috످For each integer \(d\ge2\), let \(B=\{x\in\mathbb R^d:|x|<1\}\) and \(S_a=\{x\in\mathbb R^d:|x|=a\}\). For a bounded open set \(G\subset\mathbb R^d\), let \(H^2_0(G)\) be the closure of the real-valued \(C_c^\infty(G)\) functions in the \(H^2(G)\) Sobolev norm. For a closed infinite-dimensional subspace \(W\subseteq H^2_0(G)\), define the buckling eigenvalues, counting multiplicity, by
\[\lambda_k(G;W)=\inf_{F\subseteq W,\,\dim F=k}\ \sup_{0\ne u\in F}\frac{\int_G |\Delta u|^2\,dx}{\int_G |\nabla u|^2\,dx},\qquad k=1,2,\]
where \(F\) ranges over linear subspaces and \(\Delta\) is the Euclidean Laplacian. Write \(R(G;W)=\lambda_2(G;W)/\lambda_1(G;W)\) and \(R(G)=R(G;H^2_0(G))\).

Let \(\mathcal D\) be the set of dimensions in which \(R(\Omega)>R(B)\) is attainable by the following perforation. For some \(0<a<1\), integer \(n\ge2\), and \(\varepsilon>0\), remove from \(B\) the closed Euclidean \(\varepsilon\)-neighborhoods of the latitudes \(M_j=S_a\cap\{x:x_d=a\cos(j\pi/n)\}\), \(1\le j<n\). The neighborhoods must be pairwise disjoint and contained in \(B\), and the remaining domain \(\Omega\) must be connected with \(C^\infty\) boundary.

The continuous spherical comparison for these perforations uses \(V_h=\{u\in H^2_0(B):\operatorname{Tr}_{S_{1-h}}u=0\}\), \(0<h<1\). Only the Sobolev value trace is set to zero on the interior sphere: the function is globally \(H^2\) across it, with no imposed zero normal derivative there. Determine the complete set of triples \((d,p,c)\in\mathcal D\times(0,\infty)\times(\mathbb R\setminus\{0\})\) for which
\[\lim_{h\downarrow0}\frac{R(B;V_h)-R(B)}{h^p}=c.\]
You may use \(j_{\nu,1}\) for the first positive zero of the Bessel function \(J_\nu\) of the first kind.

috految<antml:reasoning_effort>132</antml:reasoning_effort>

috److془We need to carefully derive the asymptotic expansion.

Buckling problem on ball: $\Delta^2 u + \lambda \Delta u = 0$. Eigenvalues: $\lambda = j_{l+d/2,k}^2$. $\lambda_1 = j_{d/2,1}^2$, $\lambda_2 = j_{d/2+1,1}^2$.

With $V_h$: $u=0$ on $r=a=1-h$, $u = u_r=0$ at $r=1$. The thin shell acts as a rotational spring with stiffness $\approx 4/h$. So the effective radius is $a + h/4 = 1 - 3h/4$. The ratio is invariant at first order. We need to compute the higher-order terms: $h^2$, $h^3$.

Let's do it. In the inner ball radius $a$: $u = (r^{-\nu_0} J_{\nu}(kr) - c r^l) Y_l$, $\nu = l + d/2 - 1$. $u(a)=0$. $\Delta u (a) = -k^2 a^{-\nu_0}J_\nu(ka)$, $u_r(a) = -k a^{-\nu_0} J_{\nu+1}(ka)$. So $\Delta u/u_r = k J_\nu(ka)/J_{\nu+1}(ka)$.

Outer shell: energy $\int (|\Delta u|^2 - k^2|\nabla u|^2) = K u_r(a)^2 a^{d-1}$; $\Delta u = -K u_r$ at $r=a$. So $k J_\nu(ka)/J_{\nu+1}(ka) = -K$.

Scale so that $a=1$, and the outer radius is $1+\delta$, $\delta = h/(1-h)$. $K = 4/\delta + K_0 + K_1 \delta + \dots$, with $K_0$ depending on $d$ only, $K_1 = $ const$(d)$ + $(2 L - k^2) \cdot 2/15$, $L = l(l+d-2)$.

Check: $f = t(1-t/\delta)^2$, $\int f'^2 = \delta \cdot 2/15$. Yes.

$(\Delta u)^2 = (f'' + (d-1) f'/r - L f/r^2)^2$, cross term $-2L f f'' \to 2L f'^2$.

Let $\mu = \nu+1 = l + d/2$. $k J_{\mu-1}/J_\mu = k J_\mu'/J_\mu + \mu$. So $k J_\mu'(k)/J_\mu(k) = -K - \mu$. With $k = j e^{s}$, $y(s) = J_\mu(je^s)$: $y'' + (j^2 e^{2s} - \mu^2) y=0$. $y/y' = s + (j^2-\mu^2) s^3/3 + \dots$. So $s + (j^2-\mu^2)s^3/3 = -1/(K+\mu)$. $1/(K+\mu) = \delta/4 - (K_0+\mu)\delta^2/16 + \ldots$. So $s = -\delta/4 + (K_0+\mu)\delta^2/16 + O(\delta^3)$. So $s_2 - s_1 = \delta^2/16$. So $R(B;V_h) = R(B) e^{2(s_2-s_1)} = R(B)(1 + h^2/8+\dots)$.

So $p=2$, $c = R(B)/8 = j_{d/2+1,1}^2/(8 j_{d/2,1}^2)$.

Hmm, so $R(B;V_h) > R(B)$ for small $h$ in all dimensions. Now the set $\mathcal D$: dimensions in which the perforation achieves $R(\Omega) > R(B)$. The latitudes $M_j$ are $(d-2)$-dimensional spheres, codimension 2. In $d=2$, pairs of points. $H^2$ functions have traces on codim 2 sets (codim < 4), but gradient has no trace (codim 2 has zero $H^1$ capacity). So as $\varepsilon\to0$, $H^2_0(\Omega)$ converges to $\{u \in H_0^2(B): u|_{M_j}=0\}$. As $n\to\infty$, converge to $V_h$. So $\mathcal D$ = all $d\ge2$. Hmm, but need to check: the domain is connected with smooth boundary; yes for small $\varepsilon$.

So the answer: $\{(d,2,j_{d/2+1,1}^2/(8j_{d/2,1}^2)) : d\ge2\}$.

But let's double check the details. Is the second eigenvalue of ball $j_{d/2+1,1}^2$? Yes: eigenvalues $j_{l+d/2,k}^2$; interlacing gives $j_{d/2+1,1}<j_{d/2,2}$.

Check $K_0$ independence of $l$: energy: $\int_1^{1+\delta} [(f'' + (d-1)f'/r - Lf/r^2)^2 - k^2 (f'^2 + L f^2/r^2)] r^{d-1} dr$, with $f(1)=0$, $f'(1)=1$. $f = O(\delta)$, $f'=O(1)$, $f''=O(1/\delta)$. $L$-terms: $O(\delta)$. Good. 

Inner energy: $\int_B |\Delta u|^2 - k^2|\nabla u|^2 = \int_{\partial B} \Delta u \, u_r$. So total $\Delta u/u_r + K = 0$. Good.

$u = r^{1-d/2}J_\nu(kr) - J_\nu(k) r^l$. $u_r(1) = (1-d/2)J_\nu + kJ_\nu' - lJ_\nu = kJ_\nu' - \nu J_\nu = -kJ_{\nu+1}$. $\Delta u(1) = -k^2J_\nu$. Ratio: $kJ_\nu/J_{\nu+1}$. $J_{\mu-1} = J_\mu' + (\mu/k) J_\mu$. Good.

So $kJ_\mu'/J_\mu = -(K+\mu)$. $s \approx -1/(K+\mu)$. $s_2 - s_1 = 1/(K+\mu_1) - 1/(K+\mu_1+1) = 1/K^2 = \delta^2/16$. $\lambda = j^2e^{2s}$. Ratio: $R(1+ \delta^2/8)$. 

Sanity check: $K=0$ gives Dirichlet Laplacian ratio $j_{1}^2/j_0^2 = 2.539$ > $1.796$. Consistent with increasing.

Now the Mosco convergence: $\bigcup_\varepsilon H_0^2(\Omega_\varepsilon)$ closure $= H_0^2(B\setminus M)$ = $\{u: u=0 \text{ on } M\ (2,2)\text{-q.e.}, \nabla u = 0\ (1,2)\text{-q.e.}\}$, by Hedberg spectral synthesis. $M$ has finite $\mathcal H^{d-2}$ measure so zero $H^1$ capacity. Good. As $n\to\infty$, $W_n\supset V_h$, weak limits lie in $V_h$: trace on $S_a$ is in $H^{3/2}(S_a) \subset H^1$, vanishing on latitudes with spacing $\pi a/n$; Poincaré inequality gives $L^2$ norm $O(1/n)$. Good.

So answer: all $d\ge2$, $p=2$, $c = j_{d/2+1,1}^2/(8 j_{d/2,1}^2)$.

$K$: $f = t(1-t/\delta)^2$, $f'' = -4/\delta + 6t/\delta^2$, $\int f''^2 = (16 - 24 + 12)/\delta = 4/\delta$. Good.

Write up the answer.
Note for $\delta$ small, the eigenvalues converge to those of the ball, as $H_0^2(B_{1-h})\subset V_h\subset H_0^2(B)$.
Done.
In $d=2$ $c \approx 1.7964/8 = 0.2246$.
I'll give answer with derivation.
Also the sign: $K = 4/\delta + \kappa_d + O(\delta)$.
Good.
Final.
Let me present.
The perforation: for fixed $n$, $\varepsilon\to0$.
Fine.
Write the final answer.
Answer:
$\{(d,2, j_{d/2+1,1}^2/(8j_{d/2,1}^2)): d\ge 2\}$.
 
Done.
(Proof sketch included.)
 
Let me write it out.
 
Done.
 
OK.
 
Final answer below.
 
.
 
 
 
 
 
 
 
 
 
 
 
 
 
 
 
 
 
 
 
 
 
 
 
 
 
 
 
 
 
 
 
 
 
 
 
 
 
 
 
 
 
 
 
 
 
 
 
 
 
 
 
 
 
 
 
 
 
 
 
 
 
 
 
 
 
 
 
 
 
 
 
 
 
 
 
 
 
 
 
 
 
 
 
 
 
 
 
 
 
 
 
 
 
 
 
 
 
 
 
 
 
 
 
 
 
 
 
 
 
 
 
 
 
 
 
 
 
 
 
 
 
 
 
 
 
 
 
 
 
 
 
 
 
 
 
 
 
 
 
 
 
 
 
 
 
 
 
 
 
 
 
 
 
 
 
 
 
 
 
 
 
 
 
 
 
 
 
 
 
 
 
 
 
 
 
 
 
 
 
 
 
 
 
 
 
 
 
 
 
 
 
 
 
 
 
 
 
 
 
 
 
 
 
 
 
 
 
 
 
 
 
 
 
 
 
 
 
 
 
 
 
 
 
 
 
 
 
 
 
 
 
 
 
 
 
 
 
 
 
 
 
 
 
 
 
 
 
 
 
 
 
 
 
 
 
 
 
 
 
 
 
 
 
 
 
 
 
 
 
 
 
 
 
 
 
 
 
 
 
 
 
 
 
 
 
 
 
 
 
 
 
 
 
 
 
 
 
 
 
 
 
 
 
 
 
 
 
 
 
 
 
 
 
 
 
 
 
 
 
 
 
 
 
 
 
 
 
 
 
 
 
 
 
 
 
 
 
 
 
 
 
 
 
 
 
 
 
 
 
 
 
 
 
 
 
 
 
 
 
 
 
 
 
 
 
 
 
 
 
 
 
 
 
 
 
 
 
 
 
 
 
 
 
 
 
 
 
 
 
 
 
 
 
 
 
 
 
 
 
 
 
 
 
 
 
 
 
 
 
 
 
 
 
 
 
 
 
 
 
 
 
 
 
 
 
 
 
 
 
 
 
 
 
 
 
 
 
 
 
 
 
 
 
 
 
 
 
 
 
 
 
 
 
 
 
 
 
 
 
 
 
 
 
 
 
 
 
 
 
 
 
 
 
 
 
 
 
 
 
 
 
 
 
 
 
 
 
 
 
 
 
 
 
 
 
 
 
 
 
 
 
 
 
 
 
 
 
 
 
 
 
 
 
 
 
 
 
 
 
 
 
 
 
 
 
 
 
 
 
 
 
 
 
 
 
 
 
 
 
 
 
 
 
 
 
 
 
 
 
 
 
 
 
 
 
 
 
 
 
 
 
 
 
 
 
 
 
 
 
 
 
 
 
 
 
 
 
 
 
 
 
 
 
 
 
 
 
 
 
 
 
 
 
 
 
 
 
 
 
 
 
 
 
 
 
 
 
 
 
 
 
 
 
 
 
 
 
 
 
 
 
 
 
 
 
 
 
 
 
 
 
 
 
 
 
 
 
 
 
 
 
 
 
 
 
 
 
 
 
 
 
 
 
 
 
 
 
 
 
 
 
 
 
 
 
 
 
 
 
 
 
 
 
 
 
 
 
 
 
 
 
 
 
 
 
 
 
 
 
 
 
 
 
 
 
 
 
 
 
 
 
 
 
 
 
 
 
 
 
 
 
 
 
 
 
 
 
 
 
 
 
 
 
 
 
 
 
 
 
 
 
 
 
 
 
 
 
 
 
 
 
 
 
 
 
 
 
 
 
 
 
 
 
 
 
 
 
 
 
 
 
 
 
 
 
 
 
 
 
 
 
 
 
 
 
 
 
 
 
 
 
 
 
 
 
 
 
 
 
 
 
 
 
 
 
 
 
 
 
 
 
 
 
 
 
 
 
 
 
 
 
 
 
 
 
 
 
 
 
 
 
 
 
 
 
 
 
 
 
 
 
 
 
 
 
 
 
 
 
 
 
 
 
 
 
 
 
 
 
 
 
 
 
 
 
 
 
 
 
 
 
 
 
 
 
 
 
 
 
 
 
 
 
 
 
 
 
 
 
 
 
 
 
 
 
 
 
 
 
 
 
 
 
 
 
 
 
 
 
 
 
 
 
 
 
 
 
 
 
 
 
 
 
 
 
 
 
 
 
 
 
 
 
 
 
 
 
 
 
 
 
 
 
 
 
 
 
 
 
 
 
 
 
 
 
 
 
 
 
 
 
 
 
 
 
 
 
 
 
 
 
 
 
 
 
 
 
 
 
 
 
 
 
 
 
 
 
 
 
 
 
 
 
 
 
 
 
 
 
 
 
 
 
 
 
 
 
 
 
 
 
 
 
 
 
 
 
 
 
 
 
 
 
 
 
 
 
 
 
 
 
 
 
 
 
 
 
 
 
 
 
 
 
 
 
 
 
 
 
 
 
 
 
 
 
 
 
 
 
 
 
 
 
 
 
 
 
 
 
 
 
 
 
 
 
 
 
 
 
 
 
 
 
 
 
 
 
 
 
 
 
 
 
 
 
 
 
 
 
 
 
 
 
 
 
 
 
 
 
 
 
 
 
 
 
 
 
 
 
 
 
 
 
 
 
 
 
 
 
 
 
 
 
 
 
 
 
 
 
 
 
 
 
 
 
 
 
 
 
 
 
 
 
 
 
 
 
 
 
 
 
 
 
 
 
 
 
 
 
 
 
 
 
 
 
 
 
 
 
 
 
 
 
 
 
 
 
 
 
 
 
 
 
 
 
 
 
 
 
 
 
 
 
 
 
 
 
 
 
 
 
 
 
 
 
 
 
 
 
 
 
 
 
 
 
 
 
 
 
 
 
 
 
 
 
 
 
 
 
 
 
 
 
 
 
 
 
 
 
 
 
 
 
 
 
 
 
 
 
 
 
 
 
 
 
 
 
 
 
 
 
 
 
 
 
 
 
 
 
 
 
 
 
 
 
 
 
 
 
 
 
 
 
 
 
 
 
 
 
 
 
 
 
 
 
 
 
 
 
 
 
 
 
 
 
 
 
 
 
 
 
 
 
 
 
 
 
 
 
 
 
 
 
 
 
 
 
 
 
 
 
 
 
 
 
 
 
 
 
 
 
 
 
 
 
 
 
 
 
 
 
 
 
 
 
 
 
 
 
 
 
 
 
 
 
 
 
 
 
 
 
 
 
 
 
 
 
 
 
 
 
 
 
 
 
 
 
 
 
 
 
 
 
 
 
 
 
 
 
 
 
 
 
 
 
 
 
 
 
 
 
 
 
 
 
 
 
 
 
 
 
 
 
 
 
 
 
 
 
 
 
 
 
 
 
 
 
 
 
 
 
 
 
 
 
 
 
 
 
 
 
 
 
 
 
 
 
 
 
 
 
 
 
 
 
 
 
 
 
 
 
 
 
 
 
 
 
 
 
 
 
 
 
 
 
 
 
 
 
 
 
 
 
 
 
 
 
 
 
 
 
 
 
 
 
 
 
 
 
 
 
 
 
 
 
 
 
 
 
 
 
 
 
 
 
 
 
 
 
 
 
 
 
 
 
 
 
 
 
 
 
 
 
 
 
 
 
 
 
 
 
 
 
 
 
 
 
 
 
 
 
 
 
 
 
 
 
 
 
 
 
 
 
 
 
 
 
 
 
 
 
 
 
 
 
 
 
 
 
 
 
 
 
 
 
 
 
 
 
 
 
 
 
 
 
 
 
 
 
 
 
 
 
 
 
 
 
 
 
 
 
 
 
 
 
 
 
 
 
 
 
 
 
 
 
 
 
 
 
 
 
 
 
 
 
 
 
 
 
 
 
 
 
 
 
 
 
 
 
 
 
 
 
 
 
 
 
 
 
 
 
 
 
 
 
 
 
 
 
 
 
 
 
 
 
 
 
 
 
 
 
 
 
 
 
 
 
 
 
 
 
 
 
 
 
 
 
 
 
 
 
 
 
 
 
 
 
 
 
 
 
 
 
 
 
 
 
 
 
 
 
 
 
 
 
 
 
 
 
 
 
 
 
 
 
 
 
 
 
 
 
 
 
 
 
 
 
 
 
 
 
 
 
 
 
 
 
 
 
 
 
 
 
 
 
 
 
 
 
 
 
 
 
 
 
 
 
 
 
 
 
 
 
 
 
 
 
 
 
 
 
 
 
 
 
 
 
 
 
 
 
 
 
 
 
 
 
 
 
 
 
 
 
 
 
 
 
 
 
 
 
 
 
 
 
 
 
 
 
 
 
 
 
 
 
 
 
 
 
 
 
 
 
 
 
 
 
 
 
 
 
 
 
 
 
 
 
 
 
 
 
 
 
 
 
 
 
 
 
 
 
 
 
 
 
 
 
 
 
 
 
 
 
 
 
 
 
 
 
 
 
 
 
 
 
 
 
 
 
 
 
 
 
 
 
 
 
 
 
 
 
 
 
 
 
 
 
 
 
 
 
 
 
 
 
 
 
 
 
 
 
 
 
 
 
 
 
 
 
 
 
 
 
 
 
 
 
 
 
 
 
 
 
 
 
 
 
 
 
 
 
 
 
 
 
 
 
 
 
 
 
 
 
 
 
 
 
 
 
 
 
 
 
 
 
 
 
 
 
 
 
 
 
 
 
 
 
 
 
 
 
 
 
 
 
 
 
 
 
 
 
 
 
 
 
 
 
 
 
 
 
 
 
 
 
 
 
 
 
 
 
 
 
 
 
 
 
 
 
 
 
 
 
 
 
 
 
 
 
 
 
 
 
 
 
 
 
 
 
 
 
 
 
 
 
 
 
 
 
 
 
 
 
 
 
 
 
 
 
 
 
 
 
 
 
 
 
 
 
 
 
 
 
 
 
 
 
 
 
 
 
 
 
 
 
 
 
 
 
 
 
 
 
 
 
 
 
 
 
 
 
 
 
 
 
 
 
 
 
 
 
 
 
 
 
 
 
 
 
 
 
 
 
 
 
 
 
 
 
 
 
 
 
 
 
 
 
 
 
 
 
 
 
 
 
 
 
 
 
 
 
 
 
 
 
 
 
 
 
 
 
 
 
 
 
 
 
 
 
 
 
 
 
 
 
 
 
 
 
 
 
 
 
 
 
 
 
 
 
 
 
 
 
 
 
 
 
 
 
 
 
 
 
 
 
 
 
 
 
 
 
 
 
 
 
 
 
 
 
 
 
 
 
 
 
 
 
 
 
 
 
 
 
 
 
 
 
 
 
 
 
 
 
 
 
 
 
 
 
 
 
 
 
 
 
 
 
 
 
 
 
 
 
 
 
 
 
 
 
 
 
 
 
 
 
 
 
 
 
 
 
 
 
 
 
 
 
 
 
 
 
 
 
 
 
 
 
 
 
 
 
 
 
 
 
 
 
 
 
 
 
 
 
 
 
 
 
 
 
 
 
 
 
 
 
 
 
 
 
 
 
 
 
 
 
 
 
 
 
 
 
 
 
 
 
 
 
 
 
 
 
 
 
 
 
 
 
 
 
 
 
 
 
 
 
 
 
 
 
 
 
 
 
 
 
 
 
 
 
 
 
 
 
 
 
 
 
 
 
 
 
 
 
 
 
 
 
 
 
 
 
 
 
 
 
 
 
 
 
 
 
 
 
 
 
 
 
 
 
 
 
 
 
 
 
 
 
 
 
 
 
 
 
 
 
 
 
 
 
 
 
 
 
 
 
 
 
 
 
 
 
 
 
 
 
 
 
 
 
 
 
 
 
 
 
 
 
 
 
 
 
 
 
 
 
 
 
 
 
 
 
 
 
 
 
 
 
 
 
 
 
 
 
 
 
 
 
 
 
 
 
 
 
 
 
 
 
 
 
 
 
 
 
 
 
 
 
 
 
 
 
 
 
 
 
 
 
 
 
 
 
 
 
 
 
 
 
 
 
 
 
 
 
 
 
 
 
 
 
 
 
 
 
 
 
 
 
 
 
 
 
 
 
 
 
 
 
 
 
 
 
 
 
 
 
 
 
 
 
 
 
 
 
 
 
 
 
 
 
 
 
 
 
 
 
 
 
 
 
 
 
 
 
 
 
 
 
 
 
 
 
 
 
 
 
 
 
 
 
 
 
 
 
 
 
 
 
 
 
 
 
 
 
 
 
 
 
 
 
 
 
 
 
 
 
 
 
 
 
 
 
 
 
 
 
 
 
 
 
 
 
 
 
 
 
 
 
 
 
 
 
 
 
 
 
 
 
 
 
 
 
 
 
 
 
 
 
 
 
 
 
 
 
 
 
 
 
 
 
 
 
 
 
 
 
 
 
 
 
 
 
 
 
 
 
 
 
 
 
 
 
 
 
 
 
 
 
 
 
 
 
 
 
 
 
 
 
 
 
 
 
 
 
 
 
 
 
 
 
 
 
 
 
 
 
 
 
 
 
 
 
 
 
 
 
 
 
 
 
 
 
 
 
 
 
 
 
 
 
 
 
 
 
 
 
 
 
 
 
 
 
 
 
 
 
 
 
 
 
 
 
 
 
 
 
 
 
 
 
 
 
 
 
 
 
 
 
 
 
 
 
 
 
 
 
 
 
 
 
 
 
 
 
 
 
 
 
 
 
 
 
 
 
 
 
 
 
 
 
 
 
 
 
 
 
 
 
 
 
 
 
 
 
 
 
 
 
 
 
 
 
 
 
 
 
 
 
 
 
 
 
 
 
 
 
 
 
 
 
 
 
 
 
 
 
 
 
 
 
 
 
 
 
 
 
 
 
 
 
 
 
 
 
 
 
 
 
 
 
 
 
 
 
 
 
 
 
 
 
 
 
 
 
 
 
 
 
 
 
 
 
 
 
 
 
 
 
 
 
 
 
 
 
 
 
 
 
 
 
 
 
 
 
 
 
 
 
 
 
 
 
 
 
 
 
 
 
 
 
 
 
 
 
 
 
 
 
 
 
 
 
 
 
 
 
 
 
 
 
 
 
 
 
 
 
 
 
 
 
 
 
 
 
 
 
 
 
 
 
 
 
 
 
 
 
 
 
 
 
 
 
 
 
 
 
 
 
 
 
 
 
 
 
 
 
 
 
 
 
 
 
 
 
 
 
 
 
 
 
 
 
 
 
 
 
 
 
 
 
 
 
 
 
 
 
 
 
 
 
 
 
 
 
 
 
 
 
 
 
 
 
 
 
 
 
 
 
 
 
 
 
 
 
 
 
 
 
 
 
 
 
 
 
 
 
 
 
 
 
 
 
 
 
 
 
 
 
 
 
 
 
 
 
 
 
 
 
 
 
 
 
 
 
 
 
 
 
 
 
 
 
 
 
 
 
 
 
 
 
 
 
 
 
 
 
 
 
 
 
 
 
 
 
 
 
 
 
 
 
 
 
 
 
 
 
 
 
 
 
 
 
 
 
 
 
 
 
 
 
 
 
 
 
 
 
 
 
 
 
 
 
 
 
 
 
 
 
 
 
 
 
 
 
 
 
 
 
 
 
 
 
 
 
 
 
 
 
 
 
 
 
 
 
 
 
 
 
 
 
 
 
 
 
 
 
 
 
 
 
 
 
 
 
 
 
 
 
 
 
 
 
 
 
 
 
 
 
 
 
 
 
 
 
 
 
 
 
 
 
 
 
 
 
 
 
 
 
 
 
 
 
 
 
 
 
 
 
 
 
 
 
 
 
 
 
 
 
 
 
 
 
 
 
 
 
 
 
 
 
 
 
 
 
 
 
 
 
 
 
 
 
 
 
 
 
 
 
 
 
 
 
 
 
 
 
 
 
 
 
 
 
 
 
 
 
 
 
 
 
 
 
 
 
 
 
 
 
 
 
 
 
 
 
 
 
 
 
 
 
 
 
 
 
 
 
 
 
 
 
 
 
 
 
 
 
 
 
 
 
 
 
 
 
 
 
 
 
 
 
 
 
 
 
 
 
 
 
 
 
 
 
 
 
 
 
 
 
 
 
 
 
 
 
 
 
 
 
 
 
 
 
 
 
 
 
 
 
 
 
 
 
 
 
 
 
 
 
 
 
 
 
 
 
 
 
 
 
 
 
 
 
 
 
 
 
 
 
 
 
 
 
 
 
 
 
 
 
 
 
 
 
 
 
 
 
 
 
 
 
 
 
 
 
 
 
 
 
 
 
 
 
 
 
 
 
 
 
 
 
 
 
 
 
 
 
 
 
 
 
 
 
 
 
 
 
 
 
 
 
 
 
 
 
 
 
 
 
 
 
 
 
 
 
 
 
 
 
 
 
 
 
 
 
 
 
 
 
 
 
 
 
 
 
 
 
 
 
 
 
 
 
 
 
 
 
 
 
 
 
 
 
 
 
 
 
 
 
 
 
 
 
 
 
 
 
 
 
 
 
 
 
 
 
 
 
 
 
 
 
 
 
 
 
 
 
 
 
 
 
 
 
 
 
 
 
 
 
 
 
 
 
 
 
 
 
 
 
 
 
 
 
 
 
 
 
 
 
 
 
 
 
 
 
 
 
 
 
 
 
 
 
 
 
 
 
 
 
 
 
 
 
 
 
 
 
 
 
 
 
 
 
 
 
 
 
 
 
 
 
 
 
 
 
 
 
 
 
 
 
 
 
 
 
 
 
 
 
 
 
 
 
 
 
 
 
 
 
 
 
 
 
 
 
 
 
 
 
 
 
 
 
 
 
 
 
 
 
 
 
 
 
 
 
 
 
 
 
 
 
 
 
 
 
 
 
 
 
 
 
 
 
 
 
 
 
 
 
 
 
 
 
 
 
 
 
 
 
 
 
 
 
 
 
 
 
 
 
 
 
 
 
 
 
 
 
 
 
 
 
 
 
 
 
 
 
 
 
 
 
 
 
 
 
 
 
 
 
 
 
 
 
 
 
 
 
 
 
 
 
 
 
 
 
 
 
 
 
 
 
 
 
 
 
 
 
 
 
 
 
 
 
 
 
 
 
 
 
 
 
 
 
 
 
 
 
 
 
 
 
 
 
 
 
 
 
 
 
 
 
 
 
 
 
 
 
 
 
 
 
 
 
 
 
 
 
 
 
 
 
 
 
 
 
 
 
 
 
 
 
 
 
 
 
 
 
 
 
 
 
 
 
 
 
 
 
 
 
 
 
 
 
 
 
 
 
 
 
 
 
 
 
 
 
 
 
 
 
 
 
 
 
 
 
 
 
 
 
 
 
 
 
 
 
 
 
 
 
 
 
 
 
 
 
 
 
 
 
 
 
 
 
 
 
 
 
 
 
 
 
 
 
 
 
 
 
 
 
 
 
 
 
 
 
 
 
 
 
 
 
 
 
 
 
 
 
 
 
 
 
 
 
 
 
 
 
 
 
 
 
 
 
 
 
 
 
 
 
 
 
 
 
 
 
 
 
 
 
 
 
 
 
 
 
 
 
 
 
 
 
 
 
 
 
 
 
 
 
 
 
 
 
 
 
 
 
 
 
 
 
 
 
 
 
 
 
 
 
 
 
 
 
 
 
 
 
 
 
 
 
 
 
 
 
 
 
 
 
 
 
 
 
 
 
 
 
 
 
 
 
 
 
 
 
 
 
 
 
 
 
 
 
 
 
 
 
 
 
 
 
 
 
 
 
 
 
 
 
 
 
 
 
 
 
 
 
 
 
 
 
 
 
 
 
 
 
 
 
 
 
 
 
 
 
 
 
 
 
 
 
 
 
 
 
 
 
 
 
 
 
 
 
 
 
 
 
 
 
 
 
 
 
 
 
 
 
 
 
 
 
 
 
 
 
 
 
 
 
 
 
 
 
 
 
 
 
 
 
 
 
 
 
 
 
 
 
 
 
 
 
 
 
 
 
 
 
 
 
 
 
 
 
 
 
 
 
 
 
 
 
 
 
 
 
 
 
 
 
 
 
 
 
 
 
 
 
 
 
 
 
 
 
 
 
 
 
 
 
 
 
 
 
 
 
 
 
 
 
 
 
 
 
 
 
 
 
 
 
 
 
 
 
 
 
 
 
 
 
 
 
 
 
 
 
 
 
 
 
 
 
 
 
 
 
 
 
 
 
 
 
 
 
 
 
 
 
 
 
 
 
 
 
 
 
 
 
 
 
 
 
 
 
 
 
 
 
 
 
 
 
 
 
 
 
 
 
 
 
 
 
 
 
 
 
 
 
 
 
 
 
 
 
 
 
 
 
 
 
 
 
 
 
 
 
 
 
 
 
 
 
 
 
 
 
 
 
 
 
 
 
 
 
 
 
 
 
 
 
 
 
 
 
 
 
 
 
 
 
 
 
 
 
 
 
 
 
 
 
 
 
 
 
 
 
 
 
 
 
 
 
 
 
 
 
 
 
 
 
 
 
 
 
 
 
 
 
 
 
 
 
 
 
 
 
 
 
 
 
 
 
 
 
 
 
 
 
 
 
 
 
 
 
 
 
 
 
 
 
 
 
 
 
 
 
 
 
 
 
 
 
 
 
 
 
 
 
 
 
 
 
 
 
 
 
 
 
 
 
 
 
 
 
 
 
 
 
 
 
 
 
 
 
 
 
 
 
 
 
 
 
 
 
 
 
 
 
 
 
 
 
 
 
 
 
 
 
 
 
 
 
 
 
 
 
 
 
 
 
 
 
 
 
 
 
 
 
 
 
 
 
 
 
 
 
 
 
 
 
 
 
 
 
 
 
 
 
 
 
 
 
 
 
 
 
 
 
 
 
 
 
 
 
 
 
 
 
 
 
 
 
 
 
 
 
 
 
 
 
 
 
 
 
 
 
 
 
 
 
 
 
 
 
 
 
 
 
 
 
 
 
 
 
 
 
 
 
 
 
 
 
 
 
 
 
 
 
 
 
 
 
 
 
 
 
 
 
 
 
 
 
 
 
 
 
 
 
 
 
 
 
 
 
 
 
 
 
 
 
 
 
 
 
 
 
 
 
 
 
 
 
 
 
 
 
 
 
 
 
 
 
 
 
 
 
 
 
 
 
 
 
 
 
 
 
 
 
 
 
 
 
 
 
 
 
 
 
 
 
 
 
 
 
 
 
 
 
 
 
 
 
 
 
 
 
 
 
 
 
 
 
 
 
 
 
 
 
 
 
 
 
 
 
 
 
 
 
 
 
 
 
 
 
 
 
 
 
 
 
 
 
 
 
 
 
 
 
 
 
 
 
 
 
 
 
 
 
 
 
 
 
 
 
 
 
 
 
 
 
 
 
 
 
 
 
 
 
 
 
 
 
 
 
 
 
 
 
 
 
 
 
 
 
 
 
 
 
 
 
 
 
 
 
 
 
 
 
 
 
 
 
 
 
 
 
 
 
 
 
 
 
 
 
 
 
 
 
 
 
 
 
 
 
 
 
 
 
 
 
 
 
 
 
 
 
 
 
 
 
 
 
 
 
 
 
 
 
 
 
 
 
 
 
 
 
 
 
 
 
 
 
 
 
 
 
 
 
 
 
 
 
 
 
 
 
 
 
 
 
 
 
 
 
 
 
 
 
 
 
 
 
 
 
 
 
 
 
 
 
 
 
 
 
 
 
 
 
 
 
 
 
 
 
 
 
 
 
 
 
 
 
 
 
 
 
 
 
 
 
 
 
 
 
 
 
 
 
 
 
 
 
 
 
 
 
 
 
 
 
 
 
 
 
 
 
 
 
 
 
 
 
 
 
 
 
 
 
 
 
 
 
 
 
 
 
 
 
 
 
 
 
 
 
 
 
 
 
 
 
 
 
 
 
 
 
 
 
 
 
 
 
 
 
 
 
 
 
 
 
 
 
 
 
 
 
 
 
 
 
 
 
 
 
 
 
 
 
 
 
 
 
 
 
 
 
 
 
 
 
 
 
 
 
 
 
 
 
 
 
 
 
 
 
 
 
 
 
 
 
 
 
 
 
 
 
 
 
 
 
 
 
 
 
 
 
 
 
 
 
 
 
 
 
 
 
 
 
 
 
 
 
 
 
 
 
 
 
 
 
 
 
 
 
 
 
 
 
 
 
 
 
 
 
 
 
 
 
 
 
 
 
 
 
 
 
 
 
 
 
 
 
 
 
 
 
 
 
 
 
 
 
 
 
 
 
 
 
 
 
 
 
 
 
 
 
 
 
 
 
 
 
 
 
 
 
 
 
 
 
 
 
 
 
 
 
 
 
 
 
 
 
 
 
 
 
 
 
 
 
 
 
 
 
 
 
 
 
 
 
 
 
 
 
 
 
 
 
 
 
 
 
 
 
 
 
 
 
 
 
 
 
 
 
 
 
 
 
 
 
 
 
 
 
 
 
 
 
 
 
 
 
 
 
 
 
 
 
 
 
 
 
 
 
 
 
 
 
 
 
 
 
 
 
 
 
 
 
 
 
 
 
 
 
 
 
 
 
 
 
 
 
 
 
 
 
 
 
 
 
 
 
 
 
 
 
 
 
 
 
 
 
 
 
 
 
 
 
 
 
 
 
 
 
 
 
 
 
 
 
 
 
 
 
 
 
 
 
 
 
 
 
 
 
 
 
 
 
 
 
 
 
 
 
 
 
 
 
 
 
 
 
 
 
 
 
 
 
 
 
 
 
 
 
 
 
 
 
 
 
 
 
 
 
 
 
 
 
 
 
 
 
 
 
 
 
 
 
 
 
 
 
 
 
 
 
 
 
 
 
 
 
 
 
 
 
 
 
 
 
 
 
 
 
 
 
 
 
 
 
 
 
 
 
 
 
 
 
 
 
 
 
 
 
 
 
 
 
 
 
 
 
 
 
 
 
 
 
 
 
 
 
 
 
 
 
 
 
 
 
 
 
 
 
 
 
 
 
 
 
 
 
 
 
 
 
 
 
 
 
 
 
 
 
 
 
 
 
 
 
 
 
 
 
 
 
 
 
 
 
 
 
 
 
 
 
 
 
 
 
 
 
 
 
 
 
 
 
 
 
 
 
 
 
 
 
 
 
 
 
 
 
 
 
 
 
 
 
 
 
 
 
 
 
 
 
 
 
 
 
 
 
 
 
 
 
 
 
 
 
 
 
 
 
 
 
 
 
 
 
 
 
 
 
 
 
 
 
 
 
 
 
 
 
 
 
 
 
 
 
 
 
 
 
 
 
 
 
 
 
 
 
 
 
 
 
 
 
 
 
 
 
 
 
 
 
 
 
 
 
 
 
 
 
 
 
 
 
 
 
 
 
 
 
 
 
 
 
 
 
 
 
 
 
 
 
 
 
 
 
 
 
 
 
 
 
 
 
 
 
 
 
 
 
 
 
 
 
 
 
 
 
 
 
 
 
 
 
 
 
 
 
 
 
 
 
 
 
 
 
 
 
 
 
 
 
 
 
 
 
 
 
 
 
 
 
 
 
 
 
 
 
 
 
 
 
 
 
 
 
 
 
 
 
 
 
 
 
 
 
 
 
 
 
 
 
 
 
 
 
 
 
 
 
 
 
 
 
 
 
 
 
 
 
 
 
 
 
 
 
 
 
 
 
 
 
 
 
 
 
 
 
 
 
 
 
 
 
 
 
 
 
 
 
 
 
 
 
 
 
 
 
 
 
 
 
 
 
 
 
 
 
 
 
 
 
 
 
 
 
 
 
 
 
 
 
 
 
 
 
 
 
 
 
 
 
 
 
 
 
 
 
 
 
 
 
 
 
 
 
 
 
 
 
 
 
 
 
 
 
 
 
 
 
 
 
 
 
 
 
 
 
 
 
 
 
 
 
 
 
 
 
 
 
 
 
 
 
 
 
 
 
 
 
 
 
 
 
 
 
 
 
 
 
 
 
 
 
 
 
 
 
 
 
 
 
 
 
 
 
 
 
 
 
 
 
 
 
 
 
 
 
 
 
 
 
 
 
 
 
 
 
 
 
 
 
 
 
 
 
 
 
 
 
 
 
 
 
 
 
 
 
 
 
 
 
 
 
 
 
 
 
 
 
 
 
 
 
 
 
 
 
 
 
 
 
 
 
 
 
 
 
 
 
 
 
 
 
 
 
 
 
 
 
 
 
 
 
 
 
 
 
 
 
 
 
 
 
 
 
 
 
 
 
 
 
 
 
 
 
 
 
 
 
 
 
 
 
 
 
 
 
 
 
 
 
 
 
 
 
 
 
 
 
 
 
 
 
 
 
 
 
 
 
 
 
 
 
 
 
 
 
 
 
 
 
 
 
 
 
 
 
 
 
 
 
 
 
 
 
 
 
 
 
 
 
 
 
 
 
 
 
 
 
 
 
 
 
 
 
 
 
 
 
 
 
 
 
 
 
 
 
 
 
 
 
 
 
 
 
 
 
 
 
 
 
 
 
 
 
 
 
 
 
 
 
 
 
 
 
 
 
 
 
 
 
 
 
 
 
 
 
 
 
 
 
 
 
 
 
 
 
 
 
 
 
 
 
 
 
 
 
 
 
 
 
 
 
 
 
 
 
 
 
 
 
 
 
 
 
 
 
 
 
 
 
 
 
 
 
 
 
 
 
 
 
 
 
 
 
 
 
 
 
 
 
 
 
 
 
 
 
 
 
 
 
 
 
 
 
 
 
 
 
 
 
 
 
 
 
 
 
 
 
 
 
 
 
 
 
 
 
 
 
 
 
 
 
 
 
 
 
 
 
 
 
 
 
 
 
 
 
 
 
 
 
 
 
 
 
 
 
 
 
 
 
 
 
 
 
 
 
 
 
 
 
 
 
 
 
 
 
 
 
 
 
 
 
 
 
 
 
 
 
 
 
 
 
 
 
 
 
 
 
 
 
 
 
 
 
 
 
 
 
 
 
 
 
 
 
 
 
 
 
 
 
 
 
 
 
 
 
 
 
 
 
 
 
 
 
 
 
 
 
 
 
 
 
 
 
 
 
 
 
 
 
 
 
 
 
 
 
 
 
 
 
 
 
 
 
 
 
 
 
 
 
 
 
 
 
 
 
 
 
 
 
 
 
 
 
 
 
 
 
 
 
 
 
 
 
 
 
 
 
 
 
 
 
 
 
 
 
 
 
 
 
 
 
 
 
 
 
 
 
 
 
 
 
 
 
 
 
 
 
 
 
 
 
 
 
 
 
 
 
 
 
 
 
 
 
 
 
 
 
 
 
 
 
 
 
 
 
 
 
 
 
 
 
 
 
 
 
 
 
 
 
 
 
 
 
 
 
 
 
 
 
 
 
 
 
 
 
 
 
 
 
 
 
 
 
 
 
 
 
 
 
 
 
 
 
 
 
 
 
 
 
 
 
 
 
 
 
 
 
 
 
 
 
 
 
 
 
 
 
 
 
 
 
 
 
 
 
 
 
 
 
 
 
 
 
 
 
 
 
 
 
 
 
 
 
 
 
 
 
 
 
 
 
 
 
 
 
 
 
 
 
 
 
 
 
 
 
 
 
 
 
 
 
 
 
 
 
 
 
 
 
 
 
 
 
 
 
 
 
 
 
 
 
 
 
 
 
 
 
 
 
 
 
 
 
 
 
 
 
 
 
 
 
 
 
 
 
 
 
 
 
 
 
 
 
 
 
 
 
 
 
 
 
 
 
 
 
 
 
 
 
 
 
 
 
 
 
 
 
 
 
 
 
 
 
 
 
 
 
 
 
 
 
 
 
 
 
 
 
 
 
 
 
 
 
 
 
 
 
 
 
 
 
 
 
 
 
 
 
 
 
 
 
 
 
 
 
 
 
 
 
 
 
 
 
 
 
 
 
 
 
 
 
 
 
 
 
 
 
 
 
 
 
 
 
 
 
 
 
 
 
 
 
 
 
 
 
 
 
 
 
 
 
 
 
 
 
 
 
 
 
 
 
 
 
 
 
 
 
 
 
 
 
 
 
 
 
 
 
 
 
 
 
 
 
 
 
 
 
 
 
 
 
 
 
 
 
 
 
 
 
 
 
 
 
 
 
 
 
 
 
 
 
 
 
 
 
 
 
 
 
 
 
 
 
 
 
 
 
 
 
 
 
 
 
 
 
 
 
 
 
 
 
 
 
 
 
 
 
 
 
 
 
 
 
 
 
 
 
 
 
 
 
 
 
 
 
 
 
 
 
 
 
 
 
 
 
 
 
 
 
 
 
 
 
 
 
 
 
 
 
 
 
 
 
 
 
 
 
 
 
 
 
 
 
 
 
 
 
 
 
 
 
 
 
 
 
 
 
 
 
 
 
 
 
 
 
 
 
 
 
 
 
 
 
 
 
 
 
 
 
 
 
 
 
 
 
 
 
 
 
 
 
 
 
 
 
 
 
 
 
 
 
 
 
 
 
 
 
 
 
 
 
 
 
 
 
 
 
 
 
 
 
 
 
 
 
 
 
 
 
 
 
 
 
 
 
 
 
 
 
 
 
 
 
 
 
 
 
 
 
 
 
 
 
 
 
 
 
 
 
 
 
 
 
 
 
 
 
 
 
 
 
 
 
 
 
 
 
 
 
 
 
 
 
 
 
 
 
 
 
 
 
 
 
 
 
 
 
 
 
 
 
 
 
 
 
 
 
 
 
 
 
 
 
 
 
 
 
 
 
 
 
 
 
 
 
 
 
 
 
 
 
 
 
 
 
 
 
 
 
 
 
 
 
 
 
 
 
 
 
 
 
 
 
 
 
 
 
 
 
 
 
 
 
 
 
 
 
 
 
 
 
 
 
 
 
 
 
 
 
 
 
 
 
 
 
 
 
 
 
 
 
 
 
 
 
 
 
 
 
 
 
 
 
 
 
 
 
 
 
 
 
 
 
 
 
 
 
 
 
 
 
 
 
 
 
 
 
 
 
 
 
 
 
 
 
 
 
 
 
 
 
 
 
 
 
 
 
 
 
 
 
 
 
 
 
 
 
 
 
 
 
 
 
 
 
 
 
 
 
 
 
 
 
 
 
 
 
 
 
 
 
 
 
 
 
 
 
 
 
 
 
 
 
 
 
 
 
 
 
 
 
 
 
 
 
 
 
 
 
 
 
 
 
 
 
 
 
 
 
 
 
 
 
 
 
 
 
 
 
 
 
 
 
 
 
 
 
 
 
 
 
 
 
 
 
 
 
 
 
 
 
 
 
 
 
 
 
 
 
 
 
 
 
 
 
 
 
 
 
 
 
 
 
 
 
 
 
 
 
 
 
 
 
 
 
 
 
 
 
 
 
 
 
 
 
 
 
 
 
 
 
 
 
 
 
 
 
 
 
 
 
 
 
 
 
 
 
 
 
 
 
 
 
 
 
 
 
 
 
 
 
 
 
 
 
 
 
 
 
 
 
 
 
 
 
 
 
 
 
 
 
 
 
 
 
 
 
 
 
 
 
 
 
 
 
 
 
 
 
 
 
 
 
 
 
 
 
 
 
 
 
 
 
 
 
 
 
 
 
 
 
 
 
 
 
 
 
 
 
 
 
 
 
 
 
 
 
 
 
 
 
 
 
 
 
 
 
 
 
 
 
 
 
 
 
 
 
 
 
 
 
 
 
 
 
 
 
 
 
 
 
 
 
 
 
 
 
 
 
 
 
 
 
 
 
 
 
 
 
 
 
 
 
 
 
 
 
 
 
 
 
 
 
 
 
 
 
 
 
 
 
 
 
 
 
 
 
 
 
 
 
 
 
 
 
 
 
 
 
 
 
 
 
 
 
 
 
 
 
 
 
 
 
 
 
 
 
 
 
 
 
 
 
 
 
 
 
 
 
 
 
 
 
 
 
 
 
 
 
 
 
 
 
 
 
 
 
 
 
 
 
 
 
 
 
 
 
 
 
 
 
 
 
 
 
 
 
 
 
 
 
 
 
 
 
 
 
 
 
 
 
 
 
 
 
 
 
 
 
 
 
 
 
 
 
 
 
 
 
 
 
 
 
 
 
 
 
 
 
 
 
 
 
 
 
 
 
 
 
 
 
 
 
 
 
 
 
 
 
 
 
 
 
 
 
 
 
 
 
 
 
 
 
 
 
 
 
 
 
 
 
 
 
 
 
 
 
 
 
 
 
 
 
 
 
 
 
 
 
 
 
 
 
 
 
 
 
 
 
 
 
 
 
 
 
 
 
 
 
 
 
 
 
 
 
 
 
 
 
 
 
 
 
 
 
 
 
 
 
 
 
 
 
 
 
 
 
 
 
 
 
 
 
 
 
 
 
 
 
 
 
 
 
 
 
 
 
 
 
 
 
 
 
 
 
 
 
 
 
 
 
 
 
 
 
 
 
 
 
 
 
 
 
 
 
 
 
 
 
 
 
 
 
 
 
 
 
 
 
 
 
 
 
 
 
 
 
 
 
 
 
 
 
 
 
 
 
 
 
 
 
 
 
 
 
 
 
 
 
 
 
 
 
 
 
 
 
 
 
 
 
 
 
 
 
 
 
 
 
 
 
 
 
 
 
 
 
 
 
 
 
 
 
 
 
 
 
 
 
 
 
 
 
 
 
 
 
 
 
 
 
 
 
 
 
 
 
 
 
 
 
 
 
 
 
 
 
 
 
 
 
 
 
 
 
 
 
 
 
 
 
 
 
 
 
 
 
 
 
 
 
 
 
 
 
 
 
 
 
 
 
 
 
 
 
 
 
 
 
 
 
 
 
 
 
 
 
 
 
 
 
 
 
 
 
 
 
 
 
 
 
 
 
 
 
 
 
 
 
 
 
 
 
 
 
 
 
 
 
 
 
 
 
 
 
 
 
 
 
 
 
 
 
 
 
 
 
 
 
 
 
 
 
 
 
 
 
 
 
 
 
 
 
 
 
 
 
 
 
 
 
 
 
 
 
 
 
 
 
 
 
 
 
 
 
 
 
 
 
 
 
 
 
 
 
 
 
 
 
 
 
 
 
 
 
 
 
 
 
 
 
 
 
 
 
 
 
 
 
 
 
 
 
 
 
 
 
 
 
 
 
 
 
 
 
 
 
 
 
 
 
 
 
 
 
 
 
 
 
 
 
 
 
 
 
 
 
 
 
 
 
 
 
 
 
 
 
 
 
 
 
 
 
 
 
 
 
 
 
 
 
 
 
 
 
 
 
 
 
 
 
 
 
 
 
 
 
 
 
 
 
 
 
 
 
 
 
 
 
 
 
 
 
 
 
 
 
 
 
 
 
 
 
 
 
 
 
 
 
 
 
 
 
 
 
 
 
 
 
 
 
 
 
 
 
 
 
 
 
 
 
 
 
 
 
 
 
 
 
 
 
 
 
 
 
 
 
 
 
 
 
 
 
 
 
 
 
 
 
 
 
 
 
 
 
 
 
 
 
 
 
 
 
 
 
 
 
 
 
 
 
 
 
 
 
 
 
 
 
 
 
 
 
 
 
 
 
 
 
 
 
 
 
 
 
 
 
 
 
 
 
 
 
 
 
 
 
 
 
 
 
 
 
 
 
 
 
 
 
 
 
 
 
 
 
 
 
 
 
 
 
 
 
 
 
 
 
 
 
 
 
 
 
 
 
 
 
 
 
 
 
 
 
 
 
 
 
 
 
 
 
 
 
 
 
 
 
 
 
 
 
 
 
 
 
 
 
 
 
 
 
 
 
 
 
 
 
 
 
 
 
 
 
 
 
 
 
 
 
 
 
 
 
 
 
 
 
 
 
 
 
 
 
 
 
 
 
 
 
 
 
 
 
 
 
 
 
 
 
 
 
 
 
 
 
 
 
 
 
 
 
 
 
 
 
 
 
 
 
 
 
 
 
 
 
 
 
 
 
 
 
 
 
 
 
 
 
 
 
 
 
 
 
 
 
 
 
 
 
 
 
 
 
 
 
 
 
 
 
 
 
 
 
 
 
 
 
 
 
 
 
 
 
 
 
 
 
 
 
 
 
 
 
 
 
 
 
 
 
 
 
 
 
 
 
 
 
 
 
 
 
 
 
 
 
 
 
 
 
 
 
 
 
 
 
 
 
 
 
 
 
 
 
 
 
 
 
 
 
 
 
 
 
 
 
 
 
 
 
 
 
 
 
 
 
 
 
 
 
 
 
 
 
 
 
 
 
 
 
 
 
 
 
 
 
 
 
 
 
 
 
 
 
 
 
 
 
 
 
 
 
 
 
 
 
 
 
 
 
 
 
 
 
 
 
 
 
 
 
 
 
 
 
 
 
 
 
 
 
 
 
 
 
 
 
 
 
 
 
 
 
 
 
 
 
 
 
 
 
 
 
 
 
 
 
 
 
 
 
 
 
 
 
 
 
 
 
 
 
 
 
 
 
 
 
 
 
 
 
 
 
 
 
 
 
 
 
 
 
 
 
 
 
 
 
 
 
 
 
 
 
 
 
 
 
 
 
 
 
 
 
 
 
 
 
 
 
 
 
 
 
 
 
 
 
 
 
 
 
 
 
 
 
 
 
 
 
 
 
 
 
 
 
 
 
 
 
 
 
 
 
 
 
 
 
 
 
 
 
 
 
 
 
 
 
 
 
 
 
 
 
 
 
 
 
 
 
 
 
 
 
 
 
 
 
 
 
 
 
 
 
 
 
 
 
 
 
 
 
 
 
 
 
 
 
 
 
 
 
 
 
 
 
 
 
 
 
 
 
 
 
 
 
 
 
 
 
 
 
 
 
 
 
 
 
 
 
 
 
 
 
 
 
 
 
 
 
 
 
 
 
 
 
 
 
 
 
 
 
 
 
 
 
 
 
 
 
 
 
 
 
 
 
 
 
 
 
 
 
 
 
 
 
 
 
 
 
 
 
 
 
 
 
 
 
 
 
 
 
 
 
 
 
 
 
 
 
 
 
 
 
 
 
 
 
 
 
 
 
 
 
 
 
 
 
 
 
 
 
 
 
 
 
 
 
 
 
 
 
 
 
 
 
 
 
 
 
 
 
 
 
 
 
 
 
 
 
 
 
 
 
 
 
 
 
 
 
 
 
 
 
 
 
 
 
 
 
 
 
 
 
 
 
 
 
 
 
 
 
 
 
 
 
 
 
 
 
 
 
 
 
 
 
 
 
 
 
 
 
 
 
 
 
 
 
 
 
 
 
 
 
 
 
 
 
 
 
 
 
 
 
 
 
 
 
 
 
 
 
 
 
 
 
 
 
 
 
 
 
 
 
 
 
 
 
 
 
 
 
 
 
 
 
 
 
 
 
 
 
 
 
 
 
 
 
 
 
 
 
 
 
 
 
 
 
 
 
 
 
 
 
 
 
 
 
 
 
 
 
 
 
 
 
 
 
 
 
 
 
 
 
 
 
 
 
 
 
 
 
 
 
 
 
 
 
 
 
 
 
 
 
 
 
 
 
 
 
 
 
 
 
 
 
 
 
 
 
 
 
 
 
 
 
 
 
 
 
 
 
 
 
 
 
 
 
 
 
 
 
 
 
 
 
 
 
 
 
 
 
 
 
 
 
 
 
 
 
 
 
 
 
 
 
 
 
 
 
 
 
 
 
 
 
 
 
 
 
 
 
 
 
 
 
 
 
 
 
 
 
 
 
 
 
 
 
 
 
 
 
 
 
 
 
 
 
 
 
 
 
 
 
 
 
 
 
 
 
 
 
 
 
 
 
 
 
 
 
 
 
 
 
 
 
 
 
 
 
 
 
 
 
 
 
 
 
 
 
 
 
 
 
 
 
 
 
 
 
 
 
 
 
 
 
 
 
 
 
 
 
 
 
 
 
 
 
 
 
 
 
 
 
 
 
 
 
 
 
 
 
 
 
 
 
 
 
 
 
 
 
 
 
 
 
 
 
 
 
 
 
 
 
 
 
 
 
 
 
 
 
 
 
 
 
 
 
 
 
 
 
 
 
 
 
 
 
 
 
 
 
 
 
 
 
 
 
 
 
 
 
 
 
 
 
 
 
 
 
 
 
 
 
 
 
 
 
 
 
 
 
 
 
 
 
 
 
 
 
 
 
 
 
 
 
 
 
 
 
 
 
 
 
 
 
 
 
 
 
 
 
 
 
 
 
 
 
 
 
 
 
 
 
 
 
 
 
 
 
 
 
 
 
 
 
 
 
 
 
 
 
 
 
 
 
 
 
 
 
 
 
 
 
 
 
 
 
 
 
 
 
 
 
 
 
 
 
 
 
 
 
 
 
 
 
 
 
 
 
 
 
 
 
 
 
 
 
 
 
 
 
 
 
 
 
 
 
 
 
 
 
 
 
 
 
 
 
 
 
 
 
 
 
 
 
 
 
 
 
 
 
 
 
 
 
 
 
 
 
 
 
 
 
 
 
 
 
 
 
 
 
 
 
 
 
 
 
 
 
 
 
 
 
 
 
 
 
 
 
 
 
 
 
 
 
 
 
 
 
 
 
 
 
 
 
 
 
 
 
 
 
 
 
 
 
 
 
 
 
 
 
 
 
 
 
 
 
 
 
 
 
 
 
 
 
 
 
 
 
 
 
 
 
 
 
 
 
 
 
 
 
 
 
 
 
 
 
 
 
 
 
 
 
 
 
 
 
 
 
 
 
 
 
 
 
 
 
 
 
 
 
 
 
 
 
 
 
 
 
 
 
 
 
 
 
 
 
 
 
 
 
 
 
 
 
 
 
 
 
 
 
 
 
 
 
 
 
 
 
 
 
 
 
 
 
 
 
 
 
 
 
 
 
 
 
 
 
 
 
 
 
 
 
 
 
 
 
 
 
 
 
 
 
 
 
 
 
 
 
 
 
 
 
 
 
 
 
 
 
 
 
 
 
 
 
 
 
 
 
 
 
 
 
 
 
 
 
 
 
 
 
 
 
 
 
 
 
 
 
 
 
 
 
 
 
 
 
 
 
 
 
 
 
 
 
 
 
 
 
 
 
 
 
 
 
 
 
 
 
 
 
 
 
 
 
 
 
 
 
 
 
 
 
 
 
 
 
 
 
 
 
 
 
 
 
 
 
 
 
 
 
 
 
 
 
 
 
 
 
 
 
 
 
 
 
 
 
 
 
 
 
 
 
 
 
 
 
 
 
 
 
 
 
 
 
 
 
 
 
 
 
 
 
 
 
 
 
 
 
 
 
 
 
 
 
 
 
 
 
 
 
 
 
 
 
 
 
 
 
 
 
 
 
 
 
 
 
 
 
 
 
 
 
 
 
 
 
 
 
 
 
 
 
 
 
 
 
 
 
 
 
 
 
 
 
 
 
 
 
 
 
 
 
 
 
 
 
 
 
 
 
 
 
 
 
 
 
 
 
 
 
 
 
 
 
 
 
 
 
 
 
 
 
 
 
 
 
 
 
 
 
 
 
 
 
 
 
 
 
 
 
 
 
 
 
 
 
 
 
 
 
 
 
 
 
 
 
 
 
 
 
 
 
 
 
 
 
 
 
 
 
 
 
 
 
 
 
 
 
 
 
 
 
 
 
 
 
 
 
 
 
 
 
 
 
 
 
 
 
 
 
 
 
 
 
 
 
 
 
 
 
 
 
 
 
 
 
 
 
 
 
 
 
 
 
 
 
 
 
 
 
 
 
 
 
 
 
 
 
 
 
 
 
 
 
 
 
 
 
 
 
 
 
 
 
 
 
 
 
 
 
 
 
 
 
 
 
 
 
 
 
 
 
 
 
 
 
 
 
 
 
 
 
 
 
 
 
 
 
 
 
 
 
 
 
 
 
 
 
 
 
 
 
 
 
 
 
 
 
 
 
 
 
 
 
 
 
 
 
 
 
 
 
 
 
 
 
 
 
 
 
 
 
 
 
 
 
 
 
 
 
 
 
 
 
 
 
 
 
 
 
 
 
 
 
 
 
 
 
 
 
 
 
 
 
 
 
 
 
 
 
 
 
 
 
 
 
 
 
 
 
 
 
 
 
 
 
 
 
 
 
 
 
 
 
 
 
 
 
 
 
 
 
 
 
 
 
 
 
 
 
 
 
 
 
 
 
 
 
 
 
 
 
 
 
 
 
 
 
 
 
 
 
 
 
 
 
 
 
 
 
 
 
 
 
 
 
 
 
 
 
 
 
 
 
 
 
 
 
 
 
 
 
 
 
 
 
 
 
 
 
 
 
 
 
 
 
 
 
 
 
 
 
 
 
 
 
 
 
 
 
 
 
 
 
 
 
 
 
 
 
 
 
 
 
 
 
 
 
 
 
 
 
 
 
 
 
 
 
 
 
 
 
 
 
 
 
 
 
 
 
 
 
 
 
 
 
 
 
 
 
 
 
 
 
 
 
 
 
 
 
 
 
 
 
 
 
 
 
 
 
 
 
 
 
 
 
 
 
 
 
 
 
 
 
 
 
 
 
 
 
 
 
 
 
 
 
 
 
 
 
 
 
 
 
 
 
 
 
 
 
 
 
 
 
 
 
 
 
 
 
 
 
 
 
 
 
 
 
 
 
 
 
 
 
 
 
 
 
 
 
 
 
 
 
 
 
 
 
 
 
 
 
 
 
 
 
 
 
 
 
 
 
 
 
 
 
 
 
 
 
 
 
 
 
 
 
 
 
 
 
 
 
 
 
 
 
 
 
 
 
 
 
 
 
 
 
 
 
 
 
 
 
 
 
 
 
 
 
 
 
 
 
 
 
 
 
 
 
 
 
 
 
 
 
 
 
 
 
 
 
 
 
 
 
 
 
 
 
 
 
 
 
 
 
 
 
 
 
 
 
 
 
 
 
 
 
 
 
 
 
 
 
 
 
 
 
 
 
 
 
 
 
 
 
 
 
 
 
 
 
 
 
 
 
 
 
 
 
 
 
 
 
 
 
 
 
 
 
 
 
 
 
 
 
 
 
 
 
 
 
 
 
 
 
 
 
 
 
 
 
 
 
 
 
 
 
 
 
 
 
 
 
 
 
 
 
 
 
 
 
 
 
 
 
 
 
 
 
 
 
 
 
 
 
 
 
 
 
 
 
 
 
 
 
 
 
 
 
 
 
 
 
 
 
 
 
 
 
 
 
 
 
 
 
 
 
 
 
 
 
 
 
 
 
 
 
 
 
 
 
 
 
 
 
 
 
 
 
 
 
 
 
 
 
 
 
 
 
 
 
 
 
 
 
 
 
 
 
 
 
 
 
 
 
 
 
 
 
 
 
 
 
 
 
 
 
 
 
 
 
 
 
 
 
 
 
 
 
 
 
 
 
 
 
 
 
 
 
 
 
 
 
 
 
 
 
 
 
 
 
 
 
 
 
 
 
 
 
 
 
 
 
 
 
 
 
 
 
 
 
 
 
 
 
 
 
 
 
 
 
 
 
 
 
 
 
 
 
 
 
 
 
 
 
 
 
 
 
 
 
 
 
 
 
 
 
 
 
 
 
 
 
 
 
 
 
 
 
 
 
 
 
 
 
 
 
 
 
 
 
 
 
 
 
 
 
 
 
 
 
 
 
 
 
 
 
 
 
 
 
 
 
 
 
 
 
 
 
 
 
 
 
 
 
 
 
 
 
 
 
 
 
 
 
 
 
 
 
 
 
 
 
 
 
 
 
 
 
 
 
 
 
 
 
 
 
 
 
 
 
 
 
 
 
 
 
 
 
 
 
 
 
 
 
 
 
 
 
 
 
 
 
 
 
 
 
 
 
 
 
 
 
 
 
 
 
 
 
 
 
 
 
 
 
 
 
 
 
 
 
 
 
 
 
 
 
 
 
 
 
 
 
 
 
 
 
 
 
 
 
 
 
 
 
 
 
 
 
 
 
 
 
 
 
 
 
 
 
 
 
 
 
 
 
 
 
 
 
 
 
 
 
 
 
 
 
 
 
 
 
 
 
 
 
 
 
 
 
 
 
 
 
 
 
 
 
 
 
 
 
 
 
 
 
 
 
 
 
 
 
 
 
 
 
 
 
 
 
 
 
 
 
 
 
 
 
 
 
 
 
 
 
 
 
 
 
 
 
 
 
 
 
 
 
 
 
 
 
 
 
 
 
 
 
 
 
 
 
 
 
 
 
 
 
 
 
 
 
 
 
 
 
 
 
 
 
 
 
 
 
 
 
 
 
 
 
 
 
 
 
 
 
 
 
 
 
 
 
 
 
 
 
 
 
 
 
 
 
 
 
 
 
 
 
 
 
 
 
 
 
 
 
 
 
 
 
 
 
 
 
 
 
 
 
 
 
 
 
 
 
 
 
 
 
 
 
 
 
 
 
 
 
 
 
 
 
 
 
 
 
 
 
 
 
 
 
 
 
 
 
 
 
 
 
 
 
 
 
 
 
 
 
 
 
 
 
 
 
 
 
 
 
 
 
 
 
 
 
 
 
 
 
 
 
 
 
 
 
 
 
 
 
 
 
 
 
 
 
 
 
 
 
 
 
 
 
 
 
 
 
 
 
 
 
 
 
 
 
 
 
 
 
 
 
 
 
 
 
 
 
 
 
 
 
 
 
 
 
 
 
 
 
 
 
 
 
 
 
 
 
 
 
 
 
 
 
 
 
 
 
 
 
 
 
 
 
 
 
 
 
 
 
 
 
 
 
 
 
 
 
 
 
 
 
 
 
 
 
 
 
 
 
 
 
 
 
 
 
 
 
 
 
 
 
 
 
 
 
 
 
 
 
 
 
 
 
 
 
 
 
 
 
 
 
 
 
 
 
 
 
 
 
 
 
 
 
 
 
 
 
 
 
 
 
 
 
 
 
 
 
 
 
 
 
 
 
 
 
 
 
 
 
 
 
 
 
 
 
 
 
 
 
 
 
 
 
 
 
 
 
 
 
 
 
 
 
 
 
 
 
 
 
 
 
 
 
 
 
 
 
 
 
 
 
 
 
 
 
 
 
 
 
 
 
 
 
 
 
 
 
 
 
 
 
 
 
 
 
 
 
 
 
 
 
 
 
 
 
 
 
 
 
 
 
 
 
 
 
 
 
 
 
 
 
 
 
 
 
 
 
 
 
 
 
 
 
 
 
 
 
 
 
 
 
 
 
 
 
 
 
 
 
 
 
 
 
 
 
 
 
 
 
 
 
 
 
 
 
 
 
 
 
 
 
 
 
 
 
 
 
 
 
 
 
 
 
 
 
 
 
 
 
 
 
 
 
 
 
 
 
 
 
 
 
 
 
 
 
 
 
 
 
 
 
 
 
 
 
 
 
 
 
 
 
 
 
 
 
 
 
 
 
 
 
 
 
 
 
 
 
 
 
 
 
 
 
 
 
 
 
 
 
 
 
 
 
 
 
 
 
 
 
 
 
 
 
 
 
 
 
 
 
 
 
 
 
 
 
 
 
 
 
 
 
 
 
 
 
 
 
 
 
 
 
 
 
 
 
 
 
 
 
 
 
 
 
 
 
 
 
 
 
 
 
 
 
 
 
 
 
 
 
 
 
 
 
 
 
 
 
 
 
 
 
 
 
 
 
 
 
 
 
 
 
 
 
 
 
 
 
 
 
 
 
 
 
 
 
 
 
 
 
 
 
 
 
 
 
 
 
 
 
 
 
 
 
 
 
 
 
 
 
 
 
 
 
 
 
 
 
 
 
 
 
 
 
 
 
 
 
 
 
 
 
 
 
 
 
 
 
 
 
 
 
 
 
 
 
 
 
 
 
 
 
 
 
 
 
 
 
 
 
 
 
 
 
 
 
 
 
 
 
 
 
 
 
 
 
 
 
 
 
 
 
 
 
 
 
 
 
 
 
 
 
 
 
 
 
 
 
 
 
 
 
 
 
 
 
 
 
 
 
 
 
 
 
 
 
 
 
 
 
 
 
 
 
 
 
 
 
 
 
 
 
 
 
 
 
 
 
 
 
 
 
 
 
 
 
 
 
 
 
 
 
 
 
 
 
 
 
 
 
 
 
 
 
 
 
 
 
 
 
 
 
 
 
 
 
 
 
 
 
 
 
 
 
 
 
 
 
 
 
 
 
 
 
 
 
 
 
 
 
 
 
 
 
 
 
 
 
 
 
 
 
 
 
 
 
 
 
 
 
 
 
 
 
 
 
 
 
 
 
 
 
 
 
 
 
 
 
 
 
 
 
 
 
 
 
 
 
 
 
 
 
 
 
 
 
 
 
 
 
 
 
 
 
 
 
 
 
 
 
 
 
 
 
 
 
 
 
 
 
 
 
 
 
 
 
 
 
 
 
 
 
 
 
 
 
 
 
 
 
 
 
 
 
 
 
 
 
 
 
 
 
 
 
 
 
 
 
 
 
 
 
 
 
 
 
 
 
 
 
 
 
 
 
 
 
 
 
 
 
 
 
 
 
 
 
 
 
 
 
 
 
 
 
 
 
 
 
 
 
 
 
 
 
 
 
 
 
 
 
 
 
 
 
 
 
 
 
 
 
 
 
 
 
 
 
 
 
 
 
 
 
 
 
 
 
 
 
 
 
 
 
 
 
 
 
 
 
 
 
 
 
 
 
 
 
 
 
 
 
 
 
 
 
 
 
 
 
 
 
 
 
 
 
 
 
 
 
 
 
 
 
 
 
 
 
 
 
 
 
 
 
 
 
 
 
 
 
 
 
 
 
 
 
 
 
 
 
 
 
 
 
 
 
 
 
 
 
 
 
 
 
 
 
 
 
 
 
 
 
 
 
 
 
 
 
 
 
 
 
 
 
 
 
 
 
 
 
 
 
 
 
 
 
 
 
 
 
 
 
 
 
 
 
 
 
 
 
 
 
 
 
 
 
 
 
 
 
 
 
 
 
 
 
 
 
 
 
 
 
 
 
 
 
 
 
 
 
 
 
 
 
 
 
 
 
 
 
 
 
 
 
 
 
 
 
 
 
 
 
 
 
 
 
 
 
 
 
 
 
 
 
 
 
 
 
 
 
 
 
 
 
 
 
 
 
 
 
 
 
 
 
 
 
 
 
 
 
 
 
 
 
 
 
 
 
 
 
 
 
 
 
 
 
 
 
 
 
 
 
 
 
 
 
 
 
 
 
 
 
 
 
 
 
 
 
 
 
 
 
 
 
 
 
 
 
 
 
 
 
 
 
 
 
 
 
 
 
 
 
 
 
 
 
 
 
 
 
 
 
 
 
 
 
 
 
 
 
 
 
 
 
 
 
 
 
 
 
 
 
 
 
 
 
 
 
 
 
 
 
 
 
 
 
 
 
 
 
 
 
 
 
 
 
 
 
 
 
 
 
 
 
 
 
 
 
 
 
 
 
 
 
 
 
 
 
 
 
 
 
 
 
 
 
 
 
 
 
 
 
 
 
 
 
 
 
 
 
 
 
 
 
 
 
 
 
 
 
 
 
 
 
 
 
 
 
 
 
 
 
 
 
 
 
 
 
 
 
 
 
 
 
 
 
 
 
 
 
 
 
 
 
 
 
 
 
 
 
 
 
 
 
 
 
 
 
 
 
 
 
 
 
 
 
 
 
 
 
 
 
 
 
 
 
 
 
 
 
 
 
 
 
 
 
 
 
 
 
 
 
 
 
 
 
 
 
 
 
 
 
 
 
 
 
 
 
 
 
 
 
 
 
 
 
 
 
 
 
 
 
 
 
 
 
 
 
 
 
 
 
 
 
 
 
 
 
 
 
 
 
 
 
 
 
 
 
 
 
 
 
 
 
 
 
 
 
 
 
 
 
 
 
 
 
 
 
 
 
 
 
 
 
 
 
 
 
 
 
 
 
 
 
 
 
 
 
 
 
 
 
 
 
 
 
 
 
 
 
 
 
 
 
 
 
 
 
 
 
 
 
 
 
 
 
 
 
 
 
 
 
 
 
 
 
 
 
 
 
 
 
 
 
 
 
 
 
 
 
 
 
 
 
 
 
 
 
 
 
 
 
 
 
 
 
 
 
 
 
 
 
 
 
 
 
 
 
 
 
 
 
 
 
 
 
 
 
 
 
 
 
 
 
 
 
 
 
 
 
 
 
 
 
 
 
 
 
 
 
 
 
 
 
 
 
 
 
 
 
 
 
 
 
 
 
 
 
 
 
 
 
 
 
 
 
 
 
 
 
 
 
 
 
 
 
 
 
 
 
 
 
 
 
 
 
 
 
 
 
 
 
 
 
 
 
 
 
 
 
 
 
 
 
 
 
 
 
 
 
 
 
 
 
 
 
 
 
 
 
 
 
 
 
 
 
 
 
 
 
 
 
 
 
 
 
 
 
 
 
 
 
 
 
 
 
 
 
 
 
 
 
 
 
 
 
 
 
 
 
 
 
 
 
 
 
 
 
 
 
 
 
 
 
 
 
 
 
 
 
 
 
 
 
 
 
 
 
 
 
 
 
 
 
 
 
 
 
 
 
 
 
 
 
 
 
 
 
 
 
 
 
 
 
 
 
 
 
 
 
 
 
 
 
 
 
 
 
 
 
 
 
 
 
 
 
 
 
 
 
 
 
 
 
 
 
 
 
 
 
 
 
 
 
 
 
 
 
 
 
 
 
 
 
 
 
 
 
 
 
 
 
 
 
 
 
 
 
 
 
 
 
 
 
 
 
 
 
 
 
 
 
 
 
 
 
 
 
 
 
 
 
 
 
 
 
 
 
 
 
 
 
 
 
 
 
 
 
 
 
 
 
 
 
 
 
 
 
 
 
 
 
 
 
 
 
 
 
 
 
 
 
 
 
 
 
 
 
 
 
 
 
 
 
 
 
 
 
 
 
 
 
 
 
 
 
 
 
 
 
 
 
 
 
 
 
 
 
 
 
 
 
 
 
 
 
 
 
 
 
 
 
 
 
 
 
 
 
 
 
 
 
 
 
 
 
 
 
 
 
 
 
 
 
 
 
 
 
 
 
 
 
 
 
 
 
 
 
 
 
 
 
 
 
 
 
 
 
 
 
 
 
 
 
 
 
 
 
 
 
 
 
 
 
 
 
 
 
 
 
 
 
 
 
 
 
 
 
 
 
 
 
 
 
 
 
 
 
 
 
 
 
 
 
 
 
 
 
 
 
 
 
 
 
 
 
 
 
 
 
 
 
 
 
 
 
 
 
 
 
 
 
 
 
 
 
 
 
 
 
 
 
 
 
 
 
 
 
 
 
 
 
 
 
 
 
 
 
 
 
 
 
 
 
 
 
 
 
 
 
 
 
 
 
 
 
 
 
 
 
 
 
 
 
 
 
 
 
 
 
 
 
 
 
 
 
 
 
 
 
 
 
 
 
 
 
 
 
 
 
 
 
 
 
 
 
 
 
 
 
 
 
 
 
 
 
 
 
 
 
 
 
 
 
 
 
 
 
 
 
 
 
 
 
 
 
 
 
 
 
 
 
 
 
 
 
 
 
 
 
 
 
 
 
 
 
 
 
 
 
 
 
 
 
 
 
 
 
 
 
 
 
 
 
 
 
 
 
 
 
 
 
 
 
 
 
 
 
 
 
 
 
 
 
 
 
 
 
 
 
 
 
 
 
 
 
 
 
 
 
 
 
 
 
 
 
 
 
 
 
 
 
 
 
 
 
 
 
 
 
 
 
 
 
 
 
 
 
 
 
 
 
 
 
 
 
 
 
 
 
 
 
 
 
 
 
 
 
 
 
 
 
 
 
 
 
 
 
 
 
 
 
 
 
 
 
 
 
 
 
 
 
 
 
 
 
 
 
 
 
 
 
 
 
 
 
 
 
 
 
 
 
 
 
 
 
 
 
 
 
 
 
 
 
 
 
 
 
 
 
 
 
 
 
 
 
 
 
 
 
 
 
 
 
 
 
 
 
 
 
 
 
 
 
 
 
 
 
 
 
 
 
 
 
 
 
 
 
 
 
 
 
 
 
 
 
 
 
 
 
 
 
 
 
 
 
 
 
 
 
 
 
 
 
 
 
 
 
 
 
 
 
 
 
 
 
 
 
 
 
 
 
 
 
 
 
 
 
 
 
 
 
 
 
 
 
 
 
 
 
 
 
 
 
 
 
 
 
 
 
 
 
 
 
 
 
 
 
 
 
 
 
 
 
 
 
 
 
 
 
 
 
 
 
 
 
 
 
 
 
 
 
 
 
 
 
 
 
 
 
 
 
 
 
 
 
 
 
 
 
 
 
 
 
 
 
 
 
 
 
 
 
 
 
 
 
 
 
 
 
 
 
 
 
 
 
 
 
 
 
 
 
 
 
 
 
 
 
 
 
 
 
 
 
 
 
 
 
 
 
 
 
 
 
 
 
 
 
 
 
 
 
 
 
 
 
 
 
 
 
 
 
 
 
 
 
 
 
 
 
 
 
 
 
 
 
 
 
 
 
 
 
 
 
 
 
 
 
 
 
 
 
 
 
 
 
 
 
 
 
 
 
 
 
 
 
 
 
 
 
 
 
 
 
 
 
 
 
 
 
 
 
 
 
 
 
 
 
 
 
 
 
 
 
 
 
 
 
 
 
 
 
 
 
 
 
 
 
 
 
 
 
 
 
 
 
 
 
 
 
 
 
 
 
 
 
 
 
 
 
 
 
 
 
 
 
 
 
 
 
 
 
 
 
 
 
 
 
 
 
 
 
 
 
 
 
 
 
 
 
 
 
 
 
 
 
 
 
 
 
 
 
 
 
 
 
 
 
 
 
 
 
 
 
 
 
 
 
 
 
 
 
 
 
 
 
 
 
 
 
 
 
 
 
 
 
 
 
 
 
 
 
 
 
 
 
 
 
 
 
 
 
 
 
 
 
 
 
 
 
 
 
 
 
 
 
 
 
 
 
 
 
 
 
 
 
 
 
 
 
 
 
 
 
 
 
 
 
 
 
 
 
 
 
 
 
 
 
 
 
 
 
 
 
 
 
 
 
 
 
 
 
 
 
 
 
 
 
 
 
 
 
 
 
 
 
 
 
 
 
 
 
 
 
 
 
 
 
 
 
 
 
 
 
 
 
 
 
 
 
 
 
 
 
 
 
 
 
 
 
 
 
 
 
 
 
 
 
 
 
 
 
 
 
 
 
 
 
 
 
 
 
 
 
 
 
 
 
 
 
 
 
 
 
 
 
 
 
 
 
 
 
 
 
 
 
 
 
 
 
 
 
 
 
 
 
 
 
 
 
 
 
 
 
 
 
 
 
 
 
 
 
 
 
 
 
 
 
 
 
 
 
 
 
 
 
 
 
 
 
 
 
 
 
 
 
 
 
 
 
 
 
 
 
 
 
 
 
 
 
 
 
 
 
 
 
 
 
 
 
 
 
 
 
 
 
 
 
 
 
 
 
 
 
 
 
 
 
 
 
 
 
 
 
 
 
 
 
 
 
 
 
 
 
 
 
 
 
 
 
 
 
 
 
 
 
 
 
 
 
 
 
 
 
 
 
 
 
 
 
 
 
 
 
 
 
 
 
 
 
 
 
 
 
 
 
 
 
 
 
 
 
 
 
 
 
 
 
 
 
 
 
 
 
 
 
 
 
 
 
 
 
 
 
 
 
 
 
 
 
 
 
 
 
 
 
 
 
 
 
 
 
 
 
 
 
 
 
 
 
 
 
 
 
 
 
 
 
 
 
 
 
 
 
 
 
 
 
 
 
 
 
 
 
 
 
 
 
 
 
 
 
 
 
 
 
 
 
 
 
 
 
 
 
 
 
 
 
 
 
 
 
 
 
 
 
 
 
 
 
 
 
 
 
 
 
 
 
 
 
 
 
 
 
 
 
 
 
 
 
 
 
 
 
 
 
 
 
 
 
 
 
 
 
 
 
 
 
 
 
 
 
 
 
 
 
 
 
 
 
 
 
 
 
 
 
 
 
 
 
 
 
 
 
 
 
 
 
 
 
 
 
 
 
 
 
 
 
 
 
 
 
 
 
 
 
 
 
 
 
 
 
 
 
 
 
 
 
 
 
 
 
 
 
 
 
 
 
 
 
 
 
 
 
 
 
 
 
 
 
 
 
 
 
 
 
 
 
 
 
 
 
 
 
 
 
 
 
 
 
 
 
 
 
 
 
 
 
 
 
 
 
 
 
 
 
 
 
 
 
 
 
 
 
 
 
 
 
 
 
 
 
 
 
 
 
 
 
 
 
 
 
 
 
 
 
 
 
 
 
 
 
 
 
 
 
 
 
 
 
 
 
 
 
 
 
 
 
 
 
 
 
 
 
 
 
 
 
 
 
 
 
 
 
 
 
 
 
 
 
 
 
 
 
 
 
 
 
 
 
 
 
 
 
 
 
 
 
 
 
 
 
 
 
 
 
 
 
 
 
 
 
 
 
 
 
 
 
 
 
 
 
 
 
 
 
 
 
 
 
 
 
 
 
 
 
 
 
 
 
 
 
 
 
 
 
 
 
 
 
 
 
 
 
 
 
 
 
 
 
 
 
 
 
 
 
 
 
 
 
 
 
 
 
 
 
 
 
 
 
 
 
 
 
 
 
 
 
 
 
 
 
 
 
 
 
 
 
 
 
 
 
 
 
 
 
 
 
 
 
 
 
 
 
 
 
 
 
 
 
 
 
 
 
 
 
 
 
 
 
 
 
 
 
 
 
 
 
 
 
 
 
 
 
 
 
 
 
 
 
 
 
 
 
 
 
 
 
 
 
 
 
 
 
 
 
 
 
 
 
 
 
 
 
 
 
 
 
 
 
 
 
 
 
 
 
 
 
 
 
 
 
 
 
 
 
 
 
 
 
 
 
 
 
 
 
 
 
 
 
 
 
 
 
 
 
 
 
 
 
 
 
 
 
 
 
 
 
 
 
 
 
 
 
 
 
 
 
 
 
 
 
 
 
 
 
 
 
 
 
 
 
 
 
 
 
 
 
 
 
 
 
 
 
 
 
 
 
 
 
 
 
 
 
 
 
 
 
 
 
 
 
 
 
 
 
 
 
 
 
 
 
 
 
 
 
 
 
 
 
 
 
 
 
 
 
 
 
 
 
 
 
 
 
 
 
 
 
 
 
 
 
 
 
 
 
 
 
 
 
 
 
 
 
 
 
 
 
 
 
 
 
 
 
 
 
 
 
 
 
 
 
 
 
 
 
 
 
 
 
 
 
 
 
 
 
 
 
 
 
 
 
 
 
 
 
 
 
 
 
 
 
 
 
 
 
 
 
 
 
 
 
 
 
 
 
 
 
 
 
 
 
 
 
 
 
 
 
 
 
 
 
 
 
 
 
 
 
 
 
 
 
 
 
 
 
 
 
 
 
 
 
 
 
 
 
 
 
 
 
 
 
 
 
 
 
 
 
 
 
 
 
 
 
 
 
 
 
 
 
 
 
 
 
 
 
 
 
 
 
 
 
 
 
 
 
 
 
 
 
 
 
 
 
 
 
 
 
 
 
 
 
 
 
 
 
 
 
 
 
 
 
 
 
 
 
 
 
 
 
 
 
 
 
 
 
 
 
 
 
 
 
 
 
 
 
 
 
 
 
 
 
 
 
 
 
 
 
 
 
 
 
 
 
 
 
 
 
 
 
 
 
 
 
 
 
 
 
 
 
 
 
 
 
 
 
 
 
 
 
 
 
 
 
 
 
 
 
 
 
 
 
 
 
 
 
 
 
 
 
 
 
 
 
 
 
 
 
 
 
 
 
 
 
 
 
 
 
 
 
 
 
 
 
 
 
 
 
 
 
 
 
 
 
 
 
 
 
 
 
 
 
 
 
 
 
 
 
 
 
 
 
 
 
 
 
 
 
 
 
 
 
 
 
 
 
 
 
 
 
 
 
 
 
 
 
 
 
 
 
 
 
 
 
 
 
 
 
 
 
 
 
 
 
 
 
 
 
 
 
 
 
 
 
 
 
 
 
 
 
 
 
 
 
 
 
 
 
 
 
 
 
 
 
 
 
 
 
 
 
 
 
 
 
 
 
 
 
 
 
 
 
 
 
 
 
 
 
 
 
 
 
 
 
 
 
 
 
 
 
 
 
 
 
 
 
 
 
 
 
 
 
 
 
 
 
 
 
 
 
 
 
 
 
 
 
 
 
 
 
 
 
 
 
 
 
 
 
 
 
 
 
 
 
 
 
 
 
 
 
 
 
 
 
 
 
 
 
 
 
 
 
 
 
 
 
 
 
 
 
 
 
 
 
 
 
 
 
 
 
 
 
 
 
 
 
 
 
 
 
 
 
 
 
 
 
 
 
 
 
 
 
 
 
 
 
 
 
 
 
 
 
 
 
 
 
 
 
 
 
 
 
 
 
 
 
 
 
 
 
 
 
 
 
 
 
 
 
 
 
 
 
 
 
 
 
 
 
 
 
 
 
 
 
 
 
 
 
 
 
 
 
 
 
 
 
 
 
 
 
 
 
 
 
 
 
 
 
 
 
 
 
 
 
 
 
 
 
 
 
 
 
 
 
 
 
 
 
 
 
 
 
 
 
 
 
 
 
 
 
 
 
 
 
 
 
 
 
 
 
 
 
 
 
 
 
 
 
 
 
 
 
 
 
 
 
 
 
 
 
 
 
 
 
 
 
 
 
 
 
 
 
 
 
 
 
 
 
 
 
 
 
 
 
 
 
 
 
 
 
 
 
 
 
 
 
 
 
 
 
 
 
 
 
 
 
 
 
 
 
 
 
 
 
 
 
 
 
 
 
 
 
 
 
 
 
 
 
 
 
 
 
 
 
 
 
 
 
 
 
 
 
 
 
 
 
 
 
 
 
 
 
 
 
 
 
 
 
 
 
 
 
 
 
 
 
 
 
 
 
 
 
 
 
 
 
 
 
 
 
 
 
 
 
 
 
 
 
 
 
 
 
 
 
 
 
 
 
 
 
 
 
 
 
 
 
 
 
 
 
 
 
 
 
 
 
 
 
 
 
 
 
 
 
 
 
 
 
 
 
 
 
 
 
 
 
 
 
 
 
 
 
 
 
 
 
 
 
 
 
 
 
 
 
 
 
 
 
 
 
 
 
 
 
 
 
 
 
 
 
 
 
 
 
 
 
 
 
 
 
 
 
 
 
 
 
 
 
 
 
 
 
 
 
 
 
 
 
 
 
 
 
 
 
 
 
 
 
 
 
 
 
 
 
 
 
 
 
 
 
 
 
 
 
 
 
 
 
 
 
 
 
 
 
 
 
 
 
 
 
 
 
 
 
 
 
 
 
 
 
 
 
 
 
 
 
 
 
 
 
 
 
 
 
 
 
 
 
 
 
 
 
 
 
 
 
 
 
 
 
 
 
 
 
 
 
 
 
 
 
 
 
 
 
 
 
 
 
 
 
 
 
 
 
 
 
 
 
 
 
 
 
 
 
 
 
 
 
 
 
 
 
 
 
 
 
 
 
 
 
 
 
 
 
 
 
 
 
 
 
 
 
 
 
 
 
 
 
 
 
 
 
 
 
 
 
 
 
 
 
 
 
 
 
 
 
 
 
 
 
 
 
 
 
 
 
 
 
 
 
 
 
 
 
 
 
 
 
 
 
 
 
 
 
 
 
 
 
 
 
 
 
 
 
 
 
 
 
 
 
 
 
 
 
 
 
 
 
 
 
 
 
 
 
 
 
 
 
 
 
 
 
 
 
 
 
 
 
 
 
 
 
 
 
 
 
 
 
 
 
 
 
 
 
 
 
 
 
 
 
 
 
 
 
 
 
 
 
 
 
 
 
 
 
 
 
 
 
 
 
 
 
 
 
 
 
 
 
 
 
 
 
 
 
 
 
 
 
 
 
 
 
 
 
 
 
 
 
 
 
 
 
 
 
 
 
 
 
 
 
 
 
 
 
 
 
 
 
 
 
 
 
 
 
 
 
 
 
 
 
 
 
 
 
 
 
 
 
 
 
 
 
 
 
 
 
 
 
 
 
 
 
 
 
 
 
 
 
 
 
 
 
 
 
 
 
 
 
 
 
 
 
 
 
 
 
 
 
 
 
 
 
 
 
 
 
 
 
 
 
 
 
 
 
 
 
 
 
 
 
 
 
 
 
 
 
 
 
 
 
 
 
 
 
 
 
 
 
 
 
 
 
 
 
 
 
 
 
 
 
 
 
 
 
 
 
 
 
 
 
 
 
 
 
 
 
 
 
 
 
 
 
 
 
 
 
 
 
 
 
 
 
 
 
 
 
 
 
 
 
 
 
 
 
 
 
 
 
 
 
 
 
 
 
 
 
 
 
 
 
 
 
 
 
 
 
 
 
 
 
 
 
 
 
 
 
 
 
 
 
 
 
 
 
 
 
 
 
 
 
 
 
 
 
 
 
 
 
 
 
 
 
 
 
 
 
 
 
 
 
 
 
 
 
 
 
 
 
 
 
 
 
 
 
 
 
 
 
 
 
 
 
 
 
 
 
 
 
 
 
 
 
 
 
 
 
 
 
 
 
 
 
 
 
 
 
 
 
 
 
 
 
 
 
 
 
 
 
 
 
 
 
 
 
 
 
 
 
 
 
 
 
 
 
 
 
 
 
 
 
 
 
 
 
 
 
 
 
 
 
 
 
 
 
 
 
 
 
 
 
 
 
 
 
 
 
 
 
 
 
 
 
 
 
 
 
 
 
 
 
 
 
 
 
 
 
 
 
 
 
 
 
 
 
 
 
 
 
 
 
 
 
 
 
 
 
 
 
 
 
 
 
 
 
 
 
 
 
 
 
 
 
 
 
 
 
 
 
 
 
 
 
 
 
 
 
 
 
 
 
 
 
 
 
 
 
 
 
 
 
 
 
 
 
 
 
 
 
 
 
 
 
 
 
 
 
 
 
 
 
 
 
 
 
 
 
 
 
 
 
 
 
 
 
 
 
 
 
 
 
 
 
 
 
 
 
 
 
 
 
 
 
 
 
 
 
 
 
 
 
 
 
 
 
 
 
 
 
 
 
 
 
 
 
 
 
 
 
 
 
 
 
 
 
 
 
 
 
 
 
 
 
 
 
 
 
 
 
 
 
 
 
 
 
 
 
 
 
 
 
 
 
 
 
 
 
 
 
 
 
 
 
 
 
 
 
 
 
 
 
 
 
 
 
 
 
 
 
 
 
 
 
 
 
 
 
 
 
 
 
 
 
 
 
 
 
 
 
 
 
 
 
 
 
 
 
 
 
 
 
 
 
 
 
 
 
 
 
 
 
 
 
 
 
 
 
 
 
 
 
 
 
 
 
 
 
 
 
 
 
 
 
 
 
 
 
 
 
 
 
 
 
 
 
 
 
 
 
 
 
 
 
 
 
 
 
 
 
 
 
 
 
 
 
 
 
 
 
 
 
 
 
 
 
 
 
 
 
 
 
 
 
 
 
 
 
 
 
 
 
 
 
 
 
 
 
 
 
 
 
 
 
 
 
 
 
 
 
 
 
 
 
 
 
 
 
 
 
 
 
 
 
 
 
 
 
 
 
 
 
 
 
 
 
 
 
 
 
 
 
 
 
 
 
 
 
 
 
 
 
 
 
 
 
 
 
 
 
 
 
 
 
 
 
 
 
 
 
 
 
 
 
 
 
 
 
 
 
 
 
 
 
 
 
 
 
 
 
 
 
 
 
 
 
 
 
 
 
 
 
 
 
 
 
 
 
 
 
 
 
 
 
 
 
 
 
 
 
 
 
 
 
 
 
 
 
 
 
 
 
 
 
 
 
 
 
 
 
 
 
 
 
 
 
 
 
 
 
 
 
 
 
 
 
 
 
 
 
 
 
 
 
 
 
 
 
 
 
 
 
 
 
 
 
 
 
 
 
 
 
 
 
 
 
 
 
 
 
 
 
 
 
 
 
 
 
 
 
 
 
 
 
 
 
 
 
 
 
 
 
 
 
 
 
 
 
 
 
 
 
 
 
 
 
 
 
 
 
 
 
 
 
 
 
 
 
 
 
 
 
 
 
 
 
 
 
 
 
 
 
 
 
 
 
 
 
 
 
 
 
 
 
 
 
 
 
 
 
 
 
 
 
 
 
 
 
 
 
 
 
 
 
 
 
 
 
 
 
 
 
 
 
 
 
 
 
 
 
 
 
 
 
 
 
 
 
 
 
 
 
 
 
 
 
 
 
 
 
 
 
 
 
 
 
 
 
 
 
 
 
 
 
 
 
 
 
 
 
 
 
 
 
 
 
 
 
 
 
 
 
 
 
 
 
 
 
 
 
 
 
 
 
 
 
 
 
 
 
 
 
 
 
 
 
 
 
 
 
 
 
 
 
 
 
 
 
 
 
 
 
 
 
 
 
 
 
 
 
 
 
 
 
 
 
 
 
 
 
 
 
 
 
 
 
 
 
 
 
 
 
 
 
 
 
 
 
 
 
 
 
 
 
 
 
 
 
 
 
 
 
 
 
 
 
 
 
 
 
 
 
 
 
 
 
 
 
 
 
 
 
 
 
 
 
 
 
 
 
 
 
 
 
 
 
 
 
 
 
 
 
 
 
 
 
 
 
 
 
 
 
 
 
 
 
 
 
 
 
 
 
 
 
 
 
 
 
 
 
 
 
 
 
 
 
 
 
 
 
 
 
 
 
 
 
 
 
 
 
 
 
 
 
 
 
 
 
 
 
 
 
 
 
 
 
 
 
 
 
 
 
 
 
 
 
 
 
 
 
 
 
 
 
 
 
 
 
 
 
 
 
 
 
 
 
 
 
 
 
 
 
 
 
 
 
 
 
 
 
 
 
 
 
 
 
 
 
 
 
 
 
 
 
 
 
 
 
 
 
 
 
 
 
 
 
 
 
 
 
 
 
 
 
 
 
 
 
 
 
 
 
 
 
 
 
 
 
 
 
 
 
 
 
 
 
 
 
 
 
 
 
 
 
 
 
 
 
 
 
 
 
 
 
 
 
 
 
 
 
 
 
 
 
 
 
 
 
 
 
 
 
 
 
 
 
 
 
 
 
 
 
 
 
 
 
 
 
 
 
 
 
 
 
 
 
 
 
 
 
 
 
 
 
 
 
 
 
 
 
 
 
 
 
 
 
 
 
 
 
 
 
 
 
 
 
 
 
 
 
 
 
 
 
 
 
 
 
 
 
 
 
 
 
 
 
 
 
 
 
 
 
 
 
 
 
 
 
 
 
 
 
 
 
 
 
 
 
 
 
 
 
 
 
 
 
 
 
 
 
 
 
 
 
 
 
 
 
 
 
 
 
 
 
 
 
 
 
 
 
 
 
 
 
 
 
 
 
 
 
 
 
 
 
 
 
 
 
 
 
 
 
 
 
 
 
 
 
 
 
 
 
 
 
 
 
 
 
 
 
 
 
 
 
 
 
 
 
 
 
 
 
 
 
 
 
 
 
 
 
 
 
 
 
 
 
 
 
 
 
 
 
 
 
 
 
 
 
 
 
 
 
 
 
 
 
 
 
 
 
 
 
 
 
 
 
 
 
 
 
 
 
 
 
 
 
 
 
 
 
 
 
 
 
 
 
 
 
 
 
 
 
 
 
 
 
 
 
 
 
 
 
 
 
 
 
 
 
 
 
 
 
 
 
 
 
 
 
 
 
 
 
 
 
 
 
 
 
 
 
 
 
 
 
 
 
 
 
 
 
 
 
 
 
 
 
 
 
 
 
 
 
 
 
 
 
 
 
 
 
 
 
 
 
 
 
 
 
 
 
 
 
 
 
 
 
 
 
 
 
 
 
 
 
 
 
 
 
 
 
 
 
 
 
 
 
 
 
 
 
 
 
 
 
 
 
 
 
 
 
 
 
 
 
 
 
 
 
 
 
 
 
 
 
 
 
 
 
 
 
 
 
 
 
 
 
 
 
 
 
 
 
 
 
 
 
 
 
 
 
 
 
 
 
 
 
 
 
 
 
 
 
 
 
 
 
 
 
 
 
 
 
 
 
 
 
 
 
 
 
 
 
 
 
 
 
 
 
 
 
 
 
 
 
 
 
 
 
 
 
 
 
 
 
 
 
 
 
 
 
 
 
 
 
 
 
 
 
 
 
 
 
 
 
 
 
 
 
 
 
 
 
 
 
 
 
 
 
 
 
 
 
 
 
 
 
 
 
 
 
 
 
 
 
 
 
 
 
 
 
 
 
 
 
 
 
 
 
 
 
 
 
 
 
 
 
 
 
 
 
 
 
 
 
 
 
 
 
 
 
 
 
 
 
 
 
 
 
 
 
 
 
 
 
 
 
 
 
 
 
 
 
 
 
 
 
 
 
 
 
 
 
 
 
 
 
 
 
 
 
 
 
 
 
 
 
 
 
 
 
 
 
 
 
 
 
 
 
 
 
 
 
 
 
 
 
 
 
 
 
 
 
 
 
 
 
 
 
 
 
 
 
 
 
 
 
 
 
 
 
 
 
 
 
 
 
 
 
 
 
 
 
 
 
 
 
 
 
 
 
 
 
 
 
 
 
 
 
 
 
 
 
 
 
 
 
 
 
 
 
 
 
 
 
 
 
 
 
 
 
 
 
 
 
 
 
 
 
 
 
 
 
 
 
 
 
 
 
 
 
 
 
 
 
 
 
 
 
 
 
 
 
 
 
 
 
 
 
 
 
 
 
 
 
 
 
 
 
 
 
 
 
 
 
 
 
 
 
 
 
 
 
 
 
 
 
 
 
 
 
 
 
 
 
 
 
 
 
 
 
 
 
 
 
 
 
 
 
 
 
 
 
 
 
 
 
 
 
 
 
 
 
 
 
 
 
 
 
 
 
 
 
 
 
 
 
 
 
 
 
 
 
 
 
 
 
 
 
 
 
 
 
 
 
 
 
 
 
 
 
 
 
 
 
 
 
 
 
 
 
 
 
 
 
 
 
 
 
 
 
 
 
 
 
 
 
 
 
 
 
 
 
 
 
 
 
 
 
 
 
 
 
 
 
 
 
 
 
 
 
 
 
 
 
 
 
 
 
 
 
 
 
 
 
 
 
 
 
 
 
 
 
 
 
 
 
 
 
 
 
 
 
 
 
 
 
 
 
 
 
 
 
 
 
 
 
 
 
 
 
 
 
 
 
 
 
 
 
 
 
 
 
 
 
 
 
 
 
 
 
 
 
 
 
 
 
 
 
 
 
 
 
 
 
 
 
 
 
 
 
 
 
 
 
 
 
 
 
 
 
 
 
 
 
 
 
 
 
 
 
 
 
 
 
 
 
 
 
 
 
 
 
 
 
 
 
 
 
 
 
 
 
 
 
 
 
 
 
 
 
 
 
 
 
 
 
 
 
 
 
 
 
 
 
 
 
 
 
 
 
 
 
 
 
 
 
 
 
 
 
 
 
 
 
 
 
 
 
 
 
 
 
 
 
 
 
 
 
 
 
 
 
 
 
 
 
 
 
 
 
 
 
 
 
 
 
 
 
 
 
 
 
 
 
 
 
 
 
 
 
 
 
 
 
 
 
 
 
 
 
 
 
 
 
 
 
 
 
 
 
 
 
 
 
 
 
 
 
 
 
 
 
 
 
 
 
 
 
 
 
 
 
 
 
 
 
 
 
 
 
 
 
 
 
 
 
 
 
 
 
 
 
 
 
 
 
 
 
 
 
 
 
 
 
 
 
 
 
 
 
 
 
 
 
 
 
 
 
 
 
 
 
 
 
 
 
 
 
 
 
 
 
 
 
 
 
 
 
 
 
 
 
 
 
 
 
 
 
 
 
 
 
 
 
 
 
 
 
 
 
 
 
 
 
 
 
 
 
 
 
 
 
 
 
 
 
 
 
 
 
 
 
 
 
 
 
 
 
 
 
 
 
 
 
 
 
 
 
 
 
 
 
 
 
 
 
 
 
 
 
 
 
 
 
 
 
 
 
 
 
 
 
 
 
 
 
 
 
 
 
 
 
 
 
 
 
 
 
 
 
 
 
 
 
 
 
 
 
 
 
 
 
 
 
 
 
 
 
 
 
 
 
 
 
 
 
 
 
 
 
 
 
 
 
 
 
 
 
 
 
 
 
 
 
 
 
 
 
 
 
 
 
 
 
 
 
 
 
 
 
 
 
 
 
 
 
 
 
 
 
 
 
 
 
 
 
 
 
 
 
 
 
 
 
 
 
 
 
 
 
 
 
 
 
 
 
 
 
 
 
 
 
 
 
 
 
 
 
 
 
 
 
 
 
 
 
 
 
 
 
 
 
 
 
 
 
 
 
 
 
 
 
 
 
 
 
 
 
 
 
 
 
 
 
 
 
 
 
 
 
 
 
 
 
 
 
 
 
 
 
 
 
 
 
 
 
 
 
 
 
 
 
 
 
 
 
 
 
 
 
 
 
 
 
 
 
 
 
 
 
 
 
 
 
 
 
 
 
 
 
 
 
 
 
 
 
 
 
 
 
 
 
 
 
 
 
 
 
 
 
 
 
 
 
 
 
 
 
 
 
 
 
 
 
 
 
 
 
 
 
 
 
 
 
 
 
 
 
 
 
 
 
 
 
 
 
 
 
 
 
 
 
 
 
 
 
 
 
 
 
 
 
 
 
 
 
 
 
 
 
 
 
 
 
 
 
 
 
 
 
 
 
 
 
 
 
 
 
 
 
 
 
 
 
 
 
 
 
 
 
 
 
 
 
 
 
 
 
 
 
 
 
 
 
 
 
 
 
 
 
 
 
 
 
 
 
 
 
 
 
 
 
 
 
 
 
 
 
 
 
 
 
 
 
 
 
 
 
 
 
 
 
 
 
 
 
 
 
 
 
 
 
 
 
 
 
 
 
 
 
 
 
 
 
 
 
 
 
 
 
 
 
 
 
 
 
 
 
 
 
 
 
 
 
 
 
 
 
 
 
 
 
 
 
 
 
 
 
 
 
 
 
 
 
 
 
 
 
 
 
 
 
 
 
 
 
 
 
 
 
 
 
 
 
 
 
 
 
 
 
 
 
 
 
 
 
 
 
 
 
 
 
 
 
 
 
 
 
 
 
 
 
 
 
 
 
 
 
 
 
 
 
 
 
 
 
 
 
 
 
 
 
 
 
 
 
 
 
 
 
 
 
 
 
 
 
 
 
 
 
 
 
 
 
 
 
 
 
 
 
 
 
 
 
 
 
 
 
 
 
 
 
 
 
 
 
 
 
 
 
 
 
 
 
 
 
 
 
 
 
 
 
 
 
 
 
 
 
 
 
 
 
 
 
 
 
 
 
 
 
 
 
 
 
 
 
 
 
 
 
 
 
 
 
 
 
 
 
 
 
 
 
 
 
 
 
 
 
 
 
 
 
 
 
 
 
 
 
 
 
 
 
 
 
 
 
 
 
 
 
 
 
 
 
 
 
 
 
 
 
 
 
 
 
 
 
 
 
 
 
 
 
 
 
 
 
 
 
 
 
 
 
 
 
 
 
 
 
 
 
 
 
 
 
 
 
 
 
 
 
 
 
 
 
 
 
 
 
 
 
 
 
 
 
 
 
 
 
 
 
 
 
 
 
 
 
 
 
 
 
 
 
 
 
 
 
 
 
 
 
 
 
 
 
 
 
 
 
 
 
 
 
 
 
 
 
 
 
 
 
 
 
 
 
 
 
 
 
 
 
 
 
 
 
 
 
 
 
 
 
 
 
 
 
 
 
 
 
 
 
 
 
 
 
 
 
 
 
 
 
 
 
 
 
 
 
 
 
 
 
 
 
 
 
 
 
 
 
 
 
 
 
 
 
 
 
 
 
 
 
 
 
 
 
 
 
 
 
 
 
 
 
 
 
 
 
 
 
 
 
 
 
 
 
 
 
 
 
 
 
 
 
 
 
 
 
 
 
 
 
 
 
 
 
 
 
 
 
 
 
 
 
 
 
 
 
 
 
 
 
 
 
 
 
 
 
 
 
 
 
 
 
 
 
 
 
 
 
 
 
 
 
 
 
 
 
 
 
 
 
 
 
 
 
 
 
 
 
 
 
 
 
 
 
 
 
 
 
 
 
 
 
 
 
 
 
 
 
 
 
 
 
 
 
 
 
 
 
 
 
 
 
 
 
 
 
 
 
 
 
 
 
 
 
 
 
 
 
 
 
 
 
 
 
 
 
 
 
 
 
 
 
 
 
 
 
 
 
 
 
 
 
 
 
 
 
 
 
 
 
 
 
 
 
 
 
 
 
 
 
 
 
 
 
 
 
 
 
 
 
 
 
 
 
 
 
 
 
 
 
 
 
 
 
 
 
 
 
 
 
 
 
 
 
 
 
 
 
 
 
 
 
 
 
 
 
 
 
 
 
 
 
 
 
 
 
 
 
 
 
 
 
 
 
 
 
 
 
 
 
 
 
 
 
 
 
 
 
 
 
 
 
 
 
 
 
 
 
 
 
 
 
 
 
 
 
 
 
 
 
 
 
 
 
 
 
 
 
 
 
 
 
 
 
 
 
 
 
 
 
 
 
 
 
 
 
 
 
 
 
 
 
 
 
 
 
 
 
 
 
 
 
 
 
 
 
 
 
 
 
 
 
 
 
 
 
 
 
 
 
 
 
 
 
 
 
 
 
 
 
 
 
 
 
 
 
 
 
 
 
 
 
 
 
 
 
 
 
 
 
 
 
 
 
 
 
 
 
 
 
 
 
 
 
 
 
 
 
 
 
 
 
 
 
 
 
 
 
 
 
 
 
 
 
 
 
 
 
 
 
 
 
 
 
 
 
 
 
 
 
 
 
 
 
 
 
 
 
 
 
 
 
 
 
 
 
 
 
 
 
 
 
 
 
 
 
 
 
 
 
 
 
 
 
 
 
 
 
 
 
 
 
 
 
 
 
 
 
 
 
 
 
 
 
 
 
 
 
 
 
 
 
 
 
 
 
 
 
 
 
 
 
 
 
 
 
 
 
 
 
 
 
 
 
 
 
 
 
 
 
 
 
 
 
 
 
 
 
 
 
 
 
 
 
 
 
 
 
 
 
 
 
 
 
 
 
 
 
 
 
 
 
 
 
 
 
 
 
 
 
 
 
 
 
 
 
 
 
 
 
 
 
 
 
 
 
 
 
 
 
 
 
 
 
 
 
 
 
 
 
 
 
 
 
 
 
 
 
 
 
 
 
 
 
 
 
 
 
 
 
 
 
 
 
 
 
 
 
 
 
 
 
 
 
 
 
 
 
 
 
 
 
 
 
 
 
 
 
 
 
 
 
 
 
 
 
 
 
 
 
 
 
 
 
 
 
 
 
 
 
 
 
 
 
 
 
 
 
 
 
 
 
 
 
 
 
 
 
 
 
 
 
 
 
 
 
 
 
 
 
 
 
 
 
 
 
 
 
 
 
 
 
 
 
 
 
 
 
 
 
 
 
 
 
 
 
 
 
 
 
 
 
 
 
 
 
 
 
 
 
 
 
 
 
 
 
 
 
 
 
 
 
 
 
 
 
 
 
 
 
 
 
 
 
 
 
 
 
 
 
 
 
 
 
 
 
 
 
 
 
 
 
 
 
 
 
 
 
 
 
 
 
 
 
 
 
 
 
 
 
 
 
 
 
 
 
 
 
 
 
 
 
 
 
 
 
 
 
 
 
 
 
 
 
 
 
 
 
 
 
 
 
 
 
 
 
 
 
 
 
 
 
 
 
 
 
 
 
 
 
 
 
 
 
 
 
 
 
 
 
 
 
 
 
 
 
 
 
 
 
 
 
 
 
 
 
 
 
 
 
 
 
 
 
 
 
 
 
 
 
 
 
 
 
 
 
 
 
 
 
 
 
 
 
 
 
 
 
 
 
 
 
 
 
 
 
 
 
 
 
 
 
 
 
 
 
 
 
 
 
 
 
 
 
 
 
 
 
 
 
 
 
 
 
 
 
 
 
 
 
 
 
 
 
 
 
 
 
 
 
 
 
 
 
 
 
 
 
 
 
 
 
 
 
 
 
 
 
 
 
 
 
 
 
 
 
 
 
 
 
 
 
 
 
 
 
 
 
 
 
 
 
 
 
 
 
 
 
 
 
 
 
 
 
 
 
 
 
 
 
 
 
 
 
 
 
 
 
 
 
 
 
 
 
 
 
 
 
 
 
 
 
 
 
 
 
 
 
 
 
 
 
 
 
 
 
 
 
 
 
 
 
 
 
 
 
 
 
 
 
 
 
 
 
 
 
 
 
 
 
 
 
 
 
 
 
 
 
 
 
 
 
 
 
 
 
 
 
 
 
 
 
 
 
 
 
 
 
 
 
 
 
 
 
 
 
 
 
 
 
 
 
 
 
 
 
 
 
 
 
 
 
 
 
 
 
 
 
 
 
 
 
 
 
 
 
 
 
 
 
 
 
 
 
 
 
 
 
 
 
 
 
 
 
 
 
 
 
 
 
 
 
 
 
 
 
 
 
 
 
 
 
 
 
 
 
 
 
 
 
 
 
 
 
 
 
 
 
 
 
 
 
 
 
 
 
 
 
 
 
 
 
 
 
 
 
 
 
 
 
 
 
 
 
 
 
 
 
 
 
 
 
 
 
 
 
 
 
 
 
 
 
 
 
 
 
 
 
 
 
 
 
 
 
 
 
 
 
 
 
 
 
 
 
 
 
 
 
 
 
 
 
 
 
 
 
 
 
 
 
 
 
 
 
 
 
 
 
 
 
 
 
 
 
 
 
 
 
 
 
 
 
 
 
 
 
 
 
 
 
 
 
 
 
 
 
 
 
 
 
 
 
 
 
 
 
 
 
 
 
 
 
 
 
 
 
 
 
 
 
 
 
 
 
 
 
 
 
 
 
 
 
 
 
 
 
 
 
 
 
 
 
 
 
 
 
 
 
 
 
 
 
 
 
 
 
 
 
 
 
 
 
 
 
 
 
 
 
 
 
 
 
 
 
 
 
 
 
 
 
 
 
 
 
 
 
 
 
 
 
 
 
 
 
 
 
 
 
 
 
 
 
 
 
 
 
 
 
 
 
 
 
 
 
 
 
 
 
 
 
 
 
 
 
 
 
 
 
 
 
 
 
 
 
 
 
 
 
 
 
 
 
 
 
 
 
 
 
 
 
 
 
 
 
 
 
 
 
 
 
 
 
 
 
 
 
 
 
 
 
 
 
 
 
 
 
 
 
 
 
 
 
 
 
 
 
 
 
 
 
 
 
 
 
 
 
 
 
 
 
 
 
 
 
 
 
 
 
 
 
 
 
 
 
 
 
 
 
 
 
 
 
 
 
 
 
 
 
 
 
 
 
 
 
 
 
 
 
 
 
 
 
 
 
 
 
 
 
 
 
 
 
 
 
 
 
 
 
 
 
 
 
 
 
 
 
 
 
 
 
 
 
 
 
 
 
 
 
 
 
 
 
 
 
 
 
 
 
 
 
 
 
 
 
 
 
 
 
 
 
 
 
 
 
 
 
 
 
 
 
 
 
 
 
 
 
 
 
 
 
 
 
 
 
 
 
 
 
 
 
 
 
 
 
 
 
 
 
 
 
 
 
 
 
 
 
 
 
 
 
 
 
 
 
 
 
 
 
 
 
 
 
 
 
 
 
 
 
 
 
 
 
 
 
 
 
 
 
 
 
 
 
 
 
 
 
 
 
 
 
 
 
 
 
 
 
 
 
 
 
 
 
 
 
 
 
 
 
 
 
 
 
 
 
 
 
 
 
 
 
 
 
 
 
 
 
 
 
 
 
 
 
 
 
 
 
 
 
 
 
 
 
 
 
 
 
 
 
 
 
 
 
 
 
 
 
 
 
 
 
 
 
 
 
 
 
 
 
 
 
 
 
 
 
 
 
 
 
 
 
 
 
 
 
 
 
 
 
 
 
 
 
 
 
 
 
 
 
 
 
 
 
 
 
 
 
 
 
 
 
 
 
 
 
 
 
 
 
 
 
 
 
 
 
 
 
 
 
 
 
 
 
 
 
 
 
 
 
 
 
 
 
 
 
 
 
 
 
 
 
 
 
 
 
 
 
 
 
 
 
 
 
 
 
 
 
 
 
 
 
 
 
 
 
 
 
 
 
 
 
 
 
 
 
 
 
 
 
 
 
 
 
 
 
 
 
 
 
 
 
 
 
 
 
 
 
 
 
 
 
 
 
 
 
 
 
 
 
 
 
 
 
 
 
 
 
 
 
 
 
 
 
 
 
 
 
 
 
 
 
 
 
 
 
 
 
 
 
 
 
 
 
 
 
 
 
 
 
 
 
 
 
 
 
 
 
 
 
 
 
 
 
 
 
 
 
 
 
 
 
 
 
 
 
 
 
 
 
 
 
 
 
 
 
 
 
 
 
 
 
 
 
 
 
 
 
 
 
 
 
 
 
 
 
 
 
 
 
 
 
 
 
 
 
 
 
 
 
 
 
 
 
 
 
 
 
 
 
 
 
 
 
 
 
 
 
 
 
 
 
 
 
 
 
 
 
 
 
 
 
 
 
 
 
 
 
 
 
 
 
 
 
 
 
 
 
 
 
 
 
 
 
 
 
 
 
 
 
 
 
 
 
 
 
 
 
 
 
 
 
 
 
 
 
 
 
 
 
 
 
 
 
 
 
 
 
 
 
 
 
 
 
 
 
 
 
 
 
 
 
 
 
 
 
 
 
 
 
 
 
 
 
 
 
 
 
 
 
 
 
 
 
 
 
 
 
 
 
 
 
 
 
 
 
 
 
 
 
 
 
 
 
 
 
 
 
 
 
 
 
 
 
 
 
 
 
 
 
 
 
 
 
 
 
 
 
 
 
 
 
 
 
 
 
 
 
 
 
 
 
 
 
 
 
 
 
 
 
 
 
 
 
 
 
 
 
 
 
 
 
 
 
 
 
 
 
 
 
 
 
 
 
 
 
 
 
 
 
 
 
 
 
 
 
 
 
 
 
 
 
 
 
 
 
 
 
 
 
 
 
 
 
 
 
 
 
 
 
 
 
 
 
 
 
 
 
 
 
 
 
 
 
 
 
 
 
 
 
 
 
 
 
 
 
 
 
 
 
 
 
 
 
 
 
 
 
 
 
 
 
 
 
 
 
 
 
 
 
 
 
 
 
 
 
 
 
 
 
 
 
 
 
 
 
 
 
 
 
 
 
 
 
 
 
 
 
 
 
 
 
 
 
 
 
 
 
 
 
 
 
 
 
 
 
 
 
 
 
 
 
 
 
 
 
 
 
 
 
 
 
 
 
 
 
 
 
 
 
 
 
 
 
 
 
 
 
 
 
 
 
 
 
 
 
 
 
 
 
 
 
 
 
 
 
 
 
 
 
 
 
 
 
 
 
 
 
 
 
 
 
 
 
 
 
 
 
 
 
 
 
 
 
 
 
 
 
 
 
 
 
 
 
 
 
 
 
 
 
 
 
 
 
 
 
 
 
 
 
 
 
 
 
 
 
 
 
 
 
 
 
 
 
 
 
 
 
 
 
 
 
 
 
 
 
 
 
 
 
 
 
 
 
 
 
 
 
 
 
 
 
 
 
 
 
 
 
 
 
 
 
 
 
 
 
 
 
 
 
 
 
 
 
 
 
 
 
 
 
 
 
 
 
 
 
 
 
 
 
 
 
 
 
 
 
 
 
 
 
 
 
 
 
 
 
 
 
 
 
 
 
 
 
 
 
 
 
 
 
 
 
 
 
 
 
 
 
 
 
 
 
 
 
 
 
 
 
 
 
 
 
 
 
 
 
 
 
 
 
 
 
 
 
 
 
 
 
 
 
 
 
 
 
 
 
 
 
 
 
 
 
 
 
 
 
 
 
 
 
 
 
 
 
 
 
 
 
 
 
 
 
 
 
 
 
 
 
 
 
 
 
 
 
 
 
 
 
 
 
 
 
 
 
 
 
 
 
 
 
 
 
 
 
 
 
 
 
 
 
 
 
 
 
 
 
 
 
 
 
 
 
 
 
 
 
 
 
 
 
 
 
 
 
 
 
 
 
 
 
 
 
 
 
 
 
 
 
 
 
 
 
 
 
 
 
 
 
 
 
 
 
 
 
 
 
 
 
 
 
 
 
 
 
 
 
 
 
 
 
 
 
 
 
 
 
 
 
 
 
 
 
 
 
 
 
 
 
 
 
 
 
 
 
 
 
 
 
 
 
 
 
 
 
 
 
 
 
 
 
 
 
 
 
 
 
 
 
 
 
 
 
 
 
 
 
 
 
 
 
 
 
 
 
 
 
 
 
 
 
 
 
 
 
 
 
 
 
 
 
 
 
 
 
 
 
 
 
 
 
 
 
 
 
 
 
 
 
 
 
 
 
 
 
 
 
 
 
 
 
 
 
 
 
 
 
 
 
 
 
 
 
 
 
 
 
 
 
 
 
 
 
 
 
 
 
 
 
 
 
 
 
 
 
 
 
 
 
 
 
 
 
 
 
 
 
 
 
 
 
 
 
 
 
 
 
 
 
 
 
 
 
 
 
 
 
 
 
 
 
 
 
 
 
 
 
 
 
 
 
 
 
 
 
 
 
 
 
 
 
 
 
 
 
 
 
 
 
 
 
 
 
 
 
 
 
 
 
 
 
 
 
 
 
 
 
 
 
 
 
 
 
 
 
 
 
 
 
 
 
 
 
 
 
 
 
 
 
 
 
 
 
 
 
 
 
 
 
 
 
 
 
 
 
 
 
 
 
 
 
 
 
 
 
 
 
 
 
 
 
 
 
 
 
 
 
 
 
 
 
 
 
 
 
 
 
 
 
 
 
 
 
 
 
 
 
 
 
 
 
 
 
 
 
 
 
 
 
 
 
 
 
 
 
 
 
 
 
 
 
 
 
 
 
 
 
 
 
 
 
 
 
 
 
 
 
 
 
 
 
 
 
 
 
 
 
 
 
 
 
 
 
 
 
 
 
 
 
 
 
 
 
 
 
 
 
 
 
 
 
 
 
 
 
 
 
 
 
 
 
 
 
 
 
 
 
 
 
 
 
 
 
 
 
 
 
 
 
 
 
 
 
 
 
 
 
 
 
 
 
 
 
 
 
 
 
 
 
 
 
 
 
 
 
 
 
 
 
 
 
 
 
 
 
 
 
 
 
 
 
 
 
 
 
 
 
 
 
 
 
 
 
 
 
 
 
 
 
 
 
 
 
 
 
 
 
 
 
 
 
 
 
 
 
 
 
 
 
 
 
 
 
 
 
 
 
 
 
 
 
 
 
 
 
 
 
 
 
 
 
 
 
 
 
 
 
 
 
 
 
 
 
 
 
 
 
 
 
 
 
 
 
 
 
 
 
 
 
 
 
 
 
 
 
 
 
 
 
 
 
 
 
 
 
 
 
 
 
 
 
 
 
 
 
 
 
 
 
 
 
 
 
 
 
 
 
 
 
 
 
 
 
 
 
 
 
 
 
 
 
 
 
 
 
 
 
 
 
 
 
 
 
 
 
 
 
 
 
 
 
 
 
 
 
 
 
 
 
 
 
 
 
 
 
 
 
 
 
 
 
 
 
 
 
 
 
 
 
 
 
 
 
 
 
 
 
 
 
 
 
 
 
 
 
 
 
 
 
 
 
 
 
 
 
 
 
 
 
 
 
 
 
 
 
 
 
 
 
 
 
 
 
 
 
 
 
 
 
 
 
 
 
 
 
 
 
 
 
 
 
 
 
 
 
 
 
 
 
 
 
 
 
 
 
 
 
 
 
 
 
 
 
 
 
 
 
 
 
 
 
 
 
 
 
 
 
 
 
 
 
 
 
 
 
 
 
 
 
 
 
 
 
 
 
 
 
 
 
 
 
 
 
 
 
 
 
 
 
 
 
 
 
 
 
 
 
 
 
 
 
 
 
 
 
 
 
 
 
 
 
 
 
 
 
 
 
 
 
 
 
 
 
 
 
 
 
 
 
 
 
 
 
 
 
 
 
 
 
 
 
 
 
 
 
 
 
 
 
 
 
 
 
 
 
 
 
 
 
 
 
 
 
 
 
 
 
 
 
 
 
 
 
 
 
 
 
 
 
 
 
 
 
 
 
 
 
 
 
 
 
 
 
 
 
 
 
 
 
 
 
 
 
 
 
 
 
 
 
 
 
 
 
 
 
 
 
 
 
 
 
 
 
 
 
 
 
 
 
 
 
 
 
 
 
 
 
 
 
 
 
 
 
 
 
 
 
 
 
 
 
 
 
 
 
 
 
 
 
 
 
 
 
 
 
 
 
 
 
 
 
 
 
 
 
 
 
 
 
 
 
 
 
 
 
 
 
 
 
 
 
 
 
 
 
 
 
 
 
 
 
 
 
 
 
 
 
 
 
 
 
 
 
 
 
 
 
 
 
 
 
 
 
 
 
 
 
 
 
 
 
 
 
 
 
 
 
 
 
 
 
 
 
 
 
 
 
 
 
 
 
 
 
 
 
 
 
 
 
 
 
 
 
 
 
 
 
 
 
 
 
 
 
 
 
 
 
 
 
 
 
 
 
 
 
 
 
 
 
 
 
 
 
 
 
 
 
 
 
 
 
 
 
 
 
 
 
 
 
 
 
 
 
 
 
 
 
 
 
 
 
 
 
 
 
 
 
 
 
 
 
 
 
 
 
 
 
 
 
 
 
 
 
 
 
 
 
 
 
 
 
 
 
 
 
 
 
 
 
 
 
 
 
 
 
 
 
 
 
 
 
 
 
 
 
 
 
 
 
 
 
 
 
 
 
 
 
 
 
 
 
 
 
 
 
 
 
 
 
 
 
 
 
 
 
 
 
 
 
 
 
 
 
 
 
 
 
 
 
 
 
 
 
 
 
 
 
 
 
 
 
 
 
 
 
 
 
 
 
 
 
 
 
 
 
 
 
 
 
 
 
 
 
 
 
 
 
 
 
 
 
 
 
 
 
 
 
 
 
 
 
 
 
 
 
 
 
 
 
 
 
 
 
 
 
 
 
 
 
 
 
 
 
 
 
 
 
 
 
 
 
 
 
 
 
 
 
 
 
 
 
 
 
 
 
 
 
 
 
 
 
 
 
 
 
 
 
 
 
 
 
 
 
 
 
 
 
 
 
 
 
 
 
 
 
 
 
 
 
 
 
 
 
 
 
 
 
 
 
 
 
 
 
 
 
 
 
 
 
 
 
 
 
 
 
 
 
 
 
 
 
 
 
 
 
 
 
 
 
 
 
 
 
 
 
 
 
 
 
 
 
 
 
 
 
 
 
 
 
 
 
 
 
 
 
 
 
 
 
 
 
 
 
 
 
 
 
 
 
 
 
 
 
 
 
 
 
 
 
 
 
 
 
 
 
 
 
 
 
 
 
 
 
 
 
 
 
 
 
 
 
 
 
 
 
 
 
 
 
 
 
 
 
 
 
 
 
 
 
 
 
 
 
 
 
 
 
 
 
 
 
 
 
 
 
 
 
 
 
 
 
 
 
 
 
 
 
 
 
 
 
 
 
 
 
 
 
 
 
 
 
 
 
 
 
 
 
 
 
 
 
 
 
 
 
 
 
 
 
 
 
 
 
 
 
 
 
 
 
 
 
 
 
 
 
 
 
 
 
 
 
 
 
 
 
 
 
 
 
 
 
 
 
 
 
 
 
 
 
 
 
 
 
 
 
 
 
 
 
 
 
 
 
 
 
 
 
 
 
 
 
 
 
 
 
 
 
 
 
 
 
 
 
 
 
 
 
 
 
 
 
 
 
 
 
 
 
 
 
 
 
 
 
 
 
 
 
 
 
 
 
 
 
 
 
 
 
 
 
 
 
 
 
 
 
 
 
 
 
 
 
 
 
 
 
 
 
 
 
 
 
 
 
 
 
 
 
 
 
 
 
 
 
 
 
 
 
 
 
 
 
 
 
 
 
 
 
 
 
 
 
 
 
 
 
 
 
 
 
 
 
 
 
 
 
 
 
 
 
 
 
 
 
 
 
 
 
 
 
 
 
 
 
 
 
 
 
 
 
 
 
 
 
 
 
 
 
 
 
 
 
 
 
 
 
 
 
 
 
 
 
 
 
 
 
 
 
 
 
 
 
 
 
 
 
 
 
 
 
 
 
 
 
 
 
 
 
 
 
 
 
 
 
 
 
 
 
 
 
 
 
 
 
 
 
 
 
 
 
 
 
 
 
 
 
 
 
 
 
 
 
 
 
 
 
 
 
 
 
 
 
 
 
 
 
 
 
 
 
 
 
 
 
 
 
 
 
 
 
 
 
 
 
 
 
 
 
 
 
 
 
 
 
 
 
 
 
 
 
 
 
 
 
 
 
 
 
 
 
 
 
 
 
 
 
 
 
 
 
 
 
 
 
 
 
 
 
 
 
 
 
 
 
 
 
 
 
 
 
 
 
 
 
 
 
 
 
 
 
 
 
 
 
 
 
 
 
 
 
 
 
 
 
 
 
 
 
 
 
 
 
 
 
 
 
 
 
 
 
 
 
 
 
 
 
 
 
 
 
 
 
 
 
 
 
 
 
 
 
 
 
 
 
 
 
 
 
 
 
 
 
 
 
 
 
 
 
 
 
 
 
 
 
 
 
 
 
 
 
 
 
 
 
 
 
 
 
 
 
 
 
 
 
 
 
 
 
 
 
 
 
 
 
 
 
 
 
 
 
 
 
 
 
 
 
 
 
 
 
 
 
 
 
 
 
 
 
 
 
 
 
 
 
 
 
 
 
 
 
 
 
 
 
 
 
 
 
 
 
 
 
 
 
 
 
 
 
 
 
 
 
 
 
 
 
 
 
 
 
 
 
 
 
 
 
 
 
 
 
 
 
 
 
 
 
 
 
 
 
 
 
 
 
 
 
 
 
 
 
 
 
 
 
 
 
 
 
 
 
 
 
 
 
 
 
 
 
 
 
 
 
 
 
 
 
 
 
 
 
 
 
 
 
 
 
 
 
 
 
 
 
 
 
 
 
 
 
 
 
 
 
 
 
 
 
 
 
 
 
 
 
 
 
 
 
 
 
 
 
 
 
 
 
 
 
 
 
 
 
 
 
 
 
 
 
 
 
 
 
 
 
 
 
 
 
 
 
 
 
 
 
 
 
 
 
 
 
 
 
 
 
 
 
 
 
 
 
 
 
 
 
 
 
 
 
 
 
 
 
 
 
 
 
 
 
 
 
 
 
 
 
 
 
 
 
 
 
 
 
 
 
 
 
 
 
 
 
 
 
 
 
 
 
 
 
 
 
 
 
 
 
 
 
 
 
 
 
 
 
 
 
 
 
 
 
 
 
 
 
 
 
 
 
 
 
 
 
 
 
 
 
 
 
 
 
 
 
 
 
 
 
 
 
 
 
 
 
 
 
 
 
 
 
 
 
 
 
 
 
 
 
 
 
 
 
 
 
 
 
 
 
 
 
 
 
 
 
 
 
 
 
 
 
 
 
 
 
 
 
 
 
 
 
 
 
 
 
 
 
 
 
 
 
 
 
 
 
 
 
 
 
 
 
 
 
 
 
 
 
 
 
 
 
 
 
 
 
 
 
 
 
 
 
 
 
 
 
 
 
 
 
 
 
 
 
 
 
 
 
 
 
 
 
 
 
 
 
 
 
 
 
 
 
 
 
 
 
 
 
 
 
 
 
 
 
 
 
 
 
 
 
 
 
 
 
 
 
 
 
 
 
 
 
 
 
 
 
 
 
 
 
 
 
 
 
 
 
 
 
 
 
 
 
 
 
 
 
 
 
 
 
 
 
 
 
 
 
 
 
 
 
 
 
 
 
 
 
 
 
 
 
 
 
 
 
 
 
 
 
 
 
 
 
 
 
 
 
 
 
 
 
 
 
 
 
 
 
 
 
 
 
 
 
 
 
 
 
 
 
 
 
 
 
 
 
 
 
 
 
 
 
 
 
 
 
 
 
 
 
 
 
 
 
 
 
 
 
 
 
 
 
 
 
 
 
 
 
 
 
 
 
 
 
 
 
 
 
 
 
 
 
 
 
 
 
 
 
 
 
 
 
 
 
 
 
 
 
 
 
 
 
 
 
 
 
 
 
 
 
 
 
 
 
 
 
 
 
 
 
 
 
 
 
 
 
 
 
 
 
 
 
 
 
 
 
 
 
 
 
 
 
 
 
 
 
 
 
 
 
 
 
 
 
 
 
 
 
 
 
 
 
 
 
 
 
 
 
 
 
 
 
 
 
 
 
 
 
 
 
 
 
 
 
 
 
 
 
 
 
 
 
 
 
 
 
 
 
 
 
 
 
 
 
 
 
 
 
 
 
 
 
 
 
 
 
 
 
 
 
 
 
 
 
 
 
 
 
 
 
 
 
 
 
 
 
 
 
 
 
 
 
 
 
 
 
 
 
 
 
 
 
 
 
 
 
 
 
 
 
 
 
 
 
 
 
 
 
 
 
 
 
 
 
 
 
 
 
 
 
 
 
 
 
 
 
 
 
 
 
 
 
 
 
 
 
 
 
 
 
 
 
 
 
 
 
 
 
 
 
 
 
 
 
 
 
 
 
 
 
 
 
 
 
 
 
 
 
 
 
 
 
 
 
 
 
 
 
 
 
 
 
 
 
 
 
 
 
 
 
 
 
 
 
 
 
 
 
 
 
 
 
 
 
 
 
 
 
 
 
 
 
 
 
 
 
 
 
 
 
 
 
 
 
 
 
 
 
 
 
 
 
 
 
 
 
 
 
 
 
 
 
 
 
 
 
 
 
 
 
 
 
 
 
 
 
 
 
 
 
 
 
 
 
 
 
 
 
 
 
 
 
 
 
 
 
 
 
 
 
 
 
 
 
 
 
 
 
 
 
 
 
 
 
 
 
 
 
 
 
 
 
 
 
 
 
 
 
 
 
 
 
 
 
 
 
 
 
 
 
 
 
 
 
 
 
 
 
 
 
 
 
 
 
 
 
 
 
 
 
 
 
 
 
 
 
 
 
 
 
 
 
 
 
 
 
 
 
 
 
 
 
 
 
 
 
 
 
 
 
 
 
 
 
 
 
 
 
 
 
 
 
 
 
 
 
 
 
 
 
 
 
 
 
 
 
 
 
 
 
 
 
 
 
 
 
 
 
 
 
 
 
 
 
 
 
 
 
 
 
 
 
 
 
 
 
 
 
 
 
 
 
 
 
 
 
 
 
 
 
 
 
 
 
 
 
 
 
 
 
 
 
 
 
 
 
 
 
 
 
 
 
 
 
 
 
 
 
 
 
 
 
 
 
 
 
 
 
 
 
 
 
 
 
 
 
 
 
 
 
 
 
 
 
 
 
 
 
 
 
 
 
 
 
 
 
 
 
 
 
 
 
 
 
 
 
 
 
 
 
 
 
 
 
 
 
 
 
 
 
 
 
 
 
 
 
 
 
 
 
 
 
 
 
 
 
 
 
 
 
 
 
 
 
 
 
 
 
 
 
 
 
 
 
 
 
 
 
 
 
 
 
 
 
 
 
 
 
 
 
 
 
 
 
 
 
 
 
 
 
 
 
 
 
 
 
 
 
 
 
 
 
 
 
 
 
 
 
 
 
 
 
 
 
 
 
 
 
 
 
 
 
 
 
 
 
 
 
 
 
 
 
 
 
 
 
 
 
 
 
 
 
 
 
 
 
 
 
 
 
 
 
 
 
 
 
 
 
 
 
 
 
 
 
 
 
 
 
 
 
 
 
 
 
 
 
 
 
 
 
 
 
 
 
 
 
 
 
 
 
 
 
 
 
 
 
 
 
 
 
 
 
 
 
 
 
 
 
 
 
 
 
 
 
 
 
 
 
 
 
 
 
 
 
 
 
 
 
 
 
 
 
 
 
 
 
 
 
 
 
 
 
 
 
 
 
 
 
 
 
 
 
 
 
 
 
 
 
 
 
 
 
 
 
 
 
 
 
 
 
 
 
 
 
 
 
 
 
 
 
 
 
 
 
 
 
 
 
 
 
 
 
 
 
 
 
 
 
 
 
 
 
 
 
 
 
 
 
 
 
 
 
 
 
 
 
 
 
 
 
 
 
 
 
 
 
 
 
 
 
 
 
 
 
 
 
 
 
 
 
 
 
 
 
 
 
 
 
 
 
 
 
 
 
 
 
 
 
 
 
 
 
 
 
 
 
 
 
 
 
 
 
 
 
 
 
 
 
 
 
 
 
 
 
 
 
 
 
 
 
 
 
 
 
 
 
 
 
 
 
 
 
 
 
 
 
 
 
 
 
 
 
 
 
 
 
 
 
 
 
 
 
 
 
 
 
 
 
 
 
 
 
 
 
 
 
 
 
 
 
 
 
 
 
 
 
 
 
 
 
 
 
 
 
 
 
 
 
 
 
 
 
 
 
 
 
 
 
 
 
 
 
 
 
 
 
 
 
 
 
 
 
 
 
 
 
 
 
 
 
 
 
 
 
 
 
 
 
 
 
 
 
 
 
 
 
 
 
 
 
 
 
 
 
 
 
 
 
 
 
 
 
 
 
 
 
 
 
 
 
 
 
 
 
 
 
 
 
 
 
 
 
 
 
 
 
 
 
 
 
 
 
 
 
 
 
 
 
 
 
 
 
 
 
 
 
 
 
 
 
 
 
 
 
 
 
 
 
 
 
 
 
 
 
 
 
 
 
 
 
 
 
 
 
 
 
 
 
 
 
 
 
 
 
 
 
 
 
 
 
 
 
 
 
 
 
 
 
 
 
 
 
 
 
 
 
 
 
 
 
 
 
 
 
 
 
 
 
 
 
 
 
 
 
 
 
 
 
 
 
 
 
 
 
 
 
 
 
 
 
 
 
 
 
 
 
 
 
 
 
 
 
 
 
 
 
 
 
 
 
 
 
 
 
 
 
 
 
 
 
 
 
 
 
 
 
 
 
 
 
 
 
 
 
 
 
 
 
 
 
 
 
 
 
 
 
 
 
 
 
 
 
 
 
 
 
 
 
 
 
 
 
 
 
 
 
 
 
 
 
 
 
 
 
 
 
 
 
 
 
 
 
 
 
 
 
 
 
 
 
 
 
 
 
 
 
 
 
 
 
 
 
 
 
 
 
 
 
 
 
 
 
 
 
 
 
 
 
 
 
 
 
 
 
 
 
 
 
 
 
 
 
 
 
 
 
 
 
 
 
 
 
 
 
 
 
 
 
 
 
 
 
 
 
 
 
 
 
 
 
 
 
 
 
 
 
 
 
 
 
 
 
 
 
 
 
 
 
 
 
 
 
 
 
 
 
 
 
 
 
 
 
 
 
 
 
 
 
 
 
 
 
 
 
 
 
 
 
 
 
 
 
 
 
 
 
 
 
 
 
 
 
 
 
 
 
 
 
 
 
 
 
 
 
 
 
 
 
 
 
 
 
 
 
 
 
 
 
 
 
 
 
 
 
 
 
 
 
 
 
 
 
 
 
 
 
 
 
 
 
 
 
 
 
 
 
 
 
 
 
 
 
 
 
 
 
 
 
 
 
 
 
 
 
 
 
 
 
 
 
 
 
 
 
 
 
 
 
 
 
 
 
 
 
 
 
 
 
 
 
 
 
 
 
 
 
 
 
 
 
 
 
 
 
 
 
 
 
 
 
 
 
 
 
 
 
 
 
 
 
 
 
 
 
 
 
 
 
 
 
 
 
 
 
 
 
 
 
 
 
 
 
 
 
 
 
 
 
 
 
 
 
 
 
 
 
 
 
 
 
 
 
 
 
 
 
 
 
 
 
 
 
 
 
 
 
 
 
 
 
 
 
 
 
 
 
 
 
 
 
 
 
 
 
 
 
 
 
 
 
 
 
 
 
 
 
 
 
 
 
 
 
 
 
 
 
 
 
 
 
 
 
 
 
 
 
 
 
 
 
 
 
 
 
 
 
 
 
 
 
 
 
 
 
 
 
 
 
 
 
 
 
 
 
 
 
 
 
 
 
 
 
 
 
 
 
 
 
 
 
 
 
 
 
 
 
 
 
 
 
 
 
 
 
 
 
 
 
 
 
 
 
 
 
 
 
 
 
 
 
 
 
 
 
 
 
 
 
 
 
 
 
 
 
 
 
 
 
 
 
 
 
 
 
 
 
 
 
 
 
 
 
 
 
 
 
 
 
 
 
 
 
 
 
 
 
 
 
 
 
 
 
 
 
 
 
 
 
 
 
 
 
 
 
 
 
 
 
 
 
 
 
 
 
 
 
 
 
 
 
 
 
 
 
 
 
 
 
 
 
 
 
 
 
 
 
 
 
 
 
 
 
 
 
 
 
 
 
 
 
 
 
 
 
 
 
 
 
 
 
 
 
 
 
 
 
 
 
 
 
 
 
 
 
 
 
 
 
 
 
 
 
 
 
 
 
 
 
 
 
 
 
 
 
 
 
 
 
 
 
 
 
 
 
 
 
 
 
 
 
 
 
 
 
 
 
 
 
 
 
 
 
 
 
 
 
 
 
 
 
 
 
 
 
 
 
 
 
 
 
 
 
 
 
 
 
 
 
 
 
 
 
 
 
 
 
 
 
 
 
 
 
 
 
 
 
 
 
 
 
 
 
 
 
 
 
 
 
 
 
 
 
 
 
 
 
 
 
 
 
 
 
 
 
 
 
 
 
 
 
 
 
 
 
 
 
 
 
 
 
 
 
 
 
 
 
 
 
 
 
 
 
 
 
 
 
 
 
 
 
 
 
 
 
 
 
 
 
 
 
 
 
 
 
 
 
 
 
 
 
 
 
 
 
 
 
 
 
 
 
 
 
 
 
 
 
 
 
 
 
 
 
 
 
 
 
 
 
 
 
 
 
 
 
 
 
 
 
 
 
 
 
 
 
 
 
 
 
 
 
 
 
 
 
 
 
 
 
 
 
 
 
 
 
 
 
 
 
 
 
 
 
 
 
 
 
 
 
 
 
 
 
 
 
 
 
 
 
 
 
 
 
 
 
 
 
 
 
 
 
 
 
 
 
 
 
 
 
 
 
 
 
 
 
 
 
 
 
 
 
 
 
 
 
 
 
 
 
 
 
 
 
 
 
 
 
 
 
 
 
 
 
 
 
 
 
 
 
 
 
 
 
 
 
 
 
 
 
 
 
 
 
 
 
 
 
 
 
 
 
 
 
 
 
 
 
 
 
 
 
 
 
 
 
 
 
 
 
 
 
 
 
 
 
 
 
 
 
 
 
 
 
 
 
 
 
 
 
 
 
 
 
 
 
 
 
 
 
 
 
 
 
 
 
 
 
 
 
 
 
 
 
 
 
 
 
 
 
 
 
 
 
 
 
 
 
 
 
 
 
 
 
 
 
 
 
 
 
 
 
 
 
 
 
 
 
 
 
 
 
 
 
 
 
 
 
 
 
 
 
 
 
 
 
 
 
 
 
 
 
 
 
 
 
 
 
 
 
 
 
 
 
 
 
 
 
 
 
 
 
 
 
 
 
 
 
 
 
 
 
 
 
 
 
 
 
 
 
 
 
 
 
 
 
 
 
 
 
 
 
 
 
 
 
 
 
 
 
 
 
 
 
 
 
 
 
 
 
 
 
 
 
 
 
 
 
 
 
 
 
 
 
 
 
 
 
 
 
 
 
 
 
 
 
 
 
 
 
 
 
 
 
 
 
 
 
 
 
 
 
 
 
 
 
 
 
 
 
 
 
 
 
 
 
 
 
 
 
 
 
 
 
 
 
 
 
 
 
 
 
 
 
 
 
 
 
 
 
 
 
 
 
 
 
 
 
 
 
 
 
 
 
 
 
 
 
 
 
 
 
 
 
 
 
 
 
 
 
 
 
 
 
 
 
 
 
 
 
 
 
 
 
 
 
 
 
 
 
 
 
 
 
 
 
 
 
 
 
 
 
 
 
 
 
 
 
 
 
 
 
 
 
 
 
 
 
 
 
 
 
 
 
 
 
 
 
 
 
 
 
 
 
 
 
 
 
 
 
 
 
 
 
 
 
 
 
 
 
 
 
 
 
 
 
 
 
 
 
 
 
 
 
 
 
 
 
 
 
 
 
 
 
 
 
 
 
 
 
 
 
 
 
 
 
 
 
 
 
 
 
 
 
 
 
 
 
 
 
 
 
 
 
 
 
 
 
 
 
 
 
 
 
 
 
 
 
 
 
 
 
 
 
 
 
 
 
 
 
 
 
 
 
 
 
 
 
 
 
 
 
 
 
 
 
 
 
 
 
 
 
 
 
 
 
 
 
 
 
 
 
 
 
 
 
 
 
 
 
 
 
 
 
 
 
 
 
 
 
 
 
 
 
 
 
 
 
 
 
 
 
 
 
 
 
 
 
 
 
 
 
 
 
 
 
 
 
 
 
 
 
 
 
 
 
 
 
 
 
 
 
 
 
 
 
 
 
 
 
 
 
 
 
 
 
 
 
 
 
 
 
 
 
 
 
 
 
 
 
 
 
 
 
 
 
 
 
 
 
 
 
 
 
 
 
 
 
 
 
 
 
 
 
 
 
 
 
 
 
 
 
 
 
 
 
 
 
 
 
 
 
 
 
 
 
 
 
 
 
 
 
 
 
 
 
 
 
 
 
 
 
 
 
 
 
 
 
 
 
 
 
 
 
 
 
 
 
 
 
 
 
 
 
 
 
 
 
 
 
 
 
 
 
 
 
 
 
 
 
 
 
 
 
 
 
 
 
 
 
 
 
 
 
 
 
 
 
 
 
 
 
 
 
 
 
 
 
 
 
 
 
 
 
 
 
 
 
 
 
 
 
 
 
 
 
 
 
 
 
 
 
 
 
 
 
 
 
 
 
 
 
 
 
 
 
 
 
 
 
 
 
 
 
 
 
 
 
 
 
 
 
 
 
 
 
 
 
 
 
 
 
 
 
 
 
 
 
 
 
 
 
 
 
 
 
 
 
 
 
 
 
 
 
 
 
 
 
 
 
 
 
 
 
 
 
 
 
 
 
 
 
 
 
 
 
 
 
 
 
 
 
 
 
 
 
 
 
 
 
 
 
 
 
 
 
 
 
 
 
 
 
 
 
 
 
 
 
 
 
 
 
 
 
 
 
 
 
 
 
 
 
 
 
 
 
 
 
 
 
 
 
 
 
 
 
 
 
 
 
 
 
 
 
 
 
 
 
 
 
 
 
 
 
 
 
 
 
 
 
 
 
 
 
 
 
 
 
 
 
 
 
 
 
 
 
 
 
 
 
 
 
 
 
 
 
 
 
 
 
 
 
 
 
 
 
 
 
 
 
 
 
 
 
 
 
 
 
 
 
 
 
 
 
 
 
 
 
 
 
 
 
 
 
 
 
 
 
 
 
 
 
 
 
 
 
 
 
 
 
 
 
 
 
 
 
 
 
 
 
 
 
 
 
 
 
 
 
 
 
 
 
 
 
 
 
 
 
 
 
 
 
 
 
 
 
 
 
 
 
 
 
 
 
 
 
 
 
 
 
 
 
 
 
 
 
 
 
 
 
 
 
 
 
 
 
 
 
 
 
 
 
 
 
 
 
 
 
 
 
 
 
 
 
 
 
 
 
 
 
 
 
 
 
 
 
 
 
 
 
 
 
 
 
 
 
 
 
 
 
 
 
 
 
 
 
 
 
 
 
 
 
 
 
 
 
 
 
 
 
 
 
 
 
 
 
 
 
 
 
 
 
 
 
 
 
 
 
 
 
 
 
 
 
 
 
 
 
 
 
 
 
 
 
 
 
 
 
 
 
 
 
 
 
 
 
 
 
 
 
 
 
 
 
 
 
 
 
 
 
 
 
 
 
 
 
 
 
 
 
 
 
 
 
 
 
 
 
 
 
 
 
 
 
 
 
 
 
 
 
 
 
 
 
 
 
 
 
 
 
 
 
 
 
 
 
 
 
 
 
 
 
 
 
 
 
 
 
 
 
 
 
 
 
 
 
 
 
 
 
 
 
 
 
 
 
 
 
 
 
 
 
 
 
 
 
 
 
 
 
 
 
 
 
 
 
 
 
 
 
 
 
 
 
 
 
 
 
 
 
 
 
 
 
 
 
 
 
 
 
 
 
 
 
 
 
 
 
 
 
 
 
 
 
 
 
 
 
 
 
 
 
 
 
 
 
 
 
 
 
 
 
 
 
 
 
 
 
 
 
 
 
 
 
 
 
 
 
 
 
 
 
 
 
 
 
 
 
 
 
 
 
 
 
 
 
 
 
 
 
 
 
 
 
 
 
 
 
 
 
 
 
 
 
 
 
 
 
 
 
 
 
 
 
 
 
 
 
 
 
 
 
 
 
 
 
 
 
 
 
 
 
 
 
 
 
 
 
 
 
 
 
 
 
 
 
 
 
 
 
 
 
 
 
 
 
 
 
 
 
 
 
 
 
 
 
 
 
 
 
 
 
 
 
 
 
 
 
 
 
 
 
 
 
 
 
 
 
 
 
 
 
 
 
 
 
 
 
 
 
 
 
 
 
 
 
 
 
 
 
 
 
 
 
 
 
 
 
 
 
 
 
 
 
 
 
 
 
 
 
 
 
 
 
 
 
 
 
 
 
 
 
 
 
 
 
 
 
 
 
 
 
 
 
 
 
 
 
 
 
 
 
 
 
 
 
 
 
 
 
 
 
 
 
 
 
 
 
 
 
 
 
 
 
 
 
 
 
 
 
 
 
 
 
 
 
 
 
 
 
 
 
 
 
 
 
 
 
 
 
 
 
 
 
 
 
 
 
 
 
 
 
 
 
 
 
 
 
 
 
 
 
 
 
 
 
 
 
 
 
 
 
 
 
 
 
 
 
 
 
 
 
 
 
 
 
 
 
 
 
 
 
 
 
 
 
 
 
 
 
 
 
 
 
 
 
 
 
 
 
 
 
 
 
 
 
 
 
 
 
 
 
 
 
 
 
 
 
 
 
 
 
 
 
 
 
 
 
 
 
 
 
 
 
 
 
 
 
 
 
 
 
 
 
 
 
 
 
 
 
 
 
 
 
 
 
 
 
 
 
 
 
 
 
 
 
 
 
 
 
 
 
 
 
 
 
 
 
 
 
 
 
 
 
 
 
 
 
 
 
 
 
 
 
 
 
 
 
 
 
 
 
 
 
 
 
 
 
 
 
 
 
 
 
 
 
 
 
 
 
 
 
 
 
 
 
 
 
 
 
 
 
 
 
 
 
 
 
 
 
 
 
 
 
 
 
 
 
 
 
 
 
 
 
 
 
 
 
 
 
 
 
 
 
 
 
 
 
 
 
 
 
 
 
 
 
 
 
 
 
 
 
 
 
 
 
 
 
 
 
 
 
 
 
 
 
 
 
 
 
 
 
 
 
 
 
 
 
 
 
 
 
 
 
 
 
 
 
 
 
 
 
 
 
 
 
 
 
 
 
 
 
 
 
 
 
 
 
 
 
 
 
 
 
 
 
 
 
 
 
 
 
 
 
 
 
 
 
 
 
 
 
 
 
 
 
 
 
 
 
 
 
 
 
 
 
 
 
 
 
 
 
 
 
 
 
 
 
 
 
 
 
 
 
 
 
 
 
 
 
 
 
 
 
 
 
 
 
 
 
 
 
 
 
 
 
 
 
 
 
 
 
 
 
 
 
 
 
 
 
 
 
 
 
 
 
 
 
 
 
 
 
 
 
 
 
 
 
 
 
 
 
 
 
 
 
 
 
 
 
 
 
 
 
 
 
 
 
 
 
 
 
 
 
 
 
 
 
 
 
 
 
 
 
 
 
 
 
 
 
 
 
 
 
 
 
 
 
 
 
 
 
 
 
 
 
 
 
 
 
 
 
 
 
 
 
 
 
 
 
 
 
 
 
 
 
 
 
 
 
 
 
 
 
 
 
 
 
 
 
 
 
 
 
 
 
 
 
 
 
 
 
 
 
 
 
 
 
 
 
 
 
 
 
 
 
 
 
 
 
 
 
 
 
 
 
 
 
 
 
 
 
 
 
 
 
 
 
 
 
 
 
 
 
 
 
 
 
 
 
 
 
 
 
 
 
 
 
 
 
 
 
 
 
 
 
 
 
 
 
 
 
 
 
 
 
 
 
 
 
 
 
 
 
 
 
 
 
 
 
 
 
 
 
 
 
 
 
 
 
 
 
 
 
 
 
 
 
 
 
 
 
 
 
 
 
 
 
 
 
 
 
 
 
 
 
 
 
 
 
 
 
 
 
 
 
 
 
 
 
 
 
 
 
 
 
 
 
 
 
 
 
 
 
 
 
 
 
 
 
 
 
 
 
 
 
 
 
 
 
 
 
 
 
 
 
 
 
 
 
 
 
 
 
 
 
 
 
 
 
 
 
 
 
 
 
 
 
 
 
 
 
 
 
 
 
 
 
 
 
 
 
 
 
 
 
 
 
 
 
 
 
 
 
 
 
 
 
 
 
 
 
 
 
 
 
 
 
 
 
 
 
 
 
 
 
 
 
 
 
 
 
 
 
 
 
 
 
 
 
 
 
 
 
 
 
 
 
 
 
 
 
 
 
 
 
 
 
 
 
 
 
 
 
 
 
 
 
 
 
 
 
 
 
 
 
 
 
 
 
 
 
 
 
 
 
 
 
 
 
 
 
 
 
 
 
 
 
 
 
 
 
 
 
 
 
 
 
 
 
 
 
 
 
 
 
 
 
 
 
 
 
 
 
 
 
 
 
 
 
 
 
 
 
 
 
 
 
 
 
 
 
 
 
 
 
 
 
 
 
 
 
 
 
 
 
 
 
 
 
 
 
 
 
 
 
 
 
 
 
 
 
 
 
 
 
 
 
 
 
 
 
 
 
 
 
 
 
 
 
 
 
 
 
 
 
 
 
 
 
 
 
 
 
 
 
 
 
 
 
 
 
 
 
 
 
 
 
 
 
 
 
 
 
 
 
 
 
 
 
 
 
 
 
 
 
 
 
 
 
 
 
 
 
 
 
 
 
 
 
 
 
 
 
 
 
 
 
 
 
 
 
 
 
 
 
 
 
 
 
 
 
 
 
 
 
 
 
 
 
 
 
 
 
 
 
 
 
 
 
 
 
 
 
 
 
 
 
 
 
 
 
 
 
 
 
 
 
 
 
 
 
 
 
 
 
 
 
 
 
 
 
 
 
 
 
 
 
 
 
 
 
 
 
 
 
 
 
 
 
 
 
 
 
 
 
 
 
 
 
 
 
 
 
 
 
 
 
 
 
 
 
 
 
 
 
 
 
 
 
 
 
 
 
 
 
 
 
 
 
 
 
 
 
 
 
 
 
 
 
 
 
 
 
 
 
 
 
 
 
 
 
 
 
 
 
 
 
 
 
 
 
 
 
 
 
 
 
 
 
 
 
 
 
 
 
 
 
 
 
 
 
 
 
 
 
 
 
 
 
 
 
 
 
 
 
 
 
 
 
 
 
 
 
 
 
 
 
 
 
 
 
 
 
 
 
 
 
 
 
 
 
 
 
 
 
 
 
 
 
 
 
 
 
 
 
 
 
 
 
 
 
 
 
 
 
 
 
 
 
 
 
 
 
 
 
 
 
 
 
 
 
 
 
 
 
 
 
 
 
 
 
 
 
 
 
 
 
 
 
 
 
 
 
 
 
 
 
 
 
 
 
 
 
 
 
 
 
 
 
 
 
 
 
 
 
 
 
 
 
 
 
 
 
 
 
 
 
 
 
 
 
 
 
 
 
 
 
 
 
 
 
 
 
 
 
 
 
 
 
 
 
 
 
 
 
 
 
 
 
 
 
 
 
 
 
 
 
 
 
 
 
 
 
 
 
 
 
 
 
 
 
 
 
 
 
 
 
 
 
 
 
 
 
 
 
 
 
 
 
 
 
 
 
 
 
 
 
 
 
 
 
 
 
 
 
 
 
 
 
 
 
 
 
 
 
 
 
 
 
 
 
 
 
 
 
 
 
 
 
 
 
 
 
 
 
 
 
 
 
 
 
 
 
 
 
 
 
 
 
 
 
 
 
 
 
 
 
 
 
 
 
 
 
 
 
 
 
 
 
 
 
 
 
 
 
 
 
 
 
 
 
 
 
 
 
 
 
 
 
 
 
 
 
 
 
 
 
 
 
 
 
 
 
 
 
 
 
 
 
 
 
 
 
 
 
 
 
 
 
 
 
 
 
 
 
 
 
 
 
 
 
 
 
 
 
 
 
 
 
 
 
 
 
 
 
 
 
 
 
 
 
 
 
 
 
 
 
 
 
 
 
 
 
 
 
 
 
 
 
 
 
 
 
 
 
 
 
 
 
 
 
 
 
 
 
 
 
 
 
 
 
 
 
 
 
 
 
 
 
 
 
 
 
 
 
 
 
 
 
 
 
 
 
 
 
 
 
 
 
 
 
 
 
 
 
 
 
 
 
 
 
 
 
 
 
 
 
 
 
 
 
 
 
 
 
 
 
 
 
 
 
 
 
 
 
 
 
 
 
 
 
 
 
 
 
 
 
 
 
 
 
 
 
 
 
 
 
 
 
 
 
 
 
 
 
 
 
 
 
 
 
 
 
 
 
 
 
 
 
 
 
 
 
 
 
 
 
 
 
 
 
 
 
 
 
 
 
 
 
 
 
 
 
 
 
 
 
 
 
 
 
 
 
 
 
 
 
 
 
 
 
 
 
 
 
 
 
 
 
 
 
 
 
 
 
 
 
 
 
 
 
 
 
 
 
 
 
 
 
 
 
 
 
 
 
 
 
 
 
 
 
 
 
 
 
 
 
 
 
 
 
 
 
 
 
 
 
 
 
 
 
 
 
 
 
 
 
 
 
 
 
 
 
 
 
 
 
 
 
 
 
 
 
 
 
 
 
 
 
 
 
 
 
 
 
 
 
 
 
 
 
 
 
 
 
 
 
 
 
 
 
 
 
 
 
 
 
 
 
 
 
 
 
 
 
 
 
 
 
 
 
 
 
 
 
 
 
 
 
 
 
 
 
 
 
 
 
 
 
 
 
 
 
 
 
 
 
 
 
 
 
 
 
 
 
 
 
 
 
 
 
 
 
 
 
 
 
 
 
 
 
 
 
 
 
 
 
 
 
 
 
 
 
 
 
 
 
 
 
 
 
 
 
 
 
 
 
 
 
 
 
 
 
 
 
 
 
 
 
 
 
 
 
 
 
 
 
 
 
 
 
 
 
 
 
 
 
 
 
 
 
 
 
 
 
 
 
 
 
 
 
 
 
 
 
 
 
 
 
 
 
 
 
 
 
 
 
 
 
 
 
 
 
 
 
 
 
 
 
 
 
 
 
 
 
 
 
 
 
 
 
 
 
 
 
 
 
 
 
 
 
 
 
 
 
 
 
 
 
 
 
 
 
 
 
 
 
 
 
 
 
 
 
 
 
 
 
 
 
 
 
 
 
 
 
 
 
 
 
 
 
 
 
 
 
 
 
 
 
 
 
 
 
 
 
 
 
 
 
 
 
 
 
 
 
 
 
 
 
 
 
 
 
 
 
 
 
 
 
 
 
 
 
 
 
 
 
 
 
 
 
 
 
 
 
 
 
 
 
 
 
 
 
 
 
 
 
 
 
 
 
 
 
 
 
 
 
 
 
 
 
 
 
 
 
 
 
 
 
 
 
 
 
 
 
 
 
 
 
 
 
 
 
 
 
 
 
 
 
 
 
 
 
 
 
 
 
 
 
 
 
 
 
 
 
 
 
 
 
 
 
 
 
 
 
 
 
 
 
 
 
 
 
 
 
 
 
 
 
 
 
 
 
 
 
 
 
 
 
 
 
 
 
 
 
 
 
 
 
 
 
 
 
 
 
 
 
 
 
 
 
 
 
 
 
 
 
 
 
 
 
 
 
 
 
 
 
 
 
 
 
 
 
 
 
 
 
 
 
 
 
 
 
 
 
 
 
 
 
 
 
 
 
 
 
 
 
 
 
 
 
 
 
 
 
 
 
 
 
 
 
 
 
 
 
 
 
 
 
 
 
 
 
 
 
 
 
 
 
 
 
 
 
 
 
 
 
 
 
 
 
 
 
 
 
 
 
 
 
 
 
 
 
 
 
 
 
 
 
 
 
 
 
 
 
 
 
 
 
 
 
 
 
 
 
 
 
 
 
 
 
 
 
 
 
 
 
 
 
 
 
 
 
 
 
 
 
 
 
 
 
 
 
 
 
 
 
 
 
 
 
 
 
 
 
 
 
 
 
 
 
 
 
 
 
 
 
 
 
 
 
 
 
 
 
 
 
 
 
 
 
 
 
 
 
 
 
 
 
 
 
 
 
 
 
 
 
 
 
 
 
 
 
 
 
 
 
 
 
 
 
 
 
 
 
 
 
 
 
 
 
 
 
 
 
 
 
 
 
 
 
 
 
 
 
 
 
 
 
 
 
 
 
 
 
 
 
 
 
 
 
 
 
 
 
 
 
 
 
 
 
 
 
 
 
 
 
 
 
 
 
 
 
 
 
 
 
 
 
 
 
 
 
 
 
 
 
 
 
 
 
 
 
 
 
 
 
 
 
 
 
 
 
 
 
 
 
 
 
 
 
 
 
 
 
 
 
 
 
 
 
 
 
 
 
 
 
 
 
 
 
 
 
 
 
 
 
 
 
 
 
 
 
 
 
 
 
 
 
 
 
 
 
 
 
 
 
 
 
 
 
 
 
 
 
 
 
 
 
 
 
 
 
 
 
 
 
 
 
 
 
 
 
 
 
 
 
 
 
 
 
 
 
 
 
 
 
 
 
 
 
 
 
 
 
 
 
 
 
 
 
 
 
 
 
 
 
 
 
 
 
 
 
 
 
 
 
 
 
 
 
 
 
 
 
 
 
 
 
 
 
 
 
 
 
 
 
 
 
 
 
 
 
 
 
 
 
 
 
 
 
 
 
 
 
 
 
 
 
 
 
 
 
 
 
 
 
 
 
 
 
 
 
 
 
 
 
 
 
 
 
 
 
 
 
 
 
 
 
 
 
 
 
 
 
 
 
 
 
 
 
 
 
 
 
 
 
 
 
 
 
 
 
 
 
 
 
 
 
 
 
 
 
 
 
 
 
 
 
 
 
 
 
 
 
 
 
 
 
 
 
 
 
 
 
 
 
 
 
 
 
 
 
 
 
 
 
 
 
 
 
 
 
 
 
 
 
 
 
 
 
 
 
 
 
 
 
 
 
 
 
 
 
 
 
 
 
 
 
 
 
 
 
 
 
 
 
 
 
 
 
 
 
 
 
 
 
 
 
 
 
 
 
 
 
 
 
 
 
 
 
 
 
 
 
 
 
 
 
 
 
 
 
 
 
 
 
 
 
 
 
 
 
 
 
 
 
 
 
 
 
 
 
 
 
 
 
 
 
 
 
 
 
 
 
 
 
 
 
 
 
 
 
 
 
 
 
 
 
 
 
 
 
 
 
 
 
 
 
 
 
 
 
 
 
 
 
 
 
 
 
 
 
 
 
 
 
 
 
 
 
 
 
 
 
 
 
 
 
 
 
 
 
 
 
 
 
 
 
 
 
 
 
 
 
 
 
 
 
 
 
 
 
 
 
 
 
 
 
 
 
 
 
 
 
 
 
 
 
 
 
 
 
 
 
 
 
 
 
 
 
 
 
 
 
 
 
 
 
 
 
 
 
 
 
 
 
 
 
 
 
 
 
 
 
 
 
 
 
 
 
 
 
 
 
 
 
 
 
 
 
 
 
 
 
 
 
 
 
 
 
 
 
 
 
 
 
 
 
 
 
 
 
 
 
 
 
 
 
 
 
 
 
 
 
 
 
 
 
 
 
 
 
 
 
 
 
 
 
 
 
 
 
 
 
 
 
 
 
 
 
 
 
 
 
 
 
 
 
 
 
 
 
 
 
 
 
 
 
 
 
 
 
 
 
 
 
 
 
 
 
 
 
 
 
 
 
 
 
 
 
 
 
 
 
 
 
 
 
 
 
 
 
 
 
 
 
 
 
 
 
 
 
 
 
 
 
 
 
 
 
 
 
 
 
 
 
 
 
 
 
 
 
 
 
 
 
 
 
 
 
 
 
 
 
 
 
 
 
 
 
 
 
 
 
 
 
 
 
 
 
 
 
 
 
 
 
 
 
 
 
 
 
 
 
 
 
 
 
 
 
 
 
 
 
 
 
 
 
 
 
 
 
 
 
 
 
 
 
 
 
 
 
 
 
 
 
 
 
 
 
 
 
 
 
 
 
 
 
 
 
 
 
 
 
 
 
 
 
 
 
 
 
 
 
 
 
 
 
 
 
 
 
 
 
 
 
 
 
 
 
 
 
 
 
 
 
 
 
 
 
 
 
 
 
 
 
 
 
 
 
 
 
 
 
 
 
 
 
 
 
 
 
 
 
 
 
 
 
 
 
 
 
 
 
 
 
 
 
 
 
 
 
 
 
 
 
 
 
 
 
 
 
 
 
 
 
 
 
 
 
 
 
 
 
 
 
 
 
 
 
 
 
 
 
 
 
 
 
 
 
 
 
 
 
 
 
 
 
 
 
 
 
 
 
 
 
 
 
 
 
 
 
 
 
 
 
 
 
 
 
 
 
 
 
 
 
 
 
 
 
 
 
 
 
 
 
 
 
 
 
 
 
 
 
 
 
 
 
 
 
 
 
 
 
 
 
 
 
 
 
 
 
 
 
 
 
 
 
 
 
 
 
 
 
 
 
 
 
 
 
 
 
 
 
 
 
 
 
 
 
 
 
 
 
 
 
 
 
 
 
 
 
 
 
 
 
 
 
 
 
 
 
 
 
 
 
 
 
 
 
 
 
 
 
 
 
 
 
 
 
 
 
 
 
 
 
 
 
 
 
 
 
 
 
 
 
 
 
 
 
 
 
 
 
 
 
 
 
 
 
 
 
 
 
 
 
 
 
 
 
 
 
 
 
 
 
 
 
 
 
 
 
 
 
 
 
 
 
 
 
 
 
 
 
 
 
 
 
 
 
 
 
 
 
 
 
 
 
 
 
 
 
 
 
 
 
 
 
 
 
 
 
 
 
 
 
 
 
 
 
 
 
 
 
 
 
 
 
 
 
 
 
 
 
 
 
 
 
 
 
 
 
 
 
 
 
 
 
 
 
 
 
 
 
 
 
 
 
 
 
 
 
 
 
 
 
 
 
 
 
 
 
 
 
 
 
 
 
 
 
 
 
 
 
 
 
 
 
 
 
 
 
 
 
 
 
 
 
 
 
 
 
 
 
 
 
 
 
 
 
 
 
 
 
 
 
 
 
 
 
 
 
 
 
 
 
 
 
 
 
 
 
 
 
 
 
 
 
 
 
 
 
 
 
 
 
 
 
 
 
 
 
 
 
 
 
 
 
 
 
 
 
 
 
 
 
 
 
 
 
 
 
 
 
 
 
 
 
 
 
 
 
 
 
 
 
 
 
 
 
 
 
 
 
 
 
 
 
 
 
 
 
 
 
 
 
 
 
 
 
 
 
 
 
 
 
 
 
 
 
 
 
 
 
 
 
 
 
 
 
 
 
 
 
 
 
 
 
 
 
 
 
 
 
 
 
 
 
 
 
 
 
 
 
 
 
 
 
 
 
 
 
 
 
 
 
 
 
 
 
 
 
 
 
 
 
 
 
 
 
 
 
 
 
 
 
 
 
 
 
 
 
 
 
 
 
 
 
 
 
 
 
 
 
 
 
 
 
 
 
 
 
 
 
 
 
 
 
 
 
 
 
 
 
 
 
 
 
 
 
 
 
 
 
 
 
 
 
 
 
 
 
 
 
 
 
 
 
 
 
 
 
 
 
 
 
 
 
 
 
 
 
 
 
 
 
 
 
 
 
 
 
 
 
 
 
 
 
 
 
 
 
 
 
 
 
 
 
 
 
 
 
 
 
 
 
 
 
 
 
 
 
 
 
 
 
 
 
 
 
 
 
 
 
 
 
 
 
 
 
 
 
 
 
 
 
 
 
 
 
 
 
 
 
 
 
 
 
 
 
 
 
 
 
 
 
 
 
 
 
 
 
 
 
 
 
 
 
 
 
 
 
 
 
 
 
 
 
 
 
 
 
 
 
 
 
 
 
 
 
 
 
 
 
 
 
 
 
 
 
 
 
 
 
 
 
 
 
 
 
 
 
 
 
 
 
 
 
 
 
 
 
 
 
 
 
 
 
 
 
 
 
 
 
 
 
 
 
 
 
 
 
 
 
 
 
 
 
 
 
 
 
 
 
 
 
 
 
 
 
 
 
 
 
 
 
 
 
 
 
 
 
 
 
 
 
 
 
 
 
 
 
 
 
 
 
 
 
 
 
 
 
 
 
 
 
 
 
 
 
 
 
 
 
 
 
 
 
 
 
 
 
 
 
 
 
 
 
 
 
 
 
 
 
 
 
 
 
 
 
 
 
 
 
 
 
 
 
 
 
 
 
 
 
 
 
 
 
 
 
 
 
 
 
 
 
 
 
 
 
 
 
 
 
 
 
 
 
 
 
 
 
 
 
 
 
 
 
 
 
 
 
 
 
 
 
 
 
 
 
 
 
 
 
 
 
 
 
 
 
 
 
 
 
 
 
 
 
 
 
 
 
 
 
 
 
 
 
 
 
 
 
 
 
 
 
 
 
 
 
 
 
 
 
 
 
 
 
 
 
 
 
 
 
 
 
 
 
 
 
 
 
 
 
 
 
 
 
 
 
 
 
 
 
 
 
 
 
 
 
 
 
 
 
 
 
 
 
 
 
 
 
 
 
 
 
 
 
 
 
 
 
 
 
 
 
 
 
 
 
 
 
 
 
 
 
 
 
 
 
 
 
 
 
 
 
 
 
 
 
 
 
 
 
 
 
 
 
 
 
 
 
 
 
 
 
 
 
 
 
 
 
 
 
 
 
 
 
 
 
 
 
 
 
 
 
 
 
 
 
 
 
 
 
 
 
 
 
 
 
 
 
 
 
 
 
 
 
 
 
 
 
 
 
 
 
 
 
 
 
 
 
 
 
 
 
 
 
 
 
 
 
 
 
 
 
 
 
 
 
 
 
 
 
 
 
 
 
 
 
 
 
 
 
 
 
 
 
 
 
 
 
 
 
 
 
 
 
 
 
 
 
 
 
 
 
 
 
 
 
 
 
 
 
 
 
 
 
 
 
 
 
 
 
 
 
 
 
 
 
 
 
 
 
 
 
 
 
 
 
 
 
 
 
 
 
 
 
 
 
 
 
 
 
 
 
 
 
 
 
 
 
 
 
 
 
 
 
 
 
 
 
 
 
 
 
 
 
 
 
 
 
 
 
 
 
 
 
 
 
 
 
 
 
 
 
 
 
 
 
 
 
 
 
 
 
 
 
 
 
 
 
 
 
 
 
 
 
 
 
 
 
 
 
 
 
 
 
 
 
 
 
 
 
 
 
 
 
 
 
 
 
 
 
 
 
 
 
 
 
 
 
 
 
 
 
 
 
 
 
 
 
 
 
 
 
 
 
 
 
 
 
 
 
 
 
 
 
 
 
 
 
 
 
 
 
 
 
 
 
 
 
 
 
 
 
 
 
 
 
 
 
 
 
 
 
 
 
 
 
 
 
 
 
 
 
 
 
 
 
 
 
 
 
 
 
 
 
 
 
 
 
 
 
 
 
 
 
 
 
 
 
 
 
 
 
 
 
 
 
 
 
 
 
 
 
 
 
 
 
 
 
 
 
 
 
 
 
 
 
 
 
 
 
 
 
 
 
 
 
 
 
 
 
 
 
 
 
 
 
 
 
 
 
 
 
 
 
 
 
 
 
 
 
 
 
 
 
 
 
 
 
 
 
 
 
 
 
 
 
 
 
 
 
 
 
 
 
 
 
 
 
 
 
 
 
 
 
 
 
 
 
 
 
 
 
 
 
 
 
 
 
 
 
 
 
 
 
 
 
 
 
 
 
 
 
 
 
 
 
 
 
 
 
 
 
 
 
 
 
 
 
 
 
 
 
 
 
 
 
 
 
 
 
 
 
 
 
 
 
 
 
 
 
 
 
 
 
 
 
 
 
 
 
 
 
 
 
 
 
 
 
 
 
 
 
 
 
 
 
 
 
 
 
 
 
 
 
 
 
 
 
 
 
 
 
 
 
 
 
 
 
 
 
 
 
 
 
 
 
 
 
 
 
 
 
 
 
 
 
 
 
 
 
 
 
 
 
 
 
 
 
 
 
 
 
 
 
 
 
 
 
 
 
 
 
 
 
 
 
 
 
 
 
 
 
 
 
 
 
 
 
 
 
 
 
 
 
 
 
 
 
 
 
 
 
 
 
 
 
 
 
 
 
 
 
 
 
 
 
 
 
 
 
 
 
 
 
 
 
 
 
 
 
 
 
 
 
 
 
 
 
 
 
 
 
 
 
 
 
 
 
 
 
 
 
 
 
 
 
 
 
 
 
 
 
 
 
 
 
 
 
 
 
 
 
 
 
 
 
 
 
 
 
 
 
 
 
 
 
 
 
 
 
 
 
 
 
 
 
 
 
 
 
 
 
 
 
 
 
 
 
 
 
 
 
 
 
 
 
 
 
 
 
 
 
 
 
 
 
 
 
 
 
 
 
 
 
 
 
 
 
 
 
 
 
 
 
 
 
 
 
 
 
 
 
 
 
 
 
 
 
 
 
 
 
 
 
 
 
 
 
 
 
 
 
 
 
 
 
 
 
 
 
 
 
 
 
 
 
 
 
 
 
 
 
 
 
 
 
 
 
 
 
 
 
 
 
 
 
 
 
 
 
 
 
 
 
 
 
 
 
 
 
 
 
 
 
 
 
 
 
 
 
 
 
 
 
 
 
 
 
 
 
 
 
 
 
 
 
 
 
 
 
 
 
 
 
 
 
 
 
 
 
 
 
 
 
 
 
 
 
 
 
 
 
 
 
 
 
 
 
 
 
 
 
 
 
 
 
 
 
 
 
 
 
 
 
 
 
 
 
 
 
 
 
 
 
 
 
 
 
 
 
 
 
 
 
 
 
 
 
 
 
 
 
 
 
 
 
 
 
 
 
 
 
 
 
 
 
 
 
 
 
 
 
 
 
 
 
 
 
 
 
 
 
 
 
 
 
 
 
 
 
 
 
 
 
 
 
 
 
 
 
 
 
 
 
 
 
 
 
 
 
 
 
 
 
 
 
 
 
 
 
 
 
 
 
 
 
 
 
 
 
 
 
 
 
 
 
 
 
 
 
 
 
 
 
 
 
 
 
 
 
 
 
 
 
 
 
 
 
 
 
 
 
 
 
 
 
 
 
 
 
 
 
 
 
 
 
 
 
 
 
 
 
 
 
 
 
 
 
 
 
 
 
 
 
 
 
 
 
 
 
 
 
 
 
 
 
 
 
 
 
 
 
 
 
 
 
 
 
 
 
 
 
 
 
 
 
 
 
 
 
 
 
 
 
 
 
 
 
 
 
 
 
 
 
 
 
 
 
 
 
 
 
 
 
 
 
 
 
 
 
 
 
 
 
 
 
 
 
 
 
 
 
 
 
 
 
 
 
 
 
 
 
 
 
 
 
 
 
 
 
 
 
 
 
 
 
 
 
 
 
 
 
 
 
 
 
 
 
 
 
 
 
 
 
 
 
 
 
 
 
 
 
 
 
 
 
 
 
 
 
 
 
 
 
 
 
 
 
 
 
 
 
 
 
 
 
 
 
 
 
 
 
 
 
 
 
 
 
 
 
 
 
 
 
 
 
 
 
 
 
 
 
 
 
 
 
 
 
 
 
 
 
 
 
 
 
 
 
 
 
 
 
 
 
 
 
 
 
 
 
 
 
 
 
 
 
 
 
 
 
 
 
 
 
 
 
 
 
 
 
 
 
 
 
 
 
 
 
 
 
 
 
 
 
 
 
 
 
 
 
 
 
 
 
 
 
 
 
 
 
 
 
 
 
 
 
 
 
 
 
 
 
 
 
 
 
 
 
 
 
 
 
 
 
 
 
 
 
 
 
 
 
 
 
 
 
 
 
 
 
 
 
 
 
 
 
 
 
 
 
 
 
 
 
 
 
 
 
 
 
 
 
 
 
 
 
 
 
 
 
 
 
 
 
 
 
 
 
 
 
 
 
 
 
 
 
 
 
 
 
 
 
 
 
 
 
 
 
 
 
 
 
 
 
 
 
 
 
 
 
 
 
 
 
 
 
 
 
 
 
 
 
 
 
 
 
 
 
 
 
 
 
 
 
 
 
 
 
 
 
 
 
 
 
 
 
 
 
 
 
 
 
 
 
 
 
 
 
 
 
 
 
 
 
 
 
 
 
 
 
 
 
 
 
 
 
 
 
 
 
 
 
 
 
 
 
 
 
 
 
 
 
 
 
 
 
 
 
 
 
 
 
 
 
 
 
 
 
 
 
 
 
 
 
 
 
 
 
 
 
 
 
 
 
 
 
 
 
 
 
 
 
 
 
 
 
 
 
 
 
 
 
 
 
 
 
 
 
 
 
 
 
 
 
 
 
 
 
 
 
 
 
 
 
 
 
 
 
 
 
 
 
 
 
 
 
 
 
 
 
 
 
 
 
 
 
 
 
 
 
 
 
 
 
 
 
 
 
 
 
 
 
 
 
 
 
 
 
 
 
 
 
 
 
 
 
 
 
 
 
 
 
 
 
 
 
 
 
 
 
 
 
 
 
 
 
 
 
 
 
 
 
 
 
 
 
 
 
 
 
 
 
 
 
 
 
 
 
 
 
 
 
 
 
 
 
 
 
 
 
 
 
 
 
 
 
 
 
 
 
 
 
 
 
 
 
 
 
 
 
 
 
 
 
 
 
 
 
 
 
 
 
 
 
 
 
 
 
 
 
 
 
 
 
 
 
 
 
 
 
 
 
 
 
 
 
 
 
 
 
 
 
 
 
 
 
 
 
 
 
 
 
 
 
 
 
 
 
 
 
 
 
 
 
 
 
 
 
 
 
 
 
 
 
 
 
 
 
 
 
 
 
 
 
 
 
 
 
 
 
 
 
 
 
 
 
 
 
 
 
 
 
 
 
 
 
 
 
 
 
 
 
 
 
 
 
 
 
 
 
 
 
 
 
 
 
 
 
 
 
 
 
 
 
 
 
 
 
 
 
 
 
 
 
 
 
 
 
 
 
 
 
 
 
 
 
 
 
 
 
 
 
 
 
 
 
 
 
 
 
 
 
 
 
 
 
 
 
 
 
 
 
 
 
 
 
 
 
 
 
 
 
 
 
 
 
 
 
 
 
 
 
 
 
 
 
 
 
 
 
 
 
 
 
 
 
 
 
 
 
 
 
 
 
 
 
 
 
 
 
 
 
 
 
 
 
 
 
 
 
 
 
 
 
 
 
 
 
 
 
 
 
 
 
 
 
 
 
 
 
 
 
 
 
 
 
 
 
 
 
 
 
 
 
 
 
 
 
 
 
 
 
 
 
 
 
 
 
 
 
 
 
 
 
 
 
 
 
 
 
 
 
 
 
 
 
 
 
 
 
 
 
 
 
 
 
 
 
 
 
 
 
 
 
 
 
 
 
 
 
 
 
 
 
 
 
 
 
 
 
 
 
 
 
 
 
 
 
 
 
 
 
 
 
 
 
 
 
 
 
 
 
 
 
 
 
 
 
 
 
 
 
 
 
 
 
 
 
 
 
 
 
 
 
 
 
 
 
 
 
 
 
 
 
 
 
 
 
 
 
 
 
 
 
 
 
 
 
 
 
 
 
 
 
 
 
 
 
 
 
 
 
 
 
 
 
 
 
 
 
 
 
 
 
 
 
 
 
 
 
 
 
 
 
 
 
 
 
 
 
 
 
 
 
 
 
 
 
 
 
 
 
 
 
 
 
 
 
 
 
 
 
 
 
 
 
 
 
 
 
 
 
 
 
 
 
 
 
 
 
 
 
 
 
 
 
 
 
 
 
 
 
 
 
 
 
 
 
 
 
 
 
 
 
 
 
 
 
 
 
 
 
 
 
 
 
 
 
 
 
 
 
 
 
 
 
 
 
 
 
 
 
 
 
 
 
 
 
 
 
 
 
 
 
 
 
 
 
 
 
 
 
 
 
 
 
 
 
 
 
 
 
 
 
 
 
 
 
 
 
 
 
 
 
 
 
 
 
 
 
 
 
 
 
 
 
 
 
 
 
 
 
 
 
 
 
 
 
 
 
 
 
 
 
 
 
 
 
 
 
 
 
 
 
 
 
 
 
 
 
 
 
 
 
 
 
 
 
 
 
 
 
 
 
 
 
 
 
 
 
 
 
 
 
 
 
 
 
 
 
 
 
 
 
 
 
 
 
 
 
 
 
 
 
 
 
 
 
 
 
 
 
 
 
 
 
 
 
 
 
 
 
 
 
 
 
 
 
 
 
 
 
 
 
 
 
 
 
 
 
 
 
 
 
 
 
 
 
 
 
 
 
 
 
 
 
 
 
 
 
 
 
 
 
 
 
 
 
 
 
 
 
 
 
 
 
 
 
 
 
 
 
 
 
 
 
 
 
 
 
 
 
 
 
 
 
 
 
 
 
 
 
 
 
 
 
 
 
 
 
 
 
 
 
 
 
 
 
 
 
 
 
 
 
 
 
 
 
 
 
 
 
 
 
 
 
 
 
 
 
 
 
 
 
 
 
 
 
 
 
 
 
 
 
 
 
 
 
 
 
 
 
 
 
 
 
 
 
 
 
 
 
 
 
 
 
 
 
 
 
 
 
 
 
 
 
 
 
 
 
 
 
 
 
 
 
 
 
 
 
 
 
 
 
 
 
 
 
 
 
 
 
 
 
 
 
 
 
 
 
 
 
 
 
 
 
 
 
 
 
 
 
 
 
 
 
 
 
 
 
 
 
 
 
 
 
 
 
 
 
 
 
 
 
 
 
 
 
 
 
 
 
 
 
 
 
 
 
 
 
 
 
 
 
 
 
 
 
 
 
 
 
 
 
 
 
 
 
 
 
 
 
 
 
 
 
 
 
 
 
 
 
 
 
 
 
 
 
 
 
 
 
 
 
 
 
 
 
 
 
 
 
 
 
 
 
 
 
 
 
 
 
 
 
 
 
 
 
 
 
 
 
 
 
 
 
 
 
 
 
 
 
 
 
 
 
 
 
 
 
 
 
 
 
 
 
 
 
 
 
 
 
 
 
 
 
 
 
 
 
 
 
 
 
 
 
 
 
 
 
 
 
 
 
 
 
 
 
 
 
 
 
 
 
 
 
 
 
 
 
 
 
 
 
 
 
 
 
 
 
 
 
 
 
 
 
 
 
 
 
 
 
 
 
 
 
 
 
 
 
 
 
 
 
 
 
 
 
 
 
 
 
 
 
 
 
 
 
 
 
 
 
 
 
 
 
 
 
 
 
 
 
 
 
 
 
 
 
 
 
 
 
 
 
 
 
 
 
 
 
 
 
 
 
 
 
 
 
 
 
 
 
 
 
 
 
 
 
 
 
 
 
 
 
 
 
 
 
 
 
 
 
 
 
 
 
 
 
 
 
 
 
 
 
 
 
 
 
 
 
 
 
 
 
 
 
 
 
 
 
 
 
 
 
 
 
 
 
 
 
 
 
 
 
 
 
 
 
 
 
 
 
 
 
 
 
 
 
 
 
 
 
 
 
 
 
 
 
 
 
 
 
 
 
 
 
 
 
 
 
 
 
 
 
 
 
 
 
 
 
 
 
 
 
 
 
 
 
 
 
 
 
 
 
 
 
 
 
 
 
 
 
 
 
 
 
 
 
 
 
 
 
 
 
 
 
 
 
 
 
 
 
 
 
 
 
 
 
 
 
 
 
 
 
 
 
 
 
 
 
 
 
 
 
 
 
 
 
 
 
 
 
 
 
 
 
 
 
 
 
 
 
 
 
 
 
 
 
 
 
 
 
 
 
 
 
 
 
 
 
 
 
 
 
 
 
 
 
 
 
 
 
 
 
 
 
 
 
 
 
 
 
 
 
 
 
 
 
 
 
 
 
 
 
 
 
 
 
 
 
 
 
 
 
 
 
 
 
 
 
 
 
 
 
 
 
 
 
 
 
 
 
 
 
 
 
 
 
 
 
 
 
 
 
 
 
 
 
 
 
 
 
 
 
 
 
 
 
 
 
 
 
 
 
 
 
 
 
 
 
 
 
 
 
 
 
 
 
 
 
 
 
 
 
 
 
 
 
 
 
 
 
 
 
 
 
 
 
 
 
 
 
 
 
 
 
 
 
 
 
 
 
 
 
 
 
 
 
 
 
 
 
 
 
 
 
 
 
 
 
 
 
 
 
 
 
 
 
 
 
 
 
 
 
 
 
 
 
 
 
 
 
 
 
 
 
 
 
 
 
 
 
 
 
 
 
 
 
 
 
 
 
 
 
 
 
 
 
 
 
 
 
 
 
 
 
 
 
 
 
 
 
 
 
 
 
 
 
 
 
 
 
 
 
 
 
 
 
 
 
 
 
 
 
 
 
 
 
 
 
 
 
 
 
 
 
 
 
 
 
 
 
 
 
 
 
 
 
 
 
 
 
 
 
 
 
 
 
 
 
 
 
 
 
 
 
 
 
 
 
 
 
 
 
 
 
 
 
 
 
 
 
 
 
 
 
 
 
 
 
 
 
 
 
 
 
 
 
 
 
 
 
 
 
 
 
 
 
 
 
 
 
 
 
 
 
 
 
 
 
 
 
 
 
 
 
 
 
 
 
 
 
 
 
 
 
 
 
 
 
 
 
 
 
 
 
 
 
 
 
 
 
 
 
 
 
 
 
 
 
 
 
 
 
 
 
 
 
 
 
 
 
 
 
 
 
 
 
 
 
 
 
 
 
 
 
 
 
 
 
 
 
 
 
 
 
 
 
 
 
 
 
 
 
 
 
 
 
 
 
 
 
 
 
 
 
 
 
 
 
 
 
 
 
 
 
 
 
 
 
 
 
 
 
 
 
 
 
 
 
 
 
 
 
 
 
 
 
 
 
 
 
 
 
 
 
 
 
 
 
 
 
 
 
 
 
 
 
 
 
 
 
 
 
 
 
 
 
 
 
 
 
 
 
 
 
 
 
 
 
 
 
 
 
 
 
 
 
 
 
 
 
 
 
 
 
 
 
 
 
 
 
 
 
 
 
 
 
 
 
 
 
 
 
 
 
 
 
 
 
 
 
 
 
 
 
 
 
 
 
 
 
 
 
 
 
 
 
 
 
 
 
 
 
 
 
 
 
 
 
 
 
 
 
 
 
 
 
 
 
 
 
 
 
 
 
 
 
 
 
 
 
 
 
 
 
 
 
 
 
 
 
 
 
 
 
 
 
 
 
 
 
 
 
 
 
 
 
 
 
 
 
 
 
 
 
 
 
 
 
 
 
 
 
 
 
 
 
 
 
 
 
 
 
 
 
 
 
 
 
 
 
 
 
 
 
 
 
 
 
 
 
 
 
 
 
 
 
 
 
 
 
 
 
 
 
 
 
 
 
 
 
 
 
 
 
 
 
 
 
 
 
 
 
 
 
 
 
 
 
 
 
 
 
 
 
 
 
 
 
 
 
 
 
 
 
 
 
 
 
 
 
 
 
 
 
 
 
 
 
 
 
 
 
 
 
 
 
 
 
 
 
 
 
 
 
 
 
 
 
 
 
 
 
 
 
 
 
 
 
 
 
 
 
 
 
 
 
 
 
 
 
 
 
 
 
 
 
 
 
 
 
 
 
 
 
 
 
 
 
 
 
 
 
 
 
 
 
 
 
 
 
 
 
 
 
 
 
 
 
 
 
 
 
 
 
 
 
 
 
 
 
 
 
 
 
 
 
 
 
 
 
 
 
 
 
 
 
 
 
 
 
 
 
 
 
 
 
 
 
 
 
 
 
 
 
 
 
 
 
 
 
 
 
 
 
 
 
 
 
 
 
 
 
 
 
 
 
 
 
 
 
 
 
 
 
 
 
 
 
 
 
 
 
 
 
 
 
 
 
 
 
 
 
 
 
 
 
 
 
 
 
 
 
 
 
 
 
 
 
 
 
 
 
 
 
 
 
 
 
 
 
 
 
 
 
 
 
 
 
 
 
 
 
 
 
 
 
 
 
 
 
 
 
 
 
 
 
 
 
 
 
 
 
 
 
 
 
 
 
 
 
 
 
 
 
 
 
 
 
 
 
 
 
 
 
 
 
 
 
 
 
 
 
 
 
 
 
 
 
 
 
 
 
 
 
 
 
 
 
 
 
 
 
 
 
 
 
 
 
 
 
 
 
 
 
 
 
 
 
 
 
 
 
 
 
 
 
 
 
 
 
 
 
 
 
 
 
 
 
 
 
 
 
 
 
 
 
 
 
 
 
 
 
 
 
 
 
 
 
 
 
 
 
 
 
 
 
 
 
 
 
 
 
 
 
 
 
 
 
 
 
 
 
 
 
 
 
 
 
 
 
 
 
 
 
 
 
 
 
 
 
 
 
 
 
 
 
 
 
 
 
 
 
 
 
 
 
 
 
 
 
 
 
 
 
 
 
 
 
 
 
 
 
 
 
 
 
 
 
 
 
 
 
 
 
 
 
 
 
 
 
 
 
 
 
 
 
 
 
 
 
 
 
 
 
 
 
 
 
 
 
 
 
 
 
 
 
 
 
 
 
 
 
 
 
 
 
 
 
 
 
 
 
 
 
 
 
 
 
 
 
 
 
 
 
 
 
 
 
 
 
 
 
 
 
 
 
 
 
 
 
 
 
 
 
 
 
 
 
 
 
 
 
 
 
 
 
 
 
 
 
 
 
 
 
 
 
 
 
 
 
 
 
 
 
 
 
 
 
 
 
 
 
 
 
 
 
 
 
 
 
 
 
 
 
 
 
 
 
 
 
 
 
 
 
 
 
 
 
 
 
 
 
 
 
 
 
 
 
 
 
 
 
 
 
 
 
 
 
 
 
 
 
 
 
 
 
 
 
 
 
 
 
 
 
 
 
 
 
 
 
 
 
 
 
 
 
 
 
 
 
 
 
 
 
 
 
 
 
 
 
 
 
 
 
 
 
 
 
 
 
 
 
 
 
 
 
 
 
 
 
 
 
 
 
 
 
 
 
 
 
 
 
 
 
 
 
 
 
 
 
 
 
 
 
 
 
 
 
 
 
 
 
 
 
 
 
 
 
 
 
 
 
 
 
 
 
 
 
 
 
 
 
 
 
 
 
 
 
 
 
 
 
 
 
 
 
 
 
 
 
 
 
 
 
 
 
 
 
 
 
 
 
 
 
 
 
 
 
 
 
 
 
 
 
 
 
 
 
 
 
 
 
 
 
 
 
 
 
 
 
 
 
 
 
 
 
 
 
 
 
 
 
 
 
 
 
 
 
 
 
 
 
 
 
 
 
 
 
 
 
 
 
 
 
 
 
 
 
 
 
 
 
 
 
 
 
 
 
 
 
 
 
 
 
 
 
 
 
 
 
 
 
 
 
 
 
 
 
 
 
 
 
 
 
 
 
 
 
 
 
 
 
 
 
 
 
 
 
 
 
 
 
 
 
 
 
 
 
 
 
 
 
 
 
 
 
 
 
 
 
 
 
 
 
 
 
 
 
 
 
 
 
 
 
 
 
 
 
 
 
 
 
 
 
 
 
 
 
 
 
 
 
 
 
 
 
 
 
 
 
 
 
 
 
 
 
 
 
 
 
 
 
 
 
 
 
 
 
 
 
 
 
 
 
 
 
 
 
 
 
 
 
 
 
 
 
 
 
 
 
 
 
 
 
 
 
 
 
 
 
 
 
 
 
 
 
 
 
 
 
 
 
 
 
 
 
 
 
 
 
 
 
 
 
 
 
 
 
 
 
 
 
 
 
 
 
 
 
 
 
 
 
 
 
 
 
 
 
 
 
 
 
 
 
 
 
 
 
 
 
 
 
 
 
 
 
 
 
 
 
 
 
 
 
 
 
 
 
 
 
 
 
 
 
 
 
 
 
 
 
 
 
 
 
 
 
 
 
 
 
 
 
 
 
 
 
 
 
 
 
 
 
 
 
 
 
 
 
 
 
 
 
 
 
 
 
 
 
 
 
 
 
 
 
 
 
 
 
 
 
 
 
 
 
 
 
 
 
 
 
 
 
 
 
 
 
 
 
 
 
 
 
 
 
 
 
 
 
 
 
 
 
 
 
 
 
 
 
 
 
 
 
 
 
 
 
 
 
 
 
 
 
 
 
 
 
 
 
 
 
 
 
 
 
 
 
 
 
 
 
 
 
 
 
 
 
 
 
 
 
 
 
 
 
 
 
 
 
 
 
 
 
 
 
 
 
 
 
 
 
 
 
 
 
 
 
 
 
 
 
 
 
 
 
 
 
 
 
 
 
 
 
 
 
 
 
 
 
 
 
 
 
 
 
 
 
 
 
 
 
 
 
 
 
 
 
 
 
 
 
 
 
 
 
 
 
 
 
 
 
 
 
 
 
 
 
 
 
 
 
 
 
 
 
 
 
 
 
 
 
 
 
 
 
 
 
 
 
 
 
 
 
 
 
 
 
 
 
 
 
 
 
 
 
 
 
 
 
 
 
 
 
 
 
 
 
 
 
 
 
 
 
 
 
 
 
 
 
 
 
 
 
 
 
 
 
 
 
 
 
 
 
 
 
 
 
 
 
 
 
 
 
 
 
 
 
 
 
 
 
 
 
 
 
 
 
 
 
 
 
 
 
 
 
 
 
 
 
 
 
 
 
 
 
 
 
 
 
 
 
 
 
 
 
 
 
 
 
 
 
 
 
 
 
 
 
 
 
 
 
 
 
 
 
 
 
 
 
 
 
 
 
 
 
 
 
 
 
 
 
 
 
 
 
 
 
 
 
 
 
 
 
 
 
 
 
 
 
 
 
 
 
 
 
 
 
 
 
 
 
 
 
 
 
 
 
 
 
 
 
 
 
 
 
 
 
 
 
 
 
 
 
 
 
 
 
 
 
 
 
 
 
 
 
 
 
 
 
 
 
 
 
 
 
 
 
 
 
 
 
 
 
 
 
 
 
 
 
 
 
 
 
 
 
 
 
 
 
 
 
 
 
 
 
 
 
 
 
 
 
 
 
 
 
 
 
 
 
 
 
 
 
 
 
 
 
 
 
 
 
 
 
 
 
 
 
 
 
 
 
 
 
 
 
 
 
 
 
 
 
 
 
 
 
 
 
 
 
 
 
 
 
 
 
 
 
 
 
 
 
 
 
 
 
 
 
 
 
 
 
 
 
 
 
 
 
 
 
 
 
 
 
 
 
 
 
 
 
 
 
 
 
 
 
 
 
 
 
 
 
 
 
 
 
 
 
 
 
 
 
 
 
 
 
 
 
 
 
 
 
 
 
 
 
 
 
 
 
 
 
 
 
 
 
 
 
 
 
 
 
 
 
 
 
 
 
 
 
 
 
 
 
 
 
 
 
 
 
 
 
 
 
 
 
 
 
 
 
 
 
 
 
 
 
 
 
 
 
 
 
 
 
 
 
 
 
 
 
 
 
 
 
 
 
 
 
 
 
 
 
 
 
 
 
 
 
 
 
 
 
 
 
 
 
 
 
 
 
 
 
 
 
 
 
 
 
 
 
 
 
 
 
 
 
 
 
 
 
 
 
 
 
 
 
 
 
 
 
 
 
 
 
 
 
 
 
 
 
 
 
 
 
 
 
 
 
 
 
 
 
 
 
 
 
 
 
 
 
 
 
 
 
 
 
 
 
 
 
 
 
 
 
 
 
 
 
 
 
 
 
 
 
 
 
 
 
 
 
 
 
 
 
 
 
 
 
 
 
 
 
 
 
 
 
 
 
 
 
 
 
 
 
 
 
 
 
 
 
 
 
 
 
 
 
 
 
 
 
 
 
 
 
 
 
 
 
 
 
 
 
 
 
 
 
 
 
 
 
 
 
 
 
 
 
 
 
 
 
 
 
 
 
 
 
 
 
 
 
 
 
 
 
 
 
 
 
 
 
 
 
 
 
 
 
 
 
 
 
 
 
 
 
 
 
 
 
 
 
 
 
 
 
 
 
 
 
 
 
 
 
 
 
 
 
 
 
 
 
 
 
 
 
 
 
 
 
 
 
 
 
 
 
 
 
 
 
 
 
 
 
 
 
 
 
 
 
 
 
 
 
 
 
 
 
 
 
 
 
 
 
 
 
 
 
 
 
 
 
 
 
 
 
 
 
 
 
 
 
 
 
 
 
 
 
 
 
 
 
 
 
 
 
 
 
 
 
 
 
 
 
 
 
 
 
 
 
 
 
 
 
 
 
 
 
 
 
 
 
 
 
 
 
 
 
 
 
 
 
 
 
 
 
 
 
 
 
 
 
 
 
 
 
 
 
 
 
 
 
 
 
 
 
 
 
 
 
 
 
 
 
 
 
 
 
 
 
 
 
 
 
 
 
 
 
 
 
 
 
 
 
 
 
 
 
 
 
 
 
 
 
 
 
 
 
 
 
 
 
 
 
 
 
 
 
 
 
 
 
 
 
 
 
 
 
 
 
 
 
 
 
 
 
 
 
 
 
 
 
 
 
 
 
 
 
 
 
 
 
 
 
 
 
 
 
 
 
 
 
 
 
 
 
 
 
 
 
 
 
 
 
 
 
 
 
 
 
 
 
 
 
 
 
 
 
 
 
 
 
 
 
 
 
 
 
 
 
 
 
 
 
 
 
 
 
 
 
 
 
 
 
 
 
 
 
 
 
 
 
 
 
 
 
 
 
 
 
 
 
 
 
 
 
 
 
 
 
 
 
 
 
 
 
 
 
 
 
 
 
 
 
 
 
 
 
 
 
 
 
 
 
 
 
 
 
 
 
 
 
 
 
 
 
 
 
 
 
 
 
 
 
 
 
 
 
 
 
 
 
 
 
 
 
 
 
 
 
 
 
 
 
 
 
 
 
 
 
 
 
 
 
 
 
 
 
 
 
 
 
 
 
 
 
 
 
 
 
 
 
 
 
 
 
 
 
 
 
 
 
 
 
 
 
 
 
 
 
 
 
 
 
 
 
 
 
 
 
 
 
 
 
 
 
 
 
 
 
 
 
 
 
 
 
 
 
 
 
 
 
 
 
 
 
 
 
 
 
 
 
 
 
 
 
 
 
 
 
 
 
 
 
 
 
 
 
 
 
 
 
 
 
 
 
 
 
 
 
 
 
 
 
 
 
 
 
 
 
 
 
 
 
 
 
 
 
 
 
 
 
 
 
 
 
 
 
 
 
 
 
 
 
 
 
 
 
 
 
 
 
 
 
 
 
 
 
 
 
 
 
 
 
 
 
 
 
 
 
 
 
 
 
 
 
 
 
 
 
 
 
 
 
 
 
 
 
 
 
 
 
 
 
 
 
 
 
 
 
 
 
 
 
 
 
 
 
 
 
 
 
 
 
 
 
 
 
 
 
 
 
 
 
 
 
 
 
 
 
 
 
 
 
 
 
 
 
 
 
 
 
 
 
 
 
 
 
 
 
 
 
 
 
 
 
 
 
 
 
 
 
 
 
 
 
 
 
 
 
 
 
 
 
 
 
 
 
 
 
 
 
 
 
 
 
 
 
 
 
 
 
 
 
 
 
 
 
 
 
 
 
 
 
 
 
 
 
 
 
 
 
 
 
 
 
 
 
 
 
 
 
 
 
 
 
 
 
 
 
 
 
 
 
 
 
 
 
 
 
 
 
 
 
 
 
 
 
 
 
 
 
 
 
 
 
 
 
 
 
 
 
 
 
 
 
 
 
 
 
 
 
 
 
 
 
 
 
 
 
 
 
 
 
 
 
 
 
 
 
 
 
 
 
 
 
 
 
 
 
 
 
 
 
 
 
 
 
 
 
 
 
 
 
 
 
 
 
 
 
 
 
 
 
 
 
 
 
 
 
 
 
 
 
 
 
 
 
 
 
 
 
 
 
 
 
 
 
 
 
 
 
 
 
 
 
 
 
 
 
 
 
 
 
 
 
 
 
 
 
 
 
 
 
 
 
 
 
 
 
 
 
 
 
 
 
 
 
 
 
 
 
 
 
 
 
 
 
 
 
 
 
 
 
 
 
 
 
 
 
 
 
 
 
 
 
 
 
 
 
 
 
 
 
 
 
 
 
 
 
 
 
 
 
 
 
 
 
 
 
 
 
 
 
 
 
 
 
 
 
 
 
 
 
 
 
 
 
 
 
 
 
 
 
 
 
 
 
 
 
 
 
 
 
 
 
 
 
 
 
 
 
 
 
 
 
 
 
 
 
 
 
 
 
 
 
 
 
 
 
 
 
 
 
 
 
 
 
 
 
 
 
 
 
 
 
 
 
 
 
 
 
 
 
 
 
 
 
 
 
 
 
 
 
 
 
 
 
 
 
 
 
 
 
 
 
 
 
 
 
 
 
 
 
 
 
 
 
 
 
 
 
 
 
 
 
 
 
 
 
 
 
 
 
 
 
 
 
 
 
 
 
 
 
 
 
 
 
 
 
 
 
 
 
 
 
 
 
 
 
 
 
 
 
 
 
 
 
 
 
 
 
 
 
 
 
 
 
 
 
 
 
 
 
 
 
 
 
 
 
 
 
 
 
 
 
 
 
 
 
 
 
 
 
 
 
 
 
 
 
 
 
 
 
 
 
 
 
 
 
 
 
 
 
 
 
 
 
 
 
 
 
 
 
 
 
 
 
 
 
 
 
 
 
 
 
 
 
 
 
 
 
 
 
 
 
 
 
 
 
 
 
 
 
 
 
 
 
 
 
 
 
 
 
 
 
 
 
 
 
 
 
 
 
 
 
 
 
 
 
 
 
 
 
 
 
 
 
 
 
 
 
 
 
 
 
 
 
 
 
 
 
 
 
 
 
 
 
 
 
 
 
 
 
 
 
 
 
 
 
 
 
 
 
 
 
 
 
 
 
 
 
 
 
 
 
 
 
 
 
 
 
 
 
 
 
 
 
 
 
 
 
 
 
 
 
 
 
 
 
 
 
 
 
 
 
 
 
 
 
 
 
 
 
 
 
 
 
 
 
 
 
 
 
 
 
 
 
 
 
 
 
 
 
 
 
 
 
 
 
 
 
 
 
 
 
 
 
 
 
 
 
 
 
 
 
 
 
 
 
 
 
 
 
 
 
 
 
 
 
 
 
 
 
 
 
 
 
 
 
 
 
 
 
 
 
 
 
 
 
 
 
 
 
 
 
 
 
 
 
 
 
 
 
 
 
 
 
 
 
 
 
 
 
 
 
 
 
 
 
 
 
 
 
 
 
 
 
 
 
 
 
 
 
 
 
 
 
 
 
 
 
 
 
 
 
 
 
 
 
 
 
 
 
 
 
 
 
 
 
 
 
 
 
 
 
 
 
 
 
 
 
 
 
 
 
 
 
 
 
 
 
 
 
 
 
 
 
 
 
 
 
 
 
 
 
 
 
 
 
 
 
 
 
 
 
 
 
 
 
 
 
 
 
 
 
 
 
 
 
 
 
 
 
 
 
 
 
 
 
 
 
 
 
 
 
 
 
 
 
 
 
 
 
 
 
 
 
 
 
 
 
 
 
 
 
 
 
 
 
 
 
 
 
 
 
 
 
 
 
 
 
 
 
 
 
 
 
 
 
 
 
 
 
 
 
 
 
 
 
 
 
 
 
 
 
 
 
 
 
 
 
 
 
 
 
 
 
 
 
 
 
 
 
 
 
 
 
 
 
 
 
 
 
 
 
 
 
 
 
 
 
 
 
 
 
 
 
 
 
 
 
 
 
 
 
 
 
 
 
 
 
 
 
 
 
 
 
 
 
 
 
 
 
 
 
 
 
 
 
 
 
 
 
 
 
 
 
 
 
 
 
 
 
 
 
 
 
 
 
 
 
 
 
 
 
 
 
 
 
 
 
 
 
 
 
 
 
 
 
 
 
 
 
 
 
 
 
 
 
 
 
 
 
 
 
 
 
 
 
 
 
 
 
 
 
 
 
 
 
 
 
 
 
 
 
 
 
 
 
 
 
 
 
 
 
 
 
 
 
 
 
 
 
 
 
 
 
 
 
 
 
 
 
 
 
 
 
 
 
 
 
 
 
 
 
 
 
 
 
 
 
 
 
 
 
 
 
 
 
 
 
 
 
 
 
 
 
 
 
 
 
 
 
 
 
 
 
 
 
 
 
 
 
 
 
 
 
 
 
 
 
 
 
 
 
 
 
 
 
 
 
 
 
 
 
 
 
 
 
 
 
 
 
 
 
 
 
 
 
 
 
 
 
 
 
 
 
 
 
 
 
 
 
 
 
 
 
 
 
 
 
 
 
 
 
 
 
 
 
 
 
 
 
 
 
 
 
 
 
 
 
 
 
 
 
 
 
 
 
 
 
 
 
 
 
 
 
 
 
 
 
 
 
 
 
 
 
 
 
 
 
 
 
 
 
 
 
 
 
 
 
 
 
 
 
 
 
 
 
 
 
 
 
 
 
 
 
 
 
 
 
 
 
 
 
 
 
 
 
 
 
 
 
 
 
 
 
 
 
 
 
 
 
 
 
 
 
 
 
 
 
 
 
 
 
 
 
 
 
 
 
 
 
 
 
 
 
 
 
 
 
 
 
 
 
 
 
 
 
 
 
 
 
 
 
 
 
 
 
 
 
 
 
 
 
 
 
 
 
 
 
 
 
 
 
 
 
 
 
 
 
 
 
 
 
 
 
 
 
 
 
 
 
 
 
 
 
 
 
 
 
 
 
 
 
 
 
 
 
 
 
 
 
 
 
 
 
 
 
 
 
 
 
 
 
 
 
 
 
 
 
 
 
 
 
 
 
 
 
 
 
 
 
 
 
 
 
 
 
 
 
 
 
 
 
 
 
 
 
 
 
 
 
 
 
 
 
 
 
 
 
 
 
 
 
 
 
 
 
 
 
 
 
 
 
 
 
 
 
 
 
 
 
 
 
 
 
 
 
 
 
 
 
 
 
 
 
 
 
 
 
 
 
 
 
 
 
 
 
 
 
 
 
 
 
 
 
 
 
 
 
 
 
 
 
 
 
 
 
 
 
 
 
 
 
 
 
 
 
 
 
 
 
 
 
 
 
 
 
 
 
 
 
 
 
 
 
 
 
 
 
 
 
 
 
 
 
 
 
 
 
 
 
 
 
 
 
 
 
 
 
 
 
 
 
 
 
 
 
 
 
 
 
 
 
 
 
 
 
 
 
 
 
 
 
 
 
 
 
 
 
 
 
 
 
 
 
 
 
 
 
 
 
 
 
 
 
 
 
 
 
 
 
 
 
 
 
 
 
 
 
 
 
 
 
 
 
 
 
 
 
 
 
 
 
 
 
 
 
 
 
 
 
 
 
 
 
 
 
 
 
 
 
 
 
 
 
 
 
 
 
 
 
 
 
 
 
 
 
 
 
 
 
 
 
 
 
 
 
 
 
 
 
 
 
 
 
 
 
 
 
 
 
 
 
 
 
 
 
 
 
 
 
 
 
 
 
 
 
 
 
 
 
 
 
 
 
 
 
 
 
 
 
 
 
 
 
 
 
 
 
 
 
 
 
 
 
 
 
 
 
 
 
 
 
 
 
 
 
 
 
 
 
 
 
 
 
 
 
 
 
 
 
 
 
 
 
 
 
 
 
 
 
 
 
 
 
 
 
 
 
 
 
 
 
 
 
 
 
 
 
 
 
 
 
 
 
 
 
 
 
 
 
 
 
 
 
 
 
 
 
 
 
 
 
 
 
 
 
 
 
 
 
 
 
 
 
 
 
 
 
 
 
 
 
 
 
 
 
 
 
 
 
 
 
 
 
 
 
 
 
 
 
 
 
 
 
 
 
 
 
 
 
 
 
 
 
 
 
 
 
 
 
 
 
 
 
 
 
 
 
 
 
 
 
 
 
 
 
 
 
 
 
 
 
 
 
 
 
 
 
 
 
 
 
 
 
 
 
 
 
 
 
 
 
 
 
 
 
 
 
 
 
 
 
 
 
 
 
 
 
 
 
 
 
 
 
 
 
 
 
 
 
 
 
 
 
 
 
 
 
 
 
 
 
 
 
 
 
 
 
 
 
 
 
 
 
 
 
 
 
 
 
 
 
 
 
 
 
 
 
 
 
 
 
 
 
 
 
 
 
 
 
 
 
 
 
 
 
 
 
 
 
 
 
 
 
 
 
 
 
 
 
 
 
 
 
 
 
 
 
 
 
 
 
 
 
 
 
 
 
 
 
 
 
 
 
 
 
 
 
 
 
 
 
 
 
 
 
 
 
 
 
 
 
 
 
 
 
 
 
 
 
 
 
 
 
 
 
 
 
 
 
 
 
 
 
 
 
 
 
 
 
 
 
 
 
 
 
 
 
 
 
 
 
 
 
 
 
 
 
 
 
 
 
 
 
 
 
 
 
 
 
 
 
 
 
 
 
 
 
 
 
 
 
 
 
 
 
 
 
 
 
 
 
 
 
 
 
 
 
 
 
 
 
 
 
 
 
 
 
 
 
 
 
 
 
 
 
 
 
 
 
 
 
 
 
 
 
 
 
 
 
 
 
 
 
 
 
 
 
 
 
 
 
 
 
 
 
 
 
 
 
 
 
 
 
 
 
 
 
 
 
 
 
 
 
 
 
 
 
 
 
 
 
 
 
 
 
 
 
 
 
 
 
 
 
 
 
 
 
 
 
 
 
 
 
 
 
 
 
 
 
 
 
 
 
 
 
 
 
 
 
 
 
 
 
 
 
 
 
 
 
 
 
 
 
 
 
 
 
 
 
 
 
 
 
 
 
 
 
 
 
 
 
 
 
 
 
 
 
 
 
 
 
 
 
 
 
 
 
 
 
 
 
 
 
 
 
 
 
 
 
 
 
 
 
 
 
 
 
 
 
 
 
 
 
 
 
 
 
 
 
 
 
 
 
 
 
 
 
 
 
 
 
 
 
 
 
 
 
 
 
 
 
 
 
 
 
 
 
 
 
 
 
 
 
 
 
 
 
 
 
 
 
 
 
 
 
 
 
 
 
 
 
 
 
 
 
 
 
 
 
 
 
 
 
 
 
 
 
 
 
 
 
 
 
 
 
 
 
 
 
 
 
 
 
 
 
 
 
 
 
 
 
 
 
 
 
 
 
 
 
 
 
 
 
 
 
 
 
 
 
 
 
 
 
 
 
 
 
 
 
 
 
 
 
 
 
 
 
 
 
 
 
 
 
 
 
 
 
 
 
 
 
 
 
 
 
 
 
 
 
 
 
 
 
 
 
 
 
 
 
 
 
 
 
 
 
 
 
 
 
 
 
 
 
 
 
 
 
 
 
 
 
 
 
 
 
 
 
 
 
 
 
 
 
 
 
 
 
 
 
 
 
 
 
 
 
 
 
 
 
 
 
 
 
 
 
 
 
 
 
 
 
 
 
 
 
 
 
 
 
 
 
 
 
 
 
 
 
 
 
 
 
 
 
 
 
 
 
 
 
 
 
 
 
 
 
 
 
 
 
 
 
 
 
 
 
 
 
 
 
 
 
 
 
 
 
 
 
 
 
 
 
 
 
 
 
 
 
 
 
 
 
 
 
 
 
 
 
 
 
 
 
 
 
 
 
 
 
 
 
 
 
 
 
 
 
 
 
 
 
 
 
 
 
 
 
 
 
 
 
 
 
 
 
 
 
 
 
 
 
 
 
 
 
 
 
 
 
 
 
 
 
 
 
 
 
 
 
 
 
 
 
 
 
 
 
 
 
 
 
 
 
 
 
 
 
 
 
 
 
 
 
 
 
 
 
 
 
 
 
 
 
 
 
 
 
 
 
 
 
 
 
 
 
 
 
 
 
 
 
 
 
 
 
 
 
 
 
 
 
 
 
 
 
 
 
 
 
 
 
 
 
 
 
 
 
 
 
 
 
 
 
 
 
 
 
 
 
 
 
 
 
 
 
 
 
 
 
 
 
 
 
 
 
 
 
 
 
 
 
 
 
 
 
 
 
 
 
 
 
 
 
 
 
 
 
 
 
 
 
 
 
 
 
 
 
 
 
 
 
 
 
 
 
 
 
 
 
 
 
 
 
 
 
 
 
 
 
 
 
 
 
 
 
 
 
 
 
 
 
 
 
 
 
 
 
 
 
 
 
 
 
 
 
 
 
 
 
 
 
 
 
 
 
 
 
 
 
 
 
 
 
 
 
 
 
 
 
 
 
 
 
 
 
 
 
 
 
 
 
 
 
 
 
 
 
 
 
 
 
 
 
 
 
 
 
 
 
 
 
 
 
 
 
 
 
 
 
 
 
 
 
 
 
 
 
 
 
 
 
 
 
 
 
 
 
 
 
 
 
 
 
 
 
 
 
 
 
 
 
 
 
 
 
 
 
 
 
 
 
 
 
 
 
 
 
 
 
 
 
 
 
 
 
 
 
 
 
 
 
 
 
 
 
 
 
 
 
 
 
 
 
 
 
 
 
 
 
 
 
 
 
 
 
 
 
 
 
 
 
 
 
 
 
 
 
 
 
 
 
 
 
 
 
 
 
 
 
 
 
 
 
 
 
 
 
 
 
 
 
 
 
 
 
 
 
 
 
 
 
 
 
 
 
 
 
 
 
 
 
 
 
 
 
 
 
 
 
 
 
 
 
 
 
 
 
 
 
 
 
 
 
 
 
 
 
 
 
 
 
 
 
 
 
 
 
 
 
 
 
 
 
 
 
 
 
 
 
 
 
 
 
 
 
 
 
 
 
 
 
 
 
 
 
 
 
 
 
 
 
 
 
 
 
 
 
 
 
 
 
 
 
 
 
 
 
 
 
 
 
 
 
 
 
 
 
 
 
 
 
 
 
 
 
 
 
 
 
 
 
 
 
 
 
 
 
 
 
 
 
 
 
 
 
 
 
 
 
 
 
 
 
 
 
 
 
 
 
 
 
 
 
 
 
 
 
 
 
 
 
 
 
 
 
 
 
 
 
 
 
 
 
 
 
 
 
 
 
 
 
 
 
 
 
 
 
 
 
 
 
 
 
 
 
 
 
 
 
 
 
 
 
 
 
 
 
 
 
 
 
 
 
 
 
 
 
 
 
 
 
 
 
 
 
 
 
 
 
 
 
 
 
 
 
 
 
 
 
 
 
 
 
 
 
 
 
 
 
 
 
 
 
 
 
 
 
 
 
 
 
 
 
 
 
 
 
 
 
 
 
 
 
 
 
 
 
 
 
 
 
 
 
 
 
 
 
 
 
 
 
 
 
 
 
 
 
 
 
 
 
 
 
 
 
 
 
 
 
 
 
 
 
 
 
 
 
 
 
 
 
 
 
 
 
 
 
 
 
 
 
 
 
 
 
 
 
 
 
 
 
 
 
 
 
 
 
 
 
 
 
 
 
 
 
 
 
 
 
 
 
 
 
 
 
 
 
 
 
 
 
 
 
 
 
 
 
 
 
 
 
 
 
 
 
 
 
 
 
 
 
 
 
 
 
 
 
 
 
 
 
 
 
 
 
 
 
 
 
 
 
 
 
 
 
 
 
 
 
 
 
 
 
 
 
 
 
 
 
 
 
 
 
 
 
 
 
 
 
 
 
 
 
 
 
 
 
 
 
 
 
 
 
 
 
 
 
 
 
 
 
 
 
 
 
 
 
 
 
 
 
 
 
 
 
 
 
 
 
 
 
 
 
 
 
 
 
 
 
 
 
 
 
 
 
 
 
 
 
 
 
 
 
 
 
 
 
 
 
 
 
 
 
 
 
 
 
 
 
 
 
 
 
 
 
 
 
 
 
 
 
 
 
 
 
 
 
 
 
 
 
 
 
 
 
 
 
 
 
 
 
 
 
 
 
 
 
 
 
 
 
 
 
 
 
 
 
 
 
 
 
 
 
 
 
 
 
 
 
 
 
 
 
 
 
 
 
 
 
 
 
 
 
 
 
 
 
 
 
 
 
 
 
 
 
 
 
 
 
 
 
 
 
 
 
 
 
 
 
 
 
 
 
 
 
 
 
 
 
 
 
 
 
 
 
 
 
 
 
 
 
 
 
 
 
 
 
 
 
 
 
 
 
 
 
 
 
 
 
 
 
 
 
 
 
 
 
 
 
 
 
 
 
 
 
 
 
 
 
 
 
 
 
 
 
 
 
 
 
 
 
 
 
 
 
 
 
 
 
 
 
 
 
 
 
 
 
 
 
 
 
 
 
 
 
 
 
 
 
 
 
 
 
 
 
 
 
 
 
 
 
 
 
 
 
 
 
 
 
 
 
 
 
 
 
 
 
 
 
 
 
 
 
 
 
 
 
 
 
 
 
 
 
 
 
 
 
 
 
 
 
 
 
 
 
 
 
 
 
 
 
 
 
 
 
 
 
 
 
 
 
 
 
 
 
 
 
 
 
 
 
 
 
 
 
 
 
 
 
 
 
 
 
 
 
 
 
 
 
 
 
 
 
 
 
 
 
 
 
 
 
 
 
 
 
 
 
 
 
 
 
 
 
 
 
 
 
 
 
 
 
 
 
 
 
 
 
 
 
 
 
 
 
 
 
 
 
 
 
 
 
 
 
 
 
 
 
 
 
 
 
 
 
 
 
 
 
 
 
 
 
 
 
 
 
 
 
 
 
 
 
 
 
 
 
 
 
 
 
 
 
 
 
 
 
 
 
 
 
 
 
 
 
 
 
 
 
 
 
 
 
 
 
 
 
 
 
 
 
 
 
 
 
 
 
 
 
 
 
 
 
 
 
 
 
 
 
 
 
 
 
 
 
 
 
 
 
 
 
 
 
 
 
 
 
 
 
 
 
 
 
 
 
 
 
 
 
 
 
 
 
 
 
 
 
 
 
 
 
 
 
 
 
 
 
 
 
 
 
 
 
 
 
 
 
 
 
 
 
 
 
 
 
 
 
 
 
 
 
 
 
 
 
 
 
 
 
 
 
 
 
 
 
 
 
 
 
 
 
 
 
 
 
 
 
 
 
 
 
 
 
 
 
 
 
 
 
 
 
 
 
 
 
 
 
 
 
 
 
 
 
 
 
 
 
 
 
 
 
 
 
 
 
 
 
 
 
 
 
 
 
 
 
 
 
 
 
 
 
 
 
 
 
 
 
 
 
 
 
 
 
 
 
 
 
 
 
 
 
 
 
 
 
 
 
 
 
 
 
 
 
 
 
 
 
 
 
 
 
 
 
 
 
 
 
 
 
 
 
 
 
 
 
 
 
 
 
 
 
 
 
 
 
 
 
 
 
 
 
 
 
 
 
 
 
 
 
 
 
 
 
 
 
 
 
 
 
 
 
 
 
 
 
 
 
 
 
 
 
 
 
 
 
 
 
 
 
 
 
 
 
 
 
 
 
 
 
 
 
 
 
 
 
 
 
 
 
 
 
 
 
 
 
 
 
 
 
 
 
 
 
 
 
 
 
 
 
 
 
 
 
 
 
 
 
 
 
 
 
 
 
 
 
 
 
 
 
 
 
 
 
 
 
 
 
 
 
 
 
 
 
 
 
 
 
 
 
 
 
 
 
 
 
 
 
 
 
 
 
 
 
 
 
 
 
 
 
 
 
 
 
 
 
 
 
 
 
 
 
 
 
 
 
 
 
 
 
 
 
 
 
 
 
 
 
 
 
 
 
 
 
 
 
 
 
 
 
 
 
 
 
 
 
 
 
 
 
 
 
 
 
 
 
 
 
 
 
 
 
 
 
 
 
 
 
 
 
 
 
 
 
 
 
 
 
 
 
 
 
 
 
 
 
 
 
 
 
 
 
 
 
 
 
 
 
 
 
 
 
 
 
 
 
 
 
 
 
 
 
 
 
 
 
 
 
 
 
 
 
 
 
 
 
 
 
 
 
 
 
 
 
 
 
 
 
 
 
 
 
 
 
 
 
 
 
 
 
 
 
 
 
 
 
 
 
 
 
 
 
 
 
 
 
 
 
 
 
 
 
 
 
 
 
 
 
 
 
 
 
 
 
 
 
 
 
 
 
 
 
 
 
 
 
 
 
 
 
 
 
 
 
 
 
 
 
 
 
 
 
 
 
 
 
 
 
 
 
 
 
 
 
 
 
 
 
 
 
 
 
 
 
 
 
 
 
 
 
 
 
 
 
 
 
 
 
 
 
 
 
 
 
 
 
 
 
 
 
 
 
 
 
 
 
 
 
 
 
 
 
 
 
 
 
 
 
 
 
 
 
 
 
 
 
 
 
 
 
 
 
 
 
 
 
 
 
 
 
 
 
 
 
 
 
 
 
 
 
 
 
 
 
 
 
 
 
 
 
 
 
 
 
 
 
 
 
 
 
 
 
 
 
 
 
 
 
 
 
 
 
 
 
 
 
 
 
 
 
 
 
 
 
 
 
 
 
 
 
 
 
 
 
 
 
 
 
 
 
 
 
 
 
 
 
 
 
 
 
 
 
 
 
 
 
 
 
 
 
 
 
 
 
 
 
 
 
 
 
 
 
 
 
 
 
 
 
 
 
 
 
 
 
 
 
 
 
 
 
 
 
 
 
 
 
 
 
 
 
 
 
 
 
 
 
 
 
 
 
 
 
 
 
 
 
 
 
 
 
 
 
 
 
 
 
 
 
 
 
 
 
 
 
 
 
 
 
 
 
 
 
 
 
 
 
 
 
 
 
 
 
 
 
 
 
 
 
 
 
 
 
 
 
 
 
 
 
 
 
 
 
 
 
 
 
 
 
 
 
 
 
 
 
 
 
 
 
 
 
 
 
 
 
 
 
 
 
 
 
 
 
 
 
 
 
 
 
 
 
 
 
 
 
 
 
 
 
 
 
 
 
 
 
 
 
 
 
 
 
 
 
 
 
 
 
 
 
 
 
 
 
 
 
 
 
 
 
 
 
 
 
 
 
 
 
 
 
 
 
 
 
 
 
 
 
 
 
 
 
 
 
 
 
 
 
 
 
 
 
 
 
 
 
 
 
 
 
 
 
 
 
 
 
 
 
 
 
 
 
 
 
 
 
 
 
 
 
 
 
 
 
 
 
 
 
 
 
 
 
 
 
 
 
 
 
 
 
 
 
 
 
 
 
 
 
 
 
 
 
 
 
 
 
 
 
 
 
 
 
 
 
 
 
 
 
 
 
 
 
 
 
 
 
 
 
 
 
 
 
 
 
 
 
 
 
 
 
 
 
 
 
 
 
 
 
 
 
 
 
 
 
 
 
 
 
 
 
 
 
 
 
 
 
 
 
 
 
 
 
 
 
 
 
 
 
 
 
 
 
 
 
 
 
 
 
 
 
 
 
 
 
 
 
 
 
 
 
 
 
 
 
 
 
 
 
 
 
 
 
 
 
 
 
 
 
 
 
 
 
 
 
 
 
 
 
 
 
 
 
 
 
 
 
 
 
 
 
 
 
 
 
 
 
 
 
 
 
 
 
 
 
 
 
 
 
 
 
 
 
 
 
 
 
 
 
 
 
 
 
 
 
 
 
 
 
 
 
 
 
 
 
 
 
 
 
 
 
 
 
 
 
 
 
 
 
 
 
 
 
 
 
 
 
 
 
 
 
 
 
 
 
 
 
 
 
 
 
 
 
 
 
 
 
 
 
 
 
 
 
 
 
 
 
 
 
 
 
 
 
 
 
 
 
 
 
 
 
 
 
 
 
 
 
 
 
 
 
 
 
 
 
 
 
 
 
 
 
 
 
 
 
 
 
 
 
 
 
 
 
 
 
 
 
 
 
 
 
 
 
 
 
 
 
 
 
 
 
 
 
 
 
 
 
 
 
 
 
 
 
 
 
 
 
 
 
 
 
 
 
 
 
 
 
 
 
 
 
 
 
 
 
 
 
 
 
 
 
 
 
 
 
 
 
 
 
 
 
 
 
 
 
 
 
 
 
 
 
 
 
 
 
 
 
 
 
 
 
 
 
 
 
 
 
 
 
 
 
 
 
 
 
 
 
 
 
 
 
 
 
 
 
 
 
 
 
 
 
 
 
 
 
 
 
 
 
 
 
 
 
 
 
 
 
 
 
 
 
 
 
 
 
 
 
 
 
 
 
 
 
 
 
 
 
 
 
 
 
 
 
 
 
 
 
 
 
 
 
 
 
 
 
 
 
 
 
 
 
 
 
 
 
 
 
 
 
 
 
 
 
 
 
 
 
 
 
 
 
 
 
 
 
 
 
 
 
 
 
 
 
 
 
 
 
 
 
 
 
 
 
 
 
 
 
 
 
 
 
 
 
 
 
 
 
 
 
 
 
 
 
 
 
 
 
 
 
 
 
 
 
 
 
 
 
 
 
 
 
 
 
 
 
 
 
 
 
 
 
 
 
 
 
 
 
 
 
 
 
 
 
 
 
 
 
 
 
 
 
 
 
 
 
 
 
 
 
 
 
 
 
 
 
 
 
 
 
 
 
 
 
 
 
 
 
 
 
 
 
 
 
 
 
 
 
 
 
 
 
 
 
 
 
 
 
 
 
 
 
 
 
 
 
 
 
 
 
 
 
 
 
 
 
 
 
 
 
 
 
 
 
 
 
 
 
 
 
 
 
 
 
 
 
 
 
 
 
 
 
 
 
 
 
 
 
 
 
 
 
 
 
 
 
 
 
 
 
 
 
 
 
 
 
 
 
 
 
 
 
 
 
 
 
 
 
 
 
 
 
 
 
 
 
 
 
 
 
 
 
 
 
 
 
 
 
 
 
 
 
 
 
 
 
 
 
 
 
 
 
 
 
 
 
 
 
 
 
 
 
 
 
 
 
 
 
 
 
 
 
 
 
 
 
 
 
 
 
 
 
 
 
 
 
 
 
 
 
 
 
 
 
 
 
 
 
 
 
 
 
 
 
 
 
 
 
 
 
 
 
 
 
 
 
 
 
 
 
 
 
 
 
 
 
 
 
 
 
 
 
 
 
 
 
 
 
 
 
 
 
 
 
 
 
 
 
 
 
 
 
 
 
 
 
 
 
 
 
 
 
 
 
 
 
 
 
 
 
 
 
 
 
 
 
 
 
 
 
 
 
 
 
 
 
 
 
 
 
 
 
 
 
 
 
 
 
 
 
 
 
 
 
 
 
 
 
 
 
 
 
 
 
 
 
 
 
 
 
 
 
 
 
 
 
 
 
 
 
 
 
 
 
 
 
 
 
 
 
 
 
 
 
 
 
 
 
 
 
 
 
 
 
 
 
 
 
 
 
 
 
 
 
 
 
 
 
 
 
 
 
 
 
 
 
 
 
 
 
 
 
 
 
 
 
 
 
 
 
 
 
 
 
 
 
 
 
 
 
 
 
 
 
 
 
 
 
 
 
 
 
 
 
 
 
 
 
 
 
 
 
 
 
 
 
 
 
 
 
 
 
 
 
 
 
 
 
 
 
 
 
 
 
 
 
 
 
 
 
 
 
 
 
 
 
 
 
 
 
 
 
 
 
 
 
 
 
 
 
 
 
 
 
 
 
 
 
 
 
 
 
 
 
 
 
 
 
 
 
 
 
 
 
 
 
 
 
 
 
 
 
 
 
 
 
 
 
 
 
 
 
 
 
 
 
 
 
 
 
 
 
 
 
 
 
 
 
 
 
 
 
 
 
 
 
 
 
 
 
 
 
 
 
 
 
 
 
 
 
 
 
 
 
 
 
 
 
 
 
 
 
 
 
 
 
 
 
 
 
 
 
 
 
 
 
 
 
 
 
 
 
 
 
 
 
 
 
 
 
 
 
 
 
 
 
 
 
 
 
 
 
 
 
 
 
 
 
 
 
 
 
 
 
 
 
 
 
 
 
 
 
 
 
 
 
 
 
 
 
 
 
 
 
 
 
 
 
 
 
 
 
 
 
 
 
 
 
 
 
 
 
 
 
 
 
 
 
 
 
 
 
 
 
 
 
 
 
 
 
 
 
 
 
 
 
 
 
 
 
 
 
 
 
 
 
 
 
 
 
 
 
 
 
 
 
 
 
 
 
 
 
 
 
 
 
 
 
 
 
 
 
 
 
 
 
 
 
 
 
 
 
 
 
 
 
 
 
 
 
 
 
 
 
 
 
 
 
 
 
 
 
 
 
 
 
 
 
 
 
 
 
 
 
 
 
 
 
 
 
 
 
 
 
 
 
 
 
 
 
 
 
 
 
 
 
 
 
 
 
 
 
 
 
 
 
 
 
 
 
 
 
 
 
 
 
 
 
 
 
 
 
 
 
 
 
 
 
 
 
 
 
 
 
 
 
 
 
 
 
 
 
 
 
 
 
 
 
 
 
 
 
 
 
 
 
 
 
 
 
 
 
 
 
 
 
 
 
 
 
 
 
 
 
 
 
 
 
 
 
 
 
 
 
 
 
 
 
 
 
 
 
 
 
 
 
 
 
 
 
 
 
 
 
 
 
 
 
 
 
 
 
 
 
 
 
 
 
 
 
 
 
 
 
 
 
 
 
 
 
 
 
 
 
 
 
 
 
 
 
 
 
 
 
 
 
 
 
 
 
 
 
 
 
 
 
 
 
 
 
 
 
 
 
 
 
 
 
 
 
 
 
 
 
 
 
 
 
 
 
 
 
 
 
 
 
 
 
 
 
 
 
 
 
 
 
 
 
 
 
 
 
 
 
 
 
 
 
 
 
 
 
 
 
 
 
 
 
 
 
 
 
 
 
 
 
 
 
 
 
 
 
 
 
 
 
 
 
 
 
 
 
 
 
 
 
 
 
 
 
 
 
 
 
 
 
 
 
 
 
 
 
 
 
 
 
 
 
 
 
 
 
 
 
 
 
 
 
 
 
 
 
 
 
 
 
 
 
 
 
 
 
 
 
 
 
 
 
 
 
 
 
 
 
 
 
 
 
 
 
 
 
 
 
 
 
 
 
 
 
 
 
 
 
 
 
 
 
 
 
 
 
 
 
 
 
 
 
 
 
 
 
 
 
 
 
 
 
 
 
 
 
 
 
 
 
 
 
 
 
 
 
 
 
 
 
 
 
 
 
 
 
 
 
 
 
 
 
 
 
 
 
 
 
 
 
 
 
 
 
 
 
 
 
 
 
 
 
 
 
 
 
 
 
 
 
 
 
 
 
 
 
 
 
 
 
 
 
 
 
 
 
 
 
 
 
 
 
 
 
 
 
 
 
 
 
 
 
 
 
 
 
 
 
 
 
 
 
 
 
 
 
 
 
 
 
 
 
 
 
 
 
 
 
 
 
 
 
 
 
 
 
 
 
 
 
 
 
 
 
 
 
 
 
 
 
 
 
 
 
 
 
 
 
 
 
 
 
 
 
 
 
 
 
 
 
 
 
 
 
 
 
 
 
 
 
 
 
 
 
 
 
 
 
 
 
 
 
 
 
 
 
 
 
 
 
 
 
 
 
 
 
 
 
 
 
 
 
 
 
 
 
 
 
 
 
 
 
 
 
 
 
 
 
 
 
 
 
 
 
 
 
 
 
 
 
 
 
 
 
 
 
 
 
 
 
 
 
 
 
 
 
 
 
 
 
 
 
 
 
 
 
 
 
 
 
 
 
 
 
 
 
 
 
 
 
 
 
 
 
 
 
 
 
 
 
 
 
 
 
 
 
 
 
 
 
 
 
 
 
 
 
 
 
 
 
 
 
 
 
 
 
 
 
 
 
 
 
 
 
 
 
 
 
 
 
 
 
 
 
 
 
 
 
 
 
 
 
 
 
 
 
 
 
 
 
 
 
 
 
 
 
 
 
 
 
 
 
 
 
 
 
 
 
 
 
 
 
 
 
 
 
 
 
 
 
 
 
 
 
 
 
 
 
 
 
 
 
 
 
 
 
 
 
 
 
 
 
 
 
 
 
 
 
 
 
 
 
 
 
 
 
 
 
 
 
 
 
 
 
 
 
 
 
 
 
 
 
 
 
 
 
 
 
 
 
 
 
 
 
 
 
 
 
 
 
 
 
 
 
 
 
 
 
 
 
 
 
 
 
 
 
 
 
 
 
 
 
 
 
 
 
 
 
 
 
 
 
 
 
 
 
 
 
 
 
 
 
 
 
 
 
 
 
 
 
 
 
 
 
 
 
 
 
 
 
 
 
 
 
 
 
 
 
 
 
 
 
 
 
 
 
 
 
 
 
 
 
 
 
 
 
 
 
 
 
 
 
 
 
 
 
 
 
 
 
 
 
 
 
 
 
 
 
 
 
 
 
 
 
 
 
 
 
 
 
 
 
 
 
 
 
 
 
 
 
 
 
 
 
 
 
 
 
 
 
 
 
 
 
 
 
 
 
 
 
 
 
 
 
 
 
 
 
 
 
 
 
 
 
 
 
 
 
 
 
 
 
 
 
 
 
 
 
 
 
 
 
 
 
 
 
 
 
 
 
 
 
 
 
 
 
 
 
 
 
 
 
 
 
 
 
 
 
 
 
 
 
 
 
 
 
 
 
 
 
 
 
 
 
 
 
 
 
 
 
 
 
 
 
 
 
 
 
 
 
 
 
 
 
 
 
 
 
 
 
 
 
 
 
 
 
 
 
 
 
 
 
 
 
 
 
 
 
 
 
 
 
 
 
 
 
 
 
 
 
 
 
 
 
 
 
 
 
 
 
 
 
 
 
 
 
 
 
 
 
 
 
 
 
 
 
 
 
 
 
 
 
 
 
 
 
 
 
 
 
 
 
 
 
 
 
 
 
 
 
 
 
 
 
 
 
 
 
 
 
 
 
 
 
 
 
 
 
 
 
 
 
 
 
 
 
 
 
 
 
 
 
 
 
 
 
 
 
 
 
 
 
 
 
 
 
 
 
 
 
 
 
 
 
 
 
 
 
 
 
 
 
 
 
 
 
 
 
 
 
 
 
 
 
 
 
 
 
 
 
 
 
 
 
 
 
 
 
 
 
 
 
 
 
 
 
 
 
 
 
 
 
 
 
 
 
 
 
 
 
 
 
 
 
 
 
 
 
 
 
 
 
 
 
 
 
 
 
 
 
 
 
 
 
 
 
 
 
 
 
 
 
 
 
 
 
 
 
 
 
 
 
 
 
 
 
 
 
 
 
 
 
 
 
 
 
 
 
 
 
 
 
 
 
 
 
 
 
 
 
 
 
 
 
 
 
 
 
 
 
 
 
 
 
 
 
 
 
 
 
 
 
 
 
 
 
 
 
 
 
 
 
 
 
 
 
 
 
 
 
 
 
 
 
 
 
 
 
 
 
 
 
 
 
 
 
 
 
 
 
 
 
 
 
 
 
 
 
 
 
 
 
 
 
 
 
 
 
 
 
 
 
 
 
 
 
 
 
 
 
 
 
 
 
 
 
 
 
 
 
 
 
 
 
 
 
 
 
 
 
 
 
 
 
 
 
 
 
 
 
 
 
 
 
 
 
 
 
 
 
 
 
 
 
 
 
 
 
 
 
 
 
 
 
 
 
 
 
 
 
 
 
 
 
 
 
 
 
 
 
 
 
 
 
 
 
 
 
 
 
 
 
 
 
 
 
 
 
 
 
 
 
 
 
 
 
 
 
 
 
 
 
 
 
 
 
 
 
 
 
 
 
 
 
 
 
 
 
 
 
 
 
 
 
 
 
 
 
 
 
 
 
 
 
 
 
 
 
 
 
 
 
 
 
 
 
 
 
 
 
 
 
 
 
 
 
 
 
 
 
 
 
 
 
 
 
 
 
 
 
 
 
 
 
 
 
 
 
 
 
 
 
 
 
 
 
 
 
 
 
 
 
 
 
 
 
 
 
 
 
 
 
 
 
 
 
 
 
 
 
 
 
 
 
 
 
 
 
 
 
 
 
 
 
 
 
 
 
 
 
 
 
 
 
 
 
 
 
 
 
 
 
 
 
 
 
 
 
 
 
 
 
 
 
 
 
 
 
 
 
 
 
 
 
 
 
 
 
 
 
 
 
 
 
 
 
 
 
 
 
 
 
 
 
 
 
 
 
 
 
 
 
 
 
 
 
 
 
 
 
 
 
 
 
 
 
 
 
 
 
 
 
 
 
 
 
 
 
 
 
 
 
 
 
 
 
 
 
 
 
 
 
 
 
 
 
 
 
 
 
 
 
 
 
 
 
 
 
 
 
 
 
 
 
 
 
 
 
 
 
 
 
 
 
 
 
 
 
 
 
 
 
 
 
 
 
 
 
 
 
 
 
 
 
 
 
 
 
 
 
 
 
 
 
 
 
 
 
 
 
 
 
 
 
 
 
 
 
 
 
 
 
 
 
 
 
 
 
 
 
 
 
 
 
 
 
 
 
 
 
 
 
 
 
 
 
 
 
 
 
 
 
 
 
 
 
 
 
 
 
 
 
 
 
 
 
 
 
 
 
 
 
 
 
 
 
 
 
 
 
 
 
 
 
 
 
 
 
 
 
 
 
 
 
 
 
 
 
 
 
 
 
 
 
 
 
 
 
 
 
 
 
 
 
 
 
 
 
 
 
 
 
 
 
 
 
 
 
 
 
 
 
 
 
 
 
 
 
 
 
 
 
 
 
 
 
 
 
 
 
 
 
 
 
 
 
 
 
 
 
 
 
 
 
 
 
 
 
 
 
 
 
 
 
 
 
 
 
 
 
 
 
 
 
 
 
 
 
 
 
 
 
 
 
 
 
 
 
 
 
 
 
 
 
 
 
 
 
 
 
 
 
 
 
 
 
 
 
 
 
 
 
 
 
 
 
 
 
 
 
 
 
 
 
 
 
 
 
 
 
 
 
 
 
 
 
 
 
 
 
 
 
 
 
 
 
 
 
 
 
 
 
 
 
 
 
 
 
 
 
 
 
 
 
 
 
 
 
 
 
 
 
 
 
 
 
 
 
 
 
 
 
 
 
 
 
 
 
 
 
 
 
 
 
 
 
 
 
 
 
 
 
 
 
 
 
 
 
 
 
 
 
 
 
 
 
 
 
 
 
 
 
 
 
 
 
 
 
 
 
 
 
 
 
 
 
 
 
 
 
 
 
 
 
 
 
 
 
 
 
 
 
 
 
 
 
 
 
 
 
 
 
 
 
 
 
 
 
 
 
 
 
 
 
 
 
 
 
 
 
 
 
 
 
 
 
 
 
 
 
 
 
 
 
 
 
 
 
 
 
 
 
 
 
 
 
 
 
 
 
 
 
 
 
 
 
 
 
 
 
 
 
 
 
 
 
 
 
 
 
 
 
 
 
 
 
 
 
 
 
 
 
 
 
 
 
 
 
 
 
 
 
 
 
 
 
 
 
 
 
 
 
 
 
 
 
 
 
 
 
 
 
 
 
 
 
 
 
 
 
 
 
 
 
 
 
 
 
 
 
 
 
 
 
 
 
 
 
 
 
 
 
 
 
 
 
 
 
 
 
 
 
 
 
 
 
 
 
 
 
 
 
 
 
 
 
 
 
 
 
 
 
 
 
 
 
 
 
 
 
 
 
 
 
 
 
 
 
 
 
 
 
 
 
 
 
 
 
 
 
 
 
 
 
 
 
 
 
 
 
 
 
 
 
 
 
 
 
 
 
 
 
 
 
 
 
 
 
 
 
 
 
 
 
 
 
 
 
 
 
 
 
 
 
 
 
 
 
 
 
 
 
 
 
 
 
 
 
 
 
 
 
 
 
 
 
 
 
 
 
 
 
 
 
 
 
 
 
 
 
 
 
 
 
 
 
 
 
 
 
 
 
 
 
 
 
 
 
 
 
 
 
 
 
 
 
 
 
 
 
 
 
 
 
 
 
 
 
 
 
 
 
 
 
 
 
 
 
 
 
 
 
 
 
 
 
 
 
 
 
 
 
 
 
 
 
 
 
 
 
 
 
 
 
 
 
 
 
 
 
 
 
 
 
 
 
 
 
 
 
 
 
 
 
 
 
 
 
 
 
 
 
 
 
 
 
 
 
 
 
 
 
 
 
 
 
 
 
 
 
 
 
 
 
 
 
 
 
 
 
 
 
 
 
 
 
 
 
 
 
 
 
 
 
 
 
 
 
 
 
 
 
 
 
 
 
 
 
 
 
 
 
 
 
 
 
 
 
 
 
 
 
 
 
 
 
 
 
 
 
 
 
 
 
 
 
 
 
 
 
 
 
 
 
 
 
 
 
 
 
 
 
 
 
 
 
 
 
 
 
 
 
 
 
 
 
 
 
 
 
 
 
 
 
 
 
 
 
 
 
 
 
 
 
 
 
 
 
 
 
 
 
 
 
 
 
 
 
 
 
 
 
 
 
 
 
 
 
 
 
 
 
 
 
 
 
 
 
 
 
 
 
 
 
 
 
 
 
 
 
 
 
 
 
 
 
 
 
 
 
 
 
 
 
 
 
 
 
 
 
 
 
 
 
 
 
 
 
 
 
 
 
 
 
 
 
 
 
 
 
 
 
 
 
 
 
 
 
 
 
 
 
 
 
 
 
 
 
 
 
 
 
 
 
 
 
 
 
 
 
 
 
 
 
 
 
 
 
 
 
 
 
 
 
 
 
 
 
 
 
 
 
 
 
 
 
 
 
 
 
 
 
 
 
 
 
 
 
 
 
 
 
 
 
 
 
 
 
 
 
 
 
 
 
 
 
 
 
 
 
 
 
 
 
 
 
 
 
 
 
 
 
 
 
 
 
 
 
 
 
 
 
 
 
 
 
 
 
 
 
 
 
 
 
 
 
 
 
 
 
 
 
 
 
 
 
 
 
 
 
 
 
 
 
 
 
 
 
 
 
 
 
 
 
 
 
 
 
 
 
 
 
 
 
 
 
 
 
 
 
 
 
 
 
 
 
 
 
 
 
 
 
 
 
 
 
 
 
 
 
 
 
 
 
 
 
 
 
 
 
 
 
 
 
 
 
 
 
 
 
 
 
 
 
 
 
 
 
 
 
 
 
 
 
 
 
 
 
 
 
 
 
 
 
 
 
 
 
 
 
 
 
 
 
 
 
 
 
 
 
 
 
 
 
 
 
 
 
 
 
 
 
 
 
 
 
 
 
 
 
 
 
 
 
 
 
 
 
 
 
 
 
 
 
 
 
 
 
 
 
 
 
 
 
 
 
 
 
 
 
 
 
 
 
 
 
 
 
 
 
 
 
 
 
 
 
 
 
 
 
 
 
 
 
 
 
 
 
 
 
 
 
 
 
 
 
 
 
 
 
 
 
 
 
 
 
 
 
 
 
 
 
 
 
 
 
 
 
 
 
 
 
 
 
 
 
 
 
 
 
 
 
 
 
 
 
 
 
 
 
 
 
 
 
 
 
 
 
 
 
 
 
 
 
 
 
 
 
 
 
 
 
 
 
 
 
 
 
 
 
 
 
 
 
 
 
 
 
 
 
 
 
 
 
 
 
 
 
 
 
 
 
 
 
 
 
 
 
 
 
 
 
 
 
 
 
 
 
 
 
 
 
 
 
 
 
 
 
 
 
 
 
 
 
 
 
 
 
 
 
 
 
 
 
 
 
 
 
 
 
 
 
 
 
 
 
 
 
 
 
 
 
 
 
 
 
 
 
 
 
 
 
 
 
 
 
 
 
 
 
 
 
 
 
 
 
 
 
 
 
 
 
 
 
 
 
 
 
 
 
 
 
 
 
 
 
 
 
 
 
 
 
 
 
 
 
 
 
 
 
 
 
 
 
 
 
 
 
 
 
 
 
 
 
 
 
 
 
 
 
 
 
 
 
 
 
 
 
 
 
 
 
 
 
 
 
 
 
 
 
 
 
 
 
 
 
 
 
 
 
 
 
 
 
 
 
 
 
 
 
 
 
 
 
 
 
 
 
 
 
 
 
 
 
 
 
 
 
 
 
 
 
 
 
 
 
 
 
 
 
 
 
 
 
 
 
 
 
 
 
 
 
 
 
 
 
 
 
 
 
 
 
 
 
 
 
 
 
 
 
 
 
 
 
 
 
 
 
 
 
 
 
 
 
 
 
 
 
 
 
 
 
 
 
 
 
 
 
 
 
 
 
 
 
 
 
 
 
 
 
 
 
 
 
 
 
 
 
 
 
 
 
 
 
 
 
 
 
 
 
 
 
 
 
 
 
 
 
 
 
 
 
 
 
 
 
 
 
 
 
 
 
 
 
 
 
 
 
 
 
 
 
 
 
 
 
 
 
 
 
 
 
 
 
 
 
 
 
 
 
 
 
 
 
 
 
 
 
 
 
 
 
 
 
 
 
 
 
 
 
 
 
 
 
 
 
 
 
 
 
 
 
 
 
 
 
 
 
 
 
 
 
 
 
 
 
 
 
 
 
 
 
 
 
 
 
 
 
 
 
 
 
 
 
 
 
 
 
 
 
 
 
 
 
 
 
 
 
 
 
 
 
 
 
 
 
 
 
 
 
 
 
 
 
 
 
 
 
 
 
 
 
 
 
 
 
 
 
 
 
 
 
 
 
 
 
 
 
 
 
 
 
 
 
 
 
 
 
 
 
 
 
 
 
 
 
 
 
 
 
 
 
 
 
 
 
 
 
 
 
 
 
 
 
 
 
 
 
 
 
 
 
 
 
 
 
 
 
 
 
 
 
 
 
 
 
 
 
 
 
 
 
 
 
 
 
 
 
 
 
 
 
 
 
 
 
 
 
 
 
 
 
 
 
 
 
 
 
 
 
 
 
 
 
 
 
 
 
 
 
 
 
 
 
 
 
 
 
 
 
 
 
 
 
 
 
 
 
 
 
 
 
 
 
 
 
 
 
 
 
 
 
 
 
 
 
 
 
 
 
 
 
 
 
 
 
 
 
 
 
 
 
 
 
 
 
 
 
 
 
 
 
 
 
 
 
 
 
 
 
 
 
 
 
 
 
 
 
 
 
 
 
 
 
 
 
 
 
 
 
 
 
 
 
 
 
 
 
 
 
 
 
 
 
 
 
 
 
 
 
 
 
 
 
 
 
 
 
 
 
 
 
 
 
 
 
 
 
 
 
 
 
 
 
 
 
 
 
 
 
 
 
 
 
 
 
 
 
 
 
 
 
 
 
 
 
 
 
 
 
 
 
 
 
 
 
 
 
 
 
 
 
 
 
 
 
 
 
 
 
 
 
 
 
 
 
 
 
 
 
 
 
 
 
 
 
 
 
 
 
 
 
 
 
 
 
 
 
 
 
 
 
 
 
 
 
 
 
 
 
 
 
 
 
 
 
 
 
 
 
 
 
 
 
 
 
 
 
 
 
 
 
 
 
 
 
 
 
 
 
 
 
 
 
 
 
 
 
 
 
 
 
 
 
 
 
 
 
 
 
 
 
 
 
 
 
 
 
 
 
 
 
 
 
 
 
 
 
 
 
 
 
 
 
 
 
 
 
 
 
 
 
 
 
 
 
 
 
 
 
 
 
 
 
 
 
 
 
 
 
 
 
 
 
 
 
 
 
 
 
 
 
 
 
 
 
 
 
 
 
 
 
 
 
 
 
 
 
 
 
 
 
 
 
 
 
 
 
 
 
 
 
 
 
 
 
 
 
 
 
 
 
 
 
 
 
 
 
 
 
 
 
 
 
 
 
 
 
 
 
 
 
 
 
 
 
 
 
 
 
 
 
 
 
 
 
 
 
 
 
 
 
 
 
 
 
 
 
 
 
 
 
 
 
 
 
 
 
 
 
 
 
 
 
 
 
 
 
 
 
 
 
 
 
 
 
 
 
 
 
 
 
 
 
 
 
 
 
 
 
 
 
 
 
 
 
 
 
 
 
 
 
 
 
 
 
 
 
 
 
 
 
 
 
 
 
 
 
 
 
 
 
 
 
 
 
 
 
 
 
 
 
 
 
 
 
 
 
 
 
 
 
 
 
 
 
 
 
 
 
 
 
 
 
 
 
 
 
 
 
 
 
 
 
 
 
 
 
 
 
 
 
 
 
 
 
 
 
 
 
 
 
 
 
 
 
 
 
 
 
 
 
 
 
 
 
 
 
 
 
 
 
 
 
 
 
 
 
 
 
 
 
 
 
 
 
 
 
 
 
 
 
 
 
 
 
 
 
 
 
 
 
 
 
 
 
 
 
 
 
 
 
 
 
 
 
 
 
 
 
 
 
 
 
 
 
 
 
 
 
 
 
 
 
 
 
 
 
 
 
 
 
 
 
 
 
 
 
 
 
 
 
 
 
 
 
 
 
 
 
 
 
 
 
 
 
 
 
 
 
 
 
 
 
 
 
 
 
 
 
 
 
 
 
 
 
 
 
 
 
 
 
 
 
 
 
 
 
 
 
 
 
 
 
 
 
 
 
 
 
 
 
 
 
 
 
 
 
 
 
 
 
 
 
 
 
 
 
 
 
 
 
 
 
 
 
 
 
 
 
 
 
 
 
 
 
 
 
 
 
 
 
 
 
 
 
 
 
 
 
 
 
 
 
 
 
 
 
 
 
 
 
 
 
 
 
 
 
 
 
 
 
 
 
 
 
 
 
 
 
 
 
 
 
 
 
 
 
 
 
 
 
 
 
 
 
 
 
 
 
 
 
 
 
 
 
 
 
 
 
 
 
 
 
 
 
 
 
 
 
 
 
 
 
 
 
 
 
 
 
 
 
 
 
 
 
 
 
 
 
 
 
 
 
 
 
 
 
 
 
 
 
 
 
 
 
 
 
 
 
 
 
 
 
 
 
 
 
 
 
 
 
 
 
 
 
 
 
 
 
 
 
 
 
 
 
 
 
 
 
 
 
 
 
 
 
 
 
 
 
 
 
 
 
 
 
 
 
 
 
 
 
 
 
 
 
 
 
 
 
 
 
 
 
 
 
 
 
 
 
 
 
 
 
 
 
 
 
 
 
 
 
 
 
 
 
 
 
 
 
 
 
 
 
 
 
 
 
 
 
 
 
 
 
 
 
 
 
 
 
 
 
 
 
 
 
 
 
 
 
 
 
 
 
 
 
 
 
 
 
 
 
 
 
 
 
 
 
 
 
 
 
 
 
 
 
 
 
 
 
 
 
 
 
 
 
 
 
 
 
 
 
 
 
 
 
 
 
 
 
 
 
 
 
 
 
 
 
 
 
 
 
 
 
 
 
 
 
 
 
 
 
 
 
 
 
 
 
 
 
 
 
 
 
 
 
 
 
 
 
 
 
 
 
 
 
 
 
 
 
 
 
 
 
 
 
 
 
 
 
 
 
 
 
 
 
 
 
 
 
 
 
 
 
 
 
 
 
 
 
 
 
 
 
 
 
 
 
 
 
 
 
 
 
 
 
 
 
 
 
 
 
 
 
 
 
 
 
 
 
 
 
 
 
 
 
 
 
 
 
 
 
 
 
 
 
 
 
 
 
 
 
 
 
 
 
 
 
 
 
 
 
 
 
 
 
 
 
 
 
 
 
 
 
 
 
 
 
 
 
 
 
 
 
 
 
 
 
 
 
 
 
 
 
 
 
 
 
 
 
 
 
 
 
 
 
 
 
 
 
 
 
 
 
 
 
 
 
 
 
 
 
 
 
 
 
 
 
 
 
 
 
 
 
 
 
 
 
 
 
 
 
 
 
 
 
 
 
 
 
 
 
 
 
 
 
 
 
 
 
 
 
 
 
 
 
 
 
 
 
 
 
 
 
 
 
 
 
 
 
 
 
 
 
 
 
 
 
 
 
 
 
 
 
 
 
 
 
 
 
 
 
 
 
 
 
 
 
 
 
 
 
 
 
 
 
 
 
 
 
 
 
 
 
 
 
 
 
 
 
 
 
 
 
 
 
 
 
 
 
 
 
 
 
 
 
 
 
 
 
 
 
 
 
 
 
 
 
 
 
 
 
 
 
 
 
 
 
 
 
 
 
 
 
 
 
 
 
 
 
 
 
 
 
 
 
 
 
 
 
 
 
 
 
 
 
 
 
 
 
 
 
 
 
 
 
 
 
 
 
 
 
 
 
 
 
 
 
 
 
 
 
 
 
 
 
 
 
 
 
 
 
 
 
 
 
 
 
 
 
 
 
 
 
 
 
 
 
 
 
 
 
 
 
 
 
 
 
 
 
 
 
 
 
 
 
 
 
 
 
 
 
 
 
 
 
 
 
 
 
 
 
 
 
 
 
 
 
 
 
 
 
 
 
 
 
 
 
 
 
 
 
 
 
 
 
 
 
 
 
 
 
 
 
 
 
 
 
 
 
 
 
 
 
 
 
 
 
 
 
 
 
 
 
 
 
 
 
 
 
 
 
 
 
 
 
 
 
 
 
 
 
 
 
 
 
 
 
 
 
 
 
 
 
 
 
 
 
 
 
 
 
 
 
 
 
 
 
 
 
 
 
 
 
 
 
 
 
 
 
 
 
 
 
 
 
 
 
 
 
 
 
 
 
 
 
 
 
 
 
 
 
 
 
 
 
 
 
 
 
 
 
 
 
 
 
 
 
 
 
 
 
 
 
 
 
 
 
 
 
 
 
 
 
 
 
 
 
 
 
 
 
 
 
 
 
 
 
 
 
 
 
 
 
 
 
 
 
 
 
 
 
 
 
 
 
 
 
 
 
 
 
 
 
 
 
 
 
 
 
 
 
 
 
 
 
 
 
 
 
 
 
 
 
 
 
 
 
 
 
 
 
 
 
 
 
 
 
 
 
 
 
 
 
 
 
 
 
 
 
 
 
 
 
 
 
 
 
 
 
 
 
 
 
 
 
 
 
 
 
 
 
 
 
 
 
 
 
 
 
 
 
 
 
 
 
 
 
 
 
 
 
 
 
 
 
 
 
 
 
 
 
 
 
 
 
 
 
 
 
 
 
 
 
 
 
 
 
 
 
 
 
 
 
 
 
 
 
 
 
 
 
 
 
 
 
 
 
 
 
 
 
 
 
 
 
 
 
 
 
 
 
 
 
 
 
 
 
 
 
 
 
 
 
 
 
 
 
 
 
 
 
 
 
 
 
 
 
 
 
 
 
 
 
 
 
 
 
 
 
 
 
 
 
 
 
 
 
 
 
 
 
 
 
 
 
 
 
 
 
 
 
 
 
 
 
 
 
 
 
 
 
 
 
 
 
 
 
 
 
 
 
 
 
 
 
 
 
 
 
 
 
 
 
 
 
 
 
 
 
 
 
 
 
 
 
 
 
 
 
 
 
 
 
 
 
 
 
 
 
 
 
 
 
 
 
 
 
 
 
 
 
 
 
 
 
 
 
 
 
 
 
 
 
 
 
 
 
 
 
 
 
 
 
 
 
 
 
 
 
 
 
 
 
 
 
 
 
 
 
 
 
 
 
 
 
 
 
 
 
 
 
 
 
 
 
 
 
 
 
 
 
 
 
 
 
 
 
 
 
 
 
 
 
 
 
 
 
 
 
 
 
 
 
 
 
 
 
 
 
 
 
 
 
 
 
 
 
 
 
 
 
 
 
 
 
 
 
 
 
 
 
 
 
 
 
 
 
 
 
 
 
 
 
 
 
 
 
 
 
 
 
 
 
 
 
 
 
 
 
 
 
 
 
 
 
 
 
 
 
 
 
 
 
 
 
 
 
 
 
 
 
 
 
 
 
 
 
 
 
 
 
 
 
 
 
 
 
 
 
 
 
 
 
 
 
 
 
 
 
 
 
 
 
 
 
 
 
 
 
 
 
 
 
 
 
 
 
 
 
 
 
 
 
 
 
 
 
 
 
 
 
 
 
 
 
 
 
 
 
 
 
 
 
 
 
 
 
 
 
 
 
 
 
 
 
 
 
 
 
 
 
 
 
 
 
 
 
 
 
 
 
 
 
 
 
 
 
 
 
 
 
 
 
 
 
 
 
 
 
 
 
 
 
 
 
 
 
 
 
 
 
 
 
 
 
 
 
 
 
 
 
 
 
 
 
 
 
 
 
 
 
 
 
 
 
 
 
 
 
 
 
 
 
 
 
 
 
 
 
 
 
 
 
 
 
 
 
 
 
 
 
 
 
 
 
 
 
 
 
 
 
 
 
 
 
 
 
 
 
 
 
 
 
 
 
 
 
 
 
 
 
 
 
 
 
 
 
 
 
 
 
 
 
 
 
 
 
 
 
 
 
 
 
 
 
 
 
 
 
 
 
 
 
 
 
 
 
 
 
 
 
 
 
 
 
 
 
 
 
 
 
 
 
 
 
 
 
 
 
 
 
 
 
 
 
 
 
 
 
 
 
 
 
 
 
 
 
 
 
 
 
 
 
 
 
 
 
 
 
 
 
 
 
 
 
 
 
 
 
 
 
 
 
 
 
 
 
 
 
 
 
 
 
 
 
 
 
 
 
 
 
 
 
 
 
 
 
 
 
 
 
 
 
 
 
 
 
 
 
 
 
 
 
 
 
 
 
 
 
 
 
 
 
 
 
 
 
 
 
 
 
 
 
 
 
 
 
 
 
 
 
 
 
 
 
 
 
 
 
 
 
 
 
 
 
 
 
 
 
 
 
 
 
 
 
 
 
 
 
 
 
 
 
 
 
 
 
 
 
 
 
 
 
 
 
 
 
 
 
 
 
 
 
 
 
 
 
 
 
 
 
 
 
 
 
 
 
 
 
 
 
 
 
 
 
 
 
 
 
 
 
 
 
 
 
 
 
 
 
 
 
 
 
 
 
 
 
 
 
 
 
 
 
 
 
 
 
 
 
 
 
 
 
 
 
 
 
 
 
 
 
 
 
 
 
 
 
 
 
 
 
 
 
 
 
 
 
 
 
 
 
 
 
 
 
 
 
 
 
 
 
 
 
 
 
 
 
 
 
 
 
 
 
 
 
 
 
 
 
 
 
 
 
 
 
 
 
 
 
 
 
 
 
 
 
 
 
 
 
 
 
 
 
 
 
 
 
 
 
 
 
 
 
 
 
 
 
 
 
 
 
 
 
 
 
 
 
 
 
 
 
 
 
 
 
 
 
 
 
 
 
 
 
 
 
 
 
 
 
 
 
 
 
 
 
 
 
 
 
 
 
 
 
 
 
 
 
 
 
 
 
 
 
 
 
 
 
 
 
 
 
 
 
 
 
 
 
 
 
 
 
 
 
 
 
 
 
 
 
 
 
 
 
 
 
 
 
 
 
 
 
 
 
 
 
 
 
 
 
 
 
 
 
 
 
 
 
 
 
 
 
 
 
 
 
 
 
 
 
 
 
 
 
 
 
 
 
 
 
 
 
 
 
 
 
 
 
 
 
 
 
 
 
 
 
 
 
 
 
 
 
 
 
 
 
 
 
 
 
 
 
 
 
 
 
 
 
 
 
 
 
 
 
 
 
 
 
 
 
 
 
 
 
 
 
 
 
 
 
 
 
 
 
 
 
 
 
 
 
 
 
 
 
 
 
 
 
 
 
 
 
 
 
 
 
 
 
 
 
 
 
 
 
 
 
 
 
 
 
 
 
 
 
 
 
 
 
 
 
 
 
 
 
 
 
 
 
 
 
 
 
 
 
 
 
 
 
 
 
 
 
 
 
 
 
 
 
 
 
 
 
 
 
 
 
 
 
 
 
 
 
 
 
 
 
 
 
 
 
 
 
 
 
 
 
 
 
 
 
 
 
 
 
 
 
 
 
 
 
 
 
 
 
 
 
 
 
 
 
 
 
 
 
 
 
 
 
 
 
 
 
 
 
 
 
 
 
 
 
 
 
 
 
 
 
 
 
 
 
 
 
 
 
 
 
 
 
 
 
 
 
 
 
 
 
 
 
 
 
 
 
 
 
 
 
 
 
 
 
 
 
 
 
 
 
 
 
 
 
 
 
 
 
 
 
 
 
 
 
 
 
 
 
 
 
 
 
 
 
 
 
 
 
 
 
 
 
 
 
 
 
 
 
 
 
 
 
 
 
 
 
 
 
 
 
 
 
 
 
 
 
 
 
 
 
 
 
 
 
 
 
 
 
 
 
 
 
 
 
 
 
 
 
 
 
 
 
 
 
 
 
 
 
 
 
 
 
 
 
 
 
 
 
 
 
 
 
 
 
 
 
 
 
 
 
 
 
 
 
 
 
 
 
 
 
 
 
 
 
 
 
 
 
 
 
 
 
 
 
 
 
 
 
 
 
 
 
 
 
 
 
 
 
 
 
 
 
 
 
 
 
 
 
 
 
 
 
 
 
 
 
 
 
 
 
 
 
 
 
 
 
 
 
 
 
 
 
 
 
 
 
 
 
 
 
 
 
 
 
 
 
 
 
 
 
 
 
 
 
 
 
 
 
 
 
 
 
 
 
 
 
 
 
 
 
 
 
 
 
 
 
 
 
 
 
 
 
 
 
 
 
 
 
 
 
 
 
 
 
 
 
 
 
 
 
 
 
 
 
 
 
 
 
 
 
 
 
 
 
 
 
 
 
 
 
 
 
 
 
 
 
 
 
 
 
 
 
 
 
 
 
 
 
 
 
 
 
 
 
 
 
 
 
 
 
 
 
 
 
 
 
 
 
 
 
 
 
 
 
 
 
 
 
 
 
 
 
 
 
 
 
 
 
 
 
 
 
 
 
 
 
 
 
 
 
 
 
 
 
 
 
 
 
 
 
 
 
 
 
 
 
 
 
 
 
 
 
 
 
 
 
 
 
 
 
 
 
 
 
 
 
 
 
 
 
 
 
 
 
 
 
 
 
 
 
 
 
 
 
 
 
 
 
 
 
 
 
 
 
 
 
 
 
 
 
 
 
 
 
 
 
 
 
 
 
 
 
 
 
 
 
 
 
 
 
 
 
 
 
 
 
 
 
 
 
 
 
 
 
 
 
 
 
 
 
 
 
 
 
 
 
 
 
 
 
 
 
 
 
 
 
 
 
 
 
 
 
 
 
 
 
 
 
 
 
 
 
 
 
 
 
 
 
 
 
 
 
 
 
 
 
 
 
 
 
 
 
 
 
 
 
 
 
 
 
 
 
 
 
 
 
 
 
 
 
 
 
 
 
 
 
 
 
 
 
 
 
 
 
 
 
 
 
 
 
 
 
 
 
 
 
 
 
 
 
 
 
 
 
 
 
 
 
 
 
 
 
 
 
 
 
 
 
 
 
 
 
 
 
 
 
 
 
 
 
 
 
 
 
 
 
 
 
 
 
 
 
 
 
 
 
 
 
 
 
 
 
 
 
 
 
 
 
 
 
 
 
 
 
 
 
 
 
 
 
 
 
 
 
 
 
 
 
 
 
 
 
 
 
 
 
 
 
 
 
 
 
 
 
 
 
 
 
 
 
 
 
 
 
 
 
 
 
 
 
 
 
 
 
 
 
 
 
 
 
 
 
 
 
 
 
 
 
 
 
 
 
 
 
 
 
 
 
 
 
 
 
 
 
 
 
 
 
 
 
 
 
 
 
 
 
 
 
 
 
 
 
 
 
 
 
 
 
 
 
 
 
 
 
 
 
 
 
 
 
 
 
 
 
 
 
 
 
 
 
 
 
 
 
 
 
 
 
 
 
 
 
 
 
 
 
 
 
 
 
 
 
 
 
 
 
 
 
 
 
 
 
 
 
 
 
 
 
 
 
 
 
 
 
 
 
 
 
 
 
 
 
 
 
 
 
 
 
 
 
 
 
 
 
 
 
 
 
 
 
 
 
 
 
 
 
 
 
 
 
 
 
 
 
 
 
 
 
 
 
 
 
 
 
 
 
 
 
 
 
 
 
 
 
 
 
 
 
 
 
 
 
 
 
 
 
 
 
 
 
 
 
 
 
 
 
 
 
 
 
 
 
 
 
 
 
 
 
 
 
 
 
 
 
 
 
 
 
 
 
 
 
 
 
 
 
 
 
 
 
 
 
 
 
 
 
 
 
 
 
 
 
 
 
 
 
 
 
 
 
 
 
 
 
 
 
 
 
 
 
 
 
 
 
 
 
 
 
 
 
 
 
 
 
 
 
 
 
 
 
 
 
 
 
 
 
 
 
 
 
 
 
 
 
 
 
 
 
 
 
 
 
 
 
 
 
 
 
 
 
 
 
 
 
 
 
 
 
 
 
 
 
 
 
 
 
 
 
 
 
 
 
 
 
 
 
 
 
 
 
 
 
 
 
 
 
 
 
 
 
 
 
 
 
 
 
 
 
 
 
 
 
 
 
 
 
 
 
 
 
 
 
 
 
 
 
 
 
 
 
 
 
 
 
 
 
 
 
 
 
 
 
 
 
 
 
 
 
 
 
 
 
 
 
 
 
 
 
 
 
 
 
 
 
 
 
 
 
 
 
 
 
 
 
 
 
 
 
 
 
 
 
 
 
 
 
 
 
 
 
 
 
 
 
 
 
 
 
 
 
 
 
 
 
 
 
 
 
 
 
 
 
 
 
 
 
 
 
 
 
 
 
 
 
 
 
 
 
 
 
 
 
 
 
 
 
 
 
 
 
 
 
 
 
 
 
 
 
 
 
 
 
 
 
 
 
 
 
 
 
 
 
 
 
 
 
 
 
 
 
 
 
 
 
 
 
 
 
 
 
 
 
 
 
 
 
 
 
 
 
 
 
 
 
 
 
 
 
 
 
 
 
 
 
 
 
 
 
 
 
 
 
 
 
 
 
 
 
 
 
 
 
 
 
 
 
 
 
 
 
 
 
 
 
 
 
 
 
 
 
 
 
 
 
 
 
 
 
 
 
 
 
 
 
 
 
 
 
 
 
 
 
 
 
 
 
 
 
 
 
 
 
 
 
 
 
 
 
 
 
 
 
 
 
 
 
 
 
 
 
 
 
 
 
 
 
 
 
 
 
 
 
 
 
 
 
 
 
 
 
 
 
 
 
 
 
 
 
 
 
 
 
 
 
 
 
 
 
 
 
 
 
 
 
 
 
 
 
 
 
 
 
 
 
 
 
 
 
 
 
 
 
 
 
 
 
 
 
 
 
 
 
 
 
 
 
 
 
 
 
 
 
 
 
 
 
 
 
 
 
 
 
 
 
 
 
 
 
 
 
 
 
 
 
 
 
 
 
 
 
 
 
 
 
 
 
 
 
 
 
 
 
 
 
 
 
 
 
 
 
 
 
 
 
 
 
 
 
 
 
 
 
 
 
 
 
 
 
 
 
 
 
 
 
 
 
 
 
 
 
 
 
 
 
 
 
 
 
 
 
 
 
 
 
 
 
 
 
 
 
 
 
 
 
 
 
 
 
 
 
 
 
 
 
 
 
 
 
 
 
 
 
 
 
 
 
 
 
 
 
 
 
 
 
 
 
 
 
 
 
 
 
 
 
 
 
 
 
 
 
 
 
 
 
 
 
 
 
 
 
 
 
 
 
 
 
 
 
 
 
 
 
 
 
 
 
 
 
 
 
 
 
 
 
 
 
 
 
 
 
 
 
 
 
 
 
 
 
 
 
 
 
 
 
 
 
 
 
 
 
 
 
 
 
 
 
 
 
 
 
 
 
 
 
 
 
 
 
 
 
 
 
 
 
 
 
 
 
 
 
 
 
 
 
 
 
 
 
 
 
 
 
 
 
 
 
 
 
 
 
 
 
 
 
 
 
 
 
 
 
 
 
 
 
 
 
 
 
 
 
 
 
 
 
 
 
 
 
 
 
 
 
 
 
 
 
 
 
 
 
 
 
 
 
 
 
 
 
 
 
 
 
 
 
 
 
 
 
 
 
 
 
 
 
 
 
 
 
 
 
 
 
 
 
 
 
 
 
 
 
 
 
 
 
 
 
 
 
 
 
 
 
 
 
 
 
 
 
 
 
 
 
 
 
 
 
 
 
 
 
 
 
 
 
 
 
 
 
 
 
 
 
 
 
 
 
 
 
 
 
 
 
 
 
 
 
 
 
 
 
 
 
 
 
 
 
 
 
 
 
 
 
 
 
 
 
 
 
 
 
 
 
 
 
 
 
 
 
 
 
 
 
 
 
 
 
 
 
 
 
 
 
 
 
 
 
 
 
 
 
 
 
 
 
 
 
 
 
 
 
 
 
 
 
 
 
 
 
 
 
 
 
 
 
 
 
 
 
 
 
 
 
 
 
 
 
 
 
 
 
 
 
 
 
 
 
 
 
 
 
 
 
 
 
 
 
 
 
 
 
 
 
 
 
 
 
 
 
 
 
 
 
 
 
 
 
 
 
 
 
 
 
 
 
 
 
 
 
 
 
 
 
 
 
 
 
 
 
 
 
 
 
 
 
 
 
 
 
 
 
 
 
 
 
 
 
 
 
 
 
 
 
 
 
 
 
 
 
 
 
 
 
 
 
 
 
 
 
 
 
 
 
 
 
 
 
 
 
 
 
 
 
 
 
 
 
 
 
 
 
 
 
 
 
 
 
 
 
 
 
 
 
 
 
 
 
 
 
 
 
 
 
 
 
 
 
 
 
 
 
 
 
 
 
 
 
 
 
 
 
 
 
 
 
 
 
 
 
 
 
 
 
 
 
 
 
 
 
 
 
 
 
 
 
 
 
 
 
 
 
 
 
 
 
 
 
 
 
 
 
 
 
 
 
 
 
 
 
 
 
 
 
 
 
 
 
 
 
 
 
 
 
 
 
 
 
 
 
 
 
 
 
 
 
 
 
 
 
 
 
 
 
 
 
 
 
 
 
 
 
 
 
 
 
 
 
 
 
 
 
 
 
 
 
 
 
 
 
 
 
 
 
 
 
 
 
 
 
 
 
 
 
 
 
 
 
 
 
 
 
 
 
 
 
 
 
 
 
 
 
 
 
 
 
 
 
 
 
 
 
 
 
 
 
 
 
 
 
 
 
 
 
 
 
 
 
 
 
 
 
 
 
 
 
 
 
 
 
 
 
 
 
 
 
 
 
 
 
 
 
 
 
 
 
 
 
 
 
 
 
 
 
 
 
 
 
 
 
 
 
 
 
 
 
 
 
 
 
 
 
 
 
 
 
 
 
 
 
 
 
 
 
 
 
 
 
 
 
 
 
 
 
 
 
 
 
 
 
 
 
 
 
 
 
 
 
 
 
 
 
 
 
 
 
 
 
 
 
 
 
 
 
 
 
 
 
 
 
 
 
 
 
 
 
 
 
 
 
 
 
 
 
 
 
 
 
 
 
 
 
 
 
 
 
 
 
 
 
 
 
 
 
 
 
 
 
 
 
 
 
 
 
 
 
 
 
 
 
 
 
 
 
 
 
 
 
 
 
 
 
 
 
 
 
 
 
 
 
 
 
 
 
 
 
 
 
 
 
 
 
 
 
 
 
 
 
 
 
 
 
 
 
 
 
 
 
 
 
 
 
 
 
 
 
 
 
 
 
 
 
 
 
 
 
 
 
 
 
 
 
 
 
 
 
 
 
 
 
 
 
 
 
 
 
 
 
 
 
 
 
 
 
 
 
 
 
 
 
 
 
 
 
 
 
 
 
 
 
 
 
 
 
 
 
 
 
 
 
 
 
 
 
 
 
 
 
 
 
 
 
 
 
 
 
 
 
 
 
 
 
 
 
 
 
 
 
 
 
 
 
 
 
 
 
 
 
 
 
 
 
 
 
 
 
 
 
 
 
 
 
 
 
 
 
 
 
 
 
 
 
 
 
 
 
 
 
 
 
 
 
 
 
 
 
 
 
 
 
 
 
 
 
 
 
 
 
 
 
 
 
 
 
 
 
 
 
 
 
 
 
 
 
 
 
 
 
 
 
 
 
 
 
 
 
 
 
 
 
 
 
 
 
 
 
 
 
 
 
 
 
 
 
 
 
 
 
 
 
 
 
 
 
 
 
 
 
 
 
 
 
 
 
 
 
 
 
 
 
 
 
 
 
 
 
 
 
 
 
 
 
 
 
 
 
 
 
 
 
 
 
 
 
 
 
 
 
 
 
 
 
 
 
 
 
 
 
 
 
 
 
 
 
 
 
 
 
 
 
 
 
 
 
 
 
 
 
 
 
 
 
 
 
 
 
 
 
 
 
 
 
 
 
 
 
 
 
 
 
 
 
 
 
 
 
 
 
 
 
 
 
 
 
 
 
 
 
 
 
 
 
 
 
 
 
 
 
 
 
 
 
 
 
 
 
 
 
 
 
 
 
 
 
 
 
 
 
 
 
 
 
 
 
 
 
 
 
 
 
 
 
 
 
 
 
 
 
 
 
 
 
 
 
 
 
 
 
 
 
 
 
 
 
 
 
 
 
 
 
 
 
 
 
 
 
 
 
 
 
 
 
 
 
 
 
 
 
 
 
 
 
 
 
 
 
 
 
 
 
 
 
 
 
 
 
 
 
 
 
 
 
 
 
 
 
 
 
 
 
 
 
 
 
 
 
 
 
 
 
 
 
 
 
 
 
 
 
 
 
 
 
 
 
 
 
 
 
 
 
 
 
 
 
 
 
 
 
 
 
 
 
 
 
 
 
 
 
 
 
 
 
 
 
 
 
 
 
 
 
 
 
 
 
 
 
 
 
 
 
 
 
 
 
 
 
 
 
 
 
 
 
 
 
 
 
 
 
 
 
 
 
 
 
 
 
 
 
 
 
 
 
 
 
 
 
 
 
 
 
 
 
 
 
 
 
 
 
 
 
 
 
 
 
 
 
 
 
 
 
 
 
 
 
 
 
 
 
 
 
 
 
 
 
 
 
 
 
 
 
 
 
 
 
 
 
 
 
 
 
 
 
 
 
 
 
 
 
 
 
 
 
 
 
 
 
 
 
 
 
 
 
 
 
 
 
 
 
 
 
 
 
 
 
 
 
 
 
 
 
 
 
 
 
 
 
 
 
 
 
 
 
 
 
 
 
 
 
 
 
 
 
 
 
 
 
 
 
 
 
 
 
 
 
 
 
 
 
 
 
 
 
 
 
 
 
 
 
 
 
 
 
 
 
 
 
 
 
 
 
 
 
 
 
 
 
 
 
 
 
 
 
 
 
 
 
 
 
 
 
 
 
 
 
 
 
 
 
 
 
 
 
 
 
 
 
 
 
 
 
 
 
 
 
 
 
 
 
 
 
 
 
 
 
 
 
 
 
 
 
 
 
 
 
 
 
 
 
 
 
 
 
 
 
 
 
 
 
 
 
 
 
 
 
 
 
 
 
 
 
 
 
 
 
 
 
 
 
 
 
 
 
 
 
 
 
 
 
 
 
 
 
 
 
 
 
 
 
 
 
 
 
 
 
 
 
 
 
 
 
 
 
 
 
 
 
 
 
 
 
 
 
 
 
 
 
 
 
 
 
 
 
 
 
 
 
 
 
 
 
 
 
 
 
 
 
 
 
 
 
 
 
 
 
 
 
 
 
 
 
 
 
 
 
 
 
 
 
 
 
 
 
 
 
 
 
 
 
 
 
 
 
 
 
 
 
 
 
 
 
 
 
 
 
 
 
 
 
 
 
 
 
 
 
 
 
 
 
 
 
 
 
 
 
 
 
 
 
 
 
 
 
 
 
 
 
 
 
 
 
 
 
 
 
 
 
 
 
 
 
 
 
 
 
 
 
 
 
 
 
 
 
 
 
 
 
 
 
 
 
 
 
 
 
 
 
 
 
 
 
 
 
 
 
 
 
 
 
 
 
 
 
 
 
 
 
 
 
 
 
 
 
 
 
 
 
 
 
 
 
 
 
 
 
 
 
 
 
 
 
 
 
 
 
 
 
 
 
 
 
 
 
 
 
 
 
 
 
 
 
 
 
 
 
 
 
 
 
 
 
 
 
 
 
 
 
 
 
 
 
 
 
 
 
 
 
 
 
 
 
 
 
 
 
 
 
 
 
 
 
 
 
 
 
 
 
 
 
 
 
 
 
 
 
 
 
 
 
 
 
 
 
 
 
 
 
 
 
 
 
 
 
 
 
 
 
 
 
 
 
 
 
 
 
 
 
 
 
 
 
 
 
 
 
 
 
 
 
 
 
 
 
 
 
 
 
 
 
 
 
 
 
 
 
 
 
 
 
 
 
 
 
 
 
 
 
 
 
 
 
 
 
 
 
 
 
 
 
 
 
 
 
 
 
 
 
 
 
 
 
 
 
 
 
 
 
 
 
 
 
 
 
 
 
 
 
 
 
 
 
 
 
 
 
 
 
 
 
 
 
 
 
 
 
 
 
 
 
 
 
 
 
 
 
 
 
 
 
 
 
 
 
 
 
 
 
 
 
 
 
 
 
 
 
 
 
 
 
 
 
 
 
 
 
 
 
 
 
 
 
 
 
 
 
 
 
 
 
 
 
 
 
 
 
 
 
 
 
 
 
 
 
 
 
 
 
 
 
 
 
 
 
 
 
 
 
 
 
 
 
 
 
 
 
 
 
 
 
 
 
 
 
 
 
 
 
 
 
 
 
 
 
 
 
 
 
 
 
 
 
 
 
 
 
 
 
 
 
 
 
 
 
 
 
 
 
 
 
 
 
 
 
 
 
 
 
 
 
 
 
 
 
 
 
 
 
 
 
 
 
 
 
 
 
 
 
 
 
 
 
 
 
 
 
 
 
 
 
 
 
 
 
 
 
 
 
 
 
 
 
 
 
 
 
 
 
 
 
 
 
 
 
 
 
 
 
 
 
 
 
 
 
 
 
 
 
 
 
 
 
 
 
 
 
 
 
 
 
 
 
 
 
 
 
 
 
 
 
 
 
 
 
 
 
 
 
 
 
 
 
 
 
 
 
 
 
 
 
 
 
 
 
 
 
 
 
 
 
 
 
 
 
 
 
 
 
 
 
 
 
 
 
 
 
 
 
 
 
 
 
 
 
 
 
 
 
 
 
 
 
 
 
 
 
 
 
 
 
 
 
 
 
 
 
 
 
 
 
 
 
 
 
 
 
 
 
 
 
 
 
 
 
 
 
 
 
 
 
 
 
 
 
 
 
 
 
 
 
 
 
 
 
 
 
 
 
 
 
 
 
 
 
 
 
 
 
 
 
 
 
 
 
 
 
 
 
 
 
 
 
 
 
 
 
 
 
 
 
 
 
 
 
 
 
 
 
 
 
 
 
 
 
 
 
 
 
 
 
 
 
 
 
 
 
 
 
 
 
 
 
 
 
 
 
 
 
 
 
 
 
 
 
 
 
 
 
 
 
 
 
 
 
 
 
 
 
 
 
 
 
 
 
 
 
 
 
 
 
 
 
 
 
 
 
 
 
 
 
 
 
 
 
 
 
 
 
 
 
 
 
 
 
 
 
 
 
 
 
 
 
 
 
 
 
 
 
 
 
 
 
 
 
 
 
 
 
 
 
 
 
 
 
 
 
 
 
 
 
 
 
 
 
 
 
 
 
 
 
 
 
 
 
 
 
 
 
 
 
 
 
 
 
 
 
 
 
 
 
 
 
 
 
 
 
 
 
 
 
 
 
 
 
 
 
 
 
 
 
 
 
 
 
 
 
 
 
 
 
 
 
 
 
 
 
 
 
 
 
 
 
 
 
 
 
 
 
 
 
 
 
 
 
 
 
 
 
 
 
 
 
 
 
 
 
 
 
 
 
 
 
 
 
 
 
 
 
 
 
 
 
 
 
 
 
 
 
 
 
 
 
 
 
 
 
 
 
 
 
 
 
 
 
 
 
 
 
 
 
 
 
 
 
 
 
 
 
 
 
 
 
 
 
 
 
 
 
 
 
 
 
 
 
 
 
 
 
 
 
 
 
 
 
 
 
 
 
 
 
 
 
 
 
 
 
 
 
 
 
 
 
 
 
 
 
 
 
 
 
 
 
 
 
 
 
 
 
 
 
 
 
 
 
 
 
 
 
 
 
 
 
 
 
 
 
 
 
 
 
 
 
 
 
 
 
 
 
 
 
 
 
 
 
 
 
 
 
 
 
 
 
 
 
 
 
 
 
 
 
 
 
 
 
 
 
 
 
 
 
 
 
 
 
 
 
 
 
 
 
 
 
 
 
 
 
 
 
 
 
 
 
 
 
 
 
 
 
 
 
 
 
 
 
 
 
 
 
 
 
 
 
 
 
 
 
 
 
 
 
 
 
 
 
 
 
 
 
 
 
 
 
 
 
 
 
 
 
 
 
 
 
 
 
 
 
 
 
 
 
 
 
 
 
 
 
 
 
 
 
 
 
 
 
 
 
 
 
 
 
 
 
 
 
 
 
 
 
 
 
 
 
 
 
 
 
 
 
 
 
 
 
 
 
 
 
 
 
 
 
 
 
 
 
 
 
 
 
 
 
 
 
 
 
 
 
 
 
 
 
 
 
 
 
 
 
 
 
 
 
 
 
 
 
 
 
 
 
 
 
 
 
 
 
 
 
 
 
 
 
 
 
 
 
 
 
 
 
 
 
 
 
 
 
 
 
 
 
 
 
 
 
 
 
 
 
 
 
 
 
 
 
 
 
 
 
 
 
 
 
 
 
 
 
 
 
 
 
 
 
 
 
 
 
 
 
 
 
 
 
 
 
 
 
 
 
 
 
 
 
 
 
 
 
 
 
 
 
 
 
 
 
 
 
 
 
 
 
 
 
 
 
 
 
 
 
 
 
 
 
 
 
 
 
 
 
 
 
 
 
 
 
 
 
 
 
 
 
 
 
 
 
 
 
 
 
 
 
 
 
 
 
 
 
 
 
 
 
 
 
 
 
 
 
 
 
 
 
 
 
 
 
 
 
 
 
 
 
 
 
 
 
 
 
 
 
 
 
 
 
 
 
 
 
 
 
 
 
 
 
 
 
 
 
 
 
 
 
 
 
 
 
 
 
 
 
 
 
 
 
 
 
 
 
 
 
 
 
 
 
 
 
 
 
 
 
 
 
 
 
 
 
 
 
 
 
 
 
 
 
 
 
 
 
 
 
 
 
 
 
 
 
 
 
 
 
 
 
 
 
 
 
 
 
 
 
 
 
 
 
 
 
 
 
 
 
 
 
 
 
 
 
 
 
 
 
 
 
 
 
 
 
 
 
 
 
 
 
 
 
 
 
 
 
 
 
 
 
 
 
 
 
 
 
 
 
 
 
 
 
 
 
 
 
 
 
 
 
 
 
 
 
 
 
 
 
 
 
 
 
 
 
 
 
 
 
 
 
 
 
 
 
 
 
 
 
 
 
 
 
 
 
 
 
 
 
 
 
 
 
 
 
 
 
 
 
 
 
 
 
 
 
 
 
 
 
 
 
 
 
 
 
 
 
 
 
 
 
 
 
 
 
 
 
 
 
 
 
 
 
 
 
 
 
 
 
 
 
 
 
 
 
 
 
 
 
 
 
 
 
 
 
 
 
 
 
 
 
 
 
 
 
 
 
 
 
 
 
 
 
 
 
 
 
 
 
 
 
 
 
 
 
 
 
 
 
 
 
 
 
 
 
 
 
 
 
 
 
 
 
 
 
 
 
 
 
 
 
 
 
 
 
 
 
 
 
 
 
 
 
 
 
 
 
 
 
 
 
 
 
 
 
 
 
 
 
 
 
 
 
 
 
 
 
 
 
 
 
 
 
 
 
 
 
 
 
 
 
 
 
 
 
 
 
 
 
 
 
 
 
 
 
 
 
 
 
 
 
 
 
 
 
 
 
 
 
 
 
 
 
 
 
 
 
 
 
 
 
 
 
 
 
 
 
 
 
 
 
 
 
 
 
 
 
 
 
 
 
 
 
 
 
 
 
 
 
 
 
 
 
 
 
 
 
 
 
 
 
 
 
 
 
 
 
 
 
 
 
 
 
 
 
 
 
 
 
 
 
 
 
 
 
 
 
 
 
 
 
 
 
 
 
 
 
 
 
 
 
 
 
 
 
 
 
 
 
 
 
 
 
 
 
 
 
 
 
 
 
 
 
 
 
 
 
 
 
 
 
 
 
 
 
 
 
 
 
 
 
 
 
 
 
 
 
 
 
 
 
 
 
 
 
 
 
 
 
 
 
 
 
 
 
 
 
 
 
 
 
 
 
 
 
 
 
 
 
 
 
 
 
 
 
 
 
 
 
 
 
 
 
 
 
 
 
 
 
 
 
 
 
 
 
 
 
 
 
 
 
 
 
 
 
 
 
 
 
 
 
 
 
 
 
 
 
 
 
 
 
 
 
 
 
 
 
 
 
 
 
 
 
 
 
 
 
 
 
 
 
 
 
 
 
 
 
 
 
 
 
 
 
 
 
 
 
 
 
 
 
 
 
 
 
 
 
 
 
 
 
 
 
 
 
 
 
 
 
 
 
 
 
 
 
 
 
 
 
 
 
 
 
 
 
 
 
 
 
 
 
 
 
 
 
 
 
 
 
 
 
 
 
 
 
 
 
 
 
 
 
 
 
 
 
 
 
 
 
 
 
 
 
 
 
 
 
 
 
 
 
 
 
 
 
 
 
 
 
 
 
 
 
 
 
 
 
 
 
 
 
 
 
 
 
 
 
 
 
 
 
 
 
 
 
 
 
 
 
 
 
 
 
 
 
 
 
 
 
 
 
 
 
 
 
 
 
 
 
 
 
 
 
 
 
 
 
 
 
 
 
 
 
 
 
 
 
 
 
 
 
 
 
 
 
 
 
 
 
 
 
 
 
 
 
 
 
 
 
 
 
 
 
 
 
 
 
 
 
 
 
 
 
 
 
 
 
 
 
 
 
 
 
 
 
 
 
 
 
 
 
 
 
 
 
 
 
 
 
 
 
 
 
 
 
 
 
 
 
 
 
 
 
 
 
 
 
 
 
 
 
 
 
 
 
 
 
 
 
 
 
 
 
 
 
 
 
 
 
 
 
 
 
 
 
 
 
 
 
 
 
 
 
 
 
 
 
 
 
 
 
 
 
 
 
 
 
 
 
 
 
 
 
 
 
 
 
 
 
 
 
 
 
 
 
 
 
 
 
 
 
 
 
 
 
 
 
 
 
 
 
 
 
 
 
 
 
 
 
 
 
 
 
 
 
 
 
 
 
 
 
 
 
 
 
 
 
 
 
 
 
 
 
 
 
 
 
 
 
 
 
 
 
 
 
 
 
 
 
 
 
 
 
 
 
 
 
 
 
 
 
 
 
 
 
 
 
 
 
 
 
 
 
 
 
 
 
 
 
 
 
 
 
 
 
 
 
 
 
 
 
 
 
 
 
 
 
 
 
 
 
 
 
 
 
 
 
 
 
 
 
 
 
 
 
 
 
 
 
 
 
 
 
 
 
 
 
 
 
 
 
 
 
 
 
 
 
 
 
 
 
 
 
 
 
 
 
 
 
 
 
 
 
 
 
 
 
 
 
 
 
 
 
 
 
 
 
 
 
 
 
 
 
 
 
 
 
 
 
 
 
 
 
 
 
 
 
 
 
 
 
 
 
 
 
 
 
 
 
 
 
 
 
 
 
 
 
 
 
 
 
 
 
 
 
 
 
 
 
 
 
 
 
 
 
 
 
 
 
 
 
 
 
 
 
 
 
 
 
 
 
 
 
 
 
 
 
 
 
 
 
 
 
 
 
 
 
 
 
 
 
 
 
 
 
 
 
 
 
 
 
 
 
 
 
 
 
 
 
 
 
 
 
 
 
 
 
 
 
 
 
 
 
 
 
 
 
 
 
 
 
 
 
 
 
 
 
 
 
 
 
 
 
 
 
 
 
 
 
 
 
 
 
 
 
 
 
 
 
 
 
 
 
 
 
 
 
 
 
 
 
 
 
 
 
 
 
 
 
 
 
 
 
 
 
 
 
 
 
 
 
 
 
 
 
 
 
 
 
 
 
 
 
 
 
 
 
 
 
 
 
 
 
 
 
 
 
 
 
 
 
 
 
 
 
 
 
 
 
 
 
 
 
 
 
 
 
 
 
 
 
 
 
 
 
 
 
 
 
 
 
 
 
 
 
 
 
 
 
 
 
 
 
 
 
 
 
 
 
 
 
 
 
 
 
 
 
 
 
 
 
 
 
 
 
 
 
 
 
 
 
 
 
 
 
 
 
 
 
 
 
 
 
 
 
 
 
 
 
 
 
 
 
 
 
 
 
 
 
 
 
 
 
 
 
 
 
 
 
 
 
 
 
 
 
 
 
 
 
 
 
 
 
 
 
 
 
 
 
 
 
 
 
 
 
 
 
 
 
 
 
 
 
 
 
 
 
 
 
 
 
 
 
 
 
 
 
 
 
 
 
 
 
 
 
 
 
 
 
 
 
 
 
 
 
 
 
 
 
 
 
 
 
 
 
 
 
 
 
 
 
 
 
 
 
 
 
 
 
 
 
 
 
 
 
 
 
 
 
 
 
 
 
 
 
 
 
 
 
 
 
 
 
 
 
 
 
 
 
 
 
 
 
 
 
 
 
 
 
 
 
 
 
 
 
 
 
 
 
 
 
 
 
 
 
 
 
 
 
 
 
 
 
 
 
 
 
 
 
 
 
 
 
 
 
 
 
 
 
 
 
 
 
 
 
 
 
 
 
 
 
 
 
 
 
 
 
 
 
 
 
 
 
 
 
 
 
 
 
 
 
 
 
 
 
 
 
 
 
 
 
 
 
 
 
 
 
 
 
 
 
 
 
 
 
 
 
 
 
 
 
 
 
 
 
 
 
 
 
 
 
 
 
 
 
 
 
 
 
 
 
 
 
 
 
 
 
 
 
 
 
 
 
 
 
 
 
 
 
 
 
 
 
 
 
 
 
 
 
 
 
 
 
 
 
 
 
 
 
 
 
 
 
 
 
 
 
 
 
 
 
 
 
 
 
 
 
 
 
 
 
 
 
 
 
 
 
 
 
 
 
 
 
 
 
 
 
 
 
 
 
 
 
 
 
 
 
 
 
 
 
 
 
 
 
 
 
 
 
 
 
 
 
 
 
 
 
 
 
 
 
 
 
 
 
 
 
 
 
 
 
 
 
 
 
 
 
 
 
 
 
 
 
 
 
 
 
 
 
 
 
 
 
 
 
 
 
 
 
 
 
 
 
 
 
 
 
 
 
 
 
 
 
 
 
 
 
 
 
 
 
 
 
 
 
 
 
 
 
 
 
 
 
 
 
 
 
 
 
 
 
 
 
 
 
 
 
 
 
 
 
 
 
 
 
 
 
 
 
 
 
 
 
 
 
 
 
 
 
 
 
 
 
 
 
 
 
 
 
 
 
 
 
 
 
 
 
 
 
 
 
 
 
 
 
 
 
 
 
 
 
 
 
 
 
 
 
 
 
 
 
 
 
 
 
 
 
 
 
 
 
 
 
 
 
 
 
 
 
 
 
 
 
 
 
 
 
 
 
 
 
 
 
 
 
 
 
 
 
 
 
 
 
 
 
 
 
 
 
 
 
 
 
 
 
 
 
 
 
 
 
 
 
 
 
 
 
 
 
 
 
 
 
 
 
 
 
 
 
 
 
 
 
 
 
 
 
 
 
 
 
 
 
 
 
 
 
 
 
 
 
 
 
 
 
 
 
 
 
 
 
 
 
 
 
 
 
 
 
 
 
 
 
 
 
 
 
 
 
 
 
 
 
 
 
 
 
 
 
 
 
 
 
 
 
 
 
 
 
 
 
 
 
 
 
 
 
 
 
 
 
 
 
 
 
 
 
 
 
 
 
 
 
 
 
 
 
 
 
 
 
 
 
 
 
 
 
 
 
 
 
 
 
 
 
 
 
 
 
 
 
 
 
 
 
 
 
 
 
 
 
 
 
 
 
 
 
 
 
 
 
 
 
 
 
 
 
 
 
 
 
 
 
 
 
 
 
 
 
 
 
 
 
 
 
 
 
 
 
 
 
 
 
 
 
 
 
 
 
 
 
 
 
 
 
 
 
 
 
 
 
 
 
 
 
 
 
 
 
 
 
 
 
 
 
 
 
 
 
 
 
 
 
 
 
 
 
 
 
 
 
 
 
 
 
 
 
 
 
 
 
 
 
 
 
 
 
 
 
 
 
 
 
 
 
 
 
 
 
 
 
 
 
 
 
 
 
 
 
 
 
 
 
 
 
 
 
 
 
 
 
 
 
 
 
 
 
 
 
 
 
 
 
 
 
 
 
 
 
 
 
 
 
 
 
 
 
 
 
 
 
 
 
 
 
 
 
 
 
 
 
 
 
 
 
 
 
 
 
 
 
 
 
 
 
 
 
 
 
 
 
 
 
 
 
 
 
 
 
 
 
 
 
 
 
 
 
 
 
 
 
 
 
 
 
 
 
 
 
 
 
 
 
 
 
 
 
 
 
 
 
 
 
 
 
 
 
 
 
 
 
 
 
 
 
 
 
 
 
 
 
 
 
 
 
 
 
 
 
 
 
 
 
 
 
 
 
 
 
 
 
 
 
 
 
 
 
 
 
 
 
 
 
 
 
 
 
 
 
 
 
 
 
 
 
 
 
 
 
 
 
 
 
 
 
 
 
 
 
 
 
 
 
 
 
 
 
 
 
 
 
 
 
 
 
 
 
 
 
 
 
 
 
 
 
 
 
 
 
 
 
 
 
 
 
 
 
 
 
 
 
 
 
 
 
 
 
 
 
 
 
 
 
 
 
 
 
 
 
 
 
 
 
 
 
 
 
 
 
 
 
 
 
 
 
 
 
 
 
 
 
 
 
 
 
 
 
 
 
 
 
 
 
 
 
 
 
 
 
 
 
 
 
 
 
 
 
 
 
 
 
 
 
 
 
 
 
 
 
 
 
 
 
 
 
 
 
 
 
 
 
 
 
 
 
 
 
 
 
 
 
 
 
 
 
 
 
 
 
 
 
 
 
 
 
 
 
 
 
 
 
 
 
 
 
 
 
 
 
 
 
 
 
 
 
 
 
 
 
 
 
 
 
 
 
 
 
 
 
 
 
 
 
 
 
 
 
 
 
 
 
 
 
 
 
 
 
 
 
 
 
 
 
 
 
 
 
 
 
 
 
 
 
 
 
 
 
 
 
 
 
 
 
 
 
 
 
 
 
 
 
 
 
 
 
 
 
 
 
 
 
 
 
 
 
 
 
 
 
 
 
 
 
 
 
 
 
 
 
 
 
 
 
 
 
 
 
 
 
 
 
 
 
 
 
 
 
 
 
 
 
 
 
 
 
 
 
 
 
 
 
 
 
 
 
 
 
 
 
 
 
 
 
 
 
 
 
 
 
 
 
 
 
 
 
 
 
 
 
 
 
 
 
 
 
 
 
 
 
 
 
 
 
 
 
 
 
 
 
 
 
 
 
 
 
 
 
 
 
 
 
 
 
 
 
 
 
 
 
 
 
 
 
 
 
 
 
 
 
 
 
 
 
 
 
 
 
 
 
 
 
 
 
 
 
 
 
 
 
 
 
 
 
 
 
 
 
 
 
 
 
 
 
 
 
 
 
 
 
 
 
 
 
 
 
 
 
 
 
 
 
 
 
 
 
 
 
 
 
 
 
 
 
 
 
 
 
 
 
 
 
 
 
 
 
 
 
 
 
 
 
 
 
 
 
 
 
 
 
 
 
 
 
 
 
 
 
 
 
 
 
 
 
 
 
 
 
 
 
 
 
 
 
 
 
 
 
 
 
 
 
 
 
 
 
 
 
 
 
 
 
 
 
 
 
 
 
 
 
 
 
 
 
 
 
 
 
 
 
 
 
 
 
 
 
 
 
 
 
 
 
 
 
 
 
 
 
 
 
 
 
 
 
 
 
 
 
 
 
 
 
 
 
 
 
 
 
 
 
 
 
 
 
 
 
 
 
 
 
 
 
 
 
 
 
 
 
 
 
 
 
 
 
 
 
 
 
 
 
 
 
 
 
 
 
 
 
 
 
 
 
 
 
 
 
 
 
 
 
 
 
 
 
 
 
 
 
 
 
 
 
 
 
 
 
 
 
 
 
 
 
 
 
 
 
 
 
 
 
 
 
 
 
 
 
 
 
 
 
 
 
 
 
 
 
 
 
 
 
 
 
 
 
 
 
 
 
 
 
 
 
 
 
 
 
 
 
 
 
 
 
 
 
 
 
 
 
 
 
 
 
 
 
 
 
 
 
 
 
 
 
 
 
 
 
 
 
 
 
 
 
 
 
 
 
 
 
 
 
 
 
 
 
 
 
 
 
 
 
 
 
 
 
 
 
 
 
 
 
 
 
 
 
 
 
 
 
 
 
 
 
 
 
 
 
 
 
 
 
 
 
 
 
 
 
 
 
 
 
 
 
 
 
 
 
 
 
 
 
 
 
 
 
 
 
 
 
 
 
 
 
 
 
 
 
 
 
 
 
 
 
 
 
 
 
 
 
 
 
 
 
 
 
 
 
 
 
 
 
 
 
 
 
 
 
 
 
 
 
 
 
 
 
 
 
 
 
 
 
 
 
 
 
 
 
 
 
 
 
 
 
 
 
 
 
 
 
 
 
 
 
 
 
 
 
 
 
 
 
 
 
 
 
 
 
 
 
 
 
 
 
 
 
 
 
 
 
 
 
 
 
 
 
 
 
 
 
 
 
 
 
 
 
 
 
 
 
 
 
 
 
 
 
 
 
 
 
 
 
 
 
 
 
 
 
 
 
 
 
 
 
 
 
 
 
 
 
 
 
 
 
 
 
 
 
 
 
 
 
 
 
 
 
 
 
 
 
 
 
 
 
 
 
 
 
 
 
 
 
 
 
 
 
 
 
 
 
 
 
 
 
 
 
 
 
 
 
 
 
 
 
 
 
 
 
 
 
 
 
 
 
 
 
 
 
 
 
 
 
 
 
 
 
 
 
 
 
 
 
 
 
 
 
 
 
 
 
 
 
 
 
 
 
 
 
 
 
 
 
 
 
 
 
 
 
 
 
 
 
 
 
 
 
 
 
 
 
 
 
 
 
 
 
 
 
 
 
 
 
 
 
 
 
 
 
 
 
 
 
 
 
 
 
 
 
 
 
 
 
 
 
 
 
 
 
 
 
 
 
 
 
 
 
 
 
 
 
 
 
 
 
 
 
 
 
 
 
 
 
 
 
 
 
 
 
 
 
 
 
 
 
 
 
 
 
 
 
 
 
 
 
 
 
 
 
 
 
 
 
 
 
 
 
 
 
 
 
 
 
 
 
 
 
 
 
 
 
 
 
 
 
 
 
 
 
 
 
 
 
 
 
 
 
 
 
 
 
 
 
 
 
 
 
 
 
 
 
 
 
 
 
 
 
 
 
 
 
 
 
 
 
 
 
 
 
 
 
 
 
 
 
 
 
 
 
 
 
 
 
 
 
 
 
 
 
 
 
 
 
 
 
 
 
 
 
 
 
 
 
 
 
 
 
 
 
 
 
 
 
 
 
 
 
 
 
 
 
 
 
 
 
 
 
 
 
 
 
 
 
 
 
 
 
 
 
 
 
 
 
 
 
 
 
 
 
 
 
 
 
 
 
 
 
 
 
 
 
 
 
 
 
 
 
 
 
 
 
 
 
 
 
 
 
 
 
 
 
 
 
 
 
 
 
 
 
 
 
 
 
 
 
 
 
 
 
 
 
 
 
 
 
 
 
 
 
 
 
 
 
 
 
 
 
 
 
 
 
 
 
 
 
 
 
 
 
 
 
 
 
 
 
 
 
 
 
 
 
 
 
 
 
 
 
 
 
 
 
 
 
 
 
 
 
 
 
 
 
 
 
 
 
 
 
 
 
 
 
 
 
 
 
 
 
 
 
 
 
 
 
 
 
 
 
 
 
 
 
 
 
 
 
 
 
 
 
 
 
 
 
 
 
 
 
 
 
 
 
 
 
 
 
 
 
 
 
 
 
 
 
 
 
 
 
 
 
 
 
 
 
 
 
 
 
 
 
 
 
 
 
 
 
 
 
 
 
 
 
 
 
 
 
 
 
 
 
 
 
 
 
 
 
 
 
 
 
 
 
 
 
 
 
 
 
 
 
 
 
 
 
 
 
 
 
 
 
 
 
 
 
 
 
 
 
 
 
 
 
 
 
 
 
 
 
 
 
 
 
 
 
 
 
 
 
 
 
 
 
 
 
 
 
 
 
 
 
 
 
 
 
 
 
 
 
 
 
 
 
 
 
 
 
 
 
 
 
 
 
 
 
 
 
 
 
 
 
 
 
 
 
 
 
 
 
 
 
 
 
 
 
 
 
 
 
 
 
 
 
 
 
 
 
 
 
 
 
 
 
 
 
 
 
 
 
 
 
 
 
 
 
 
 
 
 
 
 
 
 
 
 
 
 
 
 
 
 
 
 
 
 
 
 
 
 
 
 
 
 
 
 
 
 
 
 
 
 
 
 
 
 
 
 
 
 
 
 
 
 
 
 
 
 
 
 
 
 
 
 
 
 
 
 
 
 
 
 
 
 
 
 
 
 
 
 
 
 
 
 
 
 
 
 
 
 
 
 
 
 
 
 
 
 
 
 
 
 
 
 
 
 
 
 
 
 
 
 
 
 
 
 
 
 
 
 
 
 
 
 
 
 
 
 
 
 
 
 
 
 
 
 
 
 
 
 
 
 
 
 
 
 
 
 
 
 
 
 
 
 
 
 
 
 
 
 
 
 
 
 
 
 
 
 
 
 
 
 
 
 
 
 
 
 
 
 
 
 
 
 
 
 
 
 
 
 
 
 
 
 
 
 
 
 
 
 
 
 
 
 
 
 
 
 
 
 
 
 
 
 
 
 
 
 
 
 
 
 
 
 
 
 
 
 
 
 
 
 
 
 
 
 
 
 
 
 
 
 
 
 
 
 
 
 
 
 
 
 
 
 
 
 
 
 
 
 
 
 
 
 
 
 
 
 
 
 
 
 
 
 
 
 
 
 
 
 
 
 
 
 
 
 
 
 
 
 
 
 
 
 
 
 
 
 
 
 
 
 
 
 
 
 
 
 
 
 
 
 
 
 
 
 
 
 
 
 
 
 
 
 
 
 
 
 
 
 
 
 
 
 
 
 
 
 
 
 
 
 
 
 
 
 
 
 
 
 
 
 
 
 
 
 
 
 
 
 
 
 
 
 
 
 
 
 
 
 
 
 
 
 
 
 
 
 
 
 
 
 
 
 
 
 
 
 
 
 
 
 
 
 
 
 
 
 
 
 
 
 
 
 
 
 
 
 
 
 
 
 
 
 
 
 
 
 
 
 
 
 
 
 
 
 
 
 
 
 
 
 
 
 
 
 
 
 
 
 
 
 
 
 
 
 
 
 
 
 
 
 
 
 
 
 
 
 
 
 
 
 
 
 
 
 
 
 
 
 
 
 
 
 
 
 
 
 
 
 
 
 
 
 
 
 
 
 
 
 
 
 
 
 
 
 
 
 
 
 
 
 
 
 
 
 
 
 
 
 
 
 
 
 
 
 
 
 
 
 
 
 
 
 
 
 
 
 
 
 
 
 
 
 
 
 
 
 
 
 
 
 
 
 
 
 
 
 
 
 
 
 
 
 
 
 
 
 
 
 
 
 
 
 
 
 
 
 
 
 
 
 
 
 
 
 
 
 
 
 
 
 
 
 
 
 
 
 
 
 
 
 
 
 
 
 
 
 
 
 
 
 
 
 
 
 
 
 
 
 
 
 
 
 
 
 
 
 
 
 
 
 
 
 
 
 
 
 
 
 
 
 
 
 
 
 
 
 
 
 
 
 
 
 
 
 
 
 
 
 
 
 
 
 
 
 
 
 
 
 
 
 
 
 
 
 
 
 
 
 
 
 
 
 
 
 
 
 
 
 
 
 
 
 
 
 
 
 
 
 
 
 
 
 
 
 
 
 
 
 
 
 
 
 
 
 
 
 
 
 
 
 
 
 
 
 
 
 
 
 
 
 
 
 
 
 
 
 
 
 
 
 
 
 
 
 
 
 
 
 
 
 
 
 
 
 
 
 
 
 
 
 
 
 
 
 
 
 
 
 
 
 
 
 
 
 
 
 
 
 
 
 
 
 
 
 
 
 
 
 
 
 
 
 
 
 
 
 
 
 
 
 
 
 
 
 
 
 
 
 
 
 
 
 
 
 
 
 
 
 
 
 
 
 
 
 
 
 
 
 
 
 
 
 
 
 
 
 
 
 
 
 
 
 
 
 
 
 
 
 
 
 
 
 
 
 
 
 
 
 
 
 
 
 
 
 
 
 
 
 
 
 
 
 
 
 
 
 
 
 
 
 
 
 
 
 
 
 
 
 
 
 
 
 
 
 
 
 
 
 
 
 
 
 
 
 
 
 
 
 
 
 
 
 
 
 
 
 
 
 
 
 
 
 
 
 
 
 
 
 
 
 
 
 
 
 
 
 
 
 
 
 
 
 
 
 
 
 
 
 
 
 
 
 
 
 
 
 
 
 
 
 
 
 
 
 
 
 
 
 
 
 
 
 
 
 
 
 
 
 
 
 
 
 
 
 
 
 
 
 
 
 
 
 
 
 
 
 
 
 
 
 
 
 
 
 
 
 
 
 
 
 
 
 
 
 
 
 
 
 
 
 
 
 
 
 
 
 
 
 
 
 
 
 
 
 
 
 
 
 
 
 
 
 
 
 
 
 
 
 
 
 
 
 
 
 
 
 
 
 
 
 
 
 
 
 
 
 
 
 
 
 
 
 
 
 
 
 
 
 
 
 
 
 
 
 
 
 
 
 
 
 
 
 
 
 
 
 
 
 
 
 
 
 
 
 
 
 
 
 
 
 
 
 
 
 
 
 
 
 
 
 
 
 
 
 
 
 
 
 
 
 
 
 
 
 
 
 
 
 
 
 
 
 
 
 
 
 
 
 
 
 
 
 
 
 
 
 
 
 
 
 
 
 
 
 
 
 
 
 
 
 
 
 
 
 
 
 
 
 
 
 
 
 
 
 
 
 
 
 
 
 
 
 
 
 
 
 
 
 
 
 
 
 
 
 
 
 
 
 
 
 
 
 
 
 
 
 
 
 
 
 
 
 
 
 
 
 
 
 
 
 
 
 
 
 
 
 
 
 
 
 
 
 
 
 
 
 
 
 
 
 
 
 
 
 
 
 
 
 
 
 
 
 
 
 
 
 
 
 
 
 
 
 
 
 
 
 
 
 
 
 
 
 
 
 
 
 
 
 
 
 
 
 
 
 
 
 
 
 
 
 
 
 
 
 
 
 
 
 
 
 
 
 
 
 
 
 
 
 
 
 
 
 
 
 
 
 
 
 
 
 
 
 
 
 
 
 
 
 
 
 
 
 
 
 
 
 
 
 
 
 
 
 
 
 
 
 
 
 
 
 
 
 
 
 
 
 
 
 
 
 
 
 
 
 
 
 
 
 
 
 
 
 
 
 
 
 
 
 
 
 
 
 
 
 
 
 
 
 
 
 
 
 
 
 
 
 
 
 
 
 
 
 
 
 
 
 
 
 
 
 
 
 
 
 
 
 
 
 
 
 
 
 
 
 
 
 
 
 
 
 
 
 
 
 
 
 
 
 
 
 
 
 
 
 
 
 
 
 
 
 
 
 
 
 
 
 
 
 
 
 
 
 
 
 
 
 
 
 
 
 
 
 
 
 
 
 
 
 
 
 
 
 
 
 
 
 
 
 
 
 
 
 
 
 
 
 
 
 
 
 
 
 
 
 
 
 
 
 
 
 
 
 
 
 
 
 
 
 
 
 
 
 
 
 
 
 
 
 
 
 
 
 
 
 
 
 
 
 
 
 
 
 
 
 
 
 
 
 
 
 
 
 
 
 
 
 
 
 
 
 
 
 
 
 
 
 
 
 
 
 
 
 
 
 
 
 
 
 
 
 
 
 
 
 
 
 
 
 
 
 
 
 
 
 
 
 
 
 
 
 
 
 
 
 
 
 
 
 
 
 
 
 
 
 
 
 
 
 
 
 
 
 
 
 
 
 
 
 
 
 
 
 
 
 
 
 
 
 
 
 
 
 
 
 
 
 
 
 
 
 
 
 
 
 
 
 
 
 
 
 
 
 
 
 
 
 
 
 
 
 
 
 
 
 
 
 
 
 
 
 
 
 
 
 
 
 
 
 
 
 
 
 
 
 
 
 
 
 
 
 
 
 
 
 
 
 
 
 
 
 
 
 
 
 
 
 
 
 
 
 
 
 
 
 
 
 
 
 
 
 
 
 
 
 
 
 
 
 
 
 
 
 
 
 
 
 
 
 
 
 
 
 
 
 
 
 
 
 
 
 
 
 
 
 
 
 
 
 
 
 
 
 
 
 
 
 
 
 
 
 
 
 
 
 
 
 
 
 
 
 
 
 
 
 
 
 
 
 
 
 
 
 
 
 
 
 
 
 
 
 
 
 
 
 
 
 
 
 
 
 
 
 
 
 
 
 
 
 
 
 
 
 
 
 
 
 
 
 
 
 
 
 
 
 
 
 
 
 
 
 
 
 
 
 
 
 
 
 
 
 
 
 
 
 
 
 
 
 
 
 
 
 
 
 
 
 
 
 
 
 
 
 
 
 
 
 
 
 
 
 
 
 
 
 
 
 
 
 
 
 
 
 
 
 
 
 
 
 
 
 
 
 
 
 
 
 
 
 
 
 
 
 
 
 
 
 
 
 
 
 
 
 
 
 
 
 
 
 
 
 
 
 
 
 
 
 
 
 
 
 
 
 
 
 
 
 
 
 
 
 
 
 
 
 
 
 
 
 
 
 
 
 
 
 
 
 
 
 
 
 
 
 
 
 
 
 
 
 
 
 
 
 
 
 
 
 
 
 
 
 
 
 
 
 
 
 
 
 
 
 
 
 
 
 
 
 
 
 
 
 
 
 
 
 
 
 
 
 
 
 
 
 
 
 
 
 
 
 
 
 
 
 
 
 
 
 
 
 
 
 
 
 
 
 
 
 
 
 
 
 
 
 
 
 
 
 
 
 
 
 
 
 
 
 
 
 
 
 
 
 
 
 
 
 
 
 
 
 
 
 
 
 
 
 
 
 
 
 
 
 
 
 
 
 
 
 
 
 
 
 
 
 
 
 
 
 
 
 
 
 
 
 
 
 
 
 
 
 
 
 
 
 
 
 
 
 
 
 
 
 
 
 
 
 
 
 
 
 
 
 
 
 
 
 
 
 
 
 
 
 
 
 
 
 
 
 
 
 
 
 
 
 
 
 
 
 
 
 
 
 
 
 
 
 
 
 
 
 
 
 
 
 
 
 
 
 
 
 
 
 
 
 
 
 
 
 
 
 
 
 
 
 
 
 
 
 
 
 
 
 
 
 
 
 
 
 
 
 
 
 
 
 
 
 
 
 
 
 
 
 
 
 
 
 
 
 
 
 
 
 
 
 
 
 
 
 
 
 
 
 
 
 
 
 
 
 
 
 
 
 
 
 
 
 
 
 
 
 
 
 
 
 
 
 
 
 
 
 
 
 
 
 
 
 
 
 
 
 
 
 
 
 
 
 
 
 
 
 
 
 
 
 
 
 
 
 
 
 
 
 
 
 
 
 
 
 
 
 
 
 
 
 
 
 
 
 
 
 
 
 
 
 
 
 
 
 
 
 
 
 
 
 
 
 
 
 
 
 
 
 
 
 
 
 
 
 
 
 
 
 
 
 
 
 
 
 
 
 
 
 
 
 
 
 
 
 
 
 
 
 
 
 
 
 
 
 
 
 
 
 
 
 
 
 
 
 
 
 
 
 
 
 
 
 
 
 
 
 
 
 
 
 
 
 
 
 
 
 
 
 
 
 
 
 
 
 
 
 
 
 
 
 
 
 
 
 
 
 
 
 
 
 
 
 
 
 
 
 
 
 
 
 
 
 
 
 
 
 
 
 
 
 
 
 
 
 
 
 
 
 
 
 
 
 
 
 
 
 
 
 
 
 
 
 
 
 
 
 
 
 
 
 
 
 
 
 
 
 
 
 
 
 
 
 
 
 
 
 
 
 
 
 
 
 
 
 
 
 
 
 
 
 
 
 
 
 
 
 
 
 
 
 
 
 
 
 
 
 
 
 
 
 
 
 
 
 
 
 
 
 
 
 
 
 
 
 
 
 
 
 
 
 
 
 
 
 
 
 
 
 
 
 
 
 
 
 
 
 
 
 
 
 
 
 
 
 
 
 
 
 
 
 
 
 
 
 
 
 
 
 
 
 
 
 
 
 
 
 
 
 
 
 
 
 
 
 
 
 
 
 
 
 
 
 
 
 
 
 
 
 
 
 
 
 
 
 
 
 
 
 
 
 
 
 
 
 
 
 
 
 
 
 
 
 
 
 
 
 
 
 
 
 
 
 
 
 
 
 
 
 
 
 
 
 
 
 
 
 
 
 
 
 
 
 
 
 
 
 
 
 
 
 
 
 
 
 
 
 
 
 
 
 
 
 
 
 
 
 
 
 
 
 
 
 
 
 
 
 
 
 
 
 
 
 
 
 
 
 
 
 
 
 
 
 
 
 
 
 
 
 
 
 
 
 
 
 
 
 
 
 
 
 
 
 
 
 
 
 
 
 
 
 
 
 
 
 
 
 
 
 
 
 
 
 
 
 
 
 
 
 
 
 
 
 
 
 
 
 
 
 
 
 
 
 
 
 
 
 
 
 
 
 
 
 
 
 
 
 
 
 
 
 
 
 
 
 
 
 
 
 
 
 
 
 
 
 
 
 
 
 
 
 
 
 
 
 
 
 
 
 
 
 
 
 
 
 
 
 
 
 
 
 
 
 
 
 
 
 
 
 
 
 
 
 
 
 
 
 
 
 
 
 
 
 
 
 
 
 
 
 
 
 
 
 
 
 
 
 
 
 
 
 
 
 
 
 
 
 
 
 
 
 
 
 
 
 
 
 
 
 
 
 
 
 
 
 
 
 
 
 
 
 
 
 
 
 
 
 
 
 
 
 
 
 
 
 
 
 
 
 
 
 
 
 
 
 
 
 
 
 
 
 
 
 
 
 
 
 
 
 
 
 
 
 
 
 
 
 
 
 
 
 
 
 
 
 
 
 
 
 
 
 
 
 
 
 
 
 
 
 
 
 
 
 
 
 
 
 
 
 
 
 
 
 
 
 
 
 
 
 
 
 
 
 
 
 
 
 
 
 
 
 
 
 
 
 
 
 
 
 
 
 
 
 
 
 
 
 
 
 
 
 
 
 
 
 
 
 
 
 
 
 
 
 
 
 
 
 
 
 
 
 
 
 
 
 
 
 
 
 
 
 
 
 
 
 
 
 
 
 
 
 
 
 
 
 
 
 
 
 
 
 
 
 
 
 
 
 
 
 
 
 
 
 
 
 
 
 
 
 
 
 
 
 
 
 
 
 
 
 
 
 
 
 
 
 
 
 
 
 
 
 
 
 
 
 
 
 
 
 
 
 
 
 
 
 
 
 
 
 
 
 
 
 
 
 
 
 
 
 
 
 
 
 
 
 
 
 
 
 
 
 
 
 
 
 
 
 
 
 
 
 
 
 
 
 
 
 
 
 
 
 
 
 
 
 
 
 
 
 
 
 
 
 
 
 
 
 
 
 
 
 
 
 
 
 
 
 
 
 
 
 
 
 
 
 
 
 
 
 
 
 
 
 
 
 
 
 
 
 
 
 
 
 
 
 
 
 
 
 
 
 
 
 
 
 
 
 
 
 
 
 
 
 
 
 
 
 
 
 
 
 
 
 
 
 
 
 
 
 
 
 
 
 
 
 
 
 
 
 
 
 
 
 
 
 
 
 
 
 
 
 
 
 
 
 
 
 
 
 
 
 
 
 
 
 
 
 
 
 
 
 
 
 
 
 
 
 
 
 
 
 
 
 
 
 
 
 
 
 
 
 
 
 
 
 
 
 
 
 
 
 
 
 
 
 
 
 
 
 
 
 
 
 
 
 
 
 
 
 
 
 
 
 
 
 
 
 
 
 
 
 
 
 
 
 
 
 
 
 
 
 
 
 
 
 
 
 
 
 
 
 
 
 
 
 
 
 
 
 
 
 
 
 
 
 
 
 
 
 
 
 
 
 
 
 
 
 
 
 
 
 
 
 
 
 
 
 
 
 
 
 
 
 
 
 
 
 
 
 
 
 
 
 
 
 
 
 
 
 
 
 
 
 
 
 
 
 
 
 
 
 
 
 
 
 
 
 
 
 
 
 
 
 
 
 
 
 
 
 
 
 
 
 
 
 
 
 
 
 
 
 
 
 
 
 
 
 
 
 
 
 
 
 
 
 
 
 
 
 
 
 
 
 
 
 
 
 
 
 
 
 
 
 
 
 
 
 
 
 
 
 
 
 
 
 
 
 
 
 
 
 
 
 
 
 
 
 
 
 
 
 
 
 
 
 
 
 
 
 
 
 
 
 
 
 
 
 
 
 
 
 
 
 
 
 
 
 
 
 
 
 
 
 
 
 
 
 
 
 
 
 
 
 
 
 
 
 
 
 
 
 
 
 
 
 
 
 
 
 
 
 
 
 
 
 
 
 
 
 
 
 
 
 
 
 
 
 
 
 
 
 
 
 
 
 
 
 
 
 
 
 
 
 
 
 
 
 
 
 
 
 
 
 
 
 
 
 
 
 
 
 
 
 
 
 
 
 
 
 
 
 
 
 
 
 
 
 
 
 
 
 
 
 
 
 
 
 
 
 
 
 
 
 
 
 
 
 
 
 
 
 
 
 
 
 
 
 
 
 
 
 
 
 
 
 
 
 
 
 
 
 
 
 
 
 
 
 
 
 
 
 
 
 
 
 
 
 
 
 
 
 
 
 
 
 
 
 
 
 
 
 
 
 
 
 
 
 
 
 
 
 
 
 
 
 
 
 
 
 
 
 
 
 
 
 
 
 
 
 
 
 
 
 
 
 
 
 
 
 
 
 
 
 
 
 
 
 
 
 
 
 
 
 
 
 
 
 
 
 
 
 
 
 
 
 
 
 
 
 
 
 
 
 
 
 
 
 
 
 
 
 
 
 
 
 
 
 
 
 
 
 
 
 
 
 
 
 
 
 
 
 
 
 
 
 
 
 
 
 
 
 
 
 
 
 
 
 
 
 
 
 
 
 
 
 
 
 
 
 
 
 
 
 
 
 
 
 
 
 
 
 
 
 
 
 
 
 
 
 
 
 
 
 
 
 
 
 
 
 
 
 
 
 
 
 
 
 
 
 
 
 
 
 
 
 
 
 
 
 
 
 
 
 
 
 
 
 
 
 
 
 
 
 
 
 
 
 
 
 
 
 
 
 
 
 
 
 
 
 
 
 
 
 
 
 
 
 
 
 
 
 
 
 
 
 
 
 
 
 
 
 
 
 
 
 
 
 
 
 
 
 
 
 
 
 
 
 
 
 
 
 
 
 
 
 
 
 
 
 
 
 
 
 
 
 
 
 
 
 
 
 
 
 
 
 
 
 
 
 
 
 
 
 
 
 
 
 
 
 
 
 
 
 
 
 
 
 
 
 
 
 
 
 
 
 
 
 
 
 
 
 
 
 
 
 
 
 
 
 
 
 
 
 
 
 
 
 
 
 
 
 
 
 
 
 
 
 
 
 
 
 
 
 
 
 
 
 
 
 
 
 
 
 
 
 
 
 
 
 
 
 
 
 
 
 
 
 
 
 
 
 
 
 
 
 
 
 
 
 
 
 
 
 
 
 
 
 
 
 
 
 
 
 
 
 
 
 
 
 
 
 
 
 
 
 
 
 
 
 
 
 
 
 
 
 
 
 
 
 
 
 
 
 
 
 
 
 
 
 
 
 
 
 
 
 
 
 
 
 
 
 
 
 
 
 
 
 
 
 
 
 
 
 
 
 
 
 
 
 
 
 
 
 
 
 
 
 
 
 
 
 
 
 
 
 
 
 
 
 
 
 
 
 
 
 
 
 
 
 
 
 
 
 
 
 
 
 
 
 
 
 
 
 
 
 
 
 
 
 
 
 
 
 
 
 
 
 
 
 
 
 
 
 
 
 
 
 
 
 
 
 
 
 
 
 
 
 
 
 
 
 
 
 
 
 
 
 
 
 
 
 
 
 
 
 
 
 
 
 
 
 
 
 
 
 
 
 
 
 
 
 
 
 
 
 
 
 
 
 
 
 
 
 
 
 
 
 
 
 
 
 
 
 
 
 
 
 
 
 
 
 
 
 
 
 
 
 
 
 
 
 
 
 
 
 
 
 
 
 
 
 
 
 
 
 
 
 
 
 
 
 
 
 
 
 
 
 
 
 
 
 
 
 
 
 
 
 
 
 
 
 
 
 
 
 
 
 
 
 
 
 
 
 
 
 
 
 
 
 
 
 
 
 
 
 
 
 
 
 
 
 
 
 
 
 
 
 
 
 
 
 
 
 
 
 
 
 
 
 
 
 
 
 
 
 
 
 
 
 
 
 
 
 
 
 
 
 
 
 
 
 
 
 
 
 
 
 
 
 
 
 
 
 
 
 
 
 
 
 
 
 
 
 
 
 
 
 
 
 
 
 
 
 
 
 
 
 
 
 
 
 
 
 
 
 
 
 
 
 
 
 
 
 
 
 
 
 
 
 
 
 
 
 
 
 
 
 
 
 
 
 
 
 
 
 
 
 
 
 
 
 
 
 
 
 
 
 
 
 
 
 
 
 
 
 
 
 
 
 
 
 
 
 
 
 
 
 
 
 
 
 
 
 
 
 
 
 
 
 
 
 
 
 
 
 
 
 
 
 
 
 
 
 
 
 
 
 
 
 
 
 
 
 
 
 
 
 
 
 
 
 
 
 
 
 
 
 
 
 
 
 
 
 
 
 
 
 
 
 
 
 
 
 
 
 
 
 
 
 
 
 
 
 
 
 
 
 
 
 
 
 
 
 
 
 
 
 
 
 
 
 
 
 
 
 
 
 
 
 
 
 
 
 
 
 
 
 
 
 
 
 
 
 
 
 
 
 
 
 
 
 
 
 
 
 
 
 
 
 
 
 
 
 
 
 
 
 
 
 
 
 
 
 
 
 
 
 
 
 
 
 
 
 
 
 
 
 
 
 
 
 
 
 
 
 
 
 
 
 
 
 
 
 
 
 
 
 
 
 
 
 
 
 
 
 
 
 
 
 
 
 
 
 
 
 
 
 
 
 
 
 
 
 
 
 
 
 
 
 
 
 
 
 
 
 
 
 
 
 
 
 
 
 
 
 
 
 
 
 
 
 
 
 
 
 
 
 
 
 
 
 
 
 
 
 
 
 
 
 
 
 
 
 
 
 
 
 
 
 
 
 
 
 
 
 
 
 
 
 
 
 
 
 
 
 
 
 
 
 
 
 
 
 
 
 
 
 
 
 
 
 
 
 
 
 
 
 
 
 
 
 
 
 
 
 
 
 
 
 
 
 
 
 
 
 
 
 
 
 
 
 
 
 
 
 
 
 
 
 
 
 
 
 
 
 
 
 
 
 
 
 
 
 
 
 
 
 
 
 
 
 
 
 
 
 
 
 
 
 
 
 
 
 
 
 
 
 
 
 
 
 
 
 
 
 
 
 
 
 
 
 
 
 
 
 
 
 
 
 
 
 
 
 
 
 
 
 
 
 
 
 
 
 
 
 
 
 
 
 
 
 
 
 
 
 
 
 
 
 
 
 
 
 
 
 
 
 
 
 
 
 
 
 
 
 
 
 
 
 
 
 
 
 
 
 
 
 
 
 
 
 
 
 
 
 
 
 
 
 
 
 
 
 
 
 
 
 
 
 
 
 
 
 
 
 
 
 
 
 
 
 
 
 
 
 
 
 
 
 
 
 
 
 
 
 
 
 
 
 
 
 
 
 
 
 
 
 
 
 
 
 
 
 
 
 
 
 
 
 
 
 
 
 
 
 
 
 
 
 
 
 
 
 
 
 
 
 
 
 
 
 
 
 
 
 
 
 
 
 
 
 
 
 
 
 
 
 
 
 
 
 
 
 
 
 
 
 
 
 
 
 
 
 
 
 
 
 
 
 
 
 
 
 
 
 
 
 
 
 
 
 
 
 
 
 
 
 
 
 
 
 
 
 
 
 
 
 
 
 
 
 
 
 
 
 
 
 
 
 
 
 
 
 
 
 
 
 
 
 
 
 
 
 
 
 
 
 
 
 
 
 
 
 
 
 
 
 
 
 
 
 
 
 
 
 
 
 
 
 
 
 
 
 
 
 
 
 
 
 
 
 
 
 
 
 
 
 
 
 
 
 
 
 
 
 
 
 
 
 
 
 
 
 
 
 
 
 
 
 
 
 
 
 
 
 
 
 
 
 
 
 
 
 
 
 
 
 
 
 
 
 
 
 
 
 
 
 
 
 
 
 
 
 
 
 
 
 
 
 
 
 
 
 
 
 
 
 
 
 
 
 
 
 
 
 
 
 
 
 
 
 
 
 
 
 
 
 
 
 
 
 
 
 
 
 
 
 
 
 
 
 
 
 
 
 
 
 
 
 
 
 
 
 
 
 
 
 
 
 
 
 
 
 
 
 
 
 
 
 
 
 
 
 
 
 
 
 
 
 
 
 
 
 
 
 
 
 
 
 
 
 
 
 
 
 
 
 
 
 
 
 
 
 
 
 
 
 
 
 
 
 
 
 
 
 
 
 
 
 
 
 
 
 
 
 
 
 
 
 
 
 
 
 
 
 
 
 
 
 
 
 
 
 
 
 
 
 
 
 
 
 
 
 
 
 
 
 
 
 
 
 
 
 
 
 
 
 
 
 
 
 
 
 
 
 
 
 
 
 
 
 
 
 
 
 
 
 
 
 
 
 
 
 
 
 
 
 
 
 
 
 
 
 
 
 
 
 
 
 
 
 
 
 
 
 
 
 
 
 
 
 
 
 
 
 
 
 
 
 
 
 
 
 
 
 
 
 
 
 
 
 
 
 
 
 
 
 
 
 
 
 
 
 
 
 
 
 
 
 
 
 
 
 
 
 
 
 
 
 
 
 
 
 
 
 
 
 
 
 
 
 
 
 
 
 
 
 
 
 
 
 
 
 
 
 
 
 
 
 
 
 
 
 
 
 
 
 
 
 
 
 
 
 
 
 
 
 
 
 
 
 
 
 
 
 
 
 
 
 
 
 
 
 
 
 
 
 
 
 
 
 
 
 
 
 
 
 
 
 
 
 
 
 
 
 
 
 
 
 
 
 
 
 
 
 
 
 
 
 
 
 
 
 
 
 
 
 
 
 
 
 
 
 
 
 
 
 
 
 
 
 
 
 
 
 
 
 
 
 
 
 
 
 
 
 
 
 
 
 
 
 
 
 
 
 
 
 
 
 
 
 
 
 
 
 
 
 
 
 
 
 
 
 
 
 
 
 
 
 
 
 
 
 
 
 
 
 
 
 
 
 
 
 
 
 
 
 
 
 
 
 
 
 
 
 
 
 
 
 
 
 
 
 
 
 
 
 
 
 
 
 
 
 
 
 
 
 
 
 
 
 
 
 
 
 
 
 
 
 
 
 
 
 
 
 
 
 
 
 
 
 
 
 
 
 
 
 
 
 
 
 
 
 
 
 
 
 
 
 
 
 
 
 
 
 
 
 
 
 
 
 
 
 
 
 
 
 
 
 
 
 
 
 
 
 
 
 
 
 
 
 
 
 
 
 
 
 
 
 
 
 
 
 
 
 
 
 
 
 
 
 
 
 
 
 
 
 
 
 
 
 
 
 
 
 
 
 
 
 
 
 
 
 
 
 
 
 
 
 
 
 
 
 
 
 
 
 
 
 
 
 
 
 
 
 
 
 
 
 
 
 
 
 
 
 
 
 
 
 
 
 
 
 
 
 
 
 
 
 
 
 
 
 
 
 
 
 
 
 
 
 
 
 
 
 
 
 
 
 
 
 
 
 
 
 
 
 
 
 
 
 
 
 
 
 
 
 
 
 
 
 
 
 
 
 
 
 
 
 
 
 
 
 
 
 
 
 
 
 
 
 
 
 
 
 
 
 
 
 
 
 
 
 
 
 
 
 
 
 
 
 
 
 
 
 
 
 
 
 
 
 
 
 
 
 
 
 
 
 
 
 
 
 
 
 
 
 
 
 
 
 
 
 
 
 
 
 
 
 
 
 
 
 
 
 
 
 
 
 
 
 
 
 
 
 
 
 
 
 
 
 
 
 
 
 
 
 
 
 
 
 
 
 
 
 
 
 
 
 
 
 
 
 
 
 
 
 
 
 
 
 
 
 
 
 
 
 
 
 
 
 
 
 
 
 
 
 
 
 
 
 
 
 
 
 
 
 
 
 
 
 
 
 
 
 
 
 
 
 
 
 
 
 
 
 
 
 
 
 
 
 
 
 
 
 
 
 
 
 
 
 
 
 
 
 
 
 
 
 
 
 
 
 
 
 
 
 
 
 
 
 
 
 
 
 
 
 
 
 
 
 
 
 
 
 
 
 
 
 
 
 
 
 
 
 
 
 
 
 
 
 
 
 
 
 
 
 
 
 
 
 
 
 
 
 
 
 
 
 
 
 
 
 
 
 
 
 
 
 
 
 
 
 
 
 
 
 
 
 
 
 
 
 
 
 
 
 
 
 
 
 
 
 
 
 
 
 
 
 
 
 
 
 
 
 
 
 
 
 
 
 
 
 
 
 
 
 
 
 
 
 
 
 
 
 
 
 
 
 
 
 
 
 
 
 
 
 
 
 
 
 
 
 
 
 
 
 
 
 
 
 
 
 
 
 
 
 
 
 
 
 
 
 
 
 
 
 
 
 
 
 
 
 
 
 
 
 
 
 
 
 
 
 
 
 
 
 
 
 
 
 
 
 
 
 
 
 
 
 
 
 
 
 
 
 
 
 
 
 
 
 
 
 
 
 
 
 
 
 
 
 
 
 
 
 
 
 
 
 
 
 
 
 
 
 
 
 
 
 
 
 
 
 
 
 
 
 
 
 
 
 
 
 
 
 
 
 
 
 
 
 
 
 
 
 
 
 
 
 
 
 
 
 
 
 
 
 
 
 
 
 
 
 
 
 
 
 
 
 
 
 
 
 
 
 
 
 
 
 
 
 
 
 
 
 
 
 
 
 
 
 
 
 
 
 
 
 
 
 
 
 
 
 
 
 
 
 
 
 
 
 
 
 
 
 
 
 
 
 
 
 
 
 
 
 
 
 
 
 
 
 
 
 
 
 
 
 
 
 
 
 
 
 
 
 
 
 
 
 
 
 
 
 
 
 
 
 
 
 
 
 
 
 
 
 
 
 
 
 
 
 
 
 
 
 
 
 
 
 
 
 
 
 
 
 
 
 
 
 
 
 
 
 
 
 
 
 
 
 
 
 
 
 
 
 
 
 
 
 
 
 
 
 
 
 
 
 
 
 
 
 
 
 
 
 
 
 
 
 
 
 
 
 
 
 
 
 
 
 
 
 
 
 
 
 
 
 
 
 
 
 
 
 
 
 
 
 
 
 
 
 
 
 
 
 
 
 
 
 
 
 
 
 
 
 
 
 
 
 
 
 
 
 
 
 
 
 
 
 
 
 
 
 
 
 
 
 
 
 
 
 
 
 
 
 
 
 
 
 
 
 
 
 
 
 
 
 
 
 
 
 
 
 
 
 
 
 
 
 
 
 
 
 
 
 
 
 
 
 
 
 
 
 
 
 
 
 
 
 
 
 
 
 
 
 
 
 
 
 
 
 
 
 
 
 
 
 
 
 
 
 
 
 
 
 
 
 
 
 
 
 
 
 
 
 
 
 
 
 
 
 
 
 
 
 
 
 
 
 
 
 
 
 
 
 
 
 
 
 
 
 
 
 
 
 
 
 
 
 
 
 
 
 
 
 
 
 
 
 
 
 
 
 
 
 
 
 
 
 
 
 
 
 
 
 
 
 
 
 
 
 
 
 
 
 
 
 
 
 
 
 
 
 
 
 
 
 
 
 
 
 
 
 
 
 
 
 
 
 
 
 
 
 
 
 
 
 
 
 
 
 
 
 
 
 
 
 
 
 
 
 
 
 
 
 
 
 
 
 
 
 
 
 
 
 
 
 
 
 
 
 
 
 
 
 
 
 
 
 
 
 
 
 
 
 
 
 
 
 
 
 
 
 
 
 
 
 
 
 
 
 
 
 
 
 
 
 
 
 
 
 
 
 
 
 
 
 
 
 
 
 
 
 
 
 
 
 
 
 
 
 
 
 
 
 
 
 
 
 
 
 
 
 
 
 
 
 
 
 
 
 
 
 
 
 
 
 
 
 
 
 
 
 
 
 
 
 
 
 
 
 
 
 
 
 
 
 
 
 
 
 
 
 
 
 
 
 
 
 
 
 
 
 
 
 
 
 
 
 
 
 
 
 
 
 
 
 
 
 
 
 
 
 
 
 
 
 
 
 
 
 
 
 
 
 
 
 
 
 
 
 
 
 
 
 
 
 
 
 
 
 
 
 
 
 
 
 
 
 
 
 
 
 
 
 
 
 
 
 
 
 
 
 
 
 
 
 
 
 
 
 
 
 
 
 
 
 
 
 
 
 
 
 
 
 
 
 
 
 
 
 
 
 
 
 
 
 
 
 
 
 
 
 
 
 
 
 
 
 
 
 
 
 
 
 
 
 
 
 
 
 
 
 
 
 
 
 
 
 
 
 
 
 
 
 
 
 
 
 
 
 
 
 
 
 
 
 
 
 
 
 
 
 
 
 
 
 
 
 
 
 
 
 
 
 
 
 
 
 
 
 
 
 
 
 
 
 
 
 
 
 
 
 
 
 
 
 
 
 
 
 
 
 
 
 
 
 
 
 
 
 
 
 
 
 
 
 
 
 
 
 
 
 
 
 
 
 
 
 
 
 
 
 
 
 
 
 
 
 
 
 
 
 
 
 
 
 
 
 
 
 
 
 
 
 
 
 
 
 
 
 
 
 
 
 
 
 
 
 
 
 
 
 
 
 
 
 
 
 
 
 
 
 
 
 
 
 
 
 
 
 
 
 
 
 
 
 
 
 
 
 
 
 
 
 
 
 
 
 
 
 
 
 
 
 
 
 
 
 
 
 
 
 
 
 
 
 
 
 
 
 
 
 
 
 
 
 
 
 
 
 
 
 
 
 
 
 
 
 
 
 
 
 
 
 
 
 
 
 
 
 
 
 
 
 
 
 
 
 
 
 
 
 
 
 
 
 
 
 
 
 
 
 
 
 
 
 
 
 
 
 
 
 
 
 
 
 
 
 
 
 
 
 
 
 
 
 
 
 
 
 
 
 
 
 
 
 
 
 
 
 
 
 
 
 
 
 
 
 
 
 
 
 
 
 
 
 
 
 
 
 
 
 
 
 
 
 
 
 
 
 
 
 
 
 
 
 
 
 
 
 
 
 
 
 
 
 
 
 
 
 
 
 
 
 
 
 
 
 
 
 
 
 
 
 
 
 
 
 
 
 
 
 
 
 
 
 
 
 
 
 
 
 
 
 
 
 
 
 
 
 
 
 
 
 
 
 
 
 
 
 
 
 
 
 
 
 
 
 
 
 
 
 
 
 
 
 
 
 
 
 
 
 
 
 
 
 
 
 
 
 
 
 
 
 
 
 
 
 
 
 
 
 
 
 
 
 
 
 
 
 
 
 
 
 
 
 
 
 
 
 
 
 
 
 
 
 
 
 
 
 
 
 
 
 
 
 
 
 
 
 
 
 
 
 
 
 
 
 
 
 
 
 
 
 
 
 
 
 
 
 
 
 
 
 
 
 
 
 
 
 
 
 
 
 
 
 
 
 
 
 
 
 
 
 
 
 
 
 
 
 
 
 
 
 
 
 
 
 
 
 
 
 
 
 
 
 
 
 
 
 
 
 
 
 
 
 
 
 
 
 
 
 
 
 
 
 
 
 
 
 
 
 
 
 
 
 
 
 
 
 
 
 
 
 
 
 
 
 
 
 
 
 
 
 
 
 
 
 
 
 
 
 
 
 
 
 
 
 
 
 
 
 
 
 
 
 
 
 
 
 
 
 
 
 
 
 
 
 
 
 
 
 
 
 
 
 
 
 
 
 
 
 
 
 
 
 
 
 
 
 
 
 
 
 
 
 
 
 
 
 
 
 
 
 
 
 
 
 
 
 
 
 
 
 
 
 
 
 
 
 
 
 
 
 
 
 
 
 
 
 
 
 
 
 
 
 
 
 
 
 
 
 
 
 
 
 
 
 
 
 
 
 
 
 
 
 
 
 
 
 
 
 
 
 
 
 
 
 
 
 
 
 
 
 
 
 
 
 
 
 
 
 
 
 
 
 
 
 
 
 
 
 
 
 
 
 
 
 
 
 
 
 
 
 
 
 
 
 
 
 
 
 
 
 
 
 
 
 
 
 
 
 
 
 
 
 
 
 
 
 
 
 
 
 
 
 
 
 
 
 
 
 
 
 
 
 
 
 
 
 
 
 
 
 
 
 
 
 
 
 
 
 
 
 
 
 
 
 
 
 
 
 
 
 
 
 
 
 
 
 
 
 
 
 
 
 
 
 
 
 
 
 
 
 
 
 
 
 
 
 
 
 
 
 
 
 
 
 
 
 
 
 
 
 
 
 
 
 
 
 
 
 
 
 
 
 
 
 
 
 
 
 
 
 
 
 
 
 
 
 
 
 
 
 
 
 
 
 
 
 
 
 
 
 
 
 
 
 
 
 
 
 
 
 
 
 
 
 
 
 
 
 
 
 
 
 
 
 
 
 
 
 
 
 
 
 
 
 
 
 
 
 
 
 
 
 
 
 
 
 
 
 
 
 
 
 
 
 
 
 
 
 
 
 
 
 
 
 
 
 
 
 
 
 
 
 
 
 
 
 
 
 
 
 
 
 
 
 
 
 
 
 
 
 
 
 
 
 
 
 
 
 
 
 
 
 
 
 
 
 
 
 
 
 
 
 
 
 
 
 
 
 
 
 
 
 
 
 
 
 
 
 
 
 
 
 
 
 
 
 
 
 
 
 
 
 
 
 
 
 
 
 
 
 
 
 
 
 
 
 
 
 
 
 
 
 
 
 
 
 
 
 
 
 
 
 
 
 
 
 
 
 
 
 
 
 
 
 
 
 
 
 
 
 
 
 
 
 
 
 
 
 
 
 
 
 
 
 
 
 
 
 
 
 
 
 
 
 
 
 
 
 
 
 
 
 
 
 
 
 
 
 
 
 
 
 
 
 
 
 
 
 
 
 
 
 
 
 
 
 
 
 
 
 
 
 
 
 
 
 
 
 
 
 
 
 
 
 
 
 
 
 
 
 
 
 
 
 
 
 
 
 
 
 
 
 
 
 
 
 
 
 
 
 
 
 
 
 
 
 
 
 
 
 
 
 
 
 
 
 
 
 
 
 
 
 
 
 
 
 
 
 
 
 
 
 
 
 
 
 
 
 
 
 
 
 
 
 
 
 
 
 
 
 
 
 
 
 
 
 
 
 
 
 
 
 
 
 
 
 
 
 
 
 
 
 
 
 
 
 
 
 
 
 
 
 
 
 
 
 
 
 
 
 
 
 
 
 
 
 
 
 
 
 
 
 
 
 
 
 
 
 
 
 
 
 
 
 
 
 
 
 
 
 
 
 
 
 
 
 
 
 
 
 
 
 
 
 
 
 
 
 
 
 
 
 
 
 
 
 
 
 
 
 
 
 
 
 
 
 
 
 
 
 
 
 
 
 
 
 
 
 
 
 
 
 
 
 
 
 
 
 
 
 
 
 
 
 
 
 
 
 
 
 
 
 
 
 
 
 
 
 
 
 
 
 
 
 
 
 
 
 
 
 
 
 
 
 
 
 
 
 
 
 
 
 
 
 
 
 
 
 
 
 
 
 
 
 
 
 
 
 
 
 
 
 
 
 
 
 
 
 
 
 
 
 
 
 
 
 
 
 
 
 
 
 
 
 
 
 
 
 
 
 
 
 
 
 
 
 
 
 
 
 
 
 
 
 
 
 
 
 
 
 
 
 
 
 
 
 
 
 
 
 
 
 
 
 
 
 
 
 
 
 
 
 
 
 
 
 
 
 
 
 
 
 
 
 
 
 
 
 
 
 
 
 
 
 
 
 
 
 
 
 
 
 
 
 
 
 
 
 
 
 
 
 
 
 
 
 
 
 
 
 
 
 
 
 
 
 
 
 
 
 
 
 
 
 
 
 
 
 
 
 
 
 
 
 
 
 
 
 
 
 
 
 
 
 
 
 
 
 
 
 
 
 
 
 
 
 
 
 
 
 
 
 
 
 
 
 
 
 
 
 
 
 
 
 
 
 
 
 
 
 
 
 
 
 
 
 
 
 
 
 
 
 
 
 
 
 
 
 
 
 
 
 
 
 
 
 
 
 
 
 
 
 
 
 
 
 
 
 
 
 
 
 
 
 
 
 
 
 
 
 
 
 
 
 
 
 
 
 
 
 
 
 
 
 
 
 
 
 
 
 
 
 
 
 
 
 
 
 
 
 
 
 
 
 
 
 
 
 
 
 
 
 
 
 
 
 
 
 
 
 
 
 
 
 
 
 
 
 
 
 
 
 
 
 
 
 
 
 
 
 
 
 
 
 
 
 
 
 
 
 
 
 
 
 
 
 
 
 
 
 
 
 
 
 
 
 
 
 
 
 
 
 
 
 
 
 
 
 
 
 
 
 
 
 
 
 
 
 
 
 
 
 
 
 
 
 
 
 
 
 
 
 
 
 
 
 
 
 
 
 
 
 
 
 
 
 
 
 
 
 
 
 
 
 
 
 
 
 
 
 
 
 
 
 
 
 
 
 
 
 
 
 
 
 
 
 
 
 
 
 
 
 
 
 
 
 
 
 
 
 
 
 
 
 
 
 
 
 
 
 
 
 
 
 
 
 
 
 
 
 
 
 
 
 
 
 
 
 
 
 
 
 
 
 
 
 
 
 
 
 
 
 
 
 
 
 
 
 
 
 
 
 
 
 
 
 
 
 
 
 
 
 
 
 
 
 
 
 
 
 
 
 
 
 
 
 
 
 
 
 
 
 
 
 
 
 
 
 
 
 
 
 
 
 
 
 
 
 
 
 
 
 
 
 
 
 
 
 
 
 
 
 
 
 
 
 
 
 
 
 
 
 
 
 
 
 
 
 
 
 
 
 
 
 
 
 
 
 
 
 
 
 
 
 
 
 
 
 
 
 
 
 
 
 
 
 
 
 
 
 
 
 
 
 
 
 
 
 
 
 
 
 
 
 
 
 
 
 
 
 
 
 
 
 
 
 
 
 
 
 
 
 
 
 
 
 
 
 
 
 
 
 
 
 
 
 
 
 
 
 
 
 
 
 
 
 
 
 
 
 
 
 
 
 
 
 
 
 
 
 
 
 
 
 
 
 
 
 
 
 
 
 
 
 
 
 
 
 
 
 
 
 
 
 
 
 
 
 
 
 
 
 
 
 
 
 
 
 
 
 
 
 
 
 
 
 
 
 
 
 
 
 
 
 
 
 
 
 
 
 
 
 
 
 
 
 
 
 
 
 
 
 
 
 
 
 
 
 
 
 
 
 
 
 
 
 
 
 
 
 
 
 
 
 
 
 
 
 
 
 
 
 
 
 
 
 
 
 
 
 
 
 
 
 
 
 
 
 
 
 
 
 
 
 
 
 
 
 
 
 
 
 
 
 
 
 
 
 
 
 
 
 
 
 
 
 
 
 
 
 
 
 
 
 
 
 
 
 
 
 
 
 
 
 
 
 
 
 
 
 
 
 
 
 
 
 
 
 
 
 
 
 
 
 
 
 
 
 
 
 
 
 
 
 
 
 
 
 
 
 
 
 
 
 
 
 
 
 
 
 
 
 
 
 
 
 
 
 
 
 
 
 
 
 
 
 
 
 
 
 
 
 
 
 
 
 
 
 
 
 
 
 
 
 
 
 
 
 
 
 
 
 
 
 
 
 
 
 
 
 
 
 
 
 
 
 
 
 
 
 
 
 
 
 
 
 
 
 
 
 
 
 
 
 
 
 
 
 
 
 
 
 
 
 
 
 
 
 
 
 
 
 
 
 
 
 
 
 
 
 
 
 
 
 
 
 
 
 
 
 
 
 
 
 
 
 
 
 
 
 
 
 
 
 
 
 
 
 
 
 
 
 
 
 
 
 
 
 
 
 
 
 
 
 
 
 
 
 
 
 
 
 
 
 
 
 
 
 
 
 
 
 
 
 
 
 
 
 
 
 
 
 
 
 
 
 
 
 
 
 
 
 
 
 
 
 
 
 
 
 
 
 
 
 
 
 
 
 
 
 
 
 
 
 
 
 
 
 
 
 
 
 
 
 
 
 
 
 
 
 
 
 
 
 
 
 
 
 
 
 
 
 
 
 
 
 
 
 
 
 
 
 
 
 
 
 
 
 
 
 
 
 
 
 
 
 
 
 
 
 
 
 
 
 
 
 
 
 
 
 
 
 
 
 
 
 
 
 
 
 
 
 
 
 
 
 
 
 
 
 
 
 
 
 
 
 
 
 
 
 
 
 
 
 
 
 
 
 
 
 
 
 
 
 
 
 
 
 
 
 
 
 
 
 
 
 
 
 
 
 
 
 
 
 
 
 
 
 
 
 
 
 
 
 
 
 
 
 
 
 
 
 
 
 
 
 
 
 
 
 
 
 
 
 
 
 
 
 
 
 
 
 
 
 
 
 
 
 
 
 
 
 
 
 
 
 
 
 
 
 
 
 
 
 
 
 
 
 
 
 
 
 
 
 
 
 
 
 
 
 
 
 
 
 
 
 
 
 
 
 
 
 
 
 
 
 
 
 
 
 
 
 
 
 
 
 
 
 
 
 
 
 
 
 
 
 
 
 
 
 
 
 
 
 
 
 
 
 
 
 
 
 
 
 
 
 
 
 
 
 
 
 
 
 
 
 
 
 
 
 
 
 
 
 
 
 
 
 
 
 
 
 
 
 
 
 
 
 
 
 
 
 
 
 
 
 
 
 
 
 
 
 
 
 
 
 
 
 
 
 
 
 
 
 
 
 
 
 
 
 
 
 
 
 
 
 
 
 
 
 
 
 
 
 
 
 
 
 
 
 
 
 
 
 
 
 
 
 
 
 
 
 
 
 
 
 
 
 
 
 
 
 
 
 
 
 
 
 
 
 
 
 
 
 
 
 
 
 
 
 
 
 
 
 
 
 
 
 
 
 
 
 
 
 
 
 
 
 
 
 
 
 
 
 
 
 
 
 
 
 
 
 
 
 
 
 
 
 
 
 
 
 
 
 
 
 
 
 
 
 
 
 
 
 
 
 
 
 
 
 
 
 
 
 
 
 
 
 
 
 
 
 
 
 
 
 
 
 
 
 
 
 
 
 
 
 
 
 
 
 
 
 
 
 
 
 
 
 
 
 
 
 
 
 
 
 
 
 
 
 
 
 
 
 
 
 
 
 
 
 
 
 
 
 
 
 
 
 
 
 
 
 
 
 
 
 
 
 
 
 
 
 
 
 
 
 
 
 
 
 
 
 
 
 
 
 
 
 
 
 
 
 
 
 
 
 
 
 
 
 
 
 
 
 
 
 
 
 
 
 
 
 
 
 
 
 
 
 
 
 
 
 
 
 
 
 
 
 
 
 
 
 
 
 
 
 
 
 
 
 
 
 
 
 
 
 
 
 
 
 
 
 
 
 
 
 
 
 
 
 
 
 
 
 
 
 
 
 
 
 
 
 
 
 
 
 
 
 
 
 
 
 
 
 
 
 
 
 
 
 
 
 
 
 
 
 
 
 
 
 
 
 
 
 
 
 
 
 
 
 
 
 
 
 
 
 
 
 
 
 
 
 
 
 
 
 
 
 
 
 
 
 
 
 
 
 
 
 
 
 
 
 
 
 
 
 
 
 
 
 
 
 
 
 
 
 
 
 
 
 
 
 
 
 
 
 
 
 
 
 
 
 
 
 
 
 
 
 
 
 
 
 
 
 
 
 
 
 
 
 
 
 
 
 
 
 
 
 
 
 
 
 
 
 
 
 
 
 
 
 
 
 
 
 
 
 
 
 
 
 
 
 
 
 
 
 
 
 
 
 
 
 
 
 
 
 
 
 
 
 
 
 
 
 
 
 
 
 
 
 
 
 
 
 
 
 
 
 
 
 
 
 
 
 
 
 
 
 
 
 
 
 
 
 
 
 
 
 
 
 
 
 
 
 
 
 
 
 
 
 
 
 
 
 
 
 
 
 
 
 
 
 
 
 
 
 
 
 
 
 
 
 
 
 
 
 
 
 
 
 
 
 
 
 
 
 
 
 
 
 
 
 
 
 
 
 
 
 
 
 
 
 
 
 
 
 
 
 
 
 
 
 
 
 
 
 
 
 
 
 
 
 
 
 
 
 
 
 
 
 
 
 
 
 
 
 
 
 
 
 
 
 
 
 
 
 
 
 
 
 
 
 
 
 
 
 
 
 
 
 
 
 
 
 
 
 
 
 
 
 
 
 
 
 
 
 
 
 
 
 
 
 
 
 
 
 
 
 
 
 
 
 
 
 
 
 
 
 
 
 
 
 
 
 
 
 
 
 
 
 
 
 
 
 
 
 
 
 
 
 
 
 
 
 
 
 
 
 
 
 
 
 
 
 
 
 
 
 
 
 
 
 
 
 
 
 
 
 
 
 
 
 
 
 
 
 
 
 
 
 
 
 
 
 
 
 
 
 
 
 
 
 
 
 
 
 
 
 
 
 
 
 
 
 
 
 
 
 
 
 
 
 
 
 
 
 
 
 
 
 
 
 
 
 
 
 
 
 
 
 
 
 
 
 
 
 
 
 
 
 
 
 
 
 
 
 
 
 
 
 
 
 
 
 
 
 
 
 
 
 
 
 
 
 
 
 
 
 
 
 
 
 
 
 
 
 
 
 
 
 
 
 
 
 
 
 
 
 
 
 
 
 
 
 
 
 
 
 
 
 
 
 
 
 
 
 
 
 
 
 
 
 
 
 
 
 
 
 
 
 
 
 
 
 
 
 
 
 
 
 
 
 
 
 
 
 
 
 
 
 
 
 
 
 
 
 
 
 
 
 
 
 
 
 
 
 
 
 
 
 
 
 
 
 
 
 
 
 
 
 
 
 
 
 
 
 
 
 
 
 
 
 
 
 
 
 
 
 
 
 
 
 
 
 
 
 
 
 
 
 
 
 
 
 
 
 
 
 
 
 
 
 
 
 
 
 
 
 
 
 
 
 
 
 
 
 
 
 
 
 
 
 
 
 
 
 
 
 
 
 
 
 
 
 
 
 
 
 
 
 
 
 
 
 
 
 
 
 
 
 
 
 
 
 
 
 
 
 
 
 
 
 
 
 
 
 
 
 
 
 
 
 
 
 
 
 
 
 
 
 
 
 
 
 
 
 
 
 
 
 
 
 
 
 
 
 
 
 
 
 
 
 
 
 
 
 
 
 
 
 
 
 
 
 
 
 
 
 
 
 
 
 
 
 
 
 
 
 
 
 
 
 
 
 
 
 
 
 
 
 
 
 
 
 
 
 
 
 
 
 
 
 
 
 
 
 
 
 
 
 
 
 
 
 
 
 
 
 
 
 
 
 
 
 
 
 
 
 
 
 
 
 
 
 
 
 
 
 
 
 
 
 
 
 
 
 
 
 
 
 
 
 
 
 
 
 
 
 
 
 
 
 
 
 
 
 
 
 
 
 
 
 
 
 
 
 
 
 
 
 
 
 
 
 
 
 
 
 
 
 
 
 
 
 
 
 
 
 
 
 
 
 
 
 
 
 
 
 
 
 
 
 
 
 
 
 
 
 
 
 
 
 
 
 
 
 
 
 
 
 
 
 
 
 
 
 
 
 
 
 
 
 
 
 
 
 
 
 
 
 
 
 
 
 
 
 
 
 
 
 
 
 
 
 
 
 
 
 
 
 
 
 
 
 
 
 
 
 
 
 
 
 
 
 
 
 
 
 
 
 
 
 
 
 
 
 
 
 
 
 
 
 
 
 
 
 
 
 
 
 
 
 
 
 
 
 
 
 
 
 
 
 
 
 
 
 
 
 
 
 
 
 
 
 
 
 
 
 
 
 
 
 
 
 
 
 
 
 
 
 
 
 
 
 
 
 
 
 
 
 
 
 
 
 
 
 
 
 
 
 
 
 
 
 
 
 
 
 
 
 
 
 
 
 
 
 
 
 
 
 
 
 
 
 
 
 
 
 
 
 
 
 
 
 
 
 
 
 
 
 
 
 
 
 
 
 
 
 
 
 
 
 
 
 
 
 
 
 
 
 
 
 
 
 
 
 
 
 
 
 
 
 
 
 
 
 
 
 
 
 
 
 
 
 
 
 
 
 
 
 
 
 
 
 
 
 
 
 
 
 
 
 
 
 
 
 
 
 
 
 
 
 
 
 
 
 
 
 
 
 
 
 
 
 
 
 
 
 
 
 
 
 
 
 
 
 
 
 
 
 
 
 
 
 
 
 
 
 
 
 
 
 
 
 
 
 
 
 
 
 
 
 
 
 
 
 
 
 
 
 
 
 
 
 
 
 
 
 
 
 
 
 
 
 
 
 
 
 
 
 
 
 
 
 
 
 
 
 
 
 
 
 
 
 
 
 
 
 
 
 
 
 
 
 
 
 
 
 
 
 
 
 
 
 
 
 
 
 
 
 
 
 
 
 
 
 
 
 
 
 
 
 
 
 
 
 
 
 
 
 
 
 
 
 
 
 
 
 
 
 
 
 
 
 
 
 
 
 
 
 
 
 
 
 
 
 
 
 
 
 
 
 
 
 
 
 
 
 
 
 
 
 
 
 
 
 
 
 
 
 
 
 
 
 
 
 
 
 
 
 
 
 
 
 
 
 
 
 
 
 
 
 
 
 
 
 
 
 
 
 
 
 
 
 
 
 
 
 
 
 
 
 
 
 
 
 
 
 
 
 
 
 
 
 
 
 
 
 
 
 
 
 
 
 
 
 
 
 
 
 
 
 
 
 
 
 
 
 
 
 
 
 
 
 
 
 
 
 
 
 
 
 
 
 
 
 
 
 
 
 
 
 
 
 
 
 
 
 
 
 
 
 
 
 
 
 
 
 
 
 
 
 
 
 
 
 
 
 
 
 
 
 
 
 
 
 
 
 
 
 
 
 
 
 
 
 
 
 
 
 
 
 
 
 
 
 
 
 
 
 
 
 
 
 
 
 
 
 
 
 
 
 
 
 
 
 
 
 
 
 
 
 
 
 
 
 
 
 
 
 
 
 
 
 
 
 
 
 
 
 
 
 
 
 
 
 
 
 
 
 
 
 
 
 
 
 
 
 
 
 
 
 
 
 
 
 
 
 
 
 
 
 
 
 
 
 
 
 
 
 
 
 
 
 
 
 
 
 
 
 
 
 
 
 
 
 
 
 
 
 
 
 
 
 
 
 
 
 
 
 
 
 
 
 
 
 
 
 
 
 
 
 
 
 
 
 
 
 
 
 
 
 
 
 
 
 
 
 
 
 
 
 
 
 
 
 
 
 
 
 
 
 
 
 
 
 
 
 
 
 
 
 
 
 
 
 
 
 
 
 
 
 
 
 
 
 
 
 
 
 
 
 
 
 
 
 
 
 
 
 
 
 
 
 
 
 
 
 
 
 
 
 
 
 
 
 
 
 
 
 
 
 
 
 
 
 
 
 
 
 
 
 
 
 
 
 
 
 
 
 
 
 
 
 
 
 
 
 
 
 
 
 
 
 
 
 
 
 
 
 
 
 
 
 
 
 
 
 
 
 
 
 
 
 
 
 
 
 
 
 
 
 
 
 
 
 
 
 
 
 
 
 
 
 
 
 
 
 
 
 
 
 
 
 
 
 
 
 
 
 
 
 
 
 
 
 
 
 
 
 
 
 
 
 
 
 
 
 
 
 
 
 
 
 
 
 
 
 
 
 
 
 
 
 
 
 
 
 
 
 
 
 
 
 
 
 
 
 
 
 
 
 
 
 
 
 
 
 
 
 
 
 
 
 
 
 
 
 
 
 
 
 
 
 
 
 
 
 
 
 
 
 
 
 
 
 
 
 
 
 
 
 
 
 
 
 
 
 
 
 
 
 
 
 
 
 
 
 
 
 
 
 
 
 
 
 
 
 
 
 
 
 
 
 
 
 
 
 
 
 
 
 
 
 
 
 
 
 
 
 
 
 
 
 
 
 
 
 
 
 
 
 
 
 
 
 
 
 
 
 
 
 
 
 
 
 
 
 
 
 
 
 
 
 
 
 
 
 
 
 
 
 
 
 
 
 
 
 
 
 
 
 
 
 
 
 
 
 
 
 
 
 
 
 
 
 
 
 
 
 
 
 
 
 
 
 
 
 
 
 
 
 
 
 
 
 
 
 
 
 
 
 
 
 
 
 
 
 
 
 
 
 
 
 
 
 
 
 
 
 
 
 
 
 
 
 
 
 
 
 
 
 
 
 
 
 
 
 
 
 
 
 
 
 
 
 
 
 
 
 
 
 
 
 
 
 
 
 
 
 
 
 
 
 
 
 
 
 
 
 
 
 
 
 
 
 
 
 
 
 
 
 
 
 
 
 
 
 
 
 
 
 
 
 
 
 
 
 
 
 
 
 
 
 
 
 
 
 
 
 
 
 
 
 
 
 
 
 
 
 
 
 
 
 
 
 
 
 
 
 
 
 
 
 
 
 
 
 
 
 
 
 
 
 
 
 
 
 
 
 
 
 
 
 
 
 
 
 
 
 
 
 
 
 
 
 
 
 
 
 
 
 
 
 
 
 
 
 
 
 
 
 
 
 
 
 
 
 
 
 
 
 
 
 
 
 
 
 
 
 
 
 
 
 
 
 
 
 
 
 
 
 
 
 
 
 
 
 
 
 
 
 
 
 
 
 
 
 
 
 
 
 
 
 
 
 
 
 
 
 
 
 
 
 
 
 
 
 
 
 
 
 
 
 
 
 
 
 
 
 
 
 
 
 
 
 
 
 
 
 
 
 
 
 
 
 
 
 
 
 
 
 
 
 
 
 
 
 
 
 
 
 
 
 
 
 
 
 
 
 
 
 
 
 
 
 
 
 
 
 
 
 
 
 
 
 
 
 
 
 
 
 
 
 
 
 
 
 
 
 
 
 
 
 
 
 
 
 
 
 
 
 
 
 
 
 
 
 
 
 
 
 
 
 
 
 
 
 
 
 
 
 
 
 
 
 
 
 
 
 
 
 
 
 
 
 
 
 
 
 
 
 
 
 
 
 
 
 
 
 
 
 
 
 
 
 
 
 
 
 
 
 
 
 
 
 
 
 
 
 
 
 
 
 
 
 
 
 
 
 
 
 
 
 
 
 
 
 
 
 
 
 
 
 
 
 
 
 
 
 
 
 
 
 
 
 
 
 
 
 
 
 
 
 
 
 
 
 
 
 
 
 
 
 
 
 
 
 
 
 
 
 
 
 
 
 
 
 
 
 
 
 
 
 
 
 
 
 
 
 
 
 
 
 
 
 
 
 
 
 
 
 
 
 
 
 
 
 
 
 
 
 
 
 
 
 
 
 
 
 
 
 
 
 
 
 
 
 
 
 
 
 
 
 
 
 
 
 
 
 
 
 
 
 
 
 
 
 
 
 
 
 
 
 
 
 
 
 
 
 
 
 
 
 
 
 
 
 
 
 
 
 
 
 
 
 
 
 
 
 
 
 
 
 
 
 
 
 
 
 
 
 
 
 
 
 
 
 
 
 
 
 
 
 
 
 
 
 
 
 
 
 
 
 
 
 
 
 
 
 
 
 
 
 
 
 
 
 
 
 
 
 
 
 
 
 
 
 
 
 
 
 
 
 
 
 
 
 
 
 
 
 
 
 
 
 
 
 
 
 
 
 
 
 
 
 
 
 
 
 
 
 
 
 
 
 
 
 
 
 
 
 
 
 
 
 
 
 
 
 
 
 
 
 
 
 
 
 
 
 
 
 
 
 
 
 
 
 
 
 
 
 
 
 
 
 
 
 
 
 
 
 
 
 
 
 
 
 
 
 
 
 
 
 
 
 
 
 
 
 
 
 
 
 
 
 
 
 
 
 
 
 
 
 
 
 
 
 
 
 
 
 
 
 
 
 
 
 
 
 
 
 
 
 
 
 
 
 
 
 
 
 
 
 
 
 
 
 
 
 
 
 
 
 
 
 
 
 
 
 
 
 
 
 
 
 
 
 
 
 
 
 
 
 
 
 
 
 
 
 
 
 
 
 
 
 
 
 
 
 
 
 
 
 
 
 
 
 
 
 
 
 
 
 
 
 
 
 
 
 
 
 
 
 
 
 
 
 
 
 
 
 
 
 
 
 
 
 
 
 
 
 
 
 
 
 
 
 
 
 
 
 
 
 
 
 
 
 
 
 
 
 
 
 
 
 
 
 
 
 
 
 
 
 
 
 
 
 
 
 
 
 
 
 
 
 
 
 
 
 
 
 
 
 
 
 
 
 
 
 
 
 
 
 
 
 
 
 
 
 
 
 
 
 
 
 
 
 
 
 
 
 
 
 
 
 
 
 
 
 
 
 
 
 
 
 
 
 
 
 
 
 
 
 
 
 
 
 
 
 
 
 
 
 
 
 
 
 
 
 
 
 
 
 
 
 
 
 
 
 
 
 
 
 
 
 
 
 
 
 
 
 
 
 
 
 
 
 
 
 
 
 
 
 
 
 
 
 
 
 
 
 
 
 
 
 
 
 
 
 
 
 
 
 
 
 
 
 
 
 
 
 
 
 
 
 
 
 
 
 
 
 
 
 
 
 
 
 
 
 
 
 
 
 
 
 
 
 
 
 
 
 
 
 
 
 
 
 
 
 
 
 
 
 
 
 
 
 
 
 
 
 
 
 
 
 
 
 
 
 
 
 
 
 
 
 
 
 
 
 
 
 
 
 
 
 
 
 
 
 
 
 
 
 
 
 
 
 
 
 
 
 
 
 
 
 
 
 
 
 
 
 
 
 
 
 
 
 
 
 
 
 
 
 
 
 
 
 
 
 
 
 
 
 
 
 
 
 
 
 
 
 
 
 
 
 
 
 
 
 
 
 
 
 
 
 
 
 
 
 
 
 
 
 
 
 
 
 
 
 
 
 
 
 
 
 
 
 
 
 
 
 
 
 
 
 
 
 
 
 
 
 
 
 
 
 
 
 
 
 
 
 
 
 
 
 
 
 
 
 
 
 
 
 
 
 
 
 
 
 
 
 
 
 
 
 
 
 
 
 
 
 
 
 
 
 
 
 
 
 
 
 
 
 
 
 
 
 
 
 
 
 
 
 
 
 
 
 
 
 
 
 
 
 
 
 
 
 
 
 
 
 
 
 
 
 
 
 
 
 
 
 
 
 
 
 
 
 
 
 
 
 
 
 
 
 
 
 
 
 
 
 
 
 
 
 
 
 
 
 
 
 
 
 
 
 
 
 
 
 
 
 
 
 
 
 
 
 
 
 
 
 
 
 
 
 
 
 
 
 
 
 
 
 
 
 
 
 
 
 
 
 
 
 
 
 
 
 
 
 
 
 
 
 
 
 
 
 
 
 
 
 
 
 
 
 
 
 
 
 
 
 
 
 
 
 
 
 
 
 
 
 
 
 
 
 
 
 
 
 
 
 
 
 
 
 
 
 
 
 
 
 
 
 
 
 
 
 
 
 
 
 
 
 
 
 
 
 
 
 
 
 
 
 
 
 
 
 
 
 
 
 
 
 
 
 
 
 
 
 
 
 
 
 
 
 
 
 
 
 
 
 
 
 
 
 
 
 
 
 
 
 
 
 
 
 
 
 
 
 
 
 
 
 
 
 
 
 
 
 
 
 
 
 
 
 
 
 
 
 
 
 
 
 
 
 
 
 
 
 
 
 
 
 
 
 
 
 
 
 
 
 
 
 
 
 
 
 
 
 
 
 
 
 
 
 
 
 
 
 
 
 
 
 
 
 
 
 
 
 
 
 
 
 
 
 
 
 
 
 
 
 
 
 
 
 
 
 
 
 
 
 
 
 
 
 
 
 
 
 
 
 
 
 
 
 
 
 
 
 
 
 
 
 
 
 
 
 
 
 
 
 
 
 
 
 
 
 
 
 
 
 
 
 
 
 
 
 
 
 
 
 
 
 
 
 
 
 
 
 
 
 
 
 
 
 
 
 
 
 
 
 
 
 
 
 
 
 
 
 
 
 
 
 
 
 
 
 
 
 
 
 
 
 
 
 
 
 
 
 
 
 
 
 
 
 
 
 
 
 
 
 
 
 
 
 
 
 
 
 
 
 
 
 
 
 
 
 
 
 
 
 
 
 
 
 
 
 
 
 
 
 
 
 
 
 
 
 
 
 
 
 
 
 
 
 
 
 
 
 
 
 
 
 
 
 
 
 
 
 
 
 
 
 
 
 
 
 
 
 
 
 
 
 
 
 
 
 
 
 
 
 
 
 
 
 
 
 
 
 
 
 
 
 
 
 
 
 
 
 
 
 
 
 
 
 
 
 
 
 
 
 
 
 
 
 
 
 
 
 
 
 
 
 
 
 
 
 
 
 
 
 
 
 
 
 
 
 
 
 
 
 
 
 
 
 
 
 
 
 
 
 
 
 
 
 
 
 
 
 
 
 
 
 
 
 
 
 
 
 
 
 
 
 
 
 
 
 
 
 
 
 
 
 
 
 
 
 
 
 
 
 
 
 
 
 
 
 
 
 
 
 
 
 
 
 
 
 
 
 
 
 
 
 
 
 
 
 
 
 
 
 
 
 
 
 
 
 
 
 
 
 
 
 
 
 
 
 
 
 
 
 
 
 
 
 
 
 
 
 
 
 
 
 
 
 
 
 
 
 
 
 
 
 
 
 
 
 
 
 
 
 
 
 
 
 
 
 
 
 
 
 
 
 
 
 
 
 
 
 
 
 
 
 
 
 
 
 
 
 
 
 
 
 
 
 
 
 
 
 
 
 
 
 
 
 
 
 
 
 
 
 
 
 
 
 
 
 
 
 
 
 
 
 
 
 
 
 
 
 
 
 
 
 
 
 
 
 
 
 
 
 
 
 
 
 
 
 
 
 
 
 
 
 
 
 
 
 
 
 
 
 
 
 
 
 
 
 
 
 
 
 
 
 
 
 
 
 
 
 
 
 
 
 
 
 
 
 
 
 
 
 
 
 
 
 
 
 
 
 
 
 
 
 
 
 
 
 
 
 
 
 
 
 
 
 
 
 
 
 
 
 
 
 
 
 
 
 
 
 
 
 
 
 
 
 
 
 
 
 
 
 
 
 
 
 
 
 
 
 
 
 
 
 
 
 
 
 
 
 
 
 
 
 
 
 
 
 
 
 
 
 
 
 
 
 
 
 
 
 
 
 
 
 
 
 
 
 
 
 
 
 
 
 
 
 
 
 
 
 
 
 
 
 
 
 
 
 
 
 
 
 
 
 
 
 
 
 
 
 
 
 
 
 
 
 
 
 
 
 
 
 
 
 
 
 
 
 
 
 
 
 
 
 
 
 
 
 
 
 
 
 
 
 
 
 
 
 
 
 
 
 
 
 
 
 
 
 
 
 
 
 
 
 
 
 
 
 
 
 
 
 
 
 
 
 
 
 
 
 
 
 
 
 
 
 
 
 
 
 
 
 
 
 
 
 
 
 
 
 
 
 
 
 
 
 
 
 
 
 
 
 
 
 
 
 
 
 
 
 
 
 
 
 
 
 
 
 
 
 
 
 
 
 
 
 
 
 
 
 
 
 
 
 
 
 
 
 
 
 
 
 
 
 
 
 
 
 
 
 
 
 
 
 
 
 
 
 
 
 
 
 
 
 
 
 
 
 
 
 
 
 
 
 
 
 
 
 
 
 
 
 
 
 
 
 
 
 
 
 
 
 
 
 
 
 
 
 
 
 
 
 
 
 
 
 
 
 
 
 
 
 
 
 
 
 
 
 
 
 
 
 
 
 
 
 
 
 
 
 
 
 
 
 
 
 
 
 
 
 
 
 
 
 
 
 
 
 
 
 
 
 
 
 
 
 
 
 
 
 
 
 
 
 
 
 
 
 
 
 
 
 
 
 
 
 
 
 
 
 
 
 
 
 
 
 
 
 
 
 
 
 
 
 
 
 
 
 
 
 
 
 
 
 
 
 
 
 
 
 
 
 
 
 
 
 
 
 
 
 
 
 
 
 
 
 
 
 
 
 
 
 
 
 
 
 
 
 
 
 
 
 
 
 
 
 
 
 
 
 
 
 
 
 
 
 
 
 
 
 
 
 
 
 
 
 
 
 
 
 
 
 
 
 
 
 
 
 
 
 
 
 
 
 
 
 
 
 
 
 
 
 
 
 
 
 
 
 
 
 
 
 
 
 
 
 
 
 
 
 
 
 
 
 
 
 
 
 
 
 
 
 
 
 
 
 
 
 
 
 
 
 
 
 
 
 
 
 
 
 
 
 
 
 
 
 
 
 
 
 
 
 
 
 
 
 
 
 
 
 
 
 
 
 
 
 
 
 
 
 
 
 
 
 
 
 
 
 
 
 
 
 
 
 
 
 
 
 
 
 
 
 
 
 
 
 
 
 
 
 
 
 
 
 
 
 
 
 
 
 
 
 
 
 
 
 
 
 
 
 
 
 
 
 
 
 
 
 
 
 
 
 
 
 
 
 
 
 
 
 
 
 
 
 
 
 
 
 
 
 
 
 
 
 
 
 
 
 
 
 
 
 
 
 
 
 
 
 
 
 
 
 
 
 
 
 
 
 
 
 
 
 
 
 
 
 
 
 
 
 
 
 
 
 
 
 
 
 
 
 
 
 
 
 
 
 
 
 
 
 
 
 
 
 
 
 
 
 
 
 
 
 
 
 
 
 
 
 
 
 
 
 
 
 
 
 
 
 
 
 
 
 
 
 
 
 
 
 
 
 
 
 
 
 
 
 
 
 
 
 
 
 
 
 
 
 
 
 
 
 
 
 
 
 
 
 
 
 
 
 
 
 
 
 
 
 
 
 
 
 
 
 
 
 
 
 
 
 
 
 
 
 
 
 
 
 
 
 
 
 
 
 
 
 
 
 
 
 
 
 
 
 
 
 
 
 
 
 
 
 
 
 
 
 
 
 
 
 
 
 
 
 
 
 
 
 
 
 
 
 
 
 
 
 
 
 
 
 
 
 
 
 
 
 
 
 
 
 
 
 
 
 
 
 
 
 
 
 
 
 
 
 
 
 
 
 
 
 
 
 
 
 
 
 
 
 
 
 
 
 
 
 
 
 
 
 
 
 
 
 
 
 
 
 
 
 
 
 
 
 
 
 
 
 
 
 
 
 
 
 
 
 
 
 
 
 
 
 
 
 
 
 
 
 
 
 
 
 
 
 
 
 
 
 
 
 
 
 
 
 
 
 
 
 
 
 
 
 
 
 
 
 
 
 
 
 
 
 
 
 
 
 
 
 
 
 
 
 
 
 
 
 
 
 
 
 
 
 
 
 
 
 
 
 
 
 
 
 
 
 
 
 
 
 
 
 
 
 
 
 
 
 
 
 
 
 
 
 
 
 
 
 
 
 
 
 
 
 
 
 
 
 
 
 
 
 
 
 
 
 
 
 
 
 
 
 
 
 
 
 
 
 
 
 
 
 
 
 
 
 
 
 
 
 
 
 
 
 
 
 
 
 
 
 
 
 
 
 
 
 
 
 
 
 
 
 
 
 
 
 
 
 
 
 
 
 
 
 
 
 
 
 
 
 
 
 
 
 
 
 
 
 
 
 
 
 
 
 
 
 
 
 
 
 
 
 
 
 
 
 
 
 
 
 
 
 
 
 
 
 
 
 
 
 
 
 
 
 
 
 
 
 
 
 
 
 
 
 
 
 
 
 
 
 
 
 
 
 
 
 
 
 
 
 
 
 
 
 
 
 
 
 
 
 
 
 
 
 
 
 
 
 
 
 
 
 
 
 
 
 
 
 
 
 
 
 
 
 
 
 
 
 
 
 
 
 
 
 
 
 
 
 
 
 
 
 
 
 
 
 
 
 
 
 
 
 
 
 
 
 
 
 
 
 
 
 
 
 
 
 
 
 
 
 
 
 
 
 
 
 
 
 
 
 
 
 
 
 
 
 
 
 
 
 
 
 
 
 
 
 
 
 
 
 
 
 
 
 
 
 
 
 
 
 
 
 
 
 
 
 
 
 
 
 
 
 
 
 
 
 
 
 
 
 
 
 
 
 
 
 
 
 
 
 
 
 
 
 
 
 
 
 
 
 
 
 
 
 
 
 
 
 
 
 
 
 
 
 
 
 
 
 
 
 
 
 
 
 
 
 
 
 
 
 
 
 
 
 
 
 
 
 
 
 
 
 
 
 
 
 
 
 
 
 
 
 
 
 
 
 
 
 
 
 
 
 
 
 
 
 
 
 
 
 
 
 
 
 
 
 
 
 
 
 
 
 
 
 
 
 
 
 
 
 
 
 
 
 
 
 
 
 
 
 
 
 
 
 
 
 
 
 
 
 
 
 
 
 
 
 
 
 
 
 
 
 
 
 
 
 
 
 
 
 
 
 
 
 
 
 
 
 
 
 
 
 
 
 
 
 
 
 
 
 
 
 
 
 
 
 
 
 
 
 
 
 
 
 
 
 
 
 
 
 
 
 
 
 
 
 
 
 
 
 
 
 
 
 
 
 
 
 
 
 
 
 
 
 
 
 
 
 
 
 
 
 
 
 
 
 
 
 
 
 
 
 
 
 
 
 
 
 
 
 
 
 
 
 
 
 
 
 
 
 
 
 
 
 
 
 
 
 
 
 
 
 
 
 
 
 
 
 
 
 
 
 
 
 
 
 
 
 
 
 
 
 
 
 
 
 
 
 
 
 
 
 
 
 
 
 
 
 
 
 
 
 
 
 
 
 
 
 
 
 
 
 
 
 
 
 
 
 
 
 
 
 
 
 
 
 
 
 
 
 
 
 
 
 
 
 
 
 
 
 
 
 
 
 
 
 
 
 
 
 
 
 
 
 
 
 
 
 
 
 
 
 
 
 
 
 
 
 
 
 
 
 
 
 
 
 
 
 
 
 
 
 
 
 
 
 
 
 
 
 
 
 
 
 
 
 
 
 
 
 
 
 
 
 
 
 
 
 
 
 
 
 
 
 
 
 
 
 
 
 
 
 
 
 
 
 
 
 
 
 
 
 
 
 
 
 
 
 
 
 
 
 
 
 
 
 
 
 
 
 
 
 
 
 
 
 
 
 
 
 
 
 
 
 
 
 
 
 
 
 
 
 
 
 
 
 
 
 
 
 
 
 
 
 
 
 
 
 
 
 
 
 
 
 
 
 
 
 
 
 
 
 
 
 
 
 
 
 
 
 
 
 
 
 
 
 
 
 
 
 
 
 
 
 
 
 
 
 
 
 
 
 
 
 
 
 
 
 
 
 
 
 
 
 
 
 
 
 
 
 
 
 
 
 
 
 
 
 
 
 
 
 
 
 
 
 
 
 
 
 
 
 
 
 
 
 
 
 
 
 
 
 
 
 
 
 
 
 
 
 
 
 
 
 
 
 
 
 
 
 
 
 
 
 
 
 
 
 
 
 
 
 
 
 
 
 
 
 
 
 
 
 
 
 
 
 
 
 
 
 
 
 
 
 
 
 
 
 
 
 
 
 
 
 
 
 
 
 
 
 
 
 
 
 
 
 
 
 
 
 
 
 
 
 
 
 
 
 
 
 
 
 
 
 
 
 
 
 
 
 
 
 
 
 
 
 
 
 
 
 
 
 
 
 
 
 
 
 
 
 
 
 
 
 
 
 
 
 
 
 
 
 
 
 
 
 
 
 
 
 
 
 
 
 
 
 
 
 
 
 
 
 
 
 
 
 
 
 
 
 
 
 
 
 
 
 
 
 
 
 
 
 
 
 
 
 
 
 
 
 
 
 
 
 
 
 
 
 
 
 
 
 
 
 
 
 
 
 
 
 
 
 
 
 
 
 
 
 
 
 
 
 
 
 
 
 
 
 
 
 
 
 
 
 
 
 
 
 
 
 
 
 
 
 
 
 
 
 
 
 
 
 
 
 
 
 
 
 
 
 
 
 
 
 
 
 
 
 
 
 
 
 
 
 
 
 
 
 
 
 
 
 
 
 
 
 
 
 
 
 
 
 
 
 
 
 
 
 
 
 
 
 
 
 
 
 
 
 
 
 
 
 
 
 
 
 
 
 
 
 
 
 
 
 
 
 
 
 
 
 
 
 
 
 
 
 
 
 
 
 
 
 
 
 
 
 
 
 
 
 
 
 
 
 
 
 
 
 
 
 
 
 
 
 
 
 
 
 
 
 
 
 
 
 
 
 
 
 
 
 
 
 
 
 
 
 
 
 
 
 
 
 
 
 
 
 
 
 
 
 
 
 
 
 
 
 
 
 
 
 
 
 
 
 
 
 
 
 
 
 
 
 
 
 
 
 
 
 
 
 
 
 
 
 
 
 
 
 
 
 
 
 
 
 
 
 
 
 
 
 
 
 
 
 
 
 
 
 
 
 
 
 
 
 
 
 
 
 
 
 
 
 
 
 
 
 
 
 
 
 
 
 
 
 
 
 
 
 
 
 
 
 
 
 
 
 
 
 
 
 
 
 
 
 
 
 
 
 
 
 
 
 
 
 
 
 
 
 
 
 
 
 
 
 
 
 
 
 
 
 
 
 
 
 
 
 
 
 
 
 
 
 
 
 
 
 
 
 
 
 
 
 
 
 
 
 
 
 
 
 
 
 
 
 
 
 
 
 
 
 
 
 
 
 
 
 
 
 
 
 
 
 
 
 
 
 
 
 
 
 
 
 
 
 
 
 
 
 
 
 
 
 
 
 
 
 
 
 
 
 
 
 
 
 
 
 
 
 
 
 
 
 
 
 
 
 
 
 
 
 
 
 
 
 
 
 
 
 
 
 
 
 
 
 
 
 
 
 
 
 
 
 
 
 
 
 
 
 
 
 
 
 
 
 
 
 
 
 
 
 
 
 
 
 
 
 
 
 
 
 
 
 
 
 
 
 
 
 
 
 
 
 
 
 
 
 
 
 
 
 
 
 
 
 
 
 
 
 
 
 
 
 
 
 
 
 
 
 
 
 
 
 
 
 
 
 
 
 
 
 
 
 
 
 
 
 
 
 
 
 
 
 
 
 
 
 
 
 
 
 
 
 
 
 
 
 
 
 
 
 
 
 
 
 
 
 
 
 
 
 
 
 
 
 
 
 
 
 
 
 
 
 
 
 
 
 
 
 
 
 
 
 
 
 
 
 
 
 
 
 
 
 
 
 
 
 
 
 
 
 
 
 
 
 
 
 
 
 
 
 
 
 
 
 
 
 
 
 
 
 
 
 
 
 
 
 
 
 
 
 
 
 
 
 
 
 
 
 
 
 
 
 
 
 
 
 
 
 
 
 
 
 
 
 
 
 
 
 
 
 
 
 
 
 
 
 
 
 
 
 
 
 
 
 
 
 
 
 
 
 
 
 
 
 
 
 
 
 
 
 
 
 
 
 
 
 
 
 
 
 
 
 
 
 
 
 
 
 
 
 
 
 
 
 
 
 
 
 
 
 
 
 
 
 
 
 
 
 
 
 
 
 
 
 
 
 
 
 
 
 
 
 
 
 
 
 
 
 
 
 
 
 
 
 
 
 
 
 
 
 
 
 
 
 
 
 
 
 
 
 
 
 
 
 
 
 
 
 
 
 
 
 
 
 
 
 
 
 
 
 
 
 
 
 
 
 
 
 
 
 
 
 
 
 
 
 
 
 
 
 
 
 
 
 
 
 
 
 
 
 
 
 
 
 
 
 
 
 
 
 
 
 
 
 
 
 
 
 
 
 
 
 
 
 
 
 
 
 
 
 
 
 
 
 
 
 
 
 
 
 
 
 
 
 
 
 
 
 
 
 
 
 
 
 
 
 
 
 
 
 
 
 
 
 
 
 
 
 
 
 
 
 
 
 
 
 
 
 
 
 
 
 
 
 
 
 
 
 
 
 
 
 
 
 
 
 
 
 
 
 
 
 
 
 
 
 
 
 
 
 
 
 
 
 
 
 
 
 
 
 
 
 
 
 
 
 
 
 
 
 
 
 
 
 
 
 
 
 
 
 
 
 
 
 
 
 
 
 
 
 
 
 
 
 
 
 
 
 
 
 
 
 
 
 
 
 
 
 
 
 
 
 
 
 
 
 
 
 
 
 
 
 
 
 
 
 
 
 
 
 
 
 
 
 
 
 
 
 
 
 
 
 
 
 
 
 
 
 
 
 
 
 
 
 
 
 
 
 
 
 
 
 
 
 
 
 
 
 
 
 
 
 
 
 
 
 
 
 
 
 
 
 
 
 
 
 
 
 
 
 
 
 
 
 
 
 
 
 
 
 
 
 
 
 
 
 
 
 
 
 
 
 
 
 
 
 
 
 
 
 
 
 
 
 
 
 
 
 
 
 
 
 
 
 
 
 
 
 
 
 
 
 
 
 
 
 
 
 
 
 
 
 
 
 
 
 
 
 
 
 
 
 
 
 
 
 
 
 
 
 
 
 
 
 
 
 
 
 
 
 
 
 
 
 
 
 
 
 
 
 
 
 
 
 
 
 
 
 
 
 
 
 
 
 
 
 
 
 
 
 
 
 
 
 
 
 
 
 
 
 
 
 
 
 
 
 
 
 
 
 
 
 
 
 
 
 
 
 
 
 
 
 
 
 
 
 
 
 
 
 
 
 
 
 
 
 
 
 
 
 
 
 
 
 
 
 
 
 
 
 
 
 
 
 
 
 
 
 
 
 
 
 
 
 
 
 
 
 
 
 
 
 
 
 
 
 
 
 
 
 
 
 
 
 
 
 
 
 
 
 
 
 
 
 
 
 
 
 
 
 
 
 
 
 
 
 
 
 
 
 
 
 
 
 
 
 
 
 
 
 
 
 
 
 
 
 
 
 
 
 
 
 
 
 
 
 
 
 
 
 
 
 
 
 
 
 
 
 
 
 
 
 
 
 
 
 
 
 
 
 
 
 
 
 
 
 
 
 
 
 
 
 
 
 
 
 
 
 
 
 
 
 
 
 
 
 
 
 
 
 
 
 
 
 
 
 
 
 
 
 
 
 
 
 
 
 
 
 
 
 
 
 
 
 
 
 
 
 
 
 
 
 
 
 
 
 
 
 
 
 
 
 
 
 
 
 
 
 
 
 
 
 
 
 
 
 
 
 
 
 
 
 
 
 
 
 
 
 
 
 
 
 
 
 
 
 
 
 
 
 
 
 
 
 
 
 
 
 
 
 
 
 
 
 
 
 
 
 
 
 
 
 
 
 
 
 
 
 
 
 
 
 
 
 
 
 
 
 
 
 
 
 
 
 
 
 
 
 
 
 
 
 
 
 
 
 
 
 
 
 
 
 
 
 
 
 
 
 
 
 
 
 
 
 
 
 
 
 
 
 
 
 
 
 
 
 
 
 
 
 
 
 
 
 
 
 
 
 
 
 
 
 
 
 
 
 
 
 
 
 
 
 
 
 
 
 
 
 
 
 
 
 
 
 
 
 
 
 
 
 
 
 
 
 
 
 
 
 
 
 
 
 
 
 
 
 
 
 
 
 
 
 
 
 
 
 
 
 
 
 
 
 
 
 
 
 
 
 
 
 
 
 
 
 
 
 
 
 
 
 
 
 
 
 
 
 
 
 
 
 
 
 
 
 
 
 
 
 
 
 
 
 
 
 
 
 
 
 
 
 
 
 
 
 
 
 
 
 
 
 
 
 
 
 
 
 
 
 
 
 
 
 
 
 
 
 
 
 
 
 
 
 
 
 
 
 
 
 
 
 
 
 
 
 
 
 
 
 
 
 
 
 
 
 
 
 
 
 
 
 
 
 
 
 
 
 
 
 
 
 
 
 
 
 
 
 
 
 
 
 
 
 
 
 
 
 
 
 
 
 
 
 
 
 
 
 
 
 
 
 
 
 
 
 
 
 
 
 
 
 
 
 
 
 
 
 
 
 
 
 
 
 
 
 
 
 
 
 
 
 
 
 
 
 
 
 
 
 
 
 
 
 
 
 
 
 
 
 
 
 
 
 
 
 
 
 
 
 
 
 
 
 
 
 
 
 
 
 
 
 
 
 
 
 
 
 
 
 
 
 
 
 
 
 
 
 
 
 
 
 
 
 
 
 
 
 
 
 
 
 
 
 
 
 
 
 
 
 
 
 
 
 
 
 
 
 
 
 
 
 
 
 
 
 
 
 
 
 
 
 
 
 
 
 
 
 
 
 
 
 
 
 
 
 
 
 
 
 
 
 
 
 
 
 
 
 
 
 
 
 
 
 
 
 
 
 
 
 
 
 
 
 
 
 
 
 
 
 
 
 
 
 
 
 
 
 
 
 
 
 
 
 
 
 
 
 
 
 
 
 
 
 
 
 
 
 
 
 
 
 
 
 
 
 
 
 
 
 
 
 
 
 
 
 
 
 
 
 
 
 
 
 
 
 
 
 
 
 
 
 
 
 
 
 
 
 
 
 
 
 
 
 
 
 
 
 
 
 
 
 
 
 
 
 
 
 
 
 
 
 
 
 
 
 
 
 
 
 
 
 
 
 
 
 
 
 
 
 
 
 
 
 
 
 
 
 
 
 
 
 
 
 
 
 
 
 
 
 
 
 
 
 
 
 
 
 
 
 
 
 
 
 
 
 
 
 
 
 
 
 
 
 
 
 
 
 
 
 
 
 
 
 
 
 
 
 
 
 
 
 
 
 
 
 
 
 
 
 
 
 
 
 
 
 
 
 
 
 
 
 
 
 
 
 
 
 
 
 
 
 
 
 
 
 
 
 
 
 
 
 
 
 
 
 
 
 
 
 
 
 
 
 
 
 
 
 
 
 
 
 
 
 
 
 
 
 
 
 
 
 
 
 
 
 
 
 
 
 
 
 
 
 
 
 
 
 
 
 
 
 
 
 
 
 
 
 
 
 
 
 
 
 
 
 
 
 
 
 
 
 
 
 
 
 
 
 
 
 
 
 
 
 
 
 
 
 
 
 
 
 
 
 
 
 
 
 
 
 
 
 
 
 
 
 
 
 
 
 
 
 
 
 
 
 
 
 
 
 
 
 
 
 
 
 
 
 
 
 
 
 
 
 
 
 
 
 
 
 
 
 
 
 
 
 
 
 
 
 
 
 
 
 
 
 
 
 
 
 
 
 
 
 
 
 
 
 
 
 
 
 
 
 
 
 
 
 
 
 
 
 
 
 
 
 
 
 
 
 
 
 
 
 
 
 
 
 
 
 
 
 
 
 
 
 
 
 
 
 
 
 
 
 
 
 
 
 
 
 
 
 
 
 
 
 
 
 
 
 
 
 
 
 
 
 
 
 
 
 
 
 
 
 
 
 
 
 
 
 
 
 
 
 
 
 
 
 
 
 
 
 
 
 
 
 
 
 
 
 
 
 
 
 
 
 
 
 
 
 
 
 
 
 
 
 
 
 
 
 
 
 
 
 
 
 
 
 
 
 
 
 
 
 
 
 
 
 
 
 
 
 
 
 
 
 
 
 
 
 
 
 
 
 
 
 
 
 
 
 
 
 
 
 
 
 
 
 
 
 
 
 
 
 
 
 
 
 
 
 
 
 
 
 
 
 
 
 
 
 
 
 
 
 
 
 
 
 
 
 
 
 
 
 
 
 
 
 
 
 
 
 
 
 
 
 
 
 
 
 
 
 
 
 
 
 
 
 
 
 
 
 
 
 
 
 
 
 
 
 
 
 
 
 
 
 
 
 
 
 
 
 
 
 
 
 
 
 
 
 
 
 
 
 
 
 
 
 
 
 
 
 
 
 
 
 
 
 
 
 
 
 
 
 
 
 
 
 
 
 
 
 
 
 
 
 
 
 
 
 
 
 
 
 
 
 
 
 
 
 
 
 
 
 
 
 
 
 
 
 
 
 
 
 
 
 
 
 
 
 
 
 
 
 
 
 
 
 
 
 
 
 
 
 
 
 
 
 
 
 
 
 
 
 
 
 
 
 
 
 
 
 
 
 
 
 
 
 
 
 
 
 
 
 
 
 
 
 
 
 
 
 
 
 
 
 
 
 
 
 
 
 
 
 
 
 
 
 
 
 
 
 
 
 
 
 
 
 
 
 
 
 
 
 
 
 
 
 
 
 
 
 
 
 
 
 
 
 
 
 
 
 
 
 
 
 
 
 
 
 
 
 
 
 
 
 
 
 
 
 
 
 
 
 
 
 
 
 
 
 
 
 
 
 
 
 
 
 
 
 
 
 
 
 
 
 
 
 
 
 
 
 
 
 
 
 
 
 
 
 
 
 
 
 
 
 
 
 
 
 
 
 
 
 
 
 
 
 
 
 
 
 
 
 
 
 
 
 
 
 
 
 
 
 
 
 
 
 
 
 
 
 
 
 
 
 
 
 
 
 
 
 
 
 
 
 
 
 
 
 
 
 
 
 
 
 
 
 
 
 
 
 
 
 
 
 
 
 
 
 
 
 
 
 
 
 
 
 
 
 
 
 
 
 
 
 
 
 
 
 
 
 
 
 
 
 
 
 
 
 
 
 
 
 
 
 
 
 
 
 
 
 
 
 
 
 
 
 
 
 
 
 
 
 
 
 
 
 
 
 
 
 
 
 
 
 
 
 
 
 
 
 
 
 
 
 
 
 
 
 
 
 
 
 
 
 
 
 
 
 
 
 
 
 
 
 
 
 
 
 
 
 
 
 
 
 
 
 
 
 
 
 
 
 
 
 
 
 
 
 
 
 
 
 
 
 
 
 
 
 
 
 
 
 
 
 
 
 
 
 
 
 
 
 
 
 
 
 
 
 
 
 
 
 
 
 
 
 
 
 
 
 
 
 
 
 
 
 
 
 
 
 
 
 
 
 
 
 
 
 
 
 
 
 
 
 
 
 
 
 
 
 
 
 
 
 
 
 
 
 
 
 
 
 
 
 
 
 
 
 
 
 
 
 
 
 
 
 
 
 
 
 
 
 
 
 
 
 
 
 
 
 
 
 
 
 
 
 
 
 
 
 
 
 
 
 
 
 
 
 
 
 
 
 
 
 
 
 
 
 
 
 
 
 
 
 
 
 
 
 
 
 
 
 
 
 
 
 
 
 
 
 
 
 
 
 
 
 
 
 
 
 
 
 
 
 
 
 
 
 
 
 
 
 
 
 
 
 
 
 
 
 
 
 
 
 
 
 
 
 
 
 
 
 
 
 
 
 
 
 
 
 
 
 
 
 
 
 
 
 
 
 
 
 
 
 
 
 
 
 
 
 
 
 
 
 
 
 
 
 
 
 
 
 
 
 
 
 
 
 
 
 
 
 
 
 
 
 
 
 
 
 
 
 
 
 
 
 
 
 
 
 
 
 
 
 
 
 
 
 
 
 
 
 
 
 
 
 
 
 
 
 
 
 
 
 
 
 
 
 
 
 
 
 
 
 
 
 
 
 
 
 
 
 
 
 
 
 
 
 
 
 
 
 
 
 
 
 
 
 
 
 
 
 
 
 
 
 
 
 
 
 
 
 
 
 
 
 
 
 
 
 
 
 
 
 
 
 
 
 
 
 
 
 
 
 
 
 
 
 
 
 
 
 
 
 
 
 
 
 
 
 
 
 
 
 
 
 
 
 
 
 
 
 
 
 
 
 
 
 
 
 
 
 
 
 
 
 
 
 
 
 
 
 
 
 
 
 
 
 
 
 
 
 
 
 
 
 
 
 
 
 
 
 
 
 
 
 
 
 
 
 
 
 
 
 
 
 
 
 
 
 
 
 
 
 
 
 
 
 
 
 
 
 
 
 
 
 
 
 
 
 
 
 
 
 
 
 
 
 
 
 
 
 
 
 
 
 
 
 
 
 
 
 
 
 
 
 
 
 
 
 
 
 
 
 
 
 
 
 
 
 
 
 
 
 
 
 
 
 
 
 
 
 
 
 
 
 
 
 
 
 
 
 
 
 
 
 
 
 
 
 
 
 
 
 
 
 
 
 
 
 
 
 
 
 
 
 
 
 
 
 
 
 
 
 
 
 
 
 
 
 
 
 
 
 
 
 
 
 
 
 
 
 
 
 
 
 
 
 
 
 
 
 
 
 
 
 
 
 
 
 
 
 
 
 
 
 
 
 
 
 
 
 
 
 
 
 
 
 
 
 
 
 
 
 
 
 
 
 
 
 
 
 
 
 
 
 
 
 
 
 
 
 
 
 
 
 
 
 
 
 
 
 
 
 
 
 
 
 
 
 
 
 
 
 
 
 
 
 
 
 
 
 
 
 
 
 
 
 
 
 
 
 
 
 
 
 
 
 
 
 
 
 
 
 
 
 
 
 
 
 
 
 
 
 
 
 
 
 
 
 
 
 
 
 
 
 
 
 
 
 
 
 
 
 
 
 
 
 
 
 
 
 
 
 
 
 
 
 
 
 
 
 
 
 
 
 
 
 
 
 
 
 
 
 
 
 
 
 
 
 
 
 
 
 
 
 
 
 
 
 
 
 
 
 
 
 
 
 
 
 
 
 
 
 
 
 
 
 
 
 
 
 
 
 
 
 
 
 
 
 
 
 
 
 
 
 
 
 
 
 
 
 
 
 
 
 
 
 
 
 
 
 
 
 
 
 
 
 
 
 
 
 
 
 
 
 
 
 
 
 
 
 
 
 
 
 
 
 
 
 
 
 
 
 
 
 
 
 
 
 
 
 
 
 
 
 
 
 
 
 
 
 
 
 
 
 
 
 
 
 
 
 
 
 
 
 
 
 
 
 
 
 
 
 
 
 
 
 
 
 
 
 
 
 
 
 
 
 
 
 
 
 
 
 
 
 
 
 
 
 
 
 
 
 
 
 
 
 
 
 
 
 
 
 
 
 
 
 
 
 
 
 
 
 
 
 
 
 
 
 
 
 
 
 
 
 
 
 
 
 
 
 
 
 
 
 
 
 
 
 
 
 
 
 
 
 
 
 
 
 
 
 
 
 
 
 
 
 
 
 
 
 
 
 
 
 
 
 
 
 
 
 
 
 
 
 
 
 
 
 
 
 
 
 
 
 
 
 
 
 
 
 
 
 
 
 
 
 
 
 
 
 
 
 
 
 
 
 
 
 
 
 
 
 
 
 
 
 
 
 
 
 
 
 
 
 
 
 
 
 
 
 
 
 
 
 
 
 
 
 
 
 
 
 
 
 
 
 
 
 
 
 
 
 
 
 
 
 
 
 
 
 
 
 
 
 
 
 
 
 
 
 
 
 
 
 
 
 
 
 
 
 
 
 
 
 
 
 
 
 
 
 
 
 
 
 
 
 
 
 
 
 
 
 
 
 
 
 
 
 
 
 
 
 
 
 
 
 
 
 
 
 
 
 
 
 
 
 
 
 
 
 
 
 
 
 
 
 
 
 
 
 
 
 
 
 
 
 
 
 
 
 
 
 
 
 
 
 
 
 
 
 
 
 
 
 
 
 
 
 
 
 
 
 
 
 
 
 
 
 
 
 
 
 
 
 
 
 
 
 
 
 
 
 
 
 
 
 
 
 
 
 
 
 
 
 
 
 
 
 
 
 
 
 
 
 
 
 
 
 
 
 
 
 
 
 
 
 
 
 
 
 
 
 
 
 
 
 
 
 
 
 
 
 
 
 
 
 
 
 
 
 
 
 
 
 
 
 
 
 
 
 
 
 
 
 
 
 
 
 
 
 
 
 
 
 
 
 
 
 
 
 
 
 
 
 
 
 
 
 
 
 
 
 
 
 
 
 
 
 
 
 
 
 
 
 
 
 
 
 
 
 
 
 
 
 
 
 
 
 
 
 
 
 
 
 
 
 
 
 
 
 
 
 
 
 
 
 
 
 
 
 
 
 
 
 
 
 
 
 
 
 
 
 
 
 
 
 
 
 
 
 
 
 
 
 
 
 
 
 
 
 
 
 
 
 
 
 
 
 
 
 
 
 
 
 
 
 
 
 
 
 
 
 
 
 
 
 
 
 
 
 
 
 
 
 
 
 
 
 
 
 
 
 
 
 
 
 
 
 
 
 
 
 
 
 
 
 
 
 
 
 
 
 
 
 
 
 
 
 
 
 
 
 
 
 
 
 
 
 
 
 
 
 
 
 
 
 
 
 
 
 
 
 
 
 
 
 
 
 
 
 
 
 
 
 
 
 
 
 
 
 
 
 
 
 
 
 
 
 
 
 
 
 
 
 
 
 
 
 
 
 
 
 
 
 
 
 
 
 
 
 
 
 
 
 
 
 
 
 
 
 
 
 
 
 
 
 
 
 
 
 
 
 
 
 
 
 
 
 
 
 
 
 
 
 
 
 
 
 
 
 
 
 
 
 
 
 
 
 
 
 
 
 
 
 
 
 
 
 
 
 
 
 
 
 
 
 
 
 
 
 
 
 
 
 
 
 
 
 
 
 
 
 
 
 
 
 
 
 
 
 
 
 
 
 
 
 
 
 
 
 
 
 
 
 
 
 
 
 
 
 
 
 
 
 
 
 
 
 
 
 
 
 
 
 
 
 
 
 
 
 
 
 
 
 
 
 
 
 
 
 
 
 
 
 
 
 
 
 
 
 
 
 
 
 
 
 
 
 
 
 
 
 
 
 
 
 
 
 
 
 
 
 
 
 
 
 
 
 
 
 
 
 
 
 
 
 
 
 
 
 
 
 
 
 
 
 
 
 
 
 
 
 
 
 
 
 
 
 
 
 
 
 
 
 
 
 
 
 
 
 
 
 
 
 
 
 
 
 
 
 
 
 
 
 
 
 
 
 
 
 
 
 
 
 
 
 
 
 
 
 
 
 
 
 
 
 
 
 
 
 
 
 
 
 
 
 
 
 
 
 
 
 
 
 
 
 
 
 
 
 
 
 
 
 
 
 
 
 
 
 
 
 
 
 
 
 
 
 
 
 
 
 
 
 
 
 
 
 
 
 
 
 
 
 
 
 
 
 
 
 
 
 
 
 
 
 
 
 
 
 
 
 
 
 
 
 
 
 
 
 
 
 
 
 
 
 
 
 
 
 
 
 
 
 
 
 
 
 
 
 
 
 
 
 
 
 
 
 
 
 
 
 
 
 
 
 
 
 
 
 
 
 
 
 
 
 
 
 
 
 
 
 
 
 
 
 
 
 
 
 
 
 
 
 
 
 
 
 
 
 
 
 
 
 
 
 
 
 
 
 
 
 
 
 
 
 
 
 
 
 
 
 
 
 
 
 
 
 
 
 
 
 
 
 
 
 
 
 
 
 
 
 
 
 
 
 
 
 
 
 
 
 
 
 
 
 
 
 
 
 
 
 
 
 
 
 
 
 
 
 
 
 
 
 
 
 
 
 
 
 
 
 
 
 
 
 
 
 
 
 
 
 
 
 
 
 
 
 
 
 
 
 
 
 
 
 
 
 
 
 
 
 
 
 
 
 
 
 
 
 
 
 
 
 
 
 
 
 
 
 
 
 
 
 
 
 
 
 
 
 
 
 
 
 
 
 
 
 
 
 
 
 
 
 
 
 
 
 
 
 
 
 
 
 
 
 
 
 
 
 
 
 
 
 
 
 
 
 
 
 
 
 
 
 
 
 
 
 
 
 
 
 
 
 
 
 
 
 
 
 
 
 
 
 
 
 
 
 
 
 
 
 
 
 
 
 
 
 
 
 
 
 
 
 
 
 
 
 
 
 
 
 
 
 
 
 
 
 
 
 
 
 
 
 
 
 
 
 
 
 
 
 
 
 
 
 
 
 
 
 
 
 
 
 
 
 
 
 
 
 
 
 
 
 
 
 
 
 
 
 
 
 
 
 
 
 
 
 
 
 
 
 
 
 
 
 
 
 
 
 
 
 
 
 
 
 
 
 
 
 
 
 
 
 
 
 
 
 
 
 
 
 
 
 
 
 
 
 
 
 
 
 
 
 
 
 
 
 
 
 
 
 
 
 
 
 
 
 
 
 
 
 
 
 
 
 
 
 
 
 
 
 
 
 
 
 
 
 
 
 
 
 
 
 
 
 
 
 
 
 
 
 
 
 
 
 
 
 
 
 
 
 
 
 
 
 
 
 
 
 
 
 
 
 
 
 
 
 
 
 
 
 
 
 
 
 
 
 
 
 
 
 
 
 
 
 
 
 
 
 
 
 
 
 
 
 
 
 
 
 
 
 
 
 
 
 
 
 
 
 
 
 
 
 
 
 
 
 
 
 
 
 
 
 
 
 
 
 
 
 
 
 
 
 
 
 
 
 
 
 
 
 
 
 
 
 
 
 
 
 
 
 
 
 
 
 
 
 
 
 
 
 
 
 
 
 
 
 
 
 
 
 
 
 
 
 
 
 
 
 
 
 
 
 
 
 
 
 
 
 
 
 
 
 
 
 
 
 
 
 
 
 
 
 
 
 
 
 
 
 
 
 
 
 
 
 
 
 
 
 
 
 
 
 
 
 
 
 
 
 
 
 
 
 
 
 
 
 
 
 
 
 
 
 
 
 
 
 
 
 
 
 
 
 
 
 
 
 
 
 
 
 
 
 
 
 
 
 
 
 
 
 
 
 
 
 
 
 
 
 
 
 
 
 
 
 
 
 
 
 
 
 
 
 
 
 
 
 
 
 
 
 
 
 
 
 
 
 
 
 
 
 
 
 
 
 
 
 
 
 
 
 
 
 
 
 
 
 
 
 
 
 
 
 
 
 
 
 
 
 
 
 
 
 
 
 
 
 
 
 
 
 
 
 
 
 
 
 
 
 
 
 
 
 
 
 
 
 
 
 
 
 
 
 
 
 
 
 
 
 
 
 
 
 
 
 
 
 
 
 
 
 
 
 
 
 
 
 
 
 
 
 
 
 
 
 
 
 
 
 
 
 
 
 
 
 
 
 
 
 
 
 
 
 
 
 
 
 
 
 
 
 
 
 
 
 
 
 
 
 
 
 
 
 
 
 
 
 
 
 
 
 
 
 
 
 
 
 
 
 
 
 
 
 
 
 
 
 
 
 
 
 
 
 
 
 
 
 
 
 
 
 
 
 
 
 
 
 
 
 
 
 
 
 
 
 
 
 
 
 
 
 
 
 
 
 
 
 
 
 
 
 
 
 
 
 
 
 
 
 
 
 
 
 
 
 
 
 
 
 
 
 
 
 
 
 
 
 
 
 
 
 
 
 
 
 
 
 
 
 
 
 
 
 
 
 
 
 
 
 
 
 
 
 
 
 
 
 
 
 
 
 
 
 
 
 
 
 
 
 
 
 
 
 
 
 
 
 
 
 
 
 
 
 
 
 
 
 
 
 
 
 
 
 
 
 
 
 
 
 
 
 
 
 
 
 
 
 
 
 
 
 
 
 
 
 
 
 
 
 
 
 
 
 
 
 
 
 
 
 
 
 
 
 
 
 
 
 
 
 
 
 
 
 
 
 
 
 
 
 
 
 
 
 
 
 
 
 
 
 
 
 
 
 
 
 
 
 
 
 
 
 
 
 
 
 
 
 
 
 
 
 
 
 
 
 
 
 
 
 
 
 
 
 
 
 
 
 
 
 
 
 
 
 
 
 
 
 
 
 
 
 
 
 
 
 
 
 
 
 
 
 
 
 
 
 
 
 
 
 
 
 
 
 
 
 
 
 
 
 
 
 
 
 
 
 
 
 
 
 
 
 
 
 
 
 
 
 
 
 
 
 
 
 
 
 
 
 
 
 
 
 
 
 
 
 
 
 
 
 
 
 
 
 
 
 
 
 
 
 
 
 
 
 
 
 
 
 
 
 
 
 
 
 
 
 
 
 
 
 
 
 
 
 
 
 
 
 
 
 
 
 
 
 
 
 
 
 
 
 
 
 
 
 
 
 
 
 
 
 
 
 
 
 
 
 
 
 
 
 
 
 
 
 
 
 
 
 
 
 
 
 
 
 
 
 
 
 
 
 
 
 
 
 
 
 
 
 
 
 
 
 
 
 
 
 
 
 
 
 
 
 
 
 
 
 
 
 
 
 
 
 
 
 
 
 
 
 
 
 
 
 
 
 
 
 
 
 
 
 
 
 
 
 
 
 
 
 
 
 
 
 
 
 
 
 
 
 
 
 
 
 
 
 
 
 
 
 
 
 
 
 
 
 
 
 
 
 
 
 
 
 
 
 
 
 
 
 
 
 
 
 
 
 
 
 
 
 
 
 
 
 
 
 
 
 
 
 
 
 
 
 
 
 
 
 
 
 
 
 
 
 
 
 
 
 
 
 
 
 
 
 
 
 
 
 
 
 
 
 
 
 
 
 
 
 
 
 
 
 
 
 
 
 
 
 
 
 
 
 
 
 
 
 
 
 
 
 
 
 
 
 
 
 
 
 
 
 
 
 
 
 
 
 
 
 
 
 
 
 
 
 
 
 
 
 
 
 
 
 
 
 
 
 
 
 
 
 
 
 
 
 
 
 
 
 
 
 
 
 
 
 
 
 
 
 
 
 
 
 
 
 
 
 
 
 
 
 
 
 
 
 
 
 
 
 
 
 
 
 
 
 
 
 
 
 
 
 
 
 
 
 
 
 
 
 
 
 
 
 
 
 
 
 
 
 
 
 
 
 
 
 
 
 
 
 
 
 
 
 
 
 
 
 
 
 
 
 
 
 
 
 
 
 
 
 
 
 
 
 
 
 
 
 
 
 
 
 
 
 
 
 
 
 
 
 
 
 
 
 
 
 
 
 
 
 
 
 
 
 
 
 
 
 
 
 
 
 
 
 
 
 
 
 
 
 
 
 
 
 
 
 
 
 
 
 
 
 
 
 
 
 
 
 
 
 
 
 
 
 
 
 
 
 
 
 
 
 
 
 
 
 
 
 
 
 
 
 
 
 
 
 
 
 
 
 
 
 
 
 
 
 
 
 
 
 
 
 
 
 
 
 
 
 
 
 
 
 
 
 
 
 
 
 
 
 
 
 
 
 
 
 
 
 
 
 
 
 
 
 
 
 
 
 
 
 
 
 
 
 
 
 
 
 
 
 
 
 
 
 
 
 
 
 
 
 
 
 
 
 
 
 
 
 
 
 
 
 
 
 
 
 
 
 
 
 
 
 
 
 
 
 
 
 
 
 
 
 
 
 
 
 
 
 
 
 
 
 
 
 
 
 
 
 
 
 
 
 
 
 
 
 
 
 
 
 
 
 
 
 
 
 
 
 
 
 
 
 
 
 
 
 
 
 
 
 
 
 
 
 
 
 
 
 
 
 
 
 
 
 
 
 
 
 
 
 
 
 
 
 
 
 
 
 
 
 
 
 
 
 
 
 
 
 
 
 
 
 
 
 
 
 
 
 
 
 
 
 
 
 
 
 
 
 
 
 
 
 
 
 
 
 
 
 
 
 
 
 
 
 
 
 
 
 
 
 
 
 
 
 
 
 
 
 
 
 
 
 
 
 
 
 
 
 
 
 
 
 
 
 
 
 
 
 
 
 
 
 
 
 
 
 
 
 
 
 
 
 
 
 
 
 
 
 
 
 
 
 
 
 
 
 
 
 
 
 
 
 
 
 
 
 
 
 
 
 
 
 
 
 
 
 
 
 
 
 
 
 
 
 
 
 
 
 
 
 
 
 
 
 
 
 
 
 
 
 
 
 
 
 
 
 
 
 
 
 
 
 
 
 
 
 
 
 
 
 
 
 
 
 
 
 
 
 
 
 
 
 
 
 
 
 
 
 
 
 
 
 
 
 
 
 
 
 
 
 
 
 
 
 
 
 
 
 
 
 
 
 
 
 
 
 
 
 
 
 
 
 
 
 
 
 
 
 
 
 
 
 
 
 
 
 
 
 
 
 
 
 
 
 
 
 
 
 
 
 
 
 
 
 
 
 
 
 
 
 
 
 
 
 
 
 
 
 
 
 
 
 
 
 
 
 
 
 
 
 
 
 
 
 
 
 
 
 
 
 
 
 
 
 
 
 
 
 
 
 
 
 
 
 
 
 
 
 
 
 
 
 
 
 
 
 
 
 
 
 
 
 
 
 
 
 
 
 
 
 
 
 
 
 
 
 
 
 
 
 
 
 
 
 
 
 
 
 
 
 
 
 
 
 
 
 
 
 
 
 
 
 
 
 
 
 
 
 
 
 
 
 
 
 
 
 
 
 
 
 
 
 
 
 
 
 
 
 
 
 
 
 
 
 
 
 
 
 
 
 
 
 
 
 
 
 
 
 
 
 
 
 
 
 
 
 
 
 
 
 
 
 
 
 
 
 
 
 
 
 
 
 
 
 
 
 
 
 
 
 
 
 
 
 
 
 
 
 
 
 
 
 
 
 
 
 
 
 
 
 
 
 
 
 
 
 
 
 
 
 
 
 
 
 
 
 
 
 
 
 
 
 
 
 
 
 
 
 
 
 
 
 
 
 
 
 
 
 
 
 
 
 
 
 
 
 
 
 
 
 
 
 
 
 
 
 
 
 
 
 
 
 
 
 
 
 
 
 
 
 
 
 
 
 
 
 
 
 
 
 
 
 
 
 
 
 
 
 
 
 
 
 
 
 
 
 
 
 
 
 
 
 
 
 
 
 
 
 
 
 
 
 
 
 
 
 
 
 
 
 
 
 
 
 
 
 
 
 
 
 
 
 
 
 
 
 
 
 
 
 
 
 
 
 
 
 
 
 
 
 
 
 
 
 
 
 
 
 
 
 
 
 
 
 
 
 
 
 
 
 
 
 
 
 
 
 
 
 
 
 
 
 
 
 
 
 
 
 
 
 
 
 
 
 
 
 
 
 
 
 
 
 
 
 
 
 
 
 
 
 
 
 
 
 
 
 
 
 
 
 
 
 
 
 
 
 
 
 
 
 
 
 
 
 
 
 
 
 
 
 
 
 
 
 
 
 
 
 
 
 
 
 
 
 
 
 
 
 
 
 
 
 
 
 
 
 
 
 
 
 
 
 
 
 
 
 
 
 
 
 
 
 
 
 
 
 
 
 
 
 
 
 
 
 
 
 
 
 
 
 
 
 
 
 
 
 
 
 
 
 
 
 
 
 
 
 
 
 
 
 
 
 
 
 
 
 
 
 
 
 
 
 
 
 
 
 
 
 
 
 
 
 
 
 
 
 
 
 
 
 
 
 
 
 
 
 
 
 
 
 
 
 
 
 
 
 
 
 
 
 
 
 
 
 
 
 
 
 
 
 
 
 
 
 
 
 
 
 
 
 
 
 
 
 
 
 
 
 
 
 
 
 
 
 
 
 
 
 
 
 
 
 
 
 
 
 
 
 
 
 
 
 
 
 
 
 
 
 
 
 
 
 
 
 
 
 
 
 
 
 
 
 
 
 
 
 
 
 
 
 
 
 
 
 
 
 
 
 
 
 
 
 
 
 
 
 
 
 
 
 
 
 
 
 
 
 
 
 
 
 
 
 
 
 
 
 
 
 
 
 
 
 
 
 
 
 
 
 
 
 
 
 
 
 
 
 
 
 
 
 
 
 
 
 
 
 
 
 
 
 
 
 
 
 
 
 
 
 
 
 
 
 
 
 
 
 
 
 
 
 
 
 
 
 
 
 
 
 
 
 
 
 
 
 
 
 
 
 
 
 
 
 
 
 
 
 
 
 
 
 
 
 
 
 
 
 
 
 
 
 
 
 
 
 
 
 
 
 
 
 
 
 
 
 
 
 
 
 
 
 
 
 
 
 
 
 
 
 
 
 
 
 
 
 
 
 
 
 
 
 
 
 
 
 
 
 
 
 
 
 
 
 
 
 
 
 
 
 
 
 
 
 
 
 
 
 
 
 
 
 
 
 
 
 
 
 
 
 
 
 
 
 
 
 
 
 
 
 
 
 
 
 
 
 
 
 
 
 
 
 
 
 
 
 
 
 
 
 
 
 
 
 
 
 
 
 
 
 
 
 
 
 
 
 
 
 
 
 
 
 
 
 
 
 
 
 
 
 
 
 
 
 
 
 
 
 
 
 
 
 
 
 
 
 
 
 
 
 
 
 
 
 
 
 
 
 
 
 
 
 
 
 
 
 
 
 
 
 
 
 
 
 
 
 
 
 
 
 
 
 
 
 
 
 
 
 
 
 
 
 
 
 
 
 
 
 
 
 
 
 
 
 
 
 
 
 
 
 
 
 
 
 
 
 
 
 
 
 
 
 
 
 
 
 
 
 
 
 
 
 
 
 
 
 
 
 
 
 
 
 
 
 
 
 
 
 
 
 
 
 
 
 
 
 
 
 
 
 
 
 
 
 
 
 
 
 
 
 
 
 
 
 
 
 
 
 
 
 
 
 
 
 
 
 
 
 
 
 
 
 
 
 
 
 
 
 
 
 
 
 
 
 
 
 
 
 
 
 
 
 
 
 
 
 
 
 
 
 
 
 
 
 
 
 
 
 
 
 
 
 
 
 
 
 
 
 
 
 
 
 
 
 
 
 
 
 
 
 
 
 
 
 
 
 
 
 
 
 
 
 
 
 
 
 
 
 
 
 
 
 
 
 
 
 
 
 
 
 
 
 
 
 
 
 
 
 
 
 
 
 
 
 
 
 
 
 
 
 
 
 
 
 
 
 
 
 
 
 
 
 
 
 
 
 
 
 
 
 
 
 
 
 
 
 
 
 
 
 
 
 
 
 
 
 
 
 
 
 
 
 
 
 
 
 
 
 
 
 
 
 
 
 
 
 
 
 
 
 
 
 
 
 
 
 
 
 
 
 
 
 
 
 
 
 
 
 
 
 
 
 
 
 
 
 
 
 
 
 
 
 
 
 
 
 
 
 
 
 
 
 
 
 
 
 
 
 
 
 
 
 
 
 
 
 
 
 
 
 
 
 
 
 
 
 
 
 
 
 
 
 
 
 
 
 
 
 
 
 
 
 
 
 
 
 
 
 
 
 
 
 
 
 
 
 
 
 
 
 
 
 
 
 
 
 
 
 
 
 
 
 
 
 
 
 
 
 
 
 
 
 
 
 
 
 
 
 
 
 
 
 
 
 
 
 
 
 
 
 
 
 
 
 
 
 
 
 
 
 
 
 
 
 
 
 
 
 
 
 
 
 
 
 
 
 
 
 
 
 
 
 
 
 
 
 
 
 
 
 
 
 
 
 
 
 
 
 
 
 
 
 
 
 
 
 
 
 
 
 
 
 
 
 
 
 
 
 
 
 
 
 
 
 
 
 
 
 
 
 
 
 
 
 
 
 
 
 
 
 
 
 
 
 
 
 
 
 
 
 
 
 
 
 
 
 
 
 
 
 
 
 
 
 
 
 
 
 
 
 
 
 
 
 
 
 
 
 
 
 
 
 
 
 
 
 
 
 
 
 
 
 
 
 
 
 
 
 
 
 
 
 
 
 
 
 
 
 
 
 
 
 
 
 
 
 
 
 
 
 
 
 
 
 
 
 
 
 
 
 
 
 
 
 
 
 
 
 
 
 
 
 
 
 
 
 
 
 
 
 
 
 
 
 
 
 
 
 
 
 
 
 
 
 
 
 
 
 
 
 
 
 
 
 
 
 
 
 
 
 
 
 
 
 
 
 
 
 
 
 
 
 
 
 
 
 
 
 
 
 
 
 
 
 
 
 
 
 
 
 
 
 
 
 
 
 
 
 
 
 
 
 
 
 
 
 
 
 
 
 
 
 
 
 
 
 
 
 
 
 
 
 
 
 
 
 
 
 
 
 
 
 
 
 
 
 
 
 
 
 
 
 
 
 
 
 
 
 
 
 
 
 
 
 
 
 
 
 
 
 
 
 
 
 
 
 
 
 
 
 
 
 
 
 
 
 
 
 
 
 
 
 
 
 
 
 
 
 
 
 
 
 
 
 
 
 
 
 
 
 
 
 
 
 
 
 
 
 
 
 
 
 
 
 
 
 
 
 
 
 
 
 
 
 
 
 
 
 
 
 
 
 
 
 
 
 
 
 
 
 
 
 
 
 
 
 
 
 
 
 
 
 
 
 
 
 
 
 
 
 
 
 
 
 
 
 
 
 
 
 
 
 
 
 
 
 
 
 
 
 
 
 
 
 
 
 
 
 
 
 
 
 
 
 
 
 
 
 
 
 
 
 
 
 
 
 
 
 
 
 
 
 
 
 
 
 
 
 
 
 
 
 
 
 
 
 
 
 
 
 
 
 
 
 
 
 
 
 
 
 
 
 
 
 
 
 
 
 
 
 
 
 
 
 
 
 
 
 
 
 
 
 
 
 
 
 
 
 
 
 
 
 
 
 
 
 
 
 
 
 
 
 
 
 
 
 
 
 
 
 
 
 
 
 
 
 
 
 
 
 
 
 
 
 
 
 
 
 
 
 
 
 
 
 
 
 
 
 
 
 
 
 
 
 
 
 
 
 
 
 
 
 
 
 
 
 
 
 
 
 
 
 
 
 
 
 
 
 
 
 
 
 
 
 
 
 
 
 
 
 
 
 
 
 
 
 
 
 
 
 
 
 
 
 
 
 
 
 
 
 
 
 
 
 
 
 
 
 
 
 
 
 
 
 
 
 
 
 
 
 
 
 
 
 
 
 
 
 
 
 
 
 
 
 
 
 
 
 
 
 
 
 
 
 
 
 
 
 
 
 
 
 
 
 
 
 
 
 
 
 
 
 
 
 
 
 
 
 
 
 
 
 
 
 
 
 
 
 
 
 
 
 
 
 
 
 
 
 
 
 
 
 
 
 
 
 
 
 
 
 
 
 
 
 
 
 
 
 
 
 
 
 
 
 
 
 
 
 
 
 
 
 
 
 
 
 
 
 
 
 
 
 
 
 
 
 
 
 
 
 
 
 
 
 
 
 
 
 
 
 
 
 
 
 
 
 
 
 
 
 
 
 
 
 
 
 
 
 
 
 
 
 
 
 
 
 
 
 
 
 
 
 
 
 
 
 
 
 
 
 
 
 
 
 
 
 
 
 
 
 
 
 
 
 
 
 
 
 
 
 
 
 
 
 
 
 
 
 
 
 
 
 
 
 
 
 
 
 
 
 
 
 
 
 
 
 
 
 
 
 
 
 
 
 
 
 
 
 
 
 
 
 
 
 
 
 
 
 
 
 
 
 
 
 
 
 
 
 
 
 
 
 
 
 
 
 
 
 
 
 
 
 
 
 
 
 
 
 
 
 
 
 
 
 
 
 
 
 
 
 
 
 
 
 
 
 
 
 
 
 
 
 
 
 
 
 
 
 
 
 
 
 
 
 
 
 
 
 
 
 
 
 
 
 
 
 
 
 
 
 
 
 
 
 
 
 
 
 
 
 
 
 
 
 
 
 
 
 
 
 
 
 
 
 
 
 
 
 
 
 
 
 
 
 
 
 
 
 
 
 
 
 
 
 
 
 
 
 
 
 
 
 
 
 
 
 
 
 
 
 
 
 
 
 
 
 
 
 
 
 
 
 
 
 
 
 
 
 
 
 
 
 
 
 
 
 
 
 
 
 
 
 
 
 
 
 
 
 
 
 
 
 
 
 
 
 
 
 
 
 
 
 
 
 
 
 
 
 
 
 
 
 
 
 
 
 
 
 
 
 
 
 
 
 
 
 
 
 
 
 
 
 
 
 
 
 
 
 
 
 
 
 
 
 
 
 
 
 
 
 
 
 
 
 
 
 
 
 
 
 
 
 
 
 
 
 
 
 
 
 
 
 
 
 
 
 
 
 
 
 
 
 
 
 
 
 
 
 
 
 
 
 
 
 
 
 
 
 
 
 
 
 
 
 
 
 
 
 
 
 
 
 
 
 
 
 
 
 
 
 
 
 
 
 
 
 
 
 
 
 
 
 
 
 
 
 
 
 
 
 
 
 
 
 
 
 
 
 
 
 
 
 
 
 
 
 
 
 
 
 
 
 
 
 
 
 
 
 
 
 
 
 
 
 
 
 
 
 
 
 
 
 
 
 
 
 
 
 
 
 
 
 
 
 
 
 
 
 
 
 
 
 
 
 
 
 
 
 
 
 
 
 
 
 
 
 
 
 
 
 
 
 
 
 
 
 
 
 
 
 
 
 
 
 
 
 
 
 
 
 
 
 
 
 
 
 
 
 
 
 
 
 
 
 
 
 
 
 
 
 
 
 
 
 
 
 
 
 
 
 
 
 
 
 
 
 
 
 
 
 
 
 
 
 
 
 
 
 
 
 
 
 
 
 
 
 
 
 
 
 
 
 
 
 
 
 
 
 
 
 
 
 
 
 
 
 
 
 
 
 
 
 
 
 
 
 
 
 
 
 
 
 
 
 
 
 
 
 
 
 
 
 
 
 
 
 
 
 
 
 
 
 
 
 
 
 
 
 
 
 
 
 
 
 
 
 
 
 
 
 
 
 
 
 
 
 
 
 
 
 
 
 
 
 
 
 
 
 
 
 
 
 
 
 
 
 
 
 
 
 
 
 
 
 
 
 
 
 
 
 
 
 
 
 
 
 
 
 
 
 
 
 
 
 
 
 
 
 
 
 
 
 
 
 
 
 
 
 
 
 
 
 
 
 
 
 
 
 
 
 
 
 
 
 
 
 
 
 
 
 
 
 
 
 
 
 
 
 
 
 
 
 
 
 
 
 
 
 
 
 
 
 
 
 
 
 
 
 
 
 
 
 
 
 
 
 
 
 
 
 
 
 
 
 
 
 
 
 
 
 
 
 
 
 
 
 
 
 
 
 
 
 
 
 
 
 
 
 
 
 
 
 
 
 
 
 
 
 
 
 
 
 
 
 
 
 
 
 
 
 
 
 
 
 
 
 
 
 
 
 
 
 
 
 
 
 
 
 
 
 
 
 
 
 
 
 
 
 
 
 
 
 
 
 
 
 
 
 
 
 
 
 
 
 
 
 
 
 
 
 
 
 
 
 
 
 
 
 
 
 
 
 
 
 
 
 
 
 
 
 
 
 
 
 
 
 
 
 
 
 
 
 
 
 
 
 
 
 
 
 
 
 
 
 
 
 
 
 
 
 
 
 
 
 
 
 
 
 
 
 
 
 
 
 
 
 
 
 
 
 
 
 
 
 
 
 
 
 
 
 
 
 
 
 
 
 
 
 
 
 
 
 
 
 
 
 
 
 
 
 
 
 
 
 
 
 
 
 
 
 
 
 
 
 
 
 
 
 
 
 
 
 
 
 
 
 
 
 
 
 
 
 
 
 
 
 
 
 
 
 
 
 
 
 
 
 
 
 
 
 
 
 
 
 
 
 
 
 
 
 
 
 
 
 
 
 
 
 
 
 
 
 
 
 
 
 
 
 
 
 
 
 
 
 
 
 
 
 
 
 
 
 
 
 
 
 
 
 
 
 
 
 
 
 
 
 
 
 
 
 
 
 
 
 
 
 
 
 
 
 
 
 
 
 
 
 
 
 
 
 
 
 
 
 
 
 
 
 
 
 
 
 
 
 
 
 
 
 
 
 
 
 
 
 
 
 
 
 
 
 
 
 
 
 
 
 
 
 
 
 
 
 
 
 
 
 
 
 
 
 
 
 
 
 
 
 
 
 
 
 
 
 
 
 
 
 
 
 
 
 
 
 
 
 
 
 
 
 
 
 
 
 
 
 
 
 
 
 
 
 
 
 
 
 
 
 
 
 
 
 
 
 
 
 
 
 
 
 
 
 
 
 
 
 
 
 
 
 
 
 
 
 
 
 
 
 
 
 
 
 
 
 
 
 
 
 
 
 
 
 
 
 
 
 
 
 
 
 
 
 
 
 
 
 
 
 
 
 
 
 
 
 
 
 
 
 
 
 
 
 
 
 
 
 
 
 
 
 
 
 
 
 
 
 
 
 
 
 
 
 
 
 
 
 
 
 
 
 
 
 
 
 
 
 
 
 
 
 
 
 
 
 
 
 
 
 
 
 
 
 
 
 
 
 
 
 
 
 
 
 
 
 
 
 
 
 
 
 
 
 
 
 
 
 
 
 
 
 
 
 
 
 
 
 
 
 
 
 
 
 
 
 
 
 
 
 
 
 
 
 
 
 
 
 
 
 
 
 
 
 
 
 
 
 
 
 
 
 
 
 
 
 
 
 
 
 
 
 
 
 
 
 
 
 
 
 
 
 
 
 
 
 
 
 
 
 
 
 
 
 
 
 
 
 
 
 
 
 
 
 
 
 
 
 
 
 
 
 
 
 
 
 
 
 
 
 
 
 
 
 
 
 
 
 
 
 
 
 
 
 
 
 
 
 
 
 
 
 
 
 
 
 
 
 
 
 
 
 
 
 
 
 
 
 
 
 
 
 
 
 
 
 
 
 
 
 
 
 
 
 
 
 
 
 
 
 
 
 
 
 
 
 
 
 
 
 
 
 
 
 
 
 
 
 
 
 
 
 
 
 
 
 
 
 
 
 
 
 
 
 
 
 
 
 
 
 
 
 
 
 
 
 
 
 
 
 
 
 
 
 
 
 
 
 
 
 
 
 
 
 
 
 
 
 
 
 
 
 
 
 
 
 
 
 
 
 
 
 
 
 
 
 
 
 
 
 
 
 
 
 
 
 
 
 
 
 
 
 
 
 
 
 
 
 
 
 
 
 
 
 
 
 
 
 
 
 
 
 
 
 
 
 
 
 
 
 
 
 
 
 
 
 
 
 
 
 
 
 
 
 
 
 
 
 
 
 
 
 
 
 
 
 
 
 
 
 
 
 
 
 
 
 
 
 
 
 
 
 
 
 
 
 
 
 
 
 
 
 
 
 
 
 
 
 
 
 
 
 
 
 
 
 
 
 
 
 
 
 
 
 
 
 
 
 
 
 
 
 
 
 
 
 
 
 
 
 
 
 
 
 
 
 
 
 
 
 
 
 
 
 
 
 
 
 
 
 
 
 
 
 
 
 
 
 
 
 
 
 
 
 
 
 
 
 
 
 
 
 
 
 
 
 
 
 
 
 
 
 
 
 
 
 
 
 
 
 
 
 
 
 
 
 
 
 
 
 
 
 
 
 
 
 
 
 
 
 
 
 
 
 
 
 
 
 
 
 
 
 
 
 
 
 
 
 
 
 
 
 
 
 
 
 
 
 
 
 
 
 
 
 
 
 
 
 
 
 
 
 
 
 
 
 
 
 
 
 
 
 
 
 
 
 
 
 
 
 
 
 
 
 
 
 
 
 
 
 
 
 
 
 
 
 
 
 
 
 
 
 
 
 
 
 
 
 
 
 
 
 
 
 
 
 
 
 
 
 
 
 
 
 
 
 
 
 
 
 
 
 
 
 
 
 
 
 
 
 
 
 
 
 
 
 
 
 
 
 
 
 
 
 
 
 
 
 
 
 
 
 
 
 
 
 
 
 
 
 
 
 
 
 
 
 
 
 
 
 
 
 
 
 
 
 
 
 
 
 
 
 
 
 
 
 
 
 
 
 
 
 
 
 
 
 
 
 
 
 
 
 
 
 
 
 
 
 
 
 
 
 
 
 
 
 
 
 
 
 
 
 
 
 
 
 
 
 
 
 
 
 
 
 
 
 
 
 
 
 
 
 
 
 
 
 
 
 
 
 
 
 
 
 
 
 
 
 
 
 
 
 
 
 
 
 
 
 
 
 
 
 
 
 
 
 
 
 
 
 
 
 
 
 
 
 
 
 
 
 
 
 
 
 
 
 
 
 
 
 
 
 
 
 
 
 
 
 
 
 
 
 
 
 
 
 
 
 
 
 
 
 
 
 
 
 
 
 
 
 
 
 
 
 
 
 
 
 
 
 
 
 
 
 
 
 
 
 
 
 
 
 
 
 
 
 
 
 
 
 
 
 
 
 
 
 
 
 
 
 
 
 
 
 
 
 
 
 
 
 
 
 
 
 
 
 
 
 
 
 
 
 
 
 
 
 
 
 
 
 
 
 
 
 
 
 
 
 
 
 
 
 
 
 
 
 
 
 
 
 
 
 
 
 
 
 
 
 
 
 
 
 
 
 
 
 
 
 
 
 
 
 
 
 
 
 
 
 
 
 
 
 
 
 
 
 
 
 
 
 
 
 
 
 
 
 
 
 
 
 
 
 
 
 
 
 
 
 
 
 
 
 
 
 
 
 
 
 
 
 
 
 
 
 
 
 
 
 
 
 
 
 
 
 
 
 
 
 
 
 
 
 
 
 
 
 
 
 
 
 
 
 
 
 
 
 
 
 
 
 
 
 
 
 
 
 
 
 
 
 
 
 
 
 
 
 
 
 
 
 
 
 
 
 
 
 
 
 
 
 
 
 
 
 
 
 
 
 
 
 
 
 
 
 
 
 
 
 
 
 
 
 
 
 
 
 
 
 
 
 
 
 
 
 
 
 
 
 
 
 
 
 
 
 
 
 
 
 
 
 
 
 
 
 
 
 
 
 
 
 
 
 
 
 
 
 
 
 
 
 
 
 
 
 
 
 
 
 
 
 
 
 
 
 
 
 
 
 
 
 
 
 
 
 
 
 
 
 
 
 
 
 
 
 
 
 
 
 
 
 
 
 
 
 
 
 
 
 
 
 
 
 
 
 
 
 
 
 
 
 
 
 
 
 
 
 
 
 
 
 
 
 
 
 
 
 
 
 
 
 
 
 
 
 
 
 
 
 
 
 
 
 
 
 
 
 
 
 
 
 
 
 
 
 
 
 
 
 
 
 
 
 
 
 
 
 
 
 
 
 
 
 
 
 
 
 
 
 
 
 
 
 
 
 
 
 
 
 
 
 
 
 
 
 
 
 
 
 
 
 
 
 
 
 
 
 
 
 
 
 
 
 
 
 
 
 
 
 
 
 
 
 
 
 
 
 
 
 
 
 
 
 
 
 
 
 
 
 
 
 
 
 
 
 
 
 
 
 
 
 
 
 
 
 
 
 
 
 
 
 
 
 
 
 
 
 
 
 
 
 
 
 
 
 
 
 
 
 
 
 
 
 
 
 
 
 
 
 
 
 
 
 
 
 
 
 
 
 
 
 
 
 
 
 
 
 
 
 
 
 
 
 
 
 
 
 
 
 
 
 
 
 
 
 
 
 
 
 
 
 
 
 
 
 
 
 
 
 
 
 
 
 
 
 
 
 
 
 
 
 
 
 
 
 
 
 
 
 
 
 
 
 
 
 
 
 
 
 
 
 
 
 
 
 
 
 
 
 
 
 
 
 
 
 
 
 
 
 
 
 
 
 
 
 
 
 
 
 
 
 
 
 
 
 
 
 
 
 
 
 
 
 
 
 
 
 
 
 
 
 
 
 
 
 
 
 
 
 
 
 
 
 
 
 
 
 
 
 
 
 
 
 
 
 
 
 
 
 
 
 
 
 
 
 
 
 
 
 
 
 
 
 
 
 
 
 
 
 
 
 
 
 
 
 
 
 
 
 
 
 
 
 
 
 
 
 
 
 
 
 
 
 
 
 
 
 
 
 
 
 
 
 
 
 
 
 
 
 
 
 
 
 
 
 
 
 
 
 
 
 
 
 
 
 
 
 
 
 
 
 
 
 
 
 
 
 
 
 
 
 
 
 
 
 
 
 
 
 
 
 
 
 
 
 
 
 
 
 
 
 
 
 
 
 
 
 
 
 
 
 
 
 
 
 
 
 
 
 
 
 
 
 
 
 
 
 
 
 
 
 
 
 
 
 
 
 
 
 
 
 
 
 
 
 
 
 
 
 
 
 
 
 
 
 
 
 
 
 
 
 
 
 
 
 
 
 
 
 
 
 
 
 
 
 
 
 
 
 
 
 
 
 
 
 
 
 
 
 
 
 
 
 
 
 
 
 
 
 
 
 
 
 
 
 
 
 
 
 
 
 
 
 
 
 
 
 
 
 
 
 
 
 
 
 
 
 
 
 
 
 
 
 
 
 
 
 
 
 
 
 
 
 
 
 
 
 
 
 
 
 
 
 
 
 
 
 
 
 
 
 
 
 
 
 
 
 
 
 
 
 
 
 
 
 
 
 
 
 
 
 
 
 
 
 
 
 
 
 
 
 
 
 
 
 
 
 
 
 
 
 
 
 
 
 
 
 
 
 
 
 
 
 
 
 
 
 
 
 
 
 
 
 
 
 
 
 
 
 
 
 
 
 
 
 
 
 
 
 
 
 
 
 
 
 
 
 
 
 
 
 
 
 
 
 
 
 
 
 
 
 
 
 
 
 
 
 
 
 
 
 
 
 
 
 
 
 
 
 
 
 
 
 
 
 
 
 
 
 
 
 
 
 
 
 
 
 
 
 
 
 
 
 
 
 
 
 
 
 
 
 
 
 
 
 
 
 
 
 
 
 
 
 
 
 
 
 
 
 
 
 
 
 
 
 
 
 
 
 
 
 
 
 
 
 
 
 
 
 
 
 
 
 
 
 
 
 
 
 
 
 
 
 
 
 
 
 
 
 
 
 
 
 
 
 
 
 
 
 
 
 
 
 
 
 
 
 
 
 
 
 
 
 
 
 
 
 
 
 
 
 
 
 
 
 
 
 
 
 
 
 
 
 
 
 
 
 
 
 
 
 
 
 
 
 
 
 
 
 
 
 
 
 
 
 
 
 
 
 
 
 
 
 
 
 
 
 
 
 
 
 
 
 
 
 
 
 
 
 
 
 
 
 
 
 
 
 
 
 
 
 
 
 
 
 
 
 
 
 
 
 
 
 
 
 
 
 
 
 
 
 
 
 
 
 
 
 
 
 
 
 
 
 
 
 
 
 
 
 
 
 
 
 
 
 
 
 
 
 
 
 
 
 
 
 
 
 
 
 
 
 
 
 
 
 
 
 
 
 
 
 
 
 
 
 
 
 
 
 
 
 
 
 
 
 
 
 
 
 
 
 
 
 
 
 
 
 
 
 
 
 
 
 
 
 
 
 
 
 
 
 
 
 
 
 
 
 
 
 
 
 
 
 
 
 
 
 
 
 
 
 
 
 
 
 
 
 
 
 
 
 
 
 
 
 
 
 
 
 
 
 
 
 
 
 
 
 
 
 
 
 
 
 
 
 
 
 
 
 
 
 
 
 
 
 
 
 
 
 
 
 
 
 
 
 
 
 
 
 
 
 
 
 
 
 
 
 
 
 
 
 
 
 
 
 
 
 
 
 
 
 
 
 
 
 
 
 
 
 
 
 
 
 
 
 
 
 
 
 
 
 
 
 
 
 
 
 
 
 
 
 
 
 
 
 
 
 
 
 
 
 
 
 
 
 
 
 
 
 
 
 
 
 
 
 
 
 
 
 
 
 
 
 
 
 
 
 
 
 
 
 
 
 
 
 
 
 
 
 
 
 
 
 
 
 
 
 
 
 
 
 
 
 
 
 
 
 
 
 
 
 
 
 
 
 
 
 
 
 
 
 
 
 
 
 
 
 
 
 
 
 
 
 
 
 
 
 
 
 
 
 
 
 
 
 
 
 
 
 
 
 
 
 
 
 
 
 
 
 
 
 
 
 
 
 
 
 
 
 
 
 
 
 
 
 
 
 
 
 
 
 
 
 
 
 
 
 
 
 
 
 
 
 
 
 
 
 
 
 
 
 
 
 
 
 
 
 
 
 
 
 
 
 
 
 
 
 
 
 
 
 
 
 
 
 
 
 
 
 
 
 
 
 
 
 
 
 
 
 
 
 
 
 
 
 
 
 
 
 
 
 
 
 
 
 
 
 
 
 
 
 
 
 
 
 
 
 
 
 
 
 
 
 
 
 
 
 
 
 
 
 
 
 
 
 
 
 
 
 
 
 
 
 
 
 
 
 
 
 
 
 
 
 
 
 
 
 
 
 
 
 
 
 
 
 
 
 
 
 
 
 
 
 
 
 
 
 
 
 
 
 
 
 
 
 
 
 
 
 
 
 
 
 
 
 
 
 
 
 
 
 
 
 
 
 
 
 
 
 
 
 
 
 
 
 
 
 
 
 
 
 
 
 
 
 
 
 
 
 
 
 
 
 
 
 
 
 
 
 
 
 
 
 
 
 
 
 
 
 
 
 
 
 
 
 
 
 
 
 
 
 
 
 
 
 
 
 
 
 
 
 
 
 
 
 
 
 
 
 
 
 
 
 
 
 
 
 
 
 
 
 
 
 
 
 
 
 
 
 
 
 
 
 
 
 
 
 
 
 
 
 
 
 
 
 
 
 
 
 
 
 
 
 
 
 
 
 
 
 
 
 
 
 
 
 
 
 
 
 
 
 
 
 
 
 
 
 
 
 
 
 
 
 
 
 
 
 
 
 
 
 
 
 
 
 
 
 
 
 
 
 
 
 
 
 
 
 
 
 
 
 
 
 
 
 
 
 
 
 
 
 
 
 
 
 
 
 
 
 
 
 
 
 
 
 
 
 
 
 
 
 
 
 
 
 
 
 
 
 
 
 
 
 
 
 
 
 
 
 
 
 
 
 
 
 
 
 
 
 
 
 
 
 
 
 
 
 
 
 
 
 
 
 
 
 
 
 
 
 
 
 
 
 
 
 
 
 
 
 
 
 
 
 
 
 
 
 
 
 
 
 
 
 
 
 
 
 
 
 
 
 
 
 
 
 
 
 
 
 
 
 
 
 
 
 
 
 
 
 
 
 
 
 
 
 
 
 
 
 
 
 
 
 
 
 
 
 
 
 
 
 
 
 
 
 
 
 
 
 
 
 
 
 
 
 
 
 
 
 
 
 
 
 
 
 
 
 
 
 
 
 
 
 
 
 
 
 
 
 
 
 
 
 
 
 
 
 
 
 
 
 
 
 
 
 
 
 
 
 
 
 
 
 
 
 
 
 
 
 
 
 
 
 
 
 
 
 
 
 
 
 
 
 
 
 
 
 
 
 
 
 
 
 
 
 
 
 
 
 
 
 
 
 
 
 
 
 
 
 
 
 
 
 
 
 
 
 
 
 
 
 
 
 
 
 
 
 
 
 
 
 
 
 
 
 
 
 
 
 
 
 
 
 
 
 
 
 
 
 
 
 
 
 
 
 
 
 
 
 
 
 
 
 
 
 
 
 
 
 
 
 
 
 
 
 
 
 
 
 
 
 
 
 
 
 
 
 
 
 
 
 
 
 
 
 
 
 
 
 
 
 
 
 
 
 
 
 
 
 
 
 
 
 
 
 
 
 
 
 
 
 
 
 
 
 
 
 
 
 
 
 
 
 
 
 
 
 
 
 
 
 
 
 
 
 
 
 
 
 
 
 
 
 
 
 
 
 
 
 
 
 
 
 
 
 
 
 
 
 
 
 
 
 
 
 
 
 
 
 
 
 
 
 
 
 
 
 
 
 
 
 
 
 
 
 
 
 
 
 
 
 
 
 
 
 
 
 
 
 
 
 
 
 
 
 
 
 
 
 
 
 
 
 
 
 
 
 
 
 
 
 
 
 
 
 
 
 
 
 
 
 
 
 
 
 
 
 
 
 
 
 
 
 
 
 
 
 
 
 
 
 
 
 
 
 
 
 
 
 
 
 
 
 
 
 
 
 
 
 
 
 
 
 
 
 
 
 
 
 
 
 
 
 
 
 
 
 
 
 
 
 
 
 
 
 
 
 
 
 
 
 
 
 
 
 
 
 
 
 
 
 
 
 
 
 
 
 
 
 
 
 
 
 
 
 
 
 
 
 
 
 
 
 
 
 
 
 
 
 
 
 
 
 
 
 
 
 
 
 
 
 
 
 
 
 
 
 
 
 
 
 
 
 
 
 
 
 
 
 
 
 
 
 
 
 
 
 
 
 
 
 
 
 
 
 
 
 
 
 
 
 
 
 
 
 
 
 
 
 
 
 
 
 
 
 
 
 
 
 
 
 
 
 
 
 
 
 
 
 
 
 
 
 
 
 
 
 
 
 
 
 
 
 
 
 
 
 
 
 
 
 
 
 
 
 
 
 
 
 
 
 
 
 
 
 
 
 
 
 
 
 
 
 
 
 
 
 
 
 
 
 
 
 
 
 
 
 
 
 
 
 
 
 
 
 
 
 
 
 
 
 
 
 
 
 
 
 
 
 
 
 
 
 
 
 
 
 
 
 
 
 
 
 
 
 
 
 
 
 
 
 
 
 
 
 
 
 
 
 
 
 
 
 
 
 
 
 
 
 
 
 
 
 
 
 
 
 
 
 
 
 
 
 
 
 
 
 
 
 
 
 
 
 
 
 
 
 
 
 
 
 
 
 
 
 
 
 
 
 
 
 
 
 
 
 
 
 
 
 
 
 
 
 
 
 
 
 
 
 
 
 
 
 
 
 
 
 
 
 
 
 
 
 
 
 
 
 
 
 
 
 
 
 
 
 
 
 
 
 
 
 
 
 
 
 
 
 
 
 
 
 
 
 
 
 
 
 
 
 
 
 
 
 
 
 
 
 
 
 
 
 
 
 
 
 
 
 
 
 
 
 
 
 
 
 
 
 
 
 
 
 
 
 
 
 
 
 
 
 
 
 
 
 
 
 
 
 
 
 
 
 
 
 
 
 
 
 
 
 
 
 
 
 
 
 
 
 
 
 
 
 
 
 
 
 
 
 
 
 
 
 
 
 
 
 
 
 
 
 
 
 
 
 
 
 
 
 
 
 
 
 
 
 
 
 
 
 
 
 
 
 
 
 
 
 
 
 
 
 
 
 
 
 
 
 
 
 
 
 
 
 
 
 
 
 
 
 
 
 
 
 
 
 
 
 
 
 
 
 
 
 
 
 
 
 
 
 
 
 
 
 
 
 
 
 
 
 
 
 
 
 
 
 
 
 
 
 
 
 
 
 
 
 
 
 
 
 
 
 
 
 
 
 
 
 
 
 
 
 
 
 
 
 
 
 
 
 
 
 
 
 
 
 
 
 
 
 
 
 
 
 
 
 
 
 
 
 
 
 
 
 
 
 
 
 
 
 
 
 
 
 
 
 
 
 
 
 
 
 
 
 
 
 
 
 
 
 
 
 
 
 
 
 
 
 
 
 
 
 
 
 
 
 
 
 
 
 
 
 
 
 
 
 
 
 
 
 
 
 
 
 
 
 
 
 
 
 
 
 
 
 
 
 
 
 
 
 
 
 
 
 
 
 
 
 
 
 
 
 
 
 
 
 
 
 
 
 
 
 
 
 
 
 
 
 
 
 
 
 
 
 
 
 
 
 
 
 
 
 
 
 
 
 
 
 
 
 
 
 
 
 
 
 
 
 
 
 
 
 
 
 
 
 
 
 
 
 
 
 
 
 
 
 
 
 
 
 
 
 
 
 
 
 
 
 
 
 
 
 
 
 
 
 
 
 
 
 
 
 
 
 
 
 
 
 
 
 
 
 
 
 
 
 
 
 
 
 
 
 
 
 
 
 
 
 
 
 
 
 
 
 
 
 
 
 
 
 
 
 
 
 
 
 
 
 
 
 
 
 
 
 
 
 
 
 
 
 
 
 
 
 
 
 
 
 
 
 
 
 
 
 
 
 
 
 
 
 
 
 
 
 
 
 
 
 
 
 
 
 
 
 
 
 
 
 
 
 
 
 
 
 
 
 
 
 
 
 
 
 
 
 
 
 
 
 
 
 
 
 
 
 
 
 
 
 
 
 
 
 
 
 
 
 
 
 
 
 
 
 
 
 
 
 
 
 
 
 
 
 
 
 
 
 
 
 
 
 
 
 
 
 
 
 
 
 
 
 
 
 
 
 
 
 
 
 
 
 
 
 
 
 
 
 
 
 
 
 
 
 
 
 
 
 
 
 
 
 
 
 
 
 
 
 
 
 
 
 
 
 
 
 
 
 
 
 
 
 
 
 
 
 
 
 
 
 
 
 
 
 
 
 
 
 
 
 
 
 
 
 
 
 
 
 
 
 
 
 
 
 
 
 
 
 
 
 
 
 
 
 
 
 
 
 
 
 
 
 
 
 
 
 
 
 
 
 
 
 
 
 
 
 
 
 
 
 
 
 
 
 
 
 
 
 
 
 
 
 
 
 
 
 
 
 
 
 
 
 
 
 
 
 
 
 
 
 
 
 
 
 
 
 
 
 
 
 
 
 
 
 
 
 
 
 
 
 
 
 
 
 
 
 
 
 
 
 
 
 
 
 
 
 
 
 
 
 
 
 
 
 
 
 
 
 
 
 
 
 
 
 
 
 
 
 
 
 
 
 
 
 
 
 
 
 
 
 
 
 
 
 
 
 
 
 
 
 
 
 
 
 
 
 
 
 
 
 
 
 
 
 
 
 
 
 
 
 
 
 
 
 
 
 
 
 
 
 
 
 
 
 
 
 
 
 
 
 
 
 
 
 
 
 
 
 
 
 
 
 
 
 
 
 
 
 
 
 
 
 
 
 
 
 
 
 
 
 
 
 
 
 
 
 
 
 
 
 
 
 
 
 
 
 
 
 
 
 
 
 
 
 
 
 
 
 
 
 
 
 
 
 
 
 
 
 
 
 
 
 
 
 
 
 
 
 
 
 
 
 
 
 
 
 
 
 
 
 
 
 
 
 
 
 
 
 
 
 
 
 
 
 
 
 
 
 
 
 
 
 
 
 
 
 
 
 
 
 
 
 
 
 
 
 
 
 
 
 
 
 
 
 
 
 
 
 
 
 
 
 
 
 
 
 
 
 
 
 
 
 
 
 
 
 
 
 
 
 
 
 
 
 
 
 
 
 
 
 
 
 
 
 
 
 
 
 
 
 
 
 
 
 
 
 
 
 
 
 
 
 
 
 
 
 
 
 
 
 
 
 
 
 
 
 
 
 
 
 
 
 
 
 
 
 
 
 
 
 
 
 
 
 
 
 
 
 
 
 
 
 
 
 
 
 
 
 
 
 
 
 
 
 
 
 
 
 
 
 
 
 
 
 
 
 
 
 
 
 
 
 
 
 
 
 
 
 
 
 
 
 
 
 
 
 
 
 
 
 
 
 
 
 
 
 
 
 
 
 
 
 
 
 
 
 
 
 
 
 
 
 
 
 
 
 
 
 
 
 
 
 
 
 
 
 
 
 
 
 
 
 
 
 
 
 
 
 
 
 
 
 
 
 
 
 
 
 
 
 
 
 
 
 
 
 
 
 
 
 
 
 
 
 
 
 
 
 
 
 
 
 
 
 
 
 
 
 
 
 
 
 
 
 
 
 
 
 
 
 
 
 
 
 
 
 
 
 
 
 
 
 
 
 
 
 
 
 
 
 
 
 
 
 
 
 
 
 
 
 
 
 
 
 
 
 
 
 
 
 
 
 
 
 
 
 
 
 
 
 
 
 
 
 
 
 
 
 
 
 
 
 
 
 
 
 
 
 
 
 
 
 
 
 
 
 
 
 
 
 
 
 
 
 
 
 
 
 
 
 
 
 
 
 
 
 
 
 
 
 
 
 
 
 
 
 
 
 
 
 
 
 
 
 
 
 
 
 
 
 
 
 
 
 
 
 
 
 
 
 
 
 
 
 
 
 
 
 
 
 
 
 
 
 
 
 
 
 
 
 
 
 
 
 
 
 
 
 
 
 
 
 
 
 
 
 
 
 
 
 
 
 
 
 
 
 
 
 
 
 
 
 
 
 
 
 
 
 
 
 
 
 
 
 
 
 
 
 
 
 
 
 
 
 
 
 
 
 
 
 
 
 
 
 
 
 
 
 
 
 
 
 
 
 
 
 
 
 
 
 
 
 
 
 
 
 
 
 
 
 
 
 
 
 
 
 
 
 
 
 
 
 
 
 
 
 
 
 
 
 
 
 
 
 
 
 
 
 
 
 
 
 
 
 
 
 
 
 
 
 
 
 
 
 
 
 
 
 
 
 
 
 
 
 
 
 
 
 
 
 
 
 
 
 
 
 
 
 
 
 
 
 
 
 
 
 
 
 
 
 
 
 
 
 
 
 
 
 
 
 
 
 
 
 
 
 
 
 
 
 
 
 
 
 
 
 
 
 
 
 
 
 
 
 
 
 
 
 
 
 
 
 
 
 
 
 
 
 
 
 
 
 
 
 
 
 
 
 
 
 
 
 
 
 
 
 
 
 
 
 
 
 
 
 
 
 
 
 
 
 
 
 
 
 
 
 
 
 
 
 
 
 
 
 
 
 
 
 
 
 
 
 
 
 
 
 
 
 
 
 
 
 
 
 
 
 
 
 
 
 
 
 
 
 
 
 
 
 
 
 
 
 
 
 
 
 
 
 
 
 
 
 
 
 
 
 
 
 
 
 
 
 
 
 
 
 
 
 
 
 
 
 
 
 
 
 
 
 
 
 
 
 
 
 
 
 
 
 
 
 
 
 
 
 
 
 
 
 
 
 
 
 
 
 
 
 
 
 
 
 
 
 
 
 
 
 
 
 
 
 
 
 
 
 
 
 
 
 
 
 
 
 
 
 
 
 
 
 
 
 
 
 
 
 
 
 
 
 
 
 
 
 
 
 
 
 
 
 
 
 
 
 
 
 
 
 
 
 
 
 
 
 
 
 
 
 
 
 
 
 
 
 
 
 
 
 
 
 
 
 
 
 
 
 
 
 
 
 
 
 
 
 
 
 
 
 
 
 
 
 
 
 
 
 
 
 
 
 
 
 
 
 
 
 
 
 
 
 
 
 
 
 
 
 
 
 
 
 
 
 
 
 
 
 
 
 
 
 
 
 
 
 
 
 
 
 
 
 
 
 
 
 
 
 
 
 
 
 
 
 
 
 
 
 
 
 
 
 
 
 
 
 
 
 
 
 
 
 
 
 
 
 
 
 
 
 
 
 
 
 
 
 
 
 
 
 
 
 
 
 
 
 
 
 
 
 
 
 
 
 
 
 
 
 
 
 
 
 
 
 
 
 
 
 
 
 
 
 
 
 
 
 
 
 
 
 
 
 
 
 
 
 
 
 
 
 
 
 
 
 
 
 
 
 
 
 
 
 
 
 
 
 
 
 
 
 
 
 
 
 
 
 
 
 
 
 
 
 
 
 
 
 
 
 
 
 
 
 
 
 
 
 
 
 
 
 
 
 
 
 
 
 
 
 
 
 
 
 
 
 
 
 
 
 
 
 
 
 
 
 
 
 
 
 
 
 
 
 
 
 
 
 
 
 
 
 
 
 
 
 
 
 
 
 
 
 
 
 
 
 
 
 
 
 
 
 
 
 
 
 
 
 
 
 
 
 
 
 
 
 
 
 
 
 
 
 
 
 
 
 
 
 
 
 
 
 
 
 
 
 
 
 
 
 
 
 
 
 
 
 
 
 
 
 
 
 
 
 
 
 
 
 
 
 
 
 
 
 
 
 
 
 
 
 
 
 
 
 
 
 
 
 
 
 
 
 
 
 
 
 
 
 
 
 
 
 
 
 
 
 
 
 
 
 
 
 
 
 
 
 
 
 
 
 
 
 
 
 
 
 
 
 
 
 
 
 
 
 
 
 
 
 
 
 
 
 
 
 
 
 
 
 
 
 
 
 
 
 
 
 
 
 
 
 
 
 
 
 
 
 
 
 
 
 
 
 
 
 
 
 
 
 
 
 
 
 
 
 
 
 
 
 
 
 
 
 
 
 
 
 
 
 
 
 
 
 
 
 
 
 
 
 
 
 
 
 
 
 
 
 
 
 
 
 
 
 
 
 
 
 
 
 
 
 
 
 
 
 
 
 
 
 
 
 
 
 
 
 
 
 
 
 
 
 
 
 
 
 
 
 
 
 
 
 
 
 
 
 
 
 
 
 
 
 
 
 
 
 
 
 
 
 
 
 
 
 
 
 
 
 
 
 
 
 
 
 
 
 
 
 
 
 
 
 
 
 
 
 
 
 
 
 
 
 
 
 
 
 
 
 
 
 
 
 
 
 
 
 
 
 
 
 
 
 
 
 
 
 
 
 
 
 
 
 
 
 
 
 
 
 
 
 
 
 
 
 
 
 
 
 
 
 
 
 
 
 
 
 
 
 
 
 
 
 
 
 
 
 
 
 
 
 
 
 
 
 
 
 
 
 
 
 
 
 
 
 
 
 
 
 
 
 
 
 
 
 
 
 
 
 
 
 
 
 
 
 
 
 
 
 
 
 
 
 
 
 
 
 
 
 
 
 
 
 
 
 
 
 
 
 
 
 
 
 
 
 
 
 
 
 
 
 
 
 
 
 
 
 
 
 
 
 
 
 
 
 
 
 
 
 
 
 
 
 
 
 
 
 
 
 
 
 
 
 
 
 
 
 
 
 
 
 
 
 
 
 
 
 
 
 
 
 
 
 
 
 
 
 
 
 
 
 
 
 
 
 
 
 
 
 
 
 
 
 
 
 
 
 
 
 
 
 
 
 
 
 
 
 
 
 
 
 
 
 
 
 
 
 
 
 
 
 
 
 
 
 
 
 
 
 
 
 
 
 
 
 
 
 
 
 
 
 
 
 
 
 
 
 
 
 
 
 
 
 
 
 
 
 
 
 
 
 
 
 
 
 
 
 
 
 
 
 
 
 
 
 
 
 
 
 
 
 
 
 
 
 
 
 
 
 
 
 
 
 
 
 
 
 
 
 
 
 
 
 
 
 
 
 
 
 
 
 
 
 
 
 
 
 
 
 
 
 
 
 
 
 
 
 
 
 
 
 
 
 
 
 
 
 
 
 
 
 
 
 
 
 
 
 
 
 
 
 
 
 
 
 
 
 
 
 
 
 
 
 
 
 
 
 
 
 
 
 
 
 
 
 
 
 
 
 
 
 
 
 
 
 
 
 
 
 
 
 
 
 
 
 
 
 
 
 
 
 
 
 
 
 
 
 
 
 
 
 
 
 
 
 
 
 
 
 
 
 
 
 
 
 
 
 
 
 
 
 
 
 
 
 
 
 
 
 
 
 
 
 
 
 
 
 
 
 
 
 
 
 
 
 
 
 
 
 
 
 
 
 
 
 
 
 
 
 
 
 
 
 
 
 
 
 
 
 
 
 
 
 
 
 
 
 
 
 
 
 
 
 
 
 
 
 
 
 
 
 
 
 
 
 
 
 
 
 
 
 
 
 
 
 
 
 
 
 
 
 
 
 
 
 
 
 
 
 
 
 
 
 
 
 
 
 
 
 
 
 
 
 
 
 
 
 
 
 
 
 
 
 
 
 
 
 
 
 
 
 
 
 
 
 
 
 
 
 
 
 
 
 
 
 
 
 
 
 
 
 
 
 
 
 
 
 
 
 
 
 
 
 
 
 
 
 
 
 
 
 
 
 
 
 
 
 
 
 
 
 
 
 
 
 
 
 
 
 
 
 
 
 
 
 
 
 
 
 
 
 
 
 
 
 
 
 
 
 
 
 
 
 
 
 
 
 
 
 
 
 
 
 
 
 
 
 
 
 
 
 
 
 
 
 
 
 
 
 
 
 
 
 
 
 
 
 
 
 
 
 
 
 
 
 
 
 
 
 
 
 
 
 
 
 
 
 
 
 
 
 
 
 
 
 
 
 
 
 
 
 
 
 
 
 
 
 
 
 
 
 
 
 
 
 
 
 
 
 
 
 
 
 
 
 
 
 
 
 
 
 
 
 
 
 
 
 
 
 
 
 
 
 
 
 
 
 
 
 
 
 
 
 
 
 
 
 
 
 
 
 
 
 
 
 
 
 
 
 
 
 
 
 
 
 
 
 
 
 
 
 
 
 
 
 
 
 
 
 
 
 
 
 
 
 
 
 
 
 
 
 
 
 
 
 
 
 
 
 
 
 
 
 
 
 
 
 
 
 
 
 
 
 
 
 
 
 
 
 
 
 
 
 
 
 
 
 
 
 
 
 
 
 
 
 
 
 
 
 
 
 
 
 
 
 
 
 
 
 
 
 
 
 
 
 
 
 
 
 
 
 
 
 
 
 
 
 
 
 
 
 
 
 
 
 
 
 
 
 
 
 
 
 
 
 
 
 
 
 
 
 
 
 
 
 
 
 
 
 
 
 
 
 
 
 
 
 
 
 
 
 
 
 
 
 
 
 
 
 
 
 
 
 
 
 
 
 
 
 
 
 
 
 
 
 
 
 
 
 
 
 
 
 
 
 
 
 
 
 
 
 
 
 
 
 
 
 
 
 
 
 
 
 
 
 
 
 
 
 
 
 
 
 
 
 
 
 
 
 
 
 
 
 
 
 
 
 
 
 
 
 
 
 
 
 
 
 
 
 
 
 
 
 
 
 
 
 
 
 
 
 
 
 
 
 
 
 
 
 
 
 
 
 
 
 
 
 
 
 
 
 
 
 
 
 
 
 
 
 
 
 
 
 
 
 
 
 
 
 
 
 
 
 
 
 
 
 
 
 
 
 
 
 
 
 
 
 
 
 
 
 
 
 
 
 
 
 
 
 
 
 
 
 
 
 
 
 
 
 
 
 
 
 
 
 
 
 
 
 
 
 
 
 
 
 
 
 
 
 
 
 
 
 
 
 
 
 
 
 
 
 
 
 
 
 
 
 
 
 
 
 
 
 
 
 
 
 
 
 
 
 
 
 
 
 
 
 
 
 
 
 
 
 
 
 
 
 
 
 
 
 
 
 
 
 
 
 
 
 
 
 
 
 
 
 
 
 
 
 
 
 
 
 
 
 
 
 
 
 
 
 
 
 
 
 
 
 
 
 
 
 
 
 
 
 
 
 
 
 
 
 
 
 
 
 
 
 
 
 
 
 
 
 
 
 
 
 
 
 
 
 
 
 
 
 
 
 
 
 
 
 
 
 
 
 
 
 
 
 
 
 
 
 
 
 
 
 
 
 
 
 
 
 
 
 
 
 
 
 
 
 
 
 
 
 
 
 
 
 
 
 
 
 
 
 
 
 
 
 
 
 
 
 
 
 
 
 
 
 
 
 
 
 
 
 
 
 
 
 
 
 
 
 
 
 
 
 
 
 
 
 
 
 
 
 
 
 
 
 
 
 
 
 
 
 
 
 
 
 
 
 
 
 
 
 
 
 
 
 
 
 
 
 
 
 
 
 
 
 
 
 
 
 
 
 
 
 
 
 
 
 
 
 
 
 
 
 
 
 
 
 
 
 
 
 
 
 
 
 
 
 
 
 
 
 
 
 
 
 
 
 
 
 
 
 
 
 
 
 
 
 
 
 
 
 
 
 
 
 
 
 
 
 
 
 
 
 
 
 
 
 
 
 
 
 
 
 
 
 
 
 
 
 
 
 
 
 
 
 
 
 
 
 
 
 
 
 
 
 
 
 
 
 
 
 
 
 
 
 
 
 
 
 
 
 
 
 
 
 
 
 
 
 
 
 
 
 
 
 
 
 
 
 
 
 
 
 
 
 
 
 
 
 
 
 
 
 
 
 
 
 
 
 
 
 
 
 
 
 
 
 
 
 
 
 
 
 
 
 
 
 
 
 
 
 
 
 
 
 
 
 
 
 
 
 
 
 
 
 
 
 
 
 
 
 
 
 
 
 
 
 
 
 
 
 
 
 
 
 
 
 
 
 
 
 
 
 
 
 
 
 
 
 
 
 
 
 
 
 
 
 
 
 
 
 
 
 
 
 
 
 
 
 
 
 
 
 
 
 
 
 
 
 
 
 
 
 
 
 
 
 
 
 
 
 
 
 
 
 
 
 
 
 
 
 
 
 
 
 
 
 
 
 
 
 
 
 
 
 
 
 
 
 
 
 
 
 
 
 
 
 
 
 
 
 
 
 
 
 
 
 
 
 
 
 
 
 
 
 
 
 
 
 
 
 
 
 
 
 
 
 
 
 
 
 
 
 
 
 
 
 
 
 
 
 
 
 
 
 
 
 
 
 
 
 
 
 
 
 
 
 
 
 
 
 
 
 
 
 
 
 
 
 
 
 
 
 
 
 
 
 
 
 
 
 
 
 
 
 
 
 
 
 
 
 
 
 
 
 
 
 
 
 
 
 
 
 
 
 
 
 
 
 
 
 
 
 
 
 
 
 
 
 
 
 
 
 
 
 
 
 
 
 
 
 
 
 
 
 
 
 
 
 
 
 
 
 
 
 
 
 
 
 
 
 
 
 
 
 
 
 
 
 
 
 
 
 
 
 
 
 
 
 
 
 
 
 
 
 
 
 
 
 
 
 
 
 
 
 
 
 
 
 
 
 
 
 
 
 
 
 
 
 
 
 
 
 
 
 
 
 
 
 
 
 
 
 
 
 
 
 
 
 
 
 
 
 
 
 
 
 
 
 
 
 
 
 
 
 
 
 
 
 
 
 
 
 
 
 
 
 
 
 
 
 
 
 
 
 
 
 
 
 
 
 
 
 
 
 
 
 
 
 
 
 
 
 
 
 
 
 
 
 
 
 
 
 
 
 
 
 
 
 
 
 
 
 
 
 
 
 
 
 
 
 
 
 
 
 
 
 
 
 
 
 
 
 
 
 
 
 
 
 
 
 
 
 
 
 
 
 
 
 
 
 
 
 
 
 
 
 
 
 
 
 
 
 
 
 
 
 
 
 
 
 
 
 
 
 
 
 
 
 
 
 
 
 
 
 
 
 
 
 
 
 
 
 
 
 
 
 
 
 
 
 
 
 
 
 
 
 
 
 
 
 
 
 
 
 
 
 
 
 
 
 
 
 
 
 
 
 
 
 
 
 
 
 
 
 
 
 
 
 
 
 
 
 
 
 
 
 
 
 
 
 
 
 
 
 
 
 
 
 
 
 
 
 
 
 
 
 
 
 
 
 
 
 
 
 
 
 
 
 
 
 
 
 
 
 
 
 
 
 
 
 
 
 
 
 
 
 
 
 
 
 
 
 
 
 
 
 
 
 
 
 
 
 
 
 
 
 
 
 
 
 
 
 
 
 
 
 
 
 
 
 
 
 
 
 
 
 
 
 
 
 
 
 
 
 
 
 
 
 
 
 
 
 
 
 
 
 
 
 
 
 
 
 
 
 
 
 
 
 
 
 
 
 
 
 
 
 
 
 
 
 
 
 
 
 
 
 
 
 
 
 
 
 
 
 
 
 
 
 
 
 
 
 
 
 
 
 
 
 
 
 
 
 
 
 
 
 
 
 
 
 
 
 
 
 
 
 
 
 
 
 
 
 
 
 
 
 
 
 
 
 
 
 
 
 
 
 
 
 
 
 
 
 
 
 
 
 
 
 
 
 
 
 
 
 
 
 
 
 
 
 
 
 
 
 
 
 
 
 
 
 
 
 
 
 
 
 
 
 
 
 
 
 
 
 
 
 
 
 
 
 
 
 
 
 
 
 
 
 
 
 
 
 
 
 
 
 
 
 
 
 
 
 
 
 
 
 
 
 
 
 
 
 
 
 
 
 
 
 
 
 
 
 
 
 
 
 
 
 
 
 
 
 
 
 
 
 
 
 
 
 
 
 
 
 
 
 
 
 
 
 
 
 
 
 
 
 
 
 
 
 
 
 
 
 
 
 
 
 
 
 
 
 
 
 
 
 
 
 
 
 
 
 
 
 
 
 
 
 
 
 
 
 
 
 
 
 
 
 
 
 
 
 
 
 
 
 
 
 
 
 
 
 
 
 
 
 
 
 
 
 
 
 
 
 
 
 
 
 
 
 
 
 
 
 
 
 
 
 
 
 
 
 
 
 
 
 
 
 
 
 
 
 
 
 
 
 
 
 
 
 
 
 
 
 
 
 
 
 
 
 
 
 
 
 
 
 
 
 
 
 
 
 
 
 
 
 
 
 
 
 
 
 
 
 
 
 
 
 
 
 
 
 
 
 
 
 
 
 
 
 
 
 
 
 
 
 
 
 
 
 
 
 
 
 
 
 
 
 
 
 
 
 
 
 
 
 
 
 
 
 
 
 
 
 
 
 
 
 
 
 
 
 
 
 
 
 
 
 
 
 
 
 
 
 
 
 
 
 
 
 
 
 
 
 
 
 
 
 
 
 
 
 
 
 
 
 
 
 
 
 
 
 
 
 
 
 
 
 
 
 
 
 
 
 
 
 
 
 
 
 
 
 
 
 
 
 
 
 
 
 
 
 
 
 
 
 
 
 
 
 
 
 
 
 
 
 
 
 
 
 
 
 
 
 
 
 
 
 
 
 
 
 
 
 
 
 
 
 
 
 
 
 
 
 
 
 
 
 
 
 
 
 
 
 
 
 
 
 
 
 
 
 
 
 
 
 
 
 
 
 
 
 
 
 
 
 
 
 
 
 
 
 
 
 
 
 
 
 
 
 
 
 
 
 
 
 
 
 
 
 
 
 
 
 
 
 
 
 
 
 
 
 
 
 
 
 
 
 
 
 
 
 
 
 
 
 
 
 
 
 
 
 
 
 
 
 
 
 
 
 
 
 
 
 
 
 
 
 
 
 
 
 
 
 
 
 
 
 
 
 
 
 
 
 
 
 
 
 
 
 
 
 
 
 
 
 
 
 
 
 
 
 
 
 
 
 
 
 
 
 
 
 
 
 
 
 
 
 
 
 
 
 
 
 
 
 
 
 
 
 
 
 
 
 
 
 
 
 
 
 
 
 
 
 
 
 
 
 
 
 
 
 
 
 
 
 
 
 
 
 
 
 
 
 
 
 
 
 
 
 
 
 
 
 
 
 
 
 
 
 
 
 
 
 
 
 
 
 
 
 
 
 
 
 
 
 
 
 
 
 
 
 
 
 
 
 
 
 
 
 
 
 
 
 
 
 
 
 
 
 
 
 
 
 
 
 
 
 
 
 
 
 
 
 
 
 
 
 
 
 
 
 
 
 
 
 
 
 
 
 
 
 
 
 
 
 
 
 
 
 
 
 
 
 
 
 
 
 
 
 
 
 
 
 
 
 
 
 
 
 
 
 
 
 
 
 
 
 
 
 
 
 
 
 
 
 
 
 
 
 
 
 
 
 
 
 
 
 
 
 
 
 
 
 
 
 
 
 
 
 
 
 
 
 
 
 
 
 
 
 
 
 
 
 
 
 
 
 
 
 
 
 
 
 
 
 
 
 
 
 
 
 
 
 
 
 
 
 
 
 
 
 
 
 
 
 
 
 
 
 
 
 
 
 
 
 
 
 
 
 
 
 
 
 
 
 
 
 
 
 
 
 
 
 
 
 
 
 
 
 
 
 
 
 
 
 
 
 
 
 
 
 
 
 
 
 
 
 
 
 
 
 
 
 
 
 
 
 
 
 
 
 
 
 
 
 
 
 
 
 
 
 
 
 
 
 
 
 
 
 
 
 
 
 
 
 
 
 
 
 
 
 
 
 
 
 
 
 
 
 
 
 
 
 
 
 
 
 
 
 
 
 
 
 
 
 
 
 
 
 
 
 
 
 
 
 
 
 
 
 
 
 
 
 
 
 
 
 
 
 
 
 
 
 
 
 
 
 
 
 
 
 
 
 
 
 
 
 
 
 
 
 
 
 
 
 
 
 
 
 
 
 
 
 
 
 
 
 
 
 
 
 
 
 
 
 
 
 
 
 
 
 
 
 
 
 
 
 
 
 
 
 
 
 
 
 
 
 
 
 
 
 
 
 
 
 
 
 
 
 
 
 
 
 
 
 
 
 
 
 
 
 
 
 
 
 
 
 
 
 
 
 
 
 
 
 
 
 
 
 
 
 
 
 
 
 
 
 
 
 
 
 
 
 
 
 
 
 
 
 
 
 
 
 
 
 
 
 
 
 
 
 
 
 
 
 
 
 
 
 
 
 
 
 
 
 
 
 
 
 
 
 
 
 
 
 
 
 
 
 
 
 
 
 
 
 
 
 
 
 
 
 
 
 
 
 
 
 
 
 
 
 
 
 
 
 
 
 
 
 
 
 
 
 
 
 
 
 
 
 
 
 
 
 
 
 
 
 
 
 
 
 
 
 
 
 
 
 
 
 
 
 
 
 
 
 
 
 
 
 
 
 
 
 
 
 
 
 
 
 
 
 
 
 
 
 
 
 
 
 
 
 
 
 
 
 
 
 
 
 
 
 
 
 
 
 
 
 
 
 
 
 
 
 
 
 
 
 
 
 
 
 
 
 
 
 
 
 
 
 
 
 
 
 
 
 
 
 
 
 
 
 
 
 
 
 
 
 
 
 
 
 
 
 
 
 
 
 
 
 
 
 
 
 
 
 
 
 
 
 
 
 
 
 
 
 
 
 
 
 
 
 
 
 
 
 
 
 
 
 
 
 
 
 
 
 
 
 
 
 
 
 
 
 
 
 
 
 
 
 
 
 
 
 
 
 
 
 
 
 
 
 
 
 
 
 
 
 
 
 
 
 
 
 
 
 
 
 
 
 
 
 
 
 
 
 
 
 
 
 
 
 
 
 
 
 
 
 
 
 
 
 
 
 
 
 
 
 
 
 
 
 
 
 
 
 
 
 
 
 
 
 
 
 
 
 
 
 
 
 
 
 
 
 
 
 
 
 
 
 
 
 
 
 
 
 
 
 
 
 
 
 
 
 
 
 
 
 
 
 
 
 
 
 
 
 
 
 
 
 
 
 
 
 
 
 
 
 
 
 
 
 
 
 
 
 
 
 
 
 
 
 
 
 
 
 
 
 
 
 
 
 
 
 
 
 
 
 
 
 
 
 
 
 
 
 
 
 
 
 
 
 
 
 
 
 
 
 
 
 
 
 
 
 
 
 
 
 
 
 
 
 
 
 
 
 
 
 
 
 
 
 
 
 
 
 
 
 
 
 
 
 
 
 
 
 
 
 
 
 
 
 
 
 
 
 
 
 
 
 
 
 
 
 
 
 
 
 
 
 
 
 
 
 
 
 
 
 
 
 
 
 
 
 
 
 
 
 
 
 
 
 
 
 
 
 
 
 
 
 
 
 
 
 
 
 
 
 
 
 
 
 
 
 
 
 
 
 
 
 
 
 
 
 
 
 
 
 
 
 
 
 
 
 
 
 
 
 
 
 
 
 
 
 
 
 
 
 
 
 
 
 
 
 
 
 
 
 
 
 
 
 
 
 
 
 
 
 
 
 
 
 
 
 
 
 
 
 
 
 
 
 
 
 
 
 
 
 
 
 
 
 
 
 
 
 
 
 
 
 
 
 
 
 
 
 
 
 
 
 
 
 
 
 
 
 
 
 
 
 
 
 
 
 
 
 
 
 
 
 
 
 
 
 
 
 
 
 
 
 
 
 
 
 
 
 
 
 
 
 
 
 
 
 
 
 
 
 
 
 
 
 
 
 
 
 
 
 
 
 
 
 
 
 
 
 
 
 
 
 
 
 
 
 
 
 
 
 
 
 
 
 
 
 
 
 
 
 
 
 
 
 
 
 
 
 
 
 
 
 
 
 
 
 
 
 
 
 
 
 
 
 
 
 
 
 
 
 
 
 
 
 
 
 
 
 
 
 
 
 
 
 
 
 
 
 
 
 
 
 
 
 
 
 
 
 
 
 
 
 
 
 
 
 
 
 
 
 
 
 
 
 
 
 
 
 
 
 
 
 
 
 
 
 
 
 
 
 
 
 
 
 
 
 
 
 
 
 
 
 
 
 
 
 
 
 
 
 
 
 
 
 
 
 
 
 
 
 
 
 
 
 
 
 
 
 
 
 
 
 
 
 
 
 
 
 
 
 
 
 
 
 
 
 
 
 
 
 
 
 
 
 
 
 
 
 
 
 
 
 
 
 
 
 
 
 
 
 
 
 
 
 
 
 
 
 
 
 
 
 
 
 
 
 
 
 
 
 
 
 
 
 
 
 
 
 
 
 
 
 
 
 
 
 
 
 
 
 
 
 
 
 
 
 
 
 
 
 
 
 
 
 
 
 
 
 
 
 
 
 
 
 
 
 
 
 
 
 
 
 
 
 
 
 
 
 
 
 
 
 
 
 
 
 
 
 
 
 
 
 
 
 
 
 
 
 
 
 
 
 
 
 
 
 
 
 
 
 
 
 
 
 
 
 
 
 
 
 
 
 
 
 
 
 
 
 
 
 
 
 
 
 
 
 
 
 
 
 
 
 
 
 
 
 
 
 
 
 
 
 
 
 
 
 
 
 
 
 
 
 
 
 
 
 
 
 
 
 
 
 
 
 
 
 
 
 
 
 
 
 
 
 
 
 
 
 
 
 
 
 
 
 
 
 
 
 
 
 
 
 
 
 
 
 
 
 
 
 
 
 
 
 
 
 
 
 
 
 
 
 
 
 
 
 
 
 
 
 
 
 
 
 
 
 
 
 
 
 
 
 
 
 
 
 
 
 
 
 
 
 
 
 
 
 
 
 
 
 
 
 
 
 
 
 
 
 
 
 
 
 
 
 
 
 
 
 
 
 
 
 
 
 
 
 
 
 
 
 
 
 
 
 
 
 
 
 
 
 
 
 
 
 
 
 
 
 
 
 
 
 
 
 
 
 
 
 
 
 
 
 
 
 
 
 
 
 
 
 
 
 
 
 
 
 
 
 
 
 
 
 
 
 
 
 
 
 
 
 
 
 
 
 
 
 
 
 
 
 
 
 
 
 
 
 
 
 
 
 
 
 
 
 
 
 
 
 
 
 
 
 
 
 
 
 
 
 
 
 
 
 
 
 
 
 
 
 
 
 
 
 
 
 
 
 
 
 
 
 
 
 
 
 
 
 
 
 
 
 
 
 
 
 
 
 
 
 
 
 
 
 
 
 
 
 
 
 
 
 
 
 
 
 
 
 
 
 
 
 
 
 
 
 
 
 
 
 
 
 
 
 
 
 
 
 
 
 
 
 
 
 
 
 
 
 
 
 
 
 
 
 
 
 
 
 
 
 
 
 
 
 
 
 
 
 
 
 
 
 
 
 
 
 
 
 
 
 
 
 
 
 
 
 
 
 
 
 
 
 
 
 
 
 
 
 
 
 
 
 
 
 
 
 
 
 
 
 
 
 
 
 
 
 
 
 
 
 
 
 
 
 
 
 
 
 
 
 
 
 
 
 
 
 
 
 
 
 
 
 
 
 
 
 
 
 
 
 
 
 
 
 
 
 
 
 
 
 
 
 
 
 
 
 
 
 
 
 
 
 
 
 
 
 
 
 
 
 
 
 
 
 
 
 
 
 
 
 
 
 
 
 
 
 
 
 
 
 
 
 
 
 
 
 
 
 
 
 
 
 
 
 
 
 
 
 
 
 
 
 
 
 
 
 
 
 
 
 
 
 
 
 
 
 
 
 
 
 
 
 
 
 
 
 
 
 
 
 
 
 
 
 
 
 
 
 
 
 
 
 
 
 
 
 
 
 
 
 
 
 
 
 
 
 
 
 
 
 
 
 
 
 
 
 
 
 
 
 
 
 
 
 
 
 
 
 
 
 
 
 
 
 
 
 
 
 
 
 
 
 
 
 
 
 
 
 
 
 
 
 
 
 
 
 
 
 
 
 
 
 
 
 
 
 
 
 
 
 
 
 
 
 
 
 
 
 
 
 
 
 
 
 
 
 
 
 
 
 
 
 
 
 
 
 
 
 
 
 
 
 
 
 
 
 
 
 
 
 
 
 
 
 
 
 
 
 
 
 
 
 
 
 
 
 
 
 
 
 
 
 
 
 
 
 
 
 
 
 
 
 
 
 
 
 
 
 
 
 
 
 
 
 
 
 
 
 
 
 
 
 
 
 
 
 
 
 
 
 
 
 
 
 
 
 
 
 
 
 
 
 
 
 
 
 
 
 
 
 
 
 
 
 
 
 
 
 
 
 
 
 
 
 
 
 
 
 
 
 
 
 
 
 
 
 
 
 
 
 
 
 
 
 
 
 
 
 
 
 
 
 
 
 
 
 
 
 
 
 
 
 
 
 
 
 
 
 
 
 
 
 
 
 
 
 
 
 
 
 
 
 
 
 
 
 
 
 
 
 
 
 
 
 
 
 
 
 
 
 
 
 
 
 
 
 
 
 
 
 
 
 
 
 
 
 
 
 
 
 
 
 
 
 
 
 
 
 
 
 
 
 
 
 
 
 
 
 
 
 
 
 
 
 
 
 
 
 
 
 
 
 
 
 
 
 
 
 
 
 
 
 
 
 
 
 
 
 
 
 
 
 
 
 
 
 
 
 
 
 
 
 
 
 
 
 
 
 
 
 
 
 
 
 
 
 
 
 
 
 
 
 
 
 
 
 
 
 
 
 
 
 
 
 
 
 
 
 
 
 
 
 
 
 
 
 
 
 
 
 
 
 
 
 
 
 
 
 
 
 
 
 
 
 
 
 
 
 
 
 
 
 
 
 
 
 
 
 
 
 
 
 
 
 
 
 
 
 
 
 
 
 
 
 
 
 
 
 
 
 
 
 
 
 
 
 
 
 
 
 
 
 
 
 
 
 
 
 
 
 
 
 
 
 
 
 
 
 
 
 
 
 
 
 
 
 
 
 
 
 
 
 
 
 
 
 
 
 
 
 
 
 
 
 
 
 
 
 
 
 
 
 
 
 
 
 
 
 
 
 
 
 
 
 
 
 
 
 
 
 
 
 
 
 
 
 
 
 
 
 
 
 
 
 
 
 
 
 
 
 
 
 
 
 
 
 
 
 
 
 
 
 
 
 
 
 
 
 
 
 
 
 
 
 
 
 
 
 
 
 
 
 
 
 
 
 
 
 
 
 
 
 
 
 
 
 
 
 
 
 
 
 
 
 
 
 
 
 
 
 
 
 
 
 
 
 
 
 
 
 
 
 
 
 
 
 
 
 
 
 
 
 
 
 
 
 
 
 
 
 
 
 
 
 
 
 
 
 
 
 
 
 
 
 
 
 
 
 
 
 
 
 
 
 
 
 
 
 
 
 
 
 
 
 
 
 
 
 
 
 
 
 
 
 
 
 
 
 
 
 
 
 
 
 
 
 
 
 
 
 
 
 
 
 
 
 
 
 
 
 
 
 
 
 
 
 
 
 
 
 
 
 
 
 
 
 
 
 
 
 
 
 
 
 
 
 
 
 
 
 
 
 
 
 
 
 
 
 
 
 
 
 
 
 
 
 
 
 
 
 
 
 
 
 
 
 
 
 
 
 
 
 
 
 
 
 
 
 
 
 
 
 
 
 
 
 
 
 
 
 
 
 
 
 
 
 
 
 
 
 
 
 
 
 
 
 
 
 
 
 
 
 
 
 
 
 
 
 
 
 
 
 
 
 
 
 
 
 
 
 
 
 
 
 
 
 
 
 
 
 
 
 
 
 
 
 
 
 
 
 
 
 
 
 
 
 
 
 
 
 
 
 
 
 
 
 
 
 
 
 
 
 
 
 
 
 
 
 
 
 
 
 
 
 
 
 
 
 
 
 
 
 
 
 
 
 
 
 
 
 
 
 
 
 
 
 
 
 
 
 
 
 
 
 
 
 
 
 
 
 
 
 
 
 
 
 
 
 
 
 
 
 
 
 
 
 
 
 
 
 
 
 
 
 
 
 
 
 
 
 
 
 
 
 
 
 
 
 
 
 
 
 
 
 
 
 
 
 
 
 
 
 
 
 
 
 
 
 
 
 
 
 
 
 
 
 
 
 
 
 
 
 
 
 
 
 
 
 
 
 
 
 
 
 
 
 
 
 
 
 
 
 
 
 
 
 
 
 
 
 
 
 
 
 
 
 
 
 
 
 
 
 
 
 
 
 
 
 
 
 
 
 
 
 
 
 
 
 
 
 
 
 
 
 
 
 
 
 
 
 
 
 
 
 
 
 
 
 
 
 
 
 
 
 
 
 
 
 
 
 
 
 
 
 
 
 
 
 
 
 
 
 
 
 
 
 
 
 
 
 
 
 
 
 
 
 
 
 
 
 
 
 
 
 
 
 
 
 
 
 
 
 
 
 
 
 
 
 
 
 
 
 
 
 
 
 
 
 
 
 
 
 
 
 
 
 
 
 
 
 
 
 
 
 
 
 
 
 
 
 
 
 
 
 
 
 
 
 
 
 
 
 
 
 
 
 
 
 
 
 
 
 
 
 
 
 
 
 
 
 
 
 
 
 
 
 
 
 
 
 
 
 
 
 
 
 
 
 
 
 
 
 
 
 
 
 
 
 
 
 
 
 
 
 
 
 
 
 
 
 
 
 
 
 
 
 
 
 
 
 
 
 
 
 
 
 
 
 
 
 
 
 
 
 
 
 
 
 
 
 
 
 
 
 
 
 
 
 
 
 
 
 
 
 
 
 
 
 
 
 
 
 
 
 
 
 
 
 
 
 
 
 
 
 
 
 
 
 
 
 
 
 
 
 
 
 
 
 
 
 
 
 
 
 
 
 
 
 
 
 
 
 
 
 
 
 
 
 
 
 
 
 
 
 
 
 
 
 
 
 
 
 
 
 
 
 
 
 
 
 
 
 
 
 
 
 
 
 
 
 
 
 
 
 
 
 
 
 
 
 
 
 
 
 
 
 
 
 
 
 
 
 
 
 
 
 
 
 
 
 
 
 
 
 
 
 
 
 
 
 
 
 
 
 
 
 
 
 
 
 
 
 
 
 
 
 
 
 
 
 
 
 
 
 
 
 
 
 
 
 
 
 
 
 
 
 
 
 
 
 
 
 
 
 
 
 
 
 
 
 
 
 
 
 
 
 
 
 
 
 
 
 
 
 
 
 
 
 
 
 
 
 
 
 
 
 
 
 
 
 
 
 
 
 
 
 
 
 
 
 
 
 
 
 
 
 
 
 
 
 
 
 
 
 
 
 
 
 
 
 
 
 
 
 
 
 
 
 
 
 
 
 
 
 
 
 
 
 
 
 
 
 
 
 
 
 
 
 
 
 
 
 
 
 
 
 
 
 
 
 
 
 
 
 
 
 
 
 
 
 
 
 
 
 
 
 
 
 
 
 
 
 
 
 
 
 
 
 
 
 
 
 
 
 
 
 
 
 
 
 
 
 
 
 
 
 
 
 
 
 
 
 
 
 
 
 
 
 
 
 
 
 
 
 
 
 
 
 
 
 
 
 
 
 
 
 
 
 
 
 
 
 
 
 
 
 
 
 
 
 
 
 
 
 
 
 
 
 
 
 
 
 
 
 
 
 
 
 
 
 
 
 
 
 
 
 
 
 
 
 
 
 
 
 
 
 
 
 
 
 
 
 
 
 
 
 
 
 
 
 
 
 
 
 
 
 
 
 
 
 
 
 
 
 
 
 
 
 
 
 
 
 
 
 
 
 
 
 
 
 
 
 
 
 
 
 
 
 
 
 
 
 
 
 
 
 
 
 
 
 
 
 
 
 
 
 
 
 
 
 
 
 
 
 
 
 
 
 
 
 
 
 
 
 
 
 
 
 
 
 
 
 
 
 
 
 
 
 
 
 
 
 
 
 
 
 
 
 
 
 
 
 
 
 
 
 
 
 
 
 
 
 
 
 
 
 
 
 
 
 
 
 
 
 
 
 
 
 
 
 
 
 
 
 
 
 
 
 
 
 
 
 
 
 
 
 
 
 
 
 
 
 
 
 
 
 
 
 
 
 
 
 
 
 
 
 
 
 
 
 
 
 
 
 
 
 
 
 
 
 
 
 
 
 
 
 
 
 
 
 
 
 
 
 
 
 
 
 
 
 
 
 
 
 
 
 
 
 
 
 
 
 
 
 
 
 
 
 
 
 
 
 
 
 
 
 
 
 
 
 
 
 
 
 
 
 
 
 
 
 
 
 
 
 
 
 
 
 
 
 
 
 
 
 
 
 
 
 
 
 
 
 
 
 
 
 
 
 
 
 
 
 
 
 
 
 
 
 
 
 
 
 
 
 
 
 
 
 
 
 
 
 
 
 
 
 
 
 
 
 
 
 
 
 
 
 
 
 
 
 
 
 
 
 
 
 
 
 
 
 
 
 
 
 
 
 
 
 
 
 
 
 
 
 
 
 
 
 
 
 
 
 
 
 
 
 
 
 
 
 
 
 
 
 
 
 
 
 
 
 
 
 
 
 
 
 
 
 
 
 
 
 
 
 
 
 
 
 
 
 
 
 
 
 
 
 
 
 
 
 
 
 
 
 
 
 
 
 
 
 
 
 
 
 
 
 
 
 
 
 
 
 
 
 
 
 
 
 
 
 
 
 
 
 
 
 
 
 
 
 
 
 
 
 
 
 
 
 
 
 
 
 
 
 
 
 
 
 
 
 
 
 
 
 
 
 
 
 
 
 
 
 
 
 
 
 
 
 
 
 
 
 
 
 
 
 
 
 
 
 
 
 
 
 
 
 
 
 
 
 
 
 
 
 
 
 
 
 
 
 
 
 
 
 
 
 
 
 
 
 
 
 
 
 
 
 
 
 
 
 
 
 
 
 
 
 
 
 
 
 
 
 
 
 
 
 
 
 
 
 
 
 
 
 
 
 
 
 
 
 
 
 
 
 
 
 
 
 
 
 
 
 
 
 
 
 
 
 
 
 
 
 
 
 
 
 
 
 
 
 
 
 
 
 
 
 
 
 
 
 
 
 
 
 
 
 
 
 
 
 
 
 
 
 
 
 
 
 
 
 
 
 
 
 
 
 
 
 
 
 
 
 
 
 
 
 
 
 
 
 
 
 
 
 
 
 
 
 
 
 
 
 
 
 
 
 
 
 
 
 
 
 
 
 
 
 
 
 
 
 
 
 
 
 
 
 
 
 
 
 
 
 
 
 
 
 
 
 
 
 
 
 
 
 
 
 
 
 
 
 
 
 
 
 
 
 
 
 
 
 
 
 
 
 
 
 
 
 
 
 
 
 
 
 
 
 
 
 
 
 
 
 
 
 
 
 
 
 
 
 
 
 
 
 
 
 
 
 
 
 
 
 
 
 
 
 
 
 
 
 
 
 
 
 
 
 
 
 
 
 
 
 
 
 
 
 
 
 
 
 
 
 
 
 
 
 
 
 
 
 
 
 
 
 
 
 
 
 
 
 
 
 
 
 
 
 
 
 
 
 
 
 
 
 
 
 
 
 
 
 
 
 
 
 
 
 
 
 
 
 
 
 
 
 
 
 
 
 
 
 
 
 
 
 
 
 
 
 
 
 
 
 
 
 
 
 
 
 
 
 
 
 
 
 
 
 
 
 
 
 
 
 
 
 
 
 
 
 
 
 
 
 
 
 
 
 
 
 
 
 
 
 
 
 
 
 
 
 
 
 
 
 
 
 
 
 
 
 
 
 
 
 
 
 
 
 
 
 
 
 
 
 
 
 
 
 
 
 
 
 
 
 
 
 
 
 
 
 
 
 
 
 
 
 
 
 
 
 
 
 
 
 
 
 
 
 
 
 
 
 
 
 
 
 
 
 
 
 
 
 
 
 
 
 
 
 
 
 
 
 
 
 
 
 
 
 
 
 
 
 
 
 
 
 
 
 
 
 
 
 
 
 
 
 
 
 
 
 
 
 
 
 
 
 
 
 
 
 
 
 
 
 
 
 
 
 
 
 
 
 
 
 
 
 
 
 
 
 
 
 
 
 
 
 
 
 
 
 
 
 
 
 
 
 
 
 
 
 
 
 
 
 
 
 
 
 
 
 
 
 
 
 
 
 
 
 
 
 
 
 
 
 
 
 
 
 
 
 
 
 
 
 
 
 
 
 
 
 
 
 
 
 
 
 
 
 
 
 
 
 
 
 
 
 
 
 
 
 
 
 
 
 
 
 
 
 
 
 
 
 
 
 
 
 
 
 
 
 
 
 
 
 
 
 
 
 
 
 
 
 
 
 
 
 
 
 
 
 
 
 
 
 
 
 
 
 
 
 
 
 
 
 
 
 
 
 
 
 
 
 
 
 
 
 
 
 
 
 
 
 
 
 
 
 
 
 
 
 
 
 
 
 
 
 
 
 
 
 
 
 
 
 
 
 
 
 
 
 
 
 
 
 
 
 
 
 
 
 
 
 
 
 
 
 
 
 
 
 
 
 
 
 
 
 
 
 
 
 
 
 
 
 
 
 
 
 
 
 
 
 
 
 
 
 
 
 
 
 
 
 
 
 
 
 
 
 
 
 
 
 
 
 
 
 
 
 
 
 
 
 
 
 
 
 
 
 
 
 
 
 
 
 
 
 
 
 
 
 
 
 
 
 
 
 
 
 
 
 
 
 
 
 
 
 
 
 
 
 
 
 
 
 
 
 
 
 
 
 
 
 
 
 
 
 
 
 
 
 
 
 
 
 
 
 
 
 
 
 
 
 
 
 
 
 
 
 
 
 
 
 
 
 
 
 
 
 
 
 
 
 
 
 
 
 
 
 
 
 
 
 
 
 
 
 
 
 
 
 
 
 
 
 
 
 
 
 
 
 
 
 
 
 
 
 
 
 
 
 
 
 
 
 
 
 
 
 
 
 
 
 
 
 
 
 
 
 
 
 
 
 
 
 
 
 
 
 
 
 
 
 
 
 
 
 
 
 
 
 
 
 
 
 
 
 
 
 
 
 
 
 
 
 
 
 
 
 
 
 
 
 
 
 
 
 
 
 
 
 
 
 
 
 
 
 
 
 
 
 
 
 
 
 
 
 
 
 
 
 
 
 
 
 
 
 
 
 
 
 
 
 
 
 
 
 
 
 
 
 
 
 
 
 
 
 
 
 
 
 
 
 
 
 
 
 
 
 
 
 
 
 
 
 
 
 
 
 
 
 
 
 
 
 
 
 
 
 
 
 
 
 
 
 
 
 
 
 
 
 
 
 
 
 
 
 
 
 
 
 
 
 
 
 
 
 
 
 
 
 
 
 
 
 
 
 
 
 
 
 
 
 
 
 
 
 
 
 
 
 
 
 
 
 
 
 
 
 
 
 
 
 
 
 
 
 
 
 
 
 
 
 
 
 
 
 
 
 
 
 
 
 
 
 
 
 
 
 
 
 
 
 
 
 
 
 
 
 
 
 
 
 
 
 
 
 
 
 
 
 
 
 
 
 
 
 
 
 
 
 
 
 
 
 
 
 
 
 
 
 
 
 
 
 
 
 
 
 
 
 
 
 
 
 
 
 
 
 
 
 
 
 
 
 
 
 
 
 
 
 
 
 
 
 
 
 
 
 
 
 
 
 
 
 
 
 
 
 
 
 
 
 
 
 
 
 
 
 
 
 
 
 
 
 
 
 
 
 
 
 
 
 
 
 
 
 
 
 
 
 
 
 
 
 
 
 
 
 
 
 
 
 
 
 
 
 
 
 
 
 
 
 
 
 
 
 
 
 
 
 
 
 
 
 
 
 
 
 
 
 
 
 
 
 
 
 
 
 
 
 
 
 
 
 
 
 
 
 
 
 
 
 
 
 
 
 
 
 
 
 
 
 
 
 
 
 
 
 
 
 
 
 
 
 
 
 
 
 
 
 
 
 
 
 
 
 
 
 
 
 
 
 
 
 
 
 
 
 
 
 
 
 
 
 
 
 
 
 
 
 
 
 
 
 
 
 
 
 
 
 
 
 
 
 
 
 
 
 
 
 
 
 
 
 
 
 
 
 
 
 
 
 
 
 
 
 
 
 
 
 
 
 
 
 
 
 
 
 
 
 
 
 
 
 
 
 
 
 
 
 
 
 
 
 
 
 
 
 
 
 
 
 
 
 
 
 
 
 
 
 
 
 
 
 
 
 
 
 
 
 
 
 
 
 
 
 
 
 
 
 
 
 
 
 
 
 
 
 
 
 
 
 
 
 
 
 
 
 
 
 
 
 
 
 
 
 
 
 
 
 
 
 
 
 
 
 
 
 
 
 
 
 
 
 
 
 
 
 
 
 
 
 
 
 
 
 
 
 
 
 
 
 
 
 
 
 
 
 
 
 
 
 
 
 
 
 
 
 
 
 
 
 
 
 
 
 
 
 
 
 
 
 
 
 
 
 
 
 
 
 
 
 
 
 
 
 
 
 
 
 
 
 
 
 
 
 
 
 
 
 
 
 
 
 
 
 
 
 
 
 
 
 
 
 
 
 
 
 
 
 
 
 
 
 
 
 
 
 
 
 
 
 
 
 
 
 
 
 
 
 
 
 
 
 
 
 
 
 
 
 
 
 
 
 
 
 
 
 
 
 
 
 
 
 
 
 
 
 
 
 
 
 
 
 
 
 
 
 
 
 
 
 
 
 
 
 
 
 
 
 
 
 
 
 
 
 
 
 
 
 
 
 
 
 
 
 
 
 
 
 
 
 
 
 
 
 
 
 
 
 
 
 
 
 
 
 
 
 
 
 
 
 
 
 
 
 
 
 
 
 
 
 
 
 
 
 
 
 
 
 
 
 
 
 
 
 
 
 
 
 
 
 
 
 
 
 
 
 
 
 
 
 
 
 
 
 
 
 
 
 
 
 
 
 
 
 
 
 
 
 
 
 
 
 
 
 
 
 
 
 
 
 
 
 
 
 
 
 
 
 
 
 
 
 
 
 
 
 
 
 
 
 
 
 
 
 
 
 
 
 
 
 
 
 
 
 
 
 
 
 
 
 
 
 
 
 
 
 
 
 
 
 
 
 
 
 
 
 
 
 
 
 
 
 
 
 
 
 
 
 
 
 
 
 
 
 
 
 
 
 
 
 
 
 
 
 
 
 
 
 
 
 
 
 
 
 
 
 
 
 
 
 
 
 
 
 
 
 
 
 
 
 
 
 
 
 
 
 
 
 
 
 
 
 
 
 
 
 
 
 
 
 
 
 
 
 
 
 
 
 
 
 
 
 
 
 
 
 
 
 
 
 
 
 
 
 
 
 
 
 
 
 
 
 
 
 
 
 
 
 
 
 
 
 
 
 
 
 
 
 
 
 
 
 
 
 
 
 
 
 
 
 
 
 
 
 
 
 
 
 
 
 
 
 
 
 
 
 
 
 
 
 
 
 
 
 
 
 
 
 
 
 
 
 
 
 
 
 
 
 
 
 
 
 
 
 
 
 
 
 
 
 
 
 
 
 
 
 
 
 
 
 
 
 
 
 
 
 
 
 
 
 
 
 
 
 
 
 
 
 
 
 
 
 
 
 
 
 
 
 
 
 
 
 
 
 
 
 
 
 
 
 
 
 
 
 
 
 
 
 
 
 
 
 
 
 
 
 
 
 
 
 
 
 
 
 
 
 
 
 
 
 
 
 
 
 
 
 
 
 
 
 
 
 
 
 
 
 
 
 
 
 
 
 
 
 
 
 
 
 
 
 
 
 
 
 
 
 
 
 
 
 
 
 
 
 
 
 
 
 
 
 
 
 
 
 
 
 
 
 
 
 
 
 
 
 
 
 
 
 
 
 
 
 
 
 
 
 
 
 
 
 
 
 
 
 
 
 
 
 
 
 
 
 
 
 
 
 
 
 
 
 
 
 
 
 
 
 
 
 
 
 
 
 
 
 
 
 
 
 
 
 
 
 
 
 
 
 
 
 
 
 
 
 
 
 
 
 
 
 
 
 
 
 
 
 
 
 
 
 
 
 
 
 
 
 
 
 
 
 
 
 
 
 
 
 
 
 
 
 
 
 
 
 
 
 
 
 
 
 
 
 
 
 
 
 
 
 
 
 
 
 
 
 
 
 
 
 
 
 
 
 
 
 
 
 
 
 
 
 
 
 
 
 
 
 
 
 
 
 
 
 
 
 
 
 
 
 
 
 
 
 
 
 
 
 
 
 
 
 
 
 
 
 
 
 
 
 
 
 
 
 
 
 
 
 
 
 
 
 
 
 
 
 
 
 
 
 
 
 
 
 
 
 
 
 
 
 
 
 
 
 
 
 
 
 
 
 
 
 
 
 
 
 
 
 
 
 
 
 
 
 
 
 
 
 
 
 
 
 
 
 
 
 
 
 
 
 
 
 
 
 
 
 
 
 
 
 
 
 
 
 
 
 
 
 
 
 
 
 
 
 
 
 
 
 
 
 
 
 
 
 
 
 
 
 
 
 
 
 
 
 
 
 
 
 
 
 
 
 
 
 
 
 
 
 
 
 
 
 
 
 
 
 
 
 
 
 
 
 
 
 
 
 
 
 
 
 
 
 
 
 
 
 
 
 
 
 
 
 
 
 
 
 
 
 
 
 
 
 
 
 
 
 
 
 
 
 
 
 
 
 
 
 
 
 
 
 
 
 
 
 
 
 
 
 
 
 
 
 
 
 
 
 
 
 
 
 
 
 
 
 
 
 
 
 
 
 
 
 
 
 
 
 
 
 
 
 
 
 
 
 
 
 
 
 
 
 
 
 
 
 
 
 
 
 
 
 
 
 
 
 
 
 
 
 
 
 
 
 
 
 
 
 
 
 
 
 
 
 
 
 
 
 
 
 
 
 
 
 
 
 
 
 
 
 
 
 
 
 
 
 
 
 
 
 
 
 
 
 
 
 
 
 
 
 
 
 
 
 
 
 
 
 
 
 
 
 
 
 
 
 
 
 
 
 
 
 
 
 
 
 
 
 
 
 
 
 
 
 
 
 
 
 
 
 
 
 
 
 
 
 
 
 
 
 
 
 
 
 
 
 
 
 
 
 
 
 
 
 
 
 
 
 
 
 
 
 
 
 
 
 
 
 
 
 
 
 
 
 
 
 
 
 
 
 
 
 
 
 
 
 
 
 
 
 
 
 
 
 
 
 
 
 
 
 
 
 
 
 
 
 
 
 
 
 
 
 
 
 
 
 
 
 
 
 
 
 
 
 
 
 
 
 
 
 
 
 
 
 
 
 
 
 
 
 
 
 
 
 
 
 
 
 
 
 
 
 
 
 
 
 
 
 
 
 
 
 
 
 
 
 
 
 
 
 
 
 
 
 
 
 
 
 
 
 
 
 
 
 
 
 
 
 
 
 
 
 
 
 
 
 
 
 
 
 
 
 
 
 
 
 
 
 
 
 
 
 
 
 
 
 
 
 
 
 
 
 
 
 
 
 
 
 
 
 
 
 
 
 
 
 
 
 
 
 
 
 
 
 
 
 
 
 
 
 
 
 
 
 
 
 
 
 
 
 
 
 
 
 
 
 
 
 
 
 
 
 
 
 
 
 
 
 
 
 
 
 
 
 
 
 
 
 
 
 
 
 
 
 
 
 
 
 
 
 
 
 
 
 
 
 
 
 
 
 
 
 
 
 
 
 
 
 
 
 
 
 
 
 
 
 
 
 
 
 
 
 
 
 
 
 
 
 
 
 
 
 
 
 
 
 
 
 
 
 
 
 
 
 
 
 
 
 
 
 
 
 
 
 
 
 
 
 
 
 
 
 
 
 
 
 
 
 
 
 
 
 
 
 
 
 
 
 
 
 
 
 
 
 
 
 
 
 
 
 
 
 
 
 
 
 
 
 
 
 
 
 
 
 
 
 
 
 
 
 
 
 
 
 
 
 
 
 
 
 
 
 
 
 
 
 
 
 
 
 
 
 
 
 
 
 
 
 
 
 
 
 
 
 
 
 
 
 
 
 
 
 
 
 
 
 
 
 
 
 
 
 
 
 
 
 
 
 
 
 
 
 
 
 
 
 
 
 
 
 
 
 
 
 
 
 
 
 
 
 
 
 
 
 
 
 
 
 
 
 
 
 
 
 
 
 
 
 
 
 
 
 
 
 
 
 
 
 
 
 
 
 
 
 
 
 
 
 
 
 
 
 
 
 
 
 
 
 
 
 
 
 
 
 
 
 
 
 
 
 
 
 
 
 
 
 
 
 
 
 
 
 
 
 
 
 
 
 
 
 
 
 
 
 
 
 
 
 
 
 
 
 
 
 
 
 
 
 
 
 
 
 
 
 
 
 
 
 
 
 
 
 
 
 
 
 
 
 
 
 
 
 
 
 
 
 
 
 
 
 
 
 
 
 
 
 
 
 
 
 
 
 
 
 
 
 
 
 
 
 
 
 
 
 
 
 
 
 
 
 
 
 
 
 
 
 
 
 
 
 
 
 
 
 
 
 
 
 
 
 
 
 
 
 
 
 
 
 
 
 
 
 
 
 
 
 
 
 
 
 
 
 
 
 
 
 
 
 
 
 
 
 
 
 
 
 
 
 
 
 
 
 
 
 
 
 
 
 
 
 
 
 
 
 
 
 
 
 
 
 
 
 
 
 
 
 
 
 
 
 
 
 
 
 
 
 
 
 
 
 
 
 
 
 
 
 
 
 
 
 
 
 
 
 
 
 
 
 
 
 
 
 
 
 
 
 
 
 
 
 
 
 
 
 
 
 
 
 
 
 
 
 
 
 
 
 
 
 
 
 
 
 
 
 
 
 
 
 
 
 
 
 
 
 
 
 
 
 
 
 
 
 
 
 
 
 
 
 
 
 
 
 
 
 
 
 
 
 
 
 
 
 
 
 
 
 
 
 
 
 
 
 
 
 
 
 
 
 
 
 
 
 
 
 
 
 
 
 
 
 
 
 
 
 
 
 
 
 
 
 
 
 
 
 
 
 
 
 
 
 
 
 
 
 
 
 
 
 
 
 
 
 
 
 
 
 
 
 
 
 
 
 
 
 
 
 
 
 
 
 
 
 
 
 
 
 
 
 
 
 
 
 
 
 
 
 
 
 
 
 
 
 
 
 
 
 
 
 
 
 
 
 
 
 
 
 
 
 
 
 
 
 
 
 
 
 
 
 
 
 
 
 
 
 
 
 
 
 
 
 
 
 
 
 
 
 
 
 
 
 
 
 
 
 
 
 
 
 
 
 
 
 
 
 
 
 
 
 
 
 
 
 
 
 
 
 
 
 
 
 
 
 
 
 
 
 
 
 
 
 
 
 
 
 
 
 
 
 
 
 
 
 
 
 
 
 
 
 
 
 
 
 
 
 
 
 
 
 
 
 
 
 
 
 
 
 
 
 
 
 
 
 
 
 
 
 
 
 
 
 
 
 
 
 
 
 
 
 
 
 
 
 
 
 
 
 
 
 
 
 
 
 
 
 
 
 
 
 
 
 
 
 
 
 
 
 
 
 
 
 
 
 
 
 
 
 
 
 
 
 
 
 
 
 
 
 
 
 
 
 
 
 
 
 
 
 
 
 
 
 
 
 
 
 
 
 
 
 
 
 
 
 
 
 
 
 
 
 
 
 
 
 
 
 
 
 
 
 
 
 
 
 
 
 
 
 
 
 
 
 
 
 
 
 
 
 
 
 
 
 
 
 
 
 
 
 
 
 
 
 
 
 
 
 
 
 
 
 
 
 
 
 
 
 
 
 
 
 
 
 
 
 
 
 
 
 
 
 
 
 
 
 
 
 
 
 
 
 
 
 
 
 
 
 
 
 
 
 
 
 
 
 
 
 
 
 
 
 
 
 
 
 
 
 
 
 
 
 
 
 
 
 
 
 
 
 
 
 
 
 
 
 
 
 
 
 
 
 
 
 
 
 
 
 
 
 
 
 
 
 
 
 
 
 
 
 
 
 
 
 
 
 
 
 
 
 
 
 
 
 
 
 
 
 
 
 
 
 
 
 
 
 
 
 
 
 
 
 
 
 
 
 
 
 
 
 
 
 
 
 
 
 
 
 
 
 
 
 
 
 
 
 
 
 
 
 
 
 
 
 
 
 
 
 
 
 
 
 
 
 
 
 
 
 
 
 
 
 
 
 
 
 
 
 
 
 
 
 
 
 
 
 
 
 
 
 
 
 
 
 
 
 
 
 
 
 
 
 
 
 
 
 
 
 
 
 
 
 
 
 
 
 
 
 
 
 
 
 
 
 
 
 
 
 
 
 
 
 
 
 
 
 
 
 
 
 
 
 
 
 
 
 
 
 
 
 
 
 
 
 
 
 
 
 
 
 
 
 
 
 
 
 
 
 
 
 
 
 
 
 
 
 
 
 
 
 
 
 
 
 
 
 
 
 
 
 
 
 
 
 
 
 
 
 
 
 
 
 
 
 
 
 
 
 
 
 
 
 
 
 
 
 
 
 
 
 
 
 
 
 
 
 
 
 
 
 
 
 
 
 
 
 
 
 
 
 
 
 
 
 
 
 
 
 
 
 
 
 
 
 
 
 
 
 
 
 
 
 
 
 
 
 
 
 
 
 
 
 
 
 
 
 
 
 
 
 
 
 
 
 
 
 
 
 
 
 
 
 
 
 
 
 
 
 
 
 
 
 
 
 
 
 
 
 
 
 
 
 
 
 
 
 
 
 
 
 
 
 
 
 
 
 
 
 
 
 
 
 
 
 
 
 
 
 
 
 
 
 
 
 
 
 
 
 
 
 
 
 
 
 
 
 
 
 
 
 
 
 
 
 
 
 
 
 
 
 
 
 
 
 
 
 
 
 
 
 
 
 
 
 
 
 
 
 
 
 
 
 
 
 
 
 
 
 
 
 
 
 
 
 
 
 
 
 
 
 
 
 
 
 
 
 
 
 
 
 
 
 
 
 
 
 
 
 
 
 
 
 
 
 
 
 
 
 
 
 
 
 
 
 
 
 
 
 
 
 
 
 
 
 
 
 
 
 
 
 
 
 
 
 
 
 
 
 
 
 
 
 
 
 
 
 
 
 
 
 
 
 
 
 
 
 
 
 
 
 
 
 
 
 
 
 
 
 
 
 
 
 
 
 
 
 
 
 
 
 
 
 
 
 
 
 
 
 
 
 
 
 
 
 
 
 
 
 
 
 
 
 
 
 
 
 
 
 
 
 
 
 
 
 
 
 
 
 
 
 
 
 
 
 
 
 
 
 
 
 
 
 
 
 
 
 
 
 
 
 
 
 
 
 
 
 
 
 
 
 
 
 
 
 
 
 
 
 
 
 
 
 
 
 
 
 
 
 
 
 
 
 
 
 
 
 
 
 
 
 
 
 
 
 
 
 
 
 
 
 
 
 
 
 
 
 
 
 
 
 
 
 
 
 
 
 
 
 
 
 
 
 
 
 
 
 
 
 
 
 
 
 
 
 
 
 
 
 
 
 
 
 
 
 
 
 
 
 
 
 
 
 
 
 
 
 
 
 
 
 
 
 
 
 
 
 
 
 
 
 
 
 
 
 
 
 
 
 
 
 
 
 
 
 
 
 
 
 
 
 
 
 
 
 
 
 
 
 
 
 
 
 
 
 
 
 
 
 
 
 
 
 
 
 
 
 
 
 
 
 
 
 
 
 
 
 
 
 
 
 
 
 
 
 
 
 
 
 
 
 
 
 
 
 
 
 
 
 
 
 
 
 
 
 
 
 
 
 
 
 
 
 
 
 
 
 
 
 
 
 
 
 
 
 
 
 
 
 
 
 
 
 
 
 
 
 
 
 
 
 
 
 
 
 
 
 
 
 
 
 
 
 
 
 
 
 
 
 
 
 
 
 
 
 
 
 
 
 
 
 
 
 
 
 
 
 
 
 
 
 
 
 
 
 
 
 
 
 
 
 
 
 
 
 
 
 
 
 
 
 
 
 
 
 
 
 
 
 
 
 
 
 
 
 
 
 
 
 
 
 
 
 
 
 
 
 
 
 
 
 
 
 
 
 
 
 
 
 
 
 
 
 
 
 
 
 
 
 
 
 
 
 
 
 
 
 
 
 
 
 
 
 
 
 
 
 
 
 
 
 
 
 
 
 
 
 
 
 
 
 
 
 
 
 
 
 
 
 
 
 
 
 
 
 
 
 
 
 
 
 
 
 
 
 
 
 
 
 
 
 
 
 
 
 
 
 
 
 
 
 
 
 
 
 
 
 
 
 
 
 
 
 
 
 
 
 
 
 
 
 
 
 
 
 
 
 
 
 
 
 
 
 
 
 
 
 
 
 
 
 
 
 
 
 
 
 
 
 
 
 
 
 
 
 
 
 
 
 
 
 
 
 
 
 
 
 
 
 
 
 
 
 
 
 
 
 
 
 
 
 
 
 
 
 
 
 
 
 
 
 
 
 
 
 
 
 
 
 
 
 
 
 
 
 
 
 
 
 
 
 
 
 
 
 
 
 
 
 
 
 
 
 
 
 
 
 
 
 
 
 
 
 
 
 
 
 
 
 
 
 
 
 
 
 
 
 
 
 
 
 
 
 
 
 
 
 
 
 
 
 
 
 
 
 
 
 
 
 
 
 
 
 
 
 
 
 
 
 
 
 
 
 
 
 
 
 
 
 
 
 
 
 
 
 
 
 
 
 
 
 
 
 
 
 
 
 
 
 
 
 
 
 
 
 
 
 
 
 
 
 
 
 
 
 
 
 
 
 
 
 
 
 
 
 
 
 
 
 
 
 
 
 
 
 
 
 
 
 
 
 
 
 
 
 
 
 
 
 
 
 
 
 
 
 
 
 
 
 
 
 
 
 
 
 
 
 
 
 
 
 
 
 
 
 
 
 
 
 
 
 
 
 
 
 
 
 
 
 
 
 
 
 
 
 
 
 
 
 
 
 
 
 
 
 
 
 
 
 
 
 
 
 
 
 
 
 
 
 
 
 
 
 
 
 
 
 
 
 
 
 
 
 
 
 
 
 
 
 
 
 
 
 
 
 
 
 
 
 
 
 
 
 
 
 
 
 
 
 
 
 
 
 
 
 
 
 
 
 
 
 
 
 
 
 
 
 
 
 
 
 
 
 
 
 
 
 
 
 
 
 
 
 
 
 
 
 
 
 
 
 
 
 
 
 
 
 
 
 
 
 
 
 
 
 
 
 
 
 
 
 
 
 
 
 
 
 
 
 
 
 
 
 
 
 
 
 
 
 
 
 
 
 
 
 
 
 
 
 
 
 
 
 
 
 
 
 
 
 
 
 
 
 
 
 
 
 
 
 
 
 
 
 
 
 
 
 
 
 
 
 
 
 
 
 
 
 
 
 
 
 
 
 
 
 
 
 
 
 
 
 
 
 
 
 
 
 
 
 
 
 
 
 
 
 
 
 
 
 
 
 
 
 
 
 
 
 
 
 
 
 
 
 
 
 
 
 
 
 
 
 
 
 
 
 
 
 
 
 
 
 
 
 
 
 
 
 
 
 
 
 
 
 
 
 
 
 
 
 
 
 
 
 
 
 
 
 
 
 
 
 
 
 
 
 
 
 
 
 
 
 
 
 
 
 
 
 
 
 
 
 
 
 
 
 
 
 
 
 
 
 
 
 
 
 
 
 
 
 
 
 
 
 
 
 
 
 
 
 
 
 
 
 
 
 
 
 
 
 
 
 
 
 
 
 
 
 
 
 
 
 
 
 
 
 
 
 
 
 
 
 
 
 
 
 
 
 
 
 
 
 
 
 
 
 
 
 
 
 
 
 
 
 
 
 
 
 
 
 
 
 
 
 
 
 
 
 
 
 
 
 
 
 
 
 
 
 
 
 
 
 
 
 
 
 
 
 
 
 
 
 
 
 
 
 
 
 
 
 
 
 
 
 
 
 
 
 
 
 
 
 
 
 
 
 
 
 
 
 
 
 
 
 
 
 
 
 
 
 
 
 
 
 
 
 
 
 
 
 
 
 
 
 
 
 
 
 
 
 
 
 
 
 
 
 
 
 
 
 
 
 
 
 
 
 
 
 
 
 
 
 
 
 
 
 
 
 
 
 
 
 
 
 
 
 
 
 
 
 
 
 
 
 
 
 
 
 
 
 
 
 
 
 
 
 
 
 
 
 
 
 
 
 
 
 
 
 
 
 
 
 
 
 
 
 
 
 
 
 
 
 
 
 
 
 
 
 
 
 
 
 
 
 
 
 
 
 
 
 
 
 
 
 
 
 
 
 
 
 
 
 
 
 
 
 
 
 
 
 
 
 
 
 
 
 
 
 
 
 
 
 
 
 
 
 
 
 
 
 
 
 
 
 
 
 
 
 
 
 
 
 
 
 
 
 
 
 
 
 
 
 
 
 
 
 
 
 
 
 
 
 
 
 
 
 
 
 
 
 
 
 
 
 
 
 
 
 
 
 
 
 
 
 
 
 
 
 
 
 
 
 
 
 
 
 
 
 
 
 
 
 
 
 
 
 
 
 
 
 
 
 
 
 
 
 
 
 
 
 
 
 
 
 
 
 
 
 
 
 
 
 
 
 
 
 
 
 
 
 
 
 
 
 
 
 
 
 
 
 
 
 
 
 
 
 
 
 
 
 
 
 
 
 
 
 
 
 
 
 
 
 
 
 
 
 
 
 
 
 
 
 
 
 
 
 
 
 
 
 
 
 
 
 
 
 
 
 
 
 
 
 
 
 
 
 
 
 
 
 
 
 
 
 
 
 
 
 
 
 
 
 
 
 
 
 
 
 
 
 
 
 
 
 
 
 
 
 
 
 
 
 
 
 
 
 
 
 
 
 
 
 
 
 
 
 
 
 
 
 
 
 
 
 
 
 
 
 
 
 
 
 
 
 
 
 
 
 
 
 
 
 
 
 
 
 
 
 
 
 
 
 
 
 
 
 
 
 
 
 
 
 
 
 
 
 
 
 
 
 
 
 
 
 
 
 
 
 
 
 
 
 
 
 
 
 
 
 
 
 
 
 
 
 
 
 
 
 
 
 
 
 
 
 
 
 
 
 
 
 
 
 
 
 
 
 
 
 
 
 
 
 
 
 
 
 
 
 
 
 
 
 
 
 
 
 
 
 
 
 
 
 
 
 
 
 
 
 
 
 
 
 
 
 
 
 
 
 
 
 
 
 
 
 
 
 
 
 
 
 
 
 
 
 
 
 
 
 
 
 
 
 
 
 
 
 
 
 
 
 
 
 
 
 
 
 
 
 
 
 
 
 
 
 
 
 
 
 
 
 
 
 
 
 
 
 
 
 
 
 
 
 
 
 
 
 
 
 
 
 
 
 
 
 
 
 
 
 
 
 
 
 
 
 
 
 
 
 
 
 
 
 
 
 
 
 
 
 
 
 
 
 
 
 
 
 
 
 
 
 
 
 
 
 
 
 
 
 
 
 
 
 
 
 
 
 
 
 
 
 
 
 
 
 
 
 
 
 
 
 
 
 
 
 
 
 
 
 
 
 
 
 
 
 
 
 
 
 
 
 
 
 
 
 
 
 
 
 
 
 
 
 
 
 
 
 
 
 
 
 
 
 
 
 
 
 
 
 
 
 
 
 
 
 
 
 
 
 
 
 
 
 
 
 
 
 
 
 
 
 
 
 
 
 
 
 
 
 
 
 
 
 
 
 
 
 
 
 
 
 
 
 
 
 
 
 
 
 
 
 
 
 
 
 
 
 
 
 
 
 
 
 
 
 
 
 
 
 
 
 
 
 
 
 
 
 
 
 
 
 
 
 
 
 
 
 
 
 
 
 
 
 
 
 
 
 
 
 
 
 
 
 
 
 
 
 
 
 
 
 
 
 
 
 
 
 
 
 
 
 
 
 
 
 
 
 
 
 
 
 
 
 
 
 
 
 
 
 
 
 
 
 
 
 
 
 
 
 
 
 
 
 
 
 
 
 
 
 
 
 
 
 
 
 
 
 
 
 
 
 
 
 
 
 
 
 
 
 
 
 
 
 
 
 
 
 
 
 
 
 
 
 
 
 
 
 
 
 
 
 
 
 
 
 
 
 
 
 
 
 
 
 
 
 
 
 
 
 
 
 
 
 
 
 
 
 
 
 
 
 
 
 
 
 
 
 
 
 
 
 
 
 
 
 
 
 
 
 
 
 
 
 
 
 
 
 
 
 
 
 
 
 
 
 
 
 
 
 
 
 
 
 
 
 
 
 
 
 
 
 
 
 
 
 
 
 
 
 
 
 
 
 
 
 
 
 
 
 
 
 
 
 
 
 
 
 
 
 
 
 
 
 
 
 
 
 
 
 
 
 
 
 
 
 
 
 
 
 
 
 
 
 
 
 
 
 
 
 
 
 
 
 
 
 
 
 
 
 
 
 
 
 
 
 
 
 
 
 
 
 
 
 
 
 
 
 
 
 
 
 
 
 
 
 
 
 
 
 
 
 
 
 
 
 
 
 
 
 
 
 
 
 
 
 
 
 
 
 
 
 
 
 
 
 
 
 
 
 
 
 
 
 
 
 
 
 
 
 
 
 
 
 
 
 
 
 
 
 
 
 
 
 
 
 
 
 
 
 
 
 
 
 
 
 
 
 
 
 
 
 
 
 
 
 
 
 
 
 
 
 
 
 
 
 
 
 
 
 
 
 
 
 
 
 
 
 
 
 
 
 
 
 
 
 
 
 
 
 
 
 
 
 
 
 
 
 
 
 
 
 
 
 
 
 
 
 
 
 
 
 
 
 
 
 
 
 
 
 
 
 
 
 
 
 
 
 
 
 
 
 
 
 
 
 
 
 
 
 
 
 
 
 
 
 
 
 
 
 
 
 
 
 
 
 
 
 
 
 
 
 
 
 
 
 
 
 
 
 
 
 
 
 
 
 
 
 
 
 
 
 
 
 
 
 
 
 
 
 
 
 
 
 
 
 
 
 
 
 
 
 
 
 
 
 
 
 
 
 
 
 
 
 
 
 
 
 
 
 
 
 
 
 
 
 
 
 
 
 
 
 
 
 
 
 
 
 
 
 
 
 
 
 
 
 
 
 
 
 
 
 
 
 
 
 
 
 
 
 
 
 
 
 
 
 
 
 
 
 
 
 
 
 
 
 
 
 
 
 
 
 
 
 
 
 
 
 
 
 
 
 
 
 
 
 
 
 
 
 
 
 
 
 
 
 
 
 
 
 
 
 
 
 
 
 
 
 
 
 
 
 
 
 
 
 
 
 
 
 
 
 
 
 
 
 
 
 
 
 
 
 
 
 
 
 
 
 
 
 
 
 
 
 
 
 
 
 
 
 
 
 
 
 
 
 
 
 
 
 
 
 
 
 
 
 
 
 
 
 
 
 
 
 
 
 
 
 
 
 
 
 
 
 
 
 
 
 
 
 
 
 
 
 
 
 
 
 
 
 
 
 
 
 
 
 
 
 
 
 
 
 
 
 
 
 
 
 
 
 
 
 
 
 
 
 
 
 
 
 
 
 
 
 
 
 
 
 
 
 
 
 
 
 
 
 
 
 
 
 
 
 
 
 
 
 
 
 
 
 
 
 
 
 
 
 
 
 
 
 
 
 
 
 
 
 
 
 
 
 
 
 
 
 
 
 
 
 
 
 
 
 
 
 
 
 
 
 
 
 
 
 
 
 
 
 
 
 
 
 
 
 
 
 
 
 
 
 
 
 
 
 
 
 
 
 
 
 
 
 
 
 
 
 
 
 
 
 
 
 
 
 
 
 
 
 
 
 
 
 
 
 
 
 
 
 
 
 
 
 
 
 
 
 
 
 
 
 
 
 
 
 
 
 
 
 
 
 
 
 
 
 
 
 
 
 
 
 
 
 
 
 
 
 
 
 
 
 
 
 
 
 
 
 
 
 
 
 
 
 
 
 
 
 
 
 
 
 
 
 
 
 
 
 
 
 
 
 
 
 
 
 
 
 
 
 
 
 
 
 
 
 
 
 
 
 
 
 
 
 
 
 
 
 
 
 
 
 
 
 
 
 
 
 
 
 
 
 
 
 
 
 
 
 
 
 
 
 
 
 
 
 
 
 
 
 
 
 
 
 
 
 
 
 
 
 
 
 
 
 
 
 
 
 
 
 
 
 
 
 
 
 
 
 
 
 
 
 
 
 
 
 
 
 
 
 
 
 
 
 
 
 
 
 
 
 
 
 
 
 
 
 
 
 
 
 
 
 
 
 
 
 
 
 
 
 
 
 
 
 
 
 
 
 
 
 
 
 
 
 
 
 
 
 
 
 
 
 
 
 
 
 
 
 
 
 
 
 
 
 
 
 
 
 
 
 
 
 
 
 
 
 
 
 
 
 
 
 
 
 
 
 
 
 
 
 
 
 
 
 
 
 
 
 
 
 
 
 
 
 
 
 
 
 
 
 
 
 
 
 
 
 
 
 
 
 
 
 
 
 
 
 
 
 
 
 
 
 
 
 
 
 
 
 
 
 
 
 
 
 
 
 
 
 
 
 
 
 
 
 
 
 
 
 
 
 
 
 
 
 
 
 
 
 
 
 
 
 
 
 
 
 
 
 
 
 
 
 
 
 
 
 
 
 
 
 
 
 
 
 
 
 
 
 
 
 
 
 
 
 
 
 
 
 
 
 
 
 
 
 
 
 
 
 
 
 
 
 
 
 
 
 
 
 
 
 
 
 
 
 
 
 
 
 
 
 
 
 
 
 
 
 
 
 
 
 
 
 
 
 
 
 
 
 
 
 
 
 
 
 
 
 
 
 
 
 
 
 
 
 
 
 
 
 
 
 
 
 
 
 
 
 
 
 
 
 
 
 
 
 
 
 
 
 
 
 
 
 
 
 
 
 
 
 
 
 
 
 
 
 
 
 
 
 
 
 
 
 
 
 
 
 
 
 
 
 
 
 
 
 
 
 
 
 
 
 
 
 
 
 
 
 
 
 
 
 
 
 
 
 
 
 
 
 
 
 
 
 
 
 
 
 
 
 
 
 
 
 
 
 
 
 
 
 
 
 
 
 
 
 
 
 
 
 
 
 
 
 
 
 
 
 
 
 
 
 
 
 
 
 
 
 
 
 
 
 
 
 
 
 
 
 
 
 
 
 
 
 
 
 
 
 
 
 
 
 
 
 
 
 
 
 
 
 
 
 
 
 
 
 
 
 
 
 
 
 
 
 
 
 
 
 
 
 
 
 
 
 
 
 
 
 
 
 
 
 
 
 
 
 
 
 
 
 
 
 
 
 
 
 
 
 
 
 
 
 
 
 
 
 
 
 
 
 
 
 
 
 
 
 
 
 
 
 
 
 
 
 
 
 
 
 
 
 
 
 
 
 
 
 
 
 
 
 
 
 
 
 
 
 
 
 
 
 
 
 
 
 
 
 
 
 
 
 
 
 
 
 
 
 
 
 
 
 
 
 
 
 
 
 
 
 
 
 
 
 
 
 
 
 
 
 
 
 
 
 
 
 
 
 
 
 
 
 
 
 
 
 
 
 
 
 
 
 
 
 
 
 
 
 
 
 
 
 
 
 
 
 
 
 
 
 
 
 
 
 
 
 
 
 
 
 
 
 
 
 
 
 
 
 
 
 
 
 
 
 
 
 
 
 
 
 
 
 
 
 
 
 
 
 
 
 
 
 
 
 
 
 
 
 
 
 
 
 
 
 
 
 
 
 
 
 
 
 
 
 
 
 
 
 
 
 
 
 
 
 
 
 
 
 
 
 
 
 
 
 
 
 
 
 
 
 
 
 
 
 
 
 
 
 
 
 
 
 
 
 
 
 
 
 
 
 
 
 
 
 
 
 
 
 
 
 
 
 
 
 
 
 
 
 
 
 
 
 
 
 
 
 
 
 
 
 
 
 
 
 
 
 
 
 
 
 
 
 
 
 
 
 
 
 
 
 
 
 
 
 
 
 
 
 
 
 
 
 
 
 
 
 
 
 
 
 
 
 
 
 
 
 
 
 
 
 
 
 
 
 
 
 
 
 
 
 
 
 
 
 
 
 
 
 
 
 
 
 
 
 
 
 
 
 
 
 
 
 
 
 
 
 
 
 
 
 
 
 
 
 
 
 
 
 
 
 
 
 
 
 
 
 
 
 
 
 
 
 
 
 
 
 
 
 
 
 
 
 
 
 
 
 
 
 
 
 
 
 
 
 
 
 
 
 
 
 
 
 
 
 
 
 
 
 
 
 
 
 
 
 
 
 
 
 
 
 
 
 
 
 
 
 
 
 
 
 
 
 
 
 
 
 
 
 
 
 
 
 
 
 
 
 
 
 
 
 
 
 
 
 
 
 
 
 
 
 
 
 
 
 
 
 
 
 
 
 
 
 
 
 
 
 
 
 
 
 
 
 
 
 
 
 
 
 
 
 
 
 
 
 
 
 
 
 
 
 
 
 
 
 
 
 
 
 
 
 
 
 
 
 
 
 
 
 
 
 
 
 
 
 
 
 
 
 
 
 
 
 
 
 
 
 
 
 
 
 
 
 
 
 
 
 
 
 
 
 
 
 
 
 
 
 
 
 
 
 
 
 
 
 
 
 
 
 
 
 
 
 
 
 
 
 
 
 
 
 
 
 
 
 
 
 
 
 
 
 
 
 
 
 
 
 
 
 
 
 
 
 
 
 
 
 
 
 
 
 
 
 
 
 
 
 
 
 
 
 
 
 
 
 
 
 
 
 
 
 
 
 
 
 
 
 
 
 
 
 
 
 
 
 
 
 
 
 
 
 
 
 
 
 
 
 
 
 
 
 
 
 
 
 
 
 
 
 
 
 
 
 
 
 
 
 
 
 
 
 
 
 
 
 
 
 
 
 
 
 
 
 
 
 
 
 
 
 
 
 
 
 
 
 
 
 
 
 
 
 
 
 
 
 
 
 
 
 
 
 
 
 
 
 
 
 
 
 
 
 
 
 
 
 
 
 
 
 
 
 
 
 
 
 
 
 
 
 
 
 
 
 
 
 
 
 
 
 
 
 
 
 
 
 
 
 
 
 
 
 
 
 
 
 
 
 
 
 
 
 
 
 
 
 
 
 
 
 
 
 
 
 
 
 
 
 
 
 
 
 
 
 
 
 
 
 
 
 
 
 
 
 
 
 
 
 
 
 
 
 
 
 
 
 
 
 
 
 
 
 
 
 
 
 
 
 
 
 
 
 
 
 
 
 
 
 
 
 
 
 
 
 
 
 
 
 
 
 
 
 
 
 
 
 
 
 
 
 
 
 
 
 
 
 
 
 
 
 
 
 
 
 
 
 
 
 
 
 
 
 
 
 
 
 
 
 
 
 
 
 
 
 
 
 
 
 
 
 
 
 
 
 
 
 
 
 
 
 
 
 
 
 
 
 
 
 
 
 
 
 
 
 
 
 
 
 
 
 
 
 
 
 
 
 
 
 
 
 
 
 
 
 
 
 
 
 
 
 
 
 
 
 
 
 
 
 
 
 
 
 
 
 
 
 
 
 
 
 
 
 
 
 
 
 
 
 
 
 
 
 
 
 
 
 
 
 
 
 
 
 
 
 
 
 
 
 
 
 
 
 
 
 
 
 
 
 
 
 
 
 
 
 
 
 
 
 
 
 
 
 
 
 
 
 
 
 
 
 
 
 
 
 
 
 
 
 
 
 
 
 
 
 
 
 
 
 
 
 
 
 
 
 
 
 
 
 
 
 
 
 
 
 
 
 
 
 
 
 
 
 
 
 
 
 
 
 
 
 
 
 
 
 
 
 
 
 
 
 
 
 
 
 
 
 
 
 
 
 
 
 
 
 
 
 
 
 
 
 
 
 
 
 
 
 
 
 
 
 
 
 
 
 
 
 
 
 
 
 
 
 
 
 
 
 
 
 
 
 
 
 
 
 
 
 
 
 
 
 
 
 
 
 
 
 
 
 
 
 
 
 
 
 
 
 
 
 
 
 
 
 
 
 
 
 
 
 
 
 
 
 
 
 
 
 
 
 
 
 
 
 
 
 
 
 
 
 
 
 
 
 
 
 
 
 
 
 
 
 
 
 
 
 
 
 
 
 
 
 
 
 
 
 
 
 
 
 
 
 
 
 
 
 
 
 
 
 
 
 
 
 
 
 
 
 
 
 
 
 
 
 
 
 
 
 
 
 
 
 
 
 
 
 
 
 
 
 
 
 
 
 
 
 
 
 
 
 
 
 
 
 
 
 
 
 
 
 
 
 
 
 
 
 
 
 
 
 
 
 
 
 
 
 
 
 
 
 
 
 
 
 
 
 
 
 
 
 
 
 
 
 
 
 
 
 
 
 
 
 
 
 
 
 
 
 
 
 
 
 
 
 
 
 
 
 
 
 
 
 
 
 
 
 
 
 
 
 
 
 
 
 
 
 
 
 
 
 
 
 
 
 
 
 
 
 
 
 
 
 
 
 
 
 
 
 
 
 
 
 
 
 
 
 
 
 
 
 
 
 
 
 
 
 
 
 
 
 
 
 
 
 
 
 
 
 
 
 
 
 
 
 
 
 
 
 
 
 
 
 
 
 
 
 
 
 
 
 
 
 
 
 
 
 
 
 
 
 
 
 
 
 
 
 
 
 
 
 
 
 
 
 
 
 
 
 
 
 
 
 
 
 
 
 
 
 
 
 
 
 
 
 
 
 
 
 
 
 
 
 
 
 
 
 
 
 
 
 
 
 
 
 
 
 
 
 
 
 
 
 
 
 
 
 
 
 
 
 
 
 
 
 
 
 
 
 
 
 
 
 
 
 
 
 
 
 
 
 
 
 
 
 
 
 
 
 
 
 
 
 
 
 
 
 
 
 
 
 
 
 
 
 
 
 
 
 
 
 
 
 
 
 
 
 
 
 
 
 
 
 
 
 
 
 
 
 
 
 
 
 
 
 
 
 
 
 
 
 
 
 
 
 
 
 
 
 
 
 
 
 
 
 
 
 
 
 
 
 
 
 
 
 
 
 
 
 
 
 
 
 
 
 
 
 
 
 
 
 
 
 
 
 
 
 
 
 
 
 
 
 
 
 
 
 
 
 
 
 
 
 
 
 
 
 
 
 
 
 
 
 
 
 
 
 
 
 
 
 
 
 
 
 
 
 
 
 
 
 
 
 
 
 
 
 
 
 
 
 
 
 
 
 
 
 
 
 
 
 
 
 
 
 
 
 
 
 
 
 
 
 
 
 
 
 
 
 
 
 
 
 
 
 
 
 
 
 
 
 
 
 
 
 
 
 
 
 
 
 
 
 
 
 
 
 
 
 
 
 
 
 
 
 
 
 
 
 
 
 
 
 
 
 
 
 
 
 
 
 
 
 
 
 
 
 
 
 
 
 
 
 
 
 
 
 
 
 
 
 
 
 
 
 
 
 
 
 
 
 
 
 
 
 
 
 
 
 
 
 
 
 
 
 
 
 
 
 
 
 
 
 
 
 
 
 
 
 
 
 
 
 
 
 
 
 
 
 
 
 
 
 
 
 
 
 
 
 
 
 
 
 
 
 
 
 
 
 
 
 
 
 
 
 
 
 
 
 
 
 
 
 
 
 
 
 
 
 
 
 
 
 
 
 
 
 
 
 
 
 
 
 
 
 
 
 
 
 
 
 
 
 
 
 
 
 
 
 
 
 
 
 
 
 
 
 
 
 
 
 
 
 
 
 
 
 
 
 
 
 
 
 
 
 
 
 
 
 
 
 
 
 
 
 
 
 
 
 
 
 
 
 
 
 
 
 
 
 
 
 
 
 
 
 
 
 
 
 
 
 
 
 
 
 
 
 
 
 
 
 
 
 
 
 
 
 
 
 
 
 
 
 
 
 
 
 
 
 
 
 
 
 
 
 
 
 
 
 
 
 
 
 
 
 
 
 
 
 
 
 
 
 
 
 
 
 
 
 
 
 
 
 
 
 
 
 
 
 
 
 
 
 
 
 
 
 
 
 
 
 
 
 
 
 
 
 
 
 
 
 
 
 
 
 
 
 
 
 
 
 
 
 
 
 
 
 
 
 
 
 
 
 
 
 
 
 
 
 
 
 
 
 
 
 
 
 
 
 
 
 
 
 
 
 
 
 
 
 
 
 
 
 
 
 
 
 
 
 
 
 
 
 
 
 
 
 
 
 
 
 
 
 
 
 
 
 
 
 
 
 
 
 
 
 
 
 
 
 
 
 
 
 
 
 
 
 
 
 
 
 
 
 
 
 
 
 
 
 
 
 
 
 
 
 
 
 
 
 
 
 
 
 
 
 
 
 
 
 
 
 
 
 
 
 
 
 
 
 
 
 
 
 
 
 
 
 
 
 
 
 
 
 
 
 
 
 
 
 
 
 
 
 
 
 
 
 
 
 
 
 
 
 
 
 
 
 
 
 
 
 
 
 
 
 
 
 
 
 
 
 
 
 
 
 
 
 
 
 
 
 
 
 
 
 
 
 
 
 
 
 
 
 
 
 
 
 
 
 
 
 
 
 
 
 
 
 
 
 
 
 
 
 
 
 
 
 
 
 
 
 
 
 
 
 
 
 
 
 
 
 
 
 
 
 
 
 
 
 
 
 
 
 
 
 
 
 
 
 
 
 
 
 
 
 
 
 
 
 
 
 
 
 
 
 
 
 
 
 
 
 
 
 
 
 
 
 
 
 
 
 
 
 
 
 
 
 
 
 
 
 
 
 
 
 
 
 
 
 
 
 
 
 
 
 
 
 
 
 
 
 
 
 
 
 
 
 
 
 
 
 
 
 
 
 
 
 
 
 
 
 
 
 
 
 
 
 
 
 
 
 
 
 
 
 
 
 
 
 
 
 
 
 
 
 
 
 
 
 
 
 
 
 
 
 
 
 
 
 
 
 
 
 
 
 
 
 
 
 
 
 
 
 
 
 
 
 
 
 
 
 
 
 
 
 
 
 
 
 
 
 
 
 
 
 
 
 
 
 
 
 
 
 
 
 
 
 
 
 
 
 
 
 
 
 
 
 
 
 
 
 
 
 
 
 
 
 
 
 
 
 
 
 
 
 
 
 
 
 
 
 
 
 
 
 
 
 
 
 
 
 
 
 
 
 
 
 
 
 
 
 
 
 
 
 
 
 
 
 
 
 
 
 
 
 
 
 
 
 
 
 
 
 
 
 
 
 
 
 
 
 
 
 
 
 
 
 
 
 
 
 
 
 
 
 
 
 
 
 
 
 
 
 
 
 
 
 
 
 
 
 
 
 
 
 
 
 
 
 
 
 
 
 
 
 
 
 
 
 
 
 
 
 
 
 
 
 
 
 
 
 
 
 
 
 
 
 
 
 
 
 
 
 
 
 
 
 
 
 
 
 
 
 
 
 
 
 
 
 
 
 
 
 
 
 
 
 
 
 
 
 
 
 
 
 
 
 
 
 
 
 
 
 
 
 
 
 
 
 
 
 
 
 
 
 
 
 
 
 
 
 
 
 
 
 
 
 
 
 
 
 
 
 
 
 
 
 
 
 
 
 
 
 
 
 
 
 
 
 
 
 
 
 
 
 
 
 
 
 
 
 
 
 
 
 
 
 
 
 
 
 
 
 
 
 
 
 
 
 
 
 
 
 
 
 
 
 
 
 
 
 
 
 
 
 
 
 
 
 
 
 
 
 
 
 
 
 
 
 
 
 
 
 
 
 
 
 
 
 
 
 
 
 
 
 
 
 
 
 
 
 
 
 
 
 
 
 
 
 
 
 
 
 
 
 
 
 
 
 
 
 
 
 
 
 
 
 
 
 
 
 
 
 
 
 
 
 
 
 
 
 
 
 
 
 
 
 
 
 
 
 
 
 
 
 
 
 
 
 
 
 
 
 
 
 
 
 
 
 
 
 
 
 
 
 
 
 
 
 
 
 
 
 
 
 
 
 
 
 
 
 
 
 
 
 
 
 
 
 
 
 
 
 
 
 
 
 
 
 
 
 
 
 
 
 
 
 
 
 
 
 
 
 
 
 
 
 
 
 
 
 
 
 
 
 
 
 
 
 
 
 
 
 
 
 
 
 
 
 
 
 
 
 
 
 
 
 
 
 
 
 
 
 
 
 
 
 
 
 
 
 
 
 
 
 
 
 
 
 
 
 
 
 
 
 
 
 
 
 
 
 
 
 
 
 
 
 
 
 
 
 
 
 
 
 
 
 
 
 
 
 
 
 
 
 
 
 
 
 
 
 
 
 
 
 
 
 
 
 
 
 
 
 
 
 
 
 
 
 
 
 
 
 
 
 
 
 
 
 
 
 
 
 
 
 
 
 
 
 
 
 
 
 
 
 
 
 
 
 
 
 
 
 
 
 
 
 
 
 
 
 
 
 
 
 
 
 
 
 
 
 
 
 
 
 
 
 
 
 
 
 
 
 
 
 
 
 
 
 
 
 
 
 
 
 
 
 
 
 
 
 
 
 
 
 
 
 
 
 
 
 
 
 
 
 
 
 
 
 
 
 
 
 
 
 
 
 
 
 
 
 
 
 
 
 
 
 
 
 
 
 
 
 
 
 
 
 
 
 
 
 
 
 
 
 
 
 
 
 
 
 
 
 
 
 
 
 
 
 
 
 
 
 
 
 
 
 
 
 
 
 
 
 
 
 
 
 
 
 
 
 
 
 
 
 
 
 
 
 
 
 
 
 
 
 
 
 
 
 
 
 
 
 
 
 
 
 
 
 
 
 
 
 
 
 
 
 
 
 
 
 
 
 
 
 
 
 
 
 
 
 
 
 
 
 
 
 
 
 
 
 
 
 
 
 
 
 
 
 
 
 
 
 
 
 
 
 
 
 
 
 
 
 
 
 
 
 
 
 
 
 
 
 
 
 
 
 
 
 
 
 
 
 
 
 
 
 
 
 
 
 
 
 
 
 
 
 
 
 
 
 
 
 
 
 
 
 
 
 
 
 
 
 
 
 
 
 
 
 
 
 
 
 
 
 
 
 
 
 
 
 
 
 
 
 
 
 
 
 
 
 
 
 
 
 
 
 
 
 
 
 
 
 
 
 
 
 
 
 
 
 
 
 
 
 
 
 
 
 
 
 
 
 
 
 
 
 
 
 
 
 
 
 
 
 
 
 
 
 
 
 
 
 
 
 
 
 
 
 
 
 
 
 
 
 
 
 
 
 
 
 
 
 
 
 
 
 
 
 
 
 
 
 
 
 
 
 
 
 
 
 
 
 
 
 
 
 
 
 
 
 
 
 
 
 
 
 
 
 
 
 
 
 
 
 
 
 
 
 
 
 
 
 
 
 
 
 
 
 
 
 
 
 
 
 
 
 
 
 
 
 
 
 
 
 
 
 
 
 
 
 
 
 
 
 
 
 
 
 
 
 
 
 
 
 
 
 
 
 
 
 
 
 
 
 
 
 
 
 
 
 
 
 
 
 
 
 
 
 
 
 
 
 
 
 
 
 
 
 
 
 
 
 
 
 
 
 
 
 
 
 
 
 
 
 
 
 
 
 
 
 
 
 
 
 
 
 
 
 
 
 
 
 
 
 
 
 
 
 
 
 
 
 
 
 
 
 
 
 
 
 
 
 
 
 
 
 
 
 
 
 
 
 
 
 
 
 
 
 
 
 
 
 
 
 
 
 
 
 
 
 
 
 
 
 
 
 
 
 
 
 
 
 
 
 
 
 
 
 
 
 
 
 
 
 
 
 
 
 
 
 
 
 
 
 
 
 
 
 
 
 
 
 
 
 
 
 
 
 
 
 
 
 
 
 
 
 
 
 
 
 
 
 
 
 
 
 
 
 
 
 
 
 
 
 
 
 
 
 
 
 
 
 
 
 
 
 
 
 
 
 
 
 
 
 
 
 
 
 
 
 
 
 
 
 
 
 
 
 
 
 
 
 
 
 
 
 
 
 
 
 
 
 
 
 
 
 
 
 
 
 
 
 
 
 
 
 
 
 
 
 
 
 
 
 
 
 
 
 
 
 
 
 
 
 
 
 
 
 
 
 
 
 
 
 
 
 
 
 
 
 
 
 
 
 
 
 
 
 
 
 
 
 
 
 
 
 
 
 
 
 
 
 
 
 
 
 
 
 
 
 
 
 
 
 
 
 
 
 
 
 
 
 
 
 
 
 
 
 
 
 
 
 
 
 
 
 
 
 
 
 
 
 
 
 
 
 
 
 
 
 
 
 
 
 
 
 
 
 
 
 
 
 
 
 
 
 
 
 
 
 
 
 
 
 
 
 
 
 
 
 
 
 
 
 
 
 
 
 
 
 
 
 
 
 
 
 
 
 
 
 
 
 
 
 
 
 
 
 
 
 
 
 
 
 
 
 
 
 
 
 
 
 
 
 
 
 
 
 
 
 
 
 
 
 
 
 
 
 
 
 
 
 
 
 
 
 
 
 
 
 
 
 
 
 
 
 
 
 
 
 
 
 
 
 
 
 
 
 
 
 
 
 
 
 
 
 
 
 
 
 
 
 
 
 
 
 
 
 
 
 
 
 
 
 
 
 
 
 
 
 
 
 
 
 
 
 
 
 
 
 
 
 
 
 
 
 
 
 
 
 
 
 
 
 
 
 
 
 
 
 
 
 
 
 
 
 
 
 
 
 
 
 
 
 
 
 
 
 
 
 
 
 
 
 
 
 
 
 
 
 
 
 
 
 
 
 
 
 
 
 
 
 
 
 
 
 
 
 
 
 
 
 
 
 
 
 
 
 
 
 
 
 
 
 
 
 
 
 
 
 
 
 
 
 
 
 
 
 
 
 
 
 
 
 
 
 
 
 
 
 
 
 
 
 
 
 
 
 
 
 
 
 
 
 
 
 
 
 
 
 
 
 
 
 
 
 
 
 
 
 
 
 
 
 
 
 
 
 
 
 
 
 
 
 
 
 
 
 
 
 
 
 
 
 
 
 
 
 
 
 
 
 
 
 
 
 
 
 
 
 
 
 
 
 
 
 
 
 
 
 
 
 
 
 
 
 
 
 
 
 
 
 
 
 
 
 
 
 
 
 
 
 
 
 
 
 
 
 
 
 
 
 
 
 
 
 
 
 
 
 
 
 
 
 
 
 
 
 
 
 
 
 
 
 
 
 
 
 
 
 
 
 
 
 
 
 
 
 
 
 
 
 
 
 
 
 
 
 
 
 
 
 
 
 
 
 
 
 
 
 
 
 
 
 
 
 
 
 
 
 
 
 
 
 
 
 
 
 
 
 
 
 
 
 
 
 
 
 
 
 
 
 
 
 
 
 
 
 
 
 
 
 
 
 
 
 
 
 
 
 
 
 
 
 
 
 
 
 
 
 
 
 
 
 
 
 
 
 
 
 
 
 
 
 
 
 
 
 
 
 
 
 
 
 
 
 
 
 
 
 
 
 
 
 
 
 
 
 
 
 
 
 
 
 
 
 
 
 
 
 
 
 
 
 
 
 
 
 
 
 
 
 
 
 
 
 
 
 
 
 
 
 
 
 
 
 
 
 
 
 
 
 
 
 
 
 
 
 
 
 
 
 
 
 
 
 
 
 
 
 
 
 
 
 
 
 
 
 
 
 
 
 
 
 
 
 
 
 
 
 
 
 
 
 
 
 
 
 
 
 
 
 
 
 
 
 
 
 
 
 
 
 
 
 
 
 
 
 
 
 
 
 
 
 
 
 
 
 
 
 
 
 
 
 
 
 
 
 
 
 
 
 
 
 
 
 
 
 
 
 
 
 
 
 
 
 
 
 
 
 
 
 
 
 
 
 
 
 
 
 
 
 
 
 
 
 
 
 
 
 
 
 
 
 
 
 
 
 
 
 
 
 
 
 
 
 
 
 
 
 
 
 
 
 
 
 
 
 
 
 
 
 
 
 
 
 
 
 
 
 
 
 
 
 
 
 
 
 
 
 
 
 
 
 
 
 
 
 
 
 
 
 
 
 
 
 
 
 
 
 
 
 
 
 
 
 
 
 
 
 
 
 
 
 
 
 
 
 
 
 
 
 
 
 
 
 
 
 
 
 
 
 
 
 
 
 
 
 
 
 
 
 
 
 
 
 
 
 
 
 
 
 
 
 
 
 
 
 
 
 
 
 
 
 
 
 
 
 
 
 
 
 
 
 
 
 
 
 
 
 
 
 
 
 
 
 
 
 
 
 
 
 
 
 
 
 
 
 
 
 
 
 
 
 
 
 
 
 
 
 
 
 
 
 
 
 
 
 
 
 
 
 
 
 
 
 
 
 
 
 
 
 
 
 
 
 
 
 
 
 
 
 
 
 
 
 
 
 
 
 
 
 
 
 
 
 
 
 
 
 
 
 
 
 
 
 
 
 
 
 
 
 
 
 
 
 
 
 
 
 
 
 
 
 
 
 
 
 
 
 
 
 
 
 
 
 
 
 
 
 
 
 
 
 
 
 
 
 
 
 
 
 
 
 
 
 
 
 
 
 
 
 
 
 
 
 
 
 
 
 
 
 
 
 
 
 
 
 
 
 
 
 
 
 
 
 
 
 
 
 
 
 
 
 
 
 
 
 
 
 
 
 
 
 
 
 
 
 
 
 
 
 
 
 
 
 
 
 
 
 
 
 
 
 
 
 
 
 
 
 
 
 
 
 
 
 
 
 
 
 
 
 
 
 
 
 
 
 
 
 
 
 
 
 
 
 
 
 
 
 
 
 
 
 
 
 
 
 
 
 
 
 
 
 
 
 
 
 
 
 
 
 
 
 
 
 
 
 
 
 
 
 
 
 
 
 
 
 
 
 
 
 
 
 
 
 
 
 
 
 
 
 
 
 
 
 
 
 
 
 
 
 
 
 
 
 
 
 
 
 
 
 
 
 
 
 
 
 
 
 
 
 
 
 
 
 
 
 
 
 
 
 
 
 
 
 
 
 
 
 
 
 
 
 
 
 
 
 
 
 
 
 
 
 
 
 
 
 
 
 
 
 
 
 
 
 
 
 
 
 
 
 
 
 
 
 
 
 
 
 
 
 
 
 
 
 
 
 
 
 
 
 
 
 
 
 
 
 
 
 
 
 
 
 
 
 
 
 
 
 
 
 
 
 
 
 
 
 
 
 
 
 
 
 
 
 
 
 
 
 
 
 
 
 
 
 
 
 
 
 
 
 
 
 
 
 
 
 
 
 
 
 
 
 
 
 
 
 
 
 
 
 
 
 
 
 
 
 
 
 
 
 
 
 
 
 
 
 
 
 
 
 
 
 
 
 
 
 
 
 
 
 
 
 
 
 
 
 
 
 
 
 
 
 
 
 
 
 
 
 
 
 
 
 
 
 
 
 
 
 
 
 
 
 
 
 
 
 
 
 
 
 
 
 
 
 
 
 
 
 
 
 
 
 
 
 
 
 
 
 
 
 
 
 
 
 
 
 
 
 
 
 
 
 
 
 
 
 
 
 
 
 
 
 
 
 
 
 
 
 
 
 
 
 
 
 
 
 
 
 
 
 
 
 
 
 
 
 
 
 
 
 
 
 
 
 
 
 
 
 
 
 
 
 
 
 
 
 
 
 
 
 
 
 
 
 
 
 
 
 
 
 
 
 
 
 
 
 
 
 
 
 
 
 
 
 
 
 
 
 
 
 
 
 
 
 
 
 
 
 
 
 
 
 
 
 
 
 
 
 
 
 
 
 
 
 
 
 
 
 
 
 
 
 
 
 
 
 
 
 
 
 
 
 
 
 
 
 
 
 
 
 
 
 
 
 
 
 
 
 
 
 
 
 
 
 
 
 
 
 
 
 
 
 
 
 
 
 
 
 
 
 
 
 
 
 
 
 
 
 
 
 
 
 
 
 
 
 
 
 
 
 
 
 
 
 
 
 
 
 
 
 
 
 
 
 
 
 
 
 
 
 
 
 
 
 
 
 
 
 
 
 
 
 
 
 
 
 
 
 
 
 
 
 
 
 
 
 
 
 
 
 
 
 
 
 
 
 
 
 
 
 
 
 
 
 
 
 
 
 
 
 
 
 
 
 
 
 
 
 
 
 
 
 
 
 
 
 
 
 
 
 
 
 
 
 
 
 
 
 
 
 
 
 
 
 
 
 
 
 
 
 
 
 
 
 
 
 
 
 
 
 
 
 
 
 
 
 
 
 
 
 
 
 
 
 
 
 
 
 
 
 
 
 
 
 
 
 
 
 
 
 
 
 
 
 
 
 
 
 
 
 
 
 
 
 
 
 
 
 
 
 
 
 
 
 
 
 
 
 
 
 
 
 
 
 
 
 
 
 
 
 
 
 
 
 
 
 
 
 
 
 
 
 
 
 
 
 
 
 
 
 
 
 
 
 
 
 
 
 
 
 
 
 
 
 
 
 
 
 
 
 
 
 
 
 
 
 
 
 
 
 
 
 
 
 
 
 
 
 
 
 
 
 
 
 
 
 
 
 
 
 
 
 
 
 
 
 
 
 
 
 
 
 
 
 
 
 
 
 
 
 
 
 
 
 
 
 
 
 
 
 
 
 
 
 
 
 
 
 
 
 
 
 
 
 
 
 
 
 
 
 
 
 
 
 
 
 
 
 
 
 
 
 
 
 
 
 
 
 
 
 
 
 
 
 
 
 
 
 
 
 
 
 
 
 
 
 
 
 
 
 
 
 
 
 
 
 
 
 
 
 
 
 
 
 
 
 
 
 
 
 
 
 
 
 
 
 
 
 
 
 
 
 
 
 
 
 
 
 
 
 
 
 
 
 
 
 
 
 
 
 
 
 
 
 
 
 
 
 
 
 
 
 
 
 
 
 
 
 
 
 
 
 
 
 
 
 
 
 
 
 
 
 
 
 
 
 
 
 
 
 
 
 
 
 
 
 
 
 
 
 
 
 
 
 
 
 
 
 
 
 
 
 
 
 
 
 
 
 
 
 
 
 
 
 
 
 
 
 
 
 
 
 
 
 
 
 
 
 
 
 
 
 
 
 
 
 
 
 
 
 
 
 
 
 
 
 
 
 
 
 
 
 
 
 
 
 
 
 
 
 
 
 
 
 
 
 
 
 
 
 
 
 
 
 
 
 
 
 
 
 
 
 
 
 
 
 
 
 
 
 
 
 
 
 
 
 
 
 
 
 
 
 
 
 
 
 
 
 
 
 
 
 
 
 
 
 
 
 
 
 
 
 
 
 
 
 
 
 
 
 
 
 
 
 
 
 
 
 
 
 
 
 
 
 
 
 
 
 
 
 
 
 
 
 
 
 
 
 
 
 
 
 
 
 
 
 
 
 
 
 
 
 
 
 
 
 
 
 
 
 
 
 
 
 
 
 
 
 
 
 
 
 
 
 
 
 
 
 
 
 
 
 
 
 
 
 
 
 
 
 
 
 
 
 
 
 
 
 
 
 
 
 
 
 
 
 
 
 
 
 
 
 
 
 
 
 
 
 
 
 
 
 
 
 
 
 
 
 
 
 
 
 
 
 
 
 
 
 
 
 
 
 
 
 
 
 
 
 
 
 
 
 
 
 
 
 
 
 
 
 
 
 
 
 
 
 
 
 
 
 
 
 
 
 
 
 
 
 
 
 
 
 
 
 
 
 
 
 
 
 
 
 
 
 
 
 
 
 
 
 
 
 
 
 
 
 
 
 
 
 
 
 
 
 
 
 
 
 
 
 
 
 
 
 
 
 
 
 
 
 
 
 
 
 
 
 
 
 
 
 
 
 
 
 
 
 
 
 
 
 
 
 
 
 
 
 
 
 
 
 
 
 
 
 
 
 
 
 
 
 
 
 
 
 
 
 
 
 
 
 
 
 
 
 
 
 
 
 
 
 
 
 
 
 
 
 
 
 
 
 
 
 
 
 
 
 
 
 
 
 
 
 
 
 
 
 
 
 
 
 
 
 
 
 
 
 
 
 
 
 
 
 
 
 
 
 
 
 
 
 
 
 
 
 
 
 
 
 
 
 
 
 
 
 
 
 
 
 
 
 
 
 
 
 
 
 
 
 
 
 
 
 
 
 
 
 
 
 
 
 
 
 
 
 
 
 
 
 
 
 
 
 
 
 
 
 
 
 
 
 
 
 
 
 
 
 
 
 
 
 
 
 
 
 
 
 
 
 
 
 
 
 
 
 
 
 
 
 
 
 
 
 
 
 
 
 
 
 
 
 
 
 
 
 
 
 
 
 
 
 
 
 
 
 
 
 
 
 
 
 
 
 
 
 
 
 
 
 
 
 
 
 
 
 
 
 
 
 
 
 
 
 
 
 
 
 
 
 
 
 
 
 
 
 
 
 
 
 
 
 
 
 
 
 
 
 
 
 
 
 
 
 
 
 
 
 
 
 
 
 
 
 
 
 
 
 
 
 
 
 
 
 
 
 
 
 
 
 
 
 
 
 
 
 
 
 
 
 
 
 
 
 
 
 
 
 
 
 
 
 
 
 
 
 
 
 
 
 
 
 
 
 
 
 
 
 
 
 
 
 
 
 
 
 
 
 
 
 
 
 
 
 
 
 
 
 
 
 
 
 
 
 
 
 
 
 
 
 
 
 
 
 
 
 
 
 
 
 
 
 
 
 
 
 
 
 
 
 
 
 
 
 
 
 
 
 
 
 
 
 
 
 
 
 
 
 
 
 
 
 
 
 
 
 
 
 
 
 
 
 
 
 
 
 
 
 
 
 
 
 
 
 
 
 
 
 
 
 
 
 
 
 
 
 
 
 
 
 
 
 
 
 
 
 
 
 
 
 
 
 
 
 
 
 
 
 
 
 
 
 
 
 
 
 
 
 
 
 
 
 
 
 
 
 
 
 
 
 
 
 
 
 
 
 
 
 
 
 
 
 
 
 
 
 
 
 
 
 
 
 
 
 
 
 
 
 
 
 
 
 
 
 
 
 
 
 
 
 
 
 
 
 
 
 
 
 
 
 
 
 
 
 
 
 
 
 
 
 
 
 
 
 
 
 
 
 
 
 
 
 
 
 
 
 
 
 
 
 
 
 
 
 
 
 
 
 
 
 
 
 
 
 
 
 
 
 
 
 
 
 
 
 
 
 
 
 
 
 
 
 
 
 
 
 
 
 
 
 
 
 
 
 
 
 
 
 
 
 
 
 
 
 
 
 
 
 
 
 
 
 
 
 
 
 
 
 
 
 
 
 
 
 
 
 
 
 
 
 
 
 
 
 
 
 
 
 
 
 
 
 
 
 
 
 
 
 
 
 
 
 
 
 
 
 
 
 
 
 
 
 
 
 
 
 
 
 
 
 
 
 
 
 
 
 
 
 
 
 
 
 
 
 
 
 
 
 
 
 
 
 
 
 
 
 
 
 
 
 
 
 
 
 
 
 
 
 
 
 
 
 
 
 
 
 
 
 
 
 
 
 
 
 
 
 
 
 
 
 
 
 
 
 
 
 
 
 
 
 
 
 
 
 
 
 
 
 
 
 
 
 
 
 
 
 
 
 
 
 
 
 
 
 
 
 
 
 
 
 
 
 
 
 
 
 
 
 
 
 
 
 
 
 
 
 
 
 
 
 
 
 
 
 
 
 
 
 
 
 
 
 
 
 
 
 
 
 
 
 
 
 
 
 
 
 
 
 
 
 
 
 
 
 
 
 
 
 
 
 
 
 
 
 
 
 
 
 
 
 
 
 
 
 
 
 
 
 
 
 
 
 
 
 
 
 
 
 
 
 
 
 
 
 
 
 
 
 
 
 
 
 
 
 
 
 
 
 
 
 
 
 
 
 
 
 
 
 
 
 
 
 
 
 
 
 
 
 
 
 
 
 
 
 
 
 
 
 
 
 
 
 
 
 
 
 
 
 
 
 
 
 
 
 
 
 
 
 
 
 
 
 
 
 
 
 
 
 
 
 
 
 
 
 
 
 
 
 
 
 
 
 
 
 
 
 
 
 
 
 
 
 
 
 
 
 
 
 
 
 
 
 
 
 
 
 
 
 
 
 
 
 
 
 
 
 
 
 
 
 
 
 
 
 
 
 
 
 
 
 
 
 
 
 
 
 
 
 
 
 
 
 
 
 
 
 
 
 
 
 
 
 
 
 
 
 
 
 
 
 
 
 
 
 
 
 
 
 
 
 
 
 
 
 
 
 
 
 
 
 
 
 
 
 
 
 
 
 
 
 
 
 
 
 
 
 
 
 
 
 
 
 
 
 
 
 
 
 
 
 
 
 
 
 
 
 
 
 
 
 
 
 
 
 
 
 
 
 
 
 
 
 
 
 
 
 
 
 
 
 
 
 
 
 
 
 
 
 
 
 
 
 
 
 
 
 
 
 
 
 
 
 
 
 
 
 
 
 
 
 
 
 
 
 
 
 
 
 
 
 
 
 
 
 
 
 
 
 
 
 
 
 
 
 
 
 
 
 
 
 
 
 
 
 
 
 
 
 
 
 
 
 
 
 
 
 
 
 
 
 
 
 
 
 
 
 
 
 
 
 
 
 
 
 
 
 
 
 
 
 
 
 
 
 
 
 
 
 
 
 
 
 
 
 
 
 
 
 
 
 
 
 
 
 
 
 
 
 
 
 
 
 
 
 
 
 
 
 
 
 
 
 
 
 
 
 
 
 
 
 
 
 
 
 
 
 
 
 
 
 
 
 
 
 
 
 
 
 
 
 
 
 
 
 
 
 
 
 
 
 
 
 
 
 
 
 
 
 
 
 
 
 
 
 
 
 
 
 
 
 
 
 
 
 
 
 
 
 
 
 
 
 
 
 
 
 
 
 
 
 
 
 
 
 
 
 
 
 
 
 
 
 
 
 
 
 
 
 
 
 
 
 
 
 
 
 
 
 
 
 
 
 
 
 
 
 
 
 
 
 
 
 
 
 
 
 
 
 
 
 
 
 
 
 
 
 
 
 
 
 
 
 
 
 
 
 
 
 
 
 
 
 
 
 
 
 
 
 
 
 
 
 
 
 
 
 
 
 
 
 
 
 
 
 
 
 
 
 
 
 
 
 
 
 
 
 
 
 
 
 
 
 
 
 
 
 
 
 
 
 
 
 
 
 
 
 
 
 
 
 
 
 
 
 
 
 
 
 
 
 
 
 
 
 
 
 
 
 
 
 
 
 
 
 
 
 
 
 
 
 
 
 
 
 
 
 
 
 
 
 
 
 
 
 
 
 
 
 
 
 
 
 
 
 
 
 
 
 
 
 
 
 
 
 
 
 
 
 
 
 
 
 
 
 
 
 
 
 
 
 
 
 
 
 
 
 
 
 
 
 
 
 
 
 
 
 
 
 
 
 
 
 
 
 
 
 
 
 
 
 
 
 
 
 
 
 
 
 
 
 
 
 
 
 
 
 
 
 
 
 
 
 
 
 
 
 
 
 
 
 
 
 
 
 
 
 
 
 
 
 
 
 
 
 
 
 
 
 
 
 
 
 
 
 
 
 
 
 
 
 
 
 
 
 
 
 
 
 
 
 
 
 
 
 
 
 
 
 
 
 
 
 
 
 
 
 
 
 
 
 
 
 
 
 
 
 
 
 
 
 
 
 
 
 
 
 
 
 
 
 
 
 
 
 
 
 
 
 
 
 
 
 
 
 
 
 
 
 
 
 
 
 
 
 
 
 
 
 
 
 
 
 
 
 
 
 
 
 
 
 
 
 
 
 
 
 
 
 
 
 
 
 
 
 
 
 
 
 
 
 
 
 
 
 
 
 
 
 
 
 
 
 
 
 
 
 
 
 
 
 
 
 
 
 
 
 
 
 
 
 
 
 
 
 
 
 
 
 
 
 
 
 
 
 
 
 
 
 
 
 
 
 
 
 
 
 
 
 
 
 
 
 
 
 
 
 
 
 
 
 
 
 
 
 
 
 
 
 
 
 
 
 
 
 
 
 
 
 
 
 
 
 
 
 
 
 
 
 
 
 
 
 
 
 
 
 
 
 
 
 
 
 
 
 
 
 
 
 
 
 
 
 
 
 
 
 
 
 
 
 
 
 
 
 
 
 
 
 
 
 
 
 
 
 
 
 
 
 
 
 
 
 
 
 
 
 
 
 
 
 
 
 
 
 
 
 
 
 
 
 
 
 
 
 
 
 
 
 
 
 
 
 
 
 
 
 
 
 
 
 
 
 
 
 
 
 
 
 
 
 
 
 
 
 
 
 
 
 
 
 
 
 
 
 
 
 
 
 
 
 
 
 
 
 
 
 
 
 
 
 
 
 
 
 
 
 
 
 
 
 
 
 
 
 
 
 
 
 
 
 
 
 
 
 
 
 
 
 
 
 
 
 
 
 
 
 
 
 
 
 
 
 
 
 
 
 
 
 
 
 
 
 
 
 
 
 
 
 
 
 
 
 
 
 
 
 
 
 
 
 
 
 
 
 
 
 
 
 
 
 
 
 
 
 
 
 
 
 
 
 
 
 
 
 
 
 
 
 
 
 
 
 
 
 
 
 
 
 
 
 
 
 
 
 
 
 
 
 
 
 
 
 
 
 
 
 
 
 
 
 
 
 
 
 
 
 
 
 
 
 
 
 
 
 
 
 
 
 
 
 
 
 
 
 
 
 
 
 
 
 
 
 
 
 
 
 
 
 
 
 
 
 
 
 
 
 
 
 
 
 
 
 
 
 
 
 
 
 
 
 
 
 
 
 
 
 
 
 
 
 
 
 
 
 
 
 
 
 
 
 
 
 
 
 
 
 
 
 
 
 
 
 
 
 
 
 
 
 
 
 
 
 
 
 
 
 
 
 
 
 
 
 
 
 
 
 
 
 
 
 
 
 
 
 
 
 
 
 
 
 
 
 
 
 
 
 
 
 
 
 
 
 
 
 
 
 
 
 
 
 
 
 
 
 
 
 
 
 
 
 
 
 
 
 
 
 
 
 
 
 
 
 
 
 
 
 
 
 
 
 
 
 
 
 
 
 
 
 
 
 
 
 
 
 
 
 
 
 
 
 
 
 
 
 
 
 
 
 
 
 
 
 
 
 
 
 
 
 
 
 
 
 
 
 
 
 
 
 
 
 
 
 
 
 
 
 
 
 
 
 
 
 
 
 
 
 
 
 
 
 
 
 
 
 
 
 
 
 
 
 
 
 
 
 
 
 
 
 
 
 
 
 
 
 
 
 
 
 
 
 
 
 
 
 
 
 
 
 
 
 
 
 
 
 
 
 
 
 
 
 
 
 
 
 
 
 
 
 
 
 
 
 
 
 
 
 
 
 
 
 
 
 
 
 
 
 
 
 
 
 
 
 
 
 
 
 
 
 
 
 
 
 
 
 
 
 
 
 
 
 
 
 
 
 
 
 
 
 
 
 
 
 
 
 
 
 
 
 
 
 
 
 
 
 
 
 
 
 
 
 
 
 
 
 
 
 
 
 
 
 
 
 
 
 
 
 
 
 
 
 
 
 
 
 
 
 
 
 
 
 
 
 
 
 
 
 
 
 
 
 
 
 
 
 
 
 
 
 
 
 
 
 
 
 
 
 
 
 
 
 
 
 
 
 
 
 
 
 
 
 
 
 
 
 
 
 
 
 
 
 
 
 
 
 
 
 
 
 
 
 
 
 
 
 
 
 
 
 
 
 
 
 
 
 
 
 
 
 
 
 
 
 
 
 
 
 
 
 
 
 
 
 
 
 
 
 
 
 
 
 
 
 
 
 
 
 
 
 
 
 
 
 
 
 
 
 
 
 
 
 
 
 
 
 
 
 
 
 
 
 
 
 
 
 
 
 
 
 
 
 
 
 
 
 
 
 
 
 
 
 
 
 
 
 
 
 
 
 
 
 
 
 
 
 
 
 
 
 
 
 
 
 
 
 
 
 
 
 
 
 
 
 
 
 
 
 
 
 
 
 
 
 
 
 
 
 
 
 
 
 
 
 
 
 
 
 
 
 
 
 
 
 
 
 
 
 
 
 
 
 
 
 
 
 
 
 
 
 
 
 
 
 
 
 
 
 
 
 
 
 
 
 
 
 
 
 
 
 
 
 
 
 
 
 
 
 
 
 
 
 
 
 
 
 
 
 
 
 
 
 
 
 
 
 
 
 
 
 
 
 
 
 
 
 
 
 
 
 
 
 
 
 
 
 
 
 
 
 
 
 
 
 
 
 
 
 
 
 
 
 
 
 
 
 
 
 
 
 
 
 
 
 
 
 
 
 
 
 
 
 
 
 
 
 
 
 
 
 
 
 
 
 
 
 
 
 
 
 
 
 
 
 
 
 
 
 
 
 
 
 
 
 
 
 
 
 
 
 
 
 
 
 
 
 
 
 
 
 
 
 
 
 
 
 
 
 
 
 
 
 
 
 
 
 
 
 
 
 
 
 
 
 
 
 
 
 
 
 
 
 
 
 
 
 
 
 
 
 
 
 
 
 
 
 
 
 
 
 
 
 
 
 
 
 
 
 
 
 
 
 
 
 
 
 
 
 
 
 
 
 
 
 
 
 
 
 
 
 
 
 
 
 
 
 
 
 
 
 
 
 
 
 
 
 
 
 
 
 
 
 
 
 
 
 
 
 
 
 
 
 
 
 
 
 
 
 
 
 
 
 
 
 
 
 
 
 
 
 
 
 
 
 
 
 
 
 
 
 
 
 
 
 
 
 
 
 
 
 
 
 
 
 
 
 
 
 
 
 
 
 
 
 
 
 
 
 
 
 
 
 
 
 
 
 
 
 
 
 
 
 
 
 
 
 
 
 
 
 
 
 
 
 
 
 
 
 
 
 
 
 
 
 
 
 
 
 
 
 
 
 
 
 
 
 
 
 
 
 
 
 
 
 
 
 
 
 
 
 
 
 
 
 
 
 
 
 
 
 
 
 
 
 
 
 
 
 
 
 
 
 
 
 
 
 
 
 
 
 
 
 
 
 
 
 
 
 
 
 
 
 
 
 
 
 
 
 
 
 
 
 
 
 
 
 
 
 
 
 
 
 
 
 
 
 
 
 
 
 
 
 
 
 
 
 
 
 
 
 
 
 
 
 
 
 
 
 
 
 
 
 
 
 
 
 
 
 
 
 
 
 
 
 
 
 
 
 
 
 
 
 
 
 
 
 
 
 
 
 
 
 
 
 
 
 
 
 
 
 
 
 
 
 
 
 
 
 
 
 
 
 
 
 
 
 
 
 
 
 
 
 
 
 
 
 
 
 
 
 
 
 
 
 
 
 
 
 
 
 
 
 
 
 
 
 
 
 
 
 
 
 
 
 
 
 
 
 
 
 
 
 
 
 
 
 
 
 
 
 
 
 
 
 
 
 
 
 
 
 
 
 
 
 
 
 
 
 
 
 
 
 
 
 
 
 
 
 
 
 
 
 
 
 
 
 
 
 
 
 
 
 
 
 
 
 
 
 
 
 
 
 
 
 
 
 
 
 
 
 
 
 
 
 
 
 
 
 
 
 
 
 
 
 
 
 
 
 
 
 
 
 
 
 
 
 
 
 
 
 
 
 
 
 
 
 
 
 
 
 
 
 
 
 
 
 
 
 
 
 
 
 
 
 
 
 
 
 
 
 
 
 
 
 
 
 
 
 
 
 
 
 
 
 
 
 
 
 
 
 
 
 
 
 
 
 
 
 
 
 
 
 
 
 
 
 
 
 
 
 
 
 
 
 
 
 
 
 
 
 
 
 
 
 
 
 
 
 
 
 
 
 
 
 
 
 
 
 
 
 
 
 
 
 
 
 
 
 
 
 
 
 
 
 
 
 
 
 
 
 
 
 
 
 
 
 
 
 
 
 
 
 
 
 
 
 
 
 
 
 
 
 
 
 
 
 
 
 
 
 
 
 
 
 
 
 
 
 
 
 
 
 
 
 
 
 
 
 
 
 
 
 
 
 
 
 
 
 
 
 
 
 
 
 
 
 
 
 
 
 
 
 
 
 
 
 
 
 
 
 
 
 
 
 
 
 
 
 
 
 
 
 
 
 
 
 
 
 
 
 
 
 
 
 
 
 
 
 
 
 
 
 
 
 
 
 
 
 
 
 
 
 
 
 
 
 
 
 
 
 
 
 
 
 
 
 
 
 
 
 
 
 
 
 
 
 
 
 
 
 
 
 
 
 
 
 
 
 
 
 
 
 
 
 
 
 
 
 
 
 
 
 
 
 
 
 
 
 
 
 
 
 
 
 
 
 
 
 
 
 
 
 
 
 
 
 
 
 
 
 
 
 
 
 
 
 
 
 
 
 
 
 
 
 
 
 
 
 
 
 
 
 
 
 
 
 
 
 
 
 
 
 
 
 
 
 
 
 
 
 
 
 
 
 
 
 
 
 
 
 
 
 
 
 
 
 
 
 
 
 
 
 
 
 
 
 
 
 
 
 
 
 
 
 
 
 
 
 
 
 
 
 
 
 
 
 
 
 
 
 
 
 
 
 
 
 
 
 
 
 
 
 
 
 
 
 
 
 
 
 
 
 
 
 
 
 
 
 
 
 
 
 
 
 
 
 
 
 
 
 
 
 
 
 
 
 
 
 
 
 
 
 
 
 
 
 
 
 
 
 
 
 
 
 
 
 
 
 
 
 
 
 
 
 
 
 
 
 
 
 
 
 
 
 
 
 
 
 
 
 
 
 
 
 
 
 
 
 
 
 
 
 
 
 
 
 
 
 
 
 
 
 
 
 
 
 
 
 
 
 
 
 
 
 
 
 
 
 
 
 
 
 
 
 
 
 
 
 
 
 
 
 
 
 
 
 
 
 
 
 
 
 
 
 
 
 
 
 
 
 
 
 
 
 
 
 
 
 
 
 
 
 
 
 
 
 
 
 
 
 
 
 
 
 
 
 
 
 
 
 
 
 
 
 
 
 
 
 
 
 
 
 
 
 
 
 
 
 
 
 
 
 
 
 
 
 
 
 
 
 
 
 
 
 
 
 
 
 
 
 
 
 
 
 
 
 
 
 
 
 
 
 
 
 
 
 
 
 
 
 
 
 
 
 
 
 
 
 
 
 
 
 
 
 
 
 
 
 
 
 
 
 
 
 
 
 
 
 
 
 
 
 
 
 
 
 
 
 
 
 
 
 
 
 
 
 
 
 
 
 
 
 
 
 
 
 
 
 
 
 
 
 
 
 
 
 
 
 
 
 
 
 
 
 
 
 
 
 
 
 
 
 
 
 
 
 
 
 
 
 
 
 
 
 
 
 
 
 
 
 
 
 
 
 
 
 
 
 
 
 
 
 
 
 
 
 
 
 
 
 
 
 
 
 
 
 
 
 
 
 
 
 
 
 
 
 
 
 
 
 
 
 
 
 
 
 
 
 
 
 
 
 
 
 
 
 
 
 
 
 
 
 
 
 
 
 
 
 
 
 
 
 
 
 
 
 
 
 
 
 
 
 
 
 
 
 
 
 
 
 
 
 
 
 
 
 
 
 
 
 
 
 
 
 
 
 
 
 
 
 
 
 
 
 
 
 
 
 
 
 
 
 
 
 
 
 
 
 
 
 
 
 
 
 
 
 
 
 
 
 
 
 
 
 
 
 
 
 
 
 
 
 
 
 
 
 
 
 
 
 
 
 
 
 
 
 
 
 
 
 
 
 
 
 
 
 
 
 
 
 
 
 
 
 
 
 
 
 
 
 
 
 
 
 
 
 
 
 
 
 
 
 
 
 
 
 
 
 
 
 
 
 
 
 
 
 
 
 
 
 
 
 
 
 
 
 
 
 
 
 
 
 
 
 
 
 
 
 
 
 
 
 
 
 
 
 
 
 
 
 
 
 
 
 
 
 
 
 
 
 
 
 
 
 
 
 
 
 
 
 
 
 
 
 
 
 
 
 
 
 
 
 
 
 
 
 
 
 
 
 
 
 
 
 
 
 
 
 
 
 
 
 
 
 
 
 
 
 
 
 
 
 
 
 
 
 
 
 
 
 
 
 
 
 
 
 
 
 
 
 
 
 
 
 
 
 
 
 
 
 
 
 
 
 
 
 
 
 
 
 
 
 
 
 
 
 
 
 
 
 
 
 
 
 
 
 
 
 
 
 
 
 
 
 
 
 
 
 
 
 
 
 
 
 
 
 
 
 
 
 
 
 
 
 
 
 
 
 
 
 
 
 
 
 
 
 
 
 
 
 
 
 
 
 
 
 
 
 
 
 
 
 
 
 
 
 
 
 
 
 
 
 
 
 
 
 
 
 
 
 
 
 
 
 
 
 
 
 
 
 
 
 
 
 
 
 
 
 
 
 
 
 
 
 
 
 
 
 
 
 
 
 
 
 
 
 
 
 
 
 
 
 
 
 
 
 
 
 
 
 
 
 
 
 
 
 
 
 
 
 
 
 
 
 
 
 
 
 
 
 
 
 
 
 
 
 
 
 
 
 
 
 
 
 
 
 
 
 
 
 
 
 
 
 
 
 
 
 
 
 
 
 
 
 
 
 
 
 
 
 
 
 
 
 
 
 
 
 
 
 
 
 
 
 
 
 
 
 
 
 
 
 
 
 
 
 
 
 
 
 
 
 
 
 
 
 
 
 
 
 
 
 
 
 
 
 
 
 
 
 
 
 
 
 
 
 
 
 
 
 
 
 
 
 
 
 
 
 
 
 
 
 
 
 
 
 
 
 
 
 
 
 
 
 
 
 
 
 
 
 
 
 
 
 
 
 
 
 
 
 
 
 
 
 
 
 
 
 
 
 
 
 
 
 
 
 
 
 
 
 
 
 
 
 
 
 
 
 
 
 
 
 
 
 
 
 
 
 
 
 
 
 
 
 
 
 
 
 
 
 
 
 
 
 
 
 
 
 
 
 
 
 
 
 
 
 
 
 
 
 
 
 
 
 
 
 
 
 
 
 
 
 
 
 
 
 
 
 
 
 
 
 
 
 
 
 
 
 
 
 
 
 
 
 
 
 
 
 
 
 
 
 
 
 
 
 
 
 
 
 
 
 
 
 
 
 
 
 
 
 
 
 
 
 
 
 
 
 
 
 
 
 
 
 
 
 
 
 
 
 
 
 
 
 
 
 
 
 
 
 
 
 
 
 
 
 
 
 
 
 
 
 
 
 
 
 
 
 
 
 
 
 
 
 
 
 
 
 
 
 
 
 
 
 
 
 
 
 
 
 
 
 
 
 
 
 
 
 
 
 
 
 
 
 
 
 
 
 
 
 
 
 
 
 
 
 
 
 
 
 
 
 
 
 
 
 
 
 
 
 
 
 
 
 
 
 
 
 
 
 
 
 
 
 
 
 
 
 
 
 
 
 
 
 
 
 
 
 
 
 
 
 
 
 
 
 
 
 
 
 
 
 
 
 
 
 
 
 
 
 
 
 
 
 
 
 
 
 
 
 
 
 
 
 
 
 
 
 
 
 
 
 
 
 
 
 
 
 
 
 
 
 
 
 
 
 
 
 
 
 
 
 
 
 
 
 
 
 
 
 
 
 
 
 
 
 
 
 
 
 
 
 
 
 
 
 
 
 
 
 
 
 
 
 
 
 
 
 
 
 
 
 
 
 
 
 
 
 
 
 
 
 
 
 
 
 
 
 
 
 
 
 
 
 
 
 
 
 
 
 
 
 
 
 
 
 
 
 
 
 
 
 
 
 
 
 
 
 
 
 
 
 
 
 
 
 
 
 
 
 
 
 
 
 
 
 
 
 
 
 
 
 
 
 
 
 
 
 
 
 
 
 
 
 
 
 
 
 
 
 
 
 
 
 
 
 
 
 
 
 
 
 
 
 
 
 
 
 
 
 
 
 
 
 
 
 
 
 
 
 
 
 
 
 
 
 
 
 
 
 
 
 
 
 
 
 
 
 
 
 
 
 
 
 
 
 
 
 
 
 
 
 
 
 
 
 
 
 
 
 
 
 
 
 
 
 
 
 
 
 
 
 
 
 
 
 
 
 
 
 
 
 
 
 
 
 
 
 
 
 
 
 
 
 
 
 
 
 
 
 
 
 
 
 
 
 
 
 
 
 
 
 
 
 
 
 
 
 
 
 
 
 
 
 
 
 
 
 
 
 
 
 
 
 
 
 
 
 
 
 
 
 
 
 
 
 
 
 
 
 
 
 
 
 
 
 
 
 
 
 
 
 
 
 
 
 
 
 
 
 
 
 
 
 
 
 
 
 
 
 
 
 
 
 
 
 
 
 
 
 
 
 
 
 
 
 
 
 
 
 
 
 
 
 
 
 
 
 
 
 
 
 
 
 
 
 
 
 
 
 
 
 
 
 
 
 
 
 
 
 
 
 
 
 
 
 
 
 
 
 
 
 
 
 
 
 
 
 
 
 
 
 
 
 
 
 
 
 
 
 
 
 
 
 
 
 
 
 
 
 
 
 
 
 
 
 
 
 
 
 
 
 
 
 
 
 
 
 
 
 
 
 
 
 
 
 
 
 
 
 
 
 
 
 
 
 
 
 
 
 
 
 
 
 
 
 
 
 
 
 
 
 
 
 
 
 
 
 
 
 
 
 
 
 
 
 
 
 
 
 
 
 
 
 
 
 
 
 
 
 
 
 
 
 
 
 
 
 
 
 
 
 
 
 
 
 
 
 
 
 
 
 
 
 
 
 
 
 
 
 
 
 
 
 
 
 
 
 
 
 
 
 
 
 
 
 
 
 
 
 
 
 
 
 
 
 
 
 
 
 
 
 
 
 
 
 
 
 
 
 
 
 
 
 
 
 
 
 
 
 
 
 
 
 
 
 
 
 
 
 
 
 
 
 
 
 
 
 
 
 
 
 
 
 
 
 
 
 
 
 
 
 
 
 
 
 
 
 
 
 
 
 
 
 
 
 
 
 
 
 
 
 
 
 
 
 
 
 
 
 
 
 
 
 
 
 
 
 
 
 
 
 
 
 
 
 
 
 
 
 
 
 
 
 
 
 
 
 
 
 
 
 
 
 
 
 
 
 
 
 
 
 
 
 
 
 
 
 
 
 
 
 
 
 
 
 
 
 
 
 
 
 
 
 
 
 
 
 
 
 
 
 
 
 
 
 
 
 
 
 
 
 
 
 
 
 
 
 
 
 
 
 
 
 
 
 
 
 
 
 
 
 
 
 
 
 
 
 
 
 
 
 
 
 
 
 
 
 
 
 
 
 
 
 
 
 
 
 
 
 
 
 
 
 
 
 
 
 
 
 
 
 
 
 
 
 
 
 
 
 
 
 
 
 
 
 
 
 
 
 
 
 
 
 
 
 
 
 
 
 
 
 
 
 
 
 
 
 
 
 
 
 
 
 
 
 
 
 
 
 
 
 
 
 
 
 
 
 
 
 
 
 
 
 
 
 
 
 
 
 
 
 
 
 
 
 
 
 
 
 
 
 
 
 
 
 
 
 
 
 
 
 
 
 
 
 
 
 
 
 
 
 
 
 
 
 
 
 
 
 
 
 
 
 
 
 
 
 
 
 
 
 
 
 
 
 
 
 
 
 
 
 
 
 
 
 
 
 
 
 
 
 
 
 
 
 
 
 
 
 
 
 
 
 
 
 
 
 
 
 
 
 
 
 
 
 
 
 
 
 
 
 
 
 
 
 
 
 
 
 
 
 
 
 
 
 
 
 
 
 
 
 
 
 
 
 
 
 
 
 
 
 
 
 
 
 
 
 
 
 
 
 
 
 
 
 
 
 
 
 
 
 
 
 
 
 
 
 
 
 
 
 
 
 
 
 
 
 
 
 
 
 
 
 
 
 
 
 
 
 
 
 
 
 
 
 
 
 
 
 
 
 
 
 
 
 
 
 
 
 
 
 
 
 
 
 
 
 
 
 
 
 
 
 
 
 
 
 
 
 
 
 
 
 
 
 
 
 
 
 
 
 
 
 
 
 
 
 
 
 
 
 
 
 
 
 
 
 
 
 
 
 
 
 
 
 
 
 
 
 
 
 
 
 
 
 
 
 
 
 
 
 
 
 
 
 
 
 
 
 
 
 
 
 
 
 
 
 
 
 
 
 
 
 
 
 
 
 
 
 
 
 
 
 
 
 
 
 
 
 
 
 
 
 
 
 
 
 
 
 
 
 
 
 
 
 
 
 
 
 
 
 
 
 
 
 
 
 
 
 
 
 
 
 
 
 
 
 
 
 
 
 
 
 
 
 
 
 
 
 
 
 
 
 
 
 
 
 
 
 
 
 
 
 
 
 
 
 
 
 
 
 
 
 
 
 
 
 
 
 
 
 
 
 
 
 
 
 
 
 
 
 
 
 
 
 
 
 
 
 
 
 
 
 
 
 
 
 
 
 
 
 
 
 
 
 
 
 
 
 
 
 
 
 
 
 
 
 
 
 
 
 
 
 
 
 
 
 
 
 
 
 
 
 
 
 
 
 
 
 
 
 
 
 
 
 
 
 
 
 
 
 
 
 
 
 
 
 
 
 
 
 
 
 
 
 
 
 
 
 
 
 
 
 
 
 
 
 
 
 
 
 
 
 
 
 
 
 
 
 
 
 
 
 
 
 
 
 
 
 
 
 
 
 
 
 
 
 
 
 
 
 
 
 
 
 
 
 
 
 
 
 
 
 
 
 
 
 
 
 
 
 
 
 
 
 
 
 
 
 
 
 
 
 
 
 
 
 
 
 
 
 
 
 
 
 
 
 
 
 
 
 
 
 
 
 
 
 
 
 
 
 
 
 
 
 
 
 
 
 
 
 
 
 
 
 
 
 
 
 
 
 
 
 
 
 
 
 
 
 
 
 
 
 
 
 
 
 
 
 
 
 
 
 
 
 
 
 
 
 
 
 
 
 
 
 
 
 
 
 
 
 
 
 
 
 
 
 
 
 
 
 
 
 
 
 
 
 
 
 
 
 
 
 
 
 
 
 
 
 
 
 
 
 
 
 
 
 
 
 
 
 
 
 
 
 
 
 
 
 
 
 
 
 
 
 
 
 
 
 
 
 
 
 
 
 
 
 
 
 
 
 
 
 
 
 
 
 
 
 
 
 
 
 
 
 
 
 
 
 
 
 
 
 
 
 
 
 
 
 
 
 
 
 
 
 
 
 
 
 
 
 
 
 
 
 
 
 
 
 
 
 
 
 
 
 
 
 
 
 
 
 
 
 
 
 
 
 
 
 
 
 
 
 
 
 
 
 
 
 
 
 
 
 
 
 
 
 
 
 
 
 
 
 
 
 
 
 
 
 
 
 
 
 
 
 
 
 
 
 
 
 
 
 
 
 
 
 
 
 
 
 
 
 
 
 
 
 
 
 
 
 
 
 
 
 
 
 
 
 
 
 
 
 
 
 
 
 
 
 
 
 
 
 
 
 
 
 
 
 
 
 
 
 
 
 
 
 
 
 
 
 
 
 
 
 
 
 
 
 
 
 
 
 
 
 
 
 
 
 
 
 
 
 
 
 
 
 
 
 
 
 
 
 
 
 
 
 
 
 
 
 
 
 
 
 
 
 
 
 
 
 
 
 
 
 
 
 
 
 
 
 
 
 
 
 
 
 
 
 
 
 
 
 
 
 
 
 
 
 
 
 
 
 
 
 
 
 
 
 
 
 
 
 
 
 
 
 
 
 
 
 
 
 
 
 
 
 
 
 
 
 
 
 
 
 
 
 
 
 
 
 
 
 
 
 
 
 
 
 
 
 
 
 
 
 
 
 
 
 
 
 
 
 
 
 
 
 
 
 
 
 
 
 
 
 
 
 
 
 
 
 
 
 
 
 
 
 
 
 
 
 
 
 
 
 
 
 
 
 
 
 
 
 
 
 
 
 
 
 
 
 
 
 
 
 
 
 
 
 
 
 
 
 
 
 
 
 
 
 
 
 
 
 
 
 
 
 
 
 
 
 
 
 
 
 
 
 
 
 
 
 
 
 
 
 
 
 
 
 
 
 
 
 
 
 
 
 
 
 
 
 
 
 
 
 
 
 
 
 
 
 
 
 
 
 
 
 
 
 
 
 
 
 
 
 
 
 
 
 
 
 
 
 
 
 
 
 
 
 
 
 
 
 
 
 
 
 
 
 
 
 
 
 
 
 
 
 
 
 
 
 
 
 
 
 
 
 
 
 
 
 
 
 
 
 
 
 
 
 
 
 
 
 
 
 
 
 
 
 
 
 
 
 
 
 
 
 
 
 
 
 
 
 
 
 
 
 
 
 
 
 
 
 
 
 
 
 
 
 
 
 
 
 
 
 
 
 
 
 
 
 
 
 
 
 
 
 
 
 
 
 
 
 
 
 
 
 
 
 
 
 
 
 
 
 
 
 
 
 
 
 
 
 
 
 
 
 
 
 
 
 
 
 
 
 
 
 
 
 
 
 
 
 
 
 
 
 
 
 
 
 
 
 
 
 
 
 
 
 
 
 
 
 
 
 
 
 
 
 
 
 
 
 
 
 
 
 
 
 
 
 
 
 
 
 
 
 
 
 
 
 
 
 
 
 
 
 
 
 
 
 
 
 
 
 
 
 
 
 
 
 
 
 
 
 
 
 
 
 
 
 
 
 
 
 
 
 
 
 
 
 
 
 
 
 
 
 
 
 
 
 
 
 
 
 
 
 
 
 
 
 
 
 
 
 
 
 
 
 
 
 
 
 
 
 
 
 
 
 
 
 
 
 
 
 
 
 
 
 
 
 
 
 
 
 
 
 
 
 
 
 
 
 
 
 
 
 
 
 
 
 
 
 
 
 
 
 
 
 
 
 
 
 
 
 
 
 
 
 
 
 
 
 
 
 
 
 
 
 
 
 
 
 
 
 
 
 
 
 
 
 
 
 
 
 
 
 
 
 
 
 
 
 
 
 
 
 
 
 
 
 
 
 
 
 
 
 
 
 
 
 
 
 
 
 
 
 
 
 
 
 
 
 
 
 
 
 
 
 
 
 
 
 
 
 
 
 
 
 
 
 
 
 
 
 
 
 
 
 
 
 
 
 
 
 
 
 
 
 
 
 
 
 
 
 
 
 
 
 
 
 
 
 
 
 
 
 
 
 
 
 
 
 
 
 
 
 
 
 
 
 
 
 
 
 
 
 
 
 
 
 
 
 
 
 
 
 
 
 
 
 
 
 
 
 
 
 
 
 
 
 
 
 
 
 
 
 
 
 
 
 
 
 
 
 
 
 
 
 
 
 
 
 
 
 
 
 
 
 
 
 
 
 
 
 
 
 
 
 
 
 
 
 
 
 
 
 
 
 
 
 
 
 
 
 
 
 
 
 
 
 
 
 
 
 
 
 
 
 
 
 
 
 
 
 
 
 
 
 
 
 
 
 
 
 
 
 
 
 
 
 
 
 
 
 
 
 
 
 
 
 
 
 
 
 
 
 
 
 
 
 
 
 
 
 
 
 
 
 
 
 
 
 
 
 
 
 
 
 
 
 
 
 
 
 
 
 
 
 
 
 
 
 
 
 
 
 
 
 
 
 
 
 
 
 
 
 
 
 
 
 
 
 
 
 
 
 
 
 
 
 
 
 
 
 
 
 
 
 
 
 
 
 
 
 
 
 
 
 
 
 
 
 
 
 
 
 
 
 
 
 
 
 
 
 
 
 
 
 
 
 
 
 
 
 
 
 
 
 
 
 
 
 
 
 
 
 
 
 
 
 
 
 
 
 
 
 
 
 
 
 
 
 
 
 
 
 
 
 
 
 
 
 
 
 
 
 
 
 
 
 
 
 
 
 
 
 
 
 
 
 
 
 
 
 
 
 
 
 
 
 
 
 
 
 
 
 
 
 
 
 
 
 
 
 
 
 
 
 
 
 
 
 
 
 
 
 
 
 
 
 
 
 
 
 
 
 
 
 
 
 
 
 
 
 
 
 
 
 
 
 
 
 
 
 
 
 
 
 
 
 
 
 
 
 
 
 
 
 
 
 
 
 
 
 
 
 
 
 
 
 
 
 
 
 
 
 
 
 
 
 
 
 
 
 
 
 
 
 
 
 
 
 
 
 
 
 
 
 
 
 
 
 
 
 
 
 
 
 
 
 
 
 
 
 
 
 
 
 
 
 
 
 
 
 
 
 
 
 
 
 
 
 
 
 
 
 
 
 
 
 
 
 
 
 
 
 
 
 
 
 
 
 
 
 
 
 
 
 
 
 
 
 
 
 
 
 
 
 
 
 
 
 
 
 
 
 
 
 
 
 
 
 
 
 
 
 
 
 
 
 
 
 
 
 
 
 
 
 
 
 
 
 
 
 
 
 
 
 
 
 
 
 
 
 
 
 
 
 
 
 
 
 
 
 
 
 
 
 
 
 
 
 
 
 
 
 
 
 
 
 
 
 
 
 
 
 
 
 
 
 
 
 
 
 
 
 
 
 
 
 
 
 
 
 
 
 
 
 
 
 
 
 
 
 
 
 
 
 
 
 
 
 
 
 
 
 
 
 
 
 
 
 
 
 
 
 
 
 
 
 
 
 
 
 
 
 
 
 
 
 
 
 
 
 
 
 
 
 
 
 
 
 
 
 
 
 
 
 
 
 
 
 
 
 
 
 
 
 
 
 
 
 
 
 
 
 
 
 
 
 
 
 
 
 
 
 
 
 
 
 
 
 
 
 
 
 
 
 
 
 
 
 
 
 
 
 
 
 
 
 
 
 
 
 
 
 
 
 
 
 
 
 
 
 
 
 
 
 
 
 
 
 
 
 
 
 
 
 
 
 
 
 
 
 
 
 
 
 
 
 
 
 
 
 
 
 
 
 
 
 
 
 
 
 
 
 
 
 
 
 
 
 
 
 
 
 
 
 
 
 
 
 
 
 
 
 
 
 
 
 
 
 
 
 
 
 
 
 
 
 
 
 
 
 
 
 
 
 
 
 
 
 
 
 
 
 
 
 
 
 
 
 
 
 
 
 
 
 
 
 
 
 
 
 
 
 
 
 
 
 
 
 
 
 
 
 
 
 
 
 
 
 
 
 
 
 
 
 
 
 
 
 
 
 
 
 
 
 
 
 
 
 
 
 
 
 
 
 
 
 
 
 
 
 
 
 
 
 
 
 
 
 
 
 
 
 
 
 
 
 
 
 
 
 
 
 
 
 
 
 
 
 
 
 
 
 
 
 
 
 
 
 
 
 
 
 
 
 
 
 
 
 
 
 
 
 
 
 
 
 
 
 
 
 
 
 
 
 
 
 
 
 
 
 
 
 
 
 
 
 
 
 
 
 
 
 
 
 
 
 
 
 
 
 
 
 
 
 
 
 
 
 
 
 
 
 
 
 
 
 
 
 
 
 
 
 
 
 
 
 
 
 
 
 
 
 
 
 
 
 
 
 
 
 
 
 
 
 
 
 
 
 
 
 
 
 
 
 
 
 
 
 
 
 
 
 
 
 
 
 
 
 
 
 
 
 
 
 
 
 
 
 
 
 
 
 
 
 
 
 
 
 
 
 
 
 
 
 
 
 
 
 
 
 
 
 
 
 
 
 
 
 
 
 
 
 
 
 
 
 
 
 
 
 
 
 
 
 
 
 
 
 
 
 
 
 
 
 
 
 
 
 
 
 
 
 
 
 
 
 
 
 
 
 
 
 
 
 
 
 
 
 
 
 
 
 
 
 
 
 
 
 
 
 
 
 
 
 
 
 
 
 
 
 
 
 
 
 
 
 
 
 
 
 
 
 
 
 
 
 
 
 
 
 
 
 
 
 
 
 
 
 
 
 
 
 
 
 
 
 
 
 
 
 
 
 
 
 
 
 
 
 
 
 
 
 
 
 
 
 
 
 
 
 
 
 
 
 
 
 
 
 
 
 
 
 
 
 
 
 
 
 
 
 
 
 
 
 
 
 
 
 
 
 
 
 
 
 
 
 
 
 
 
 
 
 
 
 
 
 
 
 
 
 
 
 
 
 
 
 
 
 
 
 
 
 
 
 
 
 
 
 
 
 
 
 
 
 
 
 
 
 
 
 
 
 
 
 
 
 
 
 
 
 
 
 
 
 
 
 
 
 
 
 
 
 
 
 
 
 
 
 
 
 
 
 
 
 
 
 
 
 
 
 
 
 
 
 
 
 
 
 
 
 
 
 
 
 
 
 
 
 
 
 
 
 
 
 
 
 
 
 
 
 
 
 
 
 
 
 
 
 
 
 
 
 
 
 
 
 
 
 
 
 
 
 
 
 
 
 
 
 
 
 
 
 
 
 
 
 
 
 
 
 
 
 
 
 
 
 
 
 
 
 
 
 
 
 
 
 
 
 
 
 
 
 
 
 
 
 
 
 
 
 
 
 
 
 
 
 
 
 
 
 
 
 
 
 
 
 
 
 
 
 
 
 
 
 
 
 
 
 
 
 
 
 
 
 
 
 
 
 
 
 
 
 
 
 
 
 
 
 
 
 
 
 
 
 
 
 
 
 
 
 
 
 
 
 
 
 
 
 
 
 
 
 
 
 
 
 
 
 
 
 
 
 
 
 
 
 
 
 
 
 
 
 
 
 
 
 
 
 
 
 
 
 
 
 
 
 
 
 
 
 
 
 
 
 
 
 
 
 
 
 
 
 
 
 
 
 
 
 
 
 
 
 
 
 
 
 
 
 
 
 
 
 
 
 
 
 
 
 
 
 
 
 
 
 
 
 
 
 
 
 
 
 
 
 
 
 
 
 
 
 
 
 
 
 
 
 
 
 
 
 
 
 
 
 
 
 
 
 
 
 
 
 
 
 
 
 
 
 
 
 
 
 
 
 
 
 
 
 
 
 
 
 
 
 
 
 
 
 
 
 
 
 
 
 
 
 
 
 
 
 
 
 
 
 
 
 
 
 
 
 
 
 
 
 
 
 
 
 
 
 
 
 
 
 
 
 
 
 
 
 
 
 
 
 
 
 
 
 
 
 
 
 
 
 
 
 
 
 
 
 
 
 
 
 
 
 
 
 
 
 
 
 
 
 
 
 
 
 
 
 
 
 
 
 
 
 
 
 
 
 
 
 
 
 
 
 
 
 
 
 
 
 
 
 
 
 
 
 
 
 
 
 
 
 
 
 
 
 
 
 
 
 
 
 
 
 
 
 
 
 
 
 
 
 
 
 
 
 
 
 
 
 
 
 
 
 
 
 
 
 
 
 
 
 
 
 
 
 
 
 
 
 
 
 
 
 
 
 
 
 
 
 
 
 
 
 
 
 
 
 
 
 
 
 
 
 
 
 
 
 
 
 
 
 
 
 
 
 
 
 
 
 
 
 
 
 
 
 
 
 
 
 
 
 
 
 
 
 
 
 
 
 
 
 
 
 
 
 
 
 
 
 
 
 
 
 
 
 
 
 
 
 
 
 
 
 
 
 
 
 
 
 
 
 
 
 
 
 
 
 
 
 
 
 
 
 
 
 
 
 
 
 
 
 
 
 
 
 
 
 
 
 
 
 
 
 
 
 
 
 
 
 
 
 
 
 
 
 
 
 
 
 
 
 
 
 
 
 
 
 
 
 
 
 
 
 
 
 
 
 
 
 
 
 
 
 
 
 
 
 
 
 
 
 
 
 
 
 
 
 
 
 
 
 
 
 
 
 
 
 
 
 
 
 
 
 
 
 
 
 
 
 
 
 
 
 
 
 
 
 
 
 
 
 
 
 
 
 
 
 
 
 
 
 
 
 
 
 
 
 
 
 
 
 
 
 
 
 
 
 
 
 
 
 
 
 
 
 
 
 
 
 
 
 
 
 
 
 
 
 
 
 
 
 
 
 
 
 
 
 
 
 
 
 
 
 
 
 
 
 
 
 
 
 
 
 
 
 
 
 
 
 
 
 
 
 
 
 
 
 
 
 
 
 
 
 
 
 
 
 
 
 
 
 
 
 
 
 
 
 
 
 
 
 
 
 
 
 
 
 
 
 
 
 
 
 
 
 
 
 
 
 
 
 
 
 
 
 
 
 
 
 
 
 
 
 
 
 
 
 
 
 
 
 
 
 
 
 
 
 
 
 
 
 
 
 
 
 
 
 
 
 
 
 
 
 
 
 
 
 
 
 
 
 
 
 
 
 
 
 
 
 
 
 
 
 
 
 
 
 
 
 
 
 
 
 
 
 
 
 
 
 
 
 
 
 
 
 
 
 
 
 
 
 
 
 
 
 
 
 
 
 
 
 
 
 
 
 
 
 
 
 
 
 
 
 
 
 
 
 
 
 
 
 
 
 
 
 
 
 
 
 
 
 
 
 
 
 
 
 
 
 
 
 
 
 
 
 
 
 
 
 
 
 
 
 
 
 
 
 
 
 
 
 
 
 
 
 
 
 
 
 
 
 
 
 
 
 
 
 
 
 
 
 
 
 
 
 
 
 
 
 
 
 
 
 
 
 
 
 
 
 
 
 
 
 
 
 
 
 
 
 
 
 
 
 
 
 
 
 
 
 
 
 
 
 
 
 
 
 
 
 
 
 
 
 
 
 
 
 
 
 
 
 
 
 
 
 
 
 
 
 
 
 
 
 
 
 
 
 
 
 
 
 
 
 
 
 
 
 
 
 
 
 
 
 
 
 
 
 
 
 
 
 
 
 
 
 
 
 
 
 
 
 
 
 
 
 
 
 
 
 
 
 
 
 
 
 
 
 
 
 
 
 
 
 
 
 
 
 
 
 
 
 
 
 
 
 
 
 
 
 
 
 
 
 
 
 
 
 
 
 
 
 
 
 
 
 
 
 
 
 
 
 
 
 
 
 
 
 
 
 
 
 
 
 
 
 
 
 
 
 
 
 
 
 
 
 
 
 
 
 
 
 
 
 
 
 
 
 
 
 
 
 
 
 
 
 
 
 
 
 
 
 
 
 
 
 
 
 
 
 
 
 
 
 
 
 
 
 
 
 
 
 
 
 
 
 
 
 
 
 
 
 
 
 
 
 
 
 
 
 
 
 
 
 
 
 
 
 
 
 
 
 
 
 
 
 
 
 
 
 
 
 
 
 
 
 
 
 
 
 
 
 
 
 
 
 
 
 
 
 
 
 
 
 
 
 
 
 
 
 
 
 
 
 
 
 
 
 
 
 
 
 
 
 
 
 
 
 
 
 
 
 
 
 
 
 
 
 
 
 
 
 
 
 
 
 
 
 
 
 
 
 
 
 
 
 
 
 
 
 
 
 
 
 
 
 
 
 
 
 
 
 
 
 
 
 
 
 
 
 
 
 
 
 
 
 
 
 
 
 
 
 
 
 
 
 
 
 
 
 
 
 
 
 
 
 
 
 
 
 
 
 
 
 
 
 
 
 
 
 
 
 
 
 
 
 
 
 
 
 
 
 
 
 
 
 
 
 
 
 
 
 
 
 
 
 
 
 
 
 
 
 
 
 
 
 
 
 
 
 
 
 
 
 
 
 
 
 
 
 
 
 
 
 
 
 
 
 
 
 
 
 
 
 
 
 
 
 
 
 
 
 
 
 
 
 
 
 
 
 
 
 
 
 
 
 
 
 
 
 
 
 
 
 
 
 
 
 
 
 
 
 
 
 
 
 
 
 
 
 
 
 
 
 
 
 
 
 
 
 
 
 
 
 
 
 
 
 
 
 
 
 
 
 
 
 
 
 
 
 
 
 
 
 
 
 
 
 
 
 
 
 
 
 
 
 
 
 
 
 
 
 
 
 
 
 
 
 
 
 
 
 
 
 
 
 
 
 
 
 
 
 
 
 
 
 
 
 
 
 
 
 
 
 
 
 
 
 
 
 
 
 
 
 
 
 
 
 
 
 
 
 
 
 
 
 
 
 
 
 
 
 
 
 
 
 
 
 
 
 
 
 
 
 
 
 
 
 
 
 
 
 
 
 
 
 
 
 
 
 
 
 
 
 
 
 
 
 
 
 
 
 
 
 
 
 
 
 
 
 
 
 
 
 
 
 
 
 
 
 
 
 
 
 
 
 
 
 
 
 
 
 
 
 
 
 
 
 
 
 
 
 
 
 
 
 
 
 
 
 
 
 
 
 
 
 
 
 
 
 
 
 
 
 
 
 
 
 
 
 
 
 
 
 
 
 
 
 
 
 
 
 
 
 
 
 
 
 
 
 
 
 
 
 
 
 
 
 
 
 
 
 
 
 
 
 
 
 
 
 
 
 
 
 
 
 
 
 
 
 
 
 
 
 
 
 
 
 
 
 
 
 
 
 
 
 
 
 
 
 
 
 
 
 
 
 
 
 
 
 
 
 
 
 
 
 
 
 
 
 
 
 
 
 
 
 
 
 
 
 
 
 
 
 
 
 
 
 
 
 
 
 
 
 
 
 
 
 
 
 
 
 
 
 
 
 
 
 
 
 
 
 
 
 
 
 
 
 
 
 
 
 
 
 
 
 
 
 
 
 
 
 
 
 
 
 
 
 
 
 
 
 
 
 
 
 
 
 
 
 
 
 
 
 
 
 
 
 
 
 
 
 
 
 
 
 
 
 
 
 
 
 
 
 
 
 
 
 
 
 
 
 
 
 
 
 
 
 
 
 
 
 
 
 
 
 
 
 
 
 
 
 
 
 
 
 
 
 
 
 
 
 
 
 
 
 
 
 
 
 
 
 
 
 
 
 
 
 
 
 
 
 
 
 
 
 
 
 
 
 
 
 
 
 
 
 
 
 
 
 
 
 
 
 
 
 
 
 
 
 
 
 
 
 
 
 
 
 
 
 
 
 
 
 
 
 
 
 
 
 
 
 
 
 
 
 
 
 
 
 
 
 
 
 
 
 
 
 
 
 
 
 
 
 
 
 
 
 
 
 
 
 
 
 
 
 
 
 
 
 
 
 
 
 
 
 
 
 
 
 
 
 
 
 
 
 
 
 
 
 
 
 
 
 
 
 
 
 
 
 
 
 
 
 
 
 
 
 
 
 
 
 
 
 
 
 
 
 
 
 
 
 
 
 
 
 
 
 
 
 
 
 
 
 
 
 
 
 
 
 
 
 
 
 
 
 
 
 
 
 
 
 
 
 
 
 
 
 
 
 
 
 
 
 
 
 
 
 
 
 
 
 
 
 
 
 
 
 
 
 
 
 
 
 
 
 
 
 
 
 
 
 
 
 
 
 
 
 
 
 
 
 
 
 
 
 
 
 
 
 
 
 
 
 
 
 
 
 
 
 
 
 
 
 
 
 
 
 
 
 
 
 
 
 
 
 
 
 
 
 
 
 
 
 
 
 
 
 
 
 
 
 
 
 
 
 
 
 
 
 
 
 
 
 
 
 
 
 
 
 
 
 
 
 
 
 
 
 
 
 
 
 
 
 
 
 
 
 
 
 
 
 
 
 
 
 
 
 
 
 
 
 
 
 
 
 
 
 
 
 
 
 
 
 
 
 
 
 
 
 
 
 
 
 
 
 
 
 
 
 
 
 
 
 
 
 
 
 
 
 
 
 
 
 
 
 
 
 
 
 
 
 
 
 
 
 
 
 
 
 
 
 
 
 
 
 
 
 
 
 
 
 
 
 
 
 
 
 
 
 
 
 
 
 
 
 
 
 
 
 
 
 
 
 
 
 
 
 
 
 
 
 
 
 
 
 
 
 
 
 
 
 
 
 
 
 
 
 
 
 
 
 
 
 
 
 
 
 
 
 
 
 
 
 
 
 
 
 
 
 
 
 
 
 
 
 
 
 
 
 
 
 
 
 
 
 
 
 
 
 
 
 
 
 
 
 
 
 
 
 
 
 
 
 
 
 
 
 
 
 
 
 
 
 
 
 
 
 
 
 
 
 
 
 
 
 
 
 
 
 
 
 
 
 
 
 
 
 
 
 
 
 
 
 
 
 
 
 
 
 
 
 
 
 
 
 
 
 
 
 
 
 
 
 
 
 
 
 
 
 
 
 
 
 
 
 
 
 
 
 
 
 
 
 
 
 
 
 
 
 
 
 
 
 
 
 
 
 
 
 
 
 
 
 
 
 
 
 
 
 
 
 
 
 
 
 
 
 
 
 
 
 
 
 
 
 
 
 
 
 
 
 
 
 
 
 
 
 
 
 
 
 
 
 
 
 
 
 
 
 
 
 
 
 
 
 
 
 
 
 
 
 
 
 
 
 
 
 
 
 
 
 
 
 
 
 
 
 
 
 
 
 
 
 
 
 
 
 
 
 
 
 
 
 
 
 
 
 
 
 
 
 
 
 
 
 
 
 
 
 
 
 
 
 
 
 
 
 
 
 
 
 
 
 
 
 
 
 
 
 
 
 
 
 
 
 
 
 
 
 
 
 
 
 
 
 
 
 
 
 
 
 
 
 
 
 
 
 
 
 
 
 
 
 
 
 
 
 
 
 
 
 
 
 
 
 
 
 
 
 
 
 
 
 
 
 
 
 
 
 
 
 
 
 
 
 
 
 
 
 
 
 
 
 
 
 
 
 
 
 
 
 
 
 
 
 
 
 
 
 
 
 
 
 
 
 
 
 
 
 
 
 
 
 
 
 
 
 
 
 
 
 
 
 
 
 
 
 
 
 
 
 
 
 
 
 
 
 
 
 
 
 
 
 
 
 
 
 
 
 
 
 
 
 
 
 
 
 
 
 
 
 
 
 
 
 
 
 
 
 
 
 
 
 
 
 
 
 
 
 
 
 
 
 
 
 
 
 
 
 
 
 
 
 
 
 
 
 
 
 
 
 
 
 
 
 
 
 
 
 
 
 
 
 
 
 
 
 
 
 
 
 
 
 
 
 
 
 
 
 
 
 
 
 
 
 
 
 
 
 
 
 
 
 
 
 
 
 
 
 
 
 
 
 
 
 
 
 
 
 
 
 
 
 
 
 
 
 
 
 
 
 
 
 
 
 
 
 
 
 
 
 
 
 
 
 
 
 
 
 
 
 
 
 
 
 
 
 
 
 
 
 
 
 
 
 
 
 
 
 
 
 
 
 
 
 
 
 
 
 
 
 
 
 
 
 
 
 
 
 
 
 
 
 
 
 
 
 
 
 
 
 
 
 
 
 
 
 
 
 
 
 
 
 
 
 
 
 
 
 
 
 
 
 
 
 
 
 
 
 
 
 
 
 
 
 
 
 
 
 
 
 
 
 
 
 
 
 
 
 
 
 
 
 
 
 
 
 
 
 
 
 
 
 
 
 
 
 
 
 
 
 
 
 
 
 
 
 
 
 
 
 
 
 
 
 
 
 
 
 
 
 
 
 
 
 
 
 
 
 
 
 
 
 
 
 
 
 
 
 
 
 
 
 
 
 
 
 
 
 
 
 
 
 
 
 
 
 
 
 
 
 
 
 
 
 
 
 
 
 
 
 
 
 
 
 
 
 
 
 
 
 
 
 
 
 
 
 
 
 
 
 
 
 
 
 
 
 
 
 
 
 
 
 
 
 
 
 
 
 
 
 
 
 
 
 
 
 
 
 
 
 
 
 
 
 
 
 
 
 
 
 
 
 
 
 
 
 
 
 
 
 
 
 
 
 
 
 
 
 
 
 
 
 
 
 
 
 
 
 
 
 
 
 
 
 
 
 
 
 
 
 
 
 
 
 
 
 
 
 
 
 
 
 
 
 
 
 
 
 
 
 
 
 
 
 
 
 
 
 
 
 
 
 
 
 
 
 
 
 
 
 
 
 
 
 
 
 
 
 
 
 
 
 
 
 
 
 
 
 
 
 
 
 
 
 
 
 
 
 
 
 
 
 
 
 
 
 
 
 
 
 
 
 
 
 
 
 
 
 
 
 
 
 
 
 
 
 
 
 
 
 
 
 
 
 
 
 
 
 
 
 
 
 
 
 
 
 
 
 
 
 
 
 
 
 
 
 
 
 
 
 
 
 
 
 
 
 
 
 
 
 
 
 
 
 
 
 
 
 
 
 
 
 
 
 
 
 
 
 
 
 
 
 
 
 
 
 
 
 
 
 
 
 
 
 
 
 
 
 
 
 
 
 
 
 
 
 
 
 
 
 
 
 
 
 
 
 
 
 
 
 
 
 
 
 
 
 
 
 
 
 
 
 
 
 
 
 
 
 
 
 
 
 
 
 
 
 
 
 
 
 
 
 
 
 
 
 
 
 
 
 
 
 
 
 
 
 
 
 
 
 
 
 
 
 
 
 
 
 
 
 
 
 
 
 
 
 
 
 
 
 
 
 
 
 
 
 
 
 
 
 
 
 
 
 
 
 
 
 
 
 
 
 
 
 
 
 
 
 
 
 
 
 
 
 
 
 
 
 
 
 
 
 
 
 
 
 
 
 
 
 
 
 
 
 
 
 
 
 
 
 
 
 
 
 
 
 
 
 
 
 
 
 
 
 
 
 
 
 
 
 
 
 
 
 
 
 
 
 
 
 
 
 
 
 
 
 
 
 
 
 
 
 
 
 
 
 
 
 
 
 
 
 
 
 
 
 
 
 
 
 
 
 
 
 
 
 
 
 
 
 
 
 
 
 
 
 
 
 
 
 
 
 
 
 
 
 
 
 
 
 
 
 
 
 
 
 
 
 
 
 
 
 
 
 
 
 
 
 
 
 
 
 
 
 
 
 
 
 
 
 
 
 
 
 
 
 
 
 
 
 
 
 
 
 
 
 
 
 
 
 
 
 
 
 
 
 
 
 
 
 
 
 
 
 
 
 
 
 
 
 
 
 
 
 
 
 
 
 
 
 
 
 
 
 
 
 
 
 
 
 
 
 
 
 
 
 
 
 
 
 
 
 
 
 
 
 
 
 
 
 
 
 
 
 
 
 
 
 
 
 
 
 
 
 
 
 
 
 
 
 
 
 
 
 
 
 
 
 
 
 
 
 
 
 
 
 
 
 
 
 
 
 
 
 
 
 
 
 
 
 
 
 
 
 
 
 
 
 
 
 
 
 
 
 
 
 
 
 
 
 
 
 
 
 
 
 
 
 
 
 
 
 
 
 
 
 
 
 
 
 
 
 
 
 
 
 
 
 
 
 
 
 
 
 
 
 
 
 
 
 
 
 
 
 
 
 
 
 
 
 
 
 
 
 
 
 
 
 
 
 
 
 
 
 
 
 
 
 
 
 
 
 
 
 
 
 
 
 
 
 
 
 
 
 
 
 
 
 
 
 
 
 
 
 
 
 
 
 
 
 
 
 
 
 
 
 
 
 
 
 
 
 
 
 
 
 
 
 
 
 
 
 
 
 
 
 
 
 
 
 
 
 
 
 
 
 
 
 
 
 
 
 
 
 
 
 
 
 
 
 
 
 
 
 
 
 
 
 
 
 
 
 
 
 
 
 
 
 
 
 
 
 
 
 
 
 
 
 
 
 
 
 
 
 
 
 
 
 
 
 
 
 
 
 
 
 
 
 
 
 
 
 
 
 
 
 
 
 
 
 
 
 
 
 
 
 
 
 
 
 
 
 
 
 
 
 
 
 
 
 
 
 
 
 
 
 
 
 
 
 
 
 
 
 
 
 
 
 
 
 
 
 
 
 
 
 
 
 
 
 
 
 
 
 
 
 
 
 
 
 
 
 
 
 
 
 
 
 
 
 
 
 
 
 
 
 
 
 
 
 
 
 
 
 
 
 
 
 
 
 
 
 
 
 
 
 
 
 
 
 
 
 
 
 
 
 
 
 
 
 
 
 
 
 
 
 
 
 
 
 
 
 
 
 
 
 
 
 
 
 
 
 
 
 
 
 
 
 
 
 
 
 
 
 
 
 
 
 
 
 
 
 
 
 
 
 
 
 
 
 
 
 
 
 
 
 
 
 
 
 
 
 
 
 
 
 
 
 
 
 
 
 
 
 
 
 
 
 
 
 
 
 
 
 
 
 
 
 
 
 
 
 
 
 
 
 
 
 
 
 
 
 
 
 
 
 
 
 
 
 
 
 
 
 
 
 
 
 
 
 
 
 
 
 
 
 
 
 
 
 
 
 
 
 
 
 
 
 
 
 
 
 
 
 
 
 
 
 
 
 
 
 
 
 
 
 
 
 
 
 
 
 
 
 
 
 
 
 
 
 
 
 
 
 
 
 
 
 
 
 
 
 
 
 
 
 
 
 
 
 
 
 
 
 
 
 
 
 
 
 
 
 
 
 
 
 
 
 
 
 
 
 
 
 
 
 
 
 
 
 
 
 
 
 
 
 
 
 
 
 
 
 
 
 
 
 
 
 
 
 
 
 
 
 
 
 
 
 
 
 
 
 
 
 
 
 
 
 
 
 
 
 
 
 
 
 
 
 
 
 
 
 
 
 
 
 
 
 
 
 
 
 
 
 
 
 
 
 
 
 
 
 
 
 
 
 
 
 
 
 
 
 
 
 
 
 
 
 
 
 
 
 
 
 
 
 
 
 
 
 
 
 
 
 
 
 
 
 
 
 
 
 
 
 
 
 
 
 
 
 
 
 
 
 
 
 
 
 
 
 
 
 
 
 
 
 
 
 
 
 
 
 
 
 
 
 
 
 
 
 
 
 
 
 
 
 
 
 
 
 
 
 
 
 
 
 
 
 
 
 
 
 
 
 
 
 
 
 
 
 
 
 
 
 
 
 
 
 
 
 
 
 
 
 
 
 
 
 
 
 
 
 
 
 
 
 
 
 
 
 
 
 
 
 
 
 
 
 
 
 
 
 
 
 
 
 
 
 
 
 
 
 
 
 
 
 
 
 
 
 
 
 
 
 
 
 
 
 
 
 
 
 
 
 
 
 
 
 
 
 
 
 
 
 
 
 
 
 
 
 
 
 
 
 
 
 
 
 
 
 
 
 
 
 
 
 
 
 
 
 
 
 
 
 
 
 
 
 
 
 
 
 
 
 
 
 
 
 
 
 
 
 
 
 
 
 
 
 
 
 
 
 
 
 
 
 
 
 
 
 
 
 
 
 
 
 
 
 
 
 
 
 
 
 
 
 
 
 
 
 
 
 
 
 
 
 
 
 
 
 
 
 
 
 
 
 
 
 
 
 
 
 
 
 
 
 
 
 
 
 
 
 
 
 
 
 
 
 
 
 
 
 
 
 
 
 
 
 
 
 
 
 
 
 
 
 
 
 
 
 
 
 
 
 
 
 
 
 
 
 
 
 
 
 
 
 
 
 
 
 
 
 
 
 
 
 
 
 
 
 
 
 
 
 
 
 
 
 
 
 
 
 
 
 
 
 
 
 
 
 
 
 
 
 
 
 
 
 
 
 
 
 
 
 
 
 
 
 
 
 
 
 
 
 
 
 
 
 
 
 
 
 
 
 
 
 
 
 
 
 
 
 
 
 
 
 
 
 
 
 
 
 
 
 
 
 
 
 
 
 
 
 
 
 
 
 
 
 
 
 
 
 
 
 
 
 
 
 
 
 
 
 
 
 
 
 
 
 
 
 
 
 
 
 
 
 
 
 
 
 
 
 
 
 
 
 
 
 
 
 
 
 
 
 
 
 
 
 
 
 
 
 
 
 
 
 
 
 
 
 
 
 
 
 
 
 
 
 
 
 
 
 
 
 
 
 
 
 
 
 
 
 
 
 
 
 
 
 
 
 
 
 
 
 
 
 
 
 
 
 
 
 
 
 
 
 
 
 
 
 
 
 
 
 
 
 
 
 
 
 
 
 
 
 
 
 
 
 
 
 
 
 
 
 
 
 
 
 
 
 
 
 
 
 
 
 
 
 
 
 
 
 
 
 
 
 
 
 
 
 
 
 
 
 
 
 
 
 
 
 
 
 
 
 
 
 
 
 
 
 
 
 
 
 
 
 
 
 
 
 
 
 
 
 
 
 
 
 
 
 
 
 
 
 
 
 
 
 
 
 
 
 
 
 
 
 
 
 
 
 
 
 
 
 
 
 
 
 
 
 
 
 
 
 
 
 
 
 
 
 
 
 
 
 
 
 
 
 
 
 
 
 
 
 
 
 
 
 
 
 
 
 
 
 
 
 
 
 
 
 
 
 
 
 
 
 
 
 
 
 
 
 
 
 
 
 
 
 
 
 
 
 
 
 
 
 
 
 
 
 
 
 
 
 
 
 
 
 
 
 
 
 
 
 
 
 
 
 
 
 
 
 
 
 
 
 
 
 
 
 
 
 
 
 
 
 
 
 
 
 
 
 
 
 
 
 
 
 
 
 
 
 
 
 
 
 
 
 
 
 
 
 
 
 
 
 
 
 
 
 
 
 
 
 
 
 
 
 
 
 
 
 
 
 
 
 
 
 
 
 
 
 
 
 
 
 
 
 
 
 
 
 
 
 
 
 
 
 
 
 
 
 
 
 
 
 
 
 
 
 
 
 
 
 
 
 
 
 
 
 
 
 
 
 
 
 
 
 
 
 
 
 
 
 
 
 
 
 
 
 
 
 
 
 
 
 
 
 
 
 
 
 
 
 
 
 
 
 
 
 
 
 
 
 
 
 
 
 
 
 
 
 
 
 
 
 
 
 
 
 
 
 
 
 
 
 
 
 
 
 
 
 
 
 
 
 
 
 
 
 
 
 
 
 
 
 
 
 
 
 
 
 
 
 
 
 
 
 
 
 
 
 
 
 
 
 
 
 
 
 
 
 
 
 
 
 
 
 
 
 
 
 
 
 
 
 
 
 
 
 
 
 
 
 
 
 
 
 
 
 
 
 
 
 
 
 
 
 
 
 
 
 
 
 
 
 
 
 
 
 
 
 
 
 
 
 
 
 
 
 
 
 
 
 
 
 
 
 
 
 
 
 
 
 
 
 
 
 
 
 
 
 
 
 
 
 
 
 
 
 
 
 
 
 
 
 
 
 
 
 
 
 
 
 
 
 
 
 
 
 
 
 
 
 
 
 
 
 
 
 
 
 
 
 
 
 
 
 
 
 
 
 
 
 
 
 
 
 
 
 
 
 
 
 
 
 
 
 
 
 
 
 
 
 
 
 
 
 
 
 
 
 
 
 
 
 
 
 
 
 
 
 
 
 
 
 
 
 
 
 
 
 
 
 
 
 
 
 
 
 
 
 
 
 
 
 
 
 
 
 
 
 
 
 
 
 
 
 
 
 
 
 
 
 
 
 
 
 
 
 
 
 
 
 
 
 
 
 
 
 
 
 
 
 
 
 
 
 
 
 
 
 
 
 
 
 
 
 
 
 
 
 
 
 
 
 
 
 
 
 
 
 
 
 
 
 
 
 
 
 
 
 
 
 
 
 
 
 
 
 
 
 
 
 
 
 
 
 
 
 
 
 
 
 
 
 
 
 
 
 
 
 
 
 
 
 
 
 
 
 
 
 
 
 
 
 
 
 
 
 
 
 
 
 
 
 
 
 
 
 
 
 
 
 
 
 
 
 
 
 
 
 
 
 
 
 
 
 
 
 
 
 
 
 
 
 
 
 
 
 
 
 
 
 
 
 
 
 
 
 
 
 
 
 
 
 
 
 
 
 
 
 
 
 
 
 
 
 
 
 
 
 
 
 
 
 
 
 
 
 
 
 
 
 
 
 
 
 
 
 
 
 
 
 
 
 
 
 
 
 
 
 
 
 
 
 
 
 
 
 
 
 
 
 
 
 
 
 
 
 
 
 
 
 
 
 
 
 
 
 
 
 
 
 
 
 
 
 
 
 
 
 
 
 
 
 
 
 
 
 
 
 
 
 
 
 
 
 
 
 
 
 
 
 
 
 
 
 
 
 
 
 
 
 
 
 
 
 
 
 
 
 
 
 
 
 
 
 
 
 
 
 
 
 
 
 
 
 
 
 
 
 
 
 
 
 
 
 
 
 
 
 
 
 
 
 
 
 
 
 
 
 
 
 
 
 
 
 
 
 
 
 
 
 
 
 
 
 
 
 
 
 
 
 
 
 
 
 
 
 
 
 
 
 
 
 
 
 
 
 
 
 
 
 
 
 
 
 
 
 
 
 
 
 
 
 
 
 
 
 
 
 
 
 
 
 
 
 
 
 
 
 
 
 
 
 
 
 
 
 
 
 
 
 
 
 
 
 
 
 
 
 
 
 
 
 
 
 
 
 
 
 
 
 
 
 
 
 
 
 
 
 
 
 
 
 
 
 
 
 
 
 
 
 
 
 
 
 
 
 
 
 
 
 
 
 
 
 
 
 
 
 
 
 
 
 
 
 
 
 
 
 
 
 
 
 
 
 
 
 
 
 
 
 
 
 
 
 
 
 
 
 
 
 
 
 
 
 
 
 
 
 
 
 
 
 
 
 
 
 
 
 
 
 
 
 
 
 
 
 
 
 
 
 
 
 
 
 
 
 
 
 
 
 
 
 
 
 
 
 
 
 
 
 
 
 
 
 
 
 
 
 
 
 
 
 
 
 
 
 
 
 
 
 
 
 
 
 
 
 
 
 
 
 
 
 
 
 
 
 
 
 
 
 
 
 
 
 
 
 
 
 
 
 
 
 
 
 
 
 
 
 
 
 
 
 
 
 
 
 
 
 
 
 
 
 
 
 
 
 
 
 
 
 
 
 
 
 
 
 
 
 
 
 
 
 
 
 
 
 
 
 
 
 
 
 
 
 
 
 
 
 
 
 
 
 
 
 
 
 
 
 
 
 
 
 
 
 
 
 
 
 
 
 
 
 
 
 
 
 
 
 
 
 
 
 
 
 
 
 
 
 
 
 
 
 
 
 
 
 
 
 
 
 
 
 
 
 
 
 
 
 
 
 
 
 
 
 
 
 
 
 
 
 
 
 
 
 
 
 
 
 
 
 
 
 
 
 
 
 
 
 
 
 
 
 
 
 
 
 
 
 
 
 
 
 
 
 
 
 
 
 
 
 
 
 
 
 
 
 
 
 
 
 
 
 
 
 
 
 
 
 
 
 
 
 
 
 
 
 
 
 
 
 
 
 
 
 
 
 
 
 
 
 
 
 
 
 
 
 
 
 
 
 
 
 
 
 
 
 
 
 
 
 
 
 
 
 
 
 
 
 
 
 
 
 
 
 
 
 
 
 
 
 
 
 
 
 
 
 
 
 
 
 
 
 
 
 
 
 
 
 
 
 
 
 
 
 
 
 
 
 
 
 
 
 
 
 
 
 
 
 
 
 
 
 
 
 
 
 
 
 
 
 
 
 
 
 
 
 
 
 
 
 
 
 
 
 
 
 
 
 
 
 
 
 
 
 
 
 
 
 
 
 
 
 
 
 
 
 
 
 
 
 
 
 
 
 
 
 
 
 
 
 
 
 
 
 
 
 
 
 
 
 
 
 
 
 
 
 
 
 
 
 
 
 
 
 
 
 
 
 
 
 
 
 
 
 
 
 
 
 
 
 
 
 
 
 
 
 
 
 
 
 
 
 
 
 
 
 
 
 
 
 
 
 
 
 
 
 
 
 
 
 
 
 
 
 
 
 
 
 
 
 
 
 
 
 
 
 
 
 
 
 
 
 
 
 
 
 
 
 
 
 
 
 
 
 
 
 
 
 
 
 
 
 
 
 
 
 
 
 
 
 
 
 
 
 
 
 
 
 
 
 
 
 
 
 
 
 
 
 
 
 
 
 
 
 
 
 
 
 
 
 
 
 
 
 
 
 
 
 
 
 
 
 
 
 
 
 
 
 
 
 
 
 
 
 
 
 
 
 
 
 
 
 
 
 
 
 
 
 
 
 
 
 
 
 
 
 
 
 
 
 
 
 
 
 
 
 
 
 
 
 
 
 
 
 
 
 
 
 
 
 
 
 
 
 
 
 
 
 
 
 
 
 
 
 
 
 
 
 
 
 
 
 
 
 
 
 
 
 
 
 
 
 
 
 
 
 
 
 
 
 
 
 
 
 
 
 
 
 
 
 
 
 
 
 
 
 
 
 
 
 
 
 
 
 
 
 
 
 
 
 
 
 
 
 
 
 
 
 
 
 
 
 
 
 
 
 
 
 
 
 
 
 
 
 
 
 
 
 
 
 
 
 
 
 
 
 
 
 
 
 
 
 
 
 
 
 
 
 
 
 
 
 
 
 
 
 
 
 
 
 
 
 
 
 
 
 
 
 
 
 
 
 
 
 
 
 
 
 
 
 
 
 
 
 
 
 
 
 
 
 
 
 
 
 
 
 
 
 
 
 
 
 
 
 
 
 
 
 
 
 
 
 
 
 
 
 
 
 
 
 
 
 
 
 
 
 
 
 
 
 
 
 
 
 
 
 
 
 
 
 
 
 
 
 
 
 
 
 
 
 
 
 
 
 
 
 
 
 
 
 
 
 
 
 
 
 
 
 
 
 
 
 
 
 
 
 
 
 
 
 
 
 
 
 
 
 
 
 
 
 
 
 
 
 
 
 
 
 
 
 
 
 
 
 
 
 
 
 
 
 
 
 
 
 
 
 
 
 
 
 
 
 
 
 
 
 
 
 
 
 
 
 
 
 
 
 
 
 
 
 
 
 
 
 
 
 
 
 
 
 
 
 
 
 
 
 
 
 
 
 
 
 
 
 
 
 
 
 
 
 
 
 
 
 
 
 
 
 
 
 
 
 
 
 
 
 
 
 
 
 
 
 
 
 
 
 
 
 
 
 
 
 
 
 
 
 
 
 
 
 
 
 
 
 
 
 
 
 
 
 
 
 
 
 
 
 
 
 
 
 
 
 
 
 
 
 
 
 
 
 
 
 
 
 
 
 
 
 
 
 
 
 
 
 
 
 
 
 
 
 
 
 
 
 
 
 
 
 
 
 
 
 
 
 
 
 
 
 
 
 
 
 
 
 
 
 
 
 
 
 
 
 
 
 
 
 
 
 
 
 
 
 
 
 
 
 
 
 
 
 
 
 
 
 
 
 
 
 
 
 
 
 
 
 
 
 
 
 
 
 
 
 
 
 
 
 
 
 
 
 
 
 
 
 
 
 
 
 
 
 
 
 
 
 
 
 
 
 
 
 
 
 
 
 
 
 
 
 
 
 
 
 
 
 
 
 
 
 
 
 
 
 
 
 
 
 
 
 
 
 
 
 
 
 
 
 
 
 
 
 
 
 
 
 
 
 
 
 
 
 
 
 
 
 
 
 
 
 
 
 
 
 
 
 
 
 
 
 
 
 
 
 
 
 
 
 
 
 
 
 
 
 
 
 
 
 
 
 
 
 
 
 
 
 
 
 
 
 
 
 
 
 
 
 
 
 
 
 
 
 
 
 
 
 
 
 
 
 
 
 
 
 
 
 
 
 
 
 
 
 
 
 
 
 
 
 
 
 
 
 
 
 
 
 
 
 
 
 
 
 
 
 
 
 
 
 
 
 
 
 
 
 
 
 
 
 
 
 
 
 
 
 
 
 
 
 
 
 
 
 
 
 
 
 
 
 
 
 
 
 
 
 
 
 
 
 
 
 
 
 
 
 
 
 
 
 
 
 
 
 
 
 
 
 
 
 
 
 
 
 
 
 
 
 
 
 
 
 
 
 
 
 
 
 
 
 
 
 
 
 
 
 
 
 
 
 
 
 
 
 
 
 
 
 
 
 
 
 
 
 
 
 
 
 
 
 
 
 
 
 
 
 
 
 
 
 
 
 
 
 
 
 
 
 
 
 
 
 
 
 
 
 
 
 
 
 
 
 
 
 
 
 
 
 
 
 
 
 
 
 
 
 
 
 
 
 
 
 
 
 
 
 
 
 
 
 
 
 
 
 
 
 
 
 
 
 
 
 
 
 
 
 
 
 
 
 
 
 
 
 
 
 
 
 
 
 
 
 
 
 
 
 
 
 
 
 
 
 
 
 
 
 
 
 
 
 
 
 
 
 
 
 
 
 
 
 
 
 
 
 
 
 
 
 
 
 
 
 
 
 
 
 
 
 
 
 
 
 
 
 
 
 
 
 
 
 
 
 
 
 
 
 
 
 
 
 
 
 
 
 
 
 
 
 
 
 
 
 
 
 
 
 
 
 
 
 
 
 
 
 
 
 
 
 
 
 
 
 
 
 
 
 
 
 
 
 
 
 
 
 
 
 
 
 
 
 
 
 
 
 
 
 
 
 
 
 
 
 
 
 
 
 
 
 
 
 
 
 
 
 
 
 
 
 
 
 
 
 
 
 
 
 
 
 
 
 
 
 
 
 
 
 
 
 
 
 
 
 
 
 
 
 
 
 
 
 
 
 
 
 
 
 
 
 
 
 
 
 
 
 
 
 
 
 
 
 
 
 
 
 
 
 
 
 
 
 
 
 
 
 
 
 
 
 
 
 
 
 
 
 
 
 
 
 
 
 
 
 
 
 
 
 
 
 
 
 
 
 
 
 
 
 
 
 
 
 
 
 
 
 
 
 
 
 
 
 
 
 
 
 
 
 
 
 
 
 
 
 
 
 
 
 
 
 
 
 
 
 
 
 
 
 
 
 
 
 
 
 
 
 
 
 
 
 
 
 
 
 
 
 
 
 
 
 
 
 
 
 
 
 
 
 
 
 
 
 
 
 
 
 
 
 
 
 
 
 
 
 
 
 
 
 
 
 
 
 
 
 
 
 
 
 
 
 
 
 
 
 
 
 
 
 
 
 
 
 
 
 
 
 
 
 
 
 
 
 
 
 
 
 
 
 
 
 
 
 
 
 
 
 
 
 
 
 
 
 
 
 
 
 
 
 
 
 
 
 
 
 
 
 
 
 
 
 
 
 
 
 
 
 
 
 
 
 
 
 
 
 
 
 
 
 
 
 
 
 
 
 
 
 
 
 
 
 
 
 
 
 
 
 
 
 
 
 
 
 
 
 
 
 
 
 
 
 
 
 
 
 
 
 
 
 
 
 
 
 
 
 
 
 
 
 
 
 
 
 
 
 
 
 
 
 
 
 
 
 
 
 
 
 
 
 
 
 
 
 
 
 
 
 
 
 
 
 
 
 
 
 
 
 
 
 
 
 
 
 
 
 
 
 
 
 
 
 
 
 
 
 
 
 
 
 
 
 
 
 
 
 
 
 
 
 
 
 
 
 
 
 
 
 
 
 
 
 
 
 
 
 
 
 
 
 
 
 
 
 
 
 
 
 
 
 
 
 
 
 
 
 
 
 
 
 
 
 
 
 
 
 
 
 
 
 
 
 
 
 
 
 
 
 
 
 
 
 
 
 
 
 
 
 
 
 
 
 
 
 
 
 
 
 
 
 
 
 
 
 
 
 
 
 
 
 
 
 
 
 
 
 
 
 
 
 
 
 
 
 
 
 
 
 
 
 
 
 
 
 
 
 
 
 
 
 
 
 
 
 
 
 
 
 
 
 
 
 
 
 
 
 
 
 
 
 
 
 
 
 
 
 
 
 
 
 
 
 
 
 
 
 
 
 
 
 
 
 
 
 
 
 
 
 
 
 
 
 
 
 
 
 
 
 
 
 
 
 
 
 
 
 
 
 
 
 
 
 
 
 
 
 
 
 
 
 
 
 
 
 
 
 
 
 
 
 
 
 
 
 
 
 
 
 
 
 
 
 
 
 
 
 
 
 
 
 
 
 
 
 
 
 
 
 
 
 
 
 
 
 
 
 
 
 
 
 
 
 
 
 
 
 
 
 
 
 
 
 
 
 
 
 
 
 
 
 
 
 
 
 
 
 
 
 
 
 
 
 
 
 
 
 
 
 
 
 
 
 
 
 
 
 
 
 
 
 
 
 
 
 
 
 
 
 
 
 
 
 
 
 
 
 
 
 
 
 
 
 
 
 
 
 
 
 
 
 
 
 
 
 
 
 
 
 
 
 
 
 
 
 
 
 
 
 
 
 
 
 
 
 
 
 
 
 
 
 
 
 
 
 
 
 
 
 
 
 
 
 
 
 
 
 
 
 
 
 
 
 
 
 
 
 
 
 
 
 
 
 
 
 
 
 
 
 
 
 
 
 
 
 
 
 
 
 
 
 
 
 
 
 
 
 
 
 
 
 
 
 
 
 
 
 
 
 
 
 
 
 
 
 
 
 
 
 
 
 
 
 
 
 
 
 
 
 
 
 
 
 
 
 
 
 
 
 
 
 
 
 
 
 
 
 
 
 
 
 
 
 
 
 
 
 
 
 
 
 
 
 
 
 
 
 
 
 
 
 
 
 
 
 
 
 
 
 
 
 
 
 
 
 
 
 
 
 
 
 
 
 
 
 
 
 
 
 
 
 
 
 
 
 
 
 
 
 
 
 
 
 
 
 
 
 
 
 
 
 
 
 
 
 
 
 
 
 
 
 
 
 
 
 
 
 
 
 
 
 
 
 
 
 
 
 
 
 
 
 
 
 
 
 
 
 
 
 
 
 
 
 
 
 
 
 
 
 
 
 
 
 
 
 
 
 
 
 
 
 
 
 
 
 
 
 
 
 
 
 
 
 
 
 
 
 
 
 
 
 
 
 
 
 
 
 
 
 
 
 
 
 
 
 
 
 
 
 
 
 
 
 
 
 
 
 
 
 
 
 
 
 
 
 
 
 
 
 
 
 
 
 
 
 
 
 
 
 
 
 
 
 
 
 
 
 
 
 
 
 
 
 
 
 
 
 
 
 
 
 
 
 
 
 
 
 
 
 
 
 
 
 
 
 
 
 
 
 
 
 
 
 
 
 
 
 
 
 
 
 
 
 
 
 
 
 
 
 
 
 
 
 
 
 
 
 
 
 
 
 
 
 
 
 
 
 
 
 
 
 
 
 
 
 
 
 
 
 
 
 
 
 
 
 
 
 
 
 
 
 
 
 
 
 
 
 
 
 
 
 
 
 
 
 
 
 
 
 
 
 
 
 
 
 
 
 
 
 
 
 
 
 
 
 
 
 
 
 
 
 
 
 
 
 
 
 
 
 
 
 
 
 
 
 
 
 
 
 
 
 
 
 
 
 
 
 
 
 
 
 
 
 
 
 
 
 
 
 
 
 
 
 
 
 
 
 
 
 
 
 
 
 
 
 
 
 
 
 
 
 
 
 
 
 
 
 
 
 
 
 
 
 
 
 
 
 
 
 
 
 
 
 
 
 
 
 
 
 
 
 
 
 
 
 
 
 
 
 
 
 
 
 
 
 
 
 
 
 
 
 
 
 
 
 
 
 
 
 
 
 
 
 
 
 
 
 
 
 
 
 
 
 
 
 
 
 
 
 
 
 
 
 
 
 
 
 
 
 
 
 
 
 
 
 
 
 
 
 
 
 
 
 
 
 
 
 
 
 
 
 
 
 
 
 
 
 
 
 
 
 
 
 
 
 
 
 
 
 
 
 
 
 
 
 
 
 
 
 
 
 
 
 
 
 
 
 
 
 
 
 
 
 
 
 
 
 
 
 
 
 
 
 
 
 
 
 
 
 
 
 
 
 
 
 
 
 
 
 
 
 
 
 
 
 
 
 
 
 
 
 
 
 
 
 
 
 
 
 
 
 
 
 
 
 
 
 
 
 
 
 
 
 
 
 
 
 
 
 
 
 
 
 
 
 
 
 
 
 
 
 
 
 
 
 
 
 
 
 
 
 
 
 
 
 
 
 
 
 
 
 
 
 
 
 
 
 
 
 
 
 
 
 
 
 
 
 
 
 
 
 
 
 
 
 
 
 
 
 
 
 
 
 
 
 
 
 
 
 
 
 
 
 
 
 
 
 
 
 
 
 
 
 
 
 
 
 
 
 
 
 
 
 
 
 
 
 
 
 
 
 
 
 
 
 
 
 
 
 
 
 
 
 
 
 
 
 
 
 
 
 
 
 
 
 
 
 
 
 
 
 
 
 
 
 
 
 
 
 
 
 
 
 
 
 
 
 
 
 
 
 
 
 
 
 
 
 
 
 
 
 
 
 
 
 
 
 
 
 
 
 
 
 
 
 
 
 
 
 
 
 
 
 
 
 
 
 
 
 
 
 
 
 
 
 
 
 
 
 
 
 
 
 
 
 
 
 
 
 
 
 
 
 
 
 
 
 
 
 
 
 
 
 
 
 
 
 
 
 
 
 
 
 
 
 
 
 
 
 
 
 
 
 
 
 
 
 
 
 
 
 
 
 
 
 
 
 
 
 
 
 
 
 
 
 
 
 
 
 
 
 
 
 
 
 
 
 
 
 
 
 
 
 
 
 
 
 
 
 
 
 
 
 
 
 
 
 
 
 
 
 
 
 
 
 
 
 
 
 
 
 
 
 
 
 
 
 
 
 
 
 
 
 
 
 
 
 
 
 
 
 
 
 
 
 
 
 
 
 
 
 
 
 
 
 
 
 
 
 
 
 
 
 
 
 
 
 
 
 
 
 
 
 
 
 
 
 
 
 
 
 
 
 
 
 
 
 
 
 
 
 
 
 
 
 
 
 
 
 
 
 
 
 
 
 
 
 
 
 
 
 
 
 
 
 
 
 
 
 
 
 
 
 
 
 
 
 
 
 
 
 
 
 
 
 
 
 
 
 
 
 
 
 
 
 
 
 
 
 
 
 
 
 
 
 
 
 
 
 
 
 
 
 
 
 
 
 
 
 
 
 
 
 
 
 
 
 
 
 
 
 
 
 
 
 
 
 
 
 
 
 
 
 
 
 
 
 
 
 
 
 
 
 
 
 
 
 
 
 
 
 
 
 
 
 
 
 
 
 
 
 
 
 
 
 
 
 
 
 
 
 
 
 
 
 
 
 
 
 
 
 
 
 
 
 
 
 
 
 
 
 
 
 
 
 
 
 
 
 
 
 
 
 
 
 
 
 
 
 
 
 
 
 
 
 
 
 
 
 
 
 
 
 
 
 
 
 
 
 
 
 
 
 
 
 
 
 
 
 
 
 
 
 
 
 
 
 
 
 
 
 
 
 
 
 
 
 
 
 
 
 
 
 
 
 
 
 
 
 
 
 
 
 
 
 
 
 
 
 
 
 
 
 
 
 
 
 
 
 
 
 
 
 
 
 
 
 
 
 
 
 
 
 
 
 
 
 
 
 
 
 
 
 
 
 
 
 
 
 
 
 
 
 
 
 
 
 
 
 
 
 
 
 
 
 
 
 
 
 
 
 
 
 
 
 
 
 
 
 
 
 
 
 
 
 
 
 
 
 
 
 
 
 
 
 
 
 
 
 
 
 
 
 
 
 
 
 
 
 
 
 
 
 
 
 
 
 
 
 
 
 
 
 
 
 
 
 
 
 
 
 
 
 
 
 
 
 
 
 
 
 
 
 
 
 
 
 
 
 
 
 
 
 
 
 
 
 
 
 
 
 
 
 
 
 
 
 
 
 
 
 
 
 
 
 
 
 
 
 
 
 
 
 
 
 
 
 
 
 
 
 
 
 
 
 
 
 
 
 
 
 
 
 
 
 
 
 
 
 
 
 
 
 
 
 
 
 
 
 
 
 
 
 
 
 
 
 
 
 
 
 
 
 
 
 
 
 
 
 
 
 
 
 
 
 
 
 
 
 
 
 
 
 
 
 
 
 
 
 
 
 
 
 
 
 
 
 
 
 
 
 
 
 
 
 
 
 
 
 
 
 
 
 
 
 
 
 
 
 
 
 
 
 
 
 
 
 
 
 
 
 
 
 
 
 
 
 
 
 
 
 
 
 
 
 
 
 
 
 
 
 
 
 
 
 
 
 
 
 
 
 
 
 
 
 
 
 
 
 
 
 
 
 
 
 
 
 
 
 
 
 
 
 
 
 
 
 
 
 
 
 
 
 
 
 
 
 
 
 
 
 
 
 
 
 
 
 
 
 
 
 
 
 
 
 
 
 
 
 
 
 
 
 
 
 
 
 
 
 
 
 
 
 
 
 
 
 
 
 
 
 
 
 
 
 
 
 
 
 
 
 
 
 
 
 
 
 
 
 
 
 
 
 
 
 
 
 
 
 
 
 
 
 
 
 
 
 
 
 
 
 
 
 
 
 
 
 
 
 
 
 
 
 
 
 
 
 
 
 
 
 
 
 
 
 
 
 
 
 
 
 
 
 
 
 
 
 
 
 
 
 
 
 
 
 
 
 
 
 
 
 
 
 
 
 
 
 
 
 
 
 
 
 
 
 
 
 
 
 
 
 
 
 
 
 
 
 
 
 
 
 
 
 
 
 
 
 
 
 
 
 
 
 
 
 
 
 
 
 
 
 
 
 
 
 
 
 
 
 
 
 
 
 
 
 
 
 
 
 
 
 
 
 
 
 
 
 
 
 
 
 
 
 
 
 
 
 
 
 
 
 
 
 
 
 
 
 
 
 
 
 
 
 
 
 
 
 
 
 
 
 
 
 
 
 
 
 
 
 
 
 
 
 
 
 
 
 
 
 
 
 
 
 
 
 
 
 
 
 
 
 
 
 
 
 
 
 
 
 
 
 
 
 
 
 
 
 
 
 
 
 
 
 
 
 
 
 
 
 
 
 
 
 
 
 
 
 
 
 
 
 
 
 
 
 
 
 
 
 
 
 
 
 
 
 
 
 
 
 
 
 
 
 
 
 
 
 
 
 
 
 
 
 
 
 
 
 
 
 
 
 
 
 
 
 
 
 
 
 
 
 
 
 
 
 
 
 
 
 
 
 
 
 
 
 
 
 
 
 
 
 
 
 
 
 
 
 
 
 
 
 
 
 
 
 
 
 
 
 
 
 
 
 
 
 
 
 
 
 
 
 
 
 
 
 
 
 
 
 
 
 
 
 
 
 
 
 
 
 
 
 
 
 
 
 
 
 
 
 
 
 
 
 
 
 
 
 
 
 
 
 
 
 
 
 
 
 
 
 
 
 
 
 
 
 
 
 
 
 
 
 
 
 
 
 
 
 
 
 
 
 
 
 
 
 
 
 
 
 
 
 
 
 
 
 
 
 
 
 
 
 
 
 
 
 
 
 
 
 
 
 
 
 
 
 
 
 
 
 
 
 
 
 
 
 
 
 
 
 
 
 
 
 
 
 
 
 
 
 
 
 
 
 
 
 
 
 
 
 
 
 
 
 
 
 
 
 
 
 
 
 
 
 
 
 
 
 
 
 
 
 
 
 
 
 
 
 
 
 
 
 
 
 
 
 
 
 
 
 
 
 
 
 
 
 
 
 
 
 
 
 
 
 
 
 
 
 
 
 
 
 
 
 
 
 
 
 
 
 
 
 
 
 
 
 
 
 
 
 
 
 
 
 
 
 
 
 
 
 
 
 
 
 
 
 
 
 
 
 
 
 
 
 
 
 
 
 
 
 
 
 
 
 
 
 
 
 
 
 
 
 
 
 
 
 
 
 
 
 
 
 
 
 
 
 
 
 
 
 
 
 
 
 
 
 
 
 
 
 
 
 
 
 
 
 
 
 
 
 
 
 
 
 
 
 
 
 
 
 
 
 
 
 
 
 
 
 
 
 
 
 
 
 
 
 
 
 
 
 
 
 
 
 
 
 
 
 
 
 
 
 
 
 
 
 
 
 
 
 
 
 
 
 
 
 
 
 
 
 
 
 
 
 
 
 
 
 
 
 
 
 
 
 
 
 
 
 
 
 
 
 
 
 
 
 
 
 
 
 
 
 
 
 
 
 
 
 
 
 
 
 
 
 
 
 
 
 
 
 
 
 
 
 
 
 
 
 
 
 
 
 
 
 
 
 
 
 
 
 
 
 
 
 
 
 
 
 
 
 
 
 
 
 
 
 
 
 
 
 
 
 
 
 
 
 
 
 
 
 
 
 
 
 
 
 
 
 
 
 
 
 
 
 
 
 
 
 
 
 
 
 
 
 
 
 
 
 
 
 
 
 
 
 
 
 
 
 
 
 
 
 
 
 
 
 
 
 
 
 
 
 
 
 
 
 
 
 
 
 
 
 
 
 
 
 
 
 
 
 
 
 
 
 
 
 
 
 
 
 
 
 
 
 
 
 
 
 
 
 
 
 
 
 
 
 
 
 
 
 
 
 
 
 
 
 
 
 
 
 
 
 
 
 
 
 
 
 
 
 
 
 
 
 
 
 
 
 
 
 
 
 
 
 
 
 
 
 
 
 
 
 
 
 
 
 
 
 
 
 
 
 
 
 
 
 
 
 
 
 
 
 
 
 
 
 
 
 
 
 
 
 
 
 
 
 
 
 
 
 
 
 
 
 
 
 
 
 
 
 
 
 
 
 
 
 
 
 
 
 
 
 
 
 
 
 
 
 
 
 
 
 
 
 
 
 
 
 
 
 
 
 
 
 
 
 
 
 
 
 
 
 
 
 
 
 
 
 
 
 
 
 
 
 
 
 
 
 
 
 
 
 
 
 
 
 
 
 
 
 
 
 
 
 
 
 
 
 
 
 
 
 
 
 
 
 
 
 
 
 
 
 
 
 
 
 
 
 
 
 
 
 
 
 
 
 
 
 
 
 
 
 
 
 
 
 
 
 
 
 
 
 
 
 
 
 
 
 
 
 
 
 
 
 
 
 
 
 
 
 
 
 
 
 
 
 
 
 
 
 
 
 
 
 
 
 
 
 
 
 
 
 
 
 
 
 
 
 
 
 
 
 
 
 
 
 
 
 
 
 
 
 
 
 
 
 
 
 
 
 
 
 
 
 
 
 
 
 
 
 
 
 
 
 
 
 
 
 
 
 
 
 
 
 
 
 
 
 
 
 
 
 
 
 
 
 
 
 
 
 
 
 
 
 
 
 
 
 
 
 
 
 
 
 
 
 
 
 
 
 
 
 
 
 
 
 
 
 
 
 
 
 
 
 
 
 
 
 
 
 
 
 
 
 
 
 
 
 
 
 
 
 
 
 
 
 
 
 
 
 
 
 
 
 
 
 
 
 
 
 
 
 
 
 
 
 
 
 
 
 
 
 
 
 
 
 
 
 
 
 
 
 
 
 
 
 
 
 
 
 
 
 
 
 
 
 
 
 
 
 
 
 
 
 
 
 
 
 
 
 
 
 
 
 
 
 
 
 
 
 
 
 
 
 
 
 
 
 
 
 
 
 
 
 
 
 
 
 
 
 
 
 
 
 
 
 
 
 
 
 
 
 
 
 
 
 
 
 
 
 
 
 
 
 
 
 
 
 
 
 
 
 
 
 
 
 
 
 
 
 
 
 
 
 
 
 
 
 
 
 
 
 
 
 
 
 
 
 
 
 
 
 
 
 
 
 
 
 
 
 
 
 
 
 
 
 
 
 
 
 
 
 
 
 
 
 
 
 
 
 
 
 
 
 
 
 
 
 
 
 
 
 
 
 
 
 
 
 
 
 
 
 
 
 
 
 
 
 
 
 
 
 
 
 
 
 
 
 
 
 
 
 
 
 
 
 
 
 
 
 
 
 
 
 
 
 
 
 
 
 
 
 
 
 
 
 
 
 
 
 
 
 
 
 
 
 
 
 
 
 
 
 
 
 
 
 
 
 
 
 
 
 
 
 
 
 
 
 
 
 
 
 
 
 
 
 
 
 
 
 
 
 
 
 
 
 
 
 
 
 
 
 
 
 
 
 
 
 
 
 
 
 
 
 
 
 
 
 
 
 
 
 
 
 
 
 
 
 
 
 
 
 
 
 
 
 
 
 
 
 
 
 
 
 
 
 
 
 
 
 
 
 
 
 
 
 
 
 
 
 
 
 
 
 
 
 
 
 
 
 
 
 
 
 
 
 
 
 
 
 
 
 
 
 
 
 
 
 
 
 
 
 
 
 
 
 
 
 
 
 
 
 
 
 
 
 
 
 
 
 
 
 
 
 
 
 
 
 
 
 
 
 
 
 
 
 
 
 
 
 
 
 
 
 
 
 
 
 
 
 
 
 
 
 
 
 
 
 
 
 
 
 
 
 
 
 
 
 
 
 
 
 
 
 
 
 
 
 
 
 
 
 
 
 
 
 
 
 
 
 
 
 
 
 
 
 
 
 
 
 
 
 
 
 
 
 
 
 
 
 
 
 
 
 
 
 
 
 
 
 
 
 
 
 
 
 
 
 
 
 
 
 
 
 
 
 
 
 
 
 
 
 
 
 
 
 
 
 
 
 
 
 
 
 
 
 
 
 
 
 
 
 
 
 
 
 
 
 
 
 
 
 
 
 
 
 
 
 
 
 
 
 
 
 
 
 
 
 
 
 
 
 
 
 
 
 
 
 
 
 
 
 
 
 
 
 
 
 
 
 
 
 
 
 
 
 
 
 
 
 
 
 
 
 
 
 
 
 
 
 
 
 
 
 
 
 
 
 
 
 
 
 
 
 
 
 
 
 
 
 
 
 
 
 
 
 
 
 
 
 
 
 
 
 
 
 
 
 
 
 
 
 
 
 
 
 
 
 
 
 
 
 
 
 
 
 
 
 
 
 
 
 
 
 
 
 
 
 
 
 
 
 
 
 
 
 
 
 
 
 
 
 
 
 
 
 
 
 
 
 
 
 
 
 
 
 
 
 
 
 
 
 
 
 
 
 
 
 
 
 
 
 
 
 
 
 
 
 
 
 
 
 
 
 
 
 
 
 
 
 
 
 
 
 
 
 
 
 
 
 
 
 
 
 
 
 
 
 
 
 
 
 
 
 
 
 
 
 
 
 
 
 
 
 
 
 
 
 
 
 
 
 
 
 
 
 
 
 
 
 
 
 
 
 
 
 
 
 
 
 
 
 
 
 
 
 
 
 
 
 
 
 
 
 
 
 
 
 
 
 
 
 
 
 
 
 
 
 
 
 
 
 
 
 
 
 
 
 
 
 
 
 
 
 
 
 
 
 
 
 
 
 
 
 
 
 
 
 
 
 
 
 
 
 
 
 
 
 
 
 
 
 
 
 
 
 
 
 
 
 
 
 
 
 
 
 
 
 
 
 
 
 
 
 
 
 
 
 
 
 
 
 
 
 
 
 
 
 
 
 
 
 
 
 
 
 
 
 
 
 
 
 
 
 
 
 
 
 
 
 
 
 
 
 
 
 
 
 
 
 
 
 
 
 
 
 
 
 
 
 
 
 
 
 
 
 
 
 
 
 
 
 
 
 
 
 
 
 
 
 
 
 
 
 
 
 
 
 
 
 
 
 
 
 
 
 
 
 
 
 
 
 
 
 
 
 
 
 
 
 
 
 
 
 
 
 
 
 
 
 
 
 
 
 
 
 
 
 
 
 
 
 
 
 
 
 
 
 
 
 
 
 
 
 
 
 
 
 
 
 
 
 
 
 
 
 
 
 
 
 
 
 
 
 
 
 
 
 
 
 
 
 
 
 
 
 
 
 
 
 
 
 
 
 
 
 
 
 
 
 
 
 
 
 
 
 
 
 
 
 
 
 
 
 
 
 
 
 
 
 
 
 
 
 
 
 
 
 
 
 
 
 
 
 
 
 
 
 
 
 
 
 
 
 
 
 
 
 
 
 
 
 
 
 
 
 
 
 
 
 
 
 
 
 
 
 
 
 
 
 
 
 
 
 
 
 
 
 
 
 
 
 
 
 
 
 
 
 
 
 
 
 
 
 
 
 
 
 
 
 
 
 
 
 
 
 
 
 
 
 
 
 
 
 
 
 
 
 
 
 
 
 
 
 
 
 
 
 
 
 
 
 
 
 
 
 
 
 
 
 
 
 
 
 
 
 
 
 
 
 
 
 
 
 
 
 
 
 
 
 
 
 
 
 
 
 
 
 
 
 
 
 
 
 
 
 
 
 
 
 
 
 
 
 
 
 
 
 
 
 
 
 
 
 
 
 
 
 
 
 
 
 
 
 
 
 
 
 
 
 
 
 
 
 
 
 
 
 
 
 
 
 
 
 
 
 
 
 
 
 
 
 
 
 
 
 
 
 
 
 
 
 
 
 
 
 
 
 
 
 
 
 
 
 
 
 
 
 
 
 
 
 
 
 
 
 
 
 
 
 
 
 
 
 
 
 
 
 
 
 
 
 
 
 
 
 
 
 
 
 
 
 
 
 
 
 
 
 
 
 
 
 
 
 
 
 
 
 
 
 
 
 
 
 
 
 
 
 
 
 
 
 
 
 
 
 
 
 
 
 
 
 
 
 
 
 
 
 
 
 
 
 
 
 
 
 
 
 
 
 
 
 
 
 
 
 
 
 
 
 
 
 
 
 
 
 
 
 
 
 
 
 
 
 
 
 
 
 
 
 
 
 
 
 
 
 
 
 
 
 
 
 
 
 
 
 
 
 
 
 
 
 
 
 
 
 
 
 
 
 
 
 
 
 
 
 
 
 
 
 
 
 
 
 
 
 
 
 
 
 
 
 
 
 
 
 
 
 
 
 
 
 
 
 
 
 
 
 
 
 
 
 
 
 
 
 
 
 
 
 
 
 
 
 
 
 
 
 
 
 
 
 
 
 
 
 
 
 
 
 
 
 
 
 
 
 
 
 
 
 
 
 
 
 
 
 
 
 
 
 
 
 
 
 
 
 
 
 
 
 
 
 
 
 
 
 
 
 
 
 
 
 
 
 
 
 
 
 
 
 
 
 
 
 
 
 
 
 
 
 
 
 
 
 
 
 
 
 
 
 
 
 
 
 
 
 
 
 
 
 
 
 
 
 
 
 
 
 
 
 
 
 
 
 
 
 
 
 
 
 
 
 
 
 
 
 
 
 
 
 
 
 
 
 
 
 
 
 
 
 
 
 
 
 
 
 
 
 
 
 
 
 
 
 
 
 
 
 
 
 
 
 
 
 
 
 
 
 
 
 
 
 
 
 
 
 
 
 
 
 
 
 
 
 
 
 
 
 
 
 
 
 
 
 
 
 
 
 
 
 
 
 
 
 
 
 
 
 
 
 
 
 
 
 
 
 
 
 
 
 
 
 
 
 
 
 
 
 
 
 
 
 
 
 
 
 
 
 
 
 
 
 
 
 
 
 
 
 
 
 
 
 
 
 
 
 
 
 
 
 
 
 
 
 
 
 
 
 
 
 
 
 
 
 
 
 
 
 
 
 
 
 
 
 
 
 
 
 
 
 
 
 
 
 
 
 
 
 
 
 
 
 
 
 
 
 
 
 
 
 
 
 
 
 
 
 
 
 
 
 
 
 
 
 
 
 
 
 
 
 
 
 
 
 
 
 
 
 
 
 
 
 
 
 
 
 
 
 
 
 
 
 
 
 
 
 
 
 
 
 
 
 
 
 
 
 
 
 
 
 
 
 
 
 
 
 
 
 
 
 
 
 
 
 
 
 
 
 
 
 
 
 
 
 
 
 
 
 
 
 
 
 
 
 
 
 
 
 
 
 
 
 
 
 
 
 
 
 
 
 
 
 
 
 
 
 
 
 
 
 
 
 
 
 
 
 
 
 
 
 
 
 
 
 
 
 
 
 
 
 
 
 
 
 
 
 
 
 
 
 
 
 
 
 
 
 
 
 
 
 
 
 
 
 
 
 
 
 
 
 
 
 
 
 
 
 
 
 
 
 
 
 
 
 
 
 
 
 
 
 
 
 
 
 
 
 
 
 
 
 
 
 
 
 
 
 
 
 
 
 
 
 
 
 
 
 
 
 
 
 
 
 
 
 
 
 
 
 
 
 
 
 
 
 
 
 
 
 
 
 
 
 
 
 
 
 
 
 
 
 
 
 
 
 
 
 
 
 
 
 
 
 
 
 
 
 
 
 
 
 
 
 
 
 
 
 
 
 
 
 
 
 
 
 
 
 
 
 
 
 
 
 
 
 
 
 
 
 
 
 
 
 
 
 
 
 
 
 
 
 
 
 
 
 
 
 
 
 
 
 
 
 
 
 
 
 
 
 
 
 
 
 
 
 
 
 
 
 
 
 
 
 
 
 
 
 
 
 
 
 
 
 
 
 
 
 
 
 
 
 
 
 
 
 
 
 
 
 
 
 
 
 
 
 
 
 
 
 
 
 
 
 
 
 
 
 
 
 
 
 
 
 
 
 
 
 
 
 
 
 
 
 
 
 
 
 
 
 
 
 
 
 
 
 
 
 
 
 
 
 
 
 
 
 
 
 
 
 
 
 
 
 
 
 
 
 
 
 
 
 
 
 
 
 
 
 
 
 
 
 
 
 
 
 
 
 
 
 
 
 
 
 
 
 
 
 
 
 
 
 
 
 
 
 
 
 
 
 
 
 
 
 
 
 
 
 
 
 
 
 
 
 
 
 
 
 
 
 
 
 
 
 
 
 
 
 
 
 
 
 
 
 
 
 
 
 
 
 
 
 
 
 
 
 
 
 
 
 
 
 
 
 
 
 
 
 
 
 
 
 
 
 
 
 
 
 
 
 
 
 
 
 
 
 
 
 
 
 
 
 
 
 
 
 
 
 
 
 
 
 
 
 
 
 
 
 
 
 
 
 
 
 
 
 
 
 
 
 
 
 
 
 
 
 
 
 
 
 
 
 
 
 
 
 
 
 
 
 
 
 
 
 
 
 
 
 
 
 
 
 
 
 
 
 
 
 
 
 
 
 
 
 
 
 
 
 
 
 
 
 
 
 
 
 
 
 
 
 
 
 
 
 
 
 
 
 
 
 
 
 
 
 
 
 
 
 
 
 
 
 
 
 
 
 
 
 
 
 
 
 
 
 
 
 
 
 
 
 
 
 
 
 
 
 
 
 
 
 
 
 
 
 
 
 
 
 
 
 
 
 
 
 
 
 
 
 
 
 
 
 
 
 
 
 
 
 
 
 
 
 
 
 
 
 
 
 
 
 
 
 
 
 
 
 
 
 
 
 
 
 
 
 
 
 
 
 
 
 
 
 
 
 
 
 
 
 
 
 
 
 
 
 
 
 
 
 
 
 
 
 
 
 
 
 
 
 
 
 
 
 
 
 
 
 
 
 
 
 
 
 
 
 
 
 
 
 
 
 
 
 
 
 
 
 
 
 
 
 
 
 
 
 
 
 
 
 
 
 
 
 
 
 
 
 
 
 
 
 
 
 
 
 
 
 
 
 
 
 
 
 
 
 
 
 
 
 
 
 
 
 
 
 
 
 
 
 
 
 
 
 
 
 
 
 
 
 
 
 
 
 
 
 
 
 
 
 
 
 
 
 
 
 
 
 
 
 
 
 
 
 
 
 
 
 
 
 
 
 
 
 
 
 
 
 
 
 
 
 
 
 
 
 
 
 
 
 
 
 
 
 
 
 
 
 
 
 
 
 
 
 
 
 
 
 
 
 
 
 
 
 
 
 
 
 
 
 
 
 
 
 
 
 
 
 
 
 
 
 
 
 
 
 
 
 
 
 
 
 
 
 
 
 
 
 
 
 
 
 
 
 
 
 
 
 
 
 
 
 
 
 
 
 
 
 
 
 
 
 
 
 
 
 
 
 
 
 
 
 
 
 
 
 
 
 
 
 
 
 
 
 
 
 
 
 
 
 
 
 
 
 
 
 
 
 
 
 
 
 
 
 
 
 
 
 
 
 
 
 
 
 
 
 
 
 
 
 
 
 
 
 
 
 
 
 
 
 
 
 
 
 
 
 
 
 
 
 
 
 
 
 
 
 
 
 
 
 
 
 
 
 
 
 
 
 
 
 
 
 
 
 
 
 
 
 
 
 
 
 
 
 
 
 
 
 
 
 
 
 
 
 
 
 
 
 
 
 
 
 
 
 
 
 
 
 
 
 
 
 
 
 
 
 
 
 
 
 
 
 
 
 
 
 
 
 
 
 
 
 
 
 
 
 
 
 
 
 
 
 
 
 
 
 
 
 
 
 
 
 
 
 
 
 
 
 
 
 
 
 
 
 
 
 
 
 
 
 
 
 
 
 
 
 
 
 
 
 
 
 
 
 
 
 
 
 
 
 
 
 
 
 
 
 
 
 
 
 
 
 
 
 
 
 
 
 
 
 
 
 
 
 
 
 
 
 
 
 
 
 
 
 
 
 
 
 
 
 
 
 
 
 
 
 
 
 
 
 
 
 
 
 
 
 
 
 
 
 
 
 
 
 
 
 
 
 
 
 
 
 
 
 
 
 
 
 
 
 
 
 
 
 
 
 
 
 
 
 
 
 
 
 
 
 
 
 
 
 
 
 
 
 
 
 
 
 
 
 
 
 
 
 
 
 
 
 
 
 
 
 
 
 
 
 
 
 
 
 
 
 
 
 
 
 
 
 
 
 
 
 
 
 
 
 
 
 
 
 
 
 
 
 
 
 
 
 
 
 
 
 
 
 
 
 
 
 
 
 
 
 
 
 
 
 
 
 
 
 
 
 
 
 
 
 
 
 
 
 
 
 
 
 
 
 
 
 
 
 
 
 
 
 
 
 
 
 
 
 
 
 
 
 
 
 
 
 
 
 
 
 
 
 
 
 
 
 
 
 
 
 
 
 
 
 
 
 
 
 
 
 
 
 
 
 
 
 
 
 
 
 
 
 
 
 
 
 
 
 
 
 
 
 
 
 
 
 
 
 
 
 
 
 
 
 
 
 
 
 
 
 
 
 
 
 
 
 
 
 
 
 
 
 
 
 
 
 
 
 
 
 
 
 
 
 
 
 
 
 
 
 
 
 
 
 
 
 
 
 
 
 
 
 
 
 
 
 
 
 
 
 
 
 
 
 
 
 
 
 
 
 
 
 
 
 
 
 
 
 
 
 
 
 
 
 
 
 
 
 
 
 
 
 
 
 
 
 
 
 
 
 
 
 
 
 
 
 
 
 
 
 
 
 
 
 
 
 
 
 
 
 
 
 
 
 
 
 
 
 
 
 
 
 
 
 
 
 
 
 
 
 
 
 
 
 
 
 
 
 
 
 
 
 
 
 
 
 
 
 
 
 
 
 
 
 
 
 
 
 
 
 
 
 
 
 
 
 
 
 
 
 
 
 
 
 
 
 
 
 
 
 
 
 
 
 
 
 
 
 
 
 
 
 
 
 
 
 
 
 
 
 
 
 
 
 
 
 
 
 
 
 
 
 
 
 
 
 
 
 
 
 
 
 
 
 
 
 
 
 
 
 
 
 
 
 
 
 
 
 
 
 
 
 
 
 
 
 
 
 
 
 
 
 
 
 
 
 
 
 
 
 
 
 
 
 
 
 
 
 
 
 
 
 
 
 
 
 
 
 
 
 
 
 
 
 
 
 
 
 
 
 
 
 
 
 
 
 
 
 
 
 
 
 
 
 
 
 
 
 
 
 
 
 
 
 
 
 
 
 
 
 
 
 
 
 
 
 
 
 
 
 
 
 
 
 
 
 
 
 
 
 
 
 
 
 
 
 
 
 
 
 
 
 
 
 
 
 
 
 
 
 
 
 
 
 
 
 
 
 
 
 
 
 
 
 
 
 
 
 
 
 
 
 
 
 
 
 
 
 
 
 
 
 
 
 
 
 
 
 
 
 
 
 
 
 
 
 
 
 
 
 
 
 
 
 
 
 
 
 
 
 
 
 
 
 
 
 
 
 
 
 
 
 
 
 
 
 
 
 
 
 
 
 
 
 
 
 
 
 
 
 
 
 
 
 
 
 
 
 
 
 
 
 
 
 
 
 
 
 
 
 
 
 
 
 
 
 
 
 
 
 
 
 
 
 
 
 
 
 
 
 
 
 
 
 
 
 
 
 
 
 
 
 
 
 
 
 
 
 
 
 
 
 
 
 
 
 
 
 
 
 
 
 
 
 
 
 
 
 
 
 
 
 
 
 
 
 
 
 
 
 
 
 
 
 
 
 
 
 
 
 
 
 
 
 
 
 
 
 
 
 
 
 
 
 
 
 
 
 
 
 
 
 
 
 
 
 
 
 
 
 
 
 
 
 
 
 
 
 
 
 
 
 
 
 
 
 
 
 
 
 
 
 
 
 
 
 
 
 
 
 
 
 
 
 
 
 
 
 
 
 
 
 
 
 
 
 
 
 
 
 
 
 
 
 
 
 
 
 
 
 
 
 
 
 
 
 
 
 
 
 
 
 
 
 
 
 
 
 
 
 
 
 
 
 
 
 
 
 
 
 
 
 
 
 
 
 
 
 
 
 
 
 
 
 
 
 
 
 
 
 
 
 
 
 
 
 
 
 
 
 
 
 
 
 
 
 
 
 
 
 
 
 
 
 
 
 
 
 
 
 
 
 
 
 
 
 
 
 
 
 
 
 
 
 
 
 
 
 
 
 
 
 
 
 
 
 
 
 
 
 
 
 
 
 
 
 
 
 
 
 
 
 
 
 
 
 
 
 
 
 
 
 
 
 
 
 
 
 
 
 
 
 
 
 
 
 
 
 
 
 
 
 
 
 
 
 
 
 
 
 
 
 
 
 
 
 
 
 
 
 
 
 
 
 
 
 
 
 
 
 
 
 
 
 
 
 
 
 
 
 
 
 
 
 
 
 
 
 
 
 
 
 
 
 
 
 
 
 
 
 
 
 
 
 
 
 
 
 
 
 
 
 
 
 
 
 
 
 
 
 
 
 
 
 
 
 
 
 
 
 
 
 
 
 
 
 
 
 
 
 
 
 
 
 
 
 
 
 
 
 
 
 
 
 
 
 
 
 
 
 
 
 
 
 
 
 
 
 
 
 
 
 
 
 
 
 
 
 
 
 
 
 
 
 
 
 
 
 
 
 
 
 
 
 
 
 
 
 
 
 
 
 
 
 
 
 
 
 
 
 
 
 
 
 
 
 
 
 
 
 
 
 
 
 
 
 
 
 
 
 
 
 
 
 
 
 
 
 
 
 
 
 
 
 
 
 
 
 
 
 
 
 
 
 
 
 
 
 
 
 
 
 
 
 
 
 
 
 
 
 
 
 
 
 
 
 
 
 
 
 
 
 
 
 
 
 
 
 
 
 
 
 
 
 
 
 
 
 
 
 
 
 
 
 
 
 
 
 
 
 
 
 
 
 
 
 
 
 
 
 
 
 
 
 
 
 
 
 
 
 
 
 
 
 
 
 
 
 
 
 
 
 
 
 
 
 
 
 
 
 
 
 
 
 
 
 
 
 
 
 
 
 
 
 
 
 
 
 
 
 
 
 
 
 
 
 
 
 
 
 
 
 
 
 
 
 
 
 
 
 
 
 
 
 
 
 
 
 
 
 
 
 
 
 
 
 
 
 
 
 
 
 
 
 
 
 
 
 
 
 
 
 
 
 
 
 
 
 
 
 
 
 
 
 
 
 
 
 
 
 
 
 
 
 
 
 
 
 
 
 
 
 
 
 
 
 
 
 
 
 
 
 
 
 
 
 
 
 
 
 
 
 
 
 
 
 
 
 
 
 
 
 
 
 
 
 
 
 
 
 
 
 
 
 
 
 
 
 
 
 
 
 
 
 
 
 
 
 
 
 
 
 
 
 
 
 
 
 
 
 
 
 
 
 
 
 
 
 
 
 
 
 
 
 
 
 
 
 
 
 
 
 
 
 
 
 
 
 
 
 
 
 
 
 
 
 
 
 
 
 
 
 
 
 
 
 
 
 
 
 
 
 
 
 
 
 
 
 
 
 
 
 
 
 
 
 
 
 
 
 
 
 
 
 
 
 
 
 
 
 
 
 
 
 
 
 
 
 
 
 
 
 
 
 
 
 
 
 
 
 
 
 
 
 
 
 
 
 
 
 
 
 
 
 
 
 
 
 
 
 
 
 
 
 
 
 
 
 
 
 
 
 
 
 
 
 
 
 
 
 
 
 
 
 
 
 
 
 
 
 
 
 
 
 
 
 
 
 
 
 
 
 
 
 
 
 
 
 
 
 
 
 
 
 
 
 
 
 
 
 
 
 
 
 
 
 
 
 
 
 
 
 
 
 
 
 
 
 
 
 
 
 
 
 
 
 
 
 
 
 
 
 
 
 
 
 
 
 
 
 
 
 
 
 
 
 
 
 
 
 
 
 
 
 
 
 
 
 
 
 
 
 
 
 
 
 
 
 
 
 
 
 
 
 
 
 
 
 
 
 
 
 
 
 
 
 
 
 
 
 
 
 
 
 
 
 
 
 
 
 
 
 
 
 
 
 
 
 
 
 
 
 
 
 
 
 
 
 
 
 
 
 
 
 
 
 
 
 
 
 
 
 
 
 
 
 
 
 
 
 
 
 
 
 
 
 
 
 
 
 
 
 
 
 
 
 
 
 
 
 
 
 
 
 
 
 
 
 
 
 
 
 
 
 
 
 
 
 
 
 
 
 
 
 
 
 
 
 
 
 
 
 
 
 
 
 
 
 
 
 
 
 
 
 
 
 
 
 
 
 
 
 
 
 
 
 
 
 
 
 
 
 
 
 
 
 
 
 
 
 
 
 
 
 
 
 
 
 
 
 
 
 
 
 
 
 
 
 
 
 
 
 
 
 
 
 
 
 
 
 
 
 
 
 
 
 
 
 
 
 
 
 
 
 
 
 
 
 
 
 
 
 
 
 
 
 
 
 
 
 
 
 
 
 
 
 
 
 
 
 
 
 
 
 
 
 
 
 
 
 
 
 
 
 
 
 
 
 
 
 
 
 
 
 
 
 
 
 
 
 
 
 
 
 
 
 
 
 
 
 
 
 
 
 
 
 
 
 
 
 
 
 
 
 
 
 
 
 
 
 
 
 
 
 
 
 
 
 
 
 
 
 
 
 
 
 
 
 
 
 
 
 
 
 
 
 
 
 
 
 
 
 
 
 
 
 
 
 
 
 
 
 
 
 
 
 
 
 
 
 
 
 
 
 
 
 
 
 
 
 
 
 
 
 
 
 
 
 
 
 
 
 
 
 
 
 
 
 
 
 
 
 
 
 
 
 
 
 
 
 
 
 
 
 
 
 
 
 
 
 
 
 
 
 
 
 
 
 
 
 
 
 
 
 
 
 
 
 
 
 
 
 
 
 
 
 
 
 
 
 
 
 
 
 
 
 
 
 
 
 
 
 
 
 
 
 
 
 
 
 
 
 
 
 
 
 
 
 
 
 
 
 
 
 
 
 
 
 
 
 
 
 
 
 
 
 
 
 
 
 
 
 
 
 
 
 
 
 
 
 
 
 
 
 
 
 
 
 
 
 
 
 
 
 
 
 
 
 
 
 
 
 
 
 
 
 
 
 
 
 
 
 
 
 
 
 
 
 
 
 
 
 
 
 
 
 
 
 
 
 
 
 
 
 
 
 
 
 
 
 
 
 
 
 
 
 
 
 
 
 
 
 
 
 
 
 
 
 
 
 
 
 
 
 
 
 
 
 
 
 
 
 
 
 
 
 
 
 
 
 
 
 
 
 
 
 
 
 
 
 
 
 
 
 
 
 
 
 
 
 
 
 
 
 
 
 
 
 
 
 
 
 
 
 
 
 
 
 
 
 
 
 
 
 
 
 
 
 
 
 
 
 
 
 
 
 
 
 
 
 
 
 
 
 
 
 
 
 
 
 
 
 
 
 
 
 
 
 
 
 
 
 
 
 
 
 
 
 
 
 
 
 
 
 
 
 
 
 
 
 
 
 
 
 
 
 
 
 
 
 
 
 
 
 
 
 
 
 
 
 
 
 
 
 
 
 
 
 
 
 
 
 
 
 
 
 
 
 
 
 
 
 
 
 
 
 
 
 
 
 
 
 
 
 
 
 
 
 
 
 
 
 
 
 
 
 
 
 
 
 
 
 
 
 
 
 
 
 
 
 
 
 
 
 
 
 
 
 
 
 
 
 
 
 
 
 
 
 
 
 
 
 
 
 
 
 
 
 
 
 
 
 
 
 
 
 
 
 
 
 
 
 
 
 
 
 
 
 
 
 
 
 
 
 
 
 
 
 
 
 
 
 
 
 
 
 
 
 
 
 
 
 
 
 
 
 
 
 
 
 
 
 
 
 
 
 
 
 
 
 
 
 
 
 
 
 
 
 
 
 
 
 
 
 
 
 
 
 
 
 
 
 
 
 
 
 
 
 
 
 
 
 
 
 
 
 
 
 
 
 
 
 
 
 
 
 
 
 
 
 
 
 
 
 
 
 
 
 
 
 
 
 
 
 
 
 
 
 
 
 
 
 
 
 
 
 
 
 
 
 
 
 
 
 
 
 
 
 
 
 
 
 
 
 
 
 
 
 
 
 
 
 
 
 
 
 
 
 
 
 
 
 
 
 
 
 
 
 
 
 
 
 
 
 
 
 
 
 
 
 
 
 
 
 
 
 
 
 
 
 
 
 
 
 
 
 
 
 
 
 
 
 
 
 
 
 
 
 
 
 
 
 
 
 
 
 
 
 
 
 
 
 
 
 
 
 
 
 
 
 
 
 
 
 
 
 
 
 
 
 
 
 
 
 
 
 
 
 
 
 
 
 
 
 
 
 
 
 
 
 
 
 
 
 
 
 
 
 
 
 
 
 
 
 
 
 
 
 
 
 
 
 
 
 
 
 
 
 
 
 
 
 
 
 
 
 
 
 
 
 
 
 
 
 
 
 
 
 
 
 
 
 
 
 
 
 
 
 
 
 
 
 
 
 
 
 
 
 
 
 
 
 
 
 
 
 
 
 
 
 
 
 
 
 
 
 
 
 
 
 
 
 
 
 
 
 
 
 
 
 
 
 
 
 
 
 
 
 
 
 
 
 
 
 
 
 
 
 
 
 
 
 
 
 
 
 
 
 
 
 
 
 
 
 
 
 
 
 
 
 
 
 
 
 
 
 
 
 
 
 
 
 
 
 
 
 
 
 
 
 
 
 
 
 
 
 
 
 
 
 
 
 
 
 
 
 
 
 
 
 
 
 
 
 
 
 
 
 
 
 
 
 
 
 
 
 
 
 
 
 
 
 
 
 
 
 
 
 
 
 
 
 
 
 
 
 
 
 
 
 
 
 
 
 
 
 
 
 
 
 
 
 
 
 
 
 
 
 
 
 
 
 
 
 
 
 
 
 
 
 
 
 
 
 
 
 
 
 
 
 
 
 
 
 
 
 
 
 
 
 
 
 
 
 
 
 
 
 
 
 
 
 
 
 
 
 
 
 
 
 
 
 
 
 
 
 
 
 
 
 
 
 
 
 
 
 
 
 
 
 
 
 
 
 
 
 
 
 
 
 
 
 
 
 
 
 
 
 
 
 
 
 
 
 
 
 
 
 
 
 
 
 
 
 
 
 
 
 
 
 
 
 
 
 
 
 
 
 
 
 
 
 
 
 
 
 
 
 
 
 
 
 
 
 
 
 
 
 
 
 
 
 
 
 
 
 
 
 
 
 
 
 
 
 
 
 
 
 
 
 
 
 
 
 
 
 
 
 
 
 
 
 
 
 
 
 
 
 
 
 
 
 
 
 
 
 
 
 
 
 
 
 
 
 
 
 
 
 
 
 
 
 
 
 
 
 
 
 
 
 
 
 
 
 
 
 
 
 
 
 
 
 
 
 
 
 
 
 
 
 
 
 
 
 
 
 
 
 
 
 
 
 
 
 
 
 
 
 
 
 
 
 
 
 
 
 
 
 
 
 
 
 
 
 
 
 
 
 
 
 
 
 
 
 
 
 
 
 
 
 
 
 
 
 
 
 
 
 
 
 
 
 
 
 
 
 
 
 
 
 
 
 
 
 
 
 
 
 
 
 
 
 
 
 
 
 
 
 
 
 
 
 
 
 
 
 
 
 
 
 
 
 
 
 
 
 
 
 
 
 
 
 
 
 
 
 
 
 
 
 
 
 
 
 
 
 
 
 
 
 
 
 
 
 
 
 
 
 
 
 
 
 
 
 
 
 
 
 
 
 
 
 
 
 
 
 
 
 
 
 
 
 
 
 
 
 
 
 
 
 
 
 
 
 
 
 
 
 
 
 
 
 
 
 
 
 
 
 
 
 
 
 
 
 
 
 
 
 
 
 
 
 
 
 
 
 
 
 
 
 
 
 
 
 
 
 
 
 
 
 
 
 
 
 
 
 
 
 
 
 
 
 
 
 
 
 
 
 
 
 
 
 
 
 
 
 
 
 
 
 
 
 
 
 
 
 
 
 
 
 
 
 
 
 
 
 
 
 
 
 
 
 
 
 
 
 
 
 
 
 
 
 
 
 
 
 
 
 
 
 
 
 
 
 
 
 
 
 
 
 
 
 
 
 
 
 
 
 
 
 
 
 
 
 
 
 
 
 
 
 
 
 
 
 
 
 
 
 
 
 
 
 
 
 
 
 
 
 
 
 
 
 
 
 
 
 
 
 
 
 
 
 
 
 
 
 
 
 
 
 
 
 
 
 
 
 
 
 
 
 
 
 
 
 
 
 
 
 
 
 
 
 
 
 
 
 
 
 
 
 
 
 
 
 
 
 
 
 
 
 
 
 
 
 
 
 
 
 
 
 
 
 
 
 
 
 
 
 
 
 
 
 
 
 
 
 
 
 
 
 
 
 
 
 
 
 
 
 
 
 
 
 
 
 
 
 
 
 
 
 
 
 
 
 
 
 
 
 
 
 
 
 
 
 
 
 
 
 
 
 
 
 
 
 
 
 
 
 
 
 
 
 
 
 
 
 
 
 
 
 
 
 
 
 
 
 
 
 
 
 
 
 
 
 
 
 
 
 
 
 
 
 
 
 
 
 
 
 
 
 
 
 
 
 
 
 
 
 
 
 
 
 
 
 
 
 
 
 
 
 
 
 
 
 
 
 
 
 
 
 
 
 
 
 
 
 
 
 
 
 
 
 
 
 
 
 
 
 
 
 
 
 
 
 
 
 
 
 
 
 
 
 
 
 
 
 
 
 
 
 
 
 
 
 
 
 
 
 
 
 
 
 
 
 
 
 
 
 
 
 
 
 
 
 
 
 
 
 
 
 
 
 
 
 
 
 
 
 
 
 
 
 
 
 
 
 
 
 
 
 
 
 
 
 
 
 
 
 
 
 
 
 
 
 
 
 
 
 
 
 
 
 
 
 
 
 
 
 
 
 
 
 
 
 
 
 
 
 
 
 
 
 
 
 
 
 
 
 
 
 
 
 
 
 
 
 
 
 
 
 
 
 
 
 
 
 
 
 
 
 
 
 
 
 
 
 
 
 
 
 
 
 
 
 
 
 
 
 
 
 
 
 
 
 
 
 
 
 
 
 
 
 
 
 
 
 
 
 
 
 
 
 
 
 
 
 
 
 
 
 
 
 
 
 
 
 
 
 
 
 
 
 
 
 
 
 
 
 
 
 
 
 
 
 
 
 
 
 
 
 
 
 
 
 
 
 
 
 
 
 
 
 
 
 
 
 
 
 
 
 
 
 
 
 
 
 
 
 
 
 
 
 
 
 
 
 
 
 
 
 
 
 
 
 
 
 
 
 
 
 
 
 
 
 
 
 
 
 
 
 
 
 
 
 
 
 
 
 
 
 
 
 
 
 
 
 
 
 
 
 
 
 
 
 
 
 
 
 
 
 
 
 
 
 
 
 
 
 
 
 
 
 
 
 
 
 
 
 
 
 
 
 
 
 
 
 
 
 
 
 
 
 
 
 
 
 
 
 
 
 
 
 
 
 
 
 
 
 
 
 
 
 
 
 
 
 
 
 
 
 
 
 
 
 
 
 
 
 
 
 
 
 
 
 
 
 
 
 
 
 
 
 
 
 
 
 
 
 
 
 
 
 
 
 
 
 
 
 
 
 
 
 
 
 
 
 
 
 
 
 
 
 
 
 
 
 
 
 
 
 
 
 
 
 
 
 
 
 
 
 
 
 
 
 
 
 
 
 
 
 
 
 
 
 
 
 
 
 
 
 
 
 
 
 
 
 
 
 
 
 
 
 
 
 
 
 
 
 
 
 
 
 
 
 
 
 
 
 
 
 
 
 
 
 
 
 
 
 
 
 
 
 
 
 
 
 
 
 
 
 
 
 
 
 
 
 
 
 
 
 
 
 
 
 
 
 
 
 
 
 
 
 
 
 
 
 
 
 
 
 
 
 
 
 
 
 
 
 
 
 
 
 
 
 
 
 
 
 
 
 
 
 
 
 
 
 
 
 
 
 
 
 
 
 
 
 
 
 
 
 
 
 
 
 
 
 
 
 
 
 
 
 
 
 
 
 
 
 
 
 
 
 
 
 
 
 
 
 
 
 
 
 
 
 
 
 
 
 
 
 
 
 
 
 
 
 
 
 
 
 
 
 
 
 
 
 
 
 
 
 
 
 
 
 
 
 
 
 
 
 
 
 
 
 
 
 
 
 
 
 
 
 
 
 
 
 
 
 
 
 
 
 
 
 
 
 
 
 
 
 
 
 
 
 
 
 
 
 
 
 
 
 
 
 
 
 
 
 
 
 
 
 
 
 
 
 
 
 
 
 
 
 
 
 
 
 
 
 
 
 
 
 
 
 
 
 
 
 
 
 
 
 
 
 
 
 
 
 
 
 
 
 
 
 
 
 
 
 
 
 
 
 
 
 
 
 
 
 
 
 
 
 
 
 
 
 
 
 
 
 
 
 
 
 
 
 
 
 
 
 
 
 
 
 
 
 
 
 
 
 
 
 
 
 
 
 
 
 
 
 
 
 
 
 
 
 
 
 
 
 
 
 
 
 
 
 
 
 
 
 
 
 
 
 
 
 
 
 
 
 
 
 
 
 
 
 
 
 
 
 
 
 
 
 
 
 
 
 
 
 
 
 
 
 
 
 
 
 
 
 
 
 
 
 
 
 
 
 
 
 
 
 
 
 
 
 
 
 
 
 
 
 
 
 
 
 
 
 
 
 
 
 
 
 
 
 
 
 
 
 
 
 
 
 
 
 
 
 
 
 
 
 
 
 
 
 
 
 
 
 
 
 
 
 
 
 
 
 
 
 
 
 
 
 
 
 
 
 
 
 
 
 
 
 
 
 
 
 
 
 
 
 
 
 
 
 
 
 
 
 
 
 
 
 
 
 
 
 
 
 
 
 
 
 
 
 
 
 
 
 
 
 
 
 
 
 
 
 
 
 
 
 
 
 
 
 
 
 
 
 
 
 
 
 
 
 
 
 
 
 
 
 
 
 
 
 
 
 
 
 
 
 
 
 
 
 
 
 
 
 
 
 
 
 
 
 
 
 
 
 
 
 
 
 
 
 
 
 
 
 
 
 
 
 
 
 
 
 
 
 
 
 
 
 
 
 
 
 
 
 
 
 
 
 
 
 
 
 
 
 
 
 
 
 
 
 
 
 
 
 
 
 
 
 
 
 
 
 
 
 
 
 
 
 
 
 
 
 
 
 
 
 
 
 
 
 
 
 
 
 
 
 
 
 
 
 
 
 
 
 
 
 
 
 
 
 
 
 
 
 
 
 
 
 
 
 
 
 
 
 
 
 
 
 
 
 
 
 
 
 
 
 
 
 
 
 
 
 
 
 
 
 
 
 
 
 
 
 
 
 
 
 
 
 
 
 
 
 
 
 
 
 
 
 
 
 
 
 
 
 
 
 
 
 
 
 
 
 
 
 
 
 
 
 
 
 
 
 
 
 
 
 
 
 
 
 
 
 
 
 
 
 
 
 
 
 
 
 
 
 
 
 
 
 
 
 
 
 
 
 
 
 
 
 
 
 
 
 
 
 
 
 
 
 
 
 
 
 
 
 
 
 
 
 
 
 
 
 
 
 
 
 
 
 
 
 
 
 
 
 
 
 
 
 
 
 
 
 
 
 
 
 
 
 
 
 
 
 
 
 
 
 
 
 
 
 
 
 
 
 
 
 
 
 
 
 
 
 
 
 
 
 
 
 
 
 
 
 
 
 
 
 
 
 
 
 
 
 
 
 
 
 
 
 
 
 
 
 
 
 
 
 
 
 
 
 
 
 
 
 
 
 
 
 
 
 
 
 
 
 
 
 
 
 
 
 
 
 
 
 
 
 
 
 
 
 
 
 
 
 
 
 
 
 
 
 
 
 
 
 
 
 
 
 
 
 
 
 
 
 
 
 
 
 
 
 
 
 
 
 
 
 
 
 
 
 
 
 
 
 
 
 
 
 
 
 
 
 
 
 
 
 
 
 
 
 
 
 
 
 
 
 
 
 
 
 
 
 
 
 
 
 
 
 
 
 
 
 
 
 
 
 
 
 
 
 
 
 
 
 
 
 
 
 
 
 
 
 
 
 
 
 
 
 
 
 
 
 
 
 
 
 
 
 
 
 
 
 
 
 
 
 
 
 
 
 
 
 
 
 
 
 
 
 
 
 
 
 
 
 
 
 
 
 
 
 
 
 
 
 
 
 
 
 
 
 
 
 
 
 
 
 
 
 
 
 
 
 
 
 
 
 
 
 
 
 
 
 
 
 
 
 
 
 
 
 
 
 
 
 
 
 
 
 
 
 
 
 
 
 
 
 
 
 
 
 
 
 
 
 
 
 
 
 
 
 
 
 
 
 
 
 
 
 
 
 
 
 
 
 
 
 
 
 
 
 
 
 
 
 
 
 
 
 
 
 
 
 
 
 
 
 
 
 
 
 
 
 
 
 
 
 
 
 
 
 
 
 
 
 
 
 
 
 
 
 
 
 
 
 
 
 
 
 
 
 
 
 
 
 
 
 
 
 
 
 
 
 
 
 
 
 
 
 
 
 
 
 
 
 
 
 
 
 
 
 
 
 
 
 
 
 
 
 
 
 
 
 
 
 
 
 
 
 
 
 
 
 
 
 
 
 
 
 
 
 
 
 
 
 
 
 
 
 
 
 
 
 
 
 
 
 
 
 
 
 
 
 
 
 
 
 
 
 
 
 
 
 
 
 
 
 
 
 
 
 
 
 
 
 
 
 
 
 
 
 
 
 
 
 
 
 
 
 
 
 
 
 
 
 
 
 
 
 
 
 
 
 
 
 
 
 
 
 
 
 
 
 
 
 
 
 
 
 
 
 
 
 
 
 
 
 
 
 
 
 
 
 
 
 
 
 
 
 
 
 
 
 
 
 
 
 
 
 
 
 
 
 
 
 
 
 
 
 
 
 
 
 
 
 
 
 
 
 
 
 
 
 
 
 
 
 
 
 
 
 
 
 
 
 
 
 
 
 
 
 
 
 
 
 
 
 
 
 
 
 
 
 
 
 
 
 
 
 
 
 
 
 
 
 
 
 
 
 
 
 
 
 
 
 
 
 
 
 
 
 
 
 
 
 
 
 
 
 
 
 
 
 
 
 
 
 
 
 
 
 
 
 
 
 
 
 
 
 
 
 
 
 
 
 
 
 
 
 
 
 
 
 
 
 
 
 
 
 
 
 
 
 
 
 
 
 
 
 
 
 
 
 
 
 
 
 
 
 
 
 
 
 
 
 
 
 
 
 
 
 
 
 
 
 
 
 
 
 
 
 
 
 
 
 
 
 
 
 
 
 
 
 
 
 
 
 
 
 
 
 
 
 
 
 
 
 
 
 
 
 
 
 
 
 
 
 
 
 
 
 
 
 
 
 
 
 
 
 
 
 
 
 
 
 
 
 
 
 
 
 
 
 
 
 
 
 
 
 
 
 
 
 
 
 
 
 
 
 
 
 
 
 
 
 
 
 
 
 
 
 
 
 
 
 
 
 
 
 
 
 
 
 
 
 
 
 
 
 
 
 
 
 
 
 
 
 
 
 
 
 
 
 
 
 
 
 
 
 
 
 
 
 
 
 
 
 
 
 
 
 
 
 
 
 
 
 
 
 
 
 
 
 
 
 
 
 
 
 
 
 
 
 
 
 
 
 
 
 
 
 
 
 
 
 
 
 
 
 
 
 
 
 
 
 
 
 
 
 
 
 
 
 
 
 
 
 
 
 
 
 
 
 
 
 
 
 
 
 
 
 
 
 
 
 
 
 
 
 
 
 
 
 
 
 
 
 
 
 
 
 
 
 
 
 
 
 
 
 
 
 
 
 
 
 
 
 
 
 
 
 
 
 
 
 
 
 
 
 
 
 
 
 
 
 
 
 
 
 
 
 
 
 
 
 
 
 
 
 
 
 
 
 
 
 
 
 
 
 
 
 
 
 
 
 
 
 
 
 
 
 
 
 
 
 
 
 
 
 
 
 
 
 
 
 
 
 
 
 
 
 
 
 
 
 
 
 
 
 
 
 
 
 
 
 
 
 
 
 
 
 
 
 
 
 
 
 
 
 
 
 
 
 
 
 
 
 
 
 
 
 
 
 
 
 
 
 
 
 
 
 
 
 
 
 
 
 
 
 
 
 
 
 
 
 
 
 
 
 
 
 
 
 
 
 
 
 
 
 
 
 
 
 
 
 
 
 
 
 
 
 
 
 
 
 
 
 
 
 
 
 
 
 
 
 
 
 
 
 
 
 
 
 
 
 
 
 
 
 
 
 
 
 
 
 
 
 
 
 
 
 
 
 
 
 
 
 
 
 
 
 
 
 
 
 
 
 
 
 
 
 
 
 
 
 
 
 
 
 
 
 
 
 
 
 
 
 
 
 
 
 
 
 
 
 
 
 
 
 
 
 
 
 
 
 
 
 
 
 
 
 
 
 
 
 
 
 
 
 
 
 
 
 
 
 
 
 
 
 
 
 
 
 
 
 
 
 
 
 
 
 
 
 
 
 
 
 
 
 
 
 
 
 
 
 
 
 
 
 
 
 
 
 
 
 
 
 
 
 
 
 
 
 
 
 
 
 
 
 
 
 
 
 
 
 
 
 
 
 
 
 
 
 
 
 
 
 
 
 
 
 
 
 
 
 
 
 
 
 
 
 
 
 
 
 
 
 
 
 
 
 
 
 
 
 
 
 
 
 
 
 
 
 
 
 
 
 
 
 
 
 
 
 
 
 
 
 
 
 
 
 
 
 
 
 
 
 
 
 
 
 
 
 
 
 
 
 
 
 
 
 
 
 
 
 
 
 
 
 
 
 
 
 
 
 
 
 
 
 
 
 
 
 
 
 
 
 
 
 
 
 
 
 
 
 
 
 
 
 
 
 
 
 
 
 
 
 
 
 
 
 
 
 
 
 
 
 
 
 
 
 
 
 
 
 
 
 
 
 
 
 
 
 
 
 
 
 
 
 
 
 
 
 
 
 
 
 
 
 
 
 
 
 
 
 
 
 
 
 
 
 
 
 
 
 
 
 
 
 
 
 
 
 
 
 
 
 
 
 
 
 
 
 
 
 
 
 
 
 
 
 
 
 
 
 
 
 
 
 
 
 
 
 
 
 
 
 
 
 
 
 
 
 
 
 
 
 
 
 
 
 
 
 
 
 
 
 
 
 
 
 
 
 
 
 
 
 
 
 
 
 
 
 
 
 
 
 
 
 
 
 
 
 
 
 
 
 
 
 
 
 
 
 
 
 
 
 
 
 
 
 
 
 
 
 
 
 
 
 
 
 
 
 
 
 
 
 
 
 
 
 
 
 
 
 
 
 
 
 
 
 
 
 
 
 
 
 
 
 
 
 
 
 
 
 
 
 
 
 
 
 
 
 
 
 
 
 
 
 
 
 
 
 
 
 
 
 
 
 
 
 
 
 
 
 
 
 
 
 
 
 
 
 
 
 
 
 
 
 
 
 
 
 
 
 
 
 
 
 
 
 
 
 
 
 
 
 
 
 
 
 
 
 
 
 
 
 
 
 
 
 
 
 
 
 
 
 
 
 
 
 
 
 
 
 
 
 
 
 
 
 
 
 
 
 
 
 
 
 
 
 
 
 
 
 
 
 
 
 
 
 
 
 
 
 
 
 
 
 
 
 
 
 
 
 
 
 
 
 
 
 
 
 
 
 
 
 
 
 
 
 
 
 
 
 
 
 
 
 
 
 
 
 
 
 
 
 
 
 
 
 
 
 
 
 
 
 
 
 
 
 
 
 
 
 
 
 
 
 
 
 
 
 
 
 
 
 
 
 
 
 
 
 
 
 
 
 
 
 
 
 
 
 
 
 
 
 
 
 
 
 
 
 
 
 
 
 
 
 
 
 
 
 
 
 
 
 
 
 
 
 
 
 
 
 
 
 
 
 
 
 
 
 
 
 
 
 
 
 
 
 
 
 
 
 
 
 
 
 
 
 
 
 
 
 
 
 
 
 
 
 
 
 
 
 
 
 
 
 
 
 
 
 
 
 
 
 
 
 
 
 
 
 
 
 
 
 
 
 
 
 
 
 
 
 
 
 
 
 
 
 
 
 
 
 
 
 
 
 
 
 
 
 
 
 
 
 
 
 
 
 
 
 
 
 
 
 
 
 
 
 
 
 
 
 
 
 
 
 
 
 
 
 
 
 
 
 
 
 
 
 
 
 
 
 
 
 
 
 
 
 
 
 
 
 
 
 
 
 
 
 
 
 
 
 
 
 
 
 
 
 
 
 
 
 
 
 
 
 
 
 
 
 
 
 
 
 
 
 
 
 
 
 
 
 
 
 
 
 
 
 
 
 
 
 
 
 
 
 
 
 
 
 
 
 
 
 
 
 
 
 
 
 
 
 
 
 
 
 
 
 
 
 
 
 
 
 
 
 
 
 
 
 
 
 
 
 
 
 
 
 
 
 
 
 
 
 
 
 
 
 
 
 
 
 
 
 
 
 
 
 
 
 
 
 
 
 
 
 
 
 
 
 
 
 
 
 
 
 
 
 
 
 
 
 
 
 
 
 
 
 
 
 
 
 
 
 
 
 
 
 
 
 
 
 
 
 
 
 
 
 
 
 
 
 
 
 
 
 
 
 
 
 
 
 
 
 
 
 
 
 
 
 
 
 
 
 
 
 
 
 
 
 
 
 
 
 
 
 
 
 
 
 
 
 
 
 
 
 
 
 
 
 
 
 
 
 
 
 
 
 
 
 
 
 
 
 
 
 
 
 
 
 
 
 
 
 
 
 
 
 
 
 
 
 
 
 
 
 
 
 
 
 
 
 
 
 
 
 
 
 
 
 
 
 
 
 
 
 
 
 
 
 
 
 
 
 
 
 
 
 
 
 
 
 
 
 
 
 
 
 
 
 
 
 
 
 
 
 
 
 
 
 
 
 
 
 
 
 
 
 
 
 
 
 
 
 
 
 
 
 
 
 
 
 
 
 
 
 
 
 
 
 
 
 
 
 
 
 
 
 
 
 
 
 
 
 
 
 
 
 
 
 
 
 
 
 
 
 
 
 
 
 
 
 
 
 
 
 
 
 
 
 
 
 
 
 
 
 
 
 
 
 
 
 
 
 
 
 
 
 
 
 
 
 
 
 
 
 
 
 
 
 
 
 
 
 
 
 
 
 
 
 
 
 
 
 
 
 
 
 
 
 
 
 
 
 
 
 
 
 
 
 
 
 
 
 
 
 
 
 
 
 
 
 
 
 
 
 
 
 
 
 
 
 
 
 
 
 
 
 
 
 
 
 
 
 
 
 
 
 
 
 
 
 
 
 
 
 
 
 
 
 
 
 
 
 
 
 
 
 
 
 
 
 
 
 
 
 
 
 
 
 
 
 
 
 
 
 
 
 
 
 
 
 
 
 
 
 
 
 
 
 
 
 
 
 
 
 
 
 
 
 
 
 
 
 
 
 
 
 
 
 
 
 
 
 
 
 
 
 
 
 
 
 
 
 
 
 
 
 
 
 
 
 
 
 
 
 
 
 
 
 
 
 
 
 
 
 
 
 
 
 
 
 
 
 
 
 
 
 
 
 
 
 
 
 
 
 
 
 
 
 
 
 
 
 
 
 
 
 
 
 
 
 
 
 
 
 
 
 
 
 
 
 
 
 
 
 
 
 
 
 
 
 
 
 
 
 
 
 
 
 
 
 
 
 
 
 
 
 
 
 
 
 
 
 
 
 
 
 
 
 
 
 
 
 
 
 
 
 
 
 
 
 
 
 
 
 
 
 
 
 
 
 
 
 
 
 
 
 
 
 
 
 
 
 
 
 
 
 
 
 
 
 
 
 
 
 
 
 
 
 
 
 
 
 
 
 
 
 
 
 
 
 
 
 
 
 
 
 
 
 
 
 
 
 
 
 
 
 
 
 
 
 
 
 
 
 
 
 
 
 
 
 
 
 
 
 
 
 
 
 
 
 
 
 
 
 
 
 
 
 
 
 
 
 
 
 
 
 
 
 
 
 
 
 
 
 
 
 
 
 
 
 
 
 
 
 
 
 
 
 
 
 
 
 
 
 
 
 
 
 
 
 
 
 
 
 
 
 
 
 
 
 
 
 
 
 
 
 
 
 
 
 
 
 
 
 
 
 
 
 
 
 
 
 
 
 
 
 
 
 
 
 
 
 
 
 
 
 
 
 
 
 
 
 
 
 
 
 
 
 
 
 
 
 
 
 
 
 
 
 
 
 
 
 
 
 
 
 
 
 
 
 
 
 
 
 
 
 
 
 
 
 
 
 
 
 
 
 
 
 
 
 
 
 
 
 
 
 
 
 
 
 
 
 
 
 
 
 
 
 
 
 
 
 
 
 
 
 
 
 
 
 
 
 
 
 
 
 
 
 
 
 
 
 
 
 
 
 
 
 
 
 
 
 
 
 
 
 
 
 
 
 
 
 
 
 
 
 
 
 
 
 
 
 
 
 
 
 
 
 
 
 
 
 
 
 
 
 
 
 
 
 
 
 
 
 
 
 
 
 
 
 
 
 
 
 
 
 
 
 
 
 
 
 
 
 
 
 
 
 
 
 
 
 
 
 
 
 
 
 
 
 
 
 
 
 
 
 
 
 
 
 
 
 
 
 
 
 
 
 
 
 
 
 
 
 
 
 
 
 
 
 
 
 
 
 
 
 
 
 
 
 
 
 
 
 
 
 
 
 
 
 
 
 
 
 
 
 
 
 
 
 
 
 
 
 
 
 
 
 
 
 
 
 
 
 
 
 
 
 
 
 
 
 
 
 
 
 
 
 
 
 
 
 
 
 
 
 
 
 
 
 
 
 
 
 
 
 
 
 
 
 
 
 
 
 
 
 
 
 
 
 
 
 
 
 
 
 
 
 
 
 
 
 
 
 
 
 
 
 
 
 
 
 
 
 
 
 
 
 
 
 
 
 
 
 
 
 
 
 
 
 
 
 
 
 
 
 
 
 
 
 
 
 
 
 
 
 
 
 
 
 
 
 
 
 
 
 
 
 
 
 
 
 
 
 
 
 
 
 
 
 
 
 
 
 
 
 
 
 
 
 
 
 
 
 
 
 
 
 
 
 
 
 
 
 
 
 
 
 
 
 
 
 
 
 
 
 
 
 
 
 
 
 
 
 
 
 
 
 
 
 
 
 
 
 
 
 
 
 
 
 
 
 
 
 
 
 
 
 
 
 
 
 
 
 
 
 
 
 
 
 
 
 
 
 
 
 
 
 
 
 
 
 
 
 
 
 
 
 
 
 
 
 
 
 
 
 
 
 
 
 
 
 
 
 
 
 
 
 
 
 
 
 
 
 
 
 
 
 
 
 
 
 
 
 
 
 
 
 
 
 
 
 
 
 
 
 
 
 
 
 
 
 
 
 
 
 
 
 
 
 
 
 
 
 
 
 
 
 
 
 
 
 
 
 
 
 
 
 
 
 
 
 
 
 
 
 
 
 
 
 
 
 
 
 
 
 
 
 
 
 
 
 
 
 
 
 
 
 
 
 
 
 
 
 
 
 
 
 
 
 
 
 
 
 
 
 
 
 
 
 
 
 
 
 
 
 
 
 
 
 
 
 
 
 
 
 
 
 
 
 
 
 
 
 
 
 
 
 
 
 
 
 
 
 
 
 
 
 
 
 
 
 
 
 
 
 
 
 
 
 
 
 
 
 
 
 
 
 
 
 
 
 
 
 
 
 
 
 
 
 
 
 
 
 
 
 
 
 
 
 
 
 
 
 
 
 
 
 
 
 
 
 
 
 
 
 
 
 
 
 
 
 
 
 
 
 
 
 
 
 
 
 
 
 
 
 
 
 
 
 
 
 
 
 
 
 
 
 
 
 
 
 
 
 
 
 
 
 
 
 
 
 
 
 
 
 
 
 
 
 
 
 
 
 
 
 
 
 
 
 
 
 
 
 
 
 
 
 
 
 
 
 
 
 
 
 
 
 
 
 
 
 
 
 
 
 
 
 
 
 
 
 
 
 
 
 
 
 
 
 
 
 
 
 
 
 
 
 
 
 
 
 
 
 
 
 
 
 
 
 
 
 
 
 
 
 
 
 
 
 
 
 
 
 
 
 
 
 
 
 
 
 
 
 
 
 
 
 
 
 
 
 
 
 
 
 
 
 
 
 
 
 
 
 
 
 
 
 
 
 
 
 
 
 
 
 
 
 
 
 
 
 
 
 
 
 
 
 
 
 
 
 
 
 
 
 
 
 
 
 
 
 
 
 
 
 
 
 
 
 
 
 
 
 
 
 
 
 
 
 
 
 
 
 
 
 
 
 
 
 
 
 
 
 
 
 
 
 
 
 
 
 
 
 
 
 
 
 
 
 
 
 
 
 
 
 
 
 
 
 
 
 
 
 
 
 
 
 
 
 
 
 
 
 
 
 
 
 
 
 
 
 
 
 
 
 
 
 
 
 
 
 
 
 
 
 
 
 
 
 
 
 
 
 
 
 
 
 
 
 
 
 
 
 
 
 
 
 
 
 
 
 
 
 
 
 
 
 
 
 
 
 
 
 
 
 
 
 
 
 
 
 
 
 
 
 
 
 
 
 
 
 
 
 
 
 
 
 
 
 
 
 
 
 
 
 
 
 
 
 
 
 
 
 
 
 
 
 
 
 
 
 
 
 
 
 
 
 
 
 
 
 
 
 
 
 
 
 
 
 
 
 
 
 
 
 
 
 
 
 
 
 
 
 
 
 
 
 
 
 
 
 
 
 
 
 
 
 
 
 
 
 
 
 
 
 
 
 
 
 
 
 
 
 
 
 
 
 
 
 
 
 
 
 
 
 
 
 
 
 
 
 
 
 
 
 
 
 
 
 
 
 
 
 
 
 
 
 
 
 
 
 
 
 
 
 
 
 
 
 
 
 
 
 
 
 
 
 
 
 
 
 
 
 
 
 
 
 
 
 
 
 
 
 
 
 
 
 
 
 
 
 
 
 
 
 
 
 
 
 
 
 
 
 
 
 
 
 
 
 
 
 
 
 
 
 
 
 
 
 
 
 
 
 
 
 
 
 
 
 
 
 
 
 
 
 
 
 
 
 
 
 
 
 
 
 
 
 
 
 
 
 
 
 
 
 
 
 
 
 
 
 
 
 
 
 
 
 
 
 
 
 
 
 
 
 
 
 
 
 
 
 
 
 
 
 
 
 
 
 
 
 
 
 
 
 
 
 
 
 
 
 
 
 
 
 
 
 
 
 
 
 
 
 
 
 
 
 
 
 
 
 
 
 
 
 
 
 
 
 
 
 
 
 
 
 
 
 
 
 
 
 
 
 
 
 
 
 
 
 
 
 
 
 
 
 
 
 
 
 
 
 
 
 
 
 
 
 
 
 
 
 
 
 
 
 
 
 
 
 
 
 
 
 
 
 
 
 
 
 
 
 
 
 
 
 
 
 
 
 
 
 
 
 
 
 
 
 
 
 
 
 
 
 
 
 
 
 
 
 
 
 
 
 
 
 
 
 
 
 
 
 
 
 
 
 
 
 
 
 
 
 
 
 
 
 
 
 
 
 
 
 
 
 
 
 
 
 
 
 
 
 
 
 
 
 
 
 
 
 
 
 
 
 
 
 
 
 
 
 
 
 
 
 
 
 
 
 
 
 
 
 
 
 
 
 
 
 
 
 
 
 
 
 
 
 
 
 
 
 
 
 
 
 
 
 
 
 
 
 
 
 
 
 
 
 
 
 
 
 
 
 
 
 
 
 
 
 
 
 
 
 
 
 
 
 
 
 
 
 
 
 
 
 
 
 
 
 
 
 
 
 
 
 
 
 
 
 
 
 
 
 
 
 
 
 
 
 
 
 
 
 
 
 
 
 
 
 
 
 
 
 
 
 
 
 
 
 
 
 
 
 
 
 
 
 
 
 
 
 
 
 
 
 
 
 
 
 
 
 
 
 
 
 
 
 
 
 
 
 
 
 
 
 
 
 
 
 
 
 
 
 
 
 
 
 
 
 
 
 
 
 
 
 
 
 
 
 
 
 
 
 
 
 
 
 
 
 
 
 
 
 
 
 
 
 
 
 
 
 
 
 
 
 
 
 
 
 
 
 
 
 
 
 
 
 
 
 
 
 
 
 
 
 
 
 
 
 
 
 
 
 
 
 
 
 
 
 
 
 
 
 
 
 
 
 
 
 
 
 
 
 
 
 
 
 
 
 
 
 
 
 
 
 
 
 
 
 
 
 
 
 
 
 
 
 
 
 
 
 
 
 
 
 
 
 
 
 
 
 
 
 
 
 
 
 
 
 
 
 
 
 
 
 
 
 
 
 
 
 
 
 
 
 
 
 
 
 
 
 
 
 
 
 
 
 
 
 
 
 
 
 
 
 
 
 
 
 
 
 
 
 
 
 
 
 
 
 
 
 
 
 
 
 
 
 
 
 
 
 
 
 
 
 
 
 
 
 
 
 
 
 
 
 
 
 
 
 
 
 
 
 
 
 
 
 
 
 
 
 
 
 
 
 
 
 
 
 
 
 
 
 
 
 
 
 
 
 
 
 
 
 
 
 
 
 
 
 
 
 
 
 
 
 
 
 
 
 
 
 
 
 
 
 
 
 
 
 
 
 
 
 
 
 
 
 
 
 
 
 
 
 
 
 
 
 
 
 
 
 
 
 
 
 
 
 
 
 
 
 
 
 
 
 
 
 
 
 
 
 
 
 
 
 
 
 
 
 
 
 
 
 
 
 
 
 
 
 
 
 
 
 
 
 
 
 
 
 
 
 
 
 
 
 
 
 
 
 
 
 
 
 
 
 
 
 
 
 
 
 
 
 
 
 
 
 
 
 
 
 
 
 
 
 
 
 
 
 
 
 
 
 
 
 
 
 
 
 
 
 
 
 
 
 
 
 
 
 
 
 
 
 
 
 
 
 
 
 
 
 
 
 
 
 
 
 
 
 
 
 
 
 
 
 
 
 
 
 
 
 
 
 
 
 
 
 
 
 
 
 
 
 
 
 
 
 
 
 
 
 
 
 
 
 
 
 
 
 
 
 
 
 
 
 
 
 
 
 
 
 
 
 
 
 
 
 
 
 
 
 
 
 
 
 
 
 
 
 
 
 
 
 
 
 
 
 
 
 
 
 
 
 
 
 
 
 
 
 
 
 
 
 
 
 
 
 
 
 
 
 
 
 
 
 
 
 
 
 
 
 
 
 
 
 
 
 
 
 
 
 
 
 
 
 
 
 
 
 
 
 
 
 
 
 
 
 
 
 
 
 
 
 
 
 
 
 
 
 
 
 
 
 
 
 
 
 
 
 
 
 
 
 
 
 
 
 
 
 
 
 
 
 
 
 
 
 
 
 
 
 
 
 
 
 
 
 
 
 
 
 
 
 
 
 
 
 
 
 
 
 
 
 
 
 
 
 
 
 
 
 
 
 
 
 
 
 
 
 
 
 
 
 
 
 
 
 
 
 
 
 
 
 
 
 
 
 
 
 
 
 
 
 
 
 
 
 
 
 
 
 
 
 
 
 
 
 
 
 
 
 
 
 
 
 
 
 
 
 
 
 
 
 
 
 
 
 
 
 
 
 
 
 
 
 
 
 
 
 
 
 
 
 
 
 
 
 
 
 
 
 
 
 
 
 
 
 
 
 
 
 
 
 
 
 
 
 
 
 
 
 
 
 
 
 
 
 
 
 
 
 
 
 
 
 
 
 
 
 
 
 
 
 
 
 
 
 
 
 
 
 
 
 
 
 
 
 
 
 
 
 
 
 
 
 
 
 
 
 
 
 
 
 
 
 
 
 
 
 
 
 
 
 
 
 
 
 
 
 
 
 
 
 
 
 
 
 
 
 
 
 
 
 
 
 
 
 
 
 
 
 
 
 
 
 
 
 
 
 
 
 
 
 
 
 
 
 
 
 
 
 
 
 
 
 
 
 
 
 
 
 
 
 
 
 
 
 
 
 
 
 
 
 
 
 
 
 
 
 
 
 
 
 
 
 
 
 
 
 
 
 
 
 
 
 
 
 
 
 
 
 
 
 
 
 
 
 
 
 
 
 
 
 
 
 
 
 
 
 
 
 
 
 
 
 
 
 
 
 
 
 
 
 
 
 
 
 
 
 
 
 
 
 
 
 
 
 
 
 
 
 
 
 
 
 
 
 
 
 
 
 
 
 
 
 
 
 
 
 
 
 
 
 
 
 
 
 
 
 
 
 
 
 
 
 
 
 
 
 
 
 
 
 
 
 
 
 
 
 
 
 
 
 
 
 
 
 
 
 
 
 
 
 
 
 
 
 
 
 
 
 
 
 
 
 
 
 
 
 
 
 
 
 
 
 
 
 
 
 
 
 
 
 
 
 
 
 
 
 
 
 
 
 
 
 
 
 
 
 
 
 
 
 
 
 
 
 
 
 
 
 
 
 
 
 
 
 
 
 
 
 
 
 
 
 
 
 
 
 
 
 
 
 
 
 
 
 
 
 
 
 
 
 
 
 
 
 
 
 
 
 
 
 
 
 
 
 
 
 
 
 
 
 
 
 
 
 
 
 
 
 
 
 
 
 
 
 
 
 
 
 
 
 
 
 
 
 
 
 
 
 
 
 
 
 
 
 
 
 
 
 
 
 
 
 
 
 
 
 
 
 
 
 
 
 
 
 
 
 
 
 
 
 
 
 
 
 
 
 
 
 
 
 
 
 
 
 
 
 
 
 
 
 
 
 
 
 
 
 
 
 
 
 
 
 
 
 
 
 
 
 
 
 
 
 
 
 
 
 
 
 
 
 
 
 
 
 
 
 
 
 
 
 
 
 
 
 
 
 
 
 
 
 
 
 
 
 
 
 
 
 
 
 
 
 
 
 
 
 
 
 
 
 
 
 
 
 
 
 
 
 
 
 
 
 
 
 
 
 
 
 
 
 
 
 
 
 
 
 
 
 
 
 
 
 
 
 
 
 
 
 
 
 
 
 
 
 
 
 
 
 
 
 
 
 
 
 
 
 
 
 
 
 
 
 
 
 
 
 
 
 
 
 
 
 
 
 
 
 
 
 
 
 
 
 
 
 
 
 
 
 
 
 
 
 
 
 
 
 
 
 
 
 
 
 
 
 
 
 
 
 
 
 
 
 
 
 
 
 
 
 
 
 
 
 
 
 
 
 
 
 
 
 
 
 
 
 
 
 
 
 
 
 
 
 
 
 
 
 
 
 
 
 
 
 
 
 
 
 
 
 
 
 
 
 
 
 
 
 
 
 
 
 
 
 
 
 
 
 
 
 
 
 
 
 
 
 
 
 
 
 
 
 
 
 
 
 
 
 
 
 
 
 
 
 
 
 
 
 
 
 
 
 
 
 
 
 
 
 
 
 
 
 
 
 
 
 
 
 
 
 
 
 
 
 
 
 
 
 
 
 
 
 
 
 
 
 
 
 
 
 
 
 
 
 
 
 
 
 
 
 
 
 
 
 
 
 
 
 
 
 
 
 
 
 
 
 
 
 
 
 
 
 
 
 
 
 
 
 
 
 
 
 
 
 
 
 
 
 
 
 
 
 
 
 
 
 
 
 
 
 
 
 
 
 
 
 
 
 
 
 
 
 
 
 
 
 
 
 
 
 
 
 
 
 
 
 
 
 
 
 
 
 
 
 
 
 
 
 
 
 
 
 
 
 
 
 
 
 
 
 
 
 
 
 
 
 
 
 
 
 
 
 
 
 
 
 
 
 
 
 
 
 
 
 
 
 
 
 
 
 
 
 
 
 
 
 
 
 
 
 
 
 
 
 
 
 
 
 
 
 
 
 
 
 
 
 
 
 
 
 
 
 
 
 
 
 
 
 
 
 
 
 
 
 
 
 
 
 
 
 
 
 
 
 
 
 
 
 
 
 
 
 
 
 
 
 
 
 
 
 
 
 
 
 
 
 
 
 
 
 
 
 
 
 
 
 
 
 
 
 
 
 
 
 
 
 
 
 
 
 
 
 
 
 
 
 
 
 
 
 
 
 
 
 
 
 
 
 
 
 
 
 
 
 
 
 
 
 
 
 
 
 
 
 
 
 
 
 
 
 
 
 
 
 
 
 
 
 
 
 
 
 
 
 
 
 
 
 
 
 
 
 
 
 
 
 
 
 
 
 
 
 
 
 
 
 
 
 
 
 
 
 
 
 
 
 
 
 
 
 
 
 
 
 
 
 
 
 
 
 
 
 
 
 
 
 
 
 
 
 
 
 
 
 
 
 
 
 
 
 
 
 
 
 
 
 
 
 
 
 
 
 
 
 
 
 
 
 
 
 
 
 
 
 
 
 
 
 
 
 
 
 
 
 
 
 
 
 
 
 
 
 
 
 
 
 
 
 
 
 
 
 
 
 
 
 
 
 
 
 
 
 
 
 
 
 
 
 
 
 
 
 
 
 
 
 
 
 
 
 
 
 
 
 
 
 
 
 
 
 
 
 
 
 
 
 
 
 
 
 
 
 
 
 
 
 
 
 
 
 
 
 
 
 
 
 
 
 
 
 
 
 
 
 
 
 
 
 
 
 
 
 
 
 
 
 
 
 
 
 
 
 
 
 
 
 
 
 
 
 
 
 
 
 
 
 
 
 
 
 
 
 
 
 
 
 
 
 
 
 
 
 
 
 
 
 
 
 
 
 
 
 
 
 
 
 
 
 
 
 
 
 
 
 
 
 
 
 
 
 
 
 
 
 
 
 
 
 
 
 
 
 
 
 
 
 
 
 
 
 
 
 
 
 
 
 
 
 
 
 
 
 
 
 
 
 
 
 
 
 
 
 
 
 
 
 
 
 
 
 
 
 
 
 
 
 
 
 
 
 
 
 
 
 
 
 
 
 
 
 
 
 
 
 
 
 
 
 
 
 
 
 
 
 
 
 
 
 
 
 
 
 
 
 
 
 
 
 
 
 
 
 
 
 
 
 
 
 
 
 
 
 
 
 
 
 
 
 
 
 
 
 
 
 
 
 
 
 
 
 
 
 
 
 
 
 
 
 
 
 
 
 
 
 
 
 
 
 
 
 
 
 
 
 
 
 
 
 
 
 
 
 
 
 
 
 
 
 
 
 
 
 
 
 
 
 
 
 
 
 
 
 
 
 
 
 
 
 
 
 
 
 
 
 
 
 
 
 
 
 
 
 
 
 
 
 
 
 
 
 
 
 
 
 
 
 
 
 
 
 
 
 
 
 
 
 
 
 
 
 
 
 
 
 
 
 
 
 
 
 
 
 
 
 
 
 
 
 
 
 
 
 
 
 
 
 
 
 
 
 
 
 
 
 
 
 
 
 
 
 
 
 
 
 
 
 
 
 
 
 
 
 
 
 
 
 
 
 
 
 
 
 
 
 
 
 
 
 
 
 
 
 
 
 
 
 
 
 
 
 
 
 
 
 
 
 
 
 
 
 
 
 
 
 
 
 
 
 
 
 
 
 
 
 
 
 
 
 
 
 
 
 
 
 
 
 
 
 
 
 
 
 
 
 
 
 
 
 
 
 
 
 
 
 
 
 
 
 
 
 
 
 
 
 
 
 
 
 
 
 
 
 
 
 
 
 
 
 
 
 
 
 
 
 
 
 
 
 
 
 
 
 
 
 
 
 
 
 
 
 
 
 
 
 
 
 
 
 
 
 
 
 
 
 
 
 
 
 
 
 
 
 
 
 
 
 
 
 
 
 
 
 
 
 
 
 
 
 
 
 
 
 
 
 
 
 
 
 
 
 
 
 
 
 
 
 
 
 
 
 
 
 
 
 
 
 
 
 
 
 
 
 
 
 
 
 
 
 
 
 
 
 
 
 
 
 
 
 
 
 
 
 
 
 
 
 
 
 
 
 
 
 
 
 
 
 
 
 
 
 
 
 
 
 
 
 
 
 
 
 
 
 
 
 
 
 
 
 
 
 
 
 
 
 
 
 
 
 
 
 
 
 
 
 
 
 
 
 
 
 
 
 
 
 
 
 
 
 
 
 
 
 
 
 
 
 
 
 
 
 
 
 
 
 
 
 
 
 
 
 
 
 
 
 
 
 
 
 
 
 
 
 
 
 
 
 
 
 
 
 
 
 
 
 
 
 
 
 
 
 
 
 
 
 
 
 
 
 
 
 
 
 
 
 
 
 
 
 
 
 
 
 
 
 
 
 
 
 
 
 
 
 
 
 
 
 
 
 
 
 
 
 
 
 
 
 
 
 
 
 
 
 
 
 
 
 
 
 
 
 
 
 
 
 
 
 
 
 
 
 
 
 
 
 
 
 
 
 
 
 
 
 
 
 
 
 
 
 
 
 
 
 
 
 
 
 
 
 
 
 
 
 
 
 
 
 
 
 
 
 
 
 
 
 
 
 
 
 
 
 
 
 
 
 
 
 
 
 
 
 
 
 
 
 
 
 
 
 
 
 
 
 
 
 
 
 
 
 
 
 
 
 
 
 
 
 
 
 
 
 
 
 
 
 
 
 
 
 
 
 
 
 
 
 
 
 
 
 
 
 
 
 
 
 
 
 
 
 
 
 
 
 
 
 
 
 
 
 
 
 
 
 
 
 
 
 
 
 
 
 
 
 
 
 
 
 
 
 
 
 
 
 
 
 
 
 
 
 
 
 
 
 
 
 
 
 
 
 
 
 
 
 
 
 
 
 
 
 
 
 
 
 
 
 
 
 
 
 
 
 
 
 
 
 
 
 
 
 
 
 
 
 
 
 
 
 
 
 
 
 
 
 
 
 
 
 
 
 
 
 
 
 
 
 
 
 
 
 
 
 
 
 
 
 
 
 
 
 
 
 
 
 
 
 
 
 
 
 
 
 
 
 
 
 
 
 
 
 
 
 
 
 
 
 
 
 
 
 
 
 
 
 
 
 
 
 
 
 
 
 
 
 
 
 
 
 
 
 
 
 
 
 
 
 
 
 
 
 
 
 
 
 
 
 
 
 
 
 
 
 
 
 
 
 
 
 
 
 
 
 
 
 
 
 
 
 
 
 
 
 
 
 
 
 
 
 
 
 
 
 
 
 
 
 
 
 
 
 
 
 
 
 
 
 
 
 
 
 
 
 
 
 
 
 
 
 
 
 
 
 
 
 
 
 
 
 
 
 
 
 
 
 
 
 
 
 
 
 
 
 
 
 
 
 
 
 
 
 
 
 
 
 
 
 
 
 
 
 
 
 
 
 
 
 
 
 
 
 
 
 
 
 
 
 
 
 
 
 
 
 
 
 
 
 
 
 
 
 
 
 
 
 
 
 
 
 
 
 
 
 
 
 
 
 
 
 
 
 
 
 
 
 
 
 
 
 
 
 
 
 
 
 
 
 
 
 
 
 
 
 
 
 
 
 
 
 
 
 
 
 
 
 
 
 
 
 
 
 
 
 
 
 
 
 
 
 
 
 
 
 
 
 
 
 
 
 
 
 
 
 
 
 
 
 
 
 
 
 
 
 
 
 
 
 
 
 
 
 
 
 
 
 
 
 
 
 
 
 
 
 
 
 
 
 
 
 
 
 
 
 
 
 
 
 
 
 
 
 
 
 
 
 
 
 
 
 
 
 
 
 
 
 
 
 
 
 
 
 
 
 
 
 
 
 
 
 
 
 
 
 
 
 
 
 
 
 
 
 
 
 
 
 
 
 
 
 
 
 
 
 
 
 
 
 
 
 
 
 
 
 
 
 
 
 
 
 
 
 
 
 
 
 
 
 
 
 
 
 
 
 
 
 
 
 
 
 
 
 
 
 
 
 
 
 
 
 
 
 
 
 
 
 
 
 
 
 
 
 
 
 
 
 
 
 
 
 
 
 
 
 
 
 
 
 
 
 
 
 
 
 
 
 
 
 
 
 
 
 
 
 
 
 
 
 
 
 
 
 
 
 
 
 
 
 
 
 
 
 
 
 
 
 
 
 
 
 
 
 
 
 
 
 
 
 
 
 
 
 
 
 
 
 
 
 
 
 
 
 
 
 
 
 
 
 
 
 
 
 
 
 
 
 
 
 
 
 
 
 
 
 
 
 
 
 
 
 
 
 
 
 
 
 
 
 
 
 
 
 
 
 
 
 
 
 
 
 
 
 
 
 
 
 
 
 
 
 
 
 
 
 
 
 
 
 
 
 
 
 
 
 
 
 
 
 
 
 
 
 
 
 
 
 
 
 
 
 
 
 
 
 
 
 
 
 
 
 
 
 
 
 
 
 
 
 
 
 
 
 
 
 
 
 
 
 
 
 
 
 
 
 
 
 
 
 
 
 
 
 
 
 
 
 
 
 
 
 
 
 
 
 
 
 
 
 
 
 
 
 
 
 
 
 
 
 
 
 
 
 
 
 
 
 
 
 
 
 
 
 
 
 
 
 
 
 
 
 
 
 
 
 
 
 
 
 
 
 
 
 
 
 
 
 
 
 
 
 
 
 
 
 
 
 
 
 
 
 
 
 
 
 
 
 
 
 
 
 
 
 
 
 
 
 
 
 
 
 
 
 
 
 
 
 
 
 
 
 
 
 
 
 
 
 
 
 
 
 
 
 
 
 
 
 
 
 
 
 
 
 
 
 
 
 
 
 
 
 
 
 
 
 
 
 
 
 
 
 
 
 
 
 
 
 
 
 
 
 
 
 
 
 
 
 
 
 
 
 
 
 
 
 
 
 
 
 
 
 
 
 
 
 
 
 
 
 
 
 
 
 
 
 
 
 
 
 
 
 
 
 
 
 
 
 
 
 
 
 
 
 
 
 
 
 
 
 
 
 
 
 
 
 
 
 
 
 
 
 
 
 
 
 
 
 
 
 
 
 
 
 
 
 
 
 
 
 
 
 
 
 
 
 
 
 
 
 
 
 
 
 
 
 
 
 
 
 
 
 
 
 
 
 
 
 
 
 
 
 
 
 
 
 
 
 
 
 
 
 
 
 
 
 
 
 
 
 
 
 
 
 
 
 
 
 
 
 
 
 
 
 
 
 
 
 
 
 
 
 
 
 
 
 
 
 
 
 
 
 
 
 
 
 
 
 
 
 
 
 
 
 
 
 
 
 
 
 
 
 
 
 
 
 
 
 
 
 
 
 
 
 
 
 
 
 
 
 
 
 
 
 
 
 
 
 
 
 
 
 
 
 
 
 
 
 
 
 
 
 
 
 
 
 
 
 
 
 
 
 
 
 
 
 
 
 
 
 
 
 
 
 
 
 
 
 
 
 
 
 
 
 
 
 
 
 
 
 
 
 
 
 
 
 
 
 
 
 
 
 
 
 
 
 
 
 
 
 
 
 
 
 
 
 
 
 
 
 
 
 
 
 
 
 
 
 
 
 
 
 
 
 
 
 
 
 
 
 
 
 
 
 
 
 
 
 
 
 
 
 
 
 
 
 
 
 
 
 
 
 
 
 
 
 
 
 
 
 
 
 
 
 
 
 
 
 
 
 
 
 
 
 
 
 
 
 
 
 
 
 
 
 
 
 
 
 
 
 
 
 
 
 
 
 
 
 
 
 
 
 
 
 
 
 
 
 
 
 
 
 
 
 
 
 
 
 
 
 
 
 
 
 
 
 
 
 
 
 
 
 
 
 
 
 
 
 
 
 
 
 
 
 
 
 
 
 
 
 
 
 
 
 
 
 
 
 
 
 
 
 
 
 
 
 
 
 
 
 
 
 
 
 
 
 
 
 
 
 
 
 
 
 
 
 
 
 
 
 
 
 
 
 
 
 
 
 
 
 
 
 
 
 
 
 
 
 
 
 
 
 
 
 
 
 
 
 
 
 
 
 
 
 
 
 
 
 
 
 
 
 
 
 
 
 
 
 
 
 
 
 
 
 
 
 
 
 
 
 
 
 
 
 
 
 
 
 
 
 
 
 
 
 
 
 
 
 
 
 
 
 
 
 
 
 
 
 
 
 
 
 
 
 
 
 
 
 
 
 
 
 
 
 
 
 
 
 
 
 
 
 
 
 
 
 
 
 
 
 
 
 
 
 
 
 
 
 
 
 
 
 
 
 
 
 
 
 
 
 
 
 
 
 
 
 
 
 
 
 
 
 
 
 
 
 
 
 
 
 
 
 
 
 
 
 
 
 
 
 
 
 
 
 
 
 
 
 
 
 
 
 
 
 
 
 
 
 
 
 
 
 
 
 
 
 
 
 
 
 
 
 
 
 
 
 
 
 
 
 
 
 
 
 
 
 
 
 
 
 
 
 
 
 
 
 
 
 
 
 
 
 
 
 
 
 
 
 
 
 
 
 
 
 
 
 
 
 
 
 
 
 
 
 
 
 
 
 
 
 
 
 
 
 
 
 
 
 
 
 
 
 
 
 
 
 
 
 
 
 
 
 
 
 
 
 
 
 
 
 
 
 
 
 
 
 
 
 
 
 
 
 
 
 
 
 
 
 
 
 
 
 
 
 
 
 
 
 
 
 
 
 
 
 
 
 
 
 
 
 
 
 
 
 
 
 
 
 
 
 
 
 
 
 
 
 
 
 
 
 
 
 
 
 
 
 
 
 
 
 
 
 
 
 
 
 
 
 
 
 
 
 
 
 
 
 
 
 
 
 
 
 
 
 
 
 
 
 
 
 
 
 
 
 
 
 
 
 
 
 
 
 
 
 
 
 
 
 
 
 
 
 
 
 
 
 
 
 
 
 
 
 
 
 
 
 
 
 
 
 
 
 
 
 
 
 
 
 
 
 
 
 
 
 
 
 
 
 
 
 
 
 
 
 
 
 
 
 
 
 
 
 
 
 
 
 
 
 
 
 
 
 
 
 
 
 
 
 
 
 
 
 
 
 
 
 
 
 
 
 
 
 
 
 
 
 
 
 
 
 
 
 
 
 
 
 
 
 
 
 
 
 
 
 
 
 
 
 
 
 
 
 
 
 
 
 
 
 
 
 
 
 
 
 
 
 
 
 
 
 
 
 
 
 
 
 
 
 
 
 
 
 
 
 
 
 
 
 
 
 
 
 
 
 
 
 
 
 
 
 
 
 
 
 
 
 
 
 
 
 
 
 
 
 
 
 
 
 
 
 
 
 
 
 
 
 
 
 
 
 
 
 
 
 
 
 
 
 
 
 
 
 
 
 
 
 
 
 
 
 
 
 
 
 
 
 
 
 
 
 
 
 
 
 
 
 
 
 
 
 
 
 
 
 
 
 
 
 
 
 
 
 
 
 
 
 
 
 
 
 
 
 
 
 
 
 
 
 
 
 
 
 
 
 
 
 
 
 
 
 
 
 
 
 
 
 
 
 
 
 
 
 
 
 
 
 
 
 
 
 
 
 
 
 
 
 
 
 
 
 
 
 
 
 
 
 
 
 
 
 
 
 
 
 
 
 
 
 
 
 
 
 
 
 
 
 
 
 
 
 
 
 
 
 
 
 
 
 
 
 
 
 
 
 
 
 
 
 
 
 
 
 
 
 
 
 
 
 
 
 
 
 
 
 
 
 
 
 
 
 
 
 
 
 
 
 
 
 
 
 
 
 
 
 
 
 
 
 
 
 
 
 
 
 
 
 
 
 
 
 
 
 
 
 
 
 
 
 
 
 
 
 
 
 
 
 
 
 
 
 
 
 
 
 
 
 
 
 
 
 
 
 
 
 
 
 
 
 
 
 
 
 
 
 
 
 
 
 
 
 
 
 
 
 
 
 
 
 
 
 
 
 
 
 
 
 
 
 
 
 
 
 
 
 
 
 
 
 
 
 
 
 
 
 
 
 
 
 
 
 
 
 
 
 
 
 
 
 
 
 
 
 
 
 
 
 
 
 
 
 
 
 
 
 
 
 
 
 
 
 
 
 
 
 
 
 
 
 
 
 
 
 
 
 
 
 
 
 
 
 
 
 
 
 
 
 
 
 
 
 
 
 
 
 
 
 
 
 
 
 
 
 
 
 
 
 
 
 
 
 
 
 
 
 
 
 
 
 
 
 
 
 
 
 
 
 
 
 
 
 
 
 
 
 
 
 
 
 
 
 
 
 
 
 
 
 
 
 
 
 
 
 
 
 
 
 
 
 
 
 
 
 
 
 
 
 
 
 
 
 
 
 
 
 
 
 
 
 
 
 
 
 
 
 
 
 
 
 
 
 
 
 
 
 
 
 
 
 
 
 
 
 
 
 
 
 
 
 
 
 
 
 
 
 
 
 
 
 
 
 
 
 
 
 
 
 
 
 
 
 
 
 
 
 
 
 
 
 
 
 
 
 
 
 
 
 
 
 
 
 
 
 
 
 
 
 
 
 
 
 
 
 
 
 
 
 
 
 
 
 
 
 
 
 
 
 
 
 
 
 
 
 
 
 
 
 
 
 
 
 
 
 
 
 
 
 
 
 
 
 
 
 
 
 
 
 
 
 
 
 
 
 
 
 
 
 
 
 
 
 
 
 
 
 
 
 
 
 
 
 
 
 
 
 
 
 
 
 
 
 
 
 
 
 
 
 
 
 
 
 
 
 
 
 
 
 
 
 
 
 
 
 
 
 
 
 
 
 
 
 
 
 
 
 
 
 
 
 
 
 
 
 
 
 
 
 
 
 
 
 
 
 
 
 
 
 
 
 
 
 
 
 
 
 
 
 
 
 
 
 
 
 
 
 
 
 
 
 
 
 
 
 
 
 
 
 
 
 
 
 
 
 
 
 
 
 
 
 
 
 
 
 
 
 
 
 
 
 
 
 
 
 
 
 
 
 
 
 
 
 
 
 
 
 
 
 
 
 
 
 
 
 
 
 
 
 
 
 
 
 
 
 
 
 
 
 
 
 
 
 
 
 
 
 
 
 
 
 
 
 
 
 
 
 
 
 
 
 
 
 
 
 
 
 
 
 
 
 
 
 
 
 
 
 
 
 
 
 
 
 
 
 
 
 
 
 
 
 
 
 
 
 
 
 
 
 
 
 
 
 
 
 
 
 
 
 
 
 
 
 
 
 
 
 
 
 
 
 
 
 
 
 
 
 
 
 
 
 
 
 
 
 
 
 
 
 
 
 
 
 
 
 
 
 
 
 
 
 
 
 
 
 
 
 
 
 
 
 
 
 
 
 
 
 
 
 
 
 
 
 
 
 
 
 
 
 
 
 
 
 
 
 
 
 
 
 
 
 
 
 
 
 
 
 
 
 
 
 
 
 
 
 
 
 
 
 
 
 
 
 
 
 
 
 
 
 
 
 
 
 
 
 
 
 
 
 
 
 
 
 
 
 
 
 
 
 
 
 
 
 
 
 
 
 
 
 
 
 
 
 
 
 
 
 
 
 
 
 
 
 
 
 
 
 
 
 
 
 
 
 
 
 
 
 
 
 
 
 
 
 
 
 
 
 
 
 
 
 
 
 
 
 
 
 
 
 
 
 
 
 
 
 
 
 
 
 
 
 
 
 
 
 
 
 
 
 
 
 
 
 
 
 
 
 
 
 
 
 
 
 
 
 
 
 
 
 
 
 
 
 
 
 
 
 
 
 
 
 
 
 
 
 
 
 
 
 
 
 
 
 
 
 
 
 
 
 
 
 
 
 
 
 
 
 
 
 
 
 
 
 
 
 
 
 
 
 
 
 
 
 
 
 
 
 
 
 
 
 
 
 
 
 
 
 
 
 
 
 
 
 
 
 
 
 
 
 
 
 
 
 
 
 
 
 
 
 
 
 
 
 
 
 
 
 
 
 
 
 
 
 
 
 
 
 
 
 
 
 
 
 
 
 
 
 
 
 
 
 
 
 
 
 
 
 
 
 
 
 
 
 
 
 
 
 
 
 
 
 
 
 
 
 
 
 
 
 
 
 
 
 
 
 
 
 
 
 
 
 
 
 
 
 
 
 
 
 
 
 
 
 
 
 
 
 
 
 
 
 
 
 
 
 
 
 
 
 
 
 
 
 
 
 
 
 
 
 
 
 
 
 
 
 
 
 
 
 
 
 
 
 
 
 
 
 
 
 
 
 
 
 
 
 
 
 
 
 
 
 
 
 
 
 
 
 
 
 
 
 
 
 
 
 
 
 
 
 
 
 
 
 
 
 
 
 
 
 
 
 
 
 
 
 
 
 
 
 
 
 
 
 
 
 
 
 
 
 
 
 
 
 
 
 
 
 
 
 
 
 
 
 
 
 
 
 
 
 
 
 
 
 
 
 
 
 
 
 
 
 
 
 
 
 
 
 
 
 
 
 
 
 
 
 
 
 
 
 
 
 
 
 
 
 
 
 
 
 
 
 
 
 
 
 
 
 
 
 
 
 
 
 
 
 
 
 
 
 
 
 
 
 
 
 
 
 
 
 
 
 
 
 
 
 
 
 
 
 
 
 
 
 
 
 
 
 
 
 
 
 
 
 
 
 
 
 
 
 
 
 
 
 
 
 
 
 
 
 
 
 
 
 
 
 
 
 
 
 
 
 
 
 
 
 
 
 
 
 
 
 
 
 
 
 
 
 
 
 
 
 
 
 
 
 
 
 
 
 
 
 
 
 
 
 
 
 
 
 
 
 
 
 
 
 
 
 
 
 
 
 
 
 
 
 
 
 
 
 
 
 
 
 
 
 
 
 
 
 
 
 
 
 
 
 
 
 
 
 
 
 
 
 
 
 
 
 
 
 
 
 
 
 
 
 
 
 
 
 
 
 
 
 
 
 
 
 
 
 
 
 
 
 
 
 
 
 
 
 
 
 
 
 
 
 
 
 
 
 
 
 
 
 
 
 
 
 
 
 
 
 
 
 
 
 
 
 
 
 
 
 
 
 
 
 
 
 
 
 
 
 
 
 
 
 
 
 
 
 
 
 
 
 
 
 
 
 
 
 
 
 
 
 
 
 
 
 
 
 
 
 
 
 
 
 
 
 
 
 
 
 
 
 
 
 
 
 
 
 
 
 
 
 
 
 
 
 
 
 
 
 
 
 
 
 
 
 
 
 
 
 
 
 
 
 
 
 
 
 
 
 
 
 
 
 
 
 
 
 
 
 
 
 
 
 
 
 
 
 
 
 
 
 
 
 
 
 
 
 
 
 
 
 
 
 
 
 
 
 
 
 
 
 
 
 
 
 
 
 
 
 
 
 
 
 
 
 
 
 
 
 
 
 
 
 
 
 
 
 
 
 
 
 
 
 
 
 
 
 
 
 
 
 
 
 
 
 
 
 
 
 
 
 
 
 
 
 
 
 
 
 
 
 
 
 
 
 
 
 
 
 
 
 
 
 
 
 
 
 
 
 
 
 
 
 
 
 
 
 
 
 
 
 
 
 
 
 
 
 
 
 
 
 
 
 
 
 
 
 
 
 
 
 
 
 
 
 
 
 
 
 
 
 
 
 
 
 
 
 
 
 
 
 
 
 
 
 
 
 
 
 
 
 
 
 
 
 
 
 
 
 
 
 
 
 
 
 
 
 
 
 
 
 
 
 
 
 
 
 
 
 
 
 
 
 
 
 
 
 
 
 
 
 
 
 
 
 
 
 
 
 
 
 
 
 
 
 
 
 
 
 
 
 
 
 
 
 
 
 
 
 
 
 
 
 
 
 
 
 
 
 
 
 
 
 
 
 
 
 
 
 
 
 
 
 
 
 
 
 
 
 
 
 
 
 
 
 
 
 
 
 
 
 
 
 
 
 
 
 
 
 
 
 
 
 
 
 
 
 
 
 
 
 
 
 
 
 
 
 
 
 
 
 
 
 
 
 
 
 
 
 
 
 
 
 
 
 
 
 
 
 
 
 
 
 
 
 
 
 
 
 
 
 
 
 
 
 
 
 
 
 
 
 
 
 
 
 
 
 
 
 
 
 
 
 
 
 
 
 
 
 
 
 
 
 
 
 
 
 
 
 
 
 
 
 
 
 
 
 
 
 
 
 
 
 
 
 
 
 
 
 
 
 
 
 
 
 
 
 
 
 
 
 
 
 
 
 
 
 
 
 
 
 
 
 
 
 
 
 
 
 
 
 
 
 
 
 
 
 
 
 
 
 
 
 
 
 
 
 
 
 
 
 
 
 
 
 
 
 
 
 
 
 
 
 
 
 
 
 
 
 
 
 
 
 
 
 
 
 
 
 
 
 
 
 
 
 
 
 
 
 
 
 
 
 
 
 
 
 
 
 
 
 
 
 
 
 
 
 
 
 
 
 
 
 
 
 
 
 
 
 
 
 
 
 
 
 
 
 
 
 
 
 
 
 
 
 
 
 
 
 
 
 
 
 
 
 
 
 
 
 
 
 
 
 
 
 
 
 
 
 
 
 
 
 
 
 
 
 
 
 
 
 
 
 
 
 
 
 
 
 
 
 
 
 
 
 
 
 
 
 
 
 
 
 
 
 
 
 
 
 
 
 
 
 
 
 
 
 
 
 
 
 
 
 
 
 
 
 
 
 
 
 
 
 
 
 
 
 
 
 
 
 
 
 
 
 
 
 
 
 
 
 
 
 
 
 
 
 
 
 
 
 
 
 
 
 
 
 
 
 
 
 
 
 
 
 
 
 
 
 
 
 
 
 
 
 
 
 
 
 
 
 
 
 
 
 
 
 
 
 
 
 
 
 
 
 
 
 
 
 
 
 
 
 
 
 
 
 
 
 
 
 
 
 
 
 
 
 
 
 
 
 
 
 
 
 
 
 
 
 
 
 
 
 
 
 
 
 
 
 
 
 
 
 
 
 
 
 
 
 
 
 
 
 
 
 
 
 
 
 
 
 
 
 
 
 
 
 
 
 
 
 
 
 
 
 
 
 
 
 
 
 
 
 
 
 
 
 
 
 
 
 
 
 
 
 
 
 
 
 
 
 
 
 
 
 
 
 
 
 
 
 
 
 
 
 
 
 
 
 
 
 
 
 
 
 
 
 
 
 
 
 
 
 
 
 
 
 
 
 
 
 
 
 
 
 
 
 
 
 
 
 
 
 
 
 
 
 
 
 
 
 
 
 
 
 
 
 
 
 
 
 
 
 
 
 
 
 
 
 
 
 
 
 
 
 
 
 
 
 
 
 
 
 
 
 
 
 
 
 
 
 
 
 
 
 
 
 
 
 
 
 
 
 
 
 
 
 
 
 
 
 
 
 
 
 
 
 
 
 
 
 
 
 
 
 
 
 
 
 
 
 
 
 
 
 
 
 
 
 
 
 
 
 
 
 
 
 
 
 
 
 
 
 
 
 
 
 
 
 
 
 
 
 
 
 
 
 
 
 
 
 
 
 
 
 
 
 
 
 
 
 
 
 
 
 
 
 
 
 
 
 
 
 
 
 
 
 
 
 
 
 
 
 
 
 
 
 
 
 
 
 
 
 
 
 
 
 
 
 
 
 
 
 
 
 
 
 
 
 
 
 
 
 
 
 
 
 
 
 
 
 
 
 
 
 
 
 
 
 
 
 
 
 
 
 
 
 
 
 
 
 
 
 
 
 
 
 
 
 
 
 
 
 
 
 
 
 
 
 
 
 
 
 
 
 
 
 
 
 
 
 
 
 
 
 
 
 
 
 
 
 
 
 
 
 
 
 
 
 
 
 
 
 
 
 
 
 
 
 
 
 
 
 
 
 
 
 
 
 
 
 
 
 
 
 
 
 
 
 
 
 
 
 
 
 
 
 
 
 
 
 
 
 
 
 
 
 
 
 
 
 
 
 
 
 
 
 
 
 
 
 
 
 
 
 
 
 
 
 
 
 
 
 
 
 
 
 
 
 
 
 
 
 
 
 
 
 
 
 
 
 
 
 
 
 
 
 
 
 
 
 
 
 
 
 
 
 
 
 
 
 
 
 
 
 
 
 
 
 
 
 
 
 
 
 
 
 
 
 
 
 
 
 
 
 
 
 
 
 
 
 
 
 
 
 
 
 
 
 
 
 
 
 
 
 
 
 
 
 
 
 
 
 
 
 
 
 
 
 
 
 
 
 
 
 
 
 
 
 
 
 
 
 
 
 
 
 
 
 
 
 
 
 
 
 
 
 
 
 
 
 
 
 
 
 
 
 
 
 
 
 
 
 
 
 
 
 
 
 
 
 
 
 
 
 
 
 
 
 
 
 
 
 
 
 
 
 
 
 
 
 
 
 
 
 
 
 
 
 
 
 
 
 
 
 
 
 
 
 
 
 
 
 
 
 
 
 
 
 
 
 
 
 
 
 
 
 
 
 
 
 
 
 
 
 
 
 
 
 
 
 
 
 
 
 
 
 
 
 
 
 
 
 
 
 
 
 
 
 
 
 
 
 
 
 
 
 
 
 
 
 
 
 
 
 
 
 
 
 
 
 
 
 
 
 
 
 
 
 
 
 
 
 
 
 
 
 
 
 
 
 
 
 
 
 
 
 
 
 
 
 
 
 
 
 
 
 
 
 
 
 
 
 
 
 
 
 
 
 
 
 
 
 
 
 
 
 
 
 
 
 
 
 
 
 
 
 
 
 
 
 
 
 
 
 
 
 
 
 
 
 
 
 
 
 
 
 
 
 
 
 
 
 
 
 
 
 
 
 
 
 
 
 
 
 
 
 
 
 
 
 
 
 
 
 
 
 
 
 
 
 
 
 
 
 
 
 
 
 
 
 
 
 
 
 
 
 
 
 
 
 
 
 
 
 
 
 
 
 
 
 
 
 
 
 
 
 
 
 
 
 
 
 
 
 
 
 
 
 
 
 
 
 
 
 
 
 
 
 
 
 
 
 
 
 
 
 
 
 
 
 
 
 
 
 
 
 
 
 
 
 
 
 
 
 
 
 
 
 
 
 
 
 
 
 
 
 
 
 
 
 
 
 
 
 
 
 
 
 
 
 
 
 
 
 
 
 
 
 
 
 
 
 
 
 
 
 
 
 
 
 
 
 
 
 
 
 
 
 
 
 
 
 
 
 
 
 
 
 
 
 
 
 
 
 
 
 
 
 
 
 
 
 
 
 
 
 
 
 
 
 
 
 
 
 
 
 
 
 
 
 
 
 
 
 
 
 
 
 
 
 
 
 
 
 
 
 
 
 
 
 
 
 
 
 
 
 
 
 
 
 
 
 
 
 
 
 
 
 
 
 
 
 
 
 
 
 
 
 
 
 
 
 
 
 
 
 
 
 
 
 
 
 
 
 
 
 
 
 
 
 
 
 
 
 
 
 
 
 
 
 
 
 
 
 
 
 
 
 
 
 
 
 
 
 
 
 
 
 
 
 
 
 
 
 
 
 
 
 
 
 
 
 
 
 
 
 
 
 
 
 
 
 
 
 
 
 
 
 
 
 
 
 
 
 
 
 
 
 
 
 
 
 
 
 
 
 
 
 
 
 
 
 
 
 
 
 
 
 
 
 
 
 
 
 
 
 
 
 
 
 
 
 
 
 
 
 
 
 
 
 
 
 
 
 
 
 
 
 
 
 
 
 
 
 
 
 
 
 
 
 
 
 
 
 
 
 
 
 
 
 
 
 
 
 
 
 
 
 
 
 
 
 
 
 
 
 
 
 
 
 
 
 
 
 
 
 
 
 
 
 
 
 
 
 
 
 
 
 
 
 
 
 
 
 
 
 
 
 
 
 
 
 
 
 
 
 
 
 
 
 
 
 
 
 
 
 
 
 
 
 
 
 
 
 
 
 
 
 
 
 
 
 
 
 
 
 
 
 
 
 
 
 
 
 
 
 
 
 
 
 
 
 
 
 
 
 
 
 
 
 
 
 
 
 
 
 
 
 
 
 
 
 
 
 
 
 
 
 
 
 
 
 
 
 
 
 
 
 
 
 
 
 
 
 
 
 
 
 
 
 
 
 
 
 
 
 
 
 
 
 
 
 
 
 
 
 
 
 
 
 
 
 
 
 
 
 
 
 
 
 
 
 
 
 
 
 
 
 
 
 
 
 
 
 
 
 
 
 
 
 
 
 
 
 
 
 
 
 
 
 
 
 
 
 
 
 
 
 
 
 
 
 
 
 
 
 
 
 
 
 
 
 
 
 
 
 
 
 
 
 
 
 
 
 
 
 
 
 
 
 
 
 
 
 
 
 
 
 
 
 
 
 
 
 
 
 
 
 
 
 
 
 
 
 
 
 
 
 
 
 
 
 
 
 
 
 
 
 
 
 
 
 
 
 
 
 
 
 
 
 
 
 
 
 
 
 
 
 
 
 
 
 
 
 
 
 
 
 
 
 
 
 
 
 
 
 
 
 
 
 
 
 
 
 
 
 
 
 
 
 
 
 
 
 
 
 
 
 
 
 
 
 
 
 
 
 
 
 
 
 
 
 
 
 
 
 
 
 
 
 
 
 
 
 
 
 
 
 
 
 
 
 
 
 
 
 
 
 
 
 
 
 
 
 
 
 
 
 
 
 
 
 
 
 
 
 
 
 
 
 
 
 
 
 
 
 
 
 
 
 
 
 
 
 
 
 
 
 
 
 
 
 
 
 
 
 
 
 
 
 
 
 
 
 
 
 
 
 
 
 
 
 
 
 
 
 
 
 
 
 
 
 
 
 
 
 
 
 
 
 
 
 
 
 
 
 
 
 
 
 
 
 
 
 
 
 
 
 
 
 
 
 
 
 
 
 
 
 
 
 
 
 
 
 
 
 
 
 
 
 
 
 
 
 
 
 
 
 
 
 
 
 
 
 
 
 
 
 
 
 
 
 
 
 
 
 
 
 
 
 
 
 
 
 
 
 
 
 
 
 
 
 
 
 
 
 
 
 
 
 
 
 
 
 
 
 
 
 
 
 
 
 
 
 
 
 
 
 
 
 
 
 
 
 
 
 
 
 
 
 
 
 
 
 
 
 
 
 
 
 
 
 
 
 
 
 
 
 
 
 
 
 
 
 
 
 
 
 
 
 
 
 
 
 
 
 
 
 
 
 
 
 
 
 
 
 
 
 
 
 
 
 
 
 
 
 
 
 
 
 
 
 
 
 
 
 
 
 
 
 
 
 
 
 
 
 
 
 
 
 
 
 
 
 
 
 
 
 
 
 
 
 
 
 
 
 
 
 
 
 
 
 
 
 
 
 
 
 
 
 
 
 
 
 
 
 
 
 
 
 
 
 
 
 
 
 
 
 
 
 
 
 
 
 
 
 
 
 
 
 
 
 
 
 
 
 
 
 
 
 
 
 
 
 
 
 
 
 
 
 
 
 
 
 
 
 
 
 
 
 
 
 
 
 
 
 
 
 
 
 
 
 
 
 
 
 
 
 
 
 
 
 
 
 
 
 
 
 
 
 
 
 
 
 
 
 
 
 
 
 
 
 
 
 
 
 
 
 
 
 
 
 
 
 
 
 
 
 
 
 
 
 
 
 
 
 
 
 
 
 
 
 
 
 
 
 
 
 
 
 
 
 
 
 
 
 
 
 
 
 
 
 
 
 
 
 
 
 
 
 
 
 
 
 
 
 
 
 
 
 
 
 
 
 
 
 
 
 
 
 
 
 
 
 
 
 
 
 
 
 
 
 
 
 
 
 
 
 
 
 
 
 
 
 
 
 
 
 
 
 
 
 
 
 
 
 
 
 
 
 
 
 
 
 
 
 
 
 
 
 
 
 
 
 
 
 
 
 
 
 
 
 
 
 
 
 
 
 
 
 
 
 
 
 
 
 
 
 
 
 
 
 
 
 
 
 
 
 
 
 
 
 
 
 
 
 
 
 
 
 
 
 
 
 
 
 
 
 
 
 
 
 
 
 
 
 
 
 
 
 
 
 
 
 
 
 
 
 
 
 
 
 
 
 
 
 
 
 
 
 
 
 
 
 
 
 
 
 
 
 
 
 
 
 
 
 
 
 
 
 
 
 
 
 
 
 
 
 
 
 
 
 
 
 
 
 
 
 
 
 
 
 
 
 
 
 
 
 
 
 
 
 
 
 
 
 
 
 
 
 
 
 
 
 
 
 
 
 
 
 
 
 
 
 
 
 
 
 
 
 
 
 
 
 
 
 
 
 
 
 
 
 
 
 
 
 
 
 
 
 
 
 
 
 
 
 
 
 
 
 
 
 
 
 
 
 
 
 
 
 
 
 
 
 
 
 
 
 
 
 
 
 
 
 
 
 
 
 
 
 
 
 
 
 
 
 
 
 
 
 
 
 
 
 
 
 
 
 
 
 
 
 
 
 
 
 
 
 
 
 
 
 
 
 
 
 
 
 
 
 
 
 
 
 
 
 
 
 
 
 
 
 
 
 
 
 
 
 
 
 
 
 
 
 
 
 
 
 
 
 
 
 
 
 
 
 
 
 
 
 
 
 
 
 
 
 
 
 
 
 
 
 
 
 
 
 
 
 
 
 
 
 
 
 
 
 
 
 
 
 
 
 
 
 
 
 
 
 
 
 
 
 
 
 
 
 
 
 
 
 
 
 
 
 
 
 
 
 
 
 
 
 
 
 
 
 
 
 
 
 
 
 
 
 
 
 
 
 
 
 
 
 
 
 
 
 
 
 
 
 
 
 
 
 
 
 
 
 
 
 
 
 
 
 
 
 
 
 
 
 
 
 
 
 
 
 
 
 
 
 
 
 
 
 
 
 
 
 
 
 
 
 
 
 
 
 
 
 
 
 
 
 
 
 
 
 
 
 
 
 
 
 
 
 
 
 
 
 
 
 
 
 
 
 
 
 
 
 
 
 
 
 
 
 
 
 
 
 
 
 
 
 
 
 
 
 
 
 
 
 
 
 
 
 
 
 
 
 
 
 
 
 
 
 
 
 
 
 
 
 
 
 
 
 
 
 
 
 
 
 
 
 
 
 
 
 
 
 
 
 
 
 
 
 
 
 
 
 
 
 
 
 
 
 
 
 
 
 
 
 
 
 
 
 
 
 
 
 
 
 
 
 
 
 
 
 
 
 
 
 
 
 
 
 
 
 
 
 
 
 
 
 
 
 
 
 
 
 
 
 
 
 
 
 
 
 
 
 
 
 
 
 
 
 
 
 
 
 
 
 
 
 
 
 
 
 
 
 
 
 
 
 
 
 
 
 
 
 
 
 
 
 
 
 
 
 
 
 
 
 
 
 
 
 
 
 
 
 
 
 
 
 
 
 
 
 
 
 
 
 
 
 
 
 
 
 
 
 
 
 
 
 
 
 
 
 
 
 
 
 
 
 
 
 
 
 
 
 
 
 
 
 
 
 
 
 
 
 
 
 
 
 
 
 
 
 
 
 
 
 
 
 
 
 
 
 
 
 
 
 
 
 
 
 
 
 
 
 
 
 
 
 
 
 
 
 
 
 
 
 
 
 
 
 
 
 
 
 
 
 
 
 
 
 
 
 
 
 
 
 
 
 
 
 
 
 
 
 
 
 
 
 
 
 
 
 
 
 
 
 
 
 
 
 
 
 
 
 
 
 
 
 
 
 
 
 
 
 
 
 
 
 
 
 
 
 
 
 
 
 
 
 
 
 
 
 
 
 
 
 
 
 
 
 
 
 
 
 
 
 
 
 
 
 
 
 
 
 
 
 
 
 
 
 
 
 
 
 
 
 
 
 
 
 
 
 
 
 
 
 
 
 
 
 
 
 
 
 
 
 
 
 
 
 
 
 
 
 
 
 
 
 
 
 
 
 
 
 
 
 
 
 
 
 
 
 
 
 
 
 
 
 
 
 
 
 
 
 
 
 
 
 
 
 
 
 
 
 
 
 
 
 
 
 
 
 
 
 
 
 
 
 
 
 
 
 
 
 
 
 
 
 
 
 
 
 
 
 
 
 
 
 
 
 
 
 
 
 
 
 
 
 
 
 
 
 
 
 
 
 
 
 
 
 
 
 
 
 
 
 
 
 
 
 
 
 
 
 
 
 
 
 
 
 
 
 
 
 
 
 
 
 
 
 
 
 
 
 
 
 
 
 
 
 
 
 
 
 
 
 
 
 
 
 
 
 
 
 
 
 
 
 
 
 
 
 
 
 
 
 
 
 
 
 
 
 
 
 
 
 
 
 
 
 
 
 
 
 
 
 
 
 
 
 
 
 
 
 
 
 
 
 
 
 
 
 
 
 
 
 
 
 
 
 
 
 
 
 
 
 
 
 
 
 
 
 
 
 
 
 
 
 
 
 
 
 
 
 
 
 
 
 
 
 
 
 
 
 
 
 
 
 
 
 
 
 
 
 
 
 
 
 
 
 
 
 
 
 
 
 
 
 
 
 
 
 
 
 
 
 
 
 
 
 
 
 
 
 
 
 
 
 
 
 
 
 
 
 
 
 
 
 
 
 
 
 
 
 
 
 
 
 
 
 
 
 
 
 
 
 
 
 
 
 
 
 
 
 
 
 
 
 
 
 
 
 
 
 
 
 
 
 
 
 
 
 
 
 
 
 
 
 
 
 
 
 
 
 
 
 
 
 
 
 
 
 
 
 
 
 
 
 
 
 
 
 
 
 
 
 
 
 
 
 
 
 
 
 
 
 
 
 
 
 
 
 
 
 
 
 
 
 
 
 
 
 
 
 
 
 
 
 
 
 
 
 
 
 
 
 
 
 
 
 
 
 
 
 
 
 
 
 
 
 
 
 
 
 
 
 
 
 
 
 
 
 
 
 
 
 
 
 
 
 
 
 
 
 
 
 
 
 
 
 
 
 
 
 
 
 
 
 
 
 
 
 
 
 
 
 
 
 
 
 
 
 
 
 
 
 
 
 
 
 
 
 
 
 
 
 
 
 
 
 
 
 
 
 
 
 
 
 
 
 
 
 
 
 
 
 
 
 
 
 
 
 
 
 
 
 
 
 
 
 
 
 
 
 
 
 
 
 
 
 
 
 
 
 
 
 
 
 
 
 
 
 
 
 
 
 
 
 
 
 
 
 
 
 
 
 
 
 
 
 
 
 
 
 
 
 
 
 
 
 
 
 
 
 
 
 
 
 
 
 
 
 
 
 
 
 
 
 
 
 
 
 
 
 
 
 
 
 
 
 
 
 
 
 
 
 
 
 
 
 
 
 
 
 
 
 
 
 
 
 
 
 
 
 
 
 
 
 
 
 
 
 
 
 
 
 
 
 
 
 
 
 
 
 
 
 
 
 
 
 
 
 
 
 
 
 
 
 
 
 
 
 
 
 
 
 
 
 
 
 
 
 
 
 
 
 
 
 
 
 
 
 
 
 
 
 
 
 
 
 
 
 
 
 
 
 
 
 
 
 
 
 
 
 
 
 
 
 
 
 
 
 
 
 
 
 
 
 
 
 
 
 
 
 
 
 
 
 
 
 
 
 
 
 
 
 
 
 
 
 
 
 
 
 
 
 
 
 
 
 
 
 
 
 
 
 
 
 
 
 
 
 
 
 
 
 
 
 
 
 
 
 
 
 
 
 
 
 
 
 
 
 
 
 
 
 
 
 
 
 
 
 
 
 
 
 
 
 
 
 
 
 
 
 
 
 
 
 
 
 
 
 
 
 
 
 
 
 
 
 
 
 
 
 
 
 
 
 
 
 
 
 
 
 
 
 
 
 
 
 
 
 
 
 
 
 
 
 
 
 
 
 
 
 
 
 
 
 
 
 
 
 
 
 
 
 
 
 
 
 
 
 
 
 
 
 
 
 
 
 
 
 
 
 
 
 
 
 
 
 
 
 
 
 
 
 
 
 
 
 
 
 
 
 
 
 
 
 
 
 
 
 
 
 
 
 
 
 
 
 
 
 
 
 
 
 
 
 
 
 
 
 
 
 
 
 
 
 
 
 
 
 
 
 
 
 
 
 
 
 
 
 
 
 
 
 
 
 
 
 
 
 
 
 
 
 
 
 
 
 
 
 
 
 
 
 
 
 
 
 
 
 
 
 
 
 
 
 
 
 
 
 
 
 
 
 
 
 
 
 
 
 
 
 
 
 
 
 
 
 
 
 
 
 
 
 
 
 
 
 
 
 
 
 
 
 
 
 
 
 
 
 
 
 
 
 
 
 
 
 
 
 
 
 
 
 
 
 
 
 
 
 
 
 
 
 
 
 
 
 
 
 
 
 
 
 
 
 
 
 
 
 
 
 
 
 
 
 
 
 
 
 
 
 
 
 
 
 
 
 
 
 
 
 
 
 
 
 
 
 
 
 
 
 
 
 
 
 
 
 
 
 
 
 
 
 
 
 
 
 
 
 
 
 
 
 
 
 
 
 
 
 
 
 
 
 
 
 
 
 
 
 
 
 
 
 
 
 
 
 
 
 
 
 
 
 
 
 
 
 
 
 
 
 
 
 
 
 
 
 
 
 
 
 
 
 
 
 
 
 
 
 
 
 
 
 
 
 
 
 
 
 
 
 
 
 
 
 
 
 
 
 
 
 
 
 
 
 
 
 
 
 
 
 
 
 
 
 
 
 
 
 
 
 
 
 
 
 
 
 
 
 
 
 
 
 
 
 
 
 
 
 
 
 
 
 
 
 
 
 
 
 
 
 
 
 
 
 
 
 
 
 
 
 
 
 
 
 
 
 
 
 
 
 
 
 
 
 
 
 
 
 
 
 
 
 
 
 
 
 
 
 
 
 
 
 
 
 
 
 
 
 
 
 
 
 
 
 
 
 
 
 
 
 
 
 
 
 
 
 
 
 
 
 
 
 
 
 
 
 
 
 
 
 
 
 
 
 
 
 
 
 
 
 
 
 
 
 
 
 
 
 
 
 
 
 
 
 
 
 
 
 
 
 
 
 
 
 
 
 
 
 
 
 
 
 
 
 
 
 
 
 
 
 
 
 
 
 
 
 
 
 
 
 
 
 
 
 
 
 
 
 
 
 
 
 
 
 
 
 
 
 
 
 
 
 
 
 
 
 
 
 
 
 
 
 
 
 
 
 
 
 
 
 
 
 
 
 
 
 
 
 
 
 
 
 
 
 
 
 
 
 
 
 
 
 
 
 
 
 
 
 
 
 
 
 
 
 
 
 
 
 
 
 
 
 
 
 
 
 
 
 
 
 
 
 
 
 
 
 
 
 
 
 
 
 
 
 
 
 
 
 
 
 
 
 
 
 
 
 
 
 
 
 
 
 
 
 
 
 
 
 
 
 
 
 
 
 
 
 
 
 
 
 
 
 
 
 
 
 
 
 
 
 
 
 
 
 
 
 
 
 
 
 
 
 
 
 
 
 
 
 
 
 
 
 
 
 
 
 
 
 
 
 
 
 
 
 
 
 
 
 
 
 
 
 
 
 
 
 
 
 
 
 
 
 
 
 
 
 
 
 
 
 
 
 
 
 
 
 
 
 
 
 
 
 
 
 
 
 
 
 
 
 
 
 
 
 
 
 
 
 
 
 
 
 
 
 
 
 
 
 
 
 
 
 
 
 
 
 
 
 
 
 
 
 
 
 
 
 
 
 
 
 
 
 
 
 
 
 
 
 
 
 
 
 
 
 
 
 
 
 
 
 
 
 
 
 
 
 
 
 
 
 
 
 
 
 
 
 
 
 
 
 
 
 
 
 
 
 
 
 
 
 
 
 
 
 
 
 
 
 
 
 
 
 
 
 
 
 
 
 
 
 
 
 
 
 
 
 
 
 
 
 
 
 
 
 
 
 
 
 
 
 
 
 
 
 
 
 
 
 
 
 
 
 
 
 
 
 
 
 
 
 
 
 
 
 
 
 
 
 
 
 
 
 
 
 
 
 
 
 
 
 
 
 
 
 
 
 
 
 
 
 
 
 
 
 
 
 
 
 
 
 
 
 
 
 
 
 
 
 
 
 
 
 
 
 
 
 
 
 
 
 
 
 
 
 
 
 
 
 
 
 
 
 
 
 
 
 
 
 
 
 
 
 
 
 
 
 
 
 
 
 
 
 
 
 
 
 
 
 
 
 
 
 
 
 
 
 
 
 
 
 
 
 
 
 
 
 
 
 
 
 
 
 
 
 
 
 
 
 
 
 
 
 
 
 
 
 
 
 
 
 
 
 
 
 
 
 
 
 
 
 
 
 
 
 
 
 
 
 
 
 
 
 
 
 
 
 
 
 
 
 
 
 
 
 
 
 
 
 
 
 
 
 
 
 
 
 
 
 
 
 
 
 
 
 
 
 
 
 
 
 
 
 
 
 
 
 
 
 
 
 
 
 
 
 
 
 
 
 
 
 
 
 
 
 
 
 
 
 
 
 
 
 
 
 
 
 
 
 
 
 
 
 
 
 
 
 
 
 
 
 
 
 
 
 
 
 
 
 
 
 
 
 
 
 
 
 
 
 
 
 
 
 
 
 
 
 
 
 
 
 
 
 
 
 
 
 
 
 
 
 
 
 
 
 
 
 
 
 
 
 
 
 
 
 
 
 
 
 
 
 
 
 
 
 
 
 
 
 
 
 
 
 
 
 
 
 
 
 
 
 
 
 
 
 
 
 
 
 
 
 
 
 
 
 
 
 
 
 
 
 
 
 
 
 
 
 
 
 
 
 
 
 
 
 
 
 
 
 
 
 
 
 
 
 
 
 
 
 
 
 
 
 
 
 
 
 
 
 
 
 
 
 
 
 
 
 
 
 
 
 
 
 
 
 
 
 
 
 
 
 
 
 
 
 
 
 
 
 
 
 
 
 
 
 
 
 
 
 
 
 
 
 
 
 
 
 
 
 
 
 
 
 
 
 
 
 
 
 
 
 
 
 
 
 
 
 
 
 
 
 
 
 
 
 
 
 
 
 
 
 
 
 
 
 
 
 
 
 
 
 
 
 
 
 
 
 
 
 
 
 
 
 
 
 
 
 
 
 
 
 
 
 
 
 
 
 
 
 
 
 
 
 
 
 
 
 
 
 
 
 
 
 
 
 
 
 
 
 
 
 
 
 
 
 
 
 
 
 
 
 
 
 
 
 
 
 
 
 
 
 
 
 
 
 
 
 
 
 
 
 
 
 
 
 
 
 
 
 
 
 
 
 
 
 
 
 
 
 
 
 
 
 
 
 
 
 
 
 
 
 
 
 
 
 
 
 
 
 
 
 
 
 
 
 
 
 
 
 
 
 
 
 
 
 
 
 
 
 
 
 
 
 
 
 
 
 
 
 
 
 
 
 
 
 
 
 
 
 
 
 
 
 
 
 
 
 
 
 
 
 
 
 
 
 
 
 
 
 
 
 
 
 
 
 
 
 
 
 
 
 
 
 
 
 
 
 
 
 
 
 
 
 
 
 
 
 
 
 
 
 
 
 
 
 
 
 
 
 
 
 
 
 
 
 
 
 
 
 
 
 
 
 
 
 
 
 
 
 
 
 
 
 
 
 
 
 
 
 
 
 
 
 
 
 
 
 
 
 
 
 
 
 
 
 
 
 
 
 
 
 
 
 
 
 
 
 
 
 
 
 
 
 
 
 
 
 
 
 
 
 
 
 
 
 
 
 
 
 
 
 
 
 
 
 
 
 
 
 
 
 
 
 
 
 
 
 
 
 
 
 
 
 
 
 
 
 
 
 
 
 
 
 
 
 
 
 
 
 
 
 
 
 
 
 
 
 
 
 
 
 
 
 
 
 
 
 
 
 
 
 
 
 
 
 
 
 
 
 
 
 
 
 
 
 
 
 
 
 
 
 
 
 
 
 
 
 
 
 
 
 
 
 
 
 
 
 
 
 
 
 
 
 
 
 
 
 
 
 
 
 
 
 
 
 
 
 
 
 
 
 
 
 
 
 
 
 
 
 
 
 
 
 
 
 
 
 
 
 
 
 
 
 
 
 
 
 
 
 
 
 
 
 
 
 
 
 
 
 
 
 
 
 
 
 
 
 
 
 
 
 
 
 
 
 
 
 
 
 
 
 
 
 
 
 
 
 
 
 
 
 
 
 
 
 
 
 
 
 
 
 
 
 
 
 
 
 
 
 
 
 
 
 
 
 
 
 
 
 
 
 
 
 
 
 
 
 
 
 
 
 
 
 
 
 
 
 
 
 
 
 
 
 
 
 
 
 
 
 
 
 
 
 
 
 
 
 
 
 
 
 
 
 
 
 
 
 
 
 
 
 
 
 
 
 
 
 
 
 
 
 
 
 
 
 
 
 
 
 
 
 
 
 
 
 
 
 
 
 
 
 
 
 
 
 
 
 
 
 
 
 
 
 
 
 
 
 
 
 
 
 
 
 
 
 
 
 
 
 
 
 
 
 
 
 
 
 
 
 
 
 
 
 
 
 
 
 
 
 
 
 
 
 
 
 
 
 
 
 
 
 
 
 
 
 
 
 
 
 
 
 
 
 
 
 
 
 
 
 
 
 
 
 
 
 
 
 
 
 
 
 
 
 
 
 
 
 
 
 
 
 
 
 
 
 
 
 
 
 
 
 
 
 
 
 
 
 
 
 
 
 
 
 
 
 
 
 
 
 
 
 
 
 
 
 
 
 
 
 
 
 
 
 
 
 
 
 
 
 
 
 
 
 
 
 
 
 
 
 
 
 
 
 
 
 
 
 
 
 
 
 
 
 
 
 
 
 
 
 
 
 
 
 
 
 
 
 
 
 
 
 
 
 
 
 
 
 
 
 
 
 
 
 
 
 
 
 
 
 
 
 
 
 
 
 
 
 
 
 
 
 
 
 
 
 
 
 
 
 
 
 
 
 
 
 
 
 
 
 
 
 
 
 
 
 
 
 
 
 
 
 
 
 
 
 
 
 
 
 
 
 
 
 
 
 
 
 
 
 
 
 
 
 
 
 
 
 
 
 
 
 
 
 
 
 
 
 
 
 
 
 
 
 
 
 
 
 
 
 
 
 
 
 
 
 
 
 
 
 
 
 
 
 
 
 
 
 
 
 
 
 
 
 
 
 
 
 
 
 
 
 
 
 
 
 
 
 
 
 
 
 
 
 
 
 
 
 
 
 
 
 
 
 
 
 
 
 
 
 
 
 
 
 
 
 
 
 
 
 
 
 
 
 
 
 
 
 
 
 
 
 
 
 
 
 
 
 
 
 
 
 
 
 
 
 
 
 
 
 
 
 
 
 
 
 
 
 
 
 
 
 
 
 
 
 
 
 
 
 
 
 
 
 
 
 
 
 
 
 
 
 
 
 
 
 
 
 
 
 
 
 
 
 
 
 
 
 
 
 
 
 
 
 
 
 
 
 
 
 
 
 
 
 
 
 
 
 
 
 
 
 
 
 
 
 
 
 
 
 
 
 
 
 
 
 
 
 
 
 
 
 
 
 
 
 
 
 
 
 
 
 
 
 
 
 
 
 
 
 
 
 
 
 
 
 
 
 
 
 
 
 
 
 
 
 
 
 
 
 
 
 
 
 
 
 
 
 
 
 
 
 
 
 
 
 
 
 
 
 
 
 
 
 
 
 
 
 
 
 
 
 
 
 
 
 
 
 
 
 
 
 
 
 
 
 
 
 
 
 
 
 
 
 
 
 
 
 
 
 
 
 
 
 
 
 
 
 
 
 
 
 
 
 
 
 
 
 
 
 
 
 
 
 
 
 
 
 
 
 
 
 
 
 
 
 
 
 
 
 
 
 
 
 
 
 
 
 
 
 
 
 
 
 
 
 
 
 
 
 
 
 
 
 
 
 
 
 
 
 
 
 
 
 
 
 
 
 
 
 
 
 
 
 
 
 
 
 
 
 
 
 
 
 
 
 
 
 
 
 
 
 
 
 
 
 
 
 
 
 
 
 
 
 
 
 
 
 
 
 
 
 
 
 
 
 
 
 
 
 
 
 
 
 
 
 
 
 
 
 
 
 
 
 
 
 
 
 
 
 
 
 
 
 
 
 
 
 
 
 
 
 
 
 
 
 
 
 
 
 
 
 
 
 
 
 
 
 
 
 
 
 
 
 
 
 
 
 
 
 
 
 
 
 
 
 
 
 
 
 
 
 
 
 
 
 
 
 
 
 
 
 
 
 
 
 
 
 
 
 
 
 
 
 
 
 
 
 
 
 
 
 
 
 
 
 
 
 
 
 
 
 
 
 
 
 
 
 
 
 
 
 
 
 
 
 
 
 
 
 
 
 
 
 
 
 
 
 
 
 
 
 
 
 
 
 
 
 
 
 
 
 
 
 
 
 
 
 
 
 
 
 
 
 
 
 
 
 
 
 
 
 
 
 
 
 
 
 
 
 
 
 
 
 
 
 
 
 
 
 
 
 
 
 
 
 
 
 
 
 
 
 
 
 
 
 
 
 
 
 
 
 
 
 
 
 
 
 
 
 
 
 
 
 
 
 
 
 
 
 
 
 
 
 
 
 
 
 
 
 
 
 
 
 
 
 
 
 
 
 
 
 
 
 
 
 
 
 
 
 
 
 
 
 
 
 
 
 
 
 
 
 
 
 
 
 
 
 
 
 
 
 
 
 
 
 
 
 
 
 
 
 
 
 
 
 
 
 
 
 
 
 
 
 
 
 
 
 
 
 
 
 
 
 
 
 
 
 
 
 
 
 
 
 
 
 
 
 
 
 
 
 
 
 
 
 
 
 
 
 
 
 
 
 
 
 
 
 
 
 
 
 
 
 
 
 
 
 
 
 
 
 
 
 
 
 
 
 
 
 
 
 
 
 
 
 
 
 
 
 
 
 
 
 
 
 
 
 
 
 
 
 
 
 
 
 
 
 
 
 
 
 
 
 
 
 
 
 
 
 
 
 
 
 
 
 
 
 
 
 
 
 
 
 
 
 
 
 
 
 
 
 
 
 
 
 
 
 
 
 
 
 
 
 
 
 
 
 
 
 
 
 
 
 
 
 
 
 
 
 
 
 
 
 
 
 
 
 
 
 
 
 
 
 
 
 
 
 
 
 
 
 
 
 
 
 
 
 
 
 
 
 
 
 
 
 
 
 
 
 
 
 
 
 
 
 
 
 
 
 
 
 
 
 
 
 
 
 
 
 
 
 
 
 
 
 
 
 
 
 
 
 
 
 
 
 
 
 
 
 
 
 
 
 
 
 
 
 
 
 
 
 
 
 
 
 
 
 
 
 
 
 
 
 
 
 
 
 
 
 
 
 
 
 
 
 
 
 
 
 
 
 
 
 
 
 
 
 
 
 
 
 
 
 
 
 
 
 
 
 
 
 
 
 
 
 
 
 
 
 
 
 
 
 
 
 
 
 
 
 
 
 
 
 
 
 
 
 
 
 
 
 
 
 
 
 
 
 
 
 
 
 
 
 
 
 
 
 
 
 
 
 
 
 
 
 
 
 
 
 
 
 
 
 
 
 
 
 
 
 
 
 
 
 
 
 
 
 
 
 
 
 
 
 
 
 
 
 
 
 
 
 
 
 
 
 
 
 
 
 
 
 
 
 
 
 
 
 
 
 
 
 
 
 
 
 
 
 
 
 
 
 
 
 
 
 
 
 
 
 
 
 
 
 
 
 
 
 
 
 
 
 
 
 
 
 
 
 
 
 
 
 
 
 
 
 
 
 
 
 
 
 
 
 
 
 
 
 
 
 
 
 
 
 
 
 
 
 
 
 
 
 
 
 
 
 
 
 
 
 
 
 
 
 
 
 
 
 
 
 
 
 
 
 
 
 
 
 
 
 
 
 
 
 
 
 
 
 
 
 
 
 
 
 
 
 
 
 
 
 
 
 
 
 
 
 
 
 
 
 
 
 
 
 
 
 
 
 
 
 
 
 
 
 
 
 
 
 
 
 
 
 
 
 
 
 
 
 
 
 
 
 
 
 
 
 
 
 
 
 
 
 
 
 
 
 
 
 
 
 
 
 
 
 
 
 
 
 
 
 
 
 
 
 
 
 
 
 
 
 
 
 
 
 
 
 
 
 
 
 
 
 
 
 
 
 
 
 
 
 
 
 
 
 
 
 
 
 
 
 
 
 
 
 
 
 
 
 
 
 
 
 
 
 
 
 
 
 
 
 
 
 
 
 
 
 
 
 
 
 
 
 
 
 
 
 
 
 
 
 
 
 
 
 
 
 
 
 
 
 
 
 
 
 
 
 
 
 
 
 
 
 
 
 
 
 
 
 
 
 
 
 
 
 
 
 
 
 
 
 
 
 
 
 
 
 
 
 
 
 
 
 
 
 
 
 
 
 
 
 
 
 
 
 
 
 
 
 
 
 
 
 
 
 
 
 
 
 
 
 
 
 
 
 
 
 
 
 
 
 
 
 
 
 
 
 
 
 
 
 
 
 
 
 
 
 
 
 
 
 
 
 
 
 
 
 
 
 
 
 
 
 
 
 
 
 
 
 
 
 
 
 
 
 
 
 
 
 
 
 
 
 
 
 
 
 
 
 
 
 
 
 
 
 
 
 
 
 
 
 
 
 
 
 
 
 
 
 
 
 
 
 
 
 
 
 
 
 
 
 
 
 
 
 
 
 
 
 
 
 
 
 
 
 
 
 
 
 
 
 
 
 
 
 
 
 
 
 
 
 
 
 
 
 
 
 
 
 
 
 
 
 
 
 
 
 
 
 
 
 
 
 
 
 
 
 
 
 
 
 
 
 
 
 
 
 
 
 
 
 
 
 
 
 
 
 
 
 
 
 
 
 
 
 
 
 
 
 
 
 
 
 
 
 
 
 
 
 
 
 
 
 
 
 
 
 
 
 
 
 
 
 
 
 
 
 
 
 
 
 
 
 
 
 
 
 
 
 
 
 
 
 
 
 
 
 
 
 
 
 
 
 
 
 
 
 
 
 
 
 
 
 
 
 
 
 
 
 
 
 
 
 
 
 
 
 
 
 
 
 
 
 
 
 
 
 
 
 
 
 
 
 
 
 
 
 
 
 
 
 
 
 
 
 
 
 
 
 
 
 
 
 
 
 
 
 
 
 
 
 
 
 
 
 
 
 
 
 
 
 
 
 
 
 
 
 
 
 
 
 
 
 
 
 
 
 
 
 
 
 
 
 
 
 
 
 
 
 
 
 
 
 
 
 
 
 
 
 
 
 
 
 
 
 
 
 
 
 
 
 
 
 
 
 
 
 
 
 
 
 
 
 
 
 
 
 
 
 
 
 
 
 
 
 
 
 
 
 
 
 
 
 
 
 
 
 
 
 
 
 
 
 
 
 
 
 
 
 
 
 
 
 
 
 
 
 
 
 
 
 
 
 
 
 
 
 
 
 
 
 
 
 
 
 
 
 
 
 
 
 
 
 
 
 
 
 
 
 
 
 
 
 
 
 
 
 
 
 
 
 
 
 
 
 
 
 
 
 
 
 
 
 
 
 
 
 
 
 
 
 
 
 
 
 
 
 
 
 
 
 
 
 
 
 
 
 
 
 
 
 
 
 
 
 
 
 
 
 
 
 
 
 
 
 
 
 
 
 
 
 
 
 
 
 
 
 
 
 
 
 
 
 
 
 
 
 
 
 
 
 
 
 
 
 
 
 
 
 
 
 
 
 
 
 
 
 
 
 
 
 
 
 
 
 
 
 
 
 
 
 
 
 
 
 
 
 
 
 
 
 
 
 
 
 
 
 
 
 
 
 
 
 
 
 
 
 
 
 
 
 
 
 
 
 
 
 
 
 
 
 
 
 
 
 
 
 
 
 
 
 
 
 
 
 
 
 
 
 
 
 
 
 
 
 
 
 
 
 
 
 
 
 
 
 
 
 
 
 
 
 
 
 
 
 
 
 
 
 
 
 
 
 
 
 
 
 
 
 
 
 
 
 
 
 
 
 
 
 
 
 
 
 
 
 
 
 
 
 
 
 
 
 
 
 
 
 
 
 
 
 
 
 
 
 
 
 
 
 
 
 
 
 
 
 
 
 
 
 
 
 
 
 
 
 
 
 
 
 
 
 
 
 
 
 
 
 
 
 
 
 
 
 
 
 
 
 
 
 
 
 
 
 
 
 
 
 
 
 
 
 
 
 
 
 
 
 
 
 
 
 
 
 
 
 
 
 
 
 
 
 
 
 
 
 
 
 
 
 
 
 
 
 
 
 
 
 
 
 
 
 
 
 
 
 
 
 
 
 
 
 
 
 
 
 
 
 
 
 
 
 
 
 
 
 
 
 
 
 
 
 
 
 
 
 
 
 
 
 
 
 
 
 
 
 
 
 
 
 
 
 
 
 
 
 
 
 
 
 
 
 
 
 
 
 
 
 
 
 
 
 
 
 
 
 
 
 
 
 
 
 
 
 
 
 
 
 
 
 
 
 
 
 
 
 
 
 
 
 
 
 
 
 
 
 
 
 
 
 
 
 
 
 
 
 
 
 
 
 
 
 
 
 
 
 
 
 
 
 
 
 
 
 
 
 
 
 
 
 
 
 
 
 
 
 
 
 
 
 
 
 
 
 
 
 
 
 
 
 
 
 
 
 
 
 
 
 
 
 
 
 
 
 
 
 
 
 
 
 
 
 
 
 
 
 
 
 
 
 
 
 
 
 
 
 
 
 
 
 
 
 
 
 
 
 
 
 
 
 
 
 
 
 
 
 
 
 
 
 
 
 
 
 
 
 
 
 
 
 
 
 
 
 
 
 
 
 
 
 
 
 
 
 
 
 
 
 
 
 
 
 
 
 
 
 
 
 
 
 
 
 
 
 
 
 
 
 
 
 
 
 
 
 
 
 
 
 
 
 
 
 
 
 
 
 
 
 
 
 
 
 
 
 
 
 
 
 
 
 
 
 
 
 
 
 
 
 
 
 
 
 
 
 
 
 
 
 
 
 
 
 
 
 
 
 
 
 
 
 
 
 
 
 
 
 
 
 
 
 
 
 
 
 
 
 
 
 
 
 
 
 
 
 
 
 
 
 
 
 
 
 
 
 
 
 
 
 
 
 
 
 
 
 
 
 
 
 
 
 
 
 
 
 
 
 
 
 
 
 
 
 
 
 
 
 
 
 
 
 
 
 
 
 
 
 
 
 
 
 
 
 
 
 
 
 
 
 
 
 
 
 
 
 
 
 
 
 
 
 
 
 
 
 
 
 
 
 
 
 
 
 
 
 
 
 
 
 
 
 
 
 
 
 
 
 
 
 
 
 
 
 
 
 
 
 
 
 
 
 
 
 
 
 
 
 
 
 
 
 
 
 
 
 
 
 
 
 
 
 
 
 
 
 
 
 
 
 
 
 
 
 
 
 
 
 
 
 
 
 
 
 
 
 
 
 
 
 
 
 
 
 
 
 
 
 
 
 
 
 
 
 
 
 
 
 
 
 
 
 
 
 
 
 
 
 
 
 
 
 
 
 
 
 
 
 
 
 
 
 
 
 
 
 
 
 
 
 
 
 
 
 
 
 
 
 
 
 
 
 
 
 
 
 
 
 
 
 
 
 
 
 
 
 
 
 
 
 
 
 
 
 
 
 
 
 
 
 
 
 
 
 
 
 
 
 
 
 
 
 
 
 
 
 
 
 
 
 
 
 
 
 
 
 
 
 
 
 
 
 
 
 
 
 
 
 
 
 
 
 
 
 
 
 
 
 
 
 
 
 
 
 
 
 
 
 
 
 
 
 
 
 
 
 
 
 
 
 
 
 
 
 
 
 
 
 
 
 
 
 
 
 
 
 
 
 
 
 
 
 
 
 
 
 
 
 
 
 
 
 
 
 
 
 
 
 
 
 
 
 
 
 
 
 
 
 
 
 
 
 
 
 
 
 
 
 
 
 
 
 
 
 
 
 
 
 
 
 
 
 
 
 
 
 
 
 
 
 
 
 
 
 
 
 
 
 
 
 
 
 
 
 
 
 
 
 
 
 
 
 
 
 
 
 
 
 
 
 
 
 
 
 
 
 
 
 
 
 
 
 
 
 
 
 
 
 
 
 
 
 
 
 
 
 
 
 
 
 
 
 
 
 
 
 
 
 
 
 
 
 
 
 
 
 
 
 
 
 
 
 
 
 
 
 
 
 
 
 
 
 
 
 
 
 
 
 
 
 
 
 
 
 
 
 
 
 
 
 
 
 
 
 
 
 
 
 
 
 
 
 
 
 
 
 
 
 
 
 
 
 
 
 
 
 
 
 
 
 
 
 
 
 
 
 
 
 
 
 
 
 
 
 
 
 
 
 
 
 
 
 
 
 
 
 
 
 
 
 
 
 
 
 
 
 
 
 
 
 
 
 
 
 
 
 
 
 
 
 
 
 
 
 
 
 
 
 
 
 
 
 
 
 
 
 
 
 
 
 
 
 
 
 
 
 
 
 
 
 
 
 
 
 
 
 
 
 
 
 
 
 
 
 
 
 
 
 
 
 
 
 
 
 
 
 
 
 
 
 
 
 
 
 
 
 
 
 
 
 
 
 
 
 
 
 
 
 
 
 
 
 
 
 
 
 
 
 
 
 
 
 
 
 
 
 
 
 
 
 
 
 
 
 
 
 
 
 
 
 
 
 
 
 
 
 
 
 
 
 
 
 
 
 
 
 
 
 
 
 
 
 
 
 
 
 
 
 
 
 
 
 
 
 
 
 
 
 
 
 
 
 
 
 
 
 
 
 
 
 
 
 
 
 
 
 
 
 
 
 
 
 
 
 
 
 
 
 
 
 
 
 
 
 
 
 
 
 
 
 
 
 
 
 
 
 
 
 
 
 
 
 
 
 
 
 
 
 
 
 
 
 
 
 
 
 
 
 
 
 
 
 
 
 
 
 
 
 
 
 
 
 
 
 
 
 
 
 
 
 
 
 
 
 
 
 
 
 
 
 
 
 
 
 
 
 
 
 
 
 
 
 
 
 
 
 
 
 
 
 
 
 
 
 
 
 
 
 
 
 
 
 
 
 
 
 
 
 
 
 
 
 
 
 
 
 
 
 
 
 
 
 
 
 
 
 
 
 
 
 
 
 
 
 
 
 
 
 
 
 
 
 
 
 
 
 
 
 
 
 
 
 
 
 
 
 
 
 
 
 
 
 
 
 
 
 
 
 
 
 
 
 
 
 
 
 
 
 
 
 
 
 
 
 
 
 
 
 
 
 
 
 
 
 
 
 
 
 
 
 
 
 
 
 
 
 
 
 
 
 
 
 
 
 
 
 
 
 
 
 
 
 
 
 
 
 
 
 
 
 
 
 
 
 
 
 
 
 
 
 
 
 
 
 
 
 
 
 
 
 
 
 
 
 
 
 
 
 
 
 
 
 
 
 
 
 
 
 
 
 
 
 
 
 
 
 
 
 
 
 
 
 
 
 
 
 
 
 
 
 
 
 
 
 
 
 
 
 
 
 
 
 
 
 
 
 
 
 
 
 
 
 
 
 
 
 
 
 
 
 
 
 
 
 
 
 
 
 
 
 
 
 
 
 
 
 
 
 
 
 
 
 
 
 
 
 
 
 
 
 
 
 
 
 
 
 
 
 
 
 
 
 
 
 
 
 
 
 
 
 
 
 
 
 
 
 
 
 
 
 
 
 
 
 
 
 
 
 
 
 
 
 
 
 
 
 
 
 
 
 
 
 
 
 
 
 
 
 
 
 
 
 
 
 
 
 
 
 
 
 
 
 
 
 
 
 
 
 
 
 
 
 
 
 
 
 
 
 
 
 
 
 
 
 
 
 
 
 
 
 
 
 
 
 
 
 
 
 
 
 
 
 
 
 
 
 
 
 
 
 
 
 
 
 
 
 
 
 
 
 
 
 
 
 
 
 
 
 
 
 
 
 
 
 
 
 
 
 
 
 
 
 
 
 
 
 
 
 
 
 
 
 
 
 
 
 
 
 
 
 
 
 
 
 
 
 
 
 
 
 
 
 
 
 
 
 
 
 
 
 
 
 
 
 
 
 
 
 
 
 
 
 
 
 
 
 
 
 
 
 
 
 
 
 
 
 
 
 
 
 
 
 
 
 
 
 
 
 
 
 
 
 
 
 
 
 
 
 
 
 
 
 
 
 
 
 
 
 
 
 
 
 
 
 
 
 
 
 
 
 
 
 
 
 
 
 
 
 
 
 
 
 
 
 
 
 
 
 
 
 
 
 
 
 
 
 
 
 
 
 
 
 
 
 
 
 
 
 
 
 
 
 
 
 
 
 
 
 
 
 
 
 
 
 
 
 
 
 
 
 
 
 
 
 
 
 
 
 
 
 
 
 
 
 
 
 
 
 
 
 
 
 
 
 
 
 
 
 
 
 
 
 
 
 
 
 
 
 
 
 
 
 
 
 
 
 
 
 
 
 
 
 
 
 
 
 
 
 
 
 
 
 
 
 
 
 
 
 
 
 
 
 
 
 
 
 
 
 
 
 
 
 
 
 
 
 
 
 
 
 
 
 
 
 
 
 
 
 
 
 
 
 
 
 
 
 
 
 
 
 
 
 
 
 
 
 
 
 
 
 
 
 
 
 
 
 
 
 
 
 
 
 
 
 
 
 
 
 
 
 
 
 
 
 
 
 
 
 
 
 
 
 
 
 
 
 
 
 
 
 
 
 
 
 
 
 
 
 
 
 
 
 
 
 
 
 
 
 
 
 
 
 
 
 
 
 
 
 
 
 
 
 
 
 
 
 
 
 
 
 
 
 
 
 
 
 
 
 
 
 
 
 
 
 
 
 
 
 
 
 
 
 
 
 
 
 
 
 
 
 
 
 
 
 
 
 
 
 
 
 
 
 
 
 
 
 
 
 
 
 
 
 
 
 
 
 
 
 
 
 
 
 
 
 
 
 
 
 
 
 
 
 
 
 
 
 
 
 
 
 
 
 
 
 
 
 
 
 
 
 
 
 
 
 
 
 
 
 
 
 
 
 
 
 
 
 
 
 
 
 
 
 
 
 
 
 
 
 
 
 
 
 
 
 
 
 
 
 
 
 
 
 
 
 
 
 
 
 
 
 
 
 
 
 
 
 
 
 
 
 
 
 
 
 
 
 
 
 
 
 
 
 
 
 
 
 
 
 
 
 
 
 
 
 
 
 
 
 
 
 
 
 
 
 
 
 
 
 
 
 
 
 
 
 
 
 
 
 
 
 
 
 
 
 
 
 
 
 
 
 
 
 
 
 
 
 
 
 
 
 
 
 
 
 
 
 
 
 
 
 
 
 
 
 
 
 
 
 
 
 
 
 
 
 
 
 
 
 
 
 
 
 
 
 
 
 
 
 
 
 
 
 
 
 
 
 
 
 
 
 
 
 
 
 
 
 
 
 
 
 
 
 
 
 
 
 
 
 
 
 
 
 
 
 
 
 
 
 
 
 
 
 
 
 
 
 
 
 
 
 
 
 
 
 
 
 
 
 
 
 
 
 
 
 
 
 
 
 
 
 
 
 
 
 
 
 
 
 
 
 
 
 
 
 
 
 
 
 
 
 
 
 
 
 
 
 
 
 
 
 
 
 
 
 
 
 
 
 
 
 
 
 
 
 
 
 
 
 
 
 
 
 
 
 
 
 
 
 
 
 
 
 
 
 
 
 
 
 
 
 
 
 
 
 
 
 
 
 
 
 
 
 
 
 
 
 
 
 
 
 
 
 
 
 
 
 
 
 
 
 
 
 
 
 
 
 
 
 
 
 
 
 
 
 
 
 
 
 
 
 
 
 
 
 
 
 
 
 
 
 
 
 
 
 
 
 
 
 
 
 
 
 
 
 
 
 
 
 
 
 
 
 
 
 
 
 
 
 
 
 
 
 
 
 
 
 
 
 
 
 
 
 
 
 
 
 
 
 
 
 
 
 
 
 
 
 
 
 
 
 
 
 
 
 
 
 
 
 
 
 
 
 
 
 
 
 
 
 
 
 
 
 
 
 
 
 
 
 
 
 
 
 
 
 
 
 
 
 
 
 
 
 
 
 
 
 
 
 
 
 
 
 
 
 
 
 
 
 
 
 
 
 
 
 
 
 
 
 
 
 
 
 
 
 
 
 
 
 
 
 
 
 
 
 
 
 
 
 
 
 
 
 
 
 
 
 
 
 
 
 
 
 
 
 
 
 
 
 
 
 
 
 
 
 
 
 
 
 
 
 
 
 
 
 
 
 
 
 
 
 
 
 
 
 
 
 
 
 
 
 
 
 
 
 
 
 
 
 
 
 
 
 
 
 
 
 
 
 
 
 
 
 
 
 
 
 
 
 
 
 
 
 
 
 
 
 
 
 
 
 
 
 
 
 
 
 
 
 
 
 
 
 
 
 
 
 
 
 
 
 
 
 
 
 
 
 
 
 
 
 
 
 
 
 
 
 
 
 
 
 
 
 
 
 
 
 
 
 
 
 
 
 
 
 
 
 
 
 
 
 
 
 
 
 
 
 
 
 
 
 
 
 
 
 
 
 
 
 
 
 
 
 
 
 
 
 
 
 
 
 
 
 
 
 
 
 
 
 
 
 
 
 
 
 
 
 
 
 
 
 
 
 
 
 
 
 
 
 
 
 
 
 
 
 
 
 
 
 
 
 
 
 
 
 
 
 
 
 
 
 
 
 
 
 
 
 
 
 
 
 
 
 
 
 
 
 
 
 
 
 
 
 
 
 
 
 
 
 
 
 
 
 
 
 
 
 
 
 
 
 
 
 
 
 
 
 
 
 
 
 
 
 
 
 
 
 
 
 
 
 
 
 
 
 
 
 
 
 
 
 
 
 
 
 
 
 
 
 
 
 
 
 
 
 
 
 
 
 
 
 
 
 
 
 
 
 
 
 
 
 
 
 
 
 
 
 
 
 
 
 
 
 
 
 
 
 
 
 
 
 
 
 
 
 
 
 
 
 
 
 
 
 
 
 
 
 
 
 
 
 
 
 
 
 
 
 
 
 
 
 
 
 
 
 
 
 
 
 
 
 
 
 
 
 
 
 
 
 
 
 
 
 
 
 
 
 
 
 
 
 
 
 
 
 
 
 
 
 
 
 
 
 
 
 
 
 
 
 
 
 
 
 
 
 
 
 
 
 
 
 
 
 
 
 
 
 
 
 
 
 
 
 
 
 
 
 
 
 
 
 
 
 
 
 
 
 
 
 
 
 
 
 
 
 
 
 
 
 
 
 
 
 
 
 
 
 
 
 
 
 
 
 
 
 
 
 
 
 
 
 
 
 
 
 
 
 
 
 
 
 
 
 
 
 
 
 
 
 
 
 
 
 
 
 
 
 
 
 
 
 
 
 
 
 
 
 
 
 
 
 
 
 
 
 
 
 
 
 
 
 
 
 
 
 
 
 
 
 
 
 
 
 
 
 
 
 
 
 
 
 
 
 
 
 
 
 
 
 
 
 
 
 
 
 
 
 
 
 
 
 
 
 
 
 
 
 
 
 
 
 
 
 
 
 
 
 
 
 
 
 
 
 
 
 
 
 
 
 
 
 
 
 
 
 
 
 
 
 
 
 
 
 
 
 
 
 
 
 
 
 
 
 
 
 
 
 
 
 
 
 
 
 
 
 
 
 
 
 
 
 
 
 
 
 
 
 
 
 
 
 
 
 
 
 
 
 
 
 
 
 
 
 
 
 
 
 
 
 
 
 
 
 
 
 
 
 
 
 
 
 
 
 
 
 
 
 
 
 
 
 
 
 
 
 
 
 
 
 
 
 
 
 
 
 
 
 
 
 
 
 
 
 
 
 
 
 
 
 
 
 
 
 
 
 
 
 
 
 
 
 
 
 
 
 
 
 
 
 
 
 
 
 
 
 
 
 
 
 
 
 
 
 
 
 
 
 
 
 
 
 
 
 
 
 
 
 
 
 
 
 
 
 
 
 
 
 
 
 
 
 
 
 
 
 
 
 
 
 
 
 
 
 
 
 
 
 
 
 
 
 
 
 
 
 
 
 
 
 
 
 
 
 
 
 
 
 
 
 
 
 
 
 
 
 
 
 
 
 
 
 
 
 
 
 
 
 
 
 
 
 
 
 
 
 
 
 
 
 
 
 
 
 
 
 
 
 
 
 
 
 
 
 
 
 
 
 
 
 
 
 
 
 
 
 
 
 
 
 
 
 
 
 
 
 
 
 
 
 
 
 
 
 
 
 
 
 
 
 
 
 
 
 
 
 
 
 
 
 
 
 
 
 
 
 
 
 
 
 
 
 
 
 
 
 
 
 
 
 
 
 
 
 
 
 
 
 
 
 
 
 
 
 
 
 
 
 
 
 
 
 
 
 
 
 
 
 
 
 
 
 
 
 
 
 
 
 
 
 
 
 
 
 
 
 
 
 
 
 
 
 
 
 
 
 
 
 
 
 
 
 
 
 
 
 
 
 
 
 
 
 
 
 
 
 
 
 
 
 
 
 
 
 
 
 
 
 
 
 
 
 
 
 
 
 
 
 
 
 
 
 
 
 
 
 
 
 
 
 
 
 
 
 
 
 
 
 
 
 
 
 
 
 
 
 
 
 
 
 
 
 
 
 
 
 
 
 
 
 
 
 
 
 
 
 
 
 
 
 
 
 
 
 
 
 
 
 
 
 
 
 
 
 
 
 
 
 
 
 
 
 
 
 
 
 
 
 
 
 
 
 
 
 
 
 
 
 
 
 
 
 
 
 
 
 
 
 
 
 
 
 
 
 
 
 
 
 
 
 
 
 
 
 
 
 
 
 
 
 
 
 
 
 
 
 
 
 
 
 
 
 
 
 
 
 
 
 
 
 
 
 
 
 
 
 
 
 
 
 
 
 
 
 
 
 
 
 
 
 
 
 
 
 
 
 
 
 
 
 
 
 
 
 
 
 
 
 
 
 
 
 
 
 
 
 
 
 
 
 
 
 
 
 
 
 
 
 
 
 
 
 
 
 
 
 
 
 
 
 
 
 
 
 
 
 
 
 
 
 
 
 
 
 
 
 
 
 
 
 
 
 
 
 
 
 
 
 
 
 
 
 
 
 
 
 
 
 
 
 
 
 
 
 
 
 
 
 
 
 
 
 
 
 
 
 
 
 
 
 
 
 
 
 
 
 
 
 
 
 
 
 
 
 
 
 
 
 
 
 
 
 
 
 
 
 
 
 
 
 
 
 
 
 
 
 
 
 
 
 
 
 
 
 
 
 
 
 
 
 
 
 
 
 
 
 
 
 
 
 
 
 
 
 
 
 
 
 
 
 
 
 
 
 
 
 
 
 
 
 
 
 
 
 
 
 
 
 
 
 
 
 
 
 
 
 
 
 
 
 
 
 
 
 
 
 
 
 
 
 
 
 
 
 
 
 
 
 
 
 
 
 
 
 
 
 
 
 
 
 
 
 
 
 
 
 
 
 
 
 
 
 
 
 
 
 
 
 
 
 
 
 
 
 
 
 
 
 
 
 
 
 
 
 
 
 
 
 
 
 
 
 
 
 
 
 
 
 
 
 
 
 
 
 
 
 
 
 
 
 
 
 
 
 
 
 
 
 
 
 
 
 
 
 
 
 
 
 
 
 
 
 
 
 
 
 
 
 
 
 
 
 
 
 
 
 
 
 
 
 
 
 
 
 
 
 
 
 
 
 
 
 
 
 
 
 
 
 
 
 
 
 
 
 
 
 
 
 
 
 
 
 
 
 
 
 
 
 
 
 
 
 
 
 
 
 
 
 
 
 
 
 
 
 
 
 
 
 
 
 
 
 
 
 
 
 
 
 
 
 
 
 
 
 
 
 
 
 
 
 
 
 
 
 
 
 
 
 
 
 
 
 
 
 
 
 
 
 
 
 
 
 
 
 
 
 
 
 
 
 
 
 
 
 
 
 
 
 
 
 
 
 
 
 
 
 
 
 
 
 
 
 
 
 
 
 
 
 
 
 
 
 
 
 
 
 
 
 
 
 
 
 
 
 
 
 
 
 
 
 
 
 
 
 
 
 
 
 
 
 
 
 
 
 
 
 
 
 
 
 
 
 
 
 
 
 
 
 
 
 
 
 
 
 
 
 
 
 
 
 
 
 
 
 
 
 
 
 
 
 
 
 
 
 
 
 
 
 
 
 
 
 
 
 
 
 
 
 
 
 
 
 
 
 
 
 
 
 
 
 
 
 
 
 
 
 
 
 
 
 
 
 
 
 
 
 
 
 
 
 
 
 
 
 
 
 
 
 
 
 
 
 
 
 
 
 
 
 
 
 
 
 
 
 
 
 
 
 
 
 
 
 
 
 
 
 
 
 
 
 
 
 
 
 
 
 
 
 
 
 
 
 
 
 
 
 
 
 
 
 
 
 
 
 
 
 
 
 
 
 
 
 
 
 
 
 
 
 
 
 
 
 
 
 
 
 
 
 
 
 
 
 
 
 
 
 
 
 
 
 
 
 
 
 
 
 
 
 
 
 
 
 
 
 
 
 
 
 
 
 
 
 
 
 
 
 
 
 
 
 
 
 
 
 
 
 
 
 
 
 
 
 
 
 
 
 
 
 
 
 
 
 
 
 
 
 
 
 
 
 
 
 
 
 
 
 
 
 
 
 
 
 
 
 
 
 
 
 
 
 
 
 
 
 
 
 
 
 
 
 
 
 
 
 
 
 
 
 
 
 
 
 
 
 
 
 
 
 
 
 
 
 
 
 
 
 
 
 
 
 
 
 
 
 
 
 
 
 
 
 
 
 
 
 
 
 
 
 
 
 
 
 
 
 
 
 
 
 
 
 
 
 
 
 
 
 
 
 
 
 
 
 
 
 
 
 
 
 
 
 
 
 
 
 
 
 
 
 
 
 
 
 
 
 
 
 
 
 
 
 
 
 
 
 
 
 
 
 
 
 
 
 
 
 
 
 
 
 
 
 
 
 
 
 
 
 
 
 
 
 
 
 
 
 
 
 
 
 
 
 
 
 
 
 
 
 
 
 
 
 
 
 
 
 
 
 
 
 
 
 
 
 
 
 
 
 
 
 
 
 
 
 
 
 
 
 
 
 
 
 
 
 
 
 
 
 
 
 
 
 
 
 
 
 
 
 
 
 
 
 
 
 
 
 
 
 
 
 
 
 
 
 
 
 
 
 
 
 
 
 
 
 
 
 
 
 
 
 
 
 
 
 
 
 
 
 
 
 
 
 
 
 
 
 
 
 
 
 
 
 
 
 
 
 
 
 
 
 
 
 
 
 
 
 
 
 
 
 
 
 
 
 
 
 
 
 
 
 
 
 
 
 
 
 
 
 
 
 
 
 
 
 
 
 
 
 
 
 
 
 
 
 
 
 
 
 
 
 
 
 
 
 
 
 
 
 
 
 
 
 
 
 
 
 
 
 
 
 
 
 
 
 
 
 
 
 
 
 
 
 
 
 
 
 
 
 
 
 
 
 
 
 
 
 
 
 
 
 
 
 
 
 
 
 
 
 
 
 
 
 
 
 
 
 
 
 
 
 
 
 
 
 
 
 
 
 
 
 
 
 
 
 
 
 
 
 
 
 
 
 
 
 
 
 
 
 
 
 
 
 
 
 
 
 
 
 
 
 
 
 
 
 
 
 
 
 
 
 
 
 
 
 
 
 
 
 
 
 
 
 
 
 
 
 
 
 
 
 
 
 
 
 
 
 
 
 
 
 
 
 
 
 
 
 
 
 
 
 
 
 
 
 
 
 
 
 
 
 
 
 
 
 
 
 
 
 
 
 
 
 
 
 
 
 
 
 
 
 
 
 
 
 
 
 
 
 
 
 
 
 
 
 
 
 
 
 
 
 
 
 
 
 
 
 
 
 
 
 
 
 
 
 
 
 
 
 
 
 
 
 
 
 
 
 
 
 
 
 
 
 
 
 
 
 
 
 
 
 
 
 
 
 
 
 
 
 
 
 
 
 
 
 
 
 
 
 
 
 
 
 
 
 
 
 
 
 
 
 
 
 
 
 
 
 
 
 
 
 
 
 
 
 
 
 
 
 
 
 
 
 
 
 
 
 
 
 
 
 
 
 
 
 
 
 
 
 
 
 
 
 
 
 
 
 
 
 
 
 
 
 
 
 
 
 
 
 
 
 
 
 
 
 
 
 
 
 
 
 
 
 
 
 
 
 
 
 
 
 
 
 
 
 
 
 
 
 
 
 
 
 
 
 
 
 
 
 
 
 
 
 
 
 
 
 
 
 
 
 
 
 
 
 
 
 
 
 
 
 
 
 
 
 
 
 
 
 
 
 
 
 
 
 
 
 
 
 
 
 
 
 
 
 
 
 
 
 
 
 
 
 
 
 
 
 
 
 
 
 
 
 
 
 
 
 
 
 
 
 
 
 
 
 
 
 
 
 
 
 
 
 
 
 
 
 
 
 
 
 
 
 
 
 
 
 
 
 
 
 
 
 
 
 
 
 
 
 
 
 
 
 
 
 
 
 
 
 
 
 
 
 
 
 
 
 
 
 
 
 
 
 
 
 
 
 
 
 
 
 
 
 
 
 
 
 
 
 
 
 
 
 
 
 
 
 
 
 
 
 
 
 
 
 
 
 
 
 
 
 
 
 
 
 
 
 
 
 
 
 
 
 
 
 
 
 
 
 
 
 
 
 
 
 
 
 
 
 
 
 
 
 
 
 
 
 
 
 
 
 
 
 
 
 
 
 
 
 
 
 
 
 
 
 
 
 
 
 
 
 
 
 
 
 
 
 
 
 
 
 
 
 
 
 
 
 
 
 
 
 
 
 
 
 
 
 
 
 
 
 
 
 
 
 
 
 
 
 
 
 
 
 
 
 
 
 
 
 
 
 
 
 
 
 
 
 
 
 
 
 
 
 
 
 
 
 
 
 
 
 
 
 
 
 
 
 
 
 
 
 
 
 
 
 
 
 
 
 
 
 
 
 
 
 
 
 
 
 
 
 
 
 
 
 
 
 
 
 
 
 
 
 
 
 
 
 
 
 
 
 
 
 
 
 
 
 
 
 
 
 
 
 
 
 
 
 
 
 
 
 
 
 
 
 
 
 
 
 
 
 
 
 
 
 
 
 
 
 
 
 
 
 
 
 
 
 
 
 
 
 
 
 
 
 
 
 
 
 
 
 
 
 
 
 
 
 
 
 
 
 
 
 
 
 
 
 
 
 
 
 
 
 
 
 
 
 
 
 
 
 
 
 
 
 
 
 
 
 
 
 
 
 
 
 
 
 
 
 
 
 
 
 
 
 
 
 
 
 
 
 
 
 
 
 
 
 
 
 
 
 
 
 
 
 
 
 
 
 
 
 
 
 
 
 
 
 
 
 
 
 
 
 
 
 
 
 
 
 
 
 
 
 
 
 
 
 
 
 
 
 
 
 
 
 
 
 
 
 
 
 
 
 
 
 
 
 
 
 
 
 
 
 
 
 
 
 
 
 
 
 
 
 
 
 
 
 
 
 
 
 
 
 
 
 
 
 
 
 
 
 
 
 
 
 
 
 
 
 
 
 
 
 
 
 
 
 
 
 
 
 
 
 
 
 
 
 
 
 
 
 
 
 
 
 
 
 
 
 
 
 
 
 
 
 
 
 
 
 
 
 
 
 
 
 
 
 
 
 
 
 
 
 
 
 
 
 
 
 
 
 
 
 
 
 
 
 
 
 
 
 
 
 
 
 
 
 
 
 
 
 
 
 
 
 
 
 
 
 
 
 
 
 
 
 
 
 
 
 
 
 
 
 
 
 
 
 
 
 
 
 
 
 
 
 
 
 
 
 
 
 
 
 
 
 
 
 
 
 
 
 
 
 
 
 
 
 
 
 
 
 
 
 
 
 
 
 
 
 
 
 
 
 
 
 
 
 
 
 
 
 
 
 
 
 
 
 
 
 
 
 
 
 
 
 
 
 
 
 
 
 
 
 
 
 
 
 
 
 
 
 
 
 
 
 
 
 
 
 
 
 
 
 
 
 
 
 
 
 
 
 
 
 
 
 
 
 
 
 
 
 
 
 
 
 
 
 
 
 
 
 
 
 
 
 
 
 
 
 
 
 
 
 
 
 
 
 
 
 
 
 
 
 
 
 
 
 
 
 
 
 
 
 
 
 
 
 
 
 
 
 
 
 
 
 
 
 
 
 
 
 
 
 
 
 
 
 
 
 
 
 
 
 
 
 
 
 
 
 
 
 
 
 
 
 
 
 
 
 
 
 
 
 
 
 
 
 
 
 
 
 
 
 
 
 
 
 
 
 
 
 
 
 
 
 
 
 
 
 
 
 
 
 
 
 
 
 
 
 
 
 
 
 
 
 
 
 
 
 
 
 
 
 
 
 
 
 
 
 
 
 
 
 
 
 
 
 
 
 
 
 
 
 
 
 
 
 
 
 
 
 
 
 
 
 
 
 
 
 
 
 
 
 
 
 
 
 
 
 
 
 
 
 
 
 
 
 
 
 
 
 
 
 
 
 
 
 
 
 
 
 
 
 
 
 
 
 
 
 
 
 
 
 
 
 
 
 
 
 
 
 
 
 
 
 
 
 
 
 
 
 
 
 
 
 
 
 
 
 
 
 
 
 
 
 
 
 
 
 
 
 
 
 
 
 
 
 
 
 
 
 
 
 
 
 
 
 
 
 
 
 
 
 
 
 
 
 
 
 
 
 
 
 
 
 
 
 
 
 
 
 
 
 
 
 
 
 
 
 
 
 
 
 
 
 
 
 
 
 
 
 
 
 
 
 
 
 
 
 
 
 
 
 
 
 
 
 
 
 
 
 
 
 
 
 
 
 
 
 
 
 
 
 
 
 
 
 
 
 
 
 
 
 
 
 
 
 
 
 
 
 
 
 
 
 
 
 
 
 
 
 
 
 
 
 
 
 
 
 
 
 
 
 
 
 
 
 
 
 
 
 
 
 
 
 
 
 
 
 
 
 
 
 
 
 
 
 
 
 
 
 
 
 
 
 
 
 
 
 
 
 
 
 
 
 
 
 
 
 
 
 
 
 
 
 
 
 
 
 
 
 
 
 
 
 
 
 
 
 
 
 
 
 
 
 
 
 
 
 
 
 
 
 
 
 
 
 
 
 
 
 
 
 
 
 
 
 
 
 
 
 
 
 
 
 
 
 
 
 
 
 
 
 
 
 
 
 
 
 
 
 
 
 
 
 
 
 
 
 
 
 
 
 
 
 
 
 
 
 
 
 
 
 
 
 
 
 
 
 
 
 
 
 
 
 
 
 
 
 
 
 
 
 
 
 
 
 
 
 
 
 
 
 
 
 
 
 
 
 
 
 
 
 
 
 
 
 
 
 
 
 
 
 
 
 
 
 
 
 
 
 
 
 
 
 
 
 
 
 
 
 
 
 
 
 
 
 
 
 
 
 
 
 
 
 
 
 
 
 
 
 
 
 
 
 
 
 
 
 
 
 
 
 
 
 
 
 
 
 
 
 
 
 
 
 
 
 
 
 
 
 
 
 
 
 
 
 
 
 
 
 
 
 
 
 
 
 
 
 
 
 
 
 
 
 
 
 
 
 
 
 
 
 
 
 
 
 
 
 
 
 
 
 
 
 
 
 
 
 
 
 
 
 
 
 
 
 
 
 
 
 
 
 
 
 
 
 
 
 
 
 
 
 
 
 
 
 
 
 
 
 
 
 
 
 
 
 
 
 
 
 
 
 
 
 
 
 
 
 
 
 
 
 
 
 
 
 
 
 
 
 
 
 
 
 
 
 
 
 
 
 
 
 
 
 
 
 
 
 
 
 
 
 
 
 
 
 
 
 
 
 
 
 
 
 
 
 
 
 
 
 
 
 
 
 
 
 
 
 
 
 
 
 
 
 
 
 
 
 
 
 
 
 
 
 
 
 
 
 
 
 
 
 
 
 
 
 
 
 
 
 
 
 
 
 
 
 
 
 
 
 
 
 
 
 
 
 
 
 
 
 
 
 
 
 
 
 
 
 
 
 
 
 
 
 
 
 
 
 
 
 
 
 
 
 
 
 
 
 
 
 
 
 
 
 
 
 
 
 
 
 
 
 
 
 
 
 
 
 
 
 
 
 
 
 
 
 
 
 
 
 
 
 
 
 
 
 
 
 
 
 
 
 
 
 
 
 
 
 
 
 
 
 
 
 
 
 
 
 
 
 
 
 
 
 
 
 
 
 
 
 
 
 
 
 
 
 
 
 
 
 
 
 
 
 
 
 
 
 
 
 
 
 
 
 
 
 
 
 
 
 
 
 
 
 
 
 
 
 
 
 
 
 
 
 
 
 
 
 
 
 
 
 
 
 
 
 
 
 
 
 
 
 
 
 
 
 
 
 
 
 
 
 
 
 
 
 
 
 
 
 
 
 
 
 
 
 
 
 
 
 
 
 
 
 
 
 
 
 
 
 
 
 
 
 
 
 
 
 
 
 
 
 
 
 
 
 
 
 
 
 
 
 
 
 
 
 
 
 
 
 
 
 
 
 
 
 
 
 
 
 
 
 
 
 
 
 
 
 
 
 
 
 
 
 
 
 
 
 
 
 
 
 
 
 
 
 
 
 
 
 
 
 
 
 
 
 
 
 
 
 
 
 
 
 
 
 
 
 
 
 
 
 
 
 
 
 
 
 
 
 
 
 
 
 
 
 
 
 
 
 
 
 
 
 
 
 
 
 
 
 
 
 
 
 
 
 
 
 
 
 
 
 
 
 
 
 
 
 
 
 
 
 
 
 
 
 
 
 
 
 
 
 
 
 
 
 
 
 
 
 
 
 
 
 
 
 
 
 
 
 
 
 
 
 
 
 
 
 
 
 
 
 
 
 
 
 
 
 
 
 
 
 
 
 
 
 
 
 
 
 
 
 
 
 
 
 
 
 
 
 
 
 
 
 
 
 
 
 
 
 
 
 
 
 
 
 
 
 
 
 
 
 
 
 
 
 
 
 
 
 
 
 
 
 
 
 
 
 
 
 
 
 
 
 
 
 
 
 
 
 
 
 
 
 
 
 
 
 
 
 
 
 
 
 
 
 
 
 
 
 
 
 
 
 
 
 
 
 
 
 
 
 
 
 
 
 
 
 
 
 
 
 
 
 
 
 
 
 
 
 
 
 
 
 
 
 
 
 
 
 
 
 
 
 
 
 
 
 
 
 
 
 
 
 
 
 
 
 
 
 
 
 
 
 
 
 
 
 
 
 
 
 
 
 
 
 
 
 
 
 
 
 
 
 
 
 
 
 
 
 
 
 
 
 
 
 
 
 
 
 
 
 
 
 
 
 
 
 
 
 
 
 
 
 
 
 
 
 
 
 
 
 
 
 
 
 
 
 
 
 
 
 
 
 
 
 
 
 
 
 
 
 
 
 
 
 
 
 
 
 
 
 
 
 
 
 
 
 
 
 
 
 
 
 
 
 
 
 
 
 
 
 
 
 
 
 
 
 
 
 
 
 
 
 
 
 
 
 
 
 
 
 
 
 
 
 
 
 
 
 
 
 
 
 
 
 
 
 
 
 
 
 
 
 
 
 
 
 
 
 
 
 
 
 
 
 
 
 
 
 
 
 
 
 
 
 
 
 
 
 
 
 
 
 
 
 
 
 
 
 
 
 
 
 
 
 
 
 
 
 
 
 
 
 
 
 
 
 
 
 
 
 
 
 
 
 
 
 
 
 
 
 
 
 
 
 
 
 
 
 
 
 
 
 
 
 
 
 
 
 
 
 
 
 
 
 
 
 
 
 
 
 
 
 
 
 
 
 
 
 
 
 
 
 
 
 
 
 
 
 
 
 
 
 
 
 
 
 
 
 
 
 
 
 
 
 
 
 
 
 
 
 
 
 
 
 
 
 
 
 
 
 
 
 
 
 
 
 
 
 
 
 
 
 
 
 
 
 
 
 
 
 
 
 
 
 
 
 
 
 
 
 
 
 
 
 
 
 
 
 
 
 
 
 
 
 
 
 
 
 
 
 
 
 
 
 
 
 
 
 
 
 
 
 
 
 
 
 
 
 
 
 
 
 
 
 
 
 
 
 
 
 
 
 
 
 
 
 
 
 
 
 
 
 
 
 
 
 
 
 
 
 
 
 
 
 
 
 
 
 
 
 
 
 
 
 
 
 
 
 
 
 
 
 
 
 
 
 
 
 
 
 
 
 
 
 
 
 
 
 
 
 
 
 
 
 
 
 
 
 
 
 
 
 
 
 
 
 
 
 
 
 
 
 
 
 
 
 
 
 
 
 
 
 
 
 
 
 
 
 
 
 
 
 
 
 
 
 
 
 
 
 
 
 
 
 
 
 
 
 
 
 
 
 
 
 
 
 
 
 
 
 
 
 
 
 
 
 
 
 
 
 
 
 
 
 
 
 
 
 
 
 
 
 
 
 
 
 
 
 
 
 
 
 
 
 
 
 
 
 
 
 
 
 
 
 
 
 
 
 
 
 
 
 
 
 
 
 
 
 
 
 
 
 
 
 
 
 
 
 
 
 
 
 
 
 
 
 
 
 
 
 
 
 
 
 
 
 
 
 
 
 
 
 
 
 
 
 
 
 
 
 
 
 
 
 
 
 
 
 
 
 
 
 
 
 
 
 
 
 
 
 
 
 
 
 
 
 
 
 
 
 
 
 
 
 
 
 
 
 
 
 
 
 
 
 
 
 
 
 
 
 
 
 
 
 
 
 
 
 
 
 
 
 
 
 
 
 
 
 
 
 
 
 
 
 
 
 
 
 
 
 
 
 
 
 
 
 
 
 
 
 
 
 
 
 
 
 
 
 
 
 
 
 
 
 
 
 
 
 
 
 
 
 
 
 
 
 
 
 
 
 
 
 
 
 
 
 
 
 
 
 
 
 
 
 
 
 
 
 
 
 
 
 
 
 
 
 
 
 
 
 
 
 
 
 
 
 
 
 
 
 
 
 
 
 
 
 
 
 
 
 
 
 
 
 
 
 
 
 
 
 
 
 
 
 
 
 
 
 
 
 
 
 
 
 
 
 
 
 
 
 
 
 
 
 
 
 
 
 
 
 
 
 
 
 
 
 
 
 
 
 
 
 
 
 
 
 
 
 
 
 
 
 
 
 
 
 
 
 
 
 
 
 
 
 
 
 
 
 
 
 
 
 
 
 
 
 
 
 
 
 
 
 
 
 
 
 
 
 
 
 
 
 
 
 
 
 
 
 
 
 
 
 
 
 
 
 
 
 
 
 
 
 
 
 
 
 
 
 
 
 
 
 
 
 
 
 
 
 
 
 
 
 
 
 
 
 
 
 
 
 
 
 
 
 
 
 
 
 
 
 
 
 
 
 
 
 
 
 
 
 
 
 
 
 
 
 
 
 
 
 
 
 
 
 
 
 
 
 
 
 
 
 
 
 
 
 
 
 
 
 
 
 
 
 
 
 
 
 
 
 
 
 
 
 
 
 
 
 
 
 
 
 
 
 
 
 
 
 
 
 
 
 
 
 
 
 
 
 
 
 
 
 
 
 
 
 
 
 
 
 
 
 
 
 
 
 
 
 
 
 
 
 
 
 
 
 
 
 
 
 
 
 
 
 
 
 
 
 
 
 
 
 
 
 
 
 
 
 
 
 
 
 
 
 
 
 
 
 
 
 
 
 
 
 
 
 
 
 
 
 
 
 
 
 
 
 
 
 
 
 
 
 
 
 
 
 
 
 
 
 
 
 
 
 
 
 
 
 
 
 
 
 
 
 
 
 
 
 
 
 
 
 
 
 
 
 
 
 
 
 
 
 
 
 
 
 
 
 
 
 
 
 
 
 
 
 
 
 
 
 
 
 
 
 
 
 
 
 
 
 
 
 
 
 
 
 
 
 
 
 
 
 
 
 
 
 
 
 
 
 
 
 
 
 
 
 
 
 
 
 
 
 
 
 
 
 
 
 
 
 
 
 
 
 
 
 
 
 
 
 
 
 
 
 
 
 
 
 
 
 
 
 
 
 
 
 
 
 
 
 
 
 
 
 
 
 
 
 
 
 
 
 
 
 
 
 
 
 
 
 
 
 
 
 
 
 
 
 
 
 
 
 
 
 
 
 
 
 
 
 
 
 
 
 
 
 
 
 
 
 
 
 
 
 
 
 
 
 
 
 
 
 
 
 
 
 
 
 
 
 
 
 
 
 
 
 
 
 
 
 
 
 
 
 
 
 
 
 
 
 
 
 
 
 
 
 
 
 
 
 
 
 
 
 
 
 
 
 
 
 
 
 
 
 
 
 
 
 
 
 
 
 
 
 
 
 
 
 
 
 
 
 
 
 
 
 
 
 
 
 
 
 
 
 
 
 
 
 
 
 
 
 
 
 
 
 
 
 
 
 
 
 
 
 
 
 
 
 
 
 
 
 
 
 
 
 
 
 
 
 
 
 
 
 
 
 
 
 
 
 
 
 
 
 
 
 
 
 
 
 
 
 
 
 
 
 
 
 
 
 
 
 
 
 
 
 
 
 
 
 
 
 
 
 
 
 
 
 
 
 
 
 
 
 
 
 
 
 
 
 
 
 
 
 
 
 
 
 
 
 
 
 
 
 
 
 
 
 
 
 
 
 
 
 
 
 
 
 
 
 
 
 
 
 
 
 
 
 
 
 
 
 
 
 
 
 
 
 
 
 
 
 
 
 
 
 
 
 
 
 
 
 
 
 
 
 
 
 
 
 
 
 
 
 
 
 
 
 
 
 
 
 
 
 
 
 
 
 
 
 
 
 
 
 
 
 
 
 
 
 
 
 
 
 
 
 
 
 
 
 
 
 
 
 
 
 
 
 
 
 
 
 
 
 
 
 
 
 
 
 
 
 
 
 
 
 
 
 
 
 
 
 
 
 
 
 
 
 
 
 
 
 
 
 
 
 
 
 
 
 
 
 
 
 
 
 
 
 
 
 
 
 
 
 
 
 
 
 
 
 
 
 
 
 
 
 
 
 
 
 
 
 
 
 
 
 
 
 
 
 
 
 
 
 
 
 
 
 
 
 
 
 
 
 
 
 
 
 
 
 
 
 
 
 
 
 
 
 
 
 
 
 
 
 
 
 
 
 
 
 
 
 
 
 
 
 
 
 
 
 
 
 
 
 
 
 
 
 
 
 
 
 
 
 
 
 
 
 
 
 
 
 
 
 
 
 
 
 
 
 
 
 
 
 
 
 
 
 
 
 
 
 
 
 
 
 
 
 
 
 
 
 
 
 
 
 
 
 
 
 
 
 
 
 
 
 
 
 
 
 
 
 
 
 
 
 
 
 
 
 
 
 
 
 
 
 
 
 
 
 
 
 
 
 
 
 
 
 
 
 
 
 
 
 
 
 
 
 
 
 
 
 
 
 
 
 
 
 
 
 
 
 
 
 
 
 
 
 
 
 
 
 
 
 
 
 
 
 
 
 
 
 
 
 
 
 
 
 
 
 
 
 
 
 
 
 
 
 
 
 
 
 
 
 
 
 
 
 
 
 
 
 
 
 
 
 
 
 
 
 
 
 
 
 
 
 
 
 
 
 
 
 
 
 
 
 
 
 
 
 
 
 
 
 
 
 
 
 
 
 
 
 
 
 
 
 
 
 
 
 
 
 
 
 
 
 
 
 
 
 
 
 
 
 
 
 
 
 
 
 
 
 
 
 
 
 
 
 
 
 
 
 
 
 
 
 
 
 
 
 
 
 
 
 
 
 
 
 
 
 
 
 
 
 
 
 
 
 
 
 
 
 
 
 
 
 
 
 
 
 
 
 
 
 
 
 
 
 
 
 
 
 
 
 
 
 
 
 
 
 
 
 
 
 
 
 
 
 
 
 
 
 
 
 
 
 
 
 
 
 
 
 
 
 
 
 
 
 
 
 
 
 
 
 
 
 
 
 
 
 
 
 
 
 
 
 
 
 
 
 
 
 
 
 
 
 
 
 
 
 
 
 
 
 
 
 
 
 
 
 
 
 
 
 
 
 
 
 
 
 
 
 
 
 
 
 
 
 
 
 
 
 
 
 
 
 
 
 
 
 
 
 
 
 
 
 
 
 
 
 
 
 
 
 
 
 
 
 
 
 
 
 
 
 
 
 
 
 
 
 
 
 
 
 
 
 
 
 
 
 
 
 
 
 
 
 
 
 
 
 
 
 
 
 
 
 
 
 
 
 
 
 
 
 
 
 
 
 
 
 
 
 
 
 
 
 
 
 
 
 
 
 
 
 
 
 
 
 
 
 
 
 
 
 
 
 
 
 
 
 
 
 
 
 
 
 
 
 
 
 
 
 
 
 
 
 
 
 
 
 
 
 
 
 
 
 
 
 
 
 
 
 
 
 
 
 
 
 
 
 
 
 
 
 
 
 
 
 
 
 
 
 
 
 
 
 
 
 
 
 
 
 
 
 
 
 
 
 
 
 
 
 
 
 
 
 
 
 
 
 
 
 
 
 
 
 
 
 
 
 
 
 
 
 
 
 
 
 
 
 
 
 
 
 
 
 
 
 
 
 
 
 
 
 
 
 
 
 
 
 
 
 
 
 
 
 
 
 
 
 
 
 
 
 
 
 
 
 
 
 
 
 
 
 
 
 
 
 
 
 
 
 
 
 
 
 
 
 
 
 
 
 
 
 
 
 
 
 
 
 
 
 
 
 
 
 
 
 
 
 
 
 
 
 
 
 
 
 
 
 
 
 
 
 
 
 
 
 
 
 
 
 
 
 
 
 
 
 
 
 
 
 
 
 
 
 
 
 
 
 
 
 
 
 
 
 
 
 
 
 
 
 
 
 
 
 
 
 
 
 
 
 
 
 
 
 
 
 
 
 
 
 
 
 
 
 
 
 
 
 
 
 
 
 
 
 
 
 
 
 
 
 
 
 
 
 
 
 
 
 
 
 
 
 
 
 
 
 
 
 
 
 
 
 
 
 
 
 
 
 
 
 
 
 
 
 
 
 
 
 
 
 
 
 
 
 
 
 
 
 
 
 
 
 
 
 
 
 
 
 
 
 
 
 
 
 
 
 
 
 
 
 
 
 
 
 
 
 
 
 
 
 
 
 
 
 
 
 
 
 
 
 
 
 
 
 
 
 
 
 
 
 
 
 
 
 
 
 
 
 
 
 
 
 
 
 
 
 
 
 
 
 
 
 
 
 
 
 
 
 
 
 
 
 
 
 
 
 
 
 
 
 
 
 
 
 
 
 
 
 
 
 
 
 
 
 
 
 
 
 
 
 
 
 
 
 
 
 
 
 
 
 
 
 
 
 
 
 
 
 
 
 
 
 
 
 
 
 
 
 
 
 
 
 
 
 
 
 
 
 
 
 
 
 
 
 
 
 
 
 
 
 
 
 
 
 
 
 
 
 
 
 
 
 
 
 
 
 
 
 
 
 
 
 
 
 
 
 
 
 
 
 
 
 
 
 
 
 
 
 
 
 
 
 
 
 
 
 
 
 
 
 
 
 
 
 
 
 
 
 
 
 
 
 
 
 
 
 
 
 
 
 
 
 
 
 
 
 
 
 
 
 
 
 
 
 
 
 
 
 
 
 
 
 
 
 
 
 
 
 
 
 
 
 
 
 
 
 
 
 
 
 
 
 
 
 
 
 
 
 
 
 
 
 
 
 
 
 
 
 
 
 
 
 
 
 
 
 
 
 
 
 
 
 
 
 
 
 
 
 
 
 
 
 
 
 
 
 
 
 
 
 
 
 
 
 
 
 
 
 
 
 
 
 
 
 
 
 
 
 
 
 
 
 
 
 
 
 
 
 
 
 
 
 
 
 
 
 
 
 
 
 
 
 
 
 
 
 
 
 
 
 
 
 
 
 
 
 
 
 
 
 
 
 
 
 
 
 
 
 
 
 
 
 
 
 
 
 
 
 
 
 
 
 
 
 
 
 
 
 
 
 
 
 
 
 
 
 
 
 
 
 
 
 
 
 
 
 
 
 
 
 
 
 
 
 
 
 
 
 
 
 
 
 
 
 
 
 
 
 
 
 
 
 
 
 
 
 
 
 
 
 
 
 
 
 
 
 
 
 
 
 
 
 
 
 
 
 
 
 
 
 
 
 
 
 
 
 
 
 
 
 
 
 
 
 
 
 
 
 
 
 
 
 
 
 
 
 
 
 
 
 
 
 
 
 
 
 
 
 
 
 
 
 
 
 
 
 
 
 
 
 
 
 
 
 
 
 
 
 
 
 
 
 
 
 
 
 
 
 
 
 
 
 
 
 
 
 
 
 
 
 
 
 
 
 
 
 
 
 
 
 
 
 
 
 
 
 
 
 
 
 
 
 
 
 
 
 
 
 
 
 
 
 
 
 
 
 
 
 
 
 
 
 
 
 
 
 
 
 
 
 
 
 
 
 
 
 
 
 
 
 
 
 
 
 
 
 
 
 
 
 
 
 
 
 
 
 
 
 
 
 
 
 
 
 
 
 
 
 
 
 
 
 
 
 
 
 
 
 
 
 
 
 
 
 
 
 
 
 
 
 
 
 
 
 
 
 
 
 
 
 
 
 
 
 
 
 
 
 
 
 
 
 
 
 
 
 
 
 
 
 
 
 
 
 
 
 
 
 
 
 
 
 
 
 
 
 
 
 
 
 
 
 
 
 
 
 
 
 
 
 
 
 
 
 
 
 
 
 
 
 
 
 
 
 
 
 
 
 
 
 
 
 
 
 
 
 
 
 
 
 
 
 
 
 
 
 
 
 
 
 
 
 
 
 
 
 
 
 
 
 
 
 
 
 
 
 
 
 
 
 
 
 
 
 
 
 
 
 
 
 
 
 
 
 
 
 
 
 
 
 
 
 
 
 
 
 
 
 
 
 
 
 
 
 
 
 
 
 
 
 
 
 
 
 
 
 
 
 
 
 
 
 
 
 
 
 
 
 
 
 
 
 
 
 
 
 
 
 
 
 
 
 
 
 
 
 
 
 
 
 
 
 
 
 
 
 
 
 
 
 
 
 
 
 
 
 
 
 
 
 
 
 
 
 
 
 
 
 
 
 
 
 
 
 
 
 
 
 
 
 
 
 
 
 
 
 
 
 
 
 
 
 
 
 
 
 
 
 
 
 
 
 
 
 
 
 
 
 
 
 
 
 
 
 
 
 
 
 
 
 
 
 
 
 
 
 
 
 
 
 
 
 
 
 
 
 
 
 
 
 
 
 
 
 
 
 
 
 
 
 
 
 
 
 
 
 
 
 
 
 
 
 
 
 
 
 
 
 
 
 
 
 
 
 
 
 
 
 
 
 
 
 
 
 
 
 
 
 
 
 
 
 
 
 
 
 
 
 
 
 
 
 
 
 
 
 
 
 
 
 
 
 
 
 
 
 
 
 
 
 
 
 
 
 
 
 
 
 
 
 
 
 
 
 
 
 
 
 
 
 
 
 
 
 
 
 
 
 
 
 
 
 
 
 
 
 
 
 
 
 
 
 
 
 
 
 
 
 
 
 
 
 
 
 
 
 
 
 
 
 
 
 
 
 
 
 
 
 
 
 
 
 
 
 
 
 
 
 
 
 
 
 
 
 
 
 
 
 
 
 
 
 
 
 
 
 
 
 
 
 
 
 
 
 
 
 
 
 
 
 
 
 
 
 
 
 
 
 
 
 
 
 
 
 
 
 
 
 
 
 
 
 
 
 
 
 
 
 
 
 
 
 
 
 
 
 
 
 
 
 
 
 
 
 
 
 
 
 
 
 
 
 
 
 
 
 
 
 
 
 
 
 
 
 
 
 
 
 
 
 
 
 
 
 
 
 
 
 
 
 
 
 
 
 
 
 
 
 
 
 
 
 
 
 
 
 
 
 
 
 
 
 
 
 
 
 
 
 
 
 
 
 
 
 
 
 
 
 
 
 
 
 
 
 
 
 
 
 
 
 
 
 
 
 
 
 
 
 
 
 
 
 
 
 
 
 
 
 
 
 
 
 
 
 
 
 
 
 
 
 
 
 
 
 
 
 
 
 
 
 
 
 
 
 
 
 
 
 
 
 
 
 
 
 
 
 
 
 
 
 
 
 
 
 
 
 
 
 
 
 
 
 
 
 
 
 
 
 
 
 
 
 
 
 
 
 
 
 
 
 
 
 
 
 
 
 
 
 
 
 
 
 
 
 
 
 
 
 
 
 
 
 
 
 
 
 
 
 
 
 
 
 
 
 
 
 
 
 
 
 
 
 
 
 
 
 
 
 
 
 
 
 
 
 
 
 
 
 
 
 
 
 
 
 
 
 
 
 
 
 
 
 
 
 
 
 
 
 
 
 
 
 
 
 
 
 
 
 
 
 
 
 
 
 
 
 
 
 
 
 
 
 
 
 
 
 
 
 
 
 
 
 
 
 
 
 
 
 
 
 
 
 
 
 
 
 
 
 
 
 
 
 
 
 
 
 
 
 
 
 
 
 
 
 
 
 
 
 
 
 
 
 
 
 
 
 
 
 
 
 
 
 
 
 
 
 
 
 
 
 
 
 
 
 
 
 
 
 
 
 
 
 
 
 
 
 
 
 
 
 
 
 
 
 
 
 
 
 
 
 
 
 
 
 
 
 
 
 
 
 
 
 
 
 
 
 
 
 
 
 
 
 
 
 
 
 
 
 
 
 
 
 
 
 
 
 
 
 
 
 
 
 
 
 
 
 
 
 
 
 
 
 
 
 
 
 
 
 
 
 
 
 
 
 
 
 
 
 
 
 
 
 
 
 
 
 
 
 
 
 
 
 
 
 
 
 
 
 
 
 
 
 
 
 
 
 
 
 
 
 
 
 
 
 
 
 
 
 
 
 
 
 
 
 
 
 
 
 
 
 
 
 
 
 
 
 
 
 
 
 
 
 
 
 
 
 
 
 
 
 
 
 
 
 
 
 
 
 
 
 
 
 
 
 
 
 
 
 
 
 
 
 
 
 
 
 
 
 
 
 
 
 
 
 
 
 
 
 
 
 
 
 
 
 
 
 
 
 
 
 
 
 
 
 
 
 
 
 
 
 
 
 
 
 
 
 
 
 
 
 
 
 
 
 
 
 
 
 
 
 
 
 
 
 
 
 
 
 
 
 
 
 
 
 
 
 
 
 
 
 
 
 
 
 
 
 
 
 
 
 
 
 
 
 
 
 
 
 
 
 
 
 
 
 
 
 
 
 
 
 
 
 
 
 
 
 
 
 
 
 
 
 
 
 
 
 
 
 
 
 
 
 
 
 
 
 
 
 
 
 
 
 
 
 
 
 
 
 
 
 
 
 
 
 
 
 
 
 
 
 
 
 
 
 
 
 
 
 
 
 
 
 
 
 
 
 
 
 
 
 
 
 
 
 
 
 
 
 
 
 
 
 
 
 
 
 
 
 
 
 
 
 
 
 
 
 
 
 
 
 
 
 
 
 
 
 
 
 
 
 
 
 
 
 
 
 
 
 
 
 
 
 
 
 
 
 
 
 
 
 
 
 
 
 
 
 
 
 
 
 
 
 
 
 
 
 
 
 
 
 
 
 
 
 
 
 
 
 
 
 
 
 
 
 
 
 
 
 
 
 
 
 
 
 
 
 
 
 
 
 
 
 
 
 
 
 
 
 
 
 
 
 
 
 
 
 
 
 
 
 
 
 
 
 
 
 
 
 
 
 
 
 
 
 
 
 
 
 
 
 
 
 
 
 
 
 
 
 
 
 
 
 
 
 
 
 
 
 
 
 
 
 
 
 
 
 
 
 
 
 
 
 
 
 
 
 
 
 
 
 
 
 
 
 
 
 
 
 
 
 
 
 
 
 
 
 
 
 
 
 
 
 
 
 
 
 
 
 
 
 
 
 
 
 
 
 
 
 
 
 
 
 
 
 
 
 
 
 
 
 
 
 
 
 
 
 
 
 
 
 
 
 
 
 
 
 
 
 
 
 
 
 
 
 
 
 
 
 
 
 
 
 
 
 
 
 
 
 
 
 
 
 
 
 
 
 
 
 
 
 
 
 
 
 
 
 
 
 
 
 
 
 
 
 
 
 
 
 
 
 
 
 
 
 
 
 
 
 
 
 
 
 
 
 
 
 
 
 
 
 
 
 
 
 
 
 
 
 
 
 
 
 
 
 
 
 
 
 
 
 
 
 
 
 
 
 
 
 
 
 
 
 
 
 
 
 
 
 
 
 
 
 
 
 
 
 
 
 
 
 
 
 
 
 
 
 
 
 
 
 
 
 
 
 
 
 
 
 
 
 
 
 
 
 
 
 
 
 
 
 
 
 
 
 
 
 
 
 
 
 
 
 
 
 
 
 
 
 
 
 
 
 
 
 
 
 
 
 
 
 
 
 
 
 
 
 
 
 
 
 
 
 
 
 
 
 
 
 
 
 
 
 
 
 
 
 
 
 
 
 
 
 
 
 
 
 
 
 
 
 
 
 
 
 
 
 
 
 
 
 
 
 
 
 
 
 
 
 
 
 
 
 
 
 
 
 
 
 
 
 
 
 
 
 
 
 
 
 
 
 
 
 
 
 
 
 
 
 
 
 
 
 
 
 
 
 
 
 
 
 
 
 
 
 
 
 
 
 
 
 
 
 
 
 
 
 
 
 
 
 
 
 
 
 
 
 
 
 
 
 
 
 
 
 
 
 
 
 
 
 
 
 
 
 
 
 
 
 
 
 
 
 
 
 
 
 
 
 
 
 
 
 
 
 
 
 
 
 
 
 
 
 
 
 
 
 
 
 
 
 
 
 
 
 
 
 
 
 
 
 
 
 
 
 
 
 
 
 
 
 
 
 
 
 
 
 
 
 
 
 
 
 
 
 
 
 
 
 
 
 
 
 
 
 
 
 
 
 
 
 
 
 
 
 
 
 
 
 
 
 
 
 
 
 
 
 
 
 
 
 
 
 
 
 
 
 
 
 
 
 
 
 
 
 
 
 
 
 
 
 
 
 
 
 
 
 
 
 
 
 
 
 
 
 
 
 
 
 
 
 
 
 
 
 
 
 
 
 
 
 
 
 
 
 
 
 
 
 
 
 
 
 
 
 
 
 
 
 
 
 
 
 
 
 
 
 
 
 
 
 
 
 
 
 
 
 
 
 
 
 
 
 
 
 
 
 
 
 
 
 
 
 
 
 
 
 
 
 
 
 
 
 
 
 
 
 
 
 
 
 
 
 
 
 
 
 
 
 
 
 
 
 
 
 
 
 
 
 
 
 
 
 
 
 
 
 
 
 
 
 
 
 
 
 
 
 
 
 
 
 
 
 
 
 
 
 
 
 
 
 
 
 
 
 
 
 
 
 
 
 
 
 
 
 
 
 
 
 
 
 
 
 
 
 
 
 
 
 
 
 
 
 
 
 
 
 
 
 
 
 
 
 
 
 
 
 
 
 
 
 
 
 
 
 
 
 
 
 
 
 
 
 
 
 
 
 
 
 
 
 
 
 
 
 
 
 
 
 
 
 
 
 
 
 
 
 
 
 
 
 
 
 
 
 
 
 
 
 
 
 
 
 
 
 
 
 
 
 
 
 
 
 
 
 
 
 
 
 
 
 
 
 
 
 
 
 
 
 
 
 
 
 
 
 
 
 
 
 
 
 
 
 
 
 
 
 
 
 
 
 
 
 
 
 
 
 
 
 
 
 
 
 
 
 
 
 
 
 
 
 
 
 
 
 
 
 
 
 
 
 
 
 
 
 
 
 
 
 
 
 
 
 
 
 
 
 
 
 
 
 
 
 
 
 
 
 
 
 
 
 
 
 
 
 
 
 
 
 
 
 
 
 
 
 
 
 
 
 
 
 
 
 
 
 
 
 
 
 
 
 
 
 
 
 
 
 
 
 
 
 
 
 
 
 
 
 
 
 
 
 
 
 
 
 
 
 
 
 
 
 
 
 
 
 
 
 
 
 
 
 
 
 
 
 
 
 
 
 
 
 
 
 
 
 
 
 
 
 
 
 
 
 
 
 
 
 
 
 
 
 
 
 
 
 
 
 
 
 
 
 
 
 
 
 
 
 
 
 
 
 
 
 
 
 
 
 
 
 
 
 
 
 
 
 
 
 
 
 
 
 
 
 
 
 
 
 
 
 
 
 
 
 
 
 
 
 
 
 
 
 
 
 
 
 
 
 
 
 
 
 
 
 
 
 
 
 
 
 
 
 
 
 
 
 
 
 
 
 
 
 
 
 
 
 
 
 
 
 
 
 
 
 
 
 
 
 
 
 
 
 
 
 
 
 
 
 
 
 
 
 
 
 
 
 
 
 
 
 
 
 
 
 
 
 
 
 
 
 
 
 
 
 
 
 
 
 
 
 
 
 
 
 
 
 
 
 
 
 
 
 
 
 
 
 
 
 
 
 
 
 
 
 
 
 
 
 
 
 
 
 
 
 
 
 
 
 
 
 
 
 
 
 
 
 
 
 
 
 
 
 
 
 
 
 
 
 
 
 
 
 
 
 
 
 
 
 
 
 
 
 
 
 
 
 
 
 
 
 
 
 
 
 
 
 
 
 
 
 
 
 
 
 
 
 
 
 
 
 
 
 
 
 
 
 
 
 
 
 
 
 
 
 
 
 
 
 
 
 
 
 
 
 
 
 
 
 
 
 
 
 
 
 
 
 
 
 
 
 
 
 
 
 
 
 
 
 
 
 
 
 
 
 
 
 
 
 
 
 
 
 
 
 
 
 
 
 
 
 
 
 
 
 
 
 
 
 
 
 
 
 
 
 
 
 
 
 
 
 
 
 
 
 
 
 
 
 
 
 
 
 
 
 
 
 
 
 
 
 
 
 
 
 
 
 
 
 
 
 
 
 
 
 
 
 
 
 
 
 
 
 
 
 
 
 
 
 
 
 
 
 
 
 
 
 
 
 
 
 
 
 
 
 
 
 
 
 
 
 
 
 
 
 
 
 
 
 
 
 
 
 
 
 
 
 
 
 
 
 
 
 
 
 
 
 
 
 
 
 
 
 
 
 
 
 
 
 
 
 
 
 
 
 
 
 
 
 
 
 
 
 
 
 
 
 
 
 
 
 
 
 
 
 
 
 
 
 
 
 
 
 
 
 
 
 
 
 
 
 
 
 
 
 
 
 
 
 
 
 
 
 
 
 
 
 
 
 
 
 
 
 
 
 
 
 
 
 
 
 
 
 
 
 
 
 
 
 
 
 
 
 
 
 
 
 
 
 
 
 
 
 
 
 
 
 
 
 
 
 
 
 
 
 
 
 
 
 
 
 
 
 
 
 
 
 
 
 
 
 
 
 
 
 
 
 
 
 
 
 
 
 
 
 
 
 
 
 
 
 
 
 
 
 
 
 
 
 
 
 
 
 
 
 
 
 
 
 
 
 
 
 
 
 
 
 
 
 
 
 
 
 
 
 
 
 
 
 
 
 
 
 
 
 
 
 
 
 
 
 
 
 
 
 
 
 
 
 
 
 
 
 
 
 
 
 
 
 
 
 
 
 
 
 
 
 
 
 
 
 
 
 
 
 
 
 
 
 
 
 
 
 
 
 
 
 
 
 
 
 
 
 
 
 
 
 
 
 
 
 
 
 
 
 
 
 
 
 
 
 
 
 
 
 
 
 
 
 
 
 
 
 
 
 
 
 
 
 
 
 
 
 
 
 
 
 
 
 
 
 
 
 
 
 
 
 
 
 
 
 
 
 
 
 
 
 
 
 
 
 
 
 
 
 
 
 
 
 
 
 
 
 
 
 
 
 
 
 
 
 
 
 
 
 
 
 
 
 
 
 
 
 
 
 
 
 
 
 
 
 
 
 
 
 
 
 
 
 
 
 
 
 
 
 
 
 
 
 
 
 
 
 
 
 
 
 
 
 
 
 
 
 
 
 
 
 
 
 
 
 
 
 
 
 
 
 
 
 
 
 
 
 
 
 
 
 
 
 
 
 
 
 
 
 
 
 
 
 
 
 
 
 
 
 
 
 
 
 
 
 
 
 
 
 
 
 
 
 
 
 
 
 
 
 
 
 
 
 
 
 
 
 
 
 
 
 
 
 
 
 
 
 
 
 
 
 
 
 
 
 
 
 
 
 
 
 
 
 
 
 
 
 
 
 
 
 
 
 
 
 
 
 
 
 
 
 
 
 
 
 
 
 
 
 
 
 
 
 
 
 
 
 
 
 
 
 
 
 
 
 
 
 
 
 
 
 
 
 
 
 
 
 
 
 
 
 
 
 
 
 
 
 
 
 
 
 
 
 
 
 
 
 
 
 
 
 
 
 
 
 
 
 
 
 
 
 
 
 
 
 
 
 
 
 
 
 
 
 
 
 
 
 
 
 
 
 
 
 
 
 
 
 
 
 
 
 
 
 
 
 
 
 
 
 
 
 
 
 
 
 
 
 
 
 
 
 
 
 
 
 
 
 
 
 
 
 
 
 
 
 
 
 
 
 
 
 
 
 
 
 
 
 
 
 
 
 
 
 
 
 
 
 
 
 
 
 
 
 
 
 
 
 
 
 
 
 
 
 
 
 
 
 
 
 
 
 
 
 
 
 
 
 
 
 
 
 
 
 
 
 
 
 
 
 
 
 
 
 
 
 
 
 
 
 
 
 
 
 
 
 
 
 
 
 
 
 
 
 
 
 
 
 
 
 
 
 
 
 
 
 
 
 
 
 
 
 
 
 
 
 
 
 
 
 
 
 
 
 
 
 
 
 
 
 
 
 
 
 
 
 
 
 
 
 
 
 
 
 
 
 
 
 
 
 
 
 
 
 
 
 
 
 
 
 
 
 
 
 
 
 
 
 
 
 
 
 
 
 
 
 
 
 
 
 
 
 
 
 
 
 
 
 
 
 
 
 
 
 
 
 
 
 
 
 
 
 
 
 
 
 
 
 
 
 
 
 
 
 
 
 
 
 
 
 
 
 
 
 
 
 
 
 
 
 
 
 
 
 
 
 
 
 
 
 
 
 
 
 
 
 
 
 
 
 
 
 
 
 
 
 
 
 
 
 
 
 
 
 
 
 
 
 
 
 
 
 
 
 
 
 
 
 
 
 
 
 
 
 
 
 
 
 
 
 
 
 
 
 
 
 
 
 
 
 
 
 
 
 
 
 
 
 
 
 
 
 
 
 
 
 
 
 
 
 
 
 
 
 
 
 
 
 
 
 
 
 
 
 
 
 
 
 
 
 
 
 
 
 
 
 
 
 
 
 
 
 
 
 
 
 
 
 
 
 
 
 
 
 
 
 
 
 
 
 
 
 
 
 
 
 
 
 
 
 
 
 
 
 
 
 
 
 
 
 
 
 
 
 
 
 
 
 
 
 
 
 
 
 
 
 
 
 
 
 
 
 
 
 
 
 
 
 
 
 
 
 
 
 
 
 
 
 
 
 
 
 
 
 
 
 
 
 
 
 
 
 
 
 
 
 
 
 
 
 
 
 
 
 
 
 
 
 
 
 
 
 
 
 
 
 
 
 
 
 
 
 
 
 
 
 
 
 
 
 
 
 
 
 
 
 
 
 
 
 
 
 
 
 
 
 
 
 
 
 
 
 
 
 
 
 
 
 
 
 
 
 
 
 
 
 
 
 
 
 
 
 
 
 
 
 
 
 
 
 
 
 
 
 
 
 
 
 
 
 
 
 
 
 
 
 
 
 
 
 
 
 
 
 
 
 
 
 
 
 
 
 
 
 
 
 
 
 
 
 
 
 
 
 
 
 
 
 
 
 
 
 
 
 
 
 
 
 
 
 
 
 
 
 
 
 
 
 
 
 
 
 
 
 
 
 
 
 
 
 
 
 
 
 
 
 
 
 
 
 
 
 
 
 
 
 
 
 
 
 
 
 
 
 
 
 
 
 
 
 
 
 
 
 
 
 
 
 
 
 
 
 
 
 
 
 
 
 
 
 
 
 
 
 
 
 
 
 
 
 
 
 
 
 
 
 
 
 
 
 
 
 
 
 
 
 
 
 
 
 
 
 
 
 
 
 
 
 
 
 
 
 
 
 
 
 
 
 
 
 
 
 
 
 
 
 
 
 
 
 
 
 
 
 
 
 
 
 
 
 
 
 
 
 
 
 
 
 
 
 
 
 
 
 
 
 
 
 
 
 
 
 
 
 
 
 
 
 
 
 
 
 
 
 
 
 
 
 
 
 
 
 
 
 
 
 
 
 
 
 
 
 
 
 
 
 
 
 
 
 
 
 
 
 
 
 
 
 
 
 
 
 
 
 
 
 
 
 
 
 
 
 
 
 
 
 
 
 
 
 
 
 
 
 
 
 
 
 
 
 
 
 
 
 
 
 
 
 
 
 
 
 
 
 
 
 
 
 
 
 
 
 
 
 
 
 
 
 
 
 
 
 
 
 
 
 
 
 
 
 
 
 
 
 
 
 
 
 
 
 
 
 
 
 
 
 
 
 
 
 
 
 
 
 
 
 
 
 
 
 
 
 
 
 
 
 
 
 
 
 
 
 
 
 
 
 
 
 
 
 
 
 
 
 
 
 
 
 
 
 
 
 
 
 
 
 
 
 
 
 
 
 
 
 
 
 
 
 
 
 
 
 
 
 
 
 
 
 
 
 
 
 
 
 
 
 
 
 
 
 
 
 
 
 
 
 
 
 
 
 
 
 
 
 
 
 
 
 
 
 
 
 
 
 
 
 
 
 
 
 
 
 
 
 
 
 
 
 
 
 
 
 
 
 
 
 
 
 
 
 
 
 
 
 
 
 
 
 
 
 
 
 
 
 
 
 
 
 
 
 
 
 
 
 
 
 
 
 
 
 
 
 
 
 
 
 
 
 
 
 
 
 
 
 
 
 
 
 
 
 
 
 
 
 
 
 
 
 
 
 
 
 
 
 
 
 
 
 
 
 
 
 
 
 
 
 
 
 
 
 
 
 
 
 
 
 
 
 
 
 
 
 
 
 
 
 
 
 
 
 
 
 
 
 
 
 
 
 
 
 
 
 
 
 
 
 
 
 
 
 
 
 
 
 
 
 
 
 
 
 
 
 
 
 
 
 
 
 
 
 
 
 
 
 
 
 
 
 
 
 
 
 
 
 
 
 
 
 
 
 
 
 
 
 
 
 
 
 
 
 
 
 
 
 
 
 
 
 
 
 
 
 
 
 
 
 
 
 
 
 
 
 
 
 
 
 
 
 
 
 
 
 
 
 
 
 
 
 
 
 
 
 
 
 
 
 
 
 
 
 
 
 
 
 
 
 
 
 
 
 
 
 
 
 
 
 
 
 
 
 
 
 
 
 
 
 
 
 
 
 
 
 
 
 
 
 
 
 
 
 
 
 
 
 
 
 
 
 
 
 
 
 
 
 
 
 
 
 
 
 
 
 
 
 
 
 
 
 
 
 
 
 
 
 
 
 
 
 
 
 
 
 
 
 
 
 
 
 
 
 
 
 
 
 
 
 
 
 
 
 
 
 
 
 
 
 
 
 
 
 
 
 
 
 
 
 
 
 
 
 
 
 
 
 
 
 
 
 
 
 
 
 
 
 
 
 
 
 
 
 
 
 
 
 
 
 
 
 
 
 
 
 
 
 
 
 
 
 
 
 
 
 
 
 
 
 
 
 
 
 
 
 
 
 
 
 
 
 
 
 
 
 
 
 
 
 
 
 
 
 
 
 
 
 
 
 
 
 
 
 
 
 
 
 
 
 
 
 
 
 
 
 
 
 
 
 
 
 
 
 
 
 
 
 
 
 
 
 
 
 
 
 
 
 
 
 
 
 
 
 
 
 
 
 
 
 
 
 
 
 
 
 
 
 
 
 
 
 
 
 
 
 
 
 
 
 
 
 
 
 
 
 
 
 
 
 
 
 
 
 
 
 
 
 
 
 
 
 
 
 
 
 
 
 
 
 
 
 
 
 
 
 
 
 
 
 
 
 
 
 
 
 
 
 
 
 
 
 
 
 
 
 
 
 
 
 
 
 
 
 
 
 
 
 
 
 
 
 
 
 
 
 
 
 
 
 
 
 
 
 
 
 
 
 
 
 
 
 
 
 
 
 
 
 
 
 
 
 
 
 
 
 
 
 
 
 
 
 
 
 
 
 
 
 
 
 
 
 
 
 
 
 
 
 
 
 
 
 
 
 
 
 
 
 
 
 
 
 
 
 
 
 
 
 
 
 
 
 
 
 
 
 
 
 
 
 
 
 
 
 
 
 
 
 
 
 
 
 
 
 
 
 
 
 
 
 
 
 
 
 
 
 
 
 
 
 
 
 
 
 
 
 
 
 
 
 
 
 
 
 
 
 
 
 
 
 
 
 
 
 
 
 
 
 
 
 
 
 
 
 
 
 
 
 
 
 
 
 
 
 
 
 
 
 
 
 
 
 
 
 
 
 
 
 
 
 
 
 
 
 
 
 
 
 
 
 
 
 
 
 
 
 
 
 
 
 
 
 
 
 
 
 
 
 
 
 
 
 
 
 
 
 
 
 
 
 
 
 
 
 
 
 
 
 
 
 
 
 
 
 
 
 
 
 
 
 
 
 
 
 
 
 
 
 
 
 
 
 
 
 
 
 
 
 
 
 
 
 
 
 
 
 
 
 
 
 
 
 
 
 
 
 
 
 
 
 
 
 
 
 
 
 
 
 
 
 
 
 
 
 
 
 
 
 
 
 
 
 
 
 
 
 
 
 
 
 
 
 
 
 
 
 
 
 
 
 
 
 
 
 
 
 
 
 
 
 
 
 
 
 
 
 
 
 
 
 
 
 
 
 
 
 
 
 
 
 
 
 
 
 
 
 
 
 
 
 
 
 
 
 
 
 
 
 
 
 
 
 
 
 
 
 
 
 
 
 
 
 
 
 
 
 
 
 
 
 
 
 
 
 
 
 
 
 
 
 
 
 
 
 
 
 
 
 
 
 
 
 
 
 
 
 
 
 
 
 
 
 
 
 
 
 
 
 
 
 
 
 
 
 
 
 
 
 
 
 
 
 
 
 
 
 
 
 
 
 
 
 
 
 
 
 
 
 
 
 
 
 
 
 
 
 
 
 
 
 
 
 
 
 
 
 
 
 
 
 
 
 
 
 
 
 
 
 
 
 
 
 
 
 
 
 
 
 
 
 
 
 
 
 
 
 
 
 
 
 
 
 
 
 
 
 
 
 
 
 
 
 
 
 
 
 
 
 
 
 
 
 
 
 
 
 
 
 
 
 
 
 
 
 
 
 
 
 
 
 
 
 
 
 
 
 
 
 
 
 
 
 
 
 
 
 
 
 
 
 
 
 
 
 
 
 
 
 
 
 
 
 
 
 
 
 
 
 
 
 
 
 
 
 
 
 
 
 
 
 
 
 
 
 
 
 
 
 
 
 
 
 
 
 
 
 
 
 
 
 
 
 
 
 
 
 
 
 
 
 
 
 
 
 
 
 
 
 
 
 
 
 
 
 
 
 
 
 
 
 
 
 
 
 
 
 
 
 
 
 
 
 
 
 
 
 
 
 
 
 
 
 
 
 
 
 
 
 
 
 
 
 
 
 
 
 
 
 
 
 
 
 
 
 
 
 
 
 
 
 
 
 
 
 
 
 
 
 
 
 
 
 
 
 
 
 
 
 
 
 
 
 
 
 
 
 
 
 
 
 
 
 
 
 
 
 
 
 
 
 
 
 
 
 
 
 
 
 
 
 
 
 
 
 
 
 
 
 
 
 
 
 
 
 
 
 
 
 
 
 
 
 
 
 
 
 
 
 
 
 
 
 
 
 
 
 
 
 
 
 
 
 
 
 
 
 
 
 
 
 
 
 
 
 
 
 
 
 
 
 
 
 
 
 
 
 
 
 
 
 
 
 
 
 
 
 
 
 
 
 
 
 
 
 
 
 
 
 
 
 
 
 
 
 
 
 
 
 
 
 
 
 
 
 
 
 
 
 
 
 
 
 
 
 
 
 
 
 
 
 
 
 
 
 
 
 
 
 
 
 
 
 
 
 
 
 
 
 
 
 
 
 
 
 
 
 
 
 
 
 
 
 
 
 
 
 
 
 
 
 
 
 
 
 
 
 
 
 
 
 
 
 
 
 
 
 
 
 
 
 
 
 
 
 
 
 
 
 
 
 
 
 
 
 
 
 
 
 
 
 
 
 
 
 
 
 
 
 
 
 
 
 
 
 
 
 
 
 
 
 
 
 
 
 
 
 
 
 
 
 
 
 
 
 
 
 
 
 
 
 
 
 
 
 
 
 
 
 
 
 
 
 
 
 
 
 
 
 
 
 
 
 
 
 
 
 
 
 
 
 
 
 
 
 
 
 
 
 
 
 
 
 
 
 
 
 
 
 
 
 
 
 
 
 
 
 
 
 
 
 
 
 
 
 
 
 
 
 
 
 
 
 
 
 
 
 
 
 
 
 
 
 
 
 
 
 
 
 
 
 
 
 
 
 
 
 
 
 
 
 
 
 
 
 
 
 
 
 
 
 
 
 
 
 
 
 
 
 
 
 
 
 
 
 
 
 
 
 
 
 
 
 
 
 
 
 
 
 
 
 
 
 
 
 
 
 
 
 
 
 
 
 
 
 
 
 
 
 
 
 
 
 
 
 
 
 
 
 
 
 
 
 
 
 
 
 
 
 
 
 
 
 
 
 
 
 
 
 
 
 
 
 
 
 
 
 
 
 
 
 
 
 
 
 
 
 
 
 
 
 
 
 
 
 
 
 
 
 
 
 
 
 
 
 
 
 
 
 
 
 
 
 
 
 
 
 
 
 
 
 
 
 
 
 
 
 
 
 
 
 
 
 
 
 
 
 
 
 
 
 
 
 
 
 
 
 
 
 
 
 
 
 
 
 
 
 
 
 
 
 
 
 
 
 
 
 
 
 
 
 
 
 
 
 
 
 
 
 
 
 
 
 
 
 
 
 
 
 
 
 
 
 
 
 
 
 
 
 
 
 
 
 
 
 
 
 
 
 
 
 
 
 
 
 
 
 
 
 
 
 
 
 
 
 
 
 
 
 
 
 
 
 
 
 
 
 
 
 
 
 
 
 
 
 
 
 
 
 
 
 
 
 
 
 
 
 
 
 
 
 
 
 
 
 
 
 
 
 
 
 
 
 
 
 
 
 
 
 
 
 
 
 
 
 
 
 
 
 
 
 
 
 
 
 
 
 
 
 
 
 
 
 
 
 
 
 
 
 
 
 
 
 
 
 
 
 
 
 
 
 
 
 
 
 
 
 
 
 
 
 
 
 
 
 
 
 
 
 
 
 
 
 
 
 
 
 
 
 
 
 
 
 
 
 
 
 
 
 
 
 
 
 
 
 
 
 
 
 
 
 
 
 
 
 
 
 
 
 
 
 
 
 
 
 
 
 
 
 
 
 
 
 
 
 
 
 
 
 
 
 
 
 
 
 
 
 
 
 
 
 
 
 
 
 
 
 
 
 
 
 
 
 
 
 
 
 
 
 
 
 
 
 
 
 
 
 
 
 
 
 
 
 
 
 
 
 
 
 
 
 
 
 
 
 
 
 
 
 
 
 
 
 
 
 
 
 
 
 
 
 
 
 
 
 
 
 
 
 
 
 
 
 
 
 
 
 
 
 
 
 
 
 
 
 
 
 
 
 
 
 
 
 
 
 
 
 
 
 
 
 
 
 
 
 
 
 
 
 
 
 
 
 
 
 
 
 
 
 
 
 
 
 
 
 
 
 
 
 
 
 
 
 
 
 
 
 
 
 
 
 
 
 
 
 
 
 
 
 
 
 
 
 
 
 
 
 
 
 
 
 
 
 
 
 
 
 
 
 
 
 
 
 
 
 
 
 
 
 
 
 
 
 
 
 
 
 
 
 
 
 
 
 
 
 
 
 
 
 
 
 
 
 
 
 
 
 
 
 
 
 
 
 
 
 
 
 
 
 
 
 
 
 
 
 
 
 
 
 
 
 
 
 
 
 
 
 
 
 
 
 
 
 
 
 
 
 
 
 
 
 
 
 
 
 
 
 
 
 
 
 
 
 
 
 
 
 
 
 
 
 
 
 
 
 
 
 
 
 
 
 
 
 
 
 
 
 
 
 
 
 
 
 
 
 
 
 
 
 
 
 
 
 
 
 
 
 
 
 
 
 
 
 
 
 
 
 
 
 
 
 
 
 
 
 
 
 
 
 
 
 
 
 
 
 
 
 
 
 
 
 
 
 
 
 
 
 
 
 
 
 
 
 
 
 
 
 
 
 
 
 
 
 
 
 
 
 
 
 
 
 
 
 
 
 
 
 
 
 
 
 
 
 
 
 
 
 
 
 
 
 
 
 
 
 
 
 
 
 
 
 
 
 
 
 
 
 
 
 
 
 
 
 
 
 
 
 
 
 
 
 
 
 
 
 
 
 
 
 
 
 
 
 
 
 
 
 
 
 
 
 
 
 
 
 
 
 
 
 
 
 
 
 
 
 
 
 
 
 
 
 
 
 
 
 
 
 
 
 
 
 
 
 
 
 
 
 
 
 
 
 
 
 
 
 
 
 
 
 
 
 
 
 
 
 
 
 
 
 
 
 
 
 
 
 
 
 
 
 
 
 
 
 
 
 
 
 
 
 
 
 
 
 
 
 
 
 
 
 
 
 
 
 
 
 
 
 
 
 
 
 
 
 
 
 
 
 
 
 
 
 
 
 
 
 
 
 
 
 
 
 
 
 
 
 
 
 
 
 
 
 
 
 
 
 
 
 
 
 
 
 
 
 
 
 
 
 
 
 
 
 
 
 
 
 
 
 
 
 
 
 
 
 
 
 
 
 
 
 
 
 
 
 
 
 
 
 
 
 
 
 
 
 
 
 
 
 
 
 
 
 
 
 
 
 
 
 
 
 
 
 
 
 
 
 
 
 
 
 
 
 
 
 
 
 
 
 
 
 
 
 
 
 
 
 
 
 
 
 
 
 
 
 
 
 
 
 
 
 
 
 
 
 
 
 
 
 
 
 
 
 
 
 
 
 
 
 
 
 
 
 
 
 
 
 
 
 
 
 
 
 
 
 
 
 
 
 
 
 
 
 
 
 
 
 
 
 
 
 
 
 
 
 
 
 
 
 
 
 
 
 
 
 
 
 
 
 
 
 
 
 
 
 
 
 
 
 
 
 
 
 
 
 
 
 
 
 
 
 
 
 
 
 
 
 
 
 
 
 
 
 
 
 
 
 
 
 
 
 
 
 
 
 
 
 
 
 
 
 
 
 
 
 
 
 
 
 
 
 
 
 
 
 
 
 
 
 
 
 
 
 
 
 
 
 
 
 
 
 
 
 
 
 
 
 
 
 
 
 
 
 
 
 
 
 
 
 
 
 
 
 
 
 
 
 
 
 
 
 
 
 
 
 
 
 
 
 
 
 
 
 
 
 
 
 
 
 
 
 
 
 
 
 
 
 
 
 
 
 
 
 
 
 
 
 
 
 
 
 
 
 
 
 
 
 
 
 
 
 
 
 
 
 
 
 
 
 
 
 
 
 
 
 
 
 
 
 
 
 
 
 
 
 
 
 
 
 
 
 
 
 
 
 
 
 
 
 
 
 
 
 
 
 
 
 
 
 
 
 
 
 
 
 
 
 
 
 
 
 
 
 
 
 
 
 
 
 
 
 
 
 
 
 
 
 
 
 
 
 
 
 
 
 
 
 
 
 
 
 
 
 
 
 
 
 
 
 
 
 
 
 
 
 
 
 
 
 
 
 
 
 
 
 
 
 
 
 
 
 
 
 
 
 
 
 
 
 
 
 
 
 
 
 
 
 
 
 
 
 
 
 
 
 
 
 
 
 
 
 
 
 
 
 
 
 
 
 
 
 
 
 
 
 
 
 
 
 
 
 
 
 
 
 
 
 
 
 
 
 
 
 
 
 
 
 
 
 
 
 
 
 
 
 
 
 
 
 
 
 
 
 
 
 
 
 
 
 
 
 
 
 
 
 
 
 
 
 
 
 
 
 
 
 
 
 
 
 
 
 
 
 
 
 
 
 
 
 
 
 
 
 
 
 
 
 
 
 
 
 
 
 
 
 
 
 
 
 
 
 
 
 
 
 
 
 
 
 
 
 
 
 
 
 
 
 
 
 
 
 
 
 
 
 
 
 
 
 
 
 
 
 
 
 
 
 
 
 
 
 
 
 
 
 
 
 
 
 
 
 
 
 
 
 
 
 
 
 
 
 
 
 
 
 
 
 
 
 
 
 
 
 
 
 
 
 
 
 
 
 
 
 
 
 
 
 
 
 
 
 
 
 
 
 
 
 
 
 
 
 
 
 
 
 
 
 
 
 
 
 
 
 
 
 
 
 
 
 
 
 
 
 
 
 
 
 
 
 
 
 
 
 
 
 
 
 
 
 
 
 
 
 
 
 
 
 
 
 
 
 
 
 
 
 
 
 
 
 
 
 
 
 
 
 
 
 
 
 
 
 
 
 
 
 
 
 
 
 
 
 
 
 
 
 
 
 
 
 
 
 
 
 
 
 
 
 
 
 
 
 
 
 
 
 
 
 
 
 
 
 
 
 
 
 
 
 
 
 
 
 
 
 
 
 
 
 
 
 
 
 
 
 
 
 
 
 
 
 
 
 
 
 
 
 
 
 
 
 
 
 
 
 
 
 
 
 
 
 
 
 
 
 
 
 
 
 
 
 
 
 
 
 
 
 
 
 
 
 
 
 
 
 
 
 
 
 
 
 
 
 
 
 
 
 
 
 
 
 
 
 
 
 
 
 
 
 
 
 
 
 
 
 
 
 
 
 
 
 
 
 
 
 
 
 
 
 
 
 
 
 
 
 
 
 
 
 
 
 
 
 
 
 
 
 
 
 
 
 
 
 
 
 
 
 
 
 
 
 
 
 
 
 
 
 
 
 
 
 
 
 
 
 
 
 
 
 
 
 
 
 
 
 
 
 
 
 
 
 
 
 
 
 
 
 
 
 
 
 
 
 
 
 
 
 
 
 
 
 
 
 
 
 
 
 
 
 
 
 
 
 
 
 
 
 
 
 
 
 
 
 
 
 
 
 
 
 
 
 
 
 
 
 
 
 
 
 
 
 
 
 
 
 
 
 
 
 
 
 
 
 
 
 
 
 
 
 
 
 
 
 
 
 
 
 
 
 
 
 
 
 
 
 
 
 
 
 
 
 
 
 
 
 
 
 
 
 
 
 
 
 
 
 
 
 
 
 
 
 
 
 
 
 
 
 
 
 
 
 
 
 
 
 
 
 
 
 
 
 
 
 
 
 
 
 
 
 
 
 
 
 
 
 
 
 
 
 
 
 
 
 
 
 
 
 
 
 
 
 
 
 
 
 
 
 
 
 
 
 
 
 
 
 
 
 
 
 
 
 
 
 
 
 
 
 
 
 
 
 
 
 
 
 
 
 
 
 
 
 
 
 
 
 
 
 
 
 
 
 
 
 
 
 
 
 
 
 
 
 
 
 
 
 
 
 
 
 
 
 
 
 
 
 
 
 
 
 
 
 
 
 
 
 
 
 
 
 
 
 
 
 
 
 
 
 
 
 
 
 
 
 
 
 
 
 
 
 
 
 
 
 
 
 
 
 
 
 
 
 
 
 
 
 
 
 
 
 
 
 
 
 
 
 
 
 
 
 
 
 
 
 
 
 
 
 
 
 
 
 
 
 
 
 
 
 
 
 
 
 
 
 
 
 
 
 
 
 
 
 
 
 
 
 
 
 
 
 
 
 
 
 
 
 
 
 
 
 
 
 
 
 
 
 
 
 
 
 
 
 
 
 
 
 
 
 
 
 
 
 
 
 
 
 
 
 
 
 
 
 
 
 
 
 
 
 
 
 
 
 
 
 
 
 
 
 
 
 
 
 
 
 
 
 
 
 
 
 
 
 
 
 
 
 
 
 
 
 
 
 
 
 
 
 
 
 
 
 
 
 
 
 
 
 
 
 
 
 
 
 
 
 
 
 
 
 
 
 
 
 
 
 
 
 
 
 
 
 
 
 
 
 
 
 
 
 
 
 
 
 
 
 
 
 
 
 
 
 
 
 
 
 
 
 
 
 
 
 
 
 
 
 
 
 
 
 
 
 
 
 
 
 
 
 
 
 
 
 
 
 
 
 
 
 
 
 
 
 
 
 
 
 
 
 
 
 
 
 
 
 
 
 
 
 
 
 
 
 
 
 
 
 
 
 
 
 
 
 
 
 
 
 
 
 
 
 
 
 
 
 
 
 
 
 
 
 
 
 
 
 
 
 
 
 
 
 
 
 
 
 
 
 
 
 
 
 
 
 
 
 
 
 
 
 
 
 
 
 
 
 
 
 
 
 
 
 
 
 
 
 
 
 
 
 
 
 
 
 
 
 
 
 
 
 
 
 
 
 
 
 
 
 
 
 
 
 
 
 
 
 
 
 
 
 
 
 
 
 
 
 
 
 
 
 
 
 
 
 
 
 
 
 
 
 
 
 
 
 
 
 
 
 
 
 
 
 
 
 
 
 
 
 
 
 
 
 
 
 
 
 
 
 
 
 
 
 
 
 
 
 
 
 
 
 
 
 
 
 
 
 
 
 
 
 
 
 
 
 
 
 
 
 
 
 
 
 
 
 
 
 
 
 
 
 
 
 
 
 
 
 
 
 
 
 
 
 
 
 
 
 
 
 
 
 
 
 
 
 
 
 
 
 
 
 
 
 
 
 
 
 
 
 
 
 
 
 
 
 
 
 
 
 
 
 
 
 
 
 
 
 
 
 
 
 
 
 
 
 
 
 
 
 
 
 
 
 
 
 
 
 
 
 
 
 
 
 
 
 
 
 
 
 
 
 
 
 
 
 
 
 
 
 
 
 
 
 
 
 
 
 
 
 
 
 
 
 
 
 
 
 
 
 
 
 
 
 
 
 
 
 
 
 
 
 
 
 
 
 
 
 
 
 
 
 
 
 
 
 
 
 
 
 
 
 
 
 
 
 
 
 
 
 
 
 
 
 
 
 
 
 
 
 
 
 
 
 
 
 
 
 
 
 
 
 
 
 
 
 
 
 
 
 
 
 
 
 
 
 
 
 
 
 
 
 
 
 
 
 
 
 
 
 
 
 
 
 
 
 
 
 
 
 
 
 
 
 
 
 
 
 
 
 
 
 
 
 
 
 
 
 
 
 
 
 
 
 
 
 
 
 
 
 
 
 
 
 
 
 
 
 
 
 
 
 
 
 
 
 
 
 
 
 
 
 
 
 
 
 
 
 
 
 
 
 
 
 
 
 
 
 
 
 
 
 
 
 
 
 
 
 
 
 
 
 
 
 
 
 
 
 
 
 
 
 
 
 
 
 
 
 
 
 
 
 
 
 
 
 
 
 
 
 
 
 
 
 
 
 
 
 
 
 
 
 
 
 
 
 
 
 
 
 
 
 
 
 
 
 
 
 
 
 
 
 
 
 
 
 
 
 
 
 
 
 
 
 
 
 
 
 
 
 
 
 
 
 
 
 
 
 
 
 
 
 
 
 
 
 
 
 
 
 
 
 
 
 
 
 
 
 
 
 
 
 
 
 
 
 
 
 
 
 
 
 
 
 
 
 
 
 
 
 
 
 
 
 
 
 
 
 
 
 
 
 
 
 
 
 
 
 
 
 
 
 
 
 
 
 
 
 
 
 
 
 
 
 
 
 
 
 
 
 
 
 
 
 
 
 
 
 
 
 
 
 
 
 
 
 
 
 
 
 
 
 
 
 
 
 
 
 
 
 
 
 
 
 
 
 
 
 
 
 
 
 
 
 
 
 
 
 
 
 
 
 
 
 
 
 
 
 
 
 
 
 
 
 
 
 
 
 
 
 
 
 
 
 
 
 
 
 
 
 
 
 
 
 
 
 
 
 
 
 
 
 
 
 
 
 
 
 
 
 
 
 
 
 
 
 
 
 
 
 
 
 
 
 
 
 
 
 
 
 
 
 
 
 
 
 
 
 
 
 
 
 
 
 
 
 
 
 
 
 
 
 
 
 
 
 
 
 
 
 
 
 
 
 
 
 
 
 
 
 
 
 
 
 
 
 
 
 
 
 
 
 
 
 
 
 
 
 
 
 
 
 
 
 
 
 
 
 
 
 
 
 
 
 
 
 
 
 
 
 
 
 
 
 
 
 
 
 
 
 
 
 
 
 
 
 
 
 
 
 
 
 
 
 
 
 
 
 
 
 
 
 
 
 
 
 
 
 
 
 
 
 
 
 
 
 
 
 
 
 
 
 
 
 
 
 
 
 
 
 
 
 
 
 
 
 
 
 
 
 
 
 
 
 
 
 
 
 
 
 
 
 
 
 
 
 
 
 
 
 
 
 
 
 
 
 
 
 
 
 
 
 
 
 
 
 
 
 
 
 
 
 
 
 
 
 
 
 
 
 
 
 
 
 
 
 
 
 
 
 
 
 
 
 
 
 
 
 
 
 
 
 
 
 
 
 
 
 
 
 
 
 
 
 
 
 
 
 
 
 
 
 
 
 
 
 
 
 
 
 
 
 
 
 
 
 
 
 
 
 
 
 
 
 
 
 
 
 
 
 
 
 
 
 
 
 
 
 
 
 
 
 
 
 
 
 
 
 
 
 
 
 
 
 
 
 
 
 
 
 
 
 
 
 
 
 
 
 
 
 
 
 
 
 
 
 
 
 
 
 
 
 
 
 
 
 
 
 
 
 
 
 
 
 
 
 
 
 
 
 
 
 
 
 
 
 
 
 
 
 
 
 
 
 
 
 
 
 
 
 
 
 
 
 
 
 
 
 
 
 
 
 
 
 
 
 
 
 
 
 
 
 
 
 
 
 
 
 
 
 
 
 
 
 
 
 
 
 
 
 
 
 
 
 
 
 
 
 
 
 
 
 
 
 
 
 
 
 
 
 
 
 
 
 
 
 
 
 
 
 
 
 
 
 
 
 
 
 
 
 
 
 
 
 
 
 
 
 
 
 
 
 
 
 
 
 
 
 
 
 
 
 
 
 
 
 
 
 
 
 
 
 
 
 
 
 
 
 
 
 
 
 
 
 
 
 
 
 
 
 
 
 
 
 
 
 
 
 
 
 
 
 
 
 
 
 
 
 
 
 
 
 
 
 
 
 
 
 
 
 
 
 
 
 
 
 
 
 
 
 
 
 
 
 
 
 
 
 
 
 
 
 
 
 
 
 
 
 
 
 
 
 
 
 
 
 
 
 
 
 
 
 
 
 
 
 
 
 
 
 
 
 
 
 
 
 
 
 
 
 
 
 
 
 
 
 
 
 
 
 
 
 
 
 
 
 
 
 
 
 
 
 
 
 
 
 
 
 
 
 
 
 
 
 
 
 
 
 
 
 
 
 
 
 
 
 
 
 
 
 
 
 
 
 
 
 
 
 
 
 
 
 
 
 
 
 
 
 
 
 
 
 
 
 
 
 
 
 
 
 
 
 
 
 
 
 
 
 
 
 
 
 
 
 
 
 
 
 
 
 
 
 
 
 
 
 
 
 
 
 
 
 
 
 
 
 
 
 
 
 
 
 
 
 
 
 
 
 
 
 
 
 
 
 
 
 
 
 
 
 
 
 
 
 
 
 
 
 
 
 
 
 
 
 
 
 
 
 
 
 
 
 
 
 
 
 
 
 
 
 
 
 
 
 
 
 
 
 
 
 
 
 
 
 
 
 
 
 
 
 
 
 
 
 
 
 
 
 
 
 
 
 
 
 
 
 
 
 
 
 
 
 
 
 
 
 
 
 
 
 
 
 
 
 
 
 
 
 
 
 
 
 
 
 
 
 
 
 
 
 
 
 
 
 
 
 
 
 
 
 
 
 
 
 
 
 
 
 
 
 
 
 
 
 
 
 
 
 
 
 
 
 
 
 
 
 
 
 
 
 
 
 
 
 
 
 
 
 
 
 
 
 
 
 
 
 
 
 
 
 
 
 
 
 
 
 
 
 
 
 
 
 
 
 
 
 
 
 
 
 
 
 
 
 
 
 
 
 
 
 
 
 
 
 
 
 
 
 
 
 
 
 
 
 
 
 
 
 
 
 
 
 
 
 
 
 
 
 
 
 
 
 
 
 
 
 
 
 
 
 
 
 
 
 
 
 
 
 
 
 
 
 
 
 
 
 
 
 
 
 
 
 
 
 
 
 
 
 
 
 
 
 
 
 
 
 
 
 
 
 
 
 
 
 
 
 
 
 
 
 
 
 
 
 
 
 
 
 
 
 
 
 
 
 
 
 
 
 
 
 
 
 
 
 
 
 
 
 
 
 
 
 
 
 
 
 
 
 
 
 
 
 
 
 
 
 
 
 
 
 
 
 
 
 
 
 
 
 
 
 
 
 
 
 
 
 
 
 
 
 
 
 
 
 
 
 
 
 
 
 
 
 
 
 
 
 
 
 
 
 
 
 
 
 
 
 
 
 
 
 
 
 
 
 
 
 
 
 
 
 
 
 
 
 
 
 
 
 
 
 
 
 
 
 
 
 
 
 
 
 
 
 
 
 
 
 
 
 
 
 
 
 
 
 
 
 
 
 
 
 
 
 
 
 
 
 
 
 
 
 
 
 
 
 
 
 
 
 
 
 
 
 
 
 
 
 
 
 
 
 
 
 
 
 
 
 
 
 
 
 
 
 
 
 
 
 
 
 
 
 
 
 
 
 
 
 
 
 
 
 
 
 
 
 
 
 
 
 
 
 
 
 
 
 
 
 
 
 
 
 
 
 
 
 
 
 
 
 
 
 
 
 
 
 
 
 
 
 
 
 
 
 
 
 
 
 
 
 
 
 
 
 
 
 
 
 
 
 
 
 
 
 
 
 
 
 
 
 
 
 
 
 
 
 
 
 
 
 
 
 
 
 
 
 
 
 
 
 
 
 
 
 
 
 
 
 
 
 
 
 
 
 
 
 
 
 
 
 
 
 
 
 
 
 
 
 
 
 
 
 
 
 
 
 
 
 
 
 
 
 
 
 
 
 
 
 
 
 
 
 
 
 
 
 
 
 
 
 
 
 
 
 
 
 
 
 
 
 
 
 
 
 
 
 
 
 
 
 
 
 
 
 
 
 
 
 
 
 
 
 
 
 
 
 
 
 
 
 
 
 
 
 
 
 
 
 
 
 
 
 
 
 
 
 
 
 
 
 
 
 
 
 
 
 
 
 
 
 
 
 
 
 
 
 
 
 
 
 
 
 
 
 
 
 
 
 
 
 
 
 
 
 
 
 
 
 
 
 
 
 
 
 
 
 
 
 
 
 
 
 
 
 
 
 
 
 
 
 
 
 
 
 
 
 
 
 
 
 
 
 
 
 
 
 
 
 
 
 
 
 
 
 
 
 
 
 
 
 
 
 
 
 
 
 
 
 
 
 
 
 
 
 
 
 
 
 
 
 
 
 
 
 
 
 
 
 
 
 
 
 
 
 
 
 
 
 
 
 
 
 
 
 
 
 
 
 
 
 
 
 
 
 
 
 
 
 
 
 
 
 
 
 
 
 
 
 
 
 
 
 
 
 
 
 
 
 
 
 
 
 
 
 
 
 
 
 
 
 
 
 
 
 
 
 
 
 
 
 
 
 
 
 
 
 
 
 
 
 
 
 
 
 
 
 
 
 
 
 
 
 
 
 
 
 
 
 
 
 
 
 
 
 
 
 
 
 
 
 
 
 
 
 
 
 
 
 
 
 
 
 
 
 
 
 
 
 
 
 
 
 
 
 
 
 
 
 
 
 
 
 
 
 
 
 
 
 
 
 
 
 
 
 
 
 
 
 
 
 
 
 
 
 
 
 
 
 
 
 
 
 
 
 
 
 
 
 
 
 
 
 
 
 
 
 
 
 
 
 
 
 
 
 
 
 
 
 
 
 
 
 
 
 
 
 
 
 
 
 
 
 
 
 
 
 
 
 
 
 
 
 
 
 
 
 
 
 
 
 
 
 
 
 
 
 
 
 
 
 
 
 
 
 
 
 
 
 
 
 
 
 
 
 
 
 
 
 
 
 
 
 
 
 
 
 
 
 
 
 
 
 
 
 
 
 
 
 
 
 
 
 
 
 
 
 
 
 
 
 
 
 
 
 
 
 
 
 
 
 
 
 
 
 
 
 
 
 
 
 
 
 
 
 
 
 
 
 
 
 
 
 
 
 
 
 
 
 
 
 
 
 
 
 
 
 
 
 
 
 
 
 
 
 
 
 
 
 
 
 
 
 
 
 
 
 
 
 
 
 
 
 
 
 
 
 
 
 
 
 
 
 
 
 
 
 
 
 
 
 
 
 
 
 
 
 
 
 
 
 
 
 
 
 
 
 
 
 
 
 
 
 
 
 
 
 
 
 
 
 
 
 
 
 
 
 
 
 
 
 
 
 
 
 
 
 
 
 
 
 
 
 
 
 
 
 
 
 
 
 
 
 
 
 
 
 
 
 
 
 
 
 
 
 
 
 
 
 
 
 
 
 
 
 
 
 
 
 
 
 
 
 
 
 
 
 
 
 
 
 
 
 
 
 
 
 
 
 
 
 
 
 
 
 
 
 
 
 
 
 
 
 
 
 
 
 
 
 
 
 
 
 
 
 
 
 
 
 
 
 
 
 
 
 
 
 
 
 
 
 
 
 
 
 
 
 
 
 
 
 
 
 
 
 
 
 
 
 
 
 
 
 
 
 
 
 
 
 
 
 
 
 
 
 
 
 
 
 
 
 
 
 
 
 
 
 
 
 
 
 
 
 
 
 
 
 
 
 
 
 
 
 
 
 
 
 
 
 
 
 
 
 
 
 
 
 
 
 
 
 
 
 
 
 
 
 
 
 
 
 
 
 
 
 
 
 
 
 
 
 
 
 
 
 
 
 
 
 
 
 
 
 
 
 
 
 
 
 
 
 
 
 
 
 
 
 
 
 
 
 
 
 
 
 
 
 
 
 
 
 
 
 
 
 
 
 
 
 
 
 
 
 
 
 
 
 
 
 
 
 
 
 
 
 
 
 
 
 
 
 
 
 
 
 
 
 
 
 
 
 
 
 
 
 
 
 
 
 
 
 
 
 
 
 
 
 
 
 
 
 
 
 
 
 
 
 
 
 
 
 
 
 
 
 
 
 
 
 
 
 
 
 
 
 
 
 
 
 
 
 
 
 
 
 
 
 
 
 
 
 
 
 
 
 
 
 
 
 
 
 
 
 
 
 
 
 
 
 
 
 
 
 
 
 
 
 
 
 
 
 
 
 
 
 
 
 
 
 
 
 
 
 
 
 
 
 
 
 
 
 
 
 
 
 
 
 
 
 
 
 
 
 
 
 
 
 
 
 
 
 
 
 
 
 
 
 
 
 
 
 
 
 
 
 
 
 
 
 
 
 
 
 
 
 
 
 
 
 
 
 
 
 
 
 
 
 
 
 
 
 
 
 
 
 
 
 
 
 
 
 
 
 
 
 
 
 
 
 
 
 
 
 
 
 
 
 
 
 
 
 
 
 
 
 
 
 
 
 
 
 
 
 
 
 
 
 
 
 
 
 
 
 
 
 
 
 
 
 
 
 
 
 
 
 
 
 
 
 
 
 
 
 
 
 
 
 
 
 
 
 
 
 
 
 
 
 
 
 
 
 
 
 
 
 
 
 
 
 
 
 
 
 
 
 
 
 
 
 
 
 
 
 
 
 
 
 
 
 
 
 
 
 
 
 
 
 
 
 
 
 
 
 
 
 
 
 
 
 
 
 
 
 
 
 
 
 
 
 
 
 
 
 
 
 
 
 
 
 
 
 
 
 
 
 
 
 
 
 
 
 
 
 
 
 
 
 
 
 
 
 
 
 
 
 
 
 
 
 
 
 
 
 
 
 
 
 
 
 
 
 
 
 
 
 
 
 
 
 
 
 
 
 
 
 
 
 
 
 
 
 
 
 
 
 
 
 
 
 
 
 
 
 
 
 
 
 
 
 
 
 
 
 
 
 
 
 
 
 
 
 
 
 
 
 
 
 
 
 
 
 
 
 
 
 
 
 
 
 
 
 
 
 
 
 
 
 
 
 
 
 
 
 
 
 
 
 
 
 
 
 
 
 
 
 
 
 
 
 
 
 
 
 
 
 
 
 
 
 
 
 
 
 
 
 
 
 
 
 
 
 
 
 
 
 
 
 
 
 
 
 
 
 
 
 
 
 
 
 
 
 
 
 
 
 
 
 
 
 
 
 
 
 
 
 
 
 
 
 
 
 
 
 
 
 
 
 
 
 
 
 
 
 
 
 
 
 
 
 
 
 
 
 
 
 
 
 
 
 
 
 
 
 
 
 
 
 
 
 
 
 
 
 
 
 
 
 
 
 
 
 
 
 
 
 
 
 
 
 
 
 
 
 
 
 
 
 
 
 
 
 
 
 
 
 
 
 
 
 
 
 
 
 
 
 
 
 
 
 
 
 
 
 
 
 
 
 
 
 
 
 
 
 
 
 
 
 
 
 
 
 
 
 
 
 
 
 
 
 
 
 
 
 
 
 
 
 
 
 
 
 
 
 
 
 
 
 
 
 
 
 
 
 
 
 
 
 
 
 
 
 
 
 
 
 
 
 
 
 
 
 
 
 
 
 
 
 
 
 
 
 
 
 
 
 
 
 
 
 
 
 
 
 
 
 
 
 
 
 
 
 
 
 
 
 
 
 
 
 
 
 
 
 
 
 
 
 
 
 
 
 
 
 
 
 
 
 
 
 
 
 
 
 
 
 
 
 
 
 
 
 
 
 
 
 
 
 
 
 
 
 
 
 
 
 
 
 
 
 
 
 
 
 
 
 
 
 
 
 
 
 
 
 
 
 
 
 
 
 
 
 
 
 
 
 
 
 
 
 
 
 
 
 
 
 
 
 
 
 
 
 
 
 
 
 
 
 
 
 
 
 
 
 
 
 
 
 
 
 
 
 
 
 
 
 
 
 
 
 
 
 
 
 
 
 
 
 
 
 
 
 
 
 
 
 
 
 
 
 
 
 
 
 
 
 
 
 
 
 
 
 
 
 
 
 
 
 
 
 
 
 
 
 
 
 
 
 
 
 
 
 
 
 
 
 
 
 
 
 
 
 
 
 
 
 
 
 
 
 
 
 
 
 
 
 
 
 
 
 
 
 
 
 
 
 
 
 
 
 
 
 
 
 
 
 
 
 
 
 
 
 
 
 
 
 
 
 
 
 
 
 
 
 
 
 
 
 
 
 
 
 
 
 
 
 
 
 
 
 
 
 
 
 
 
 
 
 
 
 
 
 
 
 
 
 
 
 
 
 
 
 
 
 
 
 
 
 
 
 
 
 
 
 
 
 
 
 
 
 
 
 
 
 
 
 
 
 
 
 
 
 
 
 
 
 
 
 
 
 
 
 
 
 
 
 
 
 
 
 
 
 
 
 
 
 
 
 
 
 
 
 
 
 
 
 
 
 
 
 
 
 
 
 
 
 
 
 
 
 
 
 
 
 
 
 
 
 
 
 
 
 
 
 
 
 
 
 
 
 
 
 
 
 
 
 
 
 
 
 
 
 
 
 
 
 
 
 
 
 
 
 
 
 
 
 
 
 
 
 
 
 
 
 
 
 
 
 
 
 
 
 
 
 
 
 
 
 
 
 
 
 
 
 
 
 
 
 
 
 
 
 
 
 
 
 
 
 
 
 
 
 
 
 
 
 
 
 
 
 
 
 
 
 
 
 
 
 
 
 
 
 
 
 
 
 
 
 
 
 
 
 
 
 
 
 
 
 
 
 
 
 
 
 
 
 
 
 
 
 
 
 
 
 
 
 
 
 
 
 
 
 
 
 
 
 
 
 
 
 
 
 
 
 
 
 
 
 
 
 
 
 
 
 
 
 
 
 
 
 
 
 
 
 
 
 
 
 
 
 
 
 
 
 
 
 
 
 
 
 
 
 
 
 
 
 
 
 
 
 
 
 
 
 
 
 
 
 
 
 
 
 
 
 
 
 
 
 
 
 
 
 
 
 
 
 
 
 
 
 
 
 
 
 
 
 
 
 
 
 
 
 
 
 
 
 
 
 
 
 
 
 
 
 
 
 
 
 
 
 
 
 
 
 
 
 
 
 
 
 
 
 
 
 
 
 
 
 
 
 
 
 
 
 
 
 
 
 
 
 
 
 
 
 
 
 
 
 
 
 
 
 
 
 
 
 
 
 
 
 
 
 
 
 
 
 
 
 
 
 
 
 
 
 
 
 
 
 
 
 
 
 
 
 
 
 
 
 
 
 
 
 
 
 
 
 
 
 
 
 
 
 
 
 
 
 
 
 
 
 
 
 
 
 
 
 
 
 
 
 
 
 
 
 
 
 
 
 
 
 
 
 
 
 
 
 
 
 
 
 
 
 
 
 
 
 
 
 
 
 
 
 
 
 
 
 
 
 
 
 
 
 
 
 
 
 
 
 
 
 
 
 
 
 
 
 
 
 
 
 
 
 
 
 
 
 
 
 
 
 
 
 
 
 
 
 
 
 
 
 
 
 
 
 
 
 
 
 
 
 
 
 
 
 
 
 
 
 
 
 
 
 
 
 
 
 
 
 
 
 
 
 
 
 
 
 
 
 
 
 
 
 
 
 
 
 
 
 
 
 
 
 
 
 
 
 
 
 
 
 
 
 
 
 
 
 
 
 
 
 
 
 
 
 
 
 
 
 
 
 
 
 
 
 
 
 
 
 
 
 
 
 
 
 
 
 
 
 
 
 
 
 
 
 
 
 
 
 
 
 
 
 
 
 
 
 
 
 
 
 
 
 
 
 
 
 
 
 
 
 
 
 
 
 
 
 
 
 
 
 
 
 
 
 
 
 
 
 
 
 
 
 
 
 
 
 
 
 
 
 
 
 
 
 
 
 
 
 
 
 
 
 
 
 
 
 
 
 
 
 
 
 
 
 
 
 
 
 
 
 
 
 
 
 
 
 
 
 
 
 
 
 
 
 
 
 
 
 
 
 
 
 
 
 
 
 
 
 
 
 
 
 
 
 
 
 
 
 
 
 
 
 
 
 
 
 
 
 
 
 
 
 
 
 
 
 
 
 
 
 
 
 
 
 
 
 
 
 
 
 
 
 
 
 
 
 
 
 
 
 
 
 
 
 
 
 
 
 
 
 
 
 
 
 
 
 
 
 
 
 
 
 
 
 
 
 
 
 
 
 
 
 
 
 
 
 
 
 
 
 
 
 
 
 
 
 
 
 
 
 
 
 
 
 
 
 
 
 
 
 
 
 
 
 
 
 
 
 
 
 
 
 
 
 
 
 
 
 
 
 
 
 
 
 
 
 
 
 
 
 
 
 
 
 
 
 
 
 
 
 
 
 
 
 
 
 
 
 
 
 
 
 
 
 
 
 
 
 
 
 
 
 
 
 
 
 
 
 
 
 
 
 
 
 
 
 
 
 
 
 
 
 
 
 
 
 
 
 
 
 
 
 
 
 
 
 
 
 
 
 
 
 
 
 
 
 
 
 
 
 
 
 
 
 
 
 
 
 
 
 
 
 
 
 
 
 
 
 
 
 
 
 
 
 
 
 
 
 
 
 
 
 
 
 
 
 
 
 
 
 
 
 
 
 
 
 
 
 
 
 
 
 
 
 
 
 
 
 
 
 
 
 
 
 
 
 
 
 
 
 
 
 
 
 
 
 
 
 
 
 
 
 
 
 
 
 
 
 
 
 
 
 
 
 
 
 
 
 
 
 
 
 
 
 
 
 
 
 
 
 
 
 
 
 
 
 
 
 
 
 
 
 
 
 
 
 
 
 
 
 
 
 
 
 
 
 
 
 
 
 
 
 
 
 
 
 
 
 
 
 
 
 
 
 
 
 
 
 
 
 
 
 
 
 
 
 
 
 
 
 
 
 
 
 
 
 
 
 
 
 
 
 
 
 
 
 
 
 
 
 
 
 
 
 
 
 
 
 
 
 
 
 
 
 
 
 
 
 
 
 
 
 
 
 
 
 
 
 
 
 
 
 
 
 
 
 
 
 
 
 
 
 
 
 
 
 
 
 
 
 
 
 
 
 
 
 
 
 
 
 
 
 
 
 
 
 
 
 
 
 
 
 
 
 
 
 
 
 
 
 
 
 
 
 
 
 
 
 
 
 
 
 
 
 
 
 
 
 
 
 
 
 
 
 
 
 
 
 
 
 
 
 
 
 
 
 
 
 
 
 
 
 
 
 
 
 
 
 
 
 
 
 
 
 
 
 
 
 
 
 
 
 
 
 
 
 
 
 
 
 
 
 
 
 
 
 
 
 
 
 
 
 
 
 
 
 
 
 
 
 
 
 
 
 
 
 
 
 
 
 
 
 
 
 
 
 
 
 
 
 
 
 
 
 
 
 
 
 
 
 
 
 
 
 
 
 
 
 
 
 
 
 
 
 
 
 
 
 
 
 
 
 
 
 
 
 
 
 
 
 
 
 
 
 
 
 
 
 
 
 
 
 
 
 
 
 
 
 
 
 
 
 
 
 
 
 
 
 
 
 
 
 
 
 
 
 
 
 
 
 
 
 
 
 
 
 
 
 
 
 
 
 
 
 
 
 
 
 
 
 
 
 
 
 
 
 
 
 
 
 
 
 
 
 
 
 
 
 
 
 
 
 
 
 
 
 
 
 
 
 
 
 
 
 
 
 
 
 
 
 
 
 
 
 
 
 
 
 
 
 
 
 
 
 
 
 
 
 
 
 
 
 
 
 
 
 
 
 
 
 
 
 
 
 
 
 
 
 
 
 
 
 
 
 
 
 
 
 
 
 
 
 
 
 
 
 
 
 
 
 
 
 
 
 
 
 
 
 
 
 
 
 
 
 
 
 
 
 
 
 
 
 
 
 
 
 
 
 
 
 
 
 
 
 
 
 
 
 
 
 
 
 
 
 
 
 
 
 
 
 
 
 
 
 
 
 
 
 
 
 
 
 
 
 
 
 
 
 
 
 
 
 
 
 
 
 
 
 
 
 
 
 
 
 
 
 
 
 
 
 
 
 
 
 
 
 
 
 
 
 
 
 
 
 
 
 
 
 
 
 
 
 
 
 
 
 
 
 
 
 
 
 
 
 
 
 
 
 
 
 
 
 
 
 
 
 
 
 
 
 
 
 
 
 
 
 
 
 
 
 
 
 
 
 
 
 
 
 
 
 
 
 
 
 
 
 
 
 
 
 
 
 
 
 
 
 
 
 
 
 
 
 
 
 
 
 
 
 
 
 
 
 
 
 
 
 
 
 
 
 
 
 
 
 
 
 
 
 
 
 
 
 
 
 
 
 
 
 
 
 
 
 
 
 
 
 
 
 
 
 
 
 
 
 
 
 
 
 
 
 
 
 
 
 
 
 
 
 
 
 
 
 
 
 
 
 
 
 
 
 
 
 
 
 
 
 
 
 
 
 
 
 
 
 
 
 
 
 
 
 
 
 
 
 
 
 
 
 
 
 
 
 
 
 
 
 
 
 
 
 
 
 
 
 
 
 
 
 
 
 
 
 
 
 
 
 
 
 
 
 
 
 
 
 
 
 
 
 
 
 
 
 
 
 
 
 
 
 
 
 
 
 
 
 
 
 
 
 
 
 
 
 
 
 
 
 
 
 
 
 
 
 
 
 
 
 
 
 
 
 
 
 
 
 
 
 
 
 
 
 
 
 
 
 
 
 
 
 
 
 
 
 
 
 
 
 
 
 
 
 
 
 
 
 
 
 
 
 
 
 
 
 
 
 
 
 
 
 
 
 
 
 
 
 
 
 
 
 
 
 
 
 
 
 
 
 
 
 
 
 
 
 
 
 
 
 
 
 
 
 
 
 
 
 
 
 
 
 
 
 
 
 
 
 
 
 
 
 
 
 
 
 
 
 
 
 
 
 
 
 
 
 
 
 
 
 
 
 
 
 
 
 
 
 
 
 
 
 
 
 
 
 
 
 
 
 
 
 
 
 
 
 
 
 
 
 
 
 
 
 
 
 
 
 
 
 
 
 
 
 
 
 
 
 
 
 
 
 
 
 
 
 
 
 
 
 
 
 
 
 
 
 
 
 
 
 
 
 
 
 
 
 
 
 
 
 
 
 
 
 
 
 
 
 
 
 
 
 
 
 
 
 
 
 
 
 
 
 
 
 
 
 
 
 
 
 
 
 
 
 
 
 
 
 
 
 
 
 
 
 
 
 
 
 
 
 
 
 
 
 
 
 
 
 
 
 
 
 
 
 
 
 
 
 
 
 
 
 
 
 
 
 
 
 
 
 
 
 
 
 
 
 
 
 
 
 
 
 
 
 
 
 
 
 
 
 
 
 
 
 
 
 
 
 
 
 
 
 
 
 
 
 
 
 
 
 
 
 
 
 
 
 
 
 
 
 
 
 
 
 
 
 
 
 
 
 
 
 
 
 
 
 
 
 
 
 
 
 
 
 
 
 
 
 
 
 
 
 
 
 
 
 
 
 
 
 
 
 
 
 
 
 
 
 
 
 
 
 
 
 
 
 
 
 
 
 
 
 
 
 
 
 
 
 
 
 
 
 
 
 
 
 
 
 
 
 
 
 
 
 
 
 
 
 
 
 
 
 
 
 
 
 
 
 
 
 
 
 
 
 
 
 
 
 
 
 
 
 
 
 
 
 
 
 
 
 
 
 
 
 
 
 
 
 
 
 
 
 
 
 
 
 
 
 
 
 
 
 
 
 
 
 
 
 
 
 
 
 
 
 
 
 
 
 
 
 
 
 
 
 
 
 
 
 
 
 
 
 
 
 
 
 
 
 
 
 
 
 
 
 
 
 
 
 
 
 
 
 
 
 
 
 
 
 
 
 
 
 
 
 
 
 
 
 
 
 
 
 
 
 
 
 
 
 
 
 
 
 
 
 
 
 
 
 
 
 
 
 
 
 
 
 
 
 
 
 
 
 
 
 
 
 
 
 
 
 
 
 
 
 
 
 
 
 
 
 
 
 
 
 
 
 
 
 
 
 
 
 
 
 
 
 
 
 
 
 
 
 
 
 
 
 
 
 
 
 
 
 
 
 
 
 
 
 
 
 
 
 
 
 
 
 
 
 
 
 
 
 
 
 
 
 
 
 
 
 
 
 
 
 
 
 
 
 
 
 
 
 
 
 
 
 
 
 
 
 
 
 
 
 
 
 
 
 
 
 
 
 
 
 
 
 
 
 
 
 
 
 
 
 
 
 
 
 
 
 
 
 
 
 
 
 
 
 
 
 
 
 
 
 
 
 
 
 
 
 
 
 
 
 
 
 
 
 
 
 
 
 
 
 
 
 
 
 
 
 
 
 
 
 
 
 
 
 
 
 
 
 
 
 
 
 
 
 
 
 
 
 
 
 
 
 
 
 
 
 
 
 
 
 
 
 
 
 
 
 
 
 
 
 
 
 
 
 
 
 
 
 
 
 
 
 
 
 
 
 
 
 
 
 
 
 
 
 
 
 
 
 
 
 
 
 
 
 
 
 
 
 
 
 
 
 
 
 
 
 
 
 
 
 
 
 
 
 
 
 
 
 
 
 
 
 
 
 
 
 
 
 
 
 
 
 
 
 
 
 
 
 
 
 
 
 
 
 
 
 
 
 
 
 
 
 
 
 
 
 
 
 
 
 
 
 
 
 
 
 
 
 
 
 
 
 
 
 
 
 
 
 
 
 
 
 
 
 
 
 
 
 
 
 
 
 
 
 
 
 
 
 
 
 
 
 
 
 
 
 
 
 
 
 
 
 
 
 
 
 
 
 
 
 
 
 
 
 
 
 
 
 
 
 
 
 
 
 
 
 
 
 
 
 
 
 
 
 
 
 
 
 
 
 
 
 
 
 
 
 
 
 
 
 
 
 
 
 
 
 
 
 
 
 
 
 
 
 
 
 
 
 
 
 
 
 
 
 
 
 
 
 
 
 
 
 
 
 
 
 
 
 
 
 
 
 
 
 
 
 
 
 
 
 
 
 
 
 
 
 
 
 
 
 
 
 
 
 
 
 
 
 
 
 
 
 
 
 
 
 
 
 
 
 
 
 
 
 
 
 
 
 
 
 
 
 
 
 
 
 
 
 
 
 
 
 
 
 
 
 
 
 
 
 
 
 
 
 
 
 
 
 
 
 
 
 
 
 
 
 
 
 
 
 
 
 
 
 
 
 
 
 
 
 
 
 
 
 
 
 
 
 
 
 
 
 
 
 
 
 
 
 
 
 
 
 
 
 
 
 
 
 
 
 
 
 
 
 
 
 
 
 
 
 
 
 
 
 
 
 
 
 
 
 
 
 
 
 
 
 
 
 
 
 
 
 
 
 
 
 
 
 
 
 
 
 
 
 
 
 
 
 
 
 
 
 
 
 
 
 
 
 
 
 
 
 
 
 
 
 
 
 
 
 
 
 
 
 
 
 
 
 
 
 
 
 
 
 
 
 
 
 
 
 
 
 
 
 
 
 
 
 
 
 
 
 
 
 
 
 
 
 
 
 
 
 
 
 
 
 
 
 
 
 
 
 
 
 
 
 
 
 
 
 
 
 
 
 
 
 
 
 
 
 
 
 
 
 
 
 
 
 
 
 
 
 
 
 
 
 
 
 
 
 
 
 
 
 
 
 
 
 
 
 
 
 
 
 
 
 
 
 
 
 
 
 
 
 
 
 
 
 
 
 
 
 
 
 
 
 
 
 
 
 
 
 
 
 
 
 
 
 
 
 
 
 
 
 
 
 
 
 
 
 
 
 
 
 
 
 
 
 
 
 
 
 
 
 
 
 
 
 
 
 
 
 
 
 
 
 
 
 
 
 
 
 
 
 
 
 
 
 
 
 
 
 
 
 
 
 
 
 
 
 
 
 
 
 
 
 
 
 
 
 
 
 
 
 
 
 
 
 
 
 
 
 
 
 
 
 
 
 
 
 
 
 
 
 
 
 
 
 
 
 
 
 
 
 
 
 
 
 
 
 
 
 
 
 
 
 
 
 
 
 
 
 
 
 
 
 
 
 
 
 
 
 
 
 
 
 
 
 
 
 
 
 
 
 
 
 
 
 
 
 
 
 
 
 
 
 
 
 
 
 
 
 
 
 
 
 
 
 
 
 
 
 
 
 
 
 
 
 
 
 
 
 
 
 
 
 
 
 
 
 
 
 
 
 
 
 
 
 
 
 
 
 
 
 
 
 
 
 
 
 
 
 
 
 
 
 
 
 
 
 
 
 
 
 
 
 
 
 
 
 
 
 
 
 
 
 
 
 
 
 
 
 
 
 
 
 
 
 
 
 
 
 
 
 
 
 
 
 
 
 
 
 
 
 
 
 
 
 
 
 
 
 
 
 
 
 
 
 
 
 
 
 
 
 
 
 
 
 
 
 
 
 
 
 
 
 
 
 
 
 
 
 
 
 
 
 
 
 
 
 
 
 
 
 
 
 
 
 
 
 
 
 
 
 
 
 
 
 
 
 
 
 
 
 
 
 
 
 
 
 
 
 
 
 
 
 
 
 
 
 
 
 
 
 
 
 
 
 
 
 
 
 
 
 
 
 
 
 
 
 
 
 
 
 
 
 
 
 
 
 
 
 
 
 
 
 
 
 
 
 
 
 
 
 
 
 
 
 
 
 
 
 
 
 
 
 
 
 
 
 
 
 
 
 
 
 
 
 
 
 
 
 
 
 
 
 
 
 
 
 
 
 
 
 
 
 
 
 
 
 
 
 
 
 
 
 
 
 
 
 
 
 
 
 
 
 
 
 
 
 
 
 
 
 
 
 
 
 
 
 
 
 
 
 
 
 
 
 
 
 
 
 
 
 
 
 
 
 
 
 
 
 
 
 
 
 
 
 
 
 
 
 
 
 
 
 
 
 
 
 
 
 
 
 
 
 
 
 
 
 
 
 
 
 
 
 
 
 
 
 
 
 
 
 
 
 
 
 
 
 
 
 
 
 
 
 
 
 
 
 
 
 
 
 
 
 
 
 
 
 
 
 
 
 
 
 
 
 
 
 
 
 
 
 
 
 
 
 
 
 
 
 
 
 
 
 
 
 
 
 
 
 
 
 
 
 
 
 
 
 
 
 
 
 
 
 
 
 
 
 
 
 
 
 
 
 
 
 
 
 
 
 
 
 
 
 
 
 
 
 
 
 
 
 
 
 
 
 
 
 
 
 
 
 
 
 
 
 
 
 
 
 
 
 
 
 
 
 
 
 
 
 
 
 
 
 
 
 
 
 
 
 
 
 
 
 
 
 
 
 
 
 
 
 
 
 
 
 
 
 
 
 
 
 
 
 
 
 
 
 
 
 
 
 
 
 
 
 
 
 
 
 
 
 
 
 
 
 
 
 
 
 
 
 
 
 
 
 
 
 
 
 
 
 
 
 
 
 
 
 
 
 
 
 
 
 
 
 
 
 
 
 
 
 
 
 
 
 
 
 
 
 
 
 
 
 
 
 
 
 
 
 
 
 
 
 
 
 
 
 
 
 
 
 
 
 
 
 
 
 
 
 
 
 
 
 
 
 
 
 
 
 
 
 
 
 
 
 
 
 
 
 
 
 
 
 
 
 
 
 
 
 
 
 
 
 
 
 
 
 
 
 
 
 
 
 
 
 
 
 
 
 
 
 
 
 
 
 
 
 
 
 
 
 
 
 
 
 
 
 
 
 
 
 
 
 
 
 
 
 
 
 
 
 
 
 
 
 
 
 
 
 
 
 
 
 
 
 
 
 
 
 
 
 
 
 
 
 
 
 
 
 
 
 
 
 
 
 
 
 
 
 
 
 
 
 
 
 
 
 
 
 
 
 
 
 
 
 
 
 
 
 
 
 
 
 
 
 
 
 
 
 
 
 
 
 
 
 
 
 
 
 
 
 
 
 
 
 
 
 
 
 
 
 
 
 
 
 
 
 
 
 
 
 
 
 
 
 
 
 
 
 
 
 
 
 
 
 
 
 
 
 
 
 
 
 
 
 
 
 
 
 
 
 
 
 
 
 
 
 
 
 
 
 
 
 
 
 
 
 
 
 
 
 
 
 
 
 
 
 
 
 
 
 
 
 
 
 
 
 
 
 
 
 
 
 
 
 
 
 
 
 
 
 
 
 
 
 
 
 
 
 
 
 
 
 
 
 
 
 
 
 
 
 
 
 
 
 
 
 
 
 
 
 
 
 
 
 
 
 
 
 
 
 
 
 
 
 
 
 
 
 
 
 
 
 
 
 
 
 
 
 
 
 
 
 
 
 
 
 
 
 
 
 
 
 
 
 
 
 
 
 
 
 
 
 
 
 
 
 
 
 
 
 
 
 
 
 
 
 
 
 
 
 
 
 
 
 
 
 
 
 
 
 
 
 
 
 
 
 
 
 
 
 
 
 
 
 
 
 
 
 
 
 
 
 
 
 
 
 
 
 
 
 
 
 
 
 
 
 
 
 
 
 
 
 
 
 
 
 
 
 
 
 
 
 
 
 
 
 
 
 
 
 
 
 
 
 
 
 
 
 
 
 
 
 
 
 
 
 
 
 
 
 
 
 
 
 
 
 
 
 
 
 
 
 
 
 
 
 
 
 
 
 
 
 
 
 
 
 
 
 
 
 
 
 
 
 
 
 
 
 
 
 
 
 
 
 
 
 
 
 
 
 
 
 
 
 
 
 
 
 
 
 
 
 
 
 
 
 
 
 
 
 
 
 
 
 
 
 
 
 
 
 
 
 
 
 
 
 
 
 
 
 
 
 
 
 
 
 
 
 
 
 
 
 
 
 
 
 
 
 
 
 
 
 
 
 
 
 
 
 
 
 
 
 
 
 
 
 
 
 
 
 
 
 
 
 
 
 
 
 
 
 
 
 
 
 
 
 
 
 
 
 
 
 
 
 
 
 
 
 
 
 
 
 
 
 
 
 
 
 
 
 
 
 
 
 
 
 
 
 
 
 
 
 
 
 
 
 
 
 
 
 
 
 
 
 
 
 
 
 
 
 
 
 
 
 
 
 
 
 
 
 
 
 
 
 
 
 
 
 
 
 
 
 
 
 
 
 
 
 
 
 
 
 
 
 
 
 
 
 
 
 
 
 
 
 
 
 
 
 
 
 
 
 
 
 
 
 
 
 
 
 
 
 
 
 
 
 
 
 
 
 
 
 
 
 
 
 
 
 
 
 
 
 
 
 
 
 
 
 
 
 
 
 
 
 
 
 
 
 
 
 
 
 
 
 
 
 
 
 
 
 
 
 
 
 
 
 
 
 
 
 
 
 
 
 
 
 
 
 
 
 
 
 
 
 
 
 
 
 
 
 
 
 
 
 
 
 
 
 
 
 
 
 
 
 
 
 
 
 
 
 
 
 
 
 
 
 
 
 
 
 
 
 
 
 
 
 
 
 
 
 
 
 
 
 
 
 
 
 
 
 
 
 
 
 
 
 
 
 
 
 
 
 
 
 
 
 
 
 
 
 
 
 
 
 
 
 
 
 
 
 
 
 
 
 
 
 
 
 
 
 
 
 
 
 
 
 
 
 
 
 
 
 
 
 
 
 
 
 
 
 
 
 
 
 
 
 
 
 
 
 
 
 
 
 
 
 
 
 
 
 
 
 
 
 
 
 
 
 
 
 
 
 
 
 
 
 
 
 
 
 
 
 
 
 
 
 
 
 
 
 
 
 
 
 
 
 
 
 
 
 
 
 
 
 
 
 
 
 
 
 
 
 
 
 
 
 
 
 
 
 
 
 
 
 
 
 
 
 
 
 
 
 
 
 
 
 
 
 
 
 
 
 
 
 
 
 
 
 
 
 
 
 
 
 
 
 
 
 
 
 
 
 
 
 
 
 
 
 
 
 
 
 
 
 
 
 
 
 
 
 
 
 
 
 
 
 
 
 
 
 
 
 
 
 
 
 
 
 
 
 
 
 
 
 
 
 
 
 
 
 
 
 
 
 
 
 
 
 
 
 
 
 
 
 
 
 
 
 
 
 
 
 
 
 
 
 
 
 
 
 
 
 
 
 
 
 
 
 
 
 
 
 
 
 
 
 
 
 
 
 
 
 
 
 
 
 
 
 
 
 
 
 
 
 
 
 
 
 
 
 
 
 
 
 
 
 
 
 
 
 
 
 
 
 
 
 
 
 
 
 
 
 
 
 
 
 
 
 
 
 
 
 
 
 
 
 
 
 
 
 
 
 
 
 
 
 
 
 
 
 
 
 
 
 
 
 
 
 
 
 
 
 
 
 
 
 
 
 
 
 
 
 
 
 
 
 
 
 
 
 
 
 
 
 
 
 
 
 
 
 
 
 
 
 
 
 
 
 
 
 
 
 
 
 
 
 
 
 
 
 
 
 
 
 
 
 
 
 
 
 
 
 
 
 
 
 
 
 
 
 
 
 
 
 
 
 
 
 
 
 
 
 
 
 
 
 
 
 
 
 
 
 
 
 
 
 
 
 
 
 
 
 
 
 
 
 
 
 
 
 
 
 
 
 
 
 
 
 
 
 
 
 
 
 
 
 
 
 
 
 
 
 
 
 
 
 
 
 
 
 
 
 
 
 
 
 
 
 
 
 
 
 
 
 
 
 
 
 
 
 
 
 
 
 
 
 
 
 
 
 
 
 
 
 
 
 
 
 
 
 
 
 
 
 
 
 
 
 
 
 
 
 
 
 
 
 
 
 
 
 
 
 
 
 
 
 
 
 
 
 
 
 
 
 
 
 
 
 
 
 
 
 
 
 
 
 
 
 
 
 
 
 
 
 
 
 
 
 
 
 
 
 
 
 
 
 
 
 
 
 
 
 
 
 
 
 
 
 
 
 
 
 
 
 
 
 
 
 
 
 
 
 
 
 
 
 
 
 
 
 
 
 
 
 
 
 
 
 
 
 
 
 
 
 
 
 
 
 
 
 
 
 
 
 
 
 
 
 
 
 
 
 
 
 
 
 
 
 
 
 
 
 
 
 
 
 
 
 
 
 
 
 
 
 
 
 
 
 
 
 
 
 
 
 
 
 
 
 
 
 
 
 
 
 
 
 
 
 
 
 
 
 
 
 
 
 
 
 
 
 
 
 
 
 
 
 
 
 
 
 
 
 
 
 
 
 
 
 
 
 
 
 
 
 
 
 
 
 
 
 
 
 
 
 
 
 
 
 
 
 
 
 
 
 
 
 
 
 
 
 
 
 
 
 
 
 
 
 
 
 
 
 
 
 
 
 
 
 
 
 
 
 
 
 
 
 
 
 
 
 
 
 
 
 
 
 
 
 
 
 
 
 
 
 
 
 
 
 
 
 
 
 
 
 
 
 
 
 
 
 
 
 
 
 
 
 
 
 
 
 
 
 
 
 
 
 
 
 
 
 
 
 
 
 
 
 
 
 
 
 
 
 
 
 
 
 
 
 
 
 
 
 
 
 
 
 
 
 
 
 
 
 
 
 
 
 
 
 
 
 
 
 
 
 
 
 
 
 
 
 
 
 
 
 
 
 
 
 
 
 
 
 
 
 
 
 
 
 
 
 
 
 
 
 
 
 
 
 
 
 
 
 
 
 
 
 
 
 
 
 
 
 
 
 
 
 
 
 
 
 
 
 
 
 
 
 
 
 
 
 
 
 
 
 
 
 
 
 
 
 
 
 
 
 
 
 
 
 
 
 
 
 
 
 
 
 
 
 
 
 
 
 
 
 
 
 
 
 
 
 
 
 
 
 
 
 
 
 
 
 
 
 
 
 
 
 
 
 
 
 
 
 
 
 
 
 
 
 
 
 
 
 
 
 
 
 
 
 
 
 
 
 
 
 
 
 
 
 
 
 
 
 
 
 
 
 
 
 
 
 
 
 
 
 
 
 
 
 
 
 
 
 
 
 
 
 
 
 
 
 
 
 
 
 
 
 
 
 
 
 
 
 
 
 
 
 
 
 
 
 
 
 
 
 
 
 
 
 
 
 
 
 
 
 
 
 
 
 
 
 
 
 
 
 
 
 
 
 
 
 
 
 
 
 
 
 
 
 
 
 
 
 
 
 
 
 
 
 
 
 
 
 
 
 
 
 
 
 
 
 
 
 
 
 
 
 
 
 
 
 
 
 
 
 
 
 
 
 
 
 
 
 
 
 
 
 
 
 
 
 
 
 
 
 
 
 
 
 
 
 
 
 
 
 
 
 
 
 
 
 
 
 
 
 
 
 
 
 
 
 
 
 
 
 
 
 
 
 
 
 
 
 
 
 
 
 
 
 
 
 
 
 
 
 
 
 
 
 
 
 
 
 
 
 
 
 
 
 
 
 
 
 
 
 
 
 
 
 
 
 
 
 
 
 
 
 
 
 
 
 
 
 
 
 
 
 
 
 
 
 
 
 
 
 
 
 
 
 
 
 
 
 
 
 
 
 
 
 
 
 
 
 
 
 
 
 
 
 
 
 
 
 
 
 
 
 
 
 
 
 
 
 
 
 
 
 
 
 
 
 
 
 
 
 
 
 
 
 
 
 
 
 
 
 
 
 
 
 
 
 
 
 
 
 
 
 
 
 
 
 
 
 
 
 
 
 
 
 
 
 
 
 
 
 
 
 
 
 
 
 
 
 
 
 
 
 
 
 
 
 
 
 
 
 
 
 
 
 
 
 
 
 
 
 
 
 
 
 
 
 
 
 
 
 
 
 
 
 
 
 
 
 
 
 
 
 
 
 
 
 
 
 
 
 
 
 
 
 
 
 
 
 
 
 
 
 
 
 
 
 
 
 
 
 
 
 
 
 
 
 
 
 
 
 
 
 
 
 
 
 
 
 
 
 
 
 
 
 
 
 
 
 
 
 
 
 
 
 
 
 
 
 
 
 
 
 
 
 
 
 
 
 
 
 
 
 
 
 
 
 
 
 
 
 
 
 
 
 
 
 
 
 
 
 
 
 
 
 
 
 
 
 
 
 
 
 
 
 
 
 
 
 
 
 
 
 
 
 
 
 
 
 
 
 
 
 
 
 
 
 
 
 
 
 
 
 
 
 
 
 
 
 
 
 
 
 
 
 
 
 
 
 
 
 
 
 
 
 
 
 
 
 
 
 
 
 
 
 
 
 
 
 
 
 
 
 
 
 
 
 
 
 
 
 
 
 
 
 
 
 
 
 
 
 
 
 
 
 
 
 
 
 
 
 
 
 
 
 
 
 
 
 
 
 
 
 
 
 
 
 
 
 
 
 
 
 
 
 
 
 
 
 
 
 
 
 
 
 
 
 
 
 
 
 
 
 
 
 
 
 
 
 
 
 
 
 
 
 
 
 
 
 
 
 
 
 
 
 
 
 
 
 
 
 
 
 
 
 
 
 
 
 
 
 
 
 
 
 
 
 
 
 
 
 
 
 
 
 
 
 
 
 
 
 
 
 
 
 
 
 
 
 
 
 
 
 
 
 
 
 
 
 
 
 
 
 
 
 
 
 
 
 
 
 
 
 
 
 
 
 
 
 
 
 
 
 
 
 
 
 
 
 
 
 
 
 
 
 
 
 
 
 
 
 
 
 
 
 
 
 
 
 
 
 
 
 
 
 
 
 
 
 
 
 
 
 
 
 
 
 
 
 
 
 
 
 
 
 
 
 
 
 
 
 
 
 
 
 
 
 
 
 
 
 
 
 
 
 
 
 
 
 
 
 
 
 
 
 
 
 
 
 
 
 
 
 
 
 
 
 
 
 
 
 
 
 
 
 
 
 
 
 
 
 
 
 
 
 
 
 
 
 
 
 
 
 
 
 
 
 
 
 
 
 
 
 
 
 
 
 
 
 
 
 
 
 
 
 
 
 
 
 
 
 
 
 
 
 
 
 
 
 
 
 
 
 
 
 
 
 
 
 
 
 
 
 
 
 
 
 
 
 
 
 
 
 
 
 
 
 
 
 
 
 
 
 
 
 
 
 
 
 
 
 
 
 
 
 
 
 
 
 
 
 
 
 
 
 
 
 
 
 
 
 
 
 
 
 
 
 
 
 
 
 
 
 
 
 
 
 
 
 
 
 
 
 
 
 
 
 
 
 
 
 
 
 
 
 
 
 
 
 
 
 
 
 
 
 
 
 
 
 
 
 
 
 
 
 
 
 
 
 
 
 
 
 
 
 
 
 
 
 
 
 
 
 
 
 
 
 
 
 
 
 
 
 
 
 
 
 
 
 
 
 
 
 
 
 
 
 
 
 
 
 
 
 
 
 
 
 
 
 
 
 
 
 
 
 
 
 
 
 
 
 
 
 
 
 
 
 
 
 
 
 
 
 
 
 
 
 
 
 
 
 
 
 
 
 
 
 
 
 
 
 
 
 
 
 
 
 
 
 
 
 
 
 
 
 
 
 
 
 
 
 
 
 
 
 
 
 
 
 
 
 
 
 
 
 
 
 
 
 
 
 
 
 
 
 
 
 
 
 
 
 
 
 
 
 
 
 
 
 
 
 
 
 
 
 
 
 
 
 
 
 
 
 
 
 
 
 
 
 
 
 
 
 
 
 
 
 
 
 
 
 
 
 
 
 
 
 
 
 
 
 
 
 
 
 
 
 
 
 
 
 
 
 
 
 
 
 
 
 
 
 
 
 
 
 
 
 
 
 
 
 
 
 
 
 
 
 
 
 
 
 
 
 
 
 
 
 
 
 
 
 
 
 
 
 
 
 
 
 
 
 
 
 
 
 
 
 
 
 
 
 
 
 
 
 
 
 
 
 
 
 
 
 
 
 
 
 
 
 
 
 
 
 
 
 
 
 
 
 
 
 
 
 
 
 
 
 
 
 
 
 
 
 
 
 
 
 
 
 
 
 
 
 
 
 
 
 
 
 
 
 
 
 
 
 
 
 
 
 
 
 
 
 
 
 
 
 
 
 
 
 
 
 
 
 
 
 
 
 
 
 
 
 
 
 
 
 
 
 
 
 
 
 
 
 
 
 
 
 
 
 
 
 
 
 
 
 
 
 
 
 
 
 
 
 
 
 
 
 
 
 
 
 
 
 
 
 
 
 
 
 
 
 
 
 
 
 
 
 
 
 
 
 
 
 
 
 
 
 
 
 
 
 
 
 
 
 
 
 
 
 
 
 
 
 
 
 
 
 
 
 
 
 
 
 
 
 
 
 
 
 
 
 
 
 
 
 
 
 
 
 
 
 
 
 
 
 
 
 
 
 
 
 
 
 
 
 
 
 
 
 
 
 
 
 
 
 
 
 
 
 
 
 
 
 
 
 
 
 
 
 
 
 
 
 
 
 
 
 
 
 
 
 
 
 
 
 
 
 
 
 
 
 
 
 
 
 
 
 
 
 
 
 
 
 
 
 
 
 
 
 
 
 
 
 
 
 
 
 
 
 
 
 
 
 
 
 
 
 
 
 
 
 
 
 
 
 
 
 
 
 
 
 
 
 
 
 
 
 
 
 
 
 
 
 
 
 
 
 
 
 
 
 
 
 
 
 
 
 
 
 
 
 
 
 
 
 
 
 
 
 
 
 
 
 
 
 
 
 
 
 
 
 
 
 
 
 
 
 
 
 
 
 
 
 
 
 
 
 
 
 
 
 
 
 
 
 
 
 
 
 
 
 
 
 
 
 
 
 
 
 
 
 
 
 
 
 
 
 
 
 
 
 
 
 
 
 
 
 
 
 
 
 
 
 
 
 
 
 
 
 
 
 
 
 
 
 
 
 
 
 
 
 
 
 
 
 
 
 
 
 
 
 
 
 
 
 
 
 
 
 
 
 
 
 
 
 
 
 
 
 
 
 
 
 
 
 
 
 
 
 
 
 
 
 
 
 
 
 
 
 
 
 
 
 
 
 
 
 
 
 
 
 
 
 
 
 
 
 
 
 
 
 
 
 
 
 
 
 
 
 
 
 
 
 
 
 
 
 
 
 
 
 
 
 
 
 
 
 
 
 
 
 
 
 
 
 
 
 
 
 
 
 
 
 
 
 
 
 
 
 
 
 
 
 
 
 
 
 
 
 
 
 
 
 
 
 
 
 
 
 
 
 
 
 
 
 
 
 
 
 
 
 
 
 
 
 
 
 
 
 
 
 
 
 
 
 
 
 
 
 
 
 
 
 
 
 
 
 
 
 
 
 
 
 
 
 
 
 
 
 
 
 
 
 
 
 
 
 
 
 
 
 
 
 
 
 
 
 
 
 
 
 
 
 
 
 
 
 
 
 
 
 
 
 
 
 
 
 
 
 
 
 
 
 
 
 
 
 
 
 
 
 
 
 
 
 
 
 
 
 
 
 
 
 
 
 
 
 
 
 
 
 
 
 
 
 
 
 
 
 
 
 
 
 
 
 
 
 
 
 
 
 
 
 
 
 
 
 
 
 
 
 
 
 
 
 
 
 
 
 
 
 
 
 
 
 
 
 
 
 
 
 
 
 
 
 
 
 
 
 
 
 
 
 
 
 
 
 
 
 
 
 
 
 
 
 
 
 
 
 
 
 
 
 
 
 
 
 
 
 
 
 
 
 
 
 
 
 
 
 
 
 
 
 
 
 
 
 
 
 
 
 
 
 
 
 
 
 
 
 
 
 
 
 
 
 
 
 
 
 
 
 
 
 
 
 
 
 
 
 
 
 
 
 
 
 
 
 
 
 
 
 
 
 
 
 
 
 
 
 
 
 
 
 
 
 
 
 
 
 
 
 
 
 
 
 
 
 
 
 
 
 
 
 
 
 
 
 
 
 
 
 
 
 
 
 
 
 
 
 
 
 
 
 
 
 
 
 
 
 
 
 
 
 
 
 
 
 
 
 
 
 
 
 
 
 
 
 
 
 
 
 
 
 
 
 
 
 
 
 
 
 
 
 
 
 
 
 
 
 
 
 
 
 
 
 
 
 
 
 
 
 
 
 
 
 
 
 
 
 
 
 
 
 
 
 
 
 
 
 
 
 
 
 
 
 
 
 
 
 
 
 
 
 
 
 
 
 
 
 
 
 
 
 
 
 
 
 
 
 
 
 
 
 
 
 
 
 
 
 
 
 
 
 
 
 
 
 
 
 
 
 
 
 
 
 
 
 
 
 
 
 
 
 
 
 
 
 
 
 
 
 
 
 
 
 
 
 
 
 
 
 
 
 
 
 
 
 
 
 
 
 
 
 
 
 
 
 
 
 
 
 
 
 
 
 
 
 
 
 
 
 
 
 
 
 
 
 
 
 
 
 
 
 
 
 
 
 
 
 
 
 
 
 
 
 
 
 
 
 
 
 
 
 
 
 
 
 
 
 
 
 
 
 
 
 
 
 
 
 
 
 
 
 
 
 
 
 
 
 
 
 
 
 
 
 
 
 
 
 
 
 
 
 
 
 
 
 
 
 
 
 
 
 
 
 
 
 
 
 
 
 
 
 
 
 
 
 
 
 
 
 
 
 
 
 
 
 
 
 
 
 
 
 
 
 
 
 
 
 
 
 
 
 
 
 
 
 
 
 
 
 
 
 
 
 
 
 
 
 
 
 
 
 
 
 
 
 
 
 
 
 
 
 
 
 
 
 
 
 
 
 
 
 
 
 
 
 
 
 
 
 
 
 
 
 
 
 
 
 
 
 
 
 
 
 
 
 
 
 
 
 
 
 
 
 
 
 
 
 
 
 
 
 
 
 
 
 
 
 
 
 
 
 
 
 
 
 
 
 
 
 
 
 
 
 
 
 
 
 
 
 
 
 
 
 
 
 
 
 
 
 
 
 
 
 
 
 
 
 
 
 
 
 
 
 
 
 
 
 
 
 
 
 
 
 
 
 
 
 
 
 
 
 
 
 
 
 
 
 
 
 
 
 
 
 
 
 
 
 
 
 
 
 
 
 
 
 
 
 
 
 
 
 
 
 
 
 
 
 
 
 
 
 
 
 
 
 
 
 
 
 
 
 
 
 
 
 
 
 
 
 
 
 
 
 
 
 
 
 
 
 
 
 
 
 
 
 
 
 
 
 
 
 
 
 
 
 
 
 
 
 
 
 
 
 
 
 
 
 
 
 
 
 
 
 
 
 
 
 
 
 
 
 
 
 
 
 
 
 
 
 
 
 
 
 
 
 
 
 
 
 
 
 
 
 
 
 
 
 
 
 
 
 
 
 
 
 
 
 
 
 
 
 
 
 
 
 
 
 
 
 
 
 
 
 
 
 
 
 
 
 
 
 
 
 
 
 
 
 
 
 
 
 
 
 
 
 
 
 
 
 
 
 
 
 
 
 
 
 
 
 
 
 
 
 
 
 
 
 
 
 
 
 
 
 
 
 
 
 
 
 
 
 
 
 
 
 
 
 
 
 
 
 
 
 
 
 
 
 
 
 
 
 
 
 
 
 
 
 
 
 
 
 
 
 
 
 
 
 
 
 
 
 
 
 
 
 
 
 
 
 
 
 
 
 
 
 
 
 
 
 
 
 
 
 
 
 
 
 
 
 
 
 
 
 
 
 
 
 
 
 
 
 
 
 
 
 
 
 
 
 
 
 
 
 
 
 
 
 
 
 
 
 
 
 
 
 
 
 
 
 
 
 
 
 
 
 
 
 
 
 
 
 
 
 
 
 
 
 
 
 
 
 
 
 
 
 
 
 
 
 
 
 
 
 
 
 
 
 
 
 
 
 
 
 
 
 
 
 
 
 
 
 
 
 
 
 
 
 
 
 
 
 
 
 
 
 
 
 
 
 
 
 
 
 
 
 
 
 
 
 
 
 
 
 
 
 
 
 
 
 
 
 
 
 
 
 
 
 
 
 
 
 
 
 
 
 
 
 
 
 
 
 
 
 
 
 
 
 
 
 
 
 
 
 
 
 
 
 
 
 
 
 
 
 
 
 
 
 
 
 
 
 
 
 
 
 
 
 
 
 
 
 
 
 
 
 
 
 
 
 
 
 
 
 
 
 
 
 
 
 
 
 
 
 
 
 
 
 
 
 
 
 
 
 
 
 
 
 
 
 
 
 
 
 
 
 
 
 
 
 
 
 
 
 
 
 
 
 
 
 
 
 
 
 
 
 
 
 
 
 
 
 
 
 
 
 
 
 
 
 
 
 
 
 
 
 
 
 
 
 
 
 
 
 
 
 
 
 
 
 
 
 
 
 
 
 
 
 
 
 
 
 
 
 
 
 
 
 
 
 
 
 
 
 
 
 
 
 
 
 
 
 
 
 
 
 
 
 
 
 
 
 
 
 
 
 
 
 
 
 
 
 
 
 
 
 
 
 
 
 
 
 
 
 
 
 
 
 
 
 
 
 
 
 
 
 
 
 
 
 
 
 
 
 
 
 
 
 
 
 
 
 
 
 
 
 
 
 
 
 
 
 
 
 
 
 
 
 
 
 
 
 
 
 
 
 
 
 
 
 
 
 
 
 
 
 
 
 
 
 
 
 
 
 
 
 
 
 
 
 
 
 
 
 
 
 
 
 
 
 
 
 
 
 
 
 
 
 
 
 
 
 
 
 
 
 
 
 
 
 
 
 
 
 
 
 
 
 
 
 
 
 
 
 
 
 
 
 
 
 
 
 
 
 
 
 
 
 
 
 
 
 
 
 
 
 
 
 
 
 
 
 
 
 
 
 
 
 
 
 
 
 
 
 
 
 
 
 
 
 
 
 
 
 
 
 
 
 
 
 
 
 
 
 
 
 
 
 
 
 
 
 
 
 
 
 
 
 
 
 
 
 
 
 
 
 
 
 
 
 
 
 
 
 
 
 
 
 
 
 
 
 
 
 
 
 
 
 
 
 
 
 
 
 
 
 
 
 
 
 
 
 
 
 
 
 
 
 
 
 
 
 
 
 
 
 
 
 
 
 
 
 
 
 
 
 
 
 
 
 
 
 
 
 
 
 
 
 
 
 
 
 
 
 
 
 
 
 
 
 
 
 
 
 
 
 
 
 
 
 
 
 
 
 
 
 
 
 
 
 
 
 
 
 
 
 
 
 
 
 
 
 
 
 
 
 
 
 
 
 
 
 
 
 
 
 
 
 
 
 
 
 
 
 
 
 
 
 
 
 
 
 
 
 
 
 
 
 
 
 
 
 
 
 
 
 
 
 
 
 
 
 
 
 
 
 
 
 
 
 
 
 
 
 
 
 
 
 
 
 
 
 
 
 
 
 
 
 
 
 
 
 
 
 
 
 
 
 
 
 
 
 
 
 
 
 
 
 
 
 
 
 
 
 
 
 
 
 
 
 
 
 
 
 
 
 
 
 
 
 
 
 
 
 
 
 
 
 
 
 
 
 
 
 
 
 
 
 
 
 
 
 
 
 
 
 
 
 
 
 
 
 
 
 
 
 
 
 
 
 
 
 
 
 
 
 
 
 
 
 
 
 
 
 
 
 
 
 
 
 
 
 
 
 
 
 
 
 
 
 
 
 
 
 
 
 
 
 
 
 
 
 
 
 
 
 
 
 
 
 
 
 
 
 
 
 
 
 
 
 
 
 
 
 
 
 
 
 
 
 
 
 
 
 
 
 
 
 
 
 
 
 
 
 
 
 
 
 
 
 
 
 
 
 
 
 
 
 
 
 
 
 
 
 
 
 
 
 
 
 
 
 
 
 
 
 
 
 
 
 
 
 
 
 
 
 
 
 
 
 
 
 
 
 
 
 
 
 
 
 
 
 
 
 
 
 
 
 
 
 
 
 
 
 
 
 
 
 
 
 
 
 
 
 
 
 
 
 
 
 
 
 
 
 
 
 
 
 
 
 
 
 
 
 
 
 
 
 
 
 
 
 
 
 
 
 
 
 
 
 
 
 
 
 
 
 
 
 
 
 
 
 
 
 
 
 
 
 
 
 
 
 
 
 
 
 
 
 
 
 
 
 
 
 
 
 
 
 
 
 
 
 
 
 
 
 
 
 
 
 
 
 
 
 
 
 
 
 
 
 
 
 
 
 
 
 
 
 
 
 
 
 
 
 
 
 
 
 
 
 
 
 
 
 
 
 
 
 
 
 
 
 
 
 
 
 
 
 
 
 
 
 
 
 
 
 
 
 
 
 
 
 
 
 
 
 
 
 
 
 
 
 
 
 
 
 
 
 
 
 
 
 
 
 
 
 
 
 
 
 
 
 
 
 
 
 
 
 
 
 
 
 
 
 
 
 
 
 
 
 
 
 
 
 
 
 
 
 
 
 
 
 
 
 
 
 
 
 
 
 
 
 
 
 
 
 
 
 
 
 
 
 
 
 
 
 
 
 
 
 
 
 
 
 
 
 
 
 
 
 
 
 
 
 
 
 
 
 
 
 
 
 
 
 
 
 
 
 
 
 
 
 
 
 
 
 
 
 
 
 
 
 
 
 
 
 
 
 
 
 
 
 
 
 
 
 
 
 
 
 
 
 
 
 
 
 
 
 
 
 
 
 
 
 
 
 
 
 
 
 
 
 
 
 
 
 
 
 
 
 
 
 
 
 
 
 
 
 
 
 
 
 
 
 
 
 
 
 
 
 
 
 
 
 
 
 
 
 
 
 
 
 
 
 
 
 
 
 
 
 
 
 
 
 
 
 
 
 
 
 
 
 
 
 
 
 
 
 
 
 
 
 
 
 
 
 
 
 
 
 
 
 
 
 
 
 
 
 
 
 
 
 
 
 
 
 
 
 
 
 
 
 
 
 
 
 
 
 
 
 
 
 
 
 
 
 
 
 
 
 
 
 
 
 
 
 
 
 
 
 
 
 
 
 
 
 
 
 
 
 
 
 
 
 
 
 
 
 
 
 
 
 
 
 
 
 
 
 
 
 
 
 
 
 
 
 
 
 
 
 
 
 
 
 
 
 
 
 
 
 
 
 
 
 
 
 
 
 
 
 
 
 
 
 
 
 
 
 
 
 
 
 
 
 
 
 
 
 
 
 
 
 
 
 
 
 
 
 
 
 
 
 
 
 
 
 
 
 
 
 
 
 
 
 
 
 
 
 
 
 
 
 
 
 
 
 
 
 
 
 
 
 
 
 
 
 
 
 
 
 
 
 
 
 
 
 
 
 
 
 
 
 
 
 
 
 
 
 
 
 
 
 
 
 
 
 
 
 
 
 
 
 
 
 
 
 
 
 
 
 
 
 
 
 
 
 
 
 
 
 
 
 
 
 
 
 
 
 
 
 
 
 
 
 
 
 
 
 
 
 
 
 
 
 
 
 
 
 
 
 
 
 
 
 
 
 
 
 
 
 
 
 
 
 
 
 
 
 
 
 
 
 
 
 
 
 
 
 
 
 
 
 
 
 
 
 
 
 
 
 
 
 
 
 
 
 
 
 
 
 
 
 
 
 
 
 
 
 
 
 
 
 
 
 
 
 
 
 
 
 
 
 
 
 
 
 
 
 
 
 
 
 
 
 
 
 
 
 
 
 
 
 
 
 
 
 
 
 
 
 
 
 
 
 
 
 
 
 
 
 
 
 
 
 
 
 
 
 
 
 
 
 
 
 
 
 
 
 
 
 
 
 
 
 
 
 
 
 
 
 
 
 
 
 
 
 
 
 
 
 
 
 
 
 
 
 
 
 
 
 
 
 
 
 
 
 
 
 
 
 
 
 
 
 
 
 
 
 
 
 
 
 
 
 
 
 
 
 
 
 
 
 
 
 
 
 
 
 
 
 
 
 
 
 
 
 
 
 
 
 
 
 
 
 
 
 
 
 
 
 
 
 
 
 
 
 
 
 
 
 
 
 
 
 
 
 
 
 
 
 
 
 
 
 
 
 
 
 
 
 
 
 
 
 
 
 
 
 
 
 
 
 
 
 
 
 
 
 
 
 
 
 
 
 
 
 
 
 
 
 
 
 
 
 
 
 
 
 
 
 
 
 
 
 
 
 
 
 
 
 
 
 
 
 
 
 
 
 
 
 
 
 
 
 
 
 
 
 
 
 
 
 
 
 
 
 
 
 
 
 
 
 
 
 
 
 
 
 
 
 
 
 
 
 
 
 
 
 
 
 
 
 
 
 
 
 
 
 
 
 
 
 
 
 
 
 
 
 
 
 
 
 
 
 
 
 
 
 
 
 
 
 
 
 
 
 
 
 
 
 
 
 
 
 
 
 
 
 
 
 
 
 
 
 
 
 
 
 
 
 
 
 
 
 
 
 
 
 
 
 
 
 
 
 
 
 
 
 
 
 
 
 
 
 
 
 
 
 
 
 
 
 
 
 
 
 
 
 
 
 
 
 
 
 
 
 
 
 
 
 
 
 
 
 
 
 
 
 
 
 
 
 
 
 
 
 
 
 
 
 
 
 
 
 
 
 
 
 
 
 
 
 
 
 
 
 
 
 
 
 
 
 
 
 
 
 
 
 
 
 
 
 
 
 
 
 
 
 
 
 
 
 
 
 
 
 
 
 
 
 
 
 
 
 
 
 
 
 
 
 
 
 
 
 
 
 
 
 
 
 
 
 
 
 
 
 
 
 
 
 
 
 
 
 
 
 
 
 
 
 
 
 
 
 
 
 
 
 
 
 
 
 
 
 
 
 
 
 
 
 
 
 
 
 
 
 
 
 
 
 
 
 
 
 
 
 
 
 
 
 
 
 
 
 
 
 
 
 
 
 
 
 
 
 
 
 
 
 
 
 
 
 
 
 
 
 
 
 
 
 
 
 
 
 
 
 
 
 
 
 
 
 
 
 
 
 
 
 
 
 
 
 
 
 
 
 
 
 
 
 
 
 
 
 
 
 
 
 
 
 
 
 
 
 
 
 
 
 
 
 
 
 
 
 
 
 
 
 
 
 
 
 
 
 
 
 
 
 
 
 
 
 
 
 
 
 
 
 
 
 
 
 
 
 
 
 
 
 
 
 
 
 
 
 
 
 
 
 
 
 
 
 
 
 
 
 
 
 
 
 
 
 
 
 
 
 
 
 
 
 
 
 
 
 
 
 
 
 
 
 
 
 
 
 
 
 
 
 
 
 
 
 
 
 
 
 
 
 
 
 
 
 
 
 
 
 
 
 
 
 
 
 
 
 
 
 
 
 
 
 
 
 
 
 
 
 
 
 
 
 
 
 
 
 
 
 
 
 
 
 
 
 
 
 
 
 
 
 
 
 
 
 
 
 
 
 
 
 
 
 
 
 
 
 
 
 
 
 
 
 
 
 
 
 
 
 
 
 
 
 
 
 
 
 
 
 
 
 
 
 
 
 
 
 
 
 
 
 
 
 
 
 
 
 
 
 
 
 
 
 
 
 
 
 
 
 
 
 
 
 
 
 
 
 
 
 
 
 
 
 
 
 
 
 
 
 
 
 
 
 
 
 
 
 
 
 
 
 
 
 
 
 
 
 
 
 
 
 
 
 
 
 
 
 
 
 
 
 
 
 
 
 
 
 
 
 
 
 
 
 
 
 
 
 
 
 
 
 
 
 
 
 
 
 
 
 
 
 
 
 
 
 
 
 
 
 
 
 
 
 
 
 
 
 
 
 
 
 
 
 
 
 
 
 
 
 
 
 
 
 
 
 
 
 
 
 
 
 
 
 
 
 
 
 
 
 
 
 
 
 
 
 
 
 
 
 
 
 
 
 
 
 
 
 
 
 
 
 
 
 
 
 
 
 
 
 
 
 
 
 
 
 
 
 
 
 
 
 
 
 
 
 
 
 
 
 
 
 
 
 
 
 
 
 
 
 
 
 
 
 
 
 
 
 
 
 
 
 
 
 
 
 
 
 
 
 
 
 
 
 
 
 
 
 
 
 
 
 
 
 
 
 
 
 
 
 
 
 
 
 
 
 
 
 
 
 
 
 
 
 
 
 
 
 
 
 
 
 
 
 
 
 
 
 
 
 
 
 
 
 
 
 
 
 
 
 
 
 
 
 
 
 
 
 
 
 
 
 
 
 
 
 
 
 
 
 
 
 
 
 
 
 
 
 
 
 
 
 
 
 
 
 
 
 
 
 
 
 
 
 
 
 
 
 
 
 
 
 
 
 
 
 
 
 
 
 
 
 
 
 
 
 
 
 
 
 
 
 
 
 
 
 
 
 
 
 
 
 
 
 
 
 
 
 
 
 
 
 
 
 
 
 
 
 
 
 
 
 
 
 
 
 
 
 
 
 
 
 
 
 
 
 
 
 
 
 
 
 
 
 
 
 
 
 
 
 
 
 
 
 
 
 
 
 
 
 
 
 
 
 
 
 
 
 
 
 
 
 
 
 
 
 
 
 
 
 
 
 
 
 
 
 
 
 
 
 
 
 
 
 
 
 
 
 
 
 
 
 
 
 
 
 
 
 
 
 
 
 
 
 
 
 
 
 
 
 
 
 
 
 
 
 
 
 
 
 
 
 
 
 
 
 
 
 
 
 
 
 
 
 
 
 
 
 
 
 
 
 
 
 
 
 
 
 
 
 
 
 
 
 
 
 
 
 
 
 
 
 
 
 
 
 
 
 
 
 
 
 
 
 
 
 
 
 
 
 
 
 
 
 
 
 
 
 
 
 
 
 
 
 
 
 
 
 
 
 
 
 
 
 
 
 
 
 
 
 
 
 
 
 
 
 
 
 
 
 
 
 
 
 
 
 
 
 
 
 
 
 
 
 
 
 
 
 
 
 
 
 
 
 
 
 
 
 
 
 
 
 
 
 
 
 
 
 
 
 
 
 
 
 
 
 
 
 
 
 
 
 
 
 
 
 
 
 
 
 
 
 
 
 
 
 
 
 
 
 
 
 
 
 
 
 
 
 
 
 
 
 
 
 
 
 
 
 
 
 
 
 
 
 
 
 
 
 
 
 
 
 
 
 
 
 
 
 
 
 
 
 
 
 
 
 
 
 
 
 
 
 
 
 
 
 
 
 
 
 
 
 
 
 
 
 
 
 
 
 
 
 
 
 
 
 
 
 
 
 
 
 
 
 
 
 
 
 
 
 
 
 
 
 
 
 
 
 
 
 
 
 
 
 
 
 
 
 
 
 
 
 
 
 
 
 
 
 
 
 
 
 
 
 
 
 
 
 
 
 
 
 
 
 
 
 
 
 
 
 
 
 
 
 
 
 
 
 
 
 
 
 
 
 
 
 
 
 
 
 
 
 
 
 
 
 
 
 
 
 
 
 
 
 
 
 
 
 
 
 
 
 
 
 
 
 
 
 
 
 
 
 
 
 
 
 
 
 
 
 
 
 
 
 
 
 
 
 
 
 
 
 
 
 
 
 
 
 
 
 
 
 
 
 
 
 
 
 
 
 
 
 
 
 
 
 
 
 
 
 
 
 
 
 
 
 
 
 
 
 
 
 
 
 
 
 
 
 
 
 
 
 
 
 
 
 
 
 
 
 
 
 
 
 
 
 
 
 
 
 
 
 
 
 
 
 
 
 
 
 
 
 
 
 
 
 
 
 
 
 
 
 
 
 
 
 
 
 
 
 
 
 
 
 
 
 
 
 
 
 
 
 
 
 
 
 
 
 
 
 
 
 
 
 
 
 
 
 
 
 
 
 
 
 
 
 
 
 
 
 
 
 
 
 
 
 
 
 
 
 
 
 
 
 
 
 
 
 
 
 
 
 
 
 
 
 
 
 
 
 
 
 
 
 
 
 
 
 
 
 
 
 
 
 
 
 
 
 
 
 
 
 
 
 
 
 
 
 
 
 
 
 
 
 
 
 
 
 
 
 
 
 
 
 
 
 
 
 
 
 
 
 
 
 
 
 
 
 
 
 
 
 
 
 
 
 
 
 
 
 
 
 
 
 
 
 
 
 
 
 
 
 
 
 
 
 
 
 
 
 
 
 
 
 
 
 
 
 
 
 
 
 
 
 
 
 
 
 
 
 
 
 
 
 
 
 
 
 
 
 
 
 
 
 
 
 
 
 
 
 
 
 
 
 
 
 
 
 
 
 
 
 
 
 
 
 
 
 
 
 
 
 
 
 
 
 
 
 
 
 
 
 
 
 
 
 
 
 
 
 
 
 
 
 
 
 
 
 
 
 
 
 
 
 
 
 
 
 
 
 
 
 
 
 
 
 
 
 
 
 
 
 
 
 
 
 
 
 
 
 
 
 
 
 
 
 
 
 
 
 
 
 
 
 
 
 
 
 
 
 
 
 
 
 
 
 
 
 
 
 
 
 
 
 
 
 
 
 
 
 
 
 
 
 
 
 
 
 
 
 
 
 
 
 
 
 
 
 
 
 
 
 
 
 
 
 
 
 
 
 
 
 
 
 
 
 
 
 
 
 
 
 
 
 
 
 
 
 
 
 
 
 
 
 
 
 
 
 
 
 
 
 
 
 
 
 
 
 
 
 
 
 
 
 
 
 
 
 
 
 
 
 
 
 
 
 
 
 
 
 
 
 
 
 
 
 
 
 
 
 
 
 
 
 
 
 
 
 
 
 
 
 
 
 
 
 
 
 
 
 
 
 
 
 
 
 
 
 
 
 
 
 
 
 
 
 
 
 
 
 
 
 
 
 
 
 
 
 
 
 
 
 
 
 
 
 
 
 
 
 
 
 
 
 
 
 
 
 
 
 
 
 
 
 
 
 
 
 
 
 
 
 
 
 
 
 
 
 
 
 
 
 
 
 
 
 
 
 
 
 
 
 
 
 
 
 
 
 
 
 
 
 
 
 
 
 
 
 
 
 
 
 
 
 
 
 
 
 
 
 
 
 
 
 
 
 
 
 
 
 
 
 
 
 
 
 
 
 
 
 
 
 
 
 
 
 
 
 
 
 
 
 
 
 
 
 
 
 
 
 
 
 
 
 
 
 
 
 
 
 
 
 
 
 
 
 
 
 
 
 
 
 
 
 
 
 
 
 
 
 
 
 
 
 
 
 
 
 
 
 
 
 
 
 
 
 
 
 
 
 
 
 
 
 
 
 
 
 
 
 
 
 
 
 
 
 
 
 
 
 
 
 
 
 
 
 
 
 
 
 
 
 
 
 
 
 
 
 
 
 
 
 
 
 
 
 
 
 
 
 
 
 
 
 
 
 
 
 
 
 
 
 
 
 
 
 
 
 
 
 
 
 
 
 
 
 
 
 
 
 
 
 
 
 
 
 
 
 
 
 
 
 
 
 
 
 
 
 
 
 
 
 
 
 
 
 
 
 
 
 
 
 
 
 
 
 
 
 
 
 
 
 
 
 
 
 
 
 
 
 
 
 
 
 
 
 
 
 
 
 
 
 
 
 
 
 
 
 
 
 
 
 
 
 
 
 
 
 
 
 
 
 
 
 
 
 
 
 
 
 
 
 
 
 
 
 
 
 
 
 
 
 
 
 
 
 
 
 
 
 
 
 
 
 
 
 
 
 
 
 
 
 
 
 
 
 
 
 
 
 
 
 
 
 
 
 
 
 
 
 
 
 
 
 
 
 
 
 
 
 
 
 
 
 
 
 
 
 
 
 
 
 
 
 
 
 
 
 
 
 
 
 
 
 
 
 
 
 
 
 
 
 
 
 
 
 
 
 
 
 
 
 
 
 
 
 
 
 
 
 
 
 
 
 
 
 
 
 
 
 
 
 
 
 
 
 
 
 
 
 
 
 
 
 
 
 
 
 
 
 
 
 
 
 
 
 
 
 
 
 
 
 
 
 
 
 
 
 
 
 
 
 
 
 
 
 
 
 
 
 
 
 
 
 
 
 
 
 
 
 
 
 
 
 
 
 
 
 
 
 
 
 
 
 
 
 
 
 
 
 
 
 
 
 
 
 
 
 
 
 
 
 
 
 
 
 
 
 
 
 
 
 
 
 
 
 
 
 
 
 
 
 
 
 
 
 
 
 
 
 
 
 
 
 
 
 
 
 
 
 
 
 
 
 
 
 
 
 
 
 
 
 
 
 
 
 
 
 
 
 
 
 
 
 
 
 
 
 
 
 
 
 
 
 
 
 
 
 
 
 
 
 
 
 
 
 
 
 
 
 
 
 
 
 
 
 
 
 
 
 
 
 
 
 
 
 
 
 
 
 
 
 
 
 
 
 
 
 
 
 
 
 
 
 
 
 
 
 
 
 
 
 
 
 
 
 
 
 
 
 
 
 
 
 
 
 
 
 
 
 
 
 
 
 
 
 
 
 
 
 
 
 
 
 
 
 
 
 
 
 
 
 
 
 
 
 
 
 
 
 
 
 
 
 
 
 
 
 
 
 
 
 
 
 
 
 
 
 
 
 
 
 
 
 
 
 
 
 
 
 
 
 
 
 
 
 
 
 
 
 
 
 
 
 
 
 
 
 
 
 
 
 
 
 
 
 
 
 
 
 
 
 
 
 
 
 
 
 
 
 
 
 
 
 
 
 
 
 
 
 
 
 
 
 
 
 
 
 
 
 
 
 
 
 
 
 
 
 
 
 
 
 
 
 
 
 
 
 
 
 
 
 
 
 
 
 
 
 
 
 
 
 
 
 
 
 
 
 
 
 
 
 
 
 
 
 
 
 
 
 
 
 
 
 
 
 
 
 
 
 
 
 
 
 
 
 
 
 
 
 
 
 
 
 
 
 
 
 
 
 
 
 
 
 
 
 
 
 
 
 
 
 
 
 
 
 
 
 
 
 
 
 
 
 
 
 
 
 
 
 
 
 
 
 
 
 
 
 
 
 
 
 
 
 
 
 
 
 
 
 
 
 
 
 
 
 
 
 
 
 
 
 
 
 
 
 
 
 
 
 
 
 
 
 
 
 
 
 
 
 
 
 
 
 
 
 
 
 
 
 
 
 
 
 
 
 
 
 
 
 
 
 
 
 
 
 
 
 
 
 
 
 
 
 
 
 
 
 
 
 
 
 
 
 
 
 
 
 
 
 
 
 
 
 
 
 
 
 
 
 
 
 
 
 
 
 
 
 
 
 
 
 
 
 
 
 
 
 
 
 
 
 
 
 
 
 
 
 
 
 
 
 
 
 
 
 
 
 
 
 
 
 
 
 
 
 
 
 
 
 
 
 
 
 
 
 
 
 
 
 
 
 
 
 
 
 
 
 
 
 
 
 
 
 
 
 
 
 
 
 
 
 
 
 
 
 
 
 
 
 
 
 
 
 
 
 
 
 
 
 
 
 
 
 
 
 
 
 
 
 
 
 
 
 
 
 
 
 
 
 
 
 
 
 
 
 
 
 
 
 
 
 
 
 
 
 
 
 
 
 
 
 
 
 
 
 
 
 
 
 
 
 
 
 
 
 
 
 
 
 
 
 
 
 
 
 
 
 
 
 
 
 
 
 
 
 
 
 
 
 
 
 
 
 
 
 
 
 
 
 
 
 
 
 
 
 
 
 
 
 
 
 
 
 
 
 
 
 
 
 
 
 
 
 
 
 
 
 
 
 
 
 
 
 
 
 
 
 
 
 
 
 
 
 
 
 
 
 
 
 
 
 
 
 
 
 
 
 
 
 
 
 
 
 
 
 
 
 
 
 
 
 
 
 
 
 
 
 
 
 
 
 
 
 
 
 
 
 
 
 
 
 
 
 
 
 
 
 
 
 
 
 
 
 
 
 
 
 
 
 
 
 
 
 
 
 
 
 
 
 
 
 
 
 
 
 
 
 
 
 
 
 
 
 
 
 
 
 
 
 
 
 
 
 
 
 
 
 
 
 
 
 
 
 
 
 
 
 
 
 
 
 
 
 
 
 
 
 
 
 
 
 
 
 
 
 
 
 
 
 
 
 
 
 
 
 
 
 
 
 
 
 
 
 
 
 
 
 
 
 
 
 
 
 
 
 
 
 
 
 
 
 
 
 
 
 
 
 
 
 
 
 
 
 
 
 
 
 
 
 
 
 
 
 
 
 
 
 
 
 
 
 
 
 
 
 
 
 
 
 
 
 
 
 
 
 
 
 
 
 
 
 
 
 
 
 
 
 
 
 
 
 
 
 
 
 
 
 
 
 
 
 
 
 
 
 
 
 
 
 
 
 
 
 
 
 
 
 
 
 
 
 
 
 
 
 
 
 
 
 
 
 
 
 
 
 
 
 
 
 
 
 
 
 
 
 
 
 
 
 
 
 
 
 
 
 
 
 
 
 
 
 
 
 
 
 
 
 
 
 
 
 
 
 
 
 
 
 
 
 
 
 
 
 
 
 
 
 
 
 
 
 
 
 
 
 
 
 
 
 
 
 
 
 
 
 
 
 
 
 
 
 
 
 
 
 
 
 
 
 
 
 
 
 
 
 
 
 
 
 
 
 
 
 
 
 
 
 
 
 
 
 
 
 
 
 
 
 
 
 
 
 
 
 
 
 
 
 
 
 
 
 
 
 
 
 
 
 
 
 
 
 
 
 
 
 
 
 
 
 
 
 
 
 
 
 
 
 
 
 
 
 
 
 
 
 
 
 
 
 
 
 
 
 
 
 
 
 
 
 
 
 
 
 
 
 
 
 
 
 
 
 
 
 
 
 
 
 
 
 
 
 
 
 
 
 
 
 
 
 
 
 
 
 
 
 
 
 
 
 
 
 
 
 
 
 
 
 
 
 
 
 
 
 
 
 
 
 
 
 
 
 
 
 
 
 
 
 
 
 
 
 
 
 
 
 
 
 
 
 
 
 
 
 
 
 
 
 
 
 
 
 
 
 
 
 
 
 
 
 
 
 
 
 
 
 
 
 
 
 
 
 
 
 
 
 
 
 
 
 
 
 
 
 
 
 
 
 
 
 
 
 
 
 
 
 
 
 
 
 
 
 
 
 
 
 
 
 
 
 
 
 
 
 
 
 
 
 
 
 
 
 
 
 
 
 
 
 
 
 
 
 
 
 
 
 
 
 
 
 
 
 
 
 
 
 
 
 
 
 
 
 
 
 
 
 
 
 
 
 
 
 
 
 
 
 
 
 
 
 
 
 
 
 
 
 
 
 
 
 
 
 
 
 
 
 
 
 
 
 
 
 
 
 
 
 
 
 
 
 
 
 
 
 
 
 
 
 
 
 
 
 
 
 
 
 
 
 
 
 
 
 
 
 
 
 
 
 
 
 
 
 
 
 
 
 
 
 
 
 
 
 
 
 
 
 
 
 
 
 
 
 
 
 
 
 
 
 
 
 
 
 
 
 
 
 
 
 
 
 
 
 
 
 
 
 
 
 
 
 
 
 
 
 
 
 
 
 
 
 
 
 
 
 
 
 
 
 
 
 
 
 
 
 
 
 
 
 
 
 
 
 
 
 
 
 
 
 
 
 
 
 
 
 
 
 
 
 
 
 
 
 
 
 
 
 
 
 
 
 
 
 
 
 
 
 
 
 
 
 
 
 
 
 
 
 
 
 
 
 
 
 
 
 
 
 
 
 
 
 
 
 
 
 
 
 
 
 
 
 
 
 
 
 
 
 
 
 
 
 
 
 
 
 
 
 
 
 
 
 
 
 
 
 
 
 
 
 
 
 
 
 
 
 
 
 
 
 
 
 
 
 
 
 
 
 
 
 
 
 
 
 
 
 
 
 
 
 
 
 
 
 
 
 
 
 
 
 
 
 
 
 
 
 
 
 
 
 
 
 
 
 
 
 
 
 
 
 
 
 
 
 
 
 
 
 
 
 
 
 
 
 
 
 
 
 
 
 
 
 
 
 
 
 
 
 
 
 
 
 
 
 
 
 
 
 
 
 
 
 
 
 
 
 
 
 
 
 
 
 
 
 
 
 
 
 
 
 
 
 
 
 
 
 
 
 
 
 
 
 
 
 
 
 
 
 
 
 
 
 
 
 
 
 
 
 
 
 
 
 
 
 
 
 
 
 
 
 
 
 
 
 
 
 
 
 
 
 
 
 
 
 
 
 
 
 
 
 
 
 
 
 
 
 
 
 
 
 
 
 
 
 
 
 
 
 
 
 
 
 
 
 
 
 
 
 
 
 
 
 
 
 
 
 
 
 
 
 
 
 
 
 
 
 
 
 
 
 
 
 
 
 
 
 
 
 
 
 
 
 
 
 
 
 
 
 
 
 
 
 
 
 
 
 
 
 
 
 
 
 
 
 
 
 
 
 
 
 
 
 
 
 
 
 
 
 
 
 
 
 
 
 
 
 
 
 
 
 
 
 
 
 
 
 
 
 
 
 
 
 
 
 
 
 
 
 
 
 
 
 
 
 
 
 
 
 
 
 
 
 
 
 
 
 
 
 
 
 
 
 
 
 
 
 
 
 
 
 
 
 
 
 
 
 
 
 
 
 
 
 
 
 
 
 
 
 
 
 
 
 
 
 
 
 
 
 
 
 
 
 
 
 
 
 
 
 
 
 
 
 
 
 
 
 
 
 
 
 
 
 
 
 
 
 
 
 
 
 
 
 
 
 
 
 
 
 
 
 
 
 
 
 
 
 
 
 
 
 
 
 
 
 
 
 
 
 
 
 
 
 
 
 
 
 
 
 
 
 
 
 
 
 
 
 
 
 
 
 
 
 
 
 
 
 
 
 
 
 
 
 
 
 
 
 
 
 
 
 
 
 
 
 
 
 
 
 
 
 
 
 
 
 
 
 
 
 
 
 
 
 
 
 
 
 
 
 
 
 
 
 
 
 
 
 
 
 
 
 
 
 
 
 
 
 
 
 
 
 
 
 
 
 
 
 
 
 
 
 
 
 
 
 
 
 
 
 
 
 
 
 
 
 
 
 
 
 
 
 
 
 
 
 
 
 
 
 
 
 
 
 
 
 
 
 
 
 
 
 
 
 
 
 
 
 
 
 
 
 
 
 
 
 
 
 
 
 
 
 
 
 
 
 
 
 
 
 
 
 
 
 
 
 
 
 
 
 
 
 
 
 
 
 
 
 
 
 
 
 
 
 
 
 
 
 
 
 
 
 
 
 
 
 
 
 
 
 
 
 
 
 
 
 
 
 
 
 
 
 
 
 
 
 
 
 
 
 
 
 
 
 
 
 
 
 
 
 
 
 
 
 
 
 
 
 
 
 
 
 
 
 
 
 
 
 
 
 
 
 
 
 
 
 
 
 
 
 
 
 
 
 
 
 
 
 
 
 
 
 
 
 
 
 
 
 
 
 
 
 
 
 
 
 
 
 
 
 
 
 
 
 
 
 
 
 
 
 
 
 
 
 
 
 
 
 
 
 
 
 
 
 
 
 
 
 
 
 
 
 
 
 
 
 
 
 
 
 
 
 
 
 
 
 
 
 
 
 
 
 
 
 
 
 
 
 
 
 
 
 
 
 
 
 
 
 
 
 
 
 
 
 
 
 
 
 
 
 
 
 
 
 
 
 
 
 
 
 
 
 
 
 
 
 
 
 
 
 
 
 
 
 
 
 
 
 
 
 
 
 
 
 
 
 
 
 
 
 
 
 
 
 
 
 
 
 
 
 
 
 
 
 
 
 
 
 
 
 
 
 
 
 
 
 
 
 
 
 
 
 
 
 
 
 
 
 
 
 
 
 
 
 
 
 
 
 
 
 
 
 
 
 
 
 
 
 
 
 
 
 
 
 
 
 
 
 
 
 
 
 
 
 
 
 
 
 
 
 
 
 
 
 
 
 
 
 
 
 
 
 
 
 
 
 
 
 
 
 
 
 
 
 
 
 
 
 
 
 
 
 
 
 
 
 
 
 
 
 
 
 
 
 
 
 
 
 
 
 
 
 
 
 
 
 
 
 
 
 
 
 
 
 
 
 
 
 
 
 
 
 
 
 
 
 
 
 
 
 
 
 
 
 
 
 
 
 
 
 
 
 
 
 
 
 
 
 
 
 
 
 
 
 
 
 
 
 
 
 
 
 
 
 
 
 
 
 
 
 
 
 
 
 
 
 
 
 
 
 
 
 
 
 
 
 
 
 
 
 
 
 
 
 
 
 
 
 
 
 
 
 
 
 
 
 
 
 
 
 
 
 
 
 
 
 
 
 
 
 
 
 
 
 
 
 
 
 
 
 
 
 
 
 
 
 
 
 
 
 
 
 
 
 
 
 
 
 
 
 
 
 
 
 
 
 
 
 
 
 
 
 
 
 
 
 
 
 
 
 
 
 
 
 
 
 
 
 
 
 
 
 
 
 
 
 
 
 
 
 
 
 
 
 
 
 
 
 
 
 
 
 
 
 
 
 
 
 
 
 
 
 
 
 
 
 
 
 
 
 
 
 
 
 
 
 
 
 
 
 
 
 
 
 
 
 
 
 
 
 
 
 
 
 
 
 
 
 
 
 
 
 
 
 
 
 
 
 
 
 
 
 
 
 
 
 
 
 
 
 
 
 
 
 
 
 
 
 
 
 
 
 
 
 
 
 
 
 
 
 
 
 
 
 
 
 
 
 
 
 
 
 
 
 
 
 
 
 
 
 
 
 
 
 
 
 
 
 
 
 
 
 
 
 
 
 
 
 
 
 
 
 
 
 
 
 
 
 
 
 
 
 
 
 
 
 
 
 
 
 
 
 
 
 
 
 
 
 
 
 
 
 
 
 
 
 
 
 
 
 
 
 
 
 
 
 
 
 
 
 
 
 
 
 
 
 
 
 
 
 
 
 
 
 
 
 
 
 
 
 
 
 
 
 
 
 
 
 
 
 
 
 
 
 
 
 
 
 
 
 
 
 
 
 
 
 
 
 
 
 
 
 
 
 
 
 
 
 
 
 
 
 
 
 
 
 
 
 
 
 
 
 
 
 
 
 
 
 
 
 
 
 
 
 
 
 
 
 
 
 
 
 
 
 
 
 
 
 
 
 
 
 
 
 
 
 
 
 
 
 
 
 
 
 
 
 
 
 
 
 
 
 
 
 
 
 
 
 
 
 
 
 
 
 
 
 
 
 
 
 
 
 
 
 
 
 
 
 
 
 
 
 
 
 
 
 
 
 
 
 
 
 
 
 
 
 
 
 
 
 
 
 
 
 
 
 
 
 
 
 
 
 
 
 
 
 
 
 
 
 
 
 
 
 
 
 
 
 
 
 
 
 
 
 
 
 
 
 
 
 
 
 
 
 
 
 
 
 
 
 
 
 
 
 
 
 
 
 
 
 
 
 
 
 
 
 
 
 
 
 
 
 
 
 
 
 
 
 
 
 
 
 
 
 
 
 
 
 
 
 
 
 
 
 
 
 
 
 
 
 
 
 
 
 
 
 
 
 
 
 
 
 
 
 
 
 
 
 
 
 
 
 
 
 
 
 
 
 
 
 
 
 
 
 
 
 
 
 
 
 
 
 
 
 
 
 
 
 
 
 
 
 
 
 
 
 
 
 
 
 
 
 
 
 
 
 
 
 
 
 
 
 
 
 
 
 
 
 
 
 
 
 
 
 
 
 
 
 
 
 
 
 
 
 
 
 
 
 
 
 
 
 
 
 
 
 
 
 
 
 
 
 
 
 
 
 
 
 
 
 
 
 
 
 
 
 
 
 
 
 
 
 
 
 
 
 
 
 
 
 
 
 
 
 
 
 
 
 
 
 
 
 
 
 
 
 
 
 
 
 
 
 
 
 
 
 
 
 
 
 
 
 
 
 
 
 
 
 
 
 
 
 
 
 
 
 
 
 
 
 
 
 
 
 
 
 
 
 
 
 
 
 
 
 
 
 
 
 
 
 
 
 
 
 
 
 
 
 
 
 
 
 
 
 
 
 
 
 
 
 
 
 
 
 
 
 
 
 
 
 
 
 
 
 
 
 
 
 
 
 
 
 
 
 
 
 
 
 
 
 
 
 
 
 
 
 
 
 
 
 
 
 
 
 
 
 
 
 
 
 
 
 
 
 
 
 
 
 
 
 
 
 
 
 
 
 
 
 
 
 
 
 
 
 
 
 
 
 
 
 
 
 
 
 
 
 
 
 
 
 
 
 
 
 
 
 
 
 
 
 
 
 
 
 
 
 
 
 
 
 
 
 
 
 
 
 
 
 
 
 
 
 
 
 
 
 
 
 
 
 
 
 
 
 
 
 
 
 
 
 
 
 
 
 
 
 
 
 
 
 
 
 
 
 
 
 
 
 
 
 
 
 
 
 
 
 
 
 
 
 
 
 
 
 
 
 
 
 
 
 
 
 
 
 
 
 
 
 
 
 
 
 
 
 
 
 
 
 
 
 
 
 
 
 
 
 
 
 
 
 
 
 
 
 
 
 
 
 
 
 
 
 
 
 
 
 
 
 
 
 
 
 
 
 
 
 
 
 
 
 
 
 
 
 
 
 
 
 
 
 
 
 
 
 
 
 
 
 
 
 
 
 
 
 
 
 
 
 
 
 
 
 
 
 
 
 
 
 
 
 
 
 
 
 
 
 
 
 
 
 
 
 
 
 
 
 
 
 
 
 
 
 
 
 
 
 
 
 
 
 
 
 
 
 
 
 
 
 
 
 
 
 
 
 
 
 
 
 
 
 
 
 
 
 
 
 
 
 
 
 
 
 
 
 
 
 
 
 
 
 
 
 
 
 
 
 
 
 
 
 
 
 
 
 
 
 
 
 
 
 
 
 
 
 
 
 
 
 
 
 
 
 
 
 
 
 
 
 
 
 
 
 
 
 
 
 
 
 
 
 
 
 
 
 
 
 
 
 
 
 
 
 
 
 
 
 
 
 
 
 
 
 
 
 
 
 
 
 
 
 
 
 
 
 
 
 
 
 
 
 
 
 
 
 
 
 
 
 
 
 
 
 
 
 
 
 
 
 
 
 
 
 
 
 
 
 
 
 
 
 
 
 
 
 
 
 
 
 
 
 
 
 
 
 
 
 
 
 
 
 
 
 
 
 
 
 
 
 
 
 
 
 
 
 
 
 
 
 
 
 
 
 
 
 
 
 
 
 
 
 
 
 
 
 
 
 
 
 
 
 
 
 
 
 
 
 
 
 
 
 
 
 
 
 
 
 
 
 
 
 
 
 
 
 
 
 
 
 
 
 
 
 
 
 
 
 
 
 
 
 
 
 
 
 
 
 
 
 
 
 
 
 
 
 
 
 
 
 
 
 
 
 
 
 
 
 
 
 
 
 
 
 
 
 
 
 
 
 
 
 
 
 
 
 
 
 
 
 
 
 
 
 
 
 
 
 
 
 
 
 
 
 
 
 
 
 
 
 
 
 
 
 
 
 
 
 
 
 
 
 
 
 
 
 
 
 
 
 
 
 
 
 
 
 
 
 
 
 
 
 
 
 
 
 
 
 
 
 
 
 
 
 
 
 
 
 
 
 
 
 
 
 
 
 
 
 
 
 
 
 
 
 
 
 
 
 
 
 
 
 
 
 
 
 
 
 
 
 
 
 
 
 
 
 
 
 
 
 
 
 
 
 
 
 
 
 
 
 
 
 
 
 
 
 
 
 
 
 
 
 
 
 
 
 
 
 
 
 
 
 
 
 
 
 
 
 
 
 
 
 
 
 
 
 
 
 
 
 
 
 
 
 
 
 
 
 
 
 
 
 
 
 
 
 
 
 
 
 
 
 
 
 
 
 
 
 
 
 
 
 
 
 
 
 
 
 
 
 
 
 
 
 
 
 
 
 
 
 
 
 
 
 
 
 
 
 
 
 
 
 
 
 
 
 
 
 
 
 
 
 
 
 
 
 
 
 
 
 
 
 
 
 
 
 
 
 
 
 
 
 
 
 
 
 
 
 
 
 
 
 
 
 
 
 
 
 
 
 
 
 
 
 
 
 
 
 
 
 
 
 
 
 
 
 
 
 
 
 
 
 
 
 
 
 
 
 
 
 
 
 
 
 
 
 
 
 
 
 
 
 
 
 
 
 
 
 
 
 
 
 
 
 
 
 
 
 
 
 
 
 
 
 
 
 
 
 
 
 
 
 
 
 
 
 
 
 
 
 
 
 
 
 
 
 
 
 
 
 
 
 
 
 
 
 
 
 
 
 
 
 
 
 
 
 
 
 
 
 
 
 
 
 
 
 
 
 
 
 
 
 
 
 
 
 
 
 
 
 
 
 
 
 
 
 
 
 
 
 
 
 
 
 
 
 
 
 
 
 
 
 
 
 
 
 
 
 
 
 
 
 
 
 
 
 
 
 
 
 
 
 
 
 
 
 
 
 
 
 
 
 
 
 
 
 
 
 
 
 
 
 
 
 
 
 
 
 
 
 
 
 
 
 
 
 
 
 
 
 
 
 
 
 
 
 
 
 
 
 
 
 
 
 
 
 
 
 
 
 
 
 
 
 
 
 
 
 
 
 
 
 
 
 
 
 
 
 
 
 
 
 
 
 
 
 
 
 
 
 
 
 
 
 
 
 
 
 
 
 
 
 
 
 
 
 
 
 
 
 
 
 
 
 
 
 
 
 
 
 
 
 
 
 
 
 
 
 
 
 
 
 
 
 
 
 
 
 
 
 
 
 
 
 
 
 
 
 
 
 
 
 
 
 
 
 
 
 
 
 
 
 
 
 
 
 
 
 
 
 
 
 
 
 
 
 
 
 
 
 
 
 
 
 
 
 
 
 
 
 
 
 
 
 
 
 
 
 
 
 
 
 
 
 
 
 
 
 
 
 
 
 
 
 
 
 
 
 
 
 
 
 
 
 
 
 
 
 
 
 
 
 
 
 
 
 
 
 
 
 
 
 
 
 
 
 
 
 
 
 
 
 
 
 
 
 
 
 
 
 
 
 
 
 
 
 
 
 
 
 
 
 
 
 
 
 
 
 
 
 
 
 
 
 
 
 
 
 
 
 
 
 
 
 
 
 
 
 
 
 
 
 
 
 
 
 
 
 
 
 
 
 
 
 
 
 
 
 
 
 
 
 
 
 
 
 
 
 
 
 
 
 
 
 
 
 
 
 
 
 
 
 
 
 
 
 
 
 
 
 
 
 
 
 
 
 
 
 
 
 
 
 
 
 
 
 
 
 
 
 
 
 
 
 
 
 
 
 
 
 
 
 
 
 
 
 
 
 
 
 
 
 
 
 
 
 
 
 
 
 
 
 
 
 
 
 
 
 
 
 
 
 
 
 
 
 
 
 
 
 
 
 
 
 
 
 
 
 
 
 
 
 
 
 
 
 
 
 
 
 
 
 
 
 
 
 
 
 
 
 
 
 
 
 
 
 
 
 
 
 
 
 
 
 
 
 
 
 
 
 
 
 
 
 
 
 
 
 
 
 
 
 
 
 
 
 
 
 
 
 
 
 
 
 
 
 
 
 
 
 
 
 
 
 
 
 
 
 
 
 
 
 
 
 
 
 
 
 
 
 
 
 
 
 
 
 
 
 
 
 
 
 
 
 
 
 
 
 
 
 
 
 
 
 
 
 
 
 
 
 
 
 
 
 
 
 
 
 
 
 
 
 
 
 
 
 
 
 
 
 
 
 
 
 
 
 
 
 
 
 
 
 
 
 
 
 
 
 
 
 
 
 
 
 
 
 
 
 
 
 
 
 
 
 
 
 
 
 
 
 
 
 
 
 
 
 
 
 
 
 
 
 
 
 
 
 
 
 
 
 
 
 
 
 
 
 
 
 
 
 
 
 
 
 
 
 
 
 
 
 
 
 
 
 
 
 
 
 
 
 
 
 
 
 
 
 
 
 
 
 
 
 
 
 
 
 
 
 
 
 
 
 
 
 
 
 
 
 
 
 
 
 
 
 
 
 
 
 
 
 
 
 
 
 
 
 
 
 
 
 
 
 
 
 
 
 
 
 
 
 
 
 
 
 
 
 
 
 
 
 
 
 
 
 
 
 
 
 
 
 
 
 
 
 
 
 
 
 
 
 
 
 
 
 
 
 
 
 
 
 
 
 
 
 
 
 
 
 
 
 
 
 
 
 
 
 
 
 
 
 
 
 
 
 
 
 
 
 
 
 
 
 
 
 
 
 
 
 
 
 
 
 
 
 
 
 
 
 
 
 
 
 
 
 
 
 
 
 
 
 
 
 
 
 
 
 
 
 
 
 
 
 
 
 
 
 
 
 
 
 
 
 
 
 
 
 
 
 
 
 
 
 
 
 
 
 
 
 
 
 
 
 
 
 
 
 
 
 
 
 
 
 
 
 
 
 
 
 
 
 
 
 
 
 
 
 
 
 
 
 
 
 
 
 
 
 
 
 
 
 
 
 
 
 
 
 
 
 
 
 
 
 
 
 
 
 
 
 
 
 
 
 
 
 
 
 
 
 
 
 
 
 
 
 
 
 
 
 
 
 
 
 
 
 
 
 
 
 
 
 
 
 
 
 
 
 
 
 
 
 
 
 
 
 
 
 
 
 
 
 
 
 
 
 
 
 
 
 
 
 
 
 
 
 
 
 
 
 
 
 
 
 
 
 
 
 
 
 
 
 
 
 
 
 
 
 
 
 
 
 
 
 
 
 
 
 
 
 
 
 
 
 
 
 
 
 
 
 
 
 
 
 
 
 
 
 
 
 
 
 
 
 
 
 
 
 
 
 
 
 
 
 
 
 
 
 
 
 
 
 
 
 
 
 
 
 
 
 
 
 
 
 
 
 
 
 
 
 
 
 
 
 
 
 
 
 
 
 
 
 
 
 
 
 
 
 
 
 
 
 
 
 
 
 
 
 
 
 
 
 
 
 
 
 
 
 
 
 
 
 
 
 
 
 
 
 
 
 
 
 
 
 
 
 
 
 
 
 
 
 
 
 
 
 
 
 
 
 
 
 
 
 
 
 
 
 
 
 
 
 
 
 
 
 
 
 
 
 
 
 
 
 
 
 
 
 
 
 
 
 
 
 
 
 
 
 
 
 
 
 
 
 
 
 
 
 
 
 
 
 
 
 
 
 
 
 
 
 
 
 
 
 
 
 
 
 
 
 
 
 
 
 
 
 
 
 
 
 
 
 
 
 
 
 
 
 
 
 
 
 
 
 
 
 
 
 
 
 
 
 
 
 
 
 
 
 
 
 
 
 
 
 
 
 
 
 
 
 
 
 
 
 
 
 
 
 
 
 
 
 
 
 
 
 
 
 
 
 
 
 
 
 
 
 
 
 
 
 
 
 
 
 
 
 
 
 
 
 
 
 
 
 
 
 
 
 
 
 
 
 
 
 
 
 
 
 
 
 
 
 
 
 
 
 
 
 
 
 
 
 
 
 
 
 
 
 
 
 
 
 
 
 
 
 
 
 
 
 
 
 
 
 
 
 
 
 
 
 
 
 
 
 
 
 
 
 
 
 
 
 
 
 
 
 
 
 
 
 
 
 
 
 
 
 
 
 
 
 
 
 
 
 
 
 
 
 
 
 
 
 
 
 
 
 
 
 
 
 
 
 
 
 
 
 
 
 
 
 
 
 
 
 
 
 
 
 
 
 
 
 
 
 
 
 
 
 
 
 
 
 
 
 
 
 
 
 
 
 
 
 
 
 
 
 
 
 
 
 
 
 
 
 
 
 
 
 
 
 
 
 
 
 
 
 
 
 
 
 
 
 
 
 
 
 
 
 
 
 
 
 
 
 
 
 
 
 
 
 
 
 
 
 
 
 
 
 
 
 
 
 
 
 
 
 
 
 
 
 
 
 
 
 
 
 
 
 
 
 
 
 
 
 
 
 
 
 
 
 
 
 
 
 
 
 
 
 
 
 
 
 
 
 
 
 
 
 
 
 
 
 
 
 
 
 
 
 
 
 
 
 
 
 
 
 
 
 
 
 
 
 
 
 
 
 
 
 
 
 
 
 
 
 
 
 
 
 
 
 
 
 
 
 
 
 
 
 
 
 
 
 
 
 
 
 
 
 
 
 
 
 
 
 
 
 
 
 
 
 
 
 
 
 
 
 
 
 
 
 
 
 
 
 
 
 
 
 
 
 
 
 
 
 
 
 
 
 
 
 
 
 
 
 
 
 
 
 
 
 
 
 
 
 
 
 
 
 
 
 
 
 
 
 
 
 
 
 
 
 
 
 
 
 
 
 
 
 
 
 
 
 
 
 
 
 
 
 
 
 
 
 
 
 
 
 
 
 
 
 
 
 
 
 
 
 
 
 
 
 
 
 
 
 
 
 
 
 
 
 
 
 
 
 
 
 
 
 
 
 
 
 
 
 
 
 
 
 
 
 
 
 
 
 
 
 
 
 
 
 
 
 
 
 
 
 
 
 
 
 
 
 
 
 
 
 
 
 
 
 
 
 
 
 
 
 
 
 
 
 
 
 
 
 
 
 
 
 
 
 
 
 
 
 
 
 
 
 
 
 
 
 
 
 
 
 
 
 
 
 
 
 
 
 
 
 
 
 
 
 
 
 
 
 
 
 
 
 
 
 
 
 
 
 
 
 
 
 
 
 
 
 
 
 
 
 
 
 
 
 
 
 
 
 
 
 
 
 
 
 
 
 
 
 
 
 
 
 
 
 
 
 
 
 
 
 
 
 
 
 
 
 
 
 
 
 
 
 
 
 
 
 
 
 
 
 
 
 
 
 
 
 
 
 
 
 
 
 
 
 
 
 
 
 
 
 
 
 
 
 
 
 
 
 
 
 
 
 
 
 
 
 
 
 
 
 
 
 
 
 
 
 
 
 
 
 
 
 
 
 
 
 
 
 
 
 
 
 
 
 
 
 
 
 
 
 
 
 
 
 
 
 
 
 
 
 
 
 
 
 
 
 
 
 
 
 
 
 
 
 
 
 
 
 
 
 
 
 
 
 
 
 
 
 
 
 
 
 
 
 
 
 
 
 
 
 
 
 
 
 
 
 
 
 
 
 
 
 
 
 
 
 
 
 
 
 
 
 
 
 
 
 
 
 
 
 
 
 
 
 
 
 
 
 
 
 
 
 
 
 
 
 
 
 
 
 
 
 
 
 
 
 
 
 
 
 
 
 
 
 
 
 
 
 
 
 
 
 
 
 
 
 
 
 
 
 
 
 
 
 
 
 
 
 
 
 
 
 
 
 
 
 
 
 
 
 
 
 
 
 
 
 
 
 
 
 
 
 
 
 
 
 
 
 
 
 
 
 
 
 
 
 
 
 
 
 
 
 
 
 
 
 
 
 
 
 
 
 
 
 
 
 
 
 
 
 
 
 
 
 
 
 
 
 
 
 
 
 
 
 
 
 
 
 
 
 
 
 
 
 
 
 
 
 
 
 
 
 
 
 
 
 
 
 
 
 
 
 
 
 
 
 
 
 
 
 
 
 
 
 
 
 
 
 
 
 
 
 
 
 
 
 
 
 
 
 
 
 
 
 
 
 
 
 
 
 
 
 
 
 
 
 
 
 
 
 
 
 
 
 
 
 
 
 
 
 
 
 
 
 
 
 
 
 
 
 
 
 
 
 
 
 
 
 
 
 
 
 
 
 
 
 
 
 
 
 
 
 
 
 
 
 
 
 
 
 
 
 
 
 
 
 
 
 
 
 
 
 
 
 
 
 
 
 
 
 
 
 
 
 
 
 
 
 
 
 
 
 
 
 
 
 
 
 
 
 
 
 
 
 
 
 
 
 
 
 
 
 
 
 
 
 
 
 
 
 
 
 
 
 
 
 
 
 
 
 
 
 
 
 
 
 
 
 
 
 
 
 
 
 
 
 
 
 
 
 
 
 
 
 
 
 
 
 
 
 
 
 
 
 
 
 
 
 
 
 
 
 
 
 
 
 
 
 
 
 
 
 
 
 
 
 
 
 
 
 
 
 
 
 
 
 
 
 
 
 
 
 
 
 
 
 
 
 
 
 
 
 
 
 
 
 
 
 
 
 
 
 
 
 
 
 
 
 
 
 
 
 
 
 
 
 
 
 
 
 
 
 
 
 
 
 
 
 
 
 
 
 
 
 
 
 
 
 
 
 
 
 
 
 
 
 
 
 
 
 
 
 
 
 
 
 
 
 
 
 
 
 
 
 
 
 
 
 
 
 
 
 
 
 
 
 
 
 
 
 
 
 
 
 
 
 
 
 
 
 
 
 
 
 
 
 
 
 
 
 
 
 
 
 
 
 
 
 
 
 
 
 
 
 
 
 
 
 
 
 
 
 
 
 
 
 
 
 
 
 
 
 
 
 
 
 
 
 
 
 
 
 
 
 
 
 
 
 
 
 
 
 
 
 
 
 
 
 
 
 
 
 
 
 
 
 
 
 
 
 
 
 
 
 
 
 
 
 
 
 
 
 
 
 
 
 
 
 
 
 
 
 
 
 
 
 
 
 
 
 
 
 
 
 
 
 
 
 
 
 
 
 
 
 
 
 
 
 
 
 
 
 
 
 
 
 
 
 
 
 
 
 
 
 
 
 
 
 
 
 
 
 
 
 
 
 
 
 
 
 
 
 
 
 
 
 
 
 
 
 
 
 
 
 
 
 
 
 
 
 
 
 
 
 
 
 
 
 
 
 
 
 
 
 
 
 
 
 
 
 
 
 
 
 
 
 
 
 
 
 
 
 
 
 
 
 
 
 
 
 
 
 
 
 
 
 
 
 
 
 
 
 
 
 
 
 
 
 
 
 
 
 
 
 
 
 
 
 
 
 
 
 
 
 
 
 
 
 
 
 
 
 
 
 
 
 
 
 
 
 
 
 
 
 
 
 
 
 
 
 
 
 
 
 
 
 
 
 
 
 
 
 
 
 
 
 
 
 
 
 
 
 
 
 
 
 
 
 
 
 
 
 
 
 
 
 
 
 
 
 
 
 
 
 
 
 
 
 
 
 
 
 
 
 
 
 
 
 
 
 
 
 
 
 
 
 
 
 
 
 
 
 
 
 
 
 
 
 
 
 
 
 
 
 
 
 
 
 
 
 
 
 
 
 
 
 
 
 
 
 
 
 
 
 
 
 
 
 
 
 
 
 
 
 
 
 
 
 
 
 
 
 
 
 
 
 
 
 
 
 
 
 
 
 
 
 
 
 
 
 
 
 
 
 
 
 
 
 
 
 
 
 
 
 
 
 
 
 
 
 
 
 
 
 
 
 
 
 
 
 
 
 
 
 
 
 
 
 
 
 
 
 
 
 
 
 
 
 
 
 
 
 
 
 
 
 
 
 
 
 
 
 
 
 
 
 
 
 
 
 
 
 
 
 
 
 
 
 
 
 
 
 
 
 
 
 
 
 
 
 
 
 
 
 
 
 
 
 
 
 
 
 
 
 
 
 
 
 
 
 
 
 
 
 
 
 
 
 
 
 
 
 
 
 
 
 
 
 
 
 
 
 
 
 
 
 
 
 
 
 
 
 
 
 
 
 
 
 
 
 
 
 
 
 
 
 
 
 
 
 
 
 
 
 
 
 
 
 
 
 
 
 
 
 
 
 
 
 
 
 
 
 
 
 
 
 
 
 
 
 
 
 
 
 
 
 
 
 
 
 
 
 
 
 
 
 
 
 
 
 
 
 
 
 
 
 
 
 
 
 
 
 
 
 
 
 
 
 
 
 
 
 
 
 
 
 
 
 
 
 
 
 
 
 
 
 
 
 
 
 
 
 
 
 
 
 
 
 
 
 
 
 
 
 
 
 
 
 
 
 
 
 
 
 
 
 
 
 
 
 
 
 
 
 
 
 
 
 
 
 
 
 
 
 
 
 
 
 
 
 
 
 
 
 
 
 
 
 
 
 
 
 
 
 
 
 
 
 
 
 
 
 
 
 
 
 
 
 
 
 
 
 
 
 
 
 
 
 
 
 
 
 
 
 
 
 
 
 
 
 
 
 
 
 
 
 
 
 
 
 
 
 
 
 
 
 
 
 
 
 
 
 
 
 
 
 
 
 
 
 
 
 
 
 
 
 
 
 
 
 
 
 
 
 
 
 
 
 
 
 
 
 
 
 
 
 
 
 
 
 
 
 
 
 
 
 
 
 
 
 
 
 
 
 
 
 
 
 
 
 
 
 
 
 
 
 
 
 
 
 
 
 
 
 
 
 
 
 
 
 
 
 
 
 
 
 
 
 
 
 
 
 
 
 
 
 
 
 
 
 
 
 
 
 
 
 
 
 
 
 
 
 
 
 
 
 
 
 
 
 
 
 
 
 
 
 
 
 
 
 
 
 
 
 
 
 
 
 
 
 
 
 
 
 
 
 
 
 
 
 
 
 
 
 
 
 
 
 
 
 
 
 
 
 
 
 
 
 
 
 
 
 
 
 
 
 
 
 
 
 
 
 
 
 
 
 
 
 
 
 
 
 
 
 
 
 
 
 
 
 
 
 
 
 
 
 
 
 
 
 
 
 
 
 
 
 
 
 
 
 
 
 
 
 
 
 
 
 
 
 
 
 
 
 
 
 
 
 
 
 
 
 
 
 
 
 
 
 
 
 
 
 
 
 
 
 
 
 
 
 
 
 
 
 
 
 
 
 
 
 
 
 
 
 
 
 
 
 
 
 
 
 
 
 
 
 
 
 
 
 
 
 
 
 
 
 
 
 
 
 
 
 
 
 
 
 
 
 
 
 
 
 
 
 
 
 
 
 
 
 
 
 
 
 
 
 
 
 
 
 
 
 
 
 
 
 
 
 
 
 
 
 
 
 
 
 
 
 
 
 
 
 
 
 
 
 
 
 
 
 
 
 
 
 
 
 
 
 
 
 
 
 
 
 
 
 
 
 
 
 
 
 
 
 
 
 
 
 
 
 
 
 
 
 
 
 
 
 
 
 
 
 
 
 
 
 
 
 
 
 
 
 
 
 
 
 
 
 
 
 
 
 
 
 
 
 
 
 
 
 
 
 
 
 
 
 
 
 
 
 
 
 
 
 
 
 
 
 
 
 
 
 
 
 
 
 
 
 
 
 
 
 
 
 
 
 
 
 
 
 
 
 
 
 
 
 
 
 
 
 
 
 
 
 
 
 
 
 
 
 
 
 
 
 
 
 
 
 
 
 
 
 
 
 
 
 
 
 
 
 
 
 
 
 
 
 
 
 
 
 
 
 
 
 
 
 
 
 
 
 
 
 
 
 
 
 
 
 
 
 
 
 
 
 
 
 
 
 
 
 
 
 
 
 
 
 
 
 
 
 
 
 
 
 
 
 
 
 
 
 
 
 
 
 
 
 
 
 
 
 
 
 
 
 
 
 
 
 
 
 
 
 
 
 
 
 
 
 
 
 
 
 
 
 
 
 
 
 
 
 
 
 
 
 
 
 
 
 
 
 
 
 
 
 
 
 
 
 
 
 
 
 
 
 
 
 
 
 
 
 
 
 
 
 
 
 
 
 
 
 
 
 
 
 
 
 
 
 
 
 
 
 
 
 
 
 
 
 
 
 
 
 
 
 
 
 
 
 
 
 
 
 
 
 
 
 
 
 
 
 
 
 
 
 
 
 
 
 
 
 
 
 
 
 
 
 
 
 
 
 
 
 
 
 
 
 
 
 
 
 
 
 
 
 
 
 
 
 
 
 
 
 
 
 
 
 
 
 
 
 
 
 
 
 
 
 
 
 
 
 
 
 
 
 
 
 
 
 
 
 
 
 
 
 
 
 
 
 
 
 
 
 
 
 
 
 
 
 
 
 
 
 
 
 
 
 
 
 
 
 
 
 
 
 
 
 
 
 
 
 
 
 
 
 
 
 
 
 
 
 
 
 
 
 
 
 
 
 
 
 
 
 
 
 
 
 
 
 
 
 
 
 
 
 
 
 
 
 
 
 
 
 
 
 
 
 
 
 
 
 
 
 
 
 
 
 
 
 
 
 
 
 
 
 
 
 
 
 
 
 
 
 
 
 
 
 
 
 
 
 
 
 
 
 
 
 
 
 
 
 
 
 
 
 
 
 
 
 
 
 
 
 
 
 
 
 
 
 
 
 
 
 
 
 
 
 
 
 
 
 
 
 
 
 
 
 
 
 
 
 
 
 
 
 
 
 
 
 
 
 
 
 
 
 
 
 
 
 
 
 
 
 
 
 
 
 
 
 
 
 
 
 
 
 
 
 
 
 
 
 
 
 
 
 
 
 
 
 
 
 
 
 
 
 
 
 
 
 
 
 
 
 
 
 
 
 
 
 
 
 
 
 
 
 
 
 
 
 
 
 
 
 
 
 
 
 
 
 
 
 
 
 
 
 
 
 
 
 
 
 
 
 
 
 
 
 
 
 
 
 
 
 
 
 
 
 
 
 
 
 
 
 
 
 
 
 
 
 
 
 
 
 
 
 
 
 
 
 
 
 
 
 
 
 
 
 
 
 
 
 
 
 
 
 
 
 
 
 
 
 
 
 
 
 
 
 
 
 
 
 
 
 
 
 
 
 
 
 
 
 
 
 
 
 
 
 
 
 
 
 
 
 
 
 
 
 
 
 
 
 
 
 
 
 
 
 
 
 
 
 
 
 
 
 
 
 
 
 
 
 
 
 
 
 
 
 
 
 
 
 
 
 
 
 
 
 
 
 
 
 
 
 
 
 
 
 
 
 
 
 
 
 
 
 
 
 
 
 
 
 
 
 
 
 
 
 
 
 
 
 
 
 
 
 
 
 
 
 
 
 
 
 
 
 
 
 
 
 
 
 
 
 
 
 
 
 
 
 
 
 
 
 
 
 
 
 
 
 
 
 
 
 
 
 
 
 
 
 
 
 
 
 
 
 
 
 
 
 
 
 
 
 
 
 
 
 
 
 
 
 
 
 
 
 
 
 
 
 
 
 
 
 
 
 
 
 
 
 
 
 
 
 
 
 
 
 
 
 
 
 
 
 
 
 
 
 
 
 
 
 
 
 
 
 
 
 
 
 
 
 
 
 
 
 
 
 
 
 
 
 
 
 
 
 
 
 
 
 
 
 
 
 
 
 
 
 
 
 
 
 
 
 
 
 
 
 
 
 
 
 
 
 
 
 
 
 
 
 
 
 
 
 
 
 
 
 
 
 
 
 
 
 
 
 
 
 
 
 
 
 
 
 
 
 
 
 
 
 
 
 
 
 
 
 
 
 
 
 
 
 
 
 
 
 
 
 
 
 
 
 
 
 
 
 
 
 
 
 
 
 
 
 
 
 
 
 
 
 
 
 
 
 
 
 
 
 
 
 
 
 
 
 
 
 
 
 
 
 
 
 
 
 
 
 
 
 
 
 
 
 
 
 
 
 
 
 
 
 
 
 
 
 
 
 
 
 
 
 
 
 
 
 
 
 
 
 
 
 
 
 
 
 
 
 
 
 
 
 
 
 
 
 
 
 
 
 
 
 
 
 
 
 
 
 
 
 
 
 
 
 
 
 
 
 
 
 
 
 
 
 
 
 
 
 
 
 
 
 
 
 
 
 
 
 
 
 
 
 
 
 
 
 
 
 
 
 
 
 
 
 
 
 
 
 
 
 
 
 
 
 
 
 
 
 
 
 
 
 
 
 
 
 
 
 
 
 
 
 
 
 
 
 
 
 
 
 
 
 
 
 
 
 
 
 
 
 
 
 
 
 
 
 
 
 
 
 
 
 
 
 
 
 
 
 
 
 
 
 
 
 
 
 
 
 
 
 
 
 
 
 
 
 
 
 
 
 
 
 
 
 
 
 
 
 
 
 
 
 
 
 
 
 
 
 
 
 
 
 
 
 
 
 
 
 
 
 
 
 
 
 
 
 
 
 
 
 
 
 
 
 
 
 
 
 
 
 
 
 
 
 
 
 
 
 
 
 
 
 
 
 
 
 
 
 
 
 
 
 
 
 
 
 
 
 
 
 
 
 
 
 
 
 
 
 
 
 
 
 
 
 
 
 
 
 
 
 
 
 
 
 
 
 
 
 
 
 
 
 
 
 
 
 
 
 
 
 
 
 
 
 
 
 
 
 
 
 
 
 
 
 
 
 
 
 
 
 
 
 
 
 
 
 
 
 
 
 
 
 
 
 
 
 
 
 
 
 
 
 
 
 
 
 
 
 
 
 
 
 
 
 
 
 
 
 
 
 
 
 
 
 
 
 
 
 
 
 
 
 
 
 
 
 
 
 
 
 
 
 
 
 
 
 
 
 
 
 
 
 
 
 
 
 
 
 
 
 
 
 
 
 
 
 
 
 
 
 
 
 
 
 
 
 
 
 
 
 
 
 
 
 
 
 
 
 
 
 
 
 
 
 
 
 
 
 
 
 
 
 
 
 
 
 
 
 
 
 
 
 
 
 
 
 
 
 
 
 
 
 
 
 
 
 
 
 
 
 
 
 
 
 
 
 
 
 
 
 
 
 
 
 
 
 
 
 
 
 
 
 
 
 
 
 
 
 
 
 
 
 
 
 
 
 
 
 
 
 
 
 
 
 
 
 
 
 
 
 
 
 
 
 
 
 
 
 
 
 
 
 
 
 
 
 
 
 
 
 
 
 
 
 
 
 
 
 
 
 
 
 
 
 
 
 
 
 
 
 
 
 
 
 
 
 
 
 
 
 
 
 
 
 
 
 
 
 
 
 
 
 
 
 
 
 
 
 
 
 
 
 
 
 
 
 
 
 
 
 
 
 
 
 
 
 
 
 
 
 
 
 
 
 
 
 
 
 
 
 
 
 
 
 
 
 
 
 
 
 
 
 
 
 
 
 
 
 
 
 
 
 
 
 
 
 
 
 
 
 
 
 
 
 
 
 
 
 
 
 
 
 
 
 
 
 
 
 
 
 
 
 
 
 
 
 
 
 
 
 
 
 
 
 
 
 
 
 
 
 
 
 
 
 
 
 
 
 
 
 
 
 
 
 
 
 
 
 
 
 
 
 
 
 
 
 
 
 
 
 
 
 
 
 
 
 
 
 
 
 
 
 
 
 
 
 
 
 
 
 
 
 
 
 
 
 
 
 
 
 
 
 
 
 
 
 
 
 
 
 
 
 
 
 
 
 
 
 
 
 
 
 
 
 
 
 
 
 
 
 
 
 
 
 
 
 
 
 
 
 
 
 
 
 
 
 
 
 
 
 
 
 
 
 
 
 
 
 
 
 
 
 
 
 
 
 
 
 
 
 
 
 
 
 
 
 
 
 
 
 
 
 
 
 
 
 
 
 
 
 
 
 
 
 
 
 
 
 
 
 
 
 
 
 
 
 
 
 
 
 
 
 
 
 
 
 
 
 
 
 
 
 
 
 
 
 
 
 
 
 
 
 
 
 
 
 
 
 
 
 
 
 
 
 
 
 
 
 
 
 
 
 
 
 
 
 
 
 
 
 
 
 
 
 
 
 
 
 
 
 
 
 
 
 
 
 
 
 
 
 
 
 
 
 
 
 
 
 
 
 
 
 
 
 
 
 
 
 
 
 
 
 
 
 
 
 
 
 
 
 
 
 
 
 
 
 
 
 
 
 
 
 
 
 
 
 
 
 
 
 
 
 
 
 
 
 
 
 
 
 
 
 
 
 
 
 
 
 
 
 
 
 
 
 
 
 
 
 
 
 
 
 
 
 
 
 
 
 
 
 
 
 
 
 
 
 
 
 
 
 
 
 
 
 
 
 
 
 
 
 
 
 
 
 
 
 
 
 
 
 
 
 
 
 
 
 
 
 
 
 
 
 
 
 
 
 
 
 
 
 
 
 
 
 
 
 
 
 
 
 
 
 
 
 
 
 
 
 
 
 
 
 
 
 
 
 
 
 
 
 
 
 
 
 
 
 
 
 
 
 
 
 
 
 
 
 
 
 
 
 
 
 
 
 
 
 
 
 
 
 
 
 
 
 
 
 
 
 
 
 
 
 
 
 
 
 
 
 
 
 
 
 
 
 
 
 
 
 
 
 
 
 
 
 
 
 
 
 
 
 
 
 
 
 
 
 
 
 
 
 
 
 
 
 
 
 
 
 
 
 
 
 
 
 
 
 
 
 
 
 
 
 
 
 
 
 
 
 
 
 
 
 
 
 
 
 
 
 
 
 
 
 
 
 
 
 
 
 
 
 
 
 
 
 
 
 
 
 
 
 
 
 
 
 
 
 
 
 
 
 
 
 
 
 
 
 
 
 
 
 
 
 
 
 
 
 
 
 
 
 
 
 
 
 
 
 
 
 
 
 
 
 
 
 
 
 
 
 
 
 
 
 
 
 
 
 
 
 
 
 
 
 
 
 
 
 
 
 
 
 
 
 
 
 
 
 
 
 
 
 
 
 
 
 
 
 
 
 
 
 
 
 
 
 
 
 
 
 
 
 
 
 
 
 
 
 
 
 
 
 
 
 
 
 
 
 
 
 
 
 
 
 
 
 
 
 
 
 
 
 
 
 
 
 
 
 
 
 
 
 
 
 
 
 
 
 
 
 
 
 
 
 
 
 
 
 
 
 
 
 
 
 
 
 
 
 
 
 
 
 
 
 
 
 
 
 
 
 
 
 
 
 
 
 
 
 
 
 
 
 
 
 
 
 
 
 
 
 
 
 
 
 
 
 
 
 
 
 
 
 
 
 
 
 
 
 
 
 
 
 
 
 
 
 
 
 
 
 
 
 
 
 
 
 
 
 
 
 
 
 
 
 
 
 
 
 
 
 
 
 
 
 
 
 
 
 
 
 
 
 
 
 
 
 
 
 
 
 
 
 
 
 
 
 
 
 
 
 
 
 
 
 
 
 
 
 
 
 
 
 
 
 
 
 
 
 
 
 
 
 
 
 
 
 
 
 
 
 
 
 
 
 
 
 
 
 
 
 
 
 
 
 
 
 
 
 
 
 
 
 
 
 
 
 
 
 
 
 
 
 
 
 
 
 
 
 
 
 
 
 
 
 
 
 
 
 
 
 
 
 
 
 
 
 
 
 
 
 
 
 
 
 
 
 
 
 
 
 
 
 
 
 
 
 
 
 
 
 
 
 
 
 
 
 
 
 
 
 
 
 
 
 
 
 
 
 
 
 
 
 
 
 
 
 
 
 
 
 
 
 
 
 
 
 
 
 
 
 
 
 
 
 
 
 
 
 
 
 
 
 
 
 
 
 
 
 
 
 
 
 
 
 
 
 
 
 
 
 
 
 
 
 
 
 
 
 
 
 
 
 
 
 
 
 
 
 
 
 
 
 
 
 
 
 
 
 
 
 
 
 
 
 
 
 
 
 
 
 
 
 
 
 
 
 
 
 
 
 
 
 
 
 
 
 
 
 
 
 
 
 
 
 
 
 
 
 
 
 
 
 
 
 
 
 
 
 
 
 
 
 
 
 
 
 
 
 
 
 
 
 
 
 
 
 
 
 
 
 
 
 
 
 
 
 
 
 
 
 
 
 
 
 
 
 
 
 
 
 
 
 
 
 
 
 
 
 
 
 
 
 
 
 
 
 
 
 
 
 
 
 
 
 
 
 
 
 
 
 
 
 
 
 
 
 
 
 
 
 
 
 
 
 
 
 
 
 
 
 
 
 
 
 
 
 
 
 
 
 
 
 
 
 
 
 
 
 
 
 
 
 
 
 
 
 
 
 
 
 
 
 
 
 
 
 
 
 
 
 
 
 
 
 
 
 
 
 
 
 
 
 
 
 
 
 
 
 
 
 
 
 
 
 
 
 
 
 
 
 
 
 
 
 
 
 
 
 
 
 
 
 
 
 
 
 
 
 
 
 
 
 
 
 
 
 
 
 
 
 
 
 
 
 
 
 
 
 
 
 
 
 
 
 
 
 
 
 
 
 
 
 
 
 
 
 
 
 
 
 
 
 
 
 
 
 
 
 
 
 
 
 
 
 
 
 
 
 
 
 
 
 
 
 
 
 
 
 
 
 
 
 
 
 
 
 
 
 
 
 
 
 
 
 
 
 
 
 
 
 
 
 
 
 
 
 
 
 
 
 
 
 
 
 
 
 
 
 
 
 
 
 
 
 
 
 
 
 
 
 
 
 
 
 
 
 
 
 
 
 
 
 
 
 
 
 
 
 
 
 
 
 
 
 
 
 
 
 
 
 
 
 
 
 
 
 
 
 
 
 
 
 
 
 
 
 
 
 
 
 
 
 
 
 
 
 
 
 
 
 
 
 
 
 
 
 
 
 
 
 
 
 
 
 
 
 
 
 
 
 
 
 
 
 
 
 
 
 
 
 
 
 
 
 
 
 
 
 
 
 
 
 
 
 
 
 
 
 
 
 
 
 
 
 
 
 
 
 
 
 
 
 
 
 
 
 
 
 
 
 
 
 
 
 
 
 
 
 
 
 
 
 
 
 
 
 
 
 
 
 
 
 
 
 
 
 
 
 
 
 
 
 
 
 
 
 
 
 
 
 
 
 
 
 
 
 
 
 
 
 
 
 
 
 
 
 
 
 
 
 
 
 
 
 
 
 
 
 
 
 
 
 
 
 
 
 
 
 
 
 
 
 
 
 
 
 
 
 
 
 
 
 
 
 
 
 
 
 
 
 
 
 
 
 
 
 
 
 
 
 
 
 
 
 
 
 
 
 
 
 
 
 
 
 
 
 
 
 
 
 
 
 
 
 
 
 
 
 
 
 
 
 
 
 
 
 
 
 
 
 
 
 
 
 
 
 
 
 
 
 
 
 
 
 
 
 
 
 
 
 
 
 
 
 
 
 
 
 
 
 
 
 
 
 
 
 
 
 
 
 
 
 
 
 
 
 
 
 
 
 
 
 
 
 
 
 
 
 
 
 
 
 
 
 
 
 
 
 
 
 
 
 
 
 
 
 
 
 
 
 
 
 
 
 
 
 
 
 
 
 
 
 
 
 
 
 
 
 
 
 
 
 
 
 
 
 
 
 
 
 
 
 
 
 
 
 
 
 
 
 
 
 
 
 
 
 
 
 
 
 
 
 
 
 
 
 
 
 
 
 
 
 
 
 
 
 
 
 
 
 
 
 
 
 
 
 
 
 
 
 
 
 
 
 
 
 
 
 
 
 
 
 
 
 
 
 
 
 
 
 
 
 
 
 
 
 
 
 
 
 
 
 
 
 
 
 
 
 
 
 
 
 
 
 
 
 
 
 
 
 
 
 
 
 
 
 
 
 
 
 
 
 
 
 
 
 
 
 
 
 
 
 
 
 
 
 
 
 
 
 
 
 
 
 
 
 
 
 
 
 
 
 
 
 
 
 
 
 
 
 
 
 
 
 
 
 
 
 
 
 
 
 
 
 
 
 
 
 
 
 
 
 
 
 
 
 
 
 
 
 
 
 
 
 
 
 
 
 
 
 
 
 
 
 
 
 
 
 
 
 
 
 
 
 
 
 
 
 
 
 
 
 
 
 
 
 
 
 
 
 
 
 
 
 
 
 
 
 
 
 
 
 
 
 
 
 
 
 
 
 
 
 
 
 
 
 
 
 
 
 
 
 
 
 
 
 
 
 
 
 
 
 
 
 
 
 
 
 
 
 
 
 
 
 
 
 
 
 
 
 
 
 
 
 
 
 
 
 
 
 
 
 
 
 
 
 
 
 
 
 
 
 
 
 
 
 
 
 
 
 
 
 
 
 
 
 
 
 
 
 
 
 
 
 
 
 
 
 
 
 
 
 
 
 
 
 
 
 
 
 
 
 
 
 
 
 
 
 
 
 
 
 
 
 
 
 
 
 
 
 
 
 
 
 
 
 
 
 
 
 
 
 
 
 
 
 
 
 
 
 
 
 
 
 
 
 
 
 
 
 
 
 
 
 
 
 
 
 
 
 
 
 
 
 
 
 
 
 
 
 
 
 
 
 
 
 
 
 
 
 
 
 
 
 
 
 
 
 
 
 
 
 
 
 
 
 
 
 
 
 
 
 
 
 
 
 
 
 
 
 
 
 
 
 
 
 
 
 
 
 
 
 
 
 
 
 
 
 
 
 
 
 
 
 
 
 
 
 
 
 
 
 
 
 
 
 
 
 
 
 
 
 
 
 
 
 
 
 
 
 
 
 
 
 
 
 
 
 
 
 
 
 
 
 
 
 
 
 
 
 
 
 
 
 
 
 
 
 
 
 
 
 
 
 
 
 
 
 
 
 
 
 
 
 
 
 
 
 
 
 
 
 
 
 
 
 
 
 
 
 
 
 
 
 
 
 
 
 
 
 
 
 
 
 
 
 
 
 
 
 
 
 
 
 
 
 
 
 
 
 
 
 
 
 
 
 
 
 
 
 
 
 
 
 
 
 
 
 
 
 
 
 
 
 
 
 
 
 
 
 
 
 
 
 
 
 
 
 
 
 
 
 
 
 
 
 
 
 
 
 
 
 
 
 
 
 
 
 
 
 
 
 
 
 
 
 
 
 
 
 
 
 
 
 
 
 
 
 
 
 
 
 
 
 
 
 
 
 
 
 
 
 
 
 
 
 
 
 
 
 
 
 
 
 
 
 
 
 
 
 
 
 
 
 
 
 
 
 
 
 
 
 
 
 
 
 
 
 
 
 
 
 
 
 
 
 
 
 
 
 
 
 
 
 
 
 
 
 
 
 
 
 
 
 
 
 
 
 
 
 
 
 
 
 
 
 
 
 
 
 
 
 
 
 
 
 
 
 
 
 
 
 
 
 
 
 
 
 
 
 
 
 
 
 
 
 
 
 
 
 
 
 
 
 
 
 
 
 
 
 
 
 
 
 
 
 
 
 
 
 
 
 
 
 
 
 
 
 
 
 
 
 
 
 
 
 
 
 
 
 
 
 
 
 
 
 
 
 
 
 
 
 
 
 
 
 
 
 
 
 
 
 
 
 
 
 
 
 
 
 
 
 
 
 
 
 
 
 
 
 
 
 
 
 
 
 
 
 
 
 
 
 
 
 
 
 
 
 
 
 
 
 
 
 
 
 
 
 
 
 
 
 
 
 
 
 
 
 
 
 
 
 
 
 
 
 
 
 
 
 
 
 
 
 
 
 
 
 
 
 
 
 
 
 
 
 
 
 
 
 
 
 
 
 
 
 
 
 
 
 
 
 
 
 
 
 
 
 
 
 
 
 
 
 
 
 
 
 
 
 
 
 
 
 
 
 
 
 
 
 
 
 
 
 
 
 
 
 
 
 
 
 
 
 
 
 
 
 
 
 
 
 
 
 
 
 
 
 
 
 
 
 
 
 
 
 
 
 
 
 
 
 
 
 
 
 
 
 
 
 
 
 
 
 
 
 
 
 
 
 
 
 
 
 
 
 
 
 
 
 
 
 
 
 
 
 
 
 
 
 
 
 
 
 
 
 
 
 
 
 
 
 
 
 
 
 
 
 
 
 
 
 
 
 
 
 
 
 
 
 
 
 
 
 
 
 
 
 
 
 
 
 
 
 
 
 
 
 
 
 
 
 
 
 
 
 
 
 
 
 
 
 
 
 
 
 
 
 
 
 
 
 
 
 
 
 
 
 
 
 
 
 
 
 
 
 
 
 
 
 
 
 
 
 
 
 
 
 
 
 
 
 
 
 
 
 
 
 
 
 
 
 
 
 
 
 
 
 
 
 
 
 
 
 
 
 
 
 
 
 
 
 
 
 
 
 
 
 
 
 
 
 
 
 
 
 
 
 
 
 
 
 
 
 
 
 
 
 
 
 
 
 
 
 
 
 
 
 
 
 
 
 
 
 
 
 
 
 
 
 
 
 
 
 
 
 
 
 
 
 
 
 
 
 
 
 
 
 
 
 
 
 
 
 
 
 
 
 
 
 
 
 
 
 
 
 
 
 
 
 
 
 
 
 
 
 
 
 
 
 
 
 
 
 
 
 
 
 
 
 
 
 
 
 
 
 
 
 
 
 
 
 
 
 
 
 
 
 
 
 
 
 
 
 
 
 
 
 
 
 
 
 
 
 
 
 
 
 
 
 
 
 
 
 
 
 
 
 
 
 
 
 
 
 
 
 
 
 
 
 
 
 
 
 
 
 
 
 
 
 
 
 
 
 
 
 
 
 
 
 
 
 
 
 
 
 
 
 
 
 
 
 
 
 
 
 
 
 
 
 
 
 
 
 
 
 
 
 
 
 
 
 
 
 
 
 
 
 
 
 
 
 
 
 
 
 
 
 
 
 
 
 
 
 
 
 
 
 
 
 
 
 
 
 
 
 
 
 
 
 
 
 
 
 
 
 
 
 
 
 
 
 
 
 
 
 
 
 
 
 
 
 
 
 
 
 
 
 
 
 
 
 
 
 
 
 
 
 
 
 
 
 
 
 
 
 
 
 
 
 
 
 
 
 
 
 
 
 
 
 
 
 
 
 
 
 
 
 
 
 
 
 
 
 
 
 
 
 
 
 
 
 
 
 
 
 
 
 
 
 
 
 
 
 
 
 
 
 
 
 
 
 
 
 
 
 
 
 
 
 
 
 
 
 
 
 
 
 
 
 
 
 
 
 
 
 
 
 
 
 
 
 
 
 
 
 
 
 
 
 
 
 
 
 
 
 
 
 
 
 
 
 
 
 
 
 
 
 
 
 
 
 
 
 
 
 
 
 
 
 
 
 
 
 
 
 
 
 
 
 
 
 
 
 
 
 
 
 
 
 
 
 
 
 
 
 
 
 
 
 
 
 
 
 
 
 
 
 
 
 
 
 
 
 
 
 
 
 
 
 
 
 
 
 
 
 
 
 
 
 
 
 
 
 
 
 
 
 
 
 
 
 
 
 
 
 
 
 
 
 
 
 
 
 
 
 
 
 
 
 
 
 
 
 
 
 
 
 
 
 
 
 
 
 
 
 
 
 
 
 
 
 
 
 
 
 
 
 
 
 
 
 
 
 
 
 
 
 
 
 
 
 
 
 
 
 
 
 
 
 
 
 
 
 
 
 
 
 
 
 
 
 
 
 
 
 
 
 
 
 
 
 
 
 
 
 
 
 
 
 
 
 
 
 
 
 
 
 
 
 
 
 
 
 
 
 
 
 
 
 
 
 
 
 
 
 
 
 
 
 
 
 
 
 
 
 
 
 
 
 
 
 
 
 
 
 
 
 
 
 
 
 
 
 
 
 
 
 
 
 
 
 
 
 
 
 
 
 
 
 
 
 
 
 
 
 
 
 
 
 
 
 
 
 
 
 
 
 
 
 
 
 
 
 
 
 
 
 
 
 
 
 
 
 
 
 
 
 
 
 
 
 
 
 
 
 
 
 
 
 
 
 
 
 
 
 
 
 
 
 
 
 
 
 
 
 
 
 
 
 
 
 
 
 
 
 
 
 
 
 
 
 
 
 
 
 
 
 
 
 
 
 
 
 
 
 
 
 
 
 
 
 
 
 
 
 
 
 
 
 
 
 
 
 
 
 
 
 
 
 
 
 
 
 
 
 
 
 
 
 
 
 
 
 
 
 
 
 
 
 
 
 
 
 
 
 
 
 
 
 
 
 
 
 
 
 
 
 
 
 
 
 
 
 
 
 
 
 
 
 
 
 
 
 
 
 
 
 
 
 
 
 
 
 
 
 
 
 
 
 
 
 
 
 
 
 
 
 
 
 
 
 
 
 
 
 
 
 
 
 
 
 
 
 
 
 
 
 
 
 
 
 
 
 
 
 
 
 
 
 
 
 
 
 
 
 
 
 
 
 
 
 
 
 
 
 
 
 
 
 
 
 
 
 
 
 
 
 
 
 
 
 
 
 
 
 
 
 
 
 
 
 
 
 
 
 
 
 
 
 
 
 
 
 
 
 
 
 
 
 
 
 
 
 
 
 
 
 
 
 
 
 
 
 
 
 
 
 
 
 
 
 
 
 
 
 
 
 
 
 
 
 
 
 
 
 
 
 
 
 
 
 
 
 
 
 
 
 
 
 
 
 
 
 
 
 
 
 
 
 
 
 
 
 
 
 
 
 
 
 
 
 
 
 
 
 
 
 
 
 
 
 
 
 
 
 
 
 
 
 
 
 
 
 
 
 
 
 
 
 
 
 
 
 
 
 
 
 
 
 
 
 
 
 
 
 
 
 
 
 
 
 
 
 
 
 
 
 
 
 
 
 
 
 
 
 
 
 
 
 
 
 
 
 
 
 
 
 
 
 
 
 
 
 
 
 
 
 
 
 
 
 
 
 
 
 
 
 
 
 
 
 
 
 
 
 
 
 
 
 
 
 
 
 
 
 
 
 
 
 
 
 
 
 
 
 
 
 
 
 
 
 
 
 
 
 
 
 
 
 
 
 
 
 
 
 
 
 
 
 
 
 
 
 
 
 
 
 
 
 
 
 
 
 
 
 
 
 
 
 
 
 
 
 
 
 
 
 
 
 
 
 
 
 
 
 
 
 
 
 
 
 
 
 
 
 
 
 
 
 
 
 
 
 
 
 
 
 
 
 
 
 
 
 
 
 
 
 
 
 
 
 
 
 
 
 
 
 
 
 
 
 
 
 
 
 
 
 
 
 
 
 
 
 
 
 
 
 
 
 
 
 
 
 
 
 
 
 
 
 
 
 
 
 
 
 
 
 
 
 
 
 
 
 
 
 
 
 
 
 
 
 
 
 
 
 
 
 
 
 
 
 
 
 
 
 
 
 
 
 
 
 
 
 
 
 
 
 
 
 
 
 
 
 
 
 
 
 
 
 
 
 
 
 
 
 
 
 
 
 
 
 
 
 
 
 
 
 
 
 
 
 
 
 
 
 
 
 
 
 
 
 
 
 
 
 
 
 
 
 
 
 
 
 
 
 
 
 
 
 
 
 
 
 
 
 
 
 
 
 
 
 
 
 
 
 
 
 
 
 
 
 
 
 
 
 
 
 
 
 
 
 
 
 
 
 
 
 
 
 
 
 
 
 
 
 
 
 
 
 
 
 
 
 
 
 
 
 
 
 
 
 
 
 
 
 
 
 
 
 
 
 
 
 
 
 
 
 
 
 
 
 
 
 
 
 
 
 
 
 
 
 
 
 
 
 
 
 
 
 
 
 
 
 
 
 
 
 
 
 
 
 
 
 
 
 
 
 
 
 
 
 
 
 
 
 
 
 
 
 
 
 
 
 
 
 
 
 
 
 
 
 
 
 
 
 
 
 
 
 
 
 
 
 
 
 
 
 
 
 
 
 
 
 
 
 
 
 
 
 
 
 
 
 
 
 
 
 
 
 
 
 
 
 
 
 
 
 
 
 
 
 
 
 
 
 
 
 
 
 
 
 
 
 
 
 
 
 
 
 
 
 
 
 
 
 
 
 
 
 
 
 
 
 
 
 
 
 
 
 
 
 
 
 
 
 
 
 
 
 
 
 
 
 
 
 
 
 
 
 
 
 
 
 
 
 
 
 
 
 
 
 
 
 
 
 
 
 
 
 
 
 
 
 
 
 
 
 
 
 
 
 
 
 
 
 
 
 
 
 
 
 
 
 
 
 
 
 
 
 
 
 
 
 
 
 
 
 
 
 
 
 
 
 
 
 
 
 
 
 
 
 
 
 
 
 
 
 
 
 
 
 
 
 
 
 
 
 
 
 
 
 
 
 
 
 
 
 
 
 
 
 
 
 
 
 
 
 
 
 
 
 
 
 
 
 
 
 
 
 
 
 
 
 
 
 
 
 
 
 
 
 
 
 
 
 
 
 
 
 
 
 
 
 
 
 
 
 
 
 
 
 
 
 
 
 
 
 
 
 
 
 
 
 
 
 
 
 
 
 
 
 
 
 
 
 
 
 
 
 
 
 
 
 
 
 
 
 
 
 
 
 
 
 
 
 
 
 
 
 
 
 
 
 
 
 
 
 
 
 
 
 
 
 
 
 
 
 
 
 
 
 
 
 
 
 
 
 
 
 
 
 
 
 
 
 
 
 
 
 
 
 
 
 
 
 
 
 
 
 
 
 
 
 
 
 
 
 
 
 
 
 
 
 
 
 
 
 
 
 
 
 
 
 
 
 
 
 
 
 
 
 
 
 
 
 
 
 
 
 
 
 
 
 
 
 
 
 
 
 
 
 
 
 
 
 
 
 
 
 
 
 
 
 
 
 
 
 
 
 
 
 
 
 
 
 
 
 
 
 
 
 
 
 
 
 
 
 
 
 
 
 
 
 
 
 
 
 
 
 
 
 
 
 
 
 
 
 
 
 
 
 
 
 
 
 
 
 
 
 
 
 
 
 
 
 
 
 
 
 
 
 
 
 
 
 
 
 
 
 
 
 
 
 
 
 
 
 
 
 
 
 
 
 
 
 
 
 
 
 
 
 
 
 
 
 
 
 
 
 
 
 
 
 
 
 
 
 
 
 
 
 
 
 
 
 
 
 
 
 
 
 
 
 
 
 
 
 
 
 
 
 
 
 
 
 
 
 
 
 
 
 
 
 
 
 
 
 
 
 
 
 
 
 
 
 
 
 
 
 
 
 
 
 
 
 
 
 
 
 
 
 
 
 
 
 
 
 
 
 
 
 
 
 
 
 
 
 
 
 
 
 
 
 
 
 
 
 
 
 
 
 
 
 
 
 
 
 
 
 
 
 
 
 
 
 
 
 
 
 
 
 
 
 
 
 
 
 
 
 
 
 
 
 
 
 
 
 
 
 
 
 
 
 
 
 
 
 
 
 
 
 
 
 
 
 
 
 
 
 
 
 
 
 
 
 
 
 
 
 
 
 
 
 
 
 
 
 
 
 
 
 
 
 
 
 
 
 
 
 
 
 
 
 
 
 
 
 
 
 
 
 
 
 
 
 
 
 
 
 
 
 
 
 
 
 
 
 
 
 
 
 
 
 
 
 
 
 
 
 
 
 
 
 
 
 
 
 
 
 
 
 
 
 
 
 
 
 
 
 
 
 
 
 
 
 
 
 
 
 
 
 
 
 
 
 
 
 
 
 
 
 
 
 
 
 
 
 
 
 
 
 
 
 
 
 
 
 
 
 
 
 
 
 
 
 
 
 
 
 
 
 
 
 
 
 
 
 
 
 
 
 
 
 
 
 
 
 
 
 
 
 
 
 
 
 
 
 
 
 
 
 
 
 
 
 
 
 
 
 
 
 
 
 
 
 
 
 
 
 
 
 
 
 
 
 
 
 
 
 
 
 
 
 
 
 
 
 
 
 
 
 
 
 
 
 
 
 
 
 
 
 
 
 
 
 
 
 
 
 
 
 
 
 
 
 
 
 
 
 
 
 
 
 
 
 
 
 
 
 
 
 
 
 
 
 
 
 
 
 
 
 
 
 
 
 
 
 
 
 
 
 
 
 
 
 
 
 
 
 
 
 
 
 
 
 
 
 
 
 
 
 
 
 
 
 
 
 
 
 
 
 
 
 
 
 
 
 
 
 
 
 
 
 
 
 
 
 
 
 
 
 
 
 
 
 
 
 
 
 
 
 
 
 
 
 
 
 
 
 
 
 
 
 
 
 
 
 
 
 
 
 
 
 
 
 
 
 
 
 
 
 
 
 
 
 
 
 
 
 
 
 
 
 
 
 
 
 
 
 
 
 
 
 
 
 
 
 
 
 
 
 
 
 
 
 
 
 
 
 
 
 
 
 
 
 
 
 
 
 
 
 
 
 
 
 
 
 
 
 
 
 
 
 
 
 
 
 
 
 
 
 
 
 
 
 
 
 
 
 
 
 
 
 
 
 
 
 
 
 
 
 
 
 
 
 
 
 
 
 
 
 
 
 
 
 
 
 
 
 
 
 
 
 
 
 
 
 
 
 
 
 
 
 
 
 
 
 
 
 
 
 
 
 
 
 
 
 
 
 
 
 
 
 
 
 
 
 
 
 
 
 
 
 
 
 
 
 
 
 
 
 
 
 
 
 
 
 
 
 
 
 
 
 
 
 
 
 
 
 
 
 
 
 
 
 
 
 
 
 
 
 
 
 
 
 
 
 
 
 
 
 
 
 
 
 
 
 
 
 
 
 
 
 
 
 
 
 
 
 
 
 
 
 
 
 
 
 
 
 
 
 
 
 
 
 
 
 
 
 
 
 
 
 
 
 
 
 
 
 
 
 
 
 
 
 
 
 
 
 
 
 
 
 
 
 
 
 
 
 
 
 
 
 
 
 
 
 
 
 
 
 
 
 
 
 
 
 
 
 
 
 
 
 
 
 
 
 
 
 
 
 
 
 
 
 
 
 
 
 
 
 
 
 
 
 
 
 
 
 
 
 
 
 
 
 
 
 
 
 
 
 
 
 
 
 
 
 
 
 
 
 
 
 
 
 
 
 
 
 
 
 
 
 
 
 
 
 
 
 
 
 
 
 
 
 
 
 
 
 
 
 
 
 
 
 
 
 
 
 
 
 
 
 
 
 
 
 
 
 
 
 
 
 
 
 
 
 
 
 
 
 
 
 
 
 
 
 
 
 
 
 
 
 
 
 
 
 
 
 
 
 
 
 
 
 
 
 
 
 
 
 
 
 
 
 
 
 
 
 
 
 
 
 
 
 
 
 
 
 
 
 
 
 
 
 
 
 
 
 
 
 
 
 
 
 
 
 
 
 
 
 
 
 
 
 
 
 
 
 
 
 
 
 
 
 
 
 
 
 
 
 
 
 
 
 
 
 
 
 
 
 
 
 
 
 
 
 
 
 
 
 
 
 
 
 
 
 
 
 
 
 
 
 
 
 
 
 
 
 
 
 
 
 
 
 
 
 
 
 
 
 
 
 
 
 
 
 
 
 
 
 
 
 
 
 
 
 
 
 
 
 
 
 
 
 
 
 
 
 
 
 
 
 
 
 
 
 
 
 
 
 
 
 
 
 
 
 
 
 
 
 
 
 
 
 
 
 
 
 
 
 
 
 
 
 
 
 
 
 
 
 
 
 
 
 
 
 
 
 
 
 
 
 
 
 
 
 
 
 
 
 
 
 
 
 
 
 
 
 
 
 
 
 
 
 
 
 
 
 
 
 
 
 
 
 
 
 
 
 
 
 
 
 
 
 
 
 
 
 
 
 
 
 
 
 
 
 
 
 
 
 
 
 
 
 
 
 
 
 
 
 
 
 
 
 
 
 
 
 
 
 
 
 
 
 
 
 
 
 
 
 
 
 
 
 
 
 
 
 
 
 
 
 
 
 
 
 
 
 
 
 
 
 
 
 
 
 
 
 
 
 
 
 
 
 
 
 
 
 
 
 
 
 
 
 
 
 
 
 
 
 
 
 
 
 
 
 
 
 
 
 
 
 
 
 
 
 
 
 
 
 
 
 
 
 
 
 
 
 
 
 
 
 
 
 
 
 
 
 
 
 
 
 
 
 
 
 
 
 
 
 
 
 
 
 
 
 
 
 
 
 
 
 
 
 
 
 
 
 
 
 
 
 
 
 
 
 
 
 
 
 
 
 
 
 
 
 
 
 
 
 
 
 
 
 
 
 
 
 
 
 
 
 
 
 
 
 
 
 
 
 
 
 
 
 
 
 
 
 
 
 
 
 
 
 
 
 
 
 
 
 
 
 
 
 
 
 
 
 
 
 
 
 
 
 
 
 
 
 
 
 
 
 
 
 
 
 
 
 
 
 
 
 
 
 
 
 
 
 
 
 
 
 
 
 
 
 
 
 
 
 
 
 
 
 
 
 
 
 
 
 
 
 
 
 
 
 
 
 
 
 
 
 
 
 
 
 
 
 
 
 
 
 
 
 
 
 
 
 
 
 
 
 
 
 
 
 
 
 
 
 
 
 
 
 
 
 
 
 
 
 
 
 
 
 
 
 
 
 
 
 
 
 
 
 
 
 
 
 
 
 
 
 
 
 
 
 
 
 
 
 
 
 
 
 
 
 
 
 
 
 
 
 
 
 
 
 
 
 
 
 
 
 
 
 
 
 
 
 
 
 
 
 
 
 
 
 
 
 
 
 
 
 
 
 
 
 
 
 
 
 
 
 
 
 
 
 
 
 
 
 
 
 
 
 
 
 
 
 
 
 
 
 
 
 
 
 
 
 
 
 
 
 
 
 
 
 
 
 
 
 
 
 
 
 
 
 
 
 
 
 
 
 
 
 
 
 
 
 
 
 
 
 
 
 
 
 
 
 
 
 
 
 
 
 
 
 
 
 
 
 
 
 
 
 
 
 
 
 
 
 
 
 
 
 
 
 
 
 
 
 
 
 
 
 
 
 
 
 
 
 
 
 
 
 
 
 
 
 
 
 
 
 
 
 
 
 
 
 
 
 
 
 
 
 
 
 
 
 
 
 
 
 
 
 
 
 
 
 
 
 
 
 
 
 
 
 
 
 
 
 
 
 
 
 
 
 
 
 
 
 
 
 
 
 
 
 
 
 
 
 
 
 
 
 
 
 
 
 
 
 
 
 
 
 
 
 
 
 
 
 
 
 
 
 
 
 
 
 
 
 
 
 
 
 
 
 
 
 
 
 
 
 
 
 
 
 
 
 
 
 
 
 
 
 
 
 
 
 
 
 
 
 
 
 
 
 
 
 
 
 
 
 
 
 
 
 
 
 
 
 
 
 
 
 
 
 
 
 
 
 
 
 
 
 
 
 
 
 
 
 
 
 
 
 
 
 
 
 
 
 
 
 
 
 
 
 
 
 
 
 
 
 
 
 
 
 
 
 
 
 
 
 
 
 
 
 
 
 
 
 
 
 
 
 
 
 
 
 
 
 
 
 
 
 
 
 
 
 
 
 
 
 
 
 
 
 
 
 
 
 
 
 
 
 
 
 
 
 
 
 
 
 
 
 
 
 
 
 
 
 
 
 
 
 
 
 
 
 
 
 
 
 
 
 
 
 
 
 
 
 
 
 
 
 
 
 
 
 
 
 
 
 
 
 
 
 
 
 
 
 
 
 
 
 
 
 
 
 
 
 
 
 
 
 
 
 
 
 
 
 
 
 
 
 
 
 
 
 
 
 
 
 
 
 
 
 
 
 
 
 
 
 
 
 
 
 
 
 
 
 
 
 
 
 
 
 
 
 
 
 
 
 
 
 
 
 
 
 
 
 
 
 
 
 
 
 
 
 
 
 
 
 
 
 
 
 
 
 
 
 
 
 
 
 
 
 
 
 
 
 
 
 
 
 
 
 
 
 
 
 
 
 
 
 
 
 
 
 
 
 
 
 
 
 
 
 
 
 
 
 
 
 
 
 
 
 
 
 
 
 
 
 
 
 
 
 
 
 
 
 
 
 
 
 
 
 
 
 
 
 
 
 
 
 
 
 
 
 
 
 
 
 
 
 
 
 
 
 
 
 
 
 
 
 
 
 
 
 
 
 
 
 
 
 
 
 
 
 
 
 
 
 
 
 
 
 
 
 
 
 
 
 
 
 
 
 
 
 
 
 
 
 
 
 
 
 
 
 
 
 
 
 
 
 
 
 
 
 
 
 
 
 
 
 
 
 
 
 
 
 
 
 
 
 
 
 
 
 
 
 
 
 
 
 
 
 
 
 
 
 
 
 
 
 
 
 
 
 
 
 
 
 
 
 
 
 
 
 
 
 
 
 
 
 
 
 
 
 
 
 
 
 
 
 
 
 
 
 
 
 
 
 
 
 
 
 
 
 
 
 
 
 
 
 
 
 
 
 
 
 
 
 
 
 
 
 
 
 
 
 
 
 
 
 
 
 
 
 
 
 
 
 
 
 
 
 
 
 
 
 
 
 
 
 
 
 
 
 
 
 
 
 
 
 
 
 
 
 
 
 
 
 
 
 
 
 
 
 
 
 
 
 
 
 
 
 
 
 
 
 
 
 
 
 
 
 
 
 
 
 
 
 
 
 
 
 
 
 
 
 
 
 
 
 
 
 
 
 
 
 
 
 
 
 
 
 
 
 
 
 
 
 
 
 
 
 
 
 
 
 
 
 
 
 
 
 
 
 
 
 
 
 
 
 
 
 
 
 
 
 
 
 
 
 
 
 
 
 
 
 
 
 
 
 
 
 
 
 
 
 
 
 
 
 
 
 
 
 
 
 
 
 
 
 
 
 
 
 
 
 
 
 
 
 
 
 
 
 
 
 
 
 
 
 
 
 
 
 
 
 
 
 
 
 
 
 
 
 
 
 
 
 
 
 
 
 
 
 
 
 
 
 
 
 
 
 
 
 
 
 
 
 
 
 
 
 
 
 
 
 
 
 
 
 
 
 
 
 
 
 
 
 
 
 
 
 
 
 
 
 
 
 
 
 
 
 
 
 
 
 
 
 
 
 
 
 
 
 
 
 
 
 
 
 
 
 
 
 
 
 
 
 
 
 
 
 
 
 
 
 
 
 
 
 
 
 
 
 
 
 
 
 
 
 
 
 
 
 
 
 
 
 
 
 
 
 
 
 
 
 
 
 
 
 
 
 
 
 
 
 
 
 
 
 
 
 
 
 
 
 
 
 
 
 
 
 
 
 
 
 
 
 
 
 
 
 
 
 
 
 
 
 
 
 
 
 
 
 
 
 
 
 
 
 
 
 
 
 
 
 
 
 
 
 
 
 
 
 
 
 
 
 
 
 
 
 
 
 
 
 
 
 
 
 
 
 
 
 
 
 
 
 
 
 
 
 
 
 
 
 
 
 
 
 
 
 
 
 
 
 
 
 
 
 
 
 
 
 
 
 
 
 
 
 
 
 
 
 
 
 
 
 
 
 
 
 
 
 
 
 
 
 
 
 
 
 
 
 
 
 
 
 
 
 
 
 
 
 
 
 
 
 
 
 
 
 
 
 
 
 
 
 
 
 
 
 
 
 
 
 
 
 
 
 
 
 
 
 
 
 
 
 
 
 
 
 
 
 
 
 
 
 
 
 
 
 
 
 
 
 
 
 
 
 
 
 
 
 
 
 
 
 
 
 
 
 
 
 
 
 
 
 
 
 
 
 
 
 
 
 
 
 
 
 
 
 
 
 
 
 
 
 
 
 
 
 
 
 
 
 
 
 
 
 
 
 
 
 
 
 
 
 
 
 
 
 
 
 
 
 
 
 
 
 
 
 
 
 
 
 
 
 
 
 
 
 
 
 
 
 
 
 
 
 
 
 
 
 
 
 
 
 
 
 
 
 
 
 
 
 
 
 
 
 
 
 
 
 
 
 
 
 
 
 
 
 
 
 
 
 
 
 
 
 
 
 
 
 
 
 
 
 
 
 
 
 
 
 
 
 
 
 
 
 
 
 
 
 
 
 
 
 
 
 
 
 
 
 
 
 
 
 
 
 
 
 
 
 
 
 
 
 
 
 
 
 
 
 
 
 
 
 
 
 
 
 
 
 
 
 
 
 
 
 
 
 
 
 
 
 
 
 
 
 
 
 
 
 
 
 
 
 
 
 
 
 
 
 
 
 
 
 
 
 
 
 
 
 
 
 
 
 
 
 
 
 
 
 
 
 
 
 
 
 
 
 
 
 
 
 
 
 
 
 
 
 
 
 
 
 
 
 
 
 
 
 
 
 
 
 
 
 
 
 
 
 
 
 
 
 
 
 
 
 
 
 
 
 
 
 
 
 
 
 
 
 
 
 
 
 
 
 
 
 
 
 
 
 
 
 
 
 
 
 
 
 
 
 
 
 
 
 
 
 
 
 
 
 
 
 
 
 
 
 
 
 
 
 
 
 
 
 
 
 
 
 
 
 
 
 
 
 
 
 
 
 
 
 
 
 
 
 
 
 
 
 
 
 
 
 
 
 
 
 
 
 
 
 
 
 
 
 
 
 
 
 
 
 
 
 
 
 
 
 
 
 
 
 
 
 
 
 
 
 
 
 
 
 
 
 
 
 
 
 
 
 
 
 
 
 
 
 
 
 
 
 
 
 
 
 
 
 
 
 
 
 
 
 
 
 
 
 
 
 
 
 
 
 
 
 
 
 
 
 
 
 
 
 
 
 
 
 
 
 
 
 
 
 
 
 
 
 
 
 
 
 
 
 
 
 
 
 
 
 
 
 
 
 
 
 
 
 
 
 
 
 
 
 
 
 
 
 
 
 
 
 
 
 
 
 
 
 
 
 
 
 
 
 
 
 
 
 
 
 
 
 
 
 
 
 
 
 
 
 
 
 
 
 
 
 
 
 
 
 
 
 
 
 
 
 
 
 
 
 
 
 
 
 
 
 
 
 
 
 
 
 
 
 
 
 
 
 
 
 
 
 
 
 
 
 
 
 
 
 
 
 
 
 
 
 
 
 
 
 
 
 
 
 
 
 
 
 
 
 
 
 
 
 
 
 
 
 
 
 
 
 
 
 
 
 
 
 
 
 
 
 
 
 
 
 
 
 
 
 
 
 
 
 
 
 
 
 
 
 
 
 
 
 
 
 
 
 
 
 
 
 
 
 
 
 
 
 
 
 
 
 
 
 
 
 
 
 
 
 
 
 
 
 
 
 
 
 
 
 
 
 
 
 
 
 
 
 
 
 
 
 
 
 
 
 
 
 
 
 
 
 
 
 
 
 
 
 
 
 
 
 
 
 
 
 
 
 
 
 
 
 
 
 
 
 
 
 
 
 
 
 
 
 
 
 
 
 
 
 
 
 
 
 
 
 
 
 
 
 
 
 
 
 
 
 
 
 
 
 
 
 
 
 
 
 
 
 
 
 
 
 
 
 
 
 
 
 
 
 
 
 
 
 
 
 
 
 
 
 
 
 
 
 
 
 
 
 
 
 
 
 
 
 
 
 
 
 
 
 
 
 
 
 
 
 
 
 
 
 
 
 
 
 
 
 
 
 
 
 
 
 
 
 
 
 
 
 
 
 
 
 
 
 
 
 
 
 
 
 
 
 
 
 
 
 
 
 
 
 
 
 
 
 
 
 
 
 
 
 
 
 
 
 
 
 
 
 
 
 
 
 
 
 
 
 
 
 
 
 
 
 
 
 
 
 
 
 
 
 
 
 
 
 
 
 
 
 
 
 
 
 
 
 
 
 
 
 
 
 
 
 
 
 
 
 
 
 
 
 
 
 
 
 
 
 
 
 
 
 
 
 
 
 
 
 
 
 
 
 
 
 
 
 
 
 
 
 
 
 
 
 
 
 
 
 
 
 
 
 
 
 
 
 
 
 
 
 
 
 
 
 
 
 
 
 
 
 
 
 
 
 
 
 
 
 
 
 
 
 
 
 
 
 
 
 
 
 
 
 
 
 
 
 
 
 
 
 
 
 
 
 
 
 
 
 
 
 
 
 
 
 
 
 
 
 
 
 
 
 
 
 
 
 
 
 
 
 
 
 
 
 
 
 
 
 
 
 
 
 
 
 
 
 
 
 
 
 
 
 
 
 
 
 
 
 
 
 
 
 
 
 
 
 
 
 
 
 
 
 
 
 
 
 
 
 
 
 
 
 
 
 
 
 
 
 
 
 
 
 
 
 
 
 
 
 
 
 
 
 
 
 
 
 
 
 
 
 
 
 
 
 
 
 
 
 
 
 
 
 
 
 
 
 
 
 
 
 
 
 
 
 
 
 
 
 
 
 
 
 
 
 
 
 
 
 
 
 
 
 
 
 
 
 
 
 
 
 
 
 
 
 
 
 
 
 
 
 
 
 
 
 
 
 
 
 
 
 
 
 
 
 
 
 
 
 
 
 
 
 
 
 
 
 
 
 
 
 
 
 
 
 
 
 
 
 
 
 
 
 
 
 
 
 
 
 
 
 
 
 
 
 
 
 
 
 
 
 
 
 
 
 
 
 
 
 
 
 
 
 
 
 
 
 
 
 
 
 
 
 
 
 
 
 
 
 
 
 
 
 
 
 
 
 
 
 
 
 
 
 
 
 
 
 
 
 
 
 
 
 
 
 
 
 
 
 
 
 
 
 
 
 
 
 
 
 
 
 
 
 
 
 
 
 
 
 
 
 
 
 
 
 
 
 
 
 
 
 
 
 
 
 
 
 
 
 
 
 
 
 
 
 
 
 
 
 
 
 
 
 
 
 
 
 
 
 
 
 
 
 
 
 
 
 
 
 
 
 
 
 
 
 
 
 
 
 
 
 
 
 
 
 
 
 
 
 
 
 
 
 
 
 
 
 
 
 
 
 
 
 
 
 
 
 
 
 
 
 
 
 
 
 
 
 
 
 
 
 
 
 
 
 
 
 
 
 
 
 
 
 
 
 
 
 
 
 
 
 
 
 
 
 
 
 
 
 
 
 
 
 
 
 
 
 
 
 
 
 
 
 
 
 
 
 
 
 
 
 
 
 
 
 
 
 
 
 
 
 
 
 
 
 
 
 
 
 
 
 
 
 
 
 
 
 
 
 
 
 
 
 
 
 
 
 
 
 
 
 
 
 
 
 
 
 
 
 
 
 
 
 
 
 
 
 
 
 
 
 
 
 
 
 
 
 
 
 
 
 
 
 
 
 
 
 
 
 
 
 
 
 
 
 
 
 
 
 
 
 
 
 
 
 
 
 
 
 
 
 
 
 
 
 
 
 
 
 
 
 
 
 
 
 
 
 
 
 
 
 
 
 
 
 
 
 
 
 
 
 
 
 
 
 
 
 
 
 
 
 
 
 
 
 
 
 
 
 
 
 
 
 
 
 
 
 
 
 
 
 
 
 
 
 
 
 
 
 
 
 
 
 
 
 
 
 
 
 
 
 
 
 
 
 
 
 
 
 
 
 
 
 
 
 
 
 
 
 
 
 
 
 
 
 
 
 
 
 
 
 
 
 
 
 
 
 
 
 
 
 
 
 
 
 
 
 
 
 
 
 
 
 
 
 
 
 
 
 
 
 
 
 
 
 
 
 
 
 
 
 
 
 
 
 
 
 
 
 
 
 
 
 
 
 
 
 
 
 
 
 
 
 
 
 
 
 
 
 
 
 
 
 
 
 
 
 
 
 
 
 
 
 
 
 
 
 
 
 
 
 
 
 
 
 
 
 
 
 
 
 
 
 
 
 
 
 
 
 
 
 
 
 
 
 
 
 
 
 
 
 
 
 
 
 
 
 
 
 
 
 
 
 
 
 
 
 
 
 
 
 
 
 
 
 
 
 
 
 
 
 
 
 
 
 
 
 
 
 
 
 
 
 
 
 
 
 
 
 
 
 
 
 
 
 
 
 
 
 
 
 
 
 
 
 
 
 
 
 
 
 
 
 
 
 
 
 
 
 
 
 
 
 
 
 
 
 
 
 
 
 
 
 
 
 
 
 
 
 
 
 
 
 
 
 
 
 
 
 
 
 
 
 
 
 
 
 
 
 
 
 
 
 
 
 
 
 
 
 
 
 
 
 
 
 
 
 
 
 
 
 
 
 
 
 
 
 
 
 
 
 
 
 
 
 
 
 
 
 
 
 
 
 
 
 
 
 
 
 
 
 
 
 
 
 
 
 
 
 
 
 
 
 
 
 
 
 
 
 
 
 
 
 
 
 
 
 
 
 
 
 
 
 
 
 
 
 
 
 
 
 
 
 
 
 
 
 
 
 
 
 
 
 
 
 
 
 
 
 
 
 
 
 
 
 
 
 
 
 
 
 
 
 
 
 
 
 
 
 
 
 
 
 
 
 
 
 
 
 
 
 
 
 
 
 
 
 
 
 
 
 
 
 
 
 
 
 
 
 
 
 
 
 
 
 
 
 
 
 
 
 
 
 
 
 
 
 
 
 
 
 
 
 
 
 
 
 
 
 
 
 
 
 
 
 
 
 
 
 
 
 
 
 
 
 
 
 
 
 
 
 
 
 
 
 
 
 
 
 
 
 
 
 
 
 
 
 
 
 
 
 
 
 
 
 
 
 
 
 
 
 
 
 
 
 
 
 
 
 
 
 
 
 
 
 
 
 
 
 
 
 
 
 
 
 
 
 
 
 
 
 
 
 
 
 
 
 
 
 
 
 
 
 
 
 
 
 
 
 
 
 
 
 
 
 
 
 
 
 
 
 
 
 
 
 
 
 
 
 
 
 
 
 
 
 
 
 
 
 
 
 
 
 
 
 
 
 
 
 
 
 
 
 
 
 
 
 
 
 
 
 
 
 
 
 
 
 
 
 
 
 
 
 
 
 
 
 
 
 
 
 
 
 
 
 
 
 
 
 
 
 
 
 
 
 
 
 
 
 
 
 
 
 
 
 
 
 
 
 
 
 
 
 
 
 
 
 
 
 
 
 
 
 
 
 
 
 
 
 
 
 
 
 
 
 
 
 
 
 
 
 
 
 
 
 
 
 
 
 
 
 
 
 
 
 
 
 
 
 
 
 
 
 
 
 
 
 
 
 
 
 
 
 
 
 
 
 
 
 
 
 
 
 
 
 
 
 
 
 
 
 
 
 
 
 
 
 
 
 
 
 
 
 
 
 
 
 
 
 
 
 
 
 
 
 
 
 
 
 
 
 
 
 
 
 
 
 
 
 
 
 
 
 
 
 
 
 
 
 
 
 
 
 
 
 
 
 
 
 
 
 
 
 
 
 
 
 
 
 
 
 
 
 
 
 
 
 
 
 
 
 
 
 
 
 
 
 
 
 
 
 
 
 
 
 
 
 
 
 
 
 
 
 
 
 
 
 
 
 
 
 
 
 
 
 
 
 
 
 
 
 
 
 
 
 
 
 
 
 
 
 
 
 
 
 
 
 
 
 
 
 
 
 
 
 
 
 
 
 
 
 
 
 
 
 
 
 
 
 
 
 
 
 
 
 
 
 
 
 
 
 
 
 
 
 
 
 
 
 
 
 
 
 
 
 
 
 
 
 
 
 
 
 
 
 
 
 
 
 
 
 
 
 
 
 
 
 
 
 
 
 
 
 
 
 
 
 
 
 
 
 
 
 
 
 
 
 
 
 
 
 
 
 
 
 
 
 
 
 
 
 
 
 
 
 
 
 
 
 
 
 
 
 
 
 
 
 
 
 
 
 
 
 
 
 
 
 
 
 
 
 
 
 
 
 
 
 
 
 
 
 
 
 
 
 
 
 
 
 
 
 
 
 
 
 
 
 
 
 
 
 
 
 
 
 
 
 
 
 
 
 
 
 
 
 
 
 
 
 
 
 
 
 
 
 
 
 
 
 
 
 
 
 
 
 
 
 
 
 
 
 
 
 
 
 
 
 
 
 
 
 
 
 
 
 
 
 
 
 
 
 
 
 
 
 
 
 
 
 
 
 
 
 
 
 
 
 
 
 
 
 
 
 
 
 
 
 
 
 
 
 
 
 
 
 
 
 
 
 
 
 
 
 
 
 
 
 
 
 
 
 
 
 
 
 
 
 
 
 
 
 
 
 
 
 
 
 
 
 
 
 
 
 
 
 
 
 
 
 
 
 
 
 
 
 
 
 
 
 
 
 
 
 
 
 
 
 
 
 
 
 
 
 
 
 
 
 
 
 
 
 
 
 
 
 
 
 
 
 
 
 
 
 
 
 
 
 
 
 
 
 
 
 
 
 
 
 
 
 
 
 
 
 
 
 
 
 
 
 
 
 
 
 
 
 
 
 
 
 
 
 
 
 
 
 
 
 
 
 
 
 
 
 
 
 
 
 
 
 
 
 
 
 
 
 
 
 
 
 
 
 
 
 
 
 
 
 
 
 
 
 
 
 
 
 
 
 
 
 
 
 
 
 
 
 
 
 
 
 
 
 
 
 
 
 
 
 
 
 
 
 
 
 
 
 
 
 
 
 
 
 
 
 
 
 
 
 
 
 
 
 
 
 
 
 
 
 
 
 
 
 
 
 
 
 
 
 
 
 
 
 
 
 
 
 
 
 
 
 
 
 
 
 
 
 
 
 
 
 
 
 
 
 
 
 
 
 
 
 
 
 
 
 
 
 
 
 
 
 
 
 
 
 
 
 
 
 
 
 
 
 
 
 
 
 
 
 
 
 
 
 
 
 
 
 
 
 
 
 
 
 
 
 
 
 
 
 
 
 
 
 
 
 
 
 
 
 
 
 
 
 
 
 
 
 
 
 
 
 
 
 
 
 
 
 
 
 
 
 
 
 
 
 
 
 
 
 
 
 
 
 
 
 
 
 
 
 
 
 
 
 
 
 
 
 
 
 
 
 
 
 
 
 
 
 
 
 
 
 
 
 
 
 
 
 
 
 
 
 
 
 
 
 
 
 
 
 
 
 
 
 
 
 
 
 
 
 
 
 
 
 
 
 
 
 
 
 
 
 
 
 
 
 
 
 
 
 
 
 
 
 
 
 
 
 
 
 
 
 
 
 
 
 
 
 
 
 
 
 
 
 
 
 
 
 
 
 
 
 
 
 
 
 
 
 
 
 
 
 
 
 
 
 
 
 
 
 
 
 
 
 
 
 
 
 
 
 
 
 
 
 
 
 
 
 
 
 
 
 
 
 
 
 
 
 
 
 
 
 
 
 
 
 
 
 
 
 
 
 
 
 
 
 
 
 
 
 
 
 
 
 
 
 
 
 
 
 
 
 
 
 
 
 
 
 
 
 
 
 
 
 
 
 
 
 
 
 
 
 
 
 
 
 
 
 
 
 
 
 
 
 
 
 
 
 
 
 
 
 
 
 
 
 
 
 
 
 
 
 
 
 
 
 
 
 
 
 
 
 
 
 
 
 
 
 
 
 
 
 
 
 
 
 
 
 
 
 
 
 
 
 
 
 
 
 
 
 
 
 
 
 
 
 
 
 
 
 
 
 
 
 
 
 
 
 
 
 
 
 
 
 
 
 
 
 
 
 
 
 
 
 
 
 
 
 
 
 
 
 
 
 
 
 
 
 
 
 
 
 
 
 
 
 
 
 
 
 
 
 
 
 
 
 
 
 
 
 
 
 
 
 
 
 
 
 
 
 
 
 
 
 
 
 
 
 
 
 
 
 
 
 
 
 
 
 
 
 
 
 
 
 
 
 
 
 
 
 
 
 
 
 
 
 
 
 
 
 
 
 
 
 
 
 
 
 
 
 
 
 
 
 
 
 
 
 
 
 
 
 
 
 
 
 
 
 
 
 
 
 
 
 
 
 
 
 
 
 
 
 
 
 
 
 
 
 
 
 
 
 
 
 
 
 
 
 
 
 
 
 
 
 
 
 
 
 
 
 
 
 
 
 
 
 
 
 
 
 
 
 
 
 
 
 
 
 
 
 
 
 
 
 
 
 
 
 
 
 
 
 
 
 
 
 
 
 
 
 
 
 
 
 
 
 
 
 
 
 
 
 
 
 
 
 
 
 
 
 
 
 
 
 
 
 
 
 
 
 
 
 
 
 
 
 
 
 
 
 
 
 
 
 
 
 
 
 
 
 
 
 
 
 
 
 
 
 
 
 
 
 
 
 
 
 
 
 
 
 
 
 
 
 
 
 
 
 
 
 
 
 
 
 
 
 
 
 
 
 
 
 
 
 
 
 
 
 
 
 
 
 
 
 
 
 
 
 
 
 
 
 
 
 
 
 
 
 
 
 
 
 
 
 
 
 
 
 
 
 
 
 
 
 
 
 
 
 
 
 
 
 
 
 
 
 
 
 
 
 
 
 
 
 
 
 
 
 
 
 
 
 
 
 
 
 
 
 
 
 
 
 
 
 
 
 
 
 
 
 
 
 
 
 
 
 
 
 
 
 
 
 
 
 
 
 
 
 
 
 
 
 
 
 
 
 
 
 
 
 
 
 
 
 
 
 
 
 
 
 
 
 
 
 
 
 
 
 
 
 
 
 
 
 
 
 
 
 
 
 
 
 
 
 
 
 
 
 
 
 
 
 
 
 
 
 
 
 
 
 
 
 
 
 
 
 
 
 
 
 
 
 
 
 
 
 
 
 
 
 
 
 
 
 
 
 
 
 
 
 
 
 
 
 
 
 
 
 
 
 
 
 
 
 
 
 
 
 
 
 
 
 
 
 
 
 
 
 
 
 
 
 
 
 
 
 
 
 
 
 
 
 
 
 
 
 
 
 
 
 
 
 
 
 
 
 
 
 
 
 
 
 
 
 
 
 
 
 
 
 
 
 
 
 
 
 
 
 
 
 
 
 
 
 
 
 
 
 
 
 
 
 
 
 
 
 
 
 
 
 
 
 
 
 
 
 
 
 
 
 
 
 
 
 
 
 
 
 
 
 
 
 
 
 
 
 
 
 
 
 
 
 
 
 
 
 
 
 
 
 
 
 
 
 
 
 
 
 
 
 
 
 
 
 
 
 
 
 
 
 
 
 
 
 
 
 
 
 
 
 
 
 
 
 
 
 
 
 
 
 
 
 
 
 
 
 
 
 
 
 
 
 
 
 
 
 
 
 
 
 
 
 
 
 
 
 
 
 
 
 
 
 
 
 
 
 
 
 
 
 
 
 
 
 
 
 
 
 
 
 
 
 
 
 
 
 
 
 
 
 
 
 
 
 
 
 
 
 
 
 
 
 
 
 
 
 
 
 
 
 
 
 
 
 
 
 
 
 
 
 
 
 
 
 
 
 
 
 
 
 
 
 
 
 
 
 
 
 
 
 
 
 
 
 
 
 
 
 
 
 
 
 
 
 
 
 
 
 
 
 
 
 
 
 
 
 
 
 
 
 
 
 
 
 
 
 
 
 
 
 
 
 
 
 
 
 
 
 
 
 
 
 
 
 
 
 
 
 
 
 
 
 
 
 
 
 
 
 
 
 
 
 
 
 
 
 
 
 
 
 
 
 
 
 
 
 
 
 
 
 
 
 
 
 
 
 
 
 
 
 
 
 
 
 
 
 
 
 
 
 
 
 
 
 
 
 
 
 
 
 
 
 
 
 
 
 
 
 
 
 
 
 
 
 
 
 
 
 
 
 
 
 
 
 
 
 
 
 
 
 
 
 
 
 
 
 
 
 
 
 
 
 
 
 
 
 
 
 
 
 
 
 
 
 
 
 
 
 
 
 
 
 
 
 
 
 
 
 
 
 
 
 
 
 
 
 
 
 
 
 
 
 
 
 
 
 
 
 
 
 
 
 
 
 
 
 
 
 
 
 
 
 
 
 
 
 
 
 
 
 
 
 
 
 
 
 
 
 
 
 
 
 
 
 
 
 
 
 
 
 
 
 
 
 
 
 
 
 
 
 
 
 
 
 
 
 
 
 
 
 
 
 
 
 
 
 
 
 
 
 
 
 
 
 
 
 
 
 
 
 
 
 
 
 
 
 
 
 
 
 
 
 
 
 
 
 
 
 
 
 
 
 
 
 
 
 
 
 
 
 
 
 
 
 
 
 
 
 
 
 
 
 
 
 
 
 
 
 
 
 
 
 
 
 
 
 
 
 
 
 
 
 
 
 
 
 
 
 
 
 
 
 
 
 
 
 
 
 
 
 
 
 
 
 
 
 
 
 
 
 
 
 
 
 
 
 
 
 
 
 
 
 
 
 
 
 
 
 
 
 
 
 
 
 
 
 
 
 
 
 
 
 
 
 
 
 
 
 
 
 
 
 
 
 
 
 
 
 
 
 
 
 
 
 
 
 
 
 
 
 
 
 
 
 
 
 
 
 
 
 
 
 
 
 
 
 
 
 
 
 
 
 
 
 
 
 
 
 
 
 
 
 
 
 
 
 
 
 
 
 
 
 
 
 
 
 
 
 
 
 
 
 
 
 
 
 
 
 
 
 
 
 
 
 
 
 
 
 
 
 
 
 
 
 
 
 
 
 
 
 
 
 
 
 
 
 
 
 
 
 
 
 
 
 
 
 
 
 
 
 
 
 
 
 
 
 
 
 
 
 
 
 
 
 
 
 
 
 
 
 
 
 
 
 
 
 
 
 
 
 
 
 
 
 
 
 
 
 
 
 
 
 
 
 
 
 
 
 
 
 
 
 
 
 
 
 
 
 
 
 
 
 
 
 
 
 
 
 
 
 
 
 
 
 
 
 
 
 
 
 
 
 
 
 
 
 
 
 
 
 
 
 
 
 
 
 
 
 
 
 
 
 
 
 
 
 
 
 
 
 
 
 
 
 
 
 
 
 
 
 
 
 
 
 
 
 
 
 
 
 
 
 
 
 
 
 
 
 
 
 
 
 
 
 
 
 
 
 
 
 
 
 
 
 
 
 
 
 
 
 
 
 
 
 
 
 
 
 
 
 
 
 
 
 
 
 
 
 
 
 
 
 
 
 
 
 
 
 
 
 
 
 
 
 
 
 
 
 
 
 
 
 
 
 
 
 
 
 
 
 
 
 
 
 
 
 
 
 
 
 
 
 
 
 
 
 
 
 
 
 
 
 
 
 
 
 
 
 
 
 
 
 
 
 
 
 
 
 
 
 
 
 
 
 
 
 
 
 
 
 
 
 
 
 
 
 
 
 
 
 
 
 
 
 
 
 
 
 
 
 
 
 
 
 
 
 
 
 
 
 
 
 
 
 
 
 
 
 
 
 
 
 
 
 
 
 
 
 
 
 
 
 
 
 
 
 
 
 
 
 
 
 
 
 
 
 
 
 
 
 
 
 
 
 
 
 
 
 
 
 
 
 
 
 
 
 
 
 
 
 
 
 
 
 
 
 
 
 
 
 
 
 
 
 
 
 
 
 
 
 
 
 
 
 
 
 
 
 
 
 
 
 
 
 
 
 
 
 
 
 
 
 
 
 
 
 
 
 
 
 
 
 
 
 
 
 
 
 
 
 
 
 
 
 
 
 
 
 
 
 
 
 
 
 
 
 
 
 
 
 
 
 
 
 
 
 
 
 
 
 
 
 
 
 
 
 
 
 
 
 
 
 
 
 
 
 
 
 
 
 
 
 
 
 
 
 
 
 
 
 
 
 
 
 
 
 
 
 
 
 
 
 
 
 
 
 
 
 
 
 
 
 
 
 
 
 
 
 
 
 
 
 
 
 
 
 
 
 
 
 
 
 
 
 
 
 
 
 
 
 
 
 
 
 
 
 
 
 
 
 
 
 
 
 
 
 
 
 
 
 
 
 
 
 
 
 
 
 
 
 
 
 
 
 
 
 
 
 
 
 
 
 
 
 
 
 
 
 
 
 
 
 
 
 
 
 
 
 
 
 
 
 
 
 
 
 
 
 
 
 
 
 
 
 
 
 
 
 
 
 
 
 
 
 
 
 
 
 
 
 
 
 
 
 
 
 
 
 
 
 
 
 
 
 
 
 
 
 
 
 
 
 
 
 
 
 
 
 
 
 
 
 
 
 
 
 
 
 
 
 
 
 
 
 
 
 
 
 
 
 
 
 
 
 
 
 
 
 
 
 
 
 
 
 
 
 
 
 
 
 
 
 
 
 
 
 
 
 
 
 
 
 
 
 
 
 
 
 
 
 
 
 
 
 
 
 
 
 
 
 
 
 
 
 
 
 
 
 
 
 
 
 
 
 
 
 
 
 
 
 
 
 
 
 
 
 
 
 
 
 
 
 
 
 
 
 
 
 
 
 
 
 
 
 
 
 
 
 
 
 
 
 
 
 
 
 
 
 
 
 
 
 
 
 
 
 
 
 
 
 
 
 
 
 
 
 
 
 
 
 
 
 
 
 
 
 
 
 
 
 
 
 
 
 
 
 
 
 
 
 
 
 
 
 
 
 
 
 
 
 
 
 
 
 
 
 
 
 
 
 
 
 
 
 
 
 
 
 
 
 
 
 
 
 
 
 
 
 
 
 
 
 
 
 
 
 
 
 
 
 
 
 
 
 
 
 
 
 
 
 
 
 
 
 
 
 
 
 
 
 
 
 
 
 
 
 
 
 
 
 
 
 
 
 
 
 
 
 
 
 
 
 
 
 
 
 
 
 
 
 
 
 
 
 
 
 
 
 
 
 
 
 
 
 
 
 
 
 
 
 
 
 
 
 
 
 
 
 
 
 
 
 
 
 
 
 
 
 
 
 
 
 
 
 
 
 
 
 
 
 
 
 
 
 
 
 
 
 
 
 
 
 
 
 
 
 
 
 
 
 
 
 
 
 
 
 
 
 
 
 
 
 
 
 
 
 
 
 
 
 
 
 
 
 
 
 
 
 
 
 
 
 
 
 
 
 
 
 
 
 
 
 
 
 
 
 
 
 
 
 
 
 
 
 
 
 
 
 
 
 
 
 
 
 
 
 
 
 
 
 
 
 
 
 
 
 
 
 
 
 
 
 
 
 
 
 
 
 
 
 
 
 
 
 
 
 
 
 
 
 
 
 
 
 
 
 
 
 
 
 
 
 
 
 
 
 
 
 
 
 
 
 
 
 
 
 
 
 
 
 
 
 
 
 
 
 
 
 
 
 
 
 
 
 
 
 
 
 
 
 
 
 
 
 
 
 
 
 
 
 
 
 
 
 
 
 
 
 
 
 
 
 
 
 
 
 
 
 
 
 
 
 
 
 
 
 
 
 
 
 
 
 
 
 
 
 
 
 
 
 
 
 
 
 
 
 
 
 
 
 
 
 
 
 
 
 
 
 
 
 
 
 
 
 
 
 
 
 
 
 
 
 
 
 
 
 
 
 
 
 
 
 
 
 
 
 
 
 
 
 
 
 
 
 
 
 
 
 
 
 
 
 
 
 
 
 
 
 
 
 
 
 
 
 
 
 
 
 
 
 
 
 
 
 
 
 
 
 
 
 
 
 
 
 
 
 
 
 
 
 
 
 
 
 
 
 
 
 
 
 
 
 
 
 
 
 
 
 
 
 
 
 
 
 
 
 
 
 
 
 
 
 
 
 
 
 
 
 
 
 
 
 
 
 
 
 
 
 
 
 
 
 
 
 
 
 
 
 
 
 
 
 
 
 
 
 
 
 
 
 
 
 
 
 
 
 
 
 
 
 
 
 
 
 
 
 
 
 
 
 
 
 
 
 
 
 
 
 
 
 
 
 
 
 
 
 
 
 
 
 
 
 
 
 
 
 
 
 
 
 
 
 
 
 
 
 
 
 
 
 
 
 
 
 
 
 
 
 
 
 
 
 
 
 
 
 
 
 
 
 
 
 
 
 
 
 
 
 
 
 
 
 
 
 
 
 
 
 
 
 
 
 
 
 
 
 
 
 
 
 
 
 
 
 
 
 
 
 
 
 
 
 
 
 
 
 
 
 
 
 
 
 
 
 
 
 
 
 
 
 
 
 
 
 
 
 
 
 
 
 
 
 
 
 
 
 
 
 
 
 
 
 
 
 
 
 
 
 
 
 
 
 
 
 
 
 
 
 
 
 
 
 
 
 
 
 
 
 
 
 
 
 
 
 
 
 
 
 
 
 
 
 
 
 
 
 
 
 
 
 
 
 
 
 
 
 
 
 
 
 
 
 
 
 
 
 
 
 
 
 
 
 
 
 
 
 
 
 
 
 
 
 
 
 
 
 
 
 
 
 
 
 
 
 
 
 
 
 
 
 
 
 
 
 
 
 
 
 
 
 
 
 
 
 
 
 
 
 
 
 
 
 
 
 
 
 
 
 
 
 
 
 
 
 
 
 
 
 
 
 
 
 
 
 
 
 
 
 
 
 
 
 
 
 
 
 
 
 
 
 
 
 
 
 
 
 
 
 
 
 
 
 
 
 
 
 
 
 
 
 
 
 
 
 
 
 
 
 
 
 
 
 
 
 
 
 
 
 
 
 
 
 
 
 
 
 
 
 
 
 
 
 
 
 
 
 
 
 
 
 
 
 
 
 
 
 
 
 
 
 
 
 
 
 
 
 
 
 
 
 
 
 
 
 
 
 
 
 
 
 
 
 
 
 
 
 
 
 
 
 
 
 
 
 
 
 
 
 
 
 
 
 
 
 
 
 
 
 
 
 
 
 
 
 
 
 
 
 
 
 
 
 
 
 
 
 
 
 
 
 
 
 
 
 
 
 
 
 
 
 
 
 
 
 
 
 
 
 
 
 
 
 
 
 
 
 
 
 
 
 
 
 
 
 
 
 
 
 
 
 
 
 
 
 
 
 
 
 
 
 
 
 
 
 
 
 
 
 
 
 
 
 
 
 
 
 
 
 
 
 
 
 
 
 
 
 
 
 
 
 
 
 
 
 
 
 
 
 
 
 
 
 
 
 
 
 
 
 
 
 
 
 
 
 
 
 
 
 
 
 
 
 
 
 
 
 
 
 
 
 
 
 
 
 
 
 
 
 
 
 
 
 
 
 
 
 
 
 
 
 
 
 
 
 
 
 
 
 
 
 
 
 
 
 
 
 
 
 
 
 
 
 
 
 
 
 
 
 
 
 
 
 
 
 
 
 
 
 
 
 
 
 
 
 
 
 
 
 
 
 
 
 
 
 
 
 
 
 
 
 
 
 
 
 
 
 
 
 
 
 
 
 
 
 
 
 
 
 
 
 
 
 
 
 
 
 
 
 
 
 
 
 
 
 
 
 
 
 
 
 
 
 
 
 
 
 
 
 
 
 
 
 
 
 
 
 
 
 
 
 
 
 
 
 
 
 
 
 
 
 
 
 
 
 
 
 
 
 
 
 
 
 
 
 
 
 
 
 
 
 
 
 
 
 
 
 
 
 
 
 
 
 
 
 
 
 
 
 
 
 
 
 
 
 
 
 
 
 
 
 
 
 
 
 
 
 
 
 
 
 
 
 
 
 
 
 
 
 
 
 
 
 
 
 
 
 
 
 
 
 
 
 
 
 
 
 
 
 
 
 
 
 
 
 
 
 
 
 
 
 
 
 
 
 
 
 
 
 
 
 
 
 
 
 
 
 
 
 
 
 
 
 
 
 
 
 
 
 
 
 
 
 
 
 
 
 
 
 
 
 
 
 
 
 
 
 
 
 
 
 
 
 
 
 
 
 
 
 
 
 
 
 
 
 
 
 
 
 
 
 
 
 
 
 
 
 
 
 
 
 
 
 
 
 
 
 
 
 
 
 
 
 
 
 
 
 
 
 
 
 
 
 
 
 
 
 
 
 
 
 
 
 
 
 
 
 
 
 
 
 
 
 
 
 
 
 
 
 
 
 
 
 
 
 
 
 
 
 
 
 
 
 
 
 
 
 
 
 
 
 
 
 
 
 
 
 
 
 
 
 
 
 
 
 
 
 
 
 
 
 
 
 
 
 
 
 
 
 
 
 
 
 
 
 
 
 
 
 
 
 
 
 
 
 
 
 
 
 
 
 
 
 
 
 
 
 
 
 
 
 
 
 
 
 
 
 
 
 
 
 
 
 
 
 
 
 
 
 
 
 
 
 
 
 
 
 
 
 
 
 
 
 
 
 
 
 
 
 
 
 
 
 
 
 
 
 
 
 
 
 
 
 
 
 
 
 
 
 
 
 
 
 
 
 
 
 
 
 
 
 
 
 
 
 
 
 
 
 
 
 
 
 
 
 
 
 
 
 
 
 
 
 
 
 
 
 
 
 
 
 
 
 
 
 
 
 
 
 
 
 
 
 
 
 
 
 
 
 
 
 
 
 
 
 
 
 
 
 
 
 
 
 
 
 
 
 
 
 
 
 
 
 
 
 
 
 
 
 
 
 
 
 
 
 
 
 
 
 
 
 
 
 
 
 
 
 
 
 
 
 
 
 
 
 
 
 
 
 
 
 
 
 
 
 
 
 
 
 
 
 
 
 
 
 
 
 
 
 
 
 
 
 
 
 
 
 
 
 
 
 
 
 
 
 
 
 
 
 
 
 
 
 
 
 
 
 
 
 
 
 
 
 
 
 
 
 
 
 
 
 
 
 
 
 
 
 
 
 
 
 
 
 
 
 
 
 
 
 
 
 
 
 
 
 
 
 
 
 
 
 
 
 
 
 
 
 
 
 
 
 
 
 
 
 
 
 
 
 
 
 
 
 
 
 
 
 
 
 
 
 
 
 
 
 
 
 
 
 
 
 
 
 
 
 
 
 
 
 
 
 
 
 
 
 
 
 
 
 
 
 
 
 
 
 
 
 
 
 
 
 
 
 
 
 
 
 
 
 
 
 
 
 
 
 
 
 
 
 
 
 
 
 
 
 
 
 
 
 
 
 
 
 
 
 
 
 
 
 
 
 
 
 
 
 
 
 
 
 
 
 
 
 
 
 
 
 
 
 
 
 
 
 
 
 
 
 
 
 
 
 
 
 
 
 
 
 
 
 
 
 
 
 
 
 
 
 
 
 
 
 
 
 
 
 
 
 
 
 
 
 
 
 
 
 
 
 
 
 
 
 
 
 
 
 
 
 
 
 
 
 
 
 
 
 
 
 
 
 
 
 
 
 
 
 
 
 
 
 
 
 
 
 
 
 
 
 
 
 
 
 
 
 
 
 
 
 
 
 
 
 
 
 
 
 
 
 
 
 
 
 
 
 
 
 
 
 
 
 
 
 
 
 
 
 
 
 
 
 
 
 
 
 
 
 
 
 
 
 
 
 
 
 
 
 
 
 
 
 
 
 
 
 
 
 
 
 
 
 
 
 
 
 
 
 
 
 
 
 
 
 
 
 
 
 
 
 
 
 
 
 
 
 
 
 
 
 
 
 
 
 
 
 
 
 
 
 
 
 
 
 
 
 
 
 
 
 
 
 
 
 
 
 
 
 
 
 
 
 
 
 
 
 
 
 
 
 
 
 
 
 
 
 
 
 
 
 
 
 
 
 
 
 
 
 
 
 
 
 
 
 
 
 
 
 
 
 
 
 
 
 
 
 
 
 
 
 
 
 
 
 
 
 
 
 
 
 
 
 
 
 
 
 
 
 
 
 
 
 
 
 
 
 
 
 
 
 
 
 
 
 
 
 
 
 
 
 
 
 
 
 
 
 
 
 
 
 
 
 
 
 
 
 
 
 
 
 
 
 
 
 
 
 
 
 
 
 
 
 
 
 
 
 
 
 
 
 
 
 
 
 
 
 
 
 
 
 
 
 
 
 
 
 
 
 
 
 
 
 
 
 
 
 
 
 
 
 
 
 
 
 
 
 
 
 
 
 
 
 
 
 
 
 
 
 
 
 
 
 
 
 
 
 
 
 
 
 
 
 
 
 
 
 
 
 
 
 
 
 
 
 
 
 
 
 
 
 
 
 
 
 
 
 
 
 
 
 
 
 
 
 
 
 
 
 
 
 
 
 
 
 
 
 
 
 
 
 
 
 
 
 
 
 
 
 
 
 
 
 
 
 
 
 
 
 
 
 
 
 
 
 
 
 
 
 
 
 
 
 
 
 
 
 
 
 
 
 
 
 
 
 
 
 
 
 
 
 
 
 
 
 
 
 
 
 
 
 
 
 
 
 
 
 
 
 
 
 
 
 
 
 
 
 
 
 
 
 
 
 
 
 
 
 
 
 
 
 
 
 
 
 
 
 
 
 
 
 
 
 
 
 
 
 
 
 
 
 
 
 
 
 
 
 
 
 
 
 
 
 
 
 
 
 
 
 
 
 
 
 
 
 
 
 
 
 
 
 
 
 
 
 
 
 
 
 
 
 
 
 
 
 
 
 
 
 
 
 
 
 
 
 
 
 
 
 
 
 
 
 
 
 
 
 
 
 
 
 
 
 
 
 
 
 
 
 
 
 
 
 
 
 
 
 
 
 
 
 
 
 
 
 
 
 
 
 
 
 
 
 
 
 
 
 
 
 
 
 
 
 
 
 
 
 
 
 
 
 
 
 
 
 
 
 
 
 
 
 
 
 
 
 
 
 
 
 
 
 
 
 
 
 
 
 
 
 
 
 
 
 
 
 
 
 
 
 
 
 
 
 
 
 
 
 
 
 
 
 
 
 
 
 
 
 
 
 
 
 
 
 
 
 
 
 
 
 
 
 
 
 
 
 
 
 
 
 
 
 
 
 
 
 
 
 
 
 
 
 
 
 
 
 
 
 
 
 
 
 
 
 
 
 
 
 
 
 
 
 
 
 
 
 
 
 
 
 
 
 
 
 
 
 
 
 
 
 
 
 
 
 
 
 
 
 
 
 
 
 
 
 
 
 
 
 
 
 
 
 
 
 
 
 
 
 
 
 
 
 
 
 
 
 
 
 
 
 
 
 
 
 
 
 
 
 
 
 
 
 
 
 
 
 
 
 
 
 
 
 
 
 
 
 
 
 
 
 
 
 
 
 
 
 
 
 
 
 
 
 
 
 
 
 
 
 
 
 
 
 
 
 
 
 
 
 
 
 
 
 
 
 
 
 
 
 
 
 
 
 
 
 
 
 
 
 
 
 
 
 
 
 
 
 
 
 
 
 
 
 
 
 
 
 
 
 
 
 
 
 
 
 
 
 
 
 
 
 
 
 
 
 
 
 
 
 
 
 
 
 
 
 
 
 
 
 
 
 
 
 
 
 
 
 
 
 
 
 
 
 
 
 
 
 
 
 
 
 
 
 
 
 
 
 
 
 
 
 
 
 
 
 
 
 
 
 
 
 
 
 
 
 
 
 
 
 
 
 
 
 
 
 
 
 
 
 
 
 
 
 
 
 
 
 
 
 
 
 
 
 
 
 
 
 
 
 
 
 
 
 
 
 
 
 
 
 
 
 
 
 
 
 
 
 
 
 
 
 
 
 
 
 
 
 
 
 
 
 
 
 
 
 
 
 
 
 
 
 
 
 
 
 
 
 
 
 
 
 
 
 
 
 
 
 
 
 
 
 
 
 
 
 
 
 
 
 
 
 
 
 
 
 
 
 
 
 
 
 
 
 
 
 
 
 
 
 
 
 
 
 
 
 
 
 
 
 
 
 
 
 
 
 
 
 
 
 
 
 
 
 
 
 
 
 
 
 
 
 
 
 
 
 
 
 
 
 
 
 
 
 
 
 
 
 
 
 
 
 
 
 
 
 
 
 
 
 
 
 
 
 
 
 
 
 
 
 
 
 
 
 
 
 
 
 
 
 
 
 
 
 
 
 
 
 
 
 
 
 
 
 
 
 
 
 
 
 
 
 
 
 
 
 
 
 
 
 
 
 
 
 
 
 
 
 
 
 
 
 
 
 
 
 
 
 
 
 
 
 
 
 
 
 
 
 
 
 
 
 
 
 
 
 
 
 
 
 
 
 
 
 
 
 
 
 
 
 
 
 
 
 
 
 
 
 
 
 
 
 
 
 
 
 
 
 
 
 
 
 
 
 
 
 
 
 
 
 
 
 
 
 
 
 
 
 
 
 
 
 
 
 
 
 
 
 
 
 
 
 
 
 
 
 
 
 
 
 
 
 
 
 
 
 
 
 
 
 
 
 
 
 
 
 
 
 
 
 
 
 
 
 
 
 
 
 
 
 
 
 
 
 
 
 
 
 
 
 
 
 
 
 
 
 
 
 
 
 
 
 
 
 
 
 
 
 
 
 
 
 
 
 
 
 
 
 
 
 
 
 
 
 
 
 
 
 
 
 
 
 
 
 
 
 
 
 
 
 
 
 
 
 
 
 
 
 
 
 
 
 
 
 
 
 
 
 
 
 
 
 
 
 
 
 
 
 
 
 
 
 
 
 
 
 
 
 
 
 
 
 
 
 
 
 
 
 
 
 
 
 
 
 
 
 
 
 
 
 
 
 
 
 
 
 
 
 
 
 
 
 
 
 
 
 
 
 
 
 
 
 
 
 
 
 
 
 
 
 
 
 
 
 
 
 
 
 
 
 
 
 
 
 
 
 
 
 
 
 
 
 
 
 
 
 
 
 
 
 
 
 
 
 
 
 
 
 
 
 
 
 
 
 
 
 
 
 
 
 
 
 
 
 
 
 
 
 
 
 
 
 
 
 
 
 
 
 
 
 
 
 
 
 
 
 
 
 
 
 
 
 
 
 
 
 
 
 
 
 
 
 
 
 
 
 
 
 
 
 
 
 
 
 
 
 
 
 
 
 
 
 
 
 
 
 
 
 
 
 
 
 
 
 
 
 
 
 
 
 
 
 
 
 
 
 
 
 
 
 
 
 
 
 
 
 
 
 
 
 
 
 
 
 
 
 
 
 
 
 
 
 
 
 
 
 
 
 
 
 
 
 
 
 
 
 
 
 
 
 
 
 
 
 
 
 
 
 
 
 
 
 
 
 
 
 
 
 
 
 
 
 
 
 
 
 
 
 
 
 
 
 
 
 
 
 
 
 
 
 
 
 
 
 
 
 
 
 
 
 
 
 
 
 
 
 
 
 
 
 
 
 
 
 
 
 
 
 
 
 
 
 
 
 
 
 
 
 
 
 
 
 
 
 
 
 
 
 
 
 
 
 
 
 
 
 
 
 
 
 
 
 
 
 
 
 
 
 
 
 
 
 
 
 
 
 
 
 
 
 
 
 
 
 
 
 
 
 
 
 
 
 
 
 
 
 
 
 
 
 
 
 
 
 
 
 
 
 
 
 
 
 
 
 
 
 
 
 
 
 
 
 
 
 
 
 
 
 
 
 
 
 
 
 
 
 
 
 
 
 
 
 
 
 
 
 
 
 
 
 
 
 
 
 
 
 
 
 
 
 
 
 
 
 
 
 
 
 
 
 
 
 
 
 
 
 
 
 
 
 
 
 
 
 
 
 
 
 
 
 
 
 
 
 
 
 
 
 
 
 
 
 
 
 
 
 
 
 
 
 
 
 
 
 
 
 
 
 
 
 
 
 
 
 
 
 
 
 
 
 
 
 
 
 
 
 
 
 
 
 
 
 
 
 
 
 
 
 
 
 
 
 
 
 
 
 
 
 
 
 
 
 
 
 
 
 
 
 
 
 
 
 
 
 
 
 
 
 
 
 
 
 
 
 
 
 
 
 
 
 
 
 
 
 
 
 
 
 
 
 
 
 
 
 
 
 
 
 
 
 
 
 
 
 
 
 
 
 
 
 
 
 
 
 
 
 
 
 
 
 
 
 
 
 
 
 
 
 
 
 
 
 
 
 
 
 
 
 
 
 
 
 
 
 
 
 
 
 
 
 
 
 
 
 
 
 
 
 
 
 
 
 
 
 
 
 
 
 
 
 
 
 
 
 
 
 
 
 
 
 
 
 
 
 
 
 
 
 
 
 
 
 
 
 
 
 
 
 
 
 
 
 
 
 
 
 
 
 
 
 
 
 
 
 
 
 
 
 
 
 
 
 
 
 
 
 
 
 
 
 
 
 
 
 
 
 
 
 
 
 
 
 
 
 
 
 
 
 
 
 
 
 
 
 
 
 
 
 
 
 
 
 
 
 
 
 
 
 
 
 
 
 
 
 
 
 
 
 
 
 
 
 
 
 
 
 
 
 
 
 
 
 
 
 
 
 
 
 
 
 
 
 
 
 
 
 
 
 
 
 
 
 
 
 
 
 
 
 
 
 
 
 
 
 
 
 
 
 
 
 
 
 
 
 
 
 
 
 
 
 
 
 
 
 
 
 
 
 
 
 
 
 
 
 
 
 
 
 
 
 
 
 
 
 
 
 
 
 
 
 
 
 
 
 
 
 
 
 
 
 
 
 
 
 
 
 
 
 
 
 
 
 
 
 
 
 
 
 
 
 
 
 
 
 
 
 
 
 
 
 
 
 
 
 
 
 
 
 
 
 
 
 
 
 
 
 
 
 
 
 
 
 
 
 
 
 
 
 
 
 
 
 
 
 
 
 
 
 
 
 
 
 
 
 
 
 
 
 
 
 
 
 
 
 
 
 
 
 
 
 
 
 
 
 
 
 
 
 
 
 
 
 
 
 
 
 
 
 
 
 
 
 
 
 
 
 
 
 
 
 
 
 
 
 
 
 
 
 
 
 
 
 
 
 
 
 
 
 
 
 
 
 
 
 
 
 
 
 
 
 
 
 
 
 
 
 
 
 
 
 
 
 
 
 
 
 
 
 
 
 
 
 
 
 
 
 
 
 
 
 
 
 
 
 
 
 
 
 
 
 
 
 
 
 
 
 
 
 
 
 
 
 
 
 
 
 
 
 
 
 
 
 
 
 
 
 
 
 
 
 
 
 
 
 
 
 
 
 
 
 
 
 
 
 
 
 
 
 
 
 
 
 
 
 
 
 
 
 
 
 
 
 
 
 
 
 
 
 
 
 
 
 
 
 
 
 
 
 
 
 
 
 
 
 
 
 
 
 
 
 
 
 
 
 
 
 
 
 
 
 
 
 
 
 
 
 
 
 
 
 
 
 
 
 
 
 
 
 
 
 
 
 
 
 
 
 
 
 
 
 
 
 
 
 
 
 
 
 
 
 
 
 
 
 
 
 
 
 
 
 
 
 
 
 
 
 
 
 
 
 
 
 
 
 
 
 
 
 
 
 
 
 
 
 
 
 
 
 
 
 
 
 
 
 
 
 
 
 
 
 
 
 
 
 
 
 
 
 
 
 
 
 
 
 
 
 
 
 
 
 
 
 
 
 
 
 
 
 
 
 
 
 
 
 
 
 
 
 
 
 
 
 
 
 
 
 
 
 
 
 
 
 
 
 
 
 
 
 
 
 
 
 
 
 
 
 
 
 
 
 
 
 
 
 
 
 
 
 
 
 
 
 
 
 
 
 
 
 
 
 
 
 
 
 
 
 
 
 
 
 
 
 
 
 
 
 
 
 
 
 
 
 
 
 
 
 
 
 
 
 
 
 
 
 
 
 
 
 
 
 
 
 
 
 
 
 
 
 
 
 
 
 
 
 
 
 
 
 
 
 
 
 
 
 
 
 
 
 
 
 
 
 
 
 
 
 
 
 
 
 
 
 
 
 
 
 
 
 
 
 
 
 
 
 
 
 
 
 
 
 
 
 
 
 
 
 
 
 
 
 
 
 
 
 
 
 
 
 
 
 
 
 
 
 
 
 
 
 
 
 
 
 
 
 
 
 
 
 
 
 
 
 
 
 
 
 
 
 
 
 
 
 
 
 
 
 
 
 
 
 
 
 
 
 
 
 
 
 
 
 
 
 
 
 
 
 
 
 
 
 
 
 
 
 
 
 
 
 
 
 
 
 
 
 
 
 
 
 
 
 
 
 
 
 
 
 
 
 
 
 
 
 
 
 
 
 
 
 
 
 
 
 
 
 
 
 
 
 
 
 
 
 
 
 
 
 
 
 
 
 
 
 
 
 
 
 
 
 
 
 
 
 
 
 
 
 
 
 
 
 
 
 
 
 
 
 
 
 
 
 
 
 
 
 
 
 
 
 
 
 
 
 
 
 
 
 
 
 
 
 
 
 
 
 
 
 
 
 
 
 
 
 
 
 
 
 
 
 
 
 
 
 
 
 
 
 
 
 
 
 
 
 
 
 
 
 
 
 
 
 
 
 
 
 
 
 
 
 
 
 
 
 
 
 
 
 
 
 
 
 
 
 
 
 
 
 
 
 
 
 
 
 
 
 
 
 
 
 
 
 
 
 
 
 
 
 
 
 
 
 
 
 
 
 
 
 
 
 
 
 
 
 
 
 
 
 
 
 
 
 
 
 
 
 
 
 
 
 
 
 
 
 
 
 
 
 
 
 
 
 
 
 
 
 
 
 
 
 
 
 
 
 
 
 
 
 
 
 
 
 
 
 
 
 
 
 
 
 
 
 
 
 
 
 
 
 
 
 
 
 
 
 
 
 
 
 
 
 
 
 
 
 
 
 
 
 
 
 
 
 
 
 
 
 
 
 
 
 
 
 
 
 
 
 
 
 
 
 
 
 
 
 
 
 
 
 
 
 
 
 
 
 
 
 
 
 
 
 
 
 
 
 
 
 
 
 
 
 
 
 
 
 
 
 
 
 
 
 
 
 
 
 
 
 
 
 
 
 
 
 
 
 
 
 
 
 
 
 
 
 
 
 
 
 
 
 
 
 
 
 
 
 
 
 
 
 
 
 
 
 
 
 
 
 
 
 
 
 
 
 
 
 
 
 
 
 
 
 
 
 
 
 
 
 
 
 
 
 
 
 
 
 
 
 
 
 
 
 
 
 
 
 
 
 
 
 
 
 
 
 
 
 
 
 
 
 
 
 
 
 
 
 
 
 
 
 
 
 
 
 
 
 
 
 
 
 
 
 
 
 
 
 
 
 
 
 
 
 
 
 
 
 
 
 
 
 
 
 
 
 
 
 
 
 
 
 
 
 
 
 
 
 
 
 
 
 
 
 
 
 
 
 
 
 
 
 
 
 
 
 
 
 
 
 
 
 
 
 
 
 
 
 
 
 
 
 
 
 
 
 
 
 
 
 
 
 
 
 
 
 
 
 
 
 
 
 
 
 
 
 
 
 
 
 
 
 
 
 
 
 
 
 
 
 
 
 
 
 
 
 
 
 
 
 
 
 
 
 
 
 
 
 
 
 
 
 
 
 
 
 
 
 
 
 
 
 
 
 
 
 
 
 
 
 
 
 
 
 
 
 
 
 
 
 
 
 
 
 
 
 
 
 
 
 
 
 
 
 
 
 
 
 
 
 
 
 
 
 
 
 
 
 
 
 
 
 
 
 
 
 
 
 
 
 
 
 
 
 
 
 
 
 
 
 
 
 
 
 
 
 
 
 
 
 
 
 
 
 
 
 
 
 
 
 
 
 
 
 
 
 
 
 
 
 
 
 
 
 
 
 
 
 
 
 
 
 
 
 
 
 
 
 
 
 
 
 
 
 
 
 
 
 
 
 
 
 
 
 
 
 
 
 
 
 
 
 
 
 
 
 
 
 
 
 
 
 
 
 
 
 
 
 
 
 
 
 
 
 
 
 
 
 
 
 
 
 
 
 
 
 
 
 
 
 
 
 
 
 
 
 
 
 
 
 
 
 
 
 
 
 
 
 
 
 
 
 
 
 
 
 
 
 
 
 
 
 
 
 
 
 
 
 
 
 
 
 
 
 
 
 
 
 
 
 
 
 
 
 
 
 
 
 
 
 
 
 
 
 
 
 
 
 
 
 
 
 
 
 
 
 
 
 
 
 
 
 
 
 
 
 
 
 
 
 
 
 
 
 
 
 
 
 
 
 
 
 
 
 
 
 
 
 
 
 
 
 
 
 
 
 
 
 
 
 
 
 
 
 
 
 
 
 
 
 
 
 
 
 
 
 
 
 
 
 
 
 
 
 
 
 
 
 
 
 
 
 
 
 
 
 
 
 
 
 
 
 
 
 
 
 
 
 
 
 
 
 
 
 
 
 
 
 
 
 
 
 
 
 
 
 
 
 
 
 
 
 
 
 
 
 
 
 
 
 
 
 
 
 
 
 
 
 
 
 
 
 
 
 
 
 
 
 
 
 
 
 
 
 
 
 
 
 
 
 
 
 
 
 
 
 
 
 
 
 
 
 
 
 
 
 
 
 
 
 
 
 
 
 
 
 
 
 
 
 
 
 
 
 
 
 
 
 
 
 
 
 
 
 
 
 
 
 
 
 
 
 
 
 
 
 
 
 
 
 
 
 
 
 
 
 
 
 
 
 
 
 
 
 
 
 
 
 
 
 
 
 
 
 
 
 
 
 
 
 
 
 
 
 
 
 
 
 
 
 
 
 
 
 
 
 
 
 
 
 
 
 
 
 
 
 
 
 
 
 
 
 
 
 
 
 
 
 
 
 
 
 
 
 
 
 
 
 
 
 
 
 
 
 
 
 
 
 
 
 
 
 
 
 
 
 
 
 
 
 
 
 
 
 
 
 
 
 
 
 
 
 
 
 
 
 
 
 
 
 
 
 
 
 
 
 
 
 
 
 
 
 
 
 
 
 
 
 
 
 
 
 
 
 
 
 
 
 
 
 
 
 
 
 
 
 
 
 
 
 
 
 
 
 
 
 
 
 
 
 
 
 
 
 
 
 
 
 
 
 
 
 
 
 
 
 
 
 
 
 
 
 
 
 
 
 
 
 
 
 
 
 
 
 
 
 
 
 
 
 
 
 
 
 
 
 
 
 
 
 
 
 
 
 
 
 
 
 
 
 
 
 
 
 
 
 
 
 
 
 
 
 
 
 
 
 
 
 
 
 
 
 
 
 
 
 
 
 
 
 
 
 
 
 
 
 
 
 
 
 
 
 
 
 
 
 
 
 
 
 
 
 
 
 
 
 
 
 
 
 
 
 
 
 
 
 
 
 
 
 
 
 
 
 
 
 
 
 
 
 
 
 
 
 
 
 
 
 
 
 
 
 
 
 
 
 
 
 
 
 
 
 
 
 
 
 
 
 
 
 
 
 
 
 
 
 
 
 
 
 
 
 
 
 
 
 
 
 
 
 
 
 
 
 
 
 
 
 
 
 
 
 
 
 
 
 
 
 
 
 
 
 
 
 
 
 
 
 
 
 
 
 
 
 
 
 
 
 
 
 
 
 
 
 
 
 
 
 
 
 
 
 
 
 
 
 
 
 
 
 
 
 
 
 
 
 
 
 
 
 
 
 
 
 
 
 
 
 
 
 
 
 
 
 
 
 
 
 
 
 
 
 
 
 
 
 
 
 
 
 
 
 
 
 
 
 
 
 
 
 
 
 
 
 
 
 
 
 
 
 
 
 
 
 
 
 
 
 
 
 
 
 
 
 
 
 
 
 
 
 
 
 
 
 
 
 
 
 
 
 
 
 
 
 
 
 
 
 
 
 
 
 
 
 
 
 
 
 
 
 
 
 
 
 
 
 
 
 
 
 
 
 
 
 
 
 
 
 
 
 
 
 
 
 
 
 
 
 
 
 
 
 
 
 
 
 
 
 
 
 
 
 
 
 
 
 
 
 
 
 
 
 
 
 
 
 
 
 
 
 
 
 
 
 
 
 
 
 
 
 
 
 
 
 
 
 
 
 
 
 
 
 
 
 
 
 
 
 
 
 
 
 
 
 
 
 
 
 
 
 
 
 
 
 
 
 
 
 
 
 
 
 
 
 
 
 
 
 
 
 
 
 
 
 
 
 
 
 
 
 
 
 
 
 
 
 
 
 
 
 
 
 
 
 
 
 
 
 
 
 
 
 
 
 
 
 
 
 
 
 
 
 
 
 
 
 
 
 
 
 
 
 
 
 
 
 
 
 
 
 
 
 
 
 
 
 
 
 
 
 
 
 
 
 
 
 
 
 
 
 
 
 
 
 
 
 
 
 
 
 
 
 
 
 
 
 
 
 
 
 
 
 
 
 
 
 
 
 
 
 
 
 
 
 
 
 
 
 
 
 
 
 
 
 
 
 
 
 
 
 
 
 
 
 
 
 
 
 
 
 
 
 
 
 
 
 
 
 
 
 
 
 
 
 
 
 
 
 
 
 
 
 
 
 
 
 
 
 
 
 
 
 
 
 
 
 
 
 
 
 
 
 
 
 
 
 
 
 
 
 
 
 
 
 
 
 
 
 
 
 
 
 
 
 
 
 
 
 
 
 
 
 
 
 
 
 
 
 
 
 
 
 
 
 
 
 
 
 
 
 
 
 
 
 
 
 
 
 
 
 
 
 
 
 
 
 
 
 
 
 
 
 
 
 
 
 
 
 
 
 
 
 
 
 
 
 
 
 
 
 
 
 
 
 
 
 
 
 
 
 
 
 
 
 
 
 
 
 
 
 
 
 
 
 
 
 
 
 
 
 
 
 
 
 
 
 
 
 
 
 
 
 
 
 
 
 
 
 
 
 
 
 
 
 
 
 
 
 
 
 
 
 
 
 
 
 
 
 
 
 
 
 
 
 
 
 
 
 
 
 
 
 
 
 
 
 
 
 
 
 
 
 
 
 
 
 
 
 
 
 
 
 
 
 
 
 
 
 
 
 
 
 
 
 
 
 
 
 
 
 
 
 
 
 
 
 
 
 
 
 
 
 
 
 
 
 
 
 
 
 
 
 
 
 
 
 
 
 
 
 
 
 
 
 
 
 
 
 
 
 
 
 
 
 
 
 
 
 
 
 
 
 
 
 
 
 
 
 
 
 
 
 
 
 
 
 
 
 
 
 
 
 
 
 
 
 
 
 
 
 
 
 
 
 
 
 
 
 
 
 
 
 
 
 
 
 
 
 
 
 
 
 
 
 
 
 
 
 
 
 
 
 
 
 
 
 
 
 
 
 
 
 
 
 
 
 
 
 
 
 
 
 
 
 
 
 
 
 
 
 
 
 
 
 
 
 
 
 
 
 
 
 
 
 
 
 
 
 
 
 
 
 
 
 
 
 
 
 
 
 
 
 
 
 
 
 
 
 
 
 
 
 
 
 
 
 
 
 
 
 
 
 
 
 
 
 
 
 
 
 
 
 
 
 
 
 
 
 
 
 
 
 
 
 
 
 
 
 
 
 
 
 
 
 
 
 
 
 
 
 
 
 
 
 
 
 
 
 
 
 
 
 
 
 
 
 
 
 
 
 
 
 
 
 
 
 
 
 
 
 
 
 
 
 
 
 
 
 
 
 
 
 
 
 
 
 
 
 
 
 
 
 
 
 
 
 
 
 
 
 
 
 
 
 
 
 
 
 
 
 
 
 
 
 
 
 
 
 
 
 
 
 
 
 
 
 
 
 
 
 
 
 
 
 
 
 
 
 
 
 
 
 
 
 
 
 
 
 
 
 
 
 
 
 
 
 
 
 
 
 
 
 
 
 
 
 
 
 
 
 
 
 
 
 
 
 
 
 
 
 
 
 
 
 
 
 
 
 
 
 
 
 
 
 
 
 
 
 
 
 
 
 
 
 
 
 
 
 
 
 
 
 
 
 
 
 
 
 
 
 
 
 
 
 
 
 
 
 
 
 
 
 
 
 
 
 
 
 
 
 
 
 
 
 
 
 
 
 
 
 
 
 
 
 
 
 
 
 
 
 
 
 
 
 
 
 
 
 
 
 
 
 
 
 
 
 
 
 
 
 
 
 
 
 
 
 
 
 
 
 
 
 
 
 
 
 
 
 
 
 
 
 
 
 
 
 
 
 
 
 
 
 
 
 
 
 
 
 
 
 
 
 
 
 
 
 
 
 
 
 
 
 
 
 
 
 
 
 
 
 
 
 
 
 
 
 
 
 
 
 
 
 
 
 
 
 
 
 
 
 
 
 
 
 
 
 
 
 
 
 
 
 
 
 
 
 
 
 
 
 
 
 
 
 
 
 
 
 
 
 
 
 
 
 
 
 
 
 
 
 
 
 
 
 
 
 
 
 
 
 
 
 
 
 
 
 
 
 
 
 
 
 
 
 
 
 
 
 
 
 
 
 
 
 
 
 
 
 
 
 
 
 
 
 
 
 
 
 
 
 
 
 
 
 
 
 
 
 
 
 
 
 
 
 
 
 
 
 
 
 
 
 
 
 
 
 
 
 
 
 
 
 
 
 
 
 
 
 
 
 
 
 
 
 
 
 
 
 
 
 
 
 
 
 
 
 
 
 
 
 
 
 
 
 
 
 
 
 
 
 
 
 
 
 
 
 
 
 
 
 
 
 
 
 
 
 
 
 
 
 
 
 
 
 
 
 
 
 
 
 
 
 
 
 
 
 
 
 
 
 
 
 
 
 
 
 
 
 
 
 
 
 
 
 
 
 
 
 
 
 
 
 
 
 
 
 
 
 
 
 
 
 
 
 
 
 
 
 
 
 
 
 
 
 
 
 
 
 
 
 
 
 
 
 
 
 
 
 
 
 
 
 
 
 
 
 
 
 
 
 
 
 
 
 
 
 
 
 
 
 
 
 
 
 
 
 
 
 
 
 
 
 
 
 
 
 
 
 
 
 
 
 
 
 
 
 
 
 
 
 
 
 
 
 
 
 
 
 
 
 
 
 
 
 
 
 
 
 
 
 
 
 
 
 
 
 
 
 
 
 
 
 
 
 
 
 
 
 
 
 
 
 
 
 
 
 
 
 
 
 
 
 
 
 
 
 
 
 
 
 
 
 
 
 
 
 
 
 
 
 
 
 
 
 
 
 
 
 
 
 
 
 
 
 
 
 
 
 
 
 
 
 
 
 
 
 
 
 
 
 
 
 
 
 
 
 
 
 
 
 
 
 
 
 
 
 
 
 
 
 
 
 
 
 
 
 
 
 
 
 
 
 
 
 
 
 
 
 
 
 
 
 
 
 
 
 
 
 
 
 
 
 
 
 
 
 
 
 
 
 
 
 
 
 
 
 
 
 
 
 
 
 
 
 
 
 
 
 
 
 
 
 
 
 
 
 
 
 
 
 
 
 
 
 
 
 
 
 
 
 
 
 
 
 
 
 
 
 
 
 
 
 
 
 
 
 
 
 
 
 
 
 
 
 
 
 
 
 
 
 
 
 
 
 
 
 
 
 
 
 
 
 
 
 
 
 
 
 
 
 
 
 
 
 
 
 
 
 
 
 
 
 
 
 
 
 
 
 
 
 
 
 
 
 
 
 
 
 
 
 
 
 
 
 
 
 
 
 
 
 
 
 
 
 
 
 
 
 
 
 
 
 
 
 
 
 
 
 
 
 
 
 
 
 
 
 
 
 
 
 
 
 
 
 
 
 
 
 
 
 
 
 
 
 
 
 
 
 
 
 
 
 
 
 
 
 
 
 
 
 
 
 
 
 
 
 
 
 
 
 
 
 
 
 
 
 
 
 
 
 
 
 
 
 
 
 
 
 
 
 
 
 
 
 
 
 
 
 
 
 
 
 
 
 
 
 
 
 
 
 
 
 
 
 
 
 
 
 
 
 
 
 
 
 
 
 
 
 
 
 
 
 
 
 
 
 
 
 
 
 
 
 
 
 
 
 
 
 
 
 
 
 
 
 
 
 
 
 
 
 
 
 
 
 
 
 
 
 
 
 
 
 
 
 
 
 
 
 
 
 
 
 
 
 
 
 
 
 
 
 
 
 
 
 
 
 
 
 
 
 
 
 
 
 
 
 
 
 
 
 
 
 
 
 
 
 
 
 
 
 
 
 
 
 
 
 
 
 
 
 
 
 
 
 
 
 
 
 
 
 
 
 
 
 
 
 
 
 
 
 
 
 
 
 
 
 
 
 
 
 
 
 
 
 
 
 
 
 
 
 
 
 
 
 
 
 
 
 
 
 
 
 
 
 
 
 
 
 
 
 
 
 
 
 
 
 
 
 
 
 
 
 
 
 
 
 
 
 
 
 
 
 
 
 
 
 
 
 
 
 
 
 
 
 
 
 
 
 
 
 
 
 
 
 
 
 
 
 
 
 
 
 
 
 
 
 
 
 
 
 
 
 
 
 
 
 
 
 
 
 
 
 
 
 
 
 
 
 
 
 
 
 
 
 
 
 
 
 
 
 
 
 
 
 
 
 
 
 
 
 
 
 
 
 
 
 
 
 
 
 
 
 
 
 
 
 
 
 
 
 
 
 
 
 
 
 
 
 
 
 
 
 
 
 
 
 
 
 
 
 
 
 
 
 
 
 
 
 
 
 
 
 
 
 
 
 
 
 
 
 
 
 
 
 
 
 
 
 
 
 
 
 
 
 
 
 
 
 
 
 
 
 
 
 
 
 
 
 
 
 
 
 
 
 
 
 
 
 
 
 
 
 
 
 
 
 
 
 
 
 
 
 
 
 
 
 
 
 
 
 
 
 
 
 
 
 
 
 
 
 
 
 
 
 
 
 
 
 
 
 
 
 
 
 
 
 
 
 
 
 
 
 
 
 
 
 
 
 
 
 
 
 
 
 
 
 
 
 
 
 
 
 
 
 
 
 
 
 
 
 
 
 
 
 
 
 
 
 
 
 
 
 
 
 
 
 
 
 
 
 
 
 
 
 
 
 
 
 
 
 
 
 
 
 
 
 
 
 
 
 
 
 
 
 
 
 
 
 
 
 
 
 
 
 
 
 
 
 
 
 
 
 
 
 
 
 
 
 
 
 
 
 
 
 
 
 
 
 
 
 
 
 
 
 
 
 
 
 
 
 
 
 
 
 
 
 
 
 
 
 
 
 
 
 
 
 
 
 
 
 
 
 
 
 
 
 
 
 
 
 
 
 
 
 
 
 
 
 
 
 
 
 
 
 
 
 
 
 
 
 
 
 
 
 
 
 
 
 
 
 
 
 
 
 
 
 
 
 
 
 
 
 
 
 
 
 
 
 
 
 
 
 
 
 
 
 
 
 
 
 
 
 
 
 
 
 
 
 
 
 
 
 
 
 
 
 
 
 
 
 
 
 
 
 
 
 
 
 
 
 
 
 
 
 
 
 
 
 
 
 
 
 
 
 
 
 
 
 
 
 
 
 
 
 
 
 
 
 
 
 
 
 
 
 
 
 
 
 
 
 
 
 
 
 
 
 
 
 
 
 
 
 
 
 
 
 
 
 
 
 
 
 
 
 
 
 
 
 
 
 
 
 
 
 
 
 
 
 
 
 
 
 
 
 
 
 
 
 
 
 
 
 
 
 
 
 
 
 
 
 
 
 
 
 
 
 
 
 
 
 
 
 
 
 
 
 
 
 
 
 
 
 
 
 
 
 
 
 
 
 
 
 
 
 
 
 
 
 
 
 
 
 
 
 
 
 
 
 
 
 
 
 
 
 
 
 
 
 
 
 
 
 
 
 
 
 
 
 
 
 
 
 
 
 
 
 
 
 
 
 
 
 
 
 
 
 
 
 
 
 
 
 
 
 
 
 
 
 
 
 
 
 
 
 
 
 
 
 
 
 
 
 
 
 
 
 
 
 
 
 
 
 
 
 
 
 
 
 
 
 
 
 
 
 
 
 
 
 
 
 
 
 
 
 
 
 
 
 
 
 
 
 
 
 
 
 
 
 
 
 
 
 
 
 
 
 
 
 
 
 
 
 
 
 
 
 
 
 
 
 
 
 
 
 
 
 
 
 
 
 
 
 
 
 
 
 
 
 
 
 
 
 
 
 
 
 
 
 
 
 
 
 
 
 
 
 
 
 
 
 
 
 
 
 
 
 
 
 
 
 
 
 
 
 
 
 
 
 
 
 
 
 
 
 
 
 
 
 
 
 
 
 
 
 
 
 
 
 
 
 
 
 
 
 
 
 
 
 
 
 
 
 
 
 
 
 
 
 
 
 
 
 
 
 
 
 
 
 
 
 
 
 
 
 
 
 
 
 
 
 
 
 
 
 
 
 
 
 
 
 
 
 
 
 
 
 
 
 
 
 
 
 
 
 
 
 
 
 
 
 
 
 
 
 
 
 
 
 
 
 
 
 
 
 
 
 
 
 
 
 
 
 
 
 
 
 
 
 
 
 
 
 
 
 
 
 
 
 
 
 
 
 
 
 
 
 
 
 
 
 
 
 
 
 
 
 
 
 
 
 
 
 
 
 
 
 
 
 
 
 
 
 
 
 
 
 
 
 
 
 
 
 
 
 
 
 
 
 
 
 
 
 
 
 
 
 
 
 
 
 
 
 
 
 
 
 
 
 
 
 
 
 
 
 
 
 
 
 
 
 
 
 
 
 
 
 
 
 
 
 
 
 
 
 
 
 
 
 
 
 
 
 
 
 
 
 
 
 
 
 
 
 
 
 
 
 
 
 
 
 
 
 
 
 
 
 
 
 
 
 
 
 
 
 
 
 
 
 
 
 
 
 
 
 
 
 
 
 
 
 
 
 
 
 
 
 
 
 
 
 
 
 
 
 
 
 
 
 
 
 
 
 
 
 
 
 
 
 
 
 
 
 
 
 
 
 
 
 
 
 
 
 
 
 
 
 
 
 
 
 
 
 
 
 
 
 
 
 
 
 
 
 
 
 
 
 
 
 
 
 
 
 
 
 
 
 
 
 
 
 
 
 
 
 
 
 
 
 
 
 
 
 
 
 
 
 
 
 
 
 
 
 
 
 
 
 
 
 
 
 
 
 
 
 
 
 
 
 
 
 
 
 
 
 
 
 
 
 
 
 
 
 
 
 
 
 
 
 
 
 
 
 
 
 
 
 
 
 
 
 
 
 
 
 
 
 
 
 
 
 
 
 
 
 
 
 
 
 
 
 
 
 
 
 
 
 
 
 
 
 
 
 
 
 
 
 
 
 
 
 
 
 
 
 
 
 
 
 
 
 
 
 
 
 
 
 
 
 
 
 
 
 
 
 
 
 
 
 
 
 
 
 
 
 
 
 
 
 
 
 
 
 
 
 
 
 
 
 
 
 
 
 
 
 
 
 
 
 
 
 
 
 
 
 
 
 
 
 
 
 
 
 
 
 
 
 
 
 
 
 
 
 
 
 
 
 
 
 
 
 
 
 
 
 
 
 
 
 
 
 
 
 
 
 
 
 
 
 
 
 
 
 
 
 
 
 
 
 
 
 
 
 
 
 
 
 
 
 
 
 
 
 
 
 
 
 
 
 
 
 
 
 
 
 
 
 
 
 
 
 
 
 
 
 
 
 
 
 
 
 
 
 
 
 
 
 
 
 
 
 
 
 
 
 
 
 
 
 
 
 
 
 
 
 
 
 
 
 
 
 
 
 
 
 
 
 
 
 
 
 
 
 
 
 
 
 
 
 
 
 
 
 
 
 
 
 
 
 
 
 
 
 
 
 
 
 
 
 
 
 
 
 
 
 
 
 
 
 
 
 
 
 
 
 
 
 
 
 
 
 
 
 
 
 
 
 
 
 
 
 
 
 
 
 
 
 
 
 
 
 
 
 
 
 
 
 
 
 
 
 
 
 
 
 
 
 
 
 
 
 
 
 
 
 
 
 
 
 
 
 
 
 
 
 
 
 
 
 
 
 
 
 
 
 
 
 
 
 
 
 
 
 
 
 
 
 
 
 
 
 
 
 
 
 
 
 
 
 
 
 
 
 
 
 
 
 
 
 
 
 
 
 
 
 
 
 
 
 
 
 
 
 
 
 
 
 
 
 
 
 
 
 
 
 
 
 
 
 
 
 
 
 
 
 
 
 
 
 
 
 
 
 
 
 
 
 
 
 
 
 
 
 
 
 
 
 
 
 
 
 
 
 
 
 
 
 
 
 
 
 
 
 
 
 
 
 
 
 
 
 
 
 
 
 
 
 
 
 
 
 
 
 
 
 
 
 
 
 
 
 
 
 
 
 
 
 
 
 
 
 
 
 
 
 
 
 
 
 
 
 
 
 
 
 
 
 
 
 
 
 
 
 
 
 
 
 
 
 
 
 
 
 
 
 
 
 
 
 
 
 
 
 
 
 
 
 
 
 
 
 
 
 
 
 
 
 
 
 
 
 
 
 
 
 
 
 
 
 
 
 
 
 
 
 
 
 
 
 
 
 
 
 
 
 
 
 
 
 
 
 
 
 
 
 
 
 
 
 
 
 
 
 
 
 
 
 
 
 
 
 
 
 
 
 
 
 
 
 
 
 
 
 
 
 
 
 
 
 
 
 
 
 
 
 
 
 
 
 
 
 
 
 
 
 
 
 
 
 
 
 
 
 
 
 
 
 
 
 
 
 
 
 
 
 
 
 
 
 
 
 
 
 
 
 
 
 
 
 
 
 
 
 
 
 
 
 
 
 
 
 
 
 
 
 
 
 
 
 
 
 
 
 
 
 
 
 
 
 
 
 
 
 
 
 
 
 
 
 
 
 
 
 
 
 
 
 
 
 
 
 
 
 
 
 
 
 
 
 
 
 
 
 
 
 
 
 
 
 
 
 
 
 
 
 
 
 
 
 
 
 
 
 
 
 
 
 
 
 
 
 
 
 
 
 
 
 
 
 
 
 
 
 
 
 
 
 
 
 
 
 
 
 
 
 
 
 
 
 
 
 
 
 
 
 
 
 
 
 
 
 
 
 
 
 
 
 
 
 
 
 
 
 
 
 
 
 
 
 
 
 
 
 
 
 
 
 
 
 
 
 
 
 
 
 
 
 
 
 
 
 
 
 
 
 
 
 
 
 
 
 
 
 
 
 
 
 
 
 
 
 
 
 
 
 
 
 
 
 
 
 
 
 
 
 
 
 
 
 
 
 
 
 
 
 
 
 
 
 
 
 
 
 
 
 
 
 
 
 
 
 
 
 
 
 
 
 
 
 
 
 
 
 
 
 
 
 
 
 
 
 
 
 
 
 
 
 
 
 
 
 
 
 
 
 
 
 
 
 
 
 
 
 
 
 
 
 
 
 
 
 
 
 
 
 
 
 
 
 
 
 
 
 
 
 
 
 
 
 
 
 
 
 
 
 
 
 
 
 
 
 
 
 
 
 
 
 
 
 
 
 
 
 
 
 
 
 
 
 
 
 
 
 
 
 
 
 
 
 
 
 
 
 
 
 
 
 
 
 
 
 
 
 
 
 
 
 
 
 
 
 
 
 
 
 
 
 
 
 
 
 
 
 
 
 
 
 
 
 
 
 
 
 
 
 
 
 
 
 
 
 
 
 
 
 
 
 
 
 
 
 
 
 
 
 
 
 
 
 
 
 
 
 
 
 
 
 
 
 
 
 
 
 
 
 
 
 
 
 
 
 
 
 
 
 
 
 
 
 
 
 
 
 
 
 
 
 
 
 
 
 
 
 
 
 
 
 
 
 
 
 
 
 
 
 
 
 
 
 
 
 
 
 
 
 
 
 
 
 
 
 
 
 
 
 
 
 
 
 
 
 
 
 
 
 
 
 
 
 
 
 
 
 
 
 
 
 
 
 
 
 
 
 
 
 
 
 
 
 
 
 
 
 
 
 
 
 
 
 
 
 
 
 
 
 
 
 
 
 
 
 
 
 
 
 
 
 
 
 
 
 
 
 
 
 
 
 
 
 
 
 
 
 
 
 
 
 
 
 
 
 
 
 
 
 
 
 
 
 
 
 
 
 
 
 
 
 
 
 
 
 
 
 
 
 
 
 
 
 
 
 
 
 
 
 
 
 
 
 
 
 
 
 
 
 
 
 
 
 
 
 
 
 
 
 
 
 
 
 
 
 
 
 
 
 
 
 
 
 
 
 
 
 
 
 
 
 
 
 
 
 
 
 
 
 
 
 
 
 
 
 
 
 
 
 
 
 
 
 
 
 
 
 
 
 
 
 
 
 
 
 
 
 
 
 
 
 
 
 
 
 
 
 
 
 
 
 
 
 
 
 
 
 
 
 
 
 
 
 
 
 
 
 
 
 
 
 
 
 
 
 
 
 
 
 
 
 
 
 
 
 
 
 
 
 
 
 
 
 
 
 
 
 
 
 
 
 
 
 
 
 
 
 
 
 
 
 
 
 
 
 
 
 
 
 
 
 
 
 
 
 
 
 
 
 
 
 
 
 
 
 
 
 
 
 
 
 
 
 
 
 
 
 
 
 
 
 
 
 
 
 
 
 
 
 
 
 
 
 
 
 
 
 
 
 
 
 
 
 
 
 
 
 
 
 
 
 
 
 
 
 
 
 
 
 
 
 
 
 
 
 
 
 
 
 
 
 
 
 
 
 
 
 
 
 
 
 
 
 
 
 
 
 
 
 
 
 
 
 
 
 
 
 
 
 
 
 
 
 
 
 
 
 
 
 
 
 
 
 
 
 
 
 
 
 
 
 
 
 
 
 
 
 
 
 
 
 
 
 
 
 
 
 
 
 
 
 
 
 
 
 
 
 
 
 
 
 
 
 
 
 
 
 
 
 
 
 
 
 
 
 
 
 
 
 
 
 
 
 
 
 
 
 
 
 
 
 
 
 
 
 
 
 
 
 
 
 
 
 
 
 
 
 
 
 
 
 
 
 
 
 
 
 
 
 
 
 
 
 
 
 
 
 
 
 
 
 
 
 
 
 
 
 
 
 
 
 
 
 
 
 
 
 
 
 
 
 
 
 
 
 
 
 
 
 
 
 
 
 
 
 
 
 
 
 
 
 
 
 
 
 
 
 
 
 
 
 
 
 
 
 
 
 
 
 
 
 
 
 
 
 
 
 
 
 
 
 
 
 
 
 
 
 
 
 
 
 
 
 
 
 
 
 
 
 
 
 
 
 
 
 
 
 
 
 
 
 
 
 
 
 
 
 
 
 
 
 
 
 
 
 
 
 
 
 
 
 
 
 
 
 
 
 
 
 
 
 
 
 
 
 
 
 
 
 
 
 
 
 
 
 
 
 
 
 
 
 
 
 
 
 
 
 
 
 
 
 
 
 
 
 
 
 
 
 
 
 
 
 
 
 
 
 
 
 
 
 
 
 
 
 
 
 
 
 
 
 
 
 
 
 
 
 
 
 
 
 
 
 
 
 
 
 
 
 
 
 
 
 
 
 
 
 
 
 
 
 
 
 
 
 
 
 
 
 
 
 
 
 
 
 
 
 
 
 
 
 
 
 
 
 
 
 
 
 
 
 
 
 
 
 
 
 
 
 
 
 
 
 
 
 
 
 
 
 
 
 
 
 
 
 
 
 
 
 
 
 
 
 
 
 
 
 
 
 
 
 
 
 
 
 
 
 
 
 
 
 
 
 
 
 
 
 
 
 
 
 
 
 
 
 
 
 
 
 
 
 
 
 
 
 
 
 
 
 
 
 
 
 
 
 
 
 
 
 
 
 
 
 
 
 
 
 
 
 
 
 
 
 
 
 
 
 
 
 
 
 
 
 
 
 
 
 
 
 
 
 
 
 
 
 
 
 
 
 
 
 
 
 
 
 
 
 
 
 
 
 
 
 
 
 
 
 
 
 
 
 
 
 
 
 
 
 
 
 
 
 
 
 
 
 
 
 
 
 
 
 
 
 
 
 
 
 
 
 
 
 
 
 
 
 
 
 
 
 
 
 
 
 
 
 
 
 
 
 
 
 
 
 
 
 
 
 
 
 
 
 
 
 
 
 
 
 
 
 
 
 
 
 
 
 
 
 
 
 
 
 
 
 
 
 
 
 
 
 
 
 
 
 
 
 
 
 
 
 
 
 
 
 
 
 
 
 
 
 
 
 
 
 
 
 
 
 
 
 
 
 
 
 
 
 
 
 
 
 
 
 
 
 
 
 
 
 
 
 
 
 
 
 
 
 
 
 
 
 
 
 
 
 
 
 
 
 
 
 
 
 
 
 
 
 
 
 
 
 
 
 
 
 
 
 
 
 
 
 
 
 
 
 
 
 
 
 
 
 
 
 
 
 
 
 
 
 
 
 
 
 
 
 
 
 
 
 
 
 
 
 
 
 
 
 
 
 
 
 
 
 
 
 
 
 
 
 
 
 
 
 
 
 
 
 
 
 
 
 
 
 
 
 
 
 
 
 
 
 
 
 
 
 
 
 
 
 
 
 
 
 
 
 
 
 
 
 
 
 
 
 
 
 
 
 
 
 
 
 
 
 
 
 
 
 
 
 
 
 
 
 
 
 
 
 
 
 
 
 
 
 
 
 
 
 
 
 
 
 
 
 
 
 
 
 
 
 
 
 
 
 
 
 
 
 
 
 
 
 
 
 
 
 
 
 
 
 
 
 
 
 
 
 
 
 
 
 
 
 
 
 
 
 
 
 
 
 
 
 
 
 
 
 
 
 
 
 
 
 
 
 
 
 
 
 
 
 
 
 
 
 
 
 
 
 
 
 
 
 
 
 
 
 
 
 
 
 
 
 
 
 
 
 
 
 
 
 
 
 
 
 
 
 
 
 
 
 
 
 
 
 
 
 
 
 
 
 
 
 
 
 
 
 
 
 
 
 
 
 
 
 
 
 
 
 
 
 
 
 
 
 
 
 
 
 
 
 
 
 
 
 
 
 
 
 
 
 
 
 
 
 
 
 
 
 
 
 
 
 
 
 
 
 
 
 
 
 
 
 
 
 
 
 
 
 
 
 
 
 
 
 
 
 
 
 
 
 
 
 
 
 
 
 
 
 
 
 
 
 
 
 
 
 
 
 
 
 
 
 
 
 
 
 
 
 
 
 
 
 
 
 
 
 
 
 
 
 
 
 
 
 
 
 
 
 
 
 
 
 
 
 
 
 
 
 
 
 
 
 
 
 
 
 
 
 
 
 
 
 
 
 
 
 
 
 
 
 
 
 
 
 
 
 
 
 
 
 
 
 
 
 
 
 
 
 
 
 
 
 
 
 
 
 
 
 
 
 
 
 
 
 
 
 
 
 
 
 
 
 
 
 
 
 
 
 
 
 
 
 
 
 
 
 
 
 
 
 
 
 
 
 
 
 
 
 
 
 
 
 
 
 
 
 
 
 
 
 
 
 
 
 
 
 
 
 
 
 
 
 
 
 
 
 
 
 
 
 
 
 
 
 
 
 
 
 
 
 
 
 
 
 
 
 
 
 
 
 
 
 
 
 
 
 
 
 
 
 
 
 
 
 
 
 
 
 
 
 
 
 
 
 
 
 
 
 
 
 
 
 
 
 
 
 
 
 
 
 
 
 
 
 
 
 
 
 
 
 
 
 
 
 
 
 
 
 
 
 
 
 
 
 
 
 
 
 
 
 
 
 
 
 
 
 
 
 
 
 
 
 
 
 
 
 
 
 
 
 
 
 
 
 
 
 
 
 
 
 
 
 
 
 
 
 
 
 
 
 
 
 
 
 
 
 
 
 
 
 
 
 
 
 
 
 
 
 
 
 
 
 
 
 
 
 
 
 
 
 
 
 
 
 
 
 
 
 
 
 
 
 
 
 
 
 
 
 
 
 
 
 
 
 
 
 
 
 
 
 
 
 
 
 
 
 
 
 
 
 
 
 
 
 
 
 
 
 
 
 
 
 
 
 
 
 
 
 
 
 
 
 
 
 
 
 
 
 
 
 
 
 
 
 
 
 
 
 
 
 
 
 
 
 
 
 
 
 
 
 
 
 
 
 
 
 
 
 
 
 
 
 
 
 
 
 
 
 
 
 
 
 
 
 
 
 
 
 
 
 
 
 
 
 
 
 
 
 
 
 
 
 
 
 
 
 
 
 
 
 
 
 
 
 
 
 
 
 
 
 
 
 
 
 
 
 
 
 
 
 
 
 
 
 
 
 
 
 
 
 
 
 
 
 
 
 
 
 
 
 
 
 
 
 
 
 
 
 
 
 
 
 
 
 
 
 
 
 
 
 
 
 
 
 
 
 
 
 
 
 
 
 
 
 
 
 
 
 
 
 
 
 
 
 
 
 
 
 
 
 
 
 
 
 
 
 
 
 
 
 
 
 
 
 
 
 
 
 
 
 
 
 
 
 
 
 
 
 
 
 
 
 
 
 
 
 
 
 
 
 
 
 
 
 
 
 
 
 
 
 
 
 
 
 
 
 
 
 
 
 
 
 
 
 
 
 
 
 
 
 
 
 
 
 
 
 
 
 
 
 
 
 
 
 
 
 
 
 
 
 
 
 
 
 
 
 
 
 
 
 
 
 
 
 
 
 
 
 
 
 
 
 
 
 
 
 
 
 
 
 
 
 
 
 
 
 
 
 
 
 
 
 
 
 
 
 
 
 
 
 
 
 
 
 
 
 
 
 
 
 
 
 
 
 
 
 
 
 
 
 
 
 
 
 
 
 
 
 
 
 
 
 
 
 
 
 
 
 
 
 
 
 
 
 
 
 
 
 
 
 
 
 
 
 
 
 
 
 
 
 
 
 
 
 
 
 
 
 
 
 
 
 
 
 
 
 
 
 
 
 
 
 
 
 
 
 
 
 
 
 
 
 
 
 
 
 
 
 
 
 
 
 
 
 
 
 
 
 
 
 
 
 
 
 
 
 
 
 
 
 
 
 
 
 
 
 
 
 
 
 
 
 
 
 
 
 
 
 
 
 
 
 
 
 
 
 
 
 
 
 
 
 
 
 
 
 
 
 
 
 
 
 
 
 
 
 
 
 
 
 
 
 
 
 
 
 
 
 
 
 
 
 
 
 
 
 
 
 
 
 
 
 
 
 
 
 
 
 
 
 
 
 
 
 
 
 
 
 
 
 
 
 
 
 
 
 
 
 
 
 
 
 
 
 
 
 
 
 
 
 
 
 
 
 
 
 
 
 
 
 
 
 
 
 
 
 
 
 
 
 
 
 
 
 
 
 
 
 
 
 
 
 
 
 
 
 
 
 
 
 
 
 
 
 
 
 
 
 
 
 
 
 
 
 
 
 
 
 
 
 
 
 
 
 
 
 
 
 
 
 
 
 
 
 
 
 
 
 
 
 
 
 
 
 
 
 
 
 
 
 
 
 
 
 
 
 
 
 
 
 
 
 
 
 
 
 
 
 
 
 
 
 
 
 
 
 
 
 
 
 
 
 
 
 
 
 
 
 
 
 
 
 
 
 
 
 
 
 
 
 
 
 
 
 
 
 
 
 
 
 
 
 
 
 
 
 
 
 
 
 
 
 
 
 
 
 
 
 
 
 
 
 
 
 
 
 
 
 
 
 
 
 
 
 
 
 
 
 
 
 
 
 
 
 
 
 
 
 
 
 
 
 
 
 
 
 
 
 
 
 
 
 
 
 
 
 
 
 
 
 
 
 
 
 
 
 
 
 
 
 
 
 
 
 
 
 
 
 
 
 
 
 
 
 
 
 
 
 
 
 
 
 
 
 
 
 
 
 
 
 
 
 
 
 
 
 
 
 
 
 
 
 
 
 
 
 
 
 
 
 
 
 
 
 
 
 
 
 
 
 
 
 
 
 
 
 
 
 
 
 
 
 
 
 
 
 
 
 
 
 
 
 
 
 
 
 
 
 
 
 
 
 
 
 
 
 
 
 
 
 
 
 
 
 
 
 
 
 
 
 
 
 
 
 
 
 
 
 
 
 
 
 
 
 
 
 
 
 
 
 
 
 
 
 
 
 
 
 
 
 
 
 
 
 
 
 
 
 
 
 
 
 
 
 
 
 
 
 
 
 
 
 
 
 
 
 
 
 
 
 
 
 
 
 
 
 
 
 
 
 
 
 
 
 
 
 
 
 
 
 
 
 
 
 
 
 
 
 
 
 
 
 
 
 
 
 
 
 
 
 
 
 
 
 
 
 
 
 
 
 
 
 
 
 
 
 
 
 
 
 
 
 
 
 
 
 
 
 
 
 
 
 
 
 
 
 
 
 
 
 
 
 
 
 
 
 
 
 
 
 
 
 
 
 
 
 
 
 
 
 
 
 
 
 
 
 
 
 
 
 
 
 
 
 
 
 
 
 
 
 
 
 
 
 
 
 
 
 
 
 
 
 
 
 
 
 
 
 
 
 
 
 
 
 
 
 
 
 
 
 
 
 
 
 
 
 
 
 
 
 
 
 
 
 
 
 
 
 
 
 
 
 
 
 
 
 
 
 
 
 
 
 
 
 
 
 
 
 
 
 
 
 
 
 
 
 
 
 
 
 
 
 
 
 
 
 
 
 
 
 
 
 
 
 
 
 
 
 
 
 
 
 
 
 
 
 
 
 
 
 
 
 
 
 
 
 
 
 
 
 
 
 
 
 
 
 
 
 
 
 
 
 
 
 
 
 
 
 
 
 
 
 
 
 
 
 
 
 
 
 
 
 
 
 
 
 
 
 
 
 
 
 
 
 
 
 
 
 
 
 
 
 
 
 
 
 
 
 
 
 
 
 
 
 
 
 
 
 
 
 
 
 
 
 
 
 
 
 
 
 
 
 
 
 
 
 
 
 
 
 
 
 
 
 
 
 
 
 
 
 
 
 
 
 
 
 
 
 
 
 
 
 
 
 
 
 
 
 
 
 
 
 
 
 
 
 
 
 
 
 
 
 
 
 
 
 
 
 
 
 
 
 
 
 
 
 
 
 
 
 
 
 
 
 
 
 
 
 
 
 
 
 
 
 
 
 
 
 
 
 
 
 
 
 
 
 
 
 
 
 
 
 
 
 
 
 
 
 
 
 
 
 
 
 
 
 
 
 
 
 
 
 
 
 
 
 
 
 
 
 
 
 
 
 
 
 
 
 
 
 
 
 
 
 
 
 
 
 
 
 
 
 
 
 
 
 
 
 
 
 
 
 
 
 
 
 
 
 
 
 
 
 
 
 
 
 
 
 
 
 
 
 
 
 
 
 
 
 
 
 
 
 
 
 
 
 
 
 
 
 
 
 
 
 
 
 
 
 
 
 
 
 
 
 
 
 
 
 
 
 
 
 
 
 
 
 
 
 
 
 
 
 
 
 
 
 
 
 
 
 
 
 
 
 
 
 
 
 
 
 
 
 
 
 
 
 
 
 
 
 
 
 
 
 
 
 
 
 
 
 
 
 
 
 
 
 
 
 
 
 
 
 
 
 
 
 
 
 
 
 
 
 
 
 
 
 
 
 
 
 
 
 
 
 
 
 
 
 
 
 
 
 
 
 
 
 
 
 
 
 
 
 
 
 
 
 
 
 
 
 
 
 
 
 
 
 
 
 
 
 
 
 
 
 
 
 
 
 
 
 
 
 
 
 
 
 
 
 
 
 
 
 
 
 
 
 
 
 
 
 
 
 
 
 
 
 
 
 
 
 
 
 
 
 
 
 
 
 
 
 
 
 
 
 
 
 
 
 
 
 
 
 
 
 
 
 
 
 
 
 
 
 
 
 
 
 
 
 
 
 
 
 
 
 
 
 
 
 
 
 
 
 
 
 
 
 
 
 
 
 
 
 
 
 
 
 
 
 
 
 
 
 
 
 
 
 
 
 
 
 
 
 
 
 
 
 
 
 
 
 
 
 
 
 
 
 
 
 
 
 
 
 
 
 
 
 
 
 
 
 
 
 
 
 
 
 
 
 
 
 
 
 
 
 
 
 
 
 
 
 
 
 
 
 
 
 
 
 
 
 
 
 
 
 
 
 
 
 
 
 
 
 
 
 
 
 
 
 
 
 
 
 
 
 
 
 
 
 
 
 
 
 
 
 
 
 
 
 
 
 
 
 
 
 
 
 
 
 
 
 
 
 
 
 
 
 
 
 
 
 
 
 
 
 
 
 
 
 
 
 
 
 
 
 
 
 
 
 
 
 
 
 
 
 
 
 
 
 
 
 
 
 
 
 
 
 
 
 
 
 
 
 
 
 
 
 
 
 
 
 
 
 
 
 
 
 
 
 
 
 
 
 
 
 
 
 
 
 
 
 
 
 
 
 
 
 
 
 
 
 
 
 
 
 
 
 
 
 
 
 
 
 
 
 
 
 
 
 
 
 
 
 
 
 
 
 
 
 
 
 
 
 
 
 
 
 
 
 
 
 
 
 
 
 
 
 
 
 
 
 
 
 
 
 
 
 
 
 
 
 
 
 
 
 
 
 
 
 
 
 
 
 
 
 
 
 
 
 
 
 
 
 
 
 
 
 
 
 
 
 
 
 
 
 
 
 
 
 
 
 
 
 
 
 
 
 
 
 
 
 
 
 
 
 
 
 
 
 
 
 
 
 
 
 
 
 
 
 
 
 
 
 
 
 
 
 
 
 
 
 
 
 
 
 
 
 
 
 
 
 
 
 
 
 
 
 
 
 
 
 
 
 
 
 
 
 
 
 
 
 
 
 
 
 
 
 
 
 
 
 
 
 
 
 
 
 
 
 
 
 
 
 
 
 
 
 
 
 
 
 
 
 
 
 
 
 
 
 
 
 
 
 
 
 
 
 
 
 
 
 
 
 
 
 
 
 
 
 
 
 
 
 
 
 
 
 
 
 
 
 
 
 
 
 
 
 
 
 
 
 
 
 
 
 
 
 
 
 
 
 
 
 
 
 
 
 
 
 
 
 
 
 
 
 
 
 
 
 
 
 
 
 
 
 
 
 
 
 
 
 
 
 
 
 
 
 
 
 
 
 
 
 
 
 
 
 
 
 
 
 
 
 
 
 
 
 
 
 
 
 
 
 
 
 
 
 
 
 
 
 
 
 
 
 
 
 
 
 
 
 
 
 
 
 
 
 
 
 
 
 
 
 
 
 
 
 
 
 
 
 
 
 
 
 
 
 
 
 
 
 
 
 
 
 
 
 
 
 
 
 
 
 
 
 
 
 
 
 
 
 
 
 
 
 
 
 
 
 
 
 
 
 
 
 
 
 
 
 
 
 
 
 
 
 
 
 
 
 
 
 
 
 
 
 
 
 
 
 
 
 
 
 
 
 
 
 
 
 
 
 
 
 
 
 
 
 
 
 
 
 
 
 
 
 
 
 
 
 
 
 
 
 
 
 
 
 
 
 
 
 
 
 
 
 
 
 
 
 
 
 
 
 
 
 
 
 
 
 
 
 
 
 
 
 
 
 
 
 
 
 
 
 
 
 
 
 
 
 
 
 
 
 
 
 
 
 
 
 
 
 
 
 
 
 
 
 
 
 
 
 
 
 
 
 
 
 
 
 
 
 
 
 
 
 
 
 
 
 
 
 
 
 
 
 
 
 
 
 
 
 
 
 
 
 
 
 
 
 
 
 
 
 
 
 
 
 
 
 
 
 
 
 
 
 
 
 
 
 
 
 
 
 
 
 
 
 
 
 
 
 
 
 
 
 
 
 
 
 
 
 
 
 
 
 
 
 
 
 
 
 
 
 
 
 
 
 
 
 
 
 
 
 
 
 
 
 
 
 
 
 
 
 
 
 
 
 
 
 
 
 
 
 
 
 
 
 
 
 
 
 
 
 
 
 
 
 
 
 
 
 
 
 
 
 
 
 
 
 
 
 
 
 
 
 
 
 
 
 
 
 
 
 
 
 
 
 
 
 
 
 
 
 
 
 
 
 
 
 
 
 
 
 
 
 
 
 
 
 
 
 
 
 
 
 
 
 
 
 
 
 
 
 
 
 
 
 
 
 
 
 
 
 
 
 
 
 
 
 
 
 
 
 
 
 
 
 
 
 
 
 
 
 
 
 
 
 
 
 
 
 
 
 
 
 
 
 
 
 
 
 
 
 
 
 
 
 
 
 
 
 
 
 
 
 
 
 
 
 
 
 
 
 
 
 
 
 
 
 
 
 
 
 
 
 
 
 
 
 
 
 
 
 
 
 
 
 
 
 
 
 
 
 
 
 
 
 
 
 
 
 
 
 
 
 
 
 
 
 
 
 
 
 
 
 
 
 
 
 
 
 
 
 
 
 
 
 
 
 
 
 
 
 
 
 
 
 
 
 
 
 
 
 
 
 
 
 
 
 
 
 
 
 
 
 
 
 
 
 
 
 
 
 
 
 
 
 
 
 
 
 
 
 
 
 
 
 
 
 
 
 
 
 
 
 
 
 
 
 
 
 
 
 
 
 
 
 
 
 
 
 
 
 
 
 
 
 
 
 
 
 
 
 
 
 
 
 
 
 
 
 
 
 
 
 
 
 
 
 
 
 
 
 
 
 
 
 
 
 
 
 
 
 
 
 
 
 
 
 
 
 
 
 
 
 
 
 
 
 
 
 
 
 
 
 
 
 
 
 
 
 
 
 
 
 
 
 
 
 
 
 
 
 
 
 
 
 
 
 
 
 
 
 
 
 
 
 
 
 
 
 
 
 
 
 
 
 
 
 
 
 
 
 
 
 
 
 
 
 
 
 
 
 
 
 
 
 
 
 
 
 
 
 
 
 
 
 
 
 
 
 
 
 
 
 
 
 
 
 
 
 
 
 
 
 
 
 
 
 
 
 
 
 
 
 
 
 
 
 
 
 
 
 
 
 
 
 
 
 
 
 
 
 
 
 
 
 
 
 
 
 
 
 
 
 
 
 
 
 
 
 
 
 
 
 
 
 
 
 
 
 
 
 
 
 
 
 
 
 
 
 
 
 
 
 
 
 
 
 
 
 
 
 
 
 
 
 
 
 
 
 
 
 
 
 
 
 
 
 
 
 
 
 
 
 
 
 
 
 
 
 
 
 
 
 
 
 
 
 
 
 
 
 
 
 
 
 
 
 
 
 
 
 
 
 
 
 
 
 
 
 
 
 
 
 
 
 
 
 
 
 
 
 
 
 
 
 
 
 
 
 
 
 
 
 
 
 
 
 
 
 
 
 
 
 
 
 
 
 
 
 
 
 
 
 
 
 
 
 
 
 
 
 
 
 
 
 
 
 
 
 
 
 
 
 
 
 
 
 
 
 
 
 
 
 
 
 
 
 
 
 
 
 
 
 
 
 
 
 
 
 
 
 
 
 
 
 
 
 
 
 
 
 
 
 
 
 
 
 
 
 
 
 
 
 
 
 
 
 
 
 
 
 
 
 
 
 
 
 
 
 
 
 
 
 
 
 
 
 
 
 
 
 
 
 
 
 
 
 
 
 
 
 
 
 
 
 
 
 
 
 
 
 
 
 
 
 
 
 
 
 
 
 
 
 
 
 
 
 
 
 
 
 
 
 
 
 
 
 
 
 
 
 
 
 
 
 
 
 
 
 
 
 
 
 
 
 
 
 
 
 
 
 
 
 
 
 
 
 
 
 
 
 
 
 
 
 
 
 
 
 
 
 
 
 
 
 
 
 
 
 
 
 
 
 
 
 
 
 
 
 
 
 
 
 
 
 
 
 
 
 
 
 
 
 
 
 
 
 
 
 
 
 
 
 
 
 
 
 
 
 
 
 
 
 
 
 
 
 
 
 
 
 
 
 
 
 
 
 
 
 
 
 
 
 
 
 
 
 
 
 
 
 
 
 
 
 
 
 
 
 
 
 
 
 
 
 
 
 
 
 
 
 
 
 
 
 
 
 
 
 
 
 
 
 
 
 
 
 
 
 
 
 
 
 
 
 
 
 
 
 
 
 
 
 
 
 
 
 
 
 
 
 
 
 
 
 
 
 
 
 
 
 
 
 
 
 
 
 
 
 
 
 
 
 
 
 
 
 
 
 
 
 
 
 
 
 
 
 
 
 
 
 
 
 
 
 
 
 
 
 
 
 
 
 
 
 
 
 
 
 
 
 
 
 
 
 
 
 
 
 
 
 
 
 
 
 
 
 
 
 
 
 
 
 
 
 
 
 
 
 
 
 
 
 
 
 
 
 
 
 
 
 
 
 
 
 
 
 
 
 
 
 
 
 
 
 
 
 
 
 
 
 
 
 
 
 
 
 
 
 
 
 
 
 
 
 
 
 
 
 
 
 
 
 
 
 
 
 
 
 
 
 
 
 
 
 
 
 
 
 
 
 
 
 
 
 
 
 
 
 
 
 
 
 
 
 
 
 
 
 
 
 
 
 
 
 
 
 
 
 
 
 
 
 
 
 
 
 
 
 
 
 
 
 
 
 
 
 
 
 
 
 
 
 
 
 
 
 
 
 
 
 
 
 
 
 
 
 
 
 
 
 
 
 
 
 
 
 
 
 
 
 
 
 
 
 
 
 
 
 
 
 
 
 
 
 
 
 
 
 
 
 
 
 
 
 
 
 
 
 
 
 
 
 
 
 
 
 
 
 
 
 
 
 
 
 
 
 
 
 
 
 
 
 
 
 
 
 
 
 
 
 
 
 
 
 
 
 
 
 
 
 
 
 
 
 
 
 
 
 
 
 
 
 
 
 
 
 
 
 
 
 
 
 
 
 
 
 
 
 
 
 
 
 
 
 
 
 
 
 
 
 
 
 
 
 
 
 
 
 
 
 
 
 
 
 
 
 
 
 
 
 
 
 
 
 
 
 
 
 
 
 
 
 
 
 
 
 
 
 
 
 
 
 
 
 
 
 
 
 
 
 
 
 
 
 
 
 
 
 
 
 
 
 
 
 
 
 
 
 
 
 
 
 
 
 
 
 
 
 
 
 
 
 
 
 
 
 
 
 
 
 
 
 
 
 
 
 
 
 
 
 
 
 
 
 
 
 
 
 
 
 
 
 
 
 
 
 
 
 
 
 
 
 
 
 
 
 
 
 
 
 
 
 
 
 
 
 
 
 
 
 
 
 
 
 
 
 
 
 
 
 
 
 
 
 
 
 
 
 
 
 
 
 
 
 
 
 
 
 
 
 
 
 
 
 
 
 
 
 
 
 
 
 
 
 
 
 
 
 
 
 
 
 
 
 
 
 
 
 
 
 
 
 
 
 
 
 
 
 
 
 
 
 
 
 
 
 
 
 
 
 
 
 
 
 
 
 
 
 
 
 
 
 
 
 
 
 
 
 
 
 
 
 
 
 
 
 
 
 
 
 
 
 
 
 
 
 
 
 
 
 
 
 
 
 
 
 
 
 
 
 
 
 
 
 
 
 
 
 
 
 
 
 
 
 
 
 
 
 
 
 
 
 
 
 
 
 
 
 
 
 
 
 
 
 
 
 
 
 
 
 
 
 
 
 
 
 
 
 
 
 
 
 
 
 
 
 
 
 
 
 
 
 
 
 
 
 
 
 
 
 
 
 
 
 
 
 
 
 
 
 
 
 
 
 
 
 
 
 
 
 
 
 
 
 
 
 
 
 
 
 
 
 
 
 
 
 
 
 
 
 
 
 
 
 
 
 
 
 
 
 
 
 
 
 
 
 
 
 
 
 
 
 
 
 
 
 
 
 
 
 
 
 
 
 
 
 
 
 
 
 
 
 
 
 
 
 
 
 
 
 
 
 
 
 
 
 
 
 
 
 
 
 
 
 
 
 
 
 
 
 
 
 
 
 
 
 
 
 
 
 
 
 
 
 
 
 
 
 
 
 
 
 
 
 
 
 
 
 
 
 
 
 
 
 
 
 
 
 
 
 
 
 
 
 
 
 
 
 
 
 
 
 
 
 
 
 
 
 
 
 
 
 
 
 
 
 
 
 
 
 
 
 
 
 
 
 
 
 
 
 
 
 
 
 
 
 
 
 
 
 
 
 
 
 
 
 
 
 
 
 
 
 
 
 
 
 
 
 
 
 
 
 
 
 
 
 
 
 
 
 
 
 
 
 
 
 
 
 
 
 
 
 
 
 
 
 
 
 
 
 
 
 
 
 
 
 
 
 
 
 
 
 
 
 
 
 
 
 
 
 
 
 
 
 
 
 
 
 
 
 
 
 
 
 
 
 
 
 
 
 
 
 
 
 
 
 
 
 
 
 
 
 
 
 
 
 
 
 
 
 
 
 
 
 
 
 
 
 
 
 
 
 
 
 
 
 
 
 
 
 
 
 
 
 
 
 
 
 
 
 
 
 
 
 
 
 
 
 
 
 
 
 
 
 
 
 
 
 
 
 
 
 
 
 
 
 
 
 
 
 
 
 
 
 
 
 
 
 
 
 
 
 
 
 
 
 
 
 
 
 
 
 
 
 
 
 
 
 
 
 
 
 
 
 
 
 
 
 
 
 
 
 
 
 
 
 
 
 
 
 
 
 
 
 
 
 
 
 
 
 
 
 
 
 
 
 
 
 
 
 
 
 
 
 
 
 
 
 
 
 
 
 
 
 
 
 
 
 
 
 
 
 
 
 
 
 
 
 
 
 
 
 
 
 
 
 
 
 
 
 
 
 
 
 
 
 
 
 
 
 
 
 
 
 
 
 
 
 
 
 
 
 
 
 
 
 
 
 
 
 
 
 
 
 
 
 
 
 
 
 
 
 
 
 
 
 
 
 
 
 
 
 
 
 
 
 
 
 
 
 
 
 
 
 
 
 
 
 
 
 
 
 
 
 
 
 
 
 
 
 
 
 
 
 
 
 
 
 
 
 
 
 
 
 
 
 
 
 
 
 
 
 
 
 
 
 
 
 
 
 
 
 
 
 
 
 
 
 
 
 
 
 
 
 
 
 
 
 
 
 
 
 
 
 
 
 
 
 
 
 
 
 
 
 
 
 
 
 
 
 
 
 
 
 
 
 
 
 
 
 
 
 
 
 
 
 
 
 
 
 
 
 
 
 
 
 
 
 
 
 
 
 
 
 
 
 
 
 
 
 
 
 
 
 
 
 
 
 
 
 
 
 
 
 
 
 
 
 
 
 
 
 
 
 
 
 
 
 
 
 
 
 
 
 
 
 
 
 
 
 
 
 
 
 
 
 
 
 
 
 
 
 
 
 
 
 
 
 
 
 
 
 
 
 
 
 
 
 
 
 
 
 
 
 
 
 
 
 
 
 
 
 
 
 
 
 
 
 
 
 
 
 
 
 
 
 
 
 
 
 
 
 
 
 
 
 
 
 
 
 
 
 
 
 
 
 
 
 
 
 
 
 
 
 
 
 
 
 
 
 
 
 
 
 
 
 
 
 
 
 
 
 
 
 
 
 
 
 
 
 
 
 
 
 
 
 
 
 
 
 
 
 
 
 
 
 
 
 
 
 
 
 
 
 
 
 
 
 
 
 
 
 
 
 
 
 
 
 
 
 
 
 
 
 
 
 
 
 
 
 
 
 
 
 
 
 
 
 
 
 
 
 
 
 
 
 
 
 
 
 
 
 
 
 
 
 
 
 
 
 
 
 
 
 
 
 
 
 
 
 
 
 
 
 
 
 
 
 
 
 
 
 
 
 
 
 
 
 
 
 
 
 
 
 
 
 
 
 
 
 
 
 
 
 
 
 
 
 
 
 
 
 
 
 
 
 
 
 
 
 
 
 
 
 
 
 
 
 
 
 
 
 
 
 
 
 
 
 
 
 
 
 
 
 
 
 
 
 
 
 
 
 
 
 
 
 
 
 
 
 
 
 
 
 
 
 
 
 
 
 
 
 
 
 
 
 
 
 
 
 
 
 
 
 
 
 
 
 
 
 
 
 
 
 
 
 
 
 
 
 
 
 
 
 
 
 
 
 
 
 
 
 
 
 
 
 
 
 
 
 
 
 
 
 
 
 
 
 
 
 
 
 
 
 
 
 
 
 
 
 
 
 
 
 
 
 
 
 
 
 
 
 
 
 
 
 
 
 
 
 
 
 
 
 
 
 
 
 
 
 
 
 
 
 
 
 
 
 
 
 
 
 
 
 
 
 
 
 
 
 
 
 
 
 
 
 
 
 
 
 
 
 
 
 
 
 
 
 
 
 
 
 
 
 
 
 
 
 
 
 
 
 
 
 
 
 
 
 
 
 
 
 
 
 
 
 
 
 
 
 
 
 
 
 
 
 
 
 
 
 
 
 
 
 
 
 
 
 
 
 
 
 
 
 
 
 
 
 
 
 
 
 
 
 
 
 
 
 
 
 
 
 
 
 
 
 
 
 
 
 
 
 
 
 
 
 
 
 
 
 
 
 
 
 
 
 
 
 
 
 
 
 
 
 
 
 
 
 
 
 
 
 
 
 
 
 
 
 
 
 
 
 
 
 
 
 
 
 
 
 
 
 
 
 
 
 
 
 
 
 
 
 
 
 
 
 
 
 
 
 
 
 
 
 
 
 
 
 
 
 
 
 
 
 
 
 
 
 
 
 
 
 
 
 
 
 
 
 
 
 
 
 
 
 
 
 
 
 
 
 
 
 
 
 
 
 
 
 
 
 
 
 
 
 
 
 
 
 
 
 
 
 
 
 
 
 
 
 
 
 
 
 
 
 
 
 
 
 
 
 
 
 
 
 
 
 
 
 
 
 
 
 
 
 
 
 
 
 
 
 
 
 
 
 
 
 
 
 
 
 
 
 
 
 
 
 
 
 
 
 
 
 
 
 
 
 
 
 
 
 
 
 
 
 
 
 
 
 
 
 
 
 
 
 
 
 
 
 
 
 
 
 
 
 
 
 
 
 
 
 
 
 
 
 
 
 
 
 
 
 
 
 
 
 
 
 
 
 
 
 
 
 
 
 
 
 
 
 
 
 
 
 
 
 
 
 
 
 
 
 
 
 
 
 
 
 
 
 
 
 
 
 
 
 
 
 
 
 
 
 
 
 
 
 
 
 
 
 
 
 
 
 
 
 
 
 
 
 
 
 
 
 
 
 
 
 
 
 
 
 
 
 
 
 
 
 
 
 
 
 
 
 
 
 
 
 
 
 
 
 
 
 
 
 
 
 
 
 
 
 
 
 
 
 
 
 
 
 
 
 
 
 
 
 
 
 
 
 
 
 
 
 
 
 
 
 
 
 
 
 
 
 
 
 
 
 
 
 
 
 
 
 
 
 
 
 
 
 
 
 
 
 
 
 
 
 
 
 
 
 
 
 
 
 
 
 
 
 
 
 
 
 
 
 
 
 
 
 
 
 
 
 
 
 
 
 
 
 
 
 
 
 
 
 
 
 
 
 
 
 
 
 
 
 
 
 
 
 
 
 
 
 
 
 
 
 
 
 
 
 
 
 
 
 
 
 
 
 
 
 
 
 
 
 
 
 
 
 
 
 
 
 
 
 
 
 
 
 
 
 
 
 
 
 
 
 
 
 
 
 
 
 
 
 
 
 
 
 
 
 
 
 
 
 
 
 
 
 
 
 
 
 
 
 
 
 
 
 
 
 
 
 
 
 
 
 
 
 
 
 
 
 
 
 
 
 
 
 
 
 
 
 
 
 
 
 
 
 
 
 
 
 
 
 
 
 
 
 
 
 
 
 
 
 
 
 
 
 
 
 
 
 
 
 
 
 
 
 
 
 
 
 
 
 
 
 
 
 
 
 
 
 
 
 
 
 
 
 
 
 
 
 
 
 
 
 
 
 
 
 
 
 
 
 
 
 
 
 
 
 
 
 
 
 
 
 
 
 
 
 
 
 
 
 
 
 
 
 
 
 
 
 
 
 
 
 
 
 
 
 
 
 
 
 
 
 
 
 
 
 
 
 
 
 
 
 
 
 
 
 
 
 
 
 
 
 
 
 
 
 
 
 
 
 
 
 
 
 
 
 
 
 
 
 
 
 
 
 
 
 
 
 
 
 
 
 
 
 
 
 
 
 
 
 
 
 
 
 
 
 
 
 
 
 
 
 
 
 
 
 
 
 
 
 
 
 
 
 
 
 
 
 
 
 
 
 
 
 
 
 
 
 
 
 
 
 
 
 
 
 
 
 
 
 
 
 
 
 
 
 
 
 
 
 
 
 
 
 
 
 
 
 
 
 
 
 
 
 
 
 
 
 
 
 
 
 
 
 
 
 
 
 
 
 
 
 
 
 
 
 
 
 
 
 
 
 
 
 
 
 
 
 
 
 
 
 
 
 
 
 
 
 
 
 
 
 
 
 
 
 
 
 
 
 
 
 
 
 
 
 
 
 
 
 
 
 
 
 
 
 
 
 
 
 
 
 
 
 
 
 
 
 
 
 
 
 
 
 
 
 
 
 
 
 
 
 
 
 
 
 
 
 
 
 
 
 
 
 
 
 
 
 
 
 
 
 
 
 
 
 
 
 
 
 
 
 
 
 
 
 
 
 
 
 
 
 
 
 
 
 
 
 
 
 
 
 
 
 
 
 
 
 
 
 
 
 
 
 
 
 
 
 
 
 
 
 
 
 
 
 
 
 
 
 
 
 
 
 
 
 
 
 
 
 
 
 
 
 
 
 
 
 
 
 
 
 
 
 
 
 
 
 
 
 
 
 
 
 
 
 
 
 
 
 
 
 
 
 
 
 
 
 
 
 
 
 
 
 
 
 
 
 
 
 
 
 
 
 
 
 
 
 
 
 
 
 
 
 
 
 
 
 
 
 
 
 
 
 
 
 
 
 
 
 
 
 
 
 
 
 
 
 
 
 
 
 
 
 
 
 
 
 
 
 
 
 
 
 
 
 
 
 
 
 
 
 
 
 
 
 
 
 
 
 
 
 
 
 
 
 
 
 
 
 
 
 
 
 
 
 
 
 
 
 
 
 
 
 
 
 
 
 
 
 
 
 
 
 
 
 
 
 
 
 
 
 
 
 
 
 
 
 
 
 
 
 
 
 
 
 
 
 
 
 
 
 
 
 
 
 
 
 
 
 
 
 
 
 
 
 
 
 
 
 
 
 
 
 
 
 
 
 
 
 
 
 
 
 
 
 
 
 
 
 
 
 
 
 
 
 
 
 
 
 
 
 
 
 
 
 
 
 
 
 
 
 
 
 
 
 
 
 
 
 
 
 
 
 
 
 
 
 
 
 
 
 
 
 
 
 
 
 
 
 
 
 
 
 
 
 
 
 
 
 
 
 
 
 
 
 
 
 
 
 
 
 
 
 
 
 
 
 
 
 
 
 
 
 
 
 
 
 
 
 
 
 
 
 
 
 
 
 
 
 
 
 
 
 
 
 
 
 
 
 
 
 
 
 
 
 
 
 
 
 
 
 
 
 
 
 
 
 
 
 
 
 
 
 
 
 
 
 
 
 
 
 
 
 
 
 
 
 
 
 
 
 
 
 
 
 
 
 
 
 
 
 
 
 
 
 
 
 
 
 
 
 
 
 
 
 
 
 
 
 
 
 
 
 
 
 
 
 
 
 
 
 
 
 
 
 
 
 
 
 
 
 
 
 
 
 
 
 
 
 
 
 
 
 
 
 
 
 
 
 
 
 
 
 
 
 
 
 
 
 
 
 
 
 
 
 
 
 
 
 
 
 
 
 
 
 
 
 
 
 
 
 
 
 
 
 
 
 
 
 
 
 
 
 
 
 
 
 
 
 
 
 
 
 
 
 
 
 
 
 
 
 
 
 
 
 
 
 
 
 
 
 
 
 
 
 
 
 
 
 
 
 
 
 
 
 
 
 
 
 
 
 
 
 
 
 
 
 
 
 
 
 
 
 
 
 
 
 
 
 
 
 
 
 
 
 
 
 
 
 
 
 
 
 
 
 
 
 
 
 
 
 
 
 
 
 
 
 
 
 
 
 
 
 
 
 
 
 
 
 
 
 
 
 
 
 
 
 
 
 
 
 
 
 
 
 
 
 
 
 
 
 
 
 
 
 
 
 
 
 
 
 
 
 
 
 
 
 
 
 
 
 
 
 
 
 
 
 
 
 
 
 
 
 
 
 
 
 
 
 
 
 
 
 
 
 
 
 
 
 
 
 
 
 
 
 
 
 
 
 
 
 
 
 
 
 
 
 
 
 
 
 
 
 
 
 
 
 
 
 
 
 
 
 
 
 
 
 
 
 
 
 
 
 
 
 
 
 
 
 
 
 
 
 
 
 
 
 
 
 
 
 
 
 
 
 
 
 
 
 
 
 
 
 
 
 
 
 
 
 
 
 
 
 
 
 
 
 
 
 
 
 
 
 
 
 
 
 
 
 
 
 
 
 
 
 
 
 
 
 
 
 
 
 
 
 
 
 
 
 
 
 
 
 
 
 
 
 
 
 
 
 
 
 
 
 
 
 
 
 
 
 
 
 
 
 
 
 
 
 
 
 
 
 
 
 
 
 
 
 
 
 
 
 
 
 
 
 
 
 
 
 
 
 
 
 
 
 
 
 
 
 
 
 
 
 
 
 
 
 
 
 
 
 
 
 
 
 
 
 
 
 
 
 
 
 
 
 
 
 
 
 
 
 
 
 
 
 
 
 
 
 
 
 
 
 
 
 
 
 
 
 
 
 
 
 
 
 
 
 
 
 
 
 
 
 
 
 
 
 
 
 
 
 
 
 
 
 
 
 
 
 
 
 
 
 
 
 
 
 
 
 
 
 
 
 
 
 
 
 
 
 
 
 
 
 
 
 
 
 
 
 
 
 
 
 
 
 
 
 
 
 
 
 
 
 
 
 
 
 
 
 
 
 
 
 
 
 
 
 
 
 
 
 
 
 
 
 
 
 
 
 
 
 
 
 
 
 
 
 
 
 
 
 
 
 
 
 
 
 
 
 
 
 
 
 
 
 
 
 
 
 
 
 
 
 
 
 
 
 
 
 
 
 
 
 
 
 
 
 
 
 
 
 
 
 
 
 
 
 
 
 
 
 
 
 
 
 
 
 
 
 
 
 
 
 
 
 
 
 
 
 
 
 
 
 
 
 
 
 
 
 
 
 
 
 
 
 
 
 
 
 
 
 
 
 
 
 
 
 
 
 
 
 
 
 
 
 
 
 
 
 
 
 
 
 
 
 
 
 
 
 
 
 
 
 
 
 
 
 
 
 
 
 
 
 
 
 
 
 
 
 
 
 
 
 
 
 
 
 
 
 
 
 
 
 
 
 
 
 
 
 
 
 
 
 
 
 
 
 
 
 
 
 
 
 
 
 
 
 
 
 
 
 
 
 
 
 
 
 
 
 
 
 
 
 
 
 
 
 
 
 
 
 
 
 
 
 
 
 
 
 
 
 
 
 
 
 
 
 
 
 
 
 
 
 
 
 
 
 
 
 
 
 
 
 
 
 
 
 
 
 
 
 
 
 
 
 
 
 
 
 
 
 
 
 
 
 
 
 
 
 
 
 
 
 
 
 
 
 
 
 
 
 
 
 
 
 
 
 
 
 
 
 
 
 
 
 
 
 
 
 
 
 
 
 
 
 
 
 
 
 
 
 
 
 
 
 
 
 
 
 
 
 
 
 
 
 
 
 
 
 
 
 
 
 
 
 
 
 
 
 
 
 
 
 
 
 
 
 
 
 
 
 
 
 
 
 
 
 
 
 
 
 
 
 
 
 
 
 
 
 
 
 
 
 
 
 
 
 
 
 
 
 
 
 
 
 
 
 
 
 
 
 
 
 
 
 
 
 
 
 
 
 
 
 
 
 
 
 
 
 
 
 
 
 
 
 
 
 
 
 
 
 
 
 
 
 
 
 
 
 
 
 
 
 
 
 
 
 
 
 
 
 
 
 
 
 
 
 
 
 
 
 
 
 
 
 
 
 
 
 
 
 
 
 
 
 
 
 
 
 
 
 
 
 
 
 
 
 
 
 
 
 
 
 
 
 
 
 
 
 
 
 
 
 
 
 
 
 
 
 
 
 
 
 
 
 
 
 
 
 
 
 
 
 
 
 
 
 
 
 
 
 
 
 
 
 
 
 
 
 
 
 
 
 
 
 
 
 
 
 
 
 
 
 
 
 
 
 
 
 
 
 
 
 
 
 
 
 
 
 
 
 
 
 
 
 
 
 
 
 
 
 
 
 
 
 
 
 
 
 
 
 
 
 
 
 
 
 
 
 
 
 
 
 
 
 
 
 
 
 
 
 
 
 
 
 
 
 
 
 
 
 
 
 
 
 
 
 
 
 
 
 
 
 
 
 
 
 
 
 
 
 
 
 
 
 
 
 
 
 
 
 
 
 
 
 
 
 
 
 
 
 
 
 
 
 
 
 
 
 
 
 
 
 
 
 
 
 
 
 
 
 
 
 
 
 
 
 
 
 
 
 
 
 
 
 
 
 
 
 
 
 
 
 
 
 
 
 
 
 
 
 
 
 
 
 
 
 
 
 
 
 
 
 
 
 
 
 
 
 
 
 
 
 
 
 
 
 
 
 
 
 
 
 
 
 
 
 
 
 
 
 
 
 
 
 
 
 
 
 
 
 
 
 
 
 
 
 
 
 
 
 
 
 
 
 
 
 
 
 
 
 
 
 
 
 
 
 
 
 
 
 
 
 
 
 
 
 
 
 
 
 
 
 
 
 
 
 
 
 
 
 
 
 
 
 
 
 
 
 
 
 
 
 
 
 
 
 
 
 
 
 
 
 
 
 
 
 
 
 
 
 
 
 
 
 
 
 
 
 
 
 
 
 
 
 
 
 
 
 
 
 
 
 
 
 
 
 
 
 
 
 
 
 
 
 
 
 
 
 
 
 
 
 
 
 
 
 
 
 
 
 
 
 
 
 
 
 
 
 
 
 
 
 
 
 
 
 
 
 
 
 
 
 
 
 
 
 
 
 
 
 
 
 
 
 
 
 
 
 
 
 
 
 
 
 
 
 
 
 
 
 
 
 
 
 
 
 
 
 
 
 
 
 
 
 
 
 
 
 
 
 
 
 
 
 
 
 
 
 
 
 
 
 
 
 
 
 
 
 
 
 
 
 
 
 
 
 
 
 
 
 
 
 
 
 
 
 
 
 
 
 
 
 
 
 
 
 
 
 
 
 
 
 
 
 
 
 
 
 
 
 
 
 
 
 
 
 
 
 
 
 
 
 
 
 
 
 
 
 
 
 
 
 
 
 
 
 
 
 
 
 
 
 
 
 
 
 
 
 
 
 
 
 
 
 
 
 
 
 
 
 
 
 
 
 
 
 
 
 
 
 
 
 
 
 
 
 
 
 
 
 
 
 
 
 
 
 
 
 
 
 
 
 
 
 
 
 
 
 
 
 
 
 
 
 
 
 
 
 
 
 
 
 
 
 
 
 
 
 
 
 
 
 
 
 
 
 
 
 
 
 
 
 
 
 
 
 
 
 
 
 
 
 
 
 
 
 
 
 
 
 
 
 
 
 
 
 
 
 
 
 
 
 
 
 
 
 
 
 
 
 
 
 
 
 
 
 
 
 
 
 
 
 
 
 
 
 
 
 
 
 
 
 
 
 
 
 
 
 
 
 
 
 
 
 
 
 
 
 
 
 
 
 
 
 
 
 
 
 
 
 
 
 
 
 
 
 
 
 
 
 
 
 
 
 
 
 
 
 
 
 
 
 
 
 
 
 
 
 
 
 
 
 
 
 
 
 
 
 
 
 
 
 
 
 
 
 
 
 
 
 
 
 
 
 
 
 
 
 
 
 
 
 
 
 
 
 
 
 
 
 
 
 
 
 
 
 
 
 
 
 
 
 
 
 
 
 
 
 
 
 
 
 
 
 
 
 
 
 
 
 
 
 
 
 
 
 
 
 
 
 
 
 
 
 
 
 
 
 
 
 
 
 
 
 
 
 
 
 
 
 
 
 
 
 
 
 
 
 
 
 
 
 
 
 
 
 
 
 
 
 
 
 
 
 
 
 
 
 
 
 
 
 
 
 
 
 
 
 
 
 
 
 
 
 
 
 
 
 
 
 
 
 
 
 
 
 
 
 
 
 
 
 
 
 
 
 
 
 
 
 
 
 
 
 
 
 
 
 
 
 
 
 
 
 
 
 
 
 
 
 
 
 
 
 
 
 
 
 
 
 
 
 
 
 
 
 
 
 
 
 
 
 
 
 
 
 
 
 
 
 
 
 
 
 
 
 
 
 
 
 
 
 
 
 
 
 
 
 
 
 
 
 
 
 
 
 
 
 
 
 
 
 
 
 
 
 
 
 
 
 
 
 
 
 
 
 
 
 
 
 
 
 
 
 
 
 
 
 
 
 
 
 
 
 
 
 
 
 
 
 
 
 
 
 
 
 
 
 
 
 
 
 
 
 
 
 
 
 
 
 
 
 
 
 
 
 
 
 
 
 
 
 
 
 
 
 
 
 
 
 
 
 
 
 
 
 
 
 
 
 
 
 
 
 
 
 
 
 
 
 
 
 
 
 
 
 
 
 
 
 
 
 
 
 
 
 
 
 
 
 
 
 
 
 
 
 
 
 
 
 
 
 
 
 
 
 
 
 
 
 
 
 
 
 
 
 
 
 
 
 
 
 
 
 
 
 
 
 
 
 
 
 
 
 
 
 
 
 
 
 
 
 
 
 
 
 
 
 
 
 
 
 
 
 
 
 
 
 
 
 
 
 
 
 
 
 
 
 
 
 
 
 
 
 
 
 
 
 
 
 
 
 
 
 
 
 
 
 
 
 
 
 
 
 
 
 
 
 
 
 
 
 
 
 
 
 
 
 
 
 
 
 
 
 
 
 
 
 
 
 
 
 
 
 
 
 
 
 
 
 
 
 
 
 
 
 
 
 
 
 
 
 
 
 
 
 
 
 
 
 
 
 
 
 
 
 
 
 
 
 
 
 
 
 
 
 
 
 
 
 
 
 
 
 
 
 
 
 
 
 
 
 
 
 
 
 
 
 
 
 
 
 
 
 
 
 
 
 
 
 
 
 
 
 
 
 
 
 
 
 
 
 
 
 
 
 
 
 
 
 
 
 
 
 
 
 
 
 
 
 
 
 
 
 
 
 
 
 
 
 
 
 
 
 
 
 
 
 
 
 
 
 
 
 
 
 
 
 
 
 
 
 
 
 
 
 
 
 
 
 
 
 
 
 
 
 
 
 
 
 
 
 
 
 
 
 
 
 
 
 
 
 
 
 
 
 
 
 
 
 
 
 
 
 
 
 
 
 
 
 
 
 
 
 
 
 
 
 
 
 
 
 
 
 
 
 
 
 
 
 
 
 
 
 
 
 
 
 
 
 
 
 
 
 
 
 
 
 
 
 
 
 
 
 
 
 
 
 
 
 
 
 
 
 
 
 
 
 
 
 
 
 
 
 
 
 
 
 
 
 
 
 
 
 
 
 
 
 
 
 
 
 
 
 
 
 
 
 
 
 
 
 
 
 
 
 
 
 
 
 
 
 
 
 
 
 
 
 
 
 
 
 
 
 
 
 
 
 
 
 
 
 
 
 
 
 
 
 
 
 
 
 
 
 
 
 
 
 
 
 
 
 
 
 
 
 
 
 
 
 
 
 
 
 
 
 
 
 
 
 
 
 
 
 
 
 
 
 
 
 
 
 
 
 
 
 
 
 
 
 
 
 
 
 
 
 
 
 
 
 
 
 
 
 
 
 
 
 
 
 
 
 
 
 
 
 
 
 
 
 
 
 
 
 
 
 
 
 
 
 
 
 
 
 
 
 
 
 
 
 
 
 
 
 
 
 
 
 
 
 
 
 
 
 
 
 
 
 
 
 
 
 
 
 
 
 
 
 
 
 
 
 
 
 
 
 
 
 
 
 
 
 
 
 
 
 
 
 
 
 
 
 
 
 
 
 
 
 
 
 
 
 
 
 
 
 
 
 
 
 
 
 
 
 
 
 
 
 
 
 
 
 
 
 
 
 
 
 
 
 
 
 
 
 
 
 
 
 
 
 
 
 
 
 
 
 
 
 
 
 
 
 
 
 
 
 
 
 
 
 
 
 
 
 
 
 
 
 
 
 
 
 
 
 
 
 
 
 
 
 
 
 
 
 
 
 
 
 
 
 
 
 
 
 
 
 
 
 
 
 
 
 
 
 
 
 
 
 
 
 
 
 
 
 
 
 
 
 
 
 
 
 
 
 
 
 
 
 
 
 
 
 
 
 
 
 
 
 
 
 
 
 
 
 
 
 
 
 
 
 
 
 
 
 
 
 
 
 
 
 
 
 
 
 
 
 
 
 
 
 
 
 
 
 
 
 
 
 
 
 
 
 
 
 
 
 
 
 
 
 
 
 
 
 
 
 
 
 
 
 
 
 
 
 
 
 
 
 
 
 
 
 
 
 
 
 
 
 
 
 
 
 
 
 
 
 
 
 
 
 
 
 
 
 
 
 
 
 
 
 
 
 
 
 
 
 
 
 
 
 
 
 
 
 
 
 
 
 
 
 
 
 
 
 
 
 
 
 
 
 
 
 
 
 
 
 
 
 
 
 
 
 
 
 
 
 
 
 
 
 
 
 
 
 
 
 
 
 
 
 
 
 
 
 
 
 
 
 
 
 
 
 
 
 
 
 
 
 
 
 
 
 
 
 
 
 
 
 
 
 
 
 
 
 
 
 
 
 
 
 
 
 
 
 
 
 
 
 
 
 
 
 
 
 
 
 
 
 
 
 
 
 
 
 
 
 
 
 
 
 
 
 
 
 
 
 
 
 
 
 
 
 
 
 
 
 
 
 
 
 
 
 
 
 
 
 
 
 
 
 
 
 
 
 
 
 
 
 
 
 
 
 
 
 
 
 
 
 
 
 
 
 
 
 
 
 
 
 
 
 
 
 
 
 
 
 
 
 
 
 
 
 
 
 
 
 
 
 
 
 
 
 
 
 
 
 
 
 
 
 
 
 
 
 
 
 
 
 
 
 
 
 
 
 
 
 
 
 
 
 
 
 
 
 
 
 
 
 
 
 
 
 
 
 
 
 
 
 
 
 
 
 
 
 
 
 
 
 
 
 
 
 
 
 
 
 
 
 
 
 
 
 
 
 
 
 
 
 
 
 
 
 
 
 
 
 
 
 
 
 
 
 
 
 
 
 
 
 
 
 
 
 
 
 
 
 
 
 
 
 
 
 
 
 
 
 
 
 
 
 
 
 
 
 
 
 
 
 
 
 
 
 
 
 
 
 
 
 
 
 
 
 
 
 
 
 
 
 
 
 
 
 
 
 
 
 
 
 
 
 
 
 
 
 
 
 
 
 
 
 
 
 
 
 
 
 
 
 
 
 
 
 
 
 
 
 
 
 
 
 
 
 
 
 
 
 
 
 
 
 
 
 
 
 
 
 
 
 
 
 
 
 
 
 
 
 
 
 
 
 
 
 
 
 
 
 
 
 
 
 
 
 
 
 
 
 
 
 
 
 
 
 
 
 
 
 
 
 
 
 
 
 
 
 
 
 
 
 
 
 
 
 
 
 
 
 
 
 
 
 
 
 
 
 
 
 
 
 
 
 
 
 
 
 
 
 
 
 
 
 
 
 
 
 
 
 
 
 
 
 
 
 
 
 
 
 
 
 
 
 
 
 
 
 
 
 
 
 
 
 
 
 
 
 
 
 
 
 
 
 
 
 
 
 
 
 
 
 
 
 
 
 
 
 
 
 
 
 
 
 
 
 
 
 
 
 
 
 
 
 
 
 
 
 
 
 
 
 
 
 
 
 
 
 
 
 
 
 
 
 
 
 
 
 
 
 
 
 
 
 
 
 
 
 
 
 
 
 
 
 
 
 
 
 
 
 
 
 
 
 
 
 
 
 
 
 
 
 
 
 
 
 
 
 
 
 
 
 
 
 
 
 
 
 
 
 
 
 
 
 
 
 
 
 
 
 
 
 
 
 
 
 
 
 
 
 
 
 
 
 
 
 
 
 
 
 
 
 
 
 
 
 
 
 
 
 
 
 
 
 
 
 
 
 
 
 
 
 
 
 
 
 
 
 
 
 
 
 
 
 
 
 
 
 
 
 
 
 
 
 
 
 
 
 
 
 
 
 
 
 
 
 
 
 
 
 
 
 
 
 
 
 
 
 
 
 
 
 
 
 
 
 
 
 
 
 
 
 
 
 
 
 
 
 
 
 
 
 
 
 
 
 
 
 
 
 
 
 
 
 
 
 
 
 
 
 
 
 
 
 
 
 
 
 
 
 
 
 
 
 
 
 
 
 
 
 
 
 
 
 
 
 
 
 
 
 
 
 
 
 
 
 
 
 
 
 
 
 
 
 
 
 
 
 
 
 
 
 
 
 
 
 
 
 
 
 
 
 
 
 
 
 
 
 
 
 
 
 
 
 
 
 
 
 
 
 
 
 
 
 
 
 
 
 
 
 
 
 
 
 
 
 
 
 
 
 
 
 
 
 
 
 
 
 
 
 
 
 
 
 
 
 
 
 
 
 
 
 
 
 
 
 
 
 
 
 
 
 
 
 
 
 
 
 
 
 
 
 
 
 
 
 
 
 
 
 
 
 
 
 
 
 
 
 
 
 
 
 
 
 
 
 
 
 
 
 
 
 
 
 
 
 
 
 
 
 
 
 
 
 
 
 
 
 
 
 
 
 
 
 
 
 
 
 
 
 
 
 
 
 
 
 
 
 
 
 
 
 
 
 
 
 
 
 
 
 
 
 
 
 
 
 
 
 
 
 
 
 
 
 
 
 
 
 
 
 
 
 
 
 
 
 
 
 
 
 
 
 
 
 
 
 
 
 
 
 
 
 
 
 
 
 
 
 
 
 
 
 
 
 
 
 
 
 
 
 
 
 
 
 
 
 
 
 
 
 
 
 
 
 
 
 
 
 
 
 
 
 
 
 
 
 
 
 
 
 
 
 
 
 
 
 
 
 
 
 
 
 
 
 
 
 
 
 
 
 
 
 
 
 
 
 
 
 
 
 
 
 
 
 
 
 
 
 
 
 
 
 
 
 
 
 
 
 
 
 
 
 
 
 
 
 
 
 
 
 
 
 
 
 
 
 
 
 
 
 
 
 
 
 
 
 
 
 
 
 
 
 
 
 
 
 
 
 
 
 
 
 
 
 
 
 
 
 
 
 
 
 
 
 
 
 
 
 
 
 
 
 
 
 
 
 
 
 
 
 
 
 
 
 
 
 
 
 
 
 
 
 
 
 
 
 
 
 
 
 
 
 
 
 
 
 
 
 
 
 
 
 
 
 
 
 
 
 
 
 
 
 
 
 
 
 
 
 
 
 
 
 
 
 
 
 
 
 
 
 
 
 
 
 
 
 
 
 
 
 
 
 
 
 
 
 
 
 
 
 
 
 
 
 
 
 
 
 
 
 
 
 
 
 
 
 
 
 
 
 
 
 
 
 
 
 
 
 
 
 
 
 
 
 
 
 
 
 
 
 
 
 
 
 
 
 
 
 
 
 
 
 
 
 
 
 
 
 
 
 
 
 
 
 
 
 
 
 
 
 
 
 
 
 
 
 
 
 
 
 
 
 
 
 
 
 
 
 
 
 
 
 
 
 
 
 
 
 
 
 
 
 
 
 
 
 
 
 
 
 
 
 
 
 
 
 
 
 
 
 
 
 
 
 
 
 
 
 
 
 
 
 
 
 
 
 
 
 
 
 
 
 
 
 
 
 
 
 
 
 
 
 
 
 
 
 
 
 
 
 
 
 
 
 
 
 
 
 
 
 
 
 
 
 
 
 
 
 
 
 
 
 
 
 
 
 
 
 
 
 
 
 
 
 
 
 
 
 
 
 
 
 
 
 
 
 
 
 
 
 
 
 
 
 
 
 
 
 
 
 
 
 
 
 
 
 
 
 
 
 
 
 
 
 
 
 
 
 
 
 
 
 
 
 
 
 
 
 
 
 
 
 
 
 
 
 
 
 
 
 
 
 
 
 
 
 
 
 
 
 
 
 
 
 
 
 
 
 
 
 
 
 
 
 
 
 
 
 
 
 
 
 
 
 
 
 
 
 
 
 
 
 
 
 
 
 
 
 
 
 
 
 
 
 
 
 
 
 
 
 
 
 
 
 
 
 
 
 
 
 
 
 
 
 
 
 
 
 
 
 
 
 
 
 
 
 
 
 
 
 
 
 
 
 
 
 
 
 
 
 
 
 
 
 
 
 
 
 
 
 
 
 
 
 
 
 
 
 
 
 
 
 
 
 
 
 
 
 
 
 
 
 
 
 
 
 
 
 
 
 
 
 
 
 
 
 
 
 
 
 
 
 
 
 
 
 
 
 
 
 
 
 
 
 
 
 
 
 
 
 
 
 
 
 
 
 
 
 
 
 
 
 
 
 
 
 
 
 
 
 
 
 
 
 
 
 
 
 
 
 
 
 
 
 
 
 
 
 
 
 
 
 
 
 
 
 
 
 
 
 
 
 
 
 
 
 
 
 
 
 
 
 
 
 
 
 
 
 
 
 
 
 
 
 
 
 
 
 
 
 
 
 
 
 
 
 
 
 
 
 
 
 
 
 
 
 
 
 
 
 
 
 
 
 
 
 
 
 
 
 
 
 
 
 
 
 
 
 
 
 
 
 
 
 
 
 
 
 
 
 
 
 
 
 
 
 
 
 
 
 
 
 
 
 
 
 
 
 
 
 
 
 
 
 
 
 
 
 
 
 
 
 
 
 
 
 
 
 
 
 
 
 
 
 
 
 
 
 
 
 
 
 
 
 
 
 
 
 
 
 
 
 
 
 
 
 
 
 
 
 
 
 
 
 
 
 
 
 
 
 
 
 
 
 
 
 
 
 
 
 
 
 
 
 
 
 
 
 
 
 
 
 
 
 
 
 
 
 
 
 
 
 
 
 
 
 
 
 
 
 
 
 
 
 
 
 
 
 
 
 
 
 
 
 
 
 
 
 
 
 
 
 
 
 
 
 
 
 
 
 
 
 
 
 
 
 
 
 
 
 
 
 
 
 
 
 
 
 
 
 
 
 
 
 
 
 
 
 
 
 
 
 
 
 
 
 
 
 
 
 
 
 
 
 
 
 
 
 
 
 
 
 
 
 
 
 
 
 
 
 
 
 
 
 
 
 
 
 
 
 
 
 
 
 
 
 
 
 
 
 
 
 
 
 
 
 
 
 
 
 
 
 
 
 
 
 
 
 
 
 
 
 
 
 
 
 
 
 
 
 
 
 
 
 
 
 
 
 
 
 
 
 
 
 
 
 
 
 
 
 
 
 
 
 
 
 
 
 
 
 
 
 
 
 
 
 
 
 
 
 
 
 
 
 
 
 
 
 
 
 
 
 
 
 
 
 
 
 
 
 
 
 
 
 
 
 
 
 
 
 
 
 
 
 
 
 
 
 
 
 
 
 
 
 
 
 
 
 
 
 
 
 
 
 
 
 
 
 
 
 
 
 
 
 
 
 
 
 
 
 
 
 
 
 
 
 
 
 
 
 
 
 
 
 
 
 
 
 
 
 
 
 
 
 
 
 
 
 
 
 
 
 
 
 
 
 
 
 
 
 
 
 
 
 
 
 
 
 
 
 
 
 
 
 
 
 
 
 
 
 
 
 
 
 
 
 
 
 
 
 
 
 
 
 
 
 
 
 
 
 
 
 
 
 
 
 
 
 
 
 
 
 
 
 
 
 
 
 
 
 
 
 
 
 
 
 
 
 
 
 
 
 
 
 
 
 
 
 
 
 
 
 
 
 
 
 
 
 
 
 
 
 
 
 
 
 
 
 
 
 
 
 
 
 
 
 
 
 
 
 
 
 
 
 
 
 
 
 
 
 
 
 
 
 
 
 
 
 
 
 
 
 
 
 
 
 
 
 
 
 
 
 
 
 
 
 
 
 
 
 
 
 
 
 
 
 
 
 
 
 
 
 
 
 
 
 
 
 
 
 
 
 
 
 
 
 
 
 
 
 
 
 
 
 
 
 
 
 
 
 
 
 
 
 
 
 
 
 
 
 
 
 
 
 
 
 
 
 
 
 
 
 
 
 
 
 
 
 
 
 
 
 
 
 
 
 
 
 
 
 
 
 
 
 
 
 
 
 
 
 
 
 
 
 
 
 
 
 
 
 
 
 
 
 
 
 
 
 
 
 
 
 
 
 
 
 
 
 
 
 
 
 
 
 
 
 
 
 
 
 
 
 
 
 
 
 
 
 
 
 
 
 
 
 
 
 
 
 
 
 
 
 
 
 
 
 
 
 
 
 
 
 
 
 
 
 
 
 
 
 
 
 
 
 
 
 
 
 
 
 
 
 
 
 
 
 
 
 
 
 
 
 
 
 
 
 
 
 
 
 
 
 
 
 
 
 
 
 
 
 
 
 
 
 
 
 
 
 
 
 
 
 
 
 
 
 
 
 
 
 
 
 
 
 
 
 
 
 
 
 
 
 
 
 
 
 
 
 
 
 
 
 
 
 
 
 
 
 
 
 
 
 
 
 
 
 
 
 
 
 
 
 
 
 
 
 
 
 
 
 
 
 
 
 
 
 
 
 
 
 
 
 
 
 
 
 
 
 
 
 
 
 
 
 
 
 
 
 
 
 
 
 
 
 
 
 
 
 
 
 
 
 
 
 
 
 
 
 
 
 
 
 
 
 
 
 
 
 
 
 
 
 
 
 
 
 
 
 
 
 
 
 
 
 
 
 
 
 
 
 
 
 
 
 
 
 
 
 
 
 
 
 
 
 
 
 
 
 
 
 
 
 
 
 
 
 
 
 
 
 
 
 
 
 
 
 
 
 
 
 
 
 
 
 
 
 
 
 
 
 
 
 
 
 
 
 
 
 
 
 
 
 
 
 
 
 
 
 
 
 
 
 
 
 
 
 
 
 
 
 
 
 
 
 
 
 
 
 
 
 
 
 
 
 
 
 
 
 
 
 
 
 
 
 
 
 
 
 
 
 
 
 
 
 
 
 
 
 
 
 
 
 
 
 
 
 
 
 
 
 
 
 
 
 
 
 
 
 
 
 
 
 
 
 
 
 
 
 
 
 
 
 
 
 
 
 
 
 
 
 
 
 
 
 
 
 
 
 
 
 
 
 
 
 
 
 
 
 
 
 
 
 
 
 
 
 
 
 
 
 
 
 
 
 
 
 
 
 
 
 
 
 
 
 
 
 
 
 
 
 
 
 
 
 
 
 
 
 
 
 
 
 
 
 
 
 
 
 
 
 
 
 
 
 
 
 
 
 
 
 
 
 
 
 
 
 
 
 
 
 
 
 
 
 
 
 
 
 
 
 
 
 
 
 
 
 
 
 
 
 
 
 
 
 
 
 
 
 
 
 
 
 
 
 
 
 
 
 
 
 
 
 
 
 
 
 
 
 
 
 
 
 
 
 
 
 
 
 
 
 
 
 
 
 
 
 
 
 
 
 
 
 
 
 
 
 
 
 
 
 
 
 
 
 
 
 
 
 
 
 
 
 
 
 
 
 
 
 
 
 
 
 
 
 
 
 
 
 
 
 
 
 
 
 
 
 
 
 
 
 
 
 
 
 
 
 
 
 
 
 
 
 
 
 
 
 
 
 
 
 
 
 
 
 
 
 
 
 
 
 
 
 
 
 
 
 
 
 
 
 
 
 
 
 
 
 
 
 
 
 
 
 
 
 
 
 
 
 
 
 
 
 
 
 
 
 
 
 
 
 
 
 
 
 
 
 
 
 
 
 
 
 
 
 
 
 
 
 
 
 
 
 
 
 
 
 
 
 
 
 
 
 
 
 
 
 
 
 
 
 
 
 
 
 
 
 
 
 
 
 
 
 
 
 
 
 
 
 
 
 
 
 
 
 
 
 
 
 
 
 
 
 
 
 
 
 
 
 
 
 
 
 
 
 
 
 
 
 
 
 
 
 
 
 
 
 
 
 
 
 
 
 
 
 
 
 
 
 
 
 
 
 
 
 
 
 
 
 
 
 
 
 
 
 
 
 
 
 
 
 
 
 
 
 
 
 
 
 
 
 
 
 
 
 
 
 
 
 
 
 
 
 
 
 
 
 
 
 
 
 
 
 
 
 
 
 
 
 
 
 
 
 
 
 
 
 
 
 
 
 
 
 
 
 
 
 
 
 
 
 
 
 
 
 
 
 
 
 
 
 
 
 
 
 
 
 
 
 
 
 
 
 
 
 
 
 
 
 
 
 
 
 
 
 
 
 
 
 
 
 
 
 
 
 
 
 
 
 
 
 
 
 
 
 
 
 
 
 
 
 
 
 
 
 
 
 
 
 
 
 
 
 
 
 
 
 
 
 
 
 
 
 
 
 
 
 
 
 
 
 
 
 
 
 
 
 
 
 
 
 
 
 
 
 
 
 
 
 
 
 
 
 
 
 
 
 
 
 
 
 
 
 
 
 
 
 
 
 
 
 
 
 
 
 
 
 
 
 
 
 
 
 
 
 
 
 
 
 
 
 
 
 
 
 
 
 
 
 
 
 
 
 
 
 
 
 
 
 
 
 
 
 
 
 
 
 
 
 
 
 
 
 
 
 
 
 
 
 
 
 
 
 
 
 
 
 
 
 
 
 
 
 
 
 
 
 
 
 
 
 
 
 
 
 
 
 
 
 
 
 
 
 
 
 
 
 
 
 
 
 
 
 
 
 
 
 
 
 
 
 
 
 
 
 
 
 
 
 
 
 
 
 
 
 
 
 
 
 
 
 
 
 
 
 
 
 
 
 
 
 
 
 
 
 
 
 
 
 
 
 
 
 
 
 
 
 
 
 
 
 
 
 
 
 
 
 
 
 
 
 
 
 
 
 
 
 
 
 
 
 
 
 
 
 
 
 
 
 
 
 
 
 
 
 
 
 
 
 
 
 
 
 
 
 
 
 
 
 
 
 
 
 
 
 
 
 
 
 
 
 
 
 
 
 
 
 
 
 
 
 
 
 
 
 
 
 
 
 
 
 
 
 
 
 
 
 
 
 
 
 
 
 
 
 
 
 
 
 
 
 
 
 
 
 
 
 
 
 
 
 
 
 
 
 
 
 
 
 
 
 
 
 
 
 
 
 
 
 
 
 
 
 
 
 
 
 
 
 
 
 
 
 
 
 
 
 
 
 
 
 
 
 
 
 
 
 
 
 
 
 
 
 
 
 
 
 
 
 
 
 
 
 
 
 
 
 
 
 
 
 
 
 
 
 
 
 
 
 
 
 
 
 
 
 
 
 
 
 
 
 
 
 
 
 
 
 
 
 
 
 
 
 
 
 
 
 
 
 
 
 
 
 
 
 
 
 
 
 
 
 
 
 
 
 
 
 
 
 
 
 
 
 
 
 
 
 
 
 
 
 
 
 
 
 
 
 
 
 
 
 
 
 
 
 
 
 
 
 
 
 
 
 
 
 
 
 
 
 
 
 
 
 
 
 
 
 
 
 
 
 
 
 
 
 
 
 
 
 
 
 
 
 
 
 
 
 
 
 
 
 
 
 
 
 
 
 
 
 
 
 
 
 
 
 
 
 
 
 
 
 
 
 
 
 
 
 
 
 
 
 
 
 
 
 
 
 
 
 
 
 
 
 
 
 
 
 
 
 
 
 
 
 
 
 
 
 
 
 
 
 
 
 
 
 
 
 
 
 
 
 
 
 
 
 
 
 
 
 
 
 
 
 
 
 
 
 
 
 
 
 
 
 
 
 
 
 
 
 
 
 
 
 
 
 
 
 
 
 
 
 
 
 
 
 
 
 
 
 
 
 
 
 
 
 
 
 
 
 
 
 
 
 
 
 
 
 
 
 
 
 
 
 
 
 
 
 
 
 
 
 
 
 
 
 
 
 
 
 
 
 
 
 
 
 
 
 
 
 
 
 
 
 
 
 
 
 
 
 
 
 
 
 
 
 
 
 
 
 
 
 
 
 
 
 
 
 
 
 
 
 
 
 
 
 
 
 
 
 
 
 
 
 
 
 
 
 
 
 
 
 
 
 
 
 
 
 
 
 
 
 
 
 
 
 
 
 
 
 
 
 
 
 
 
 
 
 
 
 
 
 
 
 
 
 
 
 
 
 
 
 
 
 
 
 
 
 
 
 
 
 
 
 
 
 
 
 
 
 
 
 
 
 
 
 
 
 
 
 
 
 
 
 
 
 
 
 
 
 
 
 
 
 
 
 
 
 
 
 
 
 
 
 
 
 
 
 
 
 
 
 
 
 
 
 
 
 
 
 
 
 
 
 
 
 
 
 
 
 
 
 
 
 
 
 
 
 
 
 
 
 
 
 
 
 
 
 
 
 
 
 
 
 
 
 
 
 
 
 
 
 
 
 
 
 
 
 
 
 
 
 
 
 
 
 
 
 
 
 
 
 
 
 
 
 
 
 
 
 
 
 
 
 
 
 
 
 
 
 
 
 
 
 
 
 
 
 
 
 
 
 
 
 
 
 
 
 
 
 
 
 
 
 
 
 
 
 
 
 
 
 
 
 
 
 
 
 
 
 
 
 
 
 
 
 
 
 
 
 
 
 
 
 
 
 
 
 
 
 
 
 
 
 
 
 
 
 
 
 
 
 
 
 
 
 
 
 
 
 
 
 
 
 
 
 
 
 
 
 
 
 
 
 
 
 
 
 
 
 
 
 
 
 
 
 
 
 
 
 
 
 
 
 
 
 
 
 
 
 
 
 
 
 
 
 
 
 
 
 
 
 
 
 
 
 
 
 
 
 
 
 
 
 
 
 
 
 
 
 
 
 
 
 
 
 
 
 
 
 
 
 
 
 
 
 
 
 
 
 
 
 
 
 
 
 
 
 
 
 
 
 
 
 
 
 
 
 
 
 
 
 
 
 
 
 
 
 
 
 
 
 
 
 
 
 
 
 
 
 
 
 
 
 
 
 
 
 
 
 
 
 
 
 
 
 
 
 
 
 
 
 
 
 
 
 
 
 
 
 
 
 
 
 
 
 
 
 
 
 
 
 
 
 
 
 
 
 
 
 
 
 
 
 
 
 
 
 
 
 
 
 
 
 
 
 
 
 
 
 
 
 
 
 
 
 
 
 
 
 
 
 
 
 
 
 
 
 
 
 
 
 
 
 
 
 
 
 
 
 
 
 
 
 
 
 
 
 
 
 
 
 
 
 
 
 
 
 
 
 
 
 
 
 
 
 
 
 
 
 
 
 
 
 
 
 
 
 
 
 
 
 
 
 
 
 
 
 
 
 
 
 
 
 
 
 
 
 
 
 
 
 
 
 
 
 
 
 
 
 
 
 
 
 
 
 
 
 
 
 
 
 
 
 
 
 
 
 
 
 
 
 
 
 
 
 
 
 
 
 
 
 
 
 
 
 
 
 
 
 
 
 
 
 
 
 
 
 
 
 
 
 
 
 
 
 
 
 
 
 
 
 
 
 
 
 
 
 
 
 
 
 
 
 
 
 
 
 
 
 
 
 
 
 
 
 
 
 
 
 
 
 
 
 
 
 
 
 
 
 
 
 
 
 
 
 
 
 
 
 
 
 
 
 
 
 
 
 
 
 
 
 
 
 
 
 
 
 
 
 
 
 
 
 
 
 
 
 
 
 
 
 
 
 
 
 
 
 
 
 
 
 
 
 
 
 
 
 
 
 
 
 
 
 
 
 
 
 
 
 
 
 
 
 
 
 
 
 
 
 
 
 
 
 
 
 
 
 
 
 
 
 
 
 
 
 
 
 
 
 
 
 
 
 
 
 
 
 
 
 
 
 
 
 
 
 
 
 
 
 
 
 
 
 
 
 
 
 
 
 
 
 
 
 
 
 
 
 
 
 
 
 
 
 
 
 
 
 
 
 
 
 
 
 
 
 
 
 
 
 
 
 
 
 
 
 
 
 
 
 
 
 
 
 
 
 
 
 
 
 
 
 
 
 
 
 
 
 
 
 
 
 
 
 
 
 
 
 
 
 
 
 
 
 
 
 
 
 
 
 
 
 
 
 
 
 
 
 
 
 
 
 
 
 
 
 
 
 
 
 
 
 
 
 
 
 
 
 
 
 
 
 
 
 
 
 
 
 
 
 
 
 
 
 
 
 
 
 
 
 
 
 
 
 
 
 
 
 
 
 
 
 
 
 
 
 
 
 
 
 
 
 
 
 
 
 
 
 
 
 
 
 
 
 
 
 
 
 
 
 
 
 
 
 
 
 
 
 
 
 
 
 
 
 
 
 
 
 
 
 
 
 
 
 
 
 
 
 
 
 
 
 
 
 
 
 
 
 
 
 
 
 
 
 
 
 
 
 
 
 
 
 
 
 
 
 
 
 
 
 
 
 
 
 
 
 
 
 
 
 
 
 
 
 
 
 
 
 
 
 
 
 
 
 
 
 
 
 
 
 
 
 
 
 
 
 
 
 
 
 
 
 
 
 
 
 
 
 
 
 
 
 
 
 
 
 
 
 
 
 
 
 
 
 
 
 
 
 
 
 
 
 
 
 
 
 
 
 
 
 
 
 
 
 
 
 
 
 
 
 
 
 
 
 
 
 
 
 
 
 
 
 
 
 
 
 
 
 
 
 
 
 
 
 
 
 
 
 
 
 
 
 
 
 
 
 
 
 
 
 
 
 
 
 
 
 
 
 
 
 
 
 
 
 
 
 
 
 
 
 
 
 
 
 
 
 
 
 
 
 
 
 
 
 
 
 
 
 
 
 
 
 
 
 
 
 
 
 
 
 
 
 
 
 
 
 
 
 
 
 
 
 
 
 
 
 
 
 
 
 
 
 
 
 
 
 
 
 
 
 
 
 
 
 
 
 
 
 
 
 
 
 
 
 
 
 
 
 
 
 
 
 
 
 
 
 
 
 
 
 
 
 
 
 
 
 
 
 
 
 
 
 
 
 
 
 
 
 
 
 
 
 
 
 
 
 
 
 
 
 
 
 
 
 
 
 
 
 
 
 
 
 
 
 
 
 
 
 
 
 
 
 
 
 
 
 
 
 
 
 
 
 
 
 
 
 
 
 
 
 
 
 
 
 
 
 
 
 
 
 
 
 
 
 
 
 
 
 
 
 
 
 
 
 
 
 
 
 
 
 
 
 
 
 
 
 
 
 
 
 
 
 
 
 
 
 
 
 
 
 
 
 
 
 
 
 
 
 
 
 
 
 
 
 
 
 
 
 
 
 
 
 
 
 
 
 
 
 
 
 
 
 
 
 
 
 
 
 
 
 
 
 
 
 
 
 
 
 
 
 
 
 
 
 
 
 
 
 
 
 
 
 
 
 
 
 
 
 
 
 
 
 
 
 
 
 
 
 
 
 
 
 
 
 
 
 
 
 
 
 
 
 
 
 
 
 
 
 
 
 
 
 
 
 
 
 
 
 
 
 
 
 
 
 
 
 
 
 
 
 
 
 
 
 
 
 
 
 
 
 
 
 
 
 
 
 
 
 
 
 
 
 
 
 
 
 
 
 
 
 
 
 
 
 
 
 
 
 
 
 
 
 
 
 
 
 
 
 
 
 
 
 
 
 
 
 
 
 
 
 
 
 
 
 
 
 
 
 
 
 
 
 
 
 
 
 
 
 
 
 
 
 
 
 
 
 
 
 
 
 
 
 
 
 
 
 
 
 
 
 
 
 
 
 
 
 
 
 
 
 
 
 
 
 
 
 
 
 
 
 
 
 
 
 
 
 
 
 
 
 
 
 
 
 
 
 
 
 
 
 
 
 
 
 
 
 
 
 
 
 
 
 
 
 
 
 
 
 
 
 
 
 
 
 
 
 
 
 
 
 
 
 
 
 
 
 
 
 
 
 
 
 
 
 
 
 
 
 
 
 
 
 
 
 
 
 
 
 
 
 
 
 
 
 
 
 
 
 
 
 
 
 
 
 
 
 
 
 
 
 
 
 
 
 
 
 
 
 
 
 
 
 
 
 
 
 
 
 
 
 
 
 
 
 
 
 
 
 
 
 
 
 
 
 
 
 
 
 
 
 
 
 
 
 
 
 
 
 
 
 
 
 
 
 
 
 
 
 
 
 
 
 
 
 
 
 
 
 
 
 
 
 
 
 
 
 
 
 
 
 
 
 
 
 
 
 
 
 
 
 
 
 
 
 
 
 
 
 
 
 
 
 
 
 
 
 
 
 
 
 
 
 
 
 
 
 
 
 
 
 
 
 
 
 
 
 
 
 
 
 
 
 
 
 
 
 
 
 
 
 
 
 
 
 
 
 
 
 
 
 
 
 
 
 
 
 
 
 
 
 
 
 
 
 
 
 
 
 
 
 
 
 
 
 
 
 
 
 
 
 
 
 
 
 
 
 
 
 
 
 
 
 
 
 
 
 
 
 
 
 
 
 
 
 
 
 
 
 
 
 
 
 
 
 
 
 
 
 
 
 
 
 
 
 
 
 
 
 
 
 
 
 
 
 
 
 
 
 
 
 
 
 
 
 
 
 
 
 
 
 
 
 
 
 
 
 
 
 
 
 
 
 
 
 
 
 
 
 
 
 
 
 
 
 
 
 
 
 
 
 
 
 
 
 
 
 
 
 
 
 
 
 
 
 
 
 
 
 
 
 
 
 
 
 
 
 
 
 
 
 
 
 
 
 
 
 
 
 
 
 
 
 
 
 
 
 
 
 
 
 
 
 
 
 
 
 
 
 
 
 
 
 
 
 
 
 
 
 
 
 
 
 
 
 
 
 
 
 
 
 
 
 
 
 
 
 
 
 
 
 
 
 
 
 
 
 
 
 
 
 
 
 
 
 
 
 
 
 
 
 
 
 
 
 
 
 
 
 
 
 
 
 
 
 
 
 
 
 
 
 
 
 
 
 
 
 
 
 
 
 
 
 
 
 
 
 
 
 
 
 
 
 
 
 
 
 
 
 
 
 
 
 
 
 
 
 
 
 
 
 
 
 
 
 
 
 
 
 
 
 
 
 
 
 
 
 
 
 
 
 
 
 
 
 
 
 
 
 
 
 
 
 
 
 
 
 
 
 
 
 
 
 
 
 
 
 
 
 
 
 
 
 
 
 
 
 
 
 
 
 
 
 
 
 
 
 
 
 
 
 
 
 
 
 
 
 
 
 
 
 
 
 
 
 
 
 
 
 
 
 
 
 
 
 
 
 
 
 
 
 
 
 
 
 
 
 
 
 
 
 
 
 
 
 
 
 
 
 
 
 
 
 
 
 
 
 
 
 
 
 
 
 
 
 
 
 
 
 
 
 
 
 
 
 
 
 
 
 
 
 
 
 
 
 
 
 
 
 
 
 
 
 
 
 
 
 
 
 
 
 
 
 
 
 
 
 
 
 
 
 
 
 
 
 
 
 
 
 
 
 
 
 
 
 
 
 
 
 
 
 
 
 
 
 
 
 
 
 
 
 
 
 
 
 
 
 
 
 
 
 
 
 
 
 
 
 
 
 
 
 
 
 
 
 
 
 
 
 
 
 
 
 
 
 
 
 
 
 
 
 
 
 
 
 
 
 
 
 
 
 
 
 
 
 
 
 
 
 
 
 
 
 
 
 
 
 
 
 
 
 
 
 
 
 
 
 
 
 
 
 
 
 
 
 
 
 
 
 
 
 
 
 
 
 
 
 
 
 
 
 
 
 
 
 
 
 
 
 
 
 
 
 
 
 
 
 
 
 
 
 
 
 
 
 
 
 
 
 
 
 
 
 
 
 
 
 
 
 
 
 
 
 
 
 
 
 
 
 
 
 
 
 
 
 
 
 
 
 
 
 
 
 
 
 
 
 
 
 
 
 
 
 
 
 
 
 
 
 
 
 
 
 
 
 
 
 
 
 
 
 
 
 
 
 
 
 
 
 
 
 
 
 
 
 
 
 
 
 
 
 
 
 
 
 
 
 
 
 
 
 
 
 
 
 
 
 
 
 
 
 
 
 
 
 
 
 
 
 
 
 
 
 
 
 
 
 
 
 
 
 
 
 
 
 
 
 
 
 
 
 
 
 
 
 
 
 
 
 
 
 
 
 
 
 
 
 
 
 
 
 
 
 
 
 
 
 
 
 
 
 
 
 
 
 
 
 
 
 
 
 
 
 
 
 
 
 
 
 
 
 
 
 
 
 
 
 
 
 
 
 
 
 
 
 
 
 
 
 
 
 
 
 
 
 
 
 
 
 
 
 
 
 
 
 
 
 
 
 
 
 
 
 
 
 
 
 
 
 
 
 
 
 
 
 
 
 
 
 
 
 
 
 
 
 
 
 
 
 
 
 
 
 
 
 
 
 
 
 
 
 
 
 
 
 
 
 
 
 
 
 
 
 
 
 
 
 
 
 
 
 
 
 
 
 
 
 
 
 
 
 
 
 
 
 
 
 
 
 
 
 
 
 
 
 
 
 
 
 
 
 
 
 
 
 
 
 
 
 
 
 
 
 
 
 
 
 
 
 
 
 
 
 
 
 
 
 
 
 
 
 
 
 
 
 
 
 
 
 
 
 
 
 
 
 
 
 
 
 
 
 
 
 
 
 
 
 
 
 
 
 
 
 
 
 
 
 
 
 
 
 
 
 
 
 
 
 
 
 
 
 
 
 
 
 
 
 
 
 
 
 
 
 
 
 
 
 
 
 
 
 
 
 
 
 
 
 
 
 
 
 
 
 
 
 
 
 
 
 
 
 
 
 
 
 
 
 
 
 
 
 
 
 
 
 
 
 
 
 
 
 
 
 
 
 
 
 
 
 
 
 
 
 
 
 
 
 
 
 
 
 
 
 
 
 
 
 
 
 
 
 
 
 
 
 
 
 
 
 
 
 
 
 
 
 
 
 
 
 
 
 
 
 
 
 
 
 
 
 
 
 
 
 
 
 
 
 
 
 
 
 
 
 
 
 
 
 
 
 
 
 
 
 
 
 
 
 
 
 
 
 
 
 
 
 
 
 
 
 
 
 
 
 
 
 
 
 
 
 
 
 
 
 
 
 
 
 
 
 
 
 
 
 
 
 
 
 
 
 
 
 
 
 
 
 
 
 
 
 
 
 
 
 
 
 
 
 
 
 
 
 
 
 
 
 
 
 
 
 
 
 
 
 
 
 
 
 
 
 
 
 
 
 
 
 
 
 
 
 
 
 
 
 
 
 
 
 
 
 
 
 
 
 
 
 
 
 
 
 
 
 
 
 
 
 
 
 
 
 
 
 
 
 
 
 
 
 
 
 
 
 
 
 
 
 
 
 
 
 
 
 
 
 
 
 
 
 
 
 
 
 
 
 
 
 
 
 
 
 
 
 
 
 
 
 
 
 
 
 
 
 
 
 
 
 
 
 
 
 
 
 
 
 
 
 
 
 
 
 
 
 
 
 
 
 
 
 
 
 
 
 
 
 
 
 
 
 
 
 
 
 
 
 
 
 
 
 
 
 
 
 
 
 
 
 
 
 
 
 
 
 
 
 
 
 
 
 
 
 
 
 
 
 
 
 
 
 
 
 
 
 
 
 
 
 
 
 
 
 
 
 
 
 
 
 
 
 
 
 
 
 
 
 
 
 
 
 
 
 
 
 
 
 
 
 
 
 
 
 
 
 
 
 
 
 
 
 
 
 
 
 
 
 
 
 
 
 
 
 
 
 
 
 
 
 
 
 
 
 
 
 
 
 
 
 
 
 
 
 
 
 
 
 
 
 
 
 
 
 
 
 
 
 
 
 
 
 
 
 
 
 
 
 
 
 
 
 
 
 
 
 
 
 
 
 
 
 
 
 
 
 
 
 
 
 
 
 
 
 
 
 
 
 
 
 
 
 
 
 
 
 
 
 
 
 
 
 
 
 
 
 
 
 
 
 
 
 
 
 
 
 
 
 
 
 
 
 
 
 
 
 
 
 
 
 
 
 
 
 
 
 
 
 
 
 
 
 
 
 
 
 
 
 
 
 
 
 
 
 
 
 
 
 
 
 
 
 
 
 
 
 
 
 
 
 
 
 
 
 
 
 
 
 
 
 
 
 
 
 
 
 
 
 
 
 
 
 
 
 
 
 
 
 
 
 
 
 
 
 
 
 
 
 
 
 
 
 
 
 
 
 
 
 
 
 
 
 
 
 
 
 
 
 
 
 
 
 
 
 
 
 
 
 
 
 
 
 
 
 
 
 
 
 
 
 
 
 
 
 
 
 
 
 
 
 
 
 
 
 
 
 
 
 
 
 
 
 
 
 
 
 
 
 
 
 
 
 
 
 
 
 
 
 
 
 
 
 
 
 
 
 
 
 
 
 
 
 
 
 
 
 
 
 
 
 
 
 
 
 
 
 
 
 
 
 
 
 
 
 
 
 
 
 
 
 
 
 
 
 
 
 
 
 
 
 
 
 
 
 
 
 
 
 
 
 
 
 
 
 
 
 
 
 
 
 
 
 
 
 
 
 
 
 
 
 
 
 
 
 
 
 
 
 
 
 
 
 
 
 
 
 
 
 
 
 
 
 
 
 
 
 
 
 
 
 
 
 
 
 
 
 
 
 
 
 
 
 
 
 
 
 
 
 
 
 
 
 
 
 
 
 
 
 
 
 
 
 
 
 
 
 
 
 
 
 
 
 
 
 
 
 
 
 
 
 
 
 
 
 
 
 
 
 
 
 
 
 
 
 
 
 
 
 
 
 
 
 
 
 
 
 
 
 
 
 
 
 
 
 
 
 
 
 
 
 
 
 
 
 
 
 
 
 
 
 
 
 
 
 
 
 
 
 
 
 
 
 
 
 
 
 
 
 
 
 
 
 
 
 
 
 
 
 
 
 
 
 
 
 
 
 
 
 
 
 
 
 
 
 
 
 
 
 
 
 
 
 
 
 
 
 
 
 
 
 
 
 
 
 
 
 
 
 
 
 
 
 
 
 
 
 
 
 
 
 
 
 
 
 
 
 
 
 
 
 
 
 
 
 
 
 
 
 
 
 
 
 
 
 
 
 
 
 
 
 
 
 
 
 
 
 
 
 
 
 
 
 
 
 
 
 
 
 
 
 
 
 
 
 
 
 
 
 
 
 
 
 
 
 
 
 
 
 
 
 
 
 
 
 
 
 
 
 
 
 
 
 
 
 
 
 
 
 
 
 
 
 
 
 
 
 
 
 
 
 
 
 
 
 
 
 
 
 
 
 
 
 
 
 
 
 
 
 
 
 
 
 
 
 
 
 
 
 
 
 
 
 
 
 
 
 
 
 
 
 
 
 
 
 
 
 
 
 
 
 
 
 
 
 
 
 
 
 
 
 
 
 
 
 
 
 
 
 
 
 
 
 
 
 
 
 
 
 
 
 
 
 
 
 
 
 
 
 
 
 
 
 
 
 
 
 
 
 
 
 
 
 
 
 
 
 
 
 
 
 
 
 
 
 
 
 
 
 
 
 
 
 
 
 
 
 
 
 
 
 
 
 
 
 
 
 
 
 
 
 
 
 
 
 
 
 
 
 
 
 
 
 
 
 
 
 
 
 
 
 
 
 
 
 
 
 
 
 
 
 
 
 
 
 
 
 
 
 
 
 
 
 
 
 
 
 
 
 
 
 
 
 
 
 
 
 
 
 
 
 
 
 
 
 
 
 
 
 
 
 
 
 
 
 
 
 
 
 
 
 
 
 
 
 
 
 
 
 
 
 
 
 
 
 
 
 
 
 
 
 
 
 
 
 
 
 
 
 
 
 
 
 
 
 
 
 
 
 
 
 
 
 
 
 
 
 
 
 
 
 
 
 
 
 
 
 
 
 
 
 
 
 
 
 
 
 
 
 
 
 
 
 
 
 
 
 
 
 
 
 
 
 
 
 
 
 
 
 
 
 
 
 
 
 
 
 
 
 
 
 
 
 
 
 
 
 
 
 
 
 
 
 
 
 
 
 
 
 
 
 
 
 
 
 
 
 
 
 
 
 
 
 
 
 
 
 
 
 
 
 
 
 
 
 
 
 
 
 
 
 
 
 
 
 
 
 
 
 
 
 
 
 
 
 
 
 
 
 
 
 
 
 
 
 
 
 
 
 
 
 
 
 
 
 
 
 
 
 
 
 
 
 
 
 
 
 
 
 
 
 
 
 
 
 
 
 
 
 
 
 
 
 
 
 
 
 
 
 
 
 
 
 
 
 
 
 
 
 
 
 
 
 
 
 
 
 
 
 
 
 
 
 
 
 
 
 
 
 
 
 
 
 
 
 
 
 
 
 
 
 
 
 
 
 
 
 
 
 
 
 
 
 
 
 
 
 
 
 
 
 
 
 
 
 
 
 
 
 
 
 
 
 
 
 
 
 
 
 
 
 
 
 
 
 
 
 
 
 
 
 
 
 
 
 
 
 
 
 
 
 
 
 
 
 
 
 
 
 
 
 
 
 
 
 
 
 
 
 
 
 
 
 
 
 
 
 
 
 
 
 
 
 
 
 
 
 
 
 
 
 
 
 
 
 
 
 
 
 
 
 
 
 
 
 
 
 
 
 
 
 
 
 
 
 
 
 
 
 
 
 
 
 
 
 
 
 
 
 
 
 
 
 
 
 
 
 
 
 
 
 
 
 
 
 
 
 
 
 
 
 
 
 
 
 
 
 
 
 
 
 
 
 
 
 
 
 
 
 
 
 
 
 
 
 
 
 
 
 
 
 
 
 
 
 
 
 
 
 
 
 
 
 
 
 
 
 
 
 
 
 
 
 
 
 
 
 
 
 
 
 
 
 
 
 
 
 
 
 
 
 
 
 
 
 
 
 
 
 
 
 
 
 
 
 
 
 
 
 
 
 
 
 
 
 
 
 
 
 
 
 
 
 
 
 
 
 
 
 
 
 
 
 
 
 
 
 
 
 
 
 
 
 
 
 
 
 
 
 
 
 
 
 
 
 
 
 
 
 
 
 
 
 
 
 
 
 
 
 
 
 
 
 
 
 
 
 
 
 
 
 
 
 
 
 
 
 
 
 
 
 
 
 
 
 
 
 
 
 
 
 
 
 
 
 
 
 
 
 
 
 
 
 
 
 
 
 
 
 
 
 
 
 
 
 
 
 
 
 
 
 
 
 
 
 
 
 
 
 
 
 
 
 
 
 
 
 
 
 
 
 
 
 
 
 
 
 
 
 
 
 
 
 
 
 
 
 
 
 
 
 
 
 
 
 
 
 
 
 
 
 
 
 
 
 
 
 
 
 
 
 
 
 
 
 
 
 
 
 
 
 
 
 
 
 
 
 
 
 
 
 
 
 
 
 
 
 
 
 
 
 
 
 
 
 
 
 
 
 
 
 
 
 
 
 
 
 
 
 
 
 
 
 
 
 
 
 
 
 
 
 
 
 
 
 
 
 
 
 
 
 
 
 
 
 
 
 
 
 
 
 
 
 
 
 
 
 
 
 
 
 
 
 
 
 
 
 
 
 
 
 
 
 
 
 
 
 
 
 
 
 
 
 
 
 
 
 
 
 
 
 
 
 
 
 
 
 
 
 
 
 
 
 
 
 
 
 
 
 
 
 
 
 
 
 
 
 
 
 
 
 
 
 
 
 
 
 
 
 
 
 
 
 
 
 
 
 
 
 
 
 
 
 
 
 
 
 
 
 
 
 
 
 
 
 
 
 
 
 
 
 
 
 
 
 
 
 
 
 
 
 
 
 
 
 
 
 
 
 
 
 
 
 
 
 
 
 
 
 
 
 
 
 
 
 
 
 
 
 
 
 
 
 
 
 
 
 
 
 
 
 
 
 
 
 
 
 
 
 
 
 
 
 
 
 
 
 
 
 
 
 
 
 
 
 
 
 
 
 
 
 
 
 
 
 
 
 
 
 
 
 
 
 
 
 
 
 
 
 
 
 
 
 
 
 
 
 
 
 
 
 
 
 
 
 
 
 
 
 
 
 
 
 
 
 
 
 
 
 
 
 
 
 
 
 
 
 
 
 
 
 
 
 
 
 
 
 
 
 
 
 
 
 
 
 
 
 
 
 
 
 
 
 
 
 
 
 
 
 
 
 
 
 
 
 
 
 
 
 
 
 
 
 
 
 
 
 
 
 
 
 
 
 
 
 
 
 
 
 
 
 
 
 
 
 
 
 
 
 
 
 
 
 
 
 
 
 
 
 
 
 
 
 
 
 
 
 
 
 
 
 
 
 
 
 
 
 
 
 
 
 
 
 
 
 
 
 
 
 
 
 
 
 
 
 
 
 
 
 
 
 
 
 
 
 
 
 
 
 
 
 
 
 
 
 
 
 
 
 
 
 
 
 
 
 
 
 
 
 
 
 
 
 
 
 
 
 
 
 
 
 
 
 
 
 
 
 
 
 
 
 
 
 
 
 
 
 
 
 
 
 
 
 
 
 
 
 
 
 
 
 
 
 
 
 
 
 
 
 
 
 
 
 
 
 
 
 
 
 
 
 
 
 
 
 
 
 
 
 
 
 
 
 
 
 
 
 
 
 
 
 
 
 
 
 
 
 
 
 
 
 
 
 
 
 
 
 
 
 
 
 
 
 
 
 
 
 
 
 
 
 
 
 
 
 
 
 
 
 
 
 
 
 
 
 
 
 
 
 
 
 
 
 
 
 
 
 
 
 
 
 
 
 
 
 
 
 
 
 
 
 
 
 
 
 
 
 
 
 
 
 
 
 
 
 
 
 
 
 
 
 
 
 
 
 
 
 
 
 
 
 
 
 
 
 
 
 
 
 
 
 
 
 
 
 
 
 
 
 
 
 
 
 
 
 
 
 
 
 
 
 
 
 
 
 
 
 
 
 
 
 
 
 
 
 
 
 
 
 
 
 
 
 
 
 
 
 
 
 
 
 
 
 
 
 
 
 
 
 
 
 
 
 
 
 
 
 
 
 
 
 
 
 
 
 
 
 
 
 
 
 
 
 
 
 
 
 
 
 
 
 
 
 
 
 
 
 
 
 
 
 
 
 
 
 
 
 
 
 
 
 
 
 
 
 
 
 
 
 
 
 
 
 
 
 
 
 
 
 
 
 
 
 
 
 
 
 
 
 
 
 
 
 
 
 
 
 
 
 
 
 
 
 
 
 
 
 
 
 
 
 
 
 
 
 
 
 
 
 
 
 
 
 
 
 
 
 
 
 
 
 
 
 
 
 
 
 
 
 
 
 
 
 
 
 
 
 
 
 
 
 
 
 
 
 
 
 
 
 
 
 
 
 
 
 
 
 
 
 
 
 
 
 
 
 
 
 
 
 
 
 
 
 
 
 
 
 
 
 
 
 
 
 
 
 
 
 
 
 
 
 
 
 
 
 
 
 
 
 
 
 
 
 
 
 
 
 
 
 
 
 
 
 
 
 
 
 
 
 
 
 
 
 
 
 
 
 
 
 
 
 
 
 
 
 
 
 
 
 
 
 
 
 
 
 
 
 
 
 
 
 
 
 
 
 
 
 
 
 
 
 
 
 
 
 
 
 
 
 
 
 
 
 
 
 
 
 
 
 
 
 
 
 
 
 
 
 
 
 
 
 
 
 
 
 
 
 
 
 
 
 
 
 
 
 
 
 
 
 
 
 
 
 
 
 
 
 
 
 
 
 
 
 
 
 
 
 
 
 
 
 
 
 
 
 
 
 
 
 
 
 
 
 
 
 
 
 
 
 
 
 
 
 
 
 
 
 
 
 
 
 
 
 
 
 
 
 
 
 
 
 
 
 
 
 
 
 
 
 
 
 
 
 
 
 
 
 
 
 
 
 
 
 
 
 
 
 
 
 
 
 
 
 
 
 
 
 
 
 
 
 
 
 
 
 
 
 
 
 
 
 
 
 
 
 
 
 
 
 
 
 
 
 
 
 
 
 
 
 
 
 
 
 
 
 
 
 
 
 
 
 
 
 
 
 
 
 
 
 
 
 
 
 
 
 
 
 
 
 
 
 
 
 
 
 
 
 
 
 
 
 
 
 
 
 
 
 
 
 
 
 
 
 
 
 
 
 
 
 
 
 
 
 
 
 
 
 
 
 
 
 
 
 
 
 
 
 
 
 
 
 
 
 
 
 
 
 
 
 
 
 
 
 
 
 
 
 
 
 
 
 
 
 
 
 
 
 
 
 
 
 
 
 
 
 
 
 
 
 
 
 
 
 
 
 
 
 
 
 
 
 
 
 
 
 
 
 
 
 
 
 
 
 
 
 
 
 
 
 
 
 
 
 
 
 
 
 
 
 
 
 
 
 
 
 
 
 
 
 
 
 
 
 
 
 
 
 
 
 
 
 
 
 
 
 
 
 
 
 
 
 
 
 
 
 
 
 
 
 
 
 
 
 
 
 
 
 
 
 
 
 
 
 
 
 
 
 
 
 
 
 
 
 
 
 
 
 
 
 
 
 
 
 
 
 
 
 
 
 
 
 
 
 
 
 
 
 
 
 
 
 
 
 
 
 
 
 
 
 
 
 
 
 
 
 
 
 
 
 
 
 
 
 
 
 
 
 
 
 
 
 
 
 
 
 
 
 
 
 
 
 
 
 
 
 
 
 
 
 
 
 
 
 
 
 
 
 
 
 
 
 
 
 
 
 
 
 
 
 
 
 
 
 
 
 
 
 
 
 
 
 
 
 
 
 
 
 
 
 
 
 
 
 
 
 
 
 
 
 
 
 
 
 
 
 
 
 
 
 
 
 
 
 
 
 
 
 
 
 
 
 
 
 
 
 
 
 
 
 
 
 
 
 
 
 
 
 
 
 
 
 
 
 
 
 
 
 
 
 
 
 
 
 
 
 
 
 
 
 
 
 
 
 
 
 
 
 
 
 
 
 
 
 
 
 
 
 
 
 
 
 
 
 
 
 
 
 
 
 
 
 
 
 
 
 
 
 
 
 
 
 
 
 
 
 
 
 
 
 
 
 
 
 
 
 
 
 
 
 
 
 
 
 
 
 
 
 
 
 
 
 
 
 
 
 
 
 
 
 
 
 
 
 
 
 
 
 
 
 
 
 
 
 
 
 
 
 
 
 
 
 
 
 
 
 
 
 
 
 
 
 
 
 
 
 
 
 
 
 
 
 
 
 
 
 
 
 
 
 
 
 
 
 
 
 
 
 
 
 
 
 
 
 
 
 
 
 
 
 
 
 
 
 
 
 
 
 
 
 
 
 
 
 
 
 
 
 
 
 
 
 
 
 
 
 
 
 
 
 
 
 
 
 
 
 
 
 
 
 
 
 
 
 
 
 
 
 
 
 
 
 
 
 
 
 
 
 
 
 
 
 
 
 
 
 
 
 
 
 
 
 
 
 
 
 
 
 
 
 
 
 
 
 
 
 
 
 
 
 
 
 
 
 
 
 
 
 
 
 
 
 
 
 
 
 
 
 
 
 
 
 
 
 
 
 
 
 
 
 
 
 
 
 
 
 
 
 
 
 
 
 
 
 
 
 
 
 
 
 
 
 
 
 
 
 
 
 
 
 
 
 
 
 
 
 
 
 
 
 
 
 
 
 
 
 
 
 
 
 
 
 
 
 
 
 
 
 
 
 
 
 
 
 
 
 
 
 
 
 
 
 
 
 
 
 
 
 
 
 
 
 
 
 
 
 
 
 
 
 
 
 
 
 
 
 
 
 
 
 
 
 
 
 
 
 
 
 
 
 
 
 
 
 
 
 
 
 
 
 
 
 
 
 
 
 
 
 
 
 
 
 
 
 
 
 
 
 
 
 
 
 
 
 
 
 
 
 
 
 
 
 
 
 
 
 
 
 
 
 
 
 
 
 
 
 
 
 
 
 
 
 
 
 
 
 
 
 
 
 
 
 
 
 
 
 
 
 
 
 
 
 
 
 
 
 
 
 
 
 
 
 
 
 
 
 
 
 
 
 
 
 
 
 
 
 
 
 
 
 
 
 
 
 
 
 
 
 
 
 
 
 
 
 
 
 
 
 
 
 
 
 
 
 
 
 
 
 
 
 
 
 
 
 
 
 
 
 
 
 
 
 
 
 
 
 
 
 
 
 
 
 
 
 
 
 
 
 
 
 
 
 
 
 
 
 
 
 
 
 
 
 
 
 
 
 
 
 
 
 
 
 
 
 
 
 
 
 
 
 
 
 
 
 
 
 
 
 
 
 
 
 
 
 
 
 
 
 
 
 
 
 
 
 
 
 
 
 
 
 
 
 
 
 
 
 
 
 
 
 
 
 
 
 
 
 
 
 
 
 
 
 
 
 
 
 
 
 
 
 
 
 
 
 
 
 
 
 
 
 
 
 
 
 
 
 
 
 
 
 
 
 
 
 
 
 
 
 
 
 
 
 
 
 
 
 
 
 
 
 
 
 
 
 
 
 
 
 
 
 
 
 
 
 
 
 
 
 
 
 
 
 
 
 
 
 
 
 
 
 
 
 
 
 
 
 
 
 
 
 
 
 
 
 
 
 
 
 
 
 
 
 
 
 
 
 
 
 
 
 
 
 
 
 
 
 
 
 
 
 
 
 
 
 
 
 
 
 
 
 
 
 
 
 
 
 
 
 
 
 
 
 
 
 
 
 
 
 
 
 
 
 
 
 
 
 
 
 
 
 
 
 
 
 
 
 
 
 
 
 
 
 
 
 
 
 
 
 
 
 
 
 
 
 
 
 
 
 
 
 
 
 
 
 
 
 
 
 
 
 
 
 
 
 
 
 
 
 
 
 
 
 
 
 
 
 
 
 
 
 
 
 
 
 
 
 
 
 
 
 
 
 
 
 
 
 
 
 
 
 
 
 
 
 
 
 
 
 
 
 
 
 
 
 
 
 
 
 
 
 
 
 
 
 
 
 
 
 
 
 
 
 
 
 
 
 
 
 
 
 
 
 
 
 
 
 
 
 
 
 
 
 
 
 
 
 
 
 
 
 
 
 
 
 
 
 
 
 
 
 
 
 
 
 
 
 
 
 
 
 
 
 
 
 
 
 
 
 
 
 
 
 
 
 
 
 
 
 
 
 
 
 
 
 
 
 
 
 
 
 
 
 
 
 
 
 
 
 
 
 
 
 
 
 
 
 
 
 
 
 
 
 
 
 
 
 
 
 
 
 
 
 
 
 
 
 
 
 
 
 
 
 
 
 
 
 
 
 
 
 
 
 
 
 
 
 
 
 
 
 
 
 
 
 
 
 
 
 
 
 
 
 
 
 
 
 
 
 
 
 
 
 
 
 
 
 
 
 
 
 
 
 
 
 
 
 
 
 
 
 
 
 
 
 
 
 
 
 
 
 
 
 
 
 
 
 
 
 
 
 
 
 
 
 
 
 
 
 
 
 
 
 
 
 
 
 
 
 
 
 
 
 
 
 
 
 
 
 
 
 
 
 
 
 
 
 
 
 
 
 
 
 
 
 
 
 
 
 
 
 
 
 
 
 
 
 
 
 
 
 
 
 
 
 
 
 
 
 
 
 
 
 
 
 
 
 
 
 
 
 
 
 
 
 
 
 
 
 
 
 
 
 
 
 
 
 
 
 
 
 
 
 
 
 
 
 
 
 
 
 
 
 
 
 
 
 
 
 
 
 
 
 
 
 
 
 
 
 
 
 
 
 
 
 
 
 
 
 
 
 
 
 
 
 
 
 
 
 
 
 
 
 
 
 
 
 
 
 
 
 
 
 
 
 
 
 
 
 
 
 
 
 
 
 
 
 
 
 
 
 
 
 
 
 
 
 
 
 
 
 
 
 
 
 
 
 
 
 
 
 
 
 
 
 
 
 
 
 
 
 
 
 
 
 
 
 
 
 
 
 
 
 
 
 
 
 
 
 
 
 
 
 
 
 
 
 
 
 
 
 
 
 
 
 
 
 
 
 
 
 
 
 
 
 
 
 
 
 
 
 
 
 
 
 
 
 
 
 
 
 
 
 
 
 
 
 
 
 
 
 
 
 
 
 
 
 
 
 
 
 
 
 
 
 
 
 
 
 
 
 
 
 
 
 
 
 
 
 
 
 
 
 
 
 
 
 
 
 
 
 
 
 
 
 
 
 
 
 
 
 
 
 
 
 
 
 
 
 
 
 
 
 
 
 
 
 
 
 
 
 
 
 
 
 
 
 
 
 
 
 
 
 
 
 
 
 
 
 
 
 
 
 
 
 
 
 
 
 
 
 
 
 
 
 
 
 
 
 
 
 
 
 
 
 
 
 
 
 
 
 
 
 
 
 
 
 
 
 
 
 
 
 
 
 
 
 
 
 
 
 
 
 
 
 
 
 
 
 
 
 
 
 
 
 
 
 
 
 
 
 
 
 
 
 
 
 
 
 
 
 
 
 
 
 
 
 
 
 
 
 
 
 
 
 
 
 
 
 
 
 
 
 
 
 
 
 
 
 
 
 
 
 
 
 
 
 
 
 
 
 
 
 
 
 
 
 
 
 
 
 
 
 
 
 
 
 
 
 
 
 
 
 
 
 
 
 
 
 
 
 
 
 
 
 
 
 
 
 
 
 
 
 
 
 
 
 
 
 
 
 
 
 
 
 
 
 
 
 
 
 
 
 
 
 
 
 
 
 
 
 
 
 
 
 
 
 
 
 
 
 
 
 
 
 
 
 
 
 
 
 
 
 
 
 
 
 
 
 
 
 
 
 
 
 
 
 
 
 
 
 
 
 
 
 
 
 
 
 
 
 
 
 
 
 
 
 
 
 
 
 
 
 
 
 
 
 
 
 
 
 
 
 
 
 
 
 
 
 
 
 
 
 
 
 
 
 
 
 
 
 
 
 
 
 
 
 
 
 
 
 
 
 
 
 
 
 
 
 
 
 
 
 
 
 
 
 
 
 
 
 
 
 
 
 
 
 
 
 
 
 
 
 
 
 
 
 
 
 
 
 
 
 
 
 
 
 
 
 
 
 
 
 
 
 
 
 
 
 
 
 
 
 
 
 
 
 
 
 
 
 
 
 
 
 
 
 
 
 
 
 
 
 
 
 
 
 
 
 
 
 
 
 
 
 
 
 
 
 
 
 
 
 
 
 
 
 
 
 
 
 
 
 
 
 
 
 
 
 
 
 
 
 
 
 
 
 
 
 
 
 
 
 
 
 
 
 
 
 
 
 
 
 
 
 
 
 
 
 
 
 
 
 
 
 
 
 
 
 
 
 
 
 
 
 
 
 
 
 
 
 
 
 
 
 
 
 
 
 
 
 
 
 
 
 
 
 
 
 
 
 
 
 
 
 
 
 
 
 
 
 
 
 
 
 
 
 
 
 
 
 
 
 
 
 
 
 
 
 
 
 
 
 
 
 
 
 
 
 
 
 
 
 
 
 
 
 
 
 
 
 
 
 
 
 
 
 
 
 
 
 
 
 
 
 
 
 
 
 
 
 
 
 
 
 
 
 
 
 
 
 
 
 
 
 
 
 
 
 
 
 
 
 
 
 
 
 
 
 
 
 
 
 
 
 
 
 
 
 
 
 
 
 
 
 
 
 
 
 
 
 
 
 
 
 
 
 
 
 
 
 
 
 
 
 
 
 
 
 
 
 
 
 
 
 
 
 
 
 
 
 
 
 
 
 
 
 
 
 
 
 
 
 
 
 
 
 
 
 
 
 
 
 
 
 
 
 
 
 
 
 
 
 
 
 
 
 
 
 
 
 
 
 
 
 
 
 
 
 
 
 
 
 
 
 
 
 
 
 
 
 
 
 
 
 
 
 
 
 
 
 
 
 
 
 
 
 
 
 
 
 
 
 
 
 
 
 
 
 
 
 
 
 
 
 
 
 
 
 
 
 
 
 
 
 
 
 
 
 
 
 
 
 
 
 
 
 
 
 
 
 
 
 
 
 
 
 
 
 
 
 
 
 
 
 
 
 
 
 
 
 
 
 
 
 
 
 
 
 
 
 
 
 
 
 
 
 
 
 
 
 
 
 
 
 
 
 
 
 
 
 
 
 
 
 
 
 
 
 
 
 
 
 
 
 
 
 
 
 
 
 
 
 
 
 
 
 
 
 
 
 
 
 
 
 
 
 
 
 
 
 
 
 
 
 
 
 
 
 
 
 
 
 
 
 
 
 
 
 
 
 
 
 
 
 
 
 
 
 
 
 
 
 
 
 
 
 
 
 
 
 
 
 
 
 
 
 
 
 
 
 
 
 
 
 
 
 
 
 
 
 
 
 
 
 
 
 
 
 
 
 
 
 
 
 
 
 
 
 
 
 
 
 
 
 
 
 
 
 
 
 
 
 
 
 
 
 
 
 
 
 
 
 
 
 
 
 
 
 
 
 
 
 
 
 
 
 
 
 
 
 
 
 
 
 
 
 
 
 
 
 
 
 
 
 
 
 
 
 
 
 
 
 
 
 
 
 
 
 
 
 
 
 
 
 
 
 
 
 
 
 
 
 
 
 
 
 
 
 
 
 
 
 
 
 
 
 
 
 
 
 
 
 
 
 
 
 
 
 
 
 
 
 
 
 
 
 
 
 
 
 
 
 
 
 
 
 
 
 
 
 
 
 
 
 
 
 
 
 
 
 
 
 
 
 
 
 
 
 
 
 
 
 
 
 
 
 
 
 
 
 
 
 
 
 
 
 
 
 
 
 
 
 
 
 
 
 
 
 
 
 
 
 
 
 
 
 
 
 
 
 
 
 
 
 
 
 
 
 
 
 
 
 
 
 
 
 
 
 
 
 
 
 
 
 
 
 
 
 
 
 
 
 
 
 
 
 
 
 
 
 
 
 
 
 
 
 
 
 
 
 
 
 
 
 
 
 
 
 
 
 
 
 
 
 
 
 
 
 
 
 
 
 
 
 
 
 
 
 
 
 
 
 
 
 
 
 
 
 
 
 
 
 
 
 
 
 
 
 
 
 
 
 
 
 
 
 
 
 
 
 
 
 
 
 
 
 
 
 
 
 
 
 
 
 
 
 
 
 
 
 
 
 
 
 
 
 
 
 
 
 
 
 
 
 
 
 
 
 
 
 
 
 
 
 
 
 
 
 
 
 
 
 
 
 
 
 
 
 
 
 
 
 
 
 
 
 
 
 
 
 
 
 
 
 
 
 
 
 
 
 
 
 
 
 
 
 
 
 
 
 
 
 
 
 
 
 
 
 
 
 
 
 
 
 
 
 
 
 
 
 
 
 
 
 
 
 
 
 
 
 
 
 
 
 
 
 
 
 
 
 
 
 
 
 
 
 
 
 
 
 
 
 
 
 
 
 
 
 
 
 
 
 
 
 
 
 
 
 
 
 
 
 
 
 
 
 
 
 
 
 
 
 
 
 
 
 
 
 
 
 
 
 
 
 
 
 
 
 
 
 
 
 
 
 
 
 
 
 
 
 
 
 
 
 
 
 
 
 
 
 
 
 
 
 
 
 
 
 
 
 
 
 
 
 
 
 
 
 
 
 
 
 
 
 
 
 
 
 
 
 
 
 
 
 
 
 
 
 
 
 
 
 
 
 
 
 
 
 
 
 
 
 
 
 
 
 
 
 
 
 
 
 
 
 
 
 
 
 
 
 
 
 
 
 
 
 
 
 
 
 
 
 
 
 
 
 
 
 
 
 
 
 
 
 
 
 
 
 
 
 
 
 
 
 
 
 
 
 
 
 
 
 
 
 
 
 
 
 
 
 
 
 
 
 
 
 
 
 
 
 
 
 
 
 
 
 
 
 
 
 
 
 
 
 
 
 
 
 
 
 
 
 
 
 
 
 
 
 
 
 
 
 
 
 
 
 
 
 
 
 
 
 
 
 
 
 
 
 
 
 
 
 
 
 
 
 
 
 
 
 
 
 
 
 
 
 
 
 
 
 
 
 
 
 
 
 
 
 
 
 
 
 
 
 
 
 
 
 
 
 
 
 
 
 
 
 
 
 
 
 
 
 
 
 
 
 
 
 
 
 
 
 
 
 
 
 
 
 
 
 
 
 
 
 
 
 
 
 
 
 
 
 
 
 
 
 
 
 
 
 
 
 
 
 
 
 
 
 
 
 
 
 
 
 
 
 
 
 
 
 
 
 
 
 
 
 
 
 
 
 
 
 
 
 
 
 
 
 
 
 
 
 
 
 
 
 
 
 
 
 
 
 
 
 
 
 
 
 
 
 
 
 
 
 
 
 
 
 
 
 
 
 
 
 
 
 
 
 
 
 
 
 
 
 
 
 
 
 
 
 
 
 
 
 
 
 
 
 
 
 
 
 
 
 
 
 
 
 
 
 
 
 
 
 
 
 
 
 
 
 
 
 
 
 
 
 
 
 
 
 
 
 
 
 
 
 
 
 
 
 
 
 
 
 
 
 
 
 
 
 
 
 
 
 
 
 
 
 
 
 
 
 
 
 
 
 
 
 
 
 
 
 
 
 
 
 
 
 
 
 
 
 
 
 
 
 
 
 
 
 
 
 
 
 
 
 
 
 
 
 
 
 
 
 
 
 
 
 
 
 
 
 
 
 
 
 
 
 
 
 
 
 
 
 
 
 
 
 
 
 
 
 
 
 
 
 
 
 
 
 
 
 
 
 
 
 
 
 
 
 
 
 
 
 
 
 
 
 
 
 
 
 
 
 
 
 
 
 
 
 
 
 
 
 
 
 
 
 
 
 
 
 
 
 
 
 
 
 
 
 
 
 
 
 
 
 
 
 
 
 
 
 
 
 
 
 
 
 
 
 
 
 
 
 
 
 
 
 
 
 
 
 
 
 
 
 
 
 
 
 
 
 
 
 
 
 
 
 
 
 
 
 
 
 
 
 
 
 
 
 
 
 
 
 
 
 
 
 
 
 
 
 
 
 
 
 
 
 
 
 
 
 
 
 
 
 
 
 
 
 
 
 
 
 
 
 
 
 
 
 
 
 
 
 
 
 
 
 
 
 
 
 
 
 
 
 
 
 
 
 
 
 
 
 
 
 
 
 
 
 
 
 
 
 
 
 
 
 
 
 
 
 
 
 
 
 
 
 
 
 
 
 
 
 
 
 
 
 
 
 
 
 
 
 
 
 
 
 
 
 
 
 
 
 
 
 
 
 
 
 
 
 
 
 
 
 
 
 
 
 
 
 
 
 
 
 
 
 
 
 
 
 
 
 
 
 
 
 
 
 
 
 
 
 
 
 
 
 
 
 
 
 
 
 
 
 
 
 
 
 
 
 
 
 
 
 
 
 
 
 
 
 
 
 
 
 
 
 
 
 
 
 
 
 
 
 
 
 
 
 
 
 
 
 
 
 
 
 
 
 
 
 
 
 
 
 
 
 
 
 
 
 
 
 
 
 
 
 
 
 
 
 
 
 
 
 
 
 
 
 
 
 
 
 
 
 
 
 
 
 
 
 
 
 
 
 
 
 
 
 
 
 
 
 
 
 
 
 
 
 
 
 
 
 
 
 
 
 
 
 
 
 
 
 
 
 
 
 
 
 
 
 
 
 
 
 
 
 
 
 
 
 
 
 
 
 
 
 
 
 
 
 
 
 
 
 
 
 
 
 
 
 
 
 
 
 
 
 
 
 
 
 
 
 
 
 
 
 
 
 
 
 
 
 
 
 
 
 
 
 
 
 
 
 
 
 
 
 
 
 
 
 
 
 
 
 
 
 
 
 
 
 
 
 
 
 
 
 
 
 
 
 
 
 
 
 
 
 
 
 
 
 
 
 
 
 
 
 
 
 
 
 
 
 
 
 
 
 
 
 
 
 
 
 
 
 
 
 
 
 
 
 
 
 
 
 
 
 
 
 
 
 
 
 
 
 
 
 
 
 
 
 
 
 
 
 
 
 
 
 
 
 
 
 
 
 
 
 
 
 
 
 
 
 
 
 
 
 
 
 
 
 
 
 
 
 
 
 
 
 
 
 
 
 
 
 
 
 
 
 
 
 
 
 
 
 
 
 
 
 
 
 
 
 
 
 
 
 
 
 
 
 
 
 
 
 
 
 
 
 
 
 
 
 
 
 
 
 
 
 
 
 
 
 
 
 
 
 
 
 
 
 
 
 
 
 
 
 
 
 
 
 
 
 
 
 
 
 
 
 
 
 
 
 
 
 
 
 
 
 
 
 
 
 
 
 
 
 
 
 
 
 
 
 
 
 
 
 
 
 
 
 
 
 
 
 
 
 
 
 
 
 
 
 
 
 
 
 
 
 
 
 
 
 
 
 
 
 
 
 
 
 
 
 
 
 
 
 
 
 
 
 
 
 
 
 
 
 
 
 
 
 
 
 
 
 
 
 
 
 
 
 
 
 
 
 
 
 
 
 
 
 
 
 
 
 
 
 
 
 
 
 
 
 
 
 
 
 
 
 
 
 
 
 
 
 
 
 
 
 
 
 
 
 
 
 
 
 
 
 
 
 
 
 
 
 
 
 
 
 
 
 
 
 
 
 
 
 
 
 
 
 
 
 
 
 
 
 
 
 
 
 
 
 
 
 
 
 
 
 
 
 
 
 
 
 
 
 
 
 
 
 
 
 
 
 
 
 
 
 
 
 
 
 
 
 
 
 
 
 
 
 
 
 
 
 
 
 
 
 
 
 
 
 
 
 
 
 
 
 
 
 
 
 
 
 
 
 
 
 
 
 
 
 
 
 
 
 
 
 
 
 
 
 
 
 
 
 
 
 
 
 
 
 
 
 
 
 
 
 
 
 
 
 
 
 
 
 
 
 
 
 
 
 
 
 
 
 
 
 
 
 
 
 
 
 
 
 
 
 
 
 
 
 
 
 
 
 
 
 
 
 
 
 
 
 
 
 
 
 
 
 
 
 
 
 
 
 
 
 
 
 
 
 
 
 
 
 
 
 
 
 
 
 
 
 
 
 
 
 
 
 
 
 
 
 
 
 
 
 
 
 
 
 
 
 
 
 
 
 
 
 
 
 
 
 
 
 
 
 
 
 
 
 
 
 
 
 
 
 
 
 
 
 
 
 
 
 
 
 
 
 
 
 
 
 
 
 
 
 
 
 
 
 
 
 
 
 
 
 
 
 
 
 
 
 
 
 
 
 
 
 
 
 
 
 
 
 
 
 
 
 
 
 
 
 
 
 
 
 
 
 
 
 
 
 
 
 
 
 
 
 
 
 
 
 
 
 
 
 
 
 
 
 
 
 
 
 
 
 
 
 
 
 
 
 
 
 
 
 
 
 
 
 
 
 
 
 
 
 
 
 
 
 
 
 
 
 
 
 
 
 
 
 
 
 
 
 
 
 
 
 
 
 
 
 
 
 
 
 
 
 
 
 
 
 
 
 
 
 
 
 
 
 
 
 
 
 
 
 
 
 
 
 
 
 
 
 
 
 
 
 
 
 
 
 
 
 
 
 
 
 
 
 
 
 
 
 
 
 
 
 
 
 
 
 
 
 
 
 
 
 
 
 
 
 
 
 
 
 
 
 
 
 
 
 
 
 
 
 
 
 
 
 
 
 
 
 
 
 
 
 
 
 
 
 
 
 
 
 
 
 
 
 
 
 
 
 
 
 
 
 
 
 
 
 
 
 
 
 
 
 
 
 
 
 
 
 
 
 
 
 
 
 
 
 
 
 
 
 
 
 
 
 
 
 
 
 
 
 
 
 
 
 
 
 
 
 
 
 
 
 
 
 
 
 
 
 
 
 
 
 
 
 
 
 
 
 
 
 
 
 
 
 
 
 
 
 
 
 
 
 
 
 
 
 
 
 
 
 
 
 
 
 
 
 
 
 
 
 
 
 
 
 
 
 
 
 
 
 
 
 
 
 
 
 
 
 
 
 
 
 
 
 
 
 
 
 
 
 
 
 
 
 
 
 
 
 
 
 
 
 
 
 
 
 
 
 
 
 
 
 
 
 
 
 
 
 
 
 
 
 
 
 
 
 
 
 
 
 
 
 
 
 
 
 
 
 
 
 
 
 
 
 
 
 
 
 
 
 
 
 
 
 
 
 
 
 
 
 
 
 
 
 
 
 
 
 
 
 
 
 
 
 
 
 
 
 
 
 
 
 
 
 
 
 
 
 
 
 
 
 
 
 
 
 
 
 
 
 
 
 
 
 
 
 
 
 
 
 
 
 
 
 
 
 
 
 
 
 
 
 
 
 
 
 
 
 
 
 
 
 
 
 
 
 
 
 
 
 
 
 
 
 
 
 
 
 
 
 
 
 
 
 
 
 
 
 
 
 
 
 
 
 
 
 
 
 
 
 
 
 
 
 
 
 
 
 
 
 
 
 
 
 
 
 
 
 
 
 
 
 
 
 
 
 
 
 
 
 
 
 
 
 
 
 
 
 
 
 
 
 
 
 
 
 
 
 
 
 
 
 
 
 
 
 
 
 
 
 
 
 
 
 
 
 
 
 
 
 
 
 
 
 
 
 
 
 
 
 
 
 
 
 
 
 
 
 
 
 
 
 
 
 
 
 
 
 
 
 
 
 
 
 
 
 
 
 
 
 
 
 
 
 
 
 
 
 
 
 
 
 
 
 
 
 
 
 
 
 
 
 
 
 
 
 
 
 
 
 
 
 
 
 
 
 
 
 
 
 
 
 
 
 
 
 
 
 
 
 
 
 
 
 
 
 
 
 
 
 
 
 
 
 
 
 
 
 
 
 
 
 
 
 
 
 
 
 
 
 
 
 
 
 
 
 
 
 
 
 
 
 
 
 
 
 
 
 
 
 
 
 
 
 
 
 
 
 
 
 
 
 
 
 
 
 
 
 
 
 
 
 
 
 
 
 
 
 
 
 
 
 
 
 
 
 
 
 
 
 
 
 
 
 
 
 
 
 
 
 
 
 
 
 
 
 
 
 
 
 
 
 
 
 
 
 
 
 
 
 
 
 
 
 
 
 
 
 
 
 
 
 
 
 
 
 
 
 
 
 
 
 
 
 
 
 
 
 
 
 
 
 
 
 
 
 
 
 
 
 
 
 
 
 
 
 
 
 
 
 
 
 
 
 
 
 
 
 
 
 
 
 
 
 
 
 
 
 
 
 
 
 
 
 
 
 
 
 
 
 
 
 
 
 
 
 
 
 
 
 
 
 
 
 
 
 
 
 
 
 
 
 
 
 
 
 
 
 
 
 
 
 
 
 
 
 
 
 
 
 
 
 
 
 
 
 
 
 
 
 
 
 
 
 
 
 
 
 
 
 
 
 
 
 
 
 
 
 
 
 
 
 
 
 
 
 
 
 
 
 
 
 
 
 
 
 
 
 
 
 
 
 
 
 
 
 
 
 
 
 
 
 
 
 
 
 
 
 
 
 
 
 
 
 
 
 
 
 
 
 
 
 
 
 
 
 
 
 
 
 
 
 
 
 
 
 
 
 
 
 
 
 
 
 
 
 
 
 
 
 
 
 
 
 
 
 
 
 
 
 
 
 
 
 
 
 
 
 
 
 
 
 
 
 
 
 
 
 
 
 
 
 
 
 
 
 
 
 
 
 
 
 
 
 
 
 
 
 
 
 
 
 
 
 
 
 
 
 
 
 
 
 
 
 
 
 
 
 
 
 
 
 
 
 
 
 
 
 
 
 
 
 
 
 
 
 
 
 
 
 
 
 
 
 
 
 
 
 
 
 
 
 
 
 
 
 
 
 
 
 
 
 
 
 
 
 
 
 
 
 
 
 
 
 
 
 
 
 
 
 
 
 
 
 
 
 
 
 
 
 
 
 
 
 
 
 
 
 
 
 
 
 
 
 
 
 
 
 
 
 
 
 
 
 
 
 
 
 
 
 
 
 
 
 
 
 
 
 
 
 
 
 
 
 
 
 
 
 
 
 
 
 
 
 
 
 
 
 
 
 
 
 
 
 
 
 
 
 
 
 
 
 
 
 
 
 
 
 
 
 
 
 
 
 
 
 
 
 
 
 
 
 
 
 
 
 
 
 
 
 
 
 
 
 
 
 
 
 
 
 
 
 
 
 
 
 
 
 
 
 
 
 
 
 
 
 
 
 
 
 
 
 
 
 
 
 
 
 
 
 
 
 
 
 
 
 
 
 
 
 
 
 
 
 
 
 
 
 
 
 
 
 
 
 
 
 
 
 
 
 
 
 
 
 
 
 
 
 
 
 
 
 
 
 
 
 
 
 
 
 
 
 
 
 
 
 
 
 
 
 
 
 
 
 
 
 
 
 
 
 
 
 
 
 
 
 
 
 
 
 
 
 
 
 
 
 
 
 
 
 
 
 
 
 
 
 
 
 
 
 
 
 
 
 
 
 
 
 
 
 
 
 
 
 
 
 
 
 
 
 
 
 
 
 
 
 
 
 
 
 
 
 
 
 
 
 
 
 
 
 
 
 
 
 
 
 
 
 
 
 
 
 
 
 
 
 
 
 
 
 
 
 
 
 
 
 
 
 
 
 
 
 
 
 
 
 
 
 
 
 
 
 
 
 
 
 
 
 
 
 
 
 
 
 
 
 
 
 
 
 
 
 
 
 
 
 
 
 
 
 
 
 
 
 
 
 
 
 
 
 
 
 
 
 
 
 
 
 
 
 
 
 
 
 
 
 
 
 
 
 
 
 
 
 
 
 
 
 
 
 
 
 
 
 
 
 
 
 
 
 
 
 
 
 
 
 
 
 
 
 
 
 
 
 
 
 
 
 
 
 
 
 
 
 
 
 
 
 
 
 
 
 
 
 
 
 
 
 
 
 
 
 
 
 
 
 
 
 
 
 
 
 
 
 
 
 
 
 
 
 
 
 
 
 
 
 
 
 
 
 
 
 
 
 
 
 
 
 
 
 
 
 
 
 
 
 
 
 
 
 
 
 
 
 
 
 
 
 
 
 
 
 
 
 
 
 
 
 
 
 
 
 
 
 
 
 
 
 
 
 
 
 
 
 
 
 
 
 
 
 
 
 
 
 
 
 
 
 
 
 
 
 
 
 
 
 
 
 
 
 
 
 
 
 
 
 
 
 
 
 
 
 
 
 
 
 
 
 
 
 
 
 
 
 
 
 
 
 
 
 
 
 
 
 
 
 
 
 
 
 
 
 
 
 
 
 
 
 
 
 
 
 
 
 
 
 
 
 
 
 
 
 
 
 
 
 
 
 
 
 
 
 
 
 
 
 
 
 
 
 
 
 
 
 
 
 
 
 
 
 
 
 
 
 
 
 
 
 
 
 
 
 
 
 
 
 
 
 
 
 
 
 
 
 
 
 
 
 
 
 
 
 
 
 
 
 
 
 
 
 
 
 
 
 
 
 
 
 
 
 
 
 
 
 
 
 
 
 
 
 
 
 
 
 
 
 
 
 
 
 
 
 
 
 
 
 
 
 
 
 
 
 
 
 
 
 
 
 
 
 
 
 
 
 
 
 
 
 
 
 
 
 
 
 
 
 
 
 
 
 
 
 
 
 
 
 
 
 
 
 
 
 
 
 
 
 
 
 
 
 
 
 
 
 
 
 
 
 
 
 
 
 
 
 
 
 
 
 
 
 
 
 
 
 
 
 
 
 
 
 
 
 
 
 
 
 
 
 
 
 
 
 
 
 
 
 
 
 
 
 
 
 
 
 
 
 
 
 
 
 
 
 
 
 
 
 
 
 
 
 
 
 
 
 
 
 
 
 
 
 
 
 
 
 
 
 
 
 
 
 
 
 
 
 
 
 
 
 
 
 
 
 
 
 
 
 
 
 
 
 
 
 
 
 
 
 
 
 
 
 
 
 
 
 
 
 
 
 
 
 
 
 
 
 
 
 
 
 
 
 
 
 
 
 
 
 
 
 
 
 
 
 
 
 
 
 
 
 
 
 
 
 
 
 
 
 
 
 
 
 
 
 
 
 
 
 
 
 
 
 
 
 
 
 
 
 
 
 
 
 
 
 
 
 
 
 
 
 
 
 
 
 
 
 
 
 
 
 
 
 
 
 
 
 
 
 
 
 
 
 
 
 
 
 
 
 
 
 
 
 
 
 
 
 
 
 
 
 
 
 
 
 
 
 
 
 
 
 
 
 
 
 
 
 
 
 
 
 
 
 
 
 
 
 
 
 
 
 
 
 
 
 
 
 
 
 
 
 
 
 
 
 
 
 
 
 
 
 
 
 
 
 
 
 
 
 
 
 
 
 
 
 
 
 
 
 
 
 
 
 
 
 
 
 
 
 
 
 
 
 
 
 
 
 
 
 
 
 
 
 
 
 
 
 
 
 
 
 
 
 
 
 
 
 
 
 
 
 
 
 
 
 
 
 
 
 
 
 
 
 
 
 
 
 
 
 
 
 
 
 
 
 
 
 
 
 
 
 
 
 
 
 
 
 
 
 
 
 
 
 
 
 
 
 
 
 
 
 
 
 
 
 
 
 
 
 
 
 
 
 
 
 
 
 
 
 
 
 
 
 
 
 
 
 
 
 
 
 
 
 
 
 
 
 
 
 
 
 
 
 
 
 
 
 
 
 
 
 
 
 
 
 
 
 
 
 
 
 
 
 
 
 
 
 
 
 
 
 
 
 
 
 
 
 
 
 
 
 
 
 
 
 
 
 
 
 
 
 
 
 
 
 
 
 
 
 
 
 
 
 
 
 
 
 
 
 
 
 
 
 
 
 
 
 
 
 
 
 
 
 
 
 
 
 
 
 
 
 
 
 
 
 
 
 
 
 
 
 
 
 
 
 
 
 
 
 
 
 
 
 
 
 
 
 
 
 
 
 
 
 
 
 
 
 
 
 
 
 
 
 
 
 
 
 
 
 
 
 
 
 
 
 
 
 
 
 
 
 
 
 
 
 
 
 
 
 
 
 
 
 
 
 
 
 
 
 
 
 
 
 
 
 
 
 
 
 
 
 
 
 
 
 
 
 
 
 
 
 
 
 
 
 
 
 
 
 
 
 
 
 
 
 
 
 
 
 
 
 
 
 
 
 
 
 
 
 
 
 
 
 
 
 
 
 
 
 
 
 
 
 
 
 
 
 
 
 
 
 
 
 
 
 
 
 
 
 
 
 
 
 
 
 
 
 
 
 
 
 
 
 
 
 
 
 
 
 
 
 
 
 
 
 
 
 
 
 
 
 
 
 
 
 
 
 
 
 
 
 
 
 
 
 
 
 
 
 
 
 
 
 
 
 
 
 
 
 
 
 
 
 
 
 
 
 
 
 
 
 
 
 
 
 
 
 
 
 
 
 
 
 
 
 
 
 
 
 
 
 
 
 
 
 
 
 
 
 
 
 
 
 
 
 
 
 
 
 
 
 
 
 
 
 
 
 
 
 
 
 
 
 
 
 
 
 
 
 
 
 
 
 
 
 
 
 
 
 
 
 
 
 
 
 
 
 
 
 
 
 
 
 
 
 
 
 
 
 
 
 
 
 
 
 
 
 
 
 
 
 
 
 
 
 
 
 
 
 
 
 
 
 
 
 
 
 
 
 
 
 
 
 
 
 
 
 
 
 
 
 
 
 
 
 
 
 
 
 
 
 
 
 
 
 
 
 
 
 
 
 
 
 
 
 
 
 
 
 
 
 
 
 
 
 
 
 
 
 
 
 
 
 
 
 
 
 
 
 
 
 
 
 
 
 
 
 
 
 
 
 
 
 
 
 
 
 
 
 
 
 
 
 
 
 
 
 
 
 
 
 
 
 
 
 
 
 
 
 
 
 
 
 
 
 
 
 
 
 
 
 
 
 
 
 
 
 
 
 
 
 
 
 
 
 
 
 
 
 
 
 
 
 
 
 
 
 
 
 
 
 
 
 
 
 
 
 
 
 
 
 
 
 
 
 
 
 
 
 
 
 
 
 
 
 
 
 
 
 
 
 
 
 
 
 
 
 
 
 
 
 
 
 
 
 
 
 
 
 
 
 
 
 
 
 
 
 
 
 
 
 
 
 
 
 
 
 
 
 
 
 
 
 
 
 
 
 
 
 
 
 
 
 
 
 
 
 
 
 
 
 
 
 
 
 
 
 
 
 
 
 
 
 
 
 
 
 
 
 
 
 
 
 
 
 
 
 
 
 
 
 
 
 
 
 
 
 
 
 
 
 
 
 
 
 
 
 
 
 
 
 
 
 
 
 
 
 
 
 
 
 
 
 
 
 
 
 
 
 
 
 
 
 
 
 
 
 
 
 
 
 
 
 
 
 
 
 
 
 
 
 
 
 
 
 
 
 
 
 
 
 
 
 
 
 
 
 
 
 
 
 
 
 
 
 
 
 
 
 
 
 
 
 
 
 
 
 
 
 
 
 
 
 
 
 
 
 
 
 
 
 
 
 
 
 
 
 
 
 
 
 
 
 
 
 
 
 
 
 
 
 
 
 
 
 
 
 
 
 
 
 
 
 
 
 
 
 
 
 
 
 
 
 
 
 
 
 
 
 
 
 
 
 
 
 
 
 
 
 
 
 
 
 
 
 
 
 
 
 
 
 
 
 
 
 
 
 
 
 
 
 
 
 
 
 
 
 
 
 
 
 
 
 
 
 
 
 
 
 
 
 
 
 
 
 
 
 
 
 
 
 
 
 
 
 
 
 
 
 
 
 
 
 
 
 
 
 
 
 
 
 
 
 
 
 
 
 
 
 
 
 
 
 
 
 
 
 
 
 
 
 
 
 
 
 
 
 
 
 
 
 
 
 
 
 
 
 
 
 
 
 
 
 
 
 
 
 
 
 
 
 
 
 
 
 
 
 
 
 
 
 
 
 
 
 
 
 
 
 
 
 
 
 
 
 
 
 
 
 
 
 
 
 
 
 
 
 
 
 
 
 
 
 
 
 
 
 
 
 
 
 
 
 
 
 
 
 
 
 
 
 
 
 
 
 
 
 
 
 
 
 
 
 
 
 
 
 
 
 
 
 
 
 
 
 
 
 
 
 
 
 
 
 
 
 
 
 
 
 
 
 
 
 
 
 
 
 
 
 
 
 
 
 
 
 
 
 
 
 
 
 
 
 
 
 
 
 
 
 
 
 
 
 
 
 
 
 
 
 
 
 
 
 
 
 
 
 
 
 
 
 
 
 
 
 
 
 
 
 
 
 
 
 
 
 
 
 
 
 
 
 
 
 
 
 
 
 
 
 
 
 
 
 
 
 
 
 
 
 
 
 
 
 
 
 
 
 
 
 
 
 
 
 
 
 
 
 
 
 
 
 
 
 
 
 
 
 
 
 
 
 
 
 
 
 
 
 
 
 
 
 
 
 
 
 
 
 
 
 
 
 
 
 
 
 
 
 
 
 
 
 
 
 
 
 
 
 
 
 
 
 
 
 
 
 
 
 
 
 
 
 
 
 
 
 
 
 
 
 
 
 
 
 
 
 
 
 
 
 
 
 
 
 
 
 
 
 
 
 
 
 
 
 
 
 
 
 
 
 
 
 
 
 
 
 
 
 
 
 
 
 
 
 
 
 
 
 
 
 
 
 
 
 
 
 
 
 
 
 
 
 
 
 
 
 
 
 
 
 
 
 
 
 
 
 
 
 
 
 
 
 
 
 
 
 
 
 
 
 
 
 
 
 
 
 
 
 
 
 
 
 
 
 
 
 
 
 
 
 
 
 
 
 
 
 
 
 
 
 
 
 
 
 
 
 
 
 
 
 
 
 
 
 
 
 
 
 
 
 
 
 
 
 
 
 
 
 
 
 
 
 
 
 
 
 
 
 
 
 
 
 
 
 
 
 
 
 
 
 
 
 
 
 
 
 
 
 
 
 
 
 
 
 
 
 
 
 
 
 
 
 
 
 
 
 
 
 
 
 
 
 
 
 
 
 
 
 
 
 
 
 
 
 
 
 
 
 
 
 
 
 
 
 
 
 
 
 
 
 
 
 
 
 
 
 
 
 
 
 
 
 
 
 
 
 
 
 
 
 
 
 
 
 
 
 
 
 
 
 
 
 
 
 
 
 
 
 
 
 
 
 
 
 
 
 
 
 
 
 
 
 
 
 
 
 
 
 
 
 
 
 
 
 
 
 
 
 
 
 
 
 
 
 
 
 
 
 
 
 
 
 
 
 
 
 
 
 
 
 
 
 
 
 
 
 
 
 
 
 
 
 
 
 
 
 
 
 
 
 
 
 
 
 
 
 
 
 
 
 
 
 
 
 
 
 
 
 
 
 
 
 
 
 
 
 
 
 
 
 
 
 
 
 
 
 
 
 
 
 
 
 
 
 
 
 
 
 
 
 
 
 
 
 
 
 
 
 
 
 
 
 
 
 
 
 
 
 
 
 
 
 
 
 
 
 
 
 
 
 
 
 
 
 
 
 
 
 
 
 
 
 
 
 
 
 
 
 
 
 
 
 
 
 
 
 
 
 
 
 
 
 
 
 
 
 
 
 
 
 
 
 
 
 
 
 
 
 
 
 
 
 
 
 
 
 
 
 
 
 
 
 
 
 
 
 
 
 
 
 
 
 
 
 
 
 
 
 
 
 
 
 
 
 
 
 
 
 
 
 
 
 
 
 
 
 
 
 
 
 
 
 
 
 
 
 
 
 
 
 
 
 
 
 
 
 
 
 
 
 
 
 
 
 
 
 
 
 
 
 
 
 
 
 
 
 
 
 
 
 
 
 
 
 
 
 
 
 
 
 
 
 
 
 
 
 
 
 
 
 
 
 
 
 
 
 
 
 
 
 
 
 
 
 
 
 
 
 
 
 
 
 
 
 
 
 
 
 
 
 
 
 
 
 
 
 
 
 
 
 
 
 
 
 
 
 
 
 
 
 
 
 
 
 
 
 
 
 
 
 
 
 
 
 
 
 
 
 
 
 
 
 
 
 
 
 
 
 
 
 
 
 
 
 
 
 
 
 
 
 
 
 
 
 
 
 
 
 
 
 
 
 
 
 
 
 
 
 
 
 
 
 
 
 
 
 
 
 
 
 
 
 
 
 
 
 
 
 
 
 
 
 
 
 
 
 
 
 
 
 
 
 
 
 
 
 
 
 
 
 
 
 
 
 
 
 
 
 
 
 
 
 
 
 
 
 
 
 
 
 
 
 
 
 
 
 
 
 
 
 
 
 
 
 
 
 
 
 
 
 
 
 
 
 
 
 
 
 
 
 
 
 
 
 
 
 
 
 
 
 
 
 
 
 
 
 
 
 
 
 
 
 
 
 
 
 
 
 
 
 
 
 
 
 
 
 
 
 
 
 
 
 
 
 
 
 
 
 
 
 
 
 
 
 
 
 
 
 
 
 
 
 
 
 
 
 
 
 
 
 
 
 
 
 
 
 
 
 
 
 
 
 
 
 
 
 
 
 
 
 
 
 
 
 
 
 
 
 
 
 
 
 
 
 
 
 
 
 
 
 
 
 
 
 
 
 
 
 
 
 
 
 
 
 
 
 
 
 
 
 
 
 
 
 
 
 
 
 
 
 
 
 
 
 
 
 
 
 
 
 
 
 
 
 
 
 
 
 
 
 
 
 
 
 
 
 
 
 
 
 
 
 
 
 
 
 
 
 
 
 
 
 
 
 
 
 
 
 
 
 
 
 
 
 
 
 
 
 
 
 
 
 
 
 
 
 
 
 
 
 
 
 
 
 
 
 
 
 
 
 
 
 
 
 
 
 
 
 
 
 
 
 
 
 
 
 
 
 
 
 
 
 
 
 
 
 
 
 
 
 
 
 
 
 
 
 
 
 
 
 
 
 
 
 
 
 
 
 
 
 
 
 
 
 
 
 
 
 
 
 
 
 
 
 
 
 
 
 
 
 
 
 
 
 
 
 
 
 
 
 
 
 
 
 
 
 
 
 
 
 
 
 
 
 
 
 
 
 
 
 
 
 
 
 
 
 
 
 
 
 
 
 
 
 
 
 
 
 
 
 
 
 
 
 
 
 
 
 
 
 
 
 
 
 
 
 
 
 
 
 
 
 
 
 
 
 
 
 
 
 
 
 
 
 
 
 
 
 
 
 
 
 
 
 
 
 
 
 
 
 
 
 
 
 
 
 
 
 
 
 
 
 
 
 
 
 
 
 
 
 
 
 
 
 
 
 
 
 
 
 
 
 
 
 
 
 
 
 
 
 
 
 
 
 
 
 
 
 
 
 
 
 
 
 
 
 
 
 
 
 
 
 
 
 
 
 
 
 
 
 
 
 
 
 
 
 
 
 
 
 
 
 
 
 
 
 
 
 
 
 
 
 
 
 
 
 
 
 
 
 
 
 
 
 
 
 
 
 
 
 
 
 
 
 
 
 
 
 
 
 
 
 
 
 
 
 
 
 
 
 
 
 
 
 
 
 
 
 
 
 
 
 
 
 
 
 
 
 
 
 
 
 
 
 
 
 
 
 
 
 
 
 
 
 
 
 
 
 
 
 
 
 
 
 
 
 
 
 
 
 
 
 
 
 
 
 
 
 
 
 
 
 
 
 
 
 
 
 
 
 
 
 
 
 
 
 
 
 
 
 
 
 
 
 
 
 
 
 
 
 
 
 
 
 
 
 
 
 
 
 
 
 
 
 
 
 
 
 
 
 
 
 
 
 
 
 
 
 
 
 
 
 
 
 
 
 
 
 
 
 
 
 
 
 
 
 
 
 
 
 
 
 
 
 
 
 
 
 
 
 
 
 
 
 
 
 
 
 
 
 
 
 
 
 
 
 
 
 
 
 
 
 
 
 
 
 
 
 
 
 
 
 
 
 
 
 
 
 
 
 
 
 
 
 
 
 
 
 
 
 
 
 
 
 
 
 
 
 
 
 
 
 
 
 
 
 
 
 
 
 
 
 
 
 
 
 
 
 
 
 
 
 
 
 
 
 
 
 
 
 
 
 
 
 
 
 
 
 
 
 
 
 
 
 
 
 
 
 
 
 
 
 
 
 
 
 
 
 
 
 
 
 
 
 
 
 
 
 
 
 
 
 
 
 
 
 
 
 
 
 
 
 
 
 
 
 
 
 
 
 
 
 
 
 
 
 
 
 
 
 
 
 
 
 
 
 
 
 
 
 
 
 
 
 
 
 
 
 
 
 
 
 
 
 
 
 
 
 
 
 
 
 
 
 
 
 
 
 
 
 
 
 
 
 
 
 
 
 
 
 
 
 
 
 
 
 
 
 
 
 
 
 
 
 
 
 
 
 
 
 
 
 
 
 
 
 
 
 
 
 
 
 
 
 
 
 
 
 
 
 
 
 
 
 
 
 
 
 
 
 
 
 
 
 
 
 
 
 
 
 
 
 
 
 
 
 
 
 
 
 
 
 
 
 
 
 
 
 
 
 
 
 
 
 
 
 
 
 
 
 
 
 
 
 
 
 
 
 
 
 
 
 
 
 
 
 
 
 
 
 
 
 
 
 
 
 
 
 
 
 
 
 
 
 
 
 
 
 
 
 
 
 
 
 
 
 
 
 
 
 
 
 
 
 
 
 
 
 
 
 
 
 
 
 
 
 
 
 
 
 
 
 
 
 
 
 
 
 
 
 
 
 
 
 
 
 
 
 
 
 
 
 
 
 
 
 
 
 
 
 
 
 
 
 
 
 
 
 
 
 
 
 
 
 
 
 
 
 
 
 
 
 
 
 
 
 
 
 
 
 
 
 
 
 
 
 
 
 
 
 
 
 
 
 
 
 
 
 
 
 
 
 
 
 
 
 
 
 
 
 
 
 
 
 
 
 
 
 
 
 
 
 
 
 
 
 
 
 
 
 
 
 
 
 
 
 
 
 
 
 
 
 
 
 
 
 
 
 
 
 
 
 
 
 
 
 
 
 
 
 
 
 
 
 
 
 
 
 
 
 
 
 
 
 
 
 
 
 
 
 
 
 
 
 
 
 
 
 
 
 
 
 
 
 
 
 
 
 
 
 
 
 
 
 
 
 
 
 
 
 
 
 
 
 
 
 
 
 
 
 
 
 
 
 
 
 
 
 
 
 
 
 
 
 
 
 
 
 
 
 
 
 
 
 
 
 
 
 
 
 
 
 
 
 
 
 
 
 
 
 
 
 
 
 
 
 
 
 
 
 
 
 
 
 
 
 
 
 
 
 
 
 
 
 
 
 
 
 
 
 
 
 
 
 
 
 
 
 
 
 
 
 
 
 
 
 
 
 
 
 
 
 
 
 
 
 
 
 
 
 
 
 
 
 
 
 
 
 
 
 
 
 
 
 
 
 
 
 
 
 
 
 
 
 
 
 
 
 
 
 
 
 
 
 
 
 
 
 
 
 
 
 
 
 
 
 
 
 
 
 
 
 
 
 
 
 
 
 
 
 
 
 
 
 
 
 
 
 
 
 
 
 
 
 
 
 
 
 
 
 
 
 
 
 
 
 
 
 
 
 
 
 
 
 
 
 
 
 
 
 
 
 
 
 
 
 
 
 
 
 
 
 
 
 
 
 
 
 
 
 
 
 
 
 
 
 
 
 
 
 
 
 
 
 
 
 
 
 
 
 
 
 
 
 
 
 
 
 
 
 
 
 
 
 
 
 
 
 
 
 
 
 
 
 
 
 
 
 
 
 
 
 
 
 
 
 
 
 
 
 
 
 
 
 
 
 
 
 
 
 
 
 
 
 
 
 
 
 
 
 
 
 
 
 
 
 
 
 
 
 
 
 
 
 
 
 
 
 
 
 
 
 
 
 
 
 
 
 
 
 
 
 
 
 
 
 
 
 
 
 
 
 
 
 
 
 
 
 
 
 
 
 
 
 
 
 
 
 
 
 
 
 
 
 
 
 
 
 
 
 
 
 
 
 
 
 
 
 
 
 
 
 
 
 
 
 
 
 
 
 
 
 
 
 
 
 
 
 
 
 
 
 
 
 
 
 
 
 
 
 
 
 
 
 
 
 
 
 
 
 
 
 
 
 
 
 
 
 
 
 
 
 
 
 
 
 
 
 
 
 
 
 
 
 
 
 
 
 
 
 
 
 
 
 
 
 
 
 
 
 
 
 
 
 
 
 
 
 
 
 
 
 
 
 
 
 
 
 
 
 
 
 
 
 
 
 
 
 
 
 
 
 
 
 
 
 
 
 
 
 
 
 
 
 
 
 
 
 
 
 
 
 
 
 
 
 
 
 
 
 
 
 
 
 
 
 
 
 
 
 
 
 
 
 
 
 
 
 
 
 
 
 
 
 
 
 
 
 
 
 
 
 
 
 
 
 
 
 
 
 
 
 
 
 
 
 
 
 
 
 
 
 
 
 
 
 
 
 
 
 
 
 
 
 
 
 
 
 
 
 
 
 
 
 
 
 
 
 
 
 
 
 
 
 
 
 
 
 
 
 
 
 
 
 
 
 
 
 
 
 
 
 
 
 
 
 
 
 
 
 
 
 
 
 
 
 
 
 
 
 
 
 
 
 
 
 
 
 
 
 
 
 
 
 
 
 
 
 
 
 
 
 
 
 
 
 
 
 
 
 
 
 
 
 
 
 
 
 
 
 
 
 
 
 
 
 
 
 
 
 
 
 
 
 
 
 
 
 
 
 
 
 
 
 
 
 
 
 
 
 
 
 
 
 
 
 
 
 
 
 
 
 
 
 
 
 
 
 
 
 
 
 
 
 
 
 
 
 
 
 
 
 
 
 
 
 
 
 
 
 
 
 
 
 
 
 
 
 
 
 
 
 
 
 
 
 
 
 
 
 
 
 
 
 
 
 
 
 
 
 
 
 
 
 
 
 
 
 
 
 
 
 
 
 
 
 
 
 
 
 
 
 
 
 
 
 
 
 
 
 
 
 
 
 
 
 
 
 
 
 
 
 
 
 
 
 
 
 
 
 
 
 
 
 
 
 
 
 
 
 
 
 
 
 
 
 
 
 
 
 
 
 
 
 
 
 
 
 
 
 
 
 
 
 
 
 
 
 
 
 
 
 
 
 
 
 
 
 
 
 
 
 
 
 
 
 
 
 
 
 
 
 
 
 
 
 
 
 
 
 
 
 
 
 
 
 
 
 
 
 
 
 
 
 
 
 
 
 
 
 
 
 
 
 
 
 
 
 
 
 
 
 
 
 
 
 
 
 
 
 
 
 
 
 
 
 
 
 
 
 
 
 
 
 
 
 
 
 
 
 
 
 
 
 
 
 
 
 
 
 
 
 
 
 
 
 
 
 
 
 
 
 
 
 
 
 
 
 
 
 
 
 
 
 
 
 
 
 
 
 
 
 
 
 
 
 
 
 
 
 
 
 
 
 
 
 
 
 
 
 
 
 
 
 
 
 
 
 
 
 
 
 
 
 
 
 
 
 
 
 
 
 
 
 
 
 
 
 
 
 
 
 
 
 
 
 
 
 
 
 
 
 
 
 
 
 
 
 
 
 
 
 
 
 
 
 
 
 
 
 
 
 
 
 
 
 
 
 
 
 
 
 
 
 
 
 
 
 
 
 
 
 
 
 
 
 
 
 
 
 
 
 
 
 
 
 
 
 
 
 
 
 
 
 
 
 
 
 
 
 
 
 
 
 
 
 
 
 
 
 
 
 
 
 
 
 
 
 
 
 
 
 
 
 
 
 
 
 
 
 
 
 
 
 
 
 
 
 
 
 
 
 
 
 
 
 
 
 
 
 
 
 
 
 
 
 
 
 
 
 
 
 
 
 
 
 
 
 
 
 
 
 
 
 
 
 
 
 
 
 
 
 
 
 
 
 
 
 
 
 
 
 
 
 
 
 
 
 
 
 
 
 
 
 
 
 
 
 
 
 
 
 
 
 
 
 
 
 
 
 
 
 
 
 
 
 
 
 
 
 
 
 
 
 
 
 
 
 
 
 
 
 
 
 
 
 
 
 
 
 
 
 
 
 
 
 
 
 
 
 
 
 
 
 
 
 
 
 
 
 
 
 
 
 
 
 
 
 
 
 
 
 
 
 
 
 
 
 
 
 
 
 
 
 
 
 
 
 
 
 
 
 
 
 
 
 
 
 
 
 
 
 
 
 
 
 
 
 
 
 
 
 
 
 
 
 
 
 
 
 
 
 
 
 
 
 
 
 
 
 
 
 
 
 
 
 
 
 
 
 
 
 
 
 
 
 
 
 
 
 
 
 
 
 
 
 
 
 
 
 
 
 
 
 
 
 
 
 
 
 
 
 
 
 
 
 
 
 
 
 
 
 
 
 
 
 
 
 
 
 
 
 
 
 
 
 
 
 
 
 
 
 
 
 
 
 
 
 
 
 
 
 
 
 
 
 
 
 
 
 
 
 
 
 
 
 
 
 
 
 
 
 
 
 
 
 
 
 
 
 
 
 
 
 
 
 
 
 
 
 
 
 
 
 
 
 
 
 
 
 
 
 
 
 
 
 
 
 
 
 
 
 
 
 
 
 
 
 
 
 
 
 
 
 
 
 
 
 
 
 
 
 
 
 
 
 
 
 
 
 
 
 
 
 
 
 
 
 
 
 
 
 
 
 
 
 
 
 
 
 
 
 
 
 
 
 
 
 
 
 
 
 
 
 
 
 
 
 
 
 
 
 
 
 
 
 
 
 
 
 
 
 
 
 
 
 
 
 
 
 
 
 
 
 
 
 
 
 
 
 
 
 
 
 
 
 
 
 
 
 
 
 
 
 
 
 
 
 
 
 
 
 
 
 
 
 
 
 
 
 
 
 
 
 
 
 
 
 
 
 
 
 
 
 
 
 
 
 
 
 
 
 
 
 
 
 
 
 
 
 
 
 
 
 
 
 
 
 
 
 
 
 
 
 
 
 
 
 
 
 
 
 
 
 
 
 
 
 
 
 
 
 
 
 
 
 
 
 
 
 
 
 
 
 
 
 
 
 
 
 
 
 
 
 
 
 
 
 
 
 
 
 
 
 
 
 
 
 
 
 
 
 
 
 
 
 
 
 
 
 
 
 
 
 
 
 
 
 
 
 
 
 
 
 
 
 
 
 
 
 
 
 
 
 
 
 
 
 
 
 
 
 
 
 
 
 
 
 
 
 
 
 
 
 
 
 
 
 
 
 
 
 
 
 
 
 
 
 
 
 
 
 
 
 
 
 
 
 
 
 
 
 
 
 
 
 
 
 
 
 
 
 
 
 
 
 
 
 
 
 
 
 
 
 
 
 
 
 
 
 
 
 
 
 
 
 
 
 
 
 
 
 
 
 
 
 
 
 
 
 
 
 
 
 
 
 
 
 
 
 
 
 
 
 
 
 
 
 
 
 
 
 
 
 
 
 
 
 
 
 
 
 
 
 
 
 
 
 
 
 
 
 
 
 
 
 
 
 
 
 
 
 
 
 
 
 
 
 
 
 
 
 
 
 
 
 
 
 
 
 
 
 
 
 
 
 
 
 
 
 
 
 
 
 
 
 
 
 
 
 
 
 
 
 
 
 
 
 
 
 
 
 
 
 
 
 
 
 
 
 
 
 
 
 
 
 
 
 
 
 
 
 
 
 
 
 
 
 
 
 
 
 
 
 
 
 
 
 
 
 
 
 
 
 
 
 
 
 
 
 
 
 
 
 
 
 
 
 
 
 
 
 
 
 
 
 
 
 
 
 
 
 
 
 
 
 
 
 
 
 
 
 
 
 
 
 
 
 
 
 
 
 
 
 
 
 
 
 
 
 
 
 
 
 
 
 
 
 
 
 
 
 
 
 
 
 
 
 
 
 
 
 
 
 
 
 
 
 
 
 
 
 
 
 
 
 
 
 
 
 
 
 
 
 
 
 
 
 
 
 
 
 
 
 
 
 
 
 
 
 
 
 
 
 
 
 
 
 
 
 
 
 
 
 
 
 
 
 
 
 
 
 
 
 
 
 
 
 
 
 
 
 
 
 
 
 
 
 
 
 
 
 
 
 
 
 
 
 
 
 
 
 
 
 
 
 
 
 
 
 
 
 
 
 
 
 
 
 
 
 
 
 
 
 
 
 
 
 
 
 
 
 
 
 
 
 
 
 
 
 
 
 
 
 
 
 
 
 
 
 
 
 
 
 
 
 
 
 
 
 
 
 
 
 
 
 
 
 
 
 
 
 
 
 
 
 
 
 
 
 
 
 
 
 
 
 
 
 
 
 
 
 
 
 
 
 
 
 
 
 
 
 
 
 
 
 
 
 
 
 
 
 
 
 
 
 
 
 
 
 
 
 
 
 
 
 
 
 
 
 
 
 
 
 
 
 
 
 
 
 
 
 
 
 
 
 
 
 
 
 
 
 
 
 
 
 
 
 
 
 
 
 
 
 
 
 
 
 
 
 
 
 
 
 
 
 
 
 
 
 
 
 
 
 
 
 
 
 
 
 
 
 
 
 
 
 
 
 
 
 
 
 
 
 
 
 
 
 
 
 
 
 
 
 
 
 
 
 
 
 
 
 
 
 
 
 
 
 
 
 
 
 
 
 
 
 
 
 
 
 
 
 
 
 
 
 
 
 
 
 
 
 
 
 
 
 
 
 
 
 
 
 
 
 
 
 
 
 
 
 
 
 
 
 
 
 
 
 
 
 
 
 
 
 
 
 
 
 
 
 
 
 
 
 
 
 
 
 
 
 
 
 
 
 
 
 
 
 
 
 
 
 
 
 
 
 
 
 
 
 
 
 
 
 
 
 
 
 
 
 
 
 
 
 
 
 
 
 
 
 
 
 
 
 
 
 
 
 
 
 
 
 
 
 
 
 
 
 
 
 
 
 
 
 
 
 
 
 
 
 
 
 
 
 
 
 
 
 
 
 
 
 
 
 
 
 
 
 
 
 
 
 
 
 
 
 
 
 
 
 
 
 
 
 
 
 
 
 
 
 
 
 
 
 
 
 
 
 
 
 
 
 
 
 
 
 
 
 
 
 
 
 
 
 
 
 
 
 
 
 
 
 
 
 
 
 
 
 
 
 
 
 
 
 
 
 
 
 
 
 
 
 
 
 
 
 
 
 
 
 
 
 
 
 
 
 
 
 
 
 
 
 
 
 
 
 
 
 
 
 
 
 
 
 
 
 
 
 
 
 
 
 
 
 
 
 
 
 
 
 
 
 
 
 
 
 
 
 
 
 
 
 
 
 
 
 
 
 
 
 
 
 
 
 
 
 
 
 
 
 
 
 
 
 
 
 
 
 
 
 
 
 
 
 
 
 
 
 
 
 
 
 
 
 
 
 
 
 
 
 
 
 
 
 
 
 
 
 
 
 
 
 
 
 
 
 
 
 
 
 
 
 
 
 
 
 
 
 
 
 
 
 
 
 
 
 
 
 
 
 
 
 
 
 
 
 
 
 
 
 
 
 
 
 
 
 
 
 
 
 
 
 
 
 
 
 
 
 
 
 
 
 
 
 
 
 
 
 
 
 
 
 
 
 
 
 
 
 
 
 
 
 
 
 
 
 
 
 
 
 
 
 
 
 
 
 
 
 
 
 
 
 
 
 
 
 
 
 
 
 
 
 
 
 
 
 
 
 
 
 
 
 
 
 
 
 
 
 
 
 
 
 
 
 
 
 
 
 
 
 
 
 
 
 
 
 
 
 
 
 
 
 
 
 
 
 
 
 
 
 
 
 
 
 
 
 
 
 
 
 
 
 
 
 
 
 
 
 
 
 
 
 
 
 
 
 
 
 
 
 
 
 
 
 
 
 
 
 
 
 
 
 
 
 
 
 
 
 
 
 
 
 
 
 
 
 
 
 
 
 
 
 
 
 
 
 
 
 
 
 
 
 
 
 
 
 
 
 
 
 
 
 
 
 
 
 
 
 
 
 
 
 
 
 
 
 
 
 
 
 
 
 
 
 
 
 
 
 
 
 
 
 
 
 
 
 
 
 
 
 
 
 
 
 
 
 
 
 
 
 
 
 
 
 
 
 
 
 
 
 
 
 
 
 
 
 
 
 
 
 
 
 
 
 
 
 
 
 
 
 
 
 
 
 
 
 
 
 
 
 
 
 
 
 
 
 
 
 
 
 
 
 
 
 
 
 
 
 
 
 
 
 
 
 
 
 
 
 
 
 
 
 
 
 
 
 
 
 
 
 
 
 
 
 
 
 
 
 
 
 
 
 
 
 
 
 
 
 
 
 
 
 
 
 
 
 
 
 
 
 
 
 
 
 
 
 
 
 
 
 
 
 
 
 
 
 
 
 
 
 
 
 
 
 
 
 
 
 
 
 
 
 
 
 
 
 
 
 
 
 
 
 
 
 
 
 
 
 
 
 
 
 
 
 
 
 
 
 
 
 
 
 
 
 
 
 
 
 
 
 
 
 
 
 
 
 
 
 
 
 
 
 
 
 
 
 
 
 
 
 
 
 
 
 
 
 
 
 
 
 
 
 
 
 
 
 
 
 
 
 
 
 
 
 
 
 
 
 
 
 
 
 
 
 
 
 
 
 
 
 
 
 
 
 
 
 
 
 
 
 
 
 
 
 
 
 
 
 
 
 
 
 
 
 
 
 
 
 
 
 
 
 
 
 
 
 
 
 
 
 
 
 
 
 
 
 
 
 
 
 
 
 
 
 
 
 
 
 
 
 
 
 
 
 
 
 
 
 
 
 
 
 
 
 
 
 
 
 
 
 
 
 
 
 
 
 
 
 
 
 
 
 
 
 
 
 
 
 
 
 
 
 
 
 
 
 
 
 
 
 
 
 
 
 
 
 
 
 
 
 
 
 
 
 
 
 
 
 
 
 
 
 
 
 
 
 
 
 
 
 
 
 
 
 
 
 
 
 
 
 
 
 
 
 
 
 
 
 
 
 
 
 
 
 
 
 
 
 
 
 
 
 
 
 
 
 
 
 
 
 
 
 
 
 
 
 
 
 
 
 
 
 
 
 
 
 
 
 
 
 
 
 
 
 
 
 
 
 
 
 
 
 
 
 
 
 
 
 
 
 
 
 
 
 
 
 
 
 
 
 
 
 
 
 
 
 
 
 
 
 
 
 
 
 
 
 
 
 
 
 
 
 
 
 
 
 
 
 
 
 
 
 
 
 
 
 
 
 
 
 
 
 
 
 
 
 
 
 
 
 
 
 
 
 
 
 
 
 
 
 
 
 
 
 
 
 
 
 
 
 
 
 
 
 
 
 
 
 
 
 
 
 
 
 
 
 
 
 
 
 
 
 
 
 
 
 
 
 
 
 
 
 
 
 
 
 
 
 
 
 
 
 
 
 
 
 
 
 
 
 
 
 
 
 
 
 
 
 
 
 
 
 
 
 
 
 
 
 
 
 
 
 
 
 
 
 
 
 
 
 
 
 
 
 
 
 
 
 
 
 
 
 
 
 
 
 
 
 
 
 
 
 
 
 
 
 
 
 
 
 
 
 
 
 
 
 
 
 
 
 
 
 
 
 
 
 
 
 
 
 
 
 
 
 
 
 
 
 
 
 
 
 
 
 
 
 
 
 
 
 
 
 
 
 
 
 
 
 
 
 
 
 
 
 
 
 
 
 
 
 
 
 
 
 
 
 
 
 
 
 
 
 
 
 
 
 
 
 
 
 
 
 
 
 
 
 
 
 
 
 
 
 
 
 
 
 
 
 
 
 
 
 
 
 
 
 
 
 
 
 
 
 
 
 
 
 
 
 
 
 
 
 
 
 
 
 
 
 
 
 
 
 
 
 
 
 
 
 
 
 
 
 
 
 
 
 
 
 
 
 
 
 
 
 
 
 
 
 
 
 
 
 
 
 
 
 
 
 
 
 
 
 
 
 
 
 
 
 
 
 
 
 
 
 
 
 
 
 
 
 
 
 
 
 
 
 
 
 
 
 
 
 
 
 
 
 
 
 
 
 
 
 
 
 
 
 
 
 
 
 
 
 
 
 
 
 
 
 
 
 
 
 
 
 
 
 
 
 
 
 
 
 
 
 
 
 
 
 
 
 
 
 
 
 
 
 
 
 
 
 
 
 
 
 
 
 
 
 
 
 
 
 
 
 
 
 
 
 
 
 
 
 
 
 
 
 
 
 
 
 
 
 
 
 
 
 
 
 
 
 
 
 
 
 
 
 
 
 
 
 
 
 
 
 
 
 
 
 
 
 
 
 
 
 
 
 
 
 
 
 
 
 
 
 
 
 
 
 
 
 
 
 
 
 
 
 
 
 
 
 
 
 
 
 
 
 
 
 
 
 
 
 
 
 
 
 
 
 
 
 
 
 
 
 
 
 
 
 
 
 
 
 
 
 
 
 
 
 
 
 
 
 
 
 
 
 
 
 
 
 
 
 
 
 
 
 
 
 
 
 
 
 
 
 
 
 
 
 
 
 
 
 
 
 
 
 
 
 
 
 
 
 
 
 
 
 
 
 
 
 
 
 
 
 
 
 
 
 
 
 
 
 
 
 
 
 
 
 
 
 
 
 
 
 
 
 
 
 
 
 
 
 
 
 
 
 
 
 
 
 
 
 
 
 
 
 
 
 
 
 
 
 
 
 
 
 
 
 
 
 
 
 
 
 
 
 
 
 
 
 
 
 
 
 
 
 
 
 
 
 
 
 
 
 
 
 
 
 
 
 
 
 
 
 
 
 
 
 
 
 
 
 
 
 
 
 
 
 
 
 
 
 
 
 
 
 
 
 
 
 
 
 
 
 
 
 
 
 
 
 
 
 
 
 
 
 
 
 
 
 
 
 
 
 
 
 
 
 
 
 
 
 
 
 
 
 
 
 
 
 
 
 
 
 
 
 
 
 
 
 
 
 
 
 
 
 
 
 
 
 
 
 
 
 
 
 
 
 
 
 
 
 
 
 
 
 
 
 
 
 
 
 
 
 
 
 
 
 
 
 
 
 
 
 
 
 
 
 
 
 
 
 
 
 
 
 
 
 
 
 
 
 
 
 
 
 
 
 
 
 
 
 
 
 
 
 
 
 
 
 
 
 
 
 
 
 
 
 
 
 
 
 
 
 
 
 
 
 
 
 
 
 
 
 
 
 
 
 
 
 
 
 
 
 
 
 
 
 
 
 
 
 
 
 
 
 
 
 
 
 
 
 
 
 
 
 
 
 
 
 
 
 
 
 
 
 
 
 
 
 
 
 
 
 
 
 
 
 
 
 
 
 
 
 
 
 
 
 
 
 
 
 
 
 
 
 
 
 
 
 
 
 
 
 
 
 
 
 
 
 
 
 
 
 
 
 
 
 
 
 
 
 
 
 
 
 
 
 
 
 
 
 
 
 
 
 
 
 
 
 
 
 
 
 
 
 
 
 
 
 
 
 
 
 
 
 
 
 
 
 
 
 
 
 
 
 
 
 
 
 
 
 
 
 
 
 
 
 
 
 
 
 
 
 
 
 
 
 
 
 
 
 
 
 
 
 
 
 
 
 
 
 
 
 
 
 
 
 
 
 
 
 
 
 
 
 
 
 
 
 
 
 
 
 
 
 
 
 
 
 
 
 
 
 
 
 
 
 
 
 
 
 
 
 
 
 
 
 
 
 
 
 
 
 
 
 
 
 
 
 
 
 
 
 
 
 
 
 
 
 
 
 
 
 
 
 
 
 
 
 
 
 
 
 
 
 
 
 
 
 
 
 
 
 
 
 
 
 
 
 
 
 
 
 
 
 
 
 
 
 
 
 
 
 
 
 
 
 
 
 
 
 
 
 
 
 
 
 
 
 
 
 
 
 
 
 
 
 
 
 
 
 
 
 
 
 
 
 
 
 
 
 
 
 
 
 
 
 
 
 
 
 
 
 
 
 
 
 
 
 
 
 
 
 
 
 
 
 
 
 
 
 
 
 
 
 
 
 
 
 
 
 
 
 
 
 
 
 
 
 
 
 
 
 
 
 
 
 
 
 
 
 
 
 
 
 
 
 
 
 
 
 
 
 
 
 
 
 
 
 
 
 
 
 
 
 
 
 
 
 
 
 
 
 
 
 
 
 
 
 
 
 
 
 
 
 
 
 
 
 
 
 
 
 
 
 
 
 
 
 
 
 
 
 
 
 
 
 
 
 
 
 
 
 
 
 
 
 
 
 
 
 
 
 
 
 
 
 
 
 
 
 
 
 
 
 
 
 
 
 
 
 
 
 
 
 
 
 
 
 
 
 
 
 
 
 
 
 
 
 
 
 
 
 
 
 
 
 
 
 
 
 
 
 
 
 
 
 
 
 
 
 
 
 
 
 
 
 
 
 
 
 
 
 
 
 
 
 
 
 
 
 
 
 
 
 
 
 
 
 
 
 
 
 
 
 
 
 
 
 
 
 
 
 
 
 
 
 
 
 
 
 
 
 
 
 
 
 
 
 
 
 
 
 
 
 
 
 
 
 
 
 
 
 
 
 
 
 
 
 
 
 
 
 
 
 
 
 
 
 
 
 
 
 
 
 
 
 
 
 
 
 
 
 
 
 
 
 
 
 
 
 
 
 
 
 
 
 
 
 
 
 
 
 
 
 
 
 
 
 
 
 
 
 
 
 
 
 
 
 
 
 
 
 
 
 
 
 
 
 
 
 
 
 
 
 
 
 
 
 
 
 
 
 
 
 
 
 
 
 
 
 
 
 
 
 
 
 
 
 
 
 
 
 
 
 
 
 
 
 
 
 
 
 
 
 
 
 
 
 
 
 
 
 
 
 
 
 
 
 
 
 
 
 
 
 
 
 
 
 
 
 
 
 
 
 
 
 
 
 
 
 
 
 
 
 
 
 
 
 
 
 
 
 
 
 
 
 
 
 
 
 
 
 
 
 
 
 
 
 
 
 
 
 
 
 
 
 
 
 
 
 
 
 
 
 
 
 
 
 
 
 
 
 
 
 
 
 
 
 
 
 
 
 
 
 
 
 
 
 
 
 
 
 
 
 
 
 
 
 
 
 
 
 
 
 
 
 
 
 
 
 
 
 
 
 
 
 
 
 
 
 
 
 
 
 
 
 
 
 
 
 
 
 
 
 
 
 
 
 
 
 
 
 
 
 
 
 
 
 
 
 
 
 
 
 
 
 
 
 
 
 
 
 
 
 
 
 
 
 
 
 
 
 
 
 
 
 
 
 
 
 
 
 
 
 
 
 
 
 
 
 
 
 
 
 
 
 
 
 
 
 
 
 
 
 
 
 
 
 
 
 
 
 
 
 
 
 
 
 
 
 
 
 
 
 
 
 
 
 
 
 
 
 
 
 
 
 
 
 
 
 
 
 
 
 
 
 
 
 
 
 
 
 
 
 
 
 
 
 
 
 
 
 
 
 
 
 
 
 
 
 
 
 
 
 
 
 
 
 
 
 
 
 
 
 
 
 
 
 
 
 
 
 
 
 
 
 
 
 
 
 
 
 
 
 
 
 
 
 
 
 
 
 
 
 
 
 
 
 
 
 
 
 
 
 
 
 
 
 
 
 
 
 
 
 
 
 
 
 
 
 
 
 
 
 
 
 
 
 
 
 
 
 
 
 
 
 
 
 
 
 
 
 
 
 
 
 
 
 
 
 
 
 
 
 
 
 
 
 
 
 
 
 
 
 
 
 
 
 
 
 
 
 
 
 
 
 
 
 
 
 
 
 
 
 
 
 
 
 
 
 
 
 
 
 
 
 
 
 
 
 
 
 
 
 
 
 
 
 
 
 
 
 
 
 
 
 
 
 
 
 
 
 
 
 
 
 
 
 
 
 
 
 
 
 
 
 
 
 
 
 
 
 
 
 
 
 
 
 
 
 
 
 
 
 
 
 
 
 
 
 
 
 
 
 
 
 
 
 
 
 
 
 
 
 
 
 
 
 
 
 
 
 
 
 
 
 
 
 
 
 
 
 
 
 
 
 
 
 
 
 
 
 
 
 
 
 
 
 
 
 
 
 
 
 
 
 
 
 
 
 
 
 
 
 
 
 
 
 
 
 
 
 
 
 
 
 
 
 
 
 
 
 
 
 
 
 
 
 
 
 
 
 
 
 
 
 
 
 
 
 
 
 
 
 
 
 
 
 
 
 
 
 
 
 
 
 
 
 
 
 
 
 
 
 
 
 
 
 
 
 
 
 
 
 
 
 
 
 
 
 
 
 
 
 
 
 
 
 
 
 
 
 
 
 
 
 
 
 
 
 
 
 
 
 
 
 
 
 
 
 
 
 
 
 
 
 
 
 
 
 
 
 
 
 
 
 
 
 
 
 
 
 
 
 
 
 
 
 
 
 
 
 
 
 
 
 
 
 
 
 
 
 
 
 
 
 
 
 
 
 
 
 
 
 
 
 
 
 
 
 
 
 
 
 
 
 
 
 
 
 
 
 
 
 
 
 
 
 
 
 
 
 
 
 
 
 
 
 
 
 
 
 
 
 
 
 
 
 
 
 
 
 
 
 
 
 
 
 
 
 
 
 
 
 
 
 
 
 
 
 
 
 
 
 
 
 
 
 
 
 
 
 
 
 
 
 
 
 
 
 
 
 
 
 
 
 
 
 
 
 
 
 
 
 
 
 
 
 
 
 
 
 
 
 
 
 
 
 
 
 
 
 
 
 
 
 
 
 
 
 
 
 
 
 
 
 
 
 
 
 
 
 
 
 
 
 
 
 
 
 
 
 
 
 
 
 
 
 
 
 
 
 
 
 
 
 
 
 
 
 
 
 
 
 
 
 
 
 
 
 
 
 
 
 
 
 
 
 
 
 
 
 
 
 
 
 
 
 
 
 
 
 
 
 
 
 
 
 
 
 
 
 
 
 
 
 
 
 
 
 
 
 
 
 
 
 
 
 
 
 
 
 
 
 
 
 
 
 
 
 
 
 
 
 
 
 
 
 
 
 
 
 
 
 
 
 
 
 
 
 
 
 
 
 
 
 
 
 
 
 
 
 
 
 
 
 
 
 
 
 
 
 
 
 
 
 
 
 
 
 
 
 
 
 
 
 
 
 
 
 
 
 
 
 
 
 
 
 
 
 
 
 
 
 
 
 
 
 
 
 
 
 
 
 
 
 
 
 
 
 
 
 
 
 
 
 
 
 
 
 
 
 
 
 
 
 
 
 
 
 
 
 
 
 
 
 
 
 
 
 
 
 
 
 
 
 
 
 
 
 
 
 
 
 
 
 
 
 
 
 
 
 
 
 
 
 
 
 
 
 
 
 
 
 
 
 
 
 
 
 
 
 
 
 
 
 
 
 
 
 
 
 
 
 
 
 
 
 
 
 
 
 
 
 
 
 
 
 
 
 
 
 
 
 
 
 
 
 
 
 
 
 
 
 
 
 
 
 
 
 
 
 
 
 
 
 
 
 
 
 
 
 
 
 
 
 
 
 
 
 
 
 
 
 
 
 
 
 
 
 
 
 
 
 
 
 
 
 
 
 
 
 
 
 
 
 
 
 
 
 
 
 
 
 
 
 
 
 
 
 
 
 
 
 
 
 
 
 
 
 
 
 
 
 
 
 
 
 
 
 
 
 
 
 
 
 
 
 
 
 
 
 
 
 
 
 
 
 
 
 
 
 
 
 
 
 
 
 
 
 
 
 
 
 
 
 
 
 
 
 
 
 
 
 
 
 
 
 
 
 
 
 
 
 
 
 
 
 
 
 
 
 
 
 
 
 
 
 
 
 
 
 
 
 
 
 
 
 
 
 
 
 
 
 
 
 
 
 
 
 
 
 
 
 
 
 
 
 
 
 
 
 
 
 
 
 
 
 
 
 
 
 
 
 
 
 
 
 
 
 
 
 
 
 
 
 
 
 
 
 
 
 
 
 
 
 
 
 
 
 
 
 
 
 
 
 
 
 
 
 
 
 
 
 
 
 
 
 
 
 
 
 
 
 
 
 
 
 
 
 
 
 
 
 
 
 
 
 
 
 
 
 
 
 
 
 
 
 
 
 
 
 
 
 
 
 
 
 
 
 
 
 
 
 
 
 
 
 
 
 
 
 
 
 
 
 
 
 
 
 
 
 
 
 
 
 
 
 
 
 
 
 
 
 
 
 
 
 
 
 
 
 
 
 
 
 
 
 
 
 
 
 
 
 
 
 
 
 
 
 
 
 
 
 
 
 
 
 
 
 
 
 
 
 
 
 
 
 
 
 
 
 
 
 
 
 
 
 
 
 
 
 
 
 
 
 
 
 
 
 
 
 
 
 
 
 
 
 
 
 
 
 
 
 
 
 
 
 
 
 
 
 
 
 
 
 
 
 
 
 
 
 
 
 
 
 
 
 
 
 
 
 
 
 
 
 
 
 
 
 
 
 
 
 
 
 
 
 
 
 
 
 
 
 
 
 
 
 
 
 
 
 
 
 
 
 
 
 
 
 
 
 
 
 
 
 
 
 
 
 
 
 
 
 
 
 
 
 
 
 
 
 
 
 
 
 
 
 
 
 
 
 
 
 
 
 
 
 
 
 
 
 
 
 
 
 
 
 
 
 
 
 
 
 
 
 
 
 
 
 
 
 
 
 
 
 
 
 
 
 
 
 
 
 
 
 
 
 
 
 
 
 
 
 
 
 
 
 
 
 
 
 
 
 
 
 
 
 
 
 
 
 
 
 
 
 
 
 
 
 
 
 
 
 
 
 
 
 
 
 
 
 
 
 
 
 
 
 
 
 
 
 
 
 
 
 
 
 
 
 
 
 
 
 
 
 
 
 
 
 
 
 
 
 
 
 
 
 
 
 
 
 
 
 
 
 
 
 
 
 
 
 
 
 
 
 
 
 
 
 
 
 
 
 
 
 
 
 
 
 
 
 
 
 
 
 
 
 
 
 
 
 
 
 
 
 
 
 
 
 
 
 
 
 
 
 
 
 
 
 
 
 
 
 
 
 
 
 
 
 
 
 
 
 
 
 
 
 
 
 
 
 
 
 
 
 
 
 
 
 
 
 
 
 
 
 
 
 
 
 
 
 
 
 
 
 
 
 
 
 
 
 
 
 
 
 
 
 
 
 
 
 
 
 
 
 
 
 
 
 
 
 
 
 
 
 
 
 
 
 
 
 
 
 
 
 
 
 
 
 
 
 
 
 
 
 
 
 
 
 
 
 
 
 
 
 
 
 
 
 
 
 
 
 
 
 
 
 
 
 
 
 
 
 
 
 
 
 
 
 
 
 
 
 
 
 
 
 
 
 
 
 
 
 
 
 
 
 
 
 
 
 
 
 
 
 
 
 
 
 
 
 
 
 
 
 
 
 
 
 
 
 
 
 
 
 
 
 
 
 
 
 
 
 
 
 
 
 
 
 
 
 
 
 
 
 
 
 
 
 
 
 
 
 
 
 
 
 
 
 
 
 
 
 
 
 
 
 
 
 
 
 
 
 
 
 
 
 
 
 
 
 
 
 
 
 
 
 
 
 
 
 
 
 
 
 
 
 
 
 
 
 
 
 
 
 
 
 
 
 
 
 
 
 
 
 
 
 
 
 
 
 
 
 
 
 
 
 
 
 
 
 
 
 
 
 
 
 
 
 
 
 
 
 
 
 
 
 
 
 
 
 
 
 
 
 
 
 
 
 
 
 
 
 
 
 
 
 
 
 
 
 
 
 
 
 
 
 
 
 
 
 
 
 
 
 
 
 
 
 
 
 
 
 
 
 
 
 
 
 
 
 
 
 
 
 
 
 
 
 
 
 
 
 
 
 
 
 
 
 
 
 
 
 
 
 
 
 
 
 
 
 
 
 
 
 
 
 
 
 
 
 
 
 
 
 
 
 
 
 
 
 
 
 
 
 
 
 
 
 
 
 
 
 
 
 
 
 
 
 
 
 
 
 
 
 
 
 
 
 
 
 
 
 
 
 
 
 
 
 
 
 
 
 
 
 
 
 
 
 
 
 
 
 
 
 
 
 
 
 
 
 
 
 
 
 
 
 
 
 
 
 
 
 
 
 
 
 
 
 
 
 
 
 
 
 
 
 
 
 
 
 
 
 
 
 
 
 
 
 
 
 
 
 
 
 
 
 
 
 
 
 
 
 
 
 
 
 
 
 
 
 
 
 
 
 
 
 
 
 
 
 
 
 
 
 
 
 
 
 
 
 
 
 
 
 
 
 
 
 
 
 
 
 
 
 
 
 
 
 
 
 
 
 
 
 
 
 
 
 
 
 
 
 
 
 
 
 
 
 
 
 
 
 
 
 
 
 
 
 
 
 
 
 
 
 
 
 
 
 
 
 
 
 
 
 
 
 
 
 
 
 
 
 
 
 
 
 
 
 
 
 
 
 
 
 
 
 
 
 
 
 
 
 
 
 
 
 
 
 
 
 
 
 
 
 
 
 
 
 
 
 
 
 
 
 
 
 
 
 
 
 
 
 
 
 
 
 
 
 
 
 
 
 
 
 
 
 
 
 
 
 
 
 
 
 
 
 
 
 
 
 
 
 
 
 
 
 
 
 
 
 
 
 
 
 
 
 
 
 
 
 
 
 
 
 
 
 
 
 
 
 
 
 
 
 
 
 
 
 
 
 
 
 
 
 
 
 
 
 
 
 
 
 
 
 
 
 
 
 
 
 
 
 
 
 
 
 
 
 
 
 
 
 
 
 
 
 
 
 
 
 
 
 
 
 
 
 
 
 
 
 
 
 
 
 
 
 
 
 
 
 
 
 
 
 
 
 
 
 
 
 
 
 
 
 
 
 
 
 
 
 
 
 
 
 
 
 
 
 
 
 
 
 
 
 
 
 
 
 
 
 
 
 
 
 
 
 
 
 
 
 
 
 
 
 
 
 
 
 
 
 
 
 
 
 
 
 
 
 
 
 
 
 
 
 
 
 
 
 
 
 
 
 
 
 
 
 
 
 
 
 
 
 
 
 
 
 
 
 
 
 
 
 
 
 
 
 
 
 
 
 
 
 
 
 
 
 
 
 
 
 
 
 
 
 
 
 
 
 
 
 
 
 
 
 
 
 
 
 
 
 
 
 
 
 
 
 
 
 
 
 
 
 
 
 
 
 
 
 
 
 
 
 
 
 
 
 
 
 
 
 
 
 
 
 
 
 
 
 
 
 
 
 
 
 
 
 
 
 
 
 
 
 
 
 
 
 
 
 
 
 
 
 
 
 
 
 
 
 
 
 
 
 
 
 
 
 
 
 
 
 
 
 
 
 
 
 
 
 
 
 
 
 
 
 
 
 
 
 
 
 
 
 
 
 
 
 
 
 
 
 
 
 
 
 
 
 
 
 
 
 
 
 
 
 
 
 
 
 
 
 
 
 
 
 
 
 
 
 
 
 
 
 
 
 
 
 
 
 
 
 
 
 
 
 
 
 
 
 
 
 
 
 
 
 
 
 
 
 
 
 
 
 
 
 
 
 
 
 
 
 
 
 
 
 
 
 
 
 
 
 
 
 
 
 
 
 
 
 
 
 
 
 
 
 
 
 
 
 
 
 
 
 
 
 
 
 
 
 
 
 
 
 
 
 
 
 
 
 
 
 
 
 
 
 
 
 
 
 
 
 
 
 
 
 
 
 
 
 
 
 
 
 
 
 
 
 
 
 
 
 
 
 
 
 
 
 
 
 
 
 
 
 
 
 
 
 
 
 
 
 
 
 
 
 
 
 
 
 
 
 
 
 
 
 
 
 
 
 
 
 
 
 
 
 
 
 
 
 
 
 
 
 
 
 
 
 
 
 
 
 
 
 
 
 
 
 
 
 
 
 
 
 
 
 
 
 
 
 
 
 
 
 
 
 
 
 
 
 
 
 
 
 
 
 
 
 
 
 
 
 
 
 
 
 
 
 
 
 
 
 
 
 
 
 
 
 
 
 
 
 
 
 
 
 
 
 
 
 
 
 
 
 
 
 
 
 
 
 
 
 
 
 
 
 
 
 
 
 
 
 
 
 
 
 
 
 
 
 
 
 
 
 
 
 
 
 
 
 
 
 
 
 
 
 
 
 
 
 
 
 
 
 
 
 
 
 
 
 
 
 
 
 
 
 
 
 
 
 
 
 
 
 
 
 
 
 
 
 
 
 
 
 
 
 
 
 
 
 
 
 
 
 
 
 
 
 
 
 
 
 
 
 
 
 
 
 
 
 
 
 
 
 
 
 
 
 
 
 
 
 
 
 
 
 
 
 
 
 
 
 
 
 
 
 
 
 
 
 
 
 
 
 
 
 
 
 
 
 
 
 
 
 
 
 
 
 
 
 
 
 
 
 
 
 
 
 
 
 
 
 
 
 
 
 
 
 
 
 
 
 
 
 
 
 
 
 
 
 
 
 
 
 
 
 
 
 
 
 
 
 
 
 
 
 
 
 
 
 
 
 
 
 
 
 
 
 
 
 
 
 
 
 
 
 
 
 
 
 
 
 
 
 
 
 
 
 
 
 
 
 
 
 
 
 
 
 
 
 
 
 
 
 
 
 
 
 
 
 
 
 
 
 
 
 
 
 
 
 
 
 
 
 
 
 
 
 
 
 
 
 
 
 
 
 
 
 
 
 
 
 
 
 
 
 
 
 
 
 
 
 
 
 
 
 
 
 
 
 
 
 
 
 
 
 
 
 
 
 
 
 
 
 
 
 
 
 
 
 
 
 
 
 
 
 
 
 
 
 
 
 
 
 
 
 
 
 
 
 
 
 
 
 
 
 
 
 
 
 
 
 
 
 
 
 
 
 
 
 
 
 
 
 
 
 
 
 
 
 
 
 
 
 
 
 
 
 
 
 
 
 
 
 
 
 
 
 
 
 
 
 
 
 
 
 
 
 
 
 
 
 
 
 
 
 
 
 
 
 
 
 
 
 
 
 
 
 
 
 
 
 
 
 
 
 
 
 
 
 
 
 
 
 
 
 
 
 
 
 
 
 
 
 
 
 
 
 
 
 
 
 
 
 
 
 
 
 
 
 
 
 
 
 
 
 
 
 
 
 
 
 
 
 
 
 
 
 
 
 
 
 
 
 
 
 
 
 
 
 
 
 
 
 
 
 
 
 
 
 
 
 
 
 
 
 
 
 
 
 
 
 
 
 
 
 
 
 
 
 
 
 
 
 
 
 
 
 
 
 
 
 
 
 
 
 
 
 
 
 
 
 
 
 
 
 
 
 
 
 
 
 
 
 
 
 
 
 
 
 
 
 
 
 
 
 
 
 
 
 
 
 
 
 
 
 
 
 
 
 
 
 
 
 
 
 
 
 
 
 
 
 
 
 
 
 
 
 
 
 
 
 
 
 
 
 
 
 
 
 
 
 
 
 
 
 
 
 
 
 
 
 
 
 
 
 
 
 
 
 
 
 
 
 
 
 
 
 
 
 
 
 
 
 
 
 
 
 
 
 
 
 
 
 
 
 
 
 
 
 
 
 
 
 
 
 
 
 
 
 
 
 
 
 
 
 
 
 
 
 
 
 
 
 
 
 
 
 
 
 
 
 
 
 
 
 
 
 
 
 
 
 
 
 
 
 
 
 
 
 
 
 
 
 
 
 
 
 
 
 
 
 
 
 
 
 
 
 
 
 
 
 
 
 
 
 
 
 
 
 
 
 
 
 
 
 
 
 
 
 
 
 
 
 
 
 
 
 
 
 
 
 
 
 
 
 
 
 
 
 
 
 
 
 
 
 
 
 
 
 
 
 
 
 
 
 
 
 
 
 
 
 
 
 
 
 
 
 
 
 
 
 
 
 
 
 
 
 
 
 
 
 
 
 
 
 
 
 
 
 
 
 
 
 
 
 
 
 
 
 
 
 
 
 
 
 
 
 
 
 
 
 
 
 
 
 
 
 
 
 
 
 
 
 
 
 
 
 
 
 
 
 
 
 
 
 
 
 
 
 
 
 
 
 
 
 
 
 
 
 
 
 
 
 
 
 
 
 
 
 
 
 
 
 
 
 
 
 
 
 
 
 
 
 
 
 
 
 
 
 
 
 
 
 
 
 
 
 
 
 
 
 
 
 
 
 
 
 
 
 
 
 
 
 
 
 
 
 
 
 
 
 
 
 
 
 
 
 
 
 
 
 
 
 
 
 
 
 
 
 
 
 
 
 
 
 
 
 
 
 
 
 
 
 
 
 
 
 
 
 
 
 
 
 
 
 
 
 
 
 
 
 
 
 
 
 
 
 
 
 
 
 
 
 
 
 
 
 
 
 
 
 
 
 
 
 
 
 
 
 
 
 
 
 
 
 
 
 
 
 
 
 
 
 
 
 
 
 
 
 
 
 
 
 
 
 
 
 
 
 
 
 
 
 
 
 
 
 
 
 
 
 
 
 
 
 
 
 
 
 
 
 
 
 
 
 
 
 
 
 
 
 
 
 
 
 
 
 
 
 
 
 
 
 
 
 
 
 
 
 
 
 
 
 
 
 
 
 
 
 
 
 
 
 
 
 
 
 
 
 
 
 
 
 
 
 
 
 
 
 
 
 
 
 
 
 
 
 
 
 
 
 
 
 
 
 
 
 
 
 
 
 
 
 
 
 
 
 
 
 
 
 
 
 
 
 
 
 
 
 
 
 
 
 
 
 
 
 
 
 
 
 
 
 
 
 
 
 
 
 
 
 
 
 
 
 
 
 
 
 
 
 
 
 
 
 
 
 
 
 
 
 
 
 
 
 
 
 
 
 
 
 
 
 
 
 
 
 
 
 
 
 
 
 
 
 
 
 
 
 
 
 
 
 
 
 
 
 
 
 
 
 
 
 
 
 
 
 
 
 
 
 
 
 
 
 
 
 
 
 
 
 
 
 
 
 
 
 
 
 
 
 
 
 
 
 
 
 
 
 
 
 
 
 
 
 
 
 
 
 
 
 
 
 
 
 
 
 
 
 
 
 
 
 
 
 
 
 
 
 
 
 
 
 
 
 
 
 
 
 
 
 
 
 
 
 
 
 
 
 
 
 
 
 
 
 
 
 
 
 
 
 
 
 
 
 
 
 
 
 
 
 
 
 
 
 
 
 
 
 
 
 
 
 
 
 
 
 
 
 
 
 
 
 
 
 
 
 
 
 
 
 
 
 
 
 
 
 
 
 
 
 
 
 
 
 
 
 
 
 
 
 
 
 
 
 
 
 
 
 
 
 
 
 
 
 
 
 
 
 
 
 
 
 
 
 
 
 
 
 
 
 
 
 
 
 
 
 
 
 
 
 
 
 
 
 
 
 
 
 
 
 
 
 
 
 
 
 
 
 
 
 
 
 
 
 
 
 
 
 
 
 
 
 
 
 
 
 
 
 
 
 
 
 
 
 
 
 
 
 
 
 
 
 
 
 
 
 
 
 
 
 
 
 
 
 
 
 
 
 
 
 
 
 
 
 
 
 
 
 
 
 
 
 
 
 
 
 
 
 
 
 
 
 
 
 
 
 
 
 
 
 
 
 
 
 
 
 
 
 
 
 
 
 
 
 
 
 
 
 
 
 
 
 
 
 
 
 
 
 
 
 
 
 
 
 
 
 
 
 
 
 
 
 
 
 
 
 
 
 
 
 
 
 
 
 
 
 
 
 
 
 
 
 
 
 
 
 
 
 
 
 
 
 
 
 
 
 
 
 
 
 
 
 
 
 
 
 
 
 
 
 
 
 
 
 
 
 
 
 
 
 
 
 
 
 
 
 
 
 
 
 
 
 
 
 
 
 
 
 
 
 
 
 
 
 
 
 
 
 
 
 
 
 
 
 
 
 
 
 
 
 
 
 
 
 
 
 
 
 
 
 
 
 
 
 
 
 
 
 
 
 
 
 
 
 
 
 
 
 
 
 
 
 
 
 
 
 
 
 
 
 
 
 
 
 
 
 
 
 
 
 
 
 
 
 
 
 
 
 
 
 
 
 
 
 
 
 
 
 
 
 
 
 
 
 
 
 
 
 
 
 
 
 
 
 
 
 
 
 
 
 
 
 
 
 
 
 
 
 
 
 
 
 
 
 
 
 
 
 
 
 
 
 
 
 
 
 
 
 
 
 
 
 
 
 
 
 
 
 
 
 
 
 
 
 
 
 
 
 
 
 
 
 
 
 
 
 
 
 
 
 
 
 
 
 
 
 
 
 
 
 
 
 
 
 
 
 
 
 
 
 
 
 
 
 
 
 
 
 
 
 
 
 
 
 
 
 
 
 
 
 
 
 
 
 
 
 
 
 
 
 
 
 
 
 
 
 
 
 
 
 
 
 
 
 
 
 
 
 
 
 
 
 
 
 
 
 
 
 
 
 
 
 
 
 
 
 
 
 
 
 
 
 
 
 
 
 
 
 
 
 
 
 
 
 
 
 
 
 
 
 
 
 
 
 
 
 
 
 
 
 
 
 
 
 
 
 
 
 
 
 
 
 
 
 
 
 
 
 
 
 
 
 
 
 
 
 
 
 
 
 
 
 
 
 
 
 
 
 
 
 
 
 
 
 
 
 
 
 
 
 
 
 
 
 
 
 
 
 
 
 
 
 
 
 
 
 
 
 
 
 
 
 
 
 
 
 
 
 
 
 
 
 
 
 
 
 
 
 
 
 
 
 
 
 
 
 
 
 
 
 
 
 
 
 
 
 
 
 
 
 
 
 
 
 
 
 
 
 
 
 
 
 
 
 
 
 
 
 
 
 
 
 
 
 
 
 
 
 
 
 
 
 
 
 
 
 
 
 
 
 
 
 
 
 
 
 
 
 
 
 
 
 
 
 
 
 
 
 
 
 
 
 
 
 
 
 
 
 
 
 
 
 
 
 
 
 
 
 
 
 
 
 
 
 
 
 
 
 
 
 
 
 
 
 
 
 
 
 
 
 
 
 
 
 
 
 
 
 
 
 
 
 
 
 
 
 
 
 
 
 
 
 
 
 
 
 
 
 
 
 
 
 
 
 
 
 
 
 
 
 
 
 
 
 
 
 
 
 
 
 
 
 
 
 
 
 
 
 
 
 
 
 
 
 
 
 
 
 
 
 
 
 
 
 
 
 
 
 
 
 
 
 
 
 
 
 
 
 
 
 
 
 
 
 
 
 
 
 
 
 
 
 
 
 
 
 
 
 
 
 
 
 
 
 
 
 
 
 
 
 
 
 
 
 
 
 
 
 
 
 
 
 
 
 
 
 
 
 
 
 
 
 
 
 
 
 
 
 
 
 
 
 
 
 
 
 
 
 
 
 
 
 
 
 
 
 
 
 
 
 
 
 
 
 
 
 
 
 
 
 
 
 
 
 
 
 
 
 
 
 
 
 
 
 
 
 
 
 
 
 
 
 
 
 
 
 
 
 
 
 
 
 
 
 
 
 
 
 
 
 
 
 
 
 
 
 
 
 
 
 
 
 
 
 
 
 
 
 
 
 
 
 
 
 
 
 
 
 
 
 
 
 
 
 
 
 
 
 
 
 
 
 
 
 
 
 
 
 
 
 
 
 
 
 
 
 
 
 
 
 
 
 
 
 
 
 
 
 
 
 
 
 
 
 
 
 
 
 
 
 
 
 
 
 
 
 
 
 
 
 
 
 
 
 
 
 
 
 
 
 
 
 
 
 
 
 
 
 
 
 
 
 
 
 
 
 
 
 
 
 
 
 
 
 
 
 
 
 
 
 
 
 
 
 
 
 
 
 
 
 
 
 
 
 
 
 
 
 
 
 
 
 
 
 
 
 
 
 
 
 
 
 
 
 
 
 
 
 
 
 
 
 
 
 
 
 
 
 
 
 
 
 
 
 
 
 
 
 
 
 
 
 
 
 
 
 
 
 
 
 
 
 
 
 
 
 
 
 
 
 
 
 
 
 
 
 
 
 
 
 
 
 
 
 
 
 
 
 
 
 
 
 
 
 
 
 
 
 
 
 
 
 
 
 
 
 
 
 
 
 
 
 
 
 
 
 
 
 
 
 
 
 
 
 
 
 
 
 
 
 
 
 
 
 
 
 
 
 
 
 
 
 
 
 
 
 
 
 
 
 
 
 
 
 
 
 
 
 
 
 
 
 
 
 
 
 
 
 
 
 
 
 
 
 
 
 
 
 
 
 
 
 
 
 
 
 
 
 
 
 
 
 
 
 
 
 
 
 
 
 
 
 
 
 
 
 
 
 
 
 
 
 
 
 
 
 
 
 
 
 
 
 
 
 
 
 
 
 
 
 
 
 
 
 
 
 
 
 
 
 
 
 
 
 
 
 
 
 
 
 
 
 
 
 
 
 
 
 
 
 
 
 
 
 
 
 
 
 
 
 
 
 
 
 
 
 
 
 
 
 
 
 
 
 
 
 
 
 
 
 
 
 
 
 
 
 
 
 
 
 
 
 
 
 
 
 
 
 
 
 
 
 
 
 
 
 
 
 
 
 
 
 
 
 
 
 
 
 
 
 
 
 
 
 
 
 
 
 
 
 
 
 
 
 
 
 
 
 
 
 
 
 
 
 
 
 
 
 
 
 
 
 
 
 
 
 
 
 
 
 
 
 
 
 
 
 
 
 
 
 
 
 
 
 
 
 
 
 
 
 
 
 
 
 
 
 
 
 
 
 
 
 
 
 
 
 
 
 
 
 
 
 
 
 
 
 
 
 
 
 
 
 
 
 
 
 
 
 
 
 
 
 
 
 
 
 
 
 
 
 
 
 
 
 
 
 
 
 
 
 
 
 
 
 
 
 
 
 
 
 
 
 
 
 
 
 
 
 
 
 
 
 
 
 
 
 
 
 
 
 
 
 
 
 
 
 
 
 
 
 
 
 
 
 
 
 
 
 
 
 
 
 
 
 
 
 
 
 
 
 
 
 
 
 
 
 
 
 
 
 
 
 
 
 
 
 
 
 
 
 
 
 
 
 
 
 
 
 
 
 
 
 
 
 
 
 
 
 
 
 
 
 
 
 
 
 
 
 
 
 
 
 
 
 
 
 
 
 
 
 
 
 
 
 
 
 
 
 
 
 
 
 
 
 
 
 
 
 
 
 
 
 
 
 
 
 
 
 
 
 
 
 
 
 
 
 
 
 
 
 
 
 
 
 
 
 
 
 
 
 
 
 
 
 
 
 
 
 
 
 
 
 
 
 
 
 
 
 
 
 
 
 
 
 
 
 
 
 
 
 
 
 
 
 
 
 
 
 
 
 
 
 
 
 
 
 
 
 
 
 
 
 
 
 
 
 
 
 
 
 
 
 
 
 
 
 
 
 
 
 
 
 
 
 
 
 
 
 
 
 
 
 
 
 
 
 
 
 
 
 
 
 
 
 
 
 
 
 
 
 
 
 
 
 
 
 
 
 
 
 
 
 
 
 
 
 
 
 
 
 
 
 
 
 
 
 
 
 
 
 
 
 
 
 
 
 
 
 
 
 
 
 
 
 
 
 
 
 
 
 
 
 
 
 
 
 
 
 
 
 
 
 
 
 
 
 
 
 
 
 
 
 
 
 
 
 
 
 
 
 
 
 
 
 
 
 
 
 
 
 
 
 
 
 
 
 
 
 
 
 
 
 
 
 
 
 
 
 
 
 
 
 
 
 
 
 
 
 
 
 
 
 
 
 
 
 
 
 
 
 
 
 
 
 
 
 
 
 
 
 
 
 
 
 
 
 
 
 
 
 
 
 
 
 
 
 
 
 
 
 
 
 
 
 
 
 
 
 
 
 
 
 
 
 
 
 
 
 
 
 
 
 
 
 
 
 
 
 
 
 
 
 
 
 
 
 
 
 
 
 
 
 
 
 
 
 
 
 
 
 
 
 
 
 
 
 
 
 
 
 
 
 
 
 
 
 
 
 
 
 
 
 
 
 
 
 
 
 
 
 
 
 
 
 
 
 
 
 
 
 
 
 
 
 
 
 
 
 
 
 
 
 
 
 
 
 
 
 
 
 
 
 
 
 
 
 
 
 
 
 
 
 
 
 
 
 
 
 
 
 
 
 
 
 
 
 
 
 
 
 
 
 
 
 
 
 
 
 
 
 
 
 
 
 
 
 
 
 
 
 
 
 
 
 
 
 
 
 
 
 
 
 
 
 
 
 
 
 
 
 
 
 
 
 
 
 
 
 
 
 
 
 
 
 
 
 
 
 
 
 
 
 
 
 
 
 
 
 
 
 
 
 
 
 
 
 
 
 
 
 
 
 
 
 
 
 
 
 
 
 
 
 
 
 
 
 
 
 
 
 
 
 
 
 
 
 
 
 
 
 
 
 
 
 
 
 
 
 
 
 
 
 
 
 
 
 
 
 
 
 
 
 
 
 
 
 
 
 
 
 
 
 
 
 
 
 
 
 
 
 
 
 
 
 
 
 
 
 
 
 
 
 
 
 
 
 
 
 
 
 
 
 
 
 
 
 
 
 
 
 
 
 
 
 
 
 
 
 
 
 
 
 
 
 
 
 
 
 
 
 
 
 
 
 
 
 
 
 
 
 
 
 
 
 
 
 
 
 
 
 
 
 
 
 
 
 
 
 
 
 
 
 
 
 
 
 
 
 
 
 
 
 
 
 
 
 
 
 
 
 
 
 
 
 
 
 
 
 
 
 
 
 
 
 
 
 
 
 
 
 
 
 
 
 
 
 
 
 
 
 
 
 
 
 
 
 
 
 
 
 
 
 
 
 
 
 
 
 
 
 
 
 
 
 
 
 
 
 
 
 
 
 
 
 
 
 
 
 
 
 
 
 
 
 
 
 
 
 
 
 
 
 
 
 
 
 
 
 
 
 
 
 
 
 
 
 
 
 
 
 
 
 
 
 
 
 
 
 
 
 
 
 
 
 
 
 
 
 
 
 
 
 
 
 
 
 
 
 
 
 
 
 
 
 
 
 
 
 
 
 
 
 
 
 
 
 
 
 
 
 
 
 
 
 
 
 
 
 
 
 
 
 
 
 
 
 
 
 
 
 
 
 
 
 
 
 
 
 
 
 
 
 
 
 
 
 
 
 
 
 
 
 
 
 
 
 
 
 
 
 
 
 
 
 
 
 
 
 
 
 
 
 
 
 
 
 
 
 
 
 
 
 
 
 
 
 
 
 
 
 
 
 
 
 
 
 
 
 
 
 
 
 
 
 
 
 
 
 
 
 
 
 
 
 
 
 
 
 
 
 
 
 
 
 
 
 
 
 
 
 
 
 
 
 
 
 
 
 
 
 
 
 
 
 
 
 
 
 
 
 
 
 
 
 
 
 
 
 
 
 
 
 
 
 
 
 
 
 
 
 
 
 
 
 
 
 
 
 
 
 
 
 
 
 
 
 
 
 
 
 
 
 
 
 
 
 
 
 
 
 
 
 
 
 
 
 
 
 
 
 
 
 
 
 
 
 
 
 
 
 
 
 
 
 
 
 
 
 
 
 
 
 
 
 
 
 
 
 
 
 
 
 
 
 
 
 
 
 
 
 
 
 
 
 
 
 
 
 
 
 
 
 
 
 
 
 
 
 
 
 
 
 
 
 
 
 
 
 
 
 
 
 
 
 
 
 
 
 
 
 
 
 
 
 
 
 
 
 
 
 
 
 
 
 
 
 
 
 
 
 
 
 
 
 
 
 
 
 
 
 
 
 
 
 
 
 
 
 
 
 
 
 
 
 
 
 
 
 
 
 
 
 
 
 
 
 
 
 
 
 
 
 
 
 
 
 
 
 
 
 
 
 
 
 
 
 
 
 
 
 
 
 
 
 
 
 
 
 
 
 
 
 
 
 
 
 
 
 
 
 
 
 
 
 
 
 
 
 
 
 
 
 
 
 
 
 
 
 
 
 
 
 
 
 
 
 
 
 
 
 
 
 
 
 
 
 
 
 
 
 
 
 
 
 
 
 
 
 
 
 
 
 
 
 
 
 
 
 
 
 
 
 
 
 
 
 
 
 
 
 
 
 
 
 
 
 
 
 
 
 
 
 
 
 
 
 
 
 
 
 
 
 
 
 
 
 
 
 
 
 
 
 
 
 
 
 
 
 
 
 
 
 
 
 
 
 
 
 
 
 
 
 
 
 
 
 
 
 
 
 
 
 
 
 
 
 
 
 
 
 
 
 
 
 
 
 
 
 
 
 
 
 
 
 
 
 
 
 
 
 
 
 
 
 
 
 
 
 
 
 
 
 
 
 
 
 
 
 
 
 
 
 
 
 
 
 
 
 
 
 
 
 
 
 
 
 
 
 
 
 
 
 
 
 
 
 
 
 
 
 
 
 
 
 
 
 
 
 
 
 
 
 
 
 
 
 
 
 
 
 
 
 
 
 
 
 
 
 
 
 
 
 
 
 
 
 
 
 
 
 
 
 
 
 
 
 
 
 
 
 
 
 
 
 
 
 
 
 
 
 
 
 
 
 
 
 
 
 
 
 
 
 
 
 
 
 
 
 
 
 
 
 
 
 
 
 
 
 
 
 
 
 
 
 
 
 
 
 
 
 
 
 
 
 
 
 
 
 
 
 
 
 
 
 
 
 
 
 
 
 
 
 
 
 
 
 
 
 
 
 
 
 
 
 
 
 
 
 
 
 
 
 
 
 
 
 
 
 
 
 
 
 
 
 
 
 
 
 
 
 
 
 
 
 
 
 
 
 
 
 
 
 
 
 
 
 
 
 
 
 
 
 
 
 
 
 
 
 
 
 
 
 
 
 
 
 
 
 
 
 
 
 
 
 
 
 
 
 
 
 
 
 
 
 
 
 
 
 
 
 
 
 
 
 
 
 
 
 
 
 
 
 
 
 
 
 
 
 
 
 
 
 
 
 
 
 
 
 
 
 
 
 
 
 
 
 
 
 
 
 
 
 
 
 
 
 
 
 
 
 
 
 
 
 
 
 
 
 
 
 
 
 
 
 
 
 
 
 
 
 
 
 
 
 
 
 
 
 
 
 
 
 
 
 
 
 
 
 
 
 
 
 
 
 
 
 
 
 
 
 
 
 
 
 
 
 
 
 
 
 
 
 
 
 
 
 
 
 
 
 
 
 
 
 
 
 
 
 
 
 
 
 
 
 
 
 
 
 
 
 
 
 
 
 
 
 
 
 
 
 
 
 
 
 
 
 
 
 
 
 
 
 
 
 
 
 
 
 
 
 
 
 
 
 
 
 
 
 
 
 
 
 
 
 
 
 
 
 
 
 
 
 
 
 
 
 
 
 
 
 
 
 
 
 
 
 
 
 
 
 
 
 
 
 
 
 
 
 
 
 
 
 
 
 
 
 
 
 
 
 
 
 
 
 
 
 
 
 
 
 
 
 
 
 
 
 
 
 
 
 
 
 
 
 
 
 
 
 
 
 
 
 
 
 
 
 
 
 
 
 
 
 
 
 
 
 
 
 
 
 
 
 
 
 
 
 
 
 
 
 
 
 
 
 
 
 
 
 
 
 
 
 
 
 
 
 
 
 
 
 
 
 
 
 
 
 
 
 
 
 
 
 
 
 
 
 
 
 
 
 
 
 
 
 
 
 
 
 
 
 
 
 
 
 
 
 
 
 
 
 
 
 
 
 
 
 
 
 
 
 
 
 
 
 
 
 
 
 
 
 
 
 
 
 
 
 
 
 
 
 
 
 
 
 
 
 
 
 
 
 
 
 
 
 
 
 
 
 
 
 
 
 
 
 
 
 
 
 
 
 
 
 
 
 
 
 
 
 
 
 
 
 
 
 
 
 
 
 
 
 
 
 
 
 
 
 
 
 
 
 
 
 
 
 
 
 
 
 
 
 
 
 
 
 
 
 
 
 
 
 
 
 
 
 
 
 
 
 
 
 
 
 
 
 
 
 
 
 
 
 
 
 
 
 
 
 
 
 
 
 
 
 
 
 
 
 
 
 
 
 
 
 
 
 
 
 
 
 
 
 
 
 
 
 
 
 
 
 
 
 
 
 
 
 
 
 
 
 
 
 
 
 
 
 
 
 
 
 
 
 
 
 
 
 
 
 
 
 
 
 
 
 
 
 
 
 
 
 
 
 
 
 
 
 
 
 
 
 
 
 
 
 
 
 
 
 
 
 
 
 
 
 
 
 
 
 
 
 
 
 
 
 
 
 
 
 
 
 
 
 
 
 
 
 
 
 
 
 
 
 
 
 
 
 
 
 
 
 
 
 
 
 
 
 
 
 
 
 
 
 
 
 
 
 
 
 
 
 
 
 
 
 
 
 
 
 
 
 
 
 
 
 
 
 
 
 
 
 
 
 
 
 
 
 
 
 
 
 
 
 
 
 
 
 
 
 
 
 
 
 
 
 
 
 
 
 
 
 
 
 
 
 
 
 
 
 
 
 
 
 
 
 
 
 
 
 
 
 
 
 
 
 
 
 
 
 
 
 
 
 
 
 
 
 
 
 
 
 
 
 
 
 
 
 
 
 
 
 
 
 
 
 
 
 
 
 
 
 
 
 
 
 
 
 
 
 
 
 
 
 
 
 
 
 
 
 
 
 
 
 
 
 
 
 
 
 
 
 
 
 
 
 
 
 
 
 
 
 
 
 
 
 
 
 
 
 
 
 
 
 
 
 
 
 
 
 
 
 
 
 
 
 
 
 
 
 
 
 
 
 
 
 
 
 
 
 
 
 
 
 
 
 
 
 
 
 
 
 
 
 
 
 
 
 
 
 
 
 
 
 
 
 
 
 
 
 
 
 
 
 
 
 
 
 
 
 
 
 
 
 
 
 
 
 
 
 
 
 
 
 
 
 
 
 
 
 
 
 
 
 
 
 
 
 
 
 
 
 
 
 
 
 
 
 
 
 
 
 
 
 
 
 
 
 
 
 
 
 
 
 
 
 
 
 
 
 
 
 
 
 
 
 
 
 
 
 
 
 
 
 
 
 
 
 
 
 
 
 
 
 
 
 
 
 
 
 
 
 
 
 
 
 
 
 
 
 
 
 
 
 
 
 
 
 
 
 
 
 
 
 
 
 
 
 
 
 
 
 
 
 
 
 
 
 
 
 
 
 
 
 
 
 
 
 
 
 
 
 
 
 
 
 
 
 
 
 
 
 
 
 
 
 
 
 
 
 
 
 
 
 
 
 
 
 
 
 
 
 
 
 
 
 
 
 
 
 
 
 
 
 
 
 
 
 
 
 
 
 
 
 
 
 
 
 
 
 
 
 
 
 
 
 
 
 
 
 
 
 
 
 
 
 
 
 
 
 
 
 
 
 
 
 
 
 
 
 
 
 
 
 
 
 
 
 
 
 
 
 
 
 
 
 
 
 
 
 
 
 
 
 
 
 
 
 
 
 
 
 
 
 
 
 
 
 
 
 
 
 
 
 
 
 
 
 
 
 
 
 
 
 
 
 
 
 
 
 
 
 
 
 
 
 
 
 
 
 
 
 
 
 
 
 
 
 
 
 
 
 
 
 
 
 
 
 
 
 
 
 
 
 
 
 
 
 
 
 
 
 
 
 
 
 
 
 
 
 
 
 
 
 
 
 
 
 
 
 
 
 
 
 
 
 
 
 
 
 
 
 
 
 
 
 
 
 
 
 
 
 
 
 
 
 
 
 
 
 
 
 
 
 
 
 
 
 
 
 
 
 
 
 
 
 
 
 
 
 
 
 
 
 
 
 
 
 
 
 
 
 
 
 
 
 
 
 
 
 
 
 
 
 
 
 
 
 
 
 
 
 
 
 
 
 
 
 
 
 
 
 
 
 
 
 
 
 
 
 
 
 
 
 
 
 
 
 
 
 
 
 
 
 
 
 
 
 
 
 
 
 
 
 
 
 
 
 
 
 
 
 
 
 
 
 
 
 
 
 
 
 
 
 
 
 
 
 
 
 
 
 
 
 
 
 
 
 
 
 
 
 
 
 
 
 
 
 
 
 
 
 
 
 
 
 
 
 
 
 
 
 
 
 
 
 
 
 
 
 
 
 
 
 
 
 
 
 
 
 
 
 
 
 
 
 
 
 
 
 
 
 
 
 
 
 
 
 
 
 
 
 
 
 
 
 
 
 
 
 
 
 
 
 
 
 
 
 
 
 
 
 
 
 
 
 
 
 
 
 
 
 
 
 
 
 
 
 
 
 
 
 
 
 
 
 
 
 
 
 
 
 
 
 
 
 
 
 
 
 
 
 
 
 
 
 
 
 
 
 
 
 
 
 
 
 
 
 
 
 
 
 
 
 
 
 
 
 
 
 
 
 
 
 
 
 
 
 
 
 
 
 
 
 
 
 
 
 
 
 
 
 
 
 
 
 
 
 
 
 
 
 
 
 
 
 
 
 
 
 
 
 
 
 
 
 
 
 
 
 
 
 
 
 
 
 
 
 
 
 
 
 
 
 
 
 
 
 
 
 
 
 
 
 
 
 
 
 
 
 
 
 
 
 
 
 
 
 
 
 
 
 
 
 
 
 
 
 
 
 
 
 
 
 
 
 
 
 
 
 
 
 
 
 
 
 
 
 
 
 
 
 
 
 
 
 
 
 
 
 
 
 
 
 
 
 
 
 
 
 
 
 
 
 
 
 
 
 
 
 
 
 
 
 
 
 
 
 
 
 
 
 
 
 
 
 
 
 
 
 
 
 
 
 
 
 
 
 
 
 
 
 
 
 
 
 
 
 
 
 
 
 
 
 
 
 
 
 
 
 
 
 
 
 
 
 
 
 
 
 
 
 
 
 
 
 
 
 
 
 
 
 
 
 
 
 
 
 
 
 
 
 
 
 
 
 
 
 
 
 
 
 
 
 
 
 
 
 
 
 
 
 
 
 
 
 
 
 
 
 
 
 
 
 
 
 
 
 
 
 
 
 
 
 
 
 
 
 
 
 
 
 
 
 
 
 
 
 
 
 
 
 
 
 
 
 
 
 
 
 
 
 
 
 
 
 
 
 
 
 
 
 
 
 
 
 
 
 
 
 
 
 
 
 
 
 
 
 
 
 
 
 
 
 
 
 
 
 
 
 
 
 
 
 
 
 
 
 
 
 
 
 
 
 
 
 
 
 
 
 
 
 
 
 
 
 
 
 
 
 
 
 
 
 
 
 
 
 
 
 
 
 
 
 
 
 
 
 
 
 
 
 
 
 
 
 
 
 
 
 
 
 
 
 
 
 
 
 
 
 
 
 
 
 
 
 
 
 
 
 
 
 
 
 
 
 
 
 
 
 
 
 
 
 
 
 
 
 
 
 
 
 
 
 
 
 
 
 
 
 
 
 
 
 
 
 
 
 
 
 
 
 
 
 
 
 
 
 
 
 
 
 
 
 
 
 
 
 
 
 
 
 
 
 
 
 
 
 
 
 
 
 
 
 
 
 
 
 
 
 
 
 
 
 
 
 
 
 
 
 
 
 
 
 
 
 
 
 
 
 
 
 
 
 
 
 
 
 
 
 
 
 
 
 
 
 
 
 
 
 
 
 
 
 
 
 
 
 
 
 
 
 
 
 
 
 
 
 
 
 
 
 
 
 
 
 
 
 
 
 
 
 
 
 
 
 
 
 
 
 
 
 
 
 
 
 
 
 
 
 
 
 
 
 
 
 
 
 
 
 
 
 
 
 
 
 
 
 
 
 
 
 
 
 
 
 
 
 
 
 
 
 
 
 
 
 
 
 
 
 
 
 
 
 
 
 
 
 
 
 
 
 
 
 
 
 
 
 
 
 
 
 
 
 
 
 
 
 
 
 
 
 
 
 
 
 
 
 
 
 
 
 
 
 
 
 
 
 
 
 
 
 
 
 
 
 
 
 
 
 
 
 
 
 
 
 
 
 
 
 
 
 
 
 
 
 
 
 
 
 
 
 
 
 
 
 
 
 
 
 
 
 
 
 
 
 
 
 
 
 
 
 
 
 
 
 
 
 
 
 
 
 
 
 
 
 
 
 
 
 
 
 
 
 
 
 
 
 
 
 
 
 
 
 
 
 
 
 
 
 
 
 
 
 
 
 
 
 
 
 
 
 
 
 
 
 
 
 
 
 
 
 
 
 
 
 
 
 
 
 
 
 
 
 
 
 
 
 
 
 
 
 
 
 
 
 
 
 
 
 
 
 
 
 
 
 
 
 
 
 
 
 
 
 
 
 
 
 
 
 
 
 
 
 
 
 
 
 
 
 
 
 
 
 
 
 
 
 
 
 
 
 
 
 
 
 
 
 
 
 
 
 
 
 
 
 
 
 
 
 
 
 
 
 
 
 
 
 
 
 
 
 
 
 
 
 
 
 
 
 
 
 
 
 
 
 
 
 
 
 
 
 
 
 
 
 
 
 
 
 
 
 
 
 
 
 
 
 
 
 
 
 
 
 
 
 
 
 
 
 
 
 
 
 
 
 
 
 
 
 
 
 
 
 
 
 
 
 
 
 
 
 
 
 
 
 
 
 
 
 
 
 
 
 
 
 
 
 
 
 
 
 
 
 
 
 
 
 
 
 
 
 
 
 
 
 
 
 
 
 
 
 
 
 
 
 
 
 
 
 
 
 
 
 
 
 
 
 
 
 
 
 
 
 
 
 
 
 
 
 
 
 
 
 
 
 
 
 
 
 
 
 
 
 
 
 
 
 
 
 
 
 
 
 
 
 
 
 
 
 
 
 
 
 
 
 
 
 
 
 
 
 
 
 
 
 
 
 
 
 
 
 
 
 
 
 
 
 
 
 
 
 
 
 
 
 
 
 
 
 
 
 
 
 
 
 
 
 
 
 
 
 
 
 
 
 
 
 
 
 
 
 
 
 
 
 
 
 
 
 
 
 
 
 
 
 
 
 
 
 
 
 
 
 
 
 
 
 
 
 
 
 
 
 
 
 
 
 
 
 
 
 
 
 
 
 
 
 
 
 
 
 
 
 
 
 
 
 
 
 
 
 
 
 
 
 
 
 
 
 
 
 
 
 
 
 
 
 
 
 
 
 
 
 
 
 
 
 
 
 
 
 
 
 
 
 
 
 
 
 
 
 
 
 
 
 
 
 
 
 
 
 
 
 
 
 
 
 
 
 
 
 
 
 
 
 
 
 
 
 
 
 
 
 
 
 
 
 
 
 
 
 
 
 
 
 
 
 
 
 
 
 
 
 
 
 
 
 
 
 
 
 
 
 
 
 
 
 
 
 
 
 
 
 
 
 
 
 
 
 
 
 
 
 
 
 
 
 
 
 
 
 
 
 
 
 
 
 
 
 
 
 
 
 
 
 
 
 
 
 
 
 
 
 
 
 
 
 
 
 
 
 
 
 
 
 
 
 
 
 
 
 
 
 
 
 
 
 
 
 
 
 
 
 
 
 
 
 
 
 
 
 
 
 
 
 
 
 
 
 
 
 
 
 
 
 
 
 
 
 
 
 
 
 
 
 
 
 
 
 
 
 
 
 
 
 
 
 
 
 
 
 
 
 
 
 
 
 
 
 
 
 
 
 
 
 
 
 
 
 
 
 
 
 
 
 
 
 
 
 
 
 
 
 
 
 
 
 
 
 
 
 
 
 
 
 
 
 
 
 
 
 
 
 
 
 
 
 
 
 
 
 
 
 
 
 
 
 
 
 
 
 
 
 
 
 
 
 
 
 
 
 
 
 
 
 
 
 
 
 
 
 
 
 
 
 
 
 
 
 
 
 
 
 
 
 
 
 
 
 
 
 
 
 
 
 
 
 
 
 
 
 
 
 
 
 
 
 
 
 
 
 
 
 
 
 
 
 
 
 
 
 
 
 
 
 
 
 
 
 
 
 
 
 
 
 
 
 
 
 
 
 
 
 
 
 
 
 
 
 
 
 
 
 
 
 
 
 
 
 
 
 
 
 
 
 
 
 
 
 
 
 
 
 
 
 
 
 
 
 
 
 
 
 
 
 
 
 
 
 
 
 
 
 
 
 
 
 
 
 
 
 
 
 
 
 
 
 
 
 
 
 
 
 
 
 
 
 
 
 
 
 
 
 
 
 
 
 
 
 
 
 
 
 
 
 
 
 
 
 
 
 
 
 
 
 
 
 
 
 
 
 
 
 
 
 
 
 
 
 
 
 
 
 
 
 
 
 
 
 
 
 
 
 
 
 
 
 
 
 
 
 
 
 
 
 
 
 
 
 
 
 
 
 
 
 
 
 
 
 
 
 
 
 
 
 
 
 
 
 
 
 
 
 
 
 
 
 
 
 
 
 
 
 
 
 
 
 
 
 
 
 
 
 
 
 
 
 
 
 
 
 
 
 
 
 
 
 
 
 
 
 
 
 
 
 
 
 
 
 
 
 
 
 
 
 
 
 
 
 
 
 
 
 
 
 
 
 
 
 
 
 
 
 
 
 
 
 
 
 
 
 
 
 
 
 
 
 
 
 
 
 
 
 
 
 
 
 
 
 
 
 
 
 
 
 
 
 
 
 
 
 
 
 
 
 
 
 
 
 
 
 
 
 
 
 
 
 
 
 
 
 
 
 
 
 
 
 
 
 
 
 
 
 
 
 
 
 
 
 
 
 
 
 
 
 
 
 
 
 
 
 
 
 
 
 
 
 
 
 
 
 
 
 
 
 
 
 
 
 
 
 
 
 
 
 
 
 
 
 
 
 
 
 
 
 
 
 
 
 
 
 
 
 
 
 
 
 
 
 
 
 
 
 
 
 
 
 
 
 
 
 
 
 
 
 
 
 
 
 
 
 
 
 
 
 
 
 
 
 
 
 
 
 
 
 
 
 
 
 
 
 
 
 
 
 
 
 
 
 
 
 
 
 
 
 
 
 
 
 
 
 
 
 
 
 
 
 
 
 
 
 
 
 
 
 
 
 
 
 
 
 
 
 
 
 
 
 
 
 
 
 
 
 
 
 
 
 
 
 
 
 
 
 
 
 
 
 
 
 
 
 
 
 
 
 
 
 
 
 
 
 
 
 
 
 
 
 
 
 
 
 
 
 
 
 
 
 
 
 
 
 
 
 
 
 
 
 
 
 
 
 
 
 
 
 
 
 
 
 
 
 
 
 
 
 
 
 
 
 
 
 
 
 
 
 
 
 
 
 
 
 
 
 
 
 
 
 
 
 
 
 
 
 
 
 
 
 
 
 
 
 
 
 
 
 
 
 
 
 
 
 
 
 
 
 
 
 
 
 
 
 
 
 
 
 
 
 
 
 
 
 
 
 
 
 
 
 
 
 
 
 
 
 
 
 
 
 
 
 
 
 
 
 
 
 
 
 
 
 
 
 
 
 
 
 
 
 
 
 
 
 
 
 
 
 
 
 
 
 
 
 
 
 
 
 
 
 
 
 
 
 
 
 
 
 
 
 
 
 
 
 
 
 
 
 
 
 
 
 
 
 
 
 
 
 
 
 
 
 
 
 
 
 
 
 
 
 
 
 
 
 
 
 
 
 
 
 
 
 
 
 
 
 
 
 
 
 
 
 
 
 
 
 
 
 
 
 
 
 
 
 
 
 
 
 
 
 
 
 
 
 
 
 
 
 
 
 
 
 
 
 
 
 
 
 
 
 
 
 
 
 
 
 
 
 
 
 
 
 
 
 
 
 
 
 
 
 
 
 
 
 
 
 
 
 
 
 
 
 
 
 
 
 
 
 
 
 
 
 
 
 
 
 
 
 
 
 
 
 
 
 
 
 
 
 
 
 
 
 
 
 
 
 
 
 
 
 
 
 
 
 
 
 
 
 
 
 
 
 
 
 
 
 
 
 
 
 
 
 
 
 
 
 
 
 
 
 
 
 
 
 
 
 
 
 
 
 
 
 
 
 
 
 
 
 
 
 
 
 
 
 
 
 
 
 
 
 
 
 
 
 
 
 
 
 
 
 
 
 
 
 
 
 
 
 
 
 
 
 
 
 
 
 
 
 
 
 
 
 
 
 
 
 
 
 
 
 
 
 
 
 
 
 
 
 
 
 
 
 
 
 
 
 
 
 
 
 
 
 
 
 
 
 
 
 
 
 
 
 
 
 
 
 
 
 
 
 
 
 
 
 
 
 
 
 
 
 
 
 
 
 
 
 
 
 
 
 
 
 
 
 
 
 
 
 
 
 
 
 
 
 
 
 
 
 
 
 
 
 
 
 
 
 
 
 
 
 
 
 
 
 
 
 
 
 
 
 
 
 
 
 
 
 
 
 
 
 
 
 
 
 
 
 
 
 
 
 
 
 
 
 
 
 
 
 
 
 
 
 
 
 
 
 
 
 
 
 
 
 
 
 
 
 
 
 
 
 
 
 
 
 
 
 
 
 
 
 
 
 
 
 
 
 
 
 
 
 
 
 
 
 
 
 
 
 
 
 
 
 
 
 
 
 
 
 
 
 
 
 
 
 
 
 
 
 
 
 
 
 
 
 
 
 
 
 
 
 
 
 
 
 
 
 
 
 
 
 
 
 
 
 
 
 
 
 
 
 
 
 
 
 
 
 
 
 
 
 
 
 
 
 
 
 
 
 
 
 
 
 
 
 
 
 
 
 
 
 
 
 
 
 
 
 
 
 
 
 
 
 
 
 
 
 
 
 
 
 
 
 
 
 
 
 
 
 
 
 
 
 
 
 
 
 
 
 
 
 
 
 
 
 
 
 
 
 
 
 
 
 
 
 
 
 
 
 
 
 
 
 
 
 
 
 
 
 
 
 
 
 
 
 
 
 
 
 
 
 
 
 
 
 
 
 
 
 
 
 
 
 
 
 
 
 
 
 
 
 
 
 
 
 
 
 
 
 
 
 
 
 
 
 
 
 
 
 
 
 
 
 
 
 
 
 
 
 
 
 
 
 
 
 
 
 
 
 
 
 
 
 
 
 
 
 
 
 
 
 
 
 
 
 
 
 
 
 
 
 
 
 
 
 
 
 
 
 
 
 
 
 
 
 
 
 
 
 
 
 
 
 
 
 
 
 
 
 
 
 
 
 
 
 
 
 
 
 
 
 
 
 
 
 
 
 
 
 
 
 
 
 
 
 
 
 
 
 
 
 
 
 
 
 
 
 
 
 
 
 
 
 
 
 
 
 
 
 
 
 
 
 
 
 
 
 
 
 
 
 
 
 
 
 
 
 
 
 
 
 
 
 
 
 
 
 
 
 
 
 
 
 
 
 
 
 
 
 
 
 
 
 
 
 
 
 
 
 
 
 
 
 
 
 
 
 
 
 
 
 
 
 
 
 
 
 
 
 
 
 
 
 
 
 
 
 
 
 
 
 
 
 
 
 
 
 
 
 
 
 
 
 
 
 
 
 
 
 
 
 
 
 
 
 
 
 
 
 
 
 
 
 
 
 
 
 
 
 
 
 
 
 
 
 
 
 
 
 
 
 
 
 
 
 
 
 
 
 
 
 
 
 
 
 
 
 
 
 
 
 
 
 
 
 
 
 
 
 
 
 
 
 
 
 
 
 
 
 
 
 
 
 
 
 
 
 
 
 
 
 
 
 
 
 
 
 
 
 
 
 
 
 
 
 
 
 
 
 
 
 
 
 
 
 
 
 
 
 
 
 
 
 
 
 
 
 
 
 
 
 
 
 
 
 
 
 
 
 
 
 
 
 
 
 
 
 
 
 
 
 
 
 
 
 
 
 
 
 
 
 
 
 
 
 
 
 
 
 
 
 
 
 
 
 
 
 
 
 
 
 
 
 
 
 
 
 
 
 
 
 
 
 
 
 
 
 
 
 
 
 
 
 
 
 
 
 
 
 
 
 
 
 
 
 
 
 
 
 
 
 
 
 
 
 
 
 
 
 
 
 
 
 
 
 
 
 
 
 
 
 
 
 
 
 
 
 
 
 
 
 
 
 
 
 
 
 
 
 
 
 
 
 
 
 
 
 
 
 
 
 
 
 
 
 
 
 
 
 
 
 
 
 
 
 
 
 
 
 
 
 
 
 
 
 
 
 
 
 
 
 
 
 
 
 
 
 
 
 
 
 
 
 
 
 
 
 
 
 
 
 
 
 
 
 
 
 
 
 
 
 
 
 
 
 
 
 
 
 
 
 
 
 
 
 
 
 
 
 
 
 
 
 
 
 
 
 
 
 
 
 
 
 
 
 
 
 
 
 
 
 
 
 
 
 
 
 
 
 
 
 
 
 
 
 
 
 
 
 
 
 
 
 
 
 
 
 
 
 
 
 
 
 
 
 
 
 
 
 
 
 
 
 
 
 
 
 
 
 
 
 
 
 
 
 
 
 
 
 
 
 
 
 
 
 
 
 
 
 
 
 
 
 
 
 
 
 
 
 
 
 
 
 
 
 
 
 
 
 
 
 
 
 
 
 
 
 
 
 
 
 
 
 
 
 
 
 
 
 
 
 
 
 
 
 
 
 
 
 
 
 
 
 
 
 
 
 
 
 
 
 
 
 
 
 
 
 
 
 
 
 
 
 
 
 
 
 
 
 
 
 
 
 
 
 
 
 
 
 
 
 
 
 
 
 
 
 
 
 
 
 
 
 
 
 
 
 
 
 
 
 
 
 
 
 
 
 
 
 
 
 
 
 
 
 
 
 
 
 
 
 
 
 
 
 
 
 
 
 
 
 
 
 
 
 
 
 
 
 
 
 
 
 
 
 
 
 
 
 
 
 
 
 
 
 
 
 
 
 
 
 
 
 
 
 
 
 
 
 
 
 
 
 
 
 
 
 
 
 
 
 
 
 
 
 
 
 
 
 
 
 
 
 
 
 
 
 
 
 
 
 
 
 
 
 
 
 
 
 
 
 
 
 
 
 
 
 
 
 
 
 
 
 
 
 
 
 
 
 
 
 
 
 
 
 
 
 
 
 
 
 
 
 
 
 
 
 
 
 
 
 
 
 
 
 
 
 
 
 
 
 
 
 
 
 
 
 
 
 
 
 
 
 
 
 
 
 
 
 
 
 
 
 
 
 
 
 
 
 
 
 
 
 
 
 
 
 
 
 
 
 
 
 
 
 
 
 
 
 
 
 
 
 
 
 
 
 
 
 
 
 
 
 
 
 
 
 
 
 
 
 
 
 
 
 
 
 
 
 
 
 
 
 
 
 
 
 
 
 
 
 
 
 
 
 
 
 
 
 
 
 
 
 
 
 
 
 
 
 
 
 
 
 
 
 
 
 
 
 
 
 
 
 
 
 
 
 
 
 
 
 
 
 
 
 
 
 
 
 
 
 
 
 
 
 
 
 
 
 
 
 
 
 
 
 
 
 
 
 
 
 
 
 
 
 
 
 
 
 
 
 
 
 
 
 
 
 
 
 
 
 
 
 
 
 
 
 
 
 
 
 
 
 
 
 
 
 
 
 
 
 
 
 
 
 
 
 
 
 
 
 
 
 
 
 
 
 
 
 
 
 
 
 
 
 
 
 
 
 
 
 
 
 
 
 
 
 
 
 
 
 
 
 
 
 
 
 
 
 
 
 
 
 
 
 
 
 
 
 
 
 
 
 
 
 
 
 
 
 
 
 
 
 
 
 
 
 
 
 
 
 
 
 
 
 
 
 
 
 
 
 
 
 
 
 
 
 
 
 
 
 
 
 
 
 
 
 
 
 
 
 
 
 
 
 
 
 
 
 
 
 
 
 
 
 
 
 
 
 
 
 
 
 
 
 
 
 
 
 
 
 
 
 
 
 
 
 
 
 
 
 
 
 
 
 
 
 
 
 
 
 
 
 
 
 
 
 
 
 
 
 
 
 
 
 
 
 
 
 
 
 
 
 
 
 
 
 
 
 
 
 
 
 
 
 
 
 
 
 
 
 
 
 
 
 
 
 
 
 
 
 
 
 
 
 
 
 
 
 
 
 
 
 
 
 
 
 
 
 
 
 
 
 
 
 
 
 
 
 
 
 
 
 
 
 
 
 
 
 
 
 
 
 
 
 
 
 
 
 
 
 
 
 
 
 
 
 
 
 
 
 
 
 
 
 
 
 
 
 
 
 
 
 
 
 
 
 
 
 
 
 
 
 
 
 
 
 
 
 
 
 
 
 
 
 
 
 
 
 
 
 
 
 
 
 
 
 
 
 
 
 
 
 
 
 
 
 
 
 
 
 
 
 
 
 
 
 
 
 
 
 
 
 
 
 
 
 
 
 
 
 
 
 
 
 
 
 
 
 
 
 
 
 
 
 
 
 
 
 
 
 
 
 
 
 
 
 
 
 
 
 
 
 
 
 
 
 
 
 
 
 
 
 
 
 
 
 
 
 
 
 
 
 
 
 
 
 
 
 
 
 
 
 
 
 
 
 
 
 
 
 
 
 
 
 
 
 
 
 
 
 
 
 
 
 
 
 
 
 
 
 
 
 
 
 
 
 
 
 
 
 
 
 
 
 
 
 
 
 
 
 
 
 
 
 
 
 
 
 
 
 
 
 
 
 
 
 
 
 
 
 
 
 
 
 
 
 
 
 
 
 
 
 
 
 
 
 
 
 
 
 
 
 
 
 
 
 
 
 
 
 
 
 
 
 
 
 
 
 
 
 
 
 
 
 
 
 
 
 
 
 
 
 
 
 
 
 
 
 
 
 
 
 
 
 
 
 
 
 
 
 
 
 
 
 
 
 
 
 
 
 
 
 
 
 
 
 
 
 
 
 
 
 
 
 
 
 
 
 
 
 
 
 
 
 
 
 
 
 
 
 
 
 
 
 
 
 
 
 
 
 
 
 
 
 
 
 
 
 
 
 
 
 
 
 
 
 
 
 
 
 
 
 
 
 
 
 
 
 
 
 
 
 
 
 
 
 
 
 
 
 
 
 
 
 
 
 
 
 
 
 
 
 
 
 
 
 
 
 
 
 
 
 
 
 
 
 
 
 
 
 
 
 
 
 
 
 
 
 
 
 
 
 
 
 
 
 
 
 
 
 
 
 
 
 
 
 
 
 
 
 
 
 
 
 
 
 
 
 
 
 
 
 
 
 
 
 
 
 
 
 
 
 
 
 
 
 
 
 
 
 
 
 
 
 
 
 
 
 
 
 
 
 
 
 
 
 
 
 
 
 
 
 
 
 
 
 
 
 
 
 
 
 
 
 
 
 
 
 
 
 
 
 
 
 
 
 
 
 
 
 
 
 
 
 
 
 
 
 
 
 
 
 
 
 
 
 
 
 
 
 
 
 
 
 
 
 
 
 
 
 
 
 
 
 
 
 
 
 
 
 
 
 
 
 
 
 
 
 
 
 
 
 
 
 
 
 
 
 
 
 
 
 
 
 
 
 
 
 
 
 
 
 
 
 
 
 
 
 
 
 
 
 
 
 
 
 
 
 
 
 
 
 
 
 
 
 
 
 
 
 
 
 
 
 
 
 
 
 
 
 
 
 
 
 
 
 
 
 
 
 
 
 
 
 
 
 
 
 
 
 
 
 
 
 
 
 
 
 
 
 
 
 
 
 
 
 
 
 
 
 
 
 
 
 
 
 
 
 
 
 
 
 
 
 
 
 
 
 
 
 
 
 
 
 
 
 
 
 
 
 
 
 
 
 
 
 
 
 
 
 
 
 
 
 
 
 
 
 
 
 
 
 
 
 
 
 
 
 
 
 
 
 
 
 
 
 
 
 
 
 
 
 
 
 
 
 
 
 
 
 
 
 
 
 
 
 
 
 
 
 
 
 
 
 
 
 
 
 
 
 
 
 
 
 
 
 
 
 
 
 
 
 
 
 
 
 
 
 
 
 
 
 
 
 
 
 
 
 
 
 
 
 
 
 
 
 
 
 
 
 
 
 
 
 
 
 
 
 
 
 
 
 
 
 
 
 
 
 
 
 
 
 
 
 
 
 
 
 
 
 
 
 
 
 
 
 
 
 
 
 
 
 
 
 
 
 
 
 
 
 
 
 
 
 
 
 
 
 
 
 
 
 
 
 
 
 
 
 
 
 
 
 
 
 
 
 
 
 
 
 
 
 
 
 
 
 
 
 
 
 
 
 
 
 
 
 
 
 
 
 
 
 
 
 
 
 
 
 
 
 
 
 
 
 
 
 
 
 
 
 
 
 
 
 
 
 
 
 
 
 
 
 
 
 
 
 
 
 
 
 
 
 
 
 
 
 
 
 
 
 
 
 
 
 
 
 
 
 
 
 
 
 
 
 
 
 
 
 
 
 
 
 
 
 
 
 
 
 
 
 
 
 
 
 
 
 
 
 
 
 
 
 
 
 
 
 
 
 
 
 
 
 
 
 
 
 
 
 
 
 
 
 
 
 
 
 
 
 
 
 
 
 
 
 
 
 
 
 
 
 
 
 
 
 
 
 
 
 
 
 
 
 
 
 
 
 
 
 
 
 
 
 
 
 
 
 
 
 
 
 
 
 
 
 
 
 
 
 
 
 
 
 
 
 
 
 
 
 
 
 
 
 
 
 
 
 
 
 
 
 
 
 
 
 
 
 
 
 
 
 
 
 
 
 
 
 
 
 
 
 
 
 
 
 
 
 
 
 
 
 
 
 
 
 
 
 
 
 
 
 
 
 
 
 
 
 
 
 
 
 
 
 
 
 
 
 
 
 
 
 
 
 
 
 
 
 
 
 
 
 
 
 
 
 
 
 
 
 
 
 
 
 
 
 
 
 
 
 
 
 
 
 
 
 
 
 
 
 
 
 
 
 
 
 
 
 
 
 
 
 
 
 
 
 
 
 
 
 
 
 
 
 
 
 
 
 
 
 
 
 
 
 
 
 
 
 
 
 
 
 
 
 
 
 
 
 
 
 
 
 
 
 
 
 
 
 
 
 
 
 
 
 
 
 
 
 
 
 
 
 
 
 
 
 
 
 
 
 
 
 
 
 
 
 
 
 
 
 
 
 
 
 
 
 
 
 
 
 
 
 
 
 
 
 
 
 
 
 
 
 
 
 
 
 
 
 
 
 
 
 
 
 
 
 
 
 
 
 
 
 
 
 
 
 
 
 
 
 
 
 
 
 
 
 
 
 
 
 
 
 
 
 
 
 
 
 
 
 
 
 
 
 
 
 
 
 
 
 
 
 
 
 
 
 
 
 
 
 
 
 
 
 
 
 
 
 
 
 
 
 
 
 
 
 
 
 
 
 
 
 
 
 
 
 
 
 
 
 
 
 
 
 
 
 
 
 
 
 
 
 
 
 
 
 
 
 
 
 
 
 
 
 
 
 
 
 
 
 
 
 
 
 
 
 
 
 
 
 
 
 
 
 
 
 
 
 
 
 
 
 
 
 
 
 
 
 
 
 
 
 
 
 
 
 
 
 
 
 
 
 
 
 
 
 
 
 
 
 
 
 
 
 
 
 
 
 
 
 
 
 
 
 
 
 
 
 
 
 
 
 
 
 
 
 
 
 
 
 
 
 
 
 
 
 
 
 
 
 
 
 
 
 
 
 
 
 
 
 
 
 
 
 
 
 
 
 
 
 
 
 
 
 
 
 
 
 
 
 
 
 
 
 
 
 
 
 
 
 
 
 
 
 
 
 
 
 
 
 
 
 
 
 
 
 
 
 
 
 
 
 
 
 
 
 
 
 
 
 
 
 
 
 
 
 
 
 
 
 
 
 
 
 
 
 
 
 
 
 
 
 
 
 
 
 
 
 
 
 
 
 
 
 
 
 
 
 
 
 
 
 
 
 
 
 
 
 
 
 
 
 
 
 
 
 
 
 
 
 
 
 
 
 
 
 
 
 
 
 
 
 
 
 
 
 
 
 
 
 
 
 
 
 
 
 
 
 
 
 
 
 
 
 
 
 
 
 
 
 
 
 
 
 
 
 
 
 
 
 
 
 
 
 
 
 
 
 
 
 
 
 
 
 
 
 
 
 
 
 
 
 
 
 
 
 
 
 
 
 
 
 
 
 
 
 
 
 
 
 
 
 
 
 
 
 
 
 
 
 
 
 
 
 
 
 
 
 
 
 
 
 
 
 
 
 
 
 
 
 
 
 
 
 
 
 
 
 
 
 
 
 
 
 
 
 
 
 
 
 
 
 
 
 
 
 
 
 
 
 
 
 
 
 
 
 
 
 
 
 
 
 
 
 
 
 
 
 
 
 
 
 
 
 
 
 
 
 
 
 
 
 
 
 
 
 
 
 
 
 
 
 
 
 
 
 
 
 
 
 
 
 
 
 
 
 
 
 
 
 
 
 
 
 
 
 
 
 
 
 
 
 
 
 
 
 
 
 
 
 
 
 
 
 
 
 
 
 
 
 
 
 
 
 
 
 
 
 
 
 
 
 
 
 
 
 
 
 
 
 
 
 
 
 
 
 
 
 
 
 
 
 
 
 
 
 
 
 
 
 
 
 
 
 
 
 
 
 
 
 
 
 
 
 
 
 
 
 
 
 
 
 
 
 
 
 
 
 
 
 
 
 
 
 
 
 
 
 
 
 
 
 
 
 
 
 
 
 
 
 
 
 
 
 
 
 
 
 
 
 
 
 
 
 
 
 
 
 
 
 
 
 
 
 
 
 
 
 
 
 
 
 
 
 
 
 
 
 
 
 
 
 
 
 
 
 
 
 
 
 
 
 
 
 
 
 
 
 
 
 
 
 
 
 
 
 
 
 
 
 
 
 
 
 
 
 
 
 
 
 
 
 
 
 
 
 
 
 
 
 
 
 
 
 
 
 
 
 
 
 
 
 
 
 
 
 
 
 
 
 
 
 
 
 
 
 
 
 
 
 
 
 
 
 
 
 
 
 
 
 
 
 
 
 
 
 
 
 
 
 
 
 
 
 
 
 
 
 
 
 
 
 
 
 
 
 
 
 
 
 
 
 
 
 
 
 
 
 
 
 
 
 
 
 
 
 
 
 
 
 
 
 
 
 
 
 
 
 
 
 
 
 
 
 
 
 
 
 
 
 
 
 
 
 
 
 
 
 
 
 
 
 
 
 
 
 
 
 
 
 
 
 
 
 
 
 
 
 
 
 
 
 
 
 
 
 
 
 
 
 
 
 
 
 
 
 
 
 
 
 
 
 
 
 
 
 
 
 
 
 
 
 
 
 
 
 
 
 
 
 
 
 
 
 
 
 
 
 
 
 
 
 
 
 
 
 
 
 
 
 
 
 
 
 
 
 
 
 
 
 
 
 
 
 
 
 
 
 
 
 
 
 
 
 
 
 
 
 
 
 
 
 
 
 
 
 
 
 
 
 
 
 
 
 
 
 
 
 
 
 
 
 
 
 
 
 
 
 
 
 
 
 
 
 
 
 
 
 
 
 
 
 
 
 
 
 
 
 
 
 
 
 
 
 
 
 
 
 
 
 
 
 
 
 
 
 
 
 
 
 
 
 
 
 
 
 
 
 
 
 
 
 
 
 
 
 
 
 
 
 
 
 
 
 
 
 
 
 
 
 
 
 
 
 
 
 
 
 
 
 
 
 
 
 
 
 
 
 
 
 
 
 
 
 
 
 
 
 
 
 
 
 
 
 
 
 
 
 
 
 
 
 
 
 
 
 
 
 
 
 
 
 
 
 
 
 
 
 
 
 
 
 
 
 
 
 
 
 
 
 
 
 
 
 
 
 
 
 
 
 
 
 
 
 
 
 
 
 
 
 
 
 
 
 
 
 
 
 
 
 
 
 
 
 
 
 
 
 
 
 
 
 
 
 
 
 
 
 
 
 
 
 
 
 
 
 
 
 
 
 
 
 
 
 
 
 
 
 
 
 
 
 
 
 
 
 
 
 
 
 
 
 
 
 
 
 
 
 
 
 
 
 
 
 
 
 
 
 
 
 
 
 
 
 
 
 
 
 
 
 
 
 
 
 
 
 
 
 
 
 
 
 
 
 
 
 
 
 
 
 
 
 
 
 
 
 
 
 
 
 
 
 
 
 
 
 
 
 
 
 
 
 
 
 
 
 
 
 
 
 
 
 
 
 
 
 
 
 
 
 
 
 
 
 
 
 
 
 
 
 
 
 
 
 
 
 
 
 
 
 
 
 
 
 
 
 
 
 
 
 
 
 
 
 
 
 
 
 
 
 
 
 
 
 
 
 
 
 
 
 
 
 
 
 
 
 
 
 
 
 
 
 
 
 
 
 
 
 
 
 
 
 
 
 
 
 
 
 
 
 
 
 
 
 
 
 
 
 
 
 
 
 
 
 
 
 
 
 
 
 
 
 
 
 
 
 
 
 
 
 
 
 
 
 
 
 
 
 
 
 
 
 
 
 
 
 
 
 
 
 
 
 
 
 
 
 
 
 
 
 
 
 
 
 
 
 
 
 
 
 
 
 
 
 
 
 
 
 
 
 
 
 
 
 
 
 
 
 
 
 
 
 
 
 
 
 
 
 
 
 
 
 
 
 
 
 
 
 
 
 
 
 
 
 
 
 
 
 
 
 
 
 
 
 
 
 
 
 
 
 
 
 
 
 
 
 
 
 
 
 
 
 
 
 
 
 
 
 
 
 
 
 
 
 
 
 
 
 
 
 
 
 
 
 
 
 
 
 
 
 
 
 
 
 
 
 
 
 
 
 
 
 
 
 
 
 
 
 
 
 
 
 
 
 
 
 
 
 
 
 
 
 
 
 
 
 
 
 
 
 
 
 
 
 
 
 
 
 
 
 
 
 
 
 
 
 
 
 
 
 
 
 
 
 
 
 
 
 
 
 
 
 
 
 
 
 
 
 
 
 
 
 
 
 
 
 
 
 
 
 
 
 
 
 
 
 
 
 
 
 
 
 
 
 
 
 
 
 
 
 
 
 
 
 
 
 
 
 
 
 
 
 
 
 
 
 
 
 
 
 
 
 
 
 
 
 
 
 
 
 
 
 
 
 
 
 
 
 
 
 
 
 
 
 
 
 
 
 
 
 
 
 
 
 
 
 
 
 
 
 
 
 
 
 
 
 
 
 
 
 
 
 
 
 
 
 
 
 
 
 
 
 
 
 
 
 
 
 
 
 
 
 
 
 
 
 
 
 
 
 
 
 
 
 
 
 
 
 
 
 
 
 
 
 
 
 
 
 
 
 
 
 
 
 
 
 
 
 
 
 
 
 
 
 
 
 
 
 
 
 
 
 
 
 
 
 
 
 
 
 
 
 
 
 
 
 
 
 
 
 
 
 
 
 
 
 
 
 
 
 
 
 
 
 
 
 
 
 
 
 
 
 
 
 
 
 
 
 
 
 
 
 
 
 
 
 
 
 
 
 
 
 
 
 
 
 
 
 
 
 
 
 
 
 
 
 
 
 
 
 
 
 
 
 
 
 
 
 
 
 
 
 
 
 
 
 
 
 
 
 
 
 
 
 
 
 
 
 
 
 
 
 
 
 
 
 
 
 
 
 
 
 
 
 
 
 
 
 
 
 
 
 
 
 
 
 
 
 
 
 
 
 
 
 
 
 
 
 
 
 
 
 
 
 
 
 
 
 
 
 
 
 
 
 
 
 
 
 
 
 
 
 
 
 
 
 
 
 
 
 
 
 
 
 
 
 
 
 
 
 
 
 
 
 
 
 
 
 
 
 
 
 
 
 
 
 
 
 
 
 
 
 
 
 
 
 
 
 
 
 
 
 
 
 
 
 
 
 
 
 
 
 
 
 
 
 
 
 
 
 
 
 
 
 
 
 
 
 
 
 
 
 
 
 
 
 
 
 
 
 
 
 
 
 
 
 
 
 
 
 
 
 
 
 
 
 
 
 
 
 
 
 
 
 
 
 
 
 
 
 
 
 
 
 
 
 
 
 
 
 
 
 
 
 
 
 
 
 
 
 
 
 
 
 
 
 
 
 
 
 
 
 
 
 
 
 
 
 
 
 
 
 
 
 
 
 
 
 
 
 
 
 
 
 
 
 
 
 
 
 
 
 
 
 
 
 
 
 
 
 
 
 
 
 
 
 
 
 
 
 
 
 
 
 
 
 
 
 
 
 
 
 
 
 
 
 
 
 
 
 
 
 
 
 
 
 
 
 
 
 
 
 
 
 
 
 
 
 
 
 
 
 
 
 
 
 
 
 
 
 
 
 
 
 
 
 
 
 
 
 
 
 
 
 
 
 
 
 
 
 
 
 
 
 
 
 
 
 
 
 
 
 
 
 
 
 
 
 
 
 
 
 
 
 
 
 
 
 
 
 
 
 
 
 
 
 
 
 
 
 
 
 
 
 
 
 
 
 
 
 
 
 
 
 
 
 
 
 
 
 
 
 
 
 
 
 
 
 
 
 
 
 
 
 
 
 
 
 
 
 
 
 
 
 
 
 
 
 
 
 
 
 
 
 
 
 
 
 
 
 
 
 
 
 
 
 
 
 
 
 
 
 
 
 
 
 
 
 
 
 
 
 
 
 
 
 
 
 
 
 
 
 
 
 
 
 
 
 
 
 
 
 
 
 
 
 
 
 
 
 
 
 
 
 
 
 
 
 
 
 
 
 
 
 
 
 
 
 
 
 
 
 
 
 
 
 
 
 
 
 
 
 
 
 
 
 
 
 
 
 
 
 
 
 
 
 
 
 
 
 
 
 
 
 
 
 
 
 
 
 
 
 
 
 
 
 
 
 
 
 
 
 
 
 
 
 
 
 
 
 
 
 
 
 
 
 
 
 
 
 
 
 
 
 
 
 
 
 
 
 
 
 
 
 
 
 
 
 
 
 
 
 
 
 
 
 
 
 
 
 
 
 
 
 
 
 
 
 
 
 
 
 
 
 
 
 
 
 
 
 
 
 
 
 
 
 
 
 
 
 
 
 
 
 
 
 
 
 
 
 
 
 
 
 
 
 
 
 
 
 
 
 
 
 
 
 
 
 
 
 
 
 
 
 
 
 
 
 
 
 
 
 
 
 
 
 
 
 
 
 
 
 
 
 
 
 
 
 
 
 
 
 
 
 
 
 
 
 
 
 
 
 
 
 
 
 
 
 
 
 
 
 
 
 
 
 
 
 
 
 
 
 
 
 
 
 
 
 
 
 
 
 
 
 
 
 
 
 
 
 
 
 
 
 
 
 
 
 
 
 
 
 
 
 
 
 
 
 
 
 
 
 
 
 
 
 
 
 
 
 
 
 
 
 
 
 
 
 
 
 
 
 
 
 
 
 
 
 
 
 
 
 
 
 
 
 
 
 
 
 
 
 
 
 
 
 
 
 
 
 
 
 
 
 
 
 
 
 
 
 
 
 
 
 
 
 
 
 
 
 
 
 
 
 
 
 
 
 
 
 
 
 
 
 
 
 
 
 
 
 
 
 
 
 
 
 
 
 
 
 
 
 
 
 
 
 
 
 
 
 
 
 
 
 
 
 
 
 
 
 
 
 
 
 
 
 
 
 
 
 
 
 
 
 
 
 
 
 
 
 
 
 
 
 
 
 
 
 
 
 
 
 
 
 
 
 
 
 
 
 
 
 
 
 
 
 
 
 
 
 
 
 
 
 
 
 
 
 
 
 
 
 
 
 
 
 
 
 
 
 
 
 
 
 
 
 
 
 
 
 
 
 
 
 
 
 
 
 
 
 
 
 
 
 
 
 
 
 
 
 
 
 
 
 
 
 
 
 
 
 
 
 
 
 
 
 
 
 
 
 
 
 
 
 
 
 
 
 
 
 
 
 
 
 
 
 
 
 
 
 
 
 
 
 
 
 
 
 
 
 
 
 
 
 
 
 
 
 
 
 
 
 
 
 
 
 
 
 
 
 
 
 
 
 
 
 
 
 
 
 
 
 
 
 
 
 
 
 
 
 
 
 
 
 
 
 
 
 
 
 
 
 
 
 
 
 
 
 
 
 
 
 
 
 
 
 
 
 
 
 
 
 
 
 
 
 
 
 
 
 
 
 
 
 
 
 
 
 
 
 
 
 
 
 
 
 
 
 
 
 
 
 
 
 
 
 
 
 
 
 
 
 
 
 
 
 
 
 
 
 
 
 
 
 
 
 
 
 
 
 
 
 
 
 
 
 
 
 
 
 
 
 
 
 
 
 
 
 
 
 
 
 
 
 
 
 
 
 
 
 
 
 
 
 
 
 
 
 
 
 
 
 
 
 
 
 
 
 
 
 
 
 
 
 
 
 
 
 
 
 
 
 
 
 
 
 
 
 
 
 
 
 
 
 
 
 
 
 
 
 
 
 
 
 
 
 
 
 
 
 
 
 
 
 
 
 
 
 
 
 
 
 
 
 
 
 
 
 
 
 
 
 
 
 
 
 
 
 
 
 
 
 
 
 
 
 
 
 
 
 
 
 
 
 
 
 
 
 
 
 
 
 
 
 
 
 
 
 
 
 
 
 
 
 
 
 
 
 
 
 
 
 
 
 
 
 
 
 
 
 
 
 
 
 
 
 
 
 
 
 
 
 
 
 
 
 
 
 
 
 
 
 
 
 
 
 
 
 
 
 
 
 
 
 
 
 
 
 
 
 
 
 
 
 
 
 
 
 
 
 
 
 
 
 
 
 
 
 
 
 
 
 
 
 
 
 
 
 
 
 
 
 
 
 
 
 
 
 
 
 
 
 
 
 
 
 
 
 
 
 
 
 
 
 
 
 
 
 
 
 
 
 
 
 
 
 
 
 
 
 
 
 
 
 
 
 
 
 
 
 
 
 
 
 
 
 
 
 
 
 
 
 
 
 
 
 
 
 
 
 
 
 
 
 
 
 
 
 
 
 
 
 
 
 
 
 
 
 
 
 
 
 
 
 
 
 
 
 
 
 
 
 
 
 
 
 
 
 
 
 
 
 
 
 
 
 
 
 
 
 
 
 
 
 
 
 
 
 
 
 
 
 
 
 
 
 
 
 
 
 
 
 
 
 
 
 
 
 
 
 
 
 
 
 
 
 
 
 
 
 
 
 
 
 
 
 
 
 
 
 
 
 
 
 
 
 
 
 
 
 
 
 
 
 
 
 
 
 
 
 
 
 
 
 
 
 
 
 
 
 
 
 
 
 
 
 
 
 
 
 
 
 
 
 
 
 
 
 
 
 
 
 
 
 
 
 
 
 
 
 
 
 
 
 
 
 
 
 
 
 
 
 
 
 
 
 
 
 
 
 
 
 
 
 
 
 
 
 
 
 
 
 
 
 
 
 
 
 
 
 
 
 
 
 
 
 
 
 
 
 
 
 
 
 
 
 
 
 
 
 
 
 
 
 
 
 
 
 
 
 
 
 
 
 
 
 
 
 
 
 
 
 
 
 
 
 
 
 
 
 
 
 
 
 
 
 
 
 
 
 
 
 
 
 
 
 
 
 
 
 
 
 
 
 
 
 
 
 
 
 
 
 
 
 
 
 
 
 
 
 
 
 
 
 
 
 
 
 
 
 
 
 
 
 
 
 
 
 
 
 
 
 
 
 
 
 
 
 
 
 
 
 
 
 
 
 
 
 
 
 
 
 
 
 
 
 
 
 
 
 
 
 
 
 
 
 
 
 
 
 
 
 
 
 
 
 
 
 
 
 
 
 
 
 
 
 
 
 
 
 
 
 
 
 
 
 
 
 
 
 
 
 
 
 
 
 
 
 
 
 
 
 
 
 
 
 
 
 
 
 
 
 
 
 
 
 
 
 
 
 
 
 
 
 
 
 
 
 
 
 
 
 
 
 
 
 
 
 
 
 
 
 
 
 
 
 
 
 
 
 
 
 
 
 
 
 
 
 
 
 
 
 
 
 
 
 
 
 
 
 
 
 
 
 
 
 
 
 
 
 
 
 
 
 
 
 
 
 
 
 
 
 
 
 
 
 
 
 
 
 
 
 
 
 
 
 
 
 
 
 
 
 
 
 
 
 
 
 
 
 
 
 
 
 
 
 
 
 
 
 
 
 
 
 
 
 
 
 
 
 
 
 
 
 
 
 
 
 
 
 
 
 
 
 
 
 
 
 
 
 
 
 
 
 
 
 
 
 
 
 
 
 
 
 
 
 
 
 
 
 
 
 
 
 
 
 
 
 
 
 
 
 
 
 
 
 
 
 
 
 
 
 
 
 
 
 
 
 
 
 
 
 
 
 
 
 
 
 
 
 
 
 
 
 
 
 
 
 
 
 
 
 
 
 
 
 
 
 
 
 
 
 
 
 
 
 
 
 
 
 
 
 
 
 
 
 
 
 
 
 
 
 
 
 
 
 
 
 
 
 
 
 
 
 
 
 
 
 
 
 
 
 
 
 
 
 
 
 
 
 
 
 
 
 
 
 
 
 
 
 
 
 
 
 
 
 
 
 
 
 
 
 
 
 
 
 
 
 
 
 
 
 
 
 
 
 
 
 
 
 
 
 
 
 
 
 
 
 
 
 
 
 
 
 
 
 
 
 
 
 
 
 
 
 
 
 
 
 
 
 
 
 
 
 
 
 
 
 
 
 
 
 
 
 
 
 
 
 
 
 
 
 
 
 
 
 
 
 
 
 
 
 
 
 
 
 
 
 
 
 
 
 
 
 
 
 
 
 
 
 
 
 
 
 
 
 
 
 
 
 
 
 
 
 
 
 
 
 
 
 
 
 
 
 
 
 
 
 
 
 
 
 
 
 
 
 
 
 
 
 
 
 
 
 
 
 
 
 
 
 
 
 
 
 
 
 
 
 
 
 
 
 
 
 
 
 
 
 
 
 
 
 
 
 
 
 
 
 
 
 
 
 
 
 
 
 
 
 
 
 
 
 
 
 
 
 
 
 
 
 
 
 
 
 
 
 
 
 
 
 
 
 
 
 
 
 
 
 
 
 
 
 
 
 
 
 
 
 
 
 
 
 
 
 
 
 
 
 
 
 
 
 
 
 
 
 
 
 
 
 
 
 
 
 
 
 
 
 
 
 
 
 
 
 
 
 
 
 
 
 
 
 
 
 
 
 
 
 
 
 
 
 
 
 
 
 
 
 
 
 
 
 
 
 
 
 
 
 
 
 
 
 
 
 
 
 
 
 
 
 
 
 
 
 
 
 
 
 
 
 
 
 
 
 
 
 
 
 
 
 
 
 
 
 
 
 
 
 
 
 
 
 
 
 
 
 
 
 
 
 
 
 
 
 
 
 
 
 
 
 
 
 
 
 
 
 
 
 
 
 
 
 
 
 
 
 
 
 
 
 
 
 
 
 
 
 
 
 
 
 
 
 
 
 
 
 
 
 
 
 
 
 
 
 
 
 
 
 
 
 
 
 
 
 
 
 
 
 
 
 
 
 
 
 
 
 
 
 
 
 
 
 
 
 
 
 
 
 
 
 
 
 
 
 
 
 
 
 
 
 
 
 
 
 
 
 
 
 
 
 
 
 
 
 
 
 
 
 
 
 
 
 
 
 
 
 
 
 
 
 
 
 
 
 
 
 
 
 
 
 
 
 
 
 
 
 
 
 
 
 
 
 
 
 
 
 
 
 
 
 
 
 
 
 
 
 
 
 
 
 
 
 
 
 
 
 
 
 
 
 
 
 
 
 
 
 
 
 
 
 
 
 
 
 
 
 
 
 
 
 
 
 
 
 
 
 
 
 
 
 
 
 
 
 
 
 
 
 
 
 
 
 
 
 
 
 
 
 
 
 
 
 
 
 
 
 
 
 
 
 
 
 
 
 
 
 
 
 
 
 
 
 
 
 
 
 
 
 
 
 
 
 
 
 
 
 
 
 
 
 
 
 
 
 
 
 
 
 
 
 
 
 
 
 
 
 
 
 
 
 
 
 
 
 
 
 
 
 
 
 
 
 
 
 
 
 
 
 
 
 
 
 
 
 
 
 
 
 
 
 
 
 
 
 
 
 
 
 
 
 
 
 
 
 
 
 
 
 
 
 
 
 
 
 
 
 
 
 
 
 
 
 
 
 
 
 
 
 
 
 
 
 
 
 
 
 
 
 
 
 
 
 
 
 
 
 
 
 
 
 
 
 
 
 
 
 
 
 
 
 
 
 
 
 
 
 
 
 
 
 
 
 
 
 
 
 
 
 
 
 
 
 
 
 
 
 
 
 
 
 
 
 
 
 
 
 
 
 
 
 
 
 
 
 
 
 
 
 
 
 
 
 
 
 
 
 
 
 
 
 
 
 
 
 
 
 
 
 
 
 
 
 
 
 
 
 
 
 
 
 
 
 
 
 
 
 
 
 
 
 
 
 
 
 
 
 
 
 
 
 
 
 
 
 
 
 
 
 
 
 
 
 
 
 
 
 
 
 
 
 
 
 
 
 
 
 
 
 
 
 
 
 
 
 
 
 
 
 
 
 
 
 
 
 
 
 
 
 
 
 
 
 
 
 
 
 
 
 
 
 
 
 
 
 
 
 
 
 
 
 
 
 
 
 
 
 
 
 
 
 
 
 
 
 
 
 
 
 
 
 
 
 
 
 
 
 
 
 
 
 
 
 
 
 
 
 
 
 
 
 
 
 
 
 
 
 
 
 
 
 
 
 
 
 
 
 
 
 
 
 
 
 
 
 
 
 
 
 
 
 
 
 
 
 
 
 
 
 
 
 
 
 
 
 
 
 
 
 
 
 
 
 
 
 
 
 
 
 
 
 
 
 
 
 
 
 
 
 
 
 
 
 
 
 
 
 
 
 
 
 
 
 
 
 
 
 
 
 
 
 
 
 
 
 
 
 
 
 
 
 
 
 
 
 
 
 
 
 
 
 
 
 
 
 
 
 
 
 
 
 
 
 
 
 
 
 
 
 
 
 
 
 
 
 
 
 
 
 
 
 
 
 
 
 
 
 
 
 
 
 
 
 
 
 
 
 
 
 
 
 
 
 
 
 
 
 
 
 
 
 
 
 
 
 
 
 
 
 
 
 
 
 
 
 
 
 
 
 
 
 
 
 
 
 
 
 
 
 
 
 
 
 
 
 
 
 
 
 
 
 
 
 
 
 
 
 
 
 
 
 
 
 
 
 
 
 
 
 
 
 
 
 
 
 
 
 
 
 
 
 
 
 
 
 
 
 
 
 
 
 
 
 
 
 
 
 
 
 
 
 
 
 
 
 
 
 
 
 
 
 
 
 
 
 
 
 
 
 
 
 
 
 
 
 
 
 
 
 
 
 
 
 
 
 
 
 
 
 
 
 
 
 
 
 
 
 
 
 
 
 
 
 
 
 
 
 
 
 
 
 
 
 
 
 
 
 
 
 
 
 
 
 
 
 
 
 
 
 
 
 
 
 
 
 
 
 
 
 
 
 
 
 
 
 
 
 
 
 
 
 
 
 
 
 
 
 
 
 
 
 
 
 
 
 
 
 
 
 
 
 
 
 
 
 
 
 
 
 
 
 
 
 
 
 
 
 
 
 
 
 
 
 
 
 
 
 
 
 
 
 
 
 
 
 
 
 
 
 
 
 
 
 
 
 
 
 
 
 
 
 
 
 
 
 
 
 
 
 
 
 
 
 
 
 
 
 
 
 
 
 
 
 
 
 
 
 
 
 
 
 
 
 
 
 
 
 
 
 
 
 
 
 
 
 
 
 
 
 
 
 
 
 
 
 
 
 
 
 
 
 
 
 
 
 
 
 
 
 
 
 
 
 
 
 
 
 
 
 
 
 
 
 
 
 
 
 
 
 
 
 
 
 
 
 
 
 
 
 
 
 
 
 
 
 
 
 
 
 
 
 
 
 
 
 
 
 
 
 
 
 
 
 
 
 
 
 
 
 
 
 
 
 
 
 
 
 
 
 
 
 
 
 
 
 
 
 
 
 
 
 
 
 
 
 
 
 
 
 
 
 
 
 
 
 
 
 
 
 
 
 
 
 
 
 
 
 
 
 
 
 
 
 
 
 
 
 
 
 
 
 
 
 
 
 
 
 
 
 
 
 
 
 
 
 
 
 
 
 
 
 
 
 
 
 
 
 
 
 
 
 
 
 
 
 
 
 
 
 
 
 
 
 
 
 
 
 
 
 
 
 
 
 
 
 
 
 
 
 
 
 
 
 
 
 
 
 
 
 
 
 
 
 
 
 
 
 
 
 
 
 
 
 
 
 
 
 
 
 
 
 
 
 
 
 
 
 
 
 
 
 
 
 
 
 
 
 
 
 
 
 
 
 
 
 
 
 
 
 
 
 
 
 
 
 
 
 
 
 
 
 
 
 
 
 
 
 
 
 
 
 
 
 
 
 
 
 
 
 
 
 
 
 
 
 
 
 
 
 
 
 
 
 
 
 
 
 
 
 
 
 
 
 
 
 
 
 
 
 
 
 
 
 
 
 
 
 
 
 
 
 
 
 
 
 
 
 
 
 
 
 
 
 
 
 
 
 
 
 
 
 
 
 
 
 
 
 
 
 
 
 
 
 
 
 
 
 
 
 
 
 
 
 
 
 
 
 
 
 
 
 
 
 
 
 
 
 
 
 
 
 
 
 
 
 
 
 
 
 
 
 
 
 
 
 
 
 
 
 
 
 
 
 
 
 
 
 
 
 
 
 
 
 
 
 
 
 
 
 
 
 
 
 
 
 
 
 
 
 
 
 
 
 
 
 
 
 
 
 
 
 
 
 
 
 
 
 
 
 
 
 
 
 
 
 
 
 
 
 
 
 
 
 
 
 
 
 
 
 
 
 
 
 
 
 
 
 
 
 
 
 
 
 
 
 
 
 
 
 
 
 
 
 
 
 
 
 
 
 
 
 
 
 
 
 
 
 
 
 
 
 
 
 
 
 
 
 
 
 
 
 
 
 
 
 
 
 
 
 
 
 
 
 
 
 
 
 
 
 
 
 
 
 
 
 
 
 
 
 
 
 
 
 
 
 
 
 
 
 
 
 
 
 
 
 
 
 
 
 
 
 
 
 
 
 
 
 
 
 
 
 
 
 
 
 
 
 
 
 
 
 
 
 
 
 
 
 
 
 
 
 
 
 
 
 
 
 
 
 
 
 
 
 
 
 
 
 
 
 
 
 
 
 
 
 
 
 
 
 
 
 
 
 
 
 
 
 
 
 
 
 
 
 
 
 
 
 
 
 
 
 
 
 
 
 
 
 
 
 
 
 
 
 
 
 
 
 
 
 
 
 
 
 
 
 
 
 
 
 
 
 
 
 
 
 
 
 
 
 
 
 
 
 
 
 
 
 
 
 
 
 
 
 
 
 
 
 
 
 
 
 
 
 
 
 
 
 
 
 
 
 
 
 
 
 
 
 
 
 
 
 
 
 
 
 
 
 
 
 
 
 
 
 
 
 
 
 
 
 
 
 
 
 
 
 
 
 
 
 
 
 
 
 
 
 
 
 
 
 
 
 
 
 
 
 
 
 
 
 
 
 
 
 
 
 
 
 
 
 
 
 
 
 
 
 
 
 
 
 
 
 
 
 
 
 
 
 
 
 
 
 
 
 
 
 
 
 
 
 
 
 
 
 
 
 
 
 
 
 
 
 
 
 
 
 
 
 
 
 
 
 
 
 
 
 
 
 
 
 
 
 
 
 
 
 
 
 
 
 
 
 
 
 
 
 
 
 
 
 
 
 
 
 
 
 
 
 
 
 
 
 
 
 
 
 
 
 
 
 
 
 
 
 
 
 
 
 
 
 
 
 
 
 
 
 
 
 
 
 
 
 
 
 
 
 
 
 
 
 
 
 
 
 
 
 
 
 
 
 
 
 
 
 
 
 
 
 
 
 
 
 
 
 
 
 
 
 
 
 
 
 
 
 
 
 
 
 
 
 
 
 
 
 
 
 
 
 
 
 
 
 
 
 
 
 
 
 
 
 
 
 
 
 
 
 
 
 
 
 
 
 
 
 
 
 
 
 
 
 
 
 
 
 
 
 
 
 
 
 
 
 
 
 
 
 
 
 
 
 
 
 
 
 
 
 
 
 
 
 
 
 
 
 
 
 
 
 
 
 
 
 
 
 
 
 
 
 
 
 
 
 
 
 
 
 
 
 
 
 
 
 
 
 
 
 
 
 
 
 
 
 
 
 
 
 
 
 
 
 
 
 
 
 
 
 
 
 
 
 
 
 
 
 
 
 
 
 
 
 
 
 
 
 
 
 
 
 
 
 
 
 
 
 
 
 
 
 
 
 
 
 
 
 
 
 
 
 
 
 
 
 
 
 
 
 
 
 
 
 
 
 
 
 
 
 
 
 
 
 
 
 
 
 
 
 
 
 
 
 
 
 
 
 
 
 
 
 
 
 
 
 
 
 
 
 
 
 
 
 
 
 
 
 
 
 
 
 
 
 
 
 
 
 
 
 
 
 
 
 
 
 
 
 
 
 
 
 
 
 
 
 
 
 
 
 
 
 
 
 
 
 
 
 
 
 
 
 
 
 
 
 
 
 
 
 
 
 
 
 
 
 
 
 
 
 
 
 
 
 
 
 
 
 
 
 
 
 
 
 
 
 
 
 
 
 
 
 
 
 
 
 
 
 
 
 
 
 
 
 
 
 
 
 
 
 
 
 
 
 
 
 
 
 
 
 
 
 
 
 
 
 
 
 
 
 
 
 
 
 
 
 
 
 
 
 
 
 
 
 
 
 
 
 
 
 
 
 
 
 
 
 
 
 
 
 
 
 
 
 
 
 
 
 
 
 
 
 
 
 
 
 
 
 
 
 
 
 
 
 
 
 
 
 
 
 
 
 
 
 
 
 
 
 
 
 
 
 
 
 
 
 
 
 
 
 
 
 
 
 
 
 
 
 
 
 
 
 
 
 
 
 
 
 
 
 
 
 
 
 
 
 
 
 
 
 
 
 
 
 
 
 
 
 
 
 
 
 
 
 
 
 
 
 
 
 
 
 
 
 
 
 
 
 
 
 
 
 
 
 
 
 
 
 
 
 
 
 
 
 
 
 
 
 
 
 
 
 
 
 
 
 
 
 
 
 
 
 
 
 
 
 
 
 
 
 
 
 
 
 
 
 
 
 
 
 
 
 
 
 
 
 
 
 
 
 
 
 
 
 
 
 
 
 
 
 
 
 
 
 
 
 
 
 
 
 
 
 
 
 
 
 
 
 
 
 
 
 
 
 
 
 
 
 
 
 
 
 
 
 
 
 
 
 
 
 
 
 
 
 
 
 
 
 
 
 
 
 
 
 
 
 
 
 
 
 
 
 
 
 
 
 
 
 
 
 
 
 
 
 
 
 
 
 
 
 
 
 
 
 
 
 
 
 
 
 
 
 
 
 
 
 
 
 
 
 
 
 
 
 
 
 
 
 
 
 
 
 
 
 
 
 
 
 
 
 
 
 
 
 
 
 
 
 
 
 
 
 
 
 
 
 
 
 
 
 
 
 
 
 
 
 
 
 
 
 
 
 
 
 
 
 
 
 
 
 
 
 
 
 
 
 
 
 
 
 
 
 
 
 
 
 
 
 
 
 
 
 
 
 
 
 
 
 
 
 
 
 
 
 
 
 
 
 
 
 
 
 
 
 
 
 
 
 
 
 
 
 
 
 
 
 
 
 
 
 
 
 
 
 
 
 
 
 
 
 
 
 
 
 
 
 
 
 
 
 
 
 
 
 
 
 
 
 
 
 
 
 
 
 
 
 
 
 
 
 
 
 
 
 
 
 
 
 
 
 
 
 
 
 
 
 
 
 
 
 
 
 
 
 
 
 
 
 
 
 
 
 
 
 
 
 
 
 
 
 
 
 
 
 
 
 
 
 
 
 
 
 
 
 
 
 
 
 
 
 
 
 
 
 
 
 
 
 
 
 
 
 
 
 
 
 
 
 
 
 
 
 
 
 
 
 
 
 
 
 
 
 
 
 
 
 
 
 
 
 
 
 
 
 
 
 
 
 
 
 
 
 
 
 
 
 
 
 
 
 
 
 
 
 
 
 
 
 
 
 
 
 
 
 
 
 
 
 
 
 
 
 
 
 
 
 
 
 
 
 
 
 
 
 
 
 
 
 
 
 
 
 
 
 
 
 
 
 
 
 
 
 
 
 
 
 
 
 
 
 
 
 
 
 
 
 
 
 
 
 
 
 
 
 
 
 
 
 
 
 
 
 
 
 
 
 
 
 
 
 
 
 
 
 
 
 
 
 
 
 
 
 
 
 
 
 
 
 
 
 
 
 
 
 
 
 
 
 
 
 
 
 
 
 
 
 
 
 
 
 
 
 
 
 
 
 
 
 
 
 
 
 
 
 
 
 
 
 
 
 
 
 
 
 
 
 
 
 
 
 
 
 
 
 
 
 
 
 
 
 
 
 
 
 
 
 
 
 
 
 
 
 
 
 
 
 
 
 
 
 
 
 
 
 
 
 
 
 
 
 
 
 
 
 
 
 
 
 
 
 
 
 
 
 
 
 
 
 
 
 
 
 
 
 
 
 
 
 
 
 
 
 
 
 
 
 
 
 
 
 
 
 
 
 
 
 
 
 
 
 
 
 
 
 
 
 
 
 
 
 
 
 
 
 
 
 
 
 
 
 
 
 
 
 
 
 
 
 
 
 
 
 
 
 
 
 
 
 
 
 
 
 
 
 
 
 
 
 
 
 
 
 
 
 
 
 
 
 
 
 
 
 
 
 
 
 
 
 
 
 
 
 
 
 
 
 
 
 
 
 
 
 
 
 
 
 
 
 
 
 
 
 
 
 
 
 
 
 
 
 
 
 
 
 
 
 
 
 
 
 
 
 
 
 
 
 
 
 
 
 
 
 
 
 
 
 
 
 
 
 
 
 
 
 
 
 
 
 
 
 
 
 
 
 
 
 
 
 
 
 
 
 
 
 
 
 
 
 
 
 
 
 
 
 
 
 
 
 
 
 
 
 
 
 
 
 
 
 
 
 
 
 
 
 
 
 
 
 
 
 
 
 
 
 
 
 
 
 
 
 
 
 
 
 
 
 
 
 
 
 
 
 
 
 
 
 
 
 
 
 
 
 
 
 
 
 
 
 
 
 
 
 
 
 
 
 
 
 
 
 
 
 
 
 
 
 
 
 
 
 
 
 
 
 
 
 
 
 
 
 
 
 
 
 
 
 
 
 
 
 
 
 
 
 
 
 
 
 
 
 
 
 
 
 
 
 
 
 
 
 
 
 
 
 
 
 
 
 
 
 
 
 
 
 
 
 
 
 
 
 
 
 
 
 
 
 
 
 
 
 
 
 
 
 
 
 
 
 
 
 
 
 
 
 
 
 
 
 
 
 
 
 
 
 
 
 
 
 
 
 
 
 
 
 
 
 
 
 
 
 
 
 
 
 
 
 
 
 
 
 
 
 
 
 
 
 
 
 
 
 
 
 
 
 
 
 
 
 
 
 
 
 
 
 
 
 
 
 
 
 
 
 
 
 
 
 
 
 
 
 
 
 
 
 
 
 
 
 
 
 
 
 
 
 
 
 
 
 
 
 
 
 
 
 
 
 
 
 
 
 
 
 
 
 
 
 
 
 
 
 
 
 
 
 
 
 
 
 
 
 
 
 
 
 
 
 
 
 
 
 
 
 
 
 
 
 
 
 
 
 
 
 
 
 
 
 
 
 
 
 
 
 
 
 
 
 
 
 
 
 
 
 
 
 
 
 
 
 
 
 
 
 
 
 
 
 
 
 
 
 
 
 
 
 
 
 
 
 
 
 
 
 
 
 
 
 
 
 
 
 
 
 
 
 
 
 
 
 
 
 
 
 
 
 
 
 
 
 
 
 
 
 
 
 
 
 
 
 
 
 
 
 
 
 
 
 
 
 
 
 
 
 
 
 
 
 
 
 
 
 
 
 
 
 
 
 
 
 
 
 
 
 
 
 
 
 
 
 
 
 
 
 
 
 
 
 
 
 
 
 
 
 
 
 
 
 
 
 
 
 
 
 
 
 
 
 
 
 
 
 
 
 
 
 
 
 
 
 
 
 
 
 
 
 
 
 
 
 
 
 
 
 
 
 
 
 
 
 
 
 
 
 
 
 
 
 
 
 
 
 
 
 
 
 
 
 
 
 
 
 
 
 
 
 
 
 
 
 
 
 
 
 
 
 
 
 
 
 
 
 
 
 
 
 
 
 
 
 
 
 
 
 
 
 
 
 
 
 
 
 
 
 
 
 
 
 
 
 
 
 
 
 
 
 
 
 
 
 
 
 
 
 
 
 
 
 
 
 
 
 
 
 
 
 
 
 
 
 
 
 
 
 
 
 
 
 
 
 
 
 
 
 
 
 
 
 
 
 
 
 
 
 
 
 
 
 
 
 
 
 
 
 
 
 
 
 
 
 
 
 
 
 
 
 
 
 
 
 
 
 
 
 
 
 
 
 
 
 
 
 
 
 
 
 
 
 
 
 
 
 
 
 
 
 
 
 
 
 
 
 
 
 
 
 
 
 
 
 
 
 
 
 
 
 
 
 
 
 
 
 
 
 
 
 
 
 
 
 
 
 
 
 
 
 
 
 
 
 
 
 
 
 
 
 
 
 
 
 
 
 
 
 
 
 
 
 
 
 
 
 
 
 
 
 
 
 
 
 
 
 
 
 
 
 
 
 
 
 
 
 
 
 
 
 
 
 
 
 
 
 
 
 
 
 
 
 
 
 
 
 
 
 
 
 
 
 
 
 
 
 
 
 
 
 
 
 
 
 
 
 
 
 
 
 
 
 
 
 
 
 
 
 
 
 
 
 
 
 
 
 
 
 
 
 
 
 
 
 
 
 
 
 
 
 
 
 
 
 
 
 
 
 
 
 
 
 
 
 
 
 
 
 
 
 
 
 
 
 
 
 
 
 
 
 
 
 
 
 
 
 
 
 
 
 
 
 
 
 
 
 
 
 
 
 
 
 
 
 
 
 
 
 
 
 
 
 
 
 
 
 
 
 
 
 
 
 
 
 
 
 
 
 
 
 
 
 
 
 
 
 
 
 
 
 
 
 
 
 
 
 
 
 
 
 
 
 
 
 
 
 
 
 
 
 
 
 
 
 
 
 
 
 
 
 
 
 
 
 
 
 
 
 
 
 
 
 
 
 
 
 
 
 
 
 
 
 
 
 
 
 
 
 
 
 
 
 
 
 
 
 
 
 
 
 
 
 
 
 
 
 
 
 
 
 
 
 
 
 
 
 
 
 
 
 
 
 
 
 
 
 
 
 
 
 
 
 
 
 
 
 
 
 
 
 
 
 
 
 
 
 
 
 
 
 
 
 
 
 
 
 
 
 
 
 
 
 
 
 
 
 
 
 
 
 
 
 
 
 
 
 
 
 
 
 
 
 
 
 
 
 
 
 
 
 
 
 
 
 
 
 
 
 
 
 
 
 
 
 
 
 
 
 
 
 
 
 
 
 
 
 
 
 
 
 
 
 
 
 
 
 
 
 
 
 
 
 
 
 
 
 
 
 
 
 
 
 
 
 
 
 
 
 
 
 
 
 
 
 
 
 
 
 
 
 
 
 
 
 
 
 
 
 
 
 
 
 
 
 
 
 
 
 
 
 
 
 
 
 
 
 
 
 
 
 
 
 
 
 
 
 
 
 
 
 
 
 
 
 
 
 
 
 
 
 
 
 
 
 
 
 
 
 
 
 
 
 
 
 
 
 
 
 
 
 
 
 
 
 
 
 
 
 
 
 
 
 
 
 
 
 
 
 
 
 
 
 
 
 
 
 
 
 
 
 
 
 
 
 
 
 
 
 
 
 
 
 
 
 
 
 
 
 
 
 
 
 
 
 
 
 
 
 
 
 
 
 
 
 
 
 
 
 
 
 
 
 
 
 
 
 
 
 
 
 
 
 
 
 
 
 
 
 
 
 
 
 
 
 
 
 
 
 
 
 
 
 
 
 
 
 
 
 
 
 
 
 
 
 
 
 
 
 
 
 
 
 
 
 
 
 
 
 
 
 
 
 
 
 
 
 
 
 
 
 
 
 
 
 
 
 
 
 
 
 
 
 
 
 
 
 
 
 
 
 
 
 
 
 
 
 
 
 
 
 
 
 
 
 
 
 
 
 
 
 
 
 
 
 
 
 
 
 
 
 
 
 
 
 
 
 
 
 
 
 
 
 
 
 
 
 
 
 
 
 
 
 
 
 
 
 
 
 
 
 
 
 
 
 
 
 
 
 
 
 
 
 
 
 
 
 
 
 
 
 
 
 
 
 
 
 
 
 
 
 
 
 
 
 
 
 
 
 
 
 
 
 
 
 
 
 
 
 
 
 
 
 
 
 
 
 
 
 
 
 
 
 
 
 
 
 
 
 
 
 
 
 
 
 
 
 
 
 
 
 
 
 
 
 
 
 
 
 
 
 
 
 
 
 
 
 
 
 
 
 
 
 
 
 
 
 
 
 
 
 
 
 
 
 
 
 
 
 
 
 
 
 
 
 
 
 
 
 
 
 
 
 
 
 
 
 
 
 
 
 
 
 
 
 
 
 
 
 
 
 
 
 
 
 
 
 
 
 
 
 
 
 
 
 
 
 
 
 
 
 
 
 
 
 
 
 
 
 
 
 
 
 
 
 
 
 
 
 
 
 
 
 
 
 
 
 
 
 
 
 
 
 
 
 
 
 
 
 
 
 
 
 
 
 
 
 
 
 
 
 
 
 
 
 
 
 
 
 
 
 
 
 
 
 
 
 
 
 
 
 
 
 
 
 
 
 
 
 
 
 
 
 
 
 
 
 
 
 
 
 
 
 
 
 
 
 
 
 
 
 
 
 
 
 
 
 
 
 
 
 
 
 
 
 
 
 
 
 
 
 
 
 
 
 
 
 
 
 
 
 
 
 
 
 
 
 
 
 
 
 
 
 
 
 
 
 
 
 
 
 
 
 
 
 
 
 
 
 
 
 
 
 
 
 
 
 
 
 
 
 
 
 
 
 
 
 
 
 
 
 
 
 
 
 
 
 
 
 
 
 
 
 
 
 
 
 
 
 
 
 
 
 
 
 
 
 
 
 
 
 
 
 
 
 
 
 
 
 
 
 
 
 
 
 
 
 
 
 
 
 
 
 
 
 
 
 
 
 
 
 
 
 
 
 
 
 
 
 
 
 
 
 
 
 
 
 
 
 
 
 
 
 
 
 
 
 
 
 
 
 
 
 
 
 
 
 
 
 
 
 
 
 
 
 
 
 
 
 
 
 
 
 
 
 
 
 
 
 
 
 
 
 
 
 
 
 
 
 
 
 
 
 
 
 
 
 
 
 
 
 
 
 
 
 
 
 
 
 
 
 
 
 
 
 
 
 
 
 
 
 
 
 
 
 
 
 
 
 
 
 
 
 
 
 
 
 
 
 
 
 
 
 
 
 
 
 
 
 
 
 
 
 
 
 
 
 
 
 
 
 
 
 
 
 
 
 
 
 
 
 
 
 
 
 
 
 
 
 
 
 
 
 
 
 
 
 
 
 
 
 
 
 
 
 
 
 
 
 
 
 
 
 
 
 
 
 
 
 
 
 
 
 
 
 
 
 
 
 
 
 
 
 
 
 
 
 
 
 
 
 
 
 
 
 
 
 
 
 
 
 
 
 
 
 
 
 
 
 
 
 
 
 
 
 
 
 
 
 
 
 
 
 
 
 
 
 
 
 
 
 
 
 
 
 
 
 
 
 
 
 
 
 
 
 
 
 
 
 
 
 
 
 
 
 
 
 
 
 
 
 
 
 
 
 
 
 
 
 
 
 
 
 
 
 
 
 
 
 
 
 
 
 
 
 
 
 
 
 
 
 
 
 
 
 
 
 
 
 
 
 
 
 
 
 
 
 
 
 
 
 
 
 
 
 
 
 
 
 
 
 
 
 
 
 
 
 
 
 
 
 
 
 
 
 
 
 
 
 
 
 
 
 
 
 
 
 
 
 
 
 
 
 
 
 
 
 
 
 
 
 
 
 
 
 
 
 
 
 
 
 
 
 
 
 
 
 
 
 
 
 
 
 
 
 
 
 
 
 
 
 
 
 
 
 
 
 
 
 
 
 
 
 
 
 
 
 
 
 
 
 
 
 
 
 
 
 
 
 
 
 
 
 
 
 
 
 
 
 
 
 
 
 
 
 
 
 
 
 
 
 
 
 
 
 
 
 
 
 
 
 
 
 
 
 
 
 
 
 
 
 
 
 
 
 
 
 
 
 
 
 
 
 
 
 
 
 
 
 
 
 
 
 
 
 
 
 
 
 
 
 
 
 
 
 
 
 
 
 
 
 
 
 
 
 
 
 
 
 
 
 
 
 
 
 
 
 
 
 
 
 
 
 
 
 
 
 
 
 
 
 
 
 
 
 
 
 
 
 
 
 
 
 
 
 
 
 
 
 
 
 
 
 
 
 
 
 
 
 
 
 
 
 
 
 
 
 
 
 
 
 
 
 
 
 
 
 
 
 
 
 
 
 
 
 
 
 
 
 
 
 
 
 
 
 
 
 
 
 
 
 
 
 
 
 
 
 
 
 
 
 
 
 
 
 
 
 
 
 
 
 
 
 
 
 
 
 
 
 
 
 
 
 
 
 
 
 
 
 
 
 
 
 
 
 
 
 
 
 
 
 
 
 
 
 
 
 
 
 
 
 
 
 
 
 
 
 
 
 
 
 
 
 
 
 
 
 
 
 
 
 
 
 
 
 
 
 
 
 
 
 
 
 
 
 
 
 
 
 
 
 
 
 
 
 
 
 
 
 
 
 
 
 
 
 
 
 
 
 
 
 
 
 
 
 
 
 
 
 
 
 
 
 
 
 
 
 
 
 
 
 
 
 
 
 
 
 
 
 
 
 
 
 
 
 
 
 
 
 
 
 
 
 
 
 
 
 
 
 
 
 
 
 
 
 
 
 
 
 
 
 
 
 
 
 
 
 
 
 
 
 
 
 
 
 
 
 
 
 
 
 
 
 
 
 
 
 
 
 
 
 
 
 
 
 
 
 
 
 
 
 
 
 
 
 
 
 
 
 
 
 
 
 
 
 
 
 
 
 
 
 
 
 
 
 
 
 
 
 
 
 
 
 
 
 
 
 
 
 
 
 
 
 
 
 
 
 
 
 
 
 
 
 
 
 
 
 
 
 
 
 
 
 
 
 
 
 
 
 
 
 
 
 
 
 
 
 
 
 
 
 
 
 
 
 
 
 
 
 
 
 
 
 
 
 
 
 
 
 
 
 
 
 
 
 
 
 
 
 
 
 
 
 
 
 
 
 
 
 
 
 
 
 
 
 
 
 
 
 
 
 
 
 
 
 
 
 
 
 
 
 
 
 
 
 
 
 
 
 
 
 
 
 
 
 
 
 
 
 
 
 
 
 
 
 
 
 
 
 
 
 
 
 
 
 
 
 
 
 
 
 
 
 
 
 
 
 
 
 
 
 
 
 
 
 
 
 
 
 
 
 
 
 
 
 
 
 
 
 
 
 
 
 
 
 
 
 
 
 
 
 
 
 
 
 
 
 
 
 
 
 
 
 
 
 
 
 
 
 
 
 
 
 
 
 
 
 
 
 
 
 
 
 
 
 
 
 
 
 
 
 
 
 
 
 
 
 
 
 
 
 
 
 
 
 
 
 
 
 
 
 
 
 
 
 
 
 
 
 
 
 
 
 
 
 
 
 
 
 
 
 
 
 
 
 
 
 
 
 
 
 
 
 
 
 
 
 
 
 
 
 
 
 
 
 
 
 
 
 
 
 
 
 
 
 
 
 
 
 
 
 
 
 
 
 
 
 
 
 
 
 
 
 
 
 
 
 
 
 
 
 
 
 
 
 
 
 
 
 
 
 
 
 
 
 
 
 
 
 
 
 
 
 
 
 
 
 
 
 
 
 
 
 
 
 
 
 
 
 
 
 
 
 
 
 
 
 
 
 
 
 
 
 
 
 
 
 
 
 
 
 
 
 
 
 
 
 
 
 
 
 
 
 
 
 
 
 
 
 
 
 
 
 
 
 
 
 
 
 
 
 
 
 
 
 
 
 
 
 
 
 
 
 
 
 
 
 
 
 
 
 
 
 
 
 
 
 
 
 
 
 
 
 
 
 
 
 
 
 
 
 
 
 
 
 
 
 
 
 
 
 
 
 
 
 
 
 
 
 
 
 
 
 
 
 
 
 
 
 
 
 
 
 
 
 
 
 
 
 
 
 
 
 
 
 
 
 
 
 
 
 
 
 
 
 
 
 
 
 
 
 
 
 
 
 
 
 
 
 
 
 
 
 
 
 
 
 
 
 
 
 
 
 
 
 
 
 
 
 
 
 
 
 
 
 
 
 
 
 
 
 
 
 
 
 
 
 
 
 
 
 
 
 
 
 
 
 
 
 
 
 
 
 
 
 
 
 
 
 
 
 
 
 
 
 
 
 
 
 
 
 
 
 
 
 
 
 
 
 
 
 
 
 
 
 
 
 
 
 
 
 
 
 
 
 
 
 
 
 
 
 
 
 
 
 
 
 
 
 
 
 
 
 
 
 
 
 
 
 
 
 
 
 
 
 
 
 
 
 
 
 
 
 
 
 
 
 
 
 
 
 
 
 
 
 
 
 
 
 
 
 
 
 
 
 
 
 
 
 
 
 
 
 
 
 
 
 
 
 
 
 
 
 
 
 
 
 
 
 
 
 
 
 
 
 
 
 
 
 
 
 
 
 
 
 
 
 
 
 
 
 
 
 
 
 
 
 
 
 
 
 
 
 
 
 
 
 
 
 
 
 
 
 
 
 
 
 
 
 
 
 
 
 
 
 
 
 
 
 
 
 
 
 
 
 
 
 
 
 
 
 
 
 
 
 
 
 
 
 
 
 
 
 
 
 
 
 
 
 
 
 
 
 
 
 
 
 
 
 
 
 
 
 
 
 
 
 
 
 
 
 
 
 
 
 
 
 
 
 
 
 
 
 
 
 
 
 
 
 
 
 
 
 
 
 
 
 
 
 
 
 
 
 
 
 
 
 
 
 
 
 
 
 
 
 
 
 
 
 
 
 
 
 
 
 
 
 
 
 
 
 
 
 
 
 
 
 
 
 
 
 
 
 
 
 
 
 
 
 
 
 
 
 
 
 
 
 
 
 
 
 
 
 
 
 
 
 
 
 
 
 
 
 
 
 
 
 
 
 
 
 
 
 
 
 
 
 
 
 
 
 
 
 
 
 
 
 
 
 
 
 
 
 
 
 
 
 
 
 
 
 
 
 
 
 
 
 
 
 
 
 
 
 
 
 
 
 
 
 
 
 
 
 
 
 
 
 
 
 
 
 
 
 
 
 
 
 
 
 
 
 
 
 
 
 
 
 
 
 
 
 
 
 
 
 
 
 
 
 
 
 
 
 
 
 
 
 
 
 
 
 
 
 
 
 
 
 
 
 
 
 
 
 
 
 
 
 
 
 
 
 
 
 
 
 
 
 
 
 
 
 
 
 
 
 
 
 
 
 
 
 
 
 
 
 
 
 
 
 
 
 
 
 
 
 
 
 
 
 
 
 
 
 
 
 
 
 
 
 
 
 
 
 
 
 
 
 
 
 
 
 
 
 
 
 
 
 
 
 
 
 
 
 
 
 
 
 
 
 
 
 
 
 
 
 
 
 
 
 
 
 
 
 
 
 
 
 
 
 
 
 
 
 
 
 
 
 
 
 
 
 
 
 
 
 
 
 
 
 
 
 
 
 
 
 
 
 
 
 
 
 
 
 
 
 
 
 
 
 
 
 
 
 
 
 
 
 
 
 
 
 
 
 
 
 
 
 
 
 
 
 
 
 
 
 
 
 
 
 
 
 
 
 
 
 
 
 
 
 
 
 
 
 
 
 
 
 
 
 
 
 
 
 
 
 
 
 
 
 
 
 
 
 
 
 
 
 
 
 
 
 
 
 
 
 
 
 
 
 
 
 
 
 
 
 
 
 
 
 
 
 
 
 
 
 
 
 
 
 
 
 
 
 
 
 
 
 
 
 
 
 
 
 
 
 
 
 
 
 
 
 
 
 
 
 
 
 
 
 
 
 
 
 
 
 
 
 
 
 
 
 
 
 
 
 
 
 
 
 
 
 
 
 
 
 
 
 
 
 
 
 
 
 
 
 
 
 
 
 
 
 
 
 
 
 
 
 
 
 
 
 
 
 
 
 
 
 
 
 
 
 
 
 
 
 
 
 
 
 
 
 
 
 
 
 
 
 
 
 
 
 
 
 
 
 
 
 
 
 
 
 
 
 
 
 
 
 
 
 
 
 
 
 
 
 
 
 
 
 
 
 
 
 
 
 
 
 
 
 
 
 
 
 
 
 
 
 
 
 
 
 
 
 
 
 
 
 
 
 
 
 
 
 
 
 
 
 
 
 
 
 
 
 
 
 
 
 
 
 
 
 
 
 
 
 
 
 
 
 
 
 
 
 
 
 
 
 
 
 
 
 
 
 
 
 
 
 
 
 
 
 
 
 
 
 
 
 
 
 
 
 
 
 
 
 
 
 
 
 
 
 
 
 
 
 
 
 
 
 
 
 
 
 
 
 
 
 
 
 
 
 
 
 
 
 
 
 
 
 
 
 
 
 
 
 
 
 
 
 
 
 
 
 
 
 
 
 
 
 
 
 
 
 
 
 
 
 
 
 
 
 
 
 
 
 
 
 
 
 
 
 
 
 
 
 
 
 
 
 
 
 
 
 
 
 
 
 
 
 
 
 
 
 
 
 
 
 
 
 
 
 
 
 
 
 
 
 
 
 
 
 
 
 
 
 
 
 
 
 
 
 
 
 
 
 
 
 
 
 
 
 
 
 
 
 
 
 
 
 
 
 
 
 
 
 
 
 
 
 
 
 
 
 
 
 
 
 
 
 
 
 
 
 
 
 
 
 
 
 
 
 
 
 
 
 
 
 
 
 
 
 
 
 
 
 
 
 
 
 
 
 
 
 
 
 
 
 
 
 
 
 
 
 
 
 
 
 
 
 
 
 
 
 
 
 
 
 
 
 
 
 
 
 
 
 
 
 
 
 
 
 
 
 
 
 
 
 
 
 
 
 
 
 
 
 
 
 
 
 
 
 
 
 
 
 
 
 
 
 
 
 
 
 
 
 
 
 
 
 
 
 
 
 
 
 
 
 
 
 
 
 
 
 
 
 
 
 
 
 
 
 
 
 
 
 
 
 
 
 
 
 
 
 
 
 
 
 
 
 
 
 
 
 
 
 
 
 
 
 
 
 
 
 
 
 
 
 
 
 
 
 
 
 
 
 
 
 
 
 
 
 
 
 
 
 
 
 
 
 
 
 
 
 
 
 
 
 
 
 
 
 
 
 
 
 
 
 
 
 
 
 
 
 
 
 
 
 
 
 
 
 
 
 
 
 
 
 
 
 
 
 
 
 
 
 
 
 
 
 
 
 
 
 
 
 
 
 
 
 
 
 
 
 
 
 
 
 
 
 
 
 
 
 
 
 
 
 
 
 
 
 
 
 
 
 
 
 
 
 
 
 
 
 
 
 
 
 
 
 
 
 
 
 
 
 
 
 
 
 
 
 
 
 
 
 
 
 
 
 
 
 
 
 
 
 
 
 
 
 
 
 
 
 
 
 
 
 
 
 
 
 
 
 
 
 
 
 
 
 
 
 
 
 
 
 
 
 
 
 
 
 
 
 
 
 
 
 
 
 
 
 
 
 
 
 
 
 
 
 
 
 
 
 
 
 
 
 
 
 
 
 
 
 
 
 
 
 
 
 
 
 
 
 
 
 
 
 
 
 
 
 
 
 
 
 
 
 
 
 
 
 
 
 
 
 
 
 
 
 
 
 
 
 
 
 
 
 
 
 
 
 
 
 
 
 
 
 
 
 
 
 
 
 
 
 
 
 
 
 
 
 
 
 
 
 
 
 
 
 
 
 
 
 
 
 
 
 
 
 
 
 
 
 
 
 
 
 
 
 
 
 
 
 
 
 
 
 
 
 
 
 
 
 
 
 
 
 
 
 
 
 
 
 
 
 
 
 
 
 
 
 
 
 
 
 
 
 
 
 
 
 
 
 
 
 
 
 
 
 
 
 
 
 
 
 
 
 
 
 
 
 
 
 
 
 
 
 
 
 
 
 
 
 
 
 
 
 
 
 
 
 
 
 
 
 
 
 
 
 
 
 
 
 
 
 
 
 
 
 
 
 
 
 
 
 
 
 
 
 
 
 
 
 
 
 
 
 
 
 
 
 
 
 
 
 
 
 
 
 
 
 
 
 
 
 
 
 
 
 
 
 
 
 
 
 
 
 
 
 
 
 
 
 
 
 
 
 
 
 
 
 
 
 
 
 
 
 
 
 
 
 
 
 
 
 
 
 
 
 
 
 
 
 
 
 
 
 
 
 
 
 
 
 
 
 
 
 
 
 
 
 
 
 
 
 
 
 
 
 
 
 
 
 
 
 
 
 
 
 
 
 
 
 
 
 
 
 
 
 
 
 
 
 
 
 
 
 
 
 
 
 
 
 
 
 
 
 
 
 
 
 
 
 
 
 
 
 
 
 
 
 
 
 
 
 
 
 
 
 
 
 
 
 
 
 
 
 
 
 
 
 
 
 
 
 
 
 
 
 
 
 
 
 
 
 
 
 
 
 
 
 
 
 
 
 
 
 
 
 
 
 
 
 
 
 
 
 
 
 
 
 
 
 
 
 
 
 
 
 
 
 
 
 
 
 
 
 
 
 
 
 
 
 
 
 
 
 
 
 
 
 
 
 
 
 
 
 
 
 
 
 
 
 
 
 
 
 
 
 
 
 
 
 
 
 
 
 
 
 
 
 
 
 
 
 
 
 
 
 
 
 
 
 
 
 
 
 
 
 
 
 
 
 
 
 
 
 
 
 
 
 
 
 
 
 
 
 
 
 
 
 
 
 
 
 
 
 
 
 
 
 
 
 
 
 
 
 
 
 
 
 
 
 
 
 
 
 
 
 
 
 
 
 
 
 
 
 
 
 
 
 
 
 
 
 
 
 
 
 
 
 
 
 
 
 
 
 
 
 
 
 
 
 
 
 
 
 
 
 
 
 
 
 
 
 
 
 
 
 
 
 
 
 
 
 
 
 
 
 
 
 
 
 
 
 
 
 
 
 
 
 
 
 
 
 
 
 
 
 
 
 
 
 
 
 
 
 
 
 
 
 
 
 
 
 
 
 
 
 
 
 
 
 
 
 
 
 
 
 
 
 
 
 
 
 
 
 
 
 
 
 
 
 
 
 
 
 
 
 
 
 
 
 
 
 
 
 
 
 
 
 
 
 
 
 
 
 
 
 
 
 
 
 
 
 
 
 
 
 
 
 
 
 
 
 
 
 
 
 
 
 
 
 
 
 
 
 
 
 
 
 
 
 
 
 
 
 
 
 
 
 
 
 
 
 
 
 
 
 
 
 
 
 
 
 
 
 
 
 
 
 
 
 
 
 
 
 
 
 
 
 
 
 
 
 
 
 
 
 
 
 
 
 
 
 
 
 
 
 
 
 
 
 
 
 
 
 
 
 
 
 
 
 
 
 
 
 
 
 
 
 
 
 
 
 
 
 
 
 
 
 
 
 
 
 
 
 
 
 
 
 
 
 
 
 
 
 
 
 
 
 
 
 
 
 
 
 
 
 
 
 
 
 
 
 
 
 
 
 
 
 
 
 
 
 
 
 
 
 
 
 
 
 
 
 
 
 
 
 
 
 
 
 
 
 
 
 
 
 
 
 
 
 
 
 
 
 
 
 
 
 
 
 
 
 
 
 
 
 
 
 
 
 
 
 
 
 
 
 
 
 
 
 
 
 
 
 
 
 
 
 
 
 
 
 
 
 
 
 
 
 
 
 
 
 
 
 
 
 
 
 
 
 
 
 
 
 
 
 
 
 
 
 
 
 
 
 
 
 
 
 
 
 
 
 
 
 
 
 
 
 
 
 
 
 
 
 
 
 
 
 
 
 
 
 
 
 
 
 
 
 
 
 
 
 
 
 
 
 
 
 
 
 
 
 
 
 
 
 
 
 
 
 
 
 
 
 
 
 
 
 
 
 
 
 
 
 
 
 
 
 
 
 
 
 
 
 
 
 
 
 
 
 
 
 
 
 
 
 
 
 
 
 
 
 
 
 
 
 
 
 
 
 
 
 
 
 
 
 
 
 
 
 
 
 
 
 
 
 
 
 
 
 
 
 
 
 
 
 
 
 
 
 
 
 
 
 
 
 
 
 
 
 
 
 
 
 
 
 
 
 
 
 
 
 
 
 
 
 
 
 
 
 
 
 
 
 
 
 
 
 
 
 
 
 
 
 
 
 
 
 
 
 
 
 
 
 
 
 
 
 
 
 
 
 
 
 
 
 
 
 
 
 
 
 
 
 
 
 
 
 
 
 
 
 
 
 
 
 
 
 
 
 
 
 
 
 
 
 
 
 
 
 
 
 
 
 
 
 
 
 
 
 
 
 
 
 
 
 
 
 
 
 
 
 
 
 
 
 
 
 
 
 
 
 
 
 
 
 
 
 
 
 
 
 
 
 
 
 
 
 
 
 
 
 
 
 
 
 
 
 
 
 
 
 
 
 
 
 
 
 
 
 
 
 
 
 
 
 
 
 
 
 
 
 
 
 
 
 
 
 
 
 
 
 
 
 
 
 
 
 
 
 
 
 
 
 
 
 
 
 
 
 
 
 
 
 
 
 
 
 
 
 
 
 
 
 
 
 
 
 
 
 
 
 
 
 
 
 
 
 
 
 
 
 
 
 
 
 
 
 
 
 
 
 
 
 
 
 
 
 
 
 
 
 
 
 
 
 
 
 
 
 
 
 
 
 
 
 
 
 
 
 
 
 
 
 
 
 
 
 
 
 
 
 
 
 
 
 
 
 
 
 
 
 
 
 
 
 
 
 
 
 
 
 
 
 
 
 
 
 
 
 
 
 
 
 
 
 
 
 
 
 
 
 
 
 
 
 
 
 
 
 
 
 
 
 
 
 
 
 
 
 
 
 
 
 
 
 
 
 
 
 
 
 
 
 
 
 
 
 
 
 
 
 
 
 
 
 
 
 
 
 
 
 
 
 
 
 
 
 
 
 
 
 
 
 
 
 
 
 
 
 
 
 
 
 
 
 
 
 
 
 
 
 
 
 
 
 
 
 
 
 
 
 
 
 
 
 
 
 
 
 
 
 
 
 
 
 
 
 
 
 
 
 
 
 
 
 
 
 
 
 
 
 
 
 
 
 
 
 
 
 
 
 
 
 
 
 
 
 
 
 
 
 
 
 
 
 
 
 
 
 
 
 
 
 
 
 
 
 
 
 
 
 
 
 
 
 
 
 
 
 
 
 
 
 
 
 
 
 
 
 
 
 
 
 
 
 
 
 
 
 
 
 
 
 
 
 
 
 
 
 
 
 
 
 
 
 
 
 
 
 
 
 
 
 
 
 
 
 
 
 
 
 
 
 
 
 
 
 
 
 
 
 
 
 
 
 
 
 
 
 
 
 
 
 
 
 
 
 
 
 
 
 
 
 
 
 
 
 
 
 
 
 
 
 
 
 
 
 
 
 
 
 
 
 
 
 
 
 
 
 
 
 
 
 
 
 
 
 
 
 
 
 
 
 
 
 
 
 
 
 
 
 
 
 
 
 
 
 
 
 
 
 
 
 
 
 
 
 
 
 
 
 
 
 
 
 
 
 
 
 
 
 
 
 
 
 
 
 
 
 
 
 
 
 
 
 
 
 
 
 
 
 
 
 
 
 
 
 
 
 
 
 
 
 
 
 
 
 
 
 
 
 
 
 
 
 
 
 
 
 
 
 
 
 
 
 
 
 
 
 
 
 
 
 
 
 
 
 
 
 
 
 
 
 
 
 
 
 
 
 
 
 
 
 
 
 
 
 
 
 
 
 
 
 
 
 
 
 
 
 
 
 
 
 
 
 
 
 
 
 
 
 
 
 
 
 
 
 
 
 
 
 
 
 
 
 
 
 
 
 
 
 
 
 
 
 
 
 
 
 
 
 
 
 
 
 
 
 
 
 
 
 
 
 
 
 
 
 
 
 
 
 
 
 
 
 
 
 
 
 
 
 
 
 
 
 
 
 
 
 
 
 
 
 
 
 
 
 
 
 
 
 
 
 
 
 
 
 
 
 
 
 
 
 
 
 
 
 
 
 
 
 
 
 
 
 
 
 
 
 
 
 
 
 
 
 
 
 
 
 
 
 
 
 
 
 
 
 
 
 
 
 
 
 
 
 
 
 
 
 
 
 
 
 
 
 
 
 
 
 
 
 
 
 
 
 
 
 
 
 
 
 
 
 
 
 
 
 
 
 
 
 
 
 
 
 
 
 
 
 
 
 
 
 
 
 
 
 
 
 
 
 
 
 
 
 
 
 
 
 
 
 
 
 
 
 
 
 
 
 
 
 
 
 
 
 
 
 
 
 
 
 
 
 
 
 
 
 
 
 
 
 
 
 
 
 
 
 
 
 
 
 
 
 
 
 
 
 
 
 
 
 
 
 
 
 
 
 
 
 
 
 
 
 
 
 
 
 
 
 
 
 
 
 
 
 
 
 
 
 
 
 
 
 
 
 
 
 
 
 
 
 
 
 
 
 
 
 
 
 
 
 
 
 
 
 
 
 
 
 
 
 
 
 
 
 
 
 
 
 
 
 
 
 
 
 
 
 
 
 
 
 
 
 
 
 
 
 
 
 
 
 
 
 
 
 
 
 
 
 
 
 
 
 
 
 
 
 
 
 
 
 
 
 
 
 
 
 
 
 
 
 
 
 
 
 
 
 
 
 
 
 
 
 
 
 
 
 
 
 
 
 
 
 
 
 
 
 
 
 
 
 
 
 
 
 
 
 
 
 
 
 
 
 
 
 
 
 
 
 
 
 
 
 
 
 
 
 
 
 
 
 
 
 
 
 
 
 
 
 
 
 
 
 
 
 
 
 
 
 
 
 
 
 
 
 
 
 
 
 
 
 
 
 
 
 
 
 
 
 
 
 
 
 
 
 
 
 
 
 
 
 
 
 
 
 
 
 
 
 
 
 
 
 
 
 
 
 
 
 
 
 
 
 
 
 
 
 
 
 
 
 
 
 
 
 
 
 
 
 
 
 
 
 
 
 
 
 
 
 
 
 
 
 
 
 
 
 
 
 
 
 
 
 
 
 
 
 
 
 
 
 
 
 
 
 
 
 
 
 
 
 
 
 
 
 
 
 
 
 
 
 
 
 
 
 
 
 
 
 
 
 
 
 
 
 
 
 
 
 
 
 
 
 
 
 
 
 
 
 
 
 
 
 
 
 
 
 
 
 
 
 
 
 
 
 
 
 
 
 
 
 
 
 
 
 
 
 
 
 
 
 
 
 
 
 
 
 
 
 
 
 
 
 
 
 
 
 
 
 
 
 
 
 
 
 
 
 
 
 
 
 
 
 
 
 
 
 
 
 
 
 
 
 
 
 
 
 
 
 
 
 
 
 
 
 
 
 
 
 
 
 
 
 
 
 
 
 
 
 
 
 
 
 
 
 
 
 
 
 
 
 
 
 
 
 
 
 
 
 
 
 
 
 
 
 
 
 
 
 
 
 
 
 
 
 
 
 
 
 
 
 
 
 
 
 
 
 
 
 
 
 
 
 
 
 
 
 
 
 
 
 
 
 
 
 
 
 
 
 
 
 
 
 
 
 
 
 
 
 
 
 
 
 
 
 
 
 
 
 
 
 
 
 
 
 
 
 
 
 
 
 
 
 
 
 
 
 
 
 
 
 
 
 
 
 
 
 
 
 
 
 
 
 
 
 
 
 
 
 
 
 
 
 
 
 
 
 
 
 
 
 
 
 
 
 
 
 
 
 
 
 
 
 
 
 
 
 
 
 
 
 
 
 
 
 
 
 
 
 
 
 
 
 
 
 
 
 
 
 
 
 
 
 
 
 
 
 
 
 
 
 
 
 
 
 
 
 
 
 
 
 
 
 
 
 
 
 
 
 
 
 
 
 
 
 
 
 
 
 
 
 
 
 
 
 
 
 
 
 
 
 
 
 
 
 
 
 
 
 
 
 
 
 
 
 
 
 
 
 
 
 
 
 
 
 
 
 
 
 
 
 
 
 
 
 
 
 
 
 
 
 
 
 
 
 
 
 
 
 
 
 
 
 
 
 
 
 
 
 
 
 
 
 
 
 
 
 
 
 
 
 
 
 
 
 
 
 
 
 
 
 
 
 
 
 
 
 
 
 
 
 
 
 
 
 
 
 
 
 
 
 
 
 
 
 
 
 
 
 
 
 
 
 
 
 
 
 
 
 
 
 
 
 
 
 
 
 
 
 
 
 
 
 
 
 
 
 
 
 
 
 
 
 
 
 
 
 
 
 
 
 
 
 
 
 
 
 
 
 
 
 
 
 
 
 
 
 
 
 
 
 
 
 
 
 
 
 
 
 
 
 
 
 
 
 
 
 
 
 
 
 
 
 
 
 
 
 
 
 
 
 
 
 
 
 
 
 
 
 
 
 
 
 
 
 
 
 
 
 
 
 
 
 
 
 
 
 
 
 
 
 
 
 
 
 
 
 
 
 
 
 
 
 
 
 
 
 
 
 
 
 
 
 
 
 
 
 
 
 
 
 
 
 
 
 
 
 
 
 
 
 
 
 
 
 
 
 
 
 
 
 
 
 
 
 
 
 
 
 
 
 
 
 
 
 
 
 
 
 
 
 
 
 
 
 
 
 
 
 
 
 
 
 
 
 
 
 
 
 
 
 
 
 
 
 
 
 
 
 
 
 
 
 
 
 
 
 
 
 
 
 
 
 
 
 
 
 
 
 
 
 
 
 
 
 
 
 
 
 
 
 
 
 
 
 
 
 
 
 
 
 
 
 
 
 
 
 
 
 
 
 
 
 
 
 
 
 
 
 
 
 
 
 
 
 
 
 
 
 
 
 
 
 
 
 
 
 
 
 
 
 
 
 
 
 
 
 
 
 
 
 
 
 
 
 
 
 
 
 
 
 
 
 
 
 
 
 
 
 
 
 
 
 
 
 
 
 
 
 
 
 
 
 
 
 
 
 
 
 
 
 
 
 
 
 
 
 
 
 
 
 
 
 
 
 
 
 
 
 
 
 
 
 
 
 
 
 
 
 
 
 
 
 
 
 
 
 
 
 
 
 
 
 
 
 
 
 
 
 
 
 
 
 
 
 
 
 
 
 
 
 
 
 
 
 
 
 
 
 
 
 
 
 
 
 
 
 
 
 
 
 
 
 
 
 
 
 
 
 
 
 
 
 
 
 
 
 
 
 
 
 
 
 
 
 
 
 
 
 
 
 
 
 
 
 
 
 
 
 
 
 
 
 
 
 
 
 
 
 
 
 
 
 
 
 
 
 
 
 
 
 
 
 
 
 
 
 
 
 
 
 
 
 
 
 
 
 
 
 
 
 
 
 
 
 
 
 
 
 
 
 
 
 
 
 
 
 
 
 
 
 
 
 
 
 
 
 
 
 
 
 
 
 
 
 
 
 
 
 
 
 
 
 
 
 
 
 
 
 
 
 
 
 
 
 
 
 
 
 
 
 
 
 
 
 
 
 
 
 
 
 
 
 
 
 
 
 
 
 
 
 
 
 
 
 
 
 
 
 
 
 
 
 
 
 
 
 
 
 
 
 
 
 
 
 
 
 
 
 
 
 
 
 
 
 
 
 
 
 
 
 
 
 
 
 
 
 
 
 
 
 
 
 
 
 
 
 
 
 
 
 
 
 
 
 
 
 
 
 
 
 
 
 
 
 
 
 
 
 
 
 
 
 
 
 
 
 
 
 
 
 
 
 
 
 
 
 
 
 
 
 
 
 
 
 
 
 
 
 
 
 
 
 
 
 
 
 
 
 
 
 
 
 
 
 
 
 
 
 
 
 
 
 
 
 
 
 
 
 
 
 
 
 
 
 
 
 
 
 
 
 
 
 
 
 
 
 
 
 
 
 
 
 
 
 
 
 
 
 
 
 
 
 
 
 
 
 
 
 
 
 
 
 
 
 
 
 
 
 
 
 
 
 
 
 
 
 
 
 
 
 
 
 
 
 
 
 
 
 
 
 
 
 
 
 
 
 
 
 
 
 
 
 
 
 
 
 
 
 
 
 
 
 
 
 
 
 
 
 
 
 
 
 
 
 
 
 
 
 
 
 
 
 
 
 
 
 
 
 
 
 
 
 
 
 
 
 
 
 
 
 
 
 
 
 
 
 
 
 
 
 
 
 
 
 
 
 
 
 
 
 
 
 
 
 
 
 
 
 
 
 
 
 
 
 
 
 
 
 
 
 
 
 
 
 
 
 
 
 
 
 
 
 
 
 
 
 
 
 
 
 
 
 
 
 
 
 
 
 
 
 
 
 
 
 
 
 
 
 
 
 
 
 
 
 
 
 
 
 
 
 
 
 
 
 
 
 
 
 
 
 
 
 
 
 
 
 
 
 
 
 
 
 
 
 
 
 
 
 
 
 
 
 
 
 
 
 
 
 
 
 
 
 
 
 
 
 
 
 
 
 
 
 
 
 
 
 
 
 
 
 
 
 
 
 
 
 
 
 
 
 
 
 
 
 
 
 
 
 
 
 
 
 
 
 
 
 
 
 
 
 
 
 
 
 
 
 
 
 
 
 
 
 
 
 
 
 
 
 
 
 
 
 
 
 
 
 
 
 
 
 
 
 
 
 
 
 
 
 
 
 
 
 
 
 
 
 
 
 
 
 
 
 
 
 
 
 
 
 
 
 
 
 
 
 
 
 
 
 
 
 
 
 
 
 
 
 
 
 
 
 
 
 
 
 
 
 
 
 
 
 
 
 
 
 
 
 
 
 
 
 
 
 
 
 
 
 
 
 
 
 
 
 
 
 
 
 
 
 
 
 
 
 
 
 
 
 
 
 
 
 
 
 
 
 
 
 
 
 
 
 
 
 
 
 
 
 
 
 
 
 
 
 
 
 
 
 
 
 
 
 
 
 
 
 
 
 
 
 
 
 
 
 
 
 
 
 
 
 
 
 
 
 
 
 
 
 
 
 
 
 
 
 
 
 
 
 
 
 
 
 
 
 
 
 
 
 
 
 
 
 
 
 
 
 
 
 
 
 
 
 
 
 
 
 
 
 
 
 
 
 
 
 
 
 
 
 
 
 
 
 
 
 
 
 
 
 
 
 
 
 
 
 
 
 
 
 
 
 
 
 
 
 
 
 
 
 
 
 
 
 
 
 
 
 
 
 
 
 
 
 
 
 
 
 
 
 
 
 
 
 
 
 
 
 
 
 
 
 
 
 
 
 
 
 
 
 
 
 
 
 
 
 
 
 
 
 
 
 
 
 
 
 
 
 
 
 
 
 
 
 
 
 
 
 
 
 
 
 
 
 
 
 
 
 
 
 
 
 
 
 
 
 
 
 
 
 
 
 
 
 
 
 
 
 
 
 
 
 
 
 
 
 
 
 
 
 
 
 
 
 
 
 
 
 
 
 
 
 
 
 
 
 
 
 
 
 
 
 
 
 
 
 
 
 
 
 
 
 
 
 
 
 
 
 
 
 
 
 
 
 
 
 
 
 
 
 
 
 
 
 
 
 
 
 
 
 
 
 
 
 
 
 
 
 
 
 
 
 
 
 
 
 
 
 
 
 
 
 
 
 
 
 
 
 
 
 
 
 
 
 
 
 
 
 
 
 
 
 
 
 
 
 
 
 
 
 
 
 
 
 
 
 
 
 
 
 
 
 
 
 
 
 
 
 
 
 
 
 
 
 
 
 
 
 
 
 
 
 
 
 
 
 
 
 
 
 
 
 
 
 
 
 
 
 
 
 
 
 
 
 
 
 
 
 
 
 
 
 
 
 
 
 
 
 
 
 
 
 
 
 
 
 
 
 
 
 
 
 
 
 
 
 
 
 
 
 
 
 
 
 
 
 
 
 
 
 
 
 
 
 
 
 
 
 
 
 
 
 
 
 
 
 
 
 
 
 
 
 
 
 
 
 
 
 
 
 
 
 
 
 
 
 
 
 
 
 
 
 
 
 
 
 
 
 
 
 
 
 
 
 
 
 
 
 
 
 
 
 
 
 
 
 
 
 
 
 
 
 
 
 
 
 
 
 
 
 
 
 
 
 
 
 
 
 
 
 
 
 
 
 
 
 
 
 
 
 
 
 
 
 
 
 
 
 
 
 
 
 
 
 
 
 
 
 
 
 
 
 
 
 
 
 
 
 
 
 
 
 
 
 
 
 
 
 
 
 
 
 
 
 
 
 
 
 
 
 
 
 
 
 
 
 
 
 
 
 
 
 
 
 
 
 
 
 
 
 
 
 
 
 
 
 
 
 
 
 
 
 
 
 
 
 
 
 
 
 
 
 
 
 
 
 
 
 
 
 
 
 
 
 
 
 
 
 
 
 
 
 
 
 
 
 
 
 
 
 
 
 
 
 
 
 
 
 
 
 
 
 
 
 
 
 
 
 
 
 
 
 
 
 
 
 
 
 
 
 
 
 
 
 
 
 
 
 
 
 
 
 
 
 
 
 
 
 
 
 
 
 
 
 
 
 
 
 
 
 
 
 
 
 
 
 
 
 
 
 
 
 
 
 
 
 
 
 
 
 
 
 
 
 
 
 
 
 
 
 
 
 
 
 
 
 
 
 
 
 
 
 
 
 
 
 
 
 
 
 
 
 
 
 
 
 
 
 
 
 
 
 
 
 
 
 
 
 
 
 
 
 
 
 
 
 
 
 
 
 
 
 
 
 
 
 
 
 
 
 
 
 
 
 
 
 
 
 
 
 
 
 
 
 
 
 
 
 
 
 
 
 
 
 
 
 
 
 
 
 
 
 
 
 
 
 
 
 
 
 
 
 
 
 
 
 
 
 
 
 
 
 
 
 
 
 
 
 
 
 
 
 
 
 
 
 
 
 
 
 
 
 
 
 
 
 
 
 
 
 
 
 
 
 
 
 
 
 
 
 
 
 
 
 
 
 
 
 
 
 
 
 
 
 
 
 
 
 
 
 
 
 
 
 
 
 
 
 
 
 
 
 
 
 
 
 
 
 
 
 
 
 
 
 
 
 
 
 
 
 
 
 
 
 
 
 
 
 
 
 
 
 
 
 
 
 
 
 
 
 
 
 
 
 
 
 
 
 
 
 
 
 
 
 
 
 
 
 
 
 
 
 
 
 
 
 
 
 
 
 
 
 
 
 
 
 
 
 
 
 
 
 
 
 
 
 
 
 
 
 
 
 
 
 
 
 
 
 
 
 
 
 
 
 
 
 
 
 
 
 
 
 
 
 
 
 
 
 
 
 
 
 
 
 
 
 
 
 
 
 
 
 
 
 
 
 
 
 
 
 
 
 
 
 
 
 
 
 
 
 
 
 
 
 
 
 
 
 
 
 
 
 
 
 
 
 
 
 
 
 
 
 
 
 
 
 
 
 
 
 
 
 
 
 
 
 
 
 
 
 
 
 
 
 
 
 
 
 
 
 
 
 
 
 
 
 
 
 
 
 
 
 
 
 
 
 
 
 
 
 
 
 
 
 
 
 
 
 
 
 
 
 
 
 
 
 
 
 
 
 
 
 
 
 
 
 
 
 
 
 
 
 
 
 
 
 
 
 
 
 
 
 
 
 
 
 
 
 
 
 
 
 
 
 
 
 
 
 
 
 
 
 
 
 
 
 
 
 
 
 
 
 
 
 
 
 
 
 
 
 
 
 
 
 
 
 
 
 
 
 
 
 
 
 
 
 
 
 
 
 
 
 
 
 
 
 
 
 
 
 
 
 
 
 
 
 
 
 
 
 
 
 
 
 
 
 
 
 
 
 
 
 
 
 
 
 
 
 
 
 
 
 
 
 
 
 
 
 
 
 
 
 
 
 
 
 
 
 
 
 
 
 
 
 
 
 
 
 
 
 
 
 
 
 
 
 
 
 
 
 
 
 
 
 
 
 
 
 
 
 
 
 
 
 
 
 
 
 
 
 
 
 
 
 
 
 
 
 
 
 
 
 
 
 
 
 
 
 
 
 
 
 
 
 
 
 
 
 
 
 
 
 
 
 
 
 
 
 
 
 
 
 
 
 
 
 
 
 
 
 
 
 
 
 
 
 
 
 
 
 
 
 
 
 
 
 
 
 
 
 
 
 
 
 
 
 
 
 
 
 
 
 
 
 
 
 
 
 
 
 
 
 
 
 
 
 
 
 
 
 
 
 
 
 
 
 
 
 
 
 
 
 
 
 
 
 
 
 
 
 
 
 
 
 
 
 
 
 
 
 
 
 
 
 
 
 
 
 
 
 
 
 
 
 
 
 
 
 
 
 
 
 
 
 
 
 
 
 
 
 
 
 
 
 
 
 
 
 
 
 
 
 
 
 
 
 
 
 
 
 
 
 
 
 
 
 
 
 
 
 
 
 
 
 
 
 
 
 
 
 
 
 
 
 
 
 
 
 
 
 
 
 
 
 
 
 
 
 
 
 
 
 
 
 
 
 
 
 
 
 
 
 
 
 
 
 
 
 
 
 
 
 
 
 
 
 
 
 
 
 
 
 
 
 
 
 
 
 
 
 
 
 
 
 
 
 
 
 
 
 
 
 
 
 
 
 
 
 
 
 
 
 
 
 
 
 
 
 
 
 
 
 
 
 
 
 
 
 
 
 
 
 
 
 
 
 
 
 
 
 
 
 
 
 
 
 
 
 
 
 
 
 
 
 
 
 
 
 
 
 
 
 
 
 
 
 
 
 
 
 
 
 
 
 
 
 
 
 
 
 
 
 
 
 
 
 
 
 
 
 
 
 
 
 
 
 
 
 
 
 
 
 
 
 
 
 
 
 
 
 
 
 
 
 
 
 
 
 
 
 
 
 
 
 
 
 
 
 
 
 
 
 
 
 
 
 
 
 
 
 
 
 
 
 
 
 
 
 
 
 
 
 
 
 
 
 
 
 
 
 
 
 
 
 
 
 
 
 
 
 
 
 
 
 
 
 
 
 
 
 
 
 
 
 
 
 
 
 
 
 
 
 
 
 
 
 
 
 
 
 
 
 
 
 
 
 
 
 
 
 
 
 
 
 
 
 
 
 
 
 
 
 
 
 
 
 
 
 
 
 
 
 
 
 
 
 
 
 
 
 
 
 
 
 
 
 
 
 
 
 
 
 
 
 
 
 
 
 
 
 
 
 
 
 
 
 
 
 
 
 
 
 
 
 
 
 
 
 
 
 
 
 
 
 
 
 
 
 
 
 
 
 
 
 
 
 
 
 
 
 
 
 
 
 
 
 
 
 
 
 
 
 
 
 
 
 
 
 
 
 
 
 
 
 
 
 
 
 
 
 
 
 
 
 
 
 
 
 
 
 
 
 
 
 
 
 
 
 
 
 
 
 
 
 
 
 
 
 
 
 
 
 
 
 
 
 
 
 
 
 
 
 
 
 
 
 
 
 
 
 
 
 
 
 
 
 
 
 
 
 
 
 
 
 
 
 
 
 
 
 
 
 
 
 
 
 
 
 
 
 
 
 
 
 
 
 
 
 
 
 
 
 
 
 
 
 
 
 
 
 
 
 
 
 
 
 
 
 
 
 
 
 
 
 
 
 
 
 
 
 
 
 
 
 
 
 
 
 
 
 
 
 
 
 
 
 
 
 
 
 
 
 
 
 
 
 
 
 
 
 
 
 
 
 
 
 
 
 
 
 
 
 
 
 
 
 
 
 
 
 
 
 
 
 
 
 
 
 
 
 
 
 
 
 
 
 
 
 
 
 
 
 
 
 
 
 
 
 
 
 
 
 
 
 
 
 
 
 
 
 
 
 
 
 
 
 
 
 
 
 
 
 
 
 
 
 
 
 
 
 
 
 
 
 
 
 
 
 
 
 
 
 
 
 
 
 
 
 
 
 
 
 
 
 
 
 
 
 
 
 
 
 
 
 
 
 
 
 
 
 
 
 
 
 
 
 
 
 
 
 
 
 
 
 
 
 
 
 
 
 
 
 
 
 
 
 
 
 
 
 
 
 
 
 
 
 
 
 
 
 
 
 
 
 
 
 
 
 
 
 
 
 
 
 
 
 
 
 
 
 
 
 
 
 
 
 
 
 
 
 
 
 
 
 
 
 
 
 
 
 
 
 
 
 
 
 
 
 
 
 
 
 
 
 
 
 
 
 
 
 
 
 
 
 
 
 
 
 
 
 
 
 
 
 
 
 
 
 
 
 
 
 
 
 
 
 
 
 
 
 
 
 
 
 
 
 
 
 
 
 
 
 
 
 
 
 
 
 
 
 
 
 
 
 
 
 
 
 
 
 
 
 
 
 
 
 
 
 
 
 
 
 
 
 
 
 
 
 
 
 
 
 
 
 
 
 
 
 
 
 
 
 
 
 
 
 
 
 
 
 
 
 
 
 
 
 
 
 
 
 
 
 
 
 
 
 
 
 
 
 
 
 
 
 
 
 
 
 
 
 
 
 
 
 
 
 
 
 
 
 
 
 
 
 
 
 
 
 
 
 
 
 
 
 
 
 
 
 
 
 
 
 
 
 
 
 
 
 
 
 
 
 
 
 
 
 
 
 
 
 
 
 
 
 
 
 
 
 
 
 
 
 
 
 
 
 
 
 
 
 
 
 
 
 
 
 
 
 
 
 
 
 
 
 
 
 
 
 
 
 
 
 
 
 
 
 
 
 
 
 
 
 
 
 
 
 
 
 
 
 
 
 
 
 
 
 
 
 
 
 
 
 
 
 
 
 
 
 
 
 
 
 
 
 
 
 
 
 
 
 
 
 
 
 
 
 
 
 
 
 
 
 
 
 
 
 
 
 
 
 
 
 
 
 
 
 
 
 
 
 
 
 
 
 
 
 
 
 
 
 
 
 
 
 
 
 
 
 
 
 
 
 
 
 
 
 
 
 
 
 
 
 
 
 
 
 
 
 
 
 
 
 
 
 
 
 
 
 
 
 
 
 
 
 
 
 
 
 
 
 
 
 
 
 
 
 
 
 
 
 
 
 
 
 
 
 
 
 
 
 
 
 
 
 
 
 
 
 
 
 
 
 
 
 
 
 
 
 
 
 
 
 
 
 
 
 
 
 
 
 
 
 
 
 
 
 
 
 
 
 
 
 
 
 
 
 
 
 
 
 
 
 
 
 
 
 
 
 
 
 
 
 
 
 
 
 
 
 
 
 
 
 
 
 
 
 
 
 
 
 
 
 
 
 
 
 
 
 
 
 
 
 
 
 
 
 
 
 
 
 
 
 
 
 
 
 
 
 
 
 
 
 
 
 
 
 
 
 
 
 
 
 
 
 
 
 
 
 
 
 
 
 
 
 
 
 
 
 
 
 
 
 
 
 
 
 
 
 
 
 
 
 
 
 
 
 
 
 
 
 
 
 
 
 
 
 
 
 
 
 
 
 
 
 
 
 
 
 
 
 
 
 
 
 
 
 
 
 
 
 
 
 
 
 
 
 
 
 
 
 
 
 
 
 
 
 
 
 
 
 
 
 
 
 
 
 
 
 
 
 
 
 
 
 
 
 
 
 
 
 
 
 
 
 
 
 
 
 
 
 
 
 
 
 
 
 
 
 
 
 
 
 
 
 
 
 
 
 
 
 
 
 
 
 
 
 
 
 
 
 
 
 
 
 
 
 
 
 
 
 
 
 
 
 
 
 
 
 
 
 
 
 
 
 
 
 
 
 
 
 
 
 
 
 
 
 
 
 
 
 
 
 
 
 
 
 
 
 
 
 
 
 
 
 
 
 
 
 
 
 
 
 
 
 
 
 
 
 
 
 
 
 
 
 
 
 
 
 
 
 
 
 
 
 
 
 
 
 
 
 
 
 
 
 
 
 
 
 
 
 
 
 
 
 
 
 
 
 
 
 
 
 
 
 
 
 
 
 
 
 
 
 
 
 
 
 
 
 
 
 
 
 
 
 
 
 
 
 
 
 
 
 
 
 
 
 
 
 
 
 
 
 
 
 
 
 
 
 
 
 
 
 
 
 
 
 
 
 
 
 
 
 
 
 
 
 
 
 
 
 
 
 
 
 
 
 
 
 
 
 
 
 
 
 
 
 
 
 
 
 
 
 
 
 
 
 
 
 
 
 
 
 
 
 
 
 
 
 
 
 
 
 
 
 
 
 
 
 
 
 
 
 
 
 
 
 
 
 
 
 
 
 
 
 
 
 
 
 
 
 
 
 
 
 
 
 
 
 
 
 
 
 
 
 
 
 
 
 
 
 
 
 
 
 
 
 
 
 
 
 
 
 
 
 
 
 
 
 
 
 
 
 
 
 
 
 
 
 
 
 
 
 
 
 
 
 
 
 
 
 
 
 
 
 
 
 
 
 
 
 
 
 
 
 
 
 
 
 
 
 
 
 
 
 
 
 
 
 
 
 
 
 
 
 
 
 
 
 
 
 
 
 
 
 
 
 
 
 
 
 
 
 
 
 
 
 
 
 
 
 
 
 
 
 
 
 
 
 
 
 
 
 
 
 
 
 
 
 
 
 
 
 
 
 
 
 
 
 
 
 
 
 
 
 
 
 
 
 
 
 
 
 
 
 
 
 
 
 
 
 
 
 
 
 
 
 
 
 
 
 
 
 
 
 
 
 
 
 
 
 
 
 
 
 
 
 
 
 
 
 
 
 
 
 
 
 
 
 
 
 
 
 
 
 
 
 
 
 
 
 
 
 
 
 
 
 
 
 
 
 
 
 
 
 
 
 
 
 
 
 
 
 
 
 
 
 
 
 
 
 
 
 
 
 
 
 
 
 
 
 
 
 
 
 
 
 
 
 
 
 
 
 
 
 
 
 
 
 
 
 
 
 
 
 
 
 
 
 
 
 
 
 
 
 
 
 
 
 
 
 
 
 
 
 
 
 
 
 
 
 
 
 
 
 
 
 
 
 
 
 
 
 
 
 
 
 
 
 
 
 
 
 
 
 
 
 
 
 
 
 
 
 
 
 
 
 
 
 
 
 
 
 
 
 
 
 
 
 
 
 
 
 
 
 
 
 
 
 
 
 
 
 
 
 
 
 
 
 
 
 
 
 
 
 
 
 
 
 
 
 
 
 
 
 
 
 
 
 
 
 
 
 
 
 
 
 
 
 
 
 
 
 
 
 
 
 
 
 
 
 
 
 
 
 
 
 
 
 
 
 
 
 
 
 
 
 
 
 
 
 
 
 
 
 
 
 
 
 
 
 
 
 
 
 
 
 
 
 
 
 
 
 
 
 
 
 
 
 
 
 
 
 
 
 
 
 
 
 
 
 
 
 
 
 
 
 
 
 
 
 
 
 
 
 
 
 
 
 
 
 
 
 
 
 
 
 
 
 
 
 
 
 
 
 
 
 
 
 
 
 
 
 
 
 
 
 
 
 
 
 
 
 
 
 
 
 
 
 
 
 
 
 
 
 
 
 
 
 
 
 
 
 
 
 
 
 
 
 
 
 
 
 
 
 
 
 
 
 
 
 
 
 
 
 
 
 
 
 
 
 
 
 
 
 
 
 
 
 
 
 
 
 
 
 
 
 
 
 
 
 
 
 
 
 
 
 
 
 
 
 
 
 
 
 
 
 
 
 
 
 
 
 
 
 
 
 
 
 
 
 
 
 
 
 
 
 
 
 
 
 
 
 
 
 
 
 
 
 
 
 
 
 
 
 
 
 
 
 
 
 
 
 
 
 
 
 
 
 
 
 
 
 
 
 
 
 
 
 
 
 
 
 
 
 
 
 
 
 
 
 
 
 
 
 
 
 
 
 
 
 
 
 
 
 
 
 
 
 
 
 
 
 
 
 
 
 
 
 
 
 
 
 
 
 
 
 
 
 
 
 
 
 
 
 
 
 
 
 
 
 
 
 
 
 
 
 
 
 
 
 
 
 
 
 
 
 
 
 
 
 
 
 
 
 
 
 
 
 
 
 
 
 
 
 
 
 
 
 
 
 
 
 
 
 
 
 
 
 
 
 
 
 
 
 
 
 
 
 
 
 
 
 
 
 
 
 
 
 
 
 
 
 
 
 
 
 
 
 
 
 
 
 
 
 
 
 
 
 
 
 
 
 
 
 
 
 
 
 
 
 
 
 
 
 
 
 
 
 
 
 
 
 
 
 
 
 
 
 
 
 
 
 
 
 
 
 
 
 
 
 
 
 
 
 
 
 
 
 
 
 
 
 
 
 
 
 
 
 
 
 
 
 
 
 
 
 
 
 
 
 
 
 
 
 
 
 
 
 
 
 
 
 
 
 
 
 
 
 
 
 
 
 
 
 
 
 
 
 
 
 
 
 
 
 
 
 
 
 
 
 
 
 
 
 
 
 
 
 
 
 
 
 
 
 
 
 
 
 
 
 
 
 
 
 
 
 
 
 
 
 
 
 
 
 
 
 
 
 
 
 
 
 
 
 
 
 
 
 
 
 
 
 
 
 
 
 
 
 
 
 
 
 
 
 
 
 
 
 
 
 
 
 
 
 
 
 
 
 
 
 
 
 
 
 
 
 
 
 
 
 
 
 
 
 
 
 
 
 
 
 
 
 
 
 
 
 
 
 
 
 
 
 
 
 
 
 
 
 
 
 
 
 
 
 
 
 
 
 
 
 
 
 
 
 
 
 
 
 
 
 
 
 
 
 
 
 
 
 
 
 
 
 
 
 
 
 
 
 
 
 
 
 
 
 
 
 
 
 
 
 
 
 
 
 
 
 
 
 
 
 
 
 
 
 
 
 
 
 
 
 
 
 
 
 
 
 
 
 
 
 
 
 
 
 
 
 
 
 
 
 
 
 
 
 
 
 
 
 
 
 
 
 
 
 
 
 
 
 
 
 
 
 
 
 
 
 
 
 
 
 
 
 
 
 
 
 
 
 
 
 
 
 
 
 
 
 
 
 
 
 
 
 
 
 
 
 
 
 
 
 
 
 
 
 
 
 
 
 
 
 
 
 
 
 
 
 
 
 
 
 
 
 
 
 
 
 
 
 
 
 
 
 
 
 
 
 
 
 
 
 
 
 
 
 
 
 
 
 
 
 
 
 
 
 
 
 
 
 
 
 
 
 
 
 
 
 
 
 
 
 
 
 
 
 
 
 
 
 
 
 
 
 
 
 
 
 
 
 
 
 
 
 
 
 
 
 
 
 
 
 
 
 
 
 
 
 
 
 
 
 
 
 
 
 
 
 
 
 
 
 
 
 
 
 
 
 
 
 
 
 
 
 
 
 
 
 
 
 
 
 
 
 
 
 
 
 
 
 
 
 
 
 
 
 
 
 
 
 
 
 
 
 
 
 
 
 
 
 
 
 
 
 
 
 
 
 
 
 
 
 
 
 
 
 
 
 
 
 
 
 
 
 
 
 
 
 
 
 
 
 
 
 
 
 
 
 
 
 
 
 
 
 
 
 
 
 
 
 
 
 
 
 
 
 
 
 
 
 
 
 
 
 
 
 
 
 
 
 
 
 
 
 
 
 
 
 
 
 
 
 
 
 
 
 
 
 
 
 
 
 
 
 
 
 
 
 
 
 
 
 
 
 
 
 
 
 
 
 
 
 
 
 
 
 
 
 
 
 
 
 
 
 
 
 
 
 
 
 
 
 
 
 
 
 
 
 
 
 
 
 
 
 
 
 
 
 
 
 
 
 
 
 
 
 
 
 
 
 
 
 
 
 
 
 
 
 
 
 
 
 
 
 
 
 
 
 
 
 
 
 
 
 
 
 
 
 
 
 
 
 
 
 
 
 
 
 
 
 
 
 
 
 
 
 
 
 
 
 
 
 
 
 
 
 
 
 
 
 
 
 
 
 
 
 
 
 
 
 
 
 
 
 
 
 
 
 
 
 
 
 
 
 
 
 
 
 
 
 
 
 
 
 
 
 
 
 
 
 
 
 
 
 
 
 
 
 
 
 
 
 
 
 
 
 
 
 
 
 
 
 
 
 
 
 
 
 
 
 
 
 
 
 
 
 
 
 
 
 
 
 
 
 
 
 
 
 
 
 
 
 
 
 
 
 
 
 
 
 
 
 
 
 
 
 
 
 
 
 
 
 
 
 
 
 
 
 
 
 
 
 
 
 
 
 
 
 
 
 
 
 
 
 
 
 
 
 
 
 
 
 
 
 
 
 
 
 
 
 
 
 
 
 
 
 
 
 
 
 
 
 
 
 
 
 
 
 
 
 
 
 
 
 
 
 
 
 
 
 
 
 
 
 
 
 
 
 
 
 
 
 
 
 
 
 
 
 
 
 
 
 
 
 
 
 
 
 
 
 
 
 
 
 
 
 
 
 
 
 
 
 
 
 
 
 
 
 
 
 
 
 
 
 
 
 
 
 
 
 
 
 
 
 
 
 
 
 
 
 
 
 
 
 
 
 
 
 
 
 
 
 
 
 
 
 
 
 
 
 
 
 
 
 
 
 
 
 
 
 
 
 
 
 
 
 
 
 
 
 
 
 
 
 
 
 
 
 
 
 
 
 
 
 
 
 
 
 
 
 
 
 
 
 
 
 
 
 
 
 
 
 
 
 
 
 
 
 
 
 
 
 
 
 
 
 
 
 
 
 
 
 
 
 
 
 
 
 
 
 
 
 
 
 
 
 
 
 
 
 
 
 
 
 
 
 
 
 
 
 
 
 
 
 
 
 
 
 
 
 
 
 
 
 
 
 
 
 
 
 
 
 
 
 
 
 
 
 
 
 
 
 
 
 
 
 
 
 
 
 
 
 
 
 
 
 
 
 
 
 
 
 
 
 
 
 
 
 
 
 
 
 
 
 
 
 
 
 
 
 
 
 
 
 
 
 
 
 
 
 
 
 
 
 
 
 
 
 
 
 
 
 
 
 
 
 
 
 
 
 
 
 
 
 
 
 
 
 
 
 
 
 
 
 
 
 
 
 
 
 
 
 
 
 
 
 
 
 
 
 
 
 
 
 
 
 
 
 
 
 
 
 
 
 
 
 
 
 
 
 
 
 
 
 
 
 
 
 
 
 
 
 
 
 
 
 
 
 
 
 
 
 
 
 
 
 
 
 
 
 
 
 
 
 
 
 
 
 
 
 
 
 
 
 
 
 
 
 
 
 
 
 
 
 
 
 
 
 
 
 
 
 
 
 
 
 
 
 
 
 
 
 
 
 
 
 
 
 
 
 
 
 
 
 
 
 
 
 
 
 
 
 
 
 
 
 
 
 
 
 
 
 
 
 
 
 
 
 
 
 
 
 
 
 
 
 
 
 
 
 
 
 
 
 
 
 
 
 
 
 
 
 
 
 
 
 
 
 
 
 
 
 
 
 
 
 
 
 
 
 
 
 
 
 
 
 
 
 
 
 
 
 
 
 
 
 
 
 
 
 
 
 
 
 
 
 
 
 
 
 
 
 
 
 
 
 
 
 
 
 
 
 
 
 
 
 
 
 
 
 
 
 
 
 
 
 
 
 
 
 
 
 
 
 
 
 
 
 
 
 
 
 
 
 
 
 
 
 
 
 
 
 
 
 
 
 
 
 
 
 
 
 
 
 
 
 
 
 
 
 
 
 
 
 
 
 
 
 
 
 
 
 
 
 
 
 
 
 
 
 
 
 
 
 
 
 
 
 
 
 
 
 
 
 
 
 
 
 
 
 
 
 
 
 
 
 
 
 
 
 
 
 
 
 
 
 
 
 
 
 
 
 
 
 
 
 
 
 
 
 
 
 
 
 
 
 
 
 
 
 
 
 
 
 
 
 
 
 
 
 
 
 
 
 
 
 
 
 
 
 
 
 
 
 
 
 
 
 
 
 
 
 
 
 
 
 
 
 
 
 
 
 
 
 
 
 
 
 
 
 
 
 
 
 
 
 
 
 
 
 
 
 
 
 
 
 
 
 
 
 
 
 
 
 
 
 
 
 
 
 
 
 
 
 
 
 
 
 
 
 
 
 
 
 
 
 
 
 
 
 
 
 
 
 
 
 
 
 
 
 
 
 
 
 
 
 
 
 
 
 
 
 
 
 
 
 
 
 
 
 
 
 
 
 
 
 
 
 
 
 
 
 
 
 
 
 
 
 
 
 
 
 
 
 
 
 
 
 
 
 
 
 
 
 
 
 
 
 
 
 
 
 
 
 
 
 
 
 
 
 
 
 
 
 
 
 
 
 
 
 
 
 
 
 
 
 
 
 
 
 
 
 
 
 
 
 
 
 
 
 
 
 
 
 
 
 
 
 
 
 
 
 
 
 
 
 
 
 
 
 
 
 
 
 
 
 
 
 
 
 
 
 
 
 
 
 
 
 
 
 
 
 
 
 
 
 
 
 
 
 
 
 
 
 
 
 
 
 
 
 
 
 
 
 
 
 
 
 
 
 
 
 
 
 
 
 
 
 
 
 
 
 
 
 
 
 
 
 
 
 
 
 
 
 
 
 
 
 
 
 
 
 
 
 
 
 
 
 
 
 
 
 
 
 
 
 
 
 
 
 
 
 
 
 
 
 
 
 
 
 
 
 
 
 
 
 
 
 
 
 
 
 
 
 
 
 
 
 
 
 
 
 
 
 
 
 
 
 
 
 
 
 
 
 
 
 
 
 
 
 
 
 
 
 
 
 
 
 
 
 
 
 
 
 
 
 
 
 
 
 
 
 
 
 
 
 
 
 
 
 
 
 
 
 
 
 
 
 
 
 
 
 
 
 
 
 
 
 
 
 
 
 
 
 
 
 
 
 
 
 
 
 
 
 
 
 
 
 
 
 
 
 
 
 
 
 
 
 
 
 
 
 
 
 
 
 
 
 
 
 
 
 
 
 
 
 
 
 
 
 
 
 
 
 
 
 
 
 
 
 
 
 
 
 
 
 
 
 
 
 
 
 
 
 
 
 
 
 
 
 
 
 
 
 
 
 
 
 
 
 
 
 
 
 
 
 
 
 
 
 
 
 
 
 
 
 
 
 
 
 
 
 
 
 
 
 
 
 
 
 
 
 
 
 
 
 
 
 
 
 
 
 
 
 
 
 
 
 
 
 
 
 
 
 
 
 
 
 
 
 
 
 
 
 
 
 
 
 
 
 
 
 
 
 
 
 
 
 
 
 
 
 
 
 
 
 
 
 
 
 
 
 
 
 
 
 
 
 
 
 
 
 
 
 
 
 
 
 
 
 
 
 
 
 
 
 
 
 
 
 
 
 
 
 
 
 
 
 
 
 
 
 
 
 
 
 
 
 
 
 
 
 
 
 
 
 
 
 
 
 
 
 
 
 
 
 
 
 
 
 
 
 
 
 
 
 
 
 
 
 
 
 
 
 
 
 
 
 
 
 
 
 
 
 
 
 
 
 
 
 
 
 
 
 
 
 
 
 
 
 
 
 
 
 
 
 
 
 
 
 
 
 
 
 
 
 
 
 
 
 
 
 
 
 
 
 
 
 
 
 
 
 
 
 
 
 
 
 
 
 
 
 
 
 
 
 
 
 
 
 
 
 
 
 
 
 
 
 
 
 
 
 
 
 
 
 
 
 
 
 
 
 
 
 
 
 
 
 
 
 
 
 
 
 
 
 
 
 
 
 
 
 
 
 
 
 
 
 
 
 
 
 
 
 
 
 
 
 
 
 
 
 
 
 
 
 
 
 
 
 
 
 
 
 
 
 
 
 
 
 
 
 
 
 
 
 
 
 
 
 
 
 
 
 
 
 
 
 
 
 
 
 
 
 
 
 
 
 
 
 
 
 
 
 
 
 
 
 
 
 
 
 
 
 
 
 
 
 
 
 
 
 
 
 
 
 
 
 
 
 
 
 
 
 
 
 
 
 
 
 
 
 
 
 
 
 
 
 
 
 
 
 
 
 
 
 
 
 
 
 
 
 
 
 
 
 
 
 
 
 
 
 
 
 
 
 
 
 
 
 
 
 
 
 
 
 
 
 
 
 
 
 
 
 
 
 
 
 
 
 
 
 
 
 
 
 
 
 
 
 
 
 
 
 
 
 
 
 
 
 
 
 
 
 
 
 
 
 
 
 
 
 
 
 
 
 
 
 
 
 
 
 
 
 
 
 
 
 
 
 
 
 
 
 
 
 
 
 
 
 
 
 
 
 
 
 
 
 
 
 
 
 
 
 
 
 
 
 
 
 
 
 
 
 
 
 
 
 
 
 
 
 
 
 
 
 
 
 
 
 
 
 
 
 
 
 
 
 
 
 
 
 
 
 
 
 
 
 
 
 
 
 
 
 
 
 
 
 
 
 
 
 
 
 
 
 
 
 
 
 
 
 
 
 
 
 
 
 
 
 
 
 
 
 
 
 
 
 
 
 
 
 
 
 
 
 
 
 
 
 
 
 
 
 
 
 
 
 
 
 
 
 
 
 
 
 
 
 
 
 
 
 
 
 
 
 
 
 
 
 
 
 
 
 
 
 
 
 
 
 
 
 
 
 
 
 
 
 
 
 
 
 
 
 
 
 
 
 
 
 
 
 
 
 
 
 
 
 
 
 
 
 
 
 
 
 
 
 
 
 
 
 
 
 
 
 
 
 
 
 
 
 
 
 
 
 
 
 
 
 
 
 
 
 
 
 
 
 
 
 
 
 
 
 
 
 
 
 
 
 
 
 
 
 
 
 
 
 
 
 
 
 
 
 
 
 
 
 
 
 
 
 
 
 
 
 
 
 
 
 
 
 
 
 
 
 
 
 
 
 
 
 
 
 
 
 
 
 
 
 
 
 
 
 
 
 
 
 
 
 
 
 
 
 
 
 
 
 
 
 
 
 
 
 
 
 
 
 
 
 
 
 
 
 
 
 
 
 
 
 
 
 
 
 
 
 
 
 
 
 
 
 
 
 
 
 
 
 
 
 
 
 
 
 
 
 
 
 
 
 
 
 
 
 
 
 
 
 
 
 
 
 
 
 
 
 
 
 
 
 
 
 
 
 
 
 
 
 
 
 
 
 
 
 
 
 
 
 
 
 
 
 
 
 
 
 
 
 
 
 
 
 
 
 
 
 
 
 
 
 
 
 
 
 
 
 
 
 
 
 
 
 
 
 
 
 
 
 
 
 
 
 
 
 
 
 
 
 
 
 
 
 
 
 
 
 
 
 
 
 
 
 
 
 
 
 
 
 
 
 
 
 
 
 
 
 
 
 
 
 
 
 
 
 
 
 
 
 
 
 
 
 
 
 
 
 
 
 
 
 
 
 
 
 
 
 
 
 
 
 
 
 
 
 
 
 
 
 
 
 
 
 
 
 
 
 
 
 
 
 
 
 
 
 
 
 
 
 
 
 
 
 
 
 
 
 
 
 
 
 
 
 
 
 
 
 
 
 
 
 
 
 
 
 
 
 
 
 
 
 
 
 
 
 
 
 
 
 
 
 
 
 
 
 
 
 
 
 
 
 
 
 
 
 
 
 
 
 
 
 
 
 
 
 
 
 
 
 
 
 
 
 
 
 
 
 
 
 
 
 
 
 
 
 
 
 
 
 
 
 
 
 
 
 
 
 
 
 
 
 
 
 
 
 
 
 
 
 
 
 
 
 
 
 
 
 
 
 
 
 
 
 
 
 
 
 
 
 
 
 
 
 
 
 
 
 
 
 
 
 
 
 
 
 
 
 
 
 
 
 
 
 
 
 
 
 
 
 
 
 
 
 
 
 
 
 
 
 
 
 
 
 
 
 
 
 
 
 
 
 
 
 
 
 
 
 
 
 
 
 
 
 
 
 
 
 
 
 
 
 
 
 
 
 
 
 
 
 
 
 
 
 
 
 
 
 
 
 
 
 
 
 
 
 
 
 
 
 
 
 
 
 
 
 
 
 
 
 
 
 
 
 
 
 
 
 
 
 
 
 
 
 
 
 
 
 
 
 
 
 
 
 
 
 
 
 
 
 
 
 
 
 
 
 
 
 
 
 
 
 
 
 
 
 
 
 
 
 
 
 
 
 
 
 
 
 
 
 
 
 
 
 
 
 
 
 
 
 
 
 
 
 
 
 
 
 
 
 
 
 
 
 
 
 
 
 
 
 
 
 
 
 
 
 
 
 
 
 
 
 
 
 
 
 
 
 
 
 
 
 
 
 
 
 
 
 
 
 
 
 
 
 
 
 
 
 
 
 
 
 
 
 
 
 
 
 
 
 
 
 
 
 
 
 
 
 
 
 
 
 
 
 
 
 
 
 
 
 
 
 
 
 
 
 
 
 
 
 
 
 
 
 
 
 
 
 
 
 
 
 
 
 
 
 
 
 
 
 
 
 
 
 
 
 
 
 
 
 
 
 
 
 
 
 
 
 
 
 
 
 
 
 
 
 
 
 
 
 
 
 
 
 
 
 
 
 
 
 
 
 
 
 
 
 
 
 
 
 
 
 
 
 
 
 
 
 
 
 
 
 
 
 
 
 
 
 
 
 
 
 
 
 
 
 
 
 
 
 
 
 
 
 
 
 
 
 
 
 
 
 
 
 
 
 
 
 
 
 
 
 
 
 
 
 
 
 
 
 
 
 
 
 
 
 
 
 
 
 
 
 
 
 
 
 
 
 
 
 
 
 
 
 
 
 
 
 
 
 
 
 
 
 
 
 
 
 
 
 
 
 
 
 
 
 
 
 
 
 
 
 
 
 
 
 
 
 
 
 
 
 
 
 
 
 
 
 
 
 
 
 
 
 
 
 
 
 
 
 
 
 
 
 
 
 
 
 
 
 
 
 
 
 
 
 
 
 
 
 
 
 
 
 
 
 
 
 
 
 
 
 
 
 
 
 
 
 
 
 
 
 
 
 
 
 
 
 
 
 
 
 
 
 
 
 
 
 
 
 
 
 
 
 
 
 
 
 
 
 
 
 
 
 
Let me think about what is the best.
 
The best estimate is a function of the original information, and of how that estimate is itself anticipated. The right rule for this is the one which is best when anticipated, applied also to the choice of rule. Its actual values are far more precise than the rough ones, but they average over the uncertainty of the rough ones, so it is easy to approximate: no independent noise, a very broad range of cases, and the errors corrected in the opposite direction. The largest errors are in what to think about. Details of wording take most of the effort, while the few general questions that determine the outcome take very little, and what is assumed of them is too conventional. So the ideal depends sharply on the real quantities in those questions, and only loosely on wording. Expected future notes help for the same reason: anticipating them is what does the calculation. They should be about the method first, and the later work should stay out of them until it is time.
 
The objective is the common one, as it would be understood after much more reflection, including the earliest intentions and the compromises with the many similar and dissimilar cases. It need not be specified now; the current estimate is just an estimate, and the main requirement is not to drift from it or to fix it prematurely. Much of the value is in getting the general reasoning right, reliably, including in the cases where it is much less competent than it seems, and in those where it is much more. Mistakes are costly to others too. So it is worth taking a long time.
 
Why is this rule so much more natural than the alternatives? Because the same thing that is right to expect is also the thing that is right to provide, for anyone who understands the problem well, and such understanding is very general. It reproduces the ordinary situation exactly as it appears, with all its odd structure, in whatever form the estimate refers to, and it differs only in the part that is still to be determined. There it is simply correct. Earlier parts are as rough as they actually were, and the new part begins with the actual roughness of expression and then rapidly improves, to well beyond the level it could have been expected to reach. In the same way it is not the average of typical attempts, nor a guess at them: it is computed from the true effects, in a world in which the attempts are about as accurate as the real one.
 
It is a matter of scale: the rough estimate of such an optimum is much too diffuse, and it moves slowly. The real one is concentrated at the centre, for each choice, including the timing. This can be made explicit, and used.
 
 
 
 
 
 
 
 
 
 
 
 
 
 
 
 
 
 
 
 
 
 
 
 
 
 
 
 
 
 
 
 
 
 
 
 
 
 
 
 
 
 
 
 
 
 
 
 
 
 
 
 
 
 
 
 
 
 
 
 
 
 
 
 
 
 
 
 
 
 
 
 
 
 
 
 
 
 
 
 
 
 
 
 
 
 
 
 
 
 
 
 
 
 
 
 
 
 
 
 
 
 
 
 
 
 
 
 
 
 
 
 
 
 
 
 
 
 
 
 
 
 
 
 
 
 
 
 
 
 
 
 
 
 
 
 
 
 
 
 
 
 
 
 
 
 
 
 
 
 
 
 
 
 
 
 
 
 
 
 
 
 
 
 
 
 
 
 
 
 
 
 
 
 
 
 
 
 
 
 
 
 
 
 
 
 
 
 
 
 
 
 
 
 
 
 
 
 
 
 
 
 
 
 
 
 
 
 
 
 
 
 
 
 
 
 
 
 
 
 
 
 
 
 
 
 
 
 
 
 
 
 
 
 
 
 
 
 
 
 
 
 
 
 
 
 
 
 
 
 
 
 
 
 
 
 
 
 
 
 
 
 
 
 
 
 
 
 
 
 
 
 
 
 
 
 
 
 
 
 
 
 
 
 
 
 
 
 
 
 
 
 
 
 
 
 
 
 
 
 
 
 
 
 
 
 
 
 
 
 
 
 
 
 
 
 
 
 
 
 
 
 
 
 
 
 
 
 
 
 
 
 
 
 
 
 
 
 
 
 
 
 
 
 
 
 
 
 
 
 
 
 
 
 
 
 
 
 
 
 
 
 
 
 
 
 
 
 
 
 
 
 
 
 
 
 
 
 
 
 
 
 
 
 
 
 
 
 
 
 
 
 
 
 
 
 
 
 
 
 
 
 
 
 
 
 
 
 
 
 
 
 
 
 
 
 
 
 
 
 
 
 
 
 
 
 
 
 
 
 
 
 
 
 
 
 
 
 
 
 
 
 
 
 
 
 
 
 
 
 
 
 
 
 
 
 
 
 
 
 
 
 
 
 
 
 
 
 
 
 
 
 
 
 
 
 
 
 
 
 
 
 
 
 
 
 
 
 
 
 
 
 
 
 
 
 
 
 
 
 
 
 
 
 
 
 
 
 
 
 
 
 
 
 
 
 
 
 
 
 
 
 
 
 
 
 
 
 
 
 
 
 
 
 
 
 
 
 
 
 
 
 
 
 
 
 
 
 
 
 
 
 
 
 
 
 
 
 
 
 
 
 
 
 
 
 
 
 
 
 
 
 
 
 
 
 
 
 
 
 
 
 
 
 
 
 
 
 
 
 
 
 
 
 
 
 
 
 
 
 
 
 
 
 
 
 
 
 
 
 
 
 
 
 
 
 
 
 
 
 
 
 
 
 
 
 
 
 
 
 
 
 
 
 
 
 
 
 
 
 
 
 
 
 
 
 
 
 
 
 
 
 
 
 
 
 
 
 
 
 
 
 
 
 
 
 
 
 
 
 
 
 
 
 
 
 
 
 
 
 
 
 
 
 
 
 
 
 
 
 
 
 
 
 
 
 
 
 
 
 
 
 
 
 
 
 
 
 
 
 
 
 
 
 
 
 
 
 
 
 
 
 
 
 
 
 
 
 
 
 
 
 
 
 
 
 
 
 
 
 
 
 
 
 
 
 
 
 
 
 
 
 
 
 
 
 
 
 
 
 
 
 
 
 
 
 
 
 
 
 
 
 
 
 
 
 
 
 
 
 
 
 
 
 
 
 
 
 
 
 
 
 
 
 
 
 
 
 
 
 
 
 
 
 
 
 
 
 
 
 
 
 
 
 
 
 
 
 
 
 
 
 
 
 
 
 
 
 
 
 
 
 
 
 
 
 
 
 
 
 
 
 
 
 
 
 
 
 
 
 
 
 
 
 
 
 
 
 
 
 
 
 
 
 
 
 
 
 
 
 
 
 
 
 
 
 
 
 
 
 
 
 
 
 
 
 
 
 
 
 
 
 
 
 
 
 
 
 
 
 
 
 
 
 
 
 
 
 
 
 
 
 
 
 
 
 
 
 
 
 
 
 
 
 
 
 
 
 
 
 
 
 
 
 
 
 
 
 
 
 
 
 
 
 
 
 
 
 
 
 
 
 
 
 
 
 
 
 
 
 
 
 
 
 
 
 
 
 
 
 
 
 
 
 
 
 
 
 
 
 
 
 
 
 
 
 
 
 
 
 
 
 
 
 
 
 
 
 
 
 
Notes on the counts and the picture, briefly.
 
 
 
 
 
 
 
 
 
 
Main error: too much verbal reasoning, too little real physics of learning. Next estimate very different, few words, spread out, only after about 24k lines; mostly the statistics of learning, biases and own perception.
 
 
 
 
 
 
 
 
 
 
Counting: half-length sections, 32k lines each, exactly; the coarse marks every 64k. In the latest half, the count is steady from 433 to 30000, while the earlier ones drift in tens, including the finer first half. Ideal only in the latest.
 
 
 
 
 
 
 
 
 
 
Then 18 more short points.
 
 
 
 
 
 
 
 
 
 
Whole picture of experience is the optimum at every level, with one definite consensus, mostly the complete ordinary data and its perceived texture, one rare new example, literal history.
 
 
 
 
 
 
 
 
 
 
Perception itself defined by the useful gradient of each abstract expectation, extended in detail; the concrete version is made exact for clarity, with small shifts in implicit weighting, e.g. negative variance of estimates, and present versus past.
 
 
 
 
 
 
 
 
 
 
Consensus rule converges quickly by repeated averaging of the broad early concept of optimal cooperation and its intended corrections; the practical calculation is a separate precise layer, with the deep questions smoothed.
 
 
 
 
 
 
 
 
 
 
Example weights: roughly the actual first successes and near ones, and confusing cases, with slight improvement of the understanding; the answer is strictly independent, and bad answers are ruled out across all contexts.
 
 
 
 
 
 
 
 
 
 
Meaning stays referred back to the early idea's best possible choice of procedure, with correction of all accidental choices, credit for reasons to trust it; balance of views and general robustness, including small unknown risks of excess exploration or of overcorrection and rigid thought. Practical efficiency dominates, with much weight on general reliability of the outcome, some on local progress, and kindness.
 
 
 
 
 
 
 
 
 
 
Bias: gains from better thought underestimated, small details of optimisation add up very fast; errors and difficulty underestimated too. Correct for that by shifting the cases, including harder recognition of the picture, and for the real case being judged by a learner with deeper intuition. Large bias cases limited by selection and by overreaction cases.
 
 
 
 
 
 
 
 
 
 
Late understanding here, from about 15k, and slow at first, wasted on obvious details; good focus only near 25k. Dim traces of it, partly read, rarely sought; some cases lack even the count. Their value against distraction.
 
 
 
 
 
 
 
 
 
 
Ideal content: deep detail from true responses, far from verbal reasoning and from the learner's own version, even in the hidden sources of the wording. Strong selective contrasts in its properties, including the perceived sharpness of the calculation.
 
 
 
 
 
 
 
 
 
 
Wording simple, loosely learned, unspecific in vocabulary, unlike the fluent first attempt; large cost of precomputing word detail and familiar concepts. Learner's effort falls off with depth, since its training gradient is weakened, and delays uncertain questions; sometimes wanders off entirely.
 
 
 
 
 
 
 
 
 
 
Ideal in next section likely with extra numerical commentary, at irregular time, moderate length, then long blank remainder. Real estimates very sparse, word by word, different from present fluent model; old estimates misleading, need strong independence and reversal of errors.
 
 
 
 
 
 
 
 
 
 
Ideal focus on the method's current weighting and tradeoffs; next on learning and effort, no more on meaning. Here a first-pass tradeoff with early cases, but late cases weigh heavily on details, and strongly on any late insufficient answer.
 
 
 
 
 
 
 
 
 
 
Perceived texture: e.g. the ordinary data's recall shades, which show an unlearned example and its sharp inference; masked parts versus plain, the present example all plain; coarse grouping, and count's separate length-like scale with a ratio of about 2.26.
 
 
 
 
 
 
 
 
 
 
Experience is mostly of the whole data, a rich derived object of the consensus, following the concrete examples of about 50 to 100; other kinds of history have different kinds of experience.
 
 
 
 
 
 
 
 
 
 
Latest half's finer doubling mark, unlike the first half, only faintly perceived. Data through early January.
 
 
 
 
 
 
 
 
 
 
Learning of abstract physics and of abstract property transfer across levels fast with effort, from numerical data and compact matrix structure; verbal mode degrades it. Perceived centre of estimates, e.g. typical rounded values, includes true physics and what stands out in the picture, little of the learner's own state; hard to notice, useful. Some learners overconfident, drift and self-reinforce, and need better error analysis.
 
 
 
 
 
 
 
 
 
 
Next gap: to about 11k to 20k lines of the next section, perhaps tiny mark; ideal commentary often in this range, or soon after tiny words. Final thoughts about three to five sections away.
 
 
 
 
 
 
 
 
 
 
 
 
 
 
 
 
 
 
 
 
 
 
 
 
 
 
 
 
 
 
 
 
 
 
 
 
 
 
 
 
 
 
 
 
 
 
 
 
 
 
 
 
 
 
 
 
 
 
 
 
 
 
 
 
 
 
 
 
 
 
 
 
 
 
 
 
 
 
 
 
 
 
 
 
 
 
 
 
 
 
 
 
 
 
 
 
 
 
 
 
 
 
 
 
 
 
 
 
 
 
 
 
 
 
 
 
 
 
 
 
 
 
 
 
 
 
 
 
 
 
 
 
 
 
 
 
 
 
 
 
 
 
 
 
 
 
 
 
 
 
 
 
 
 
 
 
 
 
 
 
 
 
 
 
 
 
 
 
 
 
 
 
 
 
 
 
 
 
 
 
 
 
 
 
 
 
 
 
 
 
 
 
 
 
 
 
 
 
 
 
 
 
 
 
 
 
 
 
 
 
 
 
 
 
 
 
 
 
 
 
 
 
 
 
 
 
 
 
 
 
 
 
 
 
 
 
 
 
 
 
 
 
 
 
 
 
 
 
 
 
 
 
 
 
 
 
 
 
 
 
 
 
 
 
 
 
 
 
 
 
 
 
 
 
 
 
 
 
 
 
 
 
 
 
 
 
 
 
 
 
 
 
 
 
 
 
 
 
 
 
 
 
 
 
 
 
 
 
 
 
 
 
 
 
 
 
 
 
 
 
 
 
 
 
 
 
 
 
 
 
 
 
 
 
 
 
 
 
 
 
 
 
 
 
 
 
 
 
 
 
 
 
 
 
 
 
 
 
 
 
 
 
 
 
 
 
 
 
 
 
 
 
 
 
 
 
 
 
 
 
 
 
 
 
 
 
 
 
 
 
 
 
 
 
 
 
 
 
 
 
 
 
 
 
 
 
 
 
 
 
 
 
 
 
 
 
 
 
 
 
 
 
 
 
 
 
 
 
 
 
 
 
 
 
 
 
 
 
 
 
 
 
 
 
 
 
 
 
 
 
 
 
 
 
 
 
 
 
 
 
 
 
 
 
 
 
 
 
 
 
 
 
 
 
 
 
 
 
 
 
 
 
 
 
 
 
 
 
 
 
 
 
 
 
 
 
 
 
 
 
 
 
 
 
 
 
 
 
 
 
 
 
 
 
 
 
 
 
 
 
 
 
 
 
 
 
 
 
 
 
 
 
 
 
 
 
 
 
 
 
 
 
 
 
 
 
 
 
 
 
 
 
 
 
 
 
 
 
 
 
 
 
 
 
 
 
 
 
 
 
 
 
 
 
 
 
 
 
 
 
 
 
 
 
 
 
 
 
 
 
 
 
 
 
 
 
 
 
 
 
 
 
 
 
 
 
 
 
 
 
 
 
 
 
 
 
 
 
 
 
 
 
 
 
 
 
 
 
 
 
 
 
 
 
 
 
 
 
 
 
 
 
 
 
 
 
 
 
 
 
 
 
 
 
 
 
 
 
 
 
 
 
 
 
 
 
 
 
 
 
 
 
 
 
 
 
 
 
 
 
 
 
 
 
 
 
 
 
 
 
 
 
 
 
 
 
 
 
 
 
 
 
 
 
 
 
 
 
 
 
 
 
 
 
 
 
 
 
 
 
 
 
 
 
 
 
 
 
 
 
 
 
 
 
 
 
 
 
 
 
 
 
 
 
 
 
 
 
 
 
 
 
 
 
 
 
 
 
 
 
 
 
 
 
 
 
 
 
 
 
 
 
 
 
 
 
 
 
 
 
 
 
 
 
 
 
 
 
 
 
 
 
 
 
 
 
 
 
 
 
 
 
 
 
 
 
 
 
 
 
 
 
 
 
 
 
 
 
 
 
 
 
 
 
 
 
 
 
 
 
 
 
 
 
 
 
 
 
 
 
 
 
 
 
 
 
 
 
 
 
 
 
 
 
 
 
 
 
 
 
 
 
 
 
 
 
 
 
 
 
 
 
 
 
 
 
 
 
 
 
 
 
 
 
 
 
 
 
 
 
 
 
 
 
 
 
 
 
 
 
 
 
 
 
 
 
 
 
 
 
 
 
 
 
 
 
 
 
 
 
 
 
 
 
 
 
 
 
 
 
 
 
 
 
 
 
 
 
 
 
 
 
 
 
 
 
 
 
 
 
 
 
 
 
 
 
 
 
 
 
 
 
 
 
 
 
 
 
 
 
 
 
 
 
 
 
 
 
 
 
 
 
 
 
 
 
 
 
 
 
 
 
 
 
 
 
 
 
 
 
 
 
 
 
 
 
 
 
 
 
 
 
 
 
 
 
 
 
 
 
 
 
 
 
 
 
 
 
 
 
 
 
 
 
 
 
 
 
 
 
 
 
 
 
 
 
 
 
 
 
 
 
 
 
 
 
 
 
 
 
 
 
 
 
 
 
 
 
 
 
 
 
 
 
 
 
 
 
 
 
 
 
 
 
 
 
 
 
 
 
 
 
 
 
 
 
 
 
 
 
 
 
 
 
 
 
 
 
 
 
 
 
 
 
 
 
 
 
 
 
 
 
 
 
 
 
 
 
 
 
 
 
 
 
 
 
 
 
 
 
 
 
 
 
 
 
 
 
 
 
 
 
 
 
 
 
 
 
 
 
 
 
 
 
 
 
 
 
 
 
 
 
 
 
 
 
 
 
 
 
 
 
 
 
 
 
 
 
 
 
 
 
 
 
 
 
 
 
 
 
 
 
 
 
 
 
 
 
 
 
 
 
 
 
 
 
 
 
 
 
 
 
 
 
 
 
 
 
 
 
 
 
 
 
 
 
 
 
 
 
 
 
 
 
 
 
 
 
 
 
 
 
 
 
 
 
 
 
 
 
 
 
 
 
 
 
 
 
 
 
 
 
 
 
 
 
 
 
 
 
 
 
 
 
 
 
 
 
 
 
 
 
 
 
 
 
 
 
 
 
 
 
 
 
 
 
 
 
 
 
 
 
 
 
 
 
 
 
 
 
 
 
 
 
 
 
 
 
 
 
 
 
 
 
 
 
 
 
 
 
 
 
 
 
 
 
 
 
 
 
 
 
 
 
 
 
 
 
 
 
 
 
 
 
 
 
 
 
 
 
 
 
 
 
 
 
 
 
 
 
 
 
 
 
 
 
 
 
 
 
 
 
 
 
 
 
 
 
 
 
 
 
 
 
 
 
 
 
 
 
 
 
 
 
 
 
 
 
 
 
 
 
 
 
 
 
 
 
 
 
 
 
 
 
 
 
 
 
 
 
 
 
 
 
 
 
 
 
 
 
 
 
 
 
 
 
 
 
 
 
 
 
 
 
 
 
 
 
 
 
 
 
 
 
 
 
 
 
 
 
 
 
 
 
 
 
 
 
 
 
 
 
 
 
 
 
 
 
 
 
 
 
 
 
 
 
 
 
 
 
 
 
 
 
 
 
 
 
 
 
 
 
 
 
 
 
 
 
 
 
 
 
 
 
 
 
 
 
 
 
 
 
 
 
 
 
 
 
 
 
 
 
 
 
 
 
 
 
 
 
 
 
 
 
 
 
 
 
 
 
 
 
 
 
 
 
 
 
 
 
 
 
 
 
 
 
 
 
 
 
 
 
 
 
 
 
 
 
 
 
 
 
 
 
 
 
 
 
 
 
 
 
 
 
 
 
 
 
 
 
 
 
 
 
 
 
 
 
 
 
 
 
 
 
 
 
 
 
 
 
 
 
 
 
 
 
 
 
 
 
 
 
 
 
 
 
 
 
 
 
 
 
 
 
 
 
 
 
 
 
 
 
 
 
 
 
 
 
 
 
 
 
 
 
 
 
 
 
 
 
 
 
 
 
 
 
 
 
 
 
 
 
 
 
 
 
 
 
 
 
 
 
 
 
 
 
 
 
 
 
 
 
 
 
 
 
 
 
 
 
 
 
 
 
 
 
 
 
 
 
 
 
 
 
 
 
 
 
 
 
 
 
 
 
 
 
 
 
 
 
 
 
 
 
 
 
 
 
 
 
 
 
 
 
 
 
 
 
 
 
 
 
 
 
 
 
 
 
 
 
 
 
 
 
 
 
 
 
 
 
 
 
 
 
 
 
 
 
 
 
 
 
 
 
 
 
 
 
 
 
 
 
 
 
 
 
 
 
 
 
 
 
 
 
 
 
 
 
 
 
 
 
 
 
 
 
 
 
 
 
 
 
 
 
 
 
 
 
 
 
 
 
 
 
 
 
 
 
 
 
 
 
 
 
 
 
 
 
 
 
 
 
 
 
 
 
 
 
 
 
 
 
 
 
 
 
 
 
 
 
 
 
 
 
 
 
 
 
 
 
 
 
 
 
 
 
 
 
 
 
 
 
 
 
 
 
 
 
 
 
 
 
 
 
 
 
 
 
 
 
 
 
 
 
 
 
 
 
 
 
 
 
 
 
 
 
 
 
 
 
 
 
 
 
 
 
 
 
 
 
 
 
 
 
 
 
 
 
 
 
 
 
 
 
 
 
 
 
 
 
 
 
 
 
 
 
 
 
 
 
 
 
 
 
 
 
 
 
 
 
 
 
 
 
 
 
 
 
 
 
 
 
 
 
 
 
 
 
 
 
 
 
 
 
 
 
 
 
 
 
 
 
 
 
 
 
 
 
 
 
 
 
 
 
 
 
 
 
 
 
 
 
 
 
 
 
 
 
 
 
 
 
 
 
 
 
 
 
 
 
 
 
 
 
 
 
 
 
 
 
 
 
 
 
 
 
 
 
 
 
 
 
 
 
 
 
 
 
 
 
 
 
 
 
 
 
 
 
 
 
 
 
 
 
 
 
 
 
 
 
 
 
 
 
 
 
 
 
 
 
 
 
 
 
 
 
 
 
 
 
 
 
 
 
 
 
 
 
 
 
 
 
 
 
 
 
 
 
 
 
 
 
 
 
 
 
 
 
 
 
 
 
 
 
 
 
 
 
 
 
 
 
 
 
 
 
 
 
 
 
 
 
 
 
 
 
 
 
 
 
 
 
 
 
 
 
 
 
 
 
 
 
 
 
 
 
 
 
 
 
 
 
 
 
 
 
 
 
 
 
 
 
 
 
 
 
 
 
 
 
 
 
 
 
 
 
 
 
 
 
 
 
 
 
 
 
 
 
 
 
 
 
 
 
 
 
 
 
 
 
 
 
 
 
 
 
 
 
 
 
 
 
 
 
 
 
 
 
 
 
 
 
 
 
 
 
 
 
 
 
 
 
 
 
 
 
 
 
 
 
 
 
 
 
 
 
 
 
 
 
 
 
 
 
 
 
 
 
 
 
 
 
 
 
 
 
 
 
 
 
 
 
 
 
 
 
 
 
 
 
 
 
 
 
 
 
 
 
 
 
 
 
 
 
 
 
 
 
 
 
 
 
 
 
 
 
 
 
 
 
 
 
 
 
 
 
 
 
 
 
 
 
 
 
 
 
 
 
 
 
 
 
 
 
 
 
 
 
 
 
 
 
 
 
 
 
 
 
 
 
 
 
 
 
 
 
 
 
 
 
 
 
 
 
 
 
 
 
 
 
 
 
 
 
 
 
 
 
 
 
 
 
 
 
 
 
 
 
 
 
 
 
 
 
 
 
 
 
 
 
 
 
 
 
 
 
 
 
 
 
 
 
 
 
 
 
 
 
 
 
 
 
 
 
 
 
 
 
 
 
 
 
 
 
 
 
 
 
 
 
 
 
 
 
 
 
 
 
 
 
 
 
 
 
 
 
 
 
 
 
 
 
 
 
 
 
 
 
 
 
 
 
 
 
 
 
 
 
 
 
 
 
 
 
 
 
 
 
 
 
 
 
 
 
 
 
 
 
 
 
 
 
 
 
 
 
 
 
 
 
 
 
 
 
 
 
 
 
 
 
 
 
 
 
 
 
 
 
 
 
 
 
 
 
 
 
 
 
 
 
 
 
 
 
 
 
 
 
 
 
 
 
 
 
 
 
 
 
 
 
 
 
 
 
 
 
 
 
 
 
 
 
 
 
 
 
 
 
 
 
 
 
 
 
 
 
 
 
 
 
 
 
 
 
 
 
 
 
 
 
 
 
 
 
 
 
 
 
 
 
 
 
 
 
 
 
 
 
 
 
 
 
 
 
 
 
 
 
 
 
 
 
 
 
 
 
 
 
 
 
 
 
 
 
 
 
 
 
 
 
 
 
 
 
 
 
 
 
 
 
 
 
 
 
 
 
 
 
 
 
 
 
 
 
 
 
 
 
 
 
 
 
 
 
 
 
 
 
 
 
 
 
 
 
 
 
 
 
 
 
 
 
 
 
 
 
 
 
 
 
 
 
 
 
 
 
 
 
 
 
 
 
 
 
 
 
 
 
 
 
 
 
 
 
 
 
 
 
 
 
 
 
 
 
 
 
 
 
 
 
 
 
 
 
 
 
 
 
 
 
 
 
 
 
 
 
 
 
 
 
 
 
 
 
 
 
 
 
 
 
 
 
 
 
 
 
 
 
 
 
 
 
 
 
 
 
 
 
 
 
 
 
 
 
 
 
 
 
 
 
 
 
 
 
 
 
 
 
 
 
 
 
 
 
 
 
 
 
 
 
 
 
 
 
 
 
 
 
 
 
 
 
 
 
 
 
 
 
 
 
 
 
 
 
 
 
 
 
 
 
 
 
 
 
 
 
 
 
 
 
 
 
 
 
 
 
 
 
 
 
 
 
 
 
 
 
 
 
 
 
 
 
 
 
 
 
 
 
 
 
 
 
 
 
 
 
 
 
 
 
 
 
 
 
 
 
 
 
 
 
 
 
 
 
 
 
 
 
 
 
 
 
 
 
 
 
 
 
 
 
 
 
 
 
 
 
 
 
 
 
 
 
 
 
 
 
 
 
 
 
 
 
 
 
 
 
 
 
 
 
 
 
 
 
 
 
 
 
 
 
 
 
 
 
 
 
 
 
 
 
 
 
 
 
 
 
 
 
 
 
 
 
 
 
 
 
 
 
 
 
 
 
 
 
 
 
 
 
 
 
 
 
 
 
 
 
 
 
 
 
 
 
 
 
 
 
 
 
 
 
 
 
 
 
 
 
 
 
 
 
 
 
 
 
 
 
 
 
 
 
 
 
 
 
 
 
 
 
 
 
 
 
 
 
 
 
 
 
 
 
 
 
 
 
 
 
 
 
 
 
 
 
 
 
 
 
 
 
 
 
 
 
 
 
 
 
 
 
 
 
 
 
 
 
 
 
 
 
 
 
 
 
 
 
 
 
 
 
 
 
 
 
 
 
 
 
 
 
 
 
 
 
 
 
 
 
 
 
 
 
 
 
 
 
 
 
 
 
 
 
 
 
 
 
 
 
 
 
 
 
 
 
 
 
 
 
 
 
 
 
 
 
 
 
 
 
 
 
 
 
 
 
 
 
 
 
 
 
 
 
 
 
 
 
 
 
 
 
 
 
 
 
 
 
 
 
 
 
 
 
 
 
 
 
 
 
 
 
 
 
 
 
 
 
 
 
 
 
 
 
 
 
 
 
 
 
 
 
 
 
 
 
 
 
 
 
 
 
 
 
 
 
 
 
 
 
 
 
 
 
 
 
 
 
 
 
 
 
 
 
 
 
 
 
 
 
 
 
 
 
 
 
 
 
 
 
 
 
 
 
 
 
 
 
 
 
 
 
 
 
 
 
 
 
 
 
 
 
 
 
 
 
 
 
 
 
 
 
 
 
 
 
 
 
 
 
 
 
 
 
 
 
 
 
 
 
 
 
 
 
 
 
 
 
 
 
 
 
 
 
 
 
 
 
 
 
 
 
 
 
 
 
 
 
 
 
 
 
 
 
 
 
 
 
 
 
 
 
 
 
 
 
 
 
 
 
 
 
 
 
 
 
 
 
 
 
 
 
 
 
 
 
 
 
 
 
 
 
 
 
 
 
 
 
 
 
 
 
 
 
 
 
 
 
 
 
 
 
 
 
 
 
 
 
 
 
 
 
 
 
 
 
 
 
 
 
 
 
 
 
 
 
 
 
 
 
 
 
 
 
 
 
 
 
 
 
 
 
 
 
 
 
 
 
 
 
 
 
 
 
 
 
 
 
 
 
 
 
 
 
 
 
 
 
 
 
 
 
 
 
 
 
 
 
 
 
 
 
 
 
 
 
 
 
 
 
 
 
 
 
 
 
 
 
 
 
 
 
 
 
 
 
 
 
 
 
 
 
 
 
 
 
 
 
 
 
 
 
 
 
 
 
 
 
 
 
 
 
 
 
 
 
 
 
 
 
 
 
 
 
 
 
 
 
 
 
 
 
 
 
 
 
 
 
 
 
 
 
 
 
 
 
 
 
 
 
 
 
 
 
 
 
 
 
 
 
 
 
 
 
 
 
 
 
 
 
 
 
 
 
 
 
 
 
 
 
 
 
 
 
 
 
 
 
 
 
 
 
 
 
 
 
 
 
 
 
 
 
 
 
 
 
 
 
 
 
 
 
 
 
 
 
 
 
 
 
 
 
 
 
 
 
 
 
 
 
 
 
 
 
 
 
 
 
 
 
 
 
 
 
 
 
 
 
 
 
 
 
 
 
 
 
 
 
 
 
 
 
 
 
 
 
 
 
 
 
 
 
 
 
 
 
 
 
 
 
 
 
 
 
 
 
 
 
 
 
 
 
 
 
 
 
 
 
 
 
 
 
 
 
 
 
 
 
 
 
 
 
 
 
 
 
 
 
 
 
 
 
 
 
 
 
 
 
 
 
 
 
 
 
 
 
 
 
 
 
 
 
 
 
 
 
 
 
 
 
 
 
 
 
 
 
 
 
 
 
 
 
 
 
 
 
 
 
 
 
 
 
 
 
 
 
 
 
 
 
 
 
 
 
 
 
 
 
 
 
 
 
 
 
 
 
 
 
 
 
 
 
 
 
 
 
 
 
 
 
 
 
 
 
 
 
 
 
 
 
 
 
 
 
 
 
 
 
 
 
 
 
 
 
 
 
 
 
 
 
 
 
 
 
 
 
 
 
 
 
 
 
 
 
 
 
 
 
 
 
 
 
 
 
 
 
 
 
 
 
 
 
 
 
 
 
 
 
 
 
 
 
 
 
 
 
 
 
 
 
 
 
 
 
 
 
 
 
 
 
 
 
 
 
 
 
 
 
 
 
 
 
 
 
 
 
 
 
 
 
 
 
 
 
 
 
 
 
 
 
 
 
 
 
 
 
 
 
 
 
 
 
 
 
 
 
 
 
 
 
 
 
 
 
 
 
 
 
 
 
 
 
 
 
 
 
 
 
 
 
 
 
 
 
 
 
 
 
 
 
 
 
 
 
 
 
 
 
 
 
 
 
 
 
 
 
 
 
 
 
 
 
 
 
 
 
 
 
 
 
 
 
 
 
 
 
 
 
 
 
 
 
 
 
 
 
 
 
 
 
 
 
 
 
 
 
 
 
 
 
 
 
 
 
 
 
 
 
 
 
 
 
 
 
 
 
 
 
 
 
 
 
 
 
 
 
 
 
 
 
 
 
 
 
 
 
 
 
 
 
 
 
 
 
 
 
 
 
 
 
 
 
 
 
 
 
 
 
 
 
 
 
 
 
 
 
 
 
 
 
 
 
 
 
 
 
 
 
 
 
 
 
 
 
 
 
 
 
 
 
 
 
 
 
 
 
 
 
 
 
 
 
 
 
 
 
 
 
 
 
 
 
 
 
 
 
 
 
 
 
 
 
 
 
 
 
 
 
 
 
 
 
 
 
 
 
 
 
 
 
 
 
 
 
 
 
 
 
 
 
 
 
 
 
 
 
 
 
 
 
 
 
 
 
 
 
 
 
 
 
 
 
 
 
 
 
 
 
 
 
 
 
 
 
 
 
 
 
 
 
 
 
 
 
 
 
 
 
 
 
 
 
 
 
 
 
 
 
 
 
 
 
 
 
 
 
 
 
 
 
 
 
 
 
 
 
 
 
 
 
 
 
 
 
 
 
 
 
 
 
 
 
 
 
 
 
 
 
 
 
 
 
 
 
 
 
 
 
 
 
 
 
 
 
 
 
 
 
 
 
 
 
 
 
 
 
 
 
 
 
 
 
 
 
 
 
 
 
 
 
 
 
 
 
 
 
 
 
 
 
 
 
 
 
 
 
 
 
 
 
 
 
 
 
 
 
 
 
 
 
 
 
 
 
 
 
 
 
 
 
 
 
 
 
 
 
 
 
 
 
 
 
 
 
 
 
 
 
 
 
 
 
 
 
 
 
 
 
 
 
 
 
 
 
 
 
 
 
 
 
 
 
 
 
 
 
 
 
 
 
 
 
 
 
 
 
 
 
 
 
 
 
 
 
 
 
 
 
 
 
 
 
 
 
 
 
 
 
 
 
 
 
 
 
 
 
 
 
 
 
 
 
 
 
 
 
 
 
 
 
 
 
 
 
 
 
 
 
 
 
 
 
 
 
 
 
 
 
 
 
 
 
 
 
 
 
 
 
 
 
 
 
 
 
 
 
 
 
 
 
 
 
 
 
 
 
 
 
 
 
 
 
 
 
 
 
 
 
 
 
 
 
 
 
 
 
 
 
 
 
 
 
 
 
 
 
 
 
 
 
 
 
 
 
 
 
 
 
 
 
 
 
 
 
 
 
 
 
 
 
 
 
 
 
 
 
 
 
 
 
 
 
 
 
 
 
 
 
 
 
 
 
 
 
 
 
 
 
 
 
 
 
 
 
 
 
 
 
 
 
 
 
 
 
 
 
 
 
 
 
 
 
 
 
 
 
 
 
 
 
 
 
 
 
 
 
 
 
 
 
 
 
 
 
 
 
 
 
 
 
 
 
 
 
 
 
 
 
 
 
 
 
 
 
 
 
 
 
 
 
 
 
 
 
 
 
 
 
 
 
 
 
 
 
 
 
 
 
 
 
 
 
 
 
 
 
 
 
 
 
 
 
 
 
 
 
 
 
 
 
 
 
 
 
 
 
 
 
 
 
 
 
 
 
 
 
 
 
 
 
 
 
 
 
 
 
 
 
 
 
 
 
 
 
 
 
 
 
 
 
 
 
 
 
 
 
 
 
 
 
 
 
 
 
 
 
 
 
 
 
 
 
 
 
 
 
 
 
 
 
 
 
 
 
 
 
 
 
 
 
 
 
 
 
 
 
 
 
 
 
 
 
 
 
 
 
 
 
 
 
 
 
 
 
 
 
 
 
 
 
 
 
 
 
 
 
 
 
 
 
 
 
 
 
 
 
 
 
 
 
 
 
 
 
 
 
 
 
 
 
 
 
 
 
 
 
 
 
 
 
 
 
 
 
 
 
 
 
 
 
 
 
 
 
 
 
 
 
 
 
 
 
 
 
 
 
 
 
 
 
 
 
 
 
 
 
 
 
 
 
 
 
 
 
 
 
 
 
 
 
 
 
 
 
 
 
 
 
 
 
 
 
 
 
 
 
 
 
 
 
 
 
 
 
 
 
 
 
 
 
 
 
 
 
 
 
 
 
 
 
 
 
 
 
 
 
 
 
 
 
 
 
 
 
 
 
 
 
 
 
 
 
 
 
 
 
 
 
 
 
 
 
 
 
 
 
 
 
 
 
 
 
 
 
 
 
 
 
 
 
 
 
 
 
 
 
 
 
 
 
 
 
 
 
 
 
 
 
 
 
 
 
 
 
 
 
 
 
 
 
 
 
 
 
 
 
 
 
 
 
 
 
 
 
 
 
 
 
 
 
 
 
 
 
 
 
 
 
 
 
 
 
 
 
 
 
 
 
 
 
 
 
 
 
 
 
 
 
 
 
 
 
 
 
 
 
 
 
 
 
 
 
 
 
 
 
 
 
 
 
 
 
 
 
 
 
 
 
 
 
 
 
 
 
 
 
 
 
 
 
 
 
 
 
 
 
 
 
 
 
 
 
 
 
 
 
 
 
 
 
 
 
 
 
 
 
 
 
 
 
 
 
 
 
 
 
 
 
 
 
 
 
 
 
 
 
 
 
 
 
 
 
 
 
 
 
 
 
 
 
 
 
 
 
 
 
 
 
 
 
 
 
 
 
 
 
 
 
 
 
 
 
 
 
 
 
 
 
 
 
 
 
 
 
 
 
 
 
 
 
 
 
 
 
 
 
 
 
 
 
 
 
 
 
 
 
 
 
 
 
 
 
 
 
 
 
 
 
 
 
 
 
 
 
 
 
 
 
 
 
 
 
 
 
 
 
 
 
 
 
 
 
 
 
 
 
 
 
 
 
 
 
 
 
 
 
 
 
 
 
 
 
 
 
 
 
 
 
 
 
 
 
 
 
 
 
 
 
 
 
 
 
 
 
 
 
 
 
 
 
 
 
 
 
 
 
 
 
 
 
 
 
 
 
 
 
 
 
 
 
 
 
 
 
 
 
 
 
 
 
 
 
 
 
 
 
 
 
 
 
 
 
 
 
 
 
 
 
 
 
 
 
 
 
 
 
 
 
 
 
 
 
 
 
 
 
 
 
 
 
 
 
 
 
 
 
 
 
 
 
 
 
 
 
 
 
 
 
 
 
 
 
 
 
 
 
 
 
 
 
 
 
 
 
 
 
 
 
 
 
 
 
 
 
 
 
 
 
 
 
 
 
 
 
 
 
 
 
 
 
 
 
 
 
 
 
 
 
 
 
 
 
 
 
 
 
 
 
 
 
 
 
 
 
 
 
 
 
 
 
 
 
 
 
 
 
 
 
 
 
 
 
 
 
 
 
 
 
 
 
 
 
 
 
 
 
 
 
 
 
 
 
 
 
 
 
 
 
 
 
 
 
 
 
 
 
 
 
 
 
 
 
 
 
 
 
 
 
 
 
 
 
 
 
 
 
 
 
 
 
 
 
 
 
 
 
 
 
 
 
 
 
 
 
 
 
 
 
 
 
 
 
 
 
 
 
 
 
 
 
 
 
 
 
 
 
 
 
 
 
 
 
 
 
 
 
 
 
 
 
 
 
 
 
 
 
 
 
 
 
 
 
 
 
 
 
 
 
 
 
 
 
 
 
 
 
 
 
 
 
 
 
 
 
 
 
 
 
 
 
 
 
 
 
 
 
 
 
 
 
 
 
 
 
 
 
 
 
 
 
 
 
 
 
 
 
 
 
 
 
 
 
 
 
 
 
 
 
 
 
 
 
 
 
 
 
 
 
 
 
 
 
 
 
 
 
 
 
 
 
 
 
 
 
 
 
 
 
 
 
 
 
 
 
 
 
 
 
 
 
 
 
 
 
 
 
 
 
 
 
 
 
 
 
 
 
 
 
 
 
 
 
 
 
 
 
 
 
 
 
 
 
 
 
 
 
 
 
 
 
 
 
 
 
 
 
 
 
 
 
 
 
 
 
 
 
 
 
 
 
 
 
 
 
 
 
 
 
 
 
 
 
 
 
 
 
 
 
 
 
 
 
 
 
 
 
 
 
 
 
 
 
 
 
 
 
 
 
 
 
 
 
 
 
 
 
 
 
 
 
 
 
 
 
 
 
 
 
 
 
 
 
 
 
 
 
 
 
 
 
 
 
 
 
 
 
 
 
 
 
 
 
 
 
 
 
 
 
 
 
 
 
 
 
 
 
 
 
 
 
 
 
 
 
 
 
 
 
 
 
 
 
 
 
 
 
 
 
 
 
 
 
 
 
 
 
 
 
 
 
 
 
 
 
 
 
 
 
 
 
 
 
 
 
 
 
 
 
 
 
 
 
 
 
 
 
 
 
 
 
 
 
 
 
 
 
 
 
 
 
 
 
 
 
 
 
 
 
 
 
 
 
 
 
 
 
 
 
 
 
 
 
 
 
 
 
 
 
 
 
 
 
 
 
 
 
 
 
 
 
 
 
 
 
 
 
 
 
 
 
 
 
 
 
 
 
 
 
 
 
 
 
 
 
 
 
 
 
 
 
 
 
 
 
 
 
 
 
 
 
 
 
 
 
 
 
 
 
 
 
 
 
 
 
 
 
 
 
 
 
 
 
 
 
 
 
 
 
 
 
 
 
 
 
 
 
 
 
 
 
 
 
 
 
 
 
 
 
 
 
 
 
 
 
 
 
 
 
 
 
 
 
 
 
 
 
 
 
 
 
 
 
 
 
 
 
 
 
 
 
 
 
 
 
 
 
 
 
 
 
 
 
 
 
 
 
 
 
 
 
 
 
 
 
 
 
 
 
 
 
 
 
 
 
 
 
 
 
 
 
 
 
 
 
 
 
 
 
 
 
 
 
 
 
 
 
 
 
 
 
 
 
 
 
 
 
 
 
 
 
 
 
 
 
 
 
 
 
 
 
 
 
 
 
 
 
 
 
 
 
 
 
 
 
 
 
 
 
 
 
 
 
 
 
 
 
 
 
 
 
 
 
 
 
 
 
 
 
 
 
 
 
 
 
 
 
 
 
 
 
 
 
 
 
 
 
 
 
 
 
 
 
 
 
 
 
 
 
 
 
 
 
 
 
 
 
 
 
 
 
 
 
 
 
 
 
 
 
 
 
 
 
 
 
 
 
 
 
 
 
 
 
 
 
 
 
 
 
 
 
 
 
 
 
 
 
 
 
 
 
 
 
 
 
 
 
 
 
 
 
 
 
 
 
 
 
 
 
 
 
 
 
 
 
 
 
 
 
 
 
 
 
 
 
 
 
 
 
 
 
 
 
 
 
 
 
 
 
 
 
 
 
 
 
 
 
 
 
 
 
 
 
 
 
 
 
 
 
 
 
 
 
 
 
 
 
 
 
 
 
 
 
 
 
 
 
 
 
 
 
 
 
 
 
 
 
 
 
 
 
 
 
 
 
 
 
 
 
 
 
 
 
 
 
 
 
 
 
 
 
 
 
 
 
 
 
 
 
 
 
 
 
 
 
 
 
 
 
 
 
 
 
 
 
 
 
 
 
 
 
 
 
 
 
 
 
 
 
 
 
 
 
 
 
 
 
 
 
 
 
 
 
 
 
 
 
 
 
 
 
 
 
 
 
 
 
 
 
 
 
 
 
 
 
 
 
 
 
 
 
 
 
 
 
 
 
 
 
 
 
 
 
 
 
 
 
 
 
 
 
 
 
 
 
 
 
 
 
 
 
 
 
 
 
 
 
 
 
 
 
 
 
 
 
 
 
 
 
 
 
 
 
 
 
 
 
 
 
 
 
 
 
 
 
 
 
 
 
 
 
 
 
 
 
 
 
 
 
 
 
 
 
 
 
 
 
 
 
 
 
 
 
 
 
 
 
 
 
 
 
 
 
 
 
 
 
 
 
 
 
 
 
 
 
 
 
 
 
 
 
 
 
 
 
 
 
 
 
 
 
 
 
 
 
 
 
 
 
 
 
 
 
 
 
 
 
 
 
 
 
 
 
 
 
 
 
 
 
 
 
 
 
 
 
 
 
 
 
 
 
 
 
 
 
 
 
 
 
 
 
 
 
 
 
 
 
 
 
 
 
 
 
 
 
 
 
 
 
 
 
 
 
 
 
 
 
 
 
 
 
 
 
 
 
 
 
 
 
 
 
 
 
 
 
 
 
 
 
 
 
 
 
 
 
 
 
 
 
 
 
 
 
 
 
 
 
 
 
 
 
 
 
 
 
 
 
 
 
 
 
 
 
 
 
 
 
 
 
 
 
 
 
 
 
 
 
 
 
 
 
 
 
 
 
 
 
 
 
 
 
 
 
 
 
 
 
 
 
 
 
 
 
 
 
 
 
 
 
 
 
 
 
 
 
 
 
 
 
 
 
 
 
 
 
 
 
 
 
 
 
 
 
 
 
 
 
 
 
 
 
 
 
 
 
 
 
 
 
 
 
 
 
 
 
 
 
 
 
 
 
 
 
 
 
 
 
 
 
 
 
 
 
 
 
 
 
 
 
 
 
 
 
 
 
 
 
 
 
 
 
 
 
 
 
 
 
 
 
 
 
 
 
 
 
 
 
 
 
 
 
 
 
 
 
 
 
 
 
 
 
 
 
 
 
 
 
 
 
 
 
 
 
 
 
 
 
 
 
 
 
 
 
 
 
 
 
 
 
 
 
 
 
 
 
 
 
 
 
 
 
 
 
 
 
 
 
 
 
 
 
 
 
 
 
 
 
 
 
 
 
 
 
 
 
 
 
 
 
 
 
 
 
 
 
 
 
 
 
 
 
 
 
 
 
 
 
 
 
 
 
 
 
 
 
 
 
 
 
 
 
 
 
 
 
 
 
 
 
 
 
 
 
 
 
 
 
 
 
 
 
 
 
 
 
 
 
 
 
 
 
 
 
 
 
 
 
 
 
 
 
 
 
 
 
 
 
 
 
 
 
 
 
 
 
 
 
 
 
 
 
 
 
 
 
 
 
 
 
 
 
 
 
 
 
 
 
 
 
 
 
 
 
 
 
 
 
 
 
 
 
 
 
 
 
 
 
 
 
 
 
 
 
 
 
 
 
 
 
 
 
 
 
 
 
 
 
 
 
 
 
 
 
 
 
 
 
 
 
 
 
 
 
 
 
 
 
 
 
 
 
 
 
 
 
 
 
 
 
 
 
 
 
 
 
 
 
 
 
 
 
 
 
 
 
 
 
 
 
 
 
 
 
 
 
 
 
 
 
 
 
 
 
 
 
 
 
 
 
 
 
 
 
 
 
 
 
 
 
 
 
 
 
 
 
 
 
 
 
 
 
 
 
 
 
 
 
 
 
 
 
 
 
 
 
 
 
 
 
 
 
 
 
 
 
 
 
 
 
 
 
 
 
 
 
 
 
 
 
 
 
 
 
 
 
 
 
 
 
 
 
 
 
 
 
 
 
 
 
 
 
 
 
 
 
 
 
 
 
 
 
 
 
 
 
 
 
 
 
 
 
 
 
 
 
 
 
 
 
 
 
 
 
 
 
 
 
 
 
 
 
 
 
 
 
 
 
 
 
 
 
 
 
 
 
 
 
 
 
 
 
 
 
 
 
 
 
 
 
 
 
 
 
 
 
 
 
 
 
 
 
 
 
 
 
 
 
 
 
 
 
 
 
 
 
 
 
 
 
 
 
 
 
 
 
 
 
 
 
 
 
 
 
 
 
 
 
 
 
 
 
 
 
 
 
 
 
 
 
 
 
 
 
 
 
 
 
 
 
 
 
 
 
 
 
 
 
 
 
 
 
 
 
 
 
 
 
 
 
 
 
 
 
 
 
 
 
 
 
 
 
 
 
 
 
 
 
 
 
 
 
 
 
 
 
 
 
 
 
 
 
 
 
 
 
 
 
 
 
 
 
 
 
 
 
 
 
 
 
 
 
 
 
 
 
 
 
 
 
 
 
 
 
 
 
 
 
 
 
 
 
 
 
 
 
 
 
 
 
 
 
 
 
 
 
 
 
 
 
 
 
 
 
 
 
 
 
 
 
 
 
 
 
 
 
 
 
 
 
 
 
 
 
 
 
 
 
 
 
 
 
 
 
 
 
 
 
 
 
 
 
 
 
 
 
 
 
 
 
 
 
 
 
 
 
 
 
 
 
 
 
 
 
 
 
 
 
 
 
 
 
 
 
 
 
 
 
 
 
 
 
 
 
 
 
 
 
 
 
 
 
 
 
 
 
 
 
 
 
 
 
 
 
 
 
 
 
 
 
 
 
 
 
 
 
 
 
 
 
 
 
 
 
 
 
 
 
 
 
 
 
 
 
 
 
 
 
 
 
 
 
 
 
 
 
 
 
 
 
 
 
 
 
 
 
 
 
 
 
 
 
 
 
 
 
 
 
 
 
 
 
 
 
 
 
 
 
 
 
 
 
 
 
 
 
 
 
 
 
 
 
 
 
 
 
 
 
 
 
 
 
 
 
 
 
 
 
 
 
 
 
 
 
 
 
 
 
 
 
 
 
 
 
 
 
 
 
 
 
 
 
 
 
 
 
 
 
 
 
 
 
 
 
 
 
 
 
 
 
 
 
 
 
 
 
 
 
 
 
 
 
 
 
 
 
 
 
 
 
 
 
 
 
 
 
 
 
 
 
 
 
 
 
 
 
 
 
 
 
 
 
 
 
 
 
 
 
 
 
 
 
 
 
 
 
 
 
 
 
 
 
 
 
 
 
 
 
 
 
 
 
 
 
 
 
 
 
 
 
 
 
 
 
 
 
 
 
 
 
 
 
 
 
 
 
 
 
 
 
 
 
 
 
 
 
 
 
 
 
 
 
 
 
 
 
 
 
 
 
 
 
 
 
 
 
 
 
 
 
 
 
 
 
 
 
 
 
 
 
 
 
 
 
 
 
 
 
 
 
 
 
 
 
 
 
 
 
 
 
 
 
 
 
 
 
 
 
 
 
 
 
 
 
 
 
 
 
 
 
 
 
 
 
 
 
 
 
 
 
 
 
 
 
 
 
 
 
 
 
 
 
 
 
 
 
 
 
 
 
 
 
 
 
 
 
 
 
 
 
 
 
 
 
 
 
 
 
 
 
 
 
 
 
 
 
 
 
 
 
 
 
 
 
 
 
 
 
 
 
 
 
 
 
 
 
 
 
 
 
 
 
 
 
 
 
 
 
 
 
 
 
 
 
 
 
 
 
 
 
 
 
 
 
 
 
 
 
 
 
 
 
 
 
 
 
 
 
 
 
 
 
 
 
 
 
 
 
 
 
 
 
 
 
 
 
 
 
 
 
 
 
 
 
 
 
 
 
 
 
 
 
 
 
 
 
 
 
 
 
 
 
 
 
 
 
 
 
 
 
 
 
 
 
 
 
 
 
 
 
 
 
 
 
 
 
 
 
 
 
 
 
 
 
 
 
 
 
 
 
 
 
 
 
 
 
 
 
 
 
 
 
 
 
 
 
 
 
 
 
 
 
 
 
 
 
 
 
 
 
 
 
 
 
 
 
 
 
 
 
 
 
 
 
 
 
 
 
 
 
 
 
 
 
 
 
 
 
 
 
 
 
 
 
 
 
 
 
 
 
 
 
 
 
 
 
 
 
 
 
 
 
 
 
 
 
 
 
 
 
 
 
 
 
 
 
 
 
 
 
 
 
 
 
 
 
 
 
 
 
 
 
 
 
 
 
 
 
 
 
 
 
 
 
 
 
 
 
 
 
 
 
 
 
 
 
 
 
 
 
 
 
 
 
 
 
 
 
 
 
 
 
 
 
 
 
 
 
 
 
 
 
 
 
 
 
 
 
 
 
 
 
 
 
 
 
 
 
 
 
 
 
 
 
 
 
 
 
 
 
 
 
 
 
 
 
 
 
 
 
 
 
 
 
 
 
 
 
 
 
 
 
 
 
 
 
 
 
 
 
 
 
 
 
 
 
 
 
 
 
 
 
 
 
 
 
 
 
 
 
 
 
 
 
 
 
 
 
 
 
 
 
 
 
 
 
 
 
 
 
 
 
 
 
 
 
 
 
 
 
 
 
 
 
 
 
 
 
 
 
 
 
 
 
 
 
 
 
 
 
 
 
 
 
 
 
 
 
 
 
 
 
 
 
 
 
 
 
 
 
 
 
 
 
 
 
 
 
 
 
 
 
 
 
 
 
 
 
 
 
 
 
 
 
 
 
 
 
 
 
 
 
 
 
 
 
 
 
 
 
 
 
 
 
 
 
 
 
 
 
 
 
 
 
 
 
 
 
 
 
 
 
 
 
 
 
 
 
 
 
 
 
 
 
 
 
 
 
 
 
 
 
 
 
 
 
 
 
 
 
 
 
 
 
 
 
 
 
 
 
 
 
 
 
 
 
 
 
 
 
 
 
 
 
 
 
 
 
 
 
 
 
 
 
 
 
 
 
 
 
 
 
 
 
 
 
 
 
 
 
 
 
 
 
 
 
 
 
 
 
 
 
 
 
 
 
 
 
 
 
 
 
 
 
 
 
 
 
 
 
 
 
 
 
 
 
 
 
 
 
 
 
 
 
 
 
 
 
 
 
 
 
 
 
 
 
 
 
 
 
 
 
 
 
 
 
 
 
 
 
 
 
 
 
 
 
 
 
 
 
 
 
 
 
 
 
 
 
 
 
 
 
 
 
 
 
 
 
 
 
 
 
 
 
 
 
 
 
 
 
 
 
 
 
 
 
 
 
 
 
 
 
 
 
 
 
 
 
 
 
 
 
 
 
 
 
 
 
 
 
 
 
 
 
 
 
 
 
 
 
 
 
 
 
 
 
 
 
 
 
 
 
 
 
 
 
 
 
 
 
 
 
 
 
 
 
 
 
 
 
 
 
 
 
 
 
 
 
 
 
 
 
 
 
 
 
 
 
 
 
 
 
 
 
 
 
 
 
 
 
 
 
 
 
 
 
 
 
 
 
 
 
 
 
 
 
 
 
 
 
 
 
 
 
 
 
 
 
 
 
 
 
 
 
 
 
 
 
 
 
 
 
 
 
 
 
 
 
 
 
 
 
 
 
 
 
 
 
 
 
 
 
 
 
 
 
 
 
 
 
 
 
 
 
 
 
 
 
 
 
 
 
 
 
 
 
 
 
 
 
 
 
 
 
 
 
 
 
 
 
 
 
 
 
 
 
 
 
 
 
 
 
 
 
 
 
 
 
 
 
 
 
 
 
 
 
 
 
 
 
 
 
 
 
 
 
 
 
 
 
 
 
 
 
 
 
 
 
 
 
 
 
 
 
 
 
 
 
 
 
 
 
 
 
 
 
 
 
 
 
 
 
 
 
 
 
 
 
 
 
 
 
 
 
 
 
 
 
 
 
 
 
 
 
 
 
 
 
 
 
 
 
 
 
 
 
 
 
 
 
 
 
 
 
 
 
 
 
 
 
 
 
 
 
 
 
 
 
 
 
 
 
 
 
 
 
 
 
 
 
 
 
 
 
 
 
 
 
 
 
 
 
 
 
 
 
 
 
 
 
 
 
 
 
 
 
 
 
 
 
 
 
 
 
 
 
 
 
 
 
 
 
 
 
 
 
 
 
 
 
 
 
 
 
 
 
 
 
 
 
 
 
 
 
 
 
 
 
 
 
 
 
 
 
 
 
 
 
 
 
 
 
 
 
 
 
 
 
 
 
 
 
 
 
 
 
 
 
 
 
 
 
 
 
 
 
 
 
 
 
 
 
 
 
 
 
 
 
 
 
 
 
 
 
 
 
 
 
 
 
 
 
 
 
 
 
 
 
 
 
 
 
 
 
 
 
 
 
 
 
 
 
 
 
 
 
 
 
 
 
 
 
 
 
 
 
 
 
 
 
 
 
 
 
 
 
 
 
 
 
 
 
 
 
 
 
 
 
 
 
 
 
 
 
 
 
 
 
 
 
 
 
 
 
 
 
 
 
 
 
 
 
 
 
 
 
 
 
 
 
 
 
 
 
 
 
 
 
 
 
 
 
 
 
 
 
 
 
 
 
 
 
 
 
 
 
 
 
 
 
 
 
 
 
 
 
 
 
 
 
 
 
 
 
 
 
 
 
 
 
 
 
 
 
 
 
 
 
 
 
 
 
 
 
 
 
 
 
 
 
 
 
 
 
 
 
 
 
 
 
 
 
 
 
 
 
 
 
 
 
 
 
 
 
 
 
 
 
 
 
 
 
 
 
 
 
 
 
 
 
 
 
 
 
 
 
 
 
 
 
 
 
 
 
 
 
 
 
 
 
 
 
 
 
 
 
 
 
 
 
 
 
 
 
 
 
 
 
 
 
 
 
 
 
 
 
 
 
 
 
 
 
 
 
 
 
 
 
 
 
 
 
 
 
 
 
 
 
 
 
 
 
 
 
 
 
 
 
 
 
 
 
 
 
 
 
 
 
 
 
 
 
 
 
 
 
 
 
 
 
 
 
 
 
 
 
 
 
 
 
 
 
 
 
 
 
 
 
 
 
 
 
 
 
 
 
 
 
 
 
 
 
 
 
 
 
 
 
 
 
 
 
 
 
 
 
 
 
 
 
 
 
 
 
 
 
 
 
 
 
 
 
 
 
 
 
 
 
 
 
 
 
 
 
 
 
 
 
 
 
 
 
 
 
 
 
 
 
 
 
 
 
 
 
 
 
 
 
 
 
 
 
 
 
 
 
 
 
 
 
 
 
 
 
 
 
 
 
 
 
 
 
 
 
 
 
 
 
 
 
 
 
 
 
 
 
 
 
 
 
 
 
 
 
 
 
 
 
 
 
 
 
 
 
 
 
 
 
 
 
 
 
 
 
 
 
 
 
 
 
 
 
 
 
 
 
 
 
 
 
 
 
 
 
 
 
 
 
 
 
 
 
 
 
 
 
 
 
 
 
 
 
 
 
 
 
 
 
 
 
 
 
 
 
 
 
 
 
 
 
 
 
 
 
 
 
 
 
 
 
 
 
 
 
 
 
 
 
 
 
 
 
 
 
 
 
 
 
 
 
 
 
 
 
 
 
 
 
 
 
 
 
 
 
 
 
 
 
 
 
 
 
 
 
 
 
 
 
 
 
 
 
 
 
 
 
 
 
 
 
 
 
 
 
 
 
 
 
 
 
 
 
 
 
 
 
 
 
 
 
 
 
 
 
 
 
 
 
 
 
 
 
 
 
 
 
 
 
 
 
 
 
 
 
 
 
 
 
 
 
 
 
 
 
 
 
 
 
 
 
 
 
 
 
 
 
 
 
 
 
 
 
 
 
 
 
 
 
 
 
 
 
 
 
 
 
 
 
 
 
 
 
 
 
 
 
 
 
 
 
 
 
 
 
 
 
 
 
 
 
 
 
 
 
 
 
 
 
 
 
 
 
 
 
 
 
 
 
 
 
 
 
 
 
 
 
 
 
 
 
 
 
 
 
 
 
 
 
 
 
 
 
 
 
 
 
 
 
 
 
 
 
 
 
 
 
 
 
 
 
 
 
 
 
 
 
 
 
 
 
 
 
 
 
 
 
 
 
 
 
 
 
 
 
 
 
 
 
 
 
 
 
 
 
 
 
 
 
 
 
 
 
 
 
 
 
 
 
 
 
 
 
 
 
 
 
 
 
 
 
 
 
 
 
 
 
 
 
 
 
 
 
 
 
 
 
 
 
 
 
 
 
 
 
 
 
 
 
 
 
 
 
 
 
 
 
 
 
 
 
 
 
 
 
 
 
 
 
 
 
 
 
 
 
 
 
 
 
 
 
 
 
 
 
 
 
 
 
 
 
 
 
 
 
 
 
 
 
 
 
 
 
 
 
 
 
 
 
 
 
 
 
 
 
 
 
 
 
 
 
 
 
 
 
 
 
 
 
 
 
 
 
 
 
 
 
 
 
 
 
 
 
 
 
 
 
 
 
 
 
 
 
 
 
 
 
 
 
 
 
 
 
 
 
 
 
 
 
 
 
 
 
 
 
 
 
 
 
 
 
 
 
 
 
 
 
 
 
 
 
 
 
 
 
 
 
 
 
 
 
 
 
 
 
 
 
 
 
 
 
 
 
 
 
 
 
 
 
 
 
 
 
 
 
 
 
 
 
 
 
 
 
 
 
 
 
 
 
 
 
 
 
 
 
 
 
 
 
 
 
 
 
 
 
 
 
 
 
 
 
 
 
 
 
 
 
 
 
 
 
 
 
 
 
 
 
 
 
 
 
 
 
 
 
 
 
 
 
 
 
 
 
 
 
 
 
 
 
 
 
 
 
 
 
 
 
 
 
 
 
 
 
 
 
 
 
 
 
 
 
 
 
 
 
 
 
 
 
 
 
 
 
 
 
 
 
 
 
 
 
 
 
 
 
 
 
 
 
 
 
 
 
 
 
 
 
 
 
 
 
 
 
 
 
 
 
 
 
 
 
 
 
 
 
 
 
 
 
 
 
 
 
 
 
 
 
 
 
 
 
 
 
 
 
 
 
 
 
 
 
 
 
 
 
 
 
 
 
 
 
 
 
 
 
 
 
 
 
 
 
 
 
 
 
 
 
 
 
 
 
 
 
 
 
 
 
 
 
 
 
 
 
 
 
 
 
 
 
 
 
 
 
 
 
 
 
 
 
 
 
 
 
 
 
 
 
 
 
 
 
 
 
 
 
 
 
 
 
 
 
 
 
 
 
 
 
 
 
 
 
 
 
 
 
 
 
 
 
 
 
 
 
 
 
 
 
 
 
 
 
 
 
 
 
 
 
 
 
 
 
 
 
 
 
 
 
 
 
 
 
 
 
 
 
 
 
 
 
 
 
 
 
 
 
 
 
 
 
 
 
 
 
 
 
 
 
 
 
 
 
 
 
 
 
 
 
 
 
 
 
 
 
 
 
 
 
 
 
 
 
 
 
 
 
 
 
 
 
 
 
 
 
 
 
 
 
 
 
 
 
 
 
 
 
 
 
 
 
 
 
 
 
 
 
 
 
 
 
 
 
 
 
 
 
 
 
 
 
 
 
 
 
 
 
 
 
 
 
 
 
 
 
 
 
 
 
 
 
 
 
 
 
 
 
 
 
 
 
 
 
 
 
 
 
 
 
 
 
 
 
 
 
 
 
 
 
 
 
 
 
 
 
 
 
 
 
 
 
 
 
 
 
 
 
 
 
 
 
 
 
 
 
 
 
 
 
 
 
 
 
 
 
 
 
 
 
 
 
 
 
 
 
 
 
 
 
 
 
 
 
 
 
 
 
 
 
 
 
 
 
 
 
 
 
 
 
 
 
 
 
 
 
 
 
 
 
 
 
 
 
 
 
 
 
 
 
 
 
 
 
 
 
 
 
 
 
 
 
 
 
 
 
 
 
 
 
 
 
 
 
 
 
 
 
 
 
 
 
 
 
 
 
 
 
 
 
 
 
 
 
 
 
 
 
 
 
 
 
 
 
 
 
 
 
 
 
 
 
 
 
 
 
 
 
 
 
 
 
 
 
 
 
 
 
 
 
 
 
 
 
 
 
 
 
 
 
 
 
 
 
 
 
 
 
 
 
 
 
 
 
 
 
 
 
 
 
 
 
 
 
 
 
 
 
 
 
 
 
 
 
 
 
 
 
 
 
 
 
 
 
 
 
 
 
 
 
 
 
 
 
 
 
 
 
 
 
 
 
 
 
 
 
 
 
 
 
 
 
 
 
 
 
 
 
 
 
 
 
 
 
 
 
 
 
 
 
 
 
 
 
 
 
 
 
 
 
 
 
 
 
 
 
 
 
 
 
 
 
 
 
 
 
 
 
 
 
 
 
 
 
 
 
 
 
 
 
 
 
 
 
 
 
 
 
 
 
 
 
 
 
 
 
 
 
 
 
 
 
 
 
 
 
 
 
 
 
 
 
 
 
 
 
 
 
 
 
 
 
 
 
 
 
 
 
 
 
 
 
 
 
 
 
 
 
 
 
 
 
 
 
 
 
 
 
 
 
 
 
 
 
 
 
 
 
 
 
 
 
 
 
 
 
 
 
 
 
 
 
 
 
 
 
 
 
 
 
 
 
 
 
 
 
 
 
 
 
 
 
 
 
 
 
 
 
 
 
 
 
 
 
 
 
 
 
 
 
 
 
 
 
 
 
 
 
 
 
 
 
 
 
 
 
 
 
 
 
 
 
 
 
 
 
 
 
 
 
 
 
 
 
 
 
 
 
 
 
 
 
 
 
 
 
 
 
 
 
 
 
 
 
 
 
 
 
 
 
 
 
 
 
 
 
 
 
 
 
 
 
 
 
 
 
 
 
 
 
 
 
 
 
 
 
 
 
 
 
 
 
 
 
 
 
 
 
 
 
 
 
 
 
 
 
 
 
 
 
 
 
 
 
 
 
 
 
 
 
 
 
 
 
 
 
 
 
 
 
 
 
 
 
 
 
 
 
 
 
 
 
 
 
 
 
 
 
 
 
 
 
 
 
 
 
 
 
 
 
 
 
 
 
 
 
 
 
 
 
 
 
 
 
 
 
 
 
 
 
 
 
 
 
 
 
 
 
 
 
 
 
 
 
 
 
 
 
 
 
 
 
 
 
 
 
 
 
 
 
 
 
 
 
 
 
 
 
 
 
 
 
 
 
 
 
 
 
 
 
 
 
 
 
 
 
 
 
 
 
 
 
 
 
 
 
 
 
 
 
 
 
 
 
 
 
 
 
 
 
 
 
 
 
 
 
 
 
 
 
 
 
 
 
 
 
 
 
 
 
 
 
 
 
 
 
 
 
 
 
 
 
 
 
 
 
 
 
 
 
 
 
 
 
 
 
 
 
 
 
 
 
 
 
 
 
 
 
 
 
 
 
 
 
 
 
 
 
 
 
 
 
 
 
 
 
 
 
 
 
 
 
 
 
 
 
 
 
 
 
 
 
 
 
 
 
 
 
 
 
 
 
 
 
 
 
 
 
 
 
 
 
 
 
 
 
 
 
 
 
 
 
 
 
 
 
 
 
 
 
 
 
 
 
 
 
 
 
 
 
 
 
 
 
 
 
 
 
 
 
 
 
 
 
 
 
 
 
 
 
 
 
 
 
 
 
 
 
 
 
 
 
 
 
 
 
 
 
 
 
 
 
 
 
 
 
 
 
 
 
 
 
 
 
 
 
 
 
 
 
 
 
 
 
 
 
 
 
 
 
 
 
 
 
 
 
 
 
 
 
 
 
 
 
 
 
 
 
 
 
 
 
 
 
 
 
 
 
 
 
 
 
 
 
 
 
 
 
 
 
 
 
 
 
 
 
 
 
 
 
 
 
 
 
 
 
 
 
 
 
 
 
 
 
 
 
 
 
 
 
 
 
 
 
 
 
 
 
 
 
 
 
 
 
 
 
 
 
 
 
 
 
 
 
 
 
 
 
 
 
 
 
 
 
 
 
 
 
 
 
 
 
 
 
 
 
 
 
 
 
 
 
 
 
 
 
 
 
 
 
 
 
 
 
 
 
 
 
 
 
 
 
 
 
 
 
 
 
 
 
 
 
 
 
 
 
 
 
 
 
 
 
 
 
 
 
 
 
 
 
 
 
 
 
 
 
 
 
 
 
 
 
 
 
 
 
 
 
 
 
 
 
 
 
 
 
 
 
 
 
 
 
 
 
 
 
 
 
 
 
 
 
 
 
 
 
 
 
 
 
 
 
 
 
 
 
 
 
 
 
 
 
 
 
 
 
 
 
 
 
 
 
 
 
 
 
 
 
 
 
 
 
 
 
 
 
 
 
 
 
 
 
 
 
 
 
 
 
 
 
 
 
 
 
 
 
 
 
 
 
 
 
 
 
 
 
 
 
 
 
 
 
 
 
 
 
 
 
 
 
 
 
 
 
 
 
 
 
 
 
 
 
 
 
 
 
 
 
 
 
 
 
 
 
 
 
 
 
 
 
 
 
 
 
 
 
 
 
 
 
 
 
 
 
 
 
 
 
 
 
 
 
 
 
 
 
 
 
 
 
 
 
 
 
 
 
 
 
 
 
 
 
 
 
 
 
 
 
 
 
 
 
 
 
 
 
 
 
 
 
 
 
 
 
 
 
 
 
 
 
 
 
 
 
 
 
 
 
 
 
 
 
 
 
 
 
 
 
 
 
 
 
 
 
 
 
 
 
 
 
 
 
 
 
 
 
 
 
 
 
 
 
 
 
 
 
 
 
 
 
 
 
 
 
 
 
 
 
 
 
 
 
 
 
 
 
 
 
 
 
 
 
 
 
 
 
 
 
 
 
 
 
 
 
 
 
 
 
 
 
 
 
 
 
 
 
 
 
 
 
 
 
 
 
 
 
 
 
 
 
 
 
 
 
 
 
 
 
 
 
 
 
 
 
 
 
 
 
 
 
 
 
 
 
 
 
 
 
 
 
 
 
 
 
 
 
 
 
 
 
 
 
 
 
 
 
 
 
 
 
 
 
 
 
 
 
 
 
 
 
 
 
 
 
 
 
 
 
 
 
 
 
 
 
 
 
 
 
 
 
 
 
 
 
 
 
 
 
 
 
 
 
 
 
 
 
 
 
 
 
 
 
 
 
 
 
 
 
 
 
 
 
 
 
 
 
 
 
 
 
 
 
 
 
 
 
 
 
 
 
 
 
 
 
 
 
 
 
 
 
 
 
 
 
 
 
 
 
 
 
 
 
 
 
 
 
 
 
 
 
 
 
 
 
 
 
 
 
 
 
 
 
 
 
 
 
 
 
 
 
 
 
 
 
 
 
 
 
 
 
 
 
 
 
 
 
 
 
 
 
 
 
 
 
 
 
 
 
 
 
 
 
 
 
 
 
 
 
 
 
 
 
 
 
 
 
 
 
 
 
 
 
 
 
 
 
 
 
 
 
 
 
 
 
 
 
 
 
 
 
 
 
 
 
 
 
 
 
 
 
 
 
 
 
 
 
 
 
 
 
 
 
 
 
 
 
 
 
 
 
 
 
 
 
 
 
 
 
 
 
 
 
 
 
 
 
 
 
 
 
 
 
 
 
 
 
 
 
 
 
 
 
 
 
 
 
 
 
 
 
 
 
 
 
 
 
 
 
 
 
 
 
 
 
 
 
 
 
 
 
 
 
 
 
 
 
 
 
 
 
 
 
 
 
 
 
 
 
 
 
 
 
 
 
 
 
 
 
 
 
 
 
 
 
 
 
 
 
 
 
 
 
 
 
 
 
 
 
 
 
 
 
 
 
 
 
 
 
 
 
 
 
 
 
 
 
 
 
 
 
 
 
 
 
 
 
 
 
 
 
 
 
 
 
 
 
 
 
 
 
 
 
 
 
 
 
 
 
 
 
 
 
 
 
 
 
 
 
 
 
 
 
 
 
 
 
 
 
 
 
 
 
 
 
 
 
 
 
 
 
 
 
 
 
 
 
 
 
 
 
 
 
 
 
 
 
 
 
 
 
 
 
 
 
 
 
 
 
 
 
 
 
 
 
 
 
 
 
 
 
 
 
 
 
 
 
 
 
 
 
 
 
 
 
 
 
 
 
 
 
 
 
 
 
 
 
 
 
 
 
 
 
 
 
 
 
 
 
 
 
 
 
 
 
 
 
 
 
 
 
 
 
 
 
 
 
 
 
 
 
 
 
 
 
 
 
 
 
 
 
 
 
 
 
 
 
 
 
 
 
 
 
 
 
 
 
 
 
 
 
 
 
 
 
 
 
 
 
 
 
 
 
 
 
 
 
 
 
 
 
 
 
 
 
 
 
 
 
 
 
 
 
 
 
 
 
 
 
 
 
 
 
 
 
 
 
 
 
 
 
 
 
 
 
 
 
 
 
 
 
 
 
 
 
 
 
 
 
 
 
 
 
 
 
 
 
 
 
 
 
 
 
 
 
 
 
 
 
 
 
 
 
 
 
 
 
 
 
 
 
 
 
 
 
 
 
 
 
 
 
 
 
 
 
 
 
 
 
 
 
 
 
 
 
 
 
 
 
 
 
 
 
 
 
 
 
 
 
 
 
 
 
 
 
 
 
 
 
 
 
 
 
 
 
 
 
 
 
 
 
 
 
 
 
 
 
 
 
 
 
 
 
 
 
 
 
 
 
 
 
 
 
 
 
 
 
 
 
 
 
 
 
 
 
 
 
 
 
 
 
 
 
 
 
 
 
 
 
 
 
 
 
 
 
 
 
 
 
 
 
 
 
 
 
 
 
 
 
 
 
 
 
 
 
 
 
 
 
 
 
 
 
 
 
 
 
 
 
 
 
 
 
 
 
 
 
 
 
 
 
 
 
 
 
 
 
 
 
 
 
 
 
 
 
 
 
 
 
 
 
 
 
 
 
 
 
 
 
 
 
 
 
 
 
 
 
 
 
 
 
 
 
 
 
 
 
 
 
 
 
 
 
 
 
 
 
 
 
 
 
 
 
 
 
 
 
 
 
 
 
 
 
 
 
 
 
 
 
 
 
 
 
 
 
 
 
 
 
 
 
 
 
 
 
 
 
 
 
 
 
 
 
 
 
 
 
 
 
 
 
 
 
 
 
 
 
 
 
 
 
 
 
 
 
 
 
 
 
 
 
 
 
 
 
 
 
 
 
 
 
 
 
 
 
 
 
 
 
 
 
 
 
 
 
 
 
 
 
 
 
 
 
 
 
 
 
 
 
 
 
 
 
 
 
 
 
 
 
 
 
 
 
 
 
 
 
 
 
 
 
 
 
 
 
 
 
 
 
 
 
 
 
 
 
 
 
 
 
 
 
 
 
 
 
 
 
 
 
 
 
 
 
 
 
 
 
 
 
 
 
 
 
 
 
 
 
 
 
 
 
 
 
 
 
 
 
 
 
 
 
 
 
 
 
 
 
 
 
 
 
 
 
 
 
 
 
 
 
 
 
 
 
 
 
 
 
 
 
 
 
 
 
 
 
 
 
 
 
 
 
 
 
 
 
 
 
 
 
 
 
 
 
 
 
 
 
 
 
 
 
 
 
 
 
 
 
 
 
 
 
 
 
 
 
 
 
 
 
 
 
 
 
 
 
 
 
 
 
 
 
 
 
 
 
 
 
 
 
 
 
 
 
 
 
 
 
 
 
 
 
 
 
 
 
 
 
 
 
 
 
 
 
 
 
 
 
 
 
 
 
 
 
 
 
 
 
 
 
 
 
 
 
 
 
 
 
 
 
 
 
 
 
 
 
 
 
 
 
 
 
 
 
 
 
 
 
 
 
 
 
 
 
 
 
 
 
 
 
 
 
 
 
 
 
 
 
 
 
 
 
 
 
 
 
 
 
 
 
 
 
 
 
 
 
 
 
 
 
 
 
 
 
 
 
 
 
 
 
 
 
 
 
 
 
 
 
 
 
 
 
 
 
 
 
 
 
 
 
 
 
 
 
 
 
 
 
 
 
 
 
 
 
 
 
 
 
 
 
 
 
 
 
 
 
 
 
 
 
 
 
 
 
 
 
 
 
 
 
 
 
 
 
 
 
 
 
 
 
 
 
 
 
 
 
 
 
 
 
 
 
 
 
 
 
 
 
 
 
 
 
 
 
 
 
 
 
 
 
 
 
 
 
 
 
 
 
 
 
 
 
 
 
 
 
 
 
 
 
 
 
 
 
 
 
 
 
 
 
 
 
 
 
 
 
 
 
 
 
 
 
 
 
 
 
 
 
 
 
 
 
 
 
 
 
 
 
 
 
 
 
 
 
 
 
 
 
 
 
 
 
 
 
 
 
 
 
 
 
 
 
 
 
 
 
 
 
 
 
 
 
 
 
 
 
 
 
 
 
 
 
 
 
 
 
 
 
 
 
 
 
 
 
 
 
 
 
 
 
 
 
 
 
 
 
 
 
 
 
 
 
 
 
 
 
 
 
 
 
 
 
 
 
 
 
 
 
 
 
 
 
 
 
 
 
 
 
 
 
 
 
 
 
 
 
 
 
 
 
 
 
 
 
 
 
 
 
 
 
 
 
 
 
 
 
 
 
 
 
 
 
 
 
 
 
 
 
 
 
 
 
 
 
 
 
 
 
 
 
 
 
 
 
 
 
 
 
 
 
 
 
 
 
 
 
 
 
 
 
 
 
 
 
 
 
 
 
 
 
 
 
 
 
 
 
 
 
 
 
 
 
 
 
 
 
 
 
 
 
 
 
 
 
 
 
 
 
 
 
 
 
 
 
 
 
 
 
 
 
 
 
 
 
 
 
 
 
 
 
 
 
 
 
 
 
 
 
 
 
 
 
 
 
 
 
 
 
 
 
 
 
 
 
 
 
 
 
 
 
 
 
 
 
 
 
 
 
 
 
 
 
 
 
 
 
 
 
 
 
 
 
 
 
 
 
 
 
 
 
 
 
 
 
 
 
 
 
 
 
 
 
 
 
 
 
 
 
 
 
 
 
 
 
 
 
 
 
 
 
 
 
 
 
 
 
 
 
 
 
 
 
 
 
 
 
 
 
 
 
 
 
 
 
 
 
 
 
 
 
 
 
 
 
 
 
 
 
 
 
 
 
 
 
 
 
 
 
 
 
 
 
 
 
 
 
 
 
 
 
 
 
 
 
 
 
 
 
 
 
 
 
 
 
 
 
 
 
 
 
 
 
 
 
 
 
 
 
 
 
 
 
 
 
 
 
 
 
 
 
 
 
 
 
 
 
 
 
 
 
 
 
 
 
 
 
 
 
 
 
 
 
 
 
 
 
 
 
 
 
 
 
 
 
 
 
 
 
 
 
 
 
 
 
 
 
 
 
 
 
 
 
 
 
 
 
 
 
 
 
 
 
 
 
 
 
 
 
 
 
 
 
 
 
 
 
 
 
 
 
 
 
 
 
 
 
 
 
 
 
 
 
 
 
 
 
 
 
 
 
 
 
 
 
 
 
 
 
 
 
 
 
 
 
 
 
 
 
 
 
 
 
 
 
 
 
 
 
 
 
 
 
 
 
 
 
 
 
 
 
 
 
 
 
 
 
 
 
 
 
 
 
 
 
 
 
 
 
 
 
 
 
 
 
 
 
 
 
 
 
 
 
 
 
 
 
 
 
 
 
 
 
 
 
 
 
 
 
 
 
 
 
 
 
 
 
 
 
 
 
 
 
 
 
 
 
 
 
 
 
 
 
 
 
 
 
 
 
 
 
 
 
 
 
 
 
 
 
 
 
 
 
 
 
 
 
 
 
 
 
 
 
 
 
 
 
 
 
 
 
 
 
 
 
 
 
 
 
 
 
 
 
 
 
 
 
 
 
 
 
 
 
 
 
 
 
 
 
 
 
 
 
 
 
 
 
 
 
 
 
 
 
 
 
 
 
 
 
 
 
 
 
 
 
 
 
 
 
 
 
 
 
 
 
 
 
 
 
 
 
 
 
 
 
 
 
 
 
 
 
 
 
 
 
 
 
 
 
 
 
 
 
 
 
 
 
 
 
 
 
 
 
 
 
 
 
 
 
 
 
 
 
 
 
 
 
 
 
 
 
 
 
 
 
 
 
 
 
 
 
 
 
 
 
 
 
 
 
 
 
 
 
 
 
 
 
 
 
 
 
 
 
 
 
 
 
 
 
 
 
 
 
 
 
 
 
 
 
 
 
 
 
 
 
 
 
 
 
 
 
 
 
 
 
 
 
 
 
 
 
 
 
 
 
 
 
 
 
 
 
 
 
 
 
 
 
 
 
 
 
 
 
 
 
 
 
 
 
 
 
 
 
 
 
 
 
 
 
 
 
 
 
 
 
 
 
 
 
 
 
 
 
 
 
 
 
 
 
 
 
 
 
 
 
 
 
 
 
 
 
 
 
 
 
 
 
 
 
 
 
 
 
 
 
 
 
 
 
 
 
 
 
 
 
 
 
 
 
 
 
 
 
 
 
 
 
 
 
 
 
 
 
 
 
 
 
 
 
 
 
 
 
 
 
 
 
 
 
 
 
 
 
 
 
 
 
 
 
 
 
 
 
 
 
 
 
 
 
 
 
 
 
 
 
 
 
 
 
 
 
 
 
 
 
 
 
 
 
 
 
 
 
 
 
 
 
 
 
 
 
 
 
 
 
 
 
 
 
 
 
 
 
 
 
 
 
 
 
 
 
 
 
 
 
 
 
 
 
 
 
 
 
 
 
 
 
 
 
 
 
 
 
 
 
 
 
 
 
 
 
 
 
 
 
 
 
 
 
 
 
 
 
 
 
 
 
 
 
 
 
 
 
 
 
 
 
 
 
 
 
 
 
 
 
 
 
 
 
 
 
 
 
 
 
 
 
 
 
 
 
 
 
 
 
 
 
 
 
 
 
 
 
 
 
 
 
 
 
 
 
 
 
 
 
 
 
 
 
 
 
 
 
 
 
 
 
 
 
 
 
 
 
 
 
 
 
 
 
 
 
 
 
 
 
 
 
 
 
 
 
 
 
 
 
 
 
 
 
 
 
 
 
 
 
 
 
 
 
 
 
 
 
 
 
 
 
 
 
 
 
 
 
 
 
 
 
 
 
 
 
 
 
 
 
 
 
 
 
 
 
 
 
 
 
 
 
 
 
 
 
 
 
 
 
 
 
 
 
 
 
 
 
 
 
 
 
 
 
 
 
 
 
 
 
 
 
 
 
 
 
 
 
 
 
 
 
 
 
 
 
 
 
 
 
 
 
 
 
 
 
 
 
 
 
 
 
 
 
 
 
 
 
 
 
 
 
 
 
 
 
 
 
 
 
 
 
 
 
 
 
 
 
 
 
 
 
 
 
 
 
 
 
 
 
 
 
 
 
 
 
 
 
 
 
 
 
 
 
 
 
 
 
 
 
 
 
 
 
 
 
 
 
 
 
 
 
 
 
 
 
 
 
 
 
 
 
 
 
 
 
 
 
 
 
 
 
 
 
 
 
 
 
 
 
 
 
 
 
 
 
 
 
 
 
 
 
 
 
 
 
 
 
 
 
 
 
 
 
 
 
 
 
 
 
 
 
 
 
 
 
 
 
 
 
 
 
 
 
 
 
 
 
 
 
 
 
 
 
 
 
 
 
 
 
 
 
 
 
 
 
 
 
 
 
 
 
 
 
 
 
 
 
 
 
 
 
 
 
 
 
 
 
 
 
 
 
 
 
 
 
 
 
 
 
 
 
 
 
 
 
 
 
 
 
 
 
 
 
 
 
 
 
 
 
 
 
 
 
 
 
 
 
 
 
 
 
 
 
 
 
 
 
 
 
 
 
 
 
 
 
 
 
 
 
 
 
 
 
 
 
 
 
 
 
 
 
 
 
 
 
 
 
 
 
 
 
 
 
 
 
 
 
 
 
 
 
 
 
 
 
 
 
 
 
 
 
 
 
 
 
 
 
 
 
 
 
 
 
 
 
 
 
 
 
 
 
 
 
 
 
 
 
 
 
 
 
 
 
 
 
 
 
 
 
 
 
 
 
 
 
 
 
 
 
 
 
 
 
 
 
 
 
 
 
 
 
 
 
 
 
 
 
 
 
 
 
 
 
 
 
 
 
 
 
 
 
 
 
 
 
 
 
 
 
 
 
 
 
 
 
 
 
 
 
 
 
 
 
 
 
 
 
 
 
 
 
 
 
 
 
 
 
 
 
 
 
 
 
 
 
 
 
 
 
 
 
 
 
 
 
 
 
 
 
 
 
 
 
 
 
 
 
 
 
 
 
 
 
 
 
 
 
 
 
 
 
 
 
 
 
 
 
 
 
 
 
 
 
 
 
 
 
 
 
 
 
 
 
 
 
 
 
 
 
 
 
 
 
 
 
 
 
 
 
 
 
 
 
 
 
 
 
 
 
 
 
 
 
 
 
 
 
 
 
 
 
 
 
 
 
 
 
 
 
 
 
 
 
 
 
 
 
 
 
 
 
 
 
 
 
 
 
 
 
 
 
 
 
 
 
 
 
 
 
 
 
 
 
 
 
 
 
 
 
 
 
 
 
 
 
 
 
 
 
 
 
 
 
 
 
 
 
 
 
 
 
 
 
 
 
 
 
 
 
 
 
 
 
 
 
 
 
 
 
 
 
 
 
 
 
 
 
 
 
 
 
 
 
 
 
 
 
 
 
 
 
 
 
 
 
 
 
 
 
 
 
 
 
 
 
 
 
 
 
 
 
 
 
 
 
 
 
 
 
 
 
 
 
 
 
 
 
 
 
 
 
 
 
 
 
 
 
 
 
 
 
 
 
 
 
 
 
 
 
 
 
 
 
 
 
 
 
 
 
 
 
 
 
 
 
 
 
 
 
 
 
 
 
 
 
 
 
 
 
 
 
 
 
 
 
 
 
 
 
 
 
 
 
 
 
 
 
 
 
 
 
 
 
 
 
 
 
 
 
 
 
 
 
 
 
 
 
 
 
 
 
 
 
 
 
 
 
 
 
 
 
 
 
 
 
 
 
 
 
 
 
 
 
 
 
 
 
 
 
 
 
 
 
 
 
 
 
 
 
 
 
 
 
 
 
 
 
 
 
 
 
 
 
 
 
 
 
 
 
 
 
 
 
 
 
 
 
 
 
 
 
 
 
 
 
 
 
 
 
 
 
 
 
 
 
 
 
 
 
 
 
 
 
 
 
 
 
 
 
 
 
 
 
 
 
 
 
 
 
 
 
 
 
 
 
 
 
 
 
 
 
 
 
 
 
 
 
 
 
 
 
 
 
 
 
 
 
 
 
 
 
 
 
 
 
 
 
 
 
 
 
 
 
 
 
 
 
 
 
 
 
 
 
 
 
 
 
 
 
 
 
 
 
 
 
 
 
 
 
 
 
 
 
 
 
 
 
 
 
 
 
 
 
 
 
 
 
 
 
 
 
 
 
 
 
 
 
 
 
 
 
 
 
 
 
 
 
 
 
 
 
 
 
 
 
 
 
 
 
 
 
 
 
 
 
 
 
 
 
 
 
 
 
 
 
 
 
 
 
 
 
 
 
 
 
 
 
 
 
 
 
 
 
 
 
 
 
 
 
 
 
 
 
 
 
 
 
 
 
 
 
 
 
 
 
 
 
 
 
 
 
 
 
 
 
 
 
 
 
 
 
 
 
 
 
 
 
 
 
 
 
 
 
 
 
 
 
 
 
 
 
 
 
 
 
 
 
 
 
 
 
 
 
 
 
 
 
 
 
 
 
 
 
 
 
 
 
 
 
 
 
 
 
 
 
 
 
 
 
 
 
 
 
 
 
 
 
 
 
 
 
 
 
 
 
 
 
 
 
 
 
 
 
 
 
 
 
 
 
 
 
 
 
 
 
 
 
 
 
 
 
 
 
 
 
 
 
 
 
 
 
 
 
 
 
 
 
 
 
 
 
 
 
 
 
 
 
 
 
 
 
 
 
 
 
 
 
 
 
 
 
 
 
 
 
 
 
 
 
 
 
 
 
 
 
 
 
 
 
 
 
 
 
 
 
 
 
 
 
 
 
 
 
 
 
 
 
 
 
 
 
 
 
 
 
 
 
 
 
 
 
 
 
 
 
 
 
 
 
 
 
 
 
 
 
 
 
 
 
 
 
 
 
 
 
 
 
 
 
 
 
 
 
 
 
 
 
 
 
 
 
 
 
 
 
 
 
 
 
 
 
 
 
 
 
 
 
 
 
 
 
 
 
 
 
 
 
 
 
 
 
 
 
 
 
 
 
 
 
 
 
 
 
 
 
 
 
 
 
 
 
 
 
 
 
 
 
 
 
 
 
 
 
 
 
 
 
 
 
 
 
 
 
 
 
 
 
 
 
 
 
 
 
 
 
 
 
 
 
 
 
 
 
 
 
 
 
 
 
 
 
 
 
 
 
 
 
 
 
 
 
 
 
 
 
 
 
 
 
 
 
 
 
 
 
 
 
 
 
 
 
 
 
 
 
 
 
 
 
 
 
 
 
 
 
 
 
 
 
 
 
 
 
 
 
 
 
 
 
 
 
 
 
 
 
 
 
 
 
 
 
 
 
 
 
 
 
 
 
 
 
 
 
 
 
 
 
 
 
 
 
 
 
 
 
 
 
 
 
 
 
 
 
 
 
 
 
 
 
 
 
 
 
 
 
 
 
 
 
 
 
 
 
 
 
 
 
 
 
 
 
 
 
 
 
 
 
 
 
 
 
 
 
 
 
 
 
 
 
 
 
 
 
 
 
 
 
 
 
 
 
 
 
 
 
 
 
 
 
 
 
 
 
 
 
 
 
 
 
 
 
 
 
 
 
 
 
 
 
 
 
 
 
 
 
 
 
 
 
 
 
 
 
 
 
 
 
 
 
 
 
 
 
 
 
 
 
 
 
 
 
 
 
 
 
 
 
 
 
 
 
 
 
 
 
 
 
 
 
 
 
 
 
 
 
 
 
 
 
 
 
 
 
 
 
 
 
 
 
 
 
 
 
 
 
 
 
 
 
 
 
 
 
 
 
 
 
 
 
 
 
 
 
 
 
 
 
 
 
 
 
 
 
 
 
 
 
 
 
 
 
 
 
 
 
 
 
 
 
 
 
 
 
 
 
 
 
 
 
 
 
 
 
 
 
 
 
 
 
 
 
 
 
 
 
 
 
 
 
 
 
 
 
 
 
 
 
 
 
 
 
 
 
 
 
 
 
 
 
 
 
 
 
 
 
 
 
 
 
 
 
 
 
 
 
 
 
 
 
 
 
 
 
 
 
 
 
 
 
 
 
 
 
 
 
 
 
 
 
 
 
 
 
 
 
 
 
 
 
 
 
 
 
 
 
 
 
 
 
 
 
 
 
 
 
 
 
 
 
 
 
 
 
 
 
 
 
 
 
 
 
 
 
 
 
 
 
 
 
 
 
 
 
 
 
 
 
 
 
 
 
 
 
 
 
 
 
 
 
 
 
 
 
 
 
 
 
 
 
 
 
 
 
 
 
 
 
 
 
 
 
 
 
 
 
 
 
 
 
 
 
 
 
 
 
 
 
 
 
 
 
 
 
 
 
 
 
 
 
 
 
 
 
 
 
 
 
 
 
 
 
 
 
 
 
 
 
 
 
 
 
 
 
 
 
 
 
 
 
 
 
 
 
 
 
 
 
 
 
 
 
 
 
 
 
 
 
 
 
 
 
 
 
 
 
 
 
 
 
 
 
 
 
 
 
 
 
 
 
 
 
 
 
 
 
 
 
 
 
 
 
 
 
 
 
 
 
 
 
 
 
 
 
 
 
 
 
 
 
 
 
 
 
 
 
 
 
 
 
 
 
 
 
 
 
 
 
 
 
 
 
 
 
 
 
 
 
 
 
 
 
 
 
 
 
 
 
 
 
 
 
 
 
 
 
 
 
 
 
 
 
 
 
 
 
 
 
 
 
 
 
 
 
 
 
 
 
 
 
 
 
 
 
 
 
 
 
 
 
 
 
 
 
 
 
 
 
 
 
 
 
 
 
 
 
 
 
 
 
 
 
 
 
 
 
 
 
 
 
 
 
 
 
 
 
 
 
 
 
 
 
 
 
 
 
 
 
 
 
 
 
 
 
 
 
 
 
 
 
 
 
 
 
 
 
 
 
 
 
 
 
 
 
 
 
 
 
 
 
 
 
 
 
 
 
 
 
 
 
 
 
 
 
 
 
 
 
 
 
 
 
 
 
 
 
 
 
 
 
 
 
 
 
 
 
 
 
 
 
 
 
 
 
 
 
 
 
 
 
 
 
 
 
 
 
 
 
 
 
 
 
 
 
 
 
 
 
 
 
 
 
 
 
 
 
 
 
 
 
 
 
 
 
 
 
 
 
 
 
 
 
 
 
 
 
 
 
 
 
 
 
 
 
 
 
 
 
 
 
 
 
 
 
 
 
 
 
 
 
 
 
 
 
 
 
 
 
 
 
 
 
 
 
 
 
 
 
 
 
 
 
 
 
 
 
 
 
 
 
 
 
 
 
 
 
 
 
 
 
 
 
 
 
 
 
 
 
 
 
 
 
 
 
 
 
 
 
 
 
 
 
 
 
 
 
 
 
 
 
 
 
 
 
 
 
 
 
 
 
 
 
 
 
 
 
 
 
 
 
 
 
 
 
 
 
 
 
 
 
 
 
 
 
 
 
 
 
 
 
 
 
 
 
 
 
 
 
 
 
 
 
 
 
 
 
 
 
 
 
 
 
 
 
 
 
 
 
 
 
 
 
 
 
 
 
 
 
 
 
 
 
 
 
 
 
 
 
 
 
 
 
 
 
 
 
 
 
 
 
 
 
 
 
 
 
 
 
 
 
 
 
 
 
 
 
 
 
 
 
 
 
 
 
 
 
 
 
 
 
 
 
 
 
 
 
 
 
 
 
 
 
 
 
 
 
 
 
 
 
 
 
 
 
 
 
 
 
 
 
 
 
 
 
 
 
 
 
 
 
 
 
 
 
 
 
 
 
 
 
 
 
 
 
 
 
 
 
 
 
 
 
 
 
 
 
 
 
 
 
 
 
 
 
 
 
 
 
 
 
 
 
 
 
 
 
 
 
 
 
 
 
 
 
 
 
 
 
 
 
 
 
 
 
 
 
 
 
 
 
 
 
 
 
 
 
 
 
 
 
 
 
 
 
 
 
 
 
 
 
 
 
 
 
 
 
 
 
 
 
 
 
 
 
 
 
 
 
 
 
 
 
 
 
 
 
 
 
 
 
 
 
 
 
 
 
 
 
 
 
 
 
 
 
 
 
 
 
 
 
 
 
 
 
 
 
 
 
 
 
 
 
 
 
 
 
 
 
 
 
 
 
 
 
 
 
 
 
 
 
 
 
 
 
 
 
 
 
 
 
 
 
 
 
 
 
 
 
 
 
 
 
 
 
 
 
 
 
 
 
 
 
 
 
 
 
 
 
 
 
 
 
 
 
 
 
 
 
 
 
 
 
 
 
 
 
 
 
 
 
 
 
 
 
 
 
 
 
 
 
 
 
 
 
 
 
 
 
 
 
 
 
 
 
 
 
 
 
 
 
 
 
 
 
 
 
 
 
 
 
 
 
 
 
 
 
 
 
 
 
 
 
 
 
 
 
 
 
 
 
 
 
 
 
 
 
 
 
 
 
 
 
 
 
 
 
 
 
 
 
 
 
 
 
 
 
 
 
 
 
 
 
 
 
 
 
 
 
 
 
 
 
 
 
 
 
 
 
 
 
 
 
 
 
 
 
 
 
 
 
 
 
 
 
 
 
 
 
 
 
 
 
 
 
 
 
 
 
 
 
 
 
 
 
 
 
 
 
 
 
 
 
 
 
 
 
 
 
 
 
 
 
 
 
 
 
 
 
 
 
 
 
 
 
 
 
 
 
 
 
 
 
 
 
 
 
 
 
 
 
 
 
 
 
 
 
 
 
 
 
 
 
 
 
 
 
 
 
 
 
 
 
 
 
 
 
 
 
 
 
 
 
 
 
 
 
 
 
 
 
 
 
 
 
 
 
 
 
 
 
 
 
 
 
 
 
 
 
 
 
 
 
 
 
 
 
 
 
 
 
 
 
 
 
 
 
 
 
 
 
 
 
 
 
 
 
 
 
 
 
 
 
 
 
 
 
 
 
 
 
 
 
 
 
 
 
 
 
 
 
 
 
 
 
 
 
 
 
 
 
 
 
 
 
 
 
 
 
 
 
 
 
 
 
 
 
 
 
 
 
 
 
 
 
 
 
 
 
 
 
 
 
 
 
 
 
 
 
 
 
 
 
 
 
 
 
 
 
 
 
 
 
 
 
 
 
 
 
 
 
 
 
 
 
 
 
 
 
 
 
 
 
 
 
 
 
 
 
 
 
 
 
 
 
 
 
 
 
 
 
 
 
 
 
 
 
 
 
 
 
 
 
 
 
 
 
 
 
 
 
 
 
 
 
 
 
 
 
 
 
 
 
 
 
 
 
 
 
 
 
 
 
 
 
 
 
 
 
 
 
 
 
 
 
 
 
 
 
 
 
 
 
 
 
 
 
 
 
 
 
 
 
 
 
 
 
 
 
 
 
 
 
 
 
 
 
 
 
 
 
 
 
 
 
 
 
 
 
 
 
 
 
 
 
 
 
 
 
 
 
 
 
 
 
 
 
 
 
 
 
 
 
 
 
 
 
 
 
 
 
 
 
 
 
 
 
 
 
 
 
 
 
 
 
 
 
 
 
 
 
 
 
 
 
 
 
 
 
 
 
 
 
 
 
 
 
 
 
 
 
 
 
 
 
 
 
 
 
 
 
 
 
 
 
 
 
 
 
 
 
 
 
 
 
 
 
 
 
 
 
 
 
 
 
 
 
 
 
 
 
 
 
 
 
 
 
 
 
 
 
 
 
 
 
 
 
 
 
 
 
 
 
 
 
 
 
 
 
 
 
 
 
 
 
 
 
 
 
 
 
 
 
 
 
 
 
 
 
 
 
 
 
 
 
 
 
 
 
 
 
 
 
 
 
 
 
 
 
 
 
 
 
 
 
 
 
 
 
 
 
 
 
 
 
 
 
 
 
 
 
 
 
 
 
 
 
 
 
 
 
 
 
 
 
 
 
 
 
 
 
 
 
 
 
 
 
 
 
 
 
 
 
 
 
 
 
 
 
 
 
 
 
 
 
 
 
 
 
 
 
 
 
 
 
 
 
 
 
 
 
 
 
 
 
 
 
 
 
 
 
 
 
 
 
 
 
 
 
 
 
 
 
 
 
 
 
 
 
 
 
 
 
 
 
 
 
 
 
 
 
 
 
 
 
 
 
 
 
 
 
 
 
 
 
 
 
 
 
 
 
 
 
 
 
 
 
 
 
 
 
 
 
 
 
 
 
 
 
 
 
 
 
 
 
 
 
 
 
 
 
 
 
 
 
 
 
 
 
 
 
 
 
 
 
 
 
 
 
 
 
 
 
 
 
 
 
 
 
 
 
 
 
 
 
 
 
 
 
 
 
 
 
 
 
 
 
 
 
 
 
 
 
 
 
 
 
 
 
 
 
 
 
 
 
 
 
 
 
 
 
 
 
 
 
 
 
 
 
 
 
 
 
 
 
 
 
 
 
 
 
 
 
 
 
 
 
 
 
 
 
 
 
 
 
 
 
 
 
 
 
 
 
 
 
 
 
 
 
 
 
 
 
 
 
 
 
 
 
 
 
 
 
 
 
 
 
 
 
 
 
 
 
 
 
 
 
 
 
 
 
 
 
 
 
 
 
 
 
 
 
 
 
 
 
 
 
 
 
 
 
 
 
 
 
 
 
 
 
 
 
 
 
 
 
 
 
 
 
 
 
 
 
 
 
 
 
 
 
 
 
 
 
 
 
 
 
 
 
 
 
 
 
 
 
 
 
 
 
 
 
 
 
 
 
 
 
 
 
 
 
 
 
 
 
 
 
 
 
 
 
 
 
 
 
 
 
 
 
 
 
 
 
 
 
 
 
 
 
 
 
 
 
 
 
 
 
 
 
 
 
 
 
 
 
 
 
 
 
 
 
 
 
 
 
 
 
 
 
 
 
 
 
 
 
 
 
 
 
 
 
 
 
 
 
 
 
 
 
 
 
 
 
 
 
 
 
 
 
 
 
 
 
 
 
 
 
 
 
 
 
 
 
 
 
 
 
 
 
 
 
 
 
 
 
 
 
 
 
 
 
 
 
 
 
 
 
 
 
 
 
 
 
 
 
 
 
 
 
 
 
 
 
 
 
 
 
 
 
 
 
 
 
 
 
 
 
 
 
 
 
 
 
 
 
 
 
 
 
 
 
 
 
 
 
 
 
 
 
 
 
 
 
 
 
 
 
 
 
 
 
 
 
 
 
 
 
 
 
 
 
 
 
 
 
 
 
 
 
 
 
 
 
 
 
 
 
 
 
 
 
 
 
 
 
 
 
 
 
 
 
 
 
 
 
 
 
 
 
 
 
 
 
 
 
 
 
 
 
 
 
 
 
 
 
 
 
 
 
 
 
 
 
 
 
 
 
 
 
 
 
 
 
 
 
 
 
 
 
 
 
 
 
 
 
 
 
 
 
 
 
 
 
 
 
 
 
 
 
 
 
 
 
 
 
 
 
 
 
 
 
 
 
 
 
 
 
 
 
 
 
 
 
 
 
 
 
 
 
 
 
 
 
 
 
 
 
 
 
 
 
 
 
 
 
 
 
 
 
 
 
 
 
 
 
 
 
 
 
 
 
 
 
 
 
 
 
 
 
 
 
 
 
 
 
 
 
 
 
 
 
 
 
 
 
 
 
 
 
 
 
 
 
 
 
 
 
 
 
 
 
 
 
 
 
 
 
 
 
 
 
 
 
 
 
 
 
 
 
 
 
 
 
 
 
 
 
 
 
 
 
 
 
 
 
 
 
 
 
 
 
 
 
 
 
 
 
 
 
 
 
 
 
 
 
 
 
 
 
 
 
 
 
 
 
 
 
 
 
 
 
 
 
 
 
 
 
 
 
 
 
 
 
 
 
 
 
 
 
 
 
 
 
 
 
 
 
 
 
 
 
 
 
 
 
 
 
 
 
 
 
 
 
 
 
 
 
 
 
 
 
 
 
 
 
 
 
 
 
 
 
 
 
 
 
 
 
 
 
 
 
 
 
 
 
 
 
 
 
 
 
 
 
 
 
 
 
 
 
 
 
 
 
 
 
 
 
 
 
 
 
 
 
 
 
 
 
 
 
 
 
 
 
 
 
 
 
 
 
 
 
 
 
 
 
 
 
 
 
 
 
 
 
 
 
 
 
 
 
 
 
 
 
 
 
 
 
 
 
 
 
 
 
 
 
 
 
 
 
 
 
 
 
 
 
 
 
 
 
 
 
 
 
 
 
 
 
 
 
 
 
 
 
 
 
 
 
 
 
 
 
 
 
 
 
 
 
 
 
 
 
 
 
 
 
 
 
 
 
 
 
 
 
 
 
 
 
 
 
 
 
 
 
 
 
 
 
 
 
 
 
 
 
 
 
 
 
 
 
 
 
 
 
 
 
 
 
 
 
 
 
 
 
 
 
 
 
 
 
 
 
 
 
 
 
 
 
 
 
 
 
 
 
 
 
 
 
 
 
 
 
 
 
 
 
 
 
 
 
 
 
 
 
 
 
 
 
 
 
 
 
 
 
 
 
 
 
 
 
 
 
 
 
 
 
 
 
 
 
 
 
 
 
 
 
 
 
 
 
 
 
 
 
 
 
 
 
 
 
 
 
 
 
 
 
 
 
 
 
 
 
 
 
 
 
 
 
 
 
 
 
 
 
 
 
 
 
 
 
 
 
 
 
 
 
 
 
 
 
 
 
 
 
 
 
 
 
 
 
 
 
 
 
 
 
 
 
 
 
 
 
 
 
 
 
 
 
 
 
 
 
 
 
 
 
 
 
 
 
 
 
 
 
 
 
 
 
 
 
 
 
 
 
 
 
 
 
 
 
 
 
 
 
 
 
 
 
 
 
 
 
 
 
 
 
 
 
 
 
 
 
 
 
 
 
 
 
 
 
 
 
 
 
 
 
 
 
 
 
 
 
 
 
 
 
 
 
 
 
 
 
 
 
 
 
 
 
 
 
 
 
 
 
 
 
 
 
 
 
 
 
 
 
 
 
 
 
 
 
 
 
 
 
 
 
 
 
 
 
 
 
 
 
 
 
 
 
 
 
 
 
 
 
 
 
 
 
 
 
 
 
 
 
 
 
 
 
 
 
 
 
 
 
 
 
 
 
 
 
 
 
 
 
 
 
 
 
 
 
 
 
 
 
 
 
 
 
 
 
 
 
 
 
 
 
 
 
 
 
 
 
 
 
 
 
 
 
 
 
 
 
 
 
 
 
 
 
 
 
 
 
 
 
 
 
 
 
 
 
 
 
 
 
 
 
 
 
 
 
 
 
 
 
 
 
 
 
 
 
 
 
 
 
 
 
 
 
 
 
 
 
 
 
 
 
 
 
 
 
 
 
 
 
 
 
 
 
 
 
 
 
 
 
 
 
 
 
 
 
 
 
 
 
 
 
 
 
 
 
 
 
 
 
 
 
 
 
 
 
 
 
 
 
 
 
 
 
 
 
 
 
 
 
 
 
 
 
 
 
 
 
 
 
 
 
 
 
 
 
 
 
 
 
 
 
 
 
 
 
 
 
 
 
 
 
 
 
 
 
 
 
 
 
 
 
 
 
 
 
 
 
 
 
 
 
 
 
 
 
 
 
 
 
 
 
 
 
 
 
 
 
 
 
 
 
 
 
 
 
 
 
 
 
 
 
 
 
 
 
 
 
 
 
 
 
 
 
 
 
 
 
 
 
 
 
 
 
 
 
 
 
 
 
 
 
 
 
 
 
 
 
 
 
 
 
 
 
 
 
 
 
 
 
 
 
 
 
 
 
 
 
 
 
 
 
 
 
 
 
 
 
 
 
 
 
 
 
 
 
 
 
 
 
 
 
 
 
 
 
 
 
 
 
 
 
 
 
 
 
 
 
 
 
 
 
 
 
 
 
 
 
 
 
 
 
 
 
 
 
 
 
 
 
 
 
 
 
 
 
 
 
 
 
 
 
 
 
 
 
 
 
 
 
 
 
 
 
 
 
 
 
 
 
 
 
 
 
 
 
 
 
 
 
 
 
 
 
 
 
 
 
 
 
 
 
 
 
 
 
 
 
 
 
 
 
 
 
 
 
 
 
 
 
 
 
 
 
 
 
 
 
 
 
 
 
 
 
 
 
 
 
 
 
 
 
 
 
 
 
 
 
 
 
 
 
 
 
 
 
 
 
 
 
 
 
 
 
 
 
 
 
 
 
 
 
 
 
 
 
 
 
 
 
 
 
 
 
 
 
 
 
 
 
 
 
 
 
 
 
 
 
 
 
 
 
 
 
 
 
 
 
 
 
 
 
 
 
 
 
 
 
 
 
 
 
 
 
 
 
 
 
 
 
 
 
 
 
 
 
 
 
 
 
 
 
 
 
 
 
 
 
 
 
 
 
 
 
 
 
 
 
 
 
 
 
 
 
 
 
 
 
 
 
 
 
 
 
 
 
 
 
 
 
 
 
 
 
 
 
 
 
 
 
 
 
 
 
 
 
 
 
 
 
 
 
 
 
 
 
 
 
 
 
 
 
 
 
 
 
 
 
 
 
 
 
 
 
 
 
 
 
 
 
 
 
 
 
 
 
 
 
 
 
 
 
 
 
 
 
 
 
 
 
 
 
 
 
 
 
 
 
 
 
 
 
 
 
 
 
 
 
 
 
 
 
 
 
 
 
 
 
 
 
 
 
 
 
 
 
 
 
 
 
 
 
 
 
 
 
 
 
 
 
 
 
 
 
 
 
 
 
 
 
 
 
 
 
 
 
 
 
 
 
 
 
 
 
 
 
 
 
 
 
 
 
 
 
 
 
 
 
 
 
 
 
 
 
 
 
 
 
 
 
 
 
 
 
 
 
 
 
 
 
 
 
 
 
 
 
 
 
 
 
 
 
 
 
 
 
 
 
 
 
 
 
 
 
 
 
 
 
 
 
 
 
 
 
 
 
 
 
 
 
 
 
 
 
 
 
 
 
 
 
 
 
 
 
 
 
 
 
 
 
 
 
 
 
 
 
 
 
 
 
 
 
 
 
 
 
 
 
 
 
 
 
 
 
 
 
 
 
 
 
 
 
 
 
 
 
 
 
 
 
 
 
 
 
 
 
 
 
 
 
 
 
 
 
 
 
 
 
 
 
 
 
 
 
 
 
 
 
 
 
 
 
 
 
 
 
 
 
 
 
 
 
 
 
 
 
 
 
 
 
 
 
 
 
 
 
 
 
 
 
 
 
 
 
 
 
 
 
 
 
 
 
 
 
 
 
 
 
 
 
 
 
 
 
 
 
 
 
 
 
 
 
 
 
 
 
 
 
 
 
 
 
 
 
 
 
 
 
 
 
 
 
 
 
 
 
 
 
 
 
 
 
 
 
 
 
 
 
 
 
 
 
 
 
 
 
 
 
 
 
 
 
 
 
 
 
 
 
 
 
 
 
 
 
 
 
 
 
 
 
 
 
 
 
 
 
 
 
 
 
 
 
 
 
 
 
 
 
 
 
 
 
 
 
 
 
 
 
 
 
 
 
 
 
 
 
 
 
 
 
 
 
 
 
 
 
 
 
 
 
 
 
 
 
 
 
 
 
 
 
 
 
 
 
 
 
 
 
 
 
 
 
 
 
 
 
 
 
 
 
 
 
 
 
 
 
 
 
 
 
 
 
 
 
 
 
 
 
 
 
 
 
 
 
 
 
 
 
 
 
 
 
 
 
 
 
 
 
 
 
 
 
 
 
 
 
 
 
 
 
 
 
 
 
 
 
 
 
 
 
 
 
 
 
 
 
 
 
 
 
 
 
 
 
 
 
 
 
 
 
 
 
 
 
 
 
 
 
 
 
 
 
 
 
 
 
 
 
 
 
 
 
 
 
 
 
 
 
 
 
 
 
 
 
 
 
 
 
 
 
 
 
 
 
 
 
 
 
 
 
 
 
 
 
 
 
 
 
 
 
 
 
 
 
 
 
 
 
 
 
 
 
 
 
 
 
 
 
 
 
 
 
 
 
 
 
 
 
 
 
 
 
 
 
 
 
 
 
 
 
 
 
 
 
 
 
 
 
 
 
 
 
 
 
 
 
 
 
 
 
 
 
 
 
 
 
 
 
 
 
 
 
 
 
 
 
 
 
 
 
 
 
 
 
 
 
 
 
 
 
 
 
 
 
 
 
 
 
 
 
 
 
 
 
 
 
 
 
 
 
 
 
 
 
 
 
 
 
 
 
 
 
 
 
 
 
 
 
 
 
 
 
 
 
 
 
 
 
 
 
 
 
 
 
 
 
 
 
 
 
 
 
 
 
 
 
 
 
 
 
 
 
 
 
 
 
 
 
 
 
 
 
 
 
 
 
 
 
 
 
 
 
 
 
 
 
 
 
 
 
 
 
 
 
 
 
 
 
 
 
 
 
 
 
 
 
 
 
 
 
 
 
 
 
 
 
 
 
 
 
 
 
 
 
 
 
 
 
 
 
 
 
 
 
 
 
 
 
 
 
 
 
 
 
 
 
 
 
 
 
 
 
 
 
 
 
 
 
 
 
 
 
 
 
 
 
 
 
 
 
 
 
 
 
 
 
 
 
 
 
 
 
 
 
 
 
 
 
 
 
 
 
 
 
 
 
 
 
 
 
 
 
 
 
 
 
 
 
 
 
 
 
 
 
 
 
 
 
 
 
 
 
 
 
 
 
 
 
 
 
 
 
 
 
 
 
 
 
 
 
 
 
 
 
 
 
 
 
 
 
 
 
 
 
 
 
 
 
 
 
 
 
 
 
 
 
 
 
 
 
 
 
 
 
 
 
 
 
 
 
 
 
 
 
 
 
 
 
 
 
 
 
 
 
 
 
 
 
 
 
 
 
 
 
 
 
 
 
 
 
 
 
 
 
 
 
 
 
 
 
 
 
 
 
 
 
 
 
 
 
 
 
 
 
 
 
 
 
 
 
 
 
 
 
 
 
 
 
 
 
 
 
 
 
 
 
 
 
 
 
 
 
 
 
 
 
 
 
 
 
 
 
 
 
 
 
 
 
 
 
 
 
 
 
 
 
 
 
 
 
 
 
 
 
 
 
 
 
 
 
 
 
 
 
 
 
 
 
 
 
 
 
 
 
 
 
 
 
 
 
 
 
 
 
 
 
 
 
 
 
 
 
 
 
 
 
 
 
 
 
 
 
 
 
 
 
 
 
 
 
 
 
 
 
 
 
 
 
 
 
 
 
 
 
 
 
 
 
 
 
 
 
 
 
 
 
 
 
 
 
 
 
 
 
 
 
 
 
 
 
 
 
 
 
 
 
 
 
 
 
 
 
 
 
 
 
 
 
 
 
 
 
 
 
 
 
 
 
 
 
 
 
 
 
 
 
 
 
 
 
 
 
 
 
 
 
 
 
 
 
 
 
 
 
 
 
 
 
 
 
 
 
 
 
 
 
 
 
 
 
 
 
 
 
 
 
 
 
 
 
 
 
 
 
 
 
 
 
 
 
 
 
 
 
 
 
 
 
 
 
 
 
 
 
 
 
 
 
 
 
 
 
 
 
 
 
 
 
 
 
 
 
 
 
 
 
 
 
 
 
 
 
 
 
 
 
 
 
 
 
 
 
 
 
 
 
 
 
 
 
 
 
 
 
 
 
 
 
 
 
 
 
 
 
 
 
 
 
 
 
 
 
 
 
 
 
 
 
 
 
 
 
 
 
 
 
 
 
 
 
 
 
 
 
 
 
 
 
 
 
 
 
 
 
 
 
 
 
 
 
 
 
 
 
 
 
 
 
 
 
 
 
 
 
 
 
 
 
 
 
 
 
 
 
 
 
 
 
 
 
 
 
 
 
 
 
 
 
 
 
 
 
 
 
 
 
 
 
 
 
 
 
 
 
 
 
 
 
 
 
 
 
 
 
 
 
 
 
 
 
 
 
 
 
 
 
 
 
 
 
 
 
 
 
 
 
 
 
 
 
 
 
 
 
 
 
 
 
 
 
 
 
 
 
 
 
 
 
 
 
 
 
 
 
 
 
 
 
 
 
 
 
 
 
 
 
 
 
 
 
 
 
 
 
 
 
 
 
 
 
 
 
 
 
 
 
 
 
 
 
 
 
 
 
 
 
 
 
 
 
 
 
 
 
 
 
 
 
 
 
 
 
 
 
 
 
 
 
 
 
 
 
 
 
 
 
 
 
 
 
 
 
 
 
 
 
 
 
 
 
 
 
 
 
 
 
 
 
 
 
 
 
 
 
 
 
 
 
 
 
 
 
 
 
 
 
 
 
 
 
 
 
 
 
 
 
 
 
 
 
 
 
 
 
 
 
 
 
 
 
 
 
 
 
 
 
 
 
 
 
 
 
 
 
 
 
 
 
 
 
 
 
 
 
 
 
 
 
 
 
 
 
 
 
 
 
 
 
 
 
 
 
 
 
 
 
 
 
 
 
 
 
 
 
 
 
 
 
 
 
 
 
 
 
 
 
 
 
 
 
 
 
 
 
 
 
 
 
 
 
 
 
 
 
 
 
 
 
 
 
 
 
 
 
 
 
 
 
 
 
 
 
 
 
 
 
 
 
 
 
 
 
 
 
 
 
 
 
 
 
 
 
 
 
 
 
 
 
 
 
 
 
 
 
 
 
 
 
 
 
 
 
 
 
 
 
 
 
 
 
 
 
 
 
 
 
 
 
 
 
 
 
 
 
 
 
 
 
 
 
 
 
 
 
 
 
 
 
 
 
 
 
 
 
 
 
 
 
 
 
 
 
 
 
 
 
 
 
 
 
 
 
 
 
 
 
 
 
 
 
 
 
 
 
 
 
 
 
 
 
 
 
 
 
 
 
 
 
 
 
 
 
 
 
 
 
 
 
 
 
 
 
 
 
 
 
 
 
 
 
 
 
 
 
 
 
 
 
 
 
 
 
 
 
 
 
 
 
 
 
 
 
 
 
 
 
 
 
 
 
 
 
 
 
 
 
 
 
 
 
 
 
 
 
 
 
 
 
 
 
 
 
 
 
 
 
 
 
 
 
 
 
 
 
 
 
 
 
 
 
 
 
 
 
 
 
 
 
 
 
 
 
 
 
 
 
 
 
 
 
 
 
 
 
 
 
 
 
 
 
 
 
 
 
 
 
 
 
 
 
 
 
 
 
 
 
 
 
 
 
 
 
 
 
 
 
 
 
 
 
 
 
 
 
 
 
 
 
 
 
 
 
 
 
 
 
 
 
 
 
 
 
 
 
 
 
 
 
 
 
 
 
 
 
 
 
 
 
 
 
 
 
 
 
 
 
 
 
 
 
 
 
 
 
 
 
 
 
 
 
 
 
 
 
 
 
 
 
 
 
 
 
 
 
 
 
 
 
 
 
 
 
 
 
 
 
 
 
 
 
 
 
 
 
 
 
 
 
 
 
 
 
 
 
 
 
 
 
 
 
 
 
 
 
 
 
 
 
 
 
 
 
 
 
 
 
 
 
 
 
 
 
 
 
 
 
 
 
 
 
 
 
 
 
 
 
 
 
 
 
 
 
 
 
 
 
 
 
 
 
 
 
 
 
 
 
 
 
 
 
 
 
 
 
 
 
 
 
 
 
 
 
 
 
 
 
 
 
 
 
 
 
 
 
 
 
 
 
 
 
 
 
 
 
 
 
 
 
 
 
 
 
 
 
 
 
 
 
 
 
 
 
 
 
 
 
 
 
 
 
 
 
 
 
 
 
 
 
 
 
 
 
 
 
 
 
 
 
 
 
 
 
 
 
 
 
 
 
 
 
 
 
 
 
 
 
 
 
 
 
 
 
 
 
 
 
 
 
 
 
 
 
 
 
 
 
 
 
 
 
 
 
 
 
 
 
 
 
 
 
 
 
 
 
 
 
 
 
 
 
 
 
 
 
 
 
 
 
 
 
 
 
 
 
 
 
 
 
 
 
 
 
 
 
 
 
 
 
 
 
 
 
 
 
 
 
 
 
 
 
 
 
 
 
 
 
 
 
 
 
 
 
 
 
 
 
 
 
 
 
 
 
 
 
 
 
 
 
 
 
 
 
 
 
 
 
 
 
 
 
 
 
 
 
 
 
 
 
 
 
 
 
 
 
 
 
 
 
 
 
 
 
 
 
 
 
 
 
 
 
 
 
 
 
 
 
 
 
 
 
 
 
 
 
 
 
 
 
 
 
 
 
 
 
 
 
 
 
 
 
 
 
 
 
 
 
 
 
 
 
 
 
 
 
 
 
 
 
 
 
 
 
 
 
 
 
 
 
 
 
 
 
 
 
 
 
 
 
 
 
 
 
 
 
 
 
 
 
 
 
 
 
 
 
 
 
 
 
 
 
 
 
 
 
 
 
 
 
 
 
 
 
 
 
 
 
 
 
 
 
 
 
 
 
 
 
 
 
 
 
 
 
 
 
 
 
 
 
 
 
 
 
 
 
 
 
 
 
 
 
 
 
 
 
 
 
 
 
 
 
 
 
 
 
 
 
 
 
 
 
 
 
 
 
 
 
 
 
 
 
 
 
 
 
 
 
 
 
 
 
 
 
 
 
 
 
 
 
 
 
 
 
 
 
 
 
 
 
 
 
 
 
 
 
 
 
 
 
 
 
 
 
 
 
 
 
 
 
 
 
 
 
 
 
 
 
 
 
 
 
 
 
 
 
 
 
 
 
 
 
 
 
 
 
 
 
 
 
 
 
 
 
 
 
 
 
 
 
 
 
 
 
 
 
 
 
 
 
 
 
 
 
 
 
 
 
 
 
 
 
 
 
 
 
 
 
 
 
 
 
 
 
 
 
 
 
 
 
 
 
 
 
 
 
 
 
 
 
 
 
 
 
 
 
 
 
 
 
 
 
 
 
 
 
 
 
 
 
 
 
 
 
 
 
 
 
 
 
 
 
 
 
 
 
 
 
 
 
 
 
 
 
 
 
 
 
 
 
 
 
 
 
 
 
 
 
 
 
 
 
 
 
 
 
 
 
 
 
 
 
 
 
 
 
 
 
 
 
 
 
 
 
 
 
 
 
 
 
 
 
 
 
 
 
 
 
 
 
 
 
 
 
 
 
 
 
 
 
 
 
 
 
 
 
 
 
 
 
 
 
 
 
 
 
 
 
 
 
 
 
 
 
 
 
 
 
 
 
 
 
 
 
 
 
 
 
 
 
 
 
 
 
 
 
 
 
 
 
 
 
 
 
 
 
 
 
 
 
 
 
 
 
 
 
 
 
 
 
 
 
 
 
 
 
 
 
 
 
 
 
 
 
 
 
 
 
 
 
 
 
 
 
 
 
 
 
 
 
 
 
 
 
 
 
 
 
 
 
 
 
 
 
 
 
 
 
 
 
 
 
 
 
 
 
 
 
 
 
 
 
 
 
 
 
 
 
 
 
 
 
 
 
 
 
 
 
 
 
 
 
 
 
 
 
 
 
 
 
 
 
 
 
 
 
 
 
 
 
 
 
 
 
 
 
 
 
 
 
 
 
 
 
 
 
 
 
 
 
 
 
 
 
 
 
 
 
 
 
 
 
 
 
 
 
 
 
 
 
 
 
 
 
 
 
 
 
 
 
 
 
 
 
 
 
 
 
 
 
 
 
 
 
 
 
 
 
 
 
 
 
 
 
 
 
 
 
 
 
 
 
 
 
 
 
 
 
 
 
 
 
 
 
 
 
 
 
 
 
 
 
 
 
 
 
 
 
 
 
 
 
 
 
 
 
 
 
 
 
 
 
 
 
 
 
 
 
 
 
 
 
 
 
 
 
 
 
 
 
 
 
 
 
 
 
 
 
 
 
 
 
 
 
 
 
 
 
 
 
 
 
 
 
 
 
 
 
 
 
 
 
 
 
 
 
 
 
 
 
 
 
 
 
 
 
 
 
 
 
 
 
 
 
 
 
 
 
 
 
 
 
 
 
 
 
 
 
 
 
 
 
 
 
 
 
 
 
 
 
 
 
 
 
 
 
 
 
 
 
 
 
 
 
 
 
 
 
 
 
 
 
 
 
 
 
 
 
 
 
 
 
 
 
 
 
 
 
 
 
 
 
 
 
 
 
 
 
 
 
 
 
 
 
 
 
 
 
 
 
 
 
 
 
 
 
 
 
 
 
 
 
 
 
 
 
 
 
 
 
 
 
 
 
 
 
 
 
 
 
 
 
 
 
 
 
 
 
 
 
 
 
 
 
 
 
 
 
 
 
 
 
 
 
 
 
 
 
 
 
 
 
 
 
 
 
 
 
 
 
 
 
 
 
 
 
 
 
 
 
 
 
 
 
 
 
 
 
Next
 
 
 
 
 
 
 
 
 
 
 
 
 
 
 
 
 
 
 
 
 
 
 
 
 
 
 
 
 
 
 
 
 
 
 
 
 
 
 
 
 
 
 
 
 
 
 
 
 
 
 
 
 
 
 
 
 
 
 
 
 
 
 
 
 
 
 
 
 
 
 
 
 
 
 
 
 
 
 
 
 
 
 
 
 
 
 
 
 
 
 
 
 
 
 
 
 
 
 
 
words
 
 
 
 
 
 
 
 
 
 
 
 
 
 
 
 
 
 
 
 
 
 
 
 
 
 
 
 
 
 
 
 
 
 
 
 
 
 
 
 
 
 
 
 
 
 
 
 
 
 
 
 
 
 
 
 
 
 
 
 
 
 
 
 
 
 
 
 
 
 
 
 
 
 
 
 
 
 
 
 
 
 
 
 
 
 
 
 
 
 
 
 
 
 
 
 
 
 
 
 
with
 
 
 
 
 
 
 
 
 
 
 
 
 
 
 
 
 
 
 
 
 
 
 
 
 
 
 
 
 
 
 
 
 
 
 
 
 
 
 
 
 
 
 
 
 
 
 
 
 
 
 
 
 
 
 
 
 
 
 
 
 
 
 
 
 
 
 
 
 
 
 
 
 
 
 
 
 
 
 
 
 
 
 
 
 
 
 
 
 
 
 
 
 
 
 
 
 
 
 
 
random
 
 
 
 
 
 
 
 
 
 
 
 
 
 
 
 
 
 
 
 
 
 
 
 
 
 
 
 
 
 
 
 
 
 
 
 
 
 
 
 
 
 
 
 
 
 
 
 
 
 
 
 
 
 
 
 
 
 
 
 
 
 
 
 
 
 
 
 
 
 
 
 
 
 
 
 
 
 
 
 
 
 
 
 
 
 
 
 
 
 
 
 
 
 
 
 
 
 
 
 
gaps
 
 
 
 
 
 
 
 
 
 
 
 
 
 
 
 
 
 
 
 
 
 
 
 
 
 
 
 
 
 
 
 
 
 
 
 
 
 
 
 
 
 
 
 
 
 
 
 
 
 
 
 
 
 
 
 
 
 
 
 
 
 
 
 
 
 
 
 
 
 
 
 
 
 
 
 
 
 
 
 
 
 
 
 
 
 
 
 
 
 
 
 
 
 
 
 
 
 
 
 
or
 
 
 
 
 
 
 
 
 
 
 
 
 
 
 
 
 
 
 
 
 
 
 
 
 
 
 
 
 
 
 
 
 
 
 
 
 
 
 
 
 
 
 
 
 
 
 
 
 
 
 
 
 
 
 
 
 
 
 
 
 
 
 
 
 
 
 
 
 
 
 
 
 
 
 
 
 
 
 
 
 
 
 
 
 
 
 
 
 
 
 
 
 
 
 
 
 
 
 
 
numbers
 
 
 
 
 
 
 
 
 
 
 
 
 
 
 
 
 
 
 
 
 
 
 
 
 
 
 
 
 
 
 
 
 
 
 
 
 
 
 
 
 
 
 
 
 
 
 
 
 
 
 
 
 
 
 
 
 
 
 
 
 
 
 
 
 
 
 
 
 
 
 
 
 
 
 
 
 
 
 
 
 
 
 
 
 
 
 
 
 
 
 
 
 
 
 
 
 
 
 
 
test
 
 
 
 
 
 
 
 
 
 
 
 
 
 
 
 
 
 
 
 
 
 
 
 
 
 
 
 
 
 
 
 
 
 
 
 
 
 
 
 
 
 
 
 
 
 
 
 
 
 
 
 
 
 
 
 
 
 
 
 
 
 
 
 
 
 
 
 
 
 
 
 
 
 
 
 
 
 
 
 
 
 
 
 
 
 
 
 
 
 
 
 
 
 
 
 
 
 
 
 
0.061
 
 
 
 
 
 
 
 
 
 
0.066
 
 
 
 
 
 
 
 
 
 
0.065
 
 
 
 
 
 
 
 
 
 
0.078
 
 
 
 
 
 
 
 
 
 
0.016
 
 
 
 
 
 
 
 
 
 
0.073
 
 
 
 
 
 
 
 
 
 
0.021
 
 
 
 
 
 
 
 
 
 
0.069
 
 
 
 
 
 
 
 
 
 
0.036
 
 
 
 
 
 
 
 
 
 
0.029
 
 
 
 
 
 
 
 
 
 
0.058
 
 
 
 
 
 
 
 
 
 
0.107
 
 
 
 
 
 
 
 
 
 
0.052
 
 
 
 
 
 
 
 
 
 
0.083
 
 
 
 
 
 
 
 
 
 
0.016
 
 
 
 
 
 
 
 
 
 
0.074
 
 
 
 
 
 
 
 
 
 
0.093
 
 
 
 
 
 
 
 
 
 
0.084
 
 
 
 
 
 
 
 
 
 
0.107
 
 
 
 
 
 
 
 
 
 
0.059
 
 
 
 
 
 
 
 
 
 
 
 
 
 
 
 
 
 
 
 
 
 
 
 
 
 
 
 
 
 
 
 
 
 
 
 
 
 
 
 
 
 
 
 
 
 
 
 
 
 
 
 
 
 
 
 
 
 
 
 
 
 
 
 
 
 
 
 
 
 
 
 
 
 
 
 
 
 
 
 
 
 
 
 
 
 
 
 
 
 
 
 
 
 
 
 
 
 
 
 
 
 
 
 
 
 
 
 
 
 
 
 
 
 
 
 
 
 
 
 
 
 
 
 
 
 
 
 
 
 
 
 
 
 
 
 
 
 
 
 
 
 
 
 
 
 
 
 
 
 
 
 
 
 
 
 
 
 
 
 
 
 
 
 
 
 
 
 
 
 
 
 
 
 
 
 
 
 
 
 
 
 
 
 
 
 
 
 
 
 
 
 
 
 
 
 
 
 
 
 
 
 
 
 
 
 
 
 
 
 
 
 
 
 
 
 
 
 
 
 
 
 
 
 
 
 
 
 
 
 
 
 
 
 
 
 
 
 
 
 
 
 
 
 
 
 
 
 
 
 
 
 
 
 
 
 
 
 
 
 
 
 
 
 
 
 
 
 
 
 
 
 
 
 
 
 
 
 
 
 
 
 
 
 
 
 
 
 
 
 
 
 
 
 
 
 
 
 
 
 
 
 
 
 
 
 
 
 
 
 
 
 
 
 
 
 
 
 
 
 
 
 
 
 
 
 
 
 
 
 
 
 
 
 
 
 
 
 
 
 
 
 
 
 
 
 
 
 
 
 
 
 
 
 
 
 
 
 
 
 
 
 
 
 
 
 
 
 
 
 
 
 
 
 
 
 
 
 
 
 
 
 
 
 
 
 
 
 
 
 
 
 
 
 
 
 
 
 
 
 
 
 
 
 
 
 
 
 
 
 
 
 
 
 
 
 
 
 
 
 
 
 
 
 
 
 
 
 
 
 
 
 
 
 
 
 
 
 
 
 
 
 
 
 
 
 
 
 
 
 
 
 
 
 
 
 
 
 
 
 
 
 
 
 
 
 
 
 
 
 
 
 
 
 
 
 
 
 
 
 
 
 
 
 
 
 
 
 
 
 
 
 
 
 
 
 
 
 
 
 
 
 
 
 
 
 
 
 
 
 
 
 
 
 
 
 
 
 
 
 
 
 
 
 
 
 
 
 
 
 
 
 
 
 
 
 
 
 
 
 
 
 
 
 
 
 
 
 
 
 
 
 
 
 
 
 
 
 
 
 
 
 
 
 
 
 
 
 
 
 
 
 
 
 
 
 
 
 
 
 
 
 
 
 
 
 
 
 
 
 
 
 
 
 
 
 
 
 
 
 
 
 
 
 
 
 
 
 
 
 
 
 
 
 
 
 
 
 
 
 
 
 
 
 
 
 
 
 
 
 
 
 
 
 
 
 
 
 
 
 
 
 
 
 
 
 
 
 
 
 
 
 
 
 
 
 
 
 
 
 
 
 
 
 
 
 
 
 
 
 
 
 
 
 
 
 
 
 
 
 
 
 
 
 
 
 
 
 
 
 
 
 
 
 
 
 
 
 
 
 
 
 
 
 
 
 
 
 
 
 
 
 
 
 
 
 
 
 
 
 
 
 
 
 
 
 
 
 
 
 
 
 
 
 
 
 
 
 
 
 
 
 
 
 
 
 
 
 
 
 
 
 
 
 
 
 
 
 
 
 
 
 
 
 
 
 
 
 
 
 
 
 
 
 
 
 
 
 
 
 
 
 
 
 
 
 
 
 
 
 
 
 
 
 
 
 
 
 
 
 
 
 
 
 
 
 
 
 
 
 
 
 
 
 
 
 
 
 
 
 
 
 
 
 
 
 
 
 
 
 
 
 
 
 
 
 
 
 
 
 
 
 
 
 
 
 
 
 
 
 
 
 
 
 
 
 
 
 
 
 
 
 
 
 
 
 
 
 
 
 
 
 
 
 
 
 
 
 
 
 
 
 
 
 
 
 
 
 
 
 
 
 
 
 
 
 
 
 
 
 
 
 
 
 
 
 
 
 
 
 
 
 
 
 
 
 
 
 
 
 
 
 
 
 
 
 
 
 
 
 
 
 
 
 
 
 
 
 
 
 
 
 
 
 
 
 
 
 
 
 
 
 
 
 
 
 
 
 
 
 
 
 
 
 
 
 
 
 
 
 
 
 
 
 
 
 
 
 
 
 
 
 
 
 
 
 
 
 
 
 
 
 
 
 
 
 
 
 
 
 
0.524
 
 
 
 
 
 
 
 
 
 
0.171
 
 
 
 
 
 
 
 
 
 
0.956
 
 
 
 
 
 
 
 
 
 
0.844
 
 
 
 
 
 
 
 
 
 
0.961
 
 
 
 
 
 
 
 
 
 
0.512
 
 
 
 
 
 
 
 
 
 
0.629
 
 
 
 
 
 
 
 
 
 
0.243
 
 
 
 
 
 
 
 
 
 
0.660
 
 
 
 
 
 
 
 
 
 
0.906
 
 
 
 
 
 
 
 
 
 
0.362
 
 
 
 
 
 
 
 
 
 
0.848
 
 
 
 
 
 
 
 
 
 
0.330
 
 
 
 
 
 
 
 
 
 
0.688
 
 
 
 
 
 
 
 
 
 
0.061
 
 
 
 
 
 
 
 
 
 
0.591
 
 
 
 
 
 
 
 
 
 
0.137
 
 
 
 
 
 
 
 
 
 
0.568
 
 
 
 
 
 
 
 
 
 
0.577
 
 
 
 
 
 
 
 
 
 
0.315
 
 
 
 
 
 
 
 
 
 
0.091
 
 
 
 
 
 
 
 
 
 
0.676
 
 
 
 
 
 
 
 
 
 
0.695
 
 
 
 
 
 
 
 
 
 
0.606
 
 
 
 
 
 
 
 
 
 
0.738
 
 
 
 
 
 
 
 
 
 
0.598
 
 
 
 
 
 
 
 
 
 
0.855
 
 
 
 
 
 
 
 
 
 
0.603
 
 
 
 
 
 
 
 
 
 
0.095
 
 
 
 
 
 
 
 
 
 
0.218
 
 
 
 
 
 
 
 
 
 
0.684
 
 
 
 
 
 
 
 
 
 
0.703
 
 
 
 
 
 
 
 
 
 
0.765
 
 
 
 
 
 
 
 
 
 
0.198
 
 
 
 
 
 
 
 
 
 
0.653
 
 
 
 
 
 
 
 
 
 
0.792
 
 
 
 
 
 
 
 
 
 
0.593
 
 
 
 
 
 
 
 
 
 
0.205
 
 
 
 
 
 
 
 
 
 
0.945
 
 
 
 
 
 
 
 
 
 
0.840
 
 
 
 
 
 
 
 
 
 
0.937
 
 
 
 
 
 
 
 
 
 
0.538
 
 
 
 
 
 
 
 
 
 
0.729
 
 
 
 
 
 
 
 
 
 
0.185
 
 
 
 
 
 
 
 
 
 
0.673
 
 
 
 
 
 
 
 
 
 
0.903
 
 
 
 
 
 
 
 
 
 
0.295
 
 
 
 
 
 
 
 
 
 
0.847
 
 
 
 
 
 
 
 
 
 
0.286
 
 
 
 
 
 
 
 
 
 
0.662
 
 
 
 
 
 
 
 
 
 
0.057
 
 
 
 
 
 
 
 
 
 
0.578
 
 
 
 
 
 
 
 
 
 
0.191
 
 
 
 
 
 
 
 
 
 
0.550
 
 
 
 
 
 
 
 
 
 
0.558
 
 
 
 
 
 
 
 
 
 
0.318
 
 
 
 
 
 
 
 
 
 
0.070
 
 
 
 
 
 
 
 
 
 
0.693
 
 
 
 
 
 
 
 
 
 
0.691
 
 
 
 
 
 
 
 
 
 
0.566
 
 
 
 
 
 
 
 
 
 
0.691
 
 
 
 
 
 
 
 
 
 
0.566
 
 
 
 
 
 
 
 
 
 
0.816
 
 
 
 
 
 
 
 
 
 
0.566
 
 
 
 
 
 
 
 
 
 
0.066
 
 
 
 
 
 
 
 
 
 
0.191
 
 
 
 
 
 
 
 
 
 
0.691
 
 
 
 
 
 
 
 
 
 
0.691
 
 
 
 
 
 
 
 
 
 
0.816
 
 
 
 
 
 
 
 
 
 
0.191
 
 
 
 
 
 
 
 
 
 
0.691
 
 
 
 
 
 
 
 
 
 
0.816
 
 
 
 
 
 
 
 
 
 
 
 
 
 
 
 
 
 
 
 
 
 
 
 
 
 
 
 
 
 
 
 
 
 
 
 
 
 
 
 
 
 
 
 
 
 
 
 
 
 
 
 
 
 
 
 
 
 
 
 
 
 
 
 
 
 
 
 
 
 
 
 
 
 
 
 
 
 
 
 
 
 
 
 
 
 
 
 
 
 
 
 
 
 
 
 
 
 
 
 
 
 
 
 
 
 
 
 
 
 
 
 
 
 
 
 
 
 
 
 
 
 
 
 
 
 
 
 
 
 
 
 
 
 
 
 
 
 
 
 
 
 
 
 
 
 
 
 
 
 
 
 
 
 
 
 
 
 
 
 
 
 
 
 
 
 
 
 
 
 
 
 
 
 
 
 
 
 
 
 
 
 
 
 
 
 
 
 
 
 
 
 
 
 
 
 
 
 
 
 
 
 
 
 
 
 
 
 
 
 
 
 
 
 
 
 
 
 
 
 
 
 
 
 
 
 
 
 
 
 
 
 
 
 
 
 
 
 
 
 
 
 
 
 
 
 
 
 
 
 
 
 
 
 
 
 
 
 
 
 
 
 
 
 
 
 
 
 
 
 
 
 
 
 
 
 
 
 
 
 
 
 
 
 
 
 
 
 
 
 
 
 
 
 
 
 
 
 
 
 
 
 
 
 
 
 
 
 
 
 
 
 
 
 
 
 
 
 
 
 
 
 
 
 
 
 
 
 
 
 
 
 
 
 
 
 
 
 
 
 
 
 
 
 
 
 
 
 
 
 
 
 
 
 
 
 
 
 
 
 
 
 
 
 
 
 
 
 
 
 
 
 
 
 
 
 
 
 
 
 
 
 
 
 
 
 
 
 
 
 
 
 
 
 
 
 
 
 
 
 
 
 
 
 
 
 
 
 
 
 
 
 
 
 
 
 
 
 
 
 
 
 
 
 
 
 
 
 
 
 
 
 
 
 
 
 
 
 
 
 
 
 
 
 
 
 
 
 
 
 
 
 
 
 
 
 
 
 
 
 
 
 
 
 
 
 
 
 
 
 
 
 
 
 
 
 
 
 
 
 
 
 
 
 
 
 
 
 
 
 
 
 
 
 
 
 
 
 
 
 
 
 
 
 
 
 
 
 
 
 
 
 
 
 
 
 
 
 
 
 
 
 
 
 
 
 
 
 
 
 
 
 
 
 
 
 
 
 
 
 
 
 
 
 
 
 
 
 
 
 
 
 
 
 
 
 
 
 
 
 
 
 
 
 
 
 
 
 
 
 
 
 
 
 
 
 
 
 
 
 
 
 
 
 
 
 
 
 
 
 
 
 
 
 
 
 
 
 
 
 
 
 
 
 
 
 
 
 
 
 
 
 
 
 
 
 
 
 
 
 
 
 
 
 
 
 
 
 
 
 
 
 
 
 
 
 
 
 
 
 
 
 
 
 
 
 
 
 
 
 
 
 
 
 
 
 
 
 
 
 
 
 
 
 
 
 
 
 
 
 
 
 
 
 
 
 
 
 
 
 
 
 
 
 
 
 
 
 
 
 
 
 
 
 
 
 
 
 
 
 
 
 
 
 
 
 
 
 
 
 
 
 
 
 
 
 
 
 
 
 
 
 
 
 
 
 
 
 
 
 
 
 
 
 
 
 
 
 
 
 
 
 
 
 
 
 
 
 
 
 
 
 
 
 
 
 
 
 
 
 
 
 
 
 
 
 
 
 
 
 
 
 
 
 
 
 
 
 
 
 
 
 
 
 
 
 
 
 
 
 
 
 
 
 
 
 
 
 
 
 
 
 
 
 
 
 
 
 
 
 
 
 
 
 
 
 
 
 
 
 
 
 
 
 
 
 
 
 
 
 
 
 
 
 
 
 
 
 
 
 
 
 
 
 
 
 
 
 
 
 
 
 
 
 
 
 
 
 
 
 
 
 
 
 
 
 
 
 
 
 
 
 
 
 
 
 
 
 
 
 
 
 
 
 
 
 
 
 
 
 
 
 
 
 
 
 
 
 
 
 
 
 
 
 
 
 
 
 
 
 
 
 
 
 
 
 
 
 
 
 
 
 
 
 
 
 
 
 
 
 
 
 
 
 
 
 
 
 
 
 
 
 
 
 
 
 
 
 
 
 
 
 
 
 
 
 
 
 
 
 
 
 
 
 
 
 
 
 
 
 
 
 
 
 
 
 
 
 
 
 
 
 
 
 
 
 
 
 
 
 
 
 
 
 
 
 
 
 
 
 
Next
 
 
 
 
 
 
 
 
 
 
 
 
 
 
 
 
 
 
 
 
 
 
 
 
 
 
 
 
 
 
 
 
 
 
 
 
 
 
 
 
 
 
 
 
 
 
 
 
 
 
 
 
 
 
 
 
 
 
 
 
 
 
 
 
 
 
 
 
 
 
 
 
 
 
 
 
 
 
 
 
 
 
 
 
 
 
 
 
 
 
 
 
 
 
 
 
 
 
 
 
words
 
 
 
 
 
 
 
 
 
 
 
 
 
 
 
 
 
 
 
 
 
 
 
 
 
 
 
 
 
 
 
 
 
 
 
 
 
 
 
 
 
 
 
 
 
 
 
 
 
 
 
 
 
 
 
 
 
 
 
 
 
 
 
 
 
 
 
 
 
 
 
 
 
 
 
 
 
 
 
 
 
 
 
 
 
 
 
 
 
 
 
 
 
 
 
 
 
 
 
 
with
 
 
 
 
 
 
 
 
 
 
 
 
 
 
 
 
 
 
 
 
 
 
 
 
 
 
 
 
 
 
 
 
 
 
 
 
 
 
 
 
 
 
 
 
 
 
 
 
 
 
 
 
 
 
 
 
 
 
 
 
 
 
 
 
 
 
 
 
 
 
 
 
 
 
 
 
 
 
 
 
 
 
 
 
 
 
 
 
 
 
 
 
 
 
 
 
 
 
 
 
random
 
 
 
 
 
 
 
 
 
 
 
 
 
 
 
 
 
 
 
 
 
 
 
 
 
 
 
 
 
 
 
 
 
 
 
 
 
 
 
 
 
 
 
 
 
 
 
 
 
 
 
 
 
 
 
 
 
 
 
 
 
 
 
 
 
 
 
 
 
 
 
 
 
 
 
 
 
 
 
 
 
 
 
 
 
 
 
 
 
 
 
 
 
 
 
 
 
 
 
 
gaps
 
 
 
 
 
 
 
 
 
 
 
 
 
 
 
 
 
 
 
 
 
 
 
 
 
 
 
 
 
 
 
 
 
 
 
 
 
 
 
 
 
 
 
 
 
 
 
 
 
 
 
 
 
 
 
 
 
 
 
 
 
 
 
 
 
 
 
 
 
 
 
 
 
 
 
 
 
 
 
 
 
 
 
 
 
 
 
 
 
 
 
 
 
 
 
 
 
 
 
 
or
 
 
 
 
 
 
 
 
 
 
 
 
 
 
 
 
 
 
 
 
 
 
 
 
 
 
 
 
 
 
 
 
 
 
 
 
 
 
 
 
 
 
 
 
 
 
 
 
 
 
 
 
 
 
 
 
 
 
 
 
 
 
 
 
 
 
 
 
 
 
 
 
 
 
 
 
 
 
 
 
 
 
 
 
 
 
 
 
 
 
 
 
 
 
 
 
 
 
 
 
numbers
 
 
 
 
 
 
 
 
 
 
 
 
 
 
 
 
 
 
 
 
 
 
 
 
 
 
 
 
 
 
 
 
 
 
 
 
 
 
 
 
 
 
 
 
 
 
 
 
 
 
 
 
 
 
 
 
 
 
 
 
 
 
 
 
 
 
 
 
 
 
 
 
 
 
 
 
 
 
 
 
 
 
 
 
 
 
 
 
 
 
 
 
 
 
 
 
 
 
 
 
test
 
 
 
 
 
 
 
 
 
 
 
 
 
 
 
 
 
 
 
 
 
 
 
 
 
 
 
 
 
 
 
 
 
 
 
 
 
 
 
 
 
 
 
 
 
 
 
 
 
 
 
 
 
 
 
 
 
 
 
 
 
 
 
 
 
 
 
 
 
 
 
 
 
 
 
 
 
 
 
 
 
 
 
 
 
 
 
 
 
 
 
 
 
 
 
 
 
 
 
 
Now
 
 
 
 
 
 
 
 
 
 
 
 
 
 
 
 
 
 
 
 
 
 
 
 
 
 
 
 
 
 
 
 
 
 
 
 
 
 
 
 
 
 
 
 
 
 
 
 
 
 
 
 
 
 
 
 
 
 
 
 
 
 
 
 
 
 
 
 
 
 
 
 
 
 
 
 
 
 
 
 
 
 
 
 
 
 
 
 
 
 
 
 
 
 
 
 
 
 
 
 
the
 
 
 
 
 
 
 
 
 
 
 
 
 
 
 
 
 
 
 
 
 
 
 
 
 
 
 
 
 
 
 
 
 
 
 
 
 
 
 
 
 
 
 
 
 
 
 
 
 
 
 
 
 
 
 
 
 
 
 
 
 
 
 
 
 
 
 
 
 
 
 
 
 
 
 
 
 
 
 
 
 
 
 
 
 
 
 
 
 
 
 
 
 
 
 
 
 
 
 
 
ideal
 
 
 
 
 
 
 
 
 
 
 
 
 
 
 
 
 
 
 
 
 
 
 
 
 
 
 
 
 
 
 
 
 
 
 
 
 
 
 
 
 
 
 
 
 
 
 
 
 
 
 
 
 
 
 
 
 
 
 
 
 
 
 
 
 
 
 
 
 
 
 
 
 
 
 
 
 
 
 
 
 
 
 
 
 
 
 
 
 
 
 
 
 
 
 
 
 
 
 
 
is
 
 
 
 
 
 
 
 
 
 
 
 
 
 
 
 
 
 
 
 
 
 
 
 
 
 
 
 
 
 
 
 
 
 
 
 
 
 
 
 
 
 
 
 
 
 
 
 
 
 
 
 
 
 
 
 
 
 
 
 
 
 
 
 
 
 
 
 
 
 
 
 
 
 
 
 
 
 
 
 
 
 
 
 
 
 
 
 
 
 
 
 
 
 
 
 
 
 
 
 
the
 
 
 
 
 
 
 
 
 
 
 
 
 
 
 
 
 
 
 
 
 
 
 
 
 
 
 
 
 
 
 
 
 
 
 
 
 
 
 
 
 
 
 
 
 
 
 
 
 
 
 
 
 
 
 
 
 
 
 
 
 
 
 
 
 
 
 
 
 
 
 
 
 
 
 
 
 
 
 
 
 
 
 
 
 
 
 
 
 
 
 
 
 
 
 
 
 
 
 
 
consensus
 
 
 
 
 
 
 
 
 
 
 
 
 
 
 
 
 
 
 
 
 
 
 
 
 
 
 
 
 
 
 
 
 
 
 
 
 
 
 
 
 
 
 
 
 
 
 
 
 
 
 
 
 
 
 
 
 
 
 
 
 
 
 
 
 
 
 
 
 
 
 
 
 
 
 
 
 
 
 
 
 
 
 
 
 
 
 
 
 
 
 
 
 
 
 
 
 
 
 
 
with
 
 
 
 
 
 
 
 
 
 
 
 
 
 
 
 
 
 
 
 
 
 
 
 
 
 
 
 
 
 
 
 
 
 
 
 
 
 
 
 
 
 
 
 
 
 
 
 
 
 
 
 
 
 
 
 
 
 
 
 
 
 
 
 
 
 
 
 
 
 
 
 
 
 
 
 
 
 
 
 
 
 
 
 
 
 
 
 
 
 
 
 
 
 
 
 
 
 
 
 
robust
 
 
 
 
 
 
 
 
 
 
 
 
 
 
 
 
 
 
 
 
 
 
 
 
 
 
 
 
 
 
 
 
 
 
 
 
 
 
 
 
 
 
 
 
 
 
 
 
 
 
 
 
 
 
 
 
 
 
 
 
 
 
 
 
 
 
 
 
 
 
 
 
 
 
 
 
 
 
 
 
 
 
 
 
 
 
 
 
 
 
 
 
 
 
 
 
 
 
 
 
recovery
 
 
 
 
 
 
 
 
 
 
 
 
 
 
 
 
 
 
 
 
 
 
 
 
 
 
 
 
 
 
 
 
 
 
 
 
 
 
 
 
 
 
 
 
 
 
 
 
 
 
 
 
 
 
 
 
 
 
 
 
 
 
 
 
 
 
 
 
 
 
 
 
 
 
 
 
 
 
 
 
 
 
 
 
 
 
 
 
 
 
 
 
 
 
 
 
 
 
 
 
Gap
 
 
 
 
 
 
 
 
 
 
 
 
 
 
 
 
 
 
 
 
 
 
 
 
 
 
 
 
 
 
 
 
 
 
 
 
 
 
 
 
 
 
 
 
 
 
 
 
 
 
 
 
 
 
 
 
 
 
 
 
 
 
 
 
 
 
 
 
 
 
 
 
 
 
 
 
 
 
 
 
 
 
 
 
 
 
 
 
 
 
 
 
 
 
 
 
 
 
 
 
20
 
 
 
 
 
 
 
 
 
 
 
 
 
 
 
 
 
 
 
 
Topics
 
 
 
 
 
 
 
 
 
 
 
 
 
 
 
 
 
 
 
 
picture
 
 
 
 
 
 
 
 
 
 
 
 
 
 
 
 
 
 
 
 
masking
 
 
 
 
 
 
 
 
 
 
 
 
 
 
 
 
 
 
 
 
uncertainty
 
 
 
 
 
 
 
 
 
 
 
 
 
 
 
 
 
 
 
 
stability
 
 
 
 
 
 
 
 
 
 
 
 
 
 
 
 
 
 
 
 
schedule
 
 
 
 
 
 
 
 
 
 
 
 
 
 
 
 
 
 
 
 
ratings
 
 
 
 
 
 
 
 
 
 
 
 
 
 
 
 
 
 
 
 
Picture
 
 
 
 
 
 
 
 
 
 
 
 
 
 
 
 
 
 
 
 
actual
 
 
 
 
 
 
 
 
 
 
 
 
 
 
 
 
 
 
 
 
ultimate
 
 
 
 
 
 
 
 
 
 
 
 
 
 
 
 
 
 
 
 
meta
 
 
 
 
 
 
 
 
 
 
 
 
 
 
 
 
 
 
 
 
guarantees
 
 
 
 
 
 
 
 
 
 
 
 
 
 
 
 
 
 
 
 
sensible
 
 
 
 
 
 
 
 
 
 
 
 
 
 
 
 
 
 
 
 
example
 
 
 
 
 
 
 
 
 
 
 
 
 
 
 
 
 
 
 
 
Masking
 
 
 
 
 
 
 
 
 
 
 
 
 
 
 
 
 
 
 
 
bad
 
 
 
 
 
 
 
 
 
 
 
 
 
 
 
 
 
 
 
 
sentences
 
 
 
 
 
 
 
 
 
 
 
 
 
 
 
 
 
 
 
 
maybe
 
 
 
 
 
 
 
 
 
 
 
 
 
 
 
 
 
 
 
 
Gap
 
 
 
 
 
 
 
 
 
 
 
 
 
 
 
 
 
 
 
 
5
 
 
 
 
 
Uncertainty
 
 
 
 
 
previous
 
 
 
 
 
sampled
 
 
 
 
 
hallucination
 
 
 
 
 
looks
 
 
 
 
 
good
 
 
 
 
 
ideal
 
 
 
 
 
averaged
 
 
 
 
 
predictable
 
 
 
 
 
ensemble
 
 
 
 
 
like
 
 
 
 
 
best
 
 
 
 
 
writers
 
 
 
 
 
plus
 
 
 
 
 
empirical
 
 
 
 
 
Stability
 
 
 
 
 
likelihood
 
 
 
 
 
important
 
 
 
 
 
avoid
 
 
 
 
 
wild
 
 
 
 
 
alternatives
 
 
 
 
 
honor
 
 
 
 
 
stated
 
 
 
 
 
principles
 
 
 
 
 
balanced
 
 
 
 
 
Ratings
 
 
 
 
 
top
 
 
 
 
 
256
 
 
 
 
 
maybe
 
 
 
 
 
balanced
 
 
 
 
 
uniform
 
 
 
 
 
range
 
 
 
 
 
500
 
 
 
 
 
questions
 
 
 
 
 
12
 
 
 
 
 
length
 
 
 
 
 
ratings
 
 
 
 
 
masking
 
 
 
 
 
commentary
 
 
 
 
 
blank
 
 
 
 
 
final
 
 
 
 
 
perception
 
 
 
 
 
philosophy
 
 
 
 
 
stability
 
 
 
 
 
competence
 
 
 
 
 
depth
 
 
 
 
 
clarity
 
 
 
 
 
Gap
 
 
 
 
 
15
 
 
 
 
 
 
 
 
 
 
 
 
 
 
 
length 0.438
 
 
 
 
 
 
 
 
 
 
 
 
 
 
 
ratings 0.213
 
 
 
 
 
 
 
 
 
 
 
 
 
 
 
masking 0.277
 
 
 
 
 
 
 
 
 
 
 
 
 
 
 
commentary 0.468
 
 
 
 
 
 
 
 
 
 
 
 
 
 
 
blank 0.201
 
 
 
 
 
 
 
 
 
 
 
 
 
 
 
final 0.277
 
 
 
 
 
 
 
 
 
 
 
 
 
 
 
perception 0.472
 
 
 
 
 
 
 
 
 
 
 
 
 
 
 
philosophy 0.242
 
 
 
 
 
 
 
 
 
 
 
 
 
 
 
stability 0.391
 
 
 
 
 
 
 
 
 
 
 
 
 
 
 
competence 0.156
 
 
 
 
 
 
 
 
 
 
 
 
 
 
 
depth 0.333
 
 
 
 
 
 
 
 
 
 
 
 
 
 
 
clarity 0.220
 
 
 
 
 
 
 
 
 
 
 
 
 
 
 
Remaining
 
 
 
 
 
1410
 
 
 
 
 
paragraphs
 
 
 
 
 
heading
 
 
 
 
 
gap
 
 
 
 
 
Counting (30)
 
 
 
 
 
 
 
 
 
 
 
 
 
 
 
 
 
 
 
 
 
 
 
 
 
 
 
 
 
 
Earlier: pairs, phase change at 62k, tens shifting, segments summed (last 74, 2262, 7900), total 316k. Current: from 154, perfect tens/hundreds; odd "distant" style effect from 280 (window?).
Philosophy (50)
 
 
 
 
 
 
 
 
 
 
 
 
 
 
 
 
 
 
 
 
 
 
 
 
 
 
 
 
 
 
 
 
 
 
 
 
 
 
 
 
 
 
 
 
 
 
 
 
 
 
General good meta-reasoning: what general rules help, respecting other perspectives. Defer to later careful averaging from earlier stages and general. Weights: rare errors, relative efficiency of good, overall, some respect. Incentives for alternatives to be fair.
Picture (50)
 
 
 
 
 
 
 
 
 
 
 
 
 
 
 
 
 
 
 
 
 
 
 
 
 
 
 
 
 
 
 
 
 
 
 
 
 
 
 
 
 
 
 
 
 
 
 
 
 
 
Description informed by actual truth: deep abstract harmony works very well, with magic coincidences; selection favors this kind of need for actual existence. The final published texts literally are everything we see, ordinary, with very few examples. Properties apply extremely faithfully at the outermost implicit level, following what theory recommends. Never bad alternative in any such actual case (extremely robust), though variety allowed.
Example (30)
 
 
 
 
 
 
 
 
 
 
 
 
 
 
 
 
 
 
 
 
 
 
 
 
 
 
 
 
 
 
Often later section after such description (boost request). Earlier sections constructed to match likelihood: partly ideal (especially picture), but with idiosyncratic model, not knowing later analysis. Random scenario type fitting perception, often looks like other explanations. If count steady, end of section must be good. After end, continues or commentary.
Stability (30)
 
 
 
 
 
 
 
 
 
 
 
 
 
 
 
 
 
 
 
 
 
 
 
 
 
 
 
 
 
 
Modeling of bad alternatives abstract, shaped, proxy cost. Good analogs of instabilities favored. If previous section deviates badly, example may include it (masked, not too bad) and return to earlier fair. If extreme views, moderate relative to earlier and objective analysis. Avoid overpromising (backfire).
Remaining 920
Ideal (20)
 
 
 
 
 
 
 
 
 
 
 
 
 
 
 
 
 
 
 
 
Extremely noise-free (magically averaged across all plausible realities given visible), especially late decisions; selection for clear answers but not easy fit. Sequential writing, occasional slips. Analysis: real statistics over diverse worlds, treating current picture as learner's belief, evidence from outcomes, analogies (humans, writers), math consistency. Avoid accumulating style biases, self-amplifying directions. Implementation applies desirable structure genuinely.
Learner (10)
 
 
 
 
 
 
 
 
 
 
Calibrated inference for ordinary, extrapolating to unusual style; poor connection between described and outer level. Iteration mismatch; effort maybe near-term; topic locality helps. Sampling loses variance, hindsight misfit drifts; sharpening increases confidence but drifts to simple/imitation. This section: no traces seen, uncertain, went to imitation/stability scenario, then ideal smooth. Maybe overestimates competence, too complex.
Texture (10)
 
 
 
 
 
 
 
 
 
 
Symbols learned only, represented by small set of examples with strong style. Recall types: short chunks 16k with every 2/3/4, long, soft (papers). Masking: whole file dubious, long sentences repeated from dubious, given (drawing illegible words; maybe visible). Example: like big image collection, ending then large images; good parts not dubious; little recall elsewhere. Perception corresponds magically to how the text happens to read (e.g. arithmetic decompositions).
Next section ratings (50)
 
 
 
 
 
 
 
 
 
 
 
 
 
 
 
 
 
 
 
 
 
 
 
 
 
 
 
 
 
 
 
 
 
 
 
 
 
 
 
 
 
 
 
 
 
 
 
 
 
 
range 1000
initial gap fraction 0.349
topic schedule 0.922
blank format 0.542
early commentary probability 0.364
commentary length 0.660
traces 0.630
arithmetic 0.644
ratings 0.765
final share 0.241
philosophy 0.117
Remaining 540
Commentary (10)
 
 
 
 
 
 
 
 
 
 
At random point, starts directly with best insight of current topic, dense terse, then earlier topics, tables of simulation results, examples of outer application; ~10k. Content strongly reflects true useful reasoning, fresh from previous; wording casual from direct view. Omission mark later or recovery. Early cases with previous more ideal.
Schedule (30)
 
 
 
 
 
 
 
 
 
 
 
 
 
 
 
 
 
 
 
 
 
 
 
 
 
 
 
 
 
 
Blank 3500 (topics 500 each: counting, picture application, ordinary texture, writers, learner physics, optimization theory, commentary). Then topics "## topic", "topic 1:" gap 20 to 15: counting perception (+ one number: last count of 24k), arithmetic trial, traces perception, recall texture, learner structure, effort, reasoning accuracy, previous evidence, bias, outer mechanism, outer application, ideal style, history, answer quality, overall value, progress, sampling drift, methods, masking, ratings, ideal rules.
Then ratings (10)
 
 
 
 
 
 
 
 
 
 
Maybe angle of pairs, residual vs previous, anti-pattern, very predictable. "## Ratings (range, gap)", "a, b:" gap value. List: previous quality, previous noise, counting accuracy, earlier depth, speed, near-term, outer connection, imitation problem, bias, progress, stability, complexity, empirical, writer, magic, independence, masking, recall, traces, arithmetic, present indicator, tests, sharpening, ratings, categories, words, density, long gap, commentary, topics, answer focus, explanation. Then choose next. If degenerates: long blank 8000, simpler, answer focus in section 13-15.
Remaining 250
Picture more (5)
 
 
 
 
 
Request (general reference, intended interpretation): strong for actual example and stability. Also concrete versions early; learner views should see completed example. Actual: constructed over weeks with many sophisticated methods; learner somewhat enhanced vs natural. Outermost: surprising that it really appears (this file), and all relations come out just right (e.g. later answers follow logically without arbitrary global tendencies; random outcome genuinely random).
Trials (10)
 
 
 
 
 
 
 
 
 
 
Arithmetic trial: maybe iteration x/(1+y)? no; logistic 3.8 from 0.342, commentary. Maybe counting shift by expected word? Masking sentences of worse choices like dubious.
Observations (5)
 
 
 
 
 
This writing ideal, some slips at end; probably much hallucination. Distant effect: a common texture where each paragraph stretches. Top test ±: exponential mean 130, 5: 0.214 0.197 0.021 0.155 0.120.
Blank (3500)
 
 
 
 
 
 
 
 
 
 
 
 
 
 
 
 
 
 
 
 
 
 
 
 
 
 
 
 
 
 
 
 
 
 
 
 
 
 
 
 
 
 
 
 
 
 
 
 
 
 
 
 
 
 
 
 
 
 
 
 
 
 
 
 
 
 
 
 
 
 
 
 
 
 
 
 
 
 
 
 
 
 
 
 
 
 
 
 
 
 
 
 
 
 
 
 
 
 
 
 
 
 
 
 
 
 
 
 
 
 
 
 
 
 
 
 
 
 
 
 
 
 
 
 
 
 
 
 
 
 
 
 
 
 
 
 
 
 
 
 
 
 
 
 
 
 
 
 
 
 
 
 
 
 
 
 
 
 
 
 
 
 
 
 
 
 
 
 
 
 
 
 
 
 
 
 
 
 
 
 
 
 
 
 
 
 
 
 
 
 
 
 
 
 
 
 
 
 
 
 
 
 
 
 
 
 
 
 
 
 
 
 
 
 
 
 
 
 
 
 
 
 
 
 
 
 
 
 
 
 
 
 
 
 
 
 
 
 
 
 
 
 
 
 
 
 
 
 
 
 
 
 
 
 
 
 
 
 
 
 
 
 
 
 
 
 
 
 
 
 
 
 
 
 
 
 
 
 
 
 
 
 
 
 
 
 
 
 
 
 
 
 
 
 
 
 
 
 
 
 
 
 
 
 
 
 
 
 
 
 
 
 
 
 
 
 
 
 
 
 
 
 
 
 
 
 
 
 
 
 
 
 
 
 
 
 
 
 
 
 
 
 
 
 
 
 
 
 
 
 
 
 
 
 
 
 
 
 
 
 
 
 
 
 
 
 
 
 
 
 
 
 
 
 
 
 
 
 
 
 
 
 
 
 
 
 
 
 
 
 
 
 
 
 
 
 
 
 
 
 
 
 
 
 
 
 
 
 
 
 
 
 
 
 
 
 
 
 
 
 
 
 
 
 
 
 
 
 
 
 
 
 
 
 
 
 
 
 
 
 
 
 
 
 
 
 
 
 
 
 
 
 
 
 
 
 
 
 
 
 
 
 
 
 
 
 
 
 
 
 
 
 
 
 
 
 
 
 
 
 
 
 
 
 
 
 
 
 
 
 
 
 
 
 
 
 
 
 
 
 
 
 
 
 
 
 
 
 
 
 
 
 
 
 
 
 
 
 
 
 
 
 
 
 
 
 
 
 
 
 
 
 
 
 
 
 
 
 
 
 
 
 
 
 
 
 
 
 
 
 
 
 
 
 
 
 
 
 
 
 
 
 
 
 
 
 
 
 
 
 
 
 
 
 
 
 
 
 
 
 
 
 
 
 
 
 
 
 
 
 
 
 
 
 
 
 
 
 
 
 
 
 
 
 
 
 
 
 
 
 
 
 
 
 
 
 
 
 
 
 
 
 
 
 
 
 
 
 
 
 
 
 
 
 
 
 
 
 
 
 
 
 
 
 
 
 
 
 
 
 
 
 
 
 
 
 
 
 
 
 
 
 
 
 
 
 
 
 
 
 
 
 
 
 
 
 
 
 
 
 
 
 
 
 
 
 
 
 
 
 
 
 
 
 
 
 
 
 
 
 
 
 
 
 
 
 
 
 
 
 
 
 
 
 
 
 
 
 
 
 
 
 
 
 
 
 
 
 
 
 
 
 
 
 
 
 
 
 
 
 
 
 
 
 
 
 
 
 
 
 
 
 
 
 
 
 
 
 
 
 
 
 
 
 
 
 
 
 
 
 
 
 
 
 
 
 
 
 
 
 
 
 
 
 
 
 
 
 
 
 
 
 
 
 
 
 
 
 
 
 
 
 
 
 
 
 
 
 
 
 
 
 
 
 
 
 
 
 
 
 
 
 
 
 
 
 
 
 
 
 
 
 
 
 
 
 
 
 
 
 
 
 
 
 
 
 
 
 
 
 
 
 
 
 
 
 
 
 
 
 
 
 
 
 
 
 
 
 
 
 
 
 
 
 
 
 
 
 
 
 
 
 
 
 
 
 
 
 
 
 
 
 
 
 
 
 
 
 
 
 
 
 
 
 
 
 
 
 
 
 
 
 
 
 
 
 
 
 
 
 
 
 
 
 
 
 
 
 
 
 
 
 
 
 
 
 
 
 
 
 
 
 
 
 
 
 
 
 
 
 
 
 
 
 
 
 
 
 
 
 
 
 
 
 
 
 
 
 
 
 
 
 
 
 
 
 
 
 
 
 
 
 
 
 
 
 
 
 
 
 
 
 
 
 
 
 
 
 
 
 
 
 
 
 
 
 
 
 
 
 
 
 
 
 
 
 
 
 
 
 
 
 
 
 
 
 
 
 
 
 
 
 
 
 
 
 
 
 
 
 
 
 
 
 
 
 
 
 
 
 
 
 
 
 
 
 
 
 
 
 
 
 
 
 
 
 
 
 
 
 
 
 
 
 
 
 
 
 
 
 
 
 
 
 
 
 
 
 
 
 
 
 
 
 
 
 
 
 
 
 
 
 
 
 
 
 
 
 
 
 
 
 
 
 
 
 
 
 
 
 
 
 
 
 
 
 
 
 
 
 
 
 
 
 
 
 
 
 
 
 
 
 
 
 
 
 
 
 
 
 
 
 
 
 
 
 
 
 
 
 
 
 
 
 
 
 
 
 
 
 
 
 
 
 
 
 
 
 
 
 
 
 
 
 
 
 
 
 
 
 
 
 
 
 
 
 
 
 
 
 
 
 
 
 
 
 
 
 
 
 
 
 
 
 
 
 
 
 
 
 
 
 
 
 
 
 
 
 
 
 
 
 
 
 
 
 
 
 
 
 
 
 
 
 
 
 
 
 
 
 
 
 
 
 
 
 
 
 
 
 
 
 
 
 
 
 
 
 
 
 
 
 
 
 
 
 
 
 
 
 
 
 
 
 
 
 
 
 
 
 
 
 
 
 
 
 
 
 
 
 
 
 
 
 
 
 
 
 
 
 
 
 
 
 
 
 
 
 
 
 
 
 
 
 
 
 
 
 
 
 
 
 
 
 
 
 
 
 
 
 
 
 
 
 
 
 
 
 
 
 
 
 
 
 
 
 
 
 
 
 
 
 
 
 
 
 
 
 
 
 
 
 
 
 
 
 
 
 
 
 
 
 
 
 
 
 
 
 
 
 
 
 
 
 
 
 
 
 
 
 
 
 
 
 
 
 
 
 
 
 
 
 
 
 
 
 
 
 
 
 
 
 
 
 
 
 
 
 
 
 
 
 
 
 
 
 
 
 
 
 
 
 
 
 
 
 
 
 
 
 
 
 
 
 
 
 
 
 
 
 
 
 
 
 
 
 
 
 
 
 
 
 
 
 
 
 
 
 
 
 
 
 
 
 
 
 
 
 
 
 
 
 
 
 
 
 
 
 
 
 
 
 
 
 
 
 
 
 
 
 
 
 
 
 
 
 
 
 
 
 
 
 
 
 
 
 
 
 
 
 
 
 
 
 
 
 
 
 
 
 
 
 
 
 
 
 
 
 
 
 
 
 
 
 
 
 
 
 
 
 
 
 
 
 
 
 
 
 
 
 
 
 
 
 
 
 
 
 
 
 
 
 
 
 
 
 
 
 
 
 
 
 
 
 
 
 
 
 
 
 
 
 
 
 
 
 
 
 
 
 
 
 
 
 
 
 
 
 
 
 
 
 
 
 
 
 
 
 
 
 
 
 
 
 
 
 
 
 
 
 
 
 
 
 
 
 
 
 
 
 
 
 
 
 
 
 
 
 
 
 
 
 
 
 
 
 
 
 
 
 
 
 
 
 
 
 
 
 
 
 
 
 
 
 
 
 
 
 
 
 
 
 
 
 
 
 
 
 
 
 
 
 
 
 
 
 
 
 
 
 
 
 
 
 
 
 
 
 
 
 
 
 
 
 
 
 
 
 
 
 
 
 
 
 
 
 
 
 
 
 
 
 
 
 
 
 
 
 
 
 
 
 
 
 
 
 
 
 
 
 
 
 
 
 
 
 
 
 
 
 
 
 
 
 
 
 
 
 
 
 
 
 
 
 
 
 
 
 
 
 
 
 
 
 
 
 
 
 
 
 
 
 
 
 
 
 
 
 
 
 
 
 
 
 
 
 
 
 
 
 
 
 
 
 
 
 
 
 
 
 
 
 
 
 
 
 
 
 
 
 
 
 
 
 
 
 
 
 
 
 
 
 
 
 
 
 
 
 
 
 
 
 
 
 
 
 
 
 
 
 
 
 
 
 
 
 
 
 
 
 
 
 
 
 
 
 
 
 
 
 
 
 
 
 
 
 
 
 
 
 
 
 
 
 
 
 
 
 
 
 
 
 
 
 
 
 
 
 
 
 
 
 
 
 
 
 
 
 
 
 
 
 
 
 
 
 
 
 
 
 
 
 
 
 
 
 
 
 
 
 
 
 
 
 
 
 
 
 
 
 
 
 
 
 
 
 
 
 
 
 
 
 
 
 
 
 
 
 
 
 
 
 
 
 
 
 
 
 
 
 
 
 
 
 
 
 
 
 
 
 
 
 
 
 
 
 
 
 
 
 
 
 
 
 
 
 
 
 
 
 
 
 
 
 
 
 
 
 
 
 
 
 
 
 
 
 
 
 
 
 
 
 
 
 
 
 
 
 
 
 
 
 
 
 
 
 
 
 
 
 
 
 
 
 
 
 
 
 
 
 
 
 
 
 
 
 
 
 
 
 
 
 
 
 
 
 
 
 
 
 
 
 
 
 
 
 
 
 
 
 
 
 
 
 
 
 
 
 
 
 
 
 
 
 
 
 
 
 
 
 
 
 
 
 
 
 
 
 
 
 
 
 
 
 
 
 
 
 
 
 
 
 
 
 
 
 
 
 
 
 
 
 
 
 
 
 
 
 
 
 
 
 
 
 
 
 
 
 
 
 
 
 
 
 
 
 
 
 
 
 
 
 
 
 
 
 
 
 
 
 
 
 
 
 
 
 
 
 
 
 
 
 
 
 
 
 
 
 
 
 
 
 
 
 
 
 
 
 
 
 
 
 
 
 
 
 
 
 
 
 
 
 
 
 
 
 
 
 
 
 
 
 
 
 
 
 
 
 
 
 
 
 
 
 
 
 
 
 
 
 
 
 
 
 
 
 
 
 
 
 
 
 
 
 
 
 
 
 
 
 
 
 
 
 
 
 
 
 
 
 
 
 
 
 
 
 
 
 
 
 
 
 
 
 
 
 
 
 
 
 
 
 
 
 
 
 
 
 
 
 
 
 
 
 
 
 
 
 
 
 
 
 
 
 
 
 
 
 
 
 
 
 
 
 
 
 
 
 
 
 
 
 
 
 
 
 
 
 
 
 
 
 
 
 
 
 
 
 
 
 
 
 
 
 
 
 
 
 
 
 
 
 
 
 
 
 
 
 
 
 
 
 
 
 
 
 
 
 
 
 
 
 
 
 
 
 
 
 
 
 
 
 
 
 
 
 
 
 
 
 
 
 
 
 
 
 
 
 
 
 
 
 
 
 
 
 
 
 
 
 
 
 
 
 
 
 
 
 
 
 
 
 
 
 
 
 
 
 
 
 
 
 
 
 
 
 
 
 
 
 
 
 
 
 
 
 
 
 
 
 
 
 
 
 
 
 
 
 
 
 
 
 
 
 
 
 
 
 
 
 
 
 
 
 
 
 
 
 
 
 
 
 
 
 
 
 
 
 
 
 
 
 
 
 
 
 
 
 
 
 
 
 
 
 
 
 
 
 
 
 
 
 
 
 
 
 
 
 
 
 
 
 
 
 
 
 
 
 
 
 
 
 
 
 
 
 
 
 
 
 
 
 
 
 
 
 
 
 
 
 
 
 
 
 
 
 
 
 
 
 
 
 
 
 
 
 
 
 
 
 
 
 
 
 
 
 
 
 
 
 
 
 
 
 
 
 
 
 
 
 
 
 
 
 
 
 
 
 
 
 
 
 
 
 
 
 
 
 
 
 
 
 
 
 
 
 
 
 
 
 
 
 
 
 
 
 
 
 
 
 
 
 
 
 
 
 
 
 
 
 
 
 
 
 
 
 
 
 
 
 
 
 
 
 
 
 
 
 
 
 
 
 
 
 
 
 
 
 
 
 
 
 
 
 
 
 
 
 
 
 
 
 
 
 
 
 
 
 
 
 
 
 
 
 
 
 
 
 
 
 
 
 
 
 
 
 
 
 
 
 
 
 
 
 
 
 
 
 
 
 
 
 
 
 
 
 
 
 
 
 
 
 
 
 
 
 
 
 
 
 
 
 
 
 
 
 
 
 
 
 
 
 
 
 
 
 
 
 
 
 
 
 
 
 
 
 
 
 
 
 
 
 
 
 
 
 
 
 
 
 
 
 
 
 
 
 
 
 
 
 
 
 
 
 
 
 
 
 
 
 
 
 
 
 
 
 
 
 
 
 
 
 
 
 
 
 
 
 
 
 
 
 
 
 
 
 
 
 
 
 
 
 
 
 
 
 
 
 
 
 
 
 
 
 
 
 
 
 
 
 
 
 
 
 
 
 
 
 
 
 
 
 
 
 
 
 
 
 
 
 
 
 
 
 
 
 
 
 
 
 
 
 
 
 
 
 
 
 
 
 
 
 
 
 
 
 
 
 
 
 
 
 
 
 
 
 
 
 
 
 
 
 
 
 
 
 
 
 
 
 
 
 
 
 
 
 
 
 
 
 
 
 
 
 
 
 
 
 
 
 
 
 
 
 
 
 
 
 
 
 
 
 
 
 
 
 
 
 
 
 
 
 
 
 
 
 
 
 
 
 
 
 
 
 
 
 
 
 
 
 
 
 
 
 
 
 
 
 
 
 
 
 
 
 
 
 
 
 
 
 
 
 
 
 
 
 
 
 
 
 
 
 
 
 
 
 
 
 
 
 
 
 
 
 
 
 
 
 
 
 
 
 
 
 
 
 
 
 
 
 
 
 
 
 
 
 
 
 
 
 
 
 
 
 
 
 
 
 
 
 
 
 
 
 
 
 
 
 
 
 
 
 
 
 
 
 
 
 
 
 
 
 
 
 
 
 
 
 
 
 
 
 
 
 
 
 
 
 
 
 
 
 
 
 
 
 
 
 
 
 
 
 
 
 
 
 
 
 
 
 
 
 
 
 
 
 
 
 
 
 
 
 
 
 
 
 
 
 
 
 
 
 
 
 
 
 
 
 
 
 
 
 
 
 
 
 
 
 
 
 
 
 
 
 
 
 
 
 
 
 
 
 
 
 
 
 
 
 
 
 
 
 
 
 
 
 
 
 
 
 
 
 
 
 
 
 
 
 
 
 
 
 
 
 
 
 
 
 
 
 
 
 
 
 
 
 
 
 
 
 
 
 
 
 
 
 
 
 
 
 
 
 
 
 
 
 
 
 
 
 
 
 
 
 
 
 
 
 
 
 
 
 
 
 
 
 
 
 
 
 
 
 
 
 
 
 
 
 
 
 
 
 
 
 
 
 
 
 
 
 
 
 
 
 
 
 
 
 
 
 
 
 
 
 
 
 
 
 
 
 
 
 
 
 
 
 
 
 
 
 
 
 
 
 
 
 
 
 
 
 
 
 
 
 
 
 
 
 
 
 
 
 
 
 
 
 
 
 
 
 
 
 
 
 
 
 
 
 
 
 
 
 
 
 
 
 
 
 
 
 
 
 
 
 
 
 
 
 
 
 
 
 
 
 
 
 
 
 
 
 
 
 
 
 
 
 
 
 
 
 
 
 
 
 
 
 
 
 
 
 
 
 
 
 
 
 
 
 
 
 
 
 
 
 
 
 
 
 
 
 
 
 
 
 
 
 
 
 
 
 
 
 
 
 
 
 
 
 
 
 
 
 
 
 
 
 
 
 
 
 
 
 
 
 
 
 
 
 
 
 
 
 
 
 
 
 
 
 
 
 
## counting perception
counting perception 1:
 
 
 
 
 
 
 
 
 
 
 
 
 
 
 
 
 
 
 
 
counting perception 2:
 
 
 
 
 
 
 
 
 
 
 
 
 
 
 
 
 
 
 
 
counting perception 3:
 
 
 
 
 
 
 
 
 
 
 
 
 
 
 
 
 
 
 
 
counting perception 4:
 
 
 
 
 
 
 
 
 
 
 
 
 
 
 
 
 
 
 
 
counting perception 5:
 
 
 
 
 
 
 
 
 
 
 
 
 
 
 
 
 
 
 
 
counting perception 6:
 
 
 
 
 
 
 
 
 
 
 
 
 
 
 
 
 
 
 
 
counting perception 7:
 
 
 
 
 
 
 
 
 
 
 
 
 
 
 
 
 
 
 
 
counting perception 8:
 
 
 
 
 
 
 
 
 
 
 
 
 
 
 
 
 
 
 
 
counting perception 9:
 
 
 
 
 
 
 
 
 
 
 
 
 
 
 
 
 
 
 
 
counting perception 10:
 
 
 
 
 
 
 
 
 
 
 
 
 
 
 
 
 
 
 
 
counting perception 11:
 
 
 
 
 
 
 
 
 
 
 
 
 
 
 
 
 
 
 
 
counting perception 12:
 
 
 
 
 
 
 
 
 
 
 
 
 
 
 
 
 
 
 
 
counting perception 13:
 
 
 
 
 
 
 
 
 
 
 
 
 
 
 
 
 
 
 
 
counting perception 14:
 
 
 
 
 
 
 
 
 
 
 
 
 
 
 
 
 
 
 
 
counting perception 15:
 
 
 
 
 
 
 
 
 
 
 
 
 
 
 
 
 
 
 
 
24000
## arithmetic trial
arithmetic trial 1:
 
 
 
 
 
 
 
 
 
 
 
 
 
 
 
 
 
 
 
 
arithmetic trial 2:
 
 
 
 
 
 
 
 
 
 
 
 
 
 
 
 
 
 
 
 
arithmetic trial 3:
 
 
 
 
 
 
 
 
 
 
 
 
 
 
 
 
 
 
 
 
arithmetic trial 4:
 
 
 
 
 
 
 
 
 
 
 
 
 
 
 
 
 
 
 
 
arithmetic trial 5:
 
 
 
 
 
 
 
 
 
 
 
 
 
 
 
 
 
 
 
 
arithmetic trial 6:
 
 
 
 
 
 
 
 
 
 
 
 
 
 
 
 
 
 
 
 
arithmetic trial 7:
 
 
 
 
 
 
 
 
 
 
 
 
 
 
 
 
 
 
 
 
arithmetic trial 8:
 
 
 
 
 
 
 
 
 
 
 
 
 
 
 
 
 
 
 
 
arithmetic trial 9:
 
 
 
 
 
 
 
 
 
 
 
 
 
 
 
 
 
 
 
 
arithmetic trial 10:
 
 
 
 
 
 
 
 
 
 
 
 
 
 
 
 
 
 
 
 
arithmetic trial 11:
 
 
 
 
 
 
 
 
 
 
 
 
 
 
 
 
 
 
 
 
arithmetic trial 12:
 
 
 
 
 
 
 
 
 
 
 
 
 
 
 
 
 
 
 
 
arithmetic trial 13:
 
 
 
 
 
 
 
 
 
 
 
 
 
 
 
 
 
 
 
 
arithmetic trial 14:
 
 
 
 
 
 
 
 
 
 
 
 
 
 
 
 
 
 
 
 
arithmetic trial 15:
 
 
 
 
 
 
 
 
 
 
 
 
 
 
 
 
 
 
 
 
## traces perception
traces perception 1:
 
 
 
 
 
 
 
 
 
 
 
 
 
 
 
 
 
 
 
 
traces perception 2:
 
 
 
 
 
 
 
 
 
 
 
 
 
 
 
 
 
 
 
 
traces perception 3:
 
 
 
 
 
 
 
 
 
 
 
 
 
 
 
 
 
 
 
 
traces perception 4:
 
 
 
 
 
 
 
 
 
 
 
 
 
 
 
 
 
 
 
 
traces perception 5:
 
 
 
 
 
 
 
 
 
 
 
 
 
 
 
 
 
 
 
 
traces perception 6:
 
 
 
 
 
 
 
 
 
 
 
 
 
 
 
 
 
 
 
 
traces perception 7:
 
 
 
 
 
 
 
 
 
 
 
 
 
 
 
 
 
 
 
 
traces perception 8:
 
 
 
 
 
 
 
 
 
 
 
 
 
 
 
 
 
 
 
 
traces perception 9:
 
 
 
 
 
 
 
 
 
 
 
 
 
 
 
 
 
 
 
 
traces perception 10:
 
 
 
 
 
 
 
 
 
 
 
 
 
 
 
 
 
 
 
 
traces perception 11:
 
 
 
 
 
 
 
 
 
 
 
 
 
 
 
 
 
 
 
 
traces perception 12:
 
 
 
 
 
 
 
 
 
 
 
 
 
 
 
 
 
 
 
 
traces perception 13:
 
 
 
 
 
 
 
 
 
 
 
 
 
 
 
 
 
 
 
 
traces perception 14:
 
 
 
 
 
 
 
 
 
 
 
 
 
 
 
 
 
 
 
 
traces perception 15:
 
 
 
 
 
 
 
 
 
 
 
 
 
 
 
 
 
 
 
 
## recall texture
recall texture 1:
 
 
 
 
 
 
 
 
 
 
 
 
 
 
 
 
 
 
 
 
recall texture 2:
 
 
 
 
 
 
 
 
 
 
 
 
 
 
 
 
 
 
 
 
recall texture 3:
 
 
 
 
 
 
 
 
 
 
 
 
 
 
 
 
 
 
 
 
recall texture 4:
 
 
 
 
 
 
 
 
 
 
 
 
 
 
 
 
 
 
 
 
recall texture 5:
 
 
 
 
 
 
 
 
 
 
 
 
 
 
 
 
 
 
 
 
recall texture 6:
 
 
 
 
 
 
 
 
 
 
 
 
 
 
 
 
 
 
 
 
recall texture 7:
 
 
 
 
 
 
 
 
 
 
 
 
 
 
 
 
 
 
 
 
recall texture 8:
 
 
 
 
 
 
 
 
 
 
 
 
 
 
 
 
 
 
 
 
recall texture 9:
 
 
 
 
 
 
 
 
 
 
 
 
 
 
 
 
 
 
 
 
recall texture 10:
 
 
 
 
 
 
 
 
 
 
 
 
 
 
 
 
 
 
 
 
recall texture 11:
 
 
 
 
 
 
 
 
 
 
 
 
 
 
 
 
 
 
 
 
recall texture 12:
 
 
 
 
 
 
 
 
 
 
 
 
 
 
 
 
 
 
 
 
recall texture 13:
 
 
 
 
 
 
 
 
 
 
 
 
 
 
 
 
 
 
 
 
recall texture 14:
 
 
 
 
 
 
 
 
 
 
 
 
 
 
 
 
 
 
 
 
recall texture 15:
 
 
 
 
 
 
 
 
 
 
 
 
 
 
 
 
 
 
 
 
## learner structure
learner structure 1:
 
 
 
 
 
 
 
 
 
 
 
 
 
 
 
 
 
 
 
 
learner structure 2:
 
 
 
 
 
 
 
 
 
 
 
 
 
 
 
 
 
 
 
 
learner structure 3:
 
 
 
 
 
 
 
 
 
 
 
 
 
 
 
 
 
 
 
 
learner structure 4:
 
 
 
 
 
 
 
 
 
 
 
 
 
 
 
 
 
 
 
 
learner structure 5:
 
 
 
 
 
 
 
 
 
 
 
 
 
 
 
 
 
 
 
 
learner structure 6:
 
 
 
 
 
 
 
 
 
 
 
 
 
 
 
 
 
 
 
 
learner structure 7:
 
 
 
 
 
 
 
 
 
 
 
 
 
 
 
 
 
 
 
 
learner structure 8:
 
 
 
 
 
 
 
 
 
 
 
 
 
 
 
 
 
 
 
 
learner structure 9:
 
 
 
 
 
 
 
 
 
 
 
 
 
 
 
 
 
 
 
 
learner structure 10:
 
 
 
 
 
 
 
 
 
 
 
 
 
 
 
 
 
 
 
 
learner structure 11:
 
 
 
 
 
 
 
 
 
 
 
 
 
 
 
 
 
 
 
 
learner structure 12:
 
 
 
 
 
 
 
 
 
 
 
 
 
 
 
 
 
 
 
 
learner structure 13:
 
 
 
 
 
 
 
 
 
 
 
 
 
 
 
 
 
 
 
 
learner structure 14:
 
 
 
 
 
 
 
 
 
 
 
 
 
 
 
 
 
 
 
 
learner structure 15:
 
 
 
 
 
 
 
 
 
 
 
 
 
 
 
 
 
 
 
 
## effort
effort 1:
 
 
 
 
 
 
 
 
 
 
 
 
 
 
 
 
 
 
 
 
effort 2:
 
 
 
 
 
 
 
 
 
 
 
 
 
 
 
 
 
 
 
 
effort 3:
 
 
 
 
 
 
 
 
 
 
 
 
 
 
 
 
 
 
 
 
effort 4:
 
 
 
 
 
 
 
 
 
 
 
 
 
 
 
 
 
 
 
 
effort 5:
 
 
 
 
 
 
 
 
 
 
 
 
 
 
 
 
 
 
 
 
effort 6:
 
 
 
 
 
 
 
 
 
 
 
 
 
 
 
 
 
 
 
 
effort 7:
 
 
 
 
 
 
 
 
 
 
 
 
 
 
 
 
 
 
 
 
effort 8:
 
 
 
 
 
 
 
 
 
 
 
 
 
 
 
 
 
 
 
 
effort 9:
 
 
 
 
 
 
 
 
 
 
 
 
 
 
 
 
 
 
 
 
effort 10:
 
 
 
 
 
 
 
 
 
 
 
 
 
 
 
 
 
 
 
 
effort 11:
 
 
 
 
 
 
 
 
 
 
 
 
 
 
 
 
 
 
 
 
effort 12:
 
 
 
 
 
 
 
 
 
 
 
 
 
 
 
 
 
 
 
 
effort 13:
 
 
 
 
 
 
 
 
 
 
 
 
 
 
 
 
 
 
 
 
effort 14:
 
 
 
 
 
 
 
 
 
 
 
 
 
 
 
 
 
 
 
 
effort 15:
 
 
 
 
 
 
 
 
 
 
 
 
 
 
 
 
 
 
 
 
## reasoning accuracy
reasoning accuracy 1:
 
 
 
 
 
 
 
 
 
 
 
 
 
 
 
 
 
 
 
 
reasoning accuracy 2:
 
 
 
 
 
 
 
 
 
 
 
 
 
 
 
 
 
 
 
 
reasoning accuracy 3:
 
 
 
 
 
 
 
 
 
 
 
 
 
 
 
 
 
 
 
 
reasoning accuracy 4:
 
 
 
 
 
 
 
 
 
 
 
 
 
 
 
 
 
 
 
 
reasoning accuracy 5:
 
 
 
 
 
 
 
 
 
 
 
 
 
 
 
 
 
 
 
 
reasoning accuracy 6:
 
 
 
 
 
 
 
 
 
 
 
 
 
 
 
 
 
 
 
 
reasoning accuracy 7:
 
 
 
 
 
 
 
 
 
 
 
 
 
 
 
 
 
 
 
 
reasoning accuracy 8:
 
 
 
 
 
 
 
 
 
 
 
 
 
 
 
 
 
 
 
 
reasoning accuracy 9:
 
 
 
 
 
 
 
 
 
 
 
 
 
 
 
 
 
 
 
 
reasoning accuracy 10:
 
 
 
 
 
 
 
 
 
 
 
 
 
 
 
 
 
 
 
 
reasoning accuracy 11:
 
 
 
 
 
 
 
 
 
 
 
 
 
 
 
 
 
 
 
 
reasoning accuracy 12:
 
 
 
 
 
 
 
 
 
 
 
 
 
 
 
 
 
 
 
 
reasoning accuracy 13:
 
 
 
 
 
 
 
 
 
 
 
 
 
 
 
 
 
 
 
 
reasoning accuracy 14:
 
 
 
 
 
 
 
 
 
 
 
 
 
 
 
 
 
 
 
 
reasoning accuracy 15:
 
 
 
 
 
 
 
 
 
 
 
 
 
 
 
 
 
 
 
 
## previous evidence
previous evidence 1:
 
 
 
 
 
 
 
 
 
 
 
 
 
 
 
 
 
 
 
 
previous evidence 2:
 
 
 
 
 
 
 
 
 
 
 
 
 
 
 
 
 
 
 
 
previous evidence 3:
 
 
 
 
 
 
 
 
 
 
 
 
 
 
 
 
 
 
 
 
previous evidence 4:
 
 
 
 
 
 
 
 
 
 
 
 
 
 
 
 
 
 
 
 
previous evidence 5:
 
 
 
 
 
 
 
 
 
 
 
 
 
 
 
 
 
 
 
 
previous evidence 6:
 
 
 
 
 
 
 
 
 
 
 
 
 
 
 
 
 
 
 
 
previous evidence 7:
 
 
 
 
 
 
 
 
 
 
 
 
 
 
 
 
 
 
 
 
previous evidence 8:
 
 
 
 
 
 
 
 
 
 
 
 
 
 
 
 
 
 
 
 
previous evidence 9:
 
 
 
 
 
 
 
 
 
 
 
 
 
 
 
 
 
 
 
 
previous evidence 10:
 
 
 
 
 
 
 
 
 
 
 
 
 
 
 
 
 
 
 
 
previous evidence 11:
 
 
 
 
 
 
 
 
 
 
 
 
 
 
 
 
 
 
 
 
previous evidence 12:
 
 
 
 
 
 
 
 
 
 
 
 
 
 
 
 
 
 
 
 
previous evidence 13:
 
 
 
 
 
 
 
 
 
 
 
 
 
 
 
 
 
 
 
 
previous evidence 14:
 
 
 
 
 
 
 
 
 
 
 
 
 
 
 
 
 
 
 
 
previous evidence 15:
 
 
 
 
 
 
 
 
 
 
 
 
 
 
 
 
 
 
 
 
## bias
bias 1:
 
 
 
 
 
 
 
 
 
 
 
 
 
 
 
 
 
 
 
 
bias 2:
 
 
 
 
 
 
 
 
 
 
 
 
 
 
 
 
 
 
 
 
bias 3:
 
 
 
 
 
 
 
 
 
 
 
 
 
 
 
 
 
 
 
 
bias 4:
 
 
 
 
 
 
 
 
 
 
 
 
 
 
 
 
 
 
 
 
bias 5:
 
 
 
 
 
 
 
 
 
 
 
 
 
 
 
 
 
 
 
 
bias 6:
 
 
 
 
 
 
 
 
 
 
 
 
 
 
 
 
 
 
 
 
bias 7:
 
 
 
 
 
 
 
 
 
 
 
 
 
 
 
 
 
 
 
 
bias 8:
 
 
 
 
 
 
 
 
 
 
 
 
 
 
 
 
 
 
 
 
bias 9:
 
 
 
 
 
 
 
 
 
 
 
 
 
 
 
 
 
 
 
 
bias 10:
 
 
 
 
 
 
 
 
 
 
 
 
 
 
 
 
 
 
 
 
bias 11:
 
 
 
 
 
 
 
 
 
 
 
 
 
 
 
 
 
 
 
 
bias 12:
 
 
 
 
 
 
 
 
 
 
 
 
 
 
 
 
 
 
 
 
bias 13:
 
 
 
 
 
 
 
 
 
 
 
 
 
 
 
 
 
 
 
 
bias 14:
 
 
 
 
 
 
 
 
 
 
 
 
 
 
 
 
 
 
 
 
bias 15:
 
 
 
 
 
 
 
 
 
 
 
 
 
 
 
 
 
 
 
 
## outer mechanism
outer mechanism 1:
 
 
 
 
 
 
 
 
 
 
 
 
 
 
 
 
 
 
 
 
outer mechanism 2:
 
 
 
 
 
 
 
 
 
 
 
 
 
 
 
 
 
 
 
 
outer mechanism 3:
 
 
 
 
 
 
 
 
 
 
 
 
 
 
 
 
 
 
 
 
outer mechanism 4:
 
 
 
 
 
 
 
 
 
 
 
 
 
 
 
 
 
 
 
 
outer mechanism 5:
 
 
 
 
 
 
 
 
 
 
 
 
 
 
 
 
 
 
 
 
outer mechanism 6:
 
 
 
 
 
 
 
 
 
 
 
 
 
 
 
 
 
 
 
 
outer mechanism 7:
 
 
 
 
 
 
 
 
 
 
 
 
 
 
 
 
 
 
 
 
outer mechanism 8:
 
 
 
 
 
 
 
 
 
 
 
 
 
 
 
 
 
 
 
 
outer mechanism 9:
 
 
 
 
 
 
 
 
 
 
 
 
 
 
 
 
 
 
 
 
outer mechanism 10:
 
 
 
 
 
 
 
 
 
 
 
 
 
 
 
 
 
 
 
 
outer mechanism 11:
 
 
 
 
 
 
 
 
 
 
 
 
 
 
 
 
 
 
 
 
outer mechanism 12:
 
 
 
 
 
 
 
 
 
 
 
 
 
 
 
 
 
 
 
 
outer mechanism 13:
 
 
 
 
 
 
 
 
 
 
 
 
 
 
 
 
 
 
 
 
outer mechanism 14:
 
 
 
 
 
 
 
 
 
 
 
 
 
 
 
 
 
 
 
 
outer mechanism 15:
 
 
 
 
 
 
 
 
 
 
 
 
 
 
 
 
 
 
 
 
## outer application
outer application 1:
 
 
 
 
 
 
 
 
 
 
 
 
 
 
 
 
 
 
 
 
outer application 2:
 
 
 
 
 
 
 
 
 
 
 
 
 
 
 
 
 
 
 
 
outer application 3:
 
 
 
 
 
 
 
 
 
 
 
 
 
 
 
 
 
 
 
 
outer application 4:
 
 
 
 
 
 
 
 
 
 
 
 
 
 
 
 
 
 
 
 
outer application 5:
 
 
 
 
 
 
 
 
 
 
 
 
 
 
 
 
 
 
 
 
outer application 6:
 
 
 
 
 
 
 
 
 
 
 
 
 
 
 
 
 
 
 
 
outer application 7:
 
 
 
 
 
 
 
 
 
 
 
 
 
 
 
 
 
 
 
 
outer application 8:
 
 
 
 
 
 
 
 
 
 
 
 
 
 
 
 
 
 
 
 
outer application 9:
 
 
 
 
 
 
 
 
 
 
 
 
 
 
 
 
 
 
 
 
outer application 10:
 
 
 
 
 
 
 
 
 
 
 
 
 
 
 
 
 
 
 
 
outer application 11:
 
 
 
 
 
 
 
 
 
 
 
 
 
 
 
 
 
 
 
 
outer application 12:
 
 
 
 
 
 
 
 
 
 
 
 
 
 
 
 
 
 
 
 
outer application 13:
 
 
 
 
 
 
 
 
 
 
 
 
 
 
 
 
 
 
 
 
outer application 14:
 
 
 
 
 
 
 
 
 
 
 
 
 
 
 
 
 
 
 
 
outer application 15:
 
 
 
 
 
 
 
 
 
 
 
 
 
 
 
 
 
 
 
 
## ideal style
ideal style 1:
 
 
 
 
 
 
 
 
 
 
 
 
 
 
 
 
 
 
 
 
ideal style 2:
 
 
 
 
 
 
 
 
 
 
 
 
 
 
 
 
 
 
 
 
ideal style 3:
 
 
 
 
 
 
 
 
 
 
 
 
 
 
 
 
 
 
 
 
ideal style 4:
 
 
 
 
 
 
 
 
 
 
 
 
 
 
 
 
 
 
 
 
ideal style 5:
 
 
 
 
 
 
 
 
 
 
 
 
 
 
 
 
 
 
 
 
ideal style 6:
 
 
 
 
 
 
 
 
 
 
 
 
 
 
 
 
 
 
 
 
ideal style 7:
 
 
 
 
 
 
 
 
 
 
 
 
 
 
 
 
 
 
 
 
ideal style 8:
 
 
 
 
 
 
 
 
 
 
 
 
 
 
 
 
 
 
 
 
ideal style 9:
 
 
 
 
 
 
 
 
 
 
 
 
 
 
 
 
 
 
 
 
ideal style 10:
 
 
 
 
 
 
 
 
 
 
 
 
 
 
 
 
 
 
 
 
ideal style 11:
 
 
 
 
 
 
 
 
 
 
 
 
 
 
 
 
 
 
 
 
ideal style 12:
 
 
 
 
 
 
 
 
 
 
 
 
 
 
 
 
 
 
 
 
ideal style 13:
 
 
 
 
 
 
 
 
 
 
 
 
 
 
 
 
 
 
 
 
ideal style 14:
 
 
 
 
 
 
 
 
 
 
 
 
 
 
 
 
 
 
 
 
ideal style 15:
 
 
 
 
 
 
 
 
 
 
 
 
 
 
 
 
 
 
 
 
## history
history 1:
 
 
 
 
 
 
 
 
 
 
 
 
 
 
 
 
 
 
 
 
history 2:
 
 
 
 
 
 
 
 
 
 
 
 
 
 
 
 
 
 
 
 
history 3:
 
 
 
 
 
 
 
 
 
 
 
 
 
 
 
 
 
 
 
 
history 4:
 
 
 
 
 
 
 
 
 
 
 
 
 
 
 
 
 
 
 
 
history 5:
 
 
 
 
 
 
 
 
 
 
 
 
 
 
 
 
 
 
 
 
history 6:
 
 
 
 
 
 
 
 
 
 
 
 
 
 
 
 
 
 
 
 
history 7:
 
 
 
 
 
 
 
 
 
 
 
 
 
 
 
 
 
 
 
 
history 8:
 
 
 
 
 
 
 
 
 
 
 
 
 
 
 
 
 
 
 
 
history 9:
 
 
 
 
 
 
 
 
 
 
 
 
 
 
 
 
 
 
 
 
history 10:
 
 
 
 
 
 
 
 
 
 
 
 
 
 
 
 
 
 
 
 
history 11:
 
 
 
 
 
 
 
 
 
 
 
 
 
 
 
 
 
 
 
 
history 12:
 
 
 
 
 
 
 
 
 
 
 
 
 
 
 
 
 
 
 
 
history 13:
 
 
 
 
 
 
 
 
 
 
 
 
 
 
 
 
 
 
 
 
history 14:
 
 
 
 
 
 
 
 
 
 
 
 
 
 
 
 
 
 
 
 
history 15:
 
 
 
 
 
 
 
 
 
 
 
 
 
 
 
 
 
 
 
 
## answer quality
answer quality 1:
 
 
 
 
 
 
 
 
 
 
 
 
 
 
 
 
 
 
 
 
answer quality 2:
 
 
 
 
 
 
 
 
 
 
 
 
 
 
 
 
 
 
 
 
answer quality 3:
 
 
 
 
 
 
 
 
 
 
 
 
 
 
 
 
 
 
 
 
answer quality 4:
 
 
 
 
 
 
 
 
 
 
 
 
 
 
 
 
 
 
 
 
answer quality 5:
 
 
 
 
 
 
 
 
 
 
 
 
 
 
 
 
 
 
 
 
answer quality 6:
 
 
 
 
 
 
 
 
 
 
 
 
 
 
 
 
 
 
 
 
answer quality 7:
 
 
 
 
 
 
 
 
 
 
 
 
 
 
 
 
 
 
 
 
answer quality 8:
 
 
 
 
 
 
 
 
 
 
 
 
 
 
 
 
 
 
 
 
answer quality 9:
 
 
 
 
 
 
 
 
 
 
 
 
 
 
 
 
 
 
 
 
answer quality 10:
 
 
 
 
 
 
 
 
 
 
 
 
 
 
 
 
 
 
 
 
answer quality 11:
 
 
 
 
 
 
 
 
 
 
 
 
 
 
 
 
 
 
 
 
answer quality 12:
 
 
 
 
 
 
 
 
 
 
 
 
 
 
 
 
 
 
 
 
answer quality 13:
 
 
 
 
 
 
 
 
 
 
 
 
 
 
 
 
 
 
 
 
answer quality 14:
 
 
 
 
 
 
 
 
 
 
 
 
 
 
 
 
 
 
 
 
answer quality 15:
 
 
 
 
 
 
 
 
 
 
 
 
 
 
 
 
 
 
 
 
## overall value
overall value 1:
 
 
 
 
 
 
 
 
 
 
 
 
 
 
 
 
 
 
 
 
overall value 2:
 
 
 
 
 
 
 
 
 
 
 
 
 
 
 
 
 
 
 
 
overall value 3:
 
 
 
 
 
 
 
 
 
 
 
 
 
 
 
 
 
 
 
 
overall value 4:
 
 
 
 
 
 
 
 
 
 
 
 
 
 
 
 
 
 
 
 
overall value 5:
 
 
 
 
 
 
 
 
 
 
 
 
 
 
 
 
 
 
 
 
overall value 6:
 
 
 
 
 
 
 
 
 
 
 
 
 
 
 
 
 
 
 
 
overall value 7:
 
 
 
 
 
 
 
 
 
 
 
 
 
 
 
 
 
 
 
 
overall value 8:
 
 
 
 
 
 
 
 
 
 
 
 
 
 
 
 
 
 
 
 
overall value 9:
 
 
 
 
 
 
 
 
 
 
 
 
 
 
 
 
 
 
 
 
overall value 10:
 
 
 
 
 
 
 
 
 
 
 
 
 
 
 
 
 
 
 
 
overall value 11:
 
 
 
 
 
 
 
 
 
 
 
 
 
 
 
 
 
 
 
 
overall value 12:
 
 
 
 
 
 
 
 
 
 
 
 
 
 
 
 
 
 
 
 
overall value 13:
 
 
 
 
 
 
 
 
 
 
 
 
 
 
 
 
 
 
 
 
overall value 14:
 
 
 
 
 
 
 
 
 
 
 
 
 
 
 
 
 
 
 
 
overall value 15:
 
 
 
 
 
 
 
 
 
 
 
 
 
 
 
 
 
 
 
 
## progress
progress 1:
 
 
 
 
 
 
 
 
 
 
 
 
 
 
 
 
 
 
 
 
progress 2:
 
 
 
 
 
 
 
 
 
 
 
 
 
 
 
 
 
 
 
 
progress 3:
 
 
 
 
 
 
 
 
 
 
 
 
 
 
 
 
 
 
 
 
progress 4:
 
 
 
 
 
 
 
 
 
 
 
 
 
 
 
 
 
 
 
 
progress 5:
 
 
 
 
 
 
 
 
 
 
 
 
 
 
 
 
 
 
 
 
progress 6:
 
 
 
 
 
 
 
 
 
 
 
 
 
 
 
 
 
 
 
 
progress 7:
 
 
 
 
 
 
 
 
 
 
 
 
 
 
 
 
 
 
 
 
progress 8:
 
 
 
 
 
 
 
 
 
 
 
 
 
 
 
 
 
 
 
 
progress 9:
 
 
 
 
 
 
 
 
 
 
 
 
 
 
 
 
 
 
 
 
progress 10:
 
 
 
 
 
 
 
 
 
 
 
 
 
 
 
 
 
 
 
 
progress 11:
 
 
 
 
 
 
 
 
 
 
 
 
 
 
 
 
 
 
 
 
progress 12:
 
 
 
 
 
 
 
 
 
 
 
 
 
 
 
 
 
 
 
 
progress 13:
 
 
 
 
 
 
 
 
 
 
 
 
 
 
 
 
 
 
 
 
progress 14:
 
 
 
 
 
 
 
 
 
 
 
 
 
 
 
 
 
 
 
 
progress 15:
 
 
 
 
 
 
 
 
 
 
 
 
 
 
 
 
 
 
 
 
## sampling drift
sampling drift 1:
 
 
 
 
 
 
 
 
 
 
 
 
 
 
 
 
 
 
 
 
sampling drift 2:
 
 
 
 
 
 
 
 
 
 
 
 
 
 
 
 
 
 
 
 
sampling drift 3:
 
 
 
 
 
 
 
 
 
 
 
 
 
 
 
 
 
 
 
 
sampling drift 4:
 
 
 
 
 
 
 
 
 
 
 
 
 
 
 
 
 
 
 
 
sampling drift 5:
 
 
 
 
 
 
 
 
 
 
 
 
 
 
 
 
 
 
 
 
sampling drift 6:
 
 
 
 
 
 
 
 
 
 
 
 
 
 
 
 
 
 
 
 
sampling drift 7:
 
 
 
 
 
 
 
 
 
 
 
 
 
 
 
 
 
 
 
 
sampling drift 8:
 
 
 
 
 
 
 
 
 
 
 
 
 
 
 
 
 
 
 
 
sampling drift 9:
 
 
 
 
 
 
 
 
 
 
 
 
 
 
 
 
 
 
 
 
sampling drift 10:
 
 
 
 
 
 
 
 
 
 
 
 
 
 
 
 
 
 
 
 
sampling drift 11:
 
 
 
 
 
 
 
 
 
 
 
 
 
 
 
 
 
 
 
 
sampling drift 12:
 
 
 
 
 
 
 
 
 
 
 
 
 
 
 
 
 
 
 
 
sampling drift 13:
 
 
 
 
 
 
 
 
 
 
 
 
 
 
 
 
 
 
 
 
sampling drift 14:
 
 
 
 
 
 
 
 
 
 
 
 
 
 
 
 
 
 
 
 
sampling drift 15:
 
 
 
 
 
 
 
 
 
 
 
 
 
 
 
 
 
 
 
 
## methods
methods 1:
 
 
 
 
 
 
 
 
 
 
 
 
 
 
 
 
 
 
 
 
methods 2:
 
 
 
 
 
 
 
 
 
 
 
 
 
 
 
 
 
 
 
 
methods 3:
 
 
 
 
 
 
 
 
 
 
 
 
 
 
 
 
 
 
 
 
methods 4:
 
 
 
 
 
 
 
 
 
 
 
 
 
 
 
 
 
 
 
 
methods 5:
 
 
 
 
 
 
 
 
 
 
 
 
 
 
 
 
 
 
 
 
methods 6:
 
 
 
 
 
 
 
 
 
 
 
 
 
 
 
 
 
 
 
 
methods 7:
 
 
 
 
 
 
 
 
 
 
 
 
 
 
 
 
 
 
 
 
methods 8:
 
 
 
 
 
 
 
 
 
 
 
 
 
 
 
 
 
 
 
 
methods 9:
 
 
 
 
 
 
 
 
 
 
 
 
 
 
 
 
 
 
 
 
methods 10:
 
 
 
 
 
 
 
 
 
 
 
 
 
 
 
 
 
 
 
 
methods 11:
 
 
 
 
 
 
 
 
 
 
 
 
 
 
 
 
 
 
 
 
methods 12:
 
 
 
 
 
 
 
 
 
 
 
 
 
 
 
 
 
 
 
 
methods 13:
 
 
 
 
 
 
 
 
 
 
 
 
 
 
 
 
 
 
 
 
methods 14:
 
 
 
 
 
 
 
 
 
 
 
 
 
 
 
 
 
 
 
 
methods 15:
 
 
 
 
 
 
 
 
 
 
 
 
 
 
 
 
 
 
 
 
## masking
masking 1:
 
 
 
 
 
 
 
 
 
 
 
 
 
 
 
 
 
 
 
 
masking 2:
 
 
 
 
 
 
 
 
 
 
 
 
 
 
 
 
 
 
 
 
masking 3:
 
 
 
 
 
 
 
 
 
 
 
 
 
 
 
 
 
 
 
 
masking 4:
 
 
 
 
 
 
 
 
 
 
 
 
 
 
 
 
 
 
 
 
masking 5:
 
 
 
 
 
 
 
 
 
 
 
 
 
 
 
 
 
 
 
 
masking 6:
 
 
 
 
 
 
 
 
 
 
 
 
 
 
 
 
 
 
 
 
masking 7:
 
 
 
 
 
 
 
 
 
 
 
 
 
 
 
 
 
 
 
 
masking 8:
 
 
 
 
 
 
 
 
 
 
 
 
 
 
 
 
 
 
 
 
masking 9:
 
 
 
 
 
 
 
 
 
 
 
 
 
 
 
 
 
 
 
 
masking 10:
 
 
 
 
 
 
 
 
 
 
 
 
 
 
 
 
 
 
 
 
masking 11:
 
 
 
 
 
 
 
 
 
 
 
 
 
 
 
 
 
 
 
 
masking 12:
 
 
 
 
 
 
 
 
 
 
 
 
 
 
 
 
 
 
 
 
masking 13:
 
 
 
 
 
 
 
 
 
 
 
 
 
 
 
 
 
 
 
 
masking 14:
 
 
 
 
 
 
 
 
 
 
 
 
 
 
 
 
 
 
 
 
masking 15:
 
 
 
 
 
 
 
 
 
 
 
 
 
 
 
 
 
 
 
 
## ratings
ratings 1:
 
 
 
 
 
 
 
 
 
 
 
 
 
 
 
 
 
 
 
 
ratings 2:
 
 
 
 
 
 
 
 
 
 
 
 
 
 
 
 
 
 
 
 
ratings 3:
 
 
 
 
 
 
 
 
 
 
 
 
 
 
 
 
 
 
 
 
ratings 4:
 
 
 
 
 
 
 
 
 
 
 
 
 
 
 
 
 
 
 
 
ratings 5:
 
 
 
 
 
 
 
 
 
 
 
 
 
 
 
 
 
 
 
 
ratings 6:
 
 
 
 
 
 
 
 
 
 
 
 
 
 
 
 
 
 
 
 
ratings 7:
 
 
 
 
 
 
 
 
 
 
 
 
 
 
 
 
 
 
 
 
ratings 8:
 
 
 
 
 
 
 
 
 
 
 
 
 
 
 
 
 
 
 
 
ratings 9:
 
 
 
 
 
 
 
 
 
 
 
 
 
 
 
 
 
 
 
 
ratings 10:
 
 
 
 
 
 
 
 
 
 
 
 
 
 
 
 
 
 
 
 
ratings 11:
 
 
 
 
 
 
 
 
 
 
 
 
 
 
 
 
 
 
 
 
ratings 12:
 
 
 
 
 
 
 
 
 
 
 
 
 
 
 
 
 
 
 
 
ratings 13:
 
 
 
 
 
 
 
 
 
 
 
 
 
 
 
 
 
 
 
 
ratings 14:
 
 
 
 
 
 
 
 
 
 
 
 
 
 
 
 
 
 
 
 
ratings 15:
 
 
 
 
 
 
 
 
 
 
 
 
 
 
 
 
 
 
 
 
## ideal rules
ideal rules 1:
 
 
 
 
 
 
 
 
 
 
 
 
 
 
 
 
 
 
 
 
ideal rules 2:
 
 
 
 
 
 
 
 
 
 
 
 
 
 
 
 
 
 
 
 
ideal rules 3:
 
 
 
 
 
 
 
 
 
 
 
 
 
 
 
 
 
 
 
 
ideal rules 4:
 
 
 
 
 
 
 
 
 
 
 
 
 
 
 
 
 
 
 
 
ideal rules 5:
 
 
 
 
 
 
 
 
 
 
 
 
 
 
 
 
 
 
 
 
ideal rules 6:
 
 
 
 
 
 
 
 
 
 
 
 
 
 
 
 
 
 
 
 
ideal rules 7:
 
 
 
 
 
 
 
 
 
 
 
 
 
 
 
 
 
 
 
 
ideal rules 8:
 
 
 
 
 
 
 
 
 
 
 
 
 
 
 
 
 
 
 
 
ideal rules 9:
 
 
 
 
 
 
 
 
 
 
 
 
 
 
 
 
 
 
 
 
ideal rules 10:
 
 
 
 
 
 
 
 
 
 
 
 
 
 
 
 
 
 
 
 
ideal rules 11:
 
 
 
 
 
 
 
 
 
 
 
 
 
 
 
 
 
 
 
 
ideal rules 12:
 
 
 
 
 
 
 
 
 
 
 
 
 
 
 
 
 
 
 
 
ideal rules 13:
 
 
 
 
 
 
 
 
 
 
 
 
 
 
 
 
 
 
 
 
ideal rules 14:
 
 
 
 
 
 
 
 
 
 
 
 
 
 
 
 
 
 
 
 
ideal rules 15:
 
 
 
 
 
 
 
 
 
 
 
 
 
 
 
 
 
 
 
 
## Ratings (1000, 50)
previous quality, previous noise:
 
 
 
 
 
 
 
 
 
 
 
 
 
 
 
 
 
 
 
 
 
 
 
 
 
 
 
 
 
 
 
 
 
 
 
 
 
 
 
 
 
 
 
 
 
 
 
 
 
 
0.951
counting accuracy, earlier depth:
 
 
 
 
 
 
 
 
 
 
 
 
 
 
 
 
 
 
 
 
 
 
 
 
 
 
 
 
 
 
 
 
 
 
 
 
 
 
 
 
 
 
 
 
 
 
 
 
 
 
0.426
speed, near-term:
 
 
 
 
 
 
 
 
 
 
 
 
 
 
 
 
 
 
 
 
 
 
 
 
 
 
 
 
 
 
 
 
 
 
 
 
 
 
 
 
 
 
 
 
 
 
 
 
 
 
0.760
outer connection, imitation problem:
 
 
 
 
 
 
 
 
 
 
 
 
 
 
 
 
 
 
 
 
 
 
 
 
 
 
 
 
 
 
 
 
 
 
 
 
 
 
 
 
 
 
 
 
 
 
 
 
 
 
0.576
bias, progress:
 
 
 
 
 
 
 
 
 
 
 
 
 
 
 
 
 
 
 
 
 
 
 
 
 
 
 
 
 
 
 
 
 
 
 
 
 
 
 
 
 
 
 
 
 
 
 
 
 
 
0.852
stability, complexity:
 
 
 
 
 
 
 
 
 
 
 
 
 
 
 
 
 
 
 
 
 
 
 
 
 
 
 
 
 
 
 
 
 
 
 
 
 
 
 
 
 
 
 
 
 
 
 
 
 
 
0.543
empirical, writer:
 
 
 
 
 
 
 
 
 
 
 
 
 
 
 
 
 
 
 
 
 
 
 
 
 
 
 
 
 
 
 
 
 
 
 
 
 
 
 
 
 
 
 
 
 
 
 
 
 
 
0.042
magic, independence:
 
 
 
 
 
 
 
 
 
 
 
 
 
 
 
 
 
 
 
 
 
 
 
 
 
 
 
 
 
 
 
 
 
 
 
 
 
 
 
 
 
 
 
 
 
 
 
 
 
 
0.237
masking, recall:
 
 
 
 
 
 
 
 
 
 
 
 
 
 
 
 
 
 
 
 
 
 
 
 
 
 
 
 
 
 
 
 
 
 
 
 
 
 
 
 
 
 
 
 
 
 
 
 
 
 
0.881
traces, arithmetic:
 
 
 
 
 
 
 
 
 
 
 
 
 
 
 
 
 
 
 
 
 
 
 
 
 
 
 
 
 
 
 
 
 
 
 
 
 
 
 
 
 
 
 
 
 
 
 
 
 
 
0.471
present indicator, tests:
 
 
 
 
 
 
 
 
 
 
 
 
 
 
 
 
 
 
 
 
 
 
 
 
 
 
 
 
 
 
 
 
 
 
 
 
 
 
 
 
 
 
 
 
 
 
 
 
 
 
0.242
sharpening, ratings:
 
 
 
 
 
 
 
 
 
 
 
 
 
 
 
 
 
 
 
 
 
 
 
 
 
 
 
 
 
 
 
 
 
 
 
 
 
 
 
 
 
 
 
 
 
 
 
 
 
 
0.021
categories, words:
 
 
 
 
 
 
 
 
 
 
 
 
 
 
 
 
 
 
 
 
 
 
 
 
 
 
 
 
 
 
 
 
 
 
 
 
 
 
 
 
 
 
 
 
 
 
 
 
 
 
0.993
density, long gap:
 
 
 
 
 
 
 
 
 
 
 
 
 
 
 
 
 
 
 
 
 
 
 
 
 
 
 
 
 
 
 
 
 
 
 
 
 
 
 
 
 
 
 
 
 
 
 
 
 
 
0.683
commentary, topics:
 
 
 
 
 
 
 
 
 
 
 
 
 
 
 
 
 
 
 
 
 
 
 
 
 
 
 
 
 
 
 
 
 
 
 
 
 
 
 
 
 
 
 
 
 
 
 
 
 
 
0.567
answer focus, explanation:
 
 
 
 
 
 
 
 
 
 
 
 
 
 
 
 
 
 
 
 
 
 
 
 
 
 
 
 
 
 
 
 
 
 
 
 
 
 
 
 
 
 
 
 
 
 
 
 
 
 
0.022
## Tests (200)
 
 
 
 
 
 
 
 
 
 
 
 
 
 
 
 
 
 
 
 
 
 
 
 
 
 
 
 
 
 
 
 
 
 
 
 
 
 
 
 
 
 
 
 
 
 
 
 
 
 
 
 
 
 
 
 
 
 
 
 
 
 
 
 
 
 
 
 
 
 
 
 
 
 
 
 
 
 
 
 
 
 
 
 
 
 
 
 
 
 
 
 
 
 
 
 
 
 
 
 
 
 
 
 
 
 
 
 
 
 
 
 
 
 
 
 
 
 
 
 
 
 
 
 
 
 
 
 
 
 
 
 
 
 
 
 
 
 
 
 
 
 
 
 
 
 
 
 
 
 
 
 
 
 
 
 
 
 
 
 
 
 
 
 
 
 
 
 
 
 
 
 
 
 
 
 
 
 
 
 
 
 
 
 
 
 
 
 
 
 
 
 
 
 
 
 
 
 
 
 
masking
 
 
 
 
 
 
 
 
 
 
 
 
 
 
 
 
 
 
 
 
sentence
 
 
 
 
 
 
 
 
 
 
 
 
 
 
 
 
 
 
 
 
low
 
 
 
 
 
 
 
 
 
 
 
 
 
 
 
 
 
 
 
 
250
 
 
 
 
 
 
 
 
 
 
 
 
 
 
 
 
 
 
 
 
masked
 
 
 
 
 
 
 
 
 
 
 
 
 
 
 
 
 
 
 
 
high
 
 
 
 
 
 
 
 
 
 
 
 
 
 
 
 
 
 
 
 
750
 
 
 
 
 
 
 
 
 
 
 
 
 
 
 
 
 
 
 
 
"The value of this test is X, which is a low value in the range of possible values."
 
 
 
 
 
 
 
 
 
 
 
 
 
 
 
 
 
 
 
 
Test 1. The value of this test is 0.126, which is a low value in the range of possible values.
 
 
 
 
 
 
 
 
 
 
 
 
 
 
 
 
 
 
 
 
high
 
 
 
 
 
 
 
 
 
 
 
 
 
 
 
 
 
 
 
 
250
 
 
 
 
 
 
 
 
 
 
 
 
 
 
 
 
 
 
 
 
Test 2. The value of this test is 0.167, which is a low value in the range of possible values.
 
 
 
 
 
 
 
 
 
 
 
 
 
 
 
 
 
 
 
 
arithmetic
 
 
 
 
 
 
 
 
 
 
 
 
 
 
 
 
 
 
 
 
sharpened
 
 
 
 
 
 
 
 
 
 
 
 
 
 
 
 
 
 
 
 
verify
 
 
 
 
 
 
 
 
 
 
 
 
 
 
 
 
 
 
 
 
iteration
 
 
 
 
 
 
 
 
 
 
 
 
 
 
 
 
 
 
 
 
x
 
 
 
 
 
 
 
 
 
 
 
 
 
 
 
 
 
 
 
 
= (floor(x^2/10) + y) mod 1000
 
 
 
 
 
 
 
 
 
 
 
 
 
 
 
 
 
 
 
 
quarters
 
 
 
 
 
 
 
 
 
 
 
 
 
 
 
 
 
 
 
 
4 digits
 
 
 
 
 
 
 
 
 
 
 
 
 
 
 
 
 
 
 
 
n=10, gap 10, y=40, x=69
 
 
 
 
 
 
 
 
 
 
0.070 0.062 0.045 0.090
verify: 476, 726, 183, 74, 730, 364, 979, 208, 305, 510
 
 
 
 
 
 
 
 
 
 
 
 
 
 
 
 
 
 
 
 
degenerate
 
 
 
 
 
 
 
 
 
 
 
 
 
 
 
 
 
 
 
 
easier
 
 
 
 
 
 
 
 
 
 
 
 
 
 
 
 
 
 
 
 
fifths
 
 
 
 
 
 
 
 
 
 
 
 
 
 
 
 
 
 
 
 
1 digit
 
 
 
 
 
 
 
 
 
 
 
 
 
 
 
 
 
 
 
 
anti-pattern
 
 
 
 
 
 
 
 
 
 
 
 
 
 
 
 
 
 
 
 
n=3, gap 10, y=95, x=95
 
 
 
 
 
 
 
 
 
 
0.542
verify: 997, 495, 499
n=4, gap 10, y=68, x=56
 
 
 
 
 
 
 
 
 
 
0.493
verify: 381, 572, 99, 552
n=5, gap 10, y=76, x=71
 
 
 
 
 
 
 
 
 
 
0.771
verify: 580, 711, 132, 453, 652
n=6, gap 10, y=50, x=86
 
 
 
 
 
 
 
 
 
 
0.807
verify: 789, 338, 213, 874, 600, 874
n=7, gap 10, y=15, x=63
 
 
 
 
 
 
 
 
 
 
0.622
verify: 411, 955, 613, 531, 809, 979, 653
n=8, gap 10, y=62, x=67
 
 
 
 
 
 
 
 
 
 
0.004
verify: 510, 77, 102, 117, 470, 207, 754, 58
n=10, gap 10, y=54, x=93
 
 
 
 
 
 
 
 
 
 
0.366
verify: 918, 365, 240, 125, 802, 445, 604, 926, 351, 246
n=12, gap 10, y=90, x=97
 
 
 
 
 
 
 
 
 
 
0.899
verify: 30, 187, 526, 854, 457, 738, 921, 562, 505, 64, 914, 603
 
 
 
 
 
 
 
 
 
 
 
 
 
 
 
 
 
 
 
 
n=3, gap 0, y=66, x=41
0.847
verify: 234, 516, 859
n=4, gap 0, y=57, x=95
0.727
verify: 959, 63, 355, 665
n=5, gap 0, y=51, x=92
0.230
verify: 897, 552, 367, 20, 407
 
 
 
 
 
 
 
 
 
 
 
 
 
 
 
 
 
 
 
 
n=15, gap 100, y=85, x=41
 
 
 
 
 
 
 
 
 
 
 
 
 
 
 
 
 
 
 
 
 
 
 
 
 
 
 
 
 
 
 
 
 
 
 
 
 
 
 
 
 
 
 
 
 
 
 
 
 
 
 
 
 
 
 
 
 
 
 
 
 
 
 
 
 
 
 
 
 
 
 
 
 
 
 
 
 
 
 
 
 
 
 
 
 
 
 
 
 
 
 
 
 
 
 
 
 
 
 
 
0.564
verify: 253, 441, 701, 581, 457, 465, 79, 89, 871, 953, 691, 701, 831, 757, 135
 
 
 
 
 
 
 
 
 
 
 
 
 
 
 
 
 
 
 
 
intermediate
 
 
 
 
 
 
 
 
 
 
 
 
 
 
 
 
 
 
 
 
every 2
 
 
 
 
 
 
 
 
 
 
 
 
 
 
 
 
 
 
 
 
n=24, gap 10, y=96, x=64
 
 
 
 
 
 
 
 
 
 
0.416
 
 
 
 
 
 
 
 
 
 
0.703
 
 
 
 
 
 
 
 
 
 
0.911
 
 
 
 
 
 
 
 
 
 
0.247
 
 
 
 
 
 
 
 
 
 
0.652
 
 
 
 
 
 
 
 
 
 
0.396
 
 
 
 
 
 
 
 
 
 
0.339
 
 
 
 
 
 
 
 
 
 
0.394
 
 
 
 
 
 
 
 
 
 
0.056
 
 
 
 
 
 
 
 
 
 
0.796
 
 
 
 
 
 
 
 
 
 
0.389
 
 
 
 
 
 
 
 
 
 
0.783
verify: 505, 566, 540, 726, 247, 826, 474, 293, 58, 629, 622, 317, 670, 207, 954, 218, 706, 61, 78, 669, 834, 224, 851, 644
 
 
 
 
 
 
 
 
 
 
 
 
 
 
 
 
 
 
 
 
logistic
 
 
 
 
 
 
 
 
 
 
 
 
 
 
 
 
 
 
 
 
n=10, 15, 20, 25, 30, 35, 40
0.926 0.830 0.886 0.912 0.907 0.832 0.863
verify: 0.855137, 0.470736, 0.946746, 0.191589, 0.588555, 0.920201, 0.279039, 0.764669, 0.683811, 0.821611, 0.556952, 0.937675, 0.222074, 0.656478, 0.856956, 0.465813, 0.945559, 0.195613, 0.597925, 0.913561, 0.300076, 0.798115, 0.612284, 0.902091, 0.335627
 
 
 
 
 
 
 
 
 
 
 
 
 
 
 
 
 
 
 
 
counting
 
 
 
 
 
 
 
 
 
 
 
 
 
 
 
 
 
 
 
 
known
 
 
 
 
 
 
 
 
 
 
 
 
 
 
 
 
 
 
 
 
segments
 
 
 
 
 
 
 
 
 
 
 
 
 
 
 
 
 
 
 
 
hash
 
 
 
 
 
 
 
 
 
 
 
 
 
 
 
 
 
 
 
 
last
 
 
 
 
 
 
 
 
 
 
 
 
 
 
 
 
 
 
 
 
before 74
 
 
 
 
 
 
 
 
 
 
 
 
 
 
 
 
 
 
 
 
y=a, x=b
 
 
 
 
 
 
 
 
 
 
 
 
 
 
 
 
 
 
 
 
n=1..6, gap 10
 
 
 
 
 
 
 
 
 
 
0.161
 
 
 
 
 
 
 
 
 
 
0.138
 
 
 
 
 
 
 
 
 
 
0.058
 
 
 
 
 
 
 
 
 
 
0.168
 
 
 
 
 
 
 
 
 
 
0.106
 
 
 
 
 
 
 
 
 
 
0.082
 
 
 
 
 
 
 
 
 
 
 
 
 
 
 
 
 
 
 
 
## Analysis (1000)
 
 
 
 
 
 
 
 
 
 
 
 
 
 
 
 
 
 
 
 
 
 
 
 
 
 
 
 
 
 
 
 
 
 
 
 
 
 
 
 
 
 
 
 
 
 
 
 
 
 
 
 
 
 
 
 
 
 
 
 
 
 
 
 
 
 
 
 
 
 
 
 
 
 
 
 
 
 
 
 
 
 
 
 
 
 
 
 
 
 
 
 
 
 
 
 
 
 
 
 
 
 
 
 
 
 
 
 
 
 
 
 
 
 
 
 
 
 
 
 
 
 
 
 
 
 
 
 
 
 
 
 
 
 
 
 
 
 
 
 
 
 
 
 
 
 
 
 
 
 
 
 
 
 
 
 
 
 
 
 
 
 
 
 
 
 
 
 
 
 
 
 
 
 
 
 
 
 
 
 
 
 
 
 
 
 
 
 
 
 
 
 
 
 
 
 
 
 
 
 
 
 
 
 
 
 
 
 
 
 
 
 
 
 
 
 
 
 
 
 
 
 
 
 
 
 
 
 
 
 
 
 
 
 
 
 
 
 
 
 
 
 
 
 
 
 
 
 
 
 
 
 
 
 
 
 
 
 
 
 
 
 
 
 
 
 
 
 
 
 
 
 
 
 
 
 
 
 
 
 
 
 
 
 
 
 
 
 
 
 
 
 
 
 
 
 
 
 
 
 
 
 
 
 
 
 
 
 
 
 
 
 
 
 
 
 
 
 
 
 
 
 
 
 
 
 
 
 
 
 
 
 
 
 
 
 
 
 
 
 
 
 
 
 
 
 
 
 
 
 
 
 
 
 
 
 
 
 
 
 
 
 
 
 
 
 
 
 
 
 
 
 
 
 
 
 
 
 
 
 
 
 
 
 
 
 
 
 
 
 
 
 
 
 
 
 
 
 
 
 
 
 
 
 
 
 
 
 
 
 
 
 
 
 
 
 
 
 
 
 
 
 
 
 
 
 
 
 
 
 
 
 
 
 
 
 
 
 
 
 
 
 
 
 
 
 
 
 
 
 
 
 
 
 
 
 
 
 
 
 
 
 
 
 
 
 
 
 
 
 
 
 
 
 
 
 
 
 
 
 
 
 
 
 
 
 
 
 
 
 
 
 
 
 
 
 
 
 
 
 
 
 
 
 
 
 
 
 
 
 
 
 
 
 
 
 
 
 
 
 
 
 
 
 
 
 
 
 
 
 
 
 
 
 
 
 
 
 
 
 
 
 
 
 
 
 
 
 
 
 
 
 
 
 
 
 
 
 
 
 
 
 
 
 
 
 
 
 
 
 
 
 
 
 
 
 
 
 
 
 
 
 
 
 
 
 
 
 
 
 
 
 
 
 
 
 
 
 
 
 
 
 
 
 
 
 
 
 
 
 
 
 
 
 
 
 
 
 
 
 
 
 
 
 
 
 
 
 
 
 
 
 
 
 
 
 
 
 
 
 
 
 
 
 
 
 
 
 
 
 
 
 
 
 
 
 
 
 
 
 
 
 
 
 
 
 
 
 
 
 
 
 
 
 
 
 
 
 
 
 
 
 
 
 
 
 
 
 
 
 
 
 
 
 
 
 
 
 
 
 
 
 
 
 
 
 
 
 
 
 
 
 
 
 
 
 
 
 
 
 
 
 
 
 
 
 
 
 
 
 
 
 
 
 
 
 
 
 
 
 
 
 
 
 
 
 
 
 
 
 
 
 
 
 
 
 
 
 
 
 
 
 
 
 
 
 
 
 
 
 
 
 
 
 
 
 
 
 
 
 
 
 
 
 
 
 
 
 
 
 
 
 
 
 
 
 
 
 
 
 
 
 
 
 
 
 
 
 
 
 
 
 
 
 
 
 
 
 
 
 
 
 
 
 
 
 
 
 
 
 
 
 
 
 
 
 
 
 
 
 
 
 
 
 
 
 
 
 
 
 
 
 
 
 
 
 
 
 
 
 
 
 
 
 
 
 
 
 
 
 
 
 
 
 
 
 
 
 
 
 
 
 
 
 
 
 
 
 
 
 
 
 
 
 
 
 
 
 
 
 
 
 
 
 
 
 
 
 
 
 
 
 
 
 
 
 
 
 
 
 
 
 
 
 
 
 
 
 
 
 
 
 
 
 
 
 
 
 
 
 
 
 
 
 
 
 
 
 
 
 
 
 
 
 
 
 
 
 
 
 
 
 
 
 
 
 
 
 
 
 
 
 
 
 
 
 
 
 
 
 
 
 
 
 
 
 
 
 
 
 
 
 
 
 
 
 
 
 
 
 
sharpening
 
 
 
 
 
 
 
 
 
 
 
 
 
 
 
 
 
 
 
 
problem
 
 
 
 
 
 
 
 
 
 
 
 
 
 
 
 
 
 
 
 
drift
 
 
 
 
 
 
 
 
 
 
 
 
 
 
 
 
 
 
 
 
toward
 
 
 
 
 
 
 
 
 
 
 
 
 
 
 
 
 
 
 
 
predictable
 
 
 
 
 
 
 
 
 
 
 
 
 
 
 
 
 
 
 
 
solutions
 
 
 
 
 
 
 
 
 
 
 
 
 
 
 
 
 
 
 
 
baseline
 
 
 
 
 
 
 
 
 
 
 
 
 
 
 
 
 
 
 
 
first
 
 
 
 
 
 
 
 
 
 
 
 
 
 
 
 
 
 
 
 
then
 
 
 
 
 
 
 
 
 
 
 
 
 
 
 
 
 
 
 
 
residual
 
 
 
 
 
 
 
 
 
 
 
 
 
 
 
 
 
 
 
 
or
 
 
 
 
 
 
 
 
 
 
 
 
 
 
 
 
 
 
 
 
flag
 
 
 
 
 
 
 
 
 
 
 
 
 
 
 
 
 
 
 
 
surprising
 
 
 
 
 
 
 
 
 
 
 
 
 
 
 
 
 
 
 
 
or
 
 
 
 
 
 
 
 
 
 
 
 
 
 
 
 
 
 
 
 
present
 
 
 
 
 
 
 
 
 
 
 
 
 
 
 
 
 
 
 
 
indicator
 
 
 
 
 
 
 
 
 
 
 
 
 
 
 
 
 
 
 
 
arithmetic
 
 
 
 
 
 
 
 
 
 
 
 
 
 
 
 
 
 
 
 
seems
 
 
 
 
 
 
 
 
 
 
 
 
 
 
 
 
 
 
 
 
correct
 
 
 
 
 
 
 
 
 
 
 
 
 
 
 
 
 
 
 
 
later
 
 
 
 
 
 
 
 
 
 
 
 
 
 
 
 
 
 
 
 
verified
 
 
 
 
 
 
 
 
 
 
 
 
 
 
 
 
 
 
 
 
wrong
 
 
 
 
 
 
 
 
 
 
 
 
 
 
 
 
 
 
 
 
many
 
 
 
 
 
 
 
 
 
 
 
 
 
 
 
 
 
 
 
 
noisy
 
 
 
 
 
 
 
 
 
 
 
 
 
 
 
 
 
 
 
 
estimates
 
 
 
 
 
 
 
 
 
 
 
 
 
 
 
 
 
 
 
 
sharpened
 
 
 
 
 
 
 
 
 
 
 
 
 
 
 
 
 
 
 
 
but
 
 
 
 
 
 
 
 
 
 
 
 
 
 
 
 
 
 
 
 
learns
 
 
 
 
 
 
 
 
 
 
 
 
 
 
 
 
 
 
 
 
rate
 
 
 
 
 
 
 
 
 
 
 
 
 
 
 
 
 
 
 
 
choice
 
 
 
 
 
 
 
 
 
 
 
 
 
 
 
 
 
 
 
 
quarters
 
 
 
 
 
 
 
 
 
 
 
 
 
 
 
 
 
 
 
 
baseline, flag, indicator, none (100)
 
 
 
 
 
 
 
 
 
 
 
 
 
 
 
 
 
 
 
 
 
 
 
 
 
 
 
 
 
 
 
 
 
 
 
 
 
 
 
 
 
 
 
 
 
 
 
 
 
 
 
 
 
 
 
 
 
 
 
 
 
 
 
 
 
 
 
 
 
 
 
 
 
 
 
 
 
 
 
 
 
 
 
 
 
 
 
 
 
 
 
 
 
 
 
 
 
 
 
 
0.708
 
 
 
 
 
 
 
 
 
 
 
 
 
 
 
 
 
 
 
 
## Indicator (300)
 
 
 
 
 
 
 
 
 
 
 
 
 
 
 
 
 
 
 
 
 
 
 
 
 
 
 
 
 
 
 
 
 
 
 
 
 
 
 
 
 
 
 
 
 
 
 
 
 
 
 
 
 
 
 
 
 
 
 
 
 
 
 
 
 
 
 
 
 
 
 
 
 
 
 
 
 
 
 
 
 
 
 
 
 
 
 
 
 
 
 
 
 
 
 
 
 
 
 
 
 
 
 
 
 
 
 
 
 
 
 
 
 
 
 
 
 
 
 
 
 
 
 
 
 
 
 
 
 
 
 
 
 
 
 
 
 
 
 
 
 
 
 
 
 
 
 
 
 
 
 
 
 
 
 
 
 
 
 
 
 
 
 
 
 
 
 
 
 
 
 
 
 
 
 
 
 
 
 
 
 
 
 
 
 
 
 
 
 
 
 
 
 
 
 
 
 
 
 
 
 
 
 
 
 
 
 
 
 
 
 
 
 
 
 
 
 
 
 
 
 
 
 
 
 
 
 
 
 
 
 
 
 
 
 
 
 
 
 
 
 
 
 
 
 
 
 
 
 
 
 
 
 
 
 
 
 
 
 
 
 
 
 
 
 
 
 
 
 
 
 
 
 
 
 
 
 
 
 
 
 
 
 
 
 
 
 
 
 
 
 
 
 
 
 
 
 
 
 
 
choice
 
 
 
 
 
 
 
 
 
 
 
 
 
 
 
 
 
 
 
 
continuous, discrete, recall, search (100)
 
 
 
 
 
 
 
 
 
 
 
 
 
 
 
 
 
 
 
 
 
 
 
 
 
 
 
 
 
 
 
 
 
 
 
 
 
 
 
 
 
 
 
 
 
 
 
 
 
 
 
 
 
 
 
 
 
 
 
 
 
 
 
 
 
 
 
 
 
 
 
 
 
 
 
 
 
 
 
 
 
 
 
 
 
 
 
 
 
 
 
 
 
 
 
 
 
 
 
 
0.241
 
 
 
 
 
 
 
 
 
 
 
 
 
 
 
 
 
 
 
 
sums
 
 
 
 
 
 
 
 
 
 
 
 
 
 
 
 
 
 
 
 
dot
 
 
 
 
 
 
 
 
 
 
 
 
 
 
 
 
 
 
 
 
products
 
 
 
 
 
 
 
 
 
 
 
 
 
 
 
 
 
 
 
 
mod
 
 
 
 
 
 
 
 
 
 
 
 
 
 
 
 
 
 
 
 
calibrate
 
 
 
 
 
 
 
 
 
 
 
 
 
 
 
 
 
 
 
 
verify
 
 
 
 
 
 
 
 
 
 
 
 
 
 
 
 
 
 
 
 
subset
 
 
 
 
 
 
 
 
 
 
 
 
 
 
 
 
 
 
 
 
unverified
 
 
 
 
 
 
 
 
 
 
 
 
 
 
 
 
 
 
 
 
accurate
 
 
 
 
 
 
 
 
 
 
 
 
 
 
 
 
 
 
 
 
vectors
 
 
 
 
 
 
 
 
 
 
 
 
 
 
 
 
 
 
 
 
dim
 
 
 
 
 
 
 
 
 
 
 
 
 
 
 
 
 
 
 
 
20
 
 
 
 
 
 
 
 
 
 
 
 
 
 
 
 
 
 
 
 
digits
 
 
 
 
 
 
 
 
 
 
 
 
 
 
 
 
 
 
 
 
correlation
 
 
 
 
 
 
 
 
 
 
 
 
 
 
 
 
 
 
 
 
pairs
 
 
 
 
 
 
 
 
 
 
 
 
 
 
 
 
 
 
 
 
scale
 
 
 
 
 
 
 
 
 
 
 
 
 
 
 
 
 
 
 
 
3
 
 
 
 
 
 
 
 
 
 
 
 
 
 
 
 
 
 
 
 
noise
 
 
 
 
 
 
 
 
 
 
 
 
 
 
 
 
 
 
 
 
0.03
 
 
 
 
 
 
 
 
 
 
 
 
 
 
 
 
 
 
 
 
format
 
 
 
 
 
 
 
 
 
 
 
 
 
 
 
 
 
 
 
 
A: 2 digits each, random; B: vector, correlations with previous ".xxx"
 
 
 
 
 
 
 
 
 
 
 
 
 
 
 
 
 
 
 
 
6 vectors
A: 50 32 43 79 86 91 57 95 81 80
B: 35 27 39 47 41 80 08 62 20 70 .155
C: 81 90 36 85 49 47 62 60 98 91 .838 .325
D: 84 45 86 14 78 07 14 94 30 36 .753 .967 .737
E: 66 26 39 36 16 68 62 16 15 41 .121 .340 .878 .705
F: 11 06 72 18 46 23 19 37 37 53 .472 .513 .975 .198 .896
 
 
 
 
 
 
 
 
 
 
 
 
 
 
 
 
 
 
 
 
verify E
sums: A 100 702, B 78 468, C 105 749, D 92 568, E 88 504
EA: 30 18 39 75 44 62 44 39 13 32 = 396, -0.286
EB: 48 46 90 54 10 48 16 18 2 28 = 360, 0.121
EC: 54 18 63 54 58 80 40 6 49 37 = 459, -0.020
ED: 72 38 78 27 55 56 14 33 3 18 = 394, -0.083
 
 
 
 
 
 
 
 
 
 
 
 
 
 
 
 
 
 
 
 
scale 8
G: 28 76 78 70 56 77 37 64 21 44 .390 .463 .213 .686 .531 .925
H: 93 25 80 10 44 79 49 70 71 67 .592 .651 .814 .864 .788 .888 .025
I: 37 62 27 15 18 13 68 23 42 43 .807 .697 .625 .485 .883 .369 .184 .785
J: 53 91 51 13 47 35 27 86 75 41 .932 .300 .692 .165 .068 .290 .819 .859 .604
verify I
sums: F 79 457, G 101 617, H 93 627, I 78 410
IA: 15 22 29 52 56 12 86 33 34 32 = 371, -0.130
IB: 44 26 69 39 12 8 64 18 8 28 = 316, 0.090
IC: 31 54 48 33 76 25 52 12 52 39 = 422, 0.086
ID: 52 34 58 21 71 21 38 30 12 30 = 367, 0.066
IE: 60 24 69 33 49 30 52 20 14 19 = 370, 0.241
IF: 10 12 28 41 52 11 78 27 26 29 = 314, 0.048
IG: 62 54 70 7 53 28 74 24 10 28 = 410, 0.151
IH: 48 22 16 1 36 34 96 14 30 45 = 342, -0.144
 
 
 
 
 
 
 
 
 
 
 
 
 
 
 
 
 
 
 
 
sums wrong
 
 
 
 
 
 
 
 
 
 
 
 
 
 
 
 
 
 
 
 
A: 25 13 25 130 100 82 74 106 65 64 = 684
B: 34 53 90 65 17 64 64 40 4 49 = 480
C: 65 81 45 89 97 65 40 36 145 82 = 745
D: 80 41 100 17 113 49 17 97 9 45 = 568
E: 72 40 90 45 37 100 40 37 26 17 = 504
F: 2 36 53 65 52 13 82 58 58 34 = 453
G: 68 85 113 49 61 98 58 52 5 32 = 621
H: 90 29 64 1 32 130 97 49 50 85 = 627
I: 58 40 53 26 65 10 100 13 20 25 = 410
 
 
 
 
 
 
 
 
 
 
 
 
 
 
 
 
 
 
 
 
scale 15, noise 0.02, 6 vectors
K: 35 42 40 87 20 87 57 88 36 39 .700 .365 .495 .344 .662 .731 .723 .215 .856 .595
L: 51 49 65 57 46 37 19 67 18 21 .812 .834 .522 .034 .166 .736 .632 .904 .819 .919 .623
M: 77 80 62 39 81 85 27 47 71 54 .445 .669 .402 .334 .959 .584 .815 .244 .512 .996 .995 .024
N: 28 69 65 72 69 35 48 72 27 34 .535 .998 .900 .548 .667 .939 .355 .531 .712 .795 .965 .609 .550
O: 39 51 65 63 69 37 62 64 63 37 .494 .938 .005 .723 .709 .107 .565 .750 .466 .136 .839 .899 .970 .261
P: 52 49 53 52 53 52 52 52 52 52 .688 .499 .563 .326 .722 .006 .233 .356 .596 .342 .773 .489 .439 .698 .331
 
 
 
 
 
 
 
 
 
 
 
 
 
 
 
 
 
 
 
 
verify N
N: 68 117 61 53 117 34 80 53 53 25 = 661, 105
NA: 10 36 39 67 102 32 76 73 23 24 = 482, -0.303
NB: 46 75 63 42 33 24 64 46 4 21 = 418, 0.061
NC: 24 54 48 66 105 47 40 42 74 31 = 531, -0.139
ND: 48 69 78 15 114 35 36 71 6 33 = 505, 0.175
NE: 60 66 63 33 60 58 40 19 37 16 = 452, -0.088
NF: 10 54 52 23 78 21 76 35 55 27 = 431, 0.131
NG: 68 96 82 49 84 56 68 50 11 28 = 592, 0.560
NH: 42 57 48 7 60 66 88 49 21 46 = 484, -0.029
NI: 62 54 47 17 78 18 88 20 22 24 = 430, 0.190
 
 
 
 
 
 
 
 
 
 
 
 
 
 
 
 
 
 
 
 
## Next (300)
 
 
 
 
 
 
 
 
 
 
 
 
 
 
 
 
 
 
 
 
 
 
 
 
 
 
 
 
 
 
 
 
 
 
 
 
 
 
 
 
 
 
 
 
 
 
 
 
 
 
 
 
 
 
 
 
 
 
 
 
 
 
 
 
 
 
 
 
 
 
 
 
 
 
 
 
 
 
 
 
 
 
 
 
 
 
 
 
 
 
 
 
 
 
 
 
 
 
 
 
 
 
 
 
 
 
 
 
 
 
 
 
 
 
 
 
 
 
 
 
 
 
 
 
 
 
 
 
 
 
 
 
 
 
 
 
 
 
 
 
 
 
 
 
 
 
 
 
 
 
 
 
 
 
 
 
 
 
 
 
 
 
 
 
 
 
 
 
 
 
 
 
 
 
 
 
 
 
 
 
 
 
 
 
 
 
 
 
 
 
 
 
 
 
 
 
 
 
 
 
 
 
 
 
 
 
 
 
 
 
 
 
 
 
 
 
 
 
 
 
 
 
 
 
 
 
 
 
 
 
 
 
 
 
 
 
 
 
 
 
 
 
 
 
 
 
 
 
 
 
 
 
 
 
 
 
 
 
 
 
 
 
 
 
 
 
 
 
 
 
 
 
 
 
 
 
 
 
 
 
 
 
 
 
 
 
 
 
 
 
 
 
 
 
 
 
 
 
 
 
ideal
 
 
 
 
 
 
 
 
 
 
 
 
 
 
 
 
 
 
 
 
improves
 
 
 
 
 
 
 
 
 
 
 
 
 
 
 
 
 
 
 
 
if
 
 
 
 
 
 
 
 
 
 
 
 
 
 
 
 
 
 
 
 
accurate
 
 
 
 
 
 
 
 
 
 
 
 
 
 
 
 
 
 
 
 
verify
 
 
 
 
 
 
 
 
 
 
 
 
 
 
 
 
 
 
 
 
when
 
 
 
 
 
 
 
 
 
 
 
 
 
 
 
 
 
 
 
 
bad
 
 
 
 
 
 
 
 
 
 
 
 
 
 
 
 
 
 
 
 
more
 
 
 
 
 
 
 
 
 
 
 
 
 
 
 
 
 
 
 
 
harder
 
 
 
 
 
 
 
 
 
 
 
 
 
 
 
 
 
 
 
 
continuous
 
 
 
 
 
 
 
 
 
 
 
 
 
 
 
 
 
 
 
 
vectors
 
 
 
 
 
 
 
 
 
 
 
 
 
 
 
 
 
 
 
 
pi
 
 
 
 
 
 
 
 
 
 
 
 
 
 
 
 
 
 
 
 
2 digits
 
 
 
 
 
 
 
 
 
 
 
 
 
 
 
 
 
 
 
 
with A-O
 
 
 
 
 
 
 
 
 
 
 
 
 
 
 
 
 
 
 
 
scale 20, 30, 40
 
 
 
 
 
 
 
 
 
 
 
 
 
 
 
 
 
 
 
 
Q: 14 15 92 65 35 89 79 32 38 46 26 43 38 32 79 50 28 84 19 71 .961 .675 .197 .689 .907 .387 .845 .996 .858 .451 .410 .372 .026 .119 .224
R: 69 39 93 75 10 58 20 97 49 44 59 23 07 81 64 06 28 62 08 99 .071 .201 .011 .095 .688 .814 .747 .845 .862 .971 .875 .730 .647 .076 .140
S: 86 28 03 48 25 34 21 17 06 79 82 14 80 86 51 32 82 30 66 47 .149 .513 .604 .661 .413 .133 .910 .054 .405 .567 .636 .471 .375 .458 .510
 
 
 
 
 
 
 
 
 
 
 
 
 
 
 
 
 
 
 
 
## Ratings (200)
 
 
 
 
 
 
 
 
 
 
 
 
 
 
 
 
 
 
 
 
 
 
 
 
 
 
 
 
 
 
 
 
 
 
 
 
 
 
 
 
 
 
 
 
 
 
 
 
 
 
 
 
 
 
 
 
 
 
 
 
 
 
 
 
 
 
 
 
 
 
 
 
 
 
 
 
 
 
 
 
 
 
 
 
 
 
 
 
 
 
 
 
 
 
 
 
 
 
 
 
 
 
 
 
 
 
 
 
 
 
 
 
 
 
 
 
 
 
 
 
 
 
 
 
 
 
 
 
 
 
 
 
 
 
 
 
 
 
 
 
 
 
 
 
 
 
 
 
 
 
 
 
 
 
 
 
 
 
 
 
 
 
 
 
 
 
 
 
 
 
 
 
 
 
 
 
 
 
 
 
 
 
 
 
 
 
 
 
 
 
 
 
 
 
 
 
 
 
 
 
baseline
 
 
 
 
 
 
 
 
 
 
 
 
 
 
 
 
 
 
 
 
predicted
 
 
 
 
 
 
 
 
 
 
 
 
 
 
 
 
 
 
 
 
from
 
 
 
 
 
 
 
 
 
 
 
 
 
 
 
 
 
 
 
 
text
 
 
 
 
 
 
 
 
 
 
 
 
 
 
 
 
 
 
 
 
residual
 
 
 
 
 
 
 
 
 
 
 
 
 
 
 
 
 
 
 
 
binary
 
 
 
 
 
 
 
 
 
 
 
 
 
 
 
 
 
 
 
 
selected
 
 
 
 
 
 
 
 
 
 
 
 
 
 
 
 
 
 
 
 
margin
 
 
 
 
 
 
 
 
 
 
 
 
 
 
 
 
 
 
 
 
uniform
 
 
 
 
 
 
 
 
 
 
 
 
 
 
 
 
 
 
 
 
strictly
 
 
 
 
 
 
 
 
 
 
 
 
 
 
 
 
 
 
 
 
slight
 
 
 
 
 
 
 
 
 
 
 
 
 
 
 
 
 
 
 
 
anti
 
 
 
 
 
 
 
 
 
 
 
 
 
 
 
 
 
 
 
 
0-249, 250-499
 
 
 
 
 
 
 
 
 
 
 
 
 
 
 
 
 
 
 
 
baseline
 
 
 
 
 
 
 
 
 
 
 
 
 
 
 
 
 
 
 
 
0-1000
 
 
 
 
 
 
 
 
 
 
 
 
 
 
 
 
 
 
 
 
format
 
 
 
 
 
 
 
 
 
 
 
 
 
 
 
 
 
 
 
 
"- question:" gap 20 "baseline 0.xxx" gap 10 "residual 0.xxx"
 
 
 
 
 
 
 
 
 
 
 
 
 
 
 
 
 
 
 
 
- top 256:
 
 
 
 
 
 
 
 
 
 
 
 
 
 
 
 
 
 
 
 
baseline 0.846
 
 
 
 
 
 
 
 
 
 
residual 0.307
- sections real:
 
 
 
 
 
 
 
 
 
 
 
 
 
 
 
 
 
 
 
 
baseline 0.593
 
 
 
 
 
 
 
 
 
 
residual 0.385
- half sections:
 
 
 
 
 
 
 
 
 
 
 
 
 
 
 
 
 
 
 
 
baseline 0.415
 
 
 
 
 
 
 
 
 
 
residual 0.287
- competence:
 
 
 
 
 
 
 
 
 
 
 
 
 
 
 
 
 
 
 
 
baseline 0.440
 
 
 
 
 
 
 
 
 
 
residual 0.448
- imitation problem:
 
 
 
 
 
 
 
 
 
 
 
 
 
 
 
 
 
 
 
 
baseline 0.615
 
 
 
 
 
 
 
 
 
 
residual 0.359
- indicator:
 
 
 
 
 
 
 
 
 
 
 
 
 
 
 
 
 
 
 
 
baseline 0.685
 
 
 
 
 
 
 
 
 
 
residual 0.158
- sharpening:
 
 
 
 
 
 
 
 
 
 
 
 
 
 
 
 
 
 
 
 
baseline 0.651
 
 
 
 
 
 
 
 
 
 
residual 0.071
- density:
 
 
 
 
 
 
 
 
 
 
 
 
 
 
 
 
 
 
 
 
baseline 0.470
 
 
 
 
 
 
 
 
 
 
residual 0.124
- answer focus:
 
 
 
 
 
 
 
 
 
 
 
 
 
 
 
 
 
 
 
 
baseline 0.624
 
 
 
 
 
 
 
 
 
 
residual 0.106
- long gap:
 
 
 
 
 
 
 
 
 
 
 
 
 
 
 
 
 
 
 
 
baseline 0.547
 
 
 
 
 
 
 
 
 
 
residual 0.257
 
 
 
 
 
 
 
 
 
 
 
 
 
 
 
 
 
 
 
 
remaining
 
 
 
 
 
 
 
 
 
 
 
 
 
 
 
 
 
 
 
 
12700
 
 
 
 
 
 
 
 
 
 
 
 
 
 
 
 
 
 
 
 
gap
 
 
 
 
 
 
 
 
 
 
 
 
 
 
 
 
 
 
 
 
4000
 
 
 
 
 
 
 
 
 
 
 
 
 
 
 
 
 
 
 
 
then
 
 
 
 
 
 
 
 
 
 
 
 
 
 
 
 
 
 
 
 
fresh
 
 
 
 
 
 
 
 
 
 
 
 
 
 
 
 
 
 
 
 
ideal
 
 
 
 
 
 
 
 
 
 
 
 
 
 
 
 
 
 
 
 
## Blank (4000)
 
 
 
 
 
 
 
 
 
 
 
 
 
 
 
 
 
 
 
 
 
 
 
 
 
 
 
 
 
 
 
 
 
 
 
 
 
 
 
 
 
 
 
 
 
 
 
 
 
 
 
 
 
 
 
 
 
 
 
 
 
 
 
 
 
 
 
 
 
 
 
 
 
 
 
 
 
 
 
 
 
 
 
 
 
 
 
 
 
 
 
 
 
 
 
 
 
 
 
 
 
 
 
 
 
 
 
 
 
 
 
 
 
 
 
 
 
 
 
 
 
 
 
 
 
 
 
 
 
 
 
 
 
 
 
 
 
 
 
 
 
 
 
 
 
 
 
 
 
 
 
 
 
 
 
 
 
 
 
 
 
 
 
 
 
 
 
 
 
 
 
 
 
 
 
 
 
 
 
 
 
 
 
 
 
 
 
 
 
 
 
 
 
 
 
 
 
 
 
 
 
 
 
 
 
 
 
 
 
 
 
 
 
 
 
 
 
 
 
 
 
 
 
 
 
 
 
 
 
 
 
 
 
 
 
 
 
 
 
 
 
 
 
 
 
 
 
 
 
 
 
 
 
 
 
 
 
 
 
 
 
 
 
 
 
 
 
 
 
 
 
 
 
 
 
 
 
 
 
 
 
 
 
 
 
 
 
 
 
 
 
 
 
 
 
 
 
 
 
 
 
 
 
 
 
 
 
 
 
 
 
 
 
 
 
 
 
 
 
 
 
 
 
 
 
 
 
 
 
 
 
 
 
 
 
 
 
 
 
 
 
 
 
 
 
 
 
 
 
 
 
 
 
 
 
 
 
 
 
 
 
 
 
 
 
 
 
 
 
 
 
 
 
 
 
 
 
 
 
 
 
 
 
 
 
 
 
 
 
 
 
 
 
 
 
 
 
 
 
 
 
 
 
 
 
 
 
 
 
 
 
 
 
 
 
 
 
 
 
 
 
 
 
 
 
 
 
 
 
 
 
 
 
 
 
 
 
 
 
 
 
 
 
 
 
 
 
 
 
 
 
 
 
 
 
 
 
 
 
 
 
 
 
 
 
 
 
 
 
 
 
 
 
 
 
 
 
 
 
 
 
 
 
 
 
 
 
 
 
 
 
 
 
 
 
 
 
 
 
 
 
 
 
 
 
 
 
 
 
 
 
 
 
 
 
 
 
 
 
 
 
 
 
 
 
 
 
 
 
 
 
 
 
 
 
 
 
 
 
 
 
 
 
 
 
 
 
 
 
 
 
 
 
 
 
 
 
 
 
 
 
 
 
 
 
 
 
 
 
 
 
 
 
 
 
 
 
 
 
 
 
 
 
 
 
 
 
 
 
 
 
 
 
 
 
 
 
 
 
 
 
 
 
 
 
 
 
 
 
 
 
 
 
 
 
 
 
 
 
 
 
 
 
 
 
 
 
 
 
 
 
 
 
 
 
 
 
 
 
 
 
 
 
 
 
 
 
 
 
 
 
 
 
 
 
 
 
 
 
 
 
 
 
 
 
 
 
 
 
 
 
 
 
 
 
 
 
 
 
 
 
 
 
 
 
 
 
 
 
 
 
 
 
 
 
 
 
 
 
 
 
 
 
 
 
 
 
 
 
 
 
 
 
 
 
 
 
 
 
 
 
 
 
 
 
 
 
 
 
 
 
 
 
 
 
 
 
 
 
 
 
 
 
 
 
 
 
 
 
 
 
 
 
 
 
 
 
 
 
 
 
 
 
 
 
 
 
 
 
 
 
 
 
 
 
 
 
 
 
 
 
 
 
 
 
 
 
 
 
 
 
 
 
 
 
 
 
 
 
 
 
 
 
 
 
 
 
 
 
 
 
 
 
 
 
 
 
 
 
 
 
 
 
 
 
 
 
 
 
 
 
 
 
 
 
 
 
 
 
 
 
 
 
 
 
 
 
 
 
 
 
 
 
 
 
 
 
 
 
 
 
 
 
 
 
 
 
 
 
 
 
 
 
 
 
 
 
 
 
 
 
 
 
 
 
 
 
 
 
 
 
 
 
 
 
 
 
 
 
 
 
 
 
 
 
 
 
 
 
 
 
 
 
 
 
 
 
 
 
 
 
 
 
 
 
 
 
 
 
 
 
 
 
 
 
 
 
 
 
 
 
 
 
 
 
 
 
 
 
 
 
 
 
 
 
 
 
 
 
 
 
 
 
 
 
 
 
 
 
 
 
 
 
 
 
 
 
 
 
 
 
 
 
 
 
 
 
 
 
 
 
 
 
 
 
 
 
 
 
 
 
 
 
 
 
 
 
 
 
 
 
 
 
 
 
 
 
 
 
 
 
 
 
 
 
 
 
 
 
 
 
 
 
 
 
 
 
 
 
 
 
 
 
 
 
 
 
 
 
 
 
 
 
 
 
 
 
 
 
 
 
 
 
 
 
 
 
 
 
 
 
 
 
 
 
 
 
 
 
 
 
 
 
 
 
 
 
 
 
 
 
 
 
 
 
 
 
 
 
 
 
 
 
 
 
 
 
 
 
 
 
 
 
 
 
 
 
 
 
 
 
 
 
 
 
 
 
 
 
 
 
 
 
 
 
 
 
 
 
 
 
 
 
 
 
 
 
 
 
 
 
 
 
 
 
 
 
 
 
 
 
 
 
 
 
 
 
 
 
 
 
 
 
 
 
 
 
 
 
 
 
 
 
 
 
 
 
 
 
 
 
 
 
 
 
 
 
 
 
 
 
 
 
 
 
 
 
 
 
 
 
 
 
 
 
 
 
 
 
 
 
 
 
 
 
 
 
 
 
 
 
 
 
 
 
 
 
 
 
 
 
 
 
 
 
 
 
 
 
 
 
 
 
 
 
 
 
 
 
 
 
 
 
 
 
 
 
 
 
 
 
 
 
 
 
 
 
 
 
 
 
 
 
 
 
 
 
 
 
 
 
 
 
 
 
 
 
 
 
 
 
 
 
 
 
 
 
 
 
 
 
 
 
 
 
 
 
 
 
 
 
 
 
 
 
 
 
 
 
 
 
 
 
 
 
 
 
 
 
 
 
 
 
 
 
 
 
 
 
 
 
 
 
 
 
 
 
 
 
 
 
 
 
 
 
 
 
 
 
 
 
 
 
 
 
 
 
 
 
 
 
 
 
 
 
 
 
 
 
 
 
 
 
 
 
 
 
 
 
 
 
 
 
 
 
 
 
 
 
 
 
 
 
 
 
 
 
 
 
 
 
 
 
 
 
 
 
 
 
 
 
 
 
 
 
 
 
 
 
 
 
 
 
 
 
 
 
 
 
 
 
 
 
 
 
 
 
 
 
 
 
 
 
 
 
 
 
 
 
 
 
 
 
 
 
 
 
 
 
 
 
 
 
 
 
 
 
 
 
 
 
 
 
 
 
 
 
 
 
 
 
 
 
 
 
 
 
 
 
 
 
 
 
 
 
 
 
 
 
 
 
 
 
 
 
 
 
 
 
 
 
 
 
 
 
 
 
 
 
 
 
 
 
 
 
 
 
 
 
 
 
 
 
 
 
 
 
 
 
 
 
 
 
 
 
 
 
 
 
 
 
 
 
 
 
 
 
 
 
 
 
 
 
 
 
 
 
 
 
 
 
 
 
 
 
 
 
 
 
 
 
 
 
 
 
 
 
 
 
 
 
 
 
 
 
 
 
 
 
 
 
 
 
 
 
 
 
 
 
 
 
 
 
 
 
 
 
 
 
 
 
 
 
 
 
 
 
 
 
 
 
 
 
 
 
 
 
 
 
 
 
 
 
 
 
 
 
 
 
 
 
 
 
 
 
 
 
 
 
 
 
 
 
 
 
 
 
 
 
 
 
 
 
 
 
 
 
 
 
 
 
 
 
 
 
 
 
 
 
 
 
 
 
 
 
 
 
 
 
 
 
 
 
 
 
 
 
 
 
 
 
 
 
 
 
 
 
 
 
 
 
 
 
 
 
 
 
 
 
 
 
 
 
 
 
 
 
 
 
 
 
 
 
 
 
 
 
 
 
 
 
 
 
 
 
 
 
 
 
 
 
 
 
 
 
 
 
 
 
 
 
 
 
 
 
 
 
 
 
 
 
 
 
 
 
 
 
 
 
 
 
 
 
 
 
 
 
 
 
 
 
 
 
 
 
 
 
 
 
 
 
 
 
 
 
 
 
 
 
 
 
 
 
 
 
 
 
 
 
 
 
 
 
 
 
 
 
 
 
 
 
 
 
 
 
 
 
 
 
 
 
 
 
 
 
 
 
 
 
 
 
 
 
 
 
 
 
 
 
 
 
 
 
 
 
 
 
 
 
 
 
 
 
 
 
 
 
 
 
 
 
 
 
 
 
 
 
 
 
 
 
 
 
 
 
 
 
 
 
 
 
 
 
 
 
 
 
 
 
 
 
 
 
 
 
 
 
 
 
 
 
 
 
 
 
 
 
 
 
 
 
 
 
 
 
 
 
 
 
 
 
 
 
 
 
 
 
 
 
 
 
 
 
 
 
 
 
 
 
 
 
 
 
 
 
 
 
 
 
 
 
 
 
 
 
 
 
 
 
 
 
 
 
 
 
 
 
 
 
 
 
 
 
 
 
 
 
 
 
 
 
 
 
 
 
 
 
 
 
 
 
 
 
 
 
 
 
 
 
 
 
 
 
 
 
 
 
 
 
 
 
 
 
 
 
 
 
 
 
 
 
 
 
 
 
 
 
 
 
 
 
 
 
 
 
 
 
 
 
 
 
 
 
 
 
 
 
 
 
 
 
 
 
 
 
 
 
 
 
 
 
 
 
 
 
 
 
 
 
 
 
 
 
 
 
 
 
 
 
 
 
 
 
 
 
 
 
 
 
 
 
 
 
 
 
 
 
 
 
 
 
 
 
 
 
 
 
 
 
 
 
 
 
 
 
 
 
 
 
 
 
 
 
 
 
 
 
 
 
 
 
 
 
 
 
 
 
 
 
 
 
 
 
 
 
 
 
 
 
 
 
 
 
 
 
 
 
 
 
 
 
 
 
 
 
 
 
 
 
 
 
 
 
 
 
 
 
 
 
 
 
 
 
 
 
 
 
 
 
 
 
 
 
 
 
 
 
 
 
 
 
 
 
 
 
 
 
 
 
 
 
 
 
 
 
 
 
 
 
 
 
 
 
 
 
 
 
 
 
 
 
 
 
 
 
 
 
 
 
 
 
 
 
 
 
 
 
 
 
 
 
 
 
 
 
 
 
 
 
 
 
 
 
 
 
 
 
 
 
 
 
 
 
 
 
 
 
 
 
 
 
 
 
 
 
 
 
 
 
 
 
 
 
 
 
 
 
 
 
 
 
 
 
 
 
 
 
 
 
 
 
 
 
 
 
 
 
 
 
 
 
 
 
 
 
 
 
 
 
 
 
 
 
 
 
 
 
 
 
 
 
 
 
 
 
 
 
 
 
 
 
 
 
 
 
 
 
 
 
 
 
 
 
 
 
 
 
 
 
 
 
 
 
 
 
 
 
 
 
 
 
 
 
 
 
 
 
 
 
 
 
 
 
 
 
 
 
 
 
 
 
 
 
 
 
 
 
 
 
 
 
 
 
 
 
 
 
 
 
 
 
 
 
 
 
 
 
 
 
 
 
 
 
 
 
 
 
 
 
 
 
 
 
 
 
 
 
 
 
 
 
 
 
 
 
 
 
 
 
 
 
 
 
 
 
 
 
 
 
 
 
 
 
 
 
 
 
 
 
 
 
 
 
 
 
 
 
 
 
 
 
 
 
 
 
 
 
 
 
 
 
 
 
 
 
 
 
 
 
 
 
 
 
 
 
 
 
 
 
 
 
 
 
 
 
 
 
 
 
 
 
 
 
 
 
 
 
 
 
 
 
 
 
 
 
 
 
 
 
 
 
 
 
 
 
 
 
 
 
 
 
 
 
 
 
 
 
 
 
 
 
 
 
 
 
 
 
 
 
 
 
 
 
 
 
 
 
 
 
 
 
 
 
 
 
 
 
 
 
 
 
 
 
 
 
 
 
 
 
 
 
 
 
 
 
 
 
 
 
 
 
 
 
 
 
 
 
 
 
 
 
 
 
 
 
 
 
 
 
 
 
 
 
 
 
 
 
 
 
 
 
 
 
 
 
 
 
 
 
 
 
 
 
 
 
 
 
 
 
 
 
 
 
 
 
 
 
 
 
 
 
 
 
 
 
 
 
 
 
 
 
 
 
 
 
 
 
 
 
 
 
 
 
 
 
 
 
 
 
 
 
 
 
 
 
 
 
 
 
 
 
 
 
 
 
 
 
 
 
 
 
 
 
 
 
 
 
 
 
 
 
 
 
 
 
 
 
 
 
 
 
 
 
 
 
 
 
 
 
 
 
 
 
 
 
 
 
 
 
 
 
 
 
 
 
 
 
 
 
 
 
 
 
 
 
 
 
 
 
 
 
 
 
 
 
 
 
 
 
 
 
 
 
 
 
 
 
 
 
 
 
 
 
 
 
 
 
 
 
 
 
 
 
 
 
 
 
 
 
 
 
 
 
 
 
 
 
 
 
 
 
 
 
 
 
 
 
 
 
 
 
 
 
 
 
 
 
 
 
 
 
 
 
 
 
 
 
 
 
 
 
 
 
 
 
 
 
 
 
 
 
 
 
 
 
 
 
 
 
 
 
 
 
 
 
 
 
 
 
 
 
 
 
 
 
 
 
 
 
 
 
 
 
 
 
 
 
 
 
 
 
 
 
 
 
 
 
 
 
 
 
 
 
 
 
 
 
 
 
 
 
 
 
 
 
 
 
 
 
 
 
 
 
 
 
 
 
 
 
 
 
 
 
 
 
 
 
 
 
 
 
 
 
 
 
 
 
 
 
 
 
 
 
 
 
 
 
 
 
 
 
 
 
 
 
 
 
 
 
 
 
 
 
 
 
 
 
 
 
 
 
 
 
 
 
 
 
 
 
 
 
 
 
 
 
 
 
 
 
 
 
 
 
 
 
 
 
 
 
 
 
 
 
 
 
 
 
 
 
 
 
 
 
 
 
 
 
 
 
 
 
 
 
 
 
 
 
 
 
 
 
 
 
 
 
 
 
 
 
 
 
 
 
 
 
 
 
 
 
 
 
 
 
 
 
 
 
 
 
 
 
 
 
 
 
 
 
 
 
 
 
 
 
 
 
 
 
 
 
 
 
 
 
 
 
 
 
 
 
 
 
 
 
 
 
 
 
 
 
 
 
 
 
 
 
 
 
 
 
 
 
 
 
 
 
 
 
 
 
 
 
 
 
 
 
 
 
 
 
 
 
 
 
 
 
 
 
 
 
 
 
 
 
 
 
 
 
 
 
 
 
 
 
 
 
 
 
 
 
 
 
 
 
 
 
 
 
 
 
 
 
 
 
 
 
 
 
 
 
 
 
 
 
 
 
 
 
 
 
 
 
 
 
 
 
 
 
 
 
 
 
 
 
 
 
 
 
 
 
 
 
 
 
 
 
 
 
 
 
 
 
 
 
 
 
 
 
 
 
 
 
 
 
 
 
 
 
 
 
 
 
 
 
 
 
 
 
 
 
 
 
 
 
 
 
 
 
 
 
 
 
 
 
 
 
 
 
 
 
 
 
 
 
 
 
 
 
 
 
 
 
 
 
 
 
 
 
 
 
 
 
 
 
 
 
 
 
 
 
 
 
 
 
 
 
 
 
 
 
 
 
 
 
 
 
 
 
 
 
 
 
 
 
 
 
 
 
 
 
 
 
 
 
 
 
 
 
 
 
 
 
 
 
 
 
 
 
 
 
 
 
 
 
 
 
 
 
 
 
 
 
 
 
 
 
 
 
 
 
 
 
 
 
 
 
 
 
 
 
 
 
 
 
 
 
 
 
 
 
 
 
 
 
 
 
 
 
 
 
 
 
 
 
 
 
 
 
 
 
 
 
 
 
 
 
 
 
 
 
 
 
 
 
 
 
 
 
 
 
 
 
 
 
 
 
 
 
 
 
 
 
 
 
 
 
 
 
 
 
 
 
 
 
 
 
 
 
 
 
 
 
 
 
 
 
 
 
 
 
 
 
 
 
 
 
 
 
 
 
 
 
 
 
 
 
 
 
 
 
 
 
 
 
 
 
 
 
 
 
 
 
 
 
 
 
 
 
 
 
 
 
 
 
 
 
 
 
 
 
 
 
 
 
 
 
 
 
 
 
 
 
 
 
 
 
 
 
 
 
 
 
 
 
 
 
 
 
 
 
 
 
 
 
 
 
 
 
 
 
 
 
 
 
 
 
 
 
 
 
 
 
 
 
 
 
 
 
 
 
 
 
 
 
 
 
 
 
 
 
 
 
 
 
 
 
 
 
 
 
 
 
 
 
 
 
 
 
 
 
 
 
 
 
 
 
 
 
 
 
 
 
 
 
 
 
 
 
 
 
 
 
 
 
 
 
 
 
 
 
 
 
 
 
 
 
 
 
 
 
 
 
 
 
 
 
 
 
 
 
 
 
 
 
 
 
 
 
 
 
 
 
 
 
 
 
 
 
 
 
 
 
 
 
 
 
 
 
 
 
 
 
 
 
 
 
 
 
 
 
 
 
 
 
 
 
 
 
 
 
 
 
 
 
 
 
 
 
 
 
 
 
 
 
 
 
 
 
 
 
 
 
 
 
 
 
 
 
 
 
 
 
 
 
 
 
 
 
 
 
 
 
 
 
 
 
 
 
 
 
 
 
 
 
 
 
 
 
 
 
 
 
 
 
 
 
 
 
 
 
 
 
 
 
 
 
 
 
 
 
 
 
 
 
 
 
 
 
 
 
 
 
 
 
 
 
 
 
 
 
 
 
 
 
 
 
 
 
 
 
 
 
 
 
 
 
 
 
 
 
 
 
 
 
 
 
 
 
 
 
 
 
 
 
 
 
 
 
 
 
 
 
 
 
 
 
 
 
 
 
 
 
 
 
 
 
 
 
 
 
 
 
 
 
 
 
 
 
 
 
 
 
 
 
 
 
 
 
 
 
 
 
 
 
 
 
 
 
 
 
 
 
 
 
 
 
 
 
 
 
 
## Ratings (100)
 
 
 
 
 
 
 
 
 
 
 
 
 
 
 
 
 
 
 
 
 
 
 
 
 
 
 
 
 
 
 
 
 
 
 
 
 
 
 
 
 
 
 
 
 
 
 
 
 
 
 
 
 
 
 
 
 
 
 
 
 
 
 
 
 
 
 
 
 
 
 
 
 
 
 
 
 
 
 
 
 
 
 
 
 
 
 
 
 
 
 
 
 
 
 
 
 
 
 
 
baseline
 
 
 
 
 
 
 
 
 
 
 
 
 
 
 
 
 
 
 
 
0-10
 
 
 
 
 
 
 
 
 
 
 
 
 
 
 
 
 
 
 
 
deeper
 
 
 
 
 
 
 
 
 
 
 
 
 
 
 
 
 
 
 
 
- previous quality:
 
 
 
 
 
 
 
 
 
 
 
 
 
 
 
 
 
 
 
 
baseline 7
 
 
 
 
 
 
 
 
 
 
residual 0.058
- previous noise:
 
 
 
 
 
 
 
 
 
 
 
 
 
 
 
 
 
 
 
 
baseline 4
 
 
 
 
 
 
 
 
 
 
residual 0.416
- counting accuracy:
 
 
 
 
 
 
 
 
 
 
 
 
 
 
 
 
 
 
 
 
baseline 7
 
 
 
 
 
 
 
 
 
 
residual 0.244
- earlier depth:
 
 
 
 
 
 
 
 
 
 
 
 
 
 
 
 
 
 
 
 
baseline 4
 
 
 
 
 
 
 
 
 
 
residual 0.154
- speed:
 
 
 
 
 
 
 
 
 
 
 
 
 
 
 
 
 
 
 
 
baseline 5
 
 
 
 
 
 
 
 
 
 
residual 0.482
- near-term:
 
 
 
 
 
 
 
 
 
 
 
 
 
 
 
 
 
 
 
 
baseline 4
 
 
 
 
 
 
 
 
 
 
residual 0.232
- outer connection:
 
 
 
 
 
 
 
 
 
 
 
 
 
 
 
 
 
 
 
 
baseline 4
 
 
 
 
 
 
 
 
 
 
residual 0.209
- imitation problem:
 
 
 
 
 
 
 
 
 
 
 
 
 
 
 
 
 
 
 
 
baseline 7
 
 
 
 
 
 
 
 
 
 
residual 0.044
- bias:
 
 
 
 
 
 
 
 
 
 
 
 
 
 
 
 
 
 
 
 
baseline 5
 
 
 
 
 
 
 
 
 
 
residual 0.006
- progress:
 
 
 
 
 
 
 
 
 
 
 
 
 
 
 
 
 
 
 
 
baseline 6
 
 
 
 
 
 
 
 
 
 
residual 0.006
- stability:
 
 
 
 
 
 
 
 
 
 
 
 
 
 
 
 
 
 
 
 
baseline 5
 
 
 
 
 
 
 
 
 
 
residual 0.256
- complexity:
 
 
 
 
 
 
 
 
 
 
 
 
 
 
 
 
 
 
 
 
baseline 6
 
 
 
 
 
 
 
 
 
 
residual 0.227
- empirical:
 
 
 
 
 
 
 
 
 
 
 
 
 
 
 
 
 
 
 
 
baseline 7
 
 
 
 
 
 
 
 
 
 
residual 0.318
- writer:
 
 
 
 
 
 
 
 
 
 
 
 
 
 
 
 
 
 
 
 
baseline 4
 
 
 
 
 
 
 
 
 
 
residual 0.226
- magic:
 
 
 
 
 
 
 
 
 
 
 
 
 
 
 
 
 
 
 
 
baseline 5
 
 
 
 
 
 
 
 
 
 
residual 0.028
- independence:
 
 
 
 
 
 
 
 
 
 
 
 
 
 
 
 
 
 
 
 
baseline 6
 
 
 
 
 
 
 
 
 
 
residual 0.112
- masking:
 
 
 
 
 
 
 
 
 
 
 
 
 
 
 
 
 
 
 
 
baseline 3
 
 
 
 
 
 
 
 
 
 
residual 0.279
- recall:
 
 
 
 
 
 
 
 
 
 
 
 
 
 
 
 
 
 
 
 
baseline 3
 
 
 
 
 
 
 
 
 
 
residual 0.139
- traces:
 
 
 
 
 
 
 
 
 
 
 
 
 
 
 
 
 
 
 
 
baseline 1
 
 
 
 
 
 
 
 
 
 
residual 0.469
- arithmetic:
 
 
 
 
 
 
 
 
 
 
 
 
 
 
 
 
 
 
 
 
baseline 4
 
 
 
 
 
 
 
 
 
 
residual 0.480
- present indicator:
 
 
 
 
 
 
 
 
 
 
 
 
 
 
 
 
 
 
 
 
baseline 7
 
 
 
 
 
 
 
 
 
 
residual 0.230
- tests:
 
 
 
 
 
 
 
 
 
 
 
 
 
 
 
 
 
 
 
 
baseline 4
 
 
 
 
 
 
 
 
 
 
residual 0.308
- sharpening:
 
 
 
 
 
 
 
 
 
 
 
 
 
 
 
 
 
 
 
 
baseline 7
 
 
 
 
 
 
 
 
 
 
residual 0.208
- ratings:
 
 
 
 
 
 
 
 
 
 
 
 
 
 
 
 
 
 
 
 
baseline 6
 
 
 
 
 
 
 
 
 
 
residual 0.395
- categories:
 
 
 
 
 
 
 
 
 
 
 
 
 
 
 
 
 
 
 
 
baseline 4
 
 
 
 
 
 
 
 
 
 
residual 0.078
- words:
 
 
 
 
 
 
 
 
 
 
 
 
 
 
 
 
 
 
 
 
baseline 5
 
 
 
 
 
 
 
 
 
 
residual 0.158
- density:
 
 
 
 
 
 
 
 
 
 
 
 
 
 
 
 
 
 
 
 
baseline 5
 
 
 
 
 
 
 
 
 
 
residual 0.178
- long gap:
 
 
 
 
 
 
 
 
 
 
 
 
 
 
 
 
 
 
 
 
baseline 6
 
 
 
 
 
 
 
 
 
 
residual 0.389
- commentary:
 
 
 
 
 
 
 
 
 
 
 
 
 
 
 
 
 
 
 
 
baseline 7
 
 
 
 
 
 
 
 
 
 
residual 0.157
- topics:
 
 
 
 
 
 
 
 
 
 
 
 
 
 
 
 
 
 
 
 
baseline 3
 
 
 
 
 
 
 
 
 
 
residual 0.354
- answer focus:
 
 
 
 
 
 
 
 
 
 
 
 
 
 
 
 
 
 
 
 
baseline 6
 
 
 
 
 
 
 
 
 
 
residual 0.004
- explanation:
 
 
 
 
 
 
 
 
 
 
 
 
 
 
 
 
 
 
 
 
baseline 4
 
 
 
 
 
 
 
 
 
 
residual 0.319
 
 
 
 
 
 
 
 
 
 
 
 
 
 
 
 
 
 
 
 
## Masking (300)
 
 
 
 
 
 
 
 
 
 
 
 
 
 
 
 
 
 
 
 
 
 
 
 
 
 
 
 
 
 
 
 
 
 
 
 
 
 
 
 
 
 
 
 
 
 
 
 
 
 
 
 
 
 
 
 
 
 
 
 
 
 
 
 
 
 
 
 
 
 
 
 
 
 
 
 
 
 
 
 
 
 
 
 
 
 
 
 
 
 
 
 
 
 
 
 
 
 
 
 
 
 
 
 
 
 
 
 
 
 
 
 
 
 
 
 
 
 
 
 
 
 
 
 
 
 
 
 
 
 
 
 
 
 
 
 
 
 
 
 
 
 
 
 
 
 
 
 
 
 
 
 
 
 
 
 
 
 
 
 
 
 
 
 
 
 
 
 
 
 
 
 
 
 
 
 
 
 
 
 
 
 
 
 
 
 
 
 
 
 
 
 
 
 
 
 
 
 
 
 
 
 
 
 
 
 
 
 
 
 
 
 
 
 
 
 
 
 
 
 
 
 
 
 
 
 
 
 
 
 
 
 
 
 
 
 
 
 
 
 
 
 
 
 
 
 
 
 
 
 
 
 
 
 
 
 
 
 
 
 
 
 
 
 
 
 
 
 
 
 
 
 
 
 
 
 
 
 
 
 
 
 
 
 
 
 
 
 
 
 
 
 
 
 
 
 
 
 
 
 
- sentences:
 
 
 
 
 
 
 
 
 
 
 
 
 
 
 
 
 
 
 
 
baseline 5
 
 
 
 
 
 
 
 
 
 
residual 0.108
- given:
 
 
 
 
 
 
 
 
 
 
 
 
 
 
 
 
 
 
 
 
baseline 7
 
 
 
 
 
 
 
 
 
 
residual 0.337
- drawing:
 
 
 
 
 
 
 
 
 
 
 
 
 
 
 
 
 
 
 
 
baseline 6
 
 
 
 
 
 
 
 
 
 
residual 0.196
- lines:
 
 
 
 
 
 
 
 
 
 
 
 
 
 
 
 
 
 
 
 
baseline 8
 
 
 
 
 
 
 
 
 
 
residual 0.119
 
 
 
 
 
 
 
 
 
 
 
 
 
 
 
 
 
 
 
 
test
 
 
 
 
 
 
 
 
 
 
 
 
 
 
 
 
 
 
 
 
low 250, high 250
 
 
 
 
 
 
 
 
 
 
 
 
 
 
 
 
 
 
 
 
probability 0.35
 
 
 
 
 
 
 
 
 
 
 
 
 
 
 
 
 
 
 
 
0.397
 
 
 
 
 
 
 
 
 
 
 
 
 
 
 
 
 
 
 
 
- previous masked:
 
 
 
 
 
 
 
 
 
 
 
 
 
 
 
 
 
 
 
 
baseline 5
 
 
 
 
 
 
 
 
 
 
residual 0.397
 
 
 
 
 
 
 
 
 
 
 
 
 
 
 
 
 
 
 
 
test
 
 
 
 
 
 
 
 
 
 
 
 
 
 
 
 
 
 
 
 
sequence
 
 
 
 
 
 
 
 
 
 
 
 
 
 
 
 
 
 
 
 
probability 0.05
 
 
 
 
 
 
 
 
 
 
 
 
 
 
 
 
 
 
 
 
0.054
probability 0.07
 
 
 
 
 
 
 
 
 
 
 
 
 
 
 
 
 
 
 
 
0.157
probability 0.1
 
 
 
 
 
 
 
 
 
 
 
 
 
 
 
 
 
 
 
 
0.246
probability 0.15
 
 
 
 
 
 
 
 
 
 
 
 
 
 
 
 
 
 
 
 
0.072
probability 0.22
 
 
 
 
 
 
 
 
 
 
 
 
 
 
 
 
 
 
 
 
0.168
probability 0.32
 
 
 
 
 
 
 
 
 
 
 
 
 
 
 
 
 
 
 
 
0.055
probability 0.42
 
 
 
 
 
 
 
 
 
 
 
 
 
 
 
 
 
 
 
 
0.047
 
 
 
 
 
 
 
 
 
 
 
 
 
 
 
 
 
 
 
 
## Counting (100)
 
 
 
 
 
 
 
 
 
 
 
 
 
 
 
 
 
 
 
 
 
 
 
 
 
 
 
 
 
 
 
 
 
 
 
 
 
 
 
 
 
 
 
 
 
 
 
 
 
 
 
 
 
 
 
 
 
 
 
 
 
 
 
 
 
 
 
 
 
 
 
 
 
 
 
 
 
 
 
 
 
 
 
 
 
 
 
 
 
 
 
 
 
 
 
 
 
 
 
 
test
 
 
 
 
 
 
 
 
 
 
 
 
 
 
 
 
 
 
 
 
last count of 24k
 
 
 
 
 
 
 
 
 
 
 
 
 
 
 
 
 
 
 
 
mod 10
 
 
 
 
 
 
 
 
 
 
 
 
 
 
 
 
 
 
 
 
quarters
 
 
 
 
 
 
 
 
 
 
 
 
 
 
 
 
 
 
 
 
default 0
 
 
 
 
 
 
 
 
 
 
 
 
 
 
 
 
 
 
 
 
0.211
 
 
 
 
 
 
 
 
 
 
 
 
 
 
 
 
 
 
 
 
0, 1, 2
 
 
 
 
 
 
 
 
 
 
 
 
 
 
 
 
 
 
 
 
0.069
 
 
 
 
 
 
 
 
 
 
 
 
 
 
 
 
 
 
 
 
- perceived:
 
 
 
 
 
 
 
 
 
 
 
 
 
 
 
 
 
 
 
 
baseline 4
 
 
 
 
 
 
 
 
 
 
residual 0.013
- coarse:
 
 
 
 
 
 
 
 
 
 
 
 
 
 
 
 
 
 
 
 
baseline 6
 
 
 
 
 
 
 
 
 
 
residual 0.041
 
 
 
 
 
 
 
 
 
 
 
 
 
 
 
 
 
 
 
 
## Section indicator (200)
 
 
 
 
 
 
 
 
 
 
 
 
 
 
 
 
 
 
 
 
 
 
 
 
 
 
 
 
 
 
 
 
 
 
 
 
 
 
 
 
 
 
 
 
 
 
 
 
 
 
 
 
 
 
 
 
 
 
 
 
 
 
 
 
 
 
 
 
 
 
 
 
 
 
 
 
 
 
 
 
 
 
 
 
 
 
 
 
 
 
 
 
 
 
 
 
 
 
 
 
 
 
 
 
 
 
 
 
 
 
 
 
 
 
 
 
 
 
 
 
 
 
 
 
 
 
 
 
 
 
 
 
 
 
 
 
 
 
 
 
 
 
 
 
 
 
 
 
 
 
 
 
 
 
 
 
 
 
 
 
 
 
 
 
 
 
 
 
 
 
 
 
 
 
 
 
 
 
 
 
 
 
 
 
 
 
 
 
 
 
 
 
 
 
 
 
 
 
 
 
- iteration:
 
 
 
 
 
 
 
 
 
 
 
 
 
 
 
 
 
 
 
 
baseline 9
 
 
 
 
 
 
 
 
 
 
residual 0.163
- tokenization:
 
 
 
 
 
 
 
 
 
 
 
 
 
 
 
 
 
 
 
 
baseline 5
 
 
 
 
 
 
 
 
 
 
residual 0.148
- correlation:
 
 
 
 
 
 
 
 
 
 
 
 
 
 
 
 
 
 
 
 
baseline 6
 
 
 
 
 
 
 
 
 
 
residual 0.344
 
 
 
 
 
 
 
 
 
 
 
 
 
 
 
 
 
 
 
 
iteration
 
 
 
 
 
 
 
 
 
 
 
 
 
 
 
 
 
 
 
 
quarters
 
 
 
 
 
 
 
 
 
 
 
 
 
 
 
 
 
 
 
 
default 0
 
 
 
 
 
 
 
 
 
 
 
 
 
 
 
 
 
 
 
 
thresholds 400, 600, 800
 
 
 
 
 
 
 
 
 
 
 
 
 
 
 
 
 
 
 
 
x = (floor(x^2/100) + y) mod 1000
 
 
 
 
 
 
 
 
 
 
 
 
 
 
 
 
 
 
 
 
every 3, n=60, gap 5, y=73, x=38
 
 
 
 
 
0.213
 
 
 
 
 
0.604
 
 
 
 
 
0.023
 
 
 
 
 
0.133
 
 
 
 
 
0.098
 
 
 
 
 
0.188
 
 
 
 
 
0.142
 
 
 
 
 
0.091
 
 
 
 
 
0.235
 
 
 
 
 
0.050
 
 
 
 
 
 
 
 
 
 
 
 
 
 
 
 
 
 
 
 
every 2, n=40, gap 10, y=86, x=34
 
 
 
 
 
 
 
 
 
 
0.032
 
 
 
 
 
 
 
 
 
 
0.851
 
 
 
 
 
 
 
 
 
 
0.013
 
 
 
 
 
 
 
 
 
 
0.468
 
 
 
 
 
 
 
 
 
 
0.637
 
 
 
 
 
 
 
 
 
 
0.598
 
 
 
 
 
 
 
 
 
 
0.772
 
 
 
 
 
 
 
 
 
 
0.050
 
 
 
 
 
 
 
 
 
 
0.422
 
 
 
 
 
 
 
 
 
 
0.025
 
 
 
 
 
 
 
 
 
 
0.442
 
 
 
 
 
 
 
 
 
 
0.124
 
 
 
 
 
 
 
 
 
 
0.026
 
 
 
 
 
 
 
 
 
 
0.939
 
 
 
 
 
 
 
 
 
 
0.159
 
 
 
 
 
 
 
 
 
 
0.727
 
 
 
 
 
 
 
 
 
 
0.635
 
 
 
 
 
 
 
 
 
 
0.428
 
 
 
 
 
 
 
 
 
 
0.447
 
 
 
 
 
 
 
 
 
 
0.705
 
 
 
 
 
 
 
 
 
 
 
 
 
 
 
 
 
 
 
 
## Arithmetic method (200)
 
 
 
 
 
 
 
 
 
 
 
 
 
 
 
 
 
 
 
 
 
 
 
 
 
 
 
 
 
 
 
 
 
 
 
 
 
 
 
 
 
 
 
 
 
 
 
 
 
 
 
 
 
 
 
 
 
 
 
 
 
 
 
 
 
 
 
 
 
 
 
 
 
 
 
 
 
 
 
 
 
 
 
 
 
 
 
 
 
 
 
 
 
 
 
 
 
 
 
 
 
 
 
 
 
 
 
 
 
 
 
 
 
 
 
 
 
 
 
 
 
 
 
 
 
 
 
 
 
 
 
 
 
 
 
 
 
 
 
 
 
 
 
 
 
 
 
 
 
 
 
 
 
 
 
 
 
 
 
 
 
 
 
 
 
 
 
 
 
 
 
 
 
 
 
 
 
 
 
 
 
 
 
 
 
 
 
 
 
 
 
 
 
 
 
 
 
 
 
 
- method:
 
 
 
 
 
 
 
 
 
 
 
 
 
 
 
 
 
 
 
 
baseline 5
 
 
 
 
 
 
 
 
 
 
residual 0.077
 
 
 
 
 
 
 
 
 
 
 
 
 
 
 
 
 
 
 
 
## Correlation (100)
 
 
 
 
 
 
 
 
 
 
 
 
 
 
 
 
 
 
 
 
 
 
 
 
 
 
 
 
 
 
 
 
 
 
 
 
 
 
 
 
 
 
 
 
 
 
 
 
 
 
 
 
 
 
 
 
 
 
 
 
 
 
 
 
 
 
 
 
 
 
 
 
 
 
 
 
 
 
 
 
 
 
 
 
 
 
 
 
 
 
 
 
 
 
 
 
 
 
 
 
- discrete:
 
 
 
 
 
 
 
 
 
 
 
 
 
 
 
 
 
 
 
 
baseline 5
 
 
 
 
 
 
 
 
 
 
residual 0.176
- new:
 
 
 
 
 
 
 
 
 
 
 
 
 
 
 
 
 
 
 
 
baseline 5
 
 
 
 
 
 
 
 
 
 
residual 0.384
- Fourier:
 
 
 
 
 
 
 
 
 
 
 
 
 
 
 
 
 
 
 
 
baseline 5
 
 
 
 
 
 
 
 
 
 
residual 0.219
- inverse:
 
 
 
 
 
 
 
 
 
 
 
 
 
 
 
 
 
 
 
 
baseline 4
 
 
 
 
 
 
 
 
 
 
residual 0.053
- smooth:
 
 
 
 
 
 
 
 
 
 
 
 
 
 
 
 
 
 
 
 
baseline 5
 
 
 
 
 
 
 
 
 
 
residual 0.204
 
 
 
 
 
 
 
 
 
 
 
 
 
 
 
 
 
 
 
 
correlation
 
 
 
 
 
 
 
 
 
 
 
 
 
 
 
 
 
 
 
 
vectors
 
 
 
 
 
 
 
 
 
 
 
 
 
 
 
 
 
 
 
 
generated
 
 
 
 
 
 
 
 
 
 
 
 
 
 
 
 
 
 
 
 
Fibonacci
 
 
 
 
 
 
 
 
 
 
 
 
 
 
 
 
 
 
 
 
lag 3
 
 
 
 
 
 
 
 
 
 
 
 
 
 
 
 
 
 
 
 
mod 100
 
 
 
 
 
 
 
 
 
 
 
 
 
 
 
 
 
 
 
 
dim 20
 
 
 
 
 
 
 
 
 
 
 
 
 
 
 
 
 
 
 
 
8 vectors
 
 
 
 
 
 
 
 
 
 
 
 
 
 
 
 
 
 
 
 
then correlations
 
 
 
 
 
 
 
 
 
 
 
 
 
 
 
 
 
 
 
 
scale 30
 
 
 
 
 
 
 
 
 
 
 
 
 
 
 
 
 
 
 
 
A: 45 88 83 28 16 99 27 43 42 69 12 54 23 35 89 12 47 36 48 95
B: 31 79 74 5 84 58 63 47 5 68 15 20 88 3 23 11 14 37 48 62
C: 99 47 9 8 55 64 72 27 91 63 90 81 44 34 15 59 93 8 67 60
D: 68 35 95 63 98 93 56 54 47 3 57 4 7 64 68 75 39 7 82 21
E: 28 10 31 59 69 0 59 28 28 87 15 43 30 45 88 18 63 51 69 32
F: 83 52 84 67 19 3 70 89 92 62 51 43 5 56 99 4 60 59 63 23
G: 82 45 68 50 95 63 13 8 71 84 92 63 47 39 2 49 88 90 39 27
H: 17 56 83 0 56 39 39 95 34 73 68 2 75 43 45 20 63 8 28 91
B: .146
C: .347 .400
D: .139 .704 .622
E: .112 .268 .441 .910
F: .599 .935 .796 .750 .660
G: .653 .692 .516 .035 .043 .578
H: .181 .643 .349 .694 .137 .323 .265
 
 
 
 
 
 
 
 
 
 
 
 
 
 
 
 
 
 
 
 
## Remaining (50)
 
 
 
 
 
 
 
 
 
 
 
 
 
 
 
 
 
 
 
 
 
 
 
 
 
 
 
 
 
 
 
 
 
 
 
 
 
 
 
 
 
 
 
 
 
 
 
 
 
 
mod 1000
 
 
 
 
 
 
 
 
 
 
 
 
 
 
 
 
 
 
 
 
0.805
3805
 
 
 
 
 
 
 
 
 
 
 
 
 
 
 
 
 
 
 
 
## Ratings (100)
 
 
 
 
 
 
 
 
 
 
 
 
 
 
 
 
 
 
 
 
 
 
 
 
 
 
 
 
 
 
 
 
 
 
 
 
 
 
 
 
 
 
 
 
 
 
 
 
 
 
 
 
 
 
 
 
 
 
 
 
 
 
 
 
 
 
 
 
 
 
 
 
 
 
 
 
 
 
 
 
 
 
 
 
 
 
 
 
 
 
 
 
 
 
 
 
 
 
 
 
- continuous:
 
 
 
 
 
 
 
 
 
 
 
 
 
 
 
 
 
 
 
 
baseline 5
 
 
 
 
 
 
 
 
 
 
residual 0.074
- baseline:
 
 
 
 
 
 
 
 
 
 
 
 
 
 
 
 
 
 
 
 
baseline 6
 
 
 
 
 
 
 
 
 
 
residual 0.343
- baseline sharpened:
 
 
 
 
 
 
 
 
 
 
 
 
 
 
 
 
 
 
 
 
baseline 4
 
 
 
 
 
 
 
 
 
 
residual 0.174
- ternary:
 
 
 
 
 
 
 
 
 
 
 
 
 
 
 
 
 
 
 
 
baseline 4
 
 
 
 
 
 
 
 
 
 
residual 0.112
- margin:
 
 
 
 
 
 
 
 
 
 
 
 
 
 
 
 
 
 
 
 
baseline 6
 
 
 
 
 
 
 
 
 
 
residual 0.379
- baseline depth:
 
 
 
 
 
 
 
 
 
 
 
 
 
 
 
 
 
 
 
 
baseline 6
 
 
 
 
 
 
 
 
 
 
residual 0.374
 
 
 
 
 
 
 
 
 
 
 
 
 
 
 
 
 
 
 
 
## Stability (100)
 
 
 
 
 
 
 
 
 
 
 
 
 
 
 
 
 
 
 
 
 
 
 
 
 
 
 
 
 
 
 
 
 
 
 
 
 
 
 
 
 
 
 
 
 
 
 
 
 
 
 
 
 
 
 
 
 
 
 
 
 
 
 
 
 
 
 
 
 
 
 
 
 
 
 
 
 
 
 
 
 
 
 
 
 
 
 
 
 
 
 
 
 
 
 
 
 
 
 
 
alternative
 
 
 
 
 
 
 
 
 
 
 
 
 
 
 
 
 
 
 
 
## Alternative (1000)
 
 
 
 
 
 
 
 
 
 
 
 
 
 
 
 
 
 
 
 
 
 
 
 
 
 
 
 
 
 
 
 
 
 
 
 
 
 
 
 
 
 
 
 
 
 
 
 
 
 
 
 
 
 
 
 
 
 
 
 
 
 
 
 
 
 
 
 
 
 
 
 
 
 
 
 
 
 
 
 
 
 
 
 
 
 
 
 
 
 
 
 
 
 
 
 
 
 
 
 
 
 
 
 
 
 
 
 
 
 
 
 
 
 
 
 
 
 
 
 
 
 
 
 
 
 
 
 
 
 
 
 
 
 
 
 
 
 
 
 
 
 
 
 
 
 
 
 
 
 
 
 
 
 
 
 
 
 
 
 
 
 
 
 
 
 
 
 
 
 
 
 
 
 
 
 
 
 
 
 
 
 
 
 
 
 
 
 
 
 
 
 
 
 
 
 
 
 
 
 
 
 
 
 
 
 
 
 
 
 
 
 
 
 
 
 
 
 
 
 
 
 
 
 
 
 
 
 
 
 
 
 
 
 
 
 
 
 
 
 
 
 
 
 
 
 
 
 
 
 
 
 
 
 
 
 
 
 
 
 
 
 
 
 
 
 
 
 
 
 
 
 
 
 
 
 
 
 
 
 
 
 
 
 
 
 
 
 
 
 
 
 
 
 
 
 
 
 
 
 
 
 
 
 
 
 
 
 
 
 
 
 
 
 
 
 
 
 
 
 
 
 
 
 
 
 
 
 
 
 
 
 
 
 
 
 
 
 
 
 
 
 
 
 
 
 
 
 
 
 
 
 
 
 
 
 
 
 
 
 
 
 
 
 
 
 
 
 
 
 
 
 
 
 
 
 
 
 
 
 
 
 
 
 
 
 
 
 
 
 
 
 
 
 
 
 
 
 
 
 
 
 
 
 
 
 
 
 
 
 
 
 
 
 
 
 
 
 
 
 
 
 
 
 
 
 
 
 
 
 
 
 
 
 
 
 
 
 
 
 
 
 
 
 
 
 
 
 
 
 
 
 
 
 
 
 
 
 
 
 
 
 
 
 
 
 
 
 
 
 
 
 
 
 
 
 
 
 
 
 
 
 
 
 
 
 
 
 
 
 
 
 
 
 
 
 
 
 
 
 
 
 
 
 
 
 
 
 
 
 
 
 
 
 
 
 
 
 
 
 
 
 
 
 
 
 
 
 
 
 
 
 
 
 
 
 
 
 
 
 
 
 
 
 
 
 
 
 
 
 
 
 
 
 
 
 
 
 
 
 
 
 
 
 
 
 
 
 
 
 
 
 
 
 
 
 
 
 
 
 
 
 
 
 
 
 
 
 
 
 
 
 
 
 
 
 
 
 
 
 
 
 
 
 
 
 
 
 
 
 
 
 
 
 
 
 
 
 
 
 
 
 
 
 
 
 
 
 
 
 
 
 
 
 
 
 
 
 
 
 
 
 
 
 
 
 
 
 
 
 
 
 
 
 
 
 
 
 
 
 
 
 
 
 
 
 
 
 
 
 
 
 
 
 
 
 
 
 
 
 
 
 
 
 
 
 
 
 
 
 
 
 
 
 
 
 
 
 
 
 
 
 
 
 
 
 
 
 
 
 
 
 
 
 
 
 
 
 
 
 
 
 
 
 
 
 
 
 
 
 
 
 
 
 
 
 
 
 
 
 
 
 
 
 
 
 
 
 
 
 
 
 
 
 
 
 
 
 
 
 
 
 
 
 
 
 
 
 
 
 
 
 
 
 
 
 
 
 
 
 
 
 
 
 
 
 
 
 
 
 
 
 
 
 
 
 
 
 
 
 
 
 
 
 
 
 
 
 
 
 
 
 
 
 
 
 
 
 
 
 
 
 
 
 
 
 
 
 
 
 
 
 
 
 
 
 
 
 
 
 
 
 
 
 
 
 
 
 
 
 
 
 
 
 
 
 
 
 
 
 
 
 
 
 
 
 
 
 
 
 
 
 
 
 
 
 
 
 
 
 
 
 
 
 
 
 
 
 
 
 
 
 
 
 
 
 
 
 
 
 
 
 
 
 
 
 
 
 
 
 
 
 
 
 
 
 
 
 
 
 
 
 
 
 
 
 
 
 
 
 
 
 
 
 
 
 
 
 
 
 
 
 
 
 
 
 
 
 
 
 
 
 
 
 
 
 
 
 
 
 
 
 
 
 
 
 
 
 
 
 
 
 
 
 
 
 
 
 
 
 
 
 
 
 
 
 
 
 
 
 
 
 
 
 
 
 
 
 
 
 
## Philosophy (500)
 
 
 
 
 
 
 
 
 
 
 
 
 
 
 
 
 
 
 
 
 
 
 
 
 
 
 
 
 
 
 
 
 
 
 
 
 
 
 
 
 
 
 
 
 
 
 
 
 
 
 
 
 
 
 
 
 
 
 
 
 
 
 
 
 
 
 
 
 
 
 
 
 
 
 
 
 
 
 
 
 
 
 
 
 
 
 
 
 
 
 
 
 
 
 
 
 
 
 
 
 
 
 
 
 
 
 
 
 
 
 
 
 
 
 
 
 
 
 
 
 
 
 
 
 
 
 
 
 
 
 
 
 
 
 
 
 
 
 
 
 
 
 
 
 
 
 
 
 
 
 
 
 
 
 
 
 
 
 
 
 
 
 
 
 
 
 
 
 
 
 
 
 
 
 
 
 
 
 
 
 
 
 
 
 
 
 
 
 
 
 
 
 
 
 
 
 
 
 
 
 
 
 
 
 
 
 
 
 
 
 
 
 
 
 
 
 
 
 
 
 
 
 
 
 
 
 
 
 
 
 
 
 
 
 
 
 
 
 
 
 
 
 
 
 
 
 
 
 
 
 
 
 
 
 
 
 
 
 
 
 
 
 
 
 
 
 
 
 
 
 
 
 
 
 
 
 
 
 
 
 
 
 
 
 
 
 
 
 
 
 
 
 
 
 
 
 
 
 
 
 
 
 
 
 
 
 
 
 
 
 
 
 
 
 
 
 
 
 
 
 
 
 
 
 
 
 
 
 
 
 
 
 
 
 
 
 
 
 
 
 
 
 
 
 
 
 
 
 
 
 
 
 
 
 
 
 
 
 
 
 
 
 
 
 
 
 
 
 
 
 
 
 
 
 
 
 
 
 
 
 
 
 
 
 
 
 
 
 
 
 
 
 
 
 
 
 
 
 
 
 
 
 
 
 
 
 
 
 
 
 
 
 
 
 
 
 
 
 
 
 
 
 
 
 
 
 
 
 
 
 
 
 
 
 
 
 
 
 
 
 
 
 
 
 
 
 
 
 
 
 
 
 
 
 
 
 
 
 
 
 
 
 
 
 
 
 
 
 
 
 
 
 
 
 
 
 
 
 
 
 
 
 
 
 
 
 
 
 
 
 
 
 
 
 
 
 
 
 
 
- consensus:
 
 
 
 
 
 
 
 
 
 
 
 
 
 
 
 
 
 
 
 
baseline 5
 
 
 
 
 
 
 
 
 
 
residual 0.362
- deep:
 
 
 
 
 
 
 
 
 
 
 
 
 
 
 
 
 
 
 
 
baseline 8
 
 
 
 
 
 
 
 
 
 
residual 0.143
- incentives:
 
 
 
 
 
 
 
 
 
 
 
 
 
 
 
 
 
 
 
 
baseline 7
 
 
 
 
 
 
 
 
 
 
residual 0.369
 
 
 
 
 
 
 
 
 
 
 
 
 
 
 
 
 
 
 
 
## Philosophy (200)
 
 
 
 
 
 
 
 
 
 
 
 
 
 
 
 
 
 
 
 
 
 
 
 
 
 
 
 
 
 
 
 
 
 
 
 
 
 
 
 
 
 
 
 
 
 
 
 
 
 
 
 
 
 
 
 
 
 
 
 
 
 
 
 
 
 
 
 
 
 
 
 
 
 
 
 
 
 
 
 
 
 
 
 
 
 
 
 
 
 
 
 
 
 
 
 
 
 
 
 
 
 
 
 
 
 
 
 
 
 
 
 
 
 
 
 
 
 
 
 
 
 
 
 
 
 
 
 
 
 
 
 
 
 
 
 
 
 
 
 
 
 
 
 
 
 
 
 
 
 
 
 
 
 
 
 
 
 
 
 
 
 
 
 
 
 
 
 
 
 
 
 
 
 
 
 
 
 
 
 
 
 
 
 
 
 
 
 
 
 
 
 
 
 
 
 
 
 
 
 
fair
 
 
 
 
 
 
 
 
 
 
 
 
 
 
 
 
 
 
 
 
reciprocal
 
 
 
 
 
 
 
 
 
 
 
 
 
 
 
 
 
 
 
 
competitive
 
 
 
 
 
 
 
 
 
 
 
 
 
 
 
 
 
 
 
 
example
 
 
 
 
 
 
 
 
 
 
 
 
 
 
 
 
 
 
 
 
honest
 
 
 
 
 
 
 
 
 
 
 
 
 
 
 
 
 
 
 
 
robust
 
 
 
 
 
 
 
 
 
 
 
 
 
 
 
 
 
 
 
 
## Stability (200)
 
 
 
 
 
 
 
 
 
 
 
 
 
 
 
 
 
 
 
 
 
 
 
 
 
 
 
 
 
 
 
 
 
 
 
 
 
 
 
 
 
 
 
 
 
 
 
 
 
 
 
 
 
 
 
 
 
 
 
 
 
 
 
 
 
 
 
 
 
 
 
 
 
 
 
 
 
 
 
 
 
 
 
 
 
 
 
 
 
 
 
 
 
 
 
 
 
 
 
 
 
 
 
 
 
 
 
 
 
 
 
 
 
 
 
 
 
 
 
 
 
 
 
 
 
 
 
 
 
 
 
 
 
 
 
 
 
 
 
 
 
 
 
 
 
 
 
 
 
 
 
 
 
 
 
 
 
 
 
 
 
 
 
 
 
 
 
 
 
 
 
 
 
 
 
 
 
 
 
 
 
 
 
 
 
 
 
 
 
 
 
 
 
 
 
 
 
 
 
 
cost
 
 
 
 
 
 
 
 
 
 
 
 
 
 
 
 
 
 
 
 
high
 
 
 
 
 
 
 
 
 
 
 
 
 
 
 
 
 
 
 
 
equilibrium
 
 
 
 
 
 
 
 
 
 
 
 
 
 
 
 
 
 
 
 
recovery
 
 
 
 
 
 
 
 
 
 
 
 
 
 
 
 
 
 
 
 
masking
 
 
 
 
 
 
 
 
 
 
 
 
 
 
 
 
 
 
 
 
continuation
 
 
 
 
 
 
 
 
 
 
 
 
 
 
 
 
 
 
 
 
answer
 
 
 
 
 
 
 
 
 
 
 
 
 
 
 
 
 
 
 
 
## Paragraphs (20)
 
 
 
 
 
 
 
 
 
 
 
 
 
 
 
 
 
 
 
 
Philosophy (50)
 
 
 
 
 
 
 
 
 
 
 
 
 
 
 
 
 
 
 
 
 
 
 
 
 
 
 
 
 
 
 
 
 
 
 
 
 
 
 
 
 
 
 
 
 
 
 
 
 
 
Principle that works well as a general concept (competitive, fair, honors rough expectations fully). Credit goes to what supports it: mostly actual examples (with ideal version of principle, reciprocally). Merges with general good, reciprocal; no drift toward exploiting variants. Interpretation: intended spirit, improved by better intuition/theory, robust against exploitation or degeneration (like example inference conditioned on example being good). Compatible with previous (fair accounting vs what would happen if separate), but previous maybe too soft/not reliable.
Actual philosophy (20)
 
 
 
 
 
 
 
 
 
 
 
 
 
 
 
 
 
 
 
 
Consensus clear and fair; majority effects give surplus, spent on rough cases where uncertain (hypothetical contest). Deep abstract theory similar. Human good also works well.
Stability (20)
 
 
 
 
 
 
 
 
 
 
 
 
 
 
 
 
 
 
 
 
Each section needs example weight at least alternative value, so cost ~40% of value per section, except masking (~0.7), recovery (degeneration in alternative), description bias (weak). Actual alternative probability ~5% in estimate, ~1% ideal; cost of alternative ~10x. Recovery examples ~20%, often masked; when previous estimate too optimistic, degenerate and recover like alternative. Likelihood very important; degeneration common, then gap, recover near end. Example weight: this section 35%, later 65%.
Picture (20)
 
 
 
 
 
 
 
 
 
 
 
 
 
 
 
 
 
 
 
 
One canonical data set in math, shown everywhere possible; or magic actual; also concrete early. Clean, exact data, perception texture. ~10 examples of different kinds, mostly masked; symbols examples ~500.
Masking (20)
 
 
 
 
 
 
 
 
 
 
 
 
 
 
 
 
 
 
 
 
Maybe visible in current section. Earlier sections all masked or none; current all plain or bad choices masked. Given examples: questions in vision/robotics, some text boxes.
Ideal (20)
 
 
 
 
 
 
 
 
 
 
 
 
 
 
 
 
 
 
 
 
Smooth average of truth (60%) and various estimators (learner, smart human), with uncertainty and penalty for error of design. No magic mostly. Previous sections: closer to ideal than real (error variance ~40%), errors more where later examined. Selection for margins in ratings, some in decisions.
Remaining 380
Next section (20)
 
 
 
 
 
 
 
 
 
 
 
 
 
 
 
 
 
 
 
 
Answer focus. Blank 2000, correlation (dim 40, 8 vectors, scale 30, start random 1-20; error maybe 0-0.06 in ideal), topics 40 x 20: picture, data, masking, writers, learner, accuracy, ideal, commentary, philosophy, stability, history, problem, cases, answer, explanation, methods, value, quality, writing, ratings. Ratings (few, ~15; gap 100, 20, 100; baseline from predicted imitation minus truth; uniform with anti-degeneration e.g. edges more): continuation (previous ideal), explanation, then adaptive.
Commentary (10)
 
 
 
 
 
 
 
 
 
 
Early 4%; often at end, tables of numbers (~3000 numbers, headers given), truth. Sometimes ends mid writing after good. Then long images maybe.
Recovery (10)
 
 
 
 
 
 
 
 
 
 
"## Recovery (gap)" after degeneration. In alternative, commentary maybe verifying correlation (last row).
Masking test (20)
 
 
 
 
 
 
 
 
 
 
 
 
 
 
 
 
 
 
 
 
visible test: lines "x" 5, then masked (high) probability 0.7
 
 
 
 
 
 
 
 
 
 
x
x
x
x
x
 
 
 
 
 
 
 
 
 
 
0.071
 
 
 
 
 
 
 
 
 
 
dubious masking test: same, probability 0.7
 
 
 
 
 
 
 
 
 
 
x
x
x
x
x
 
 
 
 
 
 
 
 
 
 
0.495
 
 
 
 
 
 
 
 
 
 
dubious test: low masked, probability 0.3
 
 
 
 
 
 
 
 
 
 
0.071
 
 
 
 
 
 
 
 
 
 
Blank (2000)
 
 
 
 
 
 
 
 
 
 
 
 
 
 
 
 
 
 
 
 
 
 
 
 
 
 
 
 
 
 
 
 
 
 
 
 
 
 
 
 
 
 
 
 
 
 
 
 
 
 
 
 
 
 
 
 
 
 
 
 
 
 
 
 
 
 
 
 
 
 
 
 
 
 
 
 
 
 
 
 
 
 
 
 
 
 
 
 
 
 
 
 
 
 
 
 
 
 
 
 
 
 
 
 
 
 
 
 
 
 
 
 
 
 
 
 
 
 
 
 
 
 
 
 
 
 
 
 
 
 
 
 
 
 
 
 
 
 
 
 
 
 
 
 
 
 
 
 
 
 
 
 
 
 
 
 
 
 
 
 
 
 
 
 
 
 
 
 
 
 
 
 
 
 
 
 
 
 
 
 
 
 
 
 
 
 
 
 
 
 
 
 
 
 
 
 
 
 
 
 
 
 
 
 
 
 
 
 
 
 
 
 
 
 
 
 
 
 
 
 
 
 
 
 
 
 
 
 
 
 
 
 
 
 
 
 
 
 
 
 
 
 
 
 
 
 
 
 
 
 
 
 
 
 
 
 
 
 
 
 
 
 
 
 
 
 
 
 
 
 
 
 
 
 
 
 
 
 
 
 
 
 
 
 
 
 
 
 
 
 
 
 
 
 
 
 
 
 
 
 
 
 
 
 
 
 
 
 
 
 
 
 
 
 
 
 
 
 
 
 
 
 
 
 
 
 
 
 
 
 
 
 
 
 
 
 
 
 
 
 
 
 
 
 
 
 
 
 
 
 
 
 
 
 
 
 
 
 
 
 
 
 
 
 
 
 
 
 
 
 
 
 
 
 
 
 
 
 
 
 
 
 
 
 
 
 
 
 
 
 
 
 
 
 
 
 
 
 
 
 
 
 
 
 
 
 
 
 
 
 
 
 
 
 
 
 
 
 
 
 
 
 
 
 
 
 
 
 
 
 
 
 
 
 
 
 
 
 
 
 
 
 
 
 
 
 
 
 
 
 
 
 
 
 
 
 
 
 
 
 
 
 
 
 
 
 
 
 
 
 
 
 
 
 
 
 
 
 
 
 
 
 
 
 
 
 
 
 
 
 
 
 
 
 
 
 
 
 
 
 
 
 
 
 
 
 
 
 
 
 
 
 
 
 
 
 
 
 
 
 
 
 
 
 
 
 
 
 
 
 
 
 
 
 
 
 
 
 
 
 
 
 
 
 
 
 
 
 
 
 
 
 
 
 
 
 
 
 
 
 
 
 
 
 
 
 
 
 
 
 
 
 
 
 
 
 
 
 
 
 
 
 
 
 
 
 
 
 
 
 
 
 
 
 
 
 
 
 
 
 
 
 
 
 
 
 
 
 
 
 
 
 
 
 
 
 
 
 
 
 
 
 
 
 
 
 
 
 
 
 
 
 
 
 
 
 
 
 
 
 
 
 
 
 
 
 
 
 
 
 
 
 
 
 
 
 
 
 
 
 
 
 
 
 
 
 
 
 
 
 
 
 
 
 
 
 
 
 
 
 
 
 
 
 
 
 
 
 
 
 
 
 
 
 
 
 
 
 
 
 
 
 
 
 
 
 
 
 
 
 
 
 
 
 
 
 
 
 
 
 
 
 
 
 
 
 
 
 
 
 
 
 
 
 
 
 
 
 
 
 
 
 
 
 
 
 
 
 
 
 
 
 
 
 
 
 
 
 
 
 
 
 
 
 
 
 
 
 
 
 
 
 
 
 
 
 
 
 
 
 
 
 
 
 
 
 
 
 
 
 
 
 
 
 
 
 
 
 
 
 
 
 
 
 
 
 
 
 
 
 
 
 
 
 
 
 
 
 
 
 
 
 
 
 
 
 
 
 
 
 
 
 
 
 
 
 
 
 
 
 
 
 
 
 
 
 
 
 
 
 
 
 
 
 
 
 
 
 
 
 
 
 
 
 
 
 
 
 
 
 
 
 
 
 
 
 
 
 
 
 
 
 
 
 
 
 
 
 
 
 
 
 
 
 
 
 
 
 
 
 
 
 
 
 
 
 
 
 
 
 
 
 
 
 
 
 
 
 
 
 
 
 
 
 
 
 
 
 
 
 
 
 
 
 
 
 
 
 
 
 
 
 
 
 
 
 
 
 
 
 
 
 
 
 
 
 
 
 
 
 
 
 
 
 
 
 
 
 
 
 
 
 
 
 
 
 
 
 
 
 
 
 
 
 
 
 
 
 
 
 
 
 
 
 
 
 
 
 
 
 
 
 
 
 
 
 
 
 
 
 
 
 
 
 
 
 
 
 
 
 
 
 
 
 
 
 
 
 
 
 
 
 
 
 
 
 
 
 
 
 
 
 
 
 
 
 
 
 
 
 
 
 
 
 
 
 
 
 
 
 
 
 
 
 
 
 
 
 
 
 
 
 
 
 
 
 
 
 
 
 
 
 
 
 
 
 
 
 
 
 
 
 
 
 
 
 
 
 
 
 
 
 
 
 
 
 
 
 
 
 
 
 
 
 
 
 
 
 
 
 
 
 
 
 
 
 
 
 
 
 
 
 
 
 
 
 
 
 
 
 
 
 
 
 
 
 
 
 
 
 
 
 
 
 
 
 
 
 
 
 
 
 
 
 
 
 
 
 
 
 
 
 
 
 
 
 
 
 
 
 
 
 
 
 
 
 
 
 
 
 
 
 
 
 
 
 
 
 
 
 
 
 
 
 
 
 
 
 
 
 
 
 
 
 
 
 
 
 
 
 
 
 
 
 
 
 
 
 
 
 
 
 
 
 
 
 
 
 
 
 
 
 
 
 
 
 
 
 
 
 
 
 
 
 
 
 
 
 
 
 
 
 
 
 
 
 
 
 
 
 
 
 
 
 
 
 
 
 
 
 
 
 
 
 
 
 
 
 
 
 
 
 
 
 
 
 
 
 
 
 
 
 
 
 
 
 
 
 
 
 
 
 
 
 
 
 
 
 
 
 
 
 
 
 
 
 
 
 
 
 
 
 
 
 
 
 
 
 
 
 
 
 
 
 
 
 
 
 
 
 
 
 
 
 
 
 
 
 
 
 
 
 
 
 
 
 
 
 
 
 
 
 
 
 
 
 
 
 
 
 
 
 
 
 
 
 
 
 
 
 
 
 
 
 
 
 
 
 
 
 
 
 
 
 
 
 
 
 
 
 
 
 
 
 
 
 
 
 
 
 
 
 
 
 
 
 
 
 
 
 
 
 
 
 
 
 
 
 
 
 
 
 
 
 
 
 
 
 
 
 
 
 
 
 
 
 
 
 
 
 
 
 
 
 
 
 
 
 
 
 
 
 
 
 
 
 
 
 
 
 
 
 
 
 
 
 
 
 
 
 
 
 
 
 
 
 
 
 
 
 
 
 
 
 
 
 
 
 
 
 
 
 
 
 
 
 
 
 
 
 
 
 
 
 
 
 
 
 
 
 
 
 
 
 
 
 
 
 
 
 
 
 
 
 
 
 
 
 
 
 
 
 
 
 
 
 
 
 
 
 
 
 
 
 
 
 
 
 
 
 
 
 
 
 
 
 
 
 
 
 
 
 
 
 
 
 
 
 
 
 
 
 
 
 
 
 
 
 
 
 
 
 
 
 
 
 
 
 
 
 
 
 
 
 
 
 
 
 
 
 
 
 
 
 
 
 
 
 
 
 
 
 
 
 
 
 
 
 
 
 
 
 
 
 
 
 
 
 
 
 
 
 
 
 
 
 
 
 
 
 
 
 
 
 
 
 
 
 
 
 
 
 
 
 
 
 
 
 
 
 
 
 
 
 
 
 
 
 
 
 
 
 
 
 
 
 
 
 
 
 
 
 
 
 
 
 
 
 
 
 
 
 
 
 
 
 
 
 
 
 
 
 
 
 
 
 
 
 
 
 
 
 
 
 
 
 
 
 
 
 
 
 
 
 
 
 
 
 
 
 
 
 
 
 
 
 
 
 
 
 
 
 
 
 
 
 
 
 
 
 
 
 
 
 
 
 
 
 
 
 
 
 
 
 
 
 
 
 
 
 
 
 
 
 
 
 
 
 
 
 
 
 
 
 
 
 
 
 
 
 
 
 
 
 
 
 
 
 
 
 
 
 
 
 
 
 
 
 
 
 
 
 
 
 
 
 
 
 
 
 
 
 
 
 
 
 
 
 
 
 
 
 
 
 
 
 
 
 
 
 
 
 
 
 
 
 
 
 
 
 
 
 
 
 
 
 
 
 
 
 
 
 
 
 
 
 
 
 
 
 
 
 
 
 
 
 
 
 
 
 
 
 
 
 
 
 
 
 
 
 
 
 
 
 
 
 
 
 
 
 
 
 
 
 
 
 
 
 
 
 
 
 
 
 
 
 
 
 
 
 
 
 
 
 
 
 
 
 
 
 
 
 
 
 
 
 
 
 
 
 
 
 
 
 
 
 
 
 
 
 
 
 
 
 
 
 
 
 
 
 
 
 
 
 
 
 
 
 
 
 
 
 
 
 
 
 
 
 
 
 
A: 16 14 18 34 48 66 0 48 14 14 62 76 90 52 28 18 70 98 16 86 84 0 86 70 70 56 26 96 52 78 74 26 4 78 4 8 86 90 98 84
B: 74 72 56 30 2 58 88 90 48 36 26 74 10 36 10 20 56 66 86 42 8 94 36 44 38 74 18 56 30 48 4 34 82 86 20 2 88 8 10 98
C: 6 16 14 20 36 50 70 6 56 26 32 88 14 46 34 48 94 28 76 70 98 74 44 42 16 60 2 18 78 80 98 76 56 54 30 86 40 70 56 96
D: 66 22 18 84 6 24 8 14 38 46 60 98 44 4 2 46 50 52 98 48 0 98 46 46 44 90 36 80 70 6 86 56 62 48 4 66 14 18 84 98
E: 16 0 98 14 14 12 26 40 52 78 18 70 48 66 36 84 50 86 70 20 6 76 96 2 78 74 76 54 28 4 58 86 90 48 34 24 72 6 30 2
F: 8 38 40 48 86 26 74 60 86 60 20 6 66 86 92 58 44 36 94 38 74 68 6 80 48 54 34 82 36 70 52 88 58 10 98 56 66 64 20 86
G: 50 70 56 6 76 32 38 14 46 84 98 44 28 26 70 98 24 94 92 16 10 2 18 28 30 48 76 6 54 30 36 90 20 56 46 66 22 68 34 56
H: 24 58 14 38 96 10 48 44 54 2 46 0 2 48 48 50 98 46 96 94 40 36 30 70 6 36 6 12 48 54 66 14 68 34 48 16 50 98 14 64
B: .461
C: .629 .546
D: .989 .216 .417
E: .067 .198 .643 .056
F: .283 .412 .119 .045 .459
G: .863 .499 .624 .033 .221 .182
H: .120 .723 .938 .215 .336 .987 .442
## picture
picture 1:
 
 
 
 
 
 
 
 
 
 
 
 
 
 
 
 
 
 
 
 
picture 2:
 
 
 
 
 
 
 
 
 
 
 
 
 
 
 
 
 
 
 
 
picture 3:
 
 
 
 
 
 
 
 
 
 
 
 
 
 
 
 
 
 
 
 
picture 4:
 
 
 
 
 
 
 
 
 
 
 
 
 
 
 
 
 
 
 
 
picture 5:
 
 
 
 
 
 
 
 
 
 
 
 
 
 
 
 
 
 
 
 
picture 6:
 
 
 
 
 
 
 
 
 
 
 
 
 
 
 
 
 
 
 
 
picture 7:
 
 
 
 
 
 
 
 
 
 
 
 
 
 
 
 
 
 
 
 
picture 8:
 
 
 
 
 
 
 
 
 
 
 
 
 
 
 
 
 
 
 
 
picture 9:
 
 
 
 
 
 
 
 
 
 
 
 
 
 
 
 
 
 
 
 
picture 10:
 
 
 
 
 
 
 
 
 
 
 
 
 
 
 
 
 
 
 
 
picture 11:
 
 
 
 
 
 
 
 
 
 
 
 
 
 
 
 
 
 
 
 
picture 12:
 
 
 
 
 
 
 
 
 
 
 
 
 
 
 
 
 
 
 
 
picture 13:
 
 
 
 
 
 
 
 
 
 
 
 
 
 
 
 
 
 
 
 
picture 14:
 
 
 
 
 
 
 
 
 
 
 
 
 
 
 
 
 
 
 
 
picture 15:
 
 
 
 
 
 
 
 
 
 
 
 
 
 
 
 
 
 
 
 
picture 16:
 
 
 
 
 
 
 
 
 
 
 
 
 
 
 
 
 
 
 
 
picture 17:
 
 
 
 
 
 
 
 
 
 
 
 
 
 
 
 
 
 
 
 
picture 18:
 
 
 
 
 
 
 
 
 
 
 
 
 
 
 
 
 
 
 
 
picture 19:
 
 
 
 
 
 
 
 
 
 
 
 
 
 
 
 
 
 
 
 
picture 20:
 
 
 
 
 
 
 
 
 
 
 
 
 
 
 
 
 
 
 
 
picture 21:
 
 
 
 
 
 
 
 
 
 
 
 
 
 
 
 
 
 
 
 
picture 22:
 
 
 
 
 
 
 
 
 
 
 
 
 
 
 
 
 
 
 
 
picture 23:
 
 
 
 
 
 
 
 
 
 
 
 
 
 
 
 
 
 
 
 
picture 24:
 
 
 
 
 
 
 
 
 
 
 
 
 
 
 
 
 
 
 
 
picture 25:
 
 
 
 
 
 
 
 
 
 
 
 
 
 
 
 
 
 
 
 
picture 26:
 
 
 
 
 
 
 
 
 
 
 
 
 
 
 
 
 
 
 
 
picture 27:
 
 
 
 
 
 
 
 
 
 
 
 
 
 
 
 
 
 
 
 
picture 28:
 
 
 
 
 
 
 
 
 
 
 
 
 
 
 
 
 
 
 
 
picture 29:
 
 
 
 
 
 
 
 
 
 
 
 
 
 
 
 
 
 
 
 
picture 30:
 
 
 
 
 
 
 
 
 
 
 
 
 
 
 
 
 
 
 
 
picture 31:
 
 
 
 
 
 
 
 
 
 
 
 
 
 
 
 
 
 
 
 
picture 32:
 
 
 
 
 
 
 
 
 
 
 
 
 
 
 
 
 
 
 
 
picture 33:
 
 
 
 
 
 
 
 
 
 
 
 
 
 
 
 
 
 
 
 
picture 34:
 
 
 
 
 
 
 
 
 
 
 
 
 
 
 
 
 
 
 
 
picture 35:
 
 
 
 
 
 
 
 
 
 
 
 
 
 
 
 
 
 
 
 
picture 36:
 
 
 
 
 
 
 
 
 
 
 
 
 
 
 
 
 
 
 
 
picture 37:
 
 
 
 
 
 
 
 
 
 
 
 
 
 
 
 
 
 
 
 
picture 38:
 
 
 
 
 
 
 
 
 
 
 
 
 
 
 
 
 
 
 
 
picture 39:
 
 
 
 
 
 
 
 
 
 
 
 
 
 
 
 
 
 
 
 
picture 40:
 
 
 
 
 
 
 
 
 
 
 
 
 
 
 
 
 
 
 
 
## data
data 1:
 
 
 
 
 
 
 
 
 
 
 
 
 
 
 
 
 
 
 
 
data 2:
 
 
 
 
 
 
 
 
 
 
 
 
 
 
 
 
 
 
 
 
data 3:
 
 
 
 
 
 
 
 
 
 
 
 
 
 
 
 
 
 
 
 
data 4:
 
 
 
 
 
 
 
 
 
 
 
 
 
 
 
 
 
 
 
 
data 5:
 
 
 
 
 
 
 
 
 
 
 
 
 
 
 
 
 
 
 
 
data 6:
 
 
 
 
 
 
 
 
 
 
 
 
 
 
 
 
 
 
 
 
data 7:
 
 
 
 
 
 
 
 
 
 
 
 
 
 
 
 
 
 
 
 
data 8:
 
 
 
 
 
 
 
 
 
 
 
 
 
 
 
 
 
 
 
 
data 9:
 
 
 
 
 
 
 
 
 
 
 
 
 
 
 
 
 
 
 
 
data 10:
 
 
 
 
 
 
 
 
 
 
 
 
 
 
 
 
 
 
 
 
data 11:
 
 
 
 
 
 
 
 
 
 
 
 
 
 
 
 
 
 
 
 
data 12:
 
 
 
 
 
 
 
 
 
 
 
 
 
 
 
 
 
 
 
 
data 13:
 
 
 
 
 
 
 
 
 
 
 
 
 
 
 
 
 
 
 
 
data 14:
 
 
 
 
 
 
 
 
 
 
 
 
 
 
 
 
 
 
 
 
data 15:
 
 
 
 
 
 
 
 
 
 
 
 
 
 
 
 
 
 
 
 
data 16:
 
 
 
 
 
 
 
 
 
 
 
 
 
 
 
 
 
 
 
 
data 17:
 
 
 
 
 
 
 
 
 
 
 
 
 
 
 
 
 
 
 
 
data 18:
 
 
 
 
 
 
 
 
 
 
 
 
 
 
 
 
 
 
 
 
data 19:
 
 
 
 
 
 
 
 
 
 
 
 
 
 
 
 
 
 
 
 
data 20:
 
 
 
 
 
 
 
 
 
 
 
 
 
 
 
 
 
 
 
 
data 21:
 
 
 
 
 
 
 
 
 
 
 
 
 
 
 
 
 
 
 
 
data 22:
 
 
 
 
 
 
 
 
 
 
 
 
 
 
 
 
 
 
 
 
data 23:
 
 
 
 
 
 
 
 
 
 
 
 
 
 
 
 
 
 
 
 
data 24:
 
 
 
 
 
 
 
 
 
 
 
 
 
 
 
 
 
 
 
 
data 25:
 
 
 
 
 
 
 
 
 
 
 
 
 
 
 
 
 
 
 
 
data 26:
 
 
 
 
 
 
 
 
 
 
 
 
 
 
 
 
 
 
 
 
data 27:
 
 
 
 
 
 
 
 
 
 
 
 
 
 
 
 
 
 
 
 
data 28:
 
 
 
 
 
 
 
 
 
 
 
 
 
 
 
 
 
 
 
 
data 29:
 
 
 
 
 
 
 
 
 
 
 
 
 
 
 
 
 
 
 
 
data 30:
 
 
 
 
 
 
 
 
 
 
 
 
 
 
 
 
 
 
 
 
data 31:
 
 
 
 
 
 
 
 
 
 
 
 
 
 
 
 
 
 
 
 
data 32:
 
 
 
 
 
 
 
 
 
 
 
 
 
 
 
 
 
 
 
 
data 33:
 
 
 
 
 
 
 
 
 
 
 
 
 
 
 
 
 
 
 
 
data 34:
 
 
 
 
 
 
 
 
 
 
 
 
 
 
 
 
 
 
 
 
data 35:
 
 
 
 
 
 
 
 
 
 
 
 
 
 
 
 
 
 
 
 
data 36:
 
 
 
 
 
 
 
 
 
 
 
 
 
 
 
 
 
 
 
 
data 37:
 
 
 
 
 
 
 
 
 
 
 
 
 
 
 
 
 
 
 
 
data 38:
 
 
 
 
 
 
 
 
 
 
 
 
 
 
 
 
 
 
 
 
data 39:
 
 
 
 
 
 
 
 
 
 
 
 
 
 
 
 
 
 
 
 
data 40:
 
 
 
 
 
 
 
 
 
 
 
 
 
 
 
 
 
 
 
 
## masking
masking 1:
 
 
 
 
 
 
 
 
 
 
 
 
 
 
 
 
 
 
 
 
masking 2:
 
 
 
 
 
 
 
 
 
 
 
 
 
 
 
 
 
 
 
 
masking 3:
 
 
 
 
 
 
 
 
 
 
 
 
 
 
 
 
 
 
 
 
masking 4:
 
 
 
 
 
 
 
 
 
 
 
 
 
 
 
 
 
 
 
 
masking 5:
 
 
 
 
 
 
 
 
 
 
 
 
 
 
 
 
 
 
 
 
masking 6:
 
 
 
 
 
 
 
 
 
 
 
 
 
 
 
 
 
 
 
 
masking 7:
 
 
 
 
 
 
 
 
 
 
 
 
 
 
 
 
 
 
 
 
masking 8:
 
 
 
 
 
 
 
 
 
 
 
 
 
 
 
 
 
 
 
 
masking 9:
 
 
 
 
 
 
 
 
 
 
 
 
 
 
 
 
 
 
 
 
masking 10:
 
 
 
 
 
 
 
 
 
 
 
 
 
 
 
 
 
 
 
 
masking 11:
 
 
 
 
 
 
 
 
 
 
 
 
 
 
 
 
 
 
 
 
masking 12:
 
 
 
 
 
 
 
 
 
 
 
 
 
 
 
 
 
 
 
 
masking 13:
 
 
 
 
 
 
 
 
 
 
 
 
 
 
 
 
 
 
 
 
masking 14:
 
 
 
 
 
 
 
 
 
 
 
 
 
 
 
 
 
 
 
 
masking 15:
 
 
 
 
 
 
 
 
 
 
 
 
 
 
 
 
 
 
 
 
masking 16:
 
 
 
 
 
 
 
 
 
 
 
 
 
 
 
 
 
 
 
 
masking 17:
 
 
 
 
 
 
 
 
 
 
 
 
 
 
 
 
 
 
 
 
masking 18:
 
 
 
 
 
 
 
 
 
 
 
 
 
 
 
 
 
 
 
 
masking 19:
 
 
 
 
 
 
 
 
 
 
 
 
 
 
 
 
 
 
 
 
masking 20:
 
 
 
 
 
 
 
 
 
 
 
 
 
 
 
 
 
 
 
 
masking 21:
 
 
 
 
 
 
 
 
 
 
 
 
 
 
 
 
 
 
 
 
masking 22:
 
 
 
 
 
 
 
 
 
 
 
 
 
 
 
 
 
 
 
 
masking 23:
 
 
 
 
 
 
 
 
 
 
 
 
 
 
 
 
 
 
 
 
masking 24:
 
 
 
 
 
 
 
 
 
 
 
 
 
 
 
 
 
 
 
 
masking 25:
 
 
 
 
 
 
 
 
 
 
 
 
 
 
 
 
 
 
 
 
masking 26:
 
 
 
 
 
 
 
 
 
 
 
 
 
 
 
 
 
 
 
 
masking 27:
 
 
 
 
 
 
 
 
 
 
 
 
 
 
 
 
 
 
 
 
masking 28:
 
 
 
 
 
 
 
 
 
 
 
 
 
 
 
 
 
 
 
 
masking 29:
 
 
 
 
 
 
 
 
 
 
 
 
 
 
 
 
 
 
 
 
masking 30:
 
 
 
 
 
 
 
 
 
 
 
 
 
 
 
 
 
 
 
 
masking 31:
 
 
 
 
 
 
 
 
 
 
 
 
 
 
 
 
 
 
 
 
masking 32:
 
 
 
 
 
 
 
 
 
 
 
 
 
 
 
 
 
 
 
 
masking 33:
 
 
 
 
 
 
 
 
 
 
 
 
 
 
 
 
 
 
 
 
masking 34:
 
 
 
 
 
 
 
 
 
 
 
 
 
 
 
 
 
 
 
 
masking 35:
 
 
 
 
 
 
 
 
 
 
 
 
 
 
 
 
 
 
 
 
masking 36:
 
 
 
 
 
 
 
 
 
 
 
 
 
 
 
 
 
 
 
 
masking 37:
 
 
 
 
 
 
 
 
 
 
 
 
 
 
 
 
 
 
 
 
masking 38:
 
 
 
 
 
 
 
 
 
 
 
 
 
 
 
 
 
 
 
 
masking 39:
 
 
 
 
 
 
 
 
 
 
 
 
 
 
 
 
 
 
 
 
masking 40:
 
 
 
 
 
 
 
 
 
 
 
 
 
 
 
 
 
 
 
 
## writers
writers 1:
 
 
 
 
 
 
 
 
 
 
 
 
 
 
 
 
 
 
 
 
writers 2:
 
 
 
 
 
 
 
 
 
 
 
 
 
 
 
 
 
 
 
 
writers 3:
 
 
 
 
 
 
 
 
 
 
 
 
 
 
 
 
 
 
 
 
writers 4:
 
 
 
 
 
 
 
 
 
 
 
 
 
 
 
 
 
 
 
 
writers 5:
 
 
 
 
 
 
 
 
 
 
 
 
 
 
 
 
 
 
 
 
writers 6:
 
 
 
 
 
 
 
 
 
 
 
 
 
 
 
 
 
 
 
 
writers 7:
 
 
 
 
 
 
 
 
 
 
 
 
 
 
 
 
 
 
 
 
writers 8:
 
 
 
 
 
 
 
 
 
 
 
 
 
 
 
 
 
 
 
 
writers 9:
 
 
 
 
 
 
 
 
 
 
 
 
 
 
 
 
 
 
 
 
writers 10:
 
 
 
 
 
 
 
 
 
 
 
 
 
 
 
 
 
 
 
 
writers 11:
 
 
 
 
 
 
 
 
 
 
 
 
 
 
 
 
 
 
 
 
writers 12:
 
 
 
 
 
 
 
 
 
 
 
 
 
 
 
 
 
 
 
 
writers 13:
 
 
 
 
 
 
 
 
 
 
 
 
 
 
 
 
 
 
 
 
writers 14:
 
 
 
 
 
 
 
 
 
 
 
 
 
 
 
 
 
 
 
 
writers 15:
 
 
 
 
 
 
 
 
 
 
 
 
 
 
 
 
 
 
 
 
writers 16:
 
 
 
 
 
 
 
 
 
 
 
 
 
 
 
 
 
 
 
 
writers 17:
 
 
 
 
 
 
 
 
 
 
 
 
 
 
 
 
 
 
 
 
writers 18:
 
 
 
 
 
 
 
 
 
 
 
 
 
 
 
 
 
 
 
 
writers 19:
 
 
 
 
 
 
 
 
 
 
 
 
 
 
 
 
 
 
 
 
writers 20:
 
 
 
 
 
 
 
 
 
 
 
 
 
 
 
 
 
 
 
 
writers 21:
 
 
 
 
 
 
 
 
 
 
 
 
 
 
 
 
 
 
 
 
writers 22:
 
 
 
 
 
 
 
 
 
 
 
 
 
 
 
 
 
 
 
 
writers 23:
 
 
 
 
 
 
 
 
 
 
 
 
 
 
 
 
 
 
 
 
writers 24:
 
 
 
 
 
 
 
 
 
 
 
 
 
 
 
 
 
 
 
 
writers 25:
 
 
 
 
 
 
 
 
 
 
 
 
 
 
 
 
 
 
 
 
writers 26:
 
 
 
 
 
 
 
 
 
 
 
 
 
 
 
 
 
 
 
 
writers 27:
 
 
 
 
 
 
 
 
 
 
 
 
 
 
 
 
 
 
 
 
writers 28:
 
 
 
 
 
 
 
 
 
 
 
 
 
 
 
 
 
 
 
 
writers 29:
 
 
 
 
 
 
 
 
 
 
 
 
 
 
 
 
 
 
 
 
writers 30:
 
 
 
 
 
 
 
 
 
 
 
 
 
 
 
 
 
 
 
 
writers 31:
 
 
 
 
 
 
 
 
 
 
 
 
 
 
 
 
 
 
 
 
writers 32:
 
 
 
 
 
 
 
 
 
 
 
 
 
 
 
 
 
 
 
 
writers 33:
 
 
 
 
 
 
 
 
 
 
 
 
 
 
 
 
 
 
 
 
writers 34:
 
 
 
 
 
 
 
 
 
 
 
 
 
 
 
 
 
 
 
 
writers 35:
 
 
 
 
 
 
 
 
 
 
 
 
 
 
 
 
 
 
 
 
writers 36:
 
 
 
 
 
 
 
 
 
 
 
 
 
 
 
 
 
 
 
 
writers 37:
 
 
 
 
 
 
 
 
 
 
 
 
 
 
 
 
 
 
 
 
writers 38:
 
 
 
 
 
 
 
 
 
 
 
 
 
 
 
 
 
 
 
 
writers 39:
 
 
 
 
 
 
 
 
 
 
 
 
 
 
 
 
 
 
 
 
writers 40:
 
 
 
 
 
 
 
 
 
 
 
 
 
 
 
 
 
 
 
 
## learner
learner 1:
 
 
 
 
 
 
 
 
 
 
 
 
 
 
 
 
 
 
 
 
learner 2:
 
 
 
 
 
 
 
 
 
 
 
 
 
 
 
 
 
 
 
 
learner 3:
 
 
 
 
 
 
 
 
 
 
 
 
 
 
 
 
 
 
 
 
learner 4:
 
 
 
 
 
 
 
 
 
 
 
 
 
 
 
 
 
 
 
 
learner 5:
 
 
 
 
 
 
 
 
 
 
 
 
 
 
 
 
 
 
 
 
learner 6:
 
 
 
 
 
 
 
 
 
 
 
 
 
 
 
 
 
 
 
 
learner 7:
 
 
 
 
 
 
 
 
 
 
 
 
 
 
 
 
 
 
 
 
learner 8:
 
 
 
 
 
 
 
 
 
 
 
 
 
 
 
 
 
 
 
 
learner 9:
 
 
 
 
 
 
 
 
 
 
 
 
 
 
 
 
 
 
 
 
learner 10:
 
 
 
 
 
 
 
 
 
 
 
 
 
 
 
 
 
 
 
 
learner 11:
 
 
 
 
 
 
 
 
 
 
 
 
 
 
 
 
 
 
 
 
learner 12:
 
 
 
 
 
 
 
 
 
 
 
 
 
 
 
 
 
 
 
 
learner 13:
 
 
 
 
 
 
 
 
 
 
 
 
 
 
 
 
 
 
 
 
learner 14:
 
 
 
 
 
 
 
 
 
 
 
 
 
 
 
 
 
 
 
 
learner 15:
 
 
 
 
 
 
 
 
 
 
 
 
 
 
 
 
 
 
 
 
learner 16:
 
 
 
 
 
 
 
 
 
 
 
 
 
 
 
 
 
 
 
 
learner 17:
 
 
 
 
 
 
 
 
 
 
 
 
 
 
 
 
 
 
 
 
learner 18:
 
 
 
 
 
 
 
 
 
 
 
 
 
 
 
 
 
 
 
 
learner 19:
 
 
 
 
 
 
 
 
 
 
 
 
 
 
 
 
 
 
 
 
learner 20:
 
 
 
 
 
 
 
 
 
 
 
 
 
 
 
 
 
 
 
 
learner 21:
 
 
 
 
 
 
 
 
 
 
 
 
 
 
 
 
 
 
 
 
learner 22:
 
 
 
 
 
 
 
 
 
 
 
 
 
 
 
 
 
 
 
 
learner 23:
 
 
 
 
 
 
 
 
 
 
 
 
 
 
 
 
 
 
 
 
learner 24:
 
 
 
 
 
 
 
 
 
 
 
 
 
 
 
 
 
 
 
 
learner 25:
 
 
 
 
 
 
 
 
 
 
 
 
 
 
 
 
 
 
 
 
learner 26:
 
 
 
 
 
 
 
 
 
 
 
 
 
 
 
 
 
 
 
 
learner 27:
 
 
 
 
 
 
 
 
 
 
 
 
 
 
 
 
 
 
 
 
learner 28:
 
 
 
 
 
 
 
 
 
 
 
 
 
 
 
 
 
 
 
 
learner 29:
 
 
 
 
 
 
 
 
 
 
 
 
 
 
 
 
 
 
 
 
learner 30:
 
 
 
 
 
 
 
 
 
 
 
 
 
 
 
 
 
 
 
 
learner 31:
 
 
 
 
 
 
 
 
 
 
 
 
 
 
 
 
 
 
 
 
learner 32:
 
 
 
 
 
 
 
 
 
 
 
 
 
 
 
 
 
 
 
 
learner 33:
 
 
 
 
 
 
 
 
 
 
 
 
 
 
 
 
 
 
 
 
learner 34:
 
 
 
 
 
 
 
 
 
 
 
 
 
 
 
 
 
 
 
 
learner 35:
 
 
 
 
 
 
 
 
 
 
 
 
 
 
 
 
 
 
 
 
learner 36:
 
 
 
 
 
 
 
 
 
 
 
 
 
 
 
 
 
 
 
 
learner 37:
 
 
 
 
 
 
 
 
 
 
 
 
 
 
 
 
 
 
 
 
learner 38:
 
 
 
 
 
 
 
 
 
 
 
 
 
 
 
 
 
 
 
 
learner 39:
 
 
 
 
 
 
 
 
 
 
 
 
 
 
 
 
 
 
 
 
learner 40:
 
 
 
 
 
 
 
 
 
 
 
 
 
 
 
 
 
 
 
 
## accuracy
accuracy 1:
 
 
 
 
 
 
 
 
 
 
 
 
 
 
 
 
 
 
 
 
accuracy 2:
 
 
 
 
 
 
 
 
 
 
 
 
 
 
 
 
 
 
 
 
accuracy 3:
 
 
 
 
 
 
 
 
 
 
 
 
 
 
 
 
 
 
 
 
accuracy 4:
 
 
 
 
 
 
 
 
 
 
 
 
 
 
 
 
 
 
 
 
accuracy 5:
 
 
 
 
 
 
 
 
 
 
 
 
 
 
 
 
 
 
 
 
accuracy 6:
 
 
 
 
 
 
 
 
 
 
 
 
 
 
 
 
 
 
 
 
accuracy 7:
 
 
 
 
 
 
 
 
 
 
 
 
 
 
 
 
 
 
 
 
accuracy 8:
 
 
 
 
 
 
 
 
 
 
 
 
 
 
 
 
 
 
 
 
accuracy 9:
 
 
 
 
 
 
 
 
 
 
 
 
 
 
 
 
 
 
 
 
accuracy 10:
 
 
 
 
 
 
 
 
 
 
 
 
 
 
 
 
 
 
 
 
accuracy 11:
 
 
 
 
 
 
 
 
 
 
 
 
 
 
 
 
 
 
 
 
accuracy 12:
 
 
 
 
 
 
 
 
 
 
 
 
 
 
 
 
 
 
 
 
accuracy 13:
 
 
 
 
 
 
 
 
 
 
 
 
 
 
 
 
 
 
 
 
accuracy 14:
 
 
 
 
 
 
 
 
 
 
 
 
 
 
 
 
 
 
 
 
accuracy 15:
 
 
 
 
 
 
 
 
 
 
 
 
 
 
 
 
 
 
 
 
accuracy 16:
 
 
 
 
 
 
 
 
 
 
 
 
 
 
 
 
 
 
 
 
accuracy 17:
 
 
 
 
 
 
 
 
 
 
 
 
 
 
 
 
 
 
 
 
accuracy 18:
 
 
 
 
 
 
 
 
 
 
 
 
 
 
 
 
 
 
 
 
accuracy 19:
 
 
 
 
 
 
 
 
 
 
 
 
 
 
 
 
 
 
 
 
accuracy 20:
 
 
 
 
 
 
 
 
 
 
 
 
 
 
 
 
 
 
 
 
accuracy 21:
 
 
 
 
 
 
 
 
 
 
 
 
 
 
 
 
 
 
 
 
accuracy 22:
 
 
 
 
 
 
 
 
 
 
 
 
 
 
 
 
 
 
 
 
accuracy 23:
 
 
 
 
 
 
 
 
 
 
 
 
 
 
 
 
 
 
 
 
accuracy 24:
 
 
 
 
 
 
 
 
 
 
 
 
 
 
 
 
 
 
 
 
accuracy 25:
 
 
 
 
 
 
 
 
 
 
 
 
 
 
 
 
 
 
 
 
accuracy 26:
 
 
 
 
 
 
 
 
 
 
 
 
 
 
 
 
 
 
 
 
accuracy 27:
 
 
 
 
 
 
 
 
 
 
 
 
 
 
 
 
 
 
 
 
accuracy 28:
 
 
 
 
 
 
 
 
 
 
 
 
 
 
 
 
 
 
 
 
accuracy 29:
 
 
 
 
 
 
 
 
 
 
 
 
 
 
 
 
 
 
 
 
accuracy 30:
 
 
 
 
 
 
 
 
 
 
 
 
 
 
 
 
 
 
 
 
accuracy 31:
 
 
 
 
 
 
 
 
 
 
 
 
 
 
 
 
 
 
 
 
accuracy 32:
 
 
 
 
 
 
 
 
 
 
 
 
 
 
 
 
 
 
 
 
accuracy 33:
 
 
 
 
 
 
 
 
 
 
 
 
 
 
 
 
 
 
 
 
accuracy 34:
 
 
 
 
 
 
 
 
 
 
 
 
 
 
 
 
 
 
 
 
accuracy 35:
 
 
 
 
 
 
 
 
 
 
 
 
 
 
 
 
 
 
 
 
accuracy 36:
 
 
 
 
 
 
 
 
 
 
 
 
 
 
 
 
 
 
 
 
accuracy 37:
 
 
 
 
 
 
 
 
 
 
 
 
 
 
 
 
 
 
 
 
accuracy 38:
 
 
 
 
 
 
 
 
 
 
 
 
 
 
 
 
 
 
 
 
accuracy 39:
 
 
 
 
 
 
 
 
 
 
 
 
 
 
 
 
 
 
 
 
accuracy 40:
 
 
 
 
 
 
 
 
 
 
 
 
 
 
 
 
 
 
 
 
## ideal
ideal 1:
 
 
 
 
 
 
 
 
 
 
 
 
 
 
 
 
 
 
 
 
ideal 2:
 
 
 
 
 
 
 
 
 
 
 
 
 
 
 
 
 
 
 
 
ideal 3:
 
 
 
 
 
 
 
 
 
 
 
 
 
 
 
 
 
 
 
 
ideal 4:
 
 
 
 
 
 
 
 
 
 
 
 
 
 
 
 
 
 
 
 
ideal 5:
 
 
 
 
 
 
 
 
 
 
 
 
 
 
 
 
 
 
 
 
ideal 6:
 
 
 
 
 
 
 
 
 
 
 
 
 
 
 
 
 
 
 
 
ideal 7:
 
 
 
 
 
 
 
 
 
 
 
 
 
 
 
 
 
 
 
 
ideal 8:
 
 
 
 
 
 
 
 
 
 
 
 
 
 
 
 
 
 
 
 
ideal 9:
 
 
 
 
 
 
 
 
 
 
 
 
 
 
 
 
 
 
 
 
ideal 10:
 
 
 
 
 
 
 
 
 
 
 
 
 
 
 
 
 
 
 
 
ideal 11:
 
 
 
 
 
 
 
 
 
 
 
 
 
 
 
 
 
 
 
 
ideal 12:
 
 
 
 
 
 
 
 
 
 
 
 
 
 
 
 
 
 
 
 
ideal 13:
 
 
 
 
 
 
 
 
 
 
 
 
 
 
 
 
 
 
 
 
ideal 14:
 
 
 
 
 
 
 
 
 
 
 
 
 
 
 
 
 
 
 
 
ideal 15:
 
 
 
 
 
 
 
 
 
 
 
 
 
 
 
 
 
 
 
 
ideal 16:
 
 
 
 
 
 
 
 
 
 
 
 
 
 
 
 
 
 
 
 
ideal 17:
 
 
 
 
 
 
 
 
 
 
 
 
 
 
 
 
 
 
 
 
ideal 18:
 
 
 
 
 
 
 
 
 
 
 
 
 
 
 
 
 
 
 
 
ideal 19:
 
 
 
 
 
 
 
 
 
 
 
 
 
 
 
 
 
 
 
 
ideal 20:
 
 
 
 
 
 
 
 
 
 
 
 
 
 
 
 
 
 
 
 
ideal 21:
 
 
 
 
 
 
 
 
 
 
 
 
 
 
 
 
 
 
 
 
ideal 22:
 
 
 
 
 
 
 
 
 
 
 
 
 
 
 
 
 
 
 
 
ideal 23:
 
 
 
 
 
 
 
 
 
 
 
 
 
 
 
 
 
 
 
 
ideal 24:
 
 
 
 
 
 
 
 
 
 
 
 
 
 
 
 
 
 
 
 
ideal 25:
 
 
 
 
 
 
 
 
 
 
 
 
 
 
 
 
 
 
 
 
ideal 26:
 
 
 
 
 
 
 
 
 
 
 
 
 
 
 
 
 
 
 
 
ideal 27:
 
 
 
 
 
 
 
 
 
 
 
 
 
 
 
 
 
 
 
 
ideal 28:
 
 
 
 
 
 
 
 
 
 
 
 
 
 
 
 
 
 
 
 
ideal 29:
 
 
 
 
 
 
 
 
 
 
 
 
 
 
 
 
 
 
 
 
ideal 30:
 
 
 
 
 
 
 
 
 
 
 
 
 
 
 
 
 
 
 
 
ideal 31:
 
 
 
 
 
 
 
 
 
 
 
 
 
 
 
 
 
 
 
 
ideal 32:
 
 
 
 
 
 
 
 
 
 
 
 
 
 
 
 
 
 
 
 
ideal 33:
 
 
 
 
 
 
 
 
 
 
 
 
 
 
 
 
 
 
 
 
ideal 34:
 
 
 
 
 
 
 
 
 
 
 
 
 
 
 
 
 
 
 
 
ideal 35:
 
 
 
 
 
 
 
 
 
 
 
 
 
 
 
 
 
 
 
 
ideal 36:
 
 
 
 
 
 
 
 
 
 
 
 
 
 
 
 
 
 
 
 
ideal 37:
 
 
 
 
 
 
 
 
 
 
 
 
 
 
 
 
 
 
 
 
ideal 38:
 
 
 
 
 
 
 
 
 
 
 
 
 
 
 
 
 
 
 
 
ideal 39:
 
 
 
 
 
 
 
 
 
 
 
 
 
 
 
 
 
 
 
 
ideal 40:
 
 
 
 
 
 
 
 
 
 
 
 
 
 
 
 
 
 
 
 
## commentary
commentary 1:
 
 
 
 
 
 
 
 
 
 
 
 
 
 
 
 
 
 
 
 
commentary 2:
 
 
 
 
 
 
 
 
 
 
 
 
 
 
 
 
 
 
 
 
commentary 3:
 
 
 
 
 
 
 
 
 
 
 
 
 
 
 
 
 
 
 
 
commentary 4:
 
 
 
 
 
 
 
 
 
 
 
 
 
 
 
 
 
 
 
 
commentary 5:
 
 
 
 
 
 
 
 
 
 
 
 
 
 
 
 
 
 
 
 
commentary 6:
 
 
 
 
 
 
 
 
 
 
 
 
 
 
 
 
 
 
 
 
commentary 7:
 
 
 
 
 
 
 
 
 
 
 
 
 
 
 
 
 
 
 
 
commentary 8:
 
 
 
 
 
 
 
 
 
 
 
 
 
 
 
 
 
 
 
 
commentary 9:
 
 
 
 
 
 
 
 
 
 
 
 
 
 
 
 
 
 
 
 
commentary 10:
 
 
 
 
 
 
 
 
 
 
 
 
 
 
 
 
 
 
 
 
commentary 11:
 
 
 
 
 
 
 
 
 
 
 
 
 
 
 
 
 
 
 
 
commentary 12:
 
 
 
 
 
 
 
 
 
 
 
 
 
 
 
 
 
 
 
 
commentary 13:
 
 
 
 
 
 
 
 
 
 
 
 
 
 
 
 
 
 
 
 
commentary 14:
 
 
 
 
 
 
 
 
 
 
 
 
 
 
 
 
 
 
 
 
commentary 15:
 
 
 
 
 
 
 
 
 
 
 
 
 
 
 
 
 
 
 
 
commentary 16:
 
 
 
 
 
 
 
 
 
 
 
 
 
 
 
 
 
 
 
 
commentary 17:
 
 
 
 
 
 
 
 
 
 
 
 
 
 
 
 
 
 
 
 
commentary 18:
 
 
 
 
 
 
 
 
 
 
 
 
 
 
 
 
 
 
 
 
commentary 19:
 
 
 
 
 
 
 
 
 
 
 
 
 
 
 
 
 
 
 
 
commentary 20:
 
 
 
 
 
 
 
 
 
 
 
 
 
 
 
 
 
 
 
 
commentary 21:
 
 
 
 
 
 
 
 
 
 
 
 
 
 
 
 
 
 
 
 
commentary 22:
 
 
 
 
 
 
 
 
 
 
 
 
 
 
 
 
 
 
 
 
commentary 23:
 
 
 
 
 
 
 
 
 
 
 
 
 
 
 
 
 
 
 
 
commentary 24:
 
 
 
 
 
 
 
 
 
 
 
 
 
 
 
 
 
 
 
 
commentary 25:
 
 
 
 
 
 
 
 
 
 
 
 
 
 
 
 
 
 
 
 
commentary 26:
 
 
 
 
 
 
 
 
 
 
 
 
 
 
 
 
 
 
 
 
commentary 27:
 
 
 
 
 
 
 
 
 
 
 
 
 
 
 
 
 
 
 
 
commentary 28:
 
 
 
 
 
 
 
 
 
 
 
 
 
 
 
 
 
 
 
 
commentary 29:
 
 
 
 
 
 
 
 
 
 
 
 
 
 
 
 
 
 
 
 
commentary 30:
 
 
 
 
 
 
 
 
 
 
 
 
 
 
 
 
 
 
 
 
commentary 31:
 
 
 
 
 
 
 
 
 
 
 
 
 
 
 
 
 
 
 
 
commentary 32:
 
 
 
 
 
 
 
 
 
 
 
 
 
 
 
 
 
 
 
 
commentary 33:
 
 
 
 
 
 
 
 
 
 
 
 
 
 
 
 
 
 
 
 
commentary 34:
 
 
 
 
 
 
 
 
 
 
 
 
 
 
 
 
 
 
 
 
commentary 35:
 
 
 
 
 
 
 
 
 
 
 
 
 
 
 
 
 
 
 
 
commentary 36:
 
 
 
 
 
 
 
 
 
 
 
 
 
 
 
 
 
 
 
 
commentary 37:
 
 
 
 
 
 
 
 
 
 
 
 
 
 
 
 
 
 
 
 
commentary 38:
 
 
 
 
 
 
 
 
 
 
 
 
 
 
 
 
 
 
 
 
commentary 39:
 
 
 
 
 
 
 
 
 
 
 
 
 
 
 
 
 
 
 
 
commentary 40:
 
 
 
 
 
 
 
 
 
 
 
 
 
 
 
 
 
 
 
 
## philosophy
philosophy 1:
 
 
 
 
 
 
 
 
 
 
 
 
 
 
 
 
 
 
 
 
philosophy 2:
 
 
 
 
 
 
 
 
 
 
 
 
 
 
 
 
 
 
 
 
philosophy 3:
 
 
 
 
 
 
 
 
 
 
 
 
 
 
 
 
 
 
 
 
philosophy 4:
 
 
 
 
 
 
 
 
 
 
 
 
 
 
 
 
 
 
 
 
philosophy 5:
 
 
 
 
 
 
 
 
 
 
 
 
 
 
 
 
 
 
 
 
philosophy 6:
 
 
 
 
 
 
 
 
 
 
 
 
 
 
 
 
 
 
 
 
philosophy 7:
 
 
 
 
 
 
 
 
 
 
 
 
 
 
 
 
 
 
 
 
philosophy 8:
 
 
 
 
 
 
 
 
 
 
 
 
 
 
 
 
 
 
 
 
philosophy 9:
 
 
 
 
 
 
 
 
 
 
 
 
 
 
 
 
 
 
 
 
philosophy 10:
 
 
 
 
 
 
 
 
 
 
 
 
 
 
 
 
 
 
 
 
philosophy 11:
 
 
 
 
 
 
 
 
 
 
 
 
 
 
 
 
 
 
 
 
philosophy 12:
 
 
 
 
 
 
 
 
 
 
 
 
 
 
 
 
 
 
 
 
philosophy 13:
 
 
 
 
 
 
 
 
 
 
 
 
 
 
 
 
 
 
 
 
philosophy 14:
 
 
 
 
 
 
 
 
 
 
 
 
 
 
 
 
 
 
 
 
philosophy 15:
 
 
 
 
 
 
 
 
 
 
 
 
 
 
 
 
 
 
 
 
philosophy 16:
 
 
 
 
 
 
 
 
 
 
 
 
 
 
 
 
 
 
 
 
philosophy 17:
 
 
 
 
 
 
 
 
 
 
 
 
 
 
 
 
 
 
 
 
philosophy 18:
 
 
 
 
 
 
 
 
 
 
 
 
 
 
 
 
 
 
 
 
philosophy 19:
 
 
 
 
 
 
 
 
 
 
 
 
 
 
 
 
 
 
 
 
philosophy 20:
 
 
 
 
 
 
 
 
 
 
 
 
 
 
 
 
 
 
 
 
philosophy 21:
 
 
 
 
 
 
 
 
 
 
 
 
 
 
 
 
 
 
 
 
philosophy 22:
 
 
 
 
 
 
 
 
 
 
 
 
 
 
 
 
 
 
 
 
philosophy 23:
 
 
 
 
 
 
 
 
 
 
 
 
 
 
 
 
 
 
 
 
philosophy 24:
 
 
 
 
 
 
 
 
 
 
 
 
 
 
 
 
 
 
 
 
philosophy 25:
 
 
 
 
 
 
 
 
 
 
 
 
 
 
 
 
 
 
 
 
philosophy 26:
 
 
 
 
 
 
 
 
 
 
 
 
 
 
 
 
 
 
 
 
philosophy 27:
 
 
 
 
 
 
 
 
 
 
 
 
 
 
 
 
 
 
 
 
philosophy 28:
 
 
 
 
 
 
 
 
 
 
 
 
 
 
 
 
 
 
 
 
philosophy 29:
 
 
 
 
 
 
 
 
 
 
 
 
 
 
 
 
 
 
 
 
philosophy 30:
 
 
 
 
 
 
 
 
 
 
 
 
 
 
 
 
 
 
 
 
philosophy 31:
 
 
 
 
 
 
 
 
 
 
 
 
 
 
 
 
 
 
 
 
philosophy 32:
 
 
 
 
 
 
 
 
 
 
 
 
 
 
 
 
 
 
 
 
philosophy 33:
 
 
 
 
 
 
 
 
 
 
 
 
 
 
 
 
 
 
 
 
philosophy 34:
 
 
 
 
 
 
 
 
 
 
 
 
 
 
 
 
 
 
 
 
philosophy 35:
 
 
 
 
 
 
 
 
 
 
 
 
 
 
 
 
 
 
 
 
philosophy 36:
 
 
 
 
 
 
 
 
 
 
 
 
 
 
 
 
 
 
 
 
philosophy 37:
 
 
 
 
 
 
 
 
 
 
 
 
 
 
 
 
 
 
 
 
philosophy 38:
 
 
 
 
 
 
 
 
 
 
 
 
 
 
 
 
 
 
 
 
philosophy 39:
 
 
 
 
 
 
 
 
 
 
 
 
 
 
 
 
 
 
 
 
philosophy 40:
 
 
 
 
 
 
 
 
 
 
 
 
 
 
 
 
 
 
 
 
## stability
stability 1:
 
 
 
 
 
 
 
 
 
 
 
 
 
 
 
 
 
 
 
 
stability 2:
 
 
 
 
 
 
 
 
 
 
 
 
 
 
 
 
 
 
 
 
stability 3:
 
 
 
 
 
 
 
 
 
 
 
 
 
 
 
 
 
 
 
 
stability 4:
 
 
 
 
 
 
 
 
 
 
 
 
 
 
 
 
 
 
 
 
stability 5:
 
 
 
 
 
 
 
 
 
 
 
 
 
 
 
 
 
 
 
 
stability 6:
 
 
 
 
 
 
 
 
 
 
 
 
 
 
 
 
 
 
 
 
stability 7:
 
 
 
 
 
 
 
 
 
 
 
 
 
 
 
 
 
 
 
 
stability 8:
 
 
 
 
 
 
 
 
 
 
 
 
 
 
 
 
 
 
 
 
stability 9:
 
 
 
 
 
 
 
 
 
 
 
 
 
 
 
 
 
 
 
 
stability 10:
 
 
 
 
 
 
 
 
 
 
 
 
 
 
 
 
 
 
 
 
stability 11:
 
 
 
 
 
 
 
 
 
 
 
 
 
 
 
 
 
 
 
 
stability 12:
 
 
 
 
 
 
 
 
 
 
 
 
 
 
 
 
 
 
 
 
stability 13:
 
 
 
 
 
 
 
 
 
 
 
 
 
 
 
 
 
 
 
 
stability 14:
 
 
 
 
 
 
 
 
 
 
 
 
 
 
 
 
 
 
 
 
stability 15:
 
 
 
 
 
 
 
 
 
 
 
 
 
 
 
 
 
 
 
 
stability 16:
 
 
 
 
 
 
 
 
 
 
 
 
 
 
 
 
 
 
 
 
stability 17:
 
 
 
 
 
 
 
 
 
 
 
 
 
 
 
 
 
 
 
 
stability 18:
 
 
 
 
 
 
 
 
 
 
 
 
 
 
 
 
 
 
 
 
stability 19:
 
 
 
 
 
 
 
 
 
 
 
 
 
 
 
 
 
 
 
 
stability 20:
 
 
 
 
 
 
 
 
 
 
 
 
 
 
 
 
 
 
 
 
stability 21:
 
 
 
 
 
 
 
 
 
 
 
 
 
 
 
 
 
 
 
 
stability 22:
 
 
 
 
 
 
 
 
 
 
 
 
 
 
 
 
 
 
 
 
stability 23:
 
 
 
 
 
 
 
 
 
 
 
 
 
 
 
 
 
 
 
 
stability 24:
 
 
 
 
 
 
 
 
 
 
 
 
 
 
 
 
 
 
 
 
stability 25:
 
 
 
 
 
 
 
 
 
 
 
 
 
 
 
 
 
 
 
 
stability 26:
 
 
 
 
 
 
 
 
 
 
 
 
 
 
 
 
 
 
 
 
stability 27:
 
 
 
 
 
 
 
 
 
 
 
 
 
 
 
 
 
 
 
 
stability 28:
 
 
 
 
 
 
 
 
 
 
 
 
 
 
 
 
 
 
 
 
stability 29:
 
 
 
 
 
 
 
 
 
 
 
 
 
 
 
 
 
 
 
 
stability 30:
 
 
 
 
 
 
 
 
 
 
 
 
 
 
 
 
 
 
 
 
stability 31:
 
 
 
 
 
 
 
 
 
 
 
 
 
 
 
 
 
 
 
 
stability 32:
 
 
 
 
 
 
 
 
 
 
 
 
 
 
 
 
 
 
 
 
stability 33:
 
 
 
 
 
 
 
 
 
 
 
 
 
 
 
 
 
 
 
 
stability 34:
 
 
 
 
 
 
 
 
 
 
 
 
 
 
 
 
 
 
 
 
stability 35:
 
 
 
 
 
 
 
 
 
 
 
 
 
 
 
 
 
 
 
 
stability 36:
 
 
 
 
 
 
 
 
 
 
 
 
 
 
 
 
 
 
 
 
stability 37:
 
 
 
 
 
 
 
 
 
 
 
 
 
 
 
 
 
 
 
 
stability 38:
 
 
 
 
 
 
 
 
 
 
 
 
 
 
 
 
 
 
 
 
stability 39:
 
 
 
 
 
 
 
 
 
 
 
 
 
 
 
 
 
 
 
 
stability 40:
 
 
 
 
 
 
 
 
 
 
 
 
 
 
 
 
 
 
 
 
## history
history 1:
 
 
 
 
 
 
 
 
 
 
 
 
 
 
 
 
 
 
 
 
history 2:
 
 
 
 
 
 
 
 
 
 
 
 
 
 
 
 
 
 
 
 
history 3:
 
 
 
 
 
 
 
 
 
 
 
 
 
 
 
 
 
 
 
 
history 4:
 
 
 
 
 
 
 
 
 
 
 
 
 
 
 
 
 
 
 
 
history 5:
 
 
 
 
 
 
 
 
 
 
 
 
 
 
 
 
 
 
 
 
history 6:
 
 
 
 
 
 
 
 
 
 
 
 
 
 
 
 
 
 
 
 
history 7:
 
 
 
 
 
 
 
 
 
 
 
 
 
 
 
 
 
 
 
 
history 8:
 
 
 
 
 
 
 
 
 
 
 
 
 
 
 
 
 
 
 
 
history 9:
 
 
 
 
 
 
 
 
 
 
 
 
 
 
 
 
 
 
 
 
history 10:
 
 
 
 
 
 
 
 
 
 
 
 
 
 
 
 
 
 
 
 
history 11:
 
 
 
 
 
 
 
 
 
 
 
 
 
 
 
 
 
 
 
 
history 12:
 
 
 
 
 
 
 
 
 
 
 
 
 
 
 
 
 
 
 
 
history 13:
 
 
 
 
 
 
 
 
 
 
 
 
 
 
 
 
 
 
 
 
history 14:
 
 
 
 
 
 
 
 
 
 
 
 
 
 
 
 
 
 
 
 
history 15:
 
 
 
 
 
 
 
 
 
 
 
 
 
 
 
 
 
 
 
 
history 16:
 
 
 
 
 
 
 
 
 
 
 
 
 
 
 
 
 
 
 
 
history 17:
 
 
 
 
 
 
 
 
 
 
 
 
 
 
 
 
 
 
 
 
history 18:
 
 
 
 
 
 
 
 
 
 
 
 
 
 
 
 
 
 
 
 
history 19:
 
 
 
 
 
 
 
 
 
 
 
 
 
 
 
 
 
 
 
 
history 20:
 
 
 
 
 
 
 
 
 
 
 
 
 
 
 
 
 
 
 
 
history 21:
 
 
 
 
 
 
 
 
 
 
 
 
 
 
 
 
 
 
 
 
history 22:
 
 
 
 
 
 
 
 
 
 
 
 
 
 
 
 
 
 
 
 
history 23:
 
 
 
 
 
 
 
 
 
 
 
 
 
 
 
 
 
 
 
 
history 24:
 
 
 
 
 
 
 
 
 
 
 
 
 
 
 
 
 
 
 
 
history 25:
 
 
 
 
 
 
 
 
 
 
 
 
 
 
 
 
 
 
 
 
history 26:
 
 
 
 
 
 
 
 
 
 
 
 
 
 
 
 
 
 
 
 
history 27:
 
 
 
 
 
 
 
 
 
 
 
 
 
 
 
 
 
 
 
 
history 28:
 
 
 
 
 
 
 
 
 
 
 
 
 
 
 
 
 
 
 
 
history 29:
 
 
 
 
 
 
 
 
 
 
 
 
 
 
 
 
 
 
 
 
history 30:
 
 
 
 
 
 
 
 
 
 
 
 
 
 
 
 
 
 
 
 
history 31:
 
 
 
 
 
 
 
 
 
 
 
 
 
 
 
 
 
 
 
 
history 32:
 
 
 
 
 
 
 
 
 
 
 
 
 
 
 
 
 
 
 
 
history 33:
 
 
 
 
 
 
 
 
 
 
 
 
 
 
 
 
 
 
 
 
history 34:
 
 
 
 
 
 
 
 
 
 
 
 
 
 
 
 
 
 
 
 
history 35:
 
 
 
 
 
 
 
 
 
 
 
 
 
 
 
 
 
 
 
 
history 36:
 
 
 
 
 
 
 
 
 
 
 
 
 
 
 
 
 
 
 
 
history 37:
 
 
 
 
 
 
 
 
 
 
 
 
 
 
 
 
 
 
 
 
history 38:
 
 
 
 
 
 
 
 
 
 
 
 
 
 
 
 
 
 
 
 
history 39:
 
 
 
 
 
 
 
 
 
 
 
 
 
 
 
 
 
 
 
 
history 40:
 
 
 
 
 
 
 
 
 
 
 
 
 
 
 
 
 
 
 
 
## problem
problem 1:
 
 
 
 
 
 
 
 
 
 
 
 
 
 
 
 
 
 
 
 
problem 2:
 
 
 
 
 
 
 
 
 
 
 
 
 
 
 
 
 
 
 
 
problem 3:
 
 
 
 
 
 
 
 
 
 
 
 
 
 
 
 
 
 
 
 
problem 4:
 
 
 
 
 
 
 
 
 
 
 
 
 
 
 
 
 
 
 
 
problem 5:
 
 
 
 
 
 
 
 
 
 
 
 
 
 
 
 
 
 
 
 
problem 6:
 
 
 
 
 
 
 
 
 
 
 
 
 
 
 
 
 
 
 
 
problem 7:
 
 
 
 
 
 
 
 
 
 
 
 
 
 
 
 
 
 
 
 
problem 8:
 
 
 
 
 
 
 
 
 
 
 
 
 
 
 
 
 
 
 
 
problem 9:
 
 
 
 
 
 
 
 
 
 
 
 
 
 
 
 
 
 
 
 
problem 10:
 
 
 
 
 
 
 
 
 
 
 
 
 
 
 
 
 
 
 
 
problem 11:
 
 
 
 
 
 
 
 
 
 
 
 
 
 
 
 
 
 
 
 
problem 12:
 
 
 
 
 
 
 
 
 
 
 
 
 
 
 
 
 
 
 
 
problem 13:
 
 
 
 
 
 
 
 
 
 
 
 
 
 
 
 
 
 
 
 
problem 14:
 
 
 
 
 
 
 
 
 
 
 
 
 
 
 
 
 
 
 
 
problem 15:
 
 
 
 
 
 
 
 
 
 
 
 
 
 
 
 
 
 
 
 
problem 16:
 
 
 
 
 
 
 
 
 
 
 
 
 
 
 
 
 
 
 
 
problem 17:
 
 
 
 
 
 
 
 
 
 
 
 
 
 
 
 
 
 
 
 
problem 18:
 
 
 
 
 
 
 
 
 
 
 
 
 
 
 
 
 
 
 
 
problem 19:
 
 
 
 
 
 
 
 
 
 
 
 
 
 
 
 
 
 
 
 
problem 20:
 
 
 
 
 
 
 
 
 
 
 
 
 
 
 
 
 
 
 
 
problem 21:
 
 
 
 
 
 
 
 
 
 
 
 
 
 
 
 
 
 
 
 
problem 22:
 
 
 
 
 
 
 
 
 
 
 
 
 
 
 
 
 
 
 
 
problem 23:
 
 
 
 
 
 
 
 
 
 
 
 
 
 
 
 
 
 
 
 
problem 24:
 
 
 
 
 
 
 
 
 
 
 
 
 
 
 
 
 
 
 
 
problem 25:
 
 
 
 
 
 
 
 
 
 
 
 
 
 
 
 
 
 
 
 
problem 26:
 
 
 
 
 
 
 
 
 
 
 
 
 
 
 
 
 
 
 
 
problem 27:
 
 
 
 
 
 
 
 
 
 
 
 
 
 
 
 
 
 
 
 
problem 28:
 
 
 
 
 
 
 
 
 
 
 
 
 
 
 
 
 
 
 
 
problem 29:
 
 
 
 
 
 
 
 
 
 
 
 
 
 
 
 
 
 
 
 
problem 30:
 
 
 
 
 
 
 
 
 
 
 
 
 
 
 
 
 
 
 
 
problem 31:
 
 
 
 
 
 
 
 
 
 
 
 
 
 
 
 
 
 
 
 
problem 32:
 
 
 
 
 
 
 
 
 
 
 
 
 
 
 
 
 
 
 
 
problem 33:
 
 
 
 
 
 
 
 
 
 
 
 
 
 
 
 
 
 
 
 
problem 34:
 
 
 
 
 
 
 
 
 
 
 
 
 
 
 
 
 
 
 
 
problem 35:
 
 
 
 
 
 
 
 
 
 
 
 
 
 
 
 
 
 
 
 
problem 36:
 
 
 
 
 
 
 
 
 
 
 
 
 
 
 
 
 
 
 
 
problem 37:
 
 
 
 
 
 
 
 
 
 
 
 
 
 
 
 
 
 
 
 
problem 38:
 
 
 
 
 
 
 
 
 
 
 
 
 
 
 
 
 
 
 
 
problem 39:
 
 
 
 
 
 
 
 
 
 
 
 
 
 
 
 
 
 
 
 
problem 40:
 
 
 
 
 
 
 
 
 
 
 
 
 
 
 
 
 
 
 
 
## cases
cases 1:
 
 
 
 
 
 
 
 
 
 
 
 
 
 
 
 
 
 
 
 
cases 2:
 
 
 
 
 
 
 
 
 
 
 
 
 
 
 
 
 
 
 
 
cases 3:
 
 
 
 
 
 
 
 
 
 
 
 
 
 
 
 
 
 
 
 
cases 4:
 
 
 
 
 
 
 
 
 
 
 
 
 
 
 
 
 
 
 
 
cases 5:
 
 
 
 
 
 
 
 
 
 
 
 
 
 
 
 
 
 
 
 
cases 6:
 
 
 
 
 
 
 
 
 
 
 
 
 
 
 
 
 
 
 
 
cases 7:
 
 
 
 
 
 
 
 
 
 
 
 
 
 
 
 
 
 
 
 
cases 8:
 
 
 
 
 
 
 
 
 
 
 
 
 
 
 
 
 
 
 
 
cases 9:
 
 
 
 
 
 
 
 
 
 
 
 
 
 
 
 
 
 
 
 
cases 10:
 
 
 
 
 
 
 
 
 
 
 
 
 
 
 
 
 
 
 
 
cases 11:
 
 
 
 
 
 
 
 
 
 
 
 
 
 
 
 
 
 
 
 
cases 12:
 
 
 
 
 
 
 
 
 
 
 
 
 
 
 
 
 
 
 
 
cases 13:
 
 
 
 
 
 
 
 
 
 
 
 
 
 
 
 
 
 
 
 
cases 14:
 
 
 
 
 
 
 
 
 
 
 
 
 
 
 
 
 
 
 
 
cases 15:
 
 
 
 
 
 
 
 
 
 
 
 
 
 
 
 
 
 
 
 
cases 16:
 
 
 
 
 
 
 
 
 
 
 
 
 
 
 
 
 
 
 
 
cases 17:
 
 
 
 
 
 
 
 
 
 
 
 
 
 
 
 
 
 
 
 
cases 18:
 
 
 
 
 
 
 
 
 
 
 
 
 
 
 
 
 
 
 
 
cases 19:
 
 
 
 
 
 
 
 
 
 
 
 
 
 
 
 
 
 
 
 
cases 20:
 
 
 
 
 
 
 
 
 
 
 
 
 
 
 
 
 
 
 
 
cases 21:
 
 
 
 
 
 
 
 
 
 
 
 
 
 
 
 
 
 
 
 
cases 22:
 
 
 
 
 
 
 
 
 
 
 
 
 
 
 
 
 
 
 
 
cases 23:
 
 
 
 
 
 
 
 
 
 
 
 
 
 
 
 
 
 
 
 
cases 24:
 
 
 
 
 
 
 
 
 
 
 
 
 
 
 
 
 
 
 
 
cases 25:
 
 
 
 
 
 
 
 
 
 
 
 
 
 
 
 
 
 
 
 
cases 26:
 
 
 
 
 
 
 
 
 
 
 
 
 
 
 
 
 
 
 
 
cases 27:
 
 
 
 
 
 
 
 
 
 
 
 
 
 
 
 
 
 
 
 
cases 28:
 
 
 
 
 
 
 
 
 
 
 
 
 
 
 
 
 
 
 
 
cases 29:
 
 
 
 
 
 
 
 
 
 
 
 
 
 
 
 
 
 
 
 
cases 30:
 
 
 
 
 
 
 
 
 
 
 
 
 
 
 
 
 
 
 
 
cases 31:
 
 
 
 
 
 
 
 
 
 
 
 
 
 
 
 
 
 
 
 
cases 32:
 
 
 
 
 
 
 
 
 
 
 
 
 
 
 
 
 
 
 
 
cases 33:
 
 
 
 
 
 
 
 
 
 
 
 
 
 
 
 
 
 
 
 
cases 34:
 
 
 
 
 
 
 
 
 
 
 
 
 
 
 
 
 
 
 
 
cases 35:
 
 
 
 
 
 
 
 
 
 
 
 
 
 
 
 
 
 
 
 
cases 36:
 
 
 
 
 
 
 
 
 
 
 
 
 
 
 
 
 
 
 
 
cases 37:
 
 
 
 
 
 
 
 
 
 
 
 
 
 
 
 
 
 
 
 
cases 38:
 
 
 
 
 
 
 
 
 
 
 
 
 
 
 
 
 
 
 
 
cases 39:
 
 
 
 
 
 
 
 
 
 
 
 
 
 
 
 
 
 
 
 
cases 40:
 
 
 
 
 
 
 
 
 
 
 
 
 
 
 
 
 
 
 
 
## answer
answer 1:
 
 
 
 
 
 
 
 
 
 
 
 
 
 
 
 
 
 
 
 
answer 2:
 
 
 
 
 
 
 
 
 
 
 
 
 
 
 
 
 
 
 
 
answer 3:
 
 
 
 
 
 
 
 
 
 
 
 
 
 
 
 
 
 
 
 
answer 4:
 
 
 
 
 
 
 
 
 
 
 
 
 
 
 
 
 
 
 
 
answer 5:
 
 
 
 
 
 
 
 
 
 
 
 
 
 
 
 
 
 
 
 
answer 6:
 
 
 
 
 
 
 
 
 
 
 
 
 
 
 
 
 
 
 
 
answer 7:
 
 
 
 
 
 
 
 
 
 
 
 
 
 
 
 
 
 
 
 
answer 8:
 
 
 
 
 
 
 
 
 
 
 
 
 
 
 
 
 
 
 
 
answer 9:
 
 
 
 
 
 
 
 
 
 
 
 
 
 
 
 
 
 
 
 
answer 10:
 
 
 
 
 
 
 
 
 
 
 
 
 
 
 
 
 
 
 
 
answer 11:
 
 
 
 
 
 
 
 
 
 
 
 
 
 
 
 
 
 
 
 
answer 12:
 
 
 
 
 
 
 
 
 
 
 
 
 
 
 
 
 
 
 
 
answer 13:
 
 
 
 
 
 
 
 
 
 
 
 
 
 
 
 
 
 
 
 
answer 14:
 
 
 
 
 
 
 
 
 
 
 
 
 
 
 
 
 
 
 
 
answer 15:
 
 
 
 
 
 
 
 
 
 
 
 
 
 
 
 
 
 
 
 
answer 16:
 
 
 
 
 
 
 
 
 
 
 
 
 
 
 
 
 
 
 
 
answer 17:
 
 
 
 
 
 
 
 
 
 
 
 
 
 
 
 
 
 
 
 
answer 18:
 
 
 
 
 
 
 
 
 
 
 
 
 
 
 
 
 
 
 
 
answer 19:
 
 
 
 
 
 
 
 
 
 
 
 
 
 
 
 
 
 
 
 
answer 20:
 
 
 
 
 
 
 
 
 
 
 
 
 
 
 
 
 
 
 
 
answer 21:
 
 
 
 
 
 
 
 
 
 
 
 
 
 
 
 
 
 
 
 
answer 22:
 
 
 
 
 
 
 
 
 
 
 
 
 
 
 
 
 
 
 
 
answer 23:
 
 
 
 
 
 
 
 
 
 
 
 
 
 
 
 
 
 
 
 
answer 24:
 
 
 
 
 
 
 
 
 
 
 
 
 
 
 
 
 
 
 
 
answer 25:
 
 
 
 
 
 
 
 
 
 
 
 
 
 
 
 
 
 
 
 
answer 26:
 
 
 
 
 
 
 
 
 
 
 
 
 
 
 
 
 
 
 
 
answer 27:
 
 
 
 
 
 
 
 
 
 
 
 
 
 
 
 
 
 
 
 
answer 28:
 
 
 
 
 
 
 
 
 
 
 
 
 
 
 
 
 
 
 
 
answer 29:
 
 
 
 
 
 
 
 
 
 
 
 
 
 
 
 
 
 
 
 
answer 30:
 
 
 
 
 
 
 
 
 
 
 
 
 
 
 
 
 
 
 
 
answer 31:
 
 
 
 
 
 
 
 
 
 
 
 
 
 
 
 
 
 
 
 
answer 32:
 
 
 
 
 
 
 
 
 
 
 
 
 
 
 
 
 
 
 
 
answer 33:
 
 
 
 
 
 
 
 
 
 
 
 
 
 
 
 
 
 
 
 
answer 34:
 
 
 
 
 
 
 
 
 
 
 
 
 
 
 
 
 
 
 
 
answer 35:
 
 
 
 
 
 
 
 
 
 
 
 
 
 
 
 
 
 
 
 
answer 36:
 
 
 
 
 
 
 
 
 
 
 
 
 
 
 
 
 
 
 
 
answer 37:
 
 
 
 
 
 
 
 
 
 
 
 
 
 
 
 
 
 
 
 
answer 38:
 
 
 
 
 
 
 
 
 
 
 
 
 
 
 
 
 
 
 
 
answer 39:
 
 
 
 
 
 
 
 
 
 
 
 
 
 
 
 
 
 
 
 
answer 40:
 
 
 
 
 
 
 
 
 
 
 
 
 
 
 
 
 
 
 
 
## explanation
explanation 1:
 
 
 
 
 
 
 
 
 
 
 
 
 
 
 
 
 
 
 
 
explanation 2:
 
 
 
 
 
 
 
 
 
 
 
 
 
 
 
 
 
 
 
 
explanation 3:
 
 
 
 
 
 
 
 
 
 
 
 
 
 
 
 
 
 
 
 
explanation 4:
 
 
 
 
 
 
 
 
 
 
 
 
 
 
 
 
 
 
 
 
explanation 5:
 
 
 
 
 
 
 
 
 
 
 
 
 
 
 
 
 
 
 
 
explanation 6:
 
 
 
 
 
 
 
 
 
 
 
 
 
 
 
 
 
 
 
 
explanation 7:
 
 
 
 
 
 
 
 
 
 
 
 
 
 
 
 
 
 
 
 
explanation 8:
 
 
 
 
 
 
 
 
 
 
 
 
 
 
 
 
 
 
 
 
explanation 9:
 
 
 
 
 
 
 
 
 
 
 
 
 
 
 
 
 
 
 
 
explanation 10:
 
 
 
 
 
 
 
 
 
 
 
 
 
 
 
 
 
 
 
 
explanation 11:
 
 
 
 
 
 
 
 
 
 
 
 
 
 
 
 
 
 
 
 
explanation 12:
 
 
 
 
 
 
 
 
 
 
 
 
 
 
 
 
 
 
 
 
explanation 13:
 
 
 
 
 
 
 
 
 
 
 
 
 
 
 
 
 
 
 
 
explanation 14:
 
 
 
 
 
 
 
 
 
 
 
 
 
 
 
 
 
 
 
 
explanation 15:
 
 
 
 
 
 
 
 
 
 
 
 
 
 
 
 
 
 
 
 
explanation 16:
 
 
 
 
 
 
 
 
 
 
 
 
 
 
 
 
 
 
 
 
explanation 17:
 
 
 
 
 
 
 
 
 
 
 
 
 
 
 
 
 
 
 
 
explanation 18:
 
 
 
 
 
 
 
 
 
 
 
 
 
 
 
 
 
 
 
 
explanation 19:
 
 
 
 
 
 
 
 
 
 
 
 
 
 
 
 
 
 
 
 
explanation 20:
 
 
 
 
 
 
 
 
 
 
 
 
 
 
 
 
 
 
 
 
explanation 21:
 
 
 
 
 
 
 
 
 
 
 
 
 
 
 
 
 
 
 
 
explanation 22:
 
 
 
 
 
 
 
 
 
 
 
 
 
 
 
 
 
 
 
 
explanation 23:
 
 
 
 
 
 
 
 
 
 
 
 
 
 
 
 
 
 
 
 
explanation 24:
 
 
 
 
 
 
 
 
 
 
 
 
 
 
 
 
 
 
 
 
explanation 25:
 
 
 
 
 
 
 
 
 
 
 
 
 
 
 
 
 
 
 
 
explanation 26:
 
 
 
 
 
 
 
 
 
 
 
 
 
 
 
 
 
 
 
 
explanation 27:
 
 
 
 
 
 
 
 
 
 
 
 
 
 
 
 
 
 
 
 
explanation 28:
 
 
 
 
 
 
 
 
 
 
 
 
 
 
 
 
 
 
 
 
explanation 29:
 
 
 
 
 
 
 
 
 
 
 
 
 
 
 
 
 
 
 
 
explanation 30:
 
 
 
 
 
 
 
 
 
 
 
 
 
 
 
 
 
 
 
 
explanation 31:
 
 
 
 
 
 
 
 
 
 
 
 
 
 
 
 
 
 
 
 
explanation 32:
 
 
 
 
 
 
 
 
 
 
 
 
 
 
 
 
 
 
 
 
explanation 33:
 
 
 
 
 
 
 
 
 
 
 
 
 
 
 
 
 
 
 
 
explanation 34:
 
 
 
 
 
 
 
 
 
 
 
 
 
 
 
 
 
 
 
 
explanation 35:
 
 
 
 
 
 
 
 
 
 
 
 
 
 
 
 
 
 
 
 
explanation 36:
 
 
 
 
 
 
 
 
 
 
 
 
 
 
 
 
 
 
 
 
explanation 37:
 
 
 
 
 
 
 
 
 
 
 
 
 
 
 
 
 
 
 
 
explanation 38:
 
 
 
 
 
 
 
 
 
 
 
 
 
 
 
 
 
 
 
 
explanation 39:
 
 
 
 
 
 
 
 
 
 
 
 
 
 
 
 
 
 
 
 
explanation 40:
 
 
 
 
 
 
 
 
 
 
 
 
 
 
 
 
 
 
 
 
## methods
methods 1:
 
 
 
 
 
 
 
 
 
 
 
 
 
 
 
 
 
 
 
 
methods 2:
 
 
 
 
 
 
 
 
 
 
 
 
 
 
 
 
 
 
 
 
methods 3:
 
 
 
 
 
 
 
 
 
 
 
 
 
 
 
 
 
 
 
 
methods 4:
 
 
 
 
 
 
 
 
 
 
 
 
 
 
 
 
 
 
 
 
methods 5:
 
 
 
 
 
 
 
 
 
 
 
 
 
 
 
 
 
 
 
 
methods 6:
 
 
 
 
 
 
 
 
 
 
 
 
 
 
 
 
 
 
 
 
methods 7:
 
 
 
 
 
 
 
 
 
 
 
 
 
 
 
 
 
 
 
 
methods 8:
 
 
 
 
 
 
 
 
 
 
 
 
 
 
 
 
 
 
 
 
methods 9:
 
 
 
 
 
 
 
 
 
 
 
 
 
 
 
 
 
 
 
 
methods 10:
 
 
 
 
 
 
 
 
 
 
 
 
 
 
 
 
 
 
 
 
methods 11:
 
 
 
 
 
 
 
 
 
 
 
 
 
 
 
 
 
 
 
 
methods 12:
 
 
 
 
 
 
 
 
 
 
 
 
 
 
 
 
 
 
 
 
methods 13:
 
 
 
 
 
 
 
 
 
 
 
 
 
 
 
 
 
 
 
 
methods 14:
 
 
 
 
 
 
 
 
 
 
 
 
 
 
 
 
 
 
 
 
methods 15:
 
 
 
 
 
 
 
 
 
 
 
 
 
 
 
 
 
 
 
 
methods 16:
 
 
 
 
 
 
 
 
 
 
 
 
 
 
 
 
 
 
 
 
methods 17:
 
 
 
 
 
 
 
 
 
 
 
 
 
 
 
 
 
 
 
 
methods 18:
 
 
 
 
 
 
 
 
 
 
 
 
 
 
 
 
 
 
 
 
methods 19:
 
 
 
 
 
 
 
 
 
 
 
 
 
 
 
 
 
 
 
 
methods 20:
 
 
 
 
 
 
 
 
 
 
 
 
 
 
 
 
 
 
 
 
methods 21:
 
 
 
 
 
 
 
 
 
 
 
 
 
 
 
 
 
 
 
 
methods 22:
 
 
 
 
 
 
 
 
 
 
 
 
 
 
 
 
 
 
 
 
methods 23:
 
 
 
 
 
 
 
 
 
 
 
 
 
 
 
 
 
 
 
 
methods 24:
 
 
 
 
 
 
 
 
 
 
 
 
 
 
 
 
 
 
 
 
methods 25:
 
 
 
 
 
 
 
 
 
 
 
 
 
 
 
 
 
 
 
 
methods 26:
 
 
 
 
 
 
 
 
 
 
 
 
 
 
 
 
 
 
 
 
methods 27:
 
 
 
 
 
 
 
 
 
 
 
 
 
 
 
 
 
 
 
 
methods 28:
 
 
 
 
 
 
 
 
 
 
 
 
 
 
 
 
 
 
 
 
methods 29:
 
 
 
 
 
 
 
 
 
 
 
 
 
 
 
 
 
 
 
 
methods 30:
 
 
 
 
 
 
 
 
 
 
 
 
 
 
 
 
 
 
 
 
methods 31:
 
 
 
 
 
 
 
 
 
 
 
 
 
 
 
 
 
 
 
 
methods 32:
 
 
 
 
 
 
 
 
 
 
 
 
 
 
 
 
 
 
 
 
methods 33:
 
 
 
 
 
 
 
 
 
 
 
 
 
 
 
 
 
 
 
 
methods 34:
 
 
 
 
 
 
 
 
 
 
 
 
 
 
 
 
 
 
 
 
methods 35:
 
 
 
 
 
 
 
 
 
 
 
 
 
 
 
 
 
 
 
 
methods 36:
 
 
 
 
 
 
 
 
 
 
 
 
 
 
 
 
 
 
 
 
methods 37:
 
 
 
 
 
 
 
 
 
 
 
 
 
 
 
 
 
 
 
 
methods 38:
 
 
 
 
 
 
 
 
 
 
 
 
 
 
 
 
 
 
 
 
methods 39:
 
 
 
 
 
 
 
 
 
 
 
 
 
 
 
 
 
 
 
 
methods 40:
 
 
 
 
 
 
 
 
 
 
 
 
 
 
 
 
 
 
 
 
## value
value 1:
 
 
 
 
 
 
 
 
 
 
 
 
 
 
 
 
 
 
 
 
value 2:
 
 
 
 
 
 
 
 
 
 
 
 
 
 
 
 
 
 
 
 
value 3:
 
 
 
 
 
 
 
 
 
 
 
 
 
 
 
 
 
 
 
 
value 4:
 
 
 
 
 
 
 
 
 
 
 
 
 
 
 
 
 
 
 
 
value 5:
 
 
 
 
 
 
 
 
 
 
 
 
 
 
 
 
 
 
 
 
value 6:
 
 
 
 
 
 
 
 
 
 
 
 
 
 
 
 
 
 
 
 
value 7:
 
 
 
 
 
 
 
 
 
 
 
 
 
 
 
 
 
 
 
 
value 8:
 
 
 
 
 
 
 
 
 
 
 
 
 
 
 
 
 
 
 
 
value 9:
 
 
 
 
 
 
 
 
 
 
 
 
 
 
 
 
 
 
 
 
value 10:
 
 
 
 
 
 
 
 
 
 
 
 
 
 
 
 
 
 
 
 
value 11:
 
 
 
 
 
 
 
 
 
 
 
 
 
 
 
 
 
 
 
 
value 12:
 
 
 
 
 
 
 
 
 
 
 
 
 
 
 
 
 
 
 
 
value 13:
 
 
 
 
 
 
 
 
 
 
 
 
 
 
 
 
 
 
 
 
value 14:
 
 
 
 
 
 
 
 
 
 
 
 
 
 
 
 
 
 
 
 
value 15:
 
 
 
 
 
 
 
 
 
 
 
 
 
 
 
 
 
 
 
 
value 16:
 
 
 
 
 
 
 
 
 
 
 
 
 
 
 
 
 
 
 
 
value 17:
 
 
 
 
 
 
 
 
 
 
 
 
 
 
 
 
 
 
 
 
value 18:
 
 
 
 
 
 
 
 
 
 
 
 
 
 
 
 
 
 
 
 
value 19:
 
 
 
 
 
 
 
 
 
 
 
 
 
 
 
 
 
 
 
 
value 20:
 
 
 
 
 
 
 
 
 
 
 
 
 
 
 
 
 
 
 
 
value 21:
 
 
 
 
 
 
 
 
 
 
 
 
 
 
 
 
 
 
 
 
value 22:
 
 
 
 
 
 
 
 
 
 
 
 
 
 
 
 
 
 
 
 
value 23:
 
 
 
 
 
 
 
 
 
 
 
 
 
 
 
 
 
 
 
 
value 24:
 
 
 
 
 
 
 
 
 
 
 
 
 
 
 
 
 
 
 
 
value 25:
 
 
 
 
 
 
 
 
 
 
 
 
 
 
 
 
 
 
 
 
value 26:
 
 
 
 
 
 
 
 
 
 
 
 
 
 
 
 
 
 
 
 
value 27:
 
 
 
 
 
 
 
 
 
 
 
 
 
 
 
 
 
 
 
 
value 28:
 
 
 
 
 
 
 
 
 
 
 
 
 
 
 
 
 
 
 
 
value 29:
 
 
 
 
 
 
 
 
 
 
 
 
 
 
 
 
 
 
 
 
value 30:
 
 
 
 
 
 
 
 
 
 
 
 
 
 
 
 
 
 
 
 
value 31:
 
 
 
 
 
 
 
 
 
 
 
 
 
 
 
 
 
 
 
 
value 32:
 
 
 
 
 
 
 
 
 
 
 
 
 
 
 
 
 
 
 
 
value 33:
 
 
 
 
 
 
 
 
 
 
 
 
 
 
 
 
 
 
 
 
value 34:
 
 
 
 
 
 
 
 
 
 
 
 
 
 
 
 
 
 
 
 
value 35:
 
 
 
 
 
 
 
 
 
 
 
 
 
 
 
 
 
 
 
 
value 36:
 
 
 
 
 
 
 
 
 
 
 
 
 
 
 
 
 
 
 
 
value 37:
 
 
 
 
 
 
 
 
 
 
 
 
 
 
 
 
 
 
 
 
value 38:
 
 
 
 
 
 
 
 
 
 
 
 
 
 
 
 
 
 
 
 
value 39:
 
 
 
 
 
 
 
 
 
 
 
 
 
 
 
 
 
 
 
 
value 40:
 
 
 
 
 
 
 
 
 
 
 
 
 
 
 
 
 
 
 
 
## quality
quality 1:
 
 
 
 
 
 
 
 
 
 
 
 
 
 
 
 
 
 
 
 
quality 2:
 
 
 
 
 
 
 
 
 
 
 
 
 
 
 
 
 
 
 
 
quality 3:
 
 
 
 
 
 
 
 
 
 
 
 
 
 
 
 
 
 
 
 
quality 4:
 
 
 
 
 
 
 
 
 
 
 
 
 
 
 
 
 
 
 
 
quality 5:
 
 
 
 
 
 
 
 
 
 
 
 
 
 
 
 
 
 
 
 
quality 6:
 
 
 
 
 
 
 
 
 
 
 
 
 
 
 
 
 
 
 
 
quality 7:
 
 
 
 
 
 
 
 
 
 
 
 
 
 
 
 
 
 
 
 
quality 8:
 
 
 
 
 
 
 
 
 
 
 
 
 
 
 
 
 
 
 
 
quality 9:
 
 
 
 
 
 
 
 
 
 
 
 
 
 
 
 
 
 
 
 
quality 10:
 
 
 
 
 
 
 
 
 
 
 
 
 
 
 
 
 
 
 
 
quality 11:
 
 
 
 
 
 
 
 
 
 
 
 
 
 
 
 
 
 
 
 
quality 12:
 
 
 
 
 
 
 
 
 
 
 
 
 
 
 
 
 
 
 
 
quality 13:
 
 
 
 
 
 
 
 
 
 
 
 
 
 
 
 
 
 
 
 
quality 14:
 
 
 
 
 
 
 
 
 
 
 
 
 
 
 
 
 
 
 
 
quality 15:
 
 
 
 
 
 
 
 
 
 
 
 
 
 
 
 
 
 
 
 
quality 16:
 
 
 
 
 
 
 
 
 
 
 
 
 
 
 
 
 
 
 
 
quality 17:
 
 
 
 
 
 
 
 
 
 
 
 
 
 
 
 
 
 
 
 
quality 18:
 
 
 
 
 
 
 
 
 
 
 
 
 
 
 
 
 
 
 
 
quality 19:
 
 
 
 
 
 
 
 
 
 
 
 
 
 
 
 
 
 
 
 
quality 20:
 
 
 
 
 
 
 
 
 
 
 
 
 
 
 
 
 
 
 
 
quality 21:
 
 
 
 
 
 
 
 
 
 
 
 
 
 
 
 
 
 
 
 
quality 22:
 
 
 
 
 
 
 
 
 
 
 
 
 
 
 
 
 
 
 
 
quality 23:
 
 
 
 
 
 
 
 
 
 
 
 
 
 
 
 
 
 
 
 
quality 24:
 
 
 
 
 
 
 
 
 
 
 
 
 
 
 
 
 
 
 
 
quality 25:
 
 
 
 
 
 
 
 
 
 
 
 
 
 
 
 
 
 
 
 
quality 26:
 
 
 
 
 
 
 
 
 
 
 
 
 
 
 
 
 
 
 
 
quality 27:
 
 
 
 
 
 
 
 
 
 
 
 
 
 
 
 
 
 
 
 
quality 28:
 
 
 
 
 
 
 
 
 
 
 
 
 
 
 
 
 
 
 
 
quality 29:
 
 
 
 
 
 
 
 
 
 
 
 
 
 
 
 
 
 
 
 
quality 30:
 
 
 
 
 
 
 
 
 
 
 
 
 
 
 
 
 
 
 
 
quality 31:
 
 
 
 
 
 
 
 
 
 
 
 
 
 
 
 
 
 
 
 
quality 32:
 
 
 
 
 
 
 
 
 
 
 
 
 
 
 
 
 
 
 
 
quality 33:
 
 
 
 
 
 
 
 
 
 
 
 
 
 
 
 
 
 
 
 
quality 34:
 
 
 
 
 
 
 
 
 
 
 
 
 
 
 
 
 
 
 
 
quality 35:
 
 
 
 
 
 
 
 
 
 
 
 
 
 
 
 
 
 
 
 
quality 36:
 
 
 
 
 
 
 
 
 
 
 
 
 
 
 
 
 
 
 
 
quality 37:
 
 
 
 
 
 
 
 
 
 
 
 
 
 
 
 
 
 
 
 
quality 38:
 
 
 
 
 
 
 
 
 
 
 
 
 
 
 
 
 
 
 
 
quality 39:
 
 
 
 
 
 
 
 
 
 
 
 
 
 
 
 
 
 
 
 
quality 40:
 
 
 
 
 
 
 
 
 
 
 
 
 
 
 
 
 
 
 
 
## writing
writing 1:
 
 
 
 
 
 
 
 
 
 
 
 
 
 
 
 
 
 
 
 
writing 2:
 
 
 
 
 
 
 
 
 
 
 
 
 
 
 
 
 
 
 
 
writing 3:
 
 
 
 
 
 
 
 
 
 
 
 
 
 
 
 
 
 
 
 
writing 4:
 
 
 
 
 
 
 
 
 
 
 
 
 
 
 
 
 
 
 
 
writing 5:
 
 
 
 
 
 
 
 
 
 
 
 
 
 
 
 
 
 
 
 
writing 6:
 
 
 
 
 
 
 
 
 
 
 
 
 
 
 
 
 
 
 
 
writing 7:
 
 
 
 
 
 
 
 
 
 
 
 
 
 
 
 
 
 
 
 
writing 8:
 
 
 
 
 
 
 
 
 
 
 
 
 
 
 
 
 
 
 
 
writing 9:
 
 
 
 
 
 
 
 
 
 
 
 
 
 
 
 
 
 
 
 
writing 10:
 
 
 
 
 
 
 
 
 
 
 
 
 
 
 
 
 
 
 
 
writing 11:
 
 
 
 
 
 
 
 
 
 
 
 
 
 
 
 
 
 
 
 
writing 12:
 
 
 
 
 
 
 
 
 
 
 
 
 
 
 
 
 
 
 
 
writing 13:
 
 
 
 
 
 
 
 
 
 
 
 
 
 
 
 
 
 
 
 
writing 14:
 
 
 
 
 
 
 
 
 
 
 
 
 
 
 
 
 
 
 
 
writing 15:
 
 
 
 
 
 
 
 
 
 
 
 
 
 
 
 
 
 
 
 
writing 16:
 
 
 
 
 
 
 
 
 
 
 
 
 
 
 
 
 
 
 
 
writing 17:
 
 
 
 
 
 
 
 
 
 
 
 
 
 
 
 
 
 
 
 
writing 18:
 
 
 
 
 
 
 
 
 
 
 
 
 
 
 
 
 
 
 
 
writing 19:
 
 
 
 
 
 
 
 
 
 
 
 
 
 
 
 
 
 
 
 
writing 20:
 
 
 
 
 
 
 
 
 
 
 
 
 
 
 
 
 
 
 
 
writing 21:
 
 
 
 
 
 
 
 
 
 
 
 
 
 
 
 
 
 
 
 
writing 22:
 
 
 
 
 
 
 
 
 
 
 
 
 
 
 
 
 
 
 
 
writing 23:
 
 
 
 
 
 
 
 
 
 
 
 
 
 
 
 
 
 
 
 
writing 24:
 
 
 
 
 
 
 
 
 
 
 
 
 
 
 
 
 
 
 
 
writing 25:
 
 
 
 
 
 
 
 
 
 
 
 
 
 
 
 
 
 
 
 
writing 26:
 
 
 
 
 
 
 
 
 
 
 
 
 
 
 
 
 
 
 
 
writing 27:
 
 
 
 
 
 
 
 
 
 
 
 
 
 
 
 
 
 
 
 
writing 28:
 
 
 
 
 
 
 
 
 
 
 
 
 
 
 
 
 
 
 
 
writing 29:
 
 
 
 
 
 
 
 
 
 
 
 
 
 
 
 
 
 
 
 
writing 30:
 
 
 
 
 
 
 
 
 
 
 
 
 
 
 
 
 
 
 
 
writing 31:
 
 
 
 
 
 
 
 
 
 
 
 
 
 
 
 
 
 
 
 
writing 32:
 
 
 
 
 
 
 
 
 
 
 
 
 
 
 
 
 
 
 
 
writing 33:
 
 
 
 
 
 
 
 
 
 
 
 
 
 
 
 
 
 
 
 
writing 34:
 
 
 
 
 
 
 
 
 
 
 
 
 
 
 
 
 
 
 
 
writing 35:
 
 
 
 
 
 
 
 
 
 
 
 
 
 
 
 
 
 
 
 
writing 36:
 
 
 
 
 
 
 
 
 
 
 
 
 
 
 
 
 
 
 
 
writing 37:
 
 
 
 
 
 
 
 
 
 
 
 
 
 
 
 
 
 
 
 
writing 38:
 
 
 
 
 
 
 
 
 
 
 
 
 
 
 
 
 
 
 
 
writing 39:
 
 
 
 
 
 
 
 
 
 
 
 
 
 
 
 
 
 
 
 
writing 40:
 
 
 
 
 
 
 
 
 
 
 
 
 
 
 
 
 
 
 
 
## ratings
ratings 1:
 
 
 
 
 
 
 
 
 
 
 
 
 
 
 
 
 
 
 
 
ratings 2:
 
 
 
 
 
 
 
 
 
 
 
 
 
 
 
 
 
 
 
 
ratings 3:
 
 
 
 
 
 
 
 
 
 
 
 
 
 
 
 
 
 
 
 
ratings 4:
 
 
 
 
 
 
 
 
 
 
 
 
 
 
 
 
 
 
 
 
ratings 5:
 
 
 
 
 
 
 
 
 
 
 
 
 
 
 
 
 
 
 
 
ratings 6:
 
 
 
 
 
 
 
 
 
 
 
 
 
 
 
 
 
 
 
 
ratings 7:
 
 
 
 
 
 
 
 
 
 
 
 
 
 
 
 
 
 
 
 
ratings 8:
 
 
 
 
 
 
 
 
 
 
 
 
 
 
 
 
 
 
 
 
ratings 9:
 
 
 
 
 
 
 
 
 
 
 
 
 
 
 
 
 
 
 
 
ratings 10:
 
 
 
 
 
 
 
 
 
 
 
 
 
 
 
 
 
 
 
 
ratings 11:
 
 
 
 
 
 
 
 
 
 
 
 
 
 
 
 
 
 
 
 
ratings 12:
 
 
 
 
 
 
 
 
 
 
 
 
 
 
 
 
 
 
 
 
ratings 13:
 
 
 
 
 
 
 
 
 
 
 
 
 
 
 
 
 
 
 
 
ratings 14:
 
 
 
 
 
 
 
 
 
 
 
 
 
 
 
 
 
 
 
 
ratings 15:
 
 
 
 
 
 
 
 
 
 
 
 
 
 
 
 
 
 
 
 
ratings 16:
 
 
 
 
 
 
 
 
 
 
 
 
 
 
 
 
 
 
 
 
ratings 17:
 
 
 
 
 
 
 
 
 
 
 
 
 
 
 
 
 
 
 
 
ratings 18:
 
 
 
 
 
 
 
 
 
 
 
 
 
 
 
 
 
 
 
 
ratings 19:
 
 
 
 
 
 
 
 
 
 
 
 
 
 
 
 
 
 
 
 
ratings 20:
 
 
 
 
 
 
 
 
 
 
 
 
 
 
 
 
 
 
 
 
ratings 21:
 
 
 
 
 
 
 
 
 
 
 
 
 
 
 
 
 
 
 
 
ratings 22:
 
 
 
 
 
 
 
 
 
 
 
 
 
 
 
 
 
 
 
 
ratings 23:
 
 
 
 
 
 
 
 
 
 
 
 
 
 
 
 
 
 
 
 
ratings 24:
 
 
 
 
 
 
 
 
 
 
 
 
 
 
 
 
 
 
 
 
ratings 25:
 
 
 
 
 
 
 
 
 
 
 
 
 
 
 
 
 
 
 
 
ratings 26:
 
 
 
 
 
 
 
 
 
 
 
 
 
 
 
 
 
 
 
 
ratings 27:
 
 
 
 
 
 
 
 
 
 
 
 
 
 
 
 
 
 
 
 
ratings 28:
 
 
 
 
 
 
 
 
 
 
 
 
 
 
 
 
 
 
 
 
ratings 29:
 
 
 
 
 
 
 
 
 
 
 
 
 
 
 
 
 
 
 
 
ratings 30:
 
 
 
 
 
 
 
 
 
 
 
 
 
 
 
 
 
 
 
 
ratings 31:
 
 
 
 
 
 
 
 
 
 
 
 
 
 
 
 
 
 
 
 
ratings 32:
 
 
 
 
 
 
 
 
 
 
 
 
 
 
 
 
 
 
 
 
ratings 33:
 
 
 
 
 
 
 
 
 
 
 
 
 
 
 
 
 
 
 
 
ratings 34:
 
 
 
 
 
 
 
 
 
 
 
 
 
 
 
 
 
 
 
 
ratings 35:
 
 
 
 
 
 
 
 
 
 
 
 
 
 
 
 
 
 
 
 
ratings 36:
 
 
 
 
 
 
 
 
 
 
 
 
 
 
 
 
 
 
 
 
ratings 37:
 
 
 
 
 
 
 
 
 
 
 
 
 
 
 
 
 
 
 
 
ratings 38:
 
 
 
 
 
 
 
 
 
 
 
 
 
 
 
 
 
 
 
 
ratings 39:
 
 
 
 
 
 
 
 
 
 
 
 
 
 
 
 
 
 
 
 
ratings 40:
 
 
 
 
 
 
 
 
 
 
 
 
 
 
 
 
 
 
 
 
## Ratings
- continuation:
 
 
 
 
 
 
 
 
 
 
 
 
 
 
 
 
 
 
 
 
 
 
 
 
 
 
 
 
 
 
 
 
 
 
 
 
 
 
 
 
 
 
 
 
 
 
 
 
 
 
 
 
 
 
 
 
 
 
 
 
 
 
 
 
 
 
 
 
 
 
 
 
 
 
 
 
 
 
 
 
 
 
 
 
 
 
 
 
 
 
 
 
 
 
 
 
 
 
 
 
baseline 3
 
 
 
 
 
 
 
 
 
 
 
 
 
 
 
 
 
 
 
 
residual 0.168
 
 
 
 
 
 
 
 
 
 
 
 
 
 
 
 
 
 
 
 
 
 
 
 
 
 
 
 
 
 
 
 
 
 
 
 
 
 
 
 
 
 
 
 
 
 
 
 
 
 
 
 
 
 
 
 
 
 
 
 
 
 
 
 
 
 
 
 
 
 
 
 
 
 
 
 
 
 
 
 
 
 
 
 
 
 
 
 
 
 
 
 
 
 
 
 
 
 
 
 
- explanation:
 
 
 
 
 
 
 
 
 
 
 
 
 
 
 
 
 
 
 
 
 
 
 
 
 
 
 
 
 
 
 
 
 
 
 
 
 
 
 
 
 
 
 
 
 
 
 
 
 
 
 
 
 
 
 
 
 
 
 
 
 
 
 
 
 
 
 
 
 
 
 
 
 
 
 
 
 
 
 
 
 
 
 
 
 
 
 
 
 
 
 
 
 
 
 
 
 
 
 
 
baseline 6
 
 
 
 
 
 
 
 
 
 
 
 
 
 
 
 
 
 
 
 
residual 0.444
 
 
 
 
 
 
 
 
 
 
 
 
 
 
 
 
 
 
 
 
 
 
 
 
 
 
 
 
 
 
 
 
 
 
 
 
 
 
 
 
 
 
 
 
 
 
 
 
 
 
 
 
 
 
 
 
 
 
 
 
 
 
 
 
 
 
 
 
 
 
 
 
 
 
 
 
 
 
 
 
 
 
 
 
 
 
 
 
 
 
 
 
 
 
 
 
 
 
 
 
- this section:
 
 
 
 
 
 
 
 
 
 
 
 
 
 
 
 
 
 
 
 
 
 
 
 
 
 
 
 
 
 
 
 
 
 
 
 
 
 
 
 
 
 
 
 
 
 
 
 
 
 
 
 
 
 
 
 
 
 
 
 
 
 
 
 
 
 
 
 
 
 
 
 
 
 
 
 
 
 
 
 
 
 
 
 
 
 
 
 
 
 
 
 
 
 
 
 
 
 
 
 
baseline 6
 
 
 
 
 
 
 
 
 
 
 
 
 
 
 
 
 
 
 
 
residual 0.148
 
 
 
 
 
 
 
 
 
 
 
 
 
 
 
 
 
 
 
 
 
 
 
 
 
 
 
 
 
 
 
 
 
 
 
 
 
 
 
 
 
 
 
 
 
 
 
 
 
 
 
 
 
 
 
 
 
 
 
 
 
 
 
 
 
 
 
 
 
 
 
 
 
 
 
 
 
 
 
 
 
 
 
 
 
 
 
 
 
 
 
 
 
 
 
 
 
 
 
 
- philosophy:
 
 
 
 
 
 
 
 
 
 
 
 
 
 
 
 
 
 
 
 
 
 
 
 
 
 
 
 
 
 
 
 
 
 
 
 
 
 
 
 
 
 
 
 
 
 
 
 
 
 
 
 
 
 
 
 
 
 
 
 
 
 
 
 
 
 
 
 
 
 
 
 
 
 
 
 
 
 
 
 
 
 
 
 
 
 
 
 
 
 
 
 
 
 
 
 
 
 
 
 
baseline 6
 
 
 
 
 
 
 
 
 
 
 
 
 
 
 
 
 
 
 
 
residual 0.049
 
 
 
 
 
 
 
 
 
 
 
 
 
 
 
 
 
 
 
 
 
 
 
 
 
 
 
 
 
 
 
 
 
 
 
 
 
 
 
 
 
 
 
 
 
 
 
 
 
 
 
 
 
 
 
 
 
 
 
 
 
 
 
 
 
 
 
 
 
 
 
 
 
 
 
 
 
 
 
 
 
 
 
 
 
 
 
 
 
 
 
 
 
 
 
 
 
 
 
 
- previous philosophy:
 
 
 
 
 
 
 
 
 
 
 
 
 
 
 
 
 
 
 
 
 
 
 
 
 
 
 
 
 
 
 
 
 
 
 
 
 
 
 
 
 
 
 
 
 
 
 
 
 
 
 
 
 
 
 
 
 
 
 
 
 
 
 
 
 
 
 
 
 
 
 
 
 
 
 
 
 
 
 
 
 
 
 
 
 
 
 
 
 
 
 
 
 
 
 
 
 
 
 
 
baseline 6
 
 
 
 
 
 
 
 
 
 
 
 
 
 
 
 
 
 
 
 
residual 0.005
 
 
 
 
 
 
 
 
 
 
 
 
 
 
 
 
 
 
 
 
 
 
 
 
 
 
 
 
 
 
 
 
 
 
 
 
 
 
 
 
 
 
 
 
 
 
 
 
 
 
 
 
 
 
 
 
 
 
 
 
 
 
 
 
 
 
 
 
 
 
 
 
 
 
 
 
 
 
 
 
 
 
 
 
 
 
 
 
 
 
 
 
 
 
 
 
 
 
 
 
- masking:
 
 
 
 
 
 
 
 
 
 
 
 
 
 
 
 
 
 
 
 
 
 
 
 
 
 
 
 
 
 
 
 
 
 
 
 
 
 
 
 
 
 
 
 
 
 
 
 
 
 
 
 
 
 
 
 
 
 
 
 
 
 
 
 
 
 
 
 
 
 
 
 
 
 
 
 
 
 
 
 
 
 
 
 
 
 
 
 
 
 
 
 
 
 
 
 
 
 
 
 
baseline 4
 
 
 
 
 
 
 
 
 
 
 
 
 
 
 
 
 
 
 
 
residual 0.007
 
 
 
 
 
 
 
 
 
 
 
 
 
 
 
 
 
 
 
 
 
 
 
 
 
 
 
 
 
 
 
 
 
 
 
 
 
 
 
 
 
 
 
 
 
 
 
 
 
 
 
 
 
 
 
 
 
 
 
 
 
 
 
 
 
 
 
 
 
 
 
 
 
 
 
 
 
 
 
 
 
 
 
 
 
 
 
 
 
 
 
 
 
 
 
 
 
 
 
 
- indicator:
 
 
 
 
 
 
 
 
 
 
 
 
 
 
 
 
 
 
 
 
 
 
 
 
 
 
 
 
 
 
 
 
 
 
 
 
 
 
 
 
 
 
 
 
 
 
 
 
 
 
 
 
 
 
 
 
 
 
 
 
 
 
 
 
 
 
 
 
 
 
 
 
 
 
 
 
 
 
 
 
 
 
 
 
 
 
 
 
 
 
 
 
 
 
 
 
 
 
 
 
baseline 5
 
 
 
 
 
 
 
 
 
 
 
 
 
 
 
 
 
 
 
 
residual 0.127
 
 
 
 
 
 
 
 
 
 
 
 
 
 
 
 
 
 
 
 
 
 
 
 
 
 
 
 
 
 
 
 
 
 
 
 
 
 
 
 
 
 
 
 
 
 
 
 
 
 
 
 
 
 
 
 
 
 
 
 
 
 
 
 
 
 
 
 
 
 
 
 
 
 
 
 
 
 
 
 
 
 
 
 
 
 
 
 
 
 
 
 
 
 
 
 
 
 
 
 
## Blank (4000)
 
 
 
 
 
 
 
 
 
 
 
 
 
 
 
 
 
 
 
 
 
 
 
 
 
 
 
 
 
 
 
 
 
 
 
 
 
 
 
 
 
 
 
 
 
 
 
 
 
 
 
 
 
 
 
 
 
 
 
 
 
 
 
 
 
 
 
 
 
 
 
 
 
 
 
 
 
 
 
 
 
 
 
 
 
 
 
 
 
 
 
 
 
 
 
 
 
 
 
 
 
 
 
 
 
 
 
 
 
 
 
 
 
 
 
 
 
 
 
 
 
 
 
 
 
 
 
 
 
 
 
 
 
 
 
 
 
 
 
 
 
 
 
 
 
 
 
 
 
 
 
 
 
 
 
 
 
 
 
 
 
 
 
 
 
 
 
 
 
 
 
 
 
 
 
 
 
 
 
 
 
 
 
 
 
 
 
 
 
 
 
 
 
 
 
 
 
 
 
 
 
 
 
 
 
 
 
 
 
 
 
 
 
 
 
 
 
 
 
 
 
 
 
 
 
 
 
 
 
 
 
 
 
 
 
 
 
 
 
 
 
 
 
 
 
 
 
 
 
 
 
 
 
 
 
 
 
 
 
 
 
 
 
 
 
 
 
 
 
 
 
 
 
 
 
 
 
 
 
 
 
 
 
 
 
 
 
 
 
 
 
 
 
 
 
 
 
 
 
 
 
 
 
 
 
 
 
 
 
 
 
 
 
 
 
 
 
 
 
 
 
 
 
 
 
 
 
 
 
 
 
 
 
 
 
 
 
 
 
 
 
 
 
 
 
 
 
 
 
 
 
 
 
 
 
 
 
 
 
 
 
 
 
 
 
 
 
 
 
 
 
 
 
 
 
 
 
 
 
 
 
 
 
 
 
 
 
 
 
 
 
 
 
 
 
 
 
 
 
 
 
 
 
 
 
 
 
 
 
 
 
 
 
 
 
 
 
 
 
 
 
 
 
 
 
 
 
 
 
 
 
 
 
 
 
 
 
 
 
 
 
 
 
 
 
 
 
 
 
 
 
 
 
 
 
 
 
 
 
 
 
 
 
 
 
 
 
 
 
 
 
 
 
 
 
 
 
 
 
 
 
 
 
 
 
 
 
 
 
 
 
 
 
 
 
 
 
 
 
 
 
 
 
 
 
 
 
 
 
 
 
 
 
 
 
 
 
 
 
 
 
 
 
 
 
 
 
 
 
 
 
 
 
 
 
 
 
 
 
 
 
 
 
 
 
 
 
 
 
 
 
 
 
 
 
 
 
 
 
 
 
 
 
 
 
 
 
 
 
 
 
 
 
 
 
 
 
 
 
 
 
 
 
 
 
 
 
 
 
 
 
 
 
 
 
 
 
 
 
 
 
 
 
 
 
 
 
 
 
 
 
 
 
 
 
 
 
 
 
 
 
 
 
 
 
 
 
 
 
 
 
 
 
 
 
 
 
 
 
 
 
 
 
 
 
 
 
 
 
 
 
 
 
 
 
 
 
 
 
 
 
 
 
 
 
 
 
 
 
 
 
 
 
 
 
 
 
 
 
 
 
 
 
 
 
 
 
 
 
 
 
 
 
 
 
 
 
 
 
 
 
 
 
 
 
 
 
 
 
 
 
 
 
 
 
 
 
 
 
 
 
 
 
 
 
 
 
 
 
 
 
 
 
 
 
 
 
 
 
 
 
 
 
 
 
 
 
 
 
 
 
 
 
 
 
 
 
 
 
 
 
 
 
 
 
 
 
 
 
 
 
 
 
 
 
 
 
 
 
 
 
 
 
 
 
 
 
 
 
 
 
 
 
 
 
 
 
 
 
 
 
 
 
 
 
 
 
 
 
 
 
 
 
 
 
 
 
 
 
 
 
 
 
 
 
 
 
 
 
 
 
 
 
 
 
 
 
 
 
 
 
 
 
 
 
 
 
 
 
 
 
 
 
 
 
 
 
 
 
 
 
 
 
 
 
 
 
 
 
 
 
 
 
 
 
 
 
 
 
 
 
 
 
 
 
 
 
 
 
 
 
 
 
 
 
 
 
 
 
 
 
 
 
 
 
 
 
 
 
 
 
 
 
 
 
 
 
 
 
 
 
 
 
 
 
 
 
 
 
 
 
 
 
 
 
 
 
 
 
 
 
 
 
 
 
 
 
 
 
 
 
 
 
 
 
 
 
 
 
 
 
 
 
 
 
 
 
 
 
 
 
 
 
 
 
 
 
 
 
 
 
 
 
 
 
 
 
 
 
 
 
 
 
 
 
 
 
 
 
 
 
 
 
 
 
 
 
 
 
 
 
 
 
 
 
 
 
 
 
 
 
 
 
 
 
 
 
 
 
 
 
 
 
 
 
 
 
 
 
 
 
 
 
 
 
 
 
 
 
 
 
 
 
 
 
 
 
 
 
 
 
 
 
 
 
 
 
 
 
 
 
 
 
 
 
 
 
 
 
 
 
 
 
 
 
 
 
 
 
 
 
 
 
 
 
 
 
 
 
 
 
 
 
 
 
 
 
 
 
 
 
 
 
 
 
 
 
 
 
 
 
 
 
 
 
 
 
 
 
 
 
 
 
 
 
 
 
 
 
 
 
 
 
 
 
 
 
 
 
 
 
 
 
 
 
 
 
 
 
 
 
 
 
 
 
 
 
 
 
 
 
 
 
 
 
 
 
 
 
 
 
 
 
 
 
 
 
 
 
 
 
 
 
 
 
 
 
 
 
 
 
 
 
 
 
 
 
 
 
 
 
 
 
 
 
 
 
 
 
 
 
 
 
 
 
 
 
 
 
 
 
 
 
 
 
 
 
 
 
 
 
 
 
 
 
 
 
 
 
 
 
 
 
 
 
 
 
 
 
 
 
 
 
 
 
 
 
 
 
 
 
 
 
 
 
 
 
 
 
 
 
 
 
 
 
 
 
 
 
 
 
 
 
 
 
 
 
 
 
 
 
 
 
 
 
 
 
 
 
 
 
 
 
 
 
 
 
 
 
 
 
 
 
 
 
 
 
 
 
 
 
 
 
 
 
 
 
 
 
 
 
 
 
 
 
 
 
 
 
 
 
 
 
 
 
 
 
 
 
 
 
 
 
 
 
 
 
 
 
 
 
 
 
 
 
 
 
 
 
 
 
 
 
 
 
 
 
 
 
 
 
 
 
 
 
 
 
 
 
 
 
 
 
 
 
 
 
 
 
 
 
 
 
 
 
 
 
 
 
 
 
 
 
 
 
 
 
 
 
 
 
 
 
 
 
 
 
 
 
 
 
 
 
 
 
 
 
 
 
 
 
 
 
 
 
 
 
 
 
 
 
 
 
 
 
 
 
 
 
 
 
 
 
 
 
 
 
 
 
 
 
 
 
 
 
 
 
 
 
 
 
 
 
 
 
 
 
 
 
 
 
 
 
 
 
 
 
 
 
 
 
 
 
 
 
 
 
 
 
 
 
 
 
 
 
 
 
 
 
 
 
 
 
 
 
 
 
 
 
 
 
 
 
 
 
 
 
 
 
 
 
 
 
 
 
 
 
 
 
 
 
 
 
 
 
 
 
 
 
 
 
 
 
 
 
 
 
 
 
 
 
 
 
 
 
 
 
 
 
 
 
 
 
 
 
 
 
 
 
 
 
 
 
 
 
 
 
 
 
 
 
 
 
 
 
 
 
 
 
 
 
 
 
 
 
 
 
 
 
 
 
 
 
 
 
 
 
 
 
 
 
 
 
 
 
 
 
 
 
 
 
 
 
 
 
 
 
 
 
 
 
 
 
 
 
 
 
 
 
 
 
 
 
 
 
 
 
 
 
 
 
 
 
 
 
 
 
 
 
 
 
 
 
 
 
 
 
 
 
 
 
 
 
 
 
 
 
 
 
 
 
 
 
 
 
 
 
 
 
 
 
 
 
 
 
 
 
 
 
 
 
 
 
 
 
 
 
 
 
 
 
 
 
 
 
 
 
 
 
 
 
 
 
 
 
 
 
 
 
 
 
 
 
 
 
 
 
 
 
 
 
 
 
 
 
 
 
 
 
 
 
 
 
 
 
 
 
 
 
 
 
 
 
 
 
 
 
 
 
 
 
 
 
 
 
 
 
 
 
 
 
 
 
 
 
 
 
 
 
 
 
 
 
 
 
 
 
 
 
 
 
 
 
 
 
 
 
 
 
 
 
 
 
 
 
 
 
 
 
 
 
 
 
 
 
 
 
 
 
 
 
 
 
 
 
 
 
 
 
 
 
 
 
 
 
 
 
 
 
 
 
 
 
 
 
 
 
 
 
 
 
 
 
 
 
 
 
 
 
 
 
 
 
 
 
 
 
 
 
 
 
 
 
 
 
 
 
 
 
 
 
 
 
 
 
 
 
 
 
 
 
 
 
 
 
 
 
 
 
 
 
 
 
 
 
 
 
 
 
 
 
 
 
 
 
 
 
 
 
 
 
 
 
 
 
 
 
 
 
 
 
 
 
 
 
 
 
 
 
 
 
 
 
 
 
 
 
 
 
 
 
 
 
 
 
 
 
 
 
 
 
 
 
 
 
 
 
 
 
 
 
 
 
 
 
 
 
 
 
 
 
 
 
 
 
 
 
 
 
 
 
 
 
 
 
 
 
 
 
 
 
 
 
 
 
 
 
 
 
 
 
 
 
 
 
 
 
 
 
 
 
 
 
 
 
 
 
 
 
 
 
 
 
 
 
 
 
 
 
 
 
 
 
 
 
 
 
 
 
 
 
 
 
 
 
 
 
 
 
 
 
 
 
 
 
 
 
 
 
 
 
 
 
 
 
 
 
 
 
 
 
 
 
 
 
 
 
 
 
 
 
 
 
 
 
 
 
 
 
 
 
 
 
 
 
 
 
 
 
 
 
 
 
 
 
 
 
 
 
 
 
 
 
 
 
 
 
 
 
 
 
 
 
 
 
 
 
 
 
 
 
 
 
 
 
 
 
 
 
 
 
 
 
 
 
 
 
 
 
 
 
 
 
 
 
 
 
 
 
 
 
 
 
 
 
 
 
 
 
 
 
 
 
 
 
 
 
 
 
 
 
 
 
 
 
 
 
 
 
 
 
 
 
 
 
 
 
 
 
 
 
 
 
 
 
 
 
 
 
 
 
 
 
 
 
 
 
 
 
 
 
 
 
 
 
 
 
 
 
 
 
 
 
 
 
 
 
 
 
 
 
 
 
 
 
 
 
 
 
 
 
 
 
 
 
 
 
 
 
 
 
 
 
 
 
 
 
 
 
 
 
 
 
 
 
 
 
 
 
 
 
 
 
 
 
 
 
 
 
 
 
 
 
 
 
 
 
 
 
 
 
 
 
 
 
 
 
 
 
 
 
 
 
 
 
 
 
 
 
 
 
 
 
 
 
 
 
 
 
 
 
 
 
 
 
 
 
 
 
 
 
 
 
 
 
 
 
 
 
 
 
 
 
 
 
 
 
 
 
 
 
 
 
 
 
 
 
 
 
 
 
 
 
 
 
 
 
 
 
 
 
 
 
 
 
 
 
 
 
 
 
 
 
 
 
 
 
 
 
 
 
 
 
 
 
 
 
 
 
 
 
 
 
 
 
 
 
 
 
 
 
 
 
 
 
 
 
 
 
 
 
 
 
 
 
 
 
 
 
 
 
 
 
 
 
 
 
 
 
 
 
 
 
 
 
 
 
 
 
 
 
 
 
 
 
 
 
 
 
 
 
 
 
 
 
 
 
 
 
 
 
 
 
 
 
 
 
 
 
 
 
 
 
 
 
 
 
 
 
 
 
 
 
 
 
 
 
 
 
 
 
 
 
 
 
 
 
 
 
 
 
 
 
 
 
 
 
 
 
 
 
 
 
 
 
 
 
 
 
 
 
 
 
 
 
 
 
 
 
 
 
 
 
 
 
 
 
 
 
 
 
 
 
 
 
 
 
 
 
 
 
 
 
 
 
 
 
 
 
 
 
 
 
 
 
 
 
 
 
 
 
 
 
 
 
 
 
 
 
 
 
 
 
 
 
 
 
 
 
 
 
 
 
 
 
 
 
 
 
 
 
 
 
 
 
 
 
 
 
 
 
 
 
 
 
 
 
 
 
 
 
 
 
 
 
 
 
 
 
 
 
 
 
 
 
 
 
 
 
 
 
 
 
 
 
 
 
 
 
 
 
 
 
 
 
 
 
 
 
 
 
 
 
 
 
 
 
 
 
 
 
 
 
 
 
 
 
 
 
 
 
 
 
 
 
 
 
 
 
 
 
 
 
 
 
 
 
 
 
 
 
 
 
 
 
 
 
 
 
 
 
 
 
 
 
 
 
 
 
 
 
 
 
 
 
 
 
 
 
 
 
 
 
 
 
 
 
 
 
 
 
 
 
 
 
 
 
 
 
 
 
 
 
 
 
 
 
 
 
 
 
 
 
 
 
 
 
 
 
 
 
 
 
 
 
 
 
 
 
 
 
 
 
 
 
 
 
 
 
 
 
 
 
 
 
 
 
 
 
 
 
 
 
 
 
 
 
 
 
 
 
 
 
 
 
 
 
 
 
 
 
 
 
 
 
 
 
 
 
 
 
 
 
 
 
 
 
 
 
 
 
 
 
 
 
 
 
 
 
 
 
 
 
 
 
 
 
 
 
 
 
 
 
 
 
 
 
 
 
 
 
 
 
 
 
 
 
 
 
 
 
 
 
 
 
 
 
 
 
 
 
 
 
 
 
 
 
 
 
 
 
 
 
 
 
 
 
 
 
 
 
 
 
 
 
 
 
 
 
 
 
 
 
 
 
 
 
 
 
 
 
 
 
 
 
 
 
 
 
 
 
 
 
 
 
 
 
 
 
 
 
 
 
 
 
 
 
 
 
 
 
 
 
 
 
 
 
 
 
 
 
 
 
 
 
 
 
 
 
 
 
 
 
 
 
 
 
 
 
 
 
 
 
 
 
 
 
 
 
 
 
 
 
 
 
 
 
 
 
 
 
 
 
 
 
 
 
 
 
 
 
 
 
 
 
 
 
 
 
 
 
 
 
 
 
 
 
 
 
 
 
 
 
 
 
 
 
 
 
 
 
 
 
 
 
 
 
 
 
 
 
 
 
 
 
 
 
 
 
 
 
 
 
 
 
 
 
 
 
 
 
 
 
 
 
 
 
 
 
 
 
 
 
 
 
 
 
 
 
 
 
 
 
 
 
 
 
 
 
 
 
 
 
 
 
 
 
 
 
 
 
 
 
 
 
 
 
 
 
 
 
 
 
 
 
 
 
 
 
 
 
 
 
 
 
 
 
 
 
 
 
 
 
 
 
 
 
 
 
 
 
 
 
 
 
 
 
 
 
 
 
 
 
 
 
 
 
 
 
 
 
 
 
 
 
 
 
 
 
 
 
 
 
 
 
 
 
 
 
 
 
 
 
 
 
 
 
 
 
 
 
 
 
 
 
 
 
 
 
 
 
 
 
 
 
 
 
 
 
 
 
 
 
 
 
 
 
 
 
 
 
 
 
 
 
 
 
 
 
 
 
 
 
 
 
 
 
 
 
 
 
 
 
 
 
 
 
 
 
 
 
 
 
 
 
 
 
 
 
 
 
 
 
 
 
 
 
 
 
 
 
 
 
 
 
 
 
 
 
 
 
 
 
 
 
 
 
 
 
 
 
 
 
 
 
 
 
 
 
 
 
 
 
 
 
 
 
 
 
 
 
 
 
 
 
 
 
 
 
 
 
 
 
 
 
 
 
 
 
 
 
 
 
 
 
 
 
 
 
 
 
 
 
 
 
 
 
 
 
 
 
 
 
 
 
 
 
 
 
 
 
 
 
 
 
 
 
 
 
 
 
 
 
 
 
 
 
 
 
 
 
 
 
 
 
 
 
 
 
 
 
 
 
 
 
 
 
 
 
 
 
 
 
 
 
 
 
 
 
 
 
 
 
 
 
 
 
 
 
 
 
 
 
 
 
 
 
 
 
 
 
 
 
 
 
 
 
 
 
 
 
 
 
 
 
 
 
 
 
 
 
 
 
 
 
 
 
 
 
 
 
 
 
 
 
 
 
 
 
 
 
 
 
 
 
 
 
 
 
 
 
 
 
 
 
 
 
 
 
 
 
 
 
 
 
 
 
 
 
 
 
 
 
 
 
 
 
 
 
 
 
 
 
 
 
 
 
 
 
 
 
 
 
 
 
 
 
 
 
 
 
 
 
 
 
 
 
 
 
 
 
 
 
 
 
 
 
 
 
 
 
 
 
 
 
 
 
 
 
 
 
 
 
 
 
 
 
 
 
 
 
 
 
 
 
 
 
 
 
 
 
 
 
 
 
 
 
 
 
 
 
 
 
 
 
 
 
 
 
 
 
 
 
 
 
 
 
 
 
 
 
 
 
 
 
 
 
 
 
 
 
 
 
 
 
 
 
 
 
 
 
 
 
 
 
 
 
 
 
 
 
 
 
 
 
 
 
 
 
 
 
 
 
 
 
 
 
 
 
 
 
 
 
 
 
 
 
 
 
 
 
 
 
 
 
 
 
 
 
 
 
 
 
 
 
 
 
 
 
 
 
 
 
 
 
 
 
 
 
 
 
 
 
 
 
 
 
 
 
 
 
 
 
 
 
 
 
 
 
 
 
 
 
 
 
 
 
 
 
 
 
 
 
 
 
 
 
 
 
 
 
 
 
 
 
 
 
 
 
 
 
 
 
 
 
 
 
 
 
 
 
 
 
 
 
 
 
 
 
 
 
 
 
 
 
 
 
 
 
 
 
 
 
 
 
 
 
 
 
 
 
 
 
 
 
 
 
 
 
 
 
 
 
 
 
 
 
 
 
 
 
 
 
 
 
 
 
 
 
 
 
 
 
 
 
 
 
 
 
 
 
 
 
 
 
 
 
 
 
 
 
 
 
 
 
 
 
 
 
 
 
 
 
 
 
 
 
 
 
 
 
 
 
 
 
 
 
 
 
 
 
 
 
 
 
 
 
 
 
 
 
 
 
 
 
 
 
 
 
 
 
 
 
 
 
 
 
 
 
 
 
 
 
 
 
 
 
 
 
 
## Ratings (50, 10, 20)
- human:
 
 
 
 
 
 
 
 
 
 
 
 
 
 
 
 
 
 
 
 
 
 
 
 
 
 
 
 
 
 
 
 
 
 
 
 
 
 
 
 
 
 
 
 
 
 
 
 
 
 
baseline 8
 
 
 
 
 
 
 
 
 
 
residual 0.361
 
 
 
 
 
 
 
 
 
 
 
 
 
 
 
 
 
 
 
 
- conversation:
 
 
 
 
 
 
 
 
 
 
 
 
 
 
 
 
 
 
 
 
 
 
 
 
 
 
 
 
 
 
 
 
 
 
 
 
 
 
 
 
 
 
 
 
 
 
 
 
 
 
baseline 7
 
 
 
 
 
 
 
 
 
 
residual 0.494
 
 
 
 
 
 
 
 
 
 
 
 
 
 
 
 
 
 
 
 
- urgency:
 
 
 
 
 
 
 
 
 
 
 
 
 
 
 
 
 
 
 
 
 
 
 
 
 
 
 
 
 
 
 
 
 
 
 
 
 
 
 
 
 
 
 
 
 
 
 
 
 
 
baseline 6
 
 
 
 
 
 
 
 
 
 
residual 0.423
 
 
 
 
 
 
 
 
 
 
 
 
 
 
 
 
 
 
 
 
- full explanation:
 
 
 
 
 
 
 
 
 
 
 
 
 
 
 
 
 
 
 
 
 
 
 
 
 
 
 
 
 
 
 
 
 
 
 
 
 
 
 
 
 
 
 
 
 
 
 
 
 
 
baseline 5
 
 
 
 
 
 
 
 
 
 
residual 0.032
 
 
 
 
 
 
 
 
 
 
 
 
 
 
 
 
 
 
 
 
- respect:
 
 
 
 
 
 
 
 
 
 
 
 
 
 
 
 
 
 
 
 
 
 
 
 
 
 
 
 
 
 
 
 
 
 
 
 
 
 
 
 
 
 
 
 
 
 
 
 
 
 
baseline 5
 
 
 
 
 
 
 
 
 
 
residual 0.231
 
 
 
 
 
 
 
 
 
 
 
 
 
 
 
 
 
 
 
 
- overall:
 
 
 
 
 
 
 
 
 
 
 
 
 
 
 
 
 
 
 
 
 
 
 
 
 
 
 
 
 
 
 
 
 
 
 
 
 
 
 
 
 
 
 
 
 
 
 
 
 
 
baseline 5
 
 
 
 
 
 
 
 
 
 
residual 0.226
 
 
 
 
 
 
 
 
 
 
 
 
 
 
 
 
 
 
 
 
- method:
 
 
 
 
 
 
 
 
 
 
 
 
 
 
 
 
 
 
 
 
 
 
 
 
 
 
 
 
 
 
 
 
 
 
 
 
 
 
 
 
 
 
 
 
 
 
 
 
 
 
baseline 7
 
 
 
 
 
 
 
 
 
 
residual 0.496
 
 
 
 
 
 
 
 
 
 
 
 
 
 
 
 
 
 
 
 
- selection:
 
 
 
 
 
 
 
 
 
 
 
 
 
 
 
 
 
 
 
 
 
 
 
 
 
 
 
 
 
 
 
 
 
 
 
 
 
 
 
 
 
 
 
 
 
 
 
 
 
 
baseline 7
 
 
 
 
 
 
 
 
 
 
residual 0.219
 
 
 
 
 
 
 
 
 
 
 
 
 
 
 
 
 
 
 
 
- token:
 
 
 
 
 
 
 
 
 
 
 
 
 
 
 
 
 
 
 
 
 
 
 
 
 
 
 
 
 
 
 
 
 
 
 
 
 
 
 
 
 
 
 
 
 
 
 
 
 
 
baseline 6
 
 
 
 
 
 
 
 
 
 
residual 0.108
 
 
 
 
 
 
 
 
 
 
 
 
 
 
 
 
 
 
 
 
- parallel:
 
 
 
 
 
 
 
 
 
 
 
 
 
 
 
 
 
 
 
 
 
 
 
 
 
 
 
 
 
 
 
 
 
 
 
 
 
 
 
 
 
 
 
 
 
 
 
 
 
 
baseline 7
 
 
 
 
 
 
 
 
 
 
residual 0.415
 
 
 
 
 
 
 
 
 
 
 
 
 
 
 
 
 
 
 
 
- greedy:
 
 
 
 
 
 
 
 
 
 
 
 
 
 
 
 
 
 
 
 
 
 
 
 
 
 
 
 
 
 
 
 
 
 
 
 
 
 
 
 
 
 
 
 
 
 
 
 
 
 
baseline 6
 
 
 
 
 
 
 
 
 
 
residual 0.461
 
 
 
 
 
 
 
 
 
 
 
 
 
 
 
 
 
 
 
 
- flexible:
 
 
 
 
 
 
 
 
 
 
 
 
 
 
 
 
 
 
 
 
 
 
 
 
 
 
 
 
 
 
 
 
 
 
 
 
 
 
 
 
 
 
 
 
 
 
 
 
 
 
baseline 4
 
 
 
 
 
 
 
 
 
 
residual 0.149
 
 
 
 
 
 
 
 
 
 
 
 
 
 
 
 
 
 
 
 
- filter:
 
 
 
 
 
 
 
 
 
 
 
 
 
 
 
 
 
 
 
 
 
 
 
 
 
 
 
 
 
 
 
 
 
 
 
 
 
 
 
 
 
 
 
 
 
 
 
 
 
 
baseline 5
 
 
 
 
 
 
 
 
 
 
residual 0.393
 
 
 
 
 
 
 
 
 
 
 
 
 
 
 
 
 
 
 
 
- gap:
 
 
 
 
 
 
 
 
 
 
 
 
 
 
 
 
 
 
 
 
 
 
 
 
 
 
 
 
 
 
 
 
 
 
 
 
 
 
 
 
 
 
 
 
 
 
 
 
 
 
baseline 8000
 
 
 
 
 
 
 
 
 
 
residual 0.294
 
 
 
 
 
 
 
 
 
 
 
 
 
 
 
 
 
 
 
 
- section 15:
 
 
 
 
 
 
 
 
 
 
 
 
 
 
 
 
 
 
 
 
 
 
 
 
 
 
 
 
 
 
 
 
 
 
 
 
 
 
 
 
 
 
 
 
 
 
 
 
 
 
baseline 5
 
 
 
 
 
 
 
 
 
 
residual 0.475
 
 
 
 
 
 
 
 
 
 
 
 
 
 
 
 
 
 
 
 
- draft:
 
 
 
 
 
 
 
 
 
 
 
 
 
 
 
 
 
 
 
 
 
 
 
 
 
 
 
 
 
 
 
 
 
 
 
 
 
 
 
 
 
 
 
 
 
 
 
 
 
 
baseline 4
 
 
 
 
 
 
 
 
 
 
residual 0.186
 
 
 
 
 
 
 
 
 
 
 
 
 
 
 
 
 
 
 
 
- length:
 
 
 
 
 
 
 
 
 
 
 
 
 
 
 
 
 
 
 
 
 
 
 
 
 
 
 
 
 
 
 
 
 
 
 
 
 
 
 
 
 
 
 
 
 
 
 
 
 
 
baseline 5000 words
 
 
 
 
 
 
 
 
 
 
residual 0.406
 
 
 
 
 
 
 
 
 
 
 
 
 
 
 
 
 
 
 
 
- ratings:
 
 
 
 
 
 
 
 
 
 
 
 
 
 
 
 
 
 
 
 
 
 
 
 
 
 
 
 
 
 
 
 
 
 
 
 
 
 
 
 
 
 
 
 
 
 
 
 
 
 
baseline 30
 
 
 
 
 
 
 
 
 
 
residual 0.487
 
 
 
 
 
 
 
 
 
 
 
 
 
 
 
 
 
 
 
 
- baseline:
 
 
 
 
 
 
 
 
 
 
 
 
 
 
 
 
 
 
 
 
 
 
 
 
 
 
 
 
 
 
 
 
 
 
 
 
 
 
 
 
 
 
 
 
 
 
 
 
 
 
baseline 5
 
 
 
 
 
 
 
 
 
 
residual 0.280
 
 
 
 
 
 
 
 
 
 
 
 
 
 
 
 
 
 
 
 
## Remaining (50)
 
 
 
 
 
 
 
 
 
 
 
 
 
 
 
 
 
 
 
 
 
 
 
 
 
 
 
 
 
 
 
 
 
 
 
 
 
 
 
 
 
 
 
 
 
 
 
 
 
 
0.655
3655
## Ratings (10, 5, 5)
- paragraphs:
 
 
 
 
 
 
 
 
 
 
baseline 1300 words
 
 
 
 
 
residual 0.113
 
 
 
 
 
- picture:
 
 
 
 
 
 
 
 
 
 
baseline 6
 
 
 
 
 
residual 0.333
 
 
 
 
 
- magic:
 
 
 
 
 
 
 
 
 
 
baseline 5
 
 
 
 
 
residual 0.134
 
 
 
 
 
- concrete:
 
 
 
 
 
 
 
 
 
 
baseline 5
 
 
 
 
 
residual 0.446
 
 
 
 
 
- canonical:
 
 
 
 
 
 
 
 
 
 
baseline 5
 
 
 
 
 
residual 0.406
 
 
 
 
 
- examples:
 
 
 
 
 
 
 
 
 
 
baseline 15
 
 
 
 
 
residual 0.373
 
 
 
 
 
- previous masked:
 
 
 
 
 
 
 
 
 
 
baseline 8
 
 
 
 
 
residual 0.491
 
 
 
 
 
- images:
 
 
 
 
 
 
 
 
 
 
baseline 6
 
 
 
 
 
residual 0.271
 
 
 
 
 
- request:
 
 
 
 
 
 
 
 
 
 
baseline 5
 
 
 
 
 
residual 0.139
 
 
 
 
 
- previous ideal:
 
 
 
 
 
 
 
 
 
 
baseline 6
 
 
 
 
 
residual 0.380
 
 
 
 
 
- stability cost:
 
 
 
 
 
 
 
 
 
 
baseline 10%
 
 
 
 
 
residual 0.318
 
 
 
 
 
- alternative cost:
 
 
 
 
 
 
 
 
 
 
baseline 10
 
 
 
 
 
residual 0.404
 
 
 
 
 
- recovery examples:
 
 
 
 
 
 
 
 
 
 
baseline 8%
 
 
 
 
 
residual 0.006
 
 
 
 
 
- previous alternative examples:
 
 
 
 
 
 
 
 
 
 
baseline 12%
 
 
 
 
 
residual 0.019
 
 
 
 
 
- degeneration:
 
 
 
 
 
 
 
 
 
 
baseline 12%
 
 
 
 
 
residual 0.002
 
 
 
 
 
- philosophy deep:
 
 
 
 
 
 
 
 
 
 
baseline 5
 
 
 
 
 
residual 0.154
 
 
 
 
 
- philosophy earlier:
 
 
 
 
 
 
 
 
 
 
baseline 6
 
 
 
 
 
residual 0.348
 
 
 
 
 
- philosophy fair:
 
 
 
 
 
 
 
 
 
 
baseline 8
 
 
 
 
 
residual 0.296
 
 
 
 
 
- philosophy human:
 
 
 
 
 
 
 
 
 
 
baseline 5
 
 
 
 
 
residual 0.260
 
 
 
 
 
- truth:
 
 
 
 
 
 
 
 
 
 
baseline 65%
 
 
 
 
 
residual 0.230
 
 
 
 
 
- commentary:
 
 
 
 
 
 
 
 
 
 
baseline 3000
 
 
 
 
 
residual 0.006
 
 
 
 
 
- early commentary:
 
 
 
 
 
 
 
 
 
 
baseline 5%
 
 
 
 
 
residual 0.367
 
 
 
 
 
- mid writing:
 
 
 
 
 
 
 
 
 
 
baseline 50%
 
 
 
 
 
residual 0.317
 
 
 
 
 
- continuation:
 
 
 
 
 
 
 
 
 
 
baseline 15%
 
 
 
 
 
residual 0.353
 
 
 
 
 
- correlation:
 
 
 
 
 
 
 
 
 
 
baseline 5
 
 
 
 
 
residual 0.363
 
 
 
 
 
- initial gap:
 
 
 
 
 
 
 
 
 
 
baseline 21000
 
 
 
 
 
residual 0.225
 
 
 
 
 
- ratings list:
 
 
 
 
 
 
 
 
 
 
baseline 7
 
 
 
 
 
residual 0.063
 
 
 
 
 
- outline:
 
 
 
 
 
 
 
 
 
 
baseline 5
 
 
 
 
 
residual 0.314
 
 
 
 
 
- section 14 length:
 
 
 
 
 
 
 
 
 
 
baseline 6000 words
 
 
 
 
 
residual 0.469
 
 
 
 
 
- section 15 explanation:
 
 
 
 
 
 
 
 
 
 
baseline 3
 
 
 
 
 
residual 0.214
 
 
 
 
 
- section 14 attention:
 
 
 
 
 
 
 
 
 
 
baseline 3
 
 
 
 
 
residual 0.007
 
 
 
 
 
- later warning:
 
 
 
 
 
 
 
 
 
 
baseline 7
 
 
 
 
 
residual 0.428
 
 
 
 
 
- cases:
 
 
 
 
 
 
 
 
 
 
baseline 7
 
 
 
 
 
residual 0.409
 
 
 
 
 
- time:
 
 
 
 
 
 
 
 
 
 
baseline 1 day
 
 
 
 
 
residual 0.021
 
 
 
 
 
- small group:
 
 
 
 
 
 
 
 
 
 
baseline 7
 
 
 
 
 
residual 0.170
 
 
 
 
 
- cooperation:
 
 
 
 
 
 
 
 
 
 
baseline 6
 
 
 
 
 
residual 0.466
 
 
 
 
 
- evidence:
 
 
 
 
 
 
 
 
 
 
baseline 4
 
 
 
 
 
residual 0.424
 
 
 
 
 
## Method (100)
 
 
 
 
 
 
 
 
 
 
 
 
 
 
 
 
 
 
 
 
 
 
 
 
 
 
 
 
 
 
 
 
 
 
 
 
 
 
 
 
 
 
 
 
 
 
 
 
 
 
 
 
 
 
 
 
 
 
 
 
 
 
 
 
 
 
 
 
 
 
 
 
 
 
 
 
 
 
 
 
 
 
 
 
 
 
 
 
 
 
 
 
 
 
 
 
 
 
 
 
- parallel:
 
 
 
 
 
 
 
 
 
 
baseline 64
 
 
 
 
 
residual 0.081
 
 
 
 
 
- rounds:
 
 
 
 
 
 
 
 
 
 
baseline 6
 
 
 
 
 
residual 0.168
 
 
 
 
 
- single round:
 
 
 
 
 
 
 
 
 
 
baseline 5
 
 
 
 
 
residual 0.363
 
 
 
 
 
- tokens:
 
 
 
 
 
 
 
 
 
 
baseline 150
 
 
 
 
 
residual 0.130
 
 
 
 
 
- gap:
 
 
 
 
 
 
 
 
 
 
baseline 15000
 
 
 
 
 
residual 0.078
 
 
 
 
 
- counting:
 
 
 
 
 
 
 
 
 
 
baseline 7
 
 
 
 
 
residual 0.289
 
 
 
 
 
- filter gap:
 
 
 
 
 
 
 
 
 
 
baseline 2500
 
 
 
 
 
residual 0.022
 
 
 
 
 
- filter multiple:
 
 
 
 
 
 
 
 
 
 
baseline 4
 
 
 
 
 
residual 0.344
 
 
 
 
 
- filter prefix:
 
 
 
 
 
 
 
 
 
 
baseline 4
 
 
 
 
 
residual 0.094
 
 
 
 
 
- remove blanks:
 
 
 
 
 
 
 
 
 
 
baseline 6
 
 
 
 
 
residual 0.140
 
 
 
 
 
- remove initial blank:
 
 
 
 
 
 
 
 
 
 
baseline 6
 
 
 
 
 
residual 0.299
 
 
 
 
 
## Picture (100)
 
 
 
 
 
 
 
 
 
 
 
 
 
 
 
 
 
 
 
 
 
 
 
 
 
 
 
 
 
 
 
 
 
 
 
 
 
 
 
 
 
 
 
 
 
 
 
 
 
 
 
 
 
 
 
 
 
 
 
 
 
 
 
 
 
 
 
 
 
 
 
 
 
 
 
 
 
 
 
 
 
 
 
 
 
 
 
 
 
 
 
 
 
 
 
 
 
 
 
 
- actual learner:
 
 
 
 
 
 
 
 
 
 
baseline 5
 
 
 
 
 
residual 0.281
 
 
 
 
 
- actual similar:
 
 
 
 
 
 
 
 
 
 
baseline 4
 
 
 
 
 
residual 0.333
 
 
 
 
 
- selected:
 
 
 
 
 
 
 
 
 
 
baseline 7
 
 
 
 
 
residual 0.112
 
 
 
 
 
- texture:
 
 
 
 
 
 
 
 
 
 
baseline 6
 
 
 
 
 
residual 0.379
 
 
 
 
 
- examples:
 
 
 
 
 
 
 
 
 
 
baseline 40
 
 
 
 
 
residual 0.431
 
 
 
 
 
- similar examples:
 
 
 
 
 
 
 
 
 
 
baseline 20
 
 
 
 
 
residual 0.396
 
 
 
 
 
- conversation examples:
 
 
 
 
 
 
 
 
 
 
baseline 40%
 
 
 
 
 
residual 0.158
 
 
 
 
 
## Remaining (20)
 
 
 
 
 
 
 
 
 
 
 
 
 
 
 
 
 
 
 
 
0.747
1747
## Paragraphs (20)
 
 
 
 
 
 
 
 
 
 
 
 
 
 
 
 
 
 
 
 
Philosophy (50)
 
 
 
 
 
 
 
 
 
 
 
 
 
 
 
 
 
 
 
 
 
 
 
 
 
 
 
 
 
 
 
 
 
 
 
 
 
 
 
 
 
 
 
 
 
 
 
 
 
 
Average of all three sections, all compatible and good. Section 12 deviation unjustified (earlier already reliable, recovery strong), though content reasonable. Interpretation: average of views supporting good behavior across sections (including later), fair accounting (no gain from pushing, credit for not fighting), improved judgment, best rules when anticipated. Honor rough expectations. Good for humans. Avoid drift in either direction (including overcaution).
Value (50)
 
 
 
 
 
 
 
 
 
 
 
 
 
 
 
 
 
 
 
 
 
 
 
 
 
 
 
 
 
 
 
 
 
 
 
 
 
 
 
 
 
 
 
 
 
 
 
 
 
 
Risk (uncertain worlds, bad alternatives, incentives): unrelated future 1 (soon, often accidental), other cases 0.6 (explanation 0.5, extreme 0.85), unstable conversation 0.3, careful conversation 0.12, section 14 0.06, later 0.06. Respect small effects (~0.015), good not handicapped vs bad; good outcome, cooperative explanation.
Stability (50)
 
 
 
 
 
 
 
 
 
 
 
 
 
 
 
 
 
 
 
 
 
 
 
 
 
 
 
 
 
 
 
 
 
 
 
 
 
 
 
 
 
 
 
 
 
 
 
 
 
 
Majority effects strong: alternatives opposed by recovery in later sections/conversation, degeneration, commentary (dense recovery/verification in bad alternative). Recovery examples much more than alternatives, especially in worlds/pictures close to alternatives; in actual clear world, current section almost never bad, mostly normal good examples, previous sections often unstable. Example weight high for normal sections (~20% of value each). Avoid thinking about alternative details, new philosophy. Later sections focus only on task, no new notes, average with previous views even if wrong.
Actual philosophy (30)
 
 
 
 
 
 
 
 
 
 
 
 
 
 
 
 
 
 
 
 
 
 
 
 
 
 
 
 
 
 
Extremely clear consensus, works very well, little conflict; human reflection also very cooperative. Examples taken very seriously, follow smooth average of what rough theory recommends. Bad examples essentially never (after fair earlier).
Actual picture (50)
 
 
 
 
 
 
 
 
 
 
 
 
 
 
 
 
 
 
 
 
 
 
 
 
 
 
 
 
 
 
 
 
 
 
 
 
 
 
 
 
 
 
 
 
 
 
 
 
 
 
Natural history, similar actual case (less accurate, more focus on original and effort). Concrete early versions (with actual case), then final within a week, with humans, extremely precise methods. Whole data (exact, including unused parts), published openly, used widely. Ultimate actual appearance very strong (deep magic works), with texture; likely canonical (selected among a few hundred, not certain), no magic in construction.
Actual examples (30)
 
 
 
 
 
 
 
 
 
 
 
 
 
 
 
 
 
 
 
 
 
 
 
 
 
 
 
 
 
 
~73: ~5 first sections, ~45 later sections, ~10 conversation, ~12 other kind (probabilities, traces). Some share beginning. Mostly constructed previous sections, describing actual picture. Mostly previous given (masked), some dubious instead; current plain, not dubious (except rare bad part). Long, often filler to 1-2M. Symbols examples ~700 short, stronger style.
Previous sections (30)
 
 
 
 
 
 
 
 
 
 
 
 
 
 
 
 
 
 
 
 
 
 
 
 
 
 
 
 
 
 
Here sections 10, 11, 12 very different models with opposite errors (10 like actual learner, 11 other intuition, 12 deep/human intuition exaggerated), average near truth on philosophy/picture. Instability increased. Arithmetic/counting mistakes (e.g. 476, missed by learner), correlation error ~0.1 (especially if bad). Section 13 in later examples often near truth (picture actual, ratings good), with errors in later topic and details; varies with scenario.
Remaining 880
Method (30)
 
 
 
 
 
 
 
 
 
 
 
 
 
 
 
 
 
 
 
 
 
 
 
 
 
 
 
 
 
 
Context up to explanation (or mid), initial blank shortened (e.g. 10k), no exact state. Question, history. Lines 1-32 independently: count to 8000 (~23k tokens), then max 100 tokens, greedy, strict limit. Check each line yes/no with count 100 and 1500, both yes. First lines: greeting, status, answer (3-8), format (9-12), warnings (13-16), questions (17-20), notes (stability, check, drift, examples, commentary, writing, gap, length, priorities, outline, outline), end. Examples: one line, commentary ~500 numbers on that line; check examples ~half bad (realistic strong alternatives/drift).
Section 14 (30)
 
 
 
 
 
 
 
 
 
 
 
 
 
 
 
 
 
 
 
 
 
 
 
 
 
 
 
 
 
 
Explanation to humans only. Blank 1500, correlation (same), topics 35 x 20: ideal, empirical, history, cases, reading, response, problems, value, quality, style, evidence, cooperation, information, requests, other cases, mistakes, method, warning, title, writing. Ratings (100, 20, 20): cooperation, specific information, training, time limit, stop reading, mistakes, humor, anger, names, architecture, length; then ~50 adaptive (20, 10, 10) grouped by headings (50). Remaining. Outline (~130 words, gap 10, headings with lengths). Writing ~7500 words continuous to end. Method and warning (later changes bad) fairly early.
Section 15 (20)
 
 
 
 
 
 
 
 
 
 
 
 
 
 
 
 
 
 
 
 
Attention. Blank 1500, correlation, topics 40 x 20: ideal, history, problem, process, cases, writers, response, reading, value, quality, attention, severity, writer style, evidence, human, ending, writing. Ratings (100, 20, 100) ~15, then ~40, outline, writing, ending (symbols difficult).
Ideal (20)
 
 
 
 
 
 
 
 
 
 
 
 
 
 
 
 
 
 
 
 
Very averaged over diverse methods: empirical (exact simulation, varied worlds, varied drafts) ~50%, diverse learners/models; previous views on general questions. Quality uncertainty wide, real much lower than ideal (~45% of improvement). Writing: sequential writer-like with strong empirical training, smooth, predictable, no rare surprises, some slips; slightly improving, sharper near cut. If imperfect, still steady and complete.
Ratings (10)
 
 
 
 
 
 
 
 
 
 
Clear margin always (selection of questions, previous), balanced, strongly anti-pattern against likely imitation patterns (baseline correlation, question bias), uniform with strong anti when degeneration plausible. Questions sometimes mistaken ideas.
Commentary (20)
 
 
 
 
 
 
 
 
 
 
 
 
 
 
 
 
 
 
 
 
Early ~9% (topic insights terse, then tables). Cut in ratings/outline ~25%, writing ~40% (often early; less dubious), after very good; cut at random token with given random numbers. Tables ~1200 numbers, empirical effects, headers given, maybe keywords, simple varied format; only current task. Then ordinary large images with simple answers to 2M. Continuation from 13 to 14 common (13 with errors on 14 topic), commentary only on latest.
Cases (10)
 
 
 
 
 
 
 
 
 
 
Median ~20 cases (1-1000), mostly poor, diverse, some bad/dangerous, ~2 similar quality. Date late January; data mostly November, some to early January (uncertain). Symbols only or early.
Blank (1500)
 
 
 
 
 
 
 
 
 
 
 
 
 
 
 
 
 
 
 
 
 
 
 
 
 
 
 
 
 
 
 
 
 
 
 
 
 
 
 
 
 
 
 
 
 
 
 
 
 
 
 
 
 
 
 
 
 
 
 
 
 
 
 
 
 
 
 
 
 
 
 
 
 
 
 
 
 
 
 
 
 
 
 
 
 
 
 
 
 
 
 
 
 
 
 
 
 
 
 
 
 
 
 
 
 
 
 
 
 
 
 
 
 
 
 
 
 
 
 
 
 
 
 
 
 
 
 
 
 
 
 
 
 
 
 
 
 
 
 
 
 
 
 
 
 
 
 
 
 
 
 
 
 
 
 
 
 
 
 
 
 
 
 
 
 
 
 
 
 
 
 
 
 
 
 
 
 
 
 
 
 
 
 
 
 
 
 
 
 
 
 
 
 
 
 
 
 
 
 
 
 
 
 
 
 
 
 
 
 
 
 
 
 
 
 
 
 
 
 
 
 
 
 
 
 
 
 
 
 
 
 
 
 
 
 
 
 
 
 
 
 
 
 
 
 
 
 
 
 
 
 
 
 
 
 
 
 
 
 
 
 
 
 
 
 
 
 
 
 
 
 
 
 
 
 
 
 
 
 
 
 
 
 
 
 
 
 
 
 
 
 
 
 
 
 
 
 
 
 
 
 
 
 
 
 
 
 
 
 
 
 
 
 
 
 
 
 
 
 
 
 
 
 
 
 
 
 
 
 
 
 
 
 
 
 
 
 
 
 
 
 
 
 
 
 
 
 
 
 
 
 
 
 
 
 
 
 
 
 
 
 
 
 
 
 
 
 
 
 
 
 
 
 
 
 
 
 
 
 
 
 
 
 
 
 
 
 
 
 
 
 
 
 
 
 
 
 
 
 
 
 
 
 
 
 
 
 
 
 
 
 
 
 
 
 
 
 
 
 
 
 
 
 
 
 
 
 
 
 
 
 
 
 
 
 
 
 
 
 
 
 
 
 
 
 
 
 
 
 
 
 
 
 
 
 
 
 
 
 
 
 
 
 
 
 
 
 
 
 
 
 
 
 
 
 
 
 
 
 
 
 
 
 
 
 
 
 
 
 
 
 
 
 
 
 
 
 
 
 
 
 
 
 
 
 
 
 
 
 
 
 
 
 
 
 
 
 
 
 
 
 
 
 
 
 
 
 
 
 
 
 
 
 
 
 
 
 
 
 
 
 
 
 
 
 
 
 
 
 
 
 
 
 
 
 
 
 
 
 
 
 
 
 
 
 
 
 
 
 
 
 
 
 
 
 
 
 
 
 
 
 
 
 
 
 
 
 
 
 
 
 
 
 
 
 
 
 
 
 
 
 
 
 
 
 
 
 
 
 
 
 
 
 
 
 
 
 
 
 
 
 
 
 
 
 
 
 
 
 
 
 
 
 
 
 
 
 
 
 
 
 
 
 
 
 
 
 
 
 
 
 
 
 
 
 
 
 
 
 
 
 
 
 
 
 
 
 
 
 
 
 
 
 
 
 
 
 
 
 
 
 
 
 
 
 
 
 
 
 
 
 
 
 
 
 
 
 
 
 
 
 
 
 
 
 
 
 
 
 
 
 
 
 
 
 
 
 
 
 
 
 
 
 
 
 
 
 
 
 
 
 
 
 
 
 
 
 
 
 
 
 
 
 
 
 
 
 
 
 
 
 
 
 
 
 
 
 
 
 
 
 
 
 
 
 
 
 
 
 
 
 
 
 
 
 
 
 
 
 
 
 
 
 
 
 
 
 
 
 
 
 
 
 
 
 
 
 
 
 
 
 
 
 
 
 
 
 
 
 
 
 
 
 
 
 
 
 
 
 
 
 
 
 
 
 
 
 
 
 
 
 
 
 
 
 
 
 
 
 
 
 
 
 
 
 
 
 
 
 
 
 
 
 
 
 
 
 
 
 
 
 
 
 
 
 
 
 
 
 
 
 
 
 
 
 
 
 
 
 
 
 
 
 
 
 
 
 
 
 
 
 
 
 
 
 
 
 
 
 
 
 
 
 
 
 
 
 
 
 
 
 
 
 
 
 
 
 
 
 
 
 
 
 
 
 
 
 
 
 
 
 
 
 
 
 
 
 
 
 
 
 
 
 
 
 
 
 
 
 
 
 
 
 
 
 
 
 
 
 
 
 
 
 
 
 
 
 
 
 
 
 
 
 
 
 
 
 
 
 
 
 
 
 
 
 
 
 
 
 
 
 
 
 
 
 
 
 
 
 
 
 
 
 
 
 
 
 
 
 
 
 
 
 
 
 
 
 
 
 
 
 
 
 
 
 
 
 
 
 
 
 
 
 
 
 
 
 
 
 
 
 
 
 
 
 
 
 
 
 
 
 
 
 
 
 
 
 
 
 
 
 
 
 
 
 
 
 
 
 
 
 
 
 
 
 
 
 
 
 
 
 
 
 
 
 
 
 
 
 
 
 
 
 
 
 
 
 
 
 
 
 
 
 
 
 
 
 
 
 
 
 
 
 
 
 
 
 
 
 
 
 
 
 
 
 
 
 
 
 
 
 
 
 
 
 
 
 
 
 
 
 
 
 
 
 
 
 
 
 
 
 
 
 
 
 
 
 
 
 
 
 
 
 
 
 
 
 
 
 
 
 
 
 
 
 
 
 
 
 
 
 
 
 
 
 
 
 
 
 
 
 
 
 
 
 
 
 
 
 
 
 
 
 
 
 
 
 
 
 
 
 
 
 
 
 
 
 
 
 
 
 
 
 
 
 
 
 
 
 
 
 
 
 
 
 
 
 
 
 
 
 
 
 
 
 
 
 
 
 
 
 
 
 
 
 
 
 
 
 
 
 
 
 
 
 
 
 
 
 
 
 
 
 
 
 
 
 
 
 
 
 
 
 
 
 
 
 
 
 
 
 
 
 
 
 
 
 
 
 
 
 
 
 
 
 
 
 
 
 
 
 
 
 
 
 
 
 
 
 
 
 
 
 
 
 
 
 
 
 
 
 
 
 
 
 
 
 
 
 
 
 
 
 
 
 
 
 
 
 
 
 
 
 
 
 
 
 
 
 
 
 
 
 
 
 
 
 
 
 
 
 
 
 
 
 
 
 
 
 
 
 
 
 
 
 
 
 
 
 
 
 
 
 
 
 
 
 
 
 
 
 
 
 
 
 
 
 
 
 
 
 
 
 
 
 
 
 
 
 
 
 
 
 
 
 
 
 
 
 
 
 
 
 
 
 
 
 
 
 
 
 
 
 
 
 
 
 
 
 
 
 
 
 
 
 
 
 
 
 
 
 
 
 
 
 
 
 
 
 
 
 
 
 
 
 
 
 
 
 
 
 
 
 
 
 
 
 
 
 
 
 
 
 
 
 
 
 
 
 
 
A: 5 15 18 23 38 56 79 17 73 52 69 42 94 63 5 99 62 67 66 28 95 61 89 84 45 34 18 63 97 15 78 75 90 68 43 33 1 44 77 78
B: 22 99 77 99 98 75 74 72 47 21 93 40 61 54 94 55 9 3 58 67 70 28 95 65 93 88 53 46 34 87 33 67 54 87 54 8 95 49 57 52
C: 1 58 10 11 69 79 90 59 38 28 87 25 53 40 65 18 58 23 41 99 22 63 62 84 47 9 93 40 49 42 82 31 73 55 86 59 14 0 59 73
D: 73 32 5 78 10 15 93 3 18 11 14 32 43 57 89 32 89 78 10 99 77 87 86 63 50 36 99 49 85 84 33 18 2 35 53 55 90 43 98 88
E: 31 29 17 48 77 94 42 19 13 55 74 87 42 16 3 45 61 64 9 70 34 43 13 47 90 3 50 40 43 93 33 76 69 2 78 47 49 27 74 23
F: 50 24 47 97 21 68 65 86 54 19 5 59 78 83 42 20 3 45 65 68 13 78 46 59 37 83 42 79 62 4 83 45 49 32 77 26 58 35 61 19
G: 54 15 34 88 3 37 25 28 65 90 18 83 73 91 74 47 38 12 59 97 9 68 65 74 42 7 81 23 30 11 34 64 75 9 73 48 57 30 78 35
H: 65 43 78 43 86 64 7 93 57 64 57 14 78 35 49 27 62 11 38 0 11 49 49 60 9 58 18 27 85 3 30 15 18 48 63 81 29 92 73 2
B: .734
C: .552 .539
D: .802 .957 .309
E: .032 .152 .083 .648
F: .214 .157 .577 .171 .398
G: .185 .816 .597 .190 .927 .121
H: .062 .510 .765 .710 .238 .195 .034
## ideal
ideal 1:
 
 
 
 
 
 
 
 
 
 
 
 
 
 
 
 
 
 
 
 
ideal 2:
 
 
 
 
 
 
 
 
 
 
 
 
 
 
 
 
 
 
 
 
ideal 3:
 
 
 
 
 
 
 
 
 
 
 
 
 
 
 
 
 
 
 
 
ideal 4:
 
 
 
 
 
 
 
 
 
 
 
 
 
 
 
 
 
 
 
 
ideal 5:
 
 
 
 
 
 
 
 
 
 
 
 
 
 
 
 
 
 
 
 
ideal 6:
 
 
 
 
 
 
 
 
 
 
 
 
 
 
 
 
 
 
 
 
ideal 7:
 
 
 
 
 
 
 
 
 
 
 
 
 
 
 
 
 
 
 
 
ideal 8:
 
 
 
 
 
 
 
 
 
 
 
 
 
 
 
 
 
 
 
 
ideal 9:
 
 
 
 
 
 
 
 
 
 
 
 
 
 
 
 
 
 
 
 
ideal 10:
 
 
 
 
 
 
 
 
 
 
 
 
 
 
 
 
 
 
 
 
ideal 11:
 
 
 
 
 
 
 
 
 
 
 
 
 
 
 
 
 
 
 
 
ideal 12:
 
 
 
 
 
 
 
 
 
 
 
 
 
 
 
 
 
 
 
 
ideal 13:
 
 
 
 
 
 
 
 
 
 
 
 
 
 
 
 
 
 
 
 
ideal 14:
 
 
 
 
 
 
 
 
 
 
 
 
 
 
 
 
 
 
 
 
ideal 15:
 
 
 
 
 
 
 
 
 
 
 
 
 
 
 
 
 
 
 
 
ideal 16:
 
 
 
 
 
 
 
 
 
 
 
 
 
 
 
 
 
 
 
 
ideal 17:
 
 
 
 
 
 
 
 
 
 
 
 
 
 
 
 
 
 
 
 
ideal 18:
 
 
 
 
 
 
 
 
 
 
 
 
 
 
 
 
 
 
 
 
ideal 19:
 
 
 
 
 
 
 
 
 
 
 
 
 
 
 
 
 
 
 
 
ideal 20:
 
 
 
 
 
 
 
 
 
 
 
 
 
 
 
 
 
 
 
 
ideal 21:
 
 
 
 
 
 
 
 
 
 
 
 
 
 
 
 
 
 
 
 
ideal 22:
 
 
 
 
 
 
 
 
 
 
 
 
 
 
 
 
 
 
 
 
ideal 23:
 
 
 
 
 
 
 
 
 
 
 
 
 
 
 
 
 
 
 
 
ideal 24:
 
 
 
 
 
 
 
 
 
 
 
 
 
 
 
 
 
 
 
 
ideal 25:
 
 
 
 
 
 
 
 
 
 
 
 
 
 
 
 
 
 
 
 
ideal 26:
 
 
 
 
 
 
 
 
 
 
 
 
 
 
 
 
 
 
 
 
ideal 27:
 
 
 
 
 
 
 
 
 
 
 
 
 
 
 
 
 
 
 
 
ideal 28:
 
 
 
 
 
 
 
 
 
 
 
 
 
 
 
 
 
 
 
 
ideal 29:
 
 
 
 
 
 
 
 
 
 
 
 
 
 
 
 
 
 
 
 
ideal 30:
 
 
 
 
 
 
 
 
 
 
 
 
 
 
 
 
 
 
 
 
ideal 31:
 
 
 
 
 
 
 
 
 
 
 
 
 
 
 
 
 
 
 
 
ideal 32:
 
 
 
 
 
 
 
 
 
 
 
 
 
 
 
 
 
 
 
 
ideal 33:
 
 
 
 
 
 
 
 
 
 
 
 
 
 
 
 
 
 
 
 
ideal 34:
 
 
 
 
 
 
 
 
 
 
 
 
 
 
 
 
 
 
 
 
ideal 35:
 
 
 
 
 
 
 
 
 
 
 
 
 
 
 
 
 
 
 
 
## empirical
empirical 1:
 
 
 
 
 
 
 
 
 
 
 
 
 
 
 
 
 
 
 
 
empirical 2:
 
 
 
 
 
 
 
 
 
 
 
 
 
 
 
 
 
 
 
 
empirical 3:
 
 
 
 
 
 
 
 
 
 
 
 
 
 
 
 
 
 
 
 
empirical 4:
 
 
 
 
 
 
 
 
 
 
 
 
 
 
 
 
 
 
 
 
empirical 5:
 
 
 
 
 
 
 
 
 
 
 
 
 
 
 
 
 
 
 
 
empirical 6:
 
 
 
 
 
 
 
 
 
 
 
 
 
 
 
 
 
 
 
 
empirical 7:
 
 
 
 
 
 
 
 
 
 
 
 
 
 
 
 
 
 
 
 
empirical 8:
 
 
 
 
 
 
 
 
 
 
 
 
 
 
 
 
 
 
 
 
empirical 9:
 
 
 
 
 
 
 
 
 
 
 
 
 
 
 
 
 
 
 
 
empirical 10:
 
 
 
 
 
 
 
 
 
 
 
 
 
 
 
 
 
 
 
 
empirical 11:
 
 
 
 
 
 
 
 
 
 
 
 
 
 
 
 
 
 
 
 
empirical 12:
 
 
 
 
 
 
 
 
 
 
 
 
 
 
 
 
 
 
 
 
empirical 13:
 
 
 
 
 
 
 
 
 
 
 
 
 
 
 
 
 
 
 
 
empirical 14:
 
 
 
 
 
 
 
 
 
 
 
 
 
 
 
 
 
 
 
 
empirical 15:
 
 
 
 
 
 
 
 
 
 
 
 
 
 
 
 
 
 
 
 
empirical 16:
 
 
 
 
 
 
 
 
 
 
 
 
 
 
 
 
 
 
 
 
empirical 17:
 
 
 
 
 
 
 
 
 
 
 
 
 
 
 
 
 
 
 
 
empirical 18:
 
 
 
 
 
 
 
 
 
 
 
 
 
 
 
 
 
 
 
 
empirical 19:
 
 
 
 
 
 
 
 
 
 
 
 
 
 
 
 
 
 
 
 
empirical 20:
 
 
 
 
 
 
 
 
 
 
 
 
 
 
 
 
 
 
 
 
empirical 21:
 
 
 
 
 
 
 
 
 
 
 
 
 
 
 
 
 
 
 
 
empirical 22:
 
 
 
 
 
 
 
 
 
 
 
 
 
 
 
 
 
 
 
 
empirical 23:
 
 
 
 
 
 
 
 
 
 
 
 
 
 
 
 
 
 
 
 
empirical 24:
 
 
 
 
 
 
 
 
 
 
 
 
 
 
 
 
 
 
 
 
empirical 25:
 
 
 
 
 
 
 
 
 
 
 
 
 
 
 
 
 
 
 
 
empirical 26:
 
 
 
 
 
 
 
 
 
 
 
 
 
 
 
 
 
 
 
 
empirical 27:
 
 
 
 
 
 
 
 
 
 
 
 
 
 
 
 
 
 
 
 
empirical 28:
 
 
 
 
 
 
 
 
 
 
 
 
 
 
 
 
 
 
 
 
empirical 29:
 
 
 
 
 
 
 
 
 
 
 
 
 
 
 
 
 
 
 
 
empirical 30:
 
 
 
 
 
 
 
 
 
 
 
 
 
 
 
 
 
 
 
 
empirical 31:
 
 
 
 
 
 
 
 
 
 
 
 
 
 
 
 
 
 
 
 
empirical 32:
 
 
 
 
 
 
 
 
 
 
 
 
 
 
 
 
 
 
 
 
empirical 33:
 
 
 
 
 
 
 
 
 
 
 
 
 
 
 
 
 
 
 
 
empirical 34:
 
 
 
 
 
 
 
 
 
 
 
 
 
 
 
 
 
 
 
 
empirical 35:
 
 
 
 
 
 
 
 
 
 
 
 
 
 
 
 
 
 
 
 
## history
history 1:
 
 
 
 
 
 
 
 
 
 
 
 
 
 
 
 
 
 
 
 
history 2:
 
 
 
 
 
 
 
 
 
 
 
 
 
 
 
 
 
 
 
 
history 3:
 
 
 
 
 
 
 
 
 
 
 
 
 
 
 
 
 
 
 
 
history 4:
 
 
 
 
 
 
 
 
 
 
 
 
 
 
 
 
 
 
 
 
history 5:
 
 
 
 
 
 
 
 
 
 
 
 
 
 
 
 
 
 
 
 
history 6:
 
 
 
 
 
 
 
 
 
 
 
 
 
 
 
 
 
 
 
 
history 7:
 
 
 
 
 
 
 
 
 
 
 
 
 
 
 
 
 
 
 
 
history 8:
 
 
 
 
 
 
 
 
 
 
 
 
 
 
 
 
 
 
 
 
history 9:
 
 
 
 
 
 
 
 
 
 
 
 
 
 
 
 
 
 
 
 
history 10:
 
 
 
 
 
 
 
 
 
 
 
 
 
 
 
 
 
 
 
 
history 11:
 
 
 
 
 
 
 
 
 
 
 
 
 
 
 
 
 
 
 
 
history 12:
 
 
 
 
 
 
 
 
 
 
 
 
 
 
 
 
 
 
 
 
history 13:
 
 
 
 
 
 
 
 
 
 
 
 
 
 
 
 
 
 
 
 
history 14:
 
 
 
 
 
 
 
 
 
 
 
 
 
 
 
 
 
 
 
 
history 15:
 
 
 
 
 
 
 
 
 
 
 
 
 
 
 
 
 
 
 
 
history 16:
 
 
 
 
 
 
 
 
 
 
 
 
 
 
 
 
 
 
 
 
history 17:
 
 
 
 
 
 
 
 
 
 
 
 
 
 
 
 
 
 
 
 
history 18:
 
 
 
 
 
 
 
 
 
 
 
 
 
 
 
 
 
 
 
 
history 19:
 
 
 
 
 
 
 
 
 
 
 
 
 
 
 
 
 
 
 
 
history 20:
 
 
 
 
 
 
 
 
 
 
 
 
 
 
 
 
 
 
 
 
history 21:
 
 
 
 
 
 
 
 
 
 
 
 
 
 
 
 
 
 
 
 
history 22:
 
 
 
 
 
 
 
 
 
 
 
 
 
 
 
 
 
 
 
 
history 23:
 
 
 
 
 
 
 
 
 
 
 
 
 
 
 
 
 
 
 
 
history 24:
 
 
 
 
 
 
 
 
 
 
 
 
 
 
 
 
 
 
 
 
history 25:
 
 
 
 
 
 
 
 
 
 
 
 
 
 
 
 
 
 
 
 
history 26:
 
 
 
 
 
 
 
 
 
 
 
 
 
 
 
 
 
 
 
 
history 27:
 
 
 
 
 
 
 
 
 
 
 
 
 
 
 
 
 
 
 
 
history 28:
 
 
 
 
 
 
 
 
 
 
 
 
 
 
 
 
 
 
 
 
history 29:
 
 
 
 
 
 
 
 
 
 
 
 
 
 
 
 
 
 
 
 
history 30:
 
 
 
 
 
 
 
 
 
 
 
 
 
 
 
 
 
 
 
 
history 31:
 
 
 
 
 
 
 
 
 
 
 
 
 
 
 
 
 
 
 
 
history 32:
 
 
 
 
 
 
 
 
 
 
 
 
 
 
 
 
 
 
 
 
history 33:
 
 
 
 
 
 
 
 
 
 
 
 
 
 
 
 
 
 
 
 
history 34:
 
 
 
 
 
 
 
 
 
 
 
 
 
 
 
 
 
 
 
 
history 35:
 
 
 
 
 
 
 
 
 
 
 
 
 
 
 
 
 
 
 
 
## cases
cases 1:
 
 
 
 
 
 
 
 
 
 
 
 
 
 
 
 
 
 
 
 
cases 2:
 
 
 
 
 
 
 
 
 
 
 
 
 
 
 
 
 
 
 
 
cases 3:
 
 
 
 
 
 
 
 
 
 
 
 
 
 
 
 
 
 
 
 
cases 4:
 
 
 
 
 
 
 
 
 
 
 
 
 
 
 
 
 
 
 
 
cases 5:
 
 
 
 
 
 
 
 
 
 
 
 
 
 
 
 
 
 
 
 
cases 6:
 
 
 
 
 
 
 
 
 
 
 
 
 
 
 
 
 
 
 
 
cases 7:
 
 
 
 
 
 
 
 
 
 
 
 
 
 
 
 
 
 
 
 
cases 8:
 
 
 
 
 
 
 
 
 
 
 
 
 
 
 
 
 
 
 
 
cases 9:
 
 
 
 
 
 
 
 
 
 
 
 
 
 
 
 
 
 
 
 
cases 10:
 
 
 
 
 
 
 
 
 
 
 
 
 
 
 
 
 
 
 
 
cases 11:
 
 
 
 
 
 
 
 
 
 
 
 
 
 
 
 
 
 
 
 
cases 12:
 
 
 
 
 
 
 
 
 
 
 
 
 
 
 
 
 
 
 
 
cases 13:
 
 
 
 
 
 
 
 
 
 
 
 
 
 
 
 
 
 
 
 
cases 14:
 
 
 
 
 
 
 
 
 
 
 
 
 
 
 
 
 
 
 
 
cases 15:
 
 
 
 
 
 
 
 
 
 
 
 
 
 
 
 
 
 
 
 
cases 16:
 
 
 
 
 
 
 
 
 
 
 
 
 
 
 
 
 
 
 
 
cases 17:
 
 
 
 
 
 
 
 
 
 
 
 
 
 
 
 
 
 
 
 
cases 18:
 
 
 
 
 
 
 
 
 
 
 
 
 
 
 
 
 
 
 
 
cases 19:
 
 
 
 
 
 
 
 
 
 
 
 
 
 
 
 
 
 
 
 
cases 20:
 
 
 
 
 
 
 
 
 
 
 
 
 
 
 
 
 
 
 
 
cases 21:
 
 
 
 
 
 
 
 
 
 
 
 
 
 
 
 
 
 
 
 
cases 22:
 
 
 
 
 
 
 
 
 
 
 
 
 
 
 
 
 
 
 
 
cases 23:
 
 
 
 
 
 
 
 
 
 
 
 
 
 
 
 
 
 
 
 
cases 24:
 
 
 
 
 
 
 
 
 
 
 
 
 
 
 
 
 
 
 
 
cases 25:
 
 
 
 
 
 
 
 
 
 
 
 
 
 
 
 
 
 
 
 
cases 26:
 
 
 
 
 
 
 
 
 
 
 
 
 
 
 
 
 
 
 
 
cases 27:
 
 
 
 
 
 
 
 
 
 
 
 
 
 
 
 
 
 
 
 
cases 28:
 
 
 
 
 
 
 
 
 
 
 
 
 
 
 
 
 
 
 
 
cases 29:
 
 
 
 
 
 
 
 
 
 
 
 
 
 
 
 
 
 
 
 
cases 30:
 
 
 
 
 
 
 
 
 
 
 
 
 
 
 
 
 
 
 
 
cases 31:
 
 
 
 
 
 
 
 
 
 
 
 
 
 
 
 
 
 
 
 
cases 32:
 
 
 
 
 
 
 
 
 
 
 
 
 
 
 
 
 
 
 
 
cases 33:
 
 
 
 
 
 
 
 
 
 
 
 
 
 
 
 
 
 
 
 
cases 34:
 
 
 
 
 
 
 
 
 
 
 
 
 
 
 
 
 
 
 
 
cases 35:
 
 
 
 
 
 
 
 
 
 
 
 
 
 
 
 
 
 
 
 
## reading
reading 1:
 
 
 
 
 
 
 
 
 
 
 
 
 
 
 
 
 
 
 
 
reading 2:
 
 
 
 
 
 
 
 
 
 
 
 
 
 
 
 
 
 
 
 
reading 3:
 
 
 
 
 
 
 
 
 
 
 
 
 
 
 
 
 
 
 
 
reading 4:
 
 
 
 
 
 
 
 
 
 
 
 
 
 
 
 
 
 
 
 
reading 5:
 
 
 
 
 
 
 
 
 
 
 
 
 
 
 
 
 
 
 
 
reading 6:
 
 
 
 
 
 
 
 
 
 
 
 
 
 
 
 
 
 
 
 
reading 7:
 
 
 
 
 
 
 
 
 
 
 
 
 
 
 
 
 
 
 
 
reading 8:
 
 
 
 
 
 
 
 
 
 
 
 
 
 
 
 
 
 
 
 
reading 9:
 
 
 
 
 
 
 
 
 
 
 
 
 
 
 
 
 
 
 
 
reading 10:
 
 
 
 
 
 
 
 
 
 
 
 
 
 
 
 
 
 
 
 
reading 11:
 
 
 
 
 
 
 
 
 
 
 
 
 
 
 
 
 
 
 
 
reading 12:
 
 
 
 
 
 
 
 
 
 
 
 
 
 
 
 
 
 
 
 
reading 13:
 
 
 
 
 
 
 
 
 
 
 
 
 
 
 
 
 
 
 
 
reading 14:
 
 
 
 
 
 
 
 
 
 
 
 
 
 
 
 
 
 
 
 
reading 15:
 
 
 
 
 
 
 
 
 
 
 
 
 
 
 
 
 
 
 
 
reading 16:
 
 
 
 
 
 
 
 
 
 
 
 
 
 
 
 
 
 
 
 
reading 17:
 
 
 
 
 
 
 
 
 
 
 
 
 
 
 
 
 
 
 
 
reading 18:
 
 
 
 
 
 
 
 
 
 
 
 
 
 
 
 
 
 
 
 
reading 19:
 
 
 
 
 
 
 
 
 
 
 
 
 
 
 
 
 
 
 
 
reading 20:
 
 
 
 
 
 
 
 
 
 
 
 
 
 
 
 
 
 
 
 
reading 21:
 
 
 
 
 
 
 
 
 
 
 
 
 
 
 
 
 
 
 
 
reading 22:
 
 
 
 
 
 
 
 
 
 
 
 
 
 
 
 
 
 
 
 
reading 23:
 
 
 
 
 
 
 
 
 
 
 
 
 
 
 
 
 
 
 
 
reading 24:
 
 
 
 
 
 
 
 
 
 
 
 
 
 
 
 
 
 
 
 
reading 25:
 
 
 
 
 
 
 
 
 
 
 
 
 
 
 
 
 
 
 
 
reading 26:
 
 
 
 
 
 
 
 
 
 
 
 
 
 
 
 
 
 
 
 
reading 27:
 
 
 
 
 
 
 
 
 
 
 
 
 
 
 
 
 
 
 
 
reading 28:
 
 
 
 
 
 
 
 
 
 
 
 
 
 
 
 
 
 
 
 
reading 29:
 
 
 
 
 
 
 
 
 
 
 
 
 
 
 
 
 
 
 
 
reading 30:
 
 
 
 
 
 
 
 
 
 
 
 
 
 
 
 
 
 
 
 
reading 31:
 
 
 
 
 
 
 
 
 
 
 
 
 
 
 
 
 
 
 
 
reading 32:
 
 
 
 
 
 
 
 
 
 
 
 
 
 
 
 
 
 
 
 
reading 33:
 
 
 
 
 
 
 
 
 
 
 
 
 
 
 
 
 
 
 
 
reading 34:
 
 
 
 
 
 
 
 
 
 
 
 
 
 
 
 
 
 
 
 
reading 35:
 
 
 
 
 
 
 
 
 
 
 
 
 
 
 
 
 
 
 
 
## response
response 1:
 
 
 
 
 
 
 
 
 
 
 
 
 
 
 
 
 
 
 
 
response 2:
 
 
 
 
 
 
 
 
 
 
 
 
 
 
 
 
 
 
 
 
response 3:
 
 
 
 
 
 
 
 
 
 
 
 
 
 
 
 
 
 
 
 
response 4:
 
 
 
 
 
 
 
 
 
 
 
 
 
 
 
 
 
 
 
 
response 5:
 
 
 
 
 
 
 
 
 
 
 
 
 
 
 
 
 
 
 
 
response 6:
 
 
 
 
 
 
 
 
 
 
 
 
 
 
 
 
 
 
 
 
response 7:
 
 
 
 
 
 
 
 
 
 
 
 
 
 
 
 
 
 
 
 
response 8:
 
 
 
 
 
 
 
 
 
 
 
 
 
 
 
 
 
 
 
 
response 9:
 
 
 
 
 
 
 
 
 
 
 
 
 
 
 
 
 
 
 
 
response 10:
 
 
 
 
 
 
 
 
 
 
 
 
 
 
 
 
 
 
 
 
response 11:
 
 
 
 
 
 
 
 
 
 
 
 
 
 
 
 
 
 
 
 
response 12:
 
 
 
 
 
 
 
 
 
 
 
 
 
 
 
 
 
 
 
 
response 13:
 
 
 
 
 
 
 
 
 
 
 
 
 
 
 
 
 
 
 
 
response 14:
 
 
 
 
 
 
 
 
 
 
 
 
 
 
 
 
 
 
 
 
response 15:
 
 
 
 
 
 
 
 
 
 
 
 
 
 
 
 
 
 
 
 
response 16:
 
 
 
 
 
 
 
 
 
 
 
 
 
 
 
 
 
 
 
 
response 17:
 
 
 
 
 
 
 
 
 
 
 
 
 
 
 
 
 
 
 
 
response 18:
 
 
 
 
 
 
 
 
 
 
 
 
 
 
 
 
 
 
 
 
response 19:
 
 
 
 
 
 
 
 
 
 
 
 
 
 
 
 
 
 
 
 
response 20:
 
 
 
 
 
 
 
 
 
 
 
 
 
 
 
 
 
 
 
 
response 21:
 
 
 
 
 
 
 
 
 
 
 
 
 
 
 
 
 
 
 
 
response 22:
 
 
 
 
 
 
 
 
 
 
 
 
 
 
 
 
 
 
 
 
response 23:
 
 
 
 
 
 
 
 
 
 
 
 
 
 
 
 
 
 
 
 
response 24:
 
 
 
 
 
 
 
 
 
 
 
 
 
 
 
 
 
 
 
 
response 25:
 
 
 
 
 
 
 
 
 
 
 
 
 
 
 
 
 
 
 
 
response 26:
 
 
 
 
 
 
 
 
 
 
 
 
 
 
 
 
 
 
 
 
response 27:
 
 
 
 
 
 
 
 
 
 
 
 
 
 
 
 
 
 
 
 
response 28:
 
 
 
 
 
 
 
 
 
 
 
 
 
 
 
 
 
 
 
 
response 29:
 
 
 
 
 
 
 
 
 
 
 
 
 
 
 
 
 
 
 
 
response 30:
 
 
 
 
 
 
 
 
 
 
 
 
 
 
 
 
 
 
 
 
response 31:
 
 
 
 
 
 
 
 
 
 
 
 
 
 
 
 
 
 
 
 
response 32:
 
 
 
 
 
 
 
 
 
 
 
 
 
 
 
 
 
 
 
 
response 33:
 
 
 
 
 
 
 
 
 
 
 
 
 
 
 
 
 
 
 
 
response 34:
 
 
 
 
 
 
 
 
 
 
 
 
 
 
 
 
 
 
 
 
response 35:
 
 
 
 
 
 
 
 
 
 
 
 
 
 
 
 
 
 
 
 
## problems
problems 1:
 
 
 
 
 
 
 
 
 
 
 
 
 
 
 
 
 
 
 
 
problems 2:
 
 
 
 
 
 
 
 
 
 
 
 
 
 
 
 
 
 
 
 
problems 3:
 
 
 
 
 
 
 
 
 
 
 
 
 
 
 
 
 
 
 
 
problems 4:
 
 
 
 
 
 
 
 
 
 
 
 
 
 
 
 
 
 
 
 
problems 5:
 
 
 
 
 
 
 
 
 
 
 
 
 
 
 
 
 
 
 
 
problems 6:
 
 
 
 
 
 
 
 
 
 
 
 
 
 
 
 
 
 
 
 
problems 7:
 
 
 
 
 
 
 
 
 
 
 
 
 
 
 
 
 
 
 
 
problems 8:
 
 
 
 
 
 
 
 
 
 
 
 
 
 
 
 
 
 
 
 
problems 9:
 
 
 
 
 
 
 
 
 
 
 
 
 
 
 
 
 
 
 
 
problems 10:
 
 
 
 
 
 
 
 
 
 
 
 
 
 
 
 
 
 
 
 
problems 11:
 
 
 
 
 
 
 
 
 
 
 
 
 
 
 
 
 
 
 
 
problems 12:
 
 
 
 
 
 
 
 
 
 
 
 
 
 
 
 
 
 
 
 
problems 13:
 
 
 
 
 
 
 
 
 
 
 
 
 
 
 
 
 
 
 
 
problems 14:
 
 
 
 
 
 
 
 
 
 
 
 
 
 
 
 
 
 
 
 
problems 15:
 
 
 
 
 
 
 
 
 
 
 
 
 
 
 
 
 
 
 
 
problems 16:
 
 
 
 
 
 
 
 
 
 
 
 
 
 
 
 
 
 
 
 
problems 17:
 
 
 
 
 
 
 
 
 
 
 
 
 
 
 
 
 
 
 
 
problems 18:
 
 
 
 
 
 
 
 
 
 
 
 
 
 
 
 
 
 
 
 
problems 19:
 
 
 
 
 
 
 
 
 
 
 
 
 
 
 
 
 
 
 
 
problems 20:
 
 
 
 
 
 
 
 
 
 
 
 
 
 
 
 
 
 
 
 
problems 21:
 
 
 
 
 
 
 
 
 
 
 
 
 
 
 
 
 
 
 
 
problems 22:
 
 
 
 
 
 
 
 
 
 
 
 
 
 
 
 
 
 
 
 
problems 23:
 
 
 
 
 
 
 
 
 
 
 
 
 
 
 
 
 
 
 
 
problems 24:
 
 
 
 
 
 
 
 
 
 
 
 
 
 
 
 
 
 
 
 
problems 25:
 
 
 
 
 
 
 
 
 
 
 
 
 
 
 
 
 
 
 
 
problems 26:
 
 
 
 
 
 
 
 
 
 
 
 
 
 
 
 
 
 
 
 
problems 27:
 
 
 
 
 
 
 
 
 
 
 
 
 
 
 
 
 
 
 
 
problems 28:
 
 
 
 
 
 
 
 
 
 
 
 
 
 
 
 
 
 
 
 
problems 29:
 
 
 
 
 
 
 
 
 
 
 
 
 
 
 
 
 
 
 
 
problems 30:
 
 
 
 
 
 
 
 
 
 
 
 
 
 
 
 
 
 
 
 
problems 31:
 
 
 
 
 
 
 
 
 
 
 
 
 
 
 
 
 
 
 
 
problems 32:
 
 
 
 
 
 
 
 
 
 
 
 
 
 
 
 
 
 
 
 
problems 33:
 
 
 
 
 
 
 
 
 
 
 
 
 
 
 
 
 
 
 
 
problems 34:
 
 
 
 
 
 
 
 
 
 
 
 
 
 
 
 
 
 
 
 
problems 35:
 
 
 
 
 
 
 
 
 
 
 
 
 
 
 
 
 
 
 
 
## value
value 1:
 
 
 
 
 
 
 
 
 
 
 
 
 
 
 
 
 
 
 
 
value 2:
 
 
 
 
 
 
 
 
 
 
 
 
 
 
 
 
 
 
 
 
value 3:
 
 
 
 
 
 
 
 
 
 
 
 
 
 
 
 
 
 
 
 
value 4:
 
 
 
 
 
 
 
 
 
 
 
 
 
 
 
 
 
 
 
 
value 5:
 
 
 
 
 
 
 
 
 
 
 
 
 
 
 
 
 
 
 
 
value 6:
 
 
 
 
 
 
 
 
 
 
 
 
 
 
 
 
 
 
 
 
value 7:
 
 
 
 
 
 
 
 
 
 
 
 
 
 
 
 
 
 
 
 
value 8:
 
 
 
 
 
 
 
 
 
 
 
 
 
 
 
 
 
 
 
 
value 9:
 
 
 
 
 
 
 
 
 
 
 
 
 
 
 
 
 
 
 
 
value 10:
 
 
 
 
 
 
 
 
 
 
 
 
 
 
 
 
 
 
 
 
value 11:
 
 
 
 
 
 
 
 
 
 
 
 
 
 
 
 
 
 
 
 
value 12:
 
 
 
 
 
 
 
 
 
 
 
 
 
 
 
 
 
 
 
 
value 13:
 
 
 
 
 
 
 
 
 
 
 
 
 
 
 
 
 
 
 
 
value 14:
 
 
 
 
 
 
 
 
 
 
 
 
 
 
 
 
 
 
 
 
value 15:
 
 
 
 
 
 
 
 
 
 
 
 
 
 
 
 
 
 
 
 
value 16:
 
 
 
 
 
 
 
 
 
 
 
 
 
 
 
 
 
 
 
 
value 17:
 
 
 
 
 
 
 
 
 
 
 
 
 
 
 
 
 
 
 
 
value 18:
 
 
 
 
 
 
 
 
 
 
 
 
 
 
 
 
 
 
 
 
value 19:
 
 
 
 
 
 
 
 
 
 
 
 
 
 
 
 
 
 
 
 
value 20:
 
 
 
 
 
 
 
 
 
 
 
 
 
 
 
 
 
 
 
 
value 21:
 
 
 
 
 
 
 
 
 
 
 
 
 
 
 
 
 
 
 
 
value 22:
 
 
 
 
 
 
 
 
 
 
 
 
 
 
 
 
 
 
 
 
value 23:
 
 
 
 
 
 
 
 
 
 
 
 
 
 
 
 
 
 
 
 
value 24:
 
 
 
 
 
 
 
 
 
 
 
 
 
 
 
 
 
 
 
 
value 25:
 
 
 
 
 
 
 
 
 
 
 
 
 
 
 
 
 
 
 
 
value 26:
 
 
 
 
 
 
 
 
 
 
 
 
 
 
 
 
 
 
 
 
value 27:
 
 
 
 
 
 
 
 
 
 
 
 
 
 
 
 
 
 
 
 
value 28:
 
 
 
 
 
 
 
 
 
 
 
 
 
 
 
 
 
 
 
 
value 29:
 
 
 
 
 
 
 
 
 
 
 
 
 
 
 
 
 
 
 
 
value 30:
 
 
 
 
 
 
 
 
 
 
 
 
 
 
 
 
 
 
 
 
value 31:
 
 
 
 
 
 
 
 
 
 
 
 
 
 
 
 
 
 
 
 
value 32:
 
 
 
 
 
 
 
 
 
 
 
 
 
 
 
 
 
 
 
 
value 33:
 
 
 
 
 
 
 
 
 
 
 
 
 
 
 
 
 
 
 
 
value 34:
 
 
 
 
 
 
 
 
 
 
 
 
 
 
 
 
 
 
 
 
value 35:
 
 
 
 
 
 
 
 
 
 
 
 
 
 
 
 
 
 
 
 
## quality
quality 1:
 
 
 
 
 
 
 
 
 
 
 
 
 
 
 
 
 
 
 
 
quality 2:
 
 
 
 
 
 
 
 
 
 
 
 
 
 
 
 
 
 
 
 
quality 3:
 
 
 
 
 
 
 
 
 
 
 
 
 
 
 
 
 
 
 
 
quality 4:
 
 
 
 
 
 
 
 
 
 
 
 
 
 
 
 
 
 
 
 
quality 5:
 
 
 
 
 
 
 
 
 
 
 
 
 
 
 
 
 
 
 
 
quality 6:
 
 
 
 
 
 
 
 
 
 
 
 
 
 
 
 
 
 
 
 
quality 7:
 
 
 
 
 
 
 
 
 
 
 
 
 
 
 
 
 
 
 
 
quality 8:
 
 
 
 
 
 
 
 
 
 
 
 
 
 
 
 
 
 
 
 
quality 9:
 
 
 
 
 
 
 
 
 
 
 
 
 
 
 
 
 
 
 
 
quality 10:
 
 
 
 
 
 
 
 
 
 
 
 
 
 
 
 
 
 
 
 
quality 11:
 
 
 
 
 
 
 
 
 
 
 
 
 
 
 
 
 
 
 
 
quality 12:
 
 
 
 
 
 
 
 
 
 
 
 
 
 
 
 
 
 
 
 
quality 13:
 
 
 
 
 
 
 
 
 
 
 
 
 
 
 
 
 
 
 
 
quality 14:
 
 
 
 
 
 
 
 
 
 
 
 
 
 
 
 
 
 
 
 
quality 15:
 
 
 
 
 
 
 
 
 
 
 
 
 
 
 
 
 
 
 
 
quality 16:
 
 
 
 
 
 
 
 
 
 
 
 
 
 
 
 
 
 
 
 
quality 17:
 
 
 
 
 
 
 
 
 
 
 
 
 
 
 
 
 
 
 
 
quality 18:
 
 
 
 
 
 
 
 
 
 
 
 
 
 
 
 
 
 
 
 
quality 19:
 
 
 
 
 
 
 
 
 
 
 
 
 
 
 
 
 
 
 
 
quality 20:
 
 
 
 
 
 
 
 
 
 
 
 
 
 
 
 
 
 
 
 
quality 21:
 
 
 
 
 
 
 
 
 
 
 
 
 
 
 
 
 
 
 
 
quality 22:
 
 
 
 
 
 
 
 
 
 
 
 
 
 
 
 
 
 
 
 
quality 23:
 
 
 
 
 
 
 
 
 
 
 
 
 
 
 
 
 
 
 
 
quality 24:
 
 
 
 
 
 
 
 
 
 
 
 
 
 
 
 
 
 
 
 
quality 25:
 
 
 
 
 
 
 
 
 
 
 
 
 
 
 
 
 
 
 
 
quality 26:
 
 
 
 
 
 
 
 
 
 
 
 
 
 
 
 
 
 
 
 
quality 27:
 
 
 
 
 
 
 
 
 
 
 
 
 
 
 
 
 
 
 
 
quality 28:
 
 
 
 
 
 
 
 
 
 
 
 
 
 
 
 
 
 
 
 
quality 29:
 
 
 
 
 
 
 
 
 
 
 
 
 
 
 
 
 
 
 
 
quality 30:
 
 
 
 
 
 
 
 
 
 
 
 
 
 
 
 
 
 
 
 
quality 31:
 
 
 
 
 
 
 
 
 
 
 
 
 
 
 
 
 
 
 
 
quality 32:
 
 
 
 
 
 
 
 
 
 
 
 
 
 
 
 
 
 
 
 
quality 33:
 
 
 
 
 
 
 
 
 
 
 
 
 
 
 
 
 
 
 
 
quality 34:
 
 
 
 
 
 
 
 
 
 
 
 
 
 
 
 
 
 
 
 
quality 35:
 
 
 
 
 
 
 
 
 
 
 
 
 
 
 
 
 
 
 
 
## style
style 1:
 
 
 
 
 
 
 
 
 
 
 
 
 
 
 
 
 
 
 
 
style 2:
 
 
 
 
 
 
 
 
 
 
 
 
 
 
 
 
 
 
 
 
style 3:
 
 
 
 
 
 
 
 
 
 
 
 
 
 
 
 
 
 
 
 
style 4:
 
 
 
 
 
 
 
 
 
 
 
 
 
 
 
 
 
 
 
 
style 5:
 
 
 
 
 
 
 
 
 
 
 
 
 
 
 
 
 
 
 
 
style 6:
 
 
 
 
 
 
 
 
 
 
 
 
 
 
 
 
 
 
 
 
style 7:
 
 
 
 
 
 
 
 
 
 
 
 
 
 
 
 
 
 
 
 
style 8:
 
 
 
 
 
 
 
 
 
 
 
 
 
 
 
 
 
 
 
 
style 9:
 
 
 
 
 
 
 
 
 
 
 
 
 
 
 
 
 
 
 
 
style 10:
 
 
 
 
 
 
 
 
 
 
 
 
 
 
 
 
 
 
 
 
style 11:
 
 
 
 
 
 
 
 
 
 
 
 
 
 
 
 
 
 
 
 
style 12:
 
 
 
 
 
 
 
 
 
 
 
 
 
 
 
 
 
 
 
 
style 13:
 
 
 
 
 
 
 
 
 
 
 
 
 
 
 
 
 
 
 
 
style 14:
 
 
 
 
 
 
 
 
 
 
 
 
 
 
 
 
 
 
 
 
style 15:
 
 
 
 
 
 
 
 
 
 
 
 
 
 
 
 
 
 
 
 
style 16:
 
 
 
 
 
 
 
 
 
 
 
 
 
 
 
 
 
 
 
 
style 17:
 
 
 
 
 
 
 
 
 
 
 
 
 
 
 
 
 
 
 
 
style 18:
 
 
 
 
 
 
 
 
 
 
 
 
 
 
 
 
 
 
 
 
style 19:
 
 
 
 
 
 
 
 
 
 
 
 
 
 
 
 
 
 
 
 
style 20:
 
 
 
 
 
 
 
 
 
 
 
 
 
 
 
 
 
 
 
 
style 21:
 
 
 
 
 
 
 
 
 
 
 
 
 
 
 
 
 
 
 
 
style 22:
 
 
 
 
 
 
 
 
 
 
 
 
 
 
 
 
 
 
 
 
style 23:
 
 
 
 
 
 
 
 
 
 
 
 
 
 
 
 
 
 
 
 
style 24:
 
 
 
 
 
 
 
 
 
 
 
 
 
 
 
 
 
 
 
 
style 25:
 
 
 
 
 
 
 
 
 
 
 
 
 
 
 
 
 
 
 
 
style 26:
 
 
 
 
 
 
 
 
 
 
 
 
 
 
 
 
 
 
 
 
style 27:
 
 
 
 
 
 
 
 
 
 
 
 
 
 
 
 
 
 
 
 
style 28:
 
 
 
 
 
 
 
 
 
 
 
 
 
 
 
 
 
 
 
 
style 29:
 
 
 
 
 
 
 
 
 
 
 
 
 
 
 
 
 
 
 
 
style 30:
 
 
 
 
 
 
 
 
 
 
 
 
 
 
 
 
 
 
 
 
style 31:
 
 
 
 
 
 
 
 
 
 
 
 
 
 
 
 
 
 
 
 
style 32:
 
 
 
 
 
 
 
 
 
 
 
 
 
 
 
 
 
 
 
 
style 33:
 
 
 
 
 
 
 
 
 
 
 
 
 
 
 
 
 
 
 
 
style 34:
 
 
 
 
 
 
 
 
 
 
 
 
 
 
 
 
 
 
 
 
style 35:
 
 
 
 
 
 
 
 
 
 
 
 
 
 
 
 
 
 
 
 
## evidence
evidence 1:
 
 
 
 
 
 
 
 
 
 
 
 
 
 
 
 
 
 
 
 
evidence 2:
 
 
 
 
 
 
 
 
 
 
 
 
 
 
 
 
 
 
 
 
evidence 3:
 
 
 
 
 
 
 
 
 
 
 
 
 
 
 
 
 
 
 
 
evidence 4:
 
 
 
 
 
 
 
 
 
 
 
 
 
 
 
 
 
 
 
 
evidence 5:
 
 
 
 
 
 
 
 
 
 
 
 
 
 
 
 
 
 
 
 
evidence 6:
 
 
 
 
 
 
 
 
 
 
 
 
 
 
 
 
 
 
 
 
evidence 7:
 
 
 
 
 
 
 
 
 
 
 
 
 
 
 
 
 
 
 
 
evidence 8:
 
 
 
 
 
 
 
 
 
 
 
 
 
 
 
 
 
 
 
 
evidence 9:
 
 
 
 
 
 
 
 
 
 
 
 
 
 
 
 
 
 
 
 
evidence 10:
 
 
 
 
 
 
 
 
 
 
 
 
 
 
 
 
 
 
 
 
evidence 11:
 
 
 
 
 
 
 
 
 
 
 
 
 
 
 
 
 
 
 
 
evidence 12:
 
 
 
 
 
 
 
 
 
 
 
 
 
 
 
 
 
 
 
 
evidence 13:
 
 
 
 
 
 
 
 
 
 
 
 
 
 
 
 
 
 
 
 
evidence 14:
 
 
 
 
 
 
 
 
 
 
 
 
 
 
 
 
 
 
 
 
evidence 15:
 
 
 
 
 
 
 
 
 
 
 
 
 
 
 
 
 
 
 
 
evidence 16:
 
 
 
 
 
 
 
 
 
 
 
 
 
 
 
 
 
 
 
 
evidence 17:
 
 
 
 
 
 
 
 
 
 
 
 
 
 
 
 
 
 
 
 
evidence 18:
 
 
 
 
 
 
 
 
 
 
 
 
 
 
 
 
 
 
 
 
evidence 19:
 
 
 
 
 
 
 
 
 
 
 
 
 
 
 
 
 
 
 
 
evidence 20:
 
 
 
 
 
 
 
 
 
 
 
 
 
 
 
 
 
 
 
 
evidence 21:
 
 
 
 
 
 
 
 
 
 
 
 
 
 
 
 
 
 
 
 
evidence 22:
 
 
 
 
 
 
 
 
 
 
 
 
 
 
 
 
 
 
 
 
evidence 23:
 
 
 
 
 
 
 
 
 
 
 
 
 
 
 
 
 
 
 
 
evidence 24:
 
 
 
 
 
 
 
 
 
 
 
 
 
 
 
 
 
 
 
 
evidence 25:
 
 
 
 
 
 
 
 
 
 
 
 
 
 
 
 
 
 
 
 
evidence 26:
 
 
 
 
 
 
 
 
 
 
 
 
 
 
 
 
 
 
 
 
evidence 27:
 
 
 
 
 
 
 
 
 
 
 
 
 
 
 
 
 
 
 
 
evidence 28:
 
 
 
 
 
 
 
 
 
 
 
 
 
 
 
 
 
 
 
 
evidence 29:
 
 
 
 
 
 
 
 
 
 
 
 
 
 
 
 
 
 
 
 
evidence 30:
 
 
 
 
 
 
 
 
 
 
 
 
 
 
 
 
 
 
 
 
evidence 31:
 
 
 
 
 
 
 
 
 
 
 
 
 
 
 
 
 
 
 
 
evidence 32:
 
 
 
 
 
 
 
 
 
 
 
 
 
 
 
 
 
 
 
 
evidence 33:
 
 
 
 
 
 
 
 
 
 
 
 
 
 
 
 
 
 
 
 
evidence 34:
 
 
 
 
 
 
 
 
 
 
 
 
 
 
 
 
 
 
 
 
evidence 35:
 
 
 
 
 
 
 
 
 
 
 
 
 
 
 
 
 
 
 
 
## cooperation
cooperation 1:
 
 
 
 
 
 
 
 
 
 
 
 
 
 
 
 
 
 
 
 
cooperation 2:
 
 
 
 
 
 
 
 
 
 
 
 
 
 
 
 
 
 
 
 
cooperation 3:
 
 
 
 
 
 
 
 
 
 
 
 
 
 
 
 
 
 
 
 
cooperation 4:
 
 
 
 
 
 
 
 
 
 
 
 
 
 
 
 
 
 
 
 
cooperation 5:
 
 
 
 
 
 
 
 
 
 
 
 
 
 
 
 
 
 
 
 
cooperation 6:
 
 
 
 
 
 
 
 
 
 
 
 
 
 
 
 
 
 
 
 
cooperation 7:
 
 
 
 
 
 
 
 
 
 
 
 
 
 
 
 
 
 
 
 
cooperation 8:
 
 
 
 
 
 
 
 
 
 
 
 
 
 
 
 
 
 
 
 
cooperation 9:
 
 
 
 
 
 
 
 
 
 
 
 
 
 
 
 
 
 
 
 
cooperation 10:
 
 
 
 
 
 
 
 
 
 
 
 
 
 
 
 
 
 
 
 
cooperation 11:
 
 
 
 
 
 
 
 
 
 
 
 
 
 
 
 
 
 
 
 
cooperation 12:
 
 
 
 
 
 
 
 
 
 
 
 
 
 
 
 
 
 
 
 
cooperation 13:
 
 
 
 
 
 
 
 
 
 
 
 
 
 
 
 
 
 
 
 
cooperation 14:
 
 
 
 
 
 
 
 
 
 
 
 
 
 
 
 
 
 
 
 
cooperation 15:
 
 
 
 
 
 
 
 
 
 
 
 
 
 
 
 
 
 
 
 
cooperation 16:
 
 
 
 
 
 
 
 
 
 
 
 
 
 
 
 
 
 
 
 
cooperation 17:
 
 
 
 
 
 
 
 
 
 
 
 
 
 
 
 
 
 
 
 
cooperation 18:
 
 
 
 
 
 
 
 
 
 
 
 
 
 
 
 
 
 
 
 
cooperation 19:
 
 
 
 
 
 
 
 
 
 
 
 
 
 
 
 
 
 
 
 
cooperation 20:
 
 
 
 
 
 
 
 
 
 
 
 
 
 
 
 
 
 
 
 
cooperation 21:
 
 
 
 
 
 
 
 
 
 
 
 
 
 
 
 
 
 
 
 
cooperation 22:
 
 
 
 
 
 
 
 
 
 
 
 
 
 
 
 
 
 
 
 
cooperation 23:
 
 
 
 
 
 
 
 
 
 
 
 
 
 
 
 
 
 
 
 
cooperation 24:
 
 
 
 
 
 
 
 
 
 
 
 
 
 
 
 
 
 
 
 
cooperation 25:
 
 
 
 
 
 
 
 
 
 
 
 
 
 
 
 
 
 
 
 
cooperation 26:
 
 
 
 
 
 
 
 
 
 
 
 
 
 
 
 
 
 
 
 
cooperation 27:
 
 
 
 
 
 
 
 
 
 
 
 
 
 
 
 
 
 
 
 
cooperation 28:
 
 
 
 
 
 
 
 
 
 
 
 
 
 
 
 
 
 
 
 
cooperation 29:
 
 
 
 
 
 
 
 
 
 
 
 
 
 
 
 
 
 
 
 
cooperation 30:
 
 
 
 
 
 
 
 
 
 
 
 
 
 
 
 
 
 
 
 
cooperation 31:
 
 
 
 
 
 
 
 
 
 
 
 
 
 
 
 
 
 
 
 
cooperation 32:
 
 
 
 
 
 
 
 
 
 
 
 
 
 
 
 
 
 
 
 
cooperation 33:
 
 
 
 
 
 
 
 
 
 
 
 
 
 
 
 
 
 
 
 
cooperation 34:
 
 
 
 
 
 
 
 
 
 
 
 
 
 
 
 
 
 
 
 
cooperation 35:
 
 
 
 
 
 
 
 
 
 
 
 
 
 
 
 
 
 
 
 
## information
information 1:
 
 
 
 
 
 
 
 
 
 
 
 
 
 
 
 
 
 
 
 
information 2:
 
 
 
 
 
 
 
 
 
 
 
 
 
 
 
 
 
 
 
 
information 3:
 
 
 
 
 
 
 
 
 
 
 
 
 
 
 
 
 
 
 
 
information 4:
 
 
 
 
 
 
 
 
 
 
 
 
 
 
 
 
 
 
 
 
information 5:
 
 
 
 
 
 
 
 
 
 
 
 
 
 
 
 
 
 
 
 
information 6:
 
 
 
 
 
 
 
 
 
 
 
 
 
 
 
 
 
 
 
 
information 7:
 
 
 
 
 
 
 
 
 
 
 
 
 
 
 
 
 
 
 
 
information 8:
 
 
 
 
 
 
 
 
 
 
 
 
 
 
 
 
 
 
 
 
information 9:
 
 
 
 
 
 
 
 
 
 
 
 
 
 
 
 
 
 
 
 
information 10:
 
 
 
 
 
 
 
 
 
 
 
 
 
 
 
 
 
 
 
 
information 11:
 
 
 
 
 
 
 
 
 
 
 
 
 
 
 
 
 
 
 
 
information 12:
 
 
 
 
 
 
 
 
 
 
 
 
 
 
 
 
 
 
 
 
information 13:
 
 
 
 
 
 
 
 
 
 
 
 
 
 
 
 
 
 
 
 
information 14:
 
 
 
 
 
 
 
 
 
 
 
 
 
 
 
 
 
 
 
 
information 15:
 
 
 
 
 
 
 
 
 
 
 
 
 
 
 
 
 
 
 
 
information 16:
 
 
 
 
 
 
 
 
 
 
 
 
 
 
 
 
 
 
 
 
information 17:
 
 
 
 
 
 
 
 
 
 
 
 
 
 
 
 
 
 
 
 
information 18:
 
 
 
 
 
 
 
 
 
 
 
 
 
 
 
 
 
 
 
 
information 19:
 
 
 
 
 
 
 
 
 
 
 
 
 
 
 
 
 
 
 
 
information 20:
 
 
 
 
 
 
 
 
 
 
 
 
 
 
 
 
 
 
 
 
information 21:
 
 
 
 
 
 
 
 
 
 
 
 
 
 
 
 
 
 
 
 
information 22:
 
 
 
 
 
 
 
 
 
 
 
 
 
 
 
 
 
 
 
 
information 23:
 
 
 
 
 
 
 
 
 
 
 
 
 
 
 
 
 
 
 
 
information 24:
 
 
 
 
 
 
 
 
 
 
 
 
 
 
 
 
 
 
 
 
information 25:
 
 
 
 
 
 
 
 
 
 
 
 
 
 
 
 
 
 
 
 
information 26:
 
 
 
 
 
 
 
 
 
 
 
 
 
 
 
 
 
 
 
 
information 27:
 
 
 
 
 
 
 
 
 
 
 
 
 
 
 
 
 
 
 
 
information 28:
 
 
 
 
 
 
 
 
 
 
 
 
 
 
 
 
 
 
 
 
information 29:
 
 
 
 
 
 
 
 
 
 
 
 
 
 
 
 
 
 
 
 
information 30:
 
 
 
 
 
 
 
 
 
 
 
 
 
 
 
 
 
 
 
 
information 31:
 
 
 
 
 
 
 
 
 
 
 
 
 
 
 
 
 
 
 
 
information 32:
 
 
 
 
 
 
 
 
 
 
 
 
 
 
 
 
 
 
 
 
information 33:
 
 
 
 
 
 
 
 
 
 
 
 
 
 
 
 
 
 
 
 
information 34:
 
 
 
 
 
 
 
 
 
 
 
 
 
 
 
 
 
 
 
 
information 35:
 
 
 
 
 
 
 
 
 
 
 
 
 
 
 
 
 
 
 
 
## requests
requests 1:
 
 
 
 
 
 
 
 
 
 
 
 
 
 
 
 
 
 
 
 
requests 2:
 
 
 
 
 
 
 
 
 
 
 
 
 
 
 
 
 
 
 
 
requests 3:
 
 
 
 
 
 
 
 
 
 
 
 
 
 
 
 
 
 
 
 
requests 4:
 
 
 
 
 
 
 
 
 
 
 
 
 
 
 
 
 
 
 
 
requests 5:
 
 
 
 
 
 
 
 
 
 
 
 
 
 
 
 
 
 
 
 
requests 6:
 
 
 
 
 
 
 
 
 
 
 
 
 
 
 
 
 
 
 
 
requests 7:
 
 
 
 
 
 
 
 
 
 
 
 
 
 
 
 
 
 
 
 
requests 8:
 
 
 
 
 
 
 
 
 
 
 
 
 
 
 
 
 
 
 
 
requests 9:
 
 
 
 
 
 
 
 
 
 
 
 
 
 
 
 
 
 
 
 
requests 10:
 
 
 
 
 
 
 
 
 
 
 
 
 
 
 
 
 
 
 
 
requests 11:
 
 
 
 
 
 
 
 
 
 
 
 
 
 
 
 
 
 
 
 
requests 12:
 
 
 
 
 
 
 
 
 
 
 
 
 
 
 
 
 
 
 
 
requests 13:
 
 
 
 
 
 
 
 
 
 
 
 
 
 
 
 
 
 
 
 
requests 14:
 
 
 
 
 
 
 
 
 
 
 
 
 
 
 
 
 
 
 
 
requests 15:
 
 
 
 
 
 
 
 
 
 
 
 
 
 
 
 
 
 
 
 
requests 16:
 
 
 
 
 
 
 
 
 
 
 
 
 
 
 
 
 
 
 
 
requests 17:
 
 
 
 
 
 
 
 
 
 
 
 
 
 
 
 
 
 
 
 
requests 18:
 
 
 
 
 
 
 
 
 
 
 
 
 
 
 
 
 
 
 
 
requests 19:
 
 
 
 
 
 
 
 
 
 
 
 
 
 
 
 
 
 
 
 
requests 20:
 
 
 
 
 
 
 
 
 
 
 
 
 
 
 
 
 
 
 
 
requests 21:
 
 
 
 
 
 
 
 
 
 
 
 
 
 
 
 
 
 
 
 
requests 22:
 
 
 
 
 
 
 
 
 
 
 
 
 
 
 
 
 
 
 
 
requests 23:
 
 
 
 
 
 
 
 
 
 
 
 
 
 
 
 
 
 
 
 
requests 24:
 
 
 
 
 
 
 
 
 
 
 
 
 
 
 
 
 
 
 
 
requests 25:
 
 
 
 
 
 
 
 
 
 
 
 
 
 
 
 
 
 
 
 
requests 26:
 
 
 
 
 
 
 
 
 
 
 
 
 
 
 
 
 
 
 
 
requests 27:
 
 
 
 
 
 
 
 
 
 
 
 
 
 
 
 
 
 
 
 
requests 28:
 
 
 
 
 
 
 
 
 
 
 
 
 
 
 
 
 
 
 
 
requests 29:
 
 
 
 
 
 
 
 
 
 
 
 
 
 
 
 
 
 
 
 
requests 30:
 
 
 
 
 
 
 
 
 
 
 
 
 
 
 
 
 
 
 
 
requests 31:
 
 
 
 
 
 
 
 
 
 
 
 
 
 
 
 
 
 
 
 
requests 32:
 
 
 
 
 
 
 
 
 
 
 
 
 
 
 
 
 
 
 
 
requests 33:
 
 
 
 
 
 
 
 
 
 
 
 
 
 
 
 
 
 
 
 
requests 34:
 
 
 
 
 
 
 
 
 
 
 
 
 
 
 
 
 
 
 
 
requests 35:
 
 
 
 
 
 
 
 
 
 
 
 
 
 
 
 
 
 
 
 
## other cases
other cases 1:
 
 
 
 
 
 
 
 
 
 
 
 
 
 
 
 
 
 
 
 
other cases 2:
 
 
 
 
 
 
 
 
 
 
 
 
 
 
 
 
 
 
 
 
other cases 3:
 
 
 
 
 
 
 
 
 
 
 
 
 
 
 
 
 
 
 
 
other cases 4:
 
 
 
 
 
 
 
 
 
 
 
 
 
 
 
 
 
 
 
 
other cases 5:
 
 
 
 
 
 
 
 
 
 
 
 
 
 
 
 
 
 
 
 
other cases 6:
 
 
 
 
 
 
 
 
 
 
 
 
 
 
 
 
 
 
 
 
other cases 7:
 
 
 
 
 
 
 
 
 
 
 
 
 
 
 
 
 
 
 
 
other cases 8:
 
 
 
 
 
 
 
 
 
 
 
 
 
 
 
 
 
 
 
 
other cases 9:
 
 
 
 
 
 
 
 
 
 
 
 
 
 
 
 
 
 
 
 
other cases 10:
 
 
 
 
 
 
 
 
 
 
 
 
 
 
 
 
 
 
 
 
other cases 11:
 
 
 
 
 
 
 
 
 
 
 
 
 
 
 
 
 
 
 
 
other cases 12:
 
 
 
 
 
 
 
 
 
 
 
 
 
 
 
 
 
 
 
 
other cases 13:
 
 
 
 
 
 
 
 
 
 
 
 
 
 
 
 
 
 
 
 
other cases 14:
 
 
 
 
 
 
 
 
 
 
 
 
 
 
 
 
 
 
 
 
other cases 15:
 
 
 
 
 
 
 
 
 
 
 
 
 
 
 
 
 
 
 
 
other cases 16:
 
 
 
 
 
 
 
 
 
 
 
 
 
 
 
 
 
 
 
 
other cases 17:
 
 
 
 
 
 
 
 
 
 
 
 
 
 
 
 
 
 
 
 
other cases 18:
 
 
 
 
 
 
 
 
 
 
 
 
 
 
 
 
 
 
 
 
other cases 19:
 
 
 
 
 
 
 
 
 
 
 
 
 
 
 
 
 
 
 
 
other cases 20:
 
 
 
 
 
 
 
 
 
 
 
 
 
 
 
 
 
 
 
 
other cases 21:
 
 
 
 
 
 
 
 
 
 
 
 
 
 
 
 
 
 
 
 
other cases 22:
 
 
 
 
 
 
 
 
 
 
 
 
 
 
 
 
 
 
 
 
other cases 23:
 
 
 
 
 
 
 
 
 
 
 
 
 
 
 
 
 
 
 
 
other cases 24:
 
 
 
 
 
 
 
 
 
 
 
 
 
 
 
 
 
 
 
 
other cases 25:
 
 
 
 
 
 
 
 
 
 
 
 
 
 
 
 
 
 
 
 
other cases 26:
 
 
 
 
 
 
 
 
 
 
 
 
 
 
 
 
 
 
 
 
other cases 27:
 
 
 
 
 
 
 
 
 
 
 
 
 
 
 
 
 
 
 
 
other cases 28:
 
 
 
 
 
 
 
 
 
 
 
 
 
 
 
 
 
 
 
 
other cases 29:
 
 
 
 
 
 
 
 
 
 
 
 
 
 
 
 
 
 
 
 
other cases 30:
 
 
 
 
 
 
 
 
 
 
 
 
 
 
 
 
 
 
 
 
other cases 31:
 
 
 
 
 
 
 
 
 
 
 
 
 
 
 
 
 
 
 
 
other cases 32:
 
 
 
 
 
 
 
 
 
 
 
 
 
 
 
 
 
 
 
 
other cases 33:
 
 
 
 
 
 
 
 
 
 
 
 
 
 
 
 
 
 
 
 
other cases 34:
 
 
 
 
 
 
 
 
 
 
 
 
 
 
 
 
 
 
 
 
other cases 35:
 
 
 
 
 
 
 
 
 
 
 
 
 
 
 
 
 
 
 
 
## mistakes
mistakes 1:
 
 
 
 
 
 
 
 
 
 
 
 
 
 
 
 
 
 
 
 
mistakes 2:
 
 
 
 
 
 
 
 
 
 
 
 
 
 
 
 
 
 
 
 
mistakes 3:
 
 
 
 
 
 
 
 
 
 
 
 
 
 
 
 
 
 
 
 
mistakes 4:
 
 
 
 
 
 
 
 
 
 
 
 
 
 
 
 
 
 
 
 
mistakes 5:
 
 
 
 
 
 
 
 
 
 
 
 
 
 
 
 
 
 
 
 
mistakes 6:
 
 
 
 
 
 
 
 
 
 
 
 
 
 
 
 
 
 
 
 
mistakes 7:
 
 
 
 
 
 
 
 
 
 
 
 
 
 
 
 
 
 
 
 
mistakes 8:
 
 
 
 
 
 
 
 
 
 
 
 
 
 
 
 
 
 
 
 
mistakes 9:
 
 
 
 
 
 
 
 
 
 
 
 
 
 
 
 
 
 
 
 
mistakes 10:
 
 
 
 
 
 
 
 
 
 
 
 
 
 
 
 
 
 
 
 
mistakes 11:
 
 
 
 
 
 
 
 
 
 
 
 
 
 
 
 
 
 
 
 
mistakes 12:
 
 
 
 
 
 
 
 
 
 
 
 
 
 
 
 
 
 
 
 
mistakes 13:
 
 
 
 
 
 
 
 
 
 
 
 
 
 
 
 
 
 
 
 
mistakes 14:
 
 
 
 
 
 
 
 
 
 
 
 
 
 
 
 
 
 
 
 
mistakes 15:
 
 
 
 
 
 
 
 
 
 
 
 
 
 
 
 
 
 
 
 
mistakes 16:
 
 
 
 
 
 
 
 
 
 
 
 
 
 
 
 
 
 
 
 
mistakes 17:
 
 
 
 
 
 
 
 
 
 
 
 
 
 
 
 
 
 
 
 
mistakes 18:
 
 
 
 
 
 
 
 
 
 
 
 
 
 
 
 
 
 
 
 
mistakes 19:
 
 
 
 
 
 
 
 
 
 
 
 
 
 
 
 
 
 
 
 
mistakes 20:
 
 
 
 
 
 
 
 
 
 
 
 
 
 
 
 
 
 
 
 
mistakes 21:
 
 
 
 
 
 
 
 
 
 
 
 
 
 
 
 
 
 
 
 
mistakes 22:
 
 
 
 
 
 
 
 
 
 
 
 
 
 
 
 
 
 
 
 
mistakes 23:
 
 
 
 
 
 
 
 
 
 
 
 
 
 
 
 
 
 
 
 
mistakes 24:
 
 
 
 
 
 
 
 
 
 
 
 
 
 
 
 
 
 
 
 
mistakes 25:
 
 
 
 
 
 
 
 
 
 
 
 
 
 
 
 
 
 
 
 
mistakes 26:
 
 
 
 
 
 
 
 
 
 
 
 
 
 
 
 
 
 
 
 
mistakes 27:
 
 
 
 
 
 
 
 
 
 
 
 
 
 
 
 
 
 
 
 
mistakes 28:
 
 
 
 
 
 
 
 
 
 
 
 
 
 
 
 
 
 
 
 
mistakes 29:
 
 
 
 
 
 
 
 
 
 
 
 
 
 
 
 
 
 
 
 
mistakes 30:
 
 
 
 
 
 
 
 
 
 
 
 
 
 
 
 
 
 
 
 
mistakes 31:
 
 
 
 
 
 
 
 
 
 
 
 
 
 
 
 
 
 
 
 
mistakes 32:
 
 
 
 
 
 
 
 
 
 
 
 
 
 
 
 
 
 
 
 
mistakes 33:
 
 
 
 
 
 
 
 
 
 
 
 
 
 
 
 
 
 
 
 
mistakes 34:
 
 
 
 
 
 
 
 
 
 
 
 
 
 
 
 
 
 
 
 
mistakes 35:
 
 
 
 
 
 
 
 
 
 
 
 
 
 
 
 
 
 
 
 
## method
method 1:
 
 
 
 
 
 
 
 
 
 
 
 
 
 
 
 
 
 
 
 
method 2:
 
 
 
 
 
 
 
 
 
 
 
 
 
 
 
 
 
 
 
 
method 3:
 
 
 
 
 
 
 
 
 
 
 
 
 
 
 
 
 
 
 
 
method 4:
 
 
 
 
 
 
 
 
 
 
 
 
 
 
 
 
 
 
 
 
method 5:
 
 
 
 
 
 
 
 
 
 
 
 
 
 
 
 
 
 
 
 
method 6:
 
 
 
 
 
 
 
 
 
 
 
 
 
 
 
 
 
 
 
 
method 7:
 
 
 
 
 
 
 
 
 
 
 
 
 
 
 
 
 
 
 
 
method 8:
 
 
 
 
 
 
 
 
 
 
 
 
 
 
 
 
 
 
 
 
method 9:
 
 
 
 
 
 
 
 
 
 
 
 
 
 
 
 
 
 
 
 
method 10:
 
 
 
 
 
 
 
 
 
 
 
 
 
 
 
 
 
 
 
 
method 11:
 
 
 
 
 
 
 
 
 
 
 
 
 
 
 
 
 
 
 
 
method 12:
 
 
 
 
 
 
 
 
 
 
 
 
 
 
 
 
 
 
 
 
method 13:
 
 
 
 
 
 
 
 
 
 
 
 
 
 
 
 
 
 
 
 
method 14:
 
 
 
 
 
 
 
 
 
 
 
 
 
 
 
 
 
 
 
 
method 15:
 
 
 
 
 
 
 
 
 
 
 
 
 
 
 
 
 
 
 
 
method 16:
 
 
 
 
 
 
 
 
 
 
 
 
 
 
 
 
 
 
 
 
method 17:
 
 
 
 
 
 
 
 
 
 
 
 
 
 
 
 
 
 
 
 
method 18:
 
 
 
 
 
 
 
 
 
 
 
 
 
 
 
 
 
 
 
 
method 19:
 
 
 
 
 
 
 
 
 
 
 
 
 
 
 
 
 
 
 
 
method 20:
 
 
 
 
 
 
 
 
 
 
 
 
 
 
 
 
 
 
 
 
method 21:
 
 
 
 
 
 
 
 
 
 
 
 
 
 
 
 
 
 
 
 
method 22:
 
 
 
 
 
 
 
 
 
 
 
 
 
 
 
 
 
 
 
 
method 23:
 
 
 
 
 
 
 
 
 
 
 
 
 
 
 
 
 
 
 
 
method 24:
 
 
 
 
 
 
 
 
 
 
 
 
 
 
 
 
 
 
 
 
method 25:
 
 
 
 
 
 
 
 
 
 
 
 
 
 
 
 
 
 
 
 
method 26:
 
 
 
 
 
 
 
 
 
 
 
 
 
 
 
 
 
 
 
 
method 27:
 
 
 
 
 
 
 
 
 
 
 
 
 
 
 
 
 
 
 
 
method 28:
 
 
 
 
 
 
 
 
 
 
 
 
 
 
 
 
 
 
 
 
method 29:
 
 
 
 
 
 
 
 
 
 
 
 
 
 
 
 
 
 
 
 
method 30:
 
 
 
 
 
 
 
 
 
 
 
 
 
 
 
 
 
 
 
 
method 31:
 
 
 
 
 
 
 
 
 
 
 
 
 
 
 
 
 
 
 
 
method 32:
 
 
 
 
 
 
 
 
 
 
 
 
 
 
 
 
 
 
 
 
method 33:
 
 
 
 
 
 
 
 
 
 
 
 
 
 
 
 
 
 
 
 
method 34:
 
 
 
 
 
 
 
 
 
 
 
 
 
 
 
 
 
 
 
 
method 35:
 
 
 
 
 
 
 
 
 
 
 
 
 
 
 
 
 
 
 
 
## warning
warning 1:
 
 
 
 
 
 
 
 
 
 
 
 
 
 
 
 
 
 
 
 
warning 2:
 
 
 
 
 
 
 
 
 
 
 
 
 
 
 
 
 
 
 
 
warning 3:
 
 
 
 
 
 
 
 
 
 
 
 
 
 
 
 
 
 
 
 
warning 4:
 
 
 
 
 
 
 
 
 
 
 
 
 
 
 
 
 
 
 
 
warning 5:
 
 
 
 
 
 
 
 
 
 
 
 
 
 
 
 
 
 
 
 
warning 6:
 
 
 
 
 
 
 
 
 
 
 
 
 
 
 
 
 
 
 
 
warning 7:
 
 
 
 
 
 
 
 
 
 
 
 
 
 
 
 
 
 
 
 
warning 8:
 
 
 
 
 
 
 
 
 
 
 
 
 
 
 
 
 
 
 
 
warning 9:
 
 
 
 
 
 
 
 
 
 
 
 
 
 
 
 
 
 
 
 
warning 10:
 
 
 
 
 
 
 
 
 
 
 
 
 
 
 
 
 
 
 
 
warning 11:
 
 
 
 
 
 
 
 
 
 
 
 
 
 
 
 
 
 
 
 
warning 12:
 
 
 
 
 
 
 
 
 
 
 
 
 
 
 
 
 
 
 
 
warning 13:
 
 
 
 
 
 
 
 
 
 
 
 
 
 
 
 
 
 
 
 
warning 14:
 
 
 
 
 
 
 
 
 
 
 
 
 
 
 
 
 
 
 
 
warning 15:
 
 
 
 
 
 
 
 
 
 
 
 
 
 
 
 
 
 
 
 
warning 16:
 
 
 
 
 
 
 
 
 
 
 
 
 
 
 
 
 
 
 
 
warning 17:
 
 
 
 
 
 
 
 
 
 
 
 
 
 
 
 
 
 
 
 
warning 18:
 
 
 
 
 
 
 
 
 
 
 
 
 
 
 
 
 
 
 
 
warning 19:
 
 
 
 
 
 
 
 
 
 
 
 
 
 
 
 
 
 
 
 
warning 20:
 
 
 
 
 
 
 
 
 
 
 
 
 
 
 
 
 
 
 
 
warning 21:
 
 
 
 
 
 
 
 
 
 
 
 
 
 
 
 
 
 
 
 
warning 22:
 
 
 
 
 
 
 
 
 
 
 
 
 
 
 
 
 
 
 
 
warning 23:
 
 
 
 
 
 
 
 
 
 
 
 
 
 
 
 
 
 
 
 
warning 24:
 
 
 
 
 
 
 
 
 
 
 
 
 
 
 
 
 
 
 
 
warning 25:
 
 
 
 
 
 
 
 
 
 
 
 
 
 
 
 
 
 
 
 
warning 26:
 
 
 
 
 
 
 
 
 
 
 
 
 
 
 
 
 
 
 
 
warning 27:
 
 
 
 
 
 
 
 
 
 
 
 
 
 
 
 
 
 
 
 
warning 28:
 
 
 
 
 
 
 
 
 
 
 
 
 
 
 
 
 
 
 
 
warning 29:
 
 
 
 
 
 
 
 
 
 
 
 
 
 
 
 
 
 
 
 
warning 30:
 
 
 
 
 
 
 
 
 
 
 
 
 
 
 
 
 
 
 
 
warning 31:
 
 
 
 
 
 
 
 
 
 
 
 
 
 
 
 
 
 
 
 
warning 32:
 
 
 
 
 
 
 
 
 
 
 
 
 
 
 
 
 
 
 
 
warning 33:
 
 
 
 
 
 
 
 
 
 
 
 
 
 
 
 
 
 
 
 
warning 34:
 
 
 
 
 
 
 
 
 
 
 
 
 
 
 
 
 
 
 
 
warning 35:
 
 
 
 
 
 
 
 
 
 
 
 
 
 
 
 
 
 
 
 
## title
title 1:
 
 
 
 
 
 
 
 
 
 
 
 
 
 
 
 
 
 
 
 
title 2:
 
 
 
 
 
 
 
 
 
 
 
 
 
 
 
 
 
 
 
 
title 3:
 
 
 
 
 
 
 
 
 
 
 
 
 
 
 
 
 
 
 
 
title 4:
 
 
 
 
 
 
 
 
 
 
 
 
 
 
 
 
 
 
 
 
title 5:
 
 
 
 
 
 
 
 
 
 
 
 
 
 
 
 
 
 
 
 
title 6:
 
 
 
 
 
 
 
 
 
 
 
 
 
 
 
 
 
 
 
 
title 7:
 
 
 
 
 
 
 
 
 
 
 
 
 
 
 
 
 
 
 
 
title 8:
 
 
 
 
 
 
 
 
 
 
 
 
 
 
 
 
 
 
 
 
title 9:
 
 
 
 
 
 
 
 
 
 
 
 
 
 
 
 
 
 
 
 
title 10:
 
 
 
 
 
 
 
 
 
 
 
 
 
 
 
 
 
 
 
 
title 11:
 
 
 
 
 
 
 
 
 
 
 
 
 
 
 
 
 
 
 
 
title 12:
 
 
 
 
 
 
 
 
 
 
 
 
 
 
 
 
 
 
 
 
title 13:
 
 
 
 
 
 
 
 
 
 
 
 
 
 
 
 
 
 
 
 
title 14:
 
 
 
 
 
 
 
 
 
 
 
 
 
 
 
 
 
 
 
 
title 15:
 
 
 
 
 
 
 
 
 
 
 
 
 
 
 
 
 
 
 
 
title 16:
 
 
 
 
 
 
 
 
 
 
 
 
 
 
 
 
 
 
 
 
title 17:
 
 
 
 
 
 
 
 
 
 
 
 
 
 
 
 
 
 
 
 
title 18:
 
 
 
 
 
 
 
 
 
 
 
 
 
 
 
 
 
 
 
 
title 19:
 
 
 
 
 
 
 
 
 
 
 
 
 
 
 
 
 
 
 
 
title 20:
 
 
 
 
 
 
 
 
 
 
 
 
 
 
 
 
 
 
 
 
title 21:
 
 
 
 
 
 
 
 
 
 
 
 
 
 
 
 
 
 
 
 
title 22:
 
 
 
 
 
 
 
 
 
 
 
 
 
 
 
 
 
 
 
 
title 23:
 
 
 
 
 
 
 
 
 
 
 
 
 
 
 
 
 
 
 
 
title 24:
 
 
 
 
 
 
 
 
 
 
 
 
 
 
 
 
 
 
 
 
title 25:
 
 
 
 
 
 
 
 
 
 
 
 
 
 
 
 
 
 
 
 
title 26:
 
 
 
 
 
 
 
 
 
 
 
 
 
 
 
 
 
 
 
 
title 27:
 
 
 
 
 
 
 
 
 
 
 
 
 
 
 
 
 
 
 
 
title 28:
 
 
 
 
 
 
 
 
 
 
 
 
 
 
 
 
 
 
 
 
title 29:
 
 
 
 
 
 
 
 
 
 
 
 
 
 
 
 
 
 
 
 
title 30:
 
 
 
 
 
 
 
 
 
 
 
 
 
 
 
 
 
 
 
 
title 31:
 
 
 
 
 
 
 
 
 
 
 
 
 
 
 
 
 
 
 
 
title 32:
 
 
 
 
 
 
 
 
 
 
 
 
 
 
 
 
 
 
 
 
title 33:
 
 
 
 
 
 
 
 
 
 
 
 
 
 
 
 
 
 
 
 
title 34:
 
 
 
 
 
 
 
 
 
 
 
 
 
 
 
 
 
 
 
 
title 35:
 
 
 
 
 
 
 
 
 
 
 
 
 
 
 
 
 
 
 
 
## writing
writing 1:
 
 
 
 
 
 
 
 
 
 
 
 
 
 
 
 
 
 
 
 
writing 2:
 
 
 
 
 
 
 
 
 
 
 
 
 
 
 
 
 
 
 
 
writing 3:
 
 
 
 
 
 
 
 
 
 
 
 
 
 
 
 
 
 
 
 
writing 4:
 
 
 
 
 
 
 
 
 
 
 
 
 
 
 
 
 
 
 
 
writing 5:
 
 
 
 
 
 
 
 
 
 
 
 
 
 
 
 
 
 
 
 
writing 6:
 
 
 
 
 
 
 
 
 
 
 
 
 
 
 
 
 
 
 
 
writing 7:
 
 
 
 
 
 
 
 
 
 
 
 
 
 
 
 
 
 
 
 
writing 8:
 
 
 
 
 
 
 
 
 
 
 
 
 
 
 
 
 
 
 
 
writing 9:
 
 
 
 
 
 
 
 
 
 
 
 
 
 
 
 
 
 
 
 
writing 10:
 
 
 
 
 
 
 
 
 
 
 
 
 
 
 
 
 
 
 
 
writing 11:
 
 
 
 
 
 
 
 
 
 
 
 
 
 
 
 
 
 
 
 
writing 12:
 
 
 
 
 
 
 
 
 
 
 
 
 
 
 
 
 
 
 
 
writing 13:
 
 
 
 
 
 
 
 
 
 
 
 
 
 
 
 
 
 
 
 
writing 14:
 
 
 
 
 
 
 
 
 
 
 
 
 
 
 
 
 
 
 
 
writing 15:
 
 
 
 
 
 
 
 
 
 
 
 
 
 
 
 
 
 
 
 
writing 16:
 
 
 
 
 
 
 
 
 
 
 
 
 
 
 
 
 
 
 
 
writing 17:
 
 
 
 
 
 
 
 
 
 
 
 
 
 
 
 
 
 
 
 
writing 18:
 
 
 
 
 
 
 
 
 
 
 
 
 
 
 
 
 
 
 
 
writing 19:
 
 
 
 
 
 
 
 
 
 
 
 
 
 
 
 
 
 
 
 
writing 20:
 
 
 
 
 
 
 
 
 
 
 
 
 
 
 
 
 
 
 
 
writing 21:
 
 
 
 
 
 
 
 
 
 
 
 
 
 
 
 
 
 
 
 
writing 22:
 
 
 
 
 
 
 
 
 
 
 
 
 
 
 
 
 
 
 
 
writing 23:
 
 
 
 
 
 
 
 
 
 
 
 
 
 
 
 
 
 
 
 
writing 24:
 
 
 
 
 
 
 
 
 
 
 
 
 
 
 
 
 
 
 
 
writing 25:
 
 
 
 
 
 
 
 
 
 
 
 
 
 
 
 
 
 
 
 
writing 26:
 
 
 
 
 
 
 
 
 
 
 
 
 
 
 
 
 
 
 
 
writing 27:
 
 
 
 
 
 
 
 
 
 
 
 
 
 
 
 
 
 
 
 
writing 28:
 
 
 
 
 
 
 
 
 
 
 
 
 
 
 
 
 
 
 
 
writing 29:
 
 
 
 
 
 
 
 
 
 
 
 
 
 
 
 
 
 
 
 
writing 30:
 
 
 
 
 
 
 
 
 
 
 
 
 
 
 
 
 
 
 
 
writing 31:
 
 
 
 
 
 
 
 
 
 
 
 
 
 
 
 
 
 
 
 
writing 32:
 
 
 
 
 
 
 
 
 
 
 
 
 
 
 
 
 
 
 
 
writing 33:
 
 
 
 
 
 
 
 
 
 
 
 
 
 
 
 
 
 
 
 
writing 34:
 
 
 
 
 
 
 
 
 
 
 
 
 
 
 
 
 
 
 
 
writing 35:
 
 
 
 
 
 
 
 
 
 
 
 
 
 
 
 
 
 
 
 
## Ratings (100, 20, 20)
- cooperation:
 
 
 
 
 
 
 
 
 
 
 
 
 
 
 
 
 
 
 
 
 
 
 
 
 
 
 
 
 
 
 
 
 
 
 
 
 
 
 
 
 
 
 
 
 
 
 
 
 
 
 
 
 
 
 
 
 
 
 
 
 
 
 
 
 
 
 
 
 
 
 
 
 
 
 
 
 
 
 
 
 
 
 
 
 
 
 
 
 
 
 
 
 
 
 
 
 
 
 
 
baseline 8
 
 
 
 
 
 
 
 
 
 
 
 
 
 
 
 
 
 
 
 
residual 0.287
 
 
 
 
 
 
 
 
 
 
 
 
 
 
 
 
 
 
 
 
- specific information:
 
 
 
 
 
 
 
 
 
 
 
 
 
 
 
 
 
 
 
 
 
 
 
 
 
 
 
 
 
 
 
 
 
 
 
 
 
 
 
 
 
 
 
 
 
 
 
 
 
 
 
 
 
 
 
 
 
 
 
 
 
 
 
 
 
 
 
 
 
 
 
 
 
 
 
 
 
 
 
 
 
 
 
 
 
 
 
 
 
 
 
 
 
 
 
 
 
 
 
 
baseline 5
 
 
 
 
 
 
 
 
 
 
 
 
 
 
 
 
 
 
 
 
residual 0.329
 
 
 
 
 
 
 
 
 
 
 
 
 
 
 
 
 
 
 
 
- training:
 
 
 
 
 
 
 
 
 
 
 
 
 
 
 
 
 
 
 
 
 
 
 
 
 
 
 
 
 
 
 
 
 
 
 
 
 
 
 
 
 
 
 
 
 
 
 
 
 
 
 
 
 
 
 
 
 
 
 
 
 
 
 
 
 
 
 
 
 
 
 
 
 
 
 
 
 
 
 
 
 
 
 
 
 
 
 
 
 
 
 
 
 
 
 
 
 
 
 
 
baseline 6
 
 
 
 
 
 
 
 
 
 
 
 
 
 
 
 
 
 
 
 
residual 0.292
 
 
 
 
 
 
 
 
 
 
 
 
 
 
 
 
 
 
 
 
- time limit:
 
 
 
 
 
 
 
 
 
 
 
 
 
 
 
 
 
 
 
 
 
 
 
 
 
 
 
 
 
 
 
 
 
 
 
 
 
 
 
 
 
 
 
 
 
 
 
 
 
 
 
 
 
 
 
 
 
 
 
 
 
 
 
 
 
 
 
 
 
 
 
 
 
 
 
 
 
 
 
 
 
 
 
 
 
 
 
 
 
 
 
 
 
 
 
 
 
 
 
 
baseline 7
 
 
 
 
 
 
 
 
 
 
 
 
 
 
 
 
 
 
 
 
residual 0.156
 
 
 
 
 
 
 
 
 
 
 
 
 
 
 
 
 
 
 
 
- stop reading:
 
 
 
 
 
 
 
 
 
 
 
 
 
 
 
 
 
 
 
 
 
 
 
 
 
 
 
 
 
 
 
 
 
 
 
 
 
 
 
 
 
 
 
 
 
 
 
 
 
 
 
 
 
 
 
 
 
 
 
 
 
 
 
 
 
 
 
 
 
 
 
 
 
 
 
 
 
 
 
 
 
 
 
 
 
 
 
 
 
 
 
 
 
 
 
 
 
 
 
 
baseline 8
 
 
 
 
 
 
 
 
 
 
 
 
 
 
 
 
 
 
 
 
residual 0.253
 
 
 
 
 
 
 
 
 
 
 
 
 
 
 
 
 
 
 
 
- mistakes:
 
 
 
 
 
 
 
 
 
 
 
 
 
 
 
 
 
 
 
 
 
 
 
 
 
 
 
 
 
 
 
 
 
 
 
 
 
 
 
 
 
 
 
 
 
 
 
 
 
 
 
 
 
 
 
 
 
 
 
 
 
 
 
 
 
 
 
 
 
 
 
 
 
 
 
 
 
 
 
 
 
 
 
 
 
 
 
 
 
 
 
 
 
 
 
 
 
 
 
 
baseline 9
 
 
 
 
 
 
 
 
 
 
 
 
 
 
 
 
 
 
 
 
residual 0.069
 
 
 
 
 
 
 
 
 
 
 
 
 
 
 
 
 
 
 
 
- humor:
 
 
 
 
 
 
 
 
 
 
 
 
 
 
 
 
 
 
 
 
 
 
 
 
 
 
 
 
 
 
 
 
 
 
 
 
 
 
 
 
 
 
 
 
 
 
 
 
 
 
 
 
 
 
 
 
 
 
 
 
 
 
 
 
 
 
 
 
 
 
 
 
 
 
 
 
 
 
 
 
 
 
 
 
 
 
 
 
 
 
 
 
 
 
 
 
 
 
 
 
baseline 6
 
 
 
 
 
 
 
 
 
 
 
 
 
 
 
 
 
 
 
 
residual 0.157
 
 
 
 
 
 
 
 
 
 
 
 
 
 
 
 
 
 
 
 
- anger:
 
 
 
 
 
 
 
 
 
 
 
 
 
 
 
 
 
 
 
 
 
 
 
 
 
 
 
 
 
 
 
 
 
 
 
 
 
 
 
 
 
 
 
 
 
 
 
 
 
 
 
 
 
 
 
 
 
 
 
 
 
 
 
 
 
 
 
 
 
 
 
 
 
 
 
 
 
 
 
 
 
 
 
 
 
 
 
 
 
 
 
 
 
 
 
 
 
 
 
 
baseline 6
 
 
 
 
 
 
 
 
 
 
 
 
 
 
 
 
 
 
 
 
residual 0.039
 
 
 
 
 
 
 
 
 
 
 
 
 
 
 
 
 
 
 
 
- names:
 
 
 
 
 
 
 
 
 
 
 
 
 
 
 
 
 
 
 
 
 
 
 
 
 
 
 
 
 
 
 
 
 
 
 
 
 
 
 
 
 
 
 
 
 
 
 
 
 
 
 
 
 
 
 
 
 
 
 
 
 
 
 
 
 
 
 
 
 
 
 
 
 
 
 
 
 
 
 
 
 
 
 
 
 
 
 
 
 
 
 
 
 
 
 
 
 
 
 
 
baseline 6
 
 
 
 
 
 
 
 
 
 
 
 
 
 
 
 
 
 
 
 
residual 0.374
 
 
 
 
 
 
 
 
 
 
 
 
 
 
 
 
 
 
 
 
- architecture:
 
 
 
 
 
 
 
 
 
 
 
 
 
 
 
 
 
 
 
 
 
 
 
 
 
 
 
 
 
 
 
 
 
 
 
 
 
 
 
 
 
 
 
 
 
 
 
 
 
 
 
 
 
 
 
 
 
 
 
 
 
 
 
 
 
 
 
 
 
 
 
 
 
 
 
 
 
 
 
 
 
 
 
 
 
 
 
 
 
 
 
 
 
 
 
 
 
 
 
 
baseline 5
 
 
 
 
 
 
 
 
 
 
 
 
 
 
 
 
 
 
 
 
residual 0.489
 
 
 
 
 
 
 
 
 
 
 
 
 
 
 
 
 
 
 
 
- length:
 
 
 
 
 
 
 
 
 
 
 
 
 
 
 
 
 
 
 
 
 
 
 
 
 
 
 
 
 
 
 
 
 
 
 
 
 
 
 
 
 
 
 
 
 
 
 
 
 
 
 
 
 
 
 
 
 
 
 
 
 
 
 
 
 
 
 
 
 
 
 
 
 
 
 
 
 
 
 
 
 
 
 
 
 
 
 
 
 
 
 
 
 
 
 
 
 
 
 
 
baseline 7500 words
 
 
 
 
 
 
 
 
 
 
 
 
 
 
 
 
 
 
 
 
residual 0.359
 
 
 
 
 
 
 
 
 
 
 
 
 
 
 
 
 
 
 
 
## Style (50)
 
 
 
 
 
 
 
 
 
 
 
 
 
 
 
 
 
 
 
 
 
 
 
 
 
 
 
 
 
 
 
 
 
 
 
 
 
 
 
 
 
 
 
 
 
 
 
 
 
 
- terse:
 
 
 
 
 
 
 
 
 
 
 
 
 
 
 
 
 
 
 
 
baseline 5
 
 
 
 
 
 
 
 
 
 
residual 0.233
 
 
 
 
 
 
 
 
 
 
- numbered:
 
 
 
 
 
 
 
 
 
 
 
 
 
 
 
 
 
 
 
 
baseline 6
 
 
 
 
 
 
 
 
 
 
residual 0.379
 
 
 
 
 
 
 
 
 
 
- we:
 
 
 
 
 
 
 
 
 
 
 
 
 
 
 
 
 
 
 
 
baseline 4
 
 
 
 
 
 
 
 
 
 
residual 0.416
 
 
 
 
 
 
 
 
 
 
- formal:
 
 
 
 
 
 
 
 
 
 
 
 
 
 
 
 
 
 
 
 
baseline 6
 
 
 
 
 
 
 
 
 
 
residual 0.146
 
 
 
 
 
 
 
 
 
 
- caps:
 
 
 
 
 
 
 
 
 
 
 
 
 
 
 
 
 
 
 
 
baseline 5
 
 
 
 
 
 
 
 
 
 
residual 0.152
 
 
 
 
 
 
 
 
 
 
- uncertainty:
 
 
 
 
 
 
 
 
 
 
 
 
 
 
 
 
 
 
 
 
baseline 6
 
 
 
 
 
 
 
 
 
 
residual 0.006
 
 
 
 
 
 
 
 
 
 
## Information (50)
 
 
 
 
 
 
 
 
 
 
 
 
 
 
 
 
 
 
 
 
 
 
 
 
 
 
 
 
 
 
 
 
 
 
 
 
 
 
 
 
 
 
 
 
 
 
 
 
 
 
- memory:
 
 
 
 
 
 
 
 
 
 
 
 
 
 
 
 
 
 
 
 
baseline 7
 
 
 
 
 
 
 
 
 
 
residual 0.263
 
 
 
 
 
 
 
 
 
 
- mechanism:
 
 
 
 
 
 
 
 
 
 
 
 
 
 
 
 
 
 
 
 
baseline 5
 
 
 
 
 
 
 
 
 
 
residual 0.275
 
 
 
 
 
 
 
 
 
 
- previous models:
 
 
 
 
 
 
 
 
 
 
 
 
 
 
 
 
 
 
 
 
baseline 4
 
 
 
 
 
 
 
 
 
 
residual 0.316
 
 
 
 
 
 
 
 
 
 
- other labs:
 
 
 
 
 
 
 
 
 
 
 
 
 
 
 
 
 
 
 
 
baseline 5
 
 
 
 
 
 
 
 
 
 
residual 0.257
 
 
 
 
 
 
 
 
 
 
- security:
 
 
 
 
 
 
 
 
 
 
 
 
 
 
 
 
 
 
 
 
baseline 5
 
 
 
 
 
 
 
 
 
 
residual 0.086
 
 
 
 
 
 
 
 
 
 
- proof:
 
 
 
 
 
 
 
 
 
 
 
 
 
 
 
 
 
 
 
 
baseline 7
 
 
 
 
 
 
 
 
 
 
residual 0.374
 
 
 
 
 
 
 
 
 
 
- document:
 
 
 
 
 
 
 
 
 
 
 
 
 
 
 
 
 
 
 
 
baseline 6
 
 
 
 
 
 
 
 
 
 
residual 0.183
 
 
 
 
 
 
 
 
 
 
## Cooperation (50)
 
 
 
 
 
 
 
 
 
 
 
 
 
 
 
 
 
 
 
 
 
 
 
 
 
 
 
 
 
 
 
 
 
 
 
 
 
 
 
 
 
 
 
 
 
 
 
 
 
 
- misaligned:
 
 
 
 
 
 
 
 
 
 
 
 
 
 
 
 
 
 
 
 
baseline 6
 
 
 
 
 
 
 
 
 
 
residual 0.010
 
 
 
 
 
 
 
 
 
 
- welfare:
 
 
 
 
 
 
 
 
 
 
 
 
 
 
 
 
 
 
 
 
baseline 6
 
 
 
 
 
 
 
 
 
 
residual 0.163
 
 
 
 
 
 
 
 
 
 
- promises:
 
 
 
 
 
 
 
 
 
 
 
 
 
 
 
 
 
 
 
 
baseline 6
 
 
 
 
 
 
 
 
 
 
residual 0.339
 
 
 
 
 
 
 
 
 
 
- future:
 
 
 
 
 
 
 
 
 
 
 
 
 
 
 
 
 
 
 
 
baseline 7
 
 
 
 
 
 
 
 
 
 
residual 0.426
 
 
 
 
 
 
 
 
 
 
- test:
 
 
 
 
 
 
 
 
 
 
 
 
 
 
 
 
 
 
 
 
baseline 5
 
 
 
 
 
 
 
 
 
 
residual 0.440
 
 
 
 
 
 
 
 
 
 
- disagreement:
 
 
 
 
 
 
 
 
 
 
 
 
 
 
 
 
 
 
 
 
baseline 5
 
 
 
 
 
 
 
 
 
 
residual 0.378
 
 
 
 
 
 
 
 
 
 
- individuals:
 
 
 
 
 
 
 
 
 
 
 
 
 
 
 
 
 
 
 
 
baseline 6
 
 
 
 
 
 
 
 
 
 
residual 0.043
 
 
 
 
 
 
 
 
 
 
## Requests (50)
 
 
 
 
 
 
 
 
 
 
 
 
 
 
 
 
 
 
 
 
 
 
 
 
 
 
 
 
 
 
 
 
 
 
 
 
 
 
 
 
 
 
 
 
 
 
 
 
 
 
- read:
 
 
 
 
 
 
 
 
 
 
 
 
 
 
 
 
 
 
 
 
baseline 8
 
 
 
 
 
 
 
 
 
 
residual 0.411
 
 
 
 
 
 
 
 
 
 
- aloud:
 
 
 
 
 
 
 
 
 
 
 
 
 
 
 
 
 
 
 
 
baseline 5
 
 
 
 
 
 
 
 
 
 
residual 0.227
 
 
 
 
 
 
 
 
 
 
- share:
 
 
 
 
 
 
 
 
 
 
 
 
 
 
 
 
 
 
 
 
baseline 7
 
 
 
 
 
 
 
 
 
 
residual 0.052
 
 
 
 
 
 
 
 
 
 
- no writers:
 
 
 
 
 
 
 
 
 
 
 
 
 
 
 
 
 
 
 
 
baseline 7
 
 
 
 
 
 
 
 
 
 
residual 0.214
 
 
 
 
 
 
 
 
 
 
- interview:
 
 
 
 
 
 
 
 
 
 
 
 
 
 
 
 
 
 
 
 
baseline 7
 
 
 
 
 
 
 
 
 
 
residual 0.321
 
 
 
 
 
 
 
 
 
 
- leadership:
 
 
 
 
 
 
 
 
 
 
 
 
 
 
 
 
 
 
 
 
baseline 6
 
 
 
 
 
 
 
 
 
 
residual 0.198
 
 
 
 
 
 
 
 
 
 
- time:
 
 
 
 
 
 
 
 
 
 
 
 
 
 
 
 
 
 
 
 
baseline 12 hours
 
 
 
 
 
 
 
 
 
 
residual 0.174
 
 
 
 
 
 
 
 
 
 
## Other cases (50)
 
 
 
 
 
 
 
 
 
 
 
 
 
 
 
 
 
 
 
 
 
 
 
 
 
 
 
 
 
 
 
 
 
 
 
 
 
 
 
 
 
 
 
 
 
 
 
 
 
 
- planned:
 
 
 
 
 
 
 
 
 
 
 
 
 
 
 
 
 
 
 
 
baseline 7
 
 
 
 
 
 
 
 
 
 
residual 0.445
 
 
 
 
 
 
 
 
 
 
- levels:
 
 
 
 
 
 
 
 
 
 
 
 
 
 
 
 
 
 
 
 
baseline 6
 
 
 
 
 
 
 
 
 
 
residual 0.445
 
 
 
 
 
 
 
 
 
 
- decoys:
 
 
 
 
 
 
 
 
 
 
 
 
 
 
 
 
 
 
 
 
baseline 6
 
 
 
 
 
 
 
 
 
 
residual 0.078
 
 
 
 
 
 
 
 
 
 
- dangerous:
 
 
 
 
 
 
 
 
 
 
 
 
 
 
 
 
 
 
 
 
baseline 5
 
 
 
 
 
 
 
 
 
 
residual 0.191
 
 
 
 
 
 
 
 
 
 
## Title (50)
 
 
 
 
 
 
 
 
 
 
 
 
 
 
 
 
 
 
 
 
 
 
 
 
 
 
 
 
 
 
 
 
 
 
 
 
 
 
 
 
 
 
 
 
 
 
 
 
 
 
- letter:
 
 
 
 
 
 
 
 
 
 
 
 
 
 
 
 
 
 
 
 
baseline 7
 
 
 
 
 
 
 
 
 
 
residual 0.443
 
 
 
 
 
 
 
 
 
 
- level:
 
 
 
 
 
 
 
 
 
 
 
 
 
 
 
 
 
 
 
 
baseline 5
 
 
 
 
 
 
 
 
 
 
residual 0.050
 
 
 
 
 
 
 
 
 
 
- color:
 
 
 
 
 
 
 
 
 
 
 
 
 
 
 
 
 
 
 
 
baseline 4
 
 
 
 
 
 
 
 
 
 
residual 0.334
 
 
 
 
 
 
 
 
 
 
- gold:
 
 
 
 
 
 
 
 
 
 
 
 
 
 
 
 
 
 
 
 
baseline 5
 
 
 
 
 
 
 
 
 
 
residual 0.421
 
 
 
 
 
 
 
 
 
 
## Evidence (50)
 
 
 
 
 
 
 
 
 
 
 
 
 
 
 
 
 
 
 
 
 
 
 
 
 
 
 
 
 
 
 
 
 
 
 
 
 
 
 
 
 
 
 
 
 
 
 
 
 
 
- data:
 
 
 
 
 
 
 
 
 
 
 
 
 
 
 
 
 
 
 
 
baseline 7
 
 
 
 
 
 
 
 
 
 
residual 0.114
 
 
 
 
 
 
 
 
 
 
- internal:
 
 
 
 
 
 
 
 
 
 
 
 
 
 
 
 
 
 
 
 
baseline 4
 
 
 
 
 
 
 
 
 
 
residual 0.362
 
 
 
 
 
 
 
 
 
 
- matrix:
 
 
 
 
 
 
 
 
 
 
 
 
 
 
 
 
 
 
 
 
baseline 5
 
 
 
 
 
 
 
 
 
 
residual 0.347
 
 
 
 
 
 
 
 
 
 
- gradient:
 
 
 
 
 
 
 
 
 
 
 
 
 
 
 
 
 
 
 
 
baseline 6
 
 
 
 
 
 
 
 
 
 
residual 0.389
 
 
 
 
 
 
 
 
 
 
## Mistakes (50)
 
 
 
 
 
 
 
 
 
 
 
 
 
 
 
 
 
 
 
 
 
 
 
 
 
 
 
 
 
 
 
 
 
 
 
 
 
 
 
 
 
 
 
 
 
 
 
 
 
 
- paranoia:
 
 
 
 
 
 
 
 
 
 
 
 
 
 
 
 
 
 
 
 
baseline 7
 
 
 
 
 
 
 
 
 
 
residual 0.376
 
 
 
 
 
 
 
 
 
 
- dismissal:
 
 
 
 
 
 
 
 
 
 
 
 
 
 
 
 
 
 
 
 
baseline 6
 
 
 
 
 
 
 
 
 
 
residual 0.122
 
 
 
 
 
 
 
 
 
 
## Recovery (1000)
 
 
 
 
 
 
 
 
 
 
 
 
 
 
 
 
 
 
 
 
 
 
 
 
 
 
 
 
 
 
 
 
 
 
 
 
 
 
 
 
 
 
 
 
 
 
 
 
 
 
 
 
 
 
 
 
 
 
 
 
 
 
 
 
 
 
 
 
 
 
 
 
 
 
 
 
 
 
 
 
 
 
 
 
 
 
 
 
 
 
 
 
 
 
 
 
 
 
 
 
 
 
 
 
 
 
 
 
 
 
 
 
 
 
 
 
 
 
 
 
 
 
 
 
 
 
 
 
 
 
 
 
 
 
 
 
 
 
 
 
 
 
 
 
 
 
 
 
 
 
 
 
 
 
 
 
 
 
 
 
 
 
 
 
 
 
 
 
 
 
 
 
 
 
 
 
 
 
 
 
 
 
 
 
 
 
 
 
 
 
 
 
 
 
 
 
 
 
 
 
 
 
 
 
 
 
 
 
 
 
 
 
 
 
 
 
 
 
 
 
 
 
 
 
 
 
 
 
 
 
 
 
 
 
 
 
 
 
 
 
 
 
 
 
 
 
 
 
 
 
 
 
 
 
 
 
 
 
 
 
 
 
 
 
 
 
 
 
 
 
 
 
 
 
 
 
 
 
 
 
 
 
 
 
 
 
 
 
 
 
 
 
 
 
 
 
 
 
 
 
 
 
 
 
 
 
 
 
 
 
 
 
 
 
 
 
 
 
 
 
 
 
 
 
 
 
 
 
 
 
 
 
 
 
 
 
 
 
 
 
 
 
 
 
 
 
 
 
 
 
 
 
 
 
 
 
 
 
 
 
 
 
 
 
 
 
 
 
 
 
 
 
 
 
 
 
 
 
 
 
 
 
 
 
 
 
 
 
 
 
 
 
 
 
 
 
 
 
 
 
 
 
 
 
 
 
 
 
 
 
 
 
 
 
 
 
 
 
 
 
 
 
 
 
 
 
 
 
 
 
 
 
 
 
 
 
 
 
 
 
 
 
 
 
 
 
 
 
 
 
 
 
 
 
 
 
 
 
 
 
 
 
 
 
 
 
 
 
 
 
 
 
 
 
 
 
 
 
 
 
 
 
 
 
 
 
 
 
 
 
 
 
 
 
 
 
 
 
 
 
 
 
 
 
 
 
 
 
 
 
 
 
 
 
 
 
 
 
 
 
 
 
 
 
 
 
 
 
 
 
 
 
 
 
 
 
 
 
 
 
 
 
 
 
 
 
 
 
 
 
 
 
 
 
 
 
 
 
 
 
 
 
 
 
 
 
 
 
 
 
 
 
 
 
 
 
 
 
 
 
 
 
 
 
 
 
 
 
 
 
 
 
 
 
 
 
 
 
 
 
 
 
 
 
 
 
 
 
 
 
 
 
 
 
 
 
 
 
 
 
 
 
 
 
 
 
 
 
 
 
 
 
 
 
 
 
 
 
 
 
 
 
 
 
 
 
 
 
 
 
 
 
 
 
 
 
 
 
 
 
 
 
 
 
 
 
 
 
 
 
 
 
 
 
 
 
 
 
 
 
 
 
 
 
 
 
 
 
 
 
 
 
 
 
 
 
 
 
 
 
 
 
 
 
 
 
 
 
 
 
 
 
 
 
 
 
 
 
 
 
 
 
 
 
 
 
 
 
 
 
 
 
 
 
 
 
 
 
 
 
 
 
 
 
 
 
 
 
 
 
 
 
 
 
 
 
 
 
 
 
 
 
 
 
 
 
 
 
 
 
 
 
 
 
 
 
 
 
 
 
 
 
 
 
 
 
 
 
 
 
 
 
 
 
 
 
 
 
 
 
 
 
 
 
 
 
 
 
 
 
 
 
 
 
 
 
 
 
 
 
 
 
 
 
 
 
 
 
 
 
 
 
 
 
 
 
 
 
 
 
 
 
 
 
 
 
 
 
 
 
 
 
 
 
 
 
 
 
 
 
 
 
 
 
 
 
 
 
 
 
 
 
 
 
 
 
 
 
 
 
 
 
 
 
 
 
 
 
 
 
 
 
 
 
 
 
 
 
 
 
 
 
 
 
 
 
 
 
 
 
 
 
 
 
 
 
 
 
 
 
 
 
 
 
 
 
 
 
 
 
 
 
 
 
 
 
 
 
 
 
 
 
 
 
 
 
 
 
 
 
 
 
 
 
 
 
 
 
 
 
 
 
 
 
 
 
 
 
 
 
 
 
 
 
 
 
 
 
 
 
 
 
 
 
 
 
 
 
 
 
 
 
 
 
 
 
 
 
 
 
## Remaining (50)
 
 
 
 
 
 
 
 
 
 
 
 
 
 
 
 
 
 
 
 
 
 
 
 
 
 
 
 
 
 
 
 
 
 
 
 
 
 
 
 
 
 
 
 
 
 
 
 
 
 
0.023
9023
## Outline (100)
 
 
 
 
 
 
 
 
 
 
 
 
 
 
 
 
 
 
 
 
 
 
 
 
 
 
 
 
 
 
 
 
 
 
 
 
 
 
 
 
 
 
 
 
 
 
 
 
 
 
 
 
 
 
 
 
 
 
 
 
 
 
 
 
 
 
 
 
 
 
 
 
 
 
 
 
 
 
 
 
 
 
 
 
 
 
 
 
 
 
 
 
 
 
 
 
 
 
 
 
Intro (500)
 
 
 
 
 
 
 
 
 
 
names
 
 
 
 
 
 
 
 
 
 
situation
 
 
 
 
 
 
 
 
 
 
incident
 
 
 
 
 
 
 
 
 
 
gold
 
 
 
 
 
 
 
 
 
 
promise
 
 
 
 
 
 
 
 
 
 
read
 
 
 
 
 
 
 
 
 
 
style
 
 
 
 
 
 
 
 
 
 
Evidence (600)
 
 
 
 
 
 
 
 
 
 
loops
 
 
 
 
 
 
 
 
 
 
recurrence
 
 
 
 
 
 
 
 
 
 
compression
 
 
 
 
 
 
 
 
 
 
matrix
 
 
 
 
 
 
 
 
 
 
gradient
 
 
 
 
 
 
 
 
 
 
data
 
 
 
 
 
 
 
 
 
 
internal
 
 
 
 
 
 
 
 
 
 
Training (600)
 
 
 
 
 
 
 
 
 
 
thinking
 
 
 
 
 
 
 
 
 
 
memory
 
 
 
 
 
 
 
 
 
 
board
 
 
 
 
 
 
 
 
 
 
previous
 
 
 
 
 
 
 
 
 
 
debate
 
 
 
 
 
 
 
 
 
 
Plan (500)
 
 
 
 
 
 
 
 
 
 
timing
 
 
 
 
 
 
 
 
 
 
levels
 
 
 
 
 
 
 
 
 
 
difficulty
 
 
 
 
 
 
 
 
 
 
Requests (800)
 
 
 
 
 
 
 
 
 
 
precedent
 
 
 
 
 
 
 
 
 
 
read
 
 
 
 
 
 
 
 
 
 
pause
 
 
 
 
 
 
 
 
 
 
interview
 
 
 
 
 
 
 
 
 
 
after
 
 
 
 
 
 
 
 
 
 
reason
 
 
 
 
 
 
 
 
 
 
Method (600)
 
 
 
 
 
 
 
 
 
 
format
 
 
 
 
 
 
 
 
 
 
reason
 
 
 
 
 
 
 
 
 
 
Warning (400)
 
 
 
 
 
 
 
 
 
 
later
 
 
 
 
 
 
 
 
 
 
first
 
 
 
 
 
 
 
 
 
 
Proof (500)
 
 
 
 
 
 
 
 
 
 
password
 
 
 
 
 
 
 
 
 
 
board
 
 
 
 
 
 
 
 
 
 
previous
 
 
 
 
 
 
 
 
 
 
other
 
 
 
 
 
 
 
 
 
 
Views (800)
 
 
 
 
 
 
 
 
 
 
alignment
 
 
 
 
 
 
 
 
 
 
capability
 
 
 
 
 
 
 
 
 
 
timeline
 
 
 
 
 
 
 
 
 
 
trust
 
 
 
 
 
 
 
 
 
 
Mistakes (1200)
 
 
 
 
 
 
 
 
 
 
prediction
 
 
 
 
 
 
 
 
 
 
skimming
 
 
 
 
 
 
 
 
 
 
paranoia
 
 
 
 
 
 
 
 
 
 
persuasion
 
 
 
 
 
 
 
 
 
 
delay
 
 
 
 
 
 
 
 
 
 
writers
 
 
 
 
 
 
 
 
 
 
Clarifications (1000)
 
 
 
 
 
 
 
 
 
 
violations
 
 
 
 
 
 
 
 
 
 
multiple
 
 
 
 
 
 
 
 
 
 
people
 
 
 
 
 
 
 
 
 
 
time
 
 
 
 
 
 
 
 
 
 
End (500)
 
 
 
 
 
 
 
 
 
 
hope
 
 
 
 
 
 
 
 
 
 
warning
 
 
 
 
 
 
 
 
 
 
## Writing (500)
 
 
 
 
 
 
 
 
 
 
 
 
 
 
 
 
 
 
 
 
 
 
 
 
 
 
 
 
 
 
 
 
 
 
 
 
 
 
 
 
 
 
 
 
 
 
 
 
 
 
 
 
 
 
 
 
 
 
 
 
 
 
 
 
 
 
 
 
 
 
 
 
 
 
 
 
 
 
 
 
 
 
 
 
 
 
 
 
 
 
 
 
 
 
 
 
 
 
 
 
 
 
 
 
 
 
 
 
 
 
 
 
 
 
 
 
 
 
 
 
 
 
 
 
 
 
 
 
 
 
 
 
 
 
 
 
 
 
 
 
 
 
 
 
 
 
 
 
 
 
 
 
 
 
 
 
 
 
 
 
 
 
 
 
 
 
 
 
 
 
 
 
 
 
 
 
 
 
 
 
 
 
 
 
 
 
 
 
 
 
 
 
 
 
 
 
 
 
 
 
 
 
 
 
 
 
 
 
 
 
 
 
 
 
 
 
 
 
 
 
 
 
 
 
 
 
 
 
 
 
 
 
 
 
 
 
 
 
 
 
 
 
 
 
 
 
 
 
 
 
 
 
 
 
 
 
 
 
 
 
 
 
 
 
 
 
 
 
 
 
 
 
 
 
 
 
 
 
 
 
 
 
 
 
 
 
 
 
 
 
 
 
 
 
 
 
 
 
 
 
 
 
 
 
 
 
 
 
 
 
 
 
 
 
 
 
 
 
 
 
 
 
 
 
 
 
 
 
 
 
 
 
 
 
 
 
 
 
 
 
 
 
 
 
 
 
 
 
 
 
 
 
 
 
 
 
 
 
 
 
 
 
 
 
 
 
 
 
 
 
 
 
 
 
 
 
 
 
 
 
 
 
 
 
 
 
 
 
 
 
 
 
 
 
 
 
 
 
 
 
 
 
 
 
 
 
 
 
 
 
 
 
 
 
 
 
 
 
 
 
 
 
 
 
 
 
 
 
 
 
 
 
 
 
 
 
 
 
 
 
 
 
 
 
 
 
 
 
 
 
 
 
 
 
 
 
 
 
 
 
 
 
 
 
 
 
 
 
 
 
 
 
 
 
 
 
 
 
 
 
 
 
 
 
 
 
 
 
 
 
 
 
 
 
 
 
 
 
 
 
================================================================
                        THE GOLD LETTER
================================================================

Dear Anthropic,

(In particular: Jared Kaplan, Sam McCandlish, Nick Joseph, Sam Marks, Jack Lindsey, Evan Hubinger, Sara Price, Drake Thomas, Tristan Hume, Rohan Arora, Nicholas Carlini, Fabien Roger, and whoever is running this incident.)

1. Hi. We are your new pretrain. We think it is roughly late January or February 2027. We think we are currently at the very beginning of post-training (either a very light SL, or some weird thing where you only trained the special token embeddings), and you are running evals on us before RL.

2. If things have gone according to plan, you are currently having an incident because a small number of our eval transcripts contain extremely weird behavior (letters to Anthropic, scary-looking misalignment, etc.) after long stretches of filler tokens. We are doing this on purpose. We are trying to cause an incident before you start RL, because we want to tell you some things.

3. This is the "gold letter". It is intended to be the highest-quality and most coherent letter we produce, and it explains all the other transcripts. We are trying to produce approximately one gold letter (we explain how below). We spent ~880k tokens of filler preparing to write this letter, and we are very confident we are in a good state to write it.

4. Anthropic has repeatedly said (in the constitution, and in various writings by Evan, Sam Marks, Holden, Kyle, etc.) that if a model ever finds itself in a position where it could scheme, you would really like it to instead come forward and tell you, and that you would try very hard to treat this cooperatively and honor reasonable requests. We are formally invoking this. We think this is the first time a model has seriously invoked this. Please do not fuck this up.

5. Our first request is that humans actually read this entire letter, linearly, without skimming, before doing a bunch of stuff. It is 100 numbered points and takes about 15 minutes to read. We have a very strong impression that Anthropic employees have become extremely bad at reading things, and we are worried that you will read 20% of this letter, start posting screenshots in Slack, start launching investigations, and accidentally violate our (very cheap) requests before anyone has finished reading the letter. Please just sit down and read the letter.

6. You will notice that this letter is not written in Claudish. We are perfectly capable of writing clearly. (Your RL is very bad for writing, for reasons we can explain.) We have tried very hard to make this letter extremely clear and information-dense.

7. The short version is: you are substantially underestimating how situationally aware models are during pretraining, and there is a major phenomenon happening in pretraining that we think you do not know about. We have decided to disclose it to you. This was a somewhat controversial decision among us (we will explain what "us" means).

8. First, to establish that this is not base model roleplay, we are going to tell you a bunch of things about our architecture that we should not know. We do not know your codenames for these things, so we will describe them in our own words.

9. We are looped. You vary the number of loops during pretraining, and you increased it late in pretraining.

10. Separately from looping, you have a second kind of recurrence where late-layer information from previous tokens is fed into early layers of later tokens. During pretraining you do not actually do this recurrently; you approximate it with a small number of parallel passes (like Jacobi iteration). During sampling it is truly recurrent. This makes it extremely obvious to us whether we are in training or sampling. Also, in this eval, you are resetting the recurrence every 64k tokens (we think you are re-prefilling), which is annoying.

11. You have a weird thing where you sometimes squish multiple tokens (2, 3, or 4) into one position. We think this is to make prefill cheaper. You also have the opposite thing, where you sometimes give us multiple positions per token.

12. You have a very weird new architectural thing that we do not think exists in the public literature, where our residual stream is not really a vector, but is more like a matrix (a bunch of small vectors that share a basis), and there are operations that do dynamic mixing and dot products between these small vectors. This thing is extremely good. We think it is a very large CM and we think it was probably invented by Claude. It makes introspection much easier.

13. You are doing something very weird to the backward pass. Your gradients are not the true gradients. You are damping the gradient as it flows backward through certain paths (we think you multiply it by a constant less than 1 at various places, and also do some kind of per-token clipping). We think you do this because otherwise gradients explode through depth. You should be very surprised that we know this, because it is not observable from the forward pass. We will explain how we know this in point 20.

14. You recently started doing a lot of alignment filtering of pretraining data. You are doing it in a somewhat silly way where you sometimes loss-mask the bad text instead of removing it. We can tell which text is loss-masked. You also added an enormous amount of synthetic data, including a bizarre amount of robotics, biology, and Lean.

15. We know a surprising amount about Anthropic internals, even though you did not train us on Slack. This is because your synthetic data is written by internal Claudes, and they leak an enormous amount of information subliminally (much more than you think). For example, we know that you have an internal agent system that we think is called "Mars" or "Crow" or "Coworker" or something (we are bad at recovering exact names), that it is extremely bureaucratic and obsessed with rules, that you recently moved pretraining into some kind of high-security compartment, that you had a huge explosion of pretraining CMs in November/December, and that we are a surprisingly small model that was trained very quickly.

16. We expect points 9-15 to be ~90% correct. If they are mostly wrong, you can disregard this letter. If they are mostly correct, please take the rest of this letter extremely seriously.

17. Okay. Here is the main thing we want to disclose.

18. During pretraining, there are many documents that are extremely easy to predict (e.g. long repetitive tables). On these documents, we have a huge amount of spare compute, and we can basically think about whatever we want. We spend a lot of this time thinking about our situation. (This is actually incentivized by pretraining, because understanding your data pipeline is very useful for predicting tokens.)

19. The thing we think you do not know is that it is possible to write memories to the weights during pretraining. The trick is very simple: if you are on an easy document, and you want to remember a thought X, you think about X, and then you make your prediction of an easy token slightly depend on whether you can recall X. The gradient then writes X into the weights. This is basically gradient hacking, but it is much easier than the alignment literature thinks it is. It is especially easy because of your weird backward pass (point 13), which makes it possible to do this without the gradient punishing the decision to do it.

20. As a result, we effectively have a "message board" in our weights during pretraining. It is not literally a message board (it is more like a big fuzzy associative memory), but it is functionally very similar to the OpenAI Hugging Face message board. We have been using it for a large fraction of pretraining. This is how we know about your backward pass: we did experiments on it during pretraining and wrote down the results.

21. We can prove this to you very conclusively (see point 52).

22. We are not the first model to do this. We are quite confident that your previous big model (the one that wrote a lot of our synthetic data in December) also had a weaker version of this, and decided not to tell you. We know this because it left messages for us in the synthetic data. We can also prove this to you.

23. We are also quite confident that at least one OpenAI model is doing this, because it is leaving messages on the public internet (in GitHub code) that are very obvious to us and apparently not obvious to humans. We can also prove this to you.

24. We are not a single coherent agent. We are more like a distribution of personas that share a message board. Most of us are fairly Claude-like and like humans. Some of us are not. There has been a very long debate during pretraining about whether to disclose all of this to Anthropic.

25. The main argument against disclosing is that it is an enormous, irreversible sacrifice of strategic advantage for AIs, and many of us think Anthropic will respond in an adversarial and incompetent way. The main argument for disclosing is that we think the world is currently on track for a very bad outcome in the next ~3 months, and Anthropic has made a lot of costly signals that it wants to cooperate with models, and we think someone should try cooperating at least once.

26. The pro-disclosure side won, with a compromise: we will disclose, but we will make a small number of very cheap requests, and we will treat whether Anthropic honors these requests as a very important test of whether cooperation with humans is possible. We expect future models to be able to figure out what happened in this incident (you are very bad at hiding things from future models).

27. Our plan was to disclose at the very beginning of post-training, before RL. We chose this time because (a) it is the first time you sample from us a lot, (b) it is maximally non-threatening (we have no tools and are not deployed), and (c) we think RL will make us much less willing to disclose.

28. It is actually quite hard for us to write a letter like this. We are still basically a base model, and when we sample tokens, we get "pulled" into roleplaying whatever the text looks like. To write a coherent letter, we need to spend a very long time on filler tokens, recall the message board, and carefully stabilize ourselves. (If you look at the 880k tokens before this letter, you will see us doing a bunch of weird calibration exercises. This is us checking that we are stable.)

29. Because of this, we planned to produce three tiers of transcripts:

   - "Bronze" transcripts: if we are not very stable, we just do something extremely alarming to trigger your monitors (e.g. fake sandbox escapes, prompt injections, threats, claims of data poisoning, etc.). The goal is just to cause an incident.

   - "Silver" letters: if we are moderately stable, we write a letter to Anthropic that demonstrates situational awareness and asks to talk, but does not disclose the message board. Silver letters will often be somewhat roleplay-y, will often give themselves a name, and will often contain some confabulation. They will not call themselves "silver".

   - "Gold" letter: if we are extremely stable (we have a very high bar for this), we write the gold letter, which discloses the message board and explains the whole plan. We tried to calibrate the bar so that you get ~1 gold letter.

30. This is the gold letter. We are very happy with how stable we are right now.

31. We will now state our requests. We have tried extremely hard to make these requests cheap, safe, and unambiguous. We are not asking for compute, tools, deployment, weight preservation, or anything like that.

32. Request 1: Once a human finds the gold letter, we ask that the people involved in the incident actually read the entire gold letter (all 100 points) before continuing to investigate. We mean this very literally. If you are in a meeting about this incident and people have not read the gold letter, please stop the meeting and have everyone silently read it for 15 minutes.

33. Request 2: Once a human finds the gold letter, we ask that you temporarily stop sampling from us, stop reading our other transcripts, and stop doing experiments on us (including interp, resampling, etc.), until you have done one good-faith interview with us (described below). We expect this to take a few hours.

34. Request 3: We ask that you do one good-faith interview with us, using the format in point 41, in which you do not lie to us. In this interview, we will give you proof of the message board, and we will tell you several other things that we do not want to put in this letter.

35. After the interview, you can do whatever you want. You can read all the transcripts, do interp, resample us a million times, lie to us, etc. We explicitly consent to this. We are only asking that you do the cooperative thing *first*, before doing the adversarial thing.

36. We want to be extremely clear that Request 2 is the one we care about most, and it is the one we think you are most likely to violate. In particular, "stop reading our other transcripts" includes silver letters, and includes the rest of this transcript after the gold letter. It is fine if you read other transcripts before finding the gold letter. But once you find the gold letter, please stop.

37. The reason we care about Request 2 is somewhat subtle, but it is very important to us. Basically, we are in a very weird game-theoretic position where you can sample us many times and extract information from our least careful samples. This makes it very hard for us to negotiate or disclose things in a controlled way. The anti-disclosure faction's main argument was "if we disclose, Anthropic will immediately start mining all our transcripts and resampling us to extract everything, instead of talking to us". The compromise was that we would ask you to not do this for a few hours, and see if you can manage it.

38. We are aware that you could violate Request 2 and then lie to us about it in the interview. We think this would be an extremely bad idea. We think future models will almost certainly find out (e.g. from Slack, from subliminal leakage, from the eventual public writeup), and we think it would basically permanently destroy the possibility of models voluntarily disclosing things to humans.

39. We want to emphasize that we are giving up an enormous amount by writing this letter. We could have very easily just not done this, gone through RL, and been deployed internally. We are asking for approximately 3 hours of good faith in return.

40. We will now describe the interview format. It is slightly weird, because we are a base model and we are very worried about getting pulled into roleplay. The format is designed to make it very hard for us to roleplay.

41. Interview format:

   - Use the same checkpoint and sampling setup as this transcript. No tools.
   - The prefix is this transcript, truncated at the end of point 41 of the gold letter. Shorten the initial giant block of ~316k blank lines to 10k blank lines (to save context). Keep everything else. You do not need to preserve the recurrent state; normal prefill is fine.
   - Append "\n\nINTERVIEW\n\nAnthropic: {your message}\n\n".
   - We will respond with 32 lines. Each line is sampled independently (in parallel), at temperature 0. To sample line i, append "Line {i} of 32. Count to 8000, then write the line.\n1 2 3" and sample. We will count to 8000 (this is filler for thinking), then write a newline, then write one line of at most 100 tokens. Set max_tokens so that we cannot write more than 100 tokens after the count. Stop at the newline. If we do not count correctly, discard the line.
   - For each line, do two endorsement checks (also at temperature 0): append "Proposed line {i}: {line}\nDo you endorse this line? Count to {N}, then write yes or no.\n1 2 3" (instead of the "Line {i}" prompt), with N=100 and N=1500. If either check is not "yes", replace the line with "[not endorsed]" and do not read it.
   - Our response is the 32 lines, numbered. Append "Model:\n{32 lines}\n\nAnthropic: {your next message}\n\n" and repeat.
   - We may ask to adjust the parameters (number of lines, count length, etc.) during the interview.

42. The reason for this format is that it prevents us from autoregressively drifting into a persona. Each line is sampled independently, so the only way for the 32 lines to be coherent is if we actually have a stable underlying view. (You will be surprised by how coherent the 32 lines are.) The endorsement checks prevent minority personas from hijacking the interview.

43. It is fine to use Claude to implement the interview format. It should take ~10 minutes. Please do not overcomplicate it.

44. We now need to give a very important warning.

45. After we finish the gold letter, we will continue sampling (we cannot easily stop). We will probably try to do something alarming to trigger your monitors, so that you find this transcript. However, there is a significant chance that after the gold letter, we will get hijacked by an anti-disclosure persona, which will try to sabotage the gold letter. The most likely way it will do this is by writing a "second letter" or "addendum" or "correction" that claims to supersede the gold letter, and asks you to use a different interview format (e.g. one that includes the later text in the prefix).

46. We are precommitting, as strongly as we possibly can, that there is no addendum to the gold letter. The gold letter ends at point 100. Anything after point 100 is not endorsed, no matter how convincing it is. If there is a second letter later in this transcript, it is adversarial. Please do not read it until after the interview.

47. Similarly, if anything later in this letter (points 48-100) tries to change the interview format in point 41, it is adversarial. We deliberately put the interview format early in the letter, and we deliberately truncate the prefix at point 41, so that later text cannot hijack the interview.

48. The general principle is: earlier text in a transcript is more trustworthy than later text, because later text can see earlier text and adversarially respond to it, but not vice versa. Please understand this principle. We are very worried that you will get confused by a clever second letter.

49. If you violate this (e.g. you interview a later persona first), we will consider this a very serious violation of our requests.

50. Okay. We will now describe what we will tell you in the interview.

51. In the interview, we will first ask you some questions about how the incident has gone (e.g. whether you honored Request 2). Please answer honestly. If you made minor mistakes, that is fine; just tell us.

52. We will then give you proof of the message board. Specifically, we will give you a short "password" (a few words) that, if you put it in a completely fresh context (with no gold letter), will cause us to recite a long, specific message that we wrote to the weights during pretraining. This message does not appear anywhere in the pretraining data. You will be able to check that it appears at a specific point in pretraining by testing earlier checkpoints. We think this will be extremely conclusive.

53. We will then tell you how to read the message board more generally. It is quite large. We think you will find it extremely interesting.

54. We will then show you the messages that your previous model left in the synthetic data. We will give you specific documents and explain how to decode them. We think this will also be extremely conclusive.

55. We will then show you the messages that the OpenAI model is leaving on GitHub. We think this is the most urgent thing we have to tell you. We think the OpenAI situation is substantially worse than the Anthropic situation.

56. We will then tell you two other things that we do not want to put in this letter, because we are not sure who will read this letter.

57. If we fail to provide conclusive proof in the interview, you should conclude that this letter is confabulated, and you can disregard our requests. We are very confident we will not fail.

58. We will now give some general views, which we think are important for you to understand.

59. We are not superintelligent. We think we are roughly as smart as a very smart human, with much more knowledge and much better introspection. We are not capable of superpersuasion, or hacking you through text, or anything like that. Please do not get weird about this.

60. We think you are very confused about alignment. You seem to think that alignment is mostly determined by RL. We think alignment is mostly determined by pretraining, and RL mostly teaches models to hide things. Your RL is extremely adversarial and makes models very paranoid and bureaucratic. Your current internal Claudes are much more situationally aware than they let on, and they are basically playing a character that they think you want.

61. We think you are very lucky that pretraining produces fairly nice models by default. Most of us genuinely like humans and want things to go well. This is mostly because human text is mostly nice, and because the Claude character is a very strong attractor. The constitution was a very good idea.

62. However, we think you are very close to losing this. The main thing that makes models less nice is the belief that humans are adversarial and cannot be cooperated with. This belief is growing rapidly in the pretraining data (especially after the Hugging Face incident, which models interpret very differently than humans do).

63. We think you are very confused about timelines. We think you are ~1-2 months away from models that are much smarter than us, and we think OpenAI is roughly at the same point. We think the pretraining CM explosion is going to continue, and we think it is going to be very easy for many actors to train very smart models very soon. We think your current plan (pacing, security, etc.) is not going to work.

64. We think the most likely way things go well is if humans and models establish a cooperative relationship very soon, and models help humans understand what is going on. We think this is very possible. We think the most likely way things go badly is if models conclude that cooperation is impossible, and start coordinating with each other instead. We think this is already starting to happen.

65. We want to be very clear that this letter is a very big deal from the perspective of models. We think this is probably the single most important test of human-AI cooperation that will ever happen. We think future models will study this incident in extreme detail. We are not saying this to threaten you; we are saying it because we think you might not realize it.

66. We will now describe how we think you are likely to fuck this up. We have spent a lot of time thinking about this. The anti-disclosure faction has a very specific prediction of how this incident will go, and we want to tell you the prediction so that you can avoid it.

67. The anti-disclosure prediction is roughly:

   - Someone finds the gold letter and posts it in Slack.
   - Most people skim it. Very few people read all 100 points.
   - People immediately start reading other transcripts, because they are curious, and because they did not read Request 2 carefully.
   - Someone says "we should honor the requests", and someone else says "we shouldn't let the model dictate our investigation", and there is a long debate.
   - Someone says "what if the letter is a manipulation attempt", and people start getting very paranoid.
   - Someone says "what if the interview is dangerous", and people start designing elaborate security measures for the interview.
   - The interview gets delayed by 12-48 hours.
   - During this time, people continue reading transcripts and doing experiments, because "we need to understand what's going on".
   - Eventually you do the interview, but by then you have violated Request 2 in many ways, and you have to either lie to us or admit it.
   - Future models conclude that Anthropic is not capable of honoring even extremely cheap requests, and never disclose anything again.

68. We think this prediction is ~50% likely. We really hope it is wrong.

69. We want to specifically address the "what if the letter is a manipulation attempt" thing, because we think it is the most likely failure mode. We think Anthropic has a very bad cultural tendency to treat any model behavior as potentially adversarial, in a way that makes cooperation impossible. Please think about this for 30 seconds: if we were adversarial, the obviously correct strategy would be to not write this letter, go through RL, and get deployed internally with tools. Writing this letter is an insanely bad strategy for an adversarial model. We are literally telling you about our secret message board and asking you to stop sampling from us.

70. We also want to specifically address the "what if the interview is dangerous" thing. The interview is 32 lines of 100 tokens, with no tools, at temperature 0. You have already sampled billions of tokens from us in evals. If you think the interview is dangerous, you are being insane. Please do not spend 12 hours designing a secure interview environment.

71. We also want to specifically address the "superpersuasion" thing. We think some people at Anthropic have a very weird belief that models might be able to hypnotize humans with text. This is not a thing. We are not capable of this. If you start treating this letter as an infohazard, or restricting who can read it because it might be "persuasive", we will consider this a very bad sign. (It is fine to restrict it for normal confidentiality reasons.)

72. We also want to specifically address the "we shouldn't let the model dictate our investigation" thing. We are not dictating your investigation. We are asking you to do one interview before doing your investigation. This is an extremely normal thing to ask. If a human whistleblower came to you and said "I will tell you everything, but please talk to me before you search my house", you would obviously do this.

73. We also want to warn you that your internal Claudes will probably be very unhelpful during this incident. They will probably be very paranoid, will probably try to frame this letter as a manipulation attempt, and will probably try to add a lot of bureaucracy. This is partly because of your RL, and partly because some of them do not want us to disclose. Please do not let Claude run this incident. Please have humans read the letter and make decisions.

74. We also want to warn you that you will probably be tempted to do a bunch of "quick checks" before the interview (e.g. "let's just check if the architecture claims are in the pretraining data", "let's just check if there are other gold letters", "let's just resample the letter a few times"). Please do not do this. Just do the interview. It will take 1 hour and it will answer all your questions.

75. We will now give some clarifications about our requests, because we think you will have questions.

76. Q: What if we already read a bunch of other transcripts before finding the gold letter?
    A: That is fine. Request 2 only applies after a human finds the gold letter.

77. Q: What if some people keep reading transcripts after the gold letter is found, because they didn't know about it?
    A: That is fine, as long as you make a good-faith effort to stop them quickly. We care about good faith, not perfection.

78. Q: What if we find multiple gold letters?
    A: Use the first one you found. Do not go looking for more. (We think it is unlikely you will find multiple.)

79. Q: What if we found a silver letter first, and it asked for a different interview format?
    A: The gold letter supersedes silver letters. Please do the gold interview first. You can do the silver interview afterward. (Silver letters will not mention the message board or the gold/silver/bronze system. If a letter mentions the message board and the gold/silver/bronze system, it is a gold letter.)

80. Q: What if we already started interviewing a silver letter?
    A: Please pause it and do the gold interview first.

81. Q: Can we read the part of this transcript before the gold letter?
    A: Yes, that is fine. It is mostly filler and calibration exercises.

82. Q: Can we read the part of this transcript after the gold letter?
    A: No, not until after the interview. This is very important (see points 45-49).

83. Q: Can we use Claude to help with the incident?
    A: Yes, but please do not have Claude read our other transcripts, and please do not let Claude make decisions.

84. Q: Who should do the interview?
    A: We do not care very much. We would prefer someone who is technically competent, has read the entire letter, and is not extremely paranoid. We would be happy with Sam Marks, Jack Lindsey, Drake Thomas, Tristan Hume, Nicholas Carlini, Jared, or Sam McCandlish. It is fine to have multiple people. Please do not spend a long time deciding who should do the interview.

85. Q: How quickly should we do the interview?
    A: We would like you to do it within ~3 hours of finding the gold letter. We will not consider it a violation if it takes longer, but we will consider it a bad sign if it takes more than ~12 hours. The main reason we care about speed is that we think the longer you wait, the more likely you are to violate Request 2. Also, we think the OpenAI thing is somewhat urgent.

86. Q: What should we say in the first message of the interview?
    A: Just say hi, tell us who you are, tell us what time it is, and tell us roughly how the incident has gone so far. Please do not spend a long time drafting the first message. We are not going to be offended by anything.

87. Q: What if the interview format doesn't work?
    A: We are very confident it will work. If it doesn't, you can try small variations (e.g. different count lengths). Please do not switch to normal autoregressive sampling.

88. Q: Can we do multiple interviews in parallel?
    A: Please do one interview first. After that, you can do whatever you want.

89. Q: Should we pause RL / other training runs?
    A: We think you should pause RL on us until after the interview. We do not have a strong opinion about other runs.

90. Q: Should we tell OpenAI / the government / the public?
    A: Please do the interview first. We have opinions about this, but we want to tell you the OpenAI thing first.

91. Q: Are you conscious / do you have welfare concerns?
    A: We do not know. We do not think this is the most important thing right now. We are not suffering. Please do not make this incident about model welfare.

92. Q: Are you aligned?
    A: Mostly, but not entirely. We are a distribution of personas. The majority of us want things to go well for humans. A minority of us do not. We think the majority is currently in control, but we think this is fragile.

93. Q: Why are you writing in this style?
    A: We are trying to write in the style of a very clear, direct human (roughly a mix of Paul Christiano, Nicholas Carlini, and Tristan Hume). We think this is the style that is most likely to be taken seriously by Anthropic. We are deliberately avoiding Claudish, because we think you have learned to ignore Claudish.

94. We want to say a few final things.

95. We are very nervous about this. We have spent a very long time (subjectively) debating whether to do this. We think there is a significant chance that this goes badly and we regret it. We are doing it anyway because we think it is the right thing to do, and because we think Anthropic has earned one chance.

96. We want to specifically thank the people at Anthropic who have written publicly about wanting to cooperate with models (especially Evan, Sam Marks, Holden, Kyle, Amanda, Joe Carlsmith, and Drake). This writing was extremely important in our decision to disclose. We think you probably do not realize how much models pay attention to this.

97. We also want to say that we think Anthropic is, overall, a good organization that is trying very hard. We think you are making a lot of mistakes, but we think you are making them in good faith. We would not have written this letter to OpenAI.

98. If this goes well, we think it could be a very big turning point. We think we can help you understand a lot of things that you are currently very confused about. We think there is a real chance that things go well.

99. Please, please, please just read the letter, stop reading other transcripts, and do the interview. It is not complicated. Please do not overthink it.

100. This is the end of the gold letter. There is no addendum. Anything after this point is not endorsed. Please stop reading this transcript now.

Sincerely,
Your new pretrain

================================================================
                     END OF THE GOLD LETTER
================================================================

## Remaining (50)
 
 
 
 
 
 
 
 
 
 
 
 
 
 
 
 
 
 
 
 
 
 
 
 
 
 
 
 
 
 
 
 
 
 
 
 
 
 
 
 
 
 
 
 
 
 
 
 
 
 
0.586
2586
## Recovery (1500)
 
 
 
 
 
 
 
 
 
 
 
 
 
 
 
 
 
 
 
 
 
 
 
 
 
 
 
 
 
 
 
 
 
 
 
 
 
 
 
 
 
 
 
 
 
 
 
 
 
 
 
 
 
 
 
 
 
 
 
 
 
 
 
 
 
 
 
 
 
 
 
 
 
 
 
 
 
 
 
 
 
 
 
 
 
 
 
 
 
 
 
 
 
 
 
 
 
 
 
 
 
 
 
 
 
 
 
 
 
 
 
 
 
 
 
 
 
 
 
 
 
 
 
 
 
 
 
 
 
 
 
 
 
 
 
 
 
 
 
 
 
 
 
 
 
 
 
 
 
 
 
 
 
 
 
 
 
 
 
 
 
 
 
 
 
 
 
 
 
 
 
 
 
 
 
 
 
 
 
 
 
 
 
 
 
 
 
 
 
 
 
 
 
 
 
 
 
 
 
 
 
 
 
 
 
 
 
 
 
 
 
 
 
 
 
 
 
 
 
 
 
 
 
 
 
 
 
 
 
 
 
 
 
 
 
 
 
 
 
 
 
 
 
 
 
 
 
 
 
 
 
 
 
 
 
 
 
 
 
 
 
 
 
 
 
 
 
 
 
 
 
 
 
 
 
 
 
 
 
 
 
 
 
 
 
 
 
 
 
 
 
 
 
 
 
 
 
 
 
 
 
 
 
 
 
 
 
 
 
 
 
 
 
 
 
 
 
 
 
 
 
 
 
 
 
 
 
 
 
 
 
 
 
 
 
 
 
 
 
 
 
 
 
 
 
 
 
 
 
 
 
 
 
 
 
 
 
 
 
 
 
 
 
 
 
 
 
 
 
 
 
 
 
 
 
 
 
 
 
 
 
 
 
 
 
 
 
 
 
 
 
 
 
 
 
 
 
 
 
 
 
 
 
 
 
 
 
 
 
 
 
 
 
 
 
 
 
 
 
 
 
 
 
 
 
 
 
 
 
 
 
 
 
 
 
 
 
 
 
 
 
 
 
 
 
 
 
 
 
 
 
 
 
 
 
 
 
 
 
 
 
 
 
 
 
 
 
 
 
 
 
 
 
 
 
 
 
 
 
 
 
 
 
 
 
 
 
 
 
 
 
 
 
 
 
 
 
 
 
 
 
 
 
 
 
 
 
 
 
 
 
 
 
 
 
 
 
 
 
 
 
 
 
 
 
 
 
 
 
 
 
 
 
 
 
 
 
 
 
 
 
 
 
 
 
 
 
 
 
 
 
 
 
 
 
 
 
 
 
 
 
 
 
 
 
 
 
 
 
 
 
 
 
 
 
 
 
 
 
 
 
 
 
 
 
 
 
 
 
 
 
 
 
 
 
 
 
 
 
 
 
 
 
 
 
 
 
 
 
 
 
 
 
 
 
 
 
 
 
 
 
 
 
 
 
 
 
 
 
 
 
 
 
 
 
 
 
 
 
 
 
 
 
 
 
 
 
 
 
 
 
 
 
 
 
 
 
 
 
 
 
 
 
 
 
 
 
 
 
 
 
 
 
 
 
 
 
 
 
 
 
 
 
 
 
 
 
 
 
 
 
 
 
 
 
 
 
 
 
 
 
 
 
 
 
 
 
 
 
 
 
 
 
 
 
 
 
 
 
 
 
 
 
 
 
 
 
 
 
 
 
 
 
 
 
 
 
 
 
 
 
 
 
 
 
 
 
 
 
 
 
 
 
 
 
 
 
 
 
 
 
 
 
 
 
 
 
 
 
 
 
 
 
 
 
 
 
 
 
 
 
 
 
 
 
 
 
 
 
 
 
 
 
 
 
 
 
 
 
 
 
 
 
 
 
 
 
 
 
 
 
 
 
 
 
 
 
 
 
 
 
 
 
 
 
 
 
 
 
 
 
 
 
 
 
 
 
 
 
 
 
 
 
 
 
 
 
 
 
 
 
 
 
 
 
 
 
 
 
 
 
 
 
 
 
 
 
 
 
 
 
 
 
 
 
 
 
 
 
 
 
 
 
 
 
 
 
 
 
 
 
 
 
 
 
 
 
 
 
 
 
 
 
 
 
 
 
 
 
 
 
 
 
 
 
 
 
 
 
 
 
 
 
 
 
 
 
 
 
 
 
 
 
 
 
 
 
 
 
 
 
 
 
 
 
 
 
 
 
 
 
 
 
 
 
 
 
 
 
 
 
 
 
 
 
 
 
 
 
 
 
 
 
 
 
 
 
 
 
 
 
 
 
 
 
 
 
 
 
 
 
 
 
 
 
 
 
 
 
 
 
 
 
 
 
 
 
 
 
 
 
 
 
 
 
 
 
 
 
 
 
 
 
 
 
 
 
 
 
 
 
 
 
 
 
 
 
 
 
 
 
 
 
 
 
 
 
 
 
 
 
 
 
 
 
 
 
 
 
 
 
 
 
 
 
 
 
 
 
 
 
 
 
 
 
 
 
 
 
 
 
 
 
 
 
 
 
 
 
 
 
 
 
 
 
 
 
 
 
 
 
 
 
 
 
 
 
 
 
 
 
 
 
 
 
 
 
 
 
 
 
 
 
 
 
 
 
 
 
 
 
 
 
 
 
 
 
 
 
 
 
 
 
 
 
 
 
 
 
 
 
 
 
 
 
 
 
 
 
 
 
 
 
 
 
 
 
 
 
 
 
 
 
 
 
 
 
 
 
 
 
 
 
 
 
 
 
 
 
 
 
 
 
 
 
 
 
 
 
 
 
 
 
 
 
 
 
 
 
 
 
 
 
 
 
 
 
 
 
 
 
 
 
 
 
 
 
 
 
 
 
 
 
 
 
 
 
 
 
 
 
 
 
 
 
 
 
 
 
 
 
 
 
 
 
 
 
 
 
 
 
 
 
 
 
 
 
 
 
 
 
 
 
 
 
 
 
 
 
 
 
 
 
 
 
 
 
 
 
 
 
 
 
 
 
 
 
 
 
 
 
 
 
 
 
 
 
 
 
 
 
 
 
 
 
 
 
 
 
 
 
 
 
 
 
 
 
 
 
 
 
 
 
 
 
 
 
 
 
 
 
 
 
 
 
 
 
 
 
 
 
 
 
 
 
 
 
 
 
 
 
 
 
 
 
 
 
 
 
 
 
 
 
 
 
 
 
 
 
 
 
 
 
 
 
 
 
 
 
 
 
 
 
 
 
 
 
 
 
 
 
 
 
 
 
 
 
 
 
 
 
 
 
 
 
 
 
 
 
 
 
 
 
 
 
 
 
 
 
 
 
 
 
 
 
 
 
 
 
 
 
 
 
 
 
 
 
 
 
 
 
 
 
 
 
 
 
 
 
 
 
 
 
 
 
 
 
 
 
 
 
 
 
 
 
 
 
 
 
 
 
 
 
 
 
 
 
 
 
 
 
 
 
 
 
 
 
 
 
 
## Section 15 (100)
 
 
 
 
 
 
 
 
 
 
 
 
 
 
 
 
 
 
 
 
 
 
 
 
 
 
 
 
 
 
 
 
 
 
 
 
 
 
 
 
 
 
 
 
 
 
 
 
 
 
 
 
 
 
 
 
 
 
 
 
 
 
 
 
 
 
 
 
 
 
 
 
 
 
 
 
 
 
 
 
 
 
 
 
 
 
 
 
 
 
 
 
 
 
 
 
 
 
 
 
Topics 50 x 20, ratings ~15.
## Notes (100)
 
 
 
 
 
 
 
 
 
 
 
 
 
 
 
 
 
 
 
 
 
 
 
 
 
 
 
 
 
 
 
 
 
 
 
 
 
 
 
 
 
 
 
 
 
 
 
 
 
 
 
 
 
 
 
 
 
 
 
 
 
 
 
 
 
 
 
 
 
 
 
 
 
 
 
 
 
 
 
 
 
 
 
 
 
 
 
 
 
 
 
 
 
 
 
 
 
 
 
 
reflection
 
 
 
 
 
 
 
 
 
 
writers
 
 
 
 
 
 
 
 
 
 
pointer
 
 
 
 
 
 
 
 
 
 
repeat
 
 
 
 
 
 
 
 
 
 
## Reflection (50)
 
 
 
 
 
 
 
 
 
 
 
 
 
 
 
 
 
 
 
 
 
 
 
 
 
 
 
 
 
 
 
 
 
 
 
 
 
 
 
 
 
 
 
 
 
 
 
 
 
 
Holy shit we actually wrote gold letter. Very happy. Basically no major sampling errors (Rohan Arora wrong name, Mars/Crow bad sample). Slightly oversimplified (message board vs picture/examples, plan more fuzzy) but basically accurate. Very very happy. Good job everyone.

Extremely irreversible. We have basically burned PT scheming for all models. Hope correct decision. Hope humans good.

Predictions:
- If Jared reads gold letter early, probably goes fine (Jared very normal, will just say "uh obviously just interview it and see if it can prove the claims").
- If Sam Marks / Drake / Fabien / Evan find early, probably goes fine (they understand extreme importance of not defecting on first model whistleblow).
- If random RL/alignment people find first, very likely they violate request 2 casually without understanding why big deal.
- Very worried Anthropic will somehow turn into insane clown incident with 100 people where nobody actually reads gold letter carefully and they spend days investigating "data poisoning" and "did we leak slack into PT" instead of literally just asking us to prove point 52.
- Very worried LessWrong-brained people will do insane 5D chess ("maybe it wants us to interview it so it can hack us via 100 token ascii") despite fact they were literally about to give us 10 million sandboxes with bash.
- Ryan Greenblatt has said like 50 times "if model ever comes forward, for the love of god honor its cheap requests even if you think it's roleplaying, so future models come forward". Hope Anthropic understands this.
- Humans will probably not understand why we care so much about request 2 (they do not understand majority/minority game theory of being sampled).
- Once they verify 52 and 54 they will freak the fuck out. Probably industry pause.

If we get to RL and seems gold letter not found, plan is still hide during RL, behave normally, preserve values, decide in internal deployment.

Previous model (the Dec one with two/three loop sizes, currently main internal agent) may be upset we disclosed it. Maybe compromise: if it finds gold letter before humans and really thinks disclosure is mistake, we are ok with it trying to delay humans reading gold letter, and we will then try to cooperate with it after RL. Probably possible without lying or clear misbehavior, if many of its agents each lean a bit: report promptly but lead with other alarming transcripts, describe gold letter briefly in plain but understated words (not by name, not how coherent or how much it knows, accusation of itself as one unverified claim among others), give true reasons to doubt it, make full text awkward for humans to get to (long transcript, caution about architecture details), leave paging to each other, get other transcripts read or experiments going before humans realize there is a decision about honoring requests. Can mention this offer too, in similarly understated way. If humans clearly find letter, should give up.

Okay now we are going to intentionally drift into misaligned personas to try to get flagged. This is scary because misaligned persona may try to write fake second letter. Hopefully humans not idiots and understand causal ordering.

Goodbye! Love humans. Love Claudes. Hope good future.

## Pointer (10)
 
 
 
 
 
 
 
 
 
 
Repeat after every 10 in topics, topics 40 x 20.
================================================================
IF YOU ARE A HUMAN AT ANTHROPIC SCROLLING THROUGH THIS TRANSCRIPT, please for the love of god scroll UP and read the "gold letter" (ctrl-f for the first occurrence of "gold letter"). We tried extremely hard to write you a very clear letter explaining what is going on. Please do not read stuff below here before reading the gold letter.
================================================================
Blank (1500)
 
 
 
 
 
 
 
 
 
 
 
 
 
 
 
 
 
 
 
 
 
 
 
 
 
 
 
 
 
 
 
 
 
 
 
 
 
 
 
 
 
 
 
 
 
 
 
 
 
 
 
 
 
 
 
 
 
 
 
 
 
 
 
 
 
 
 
 
 
 
 
 
 
 
 
 
 
 
 
 
 
 
 
 
 
 
 
 
 
 
 
 
 
 
 
 
 
 
 
 
 
 
 
 
 
 
 
 
 
 
 
 
 
 
 
 
 
 
 
 
 
 
 
 
 
 
 
 
 
 
 
 
 
 
 
 
 
 
 
 
 
 
 
 
 
 
 
 
 
 
 
 
 
 
 
 
 
 
 
 
 
 
 
 
 
 
 
 
 
 
 
 
 
 
 
 
 
 
 
 
 
 
 
 
 
 
 
 
 
 
 
 
 
 
 
 
 
 
 
 
 
 
 
 
 
 
 
 
 
 
 
 
 
 
 
 
 
 
 
 
 
 
 
 
 
 
 
 
 
 
 
 
 
 
 
 
 
 
 
 
 
 
 
 
 
 
 
 
 
 
 
 
 
 
 
 
 
 
 
 
 
 
 
 
 
 
 
 
 
 
 
 
 
 
 
 
 
 
 
 
 
 
 
 
 
 
 
 
 
 
 
 
 
 
 
 
 
 
 
 
 
 
 
 
 
 
 
 
 
 
 
 
 
 
 
 
 
 
 
 
 
 
 
 
 
 
 
 
 
 
 
 
 
 
 
 
 
 
 
 
 
 
 
 
 
 
 
 
 
 
 
 
 
 
 
 
 
 
 
 
 
 
 
 
 
 
 
 
 
 
 
 
 
 
 
 
 
 
 
 
 
 
 
 
 
 
 
 
 
 
 
 
 
 
 
 
 
 
 
 
 
 
 
 
 
 
 
 
 
 
 
 
 
 
 
 
 
 
 
 
 
 
 
 
 
 
 
 
 
 
 
 
 
 
 
 
 
 
 
 
 
 
 
 
 
 
 
 
 
 
 
 
 
 
 
 
 
 
 
 
 
 
 
 
 
 
 
 
 
 
 
 
 
 
 
 
 
 
 
 
 
 
 
 
 
 
 
 
 
 
 
 
 
 
 
 
 
 
 
 
 
 
 
 
 
 
 
 
 
 
 
 
 
 
 
 
 
 
 
 
 
 
 
 
 
 
 
 
 
 
 
 
 
 
 
 
 
 
 
 
 
 
 
 
 
 
 
 
 
 
 
 
 
 
 
 
 
 
 
 
 
 
 
 
 
 
 
 
 
 
 
 
 
 
 
 
 
 
 
 
 
 
 
 
 
 
 
 
 
 
 
 
 
 
 
 
 
 
 
 
 
 
 
 
 
 
 
 
 
 
 
 
 
 
 
 
 
 
 
 
 
 
 
 
 
 
 
 
 
 
 
 
 
 
 
 
 
 
 
 
 
 
 
 
 
 
 
 
 
 
 
 
 
 
 
 
 
 
 
 
 
 
 
 
 
 
 
 
 
 
 
 
 
 
 
 
 
 
 
 
 
 
 
 
 
 
 
 
 
 
 
 
 
 
 
 
 
 
 
 
 
 
 
 
 
 
 
 
 
 
 
 
 
 
 
 
 
 
 
 
 
 
 
 
 
 
 
 
 
 
 
 
 
 
 
 
 
 
 
 
 
 
 
 
 
 
 
 
 
 
 
 
 
 
 
 
 
 
 
 
 
 
 
 
 
 
 
 
 
 
 
 
 
 
 
 
 
 
 
 
 
 
 
 
 
 
 
 
 
 
 
 
 
 
 
 
 
 
 
 
 
 
 
 
 
 
 
 
 
 
 
 
 
 
 
 
 
 
 
 
 
 
 
 
 
 
 
 
 
 
 
 
 
 
 
 
 
 
 
 
 
 
 
 
 
 
 
 
 
 
 
 
 
 
 
 
 
 
 
 
 
 
 
 
 
 
 
 
 
 
 
 
 
 
 
 
 
 
 
 
 
 
 
 
 
 
 
 
 
 
 
 
 
 
 
 
 
 
 
 
 
 
 
 
 
 
 
 
 
 
 
 
 
 
 
 
 
 
 
 
 
 
 
 
 
 
 
 
 
 
 
 
 
 
 
 
 
 
 
 
 
 
 
 
 
 
 
 
 
 
 
 
 
 
 
 
 
 
 
 
 
 
 
 
 
 
 
 
 
 
 
 
 
 
 
 
 
 
 
 
 
 
 
 
 
 
 
 
 
 
 
 
 
 
 
 
 
 
 
 
 
 
 
 
 
 
 
 
 
 
 
 
 
 
 
 
 
 
 
 
 
 
 
 
 
 
 
 
 
 
 
 
 
 
 
 
 
 
 
 
 
 
 
 
 
 
 
 
 
 
 
 
 
 
 
 
 
 
 
 
 
 
 
 
 
 
 
 
 
 
 
 
 
 
 
 
 
 
 
 
 
 
 
 
 
 
 
 
 
 
 
 
 
 
 
 
 
 
 
 
 
 
 
 
 
 
 
 
 
 
 
 
 
 
 
 
 
 
 
 
 
 
 
 
 
 
 
 
 
 
 
 
 
 
 
 
 
 
 
 
 
 
 
 
 
 
 
 
 
 
 
 
 
 
 
 
 
 
 
 
 
 
 
 
 
 
 
 
 
 
 
 
 
 
 
 
 
 
 
 
 
 
 
 
 
 
 
 
 
 
 
 
 
 
 
 
 
 
 
 
 
 
 
 
 
 
 
 
 
 
 
 
 
 
 
 
 
 
 
 
 
 
 
 
 
 
 
 
 
 
 
 
 
 
 
 
 
 
 
 
 
 
 
 
 
 
 
 
 
 
 
 
 
 
 
 
 
 
 
 
 
 
 
 
 
 
 
 
 
 
 
 
 
 
 
 
 
 
 
 
 
 
 
 
 
 
 
 
 
 
 
 
 
 
 
 
 
 
 
 
 
 
 
 
 
 
 
 
 
 
 
 
 
 
 
 
 
 
 
 
 
 
 
 
 
 
 
 
 
 
 
 
 
 
 
 
 
 
 
 
 
 
 
 
 
 
 
 
 
 
 
 
 
 
 
 
 
 
 
 
 
 
 
 
 
 
 
 
 
 
 
 
 
 
 
 
 
 
 
 
 
 
 
 
 
 
 
 
 
 
 
 
 
 
 
 
 
 
 
 
 
 
 
 
 
 
 
 
 
 
 
 
 
 
 
 
 
 
 
 
 
 
 
 
 
 
 
 
 
 
 
 
 
 
 
 
 
 
 
 
 
 
 
 
 
 
 
 
 
 
 
 
 
 
 
 
 
 
 
 
 
 
 
 
 
 
 
 
 
 
 
 
 
 
 
 
 
 
 
 
 
 
 
 
 
 
 
 
 
 
 
 
 
 
 
 
 
 
 
 
A: 5 12 17 22 34 51 73 7 58 31 38 96 27 65 61 88 53 14 2 55 69 71 26 95 66 92 87 53 45 32 85 30 62 47 77 39 86 63 2 88
B: 51 53 41 92 45 86 78 23 9 87 10 19 6 16 35 41 57 92 33 90 82 15 5 87 2 7 94 96 3 97 93 96 93 86 82 75 61 43 18 79
C: 22 40 19 41 81 0 41 22 22 63 85 7 70 55 62 32 87 49 81 68 17 98 66 83 81 47 30 11 58 88 99 57 45 44 1 46 90 91 37 27
D: 18 55 82 0 55 37 37 92 29 66 58 87 53 11 98 51 62 60 11 73 33 44 17 50 94 11 61 55 66 27 82 48 75 57 5 80 37 42 22 59
E: 1 23 82 83 6 88 71 77 65 36 13 78 14 27 5 19 46 51 70 16 67 37 53 20 57 10 30 87 97 27 14 11 38 52 63 1 53 16 17 70
F: 86 3 73 59 62 35 94 56 91 85 41 32 17 58 90 7 65 55 62 27 82 44 71 53 97 68 21 18 86 7 25 11 18 43 54 72 15 69 41 56
G: 25 66 22 47 13 35 82 95 30 12 7 37 49 56 93 42 98 91 33 31 22 55 86 8 63 49 57 20 69 26 46 15 41 87 2 43 30 32 75 5
H: 37 12 17 54 66 83 37 3 86 23 26 12 35 61 73 8 69 42 50 19 61 11 30 91 2 32 23 25 57 80 5 62 42 47 9 51 98 7 58 56
B: .154
C: .488 .646
D: .390 .678 .563
E: .119 .739 .414 .855
F: .644 .336 .834 .217 .877
G: .112 .040 .352 .833 .279 .930
H: .903 .025 .817 .392 .585 .152 .500
## ideal
ideal 1:
 
 
 
 
 
 
 
 
 
 
 
 
 
 
 
 
 
 
 
 
ideal 2:
 
 
 
 
 
 
 
 
 
 
 
 
 
 
 
 
 
 
 
 
ideal 3:
 
 
 
 
 
 
 
 
 
 
 
 
 
 
 
 
 
 
 
 
ideal 4:
 
 
 
 
 
 
 
 
 
 
 
 
 
 
 
 
 
 
 
 
ideal 5:
 
 
 
 
 
 
 
 
 
 
 
 
 
 
 
 
 
 
 
 
ideal 6:
 
 
 
 
 
 
 
 
 
 
 
 
 
 
 
 
 
 
 
 
ideal 7:
 
 
 
 
 
 
 
 
 
 
 
 
 
 
 
 
 
 
 
 
ideal 8:
 
 
 
 
 
 
 
 
 
 
 
 
 
 
 
 
 
 
 
 
ideal 9:
 
 
 
 
 
 
 
 
 
 
 
 
 
 
 
 
 
 
 
 
ideal 10:
 
 
 
 
 
 
 
 
 
 
 
 
 
 
 
 
 
 
 
 
================================================================
IF YOU ARE A HUMAN AT ANTHROPIC SCROLLING THROUGH THIS TRANSCRIPT, please for the love of god scroll UP and read the "gold letter" (ctrl-f for the first occurrence of "gold letter"). We tried extremely hard to write you a very clear letter explaining what is going on. Please do not read stuff below here before reading the gold letter.
================================================================
ideal 11:
 
 
 
 
 
 
 
 
 
 
 
 
 
 
 
 
 
 
 
 
ideal 12:
 
 
 
 
 
 
 
 
 
 
 
 
 
 
 
 
 
 
 
 
ideal 13:
 
 
 
 
 
 
 
 
 
 
 
 
 
 
 
 
 
 
 
 
ideal 14:
 
 
 
 
 
 
 
 
 
 
 
 
 
 
 
 
 
 
 
 
ideal 15:
 
 
 
 
 
 
 
 
 
 
 
 
 
 
 
 
 
 
 
 
ideal 16:
 
 
 
 
 
 
 
 
 
 
 
 
 
 
 
 
 
 
 
 
ideal 17:
 
 
 
 
 
 
 
 
 
 
 
 
 
 
 
 
 
 
 
 
ideal 18:
 
 
 
 
 
 
 
 
 
 
 
 
 
 
 
 
 
 
 
 
ideal 19:
 
 
 
 
 
 
 
 
 
 
 
 
 
 
 
 
 
 
 
 
ideal 20:
 
 
 
 
 
 
 
 
 
 
 
 
 
 
 
 
 
 
 
 
================================================================
IF YOU ARE A HUMAN AT ANTHROPIC SCROLLING THROUGH THIS TRANSCRIPT, please for the love of god scroll UP and read the "gold letter" (ctrl-f for the first occurrence of "gold letter"). We tried extremely hard to write you a very clear letter explaining what is going on. Please do not read stuff below here before reading the gold letter.
================================================================
ideal 21:
 
 
 
 
 
 
 
 
 
 
 
 
 
 
 
 
 
 
 
 
ideal 22:
 
 
 
 
 
 
 
 
 
 
 
 
 
 
 
 
 
 
 
 
ideal 23:
 
 
 
 
 
 
 
 
 
 
 
 
 
 
 
 
 
 
 
 
ideal 24:
 
 
 
 
 
 
 
 
 
 
 
 
 
 
 
 
 
 
 
 
ideal 25:
 
 
 
 
 
 
 
 
 
 
 
 
 
 
 
 
 
 
 
 
ideal 26:
 
 
 
 
 
 
 
 
 
 
 
 
 
 
 
 
 
 
 
 
ideal 27:
 
 
 
 
 
 
 
 
 
 
 
 
 
 
 
 
 
 
 
 
ideal 28:
 
 
 
 
 
 
 
 
 
 
 
 
 
 
 
 
 
 
 
 
ideal 29:
 
 
 
 
 
 
 
 
 
 
 
 
 
 
 
 
 
 
 
 
ideal 30:
 
 
 
 
 
 
 
 
 
 
 
 
 
 
 
 
 
 
 
 
================================================================
IF YOU ARE A HUMAN AT ANTHROPIC SCROLLING THROUGH THIS TRANSCRIPT, please for the love of god scroll UP and read the "gold letter" (ctrl-f for the first occurrence of "gold letter"). We tried extremely hard to write you a very clear letter explaining what is going on. Please do not read stuff below here before reading the gold letter.
================================================================
ideal 31:
 
 
 
 
 
 
 
 
 
 
 
 
 
 
 
 
 
 
 
 
ideal 32:
 
 
 
 
 
 
 
 
 
 
 
 
 
 
 
 
 
 
 
 
ideal 33:
 
 
 
 
 
 
 
 
 
 
 
 
 
 
 
 
 
 
 
 
ideal 34:
 
 
 
 
 
 
 
 
 
 
 
 
 
 
 
 
 
 
 
 
ideal 35:
 
 
 
 
 
 
 
 
 
 
 
 
 
 
 
 
 
 
 
 
ideal 36:
 
 
 
 
 
 
 
 
 
 
 
 
 
 
 
 
 
 
 
 
ideal 37:
 
 
 
 
 
 
 
 
 
 
 
 
 
 
 
 
 
 
 
 
ideal 38:
 
 
 
 
 
 
 
 
 
 
 
 
 
 
 
 
 
 
 
 
ideal 39:
 
 
 
 
 
 
 
 
 
 
 
 
 
 
 
 
 
 
 
 
ideal 40:
 
 
 
 
 
 
 
 
 
 
 
 
 
 
 
 
 
 
 
 
================================================================
IF YOU ARE A HUMAN AT ANTHROPIC SCROLLING THROUGH THIS TRANSCRIPT, please for the love of god scroll UP and read the "gold letter" (ctrl-f for the first occurrence of "gold letter"). We tried extremely hard to write you a very clear letter explaining what is going on. Please do not read stuff below here before reading the gold letter.
================================================================
## history
history 1:
 
 
 
 
 
 
 
 
 
 
 
 
 
 
 
 
 
 
 
 
history 2:
 
 
 
 
 
 
 
 
 
 
 
 
 
 
 
 
 
 
 
 
history 3:
 
 
 
 
 
 
 
 
 
 
 
 
 
 
 
 
 
 
 
 
history 4:
 
 
 
 
 
 
 
 
 
 
 
 
 
 
 
 
 
 
 
 
history 5:
 
 
 
 
 
 
 
 
 
 
 
 
 
 
 
 
 
 
 
 
history 6:
 
 
 
 
 
 
 
 
 
 
 
 
 
 
 
 
 
 
 
 
history 7:
 
 
 
 
 
 
 
 
 
 
 
 
 
 
 
 
 
 
 
 
history 8:
 
 
 
 
 
 
 
 
 
 
 
 
 
 
 
 
 
 
 
 
history 9:
 
 
 
 
 
 
 
 
 
 
 
 
 
 
 
 
 
 
 
 
history 10:
 
 
 
 
 
 
 
 
 
 
 
 
 
 
 
 
 
 
 
 
================================================================
IF YOU ARE A HUMAN AT ANTHROPIC SCROLLING THROUGH THIS TRANSCRIPT, please for the love of god scroll UP and read the "gold letter" (ctrl-f for the first occurrence of "gold letter"). We tried extremely hard to write you a very clear letter explaining what is going on. Please do not read stuff below here before reading the gold letter.
================================================================
history 11:
 
 
 
 
 
 
 
 
 
 
 
 
 
 
 
 
 
 
 
 
history 12:
 
 
 
 
 
 
 
 
 
 
 
 
 
 
 
 
 
 
 
 
history 13:
 
 
 
 
 
 
 
 
 
 
 
 
 
 
 
 
 
 
 
 
history 14:
 
 
 
 
 
 
 
 
 
 
 
 
 
 
 
 
 
 
 
 
history 15:
 
 
 
 
 
 
 
 
 
 
 
 
 
 
 
 
 
 
 
 
history 16:
 
 
 
 
 
 
 
 
 
 
 
 
 
 
 
 
 
 
 
 
history 17:
 
 
 
 
 
 
 
 
 
 
 
 
 
 
 
 
 
 
 
 
history 18:
 
 
 
 
 
 
 
 
 
 
 
 
 
 
 
 
 
 
 
 
history 19:
 
 
 
 
 
 
 
 
 
 
 
 
 
 
 
 
 
 
 
 
history 20:
 
 
 
 
 
 
 
 
 
 
 
 
 
 
 
 
 
 
 
 
================================================================
IF YOU ARE A HUMAN AT ANTHROPIC SCROLLING THROUGH THIS TRANSCRIPT, please for the love of god scroll UP and read the "gold letter" (ctrl-f for the first occurrence of "gold letter"). We tried extremely hard to write you a very clear letter explaining what is going on. Please do not read stuff below here before reading the gold letter.
================================================================
history 21:
 
 
 
 
 
 
 
 
 
 
 
 
 
 
 
 
 
 
 
 
history 22:
 
 
 
 
 
 
 
 
 
 
 
 
 
 
 
 
 
 
 
 
history 23:
 
 
 
 
 
 
 
 
 
 
 
 
 
 
 
 
 
 
 
 
history 24:
 
 
 
 
 
 
 
 
 
 
 
 
 
 
 
 
 
 
 
 
history 25:
 
 
 
 
 
 
 
 
 
 
 
 
 
 
 
 
 
 
 
 
history 26:
 
 
 
 
 
 
 
 
 
 
 
 
 
 
 
 
 
 
 
 
history 27:
 
 
 
 
 
 
 
 
 
 
 
 
 
 
 
 
 
 
 
 
history 28:
 
 
 
 
 
 
 
 
 
 
 
 
 
 
 
 
 
 
 
 
history 29:
 
 
 
 
 
 
 
 
 
 
 
 
 
 
 
 
 
 
 
 
history 30:
 
 
 
 
 
 
 
 
 
 
 
 
 
 
 
 
 
 
 
 
================================================================
IF YOU ARE A HUMAN AT ANTHROPIC SCROLLING THROUGH THIS TRANSCRIPT, please for the love of god scroll UP and read the "gold letter" (ctrl-f for the first occurrence of "gold letter"). We tried extremely hard to write you a very clear letter explaining what is going on. Please do not read stuff below here before reading the gold letter.
================================================================
history 31:
 
 
 
 
 
 
 
 
 
 
 
 
 
 
 
 
 
 
 
 
history 32:
 
 
 
 
 
 
 
 
 
 
 
 
 
 
 
 
 
 
 
 
history 33:
 
 
 
 
 
 
 
 
 
 
 
 
 
 
 
 
 
 
 
 
history 34:
 
 
 
 
 
 
 
 
 
 
 
 
 
 
 
 
 
 
 
 
history 35:
 
 
 
 
 
 
 
 
 
 
 
 
 
 
 
 
 
 
 
 
history 36:
 
 
 
 
 
 
 
 
 
 
 
 
 
 
 
 
 
 
 
 
history 37:
 
 
 
 
 
 
 
 
 
 
 
 
 
 
 
 
 
 
 
 
history 38:
 
 
 
 
 
 
 
 
 
 
 
 
 
 
 
 
 
 
 
 
history 39:
 
 
 
 
 
 
 
 
 
 
 
 
 
 
 
 
 
 
 
 
history 40:
 
 
 
 
 
 
 
 
 
 
 
 
 
 
 
 
 
 
 
 
================================================================
IF YOU ARE A HUMAN AT ANTHROPIC SCROLLING THROUGH THIS TRANSCRIPT, please for the love of god scroll UP and read the "gold letter" (ctrl-f for the first occurrence of "gold letter"). We tried extremely hard to write you a very clear letter explaining what is going on. Please do not read stuff below here before reading the gold letter.
================================================================
## problem
problem 1:
 
 
 
 
 
 
 
 
 
 
 
 
 
 
 
 
 
 
 
 
problem 2:
 
 
 
 
 
 
 
 
 
 
 
 
 
 
 
 
 
 
 
 
problem 3:
 
 
 
 
 
 
 
 
 
 
 
 
 
 
 
 
 
 
 
 
problem 4:
 
 
 
 
 
 
 
 
 
 
 
 
 
 
 
 
 
 
 
 
problem 5:
 
 
 
 
 
 
 
 
 
 
 
 
 
 
 
 
 
 
 
 
problem 6:
 
 
 
 
 
 
 
 
 
 
 
 
 
 
 
 
 
 
 
 
problem 7:
 
 
 
 
 
 
 
 
 
 
 
 
 
 
 
 
 
 
 
 
problem 8:
 
 
 
 
 
 
 
 
 
 
 
 
 
 
 
 
 
 
 
 
problem 9:
 
 
 
 
 
 
 
 
 
 
 
 
 
 
 
 
 
 
 
 
problem 10:
 
 
 
 
 
 
 
 
 
 
 
 
 
 
 
 
 
 
 
 
================================================================
IF YOU ARE A HUMAN AT ANTHROPIC SCROLLING THROUGH THIS TRANSCRIPT, please for the love of god scroll UP and read the "gold letter" (ctrl-f for the first occurrence of "gold letter"). We tried extremely hard to write you a very clear letter explaining what is going on. Please do not read stuff below here before reading the gold letter.
================================================================
problem 11:
 
 
 
 
 
 
 
 
 
 
 
 
 
 
 
 
 
 
 
 
problem 12:
 
 
 
 
 
 
 
 
 
 
 
 
 
 
 
 
 
 
 
 
problem 13:
 
 
 
 
 
 
 
 
 
 
 
 
 
 
 
 
 
 
 
 
problem 14:
 
 
 
 
 
 
 
 
 
 
 
 
 
 
 
 
 
 
 
 
problem 15:
 
 
 
 
 
 
 
 
 
 
 
 
 
 
 
 
 
 
 
 
problem 16:
 
 
 
 
 
 
 
 
 
 
 
 
 
 
 
 
 
 
 
 
problem 17:
 
 
 
 
 
 
 
 
 
 
 
 
 
 
 
 
 
 
 
 
problem 18:
 
 
 
 
 
 
 
 
 
 
 
 
 
 
 
 
 
 
 
 
problem 19:
 
 
 
 
 
 
 
 
 
 
 
 
 
 
 
 
 
 
 
 
problem 20:
 
 
 
 
 
 
 
 
 
 
 
 
 
 
 
 
 
 
 
 
================================================================
IF YOU ARE A HUMAN AT ANTHROPIC SCROLLING THROUGH THIS TRANSCRIPT, please for the love of god scroll UP and read the "gold letter" (ctrl-f for the first occurrence of "gold letter"). We tried extremely hard to write you a very clear letter explaining what is going on. Please do not read stuff below here before reading the gold letter.
================================================================
problem 21:
 
 
 
 
 
 
 
 
 
 
 
 
 
 
 
 
 
 
 
 
problem 22:
 
 
 
 
 
 
 
 
 
 
 
 
 
 
 
 
 
 
 
 
problem 23:
 
 
 
 
 
 
 
 
 
 
 
 
 
 
 
 
 
 
 
 
problem 24:
 
 
 
 
 
 
 
 
 
 
 
 
 
 
 
 
 
 
 
 
problem 25:
 
 
 
 
 
 
 
 
 
 
 
 
 
 
 
 
 
 
 
 
problem 26:
 
 
 
 
 
 
 
 
 
 
 
 
 
 
 
 
 
 
 
 
problem 27:
 
 
 
 
 
 
 
 
 
 
 
 
 
 
 
 
 
 
 
 
problem 28:
 
 
 
 
 
 
 
 
 
 
 
 
 
 
 
 
 
 
 
 
problem 29:
 
 
 
 
 
 
 
 
 
 
 
 
 
 
 
 
 
 
 
 
problem 30:
 
 
 
 
 
 
 
 
 
 
 
 
 
 
 
 
 
 
 
 
================================================================
IF YOU ARE A HUMAN AT ANTHROPIC SCROLLING THROUGH THIS TRANSCRIPT, please for the love of god scroll UP and read the "gold letter" (ctrl-f for the first occurrence of "gold letter"). We tried extremely hard to write you a very clear letter explaining what is going on. Please do not read stuff below here before reading the gold letter.
================================================================
problem 31:
 
 
 
 
 
 
 
 
 
 
 
 
 
 
 
 
 
 
 
 
problem 32:
 
 
 
 
 
 
 
 
 
 
 
 
 
 
 
 
 
 
 
 
problem 33:
 
 
 
 
 
 
 
 
 
 
 
 
 
 
 
 
 
 
 
 
problem 34:
 
 
 
 
 
 
 
 
 
 
 
 
 
 
 
 
 
 
 
 
problem 35:
 
 
 
 
 
 
 
 
 
 
 
 
 
 
 
 
 
 
 
 
problem 36:
 
 
 
 
 
 
 
 
 
 
 
 
 
 
 
 
 
 
 
 
problem 37:
 
 
 
 
 
 
 
 
 
 
 
 
 
 
 
 
 
 
 
 
problem 38:
 
 
 
 
 
 
 
 
 
 
 
 
 
 
 
 
 
 
 
 
problem 39:
 
 
 
 
 
 
 
 
 
 
 
 
 
 
 
 
 
 
 
 
problem 40:
 
 
 
 
 
 
 
 
 
 
 
 
 
 
 
 
 
 
 
 
================================================================
IF YOU ARE A HUMAN AT ANTHROPIC SCROLLING THROUGH THIS TRANSCRIPT, please for the love of god scroll UP and read the "gold letter" (ctrl-f for the first occurrence of "gold letter"). We tried extremely hard to write you a very clear letter explaining what is going on. Please do not read stuff below here before reading the gold letter.
================================================================
## process
process 1:
 
 
 
 
 
 
 
 
 
 
 
 
 
 
 
 
 
 
 
 
process 2:
 
 
 
 
 
 
 
 
 
 
 
 
 
 
 
 
 
 
 
 
process 3:
 
 
 
 
 
 
 
 
 
 
 
 
 
 
 
 
 
 
 
 
process 4:
 
 
 
 
 
 
 
 
 
 
 
 
 
 
 
 
 
 
 
 
process 5:
 
 
 
 
 
 
 
 
 
 
 
 
 
 
 
 
 
 
 
 
process 6:
 
 
 
 
 
 
 
 
 
 
 
 
 
 
 
 
 
 
 
 
process 7:
 
 
 
 
 
 
 
 
 
 
 
 
 
 
 
 
 
 
 
 
process 8:
 
 
 
 
 
 
 
 
 
 
 
 
 
 
 
 
 
 
 
 
process 9:
 
 
 
 
 
 
 
 
 
 
 
 
 
 
 
 
 
 
 
 
process 10:
 
 
 
 
 
 
 
 
 
 
 
 
 
 
 
 
 
 
 
 
================================================================
IF YOU ARE A HUMAN AT ANTHROPIC SCROLLING THROUGH THIS TRANSCRIPT, please for the love of god scroll UP and read the "gold letter" (ctrl-f for the first occurrence of "gold letter"). We tried extremely hard to write you a very clear letter explaining what is going on. Please do not read stuff below here before reading the gold letter.
================================================================
process 11:
 
 
 
 
 
 
 
 
 
 
 
 
 
 
 
 
 
 
 
 
process 12:
 
 
 
 
 
 
 
 
 
 
 
 
 
 
 
 
 
 
 
 
process 13:
 
 
 
 
 
 
 
 
 
 
 
 
 
 
 
 
 
 
 
 
process 14:
 
 
 
 
 
 
 
 
 
 
 
 
 
 
 
 
 
 
 
 
process 15:
 
 
 
 
 
 
 
 
 
 
 
 
 
 
 
 
 
 
 
 
process 16:
 
 
 
 
 
 
 
 
 
 
 
 
 
 
 
 
 
 
 
 
process 17:
 
 
 
 
 
 
 
 
 
 
 
 
 
 
 
 
 
 
 
 
process 18:
 
 
 
 
 
 
 
 
 
 
 
 
 
 
 
 
 
 
 
 
process 19:
 
 
 
 
 
 
 
 
 
 
 
 
 
 
 
 
 
 
 
 
process 20:
 
 
 
 
 
 
 
 
 
 
 
 
 
 
 
 
 
 
 
 
================================================================
IF YOU ARE A HUMAN AT ANTHROPIC SCROLLING THROUGH THIS TRANSCRIPT, please for the love of god scroll UP and read the "gold letter" (ctrl-f for the first occurrence of "gold letter"). We tried extremely hard to write you a very clear letter explaining what is going on. Please do not read stuff below here before reading the gold letter.
================================================================
process 21:
 
 
 
 
 
 
 
 
 
 
 
 
 
 
 
 
 
 
 
 
process 22:
 
 
 
 
 
 
 
 
 
 
 
 
 
 
 
 
 
 
 
 
process 23:
 
 
 
 
 
 
 
 
 
 
 
 
 
 
 
 
 
 
 
 
process 24:
 
 
 
 
 
 
 
 
 
 
 
 
 
 
 
 
 
 
 
 
process 25:
 
 
 
 
 
 
 
 
 
 
 
 
 
 
 
 
 
 
 
 
process 26:
 
 
 
 
 
 
 
 
 
 
 
 
 
 
 
 
 
 
 
 
process 27:
 
 
 
 
 
 
 
 
 
 
 
 
 
 
 
 
 
 
 
 
process 28:
 
 
 
 
 
 
 
 
 
 
 
 
 
 
 
 
 
 
 
 
process 29:
 
 
 
 
 
 
 
 
 
 
 
 
 
 
 
 
 
 
 
 
process 30:
 
 
 
 
 
 
 
 
 
 
 
 
 
 
 
 
 
 
 
 
================================================================
IF YOU ARE A HUMAN AT ANTHROPIC SCROLLING THROUGH THIS TRANSCRIPT, please for the love of god scroll UP and read the "gold letter" (ctrl-f for the first occurrence of "gold letter"). We tried extremely hard to write you a very clear letter explaining what is going on. Please do not read stuff below here before reading the gold letter.
================================================================
process 31:
 
 
 
 
 
 
 
 
 
 
 
 
 
 
 
 
 
 
 
 
process 32:
 
 
 
 
 
 
 
 
 
 
 
 
 
 
 
 
 
 
 
 
process 33:
 
 
 
 
 
 
 
 
 
 
 
 
 
 
 
 
 
 
 
 
process 34:
 
 
 
 
 
 
 
 
 
 
 
 
 
 
 
 
 
 
 
 
process 35:
 
 
 
 
 
 
 
 
 
 
 
 
 
 
 
 
 
 
 
 
process 36:
 
 
 
 
 
 
 
 
 
 
 
 
 
 
 
 
 
 
 
 
process 37:
 
 
 
 
 
 
 
 
 
 
 
 
 
 
 
 
 
 
 
 
process 38:
 
 
 
 
 
 
 
 
 
 
 
 
 
 
 
 
 
 
 
 
process 39:
 
 
 
 
 
 
 
 
 
 
 
 
 
 
 
 
 
 
 
 
process 40:
 
 
 
 
 
 
 
 
 
 
 
 
 
 
 
 
 
 
 
 
================================================================
IF YOU ARE A HUMAN AT ANTHROPIC SCROLLING THROUGH THIS TRANSCRIPT, please for the love of god scroll UP and read the "gold letter" (ctrl-f for the first occurrence of "gold letter"). We tried extremely hard to write you a very clear letter explaining what is going on. Please do not read stuff below here before reading the gold letter.
================================================================
## cases
cases 1:
 
 
 
 
 
 
 
 
 
 
 
 
 
 
 
 
 
 
 
 
cases 2:
 
 
 
 
 
 
 
 
 
 
 
 
 
 
 
 
 
 
 
 
cases 3:
 
 
 
 
 
 
 
 
 
 
 
 
 
 
 
 
 
 
 
 
cases 4:
 
 
 
 
 
 
 
 
 
 
 
 
 
 
 
 
 
 
 
 
cases 5:
 
 
 
 
 
 
 
 
 
 
 
 
 
 
 
 
 
 
 
 
cases 6:
 
 
 
 
 
 
 
 
 
 
 
 
 
 
 
 
 
 
 
 
cases 7:
 
 
 
 
 
 
 
 
 
 
 
 
 
 
 
 
 
 
 
 
cases 8:
 
 
 
 
 
 
 
 
 
 
 
 
 
 
 
 
 
 
 
 
cases 9:
 
 
 
 
 
 
 
 
 
 
 
 
 
 
 
 
 
 
 
 
cases 10:
 
 
 
 
 
 
 
 
 
 
 
 
 
 
 
 
 
 
 
 
================================================================
IF YOU ARE A HUMAN AT ANTHROPIC SCROLLING THROUGH THIS TRANSCRIPT, please for the love of god scroll UP and read the "gold letter" (ctrl-f for the first occurrence of "gold letter"). We tried extremely hard to write you a very clear letter explaining what is going on. Please do not read stuff below here before reading the gold letter.
================================================================
cases 11:
 
 
 
 
 
 
 
 
 
 
 
 
 
 
 
 
 
 
 
 
cases 12:
 
 
 
 
 
 
 
 
 
 
 
 
 
 
 
 
 
 
 
 
cases 13:
 
 
 
 
 
 
 
 
 
 
 
 
 
 
 
 
 
 
 
 
cases 14:
 
 
 
 
 
 
 
 
 
 
 
 
 
 
 
 
 
 
 
 
cases 15:
 
 
 
 
 
 
 
 
 
 
 
 
 
 
 
 
 
 
 
 
cases 16:
 
 
 
 
 
 
 
 
 
 
 
 
 
 
 
 
 
 
 
 
cases 17:
 
 
 
 
 
 
 
 
 
 
 
 
 
 
 
 
 
 
 
 
cases 18:
 
 
 
 
 
 
 
 
 
 
 
 
 
 
 
 
 
 
 
 
cases 19:
 
 
 
 
 
 
 
 
 
 
 
 
 
 
 
 
 
 
 
 
cases 20:
 
 
 
 
 
 
 
 
 
 
 
 
 
 
 
 
 
 
 
 
================================================================
IF YOU ARE A HUMAN AT ANTHROPIC SCROLLING THROUGH THIS TRANSCRIPT, please for the love of god scroll UP and read the "gold letter" (ctrl-f for the first occurrence of "gold letter"). We tried extremely hard to write you a very clear letter explaining what is going on. Please do not read stuff below here before reading the gold letter.
================================================================
cases 21:
 
 
 
 
 
 
 
 
 
 
 
 
 
 
 
 
 
 
 
 
cases 22:
 
 
 
 
 
 
 
 
 
 
 
 
 
 
 
 
 
 
 
 
cases 23:
 
 
 
 
 
 
 
 
 
 
 
 
 
 
 
 
 
 
 
 
cases 24:
 
 
 
 
 
 
 
 
 
 
 
 
 
 
 
 
 
 
 
 
cases 25:
 
 
 
 
 
 
 
 
 
 
 
 
 
 
 
 
 
 
 
 
cases 26:
 
 
 
 
 
 
 
 
 
 
 
 
 
 
 
 
 
 
 
 
cases 27:
 
 
 
 
 
 
 
 
 
 
 
 
 
 
 
 
 
 
 
 
cases 28:
 
 
 
 
 
 
 
 
 
 
 
 
 
 
 
 
 
 
 
 
cases 29:
 
 
 
 
 
 
 
 
 
 
 
 
 
 
 
 
 
 
 
 
cases 30:
 
 
 
 
 
 
 
 
 
 
 
 
 
 
 
 
 
 
 
 
================================================================
IF YOU ARE A HUMAN AT ANTHROPIC SCROLLING THROUGH THIS TRANSCRIPT, please for the love of god scroll UP and read the "gold letter" (ctrl-f for the first occurrence of "gold letter"). We tried extremely hard to write you a very clear letter explaining what is going on. Please do not read stuff below here before reading the gold letter.
================================================================
cases 31:
 
 
 
 
 
 
 
 
 
 
 
 
 
 
 
 
 
 
 
 
cases 32:
 
 
 
 
 
 
 
 
 
 
 
 
 
 
 
 
 
 
 
 
cases 33:
 
 
 
 
 
 
 
 
 
 
 
 
 
 
 
 
 
 
 
 
cases 34:
 
 
 
 
 
 
 
 
 
 
 
 
 
 
 
 
 
 
 
 
cases 35:
 
 
 
 
 
 
 
 
 
 
 
 
 
 
 
 
 
 
 
 
cases 36:
 
 
 
 
 
 
 
 
 
 
 
 
 
 
 
 
 
 
 
 
cases 37:
 
 
 
 
 
 
 
 
 
 
 
 
 
 
 
 
 
 
 
 
cases 38:
 
 
 
 
 
 
 
 
 
 
 
 
 
 
 
 
 
 
 
 
cases 39:
 
 
 
 
 
 
 
 
 
 
 
 
 
 
 
 
 
 
 
 
cases 40:
 
 
 
 
 
 
 
 
 
 
 
 
 
 
 
 
 
 
 
 
================================================================
IF YOU ARE A HUMAN AT ANTHROPIC SCROLLING THROUGH THIS TRANSCRIPT, please for the love of god scroll UP and read the "gold letter" (ctrl-f for the first occurrence of "gold letter"). We tried extremely hard to write you a very clear letter explaining what is going on. Please do not read stuff below here before reading the gold letter.
================================================================
## writers
writers 1:
 
 
 
 
 
 
 
 
 
 
 
 
 
 
 
 
 
 
 
 
writers 2:
 
 
 
 
 
 
 
 
 
 
 
 
 
 
 
 
 
 
 
 
writers 3:
 
 
 
 
 
 
 
 
 
 
 
 
 
 
 
 
 
 
 
 
writers 4:
 
 
 
 
 
 
 
 
 
 
 
 
 
 
 
 
 
 
 
 
writers 5:
 
 
 
 
 
 
 
 
 
 
 
 
 
 
 
 
 
 
 
 
writers 6:
 
 
 
 
 
 
 
 
 
 
 
 
 
 
 
 
 
 
 
 
writers 7:
 
 
 
 
 
 
 
 
 
 
 
 
 
 
 
 
 
 
 
 
writers 8:
 
 
 
 
 
 
 
 
 
 
 
 
 
 
 
 
 
 
 
 
writers 9:
 
 
 
 
 
 
 
 
 
 
 
 
 
 
 
 
 
 
 
 
writers 10:
 
 
 
 
 
 
 
 
 
 
 
 
 
 
 
 
 
 
 
 
================================================================
IF YOU ARE A HUMAN AT ANTHROPIC SCROLLING THROUGH THIS TRANSCRIPT, please for the love of god scroll UP and read the "gold letter" (ctrl-f for the first occurrence of "gold letter"). We tried extremely hard to write you a very clear letter explaining what is going on. Please do not read stuff below here before reading the gold letter.
================================================================
writers 11:
 
 
 
 
 
 
 
 
 
 
 
 
 
 
 
 
 
 
 
 
writers 12:
 
 
 
 
 
 
 
 
 
 
 
 
 
 
 
 
 
 
 
 
writers 13:
 
 
 
 
 
 
 
 
 
 
 
 
 
 
 
 
 
 
 
 
writers 14:
 
 
 
 
 
 
 
 
 
 
 
 
 
 
 
 
 
 
 
 
writers 15:
 
 
 
 
 
 
 
 
 
 
 
 
 
 
 
 
 
 
 
 
writers 16:
 
 
 
 
 
 
 
 
 
 
 
 
 
 
 
 
 
 
 
 
writers 17:
 
 
 
 
 
 
 
 
 
 
 
 
 
 
 
 
 
 
 
 
writers 18:
 
 
 
 
 
 
 
 
 
 
 
 
 
 
 
 
 
 
 
 
writers 19:
 
 
 
 
 
 
 
 
 
 
 
 
 
 
 
 
 
 
 
 
writers 20:
 
 
 
 
 
 
 
 
 
 
 
 
 
 
 
 
 
 
 
 
================================================================
IF YOU ARE A HUMAN AT ANTHROPIC SCROLLING THROUGH THIS TRANSCRIPT, please for the love of god scroll UP and read the "gold letter" (ctrl-f for the first occurrence of "gold letter"). We tried extremely hard to write you a very clear letter explaining what is going on. Please do not read stuff below here before reading the gold letter.
================================================================
writers 21:
 
 
 
 
 
 
 
 
 
 
 
 
 
 
 
 
 
 
 
 
writers 22:
 
 
 
 
 
 
 
 
 
 
 
 
 
 
 
 
 
 
 
 
writers 23:
 
 
 
 
 
 
 
 
 
 
 
 
 
 
 
 
 
 
 
 
writers 24:
 
 
 
 
 
 
 
 
 
 
 
 
 
 
 
 
 
 
 
 
writers 25:
 
 
 
 
 
 
 
 
 
 
 
 
 
 
 
 
 
 
 
 
writers 26:
 
 
 
 
 
 
 
 
 
 
 
 
 
 
 
 
 
 
 
 
writers 27:
 
 
 
 
 
 
 
 
 
 
 
 
 
 
 
 
 
 
 
 
writers 28:
 
 
 
 
 
 
 
 
 
 
 
 
 
 
 
 
 
 
 
 
writers 29:
 
 
 
 
 
 
 
 
 
 
 
 
 
 
 
 
 
 
 
 
writers 30:
 
 
 
 
 
 
 
 
 
 
 
 
 
 
 
 
 
 
 
 
================================================================
IF YOU ARE A HUMAN AT ANTHROPIC SCROLLING THROUGH THIS TRANSCRIPT, please for the love of god scroll UP and read the "gold letter" (ctrl-f for the first occurrence of "gold letter"). We tried extremely hard to write you a very clear letter explaining what is going on. Please do not read stuff below here before reading the gold letter.
================================================================
writers 31:
 
 
 
 
 
 
 
 
 
 
 
 
 
 
 
 
 
 
 
 
writers 32:
 
 
 
 
 
 
 
 
 
 
 
 
 
 
 
 
 
 
 
 
writers 33:
 
 
 
 
 
 
 
 
 
 
 
 
 
 
 
 
 
 
 
 
writers 34:
 
 
 
 
 
 
 
 
 
 
 
 
 
 
 
 
 
 
 
 
writers 35:
 
 
 
 
 
 
 
 
 
 
 
 
 
 
 
 
 
 
 
 
writers 36:
 
 
 
 
 
 
 
 
 
 
 
 
 
 
 
 
 
 
 
 
writers 37:
 
 
 
 
 
 
 
 
 
 
 
 
 
 
 
 
 
 
 
 
writers 38:
 
 
 
 
 
 
 
 
 
 
 
 
 
 
 
 
 
 
 
 
writers 39:
 
 
 
 
 
 
 
 
 
 
 
 
 
 
 
 
 
 
 
 
writers 40:
 
 
 
 
 
 
 
 
 
 
 
 
 
 
 
 
 
 
 
 
================================================================
IF YOU ARE A HUMAN AT ANTHROPIC SCROLLING THROUGH THIS TRANSCRIPT, please for the love of god scroll UP and read the "gold letter" (ctrl-f for the first occurrence of "gold letter"). We tried extremely hard to write you a very clear letter explaining what is going on. Please do not read stuff below here before reading the gold letter.
================================================================
## response
response 1:
 
 
 
 
 
 
 
 
 
 
 
 
 
 
 
 
 
 
 
 
response 2:
 
 
 
 
 
 
 
 
 
 
 
 
 
 
 
 
 
 
 
 
response 3:
 
 
 
 
 
 
 
 
 
 
 
 
 
 
 
 
 
 
 
 
response 4:
 
 
 
 
 
 
 
 
 
 
 
 
 
 
 
 
 
 
 
 
response 5:
 
 
 
 
 
 
 
 
 
 
 
 
 
 
 
 
 
 
 
 
response 6:
 
 
 
 
 
 
 
 
 
 
 
 
 
 
 
 
 
 
 
 
response 7:
 
 
 
 
 
 
 
 
 
 
 
 
 
 
 
 
 
 
 
 
response 8:
 
 
 
 
 
 
 
 
 
 
 
 
 
 
 
 
 
 
 
 
response 9:
 
 
 
 
 
 
 
 
 
 
 
 
 
 
 
 
 
 
 
 
response 10:
 
 
 
 
 
 
 
 
 
 
 
 
 
 
 
 
 
 
 
 
================================================================
IF YOU ARE A HUMAN AT ANTHROPIC SCROLLING THROUGH THIS TRANSCRIPT, please for the love of god scroll UP and read the "gold letter" (ctrl-f for the first occurrence of "gold letter"). We tried extremely hard to write you a very clear letter explaining what is going on. Please do not read stuff below here before reading the gold letter.
================================================================
response 11:
 
 
 
 
 
 
 
 
 
 
 
 
 
 
 
 
 
 
 
 
response 12:
 
 
 
 
 
 
 
 
 
 
 
 
 
 
 
 
 
 
 
 
response 13:
 
 
 
 
 
 
 
 
 
 
 
 
 
 
 
 
 
 
 
 
response 14:
 
 
 
 
 
 
 
 
 
 
 
 
 
 
 
 
 
 
 
 
response 15:
 
 
 
 
 
 
 
 
 
 
 
 
 
 
 
 
 
 
 
 
response 16:
 
 
 
 
 
 
 
 
 
 
 
 
 
 
 
 
 
 
 
 
response 17:
 
 
 
 
 
 
 
 
 
 
 
 
 
 
 
 
 
 
 
 
response 18:
 
 
 
 
 
 
 
 
 
 
 
 
 
 
 
 
 
 
 
 
response 19:
 
 
 
 
 
 
 
 
 
 
 
 
 
 
 
 
 
 
 
 
response 20:
 
 
 
 
 
 
 
 
 
 
 
 
 
 
 
 
 
 
 
 
================================================================
IF YOU ARE A HUMAN AT ANTHROPIC SCROLLING THROUGH THIS TRANSCRIPT, please for the love of god scroll UP and read the "gold letter" (ctrl-f for the first occurrence of "gold letter"). We tried extremely hard to write you a very clear letter explaining what is going on. Please do not read stuff below here before reading the gold letter.
================================================================
response 21:
 
 
 
 
 
 
 
 
 
 
 
 
 
 
 
 
 
 
 
 
response 22:
 
 
 
 
 
 
 
 
 
 
 
 
 
 
 
 
 
 
 
 
response 23:
 
 
 
 
 
 
 
 
 
 
 
 
 
 
 
 
 
 
 
 
response 24:
 
 
 
 
 
 
 
 
 
 
 
 
 
 
 
 
 
 
 
 
response 25:
 
 
 
 
 
 
 
 
 
 
 
 
 
 
 
 
 
 
 
 
response 26:
 
 
 
 
 
 
 
 
 
 
 
 
 
 
 
 
 
 
 
 
response 27:
 
 
 
 
 
 
 
 
 
 
 
 
 
 
 
 
 
 
 
 
response 28:
 
 
 
 
 
 
 
 
 
 
 
 
 
 
 
 
 
 
 
 
response 29:
 
 
 
 
 
 
 
 
 
 
 
 
 
 
 
 
 
 
 
 
response 30:
 
 
 
 
 
 
 
 
 
 
 
 
 
 
 
 
 
 
 
 
================================================================
IF YOU ARE A HUMAN AT ANTHROPIC SCROLLING THROUGH THIS TRANSCRIPT, please for the love of god scroll UP and read the "gold letter" (ctrl-f for the first occurrence of "gold letter"). We tried extremely hard to write you a very clear letter explaining what is going on. Please do not read stuff below here before reading the gold letter.
================================================================
response 31:
 
 
 
 
 
 
 
 
 
 
 
 
 
 
 
 
 
 
 
 
response 32:
 
 
 
 
 
 
 
 
 
 
 
 
 
 
 
 
 
 
 
 
response 33:
 
 
 
 
 
 
 
 
 
 
 
 
 
 
 
 
 
 
 
 
response 34:
 
 
 
 
 
 
 
 
 
 
 
 
 
 
 
 
 
 
 
 
response 35:
 
 
 
 
 
 
 
 
 
 
 
 
 
 
 
 
 
 
 
 
response 36:
 
 
 
 
 
 
 
 
 
 
 
 
 
 
 
 
 
 
 
 
response 37:
 
 
 
 
 
 
 
 
 
 
 
 
 
 
 
 
 
 
 
 
response 38:
 
 
 
 
 
 
 
 
 
 
 
 
 
 
 
 
 
 
 
 
response 39:
 
 
 
 
 
 
 
 
 
 
 
 
 
 
 
 
 
 
 
 
response 40:
 
 
 
 
 
 
 
 
 
 
 
 
 
 
 
 
 
 
 
 
================================================================
IF YOU ARE A HUMAN AT ANTHROPIC SCROLLING THROUGH THIS TRANSCRIPT, please for the love of god scroll UP and read the "gold letter" (ctrl-f for the first occurrence of "gold letter"). We tried extremely hard to write you a very clear letter explaining what is going on. Please do not read stuff below here before reading the gold letter.
================================================================
## reading
reading 1:
 
 
 
 
 
 
 
 
 
 
 
 
 
 
 
 
 
 
 
 
reading 2:
 
 
 
 
 
 
 
 
 
 
 
 
 
 
 
 
 
 
 
 
reading 3:
 
 
 
 
 
 
 
 
 
 
 
 
 
 
 
 
 
 
 
 
reading 4:
 
 
 
 
 
 
 
 
 
 
 
 
 
 
 
 
 
 
 
 
reading 5:
 
 
 
 
 
 
 
 
 
 
 
 
 
 
 
 
 
 
 
 
reading 6:
 
 
 
 
 
 
 
 
 
 
 
 
 
 
 
 
 
 
 
 
reading 7:
 
 
 
 
 
 
 
 
 
 
 
 
 
 
 
 
 
 
 
 
reading 8:
 
 
 
 
 
 
 
 
 
 
 
 
 
 
 
 
 
 
 
 
reading 9:
 
 
 
 
 
 
 
 
 
 
 
 
 
 
 
 
 
 
 
 
reading 10:
 
 
 
 
 
 
 
 
 
 
 
 
 
 
 
 
 
 
 
 
================================================================
IF YOU ARE A HUMAN AT ANTHROPIC SCROLLING THROUGH THIS TRANSCRIPT, please for the love of god scroll UP and read the "gold letter" (ctrl-f for the first occurrence of "gold letter"). We tried extremely hard to write you a very clear letter explaining what is going on. Please do not read stuff below here before reading the gold letter.
================================================================
reading 11:
 
 
 
 
 
 
 
 
 
 
 
 
 
 
 
 
 
 
 
 
reading 12:
 
 
 
 
 
 
 
 
 
 
 
 
 
 
 
 
 
 
 
 
reading 13:
 
 
 
 
 
 
 
 
 
 
 
 
 
 
 
 
 
 
 
 
reading 14:
 
 
 
 
 
 
 
 
 
 
 
 
 
 
 
 
 
 
 
 
reading 15:
 
 
 
 
 
 
 
 
 
 
 
 
 
 
 
 
 
 
 
 
reading 16:
 
 
 
 
 
 
 
 
 
 
 
 
 
 
 
 
 
 
 
 
reading 17:
 
 
 
 
 
 
 
 
 
 
 
 
 
 
 
 
 
 
 
 
reading 18:
 
 
 
 
 
 
 
 
 
 
 
 
 
 
 
 
 
 
 
 
reading 19:
 
 
 
 
 
 
 
 
 
 
 
 
 
 
 
 
 
 
 
 
reading 20:
 
 
 
 
 
 
 
 
 
 
 
 
 
 
 
 
 
 
 
 
================================================================
IF YOU ARE A HUMAN AT ANTHROPIC SCROLLING THROUGH THIS TRANSCRIPT, please for the love of god scroll UP and read the "gold letter" (ctrl-f for the first occurrence of "gold letter"). We tried extremely hard to write you a very clear letter explaining what is going on. Please do not read stuff below here before reading the gold letter.
================================================================
reading 21:
 
 
 
 
 
 
 
 
 
 
 
 
 
 
 
 
 
 
 
 
reading 22:
 
 
 
 
 
 
 
 
 
 
 
 
 
 
 
 
 
 
 
 
reading 23:
 
 
 
 
 
 
 
 
 
 
 
 
 
 
 
 
 
 
 
 
reading 24:
 
 
 
 
 
 
 
 
 
 
 
 
 
 
 
 
 
 
 
 
reading 25:
 
 
 
 
 
 
 
 
 
 
 
 
 
 
 
 
 
 
 
 
reading 26:
 
 
 
 
 
 
 
 
 
 
 
 
 
 
 
 
 
 
 
 
reading 27:
 
 
 
 
 
 
 
 
 
 
 
 
 
 
 
 
 
 
 
 
reading 28:
 
 
 
 
 
 
 
 
 
 
 
 
 
 
 
 
 
 
 
 
reading 29:
 
 
 
 
 
 
 
 
 
 
 
 
 
 
 
 
 
 
 
 
reading 30:
 
 
 
 
 
 
 
 
 
 
 
 
 
 
 
 
 
 
 
 
================================================================
IF YOU ARE A HUMAN AT ANTHROPIC SCROLLING THROUGH THIS TRANSCRIPT, please for the love of god scroll UP and read the "gold letter" (ctrl-f for the first occurrence of "gold letter"). We tried extremely hard to write you a very clear letter explaining what is going on. Please do not read stuff below here before reading the gold letter.
================================================================
reading 31:
 
 
 
 
 
 
 
 
 
 
 
 
 
 
 
 
 
 
 
 
reading 32:
 
 
 
 
 
 
 
 
 
 
 
 
 
 
 
 
 
 
 
 
reading 33:
 
 
 
 
 
 
 
 
 
 
 
 
 
 
 
 
 
 
 
 
reading 34:
 
 
 
 
 
 
 
 
 
 
 
 
 
 
 
 
 
 
 
 
reading 35:
 
 
 
 
 
 
 
 
 
 
 
 
 
 
 
 
 
 
 
 
reading 36:
 
 
 
 
 
 
 
 
 
 
 
 
 
 
 
 
 
 
 
 
reading 37:
 
 
 
 
 
 
 
 
 
 
 
 
 
 
 
 
 
 
 
 
reading 38:
 
 
 
 
 
 
 
 
 
 
 
 
 
 
 
 
 
 
 
 
reading 39:
 
 
 
 
 
 
 
 
 
 
 
 
 
 
 
 
 
 
 
 
reading 40:
 
 
 
 
 
 
 
 
 
 
 
 
 
 
 
 
 
 
 
 
================================================================
IF YOU ARE A HUMAN AT ANTHROPIC SCROLLING THROUGH THIS TRANSCRIPT, please for the love of god scroll UP and read the "gold letter" (ctrl-f for the first occurrence of "gold letter"). We tried extremely hard to write you a very clear letter explaining what is going on. Please do not read stuff below here before reading the gold letter.
================================================================
## value
value 1:
 
 
 
 
 
 
 
 
 
 
 
 
 
 
 
 
 
 
 
 
value 2:
 
 
 
 
 
 
 
 
 
 
 
 
 
 
 
 
 
 
 
 
value 3:
 
 
 
 
 
 
 
 
 
 
 
 
 
 
 
 
 
 
 
 
value 4:
 
 
 
 
 
 
 
 
 
 
 
 
 
 
 
 
 
 
 
 
value 5:
 
 
 
 
 
 
 
 
 
 
 
 
 
 
 
 
 
 
 
 
value 6:
 
 
 
 
 
 
 
 
 
 
 
 
 
 
 
 
 
 
 
 
value 7:
 
 
 
 
 
 
 
 
 
 
 
 
 
 
 
 
 
 
 
 
value 8:
 
 
 
 
 
 
 
 
 
 
 
 
 
 
 
 
 
 
 
 
value 9:
 
 
 
 
 
 
 
 
 
 
 
 
 
 
 
 
 
 
 
 
value 10:
 
 
 
 
 
 
 
 
 
 
 
 
 
 
 
 
 
 
 
 
================================================================
IF YOU ARE A HUMAN AT ANTHROPIC SCROLLING THROUGH THIS TRANSCRIPT, please for the love of god scroll UP and read the "gold letter" (ctrl-f for the first occurrence of "gold letter"). We tried extremely hard to write you a very clear letter explaining what is going on. Please do not read stuff below here before reading the gold letter.
================================================================
value 11:
 
 
 
 
 
 
 
 
 
 
 
 
 
 
 
 
 
 
 
 
value 12:
 
 
 
 
 
 
 
 
 
 
 
 
 
 
 
 
 
 
 
 
value 13:
 
 
 
 
 
 
 
 
 
 
 
 
 
 
 
 
 
 
 
 
value 14:
 
 
 
 
 
 
 
 
 
 
 
 
 
 
 
 
 
 
 
 
value 15:
 
 
 
 
 
 
 
 
 
 
 
 
 
 
 
 
 
 
 
 
value 16:
 
 
 
 
 
 
 
 
 
 
 
 
 
 
 
 
 
 
 
 
value 17:
 
 
 
 
 
 
 
 
 
 
 
 
 
 
 
 
 
 
 
 
value 18:
 
 
 
 
 
 
 
 
 
 
 
 
 
 
 
 
 
 
 
 
value 19:
 
 
 
 
 
 
 
 
 
 
 
 
 
 
 
 
 
 
 
 
value 20:
 
 
 
 
 
 
 
 
 
 
 
 
 
 
 
 
 
 
 
 
================================================================
IF YOU ARE A HUMAN AT ANTHROPIC SCROLLING THROUGH THIS TRANSCRIPT, please for the love of god scroll UP and read the "gold letter" (ctrl-f for the first occurrence of "gold letter"). We tried extremely hard to write you a very clear letter explaining what is going on. Please do not read stuff below here before reading the gold letter.
================================================================
value 21:
 
 
 
 
 
 
 
 
 
 
 
 
 
 
 
 
 
 
 
 
value 22:
 
 
 
 
 
 
 
 
 
 
 
 
 
 
 
 
 
 
 
 
value 23:
 
 
 
 
 
 
 
 
 
 
 
 
 
 
 
 
 
 
 
 
value 24:
 
 
 
 
 
 
 
 
 
 
 
 
 
 
 
 
 
 
 
 
value 25:
 
 
 
 
 
 
 
 
 
 
 
 
 
 
 
 
 
 
 
 
value 26:
 
 
 
 
 
 
 
 
 
 
 
 
 
 
 
 
 
 
 
 
value 27:
 
 
 
 
 
 
 
 
 
 
 
 
 
 
 
 
 
 
 
 
value 28:
 
 
 
 
 
 
 
 
 
 
 
 
 
 
 
 
 
 
 
 
value 29:
 
 
 
 
 
 
 
 
 
 
 
 
 
 
 
 
 
 
 
 
value 30:
 
 
 
 
 
 
 
 
 
 
 
 
 
 
 
 
 
 
 
 
================================================================
IF YOU ARE A HUMAN AT ANTHROPIC SCROLLING THROUGH THIS TRANSCRIPT, please for the love of god scroll UP and read the "gold letter" (ctrl-f for the first occurrence of "gold letter"). We tried extremely hard to write you a very clear letter explaining what is going on. Please do not read stuff below here before reading the gold letter.
================================================================
value 31:
 
 
 
 
 
 
 
 
 
 
 
 
 
 
 
 
 
 
 
 
value 32:
 
 
 
 
 
 
 
 
 
 
 
 
 
 
 
 
 
 
 
 
value 33:
 
 
 
 
 
 
 
 
 
 
 
 
 
 
 
 
 
 
 
 
value 34:
 
 
 
 
 
 
 
 
 
 
 
 
 
 
 
 
 
 
 
 
value 35:
 
 
 
 
 
 
 
 
 
 
 
 
 
 
 
 
 
 
 
 
value 36:
 
 
 
 
 
 
 
 
 
 
 
 
 
 
 
 
 
 
 
 
value 37:
 
 
 
 
 
 
 
 
 
 
 
 
 
 
 
 
 
 
 
 
value 38:
 
 
 
 
 
 
 
 
 
 
 
 
 
 
 
 
 
 
 
 
value 39:
 
 
 
 
 
 
 
 
 
 
 
 
 
 
 
 
 
 
 
 
value 40:
 
 
 
 
 
 
 
 
 
 
 
 
 
 
 
 
 
 
 
 
================================================================
IF YOU ARE A HUMAN AT ANTHROPIC SCROLLING THROUGH THIS TRANSCRIPT, please for the love of god scroll UP and read the "gold letter" (ctrl-f for the first occurrence of "gold letter"). We tried extremely hard to write you a very clear letter explaining what is going on. Please do not read stuff below here before reading the gold letter.
================================================================
## quality
quality 1:
 
 
 
 
 
 
 
 
 
 
 
 
 
 
 
 
 
 
 
 
quality 2:
 
 
 
 
 
 
 
 
 
 
 
 
 
 
 
 
 
 
 
 
quality 3:
 
 
 
 
 
 
 
 
 
 
 
 
 
 
 
 
 
 
 
 
quality 4:
 
 
 
 
 
 
 
 
 
 
 
 
 
 
 
 
 
 
 
 
quality 5:
 
 
 
 
 
 
 
 
 
 
 
 
 
 
 
 
 
 
 
 
quality 6:
 
 
 
 
 
 
 
 
 
 
 
 
 
 
 
 
 
 
 
 
quality 7:
 
 
 
 
 
 
 
 
 
 
 
 
 
 
 
 
 
 
 
 
quality 8:
 
 
 
 
 
 
 
 
 
 
 
 
 
 
 
 
 
 
 
 
quality 9:
 
 
 
 
 
 
 
 
 
 
 
 
 
 
 
 
 
 
 
 
quality 10:
 
 
 
 
 
 
 
 
 
 
 
 
 
 
 
 
 
 
 
 
================================================================
IF YOU ARE A HUMAN AT ANTHROPIC SCROLLING THROUGH THIS TRANSCRIPT, please for the love of god scroll UP and read the "gold letter" (ctrl-f for the first occurrence of "gold letter"). We tried extremely hard to write you a very clear letter explaining what is going on. Please do not read stuff below here before reading the gold letter.
================================================================
quality 11:
 
 
 
 
 
 
 
 
 
 
 
 
 
 
 
 
 
 
 
 
quality 12:
 
 
 
 
 
 
 
 
 
 
 
 
 
 
 
 
 
 
 
 
quality 13:
 
 
 
 
 
 
 
 
 
 
 
 
 
 
 
 
 
 
 
 
quality 14:
 
 
 
 
 
 
 
 
 
 
 
 
 
 
 
 
 
 
 
 
quality 15:
 
 
 
 
 
 
 
 
 
 
 
 
 
 
 
 
 
 
 
 
quality 16:
 
 
 
 
 
 
 
 
 
 
 
 
 
 
 
 
 
 
 
 
quality 17:
 
 
 
 
 
 
 
 
 
 
 
 
 
 
 
 
 
 
 
 
quality 18:
 
 
 
 
 
 
 
 
 
 
 
 
 
 
 
 
 
 
 
 
quality 19:
 
 
 
 
 
 
 
 
 
 
 
 
 
 
 
 
 
 
 
 
quality 20:
 
 
 
 
 
 
 
 
 
 
 
 
 
 
 
 
 
 
 
 
================================================================
IF YOU ARE A HUMAN AT ANTHROPIC SCROLLING THROUGH THIS TRANSCRIPT, please for the love of god scroll UP and read the "gold letter" (ctrl-f for the first occurrence of "gold letter"). We tried extremely hard to write you a very clear letter explaining what is going on. Please do not read stuff below here before reading the gold letter.
================================================================
quality 21:
 
 
 
 
 
 
 
 
 
 
 
 
 
 
 
 
 
 
 
 
quality 22:
 
 
 
 
 
 
 
 
 
 
 
 
 
 
 
 
 
 
 
 
quality 23:
 
 
 
 
 
 
 
 
 
 
 
 
 
 
 
 
 
 
 
 
quality 24:
 
 
 
 
 
 
 
 
 
 
 
 
 
 
 
 
 
 
 
 
quality 25:
 
 
 
 
 
 
 
 
 
 
 
 
 
 
 
 
 
 
 
 
quality 26:
 
 
 
 
 
 
 
 
 
 
 
 
 
 
 
 
 
 
 
 
quality 27:
 
 
 
 
 
 
 
 
 
 
 
 
 
 
 
 
 
 
 
 
quality 28:
 
 
 
 
 
 
 
 
 
 
 
 
 
 
 
 
 
 
 
 
quality 29:
 
 
 
 
 
 
 
 
 
 
 
 
 
 
 
 
 
 
 
 
quality 30:
 
 
 
 
 
 
 
 
 
 
 
 
 
 
 
 
 
 
 
 
================================================================
IF YOU ARE A HUMAN AT ANTHROPIC SCROLLING THROUGH THIS TRANSCRIPT, please for the love of god scroll UP and read the "gold letter" (ctrl-f for the first occurrence of "gold letter"). We tried extremely hard to write you a very clear letter explaining what is going on. Please do not read stuff below here before reading the gold letter.
================================================================
quality 31:
 
 
 
 
 
 
 
 
 
 
 
 
 
 
 
 
 
 
 
 
quality 32:
 
 
 
 
 
 
 
 
 
 
 
 
 
 
 
 
 
 
 
 
quality 33:
 
 
 
 
 
 
 
 
 
 
 
 
 
 
 
 
 
 
 
 
quality 34:
 
 
 
 
 
 
 
 
 
 
 
 
 
 
 
 
 
 
 
 
quality 35:
 
 
 
 
 
 
 
 
 
 
 
 
 
 
 
 
 
 
 
 
quality 36:
 
 
 
 
 
 
 
 
 
 
 
 
 
 
 
 
 
 
 
 
quality 37:
 
 
 
 
 
 
 
 
 
 
 
 
 
 
 
 
 
 
 
 
quality 38:
 
 
 
 
 
 
 
 
 
 
 
 
 
 
 
 
 
 
 
 
quality 39:
 
 
 
 
 
 
 
 
 
 
 
 
 
 
 
 
 
 
 
 
quality 40:
 
 
 
 
 
 
 
 
 
 
 
 
 
 
 
 
 
 
 
 
================================================================
IF YOU ARE A HUMAN AT ANTHROPIC SCROLLING THROUGH THIS TRANSCRIPT, please for the love of god scroll UP and read the "gold letter" (ctrl-f for the first occurrence of "gold letter"). We tried extremely hard to write you a very clear letter explaining what is going on. Please do not read stuff below here before reading the gold letter.
================================================================
## attention
attention 1:
 
 
 
 
 
 
 
 
 
 
 
 
 
 
 
 
 
 
 
 
attention 2:
 
 
 
 
 
 
 
 
 
 
 
 
 
 
 
 
 
 
 
 
attention 3:
 
 
 
 
 
 
 
 
 
 
 
 
 
 
 
 
 
 
 
 
attention 4:
 
 
 
 
 
 
 
 
 
 
 
 
 
 
 
 
 
 
 
 
attention 5:
 
 
 
 
 
 
 
 
 
 
 
 
 
 
 
 
 
 
 
 
attention 6:
 
 
 
 
 
 
 
 
 
 
 
 
 
 
 
 
 
 
 
 
attention 7:
 
 
 
 
 
 
 
 
 
 
 
 
 
 
 
 
 
 
 
 
attention 8:
 
 
 
 
 
 
 
 
 
 
 
 
 
 
 
 
 
 
 
 
attention 9:
 
 
 
 
 
 
 
 
 
 
 
 
 
 
 
 
 
 
 
 
attention 10:
 
 
 
 
 
 
 
 
 
 
 
 
 
 
 
 
 
 
 
 
================================================================
IF YOU ARE A HUMAN AT ANTHROPIC SCROLLING THROUGH THIS TRANSCRIPT, please for the love of god scroll UP and read the "gold letter" (ctrl-f for the first occurrence of "gold letter"). We tried extremely hard to write you a very clear letter explaining what is going on. Please do not read stuff below here before reading the gold letter.
================================================================
attention 11:
 
 
 
 
 
 
 
 
 
 
 
 
 
 
 
 
 
 
 
 
attention 12:
 
 
 
 
 
 
 
 
 
 
 
 
 
 
 
 
 
 
 
 
attention 13:
 
 
 
 
 
 
 
 
 
 
 
 
 
 
 
 
 
 
 
 
attention 14:
 
 
 
 
 
 
 
 
 
 
 
 
 
 
 
 
 
 
 
 
attention 15:
 
 
 
 
 
 
 
 
 
 
 
 
 
 
 
 
 
 
 
 
attention 16:
 
 
 
 
 
 
 
 
 
 
 
 
 
 
 
 
 
 
 
 
attention 17:
 
 
 
 
 
 
 
 
 
 
 
 
 
 
 
 
 
 
 
 
attention 18:
 
 
 
 
 
 
 
 
 
 
 
 
 
 
 
 
 
 
 
 
attention 19:
 
 
 
 
 
 
 
 
 
 
 
 
 
 
 
 
 
 
 
 
attention 20:
 
 
 
 
 
 
 
 
 
 
 
 
 
 
 
 
 
 
 
 
================================================================
IF YOU ARE A HUMAN AT ANTHROPIC SCROLLING THROUGH THIS TRANSCRIPT, please for the love of god scroll UP and read the "gold letter" (ctrl-f for the first occurrence of "gold letter"). We tried extremely hard to write you a very clear letter explaining what is going on. Please do not read stuff below here before reading the gold letter.
================================================================
attention 21:
 
 
 
 
 
 
 
 
 
 
 
 
 
 
 
 
 
 
 
 
attention 22:
 
 
 
 
 
 
 
 
 
 
 
 
 
 
 
 
 
 
 
 
attention 23:
 
 
 
 
 
 
 
 
 
 
 
 
 
 
 
 
 
 
 
 
attention 24:
 
 
 
 
 
 
 
 
 
 
 
 
 
 
 
 
 
 
 
 
attention 25:
 
 
 
 
 
 
 
 
 
 
 
 
 
 
 
 
 
 
 
 
attention 26:
 
 
 
 
 
 
 
 
 
 
 
 
 
 
 
 
 
 
 
 
attention 27:
 
 
 
 
 
 
 
 
 
 
 
 
 
 
 
 
 
 
 
 
attention 28:
 
 
 
 
 
 
 
 
 
 
 
 
 
 
 
 
 
 
 
 
attention 29:
 
 
 
 
 
 
 
 
 
 
 
 
 
 
 
 
 
 
 
 
attention 30:
 
 
 
 
 
 
 
 
 
 
 
 
 
 
 
 
 
 
 
 
================================================================
IF YOU ARE A HUMAN AT ANTHROPIC SCROLLING THROUGH THIS TRANSCRIPT, please for the love of god scroll UP and read the "gold letter" (ctrl-f for the first occurrence of "gold letter"). We tried extremely hard to write you a very clear letter explaining what is going on. Please do not read stuff below here before reading the gold letter.
================================================================
attention 31:
 
 
 
 
 
 
 
 
 
 
 
 
 
 
 
 
 
 
 
 
attention 32:
 
 
 
 
 
 
 
 
 
 
 
 
 
 
 
 
 
 
 
 
attention 33:
 
 
 
 
 
 
 
 
 
 
 
 
 
 
 
 
 
 
 
 
attention 34:
 
 
 
 
 
 
 
 
 
 
 
 
 
 
 
 
 
 
 
 
attention 35:
 
 
 
 
 
 
 
 
 
 
 
 
 
 
 
 
 
 
 
 
attention 36:
 
 
 
 
 
 
 
 
 
 
 
 
 
 
 
 
 
 
 
 
attention 37:
 
 
 
 
 
 
 
 
 
 
 
 
 
 
 
 
 
 
 
 
attention 38:
 
 
 
 
 
 
 
 
 
 
 
 
 
 
 
 
 
 
 
 
attention 39:
 
 
 
 
 
 
 
 
 
 
 
 
 
 
 
 
 
 
 
 
attention 40:
 
 
 
 
 
 
 
 
 
 
 
 
 
 
 
 
 
 
 
 
================================================================
IF YOU ARE A HUMAN AT ANTHROPIC SCROLLING THROUGH THIS TRANSCRIPT, please for the love of god scroll UP and read the "gold letter" (ctrl-f for the first occurrence of "gold letter"). We tried extremely hard to write you a very clear letter explaining what is going on. Please do not read stuff below here before reading the gold letter.
================================================================
## severity
severity 1:
 
 
 
 
 
 
 
 
 
 
 
 
 
 
 
 
 
 
 
 
severity 2:
 
 
 
 
 
 
 
 
 
 
 
 
 
 
 
 
 
 
 
 
severity 3:
 
 
 
 
 
 
 
 
 
 
 
 
 
 
 
 
 
 
 
 
severity 4:
 
 
 
 
 
 
 
 
 
 
 
 
 
 
 
 
 
 
 
 
severity 5:
 
 
 
 
 
 
 
 
 
 
 
 
 
 
 
 
 
 
 
 
severity 6:
 
 
 
 
 
 
 
 
 
 
 
 
 
 
 
 
 
 
 
 
severity 7:
 
 
 
 
 
 
 
 
 
 
 
 
 
 
 
 
 
 
 
 
severity 8:
 
 
 
 
 
 
 
 
 
 
 
 
 
 
 
 
 
 
 
 
severity 9:
 
 
 
 
 
 
 
 
 
 
 
 
 
 
 
 
 
 
 
 
severity 10:
 
 
 
 
 
 
 
 
 
 
 
 
 
 
 
 
 
 
 
 
================================================================
IF YOU ARE A HUMAN AT ANTHROPIC SCROLLING THROUGH THIS TRANSCRIPT, please for the love of god scroll UP and read the "gold letter" (ctrl-f for the first occurrence of "gold letter"). We tried extremely hard to write you a very clear letter explaining what is going on. Please do not read stuff below here before reading the gold letter.
================================================================
severity 11:
 
 
 
 
 
 
 
 
 
 
 
 
 
 
 
 
 
 
 
 
severity 12:
 
 
 
 
 
 
 
 
 
 
 
 
 
 
 
 
 
 
 
 
severity 13:
 
 
 
 
 
 
 
 
 
 
 
 
 
 
 
 
 
 
 
 
severity 14:
 
 
 
 
 
 
 
 
 
 
 
 
 
 
 
 
 
 
 
 
severity 15:
 
 
 
 
 
 
 
 
 
 
 
 
 
 
 
 
 
 
 
 
severity 16:
 
 
 
 
 
 
 
 
 
 
 
 
 
 
 
 
 
 
 
 
severity 17:
 
 
 
 
 
 
 
 
 
 
 
 
 
 
 
 
 
 
 
 
severity 18:
 
 
 
 
 
 
 
 
 
 
 
 
 
 
 
 
 
 
 
 
severity 19:
 
 
 
 
 
 
 
 
 
 
 
 
 
 
 
 
 
 
 
 
severity 20:
 
 
 
 
 
 
 
 
 
 
 
 
 
 
 
 
 
 
 
 
================================================================
IF YOU ARE A HUMAN AT ANTHROPIC SCROLLING THROUGH THIS TRANSCRIPT, please for the love of god scroll UP and read the "gold letter" (ctrl-f for the first occurrence of "gold letter"). We tried extremely hard to write you a very clear letter explaining what is going on. Please do not read stuff below here before reading the gold letter.
================================================================
severity 21:
 
 
 
 
 
 
 
 
 
 
 
 
 
 
 
 
 
 
 
 
severity 22:
 
 
 
 
 
 
 
 
 
 
 
 
 
 
 
 
 
 
 
 
severity 23:
 
 
 
 
 
 
 
 
 
 
 
 
 
 
 
 
 
 
 
 
severity 24:
 
 
 
 
 
 
 
 
 
 
 
 
 
 
 
 
 
 
 
 
severity 25:
 
 
 
 
 
 
 
 
 
 
 
 
 
 
 
 
 
 
 
 
severity 26:
 
 
 
 
 
 
 
 
 
 
 
 
 
 
 
 
 
 
 
 
severity 27:
 
 
 
 
 
 
 
 
 
 
 
 
 
 
 
 
 
 
 
 
severity 28:
 
 
 
 
 
 
 
 
 
 
 
 
 
 
 
 
 
 
 
 
severity 29:
 
 
 
 
 
 
 
 
 
 
 
 
 
 
 
 
 
 
 
 
severity 30:
 
 
 
 
 
 
 
 
 
 
 
 
 
 
 
 
 
 
 
 
================================================================
IF YOU ARE A HUMAN AT ANTHROPIC SCROLLING THROUGH THIS TRANSCRIPT, please for the love of god scroll UP and read the "gold letter" (ctrl-f for the first occurrence of "gold letter"). We tried extremely hard to write you a very clear letter explaining what is going on. Please do not read stuff below here before reading the gold letter.
================================================================
severity 31:
 
 
 
 
 
 
 
 
 
 
 
 
 
 
 
 
 
 
 
 
severity 32:
 
 
 
 
 
 
 
 
 
 
 
 
 
 
 
 
 
 
 
 
severity 33:
 
 
 
 
 
 
 
 
 
 
 
 
 
 
 
 
 
 
 
 
severity 34:
 
 
 
 
 
 
 
 
 
 
 
 
 
 
 
 
 
 
 
 
severity 35:
 
 
 
 
 
 
 
 
 
 
 
 
 
 
 
 
 
 
 
 
severity 36:
 
 
 
 
 
 
 
 
 
 
 
 
 
 
 
 
 
 
 
 
severity 37:
 
 
 
 
 
 
 
 
 
 
 
 
 
 
 
 
 
 
 
 
severity 38:
 
 
 
 
 
 
 
 
 
 
 
 
 
 
 
 
 
 
 
 
severity 39:
 
 
 
 
 
 
 
 
 
 
 
 
 
 
 
 
 
 
 
 
severity 40:
 
 
 
 
 
 
 
 
 
 
 
 
 
 
 
 
 
 
 
 
================================================================
IF YOU ARE A HUMAN AT ANTHROPIC SCROLLING THROUGH THIS TRANSCRIPT, please for the love of god scroll UP and read the "gold letter" (ctrl-f for the first occurrence of "gold letter"). We tried extremely hard to write you a very clear letter explaining what is going on. Please do not read stuff below here before reading the gold letter.
================================================================
## writer style
writer style 1:
 
 
 
 
 
 
 
 
 
 
 
 
 
 
 
 
 
 
 
 
writer style 2:
 
 
 
 
 
 
 
 
 
 
 
 
 
 
 
 
 
 
 
 
writer style 3:
 
 
 
 
 
 
 
 
 
 
 
 
 
 
 
 
 
 
 
 
writer style 4:
 
 
 
 
 
 
 
 
 
 
 
 
 
 
 
 
 
 
 
 
writer style 5:
 
 
 
 
 
 
 
 
 
 
 
 
 
 
 
 
 
 
 
 
writer style 6:
 
 
 
 
 
 
 
 
 
 
 
 
 
 
 
 
 
 
 
 
writer style 7:
 
 
 
 
 
 
 
 
 
 
 
 
 
 
 
 
 
 
 
 
writer style 8:
 
 
 
 
 
 
 
 
 
 
 
 
 
 
 
 
 
 
 
 
writer style 9:
 
 
 
 
 
 
 
 
 
 
 
 
 
 
 
 
 
 
 
 
writer style 10:
 
 
 
 
 
 
 
 
 
 
 
 
 
 
 
 
 
 
 
 
================================================================
IF YOU ARE A HUMAN AT ANTHROPIC SCROLLING THROUGH THIS TRANSCRIPT, please for the love of god scroll UP and read the "gold letter" (ctrl-f for the first occurrence of "gold letter"). We tried extremely hard to write you a very clear letter explaining what is going on. Please do not read stuff below here before reading the gold letter.
================================================================
writer style 11:
 
 
 
 
 
 
 
 
 
 
 
 
 
 
 
 
 
 
 
 
writer style 12:
 
 
 
 
 
 
 
 
 
 
 
 
 
 
 
 
 
 
 
 
writer style 13:
 
 
 
 
 
 
 
 
 
 
 
 
 
 
 
 
 
 
 
 
writer style 14:
 
 
 
 
 
 
 
 
 
 
 
 
 
 
 
 
 
 
 
 
writer style 15:
 
 
 
 
 
 
 
 
 
 
 
 
 
 
 
 
 
 
 
 
writer style 16:
 
 
 
 
 
 
 
 
 
 
 
 
 
 
 
 
 
 
 
 
writer style 17:
 
 
 
 
 
 
 
 
 
 
 
 
 
 
 
 
 
 
 
 
writer style 18:
 
 
 
 
 
 
 
 
 
 
 
 
 
 
 
 
 
 
 
 
writer style 19:
 
 
 
 
 
 
 
 
 
 
 
 
 
 
 
 
 
 
 
 
writer style 20:
 
 
 
 
 
 
 
 
 
 
 
 
 
 
 
 
 
 
 
 
================================================================
IF YOU ARE A HUMAN AT ANTHROPIC SCROLLING THROUGH THIS TRANSCRIPT, please for the love of god scroll UP and read the "gold letter" (ctrl-f for the first occurrence of "gold letter"). We tried extremely hard to write you a very clear letter explaining what is going on. Please do not read stuff below here before reading the gold letter.
================================================================
writer style 21:
 
 
 
 
 
 
 
 
 
 
 
 
 
 
 
 
 
 
 
 
writer style 22:
 
 
 
 
 
 
 
 
 
 
 
 
 
 
 
 
 
 
 
 
writer style 23:
 
 
 
 
 
 
 
 
 
 
 
 
 
 
 
 
 
 
 
 
writer style 24:
 
 
 
 
 
 
 
 
 
 
 
 
 
 
 
 
 
 
 
 
writer style 25:
 
 
 
 
 
 
 
 
 
 
 
 
 
 
 
 
 
 
 
 
writer style 26:
 
 
 
 
 
 
 
 
 
 
 
 
 
 
 
 
 
 
 
 
writer style 27:
 
 
 
 
 
 
 
 
 
 
 
 
 
 
 
 
 
 
 
 
writer style 28:
 
 
 
 
 
 
 
 
 
 
 
 
 
 
 
 
 
 
 
 
writer style 29:
 
 
 
 
 
 
 
 
 
 
 
 
 
 
 
 
 
 
 
 
writer style 30:
 
 
 
 
 
 
 
 
 
 
 
 
 
 
 
 
 
 
 
 
================================================================
IF YOU ARE A HUMAN AT ANTHROPIC SCROLLING THROUGH THIS TRANSCRIPT, please for the love of god scroll UP and read the "gold letter" (ctrl-f for the first occurrence of "gold letter"). We tried extremely hard to write you a very clear letter explaining what is going on. Please do not read stuff below here before reading the gold letter.
================================================================
writer style 31:
 
 
 
 
 
 
 
 
 
 
 
 
 
 
 
 
 
 
 
 
writer style 32:
 
 
 
 
 
 
 
 
 
 
 
 
 
 
 
 
 
 
 
 
writer style 33:
 
 
 
 
 
 
 
 
 
 
 
 
 
 
 
 
 
 
 
 
writer style 34:
 
 
 
 
 
 
 
 
 
 
 
 
 
 
 
 
 
 
 
 
writer style 35:
 
 
 
 
 
 
 
 
 
 
 
 
 
 
 
 
 
 
 
 
writer style 36:
 
 
 
 
 
 
 
 
 
 
 
 
 
 
 
 
 
 
 
 
writer style 37:
 
 
 
 
 
 
 
 
 
 
 
 
 
 
 
 
 
 
 
 
writer style 38:
 
 
 
 
 
 
 
 
 
 
 
 
 
 
 
 
 
 
 
 
writer style 39:
 
 
 
 
 
 
 
 
 
 
 
 
 
 
 
 
 
 
 
 
writer style 40:
 
 
 
 
 
 
 
 
 
 
 
 
 
 
 
 
 
 
 
 
================================================================
IF YOU ARE A HUMAN AT ANTHROPIC SCROLLING THROUGH THIS TRANSCRIPT, please for the love of god scroll UP and read the "gold letter" (ctrl-f for the first occurrence of "gold letter"). We tried extremely hard to write you a very clear letter explaining what is going on. Please do not read stuff below here before reading the gold letter.
================================================================
## evidence
evidence 1:
 
 
 
 
 
 
 
 
 
 
 
 
 
 
 
 
 
 
 
 
evidence 2:
 
 
 
 
 
 
 
 
 
 
 
 
 
 
 
 
 
 
 
 
evidence 3:
 
 
 
 
 
 
 
 
 
 
 
 
 
 
 
 
 
 
 
 
evidence 4:
 
 
 
 
 
 
 
 
 
 
 
 
 
 
 
 
 
 
 
 
evidence 5:
 
 
 
 
 
 
 
 
 
 
 
 
 
 
 
 
 
 
 
 
evidence 6:
 
 
 
 
 
 
 
 
 
 
 
 
 
 
 
 
 
 
 
 
evidence 7:
 
 
 
 
 
 
 
 
 
 
 
 
 
 
 
 
 
 
 
 
evidence 8:
 
 
 
 
 
 
 
 
 
 
 
 
 
 
 
 
 
 
 
 
evidence 9:
 
 
 
 
 
 
 
 
 
 
 
 
 
 
 
 
 
 
 
 
evidence 10:
 
 
 
 
 
 
 
 
 
 
 
 
 
 
 
 
 
 
 
 
================================================================
IF YOU ARE A HUMAN AT ANTHROPIC SCROLLING THROUGH THIS TRANSCRIPT, please for the love of god scroll UP and read the "gold letter" (ctrl-f for the first occurrence of "gold letter"). We tried extremely hard to write you a very clear letter explaining what is going on. Please do not read stuff below here before reading the gold letter.
================================================================
evidence 11:
 
 
 
 
 
 
 
 
 
 
 
 
 
 
 
 
 
 
 
 
evidence 12:
 
 
 
 
 
 
 
 
 
 
 
 
 
 
 
 
 
 
 
 
evidence 13:
 
 
 
 
 
 
 
 
 
 
 
 
 
 
 
 
 
 
 
 
evidence 14:
 
 
 
 
 
 
 
 
 
 
 
 
 
 
 
 
 
 
 
 
evidence 15:
 
 
 
 
 
 
 
 
 
 
 
 
 
 
 
 
 
 
 
 
evidence 16:
 
 
 
 
 
 
 
 
 
 
 
 
 
 
 
 
 
 
 
 
evidence 17:
 
 
 
 
 
 
 
 
 
 
 
 
 
 
 
 
 
 
 
 
evidence 18:
 
 
 
 
 
 
 
 
 
 
 
 
 
 
 
 
 
 
 
 
evidence 19:
 
 
 
 
 
 
 
 
 
 
 
 
 
 
 
 
 
 
 
 
evidence 20:
 
 
 
 
 
 
 
 
 
 
 
 
 
 
 
 
 
 
 
 
================================================================
IF YOU ARE A HUMAN AT ANTHROPIC SCROLLING THROUGH THIS TRANSCRIPT, please for the love of god scroll UP and read the "gold letter" (ctrl-f for the first occurrence of "gold letter"). We tried extremely hard to write you a very clear letter explaining what is going on. Please do not read stuff below here before reading the gold letter.
================================================================
evidence 21:
 
 
 
 
 
 
 
 
 
 
 
 
 
 
 
 
 
 
 
 
evidence 22:
 
 
 
 
 
 
 
 
 
 
 
 
 
 
 
 
 
 
 
 
evidence 23:
 
 
 
 
 
 
 
 
 
 
 
 
 
 
 
 
 
 
 
 
evidence 24:
 
 
 
 
 
 
 
 
 
 
 
 
 
 
 
 
 
 
 
 
evidence 25:
 
 
 
 
 
 
 
 
 
 
 
 
 
 
 
 
 
 
 
 
evidence 26:
 
 
 
 
 
 
 
 
 
 
 
 
 
 
 
 
 
 
 
 
evidence 27:
 
 
 
 
 
 
 
 
 
 
 
 
 
 
 
 
 
 
 
 
evidence 28:
 
 
 
 
 
 
 
 
 
 
 
 
 
 
 
 
 
 
 
 
evidence 29:
 
 
 
 
 
 
 
 
 
 
 
 
 
 
 
 
 
 
 
 
evidence 30:
 
 
 
 
 
 
 
 
 
 
 
 
 
 
 
 
 
 
 
 
================================================================
IF YOU ARE A HUMAN AT ANTHROPIC SCROLLING THROUGH THIS TRANSCRIPT, please for the love of god scroll UP and read the "gold letter" (ctrl-f for the first occurrence of "gold letter"). We tried extremely hard to write you a very clear letter explaining what is going on. Please do not read stuff below here before reading the gold letter.
================================================================
evidence 31:
 
 
 
 
 
 
 
 
 
 
 
 
 
 
 
 
 
 
 
 
evidence 32:
 
 
 
 
 
 
 
 
 
 
 
 
 
 
 
 
 
 
 
 
evidence 33:
 
 
 
 
 
 
 
 
 
 
 
 
 
 
 
 
 
 
 
 
evidence 34:
 
 
 
 
 
 
 
 
 
 
 
 
 
 
 
 
 
 
 
 
evidence 35:
 
 
 
 
 
 
 
 
 
 
 
 
 
 
 
 
 
 
 
 
evidence 36:
 
 
 
 
 
 
 
 
 
 
 
 
 
 
 
 
 
 
 
 
evidence 37:
 
 
 
 
 
 
 
 
 
 
 
 
 
 
 
 
 
 
 
 
evidence 38:
 
 
 
 
 
 
 
 
 
 
 
 
 
 
 
 
 
 
 
 
evidence 39:
 
 
 
 
 
 
 
 
 
 
 
 
 
 
 
 
 
 
 
 
evidence 40:
 
 
 
 
 
 
 
 
 
 
 
 
 
 
 
 
 
 
 
 
================================================================
IF YOU ARE A HUMAN AT ANTHROPIC SCROLLING THROUGH THIS TRANSCRIPT, please for the love of god scroll UP and read the "gold letter" (ctrl-f for the first occurrence of "gold letter"). We tried extremely hard to write you a very clear letter explaining what is going on. Please do not read stuff below here before reading the gold letter.
================================================================
## human
human 1:
 
 
 
 
 
 
 
 
 
 
 
 
 
 
 
 
 
 
 
 
human 2:
 
 
 
 
 
 
 
 
 
 
 
 
 
 
 
 
 
 
 
 
human 3:
 
 
 
 
 
 
 
 
 
 
 
 
 
 
 
 
 
 
 
 
human 4:
 
 
 
 
 
 
 
 
 
 
 
 
 
 
 
 
 
 
 
 
human 5:
 
 
 
 
 
 
 
 
 
 
 
 
 
 
 
 
 
 
 
 
human 6:
 
 
 
 
 
 
 
 
 
 
 
 
 
 
 
 
 
 
 
 
human 7:
 
 
 
 
 
 
 
 
 
 
 
 
 
 
 
 
 
 
 
 
human 8:
 
 
 
 
 
 
 
 
 
 
 
 
 
 
 
 
 
 
 
 
human 9:
 
 
 
 
 
 
 
 
 
 
 
 
 
 
 
 
 
 
 
 
human 10:
 
 
 
 
 
 
 
 
 
 
 
 
 
 
 
 
 
 
 
 
================================================================
IF YOU ARE A HUMAN AT ANTHROPIC SCROLLING THROUGH THIS TRANSCRIPT, please for the love of god scroll UP and read the "gold letter" (ctrl-f for the first occurrence of "gold letter"). We tried extremely hard to write you a very clear letter explaining what is going on. Please do not read stuff below here before reading the gold letter.
================================================================
human 11:
 
 
 
 
 
 
 
 
 
 
 
 
 
 
 
 
 
 
 
 
human 12:
 
 
 
 
 
 
 
 
 
 
 
 
 
 
 
 
 
 
 
 
human 13:
 
 
 
 
 
 
 
 
 
 
 
 
 
 
 
 
 
 
 
 
human 14:
 
 
 
 
 
 
 
 
 
 
 
 
 
 
 
 
 
 
 
 
human 15:
 
 
 
 
 
 
 
 
 
 
 
 
 
 
 
 
 
 
 
 
human 16:
 
 
 
 
 
 
 
 
 
 
 
 
 
 
 
 
 
 
 
 
human 17:
 
 
 
 
 
 
 
 
 
 
 
 
 
 
 
 
 
 
 
 
human 18:
 
 
 
 
 
 
 
 
 
 
 
 
 
 
 
 
 
 
 
 
human 19:
 
 
 
 
 
 
 
 
 
 
 
 
 
 
 
 
 
 
 
 
human 20:
 
 
 
 
 
 
 
 
 
 
 
 
 
 
 
 
 
 
 
 
================================================================
IF YOU ARE A HUMAN AT ANTHROPIC SCROLLING THROUGH THIS TRANSCRIPT, please for the love of god scroll UP and read the "gold letter" (ctrl-f for the first occurrence of "gold letter"). We tried extremely hard to write you a very clear letter explaining what is going on. Please do not read stuff below here before reading the gold letter.
================================================================
human 21:
 
 
 
 
 
 
 
 
 
 
 
 
 
 
 
 
 
 
 
 
human 22:
 
 
 
 
 
 
 
 
 
 
 
 
 
 
 
 
 
 
 
 
human 23:
 
 
 
 
 
 
 
 
 
 
 
 
 
 
 
 
 
 
 
 
human 24:
 
 
 
 
 
 
 
 
 
 
 
 
 
 
 
 
 
 
 
 
human 25:
 
 
 
 
 
 
 
 
 
 
 
 
 
 
 
 
 
 
 
 
human 26:
 
 
 
 
 
 
 
 
 
 
 
 
 
 
 
 
 
 
 
 
human 27:
 
 
 
 
 
 
 
 
 
 
 
 
 
 
 
 
 
 
 
 
human 28:
 
 
 
 
 
 
 
 
 
 
 
 
 
 
 
 
 
 
 
 
human 29:
 
 
 
 
 
 
 
 
 
 
 
 
 
 
 
 
 
 
 
 
human 30:
 
 
 
 
 
 
 
 
 
 
 
 
 
 
 
 
 
 
 
 
================================================================
IF YOU ARE A HUMAN AT ANTHROPIC SCROLLING THROUGH THIS TRANSCRIPT, please for the love of god scroll UP and read the "gold letter" (ctrl-f for the first occurrence of "gold letter"). We tried extremely hard to write you a very clear letter explaining what is going on. Please do not read stuff below here before reading the gold letter.
================================================================
human 31:
 
 
 
 
 
 
 
 
 
 
 
 
 
 
 
 
 
 
 
 
human 32:
 
 
 
 
 
 
 
 
 
 
 
 
 
 
 
 
 
 
 
 
human 33:
 
 
 
 
 
 
 
 
 
 
 
 
 
 
 
 
 
 
 
 
human 34:
 
 
 
 
 
 
 
 
 
 
 
 
 
 
 
 
 
 
 
 
human 35:
 
 
 
 
 
 
 
 
 
 
 
 
 
 
 
 
 
 
 
 
human 36:
 
 
 
 
 
 
 
 
 
 
 
 
 
 
 
 
 
 
 
 
human 37:
 
 
 
 
 
 
 
 
 
 
 
 
 
 
 
 
 
 
 
 
human 38:
 
 
 
 
 
 
 
 
 
 
 
 
 
 
 
 
 
 
 
 
human 39:
 
 
 
 
 
 
 
 
 
 
 
 
 
 
 
 
 
 
 
 
human 40:
 
 
 
 
 
 
 
 
 
 
 
 
 
 
 
 
 
 
 
 
================================================================
IF YOU ARE A HUMAN AT ANTHROPIC SCROLLING THROUGH THIS TRANSCRIPT, please for the love of god scroll UP and read the "gold letter" (ctrl-f for the first occurrence of "gold letter"). We tried extremely hard to write you a very clear letter explaining what is going on. Please do not read stuff below here before reading the gold letter.
================================================================
## ending
ending 1:
 
 
 
 
 
 
 
 
 
 
 
 
 
 
 
 
 
 
 
 
ending 2:
 
 
 
 
 
 
 
 
 
 
 
 
 
 
 
 
 
 
 
 
ending 3:
 
 
 
 
 
 
 
 
 
 
 
 
 
 
 
 
 
 
 
 
ending 4:
 
 
 
 
 
 
 
 
 
 
 
 
 
 
 
 
 
 
 
 
ending 5:
 
 
 
 
 
 
 
 
 
 
 
 
 
 
 
 
 
 
 
 
ending 6:
 
 
 
 
 
 
 
 
 
 
 
 
 
 
 
 
 
 
 
 
ending 7:
 
 
 
 
 
 
 
 
 
 
 
 
 
 
 
 
 
 
 
 
ending 8:
 
 
 
 
 
 
 
 
 
 
 
 
 
 
 
 
 
 
 
 
ending 9:
 
 
 
 
 
 
 
 
 
 
 
 
 
 
 
 
 
 
 
 
ending 10:
 
 
 
 
 
 
 
 
 
 
 
 
 
 
 
 
 
 
 
 
================================================================
IF YOU ARE A HUMAN AT ANTHROPIC SCROLLING THROUGH THIS TRANSCRIPT, please for the love of god scroll UP and read the "gold letter" (ctrl-f for the first occurrence of "gold letter"). We tried extremely hard to write you a very clear letter explaining what is going on. Please do not read stuff below here before reading the gold letter.
================================================================
ending 11:
 
 
 
 
 
 
 
 
 
 
 
 
 
 
 
 
 
 
 
 
ending 12:
 
 
 
 
 
 
 
 
 
 
 
 
 
 
 
 
 
 
 
 
ending 13:
 
 
 
 
 
 
 
 
 
 
 
 
 
 
 
 
 
 
 
 
ending 14:
 
 
 
 
 
 
 
 
 
 
 
 
 
 
 
 
 
 
 
 
ending 15:
 
 
 
 
 
 
 
 
 
 
 
 
 
 
 
 
 
 
 
 
ending 16:
 
 
 
 
 
 
 
 
 
 
 
 
 
 
 
 
 
 
 
 
ending 17:
 
 
 
 
 
 
 
 
 
 
 
 
 
 
 
 
 
 
 
 
ending 18:
 
 
 
 
 
 
 
 
 
 
 
 
 
 
 
 
 
 
 
 
ending 19:
 
 
 
 
 
 
 
 
 
 
 
 
 
 
 
 
 
 
 
 
ending 20:
 
 
 
 
 
 
 
 
 
 
 
 
 
 
 
 
 
 
 
 
================================================================
IF YOU ARE A HUMAN AT ANTHROPIC SCROLLING THROUGH THIS TRANSCRIPT, please for the love of god scroll UP and read the "gold letter" (ctrl-f for the first occurrence of "gold letter"). We tried extremely hard to write you a very clear letter explaining what is going on. Please do not read stuff below here before reading the gold letter.
================================================================
ending 21:
 
 
 
 
 
 
 
 
 
 
 
 
 
 
 
 
 
 
 
 
ending 22:
 
 
 
 
 
 
 
 
 
 
 
 
 
 
 
 
 
 
 
 
ending 23:
 
 
 
 
 
 
 
 
 
 
 
 
 
 
 
 
 
 
 
 
ending 24:
 
 
 
 
 
 
 
 
 
 
 
 
 
 
 
 
 
 
 
 
ending 25:
 
 
 
 
 
 
 
 
 
 
 
 
 
 
 
 
 
 
 
 
ending 26:
 
 
 
 
 
 
 
 
 
 
 
 
 
 
 
 
 
 
 
 
ending 27:
 
 
 
 
 
 
 
 
 
 
 
 
 
 
 
 
 
 
 
 
ending 28:
 
 
 
 
 
 
 
 
 
 
 
 
 
 
 
 
 
 
 
 
ending 29:
 
 
 
 
 
 
 
 
 
 
 
 
 
 
 
 
 
 
 
 
ending 30:
 
 
 
 
 
 
 
 
 
 
 
 
 
 
 
 
 
 
 
 
================================================================
IF YOU ARE A HUMAN AT ANTHROPIC SCROLLING THROUGH THIS TRANSCRIPT, please for the love of god scroll UP and read the "gold letter" (ctrl-f for the first occurrence of "gold letter"). We tried extremely hard to write you a very clear letter explaining what is going on. Please do not read stuff below here before reading the gold letter.
================================================================
ending 31:
 
 
 
 
 
 
 
 
 
 
 
 
 
 
 
 
 
 
 
 
ending 32:
 
 
 
 
 
 
 
 
 
 
 
 
 
 
 
 
 
 
 
 
ending 33:
 
 
 
 
 
 
 
 
 
 
 
 
 
 
 
 
 
 
 
 
ending 34:
 
 
 
 
 
 
 
 
 
 
 
 
 
 
 
 
 
 
 
 
ending 35:
 
 
 
 
 
 
 
 
 
 
 
 
 
 
 
 
 
 
 
 
ending 36:
 
 
 
 
 
 
 
 
 
 
 
 
 
 
 
 
 
 
 
 
ending 37:
 
 
 
 
 
 
 
 
 
 
 
 
 
 
 
 
 
 
 
 
ending 38:
 
 
 
 
 
 
 
 
 
 
 
 
 
 
 
 
 
 
 
 
ending 39:
 
 
 
 
 
 
 
 
 
 
 
 
 
 
 
 
 
 
 
 
ending 40:
 
 
 
 
 
 
 
 
 
 
 
 
 
 
 
 
 
 
 
 
================================================================
IF YOU ARE A HUMAN AT ANTHROPIC SCROLLING THROUGH THIS TRANSCRIPT, please for the love of god scroll UP and read the "gold letter" (ctrl-f for the first occurrence of "gold letter"). We tried extremely hard to write you a very clear letter explaining what is going on. Please do not read stuff below here before reading the gold letter.
================================================================
## writing
writing 1:
 
 
 
 
 
 
 
 
 
 
 
 
 
 
 
 
 
 
 
 
writing 2:
 
 
 
 
 
 
 
 
 
 
 
 
 
 
 
 
 
 
 
 
writing 3:
 
 
 
 
 
 
 
 
 
 
 
 
 
 
 
 
 
 
 
 
writing 4:
 
 
 
 
 
 
 
 
 
 
 
 
 
 
 
 
 
 
 
 
writing 5:
 
 
 
 
 
 
 
 
 
 
 
 
 
 
 
 
 
 
 
 
writing 6:
 
 
 
 
 
 
 
 
 
 
 
 
 
 
 
 
 
 
 
 
writing 7:
 
 
 
 
 
 
 
 
 
 
 
 
 
 
 
 
 
 
 
 
writing 8:
 
 
 
 
 
 
 
 
 
 
 
 
 
 
 
 
 
 
 
 
writing 9:
 
 
 
 
 
 
 
 
 
 
 
 
 
 
 
 
 
 
 
 
writing 10:
 
 
 
 
 
 
 
 
 
 
 
 
 
 
 
 
 
 
 
 
================================================================
IF YOU ARE A HUMAN AT ANTHROPIC SCROLLING THROUGH THIS TRANSCRIPT, please for the love of god scroll UP and read the "gold letter" (ctrl-f for the first occurrence of "gold letter"). We tried extremely hard to write you a very clear letter explaining what is going on. Please do not read stuff below here before reading the gold letter.
================================================================
writing 11:
 
 
 
 
 
 
 
 
 
 
 
 
 
 
 
 
 
 
 
 
writing 12:
 
 
 
 
 
 
 
 
 
 
 
 
 
 
 
 
 
 
 
 
writing 13:
 
 
 
 
 
 
 
 
 
 
 
 
 
 
 
 
 
 
 
 
writing 14:
 
 
 
 
 
 
 
 
 
 
 
 
 
 
 
 
 
 
 
 
writing 15:
 
 
 
 
 
 
 
 
 
 
 
 
 
 
 
 
 
 
 
 
writing 16:
 
 
 
 
 
 
 
 
 
 
 
 
 
 
 
 
 
 
 
 
writing 17:
 
 
 
 
 
 
 
 
 
 
 
 
 
 
 
 
 
 
 
 
writing 18:
 
 
 
 
 
 
 
 
 
 
 
 
 
 
 
 
 
 
 
 
writing 19:
 
 
 
 
 
 
 
 
 
 
 
 
 
 
 
 
 
 
 
 
writing 20:
 
 
 
 
 
 
 
 
 
 
 
 
 
 
 
 
 
 
 
 
================================================================
IF YOU ARE A HUMAN AT ANTHROPIC SCROLLING THROUGH THIS TRANSCRIPT, please for the love of god scroll UP and read the "gold letter" (ctrl-f for the first occurrence of "gold letter"). We tried extremely hard to write you a very clear letter explaining what is going on. Please do not read stuff below here before reading the gold letter.
================================================================
writing 21:
 
 
 
 
 
 
 
 
 
 
 
 
 
 
 
 
 
 
 
 
writing 22:
 
 
 
 
 
 
 
 
 
 
 
 
 
 
 
 
 
 
 
 
writing 23:
 
 
 
 
 
 
 
 
 
 
 
 
 
 
 
 
 
 
 
 
writing 24:
 
 
 
 
 
 
 
 
 
 
 
 
 
 
 
 
 
 
 
 
writing 25:
 
 
 
 
 
 
 
 
 
 
 
 
 
 
 
 
 
 
 
 
writing 26:
 
 
 
 
 
 
 
 
 
 
 
 
 
 
 
 
 
 
 
 
writing 27:
 
 
 
 
 
 
 
 
 
 
 
 
 
 
 
 
 
 
 
 
writing 28:
 
 
 
 
 
 
 
 
 
 
 
 
 
 
 
 
 
 
 
 
writing 29:
 
 
 
 
 
 
 
 
 
 
 
 
 
 
 
 
 
 
 
 
writing 30:
 
 
 
 
 
 
 
 
 
 
 
 
 
 
 
 
 
 
 
 
================================================================
IF YOU ARE A HUMAN AT ANTHROPIC SCROLLING THROUGH THIS TRANSCRIPT, please for the love of god scroll UP and read the "gold letter" (ctrl-f for the first occurrence of "gold letter"). We tried extremely hard to write you a very clear letter explaining what is going on. Please do not read stuff below here before reading the gold letter.
================================================================
writing 31:
 
 
 
 
 
 
 
 
 
 
 
 
 
 
 
 
 
 
 
 
writing 32:
 
 
 
 
 
 
 
 
 
 
 
 
 
 
 
 
 
 
 
 
writing 33:
 
 
 
 
 
 
 
 
 
 
 
 
 
 
 
 
 
 
 
 
writing 34:
 
 
 
 
 
 
 
 
 
 
 
 
 
 
 
 
 
 
 
 
writing 35:
 
 
 
 
 
 
 
 
 
 
 
 
 
 
 
 
 
 
 
 
writing 36:
 
 
 
 
 
 
 
 
 
 
 
 
 
 
 
 
 
 
 
 
writing 37:
 
 
 
 
 
 
 
 
 
 
 
 
 
 
 
 
 
 
 
 
writing 38:
 
 
 
 
 
 
 
 
 
 
 
 
 
 
 
 
 
 
 
 
writing 39:
 
 
 
 
 
 
 
 
 
 
 
 
 
 
 
 
 
 
 
 
writing 40:
 
 
 
 
 
 
 
 
 
 
 
 
 
 
 
 
 
 
 
 
================================================================
IF YOU ARE A HUMAN AT ANTHROPIC SCROLLING THROUGH THIS TRANSCRIPT, please for the love of god scroll UP and read the "gold letter" (ctrl-f for the first occurrence of "gold letter"). We tried extremely hard to write you a very clear letter explaining what is going on. Please do not read stuff below here before reading the gold letter.
================================================================
## Ratings (100, 20, 100)
- writer style:
 
 
 
 
 
 
 
 
 
 
 
 
 
 
 
 
 
 
 
 
 
 
 
 
 
 
 
 
 
 
 
 
 
 
 
 
 
 
 
 
 
 
 
 
 
 
 
 
 
 
 
 
 
 
 
 
 
 
 
 
 
 
 
 
 
 
 
 
 
 
 
 
 
 
 
 
 
 
 
 
 
 
 
 
 
 
 
 
 
 
 
 
 
 
 
 
 
 
 
 
baseline 7
 
 
 
 
 
 
 
 
 
 
 
 
 
 
 
 
 
 
 
 
residual 0.476
 
 
 
 
 
 
 
 
 
 
 
 
 
 
 
 
 
 
 
 
 
 
 
 
 
 
 
 
 
 
 
 
 
 
 
 
 
 
 
 
 
 
 
 
 
 
 
 
 
 
 
 
 
 
 
 
 
 
 
 
 
 
 
 
 
 
 
 
 
 
 
 
 
 
 
 
 
 
 
 
 
 
 
 
 
 
 
 
 
 
 
 
 
 
 
 
 
 
 
 
- evidence:
 
 
 
 
 
 
 
 
 
 
 
 
 
 
 
 
 
 
 
 
 
 
 
 
 
 
 
 
 
 
 
 
 
 
 
 
 
 
 
 
 
 
 
 
 
 
 
 
 
 
 
 
 
 
 
 
 
 
 
 
 
 
 
 
 
 
 
 
 
 
 
 
 
 
 
 
 
 
 
 
 
 
 
 
 
 
 
 
 
 
 
 
 
 
 
 
 
 
 
 
baseline 6
 
 
 
 
 
 
 
 
 
 
 
 
 
 
 
 
 
 
 
 
residual 0.175
 
 
 
 
 
 
 
 
 
 
 
 
 
 
 
 
 
 
 
 
 
 
 
 
 
 
 
 
 
 
 
 
 
 
 
 
 
 
 
 
 
 
 
 
 
 
 
 
 
 
 
 
 
 
 
 
 
 
 
 
 
 
 
 
 
 
 
 
 
 
 
 
 
 
 
 
 
 
 
 
 
 
 
 
 
 
 
 
 
 
 
 
 
 
 
 
 
 
 
 
- physical:
 
 
 
 
 
 
 
 
 
 
 
 
 
 
 
 
 
 
 
 
 
 
 
 
 
 
 
 
 
 
 
 
 
 
 
 
 
 
 
 
 
 
 
 
 
 
 
 
 
 
 
 
 
 
 
 
 
 
 
 
 
 
 
 
 
 
 
 
 
 
 
 
 
 
 
 
 
 
 
 
 
 
 
 
 
 
 
 
 
 
 
 
 
 
 
 
 
 
 
 
baseline 5
 
 
 
 
 
 
 
 
 
 
 
 
 
 
 
 
 
 
 
 
residual 0.480
 
 
 
 
 
 
 
 
 
 
 
 
 
 
 
 
 
 
 
 
 
 
 
 
 
 
 
 
 
 
 
 
 
 
 
 
 
 
 
 
 
 
 
 
 
 
 
 
 
 
 
 
 
 
 
 
 
 
 
 
 
 
 
 
 
 
 
 
 
 
 
 
 
 
 
 
 
 
 
 
 
 
 
 
 
 
 
 
 
 
 
 
 
 
 
 
 
 
 
 
- human:
 
 
 
 
 
 
 
 
 
 
 
 
 
 
 
 
 
 
 
 
 
 
 
 
 
 
 
 
 
 
 
 
 
 
 
 
 
 
 
 
 
 
 
 
 
 
 
 
 
 
 
 
 
 
 
 
 
 
 
 
 
 
 
 
 
 
 
 
 
 
 
 
 
 
 
 
 
 
 
 
 
 
 
 
 
 
 
 
 
 
 
 
 
 
 
 
 
 
 
 
baseline 6
 
 
 
 
 
 
 
 
 
 
 
 
 
 
 
 
 
 
 
 
residual 0.087
 
 
 
 
 
 
 
 
 
 
 
 
 
 
 
 
 
 
 
 
 
 
 
 
 
 
 
 
 
 
 
 
 
 
 
 
 
 
 
 
 
 
 
 
 
 
 
 
 
 
 
 
 
 
 
 
 
 
 
 
 
 
 
 
 
 
 
 
 
 
 
 
 
 
 
 
 
 
 
 
 
 
 
 
 
 
 
 
 
 
 
 
 
 
 
 
 
 
 
 
- meta:
 
 
 
 
 
 
 
 
 
 
 
 
 
 
 
 
 
 
 
 
 
 
 
 
 
 
 
 
 
 
 
 
 
 
 
 
 
 
 
 
 
 
 
 
 
 
 
 
 
 
 
 
 
 
 
 
 
 
 
 
 
 
 
 
 
 
 
 
 
 
 
 
 
 
 
 
 
 
 
 
 
 
 
 
 
 
 
 
 
 
 
 
 
 
 
 
 
 
 
 
baseline 6
 
 
 
 
 
 
 
 
 
 
 
 
 
 
 
 
 
 
 
 
residual 0.436
 
 
 
 
 
 
 
 
 
 
 
 
 
 
 
 
 
 
 
 
 
 
 
 
 
 
 
 
 
 
 
 
 
 
 
 
 
 
 
 
 
 
 
 
 
 
 
 
 
 
 
 
 
 
 
 
 
 
 
 
 
 
 
 
 
 
 
 
 
 
 
 
 
 
 
 
 
 
 
 
 
 
 
 
 
 
 
 
 
 
 
 
 
 
 
 
 
 
 
 
- quote:
 
 
 
 
 
 
 
 
 
 
 
 
 
 
 
 
 
 
 
 
 
 
 
 
 
 
 
 
 
 
 
 
 
 
 
 
 
 
 
 
 
 
 
 
 
 
 
 
 
 
 
 
 
 
 
 
 
 
 
 
 
 
 
 
 
 
 
 
 
 
 
 
 
 
 
 
 
 
 
 
 
 
 
 
 
 
 
 
 
 
 
 
 
 
 
 
 
 
 
 
baseline 6
 
 
 
 
 
 
 
 
 
 
 
 
 
 
 
 
 
 
 
 
residual 0.410
 
 
 
 
 
 
 
 
 
 
 
 
 
 
 
 
 
 
 
 
 
 
 
 
 
 
 
 
 
 
 
 
 
 
 
 
 
 
 
 
 
 
 
 
 
 
 
 
 
 
 
 
 
 
 
 
 
 
 
 
 
 
 
 
 
 
 
 
 
 
 
 
 
 
 
 
 
 
 
 
 
 
 
 
 
 
 
 
 
 
 
 
 
 
 
 
 
 
 
 
- section 16:
 
 
 
 
 
 
 
 
 
 
 
 
 
 
 
 
 
 
 
 
 
 
 
 
 
 
 
 
 
 
 
 
 
 
 
 
 
 
 
 
 
 
 
 
 
 
 
 
 
 
 
 
 
 
 
 
 
 
 
 
 
 
 
 
 
 
 
 
 
 
 
 
 
 
 
 
 
 
 
 
 
 
 
 
 
 
 
 
 
 
 
 
 
 
 
 
 
 
 
 
baseline 5
 
 
 
 
 
 
 
 
 
 
 
 
 
 
 
 
 
 
 
 
residual 0.121
 
 
 
 
 
 
 
 
 
 
 
 
 
 
 
 
 
 
 
 
 
 
 
 
 
 
 
 
 
 
 
 
 
 
 
 
 
 
 
 
 
 
 
 
 
 
 
 
 
 
 
 
 
 
 
 
 
 
 
 
 
 
 
 
 
 
 
 
 
 
 
 
 
 
 
 
 
 
 
 
 
 
 
 
 
 
 
 
 
 
 
 
 
 
 
 
 
 
 
 
## Recovery (1000)
 
 
 
 
 
 
 
 
 
 
 
 
 
 
 
 
 
 
 
 
 
 
 
 
 
 
 
 
 
 
 
 
 
 
 
 
 
 
 
 
 
 
 
 
 
 
 
 
 
 
 
 
 
 
 
 
 
 
 
 
 
 
 
 
 
 
 
 
 
 
 
 
 
 
 
 
 
 
 
 
 
 
 
 
 
 
 
 
 
 
 
 
 
 
 
 
 
 
 
 
 
 
 
 
 
 
 
 
 
 
 
 
 
 
 
 
 
 
 
 
 
 
 
 
 
 
 
 
 
 
 
 
 
 
 
 
 
 
 
 
 
 
 
 
 
 
 
 
 
 
 
 
 
 
 
 
 
 
 
 
 
 
 
 
 
 
 
 
 
 
 
 
 
 
 
 
 
 
 
 
 
 
 
 
 
 
 
 
 
 
 
 
 
 
 
 
 
 
 
 
 
 
 
 
 
 
 
 
 
 
 
 
 
 
 
 
 
 
 
 
 
 
 
 
 
 
 
 
 
 
 
 
 
 
 
 
 
 
 
 
 
 
 
 
 
 
 
 
 
 
 
 
 
 
 
 
 
 
 
 
 
 
 
 
 
 
 
 
 
 
 
 
 
 
 
 
 
 
 
 
 
 
 
 
 
 
 
 
 
 
 
 
 
 
 
 
 
 
 
 
 
 
 
 
 
 
 
 
 
 
 
 
 
 
 
 
 
 
 
 
 
 
 
 
 
 
 
 
 
 
 
 
 
 
 
 
 
 
 
 
 
 
 
 
 
 
 
 
 
 
 
 
 
 
 
 
 
 
 
 
 
 
 
 
 
 
 
 
 
 
 
 
 
 
 
 
 
 
 
 
 
 
 
 
 
 
 
 
 
 
 
 
 
 
 
 
 
 
 
 
 
 
 
 
 
 
 
 
 
 
 
 
 
 
 
 
 
 
 
 
 
 
 
 
 
 
 
 
 
 
 
 
 
 
 
 
 
 
 
 
 
 
 
 
 
 
 
 
 
 
 
 
 
 
 
 
 
 
 
 
 
 
 
 
 
 
 
 
 
 
 
 
 
 
 
 
 
 
 
 
 
 
 
 
 
 
 
 
 
 
 
 
 
 
 
 
 
 
 
 
 
 
 
 
 
 
 
 
 
 
 
 
 
 
 
 
 
 
 
 
 
 
 
 
 
 
 
 
 
 
 
 
 
 
 
 
 
 
 
 
 
 
 
 
 
 
 
 
 
 
 
 
 
 
 
 
 
 
 
 
 
 
 
 
 
 
 
 
 
 
 
 
 
 
 
 
 
 
 
 
 
 
 
 
 
 
 
 
 
 
 
 
 
 
 
 
 
 
 
 
 
 
 
 
 
 
 
 
 
 
 
 
 
 
 
 
 
 
 
 
 
 
 
 
 
 
 
 
 
 
 
 
 
 
 
 
 
 
 
 
 
 
 
 
 
 
 
 
 
 
 
 
 
 
 
 
 
 
 
 
 
 
 
 
 
 
 
 
 
 
 
 
 
 
 
 
 
 
 
 
 
 
 
 
 
 
 
 
 
 
 
 
 
 
 
 
 
 
 
 
 
 
 
 
 
 
 
 
 
 
 
 
 
 
 
 
 
 
 
 
 
 
 
 
 
 
 
 
 
 
 
 
 
 
 
 
 
 
 
 
 
 
 
 
 
 
 
 
 
 
 
 
 
 
 
 
 
 
 
 
 
 
 
 
 
 
 
 
 
 
 
 
 
 
 
 
 
 
 
 
 
 
 
 
 
 
 
 
 
 
 
 
 
 
 
 
 
 
 
 
 
 
 
 
 
 
 
 
 
 
 
 
 
 
 
 
 
 
 
 
 
 
 
 
 
 
 
 
 
 
 
 
 
 
 
 
 
 
 
 
 
 
 
 
 
 
 
 
 
 
 
 
 
 
 
 
 
 
 
 
 
 
 
 
 
 
 
 
 
 
 
 
 
 
 
 
 
 
 
 
 
 
 
 
 
 
 
 
 
 
 
 
 
 
 
 
 
 
 
 
 
 
 
 
 
 
 
 
 
 
 
 
 
 
 
 
 
 
 
 
 
 
 
 
 
 
 
 
 
 
 
 
 
 
 
 
 
 
 
 
 
 
 
 
 
 
 
 
 
 
 
 
 
 
 
 
 
 
 
 
 
 
 
 
 
 
 
 
 
 
 
 
 
 
 
 
 
 
 
 
 
 
 
 
 
 
 
 
 
 
 
 
 
 
 
 
 
 
 
 
## Remaining (50)
 
 
 
 
 
 
 
 
 
 
 
 
 
 
 
 
 
 
 
 
 
 
 
 
 
 
 
 
 
 
 
 
 
 
 
 
 
 
 
 
 
 
 
 
 
 
 
 
 
 
0.993
6993
## Outline (1000)
 
 
 
 
 
 
 
 
 
 
 
 
 
 
 
 
 
 
 
 
 
 
 
 
 
 
 
 
 
 
 
 
 
 
 
 
 
 
 
 
 
 
 
 
 
 
 
 
 
 
 
 
 
 
 
 
 
 
 
 
 
 
 
 
 
 
 
 
 
 
 
 
 
 
 
 
 
 
 
 
 
 
 
 
 
 
 
 
 
 
 
 
 
 
 
 
 
 
 
 
 
 
 
 
 
 
 
 
 
 
 
 
 
 
 
 
 
 
 
 
 
 
 
 
 
 
 
 
 
 
 
 
 
 
 
 
 
 
 
 
 
 
 
 
 
 
 
 
 
 
 
 
 
 
 
 
 
 
 
 
 
 
 
 
 
 
 
 
 
 
 
 
 
 
 
 
 
 
 
 
 
 
 
 
 
 
 
 
 
 
 
 
 
 
 
 
 
 
 
 
 
 
 
 
 
 
 
 
 
 
 
 
 
 
 
 
 
 
 
 
 
 
 
 
 
 
 
 
 
 
 
 
 
 
 
 
 
 
 
 
 
 
 
 
 
 
 
 
 
 
 
 
 
 
 
 
 
 
 
 
 
 
 
 
 
 
 
 
 
 
 
 
 
 
 
 
 
 
 
 
 
 
 
 
 
 
 
 
 
 
 
 
 
 
 
 
 
 
 
 
 
 
 
 
 
 
 
 
 
 
 
 
 
 
 
 
 
 
 
 
 
 
 
 
 
 
 
 
 
 
 
 
 
 
 
 
 
 
 
 
 
 
 
 
 
 
 
 
 
 
 
 
 
 
 
 
 
 
 
 
 
 
 
 
 
 
 
 
 
 
 
 
 
 
 
 
 
 
 
 
 
 
 
 
 
 
 
 
 
 
 
 
 
 
 
 
 
 
 
 
 
 
 
 
 
 
 
 
 
 
 
 
 
 
 
 
 
 
 
 
 
 
 
 
 
 
 
 
 
 
 
 
 
 
 
 
 
 
 
 
 
 
 
 
 
 
 
 
 
 
 
 
 
 
 
 
 
 
 
 
 
 
 
 
 
 
 
 
 
 
 
 
 
 
 
 
 
 
 
 
 
 
 
 
 
 
 
 
 
 
 
 
 
 
 
 
 
 
 
 
 
 
 
 
 
 
 
 
 
 
 
 
 
 
 
 
 
 
 
 
 
 
 
 
 
 
 
 
 
 
 
 
 
 
 
 
 
 
 
 
 
 
 
 
 
 
 
 
 
 
 
 
 
 
 
 
 
 
 
 
 
 
 
 
 
 
 
 
 
 
 
 
 
 
 
 
 
 
 
 
 
 
 
 
 
 
 
 
 
 
 
 
 
 
 
 
 
 
 
 
 
 
 
 
 
 
 
 
 
 
 
 
 
 
 
 
 
 
 
 
 
 
 
 
 
 
 
 
 
 
 
 
 
 
 
 
 
 
 
 
 
 
 
 
 
 
 
 
 
 
 
 
 
 
 
 
 
 
 
 
 
 
 
 
 
 
 
 
 
 
 
 
 
 
 
 
 
 
 
 
 
 
 
 
 
 
 
 
 
 
 
 
 
 
 
 
 
 
 
 
 
 
 
 
 
 
 
 
 
 
 
 
 
 
 
 
 
 
 
 
 
 
 
 
 
 
 
 
 
 
 
 
 
 
 
 
 
 
 
 
 
 
 
 
 
 
 
 
 
 
 
 
 
 
 
 
 
 
 
 
 
 
 
 
 
 
 
 
 
 
 
 
 
 
 
 
 
 
 
 
 
 
 
 
 
 
 
 
 
 
 
 
 
 
 
 
 
 
 
 
 
 
 
 
 
 
 
 
 
 
 
 
 
 
 
 
 
 
 
 
 
 
 
 
 
 
 
 
 
 
 
 
 
 
 
 
 
 
 
 
 
 
 
 
 
 
 
 
 
 
 
 
 
 
 
 
 
 
 
 
 
 
 
 
 
 
 
 
 
 
 
 
 
 
 
 
 
 
 
 
 
 
 
 
 
 
 
 
 
 
 
 
 
 
 
 
 
 
 
 
 
 
 
 
 
 
 
 
 
 
 
 
 
 
 
 
 
 
 
 
 
 
 
 
 
 
 
 
 
 
 
 
 
 
 
 
 
 
 
 
 
 
 
 
 
 
 
 
 
 
 
 
 
 
 
 
 
 
 
 
 
 
 
 
 
 
 
 
 
 
 
 
 
 
 
 
 
 
 
 
 
 
 
 
 
 
 
 
 
 
 
 
 
 
 
 
 
 
 
 
gap 50
 
 
 
 
 
 
 
 
 
 
 
 
 
 
 
 
 
 
 
 
 
 
 
 
 
 
 
 
 
 
 
 
 
 
 
 
 
 
 
 
 
 
 
 
 
 
 
 
 
 
Physical
 
 
 
 
 
 
 
 
 
 
 
 
 
 
 
 
 
 
 
 
 
 
 
 
 
 
 
 
 
 
 
 
 
 
 
 
 
 
 
 
 
 
 
 
 
 
 
 
 
 
names
 
 
 
 
 
 
 
 
 
 
 
 
 
 
 
 
 
 
 
 
 
 
 
 
 
 
 
 
 
 
 
 
 
 
 
 
 
 
 
 
 
 
 
 
 
 
 
 
 
 
time
 
 
 
 
 
 
 
 
 
 
 
 
 
 
 
 
 
 
 
 
 
 
 
 
 
 
 
 
 
 
 
 
 
 
 
 
 
 
 
 
 
 
 
 
 
 
 
 
 
 
attempt
 
 
 
 
 
 
 
 
 
 
 
 
 
 
 
 
 
 
 
 
 
 
 
 
 
 
 
 
 
 
 
 
 
 
 
 
 
 
 
 
 
 
 
 
 
 
 
 
 
 
code
 
 
 
 
 
 
 
 
 
 
 
 
 
 
 
 
 
 
 
 
 
 
 
 
 
 
 
 
 
 
 
 
 
 
 
 
 
 
 
 
 
 
 
 
 
 
 
 
 
 
result
 
 
 
 
 
 
 
 
 
 
 
 
 
 
 
 
 
 
 
 
 
 
 
 
 
 
 
 
 
 
 
 
 
 
 
 
 
 
 
 
 
 
 
 
 
 
 
 
 
 
Writers
 
 
 
 
 
 
 
 
 
 
 
 
 
 
 
 
 
 
 
 
 
 
 
 
 
 
 
 
 
 
 
 
 
 
 
 
 
 
 
 
 
 
 
 
 
 
 
 
 
 
request
 
 
 
 
 
 
 
 
 
 
 
 
 
 
 
 
 
 
 
 
 
 
 
 
 
 
 
 
 
 
 
 
 
 
 
 
 
 
 
 
 
 
 
 
 
 
 
 
 
 
quote
 
 
 
 
 
 
 
 
 
 
 
 
 
 
 
 
 
 
 
 
 
 
 
 
 
 
 
 
 
 
 
 
 
 
 
 
 
 
 
 
 
 
 
 
 
 
 
 
 
 
other
 
 
 
 
 
 
 
 
 
 
 
 
 
 
 
 
 
 
 
 
 
 
 
 
 
 
 
 
 
 
 
 
 
 
 
 
 
 
 
 
 
 
 
 
 
 
 
 
 
 
letter
 
 
 
 
 
 
 
 
 
 
 
 
 
 
 
 
 
 
 
 
 
 
 
 
 
 
 
 
 
 
 
 
 
 
 
 
 
 
 
 
 
 
 
 
 
 
 
 
 
 
Meta
 
 
 
 
 
 
 
 
 
 
 
 
 
 
 
 
 
 
 
 
 
 
 
 
 
 
 
 
 
 
 
 
 
 
 
 
 
 
 
 
 
 
 
 
 
 
 
 
 
 
replace
 
 
 
 
 
 
 
 
 
 
 
 
 
 
 
 
 
 
 
 
 
 
 
 
 
 
 
 
 
 
 
 
 
 
 
 
 
 
 
 
 
 
 
 
 
 
 
 
 
 
history
 
 
 
 
 
 
 
 
 
 
 
 
 
 
 
 
 
 
 
 
 
 
 
 
 
 
 
 
 
 
 
 
 
 
 
 
 
 
 
 
 
 
 
 
 
 
 
 
 
 
principle
 
 
 
 
 
 
 
 
 
 
 
 
 
 
 
 
 
 
 
 
 
 
 
 
 
 
 
 
 
 
 
 
 
 
 
 
 
 
 
 
 
 
 
 
 
 
 
 
 
 
human
 
 
 
 
 
 
 
 
 
 
 
 
 
 
 
 
 
 
 
 
 
 
 
 
 
 
 
 
 
 
 
 
 
 
 
 
 
 
 
 
 
 
 
 
 
 
 
 
 
 
Human
 
 
 
 
 
 
 
 
 
 
 
 
 
 
 
 
 
 
 
 
 
 
 
 
 
 
 
 
 
 
 
 
 
 
 
 
 
 
 
 
 
 
 
 
 
 
 
 
 
 
apology
 
 
 
 
 
 
 
 
 
 
 
 
 
 
 
 
 
 
 
 
 
 
 
 
 
 
 
 
 
 
 
 
 
 
 
 
 
 
 
 
 
 
 
 
 
 
 
 
 
 
pointer
 
 
 
 
 
 
 
 
 
 
 
 
 
 
 
 
 
 
 
 
 
 
 
 
 
 
 
 
 
 
 
 
 
 
 
 
 
 
 
 
 
 
 
 
 
 
 
 
 
 
Ending
 
 
 
 
 
 
 
 
 
 
 
 
 
 
 
 
 
 
 
 
 
 
 
 
 
 
 
 
 
 
 
 
 
 
 
 
 
 
 
 
 
 
 
 
 
 
 
 
 
 
thinking
 
 
 
 
 
 
 
 
 
 
 
 
 
 
 
 
 
 
 
 
 
 
 
 
 
 
 
 
 
 
 
 
 
 
 
 
 
 
 
 
 
 
 
 
 
 
 
 
 
 
tool
 
 
 
 
 
 
 
 
 
 
 
 
 
 
 
 
 
 
 
 
 
 
 
 
 
 
 
 
 
 
 
 
 
 
 
 
 
 
 
 
 
 
 
 
 
 
 
 
 
 
keywords
 
 
 
 
 
 
 
 
 
 
 
 
 
 
 
 
 
 
 
 
 
 
 
 
 
 
 
 
 
 
 
 
 
 
 
 
 
 
 
 
 
 
 
 
 
 
 
 
 
 
end
 
 
 
 
 
 
 
 
 
 
 
 
 
 
 
 
 
 
 
 
 
 
 
 
 
 
 
 
 
 
 
 
 
 
 
 
 
 
 
 
 
 
 
 
 
 
 
 
 
 
## Outline (1000)
 
 
 
 
 
 
 
 
 
 
 
 
 
 
 
 
 
 
 
 
 
 
 
 
 
 
 
 
 
 
 
 
 
 
 
 
 
 
 
 
 
 
 
 
 
 
 
 
 
 
 
 
 
 
 
 
 
 
 
 
 
 
 
 
 
 
 
 
 
 
 
 
 
 
 
 
 
 
 
 
 
 
 
 
 
 
 
 
 
 
 
 
 
 
 
 
 
 
 
 
 
 
 
 
 
 
 
 
 
 
 
 
 
 
 
 
 
 
 
 
 
 
 
 
 
 
 
 
 
 
 
 
 
 
 
 
 
 
 
 
 
 
 
 
 
 
 
 
 
 
 
 
 
 
 
 
 
 
 
 
 
 
 
 
 
 
 
 
 
 
 
 
 
 
 
 
 
 
 
 
 
 
 
 
 
 
 
 
 
 
 
 
 
 
 
 
 
 
 
 
 
 
 
 
 
 
 
 
 
 
 
 
 
 
 
 
 
 
 
 
 
 
 
 
 
 
 
 
 
 
 
 
 
 
 
 
 
 
 
 
 
 
 
 
 
 
 
 
 
 
 
 
 
 
 
 
 
 
 
 
 
 
 
 
 
 
 
 
 
 
 
 
 
 
 
 
 
 
 
 
 
 
 
 
 
 
 
 
 
 
 
 
 
 
 
 
 
 
 
 
 
 
 
 
 
 
 
 
 
 
 
 
 
 
 
 
 
 
 
 
 
 
 
 
 
 
 
 
 
 
 
 
 
 
 
 
 
 
 
 
 
 
 
 
 
 
 
 
 
 
 
 
 
 
 
 
 
 
 
 
 
 
 
 
 
 
 
 
 
 
 
 
 
 
 
 
 
 
 
 
 
 
 
 
 
 
 
 
 
 
 
 
 
 
 
 
 
 
 
 
 
 
 
 
 
 
 
 
 
 
 
 
 
 
 
 
 
 
 
 
 
 
 
 
 
 
 
 
 
 
 
 
 
 
 
 
 
 
 
 
 
 
 
 
 
 
 
 
 
 
 
 
 
 
 
 
 
 
 
 
 
 
 
 
 
 
 
 
 
 
 
 
 
 
 
 
 
 
 
 
 
 
 
 
 
 
 
 
 
 
 
 
 
 
 
 
 
 
 
 
 
 
 
 
 
 
 
 
 
 
 
 
 
 
 
 
 
 
 
 
 
 
 
 
 
 
 
 
 
 
 
 
 
 
 
 
 
 
 
 
 
 
 
 
 
 
 
 
 
 
 
 
 
 
 
 
 
 
 
 
 
 
 
 
 
 
 
 
 
 
 
 
 
 
 
 
 
 
 
 
 
 
 
 
 
 
 
 
 
 
 
 
 
 
 
 
 
 
 
 
 
 
 
 
 
 
 
 
 
 
 
 
 
 
 
 
 
 
 
 
 
 
 
 
 
 
 
 
 
 
 
 
 
 
 
 
 
 
 
 
 
 
 
 
 
 
 
 
 
 
 
 
 
 
 
 
 
 
 
 
 
 
 
 
 
 
 
 
 
 
 
 
 
 
 
 
 
 
 
 
 
 
 
 
 
 
 
 
 
 
 
 
 
 
 
 
 
 
 
 
 
 
 
 
 
 
 
 
 
 
 
 
 
 
 
 
 
 
 
 
 
 
 
 
 
 
 
 
 
 
 
 
 
 
 
 
 
 
 
 
 
 
 
 
 
 
 
 
 
 
 
 
 
 
 
 
 
 
 
 
 
 
 
 
 
 
 
 
 
 
 
 
 
 
 
 
 
 
 
 
 
 
 
 
 
 
 
 
 
 
 
 
 
 
 
 
 
 
 
 
 
 
 
 
 
 
 
 
 
 
 
 
 
 
 
 
 
 
 
 
 
 
 
 
 
 
 
 
 
 
 
 
 
 
 
 
 
 
 
 
 
 
 
 
 
 
 
 
 
 
 
 
 
 
 
 
 
 
 
 
 
 
 
 
 
 
 
 
 
 
 
 
 
 
 
 
 
 
 
 
 
 
 
 
 
 
 
 
 
 
 
 
 
 
 
 
 
 
 
 
 
 
 
 
 
 
 
 
 
 
 
 
 
 
 
 
 
 
 
 
 
 
 
 
 
 
 
 
 
 
 
 
 
 
 
 
 
 
 
 
 
 
 
 
 
 
 
 
 
 
 
 
 
 
 
 
 
 
 
 
 
 
 
 
 
 
 
 
 
 
 
 
 
 
 
 
 
 
 
 
 
 
 
 
 
 
 
 
 
 
 
 
 
 
 
 
 
 
 
 
gap 20
 
 
 
 
 
 
 
 
 
 
 
 
 
 
 
 
 
 
 
 
Pointer
 
 
 
 
 
 
 
 
 
 
 
 
 
 
 
 
 
 
 
 
Plan (1200)
 
 
 
 
 
 
 
 
 
 
 
 
 
 
 
 
 
 
 
 
names
 
 
 
 
 
 
 
 
 
 
 
 
 
 
 
 
 
 
 
 
two
 
 
 
 
 
 
 
 
 
 
 
 
 
 
 
 
 
 
 
 
human
 
 
 
 
 
 
 
 
 
 
 
 
 
 
 
 
 
 
 
 
caps
 
 
 
 
 
 
 
 
 
 
 
 
 
 
 
 
 
 
 
 
time
 
 
 
 
 
 
 
 
 
 
 
 
 
 
 
 
 
 
 
 
place
 
 
 
 
 
 
 
 
 
 
 
 
 
 
 
 
 
 
 
 
method
 
 
 
 
 
 
 
 
 
 
 
 
 
 
 
 
 
 
 
 
detail
 
 
 
 
 
 
 
 
 
 
 
 
 
 
 
 
 
 
 
 
general
 
 
 
 
 
 
 
 
 
 
 
 
 
 
 
 
 
 
 
 
honest
 
 
 
 
 
 
 
 
 
 
 
 
 
 
 
 
 
 
 
 
changes
 
 
 
 
 
 
 
 
 
 
 
 
 
 
 
 
 
 
 
 
goal
 
 
 
 
 
 
 
 
 
 
 
 
 
 
 
 
 
 
 
 
limits
 
 
 
 
 
 
 
 
 
 
 
 
 
 
 
 
 
 
 
 
other
 
 
 
 
 
 
 
 
 
 
 
 
 
 
 
 
 
 
 
 
route
 
 
 
 
 
 
 
 
 
 
 
 
 
 
 
 
 
 
 
 
request
 
 
 
 
 
 
 
 
 
 
 
 
 
 
 
 
 
 
 
 
delay
 
 
 
 
 
 
 
 
 
 
 
 
 
 
 
 
 
 
 
 
paragraph
 
 
 
 
 
 
 
 
 
 
 
 
 
 
 
 
 
 
 
 
scores
 
 
 
 
 
 
 
 
 
 
 
 
 
 
 
 
 
 
 
 
block
 
 
 
 
 
 
 
 
 
 
 
 
 
 
 
 
 
 
 
 
other
 
 
 
 
 
 
 
 
 
 
 
 
 
 
 
 
 
 
 
 
later
 
 
 
 
 
 
 
 
 
 
 
 
 
 
 
 
 
 
 
 
letter
 
 
 
 
 
 
 
 
 
 
 
 
 
 
 
 
 
 
 
 
reflection
 
 
 
 
 
 
 
 
 
 
 
 
 
 
 
 
 
 
 
 
noise
 
 
 
 
 
 
 
 
 
 
 
 
 
 
 
 
 
 
 
 
Keywords (100)
 
 
 
 
 
 
 
 
 
 
 
 
 
 
 
 
 
 
 
 
request
 
 
 
 
 
 
 
 
 
 
 
 
 
 
 
 
 
 
 
 
Thinking (50)
 
 
 
 
 
 
 
 
 
 
 
 
 
 
 
 
 
 
 
 
Human (150)
 
 
 
 
 
 
 
 
 
 
 
 
 
 
 
 
 
 
 
 
Code (250)
 
 
 
 
 
 
 
 
 
 
 
 
 
 
 
 
 
 
 
 
boxed
 
 
 
 
 
 
 
 
 
 
 
 
 
 
 
 
 
 
 
 
hire
 
 
 
 
 
 
 
 
 
 
 
 
 
 
 
 
 
 
 
 
sampler
 
 
 
 
 
 
 
 
 
 
 
 
 
 
 
 
 
 
 
 
image
 
 
 
 
 
 
 
 
 
 
 
 
 
 
 
 
 
 
 
 
url
 
 
 
 
 
 
 
 
 
 
 
 
 
 
 
 
 
 
 
 
Tool (200)
 
 
 
 
 
 
 
 
 
 
 
 
 
 
 
 
 
 
 
 
request
 
 
 
 
 
 
 
 
 
 
 
 
 
 
 
 
 
 
 
 
End (50)
 
 
 
 
 
 
 
 
 
 
 
 
 
 
 
 
 
 
 
 
## Remaining (20)
 
 
 
 
 
 
 
 
 
 
 
 
 
 
 
 
 
 
 
 
0.753
2753
## Writing (400)
 
 
 
 
 
 
 
 
 
 
 
 
 
 
 
 
 
 
 
 
 
 
 
 
 
 
 
 
 
 
 
 
 
 
 
 
 
 
 
 
 
 
 
 
 
 
 
 
 
 
 
 
 
 
 
 
 
 
 
 
 
 
 
 
 
 
 
 
 
 
 
 
 
 
 
 
 
 
 
 
 
 
 
 
 
 
 
 
 
 
 
 
 
 
 
 
 
 
 
 
 
 
 
 
 
 
 
 
 
 
 
 
 
 
 
 
 
 
 
 
 
 
 
 
 
 
 
 
 
 
 
 
 
 
 
 
 
 
 
 
 
 
 
 
 
 
 
 
 
 
 
 
 
 
 
 
 
 
 
 
 
 
 
 
 
 
 
 
 
 
 
 
 
 
 
 
 
 
 
 
 
 
 
 
 
 
 
 
 
 
 
 
 
 
 
 
 
 
 
 
 
 
 
 
 
 
 
 
 
 
 
 
 
 
 
 
 
 
 
 
 
 
 
 
 
 
 
 
 
 
 
 
 
 
 
 
 
 
 
 
 
 
 
 
 
 
 
 
 
 
 
 
 
 
 
 
 
 
 
 
 
 
 
 
 
 
 
 
 
 
 
 
 
 
 
 
 
 
 
 
 
 
 
 
 
 
 
 
 
 
 
 
 
 
 
 
 
 
 
 
 
 
 
 
 
 
 
 
 
 
 
 
 
 
 
 
 
 
 
 
 
 
 
 
 
 
 
 
 
 
 
 
 
 
 
 
 
 
 
 
 
 
 
 
 
 
 
 
 
 
 
 
 
 
 
 
 
 
 
 
 
 
 
 
 
 
 
 
 
 
 
 
 
 
 
 
 
 
 
 
 
 
 
 
 
 
 
 
 
 
 
 
 
 
 
 
 
 
 
 
================================================================
IF YOU ARE A HUMAN AT ANTHROPIC SCROLLING THROUGH THIS TRANSCRIPT, please for the love of god scroll UP and read the "gold letter" (ctrl-f for the first occurrence of "gold letter"). We tried extremely hard to write you a very clear letter explaining what is going on. Please do not read stuff below here before reading the gold letter.
================================================================

Ok plan: try to kill Fabien Roger and Drake Thomas. (NOTE TO HUMANS: I AM INTENTIONALLY DOING CARTOONISHLY MISALIGNED SHIT TO TRIGGER YOUR OFFLINE MONITORING BECAUSE I HAVE NO OTHER WAY TO CONTACT YOU BEFORE YOU START RL. PLEASE FOR THE LOVE OF GOD SCROLL UP ~70K TOKENS IN MY COT AND READ THE THING TITLED "GOLD LETTER". THERE IS A VERY BAD THING HAPPENING IN PT THAT I THINK YOU GUYS DO NOT UNDERSTAND. I AM VERY WORRIED YOU WILL HAVE A GIANT STUPID INCIDENT CHANNEL WHERE EVERYONE FOCUSES ON THE MURDER THING AND NOBODY READS THE FUCKING GOLD LETTER. PLEASE HAVE AN ACTUAL HUMAN READ THE GOLD LETTER, NOT A CLAUDE SUMMARY. SORRY FABIEN AND DRAKE I PICKED YOU BECAUSE I THINK YOU WILL BE CHILL ABOUT THIS.) Make real attempt, ~1% ok, hopefully stops RL. Target 8:15-9:30am PT first morning after this sample (backup next morning), outside 500 Howard. Two routes. 1) rentahuman from this arxivmath eval, likely fails. 2) main, [⟦Stand-in: a passage of a model's text stood here, about how its plan to have people killed was meant to work. It is left out of this task, wherever a record or a message holds or quotes it. In this world, this stand-in is that passage: quoting the whole stand-in counts as quoting the passage, and cutting or leaving it out as cutting or leaving out the passage. Sizes, offsets and counts that were worked out from the text may not fit it. This stand-in also discloses, outside this world: This situation is based on a real event at Anthropic. An unreleased AI model wrote, among other concerning outputs, a letter disclosing potential misalignment and a plan to try to kill two Anthropic employees that asked Claude models to collude by obscuring that plan from people. Claude models monitoring and investigating these outputs made egregious mistakes, many of which lined up with the collusion ask, and it took about five and a half hours from when an AI agent first read the plan for people to see the full paragraph containing the plan and collusion ask. We don’t have a confident understanding of the motivations underlying Claude’s mistakes. This conversation comes from real work around that event, or from a run of Anthropic's real systems on an altered copy of that day. Its dates are moved into 2027, and many model codenames and some other names, ids and text are changed. The plan's collusion ask is rewritten, mainly to make clearer what would fulfill it, and a few other passages of the transcript that holds the plan are changed too. Some of that model's other transcripts hold invented text, made to draw Claude into what the plan asks. Much of what agents wrote or did was made anew. The prompts, rules and guidance here are largely as they were, flaws included, and aren't examples to follow. Some tasks also change the reasoning effort. These tasks are about one bright line, which Anthropic describes this way: “If Claude sees an explicit plan from an AI to kill humans (or something comparably extreme) which involves a request for Claude to collude in particular ways, it needs to extremely reliably not take actions that plausibly fulfill the specific collusion request – regardless of rationale. And it should handle the situation with basic common sense (e.g., recognizing it’s an extraordinary emergency, showing humans the relevant quote in full, not applying instructions or rubrics in ways that obviously wouldn’t be desired in this circumstance, etc).” They aim to cover only that line, from when Claude has the plan's paragraph in view, in any role, such as an agent or a single call that judges a transcript. That includes noticing what the plan asks, which can take careful thought about what an action or answer will do, and, once people are responding, using good sense to help them and not hinder them. Only that one plan's asks count, not those of other threats or texts here. They don't aim to teach how to handle less extreme situations. We include this disclosure in the stand-in text in an effort to not deceive Claude when training or testing on this bright line. The disclosure gives no instruction or permission, and a real plan could carry the same words, so it's never a reason to treat a plan as a test or as less serious. What's right to do is the same as without it. It's fine to notice or think about the disclosure, and to quote it as part of the plan, but what you do shouldn't rest on it or on speculation about it.⟧], needs an internal agent to process one of a few of my other very long eval samples (not this one). Will put distracting scary stuff in those (fake threats etc). Likely doesn't work if humans see this paragraph, they will immediately stop evals + lock down other samples. Ask of claudes investigating this: deniably delay any human seeing this full paragraph until after 9:30am PT. No lies, do escalate, can even say kill + names + time. But when first reporting it, to people or to an agent who has to act on it or tell them, don't give the full paragraph: paraphrase it, quote it with a piece cut, or leave it behind a pointer or in a file. Find a rule to lean on, eg a word limit or no quotes. Or put lots of your own analysis or advice ahead of the quote. Blur what I asked of claudes, eg as prompt injection. Focus on whether route 1 got out. Before people know, take minutes longer than needed to raise the alarm (long thinking counts), and settle for routes that aren't reaching anyone who'd understand it and stop the model. In an offline review whose answer code reads, sound the alarm in words but leave at least one field that could decide whether or how soon a person sees it short of its most urgent value (even just under the top), by applying its definitions literally, eg on what got out or whose act is judged; or put the full paragraph only outside the main text field that gets passed on. In a classifier for an unrelated restricted topic, where a flag withholds the transcript, flag it or break the answer's format; in a blocking check, block an agent raising the alarm. Even after humans know: get those other samples opened (by an agent, or by steering a person to one), or text from one read, decoded or passed on, after you know this plan (this transcript up through the plan, letter included, isn't one of them). Find a good reason, eg a second emergency that one of them claims, or a go-ahead from someone who hasn't grasped the plan. Play up one of them, or something I write after the plan, as on a par with the plan or letter. Be slow to stop my evals or an agent you can tell is going into those samples, and leave agents central to the response without the paragraph, also in a compaction. Once humans have the paragraph, main ask is delay alignment humans seeing/understanding gold letter (incl short reflection right after it), which implicates current main internal model: be slow to get them an easily readable copy (eg don't go get it, awkward links, clutter on its page, made-up restrictions), don't notice when they're missing it or have another letter in mind, obscure that it's coherent and looks like an attempt to disclose scheming, slant toward discrediting it, keep pressing physical security and side worries on them, and once many people are responding, add alarms from far-off work or to uninvolved people. If they try to interview the model about the letter, slow that or make it work worse. All should look like plausible claude bad judgement. If humans catch this in time, good, I endorse gold letter. If claudes can coordinate on this, think probably better not to have disclosed. End plan.

Now spam some stuff to trigger monitors: I will escape the sandbox, I will exfiltrate my weights, I am misaligned, I will sandbag (claudes who find this: report the rest, but deniably keep the "Ok plan:" para above, esp its time and 2nd route, from humans til after 9:30am PT, eg read it only in clipped excerpts, call it a threat not a plan to kill two staff), I will kill all humans, takeover, acausal trade, steganography, evade the monitor, note to the grader, dear Anthropic, I am suffering, please stop training me, I want to die.

Remaining ~870. Do rentahuman via both sympify in grader (probably outside sandbox) and media special tokens with url (sampler downloads, outside sandbox; GET works). Won't see result. Real attempt, accept risk of death; want RL not to start. Then dummy tool call for monitors. Write.془Hi Anthropic humans.

🔴🔴🔴 IF YOU ARE AN ANT READING THIS 🔴🔴🔴

1. I am aware I am in an arxivmath eval.
2. I am pretty sure I am your big Jan 2027 pretrain with a tiny amount of SL.
3. I am intentionally causing an incident because I do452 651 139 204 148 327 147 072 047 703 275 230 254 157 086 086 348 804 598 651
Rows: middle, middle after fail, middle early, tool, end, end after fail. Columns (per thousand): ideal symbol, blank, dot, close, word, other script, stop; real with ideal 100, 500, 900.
902 52 21 10 4 10 0 146 334 567
44 379 128 325 73 50 0 56 161 360
469 345 113 46 11 16 0 139 329 565
96 2 0 0 417 23 0 77 152 228
989 0 0 0 1 0 8 348 642 885
926 0 0 0 4 1 66 159 395 681
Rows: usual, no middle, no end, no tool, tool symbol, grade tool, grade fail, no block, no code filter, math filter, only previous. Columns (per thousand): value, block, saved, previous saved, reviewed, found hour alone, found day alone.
1000 454 673 796 754 548 784
959 348 707 817 719 508 759
942 453 635 761 753 528 778
1001 345 753 846 701 514 762
1065 577 628 767 792 591 807
1056 560 662 785 791 577 801
993 454 660 783 754 546 780
1028 0 900 933 674 452 746
1016 460 682 799 756 553 788
897 388 534 723 715 493 730
624 80 932 945 587 305 594
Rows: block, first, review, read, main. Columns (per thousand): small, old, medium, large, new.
66 169 321 203 241
131 267 365 109 128
11 231 366 262 131
45 295 282 238 142
1 29 130 529 311
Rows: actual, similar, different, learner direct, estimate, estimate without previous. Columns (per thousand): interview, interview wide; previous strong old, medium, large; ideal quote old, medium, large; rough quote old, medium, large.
997 992 207 735 921 873 992 996 276 811 802
994 989 164 712 834 836 985 994 326 731 742
891 843 102 389 530 707 904 903 222 430 409
957 924 133 594 761 807 982 980 313 657 650
793 726 100 377 482 390 624 600 141 317 286
733 660 77 252 293 311 523 490 110 250 218
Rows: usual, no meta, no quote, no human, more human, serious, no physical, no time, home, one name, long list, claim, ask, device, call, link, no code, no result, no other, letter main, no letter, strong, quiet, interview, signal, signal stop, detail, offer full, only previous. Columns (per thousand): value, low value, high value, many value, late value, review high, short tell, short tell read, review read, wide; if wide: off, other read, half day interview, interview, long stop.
1000 1000 1000 1000 1000 763 662 613 667 362 414 413 668 856 74
881 945 874 711 797 658 652 607 626 135 163 612 721 872 53
922 982 891 806 883 764 666 612 646 80 152 617 717 872 53
944 906 972 889 887 768 673 551 595 385 412 430 650 847 78
1011 1014 1008 1013 1021 761 660 619 680 341 409 408 683 864 70
986 982 990 989 986 773 677 618 664 370 431 431 649 846 77
946 877 980 837 909 744 502 489 609 368 453 413 658 861 72
984 972 992 949 974 755 610 594 660 355 416 409 668 856 73
1001 1009 998 1008 1008 766 681 621 670 353 414 414 667 855 74
1001 1002 1000 999 1002 765 671 614 673 360 405 418 669 856 73
1005 1019 999 1024 1025 760 657 629 671 357 422 412 668 856 74
978 954 993 957 955 753 629 569 647 364 403 428 670 854 74
994 1005 989 972 990 763 671 622 664 330 410 415 675 859 71
992 993 991 991 993 771 662 596 646 360 398 416 669 856 73
987 977 994 979 986 766 665 578 652 361 420 415 658 852 75
996 989 998 1012 993 783 714 600 666 359 421 405 656 851 77
962 946 976 918 932 639 628 616 662 357 403 403 682 861 71
976 982 979 930 955 655 665 623 662 356 409 409 675 858 72
927 995 880 827 965 767 667 617 668 373 391 803 673 854 73
991 991 987 959 986 743 627 608 647 339 456 411 683 865 70
981 996 974 968 978 770 669 614 659 387 385 444 629 845 78
967 976 967 984 973 761 658 610 673 431 779 400 517 813 115
981 991 974 937 964 757 660 612 660 204 196 461 717 873 57
995 977 1012 989 974 755 658 609 661 347 415 381 691 858 81
1008 973 1026 1024 1016 744 625 595 651 400 409 396 683 859 77
1001 975 1013 1046 1040 753 619 591 654 413 439 416 648 848 83
994 987 1000 1005 996 762 654 609 656 383 394 429 652 847 80
968 999 956 906 957 738 666 638 641 300 382 481 678 861 66
623 680 607 368 488 183 298 504 489 37 95 787 771 889 43
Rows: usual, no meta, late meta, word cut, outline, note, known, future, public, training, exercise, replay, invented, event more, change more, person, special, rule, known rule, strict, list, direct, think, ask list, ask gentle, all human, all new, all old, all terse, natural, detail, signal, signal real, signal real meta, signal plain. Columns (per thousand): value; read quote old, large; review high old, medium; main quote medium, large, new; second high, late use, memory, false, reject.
1000 117 430 681 901 764 727 541 291 573 16 152 180
881 5 67 570 767 383 405 271 139 137 3 202 171
991 91 405 666 897 747 714 528 283 556 18 159 182
1003 125 438 696 904 767 731 543 295 579 14 149 180
986 103 369 663 885 757 709 515 277 562 17 192 198
988 106 391 642 885 737 697 518 280 547 18 170 195
981 54 343 630 879 713 698 525 291 500 13 140 153
977 39 314 618 874 694 694 519 284 496 7 130 154
999 114 422 679 902 770 721 531 307 580 17 163 180
998 114 449 667 898 759 724 540 303 576 21 159 182
1003 126 438 690 904 777 732 544 293 576 13 148 178
994 110 409 661 895 757 717 529 276 566 14 160 188
997 114 423 651 895 759 730 539 289 579 21 140 170
1008 116 431 708 910 775 732 551 297 602 15 151 174
1005 104 416 681 905 767 743 564 289 602 15 134 163
1002 106 422 675 901 768 740 564 282 580 18 137 167
1011 194 492 707 906 792 736 546 354 603 14 156 190
1003 311 535 717 908 790 715 527 370 562 15 169 232
1011 273 546 721 913 812 744 551 373 579 16 154 185
1003 175 487 713 911 802 726 522 302 617 15 166 210
994 188 430 677 891 733 669 482 295 549 16 180 272
973 242 394 638 862 659 584 419 286 496 16 200 417
1002 126 473 690 905 767 734 547 306 586 16 150 178
986 173 435 676 892 759 671 478 299 535 16 178 256
983 78 372 660 890 697 716 542 265 545 16 145 158
951 78 314 612 849 684 619 428 252 496 27 232 222
976 88 390 618 884 727 686 485 267 521 15 175 216
928 91 242 588 820 652 584 372 191 420 35 232 254
956 61 323 568 843 657 638 443 244 489 18 213 225
889 37 226 442 802 565 540 395 192 365 30 215 281
994 322 598 702 895 769 687 472 265 505 15 174 233
1008 464 566 697 876 749 659 480 362 560 17 161 294
969 495 462 727 842 685 563 383 364 316 5 215 365
1018 512 579 729 880 776 678 506 381 587 14 164 291
932 264 321 615 805 593 488 332 313 292 6 224 424
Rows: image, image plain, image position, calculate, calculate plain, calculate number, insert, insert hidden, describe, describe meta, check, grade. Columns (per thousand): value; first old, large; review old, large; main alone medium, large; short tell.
1000 807 822 741 747 564 287 682
986 599 707 475 601 403 194 675
1003 813 827 760 759 626 331 685
996 774 806 687 726 493 236 652
976 484 620 293 478 218 95 645
997 773 797 692 711 544 255 656
988 508 712 382 598 369 192 675
999 739 804 659 744 517 326 675
992 728 756 564 714 401 281 662
990 697 741 554 715 543 435 662
994 672 765 684 719 507 264 693
985 737 716 511 539 281 100 656
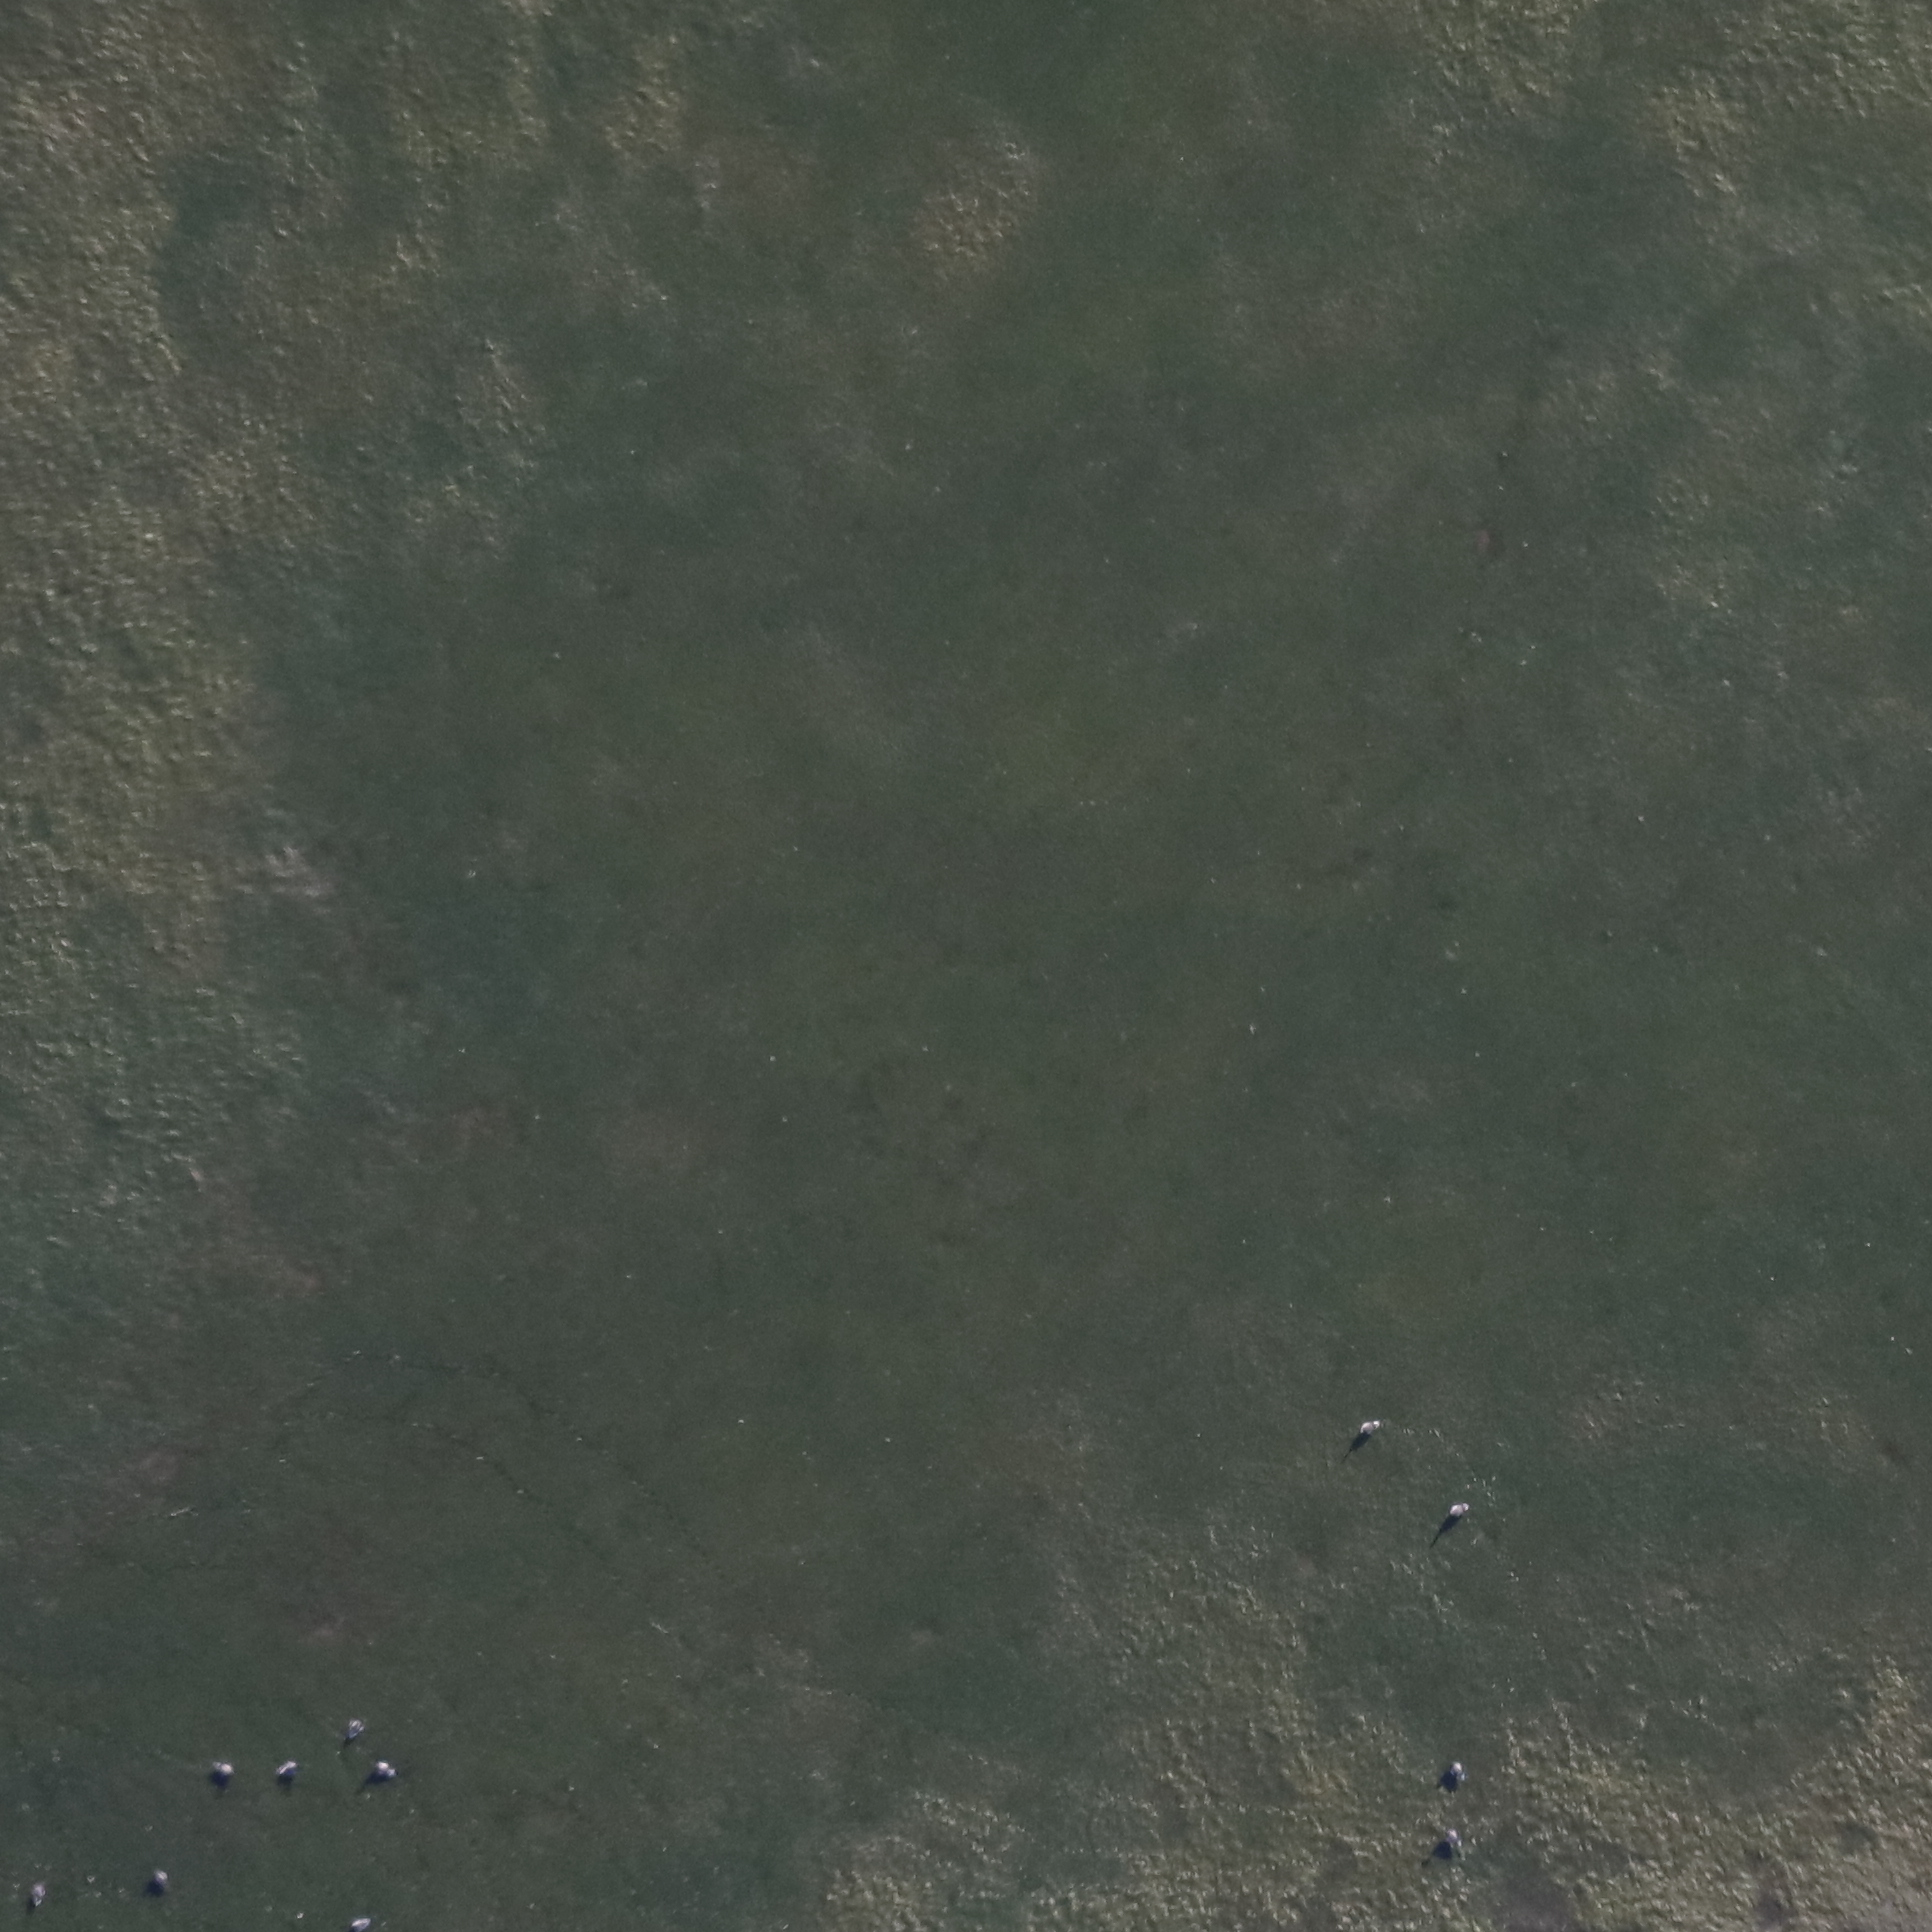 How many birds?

11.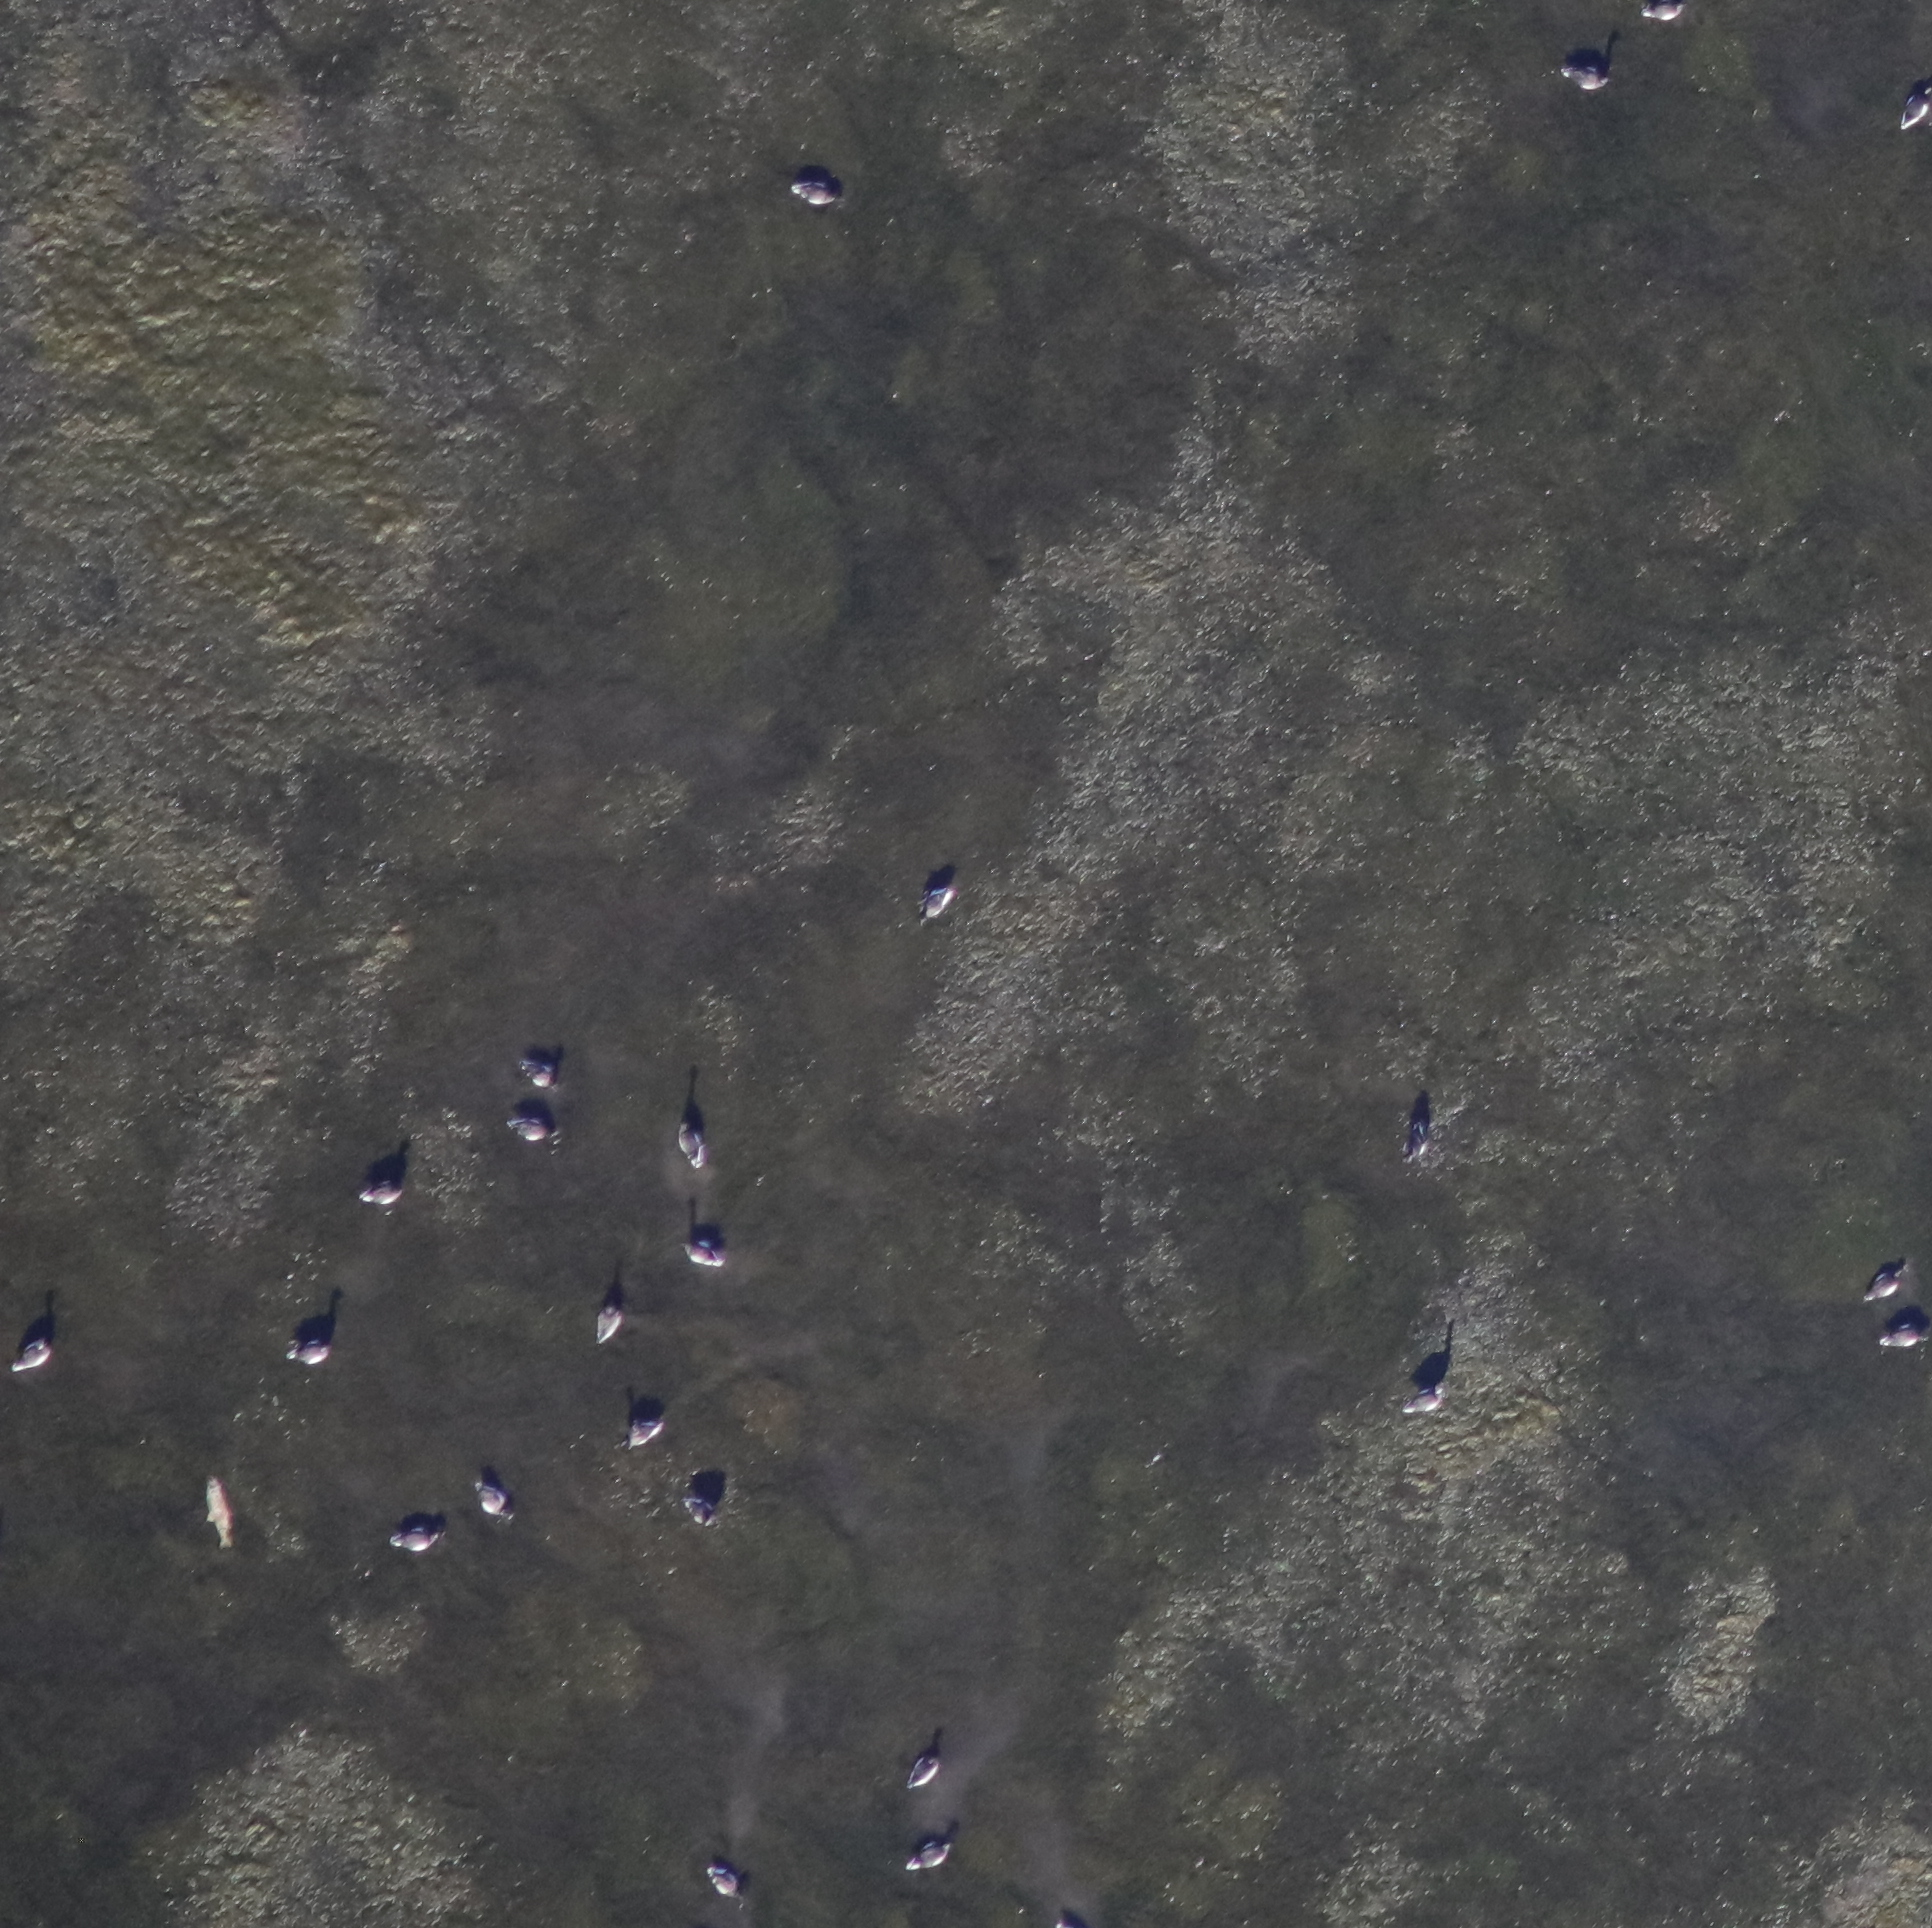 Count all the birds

24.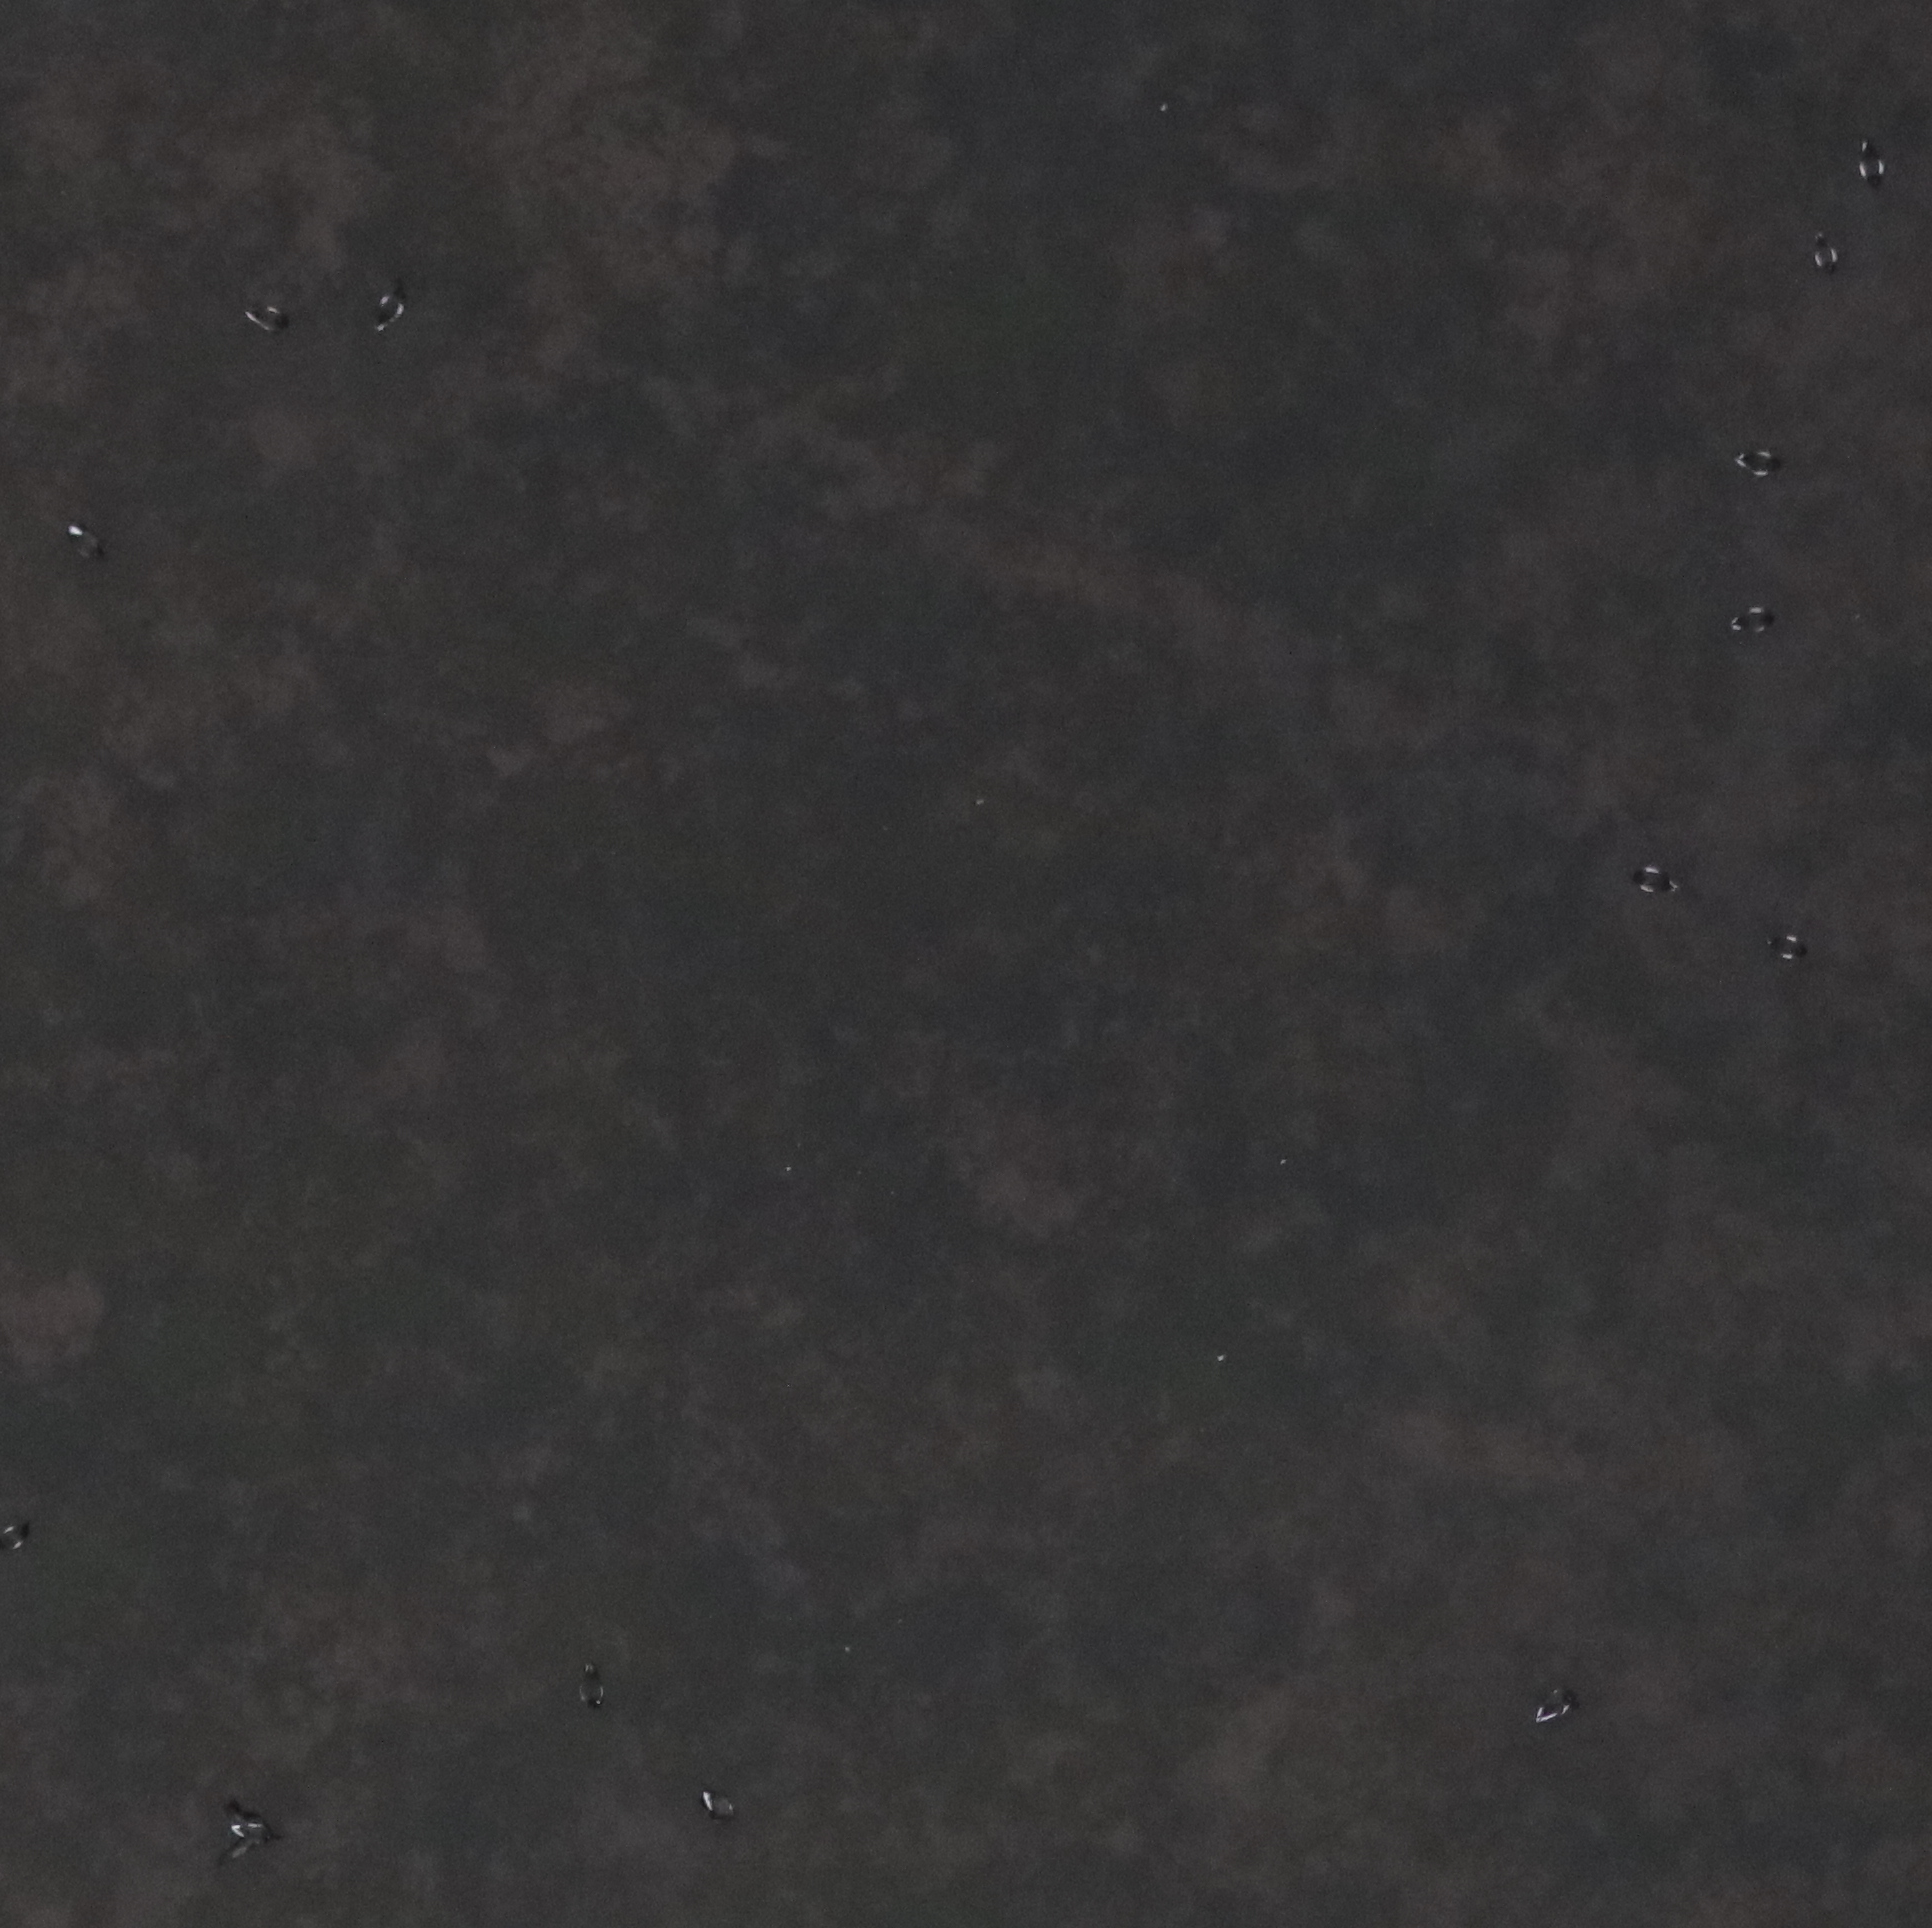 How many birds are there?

14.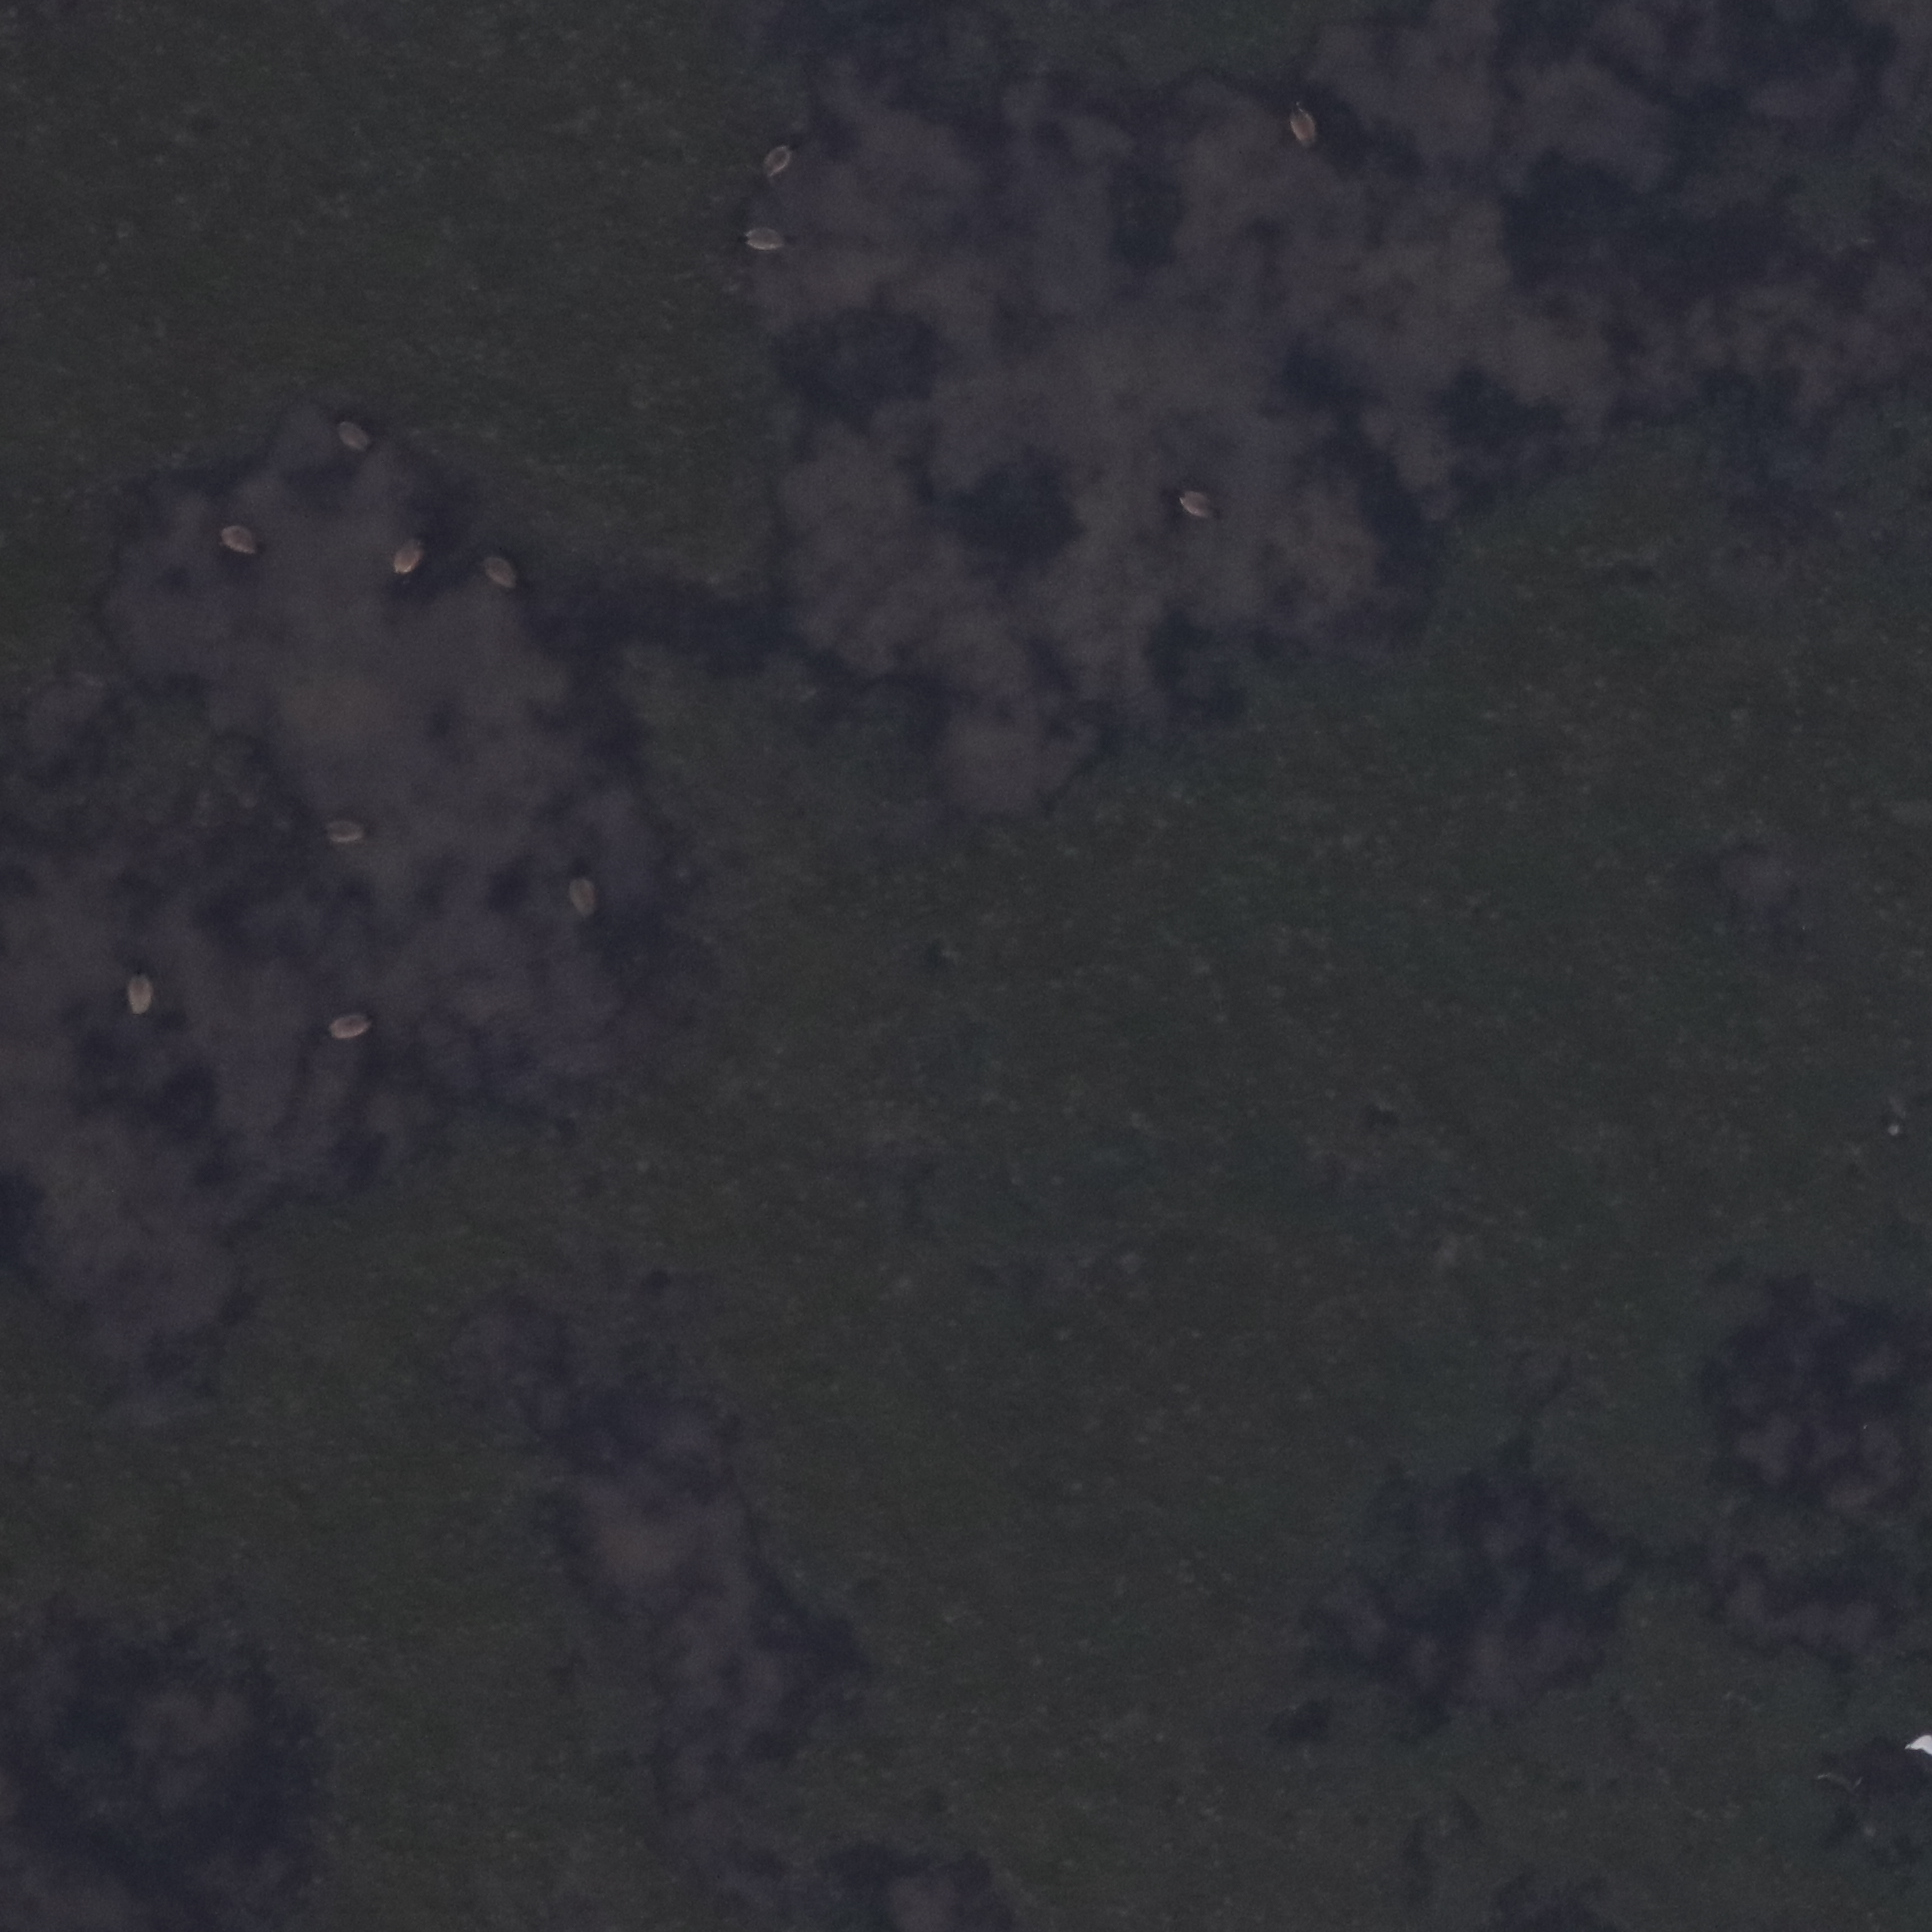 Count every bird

12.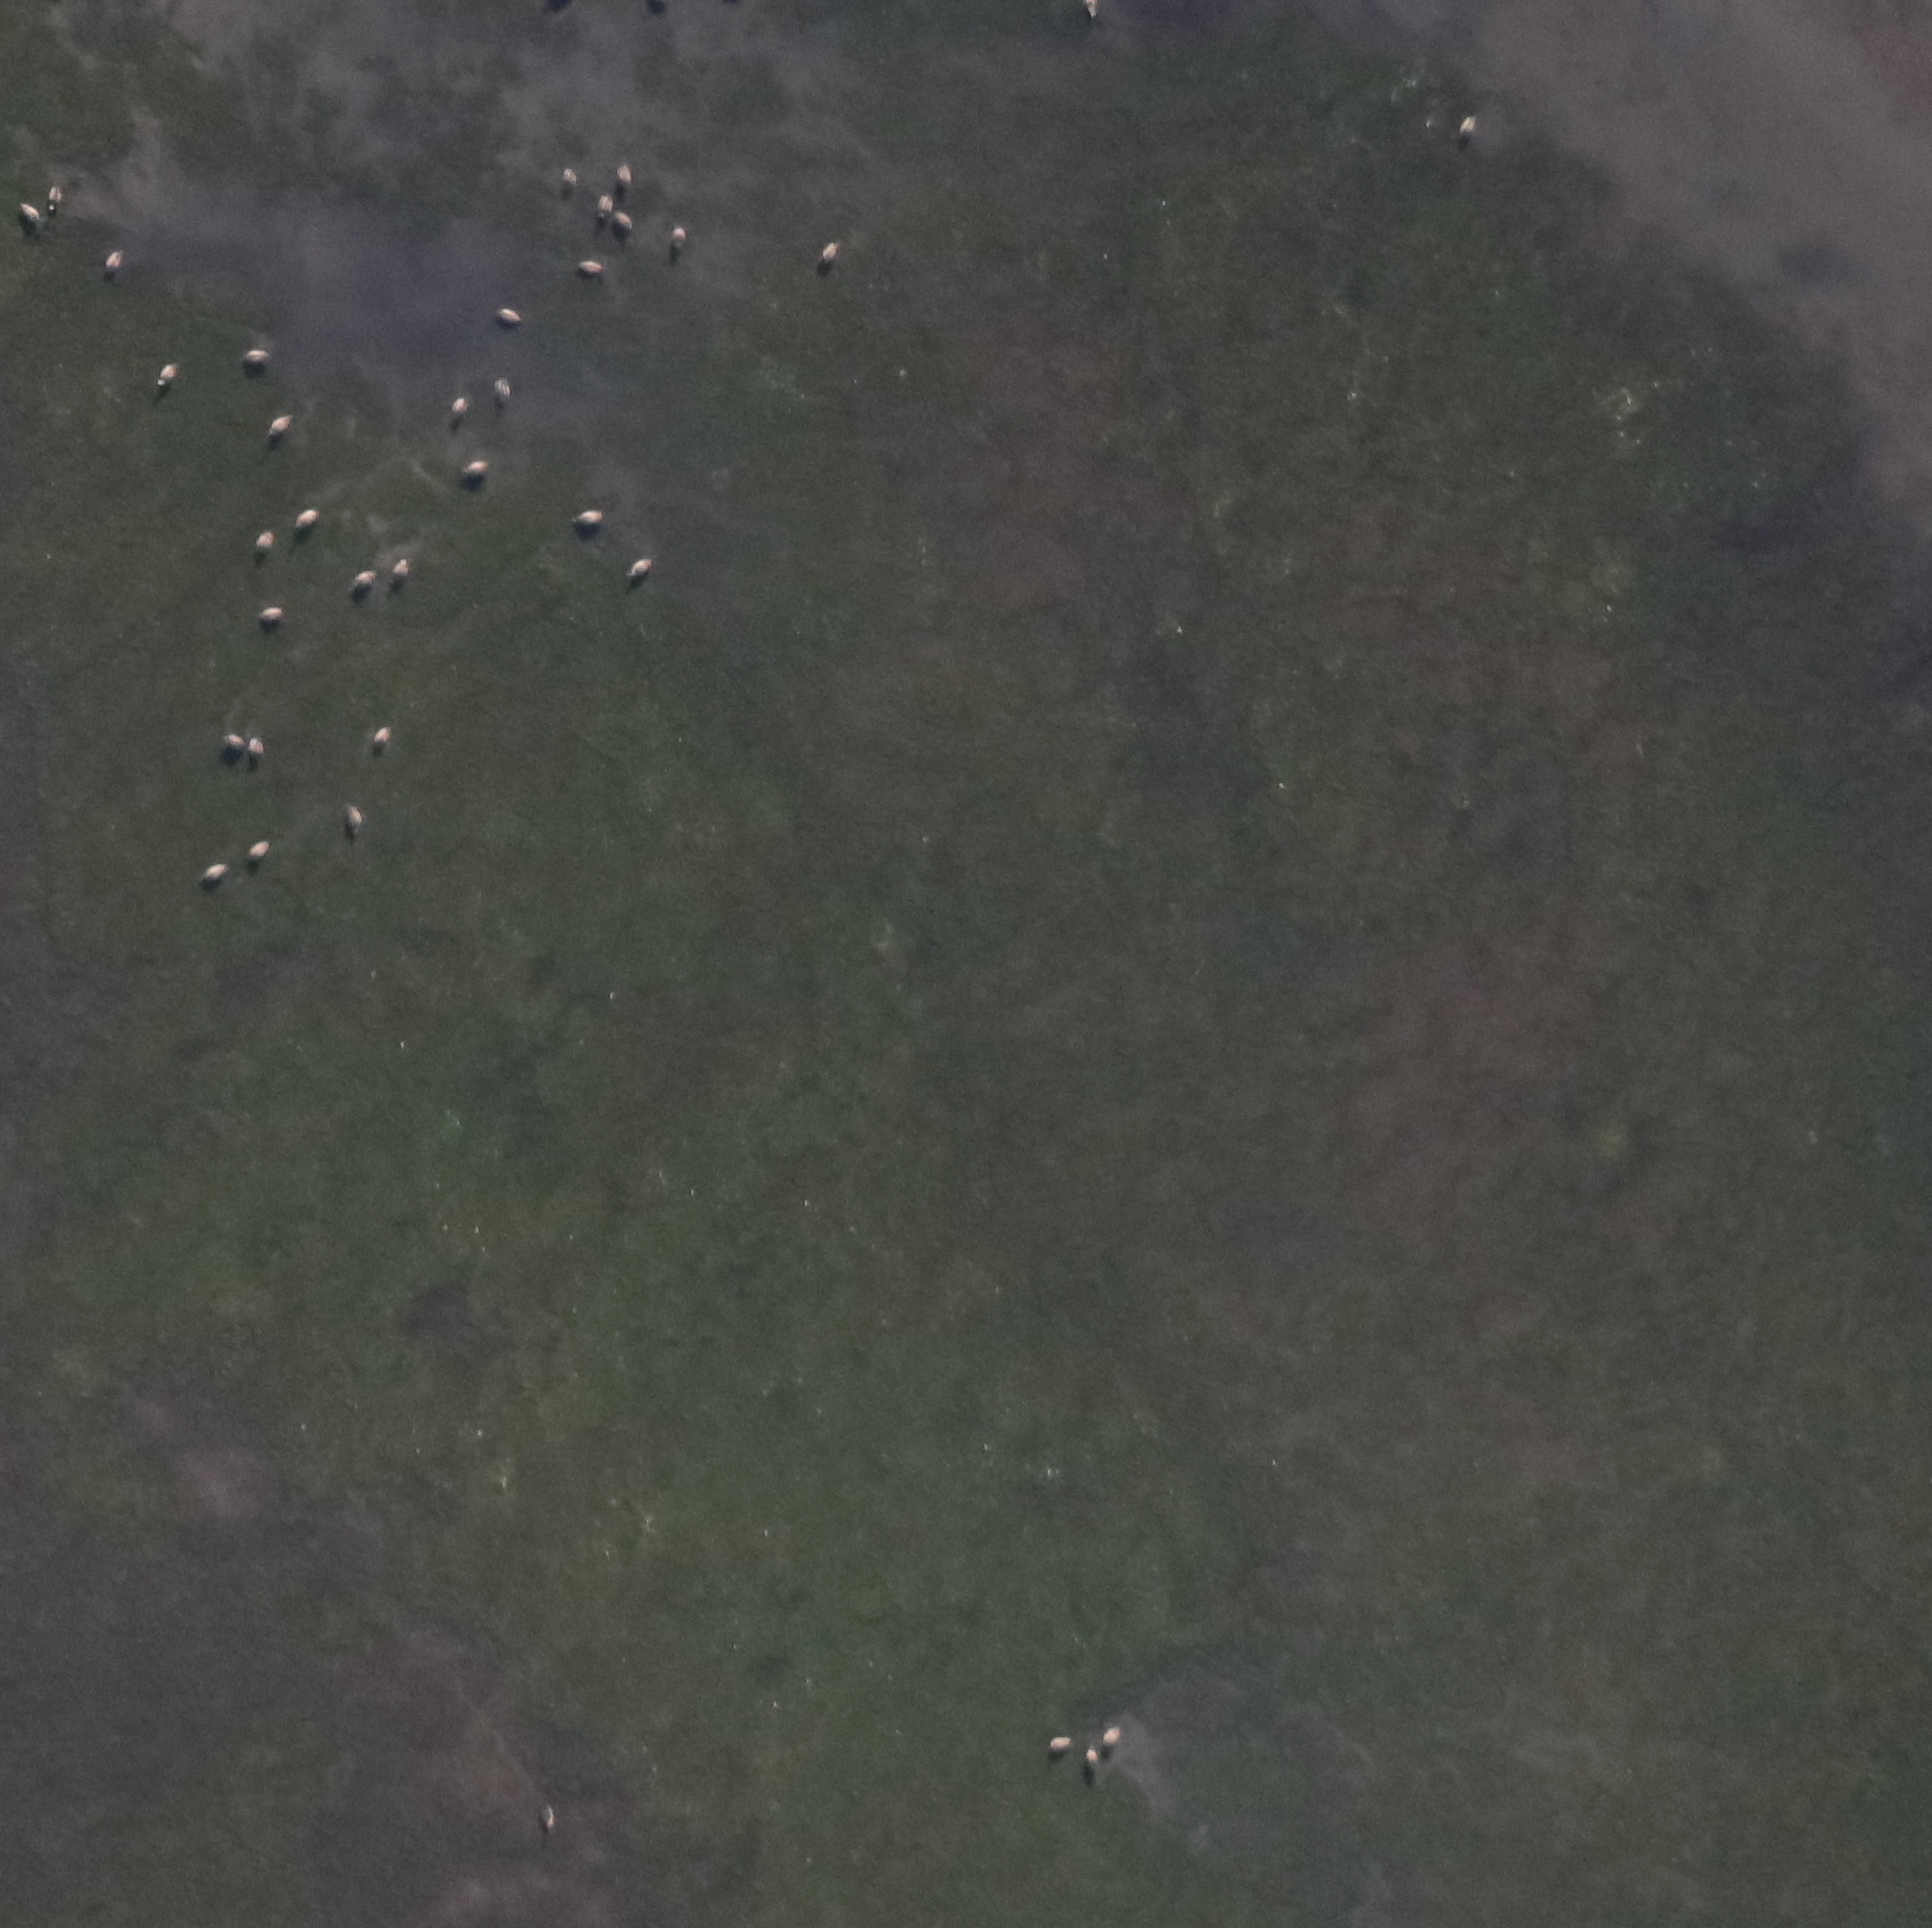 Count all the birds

36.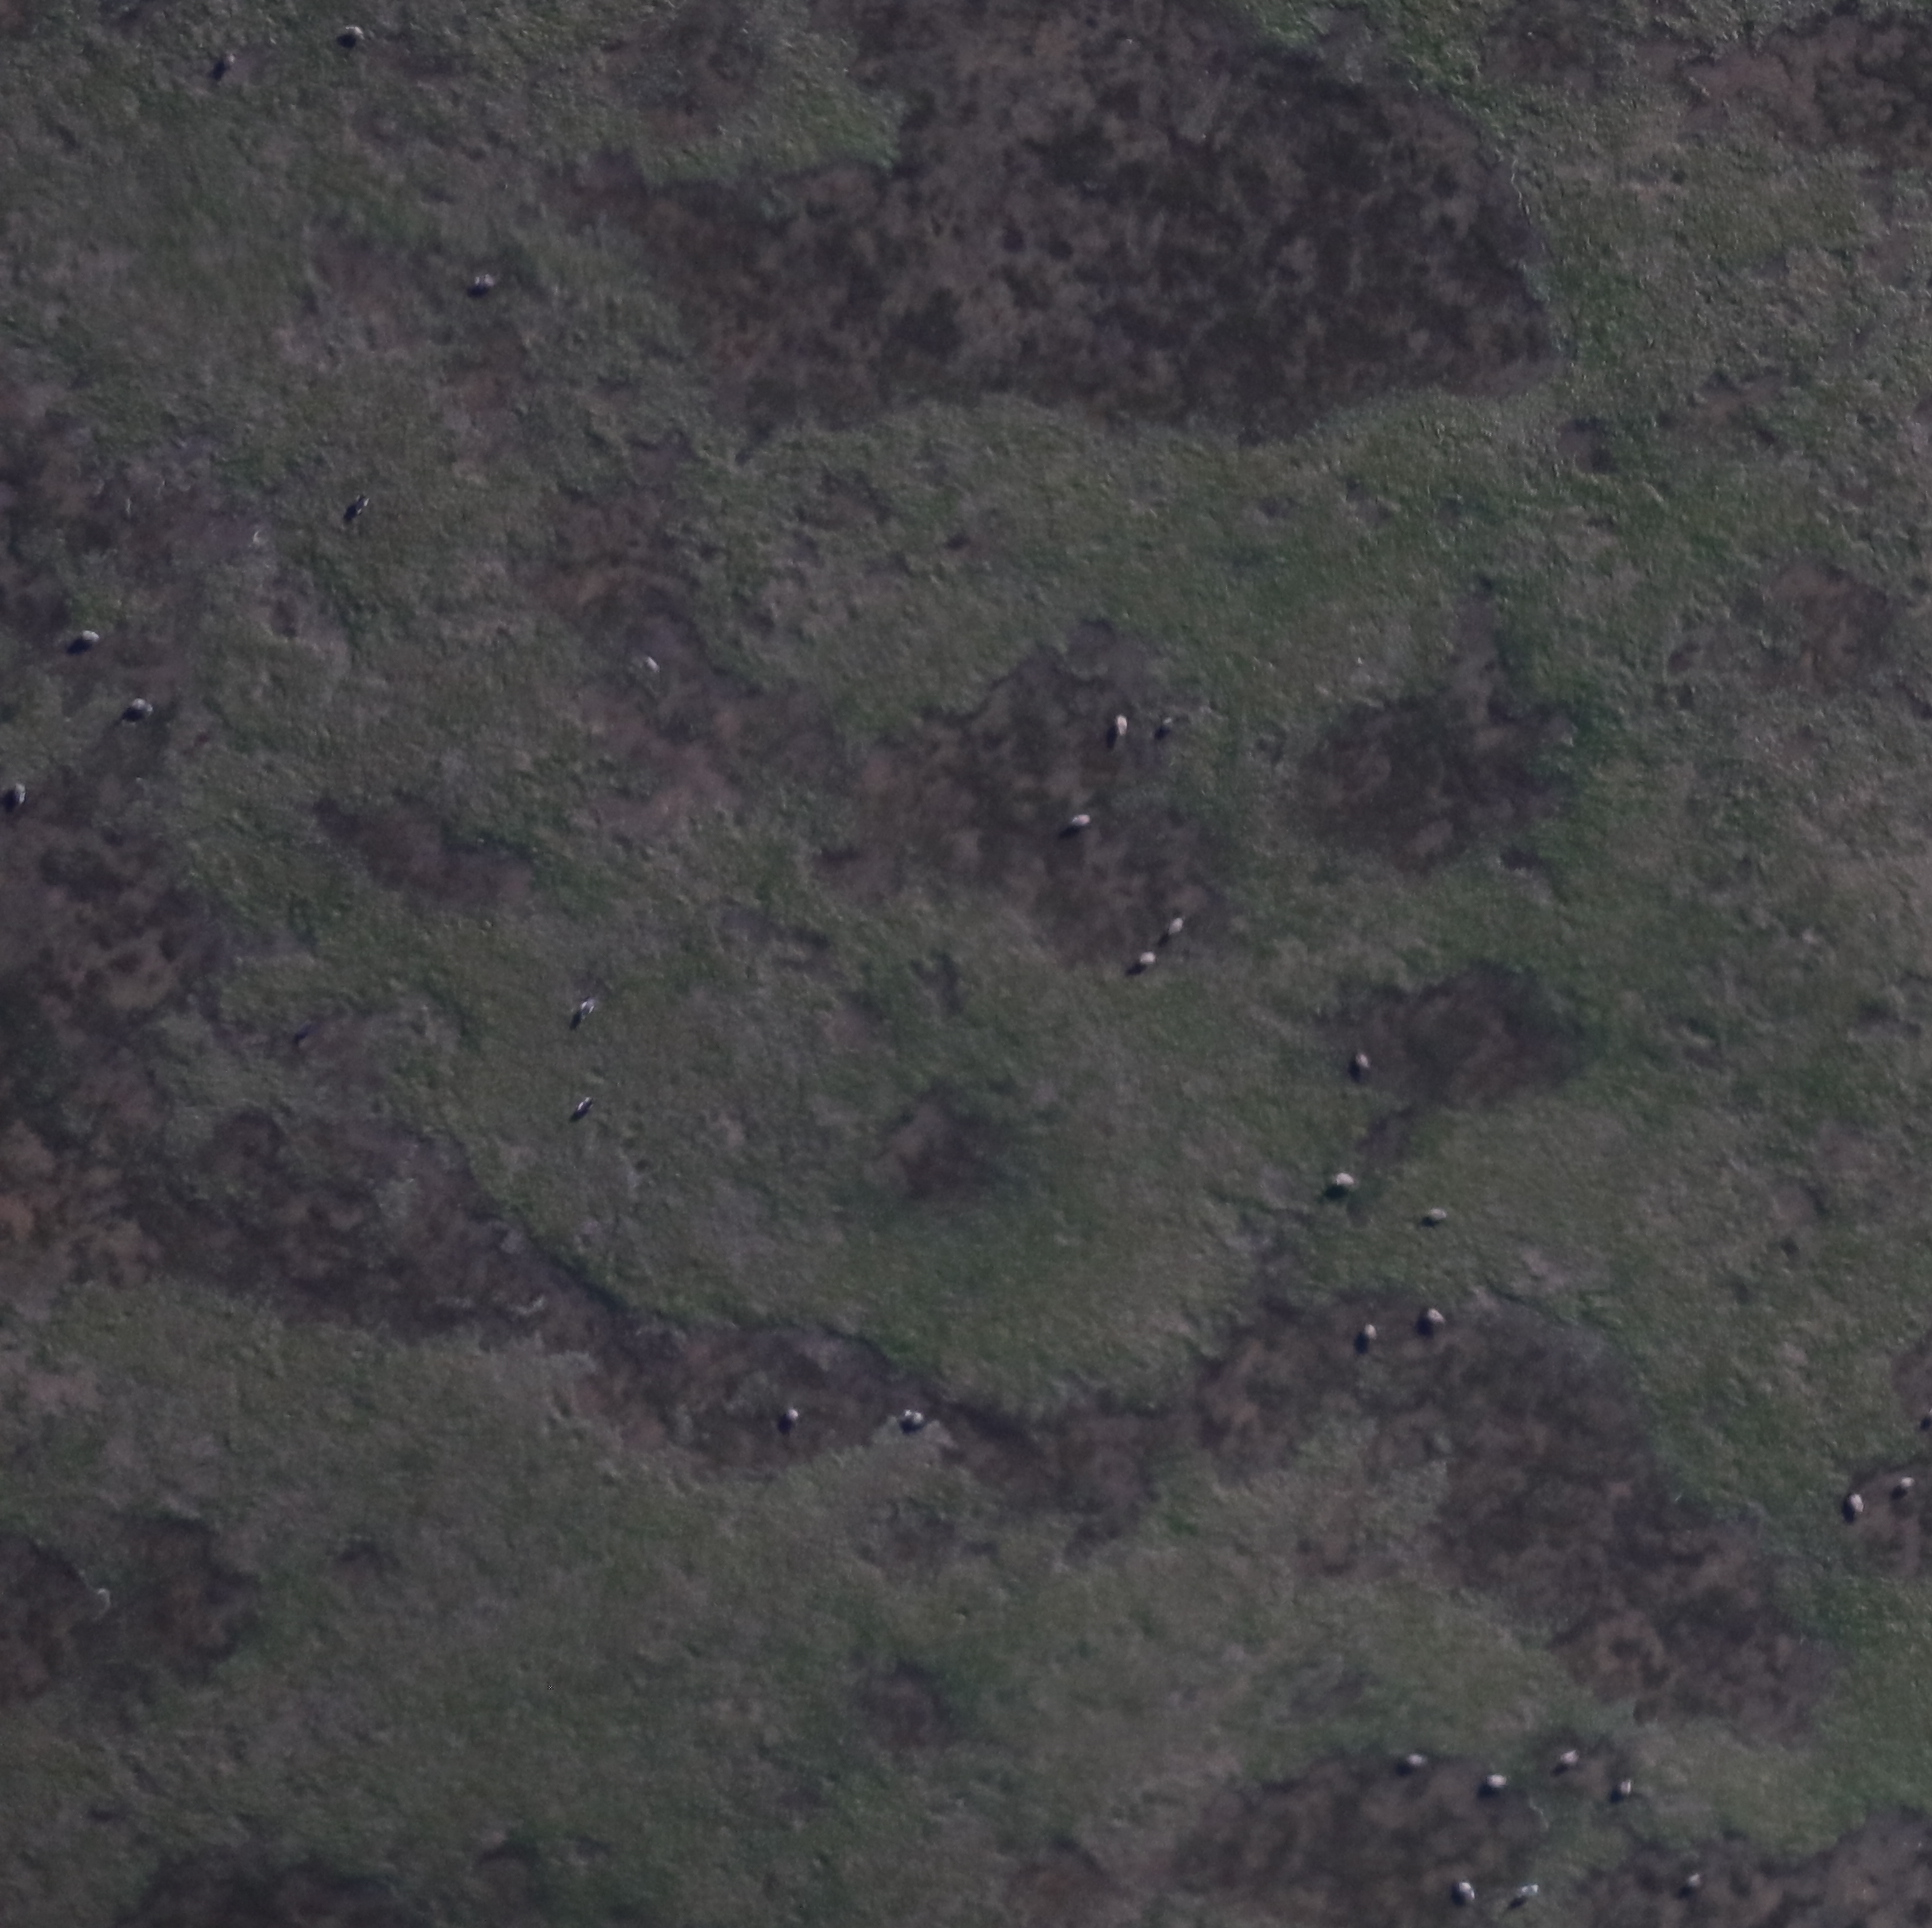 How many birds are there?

31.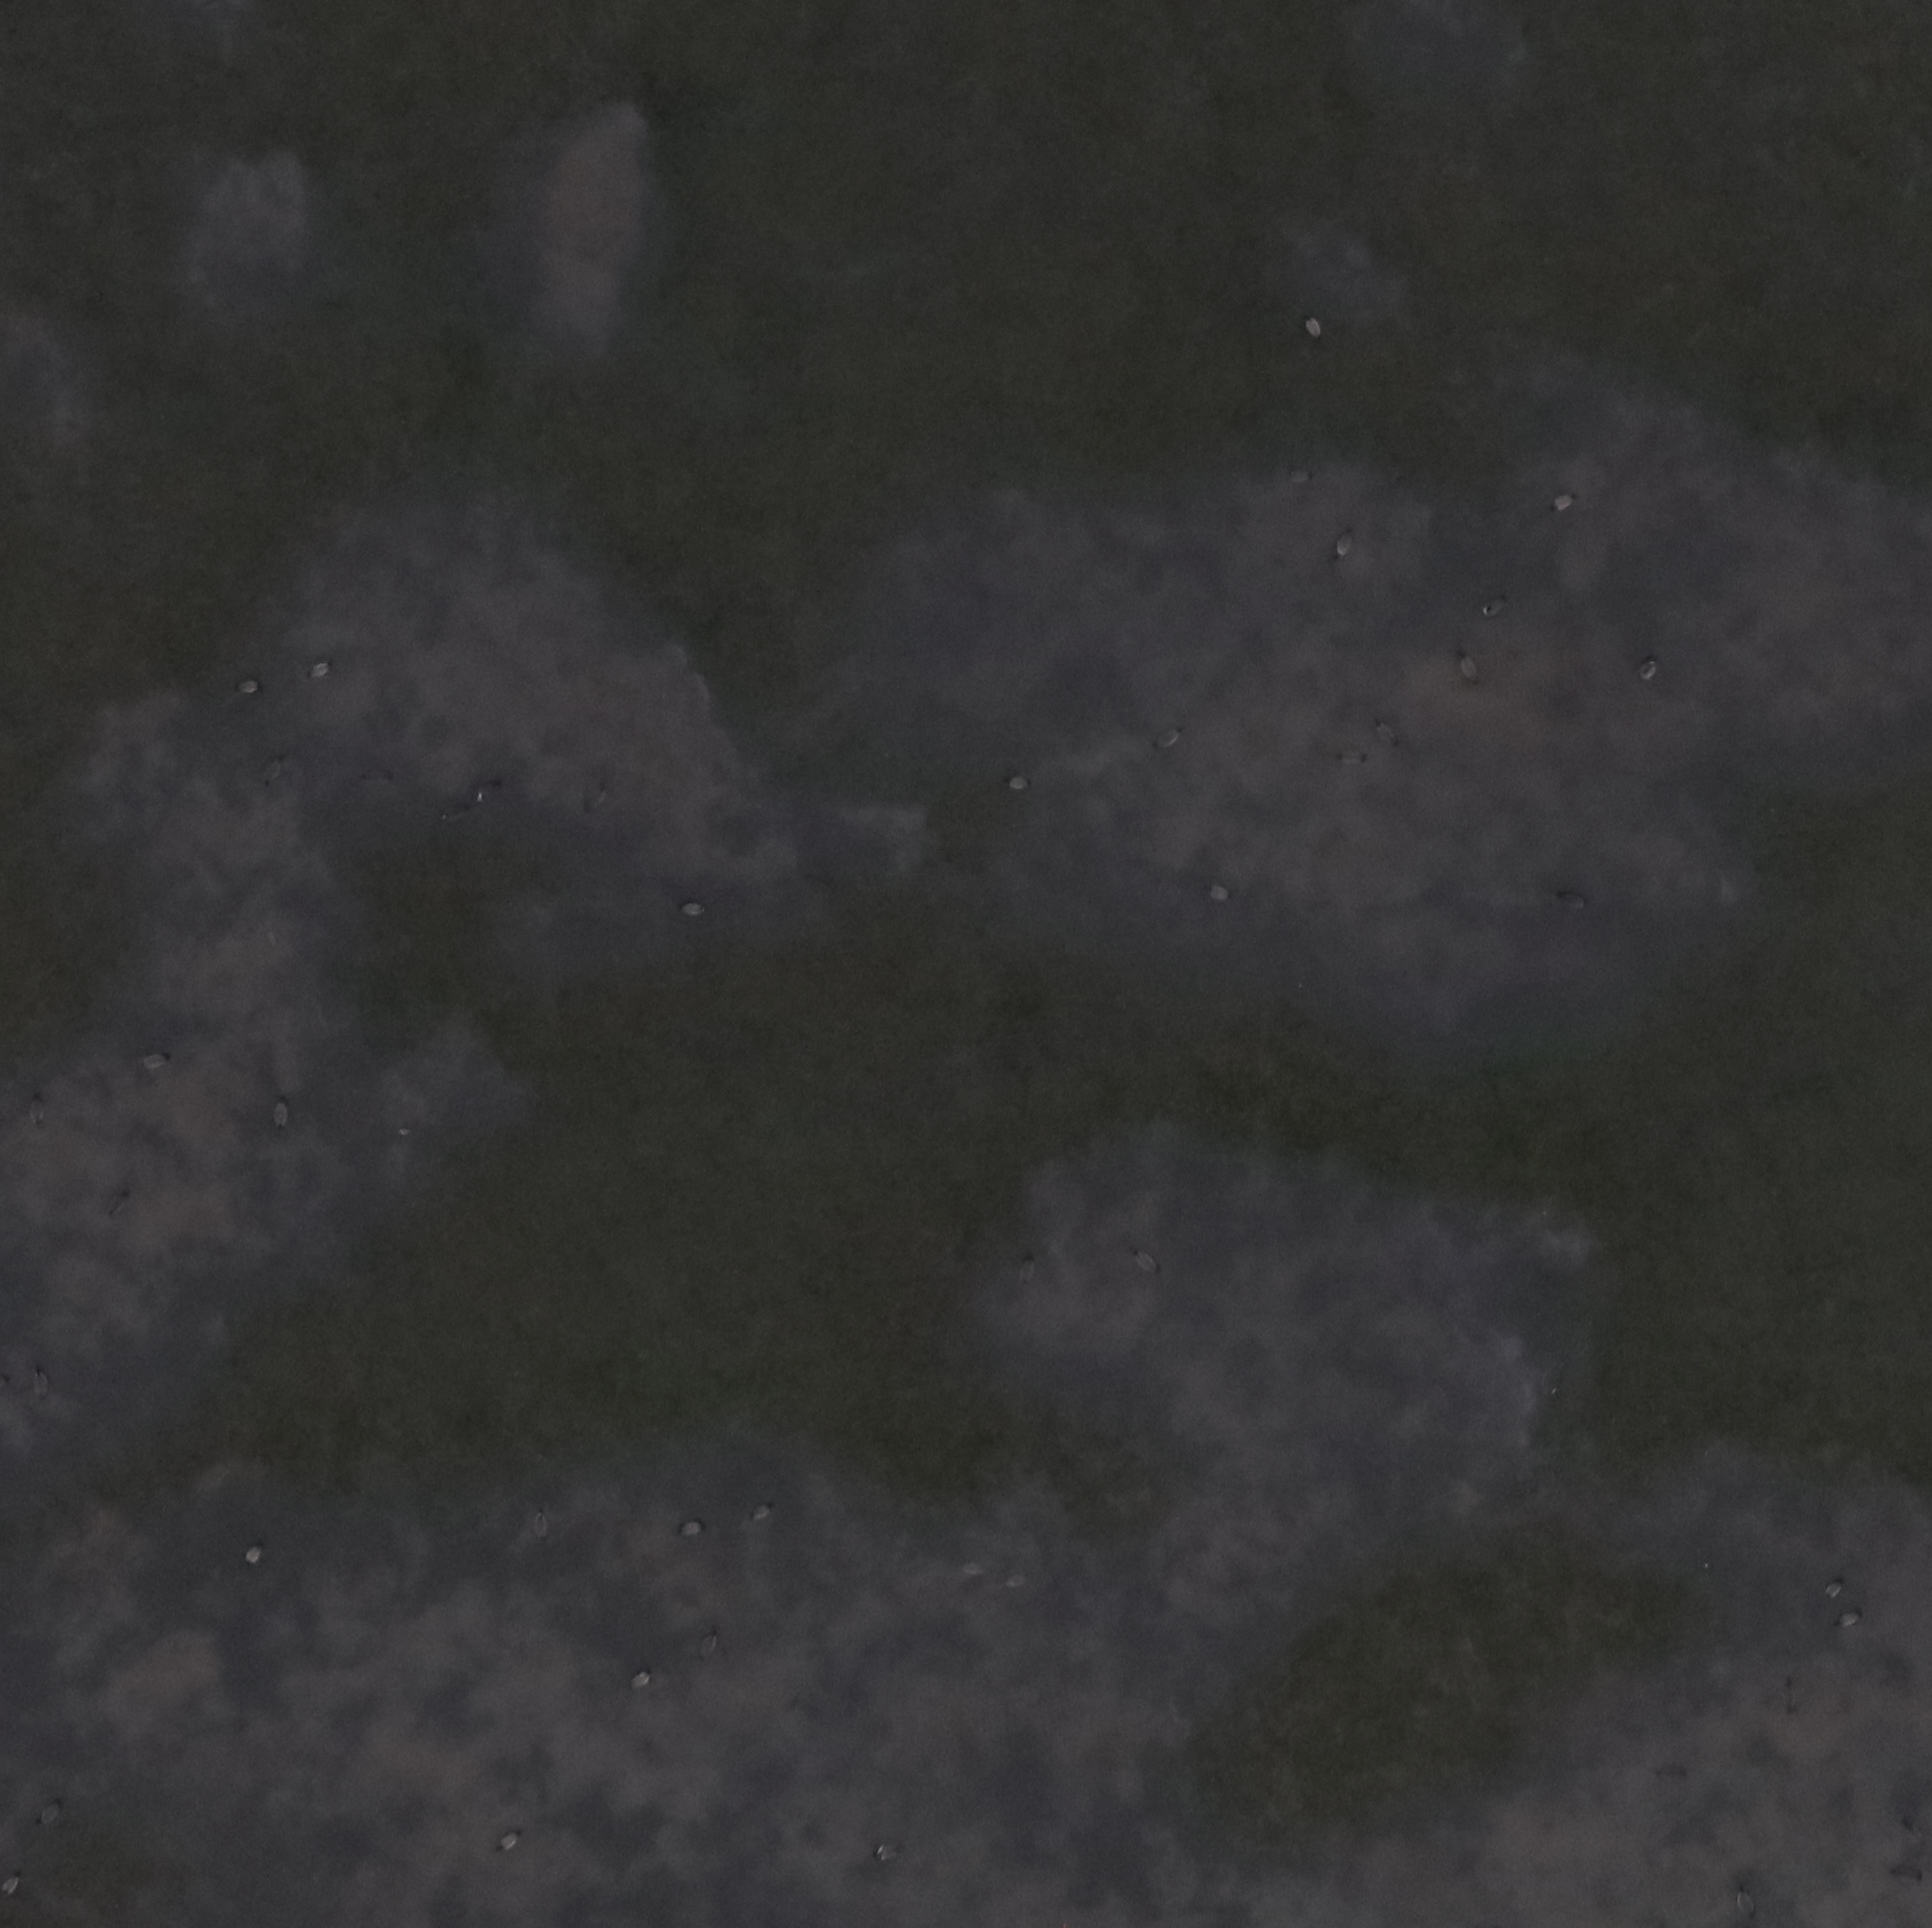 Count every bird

47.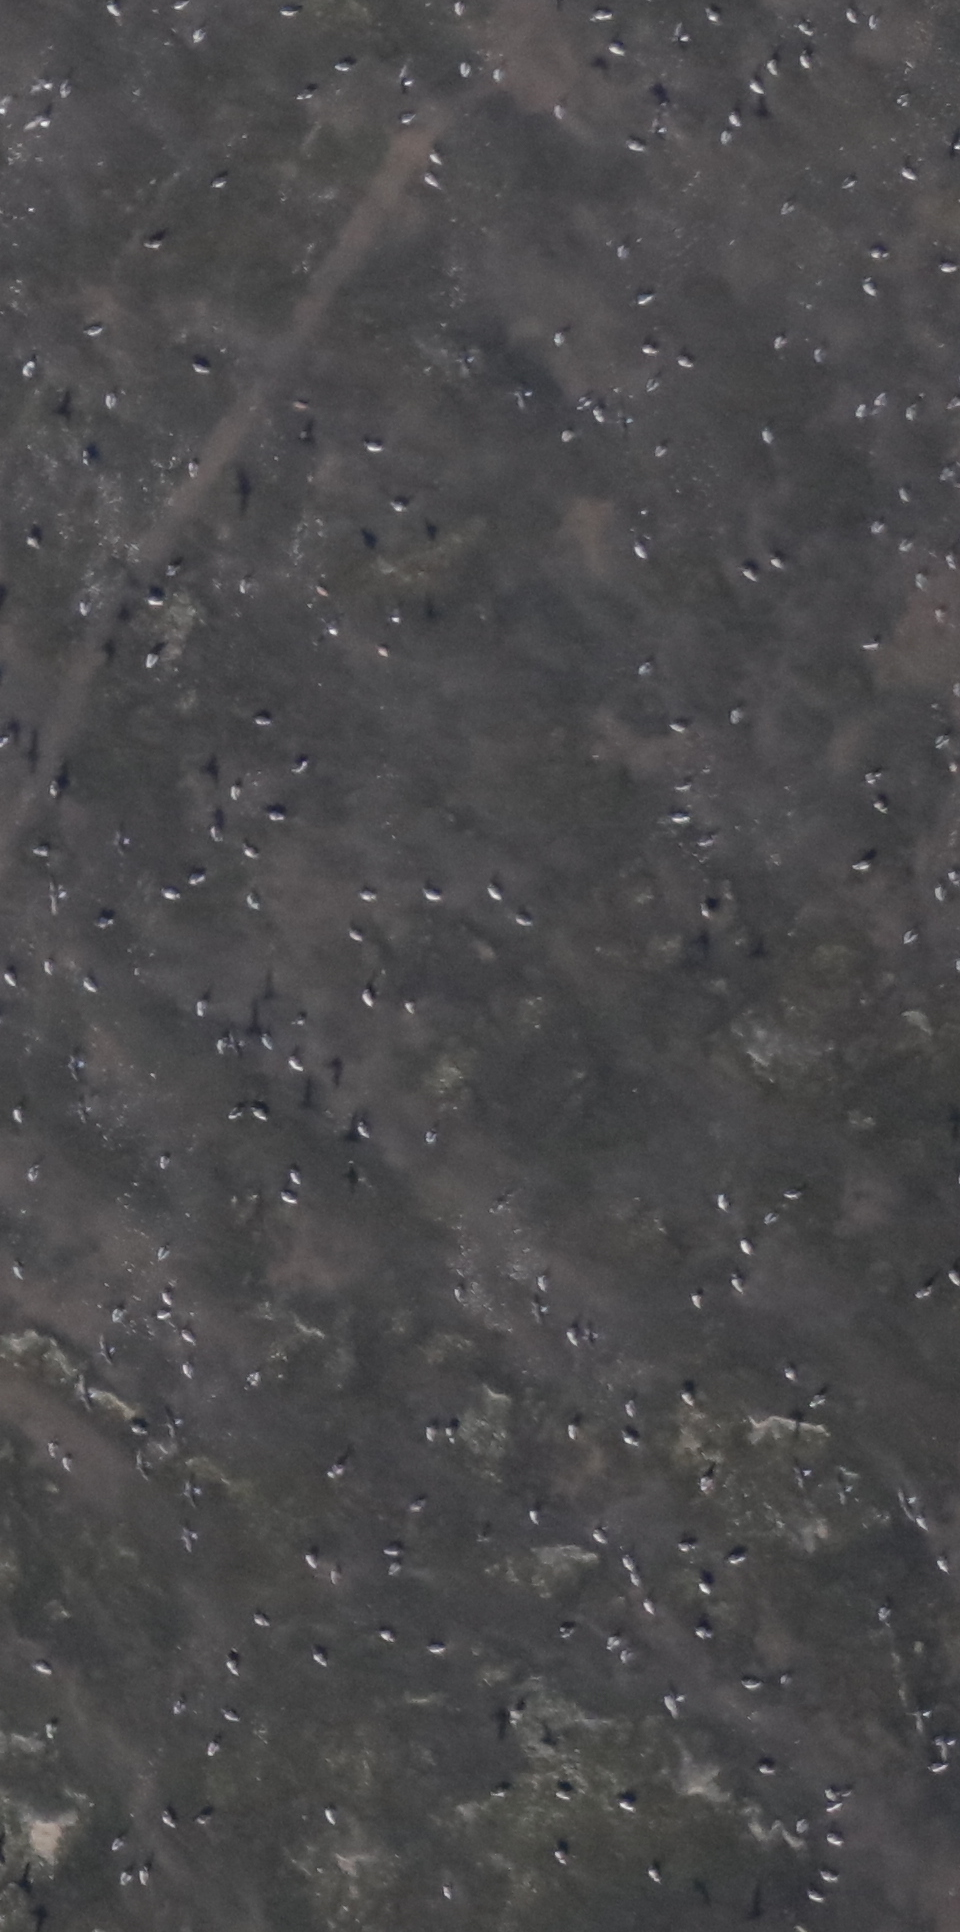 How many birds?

248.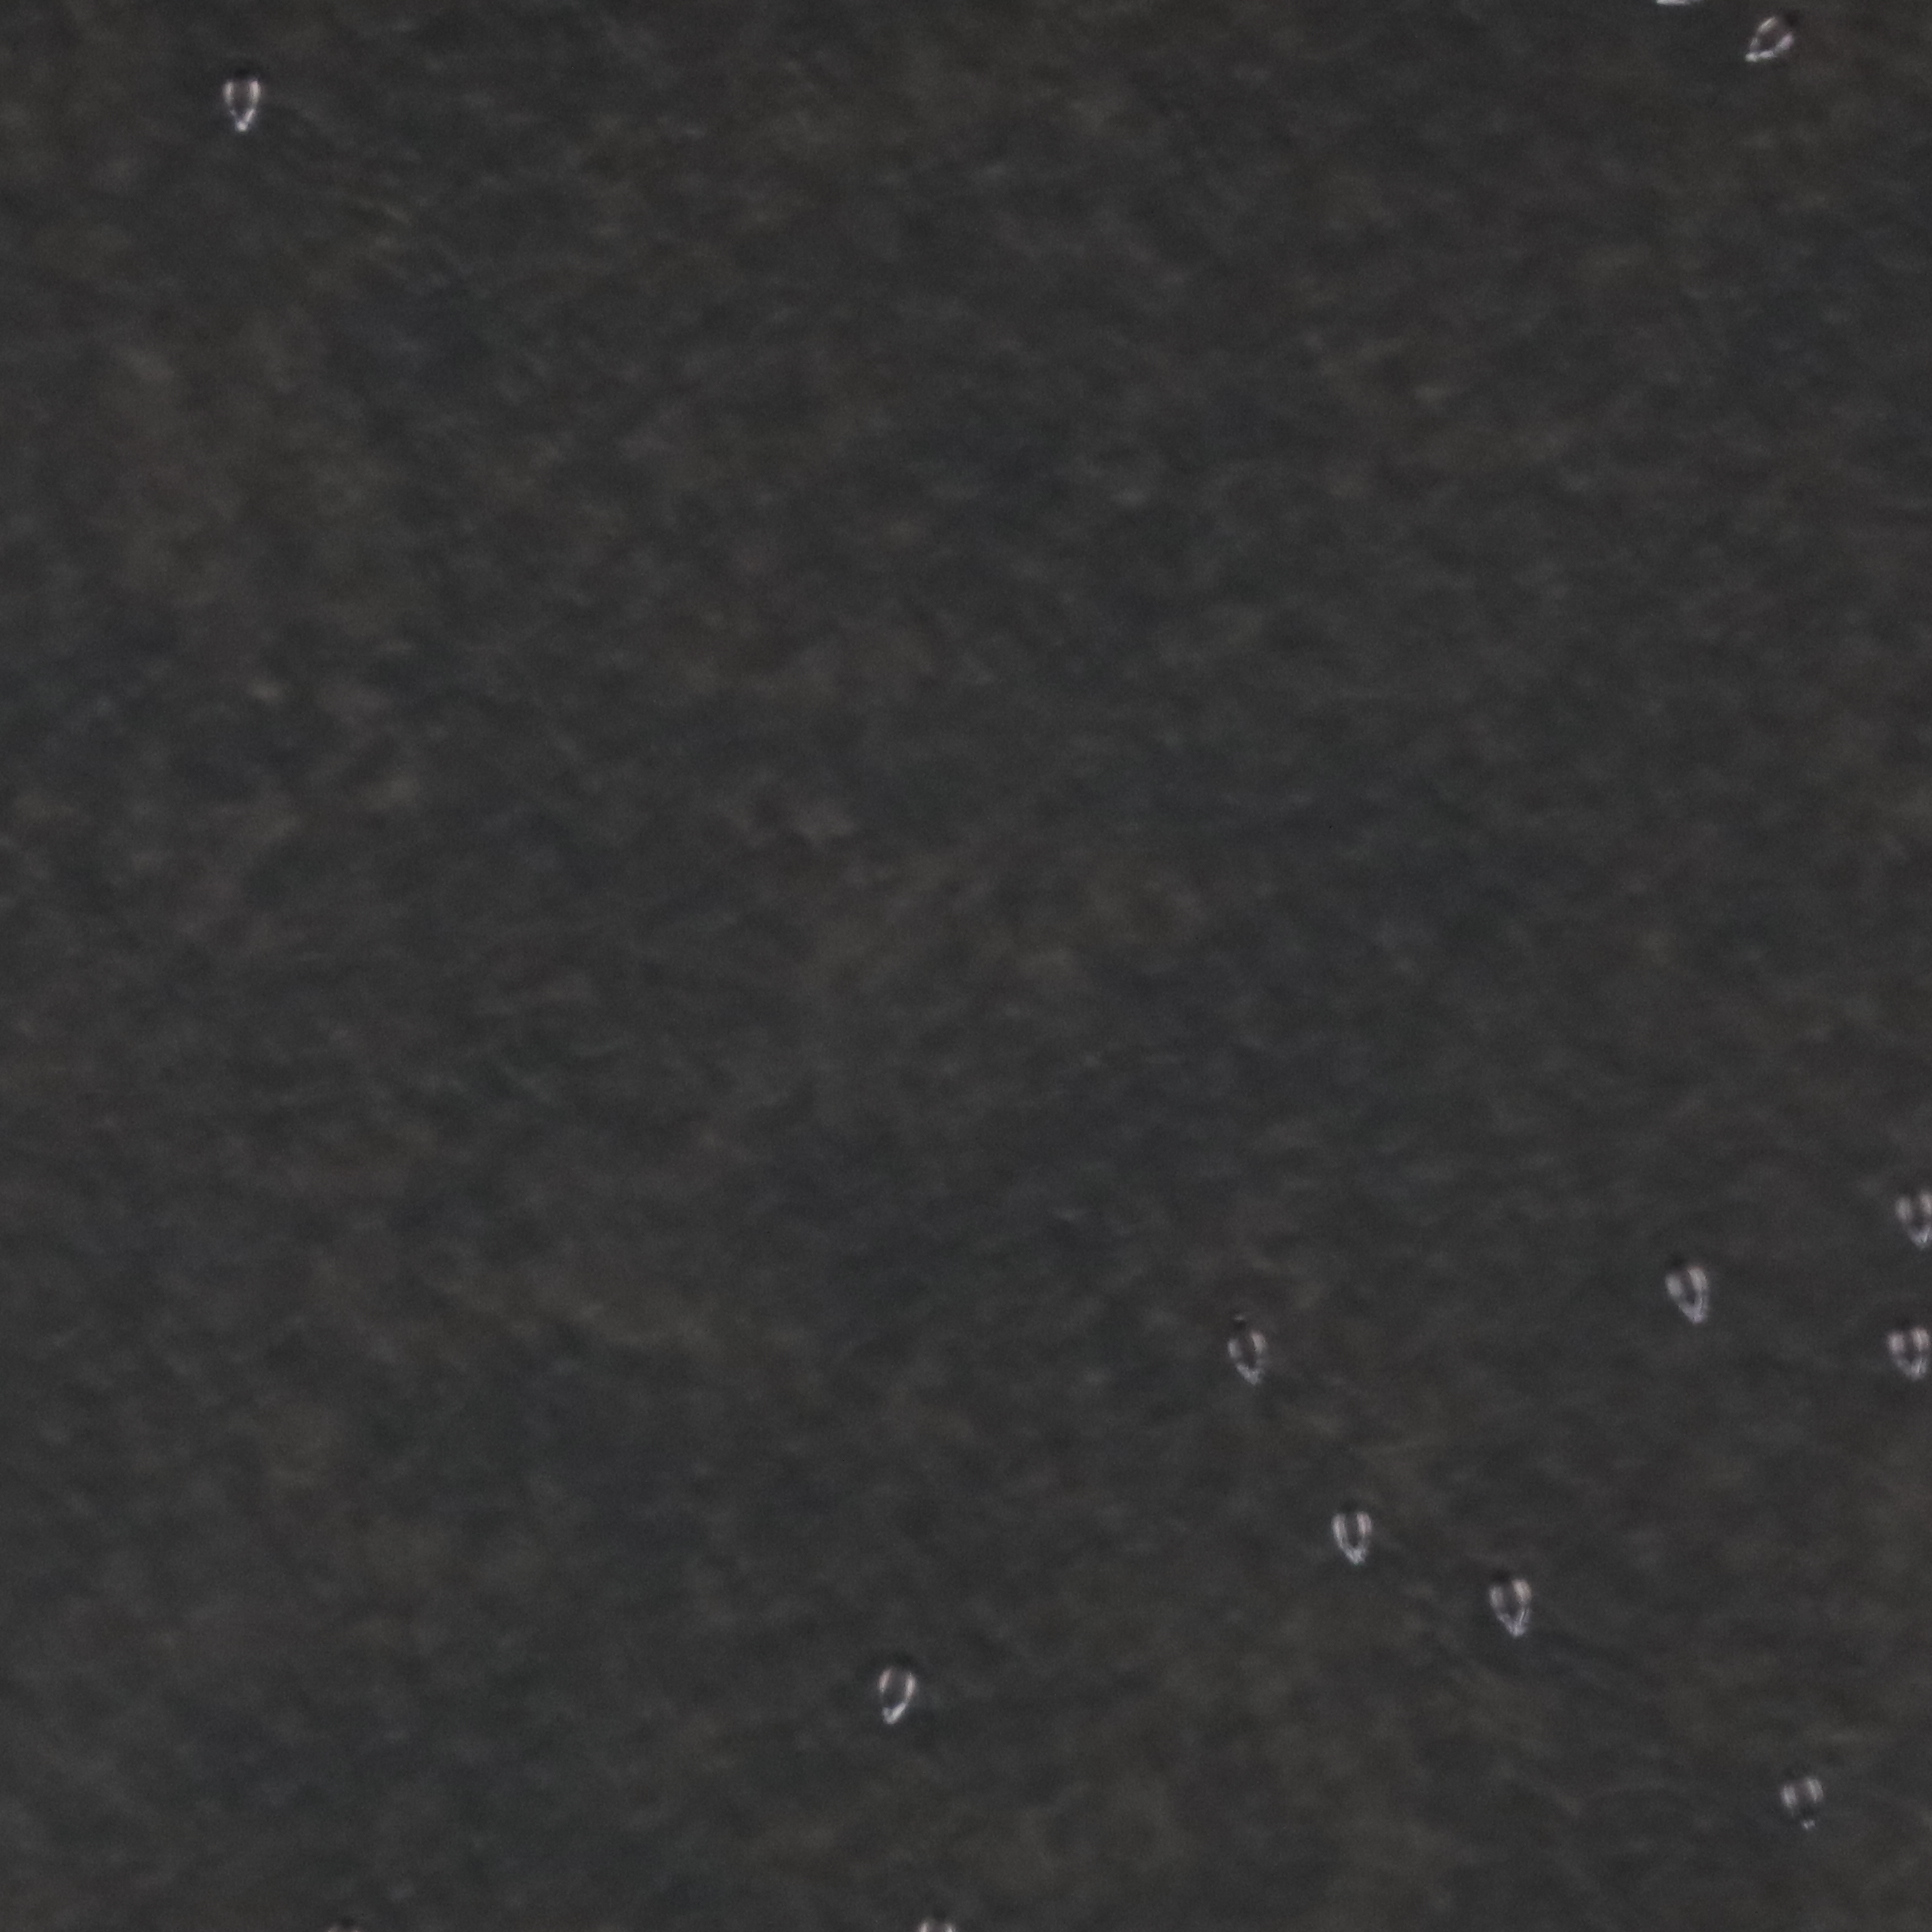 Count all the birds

10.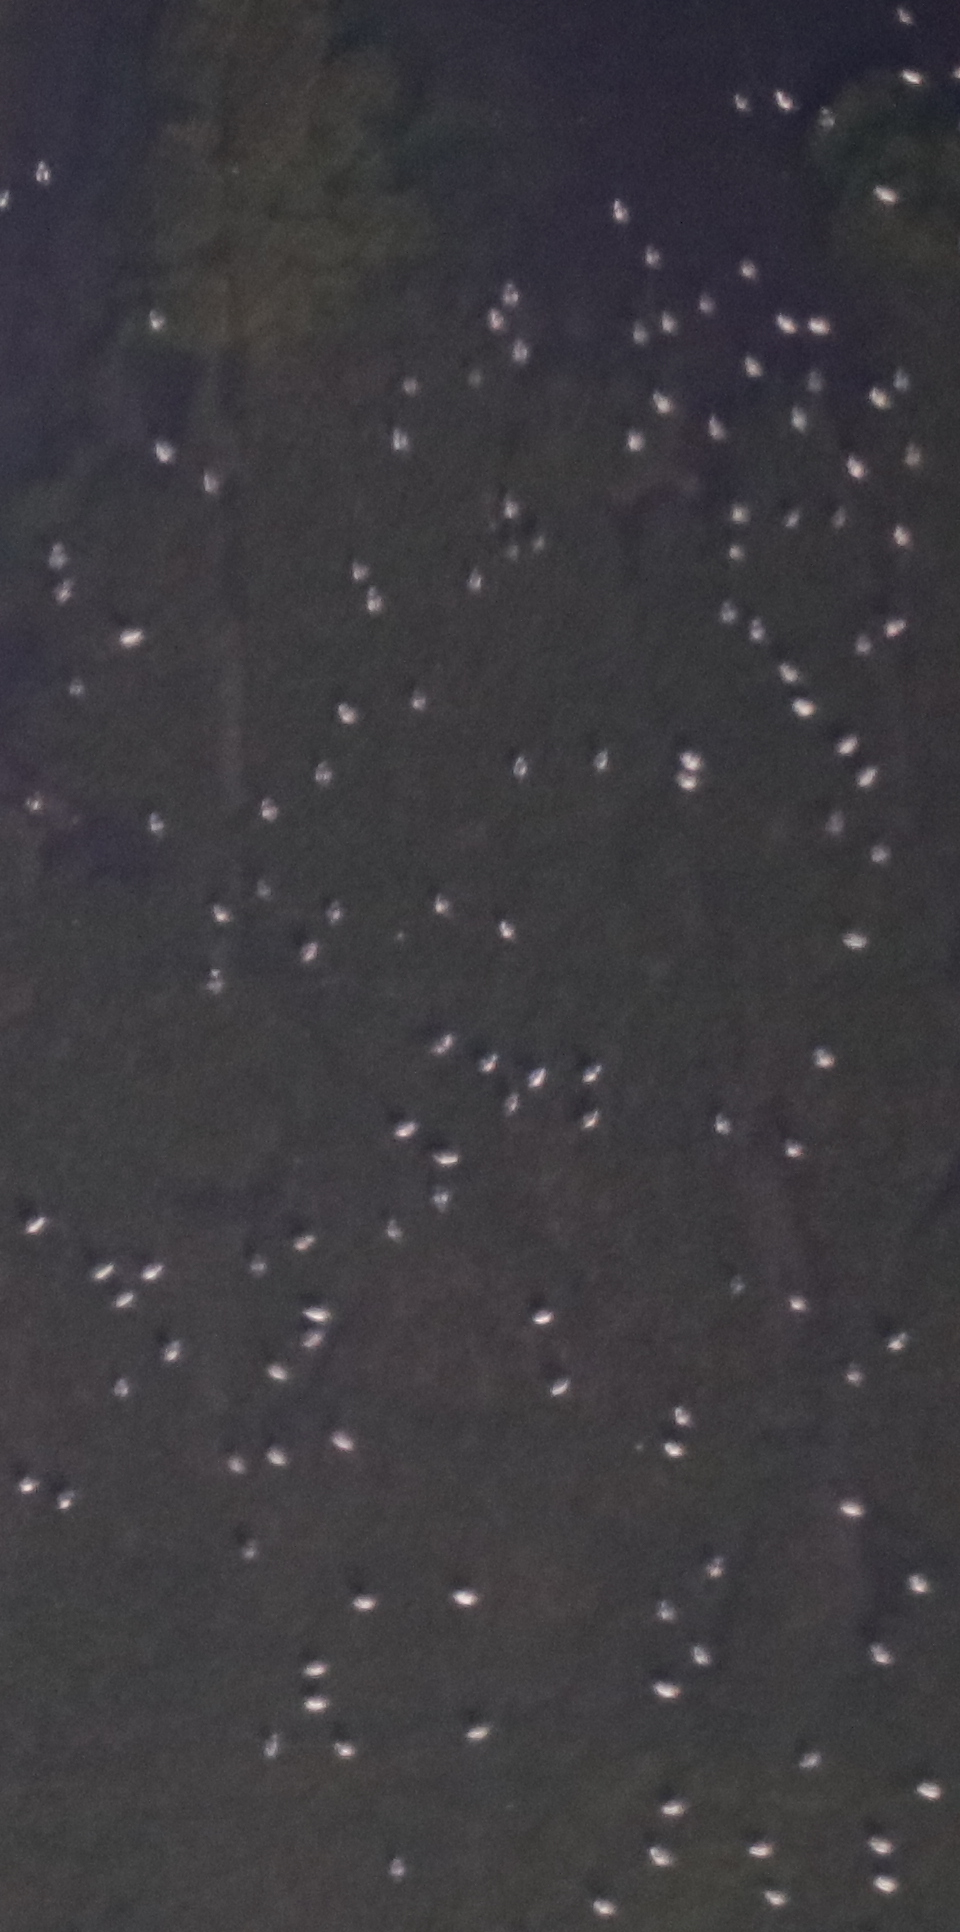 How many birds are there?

141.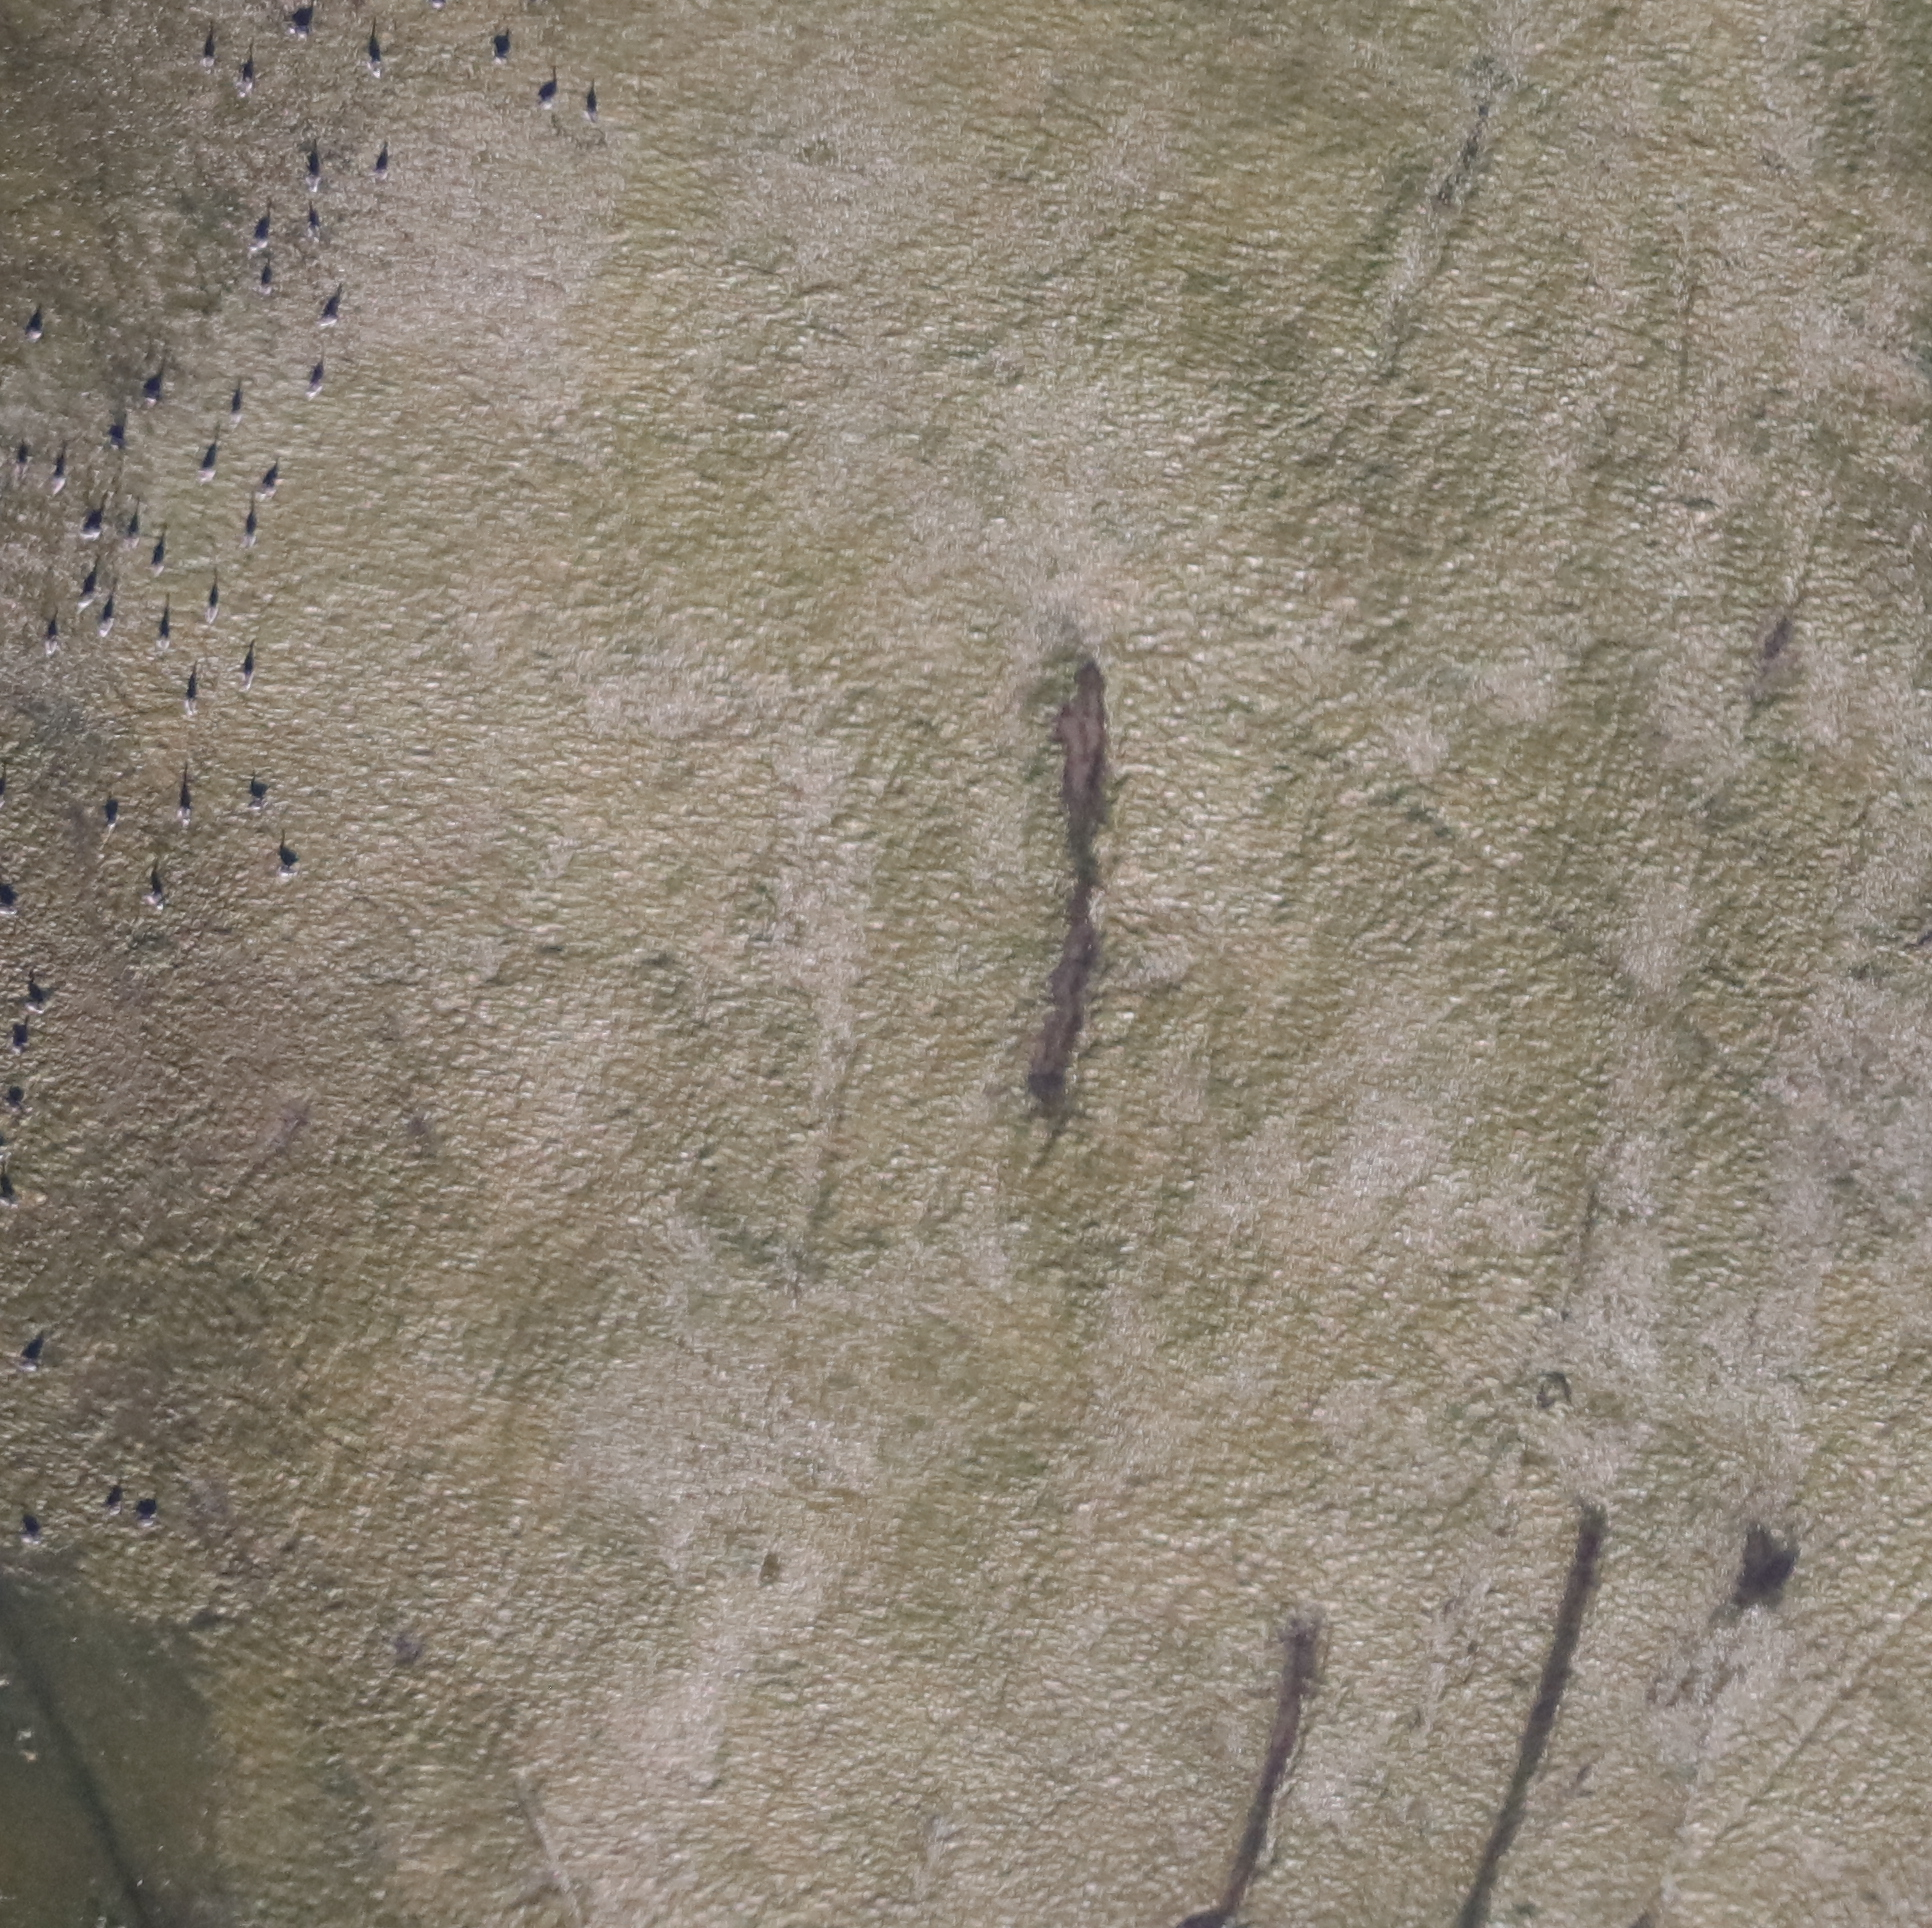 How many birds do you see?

47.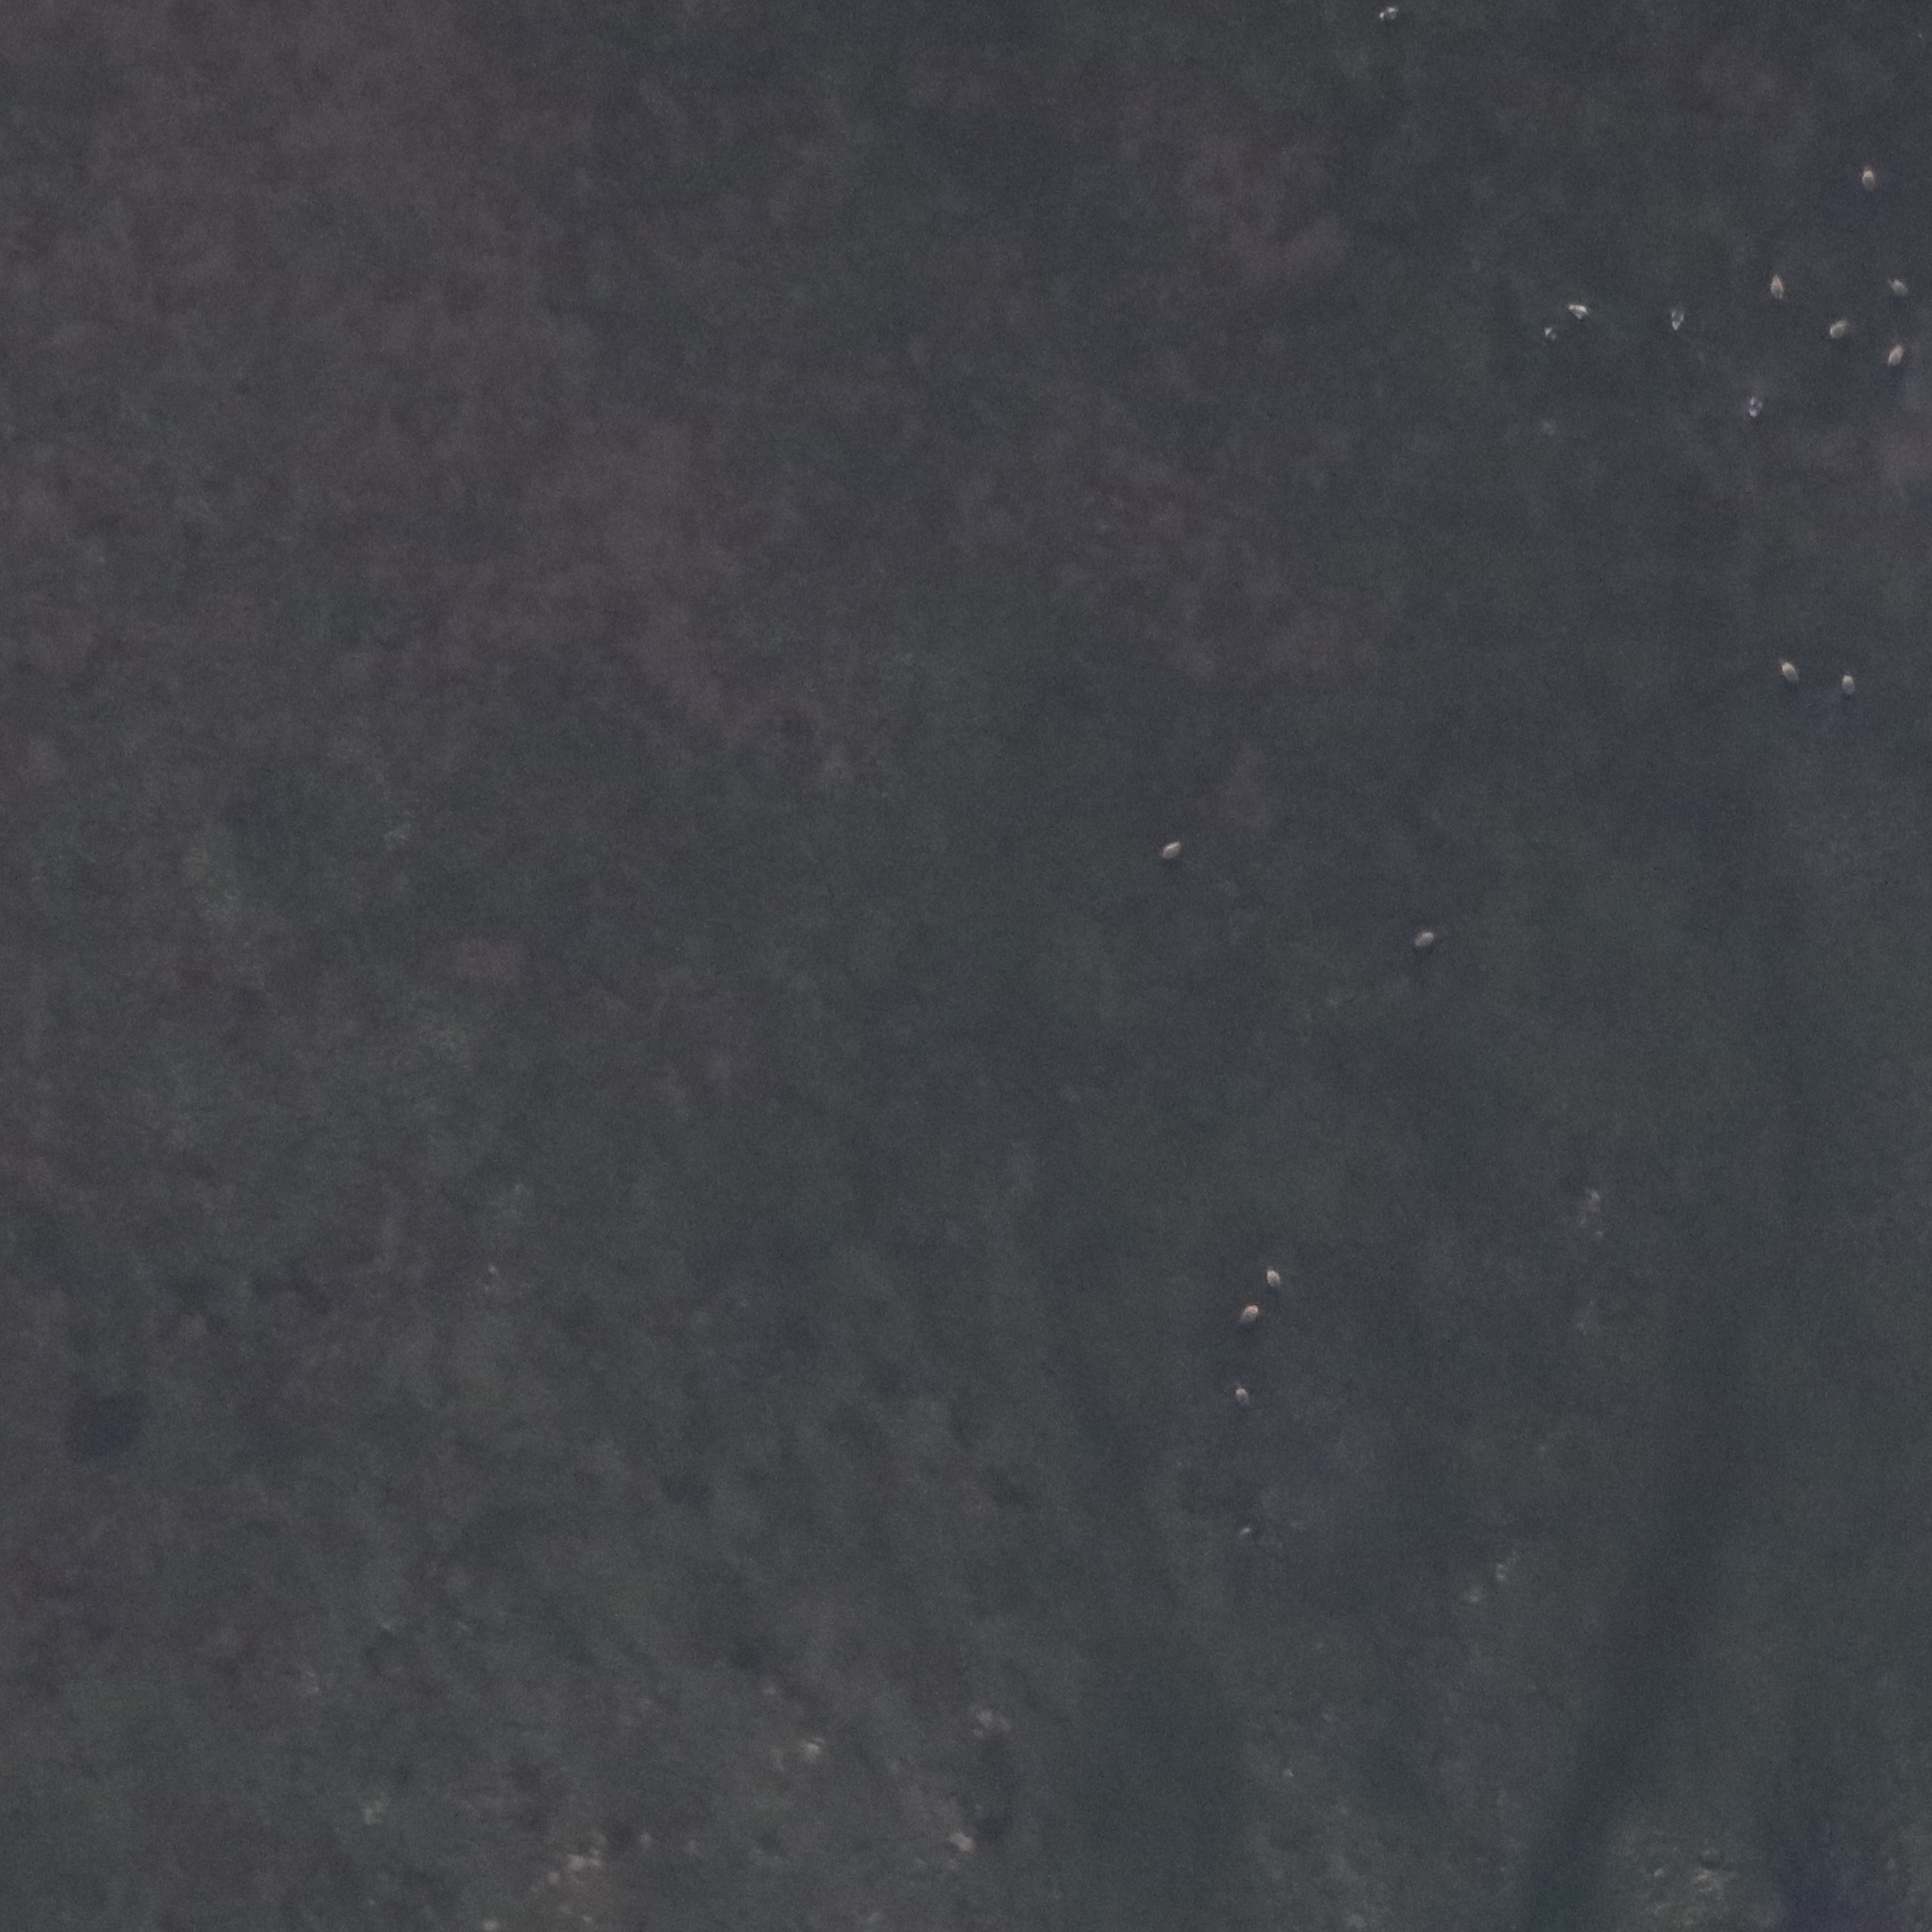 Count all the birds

17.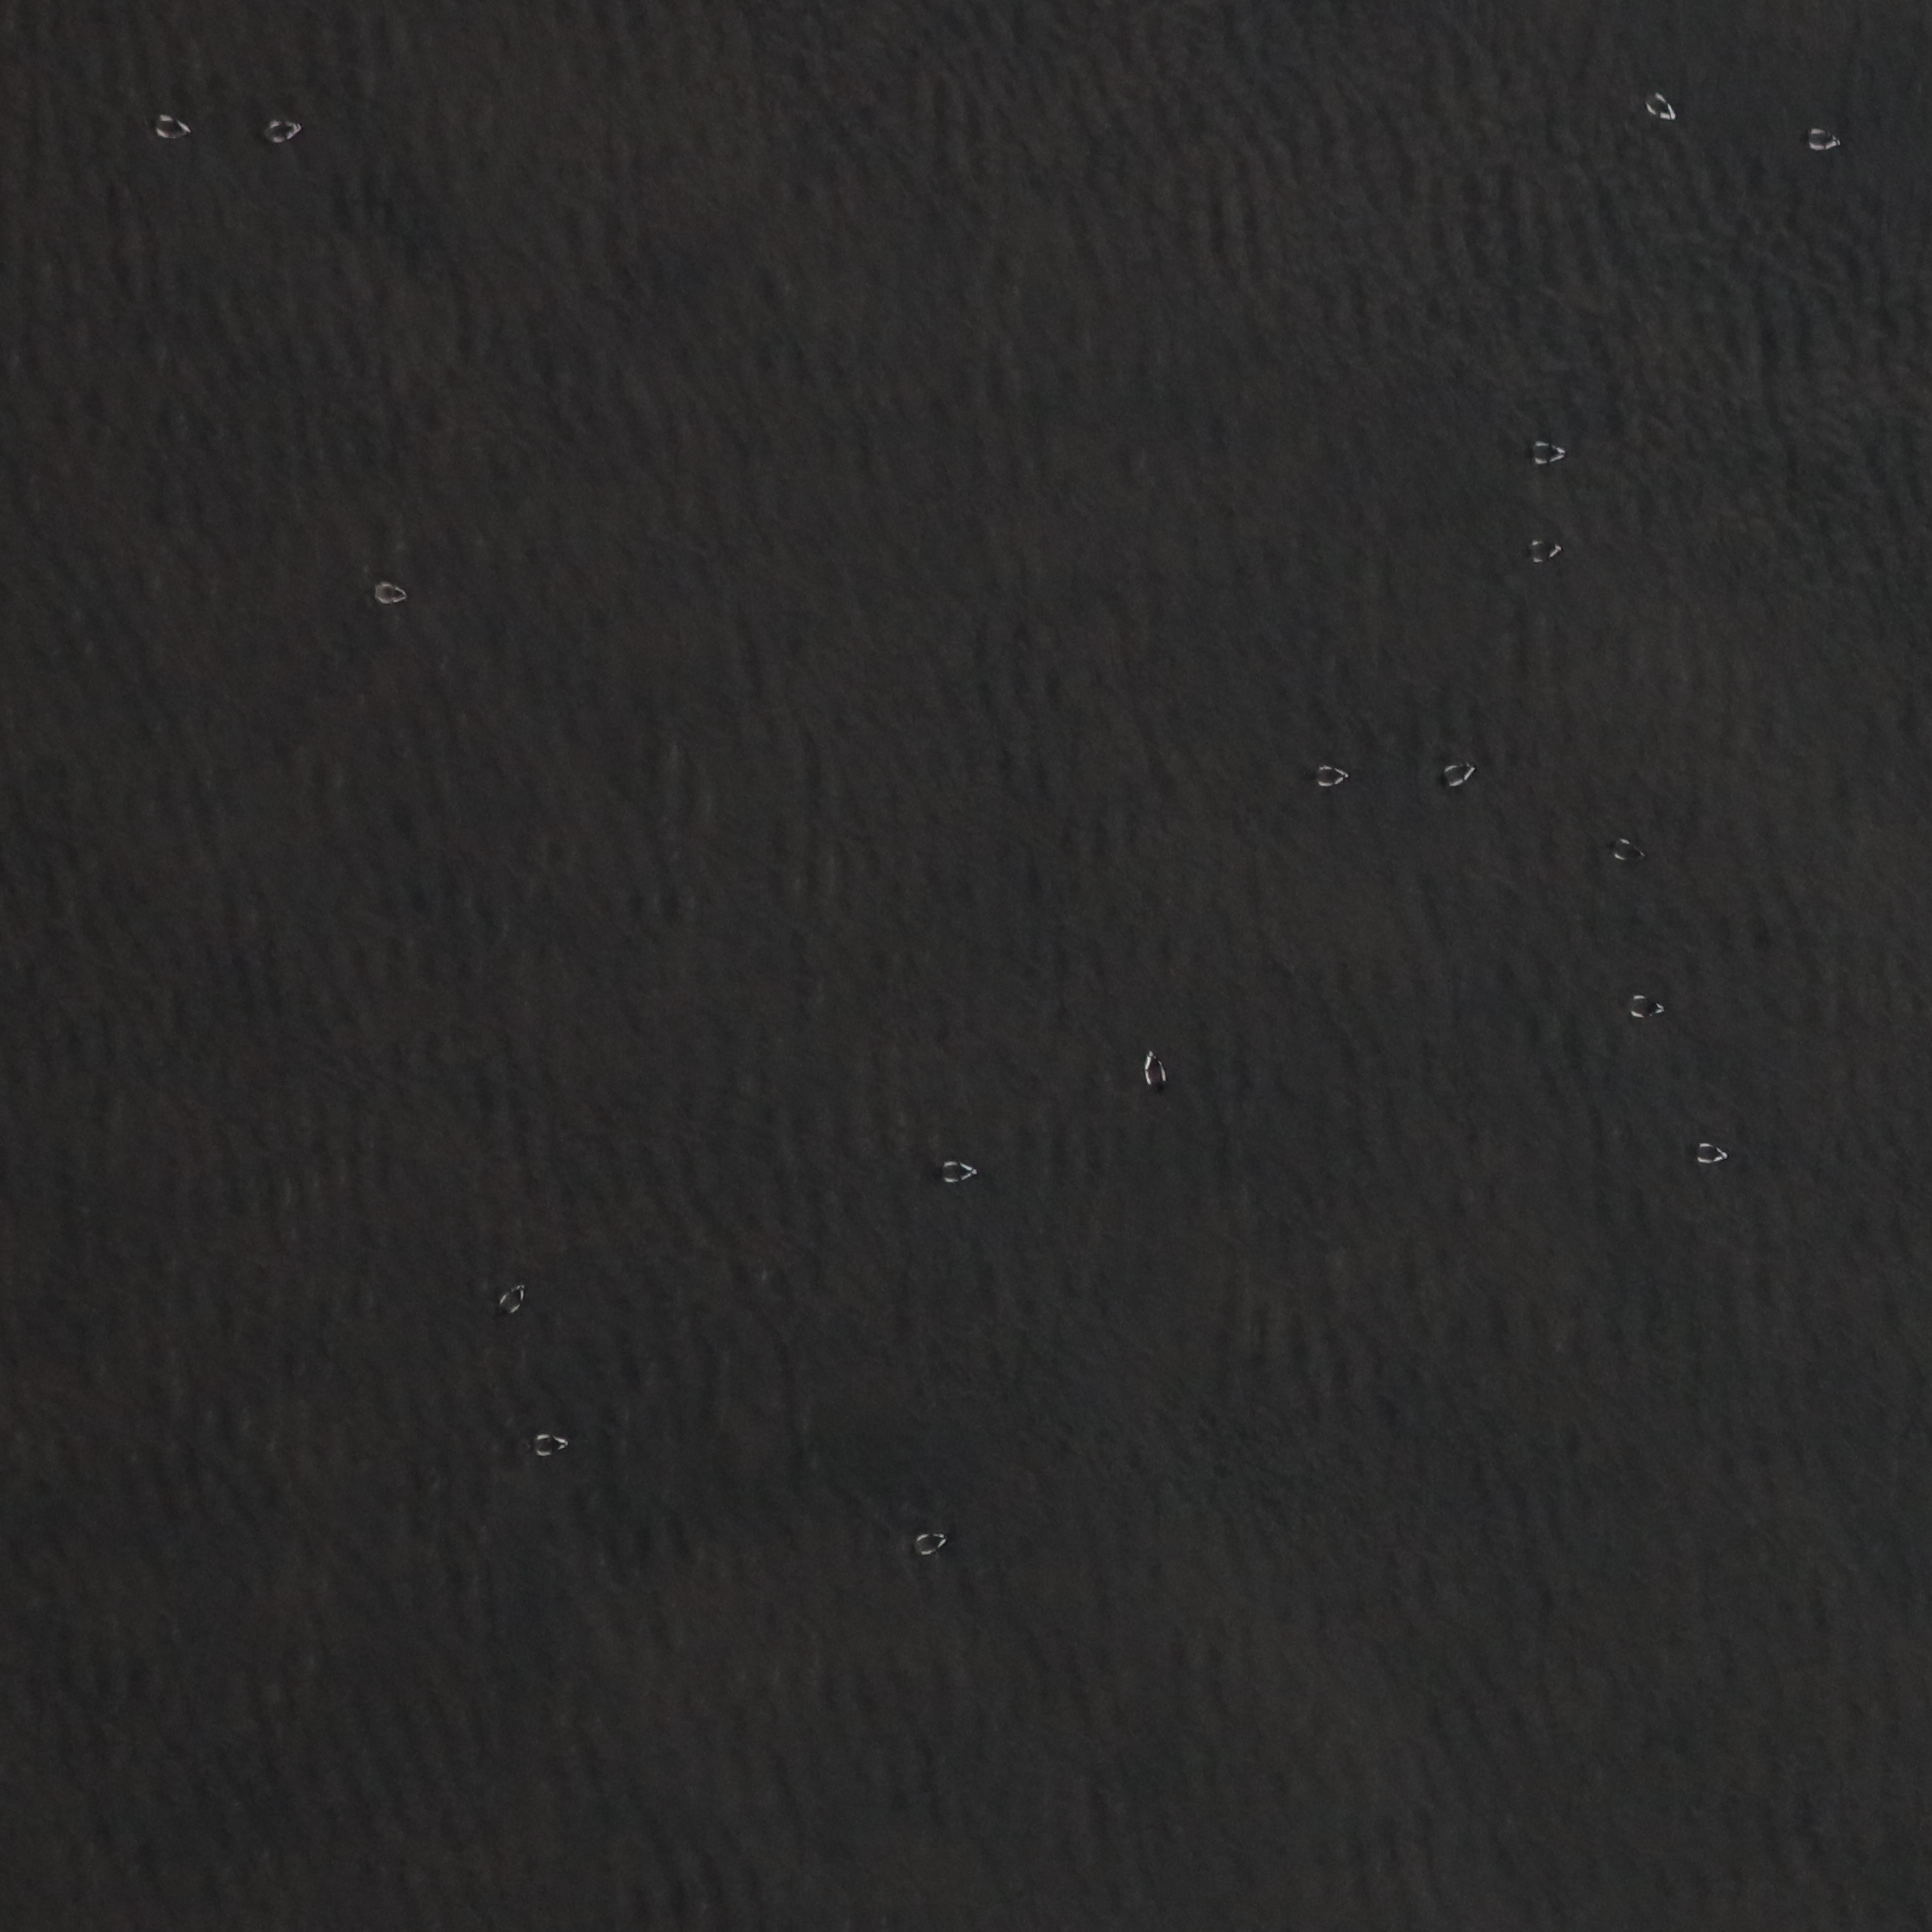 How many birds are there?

17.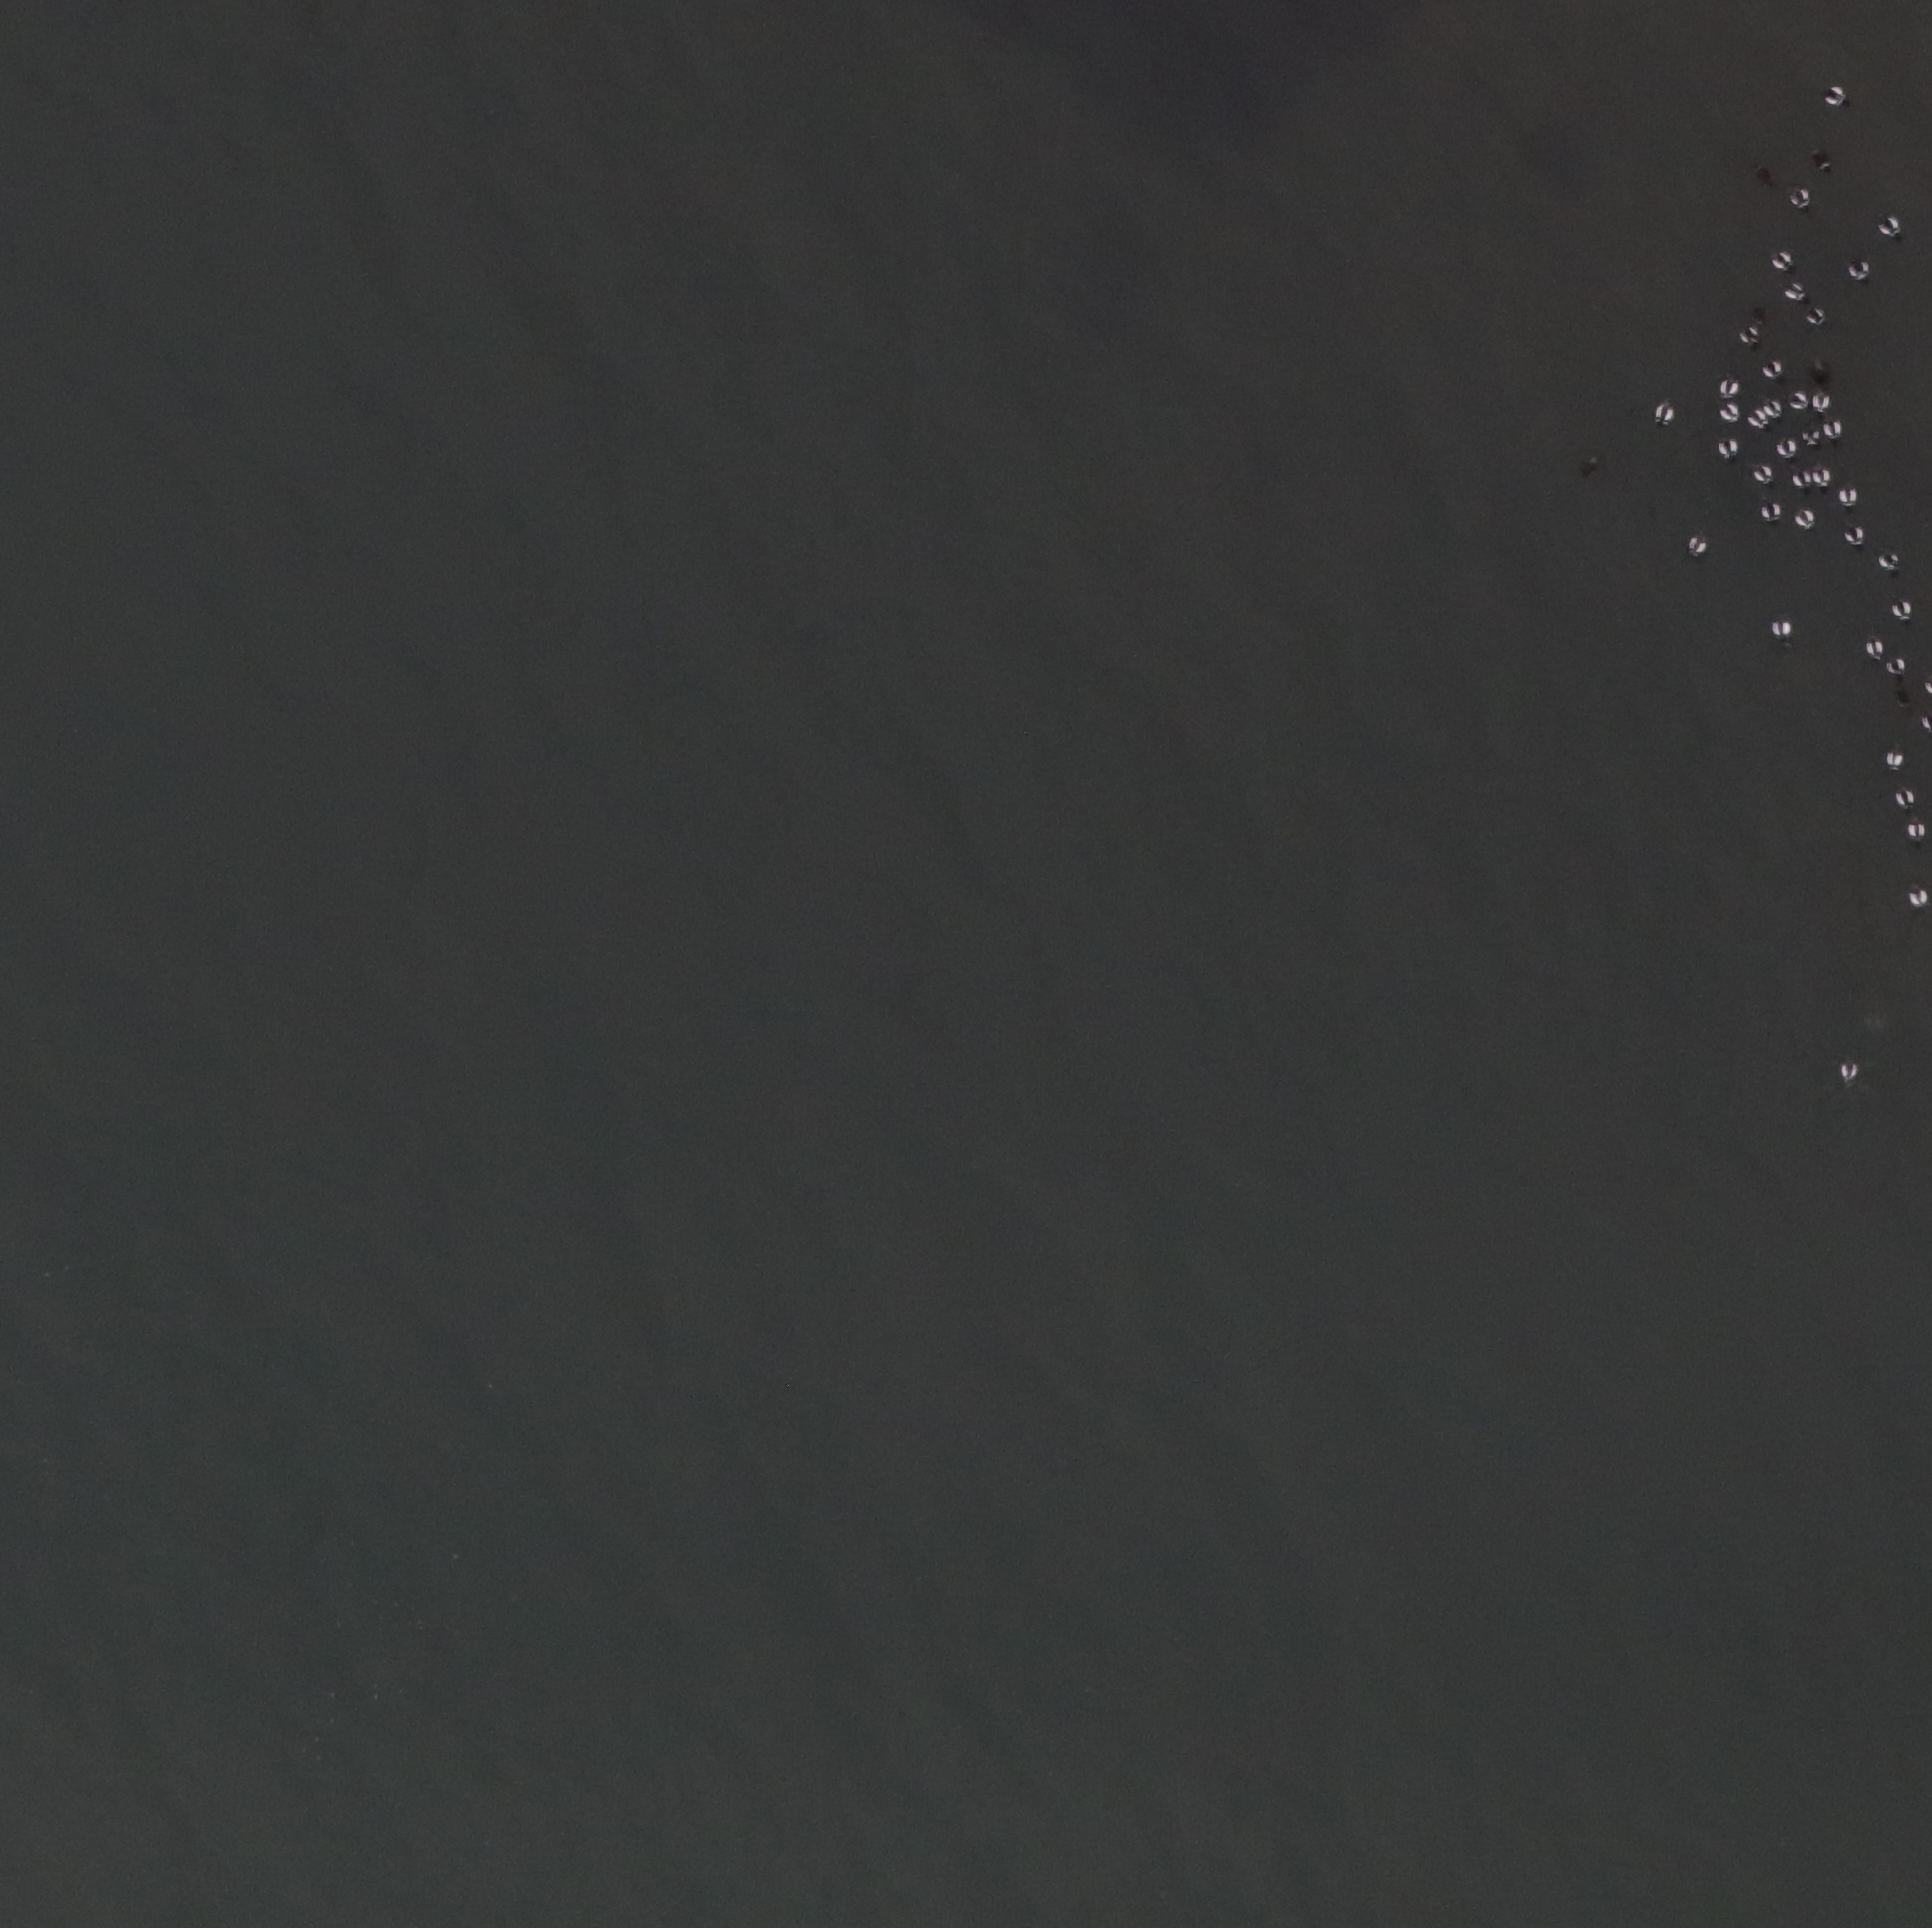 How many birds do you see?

44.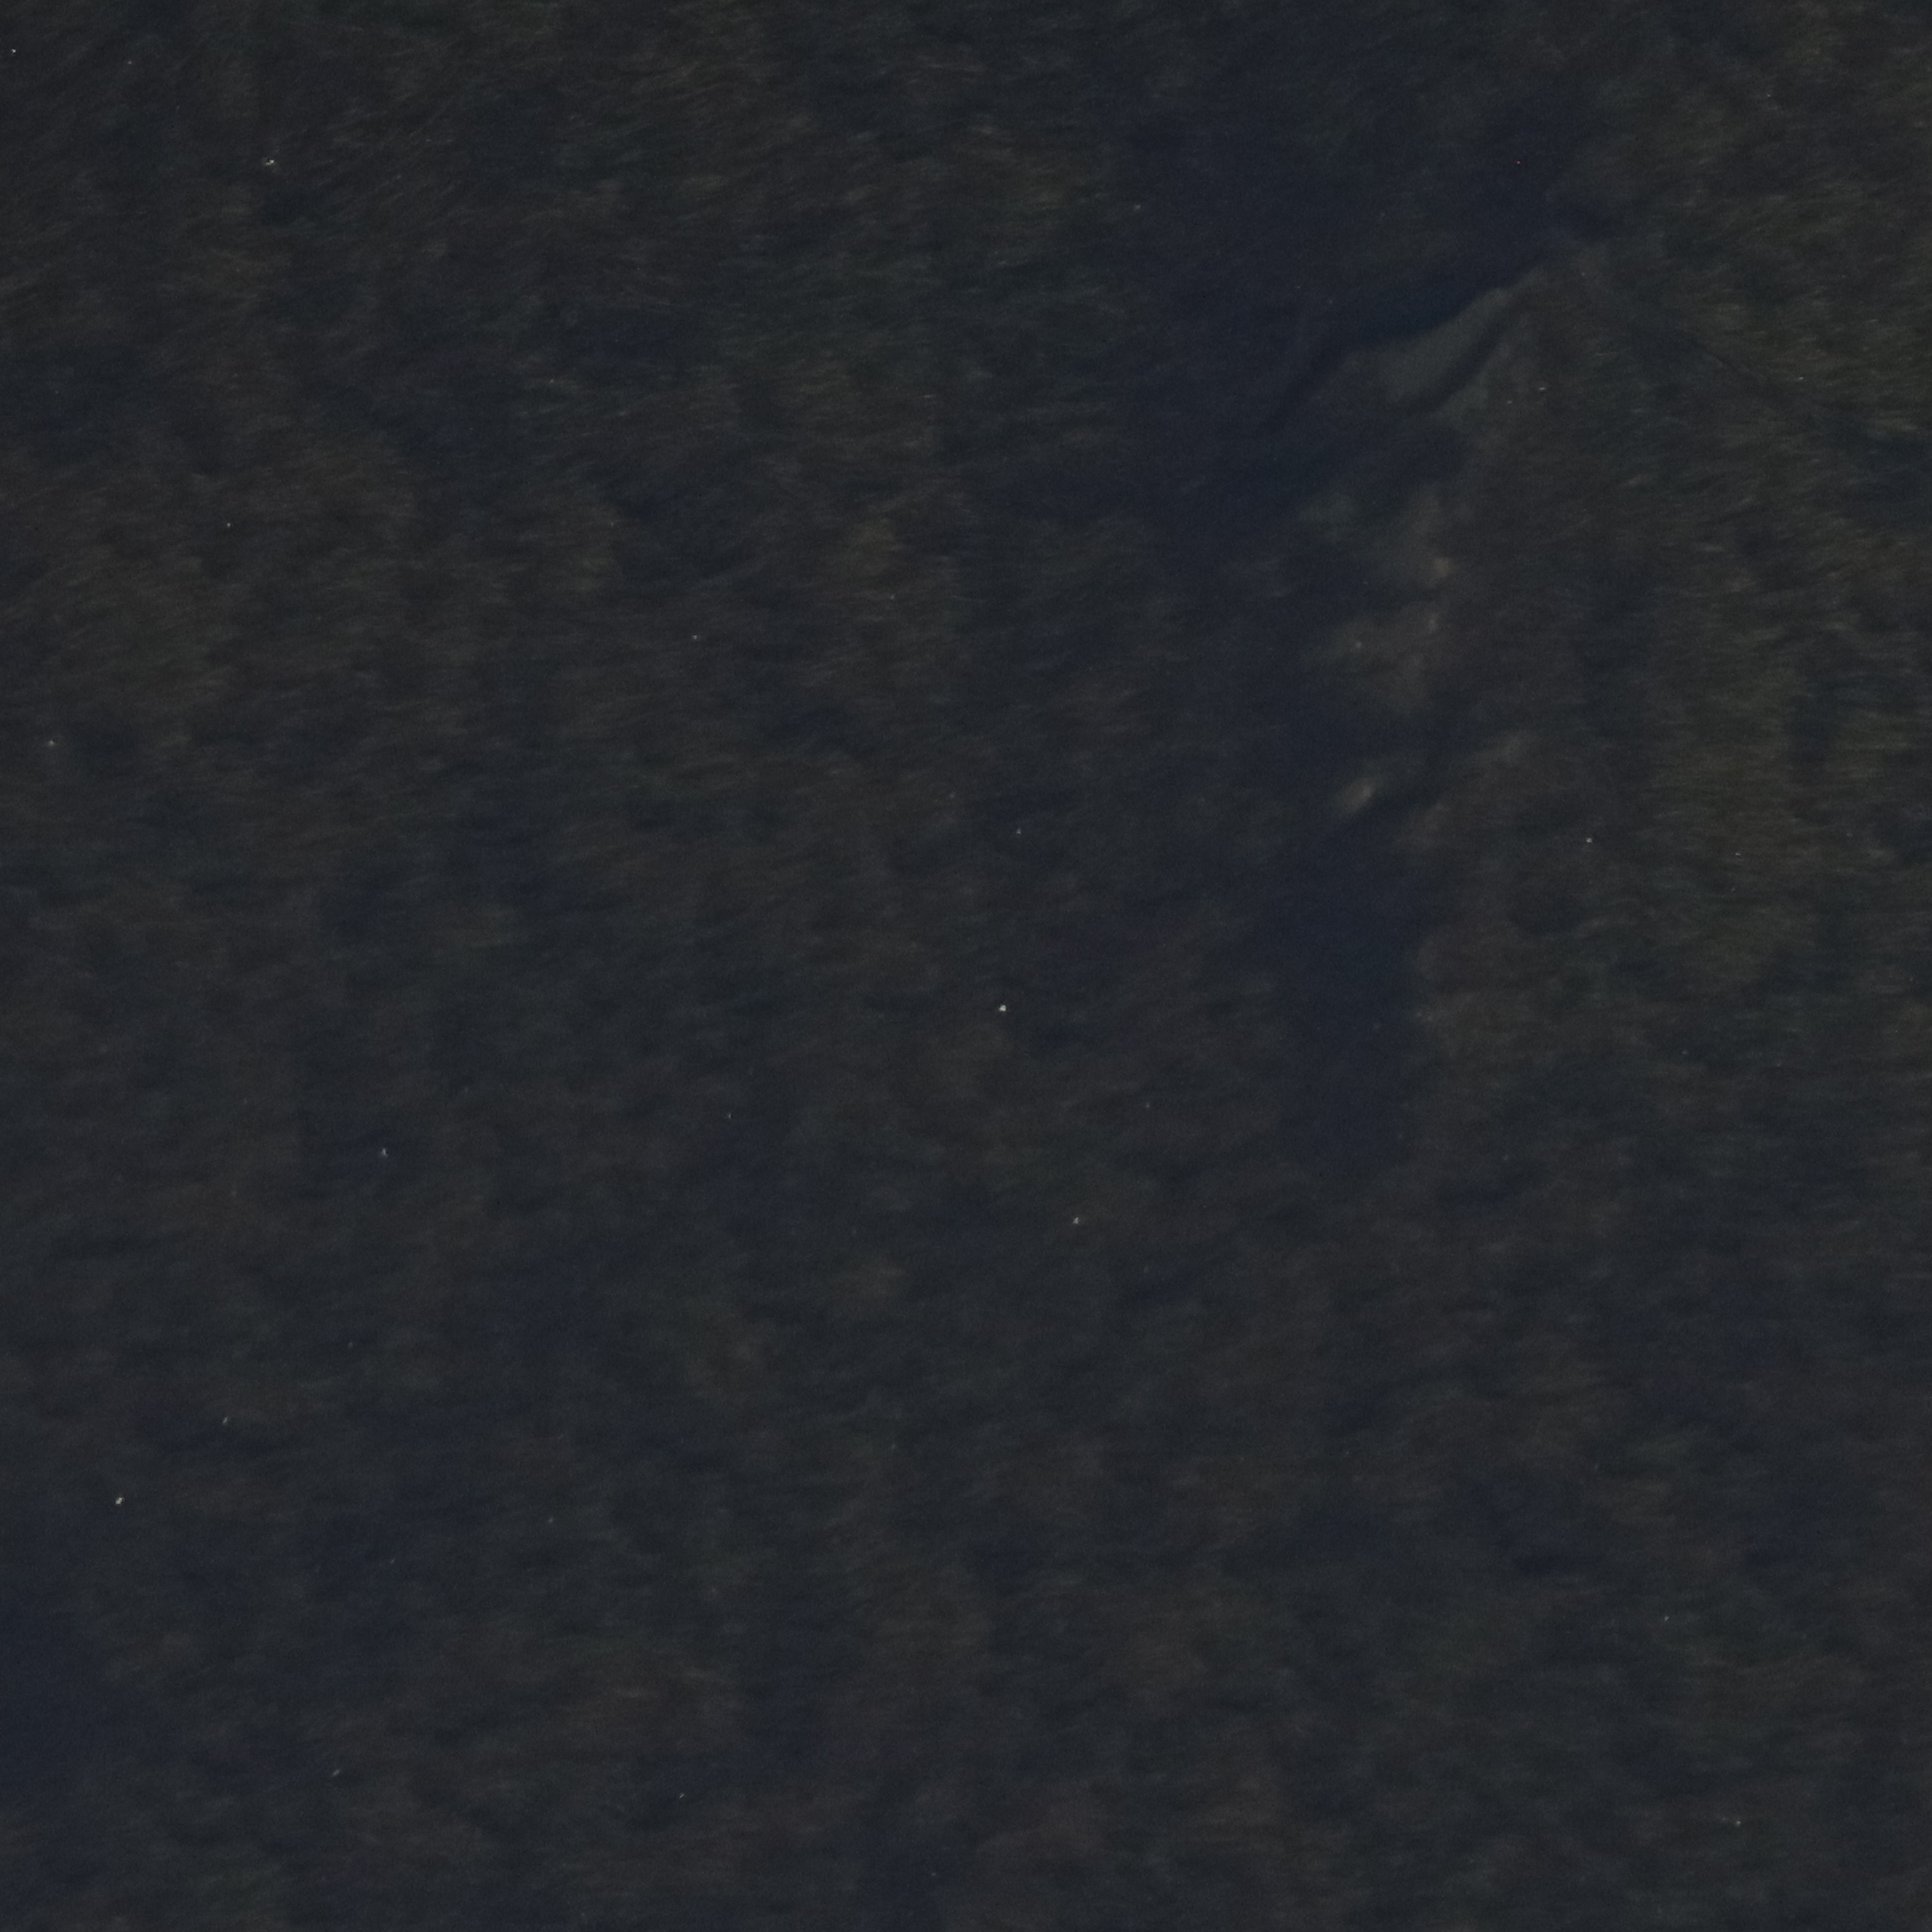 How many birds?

0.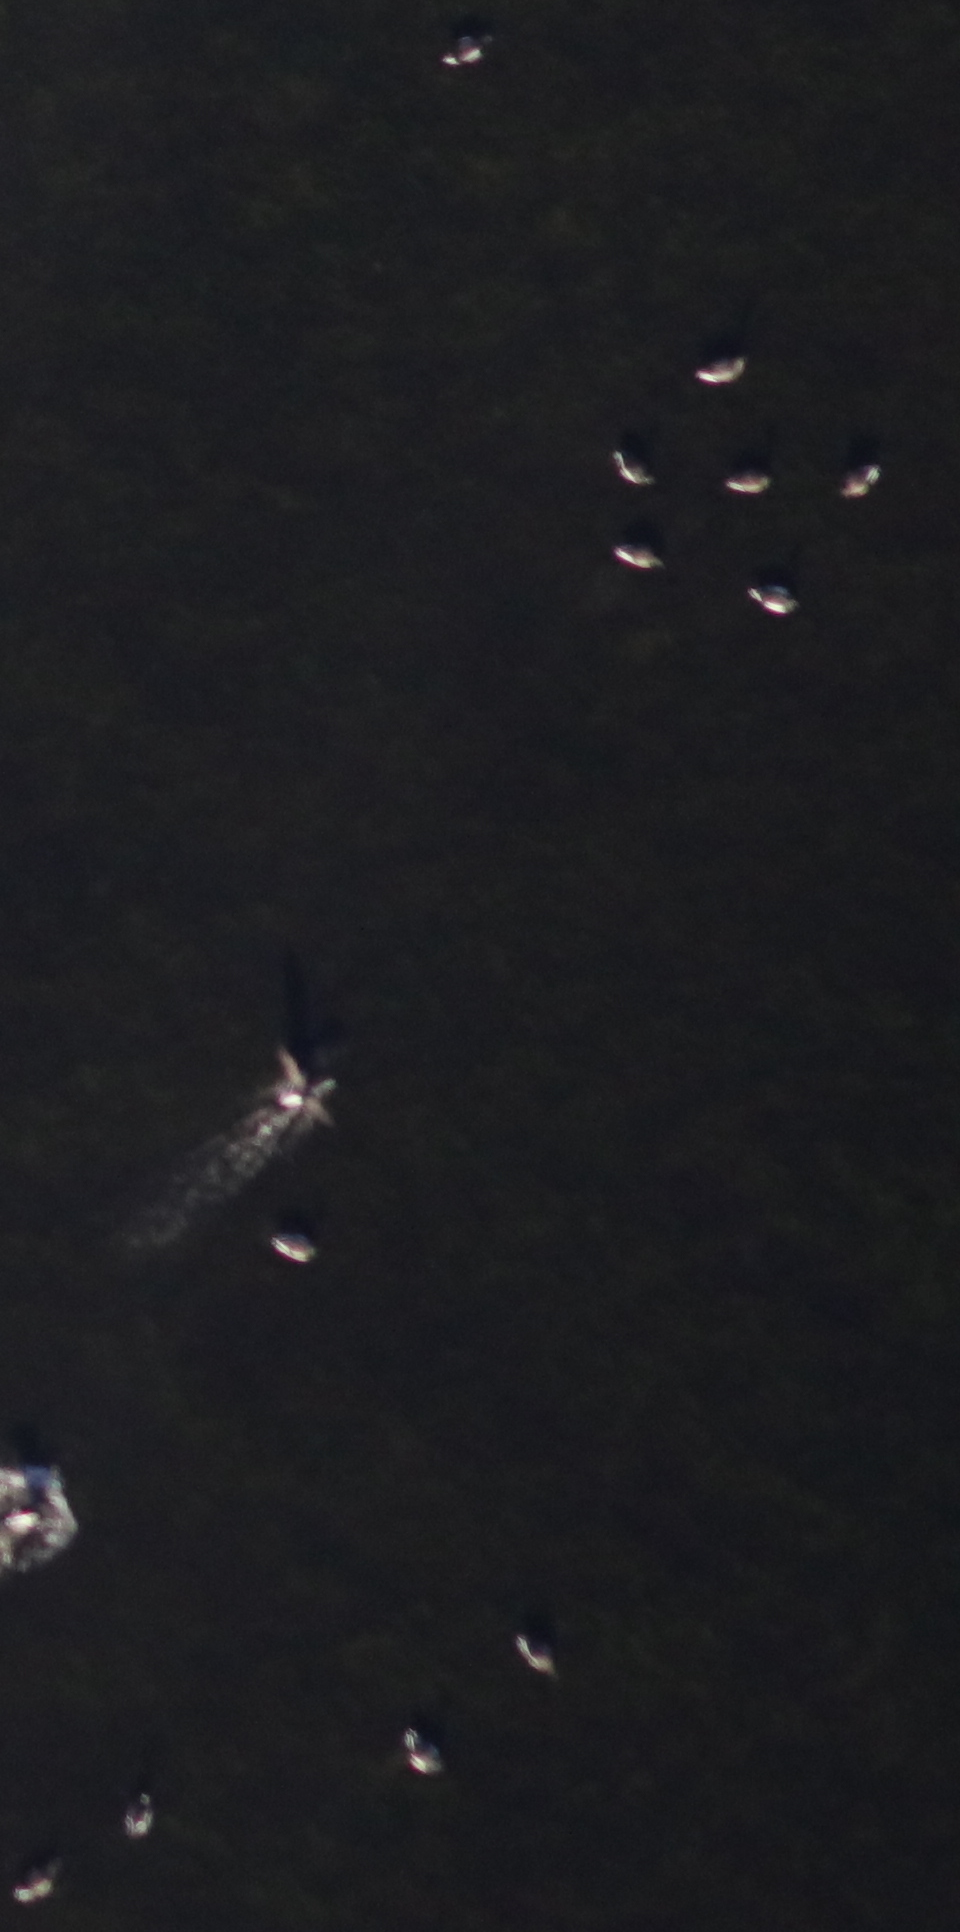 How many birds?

14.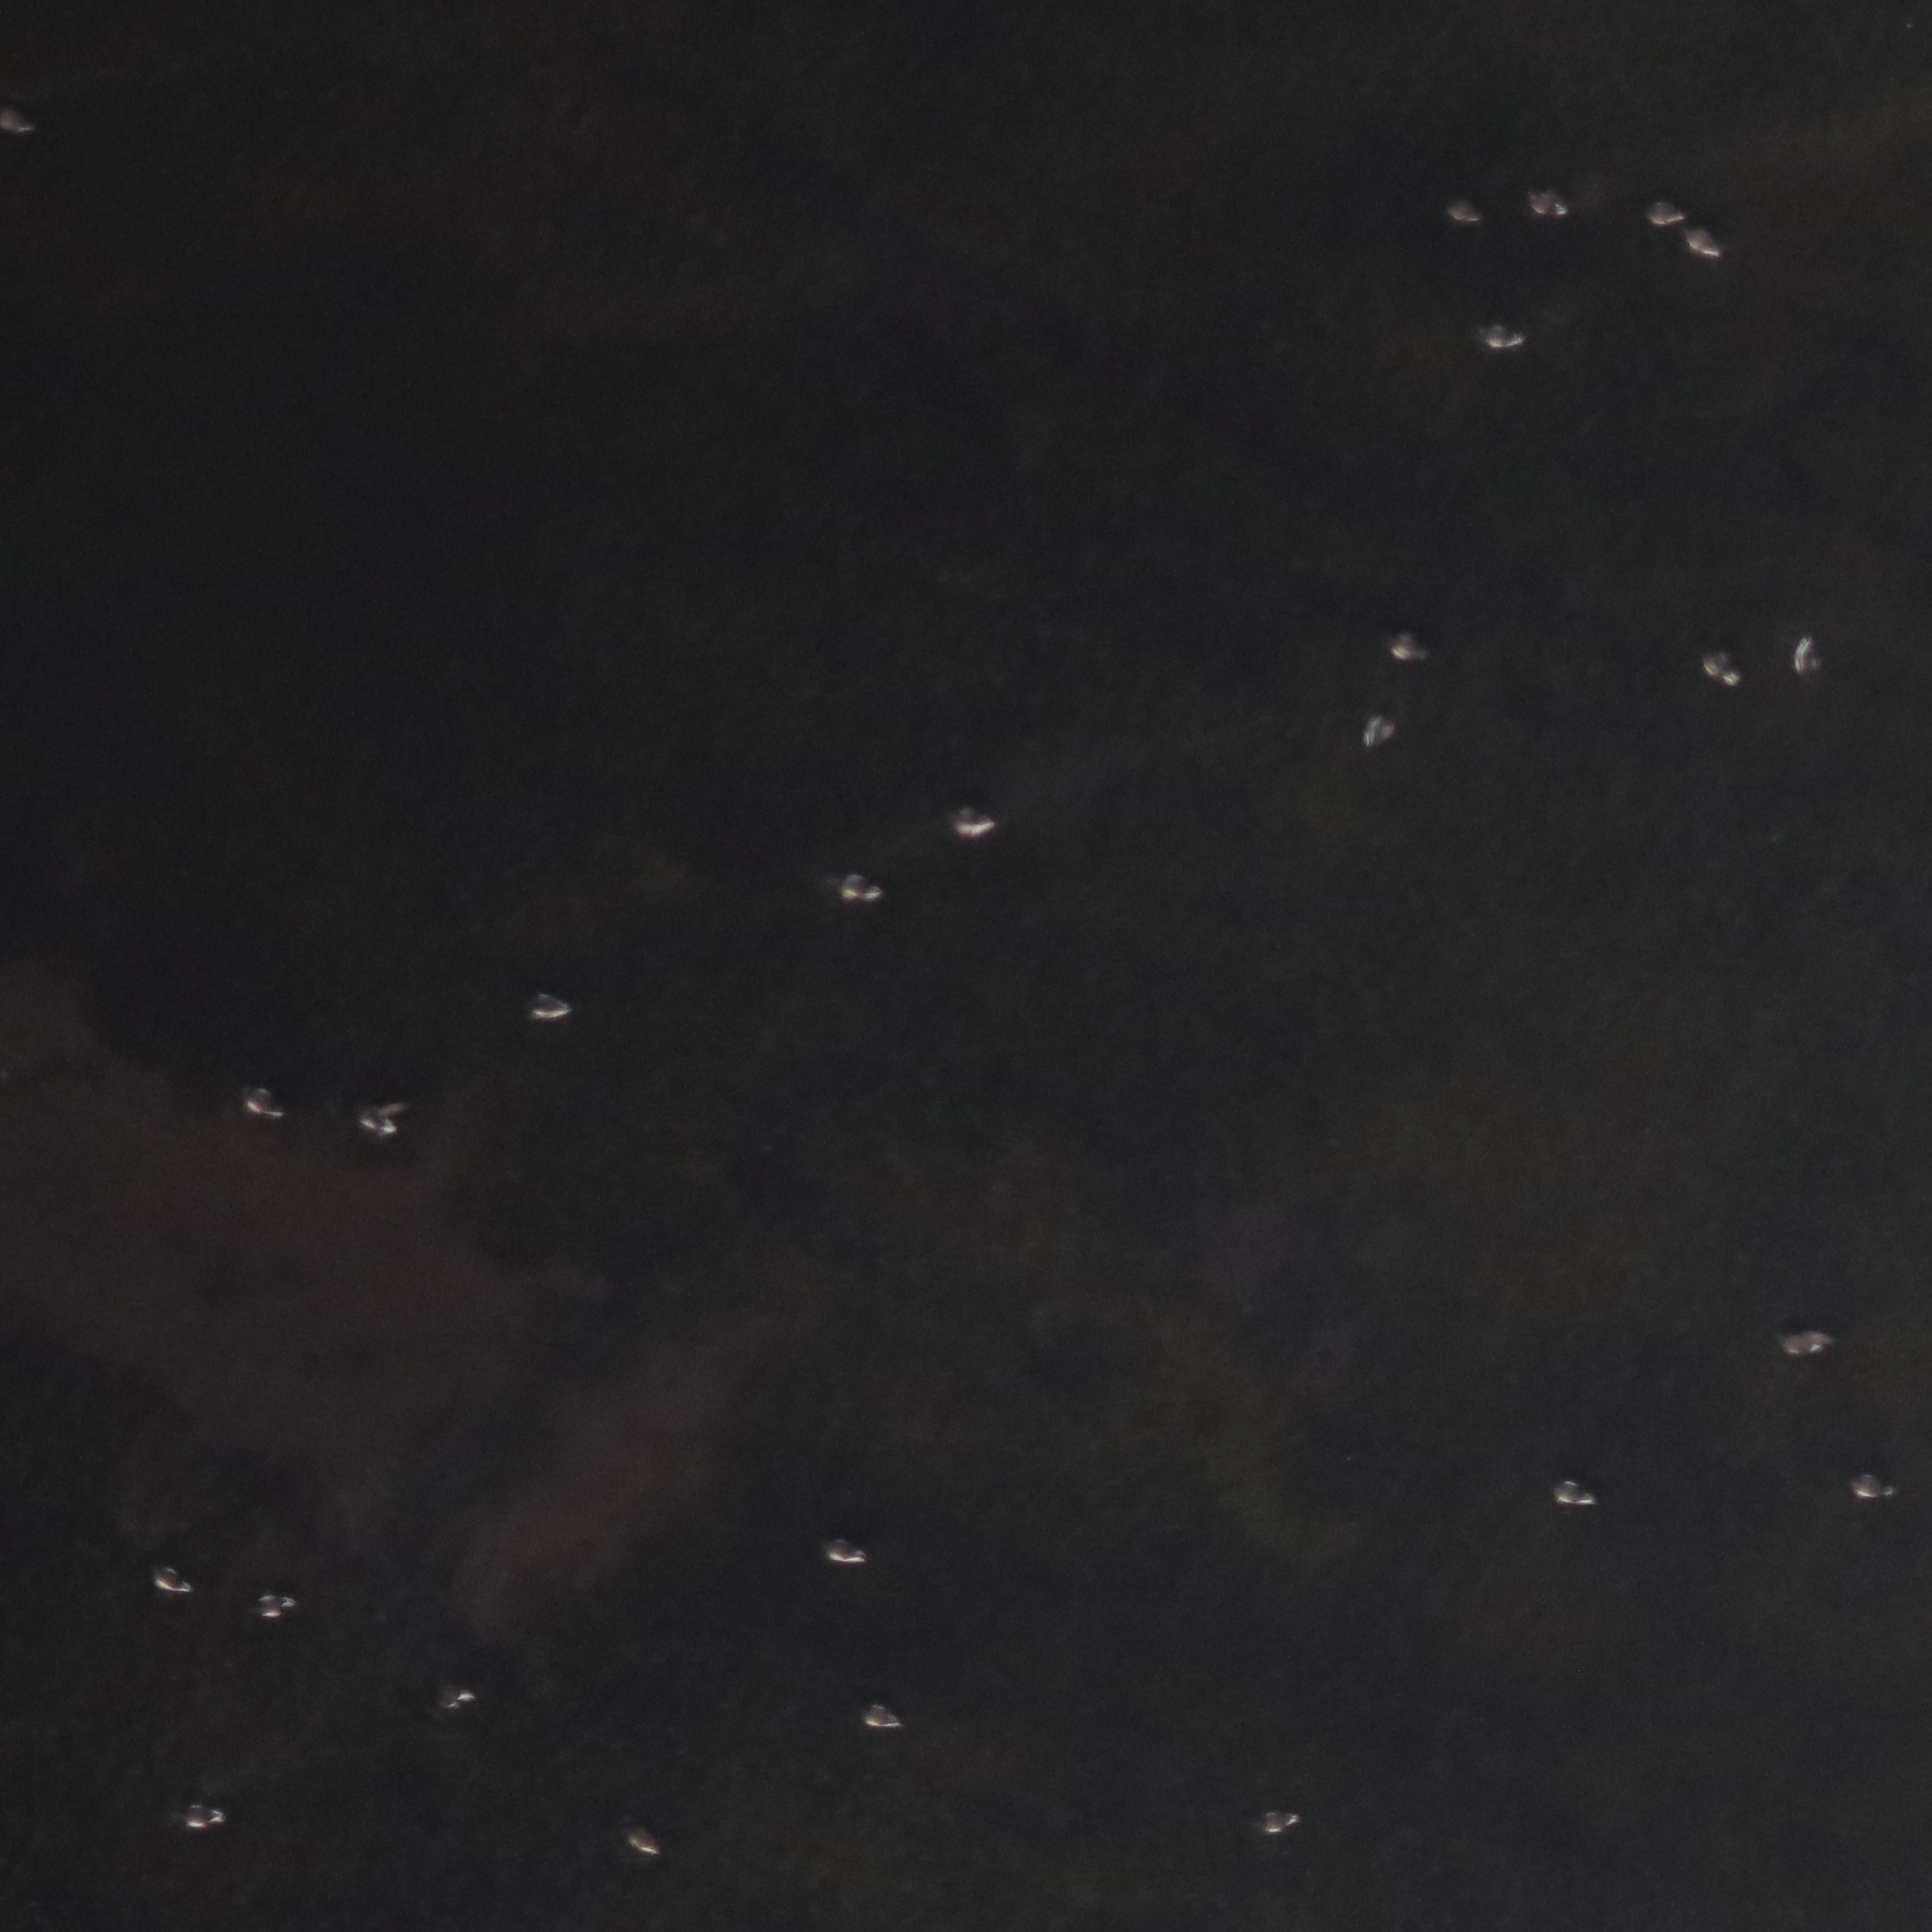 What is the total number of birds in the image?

25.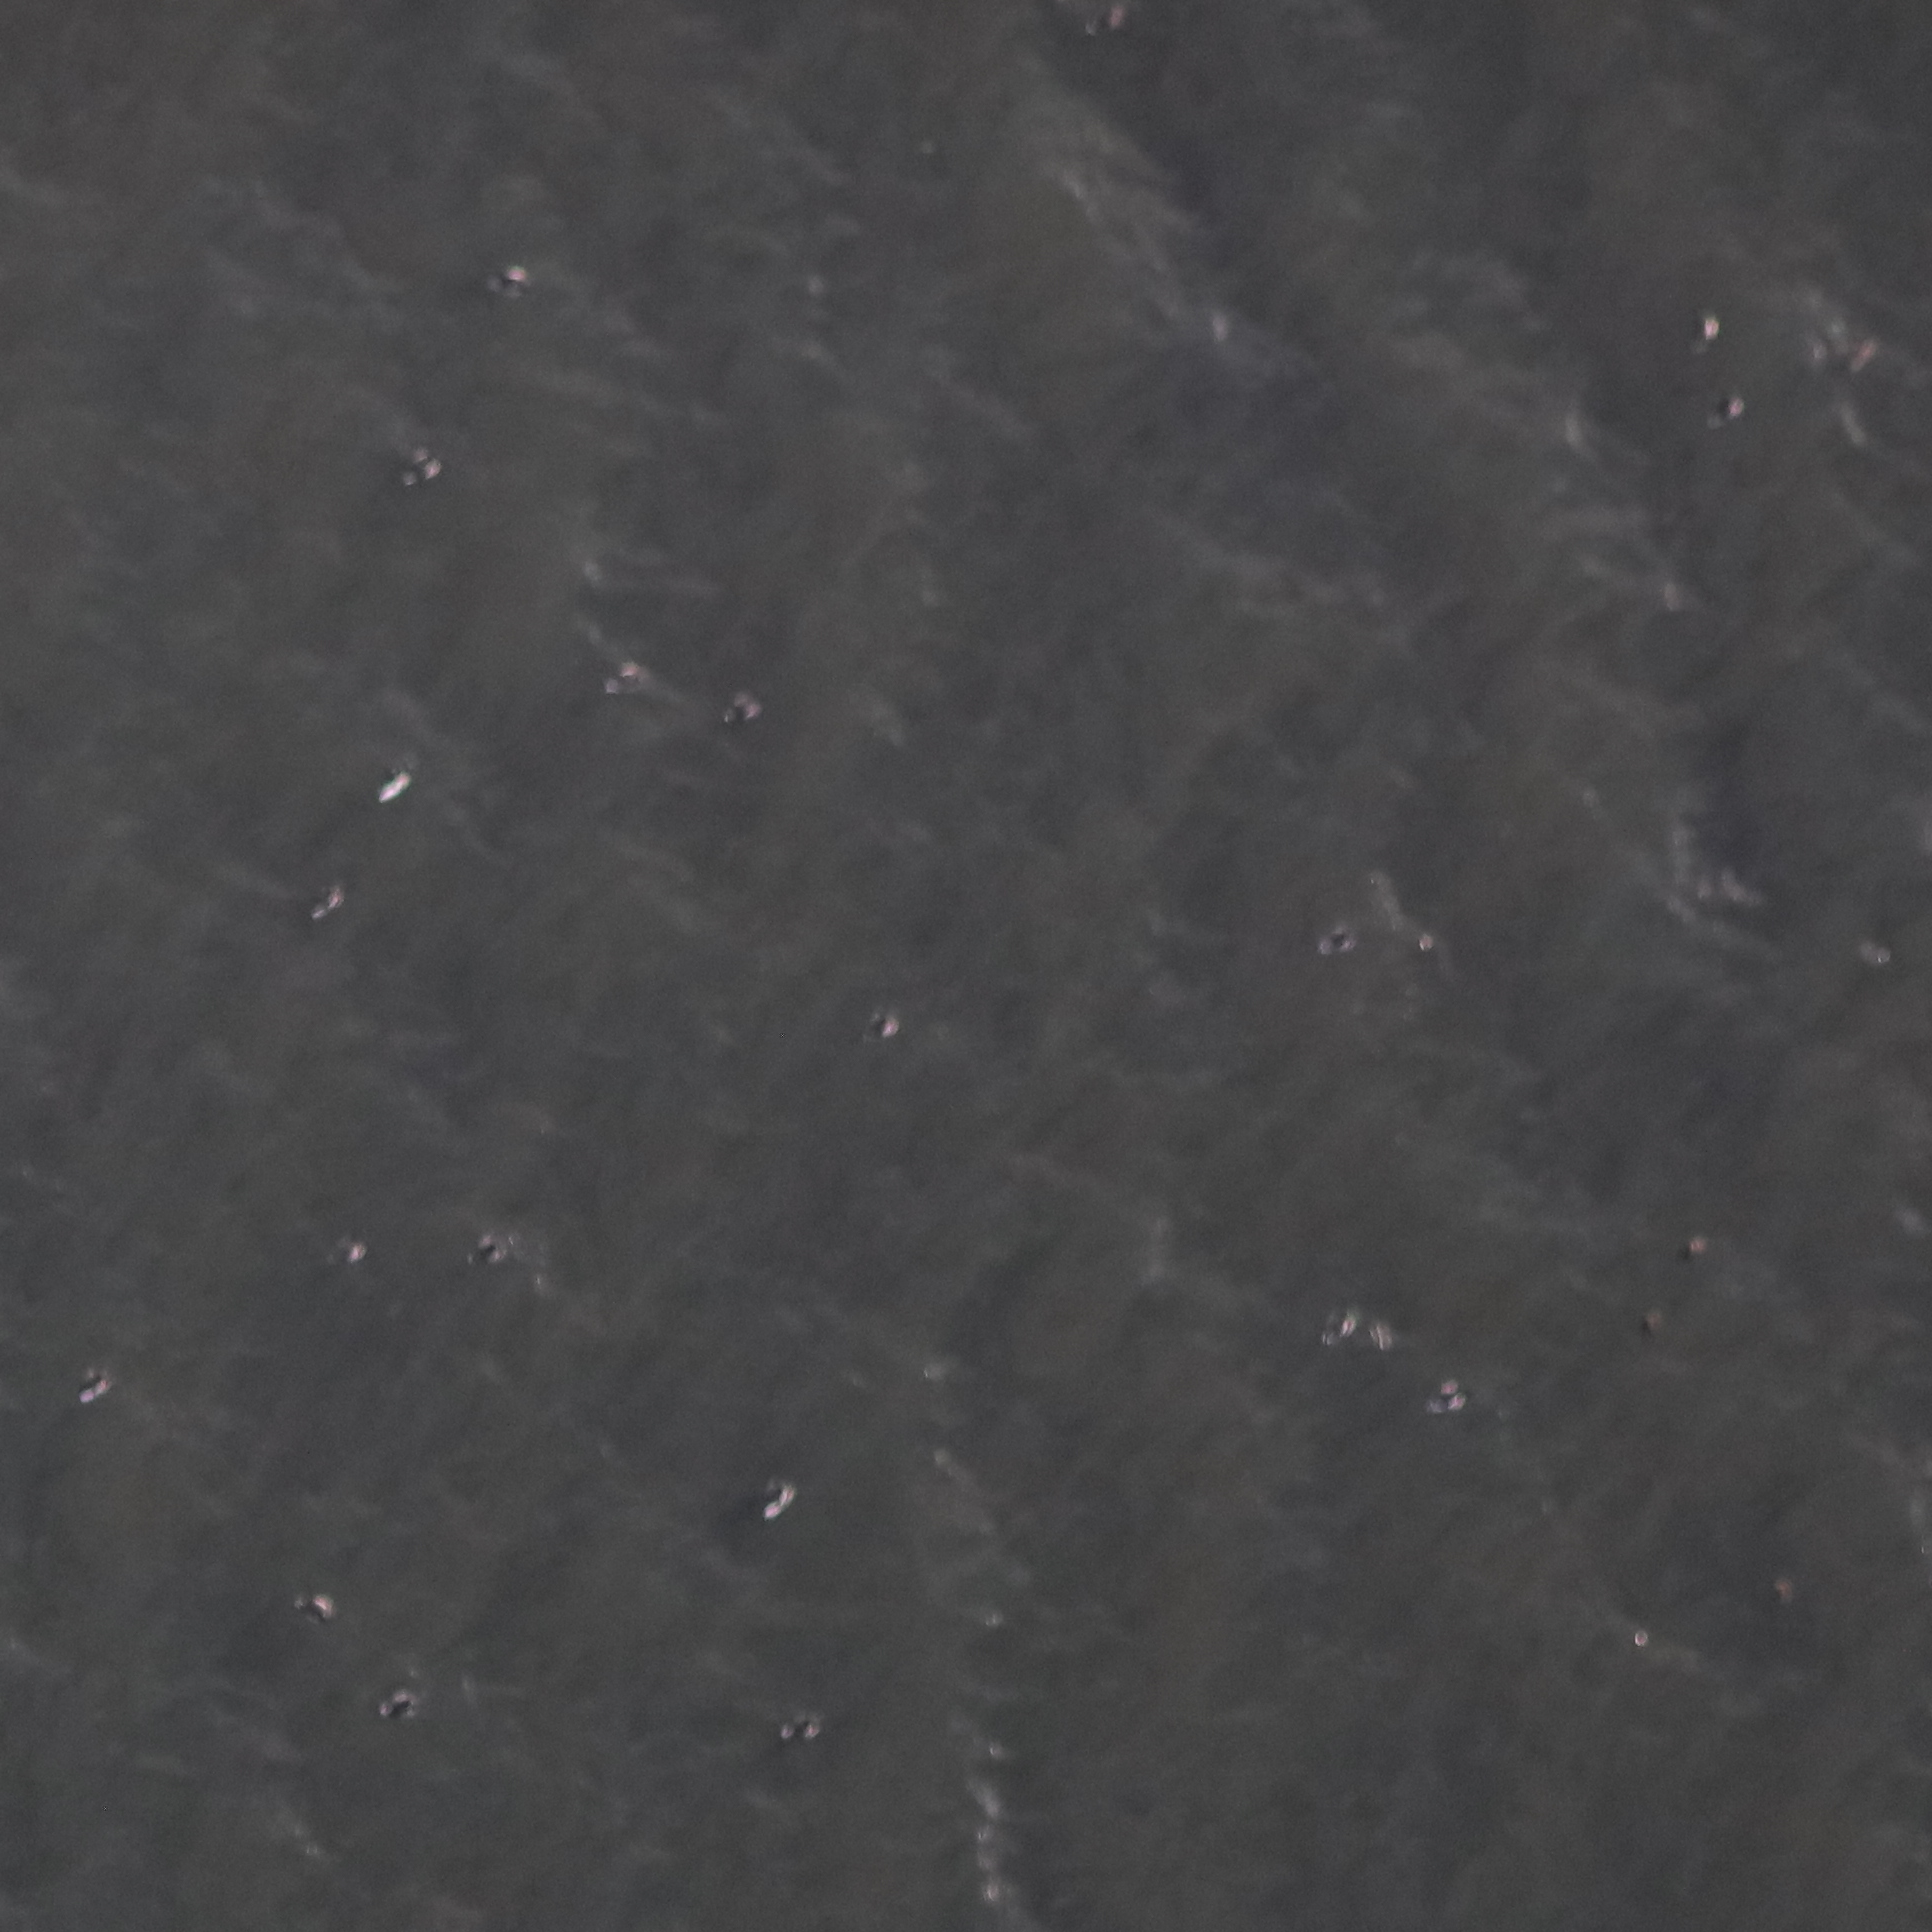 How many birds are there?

24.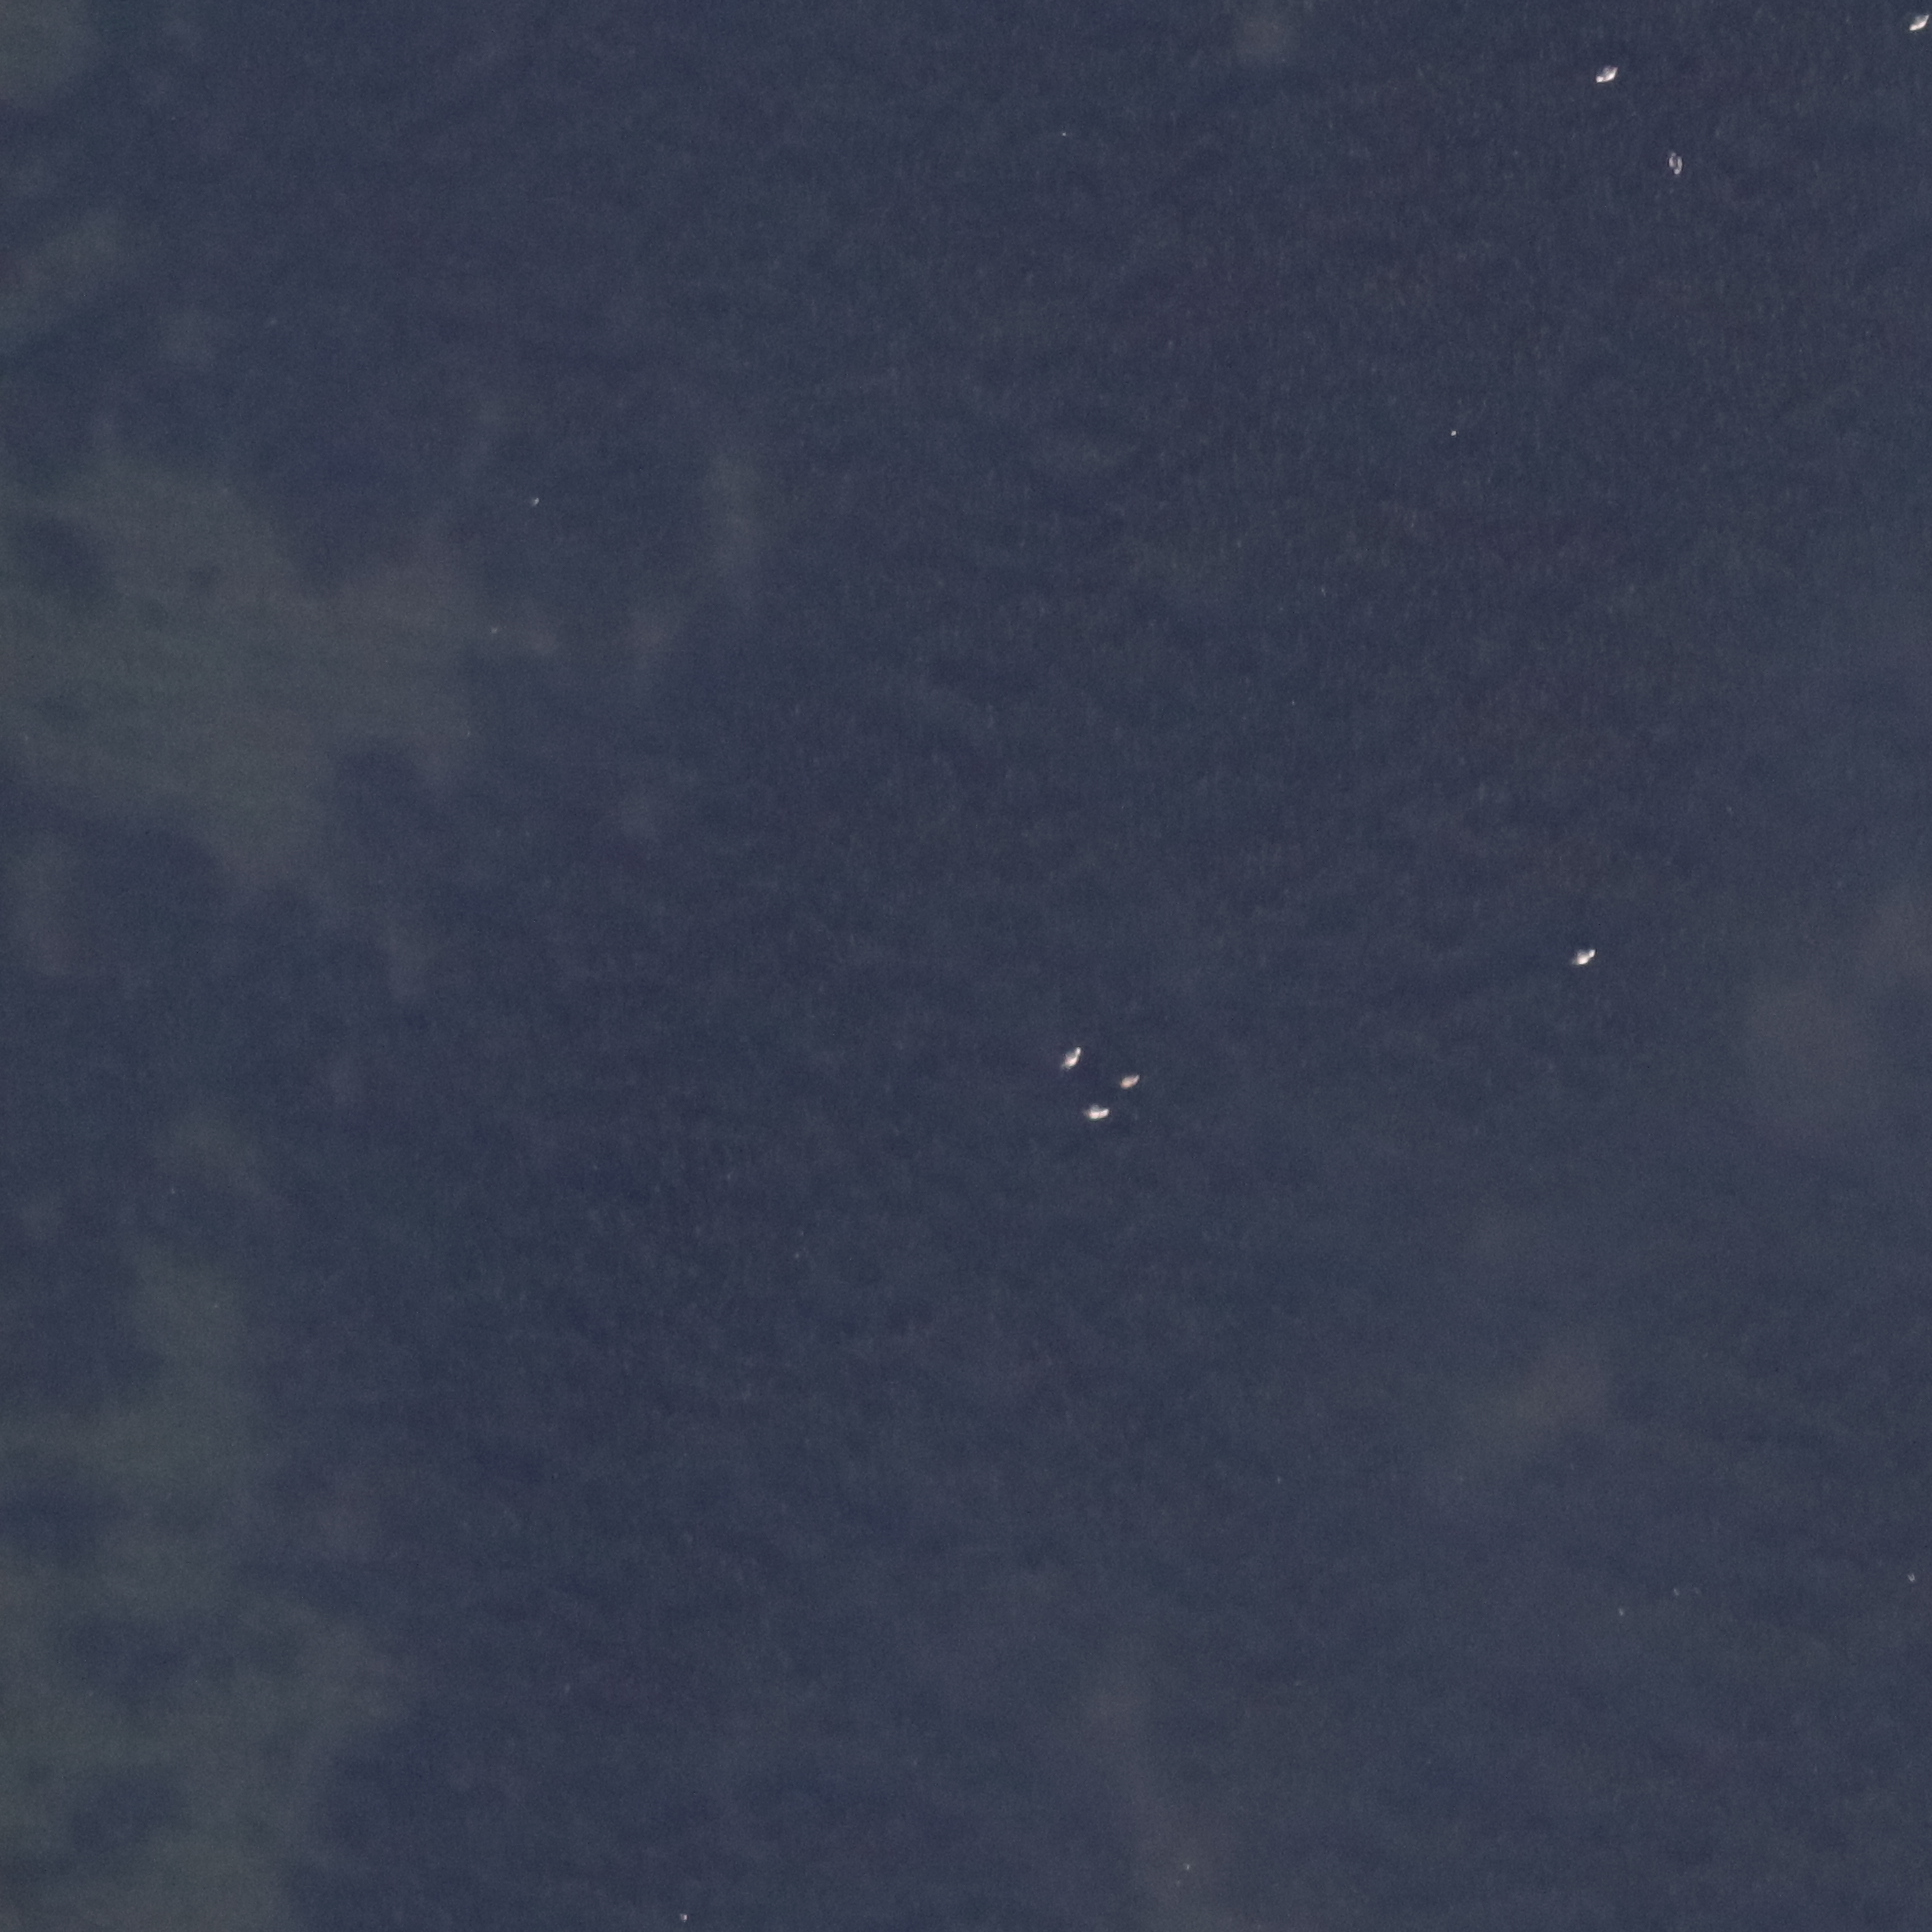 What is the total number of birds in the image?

7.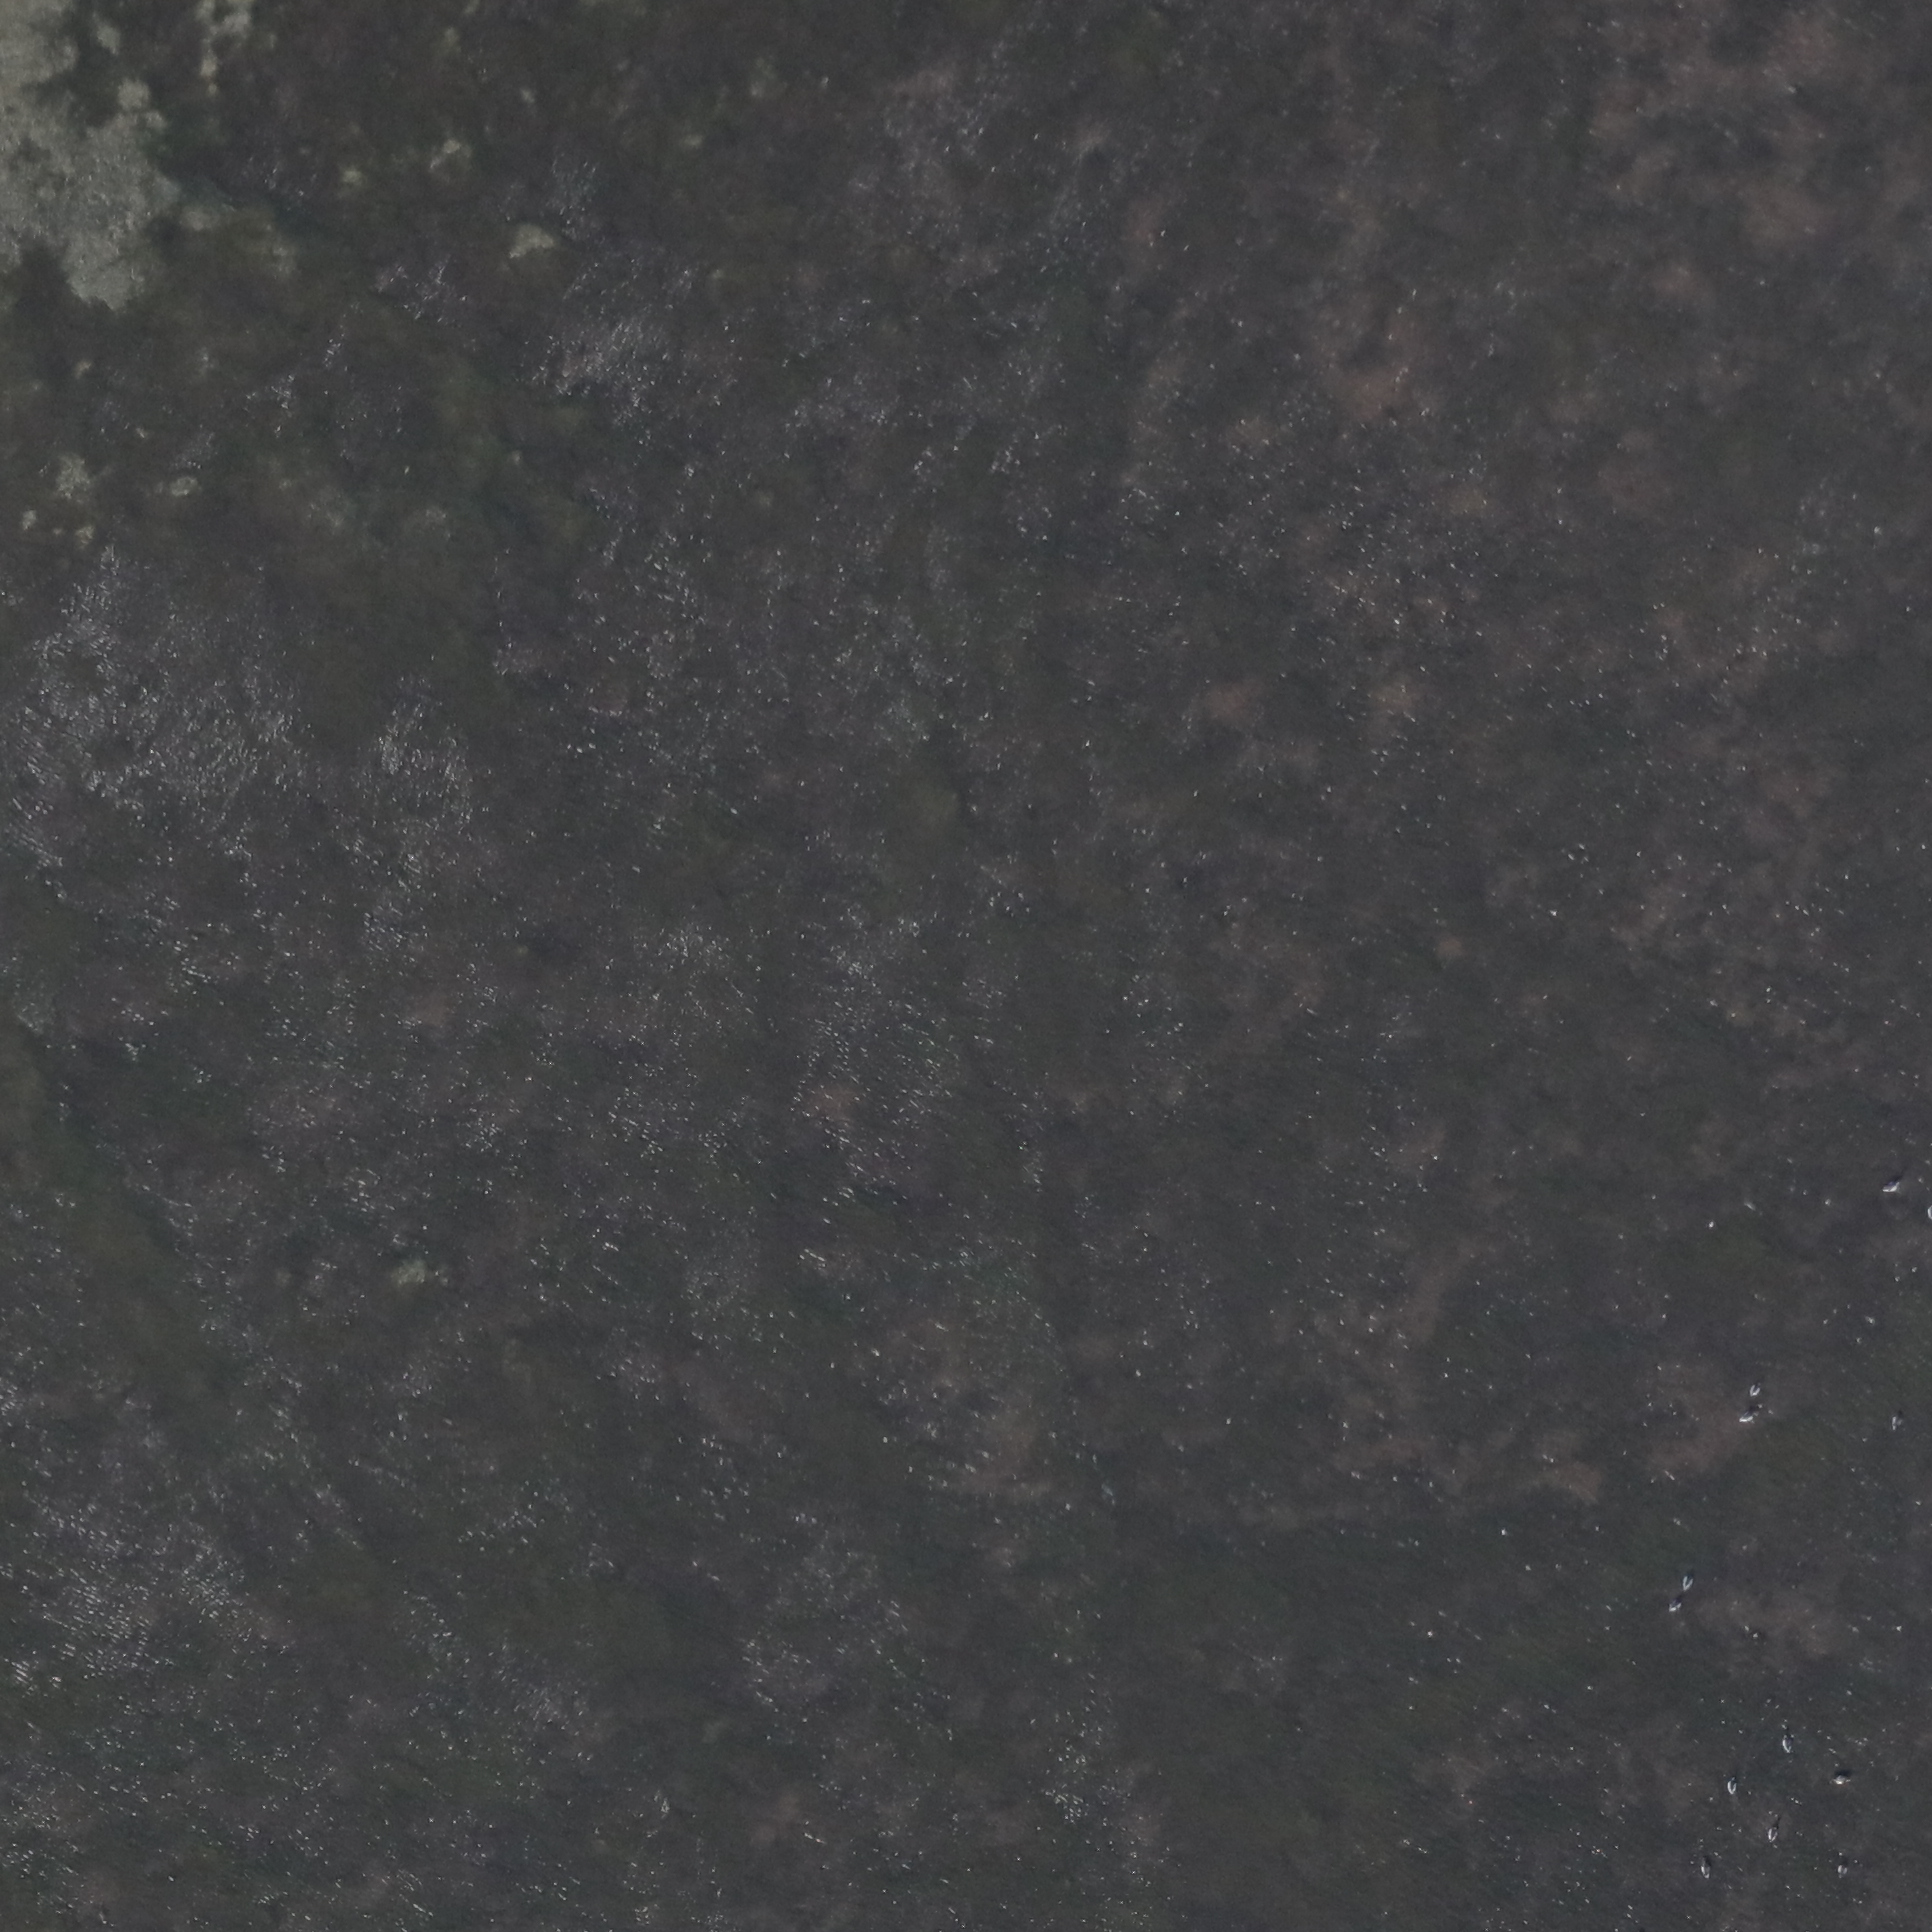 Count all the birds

12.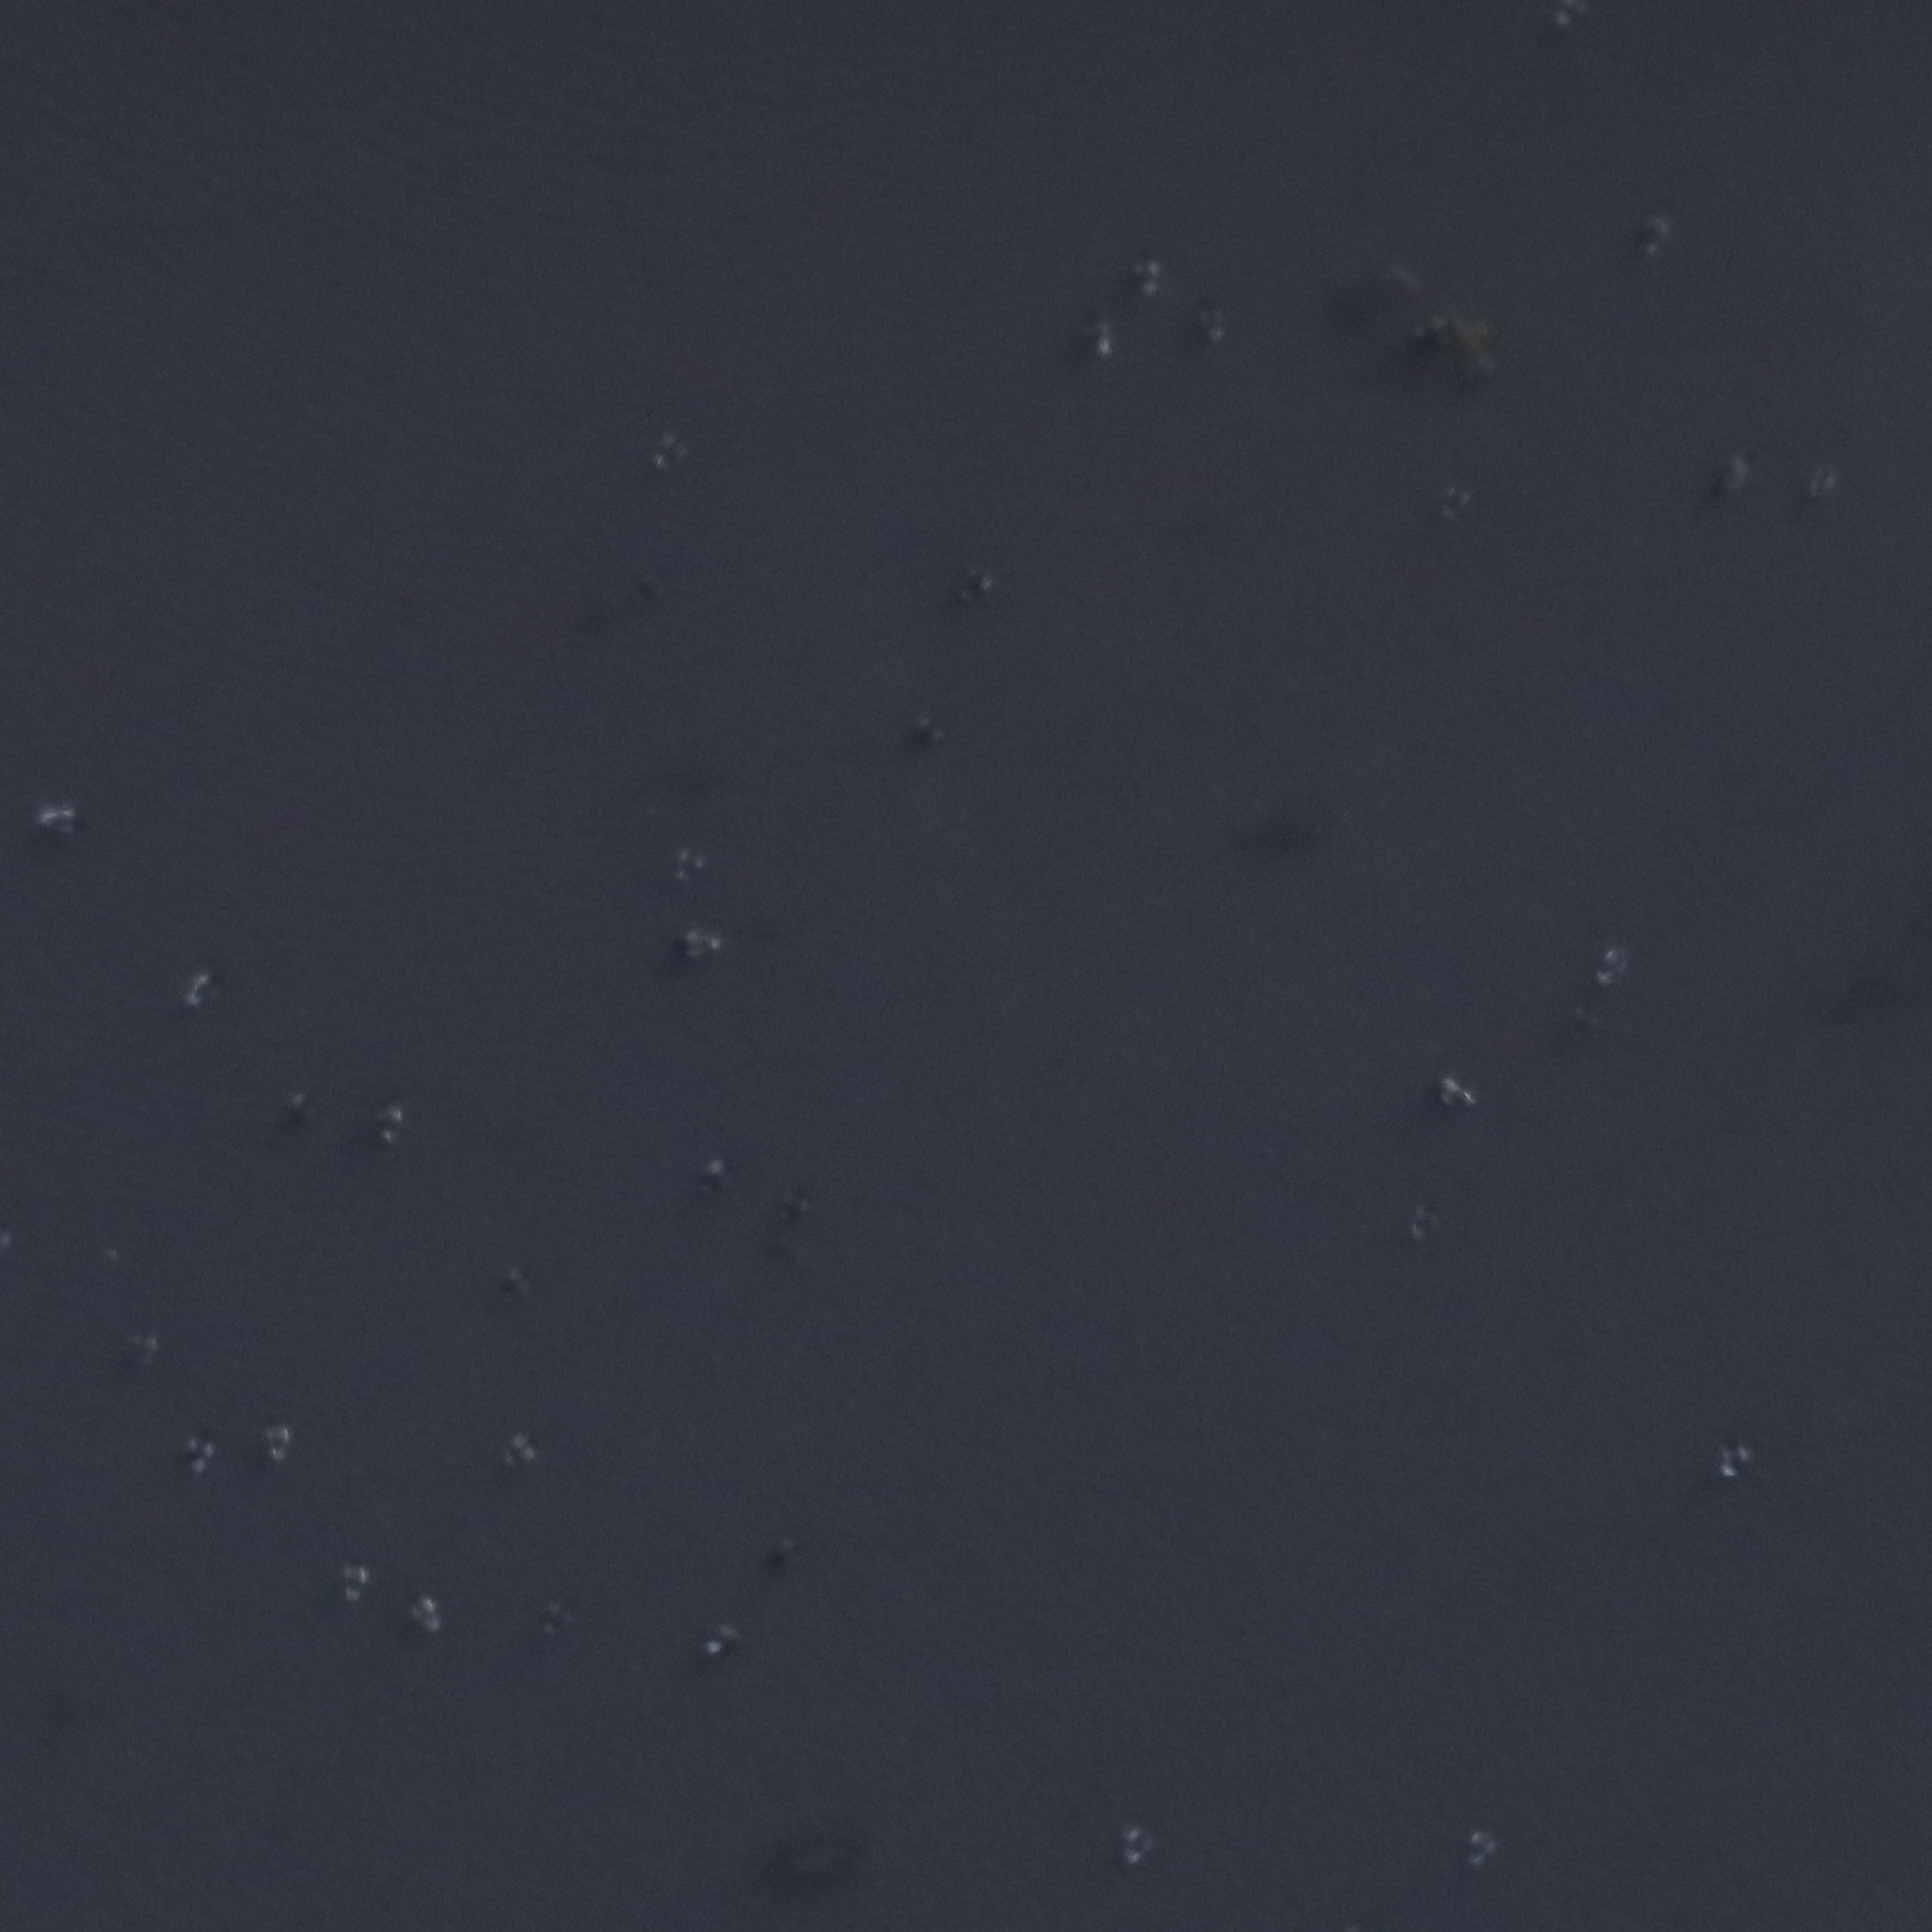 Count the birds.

37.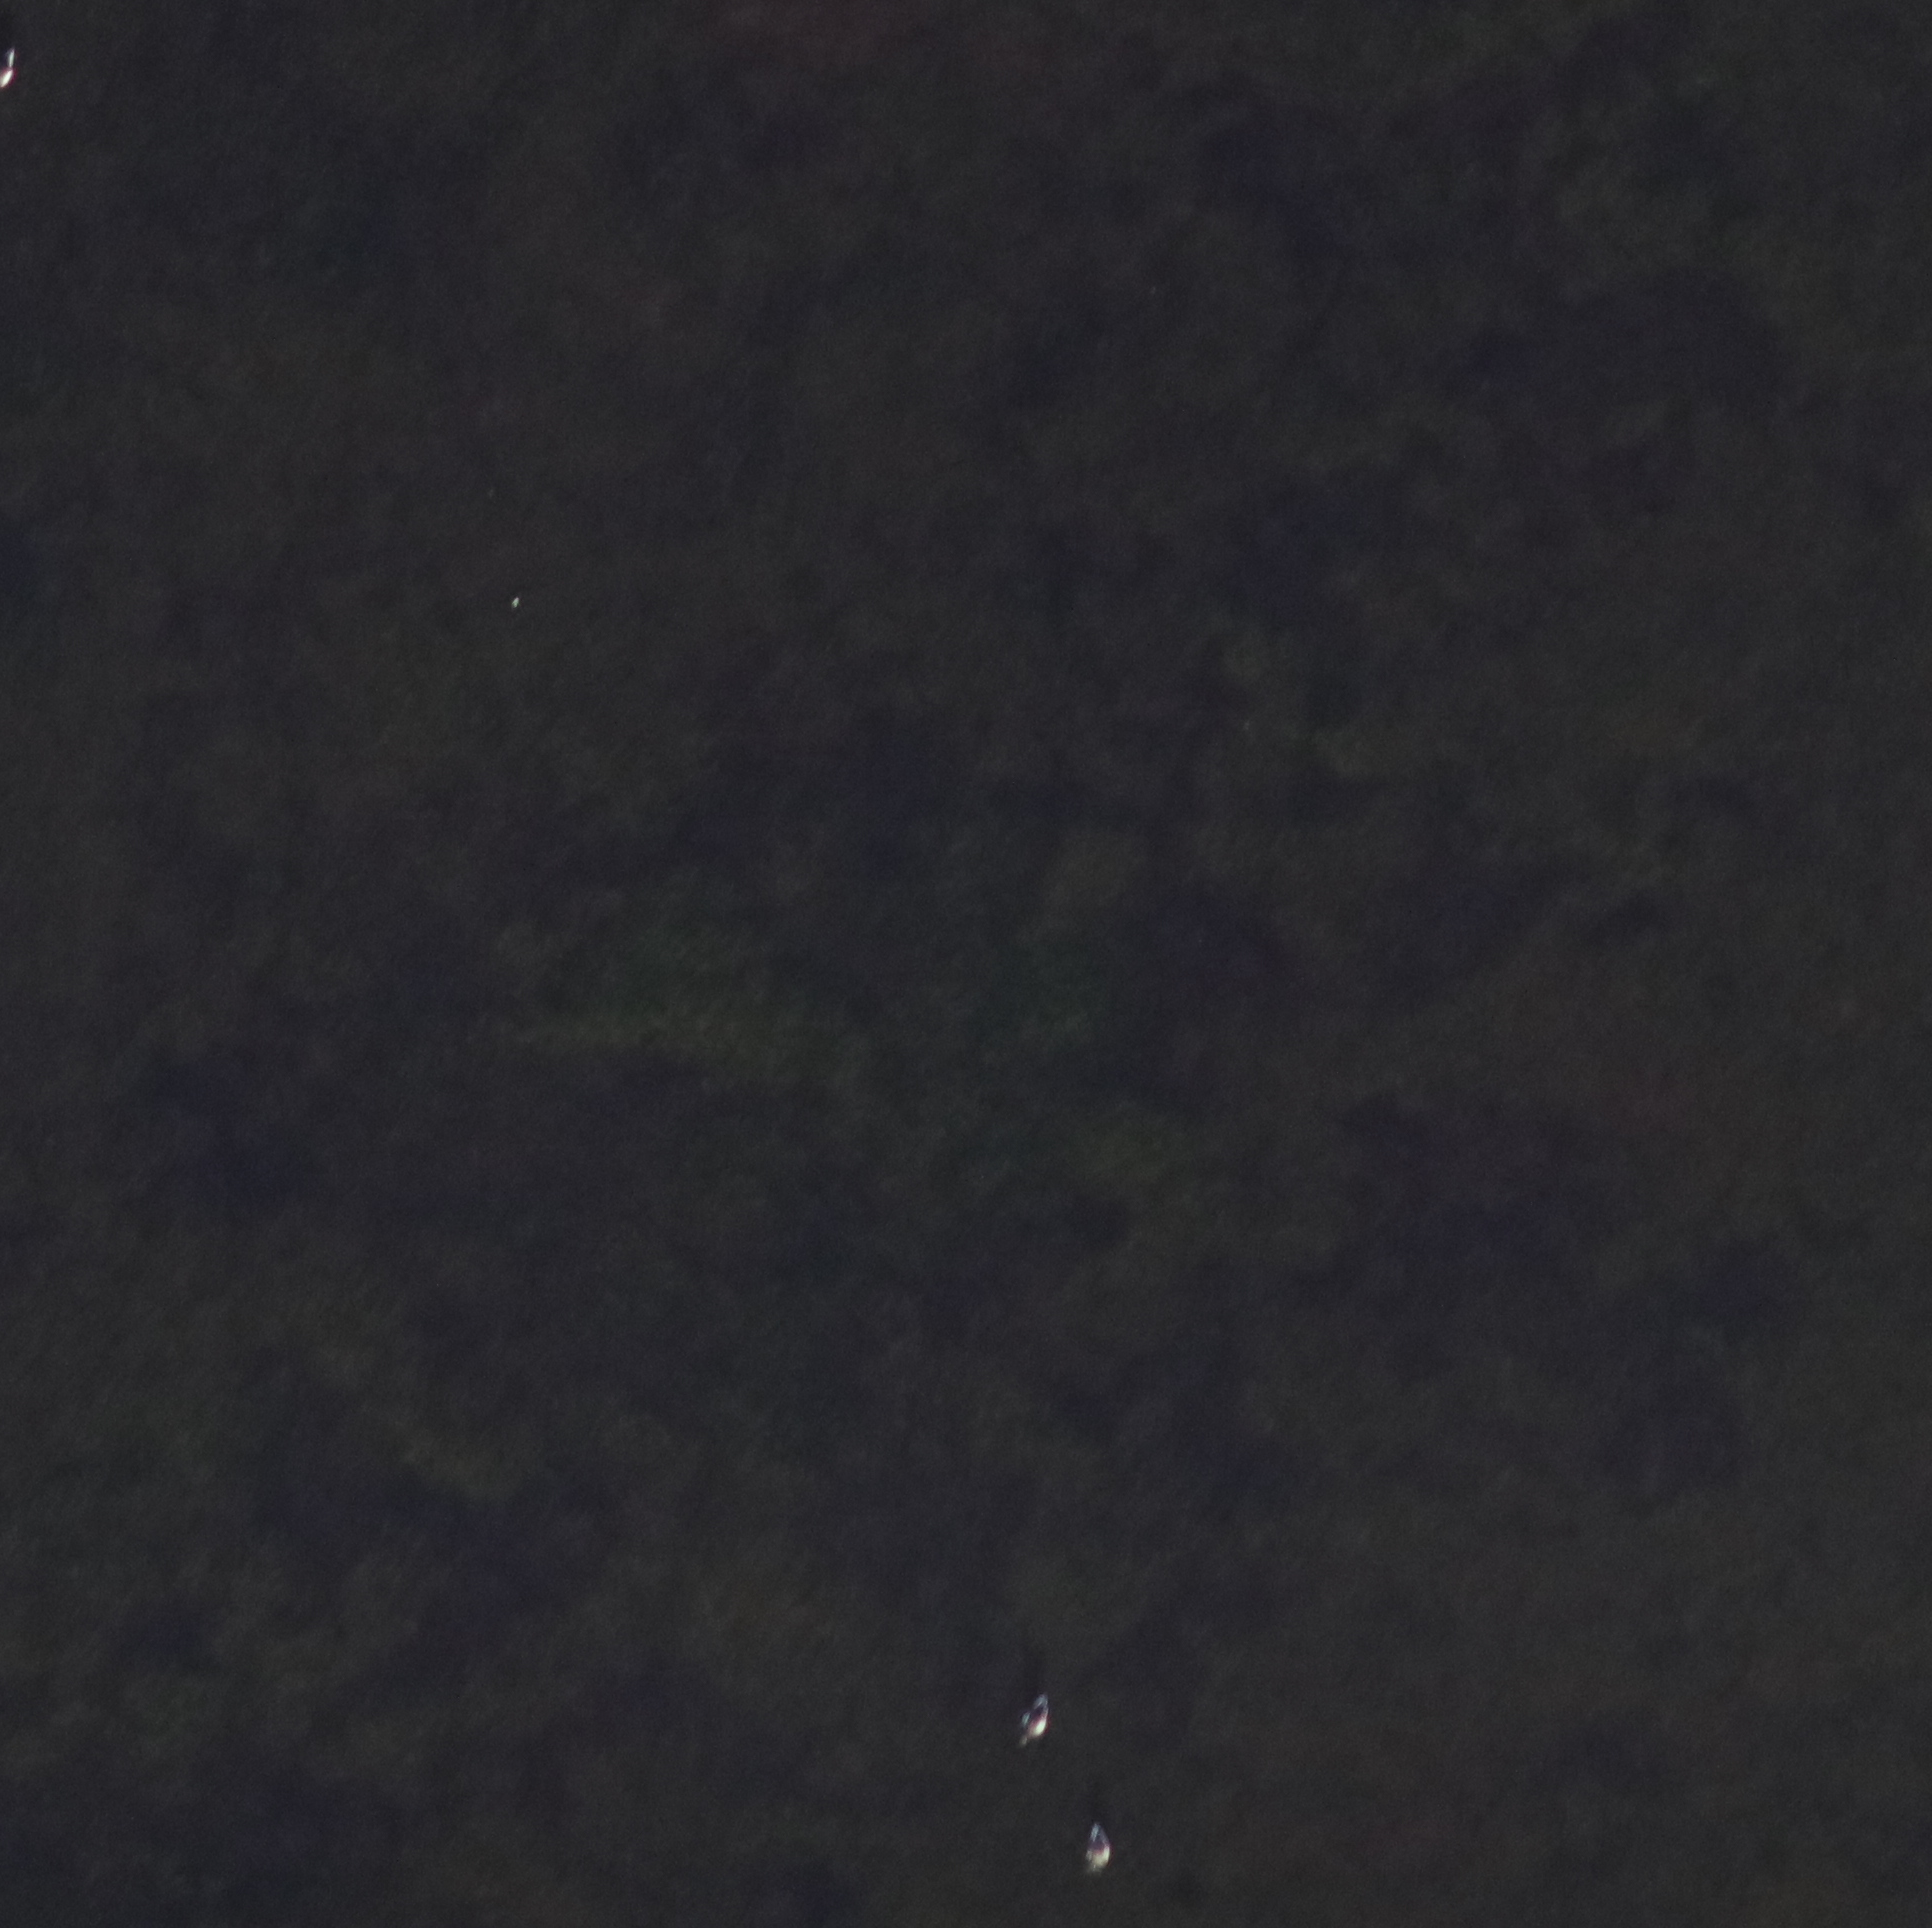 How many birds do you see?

3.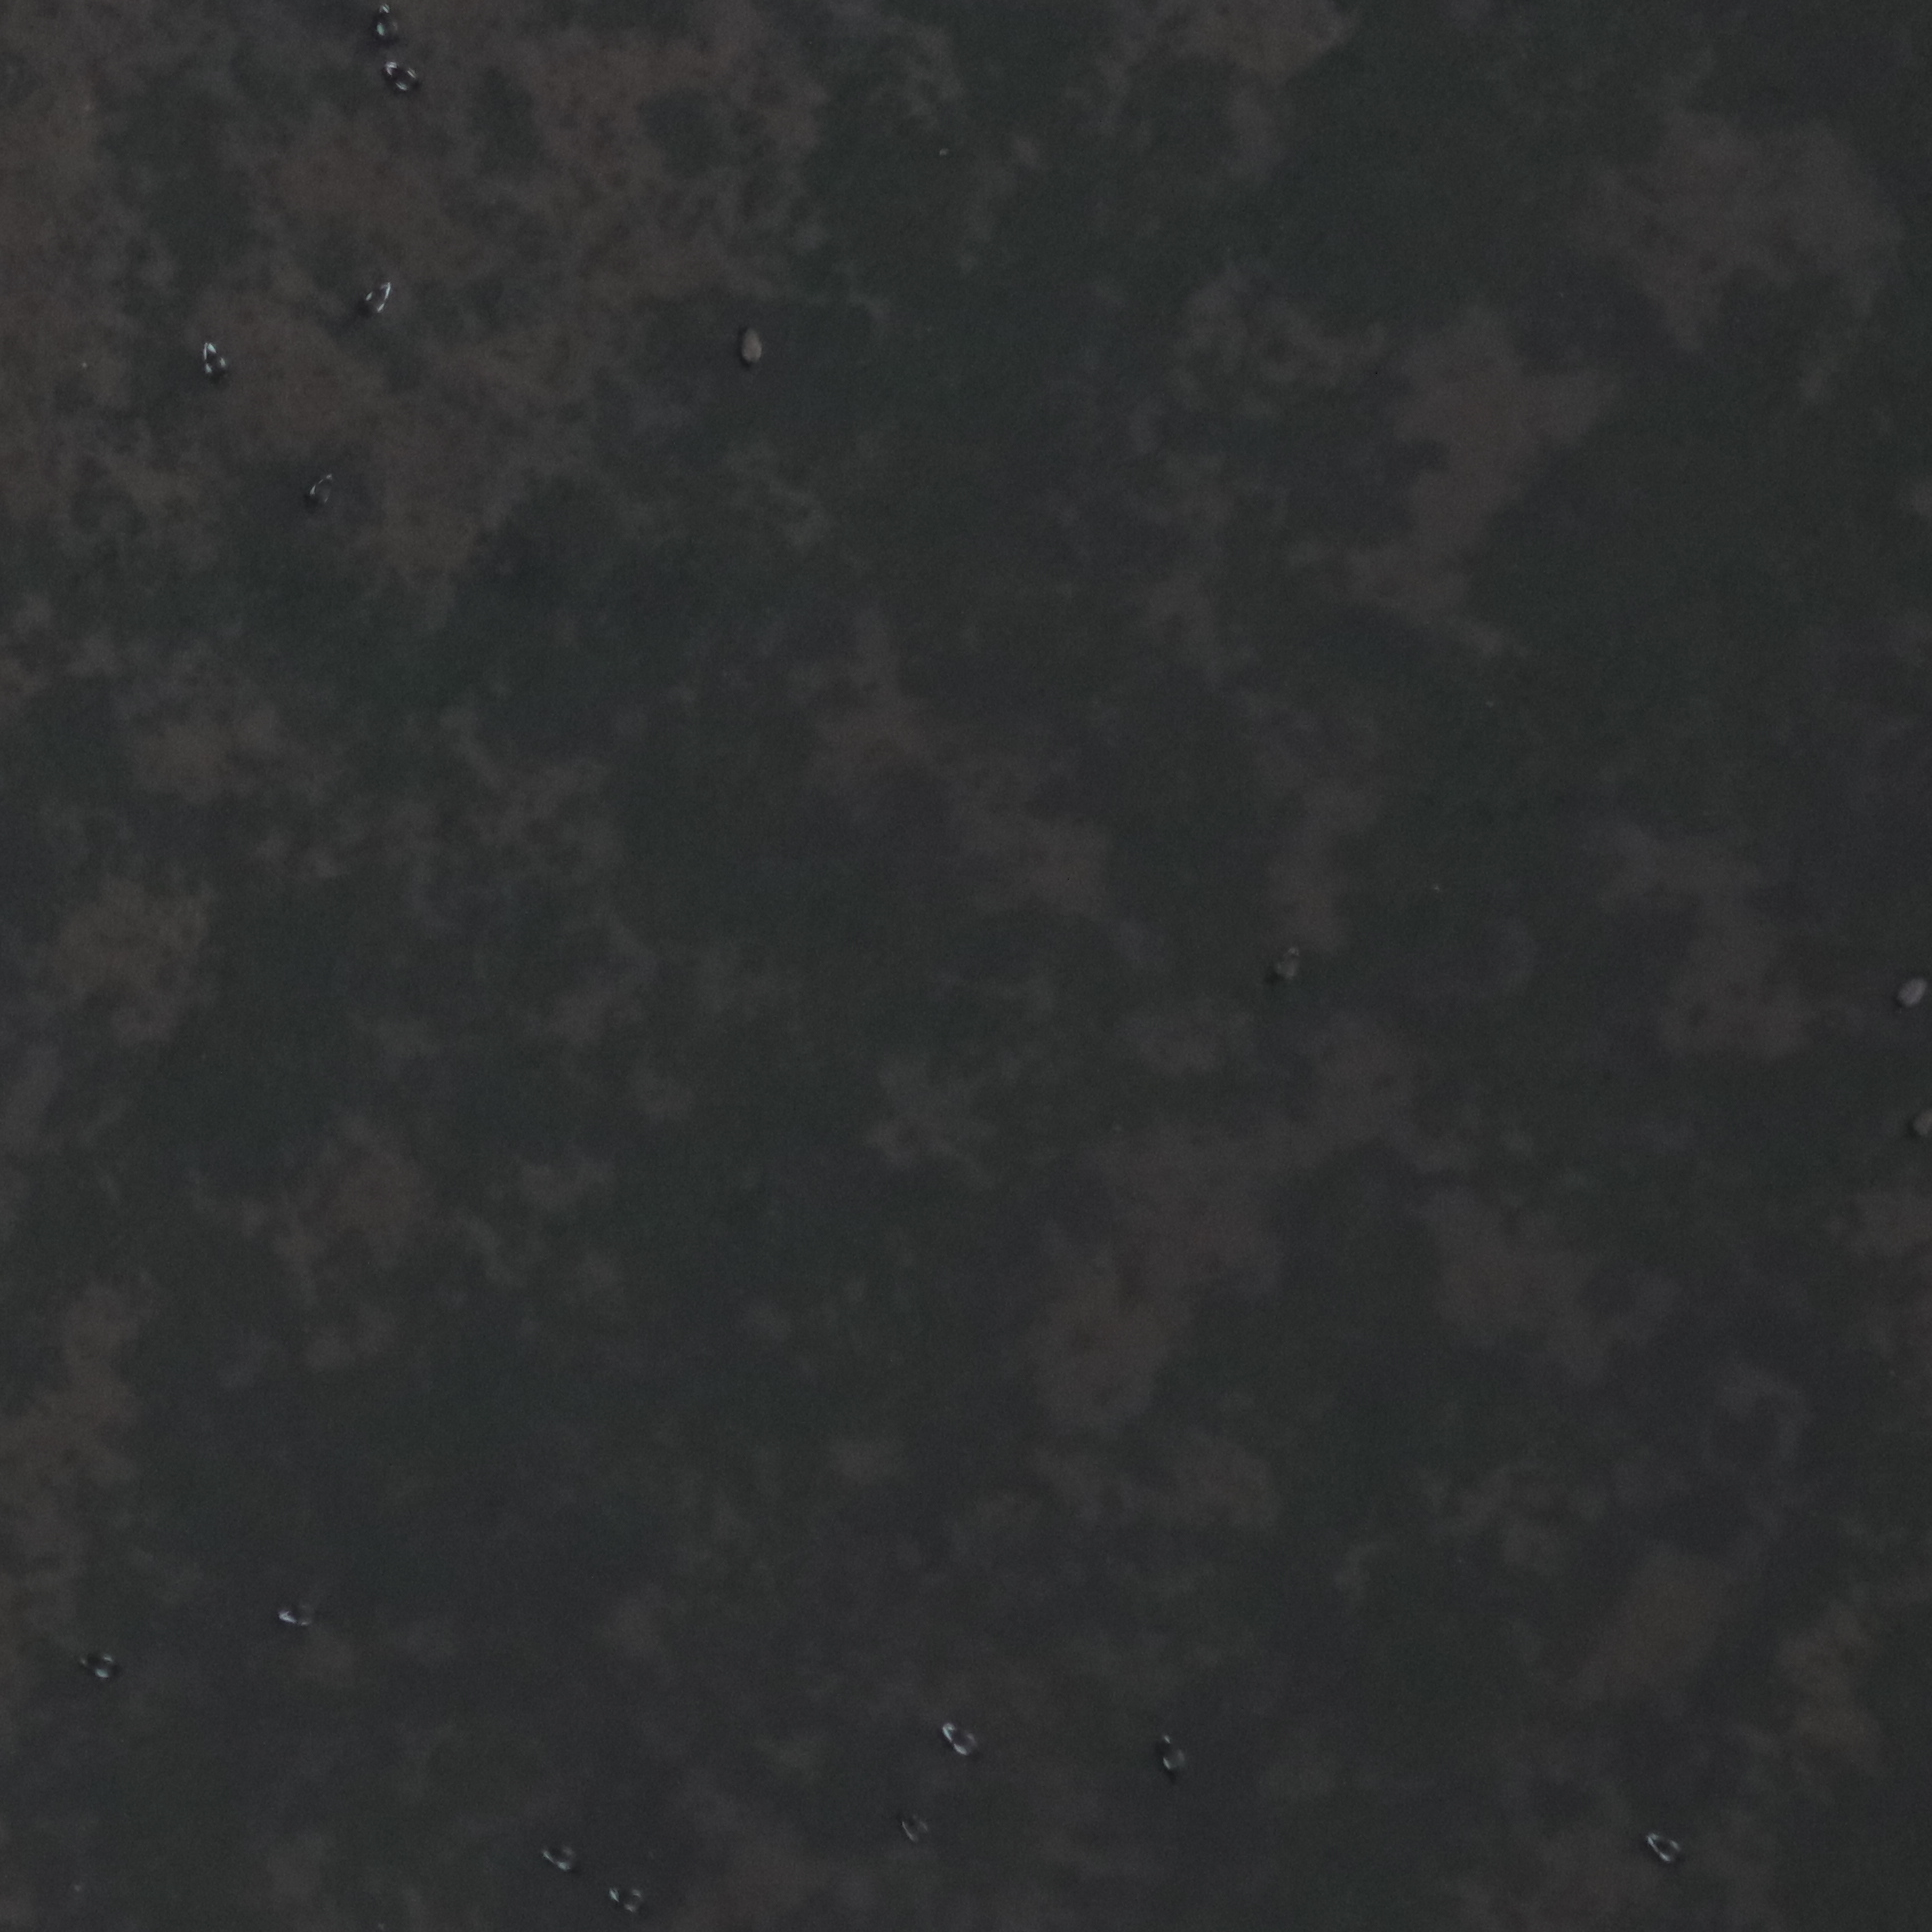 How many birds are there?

17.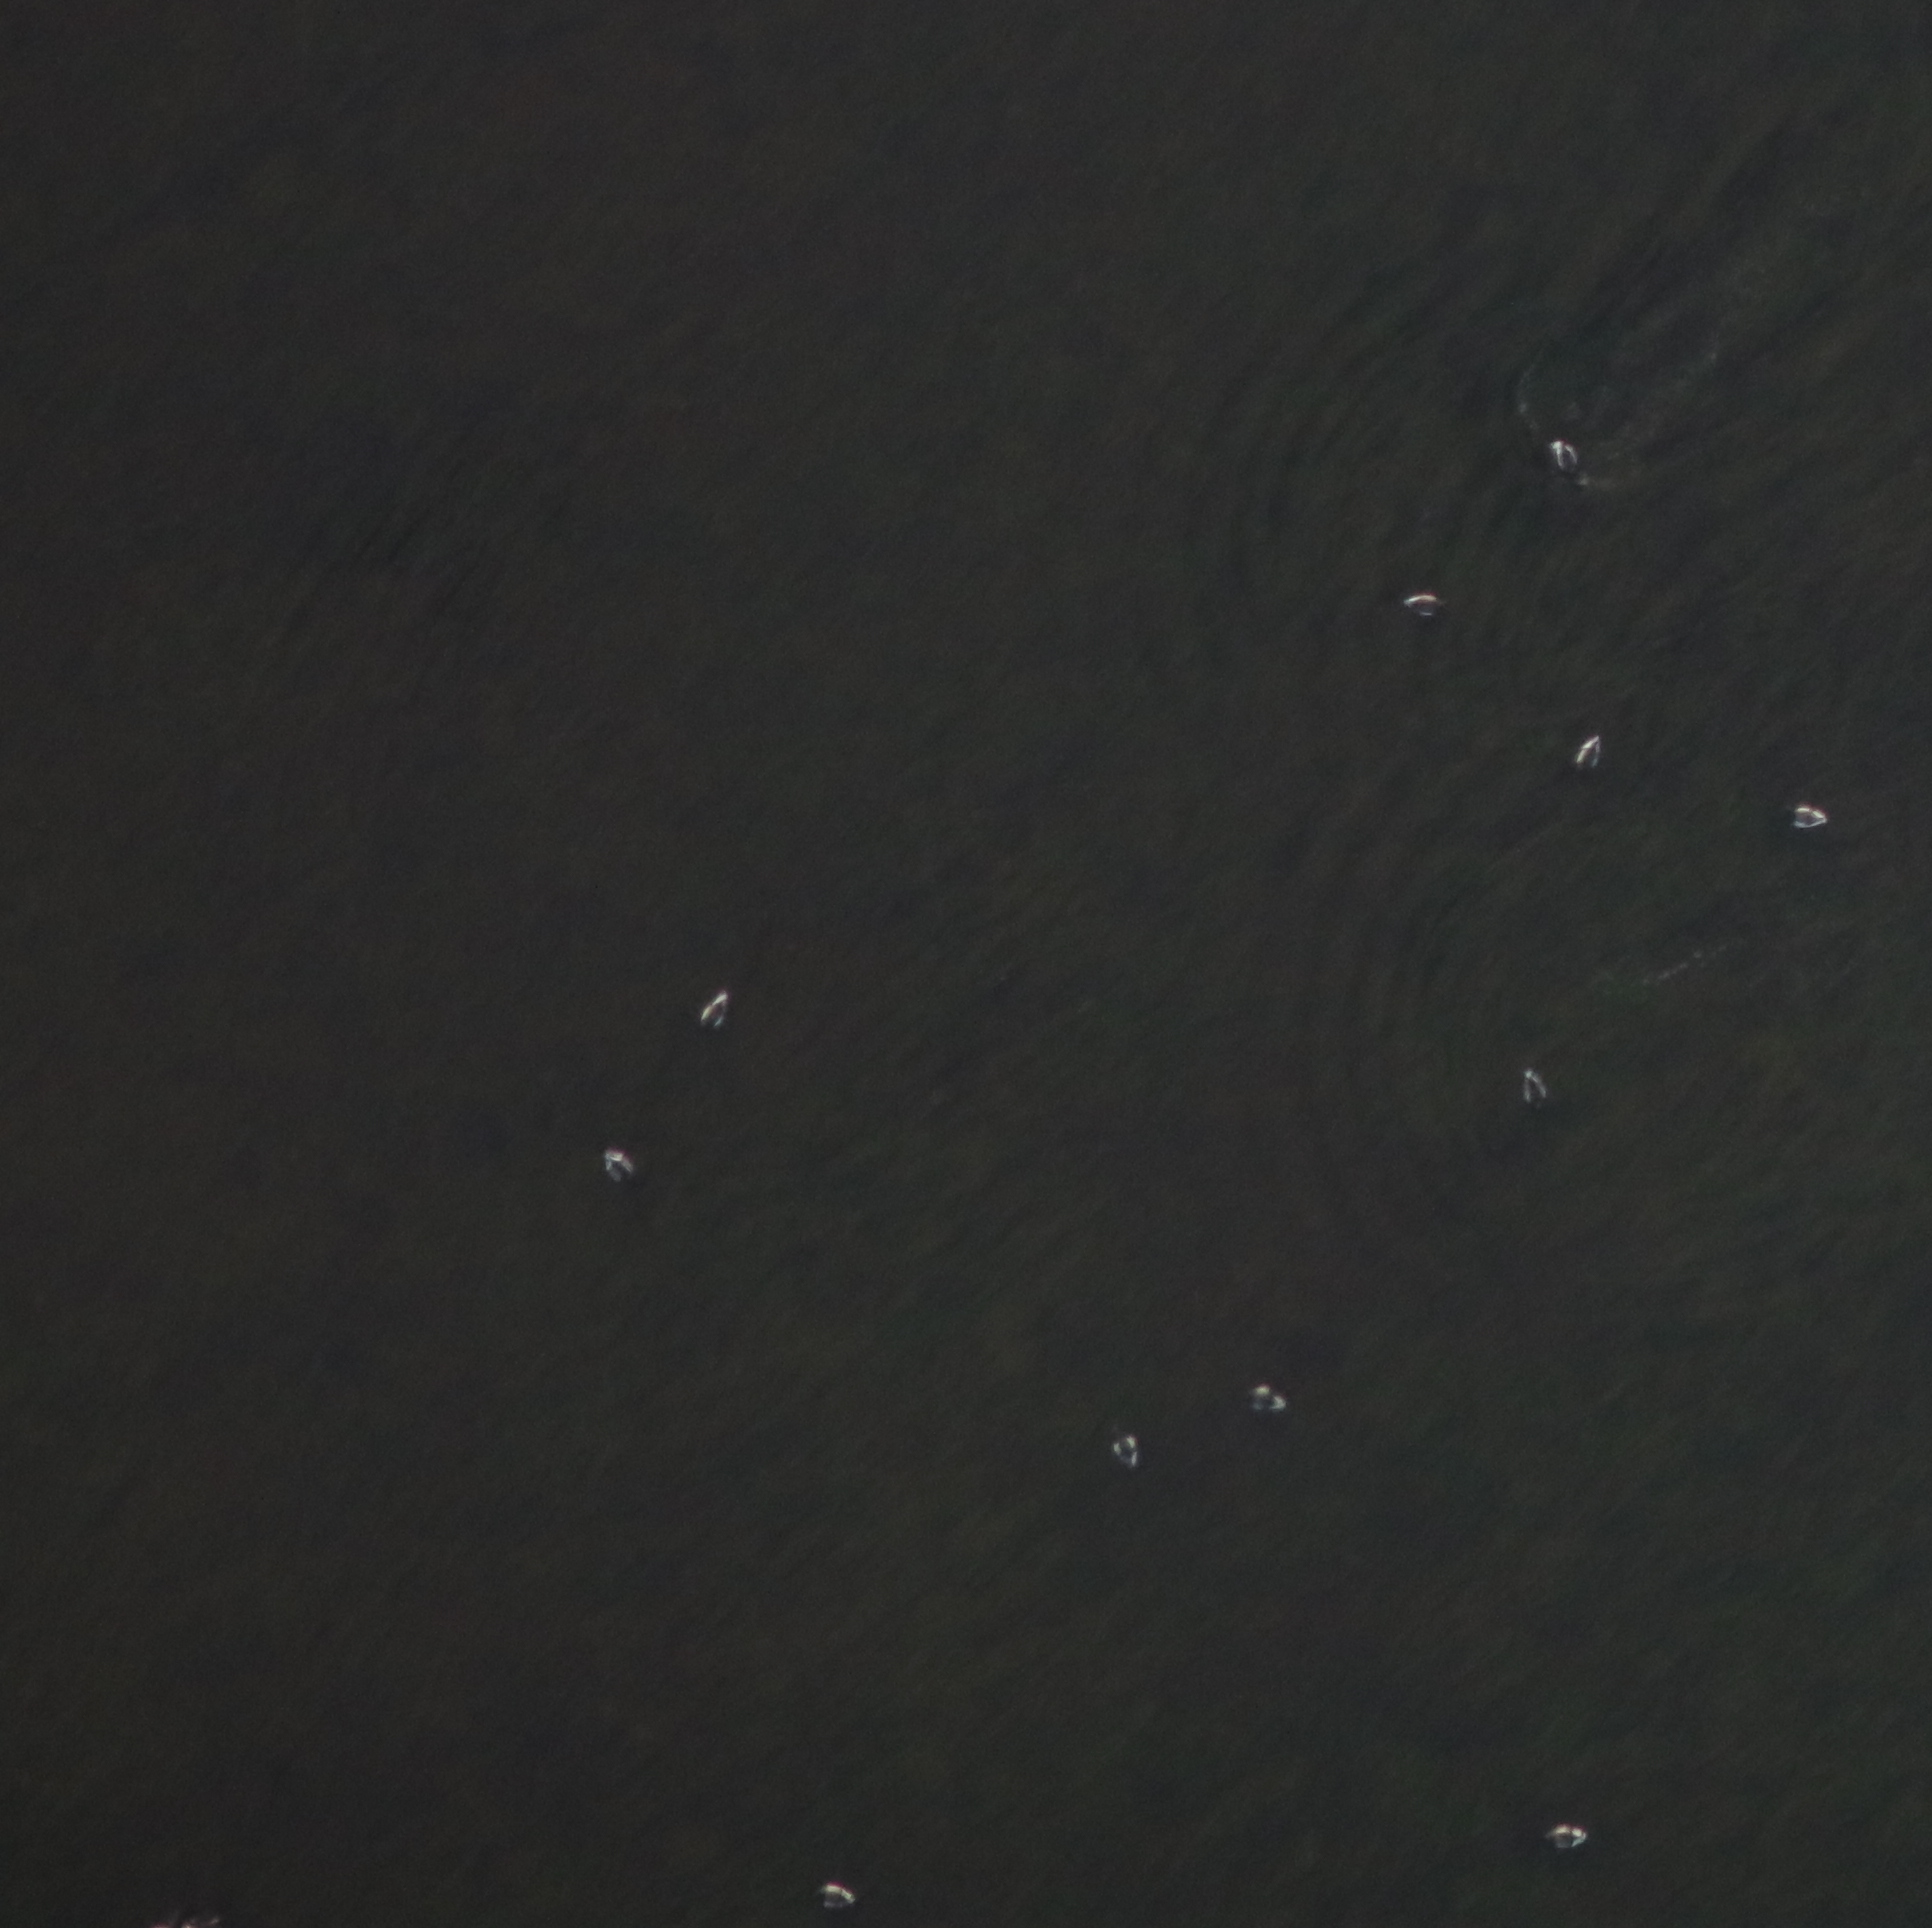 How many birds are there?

11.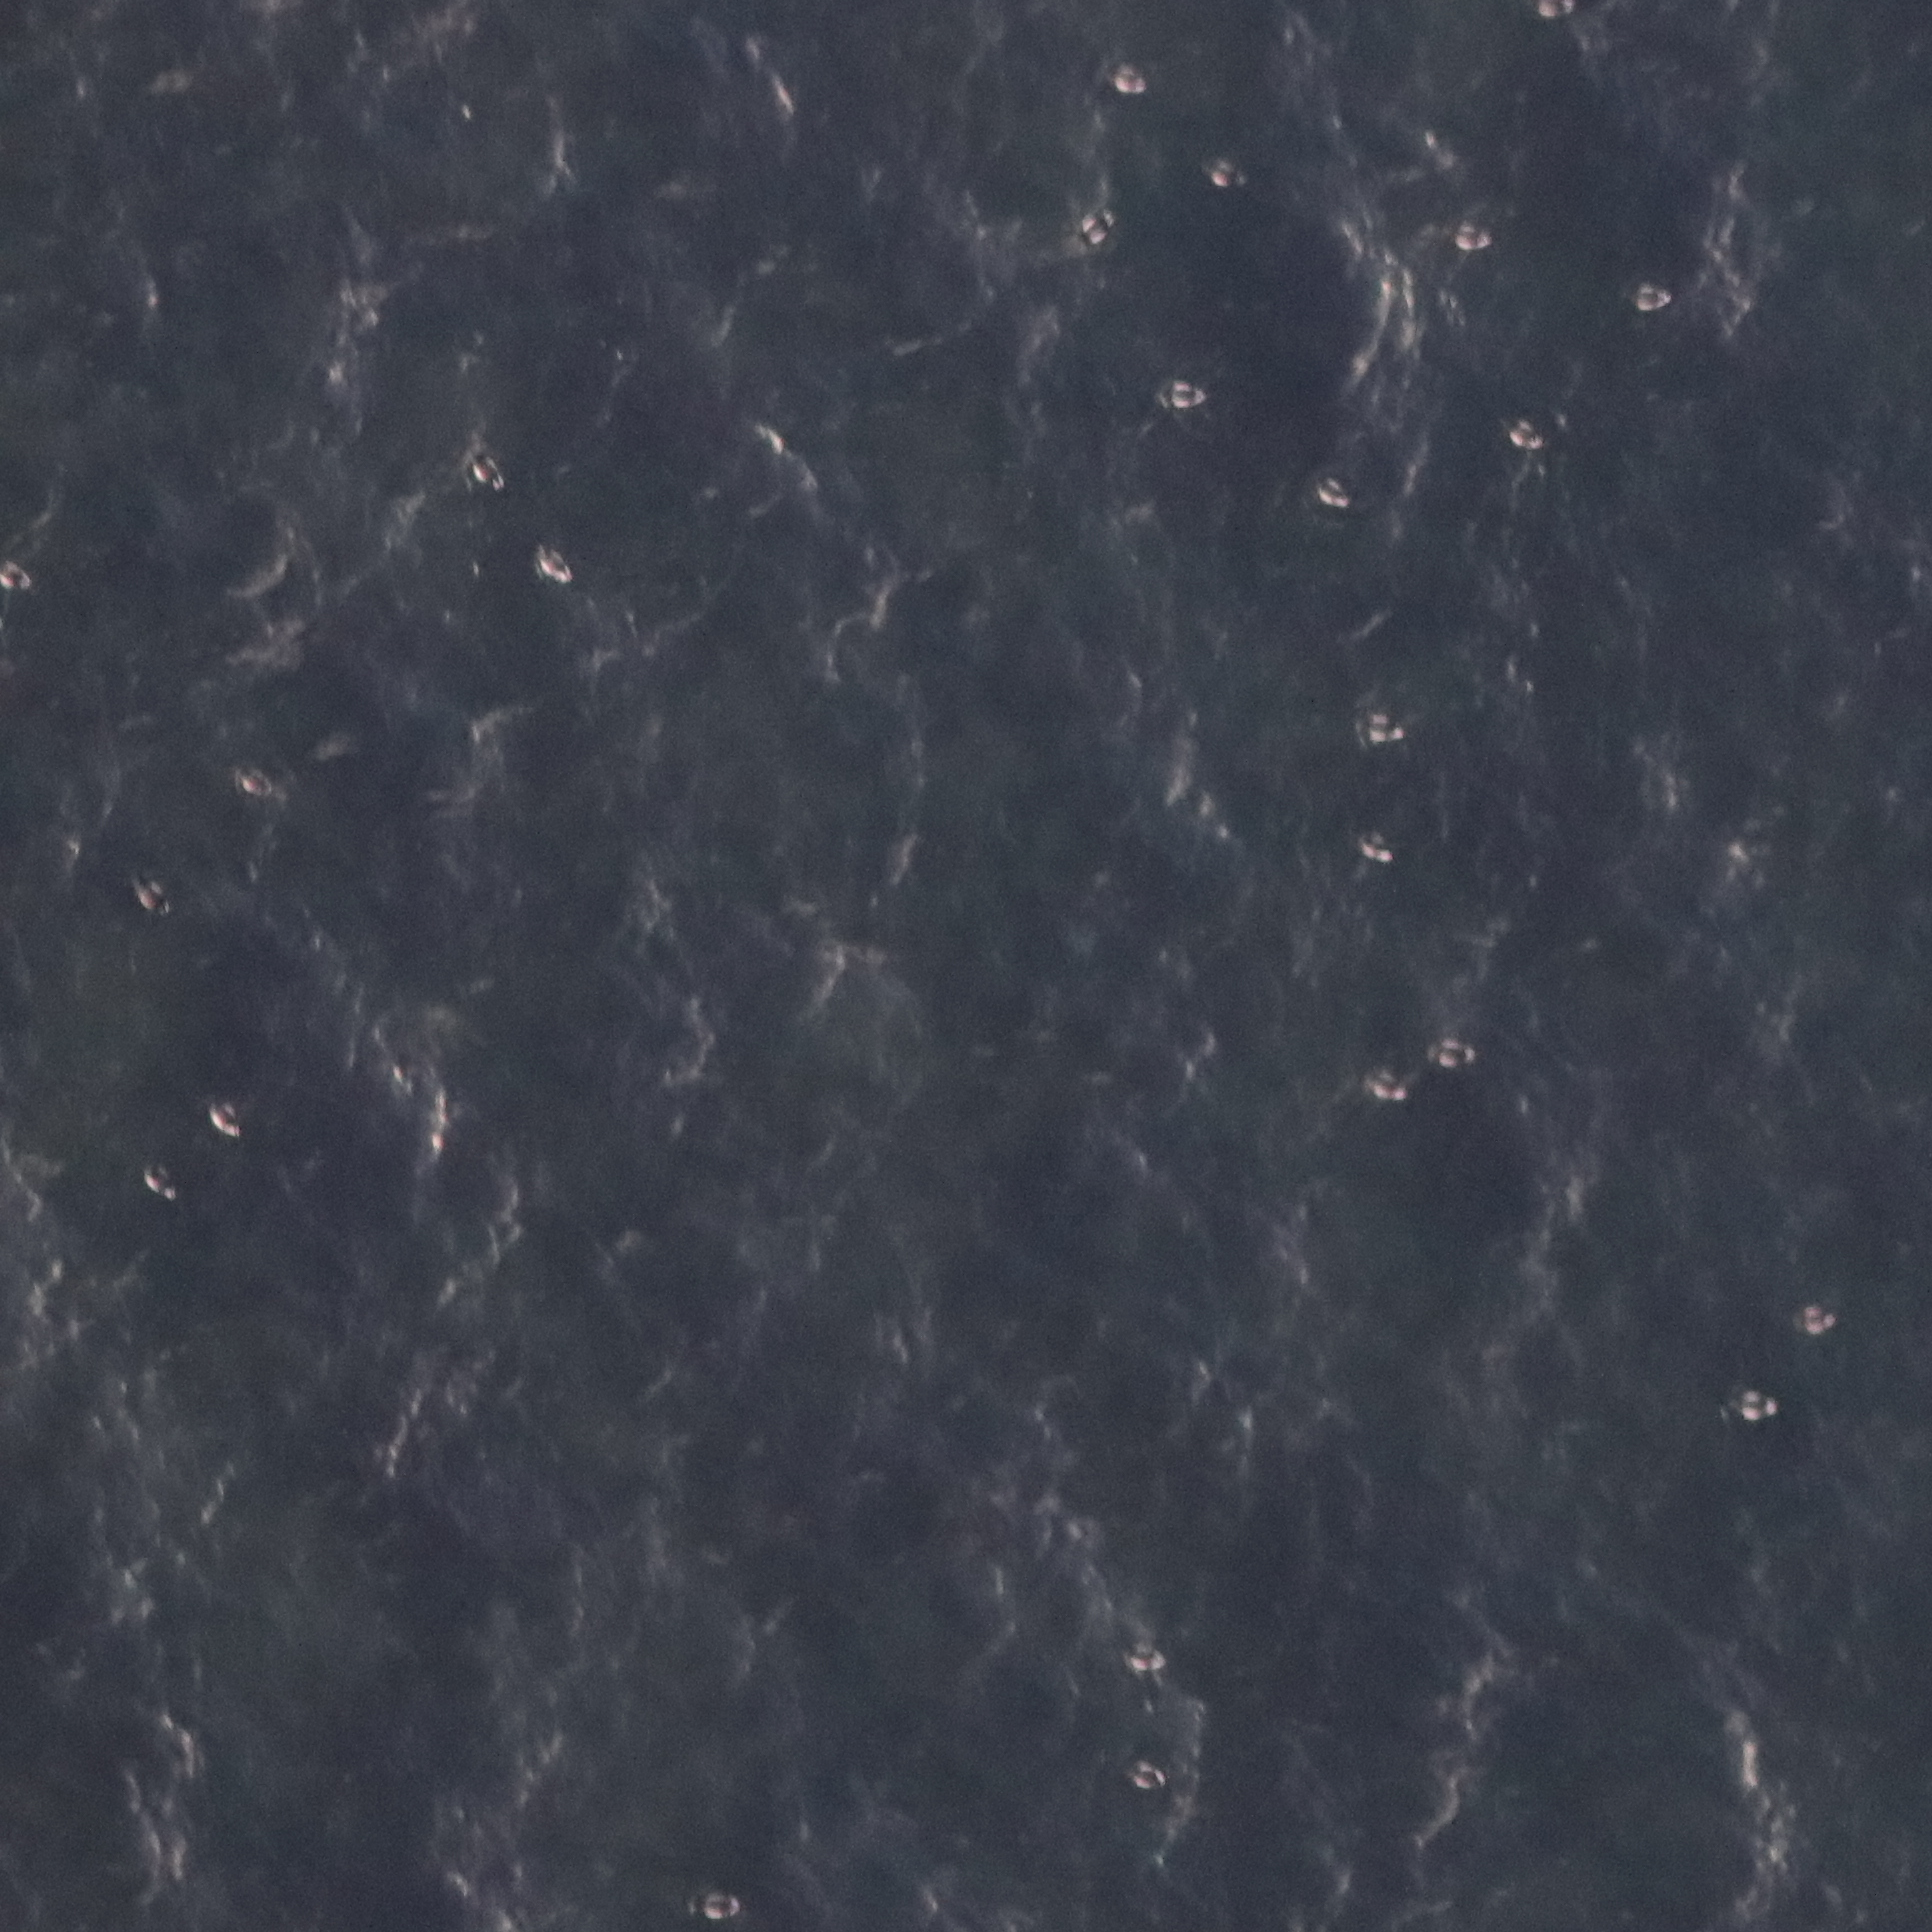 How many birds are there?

24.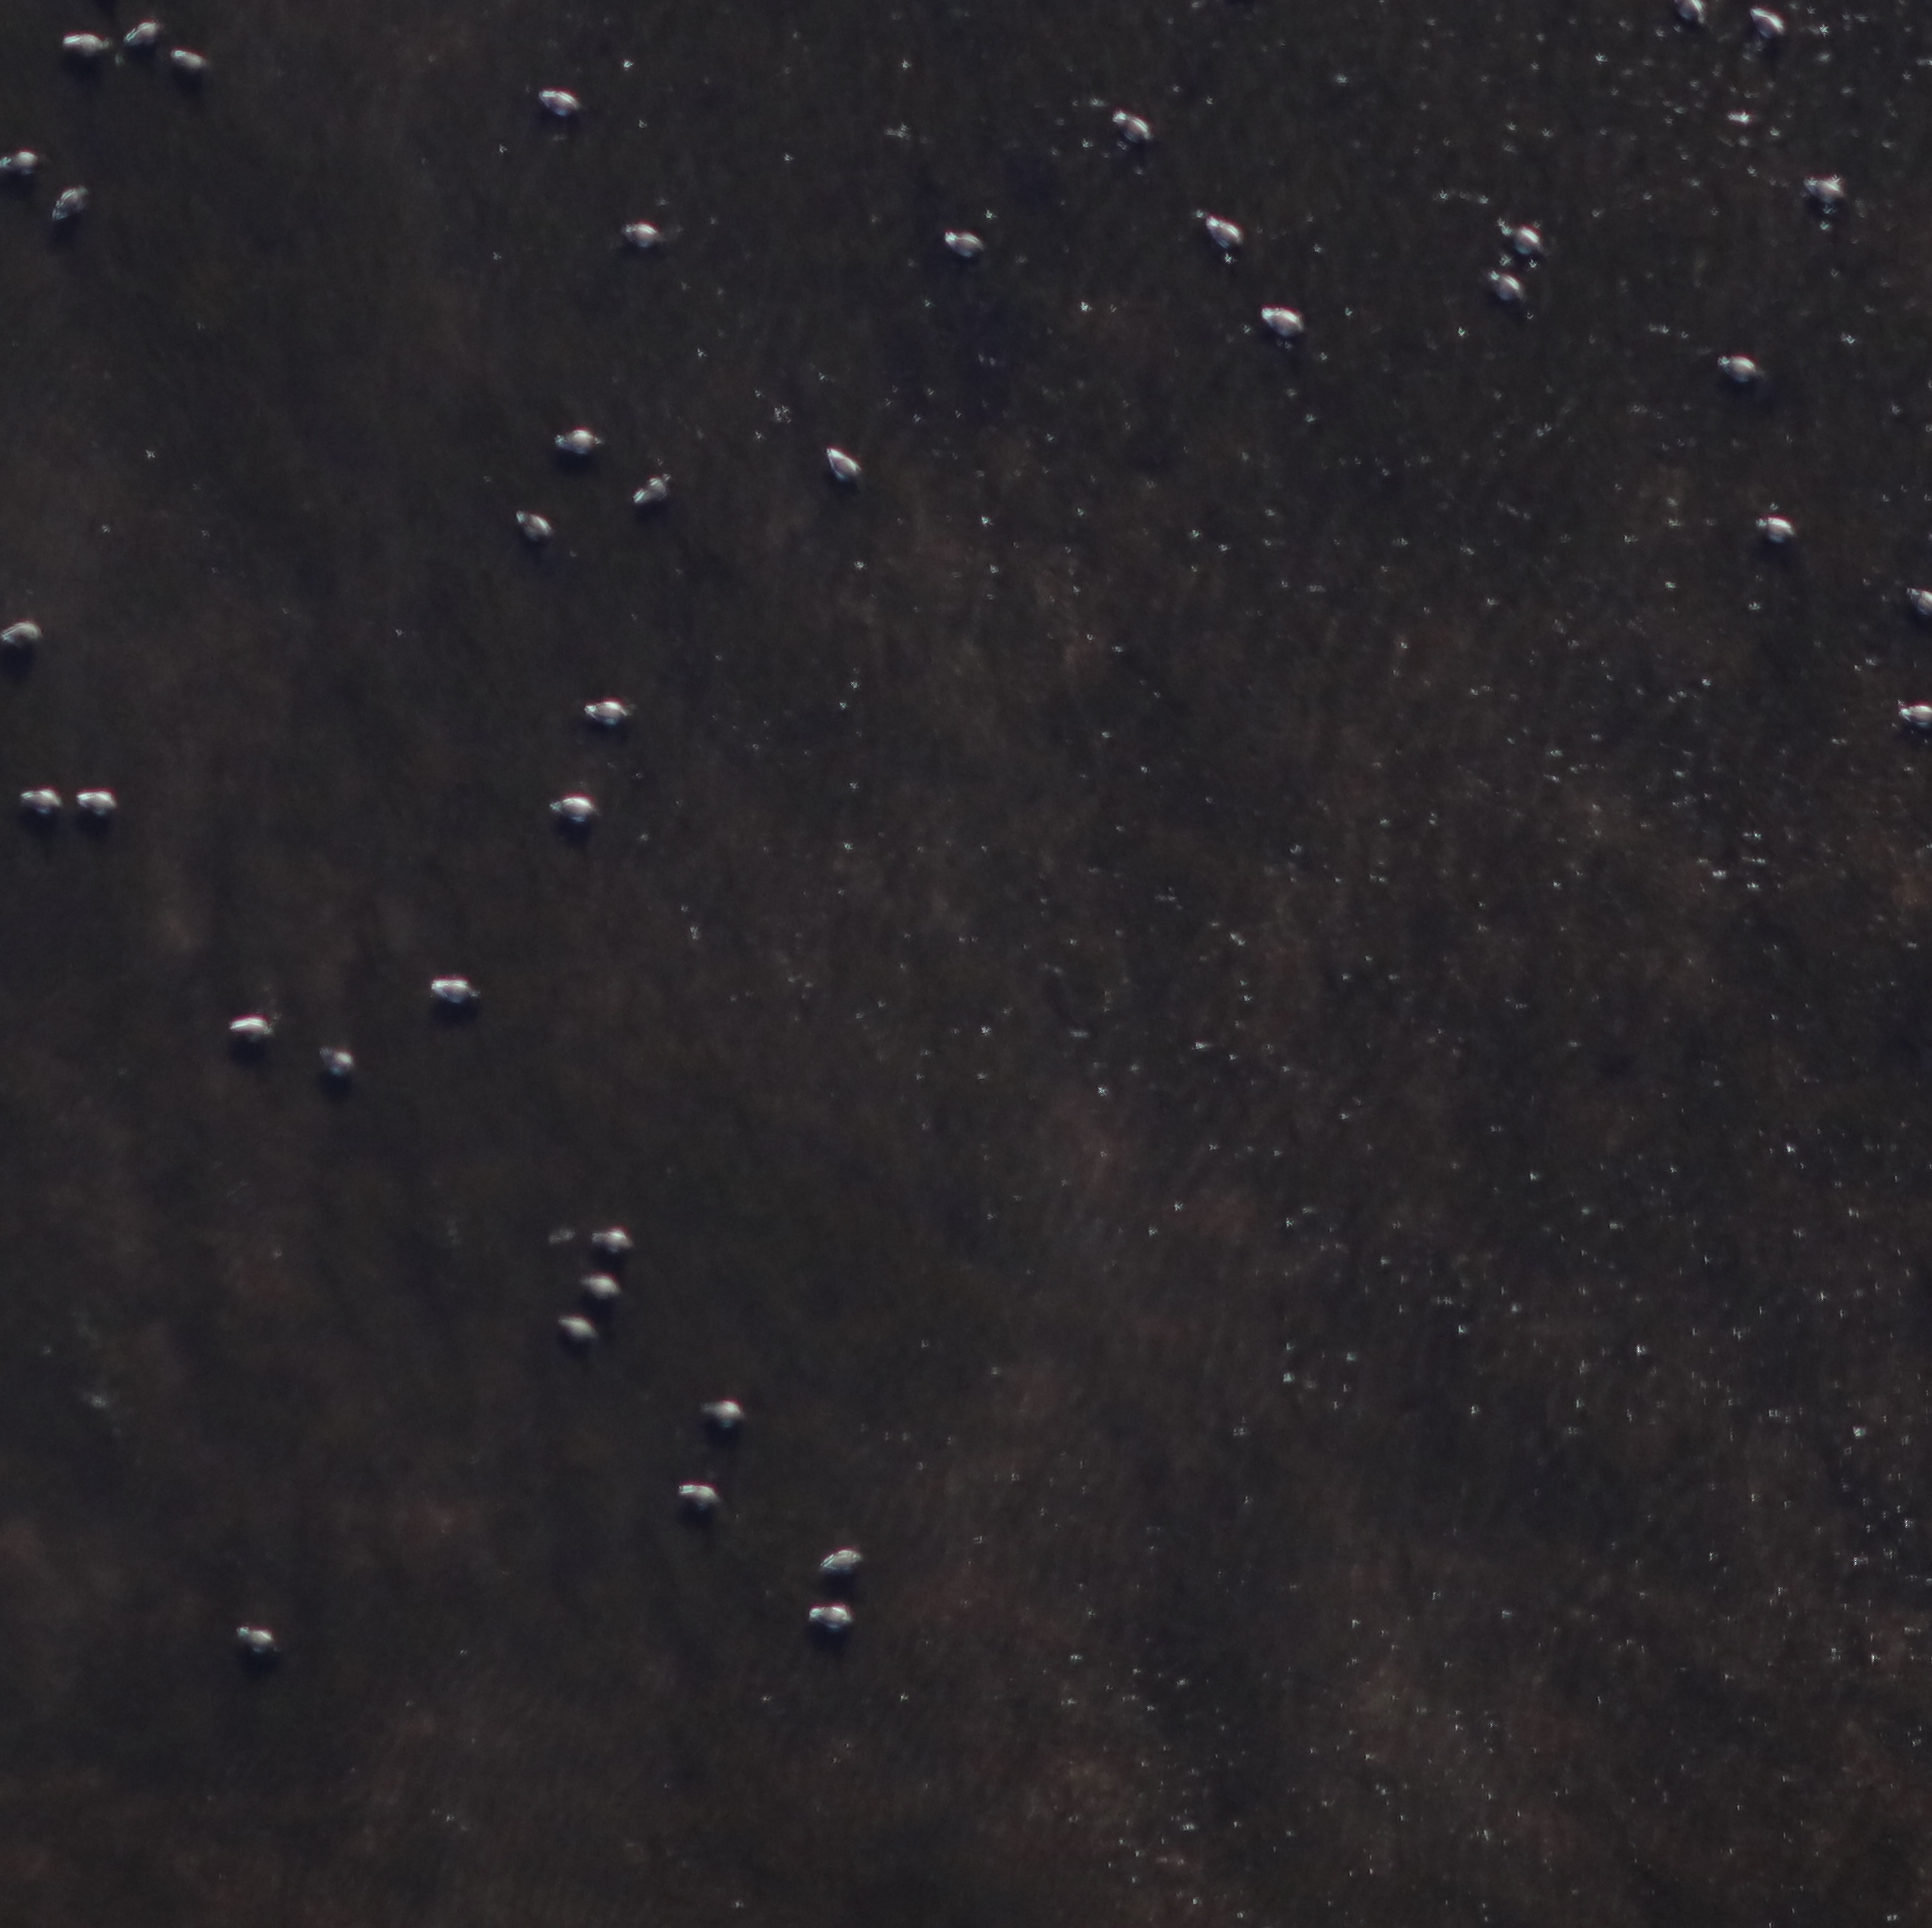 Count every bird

40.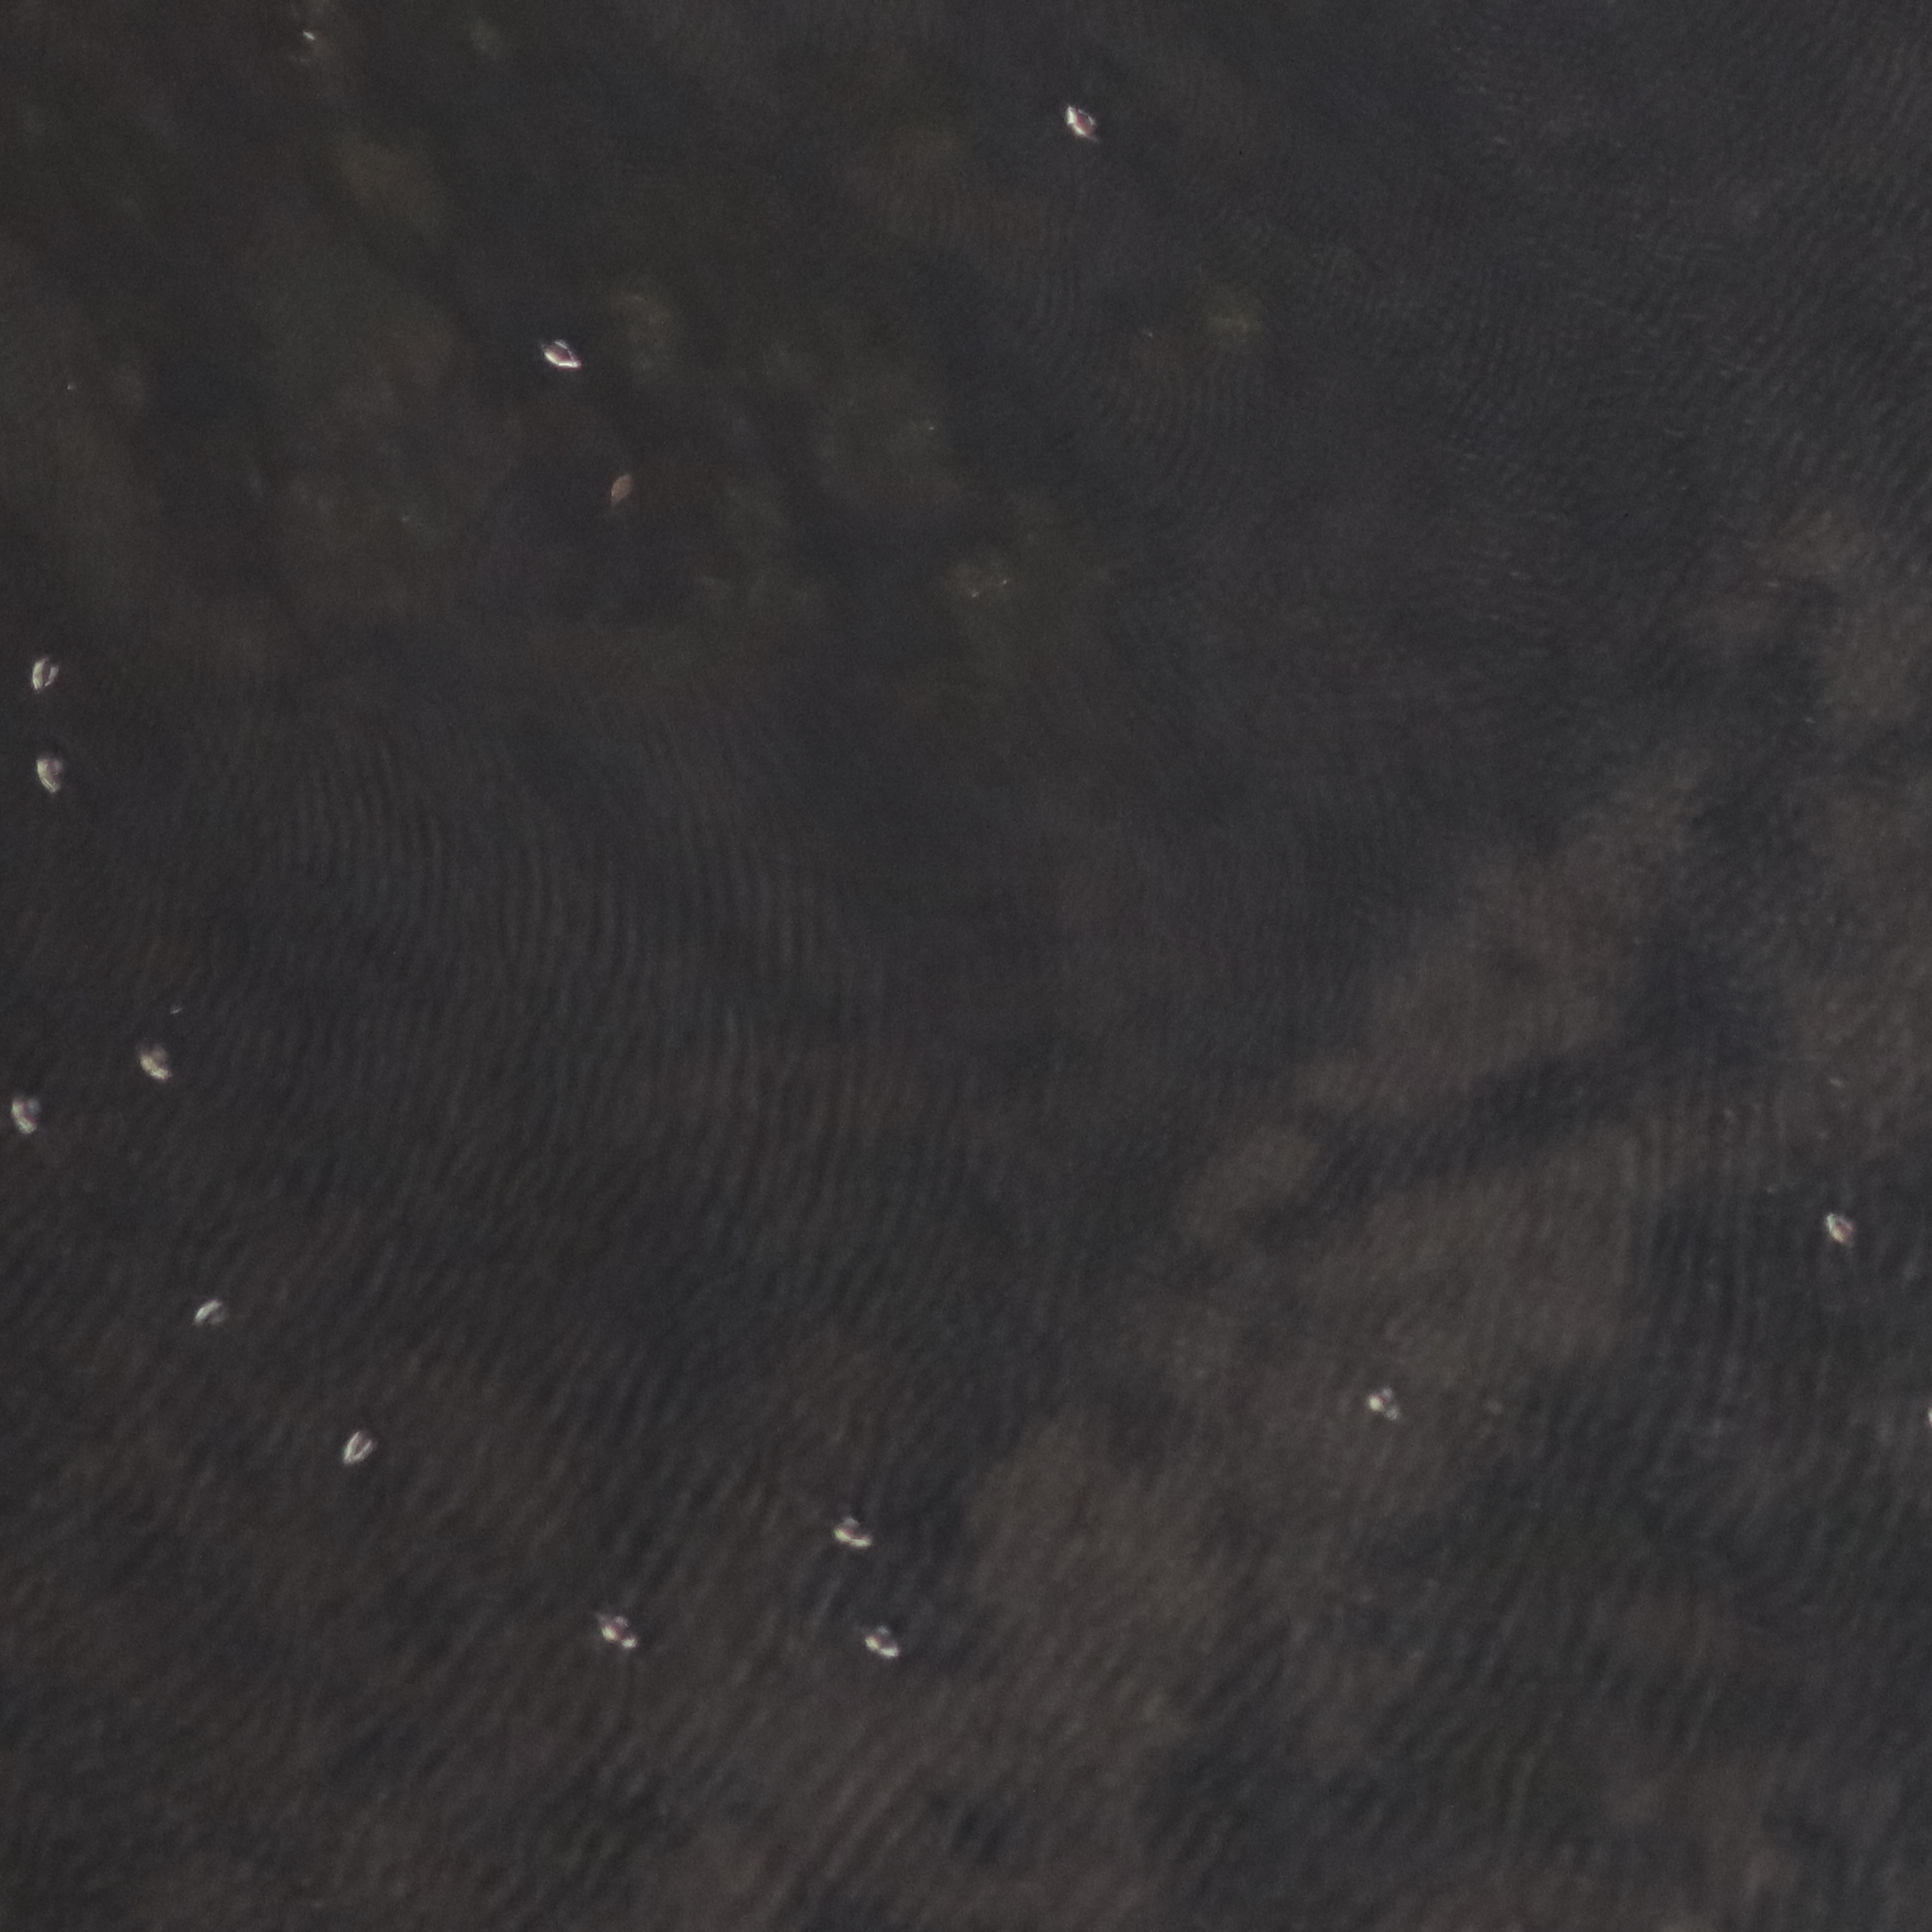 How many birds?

14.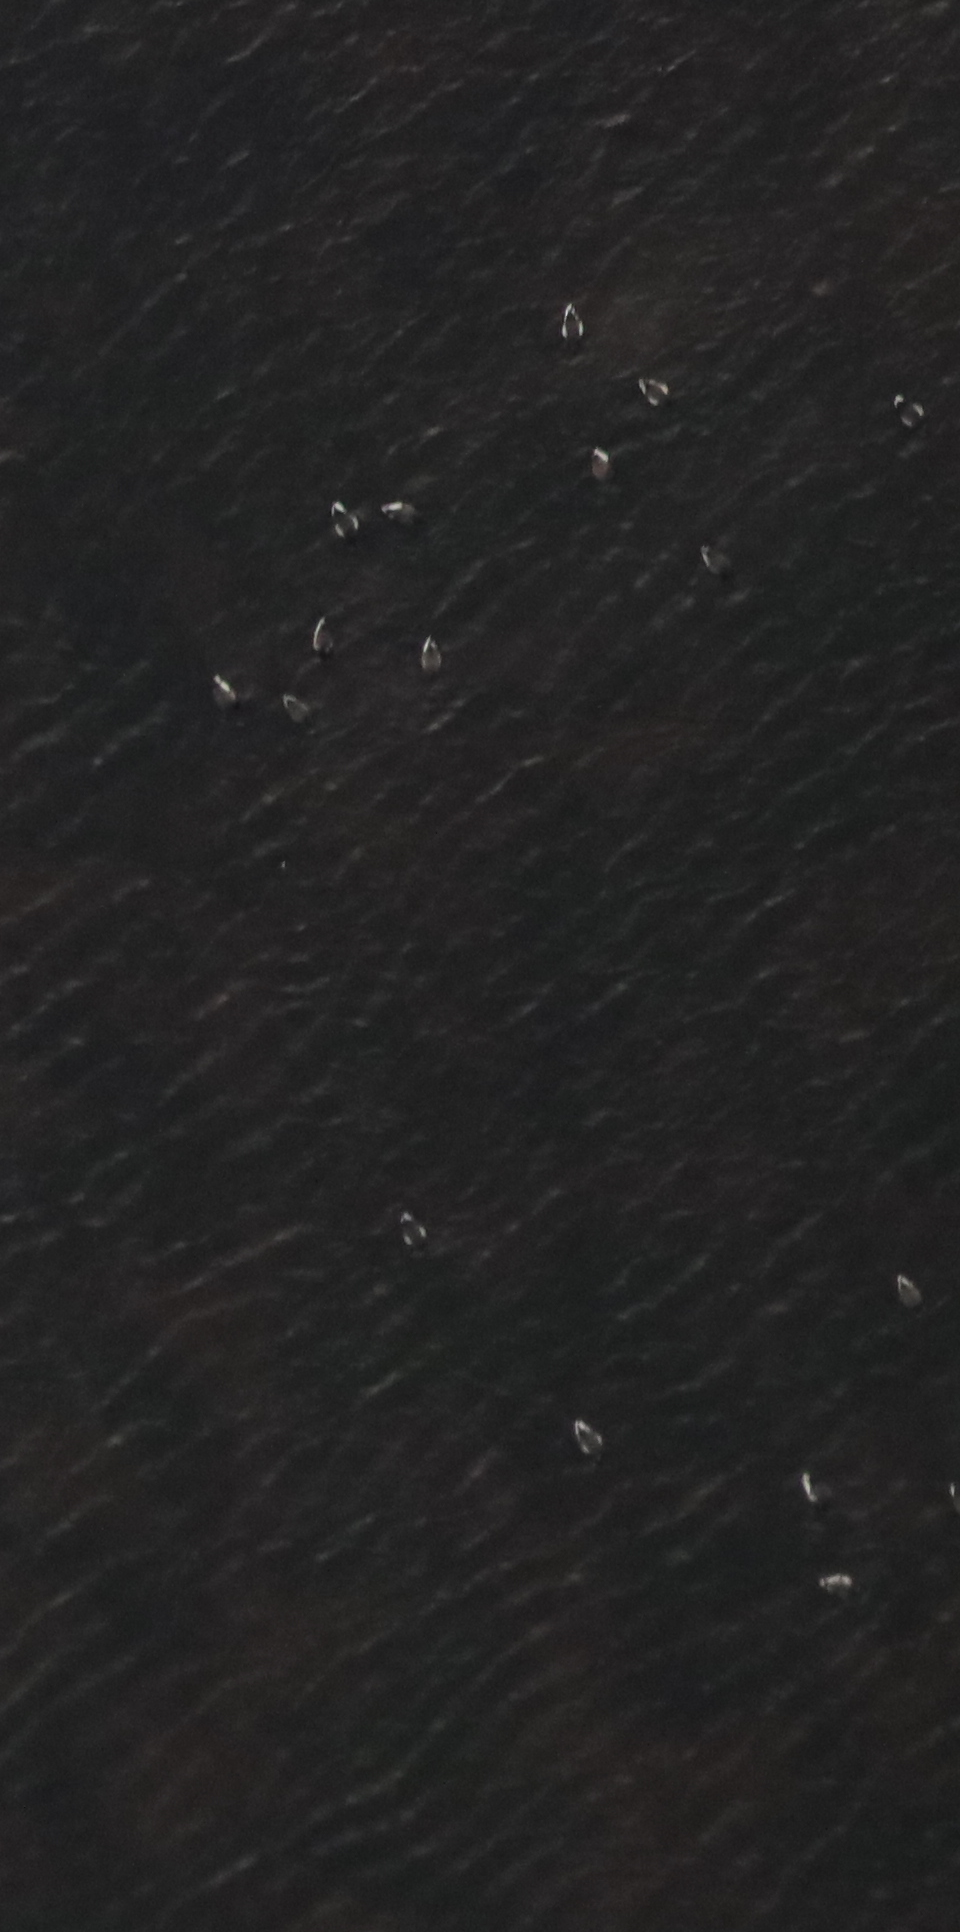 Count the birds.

16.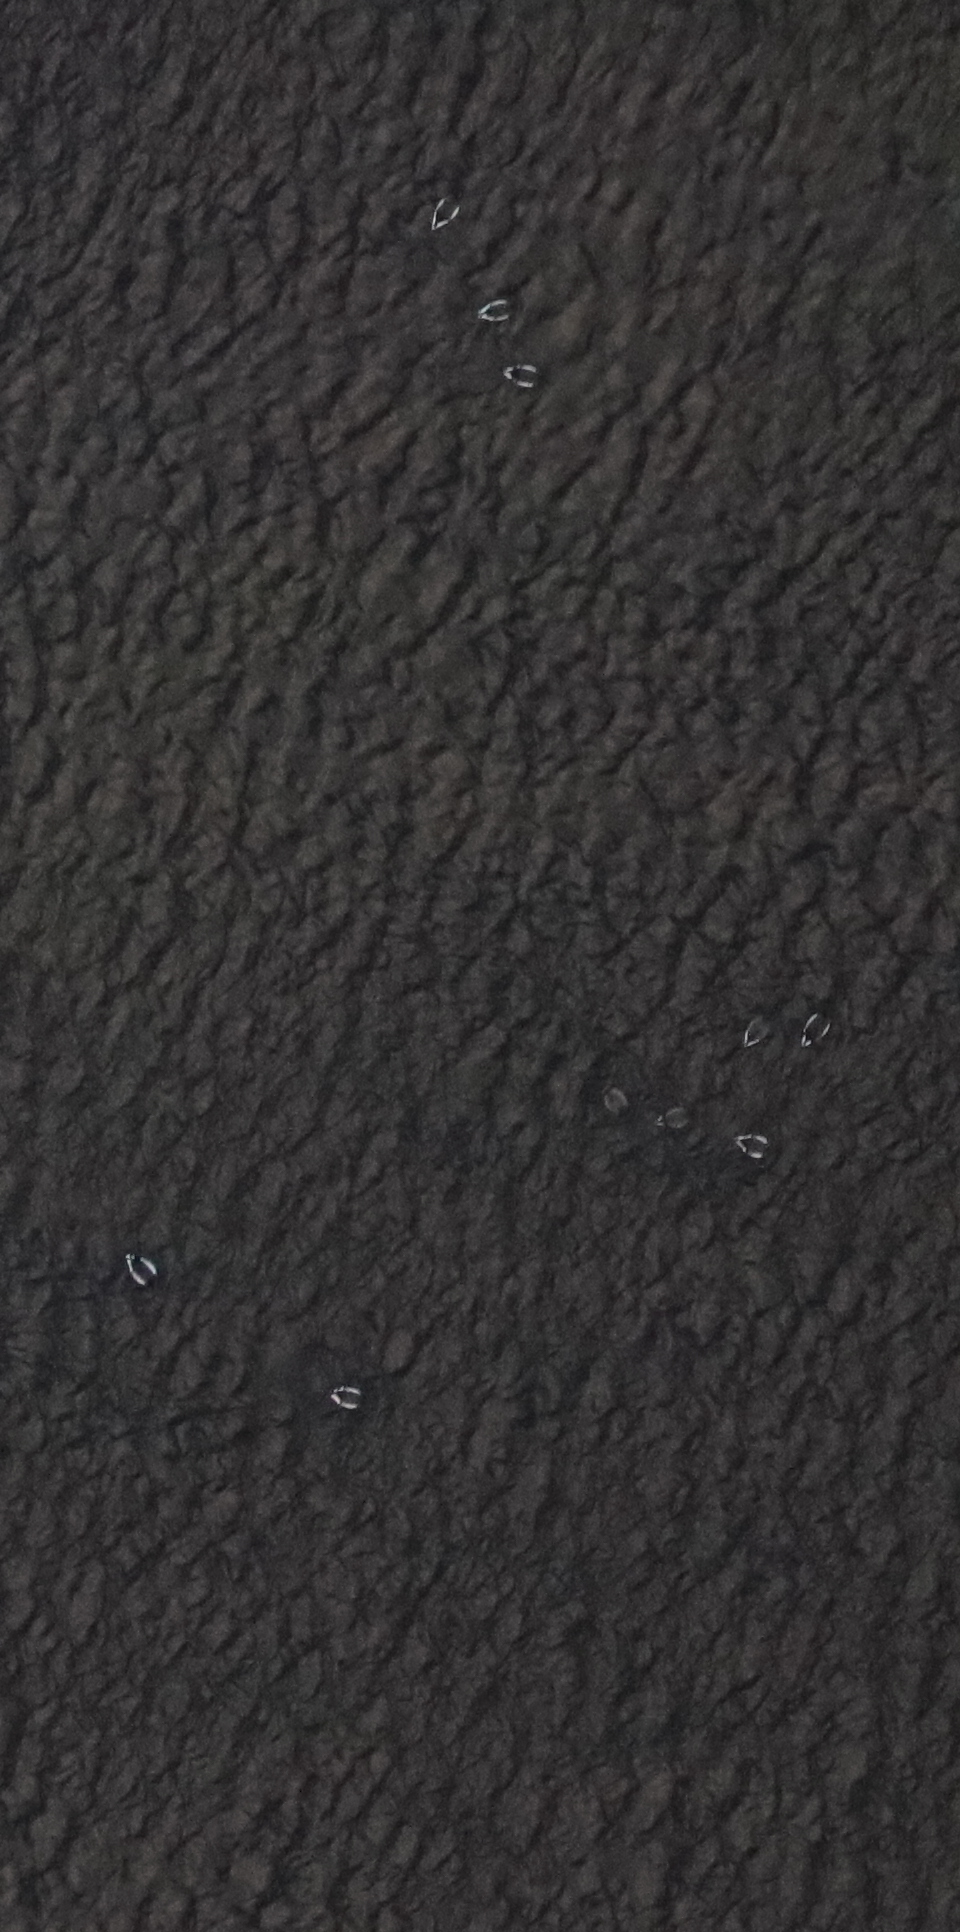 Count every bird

10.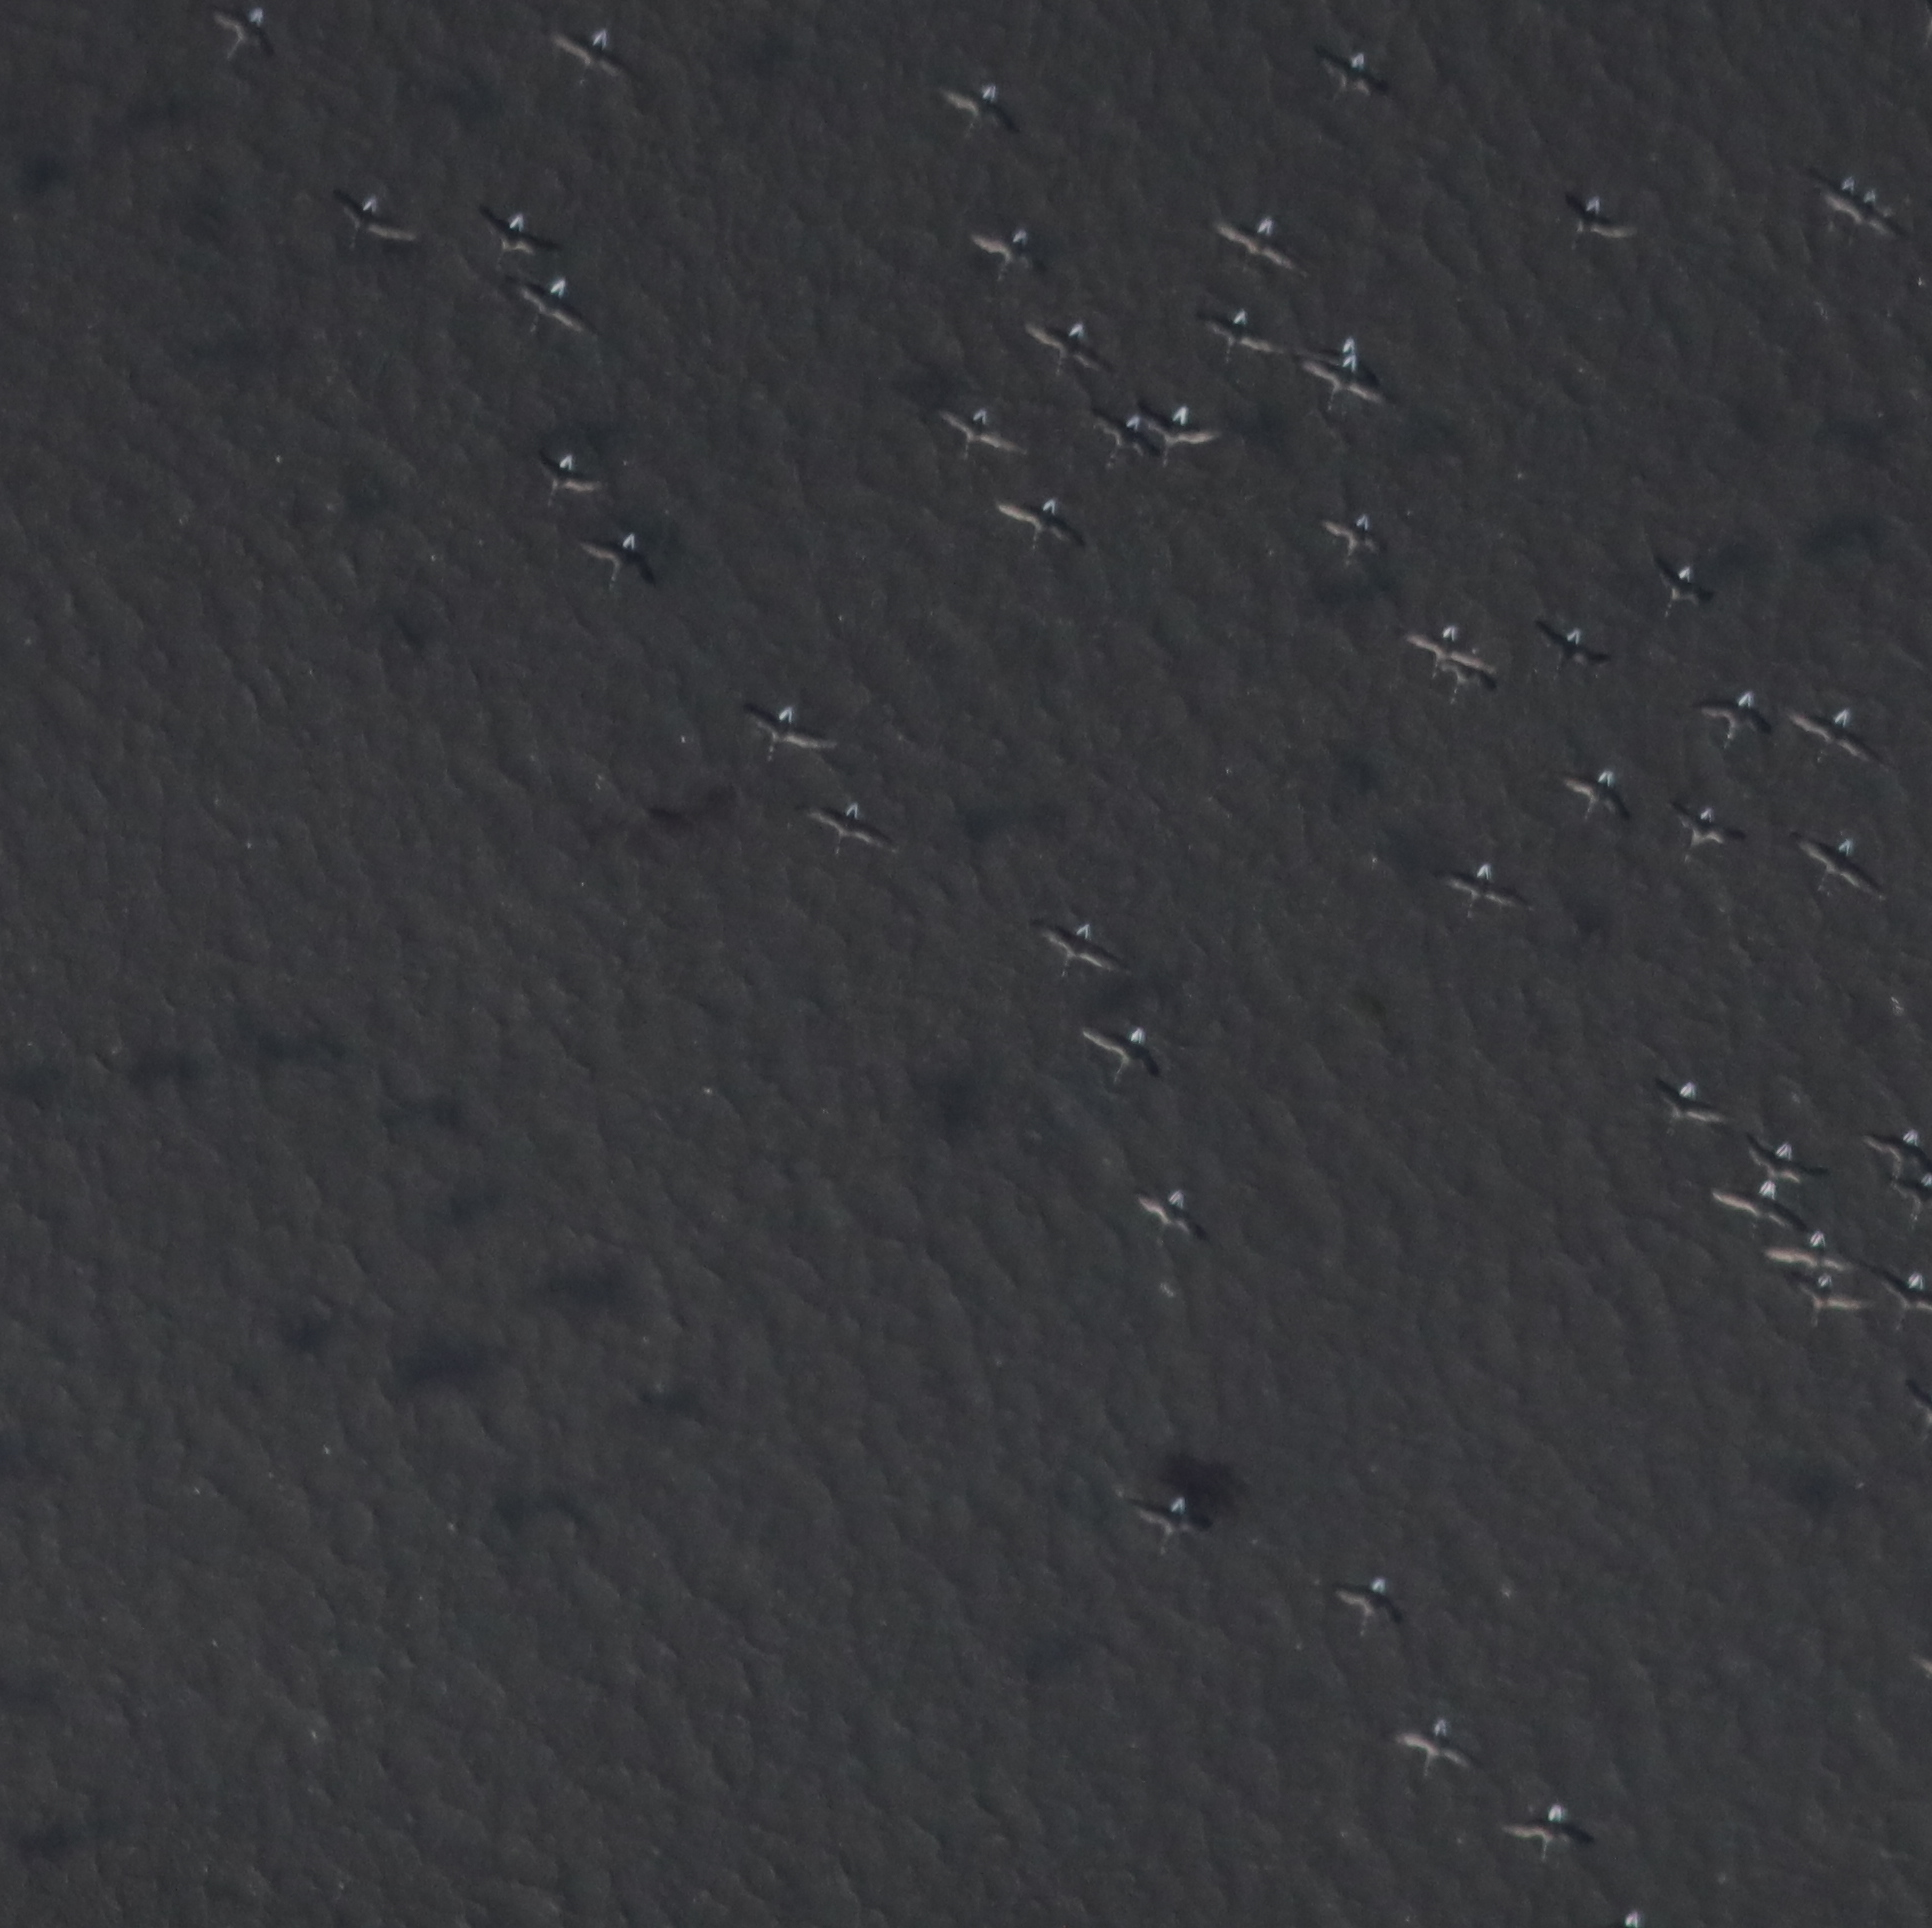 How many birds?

50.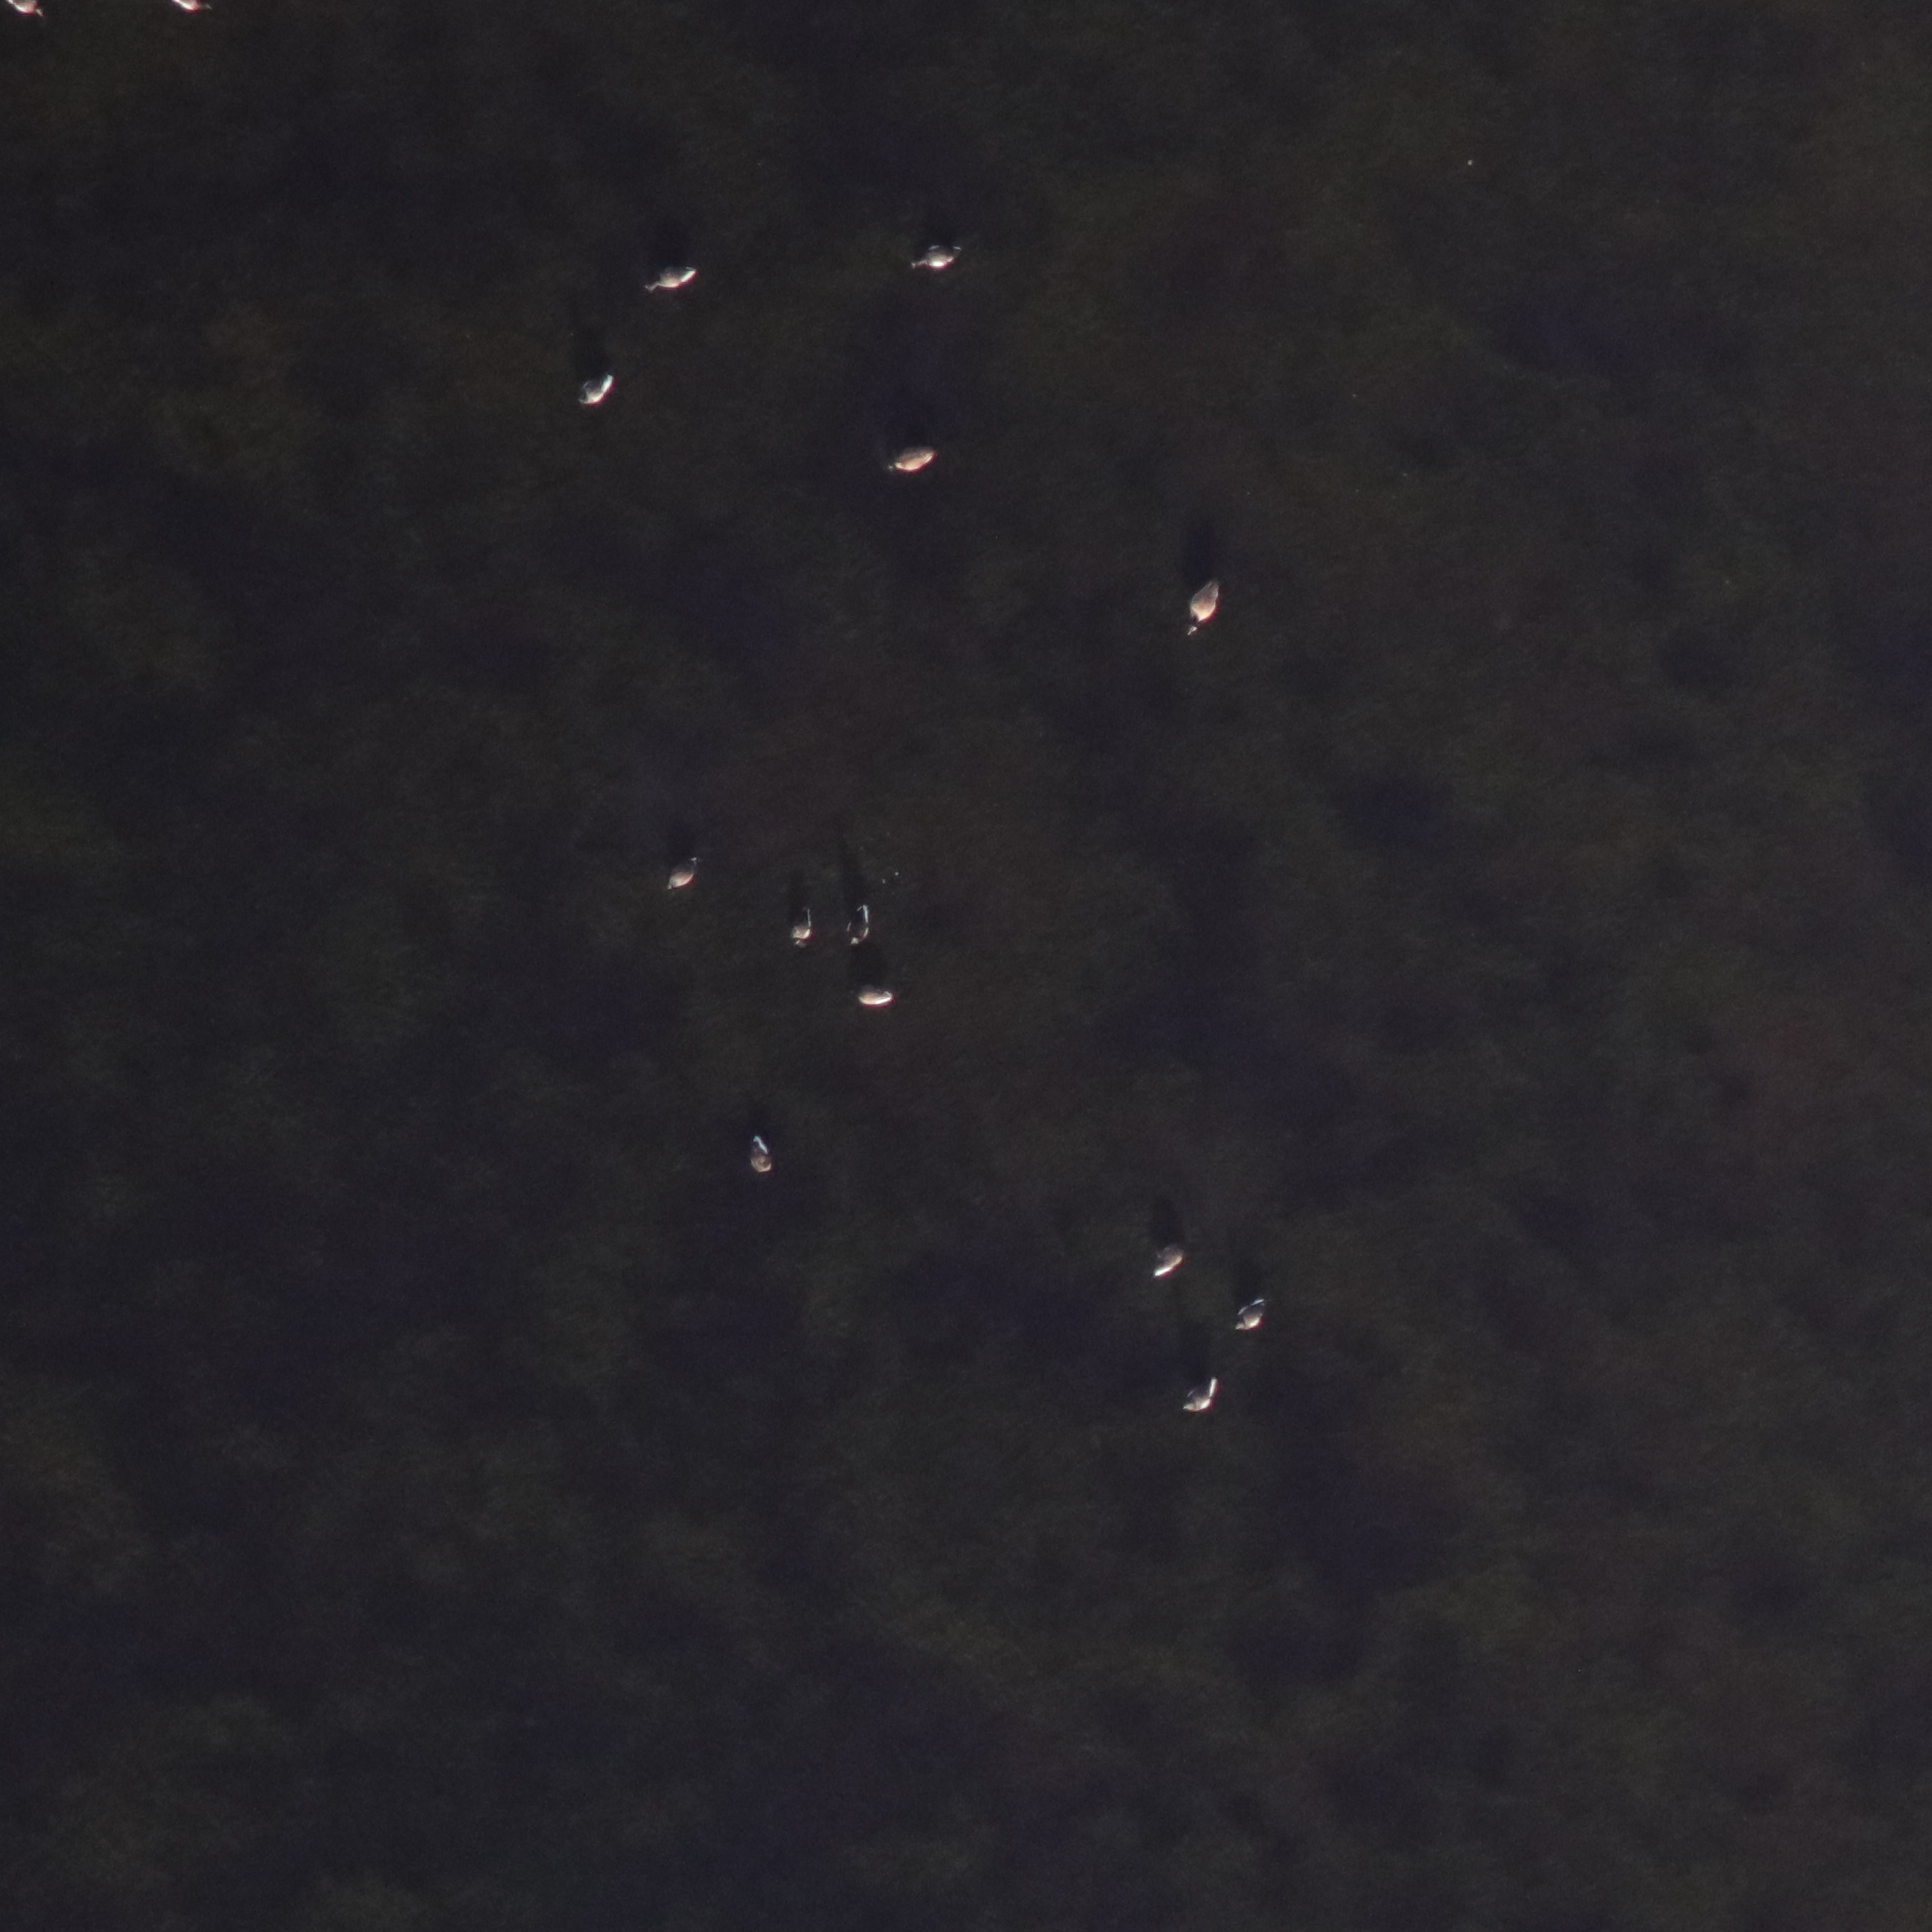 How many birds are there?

13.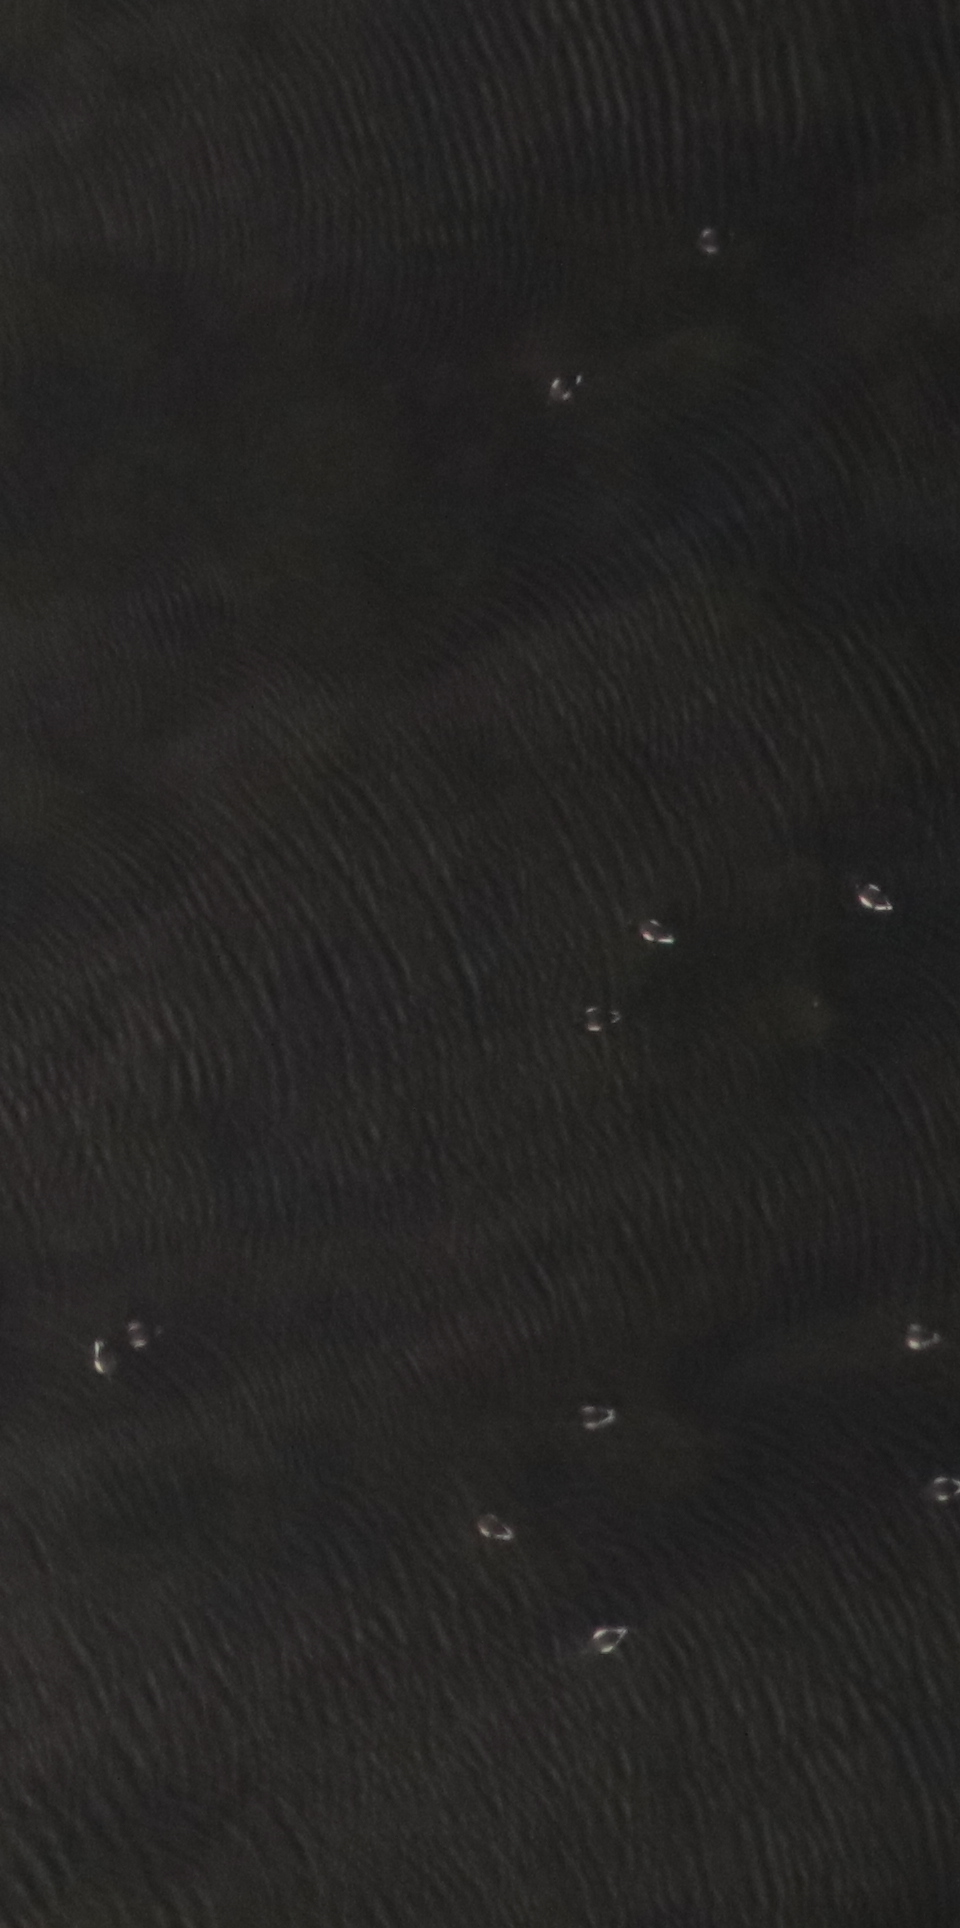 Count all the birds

12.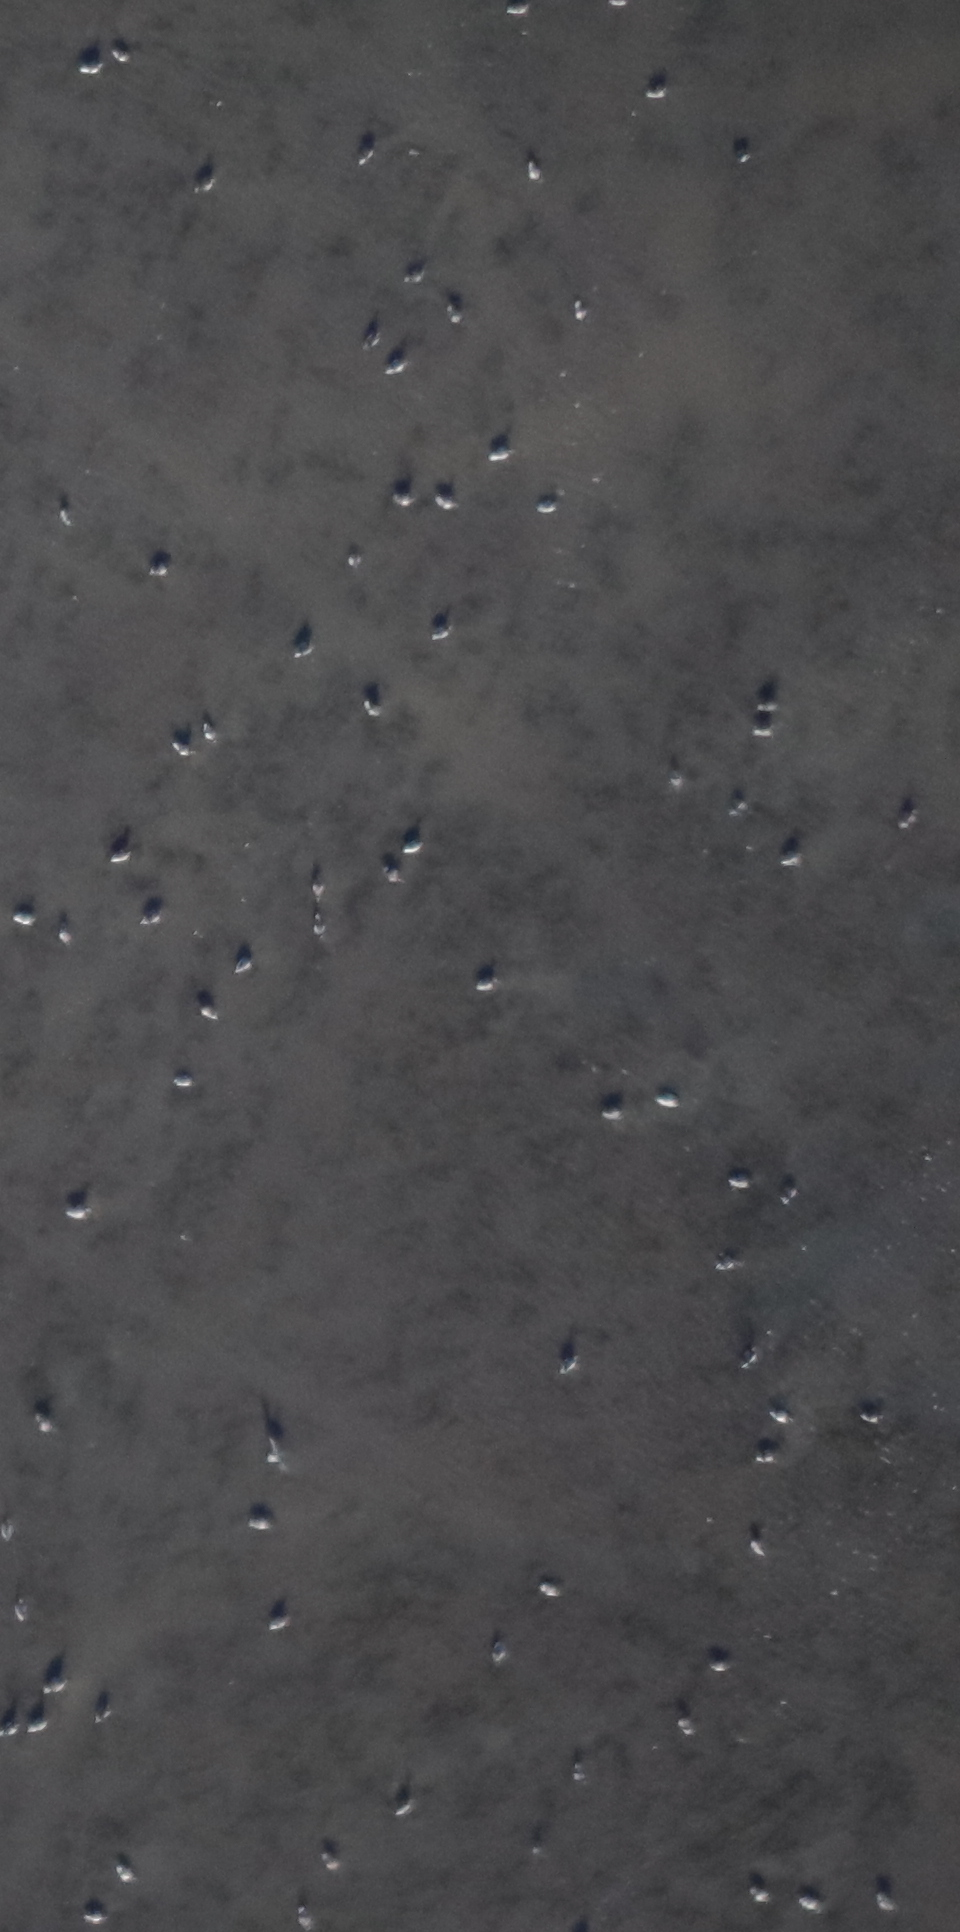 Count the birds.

78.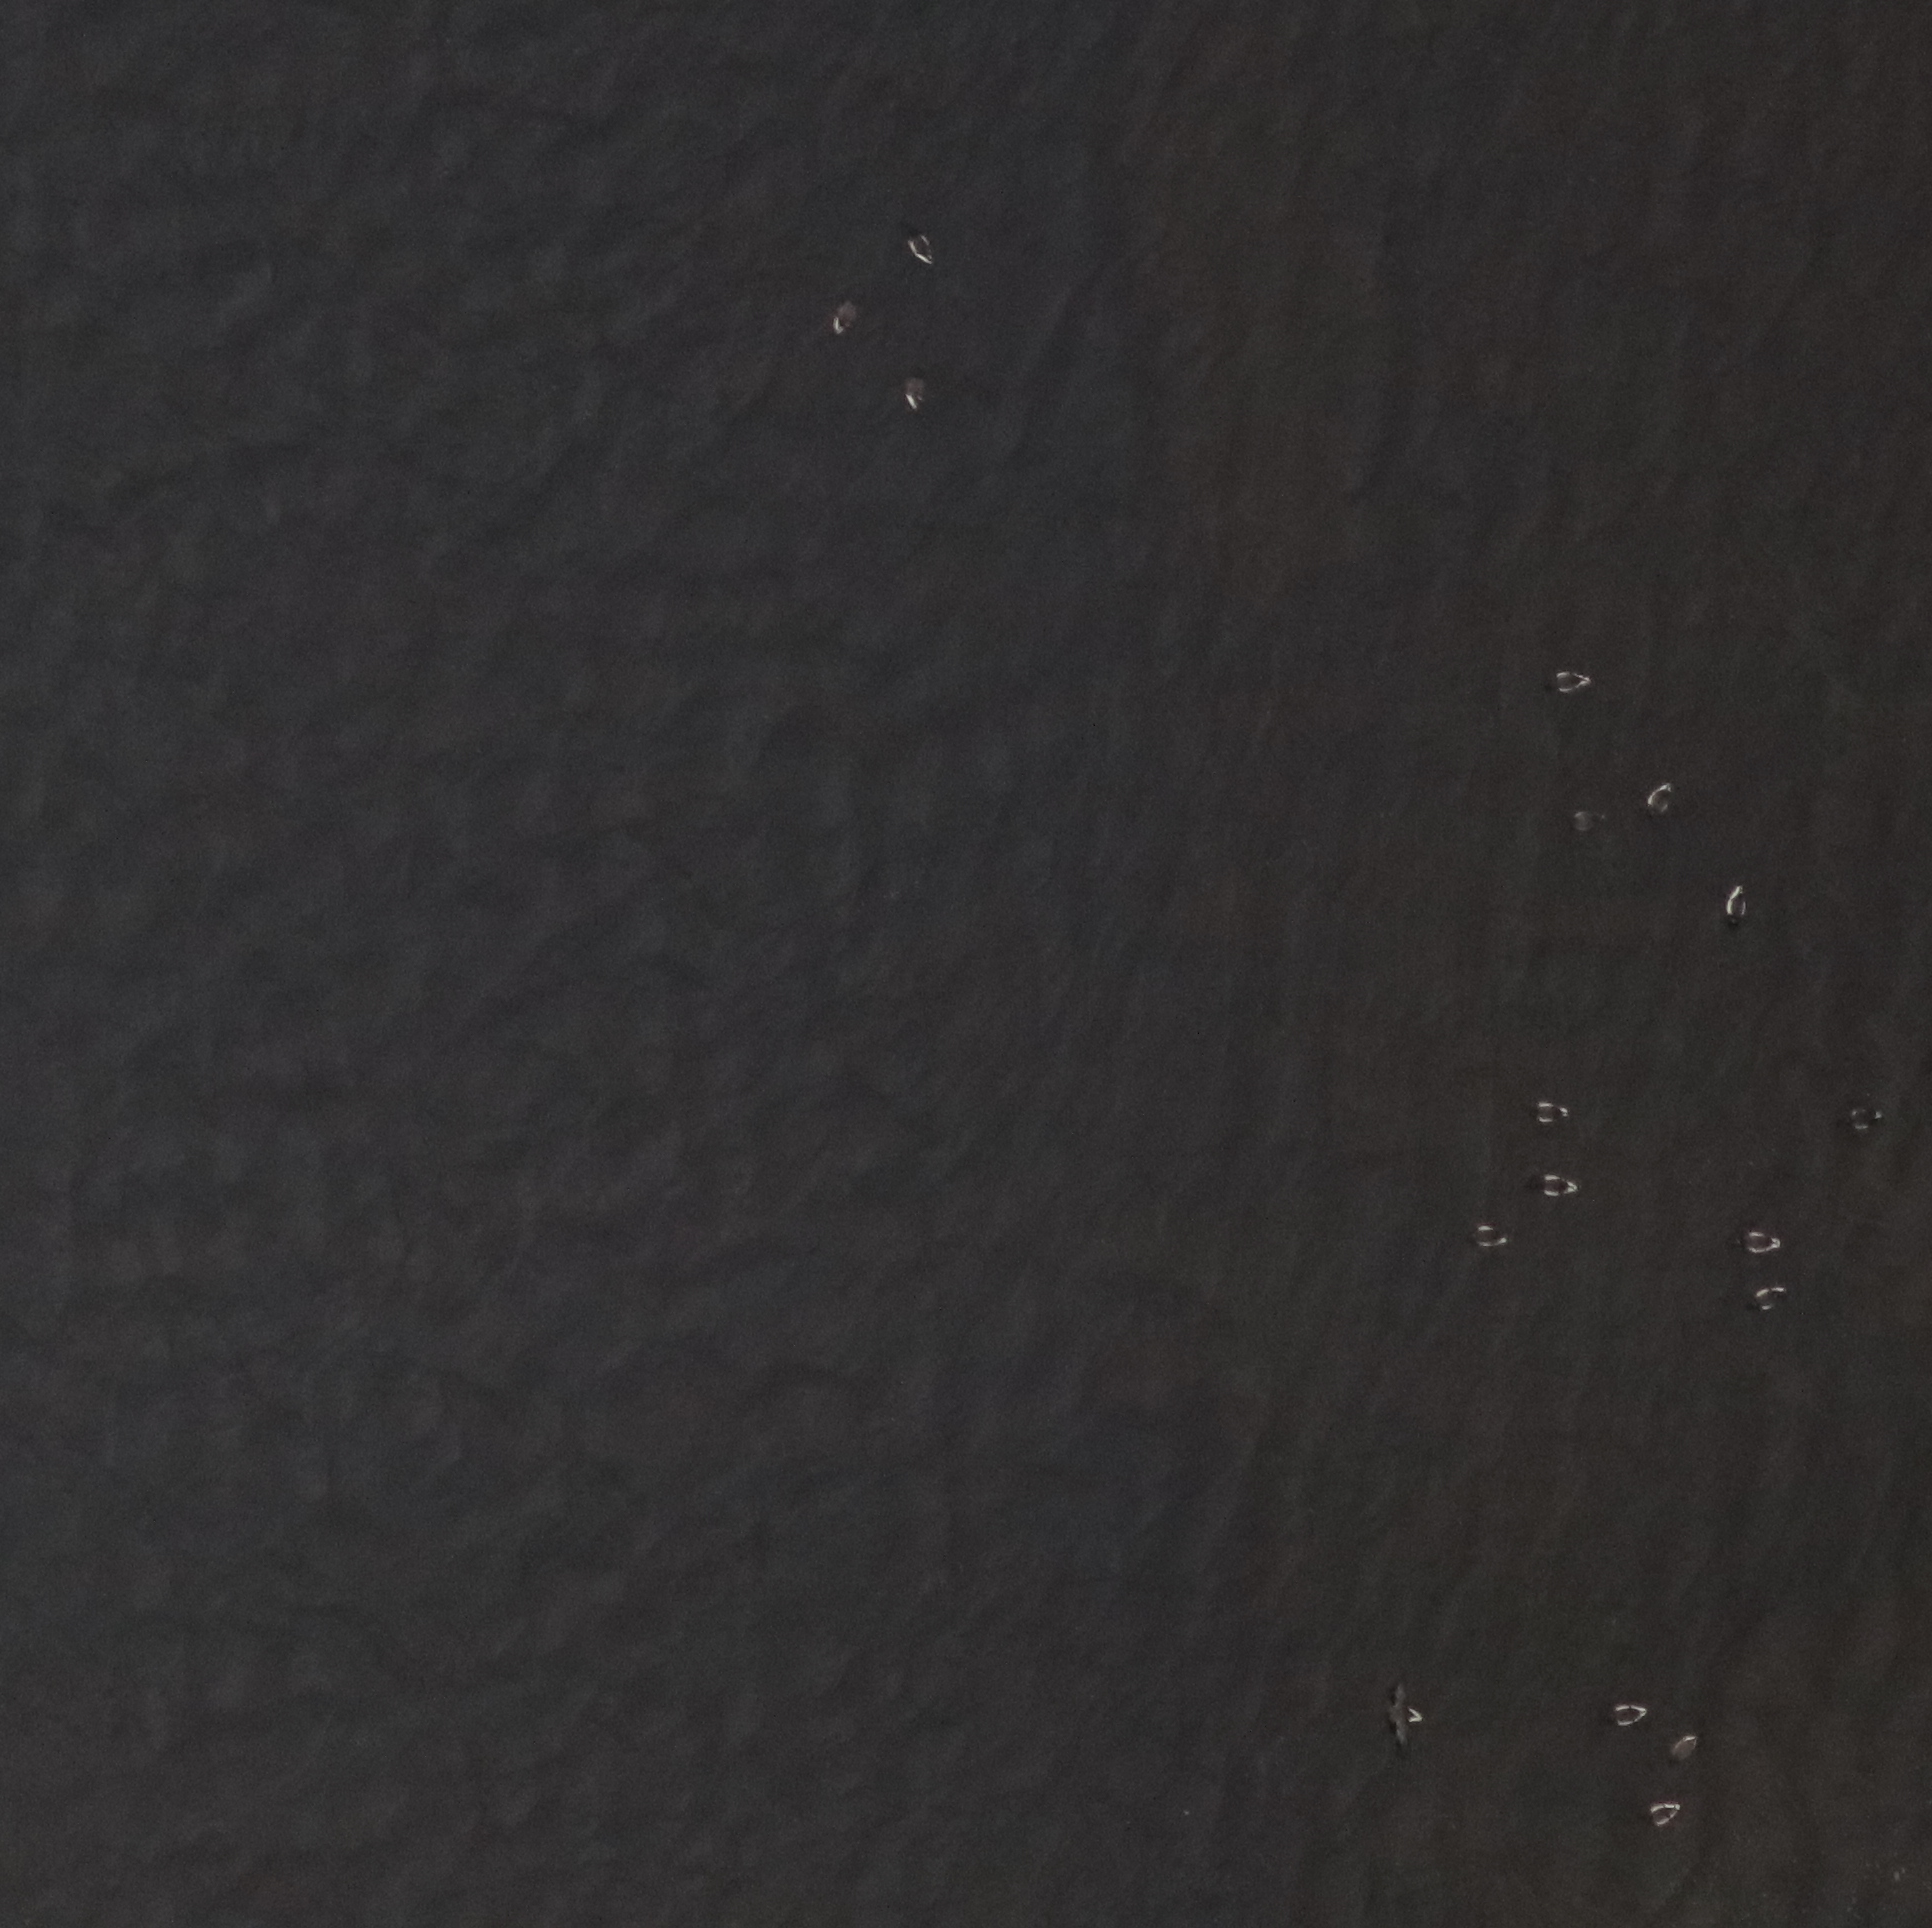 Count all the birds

17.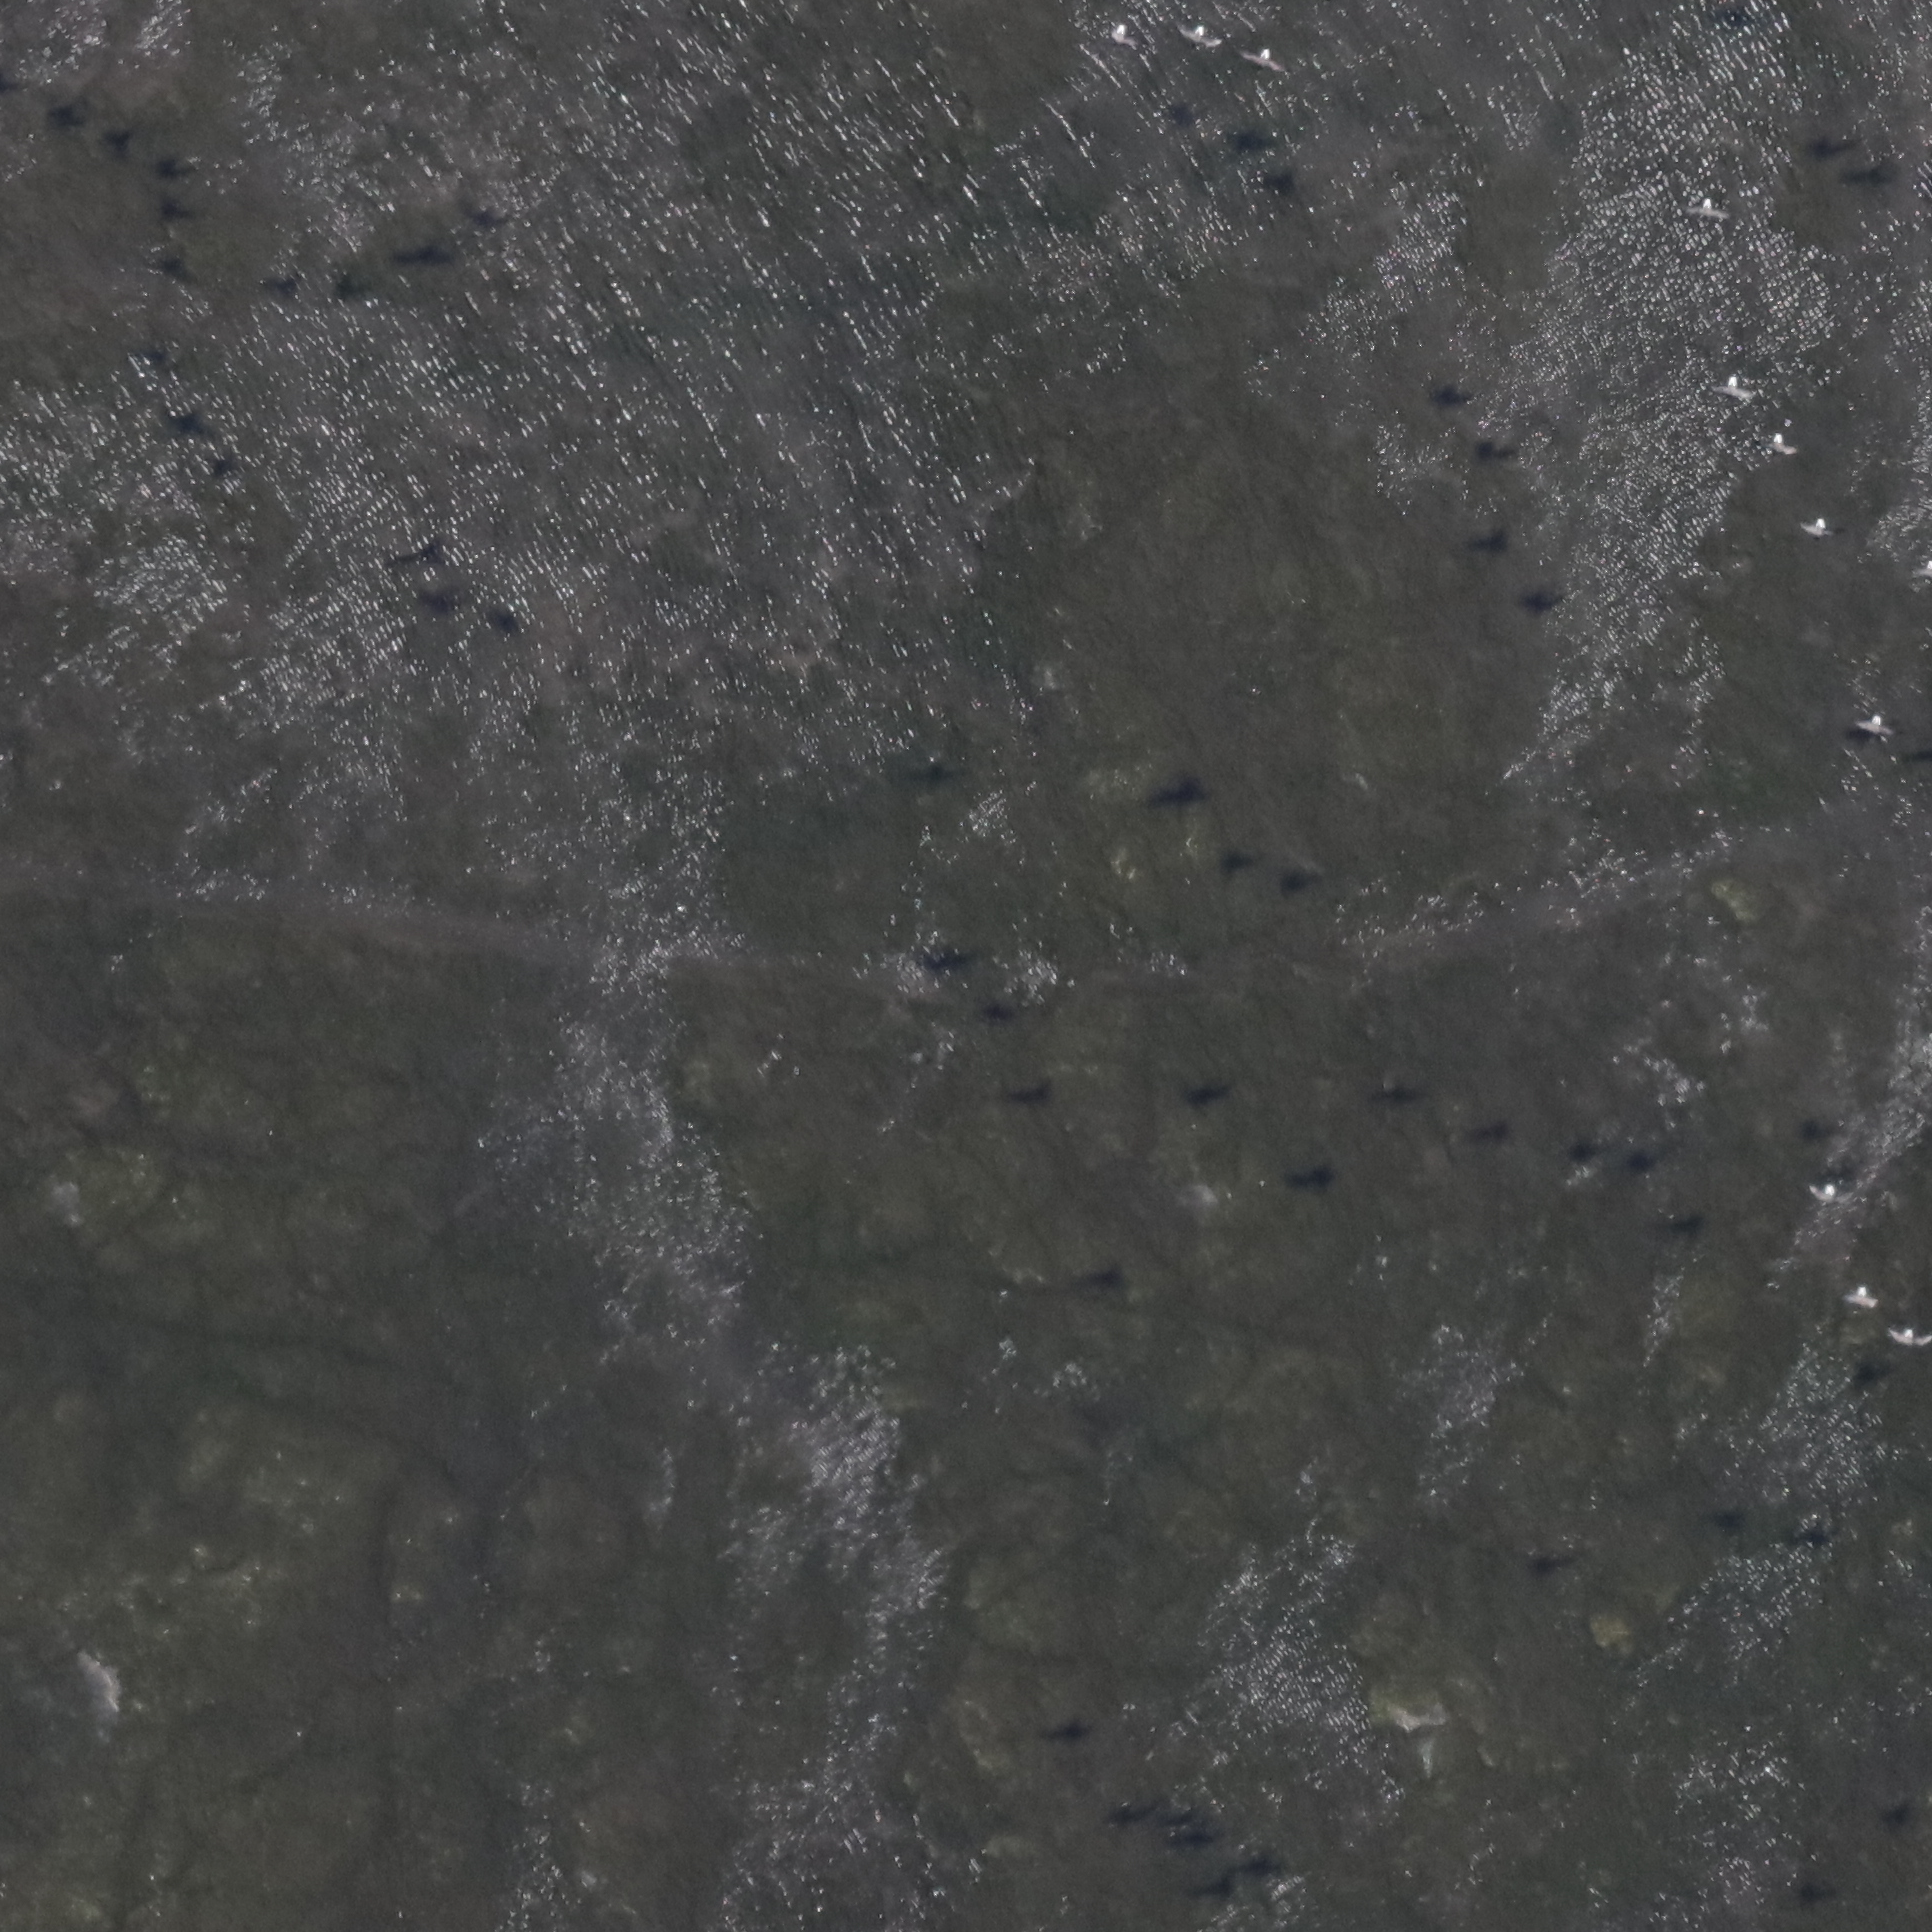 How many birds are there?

12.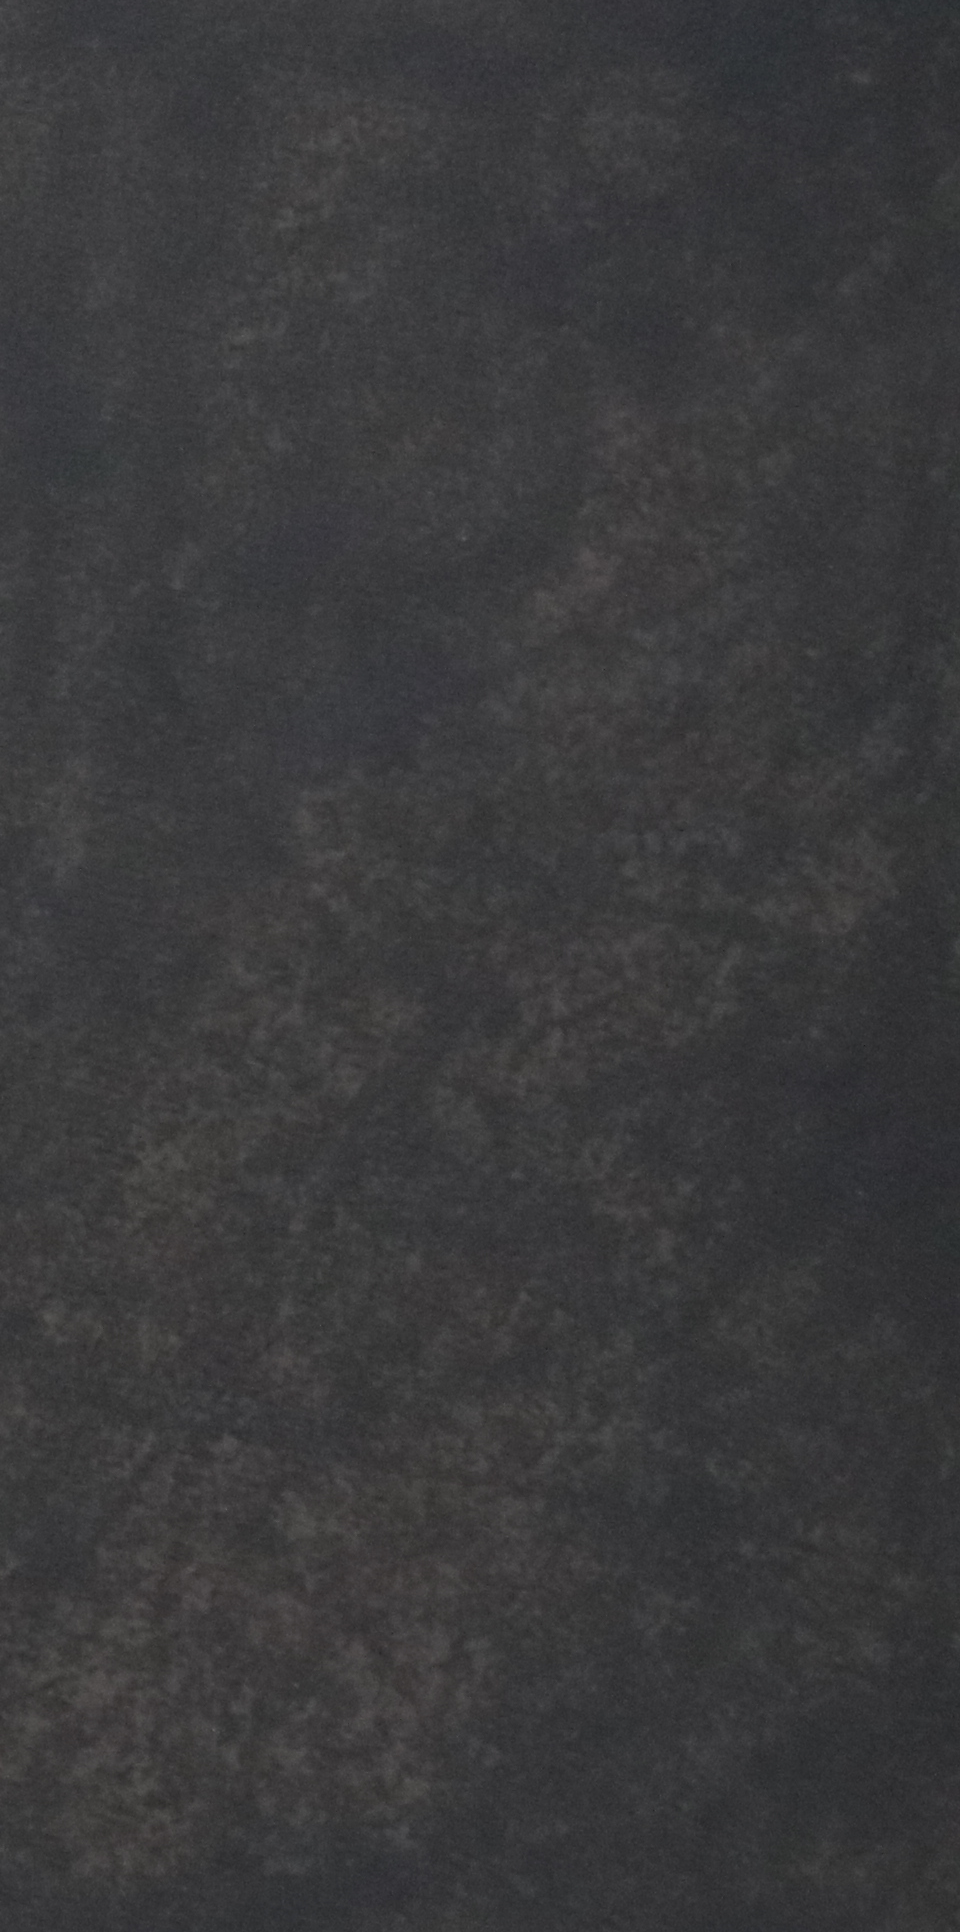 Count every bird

0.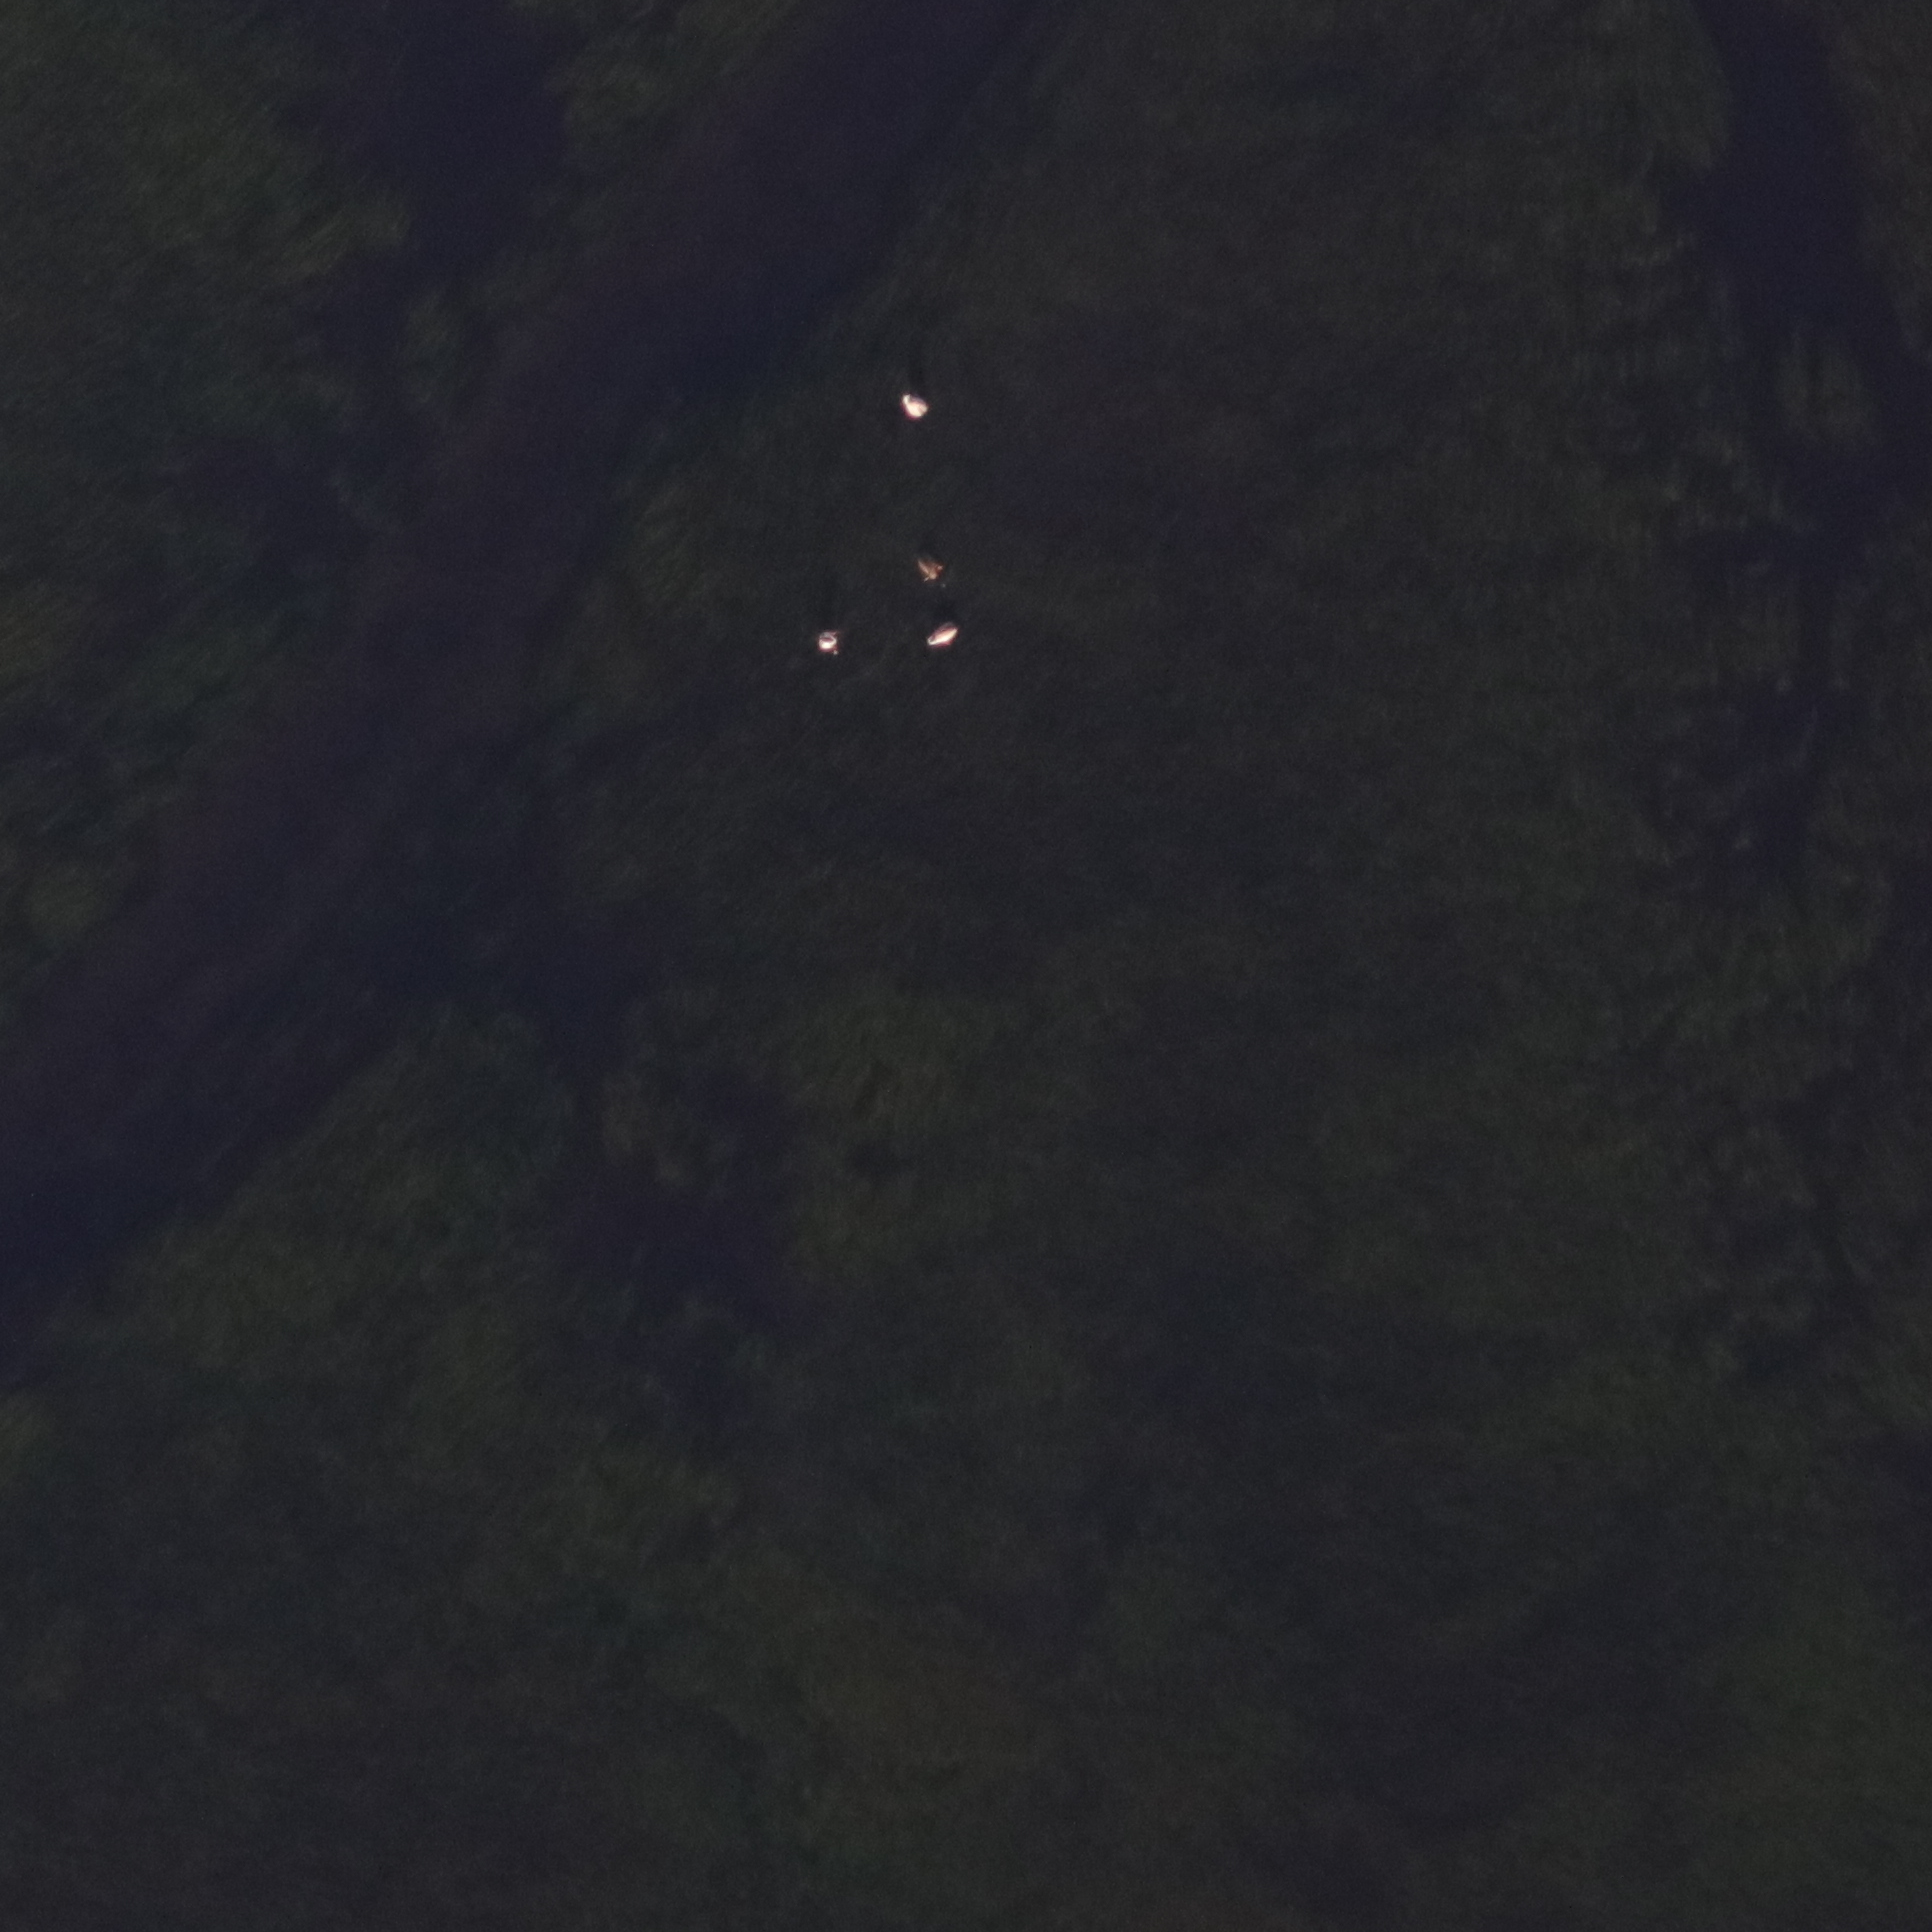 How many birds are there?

3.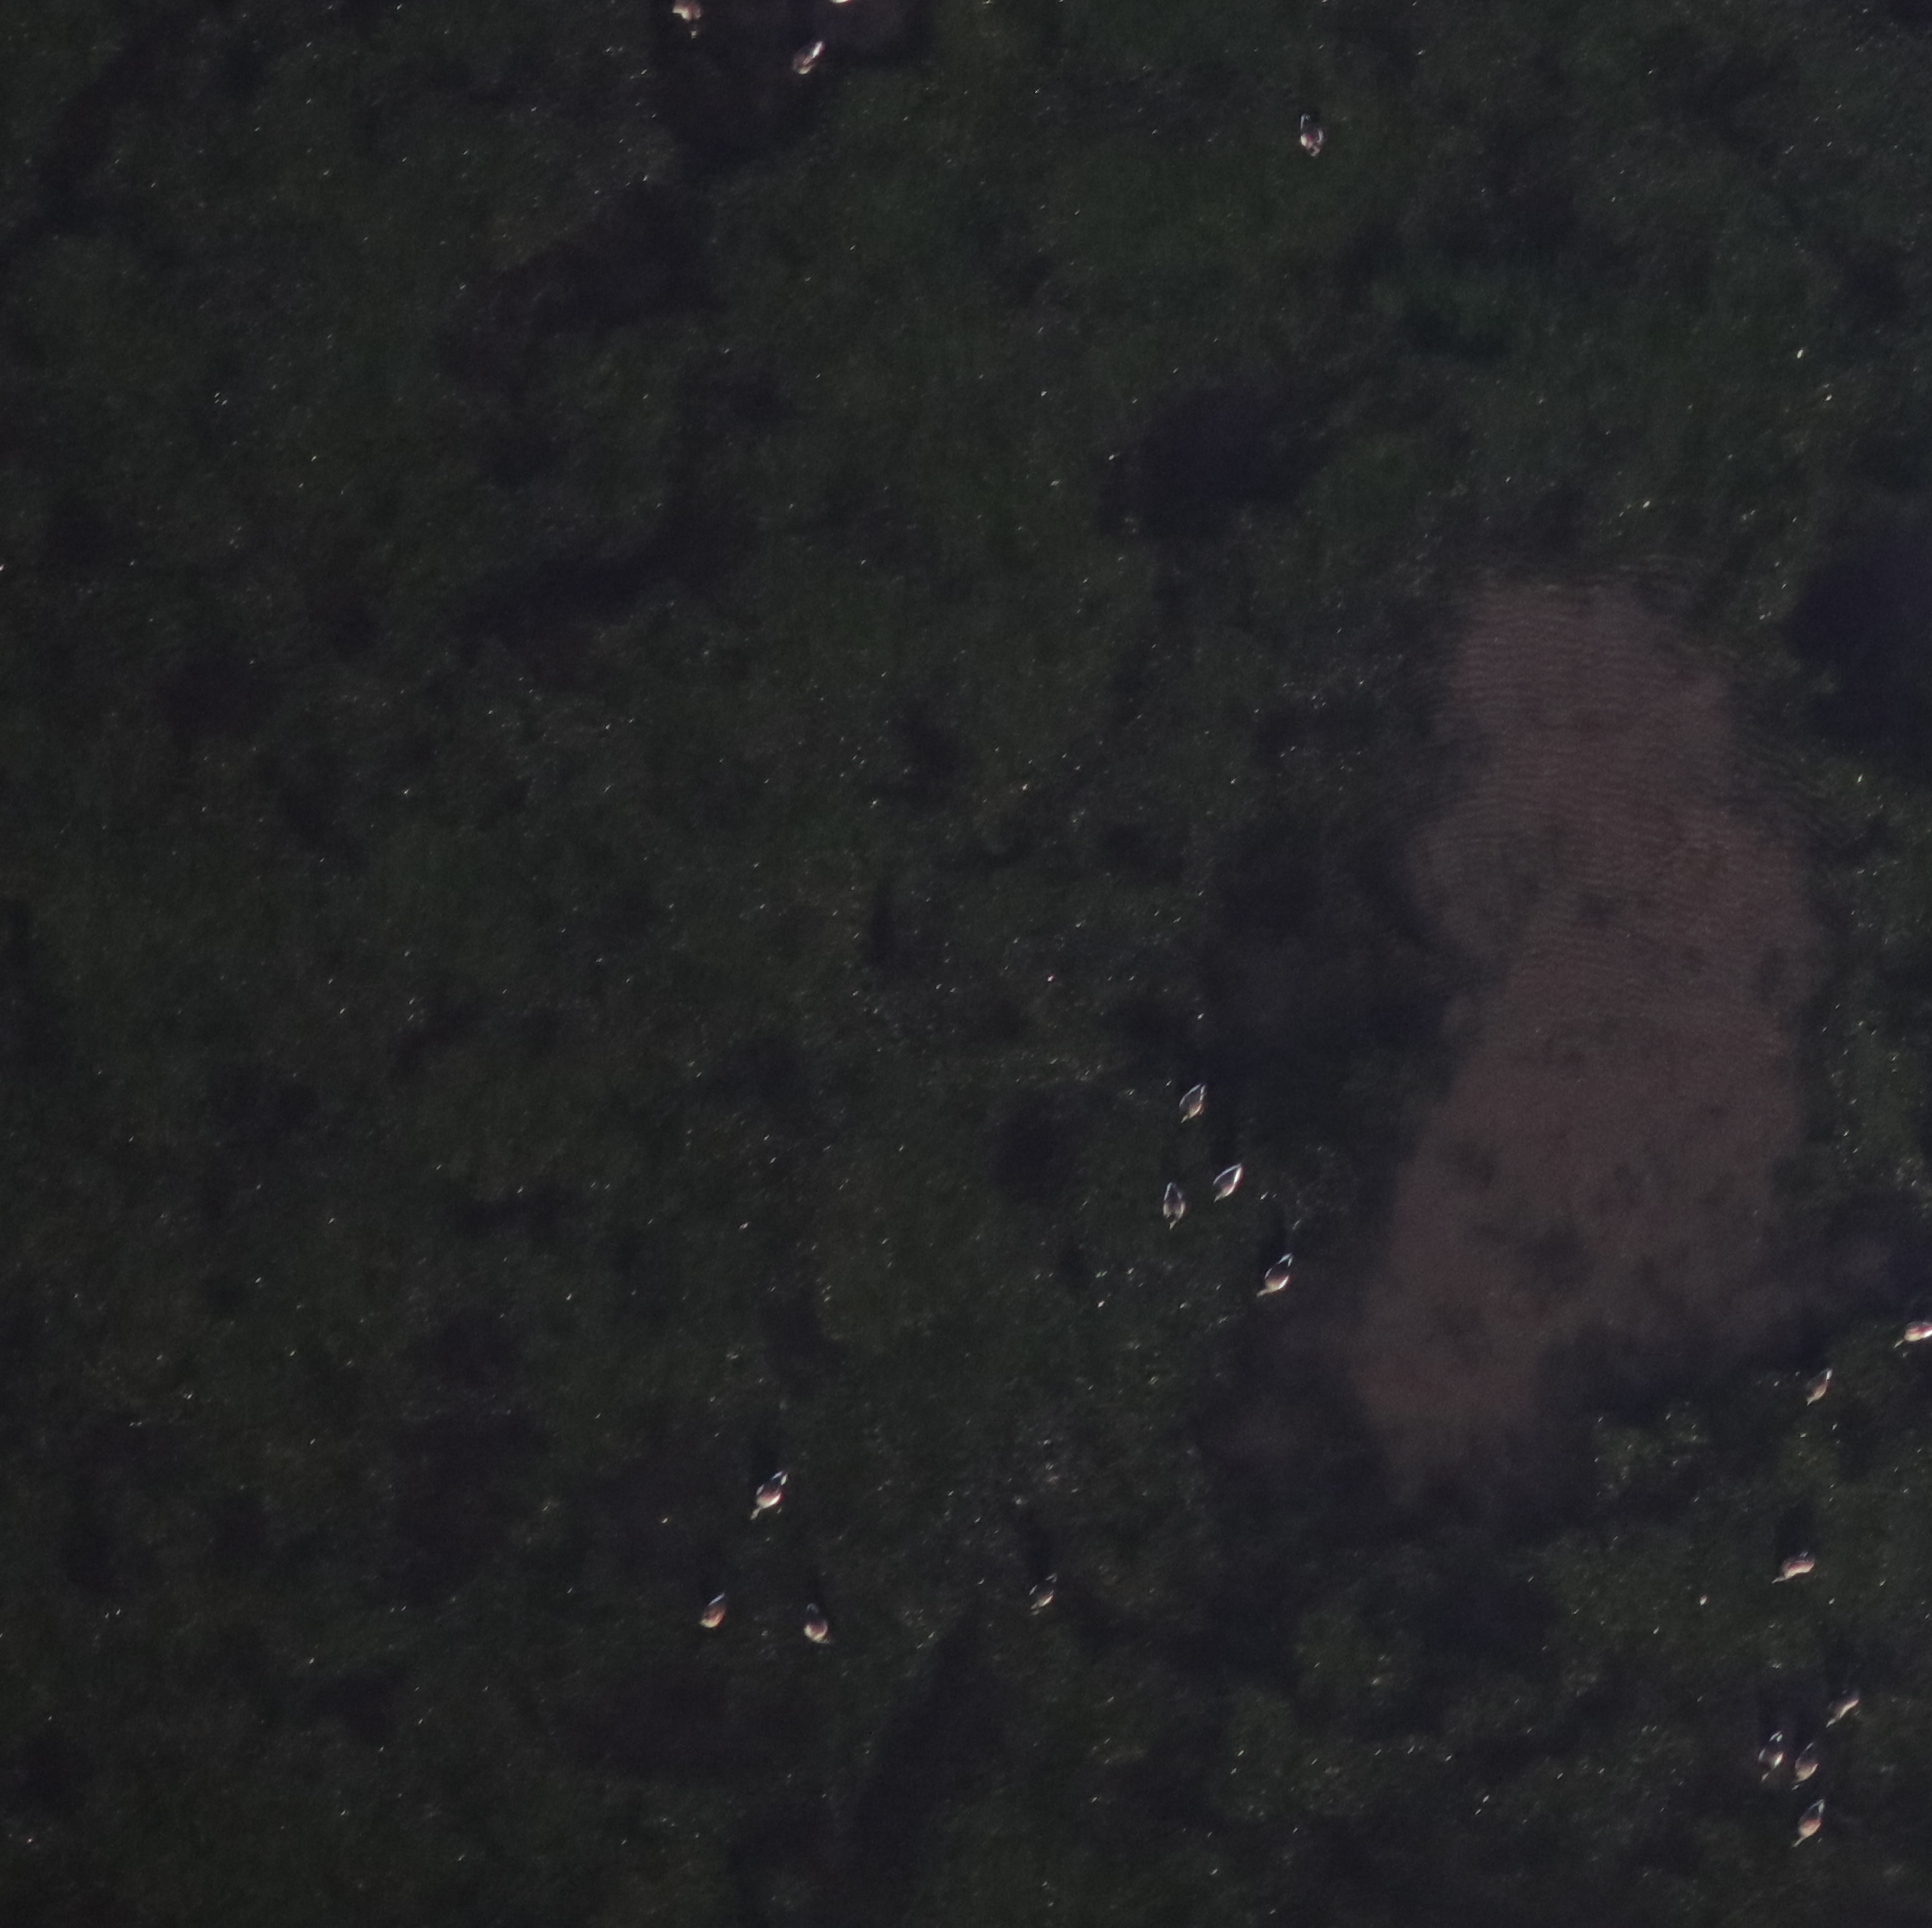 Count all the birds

18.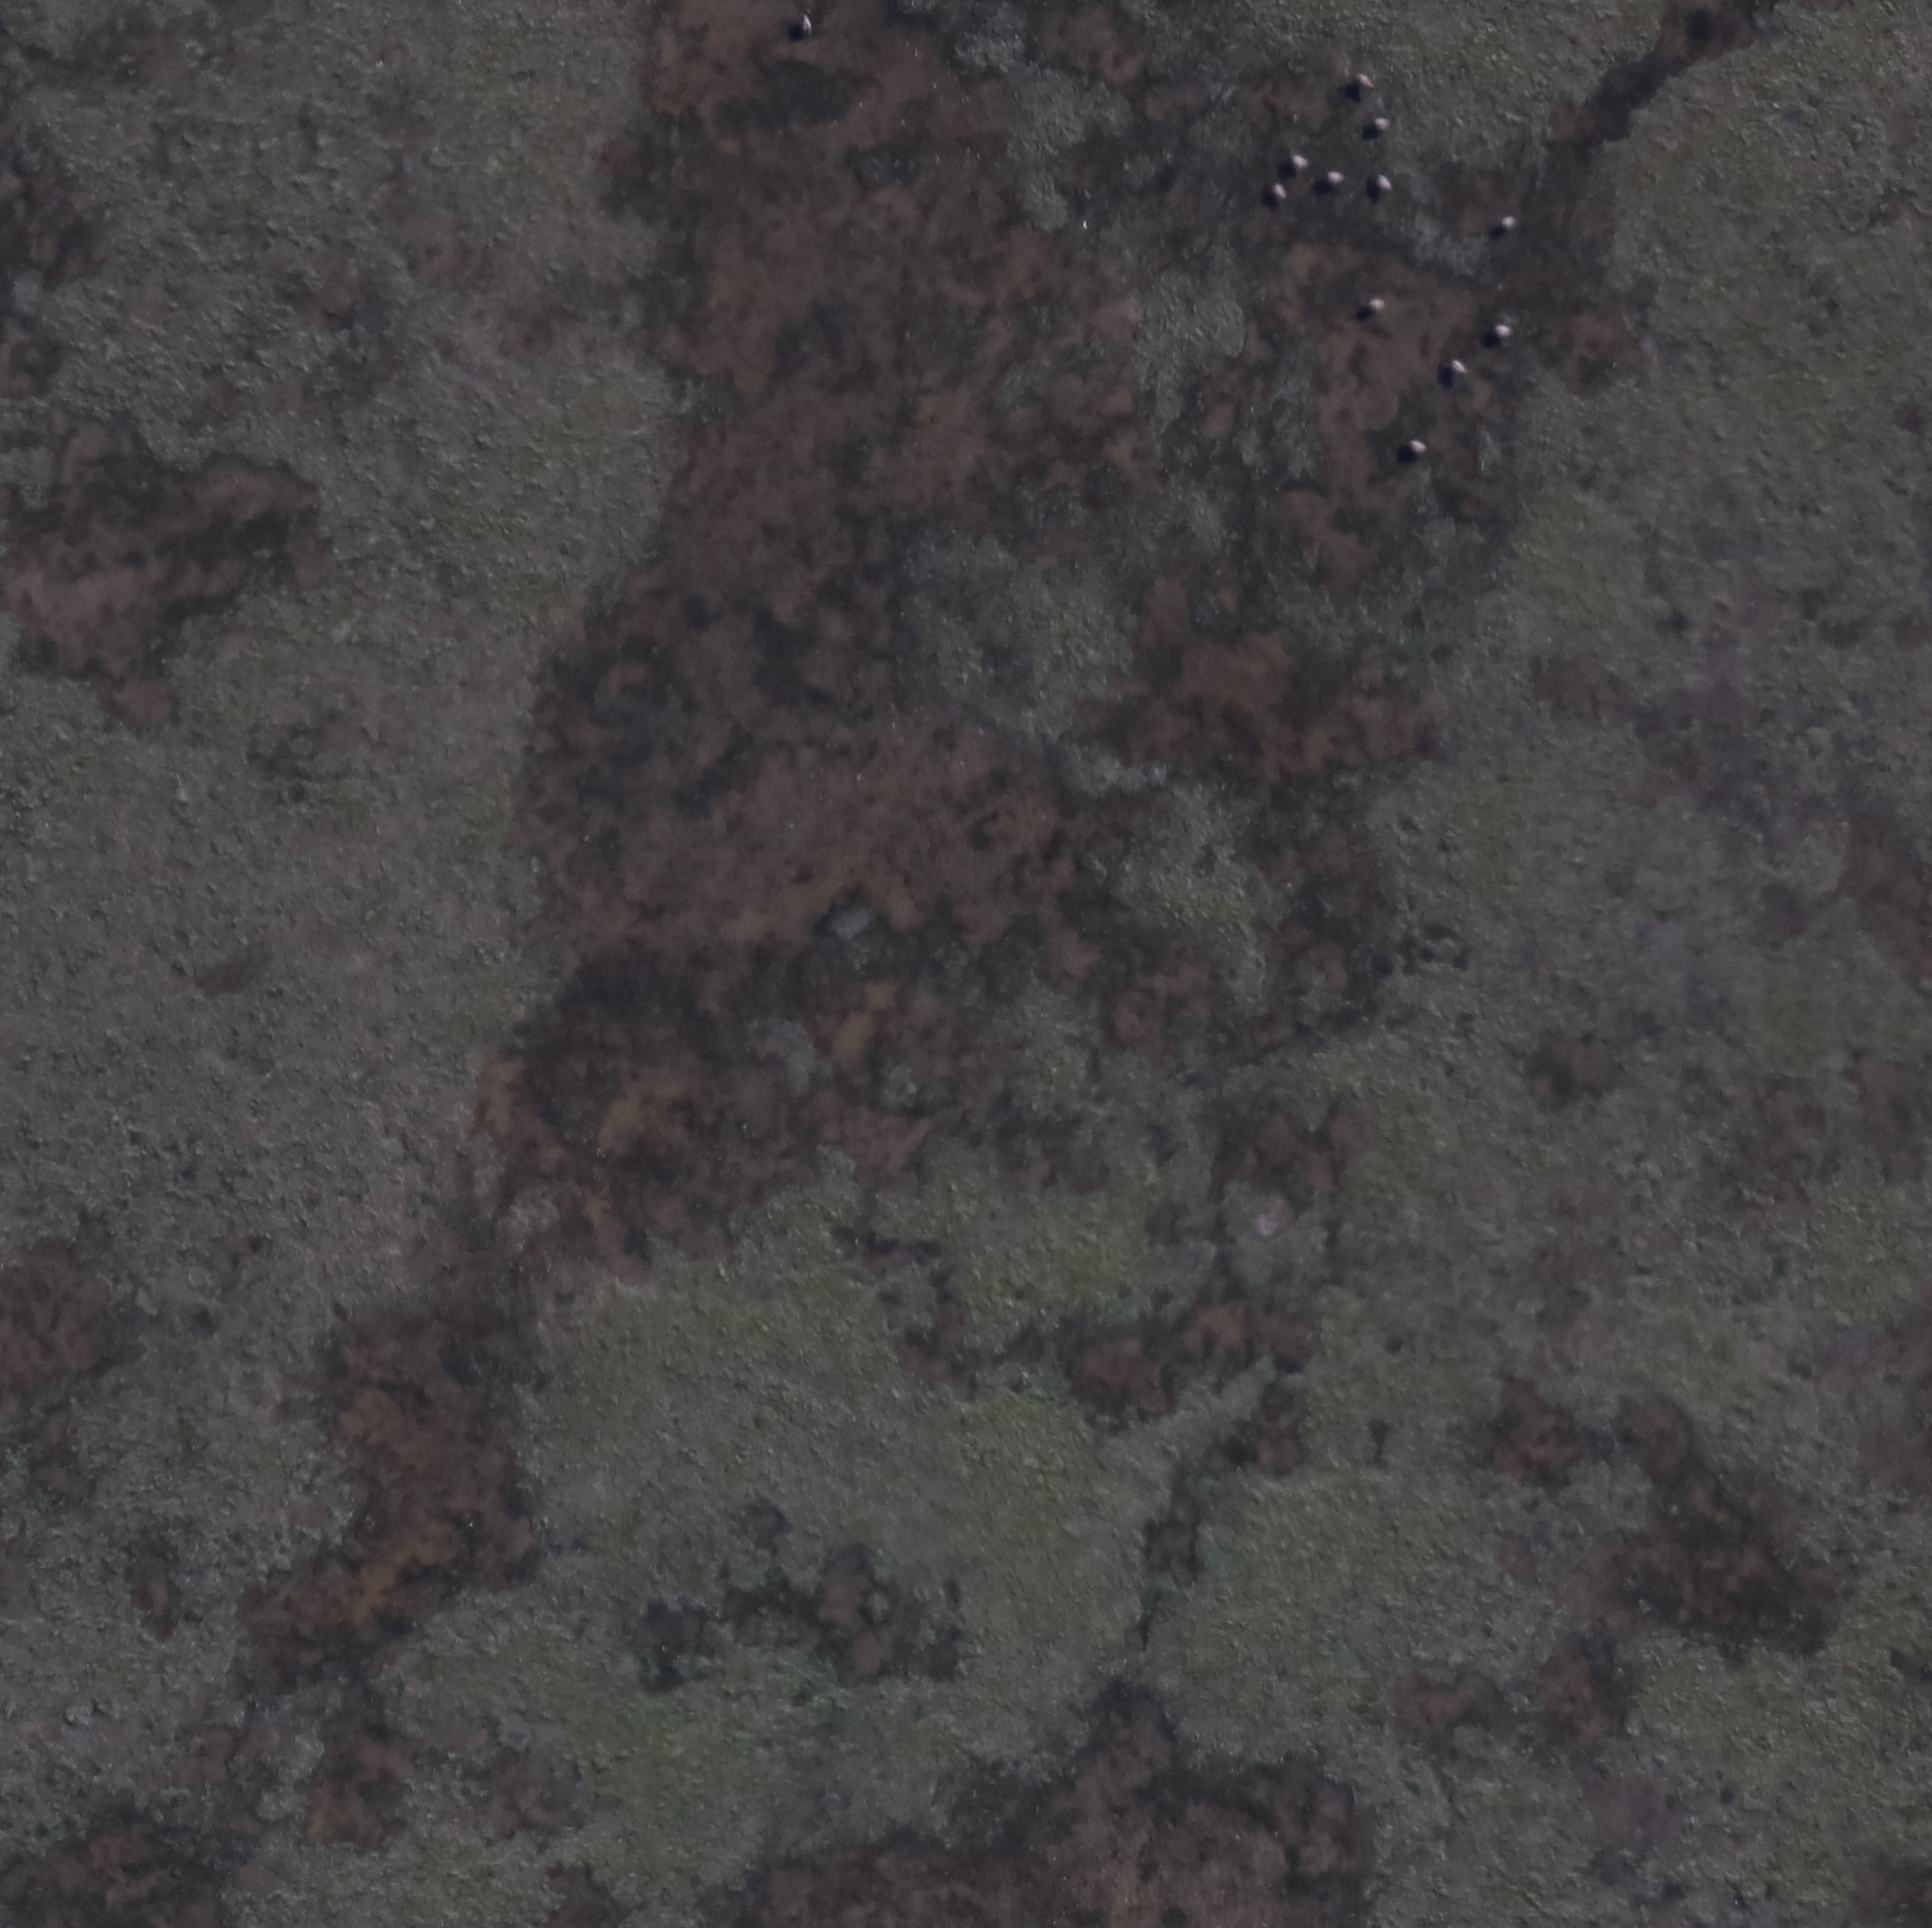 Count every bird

12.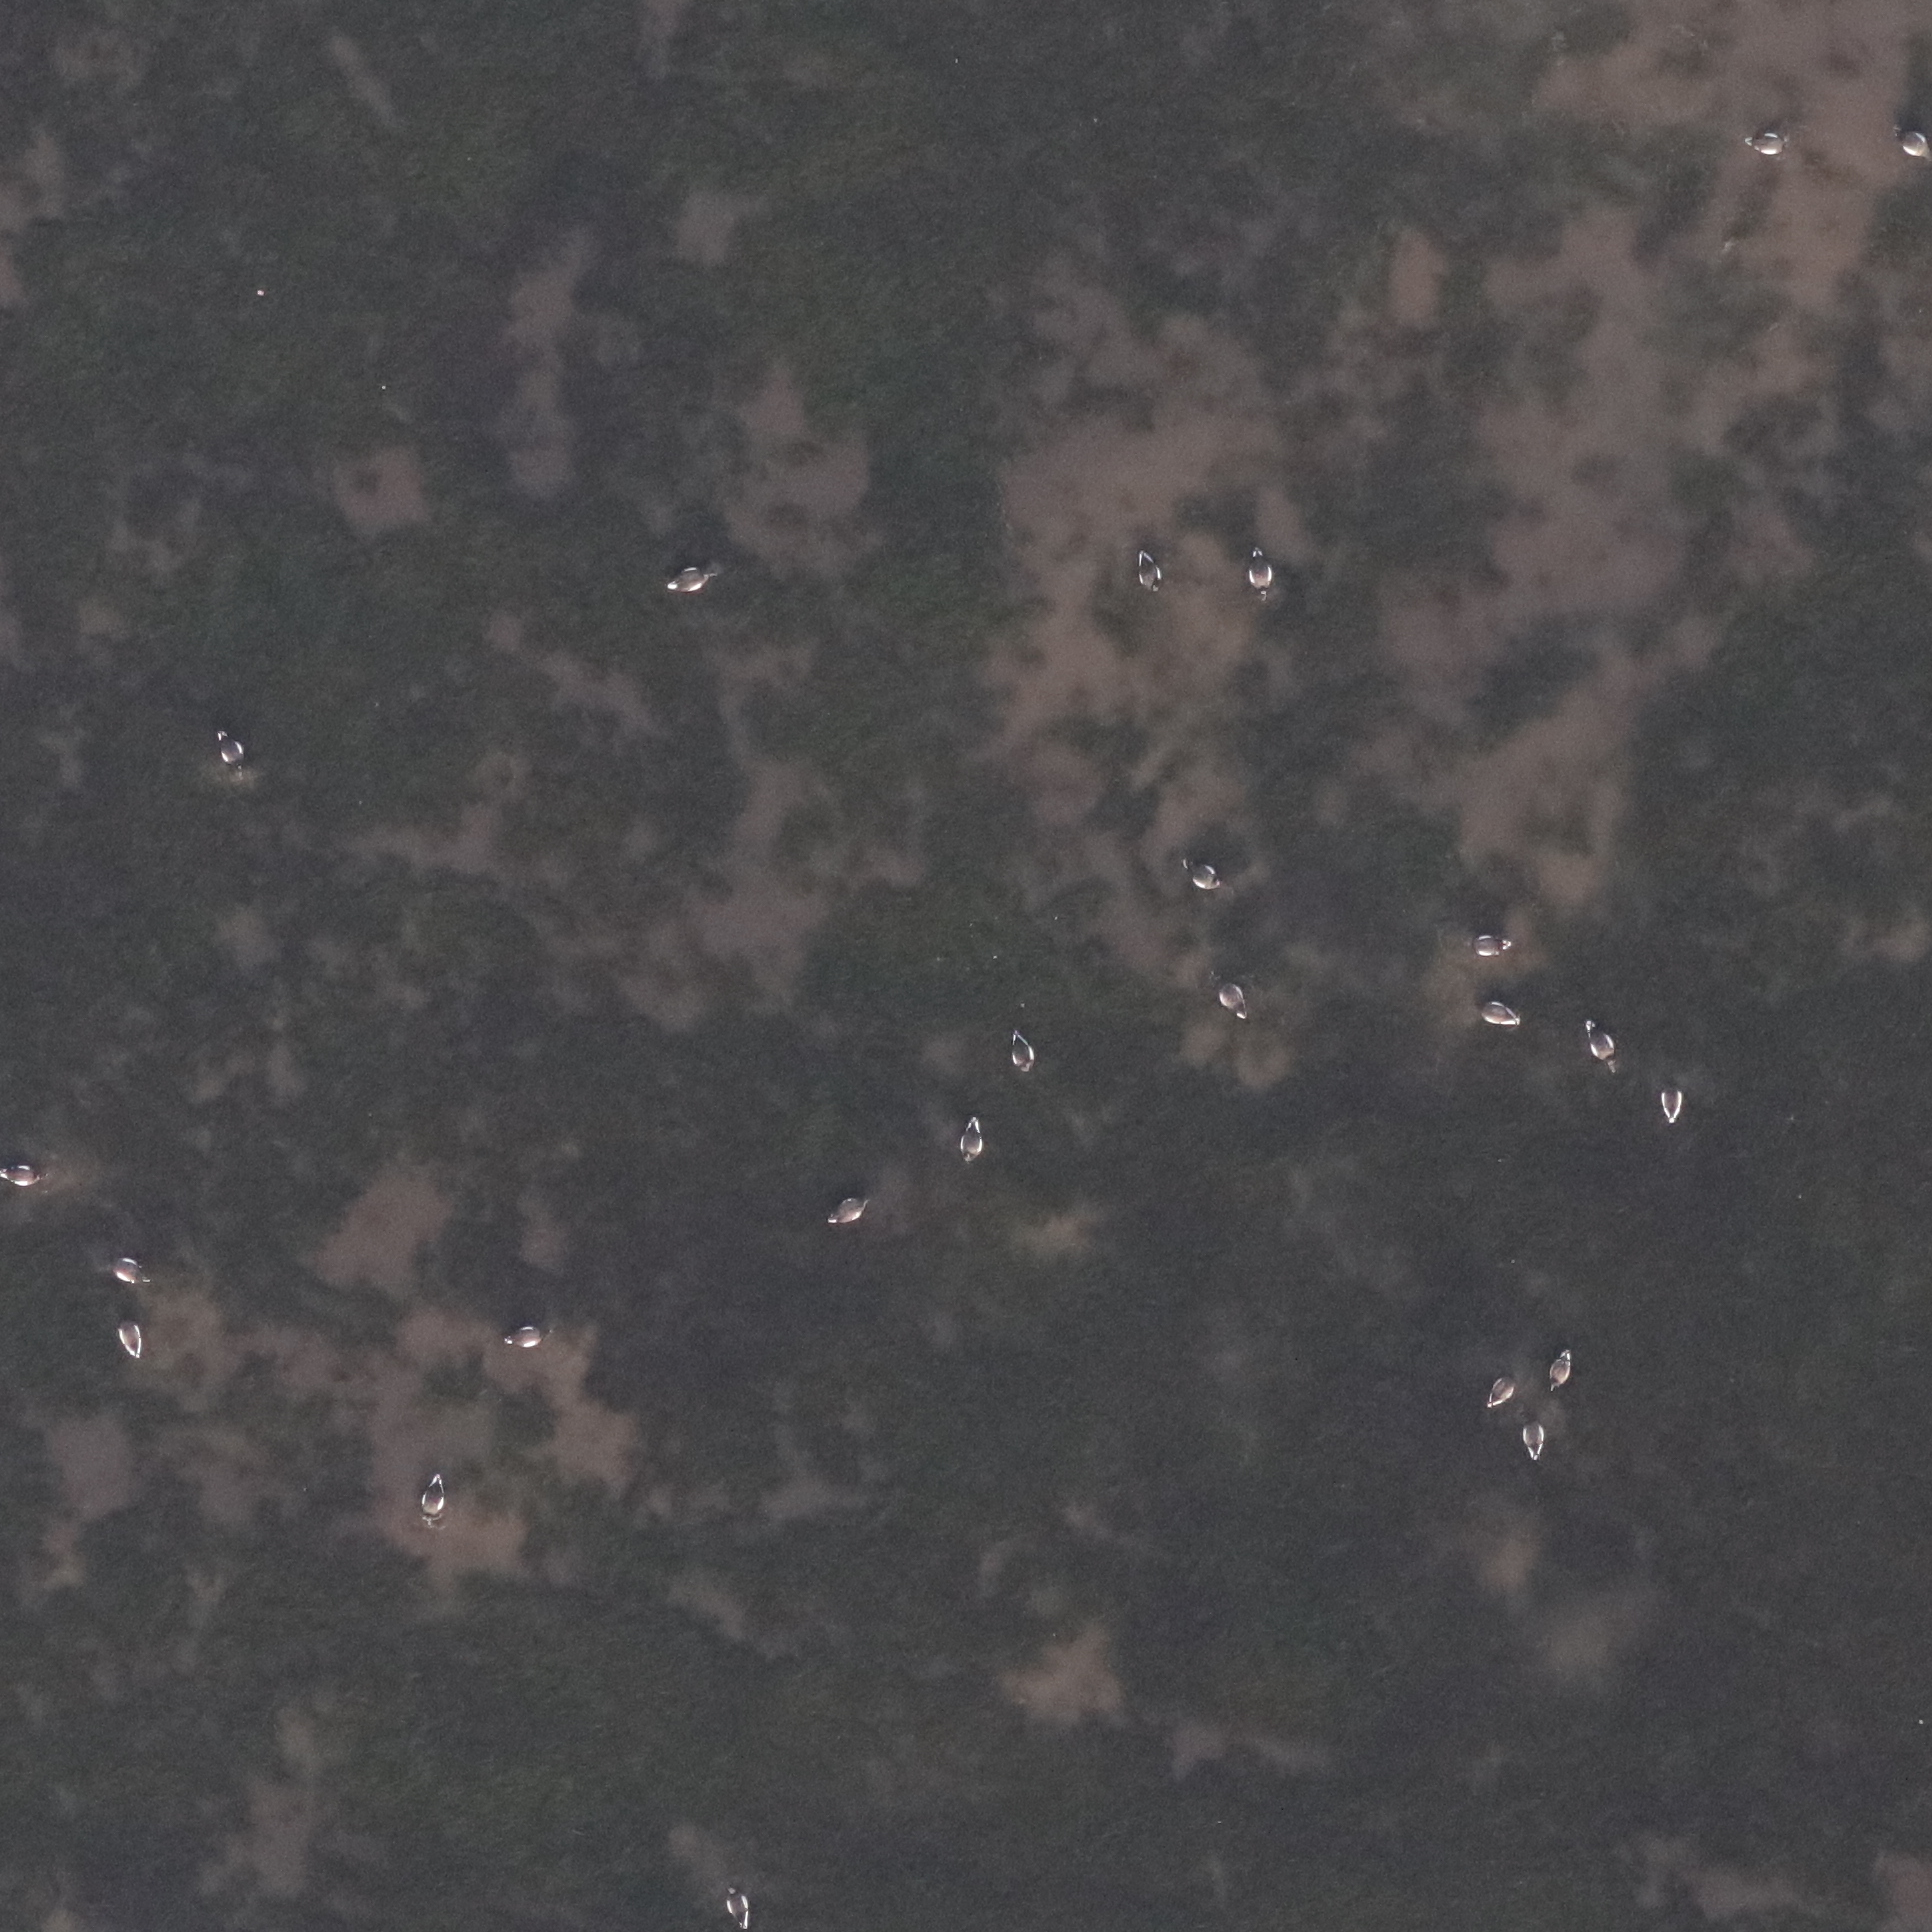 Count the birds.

24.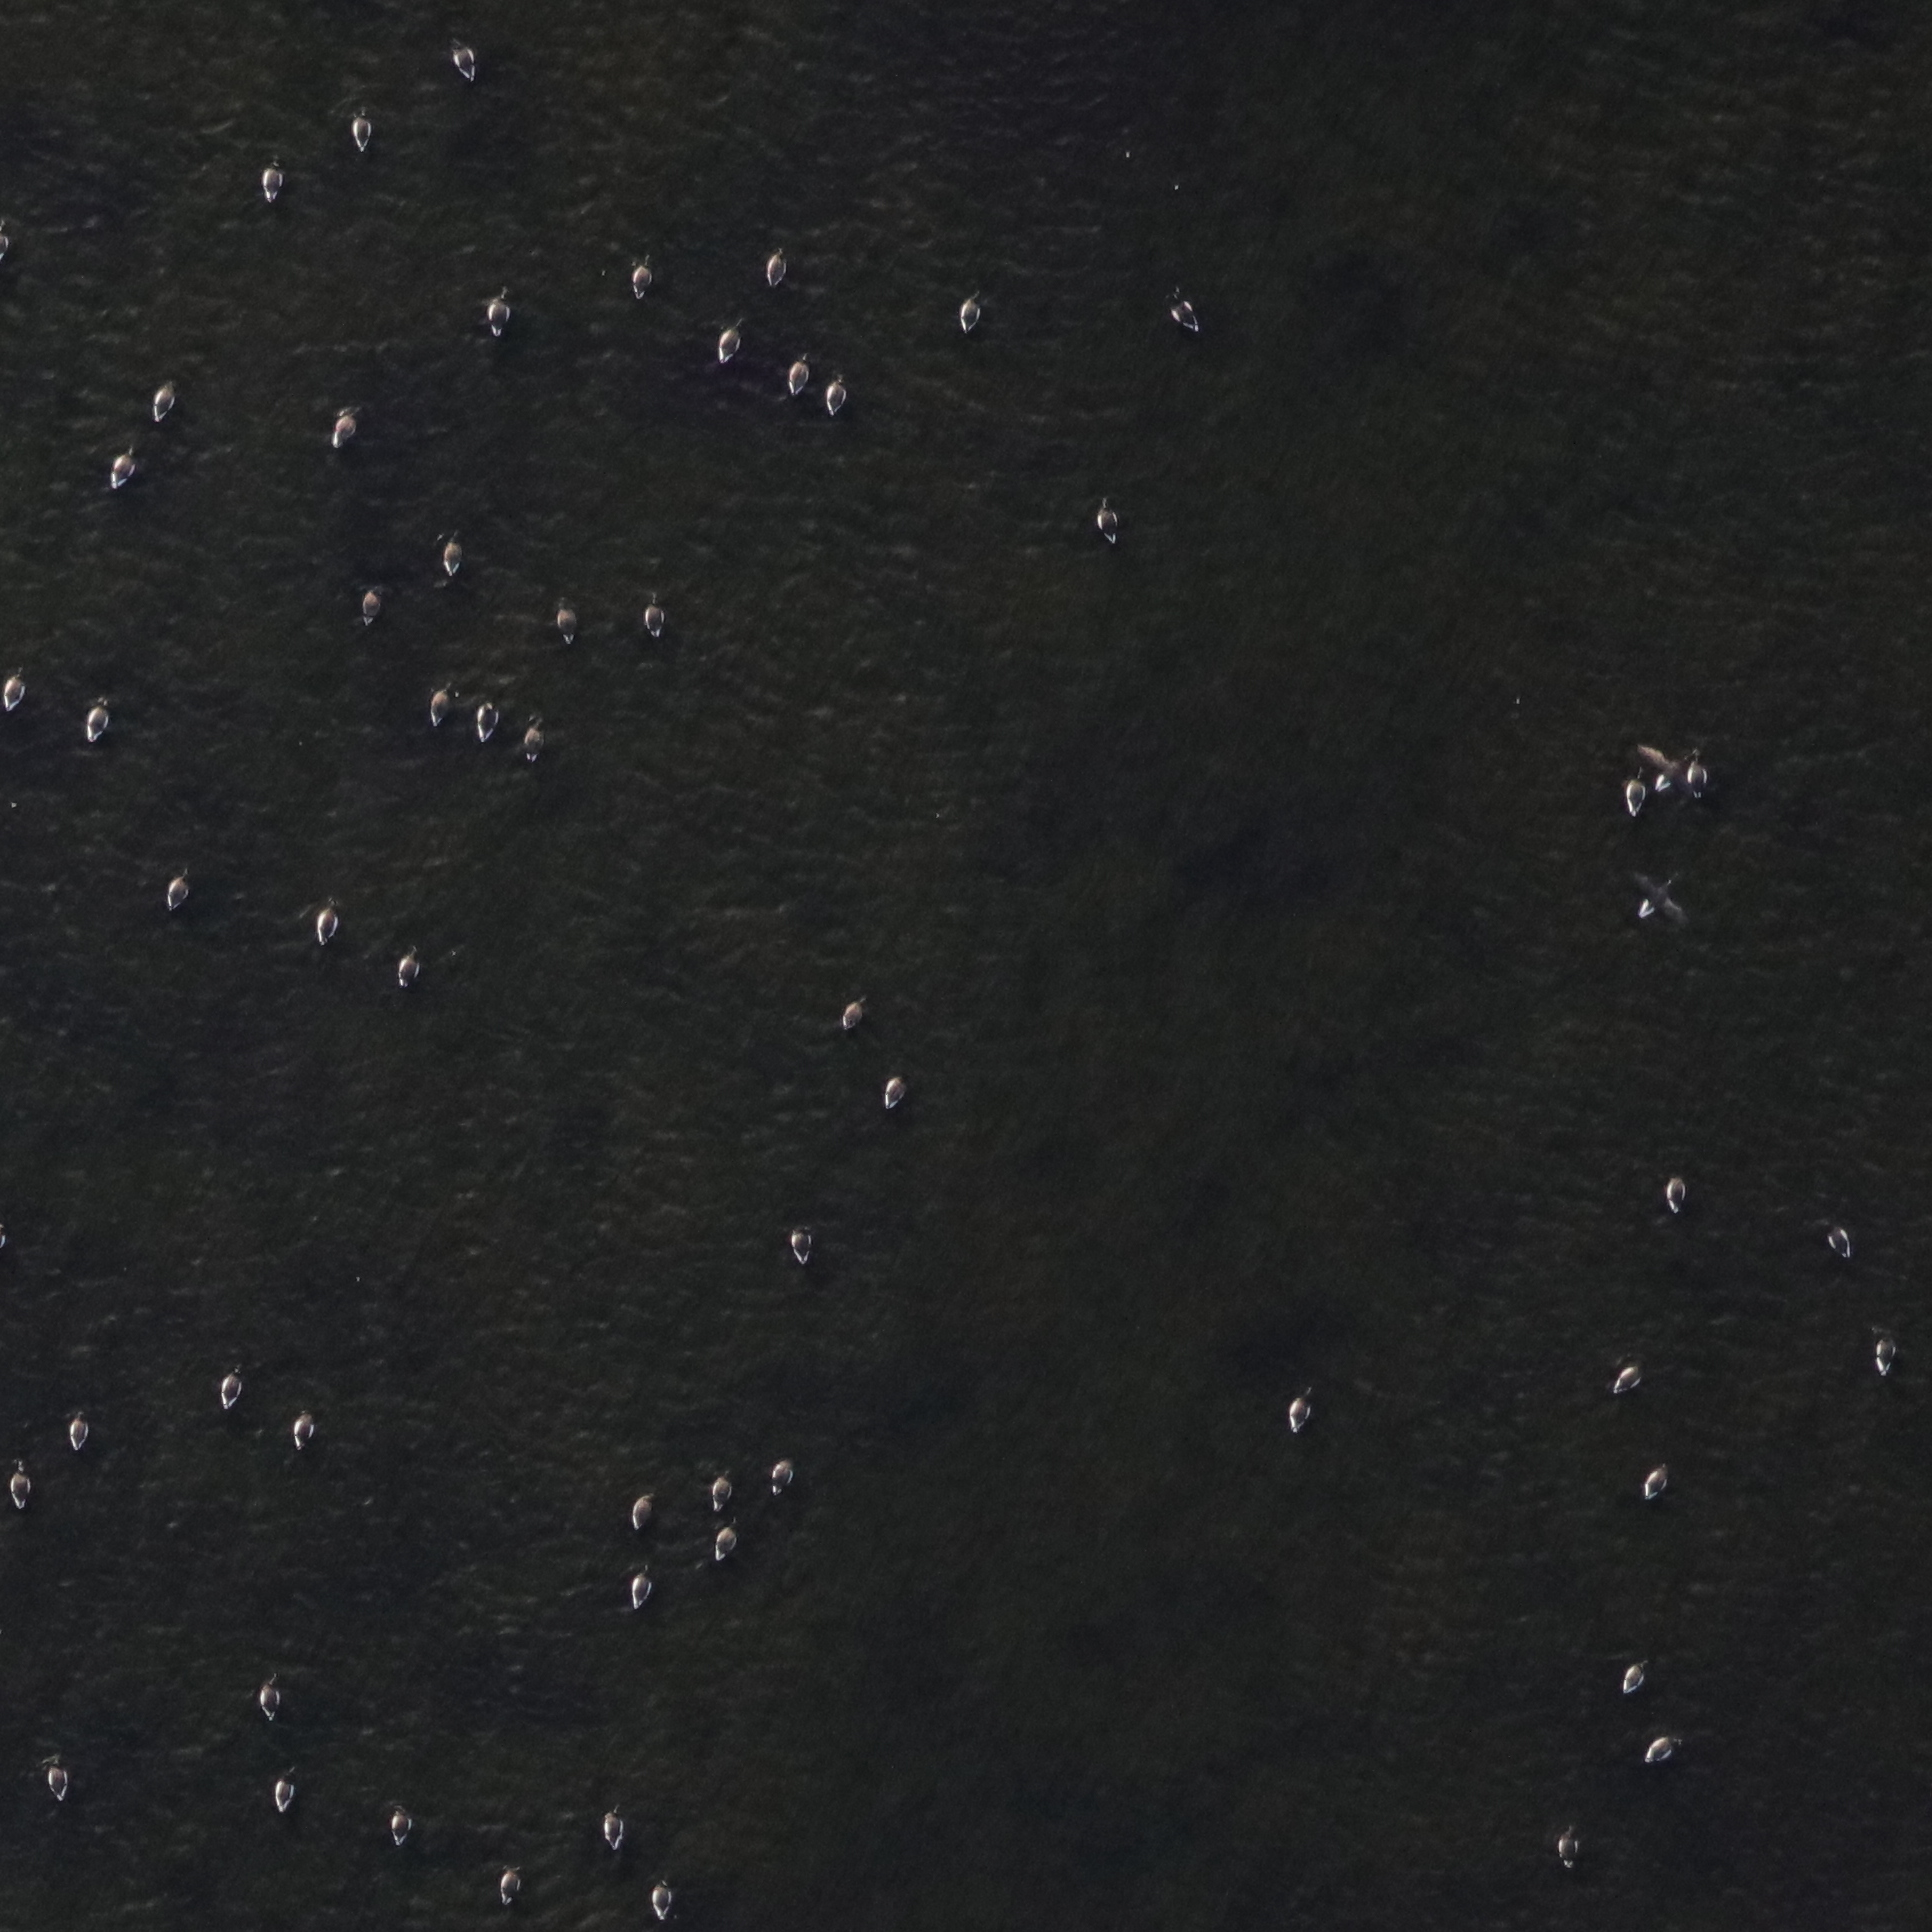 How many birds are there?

59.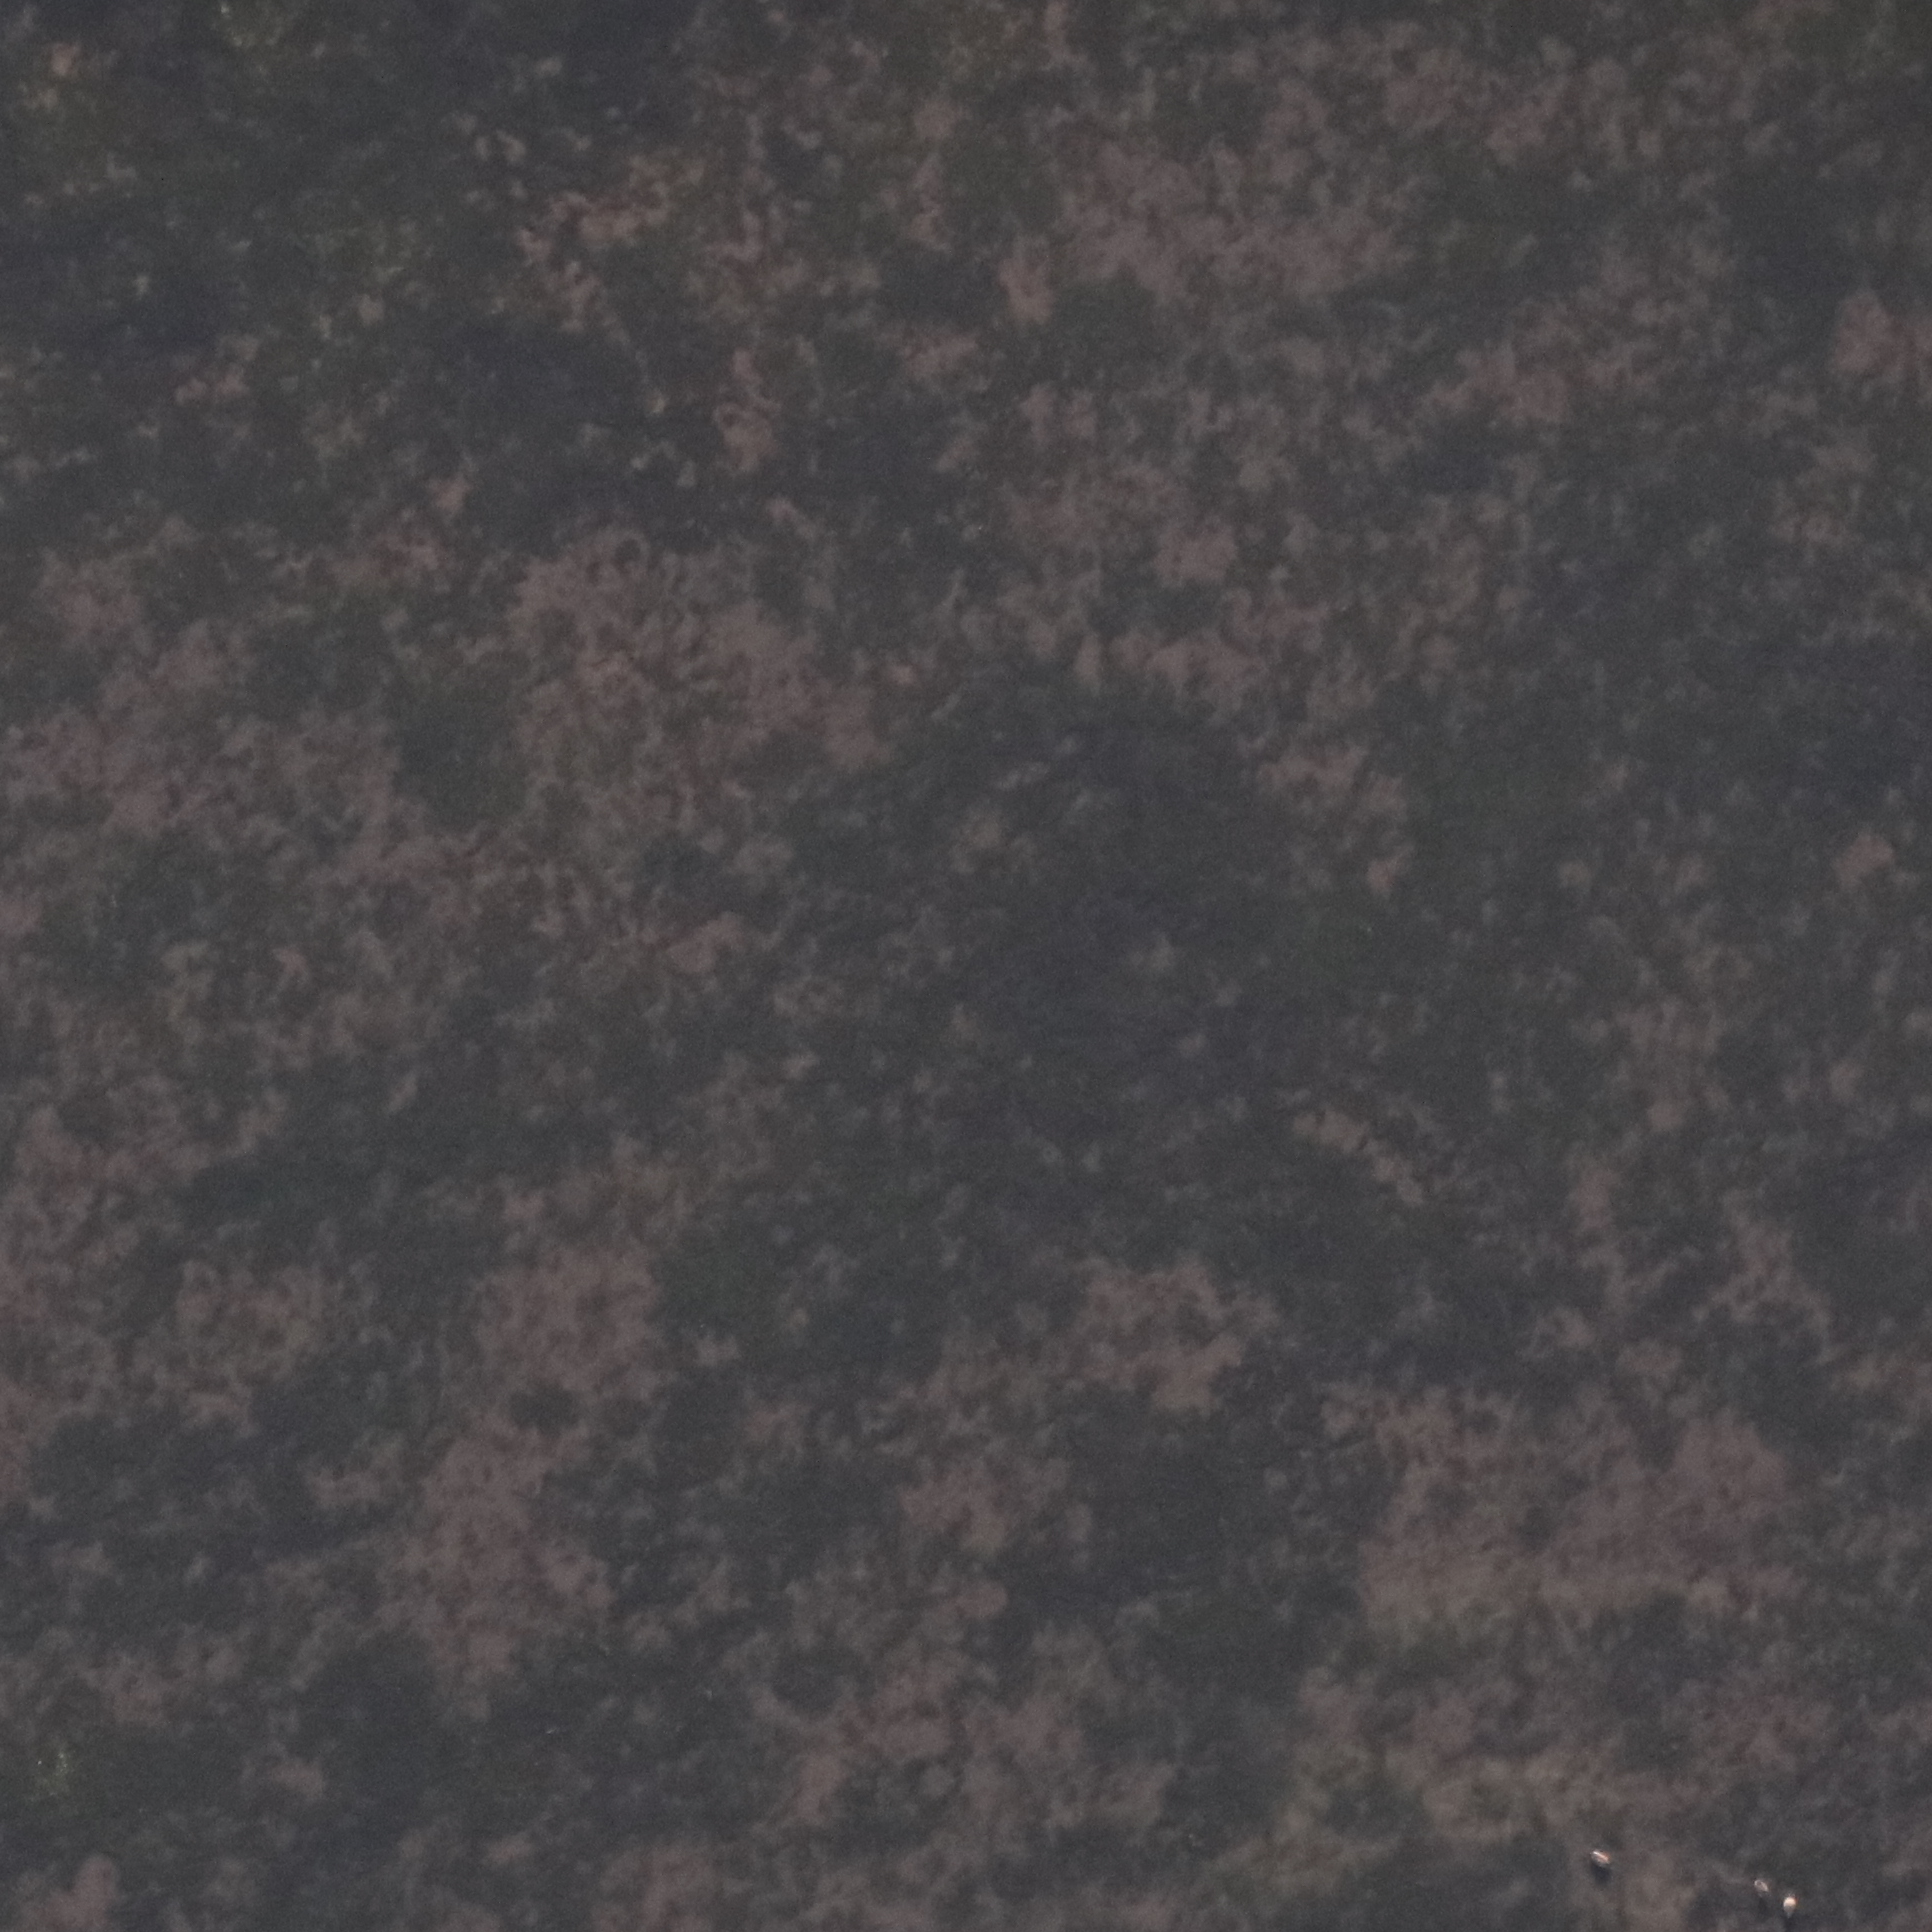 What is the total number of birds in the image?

3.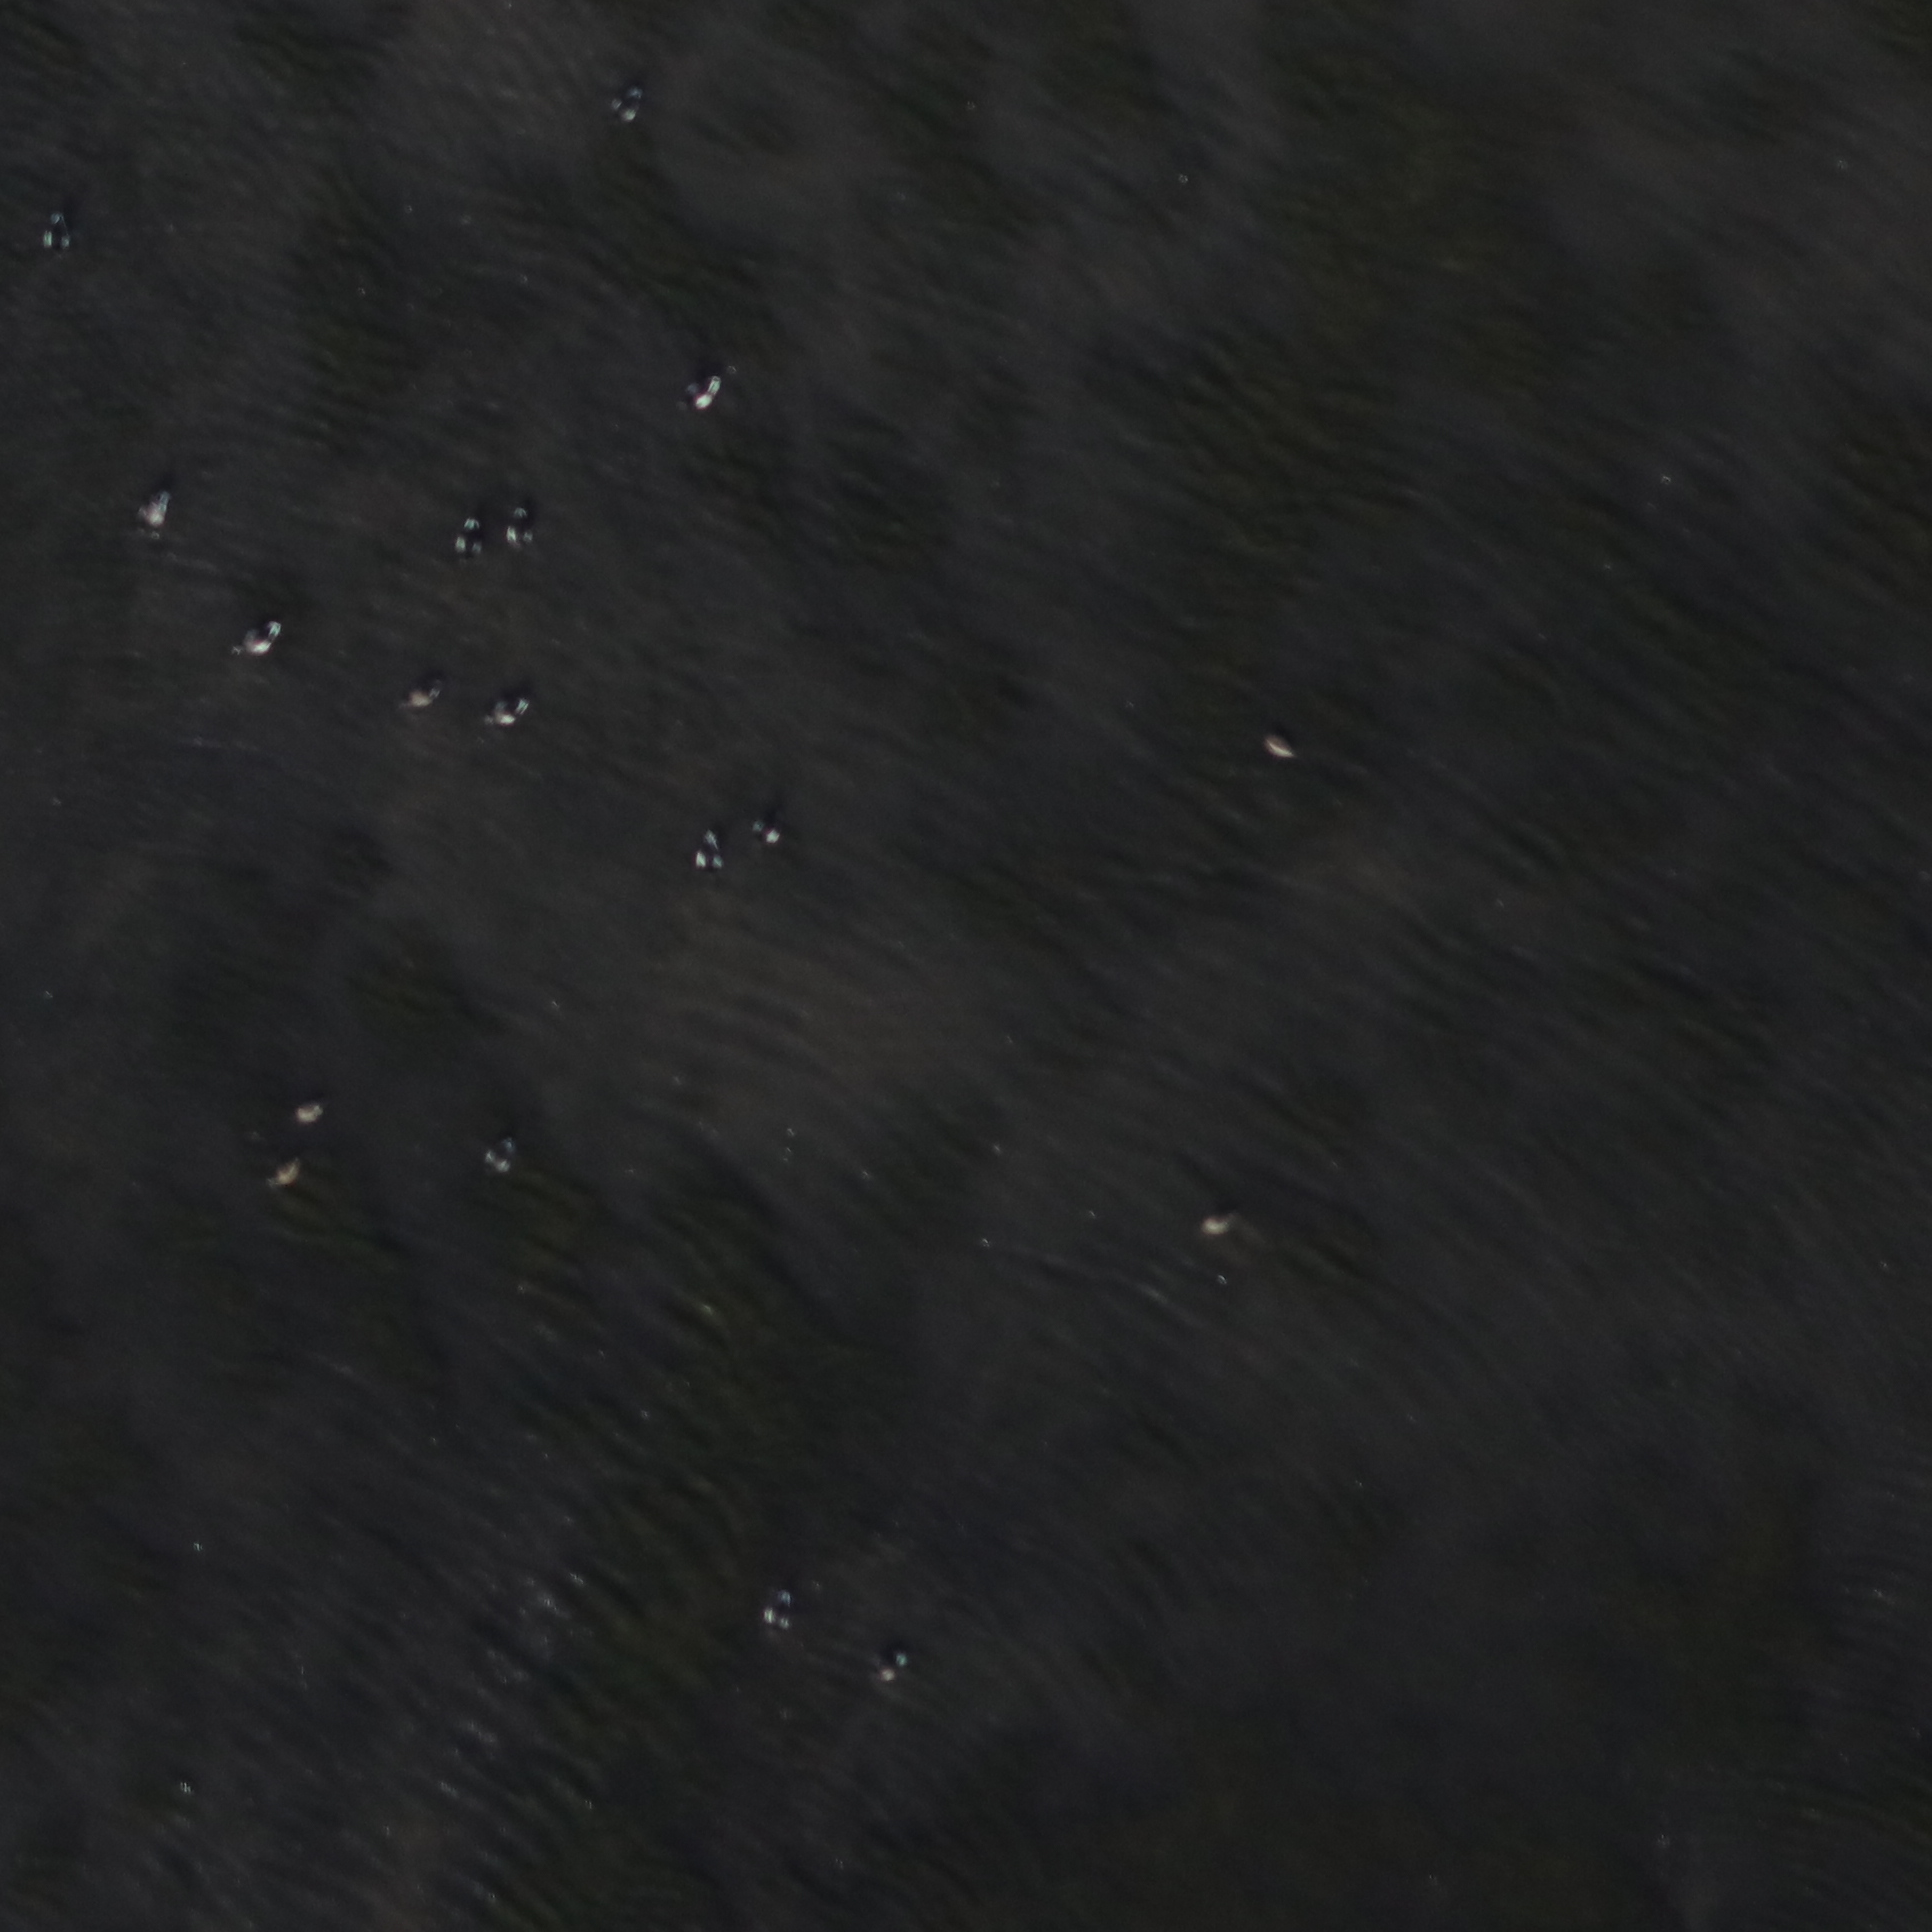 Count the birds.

17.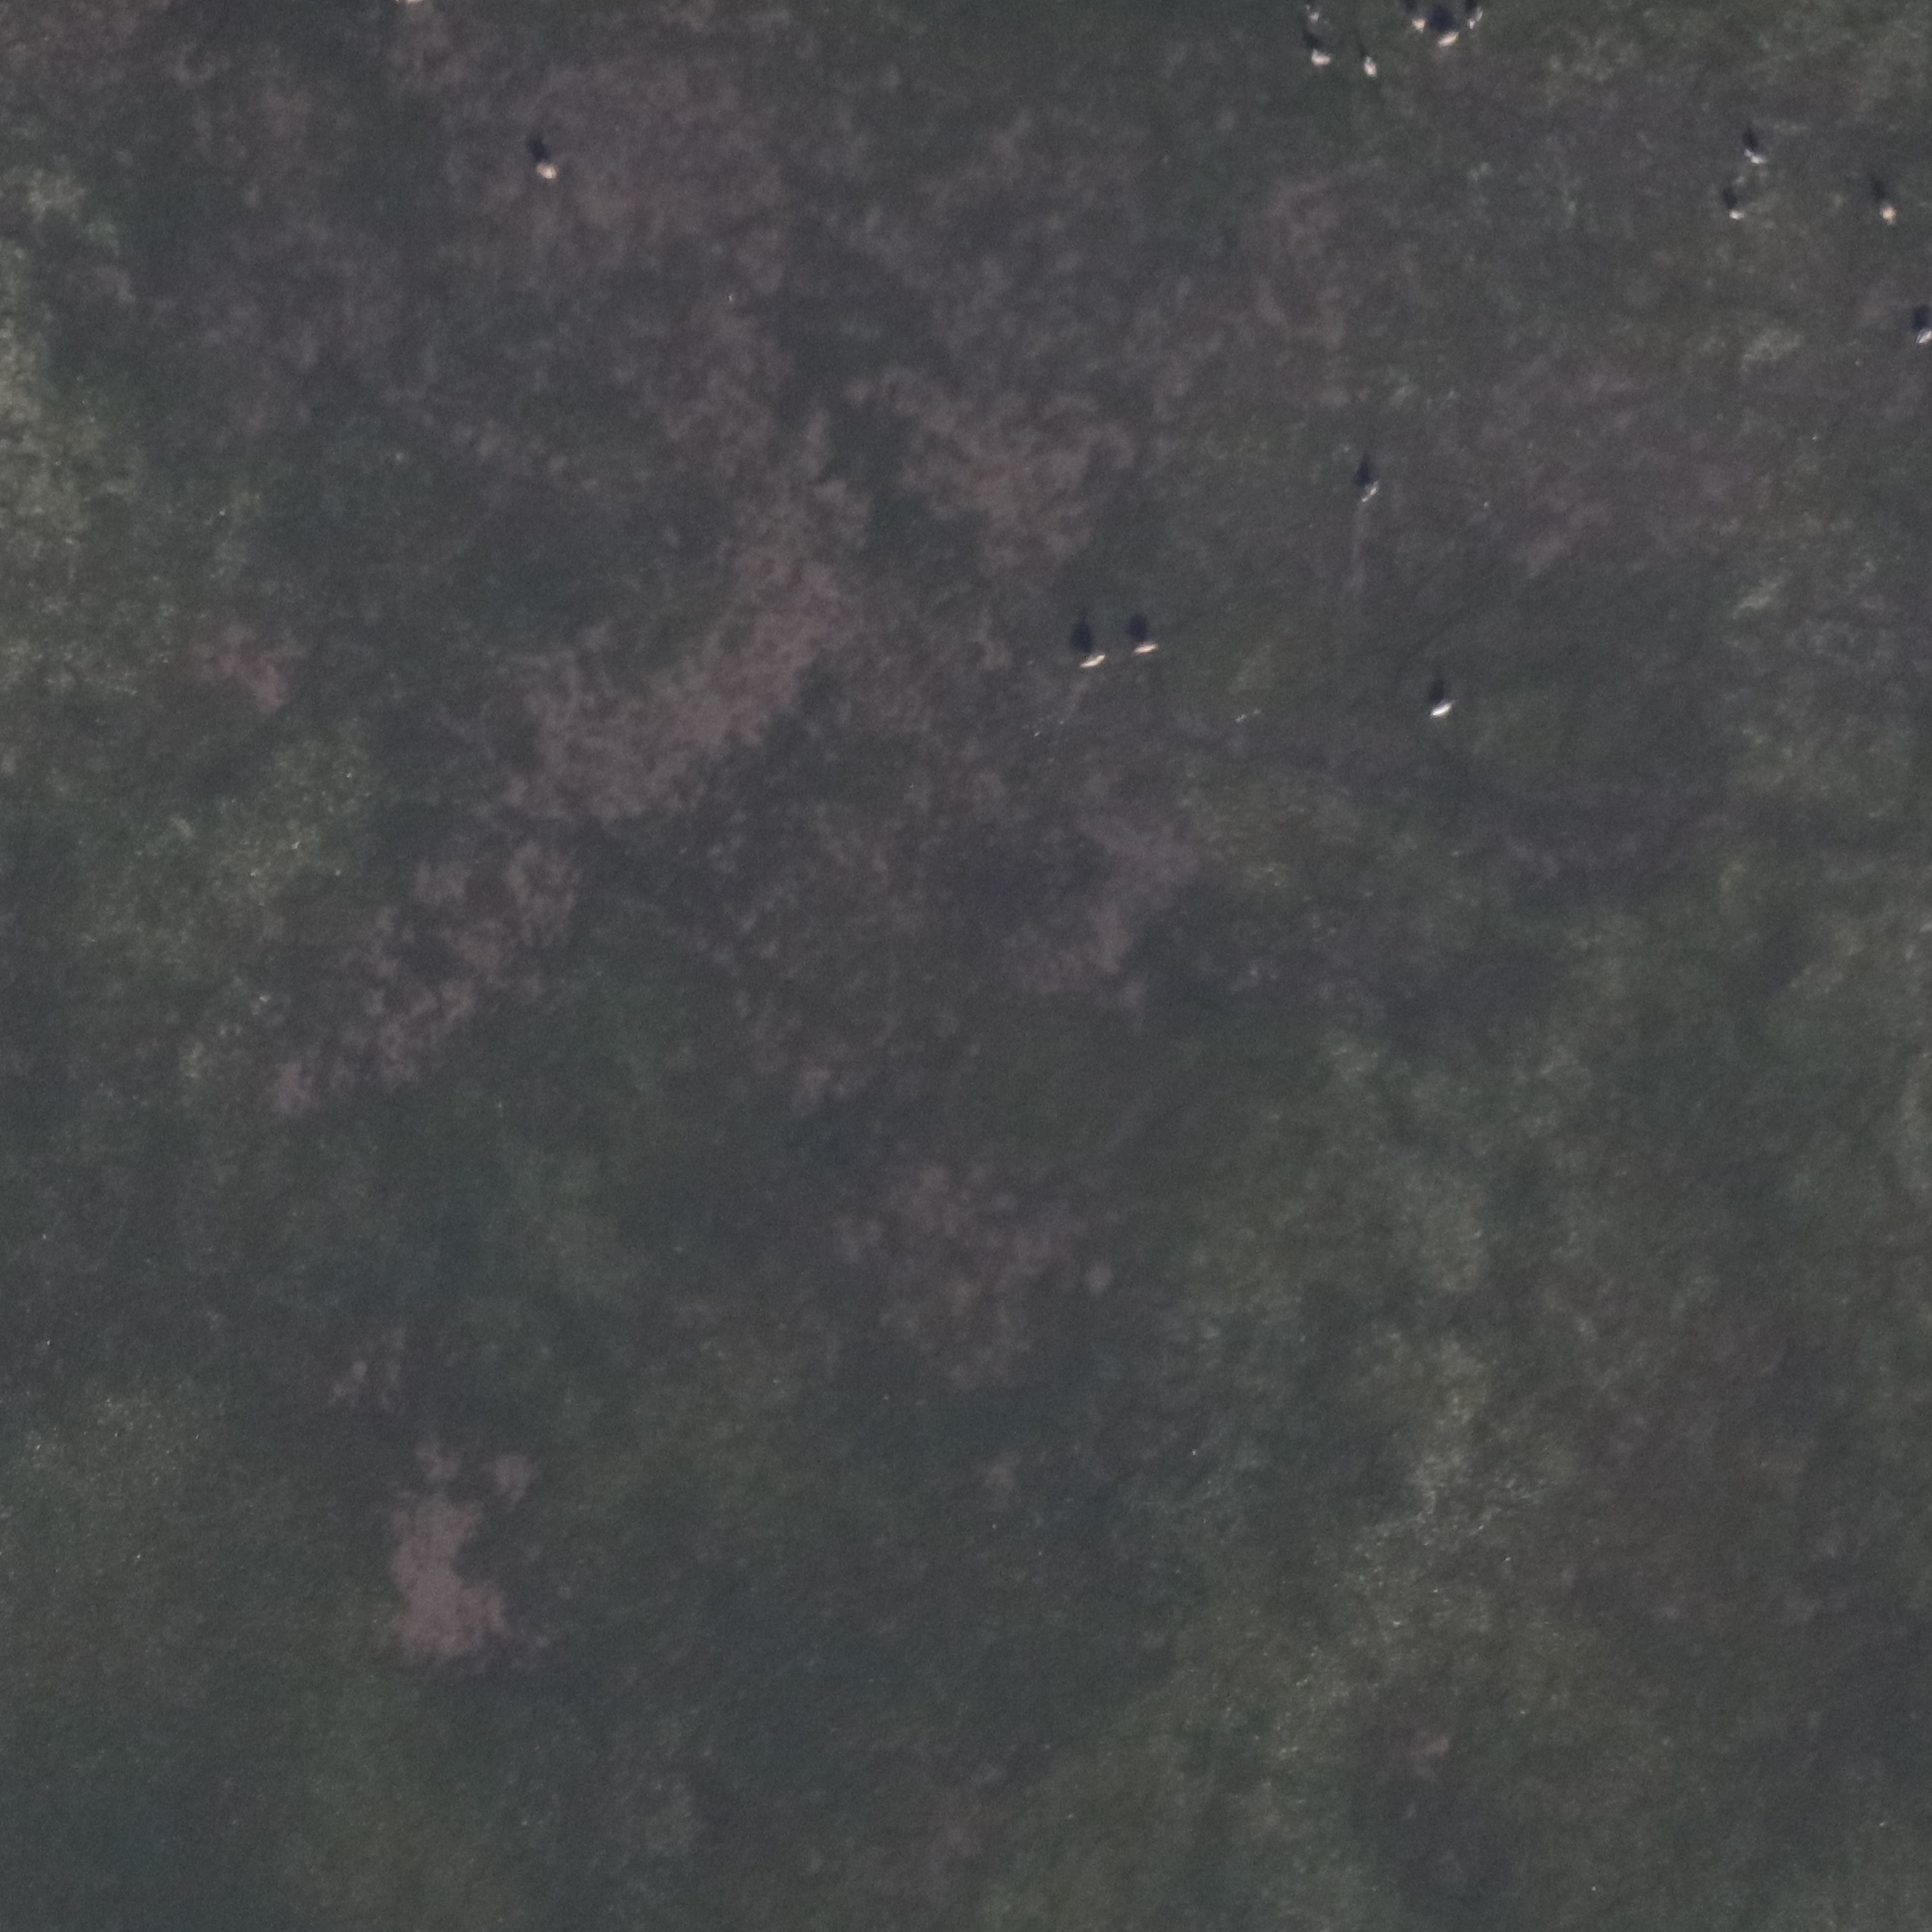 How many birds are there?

14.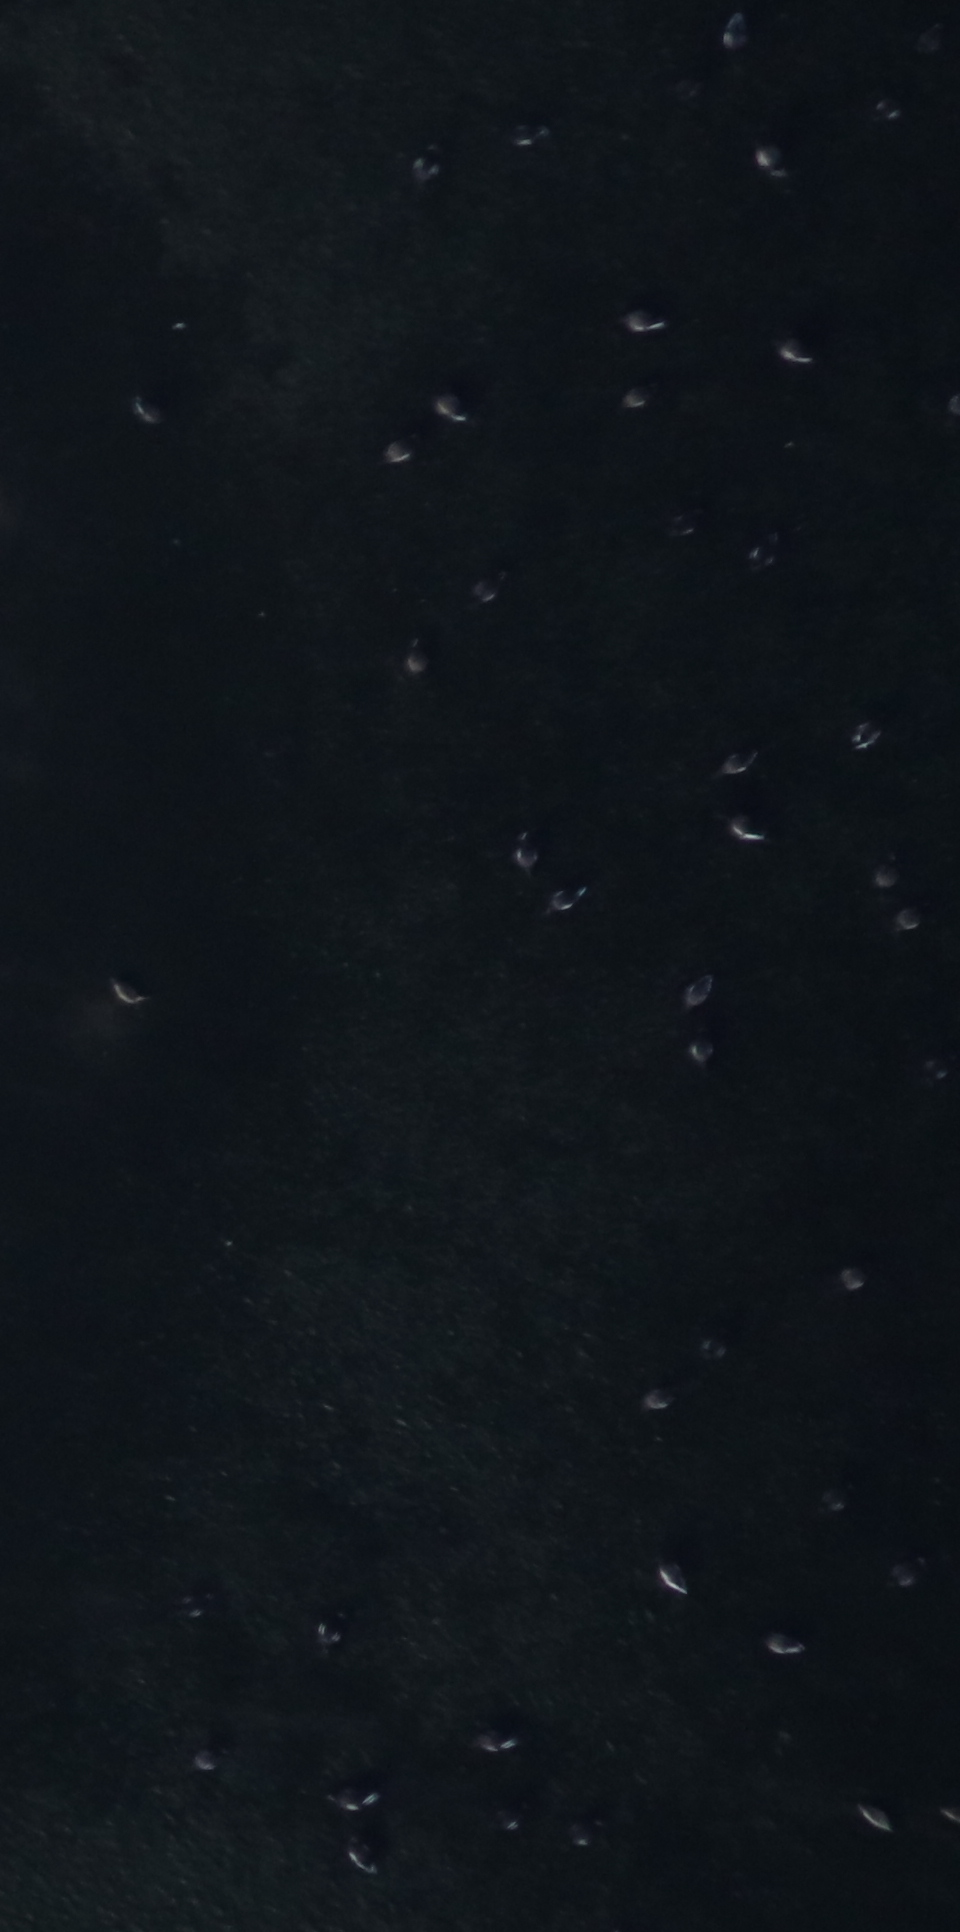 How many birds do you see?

42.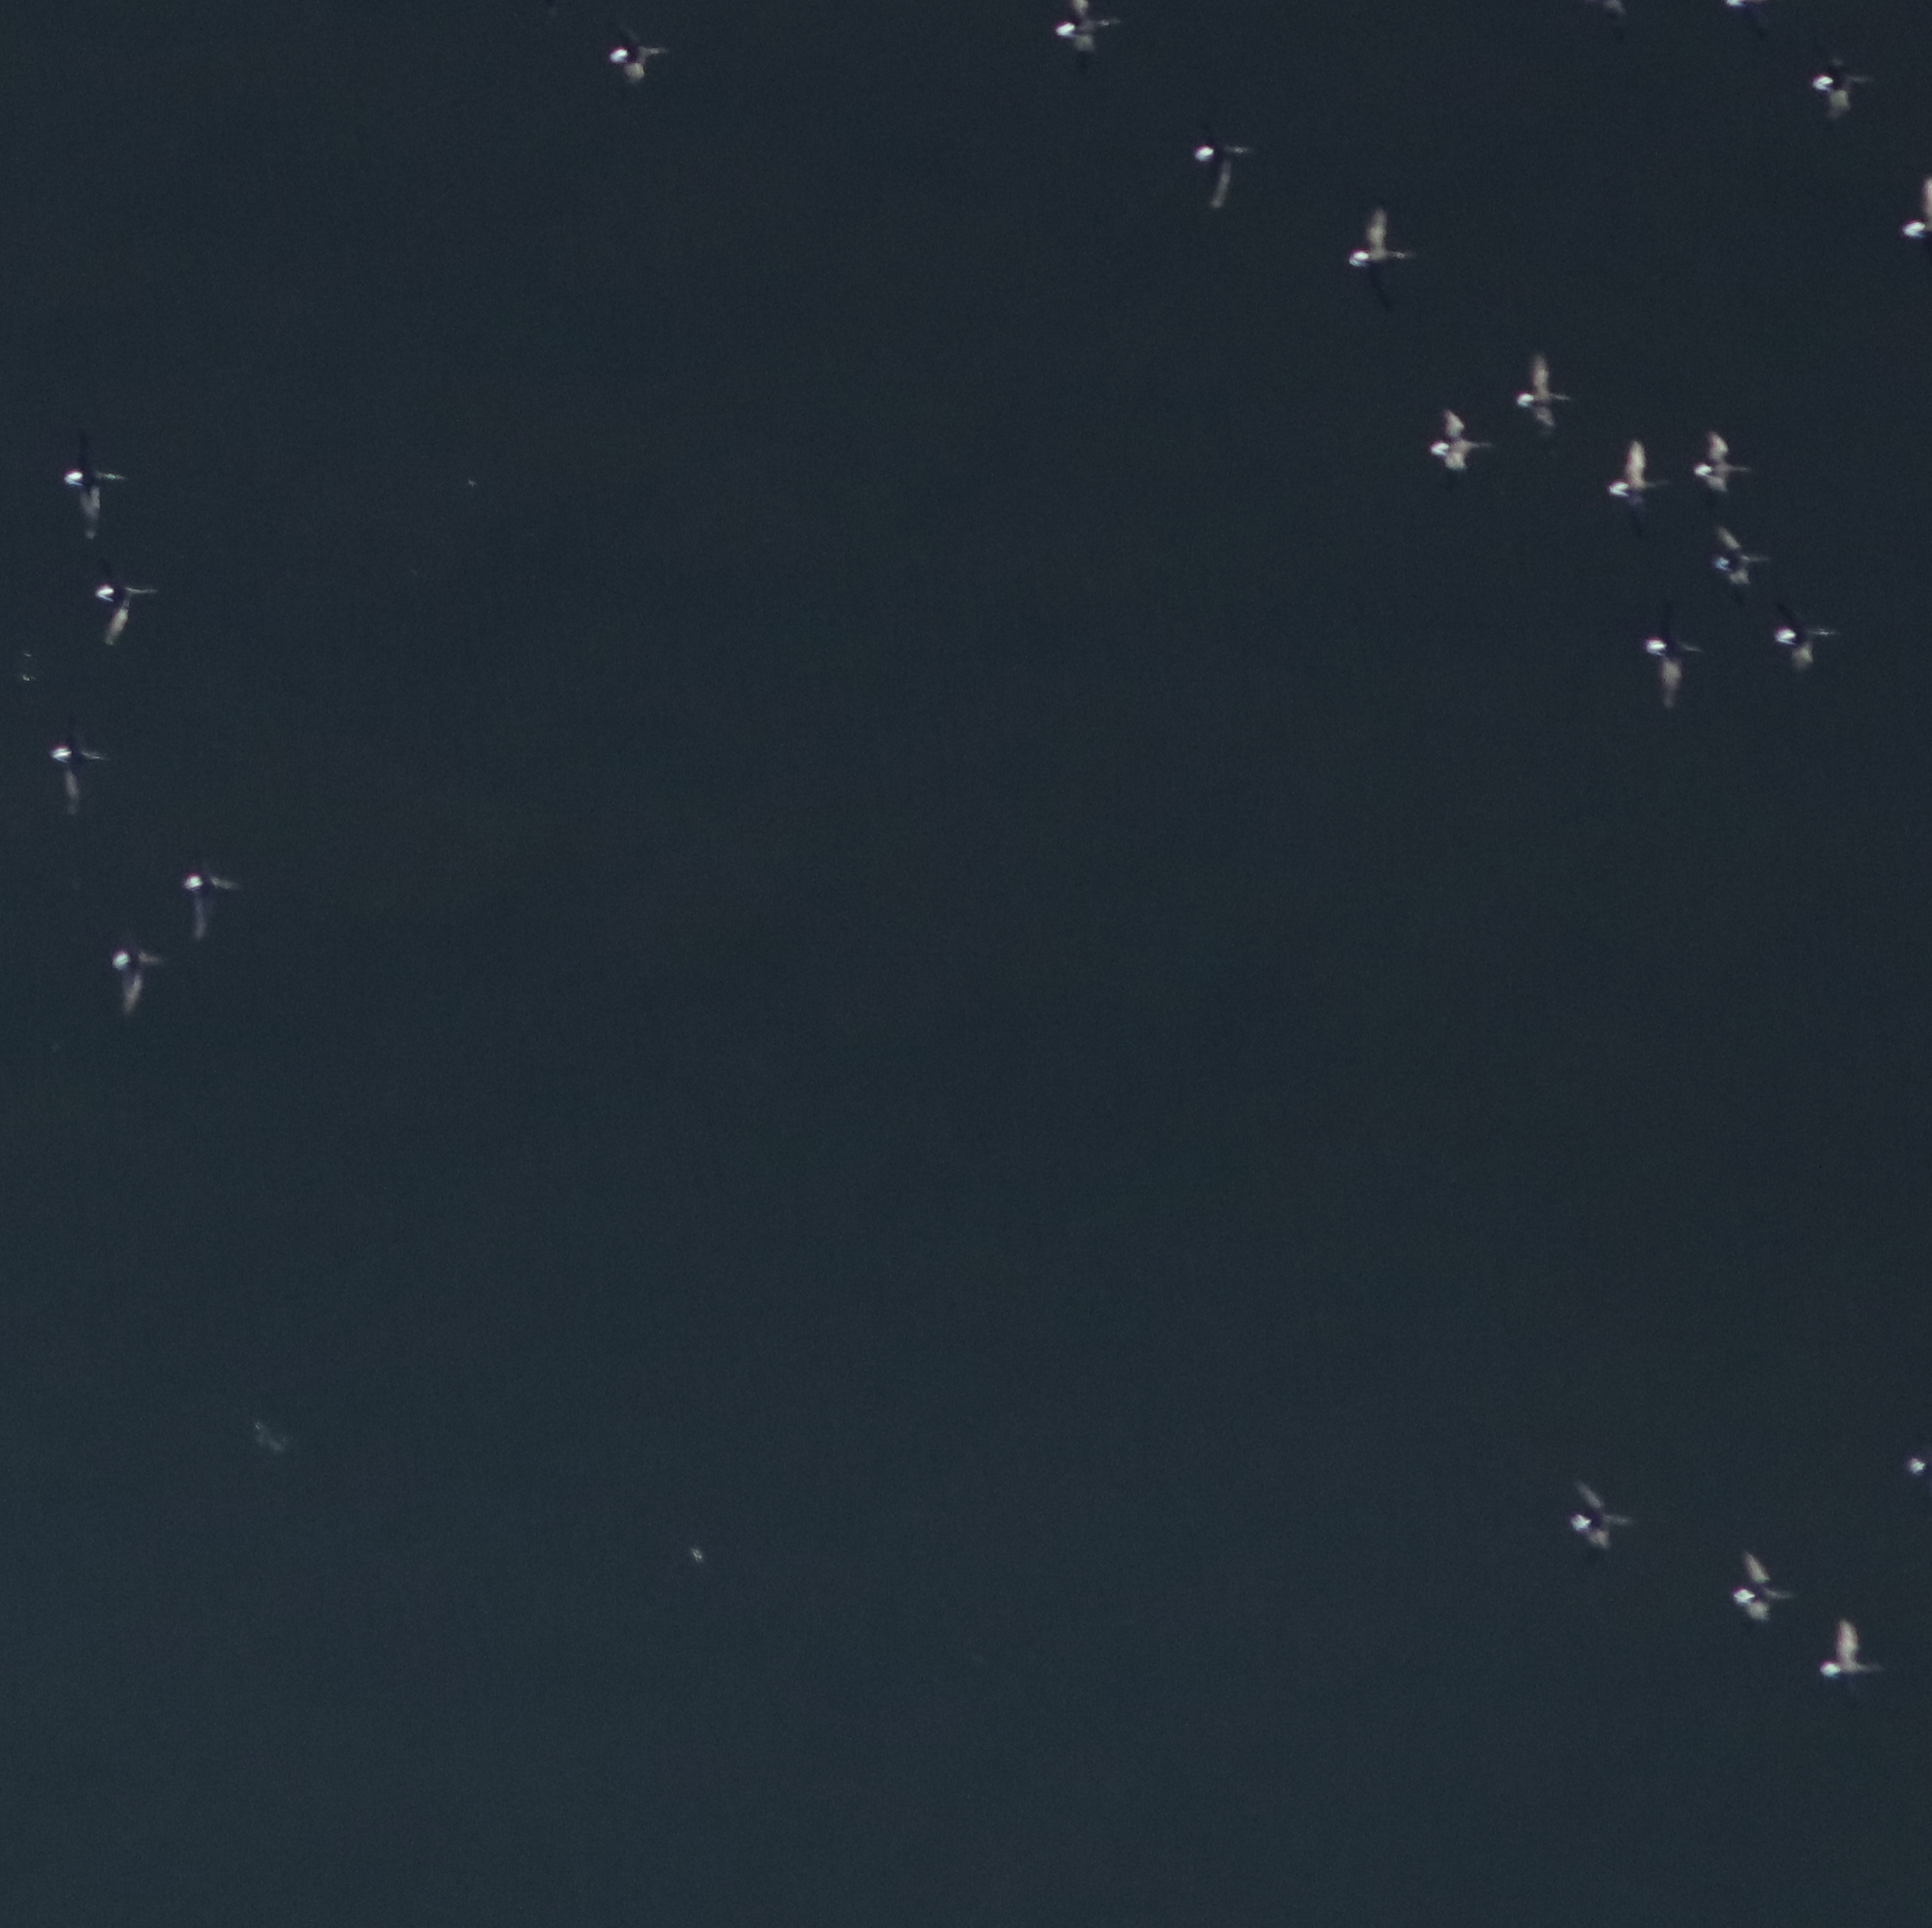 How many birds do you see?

21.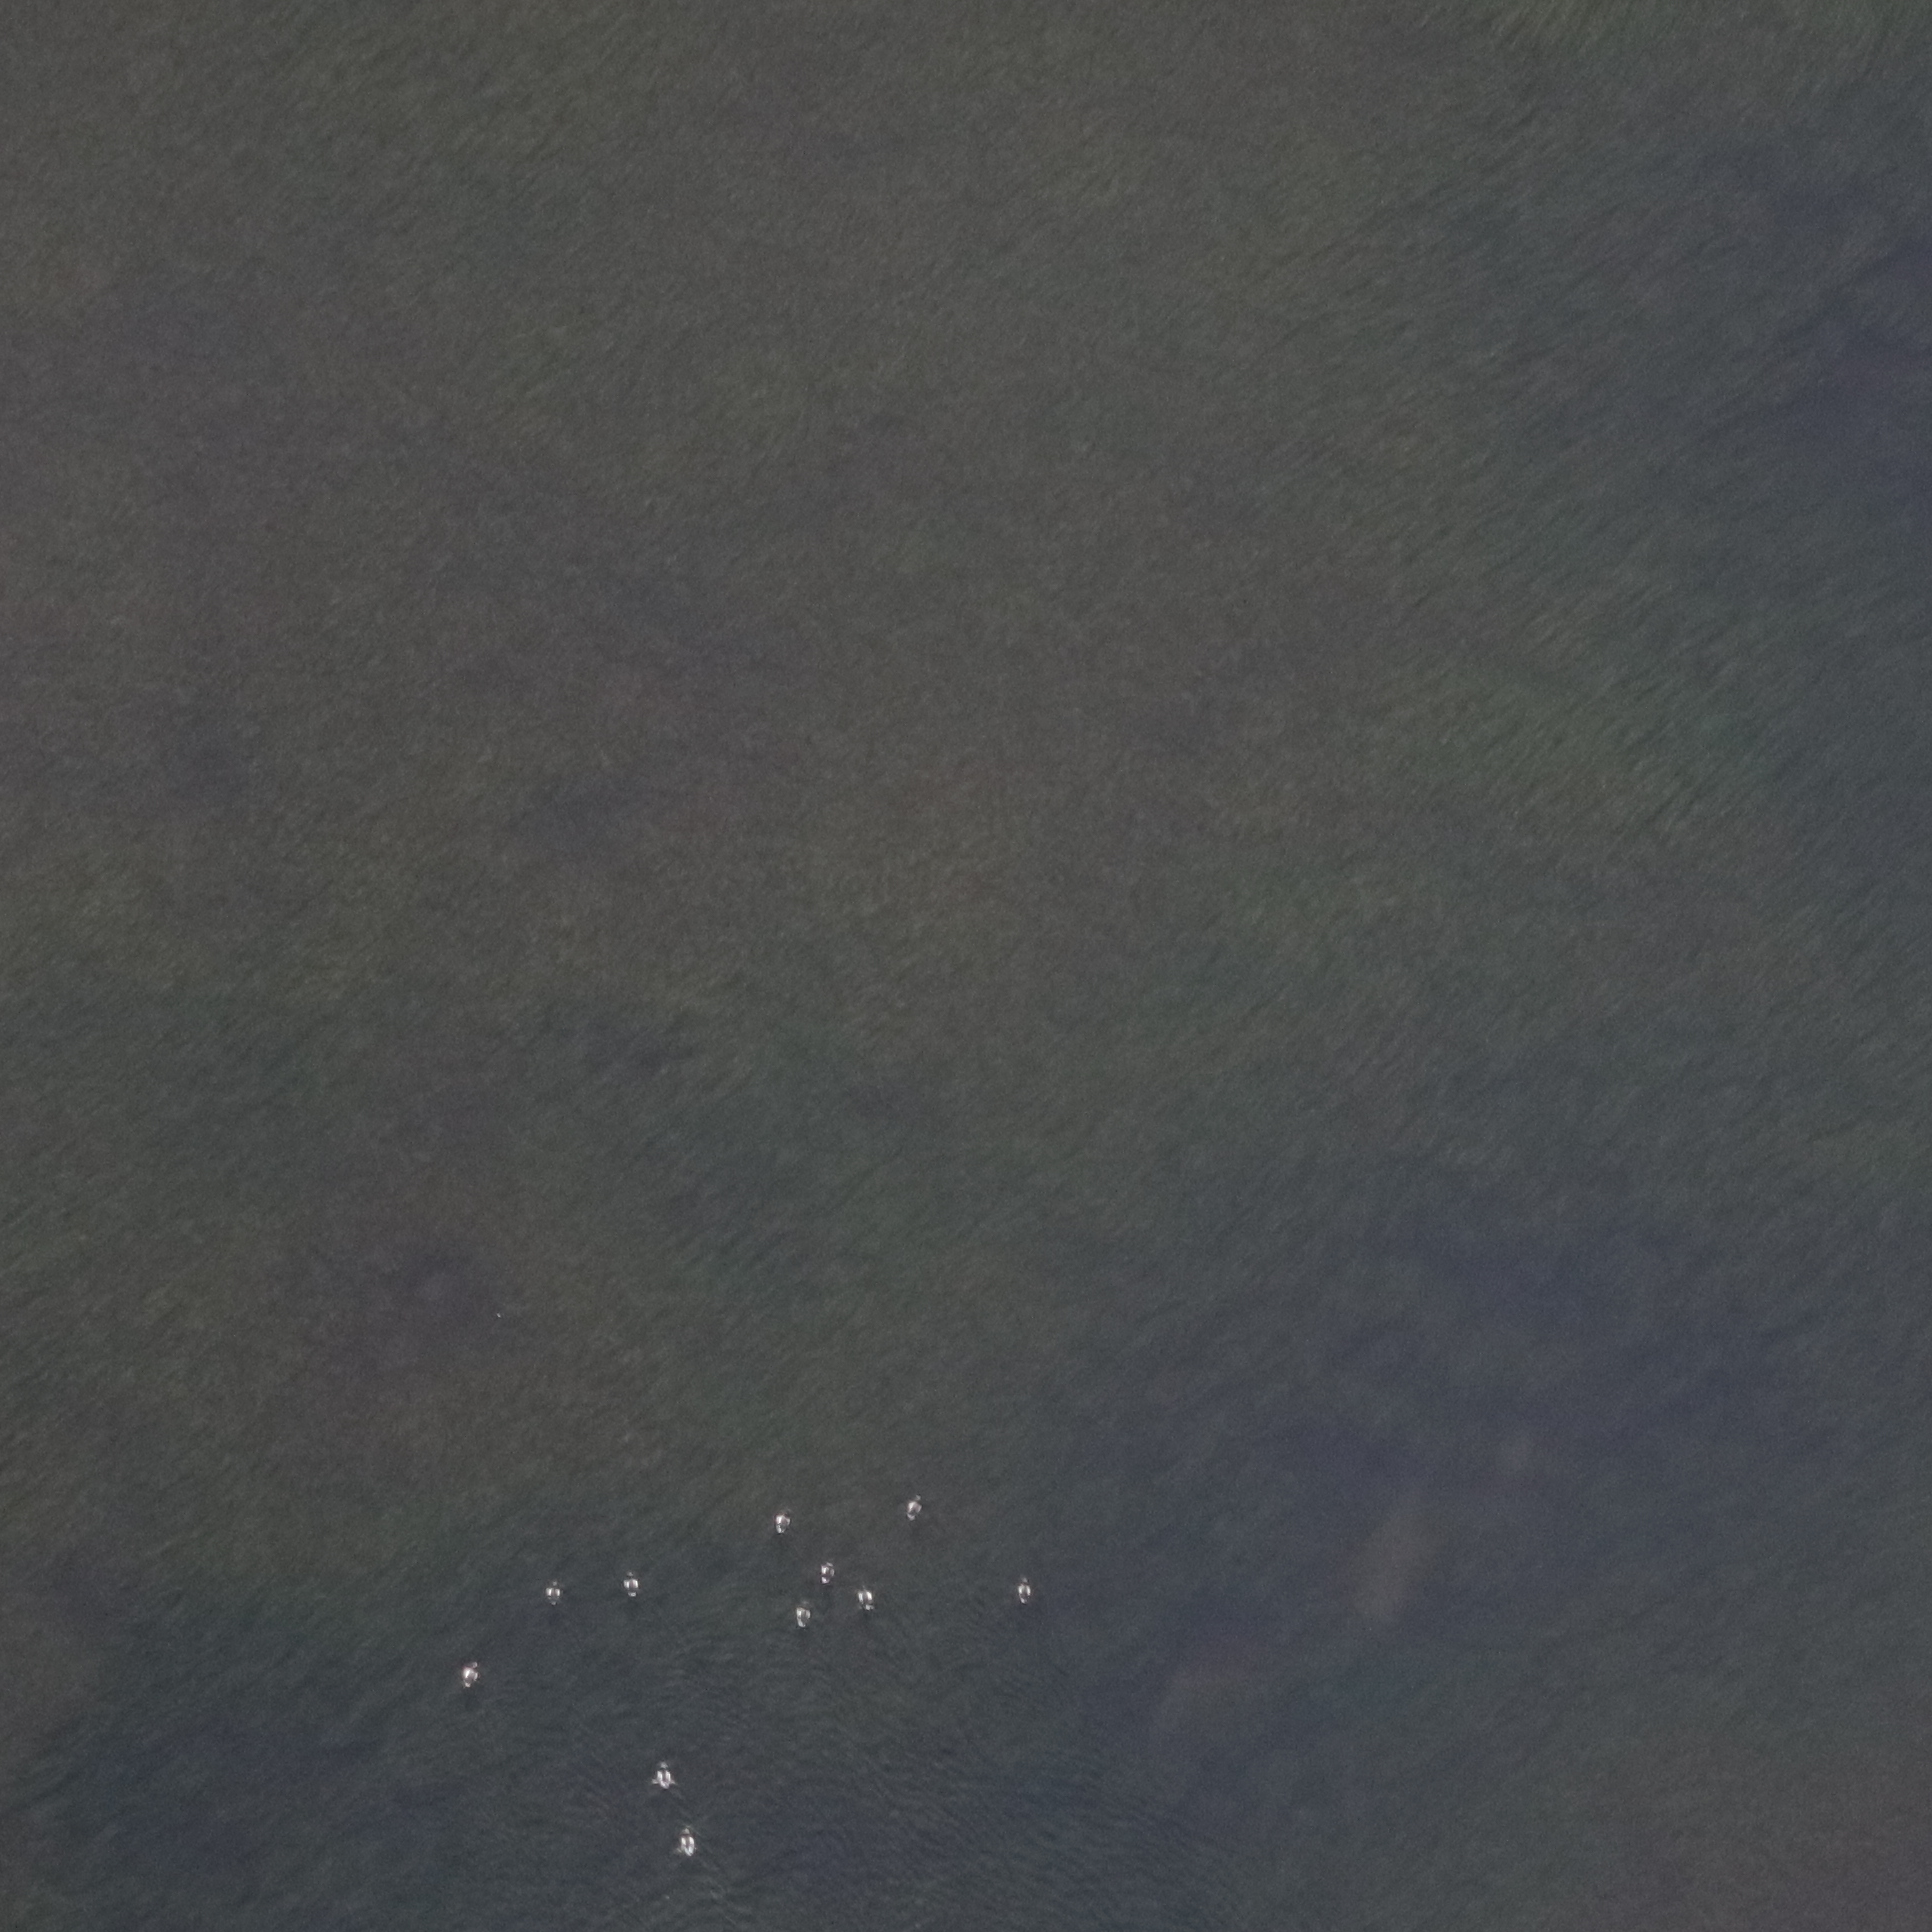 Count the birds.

11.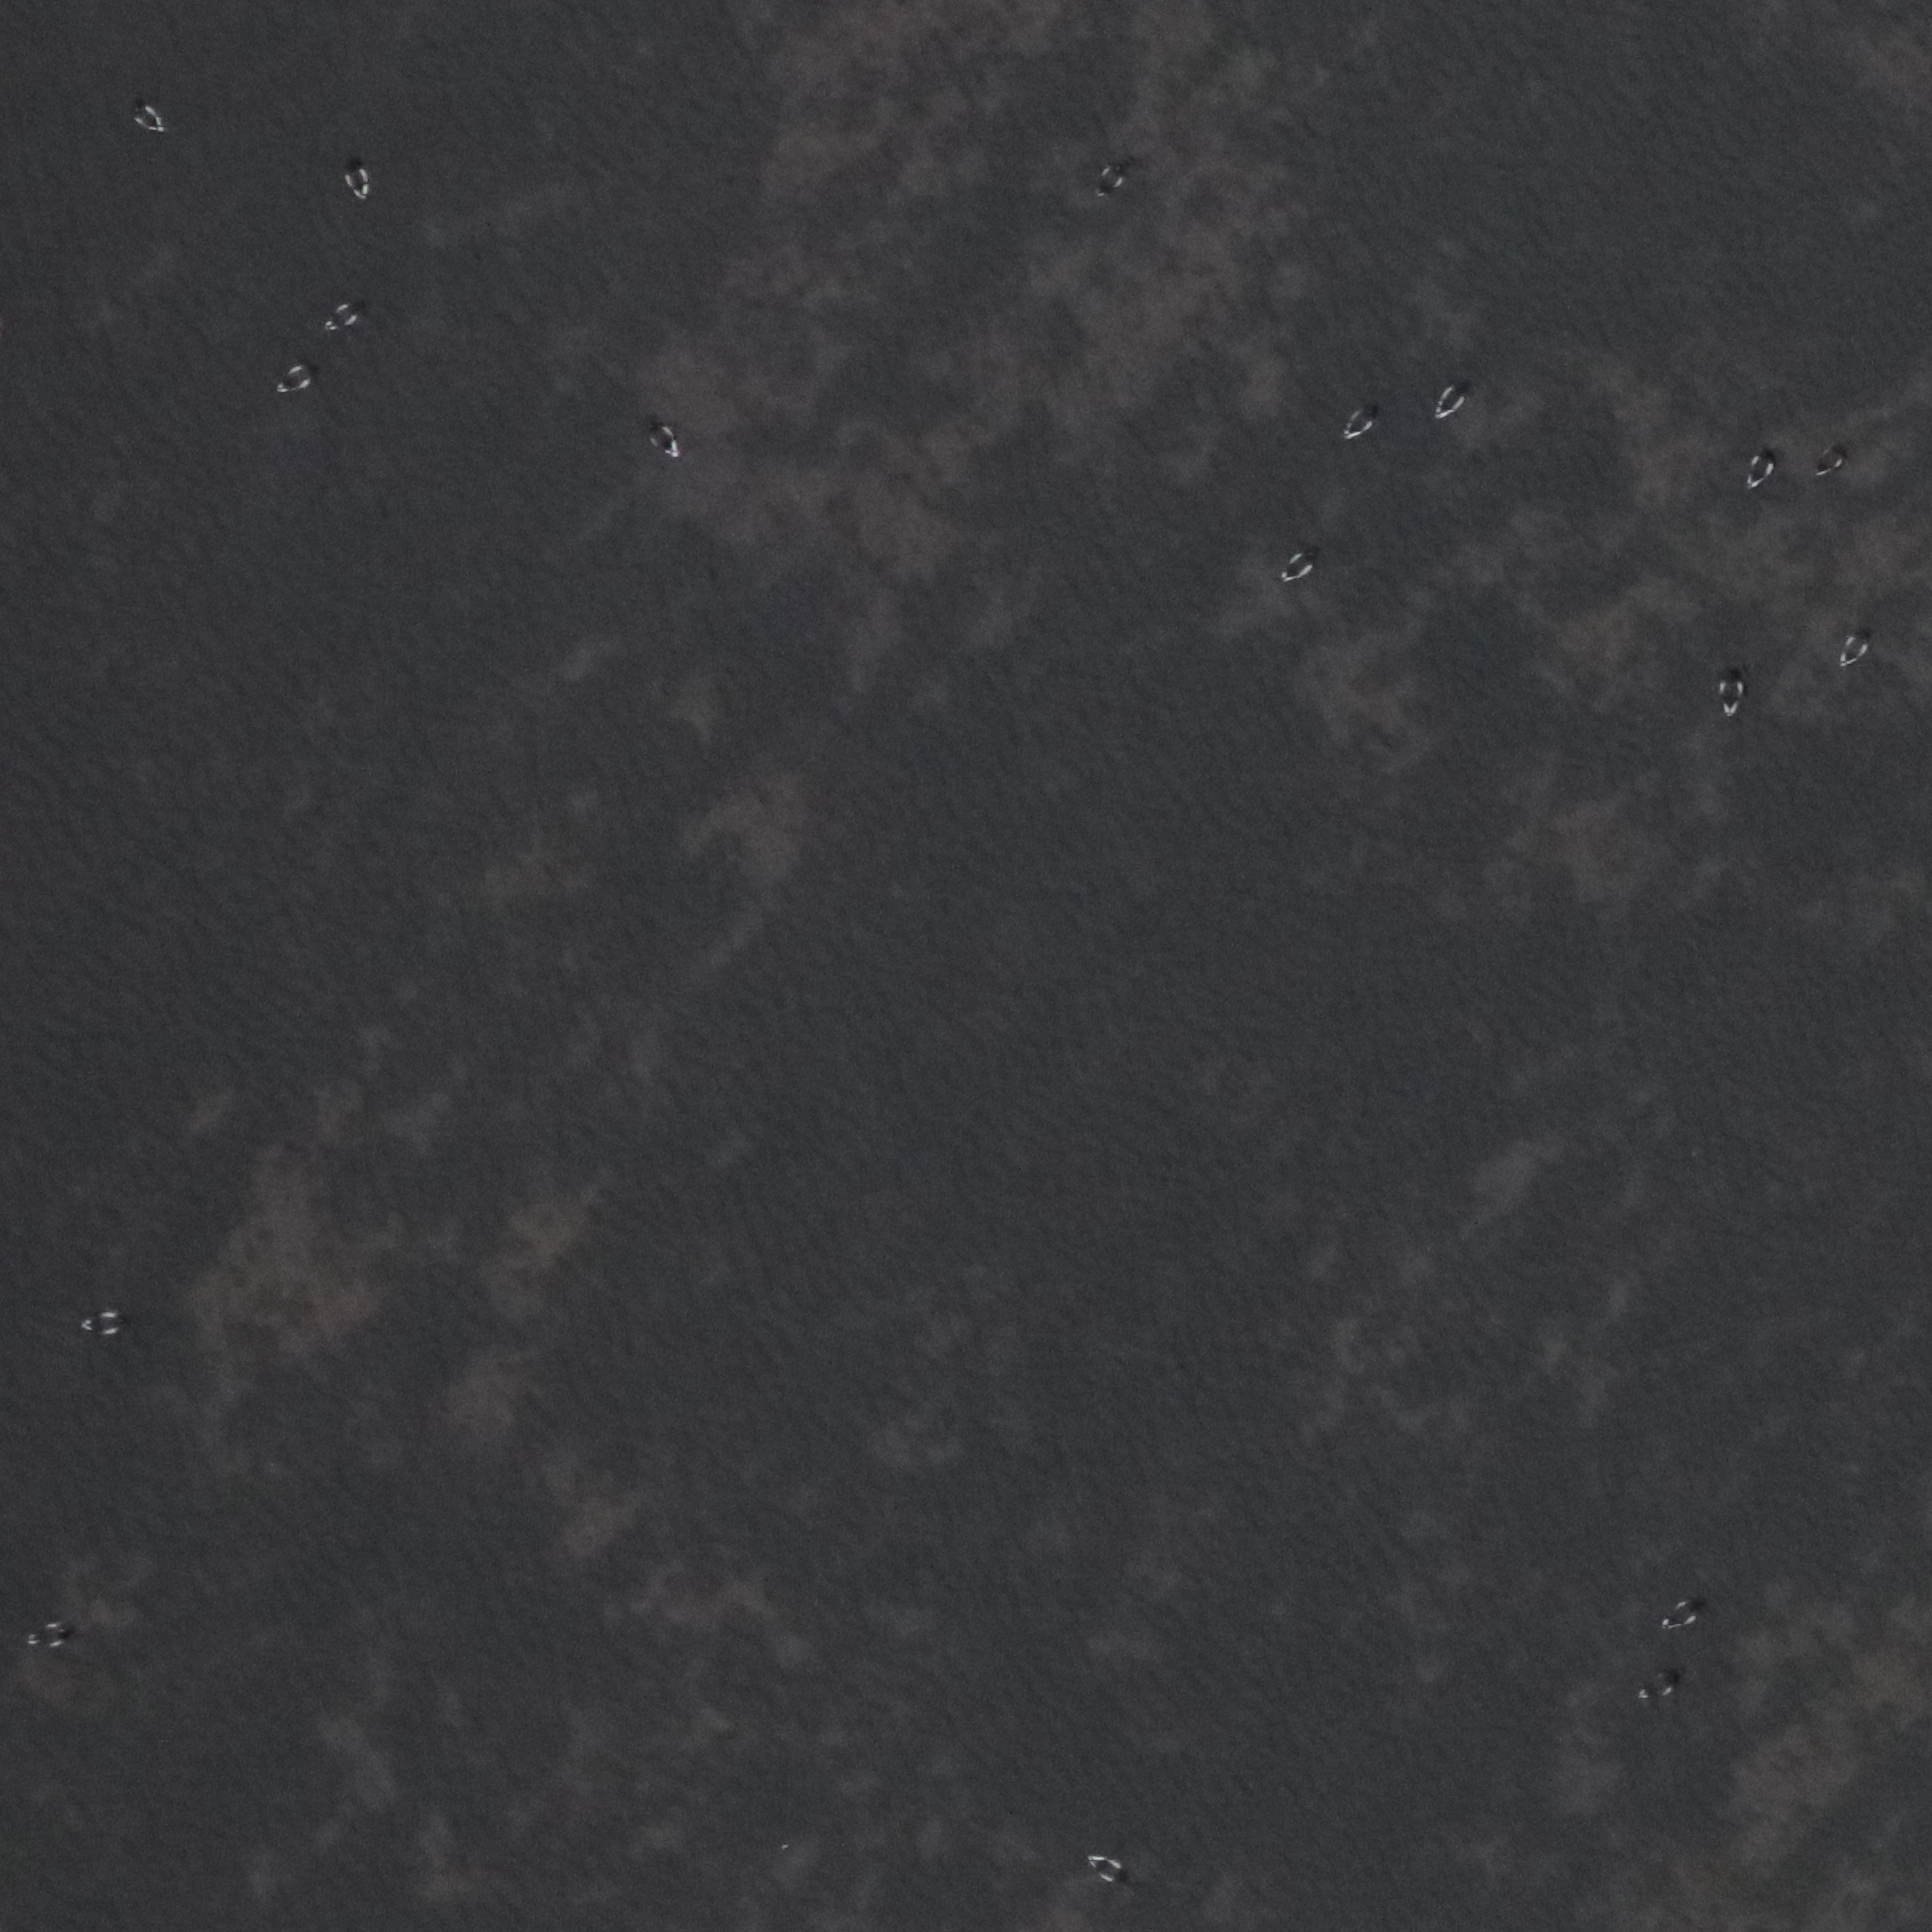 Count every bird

18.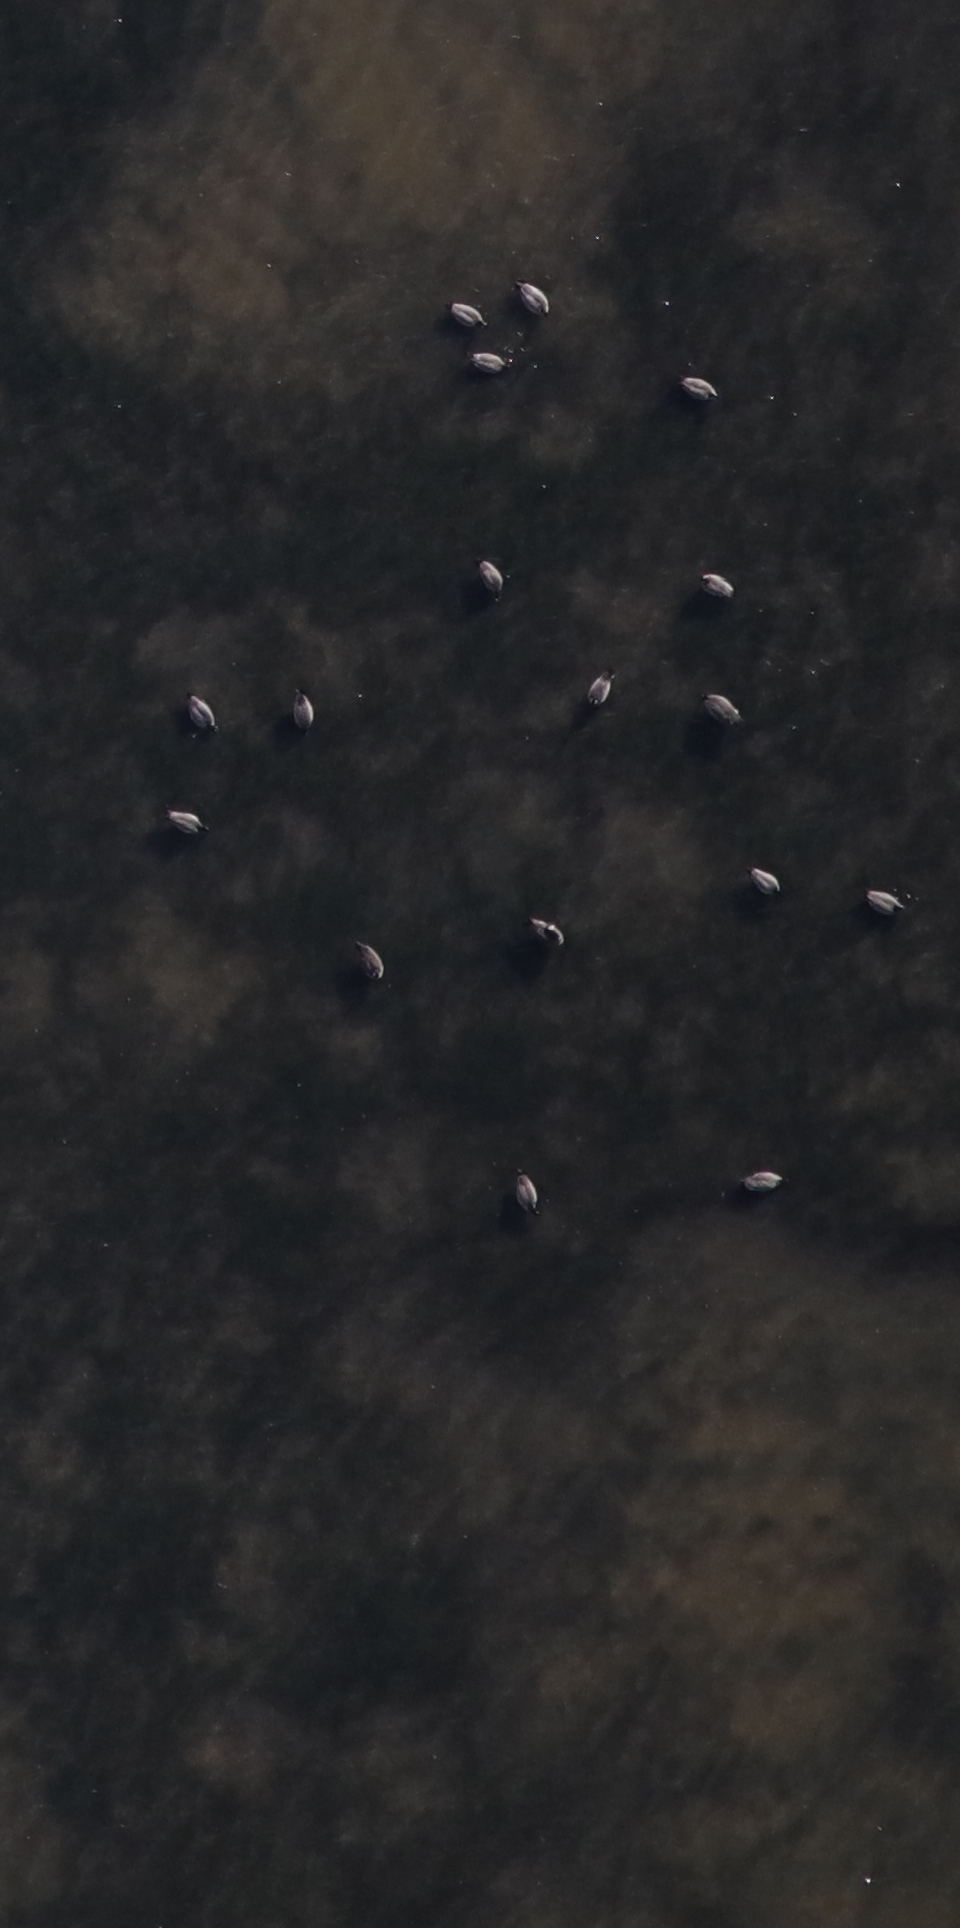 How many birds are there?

17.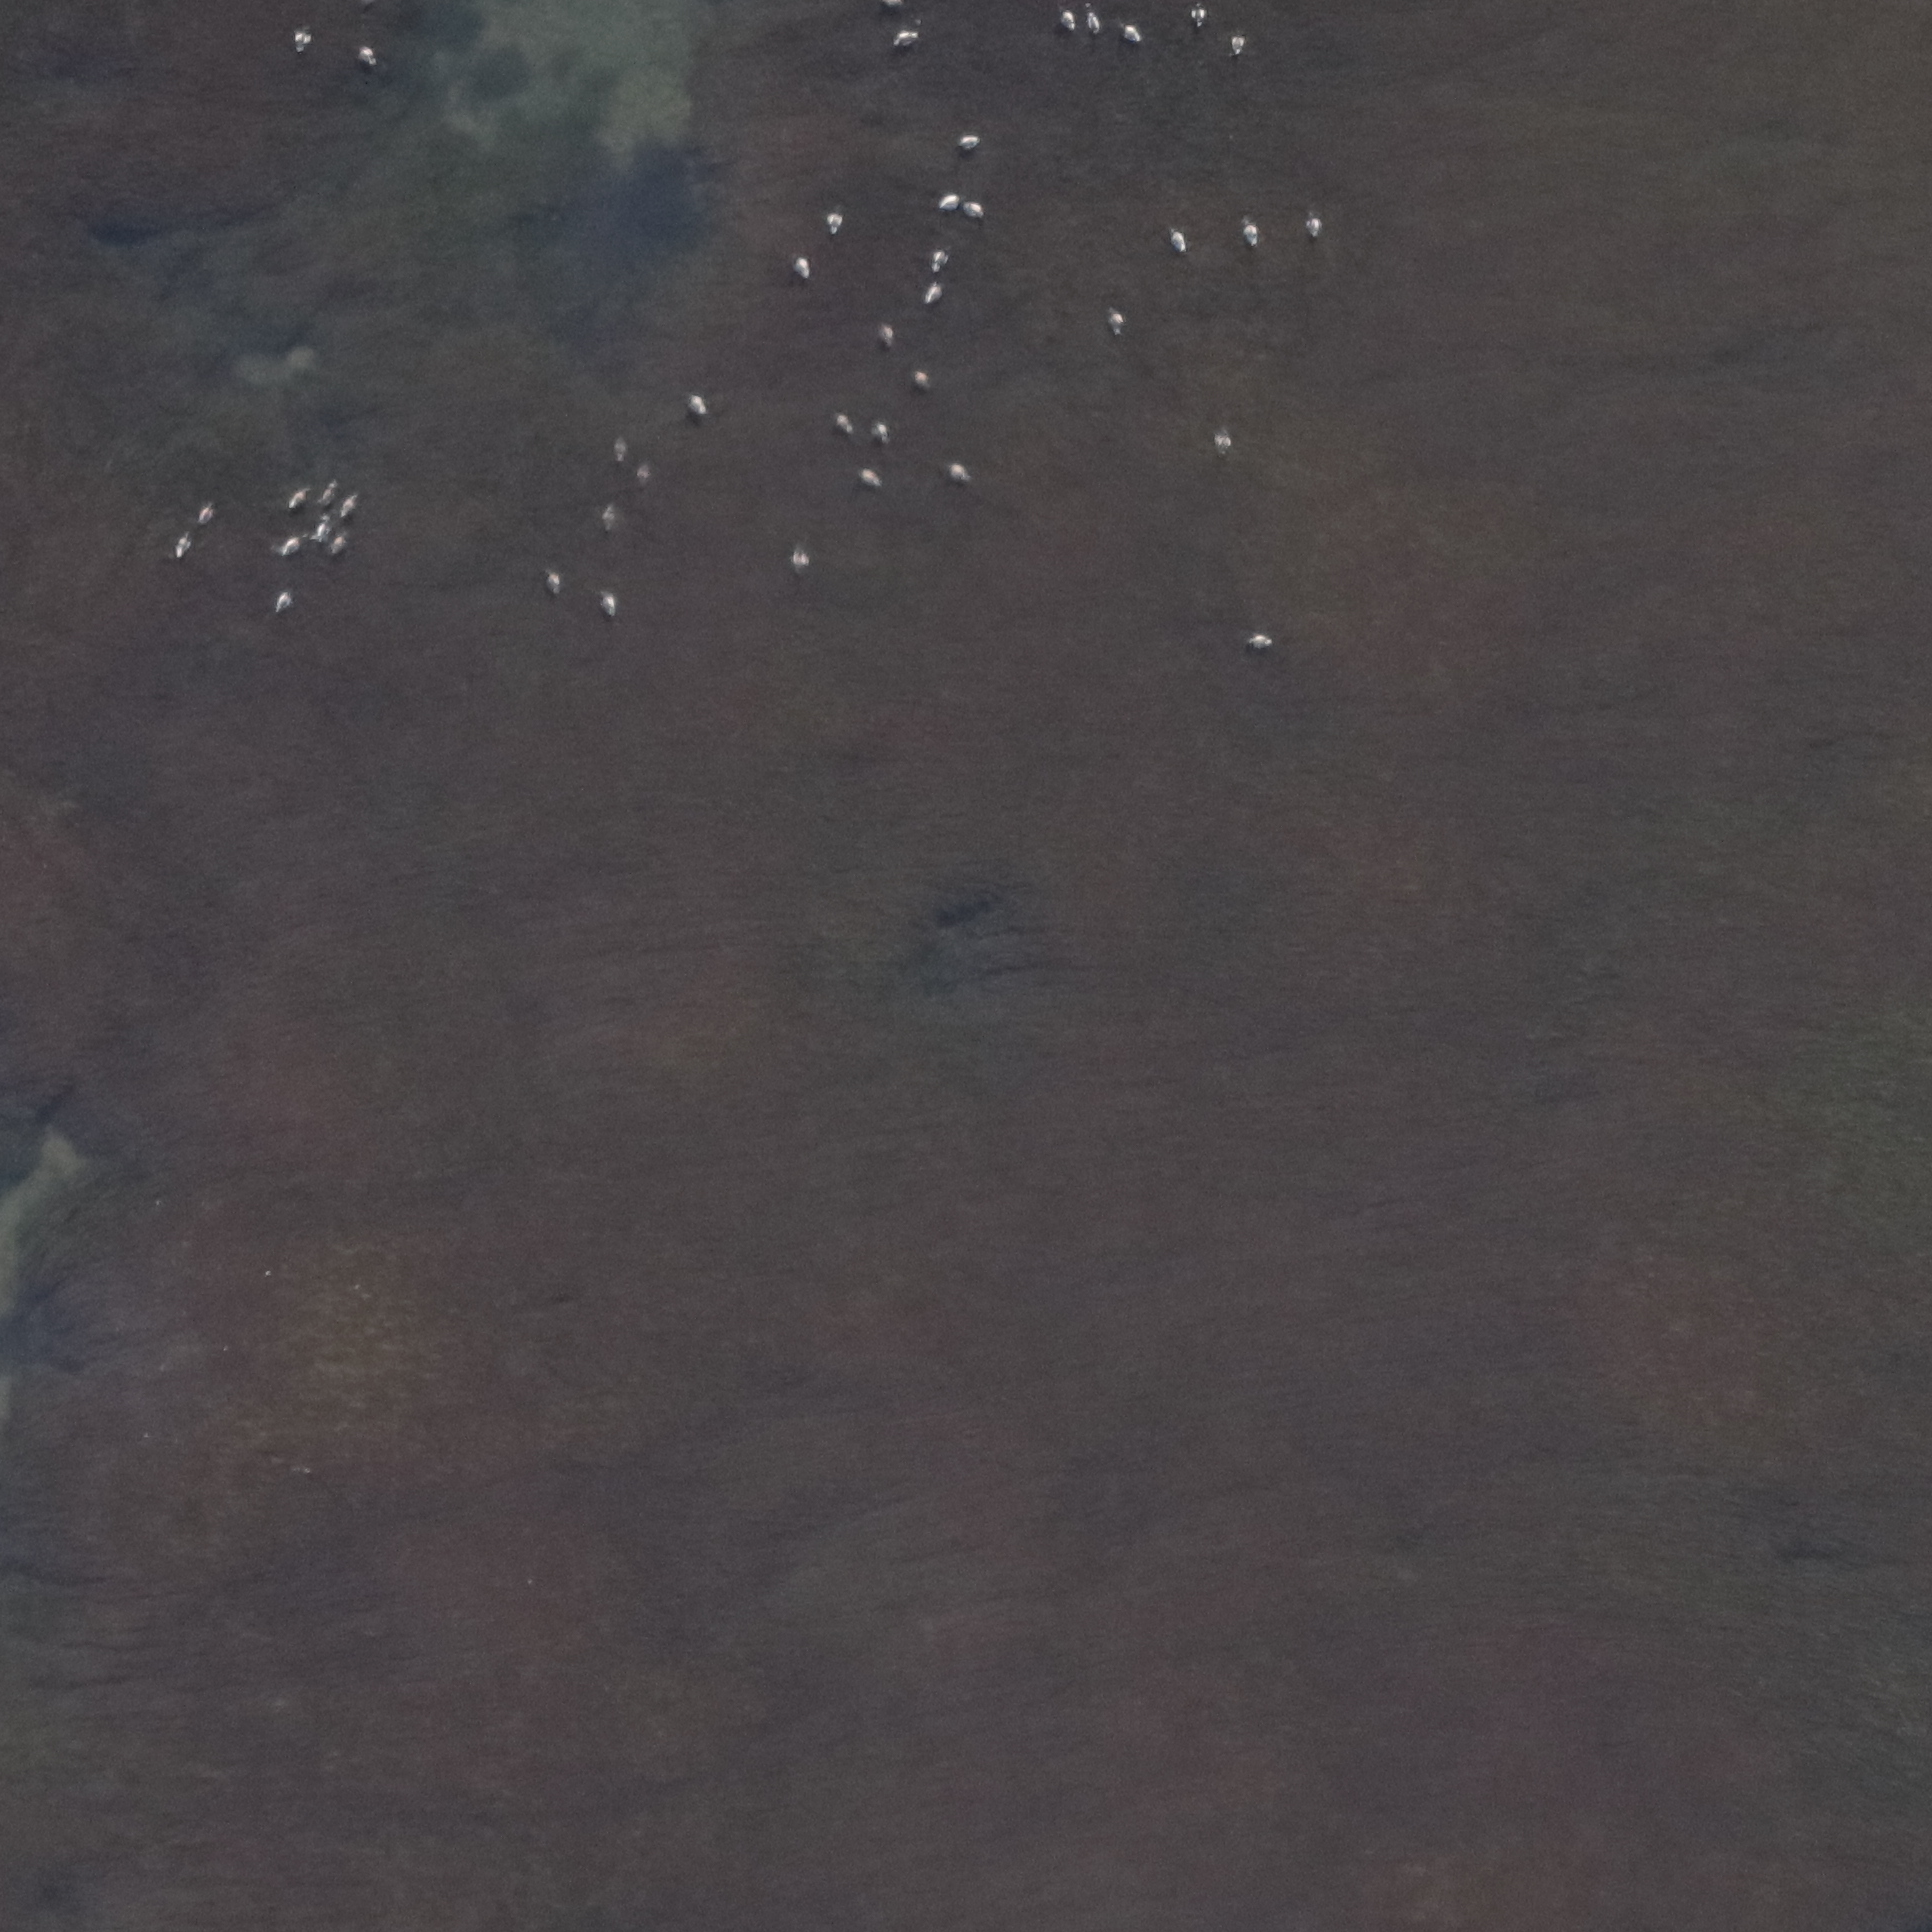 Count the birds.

43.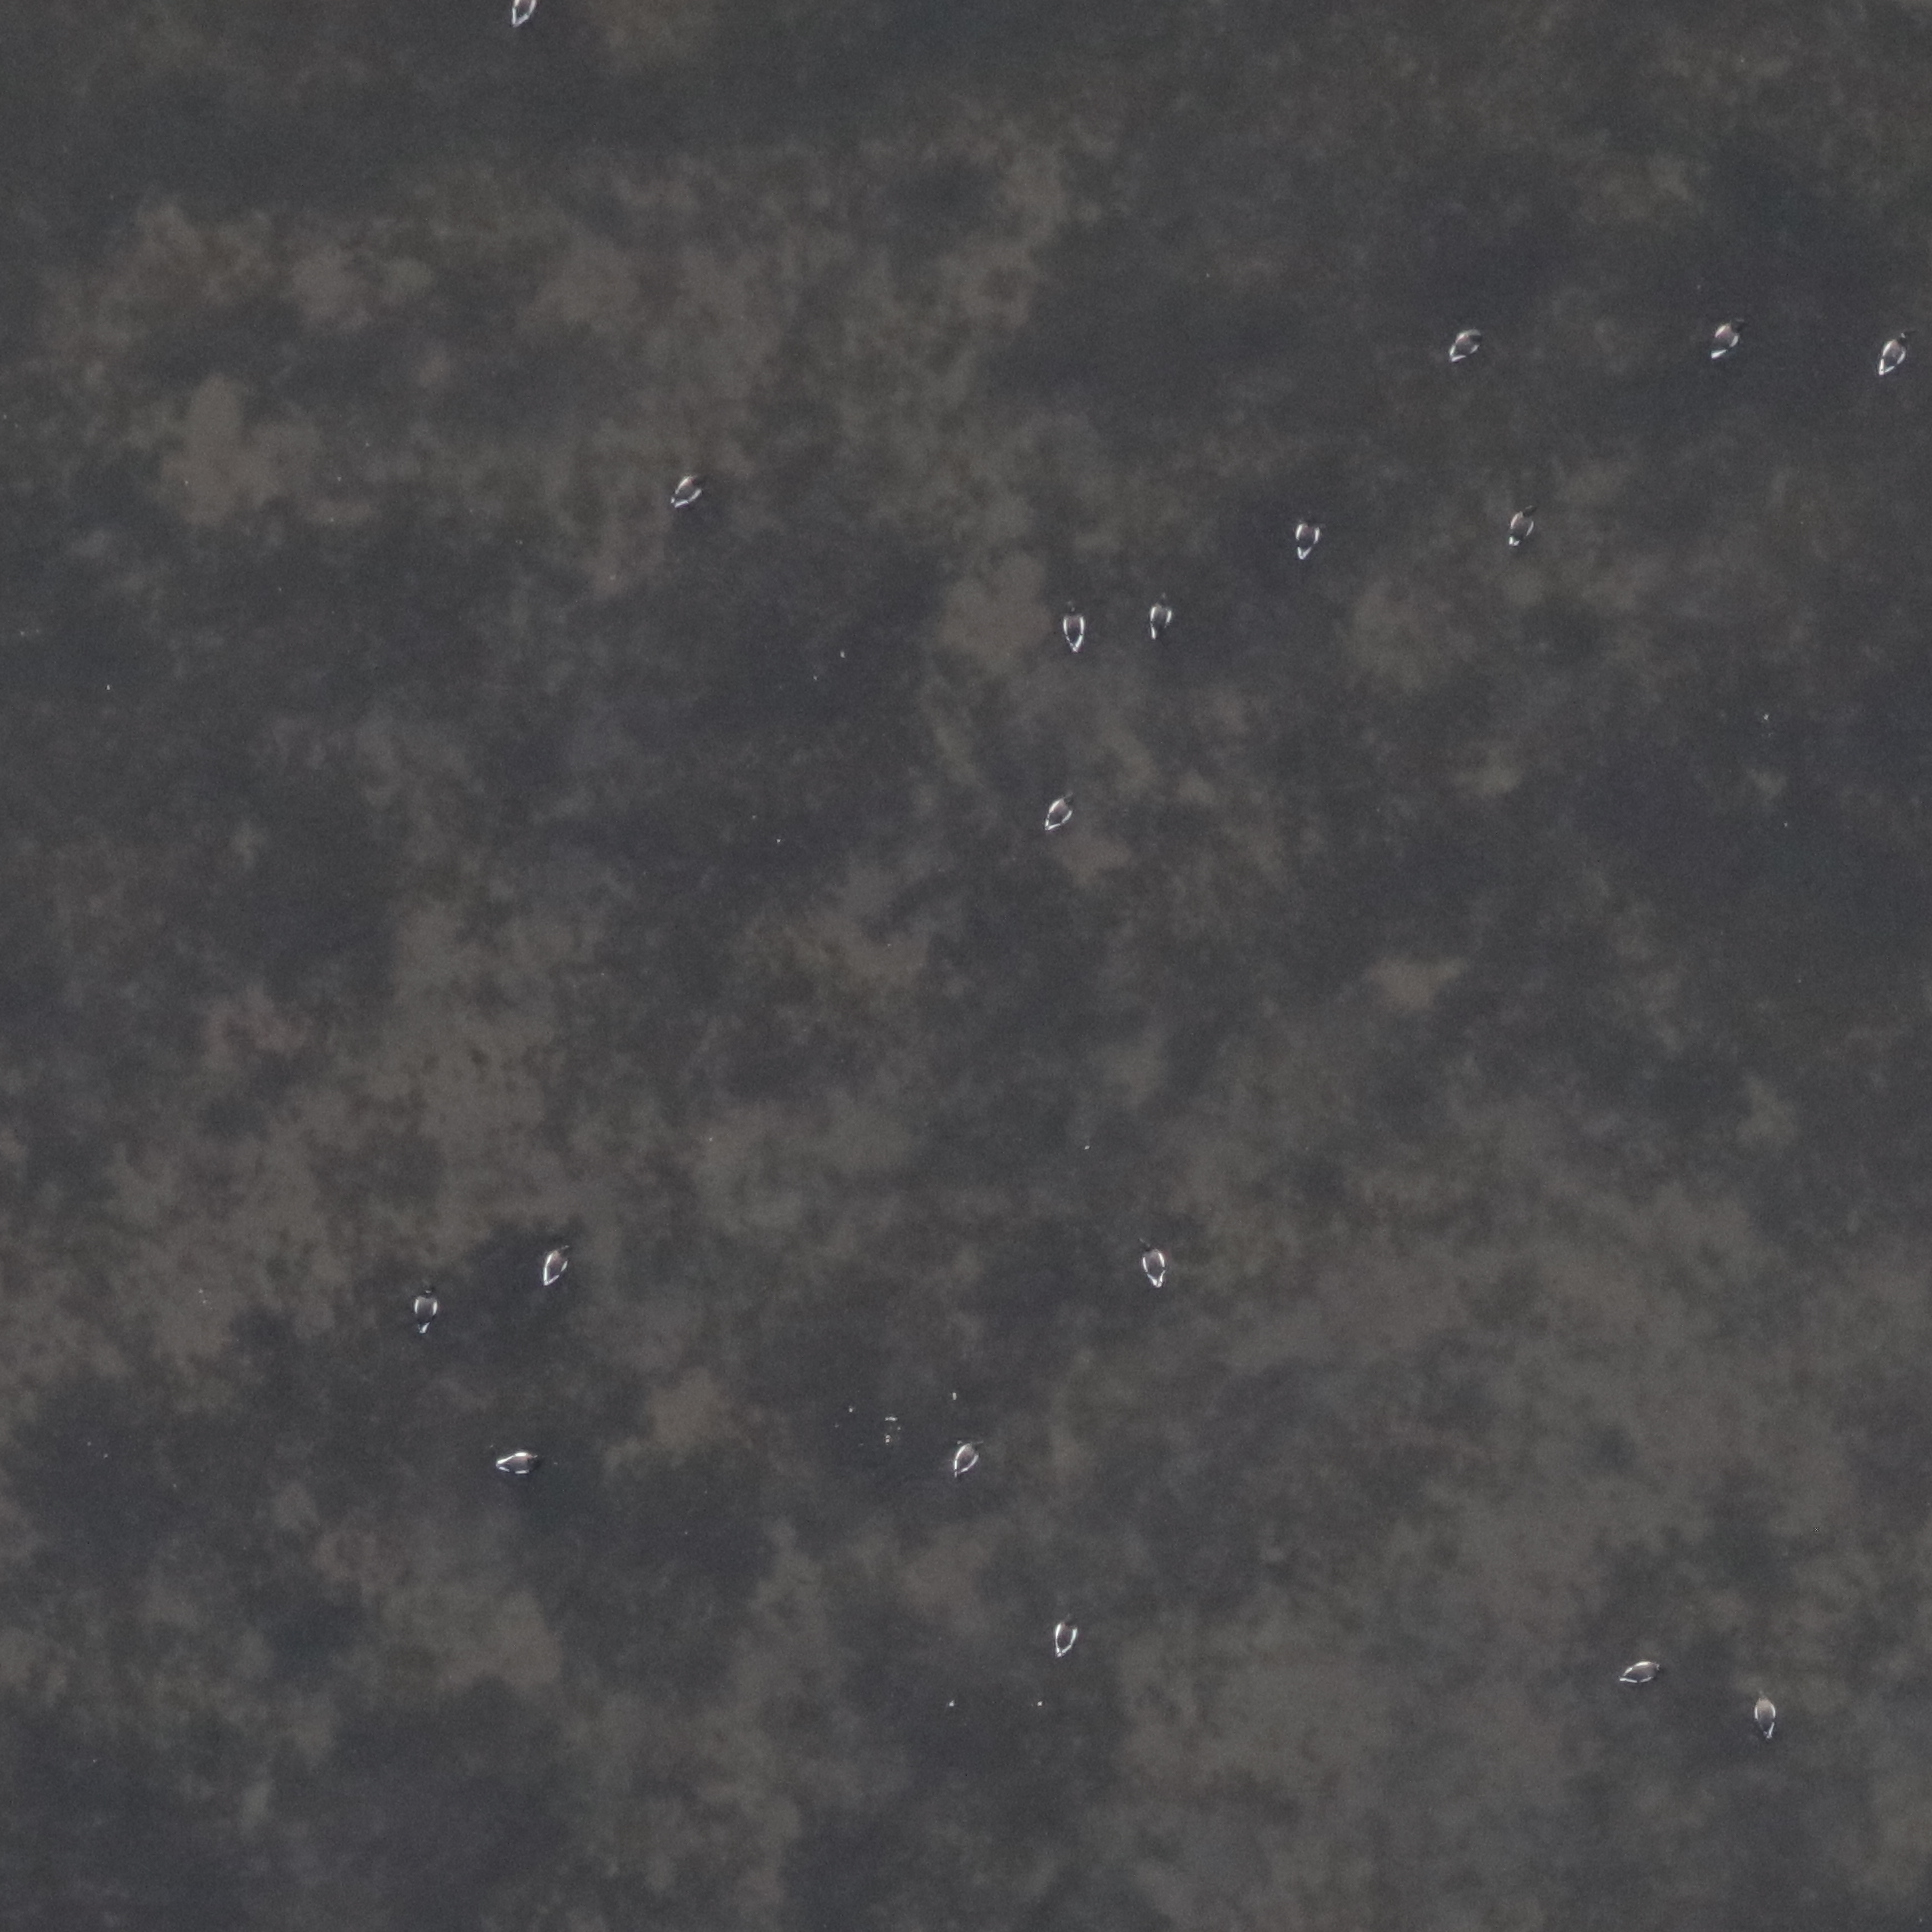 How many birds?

18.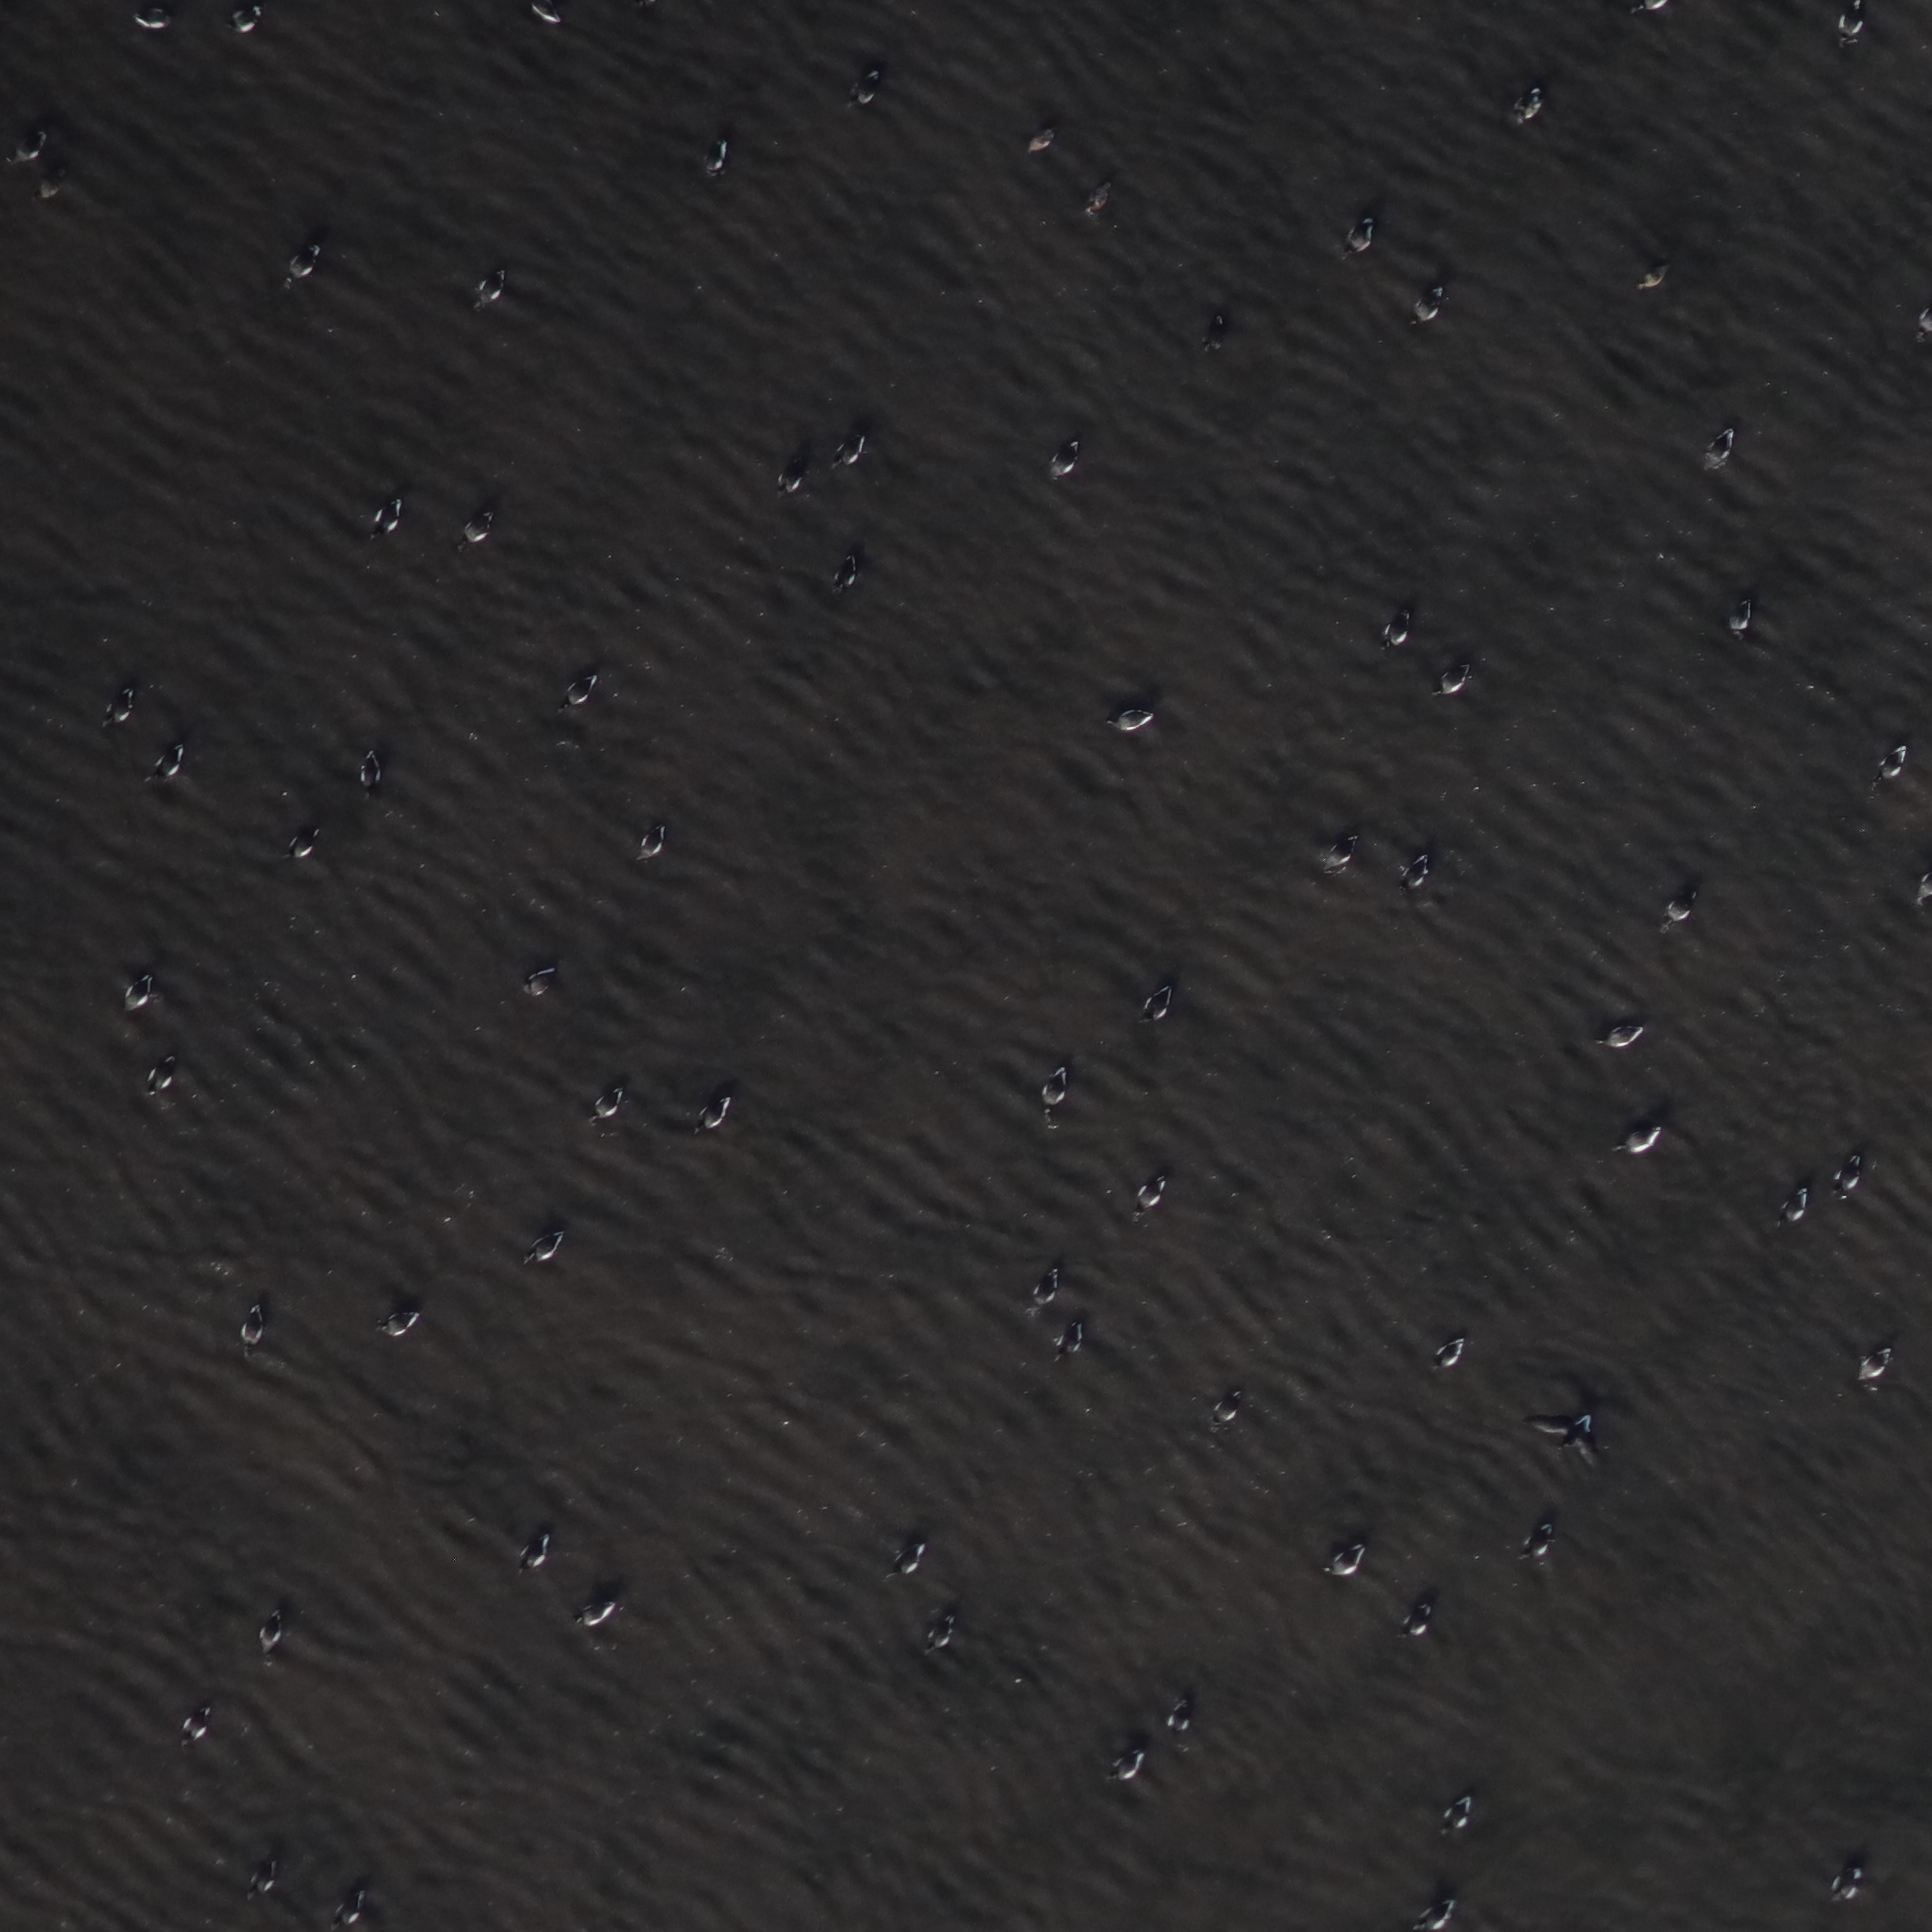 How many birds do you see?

75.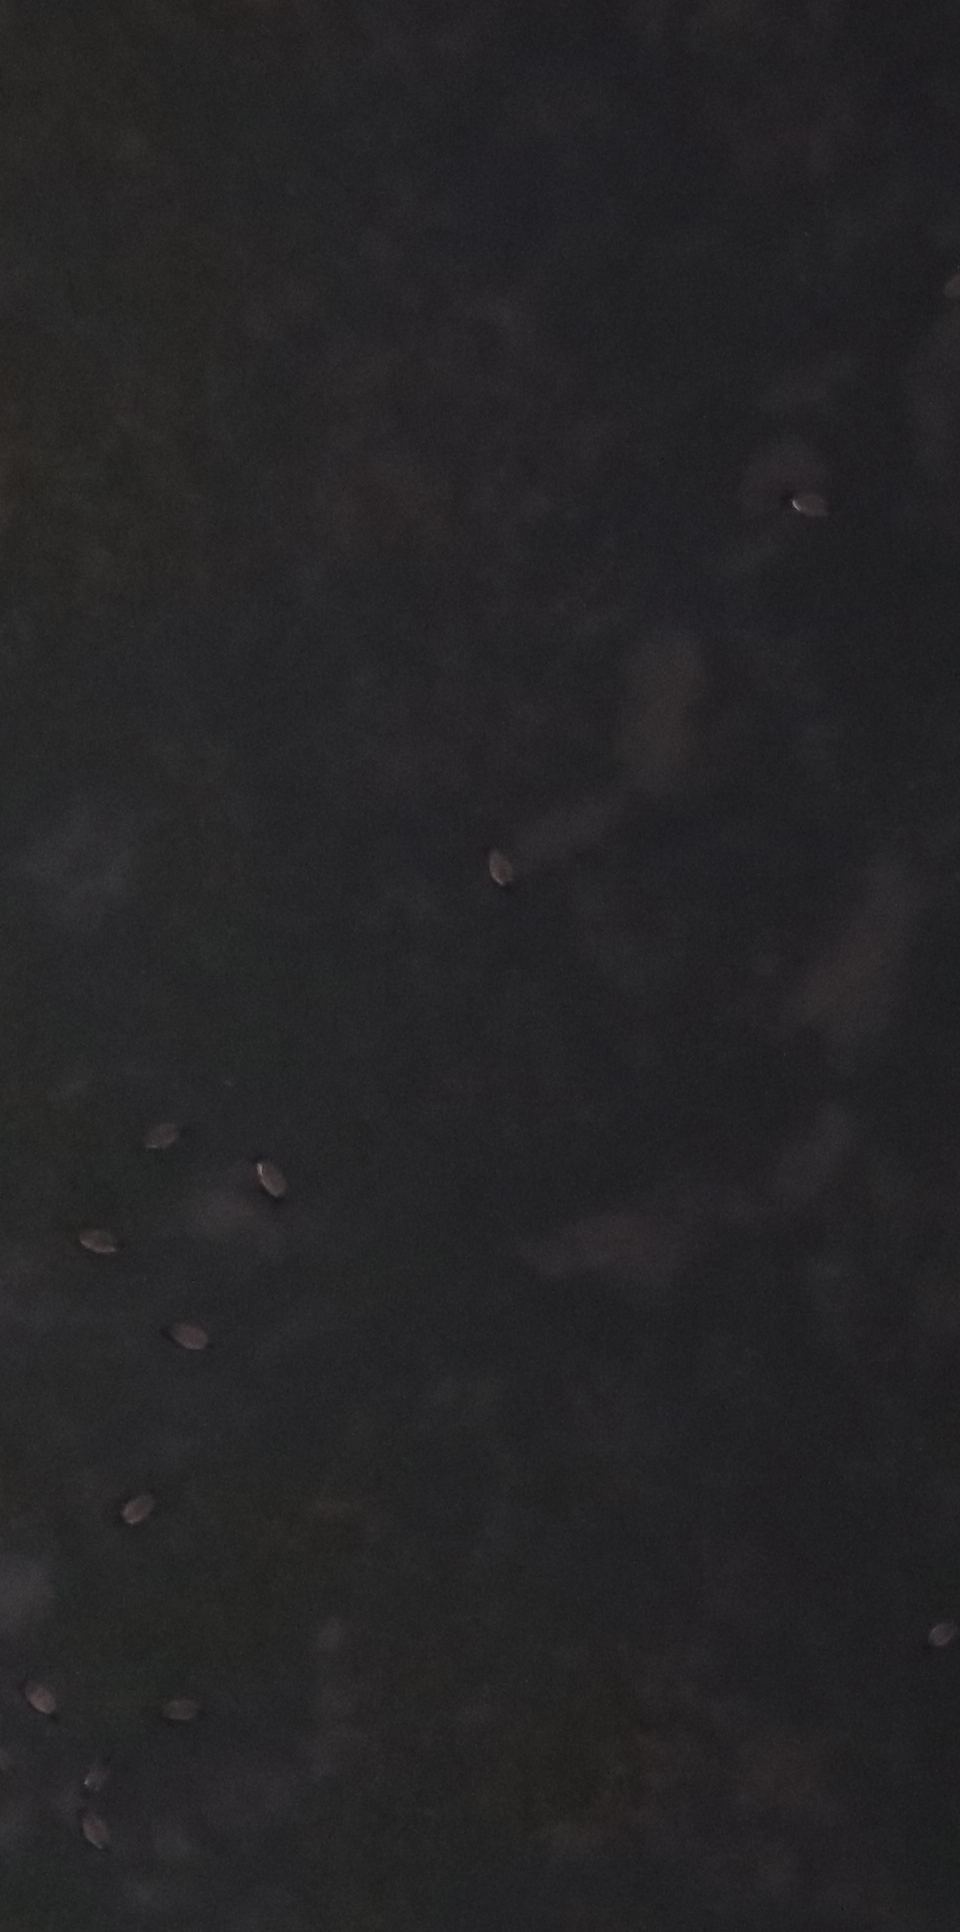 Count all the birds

13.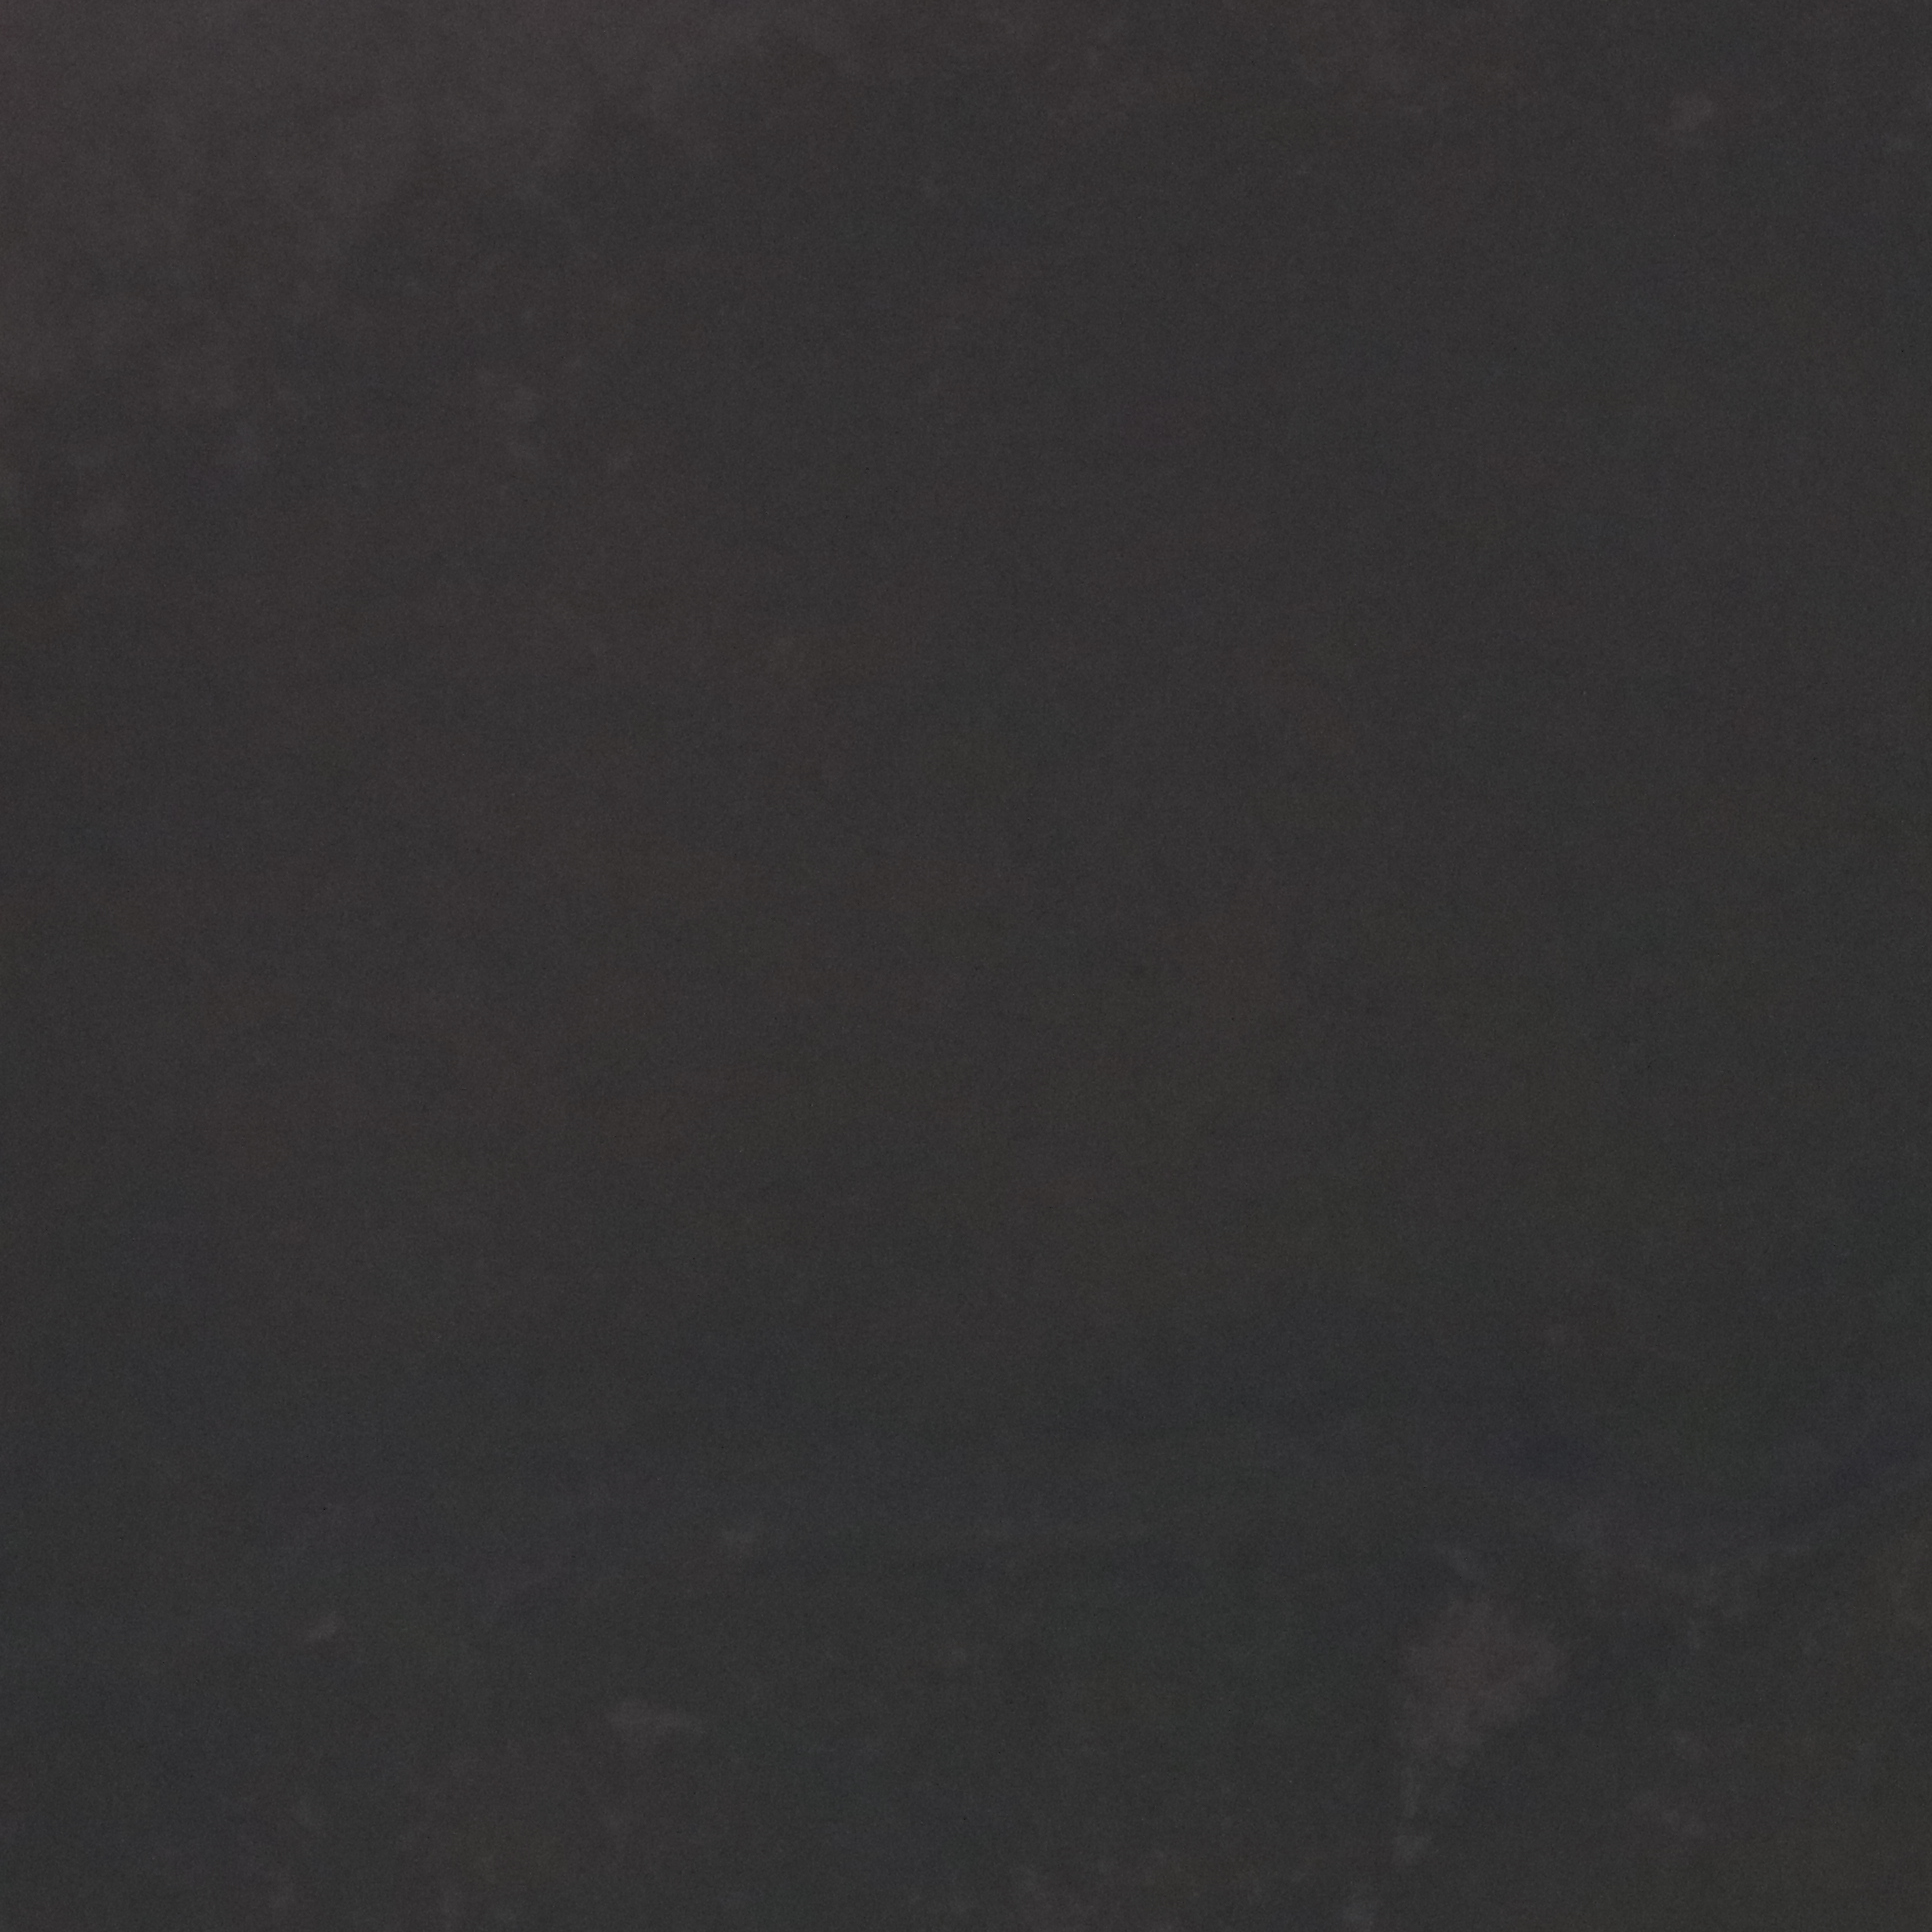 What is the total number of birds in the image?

0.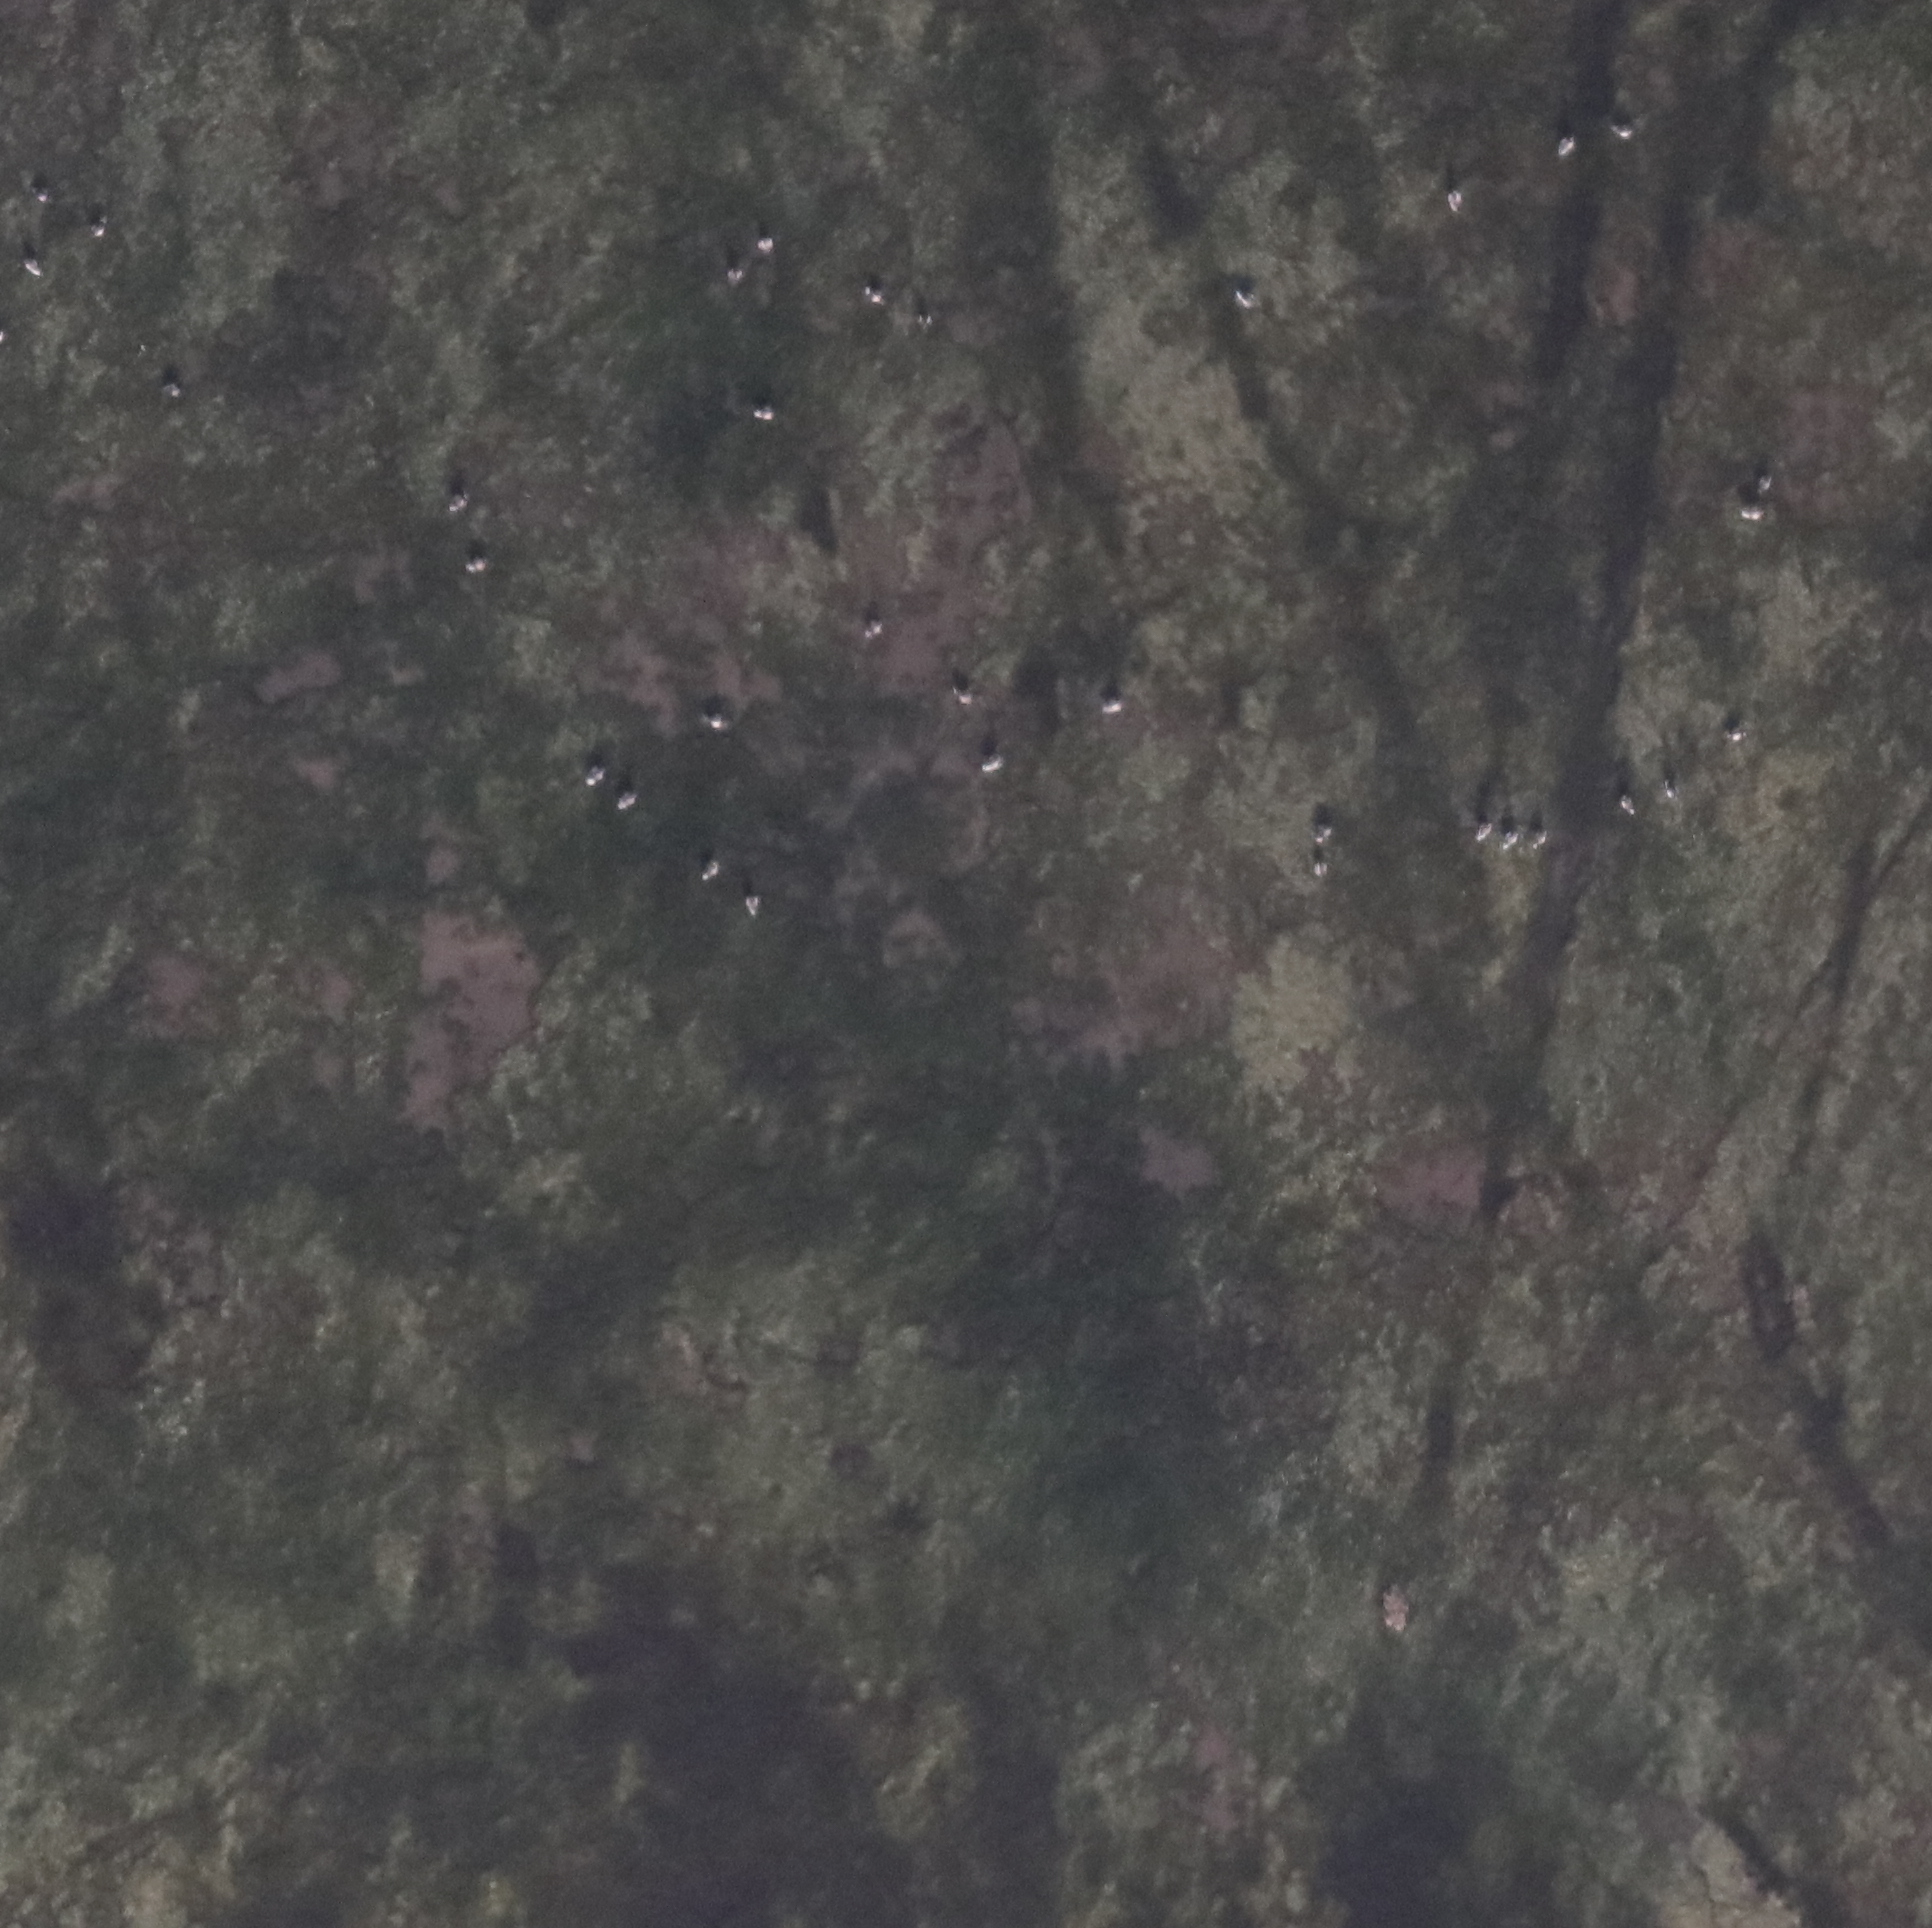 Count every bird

34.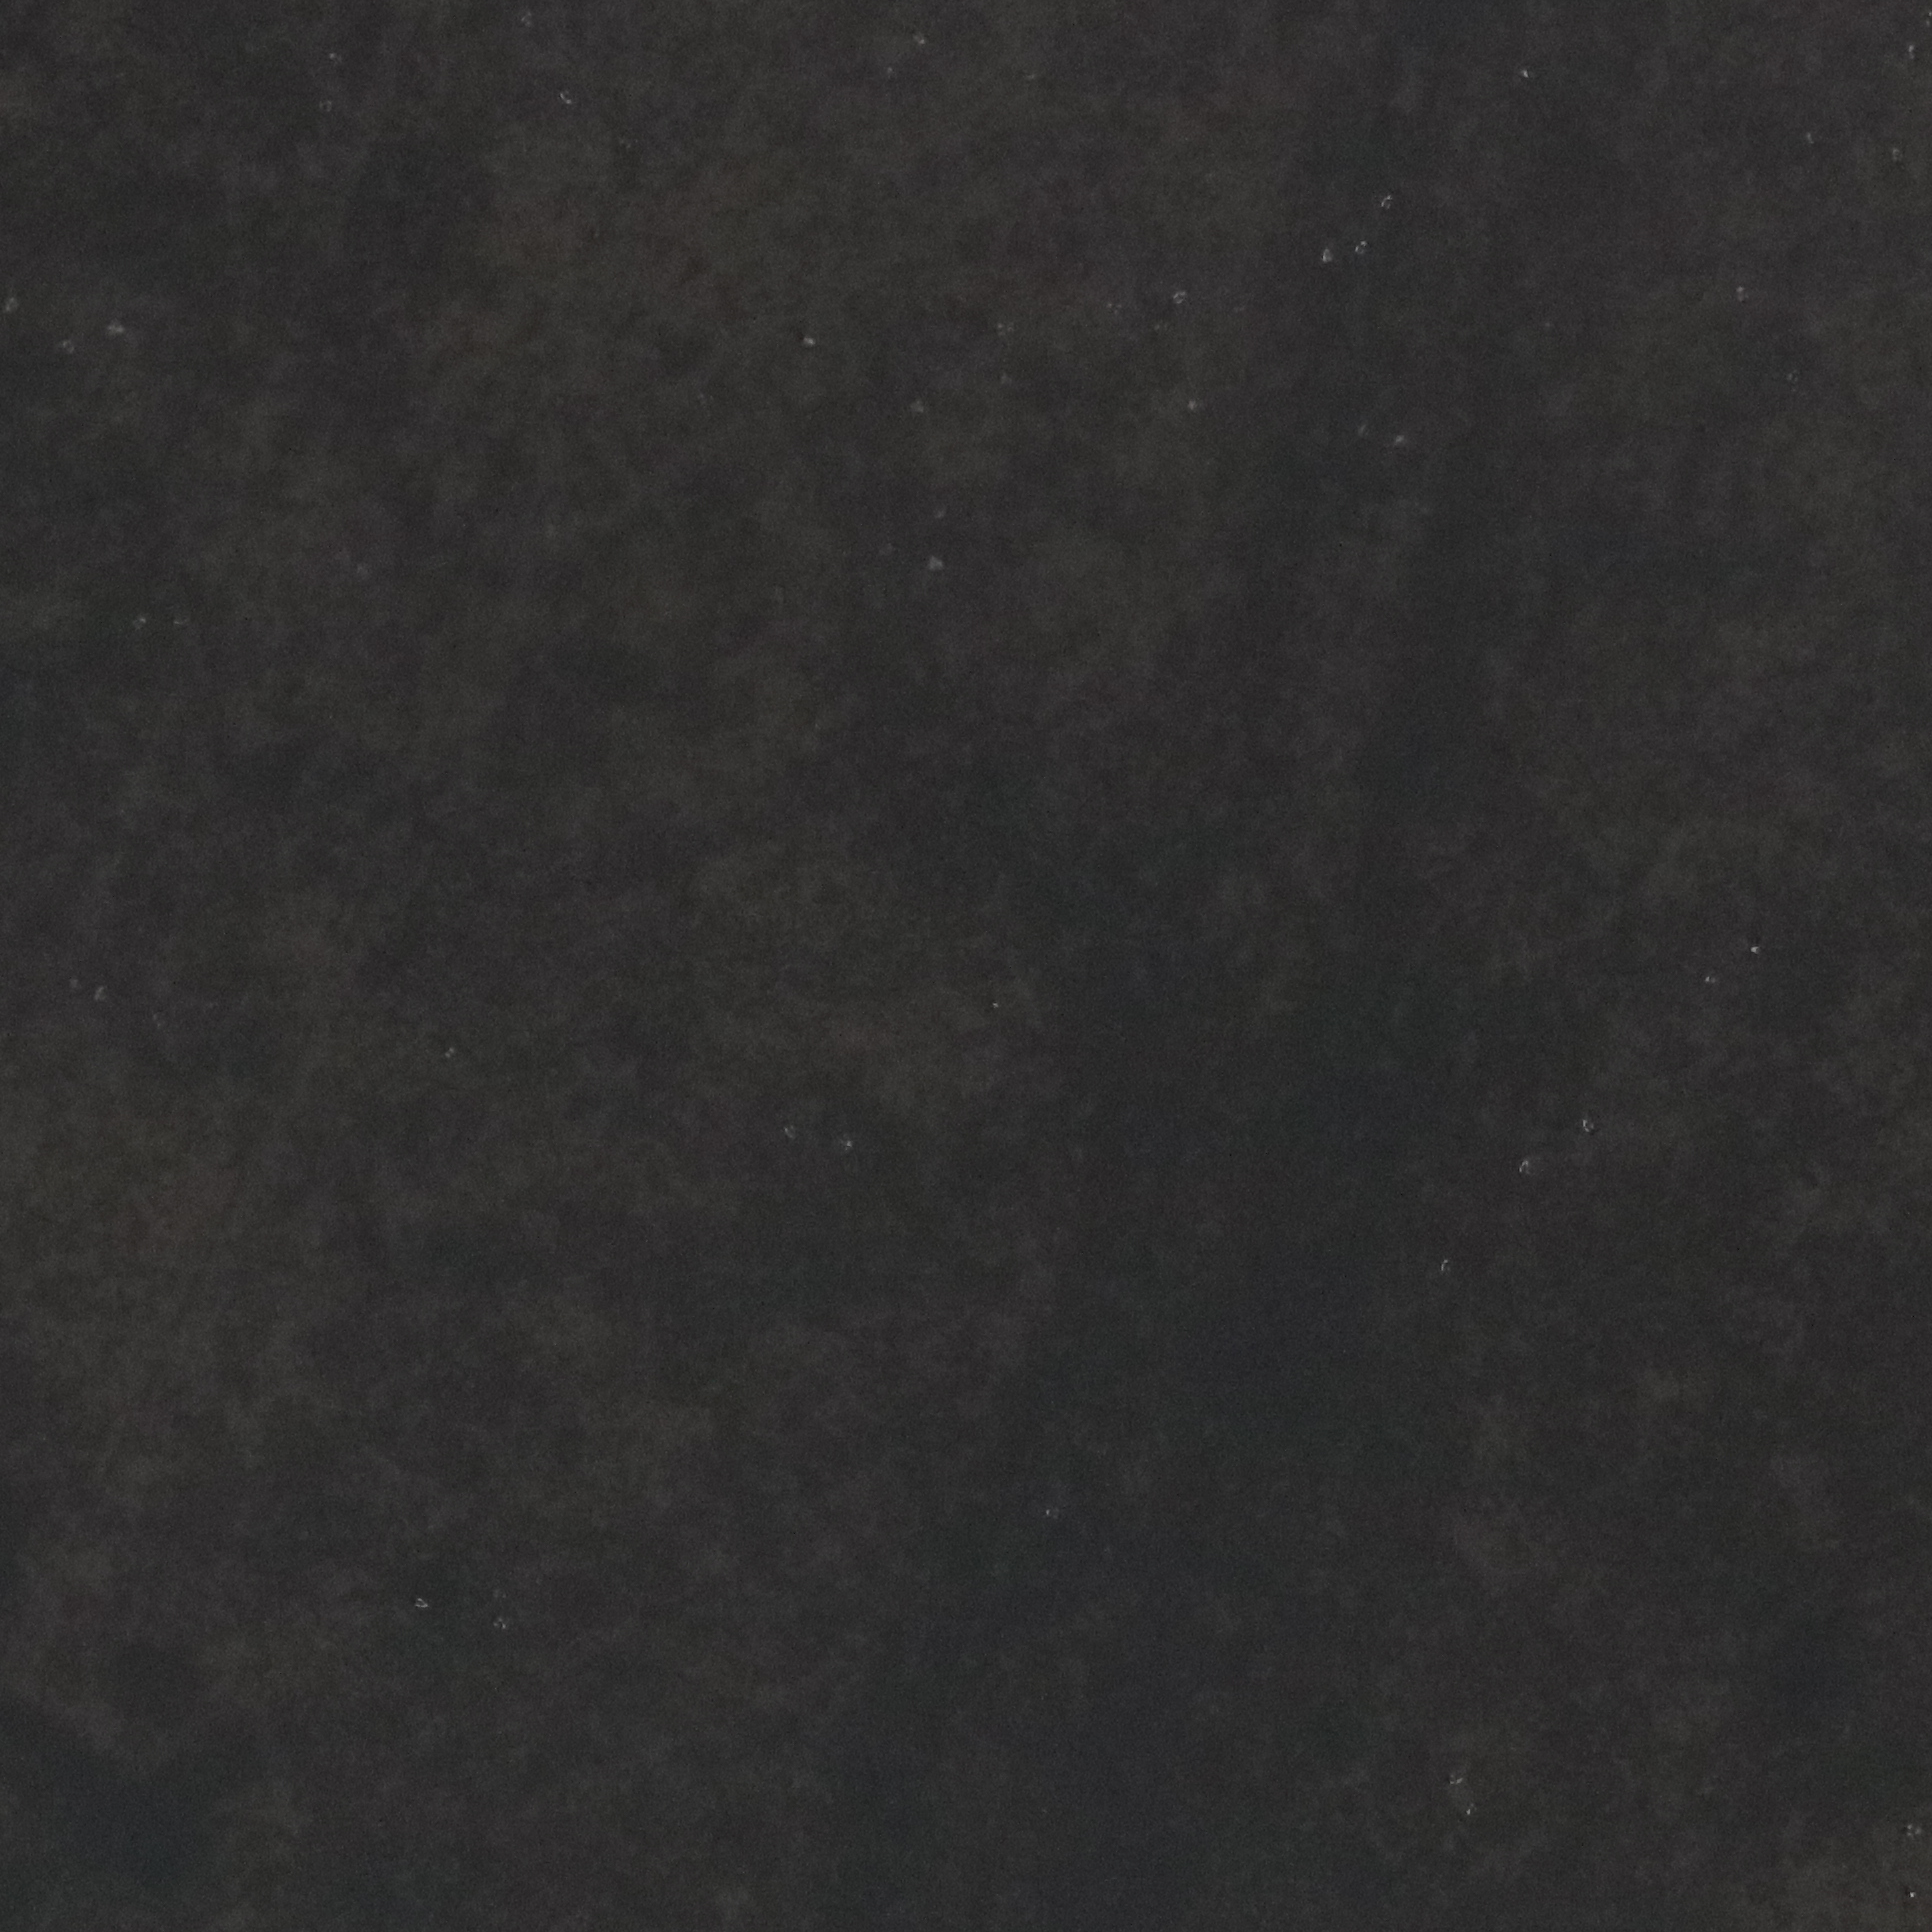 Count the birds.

48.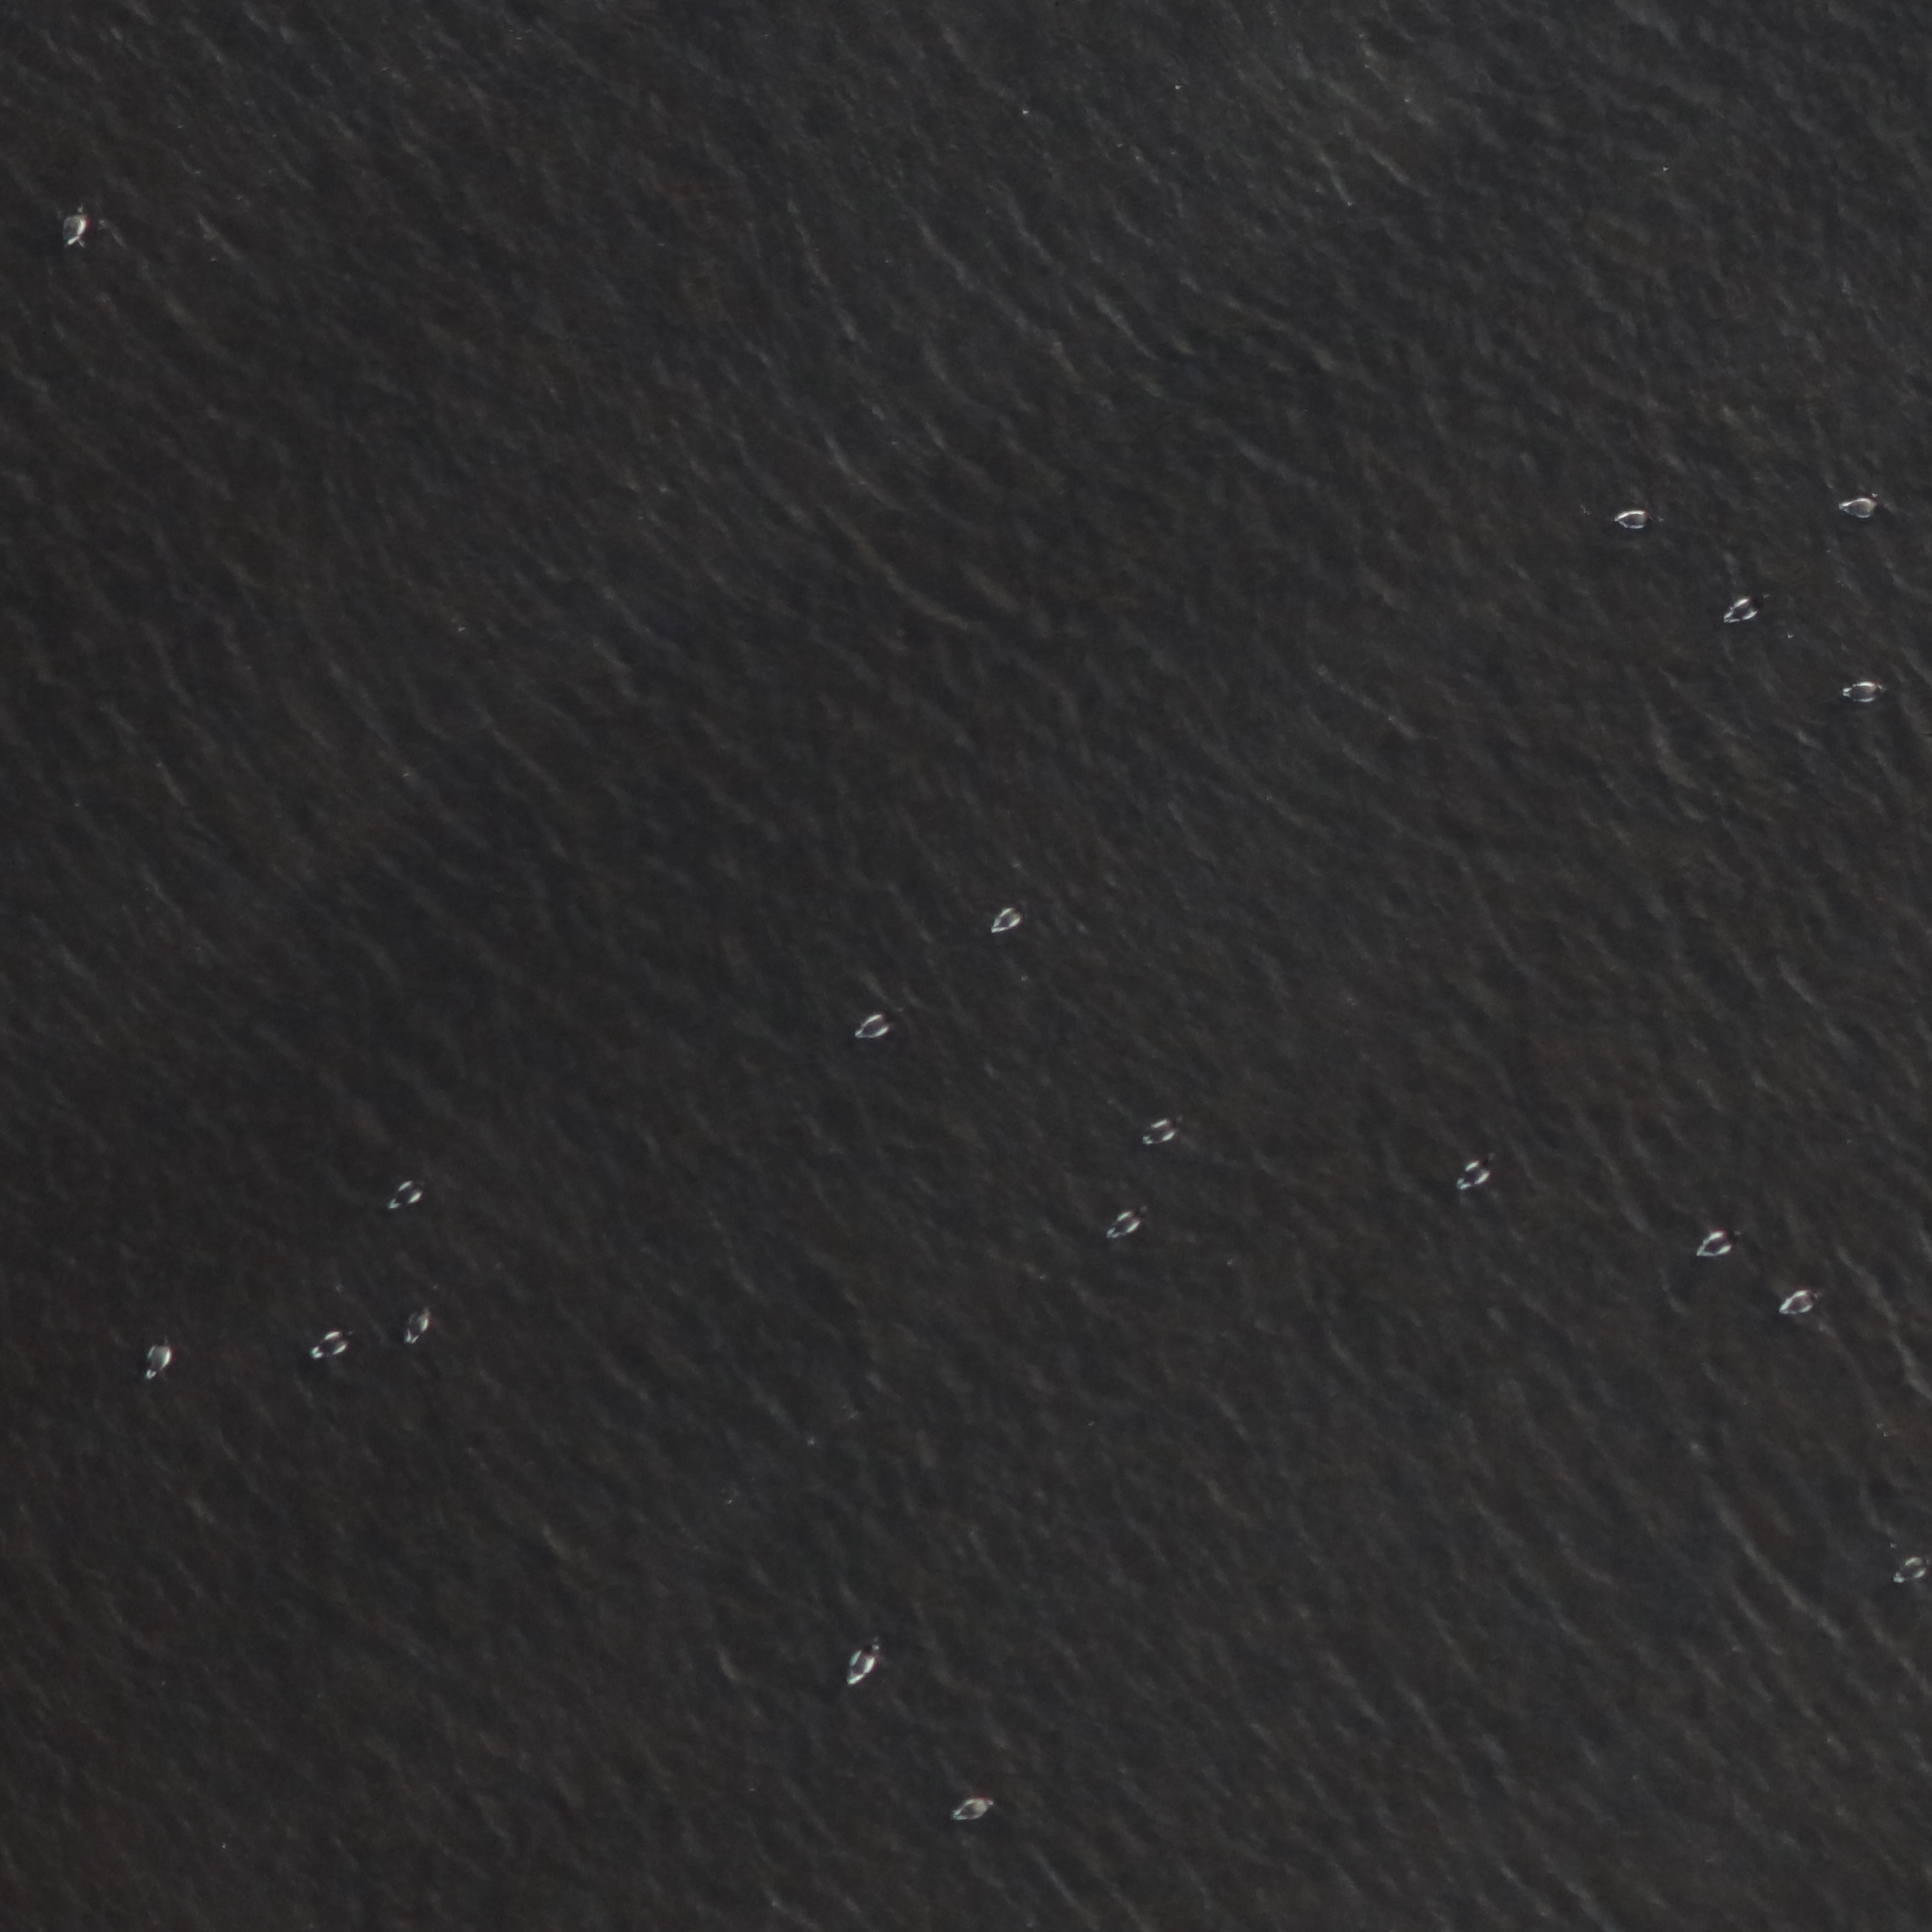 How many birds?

19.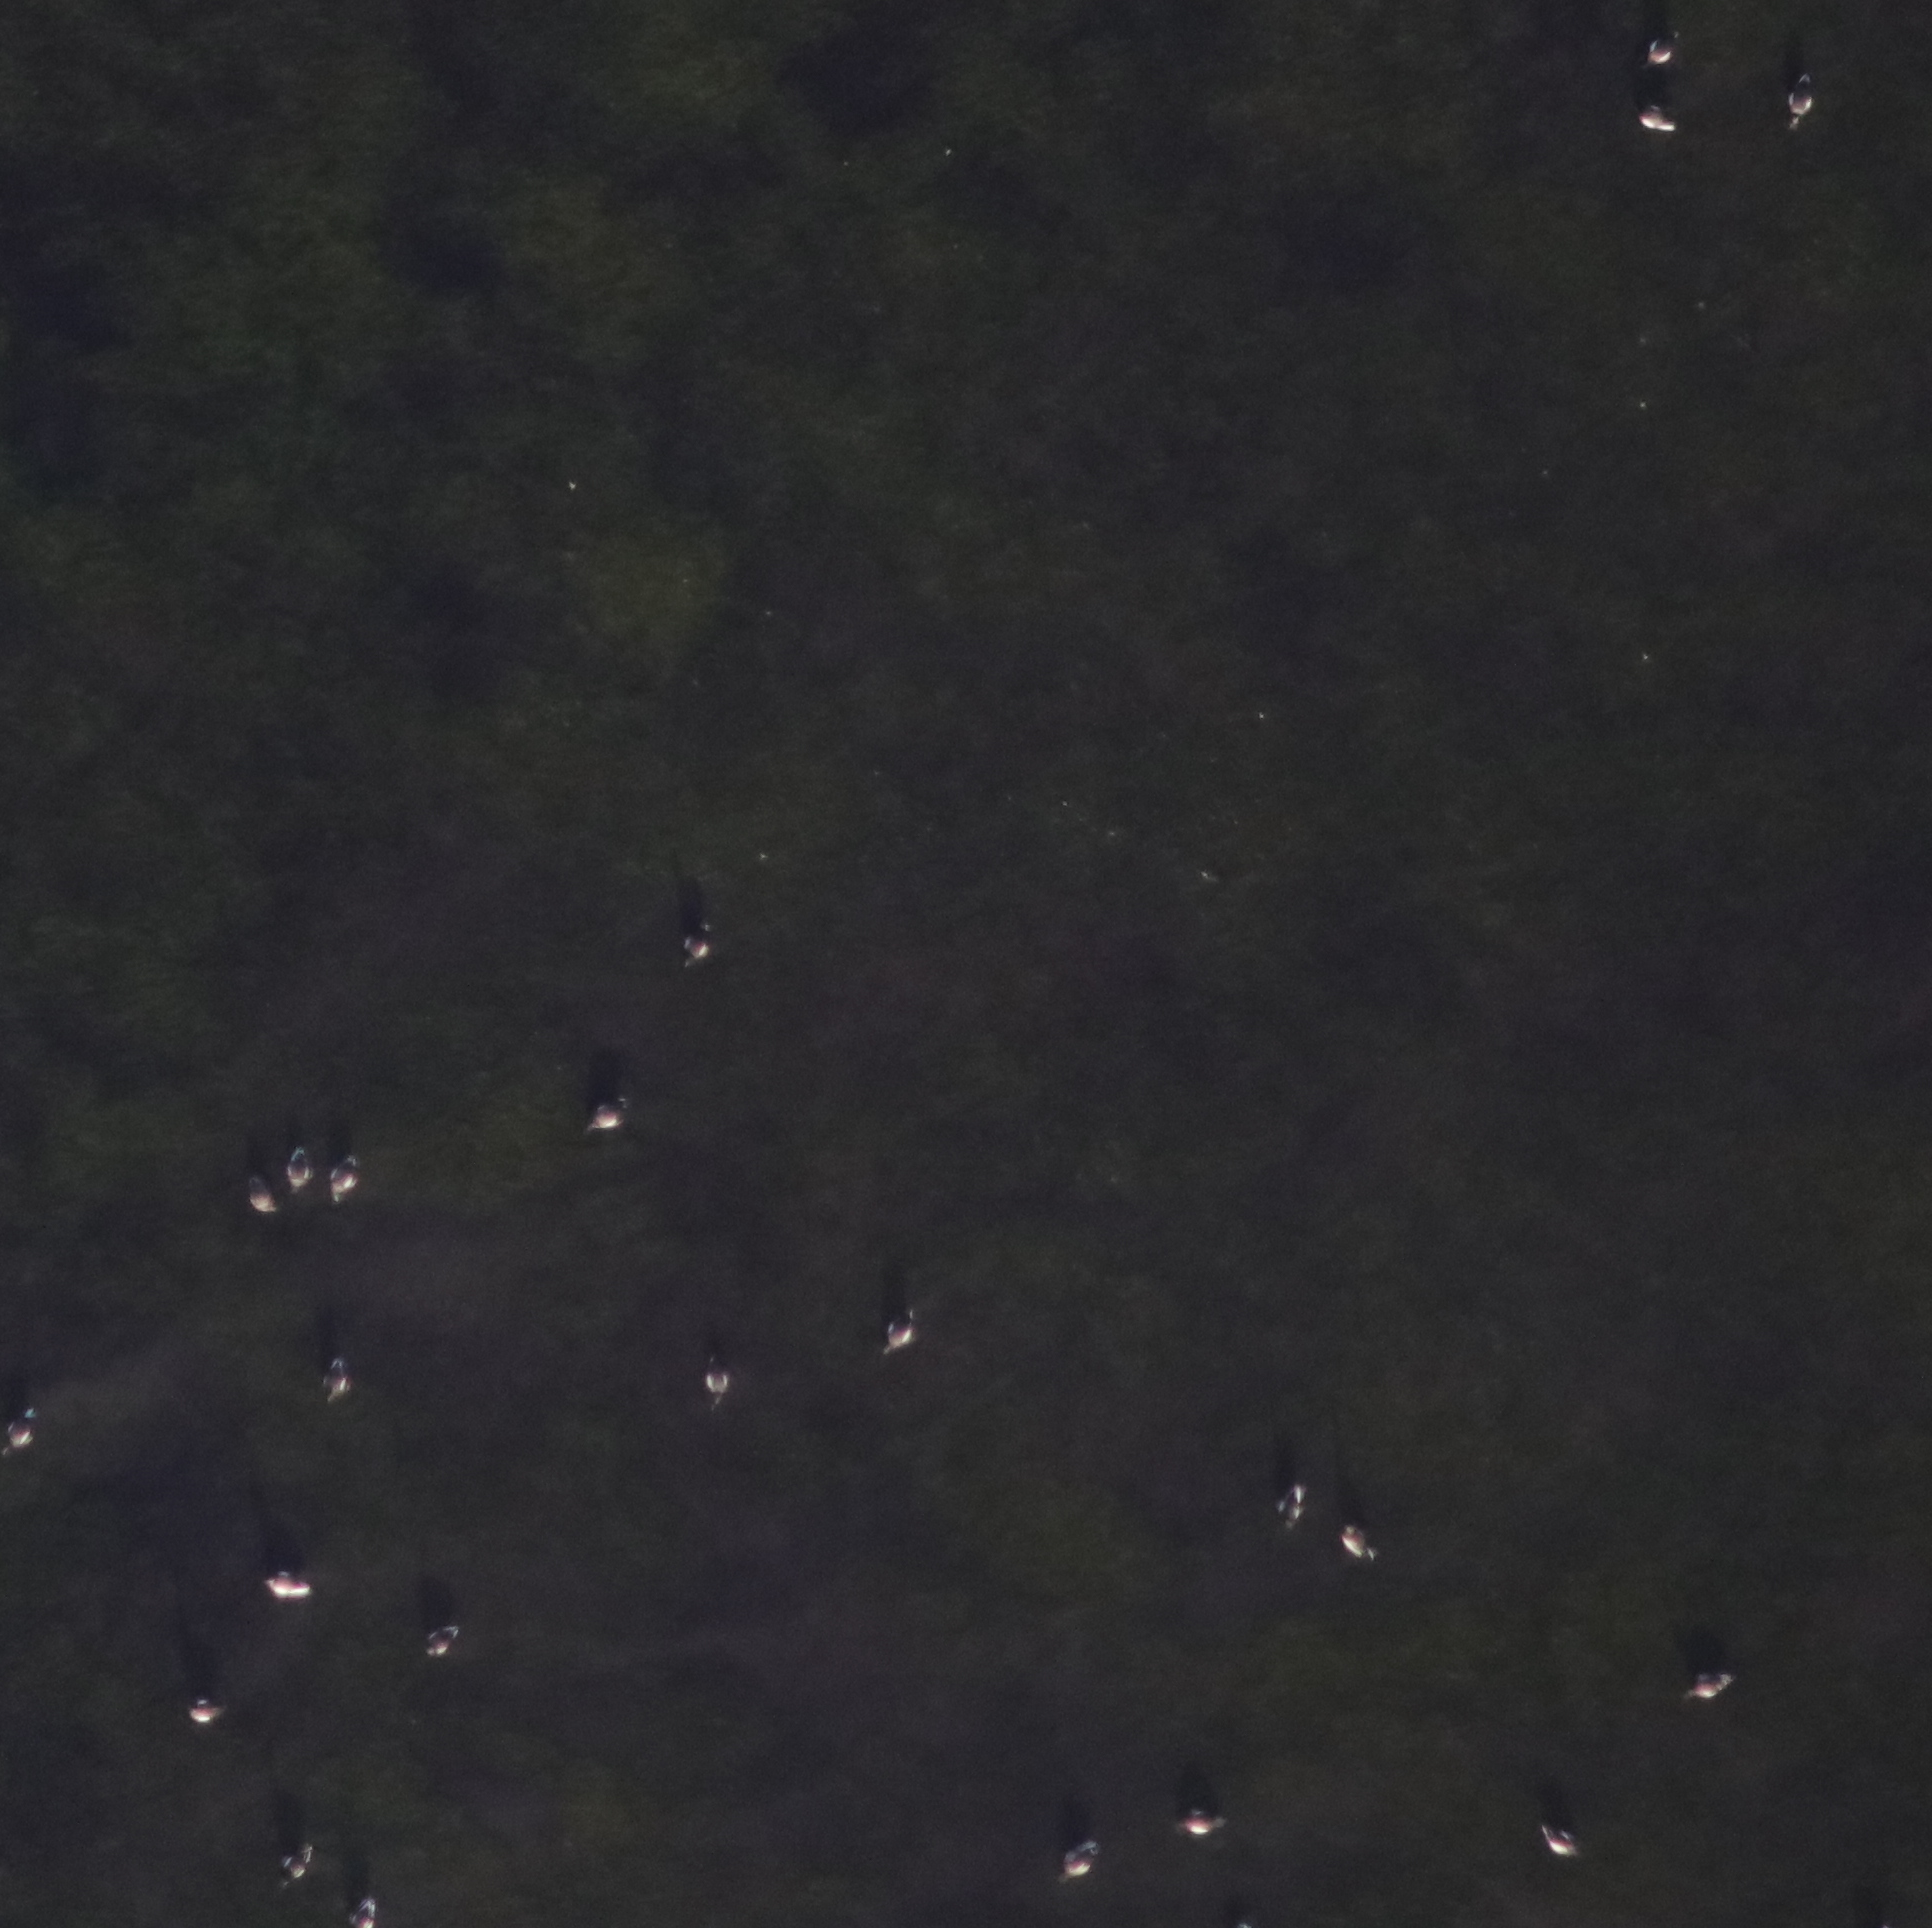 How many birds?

23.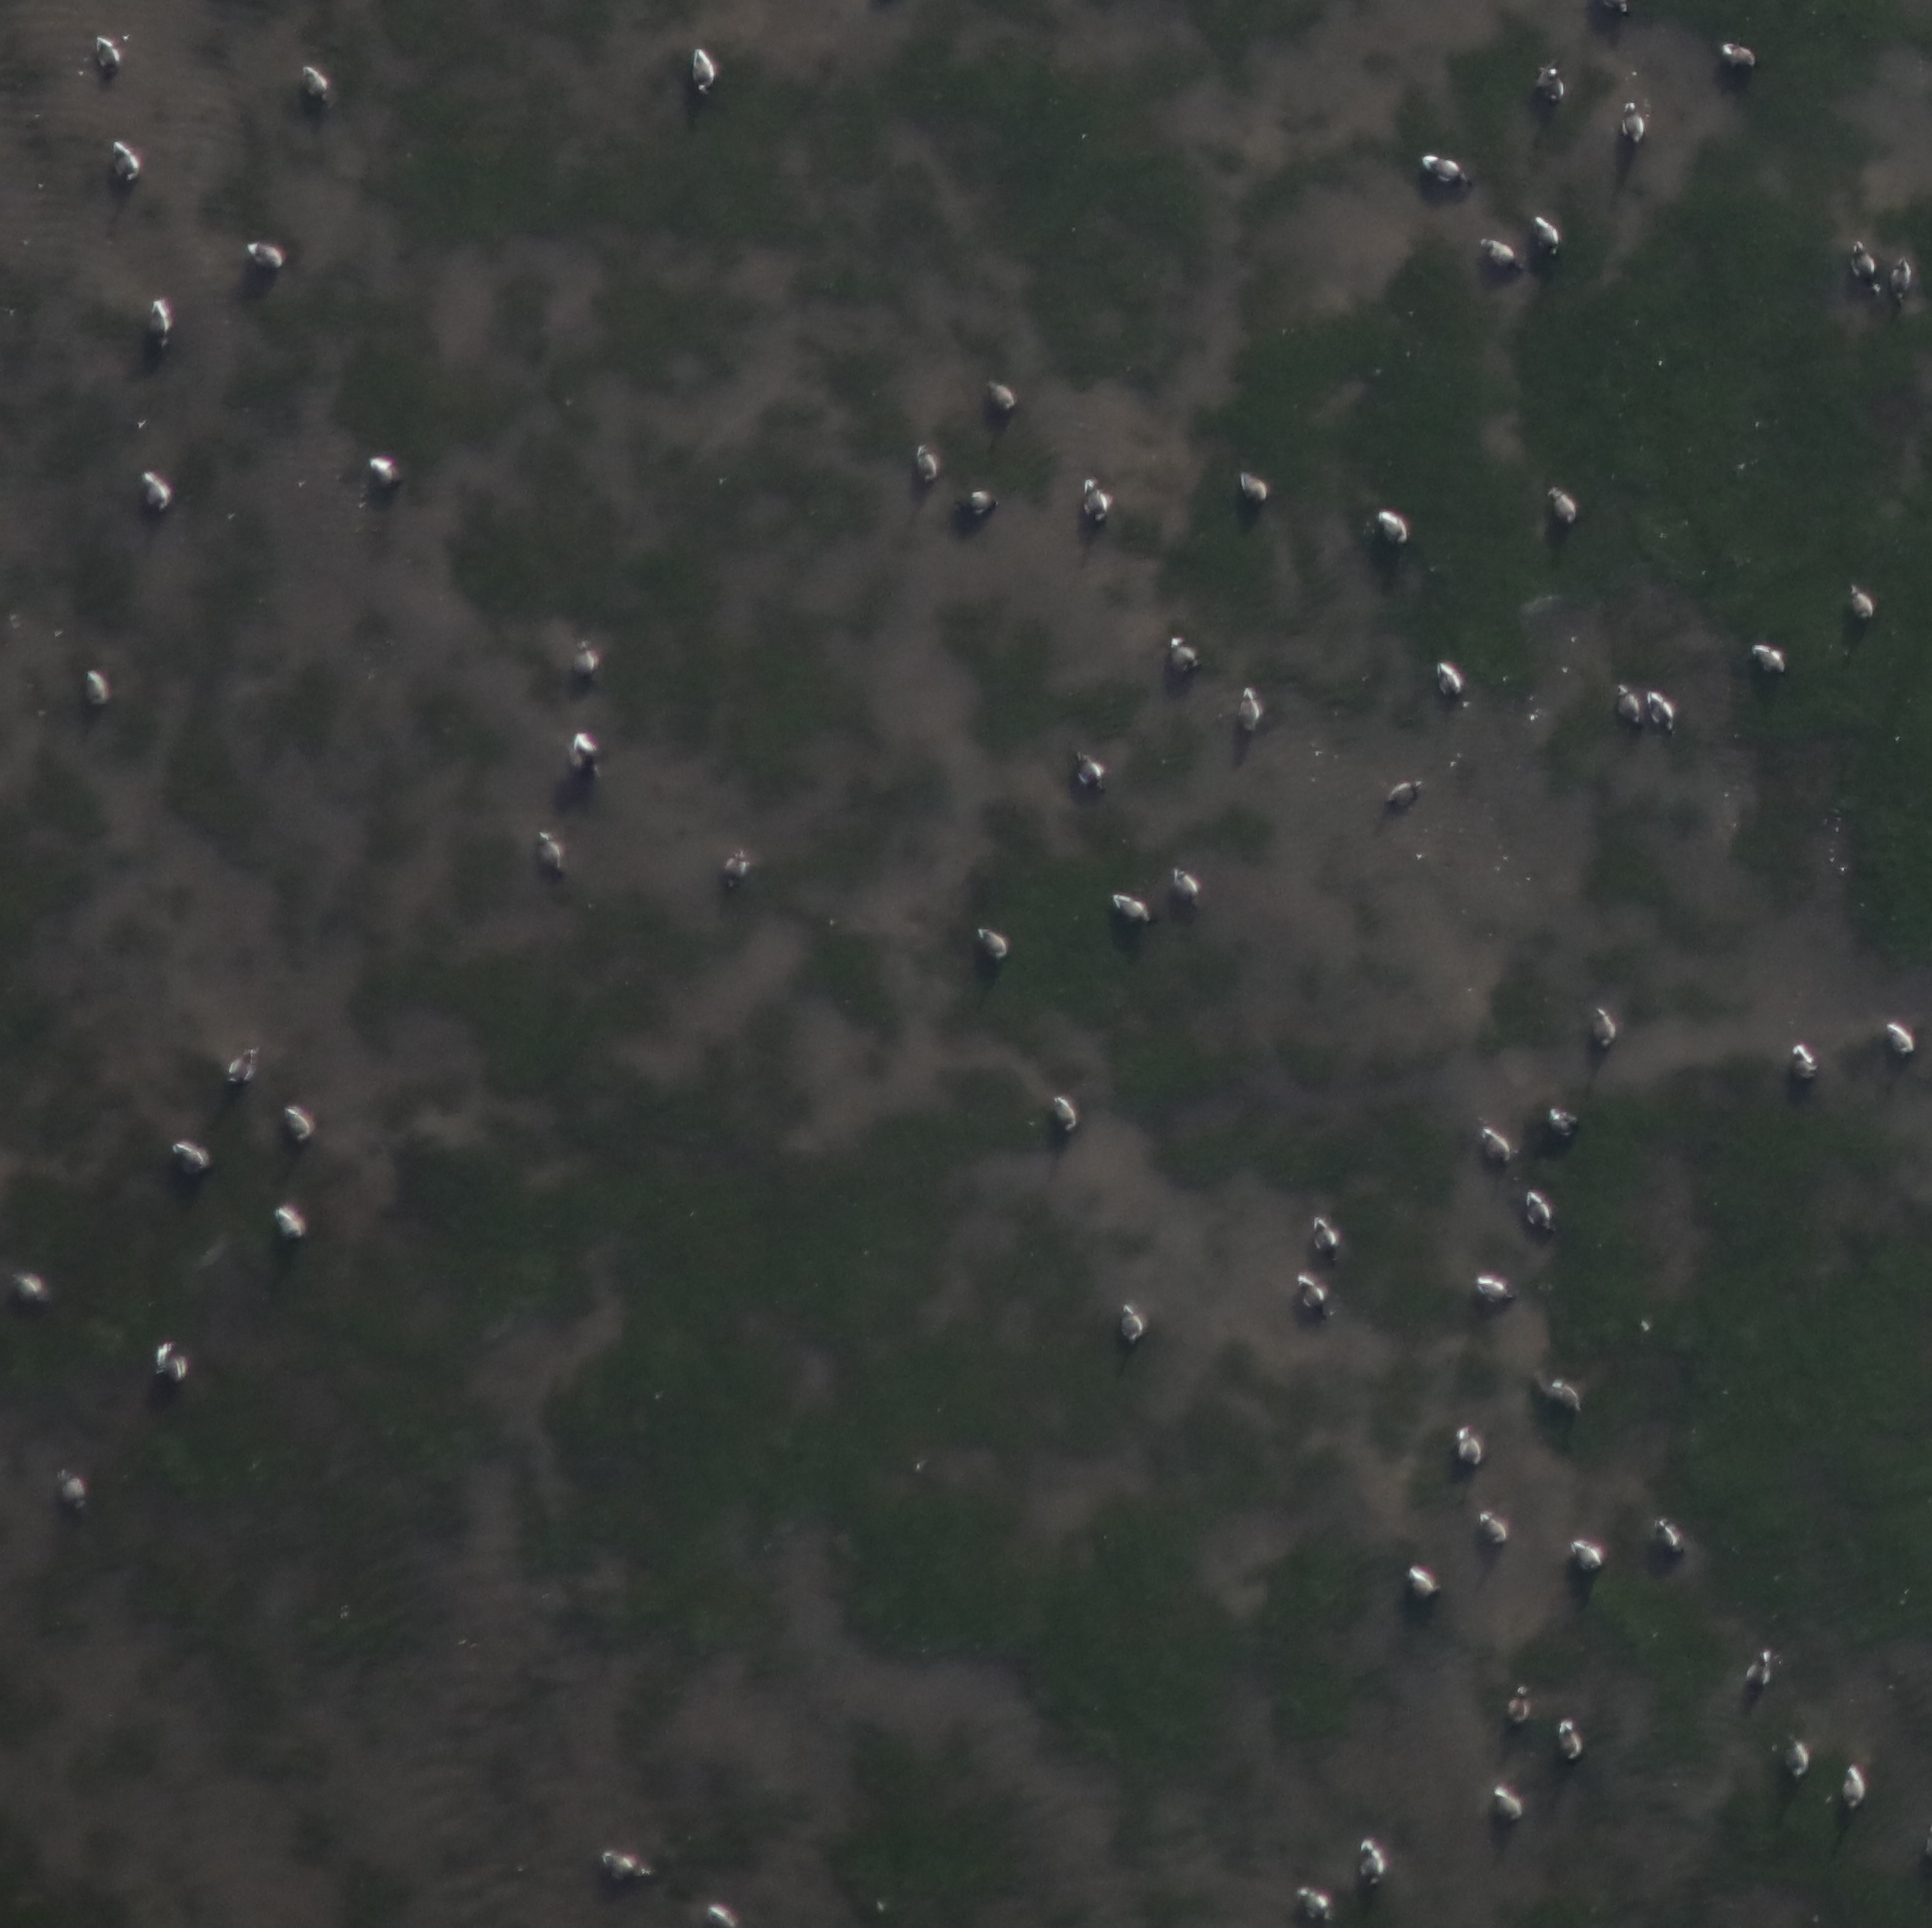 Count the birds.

73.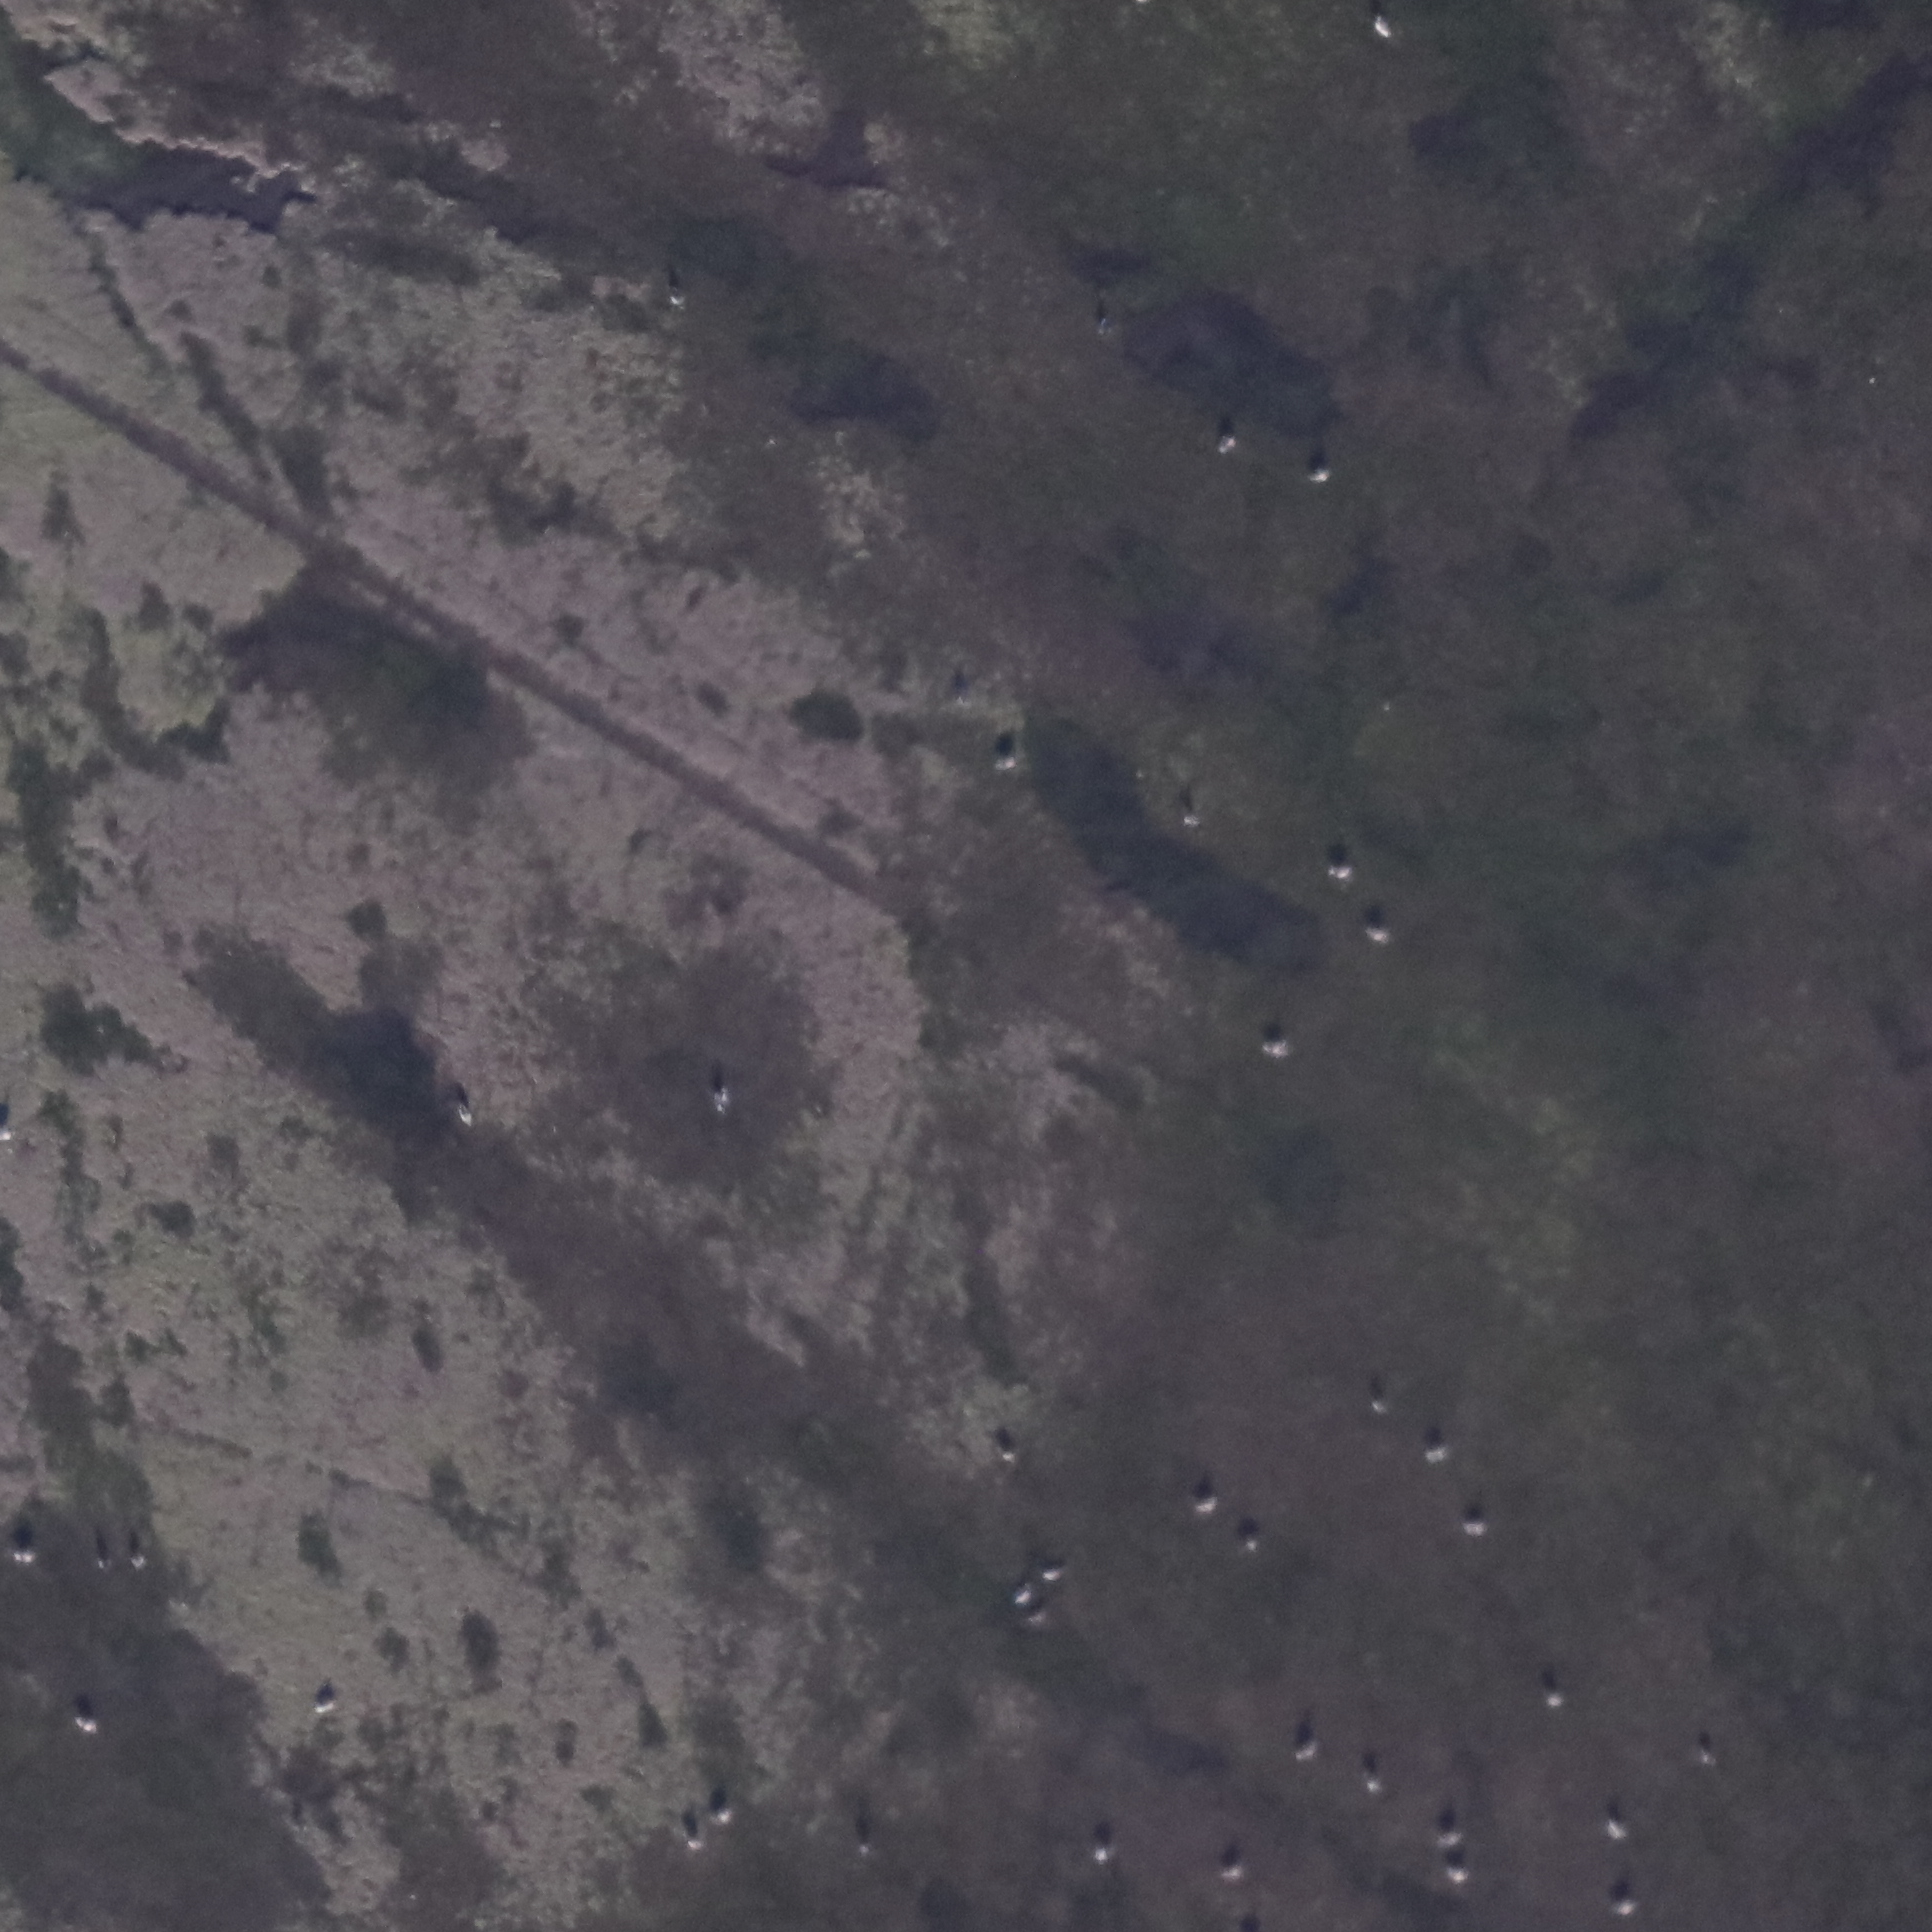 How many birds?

40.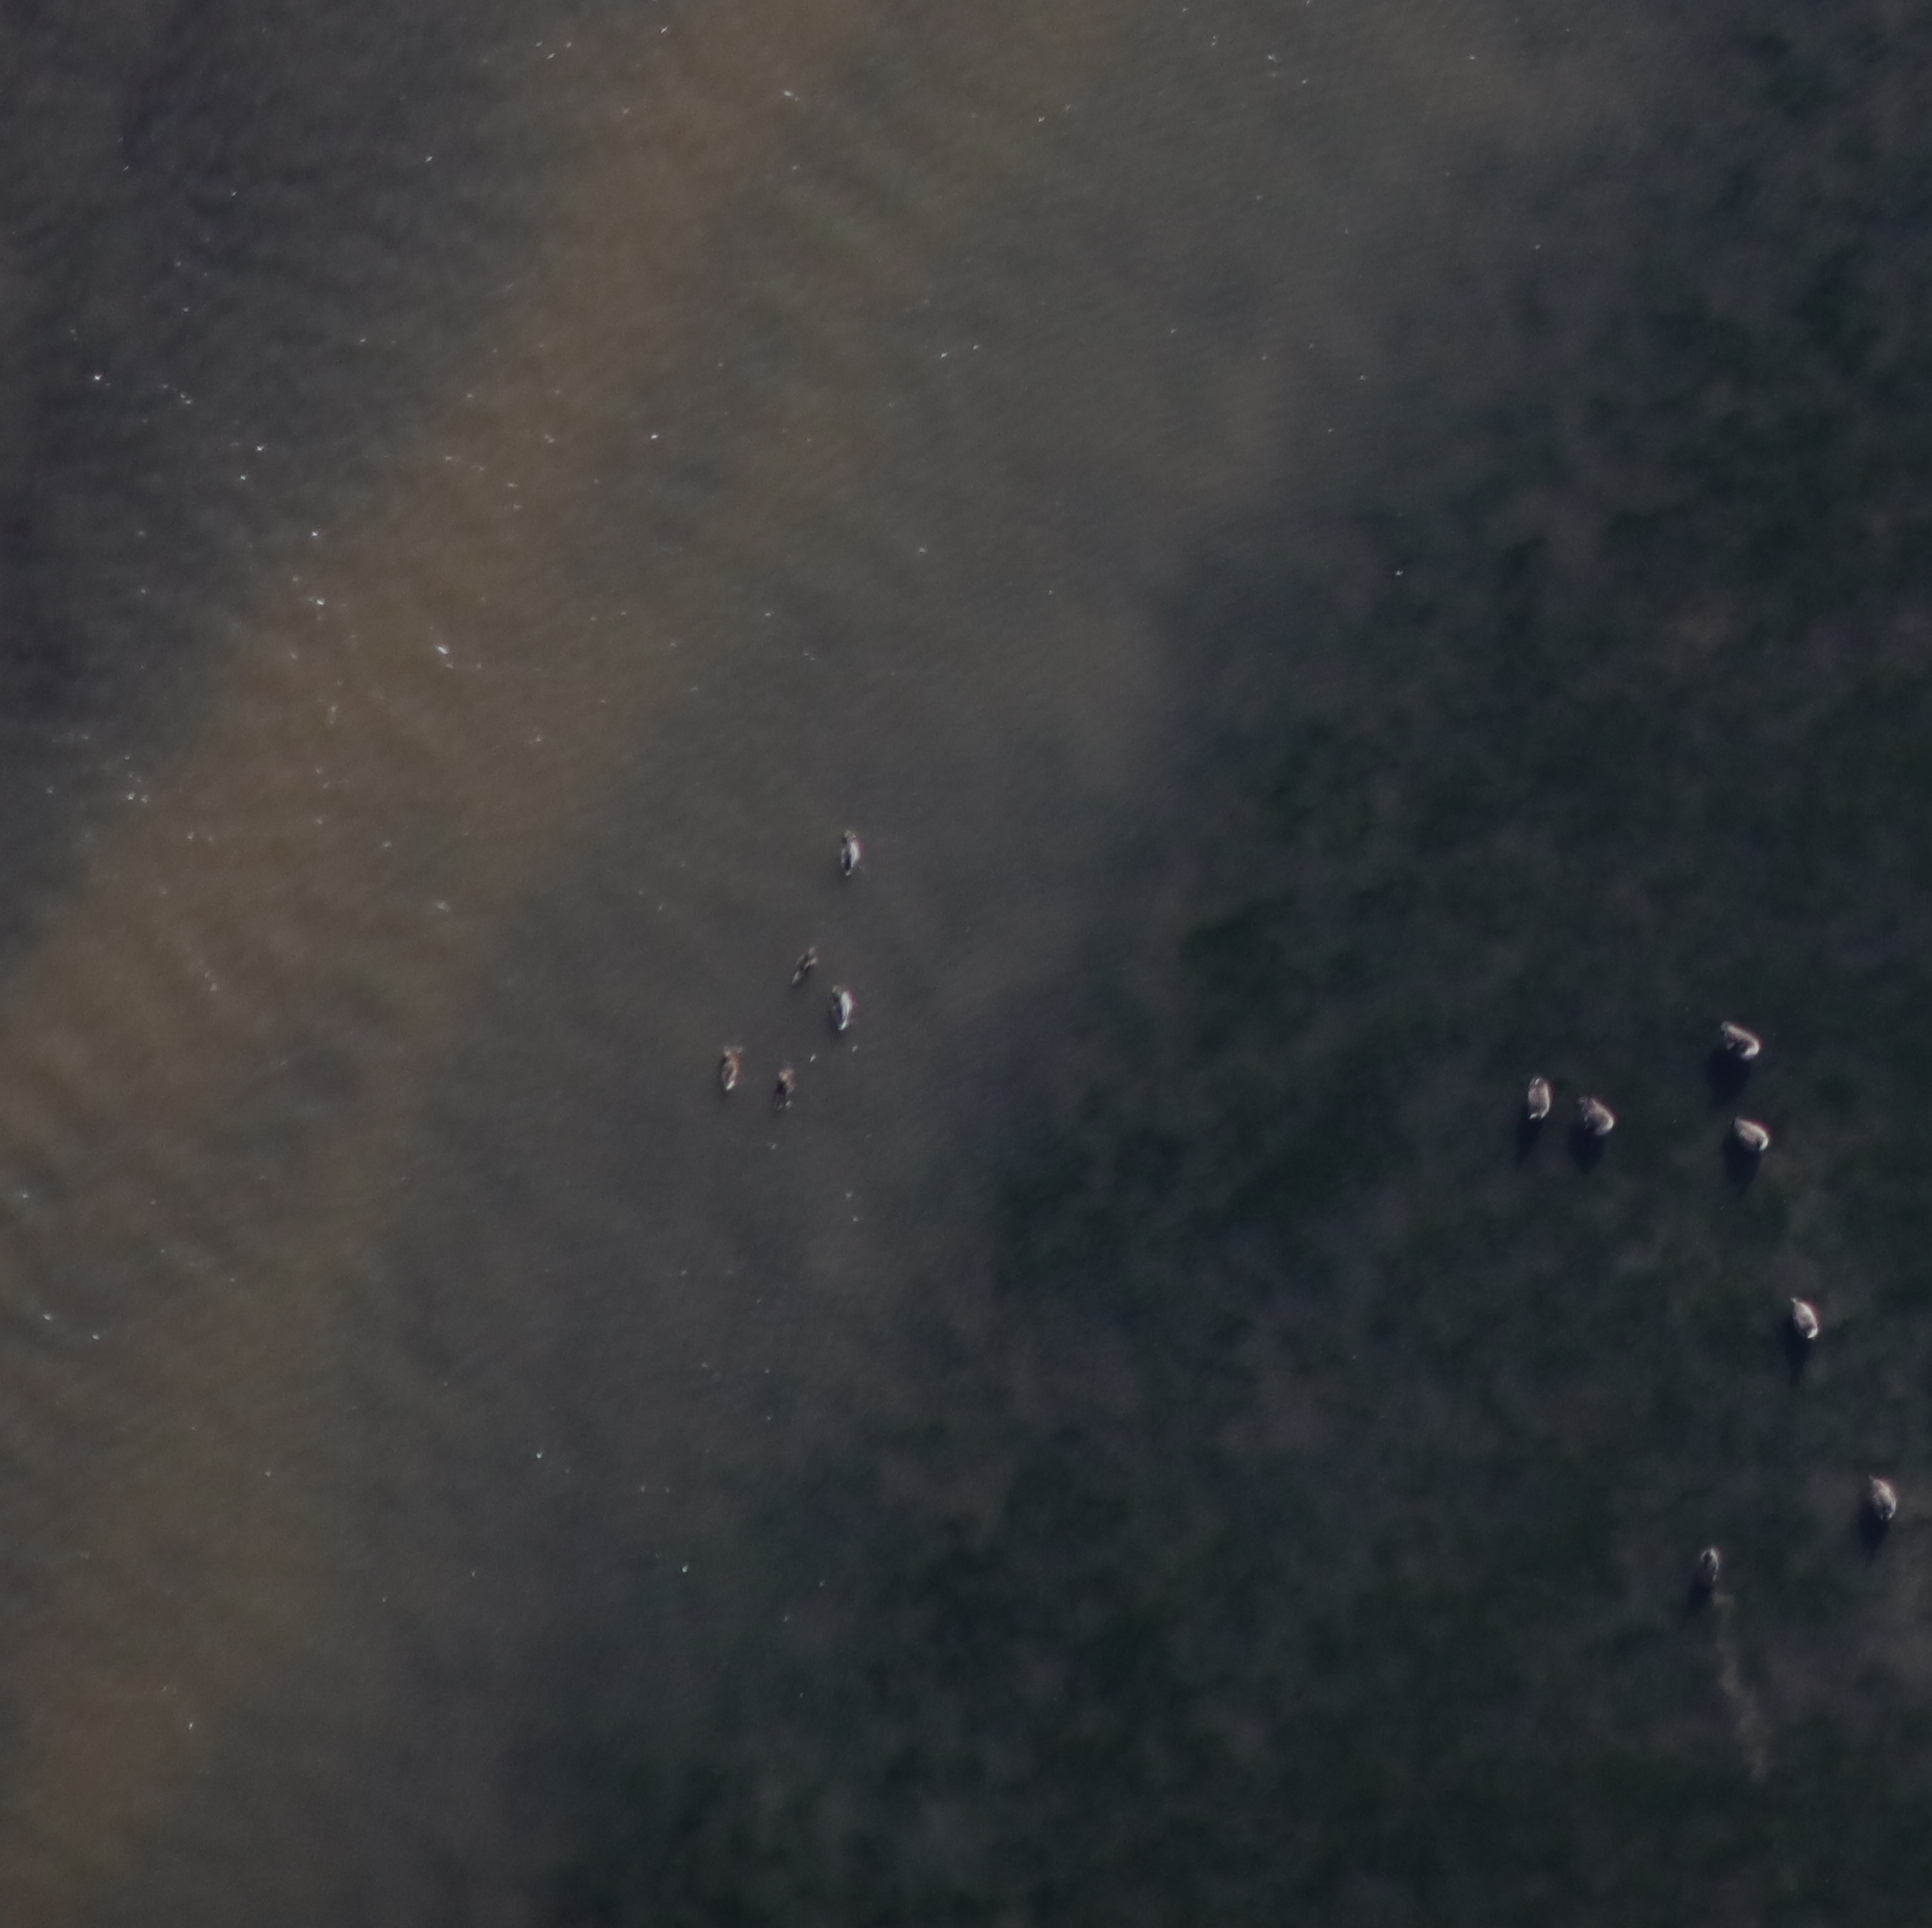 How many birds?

12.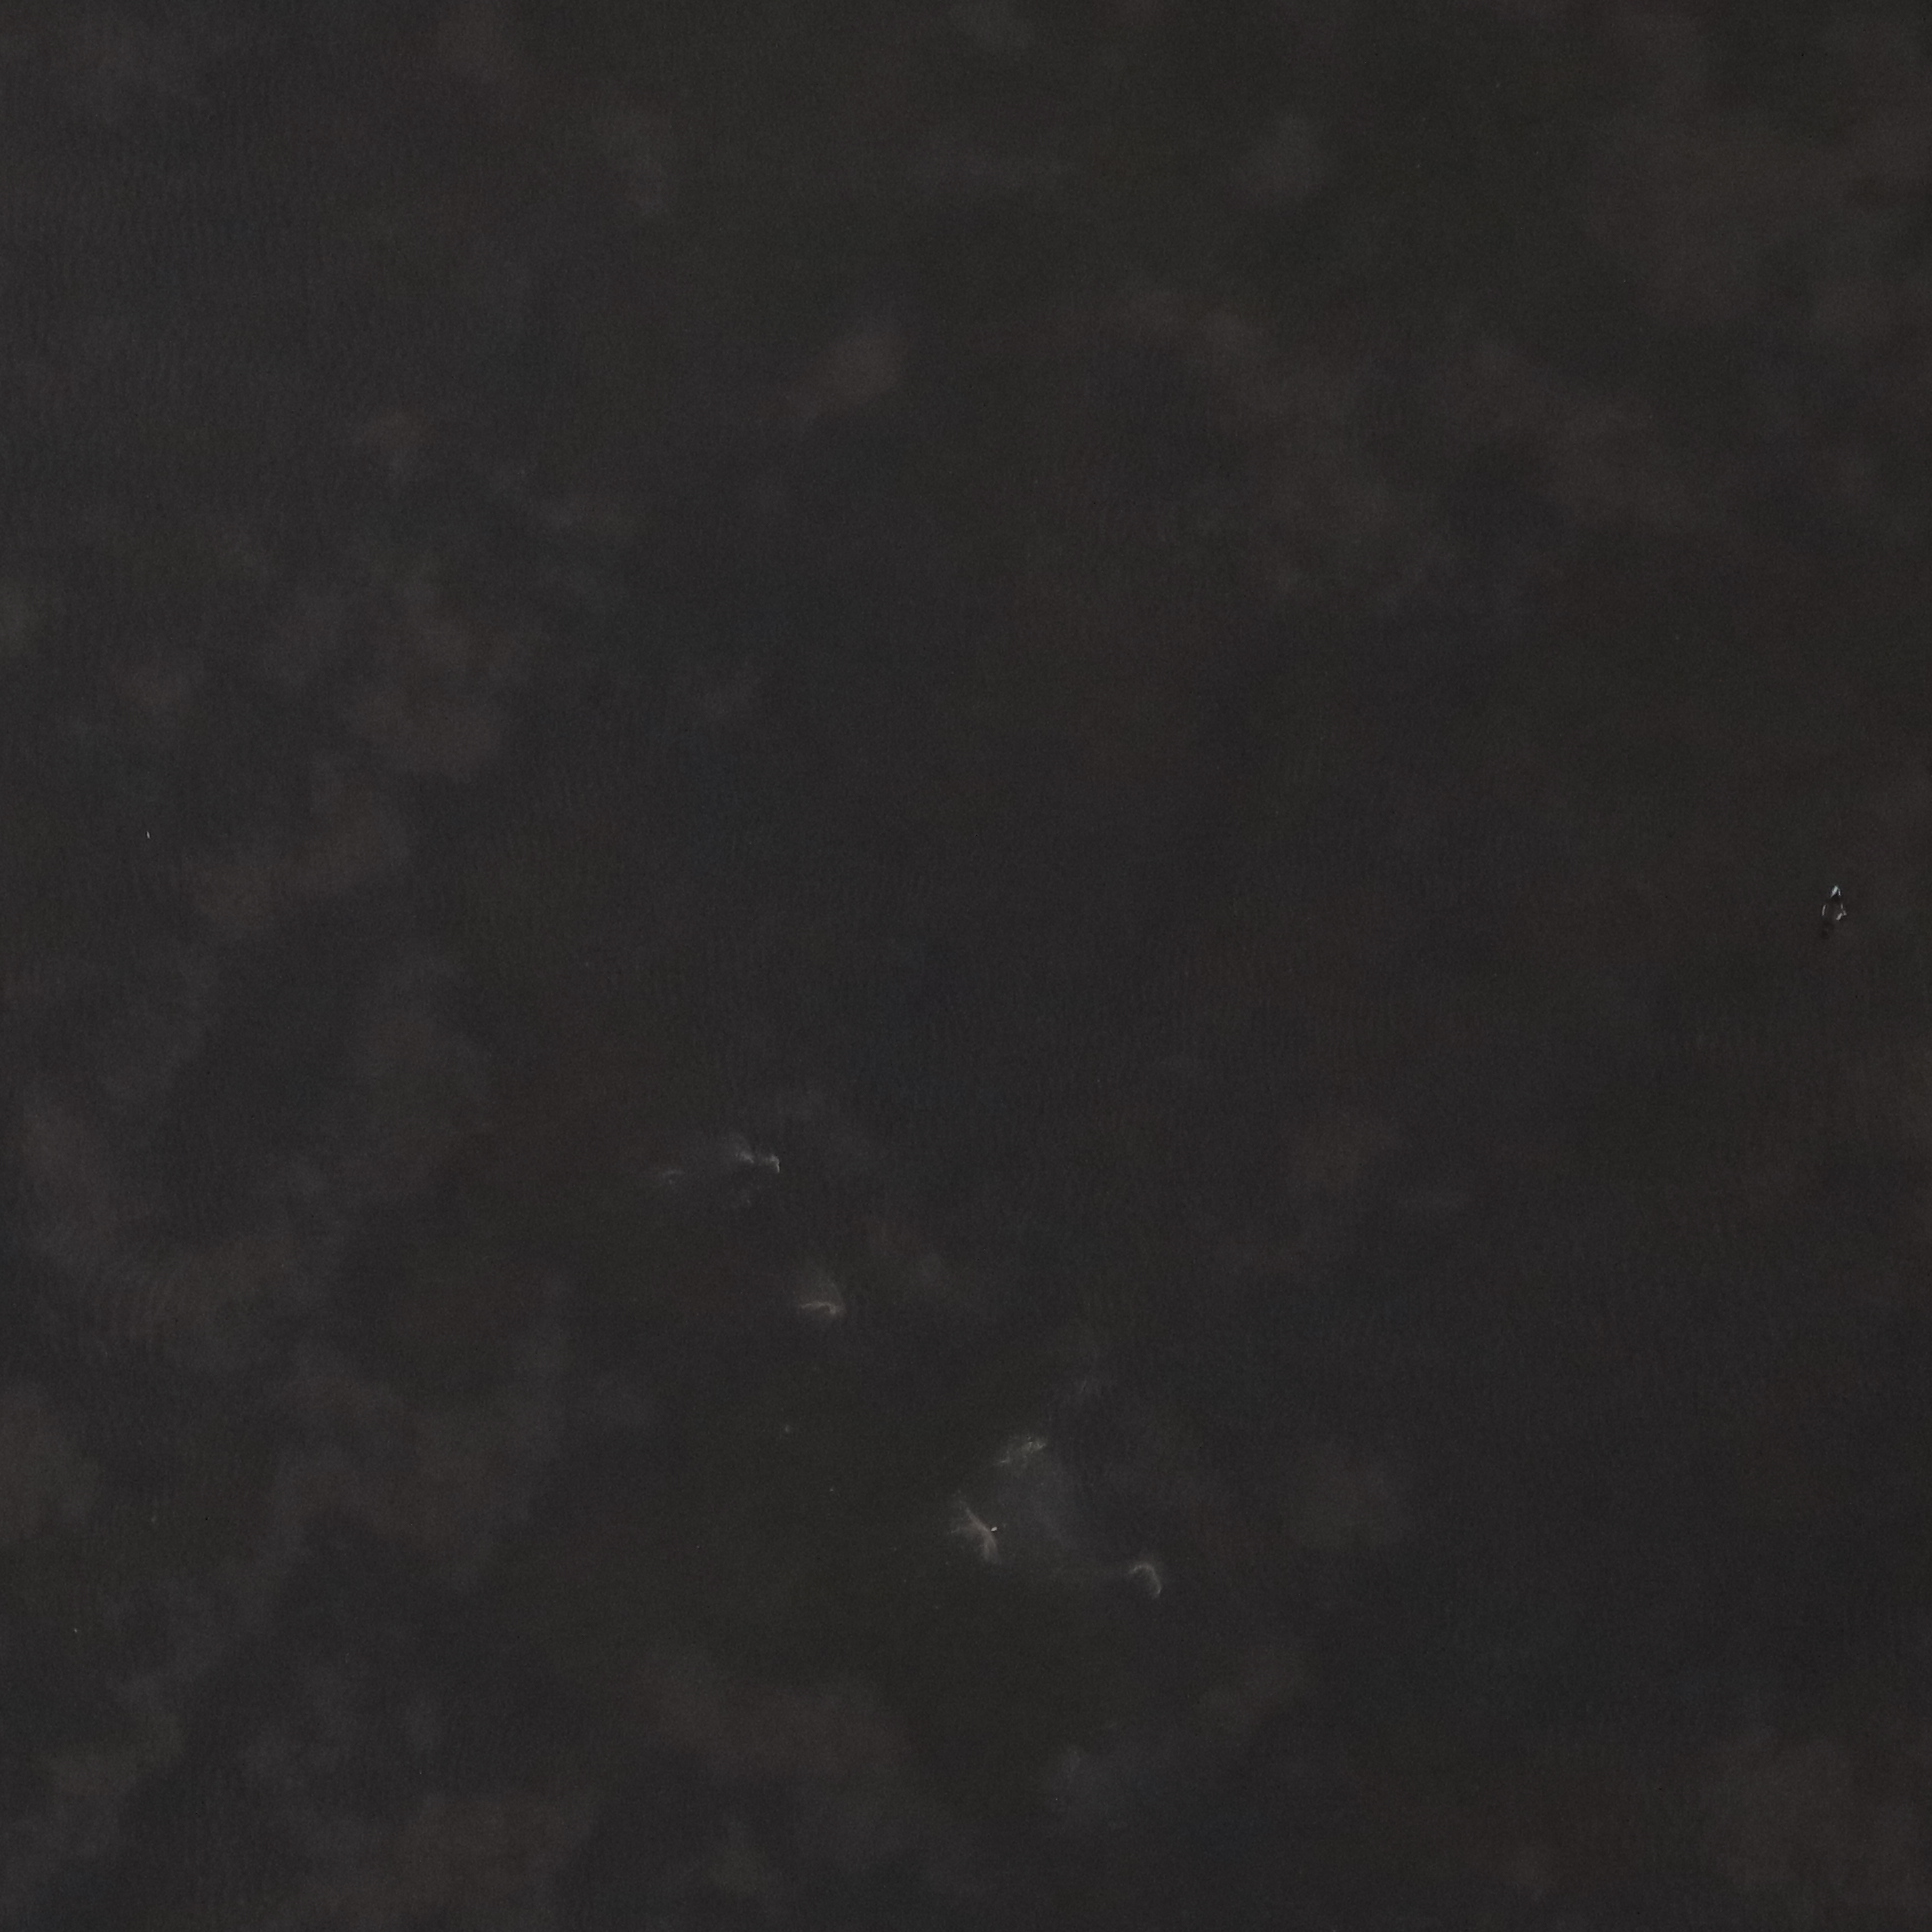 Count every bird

1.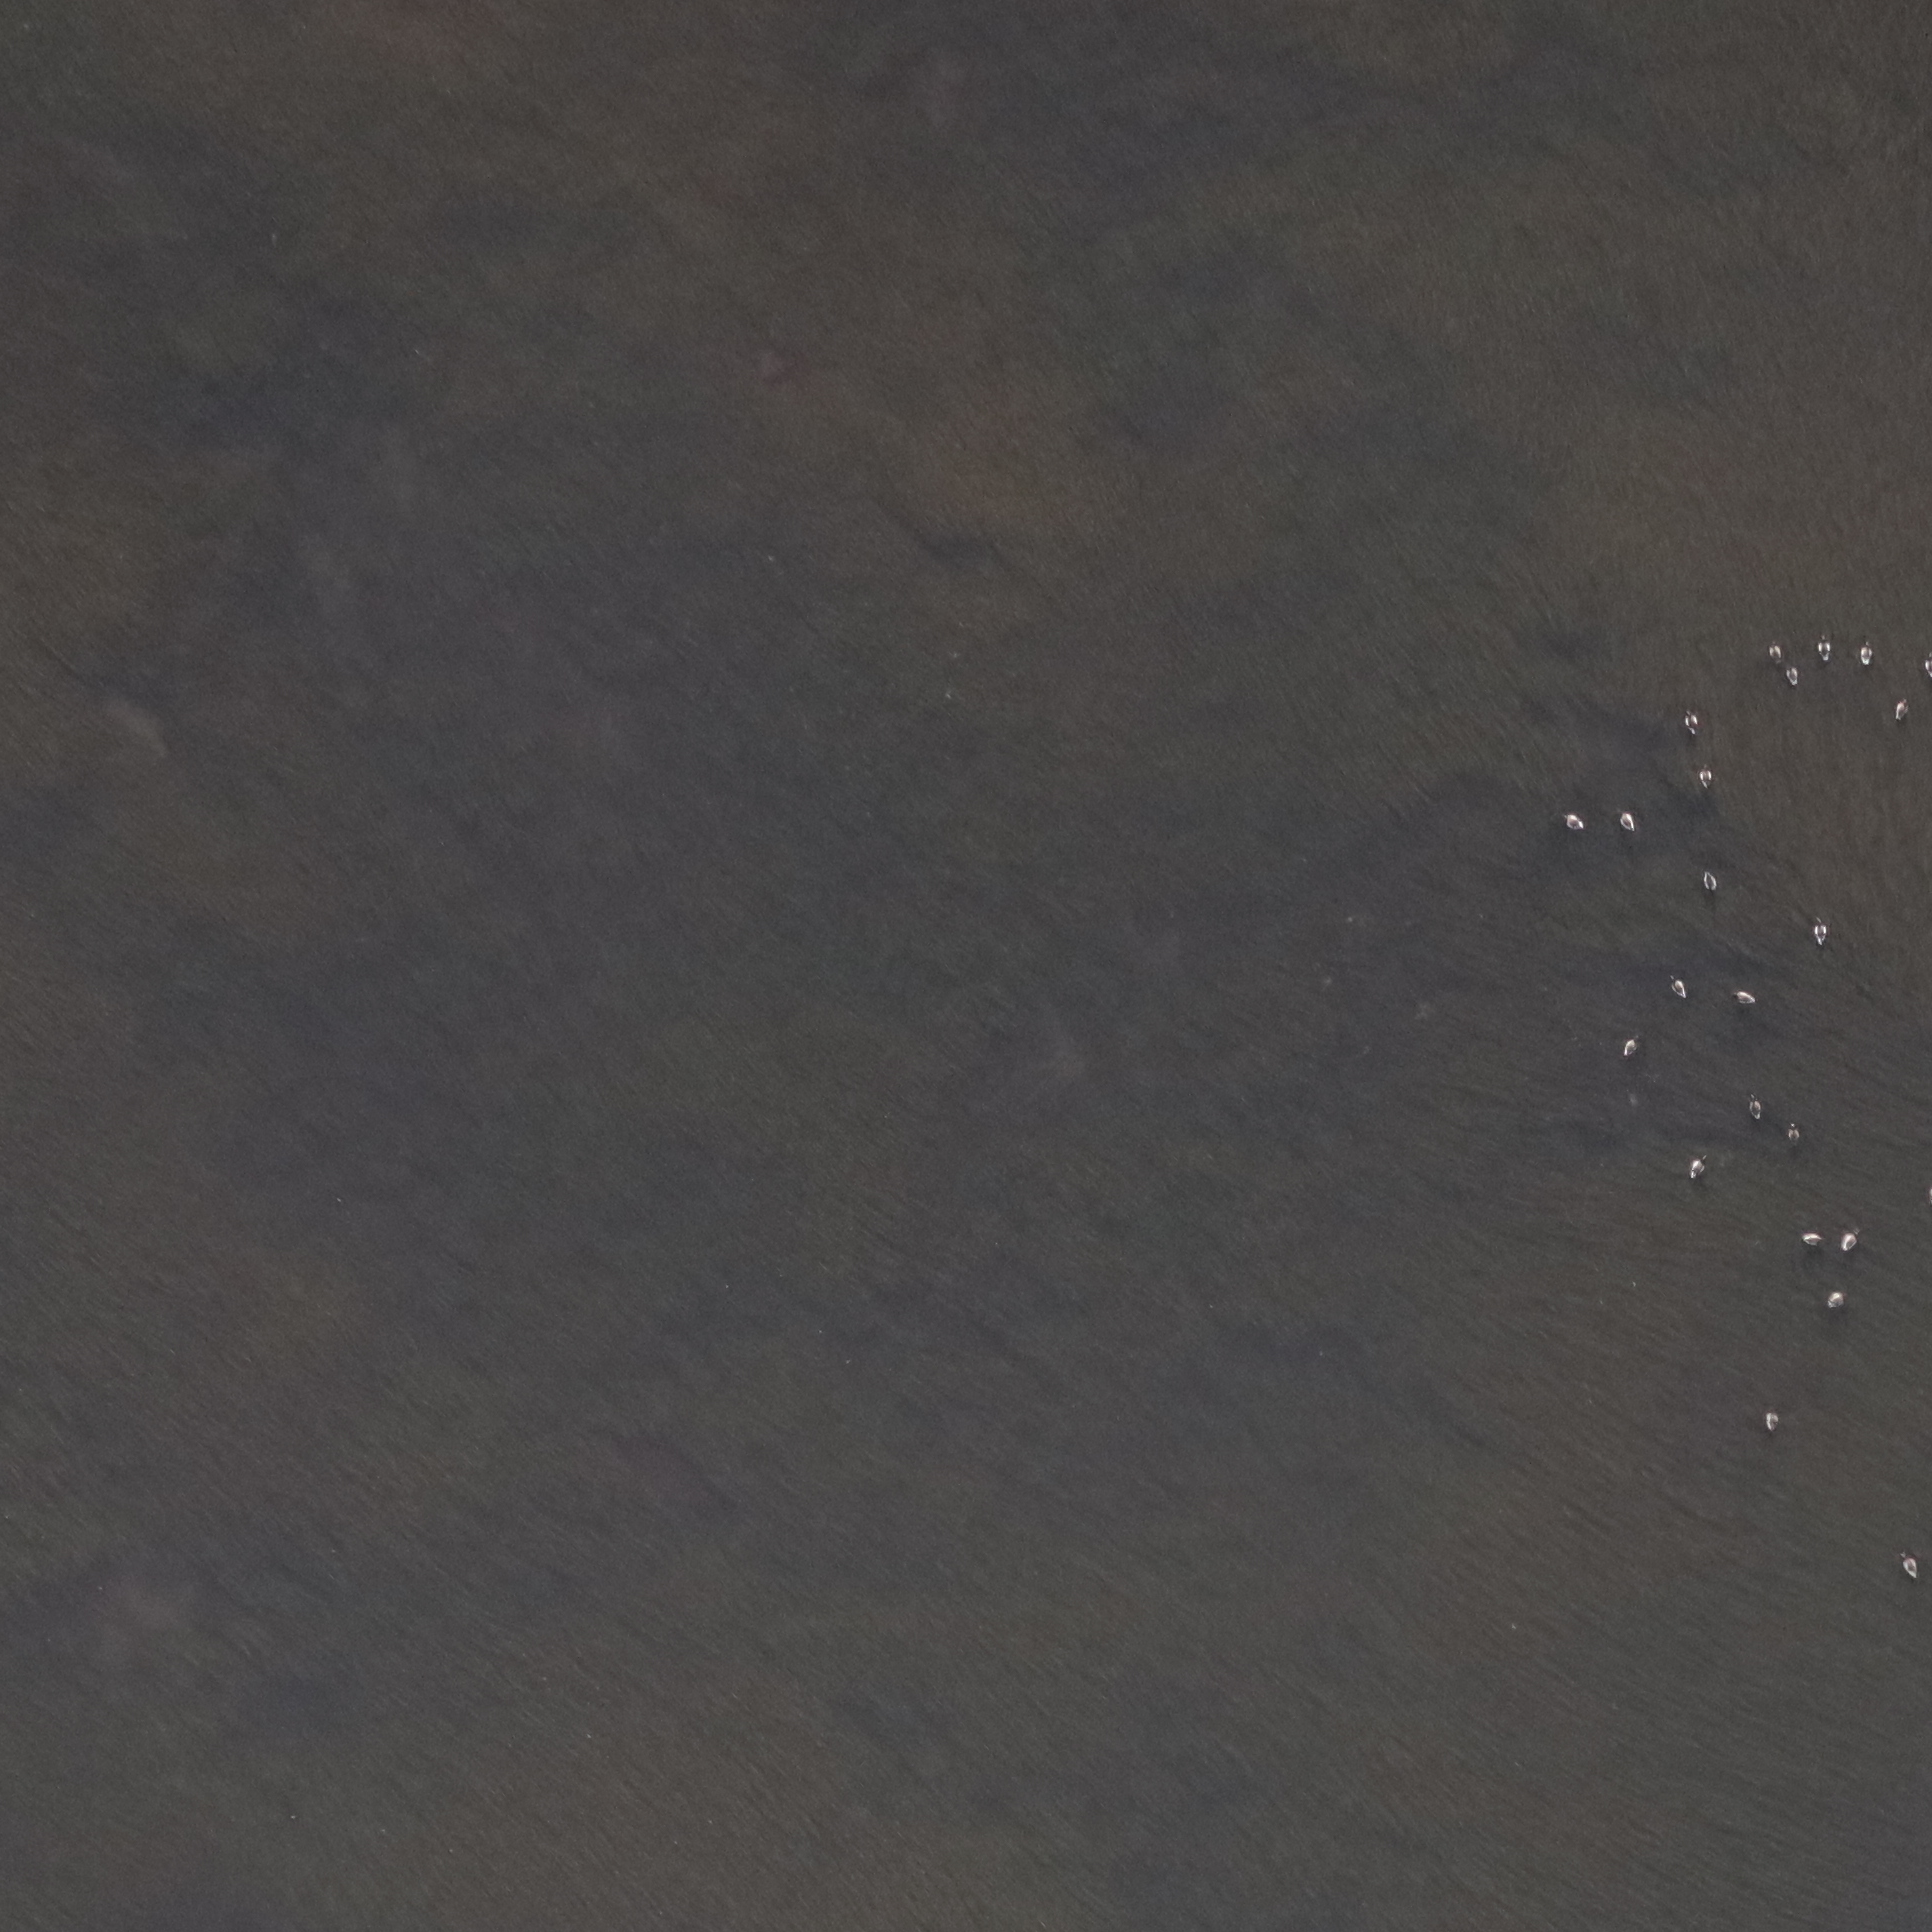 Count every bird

22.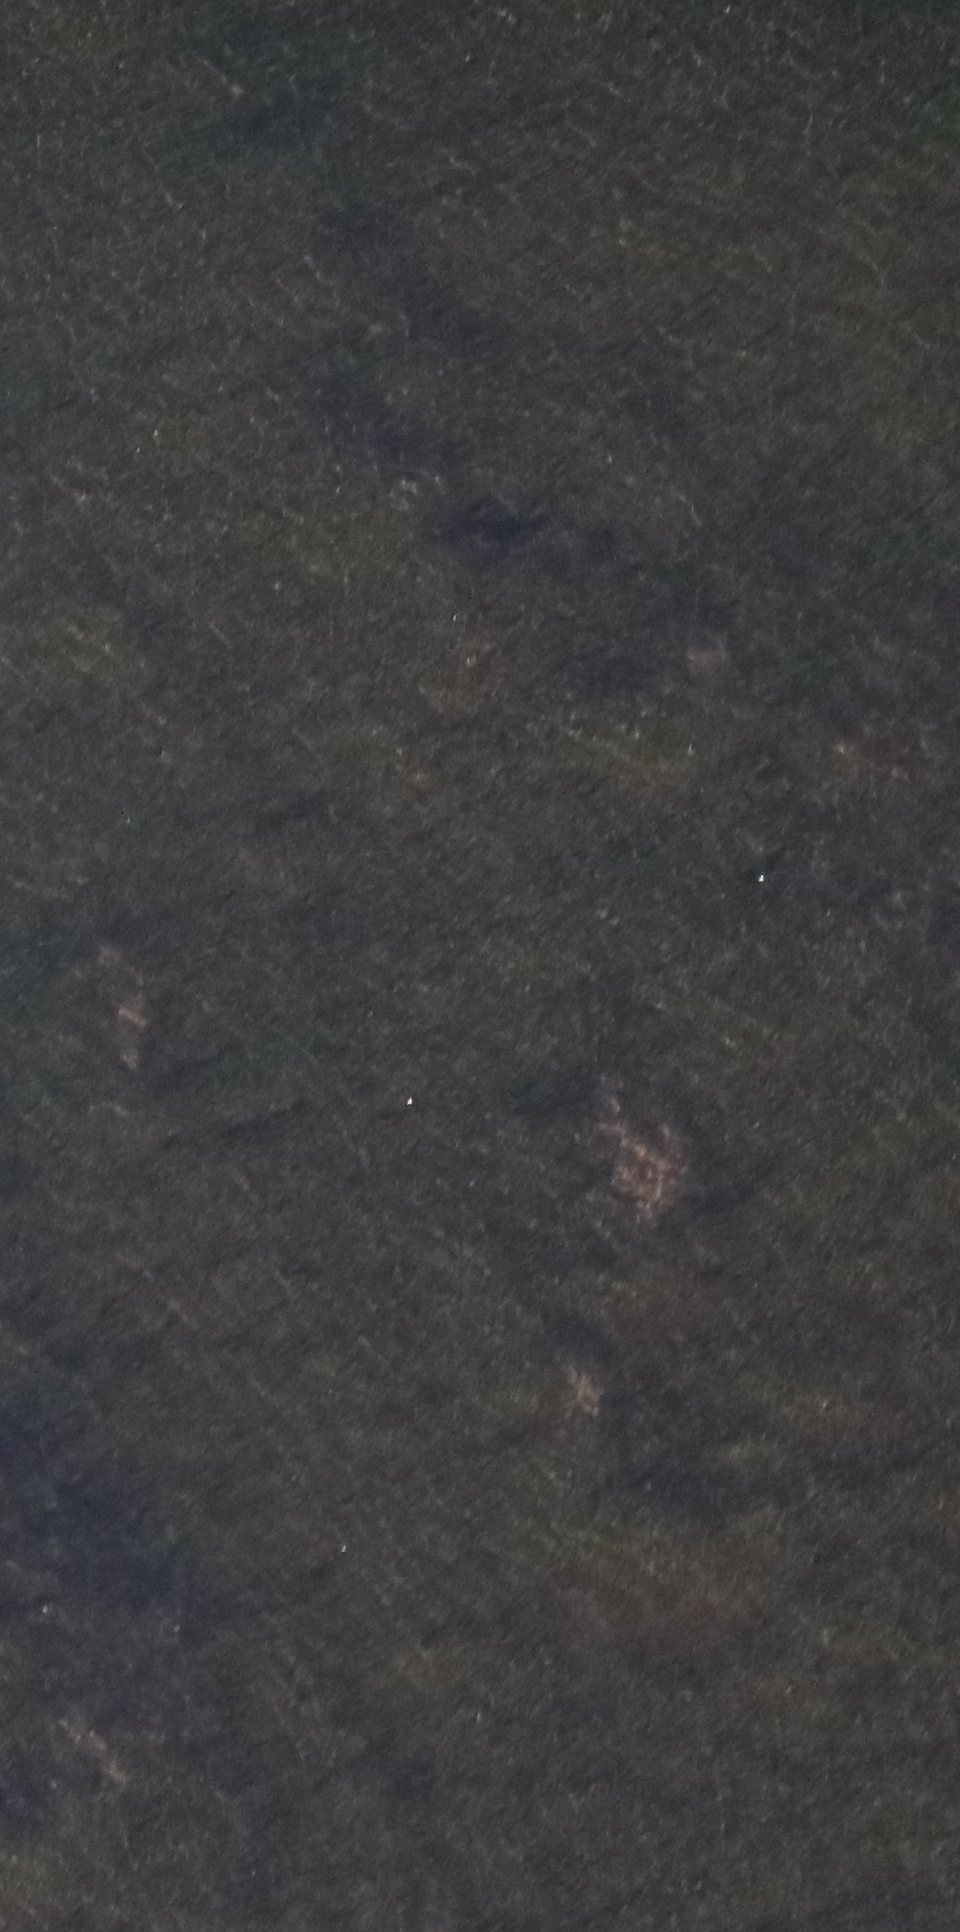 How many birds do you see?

0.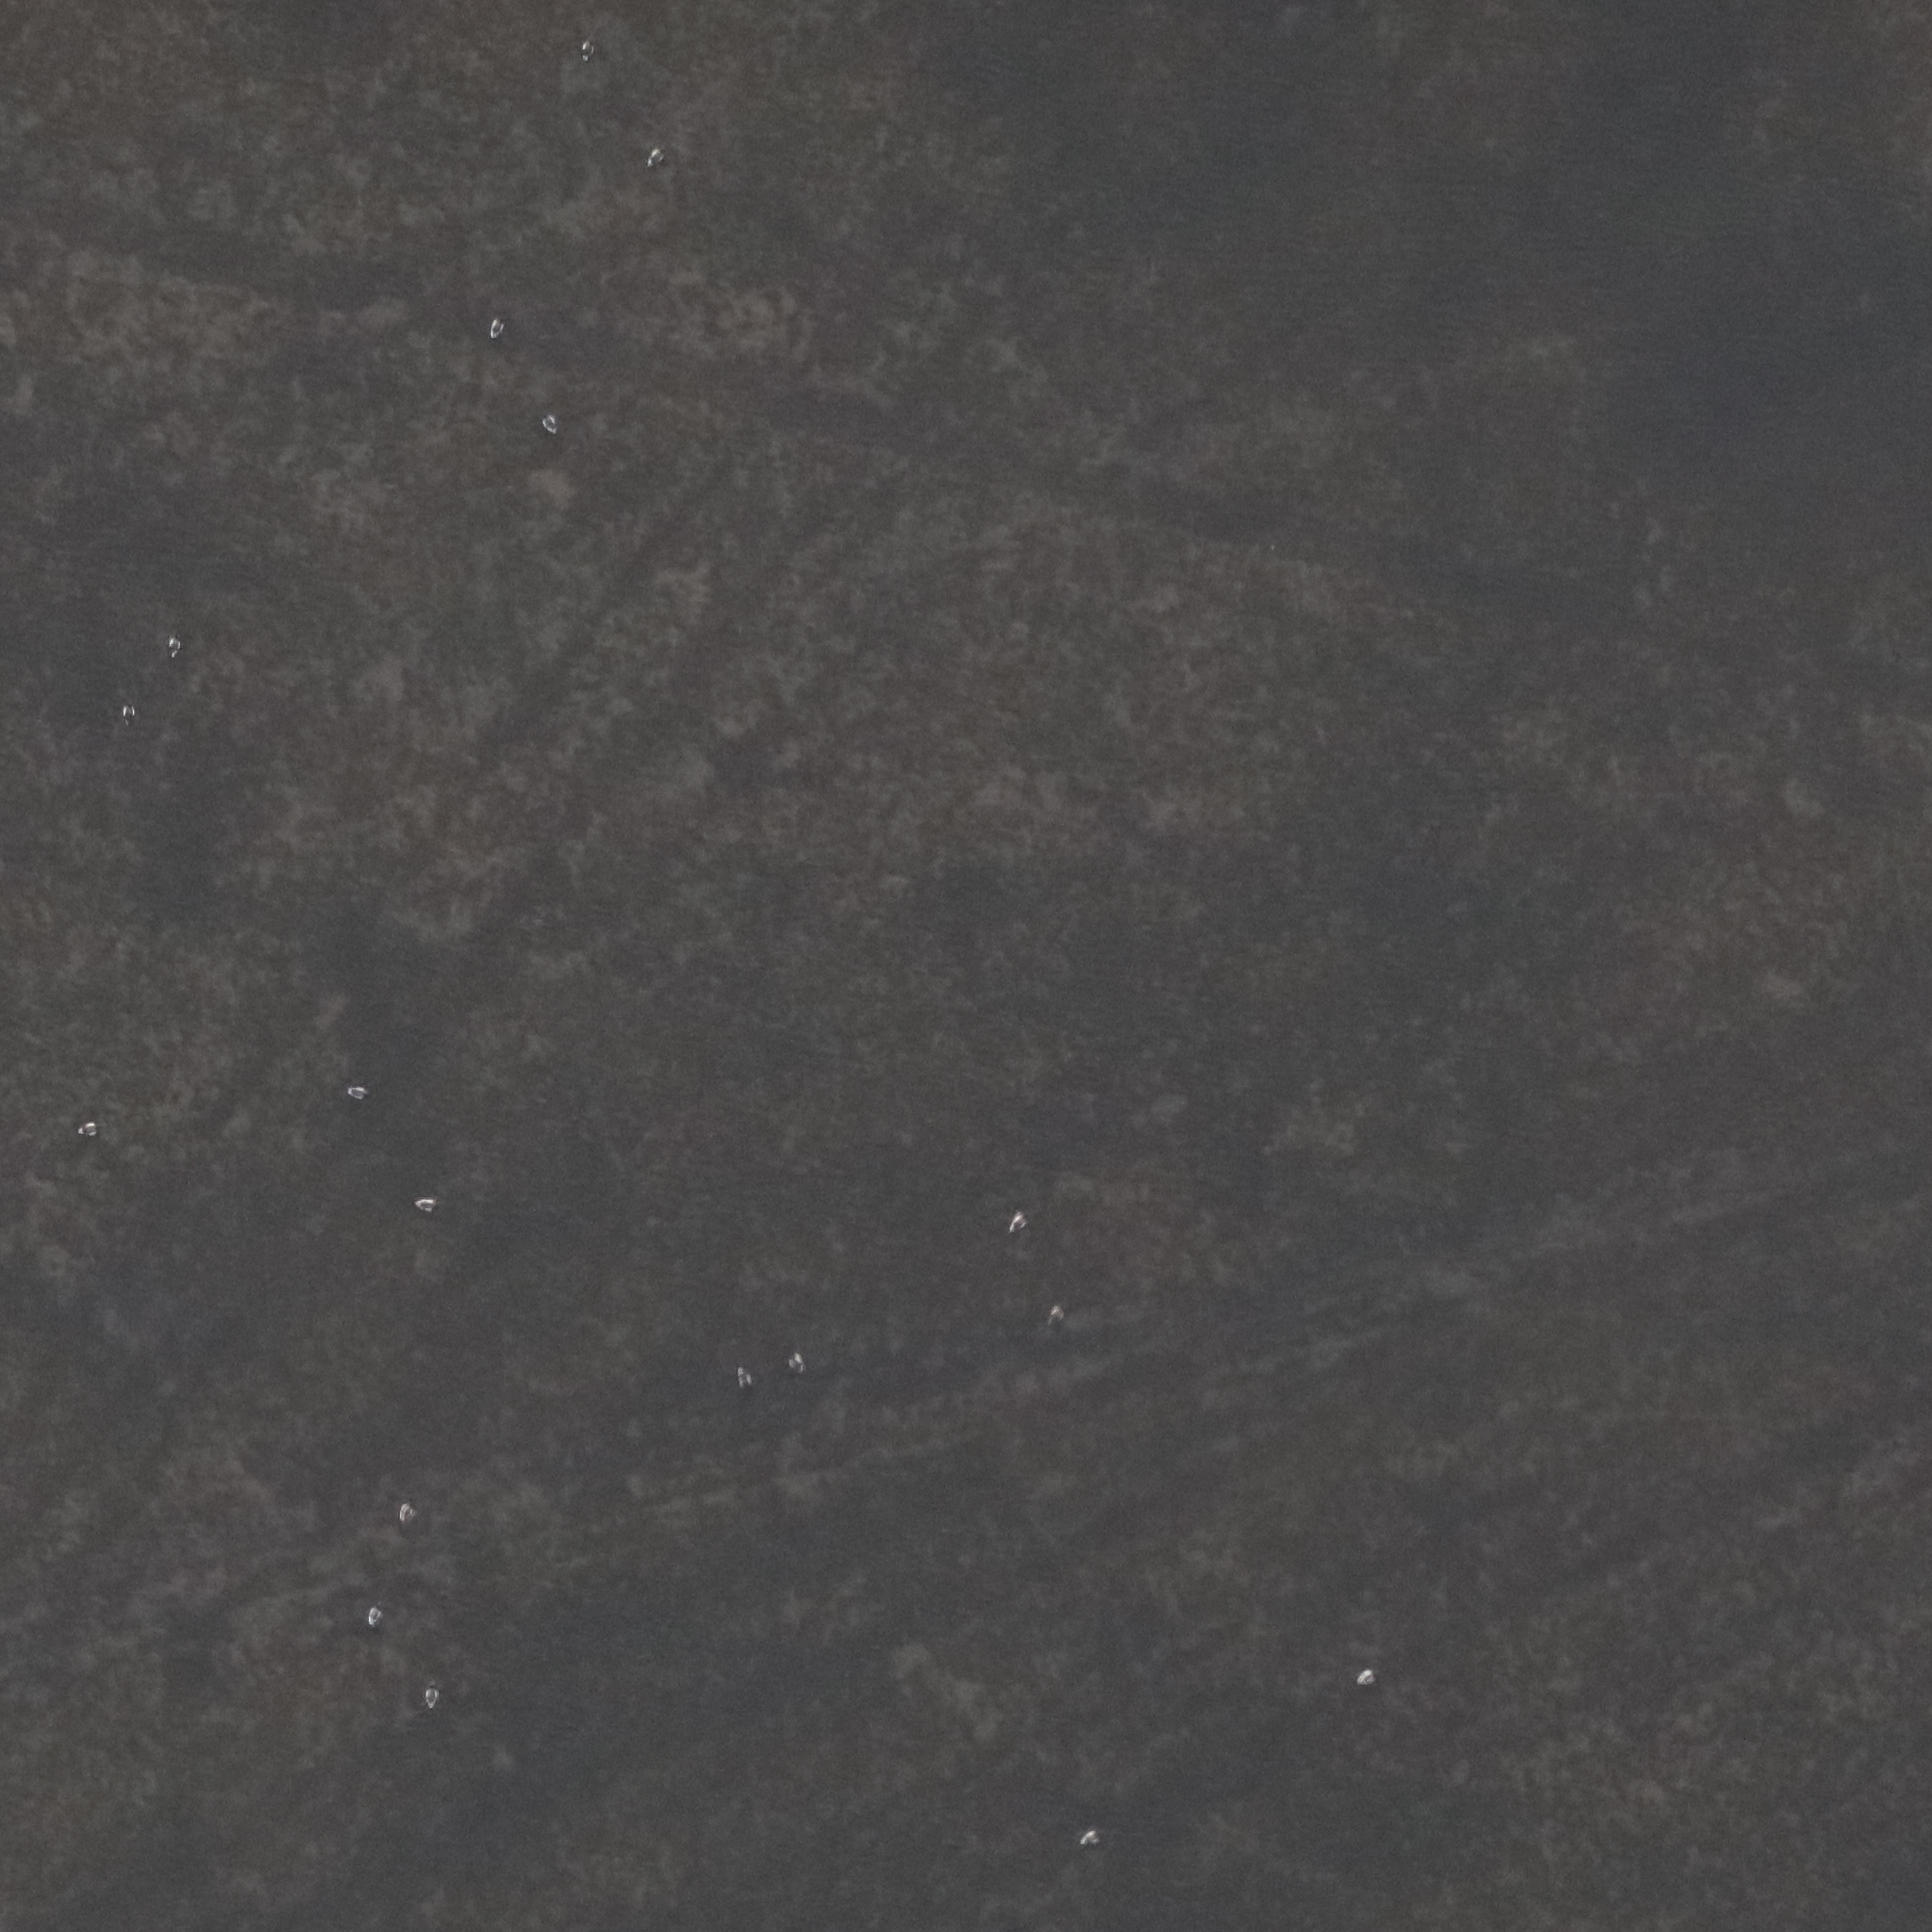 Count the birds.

18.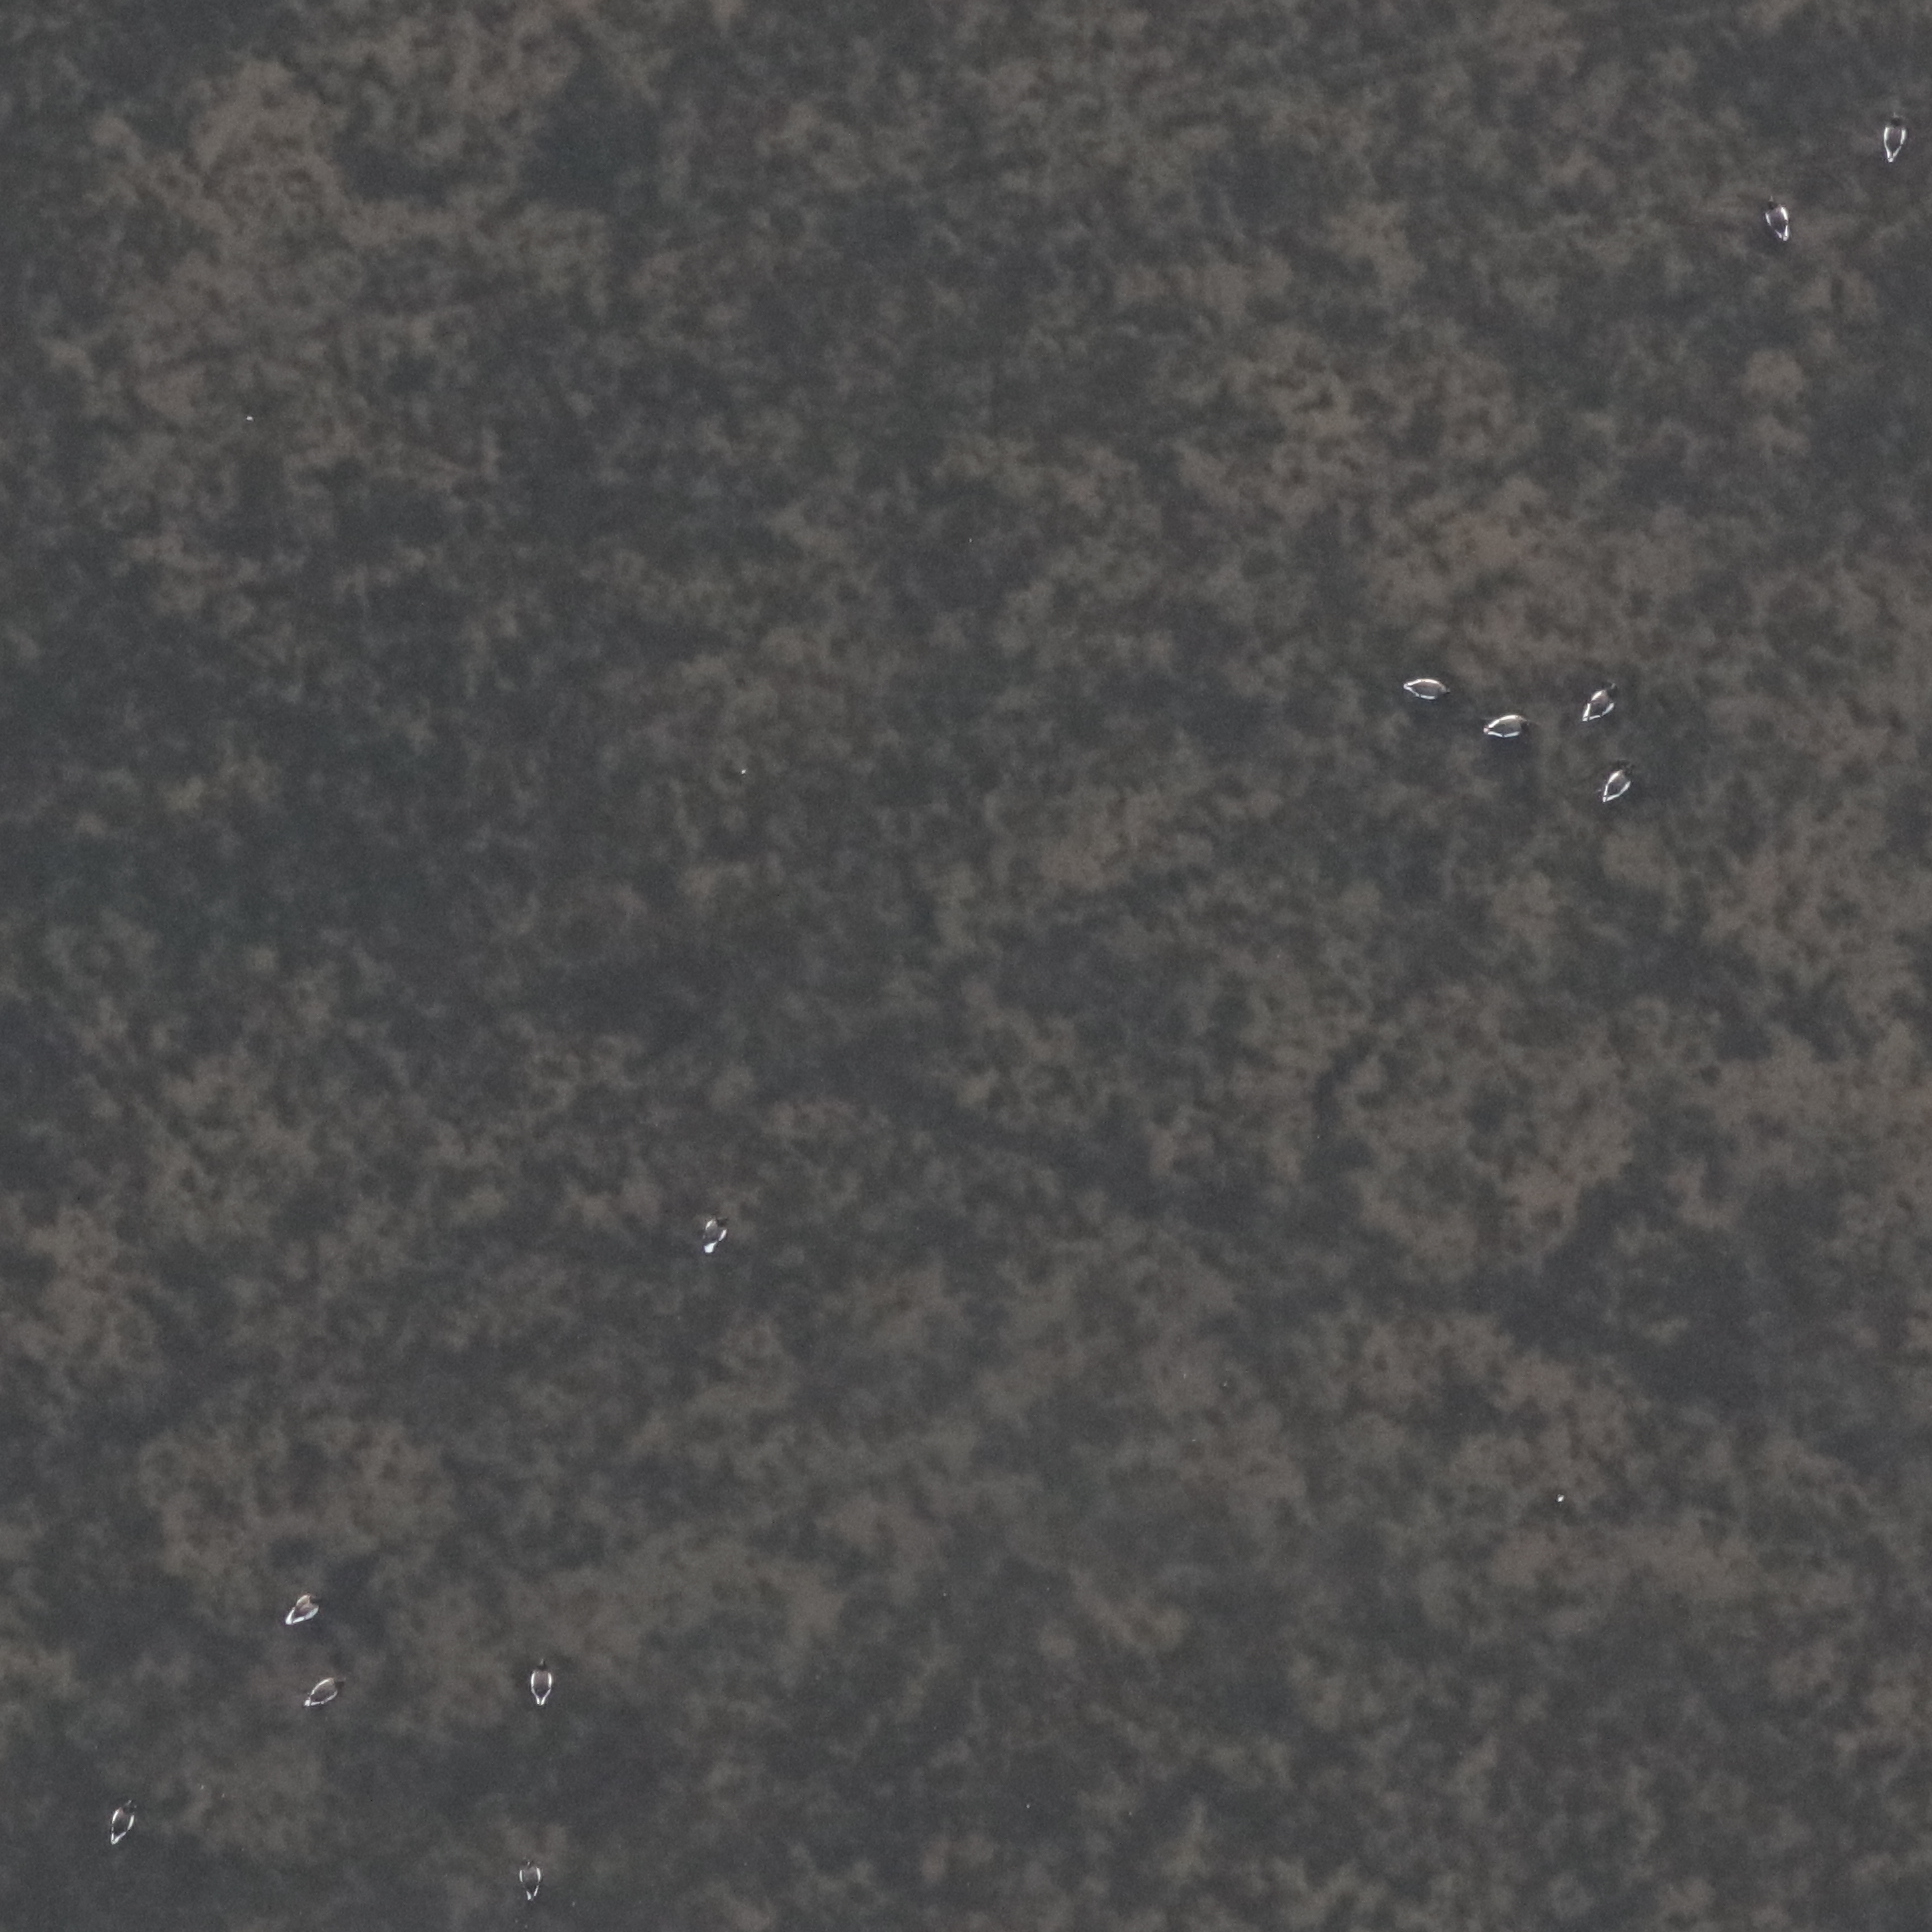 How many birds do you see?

12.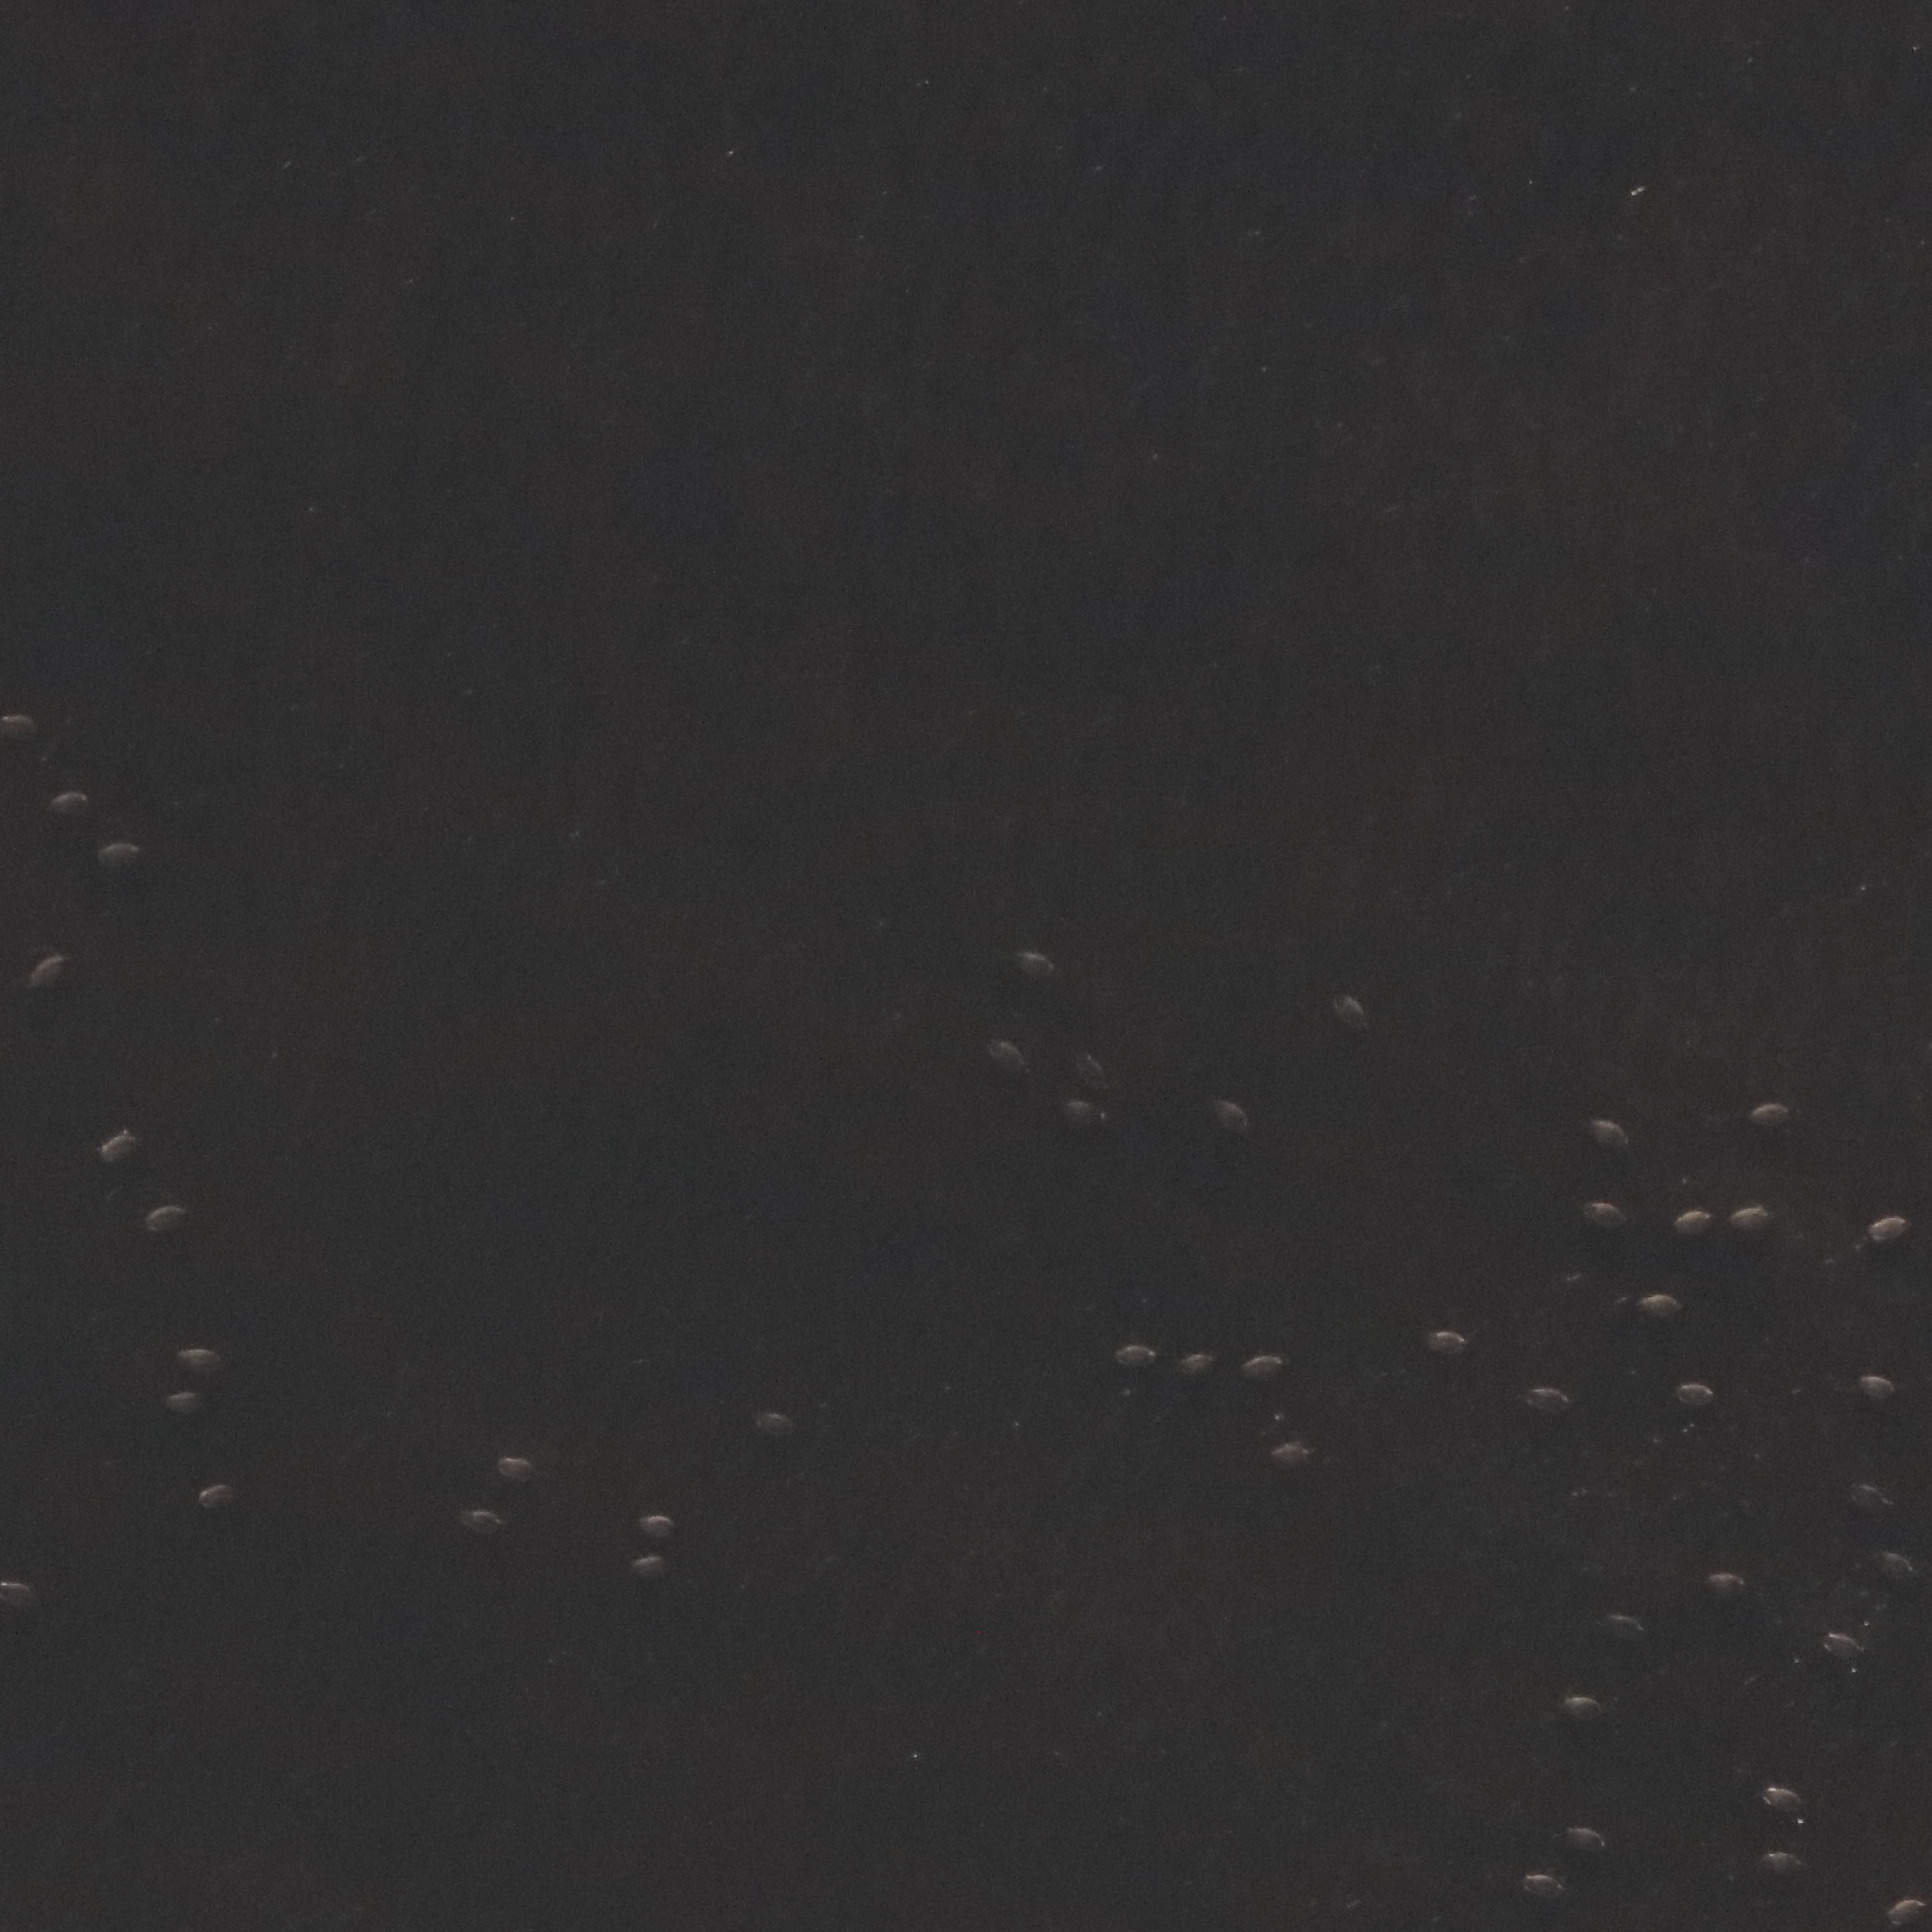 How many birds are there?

47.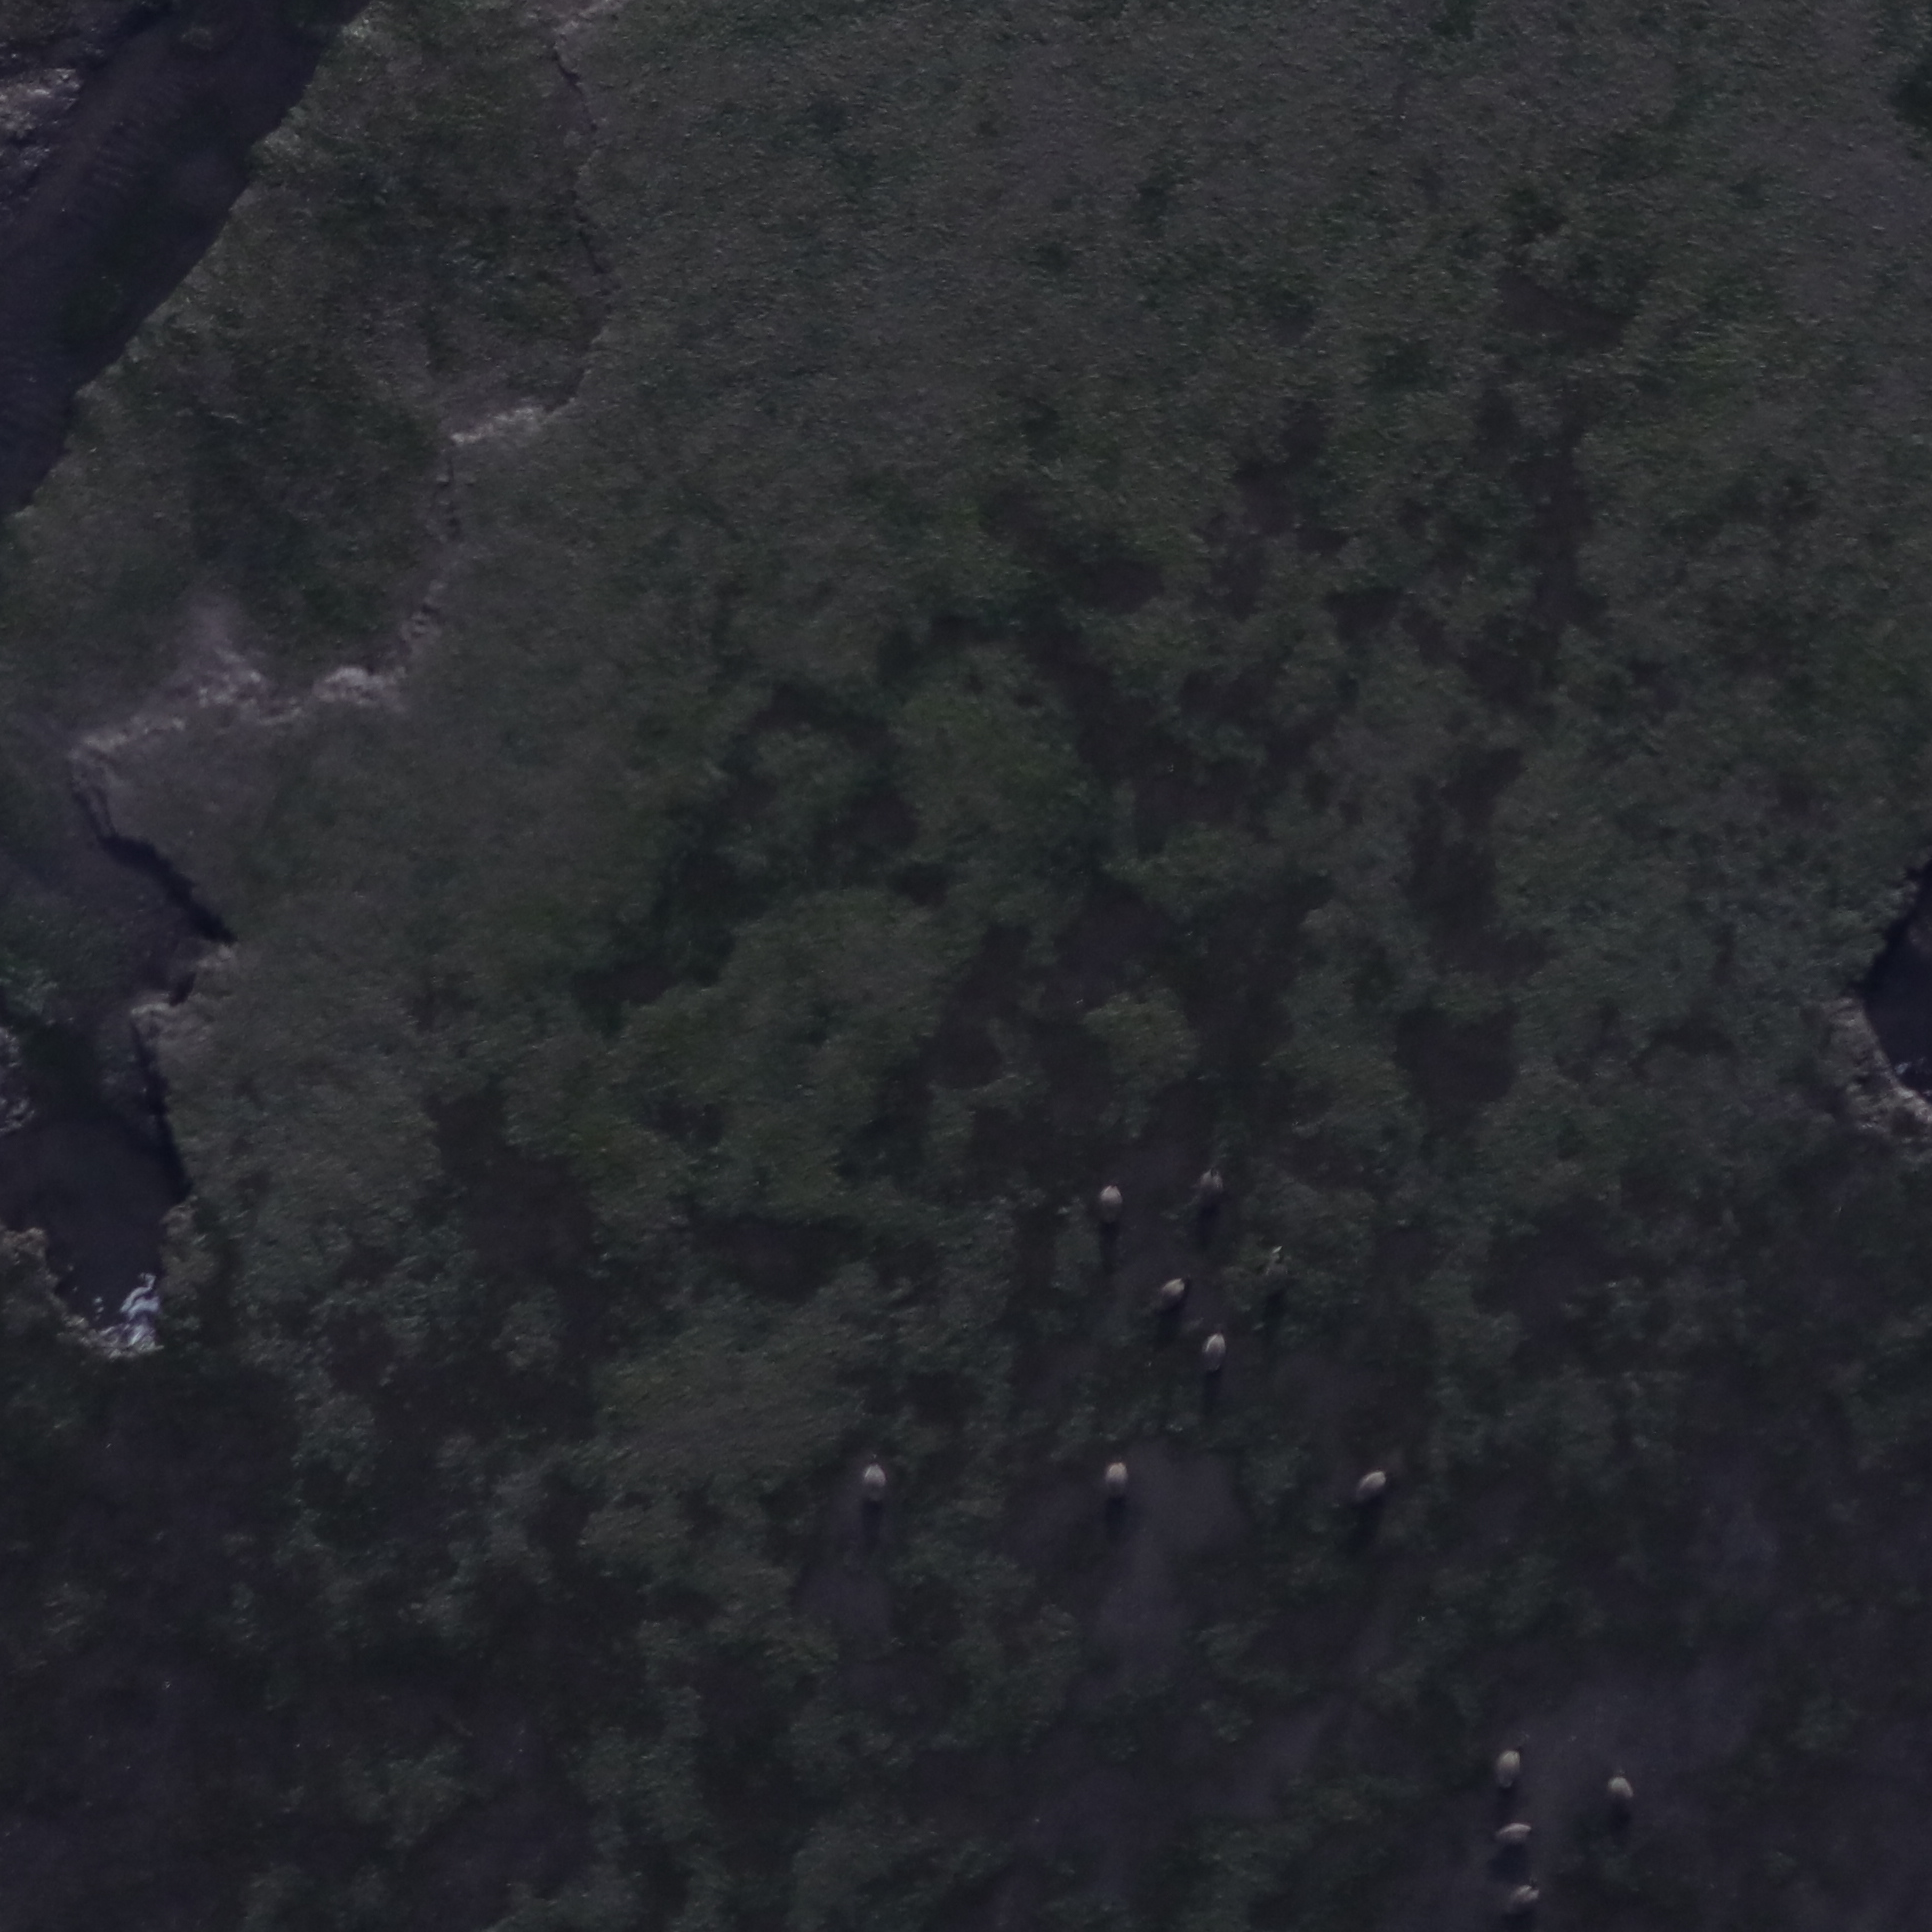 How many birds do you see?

12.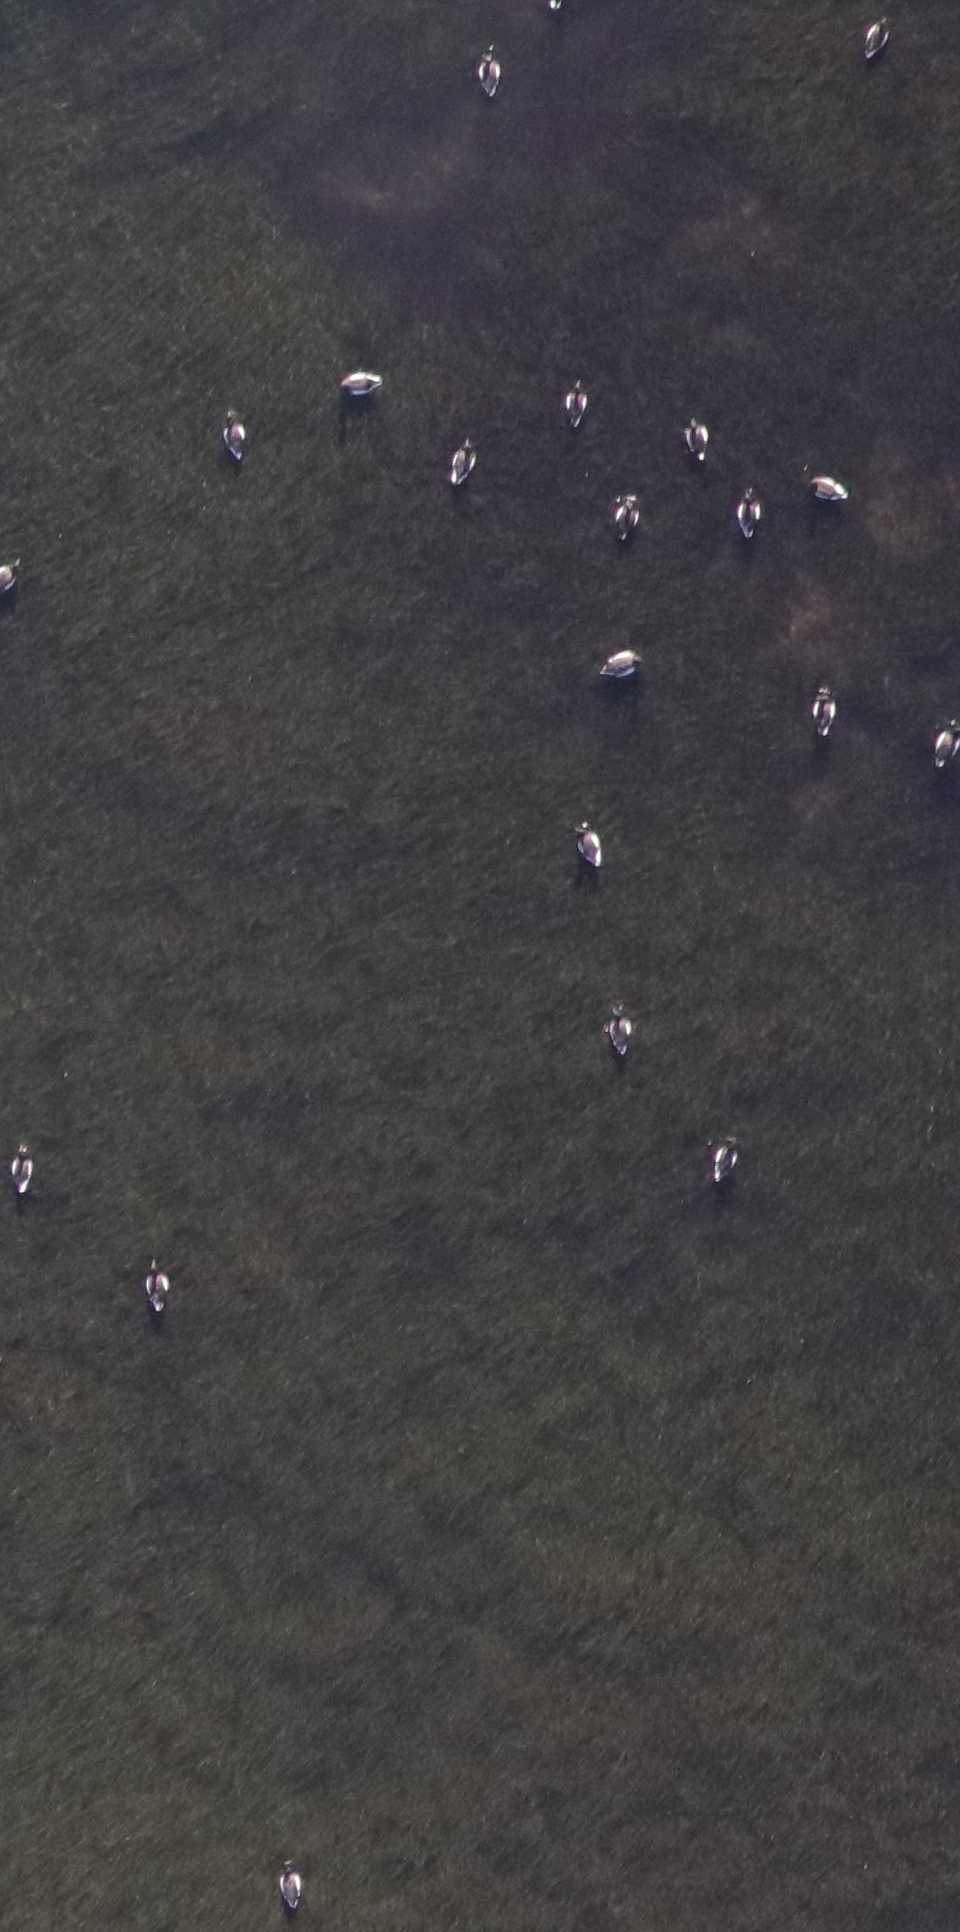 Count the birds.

20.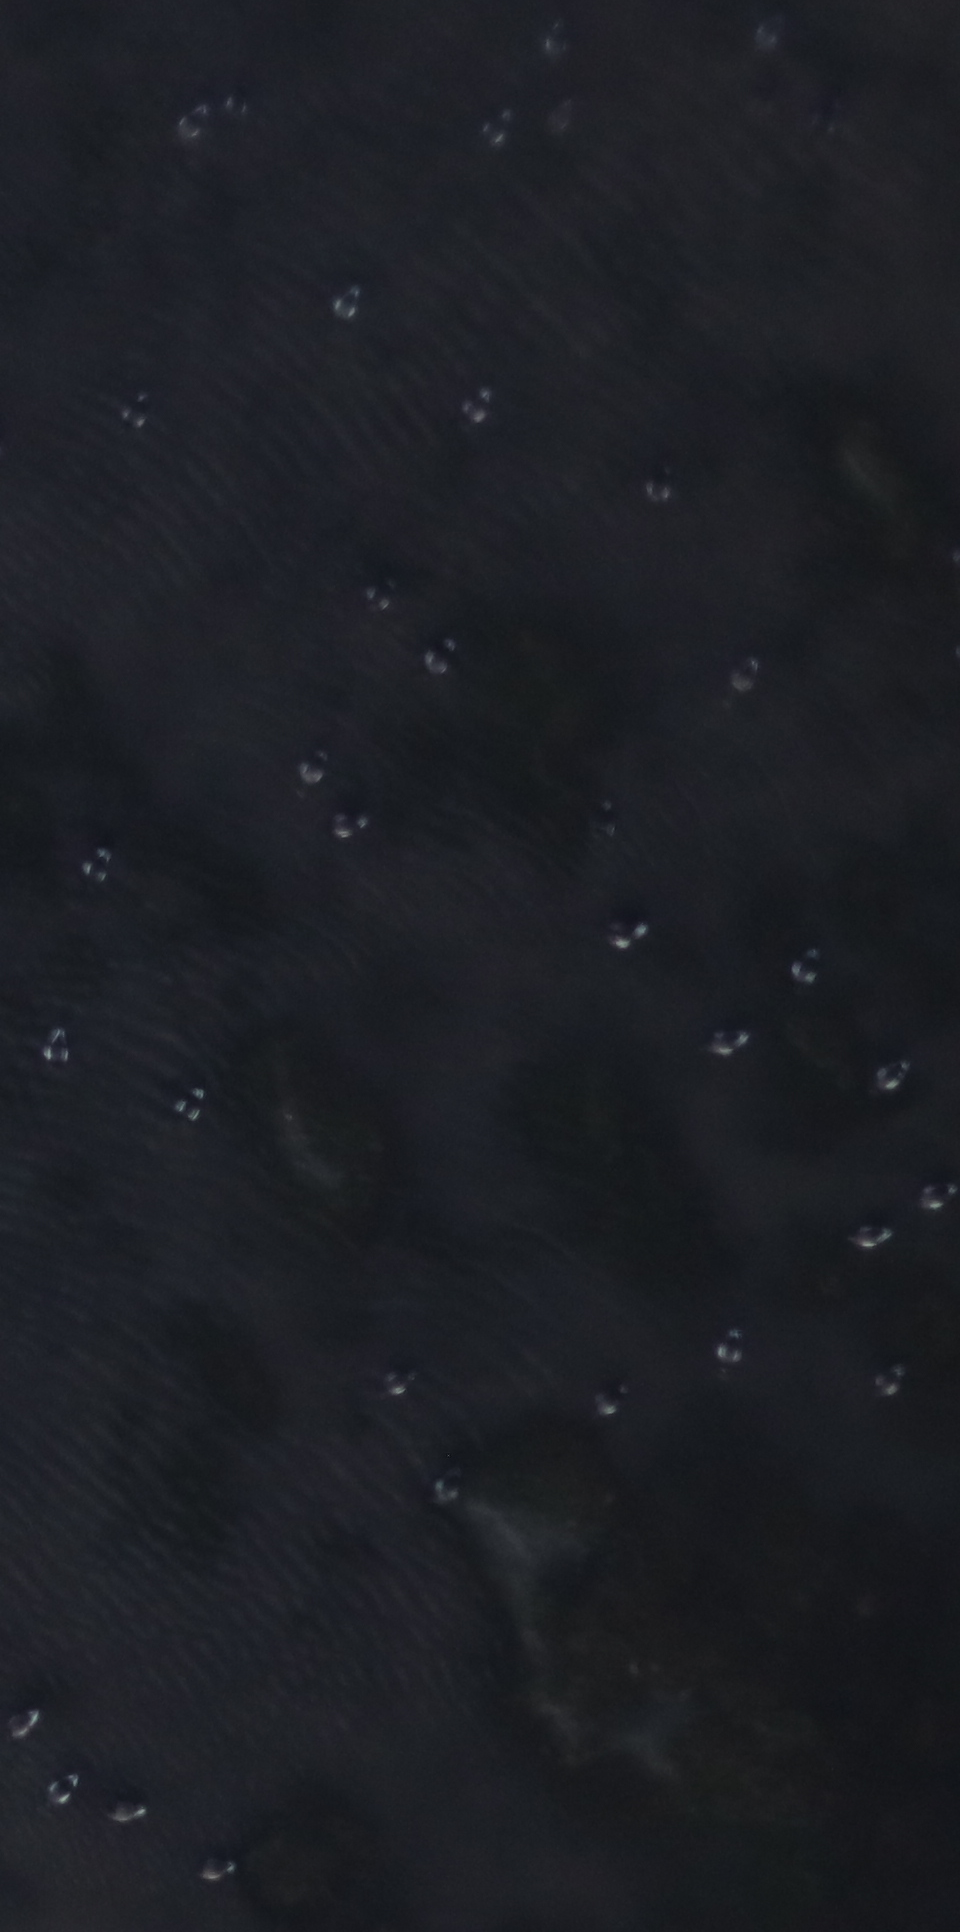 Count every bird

33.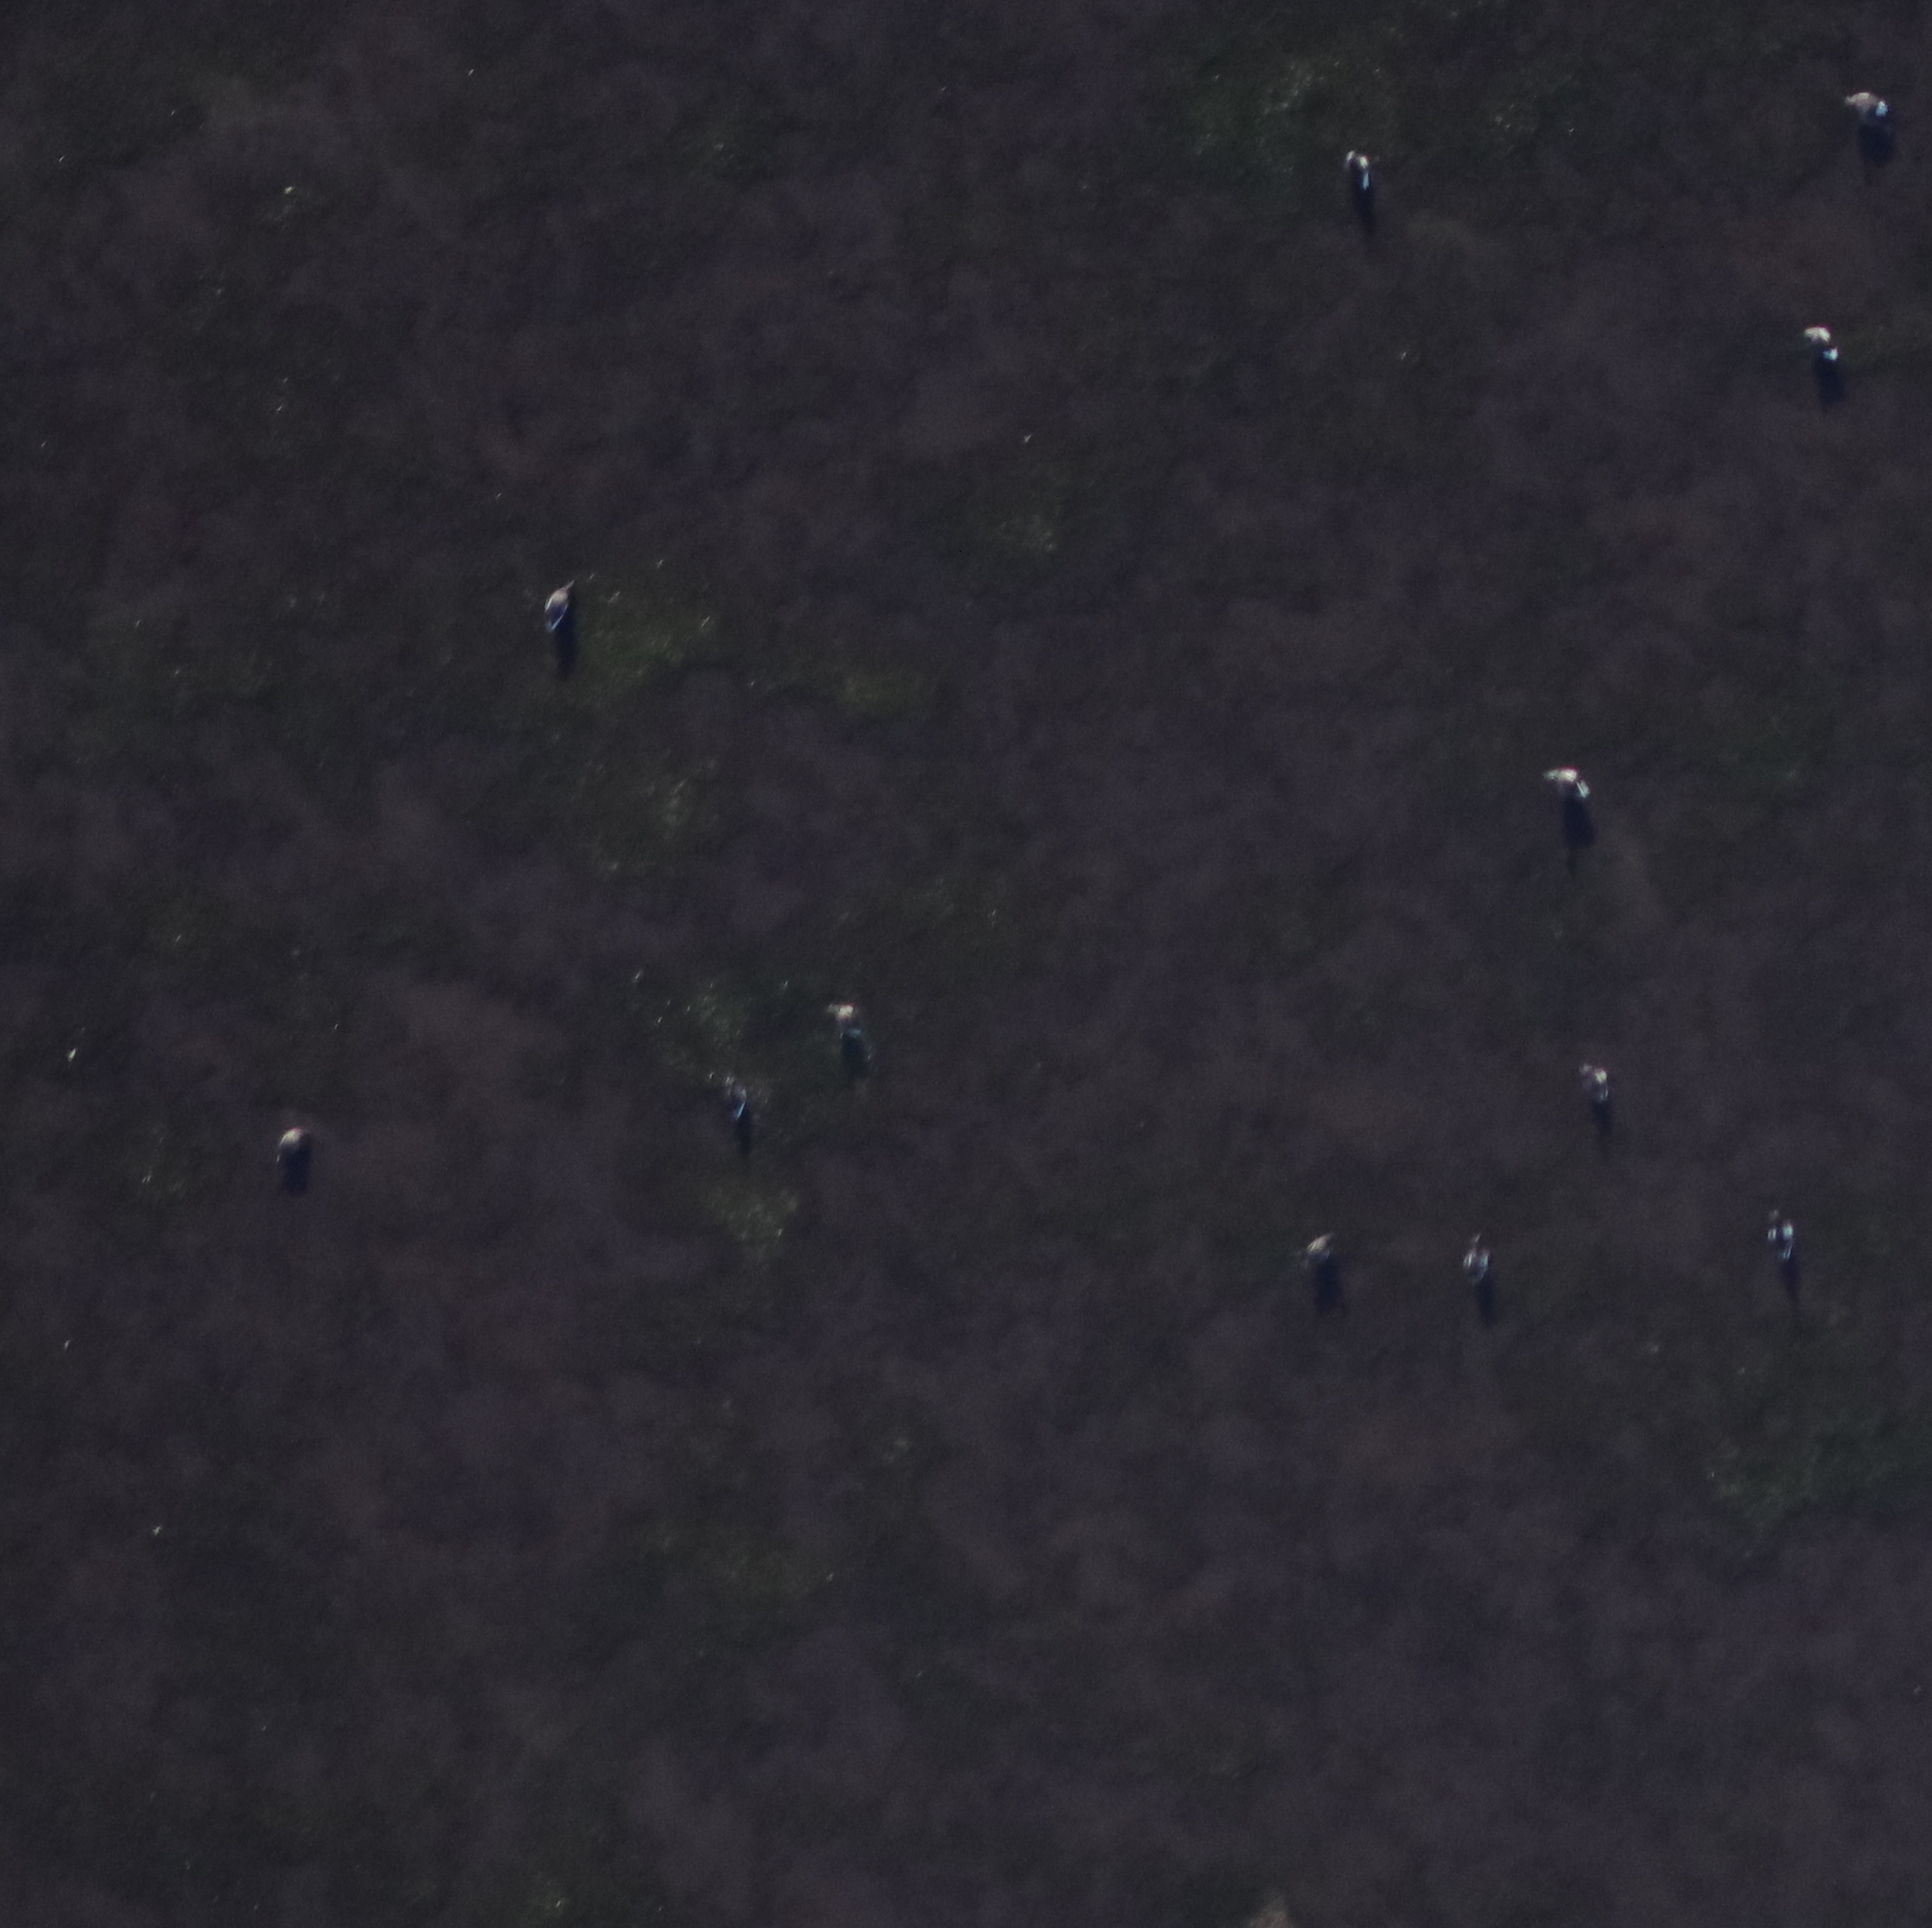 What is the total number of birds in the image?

12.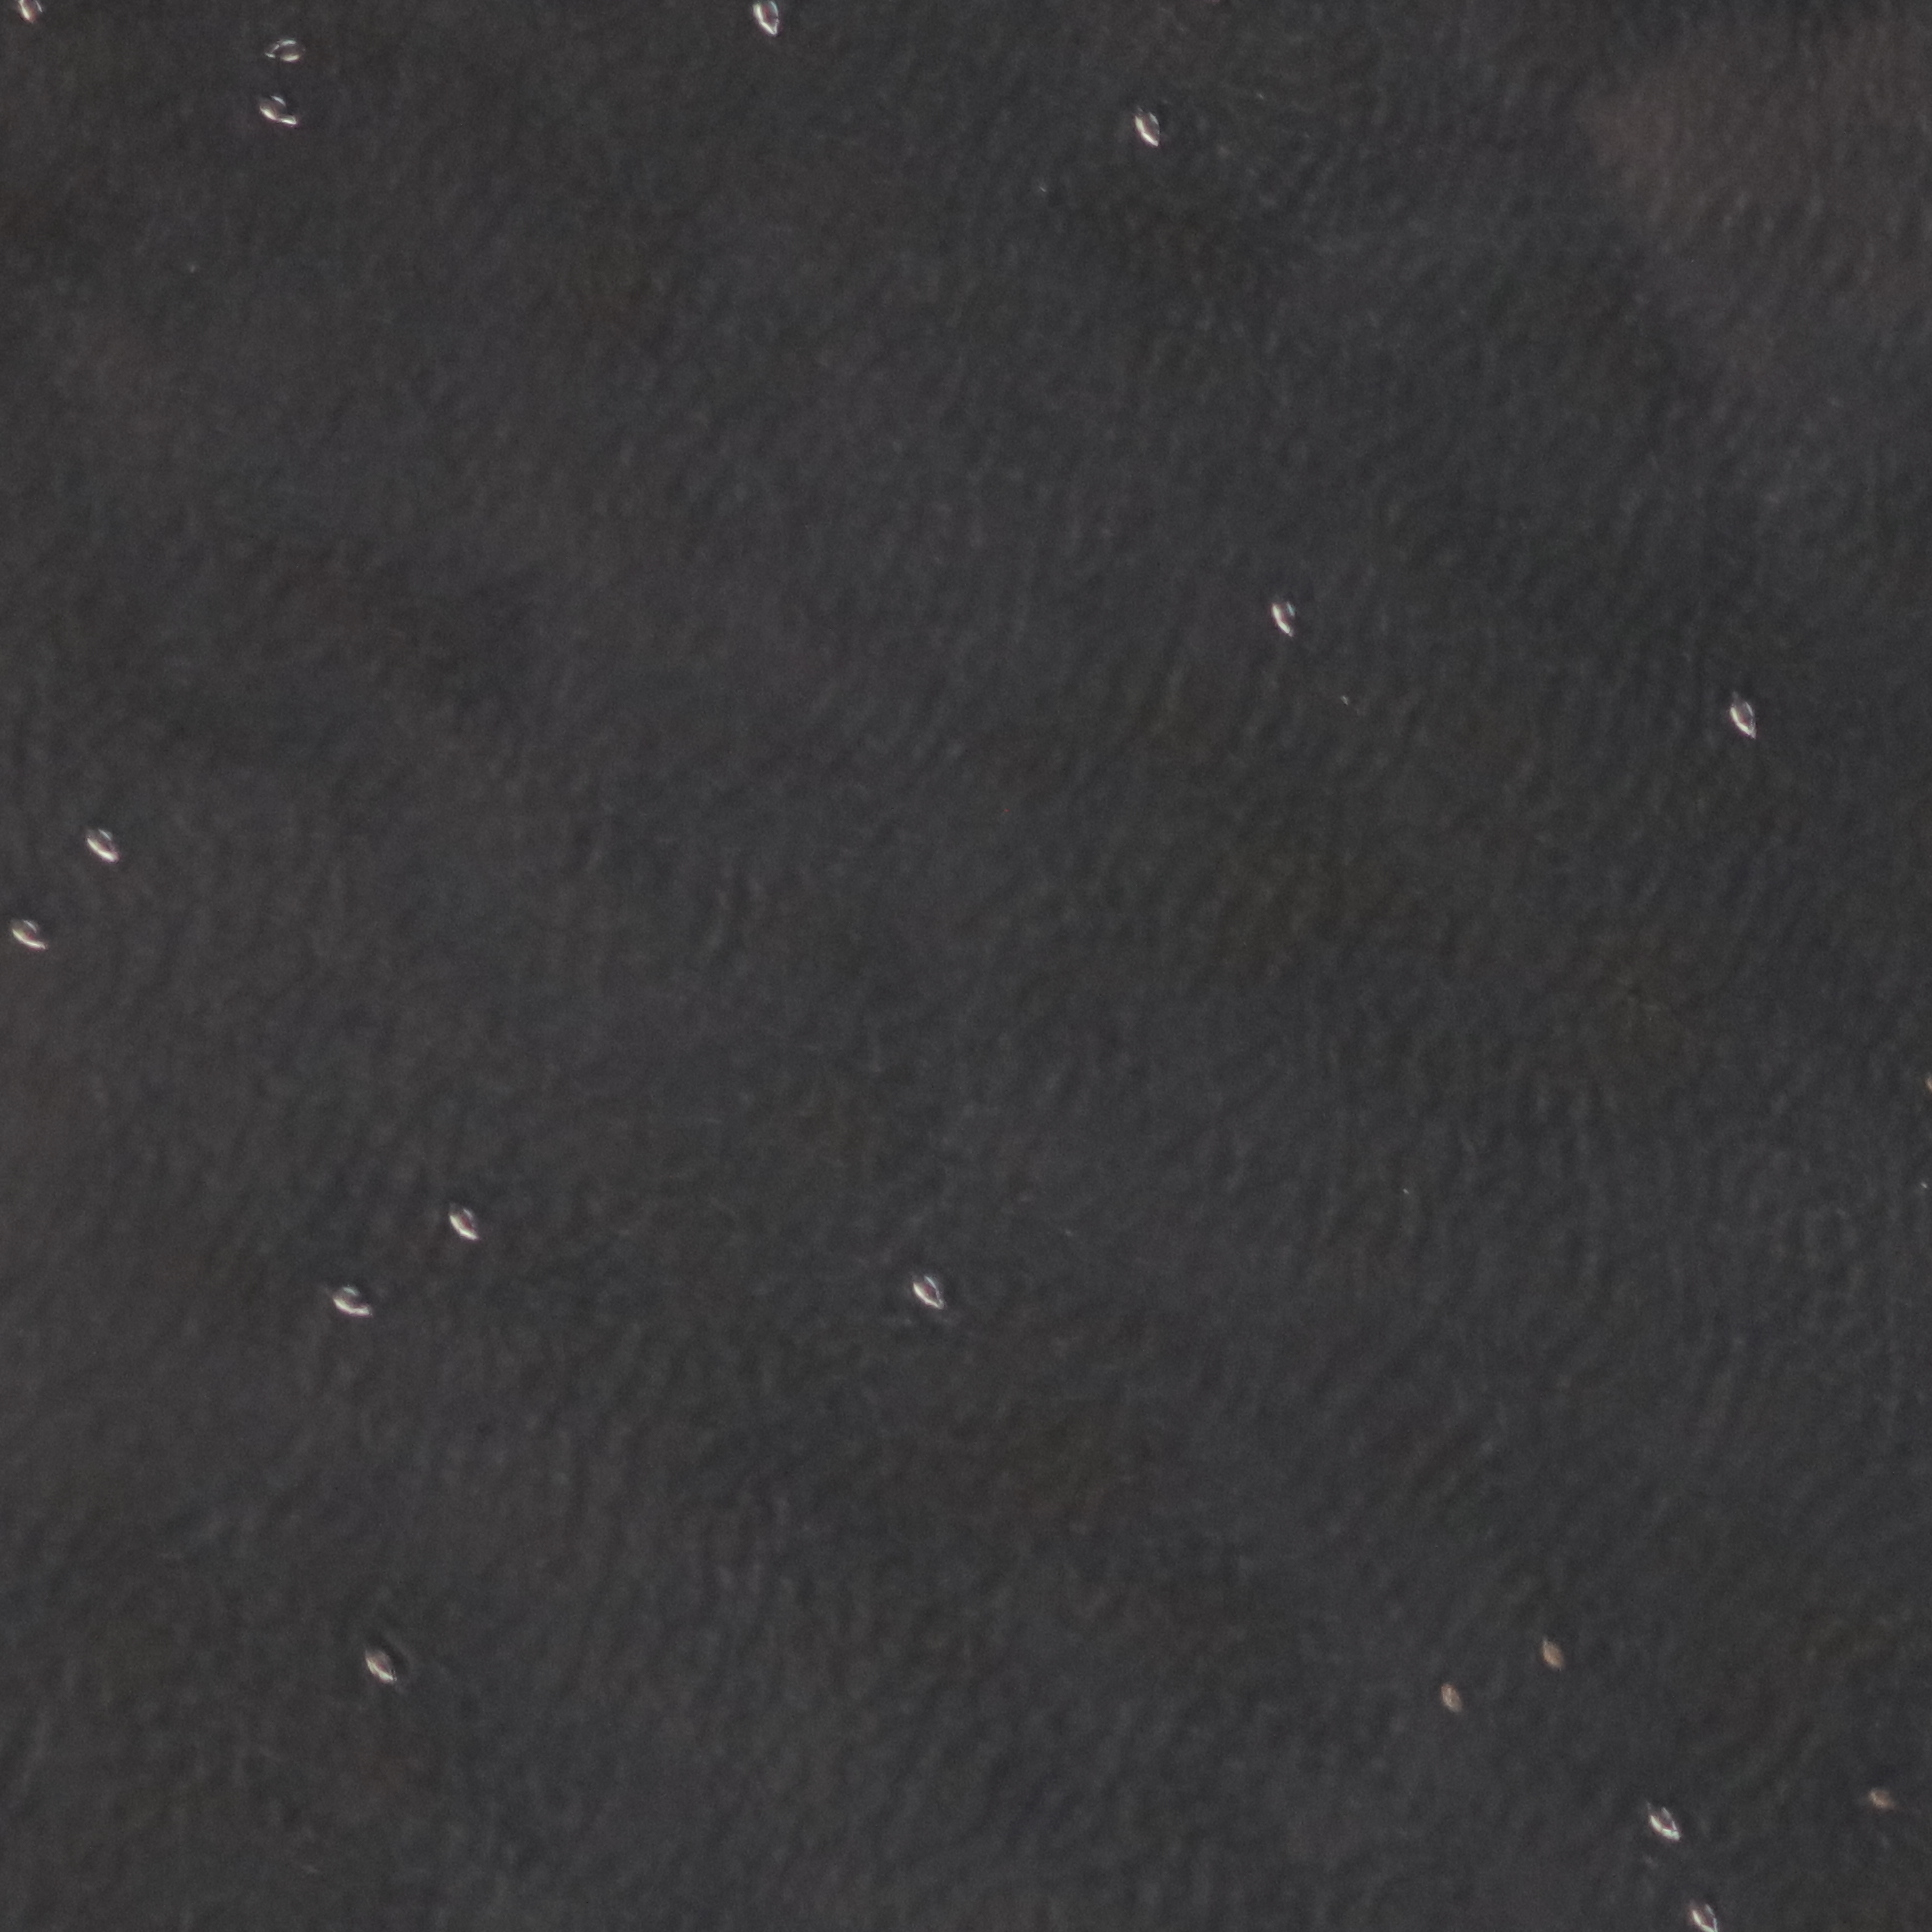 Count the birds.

18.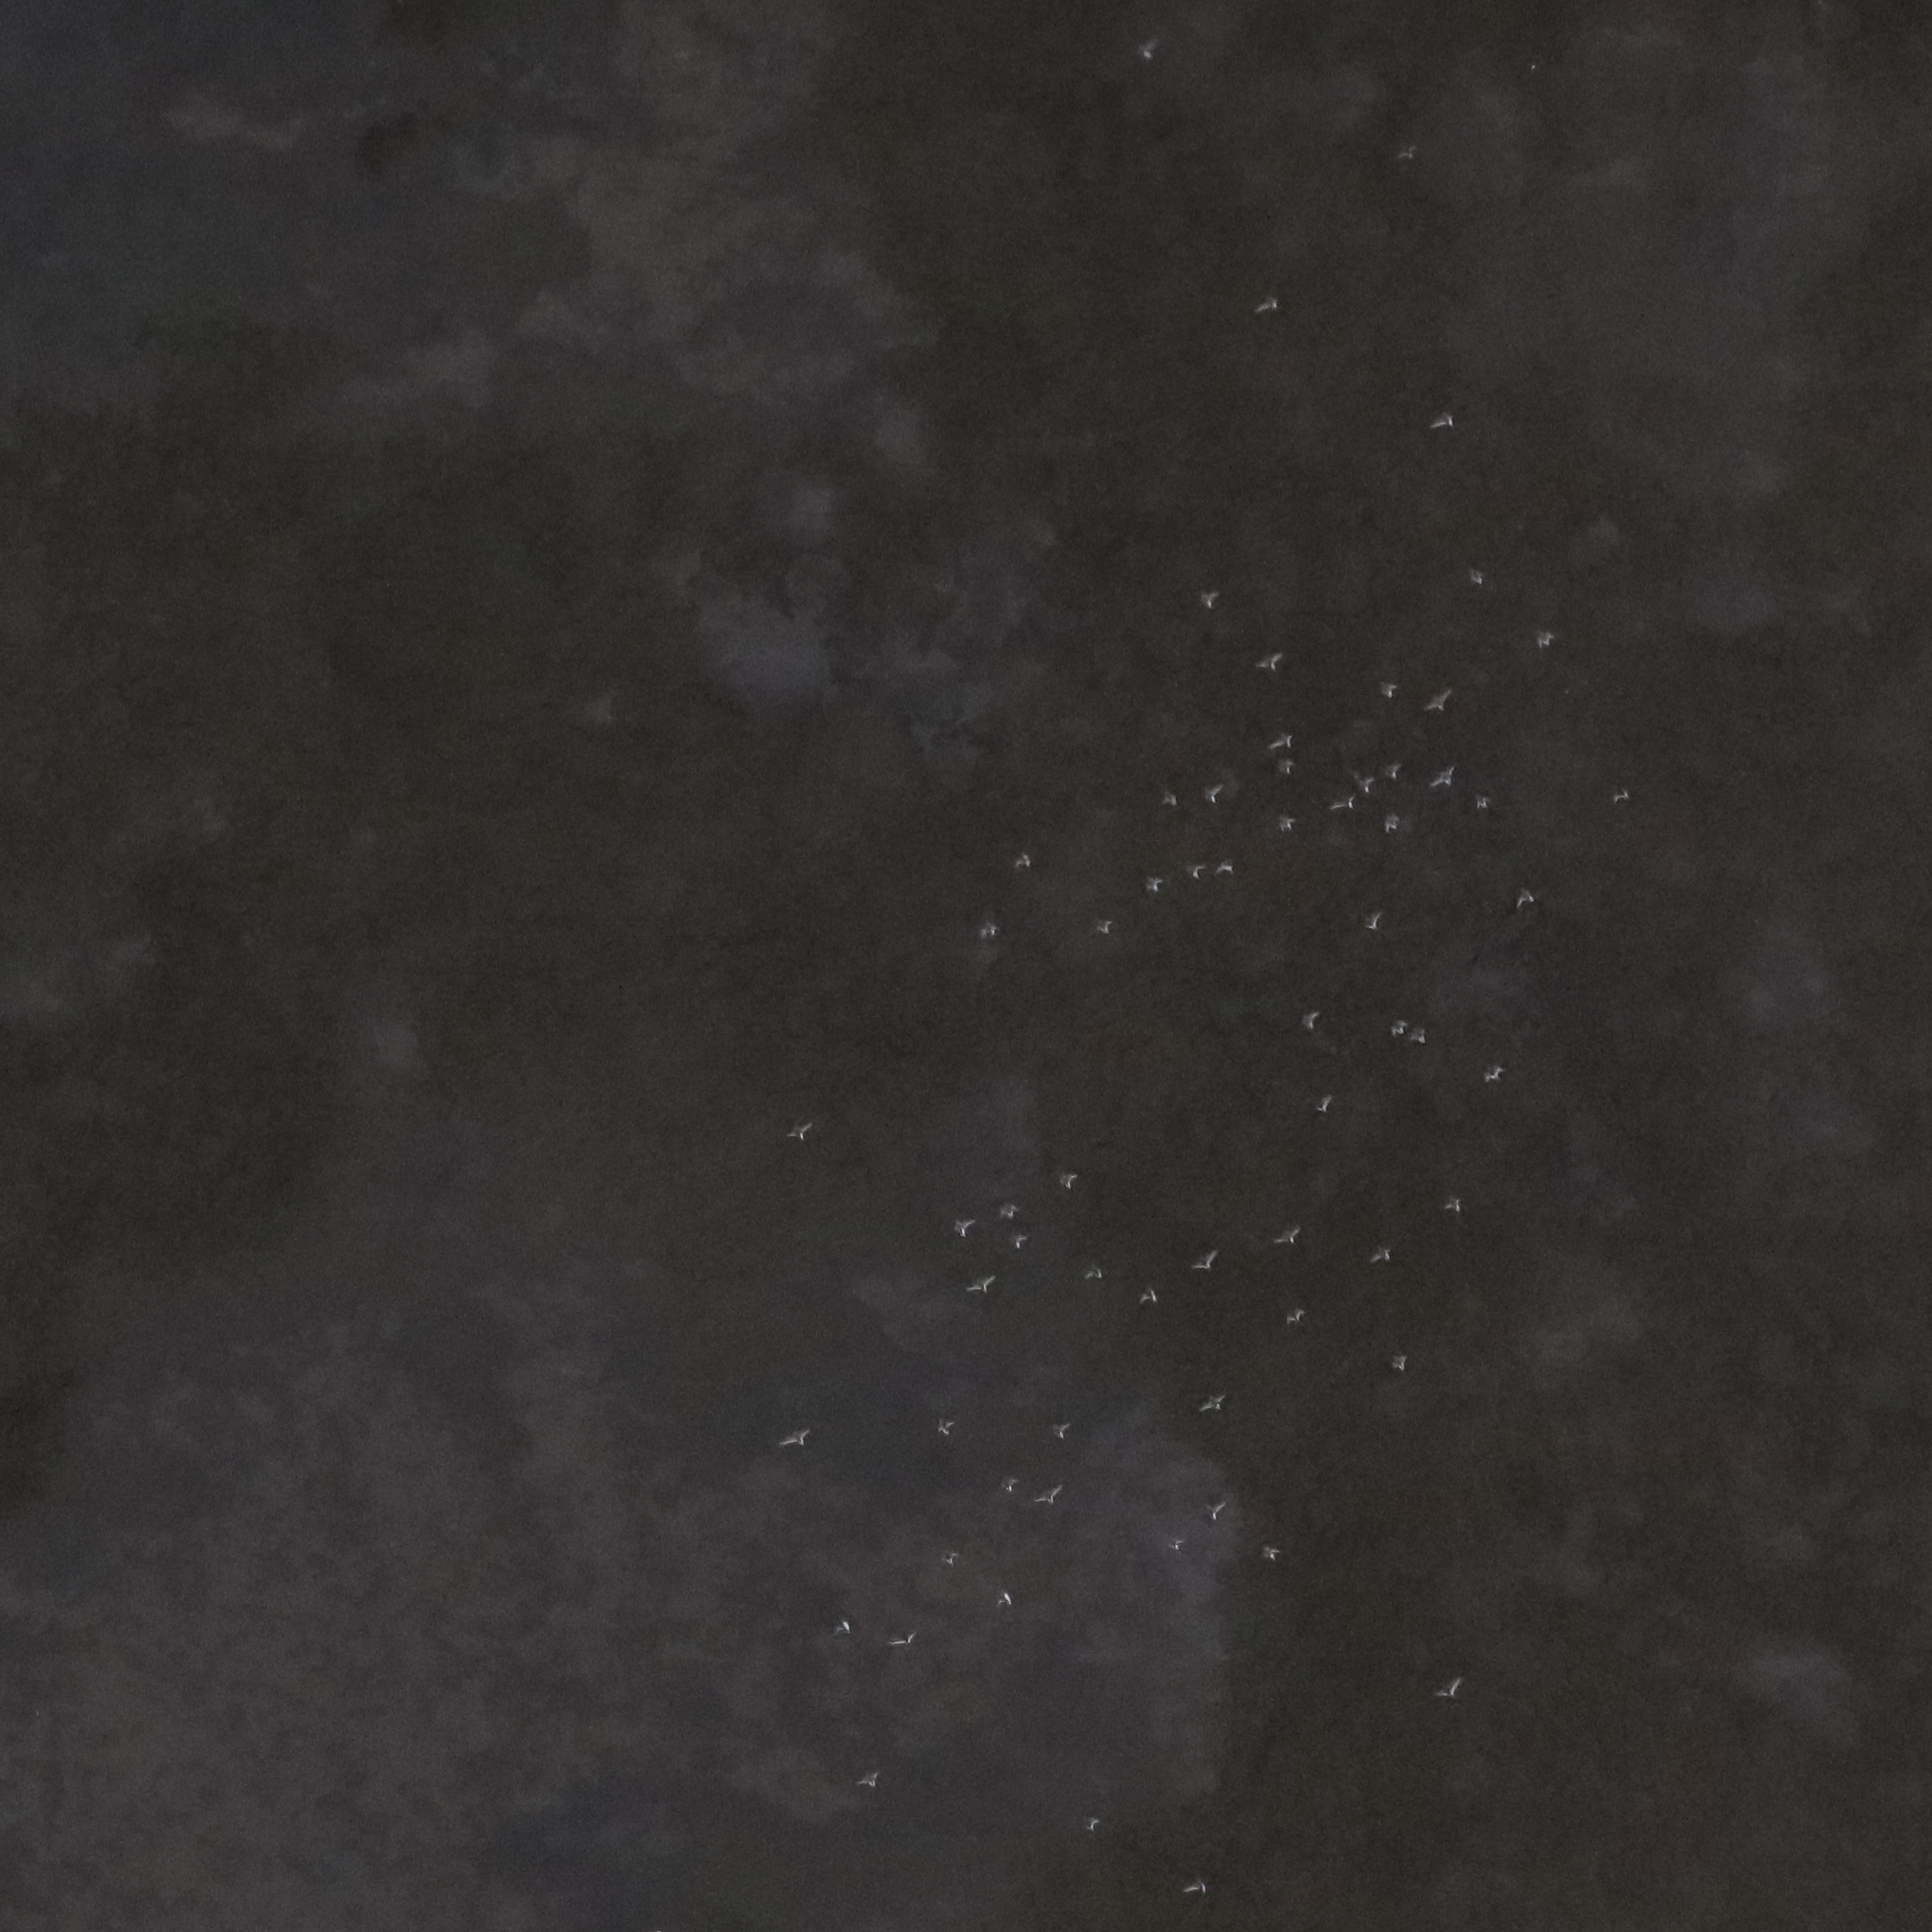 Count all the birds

66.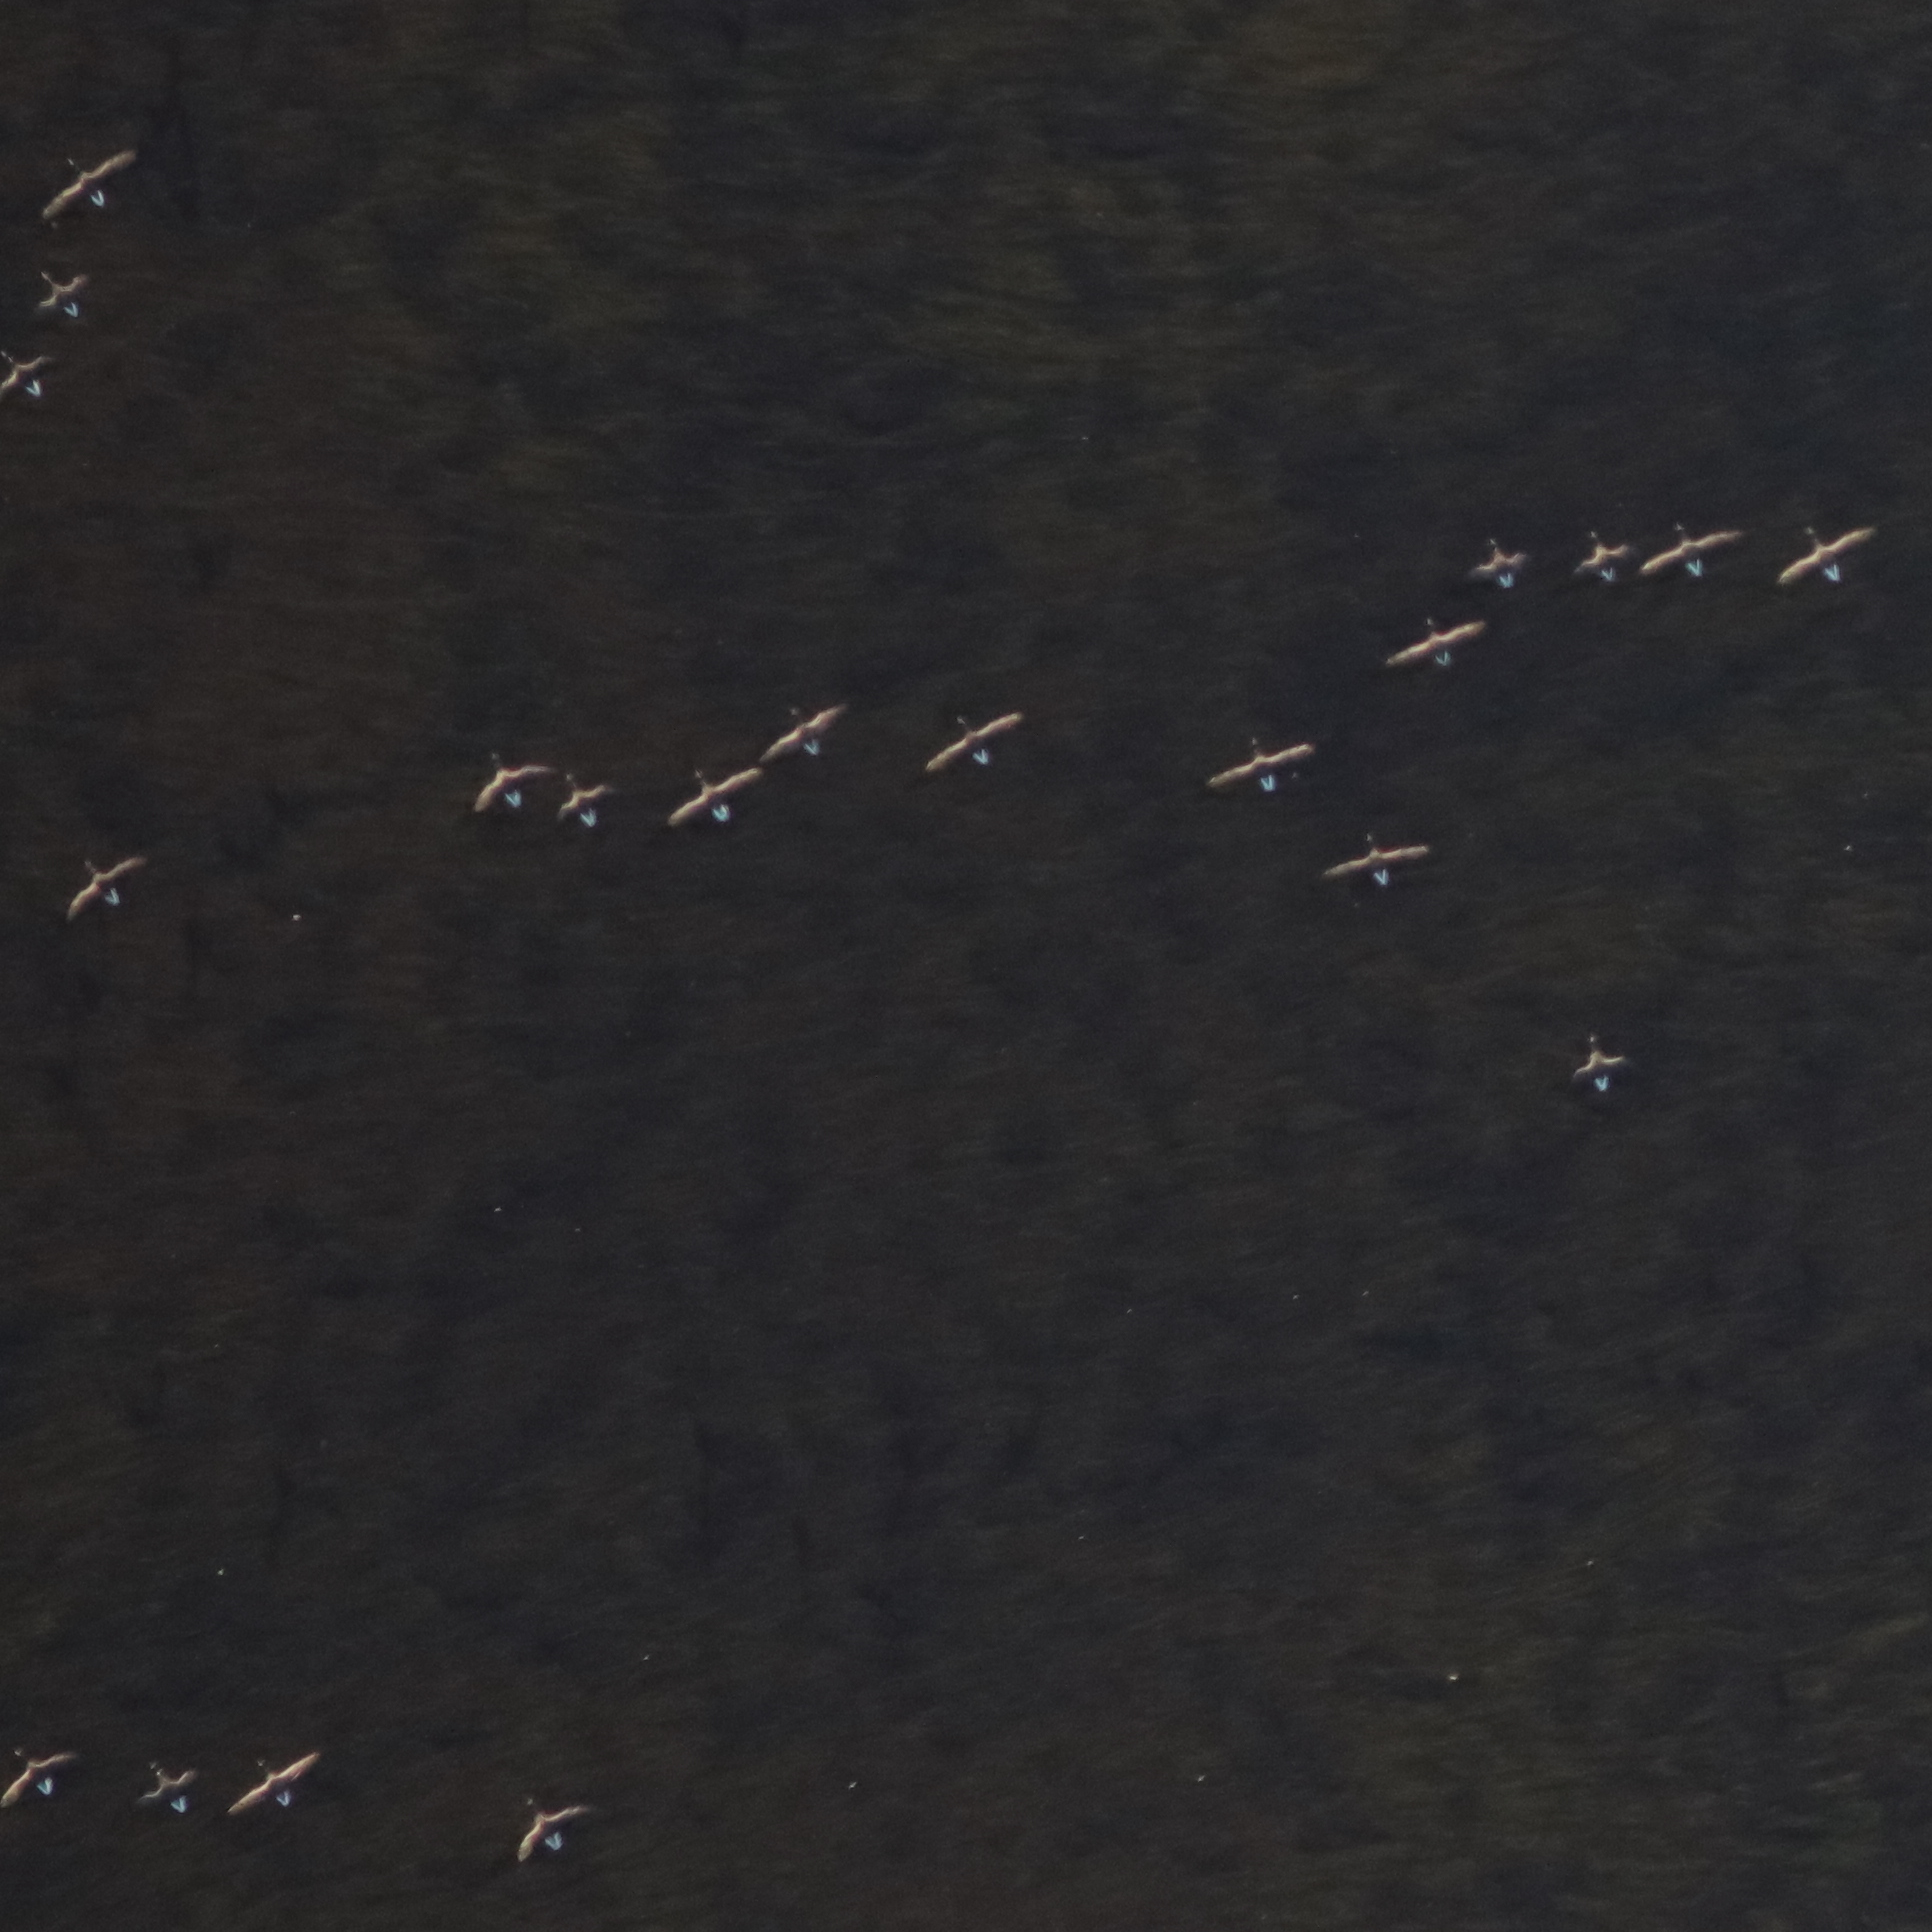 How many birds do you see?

21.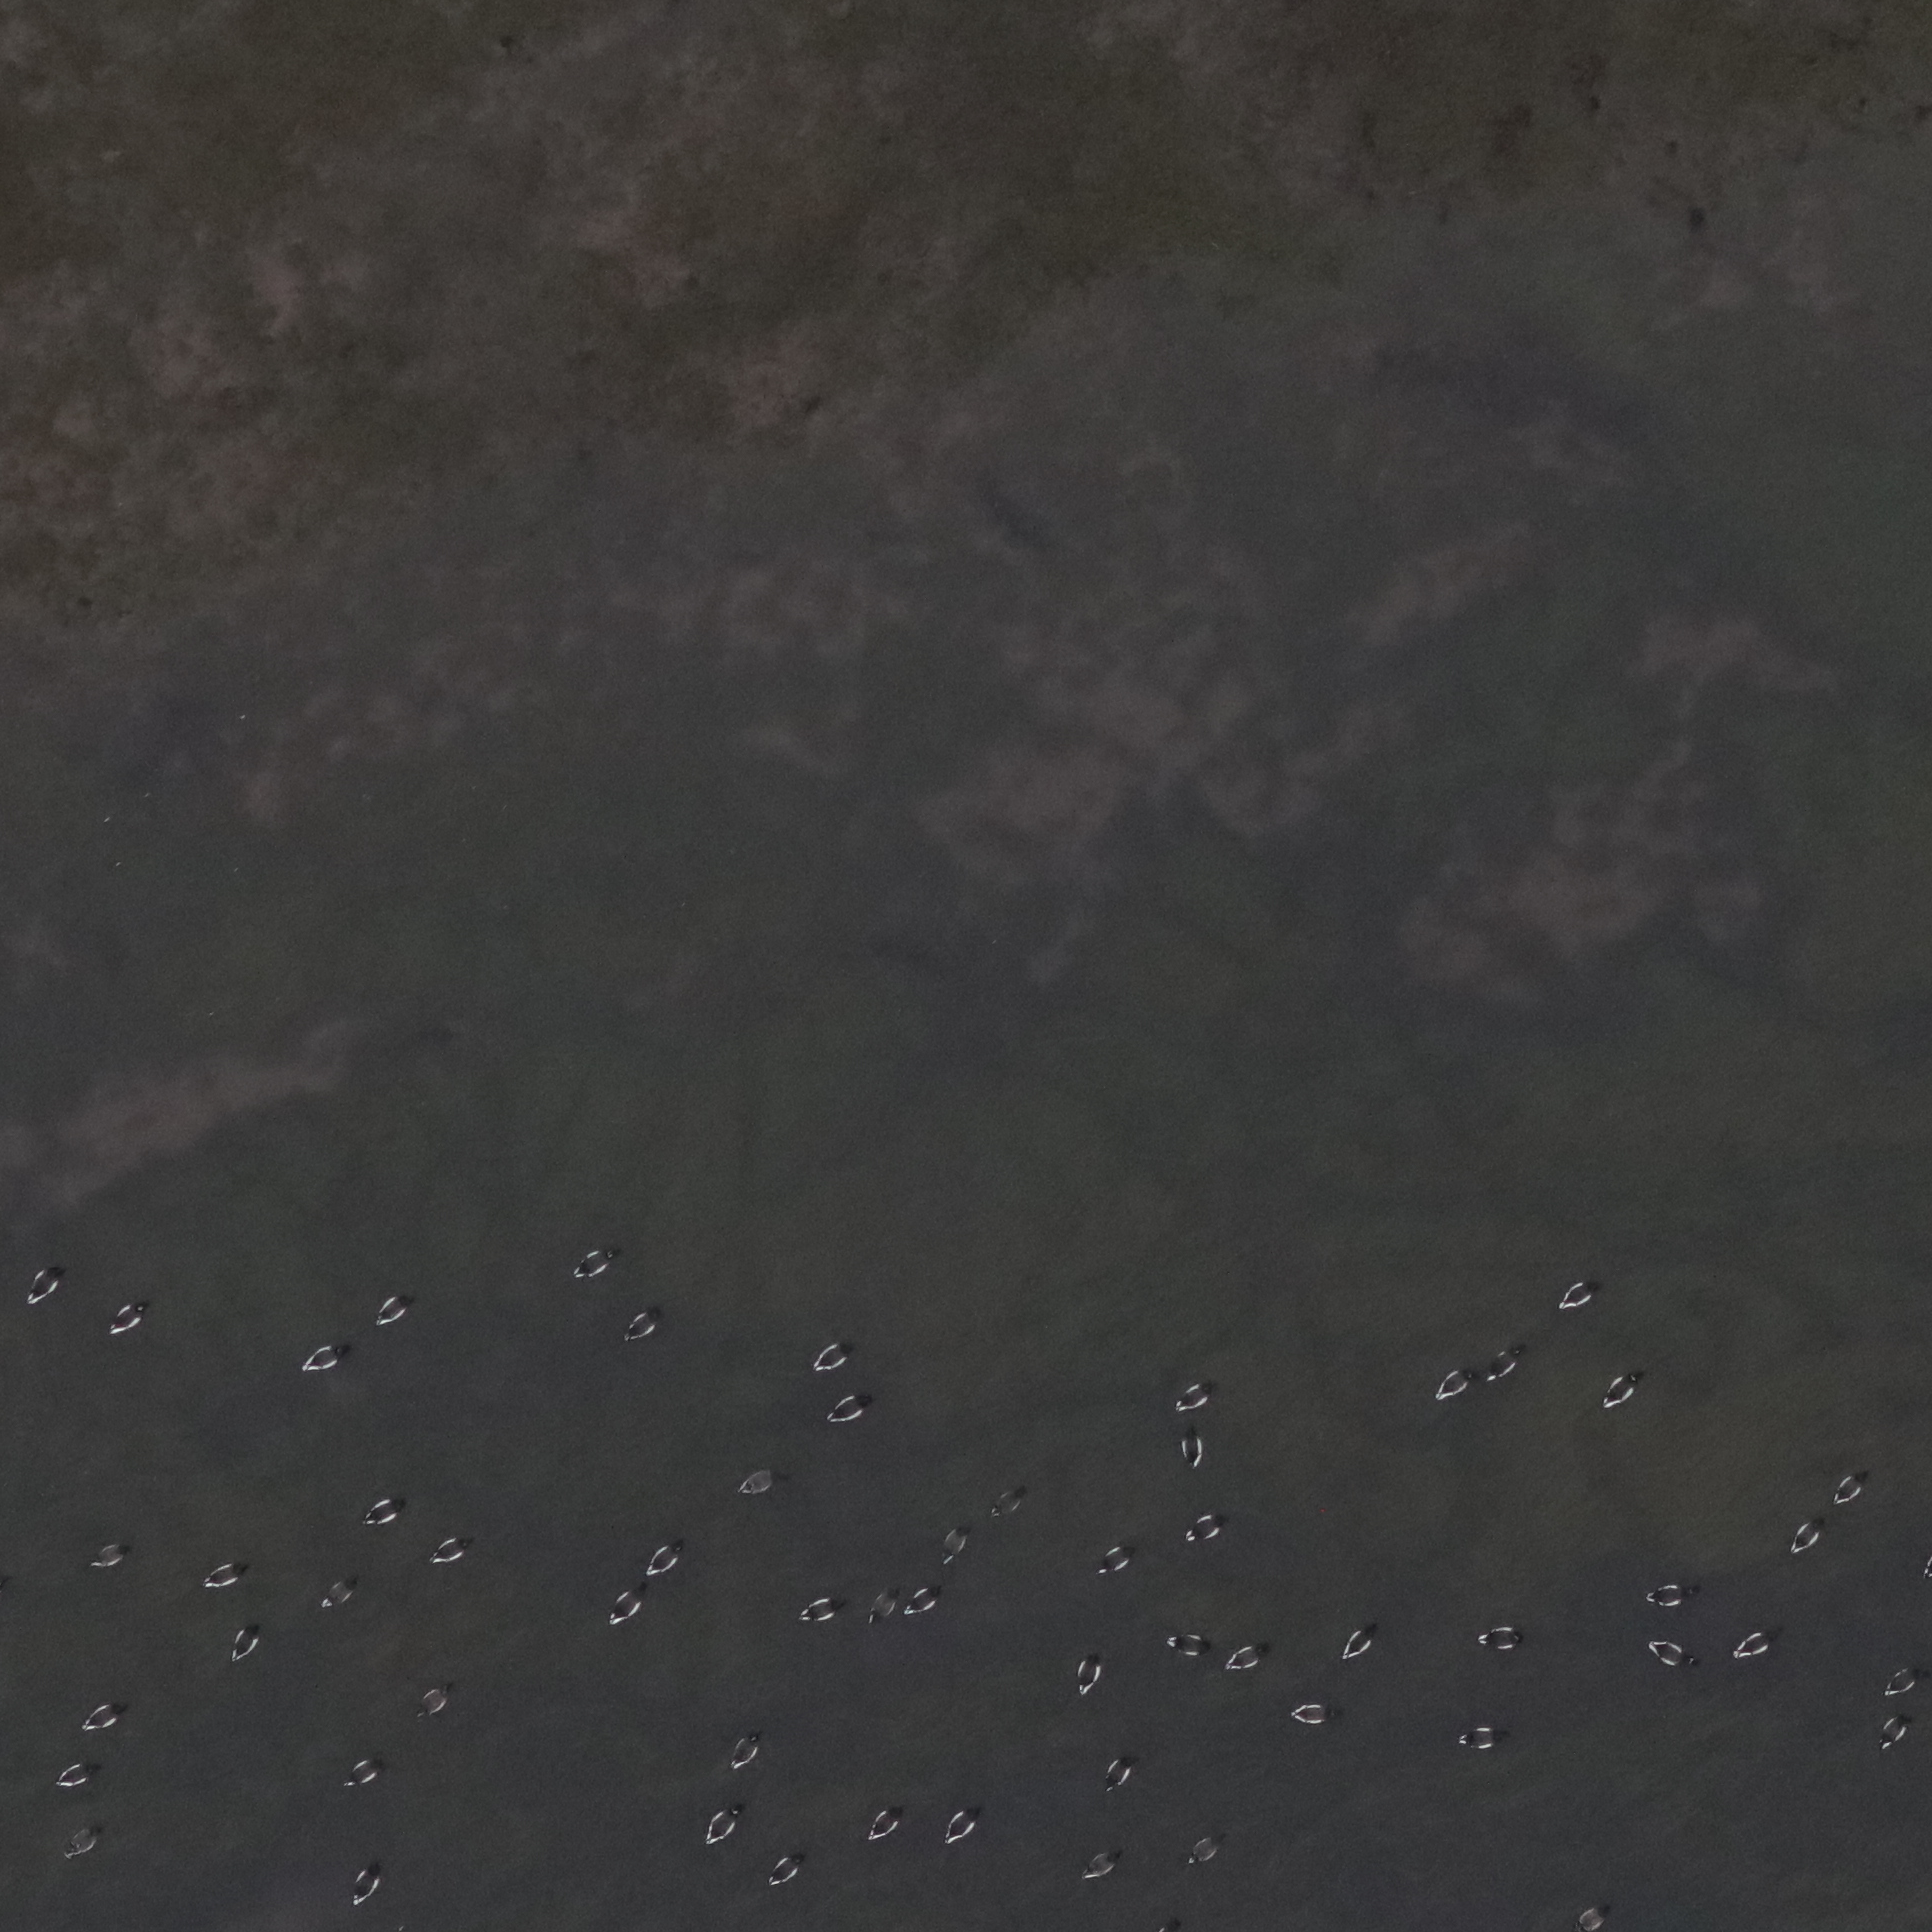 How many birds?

59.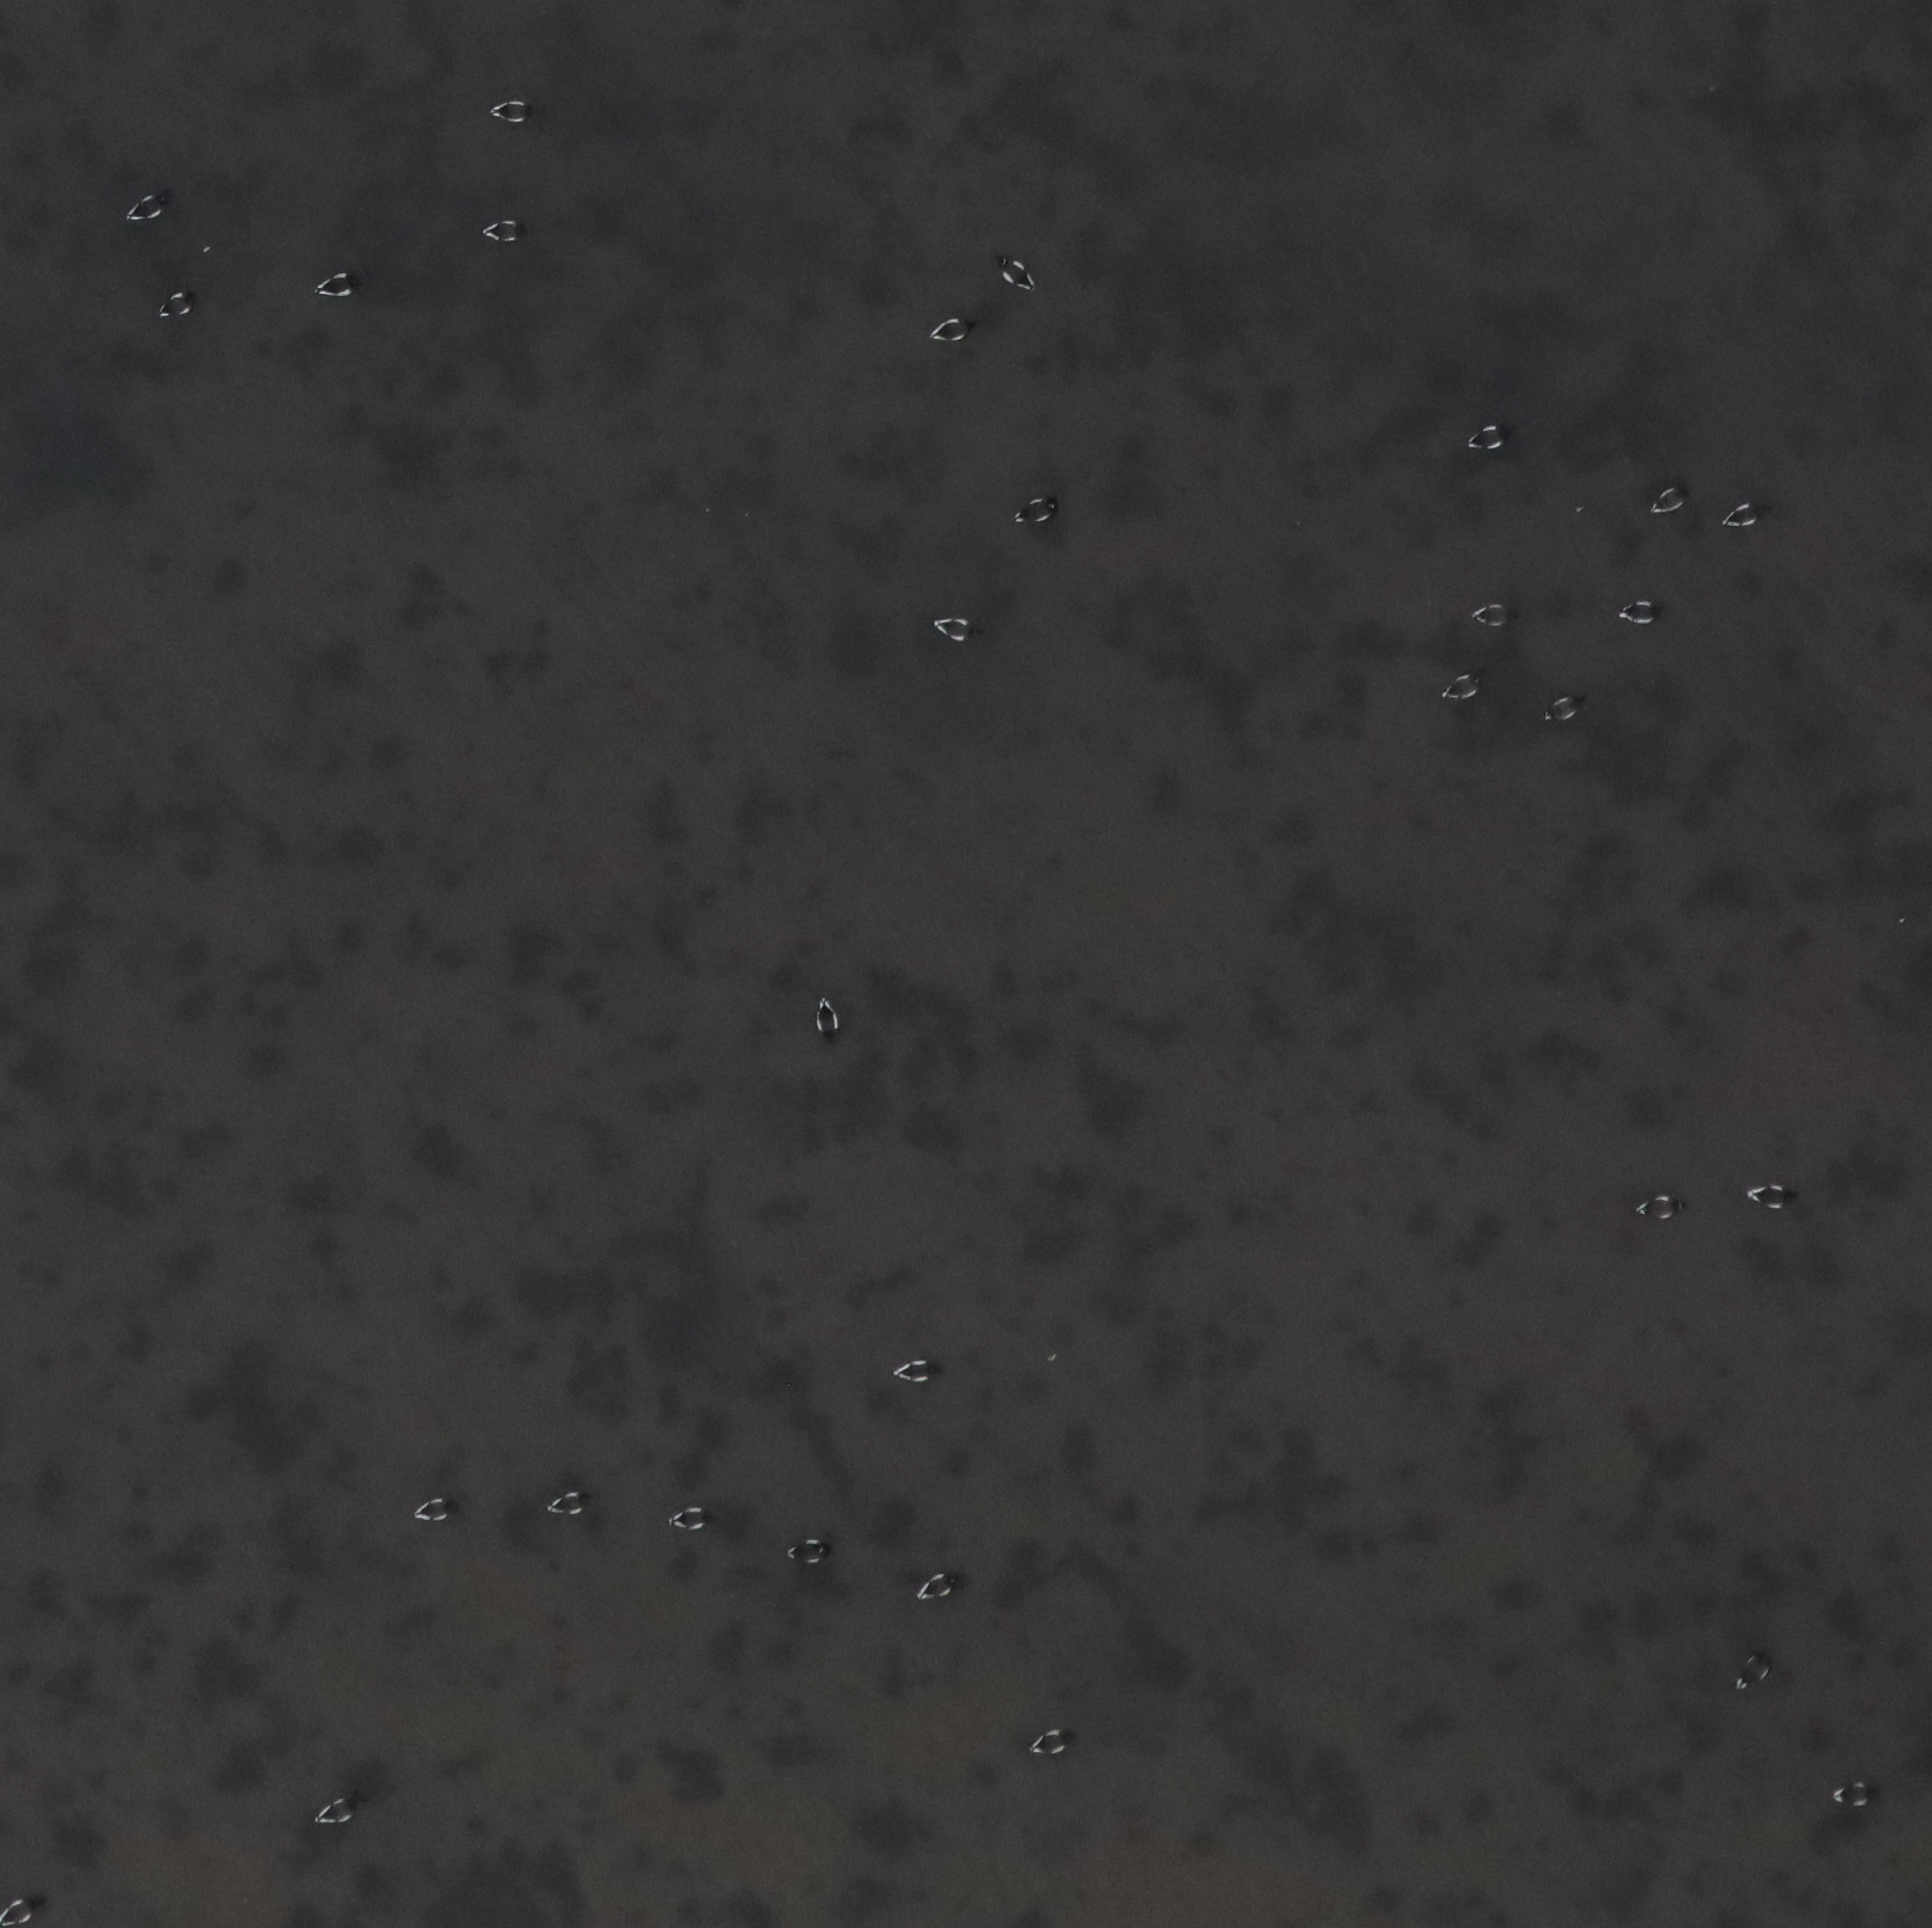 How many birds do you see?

30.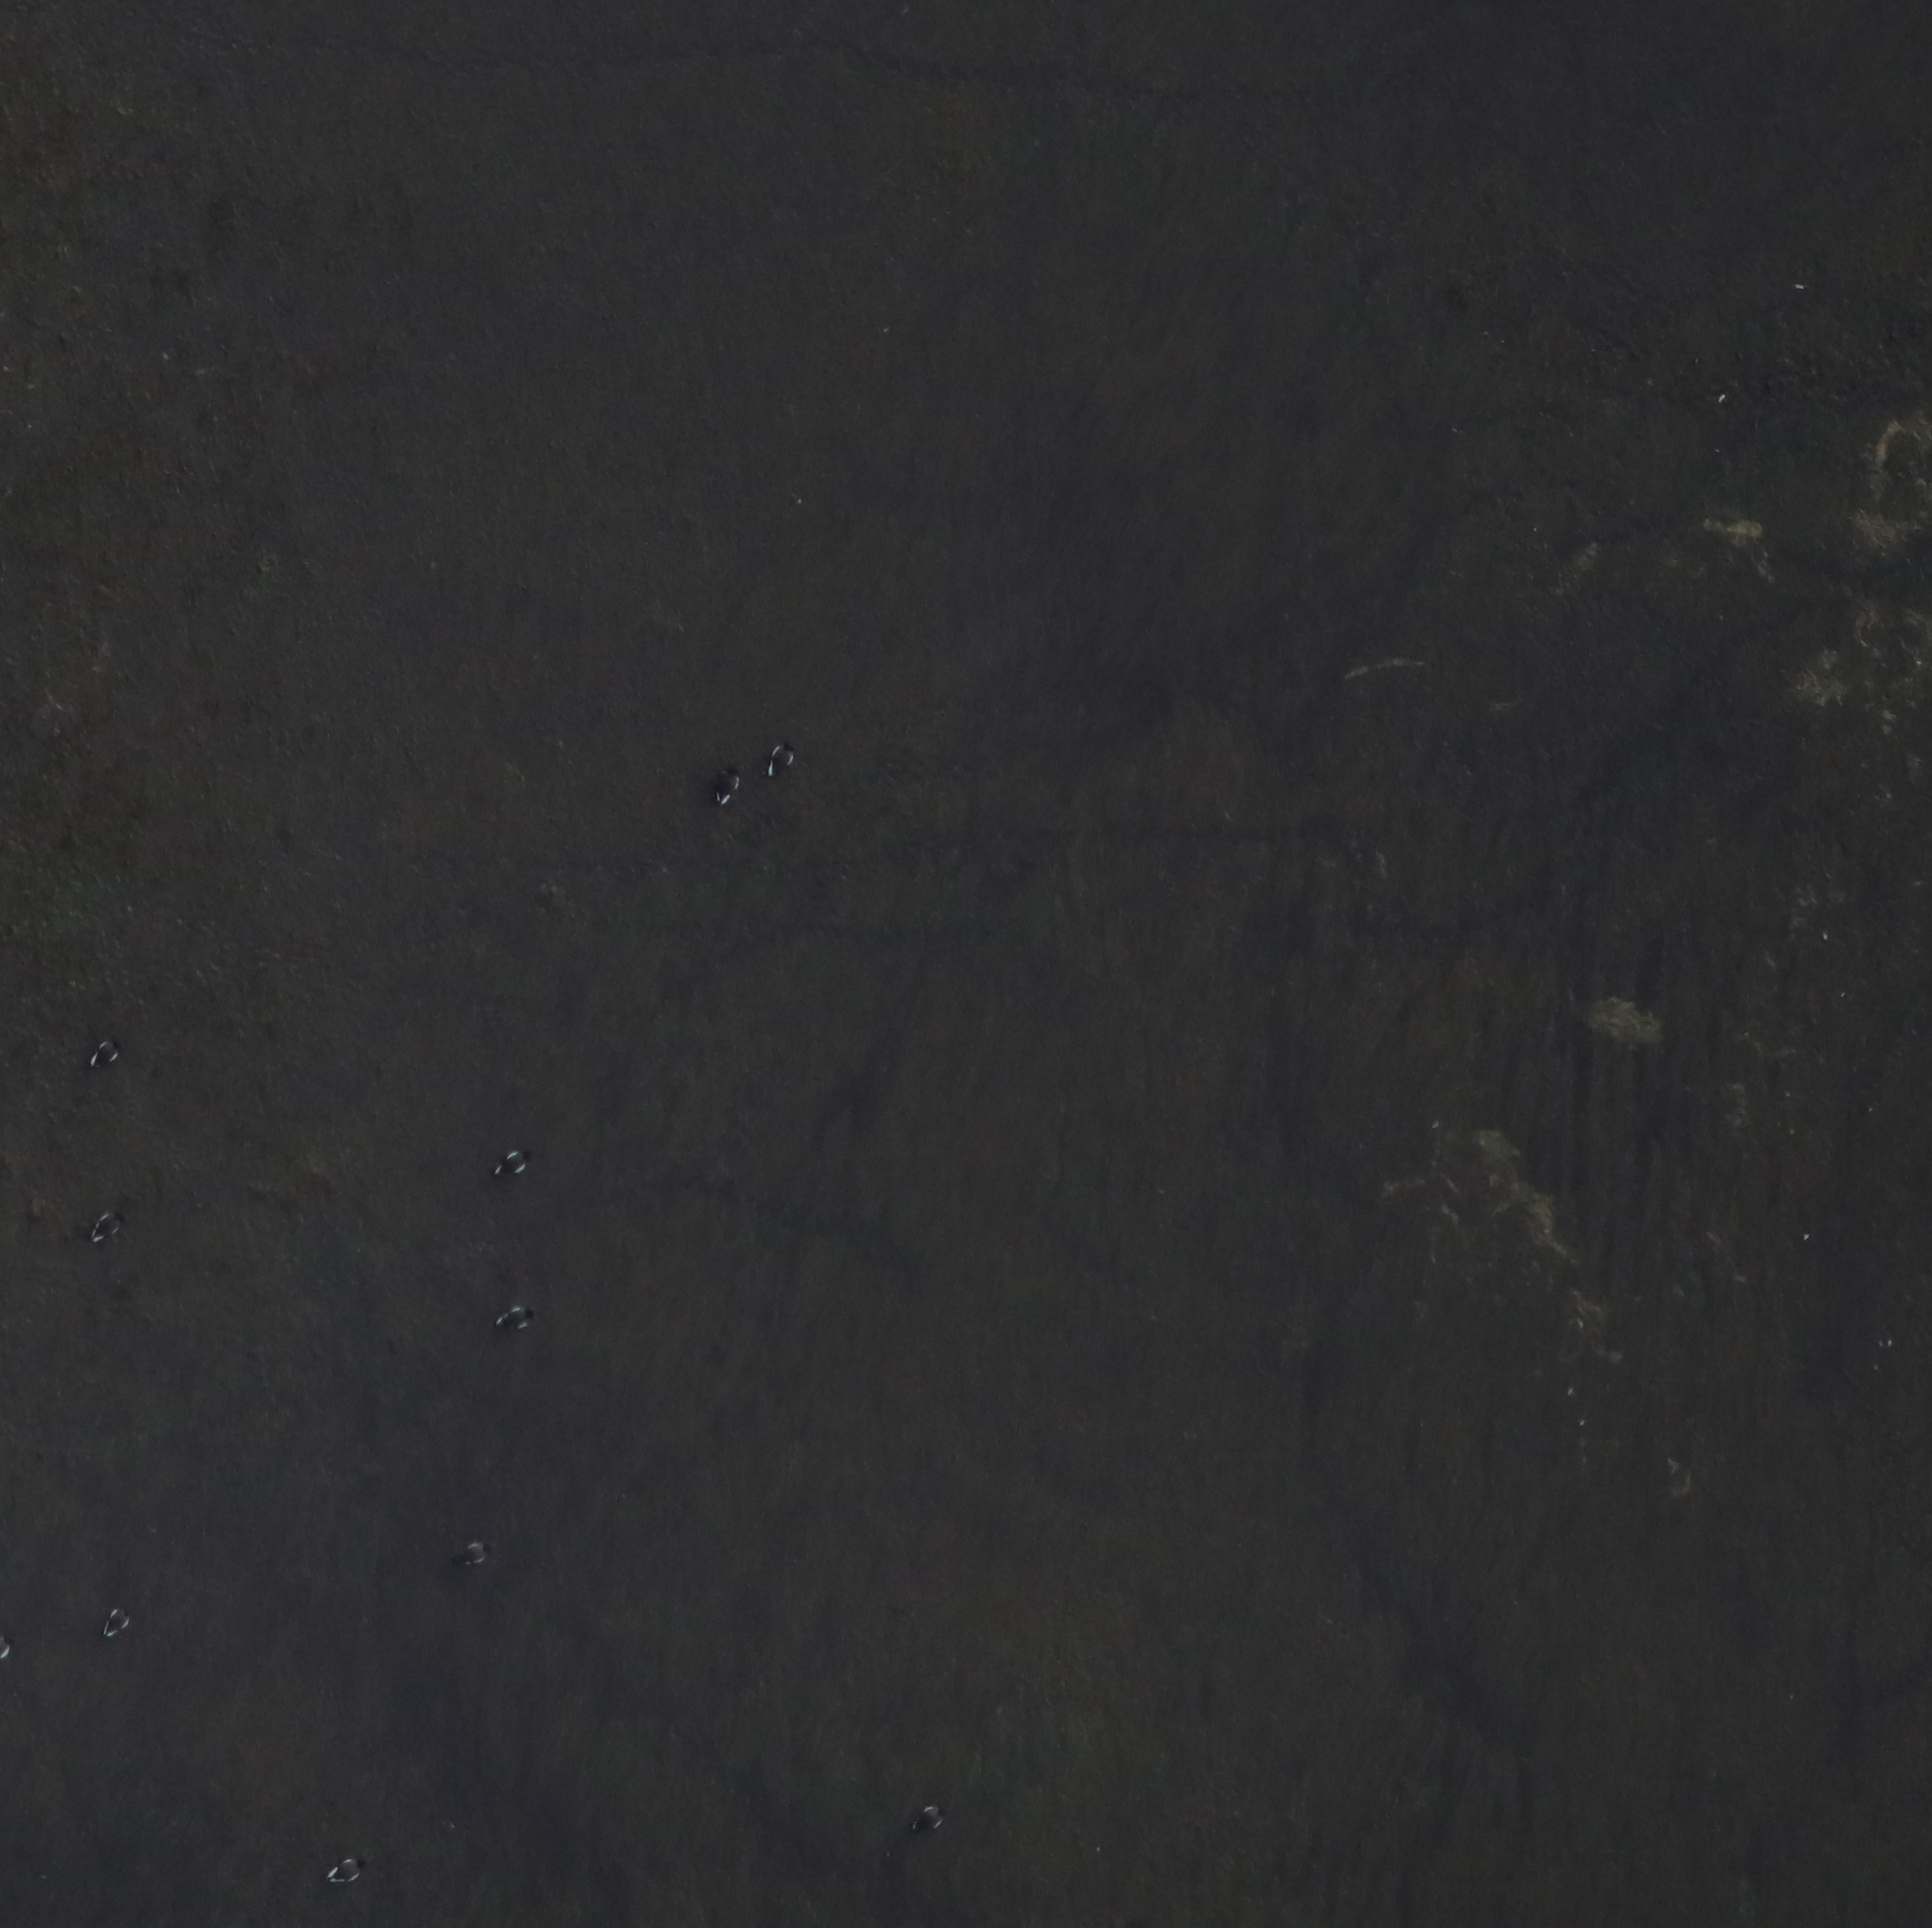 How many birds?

10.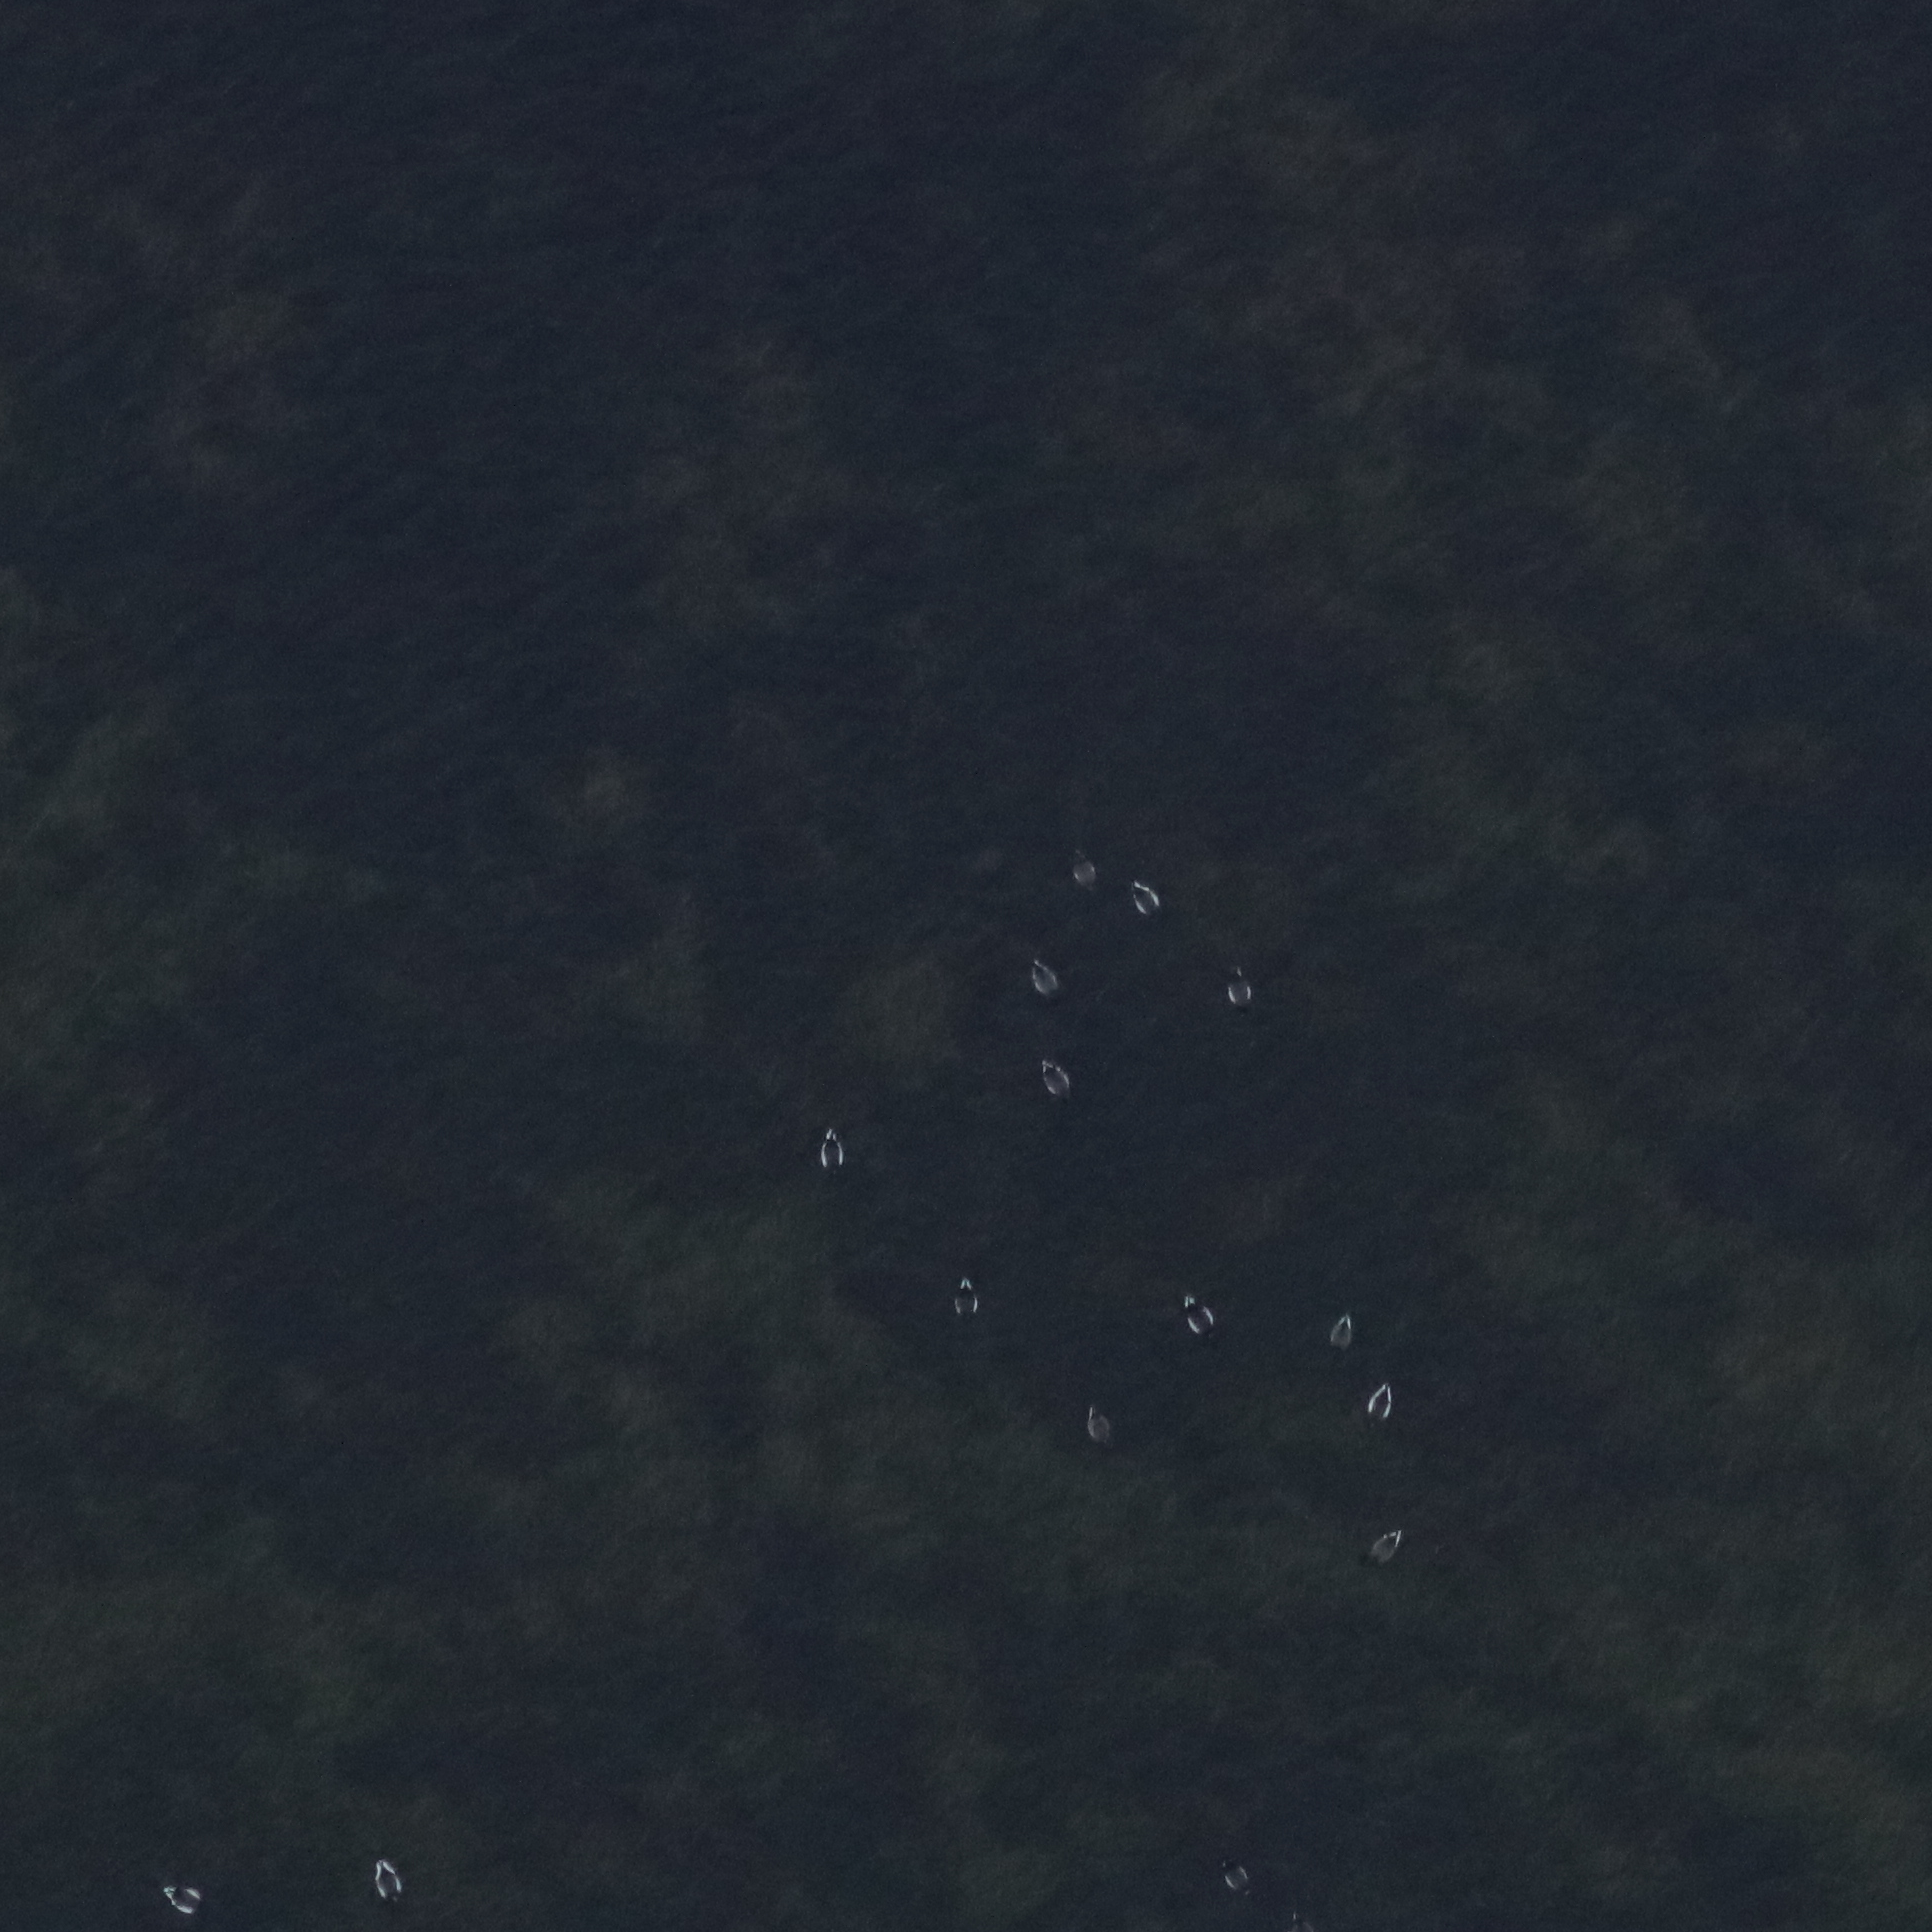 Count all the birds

16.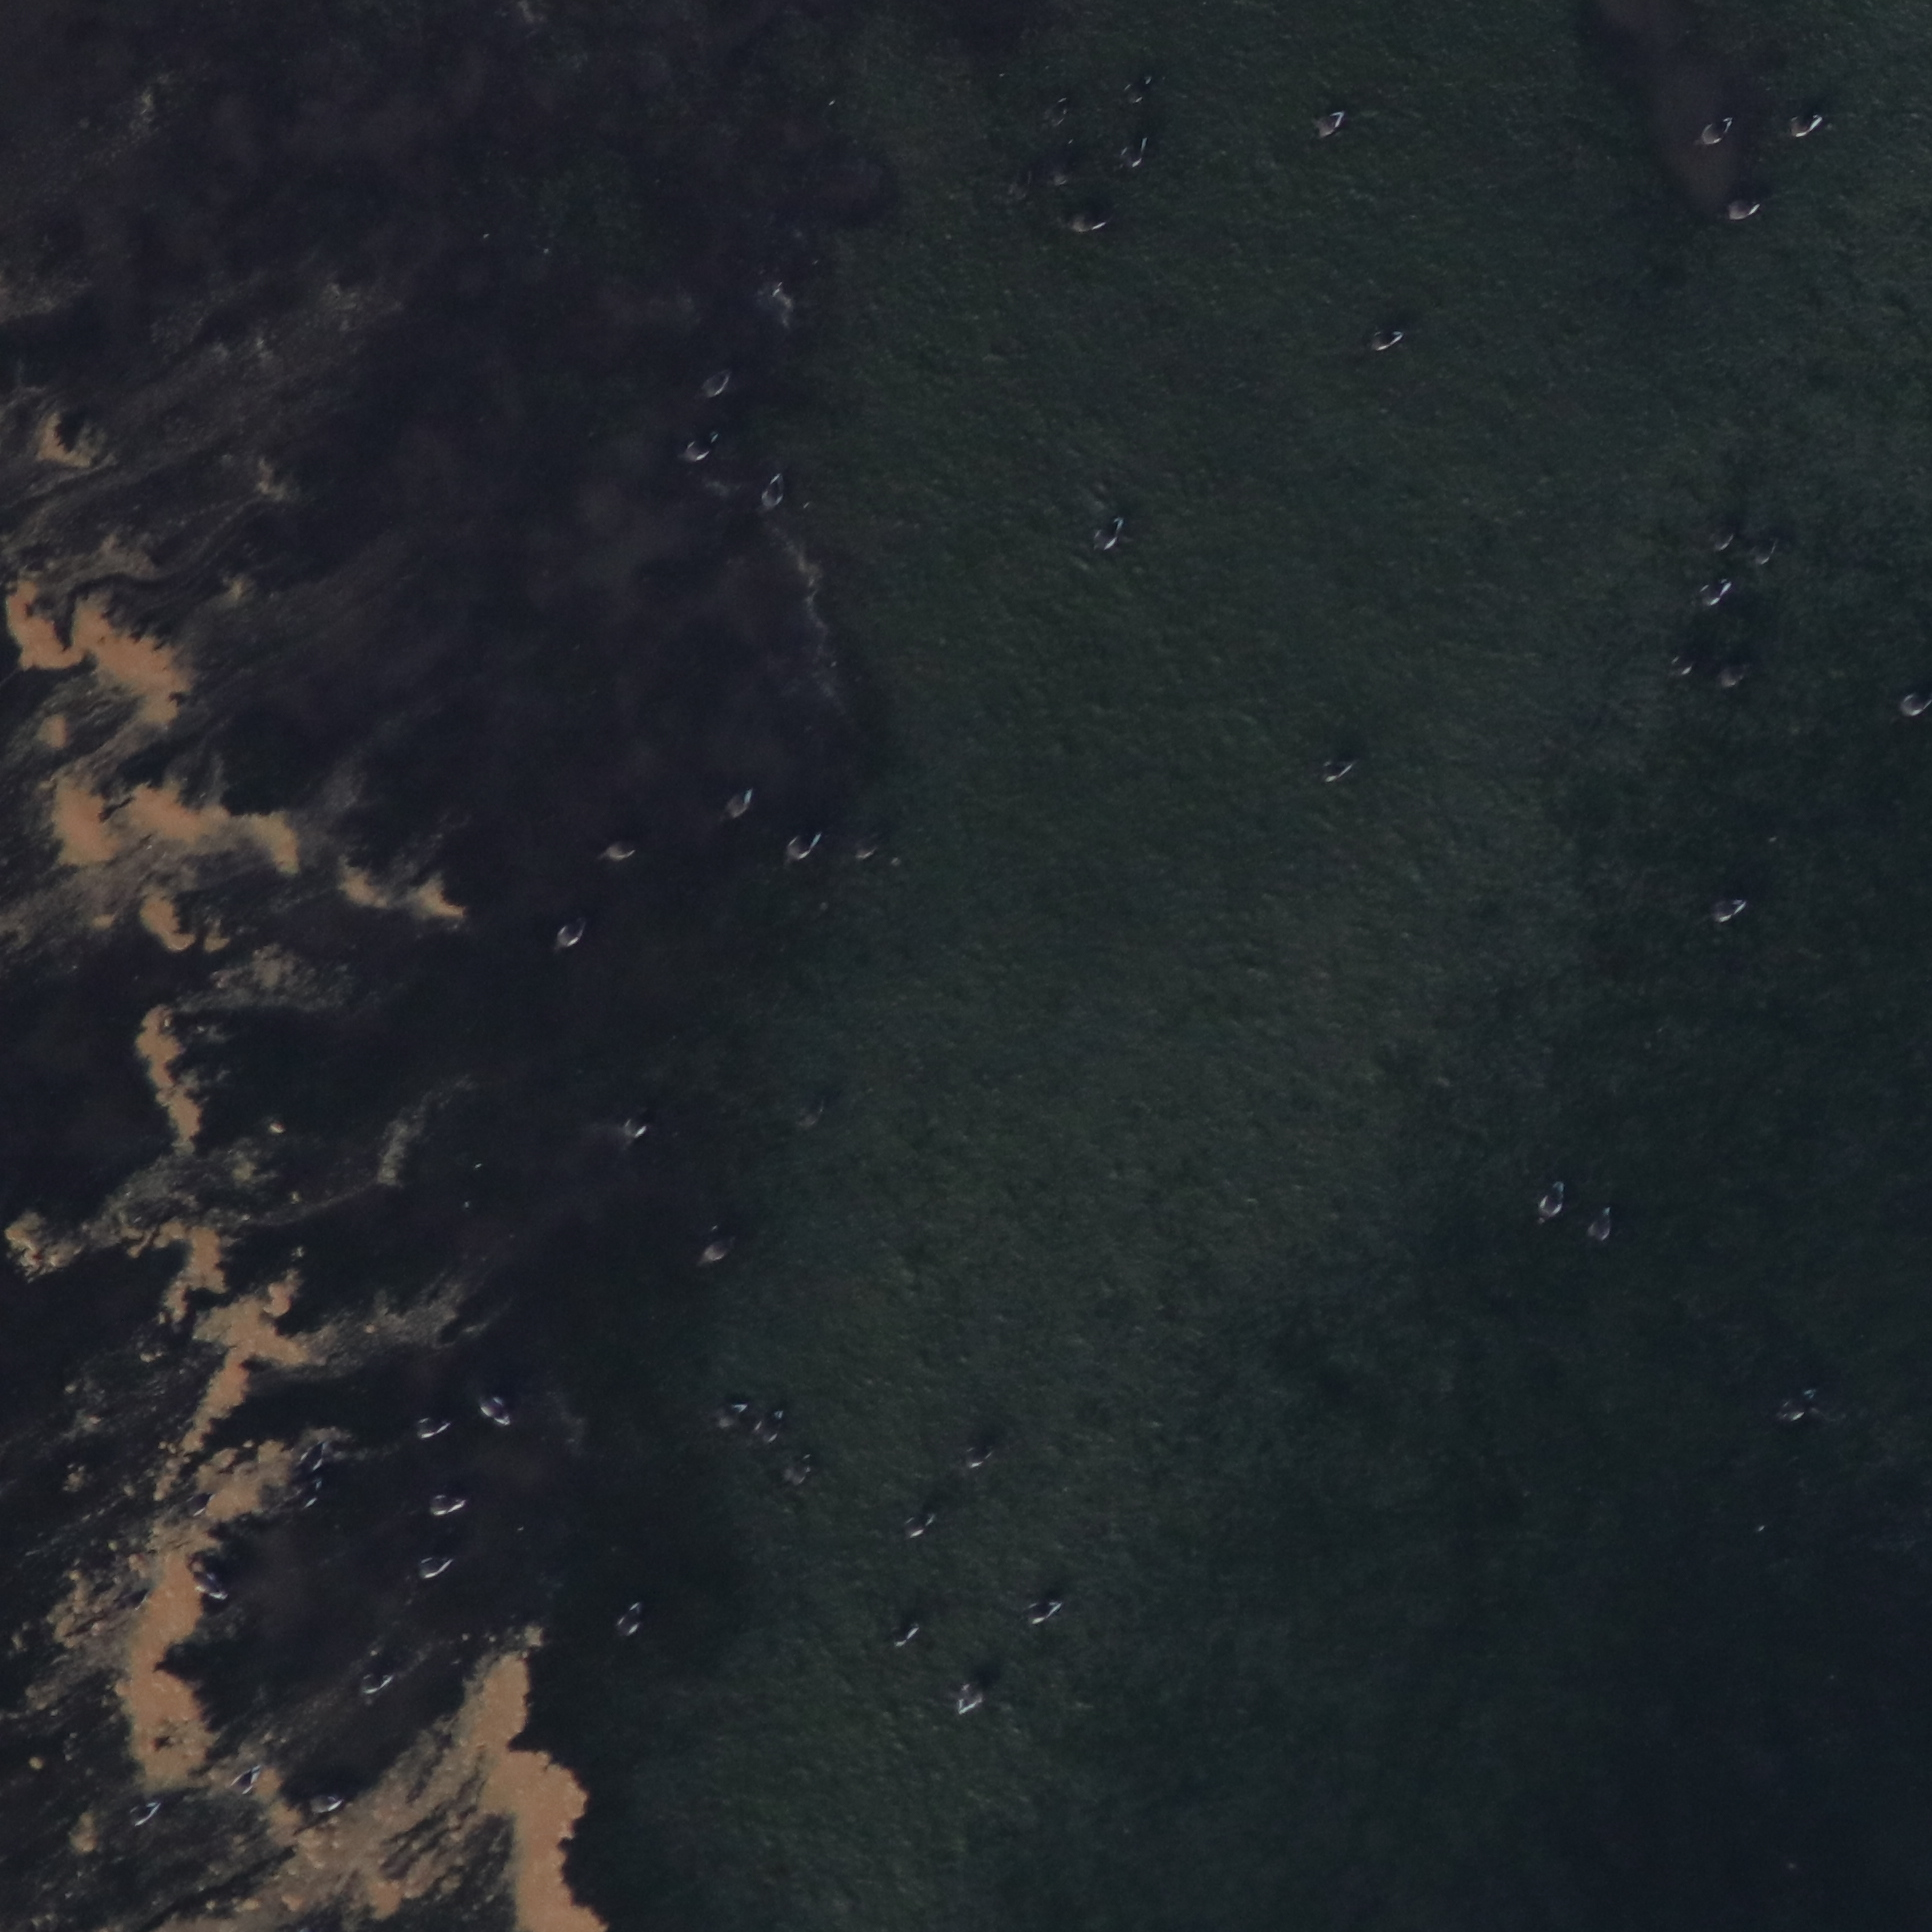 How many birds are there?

52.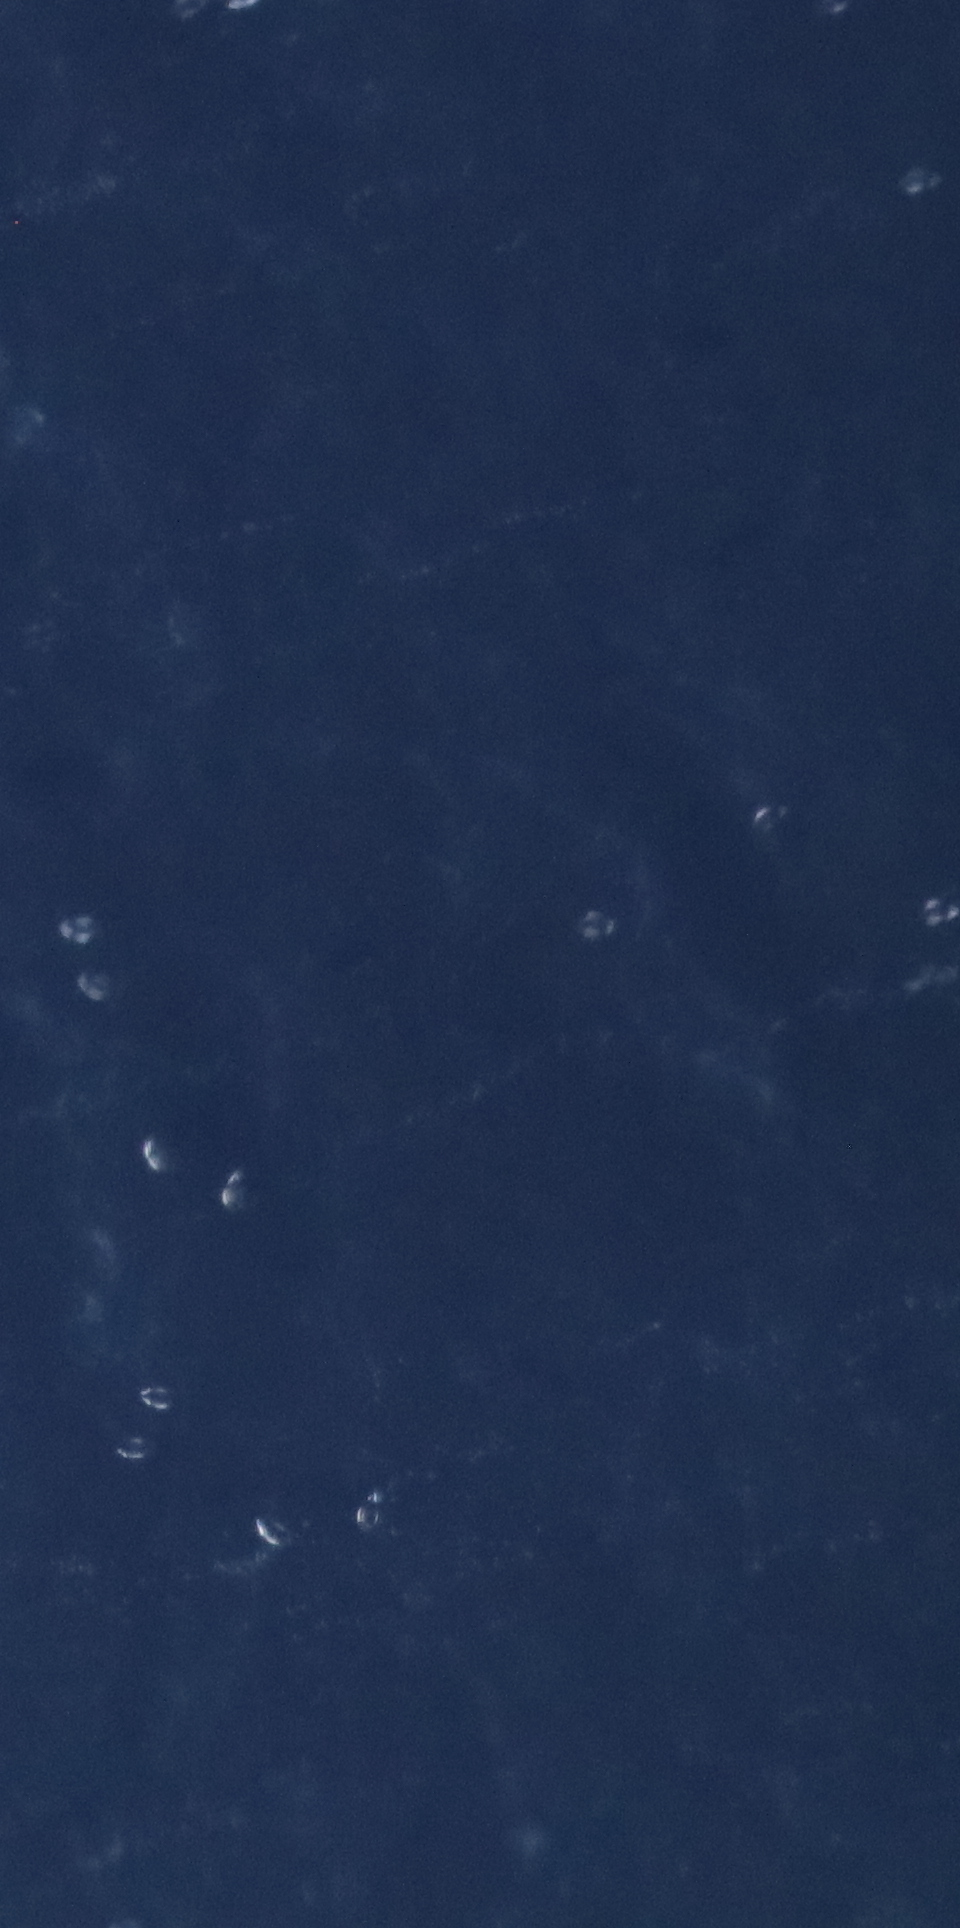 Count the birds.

13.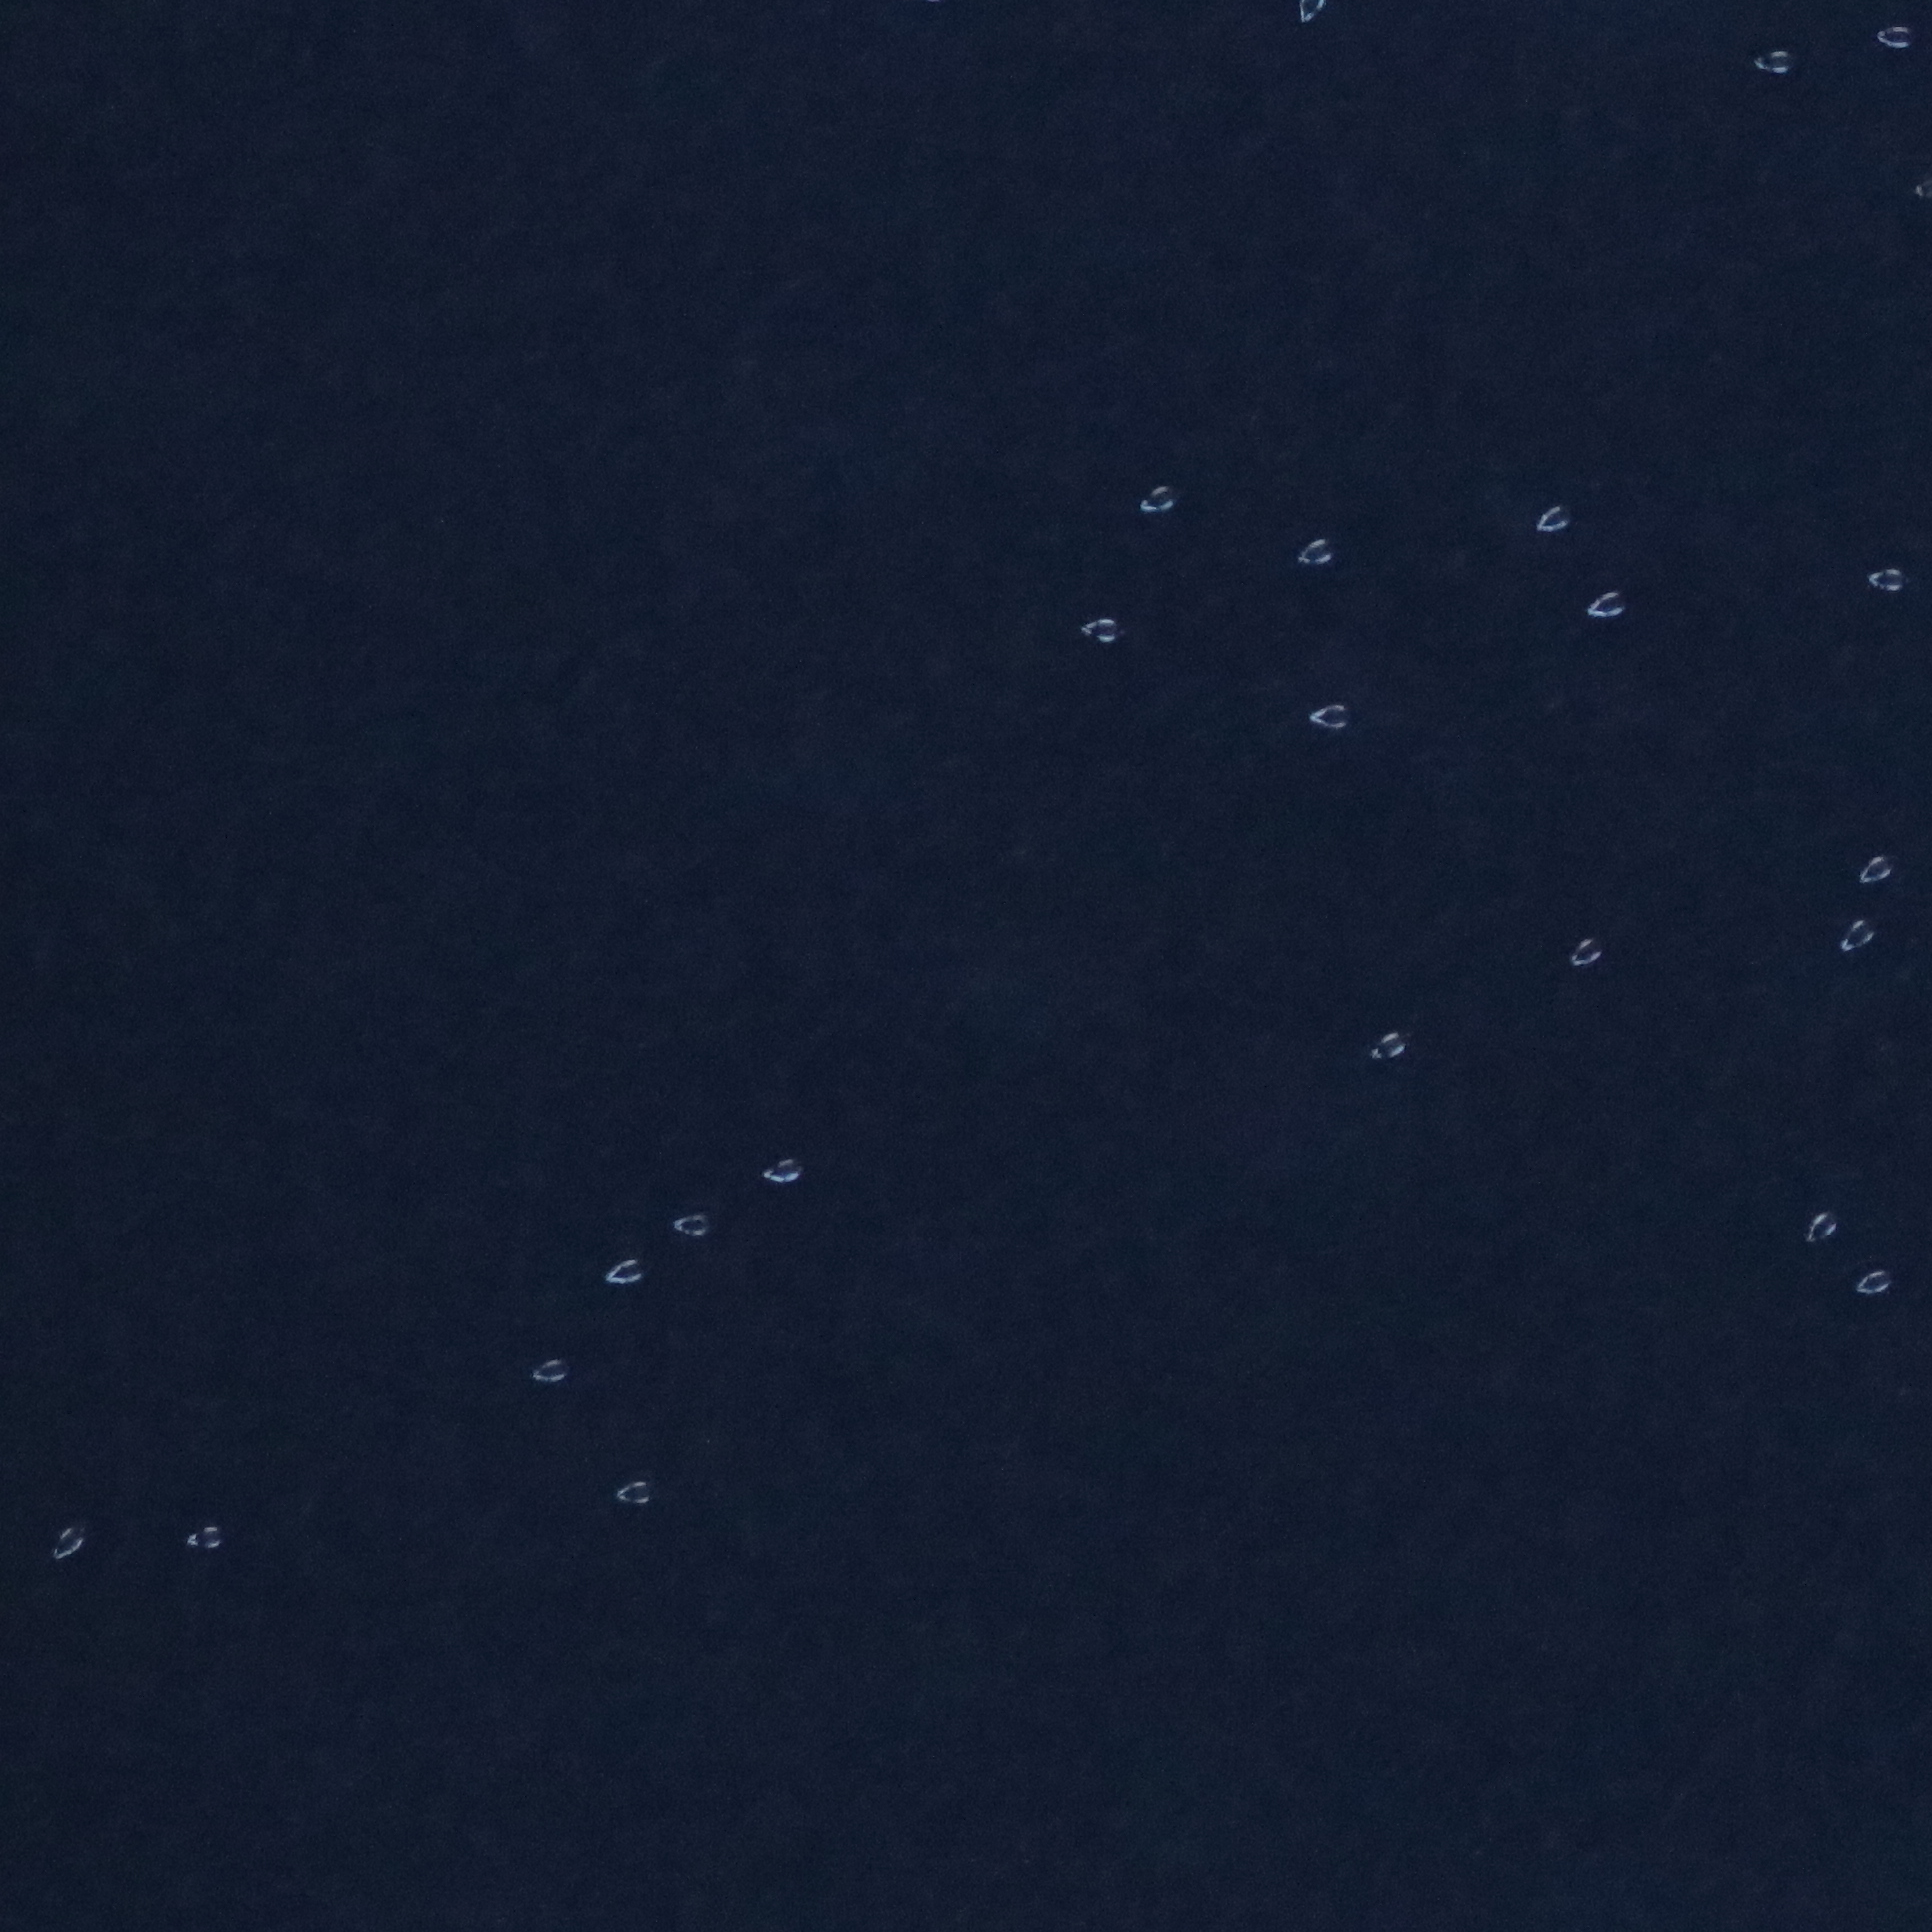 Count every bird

24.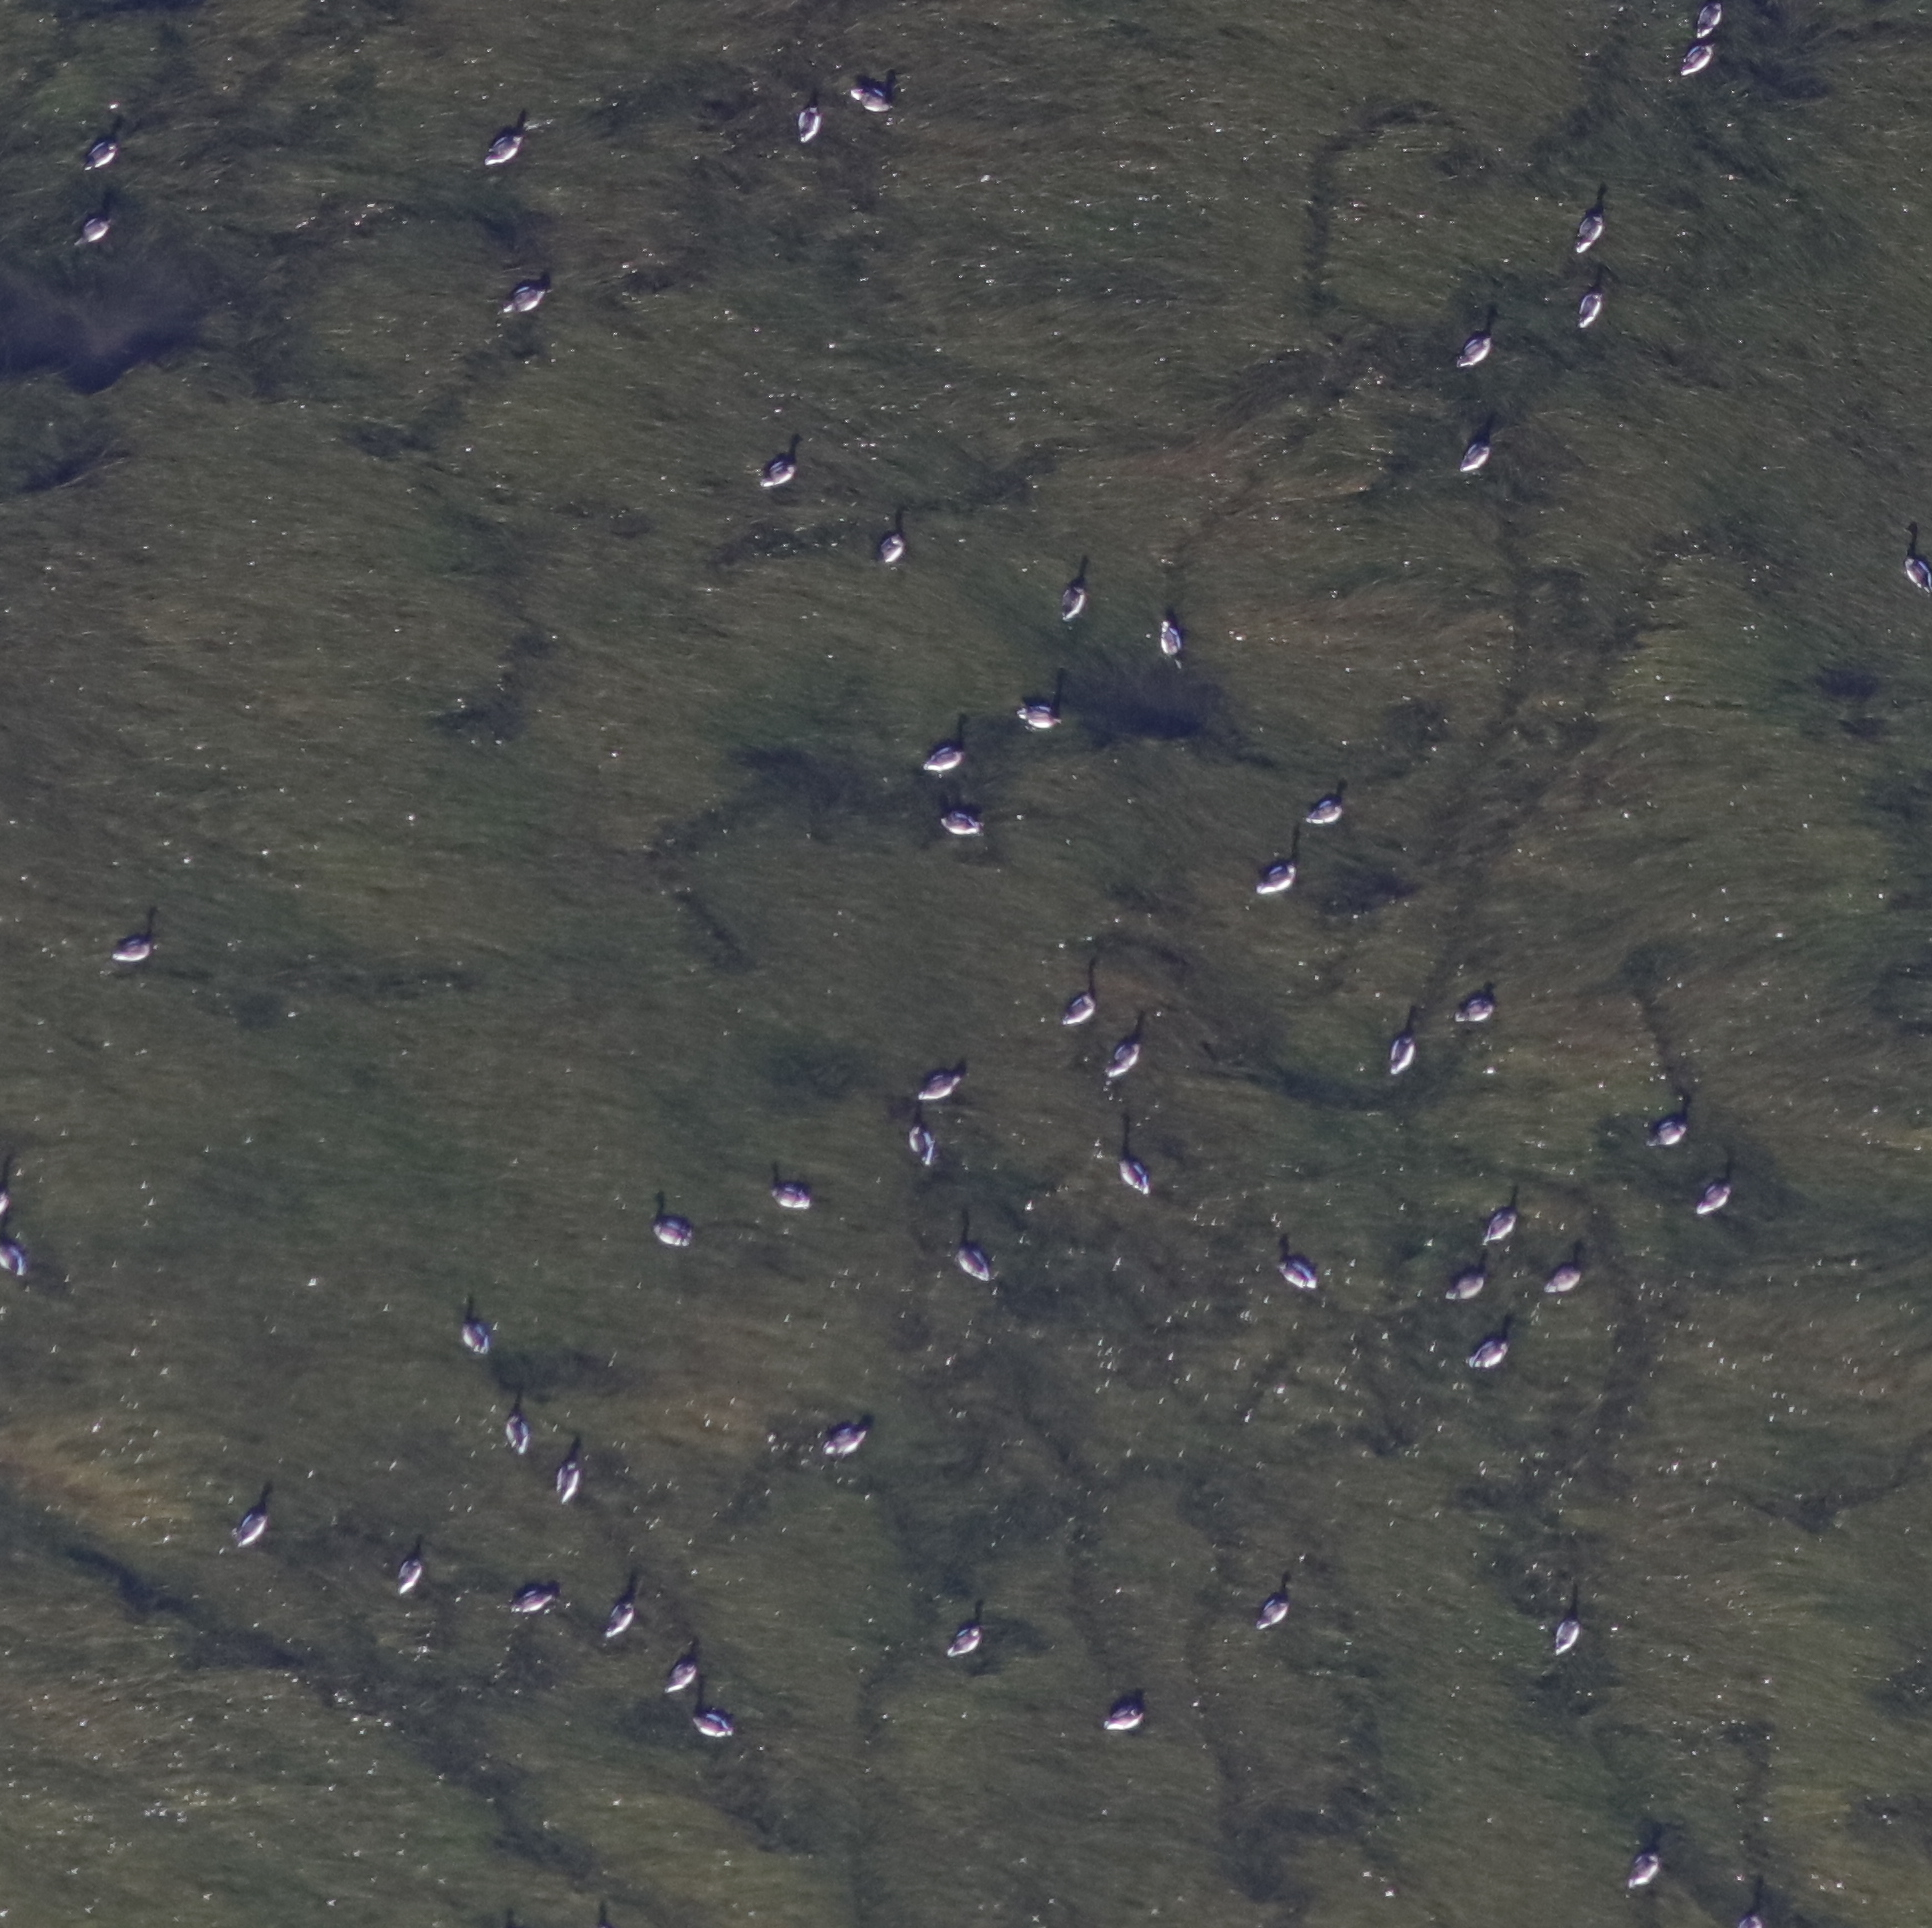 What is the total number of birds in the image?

56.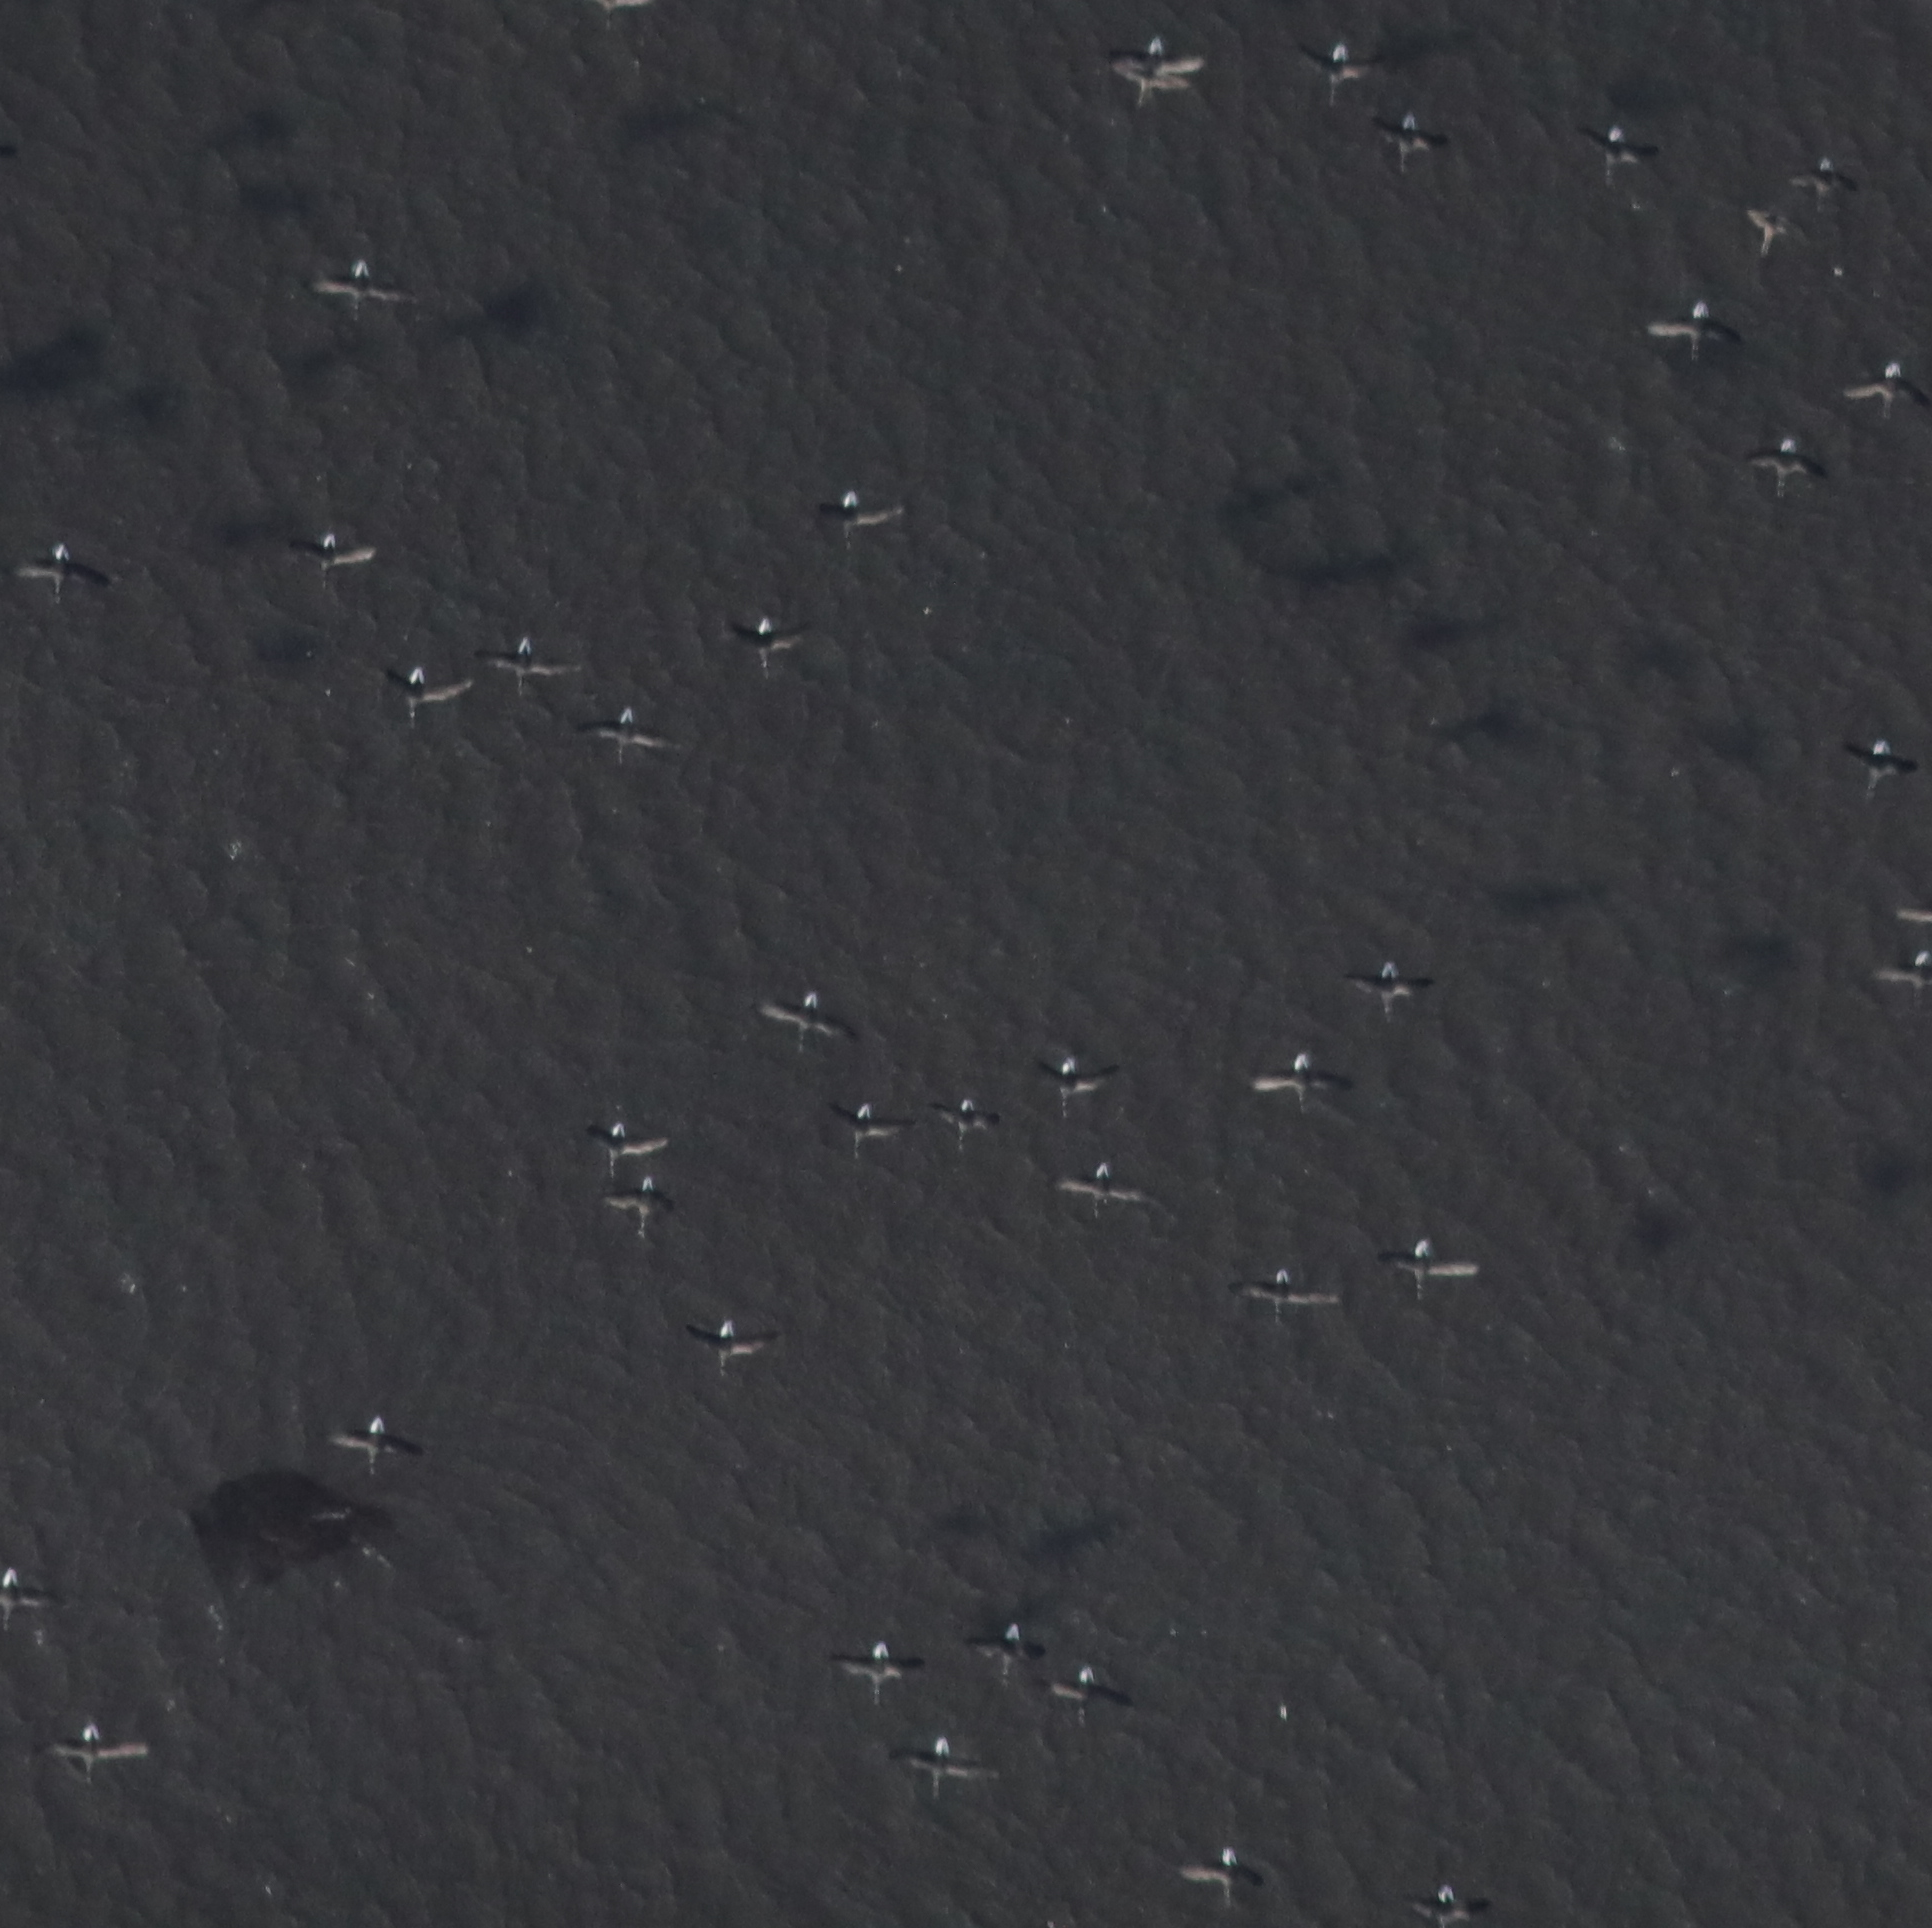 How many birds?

41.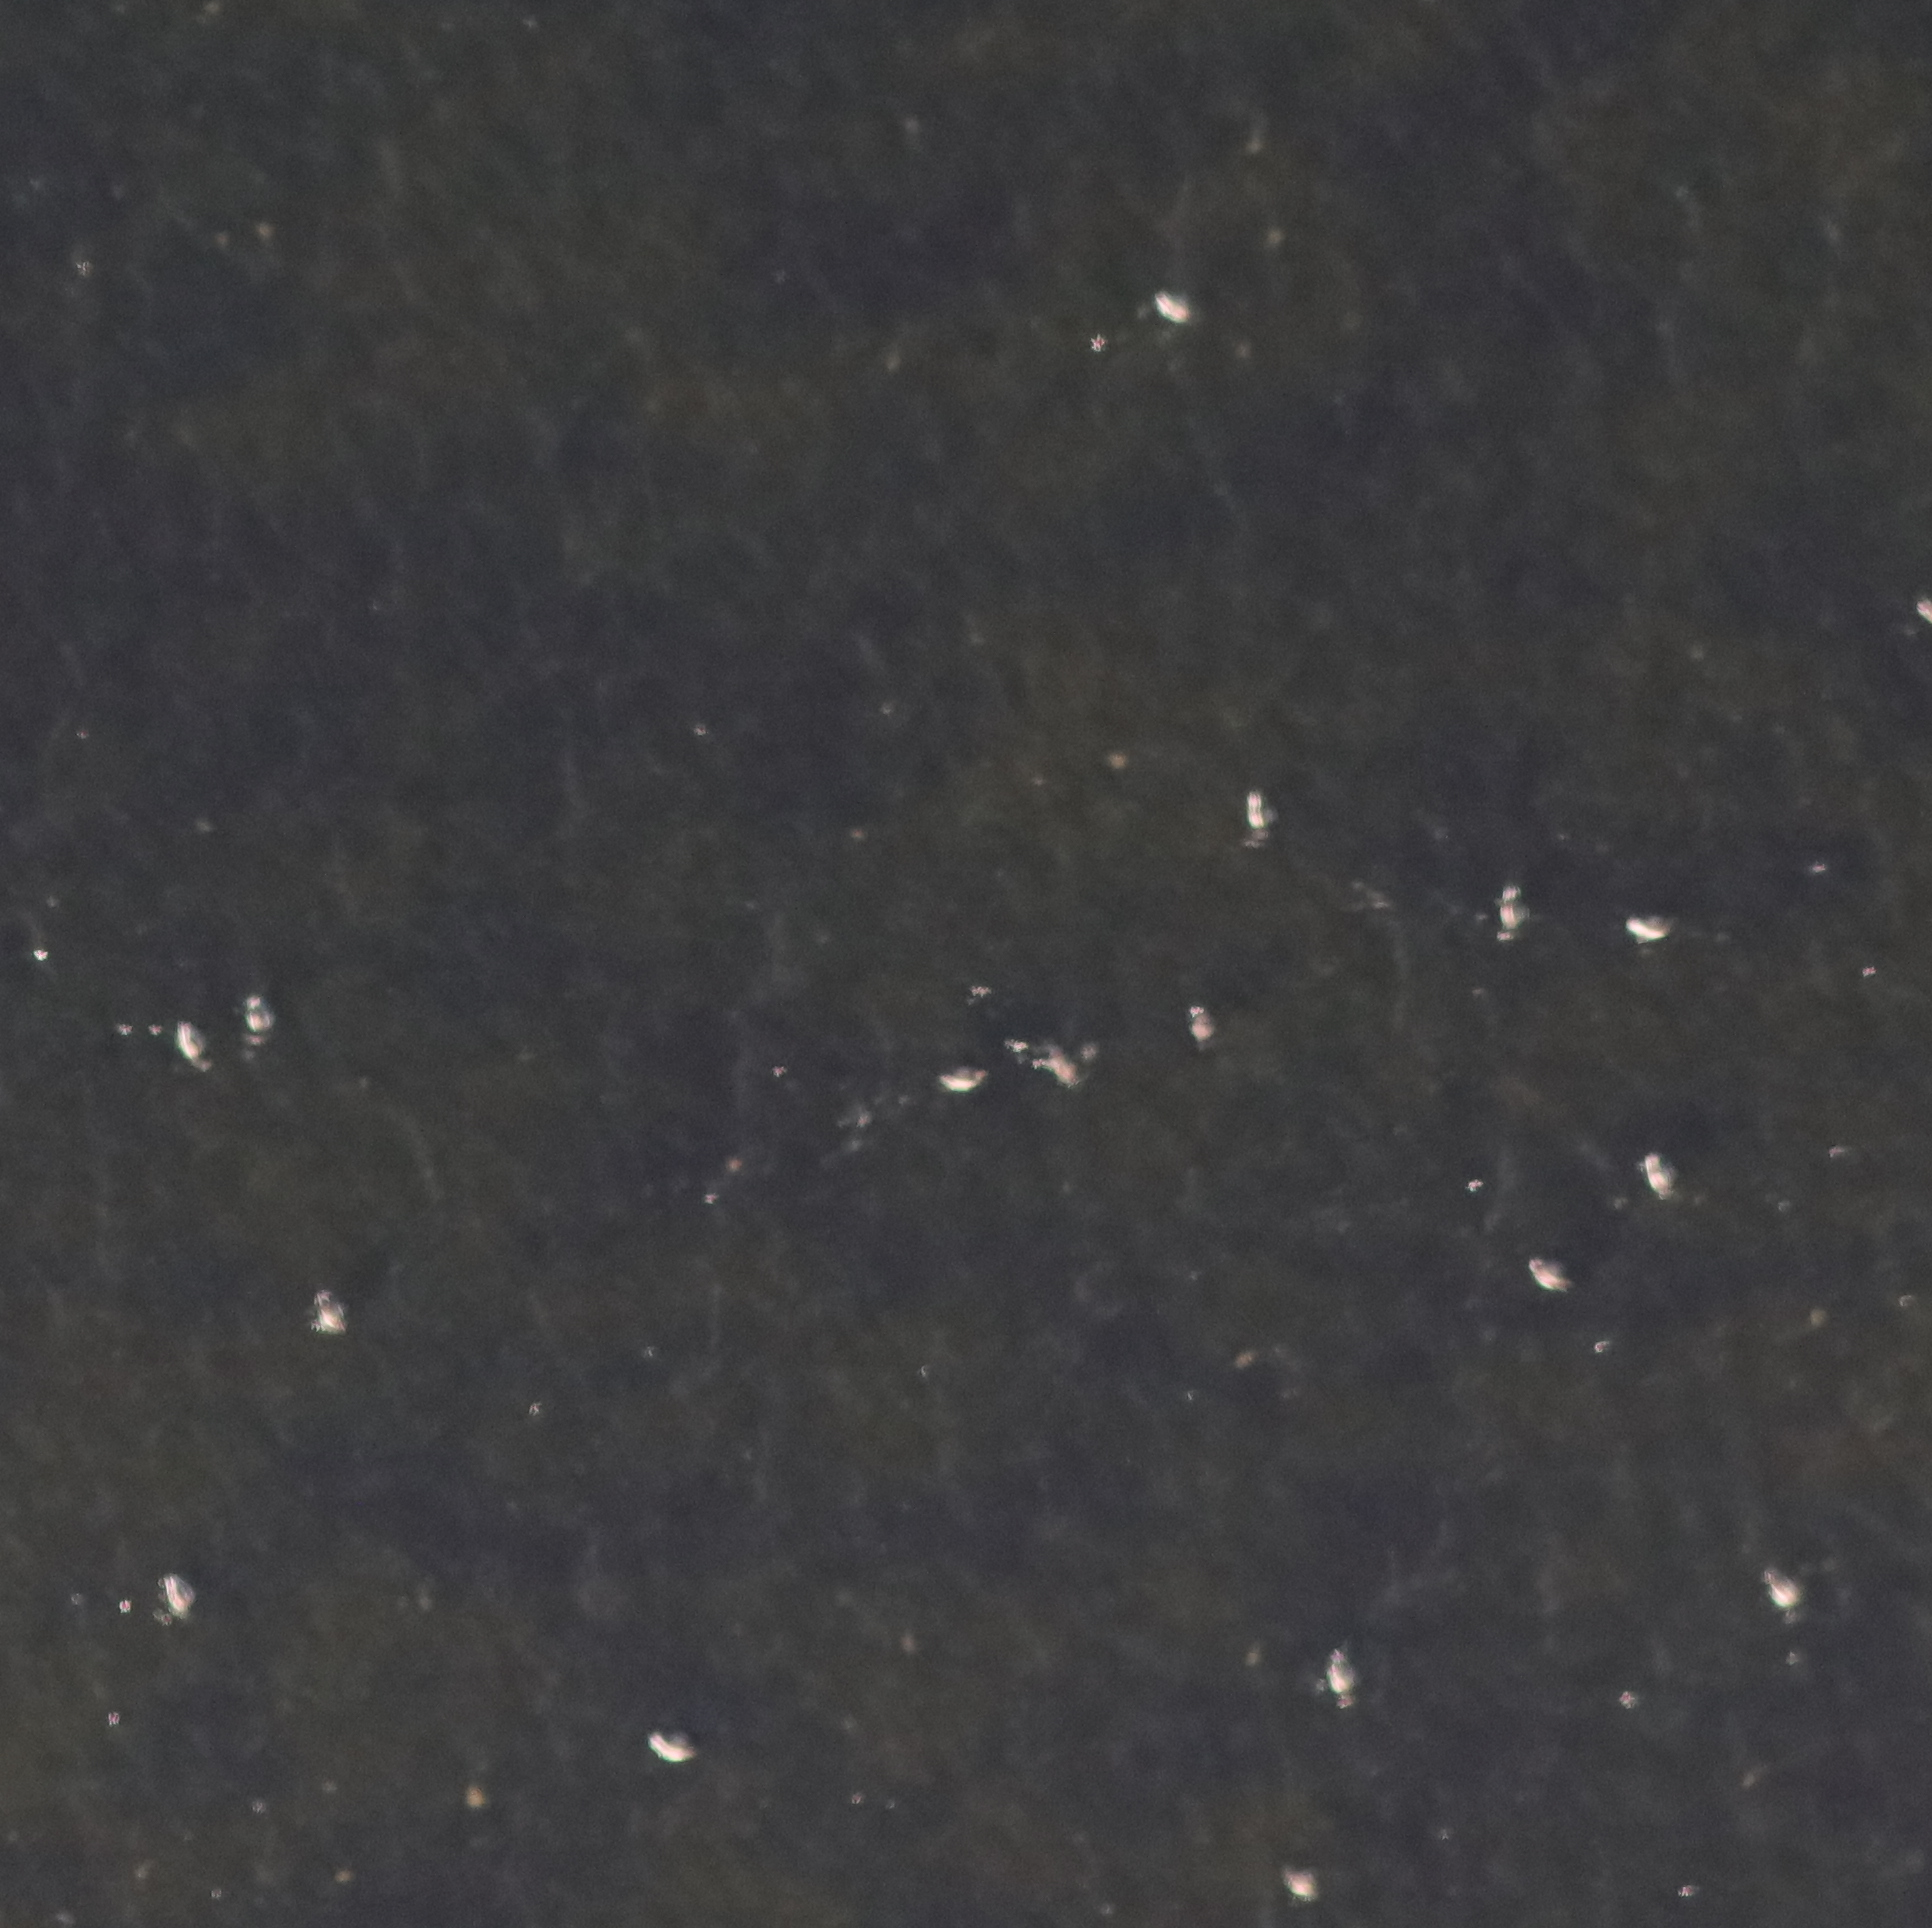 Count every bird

16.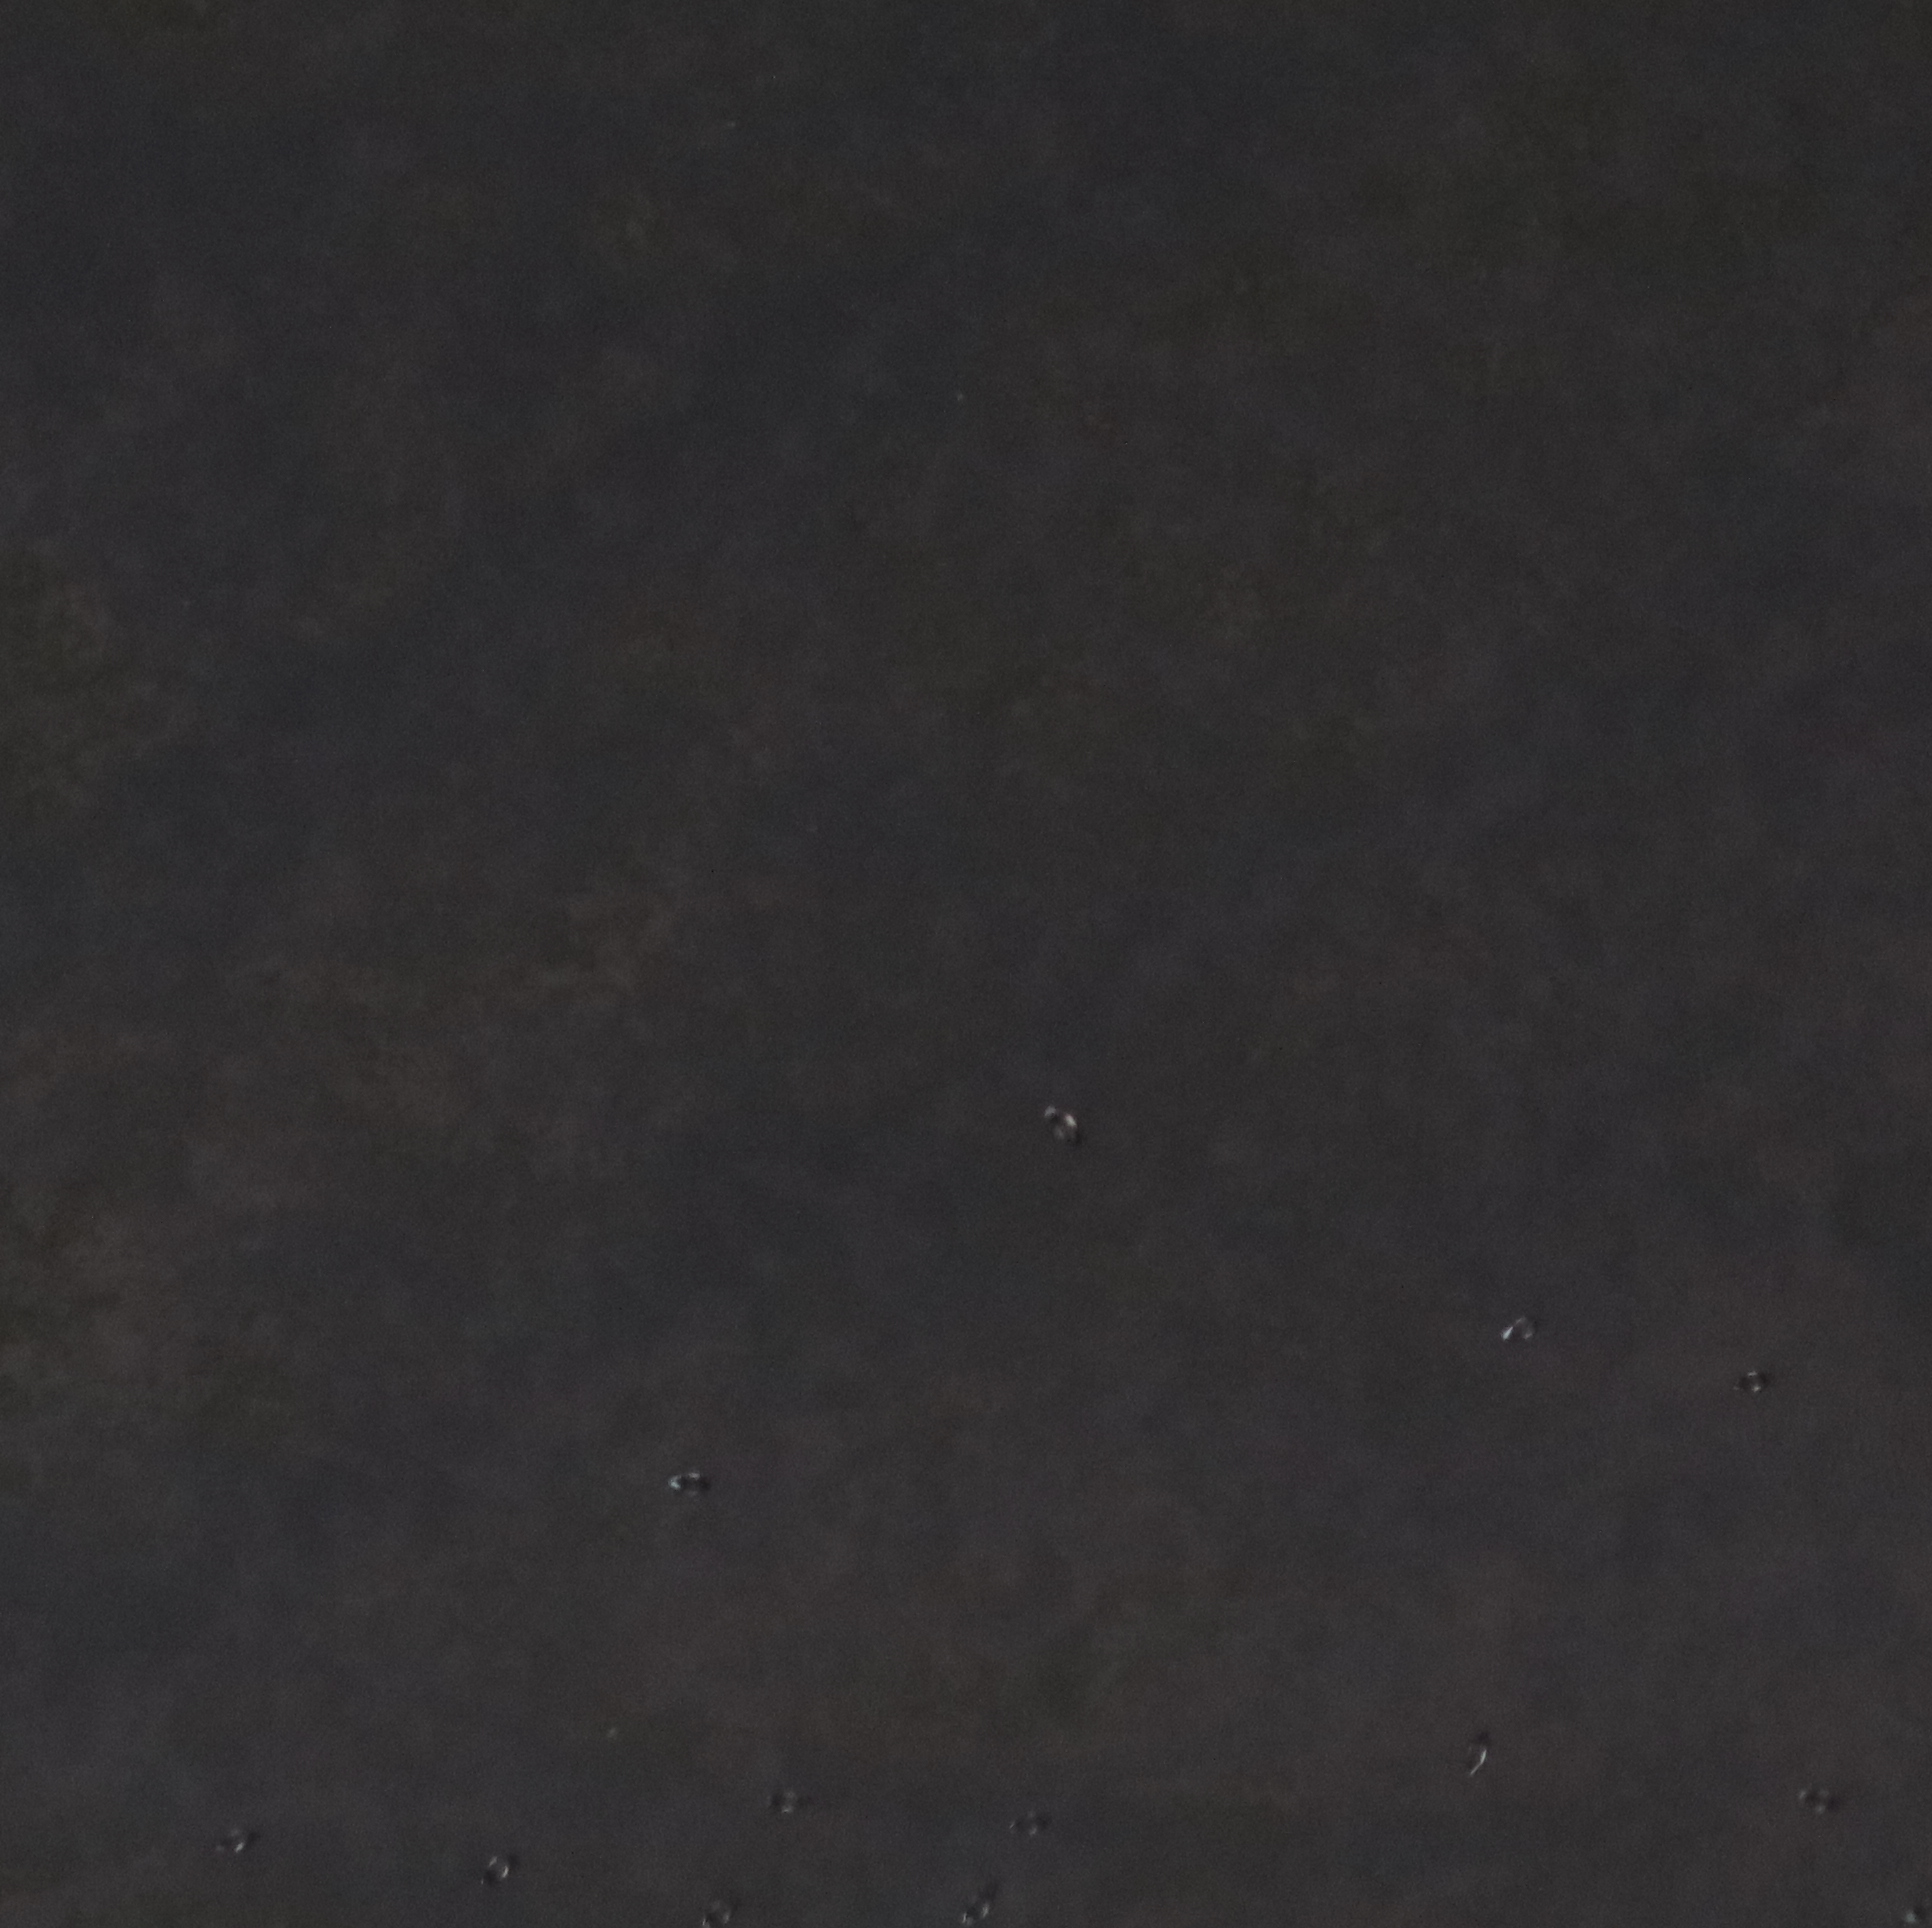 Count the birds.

13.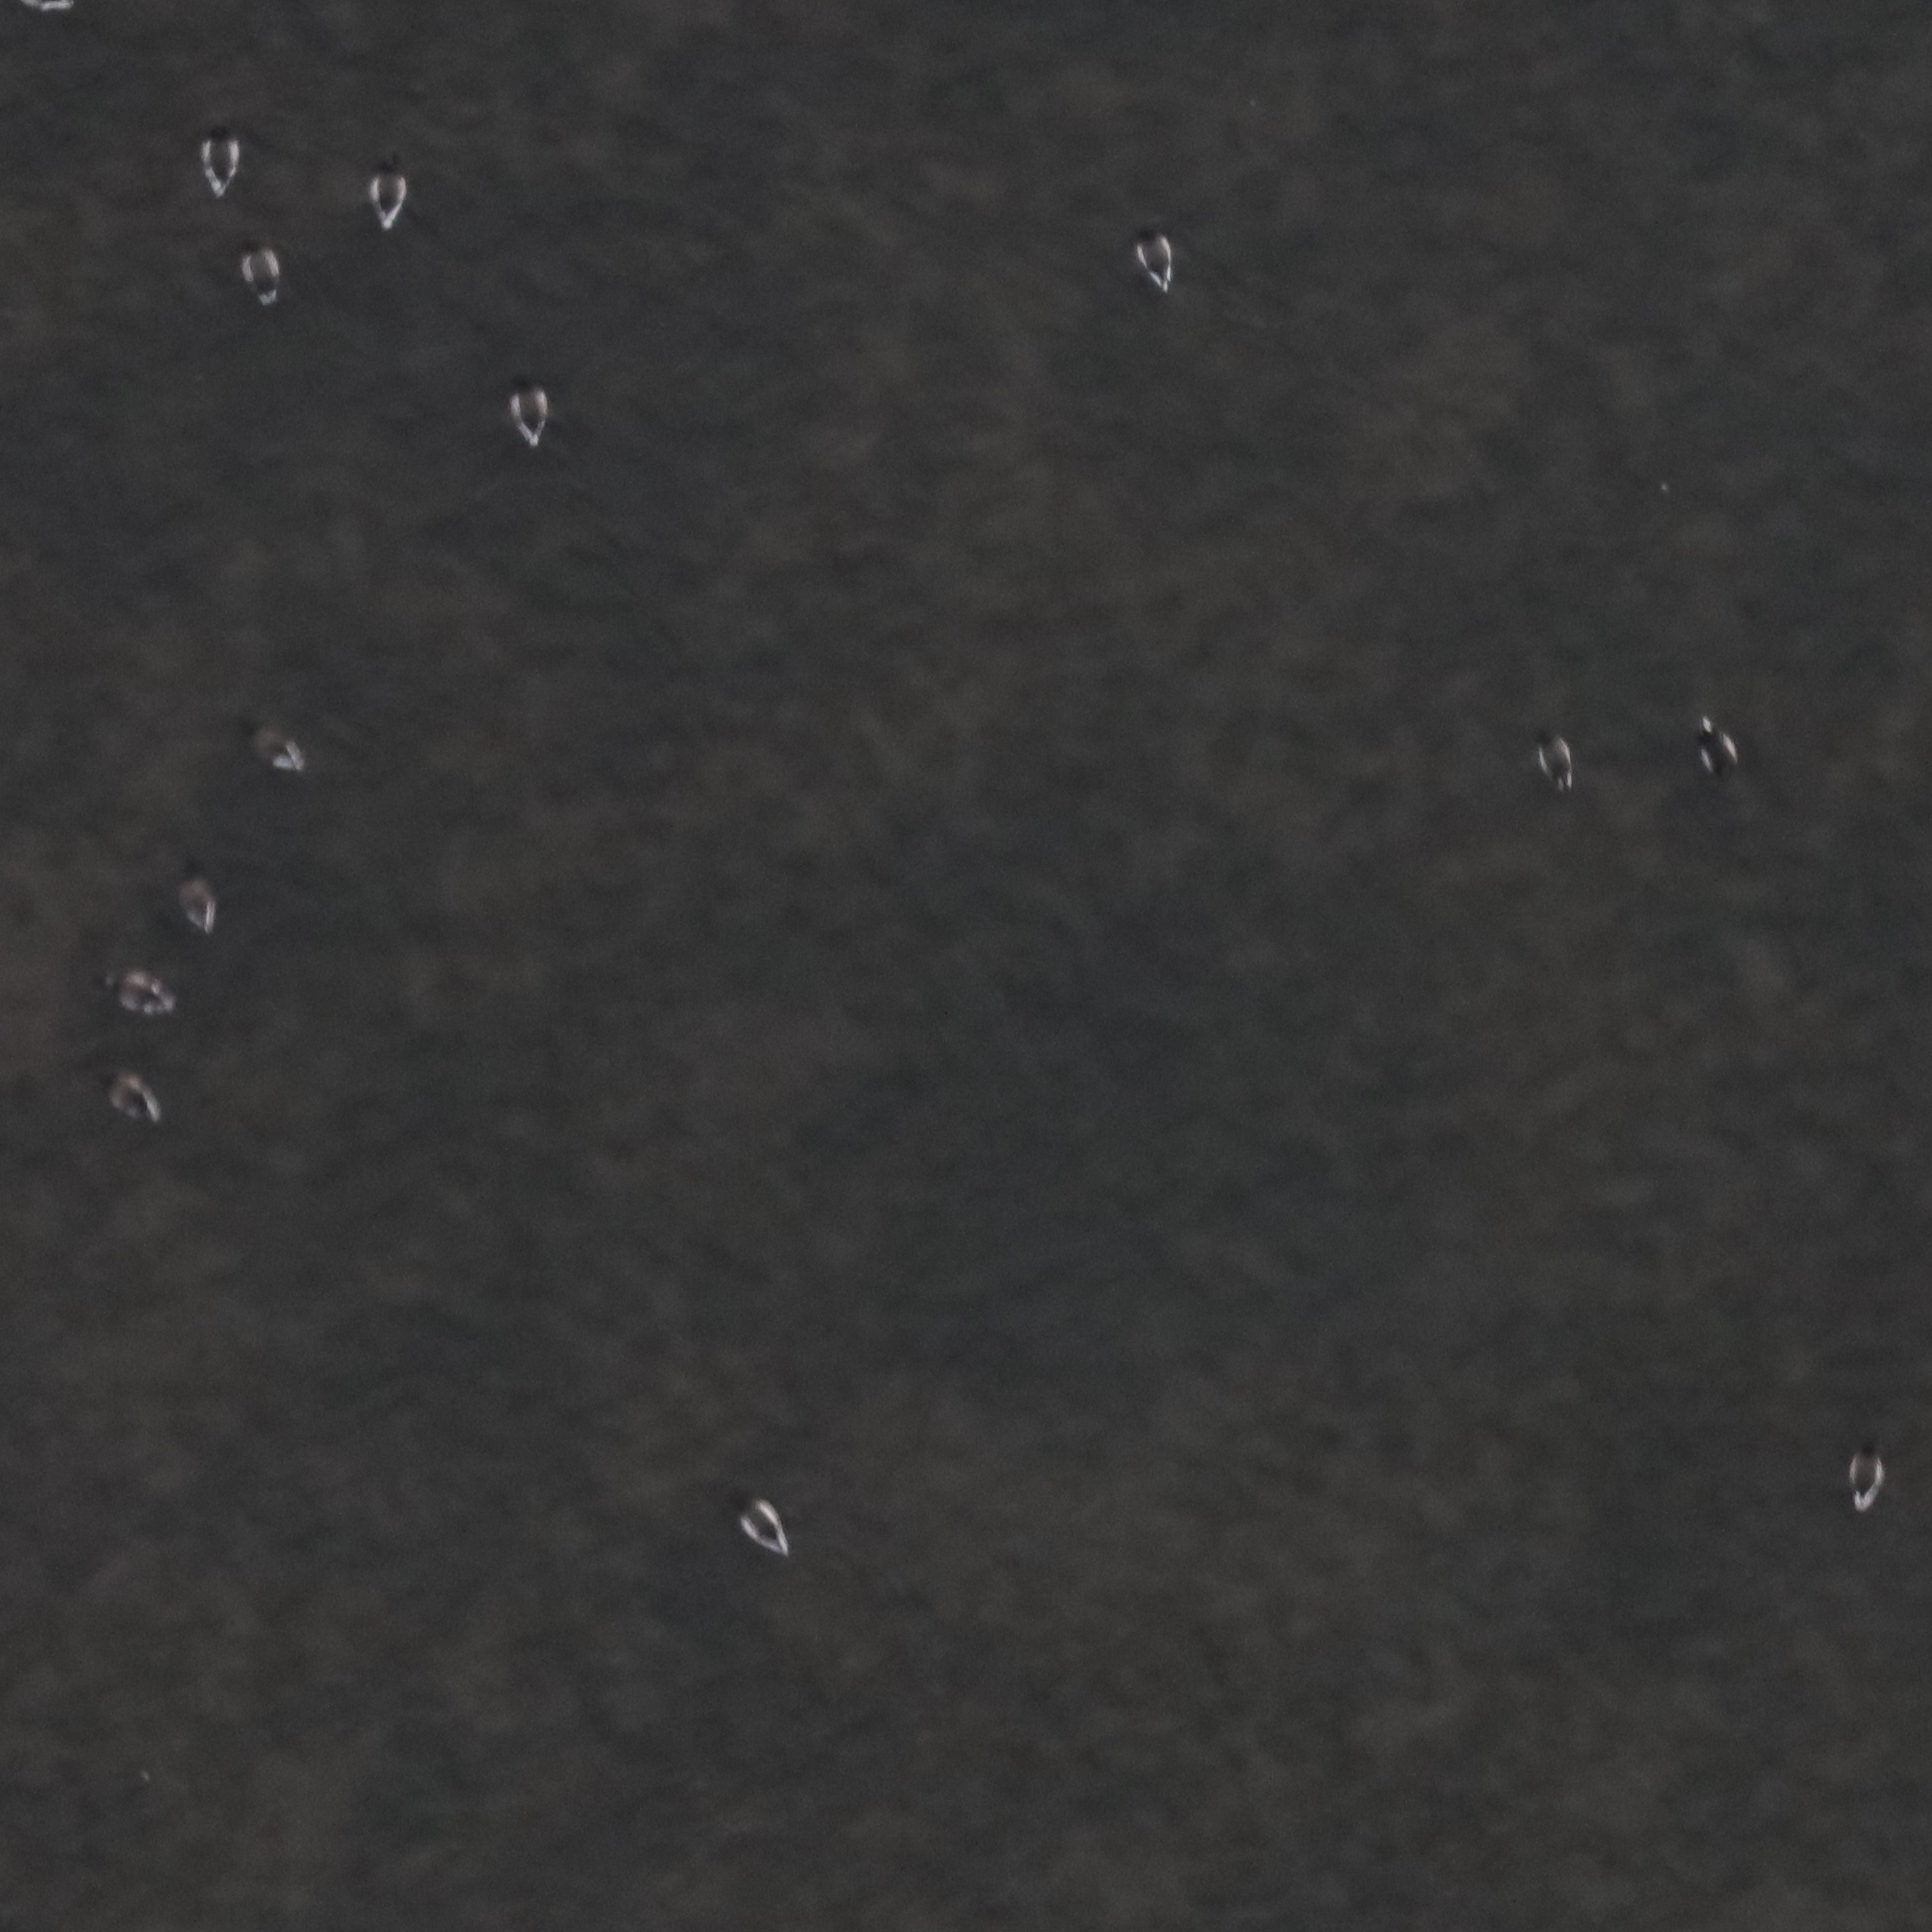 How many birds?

13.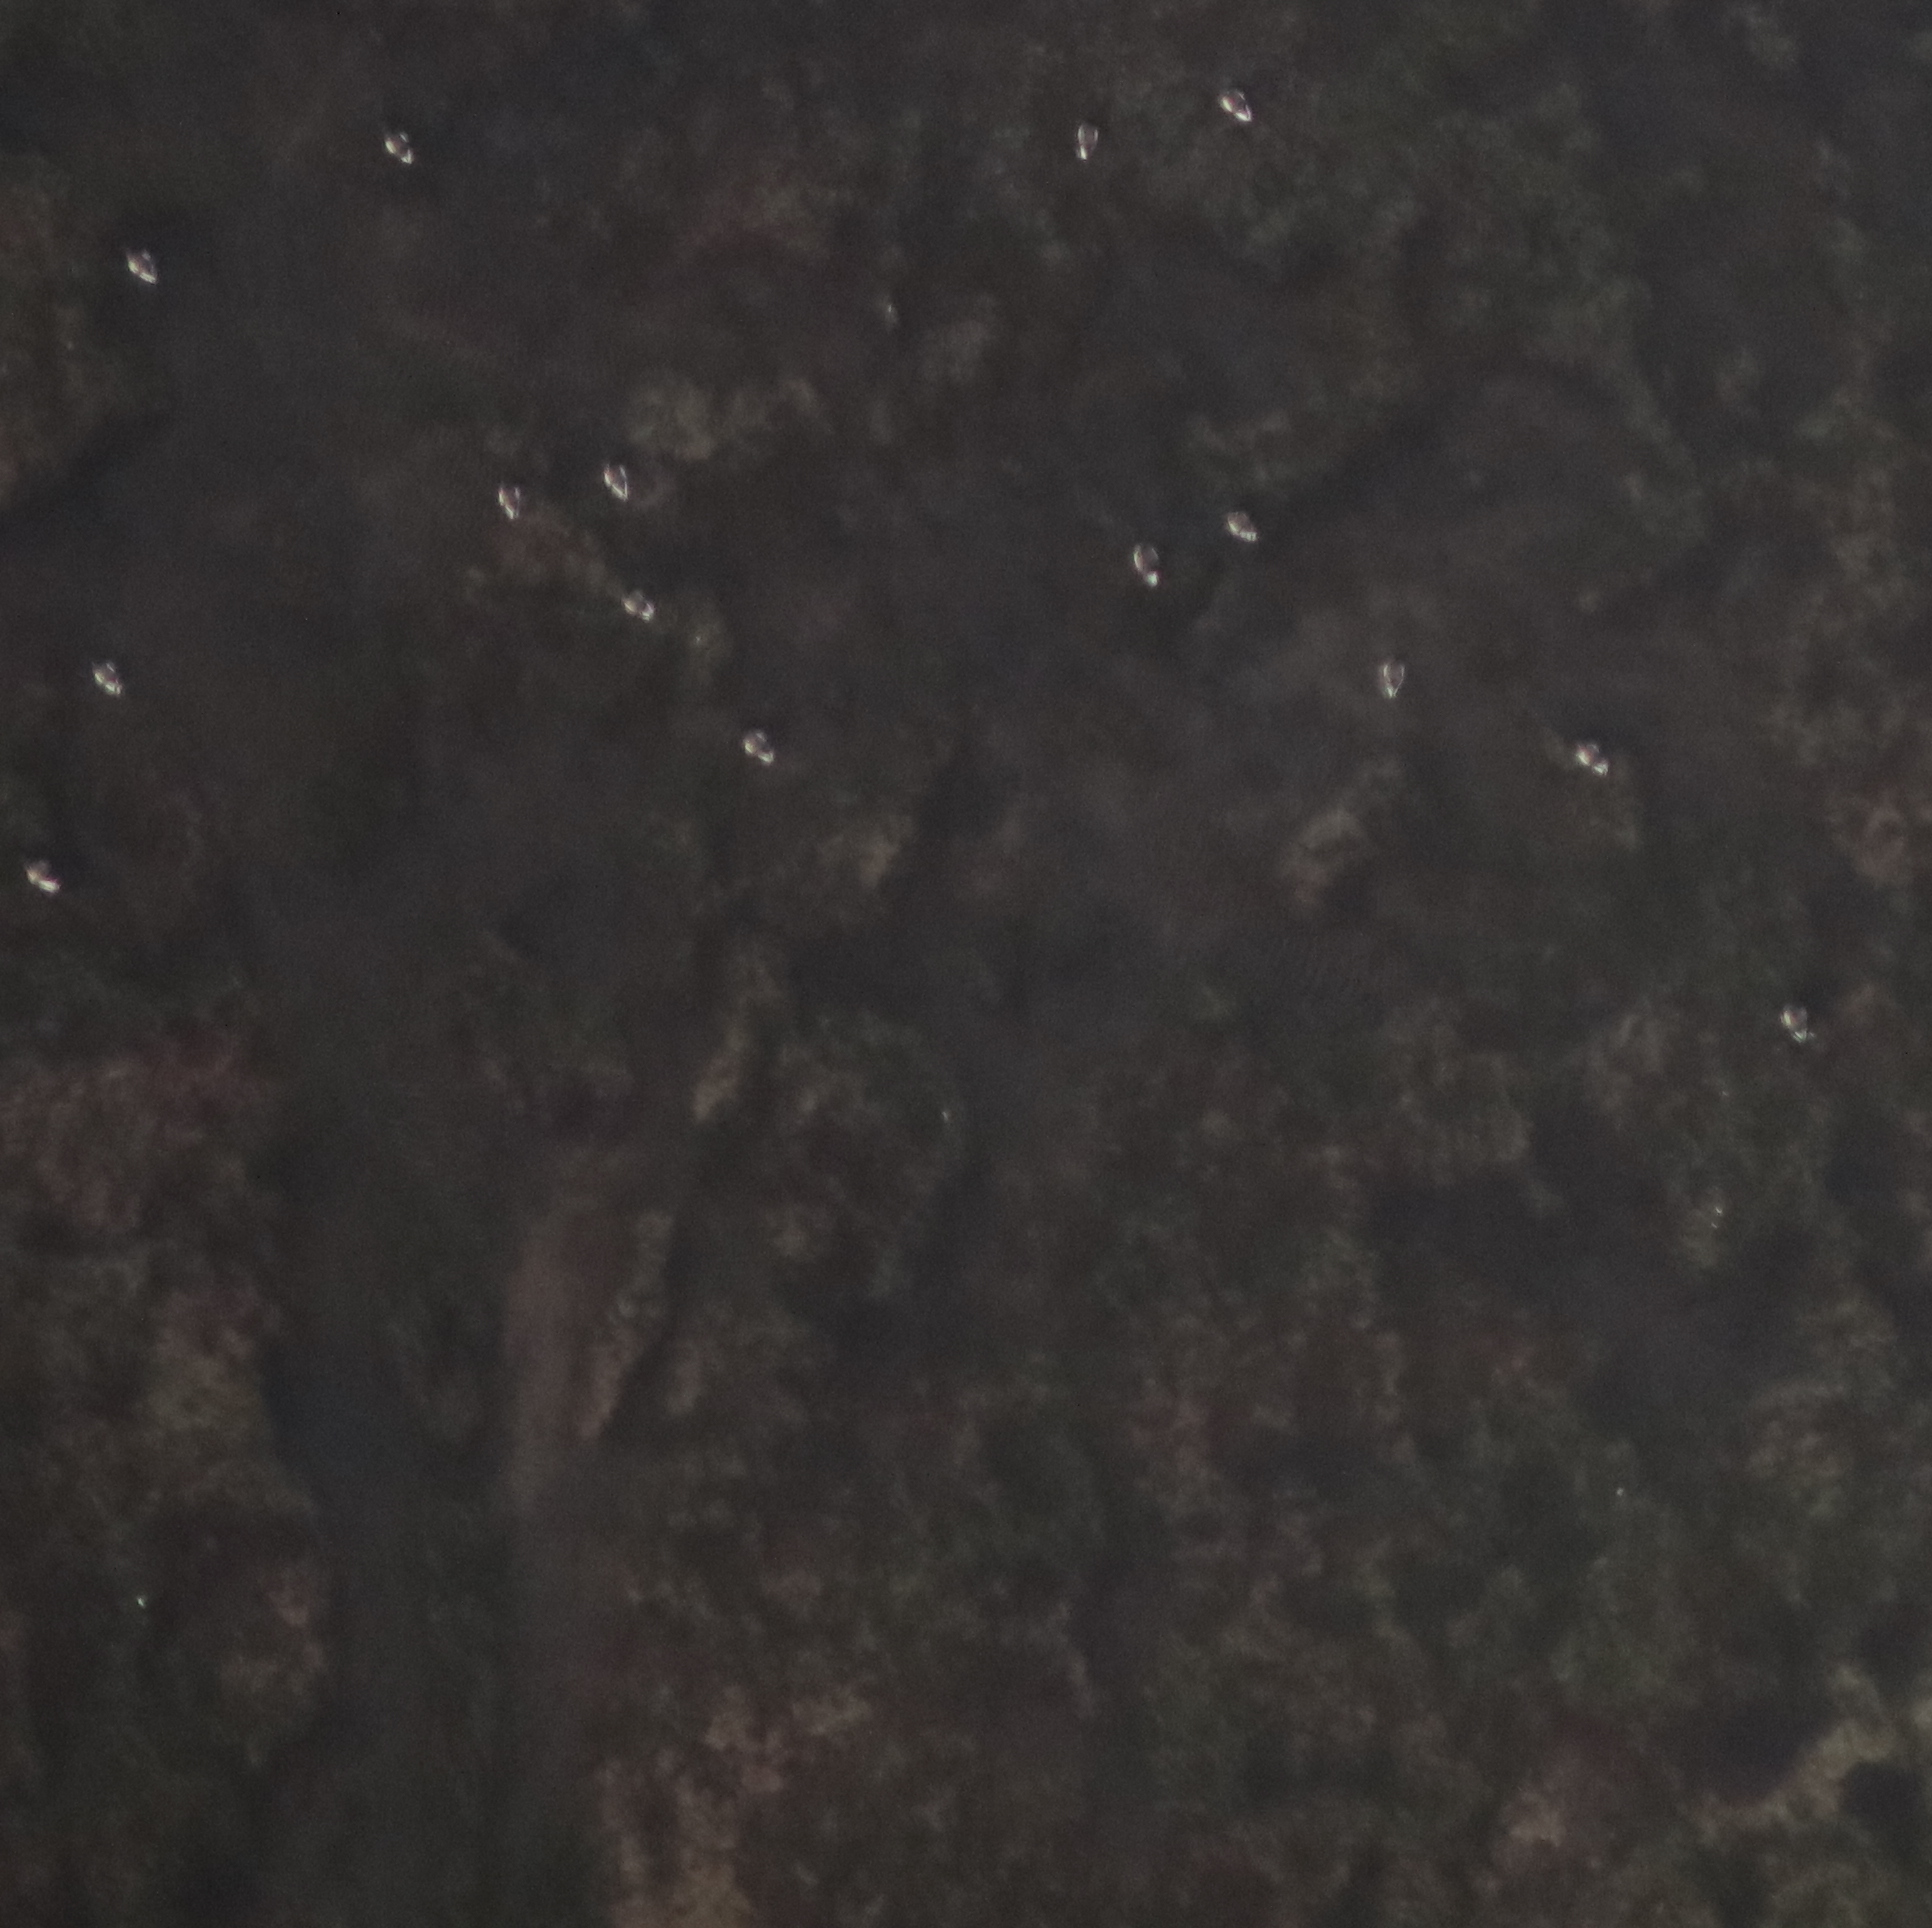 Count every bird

15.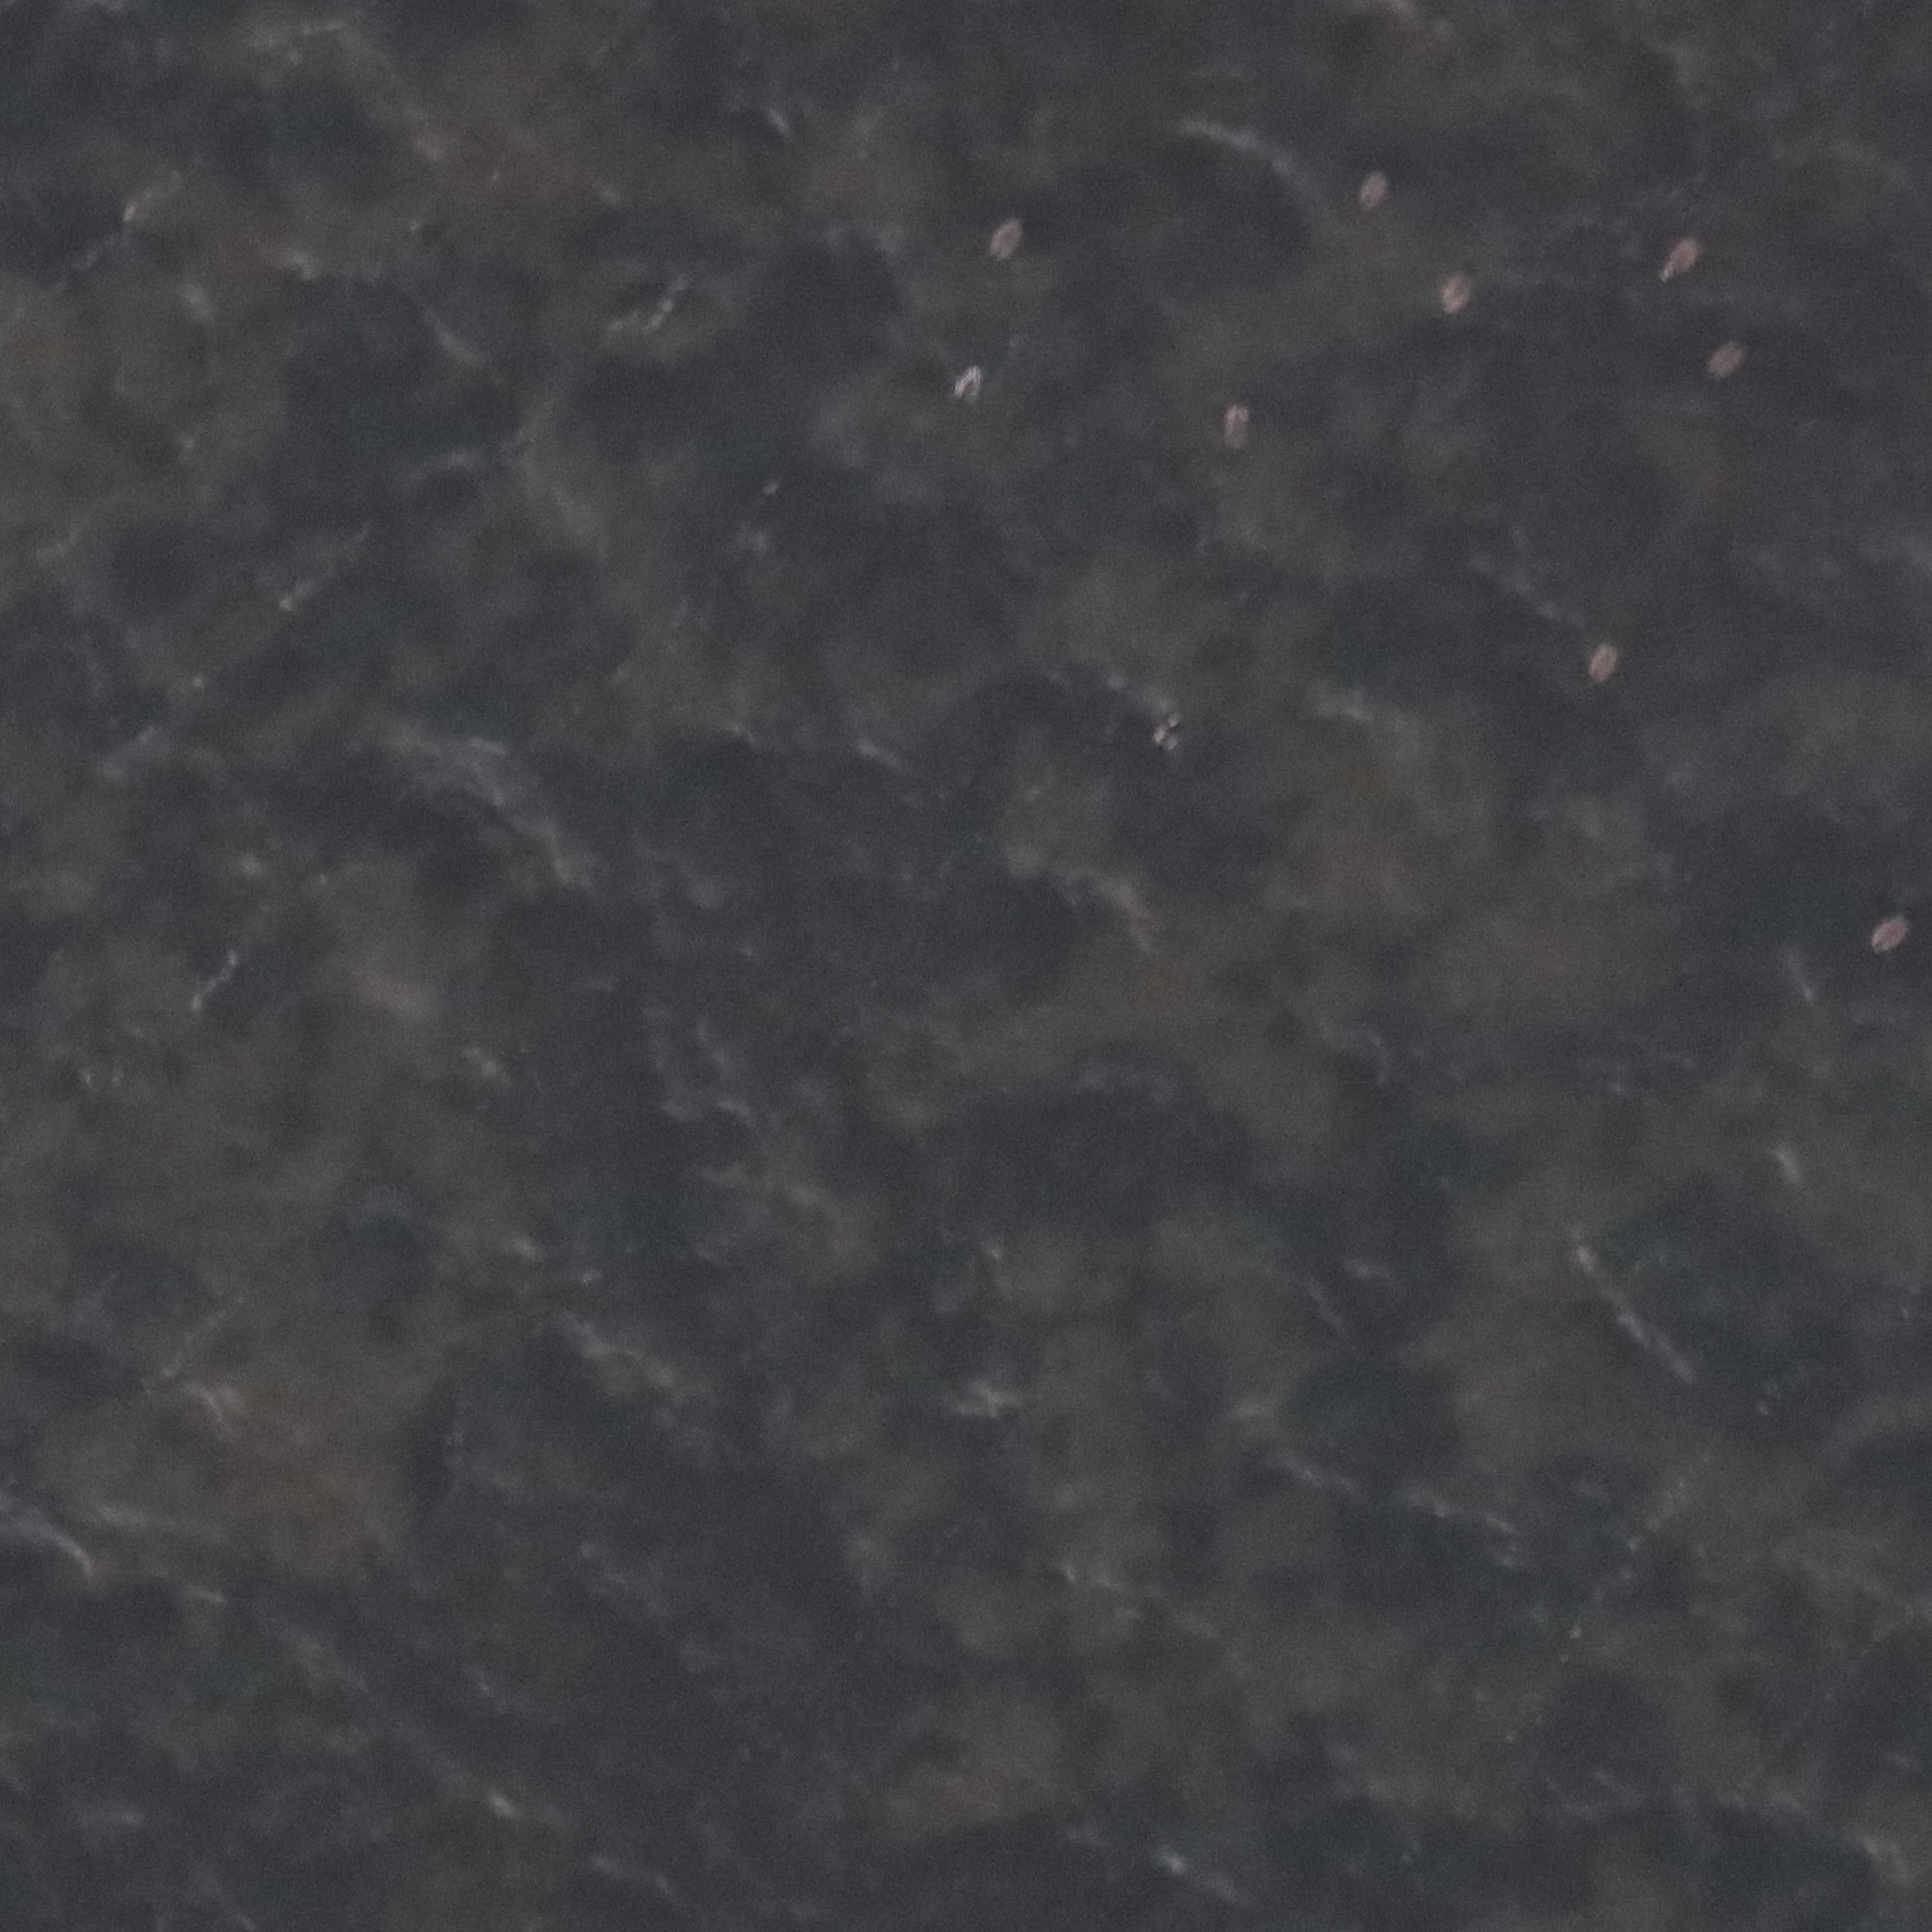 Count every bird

10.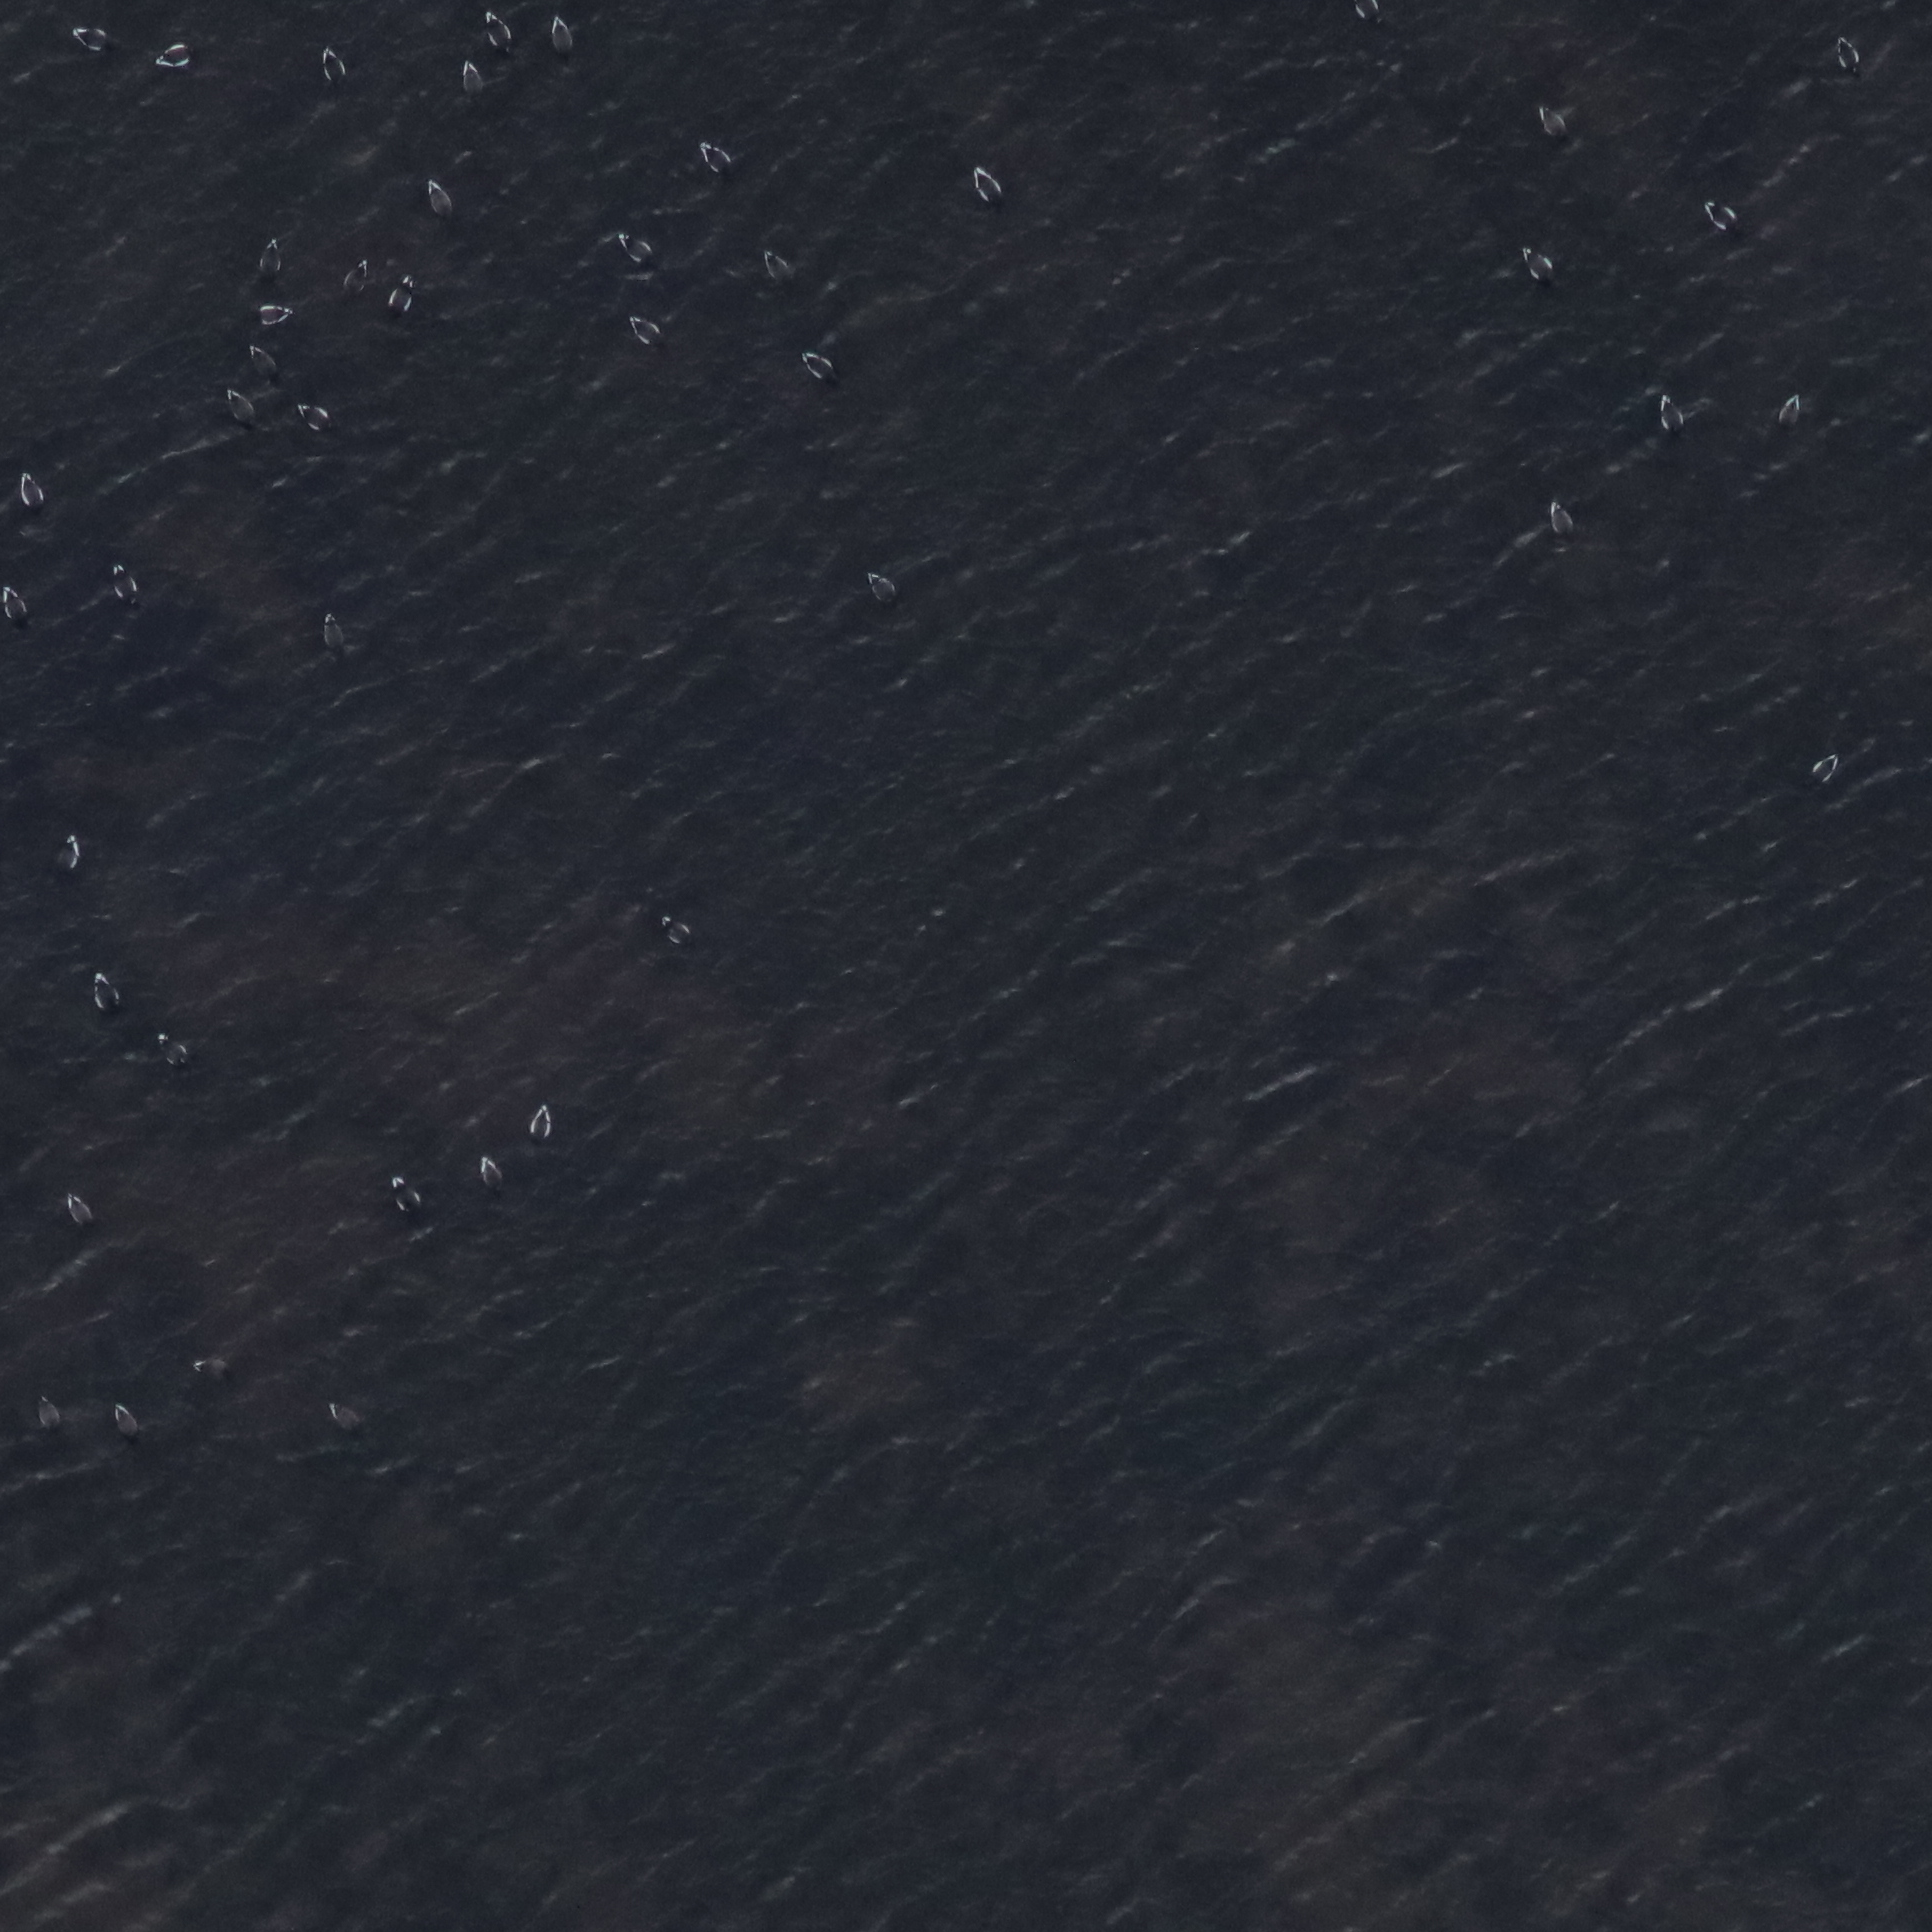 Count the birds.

46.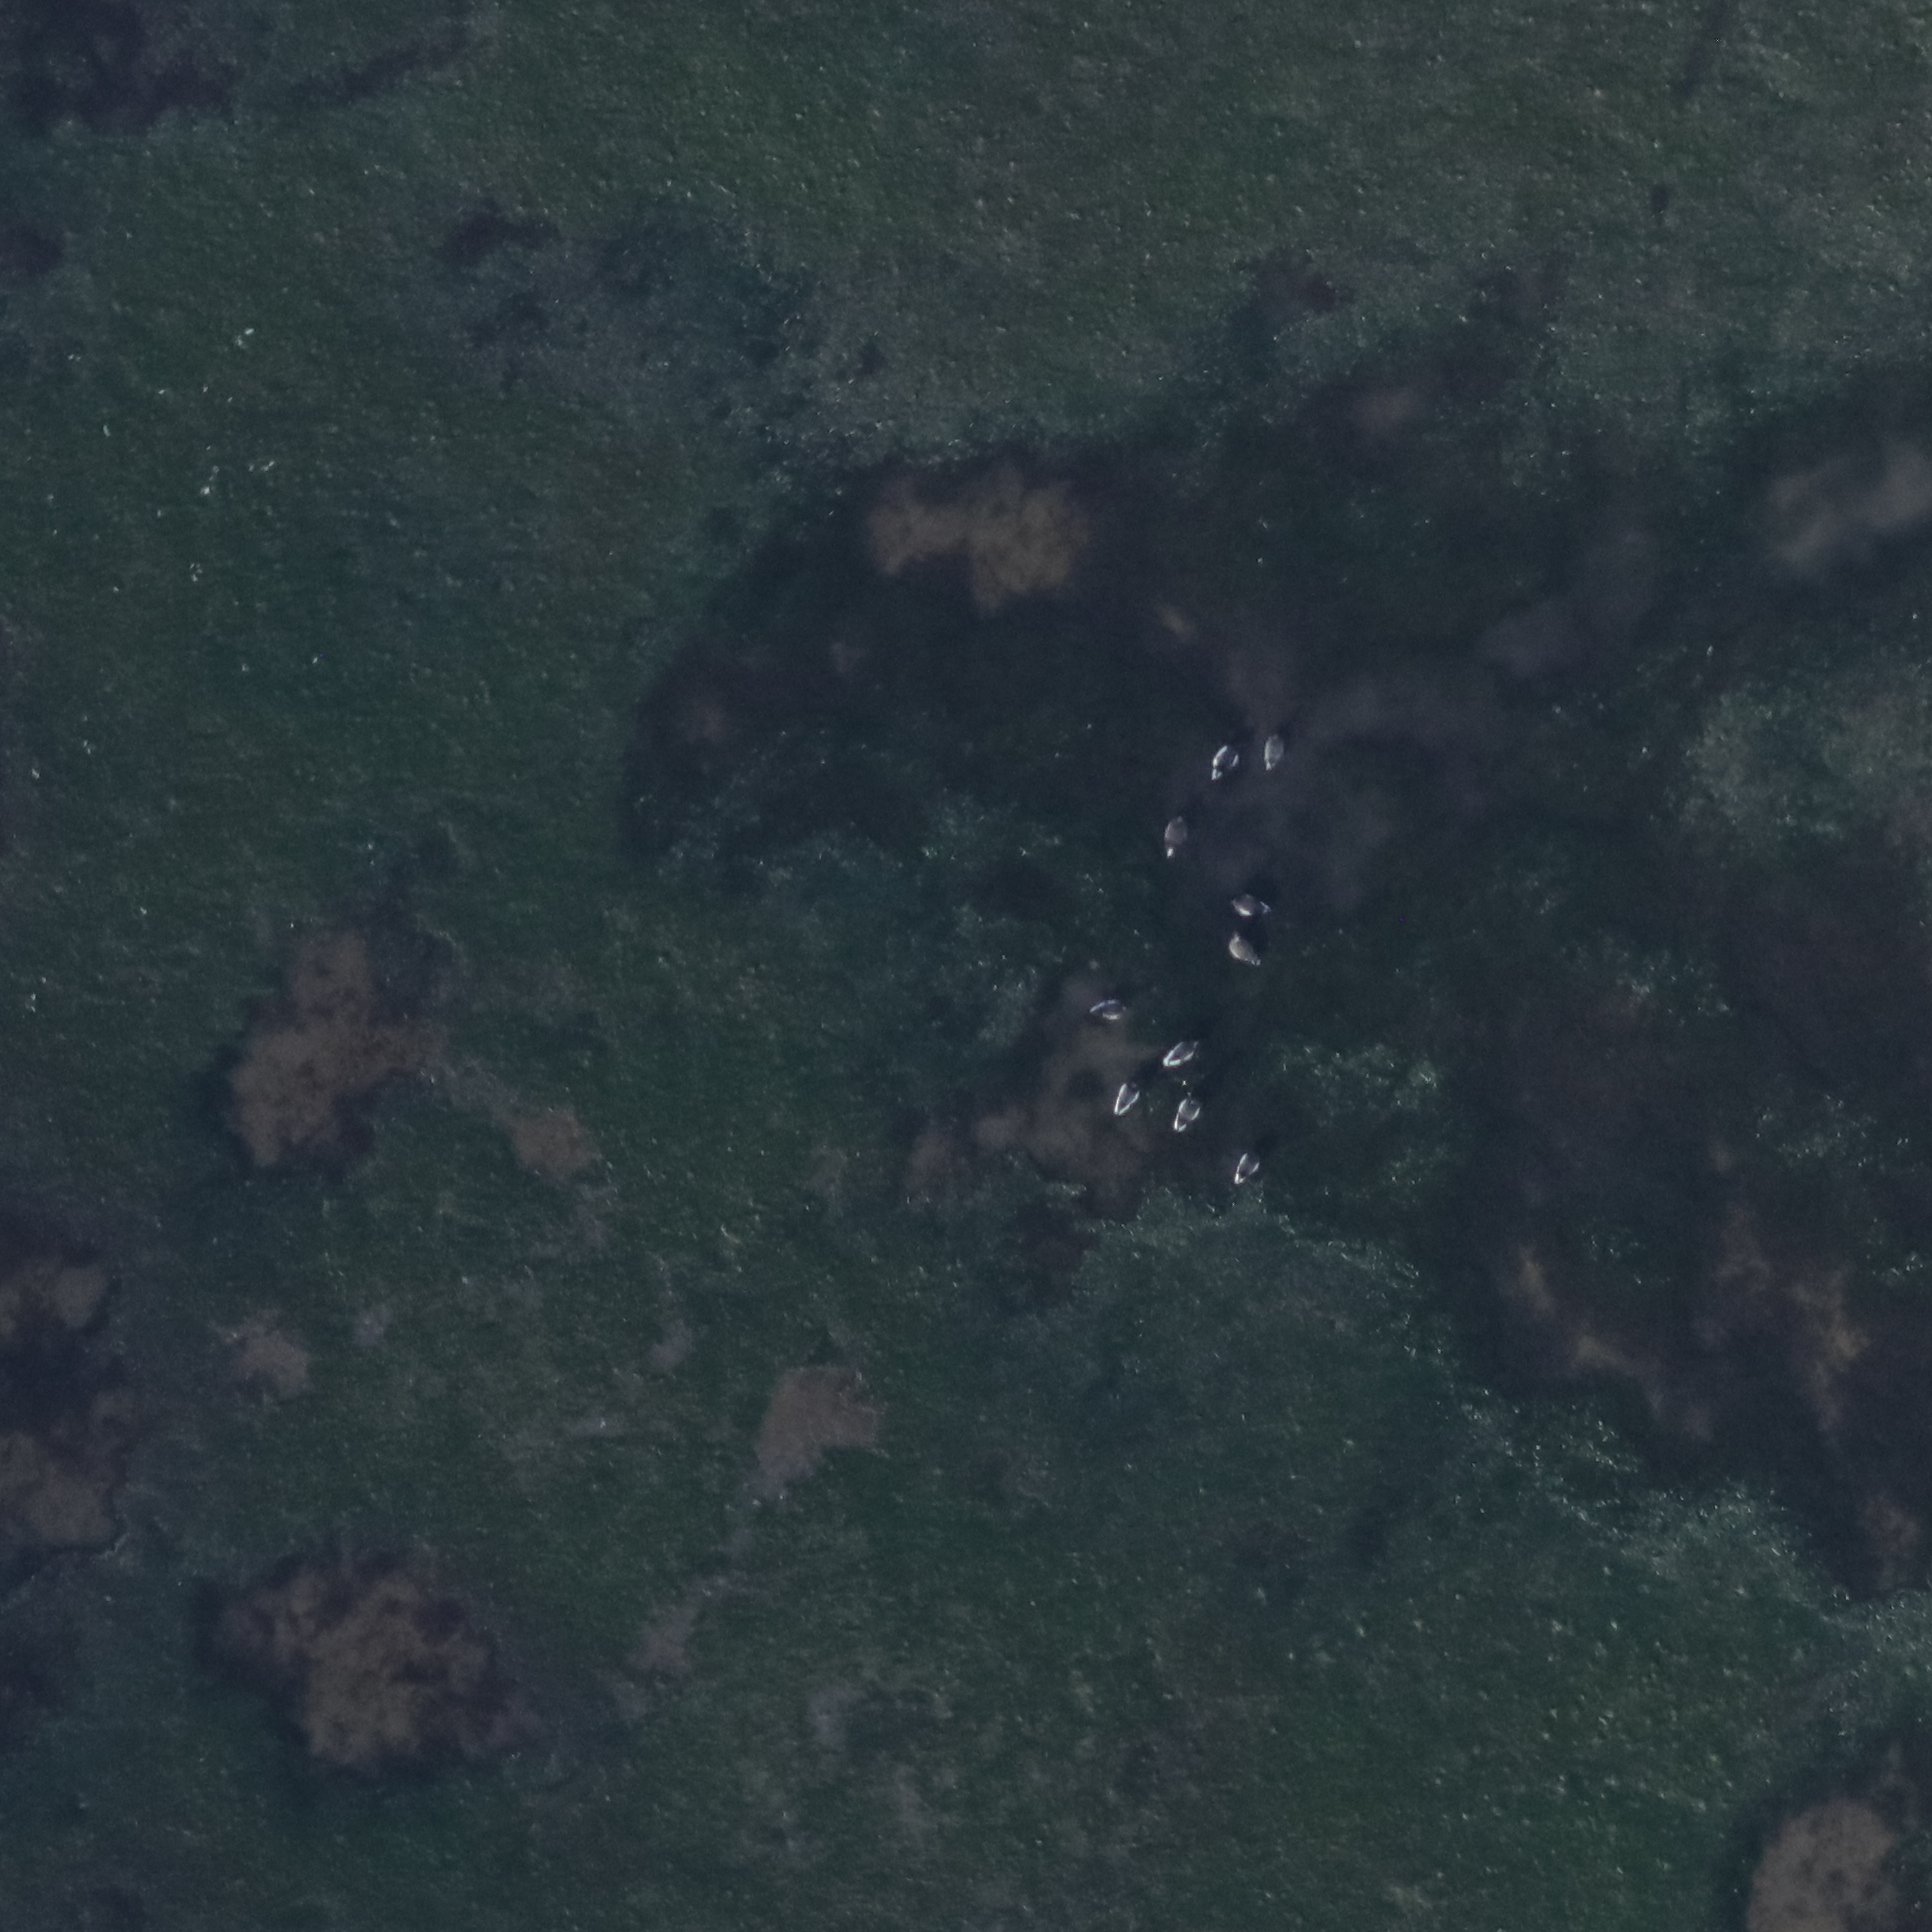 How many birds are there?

10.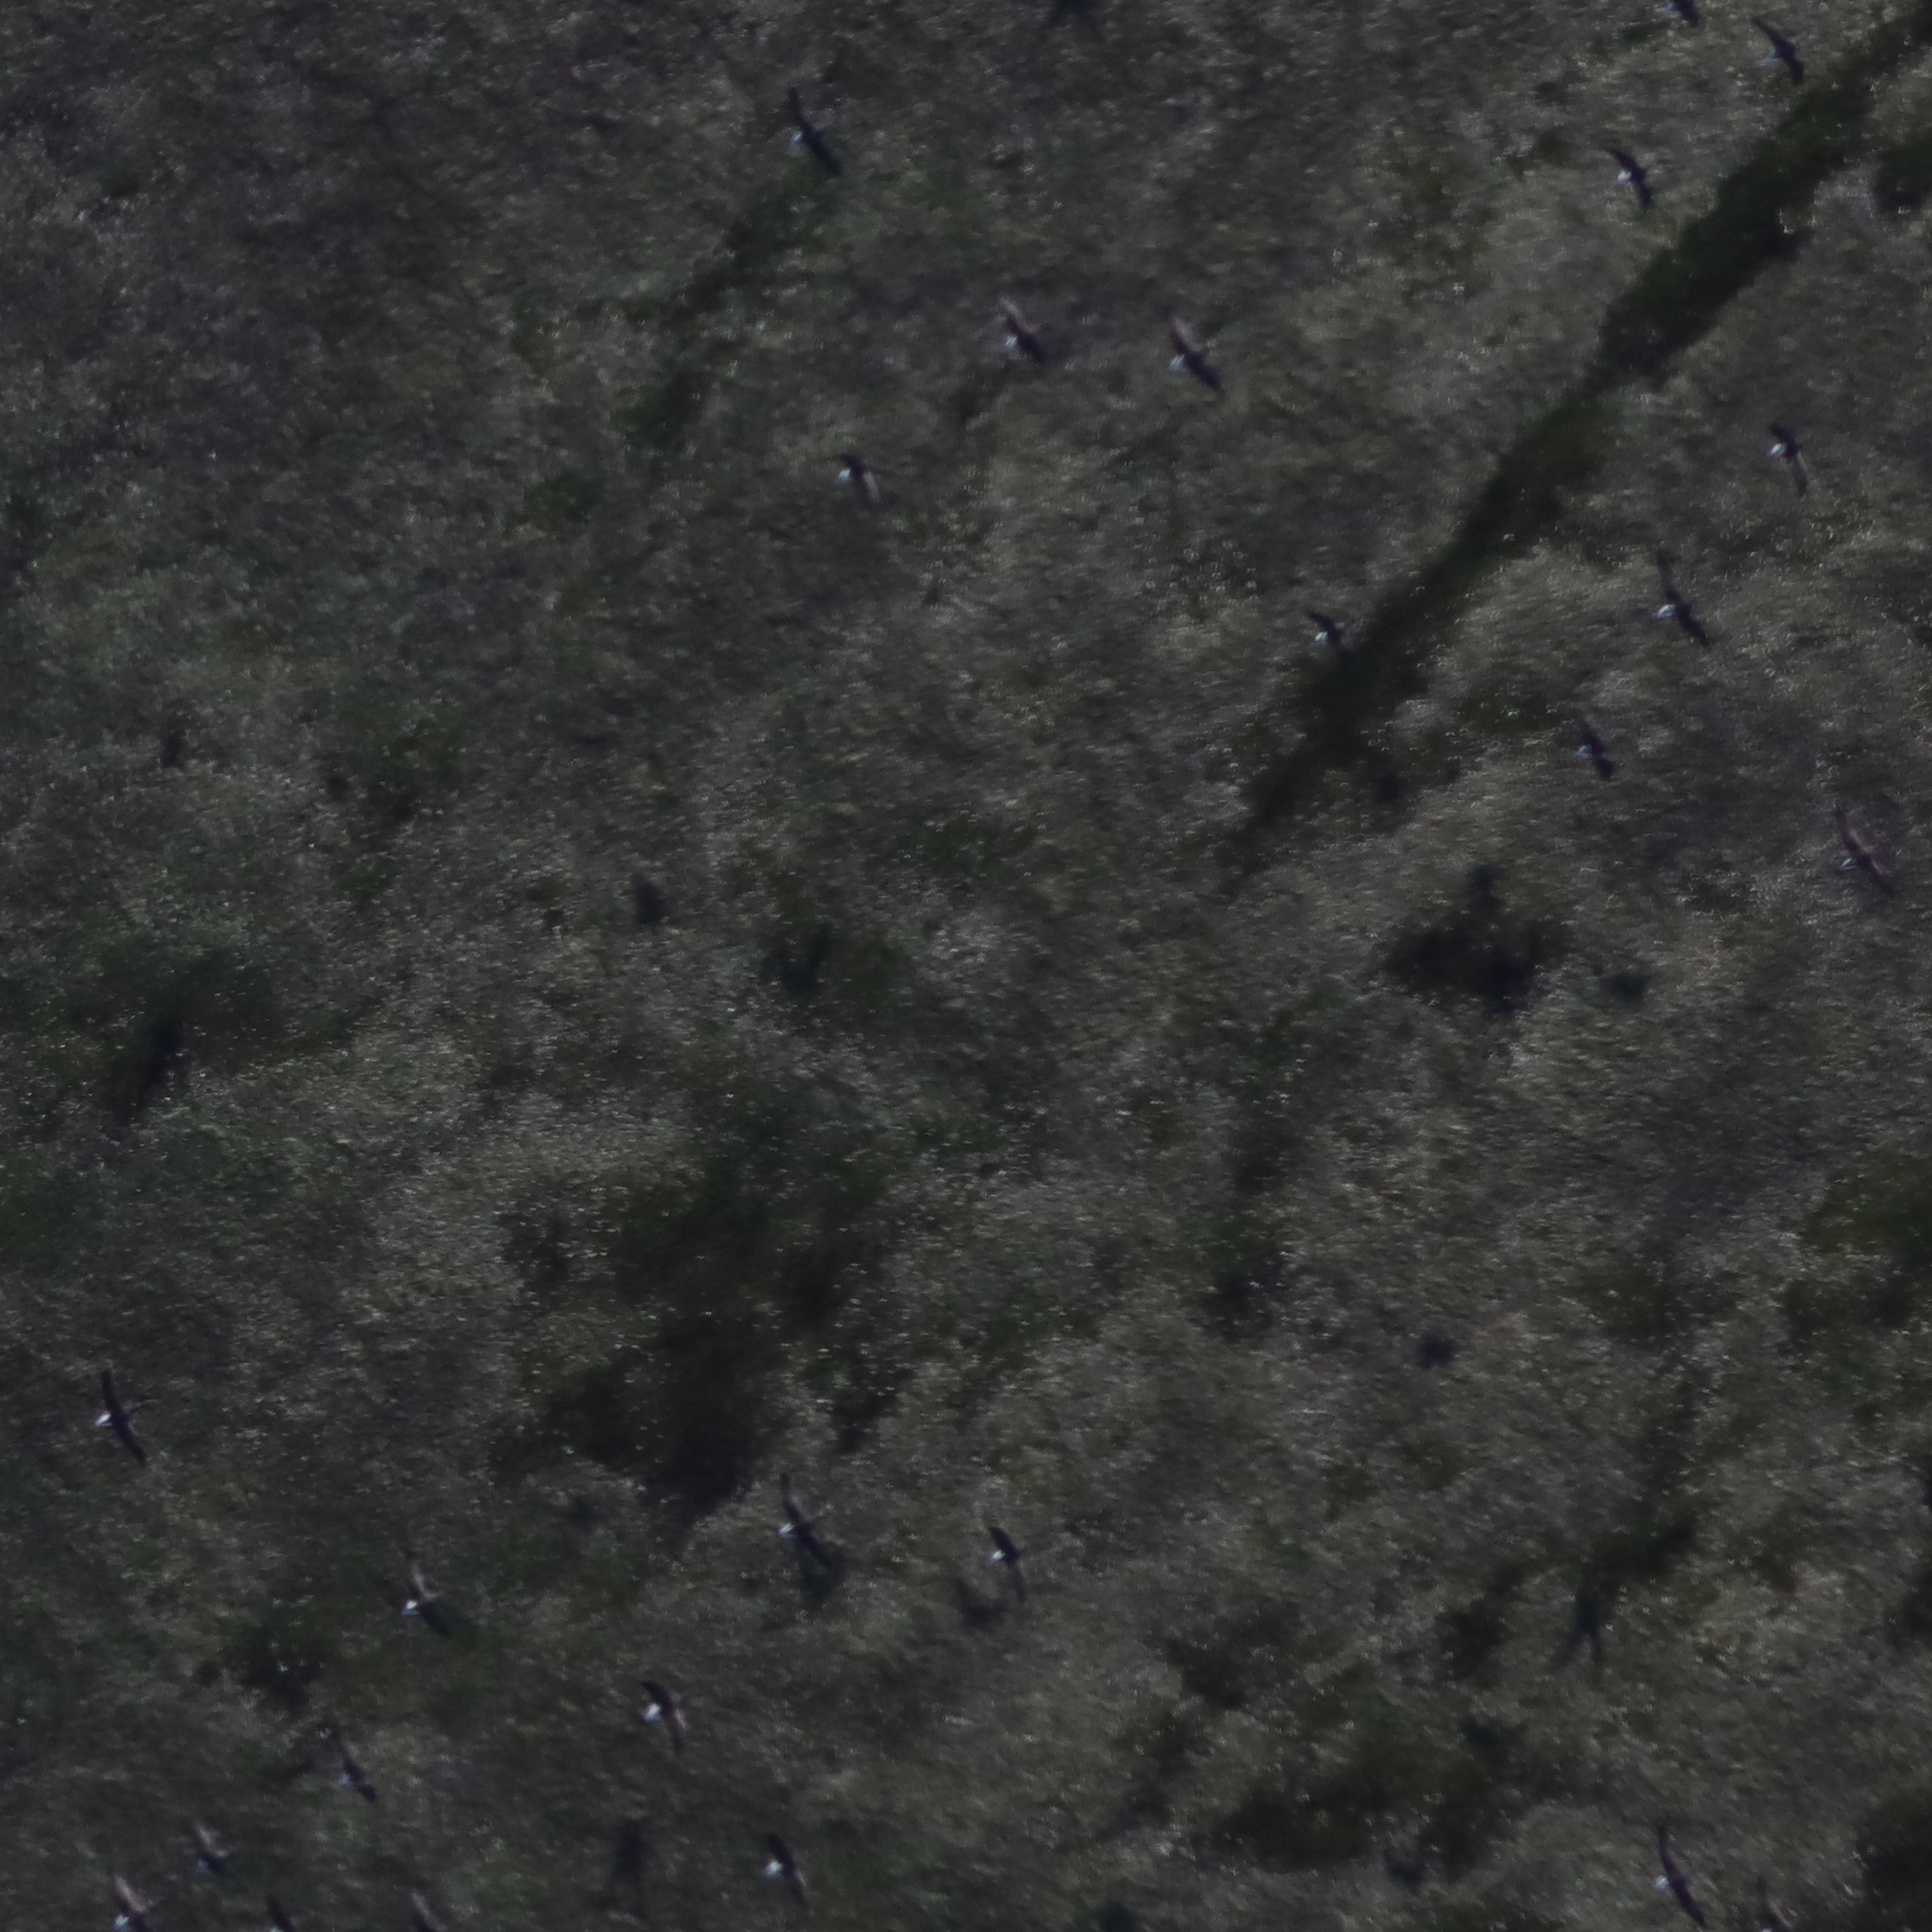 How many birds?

25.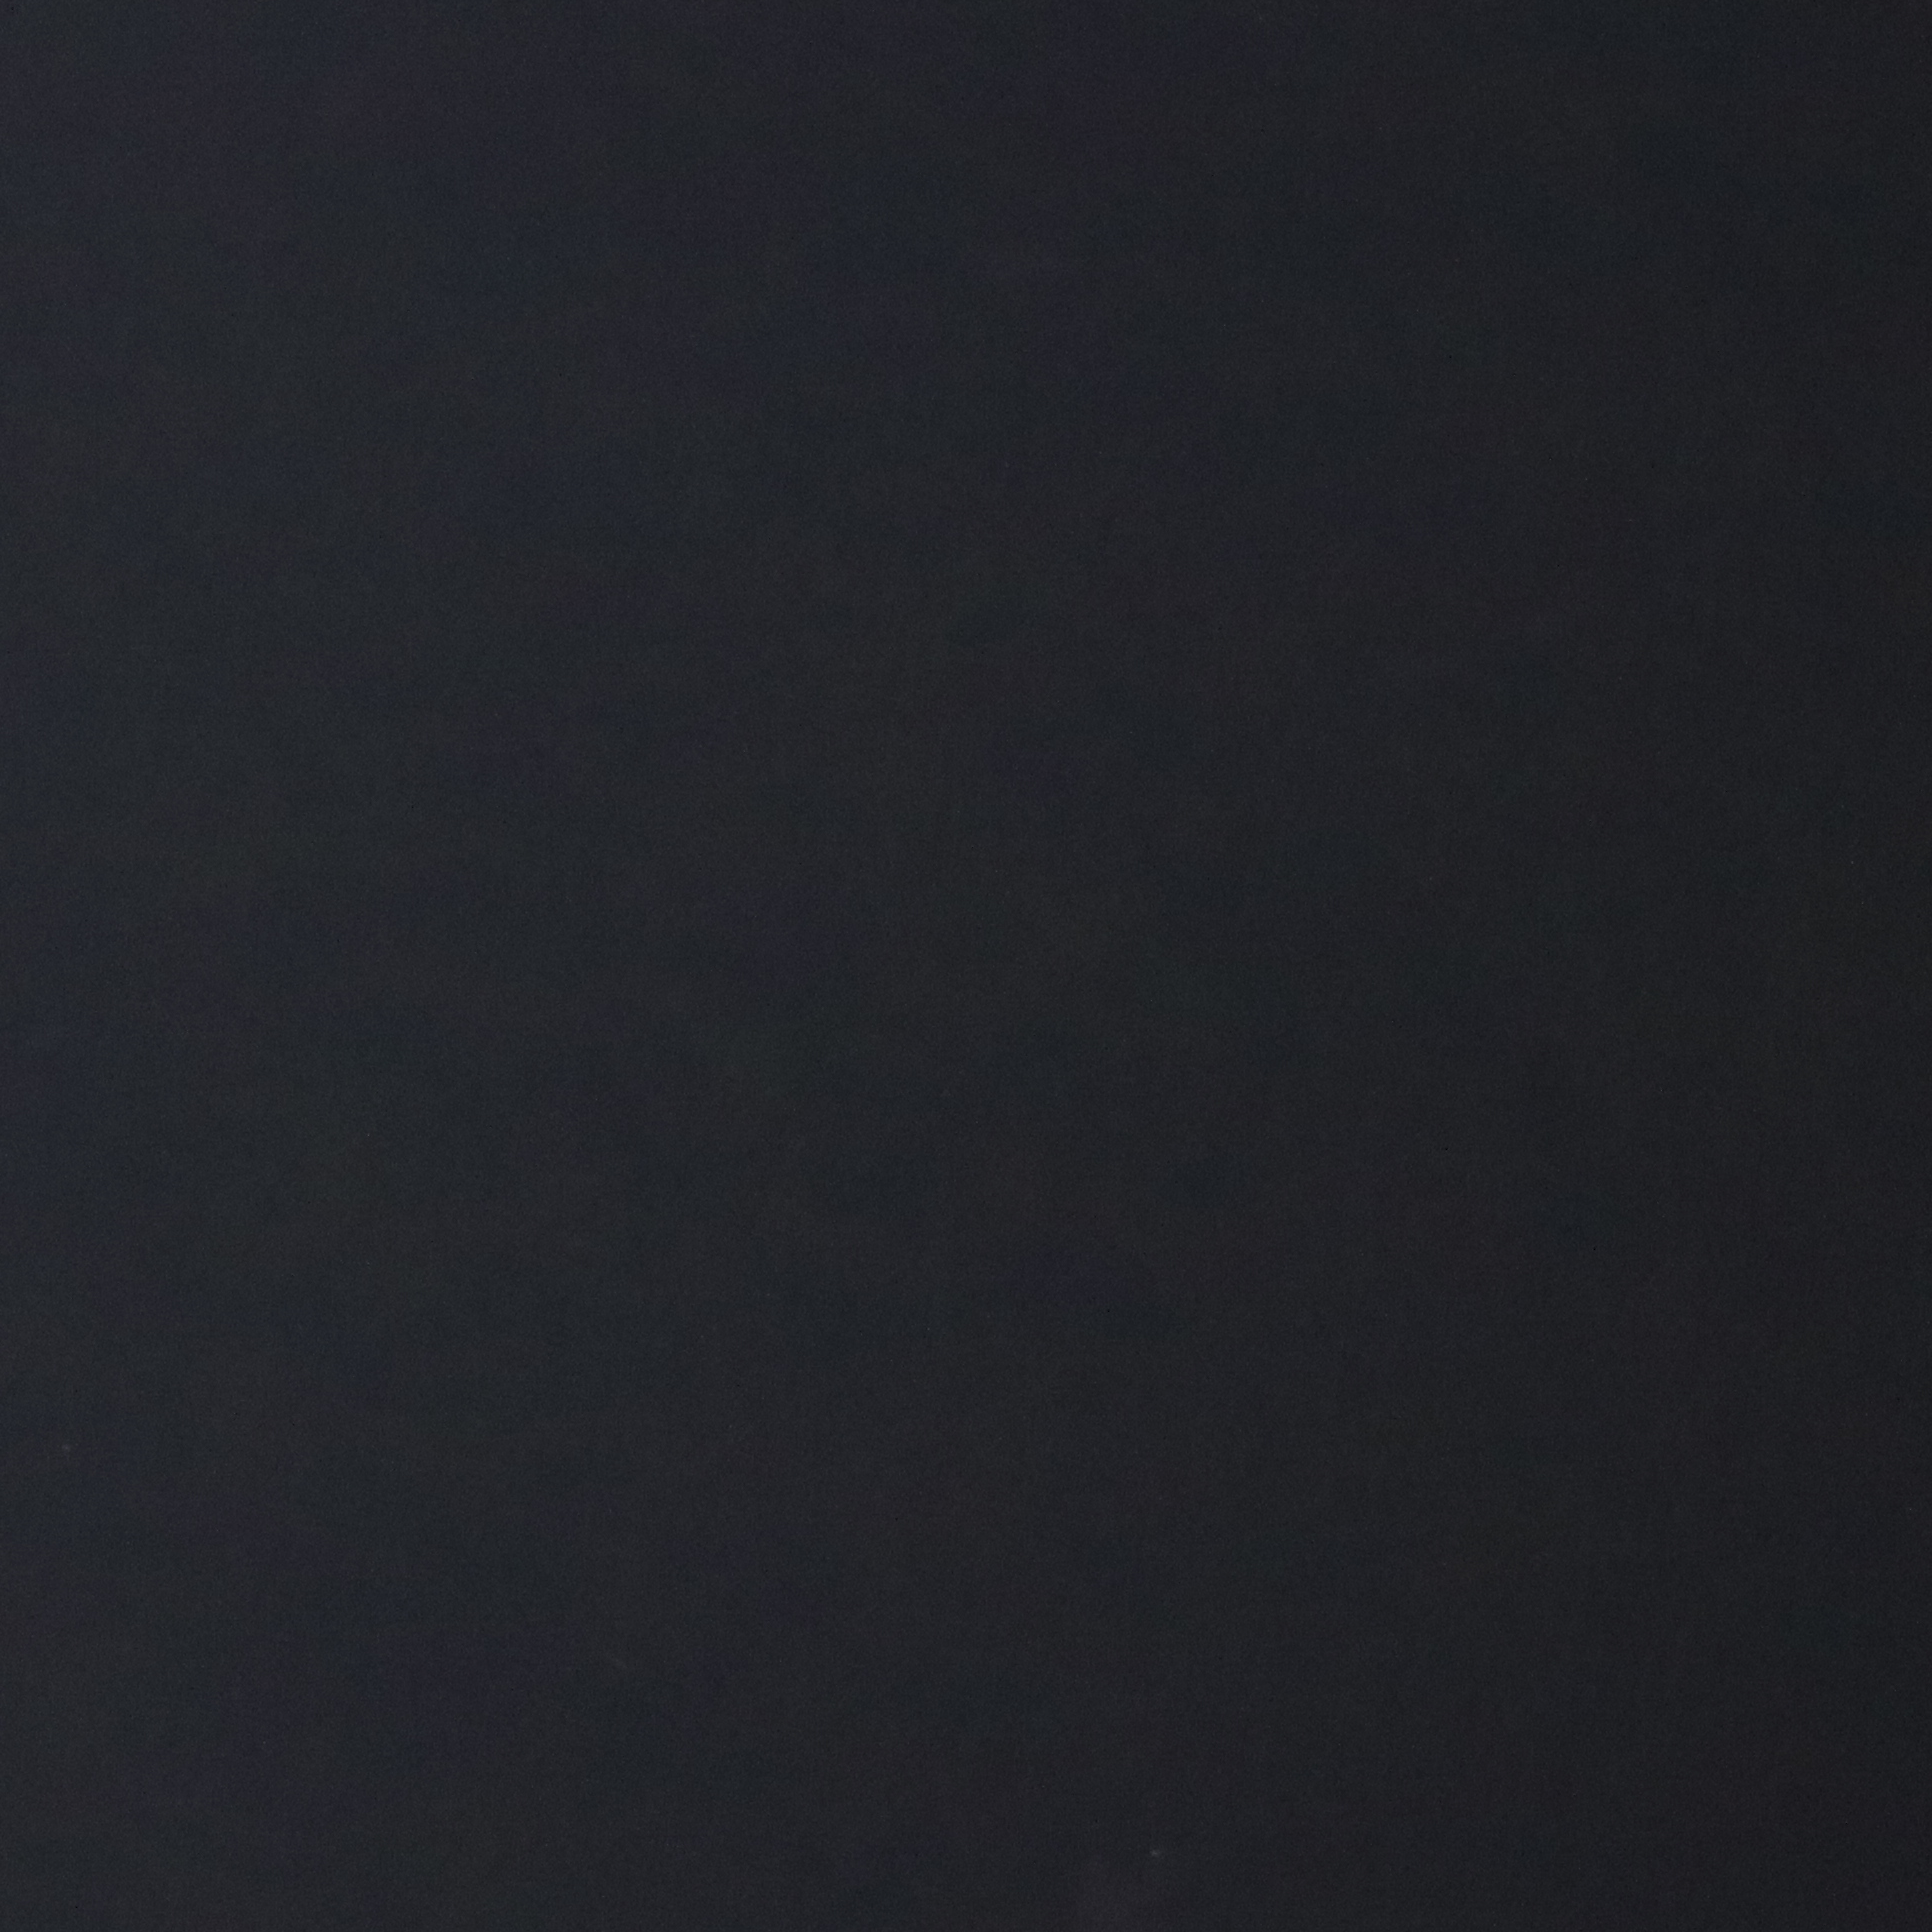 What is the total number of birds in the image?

0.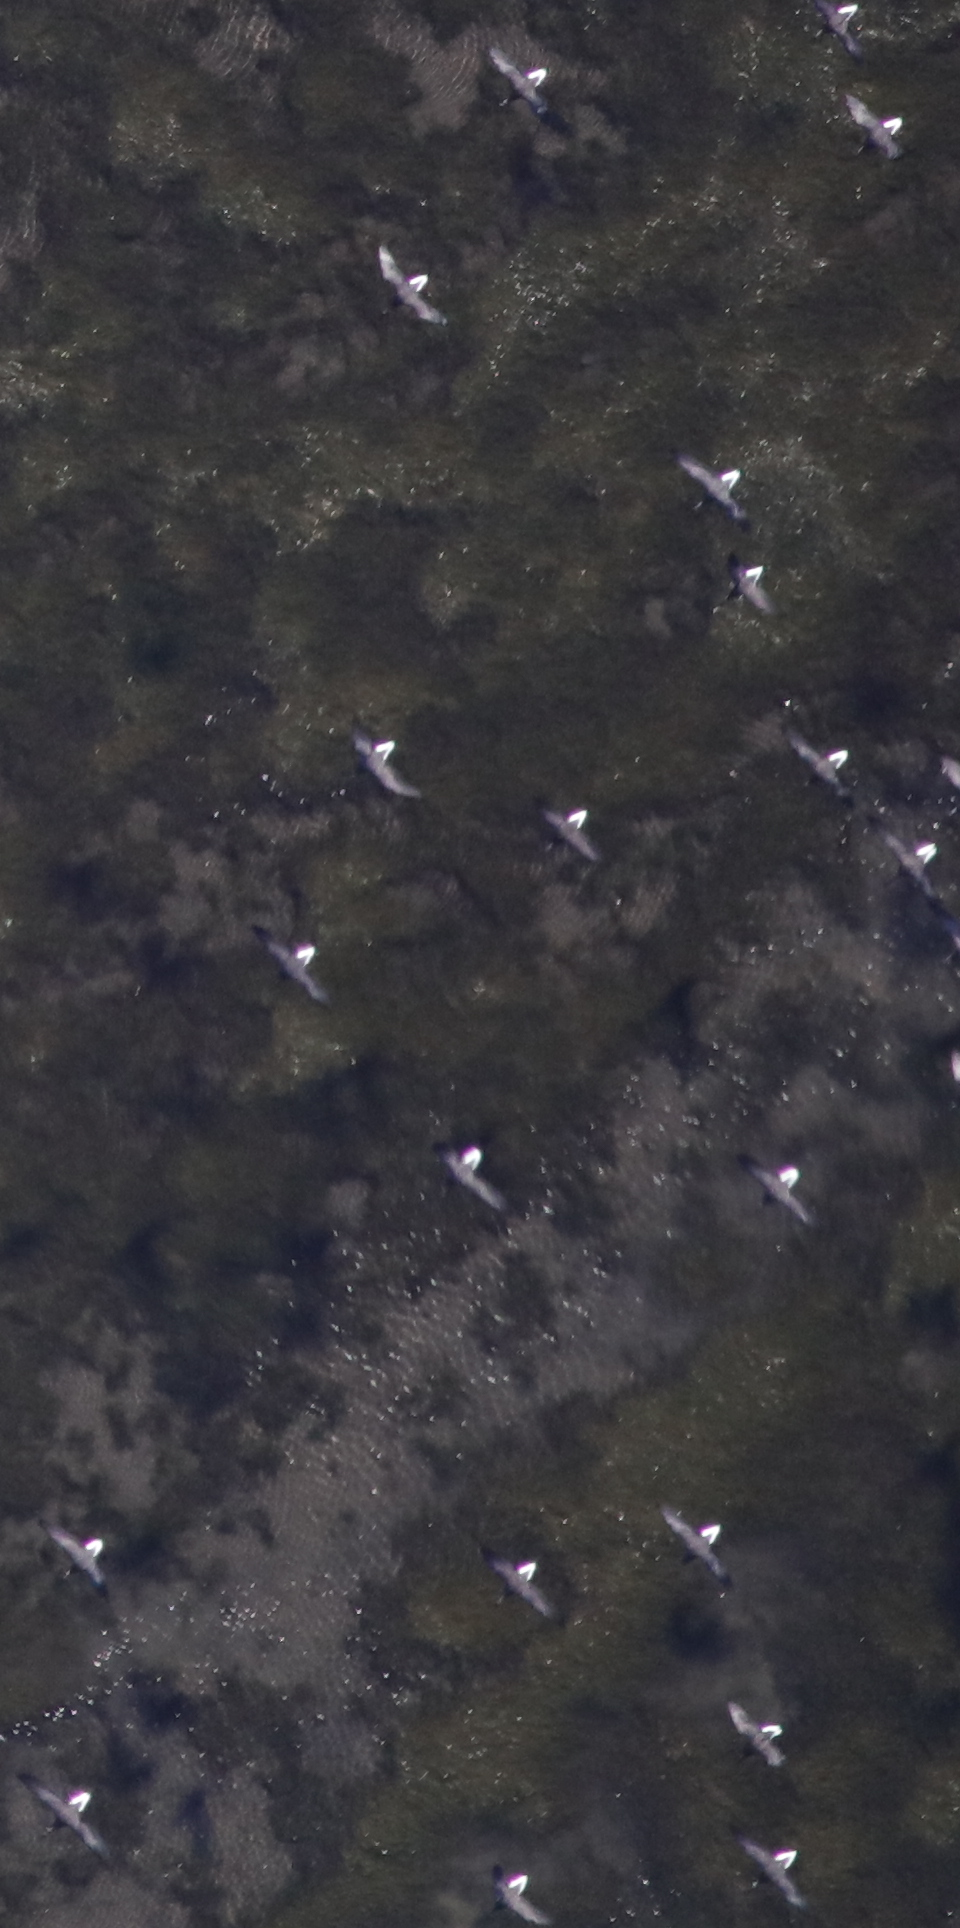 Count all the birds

20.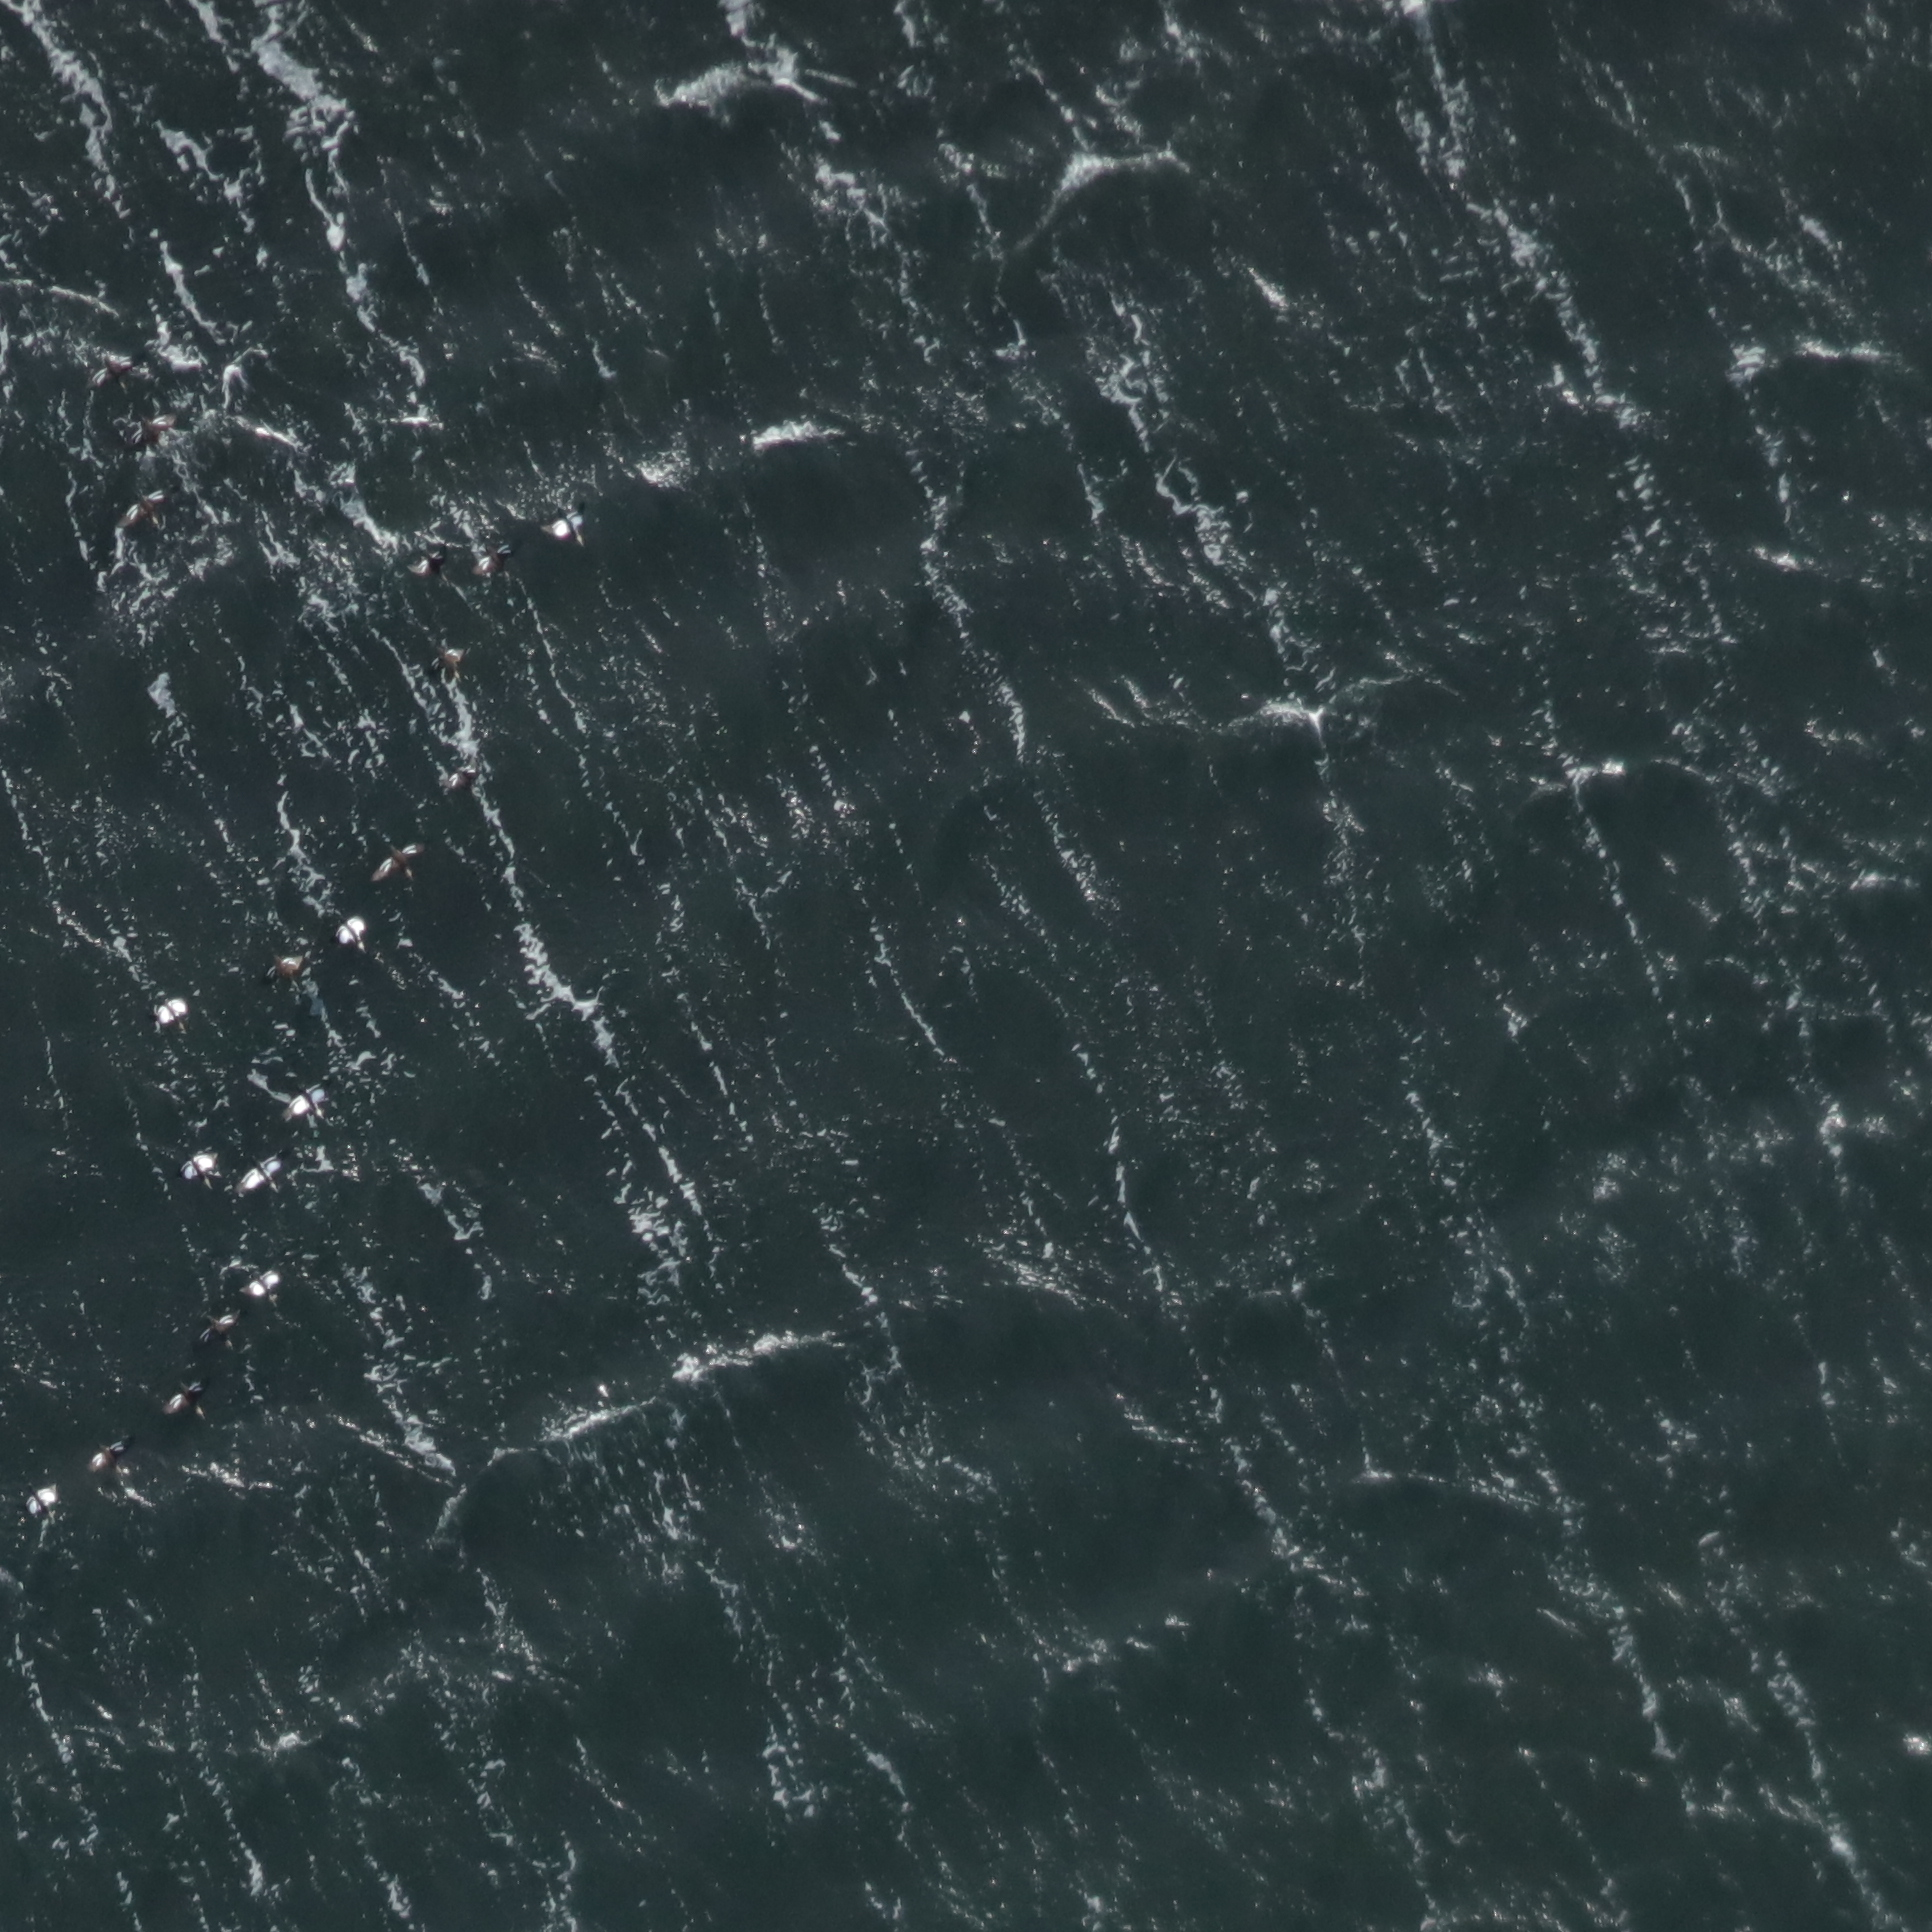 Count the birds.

20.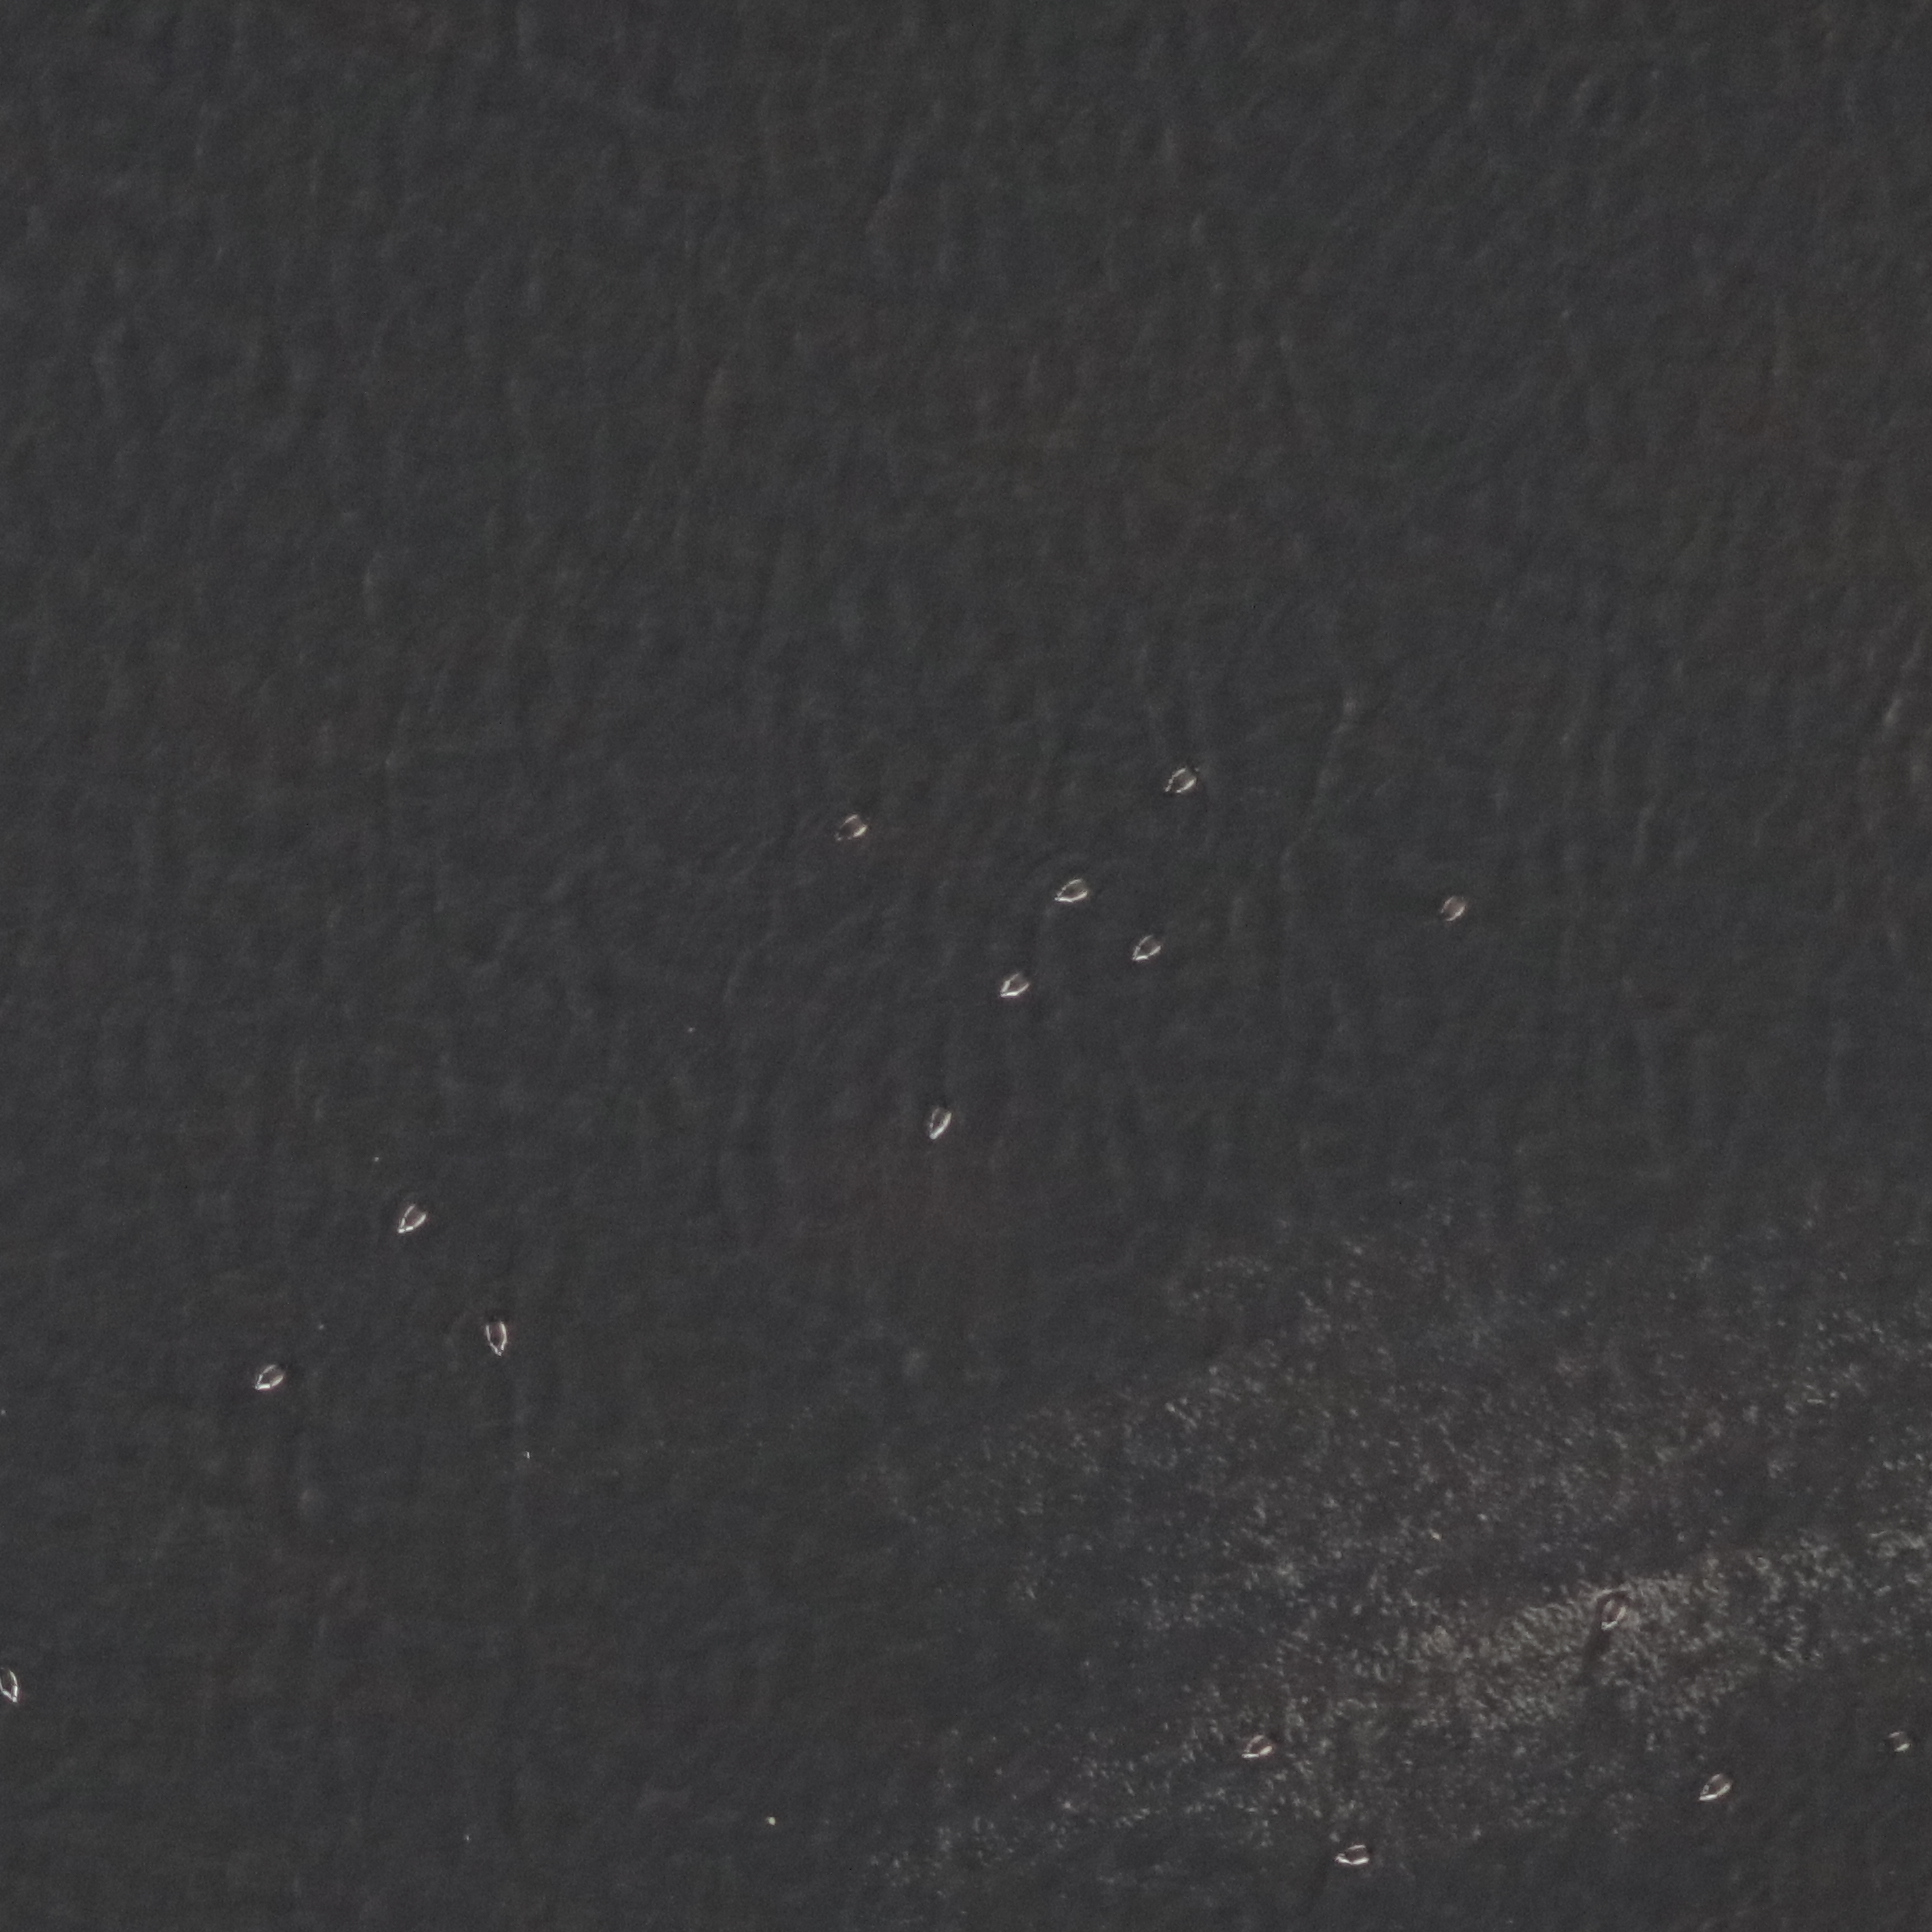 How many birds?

16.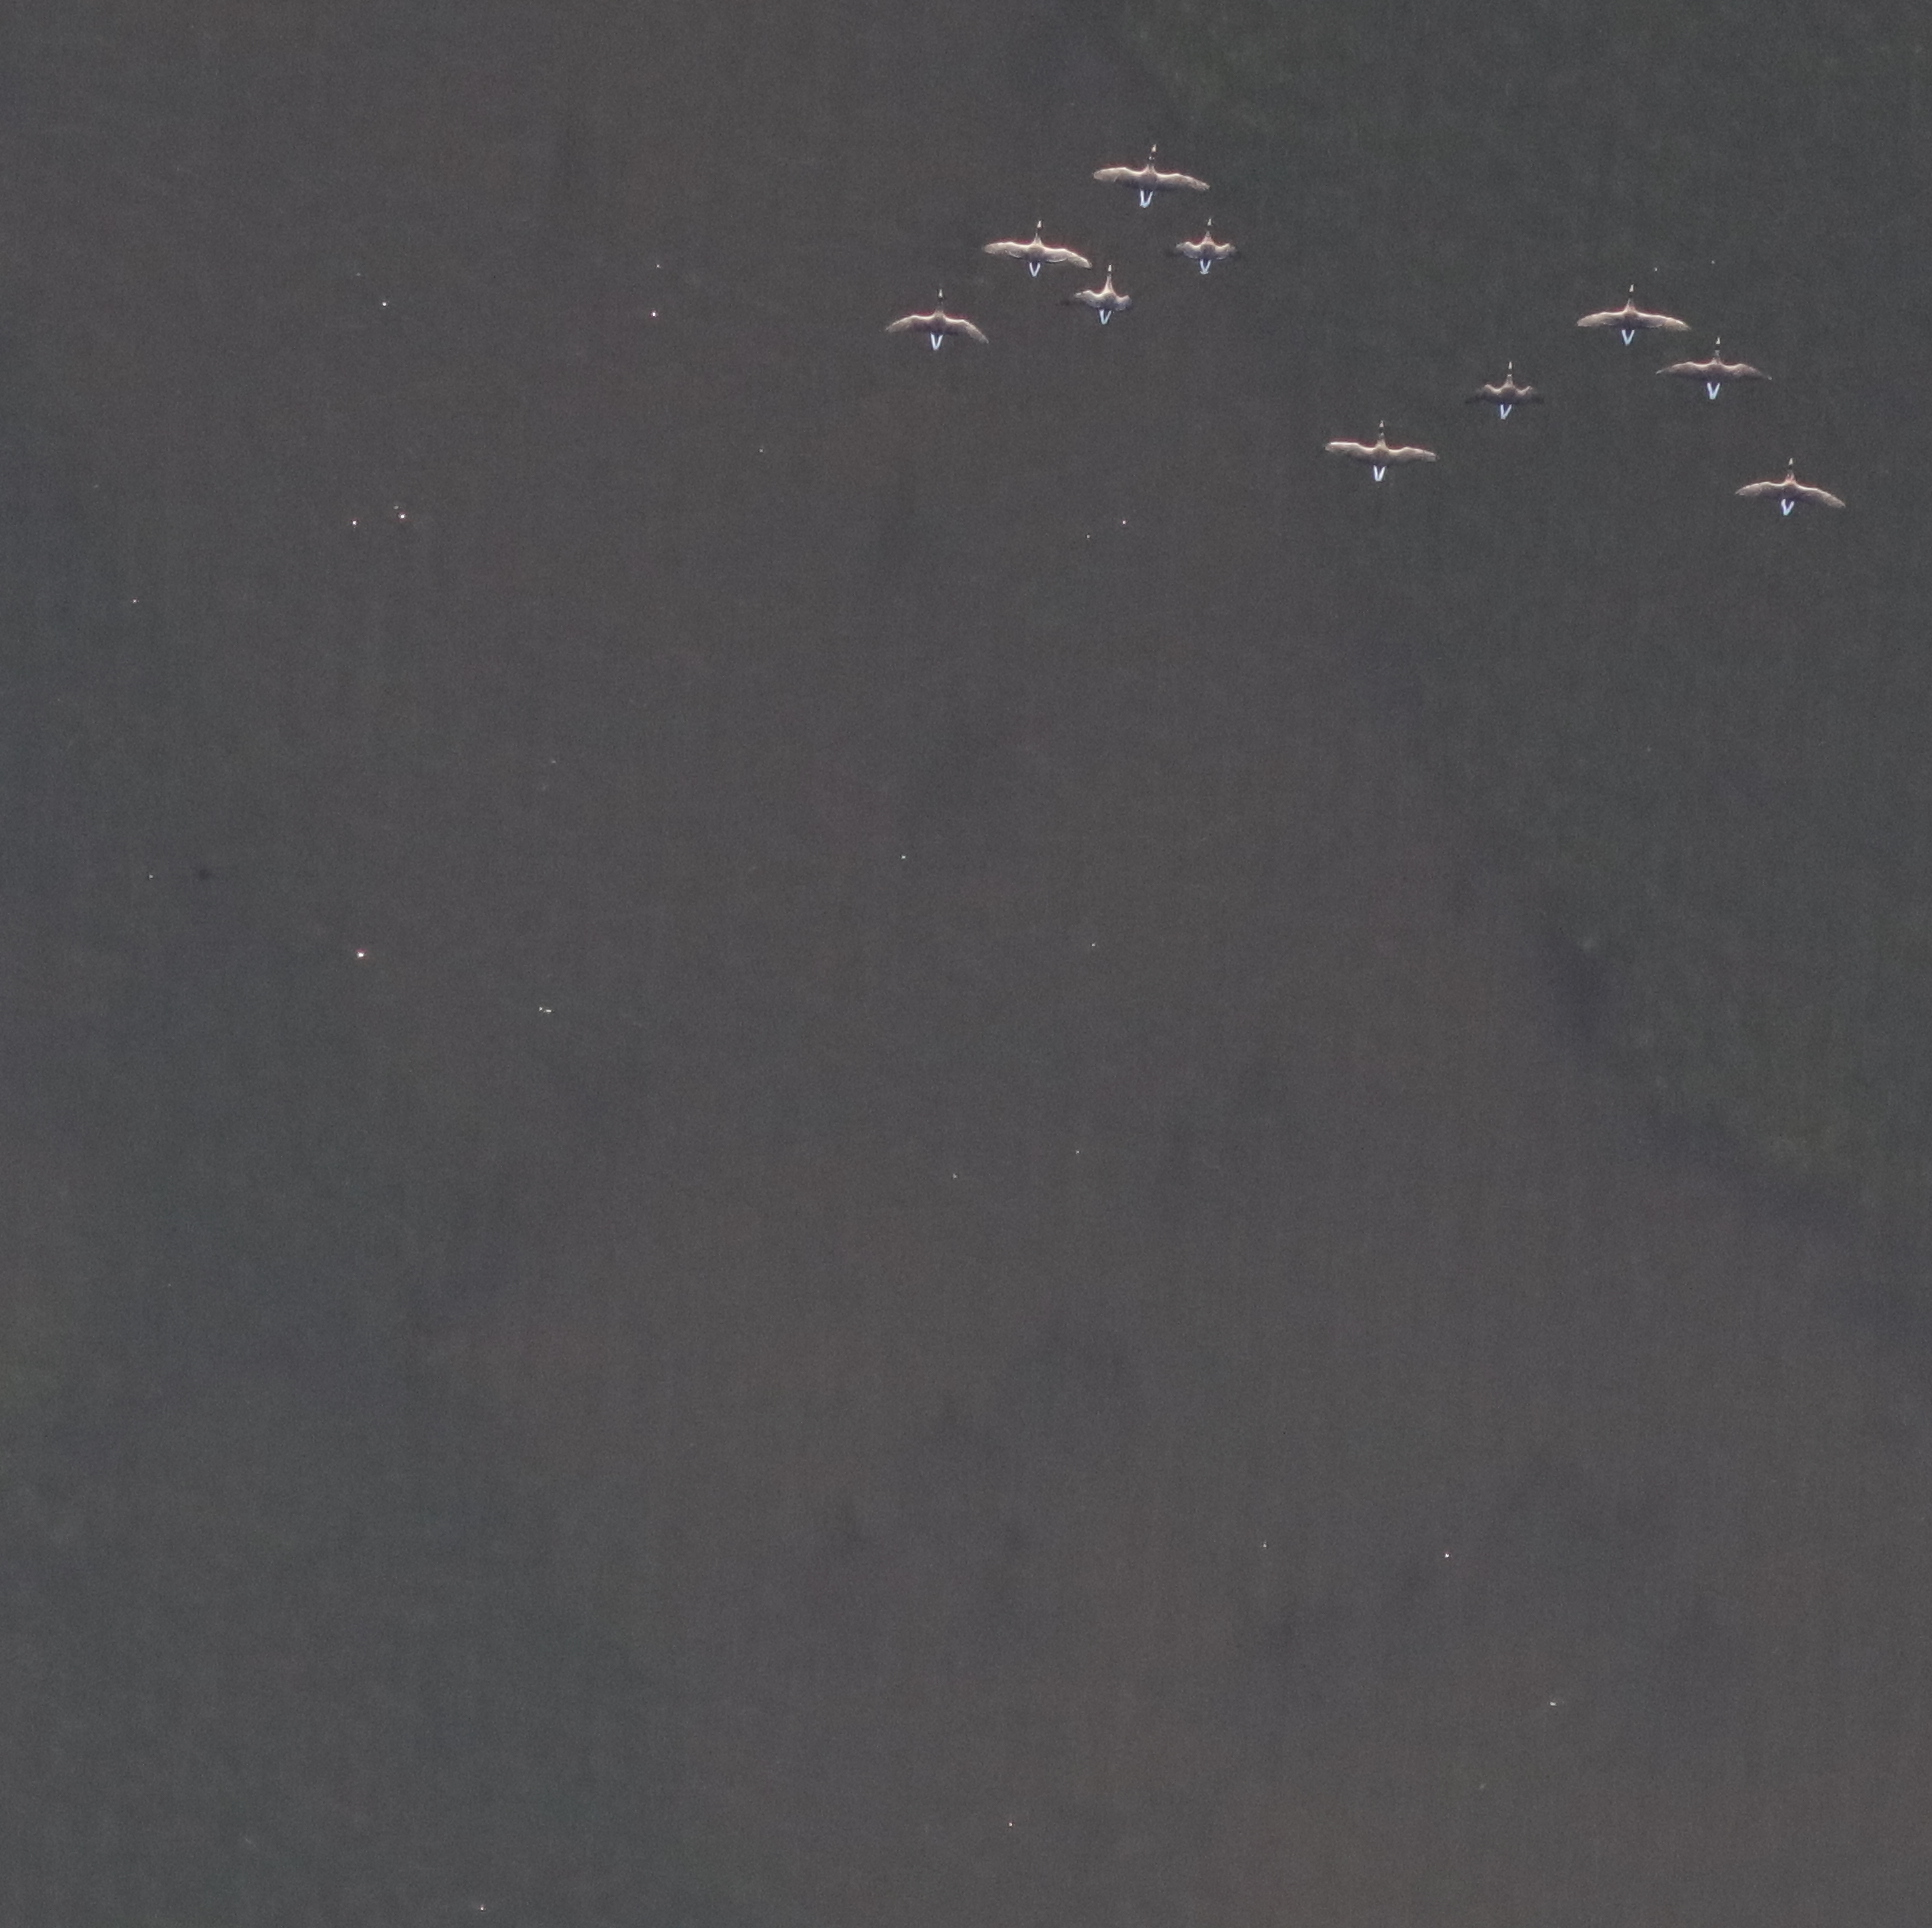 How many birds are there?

10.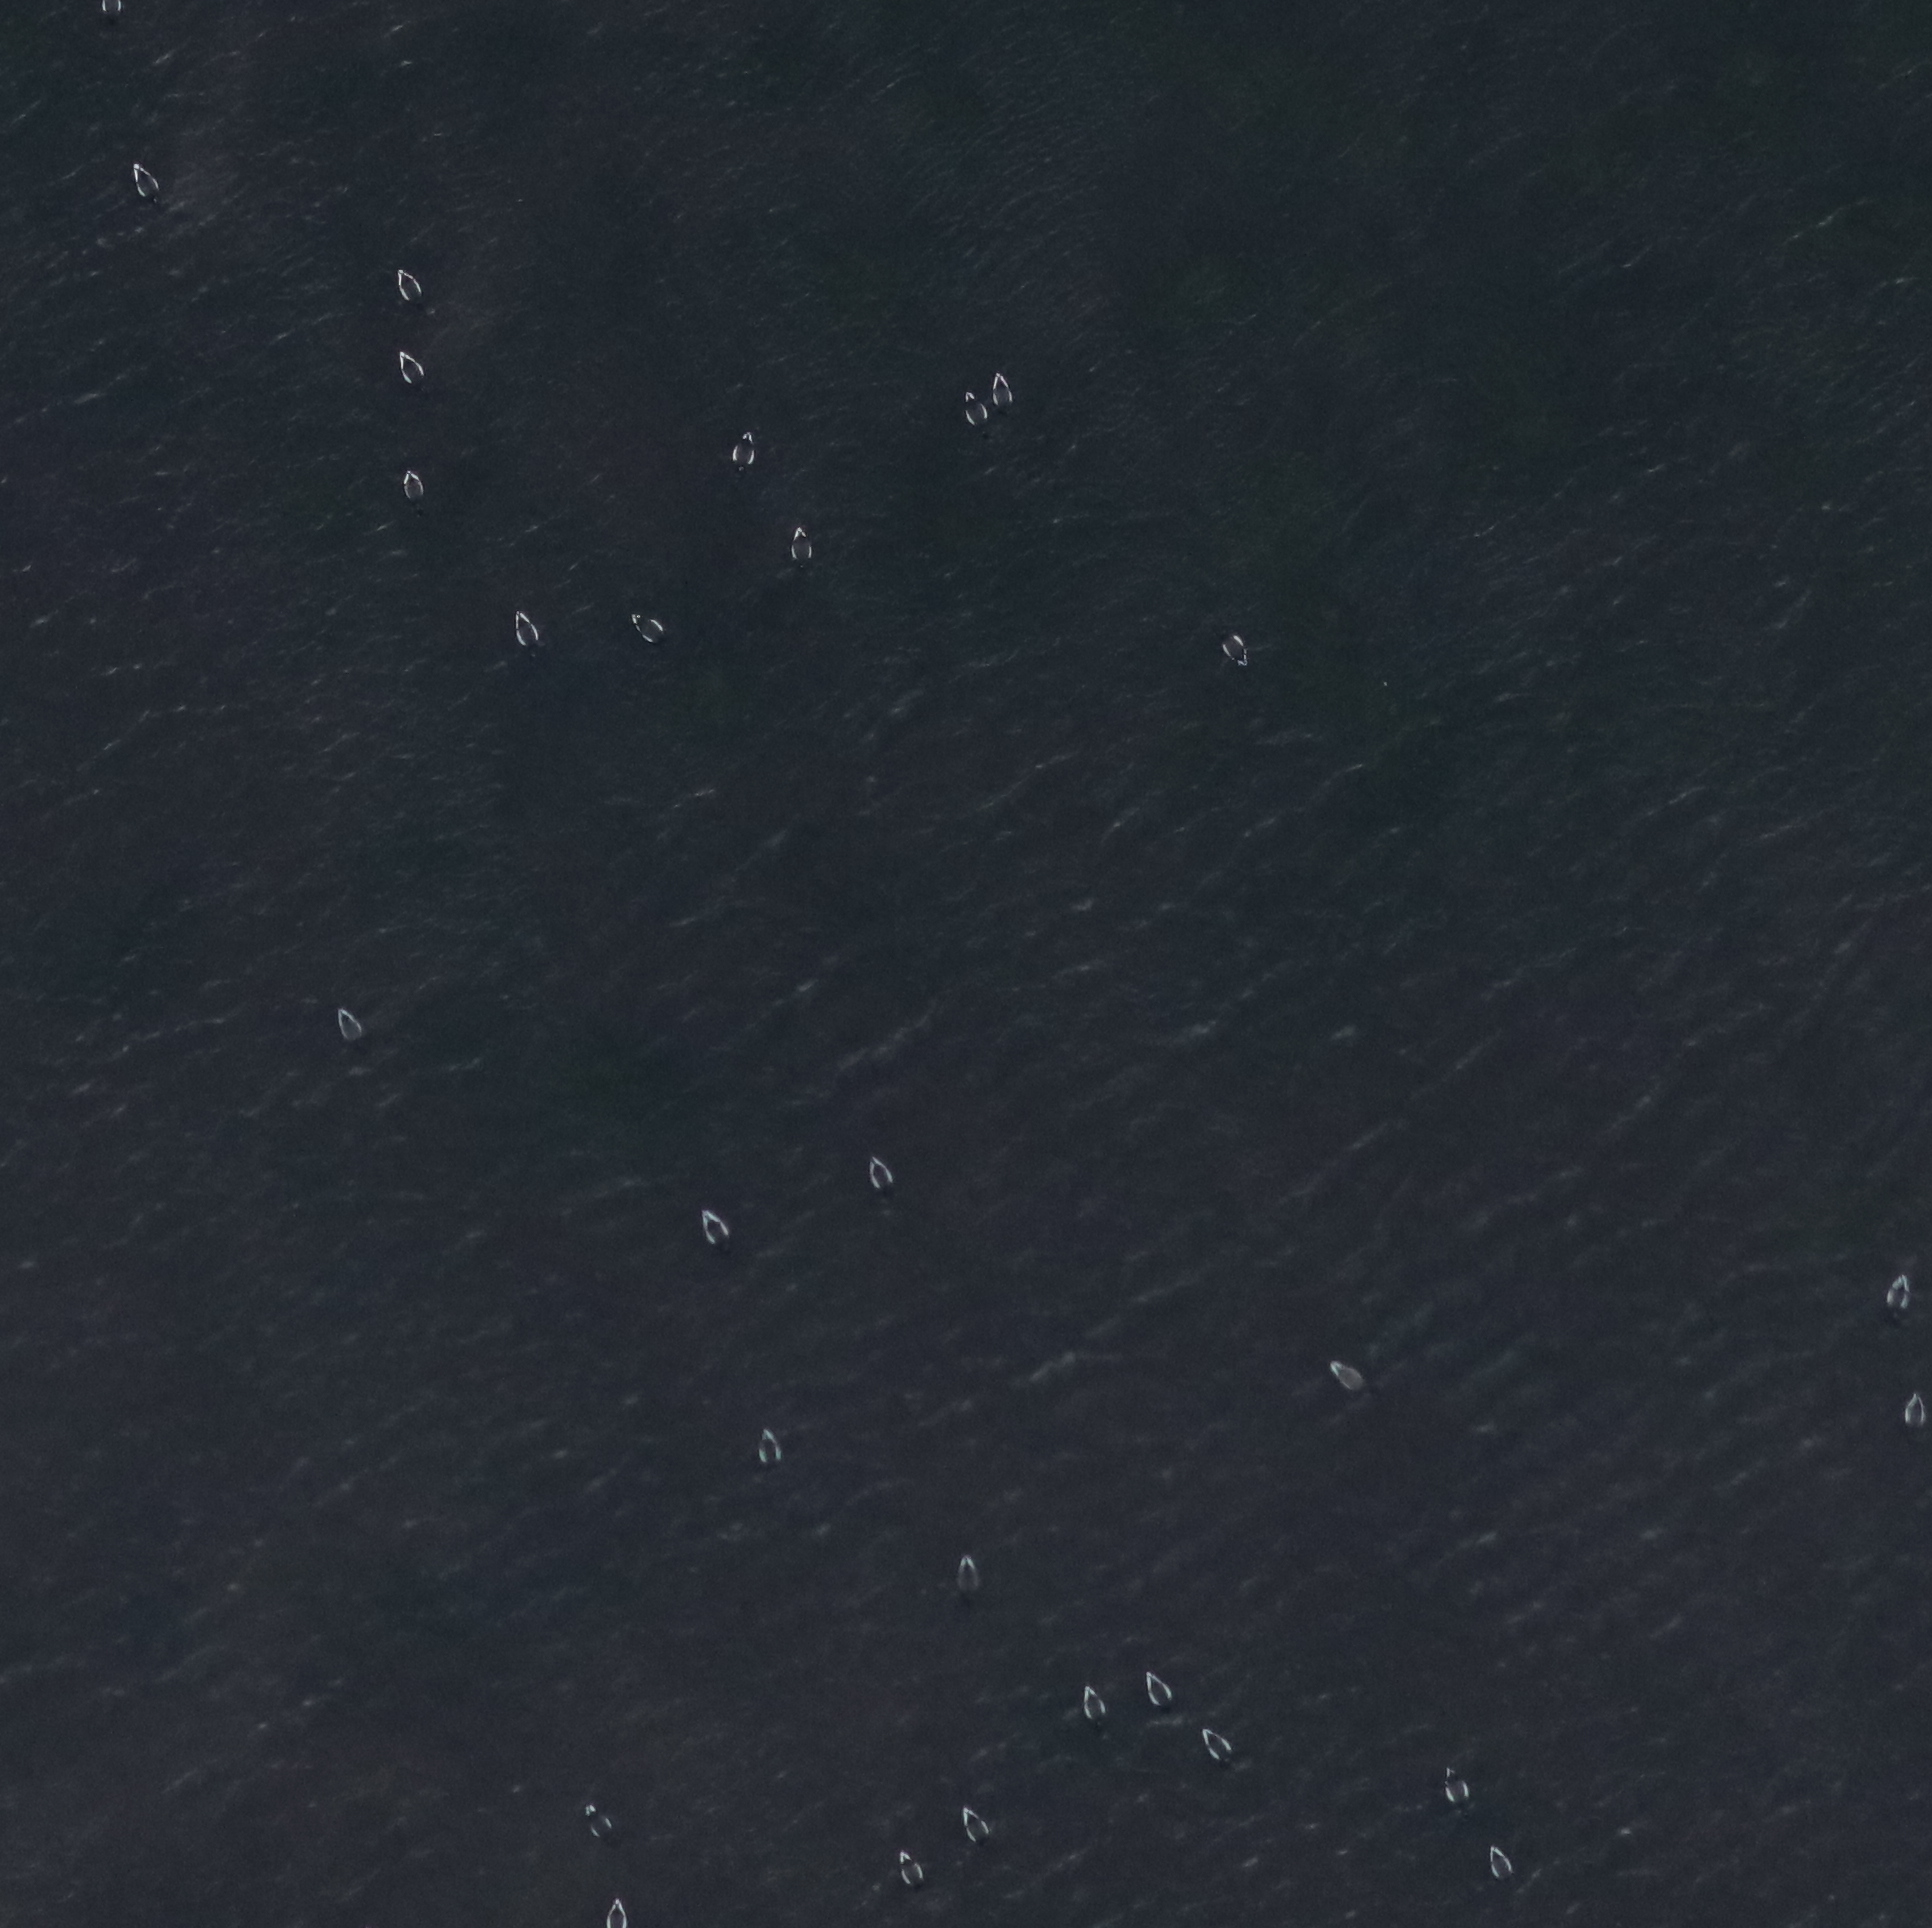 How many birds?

29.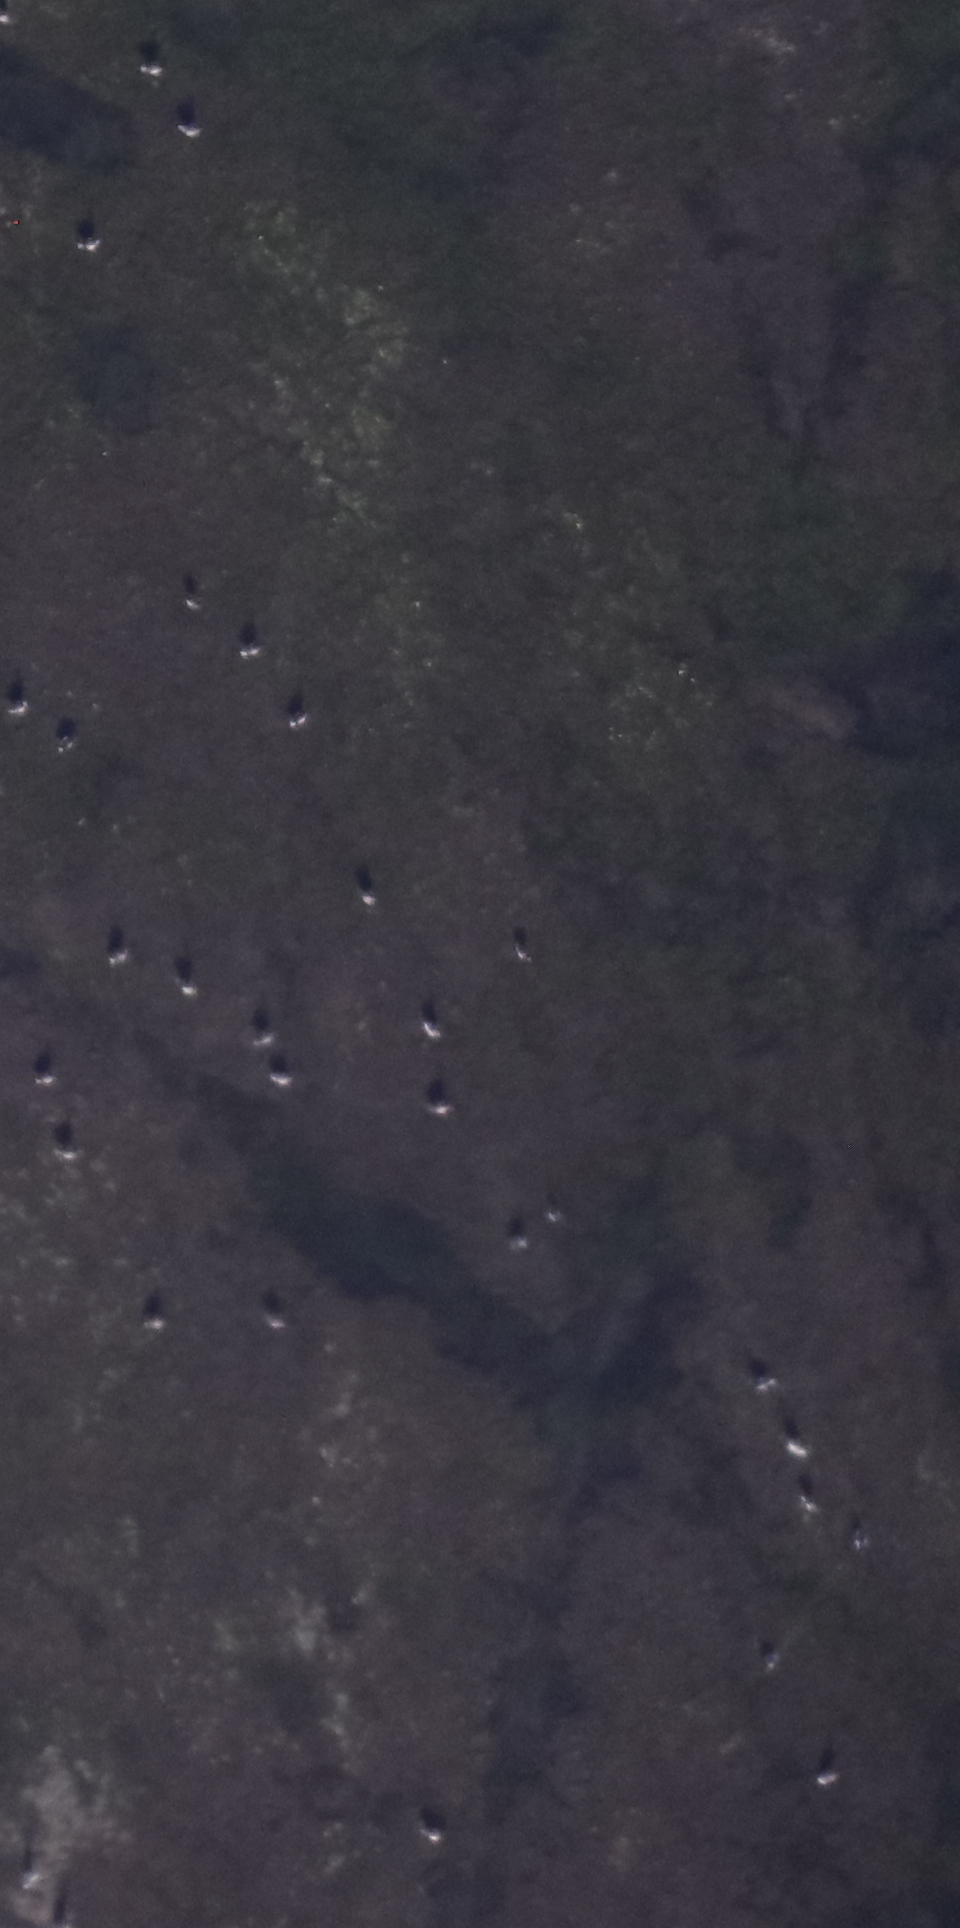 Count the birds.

31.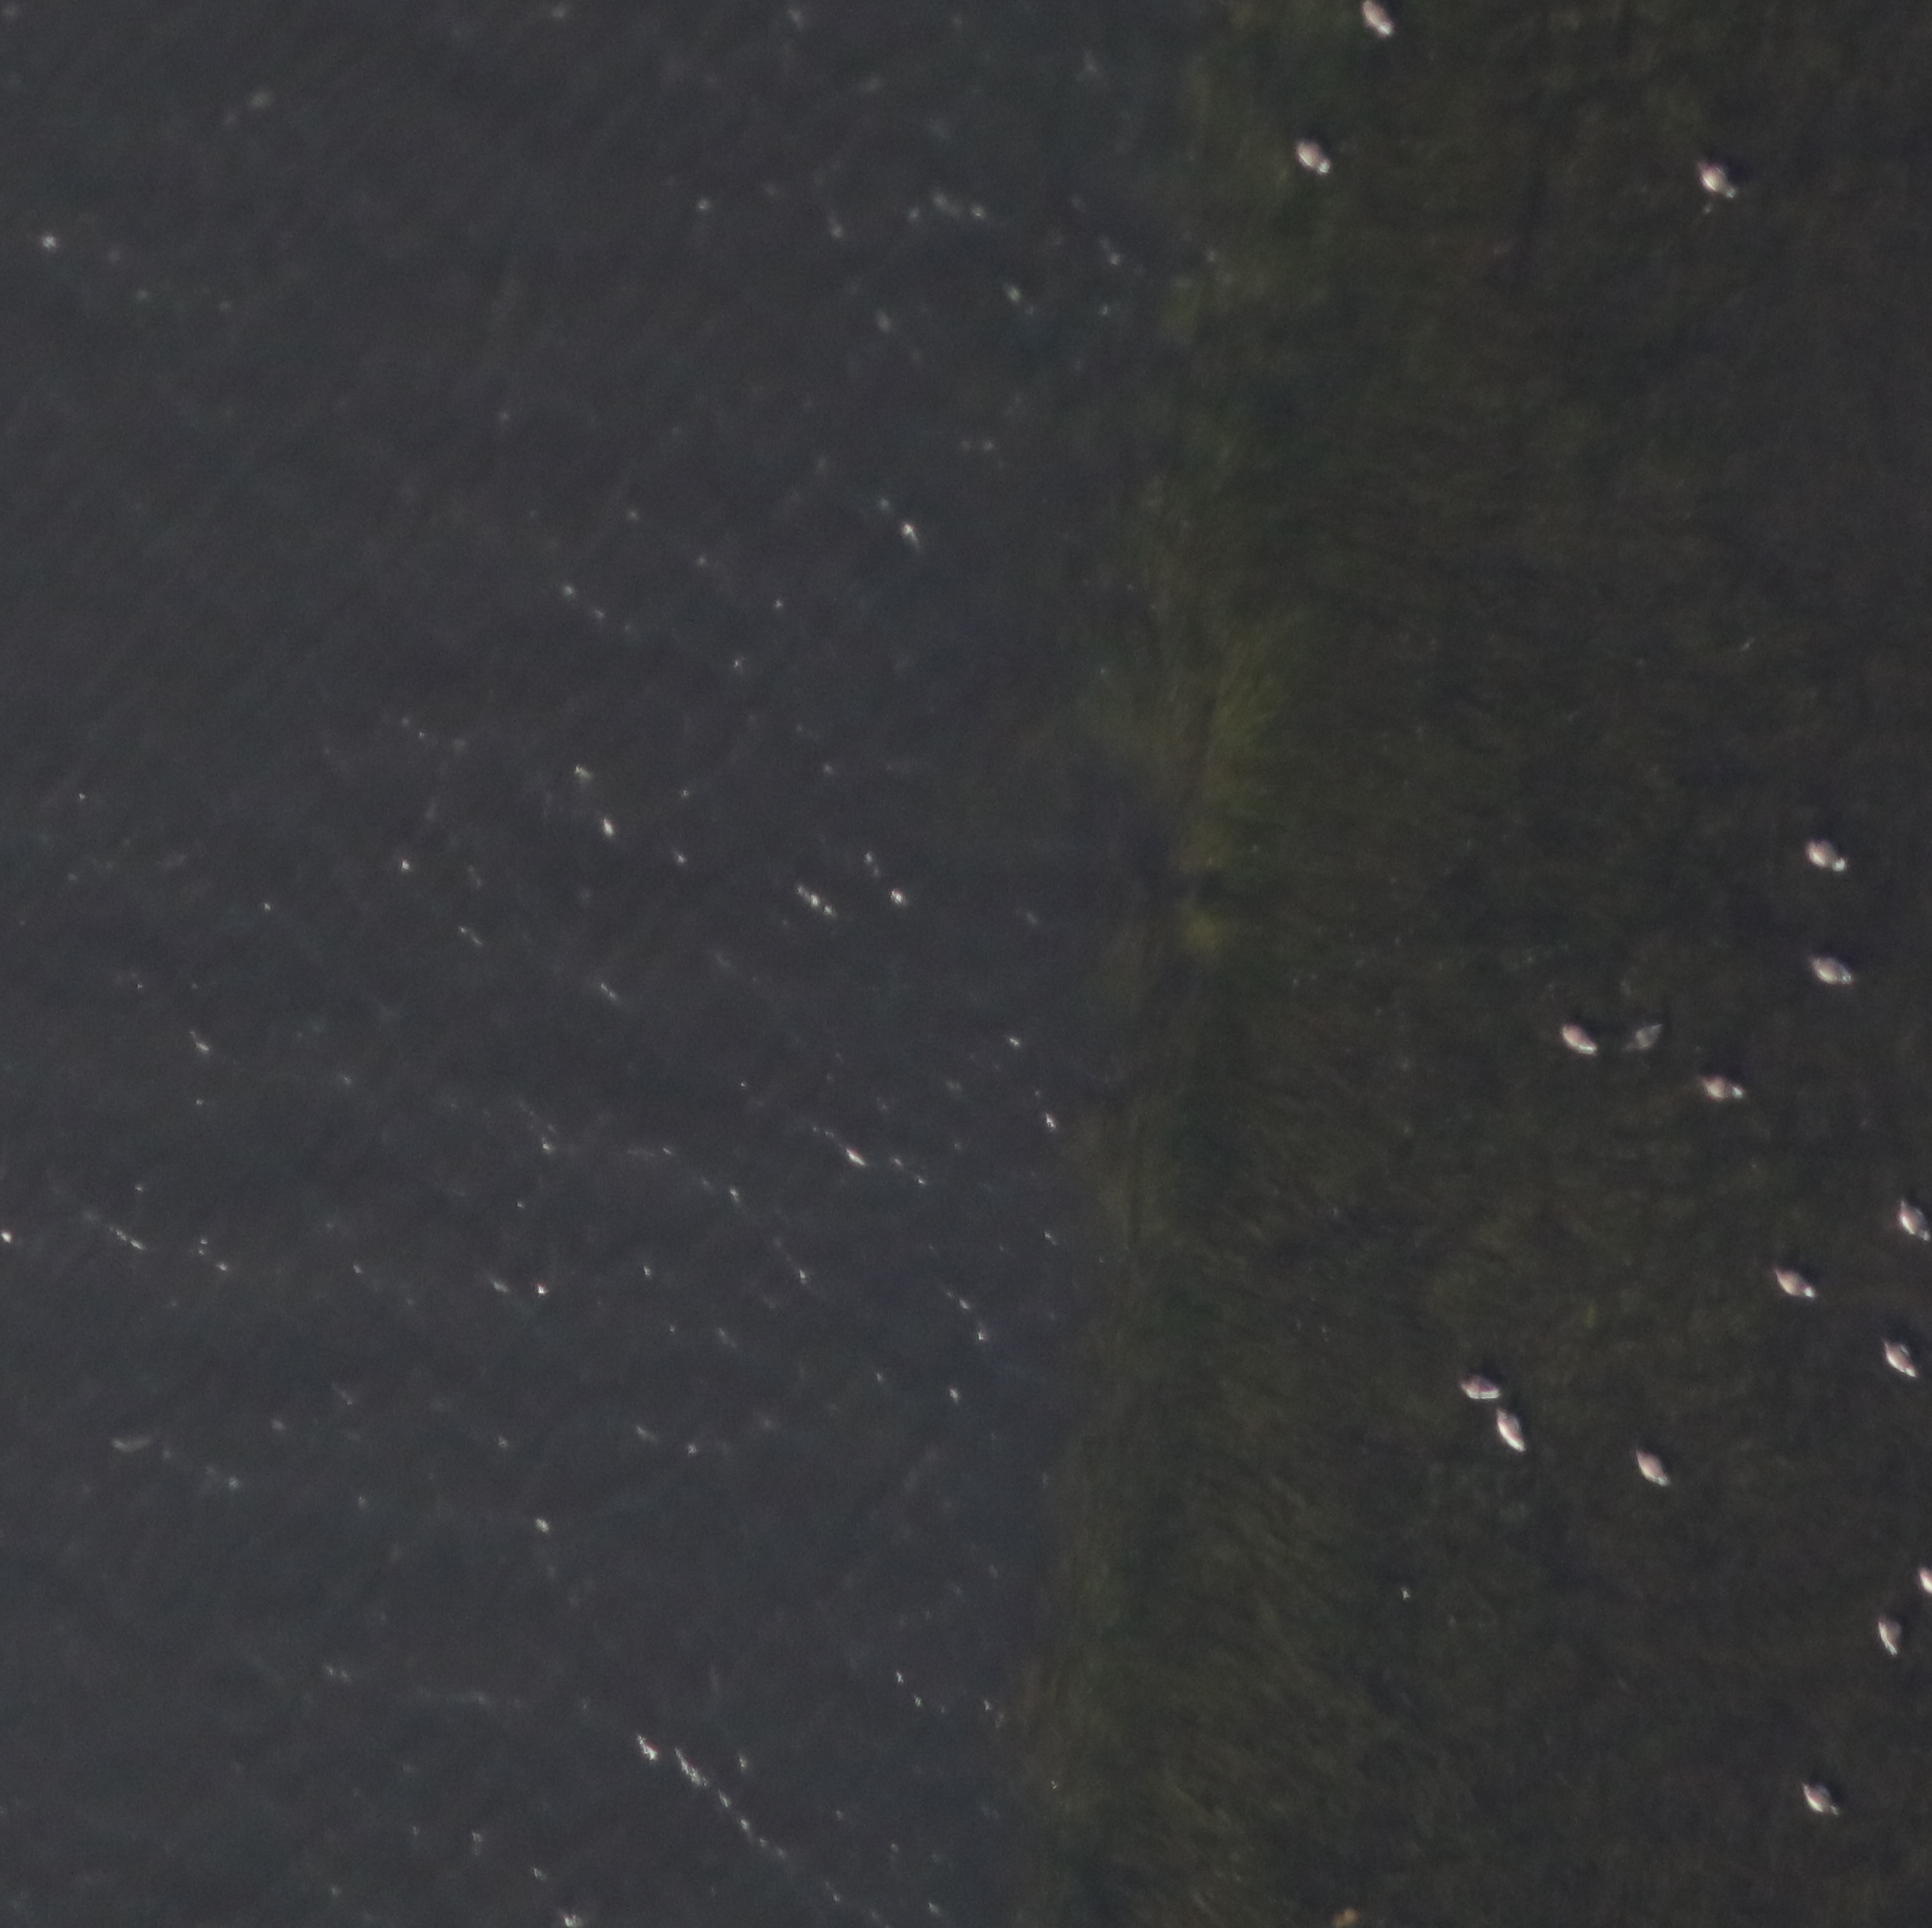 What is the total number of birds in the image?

16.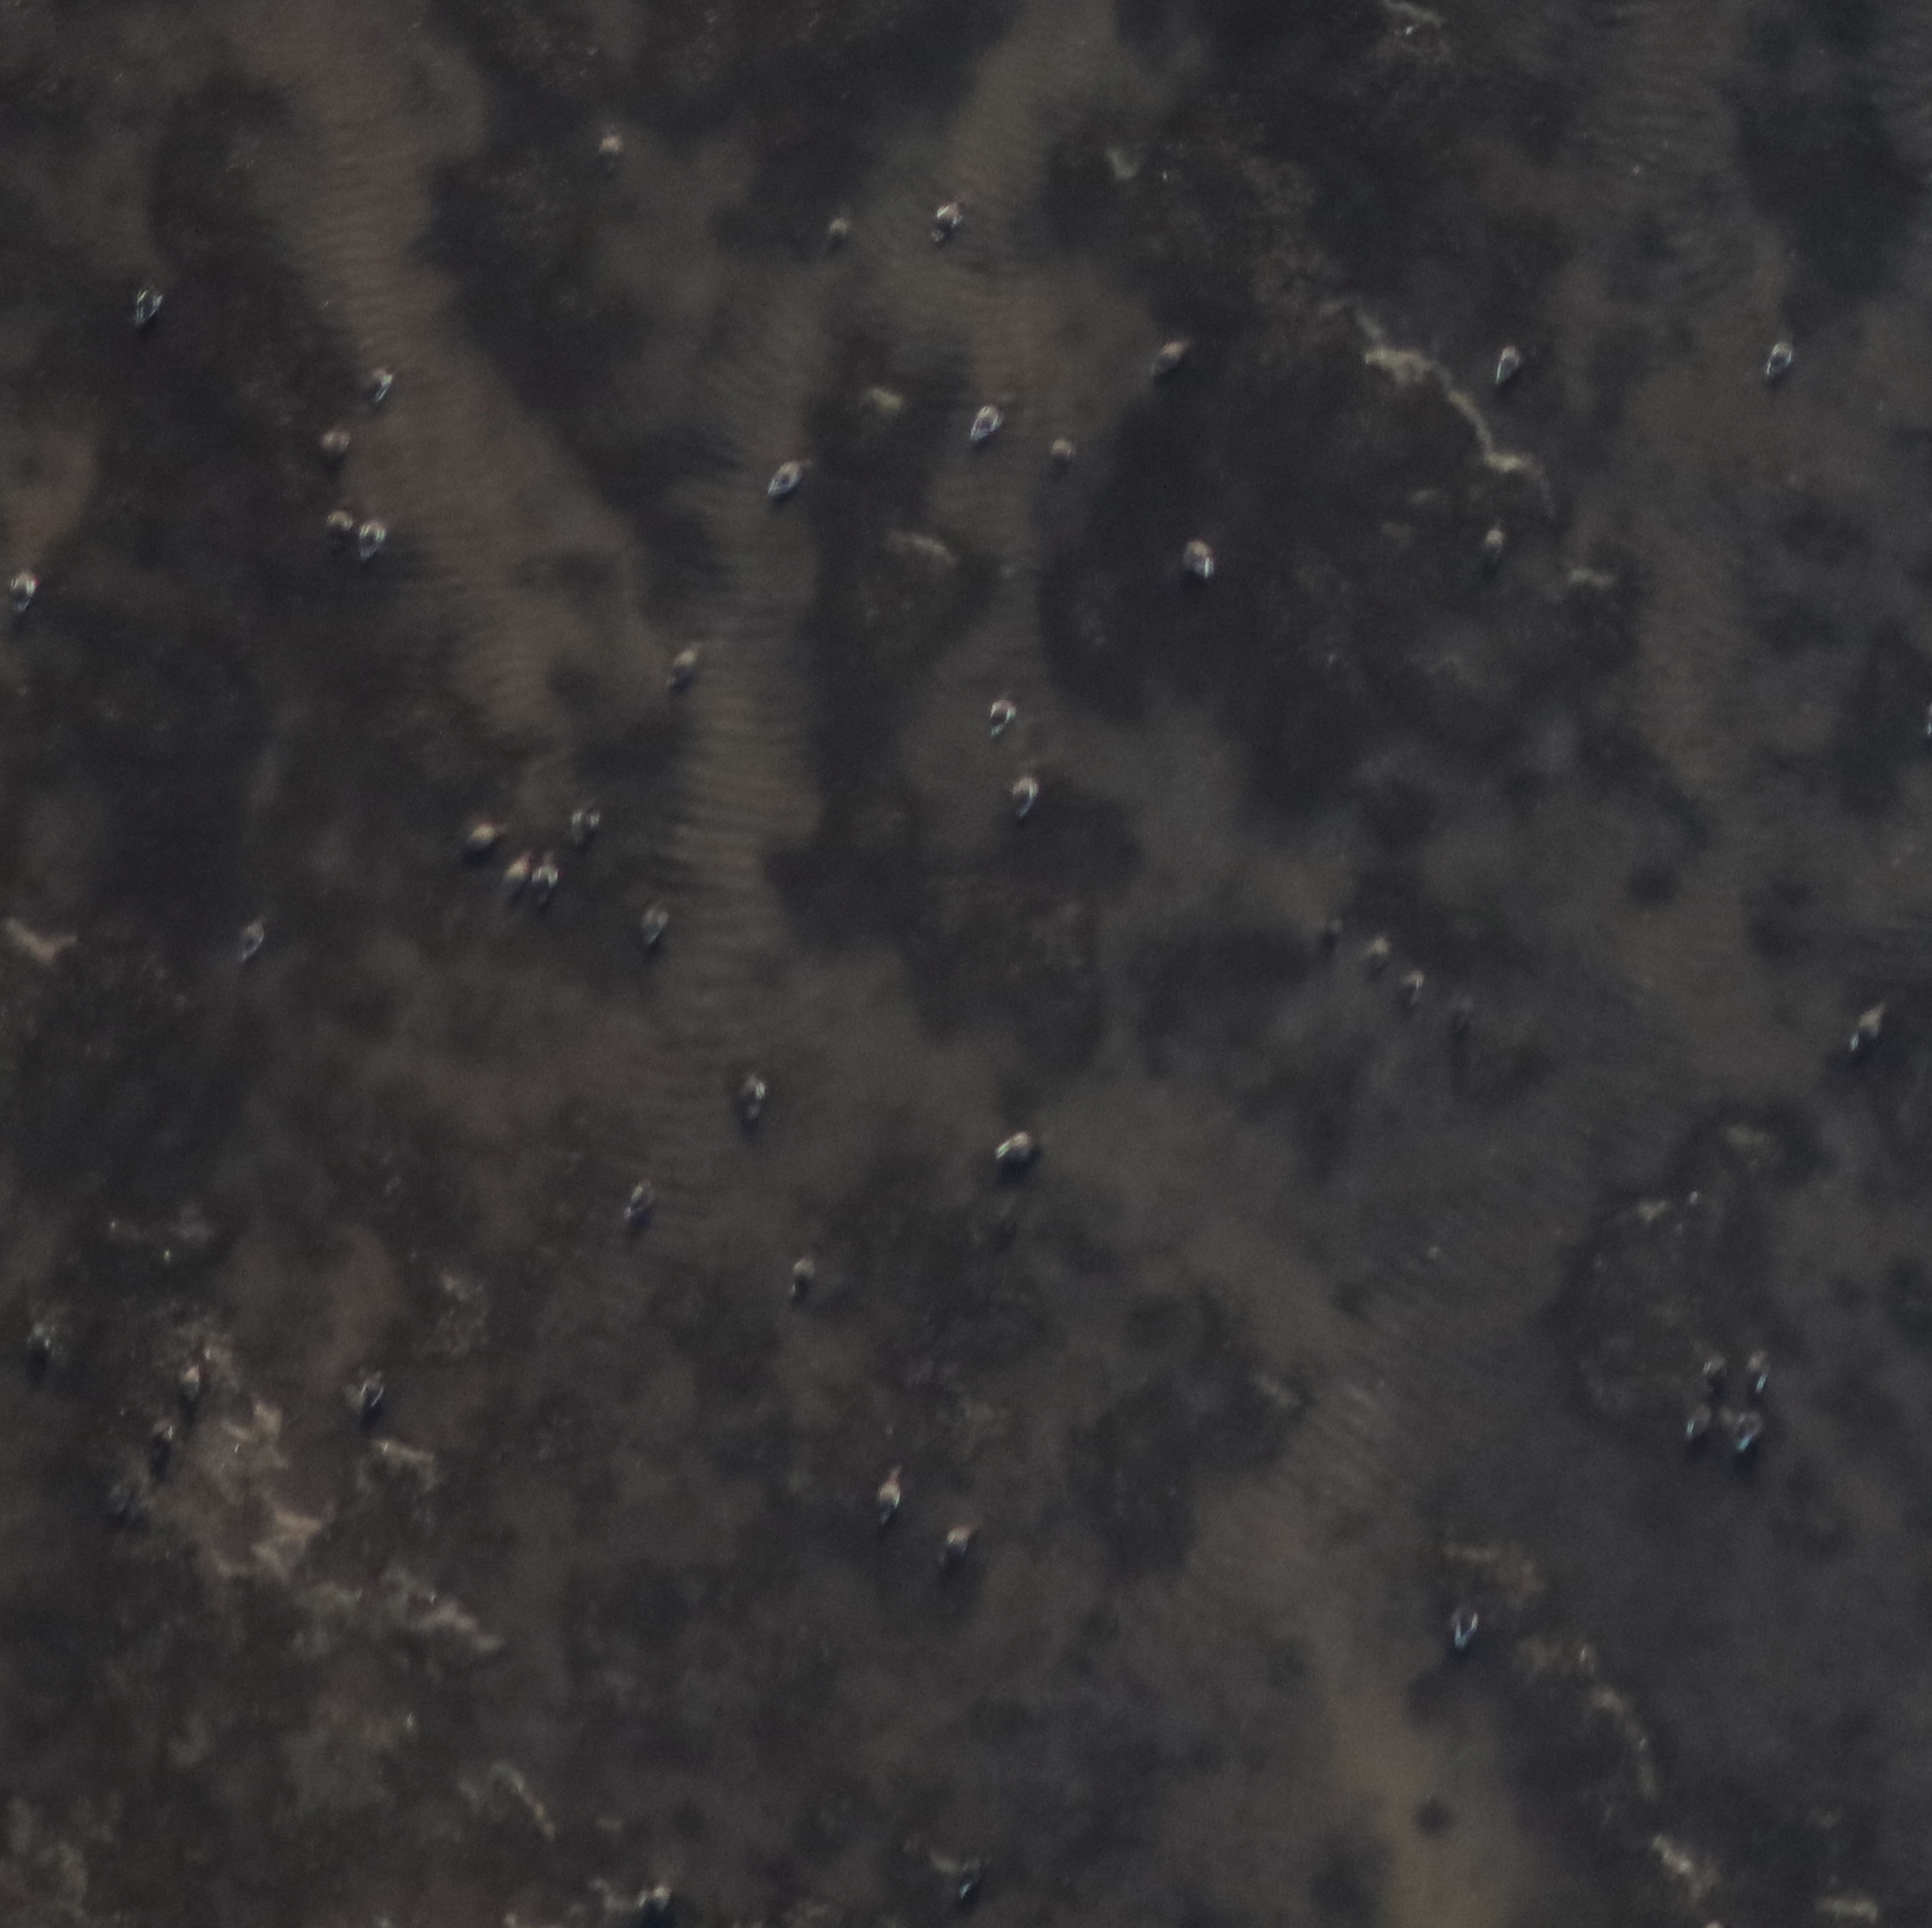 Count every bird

44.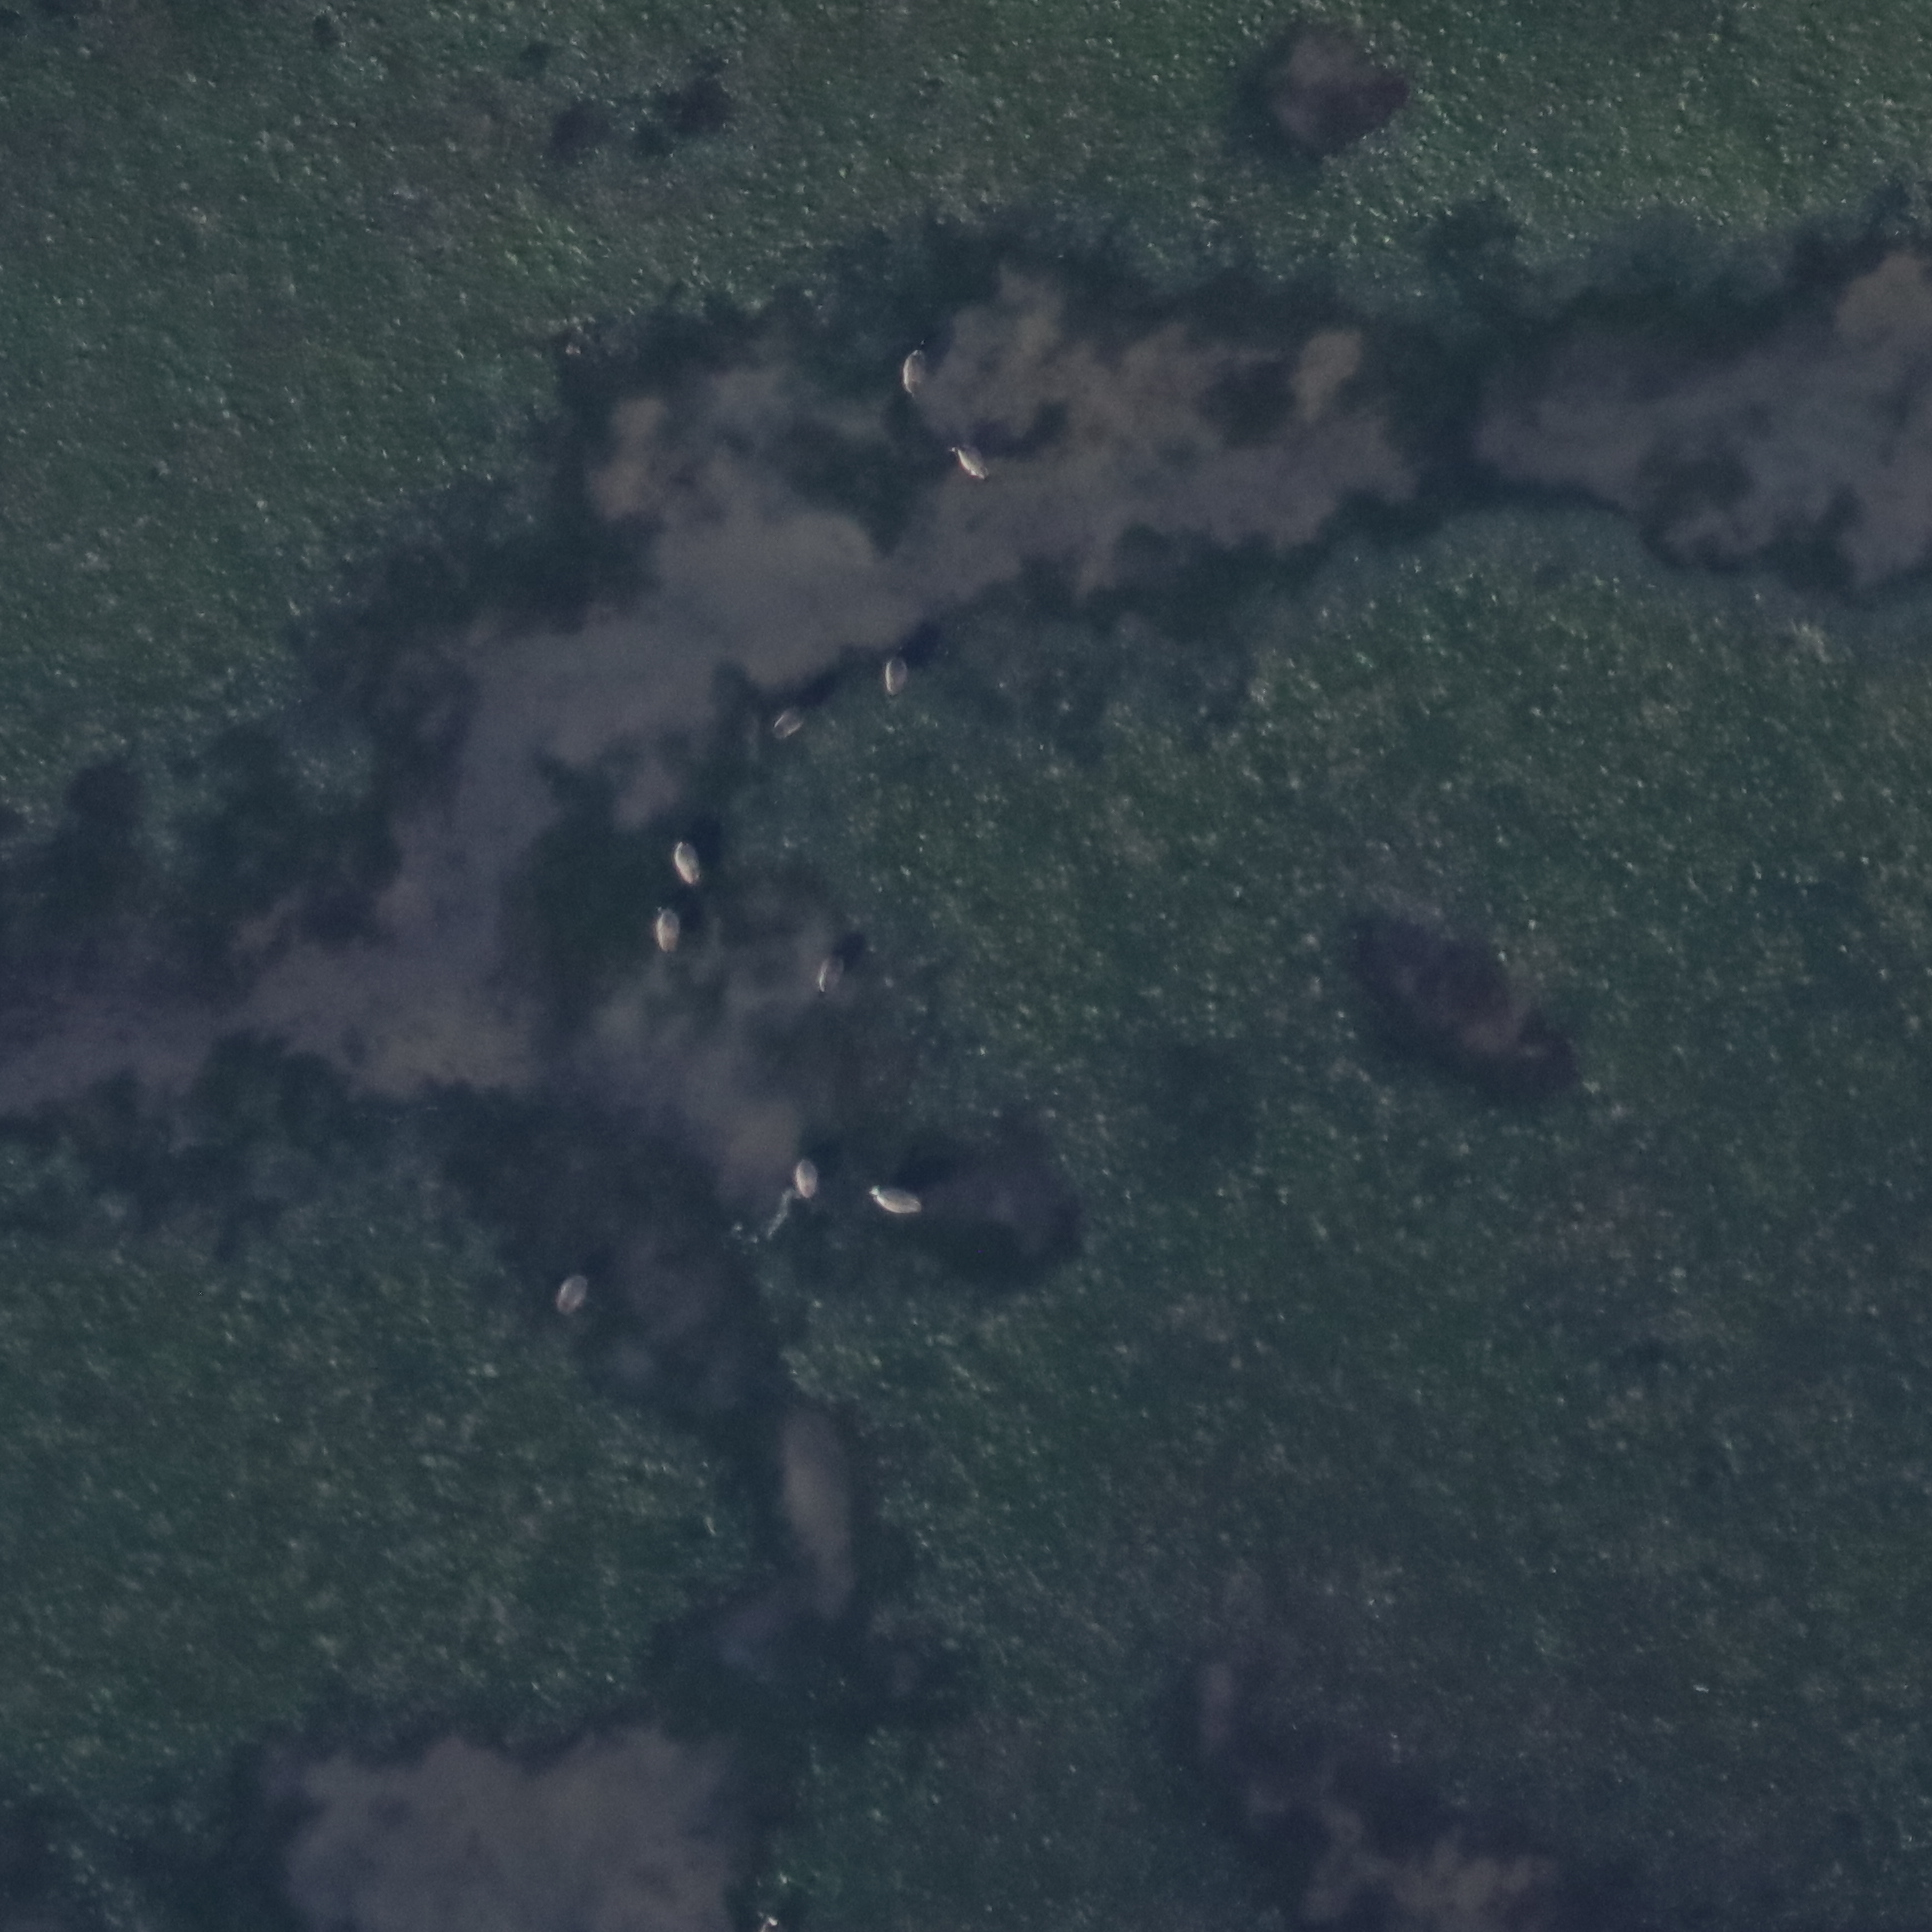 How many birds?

10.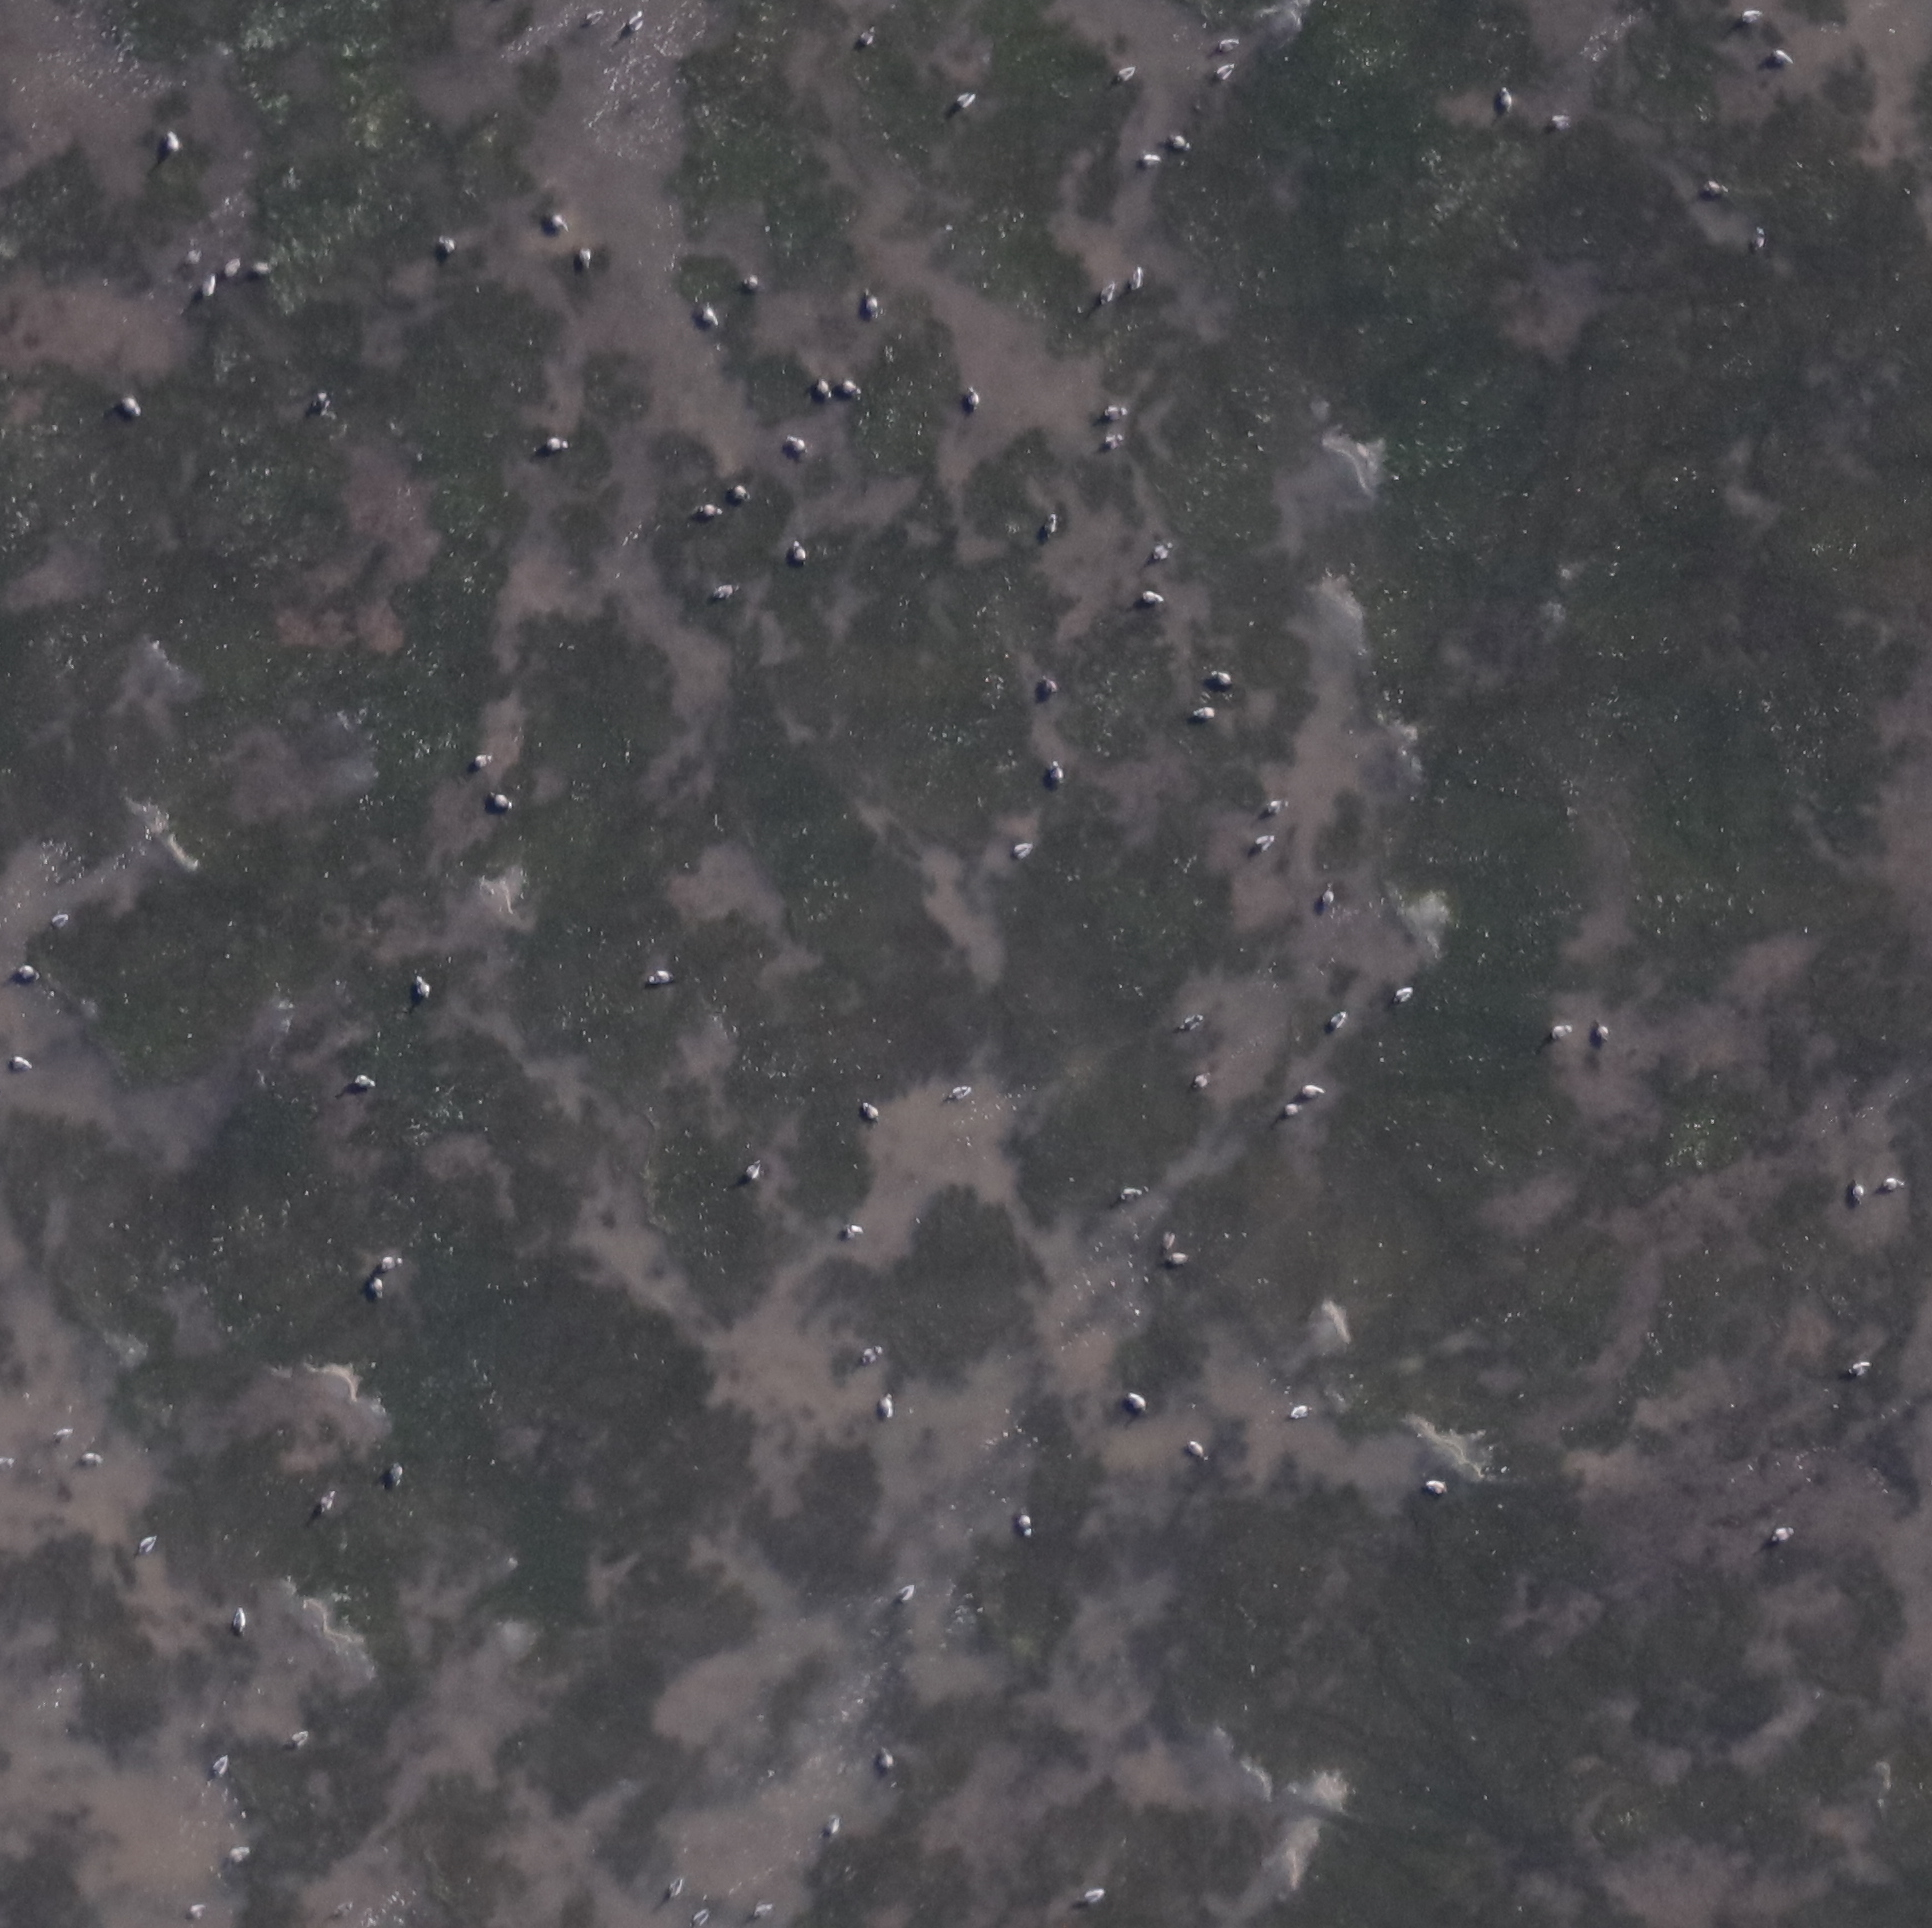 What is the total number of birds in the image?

107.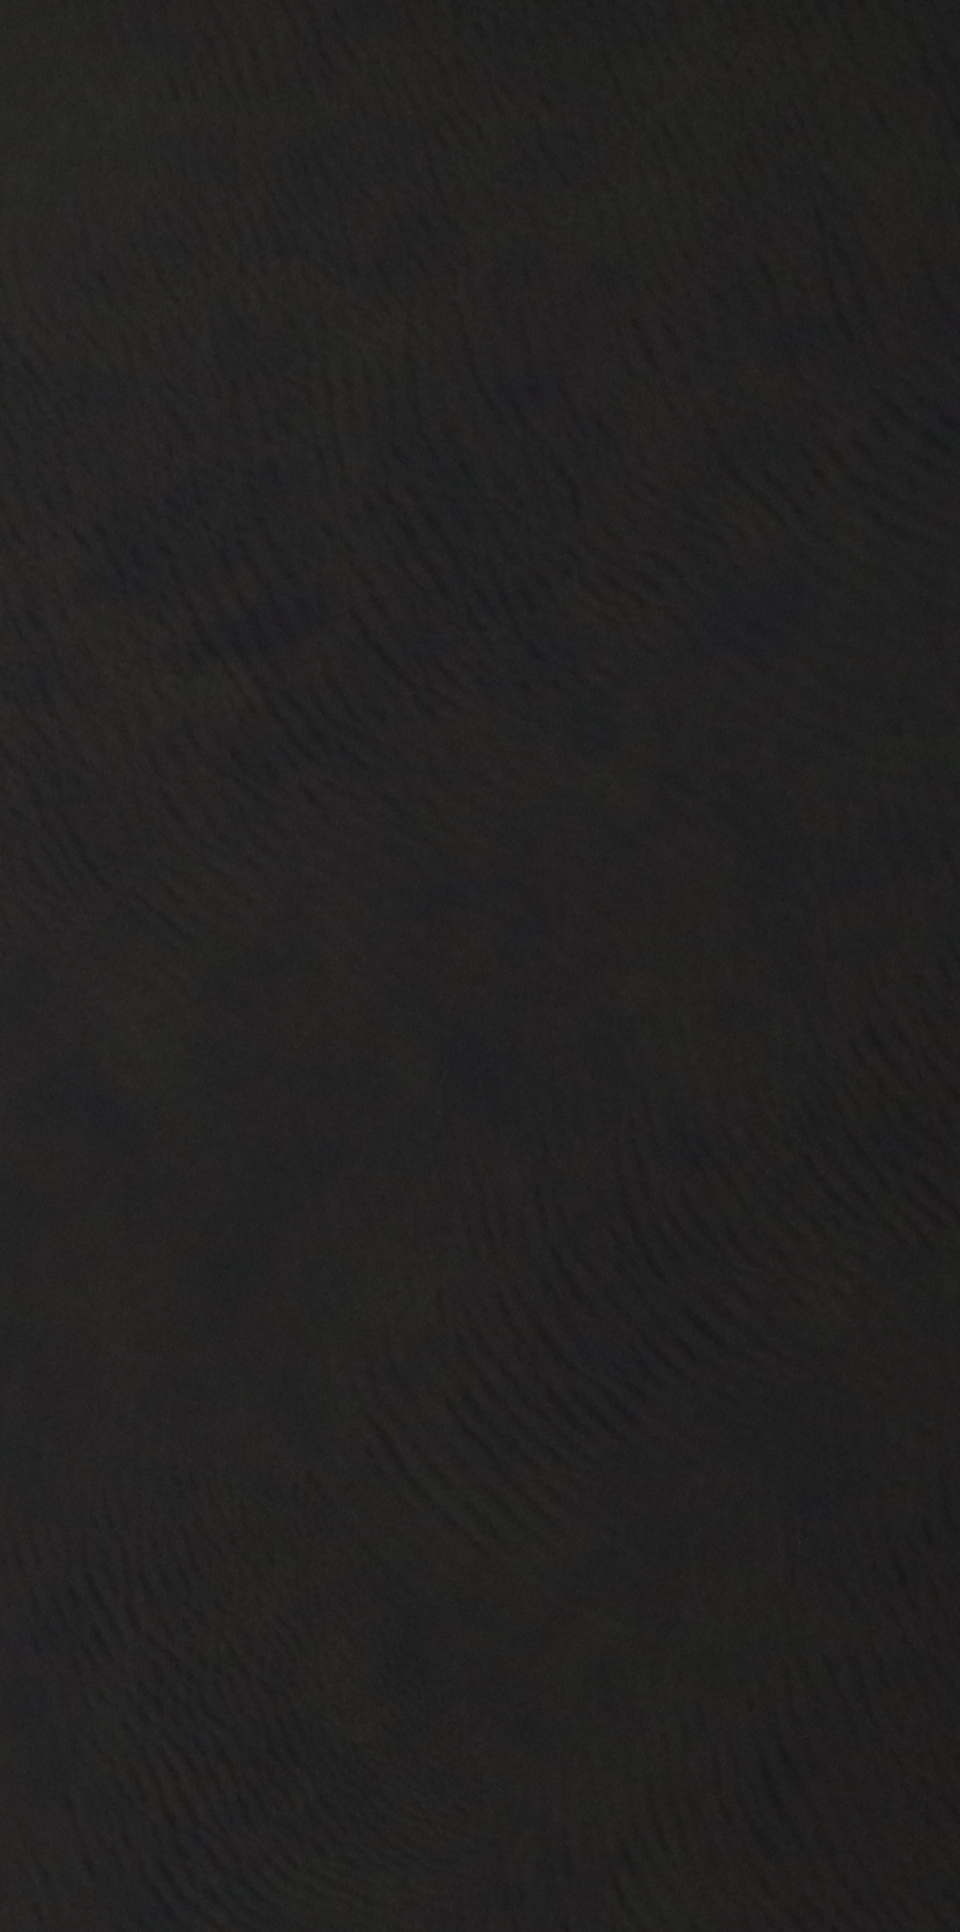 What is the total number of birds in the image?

0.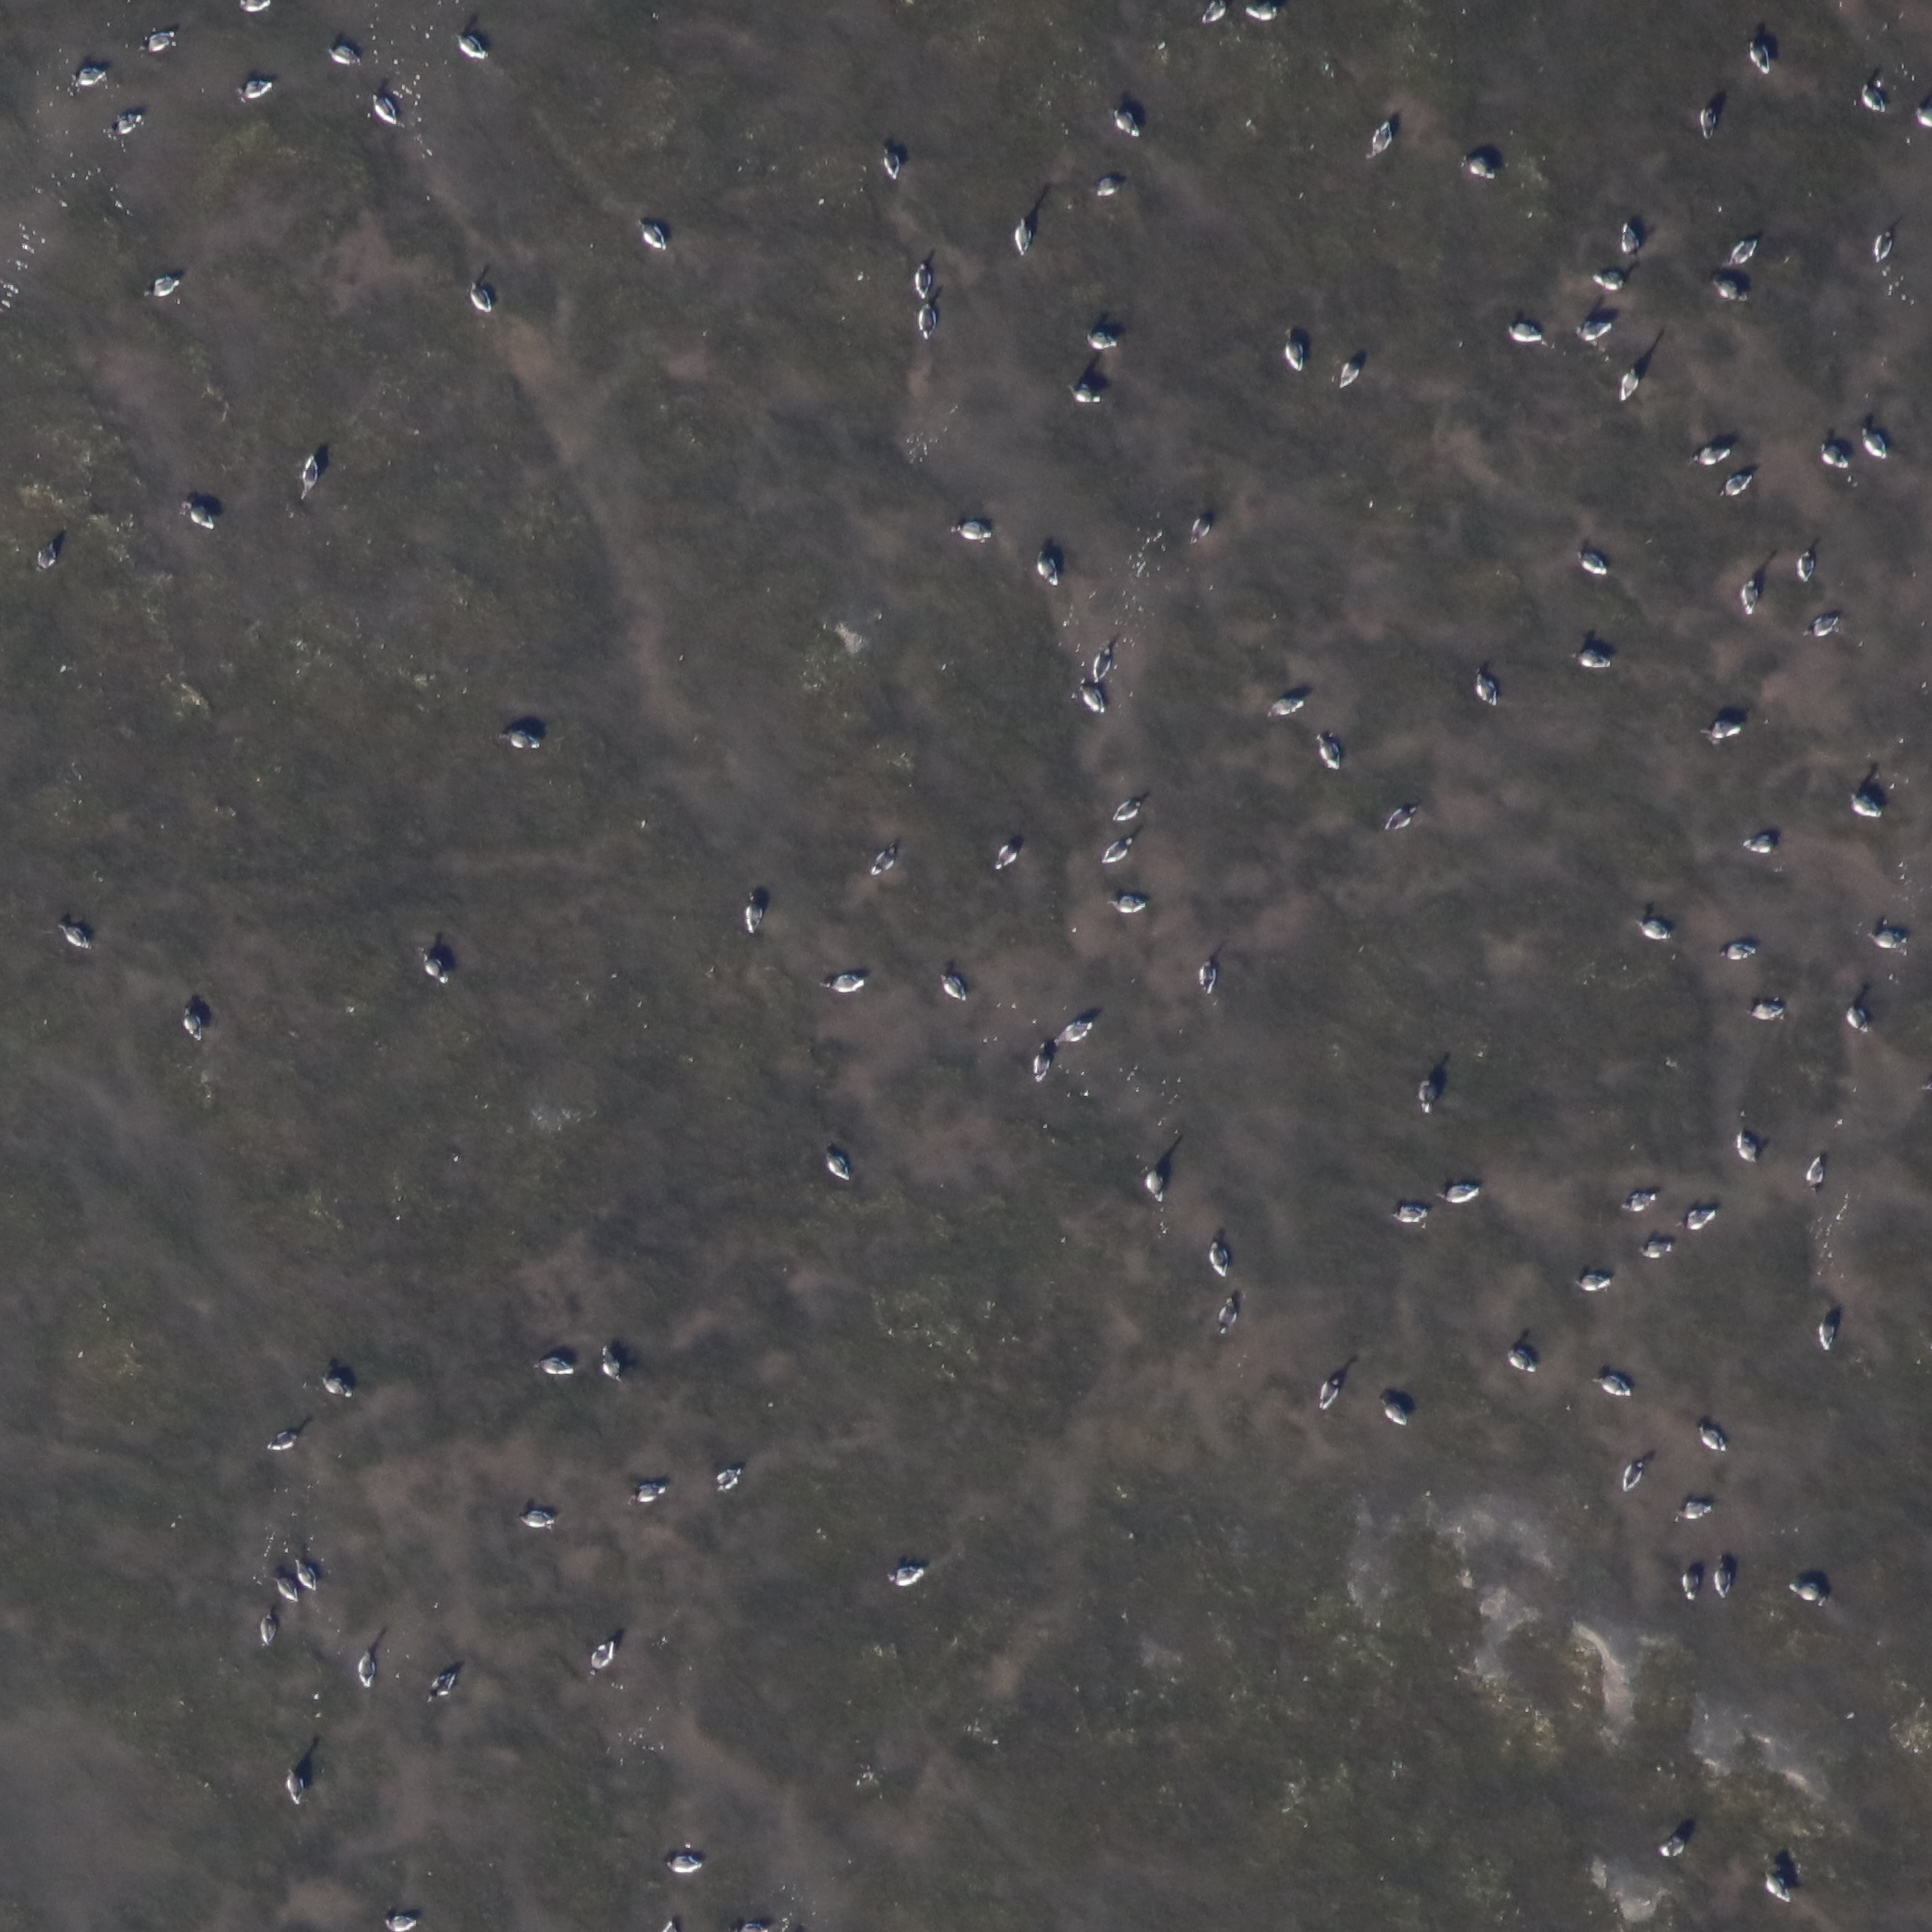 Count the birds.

125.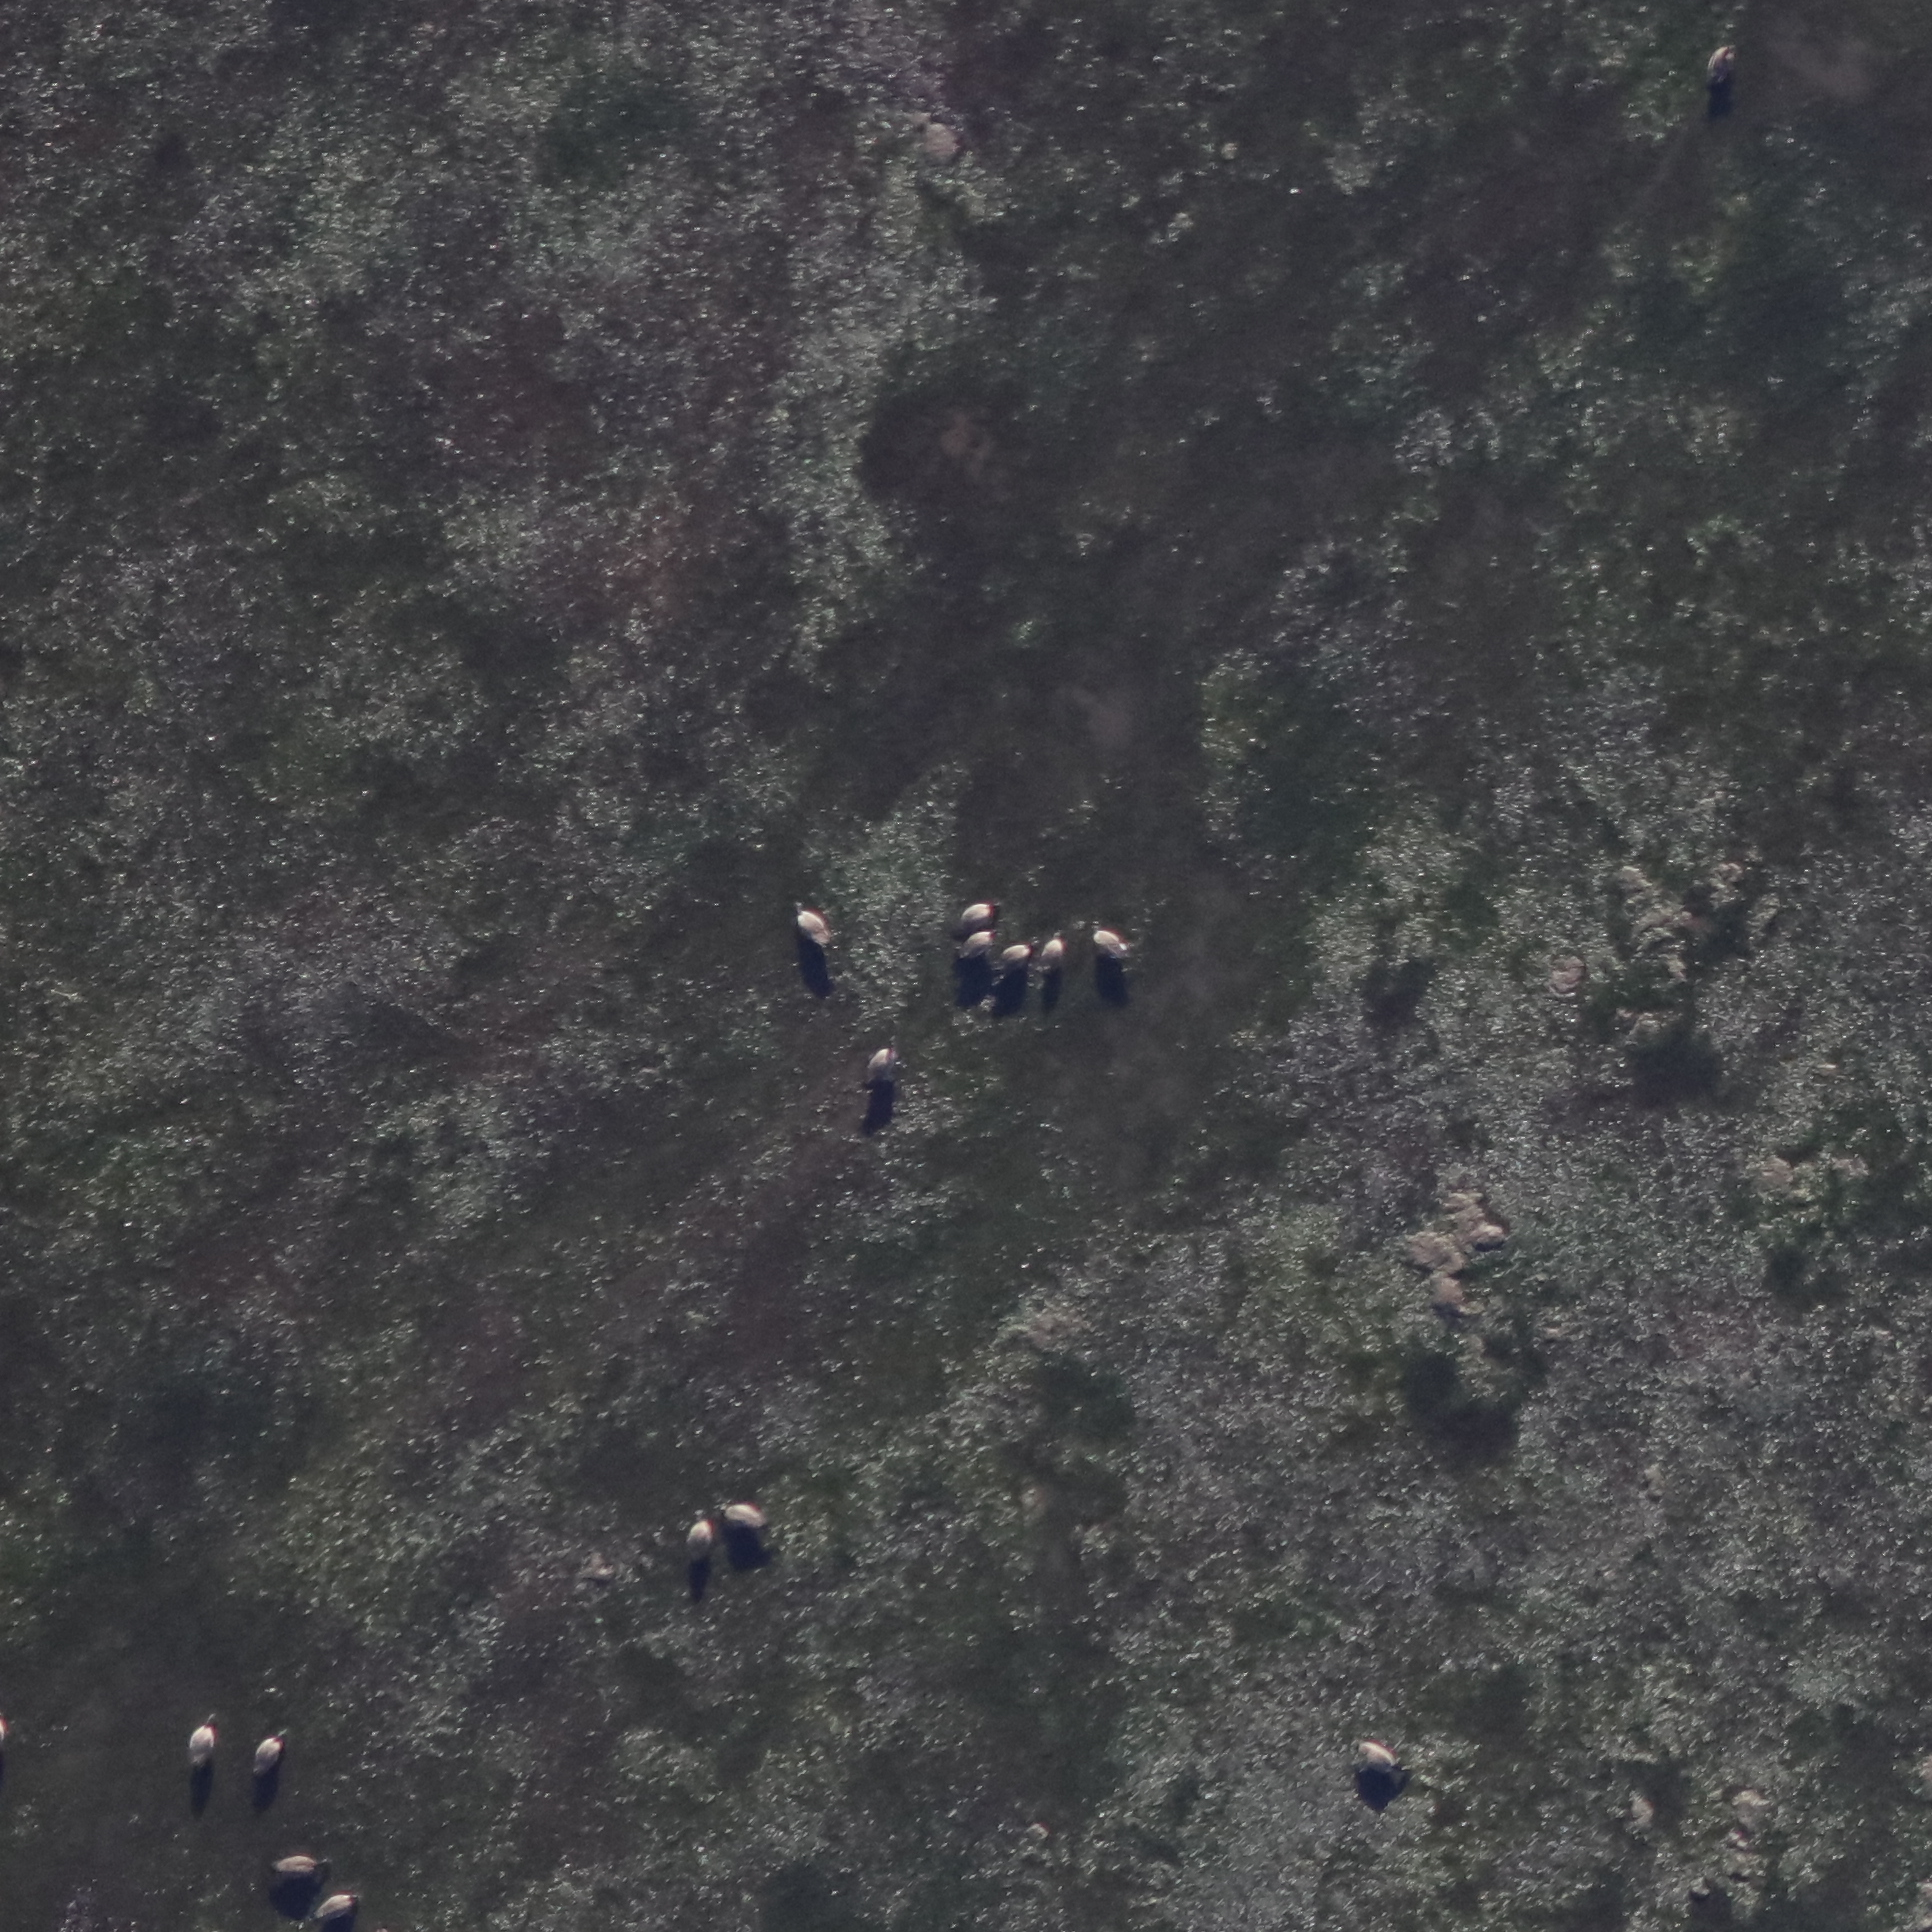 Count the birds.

15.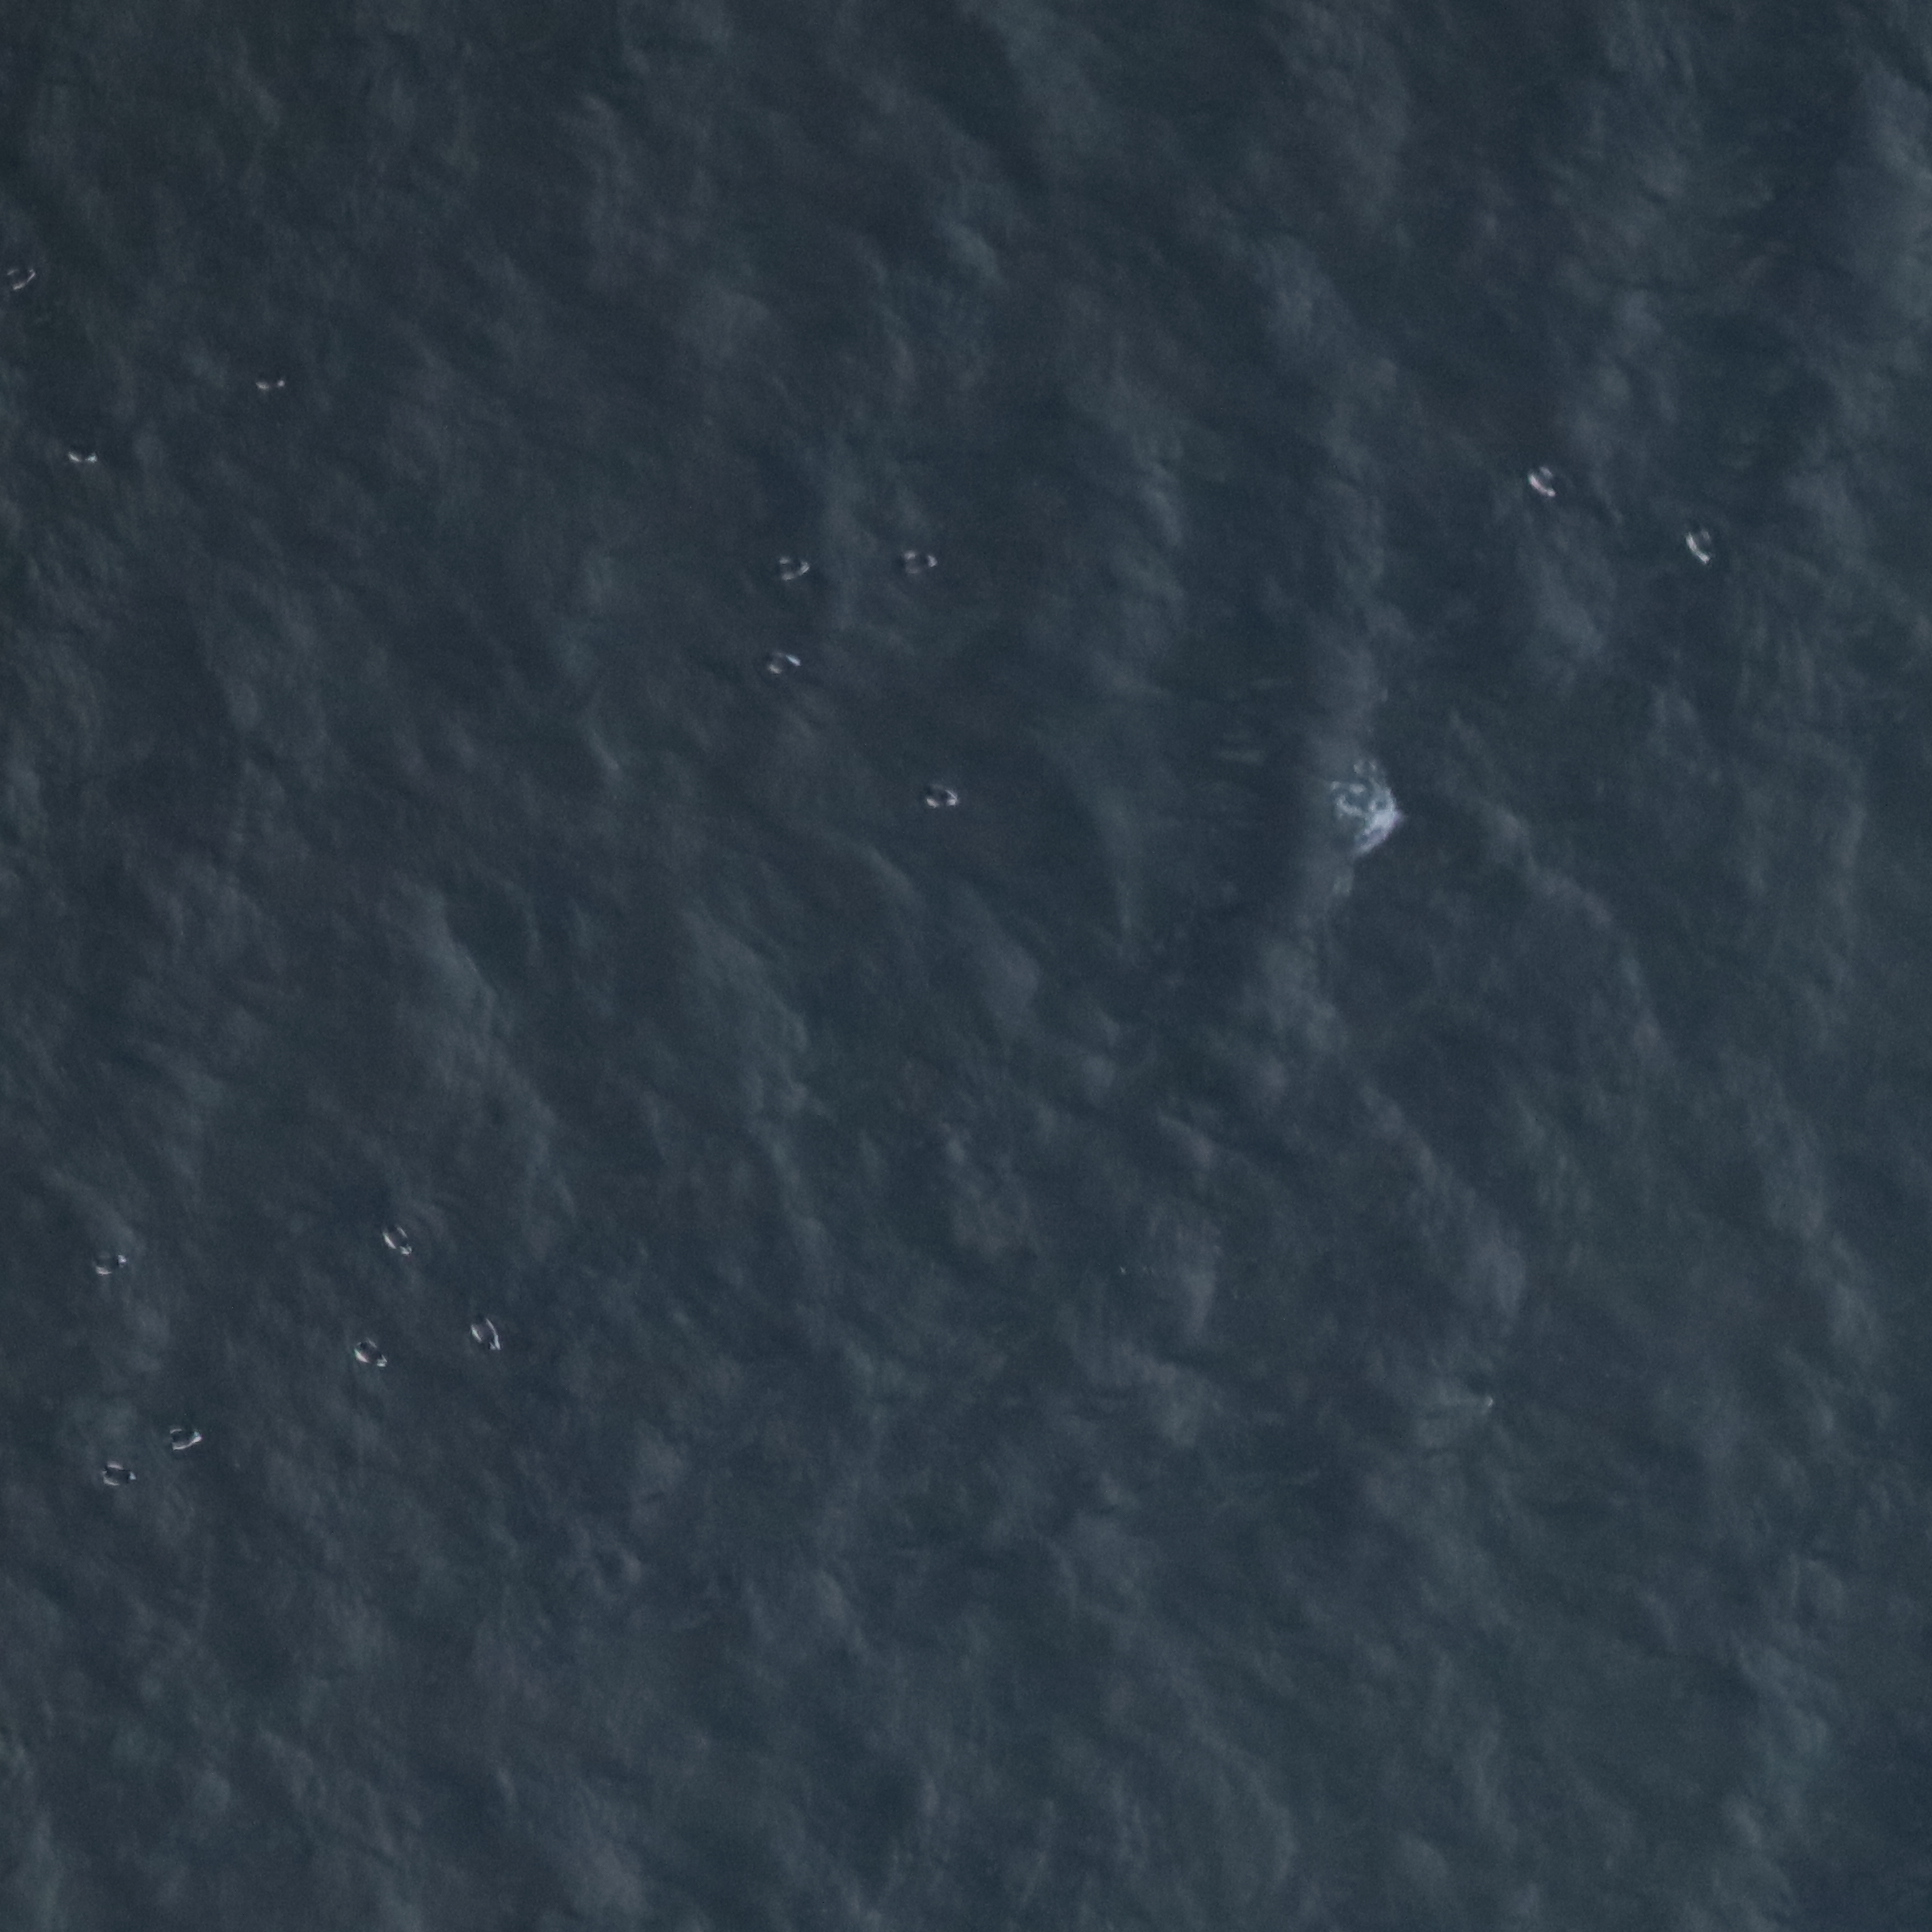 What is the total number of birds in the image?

15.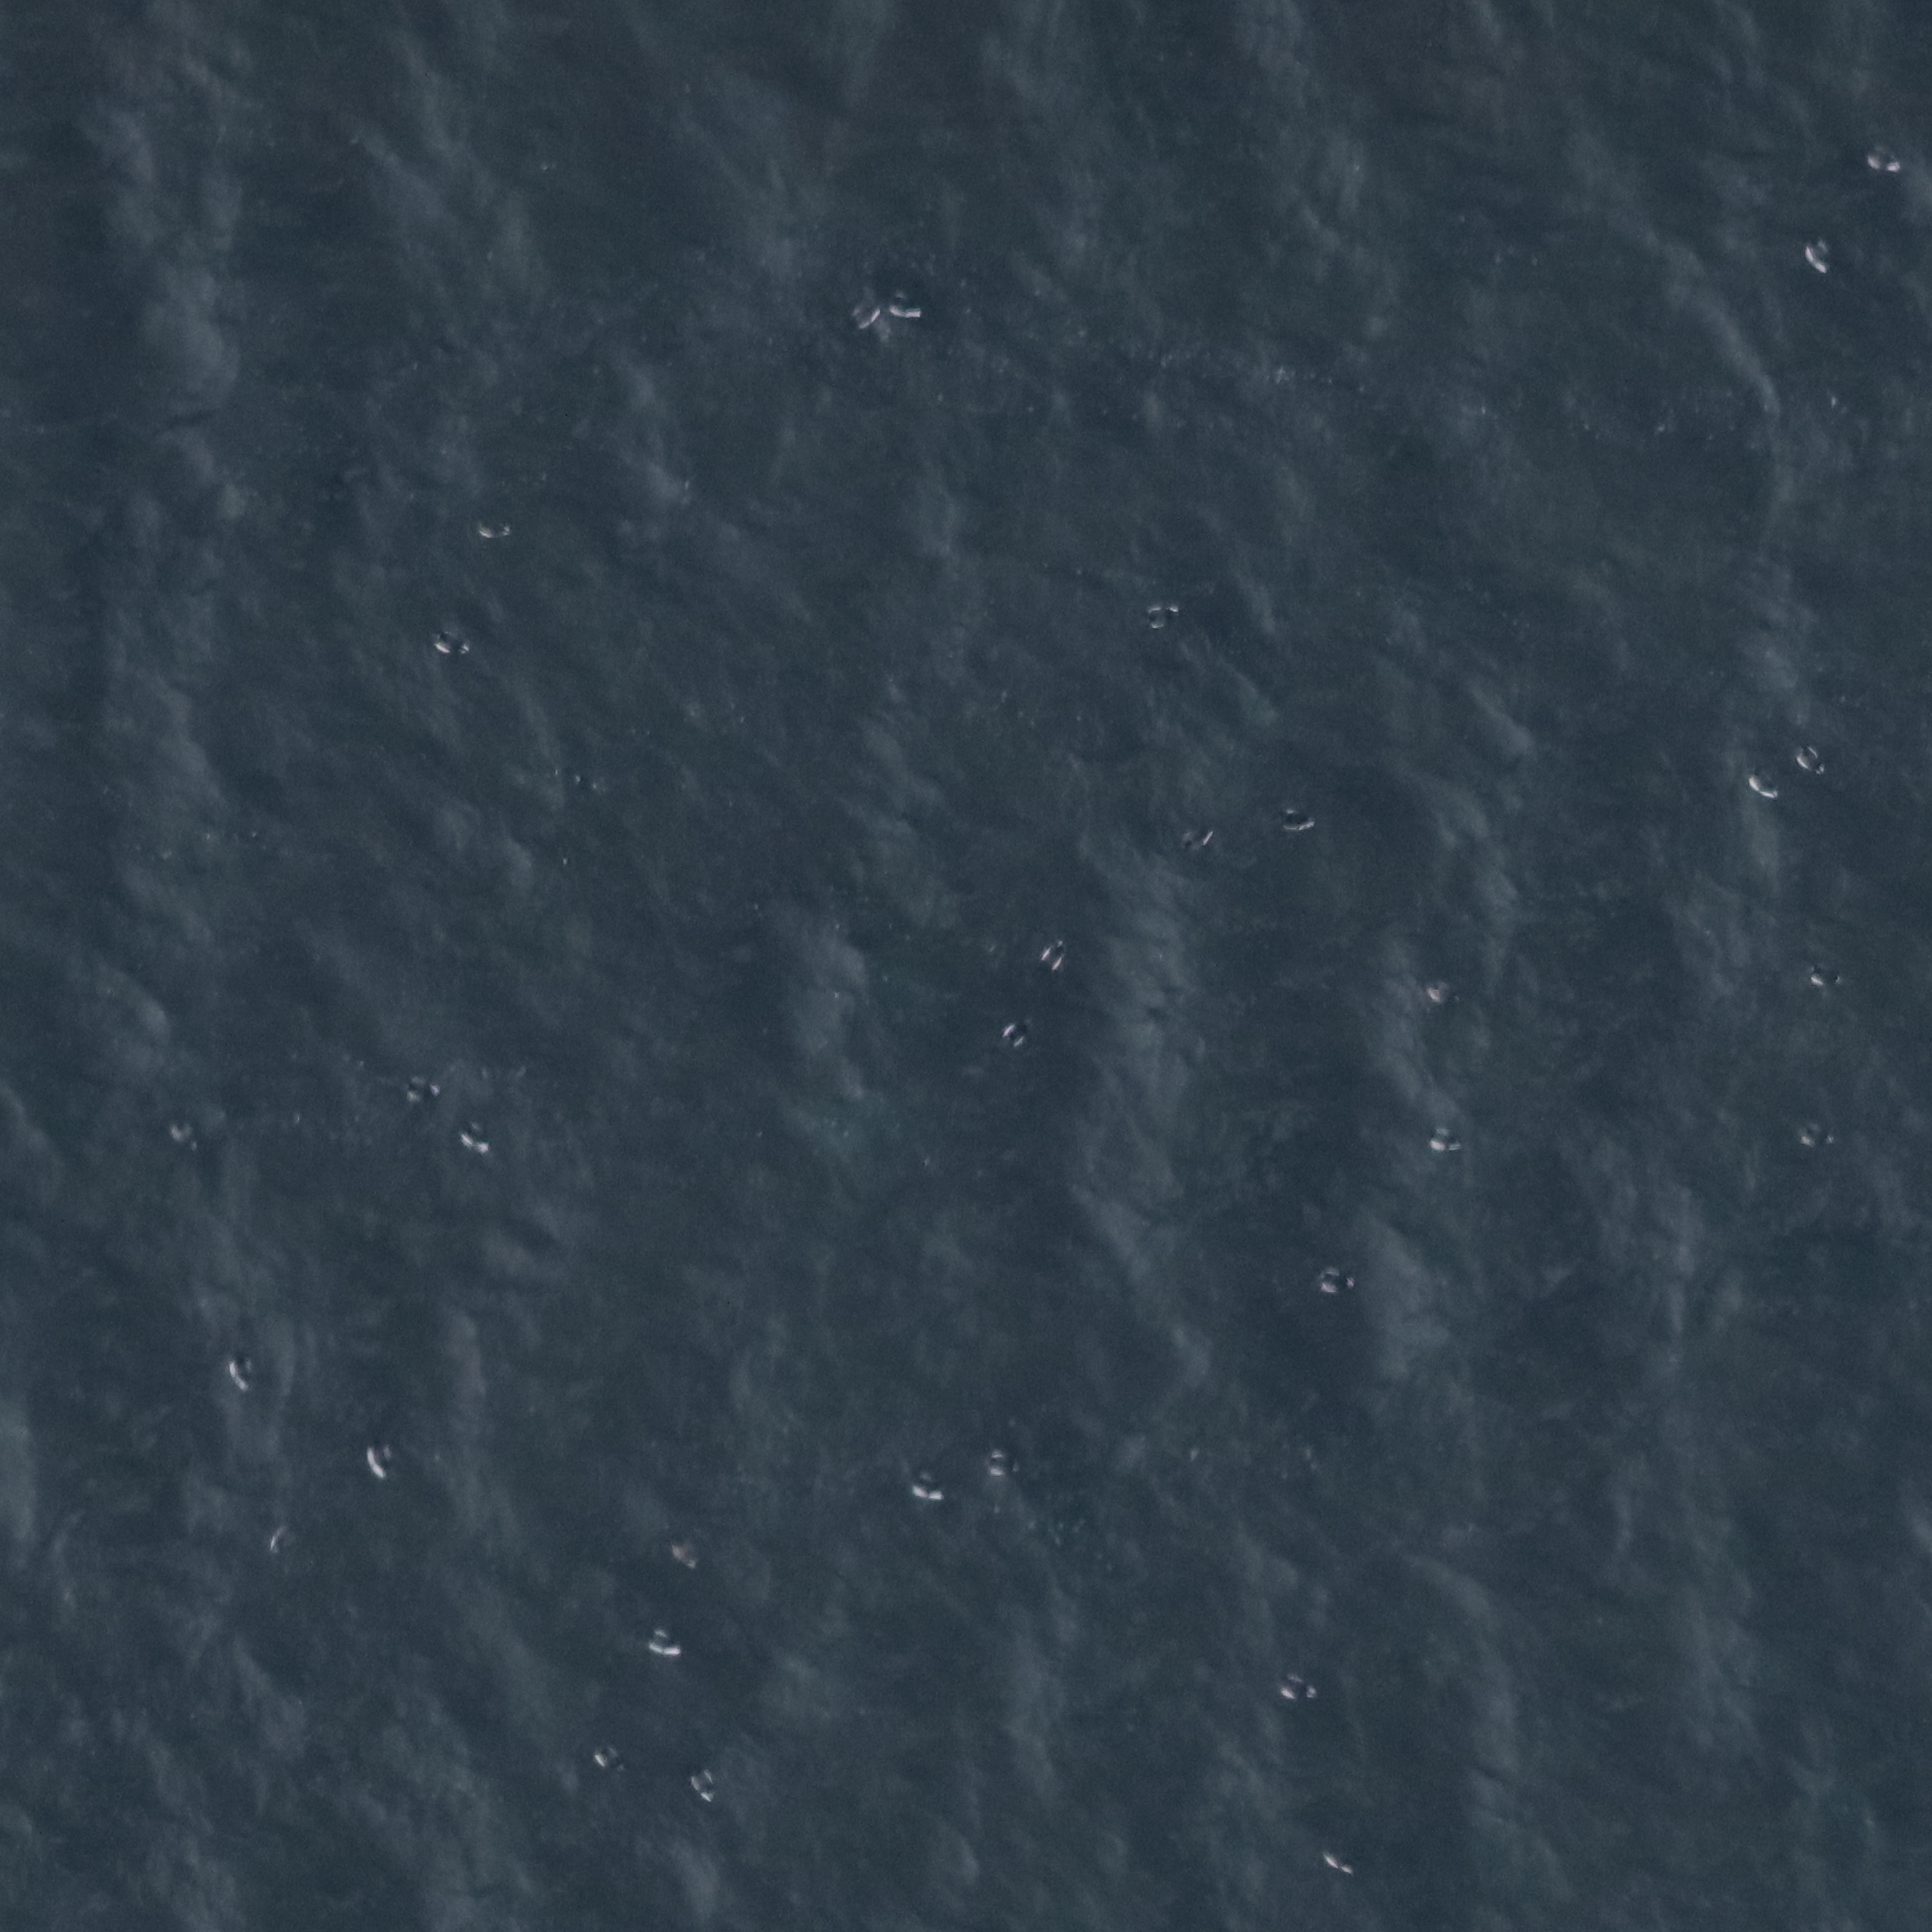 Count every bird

32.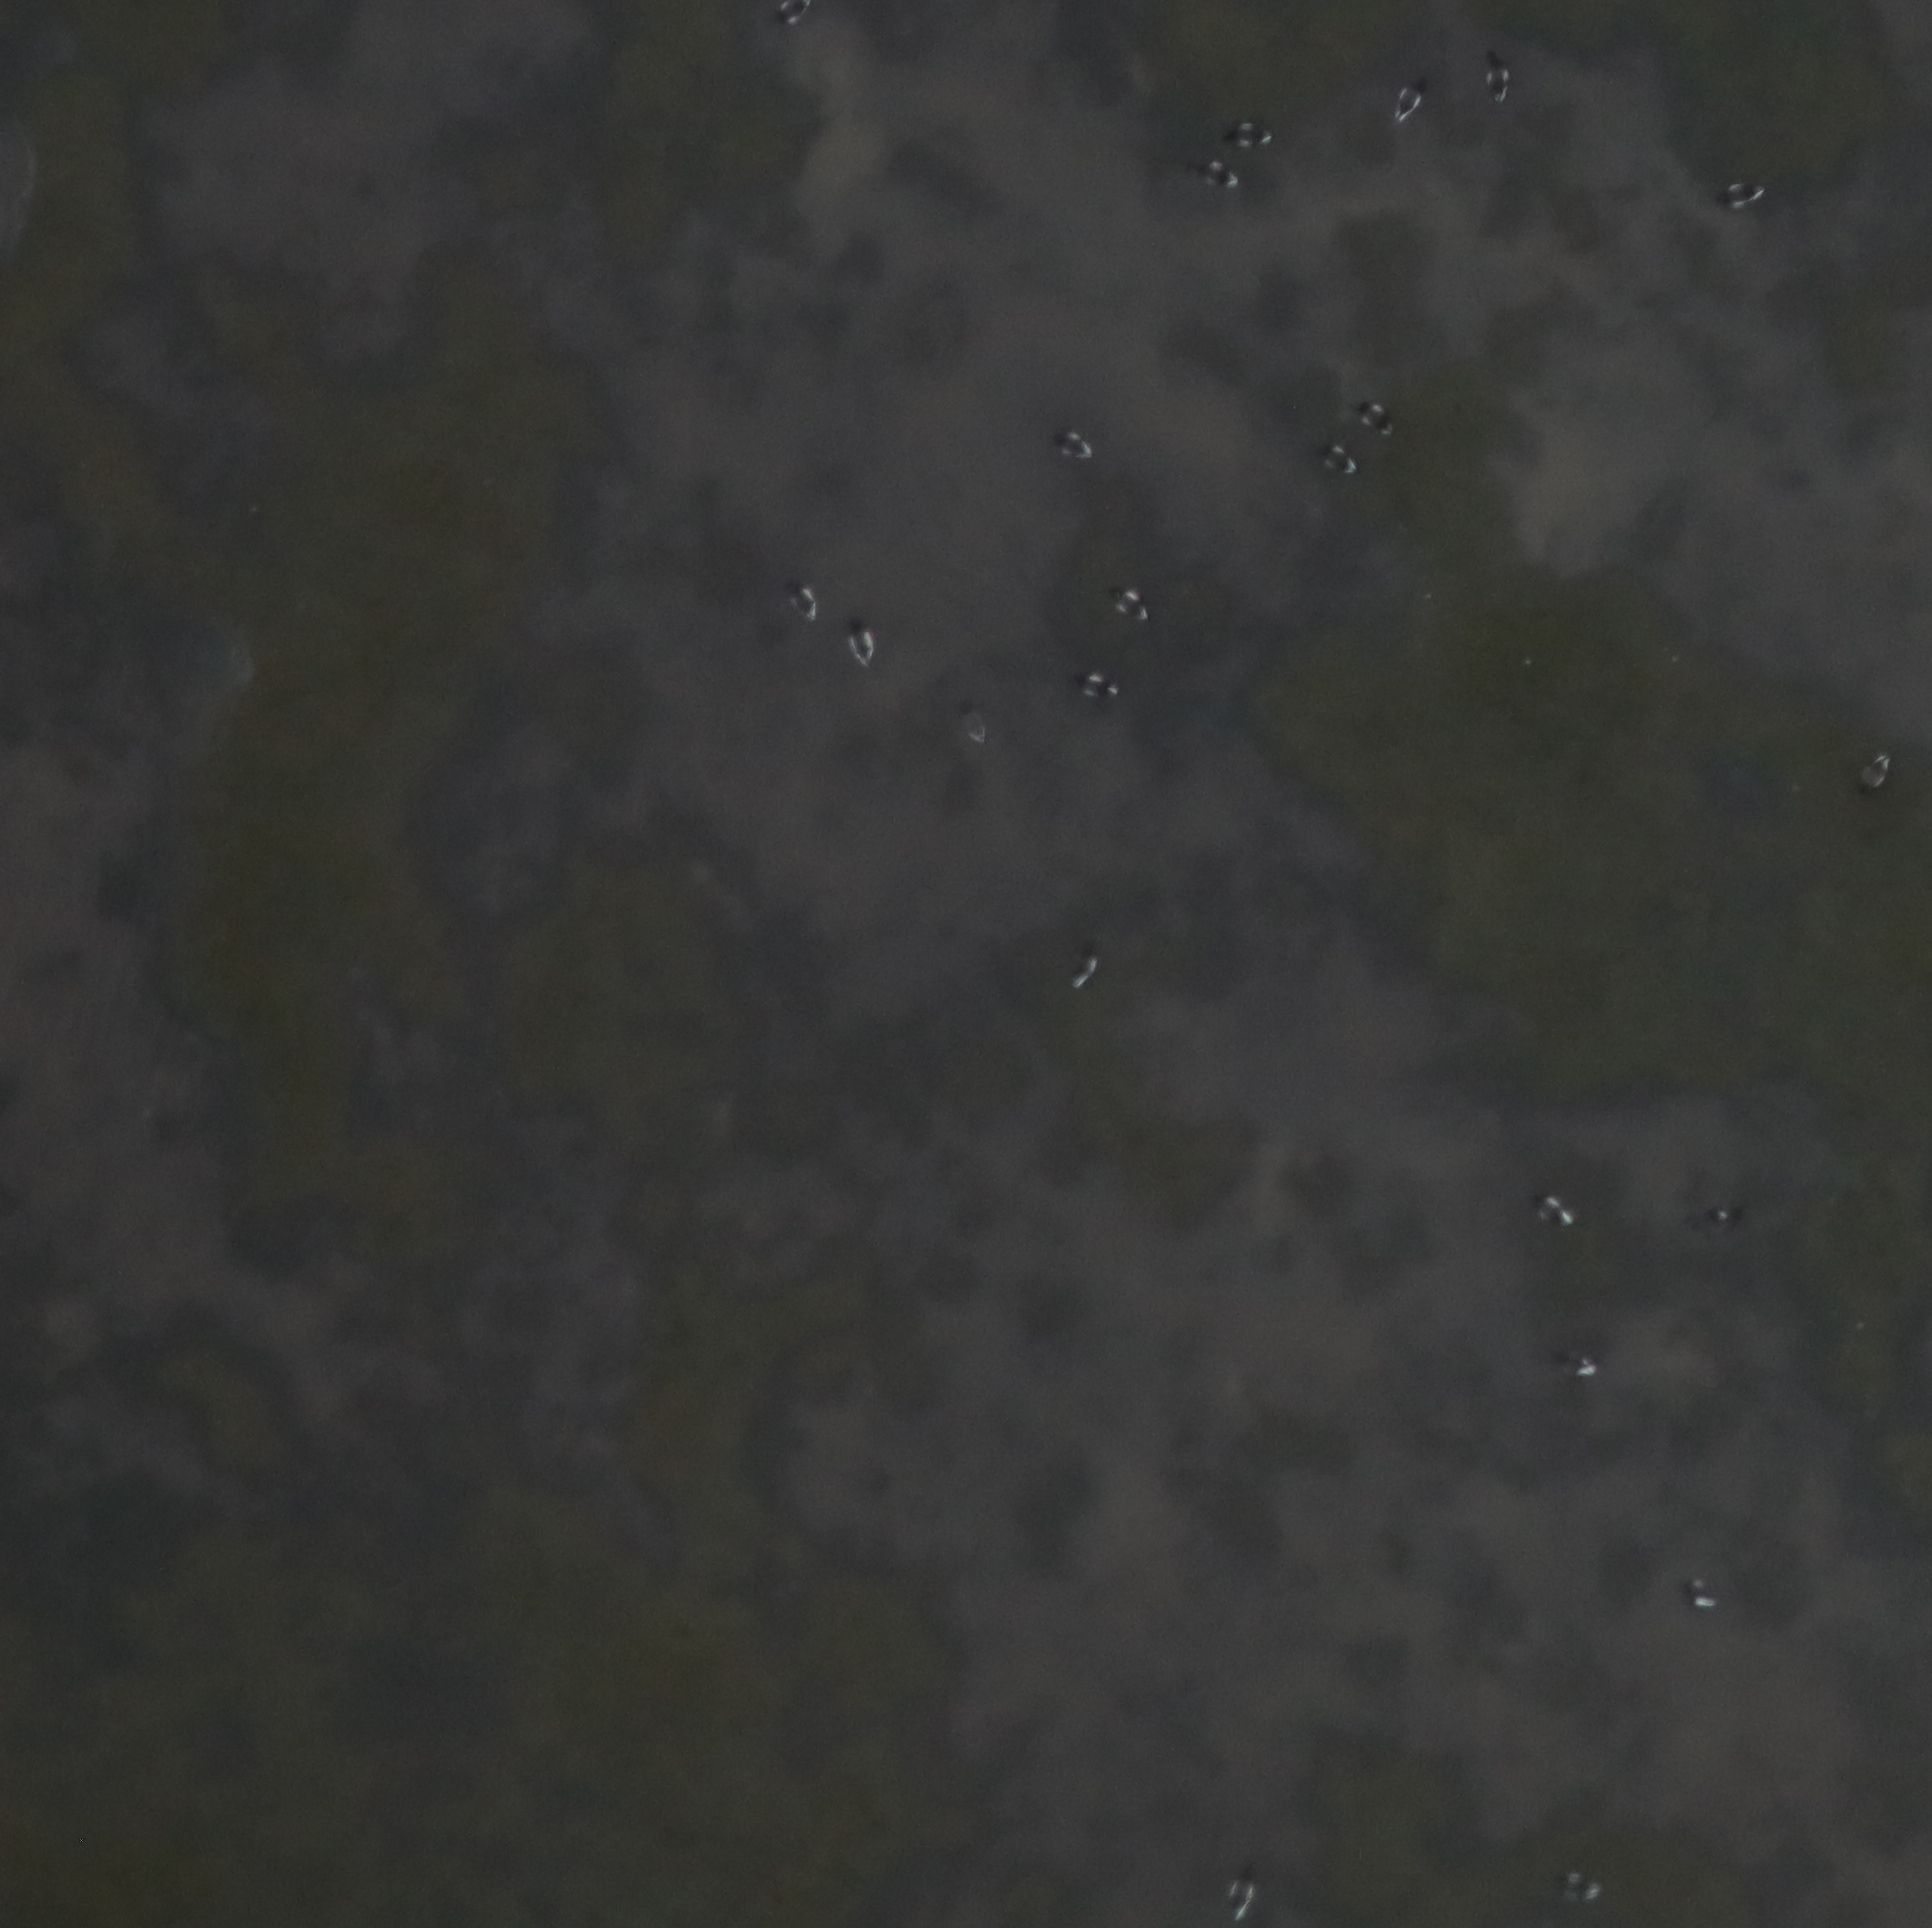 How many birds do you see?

22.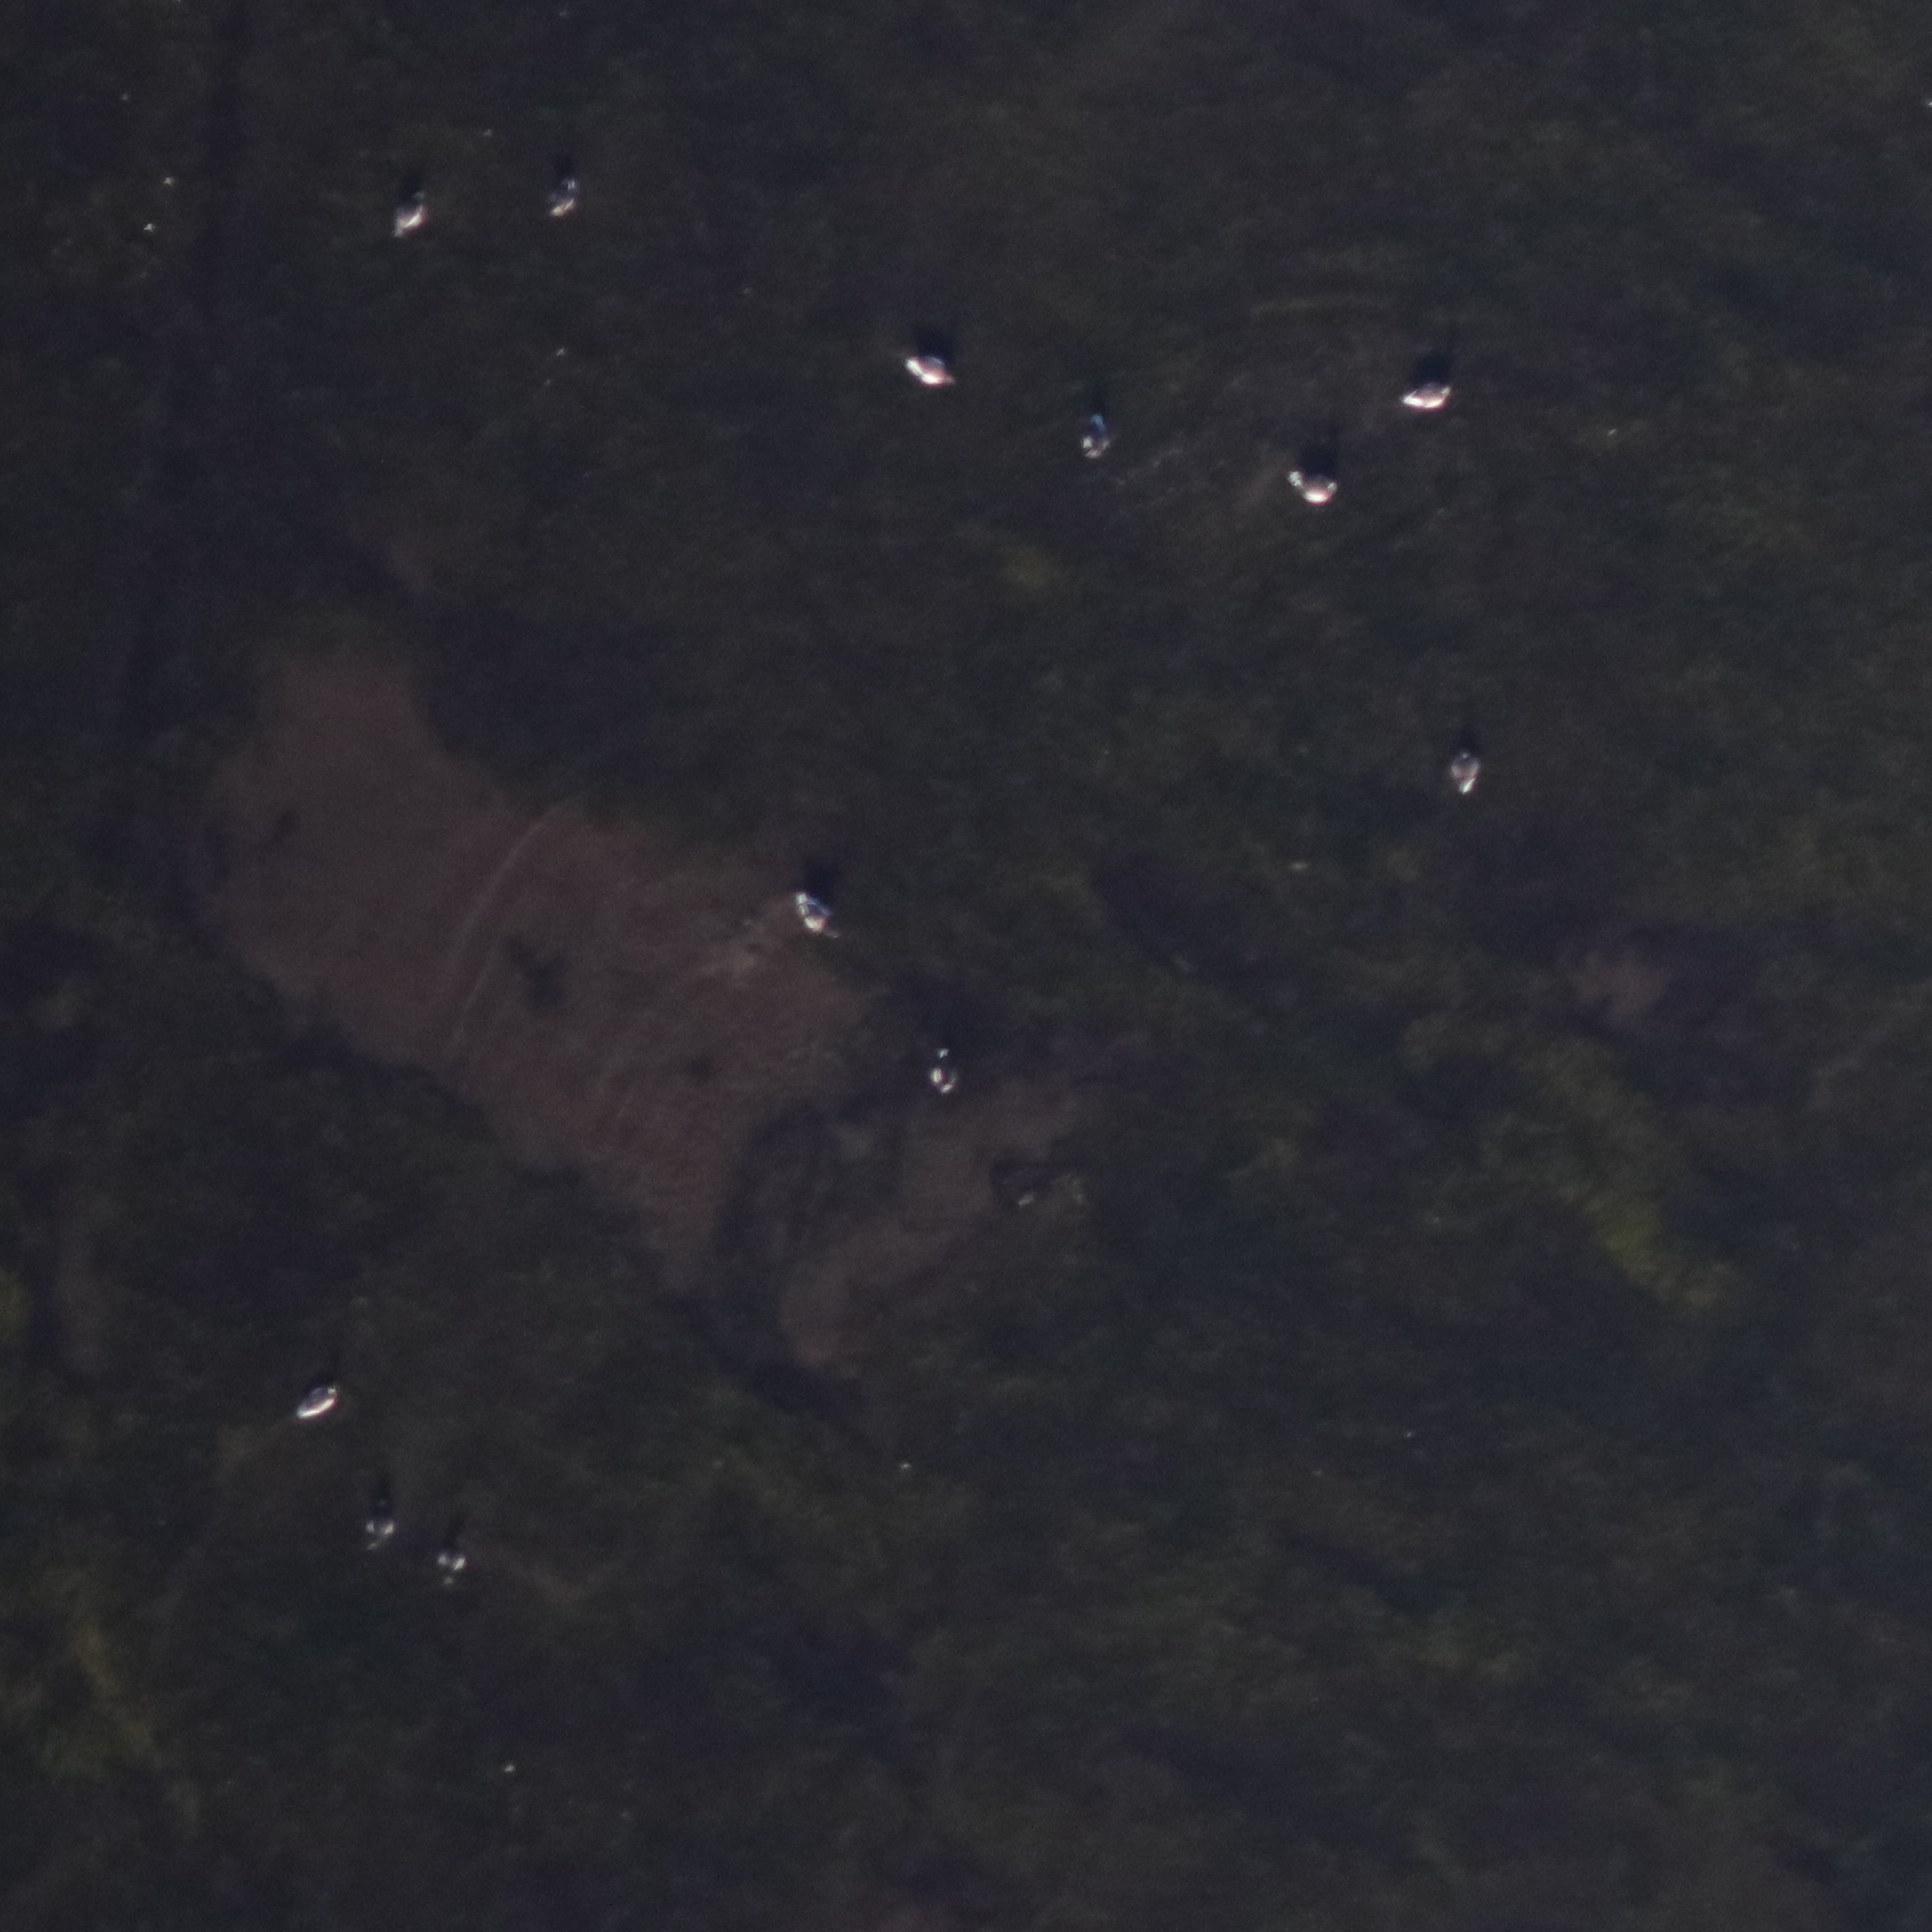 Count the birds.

12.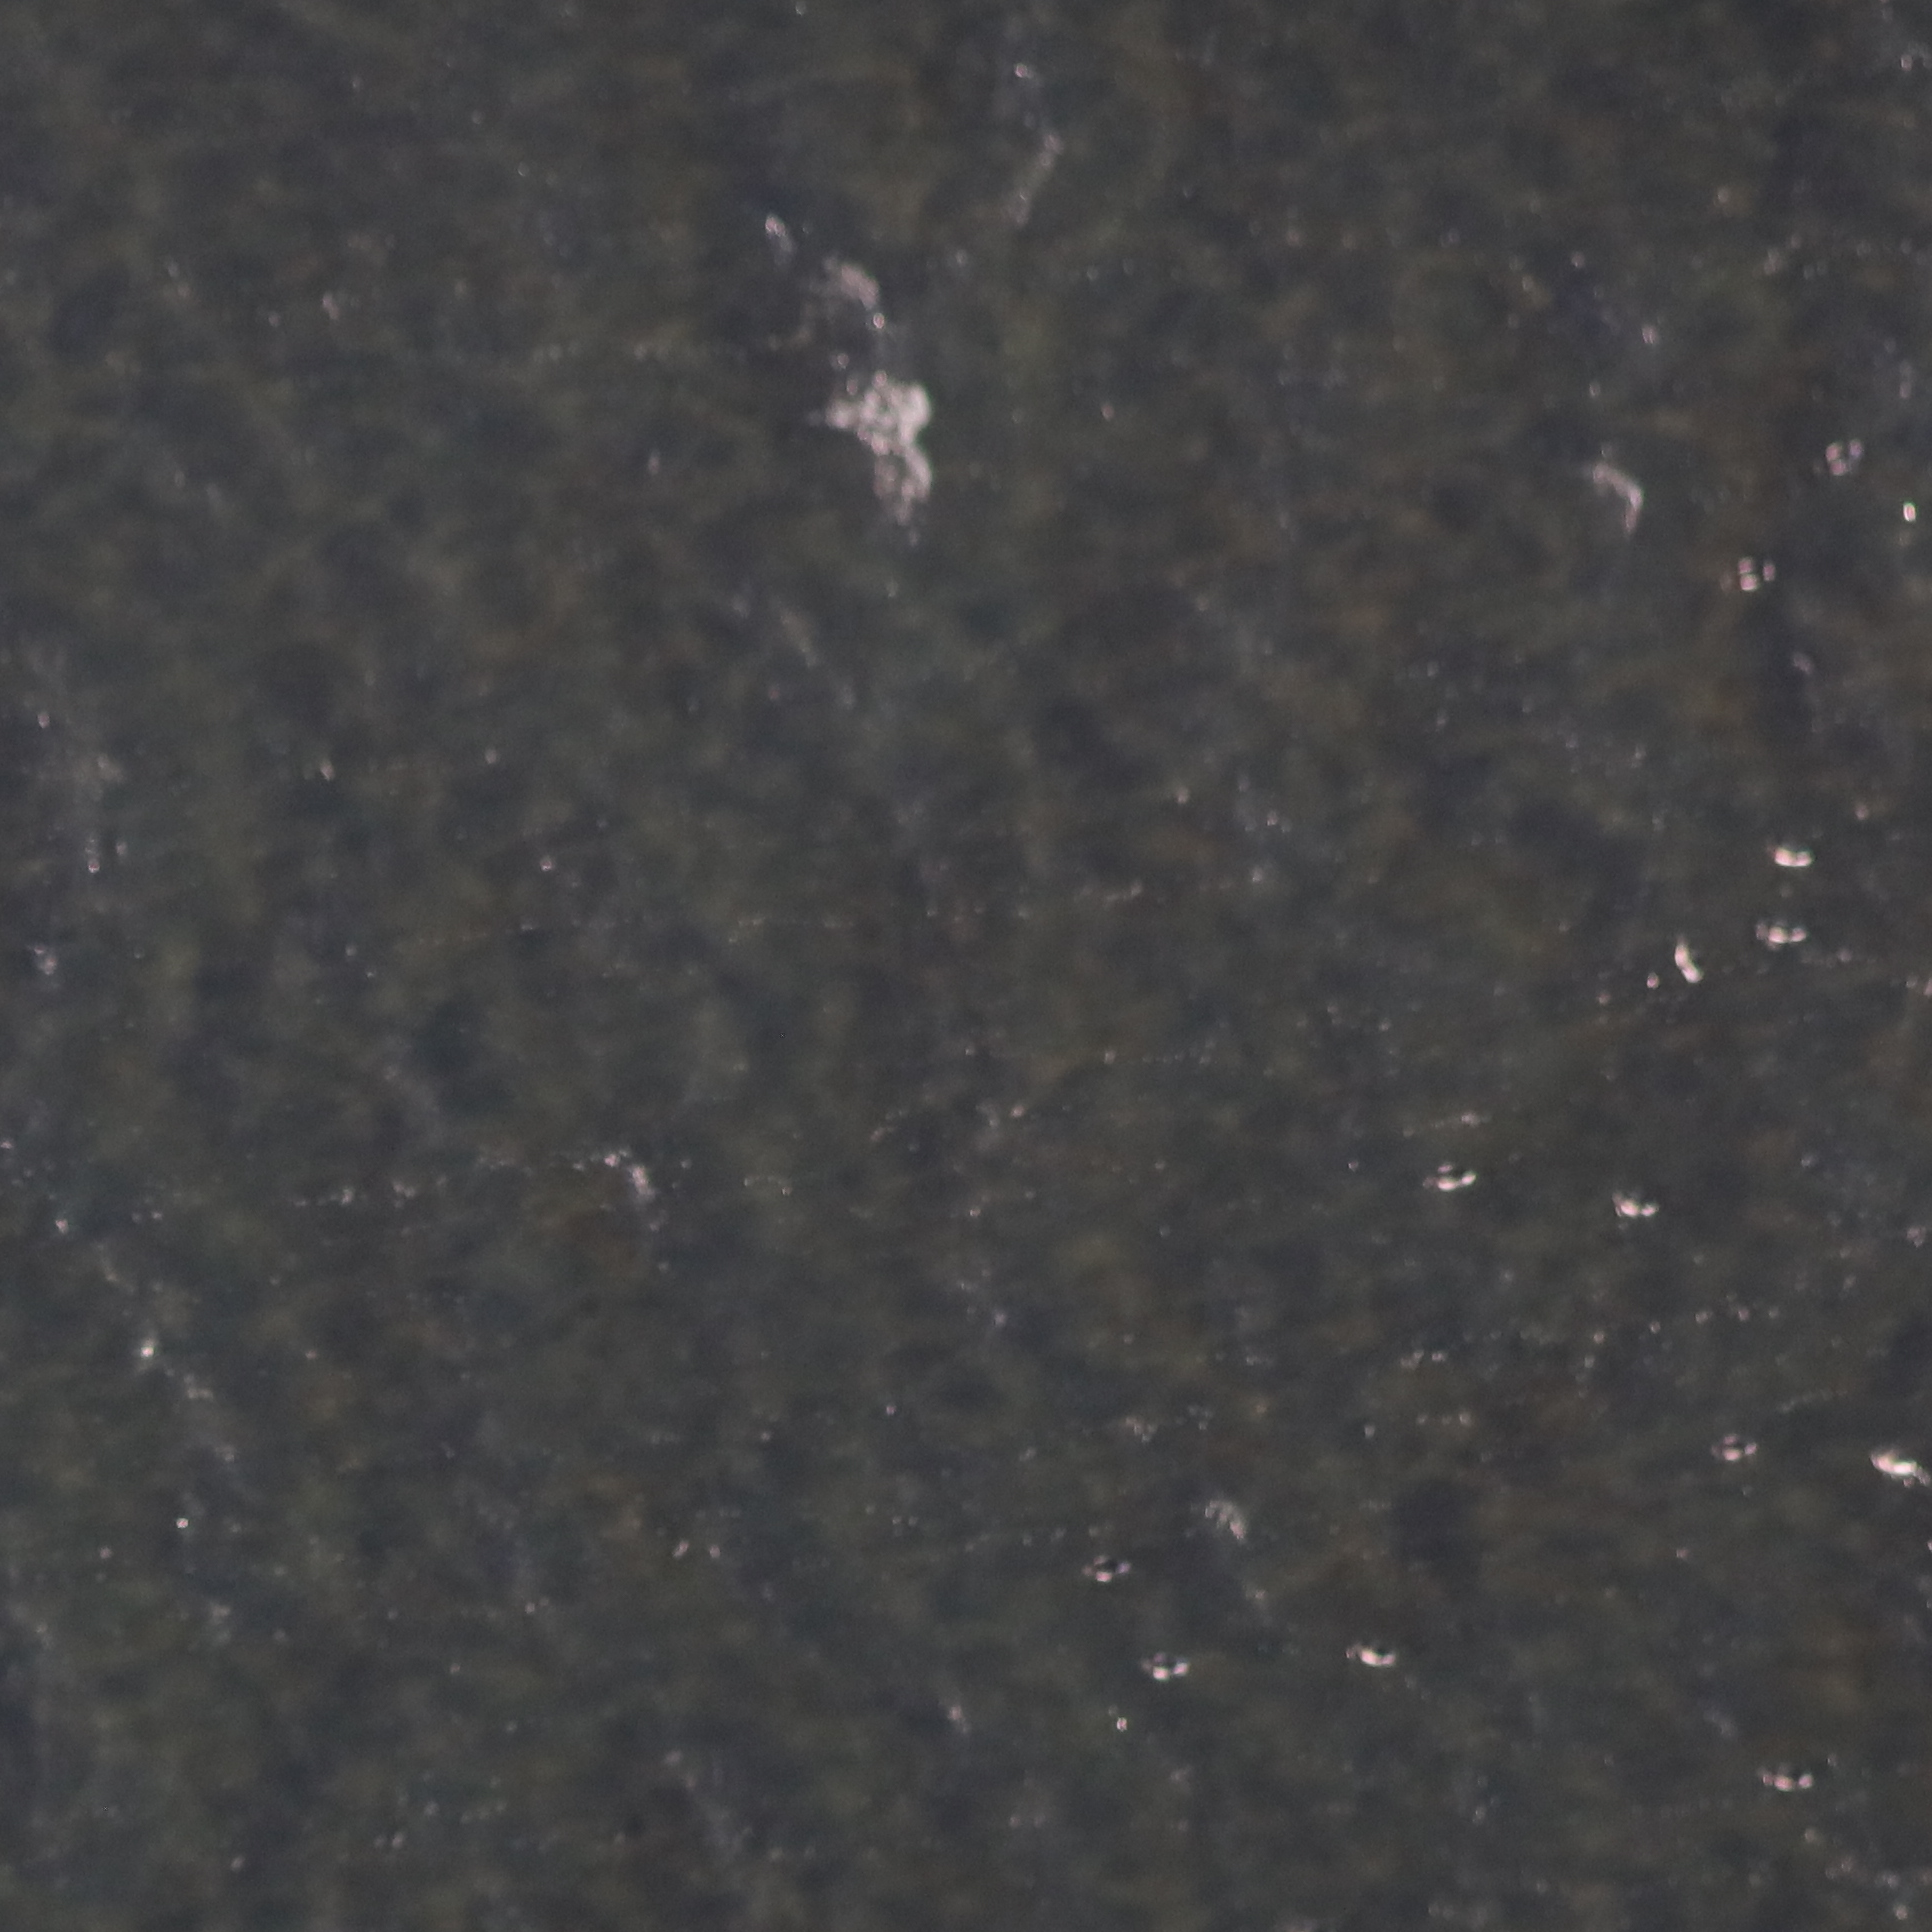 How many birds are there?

13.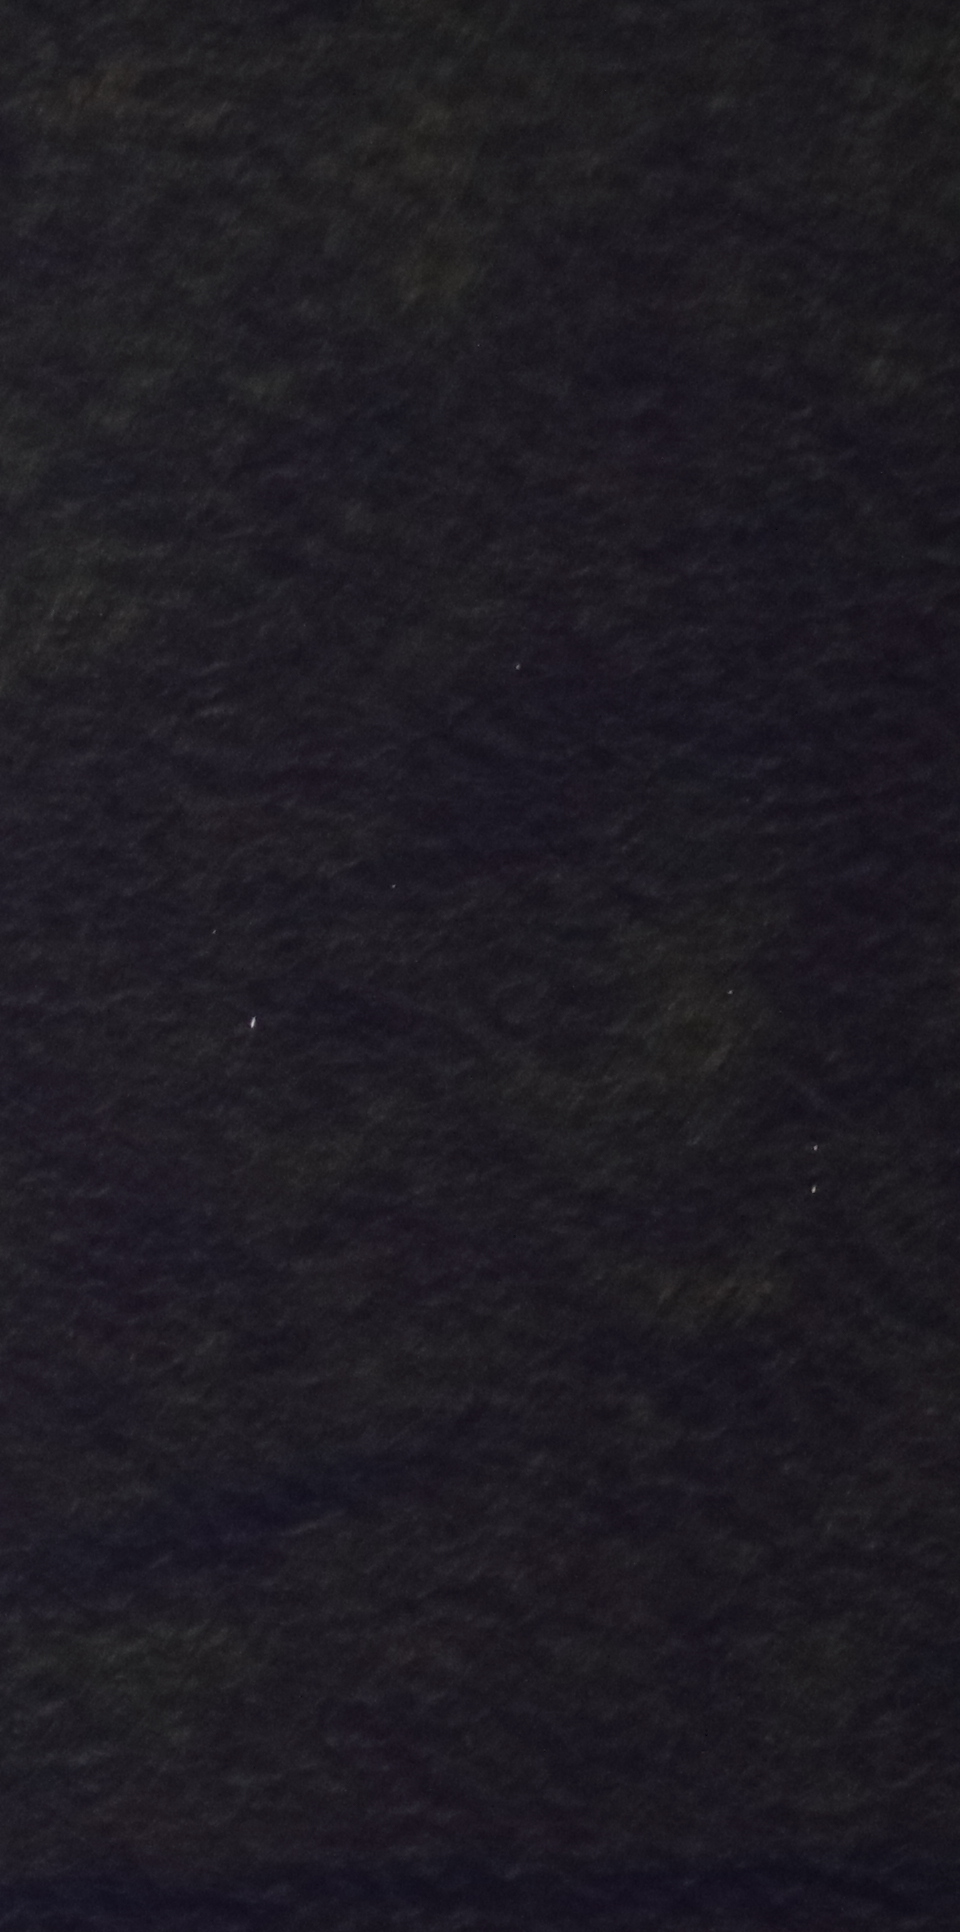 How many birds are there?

0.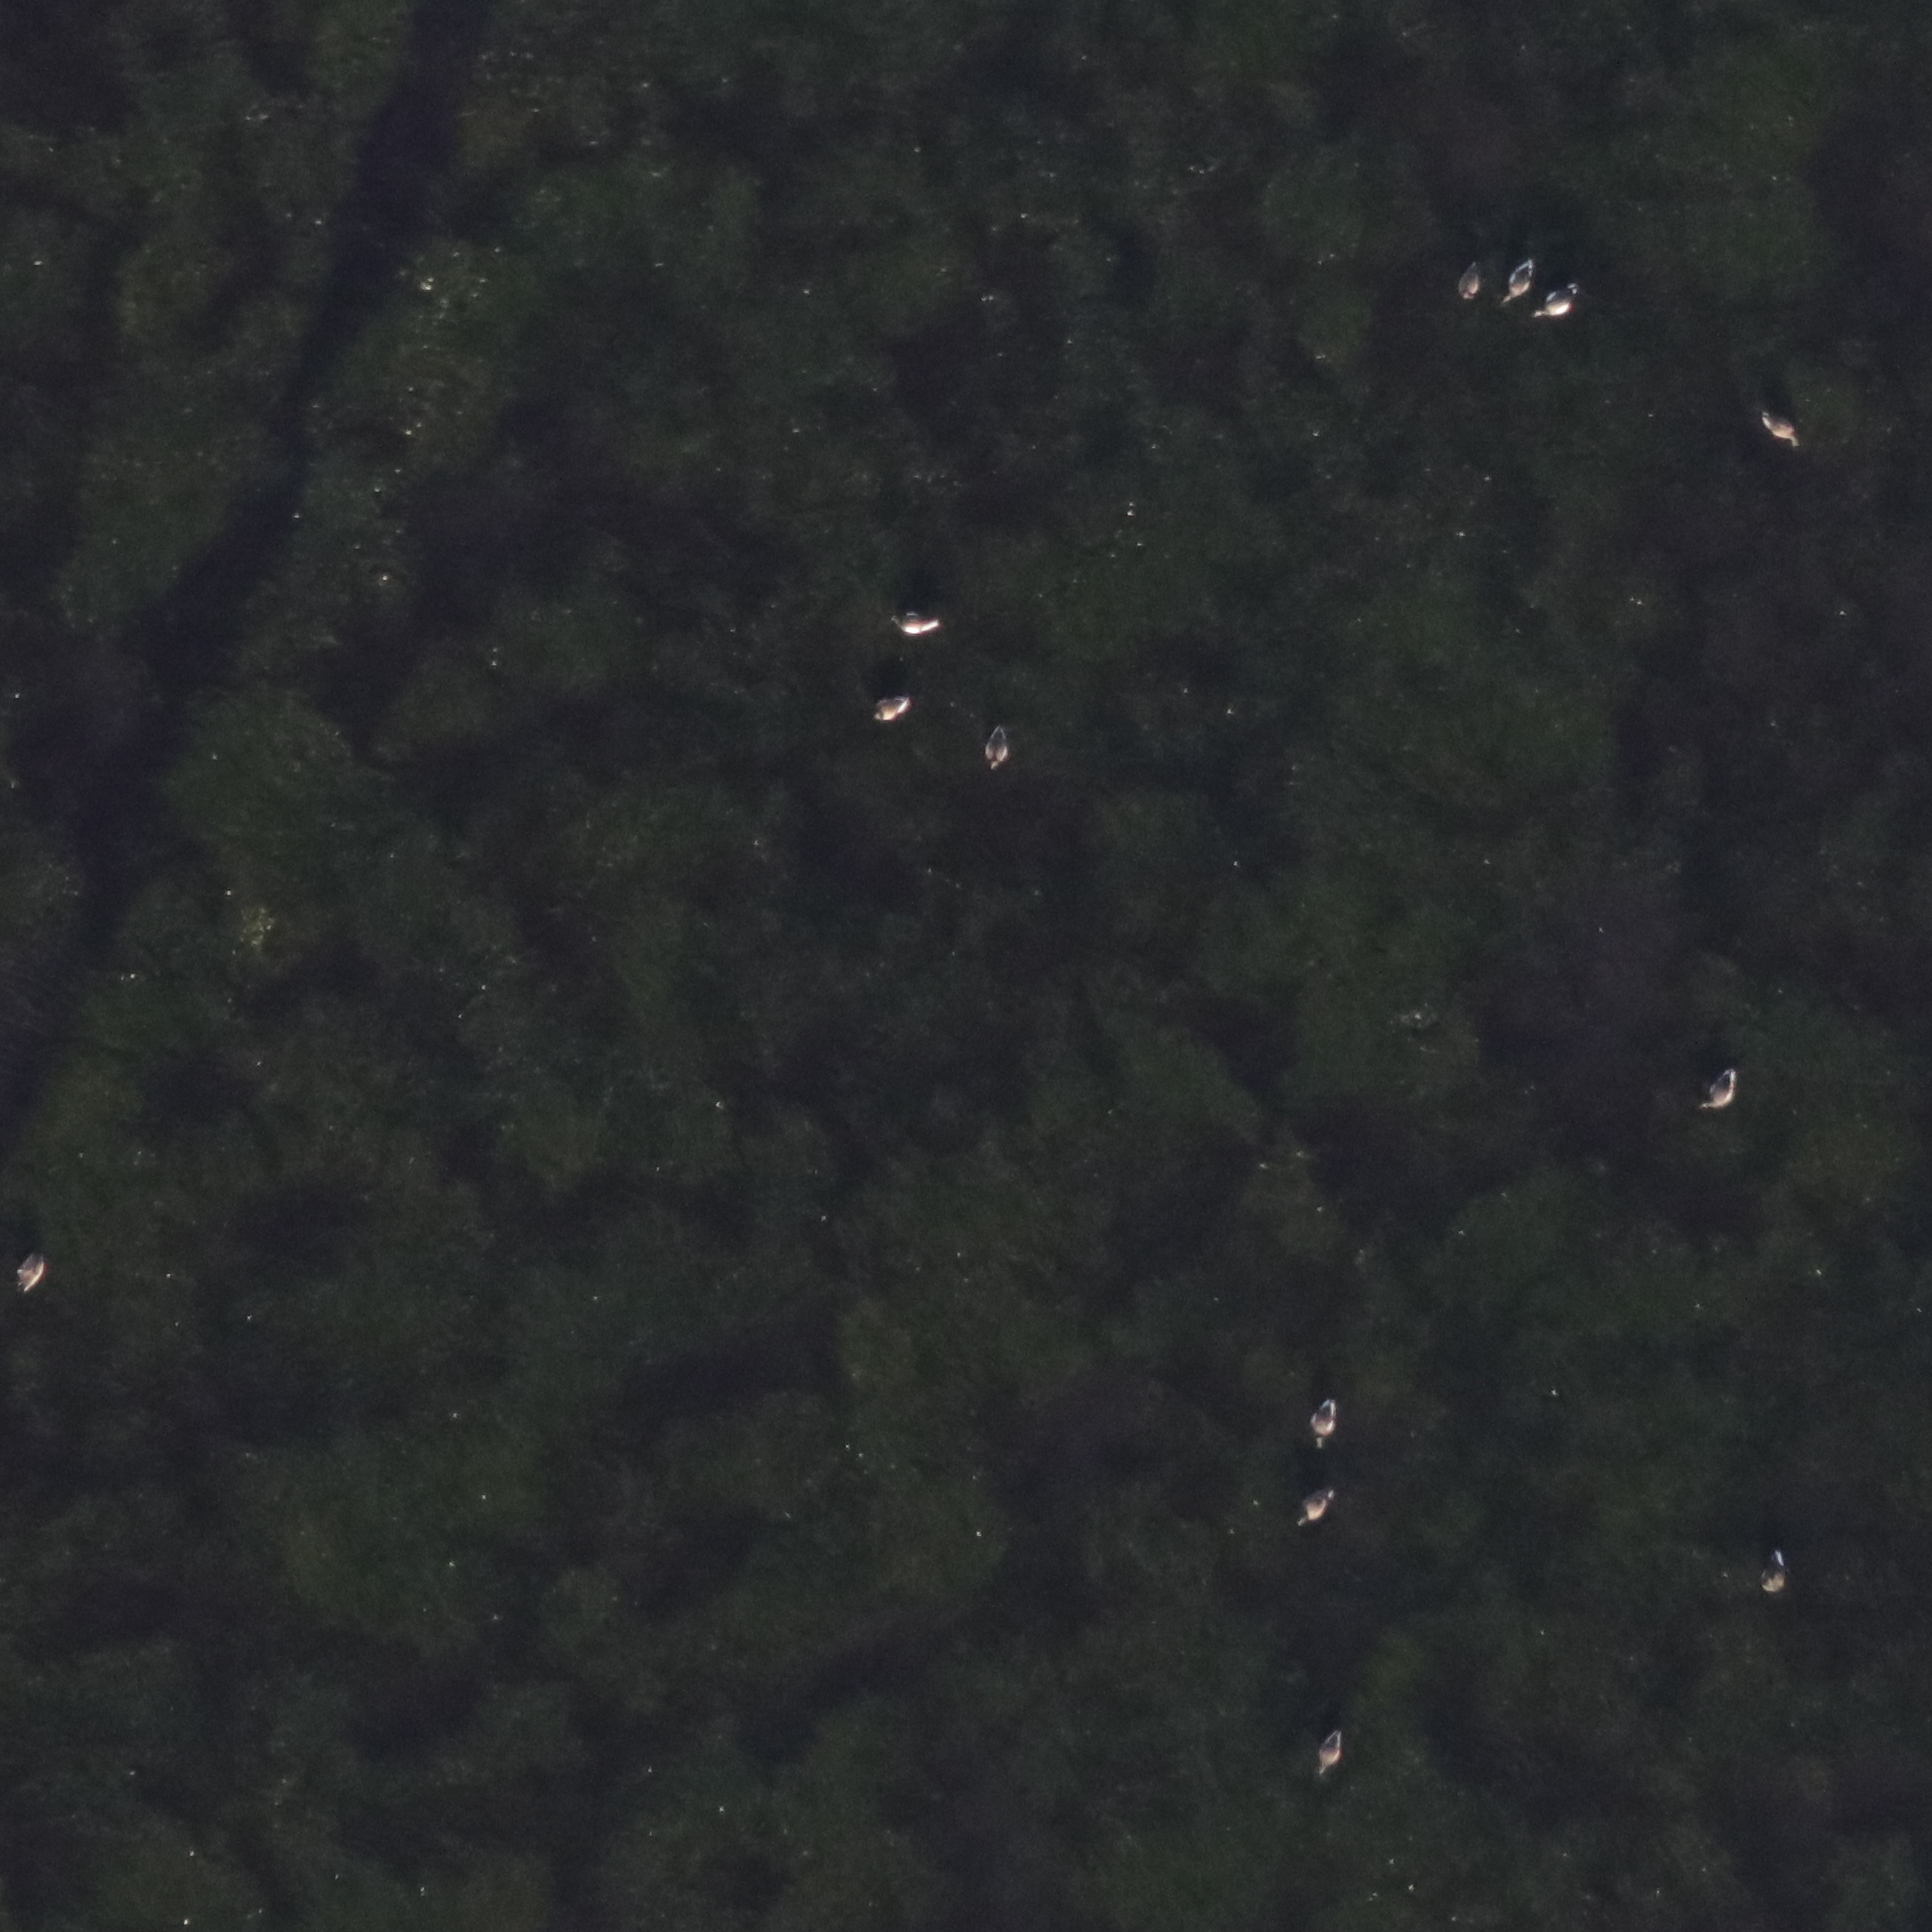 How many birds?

13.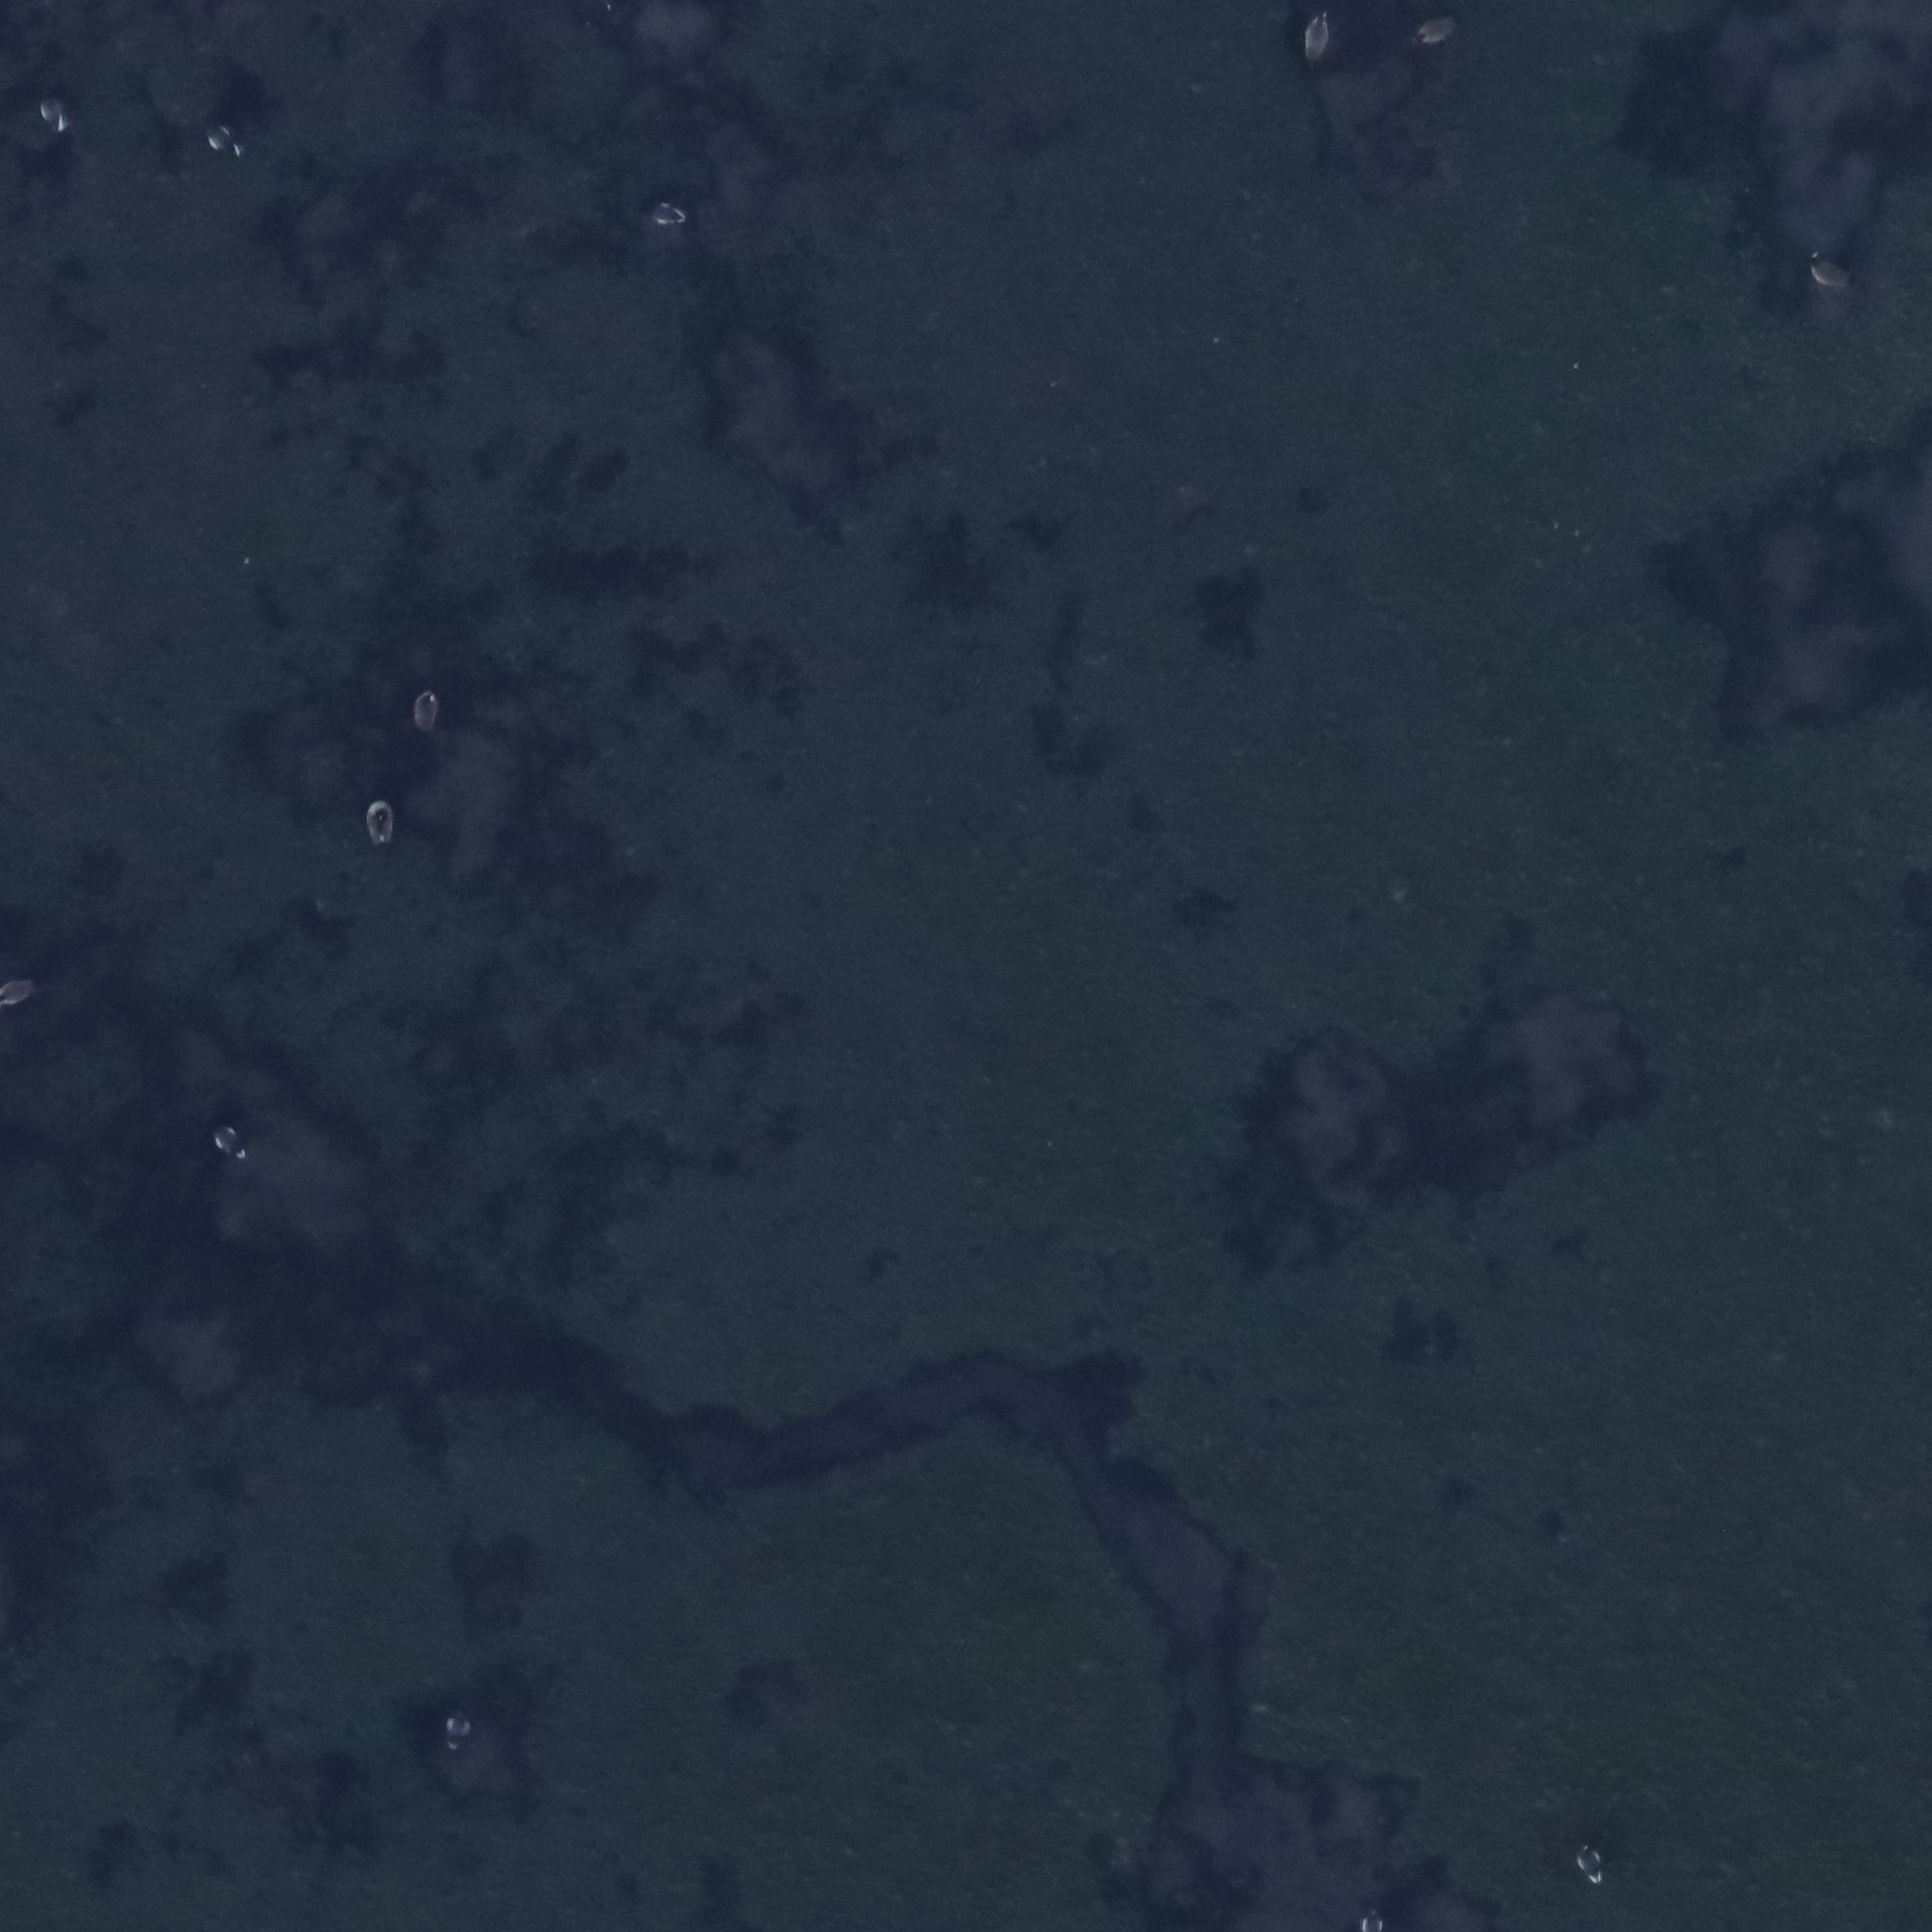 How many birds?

13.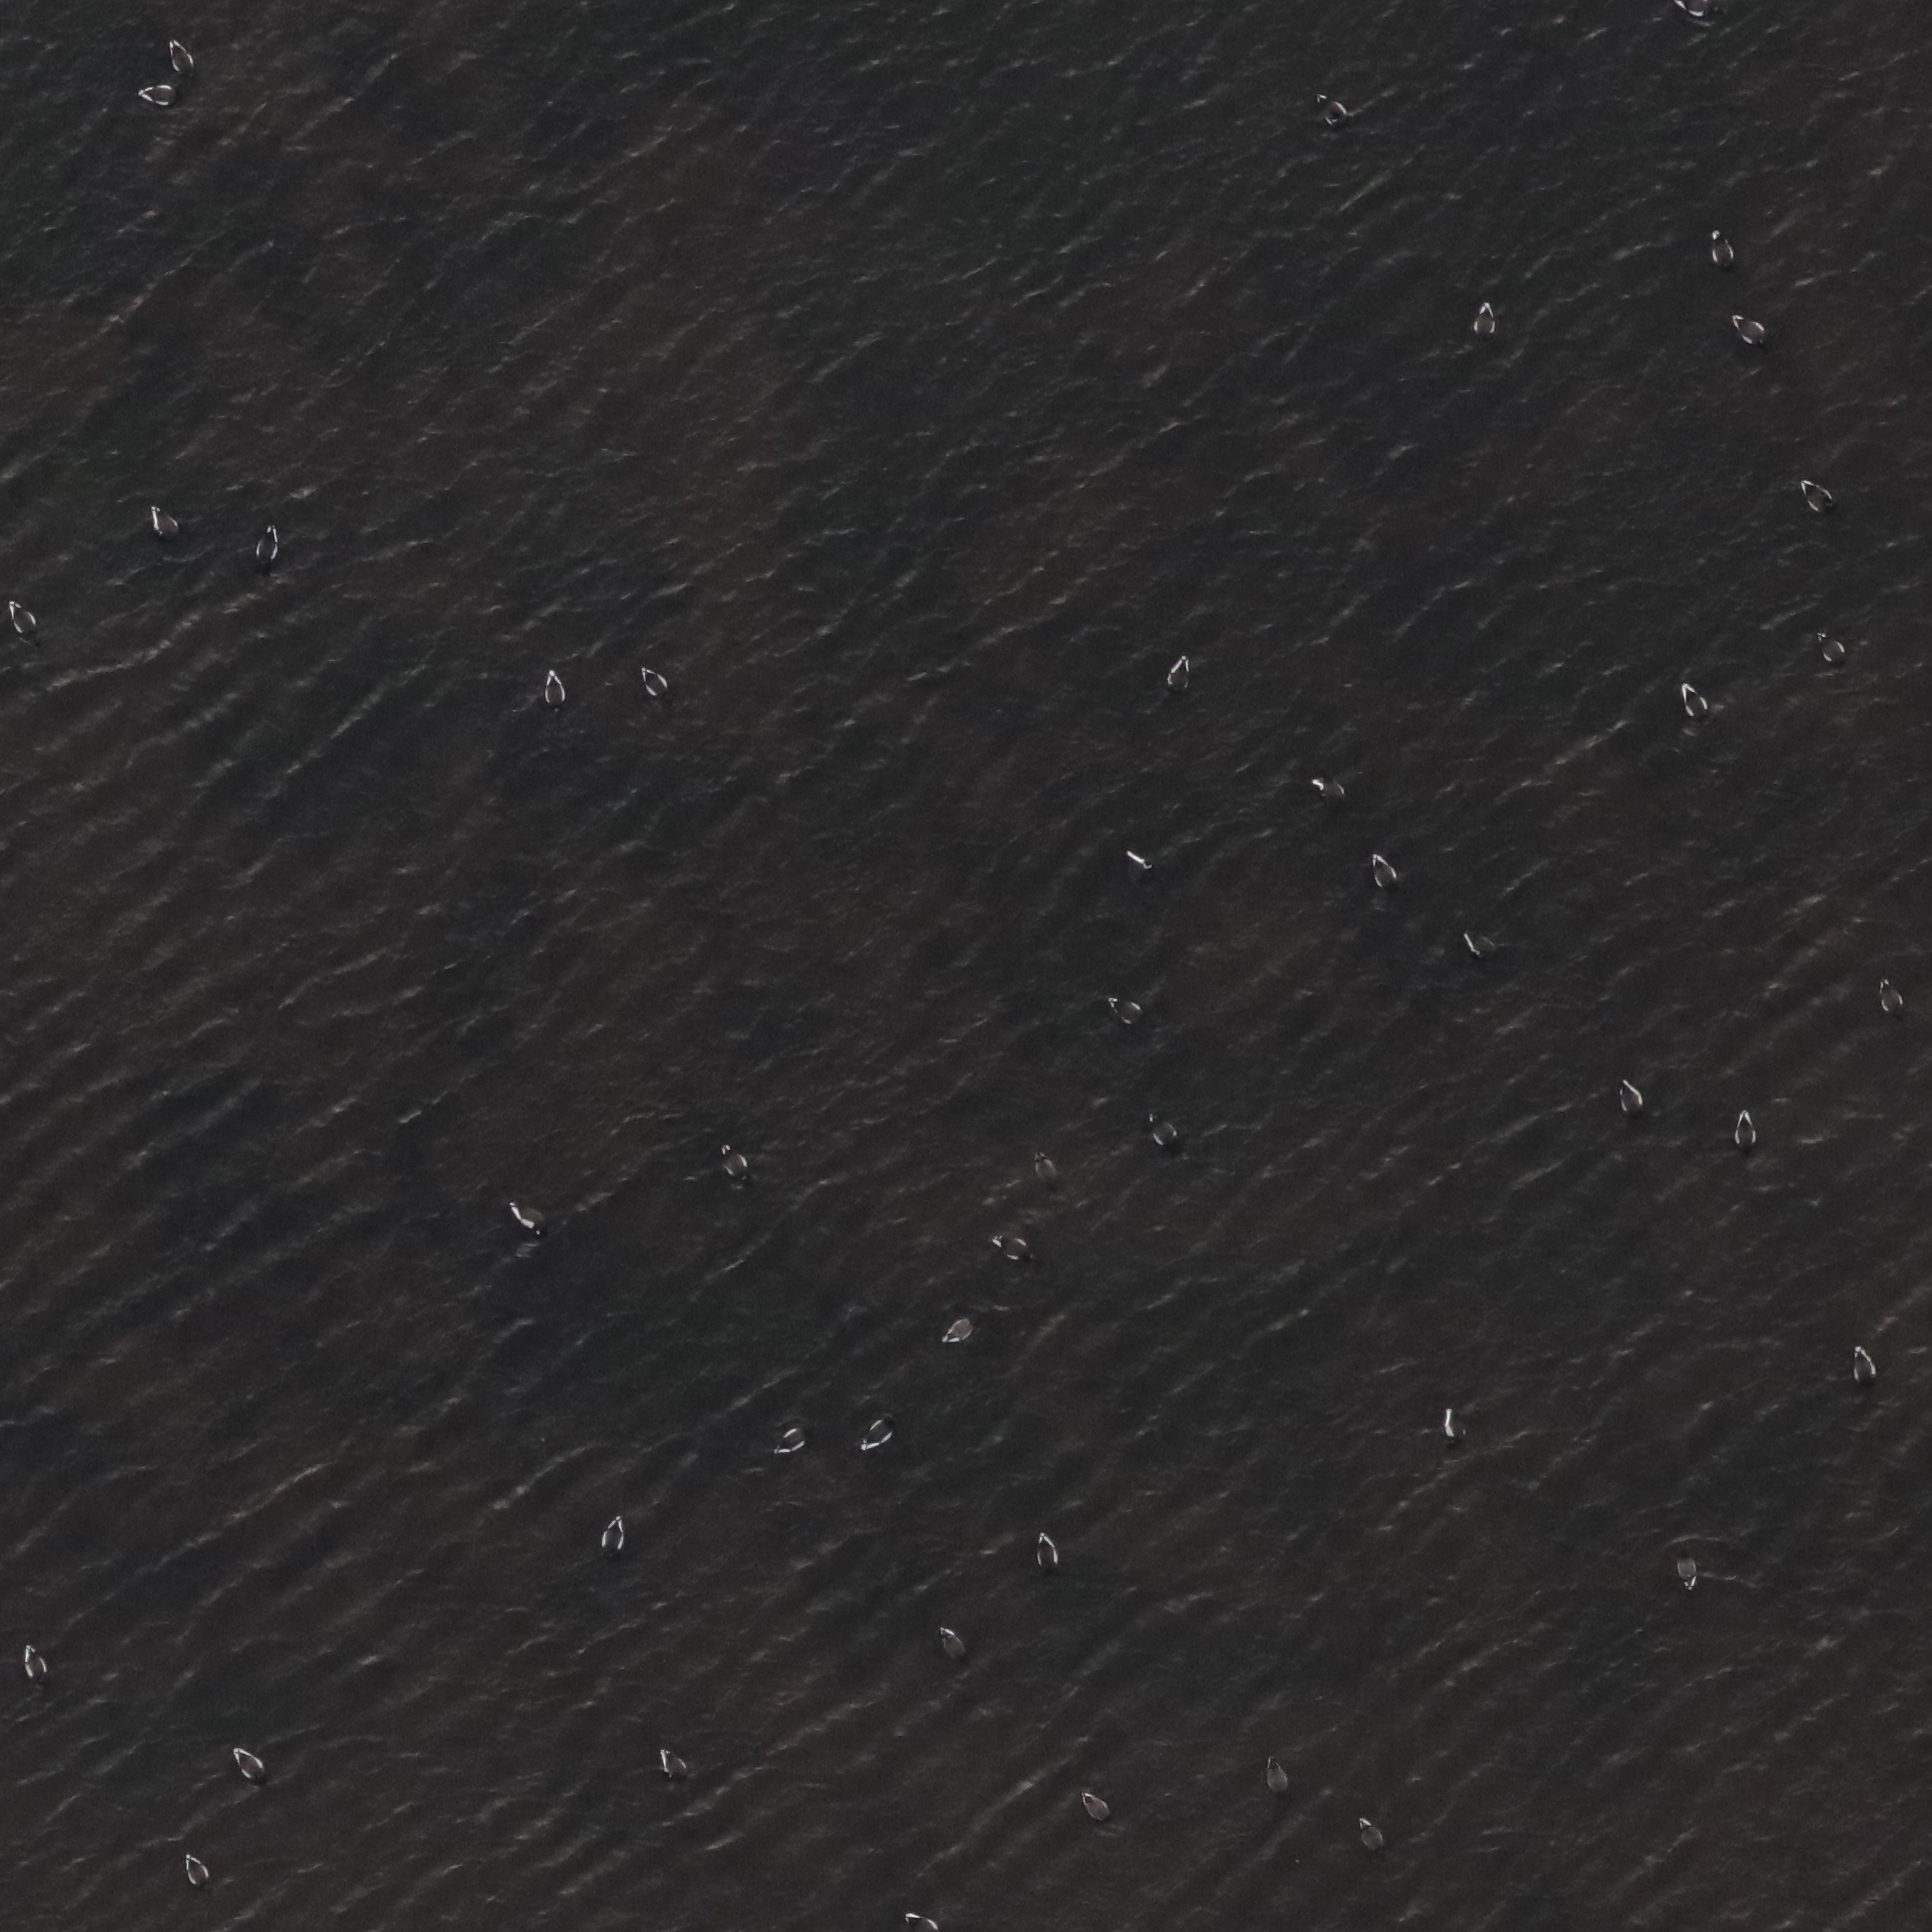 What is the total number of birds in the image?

46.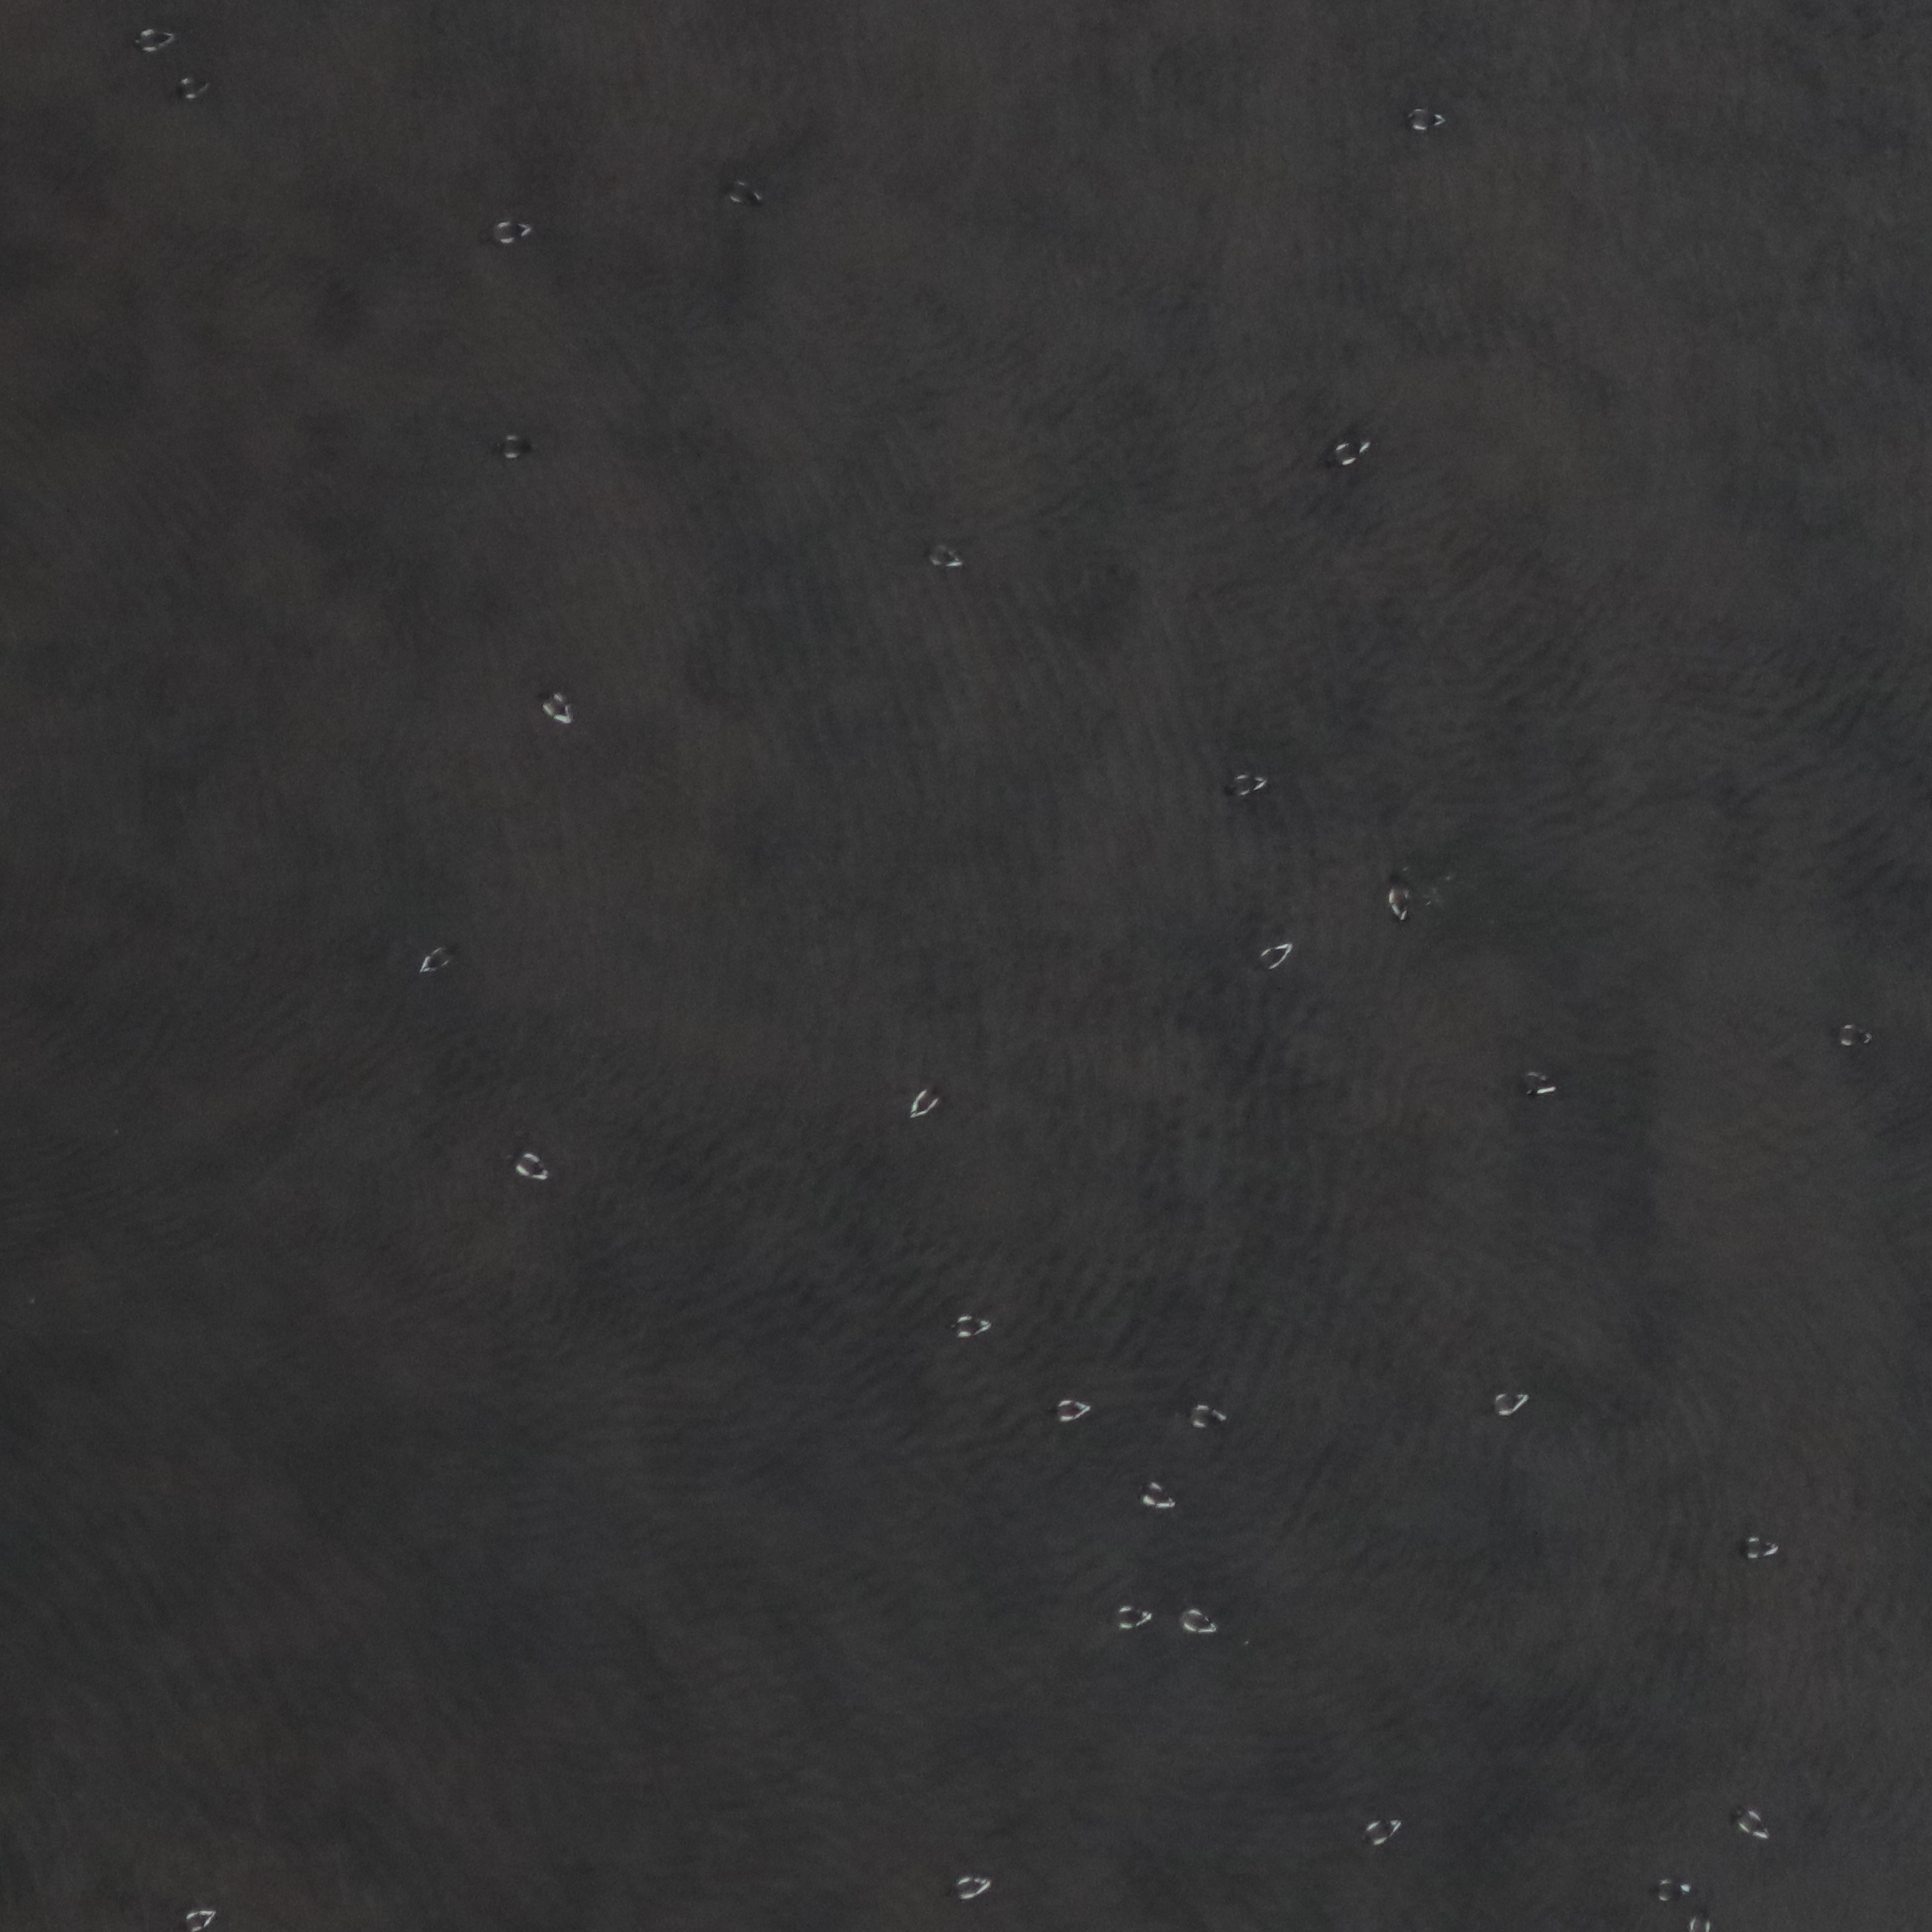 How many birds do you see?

30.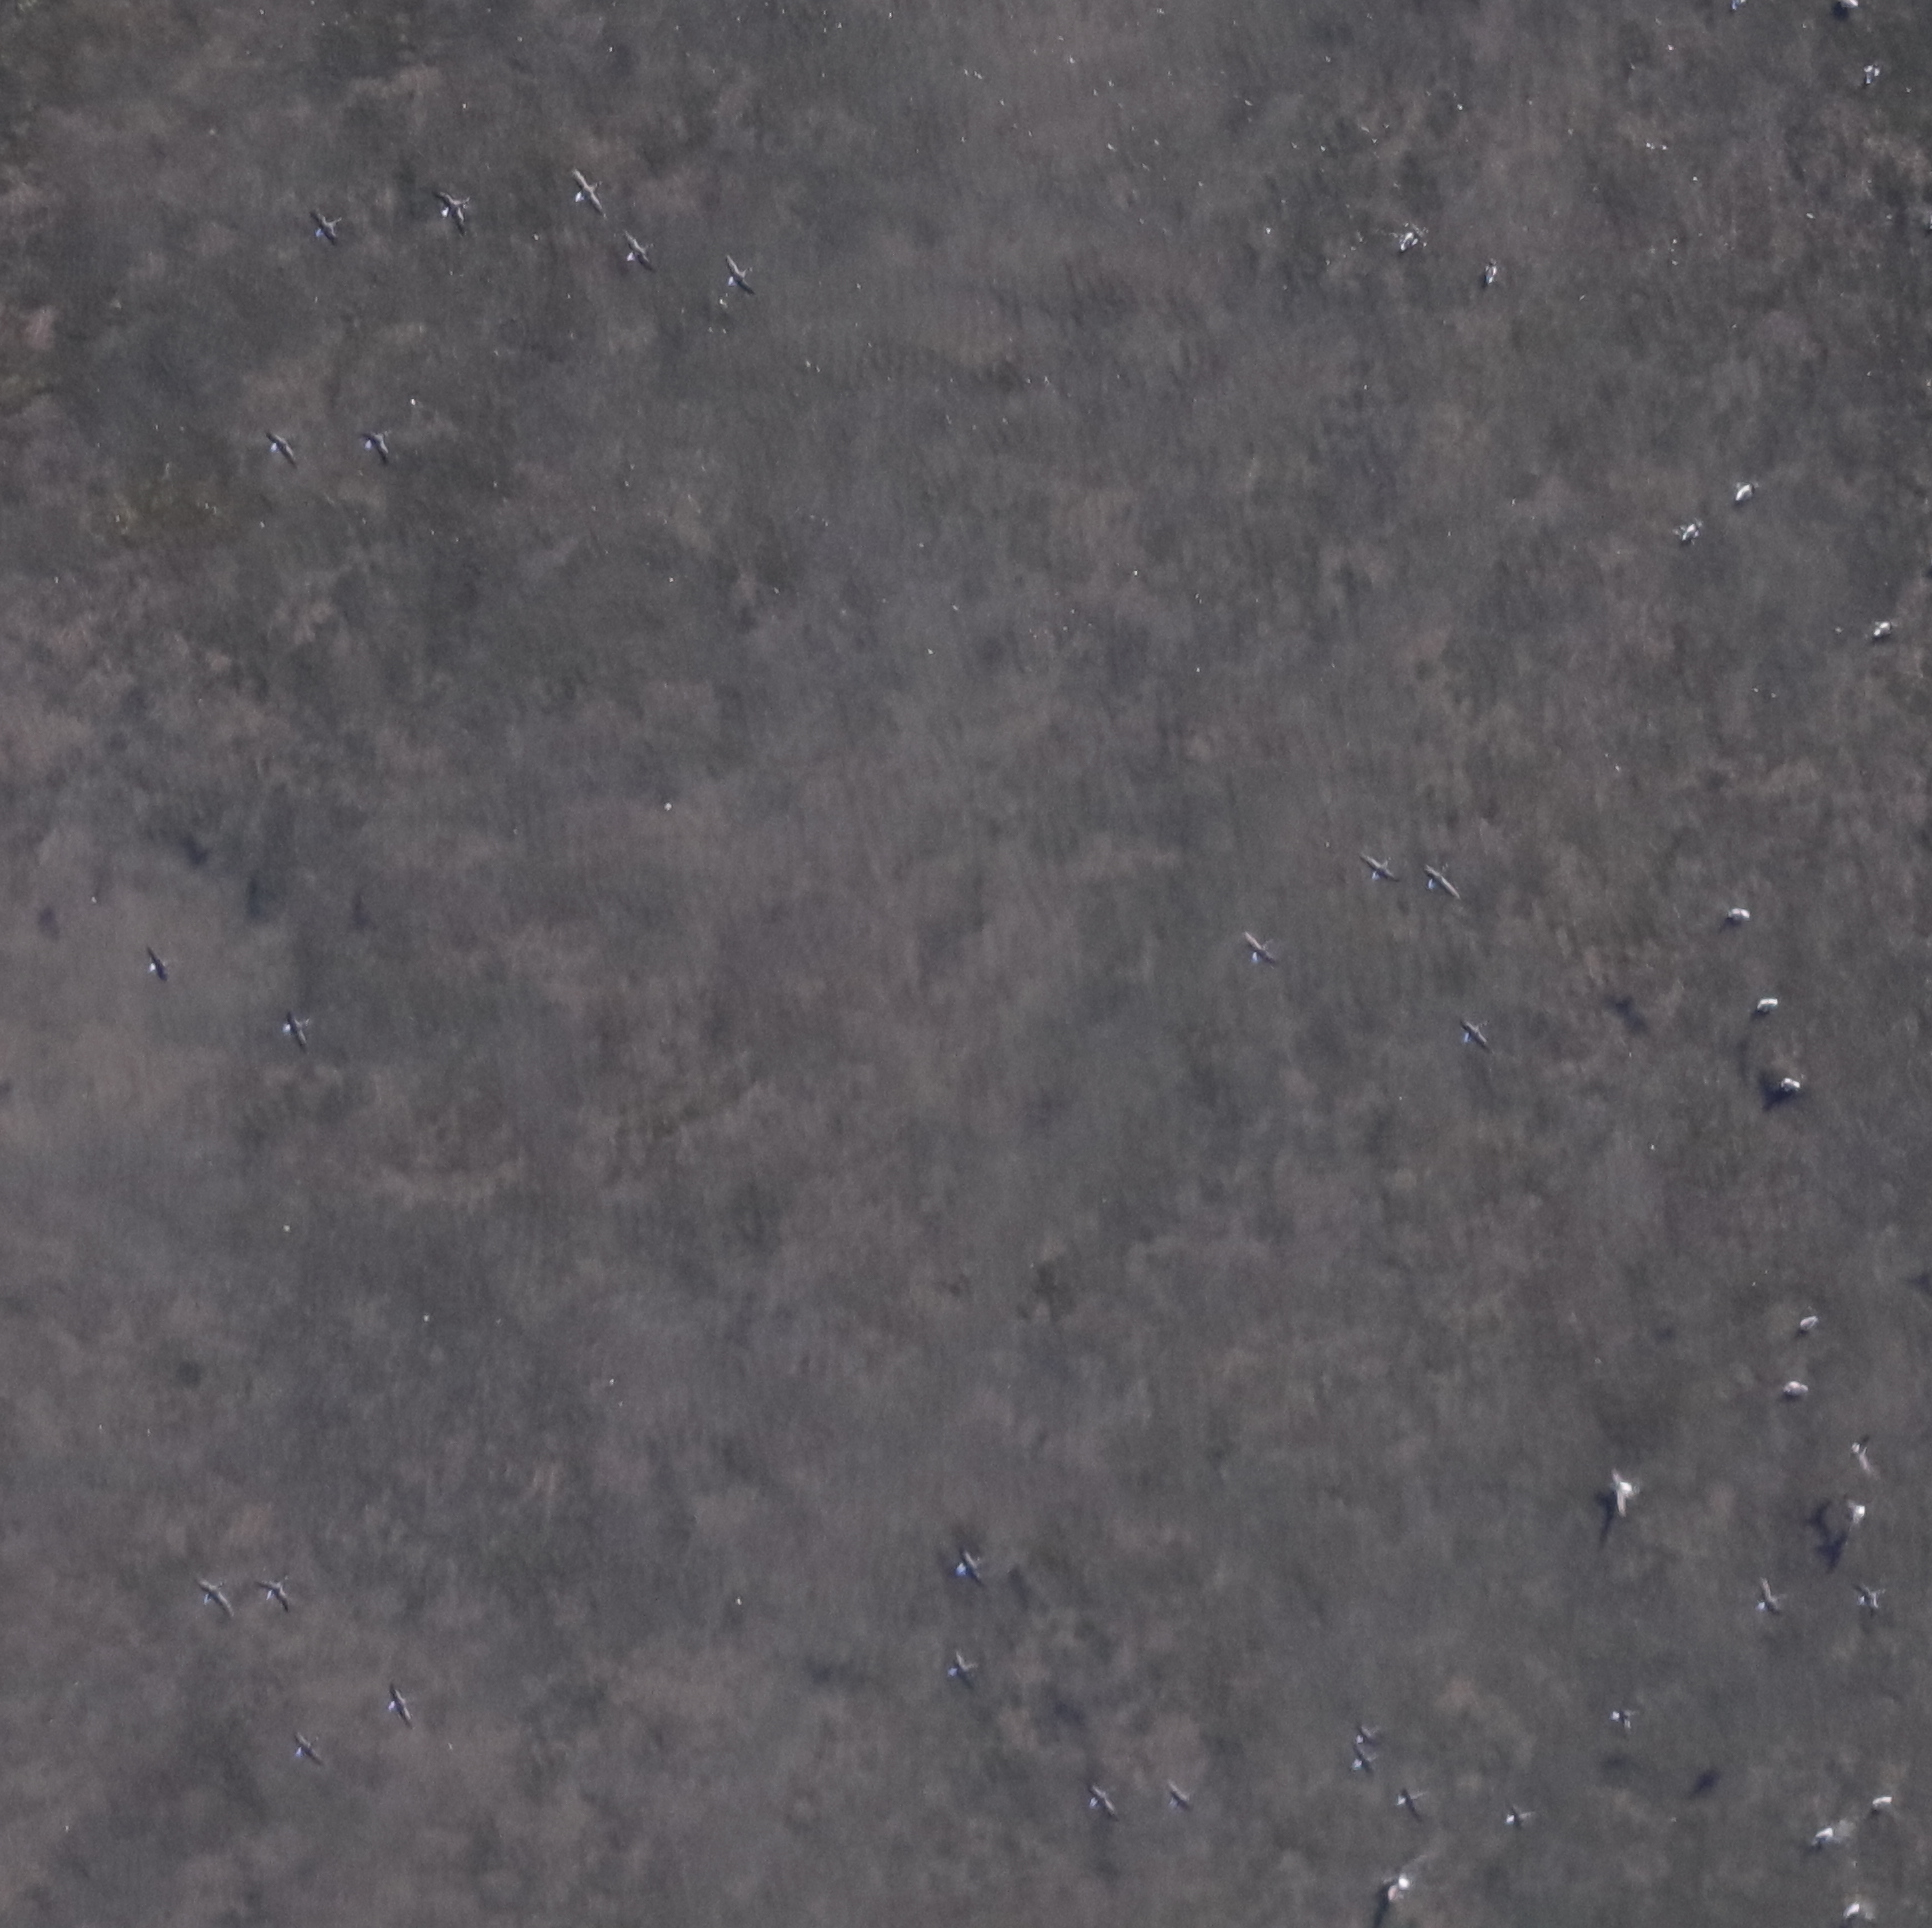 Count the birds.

48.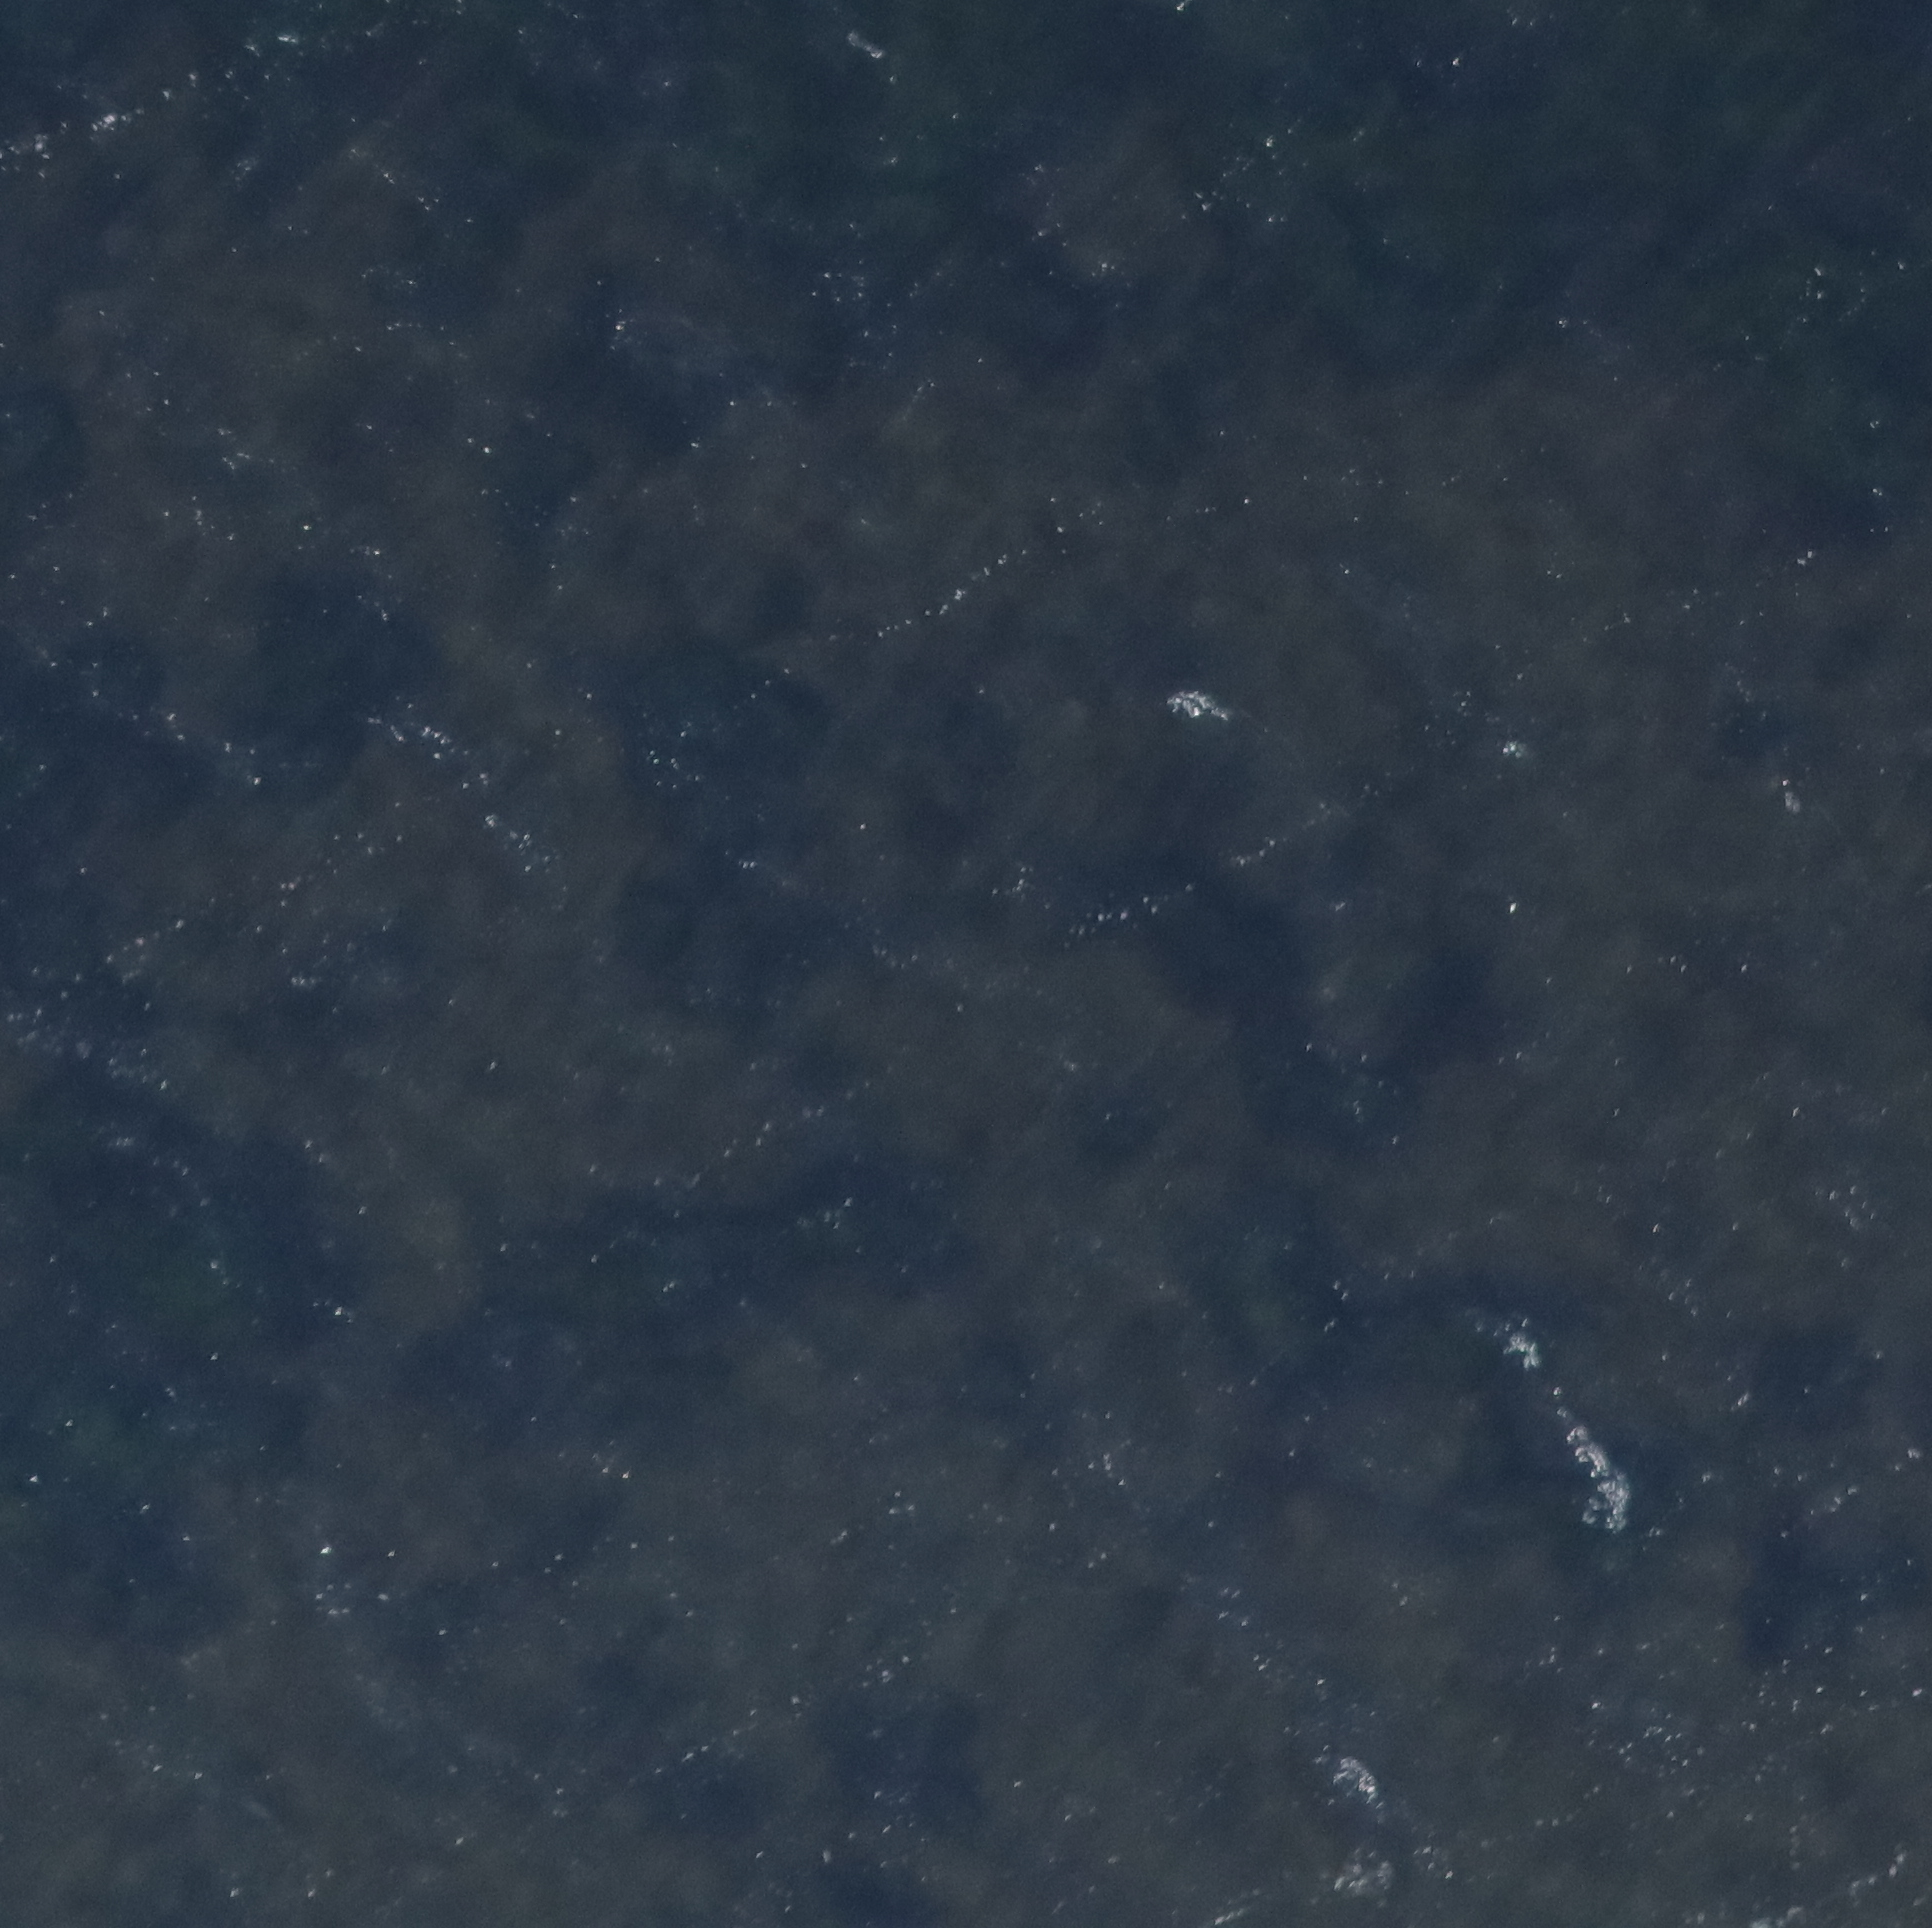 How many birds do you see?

0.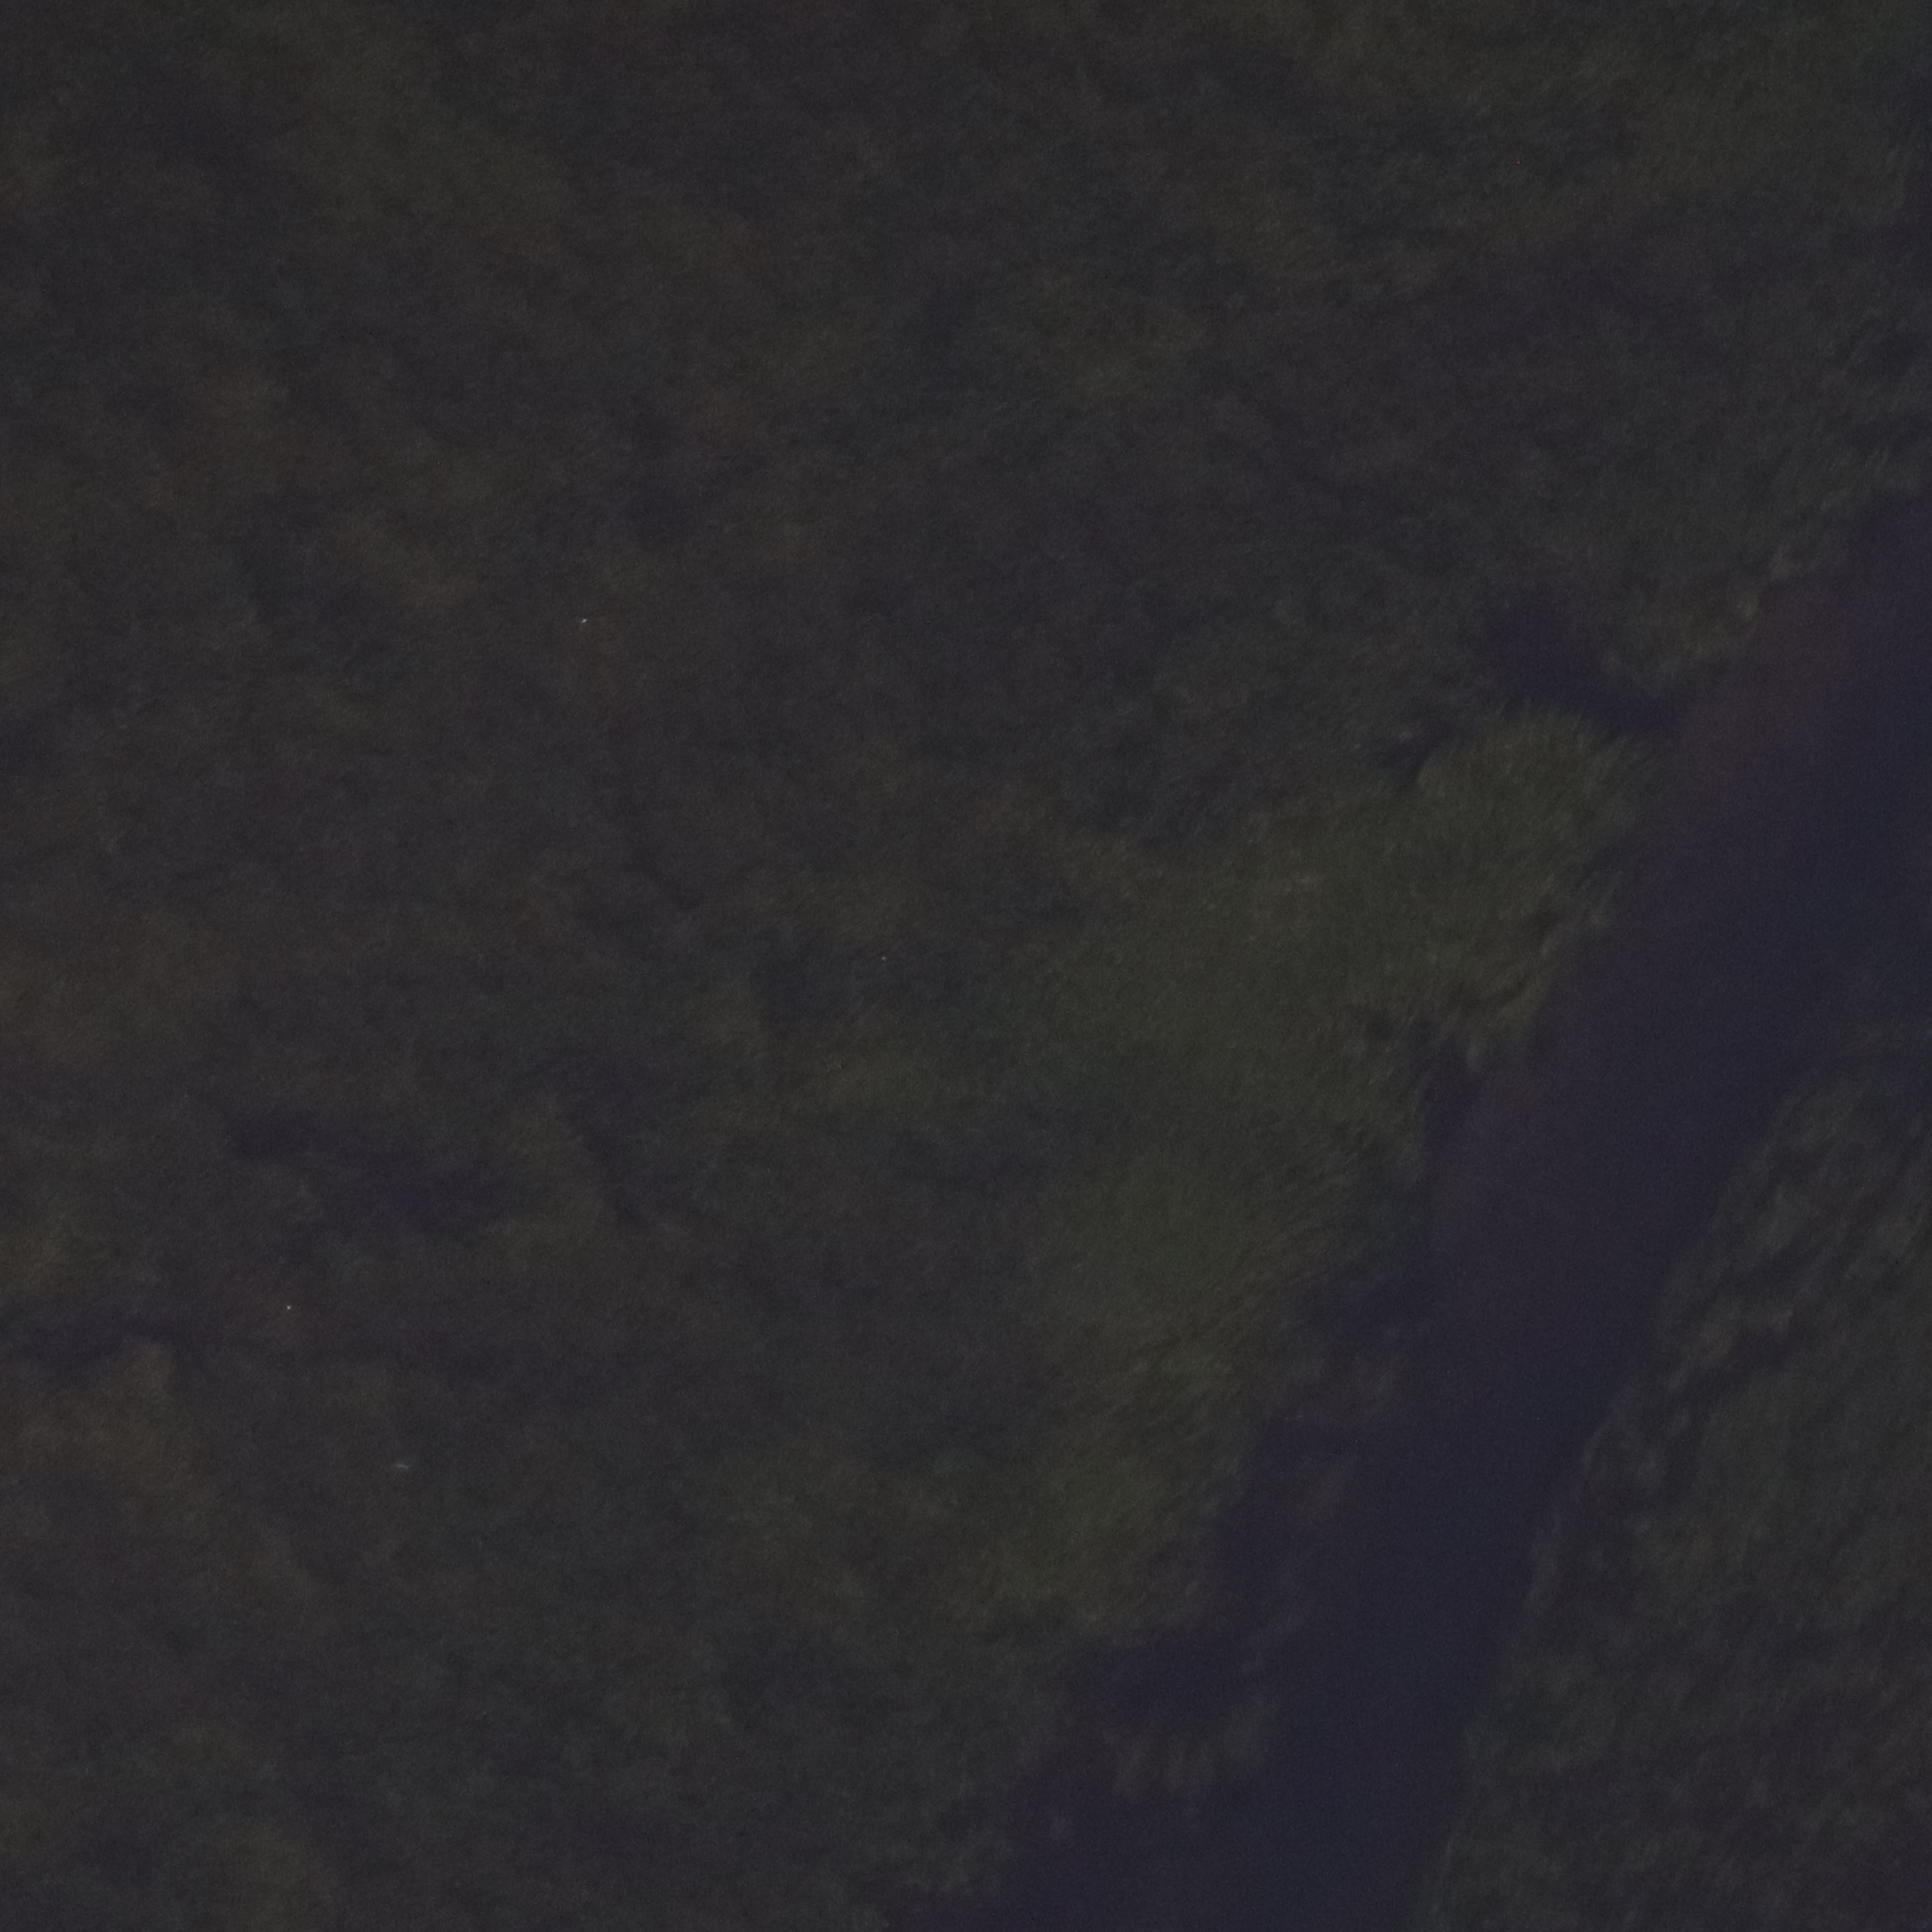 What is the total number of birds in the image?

0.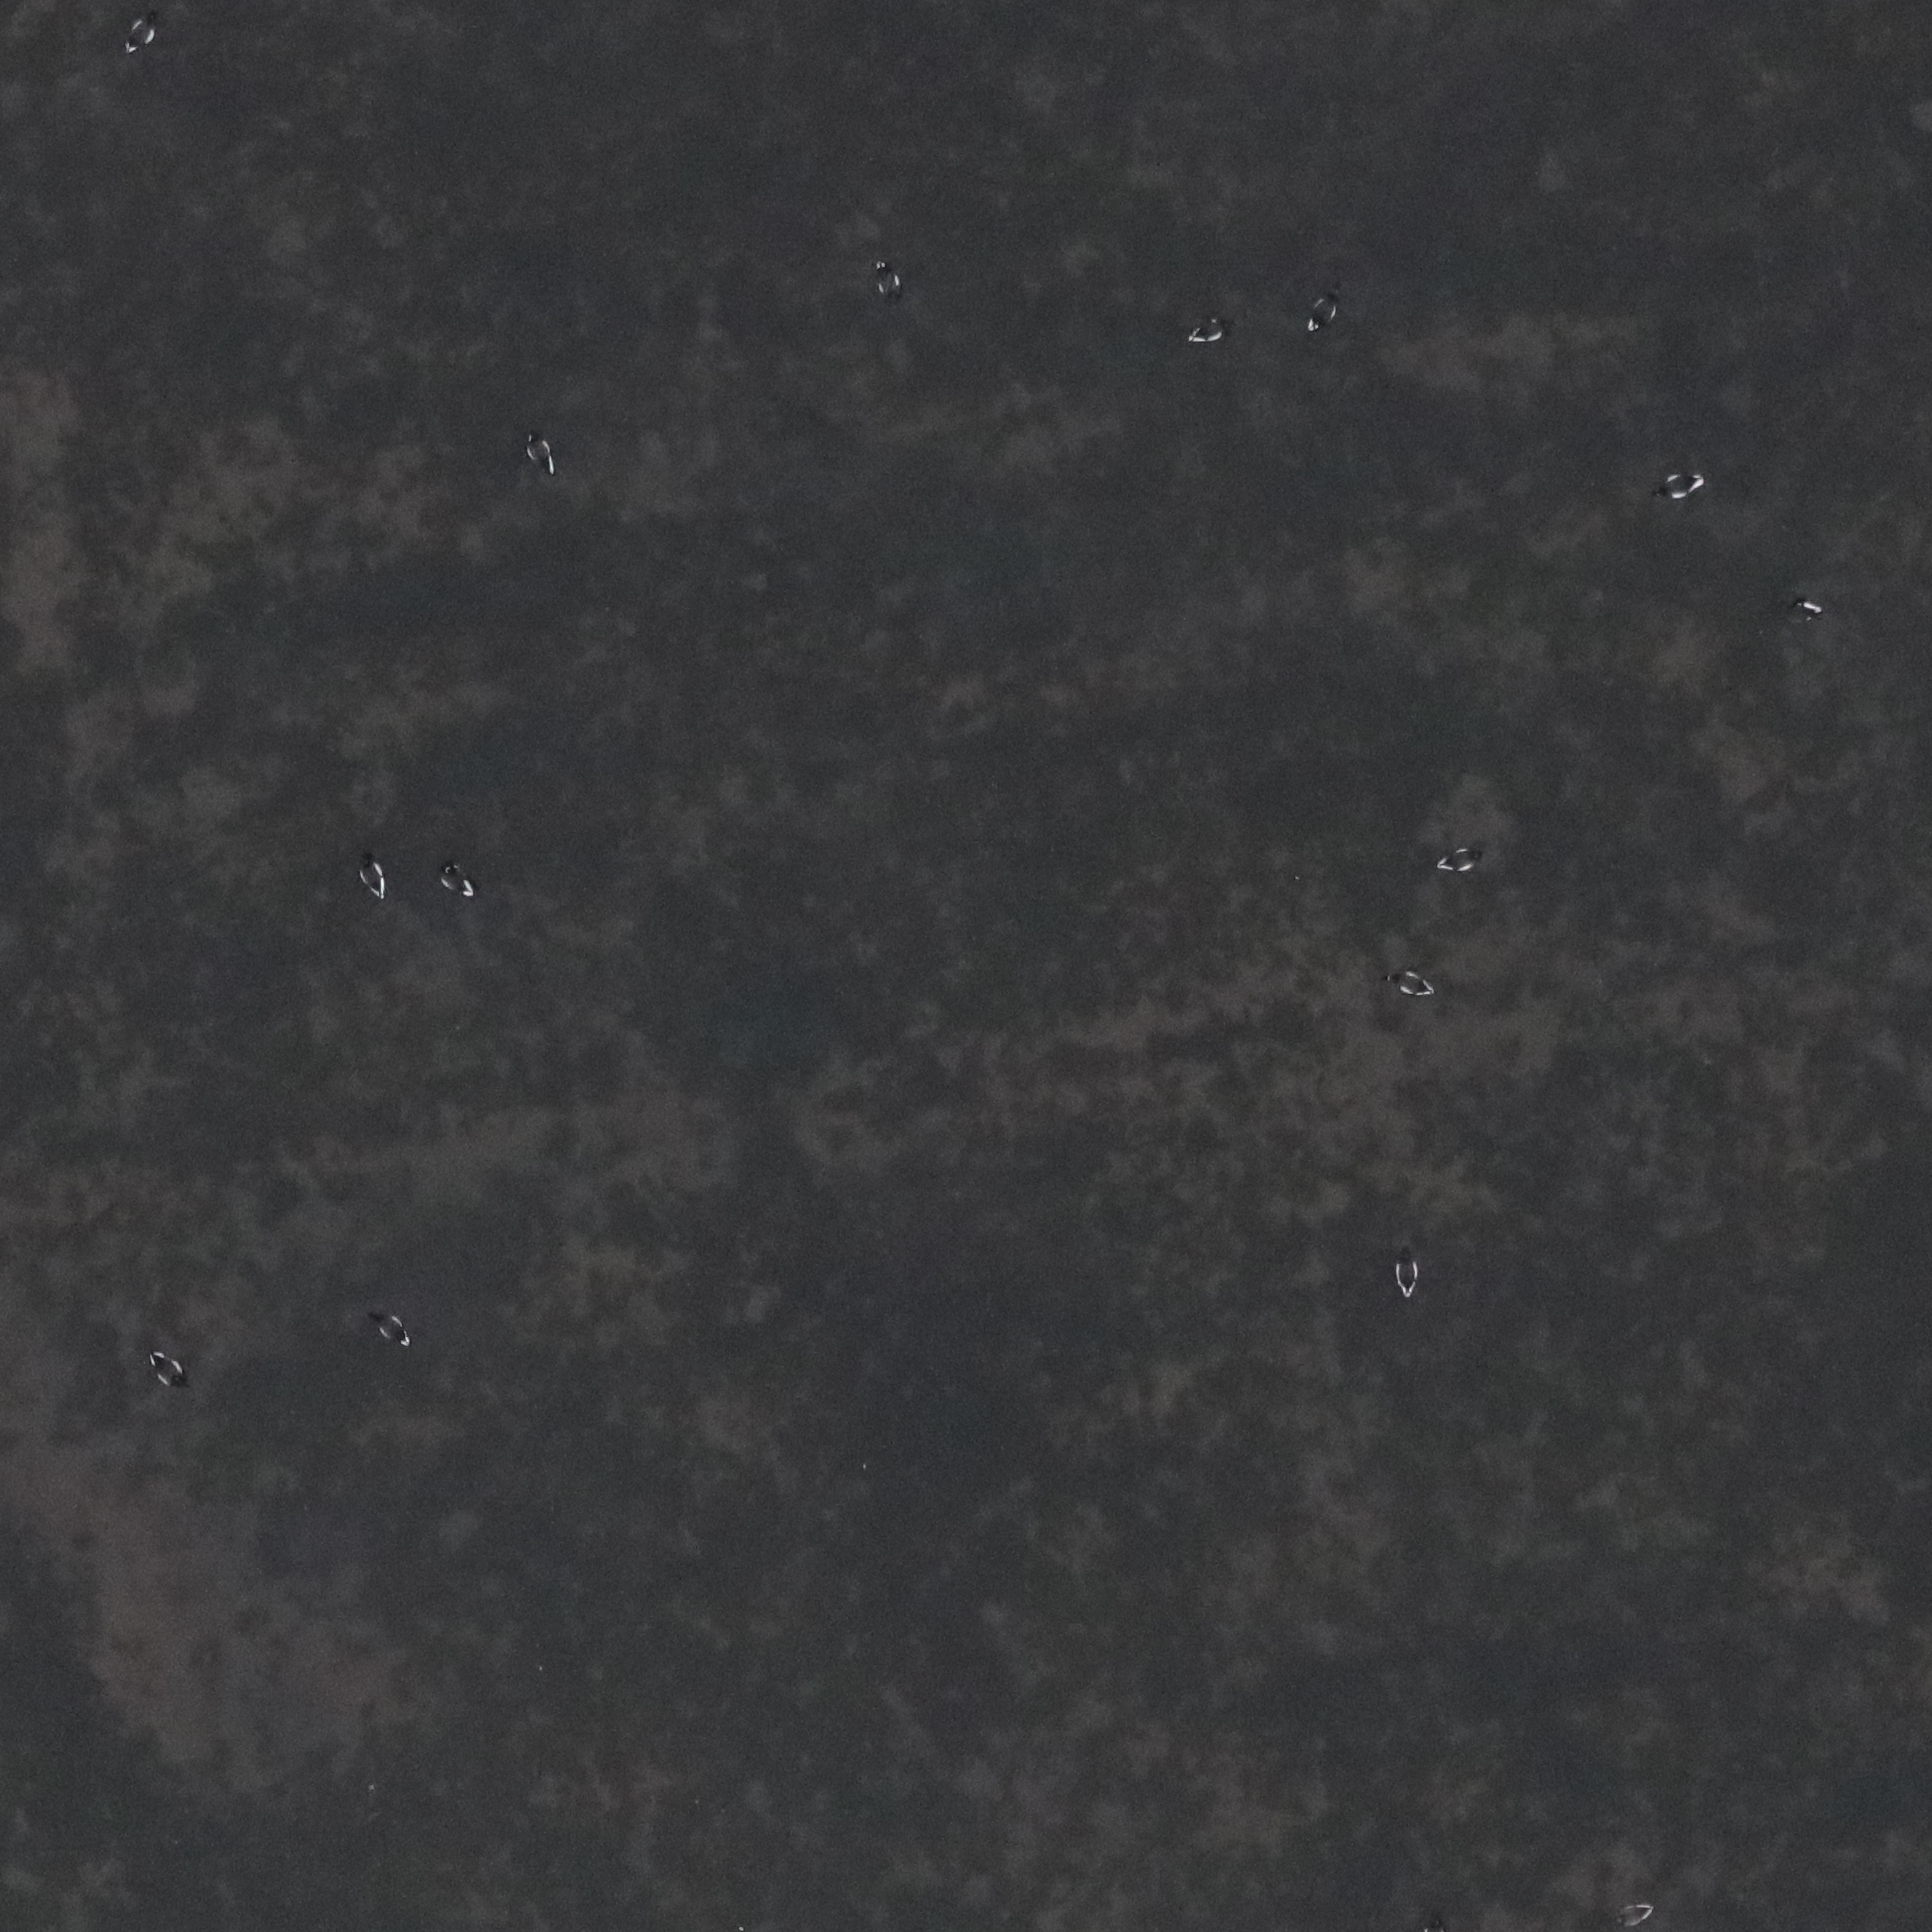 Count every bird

15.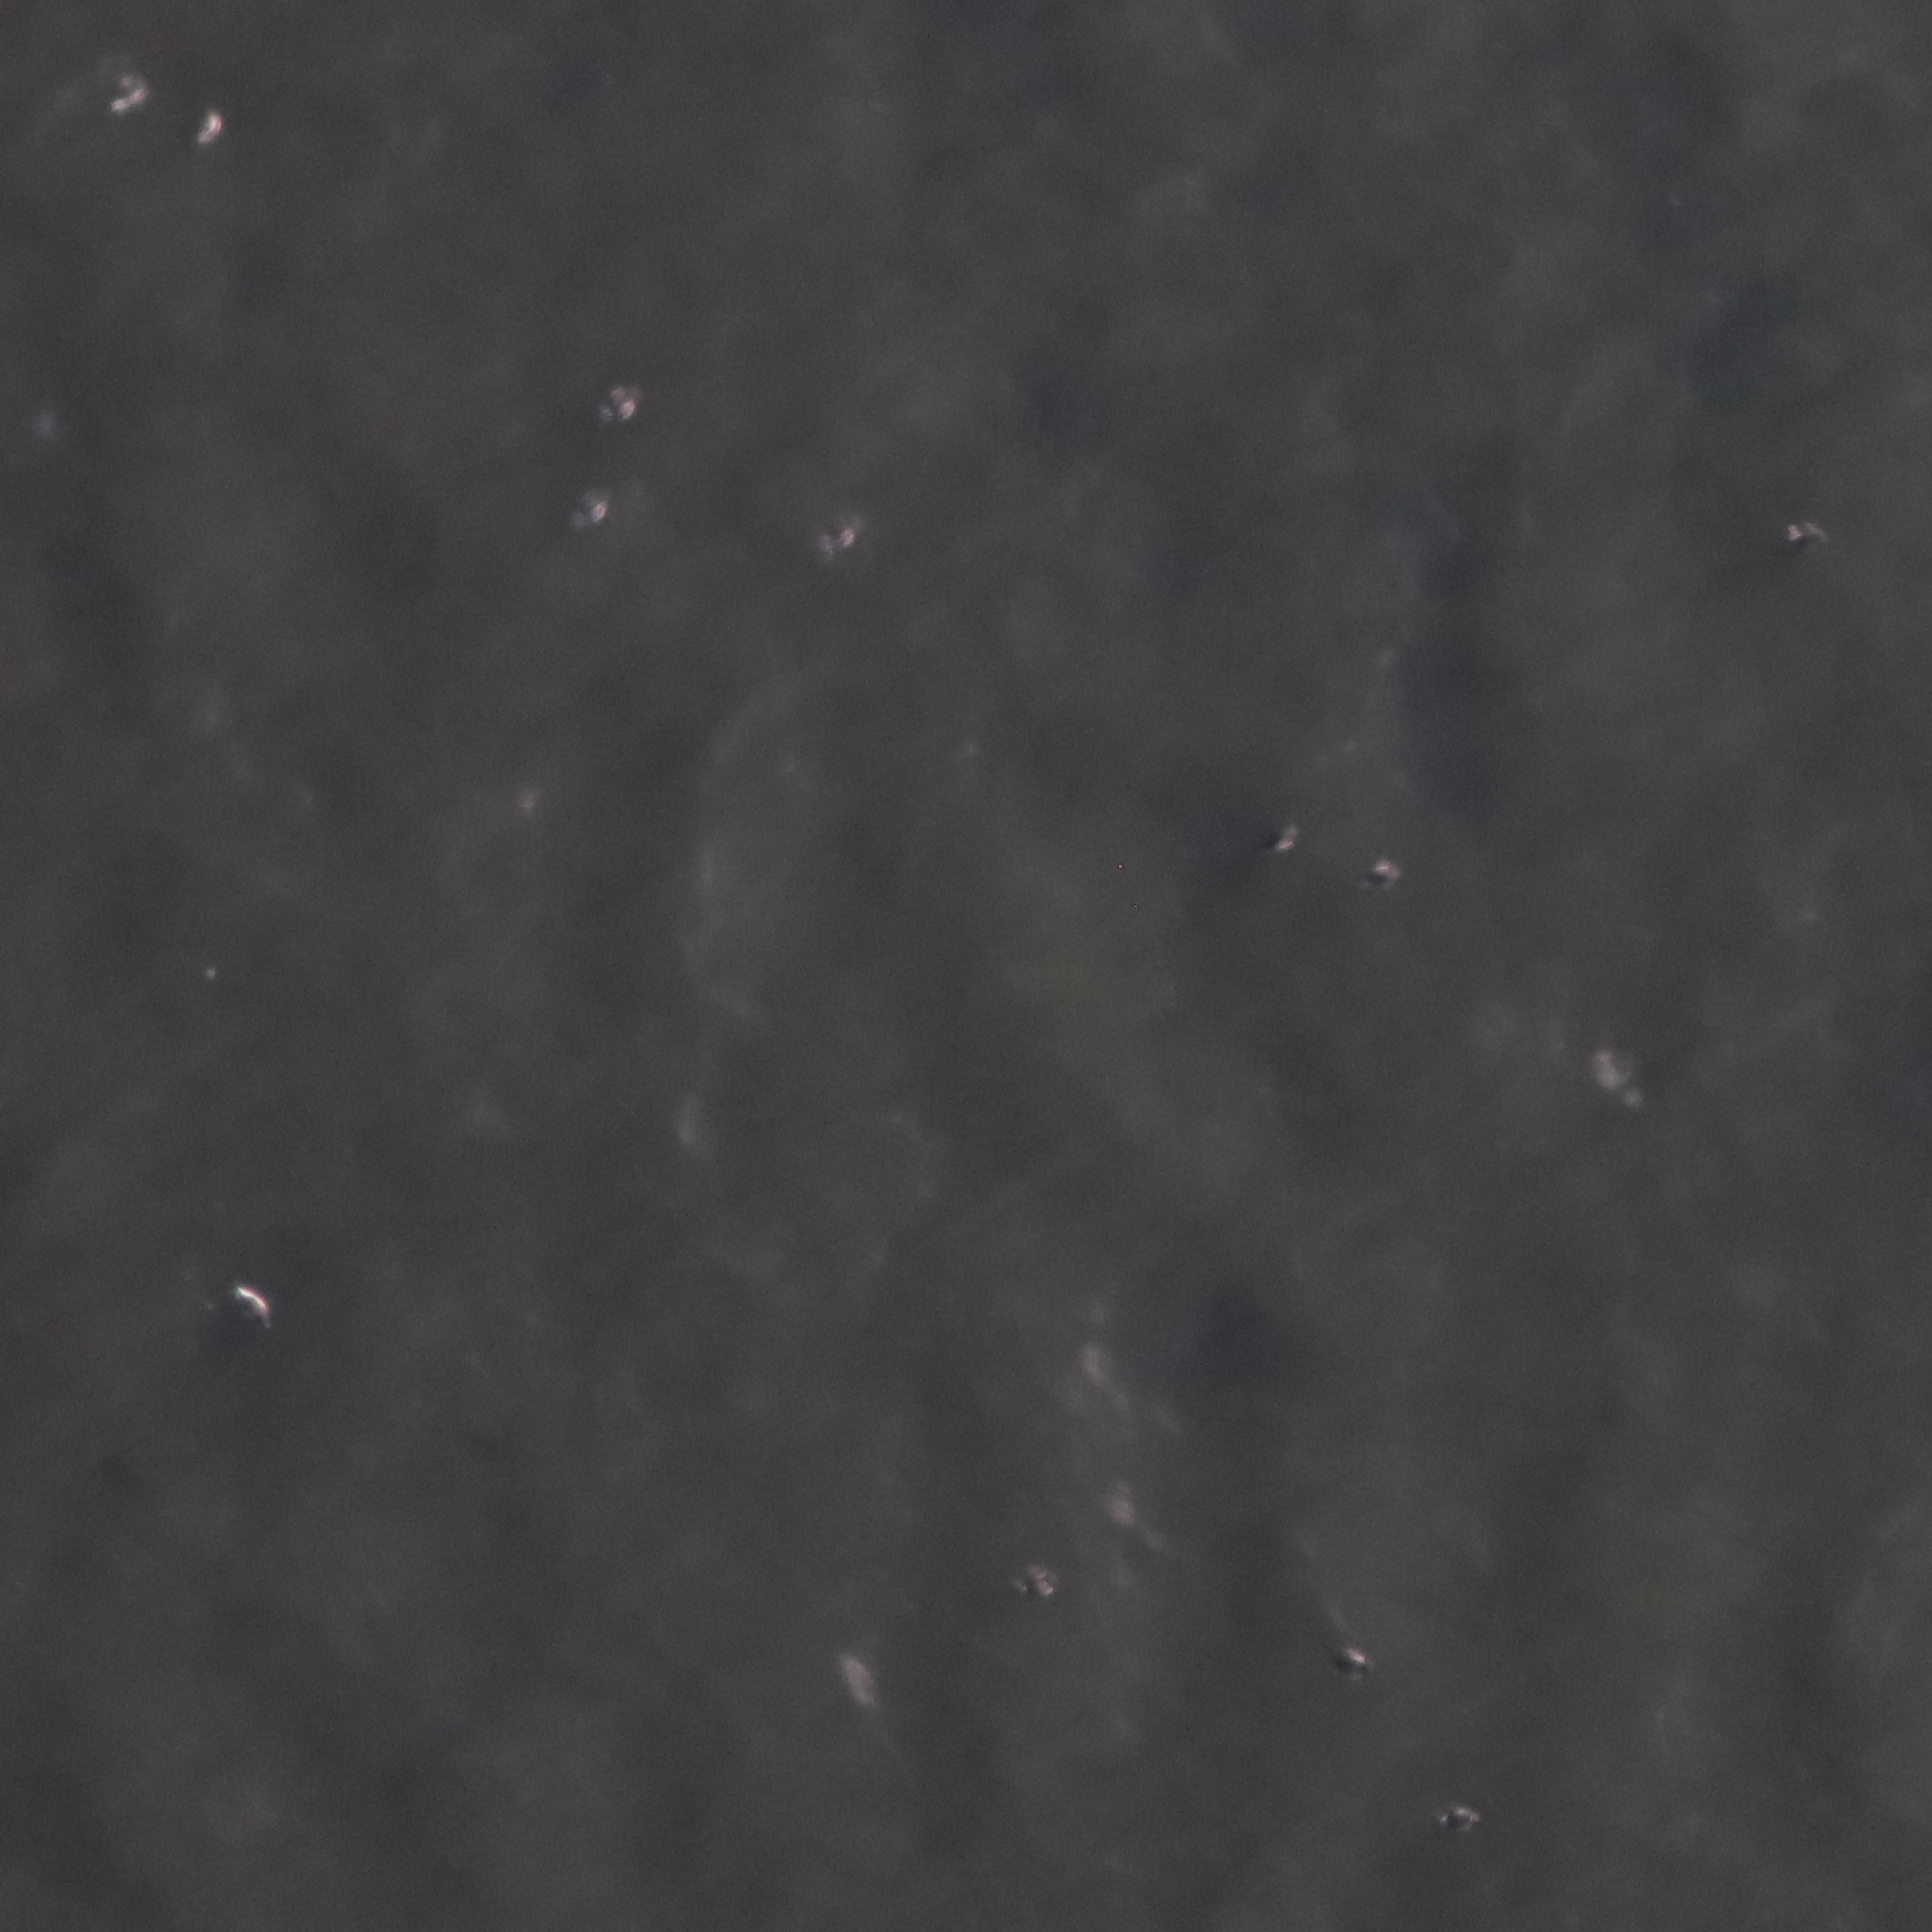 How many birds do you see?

12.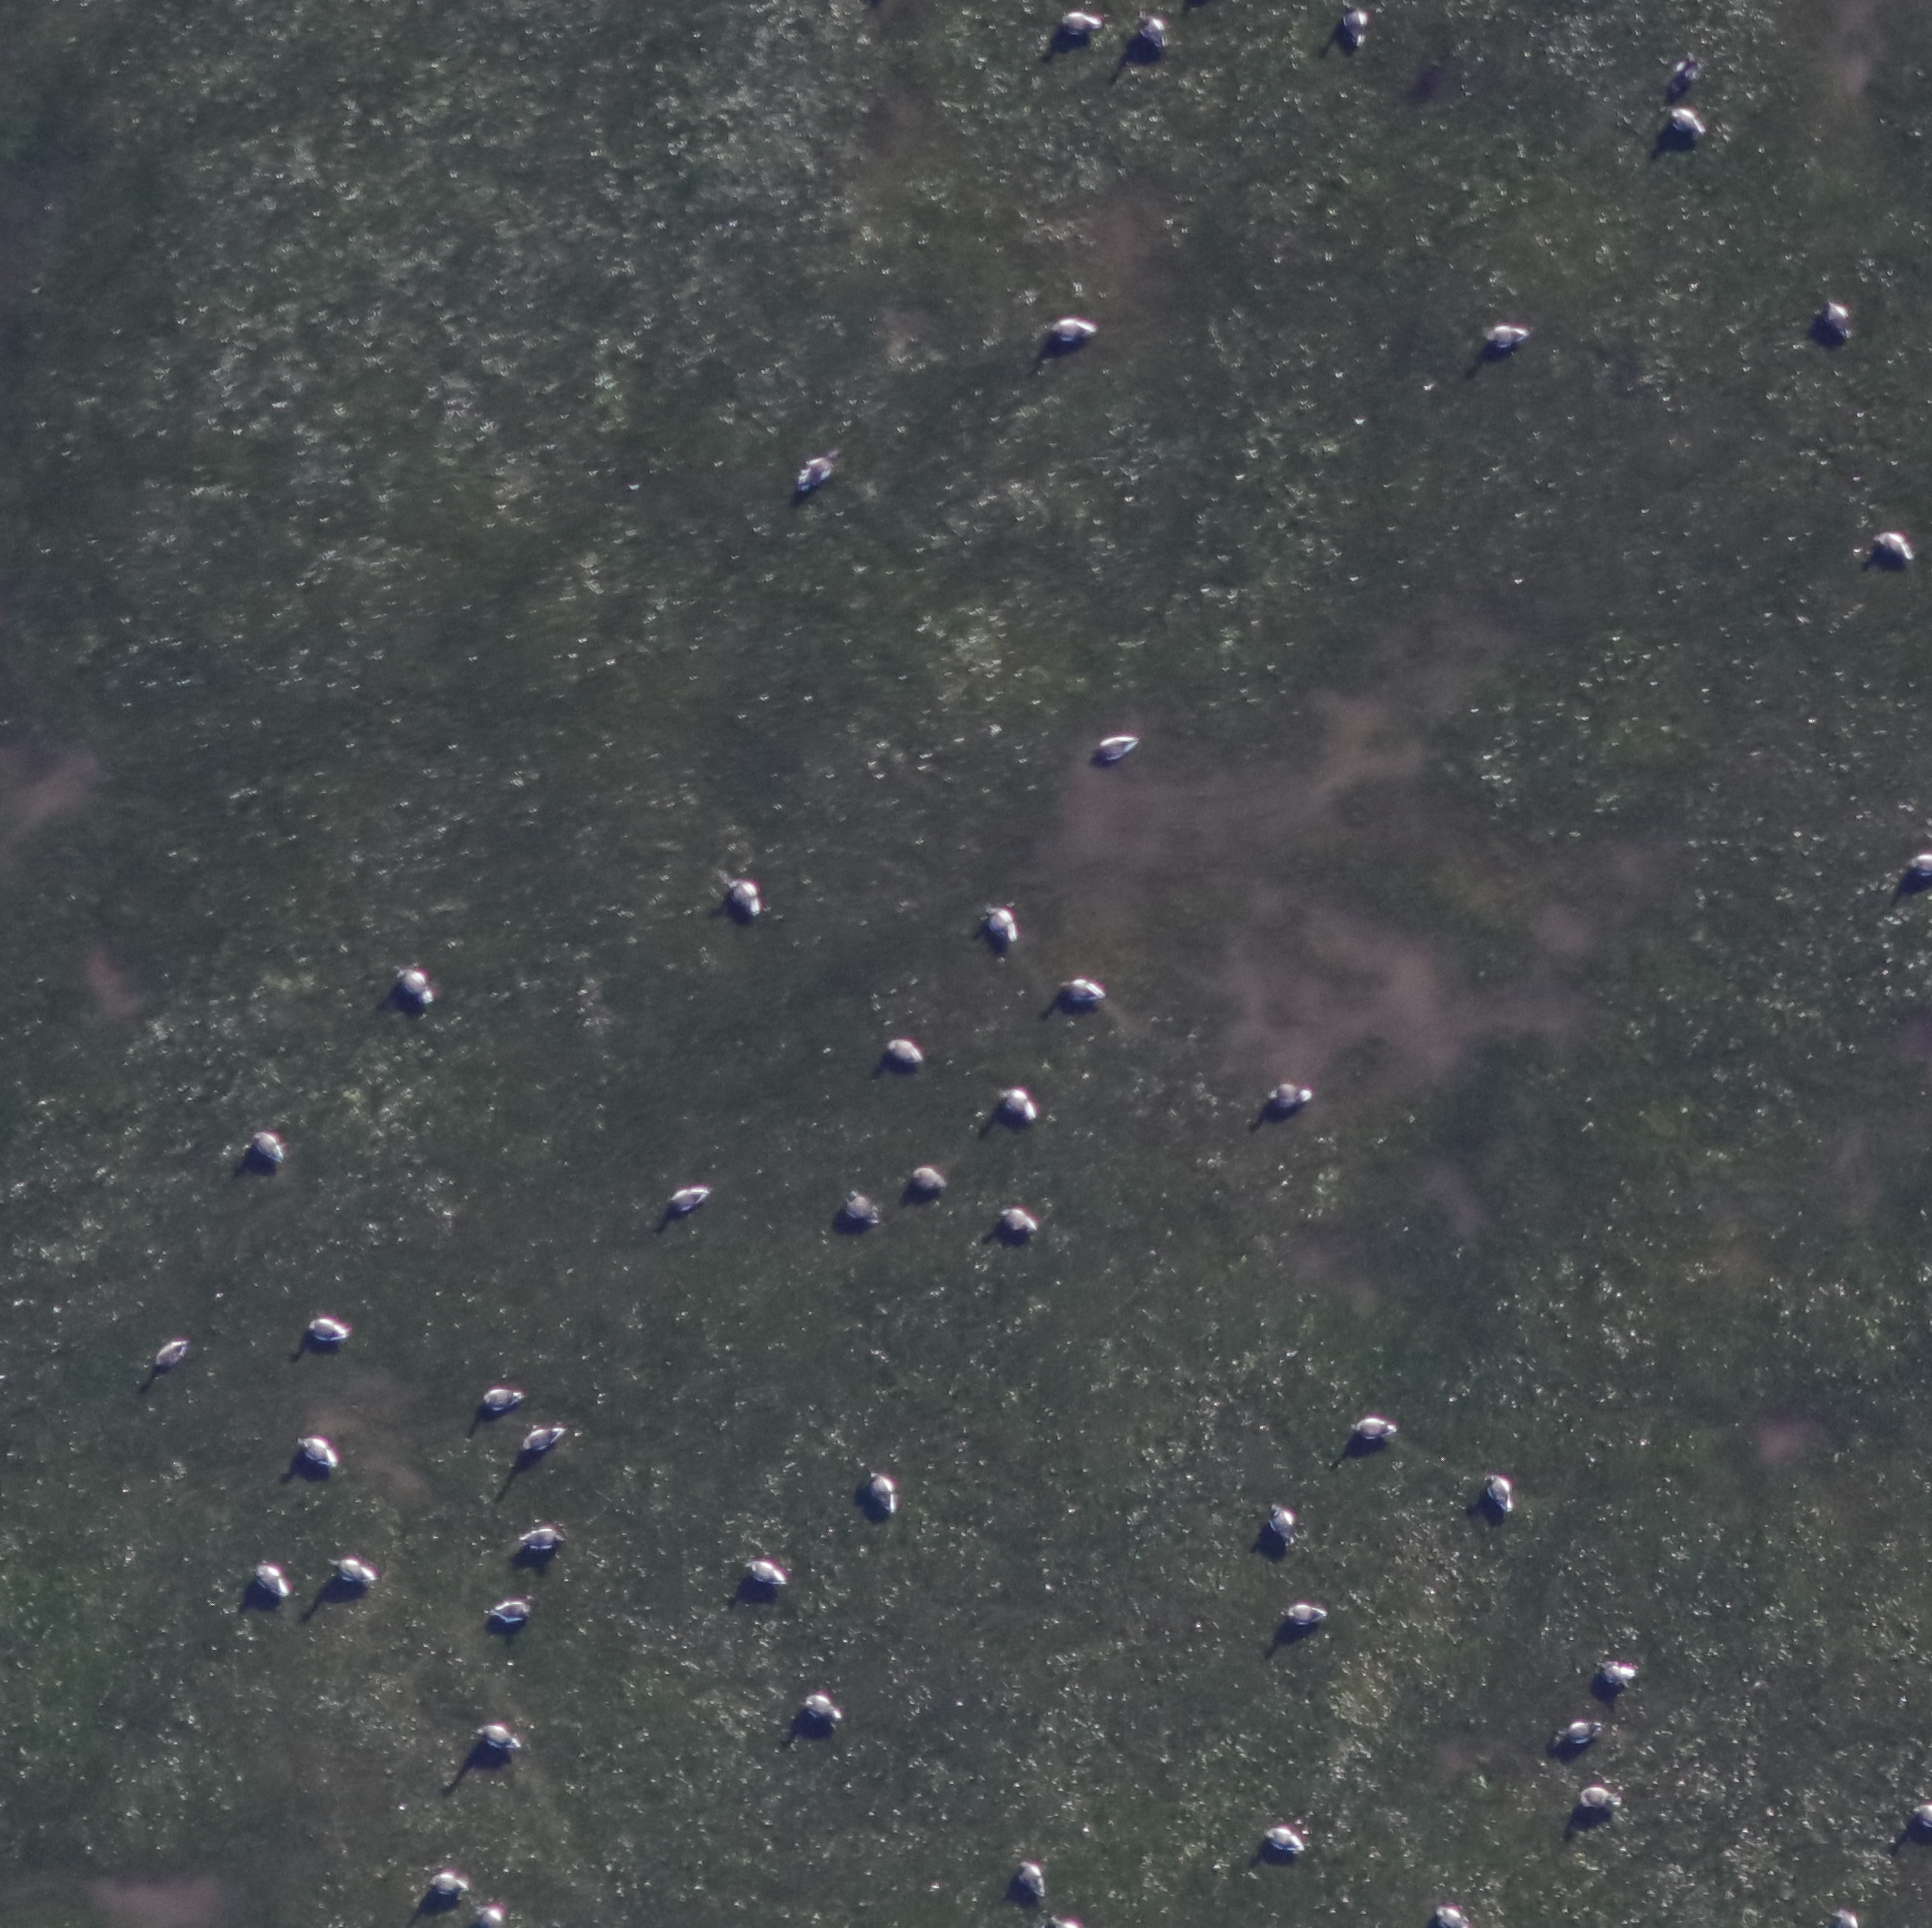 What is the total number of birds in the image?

50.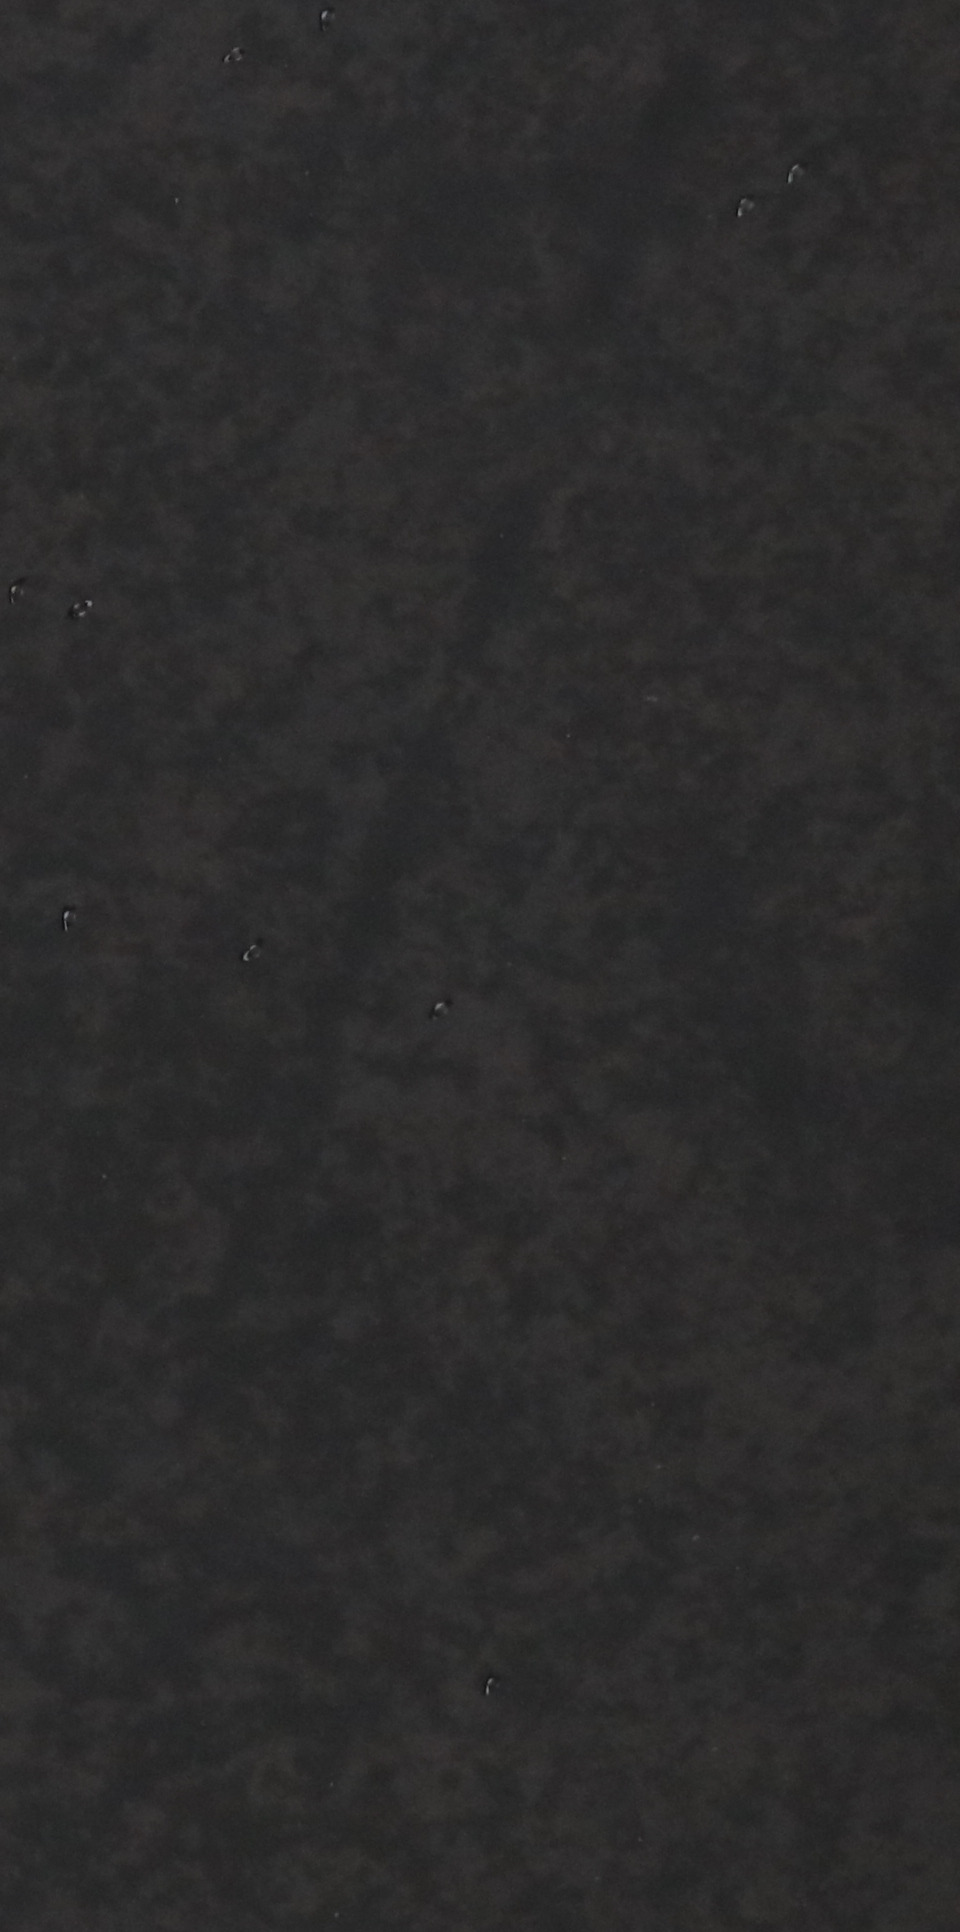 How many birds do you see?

10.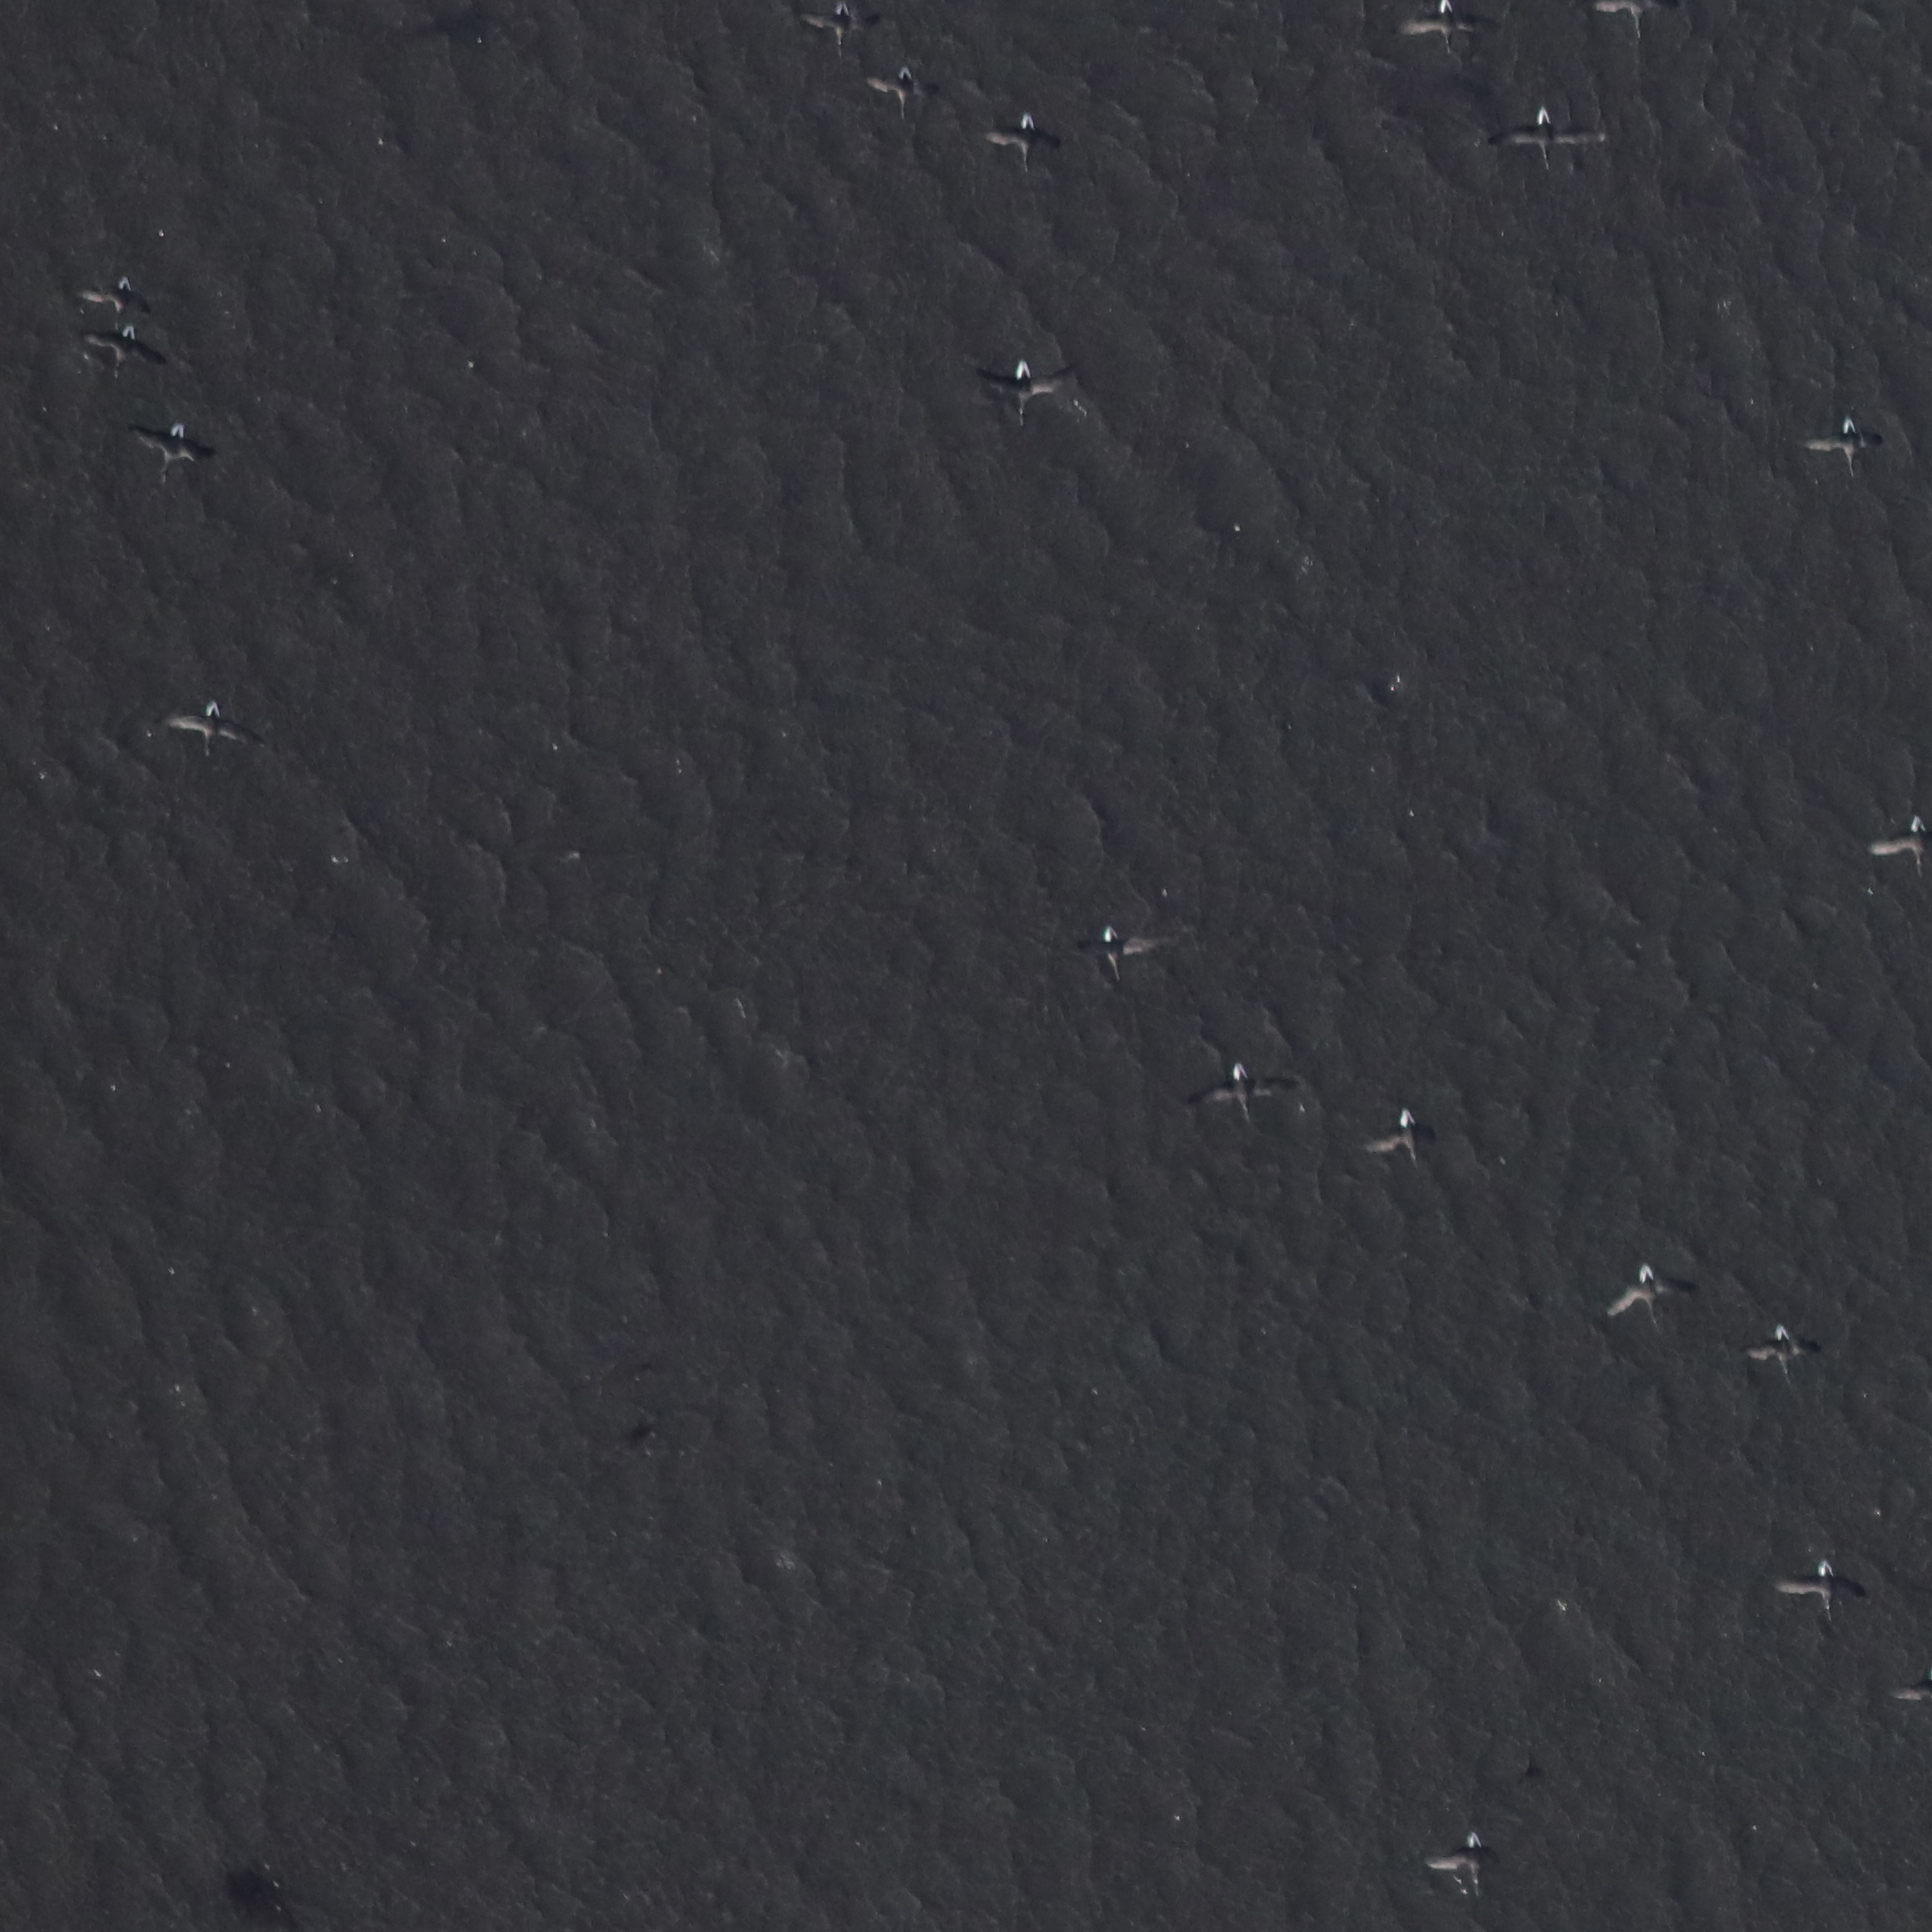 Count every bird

20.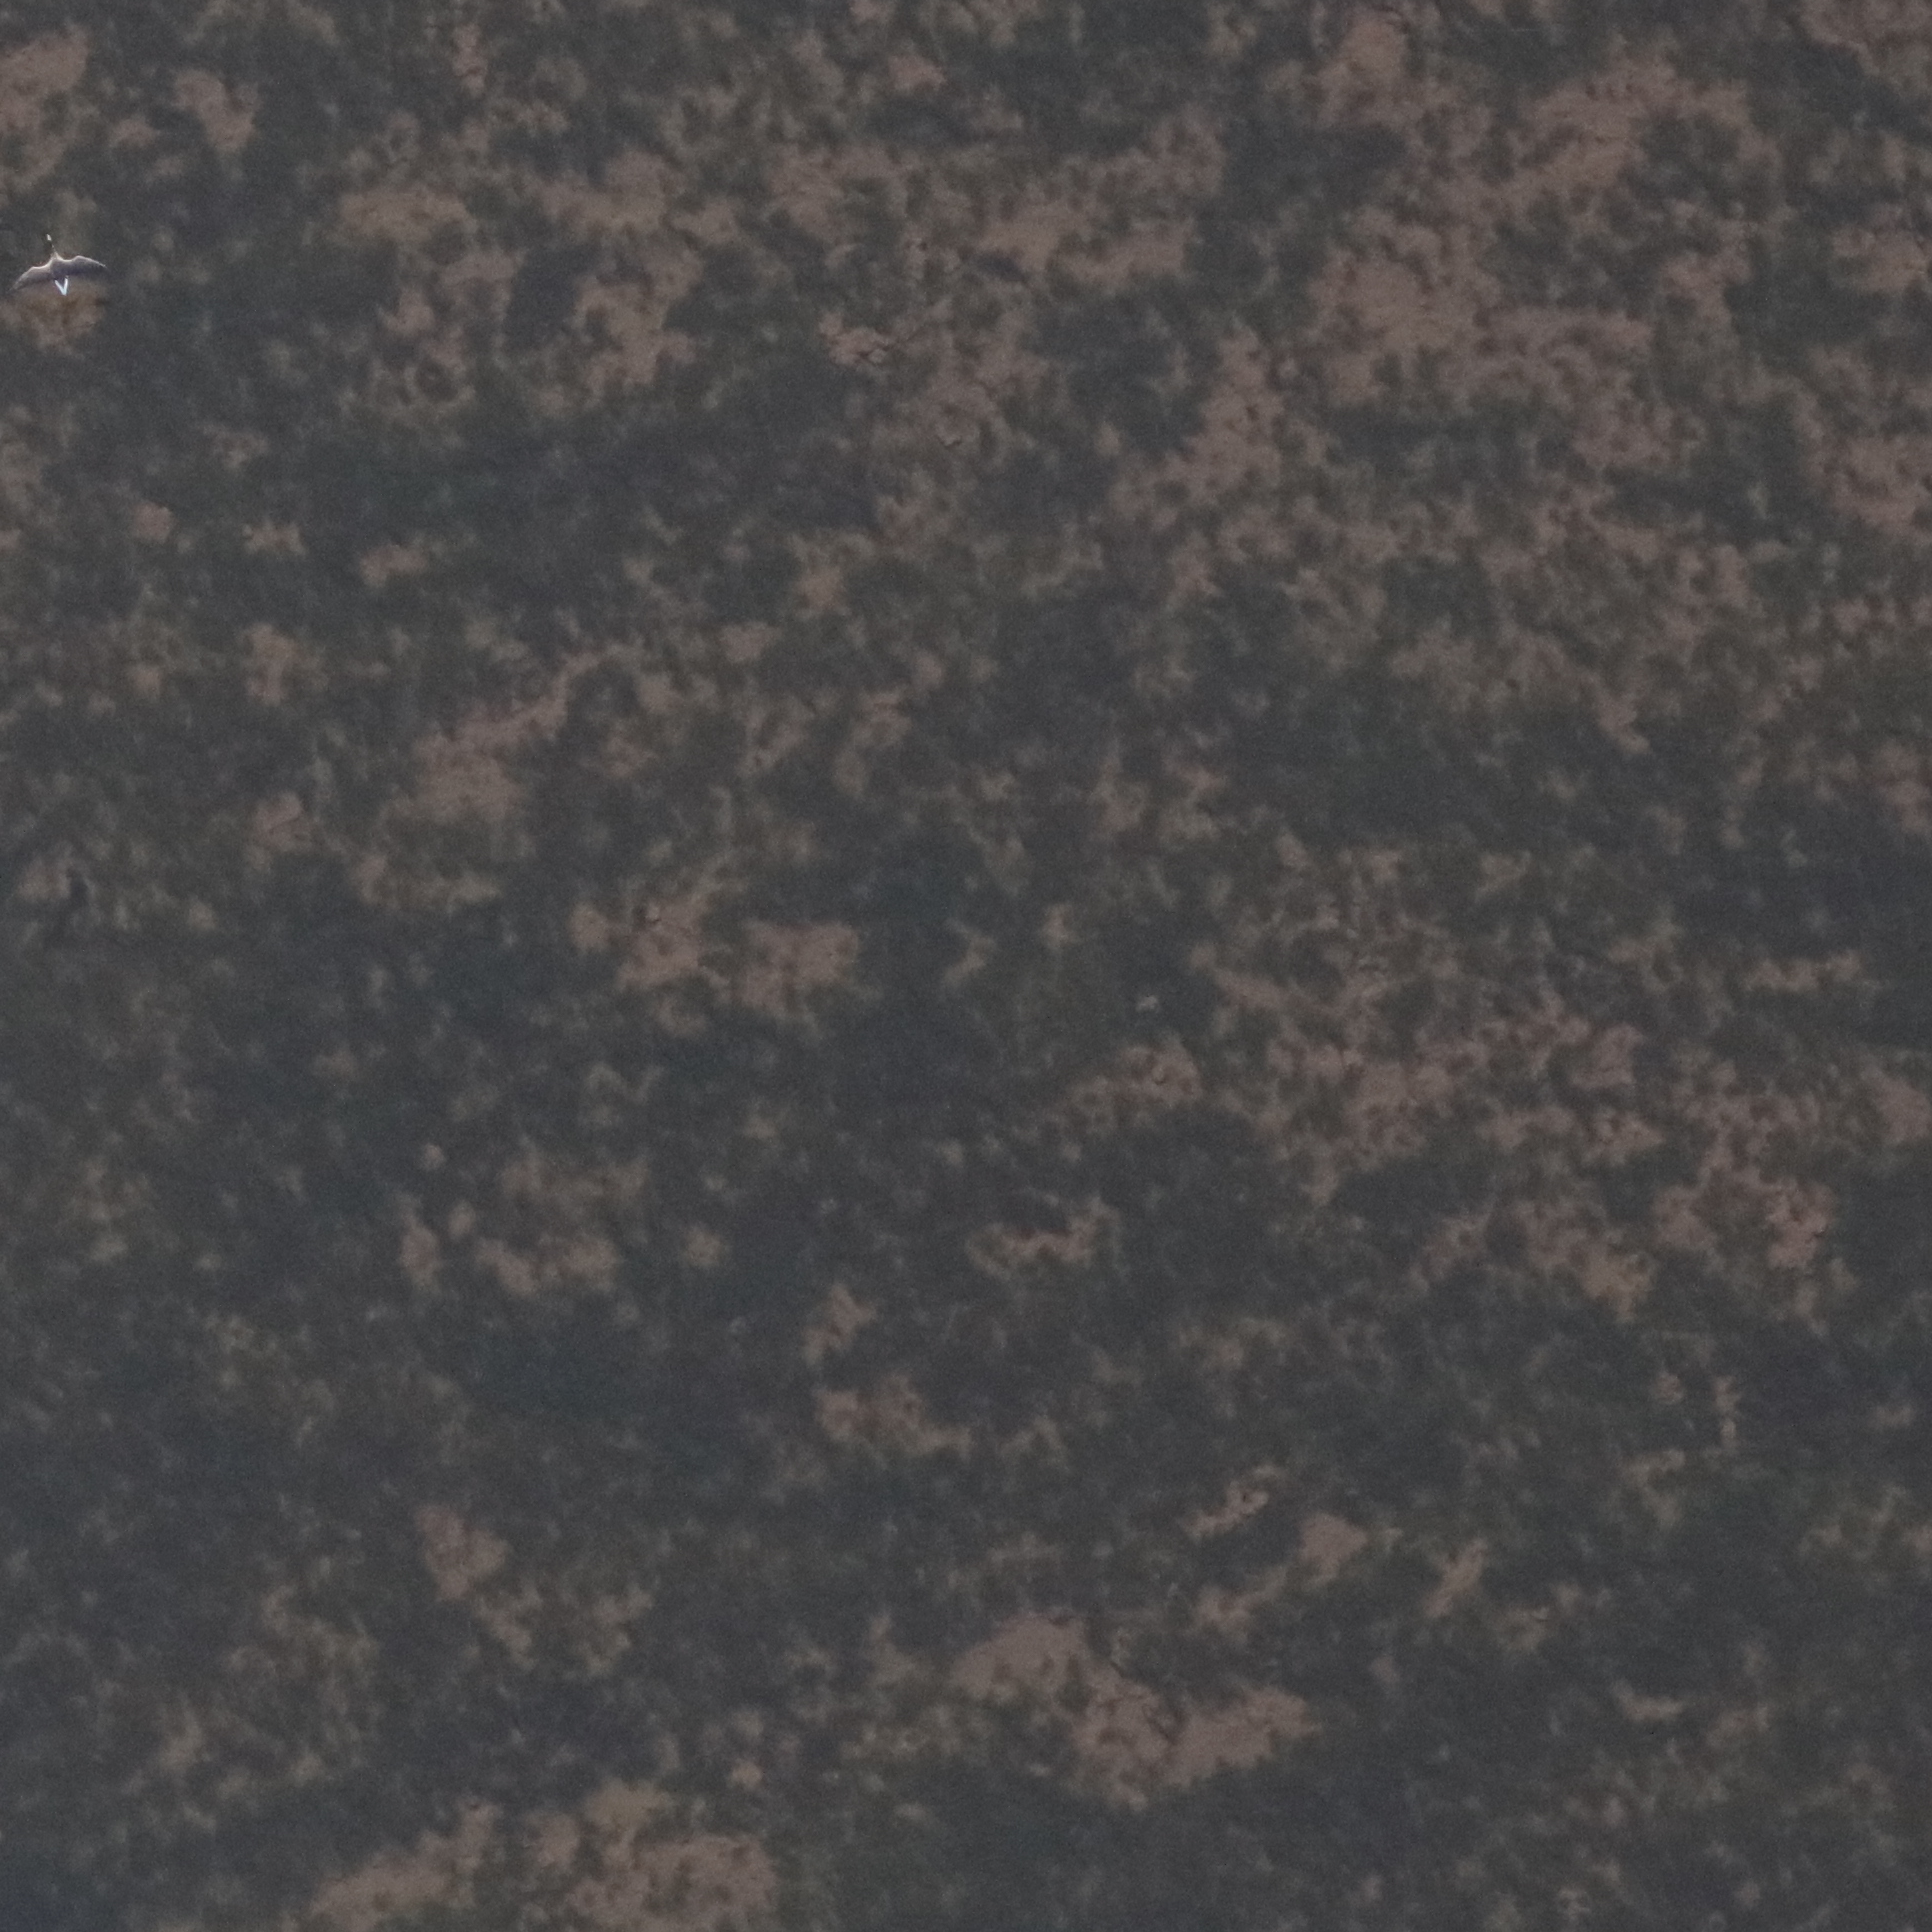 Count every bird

1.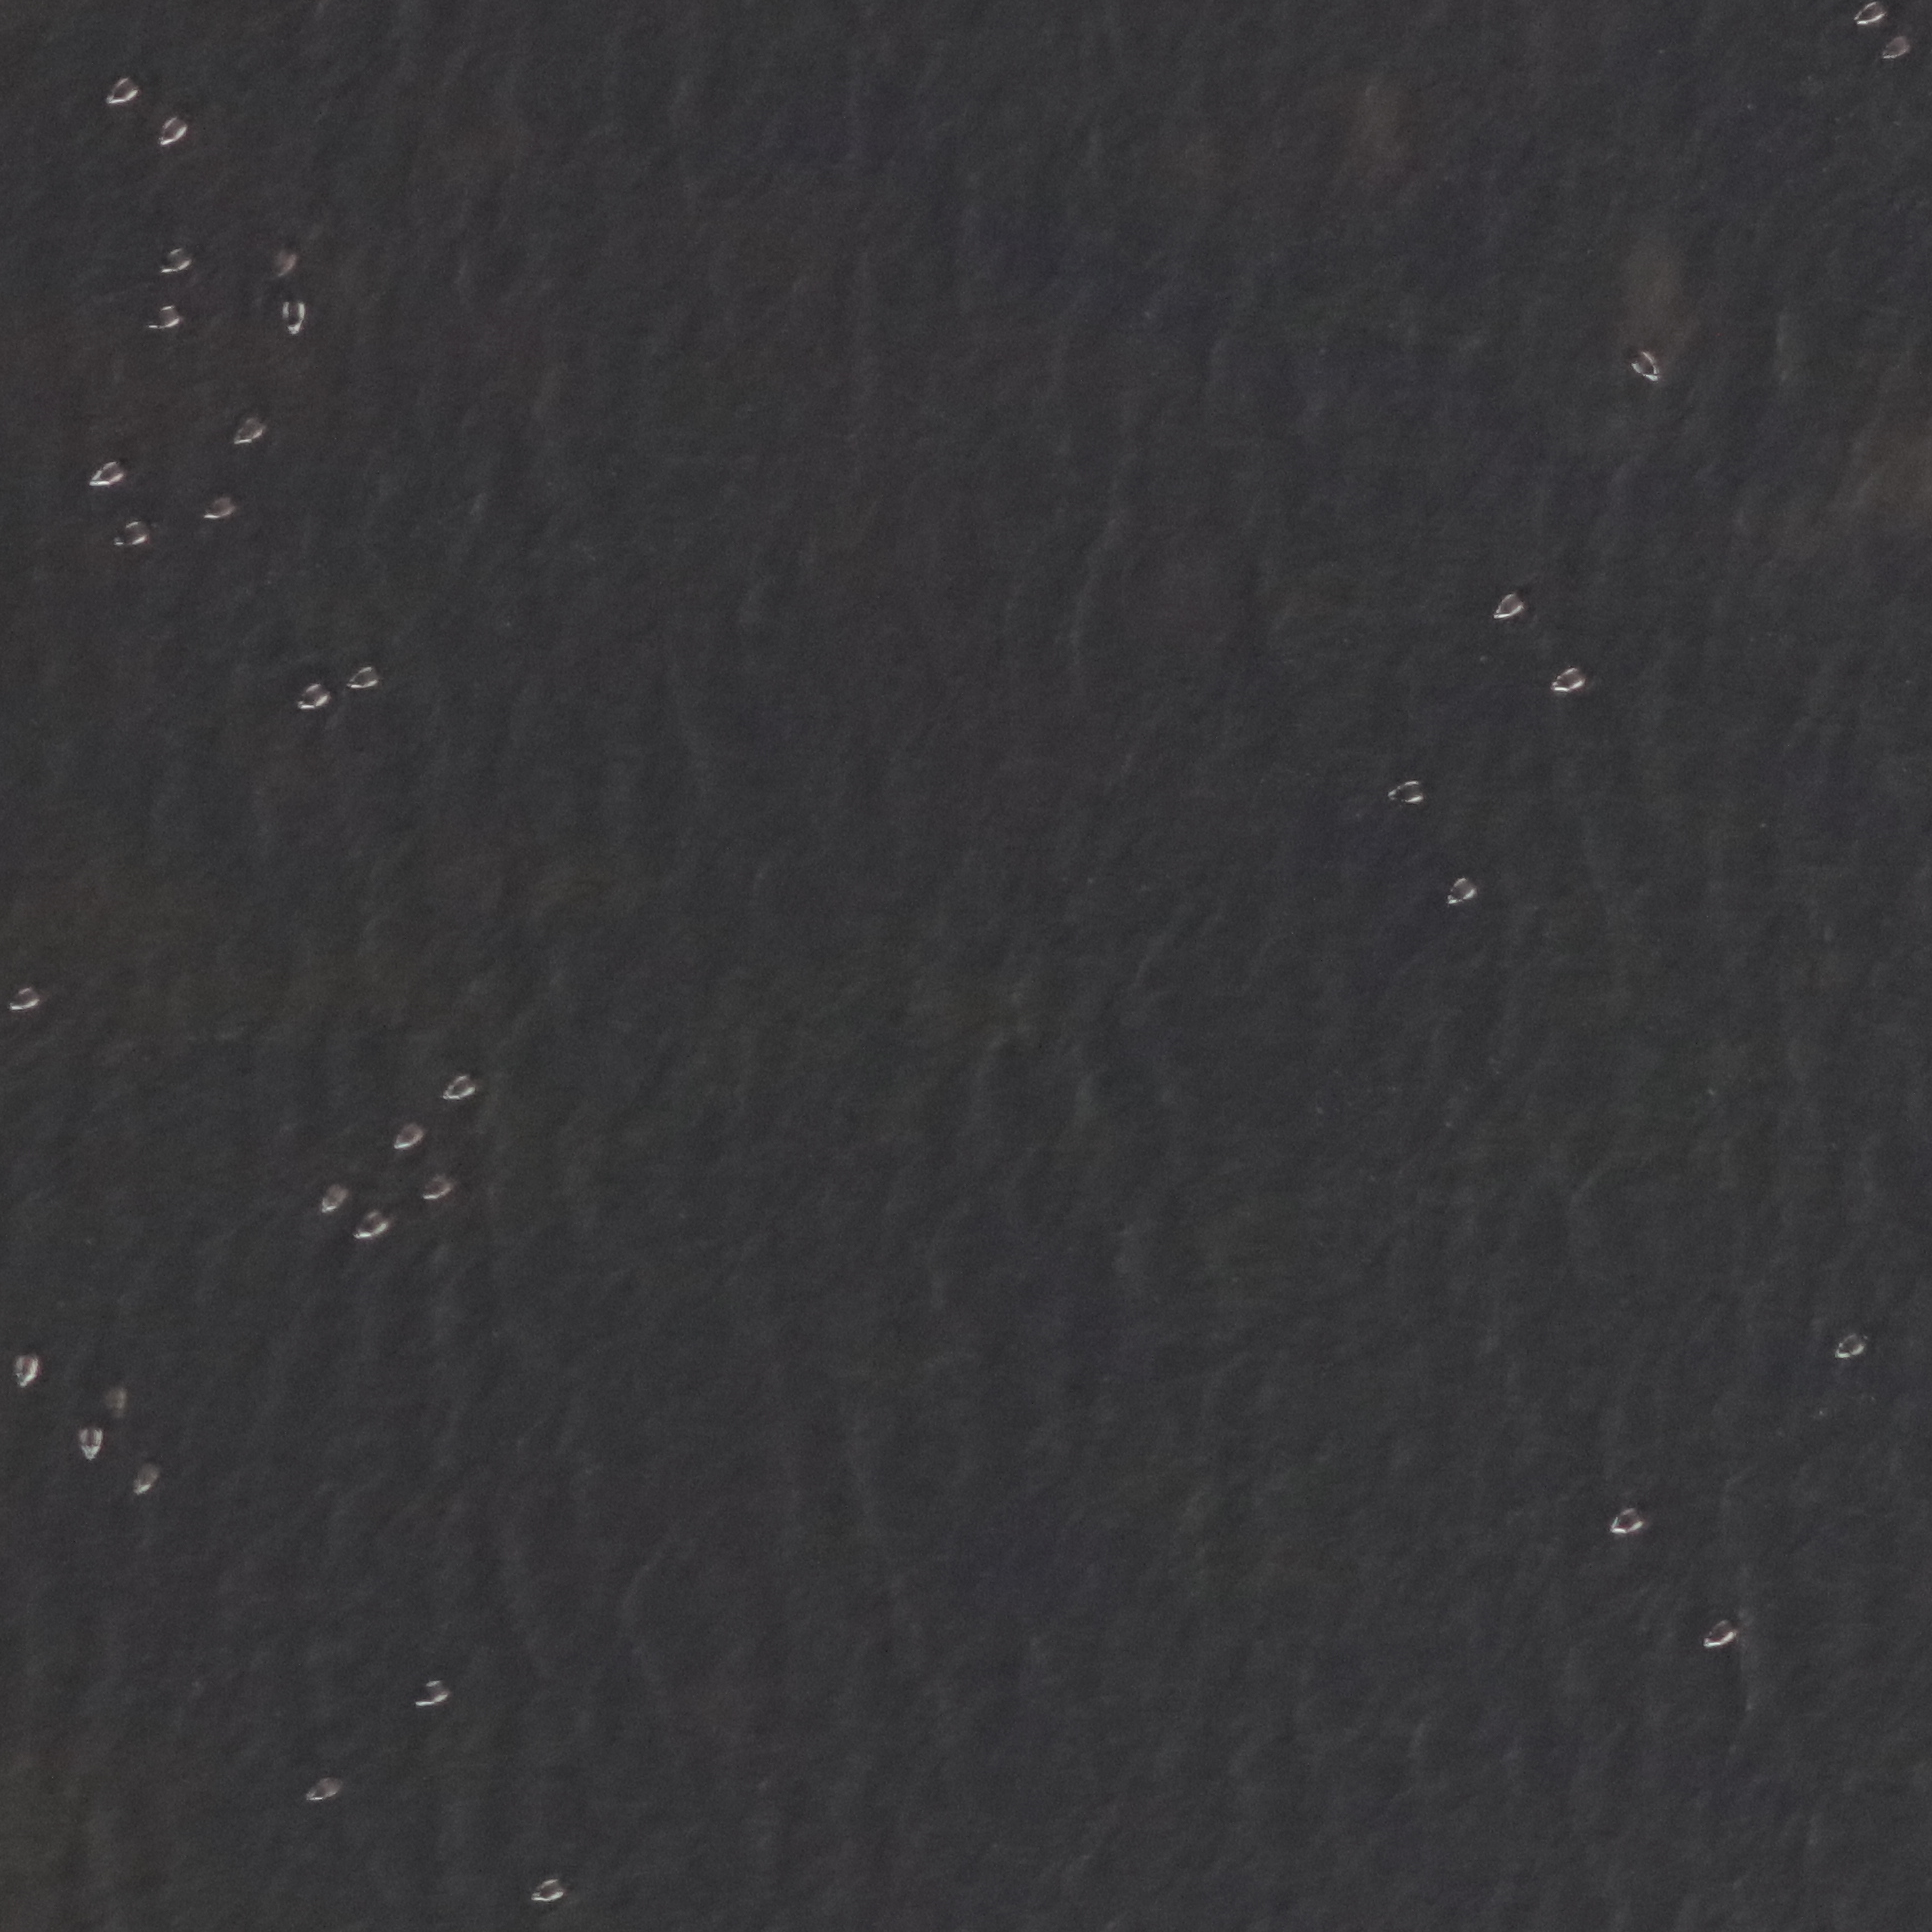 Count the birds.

35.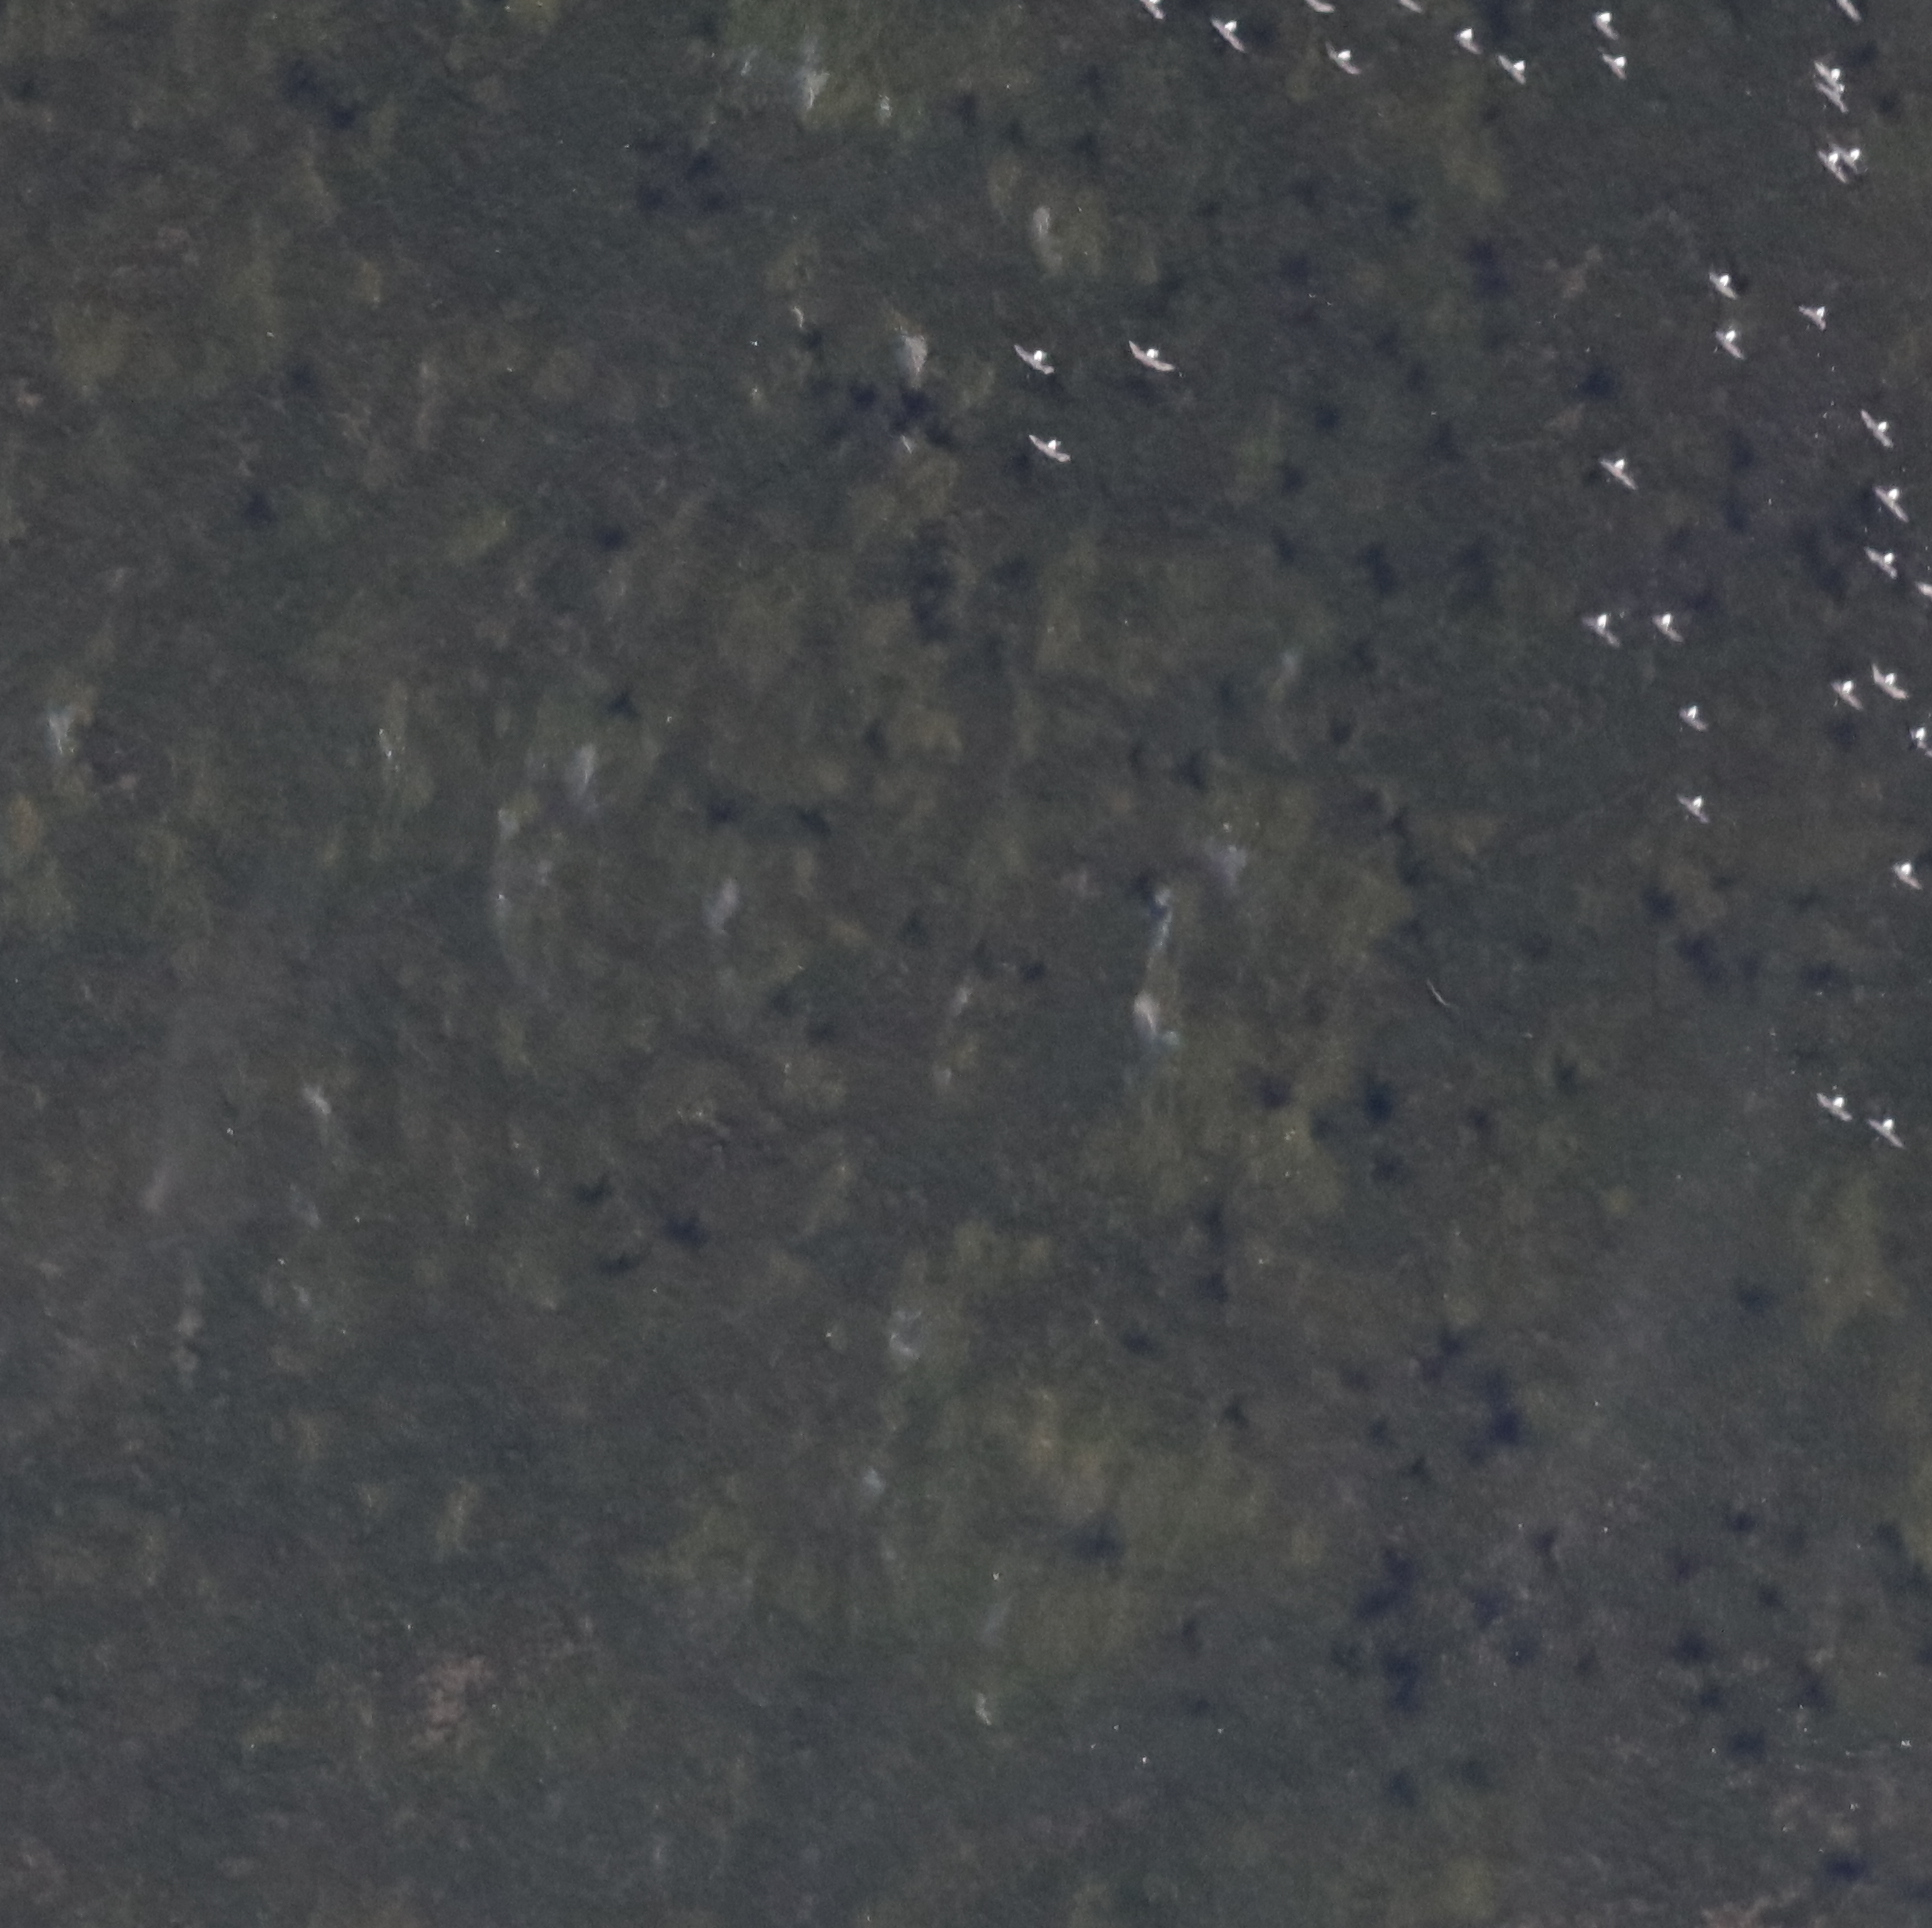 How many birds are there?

31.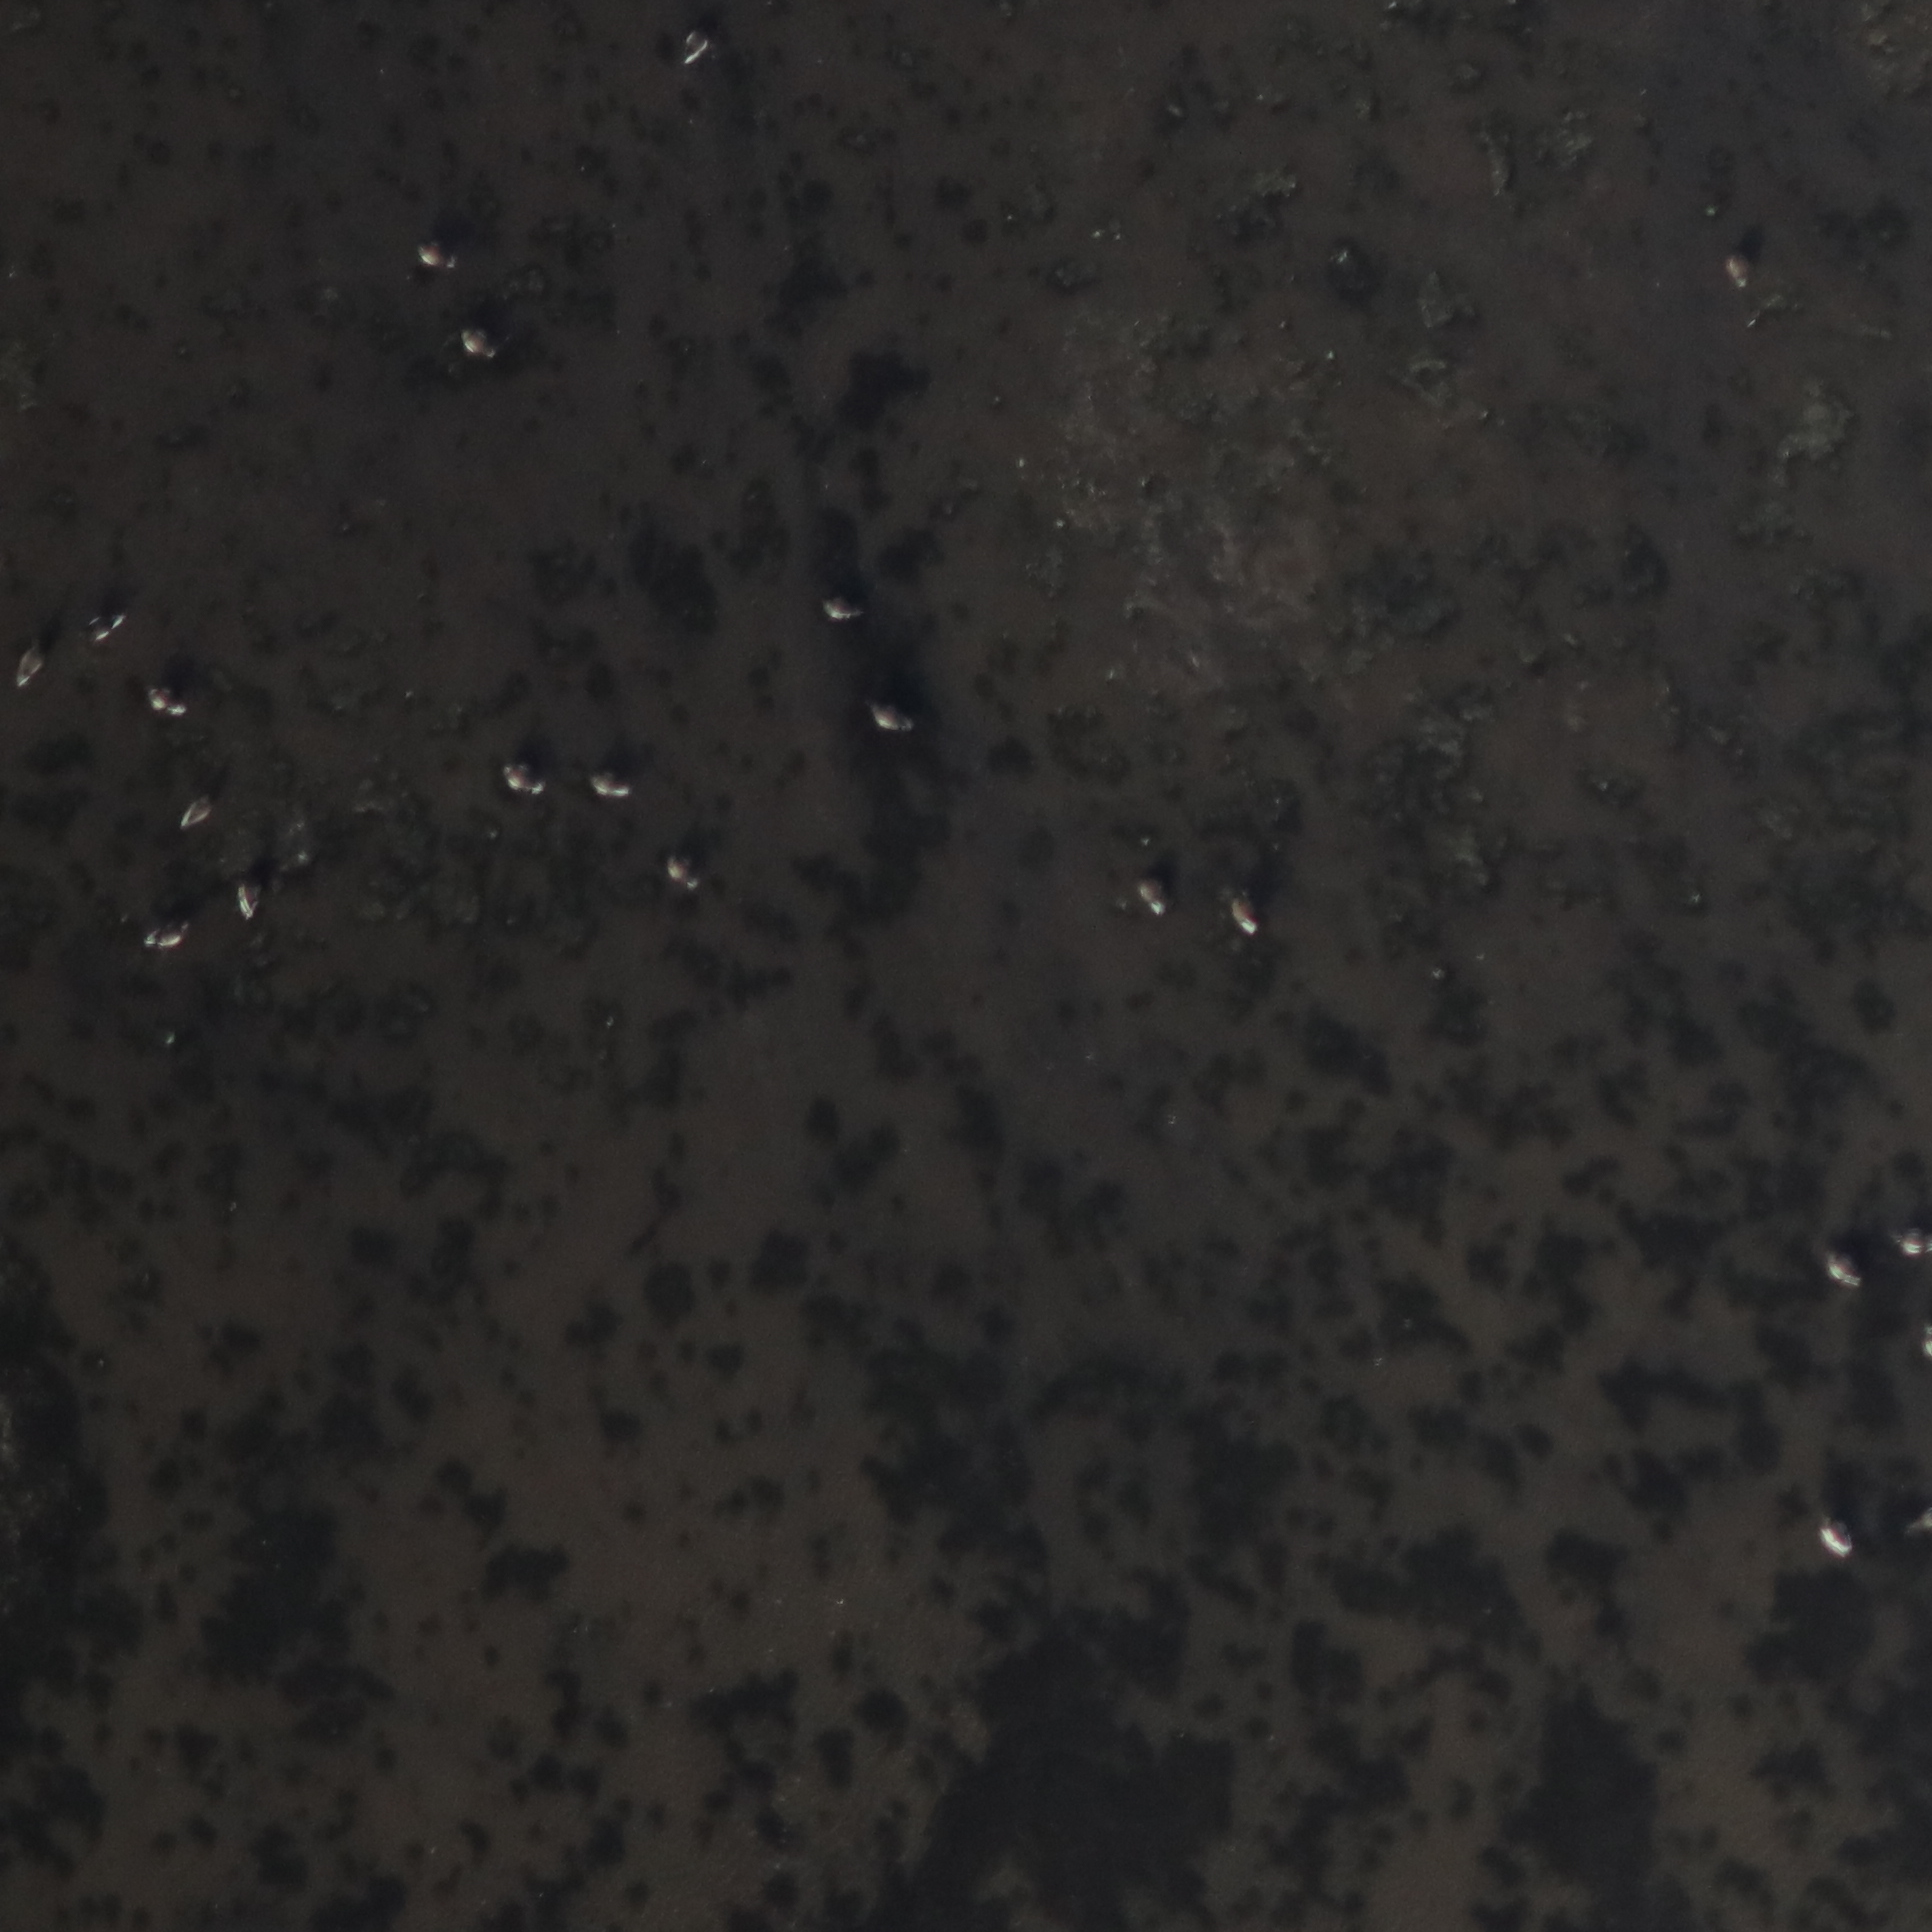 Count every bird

20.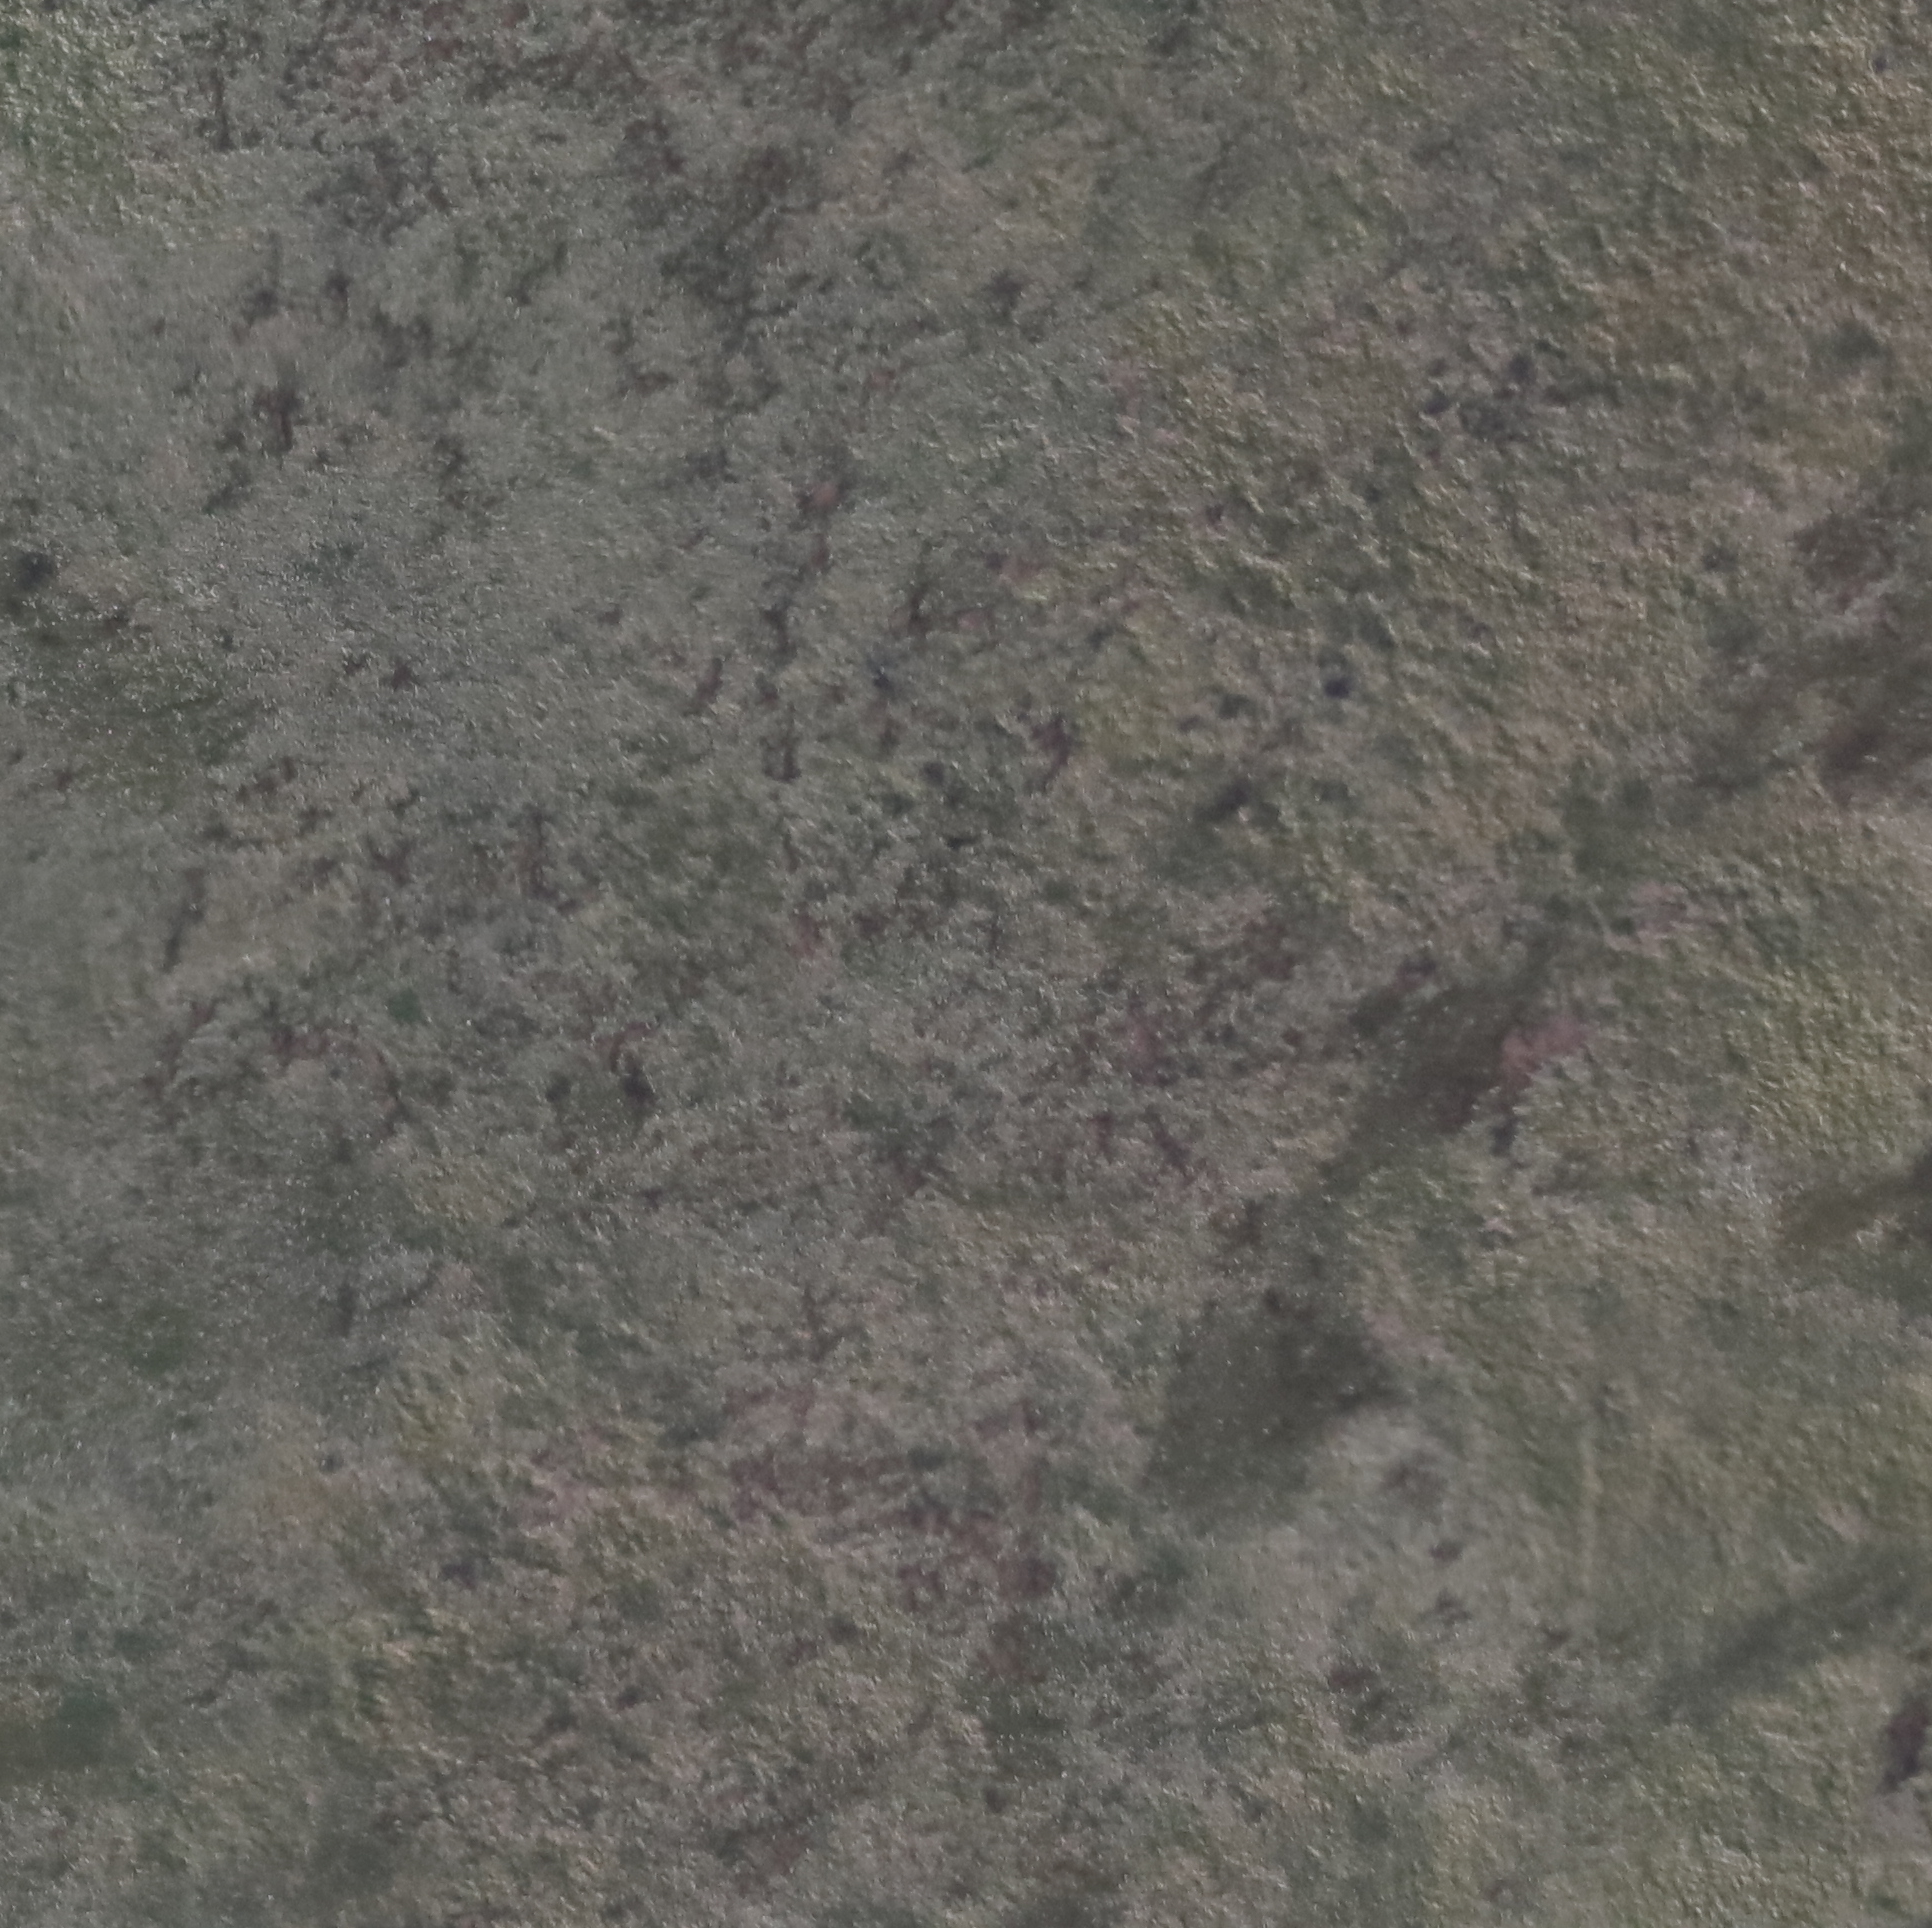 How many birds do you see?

0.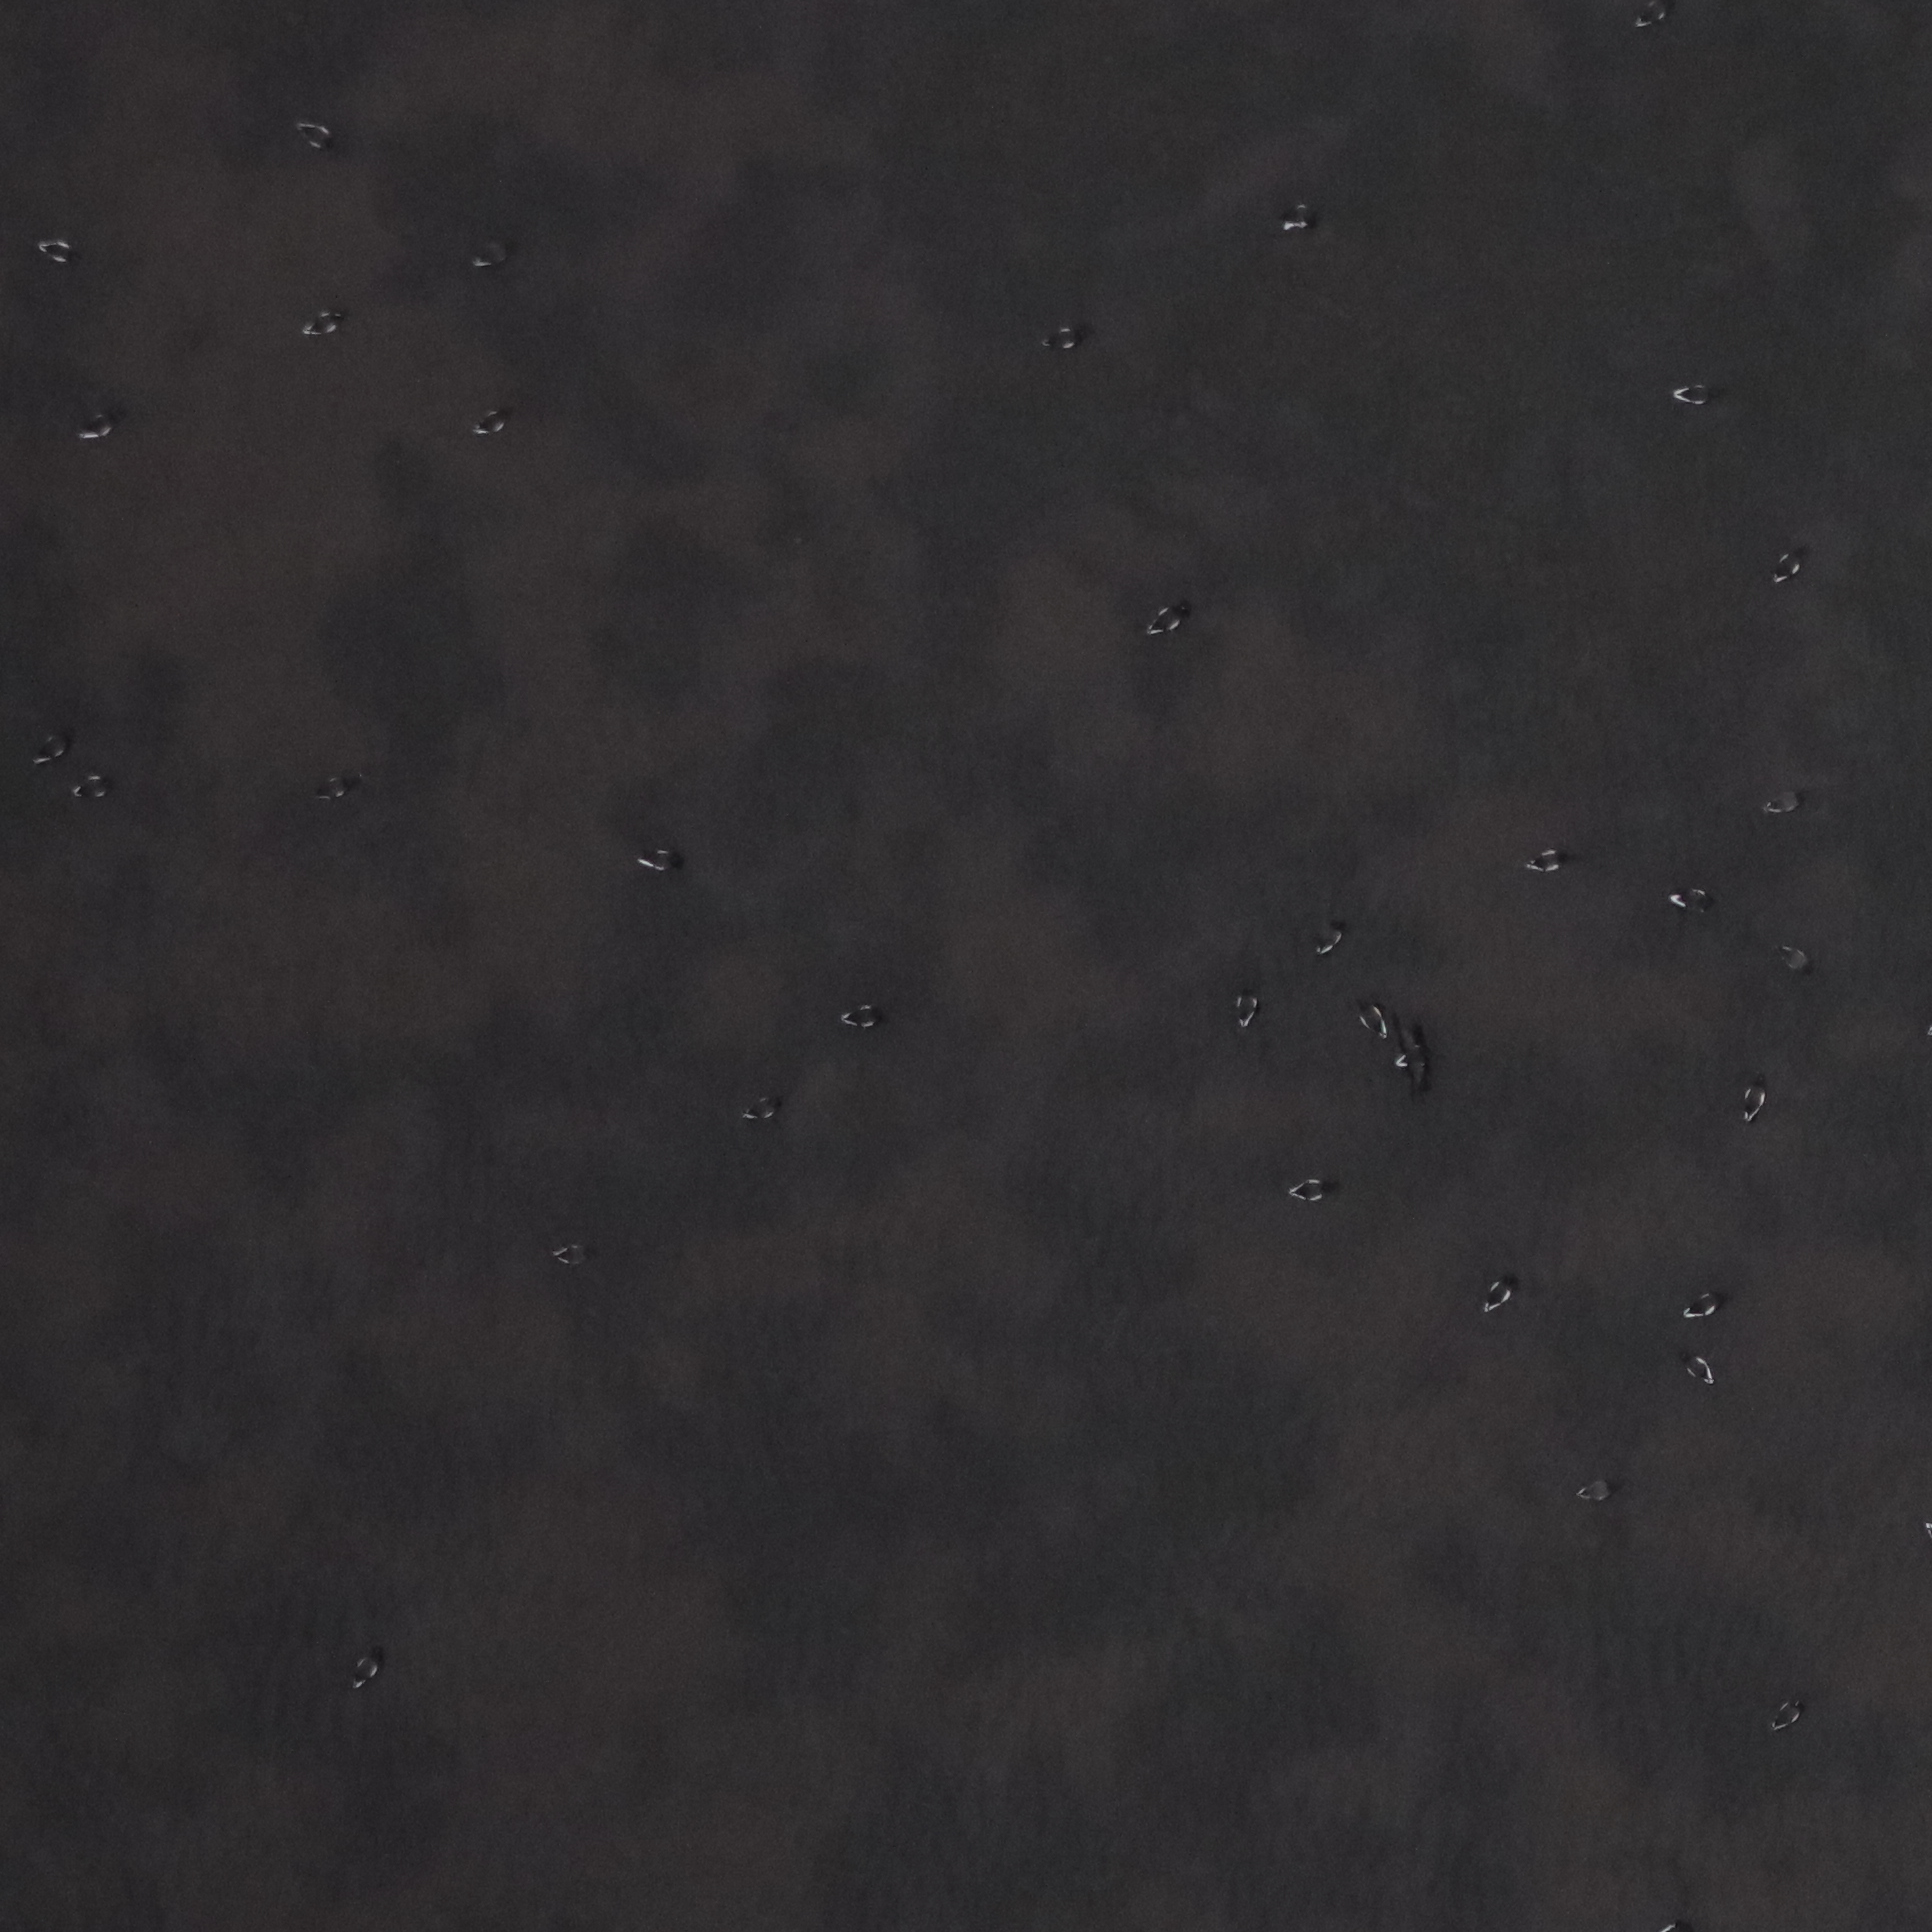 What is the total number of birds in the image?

35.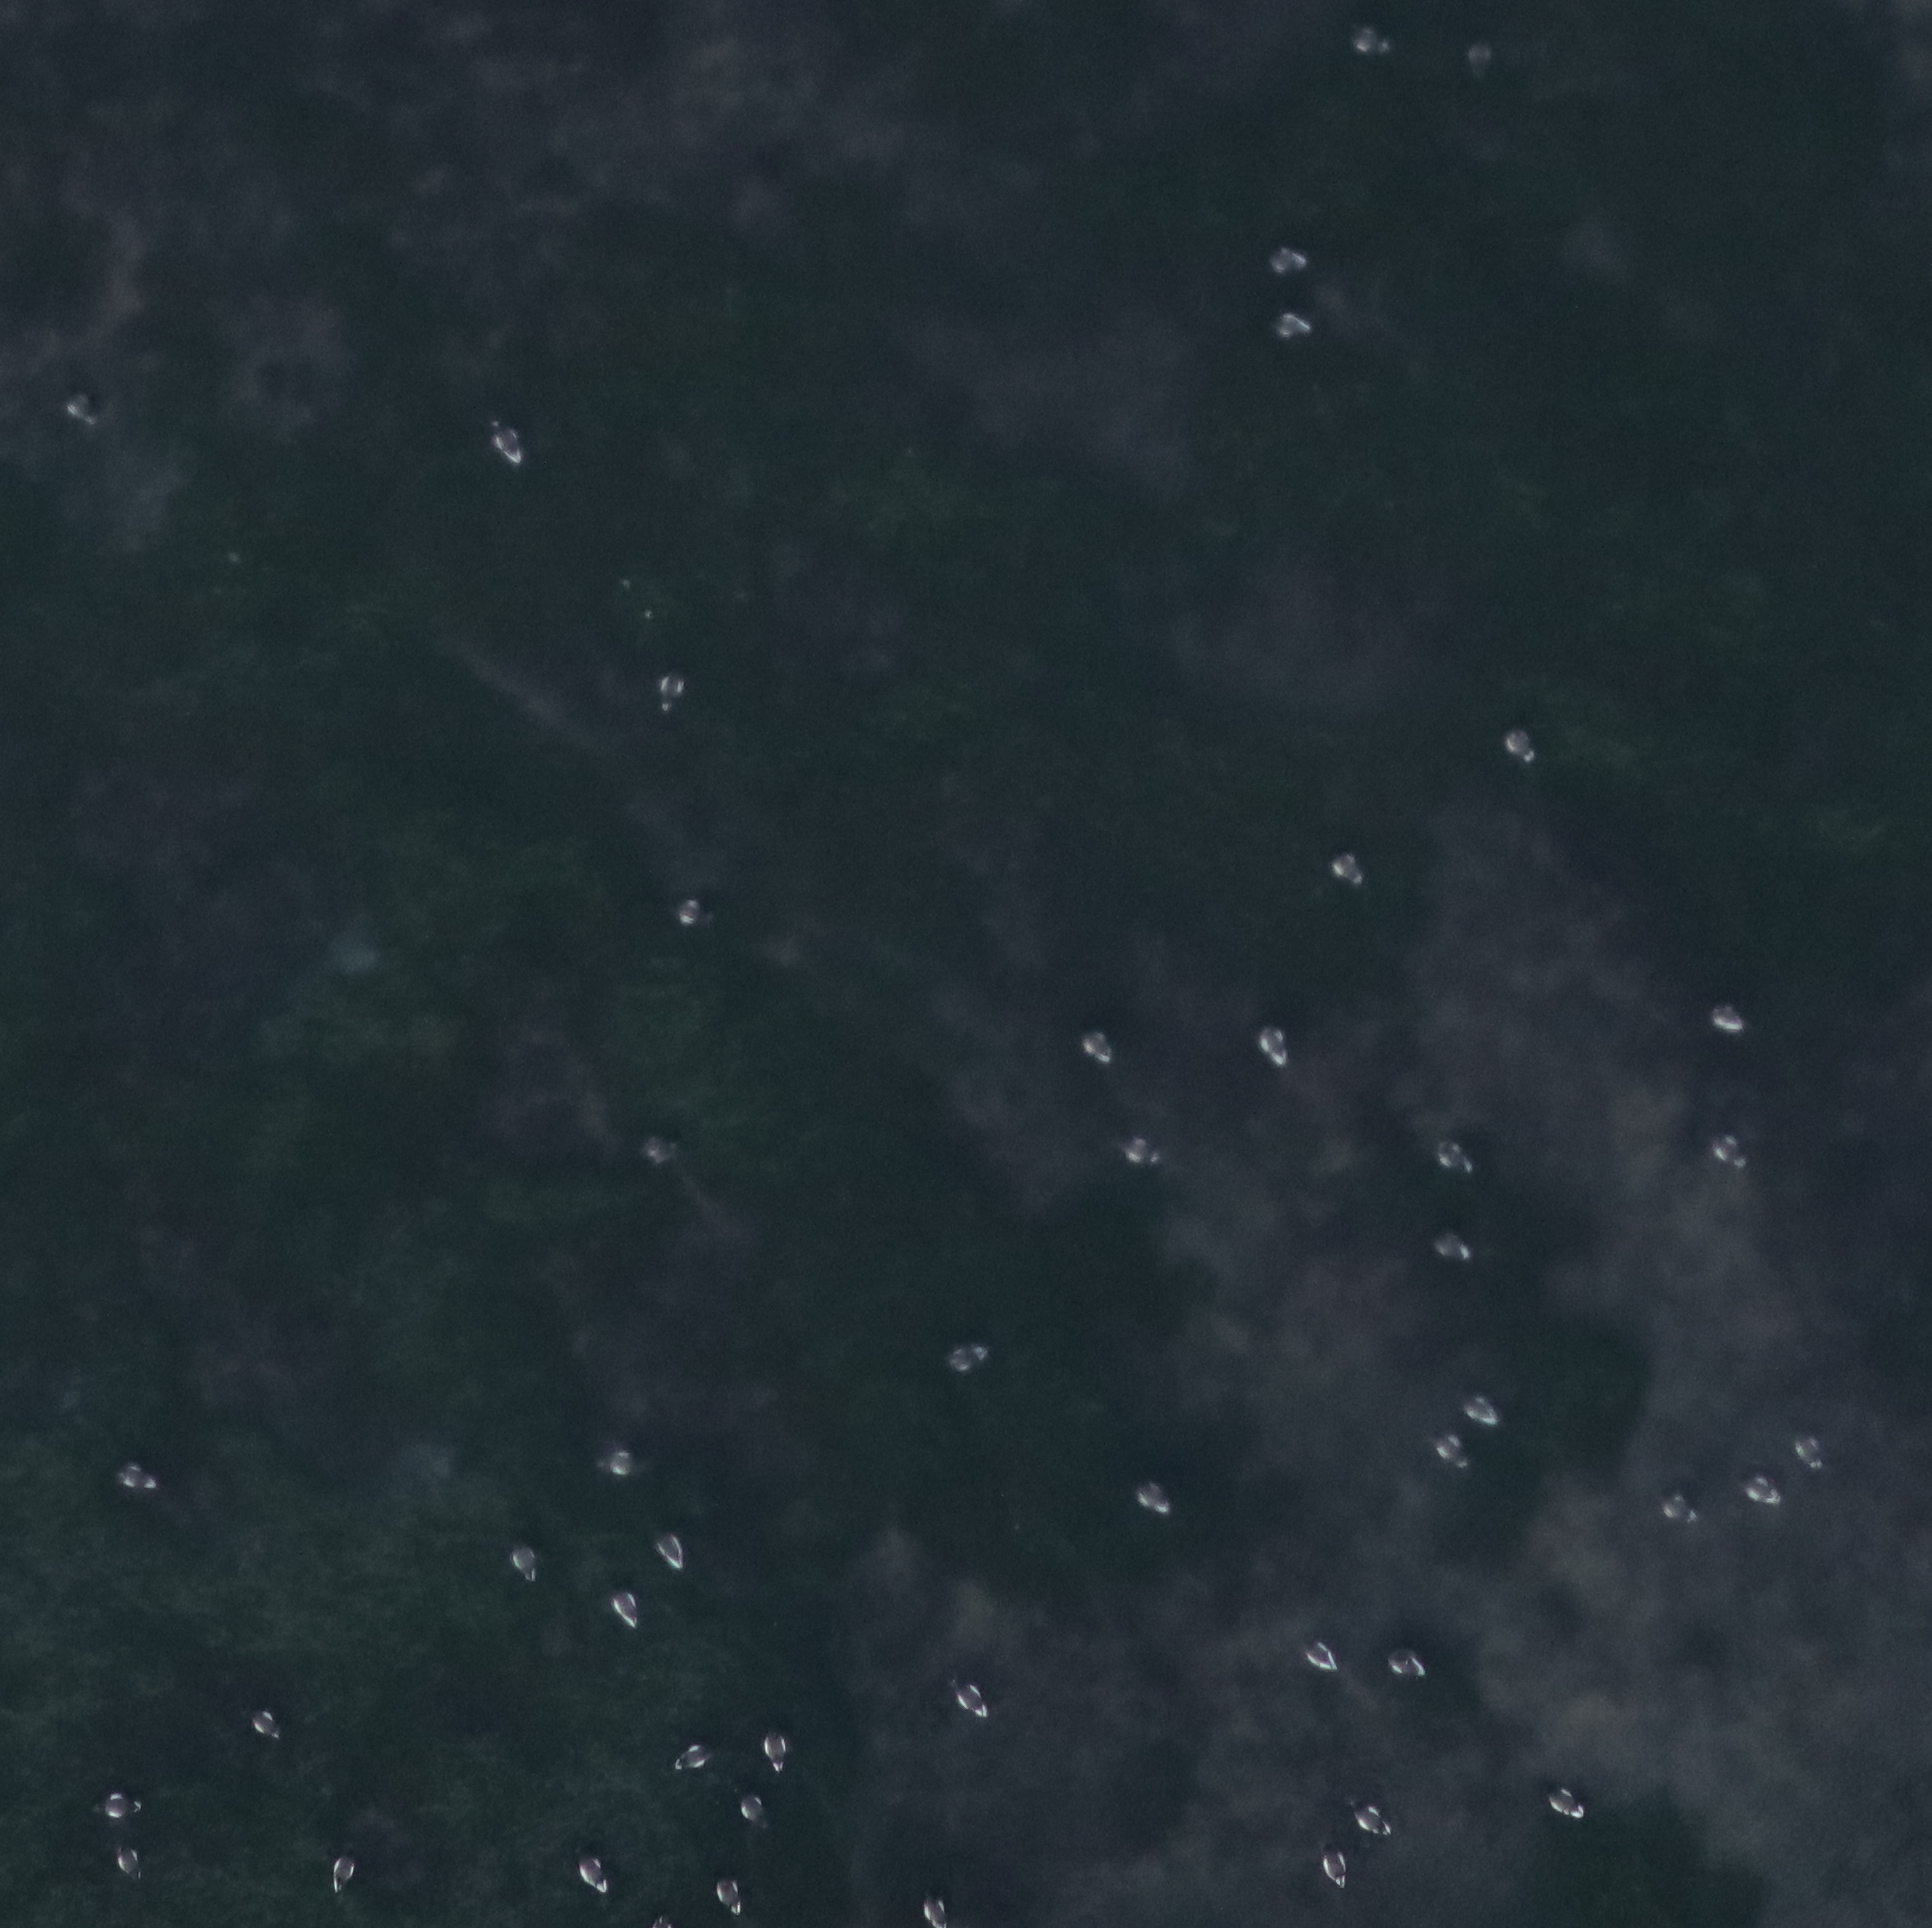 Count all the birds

46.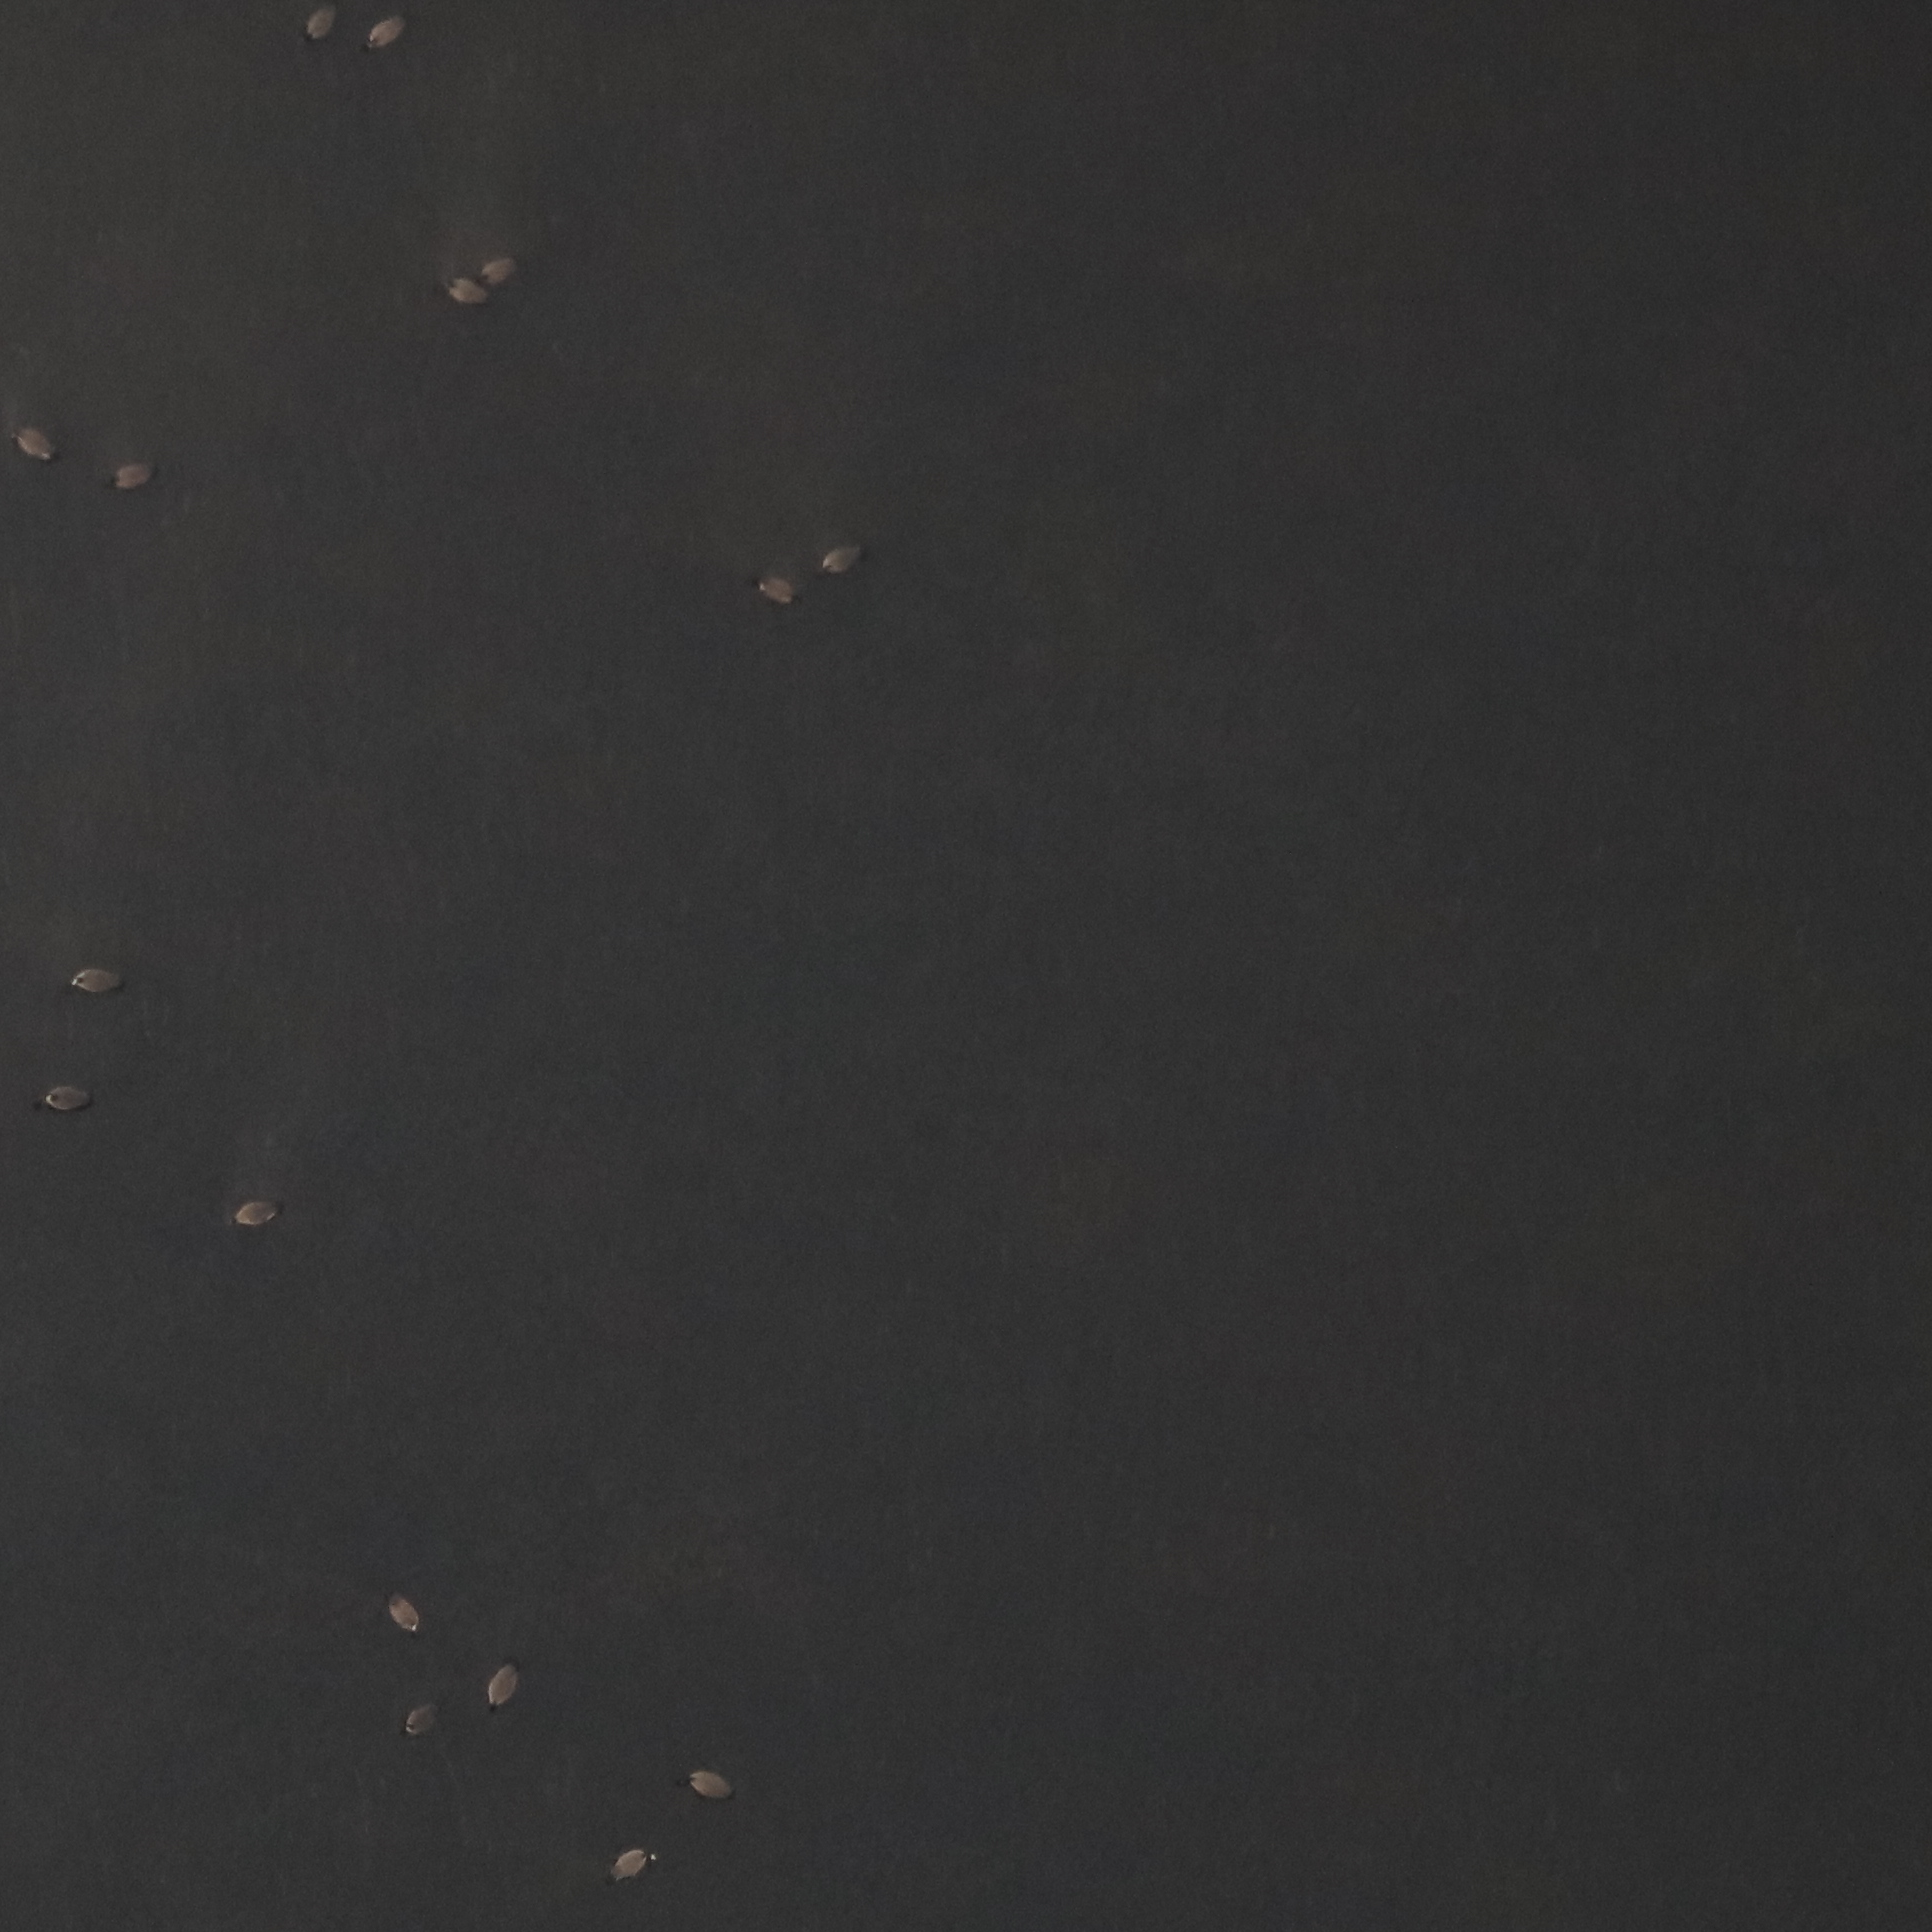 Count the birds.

16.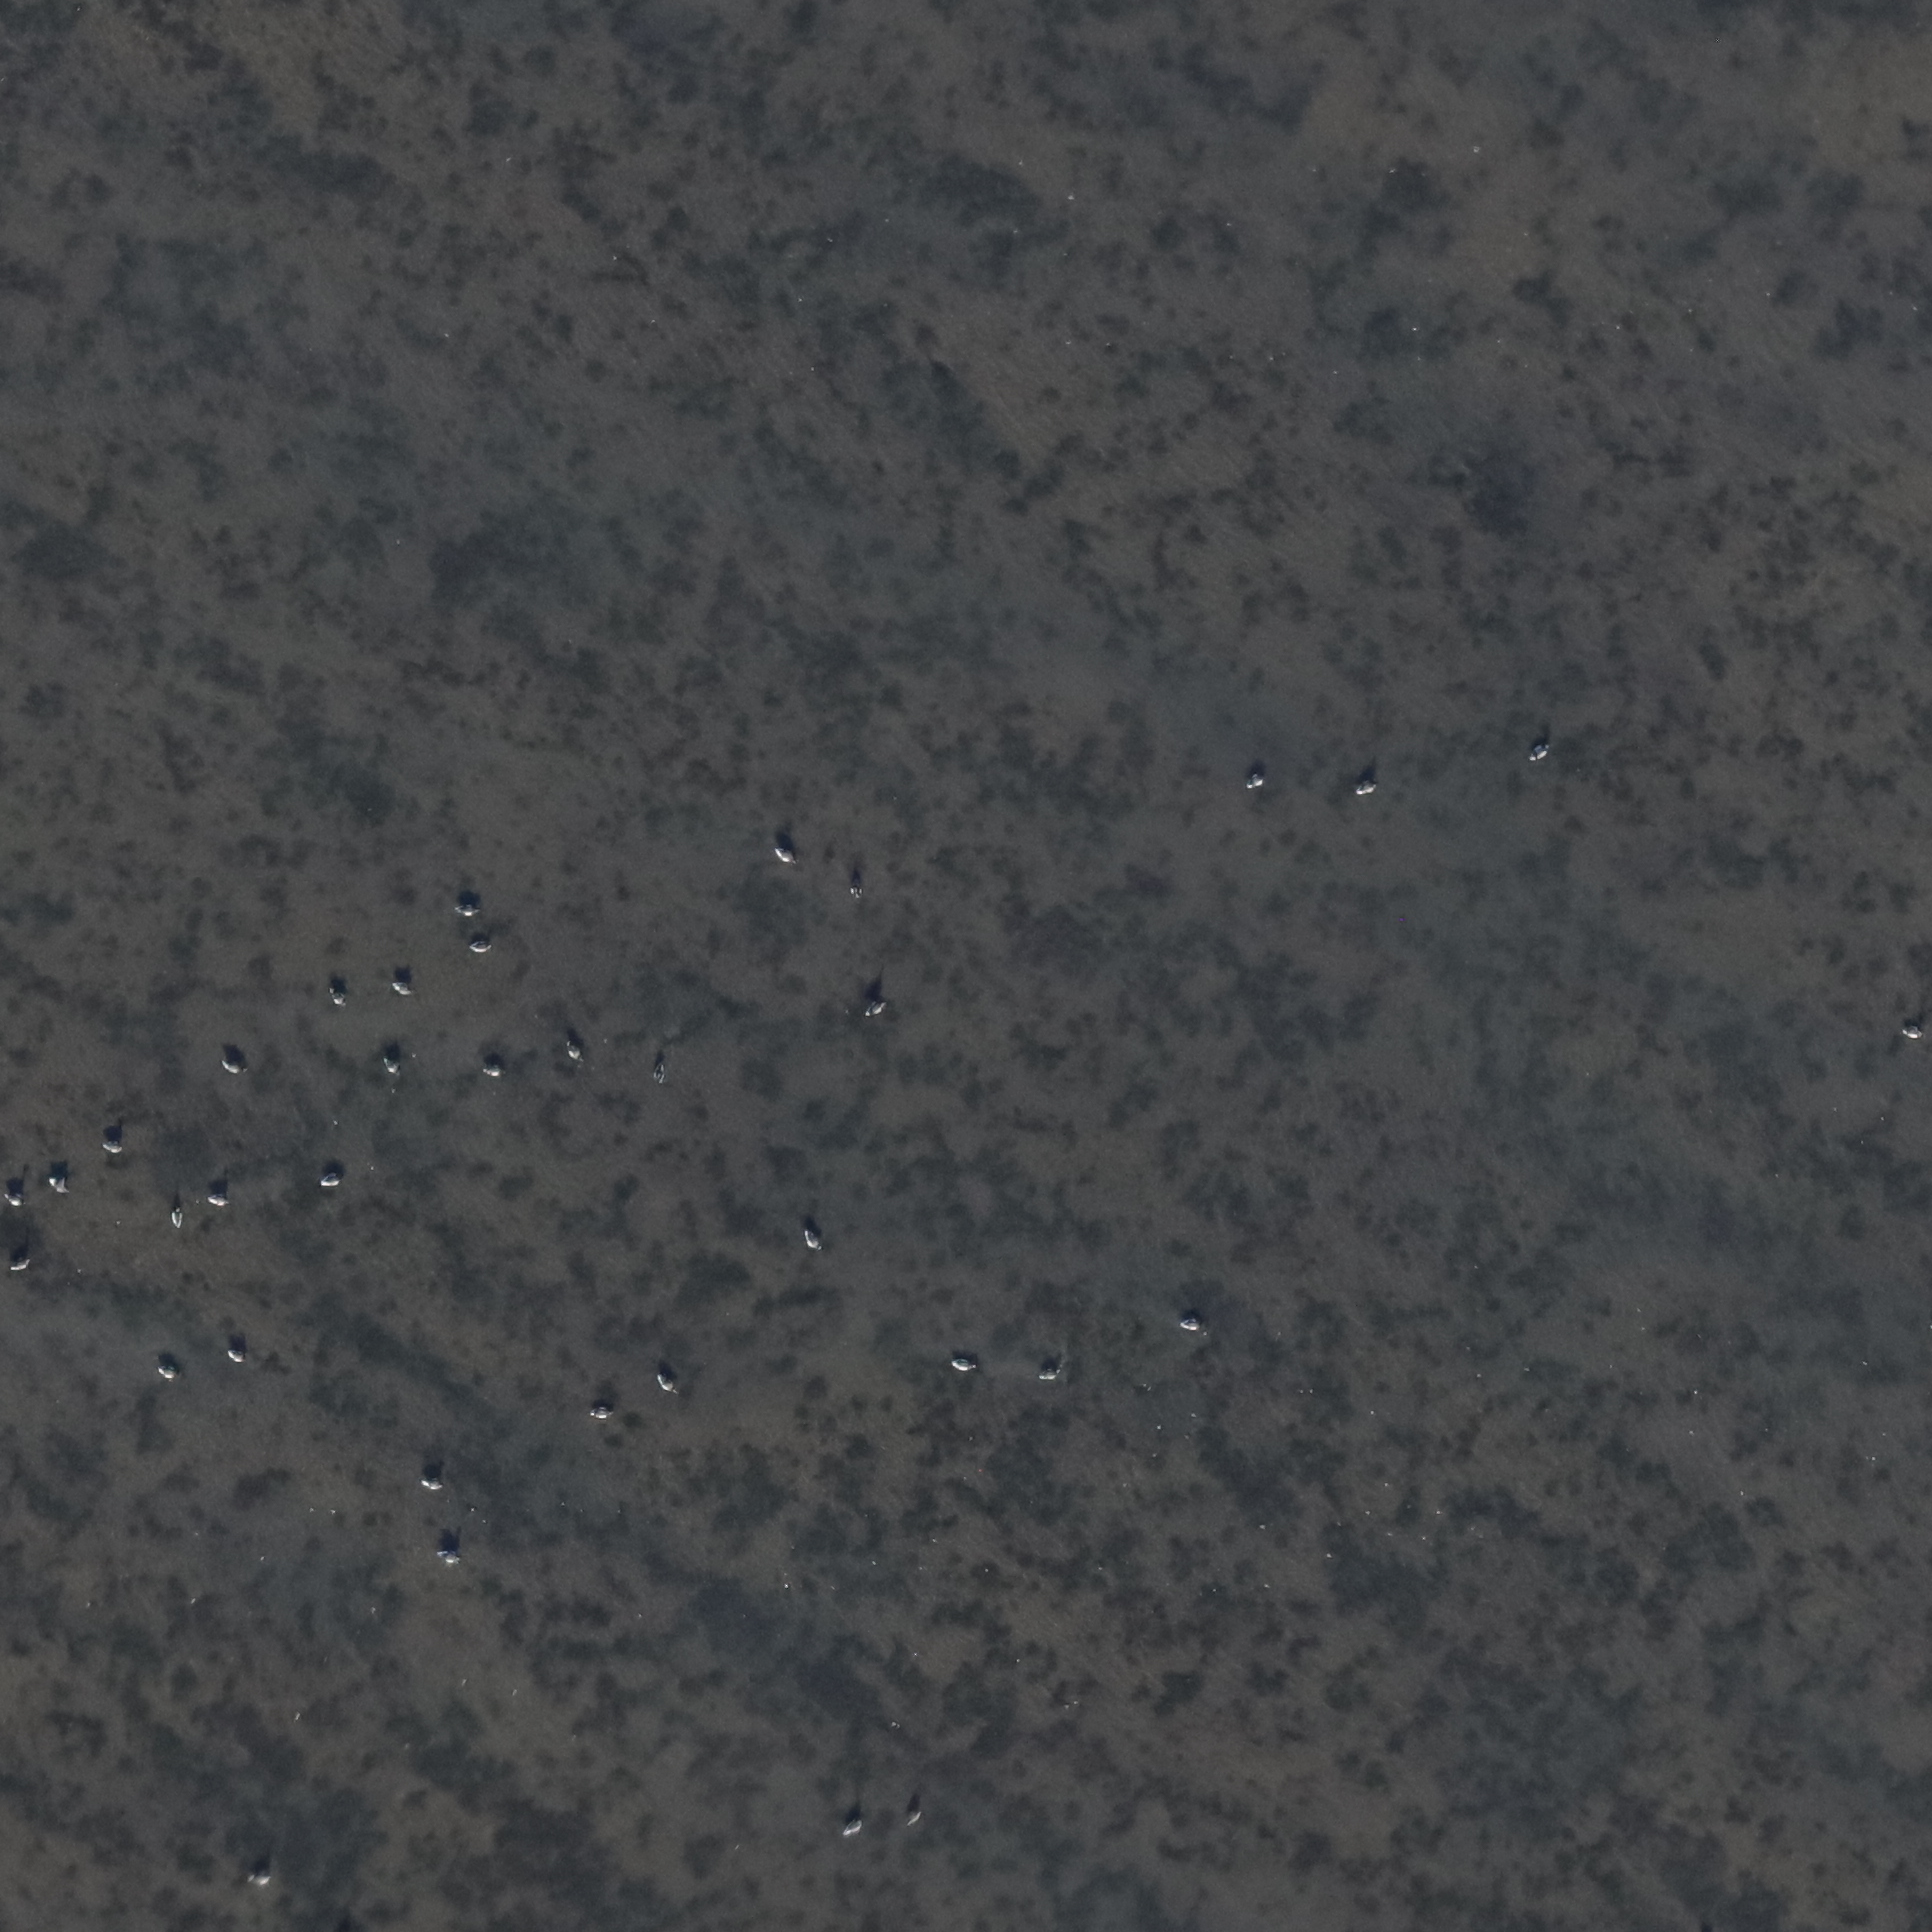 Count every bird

36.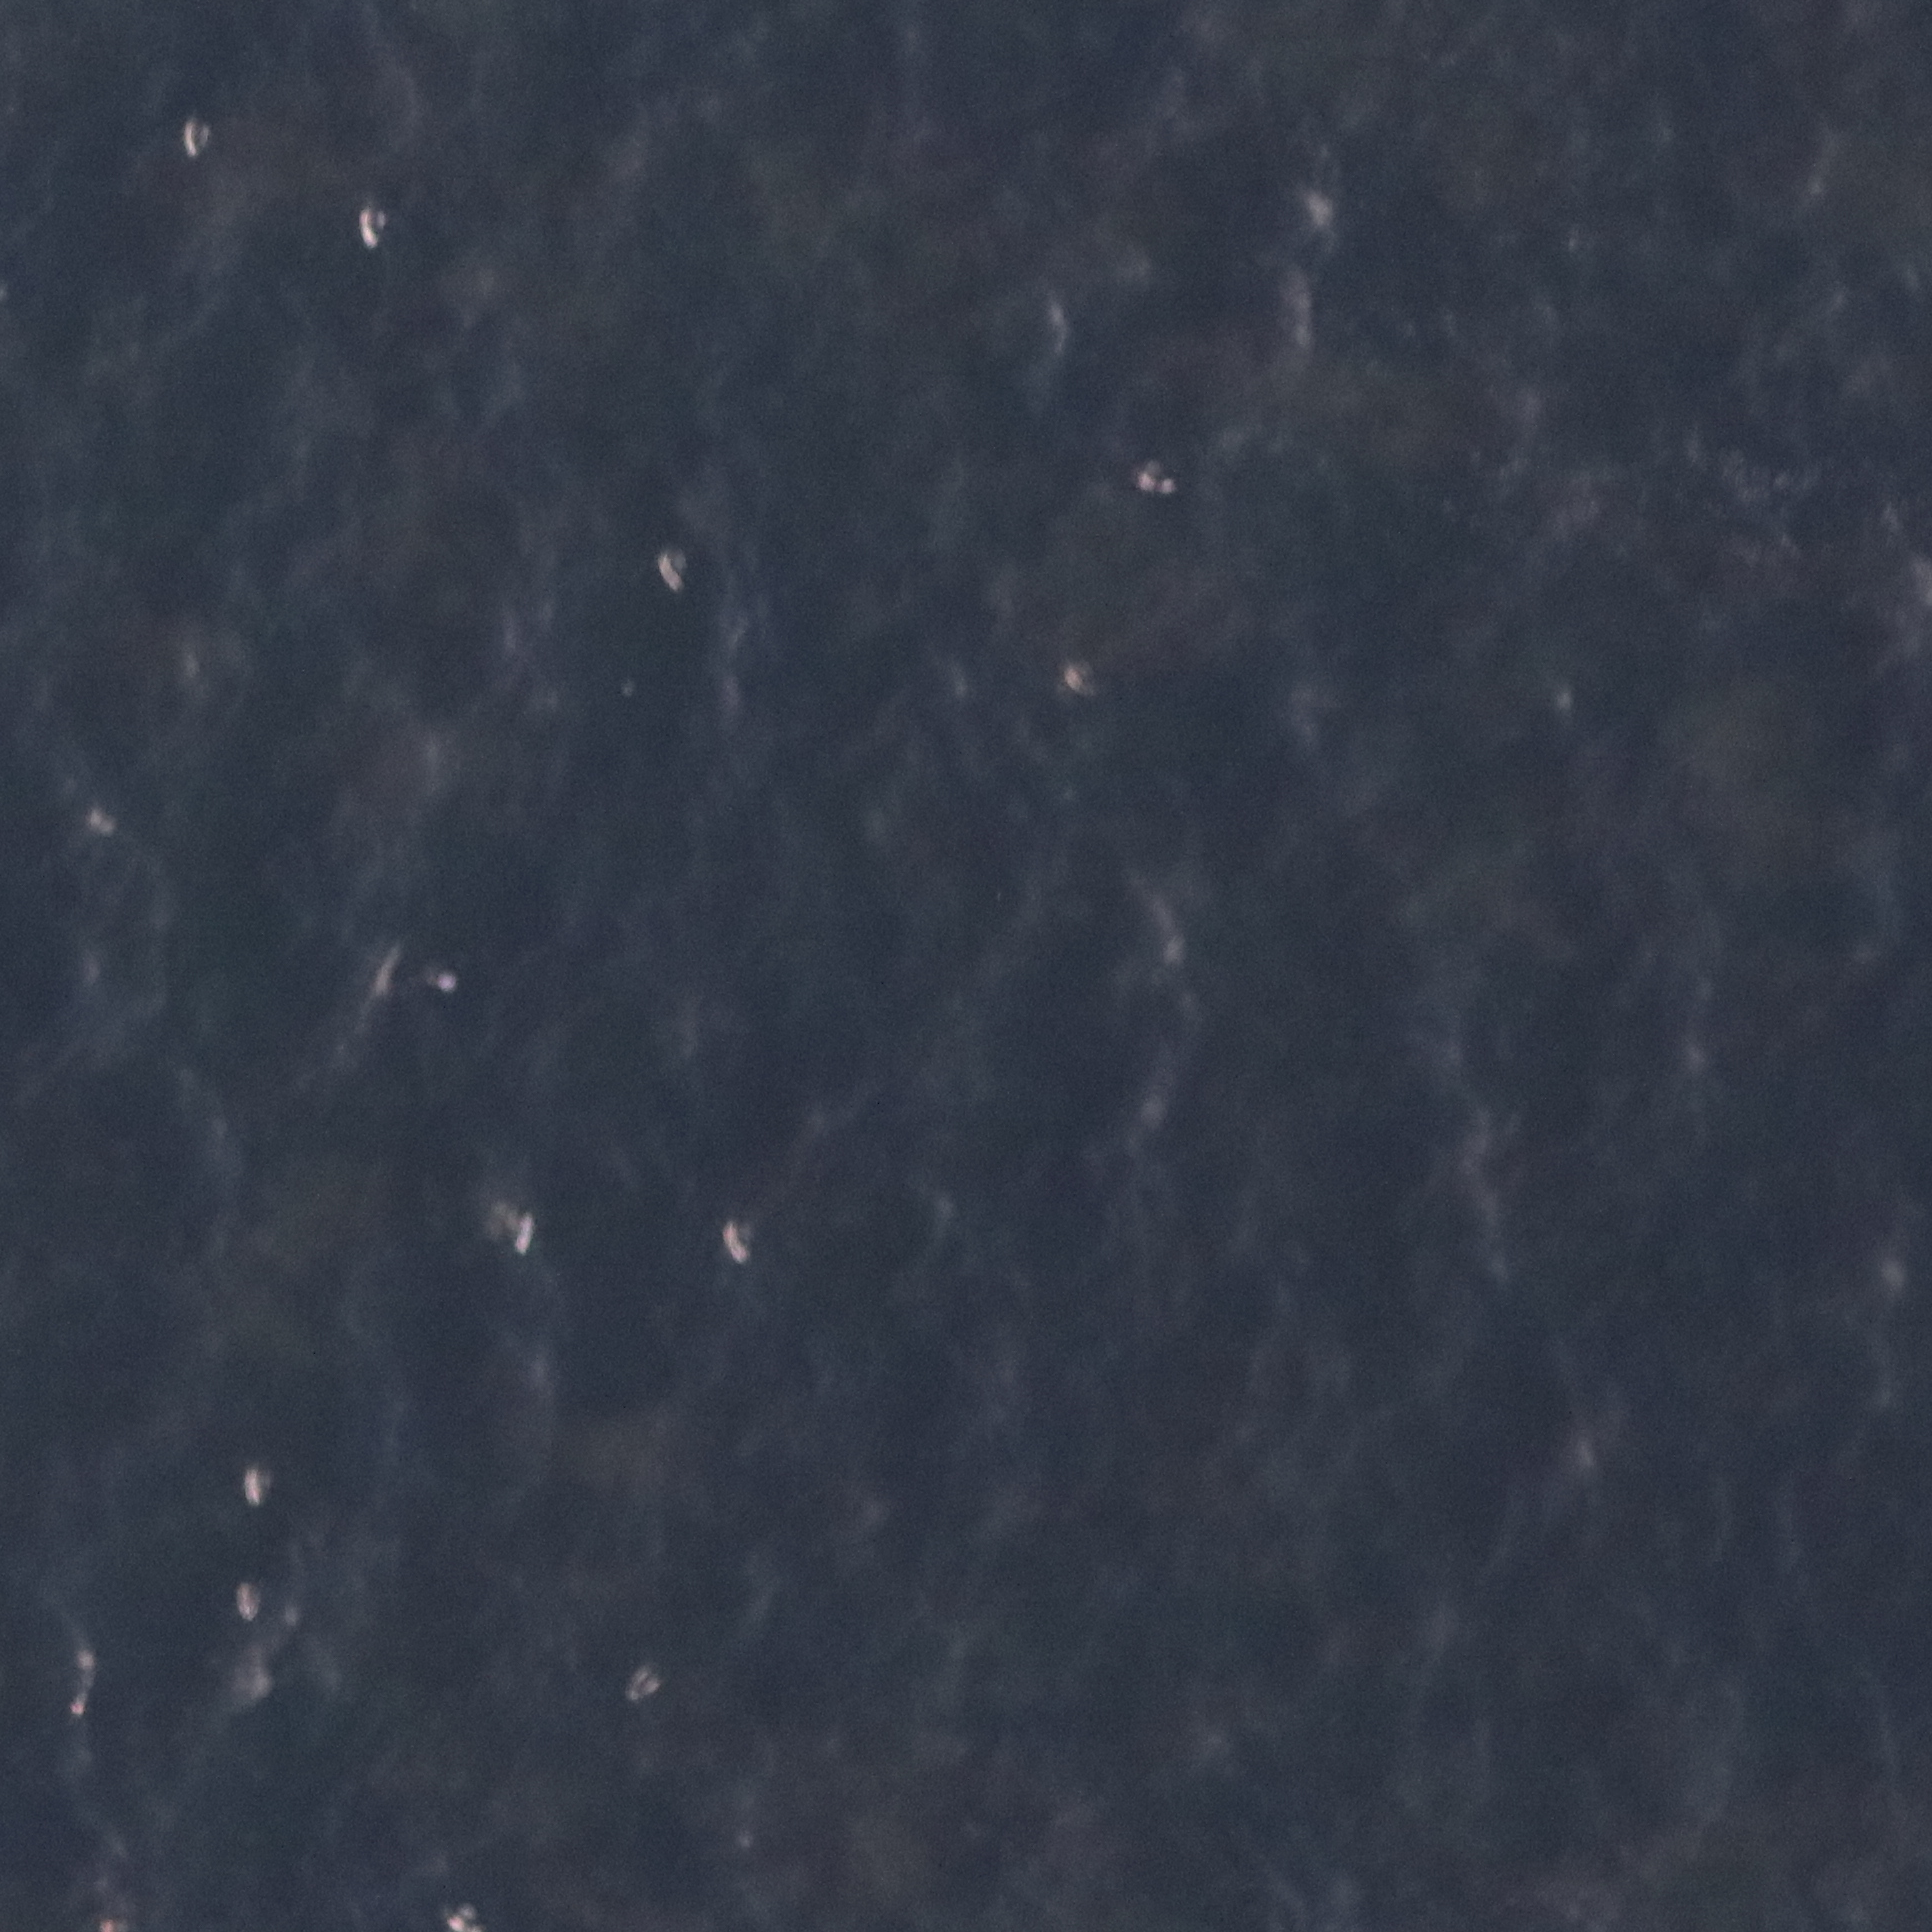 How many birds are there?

12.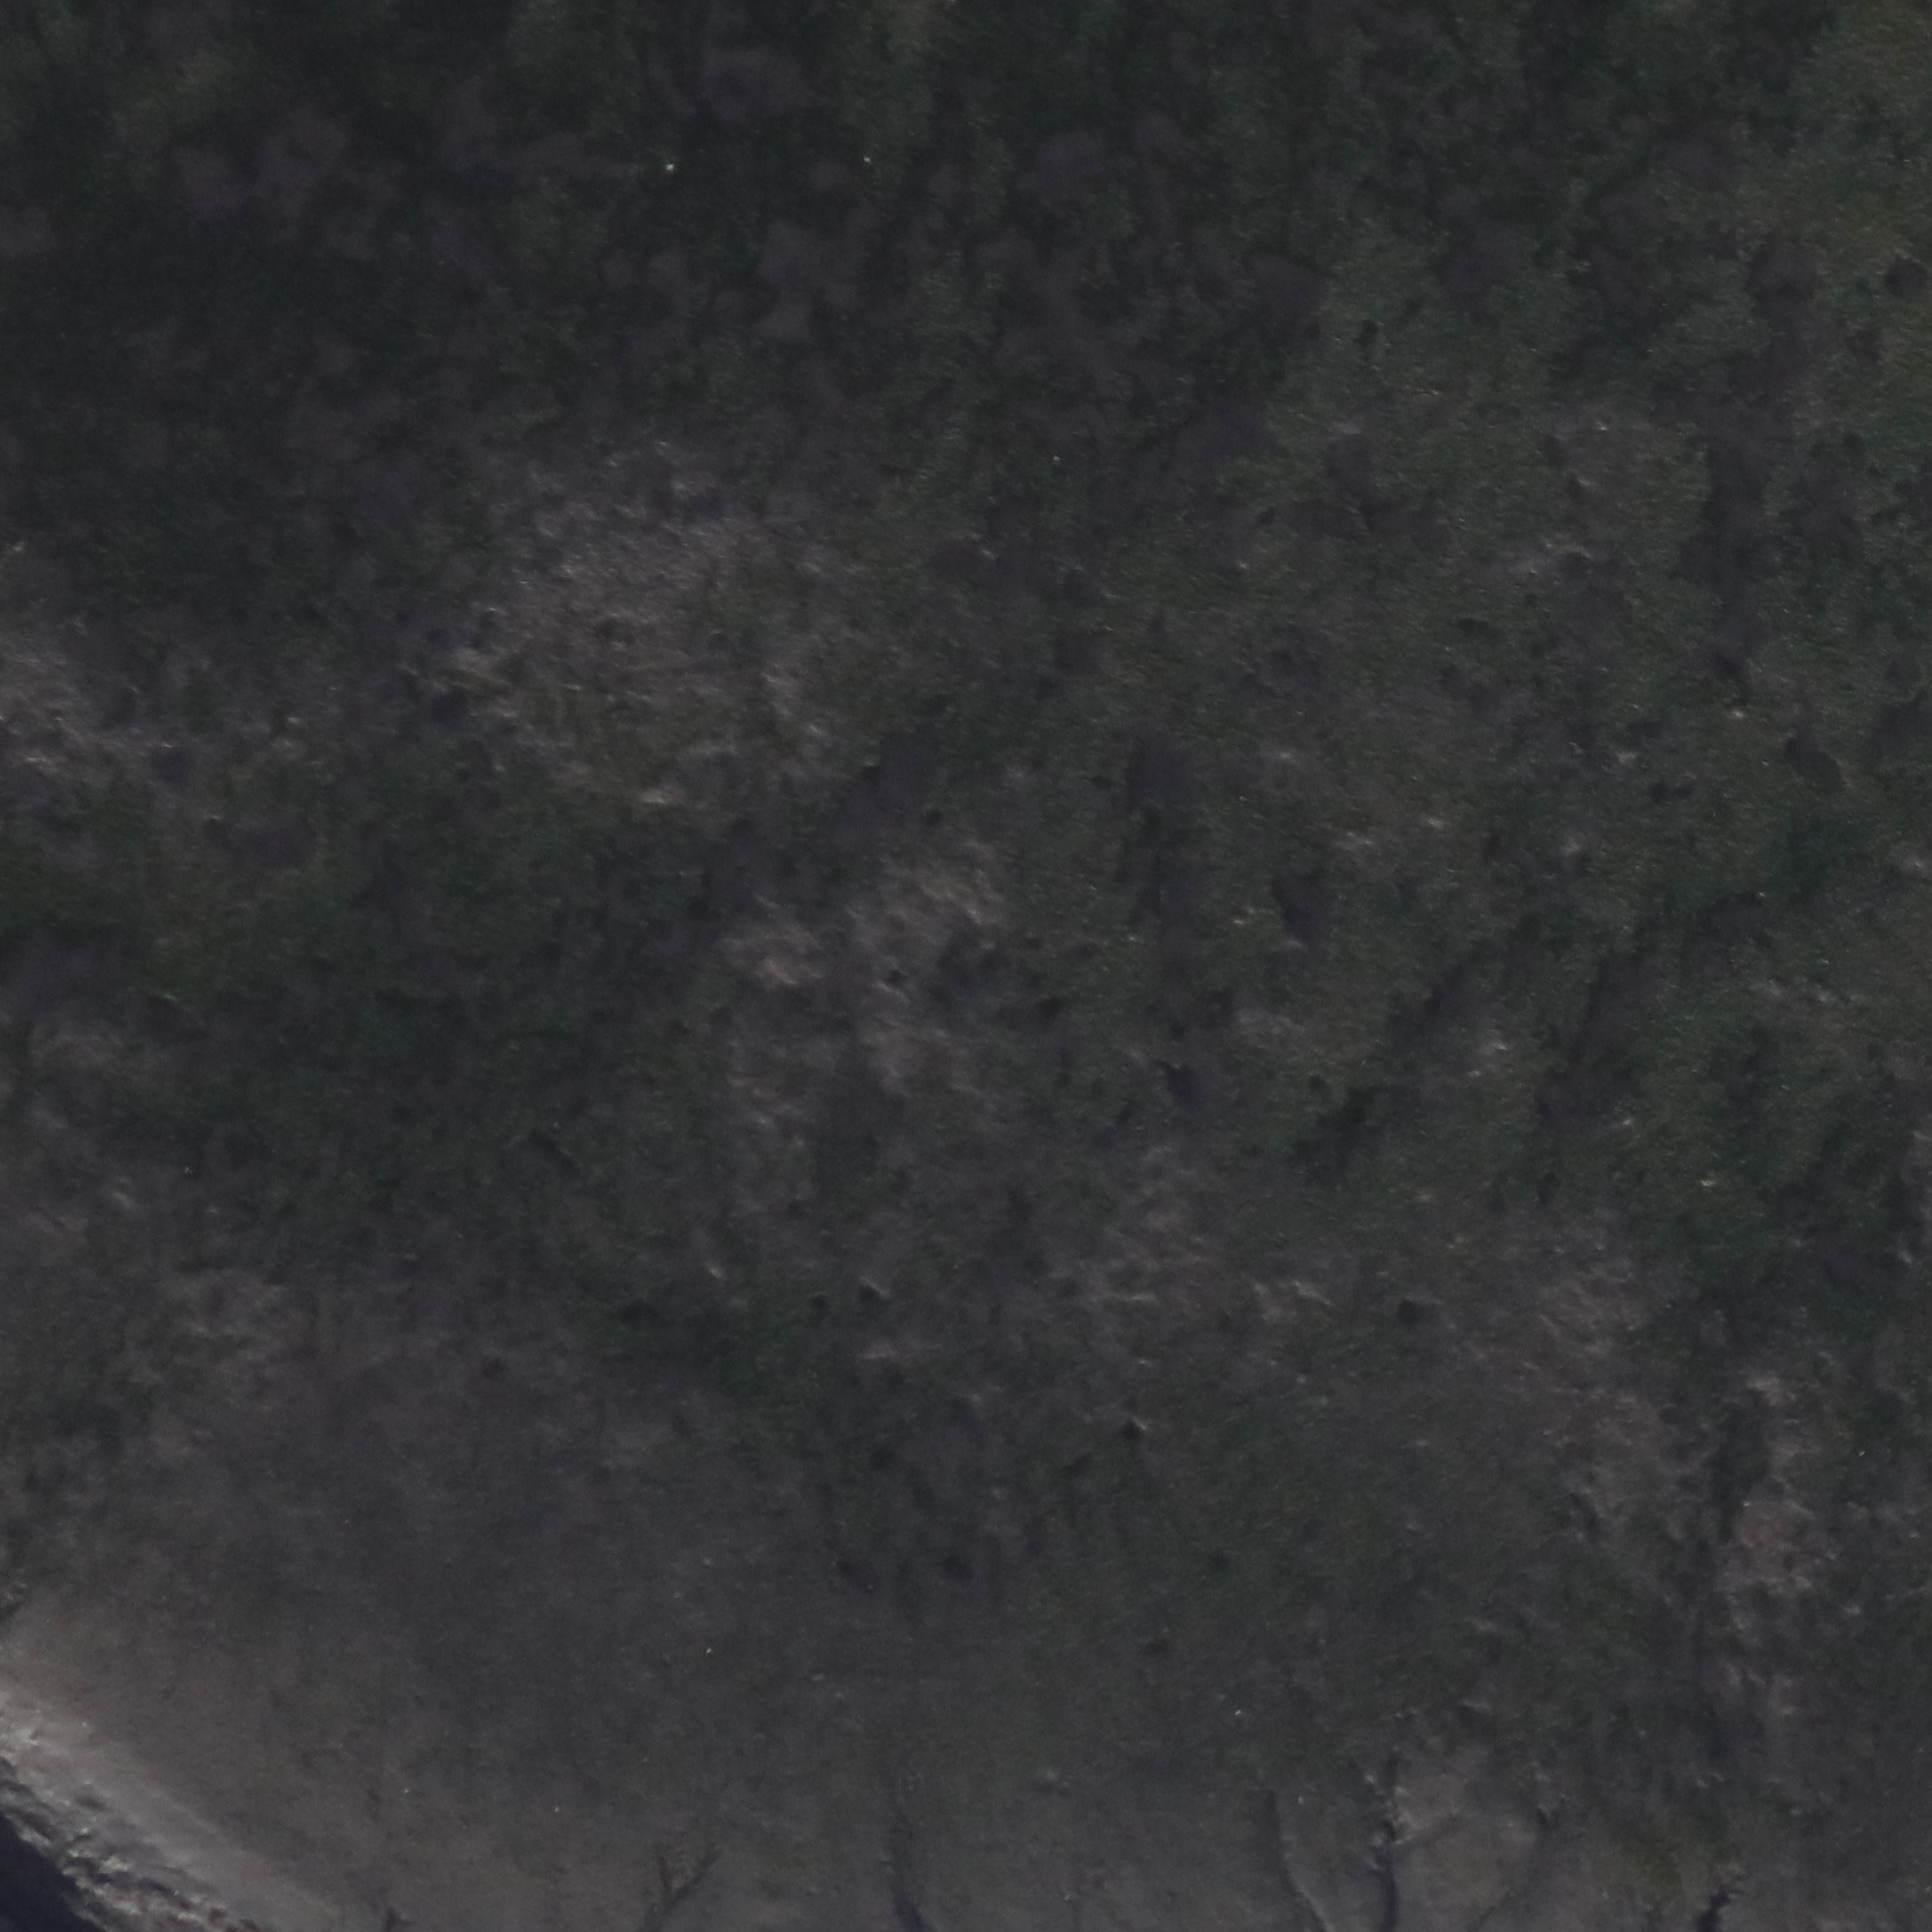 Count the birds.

0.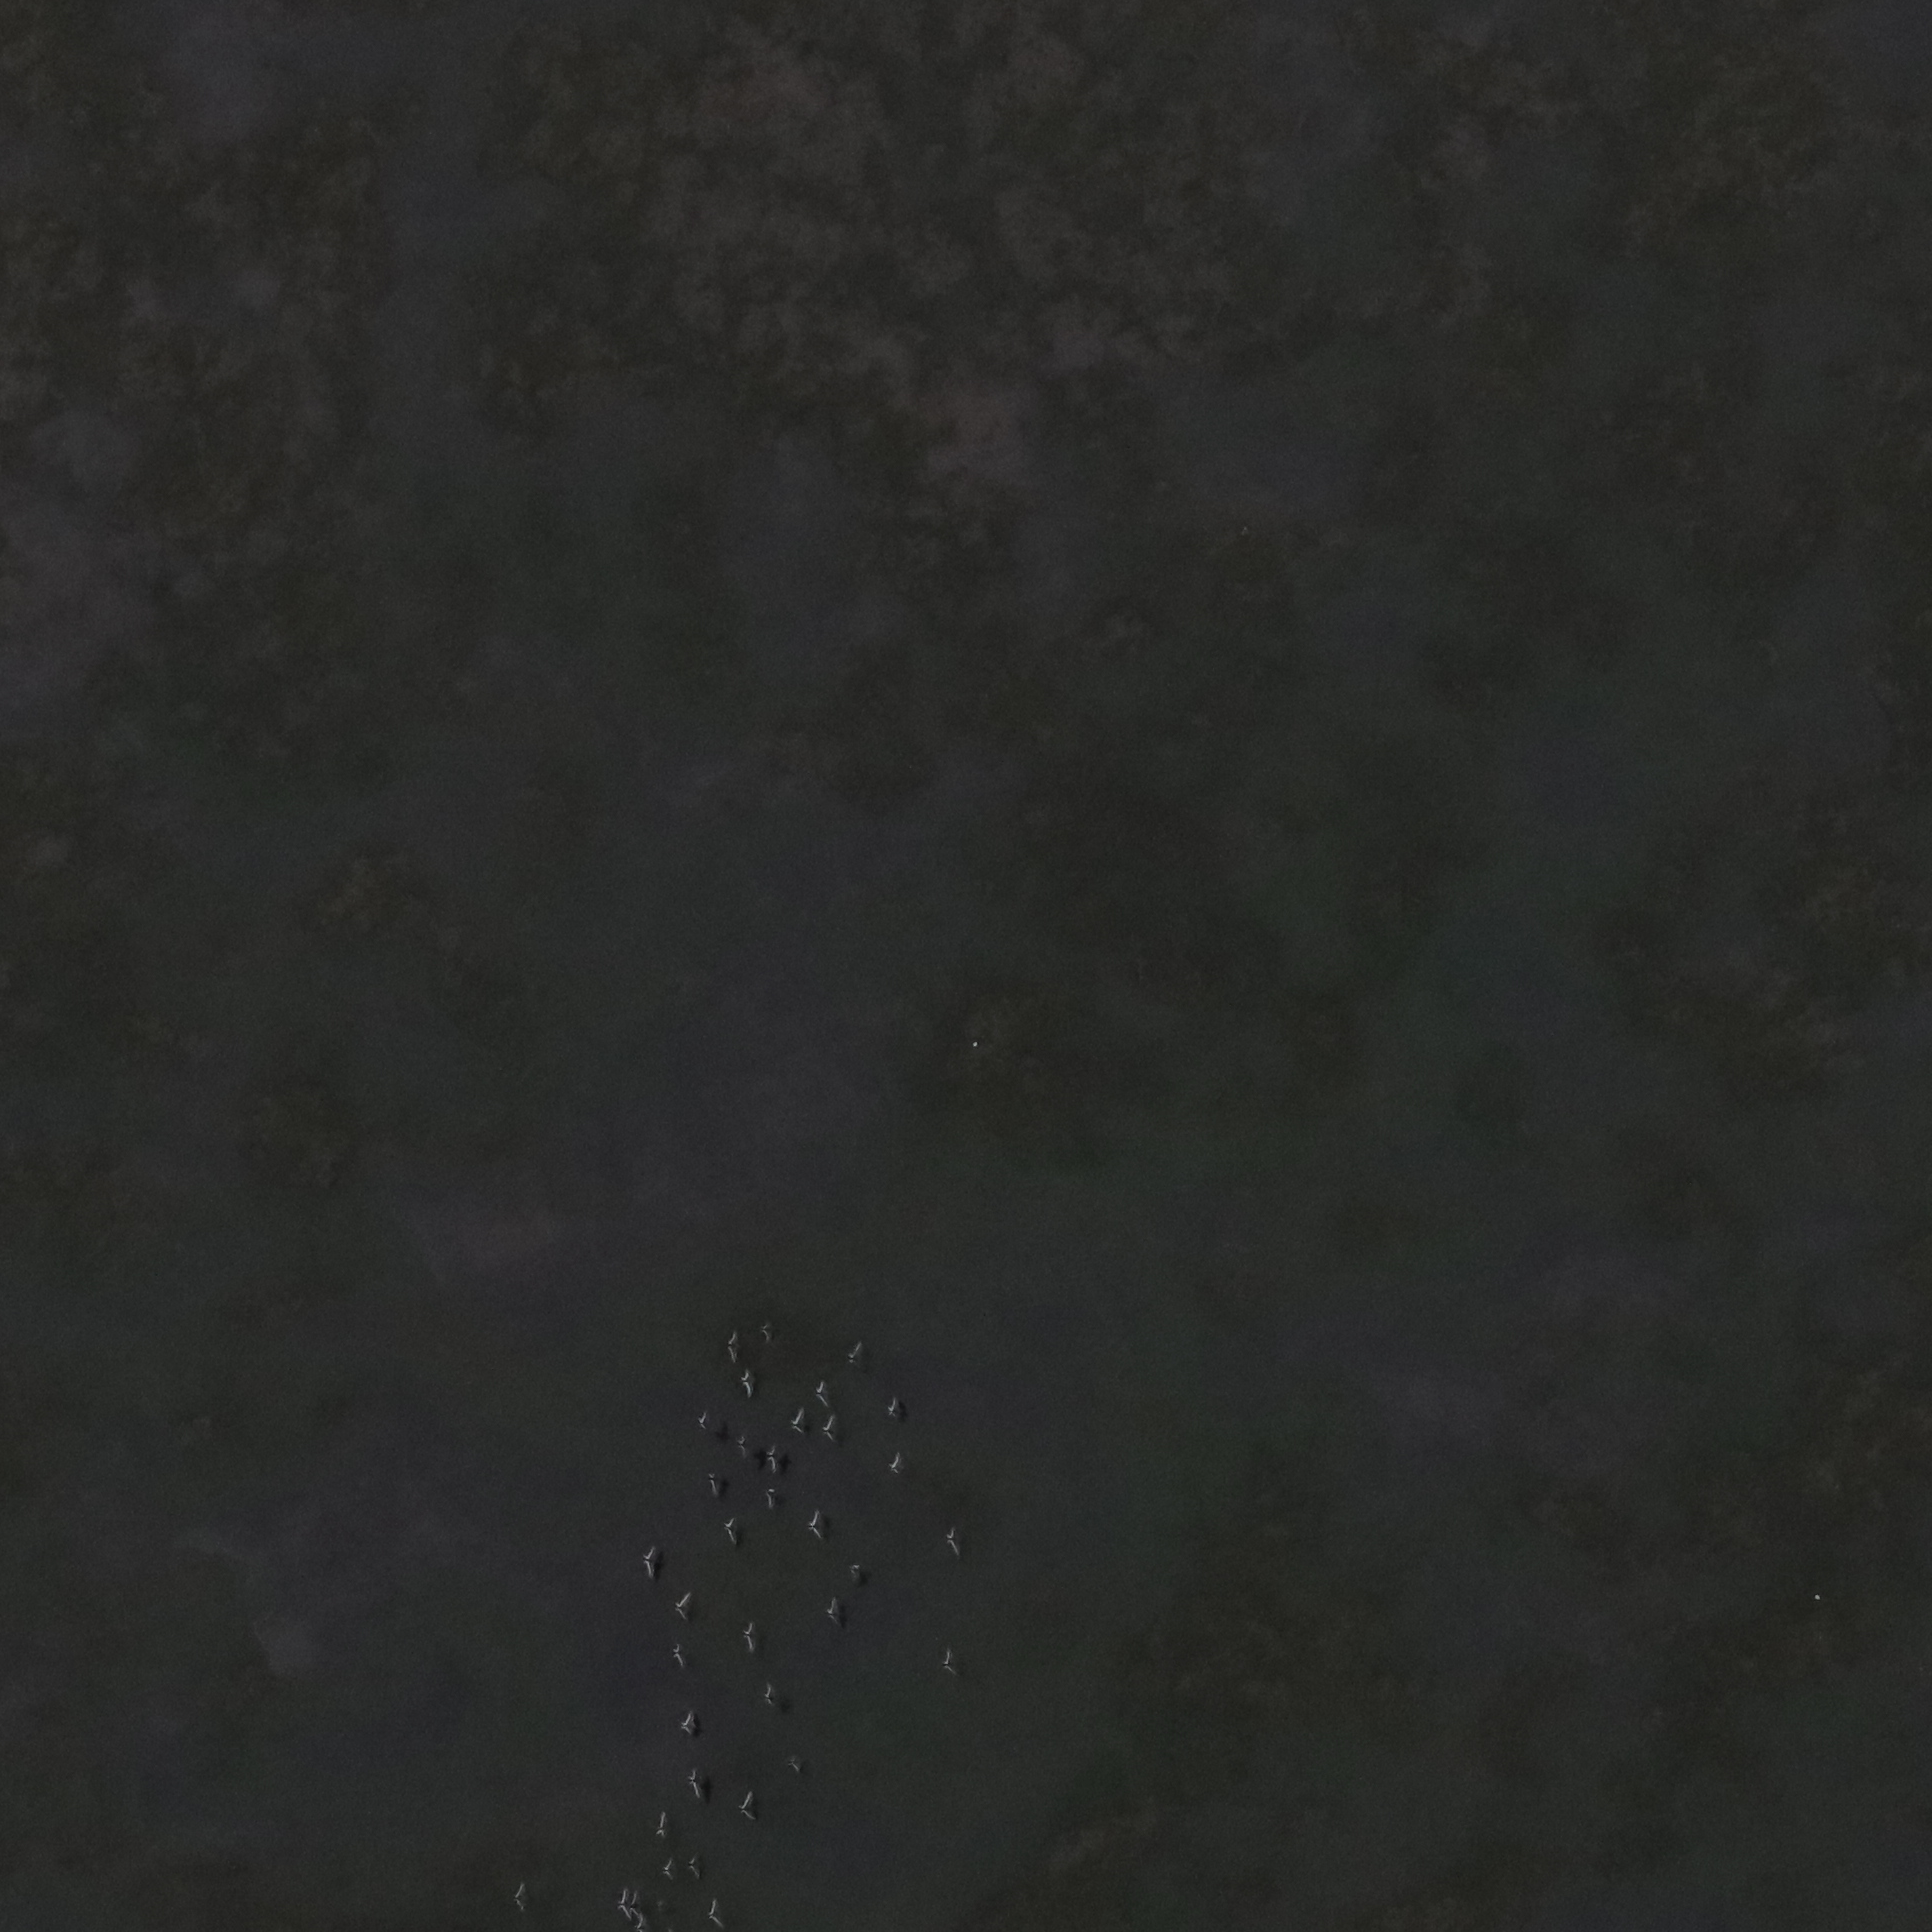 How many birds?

37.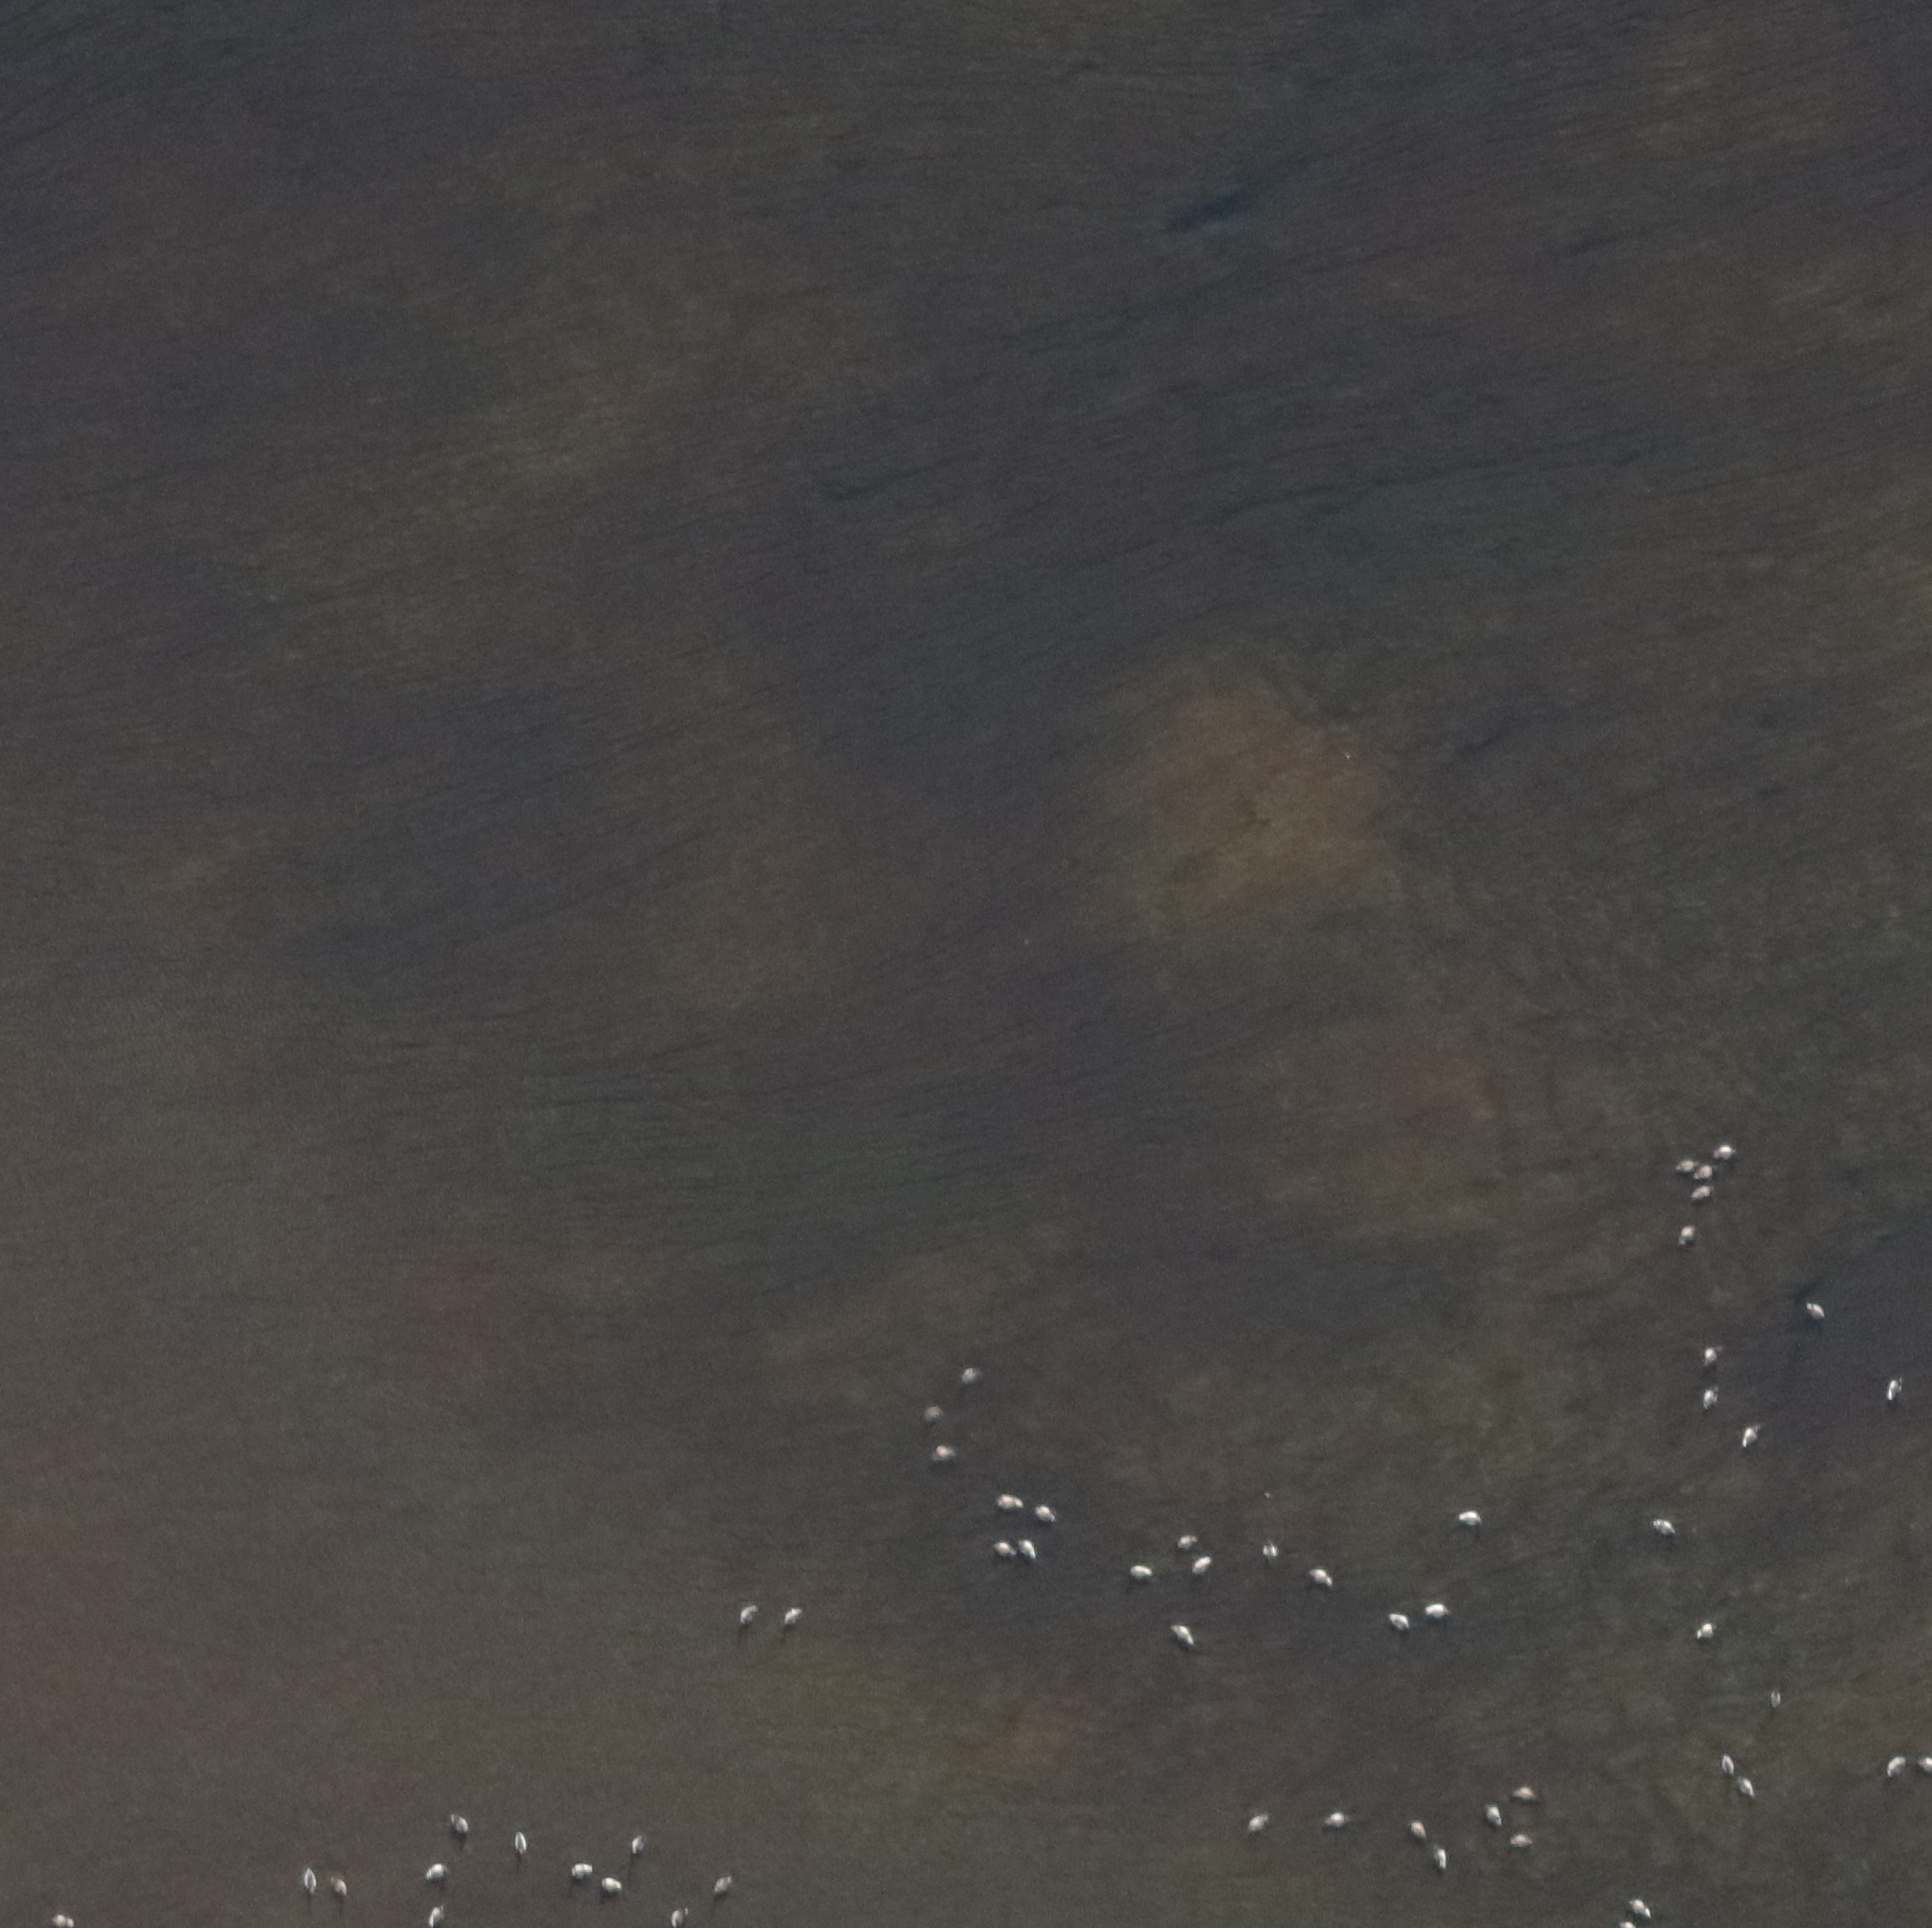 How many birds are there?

54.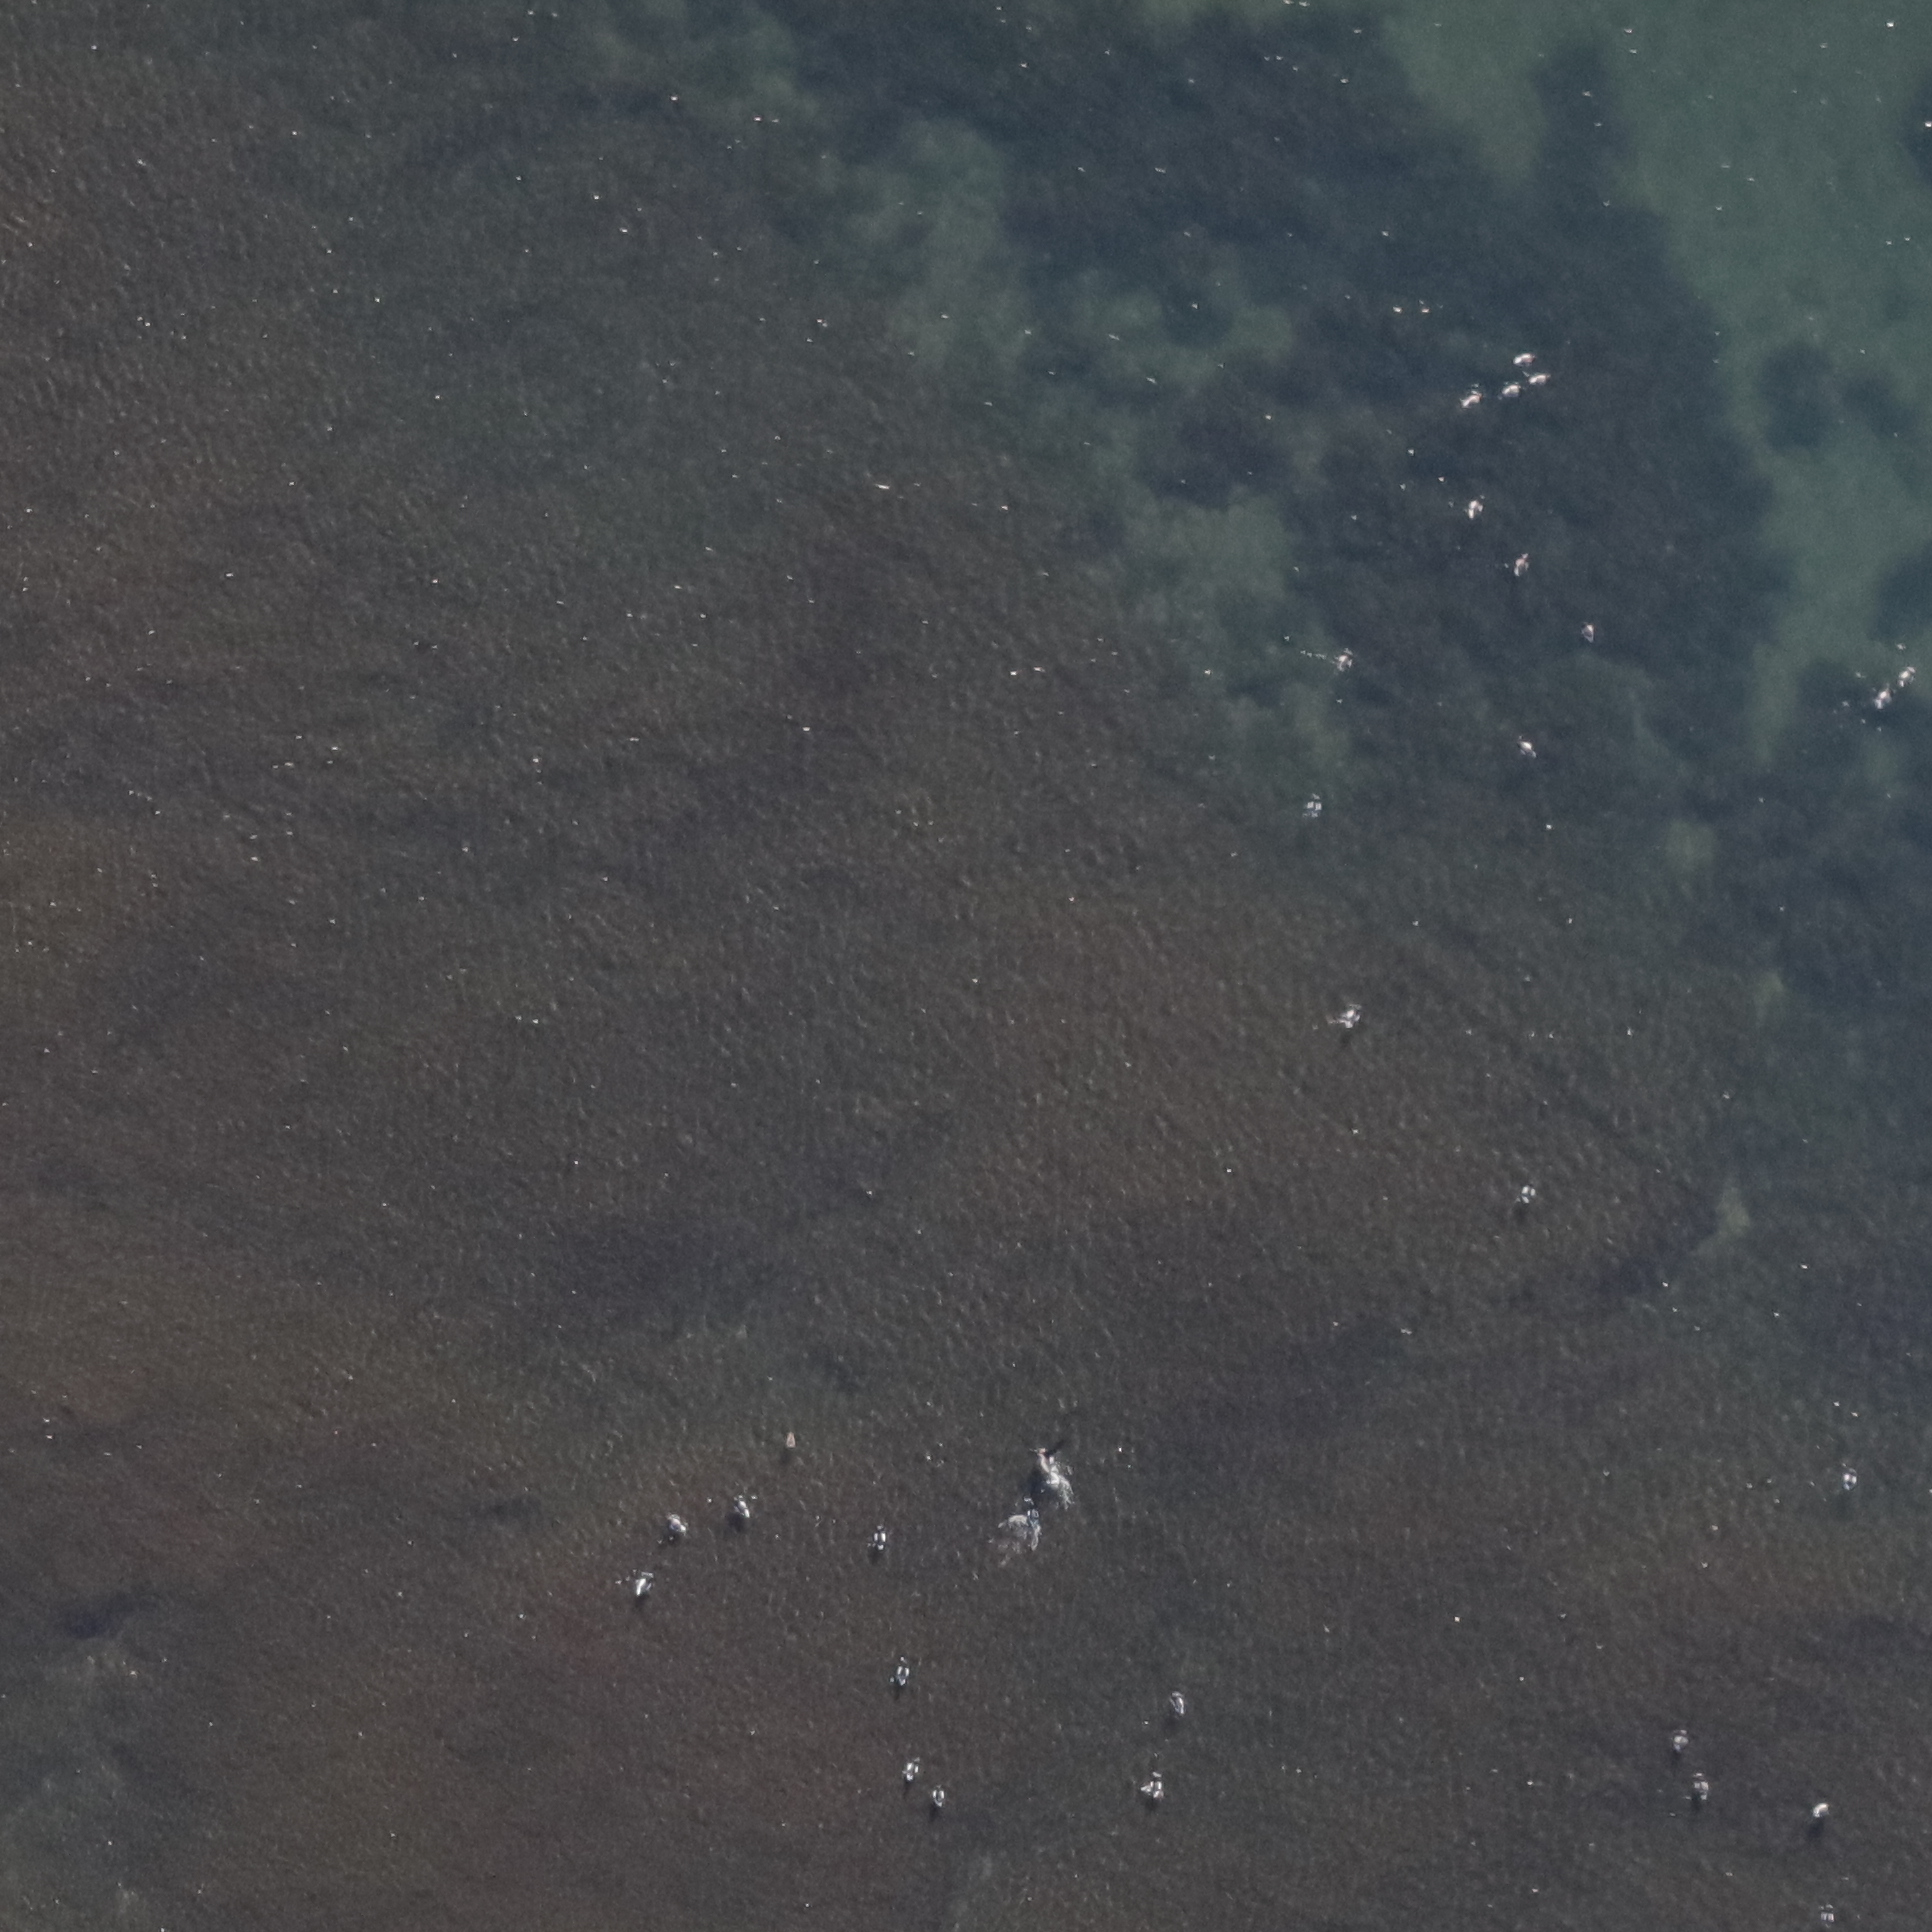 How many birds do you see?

30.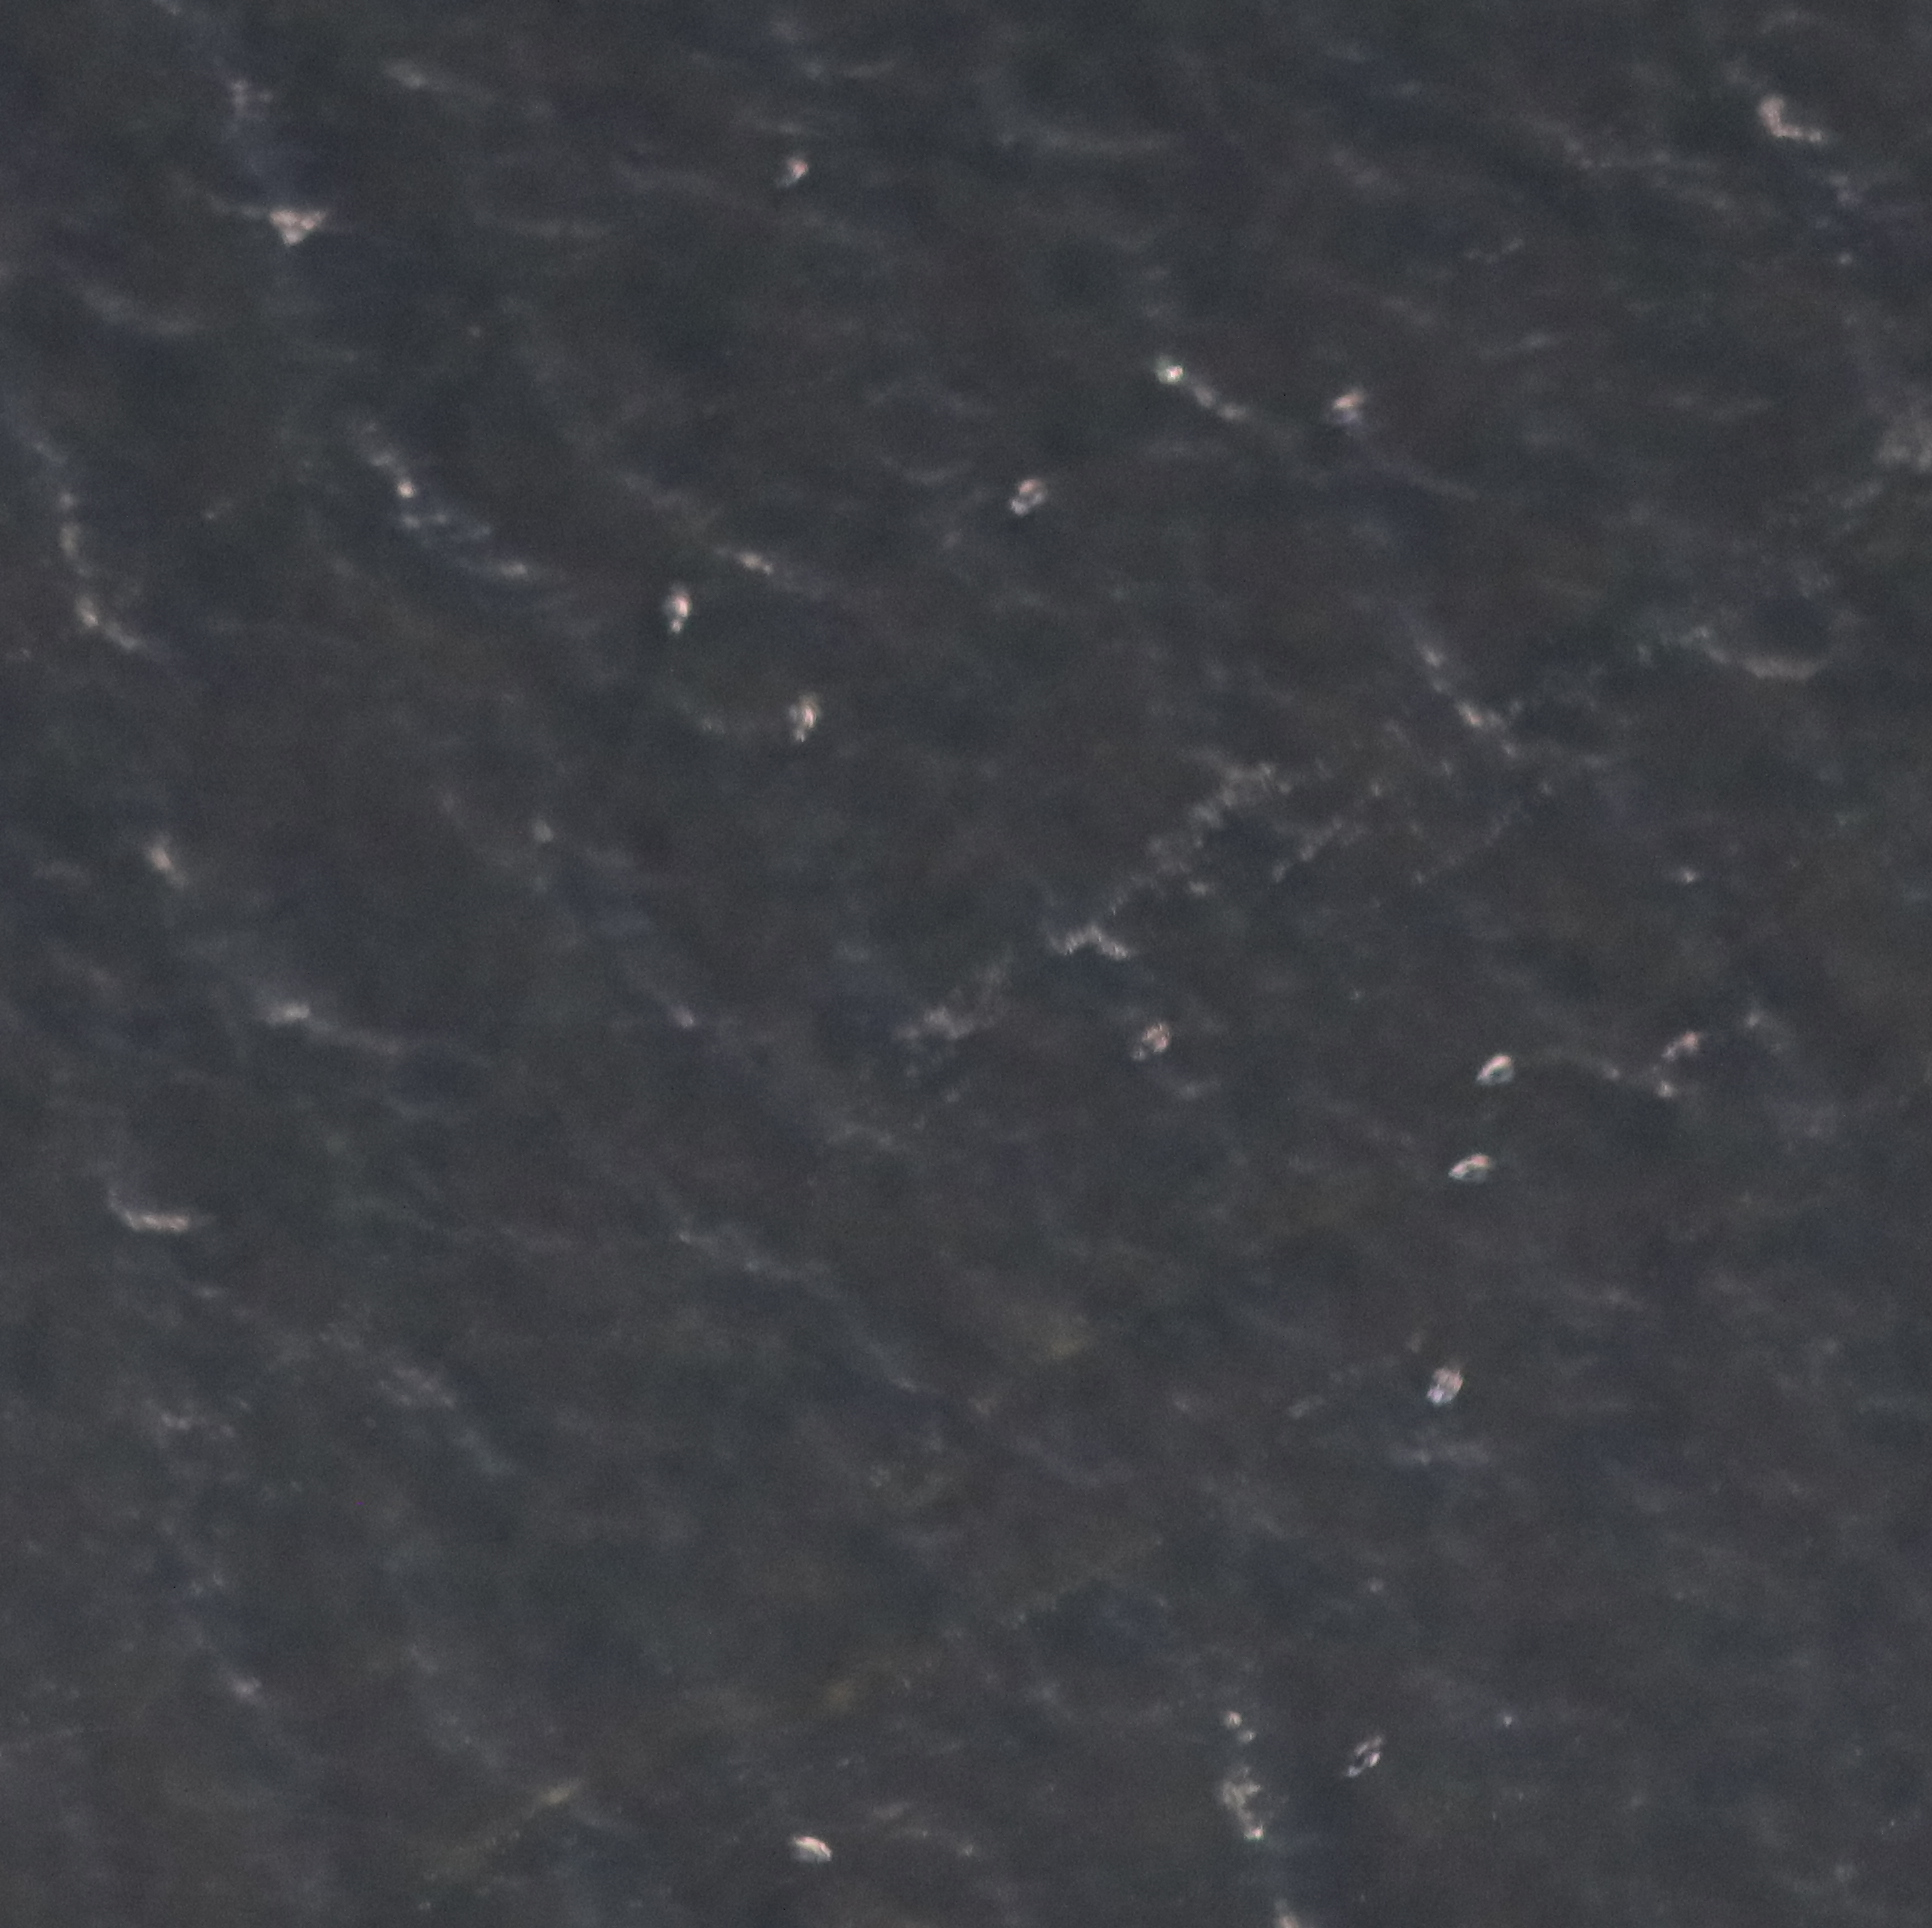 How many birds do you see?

12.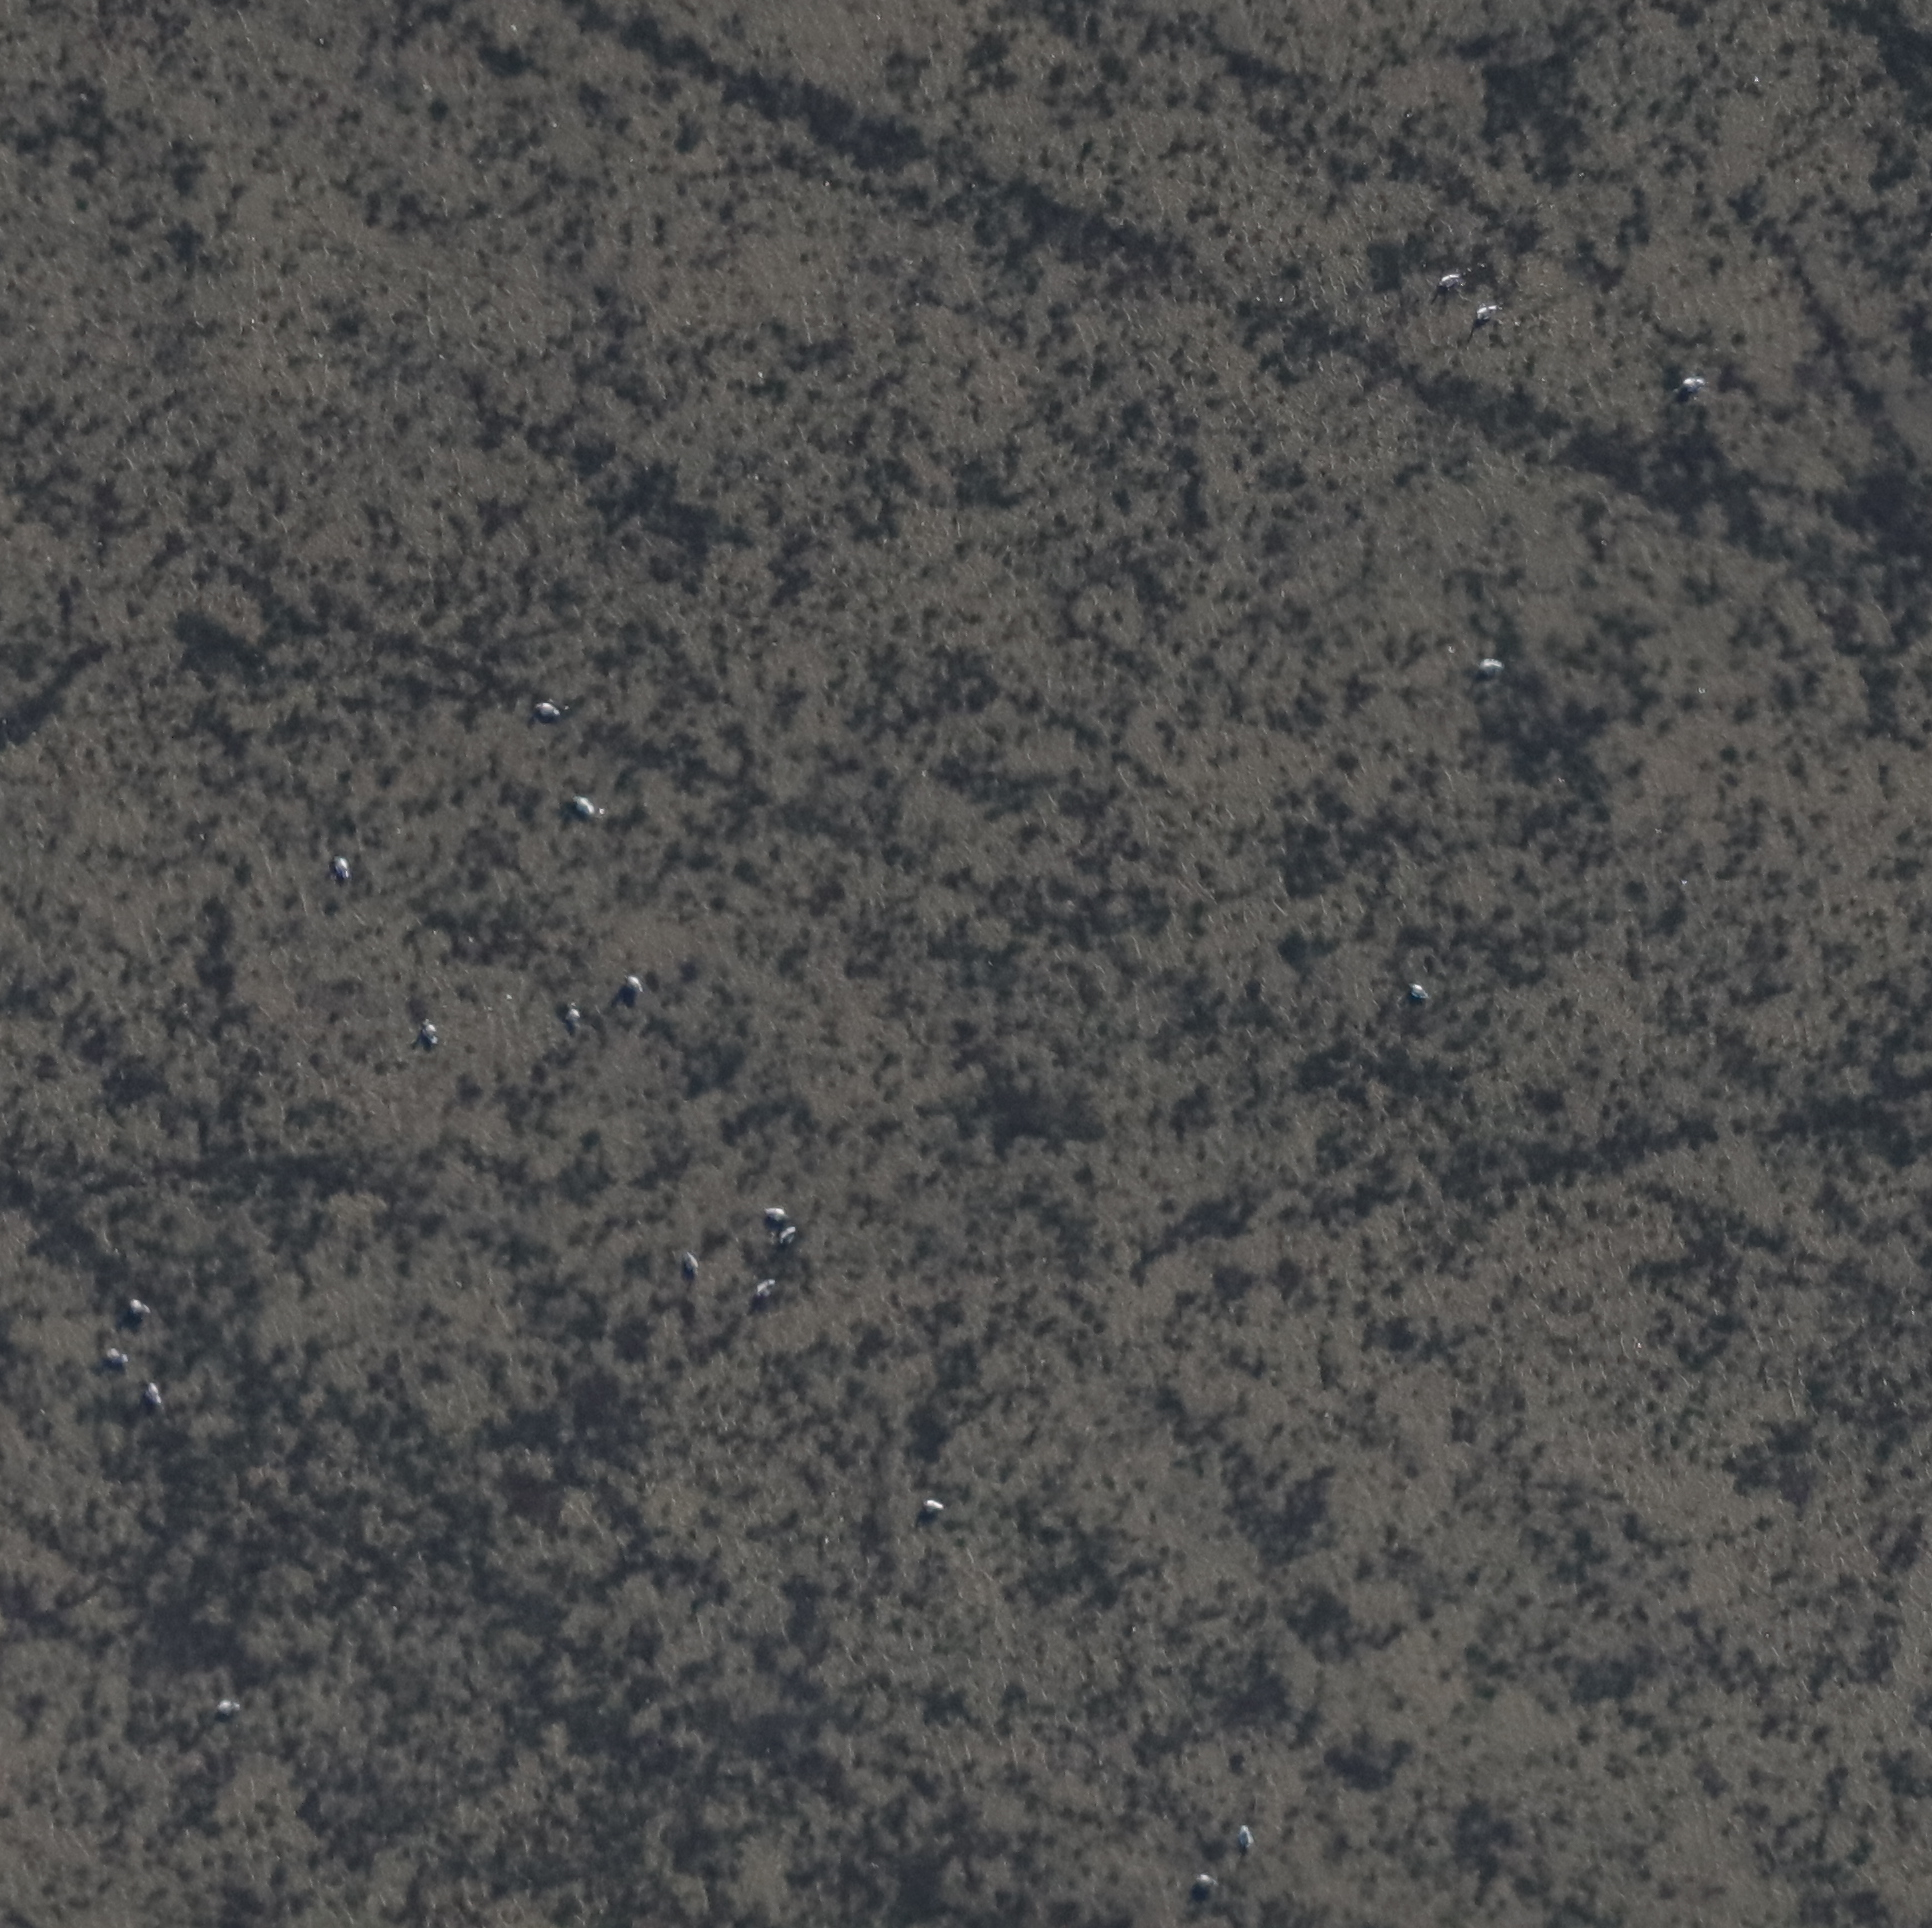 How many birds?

22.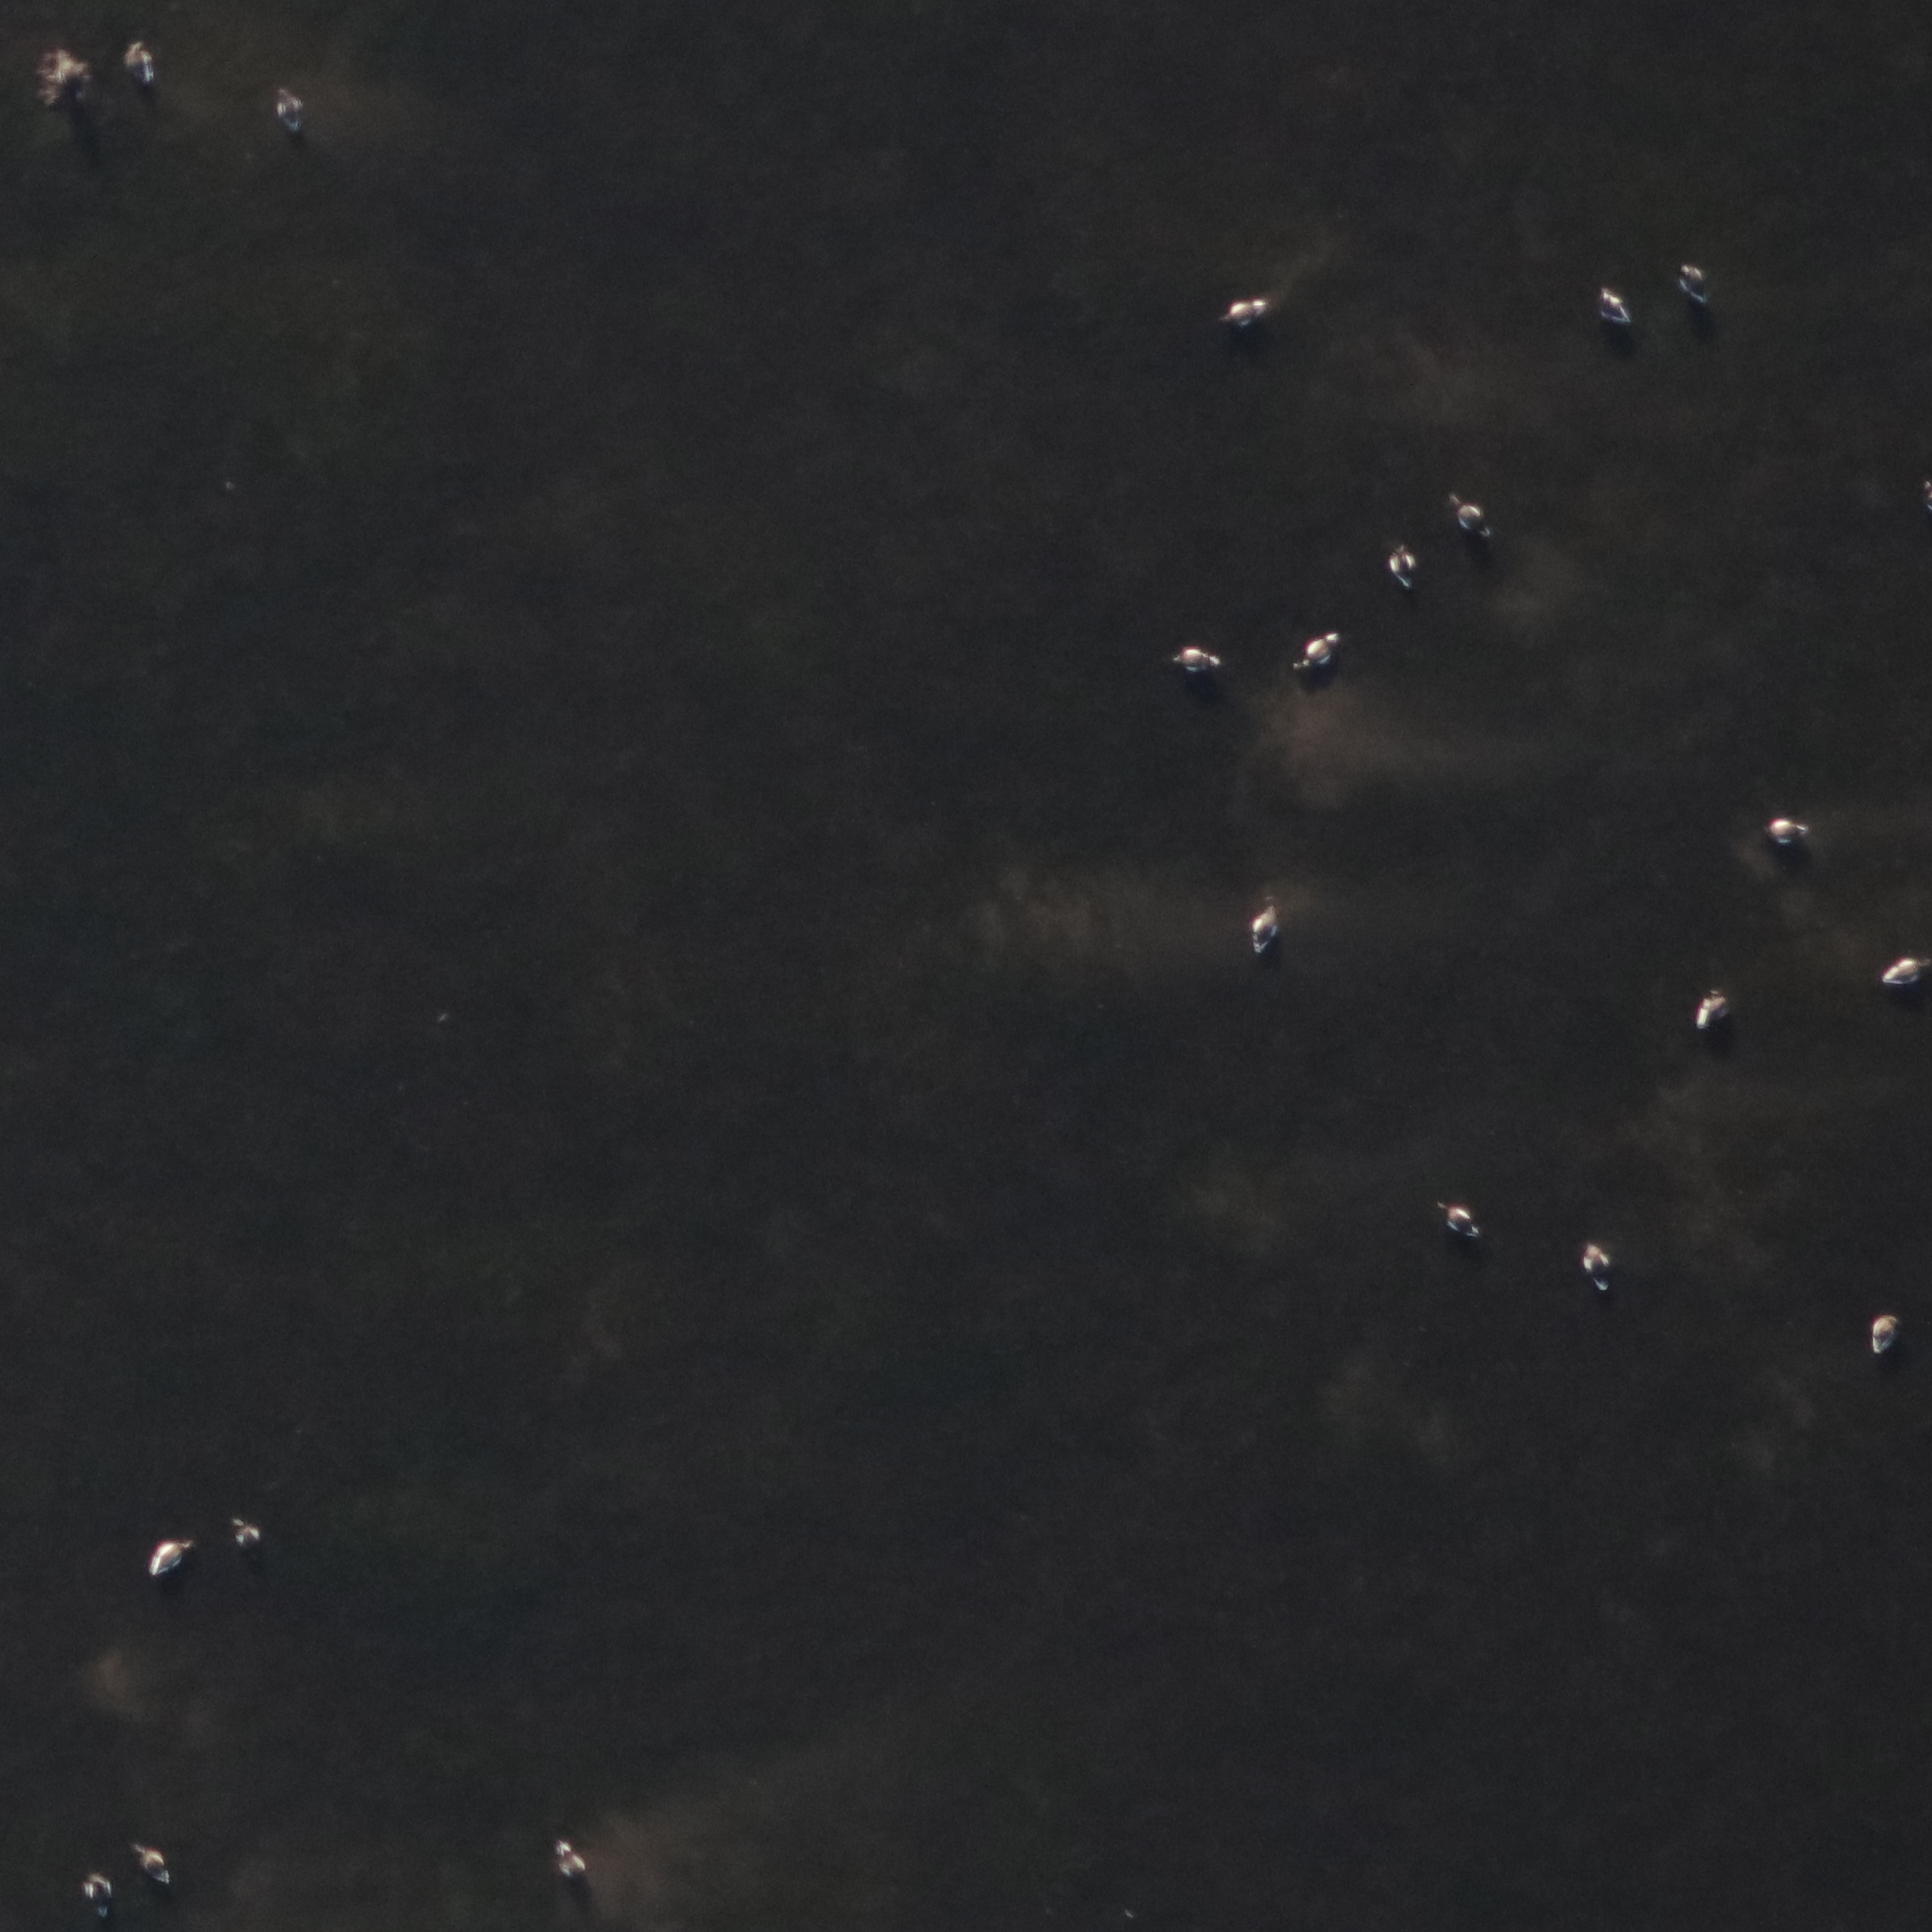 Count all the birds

21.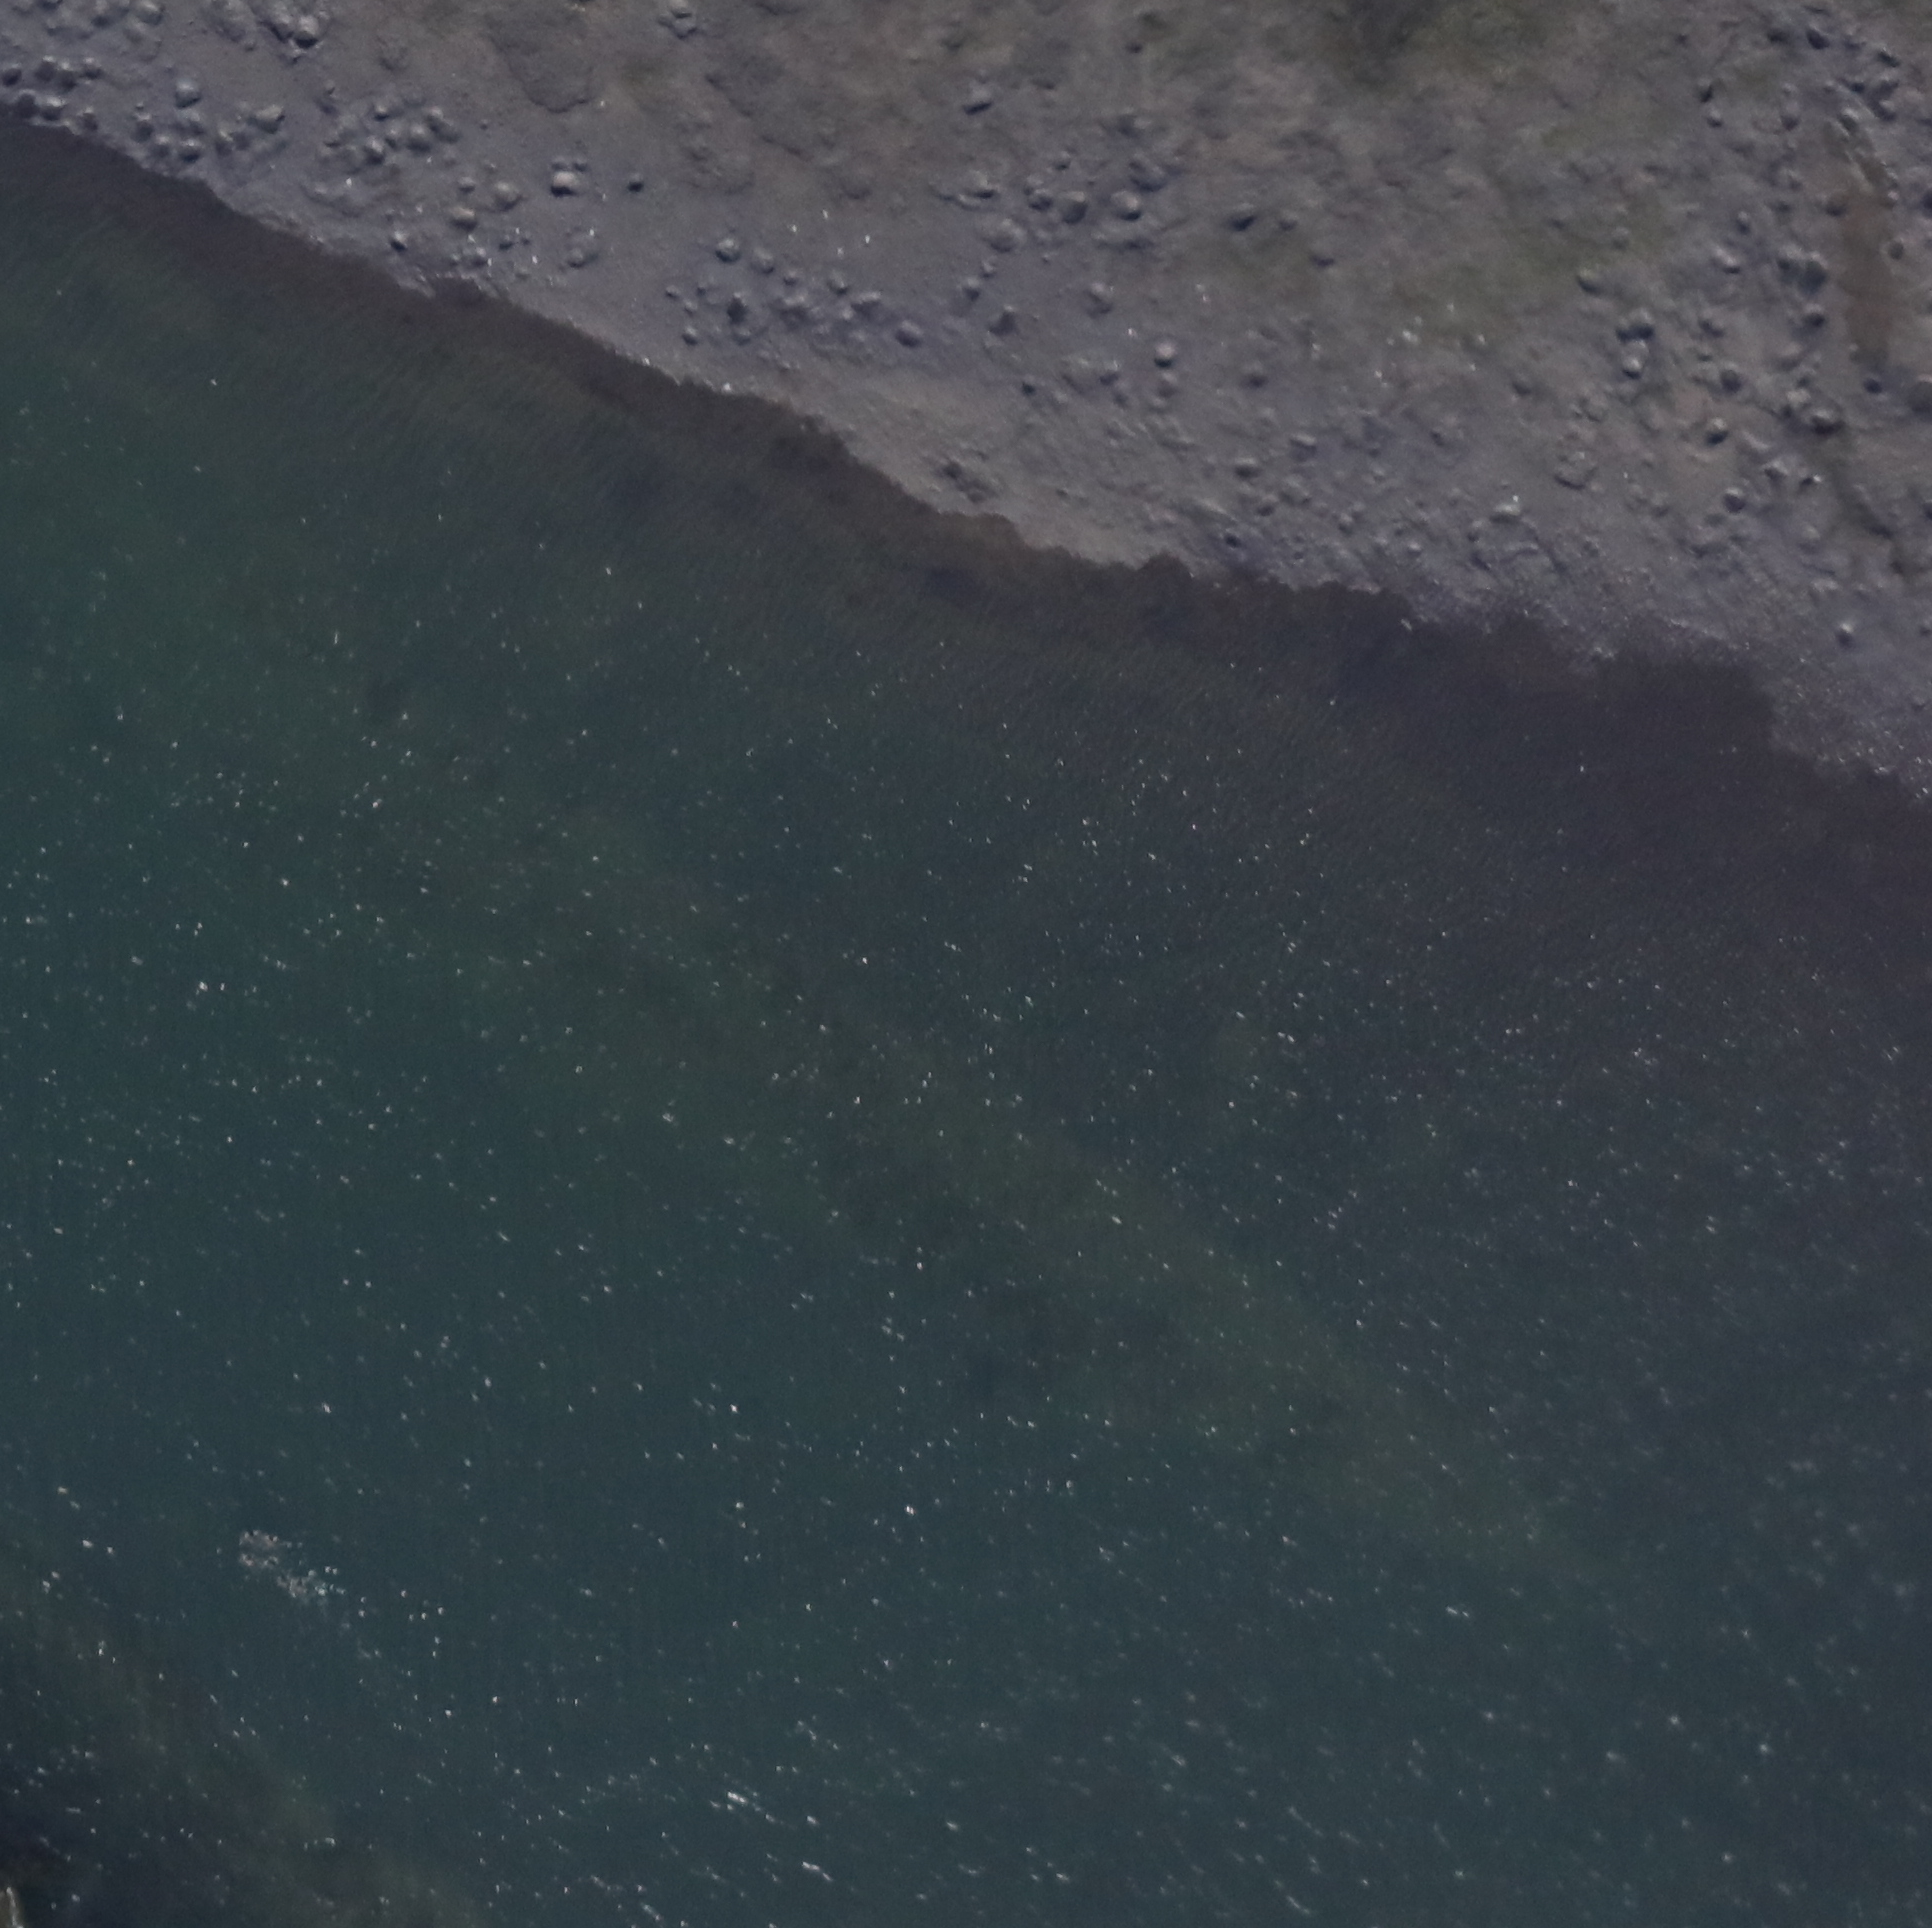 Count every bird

27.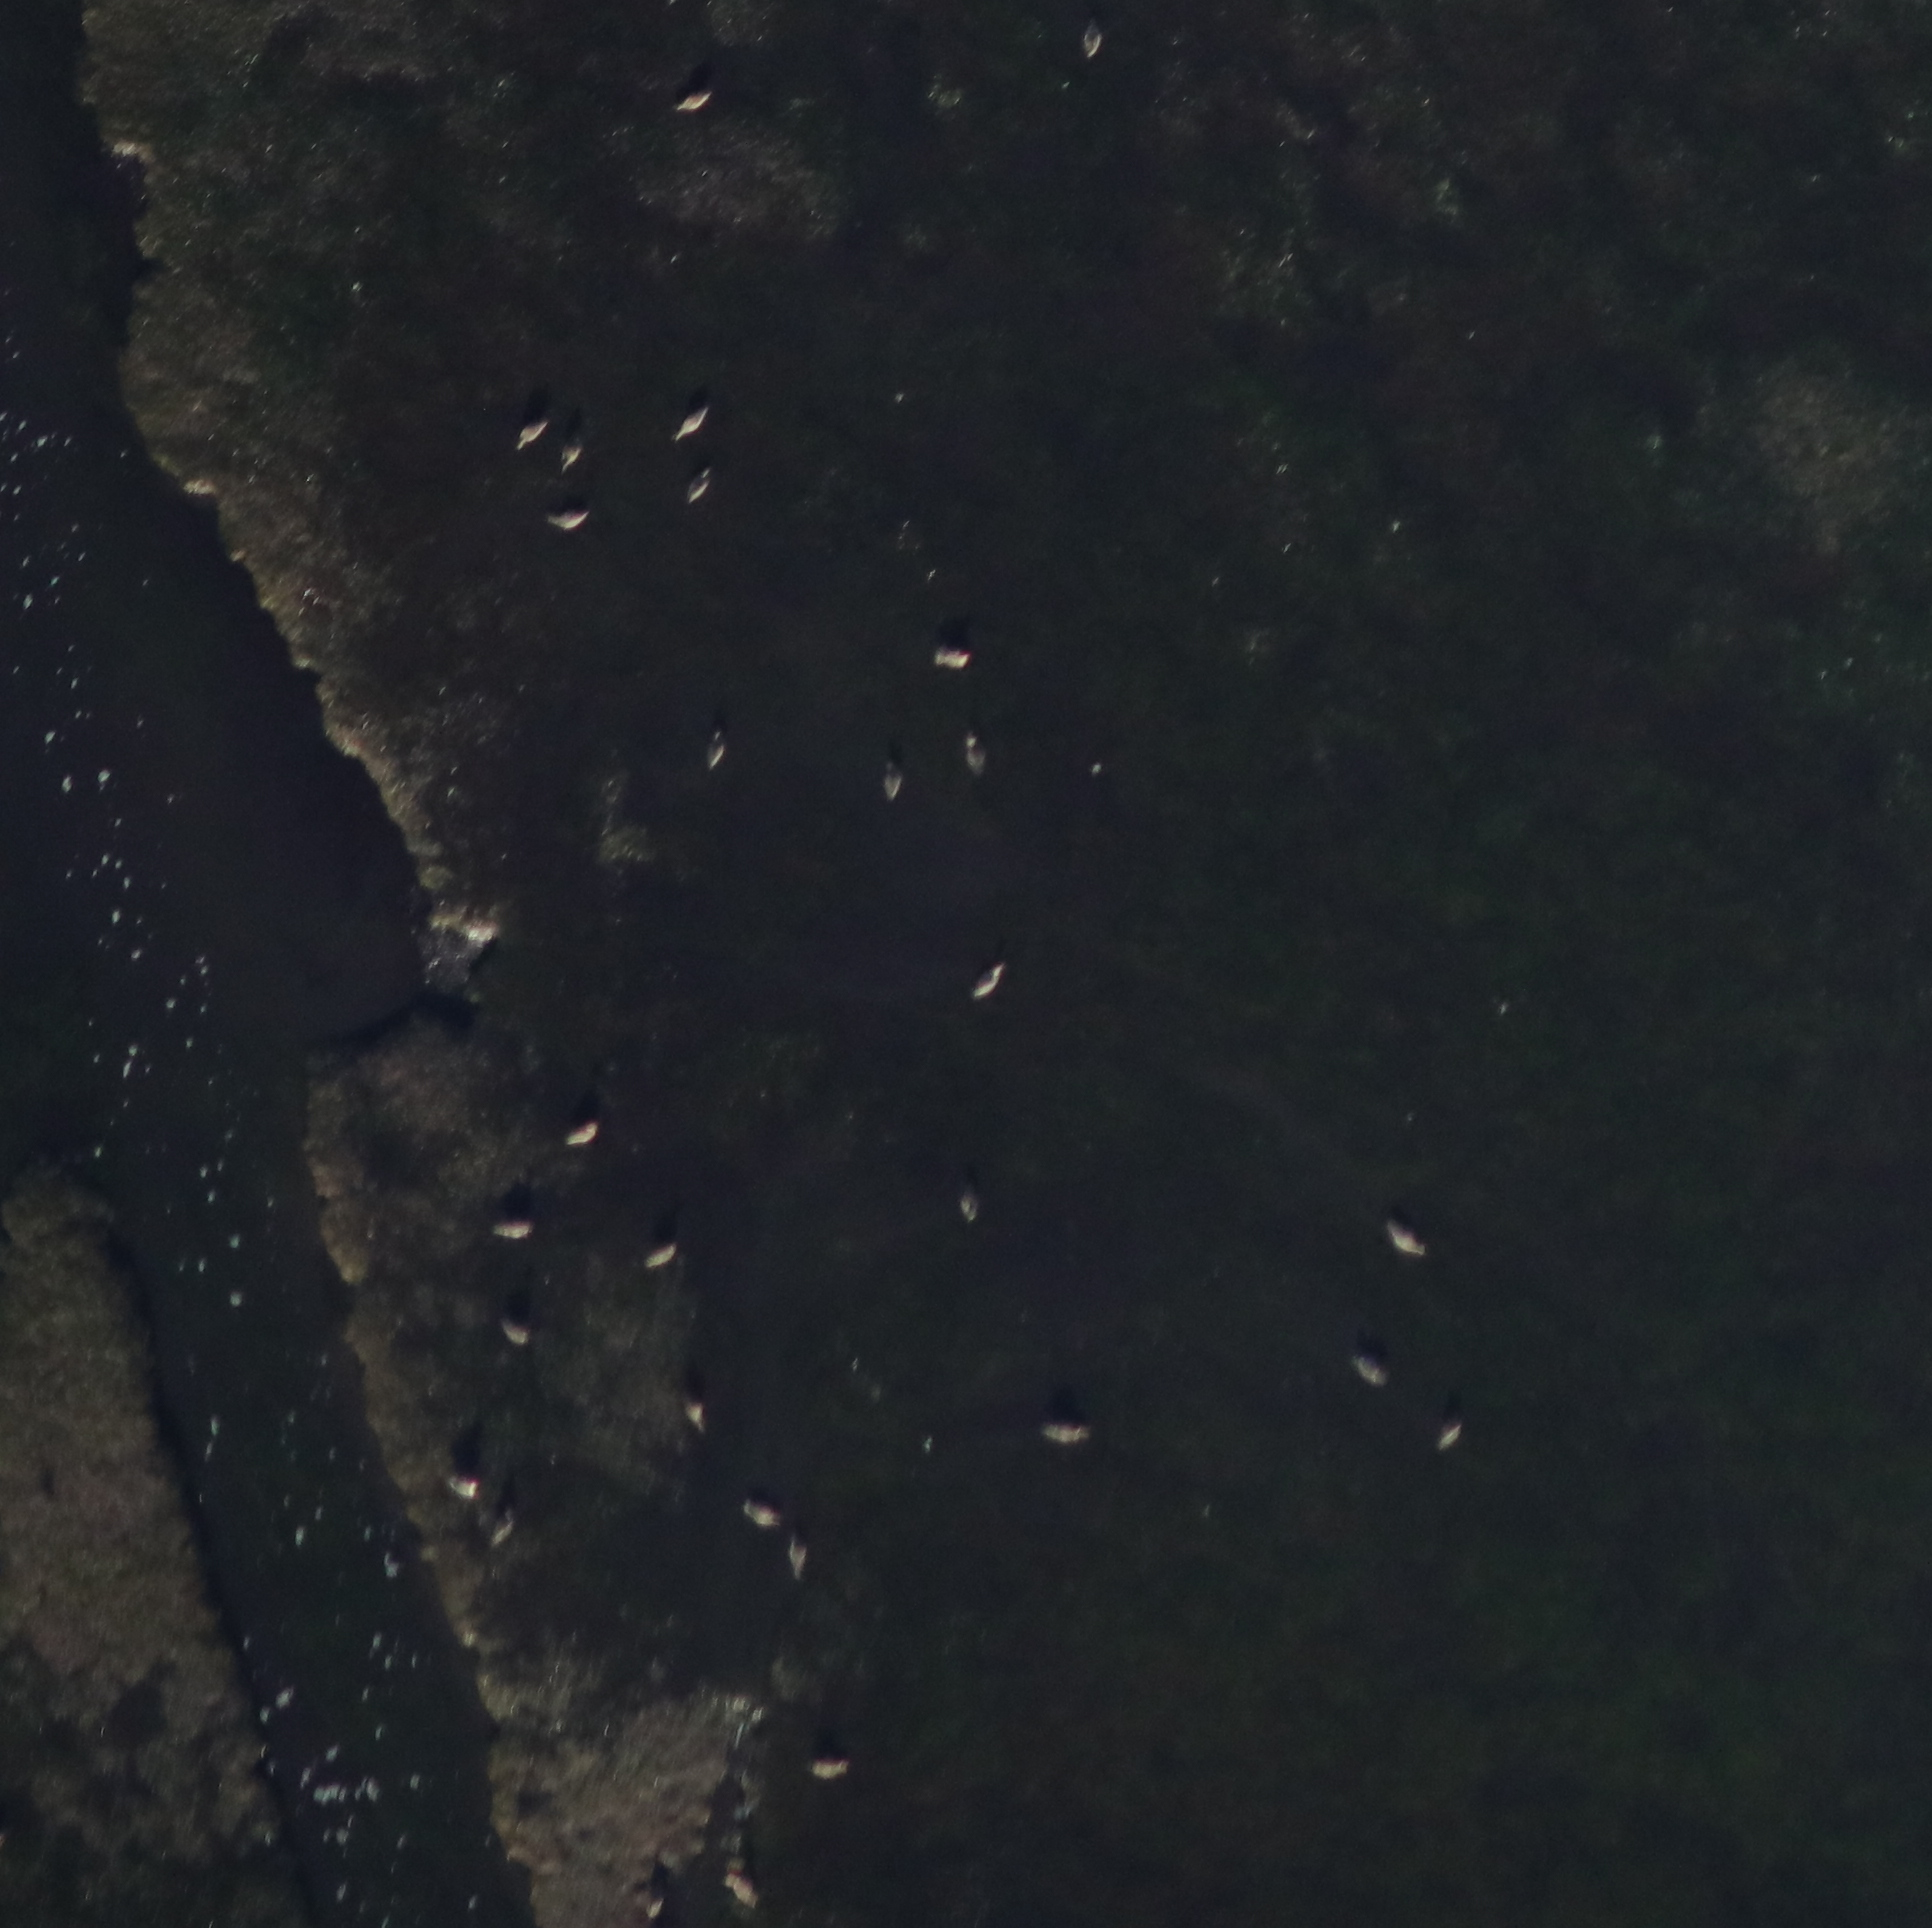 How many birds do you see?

27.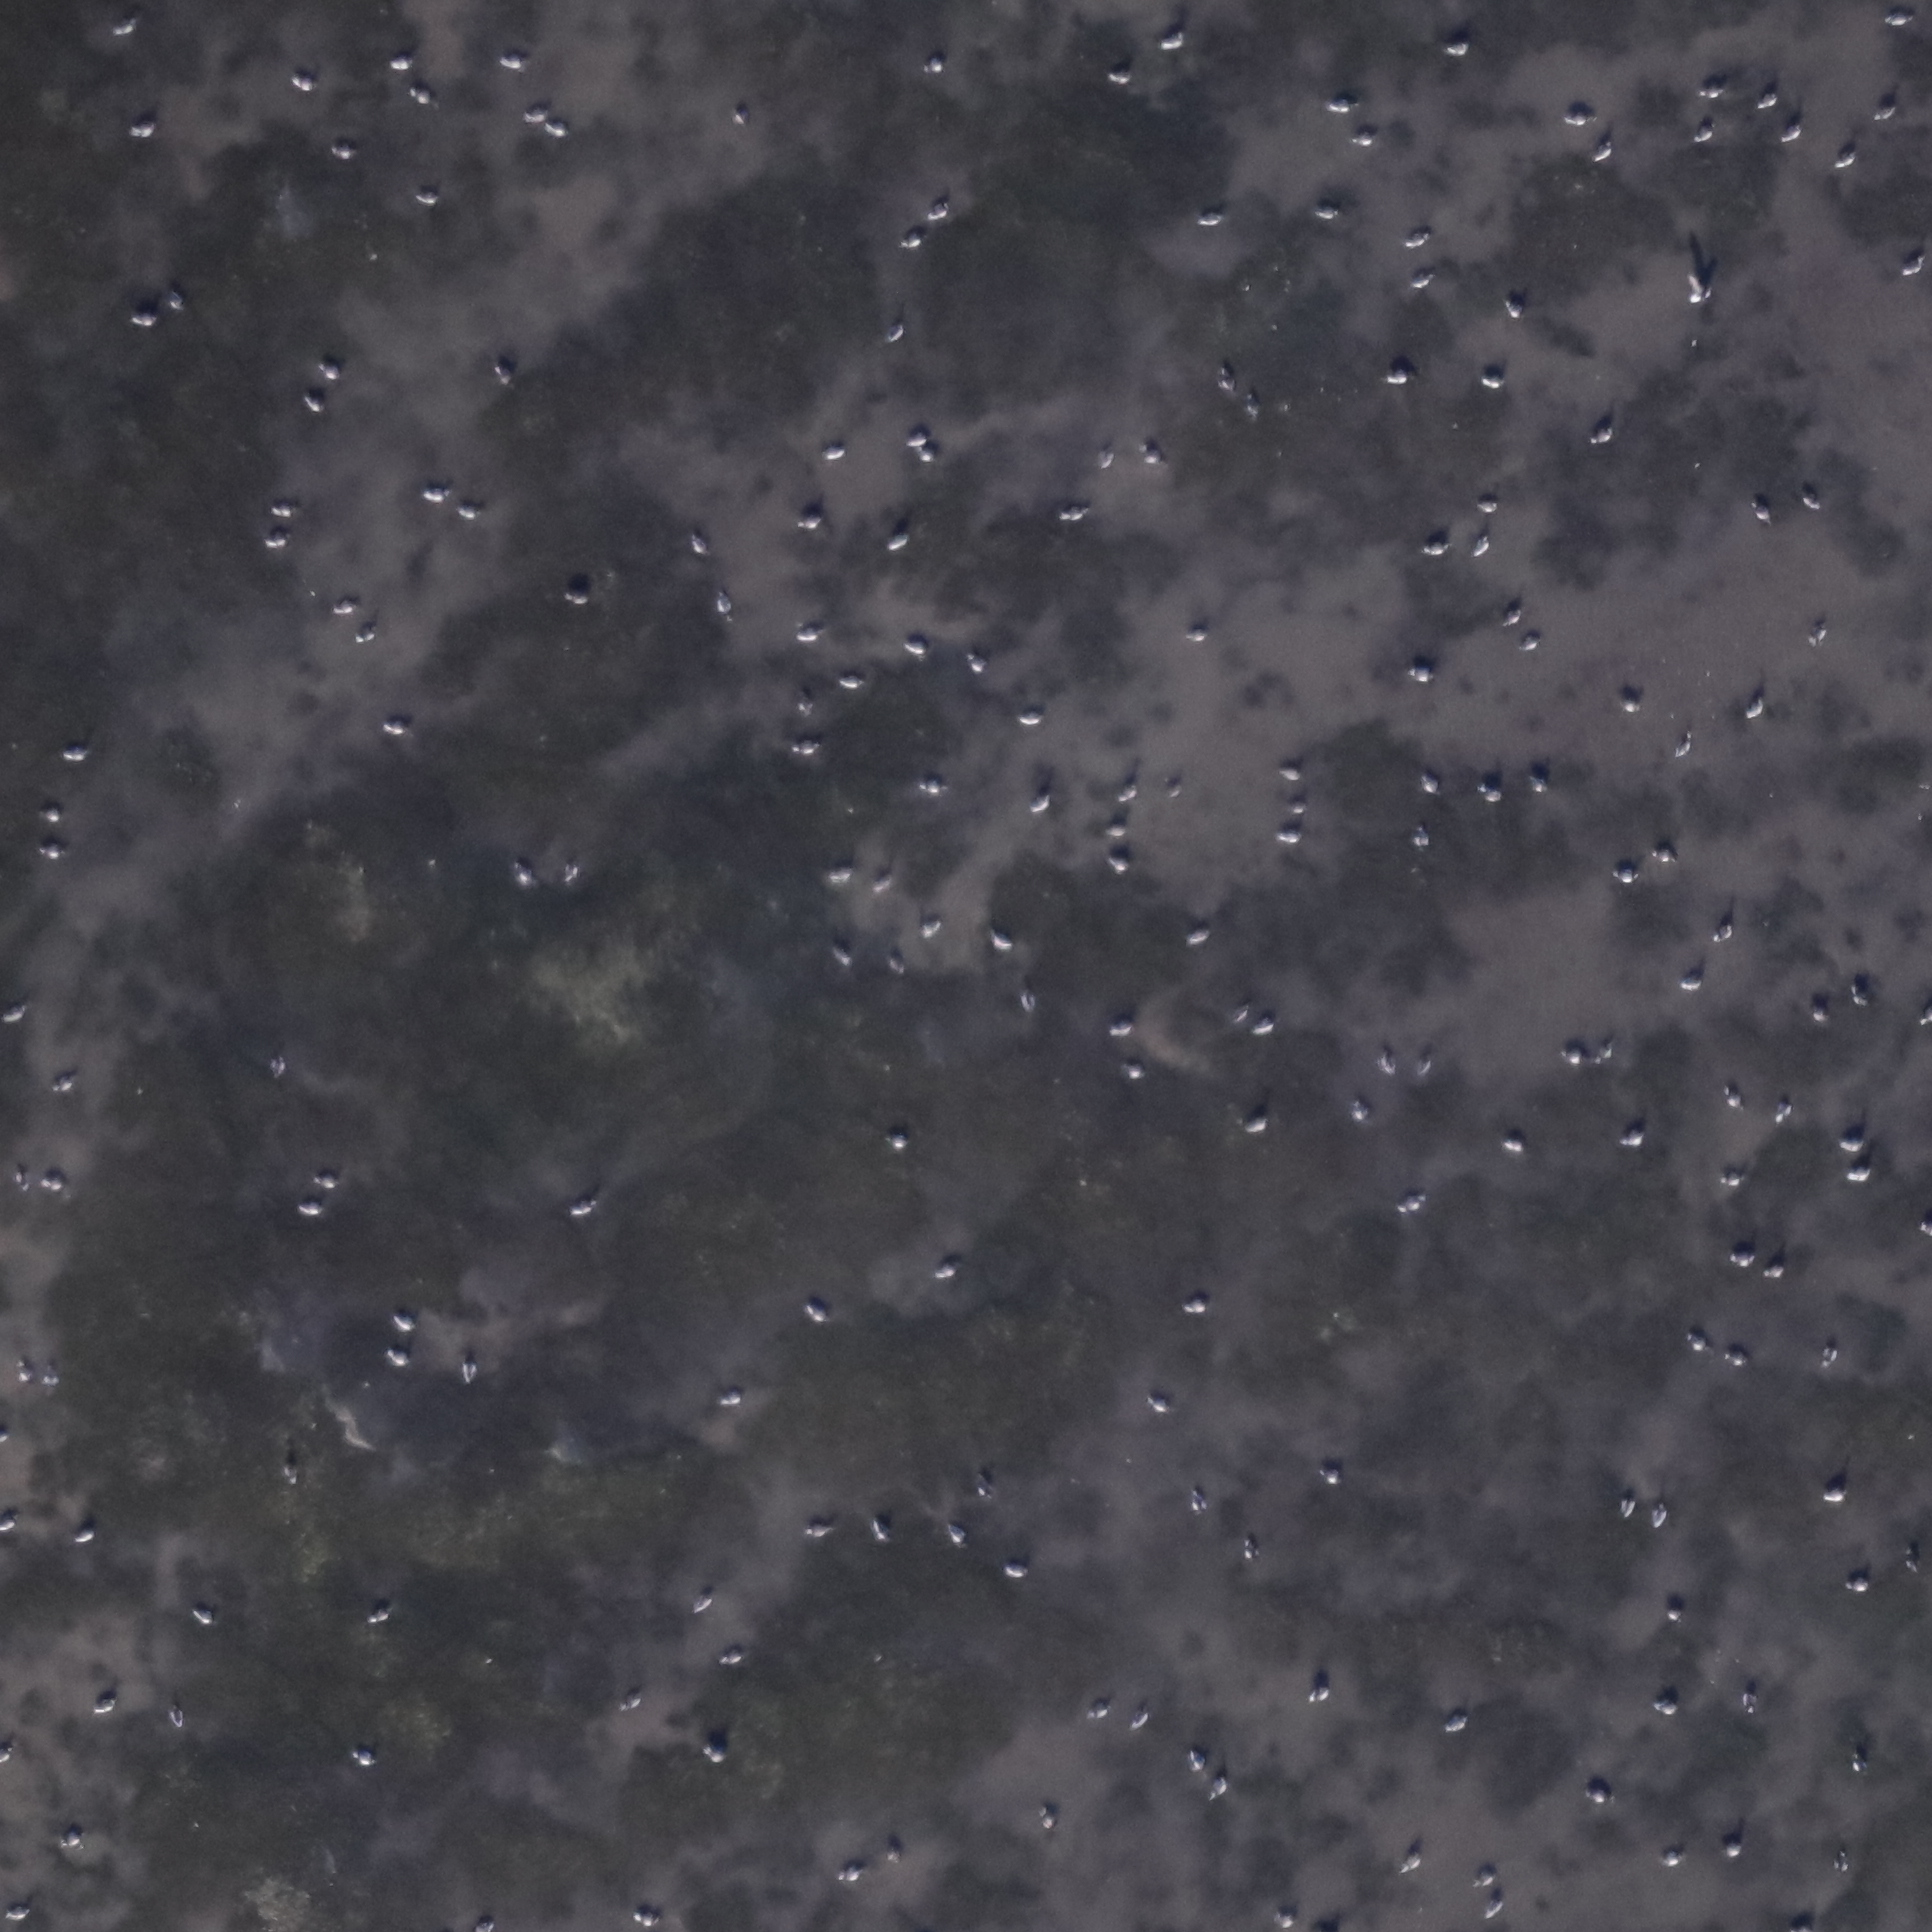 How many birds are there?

210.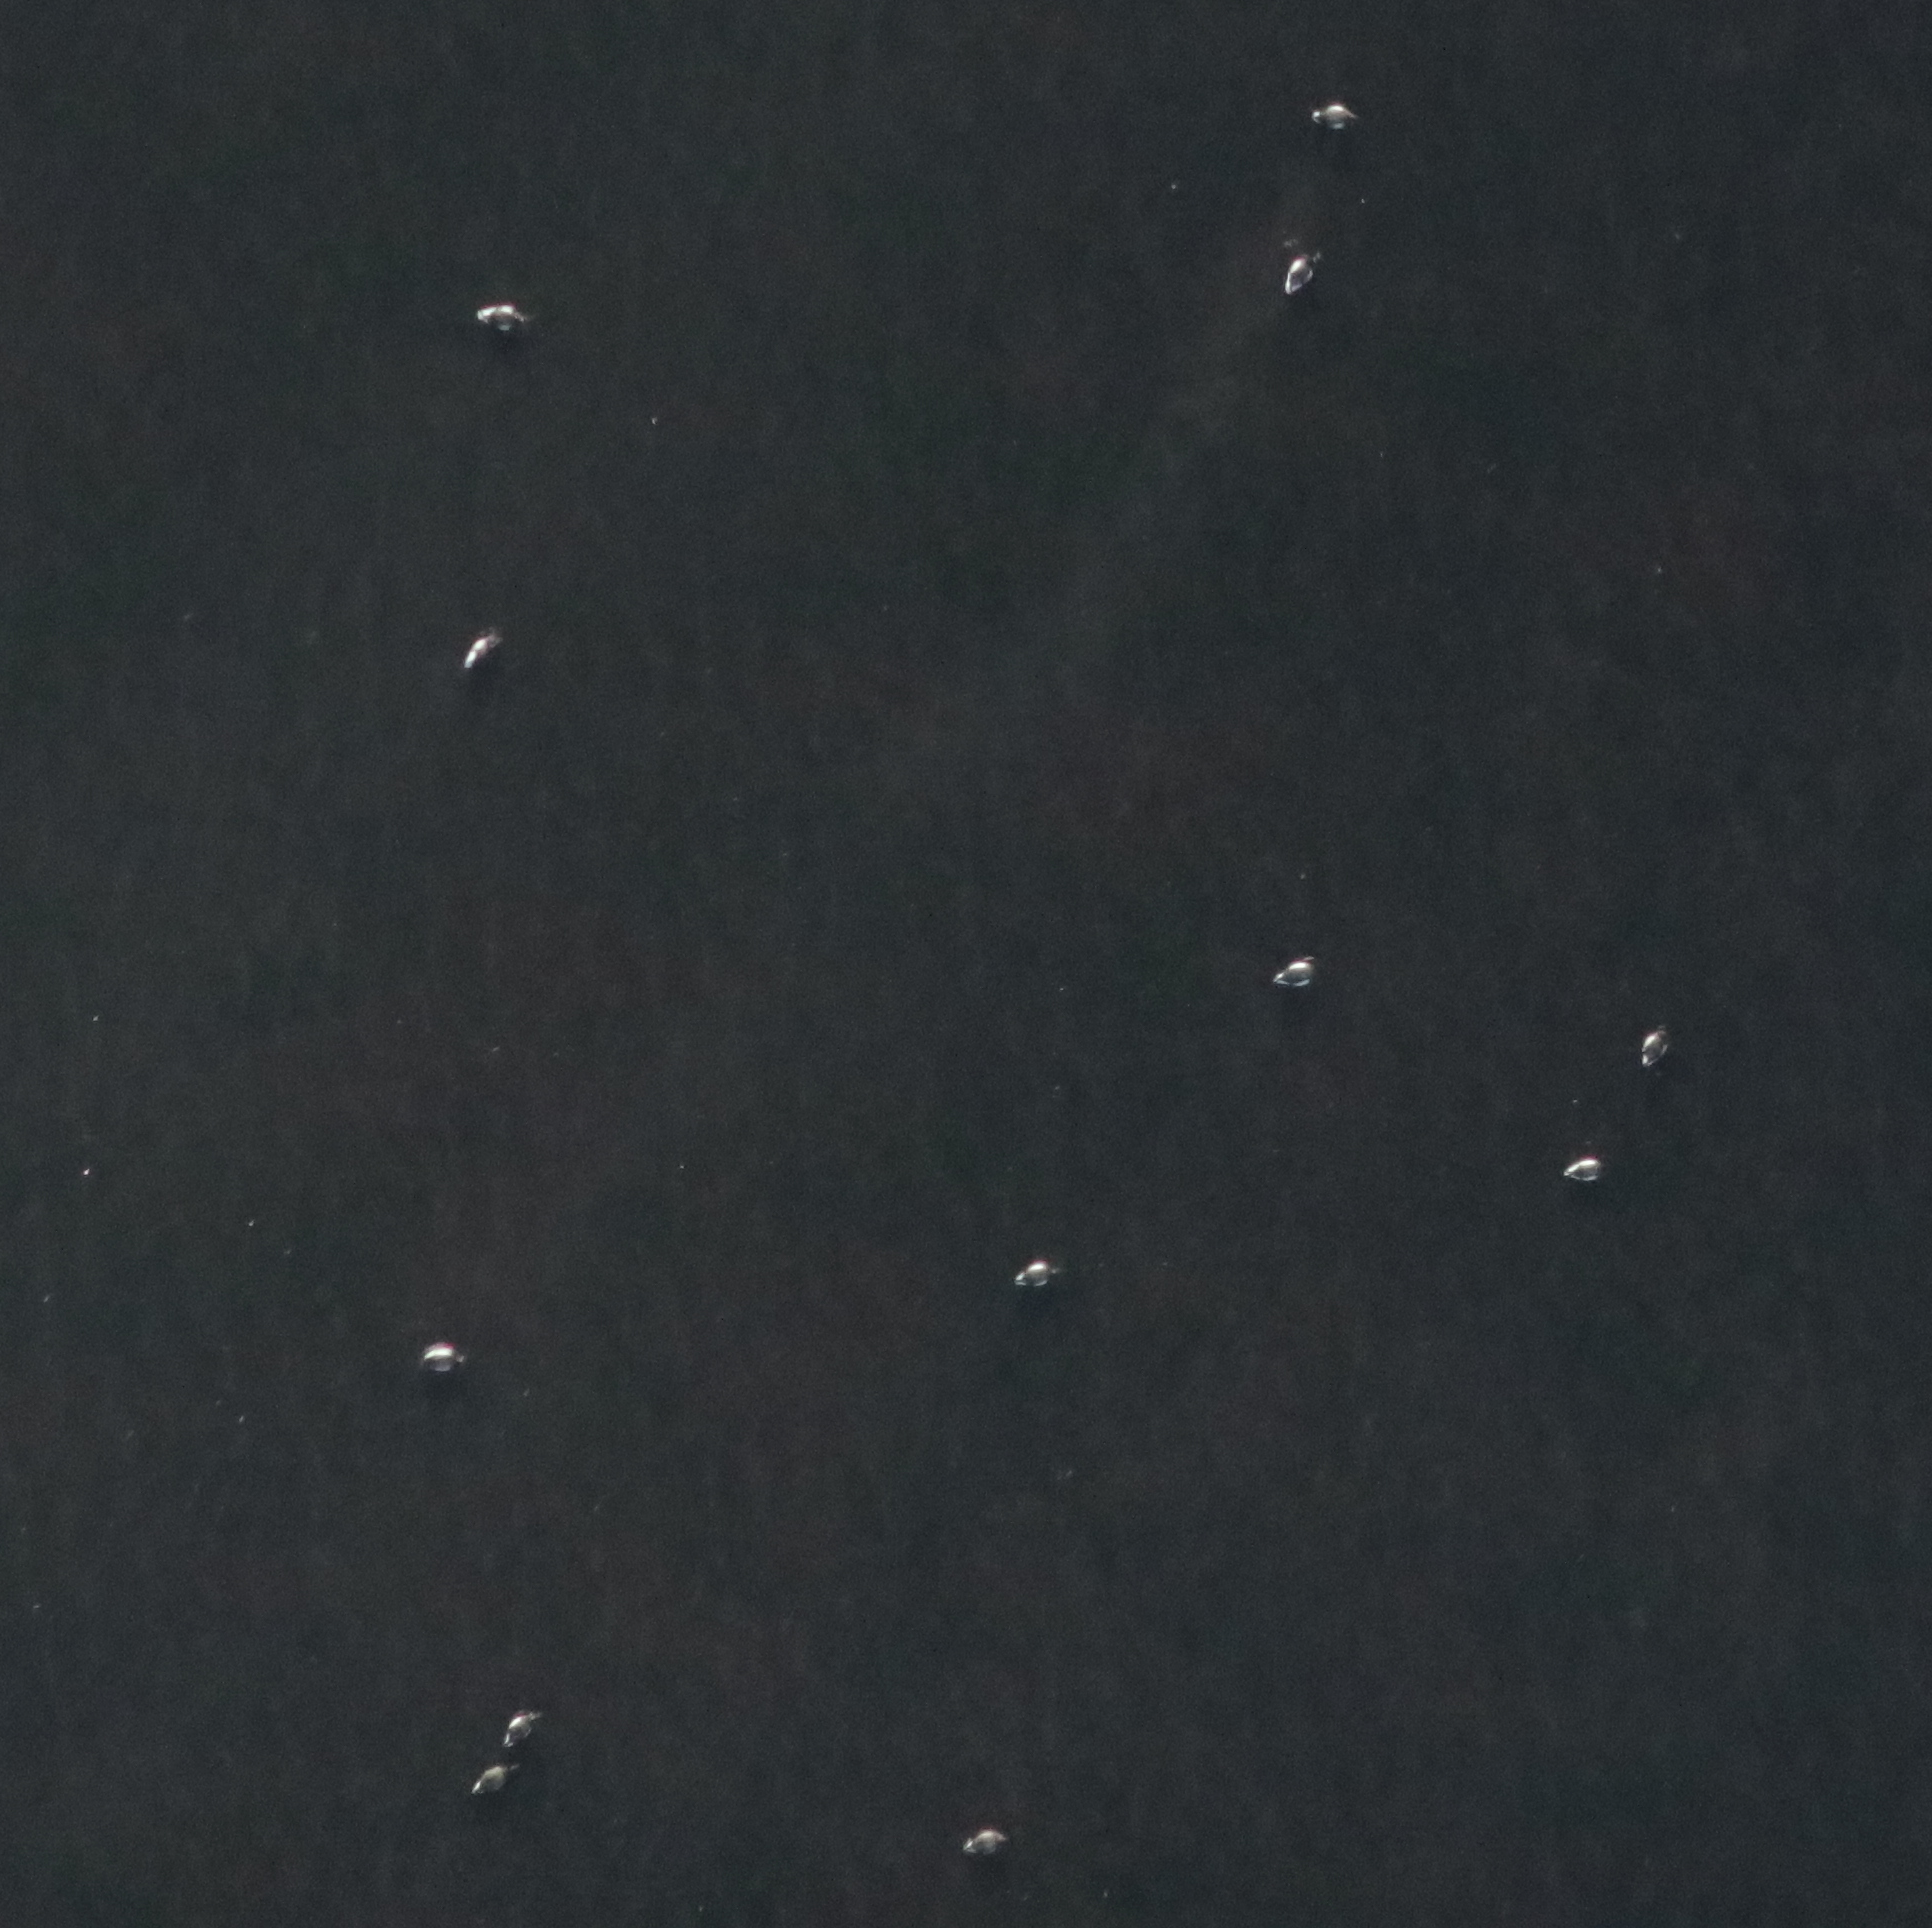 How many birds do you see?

12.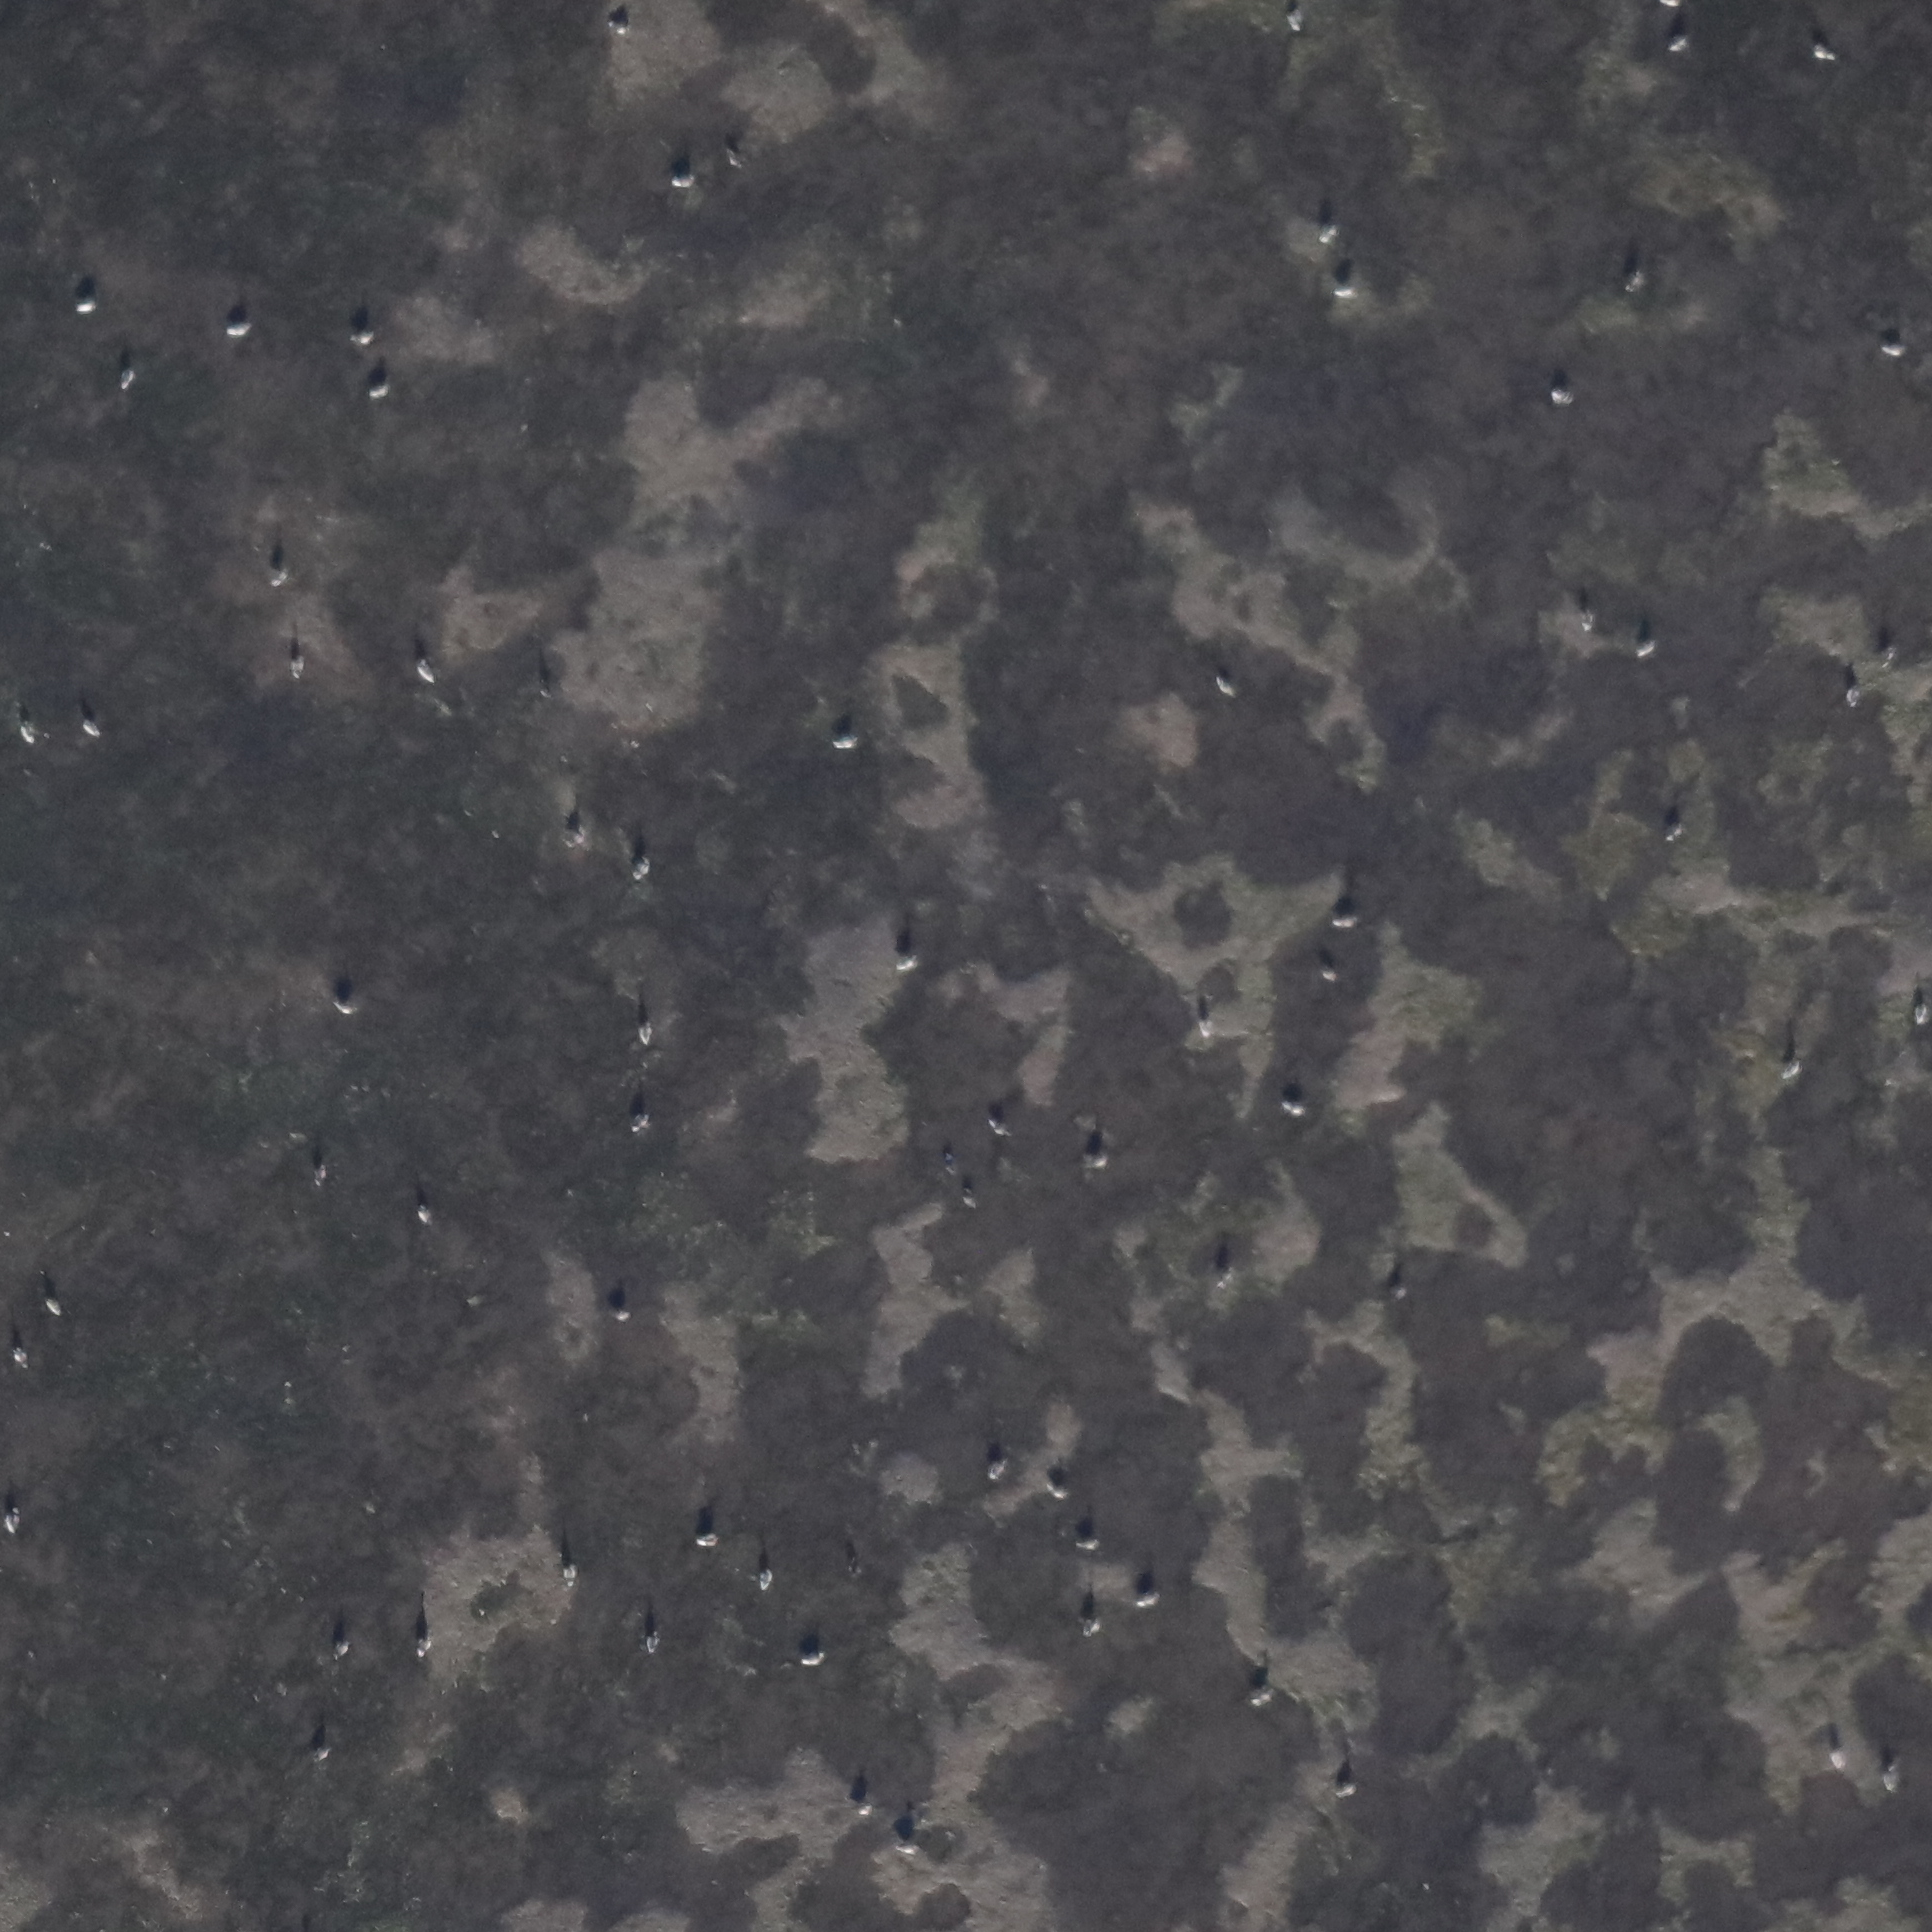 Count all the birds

72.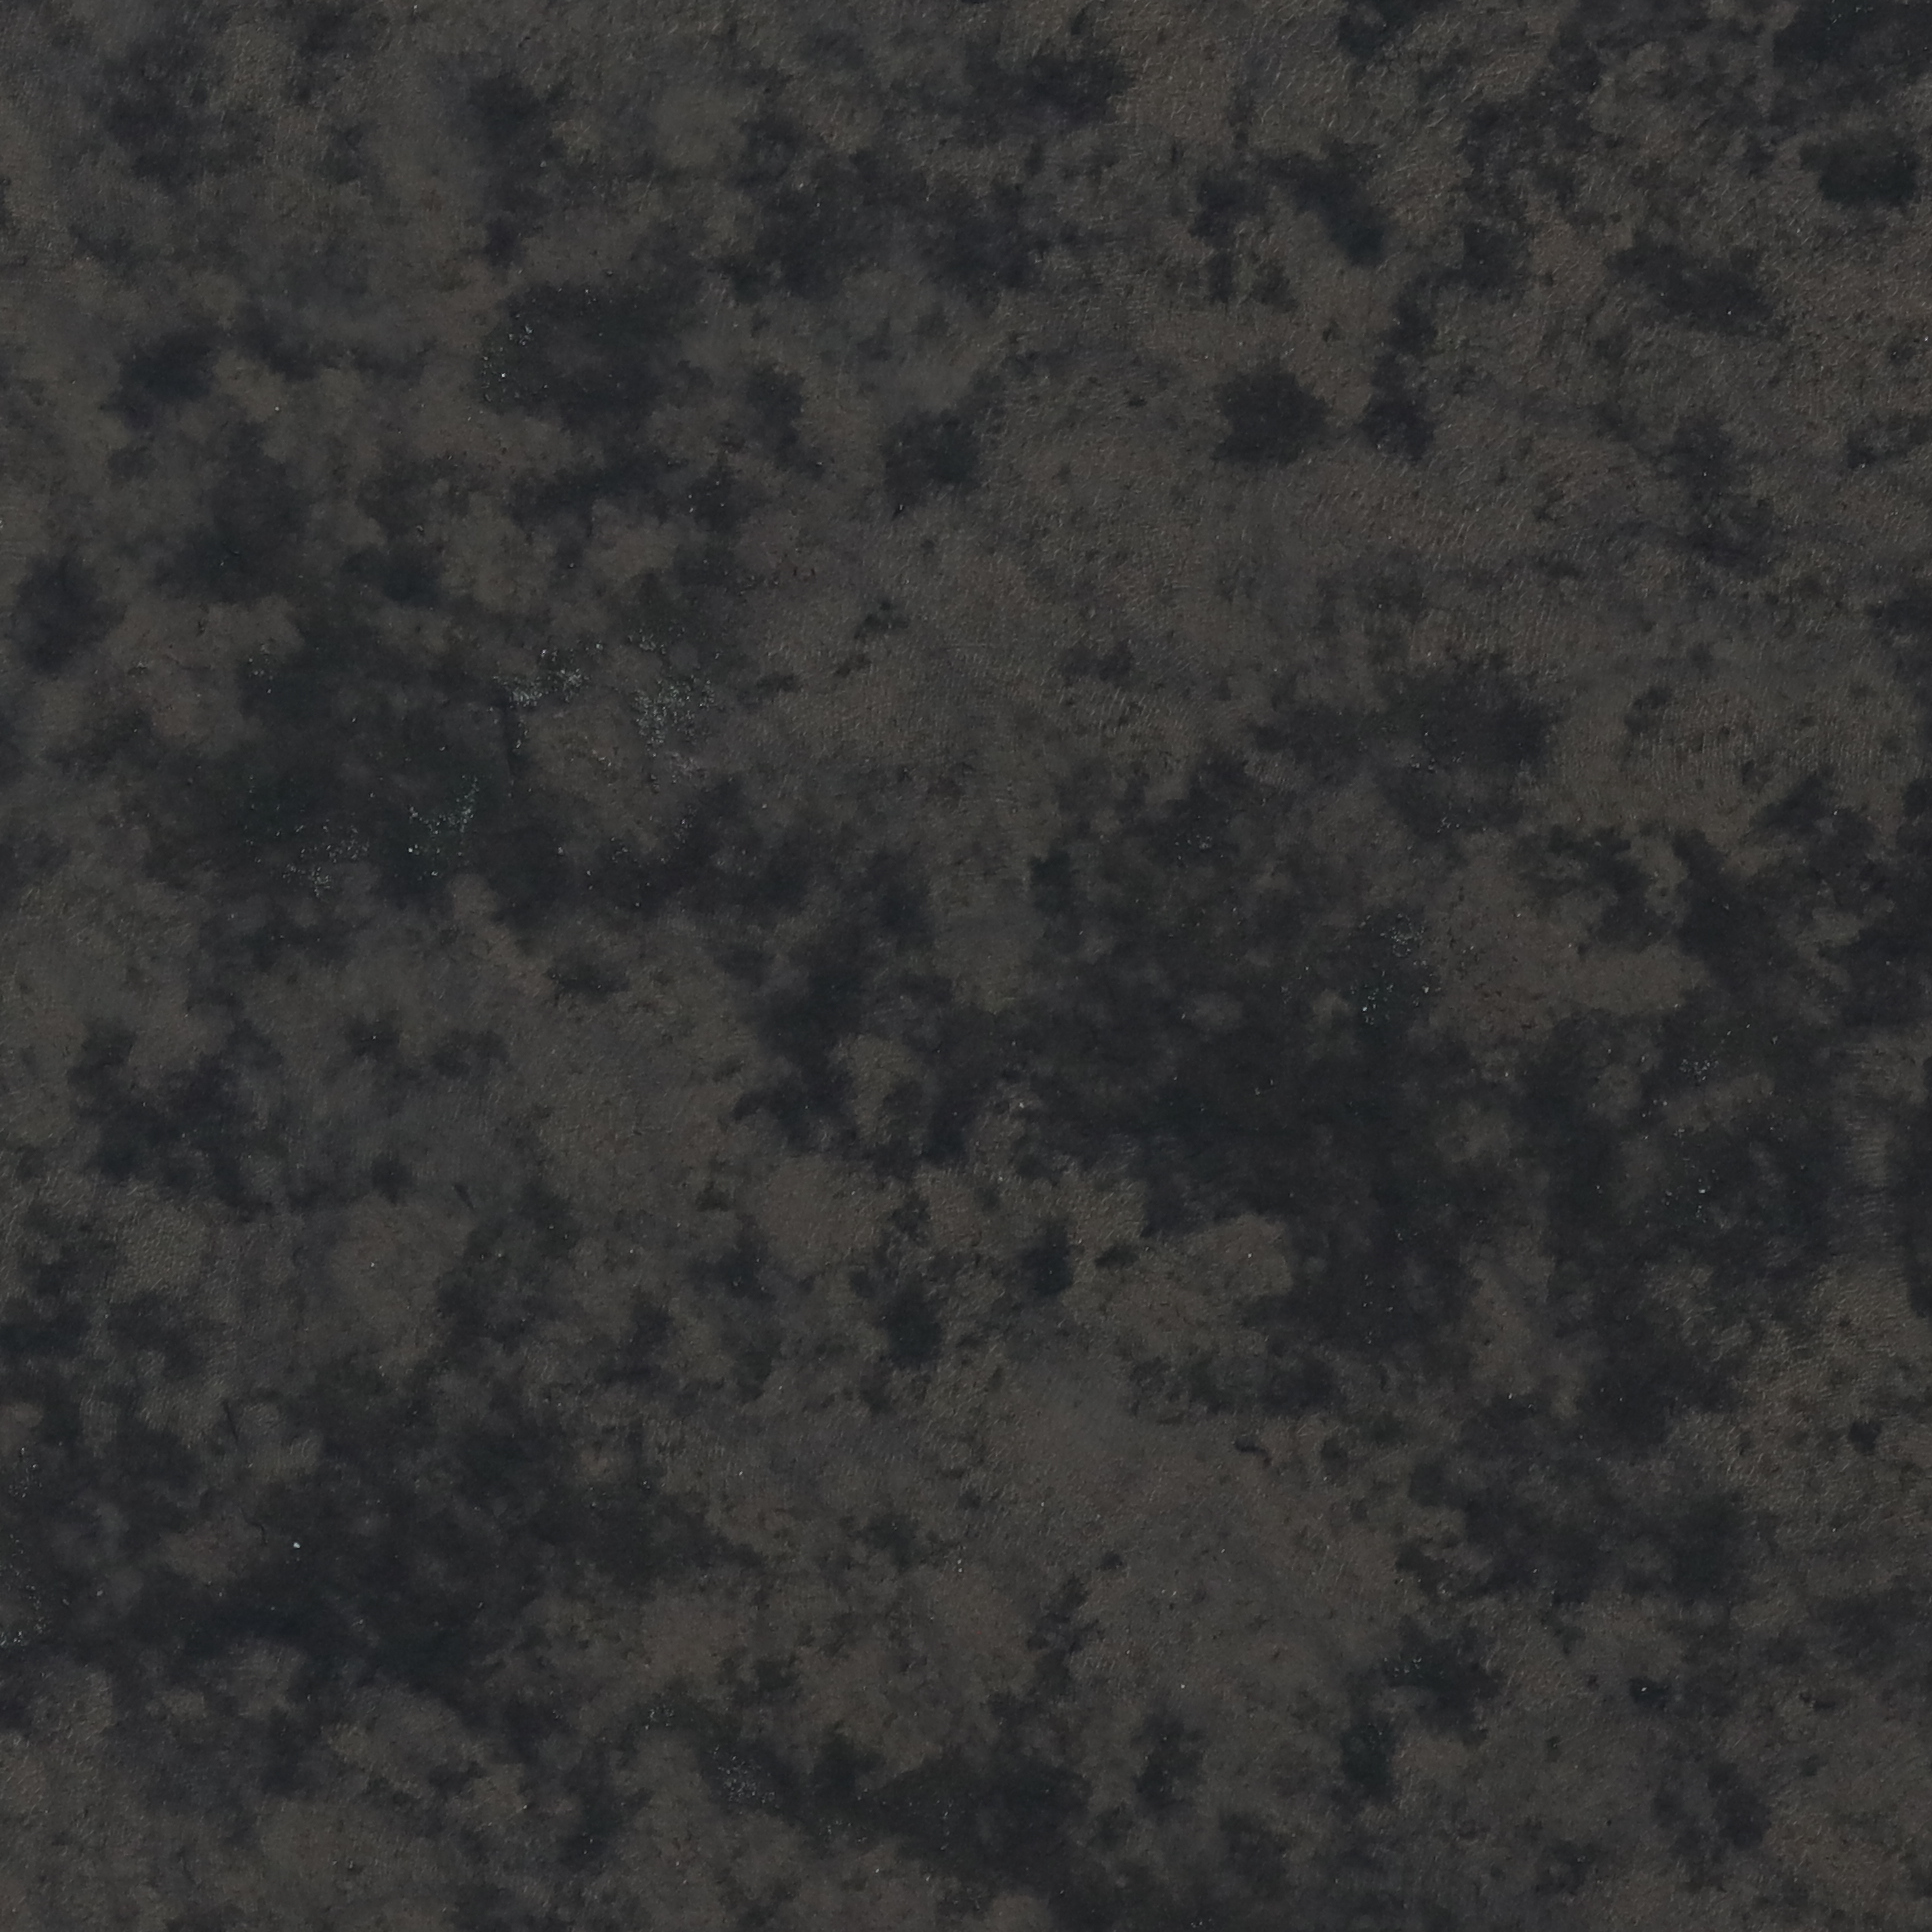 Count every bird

0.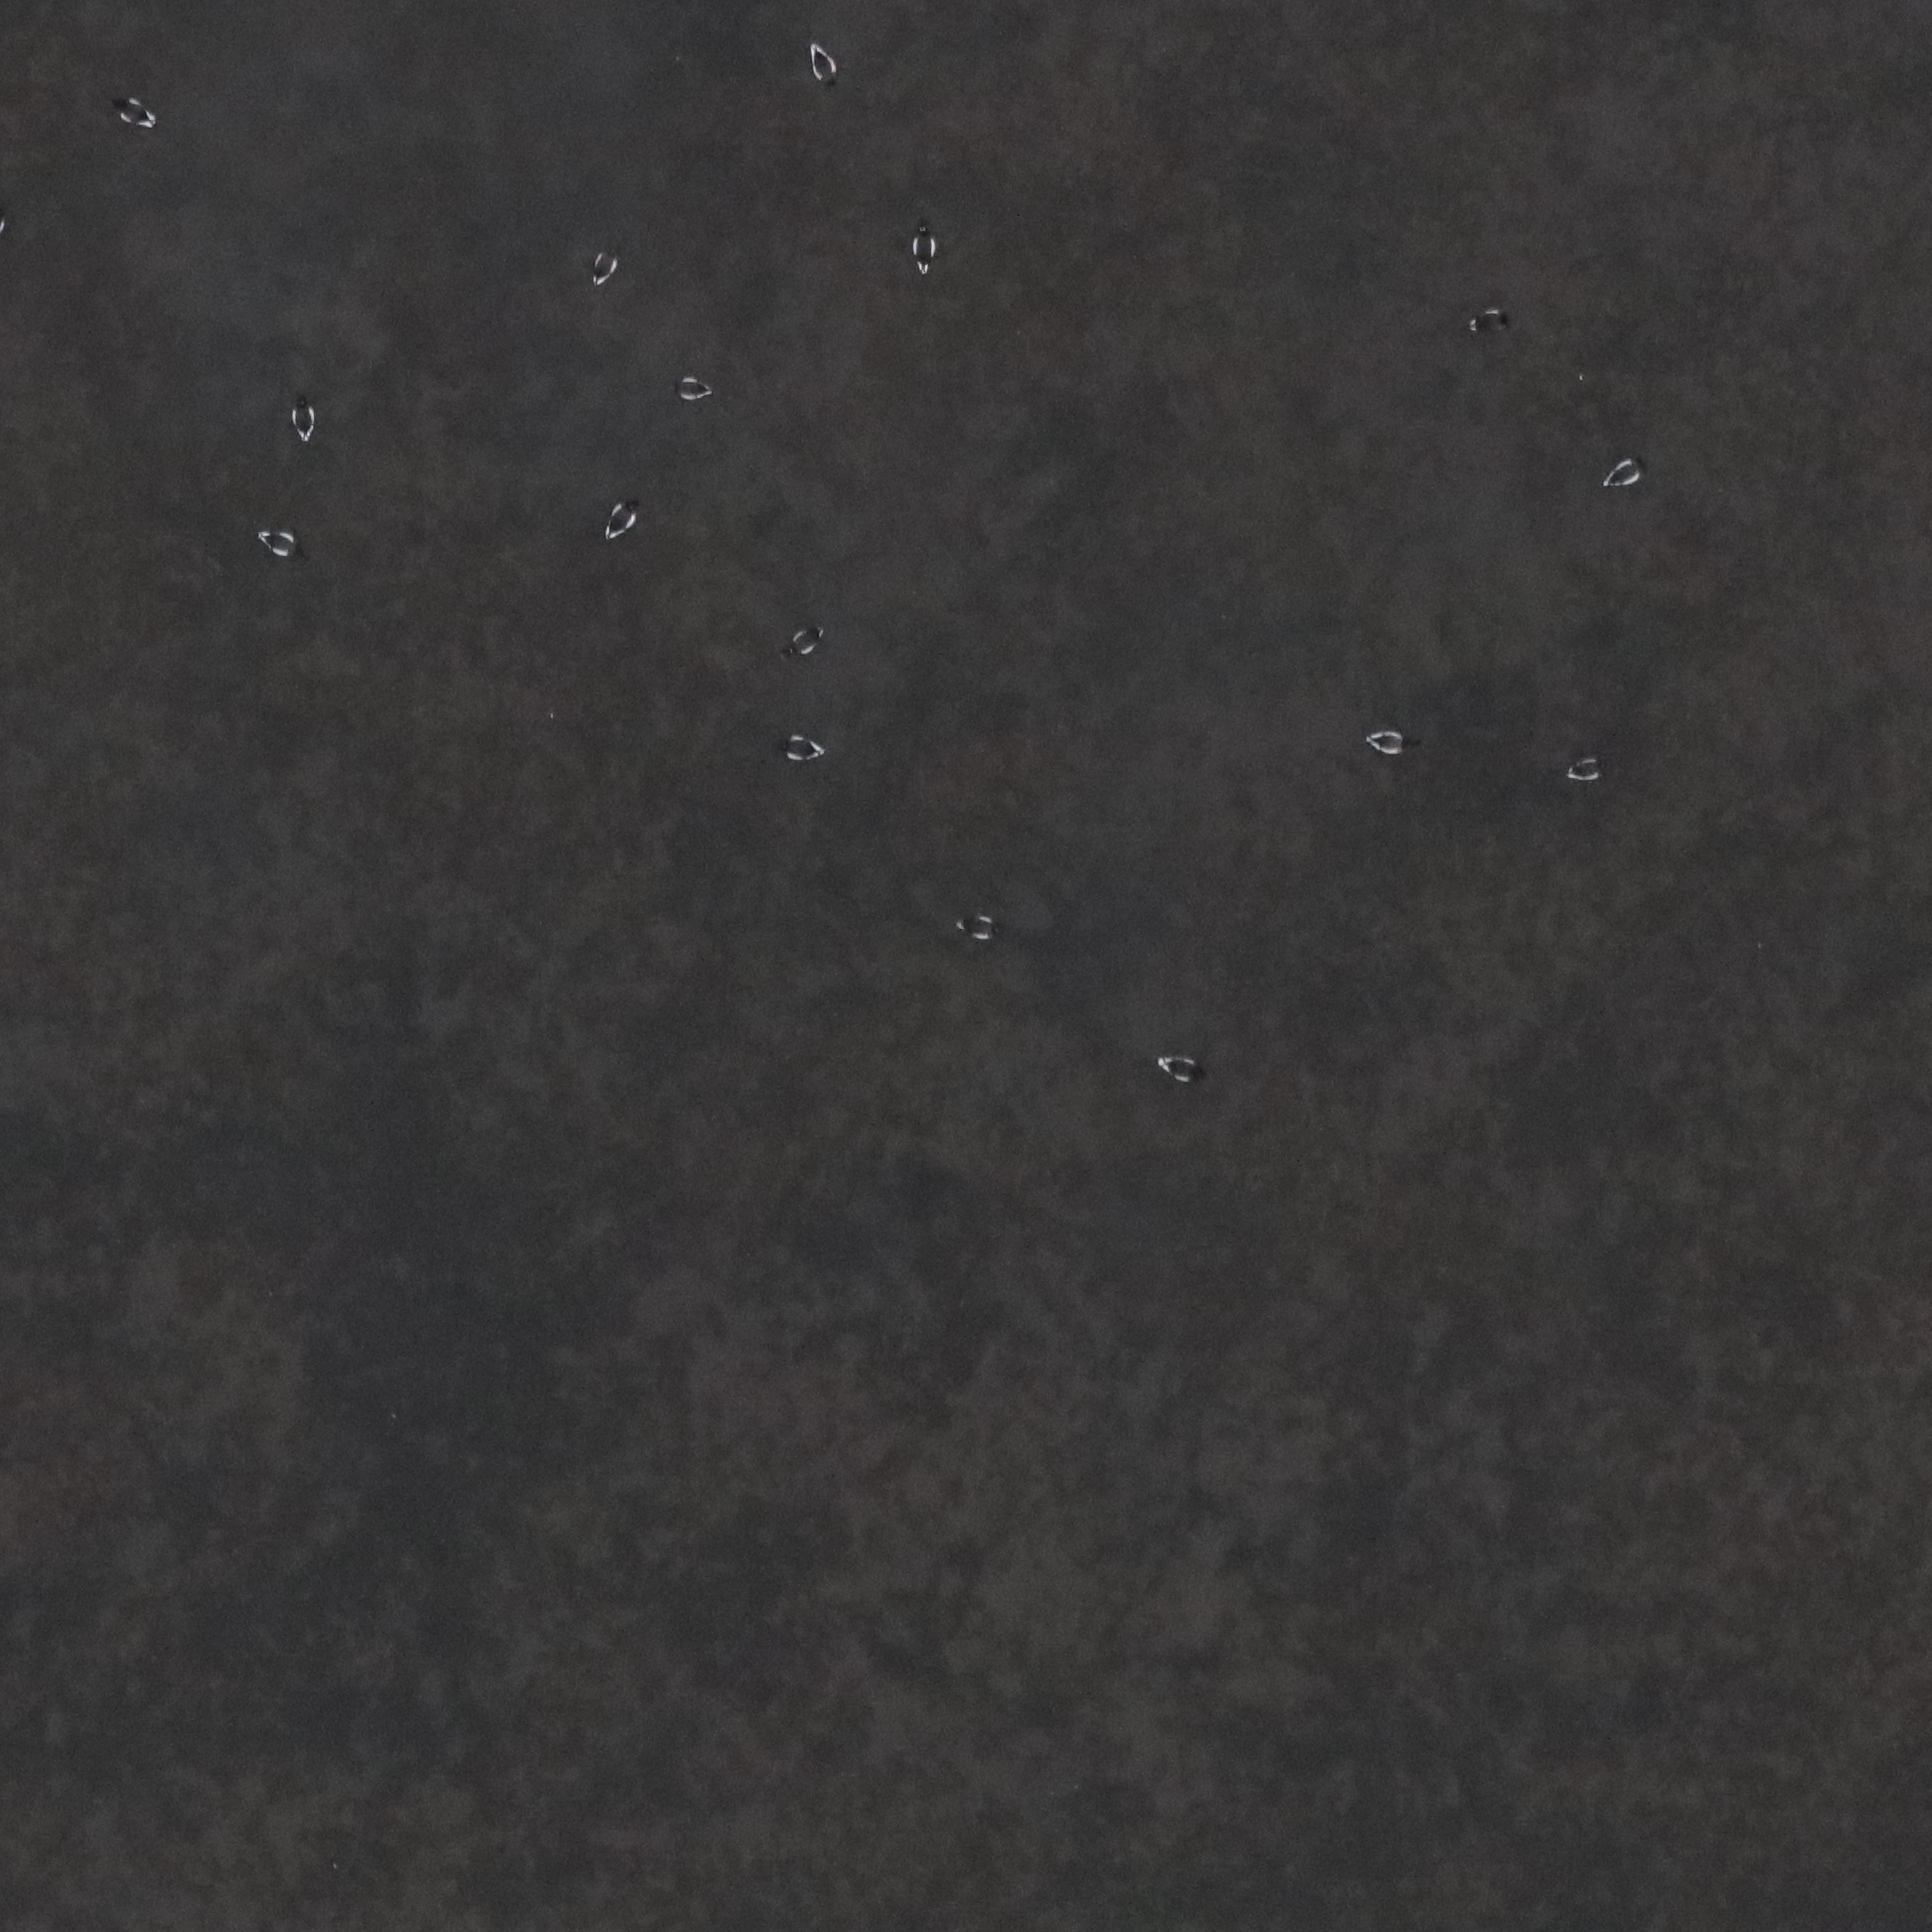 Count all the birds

16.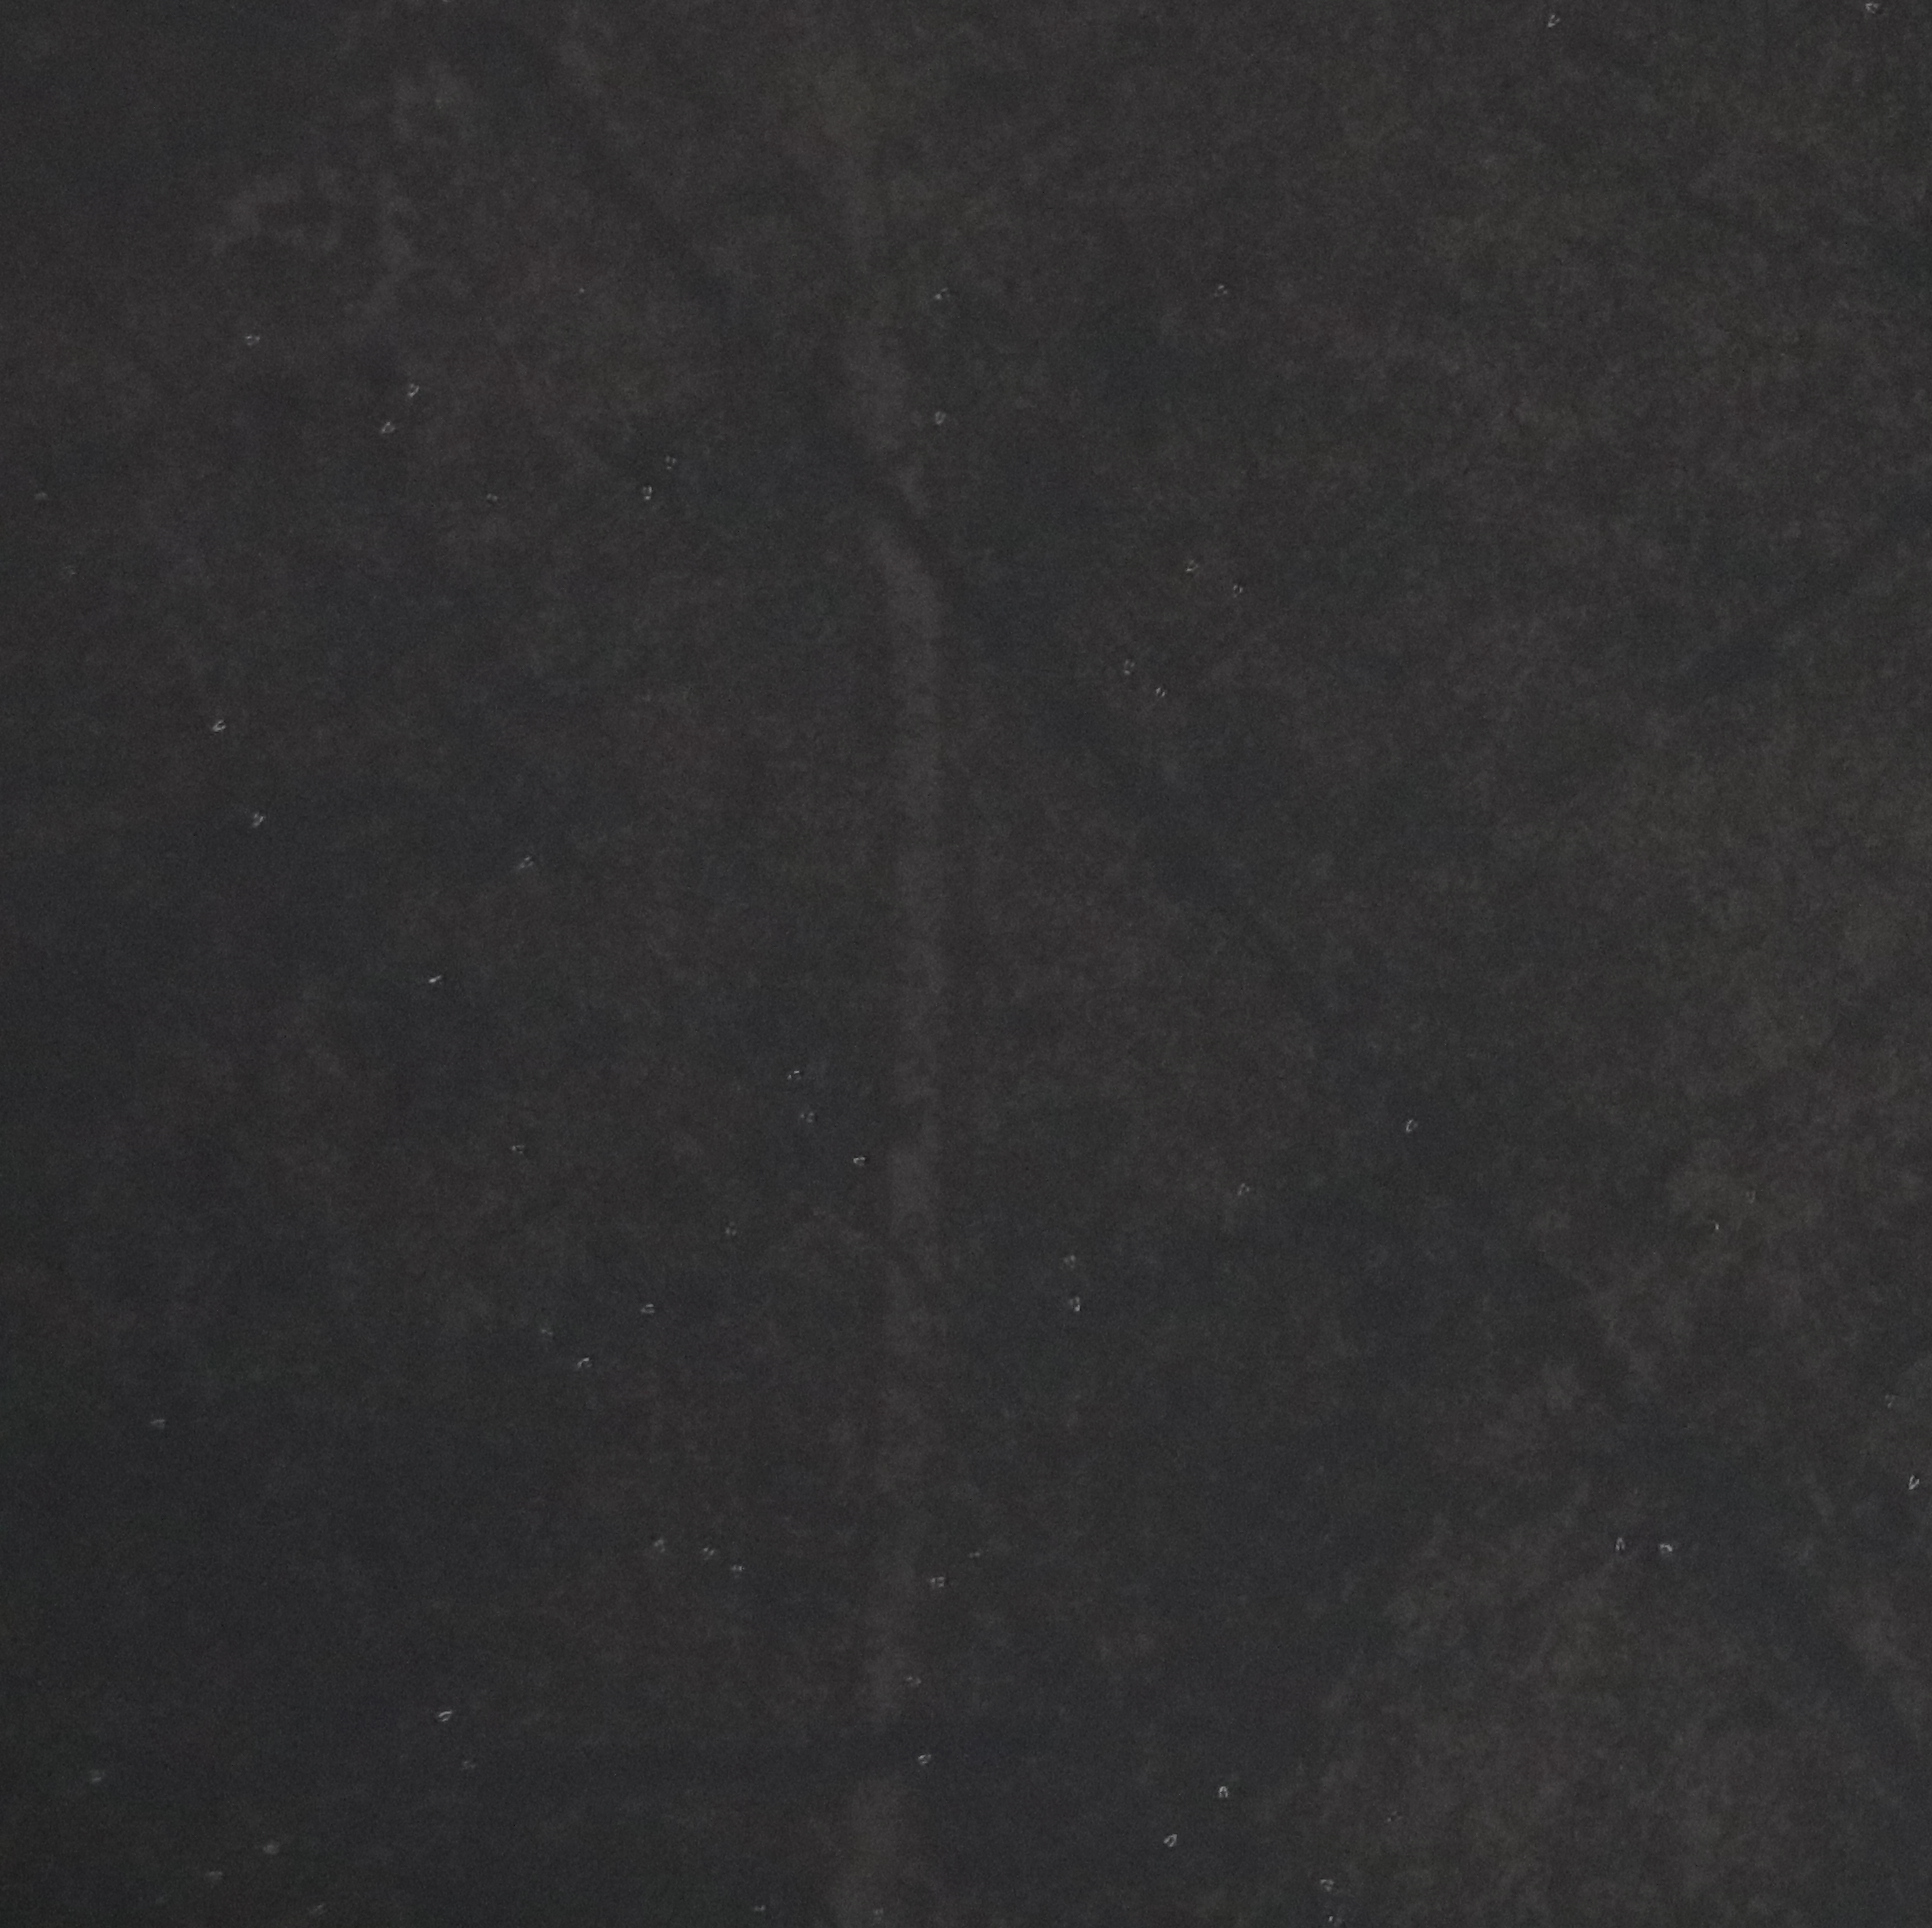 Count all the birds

58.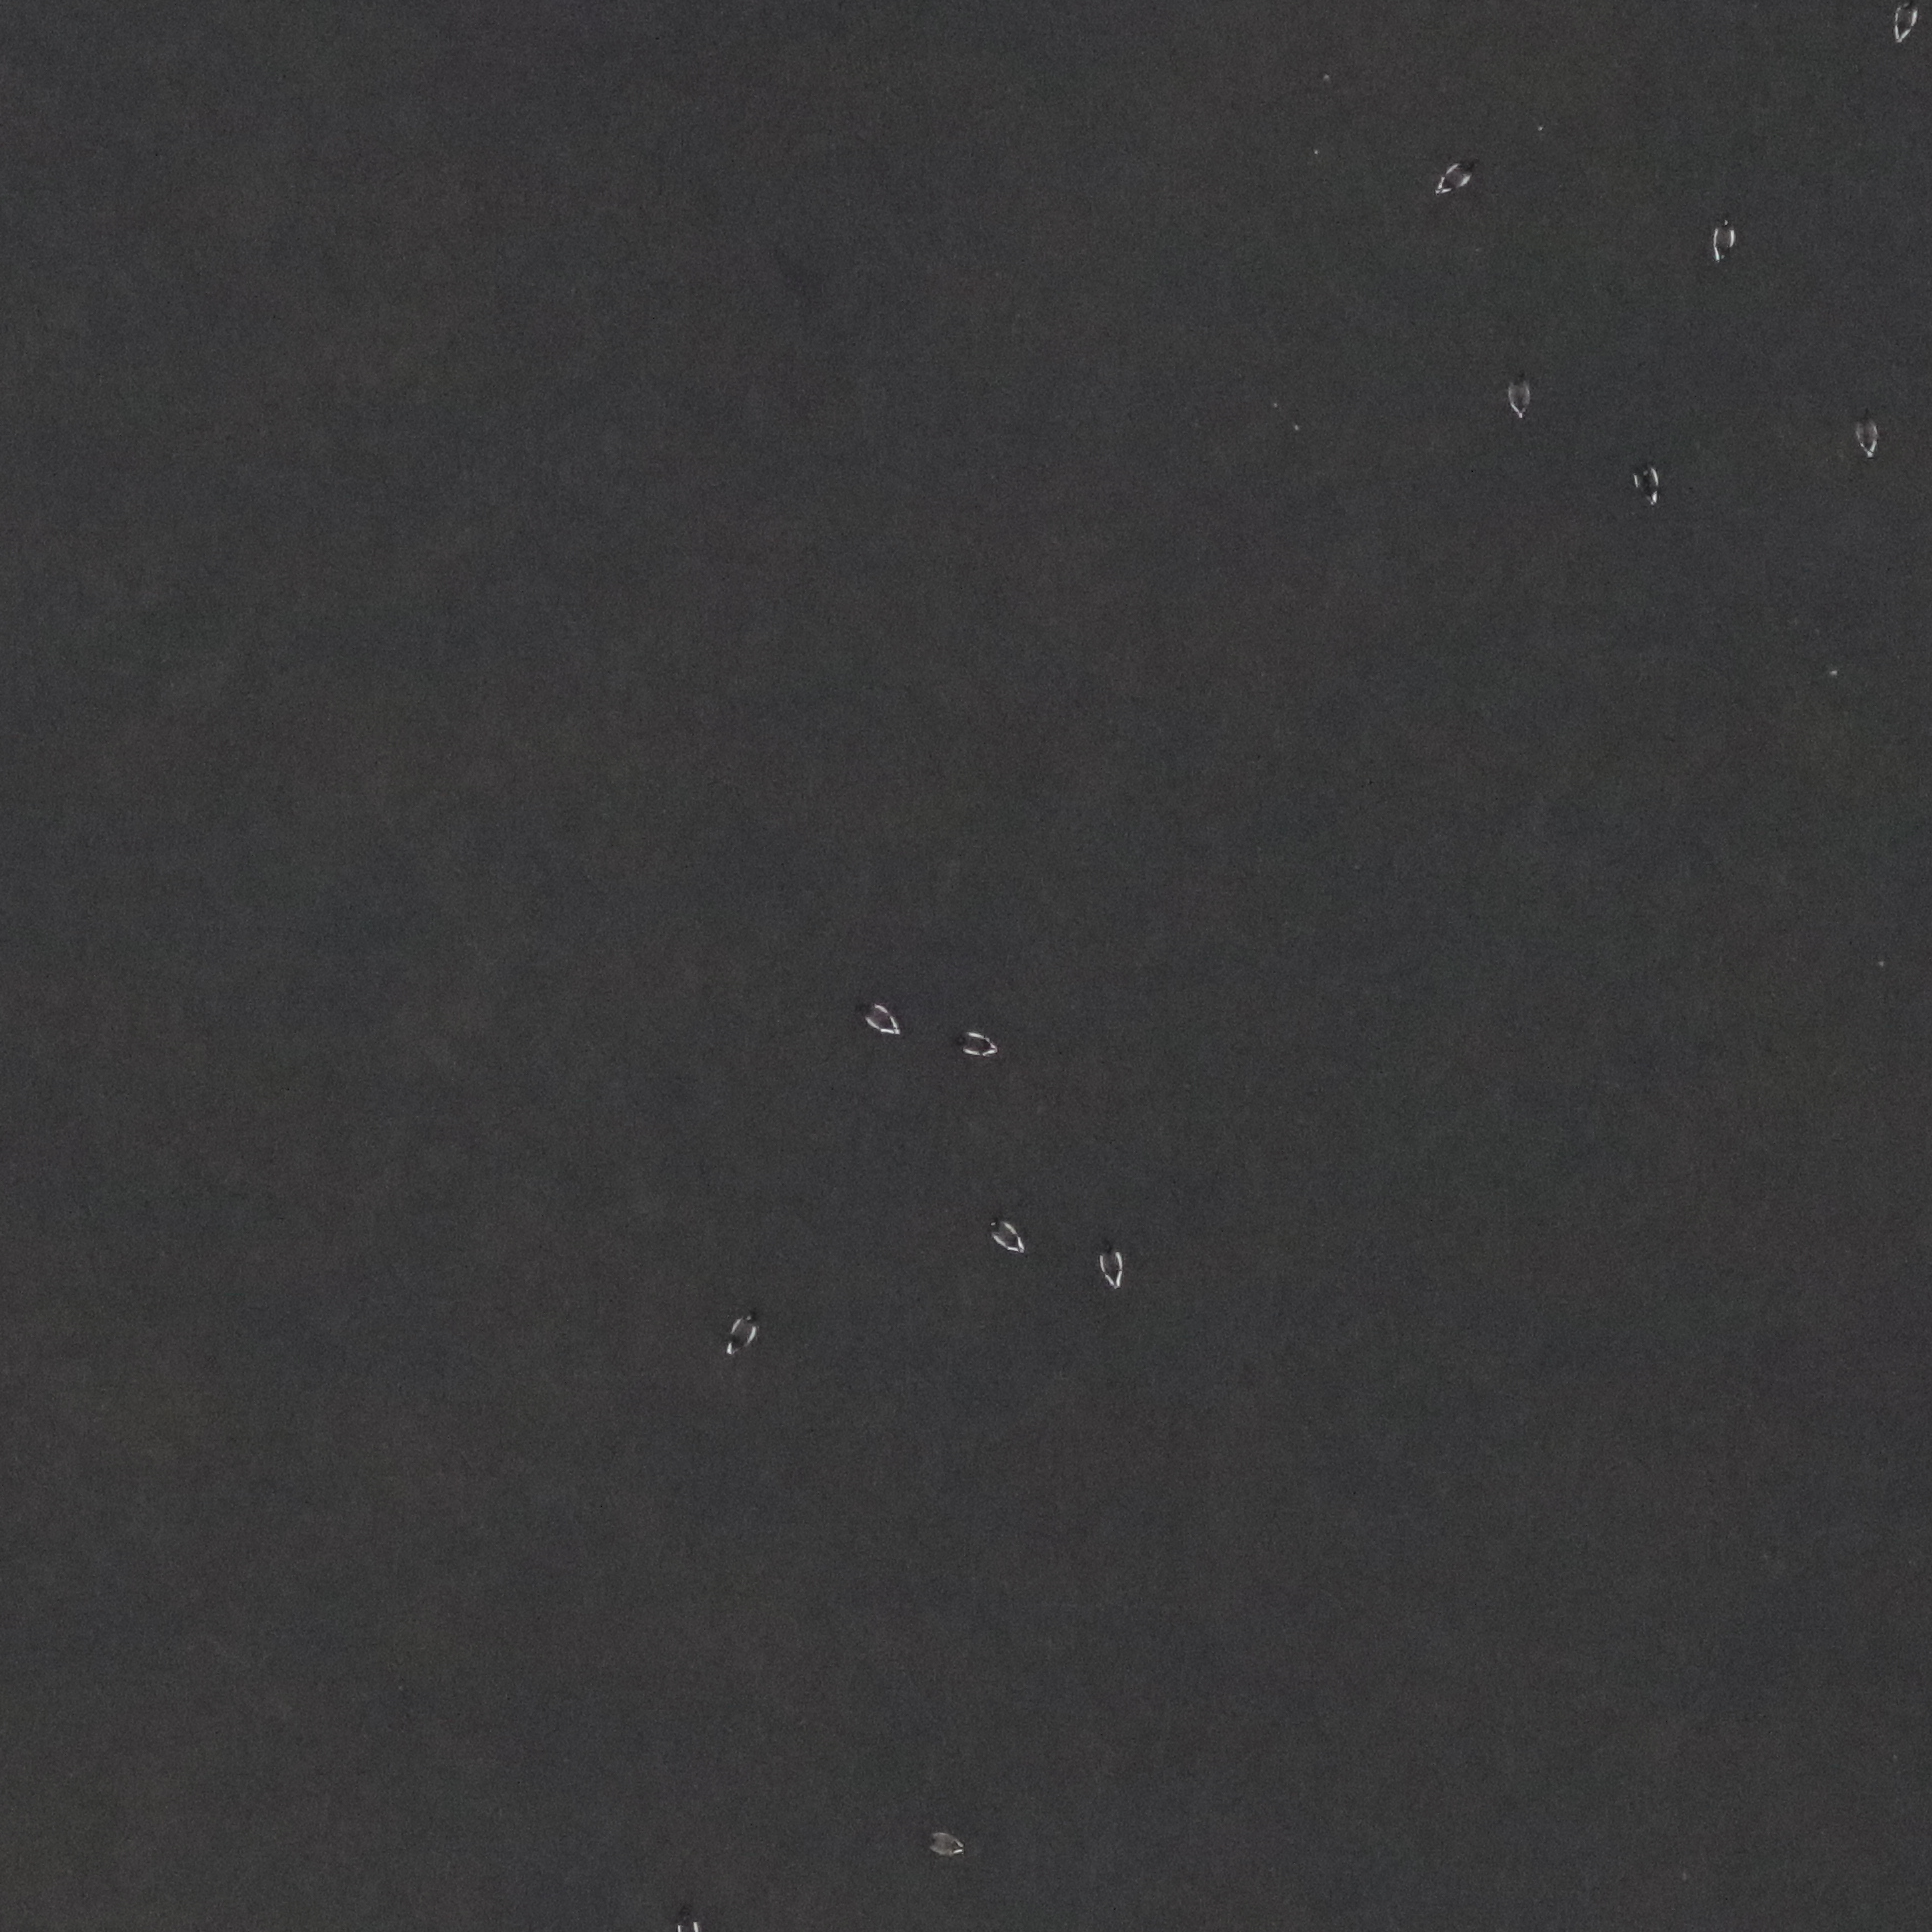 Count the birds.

12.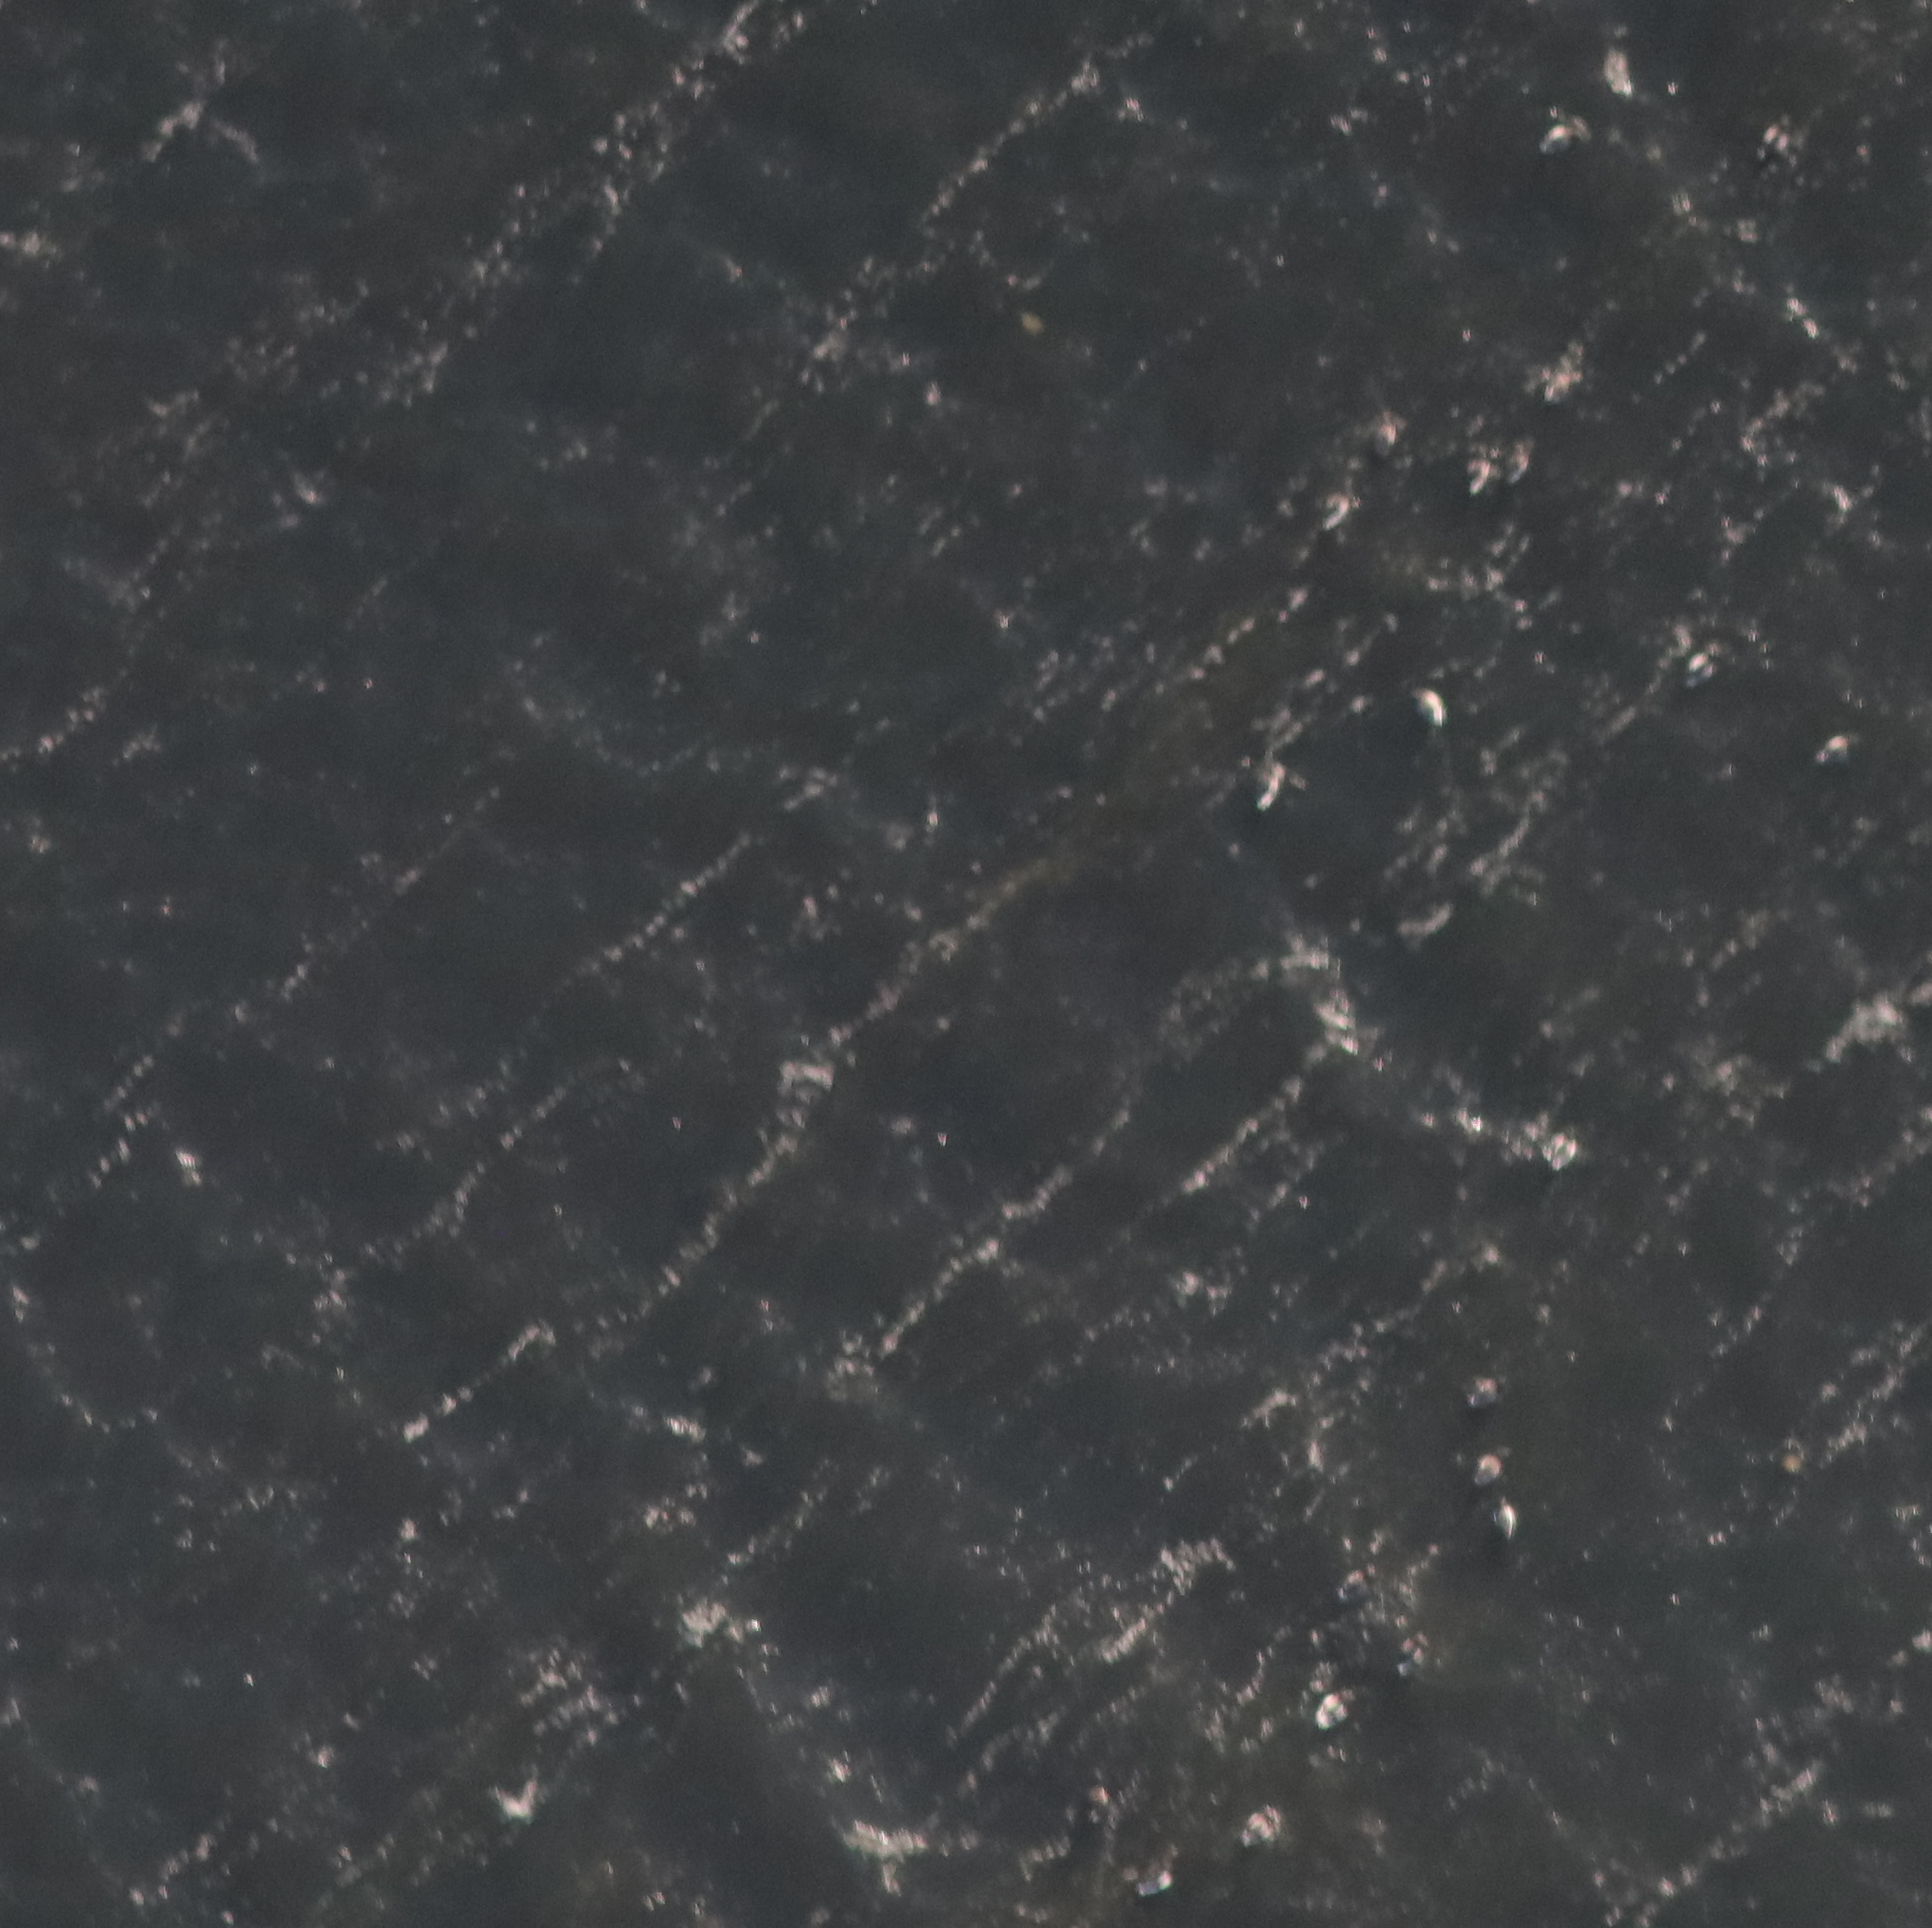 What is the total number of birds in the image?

20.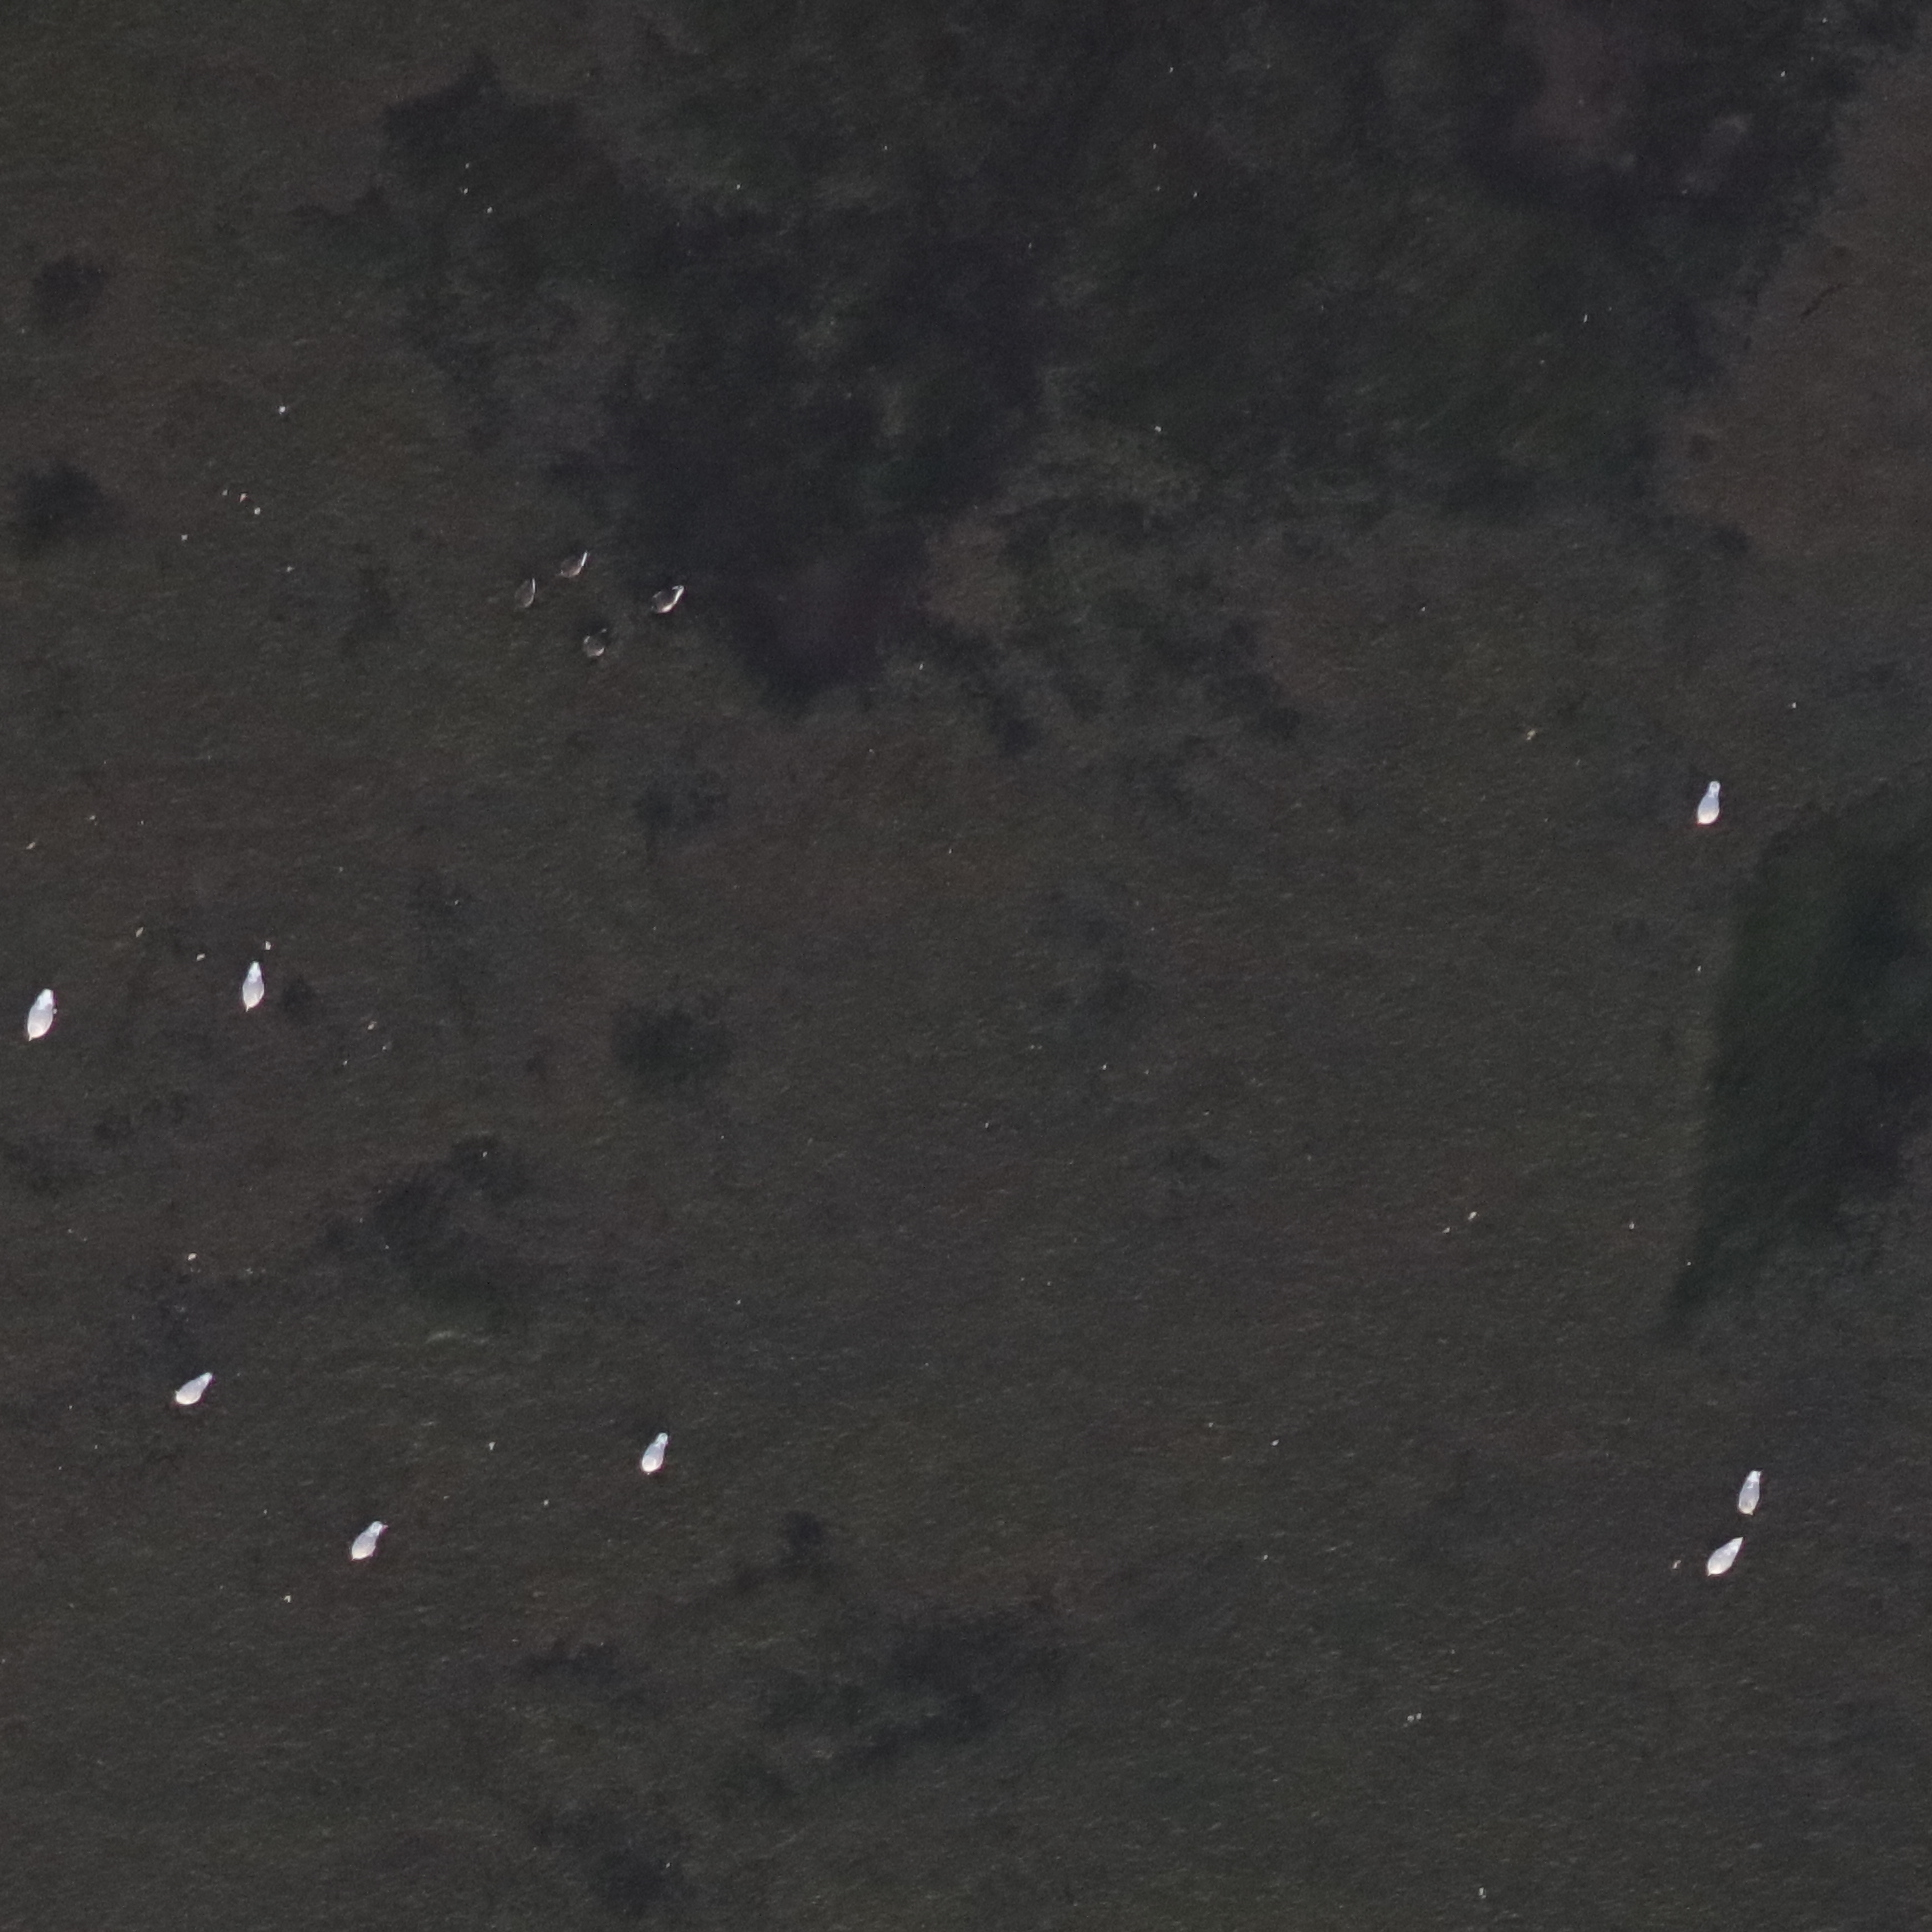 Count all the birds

12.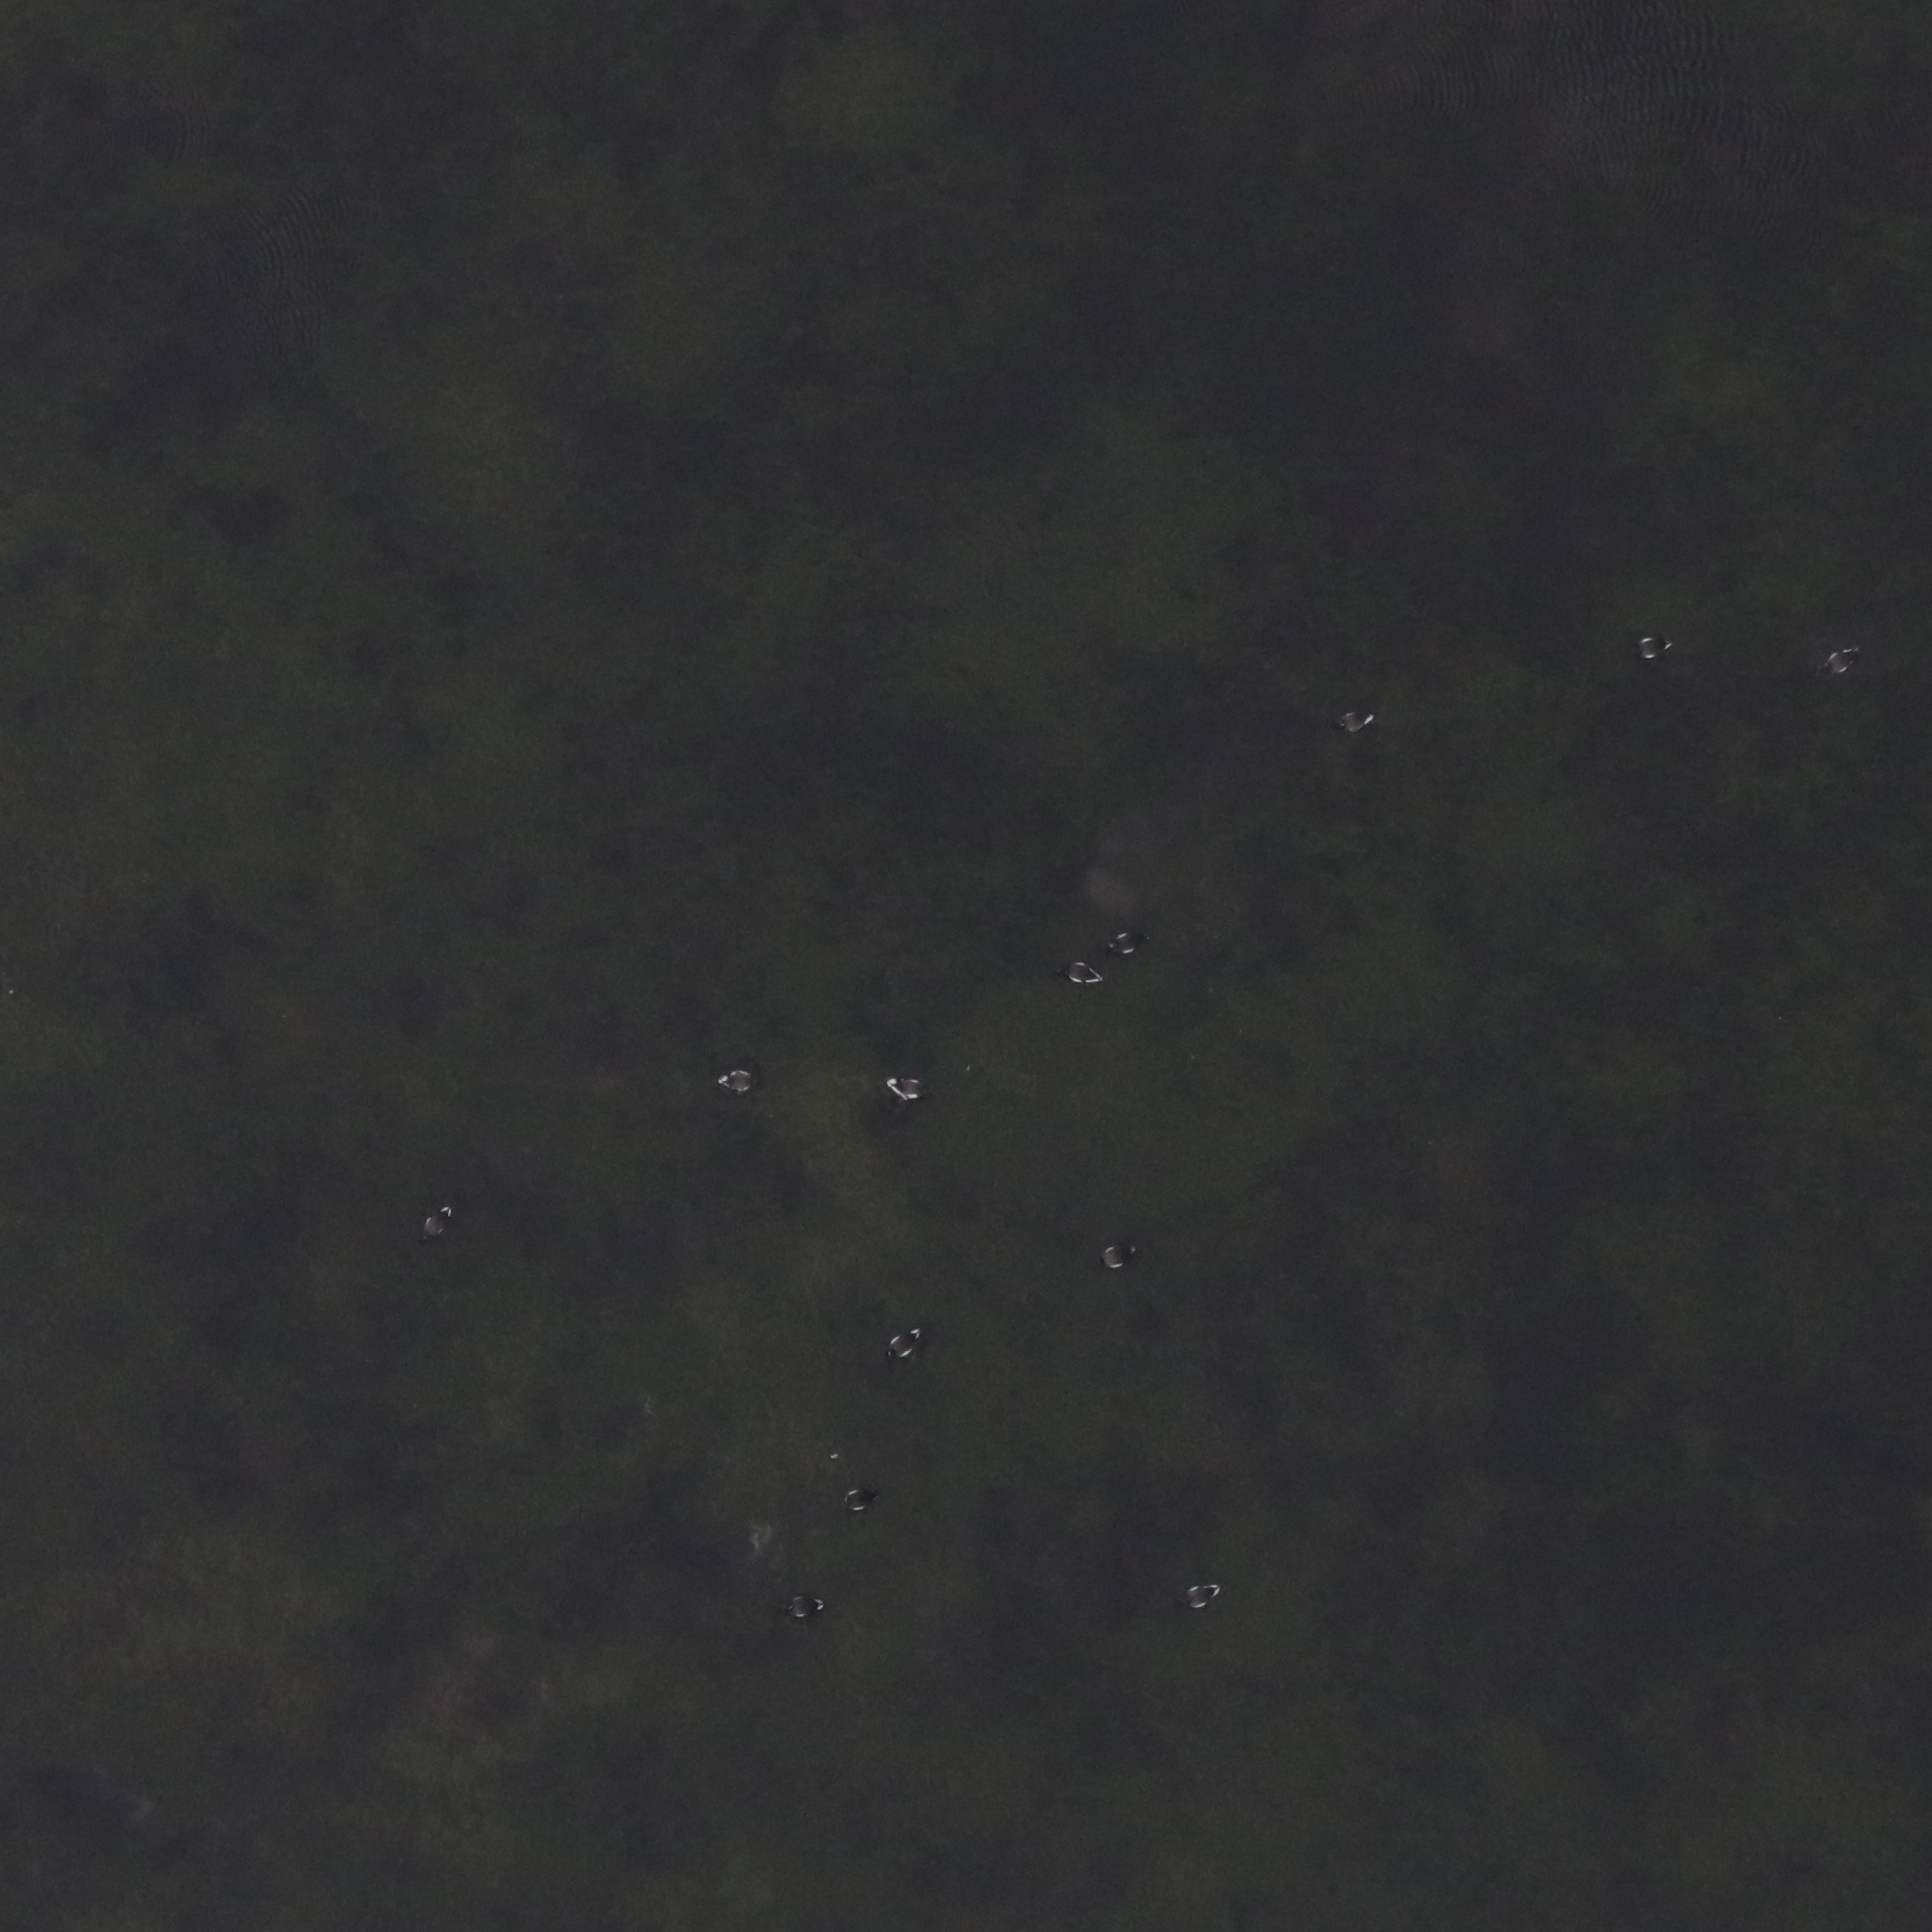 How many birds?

13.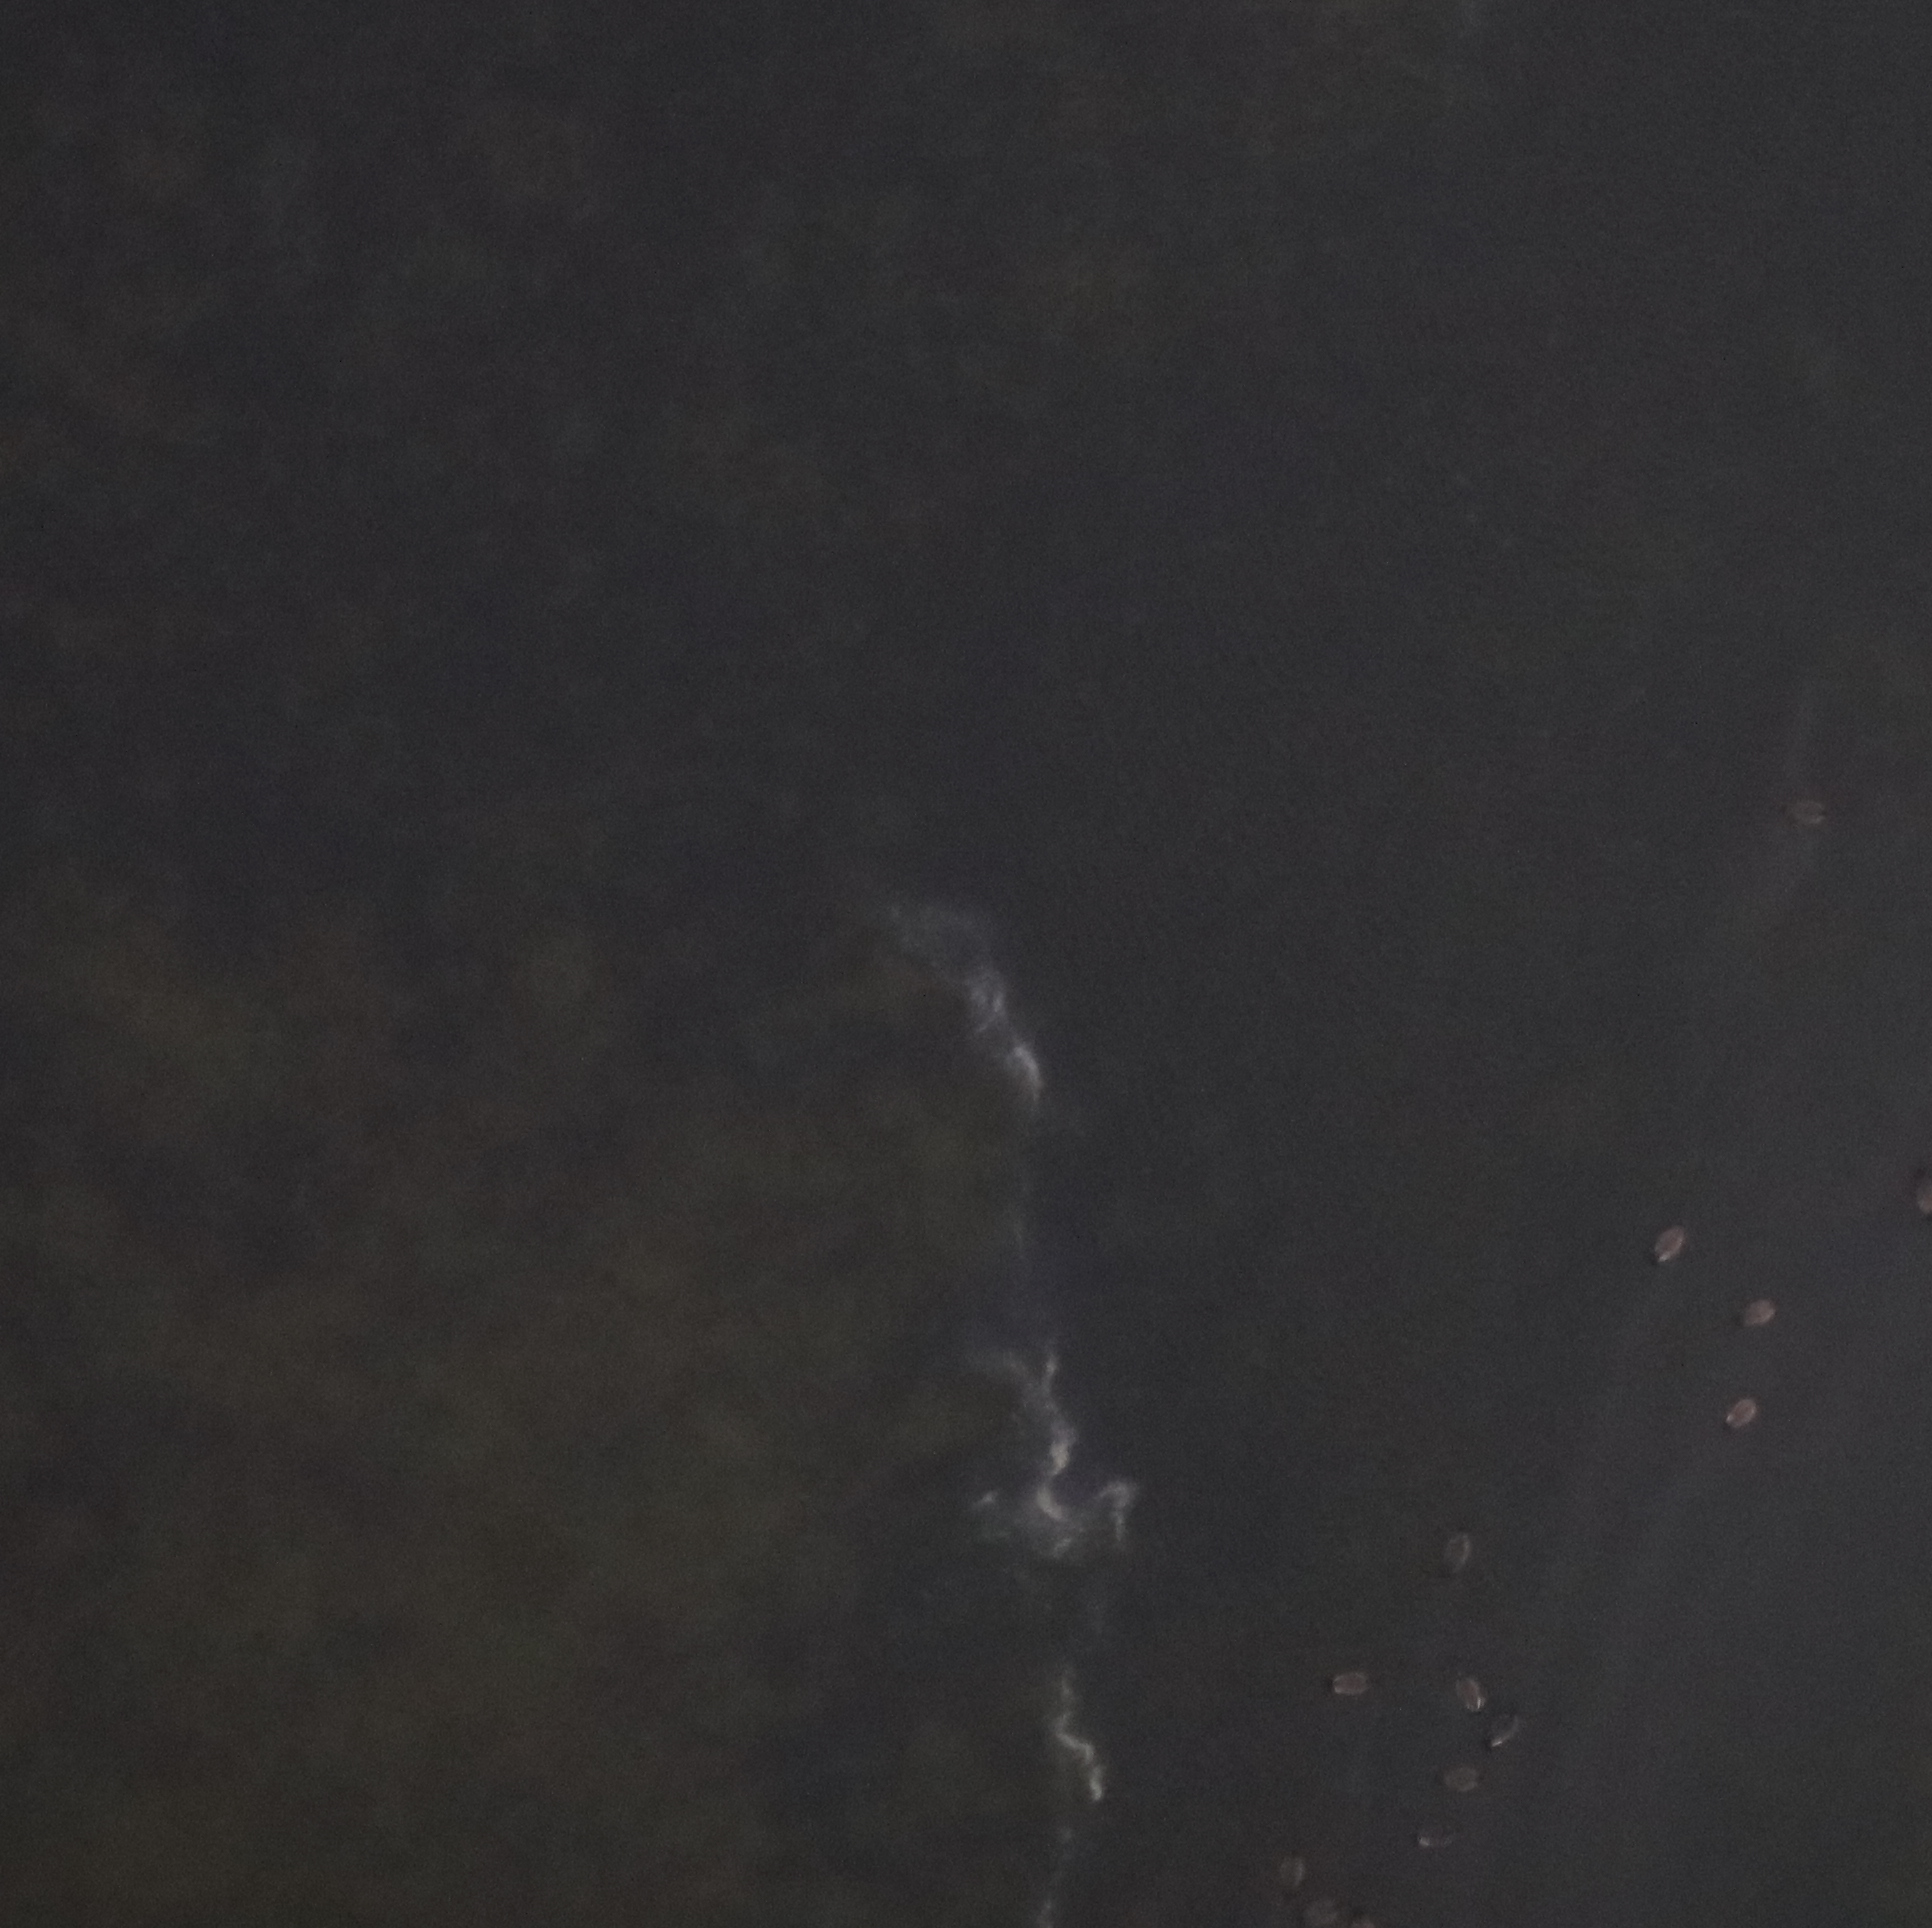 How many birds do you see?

14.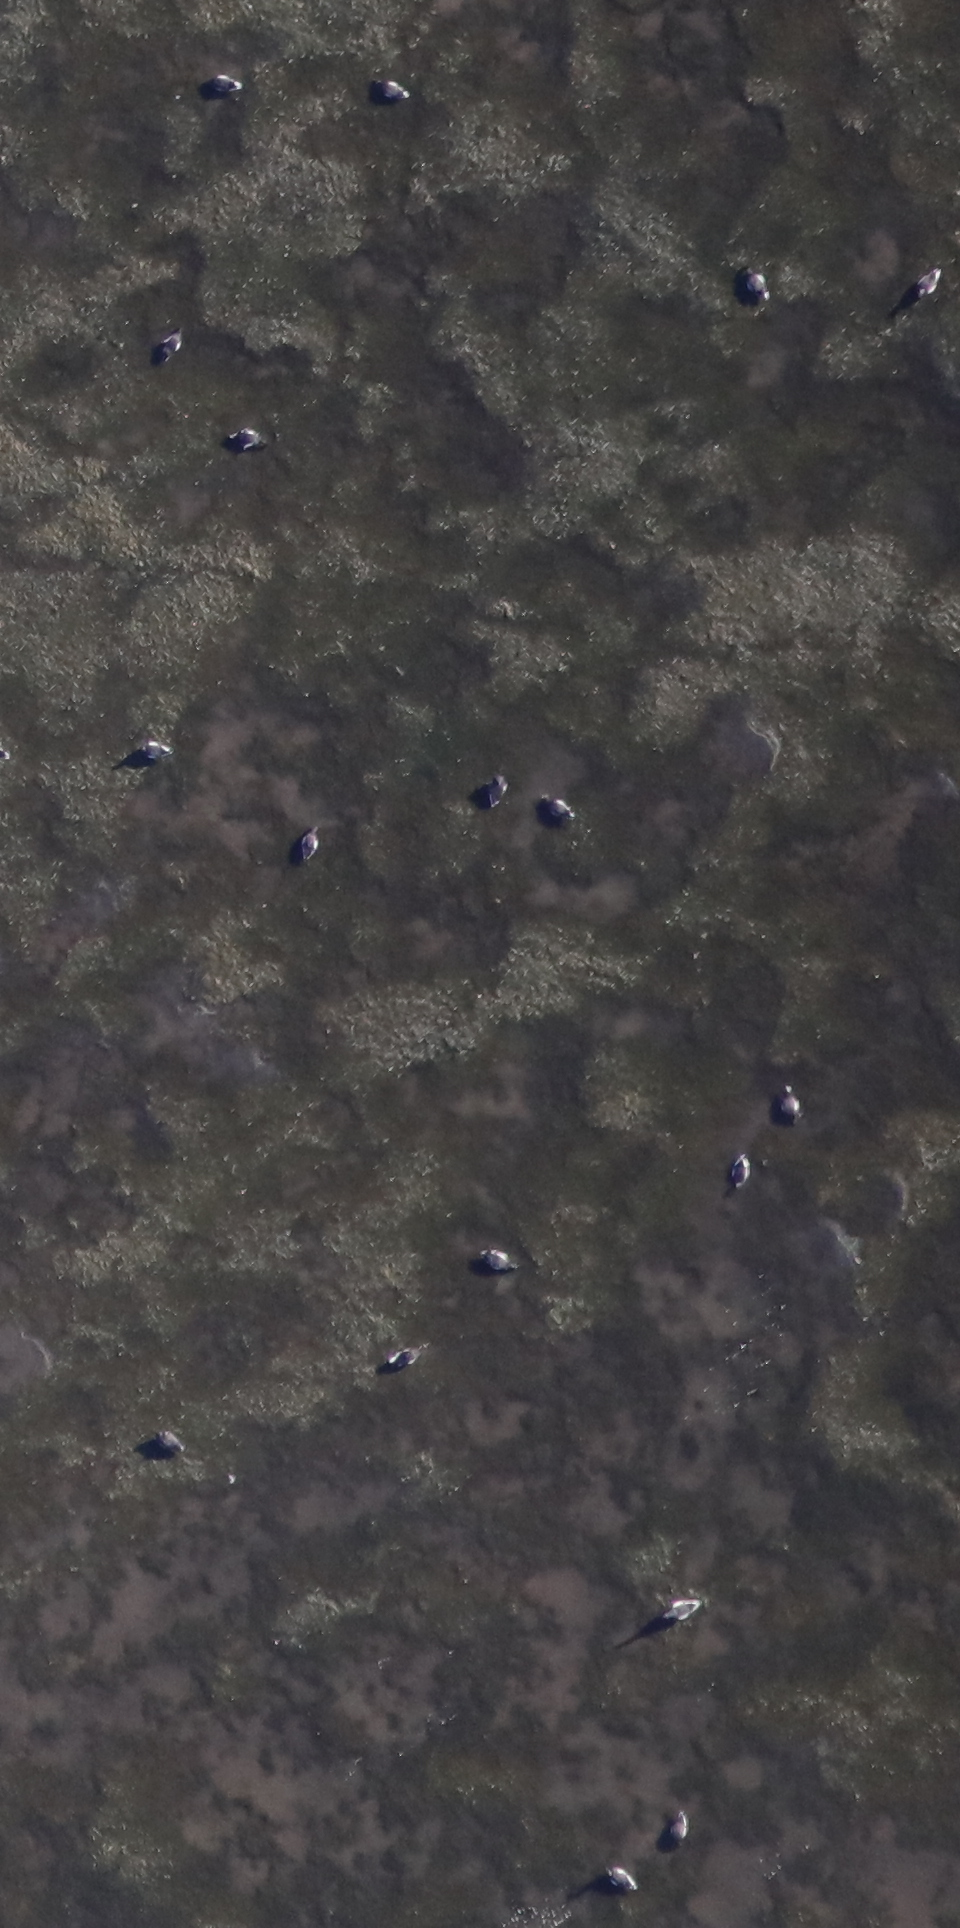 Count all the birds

18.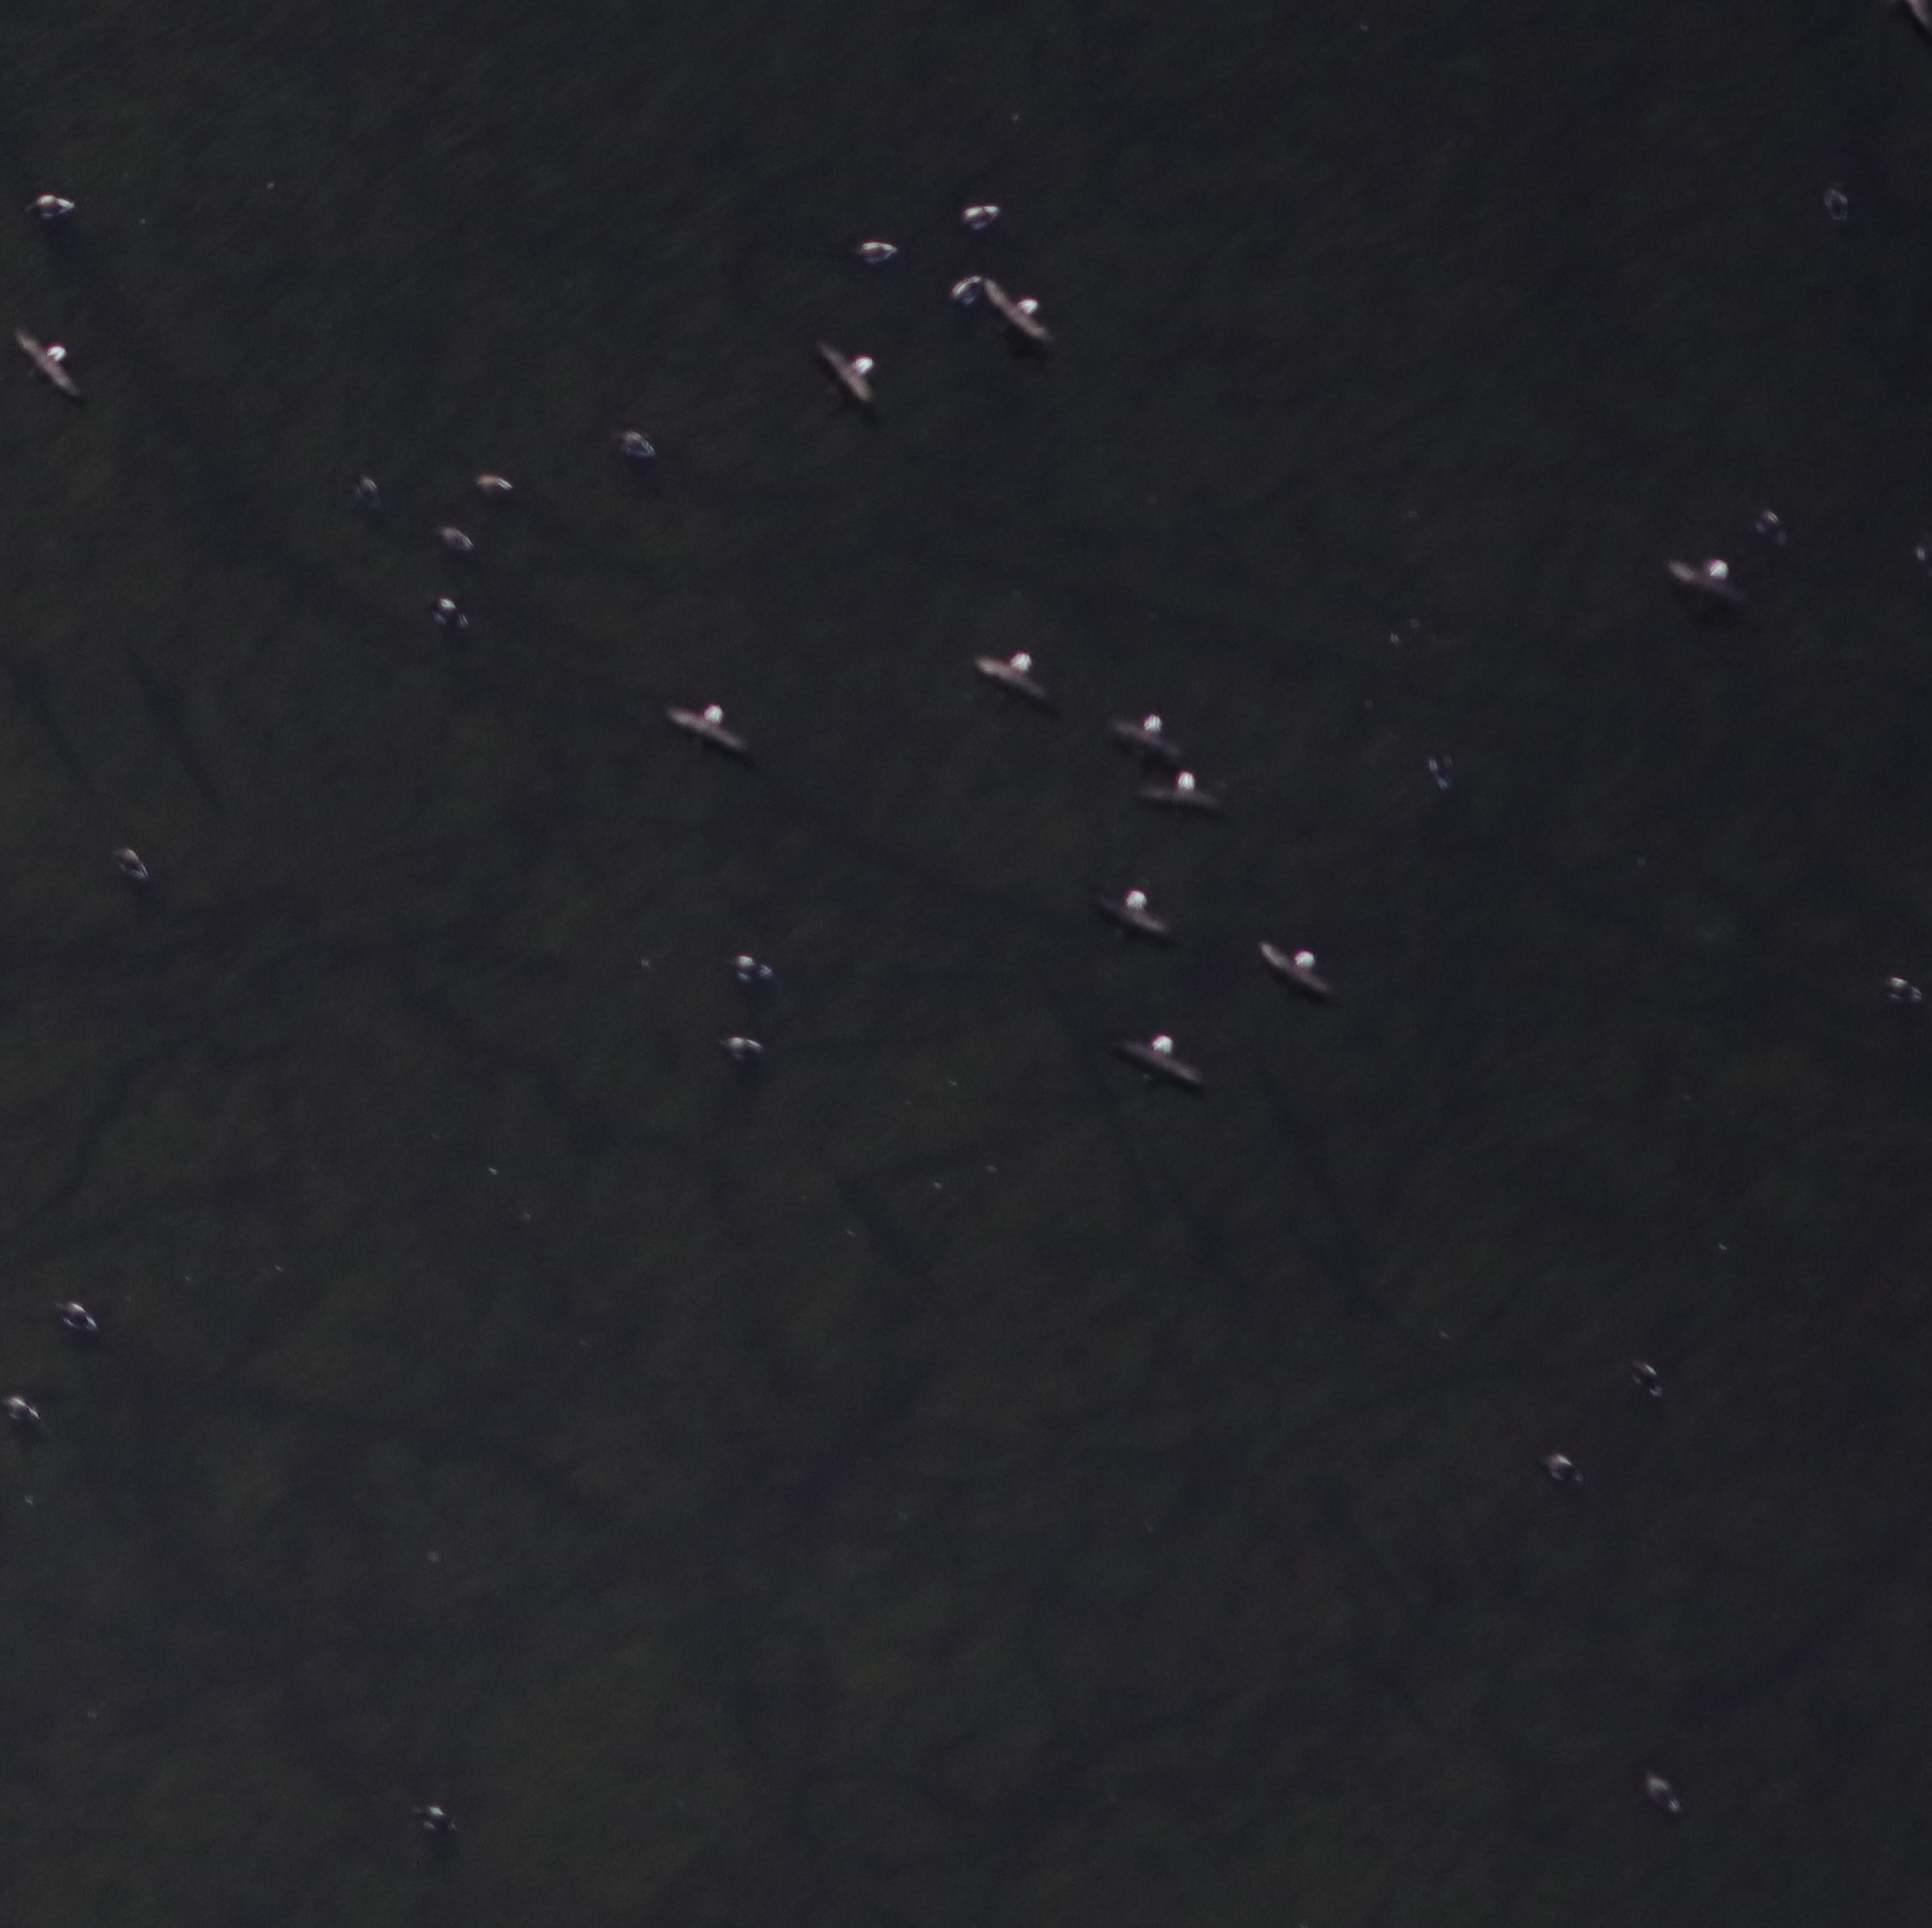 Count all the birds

33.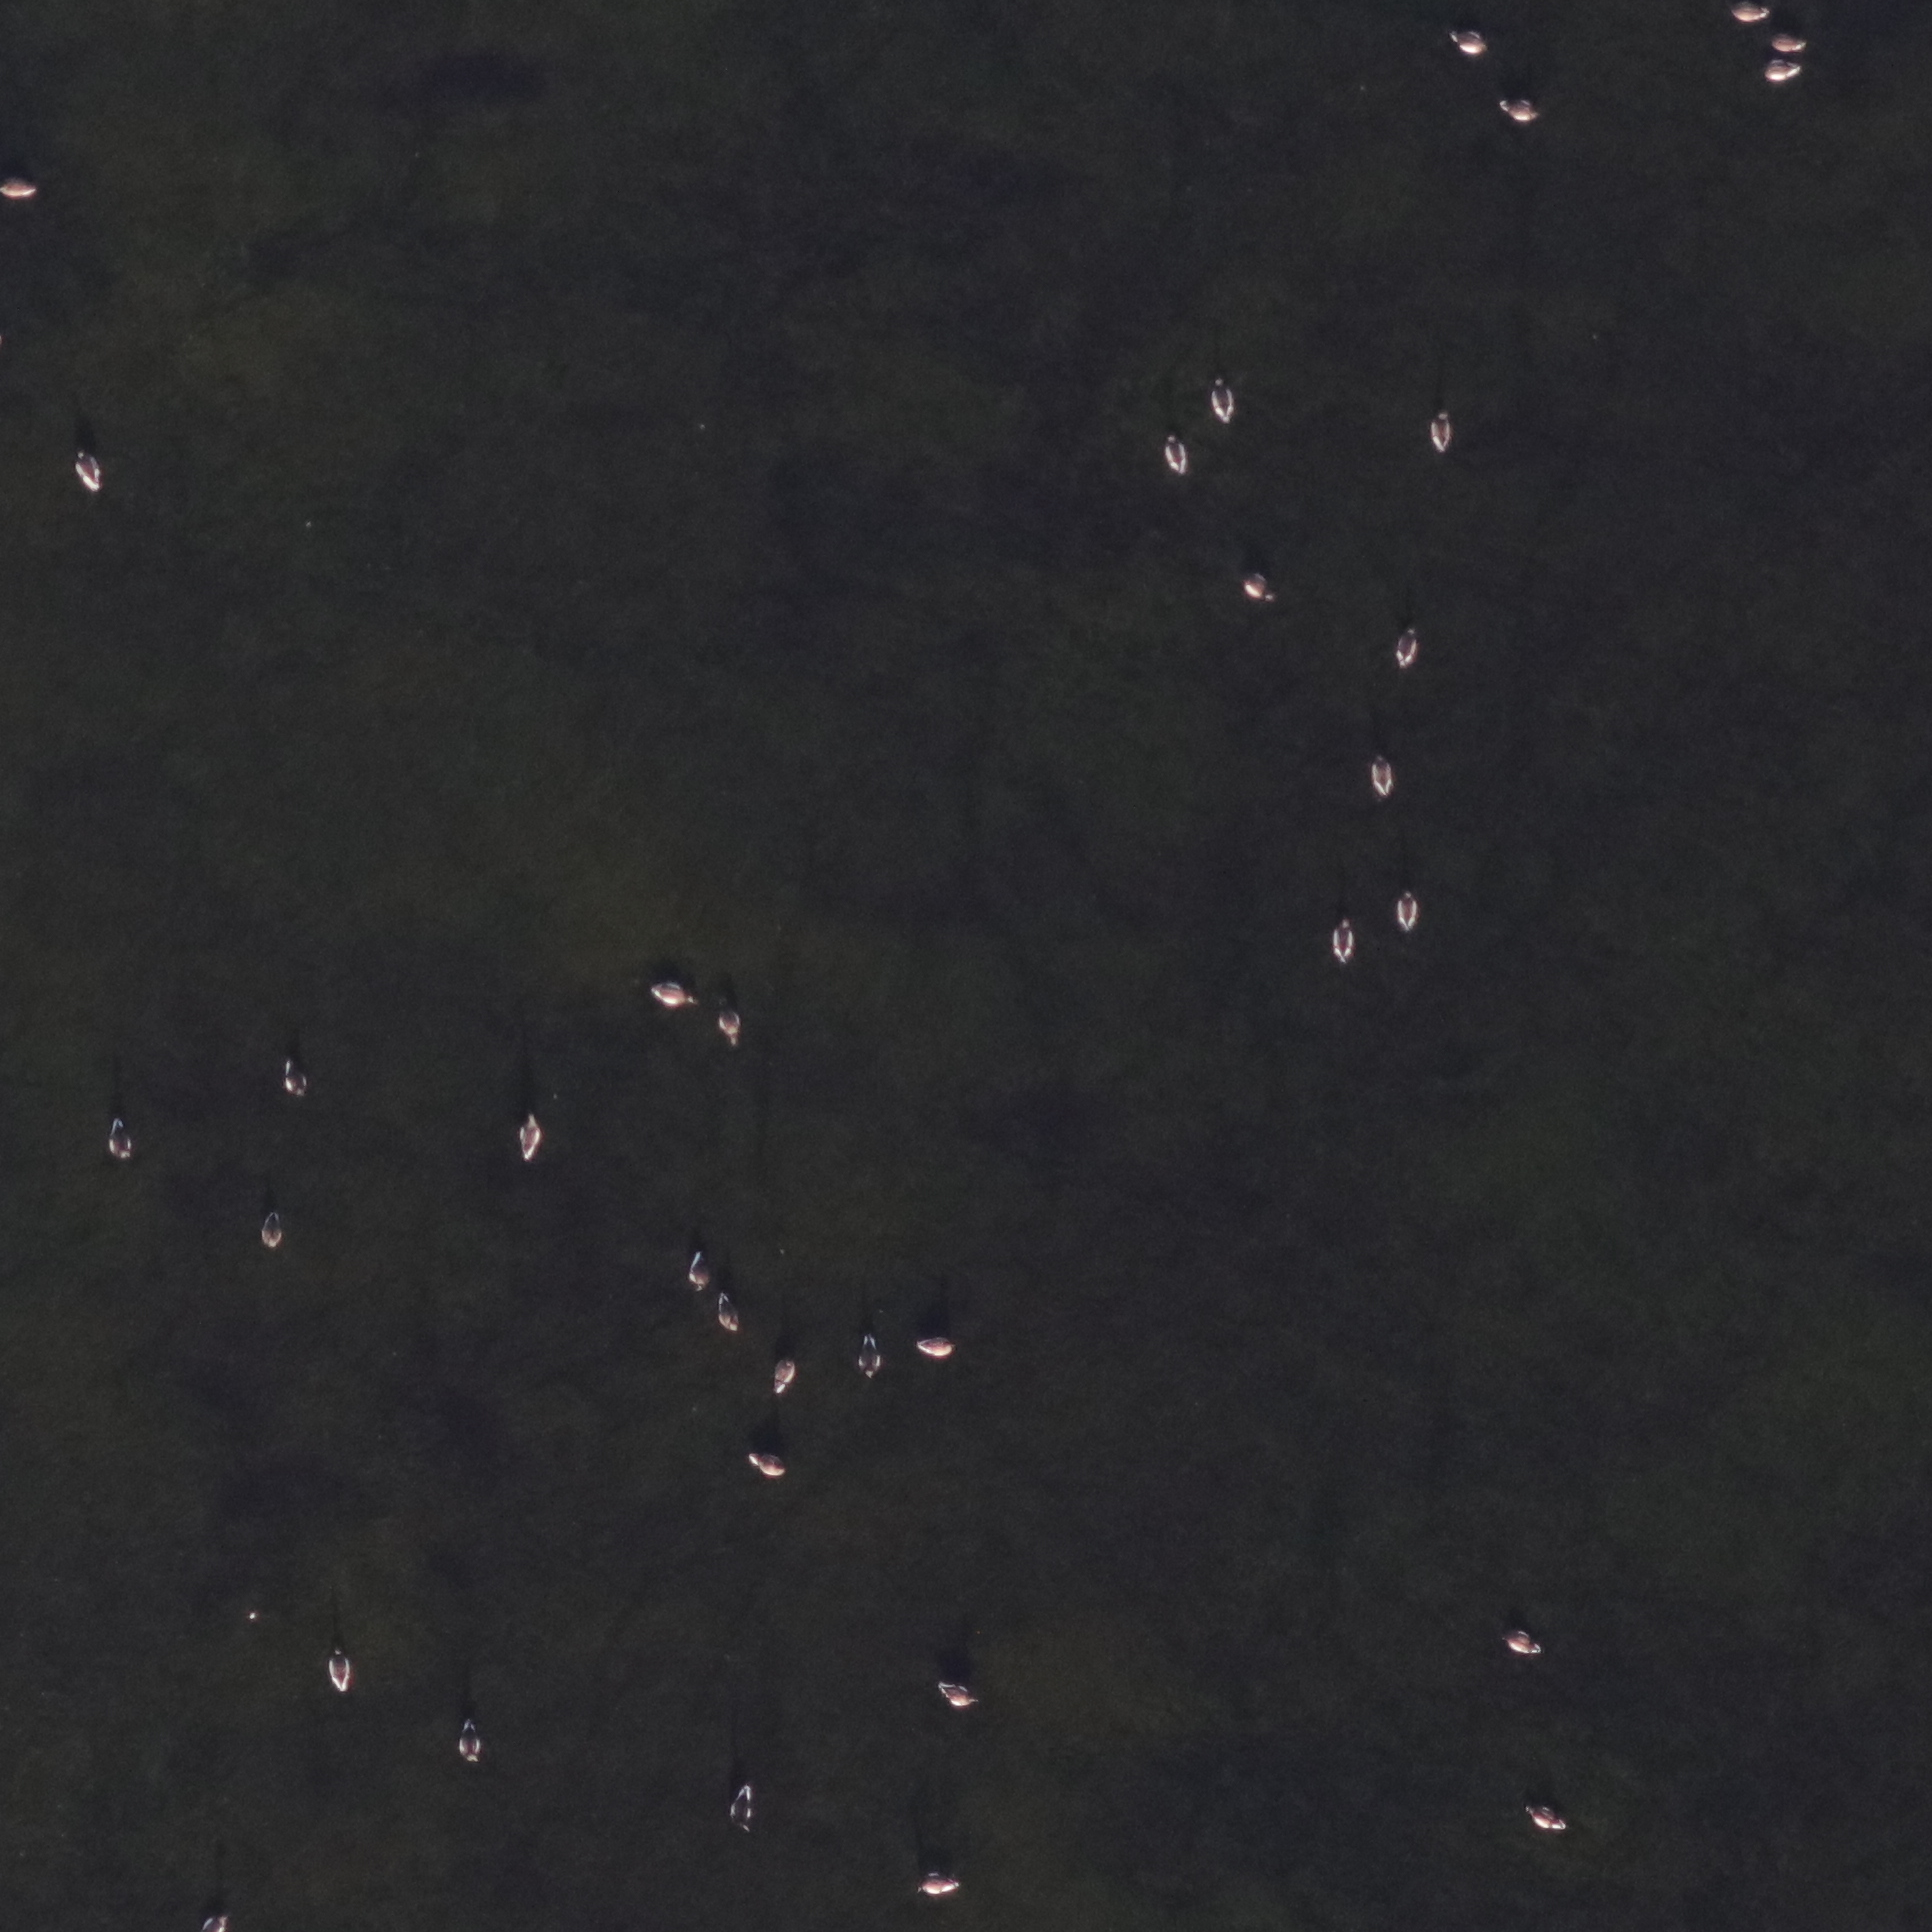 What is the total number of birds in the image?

35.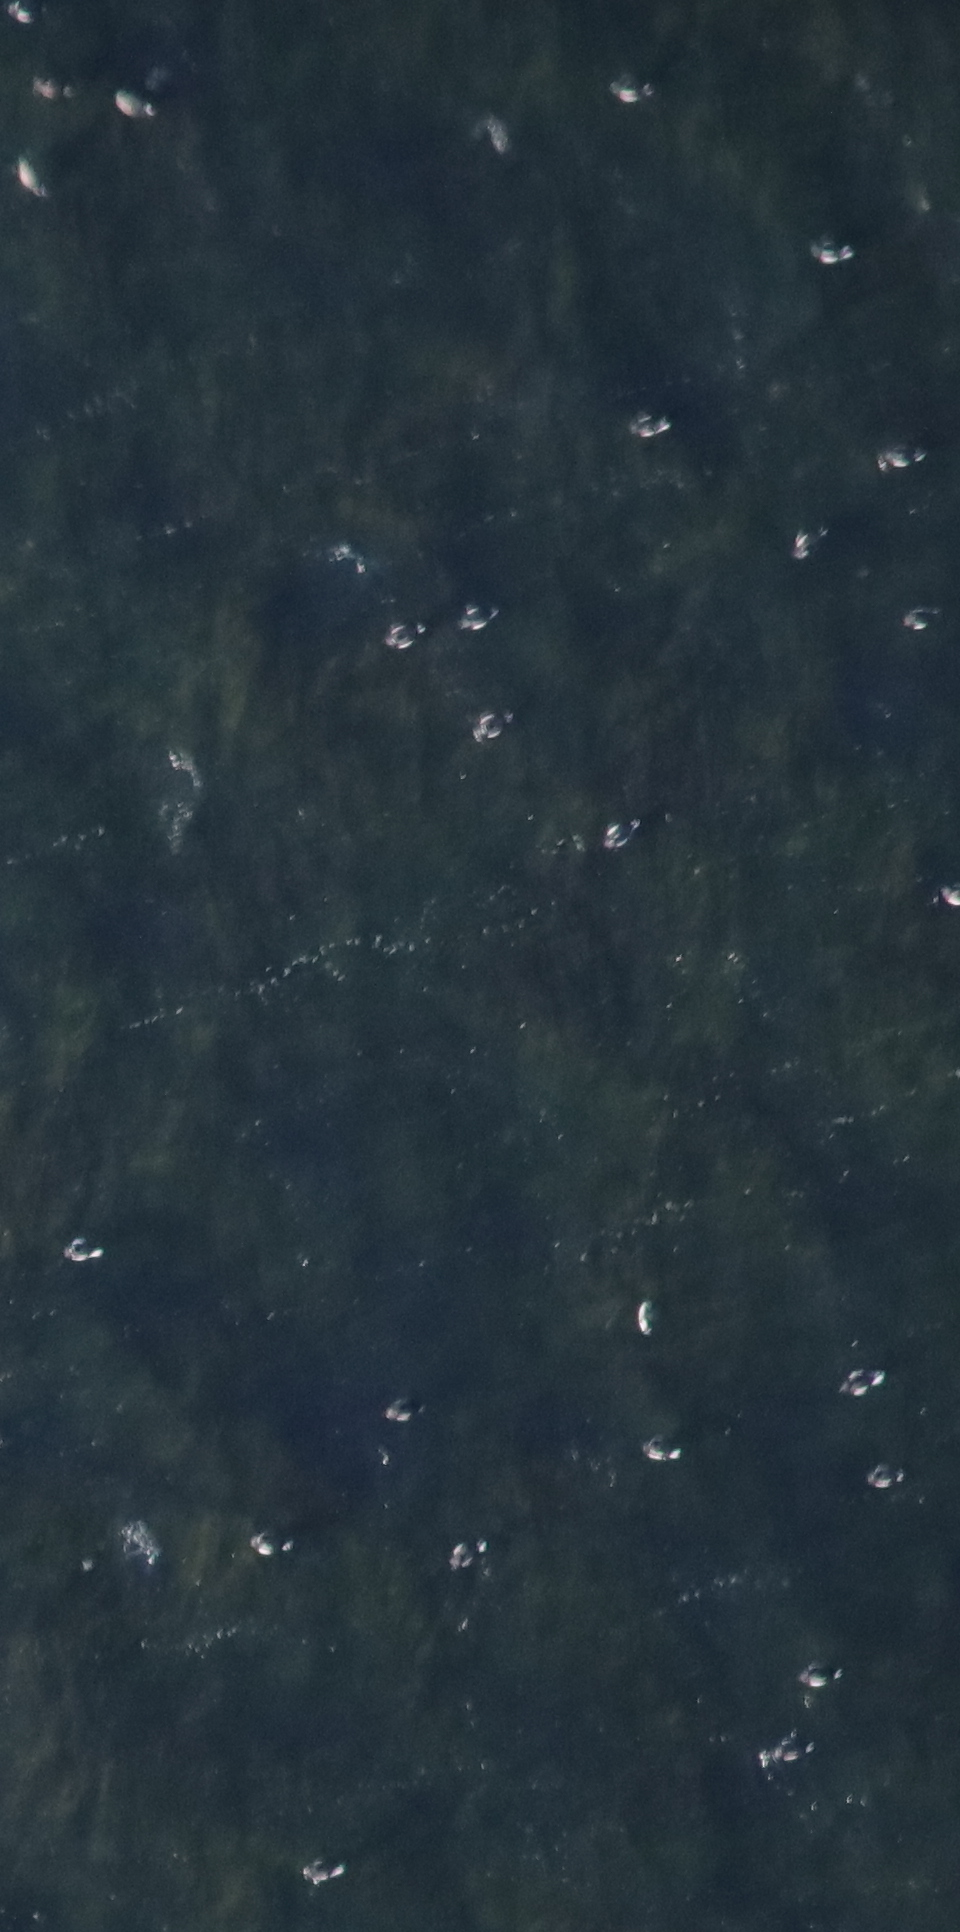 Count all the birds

25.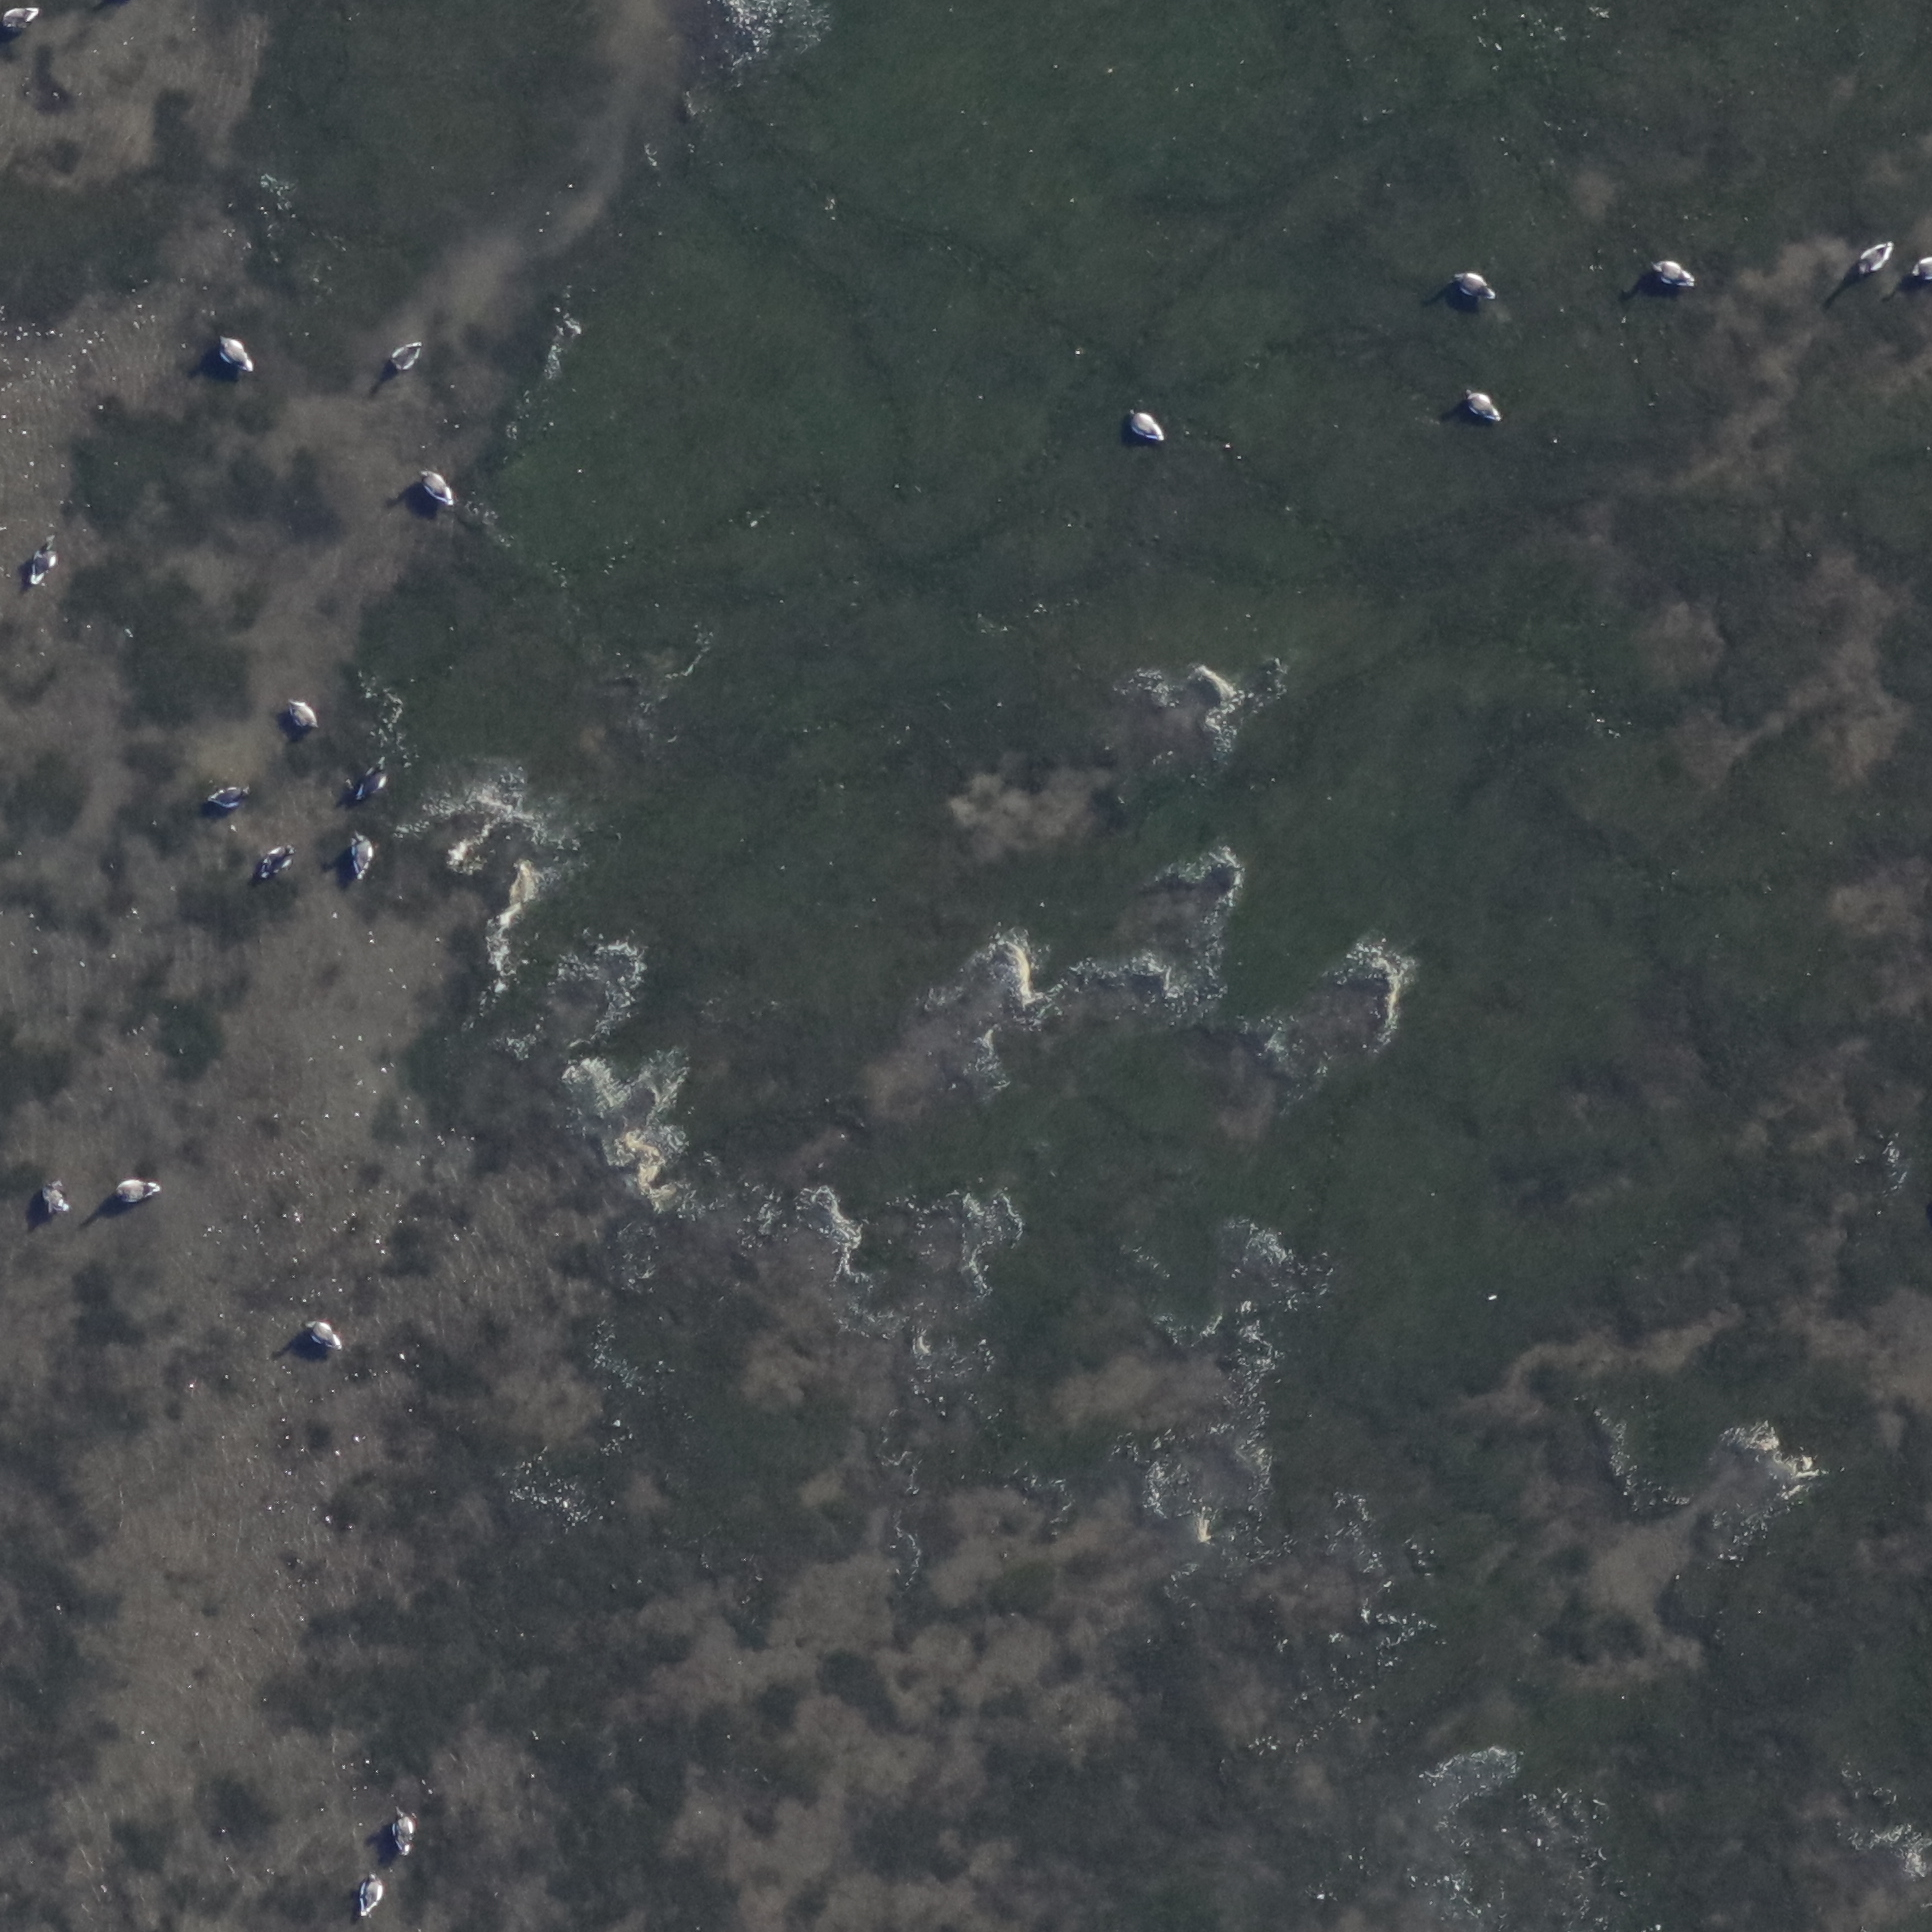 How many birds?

20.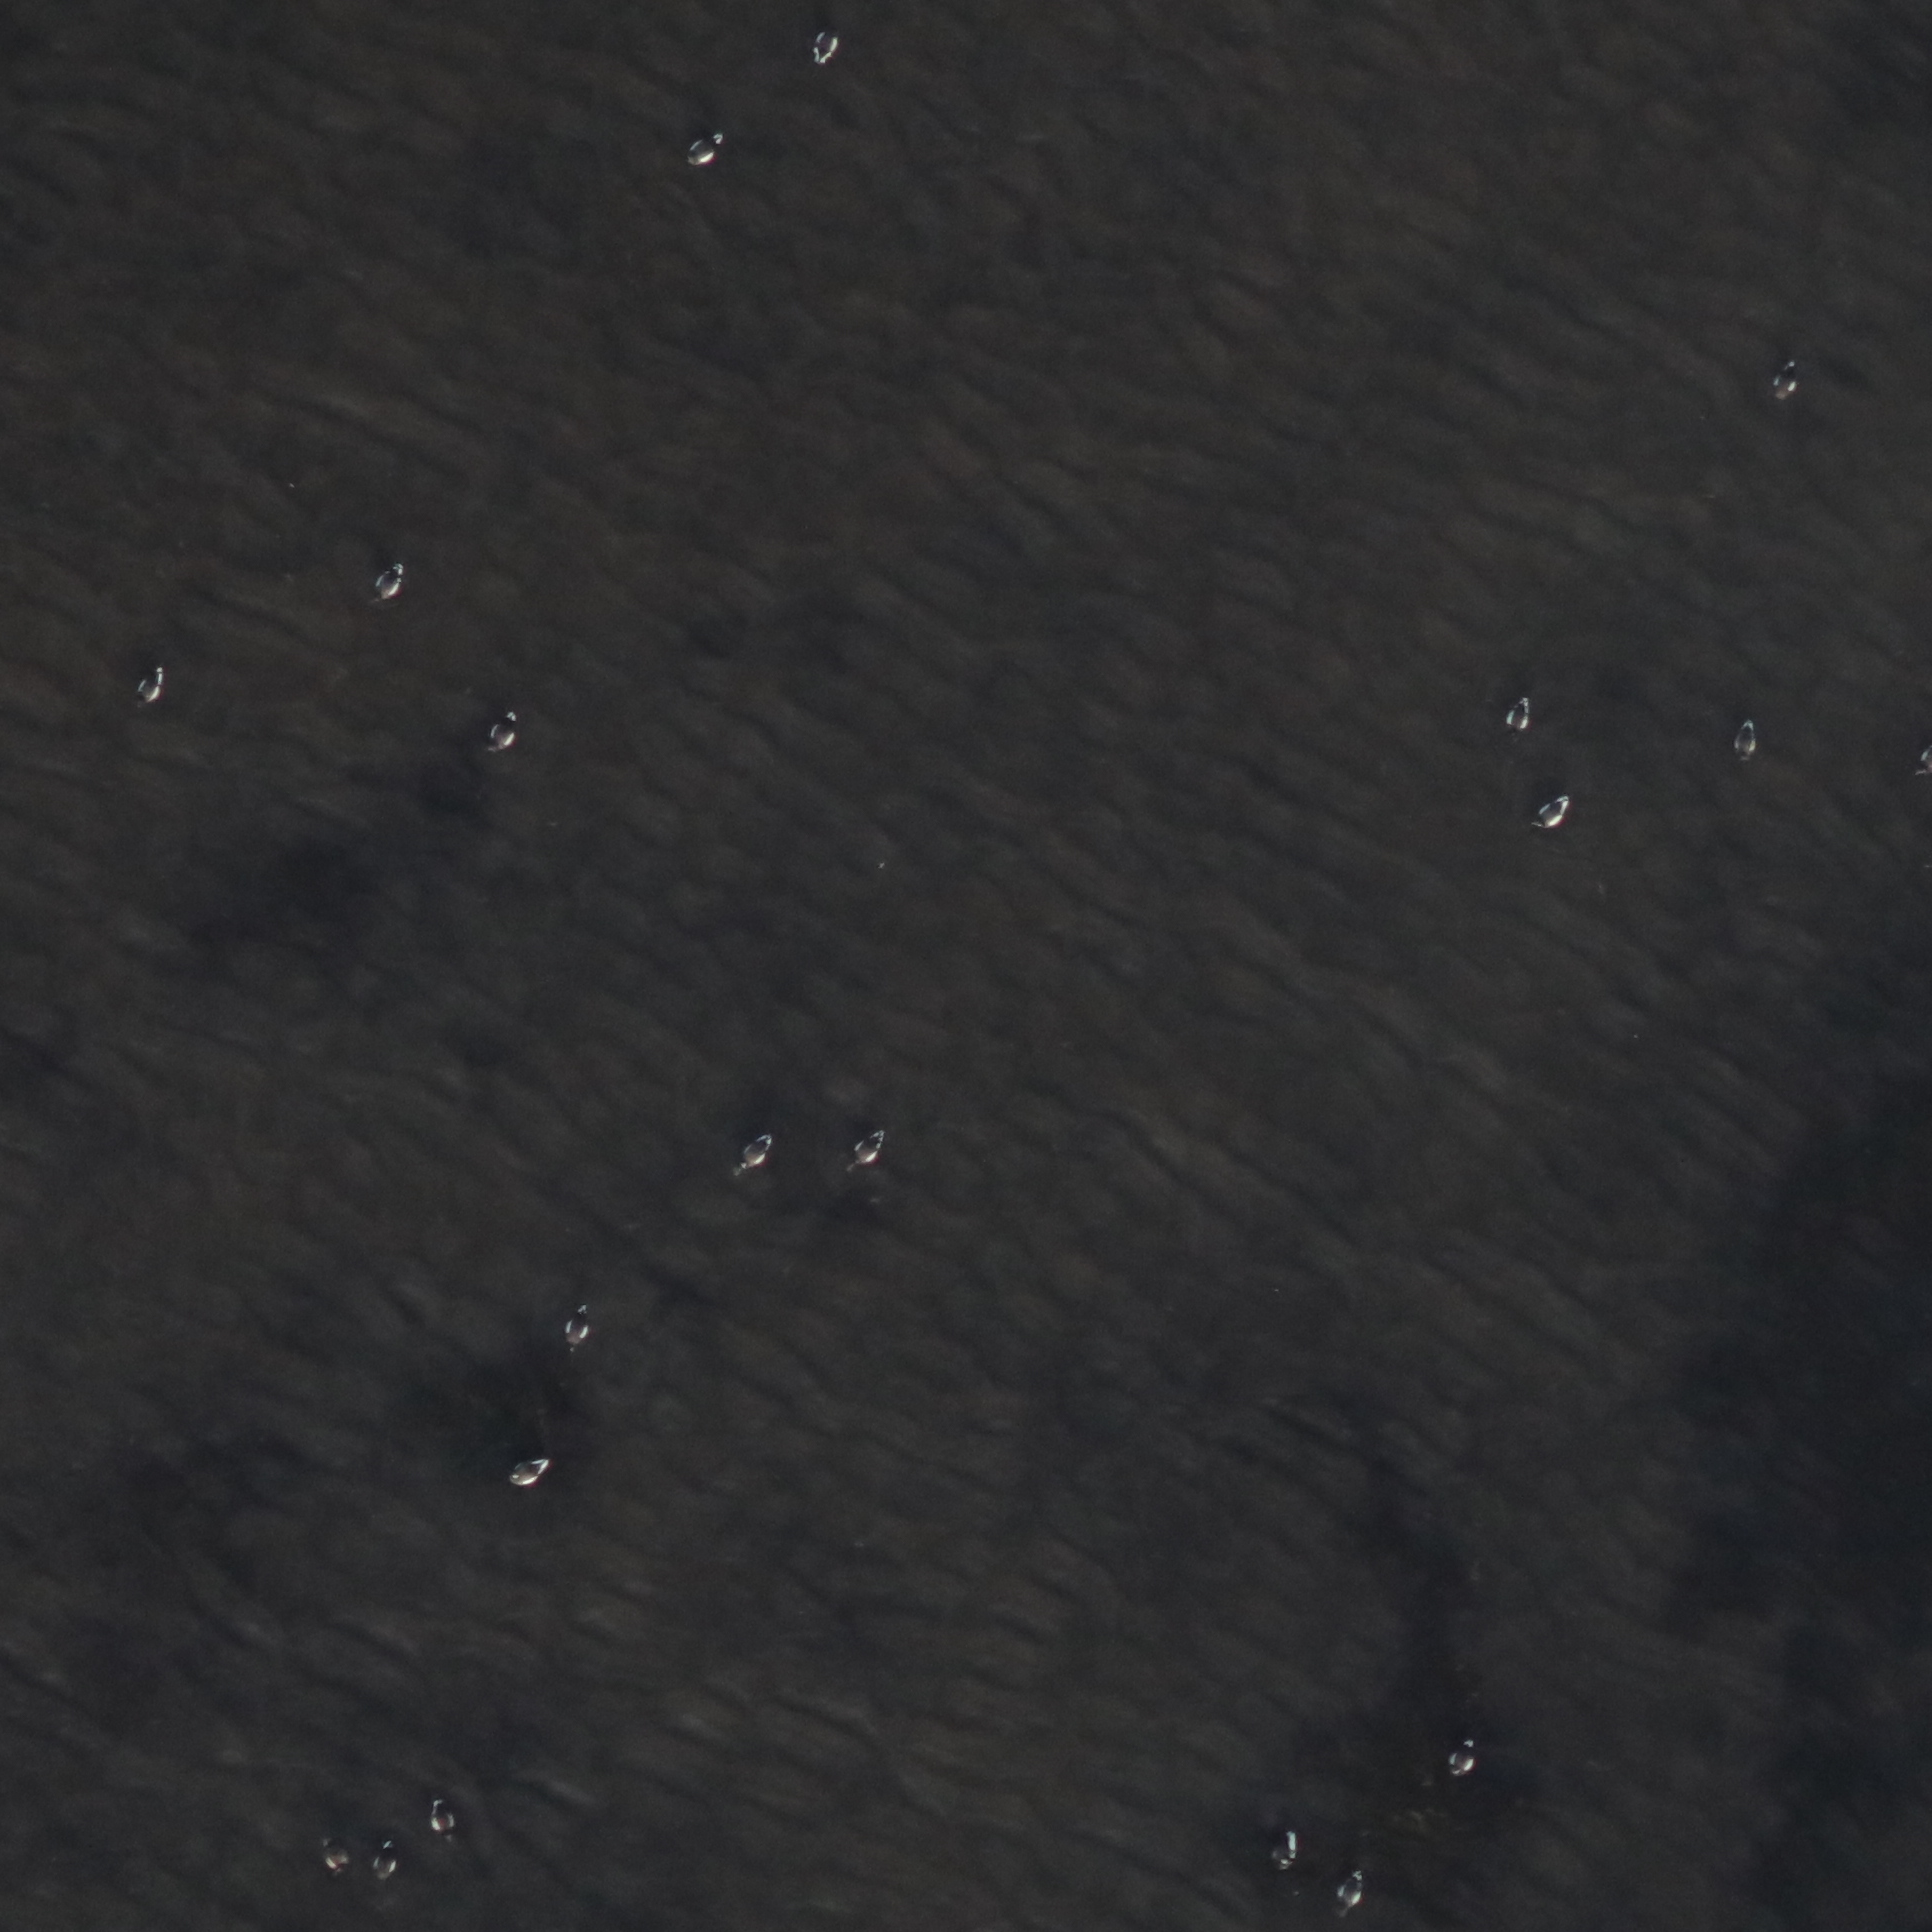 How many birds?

19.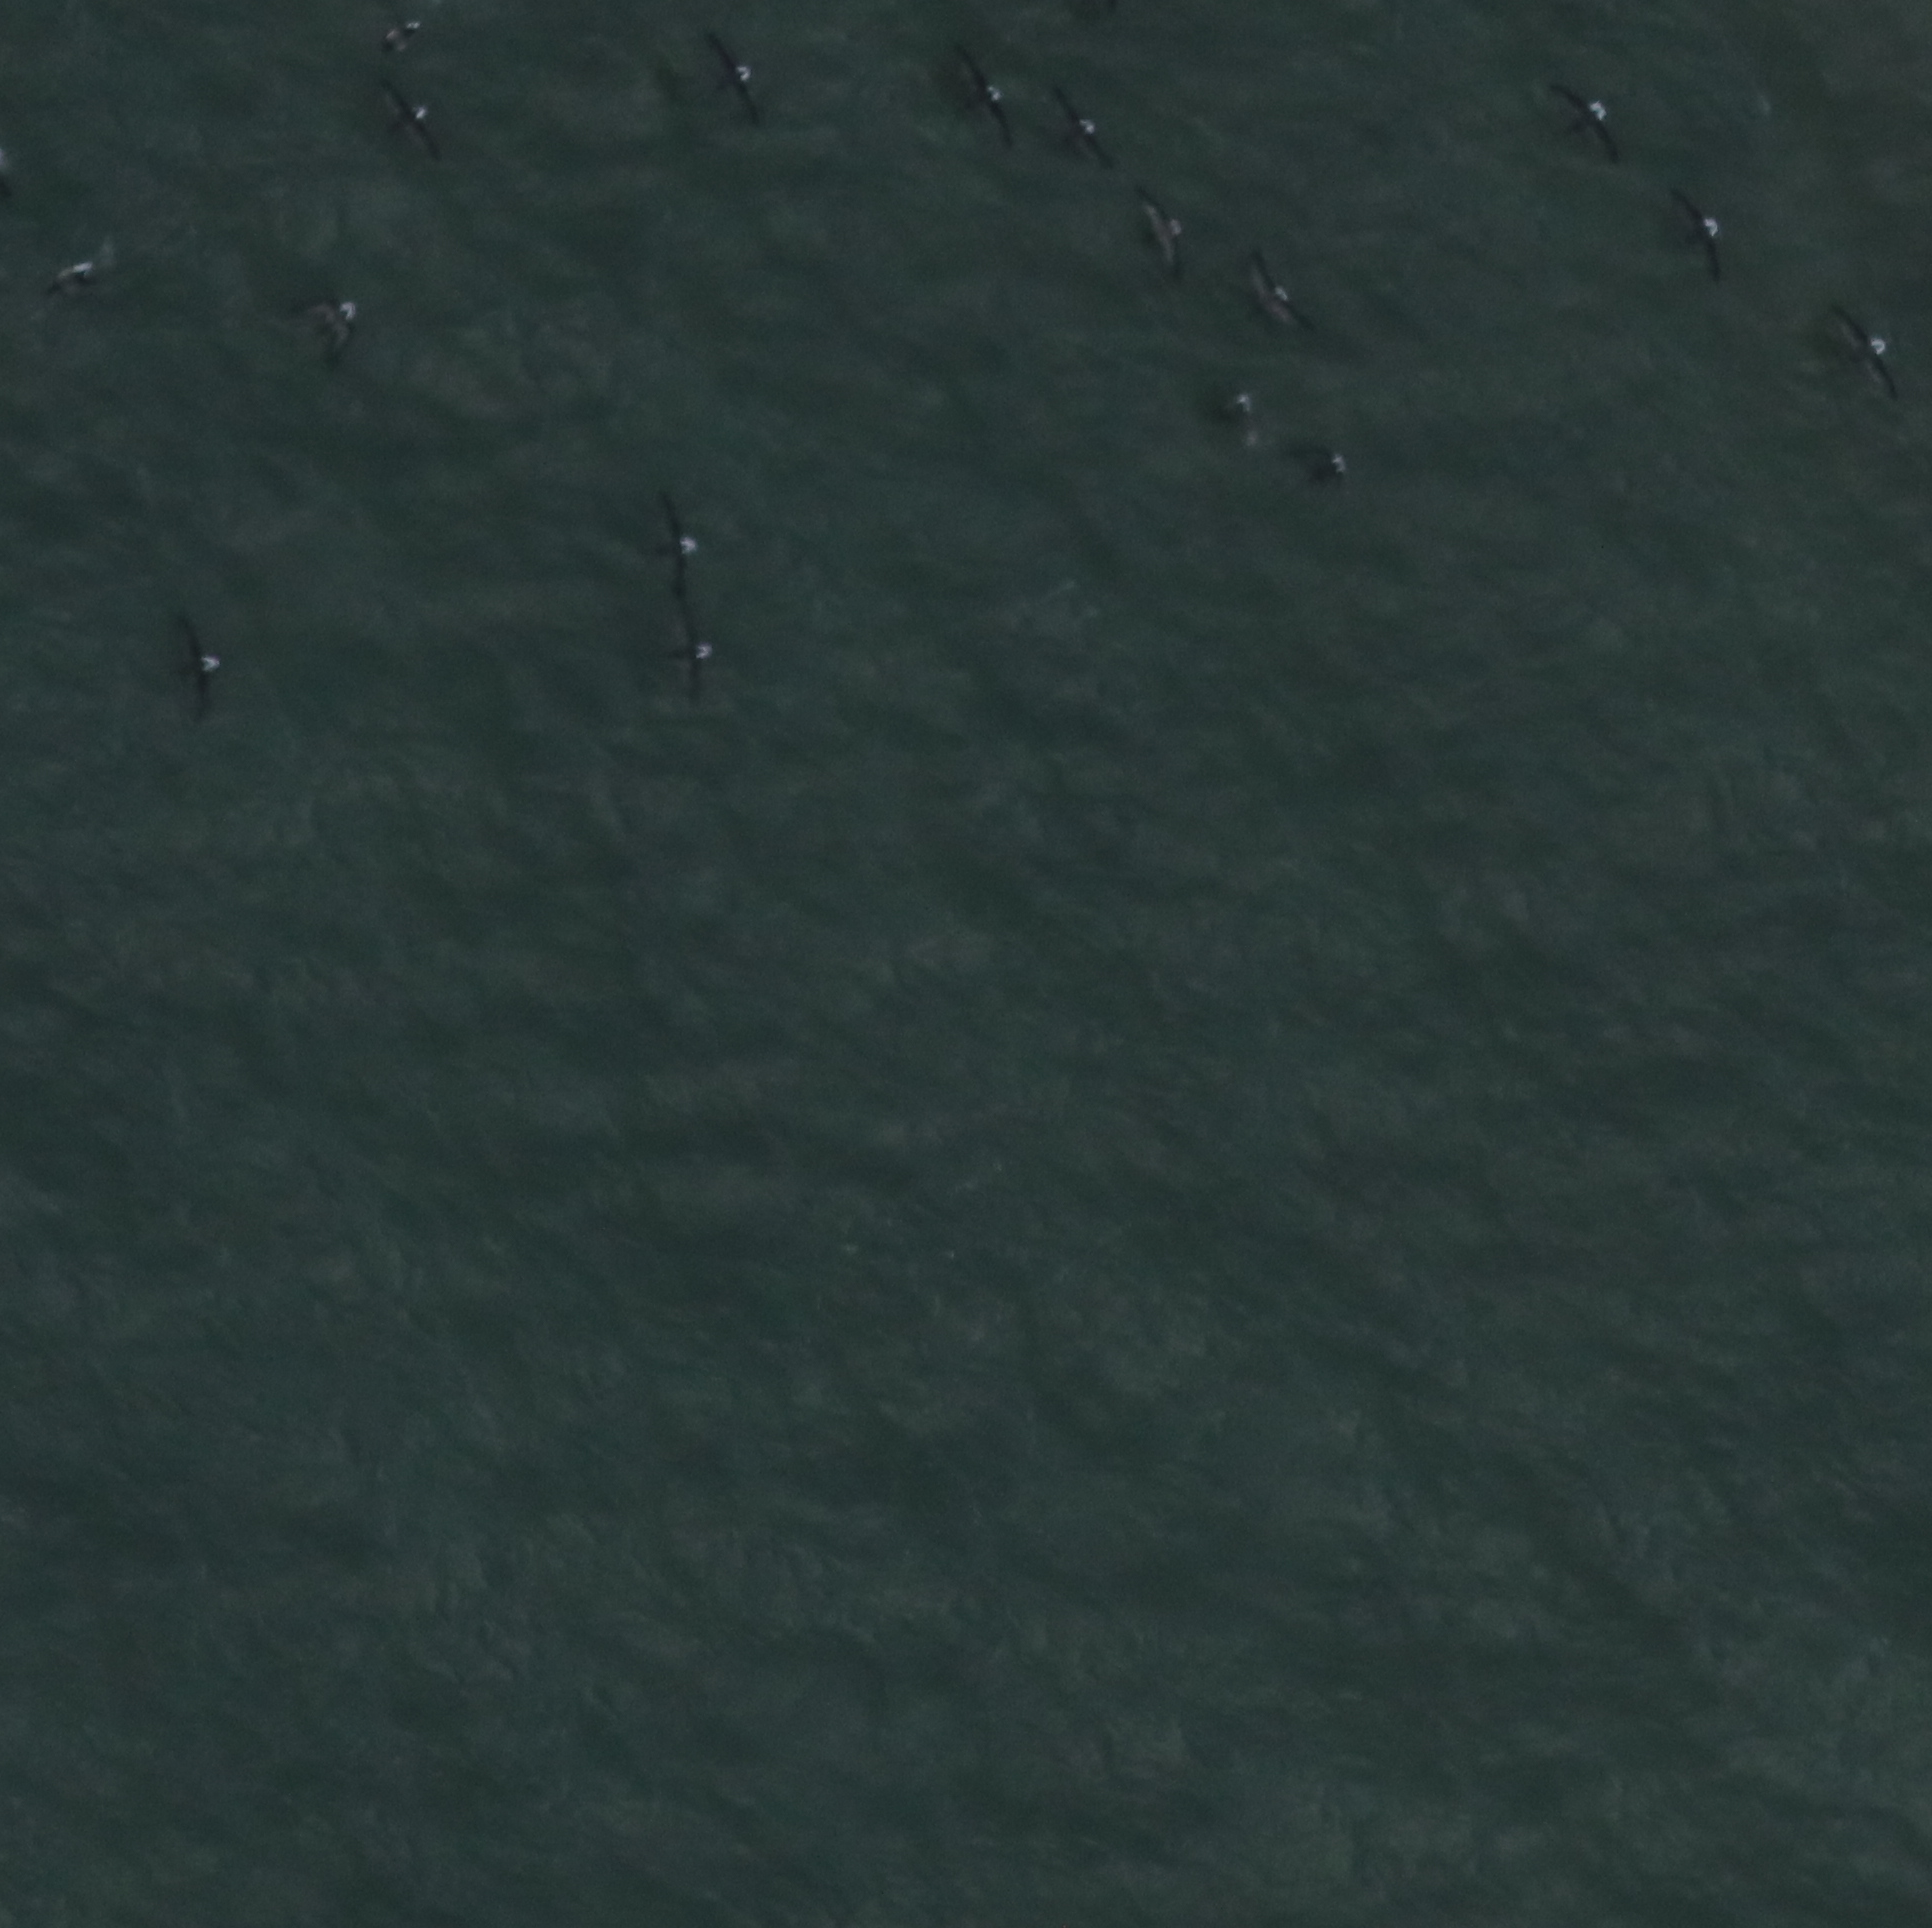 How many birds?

17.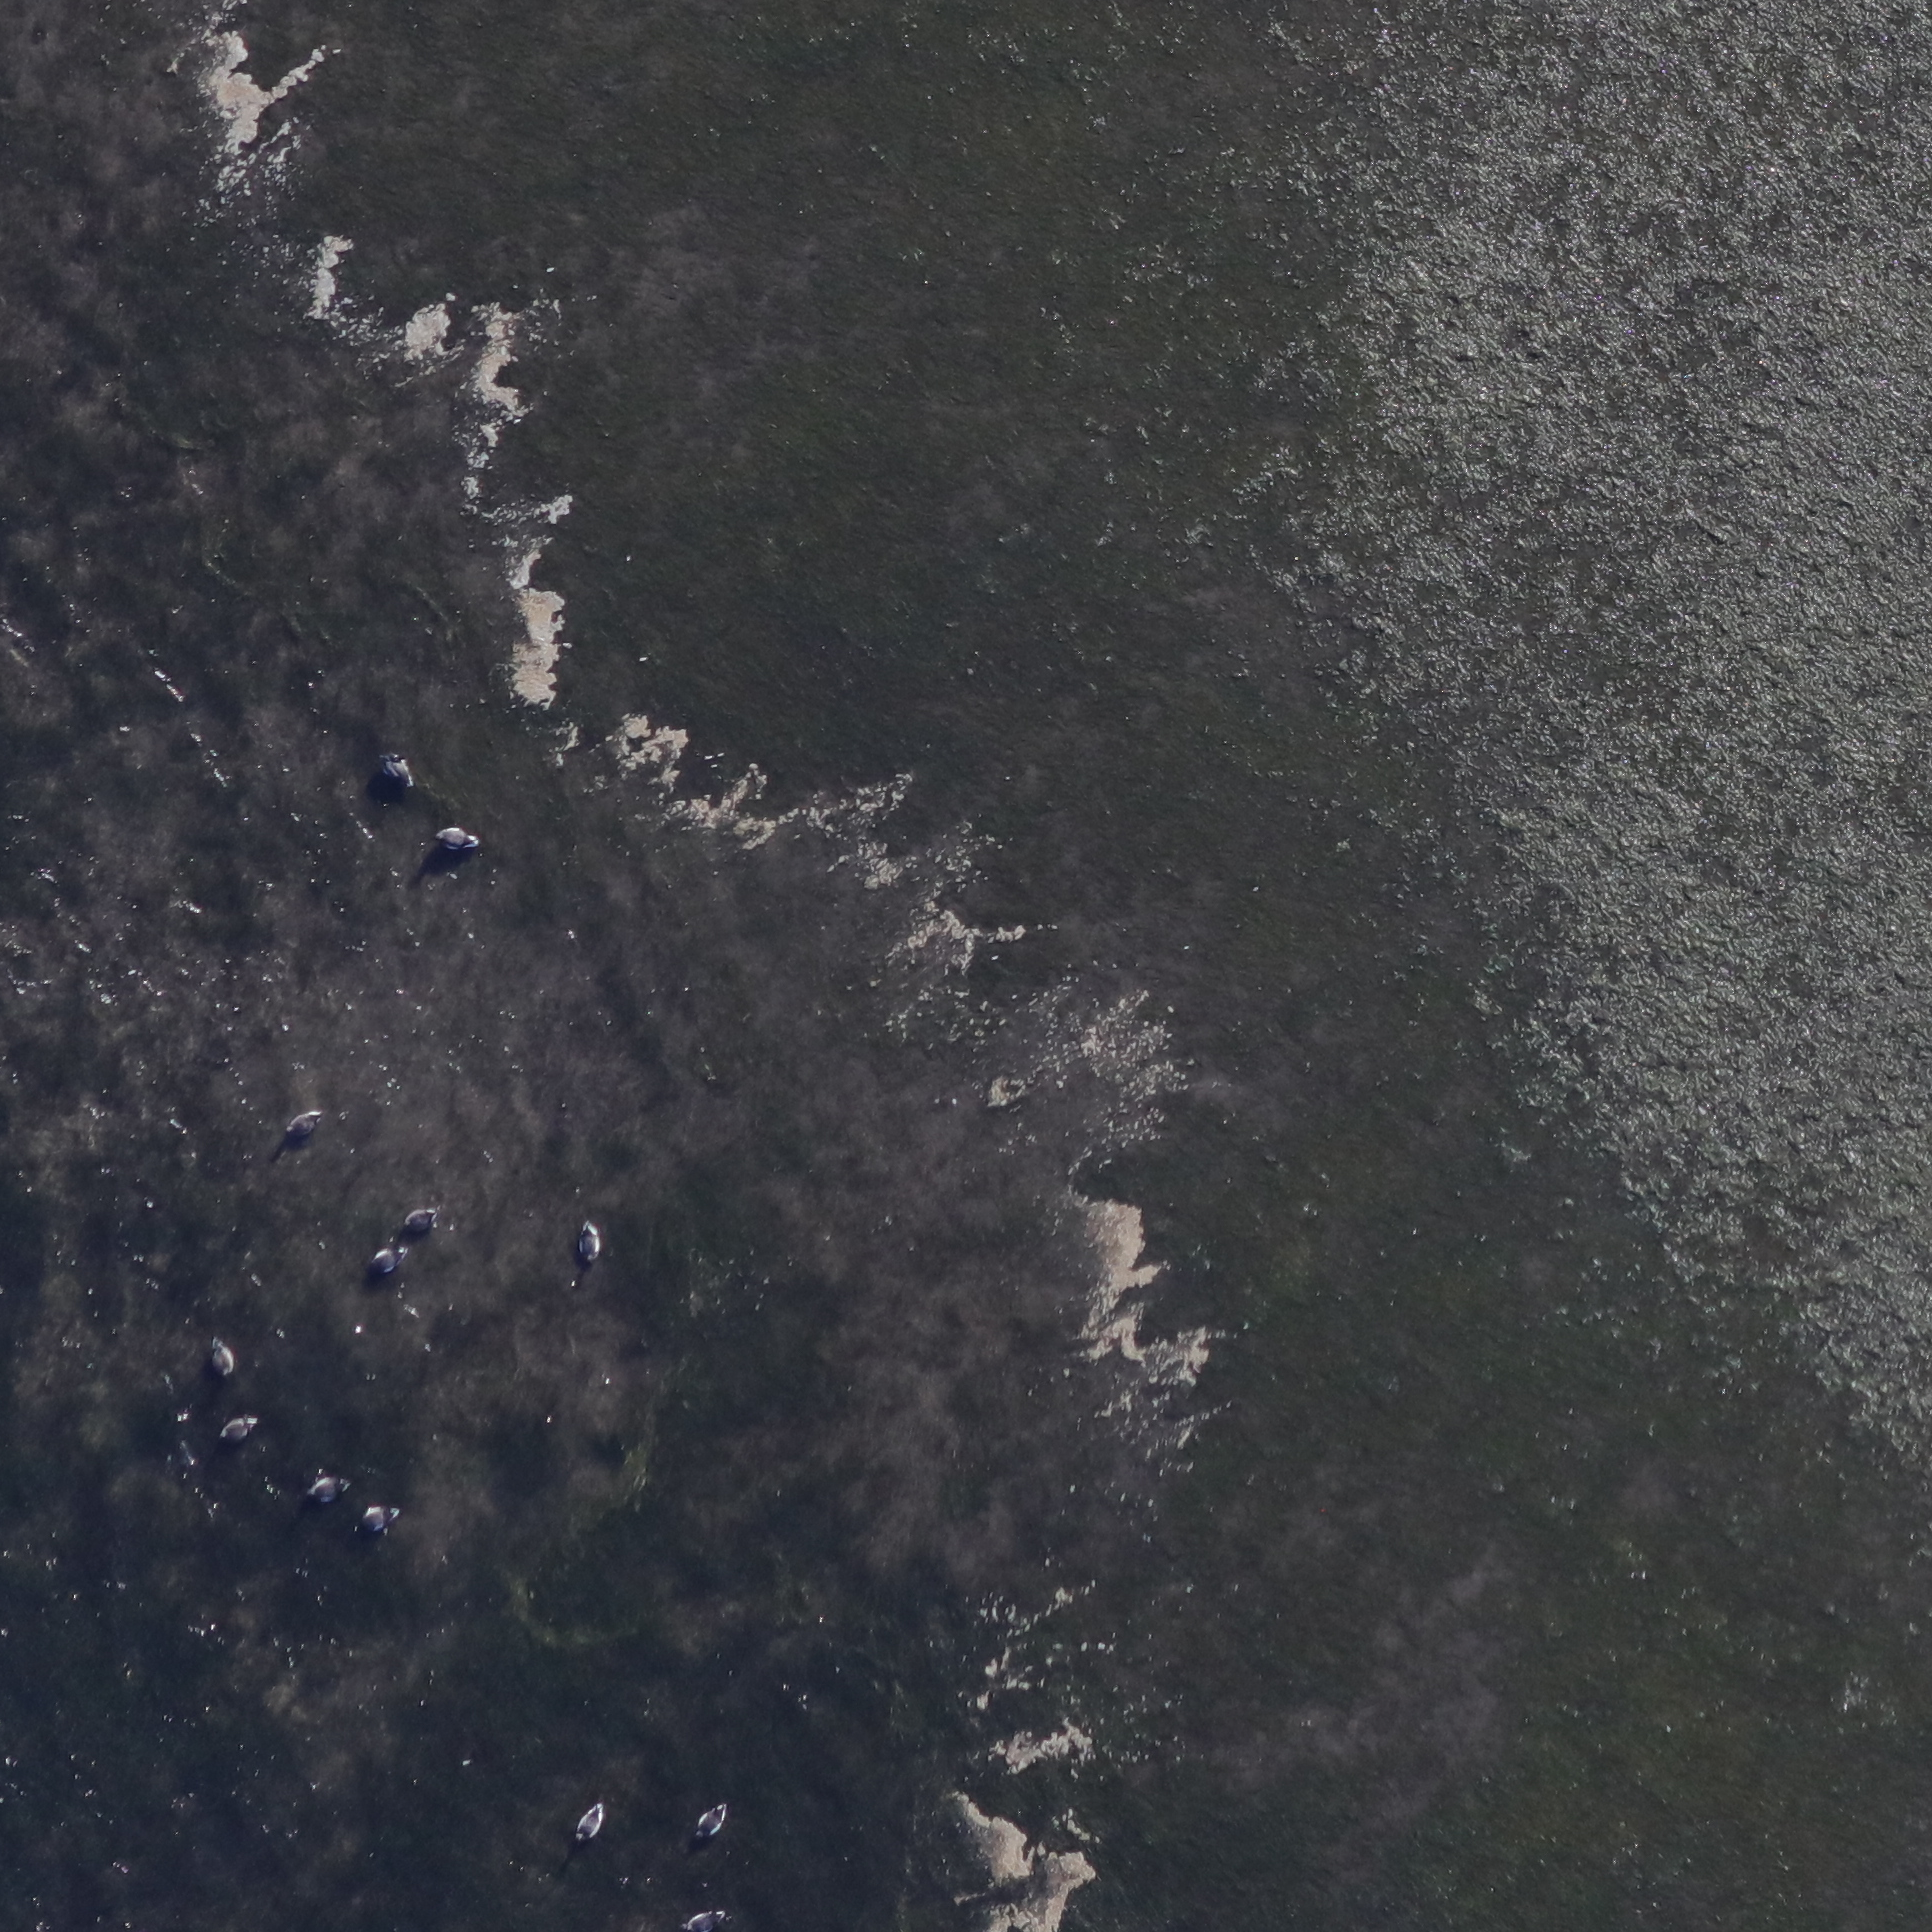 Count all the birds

13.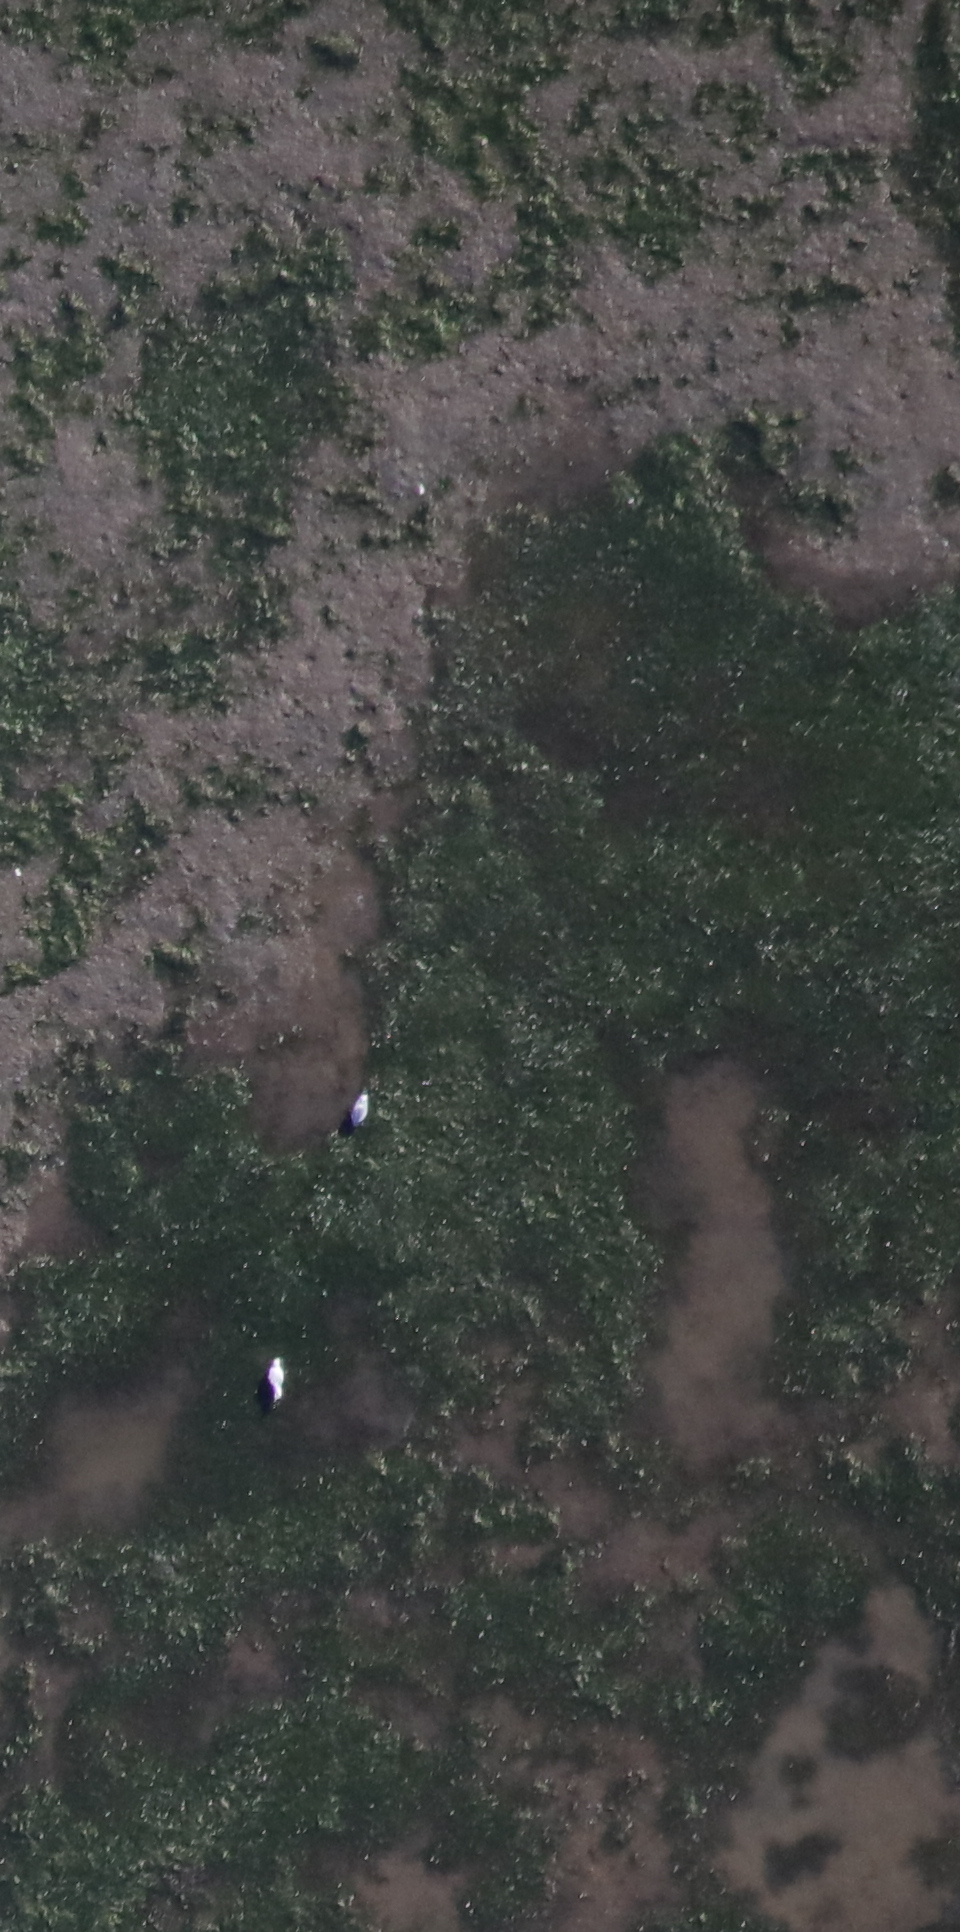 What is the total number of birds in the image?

2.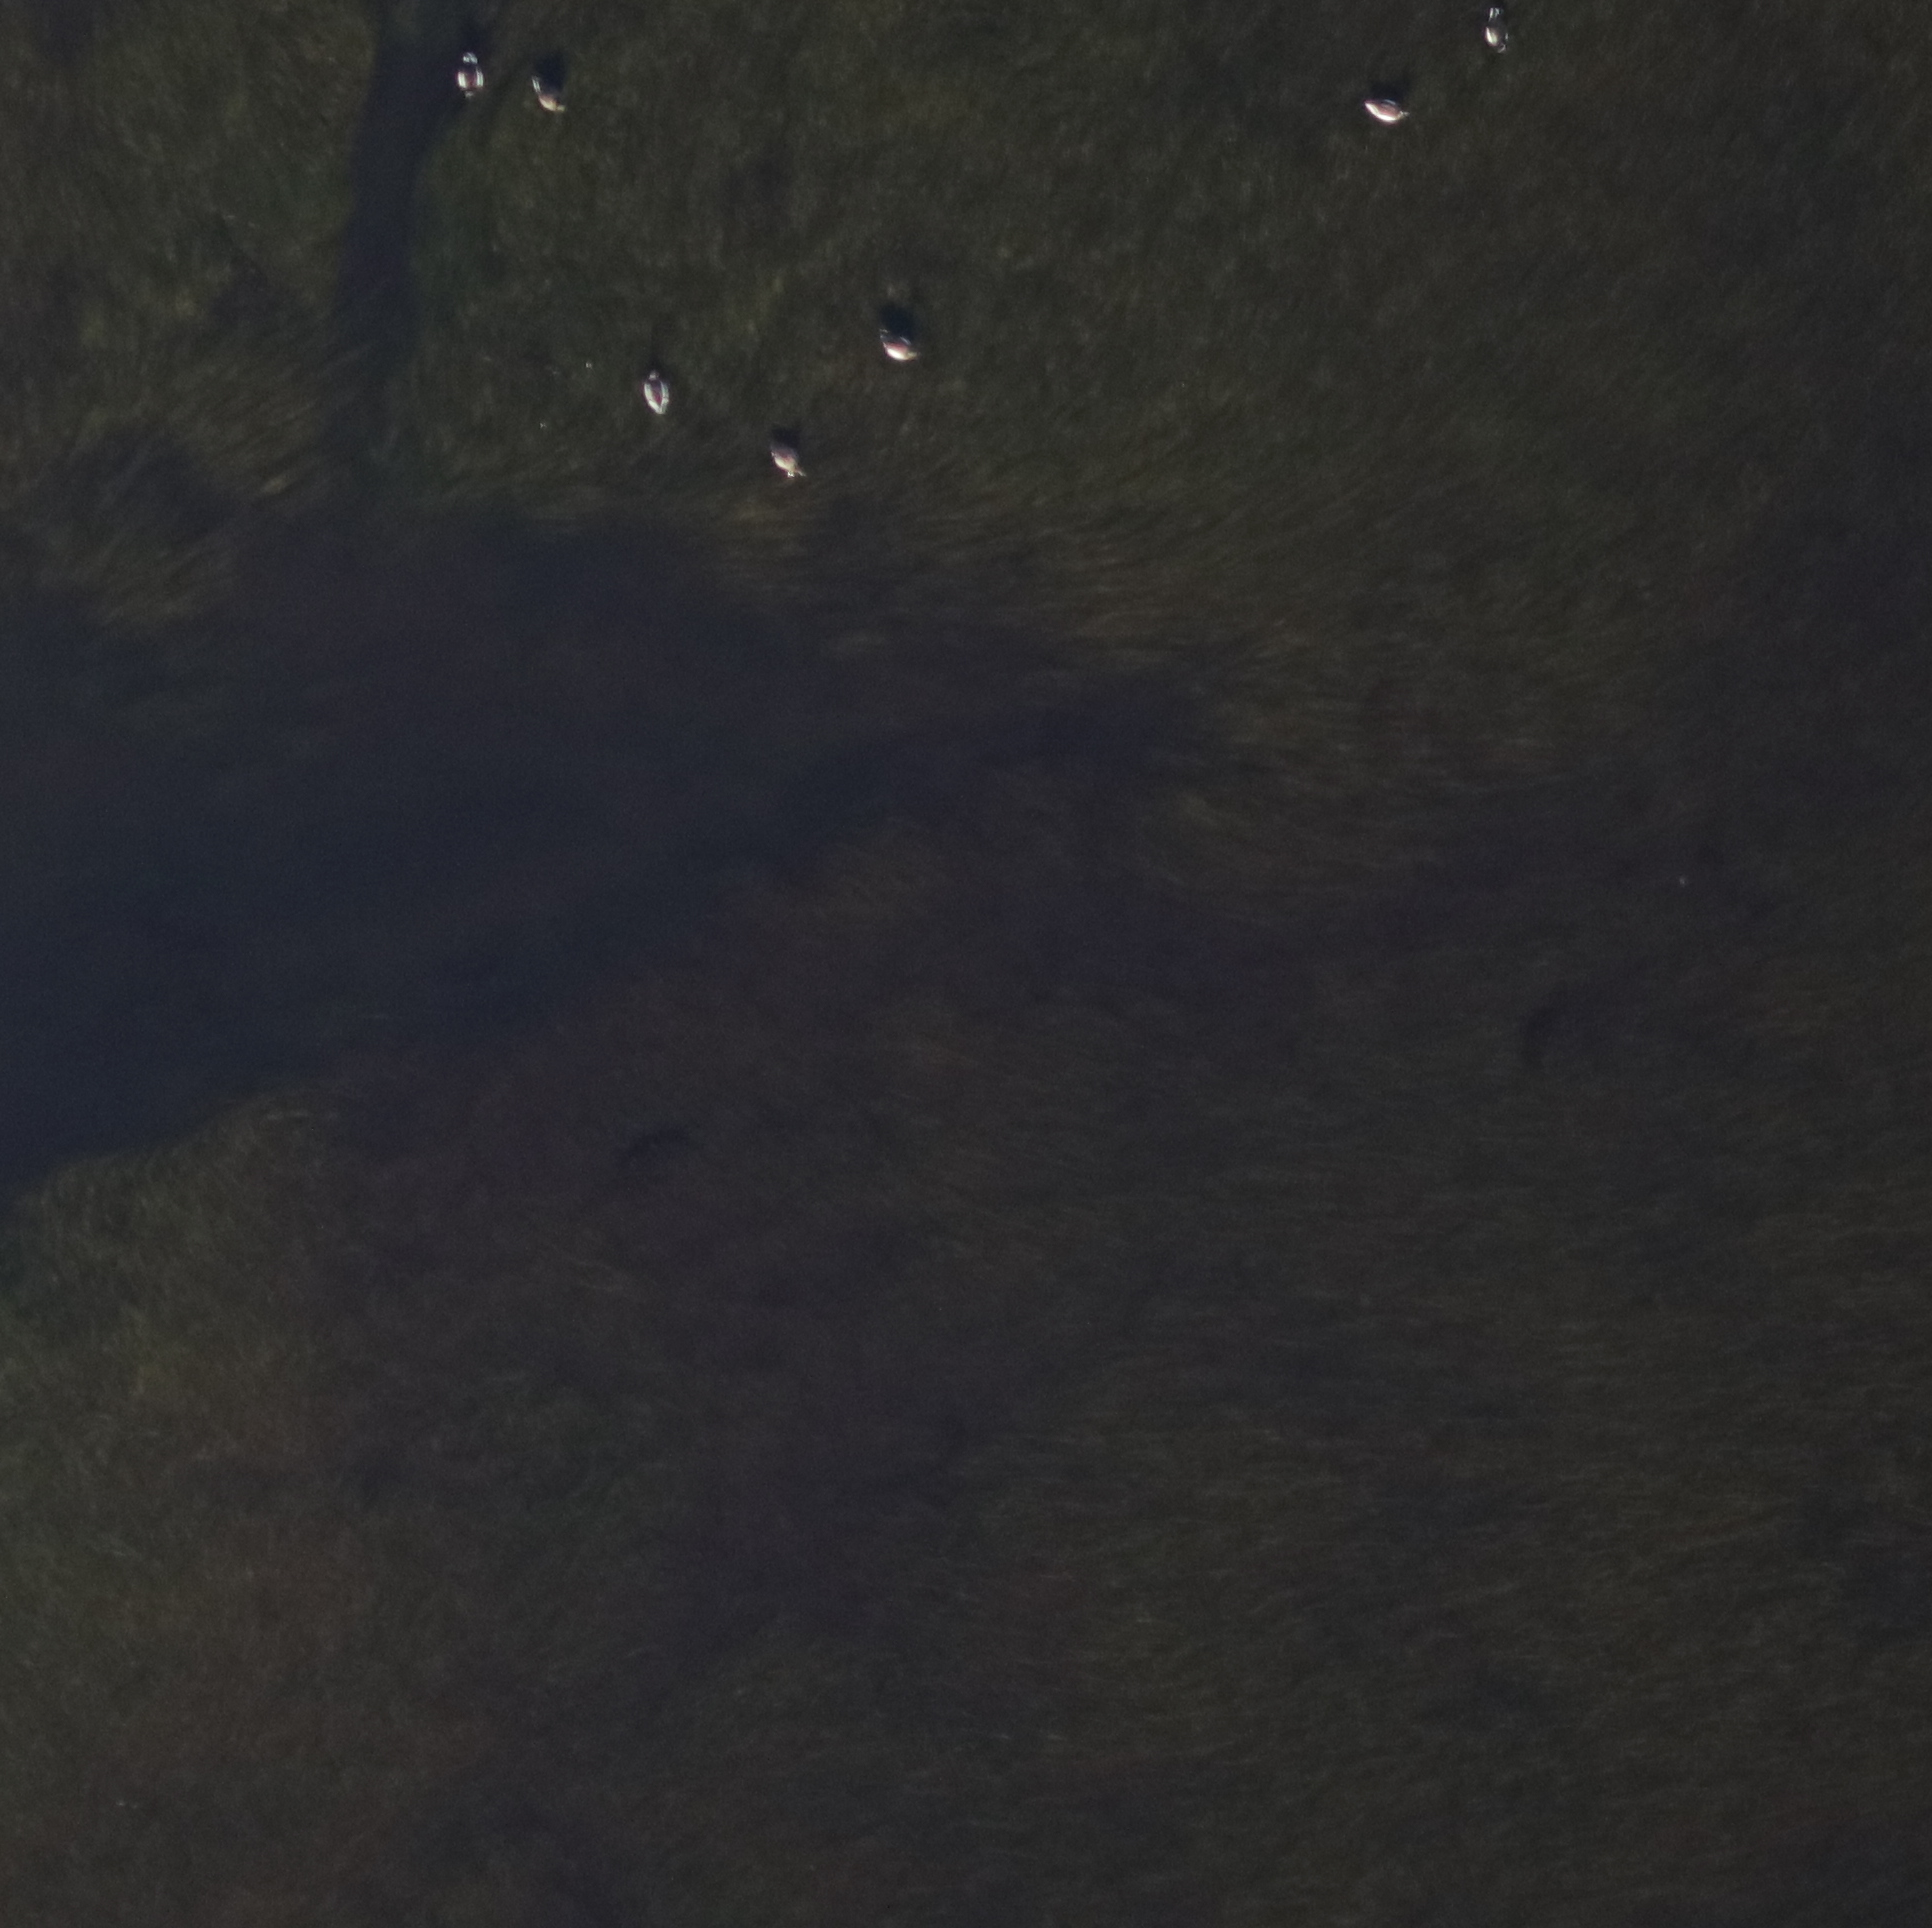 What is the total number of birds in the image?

7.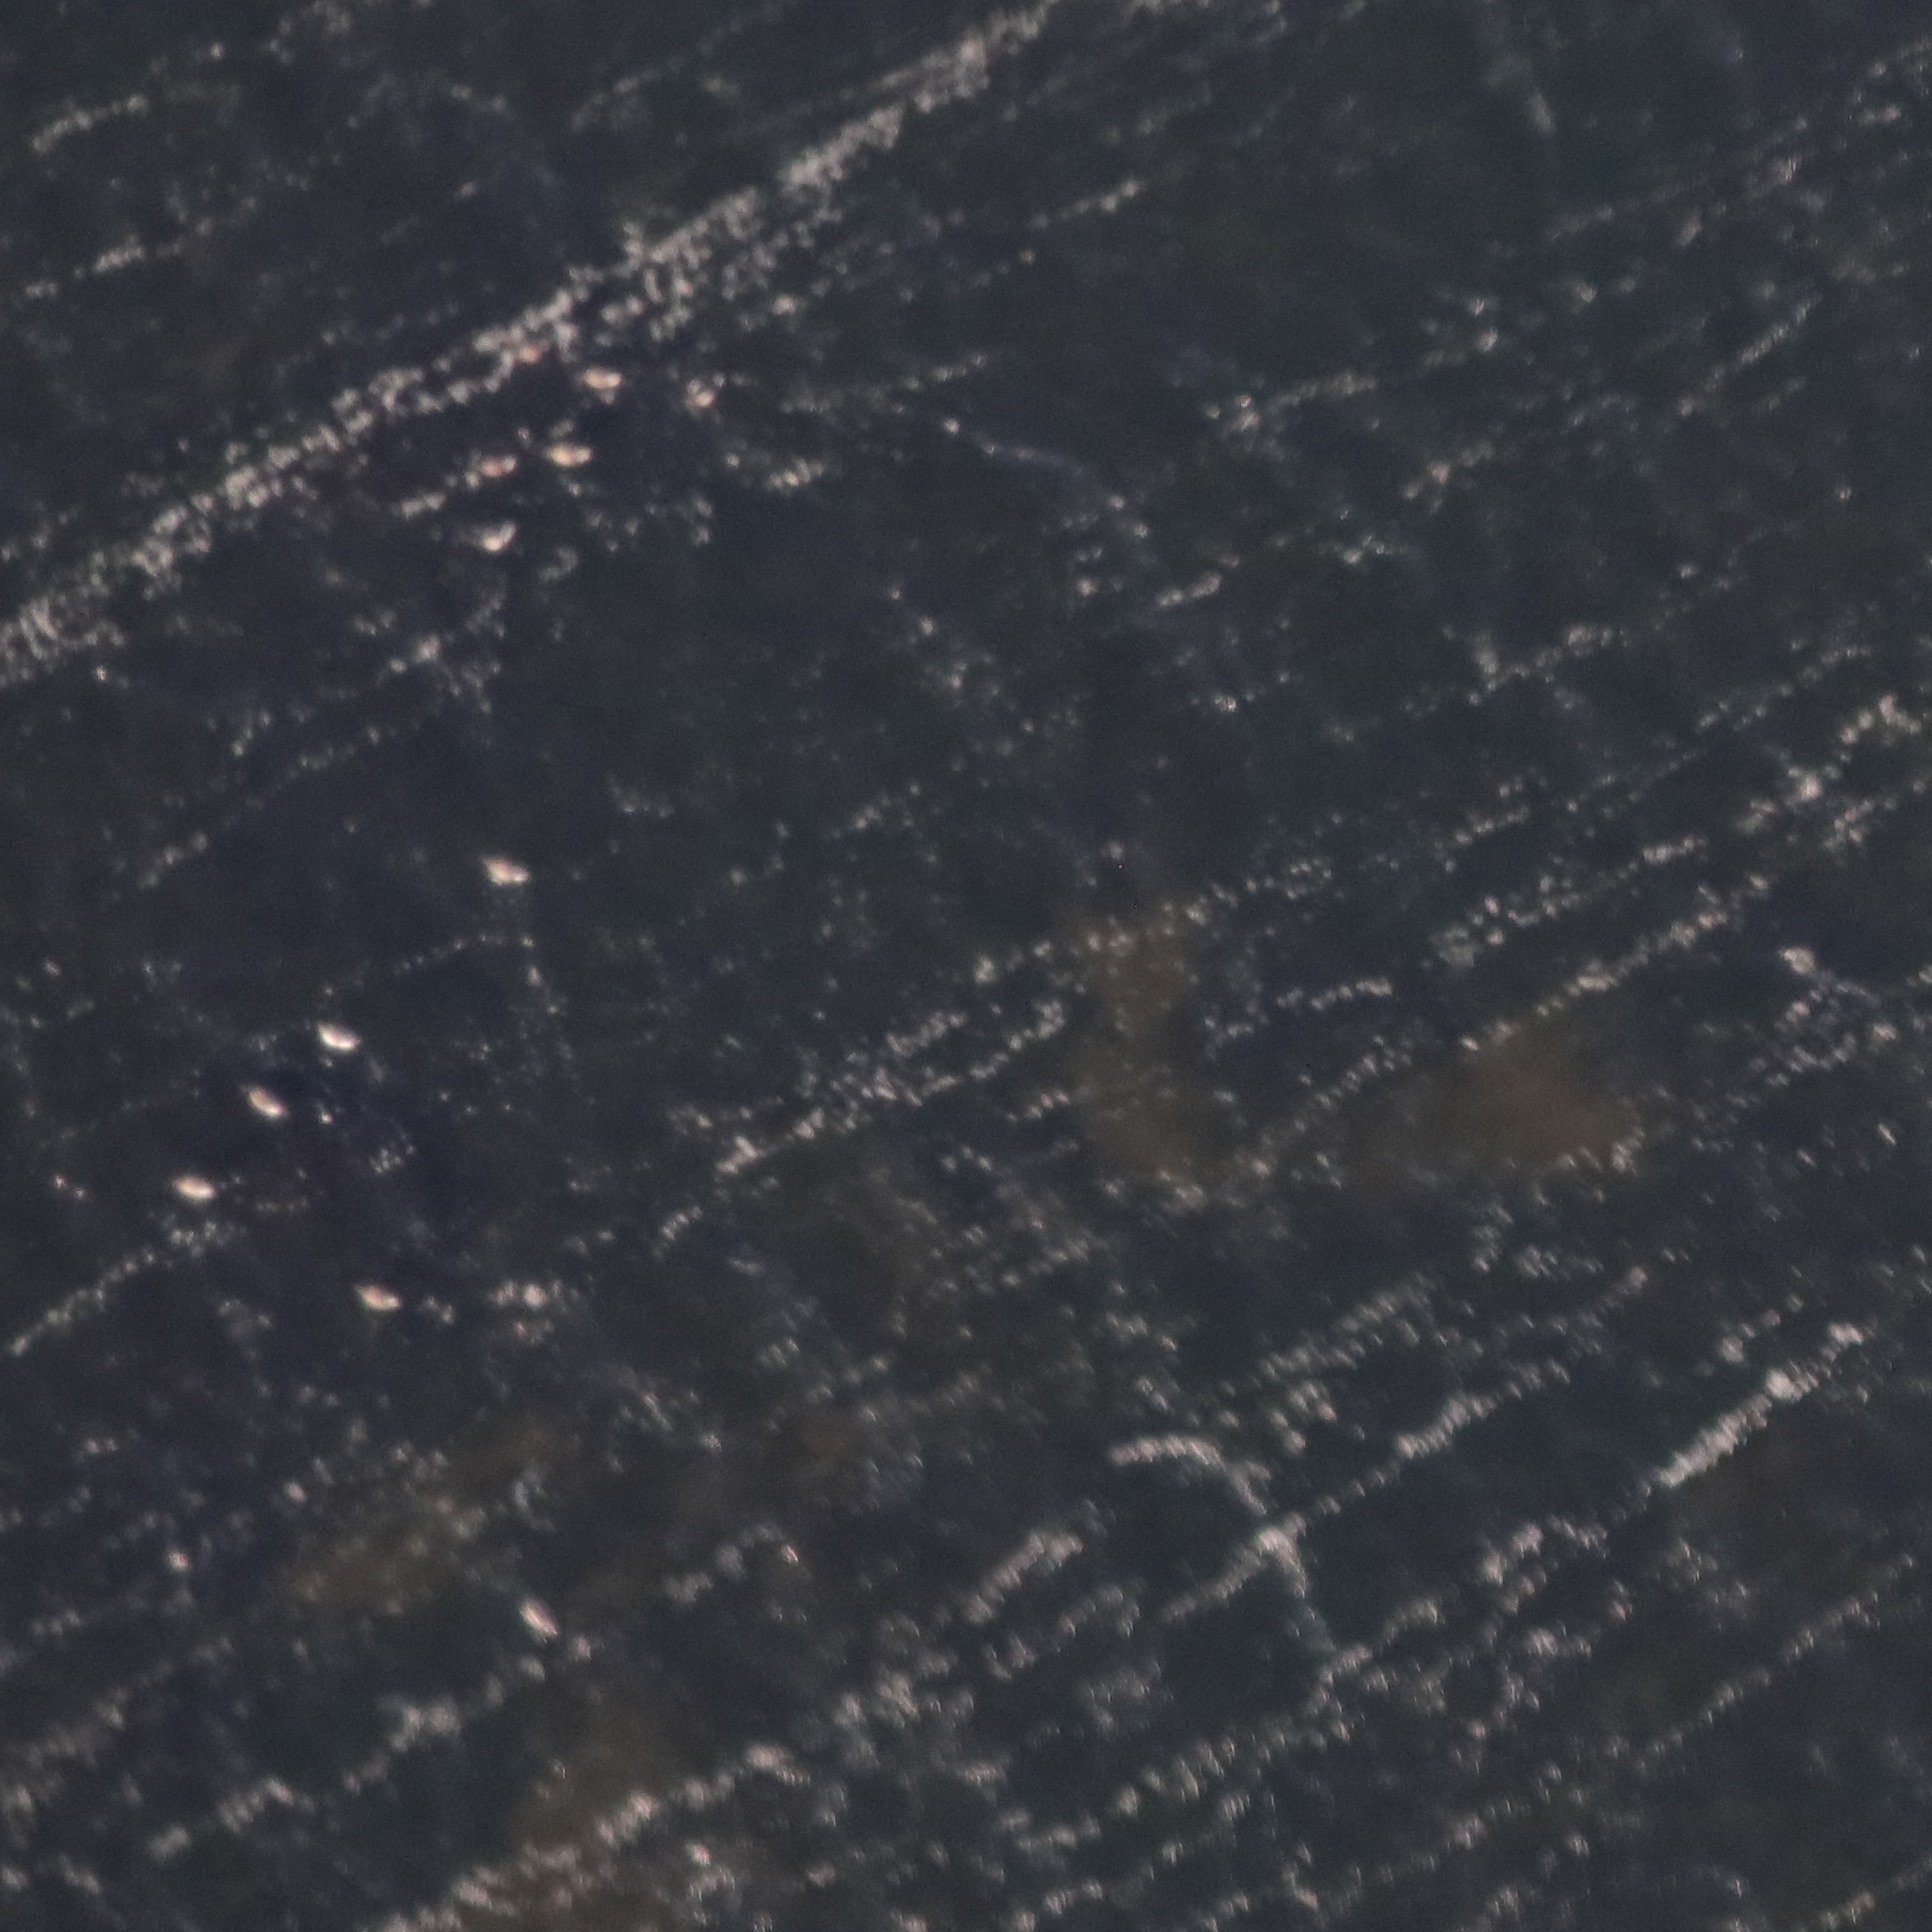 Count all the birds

11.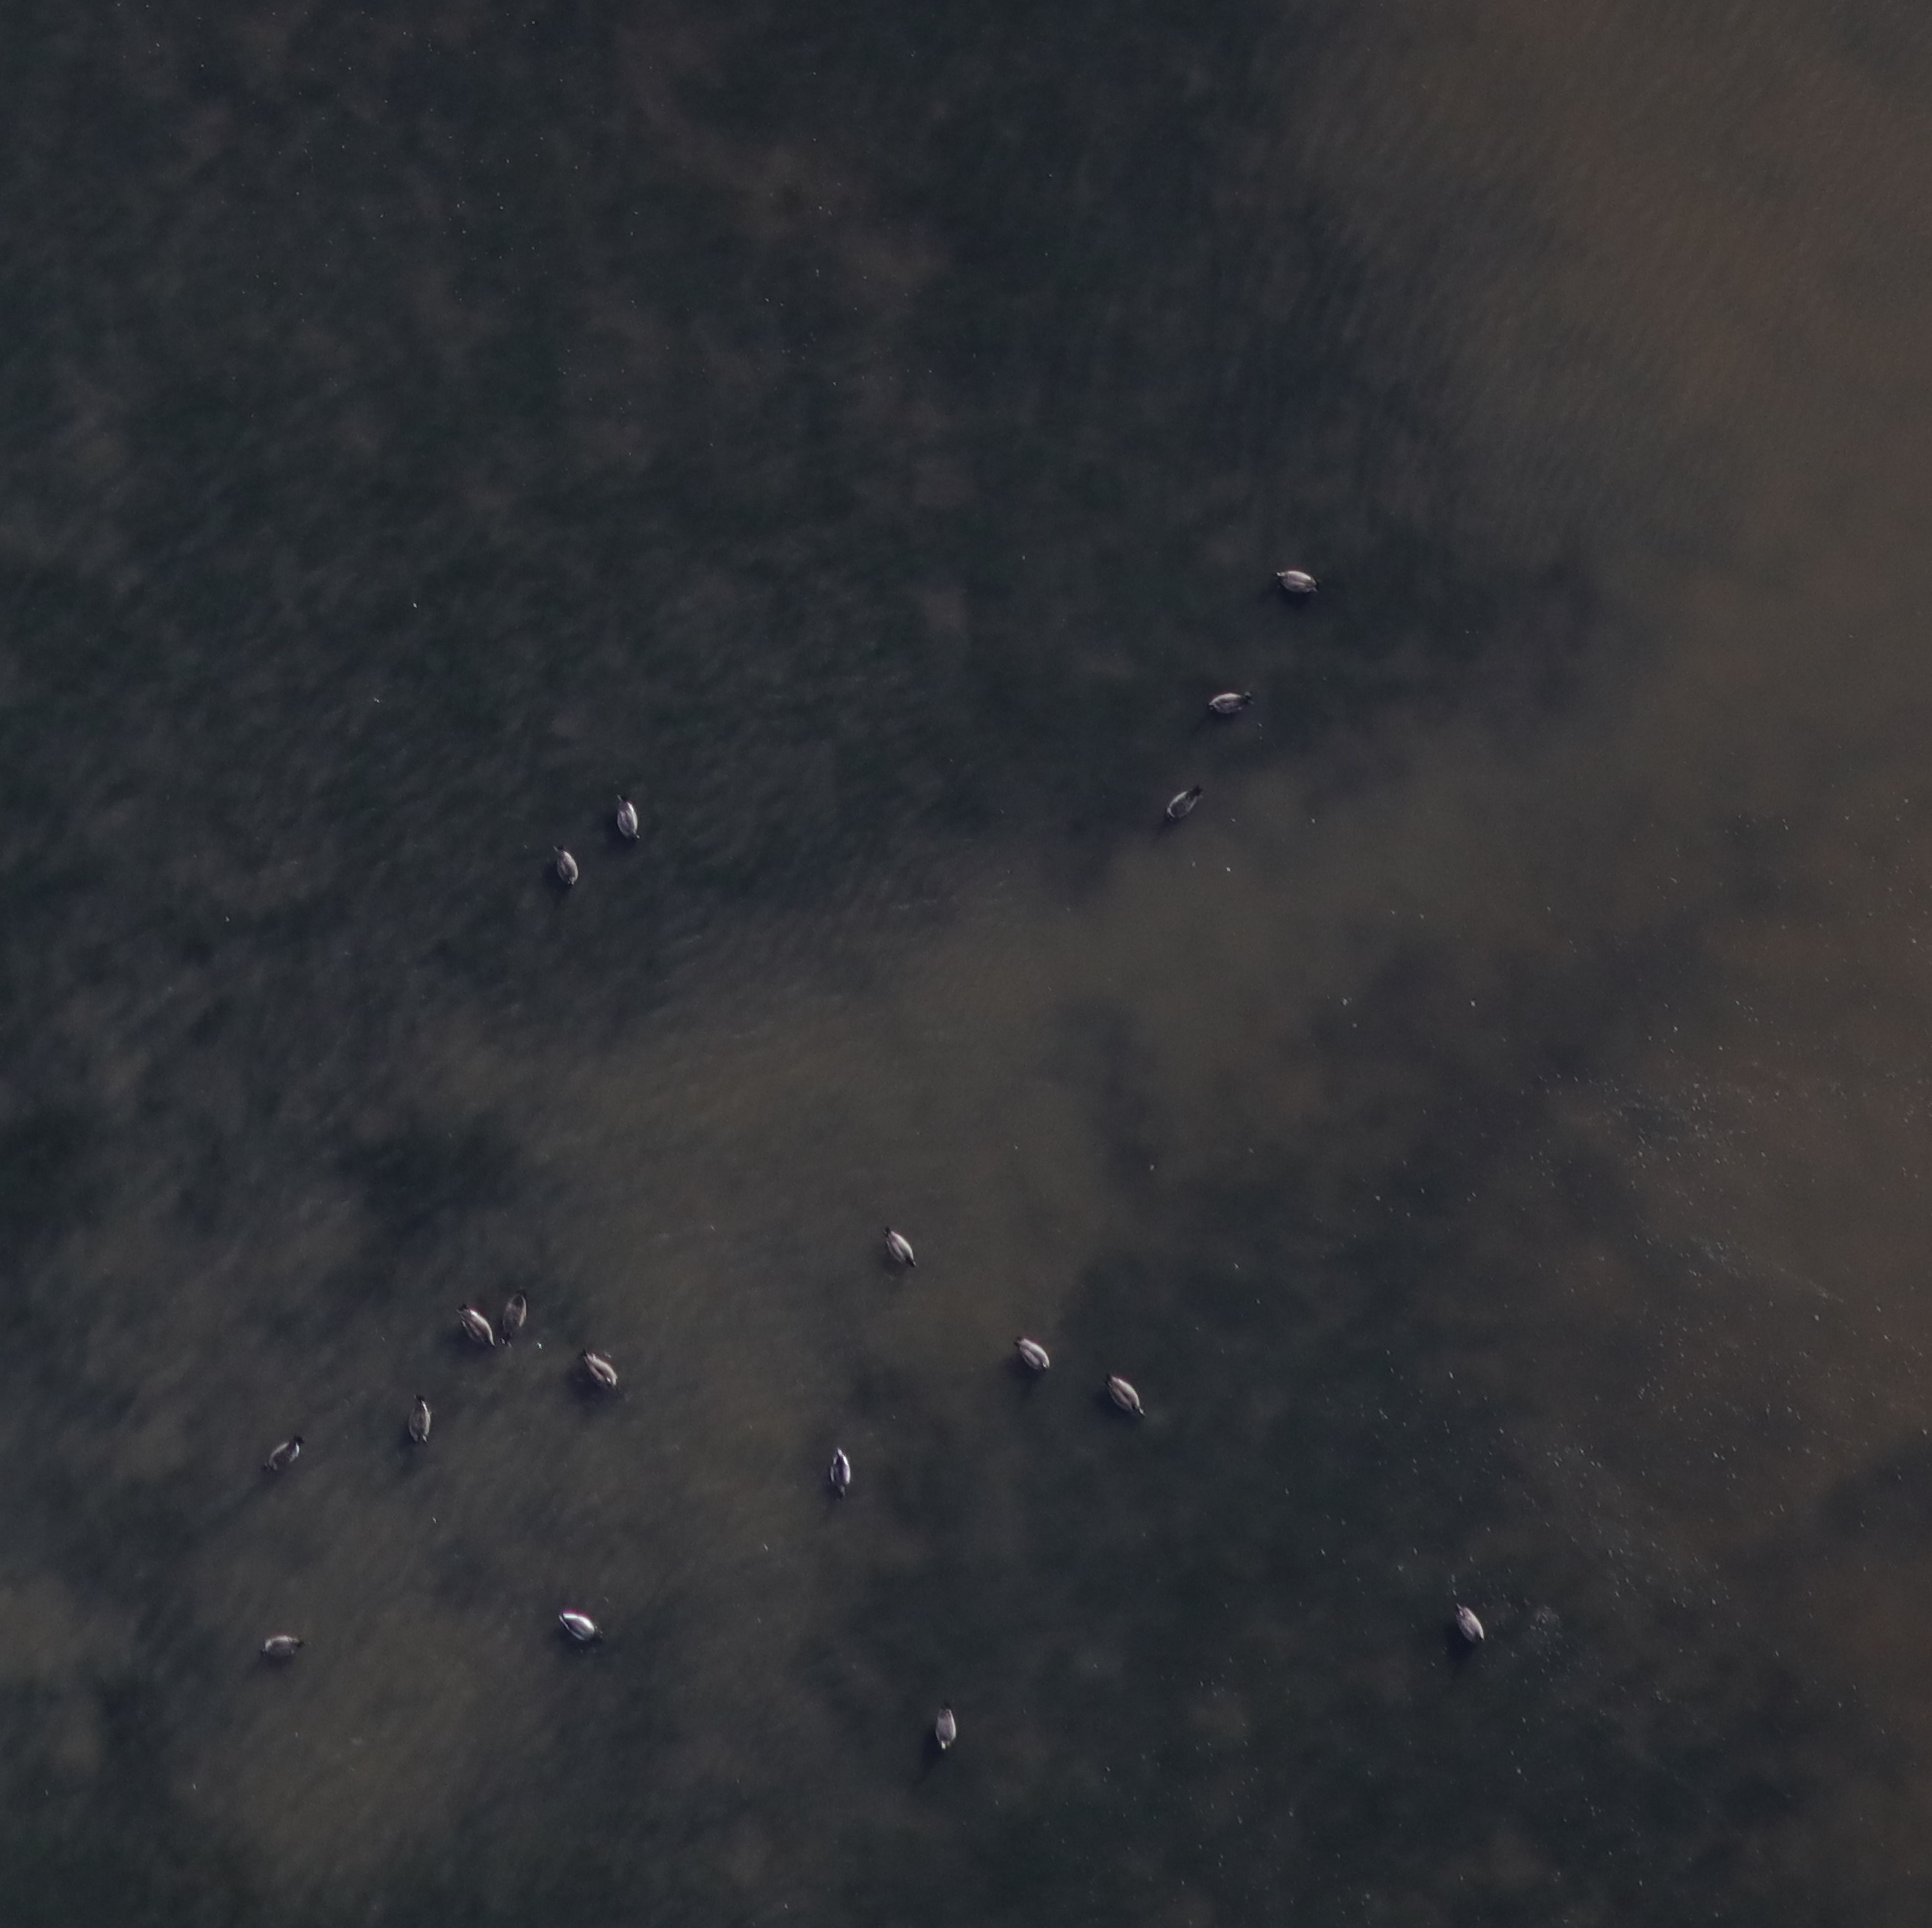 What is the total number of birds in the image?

18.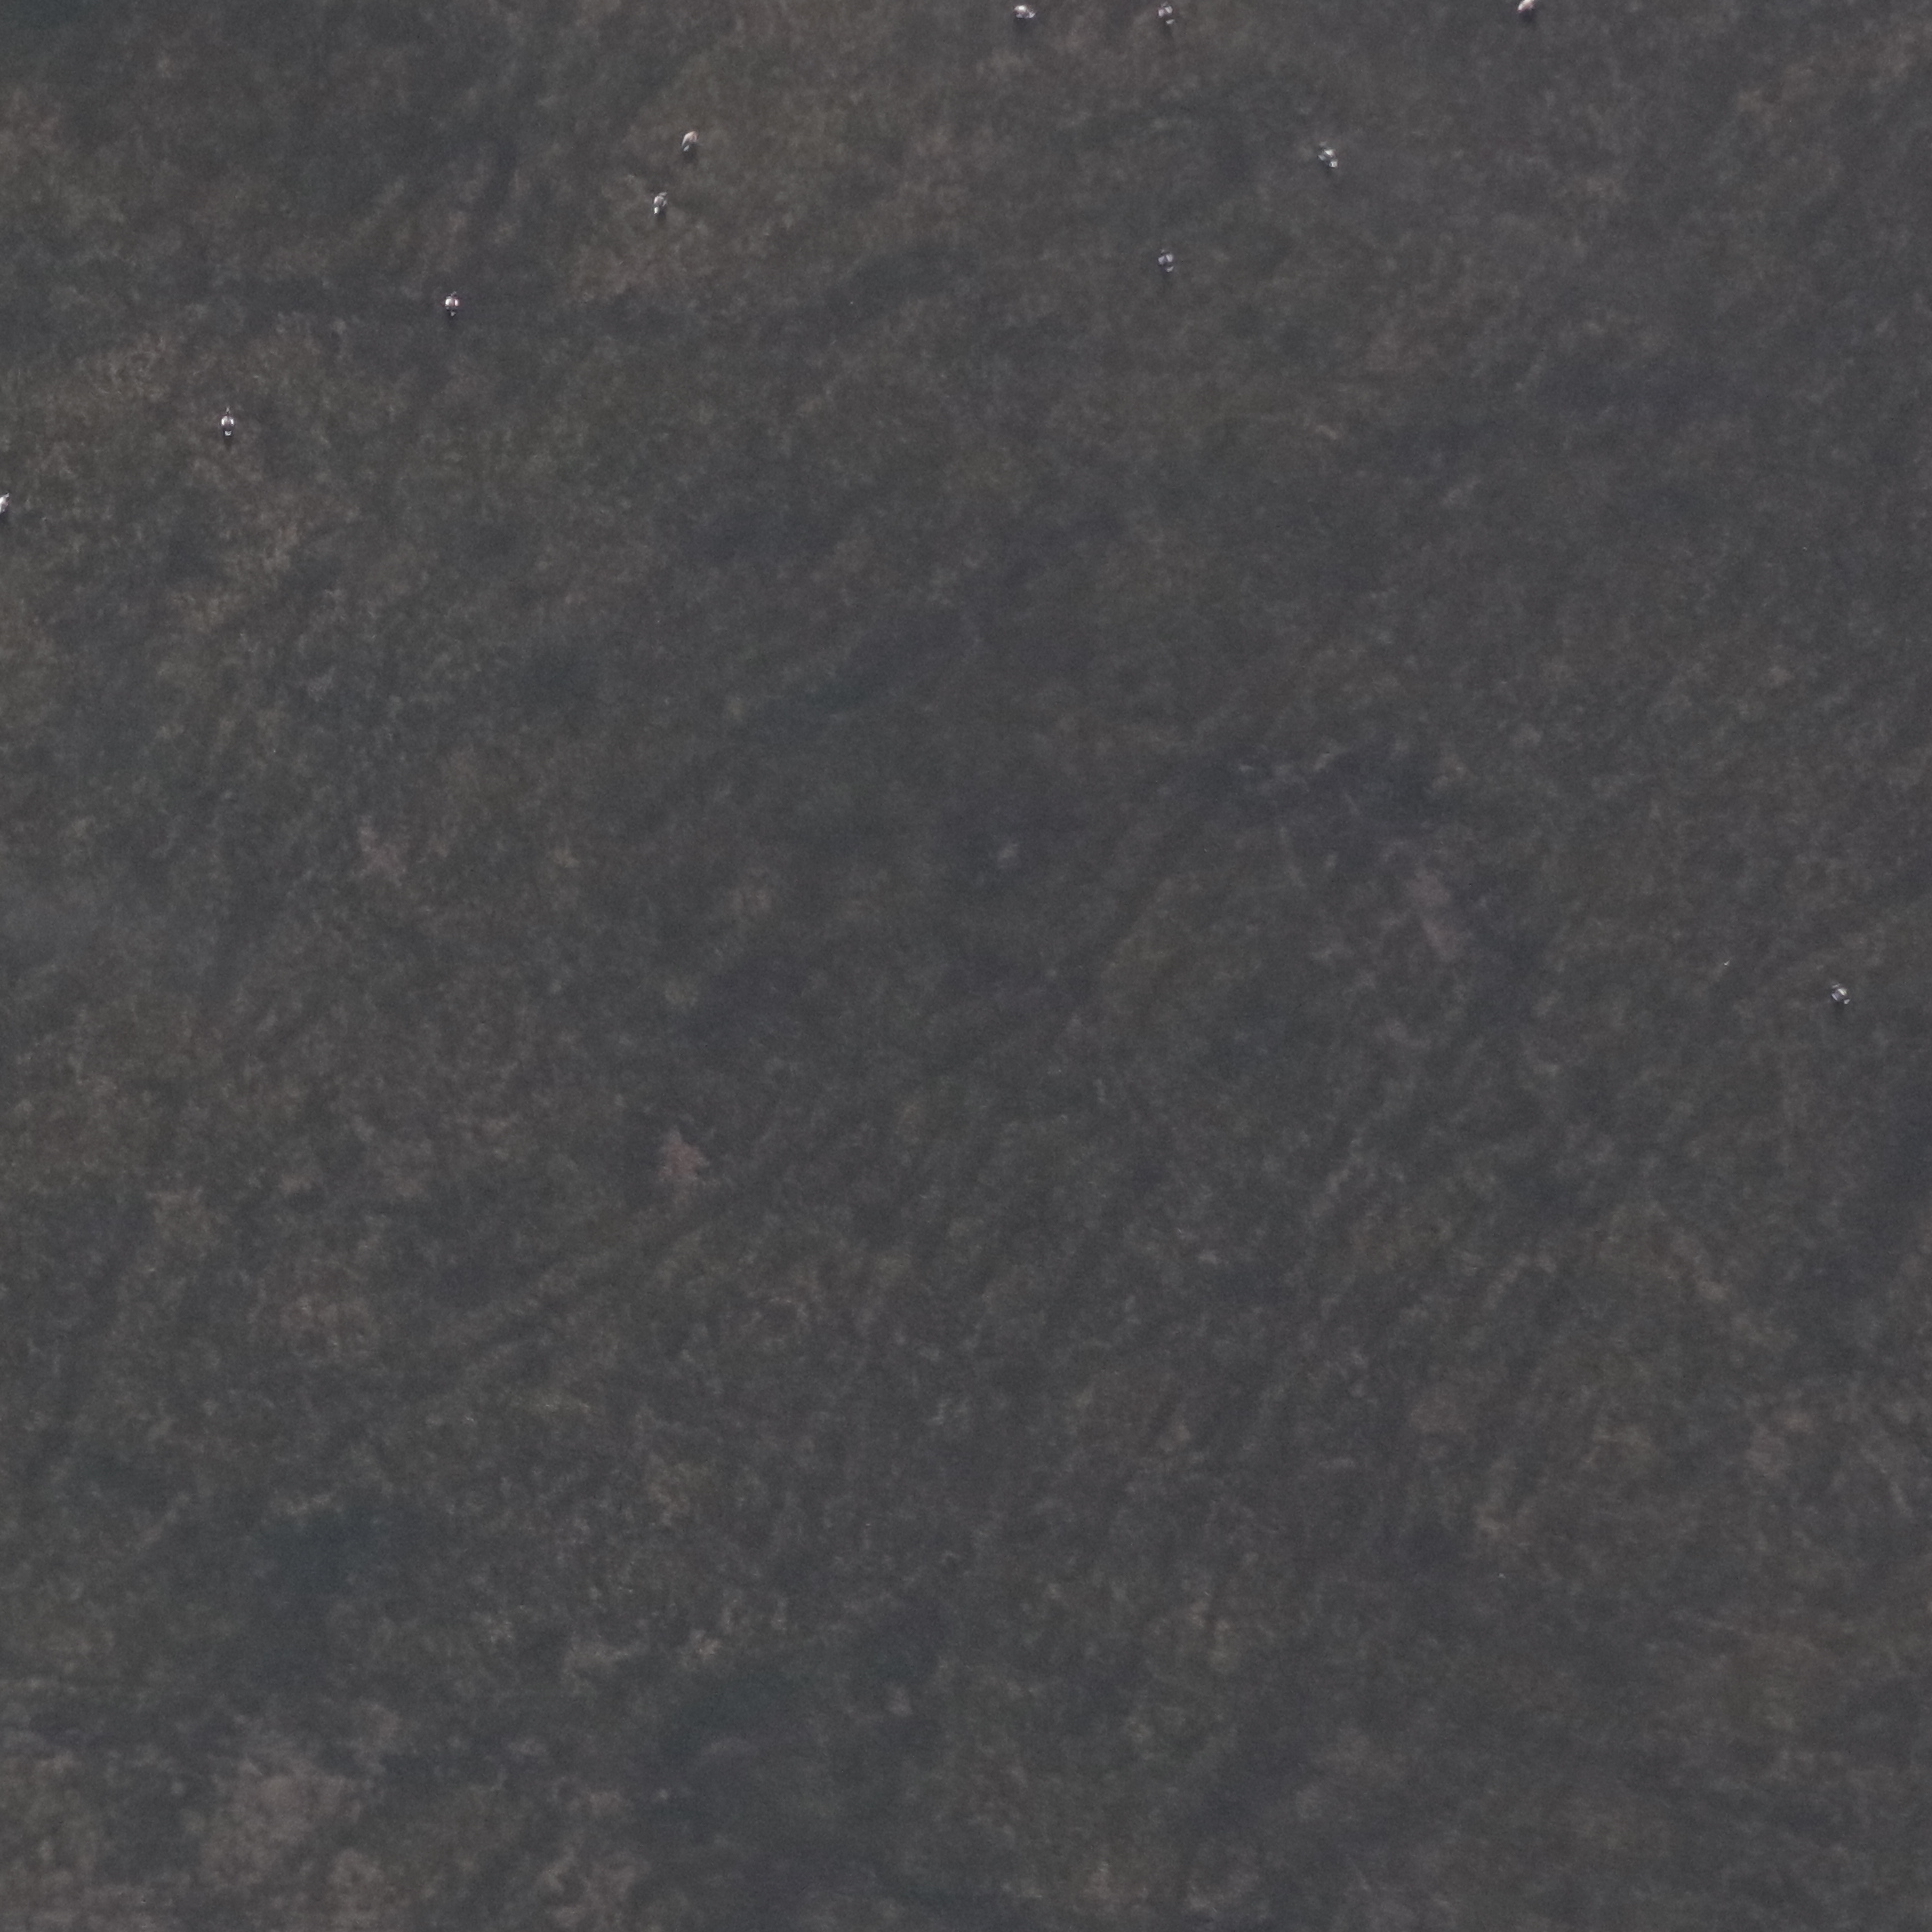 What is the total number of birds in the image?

10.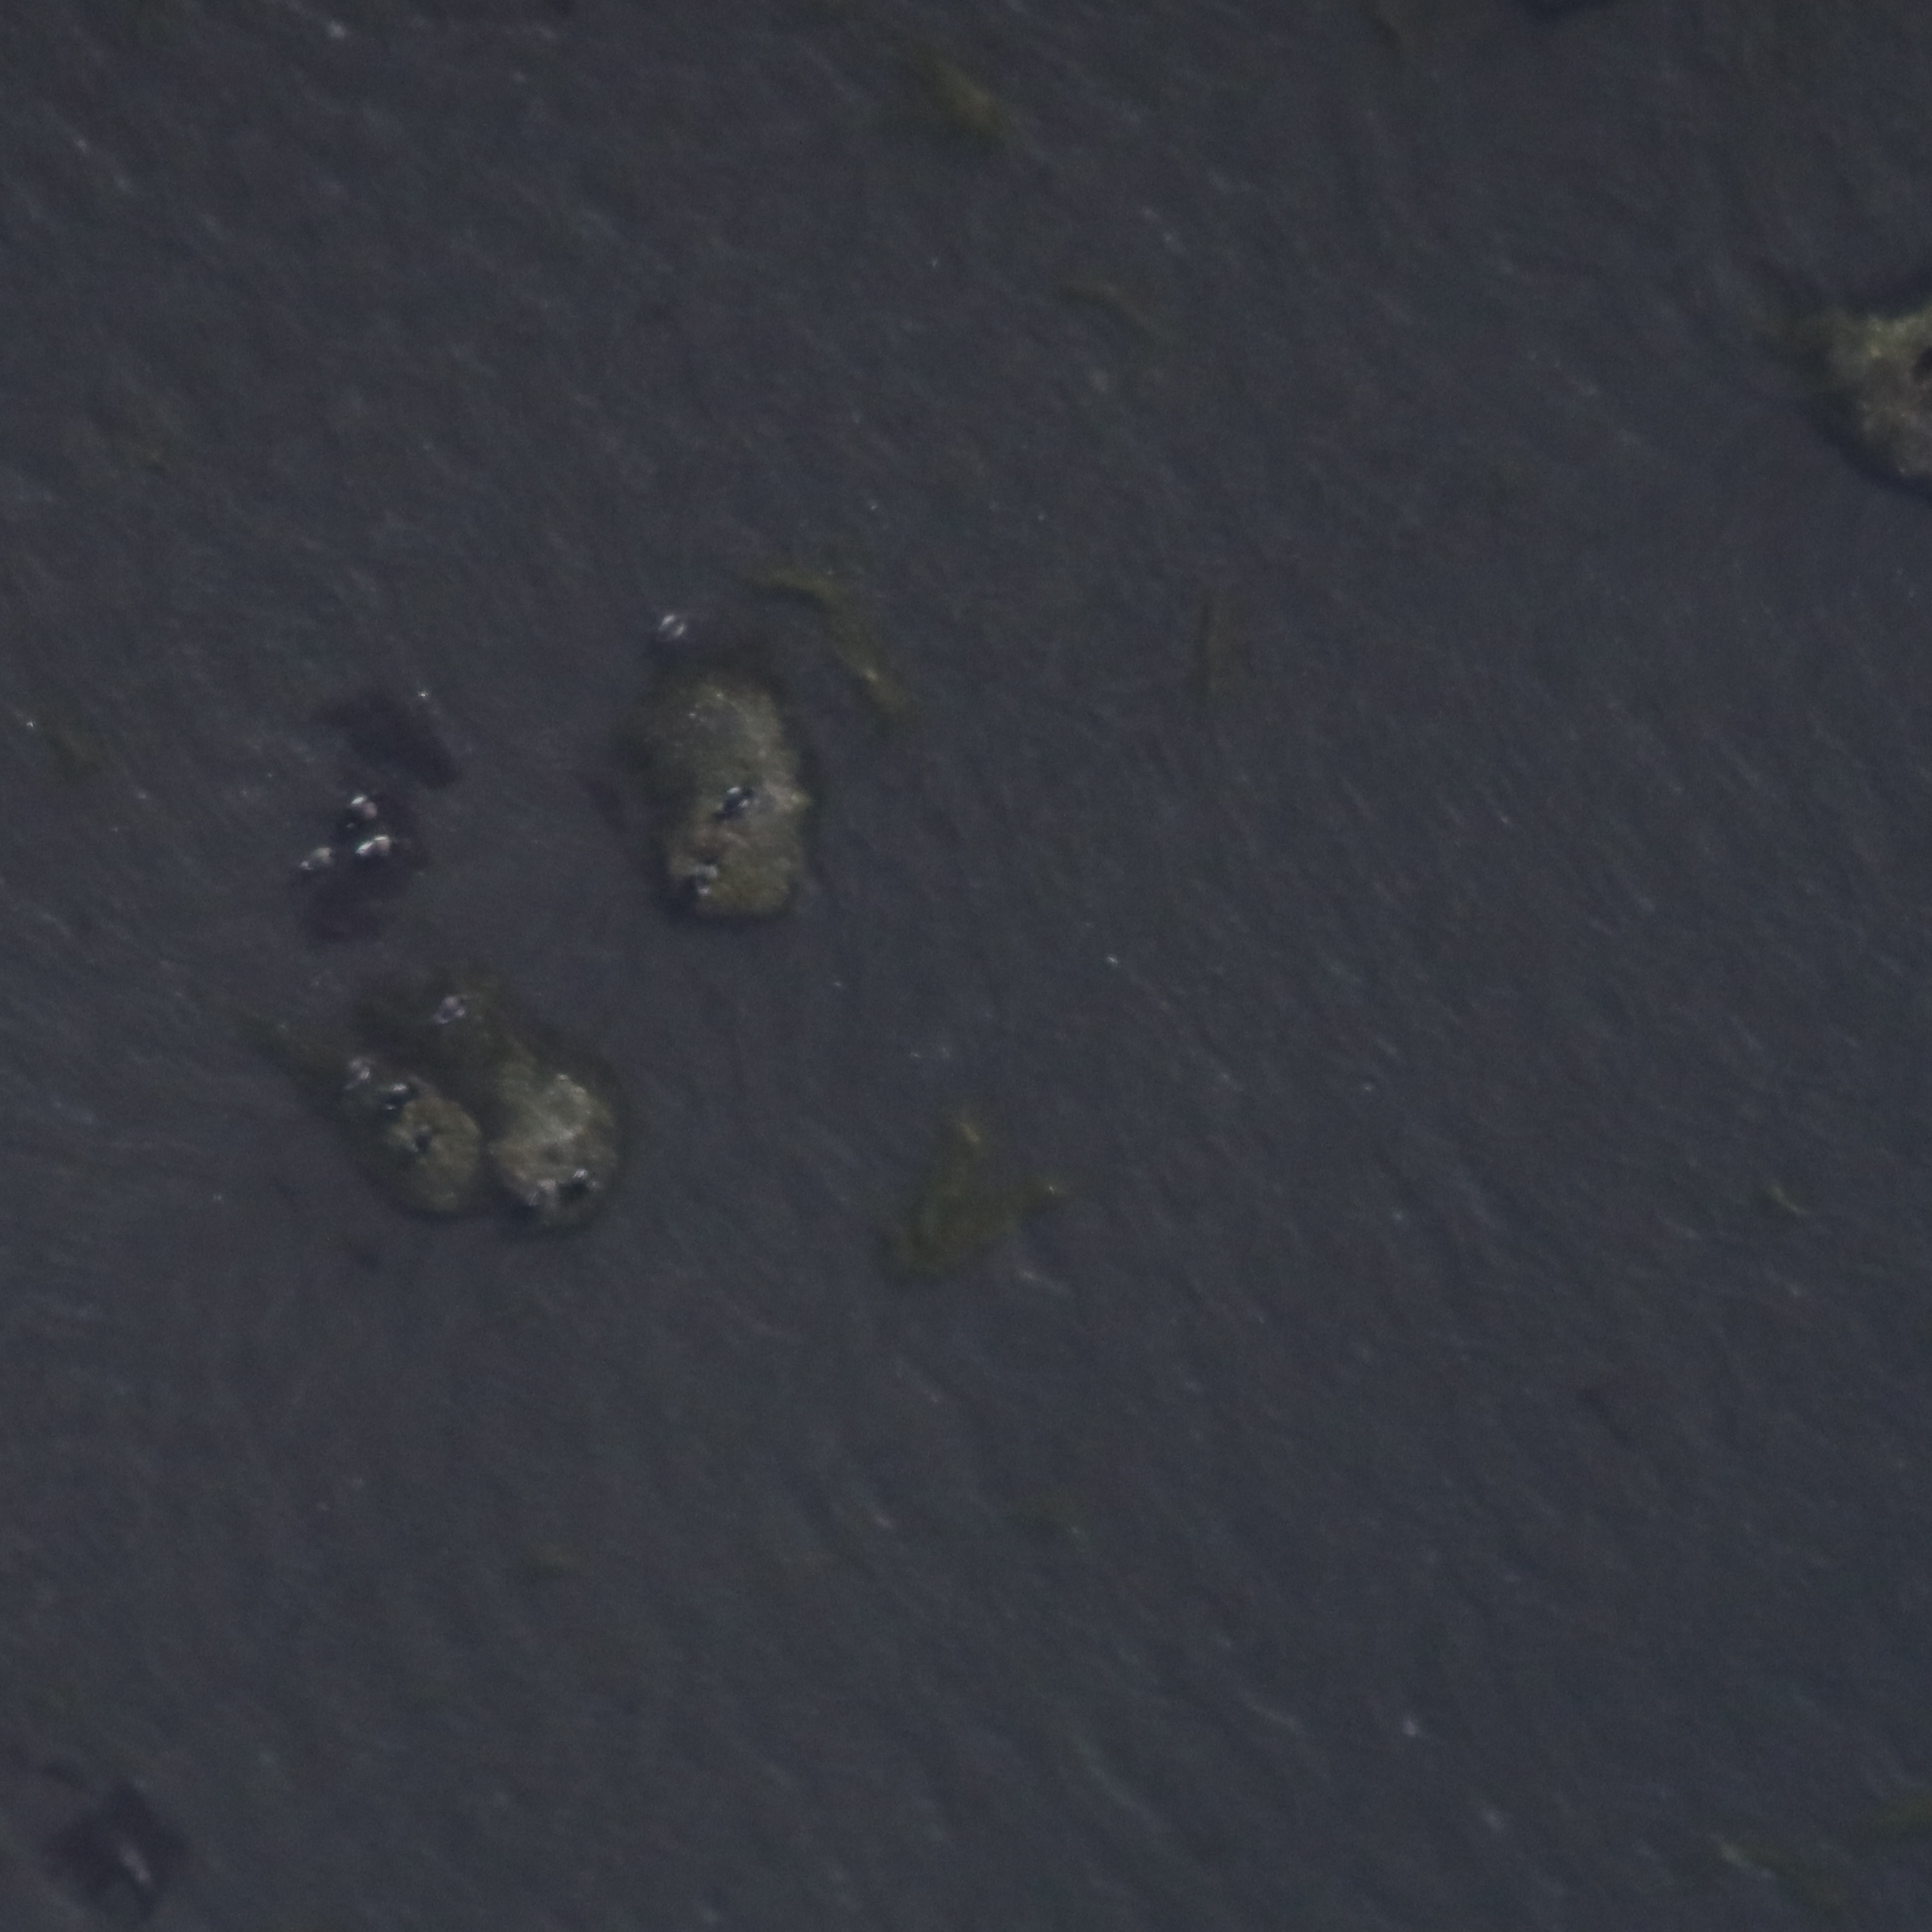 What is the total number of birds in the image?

11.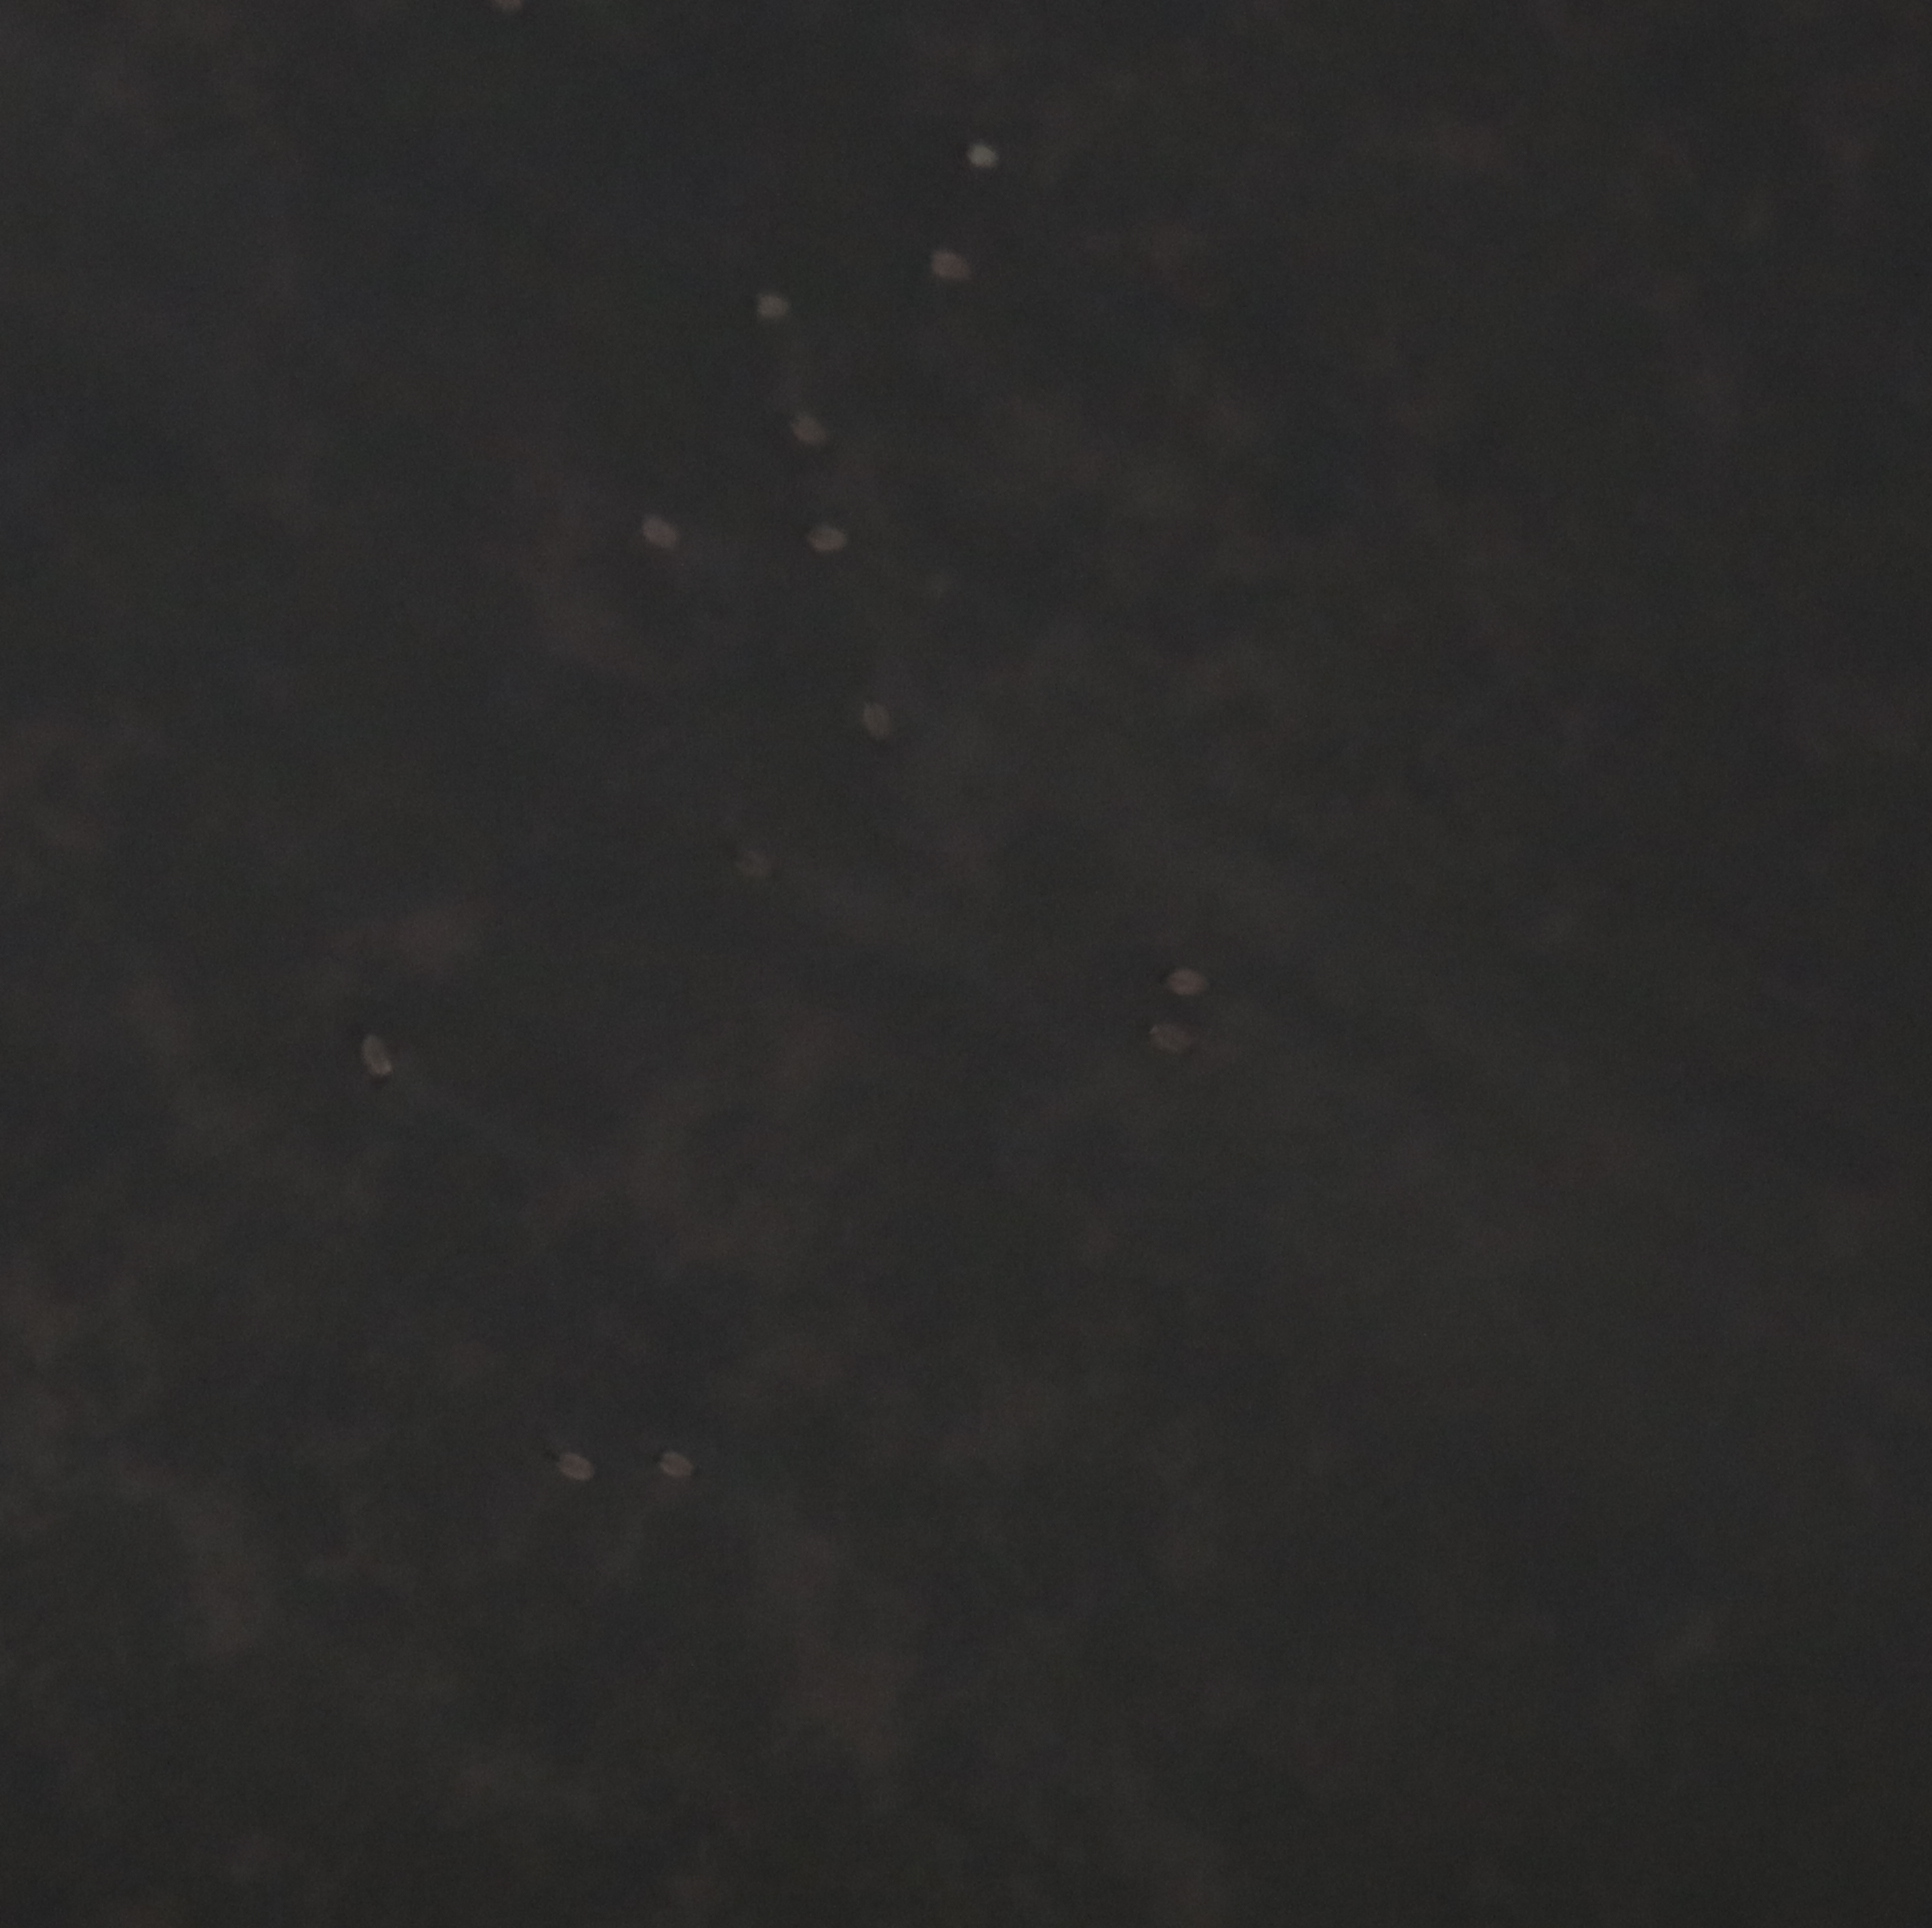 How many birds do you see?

13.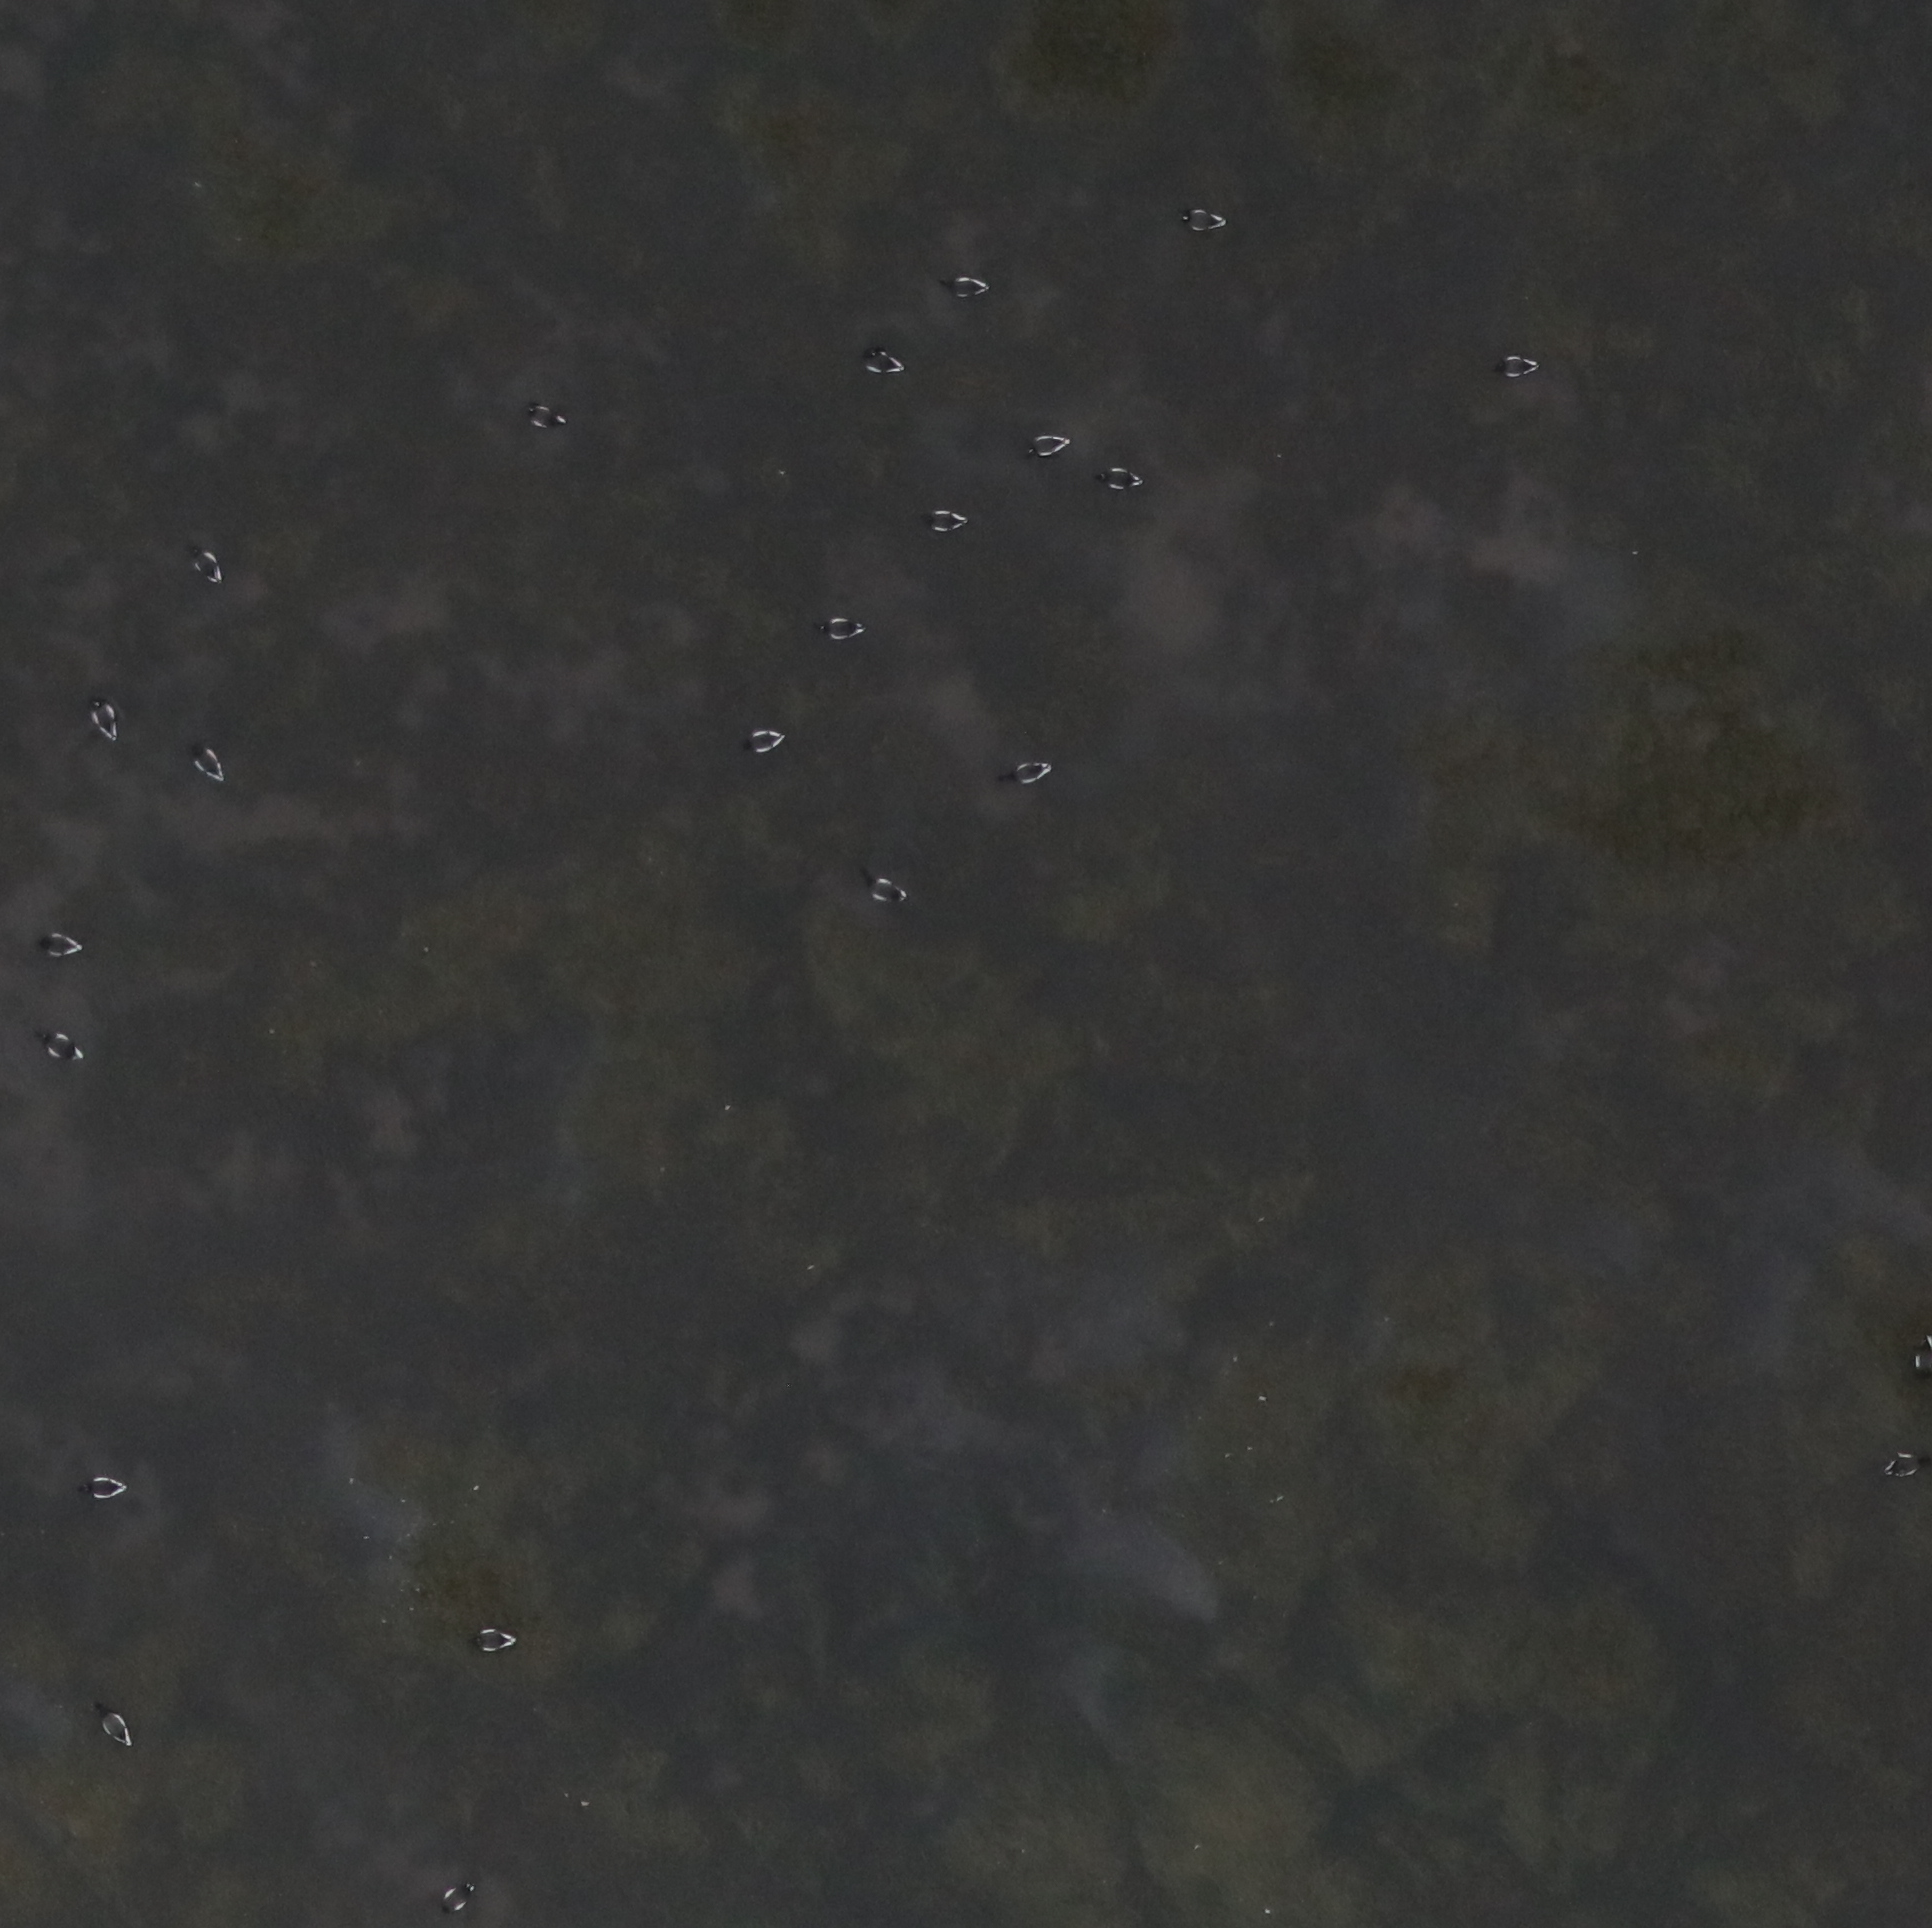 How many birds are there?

23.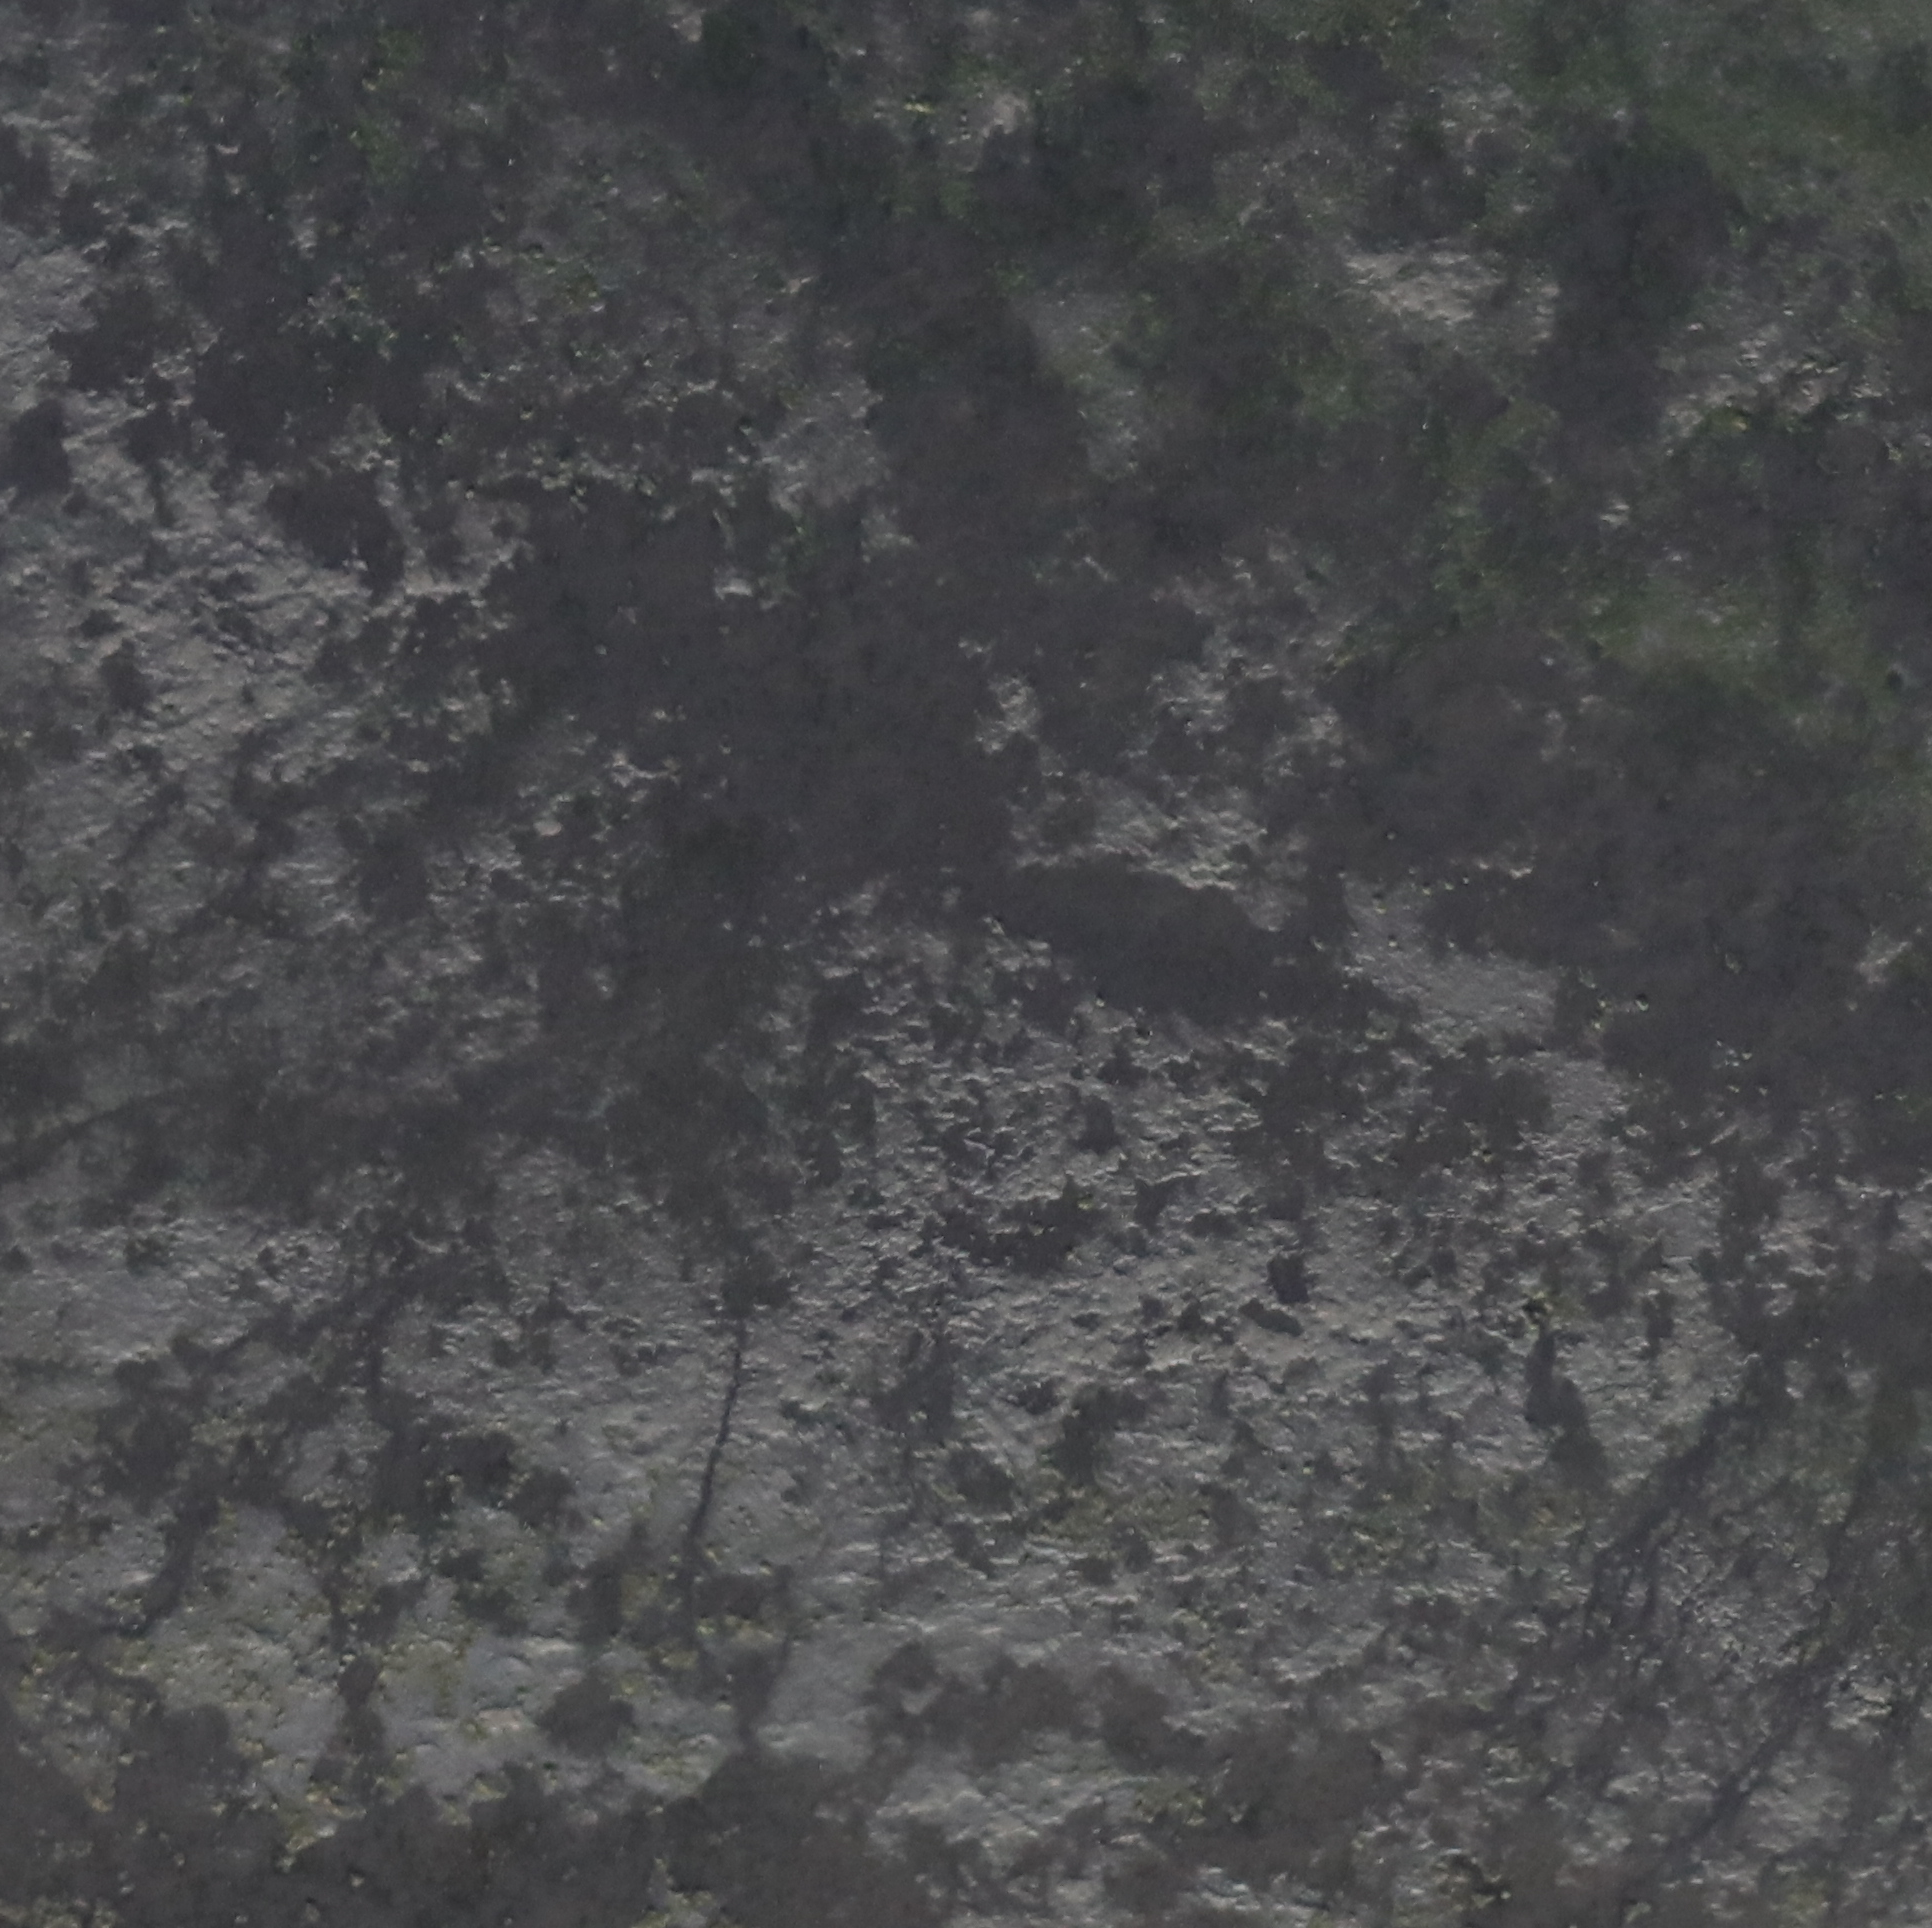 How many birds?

0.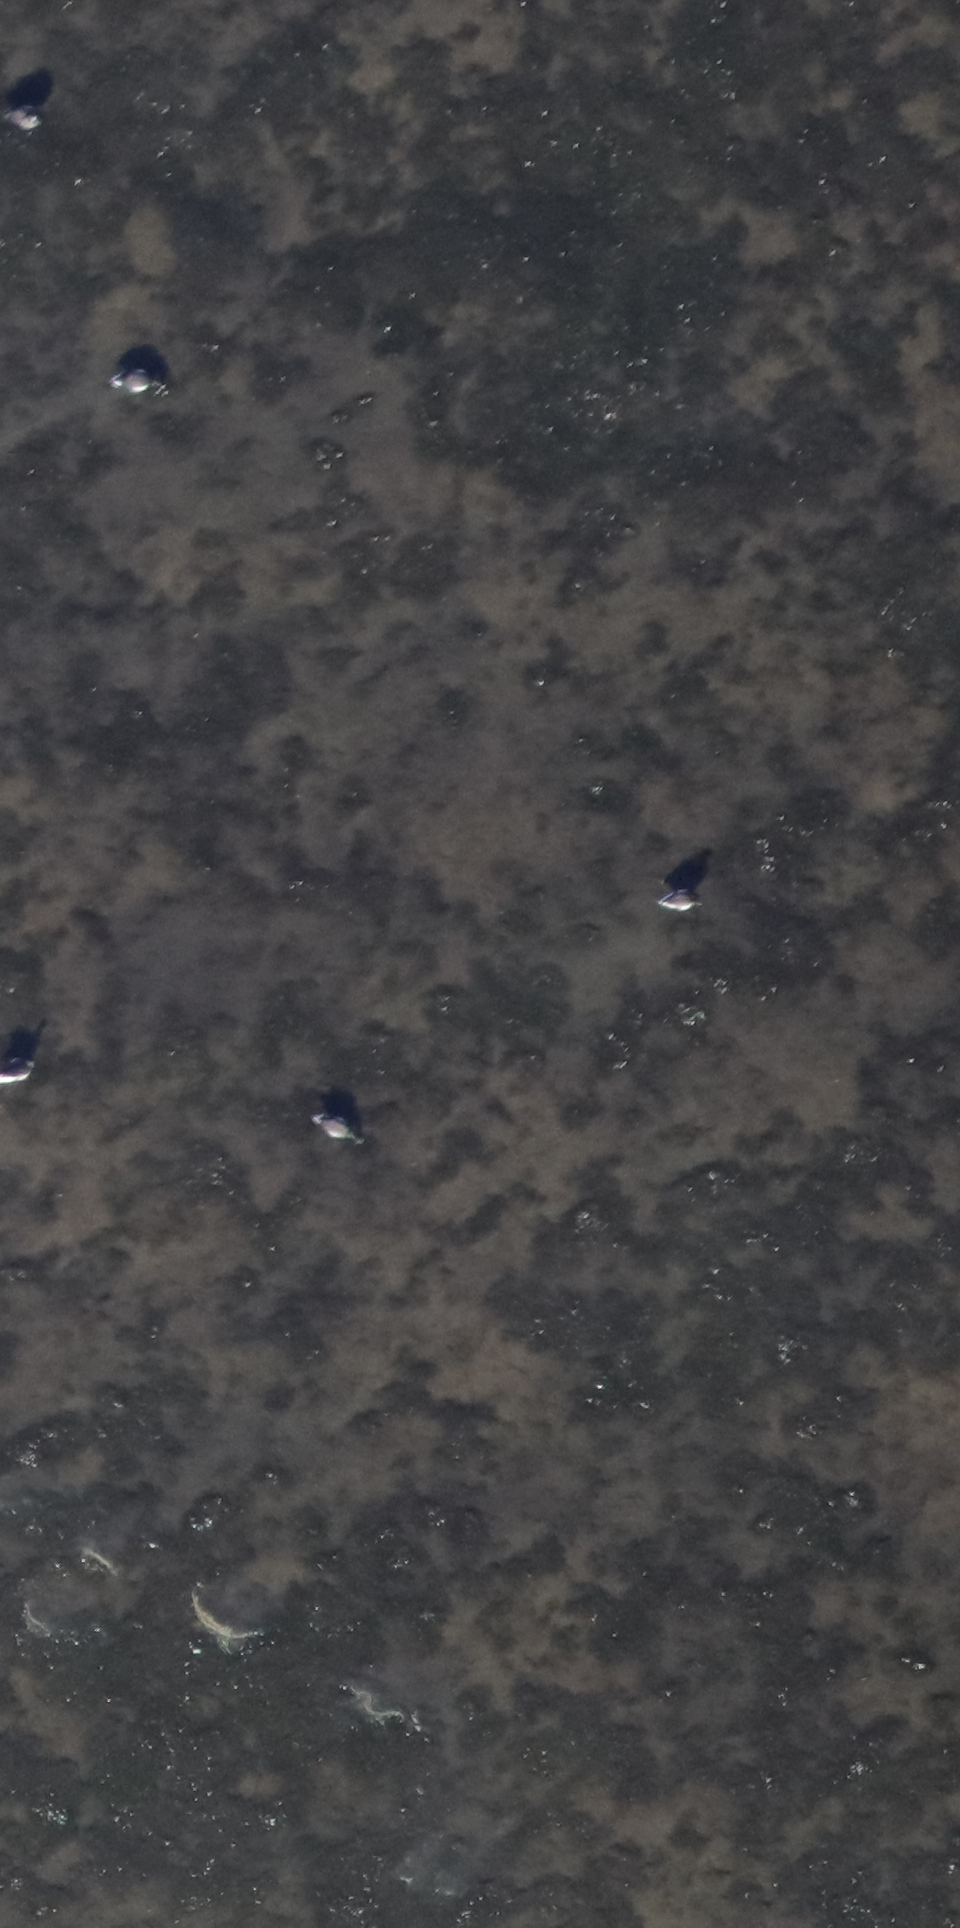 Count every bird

5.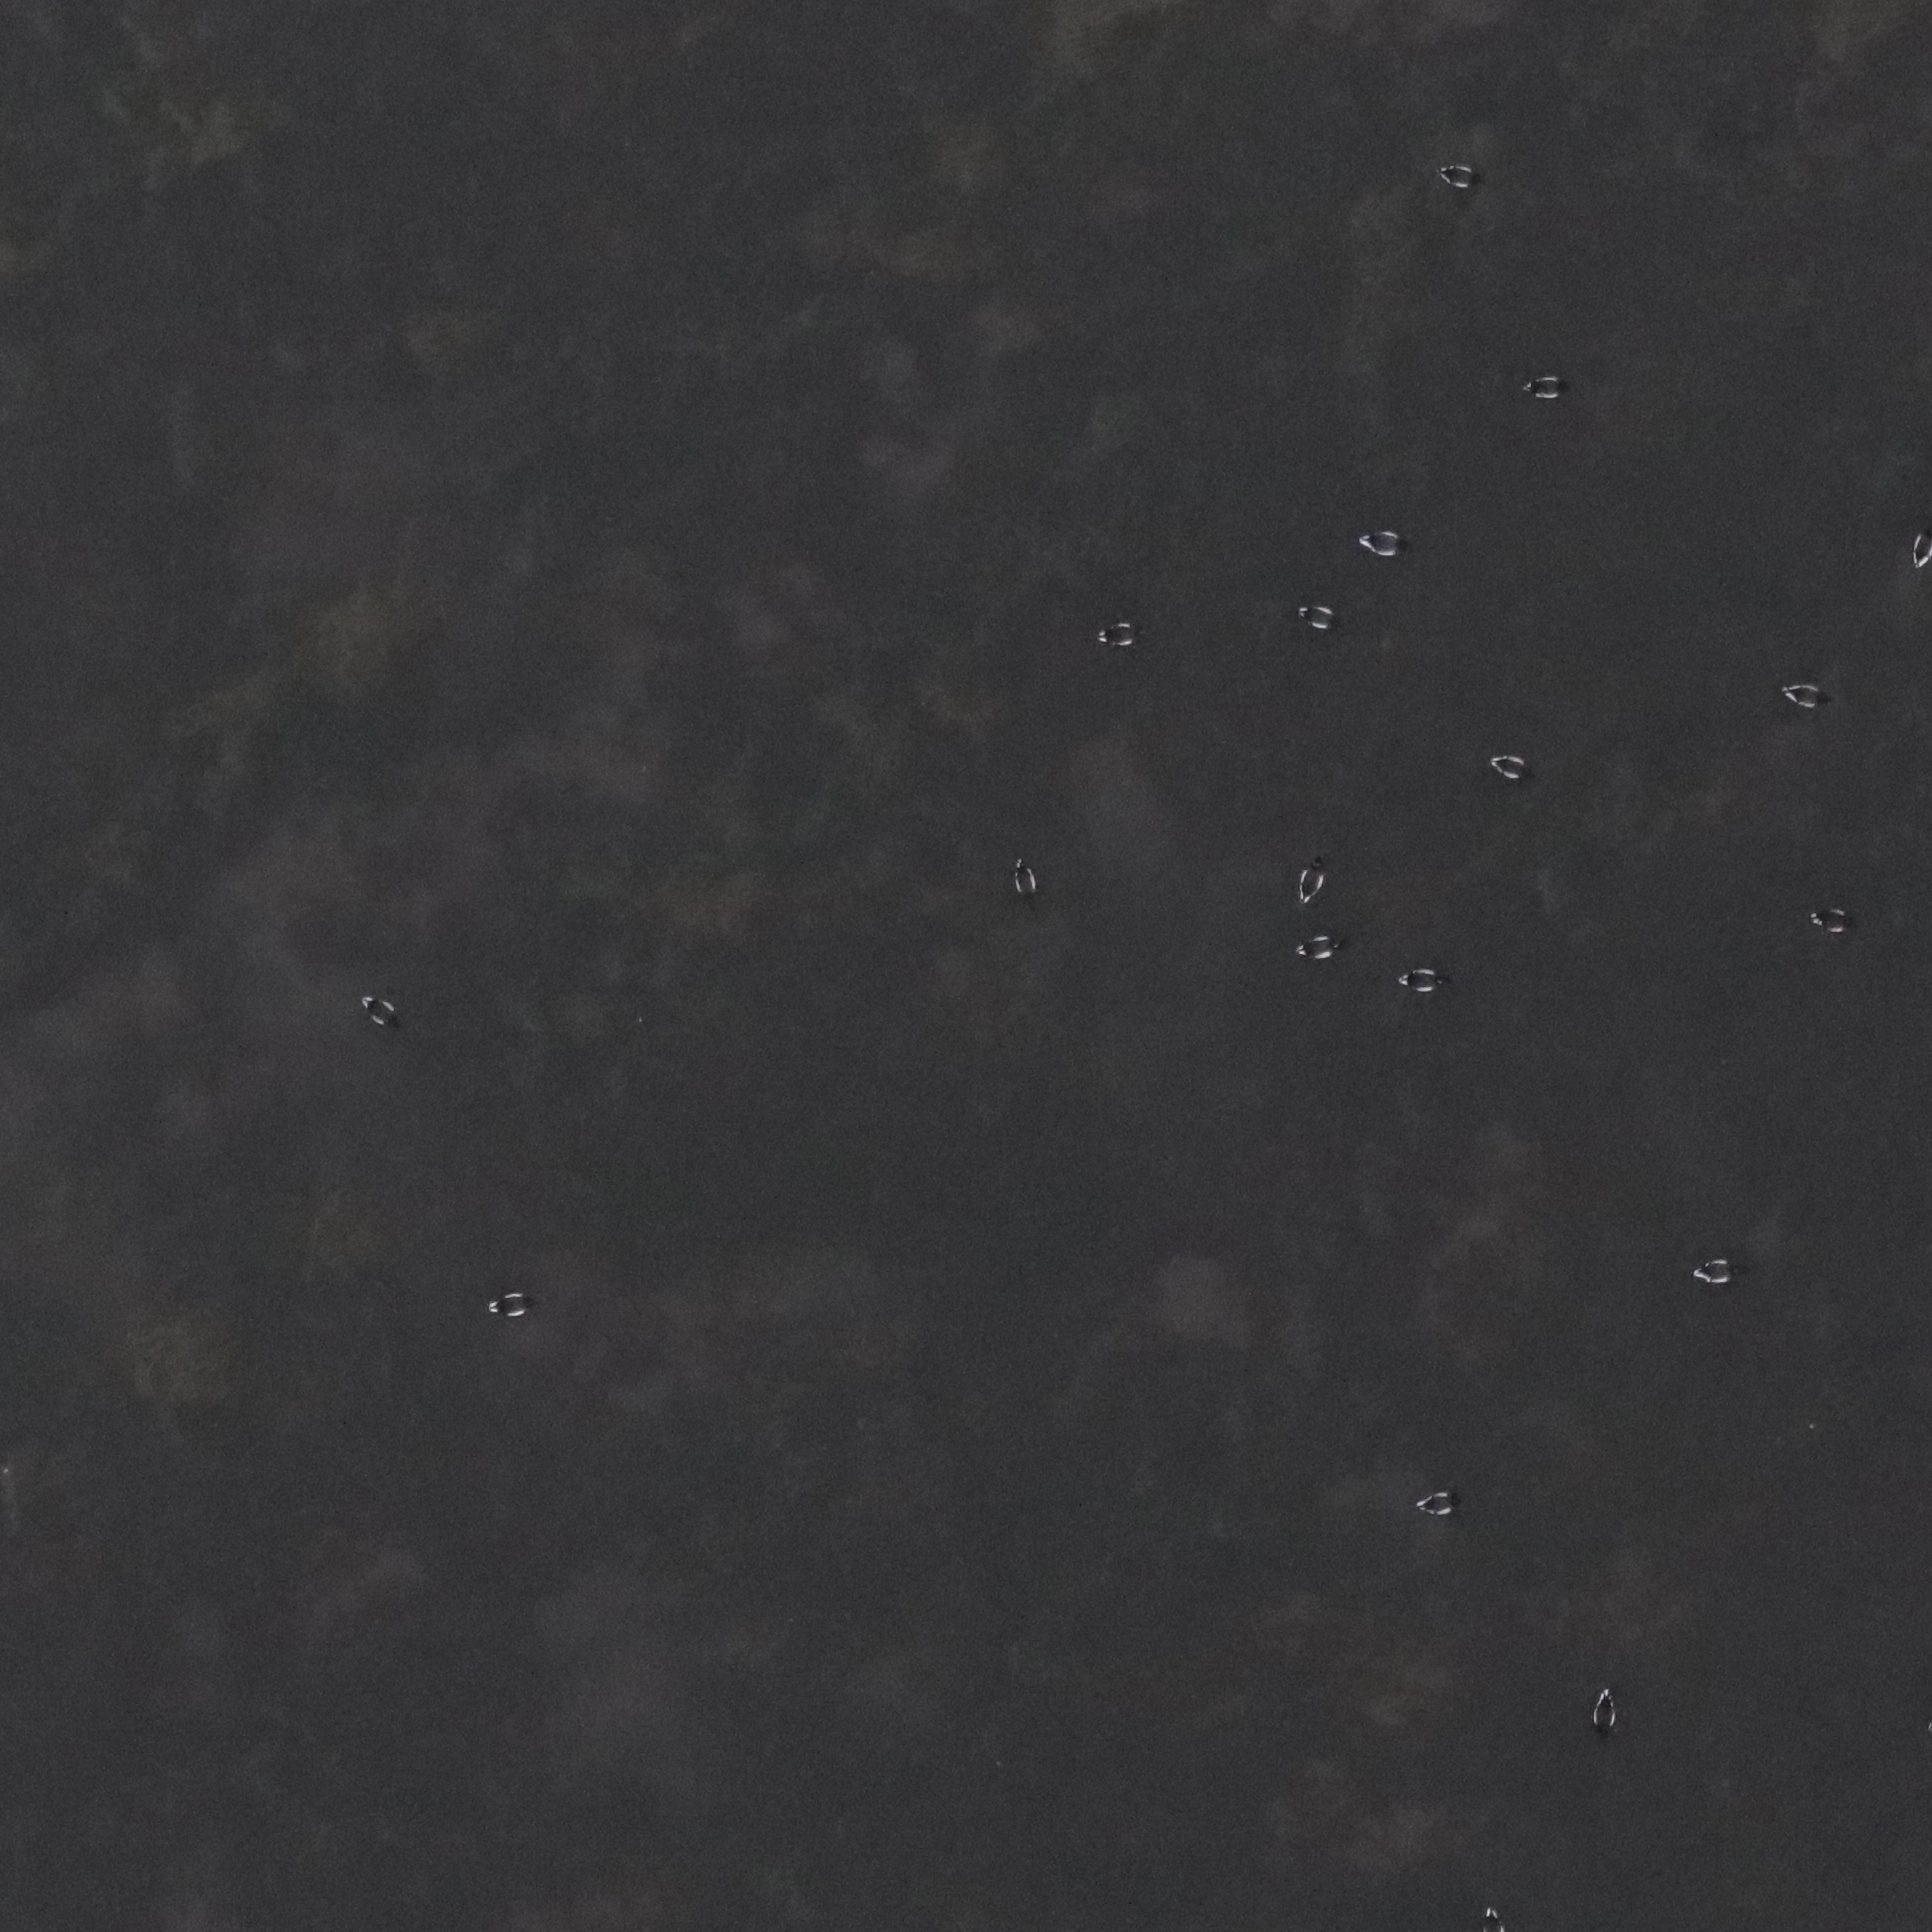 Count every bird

18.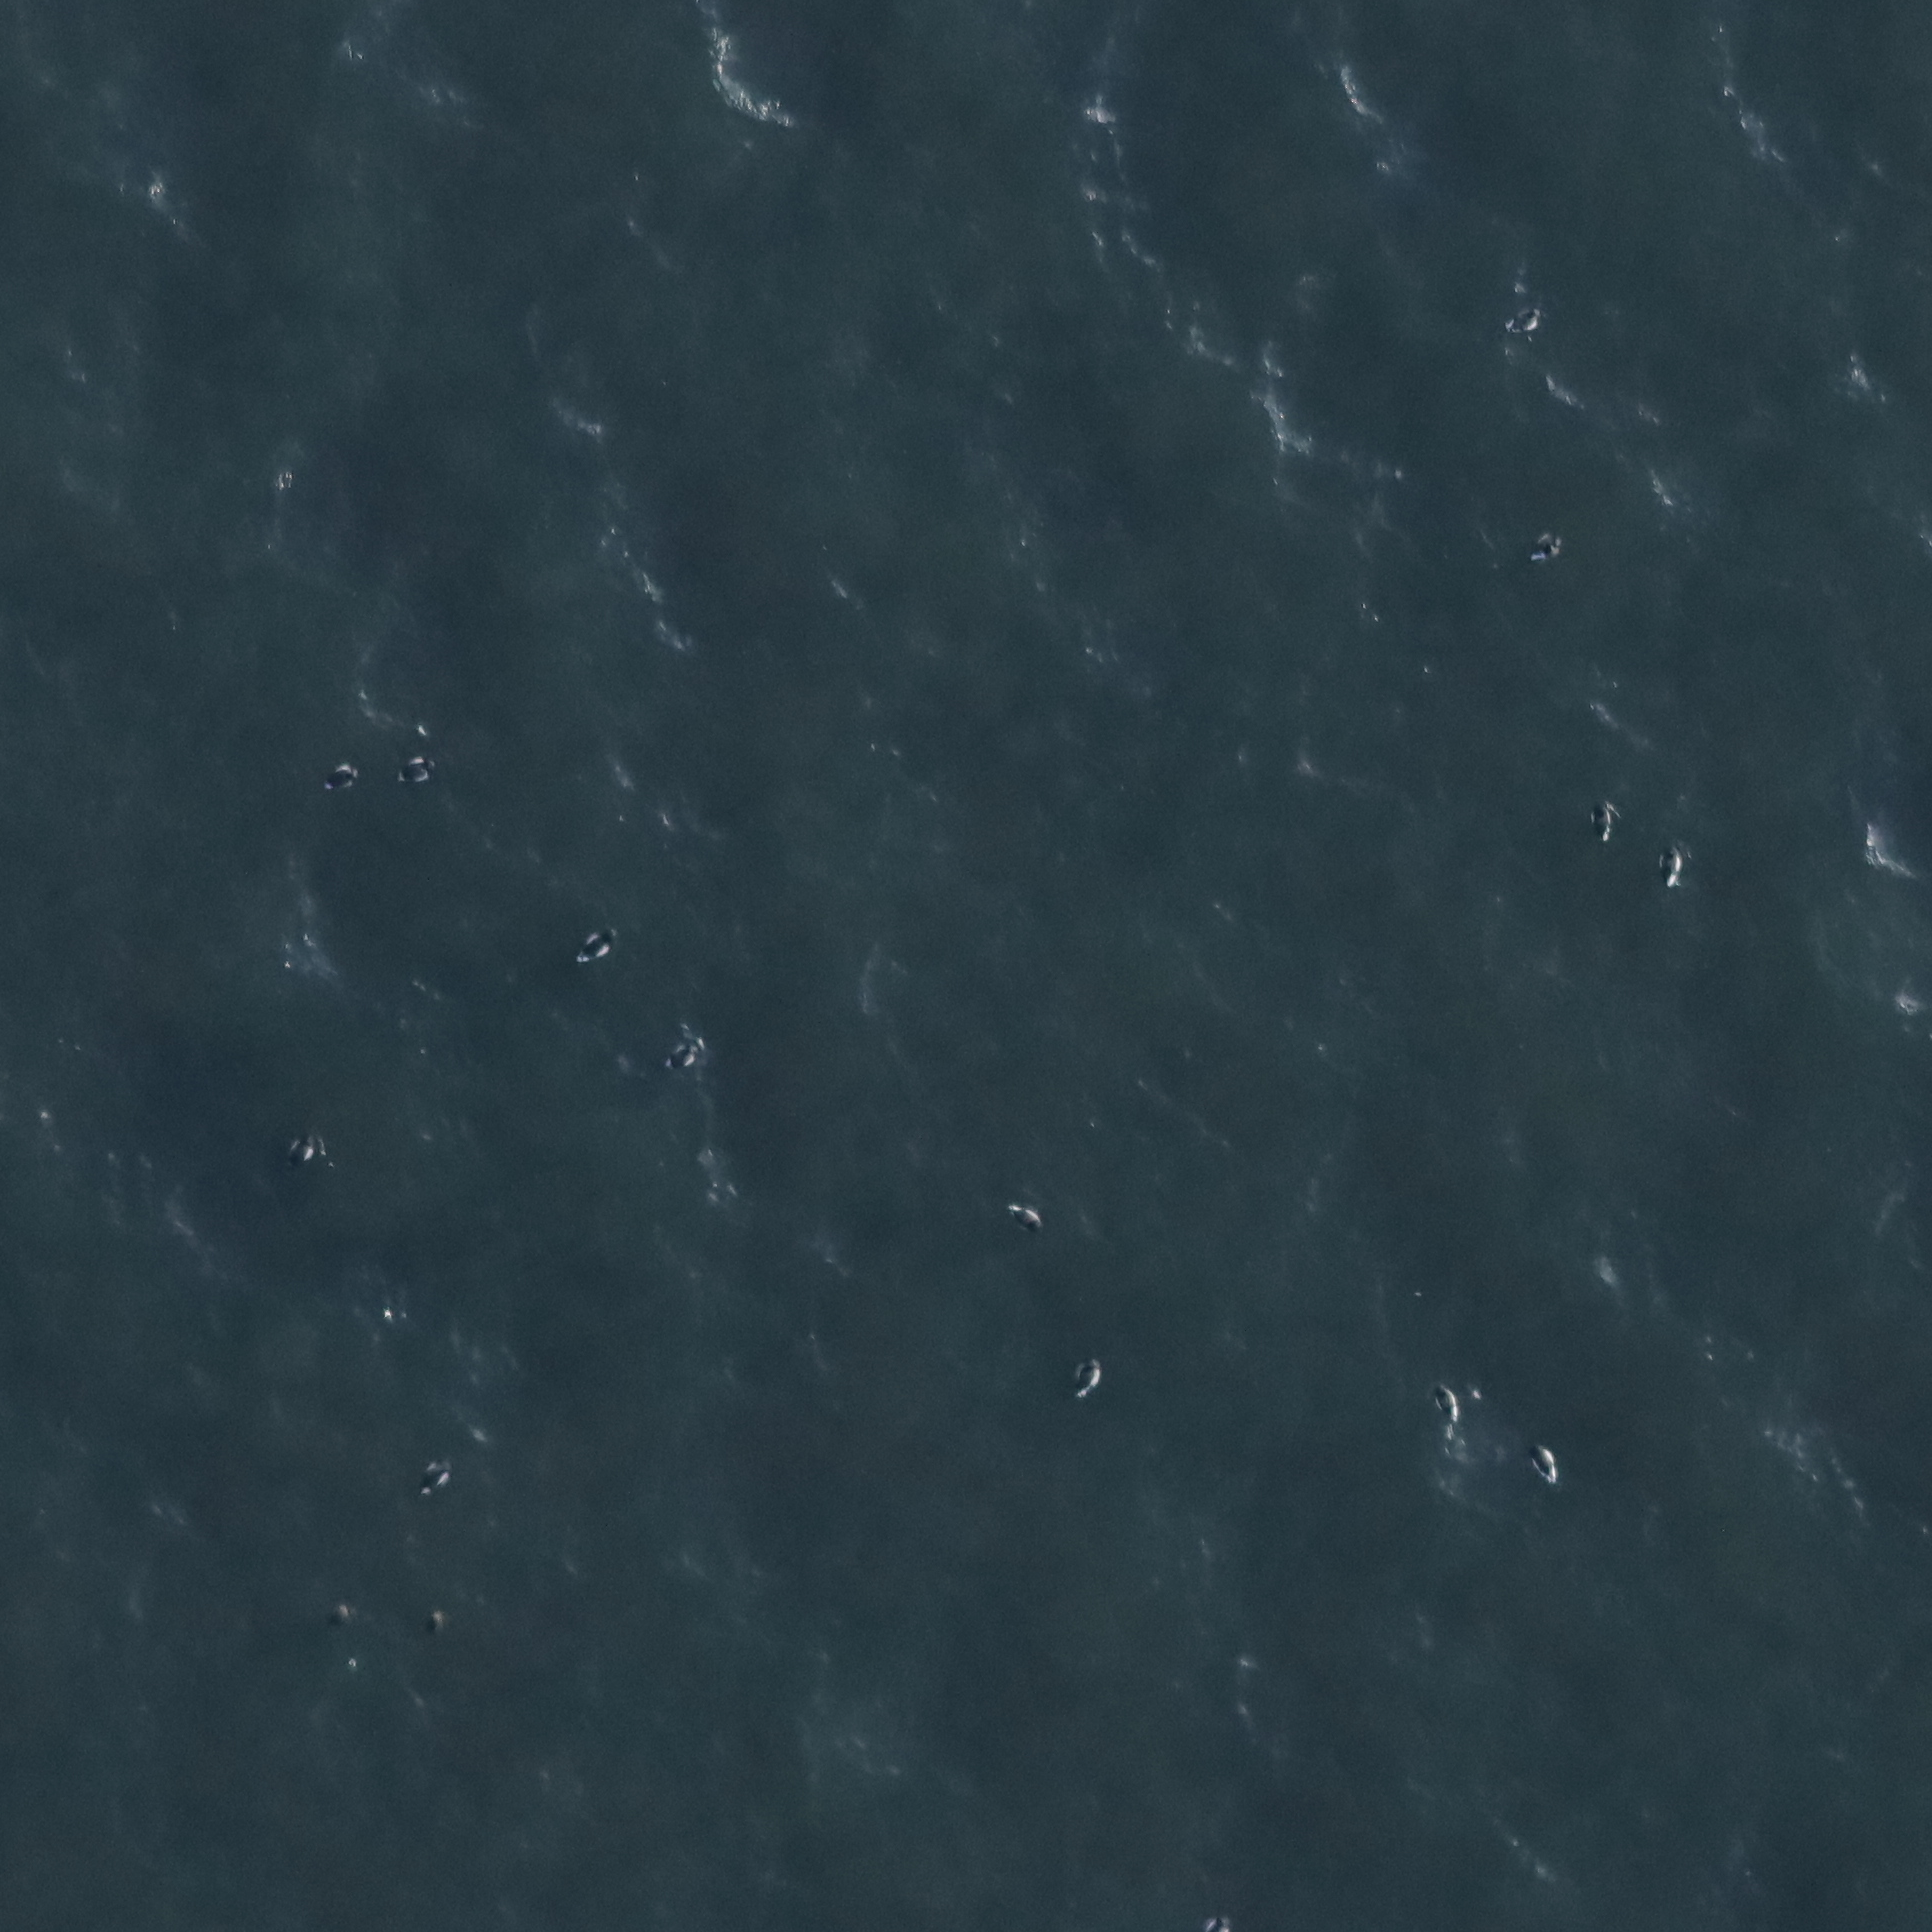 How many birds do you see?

17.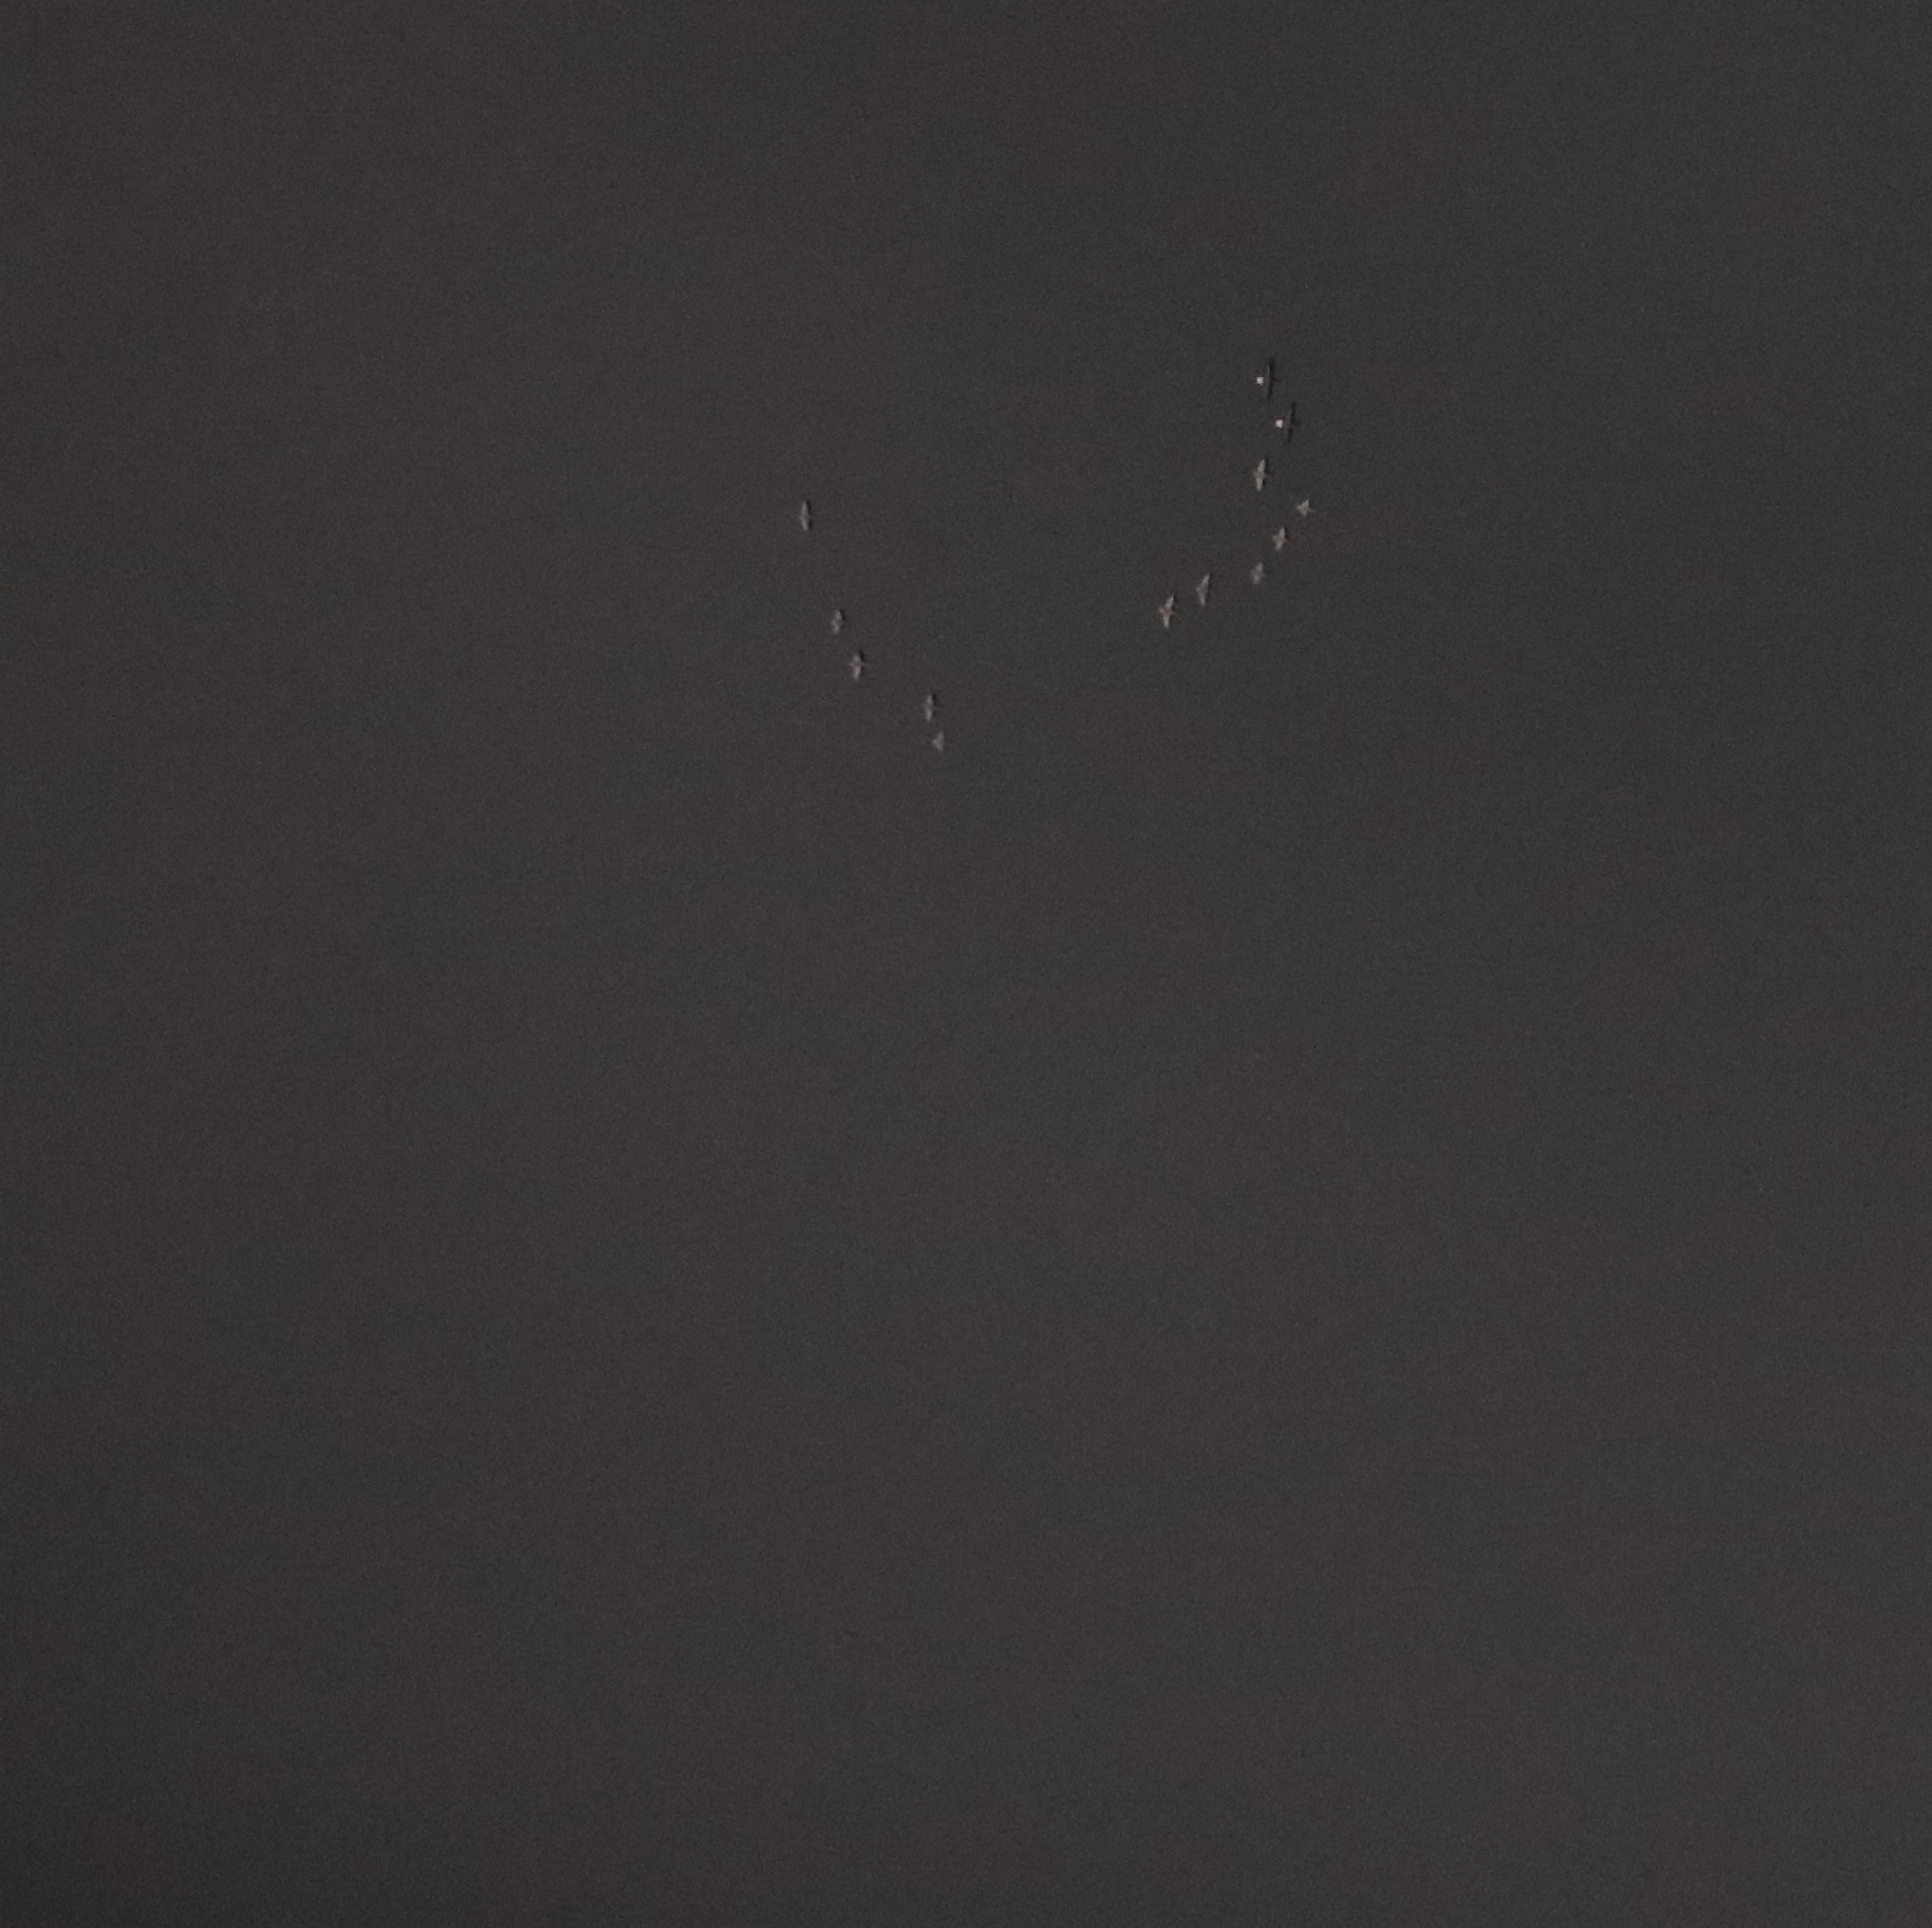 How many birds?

13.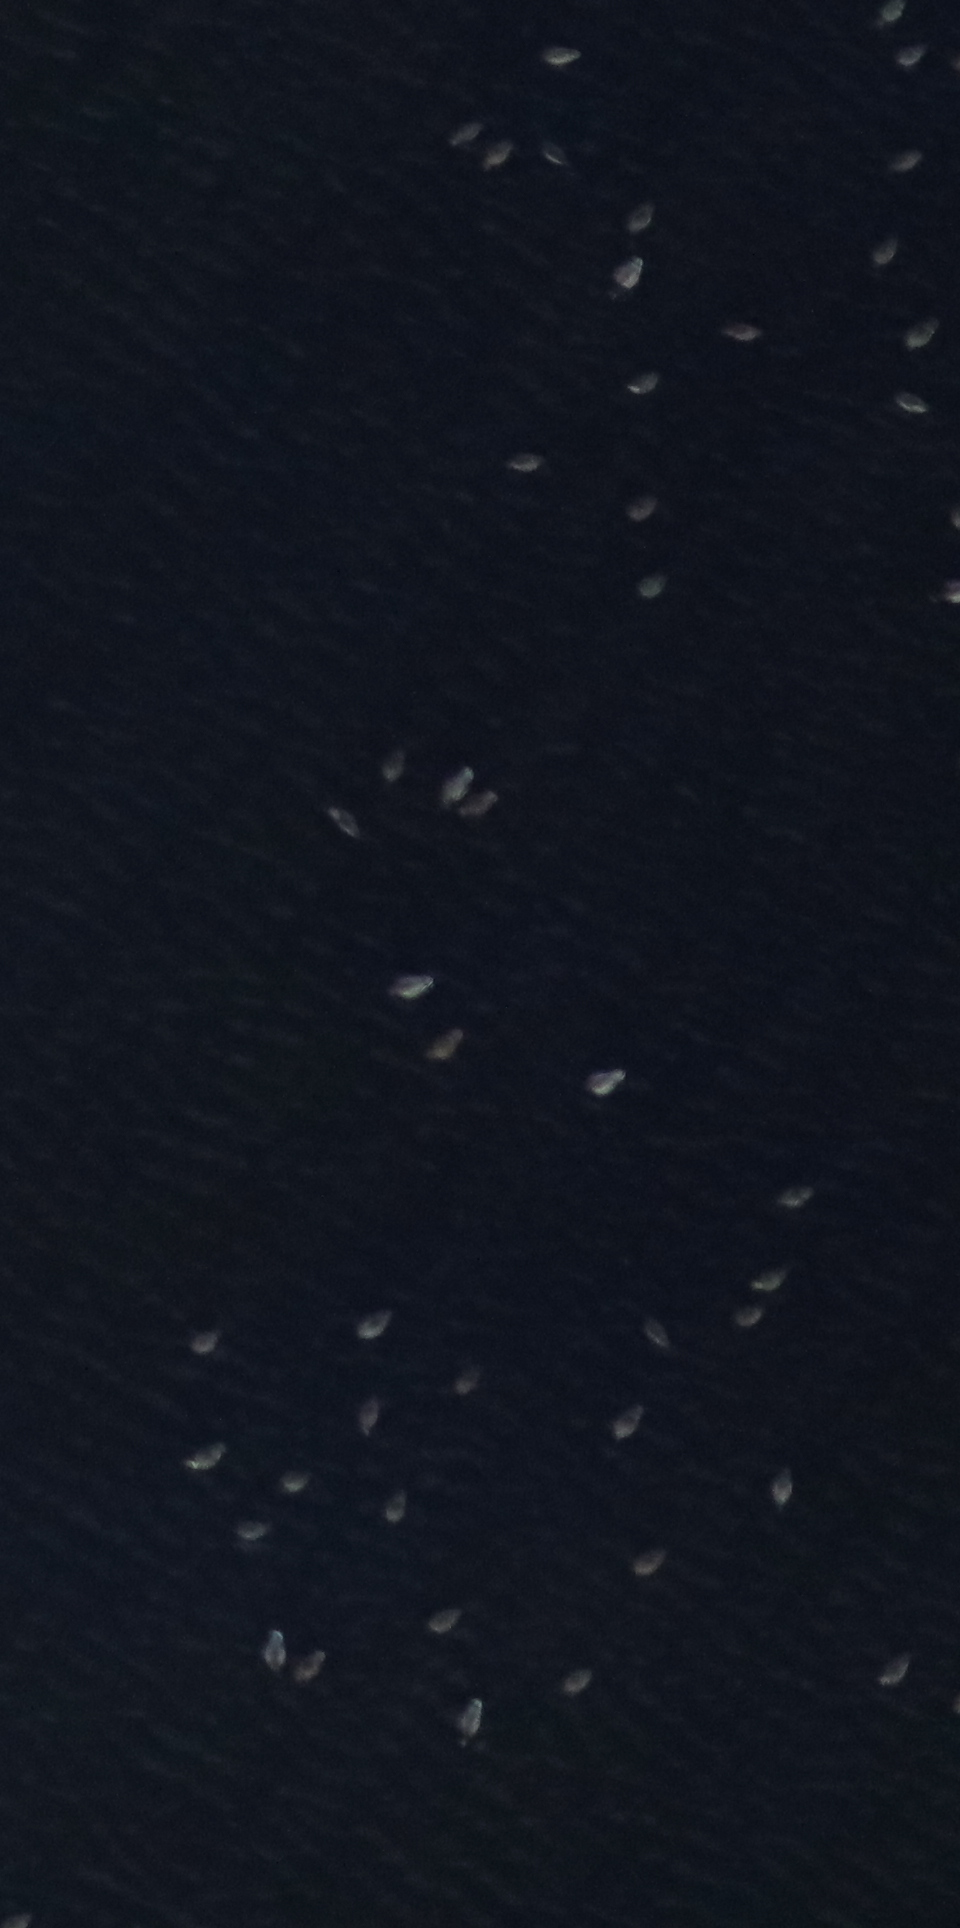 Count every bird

45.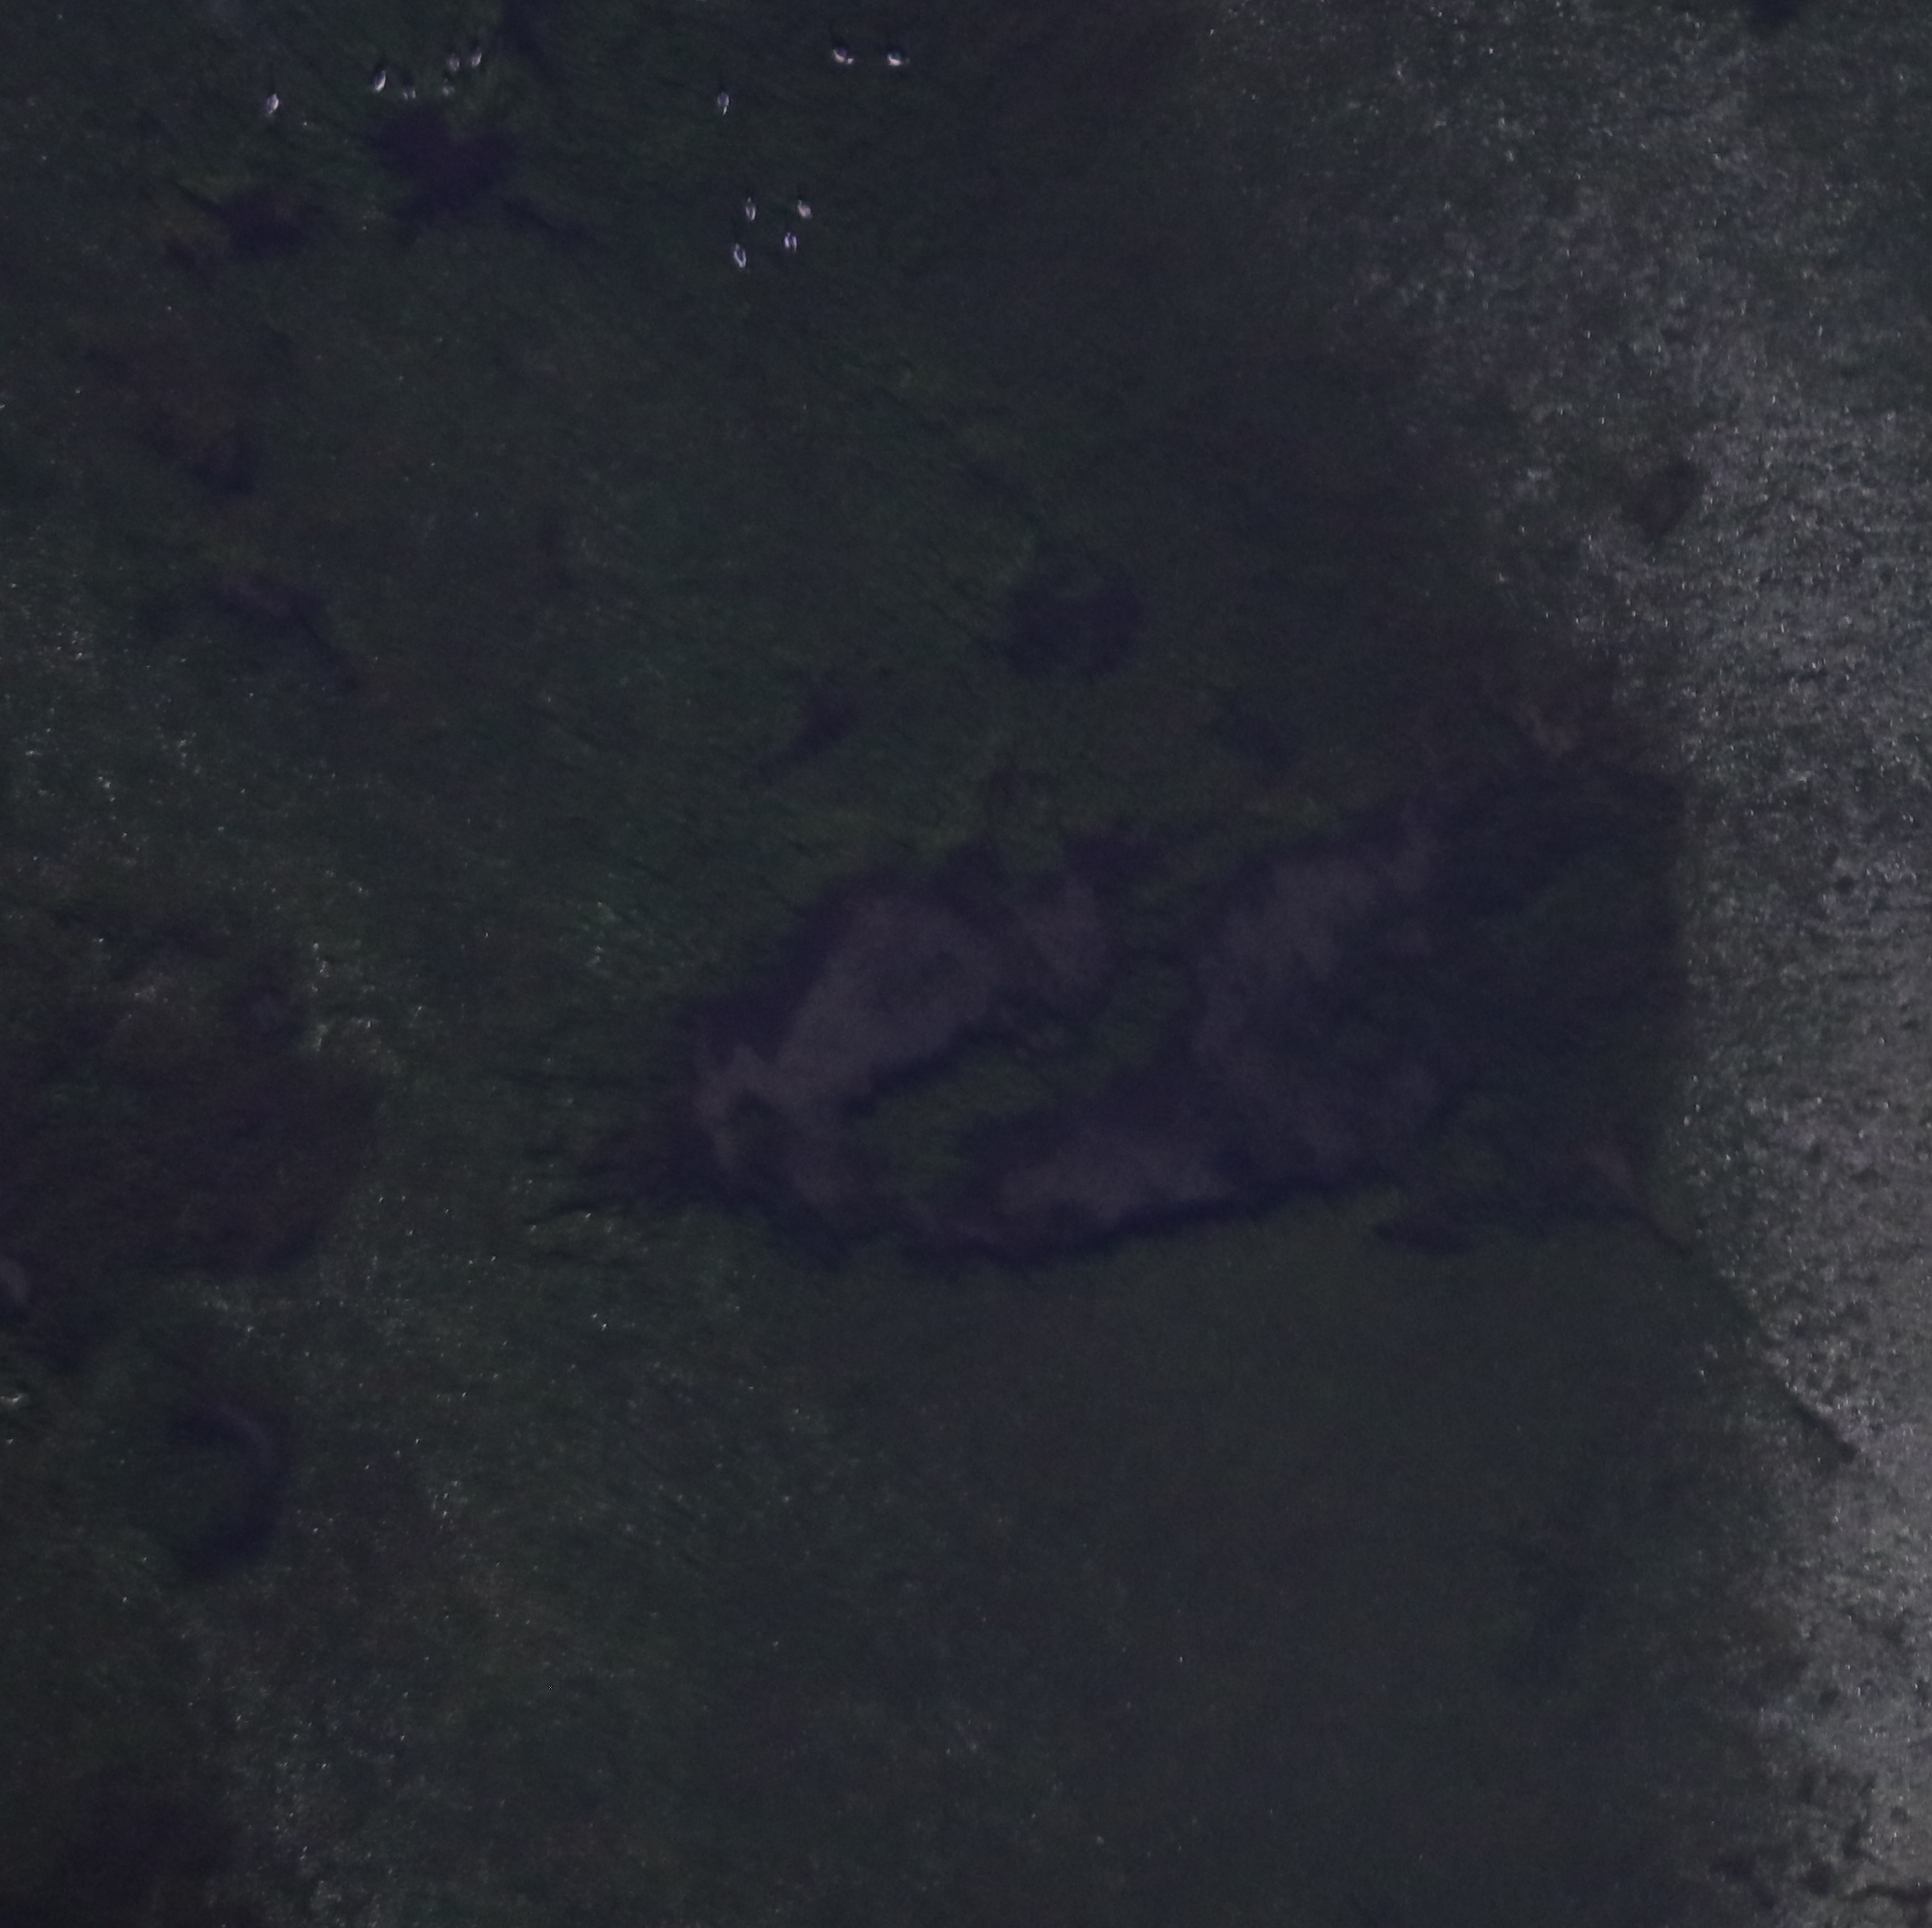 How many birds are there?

13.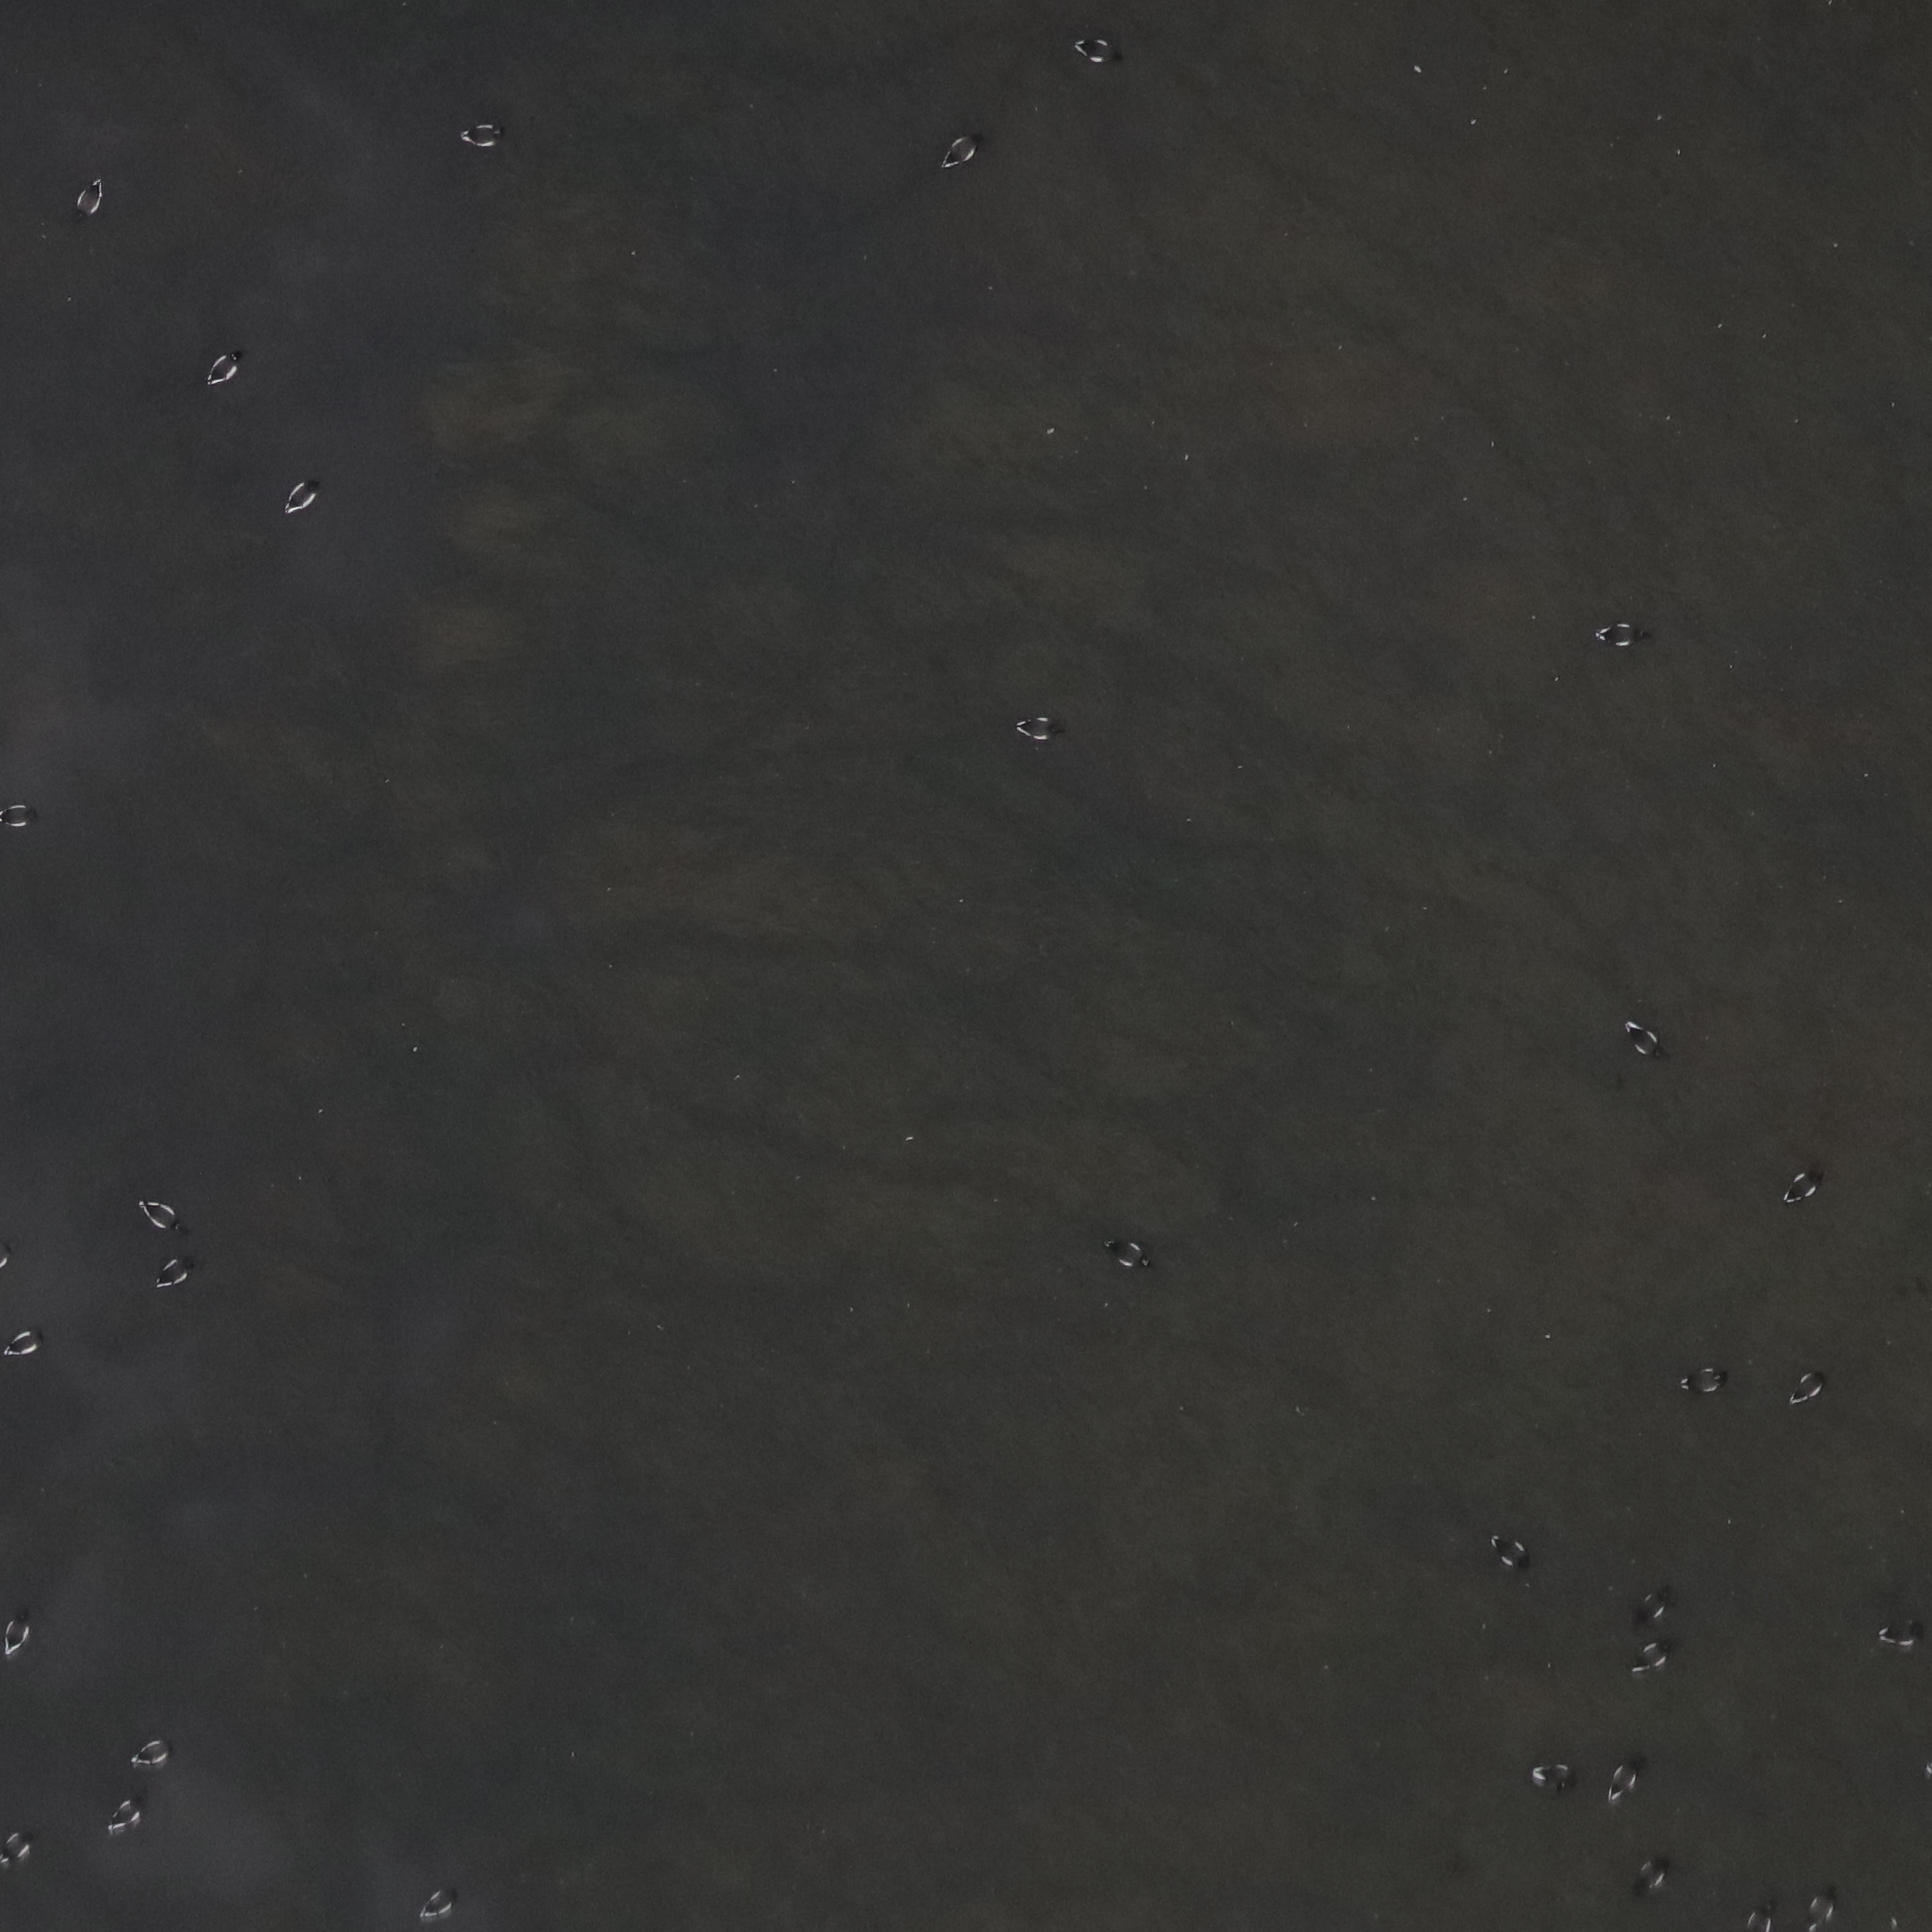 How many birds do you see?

31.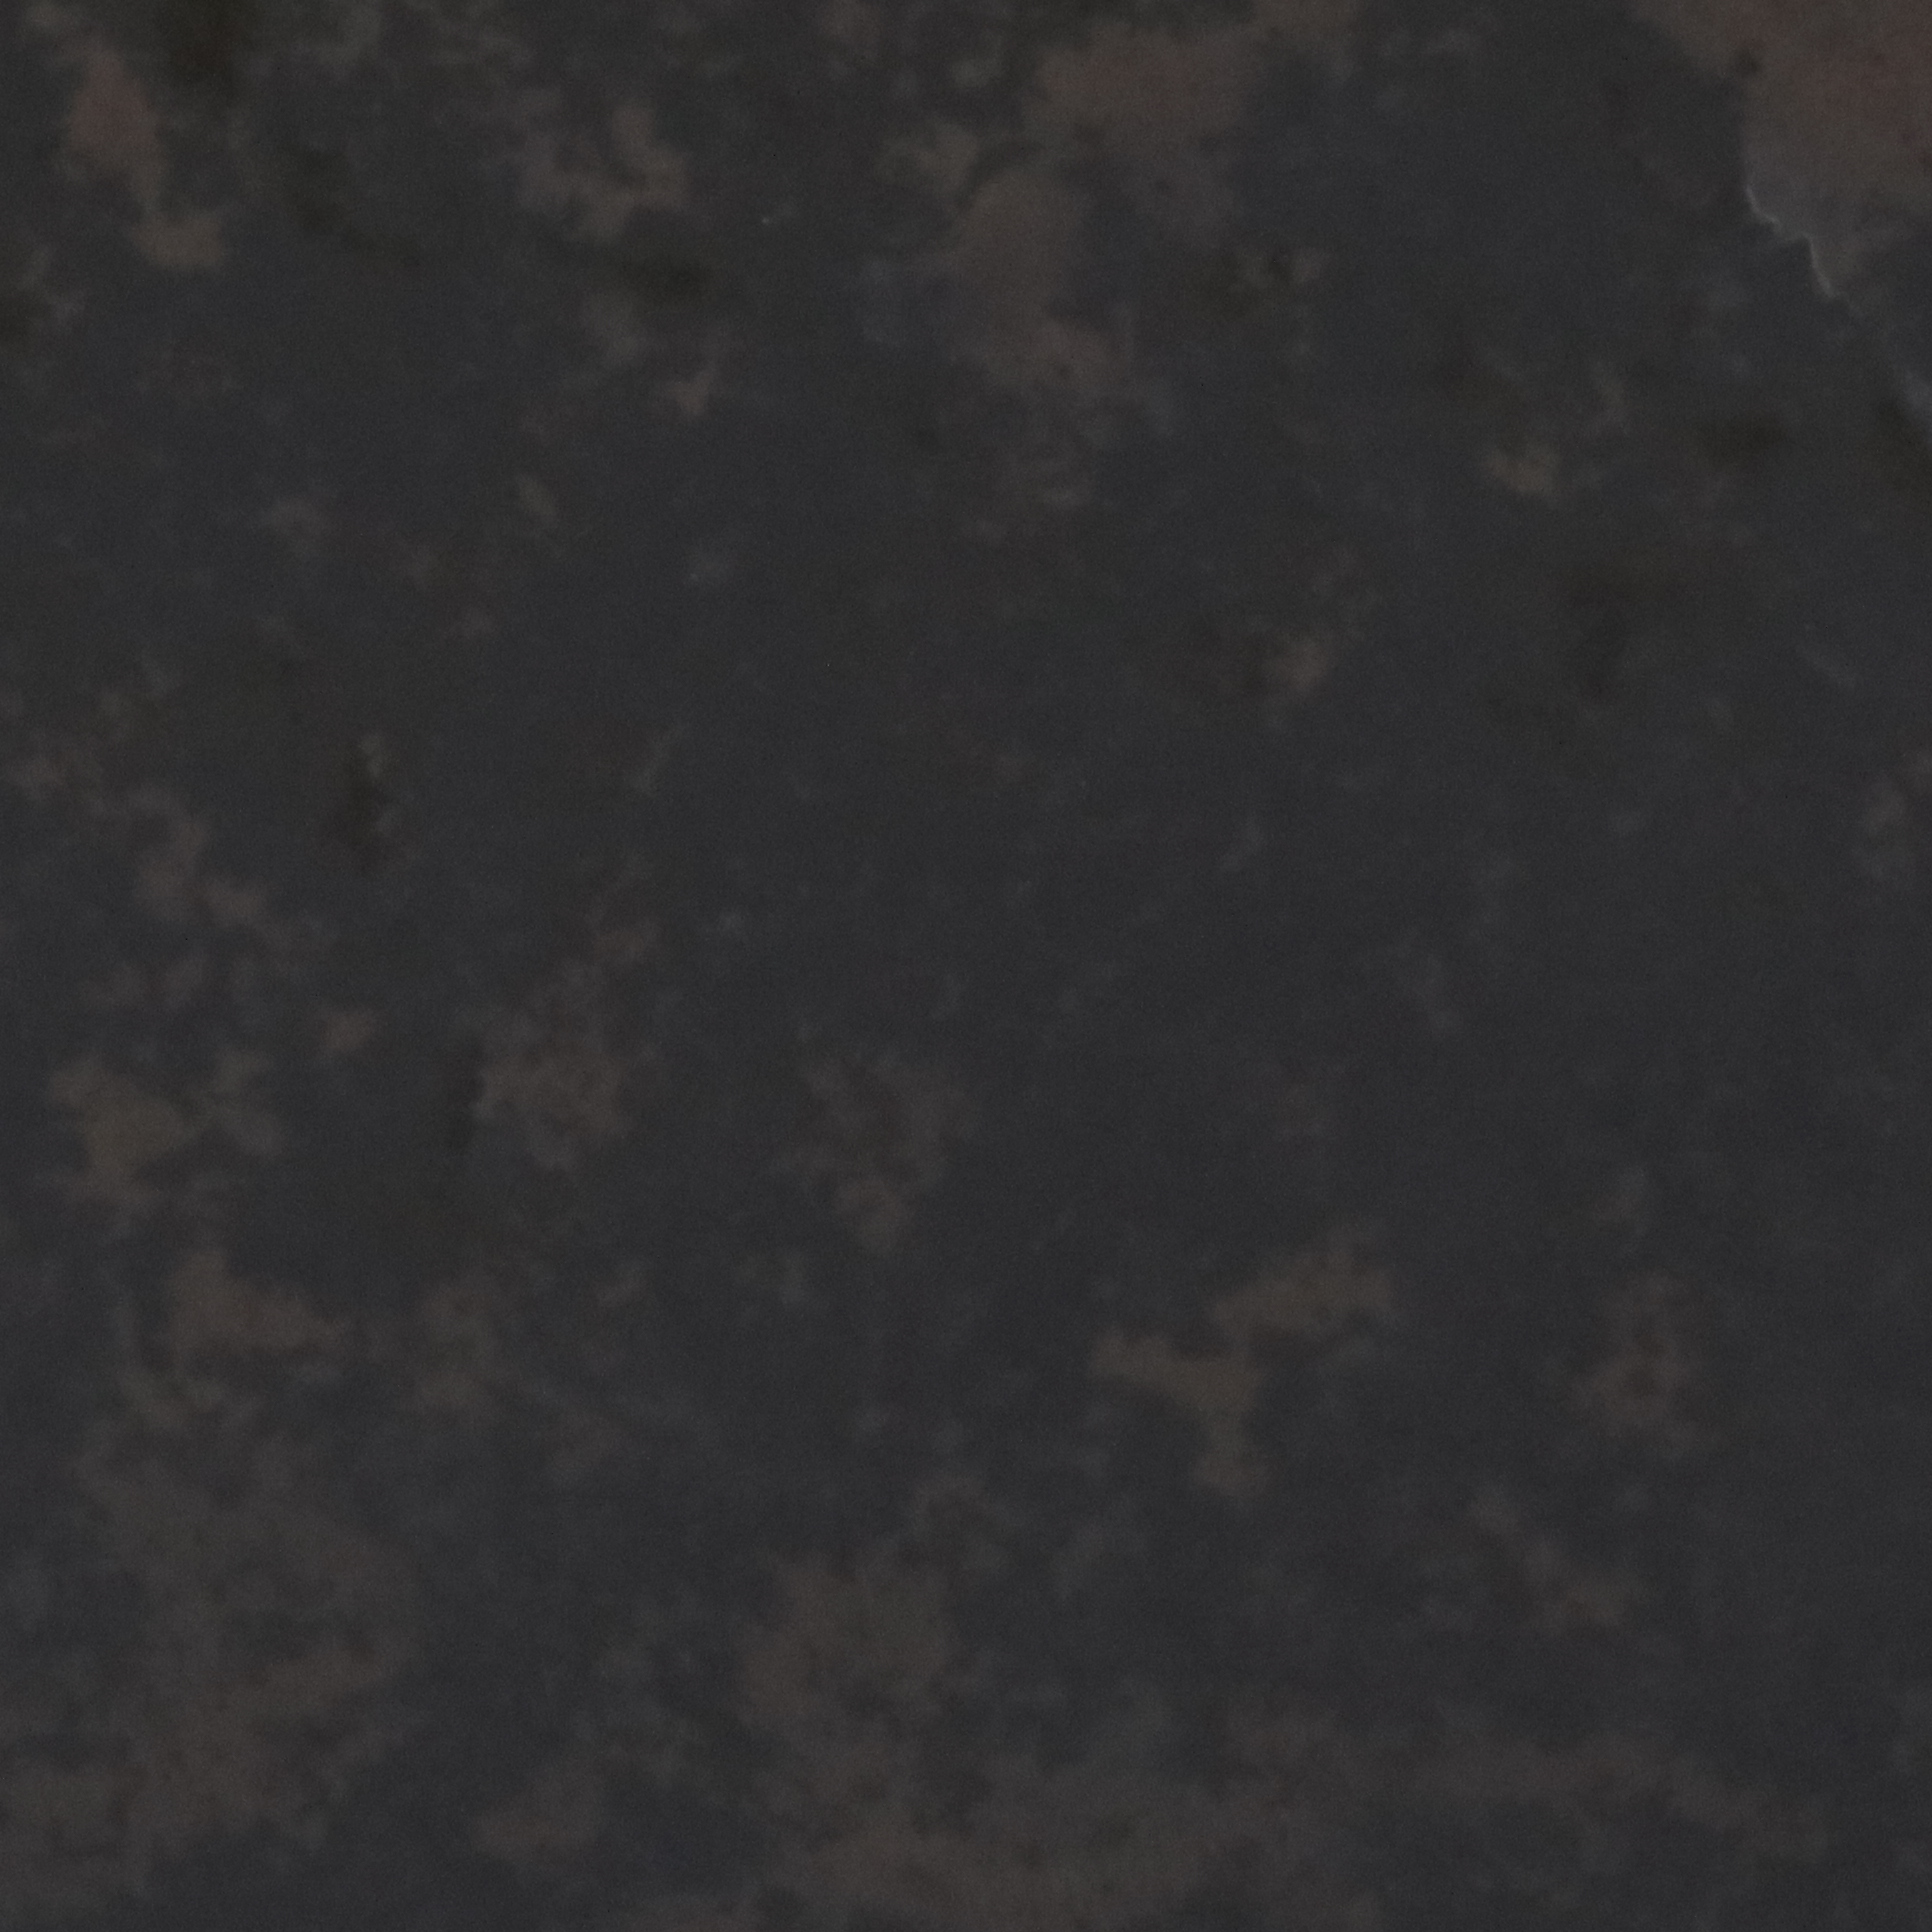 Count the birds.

0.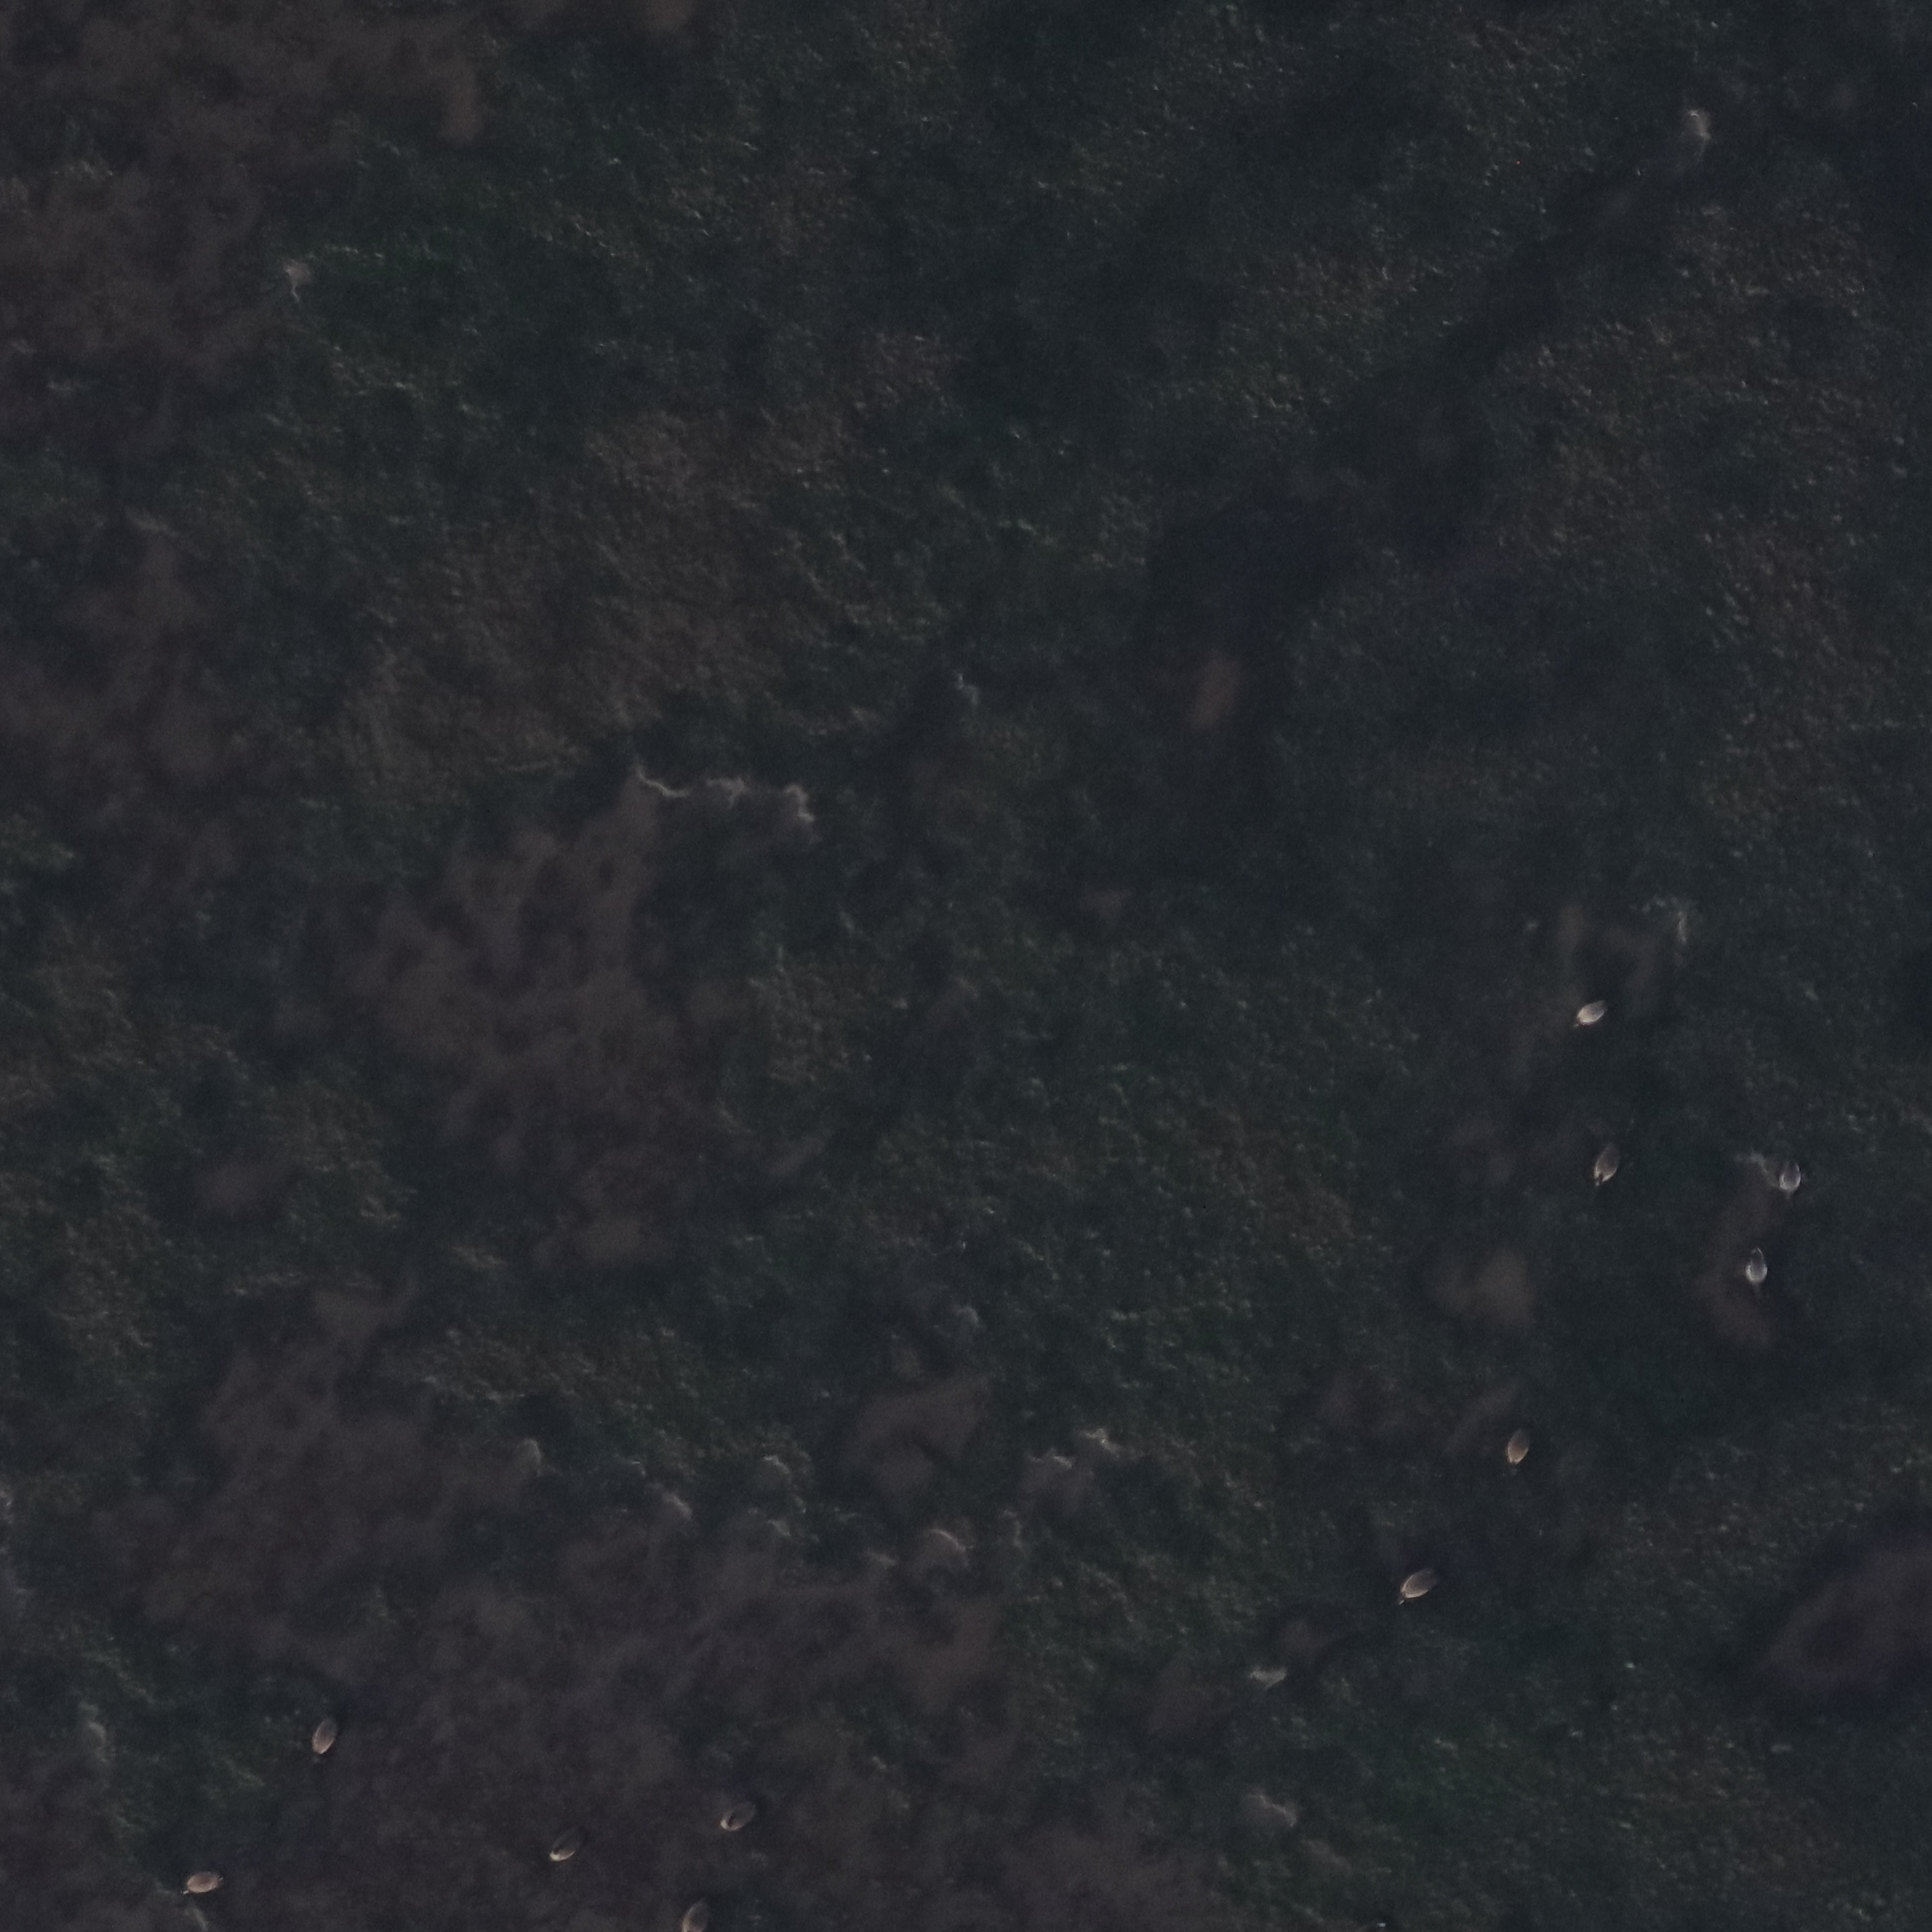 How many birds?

11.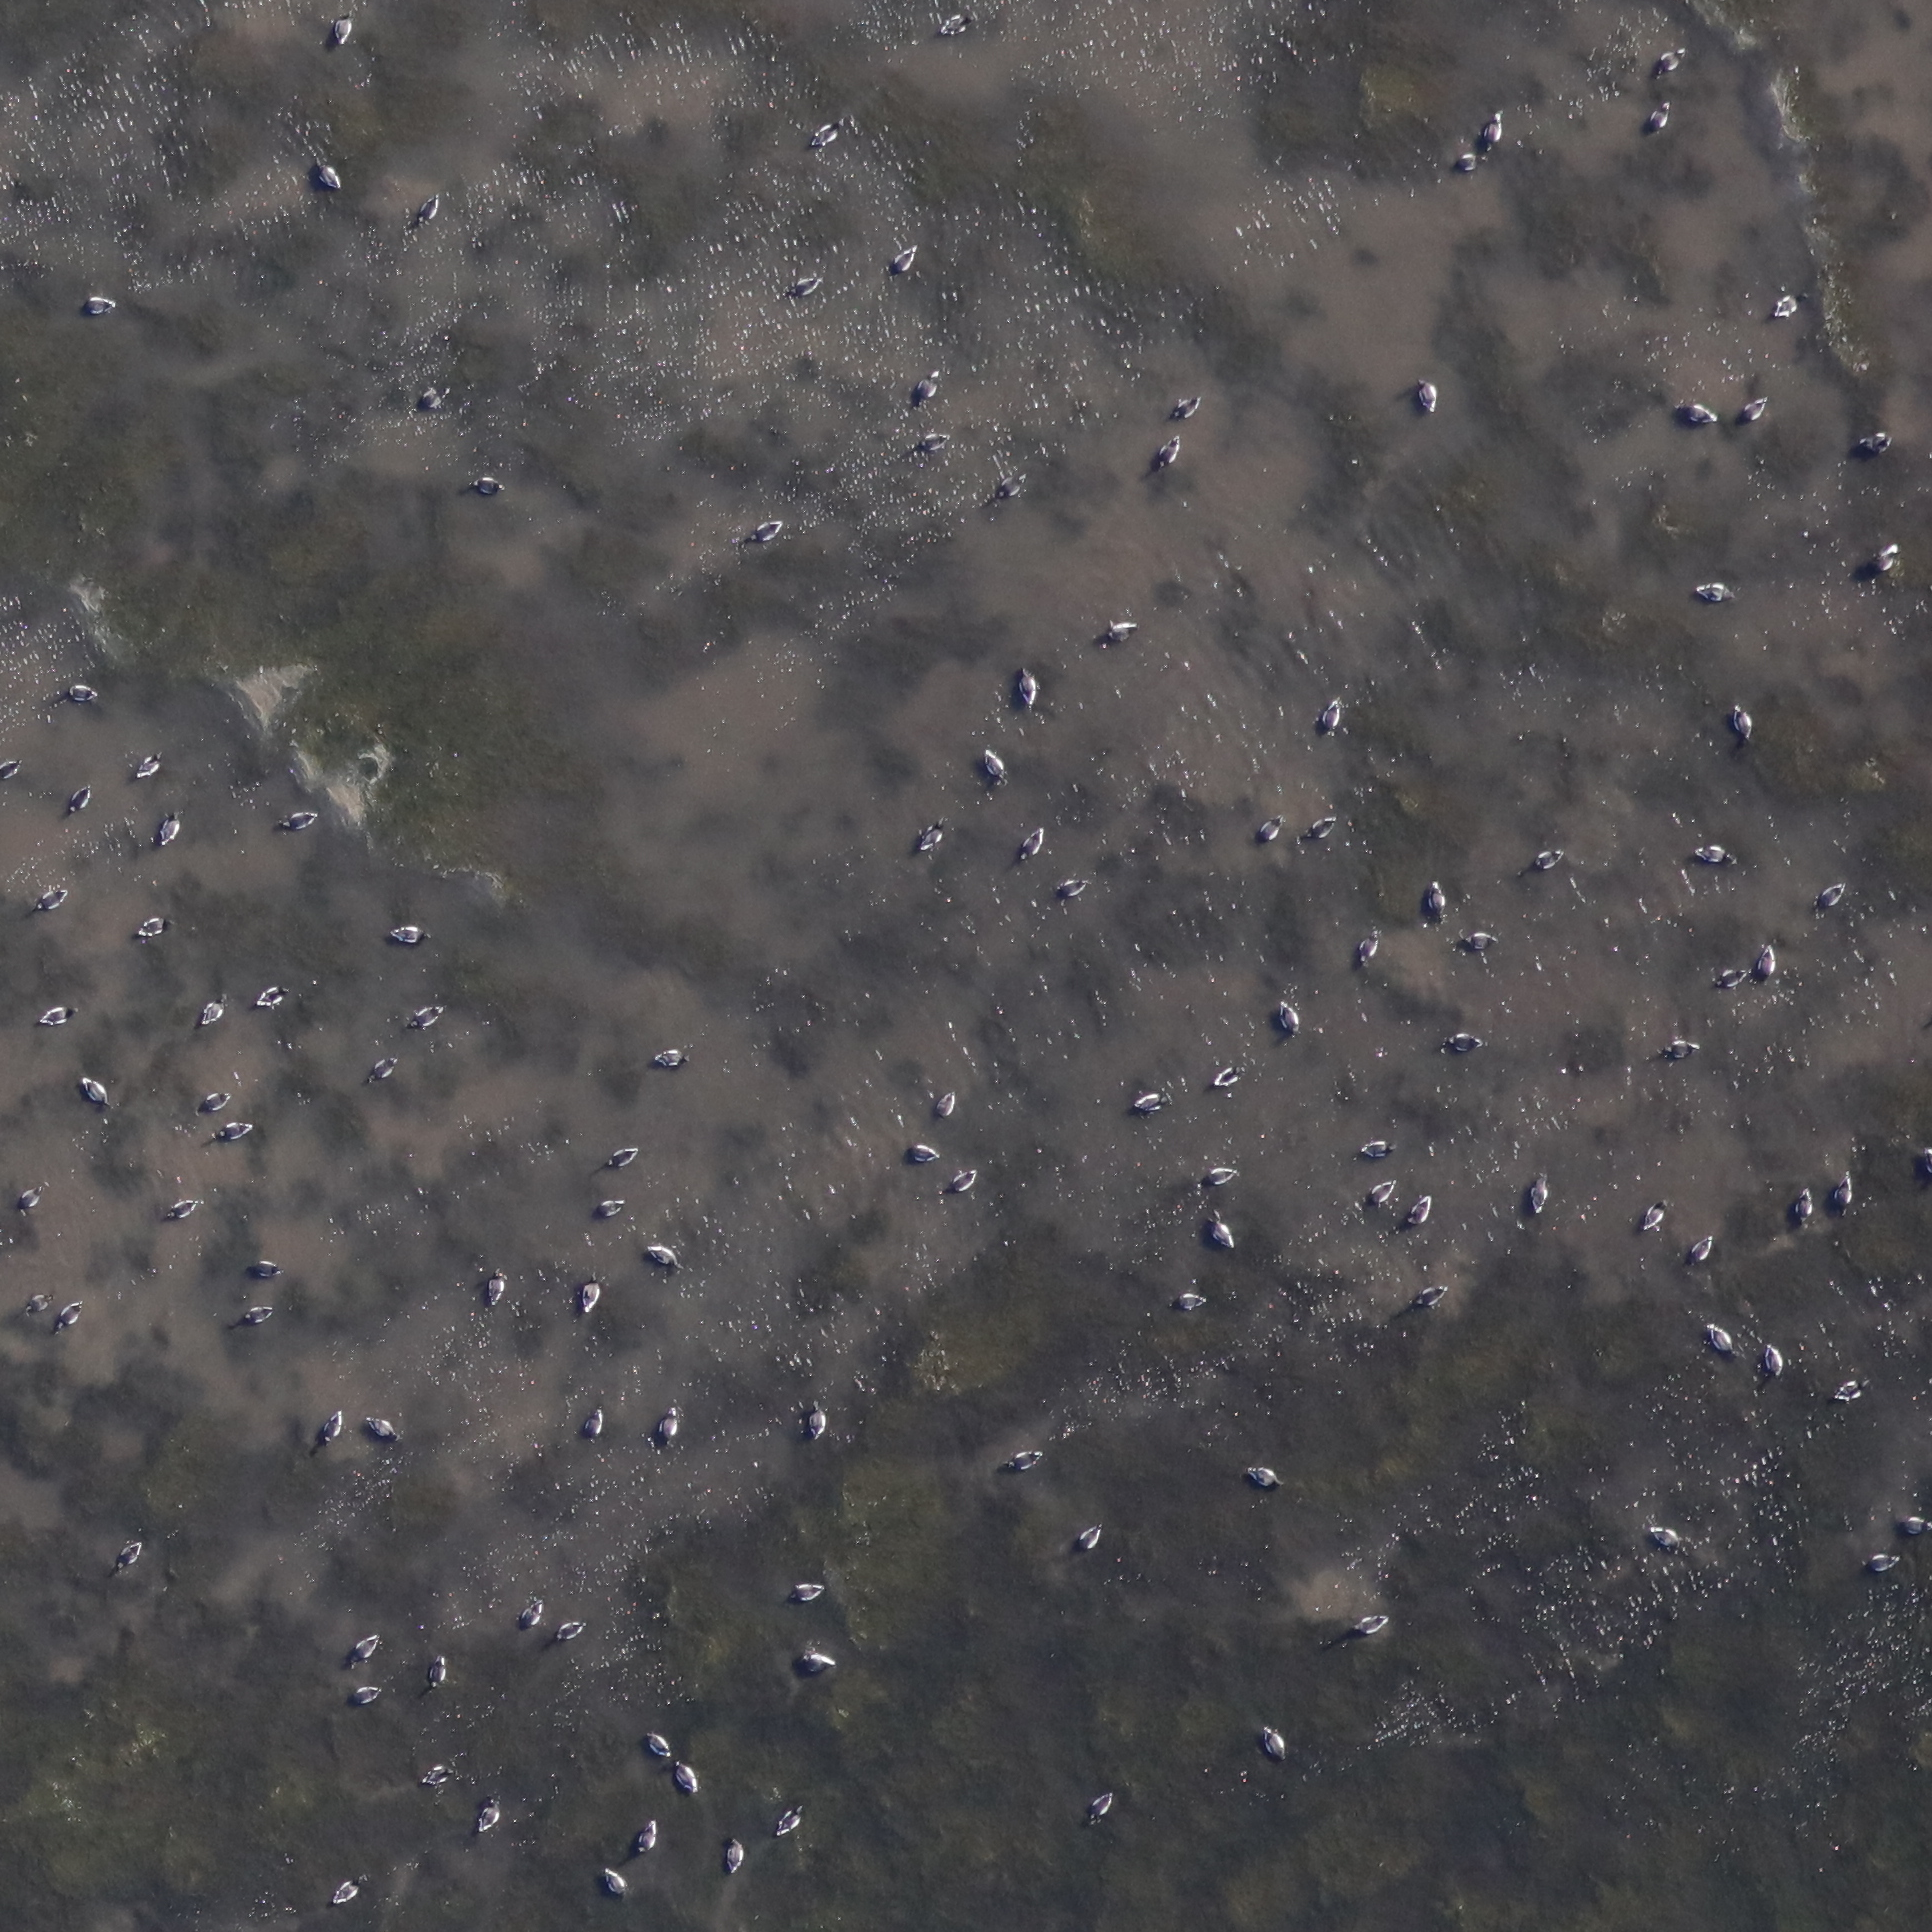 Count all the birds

128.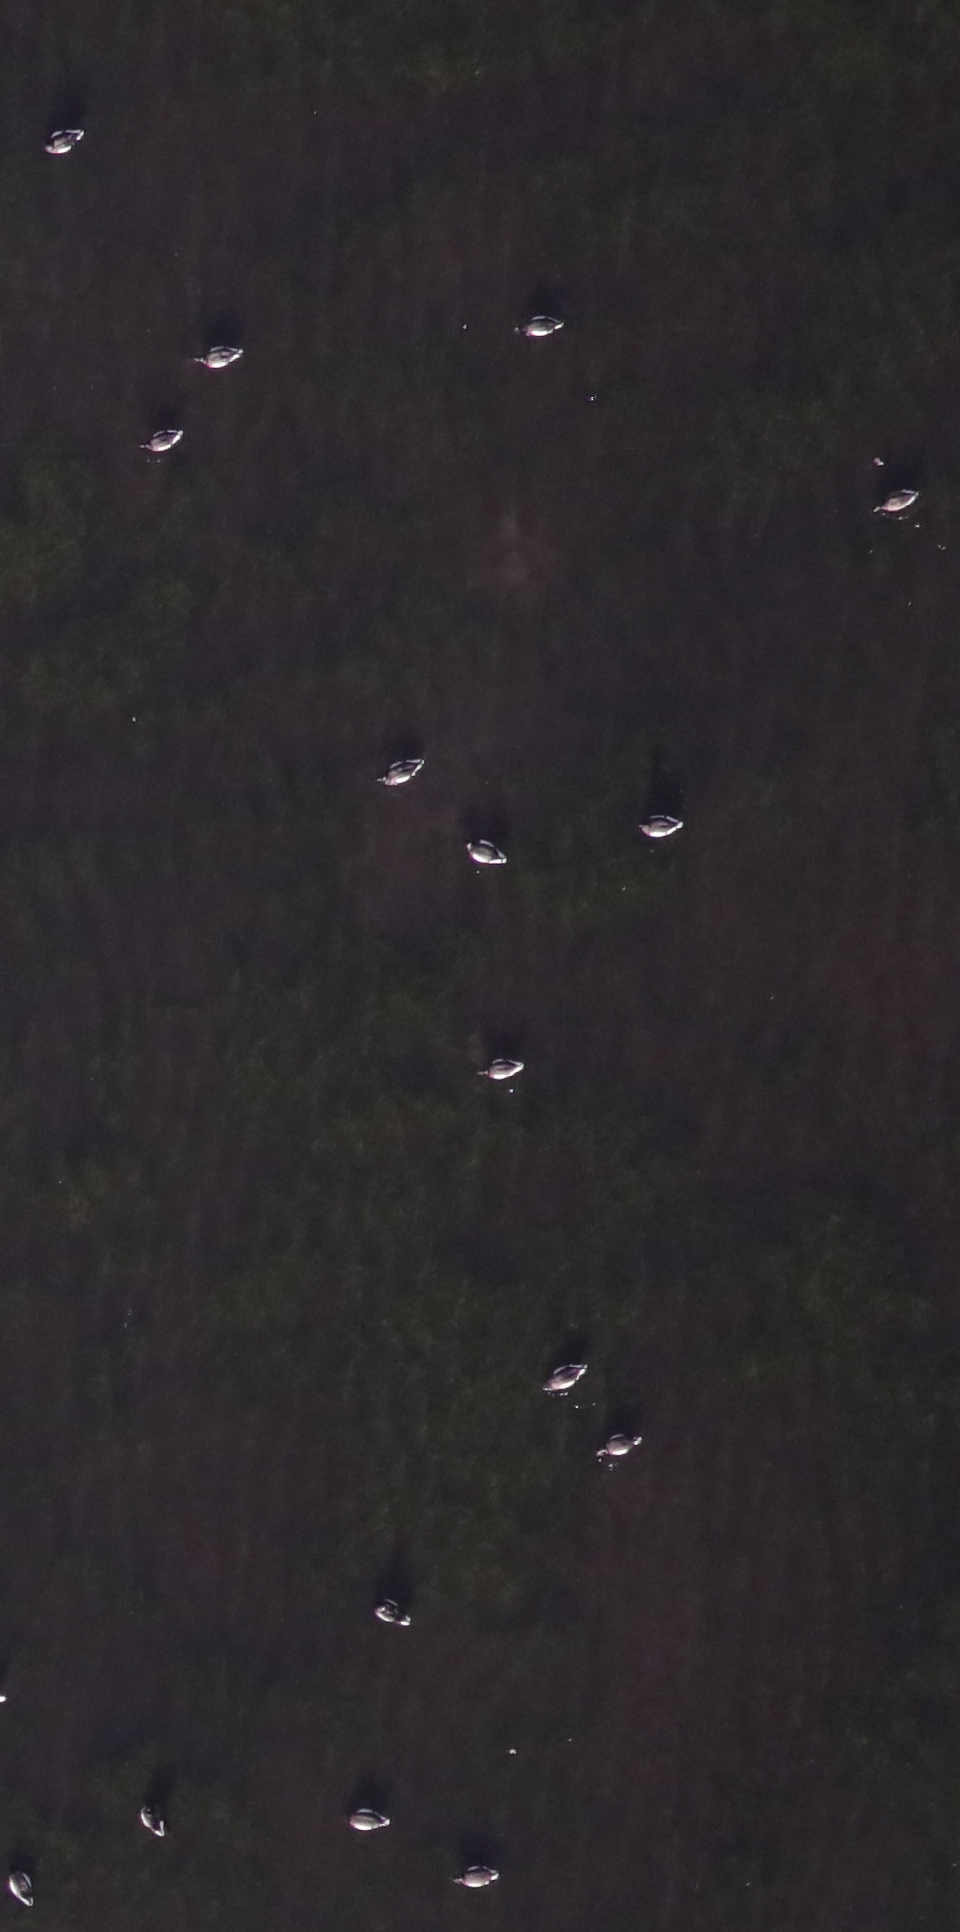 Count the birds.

16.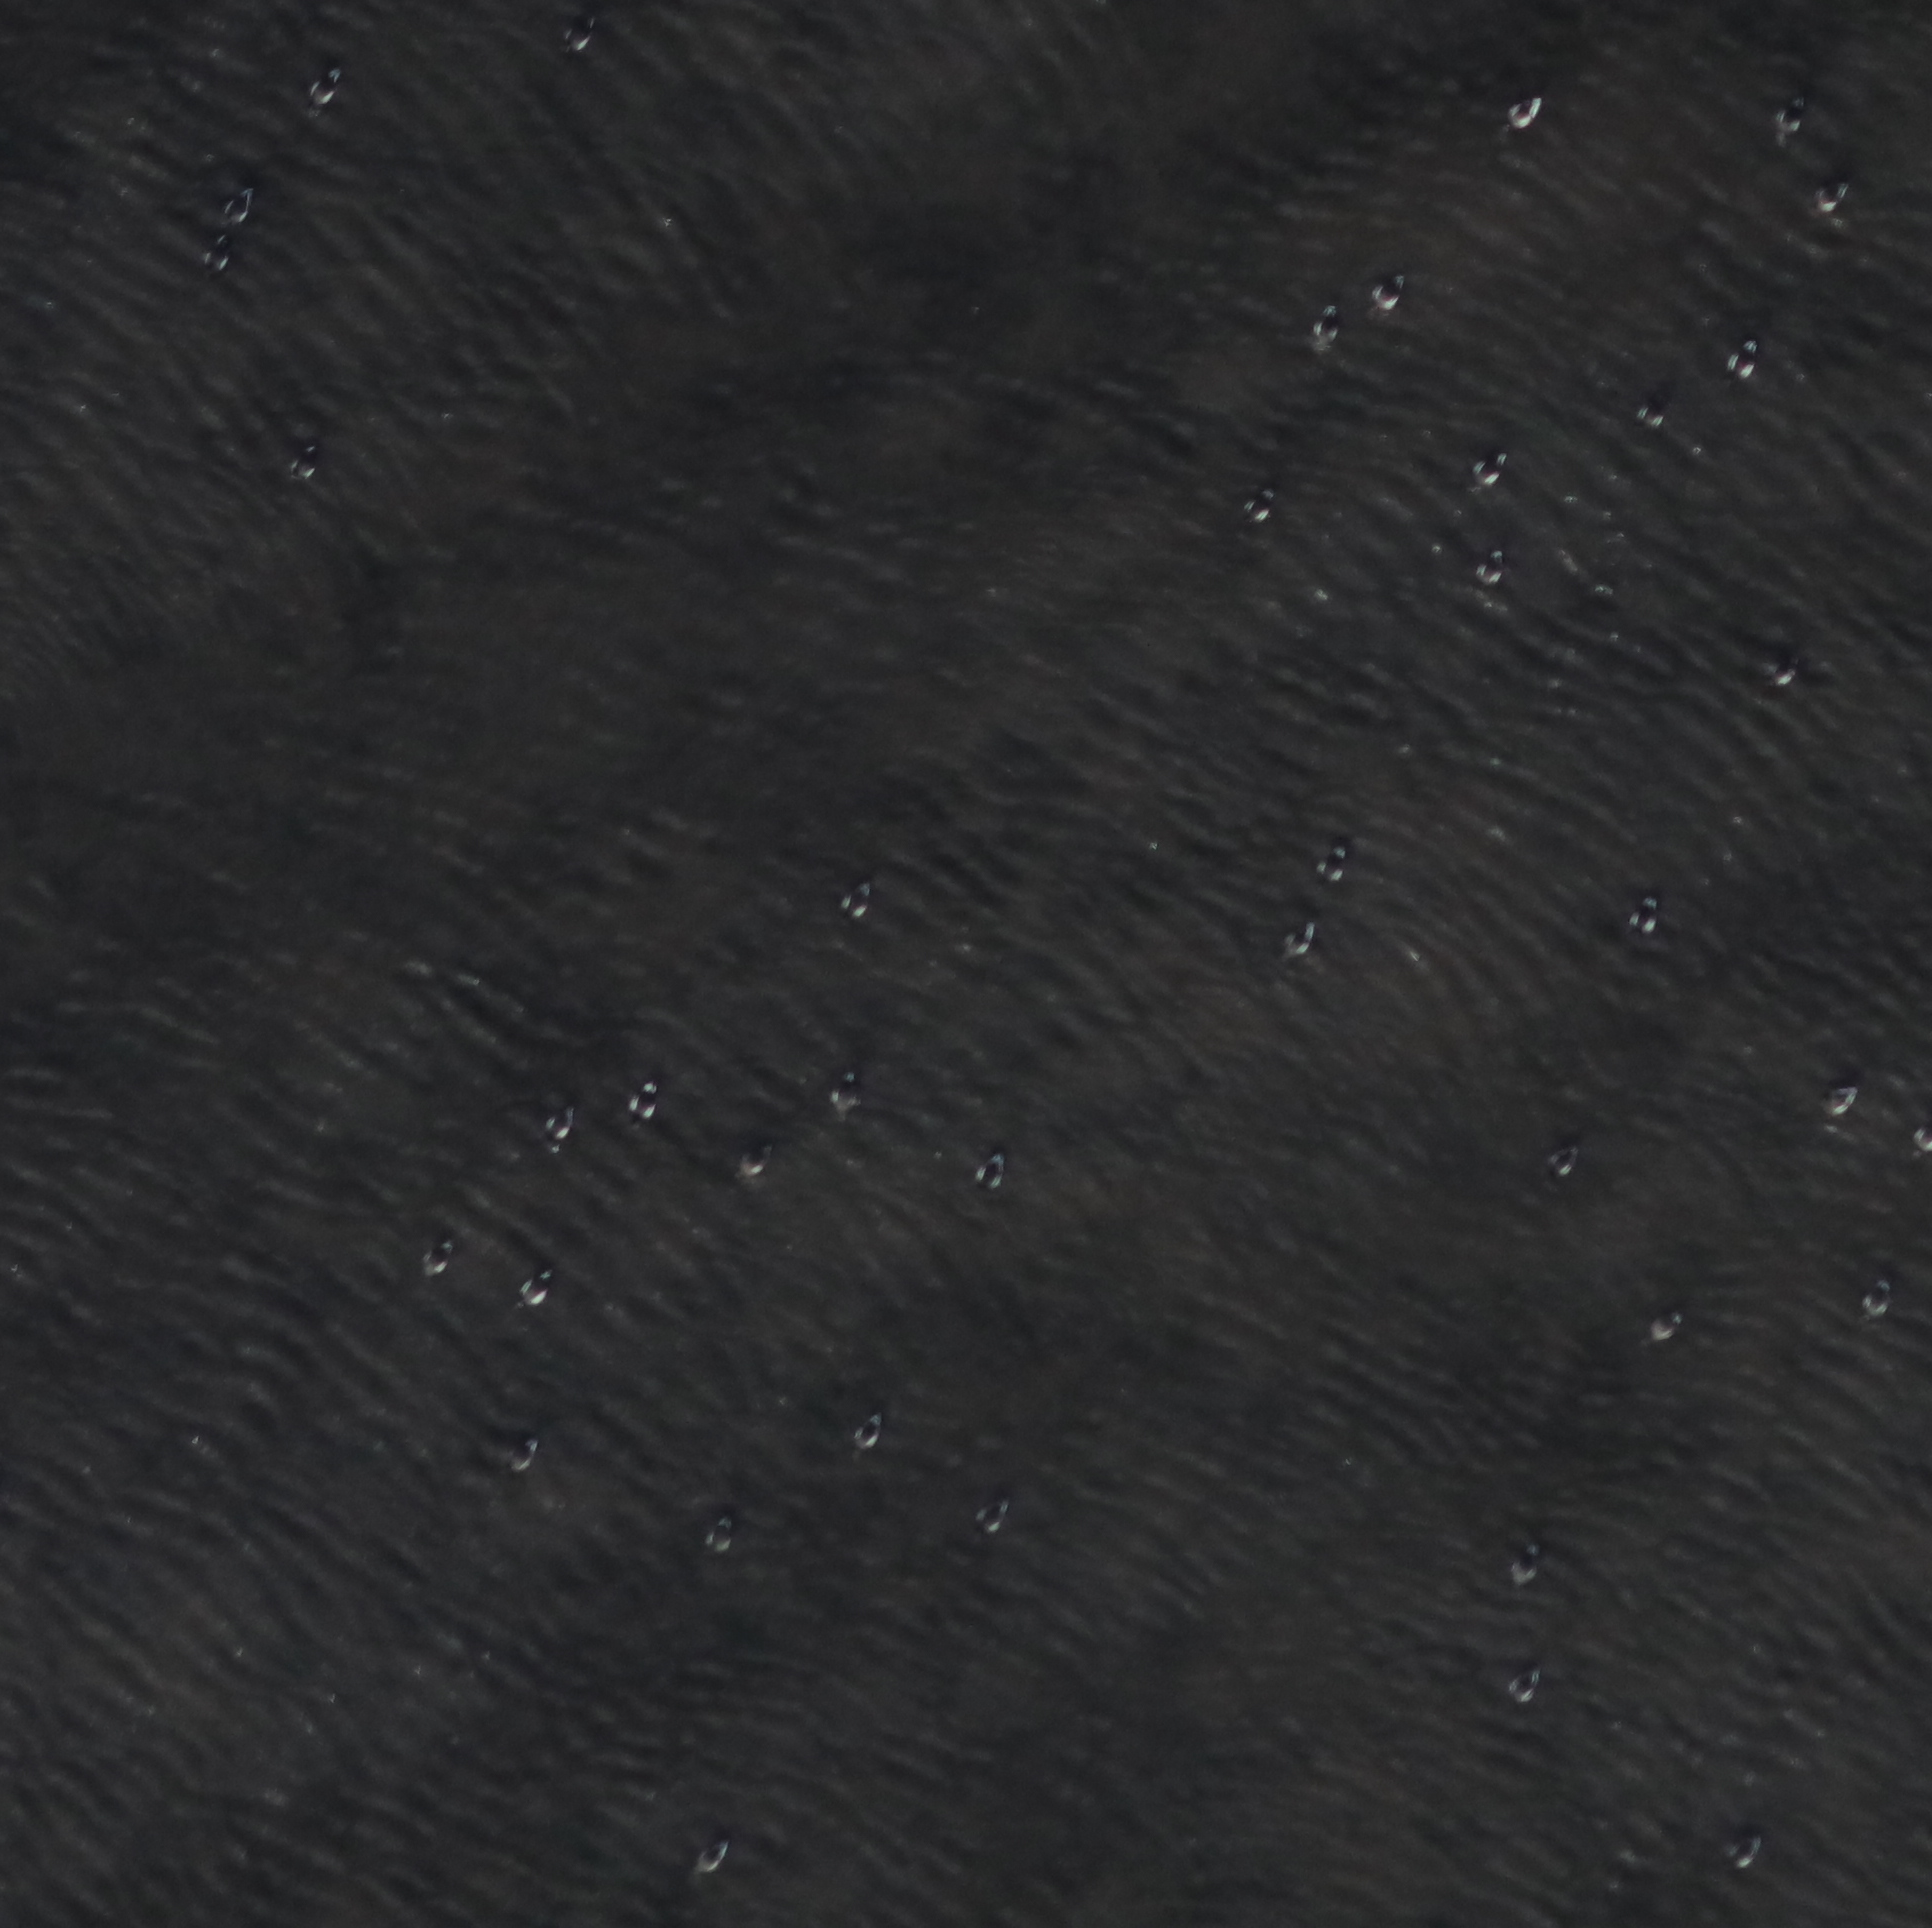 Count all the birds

41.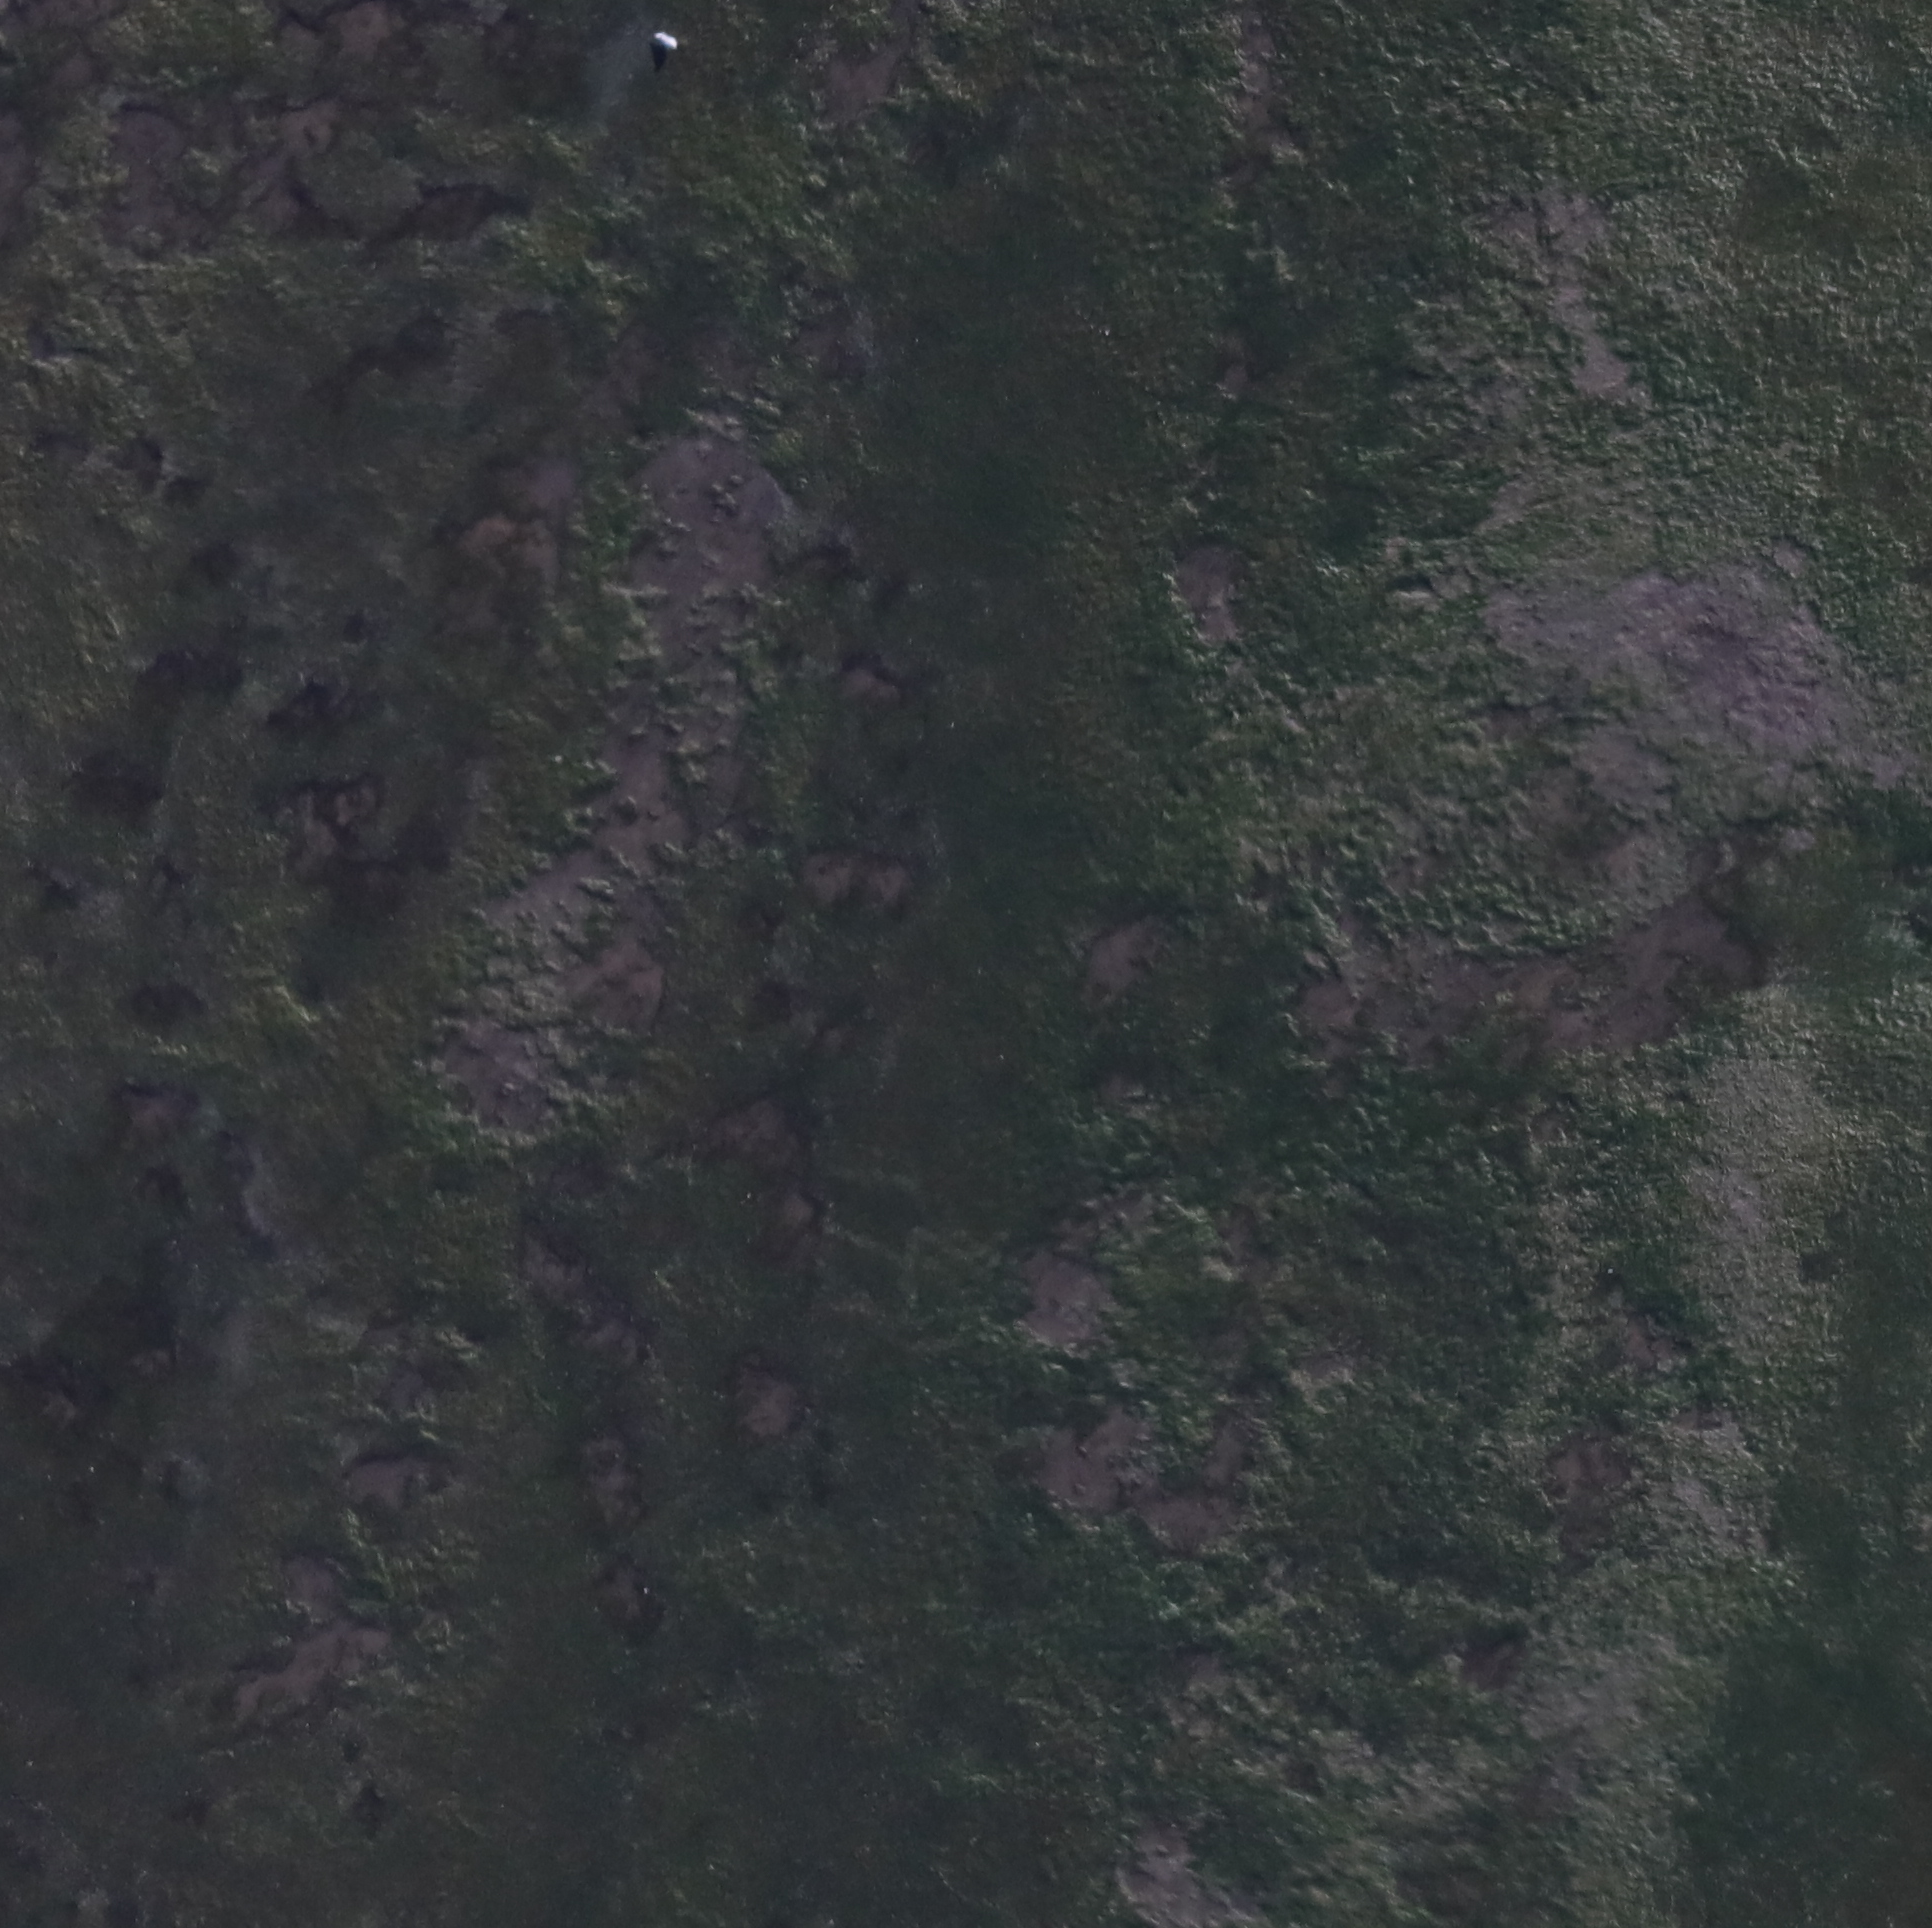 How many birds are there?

1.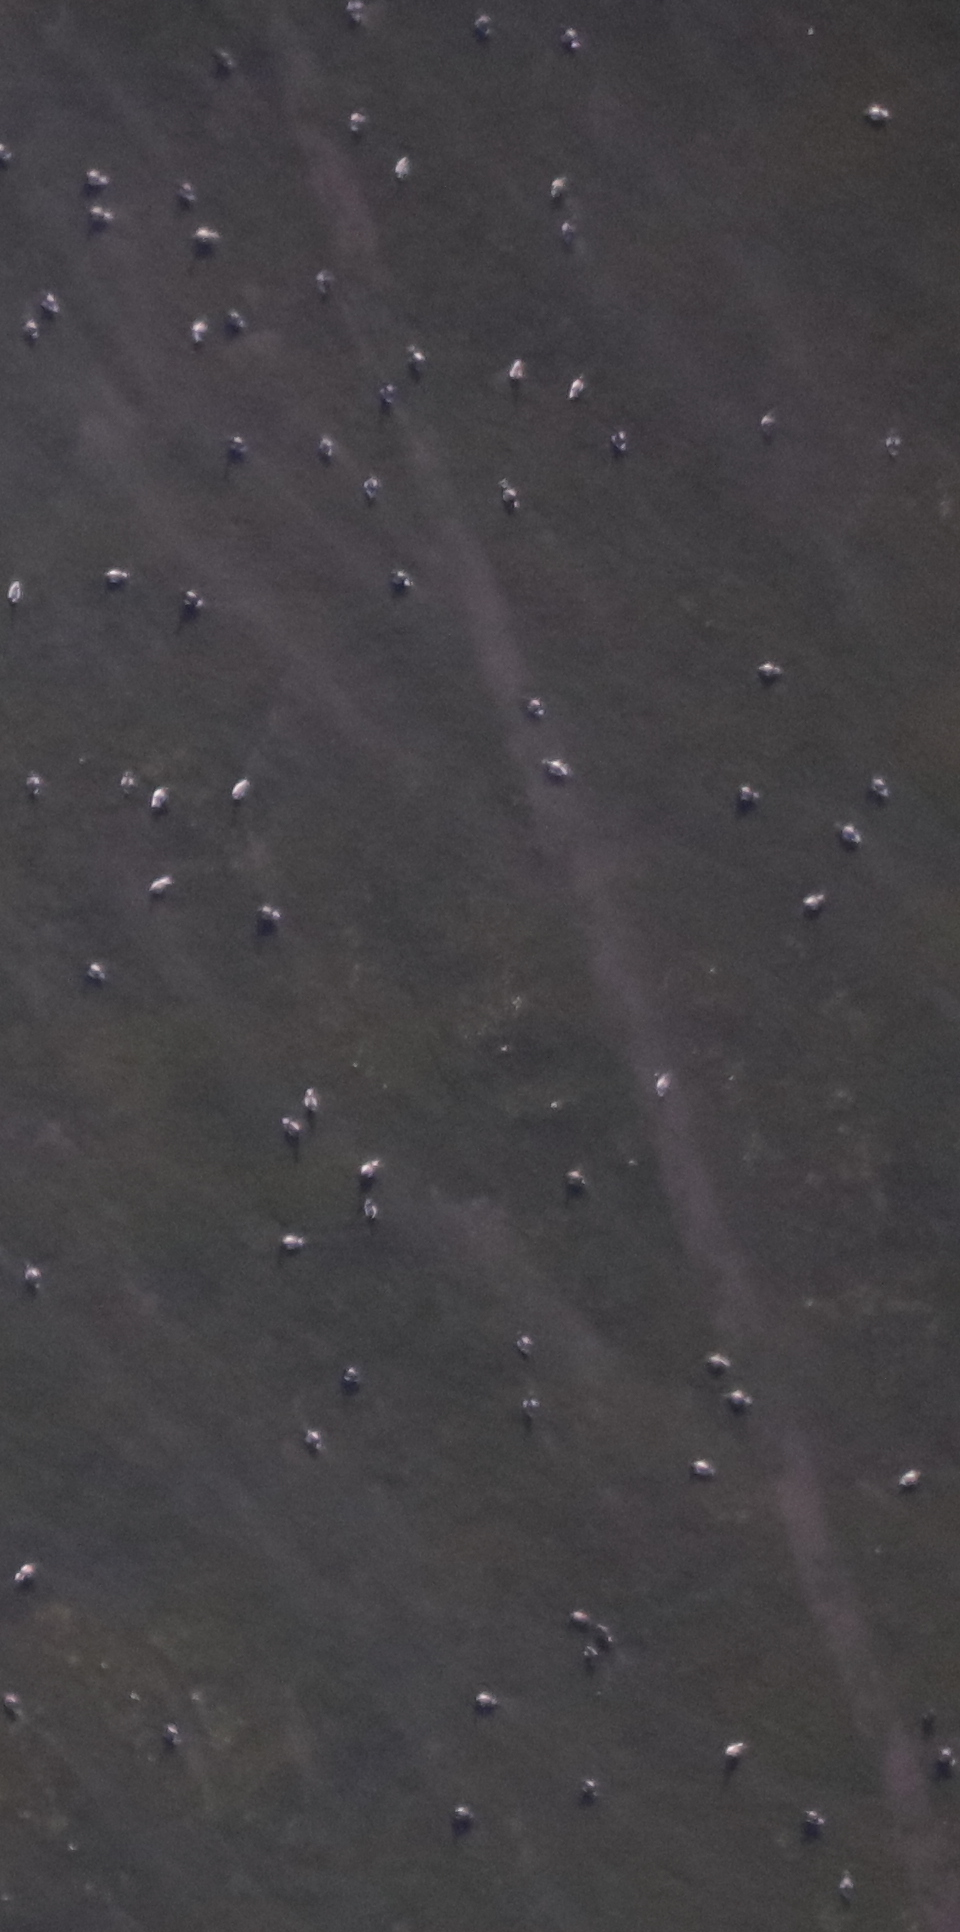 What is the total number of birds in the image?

76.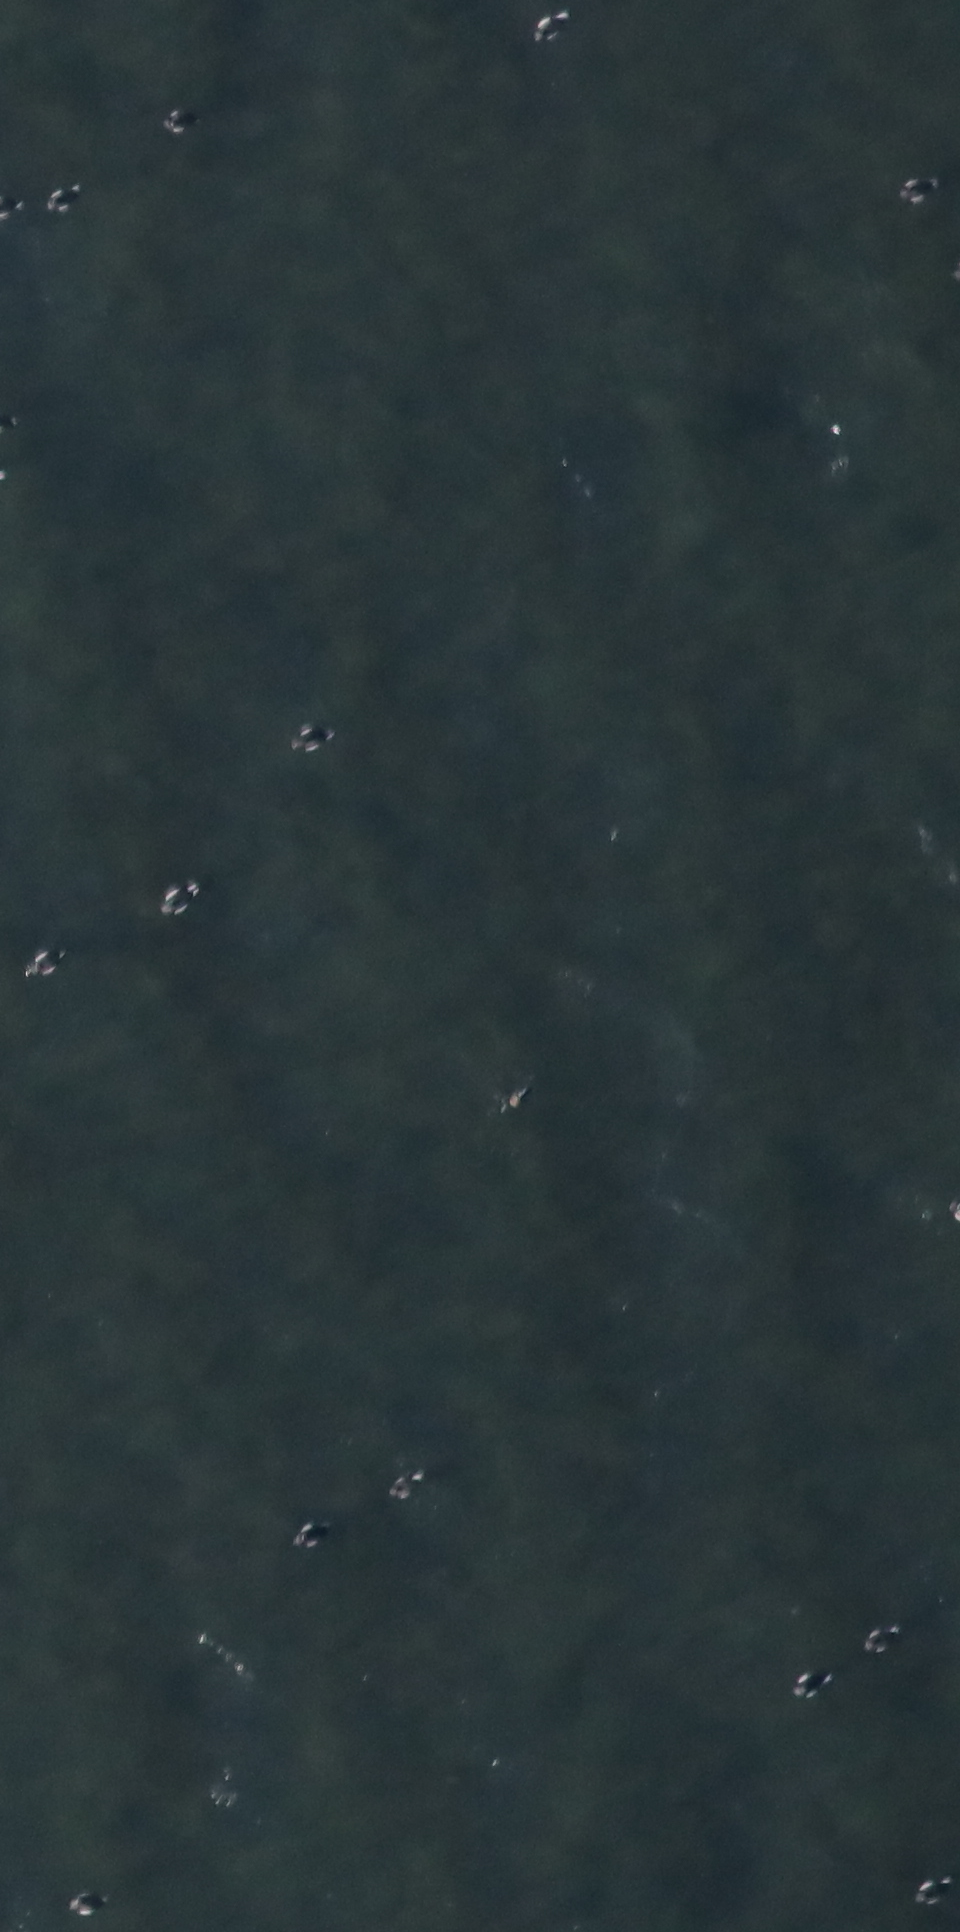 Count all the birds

15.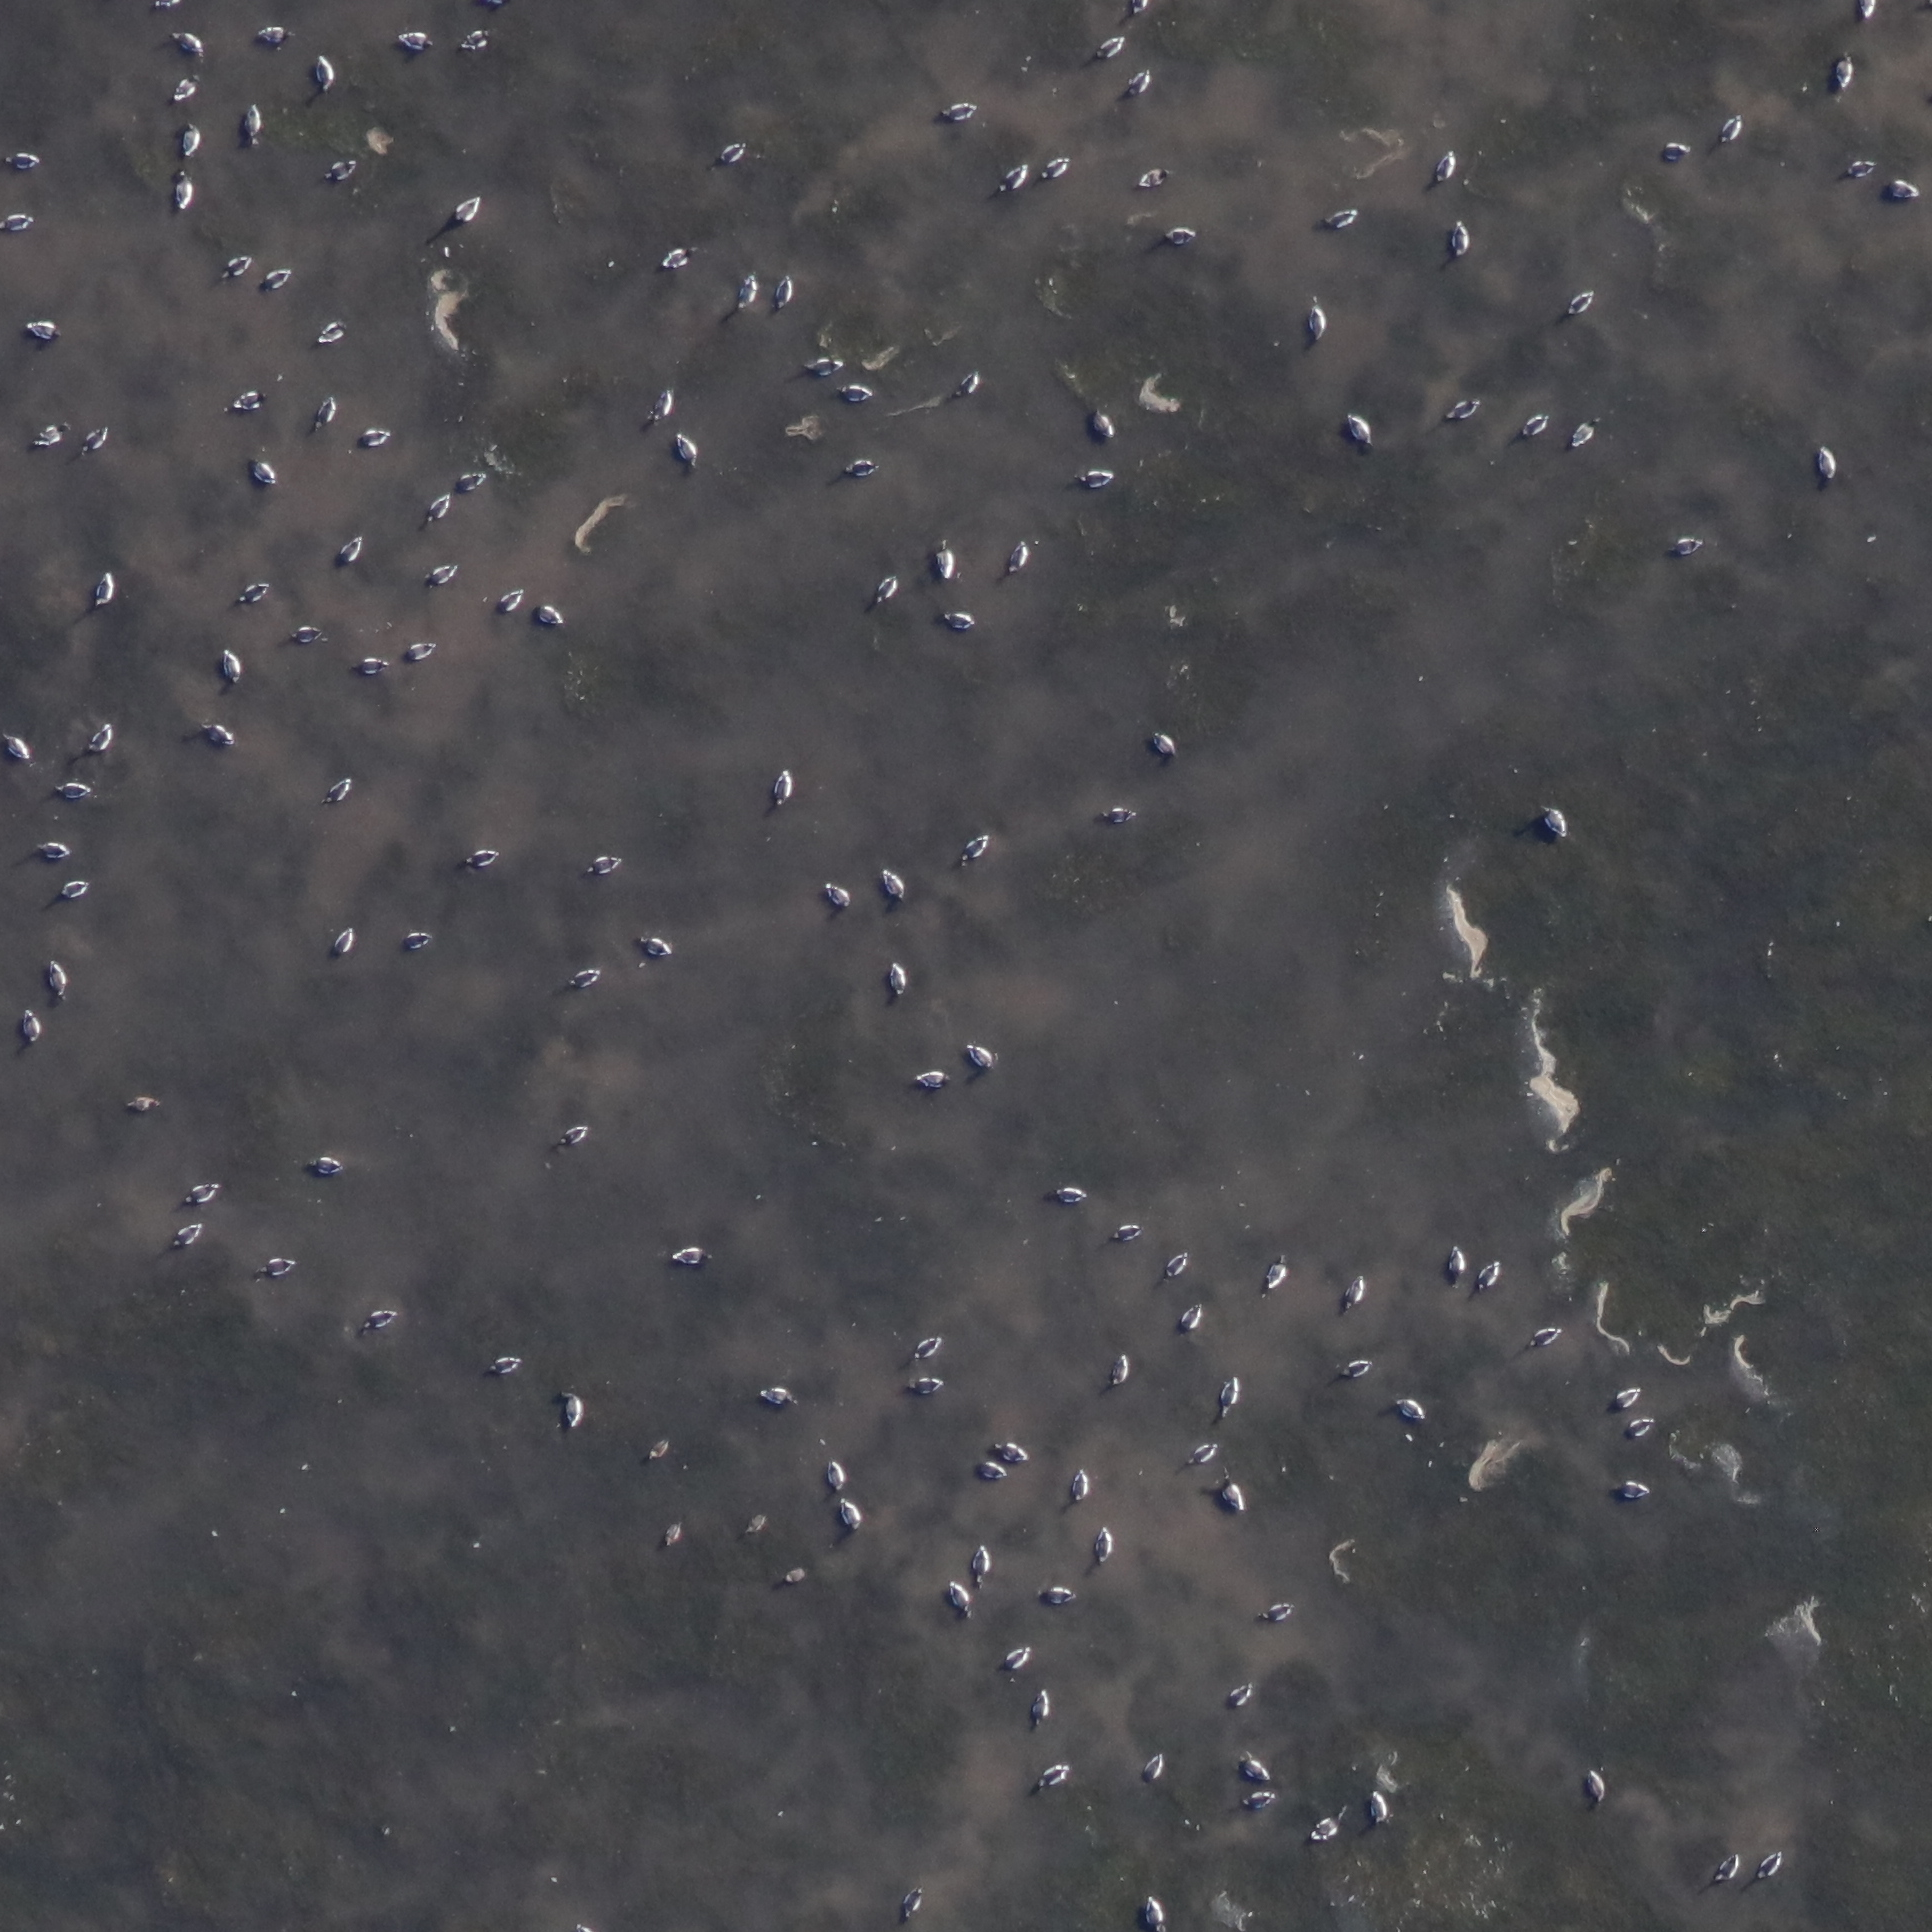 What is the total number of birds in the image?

160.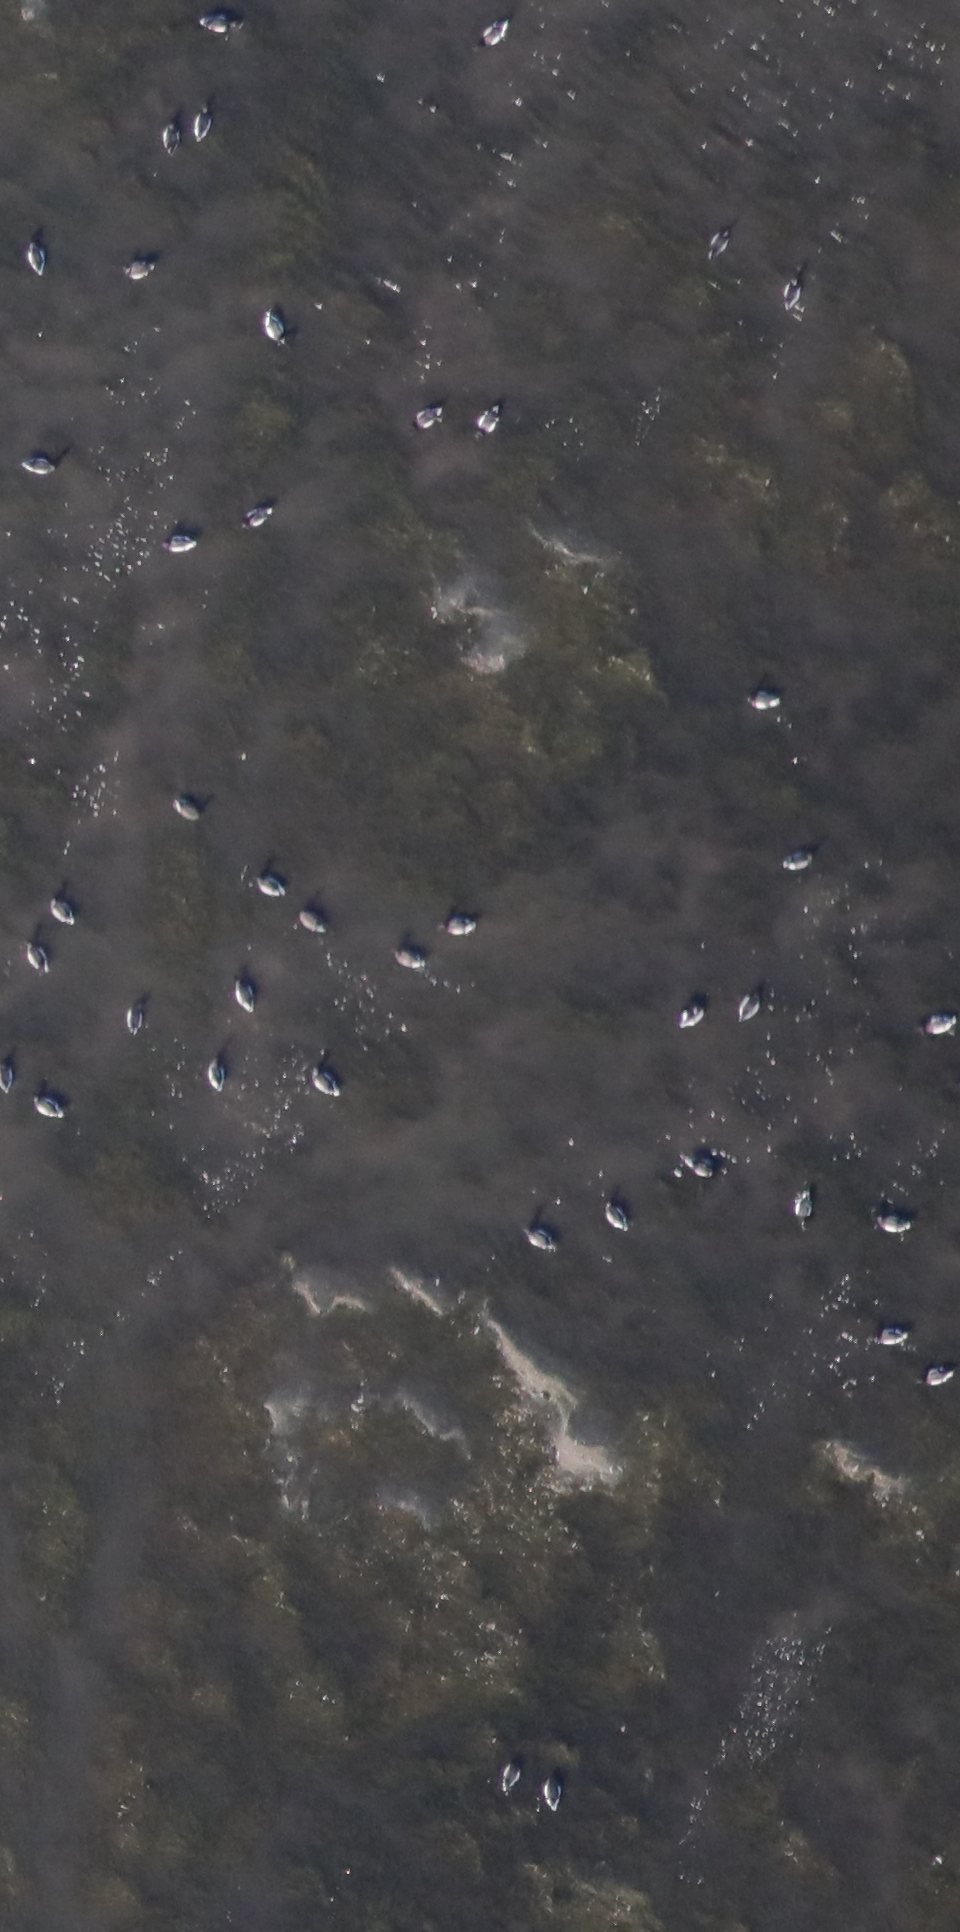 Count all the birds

41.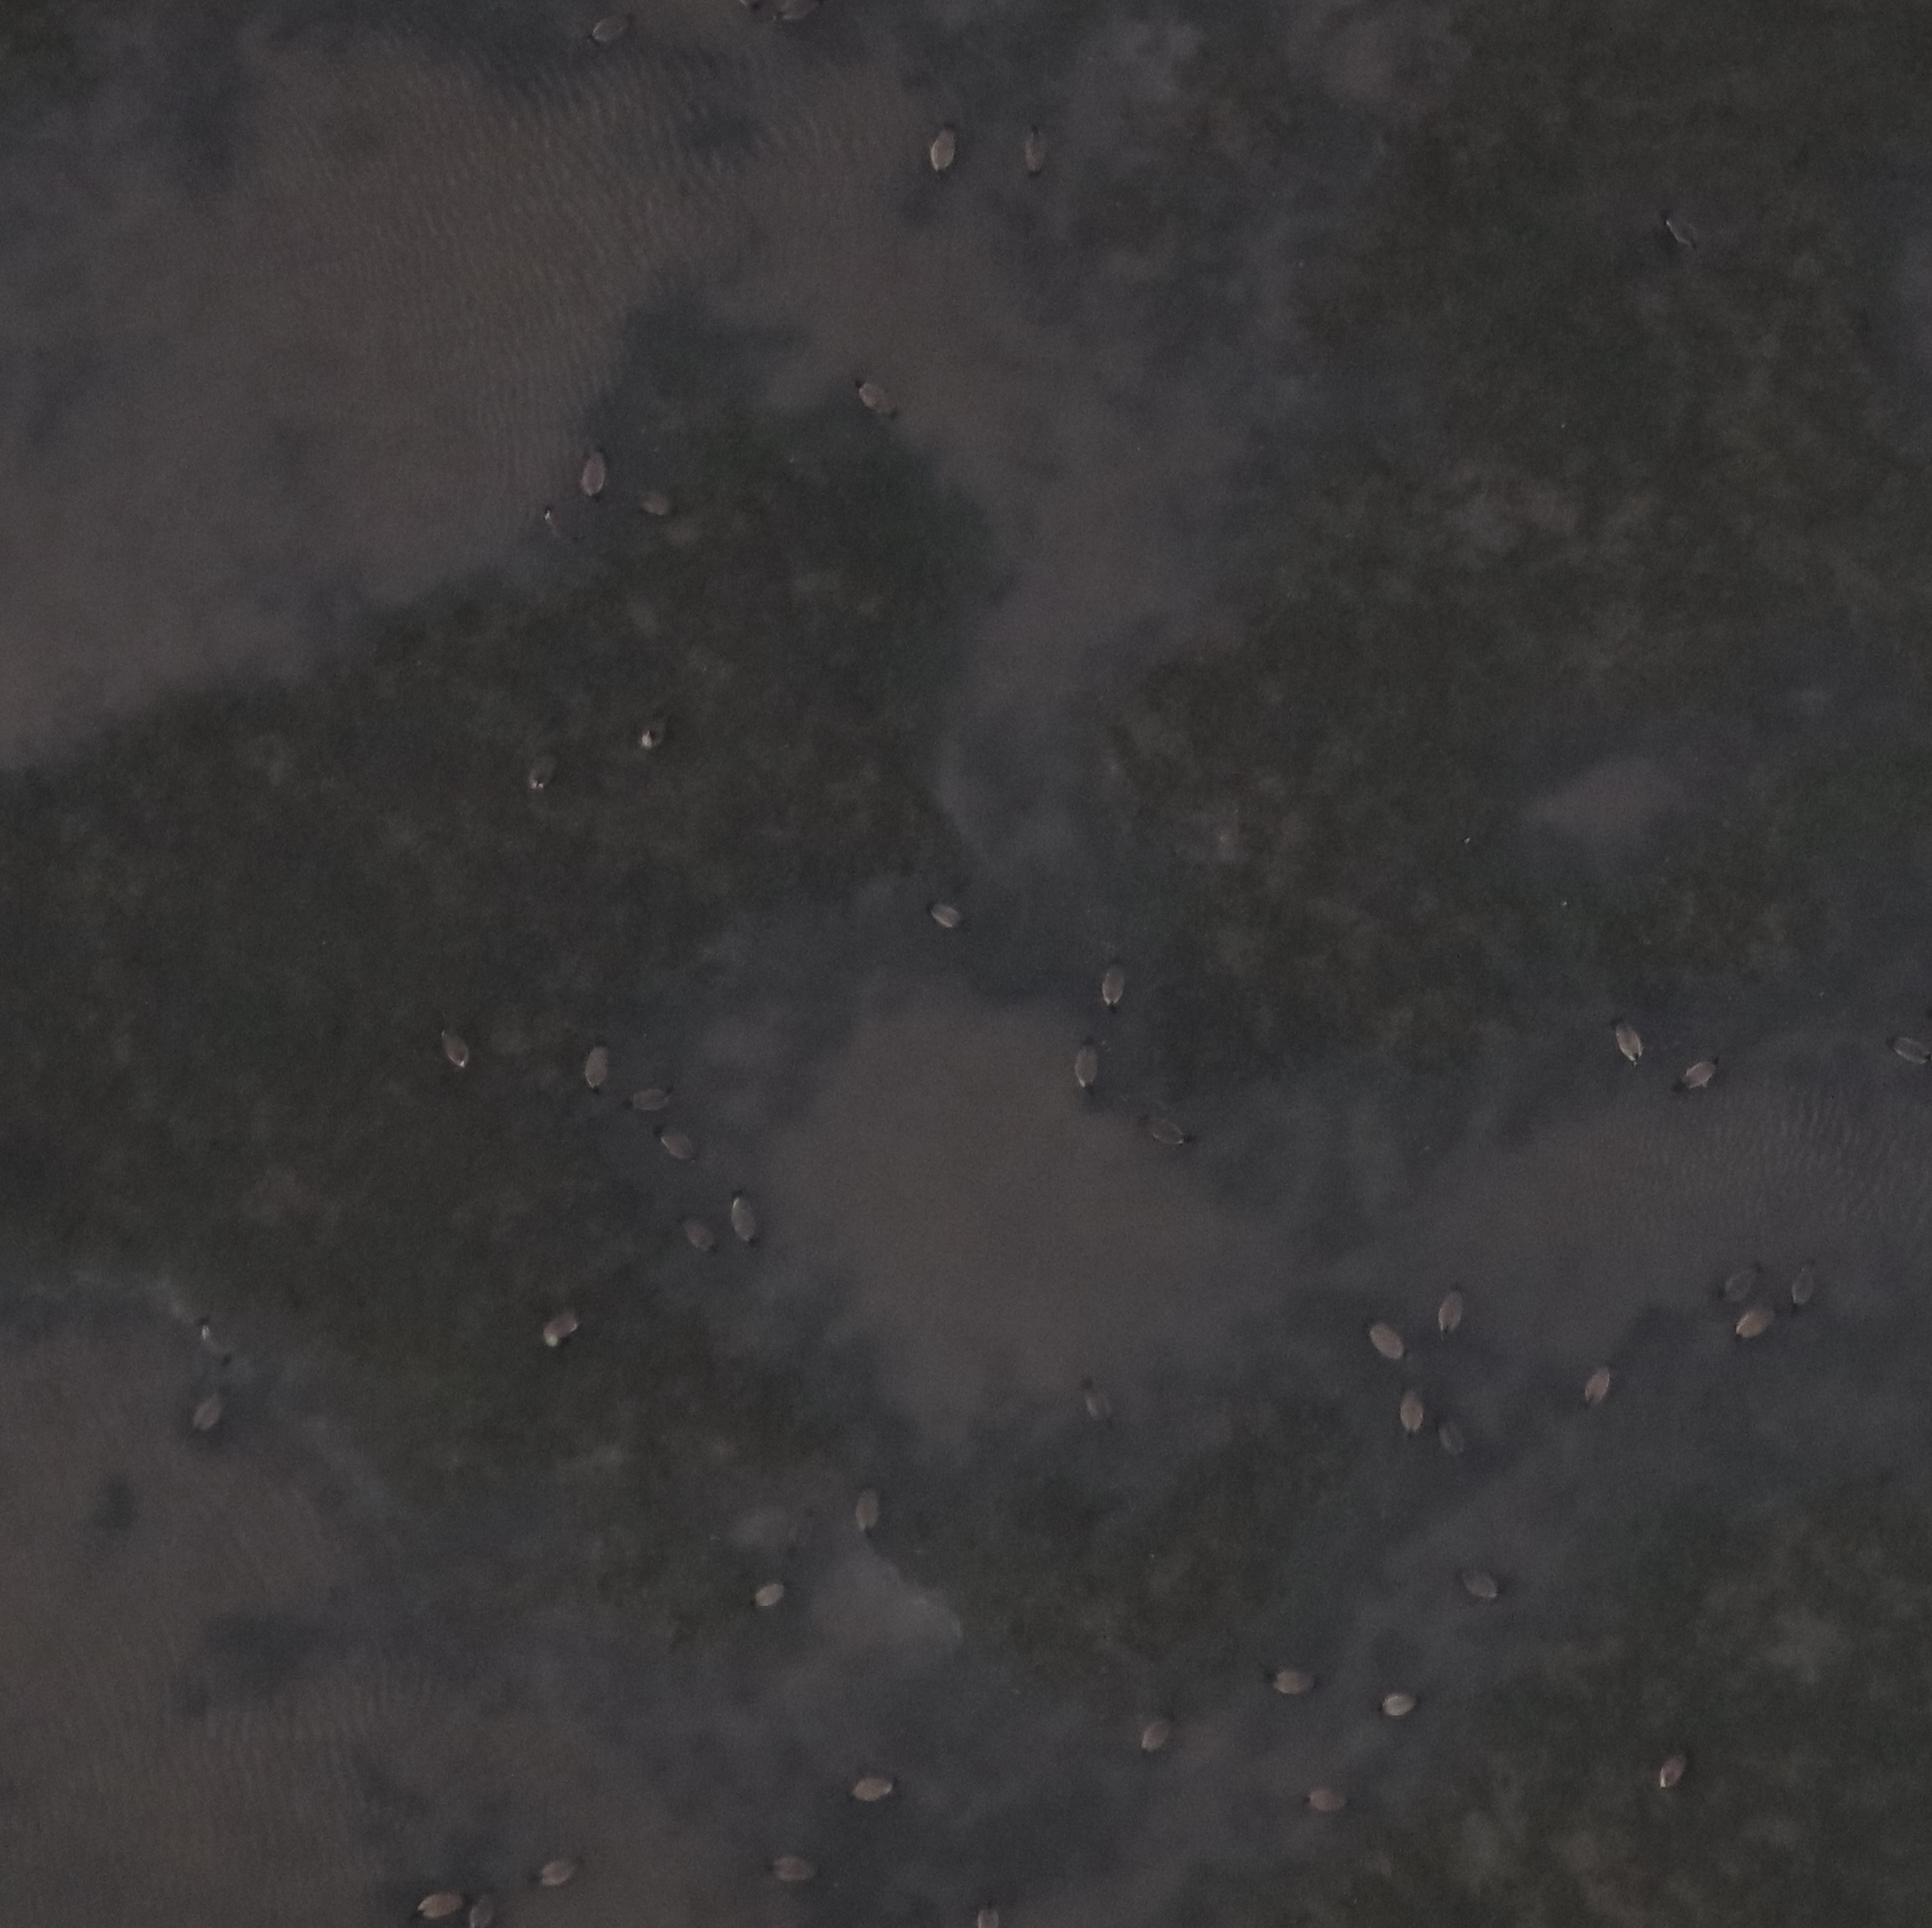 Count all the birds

50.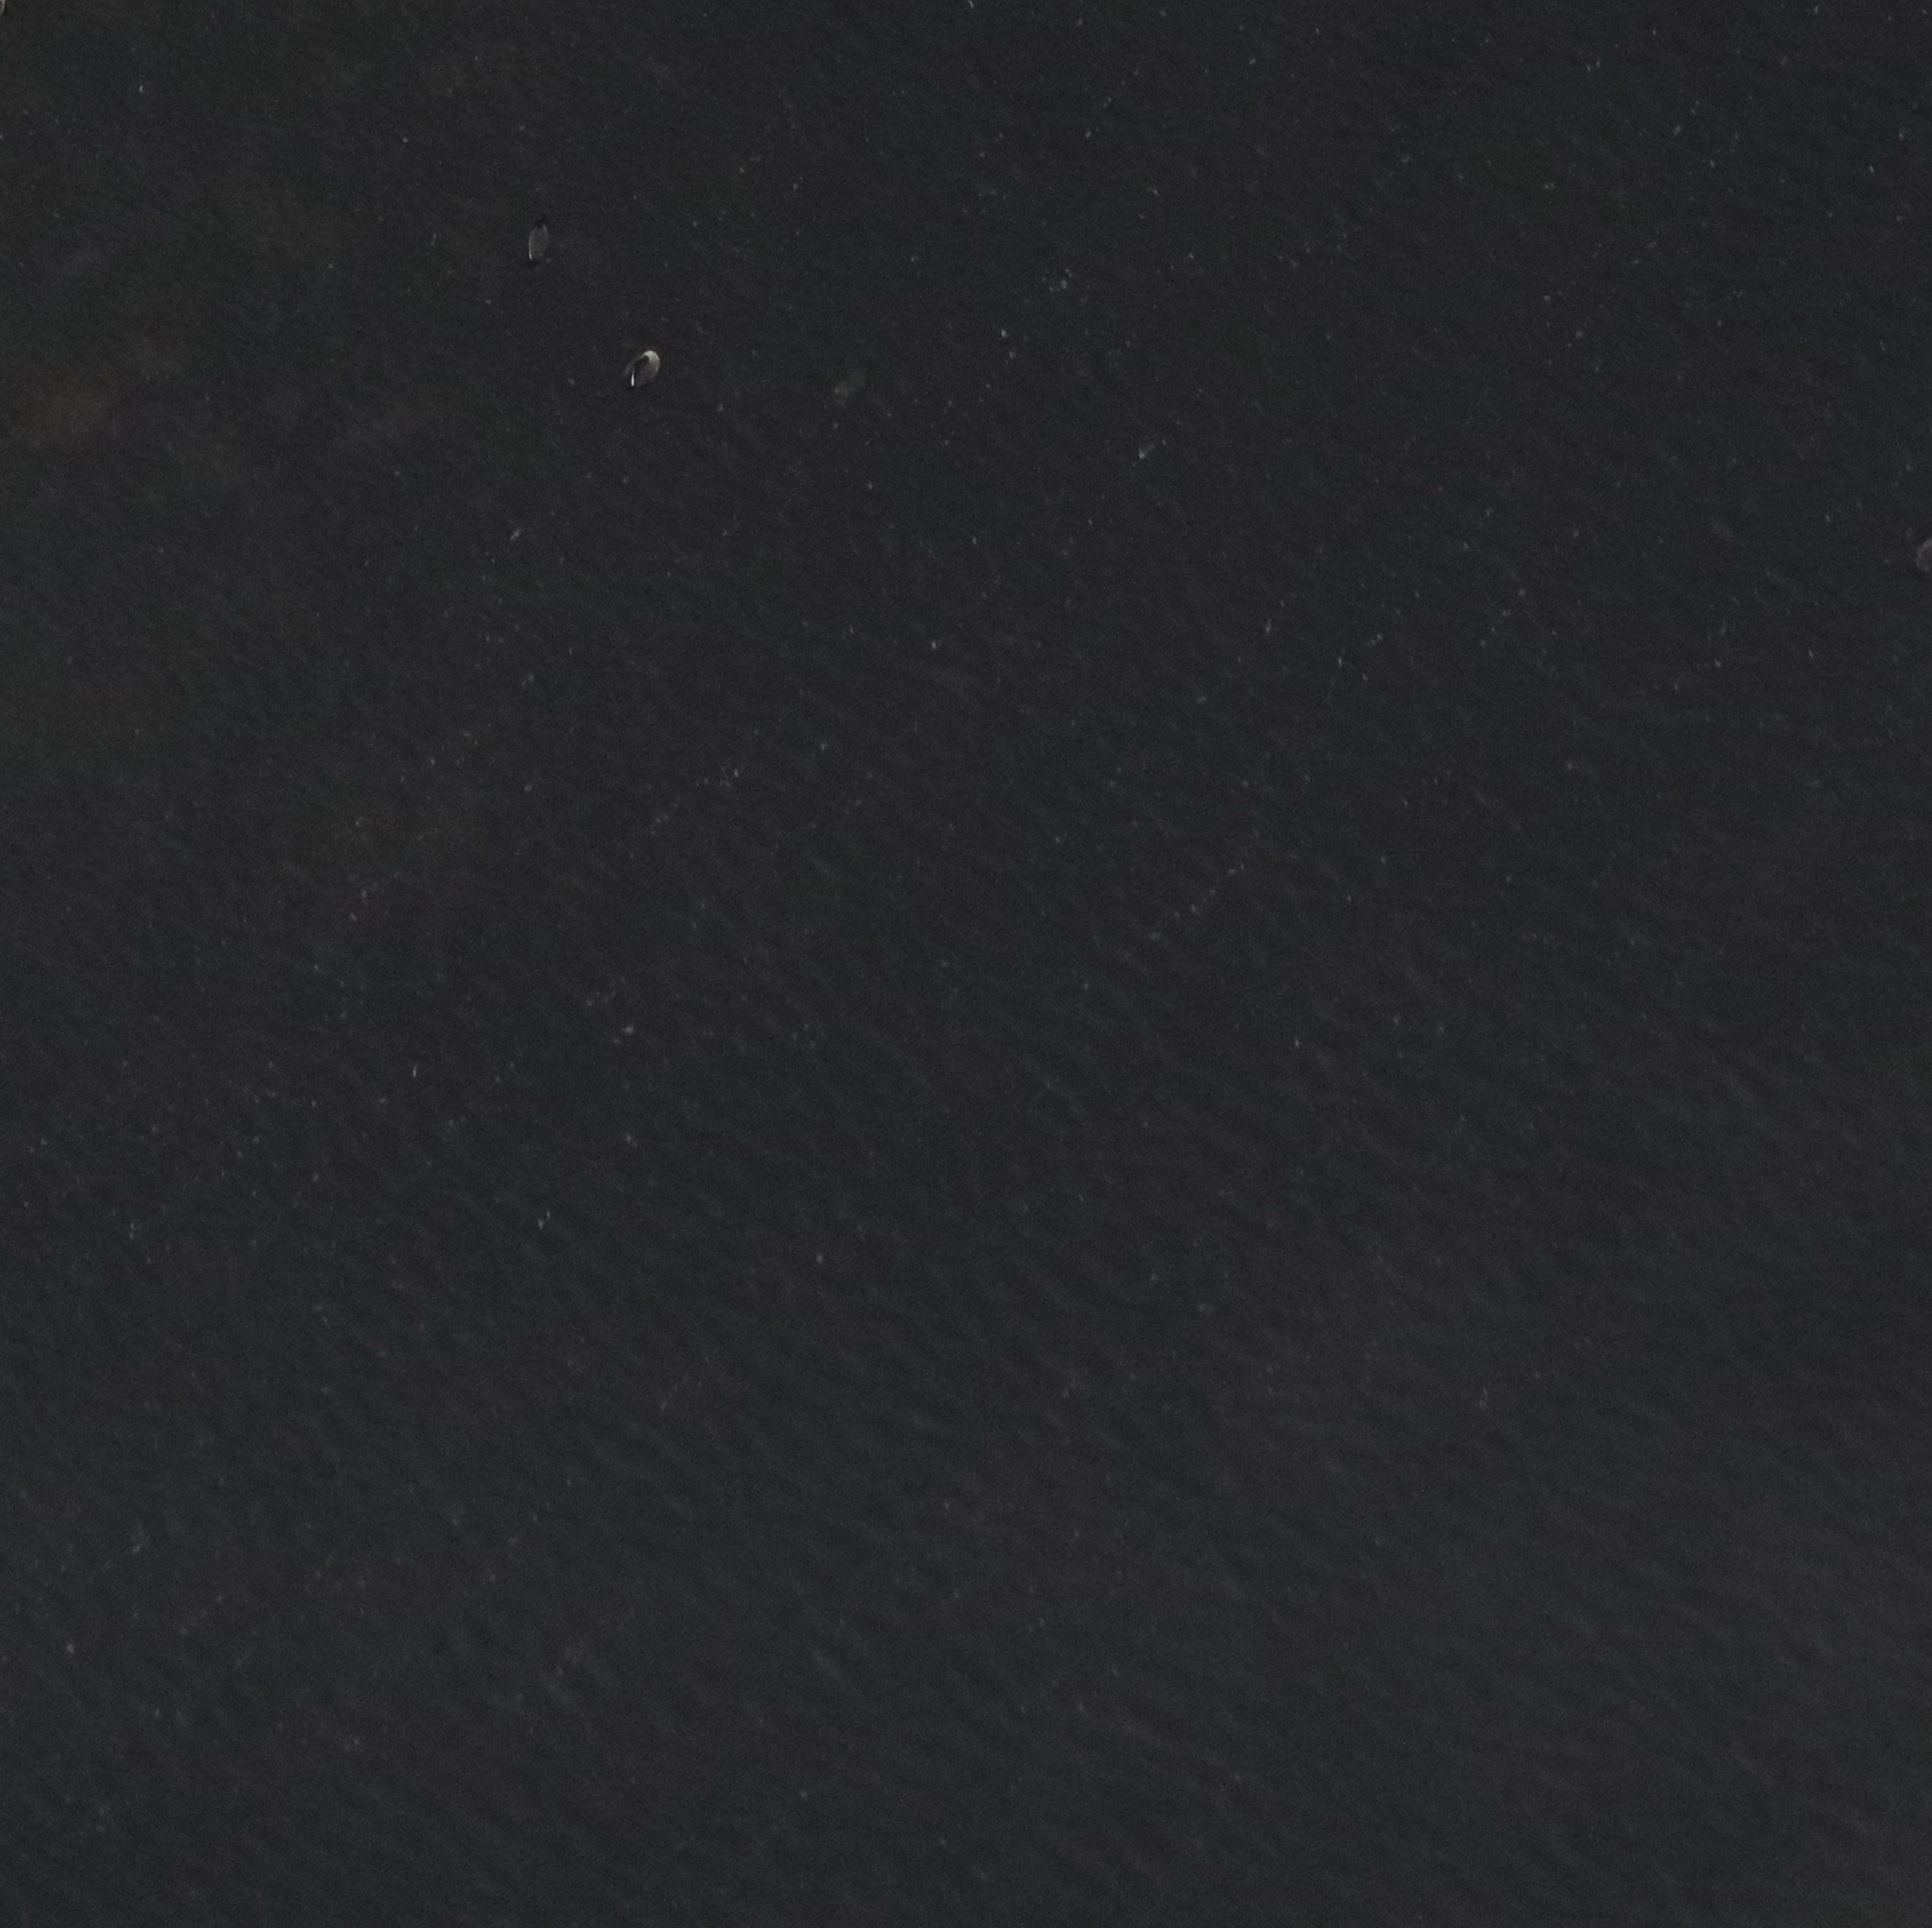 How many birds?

3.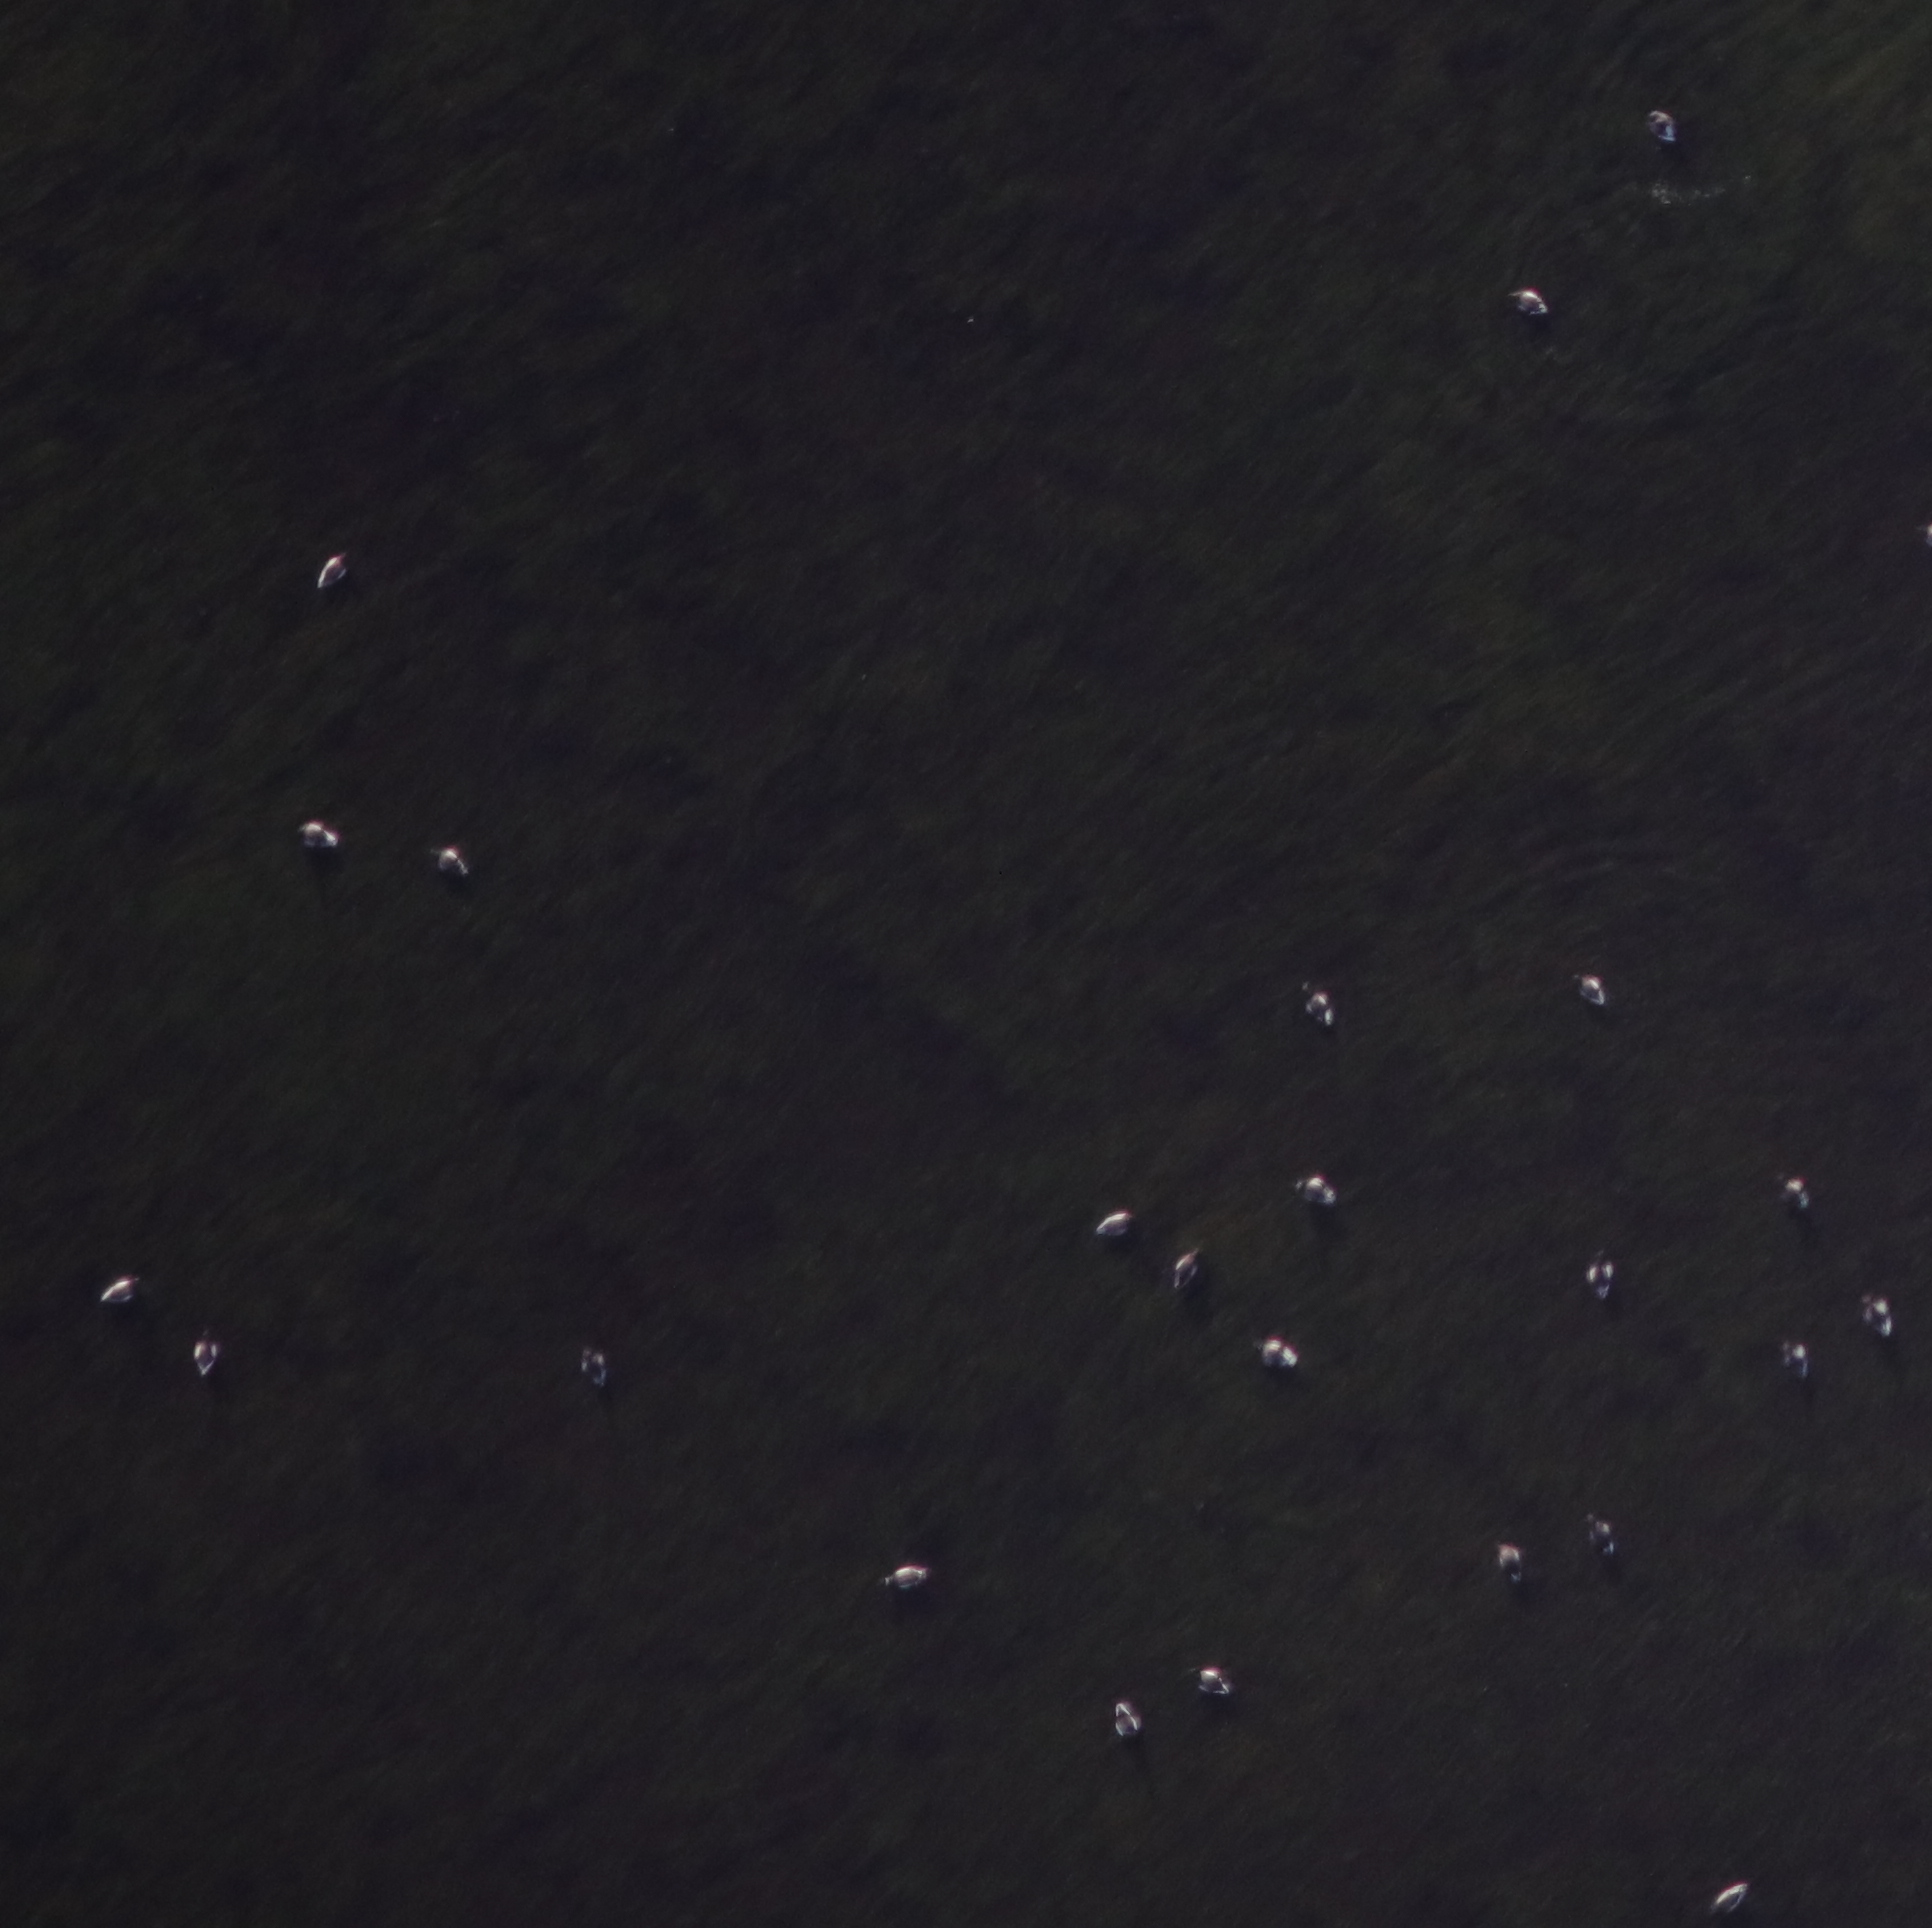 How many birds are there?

24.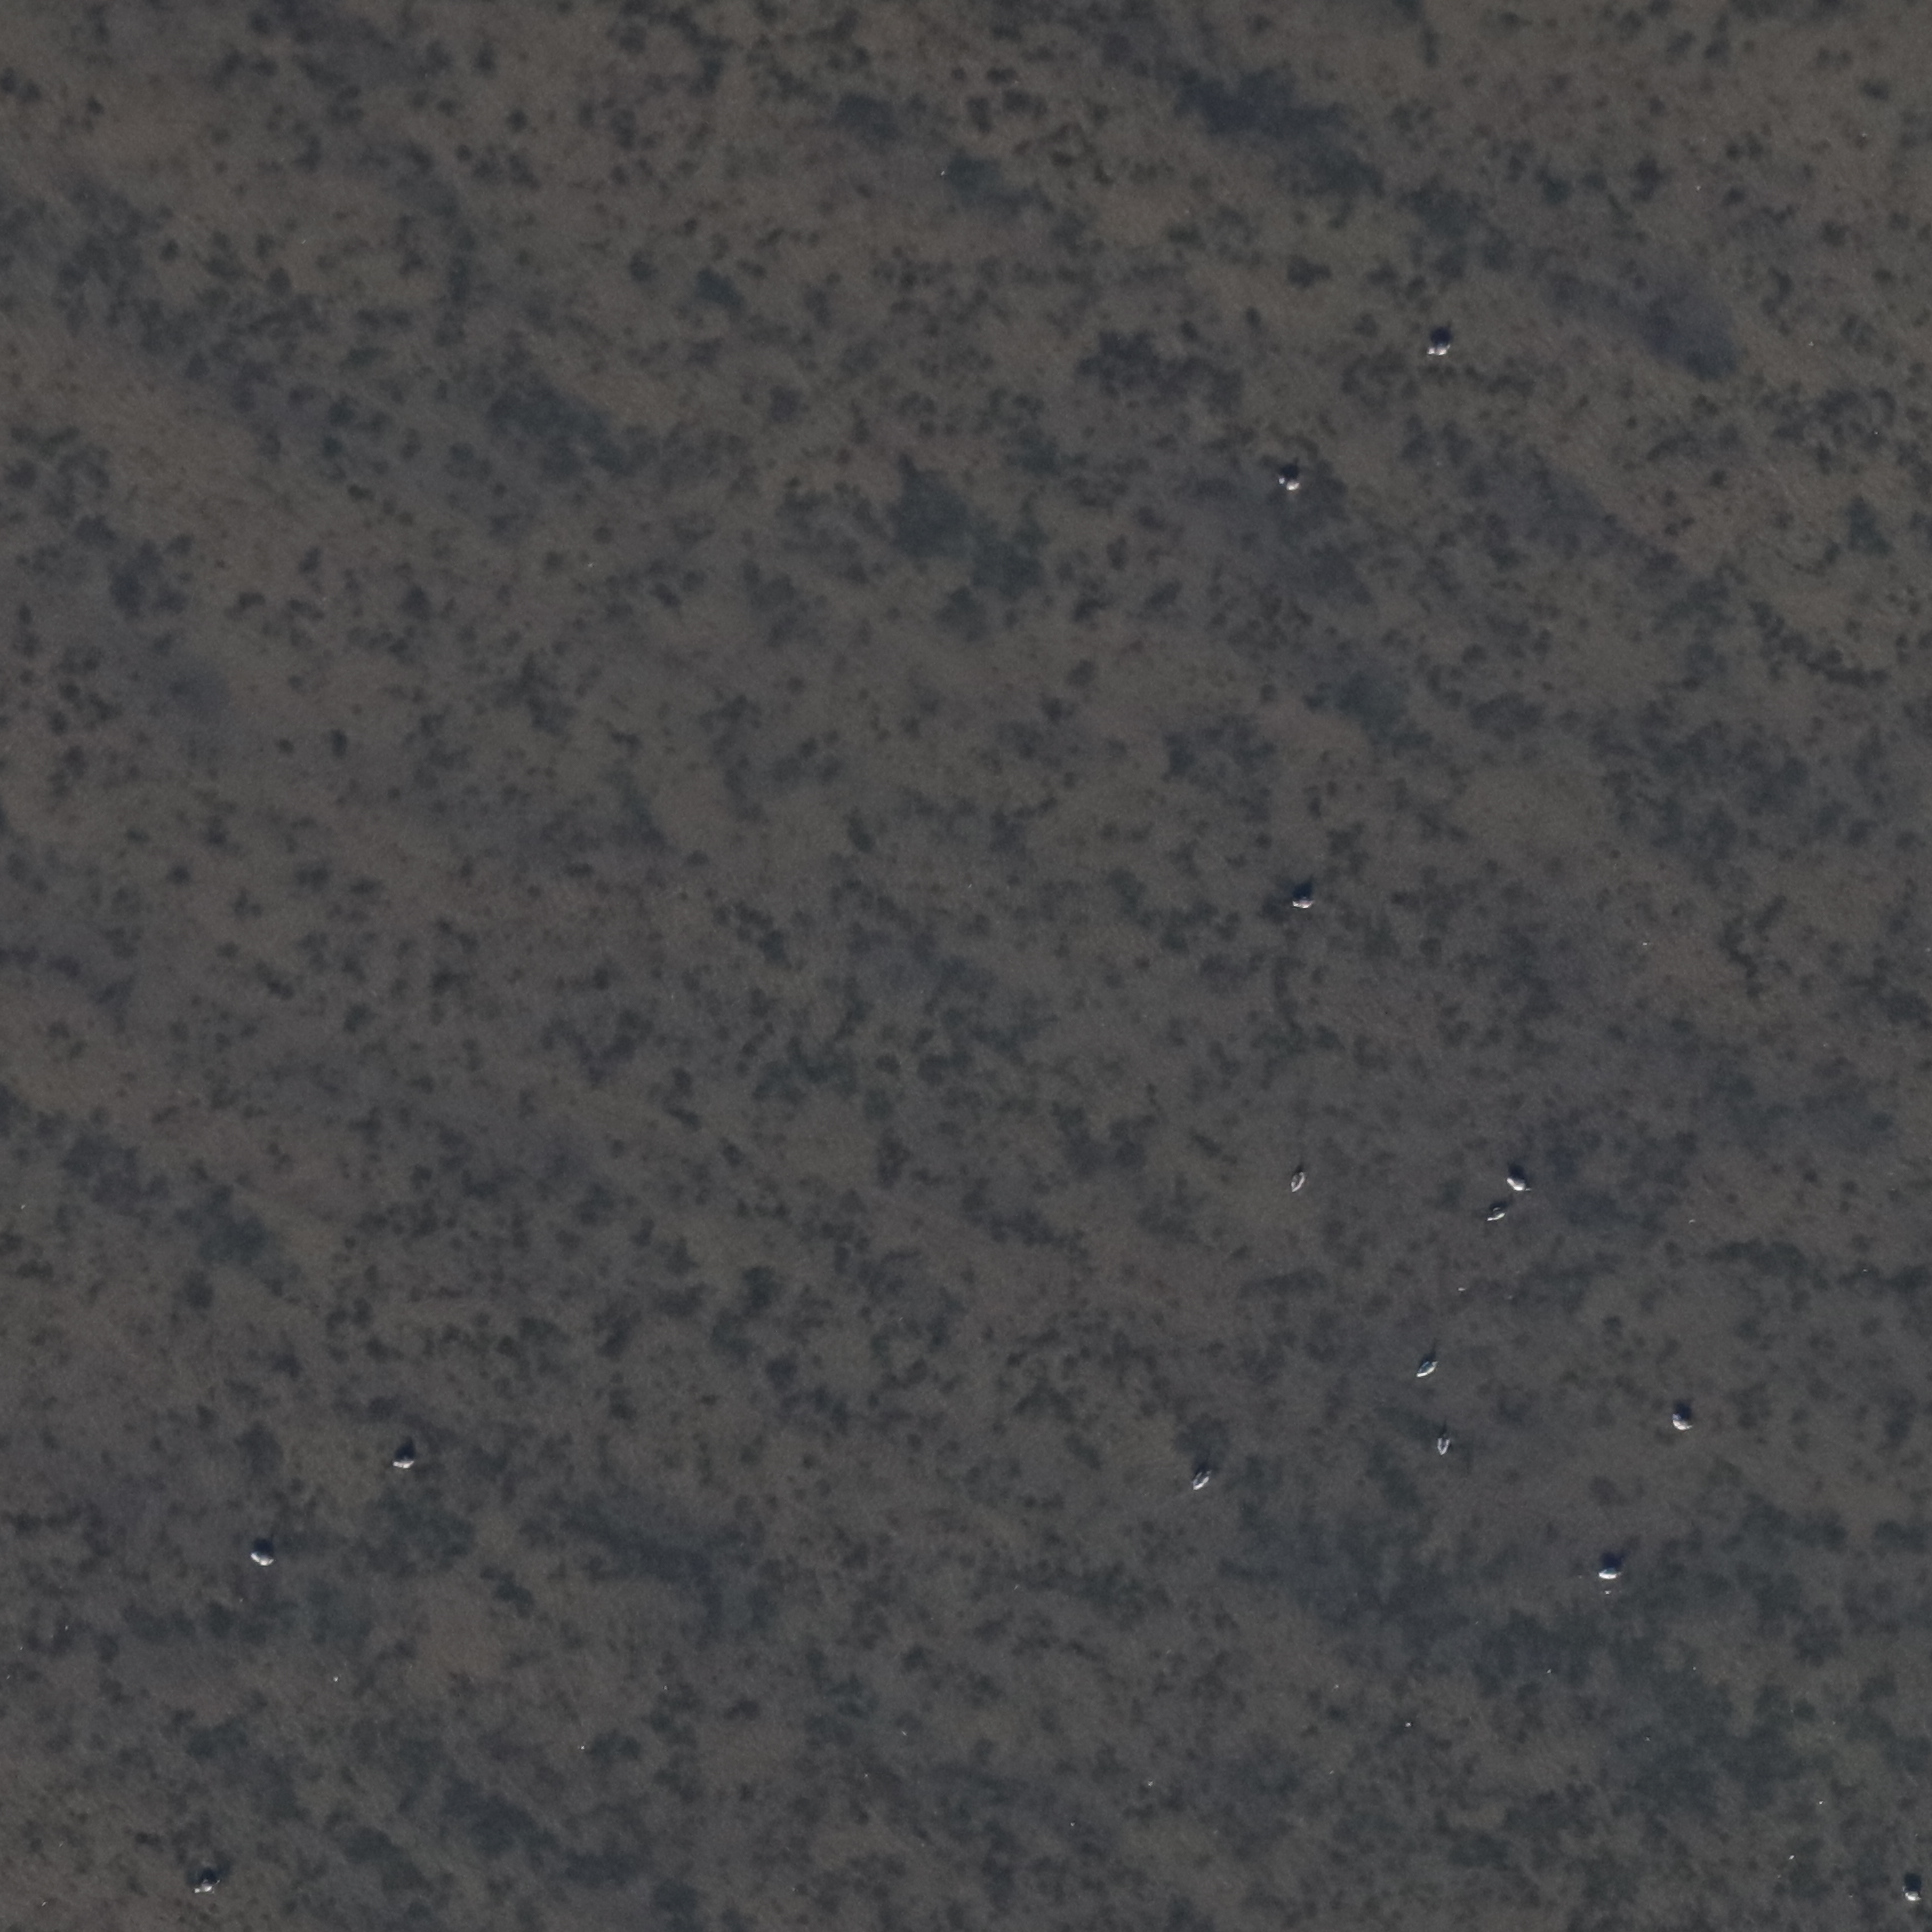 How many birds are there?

15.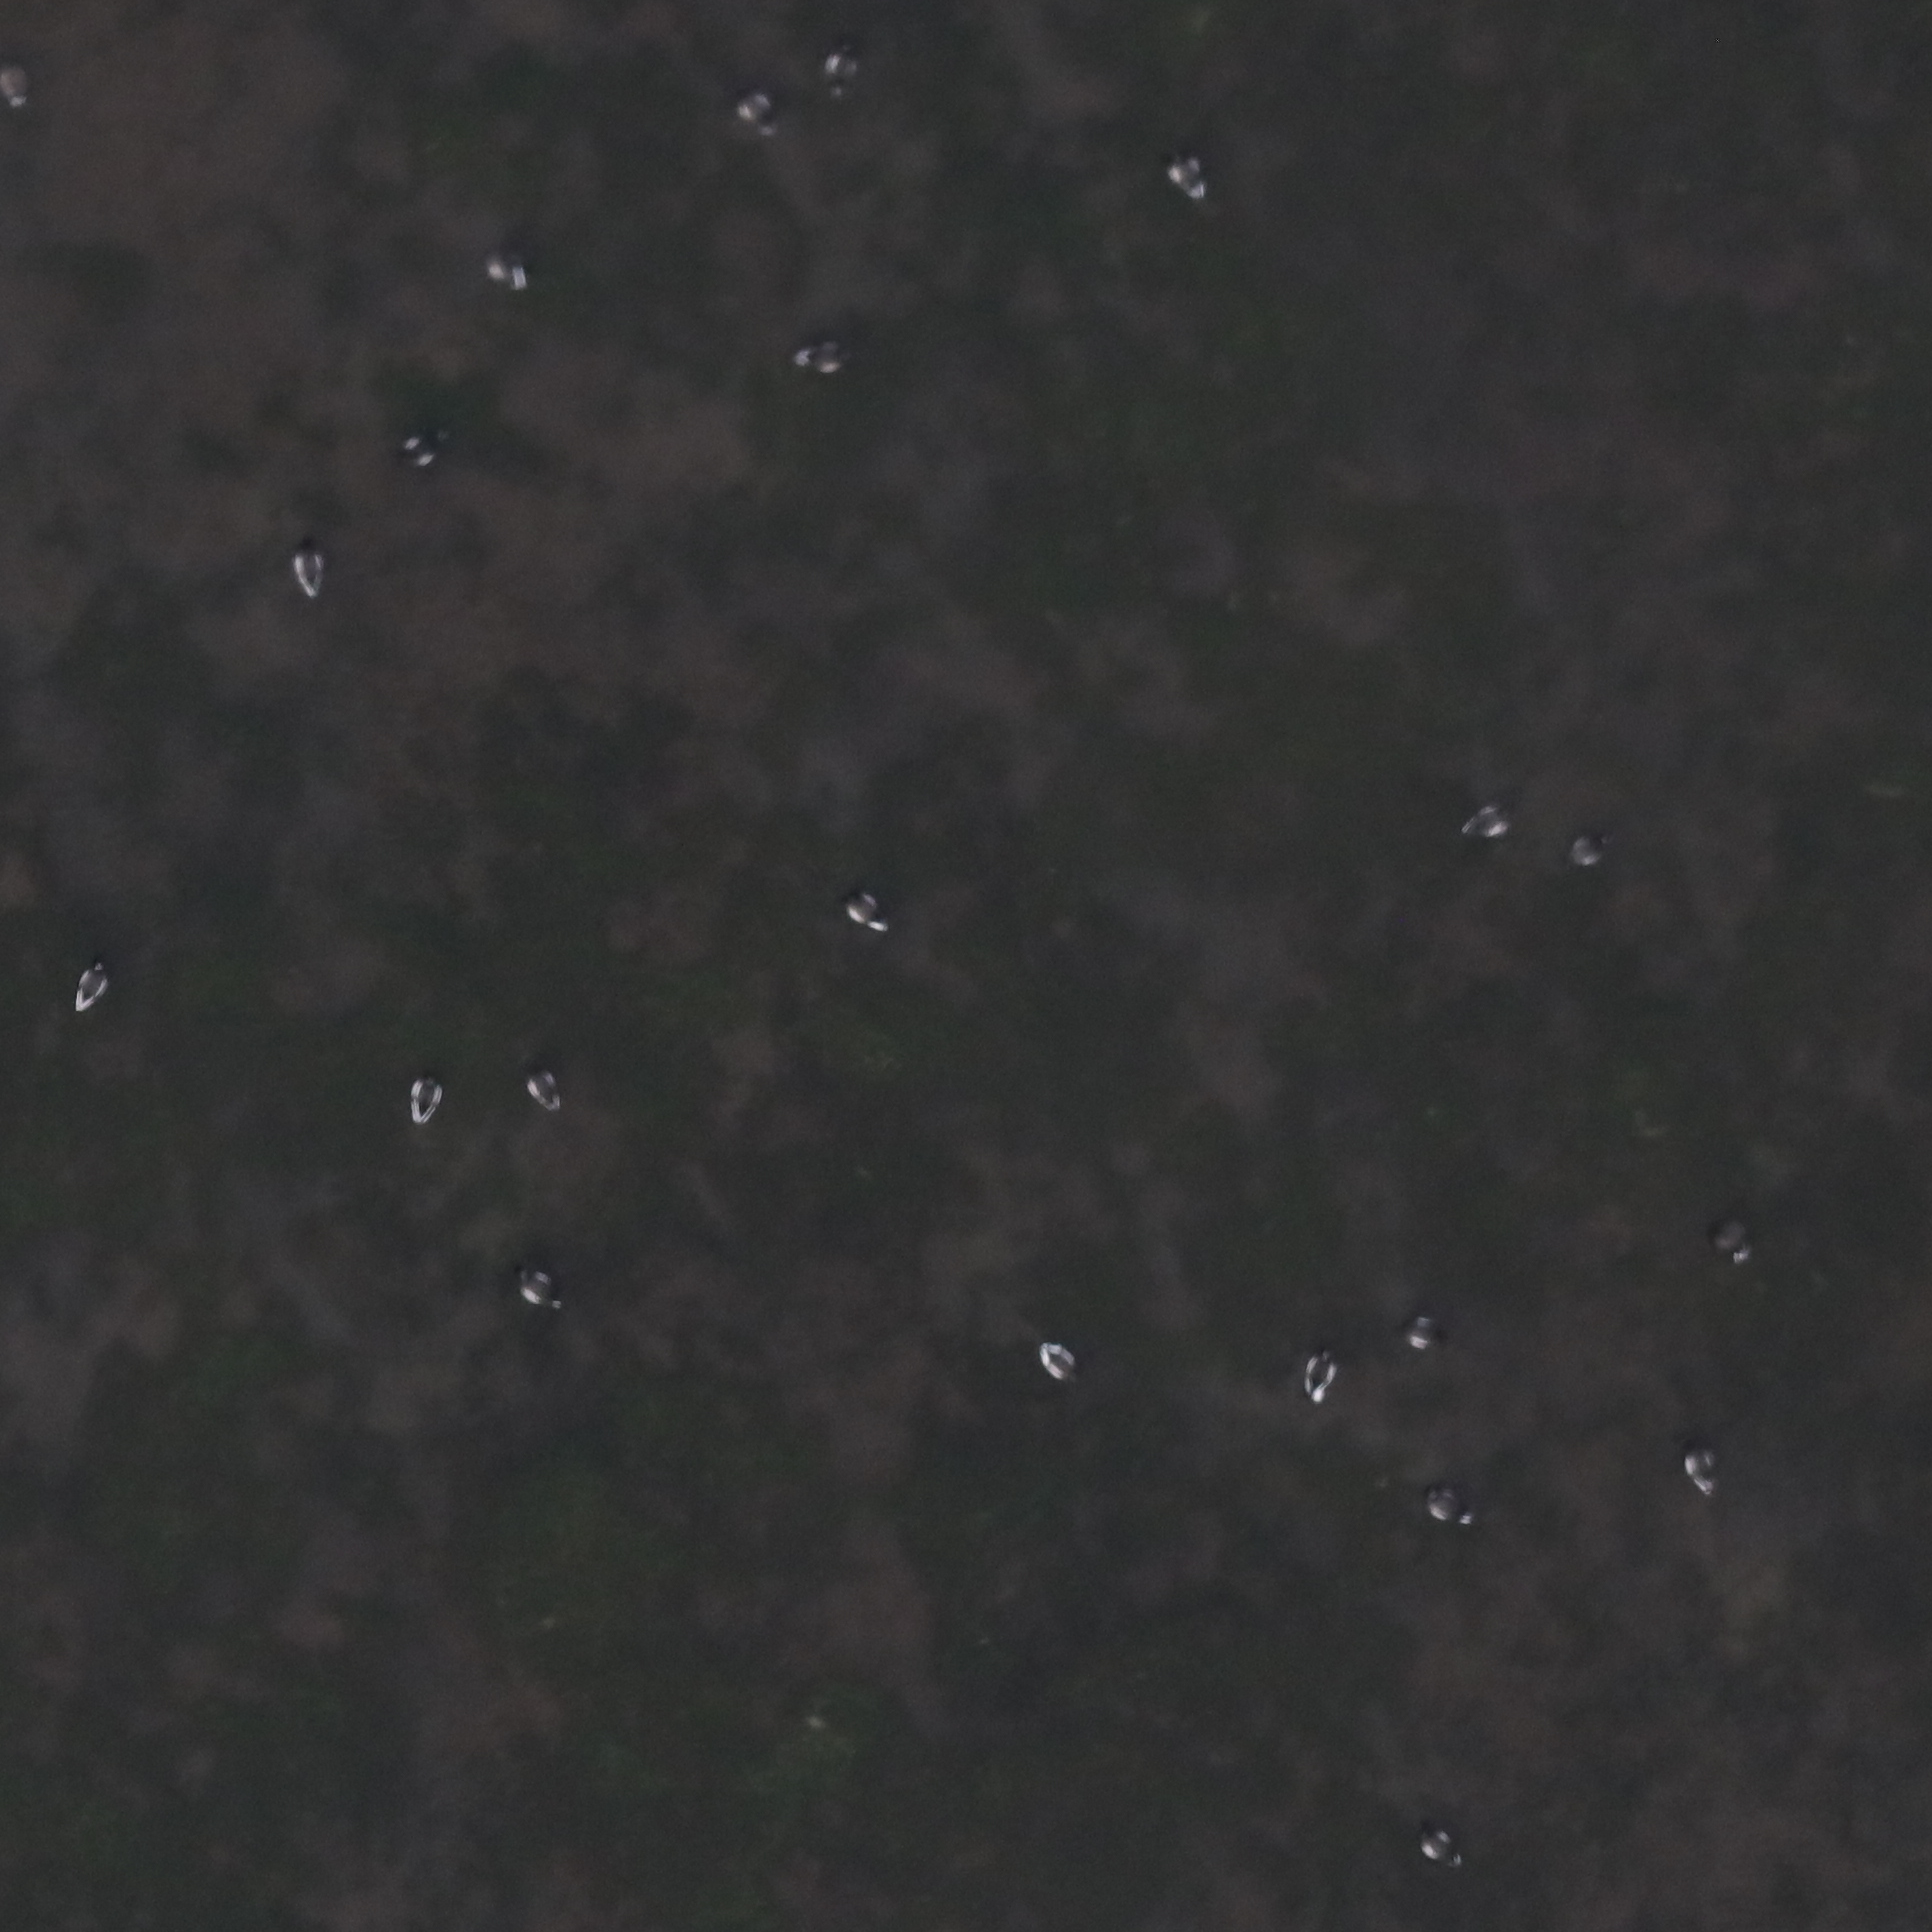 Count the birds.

22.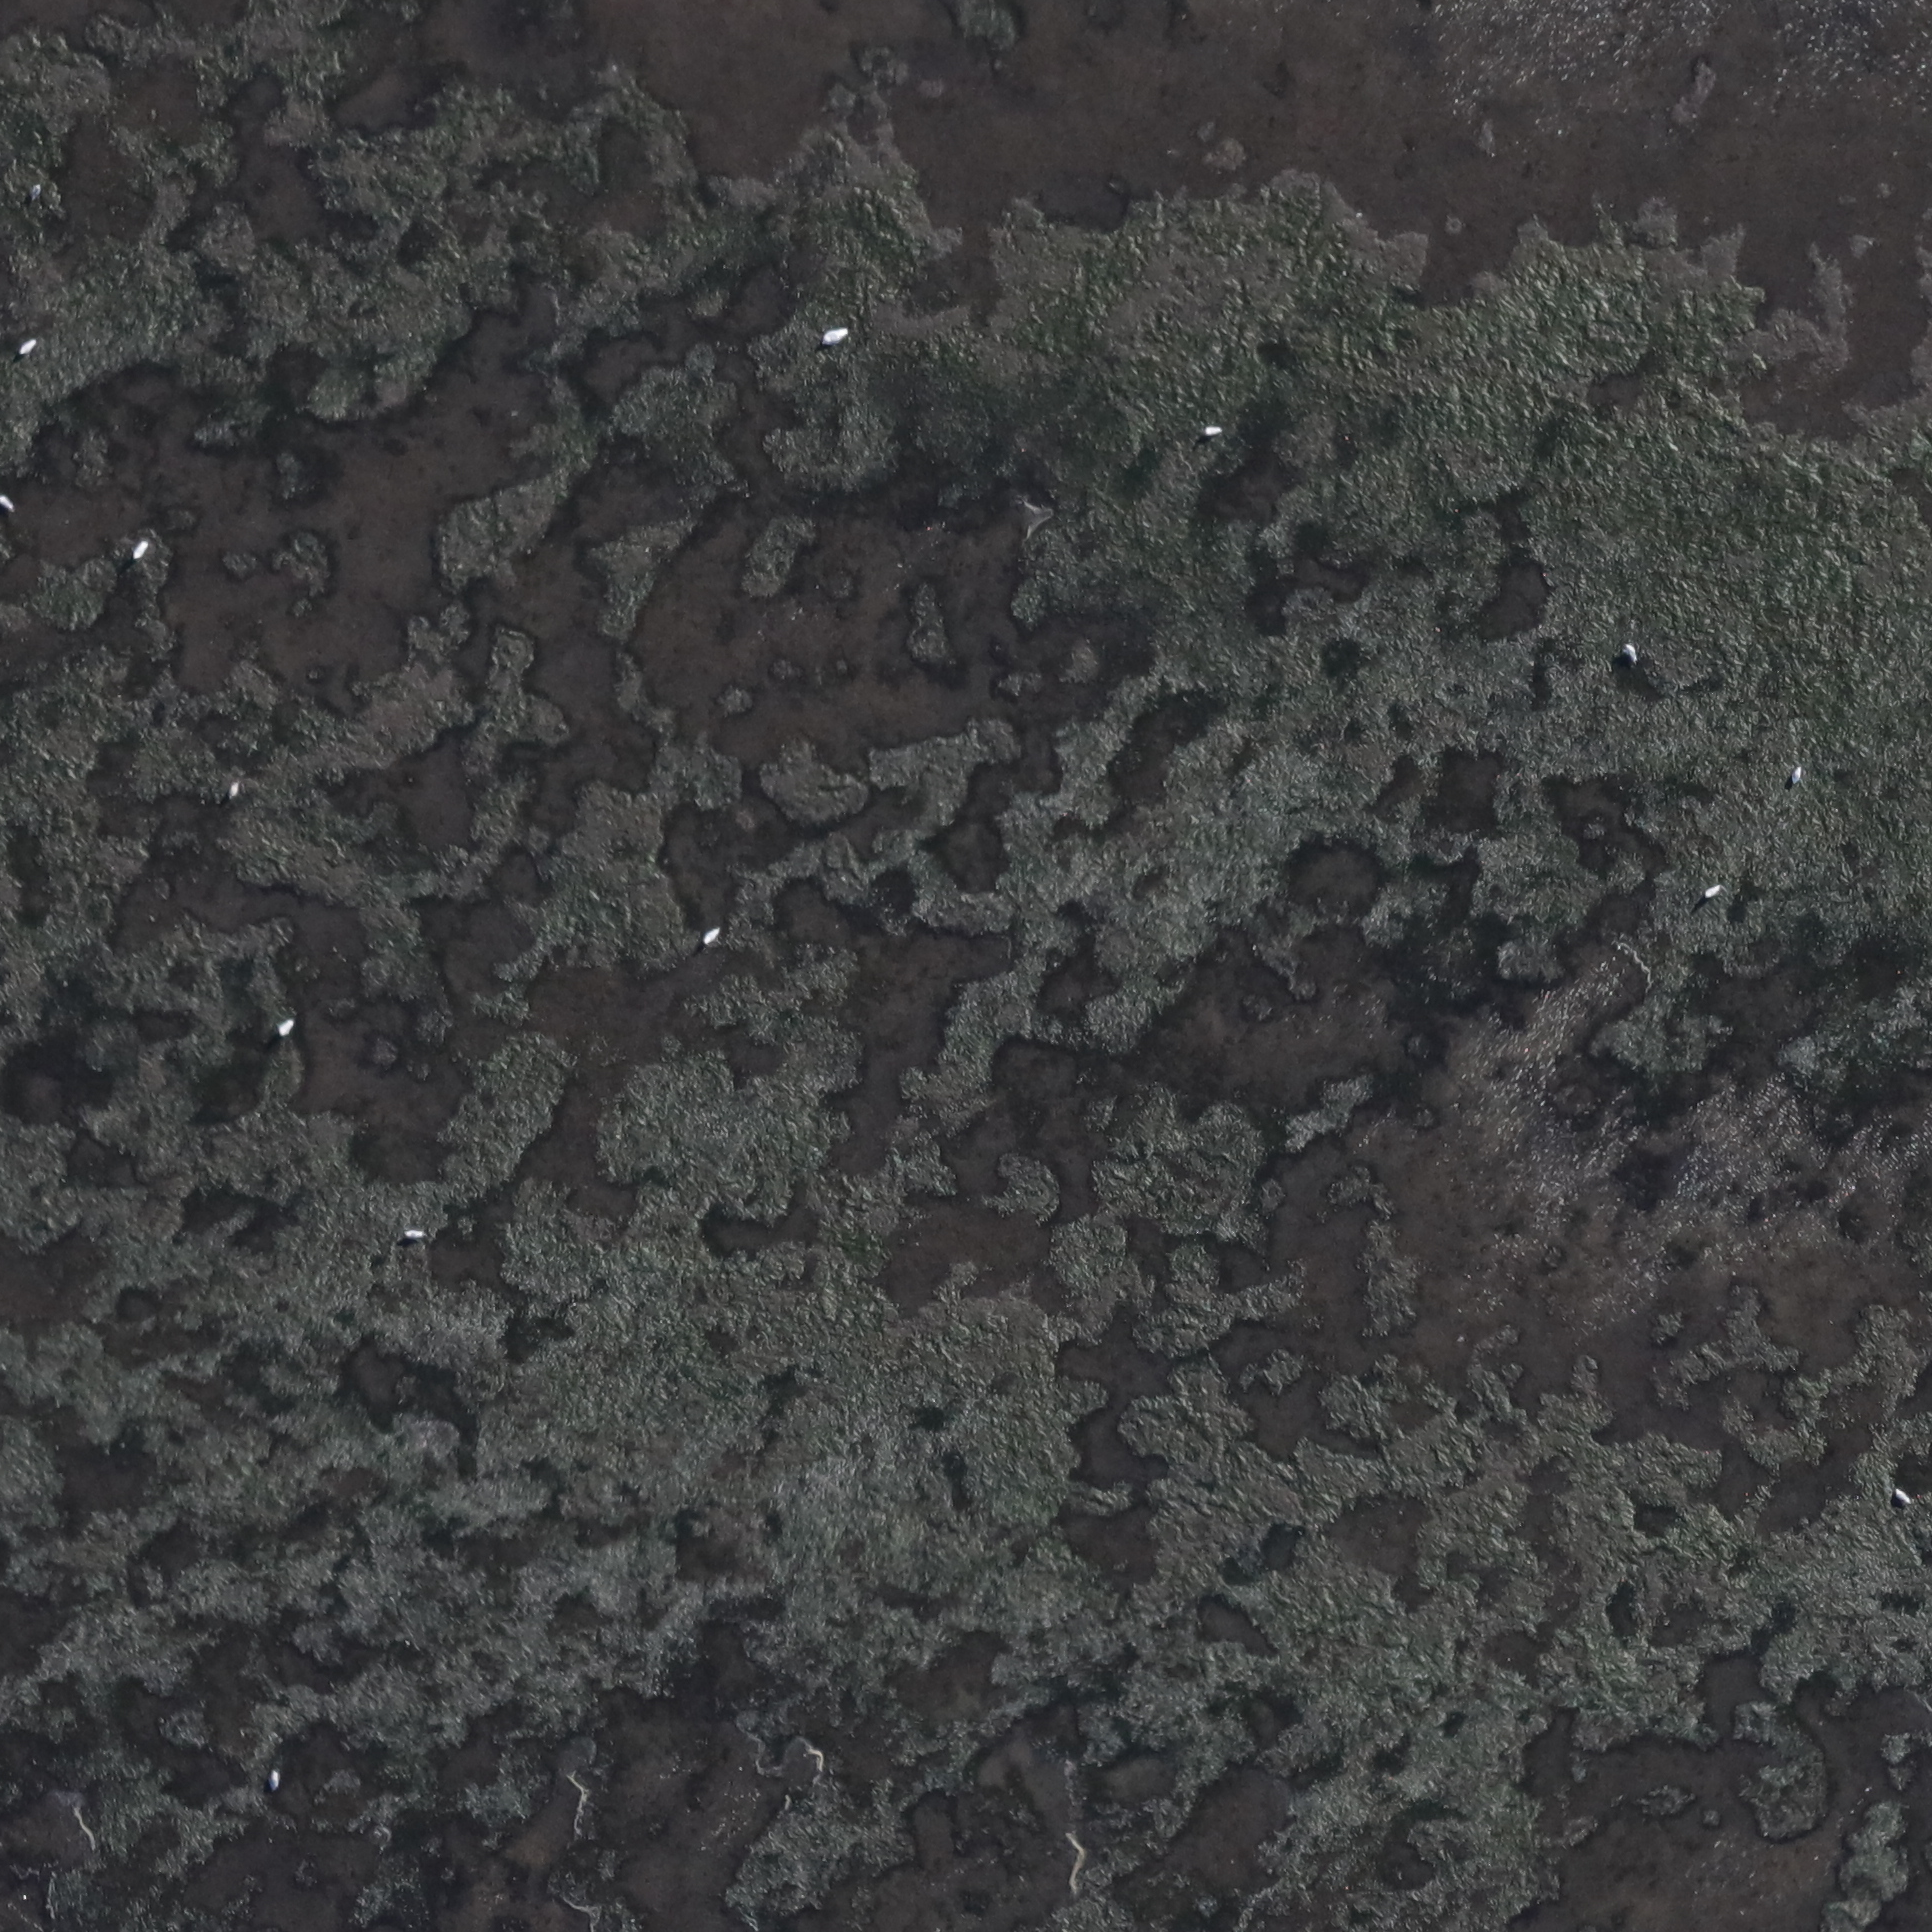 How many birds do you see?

13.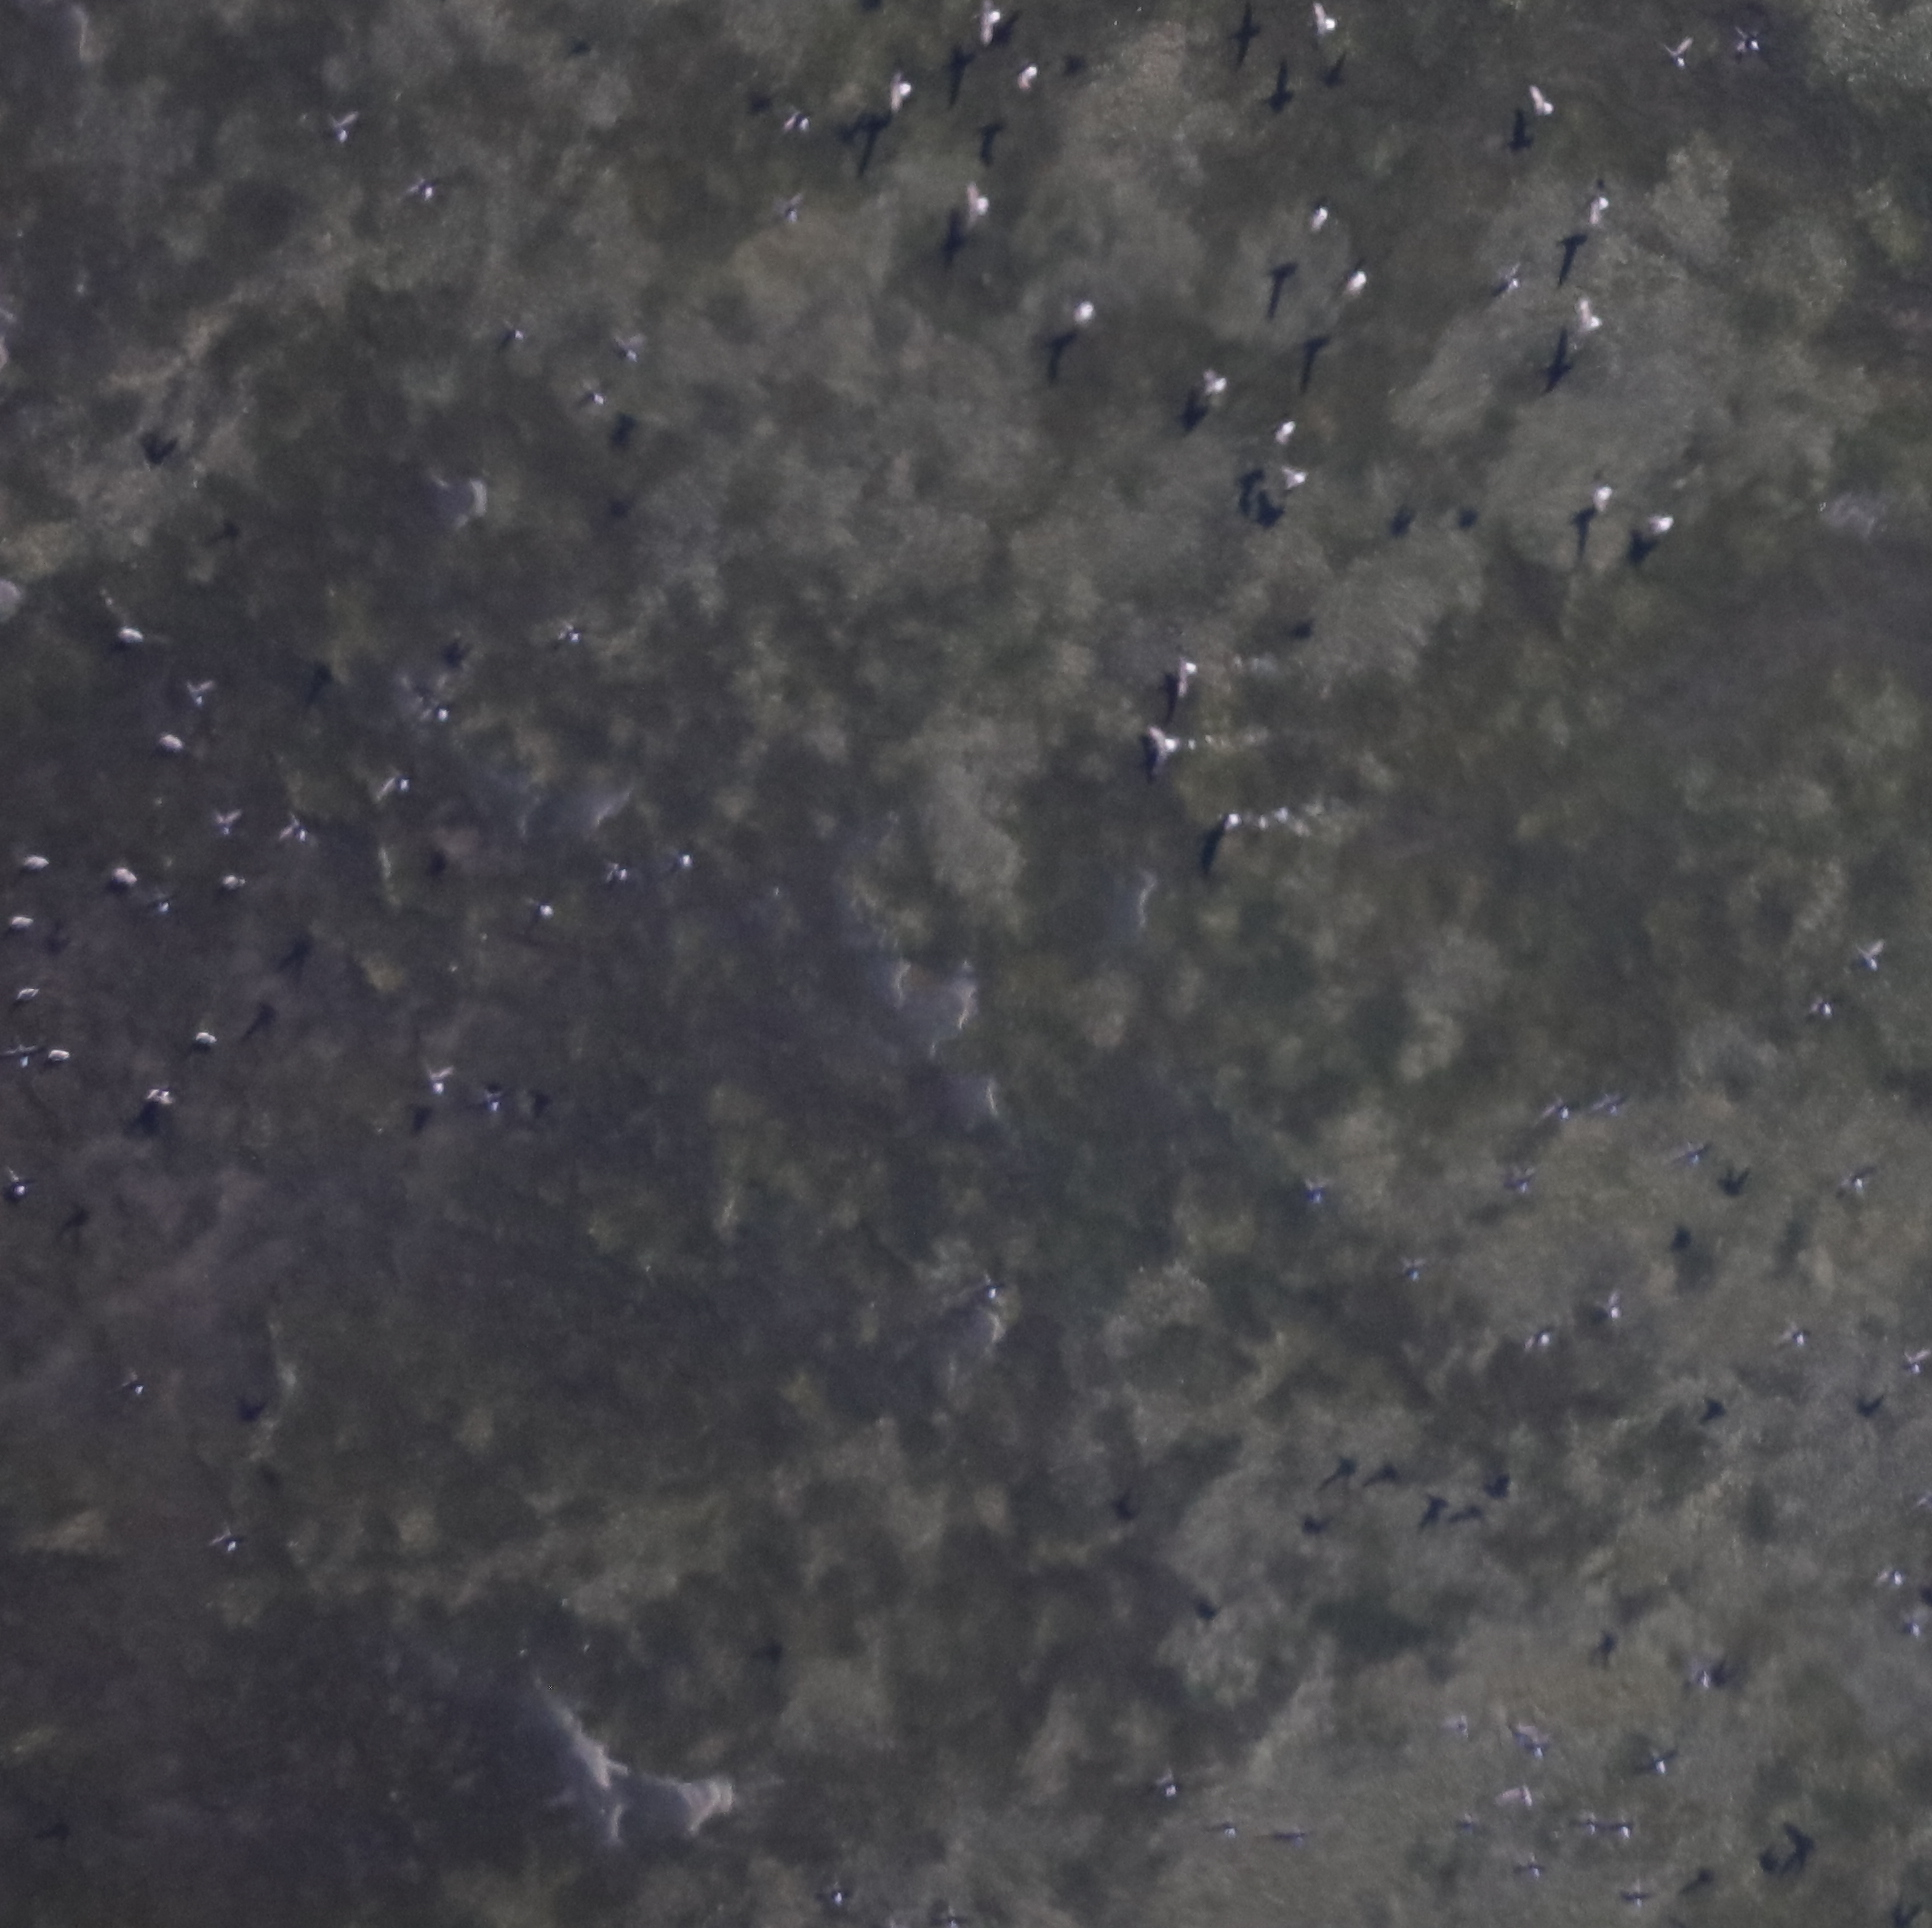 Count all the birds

85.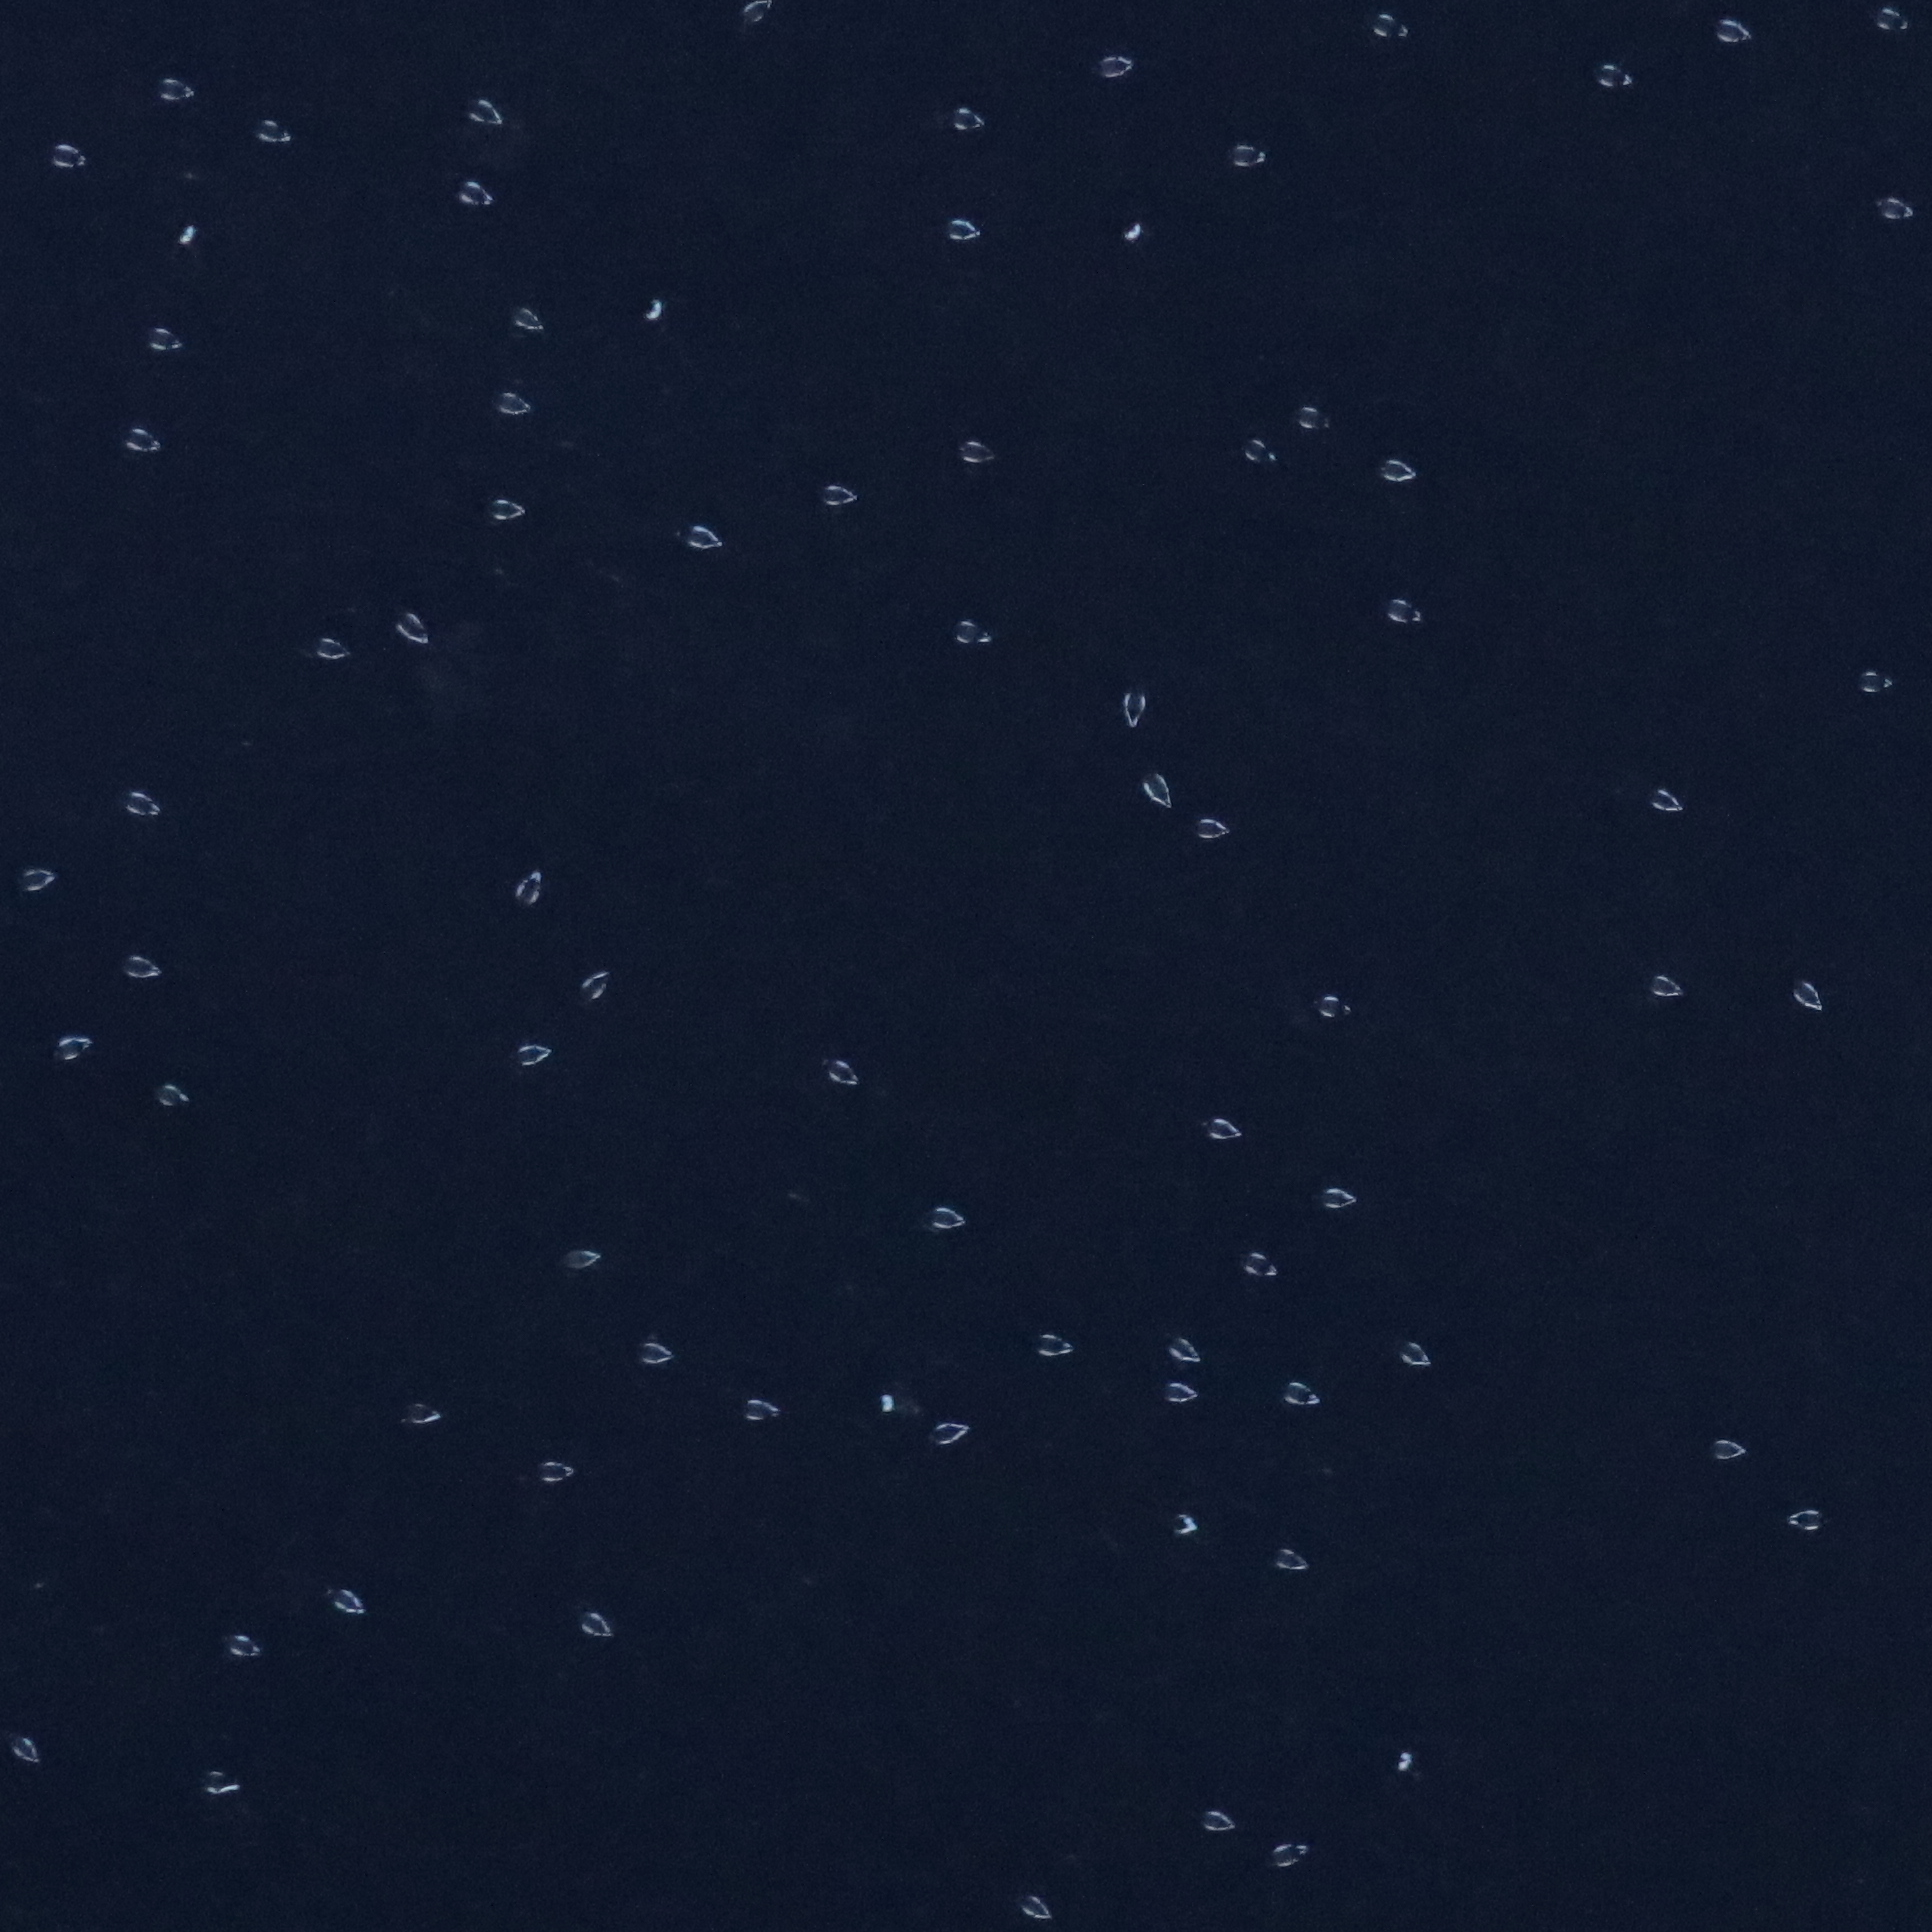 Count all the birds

79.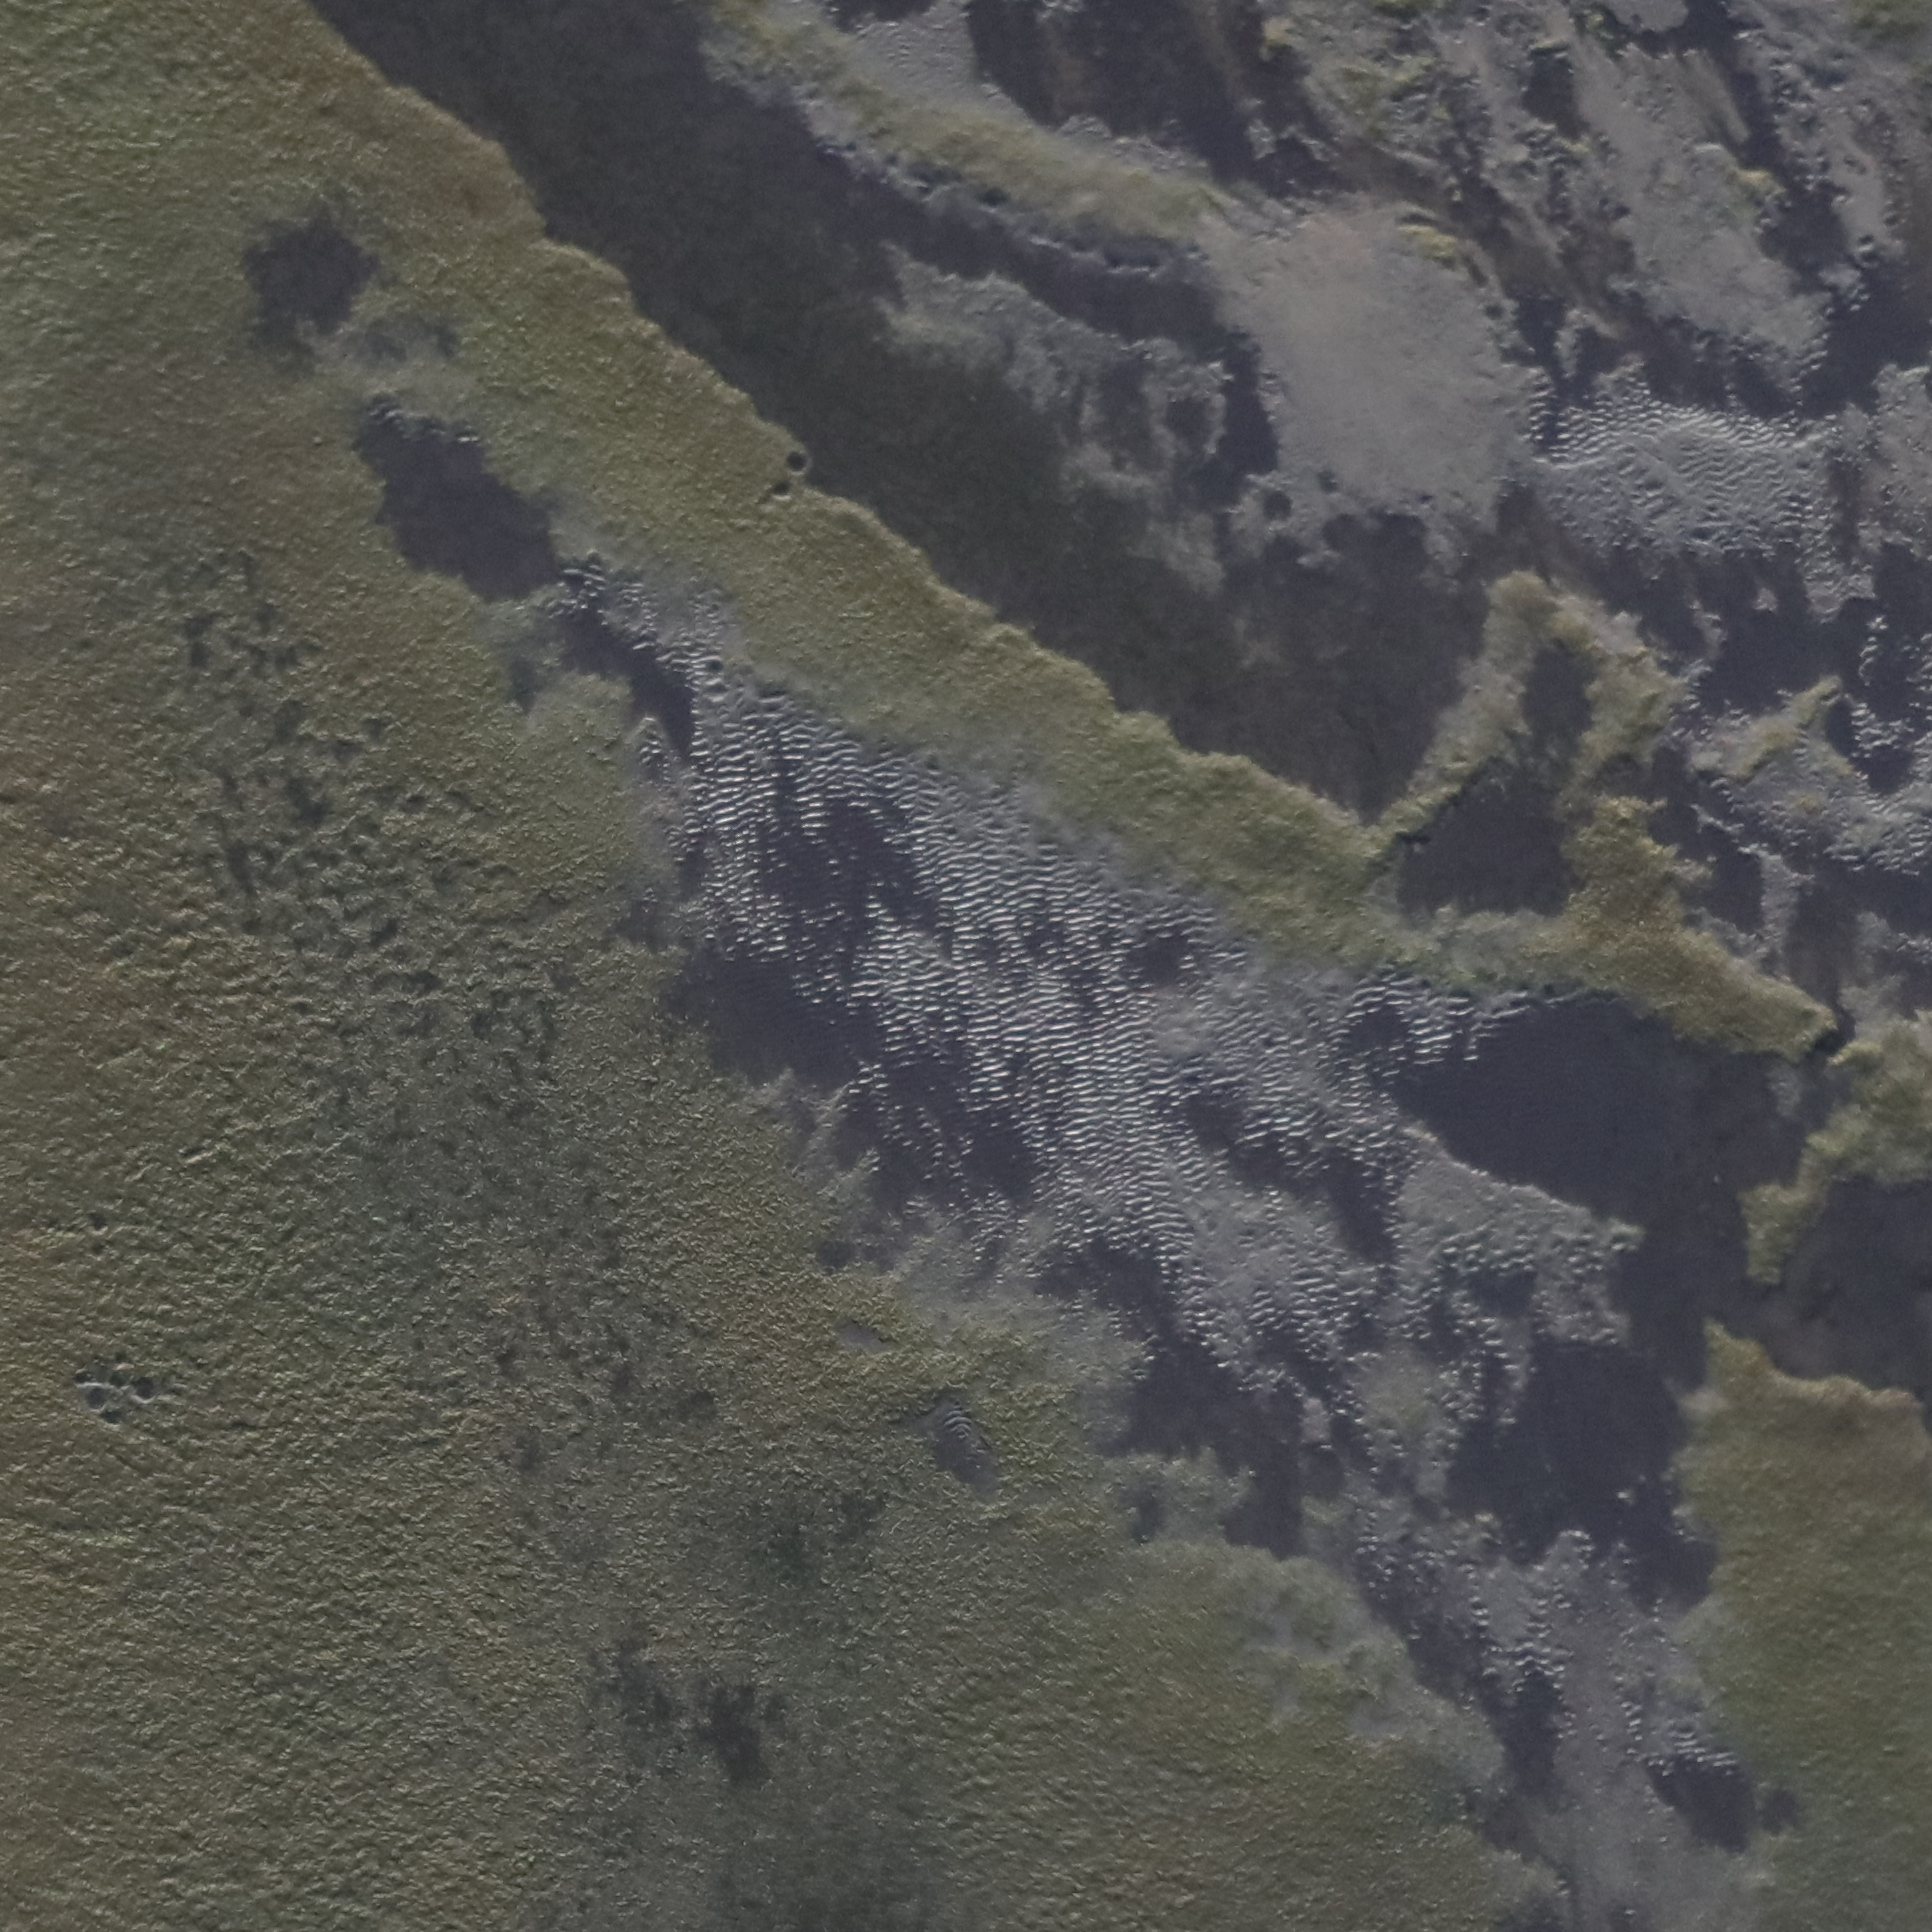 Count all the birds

0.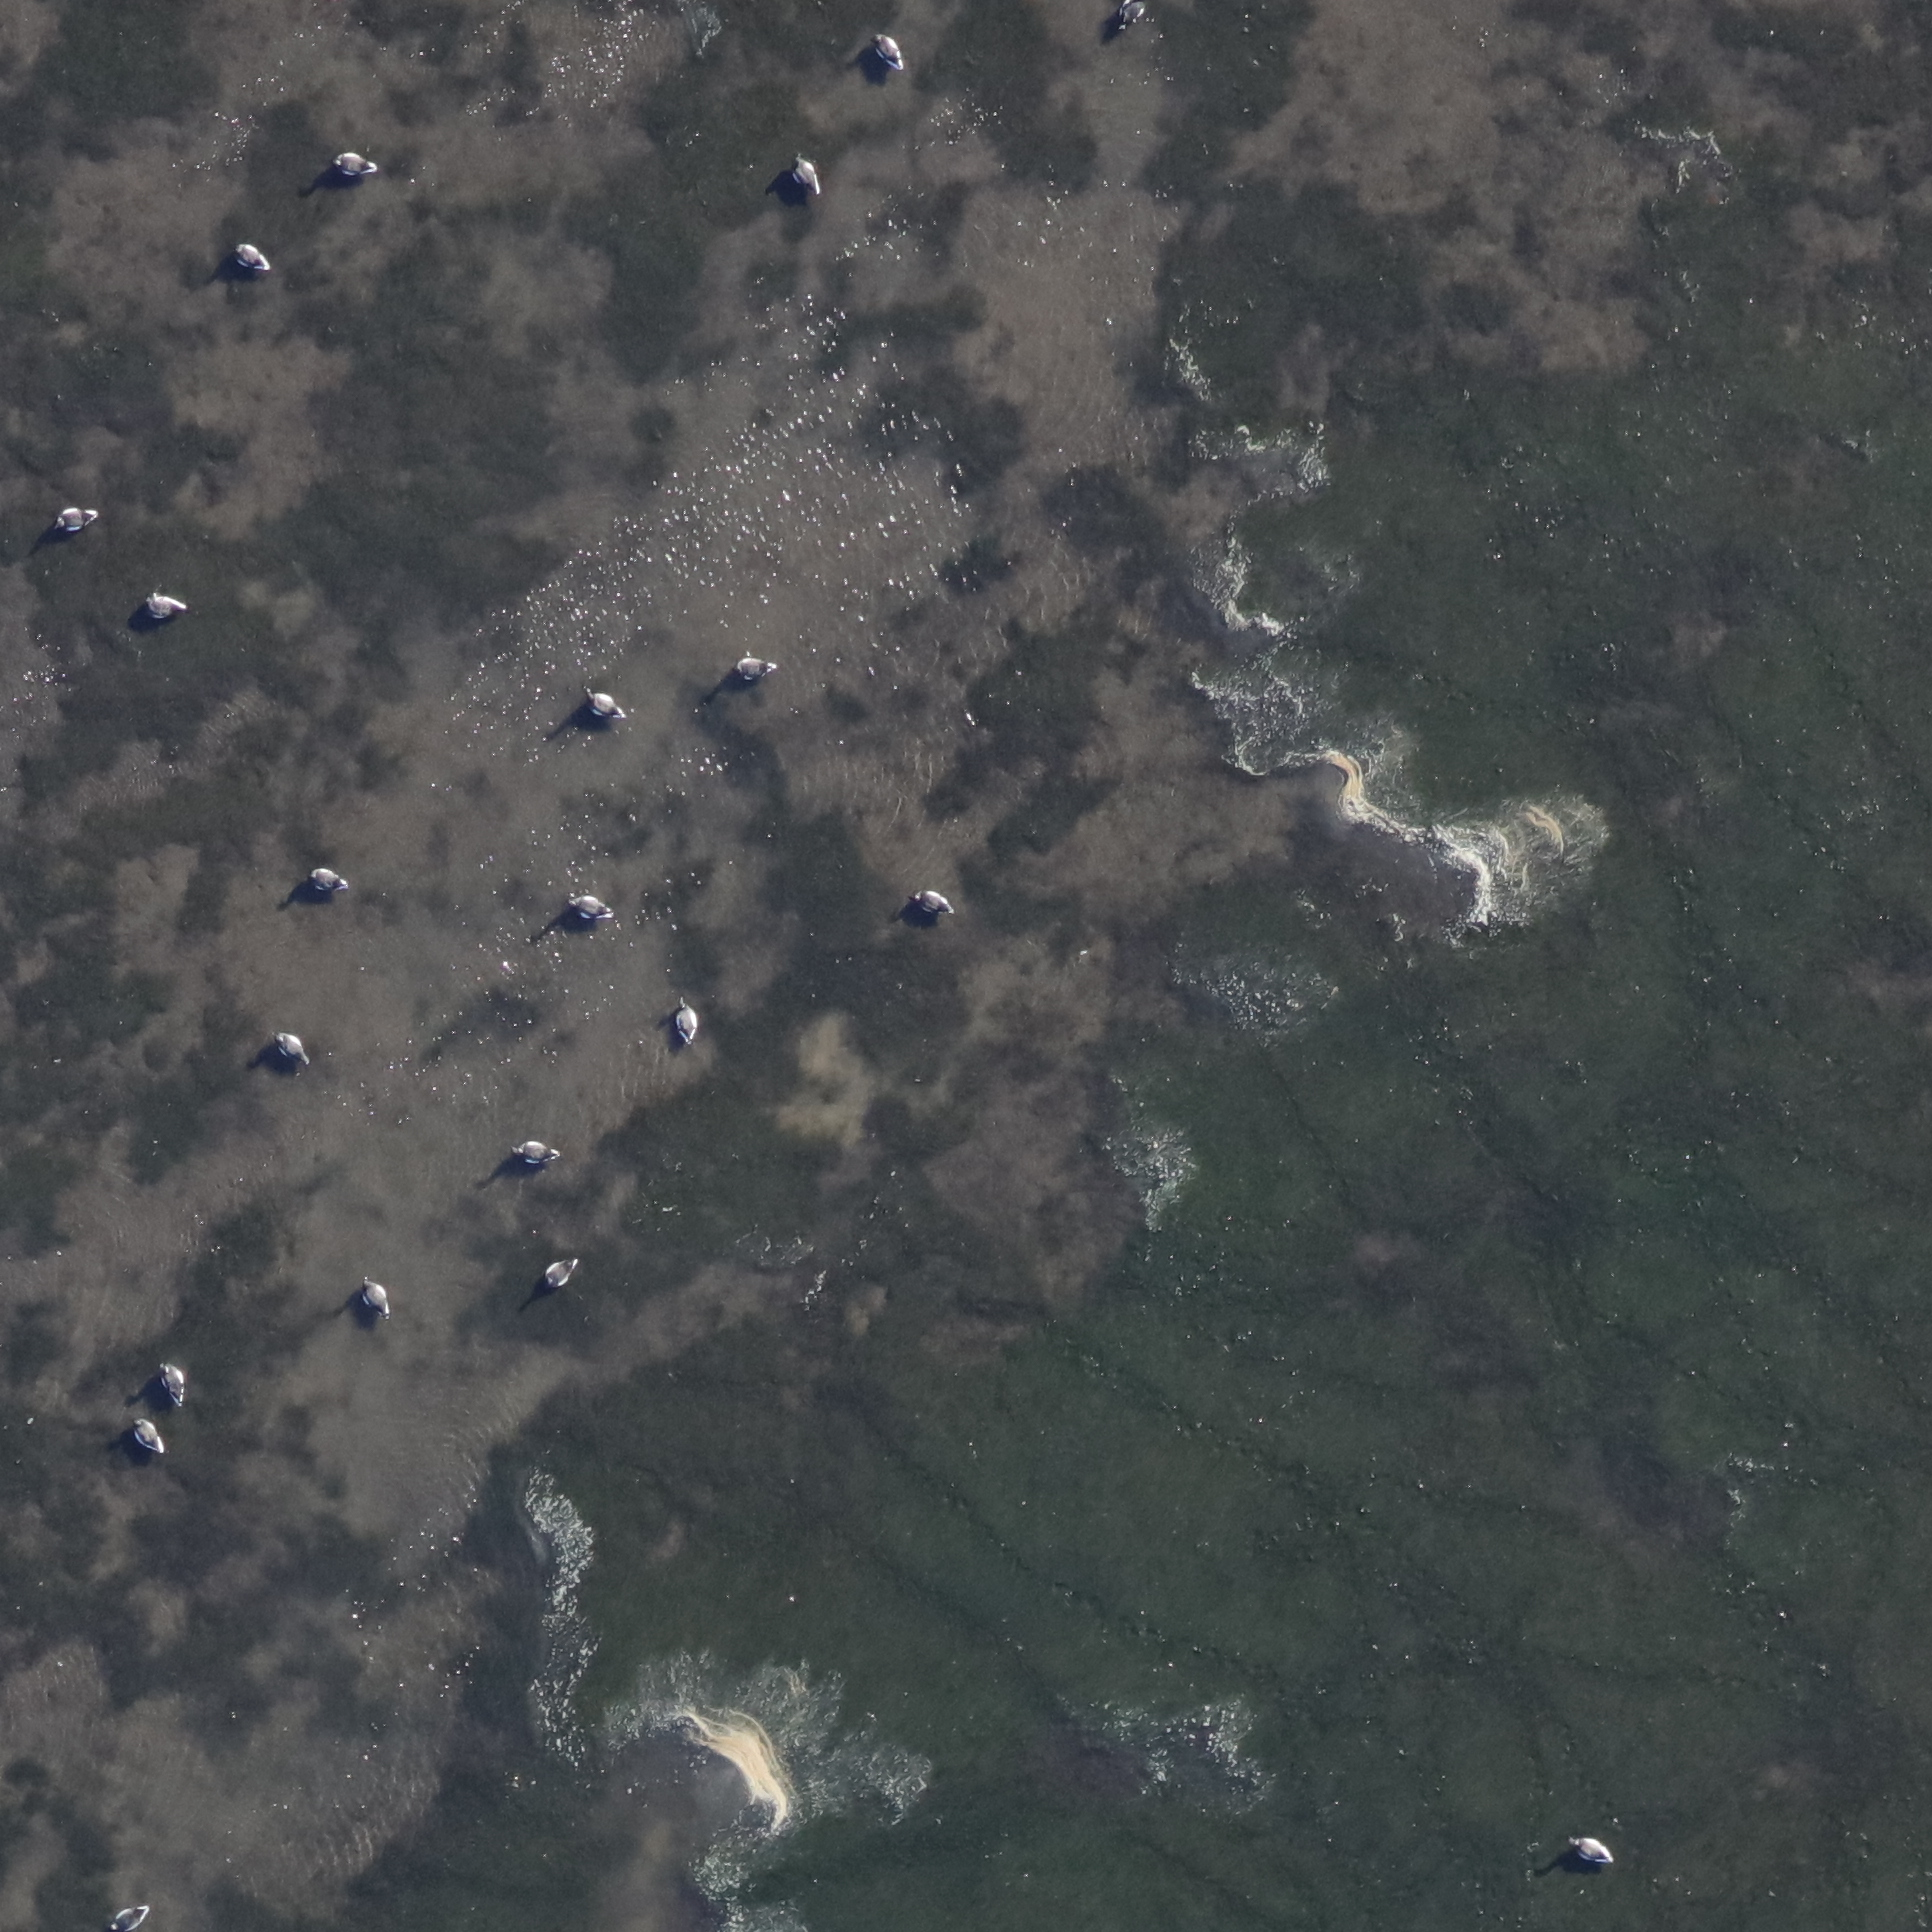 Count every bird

21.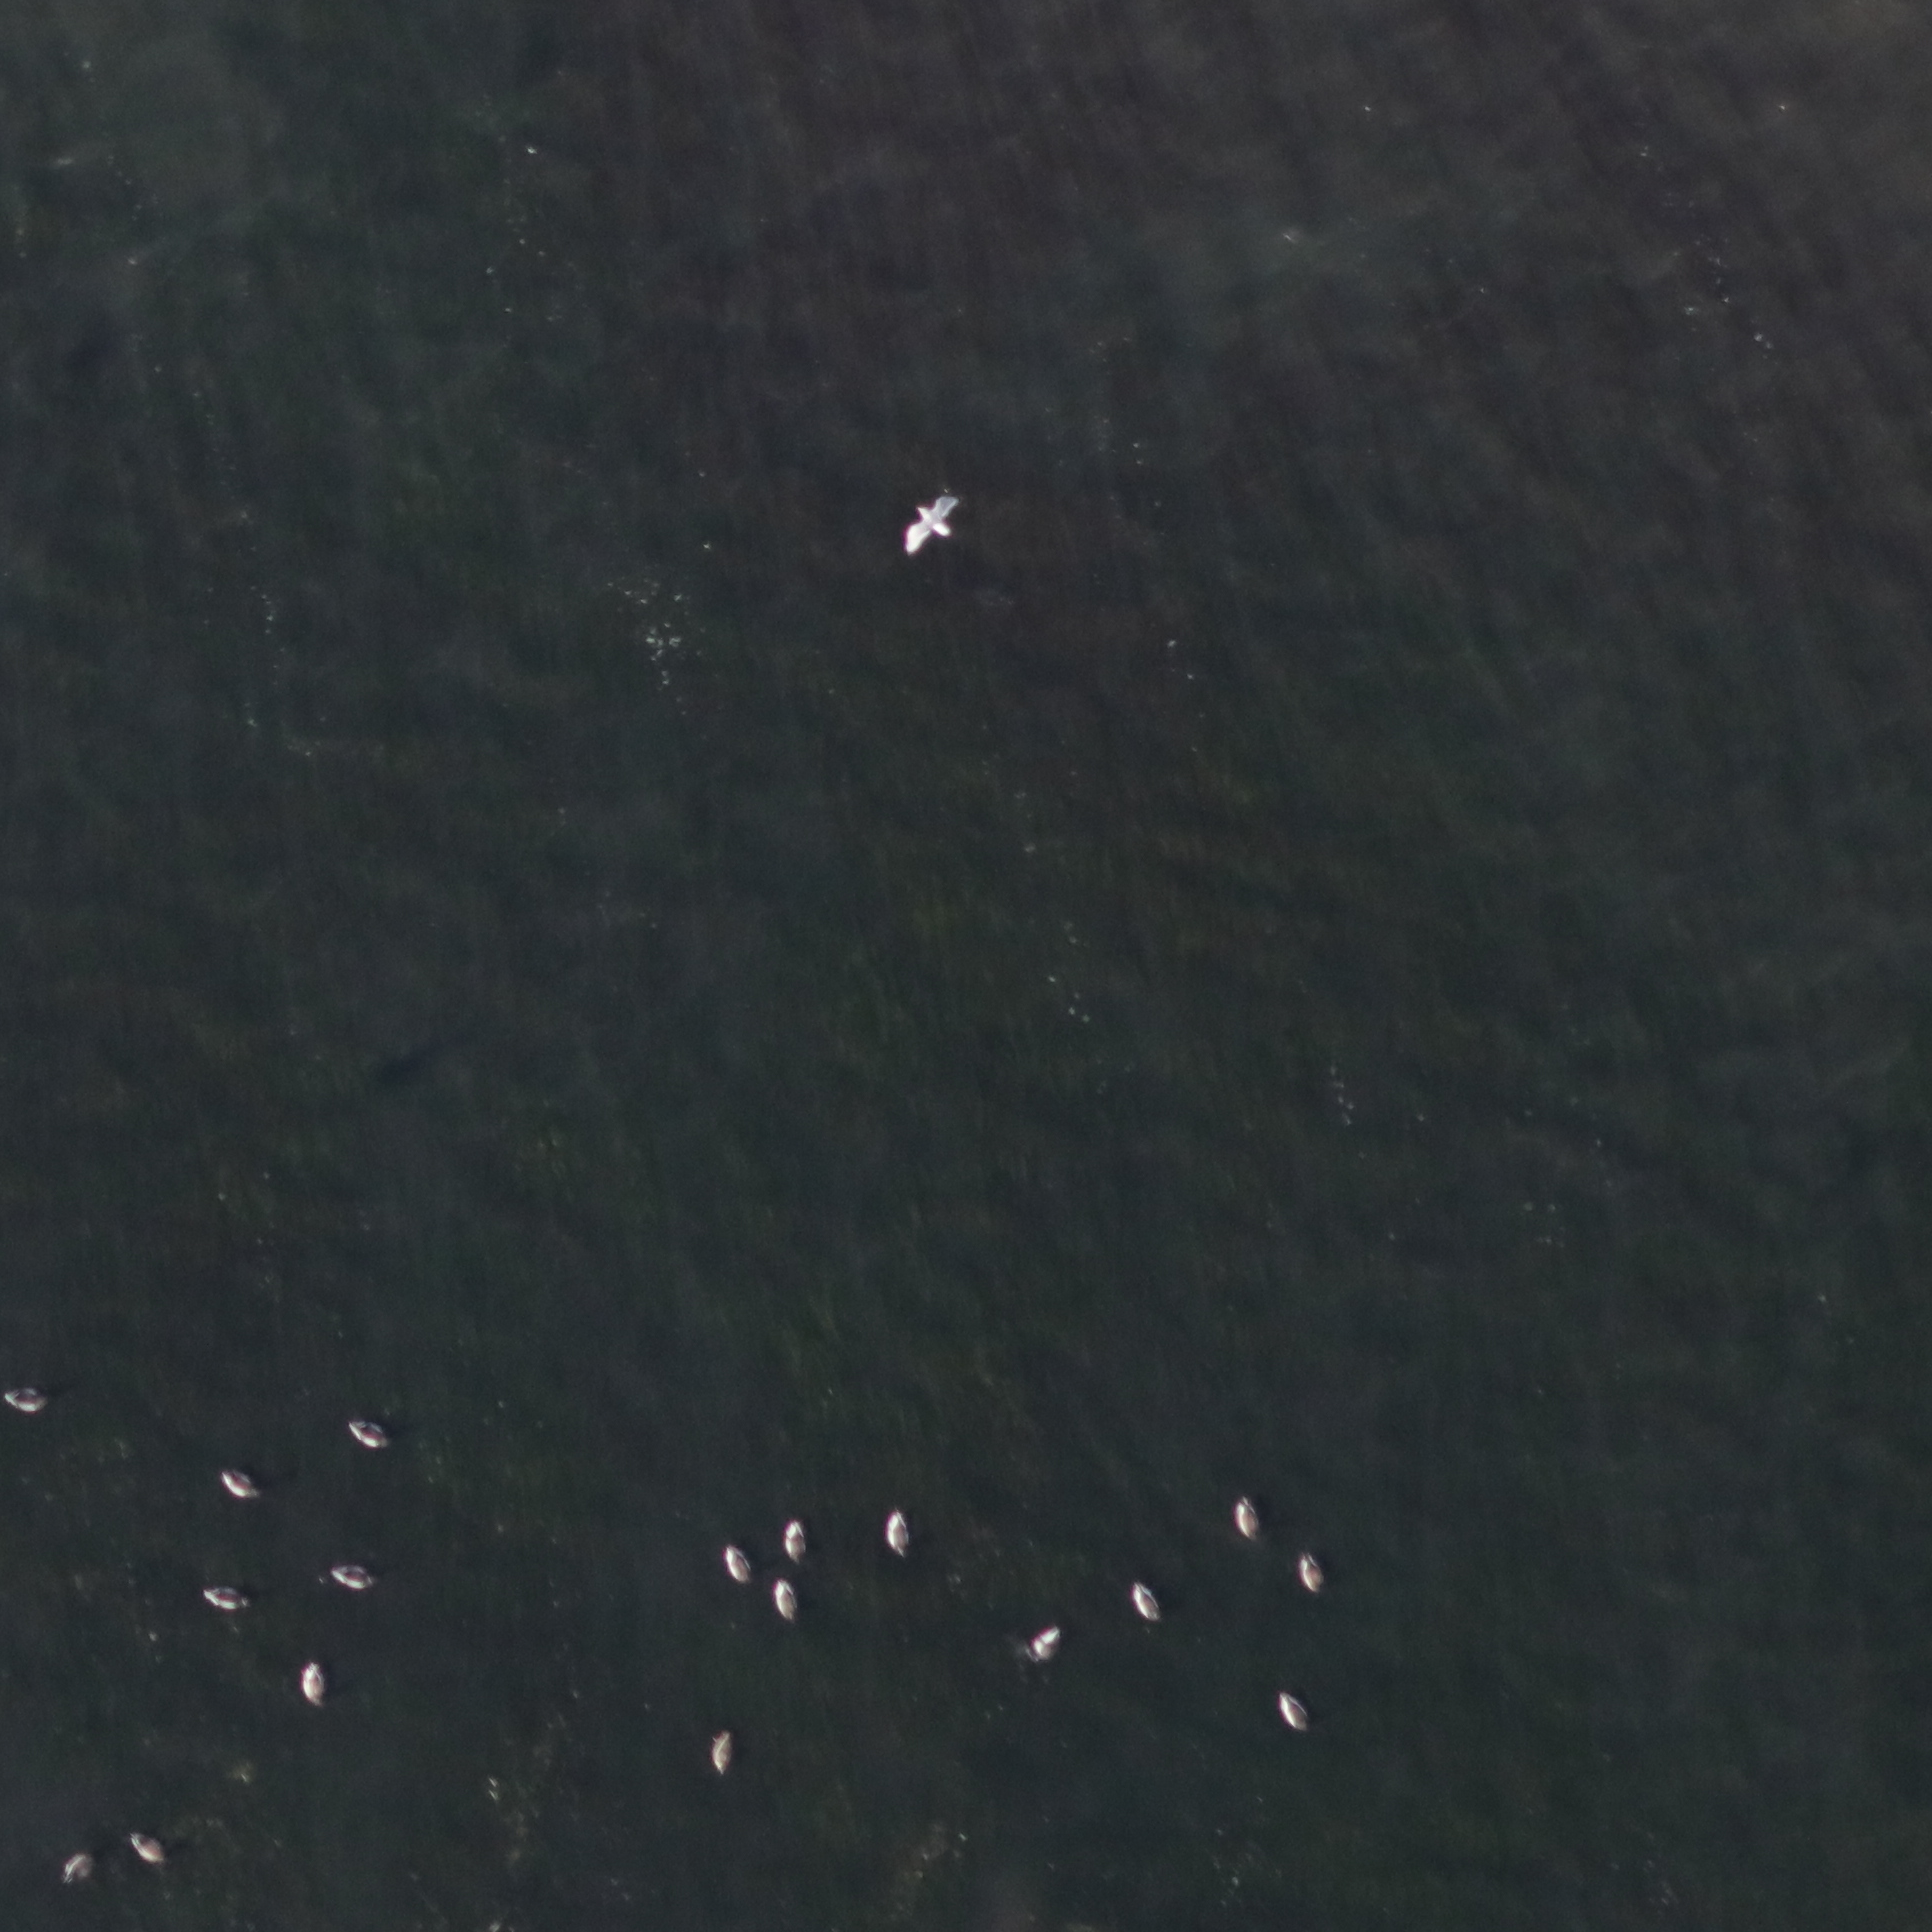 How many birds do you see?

19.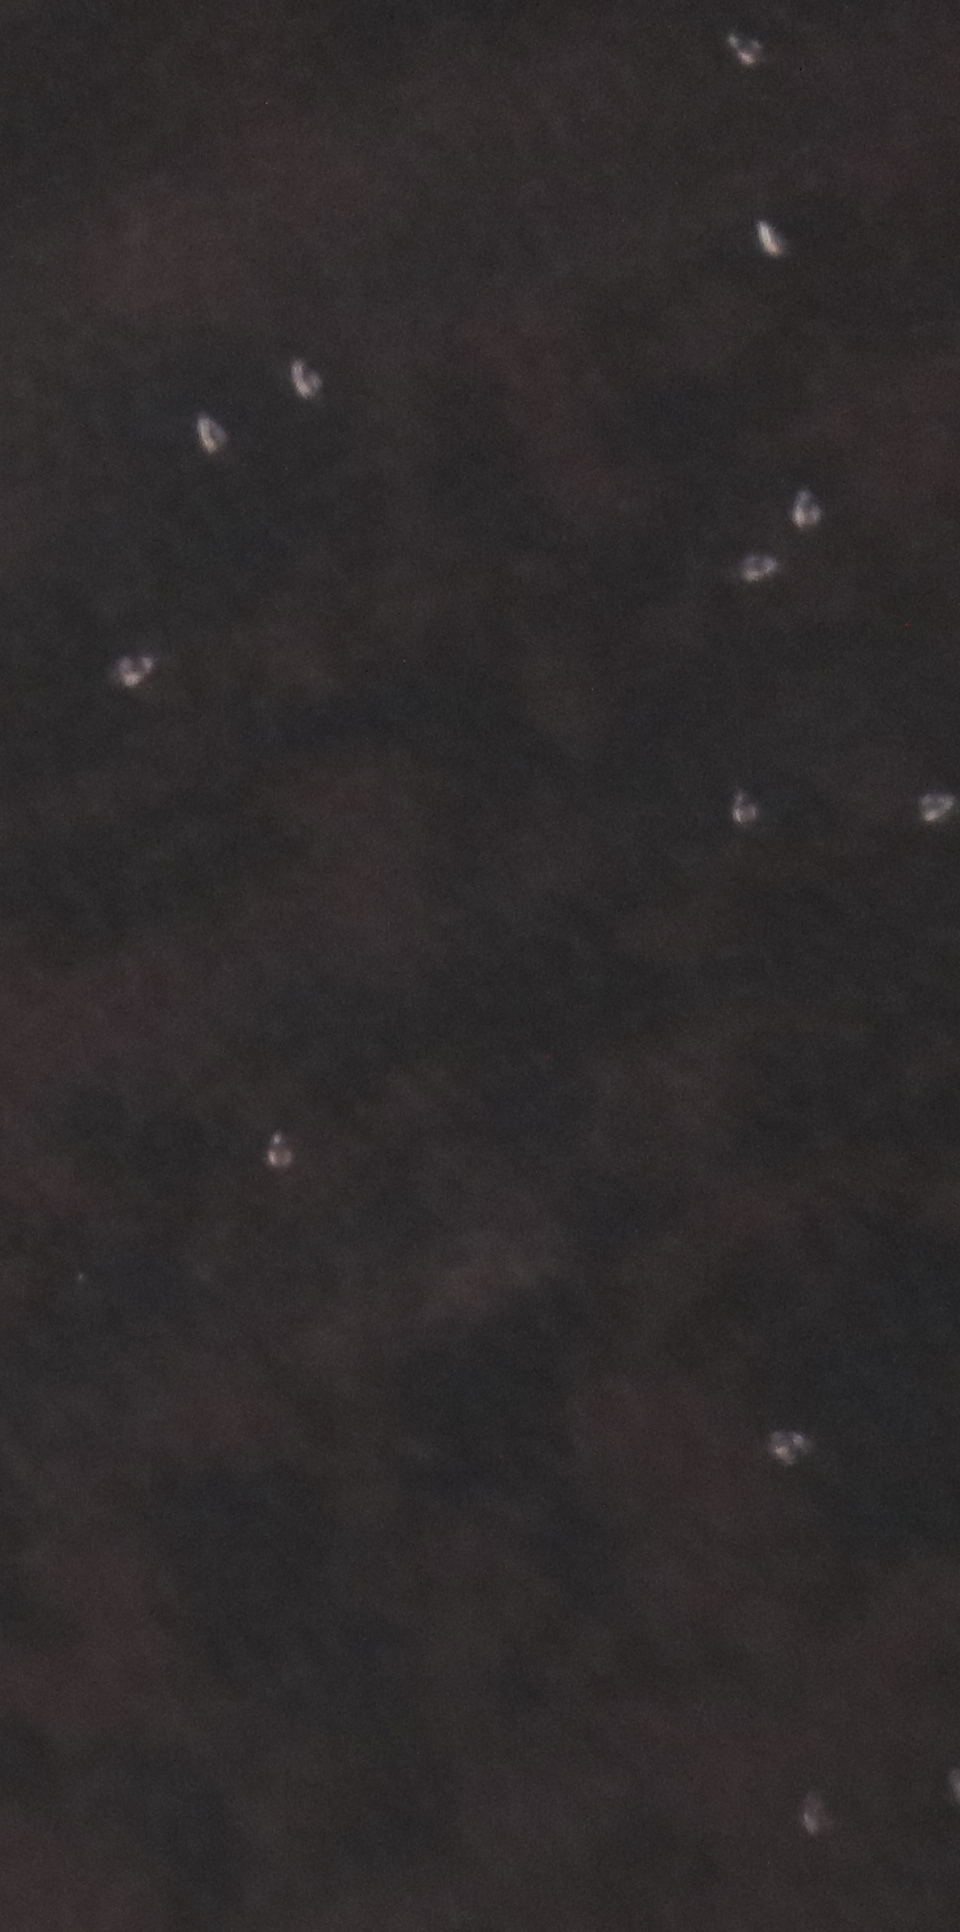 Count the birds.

12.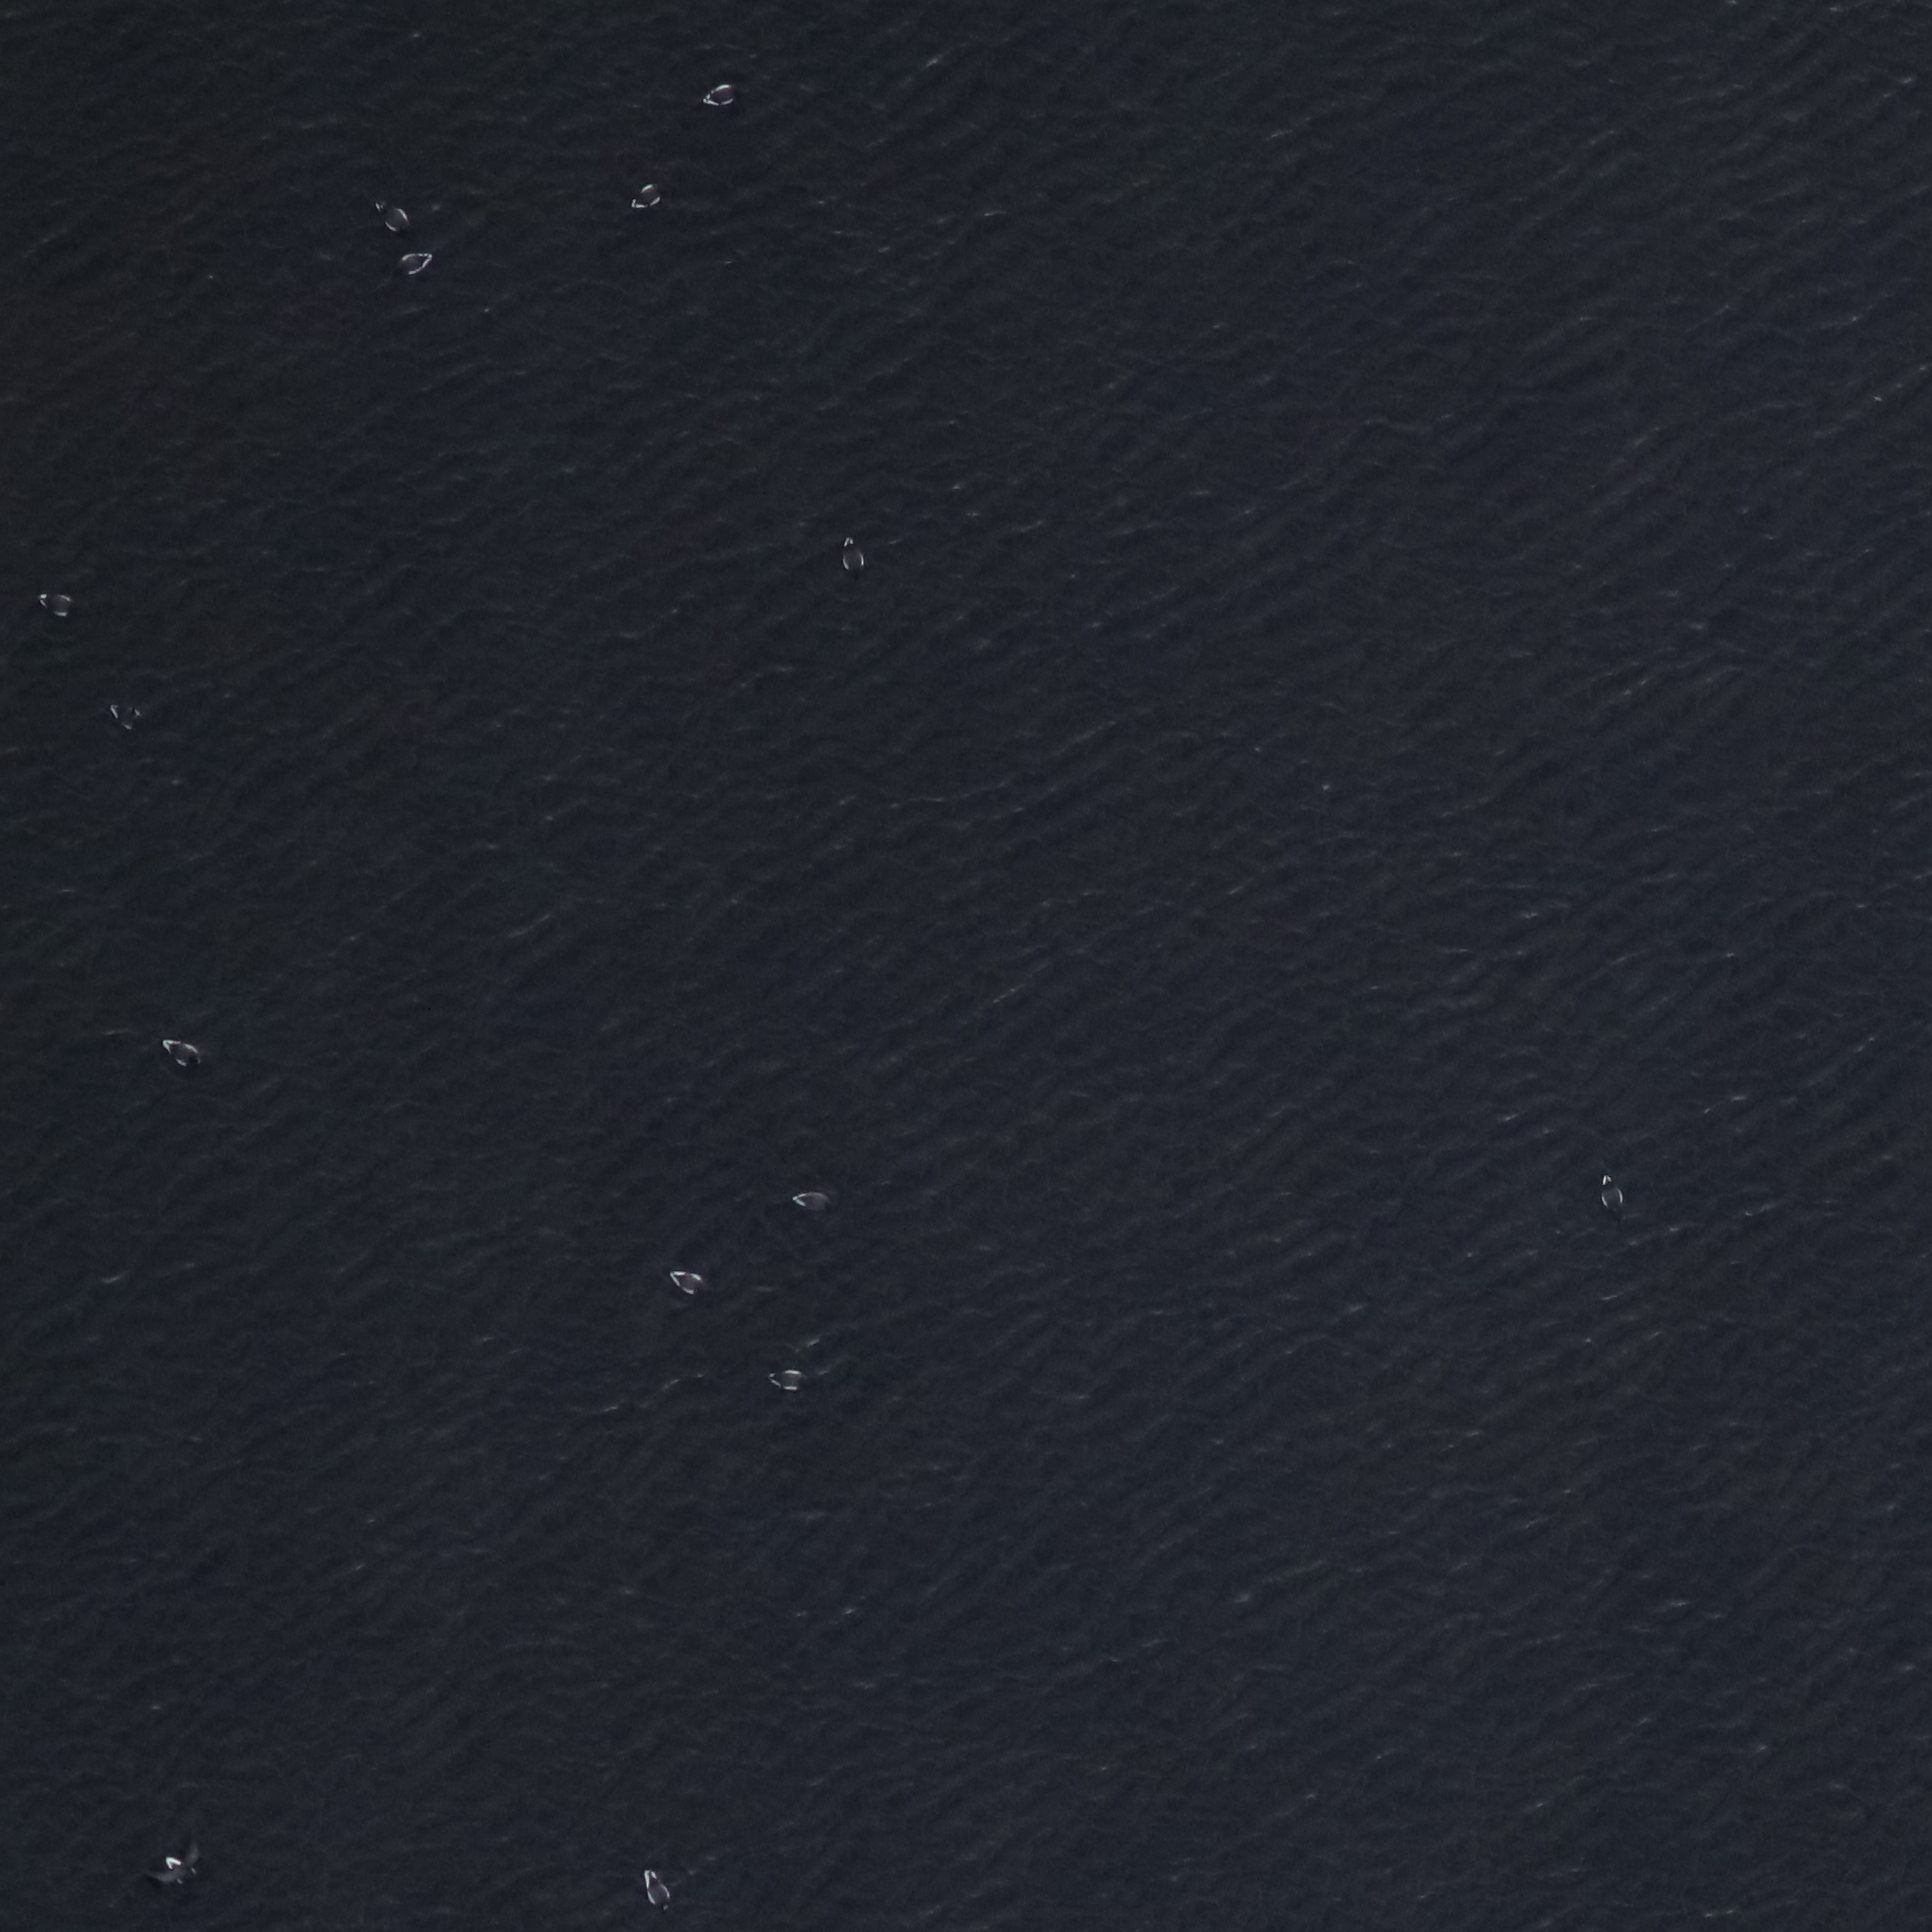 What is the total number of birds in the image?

14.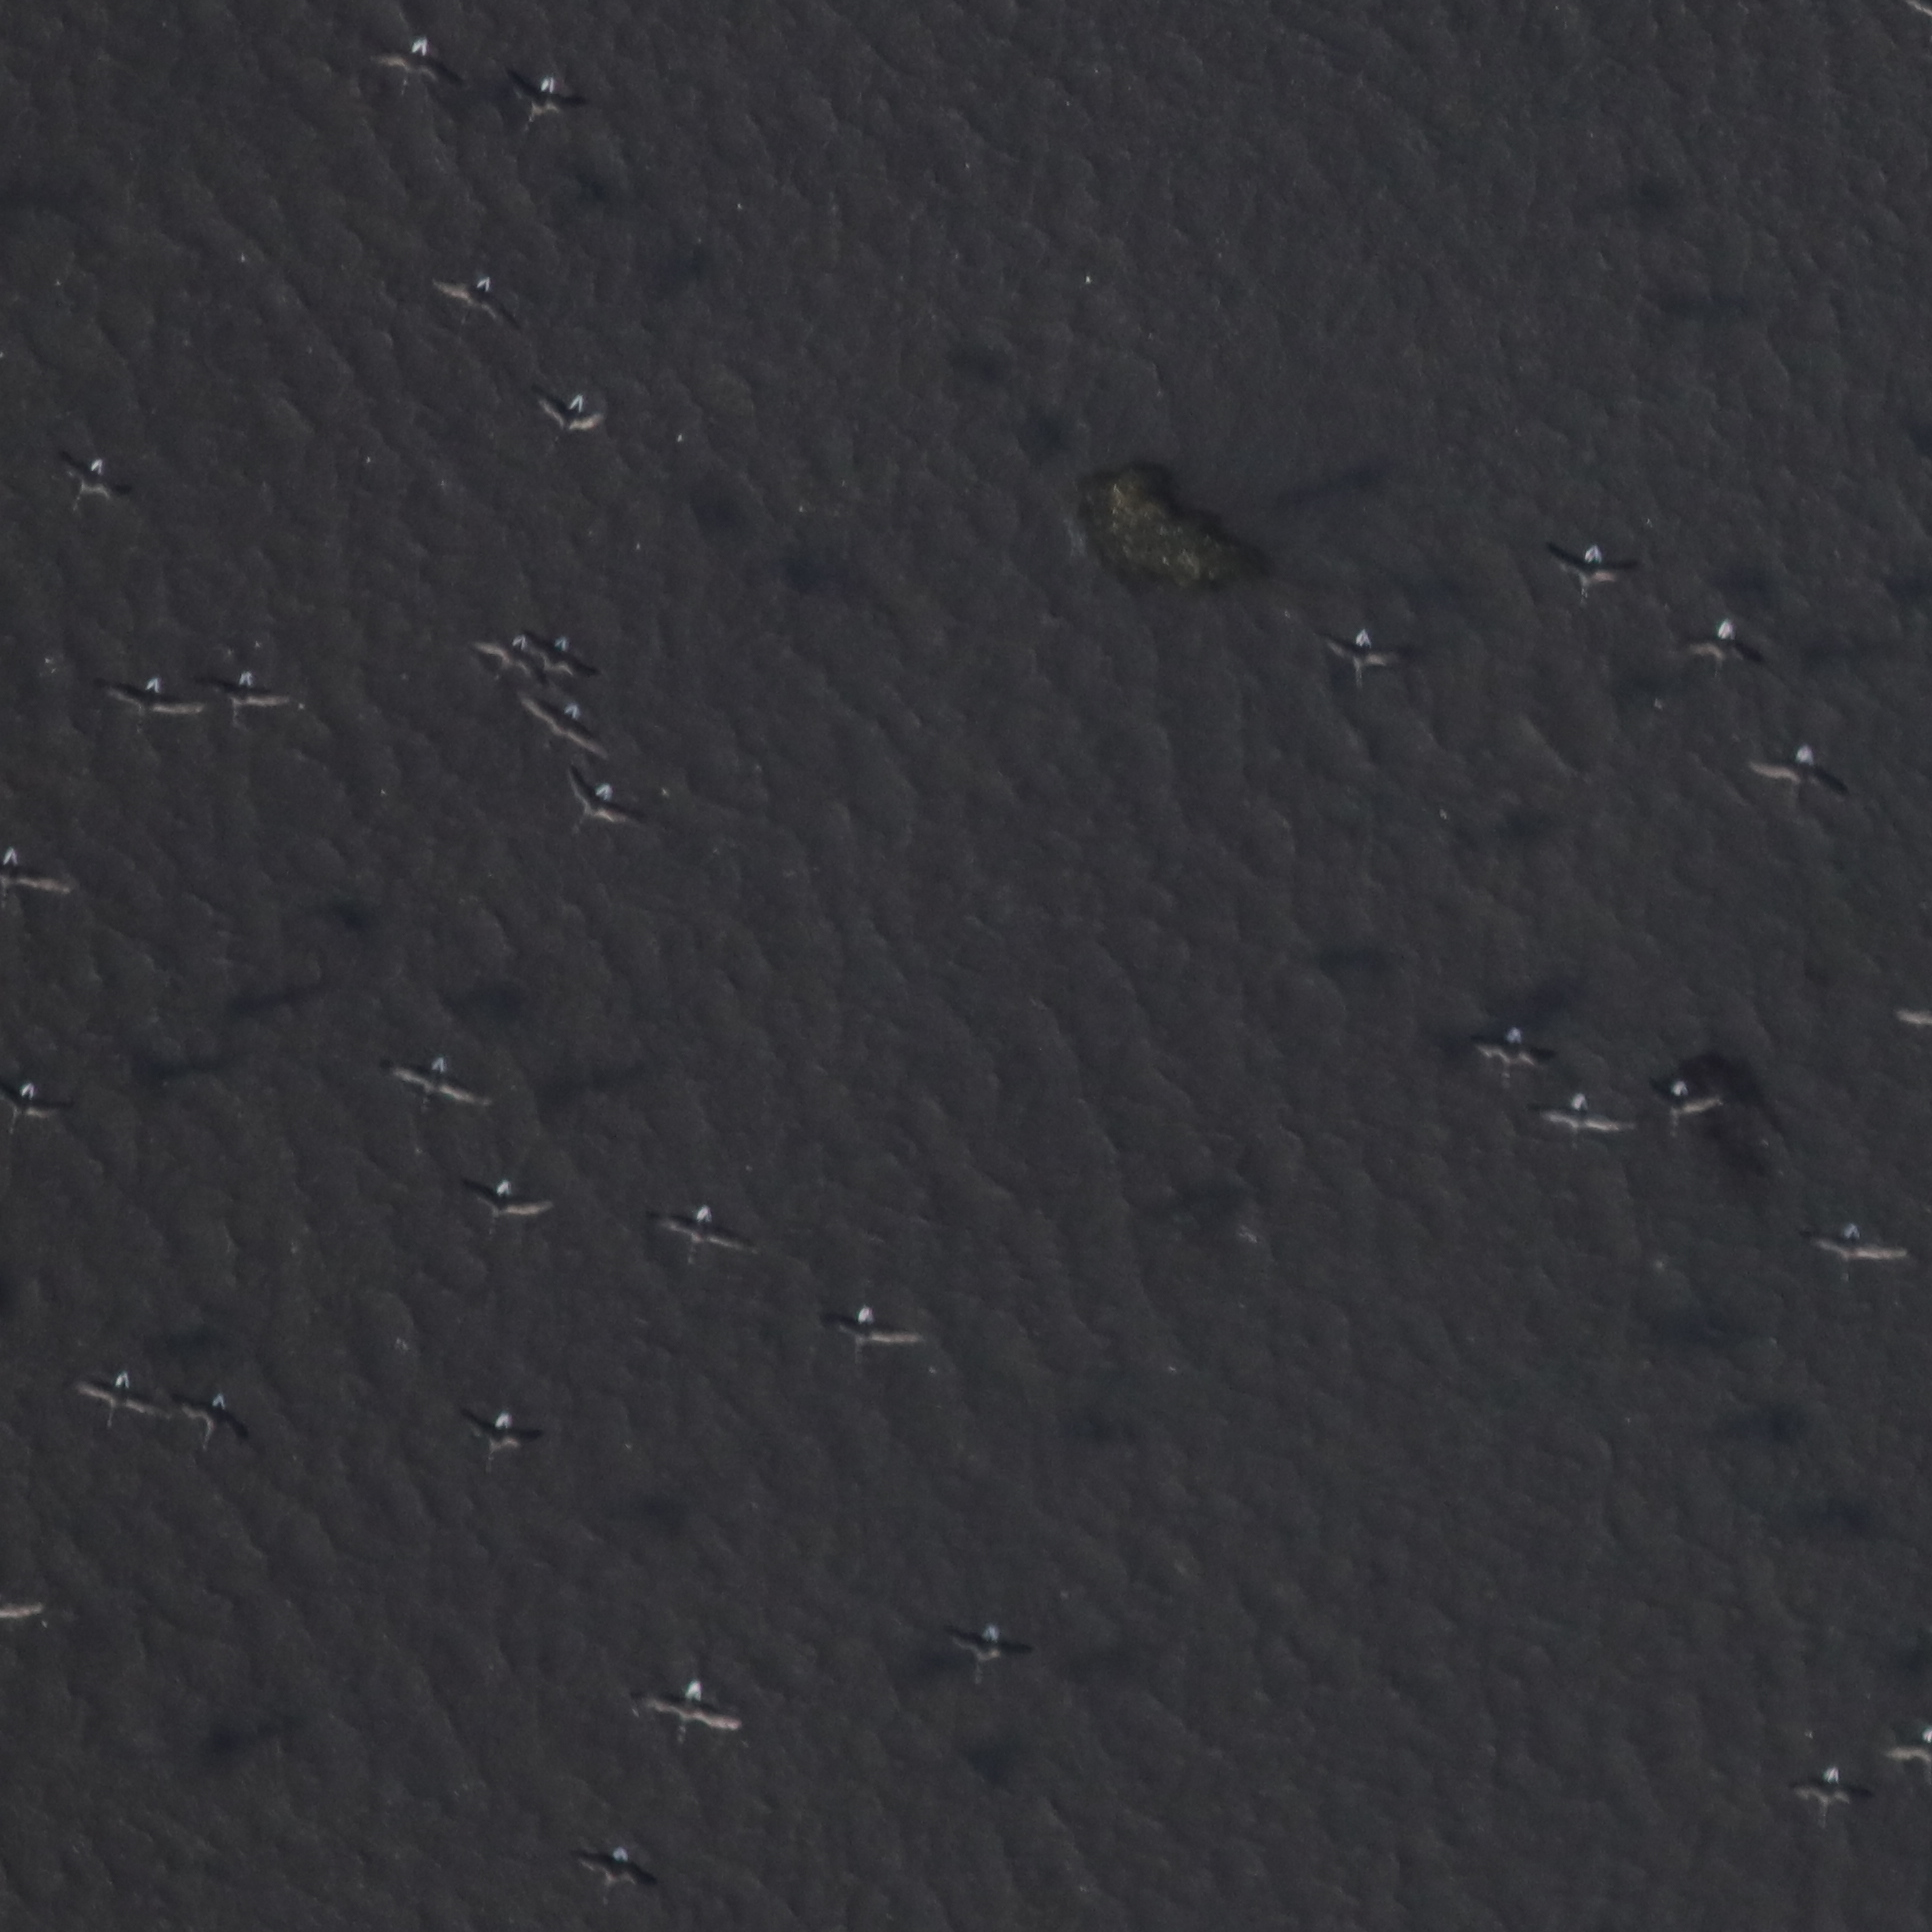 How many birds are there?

33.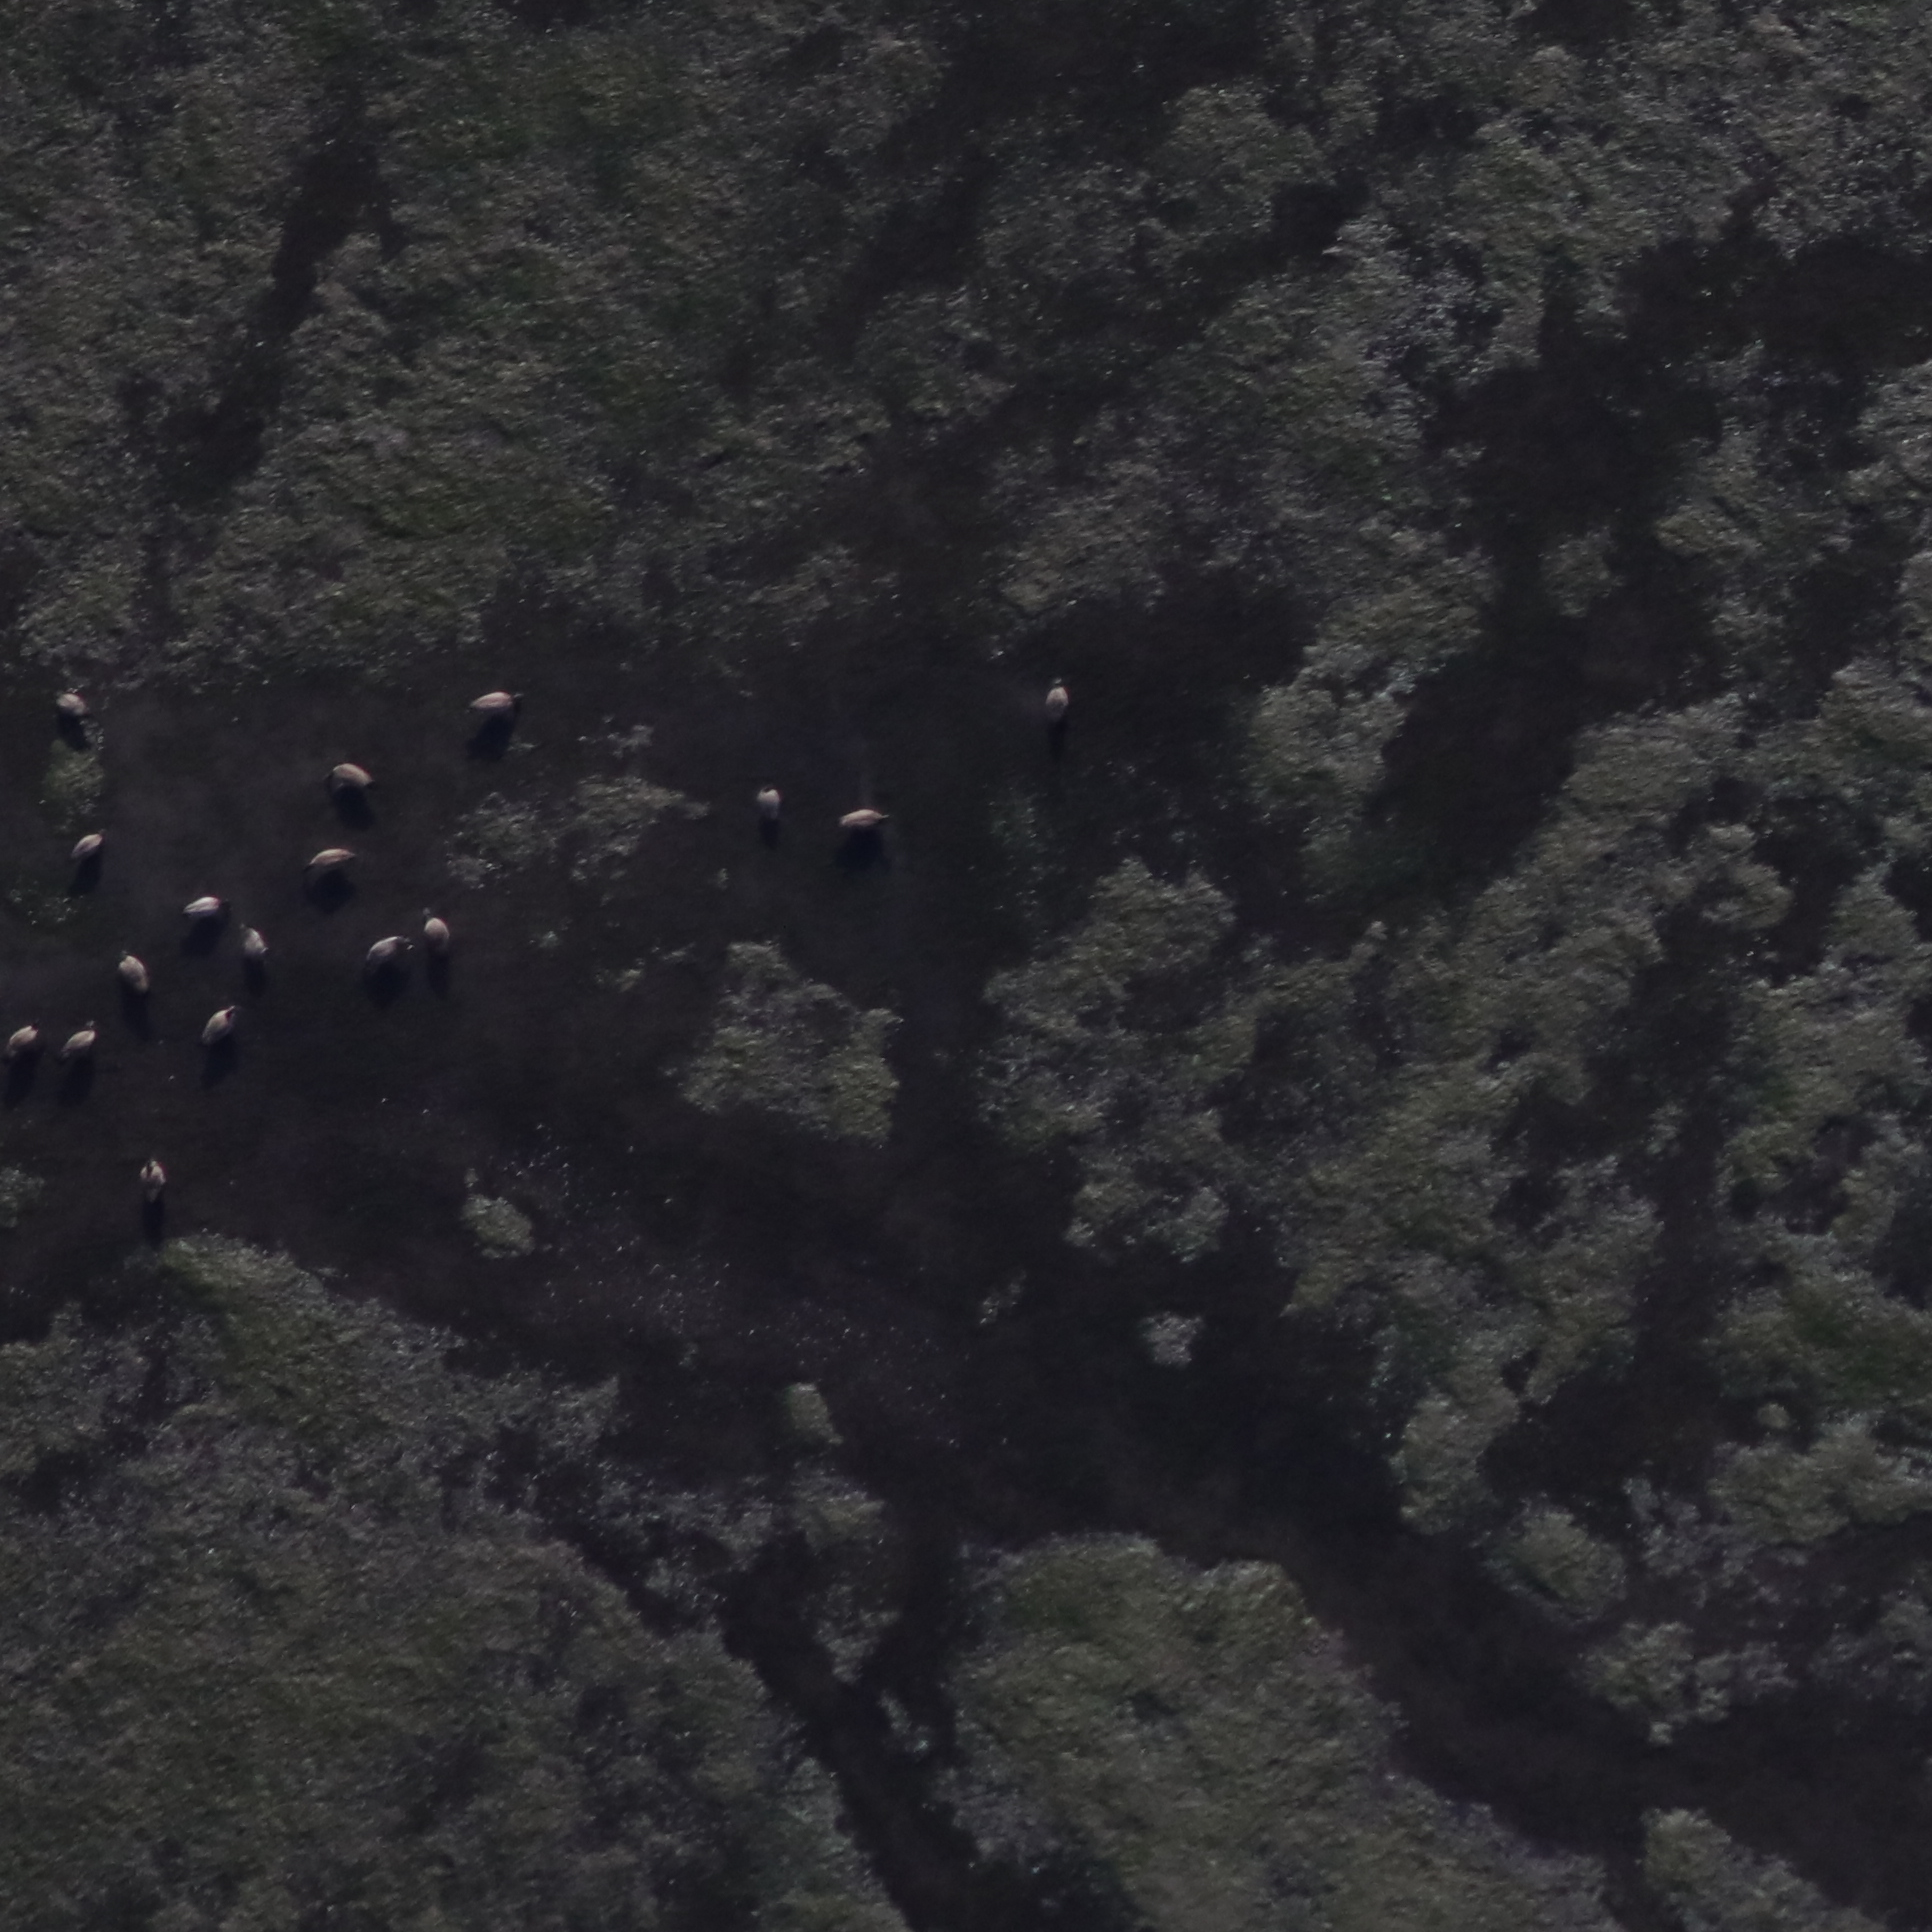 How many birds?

17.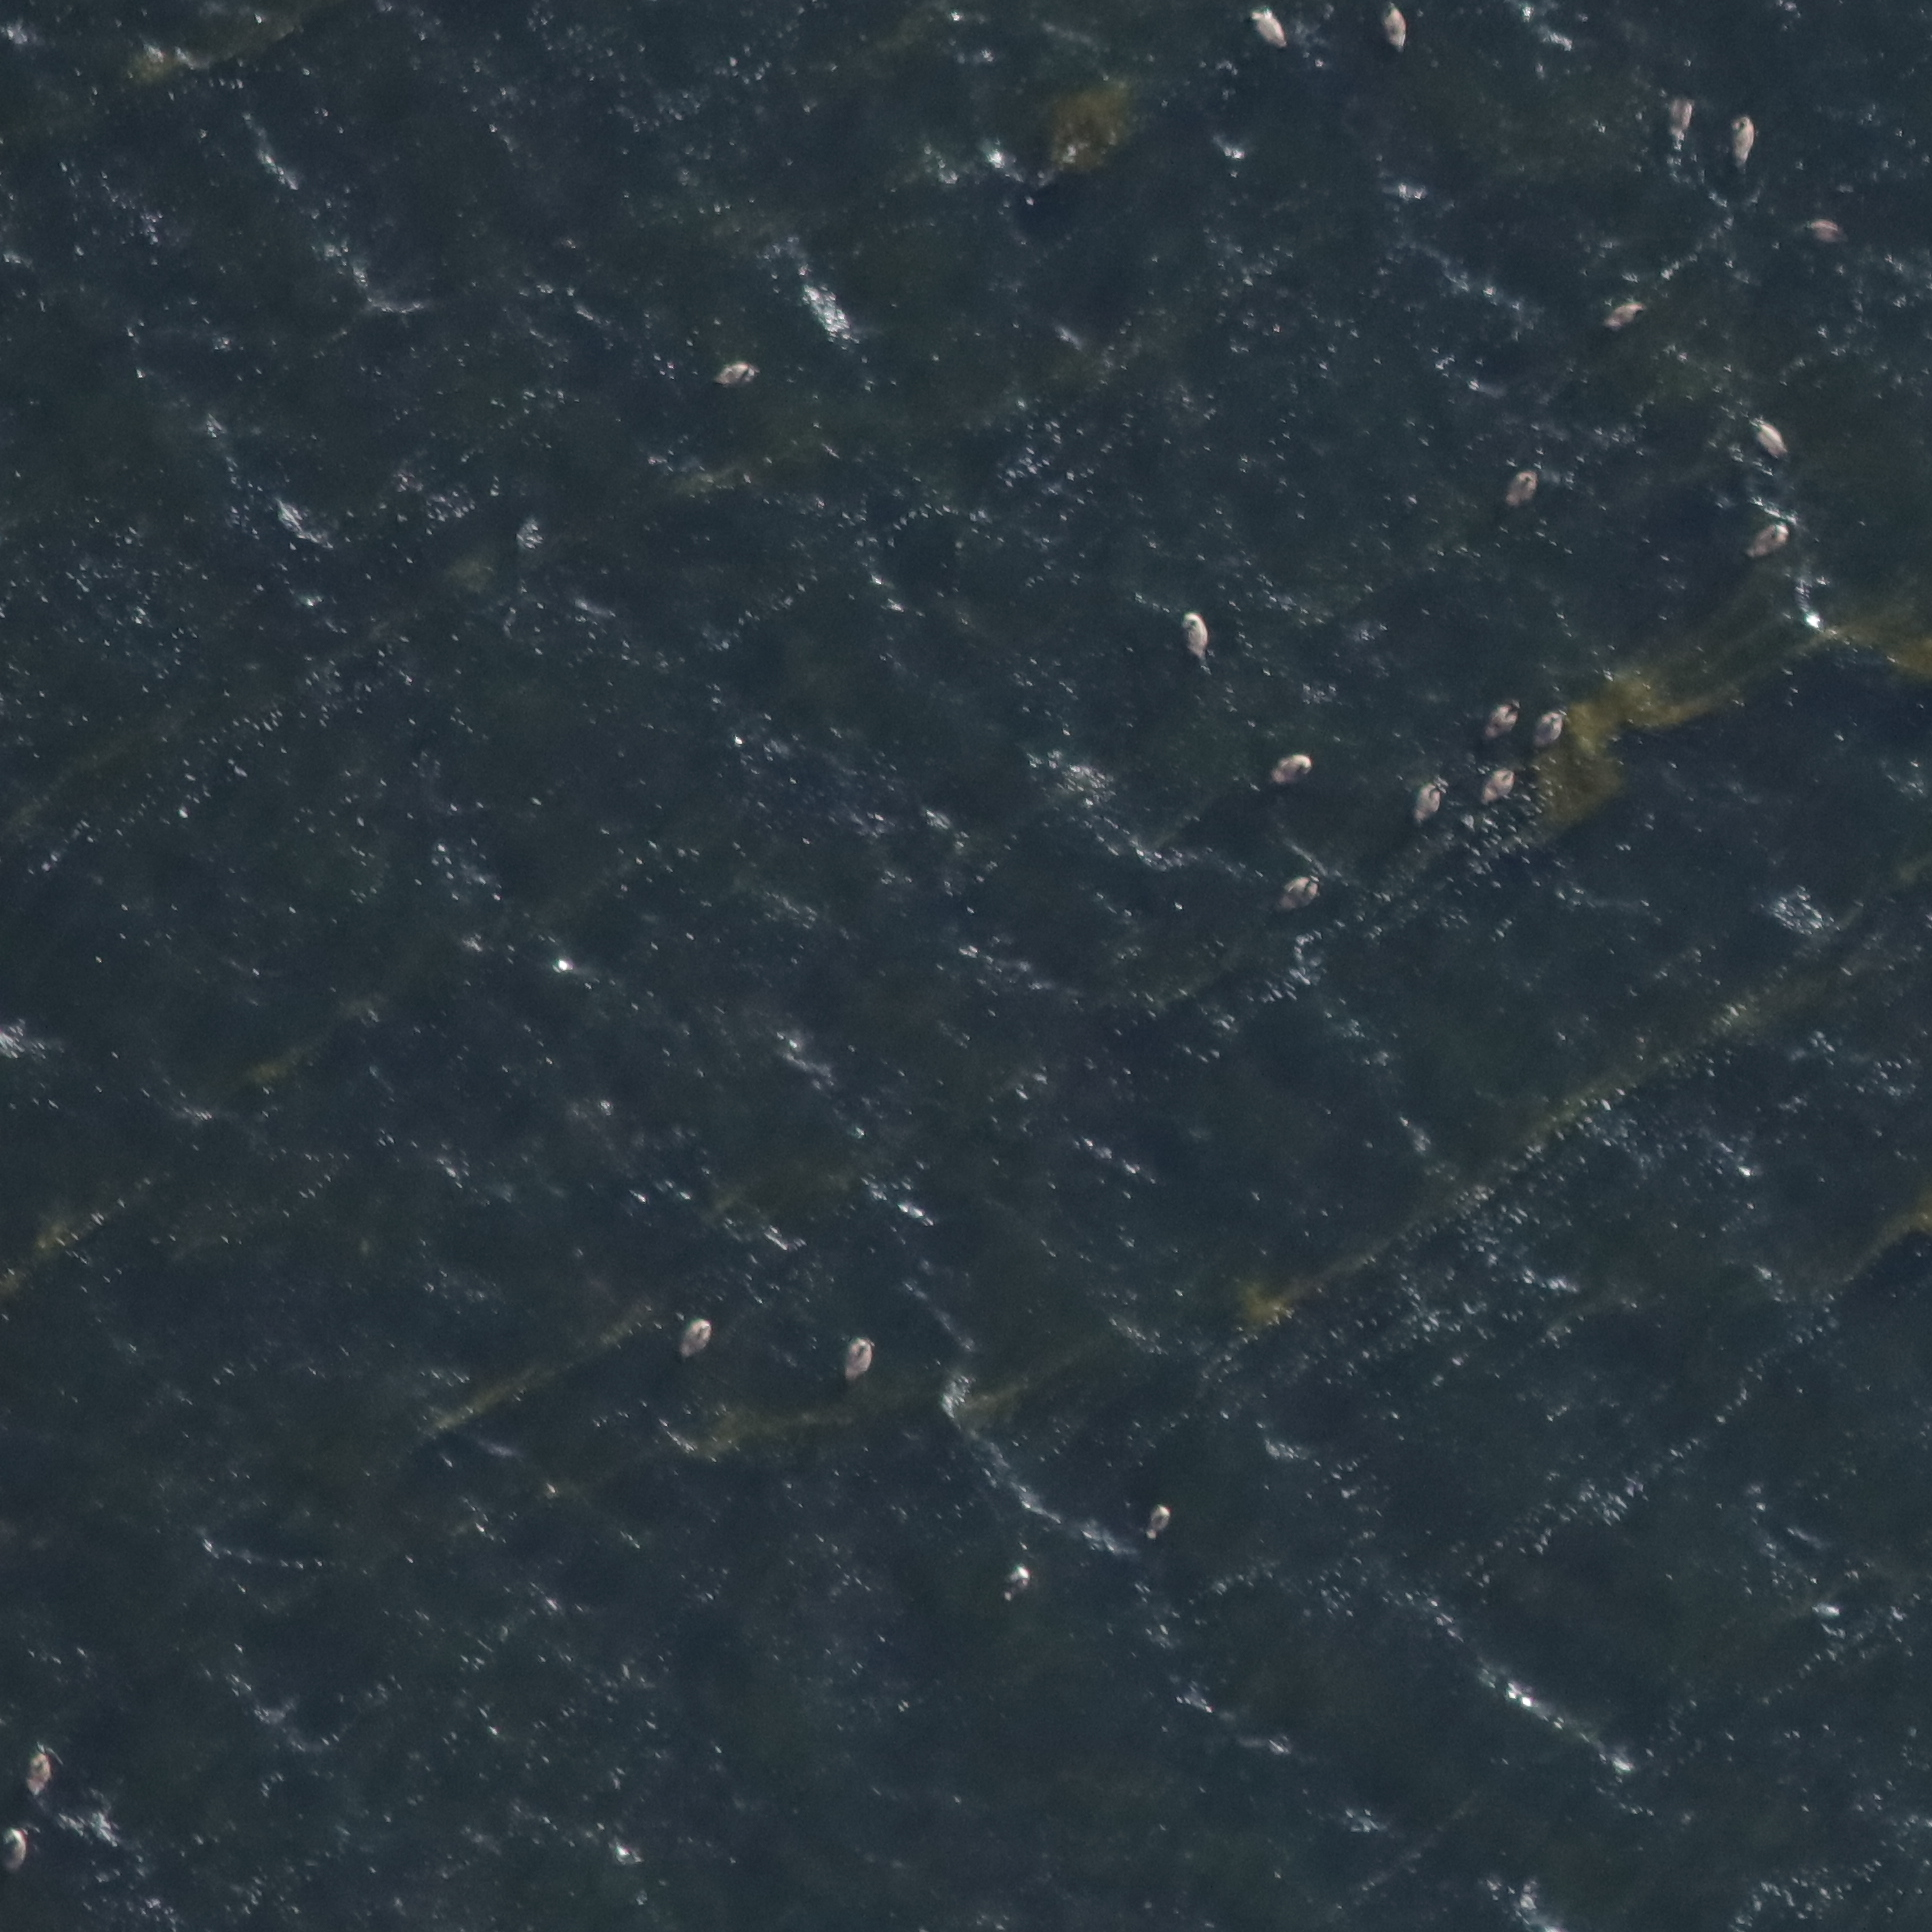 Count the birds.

23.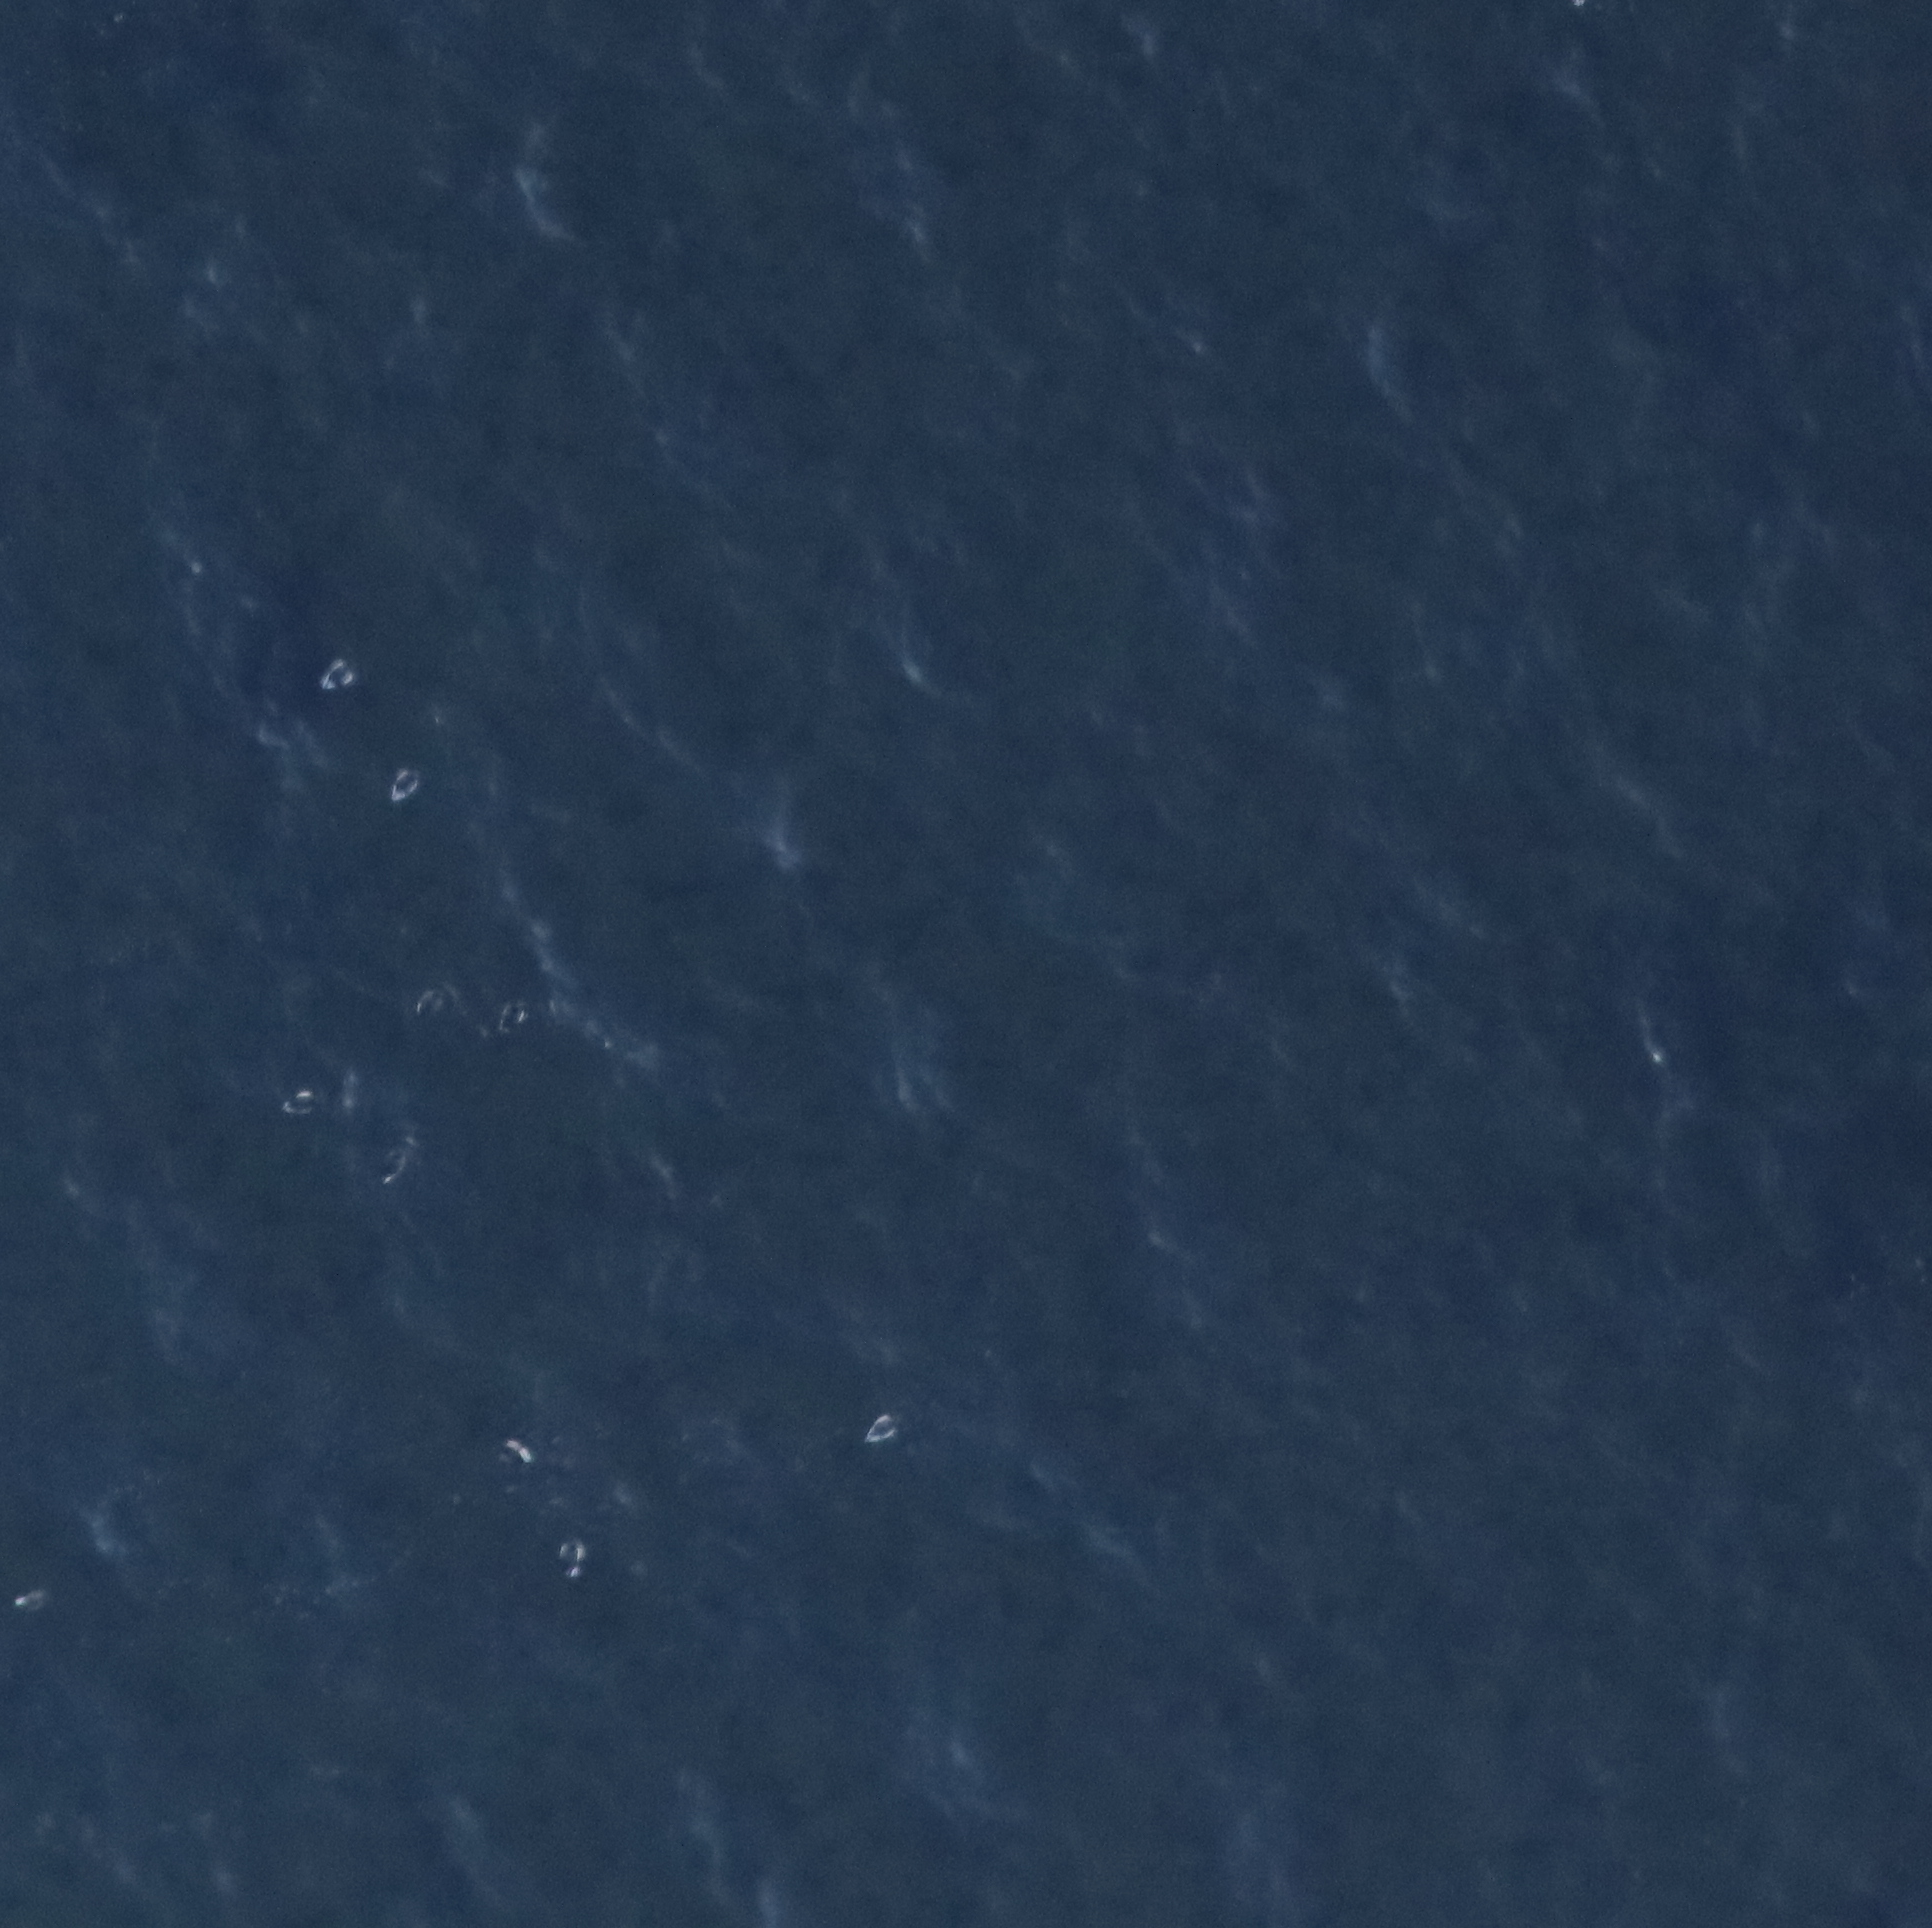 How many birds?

10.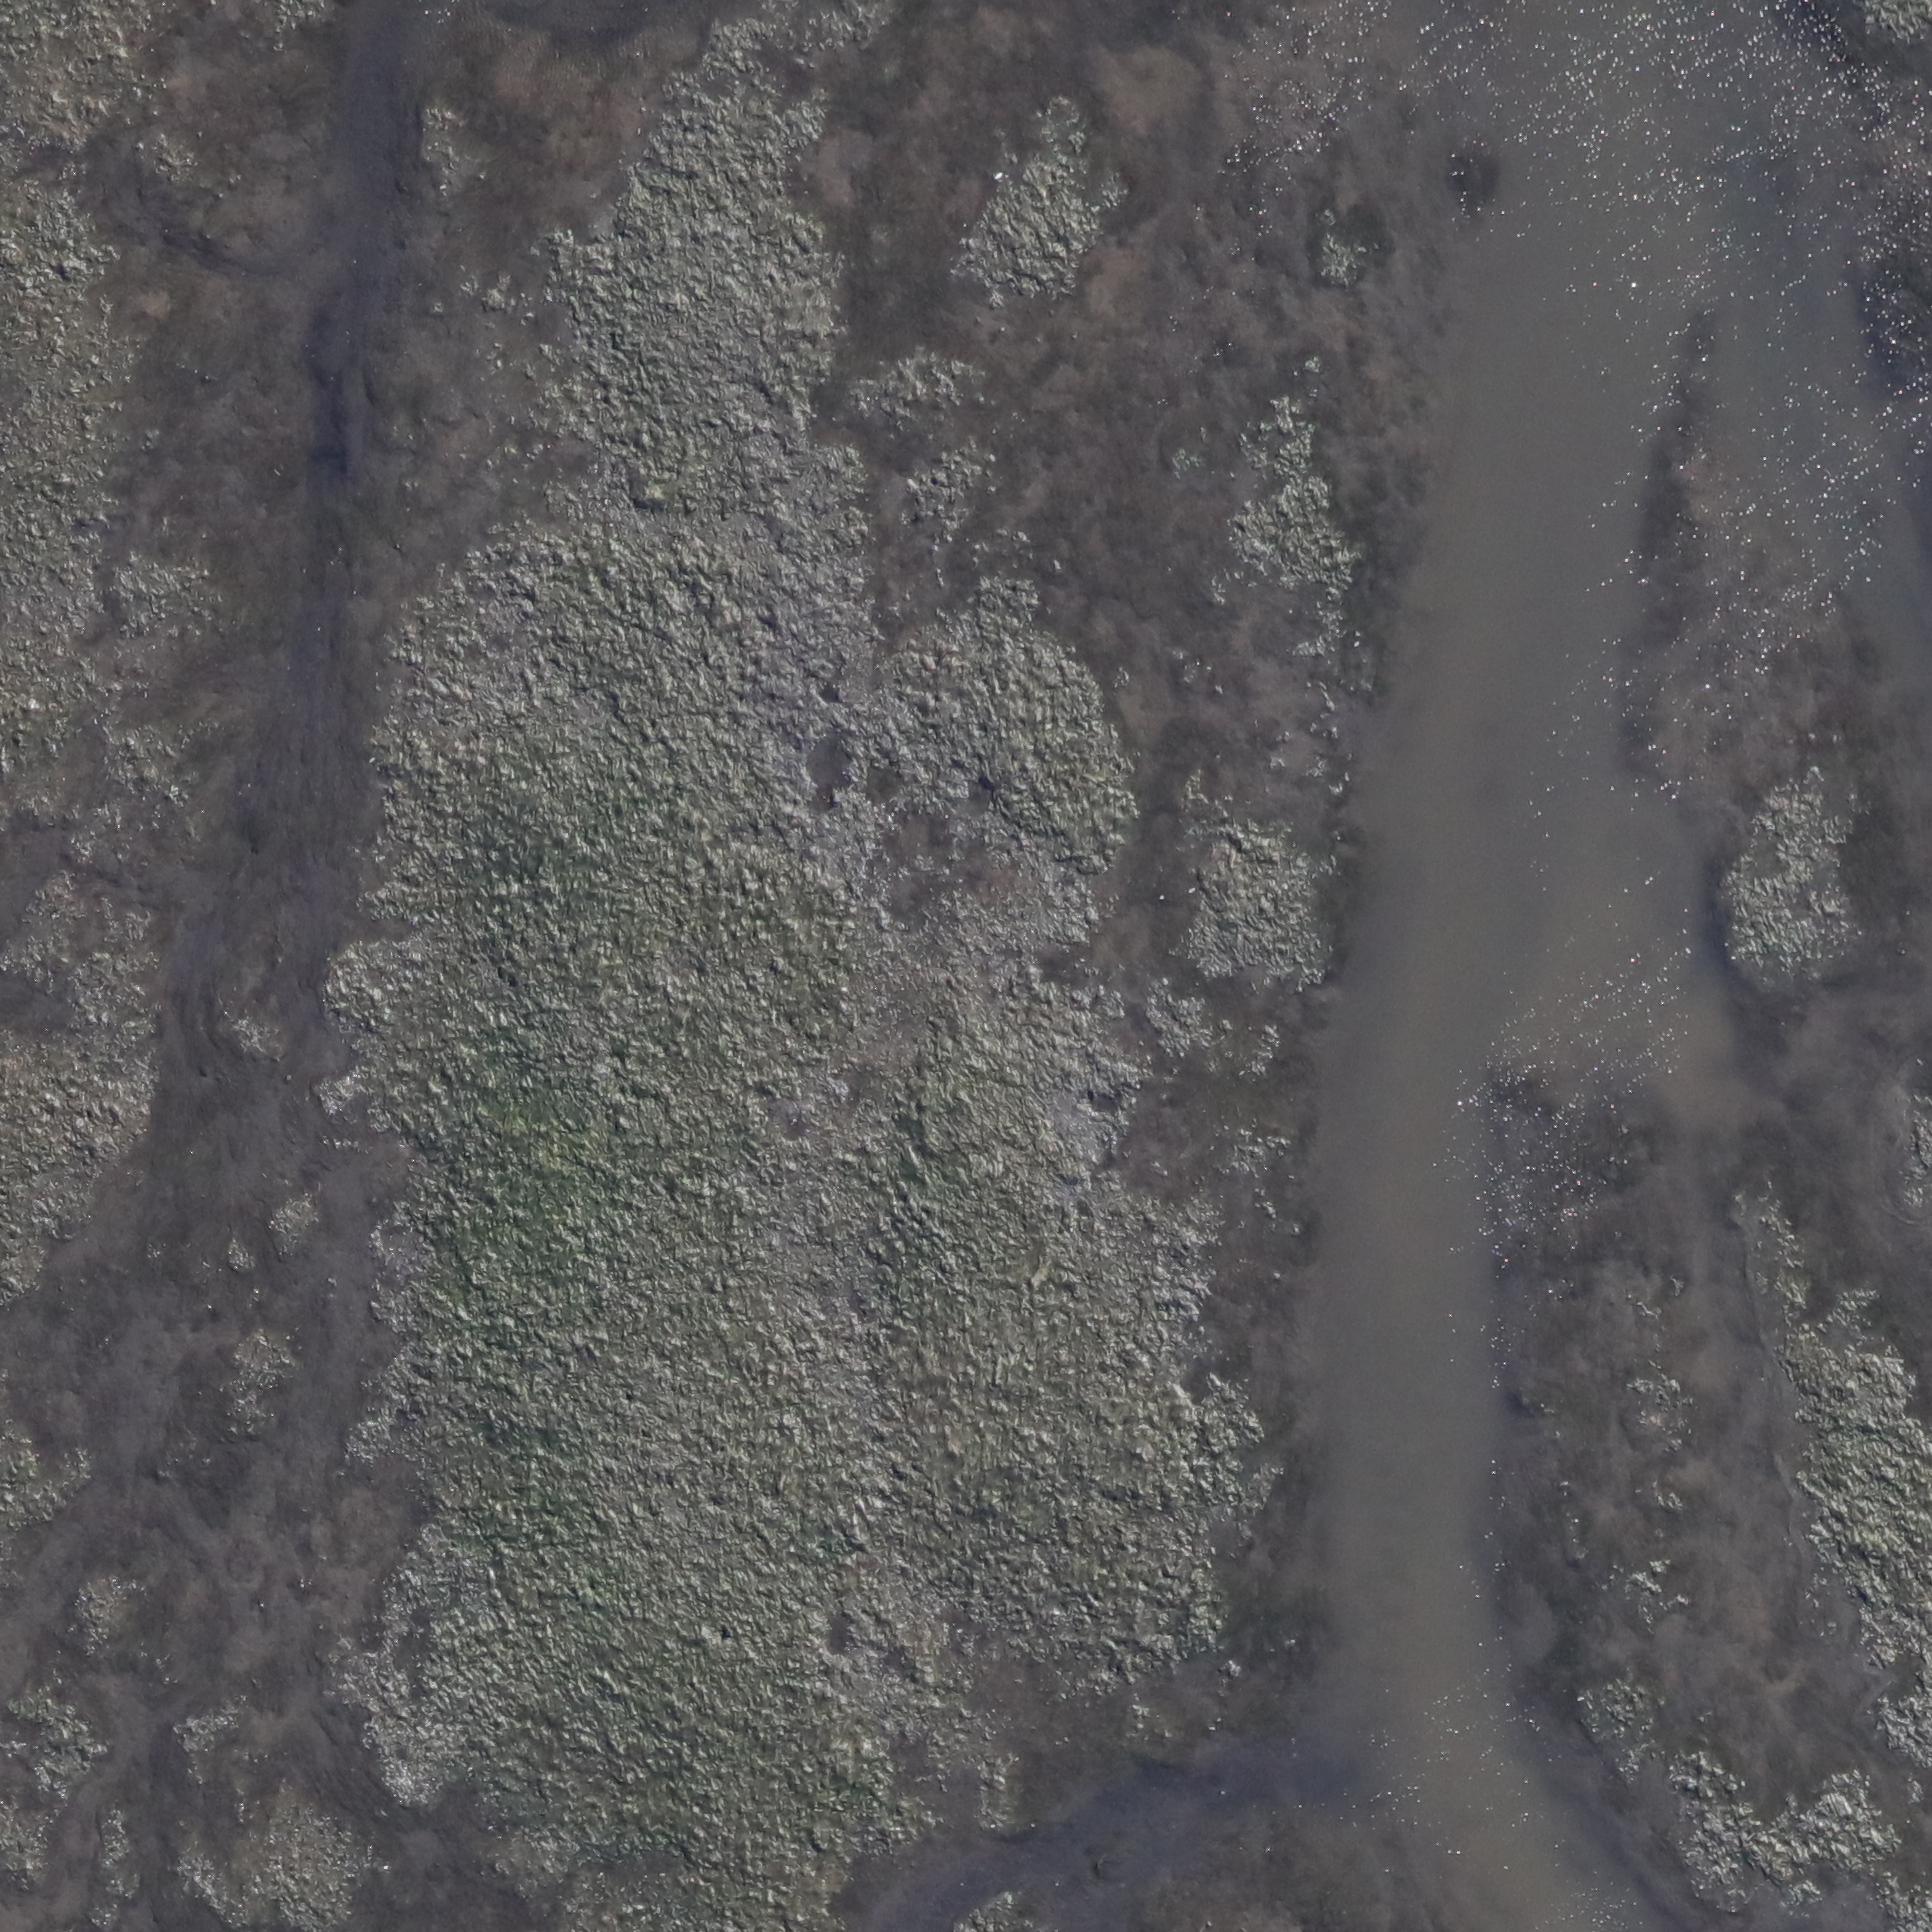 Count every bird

0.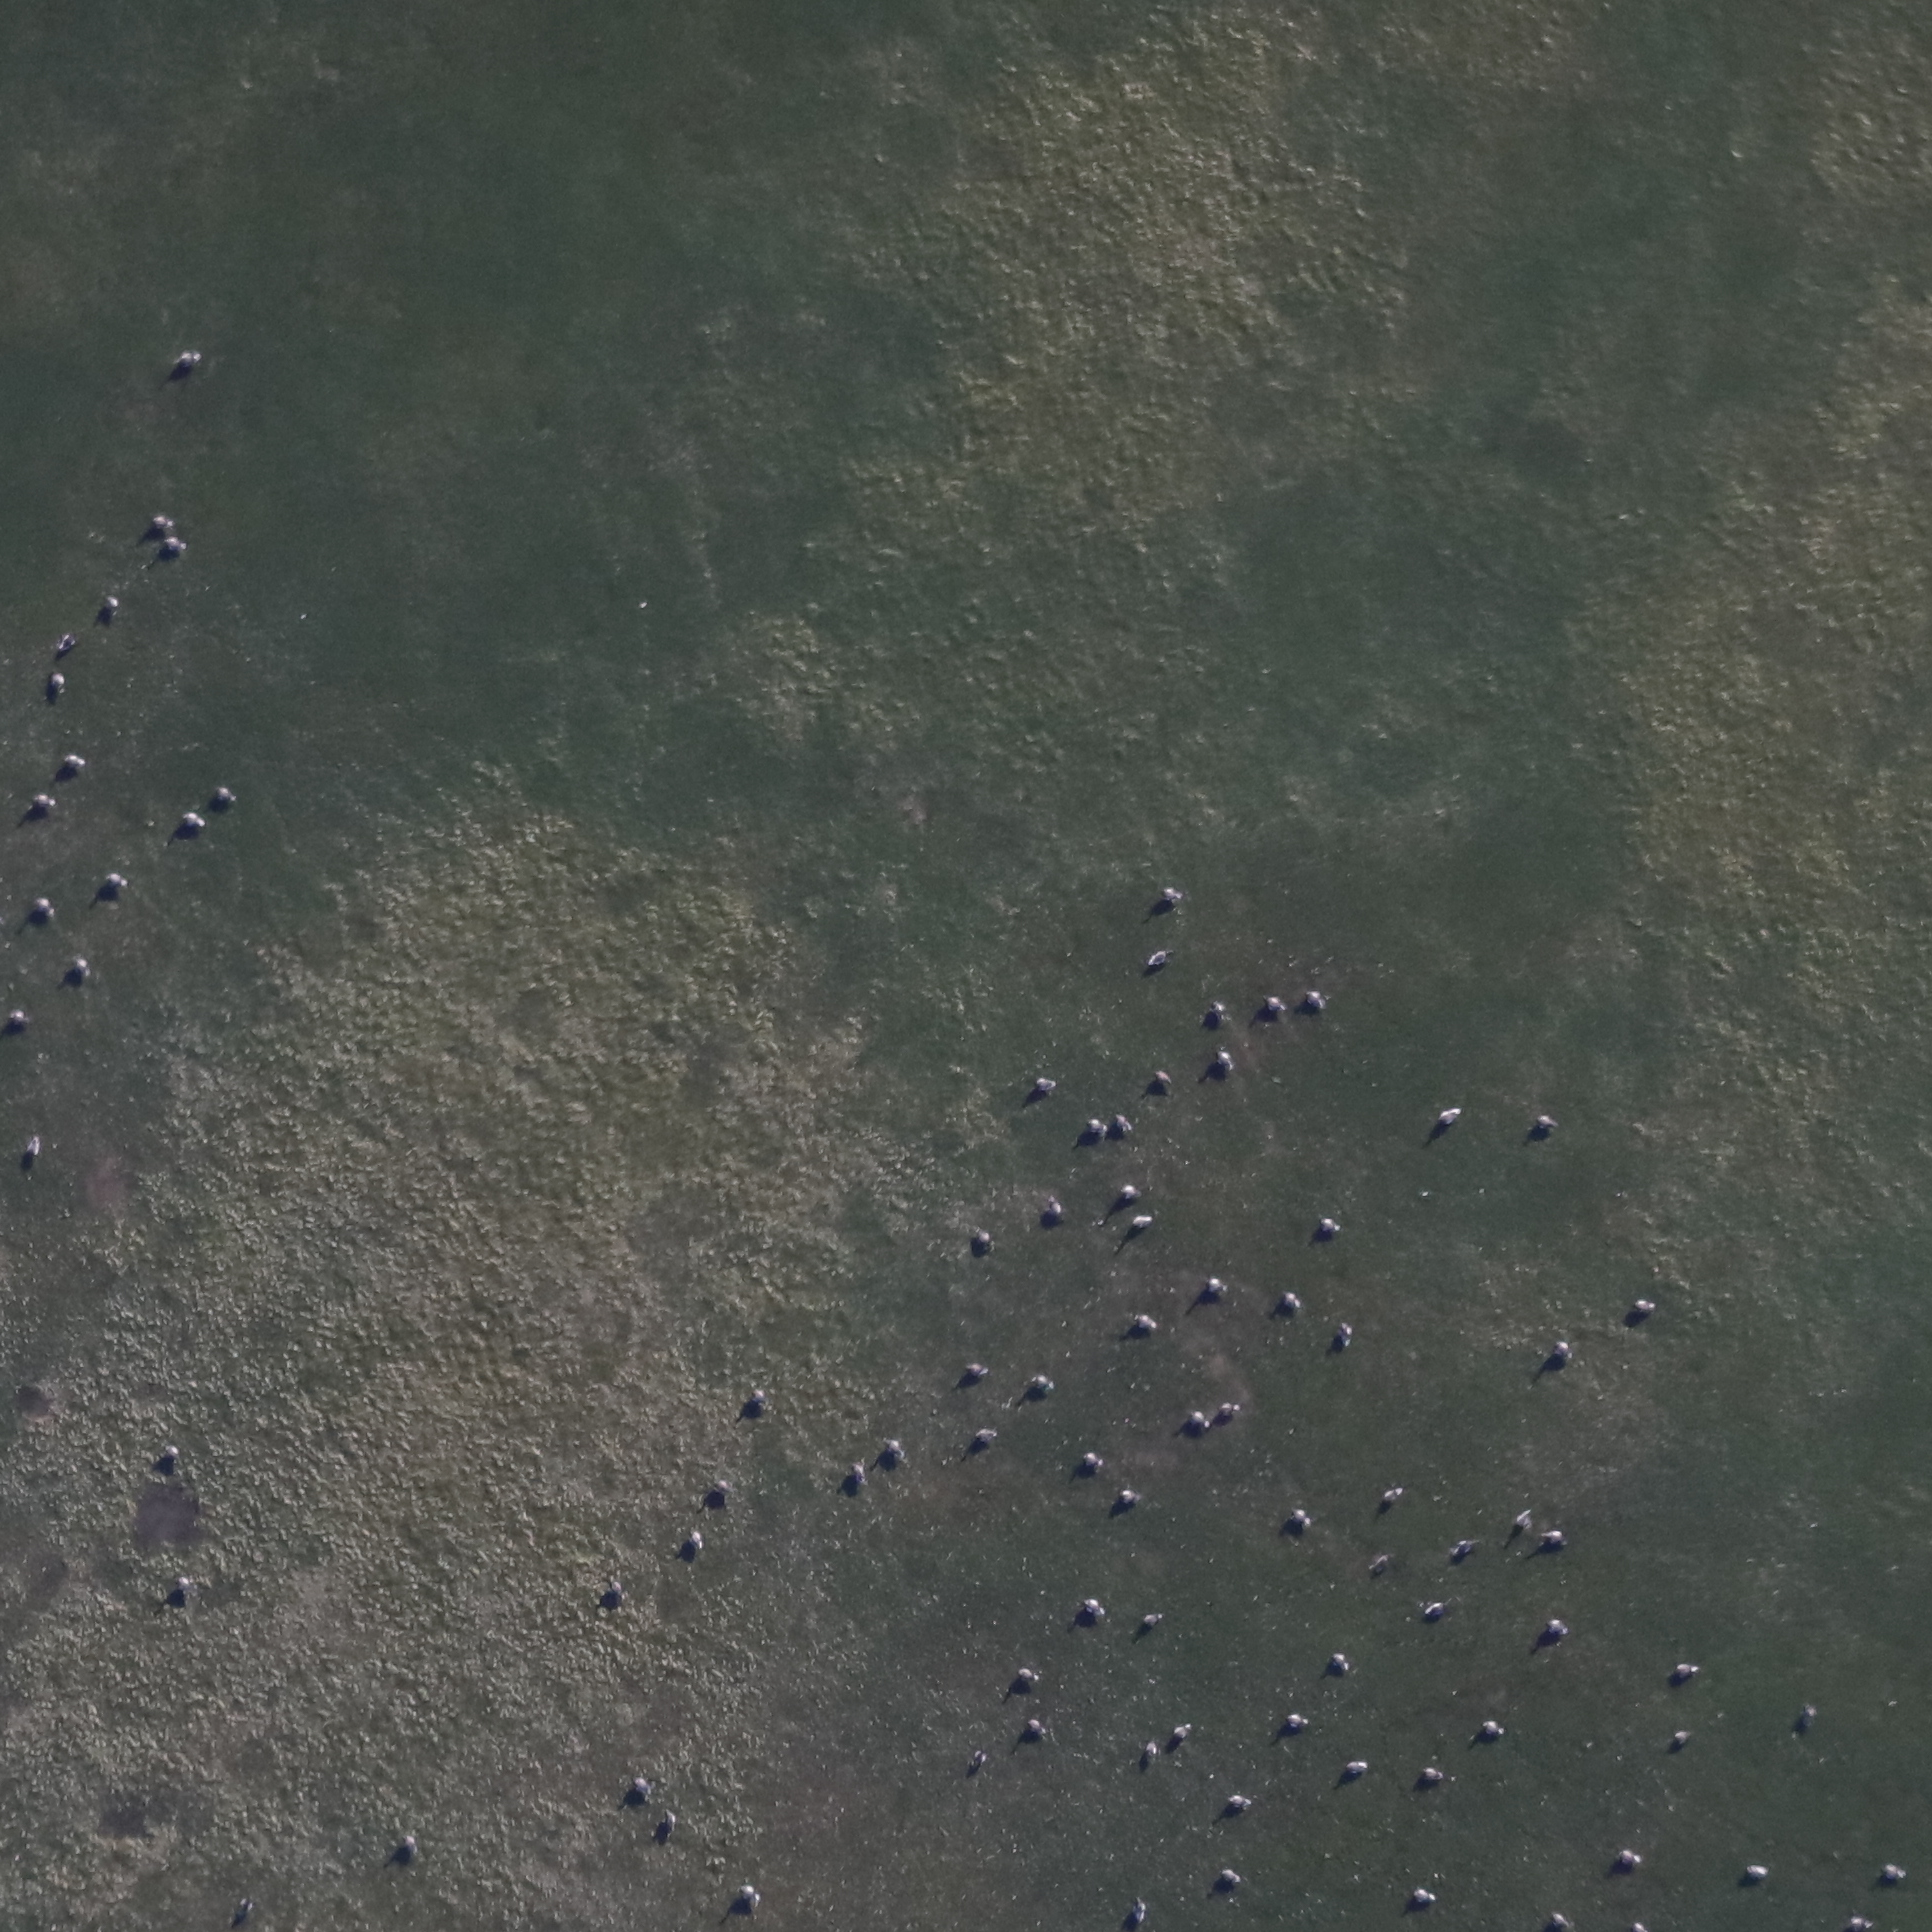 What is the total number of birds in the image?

91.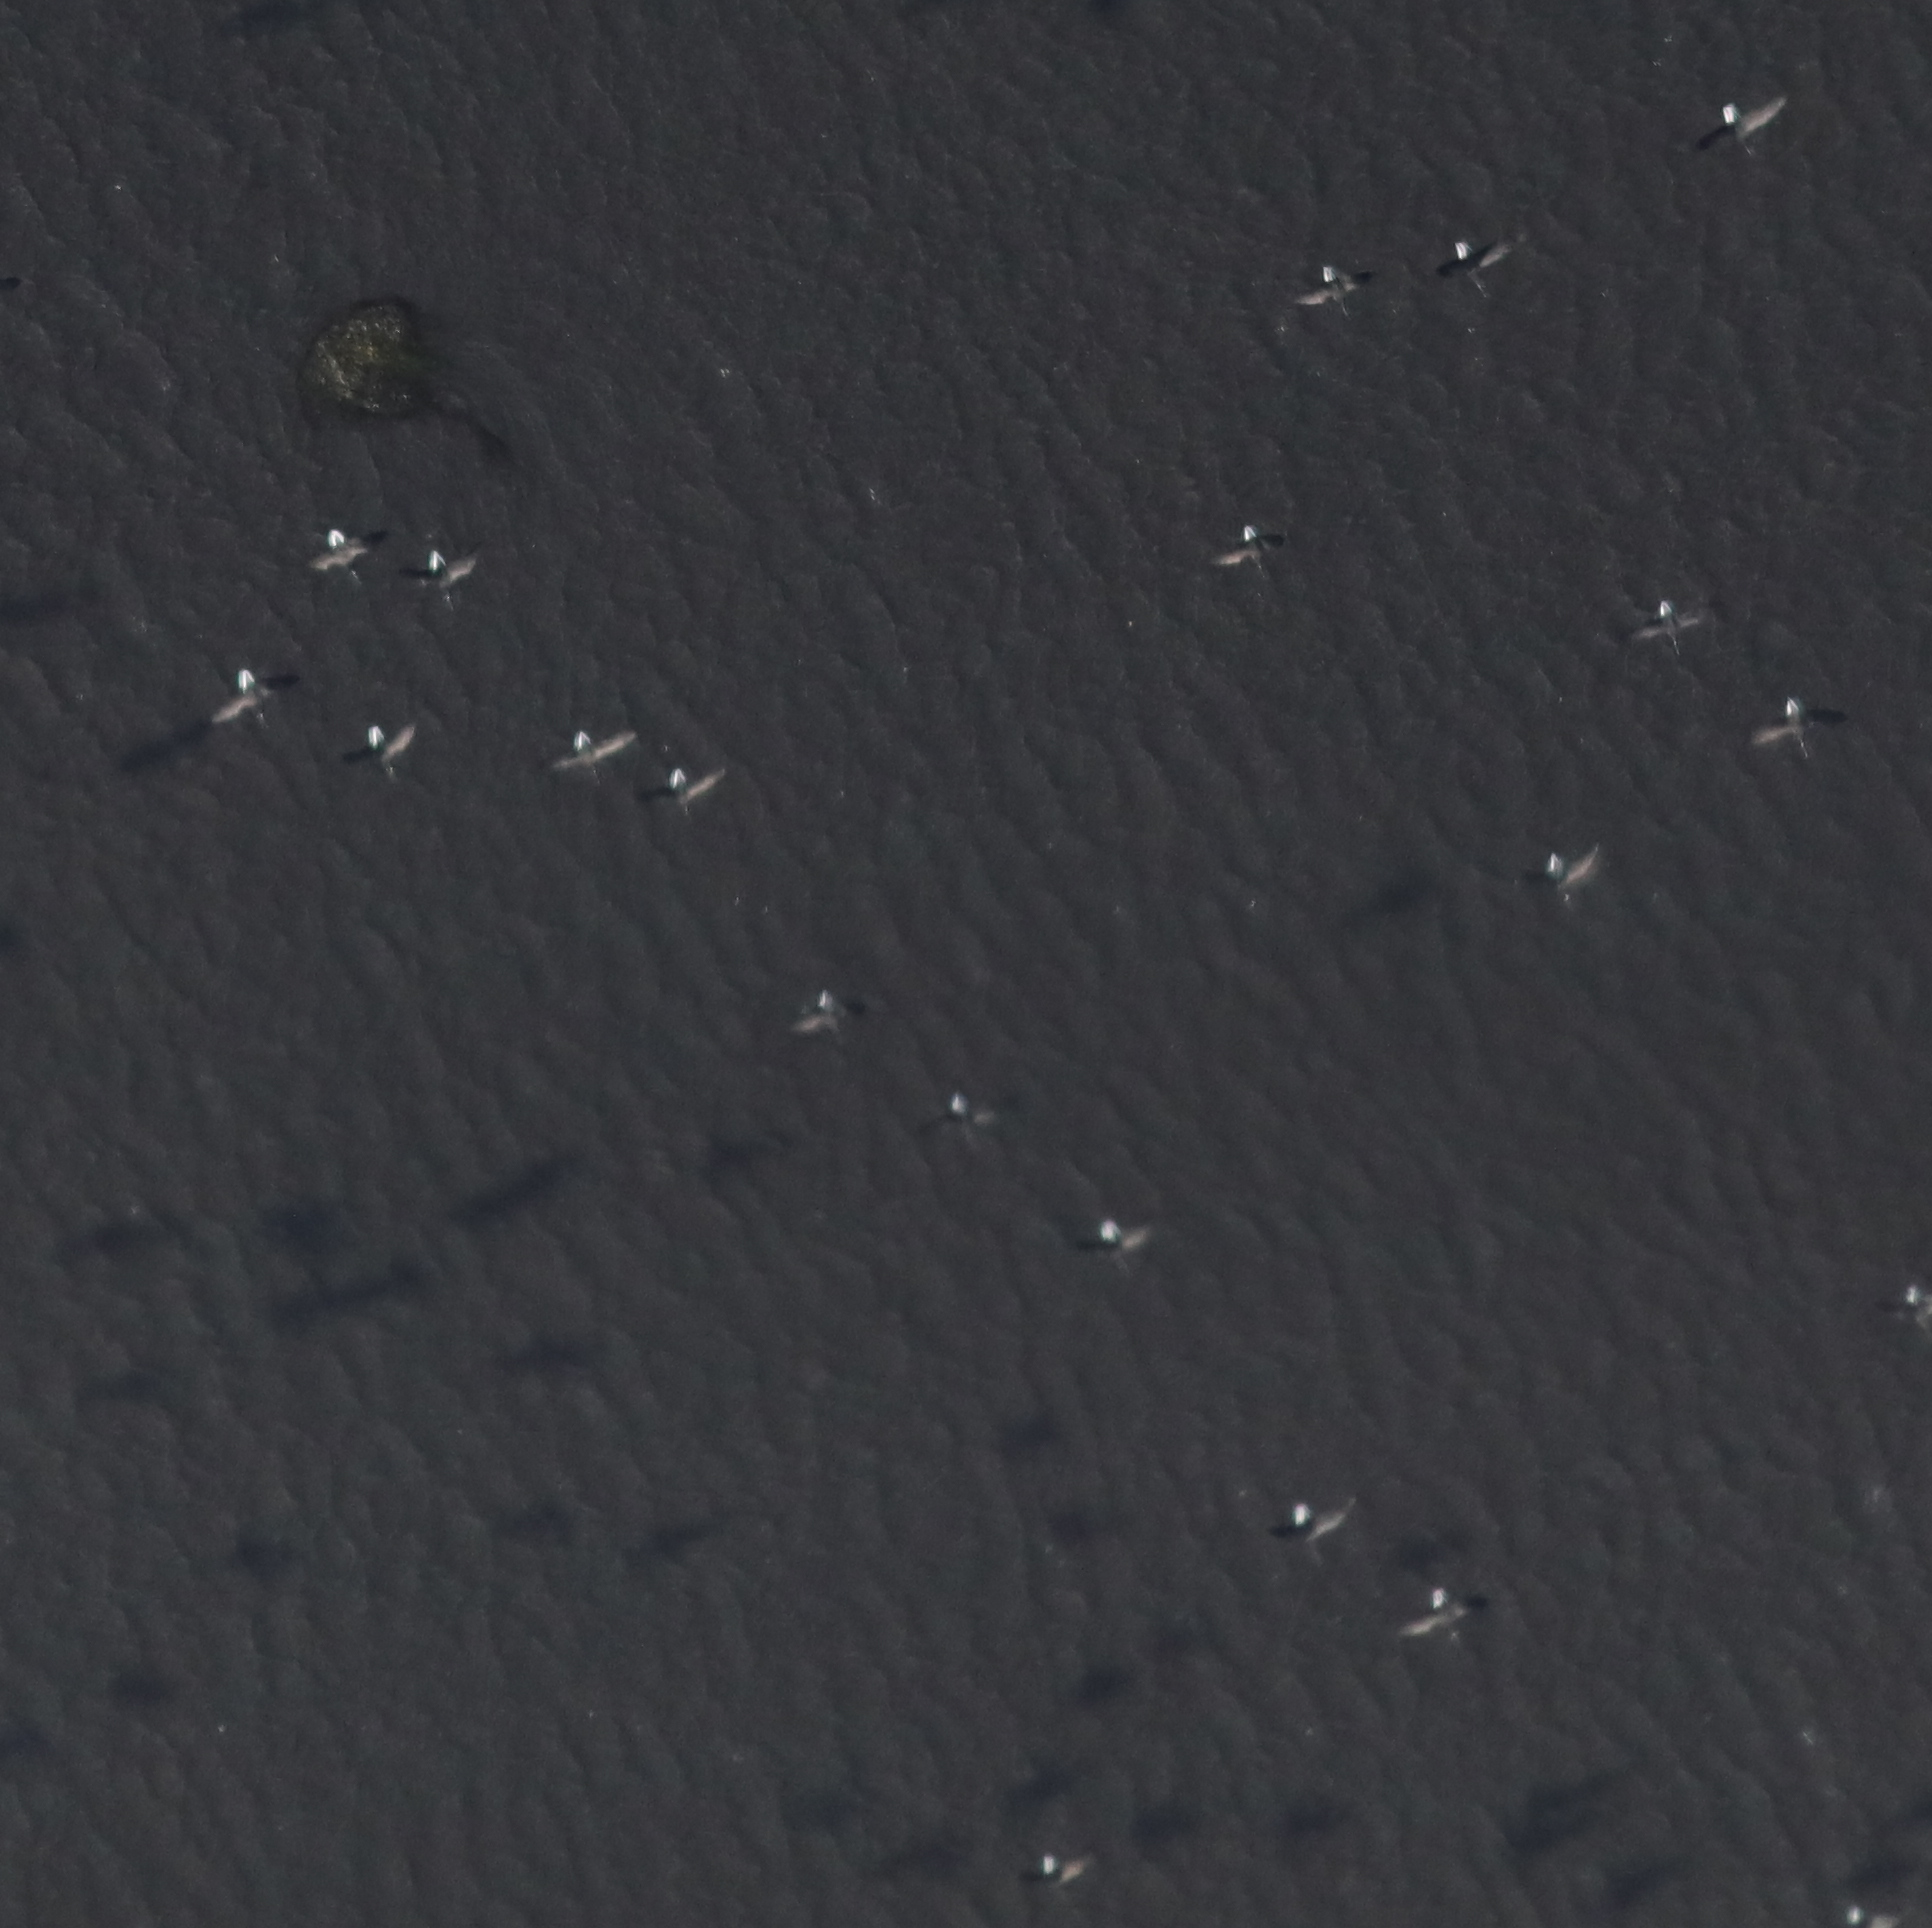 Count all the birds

20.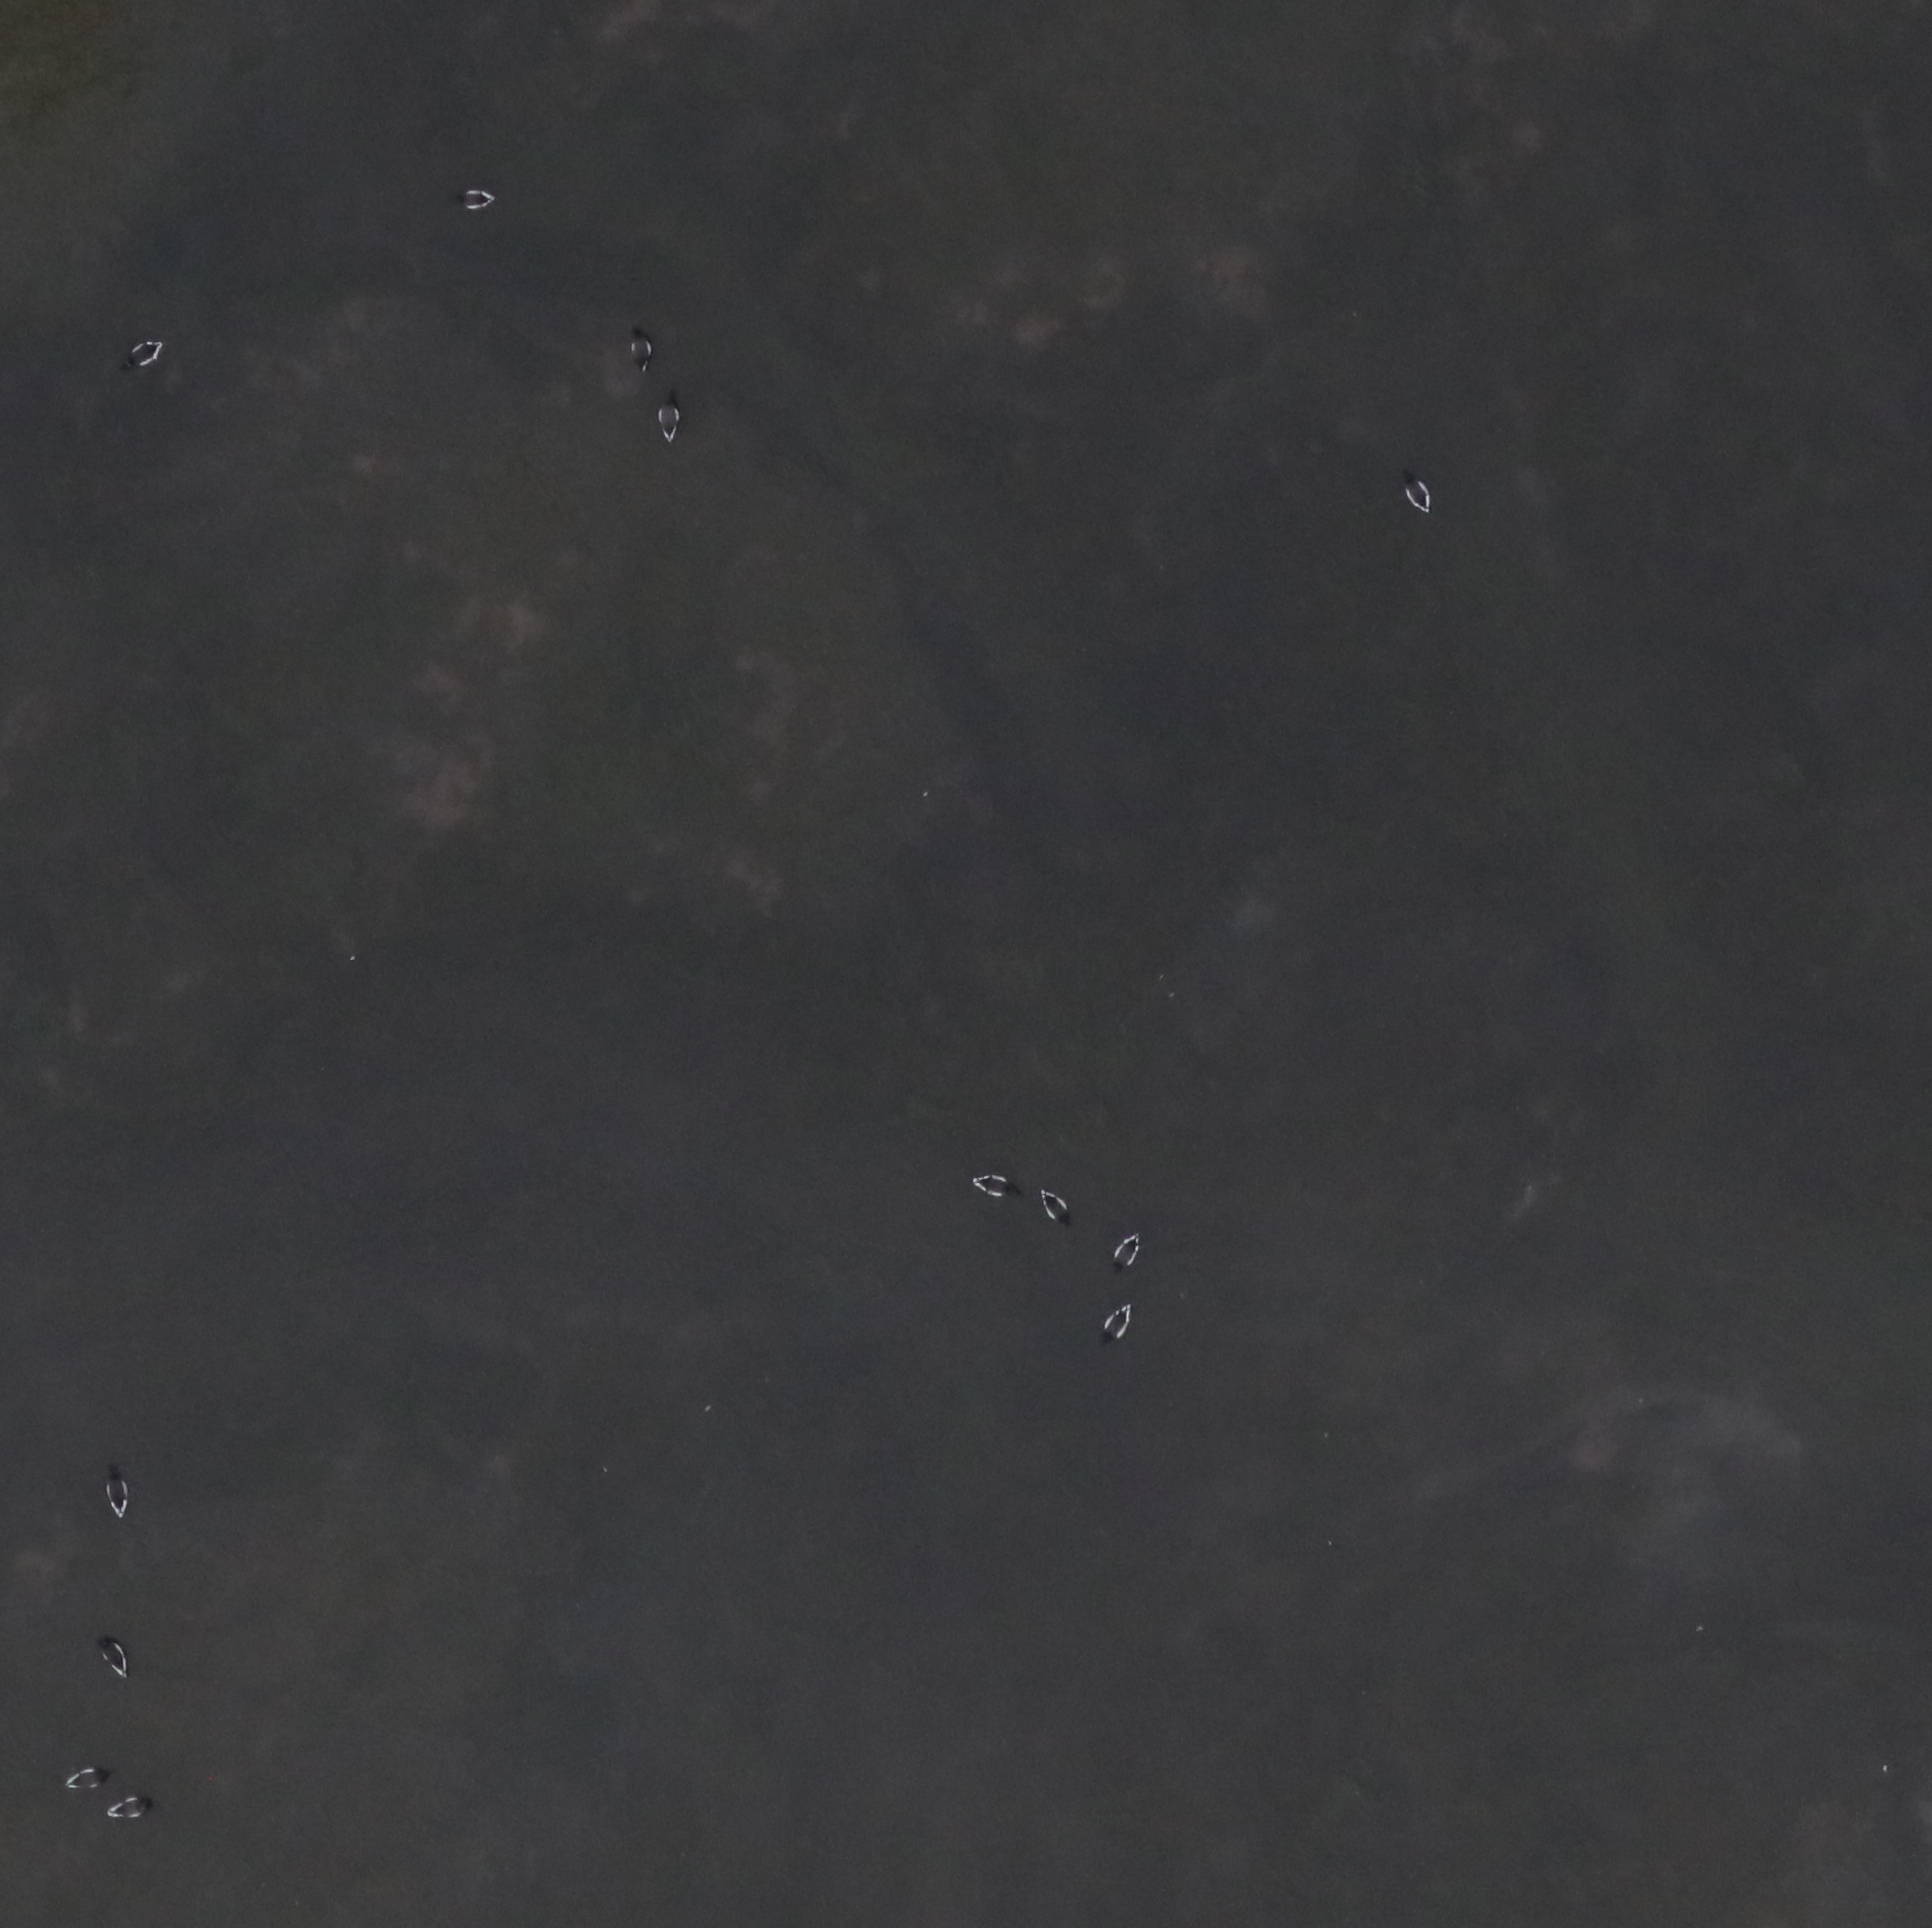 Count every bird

13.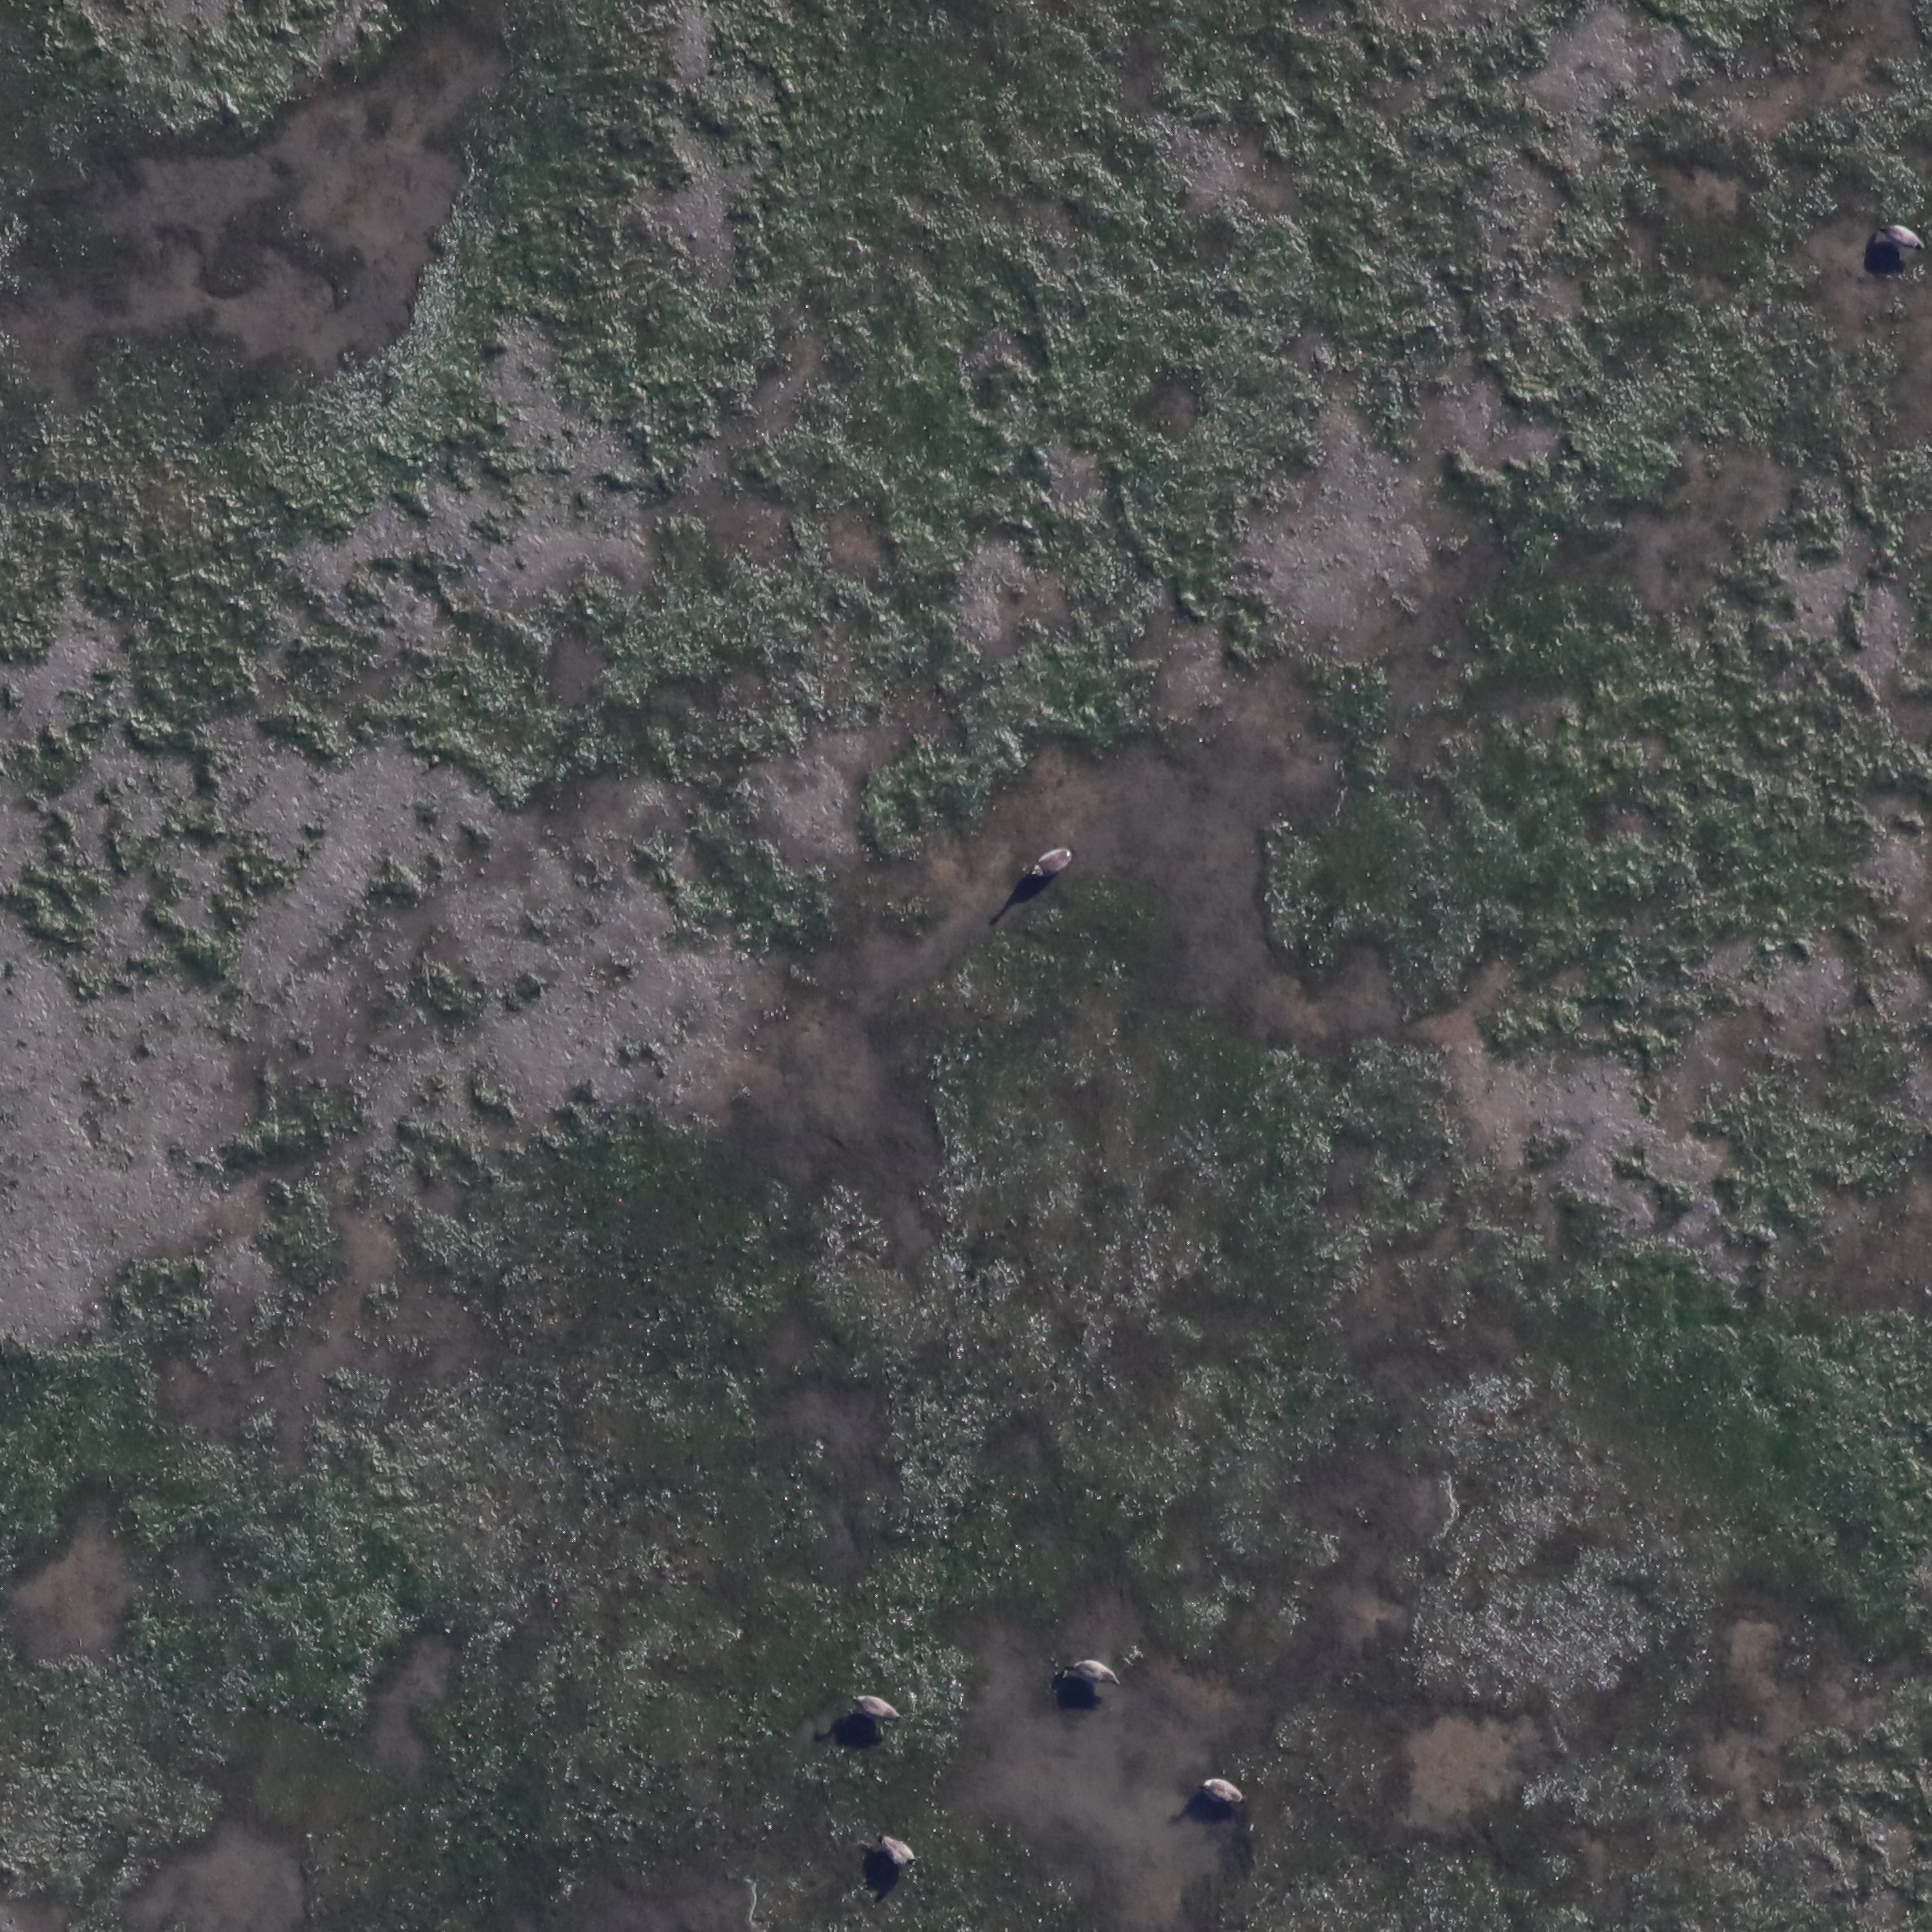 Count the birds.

6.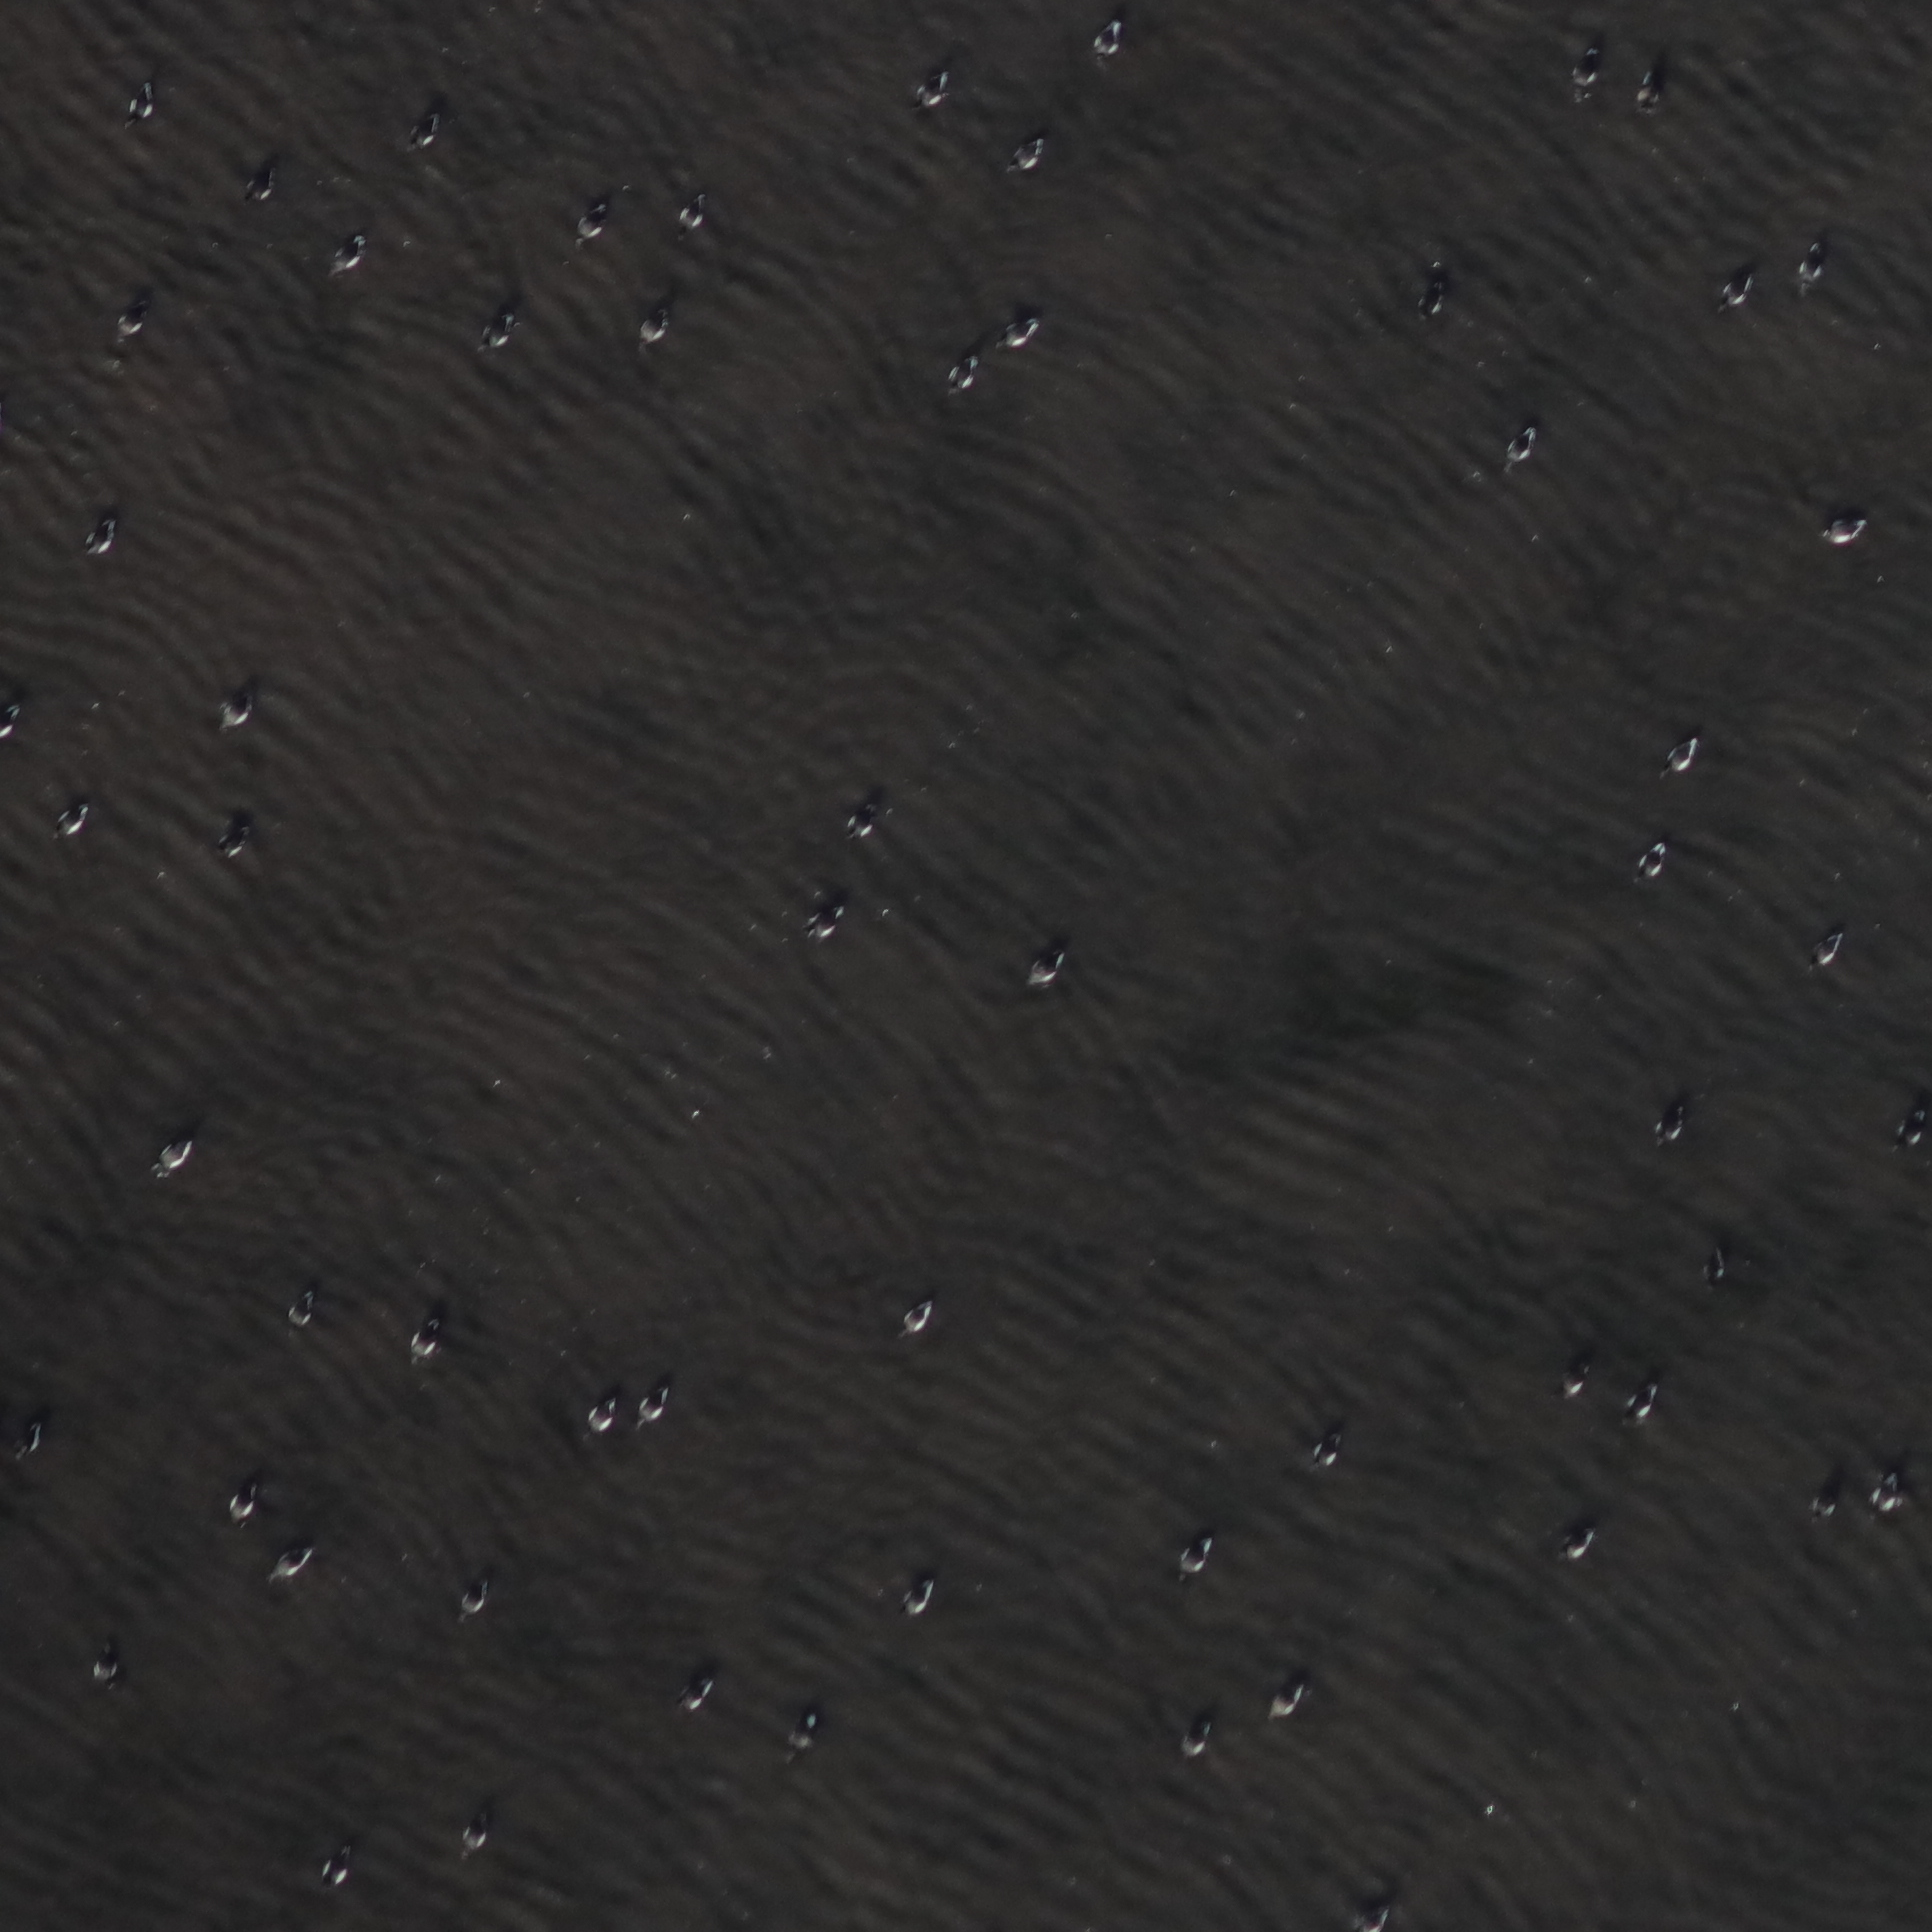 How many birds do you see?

60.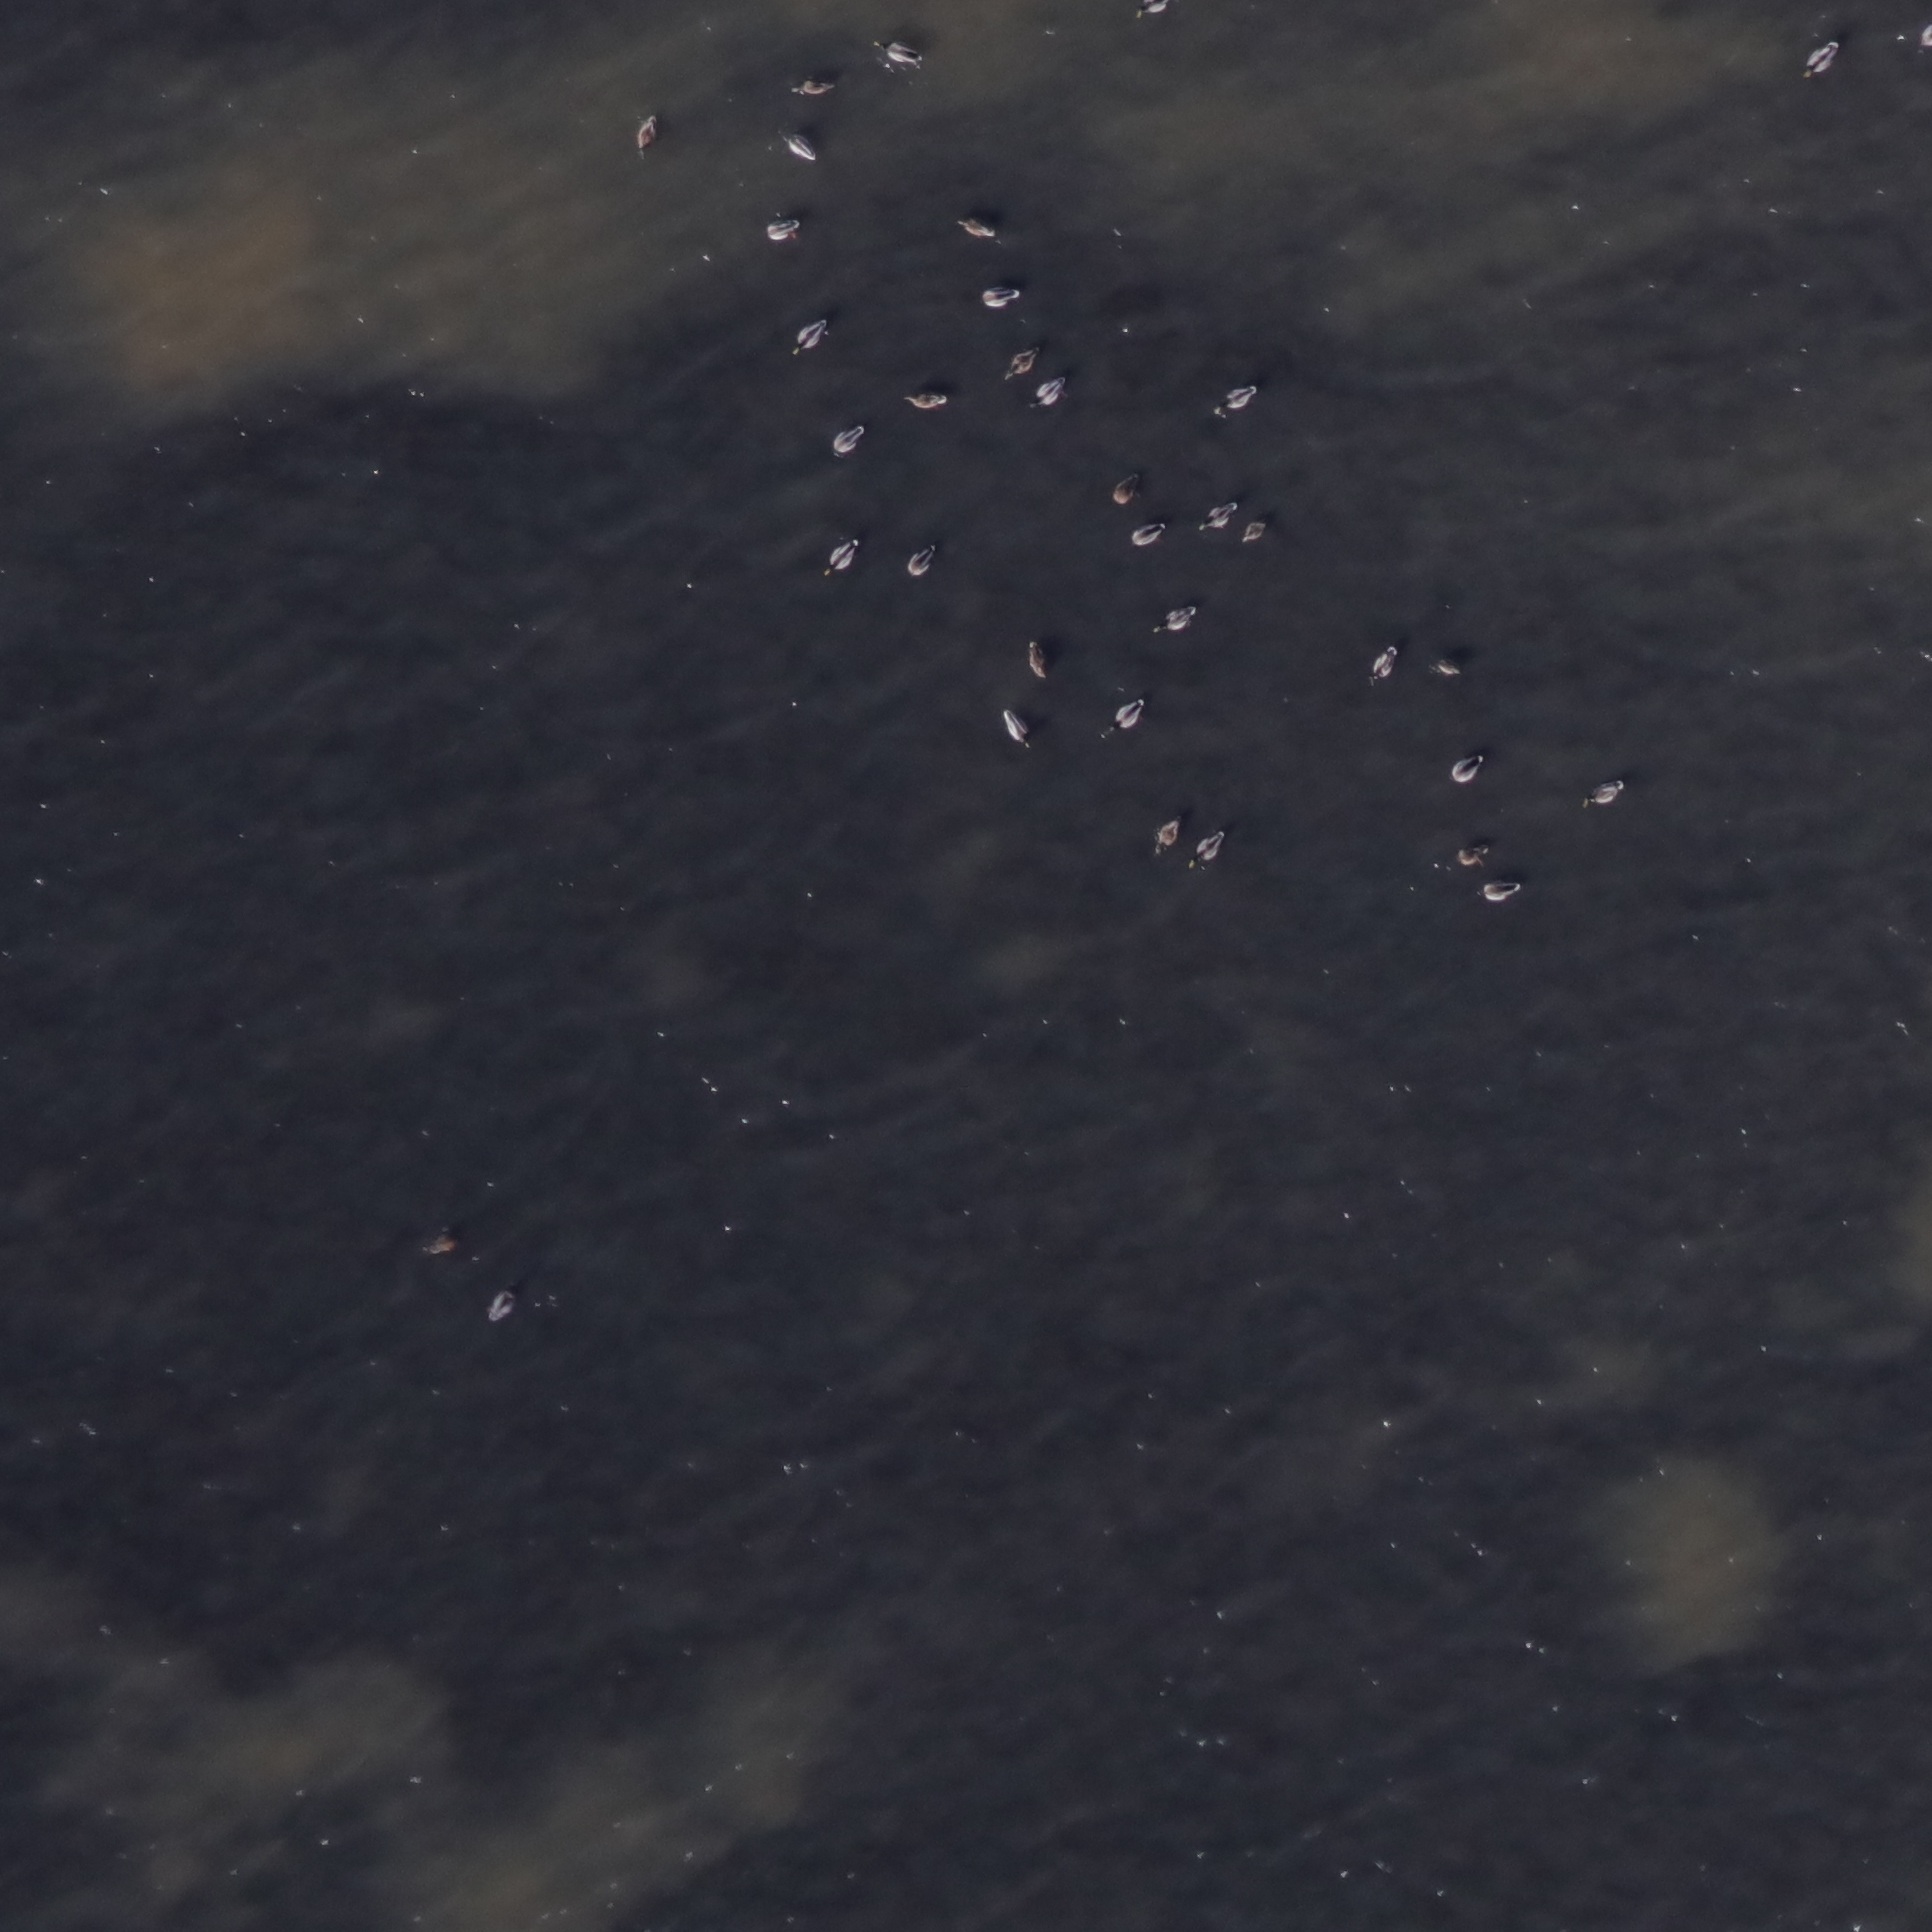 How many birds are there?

35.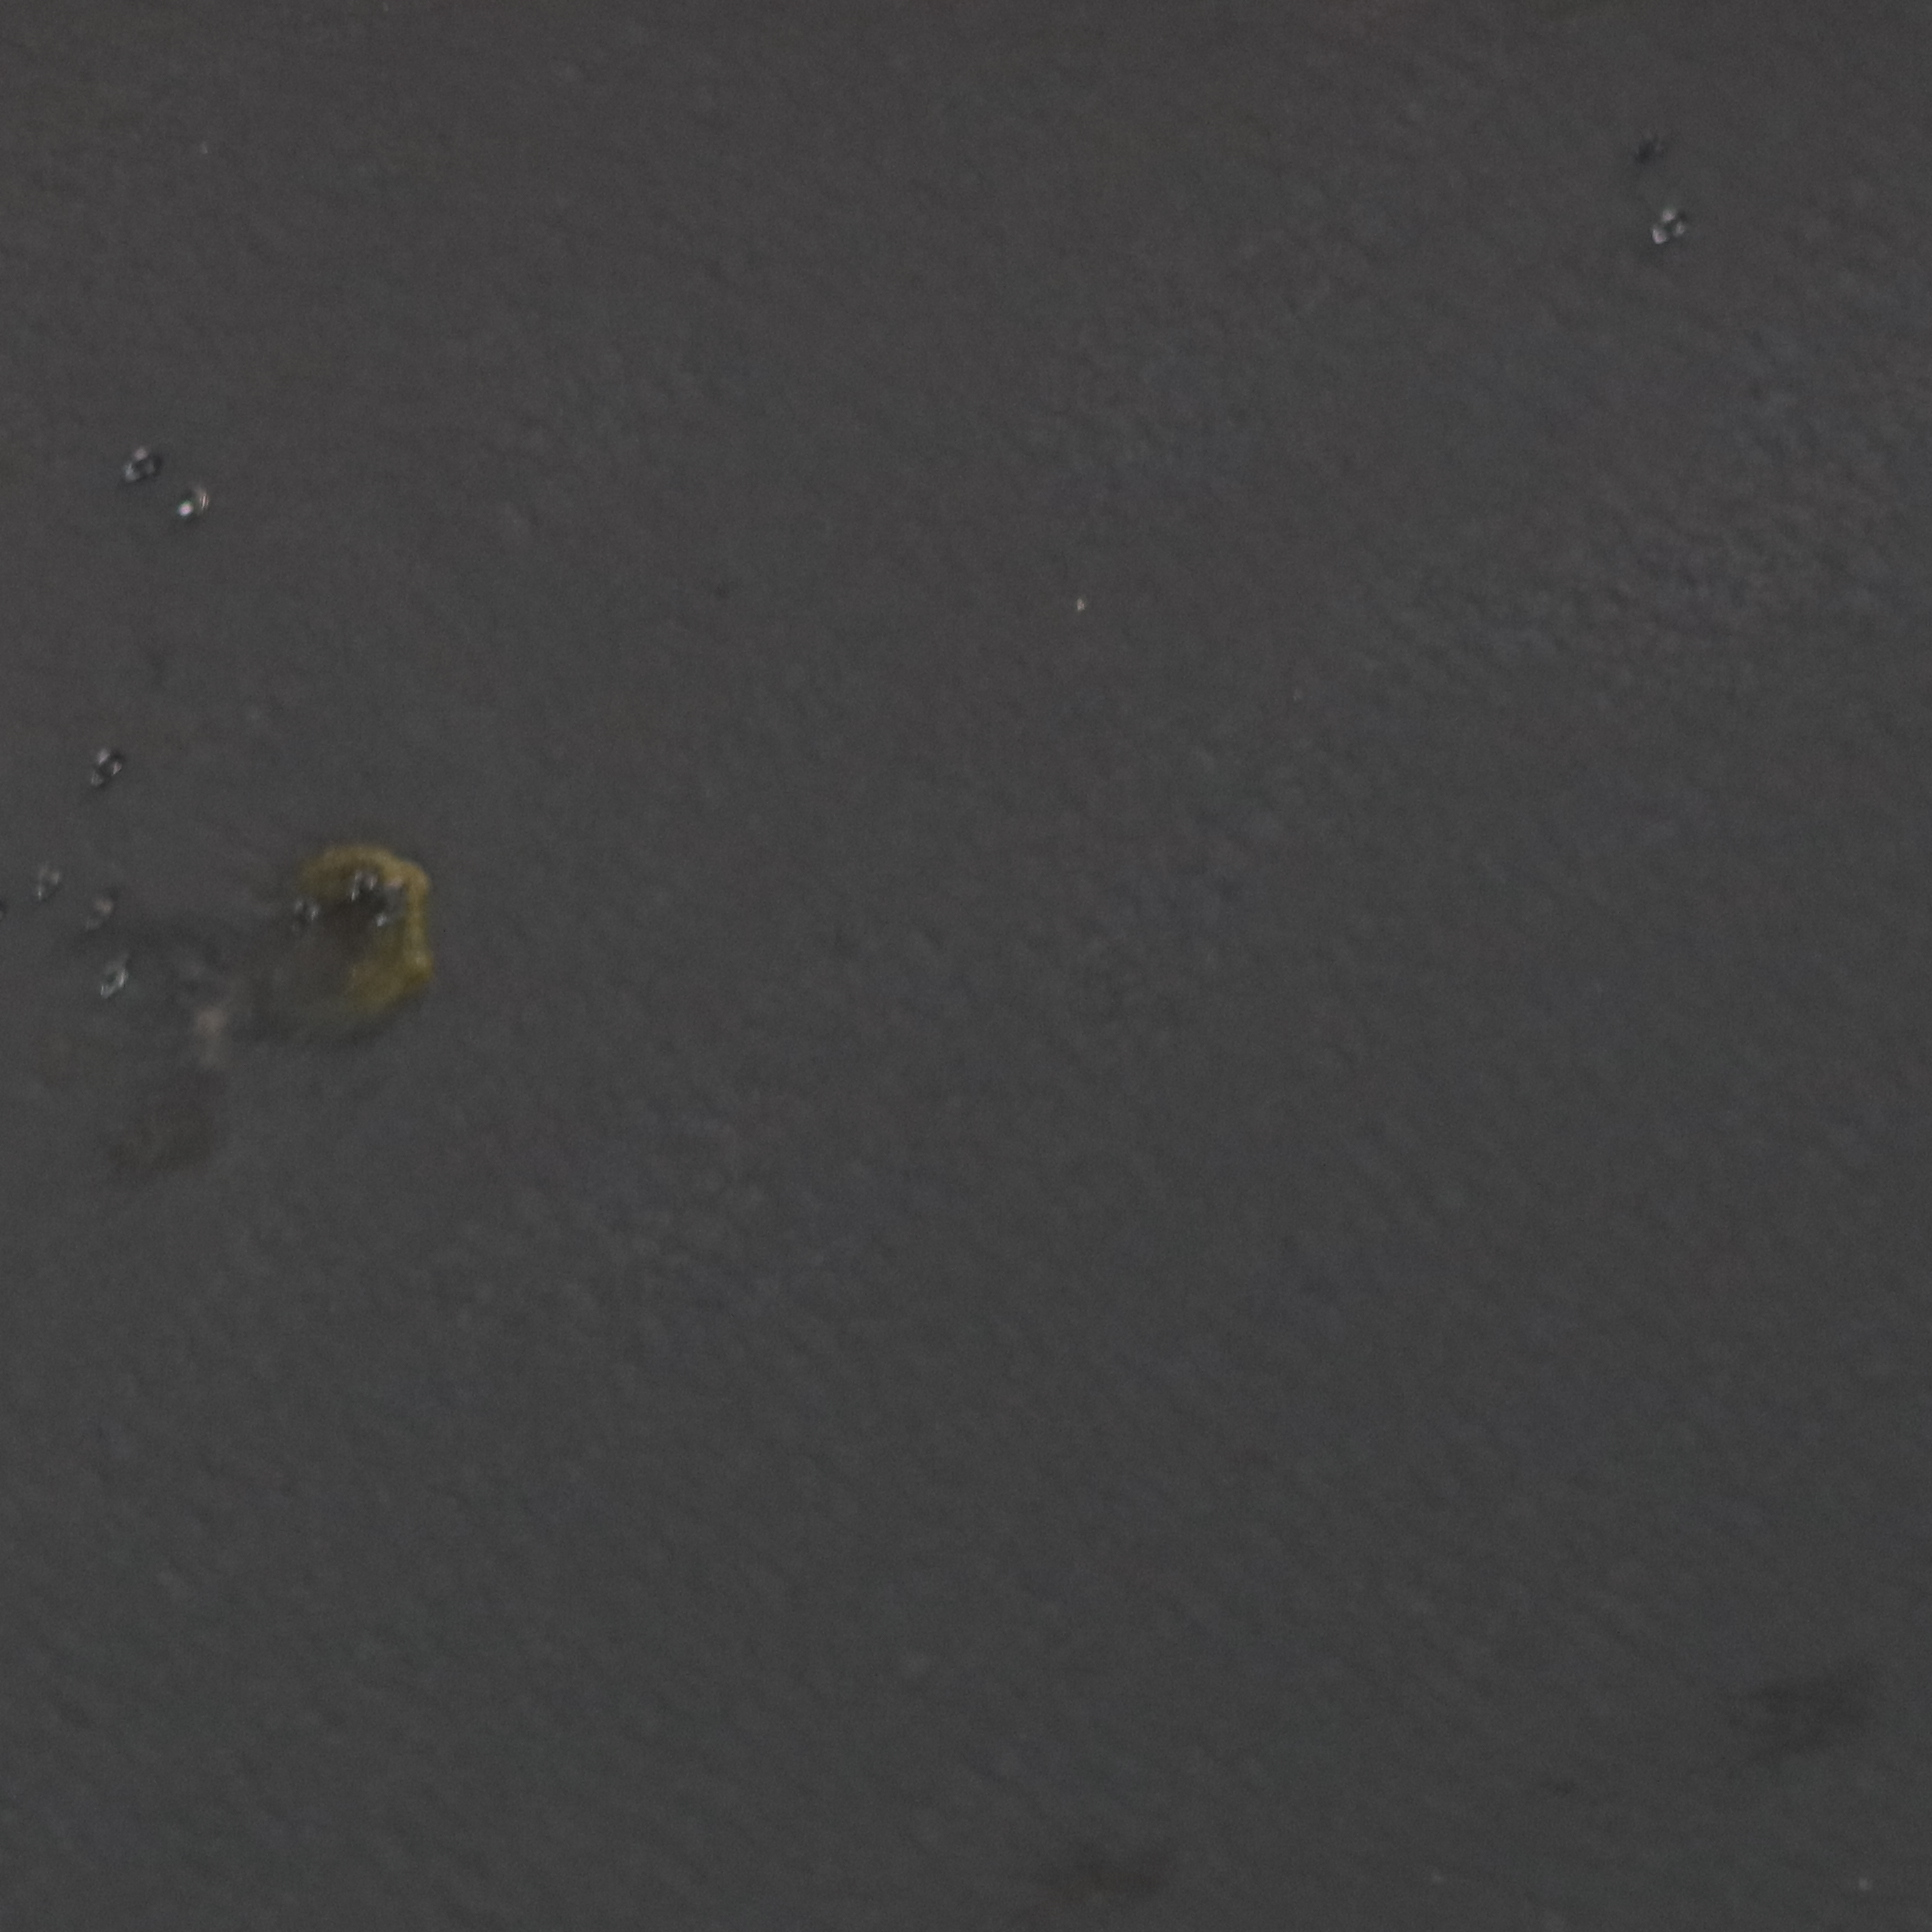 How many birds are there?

11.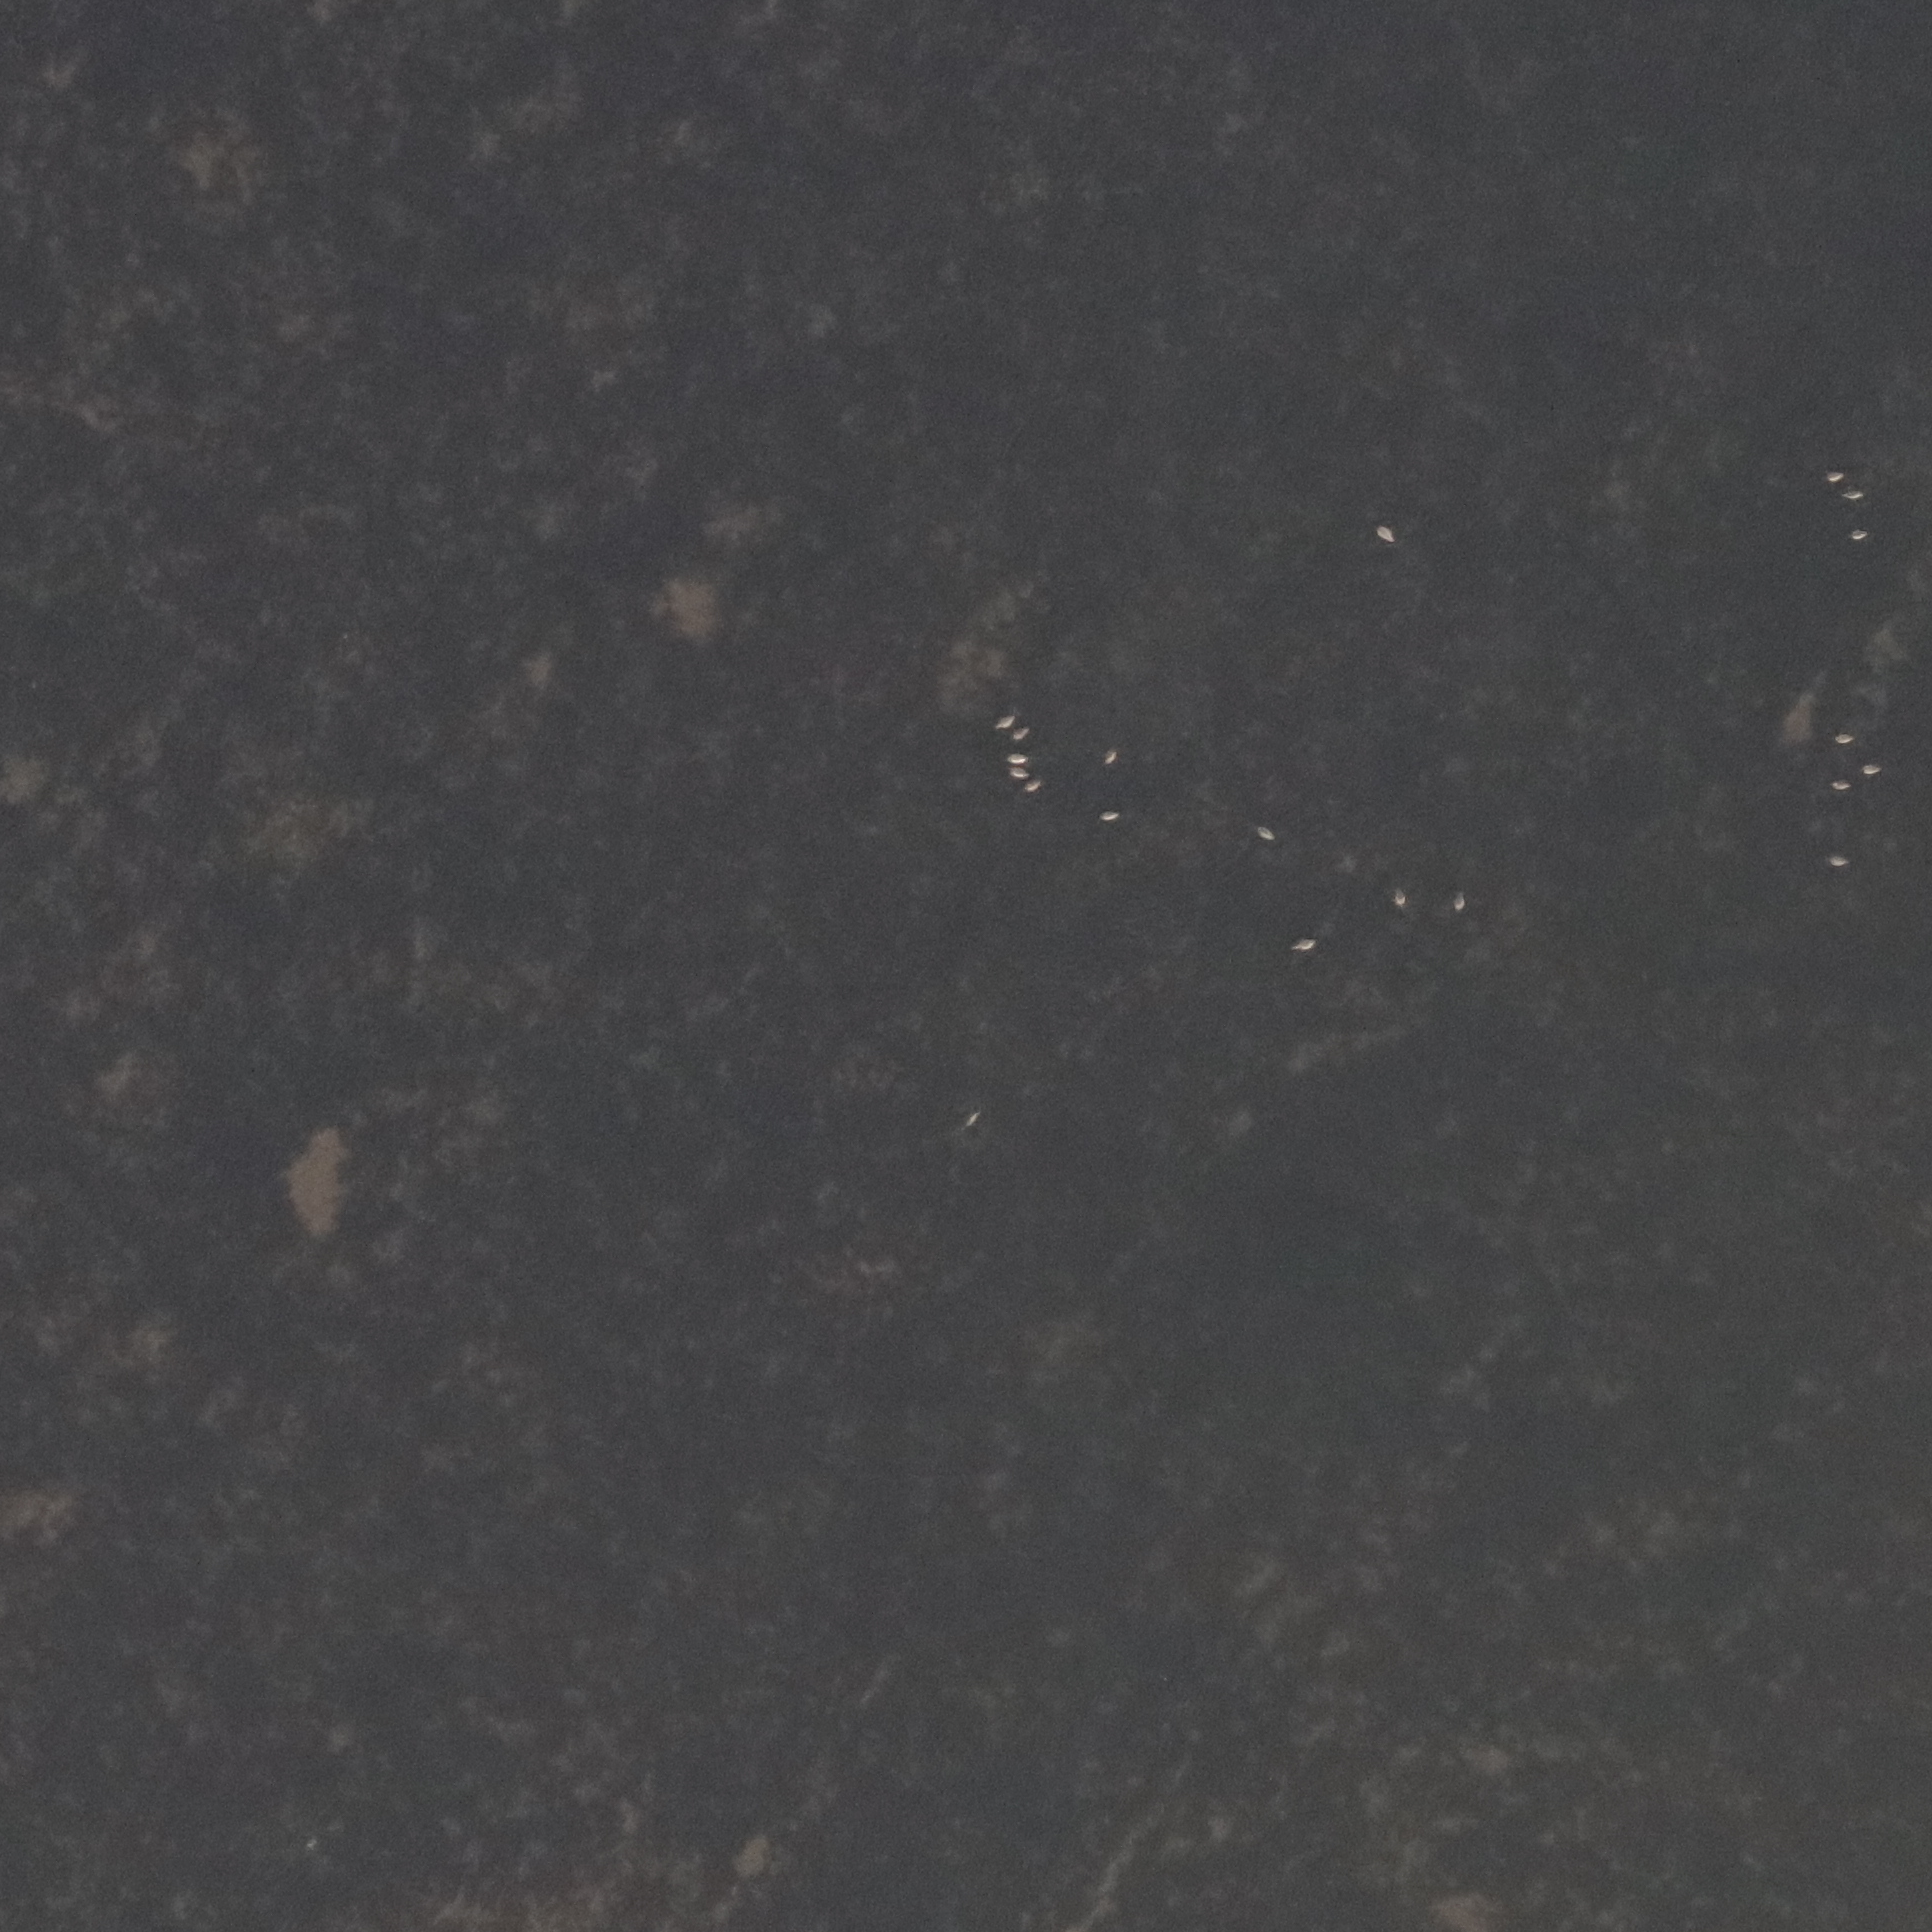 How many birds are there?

19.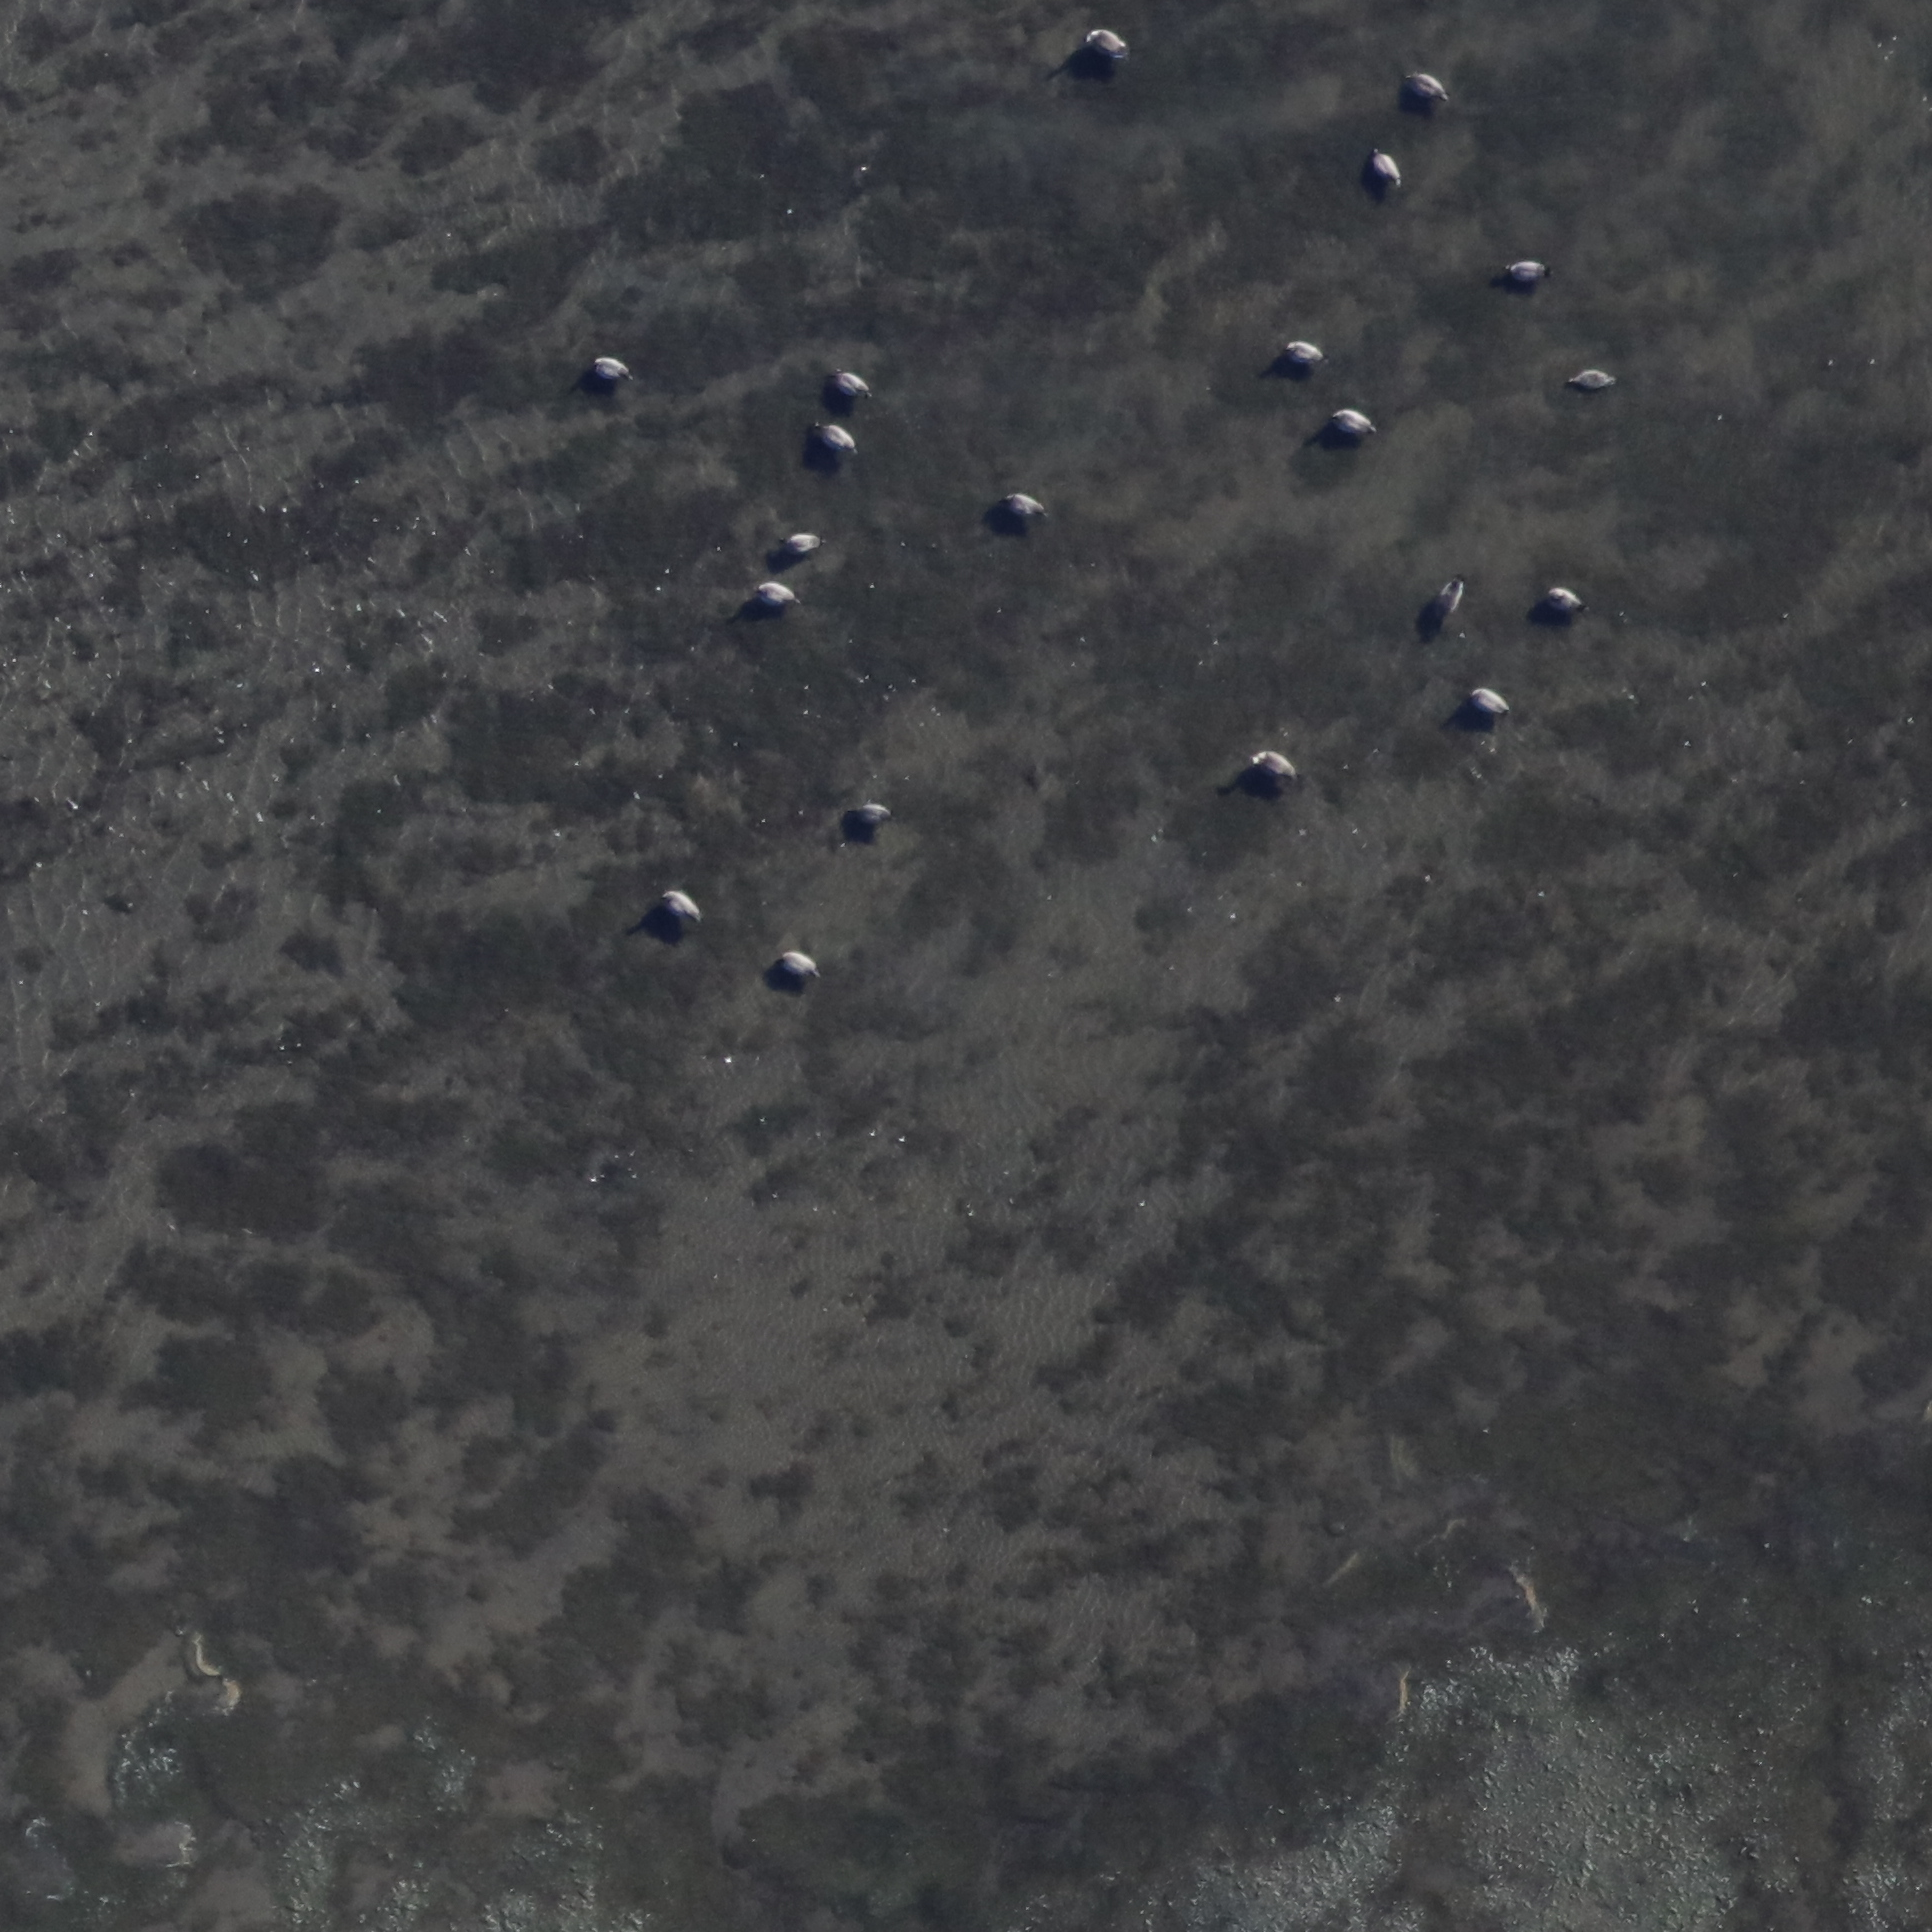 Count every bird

20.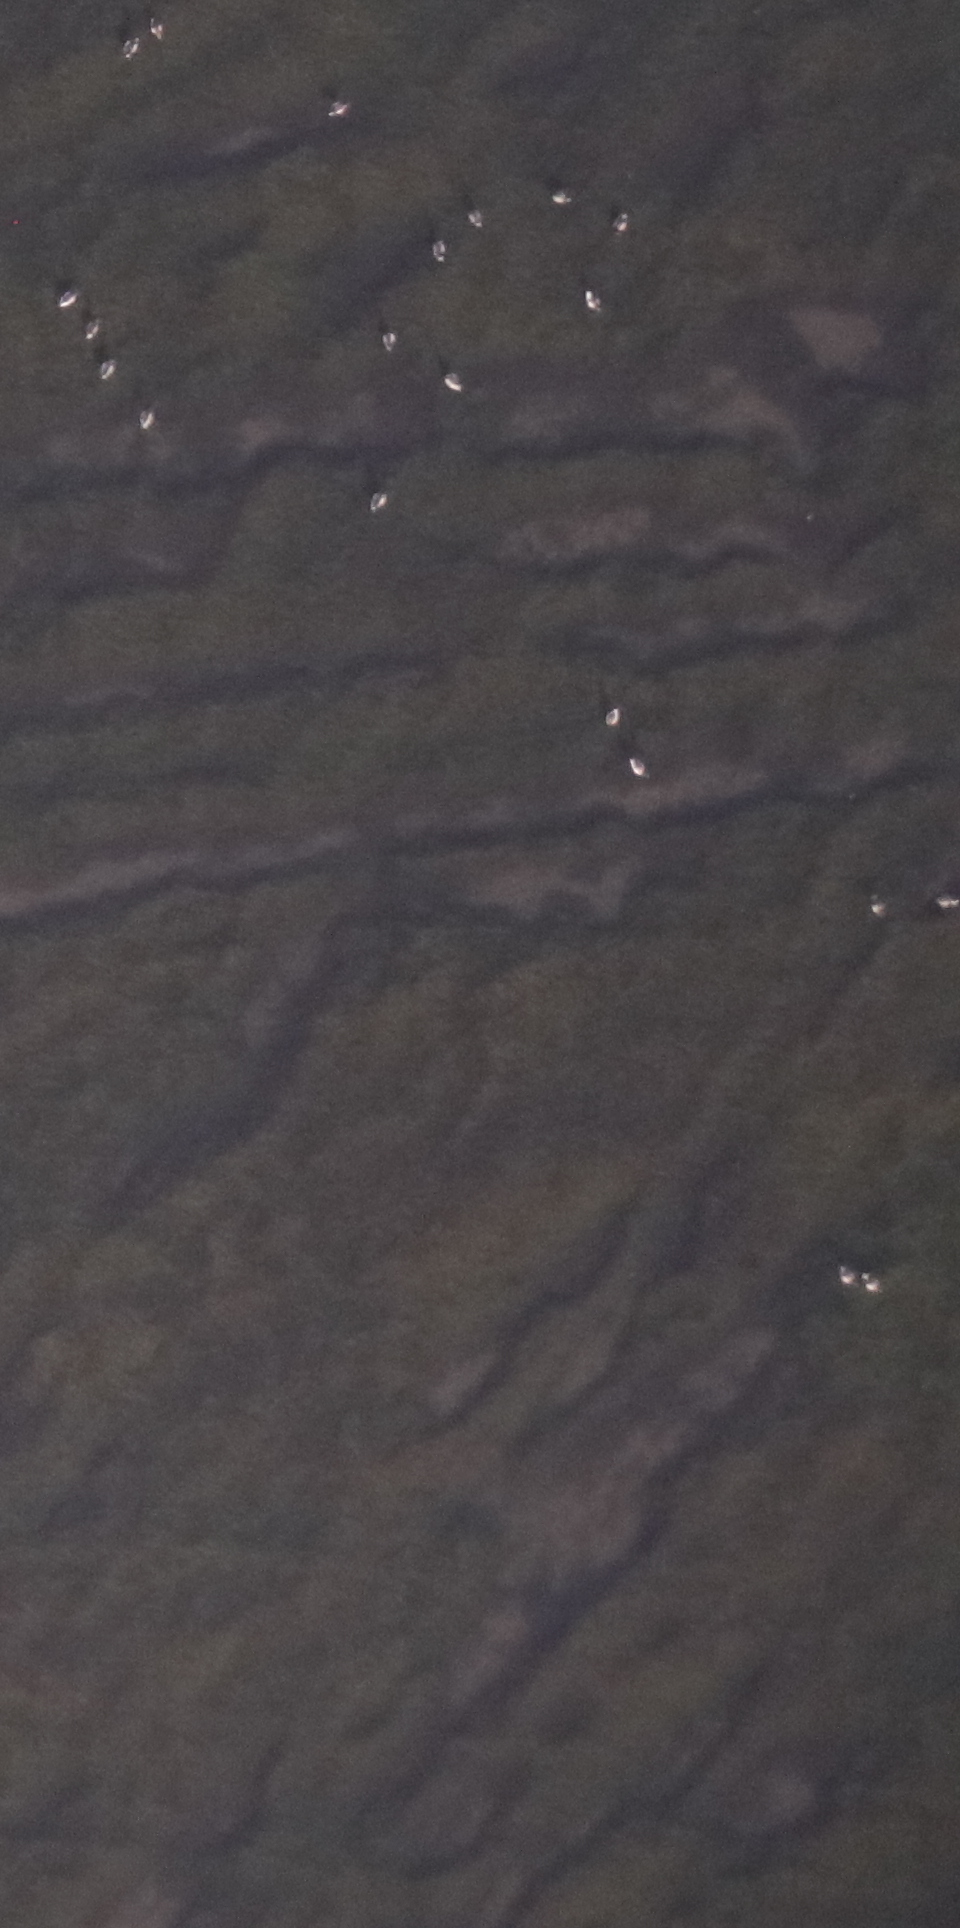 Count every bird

21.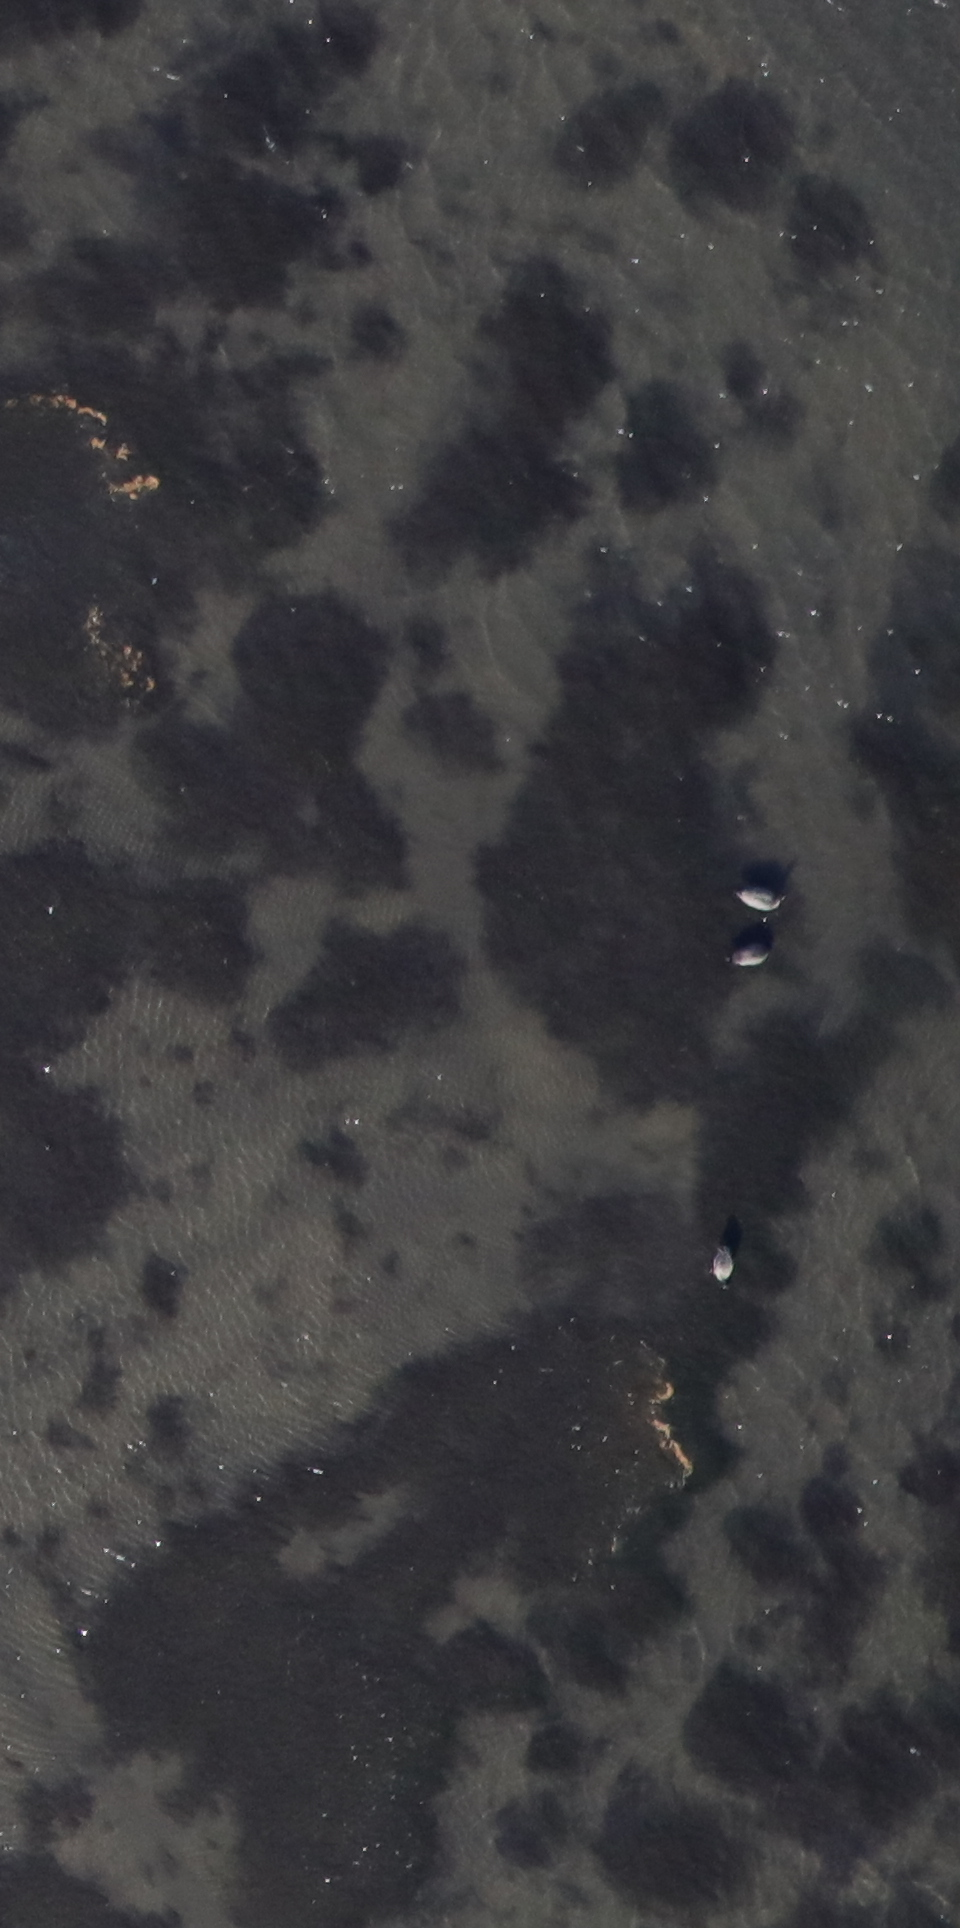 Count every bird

3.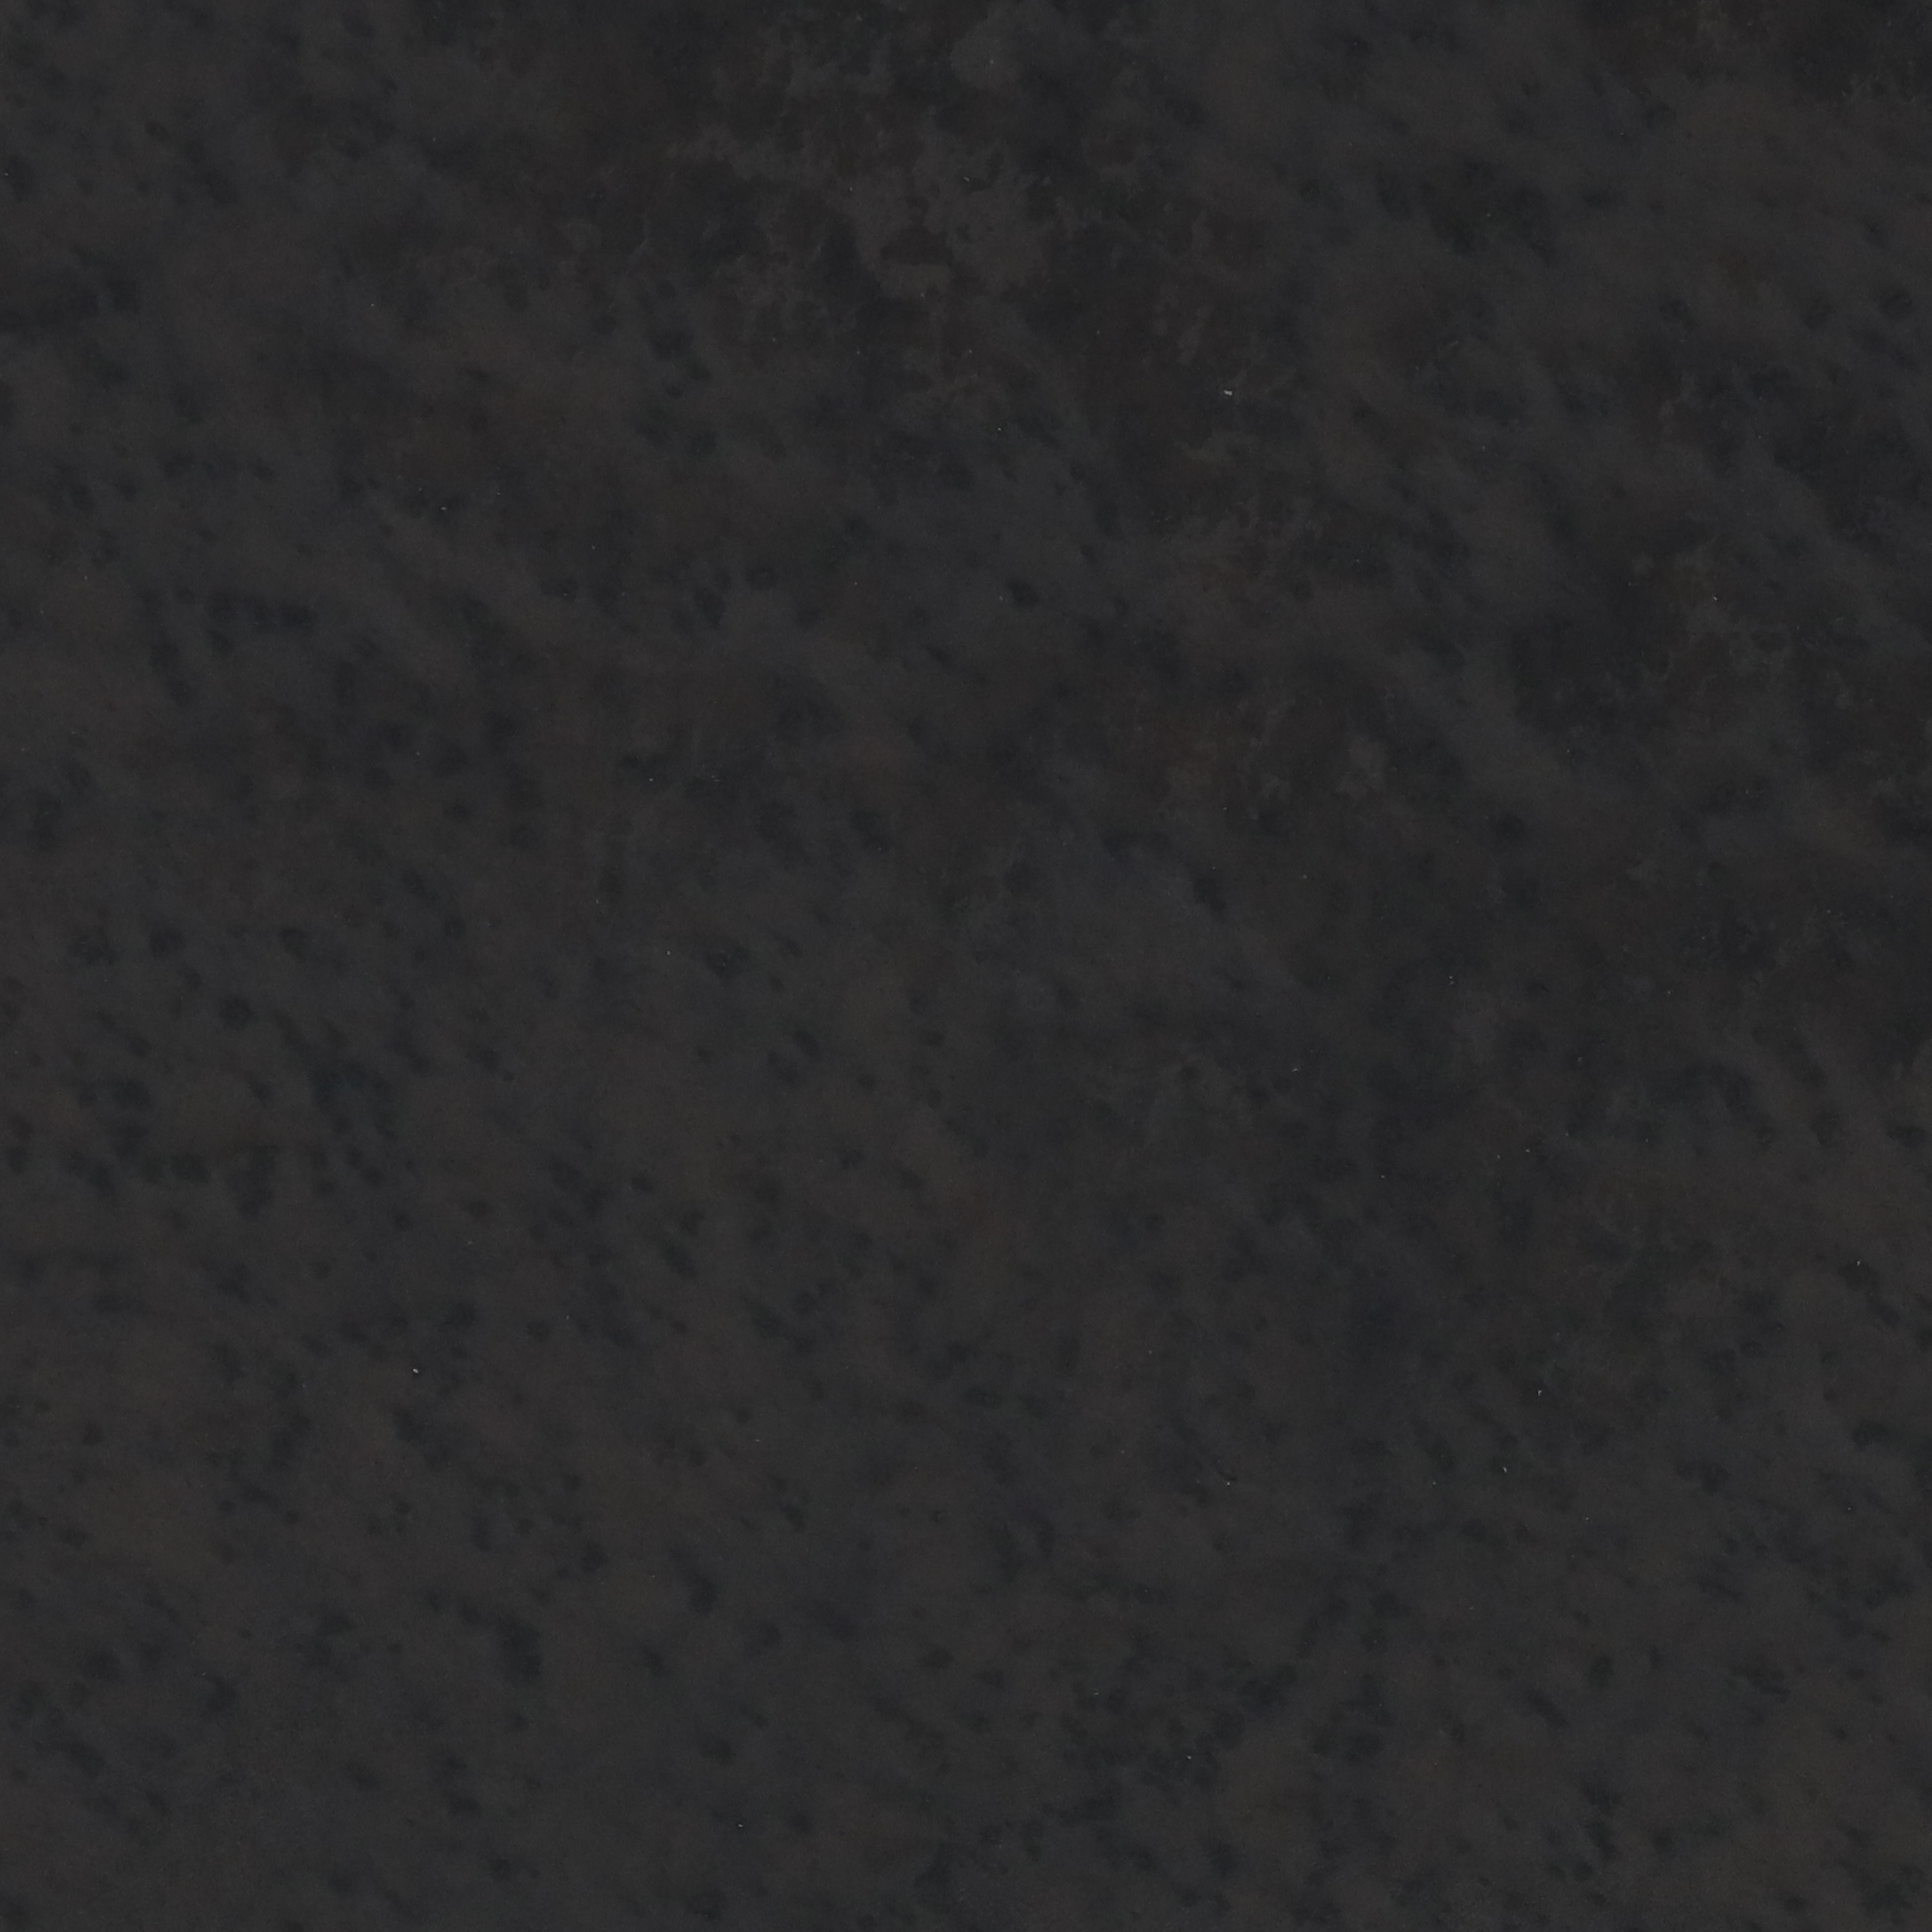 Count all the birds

0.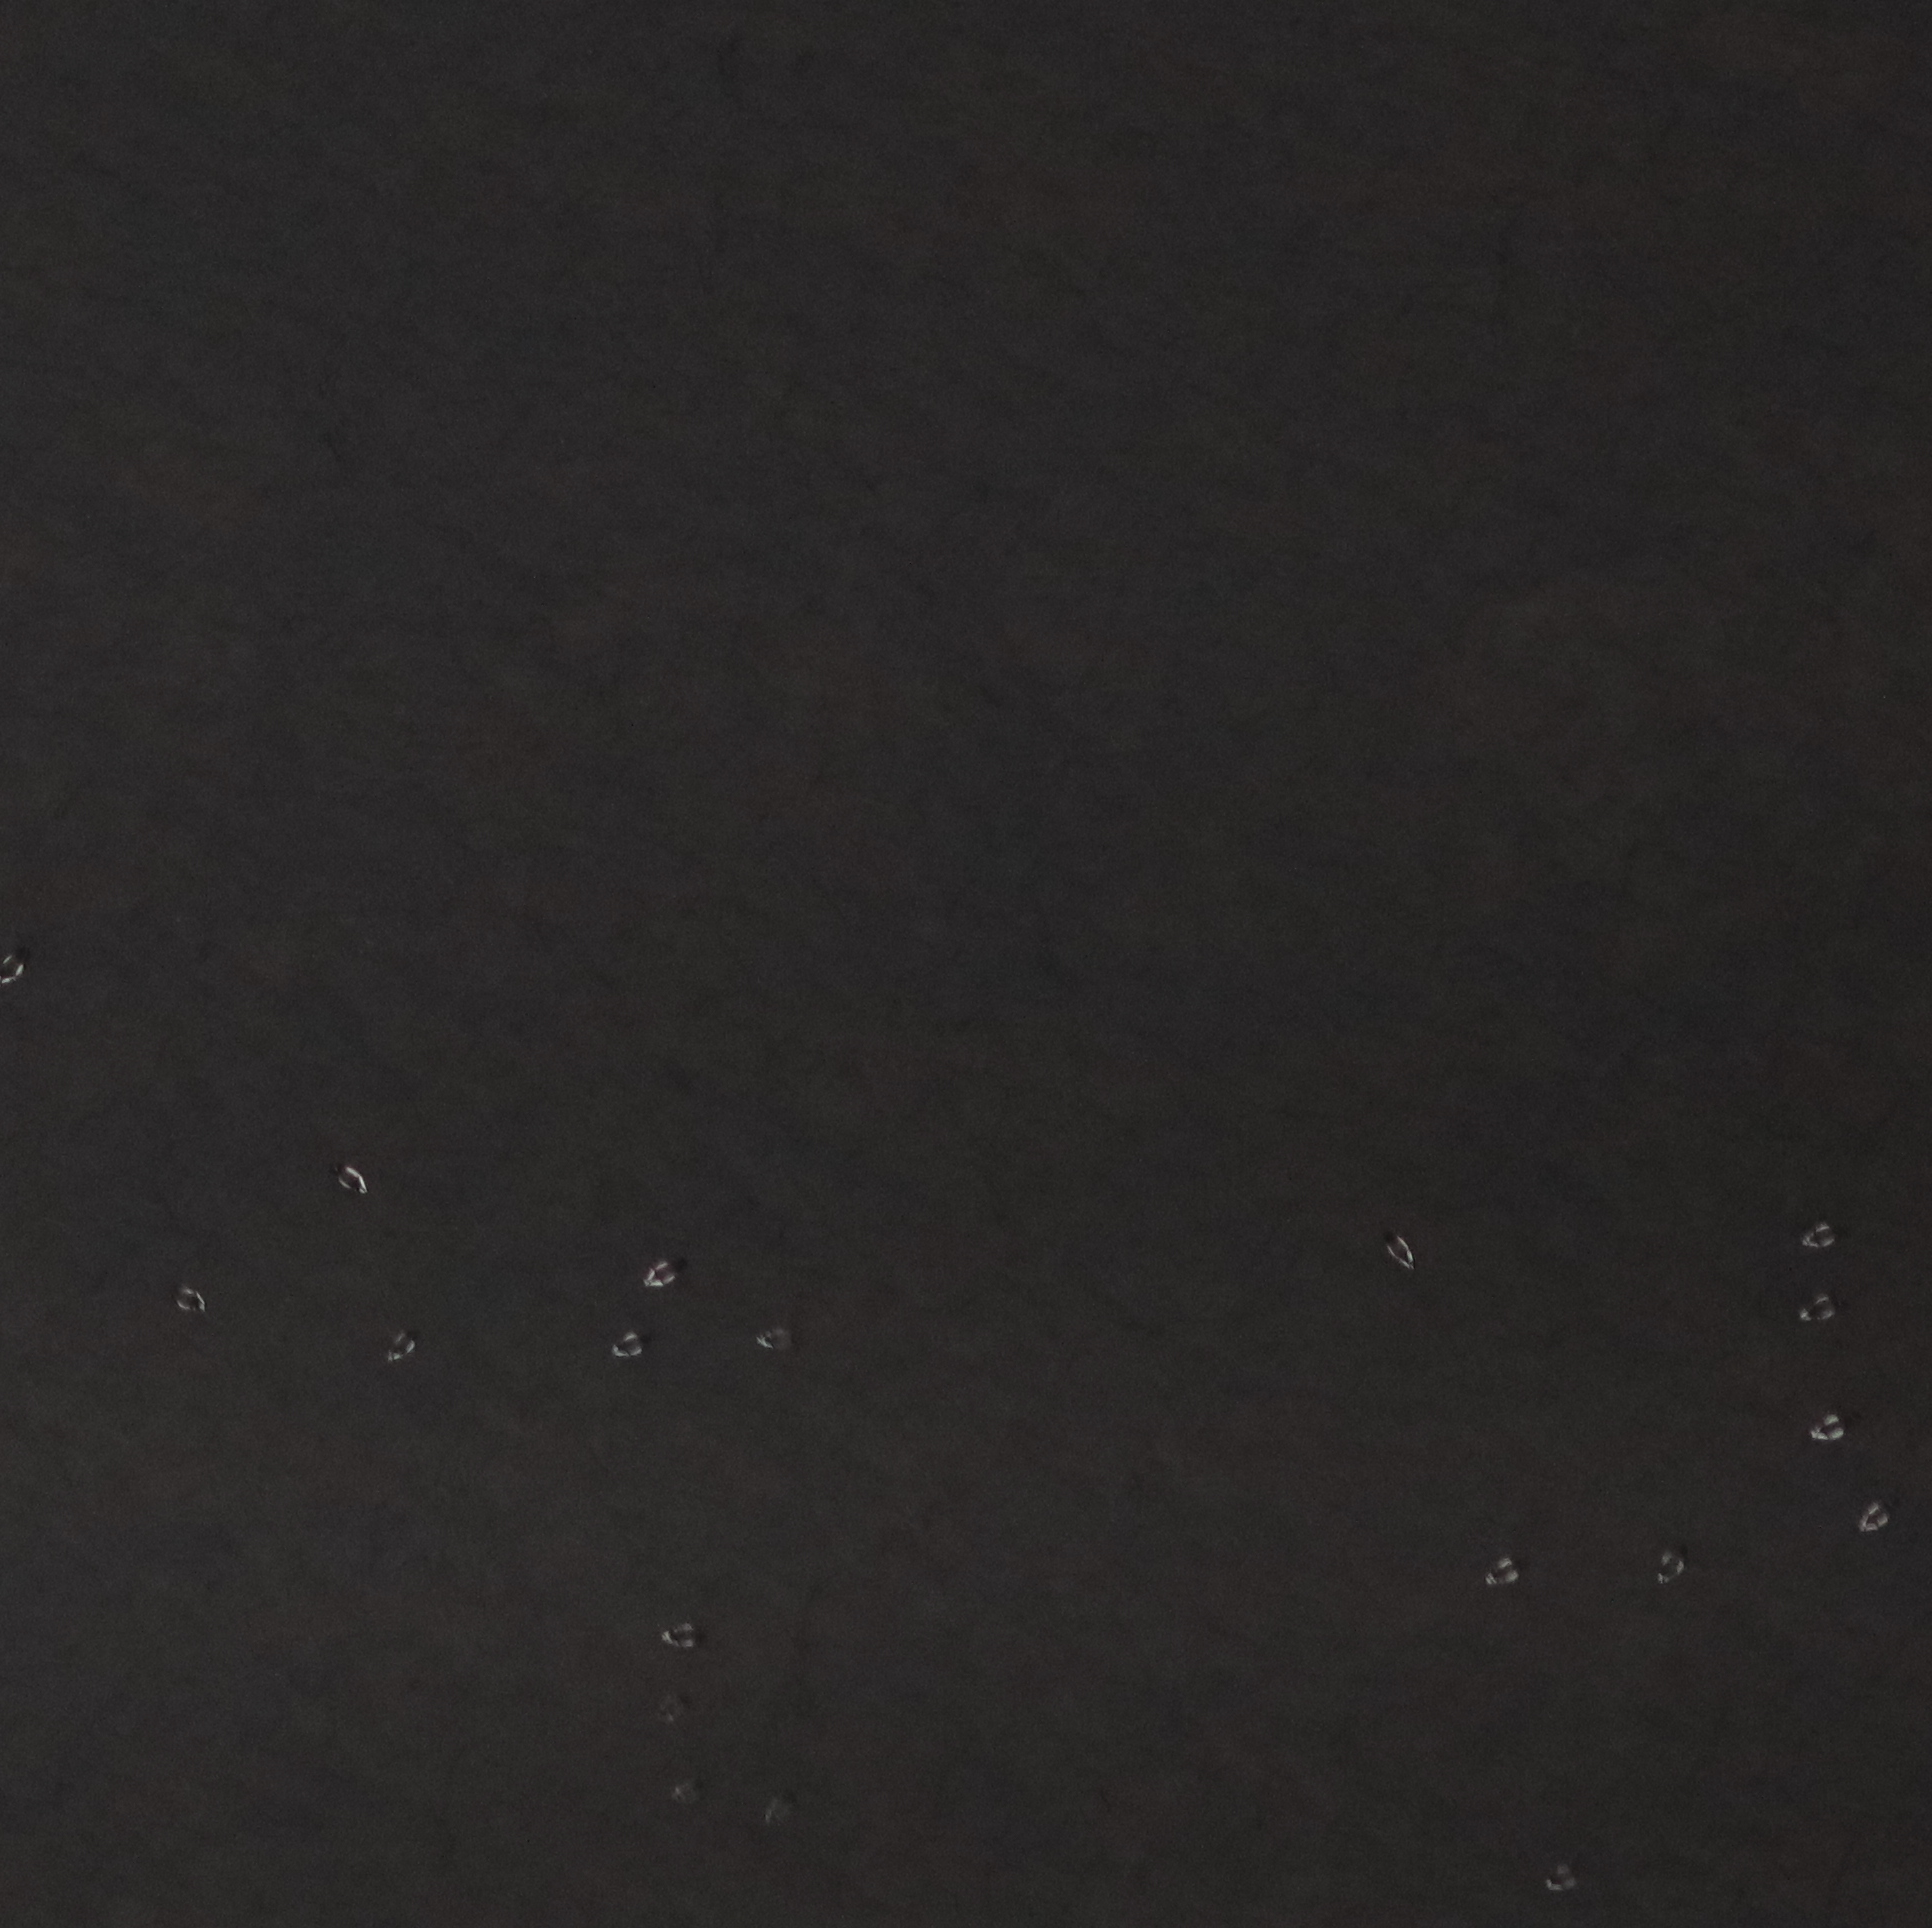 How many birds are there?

19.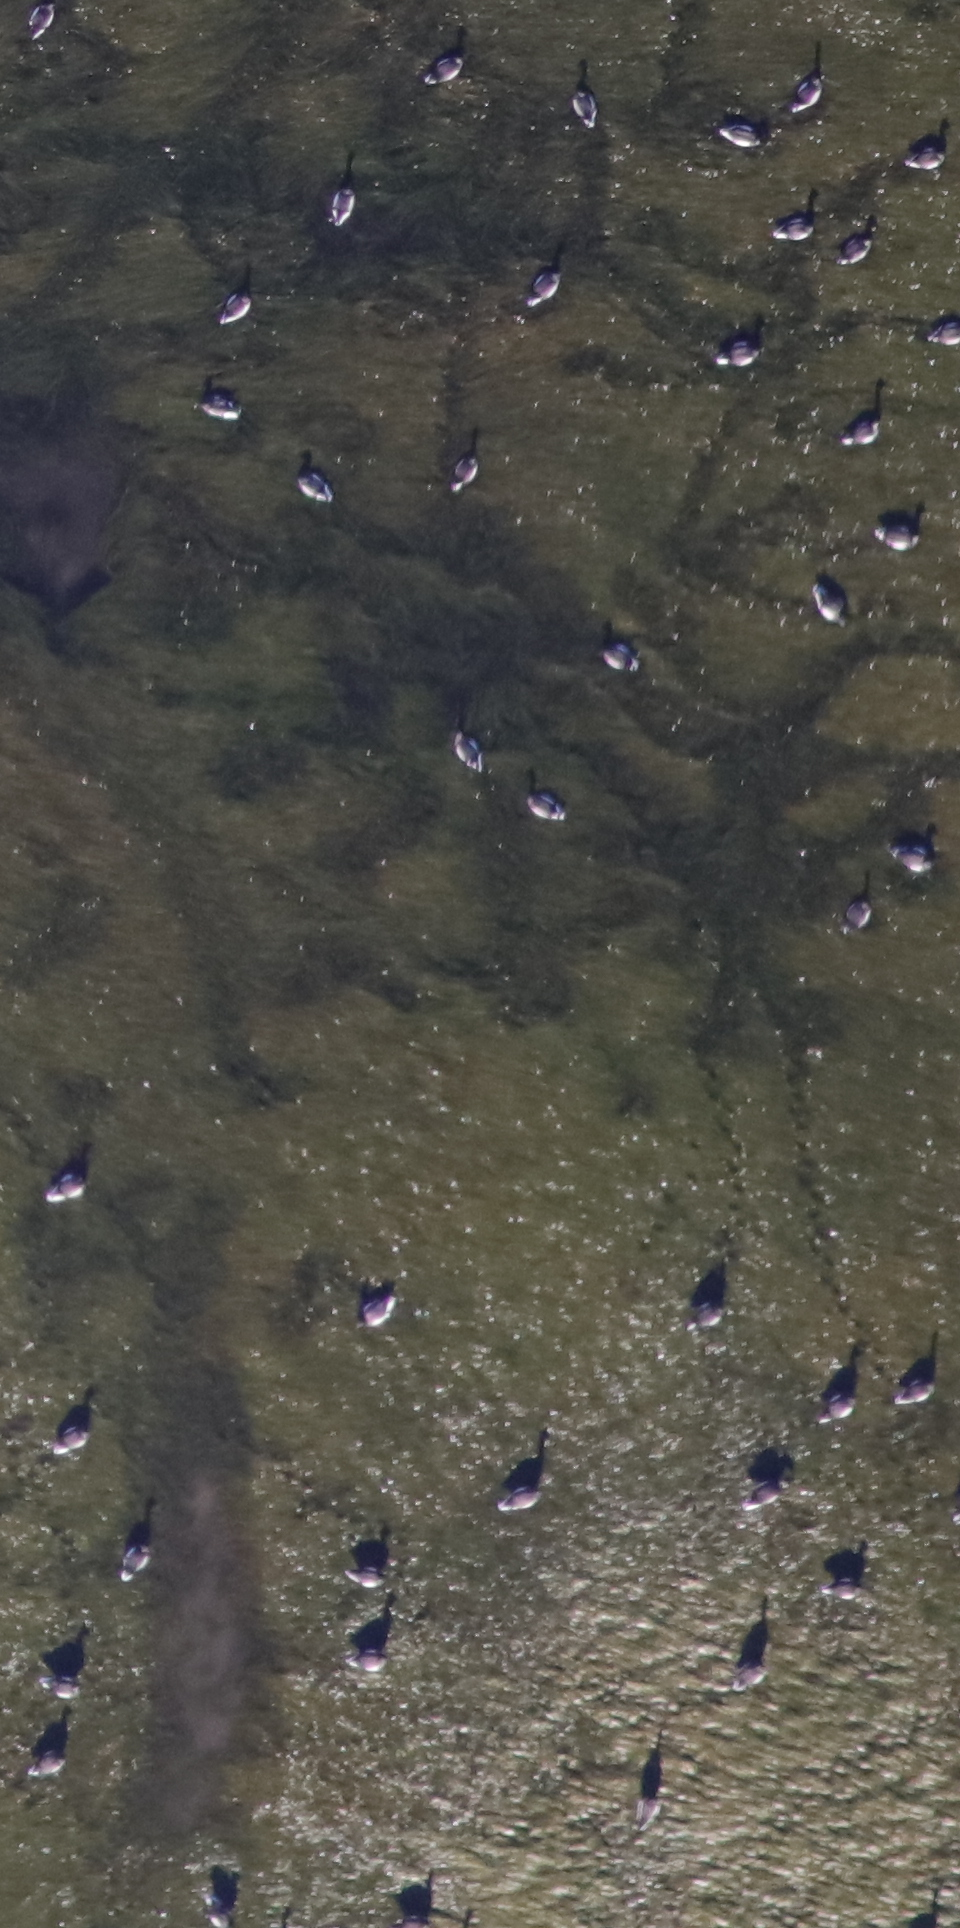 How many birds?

41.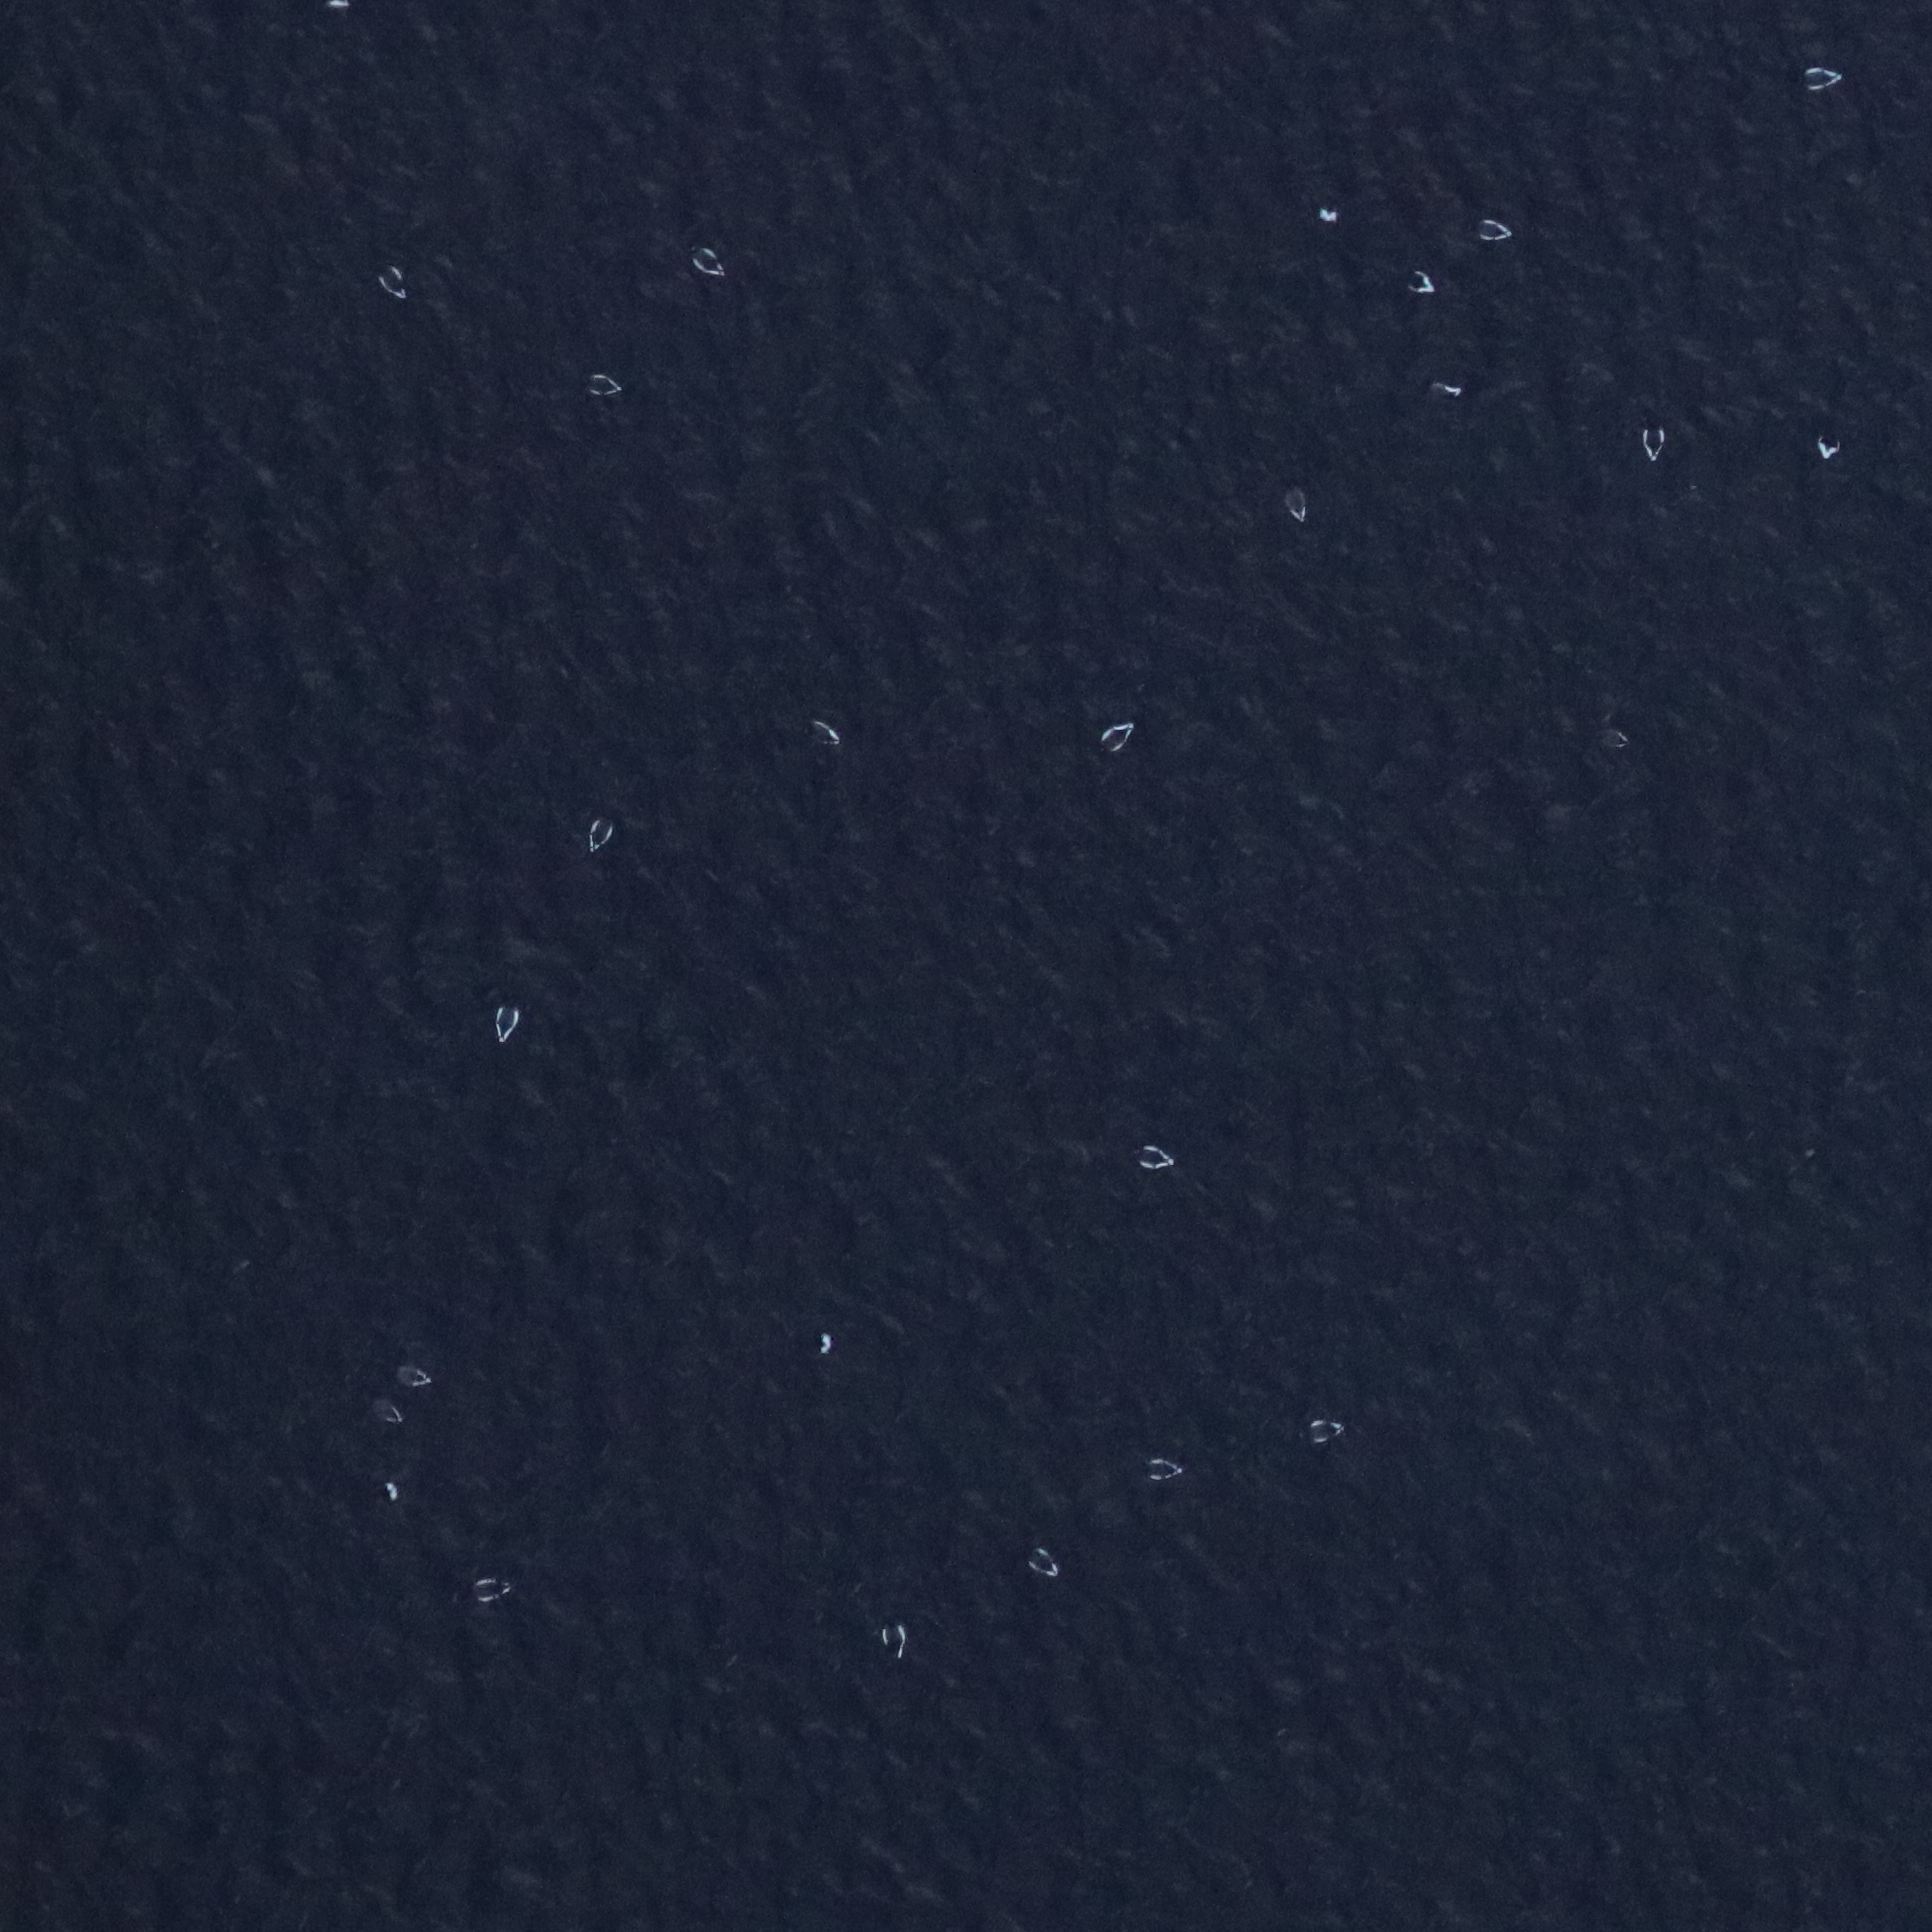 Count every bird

24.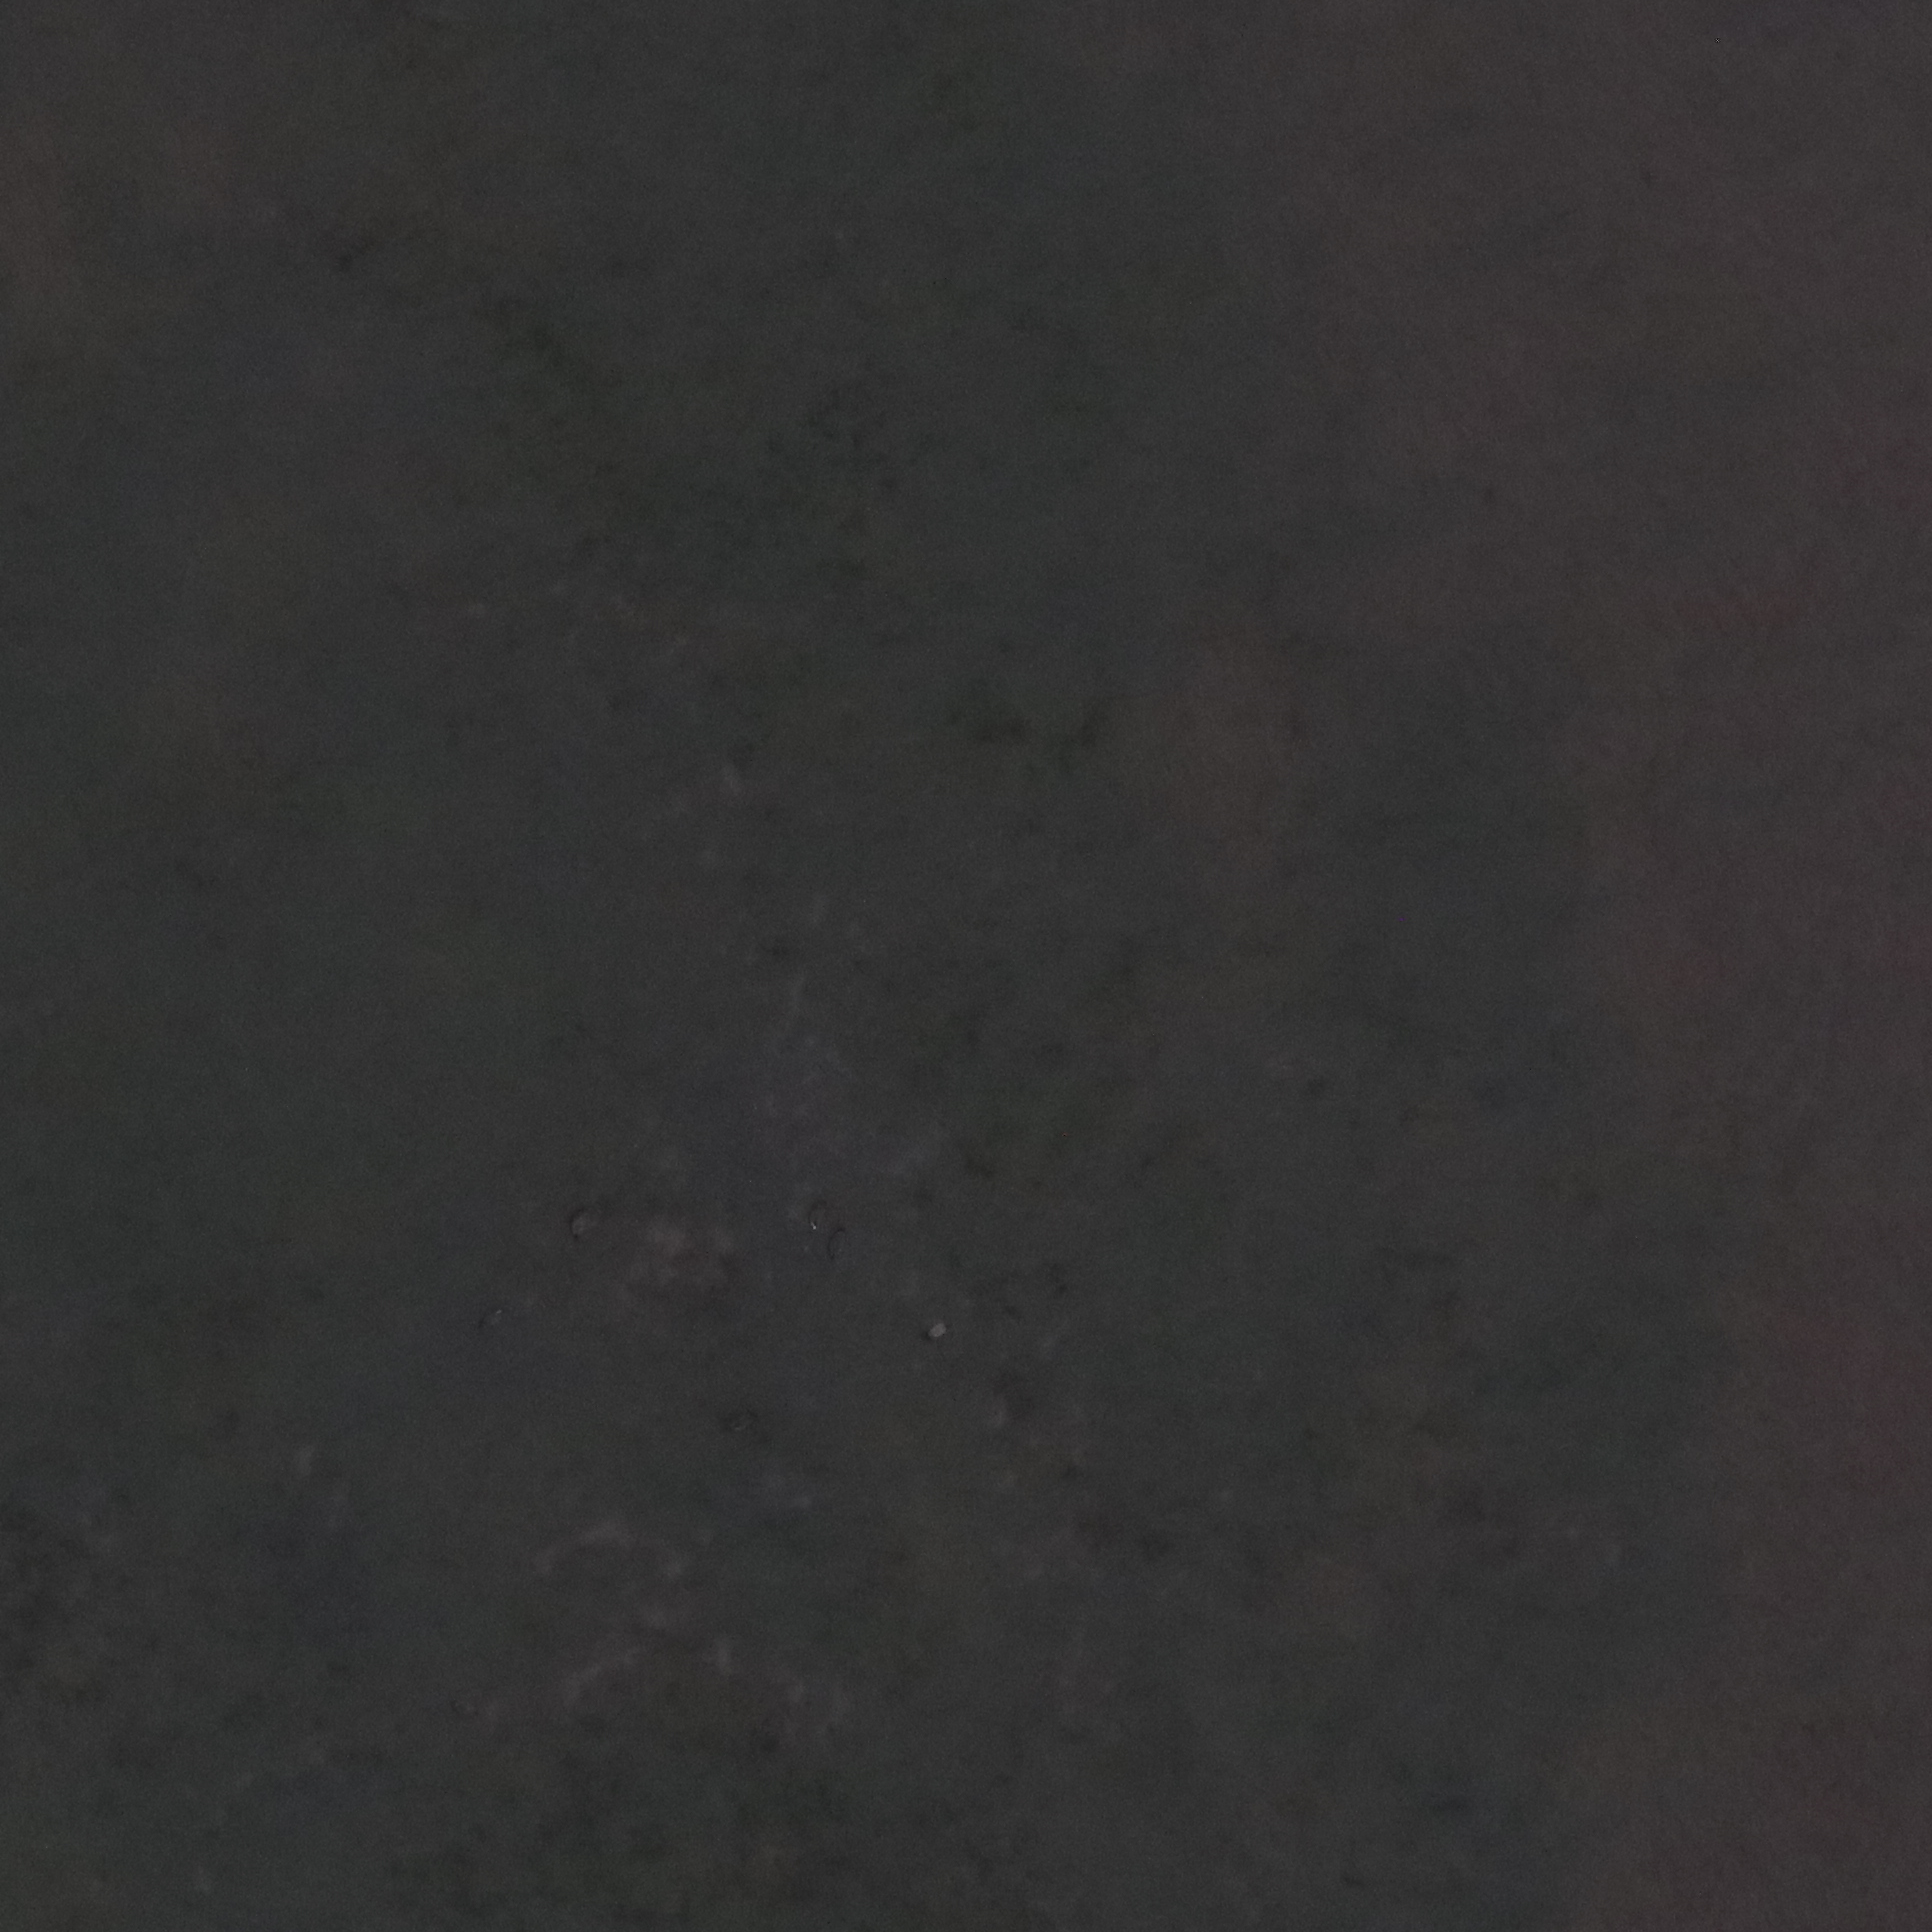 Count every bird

6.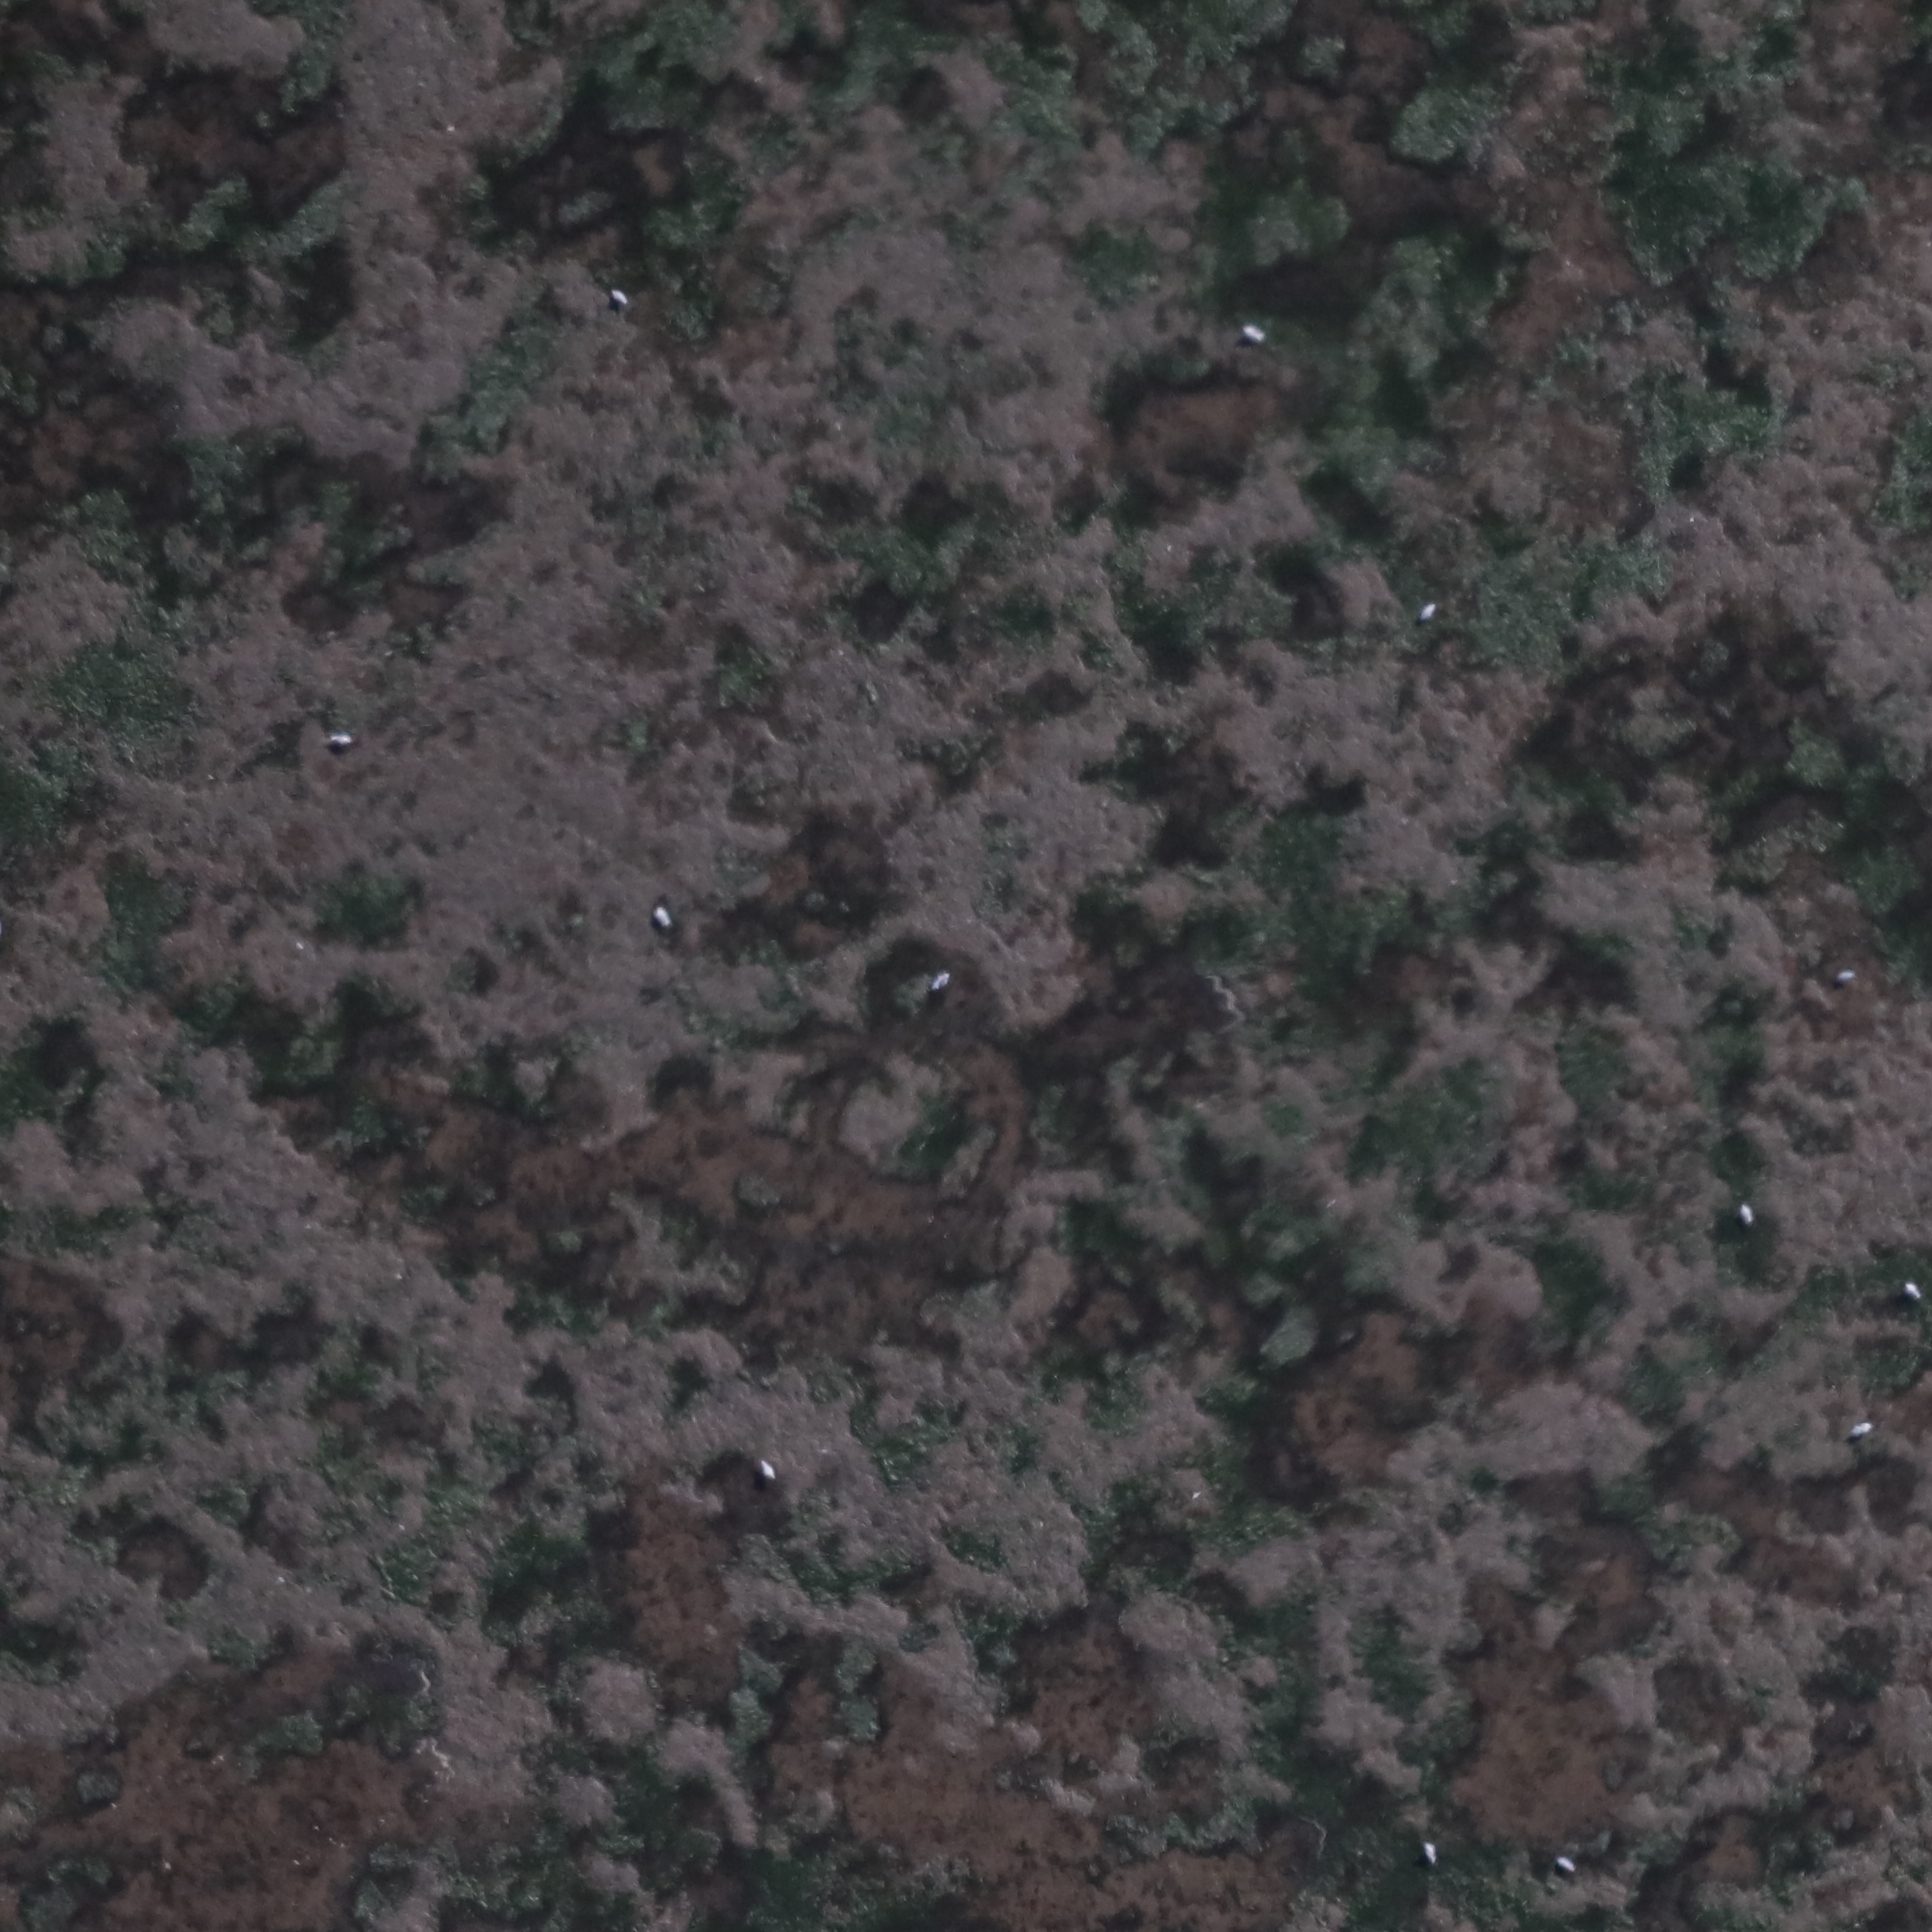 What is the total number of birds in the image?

13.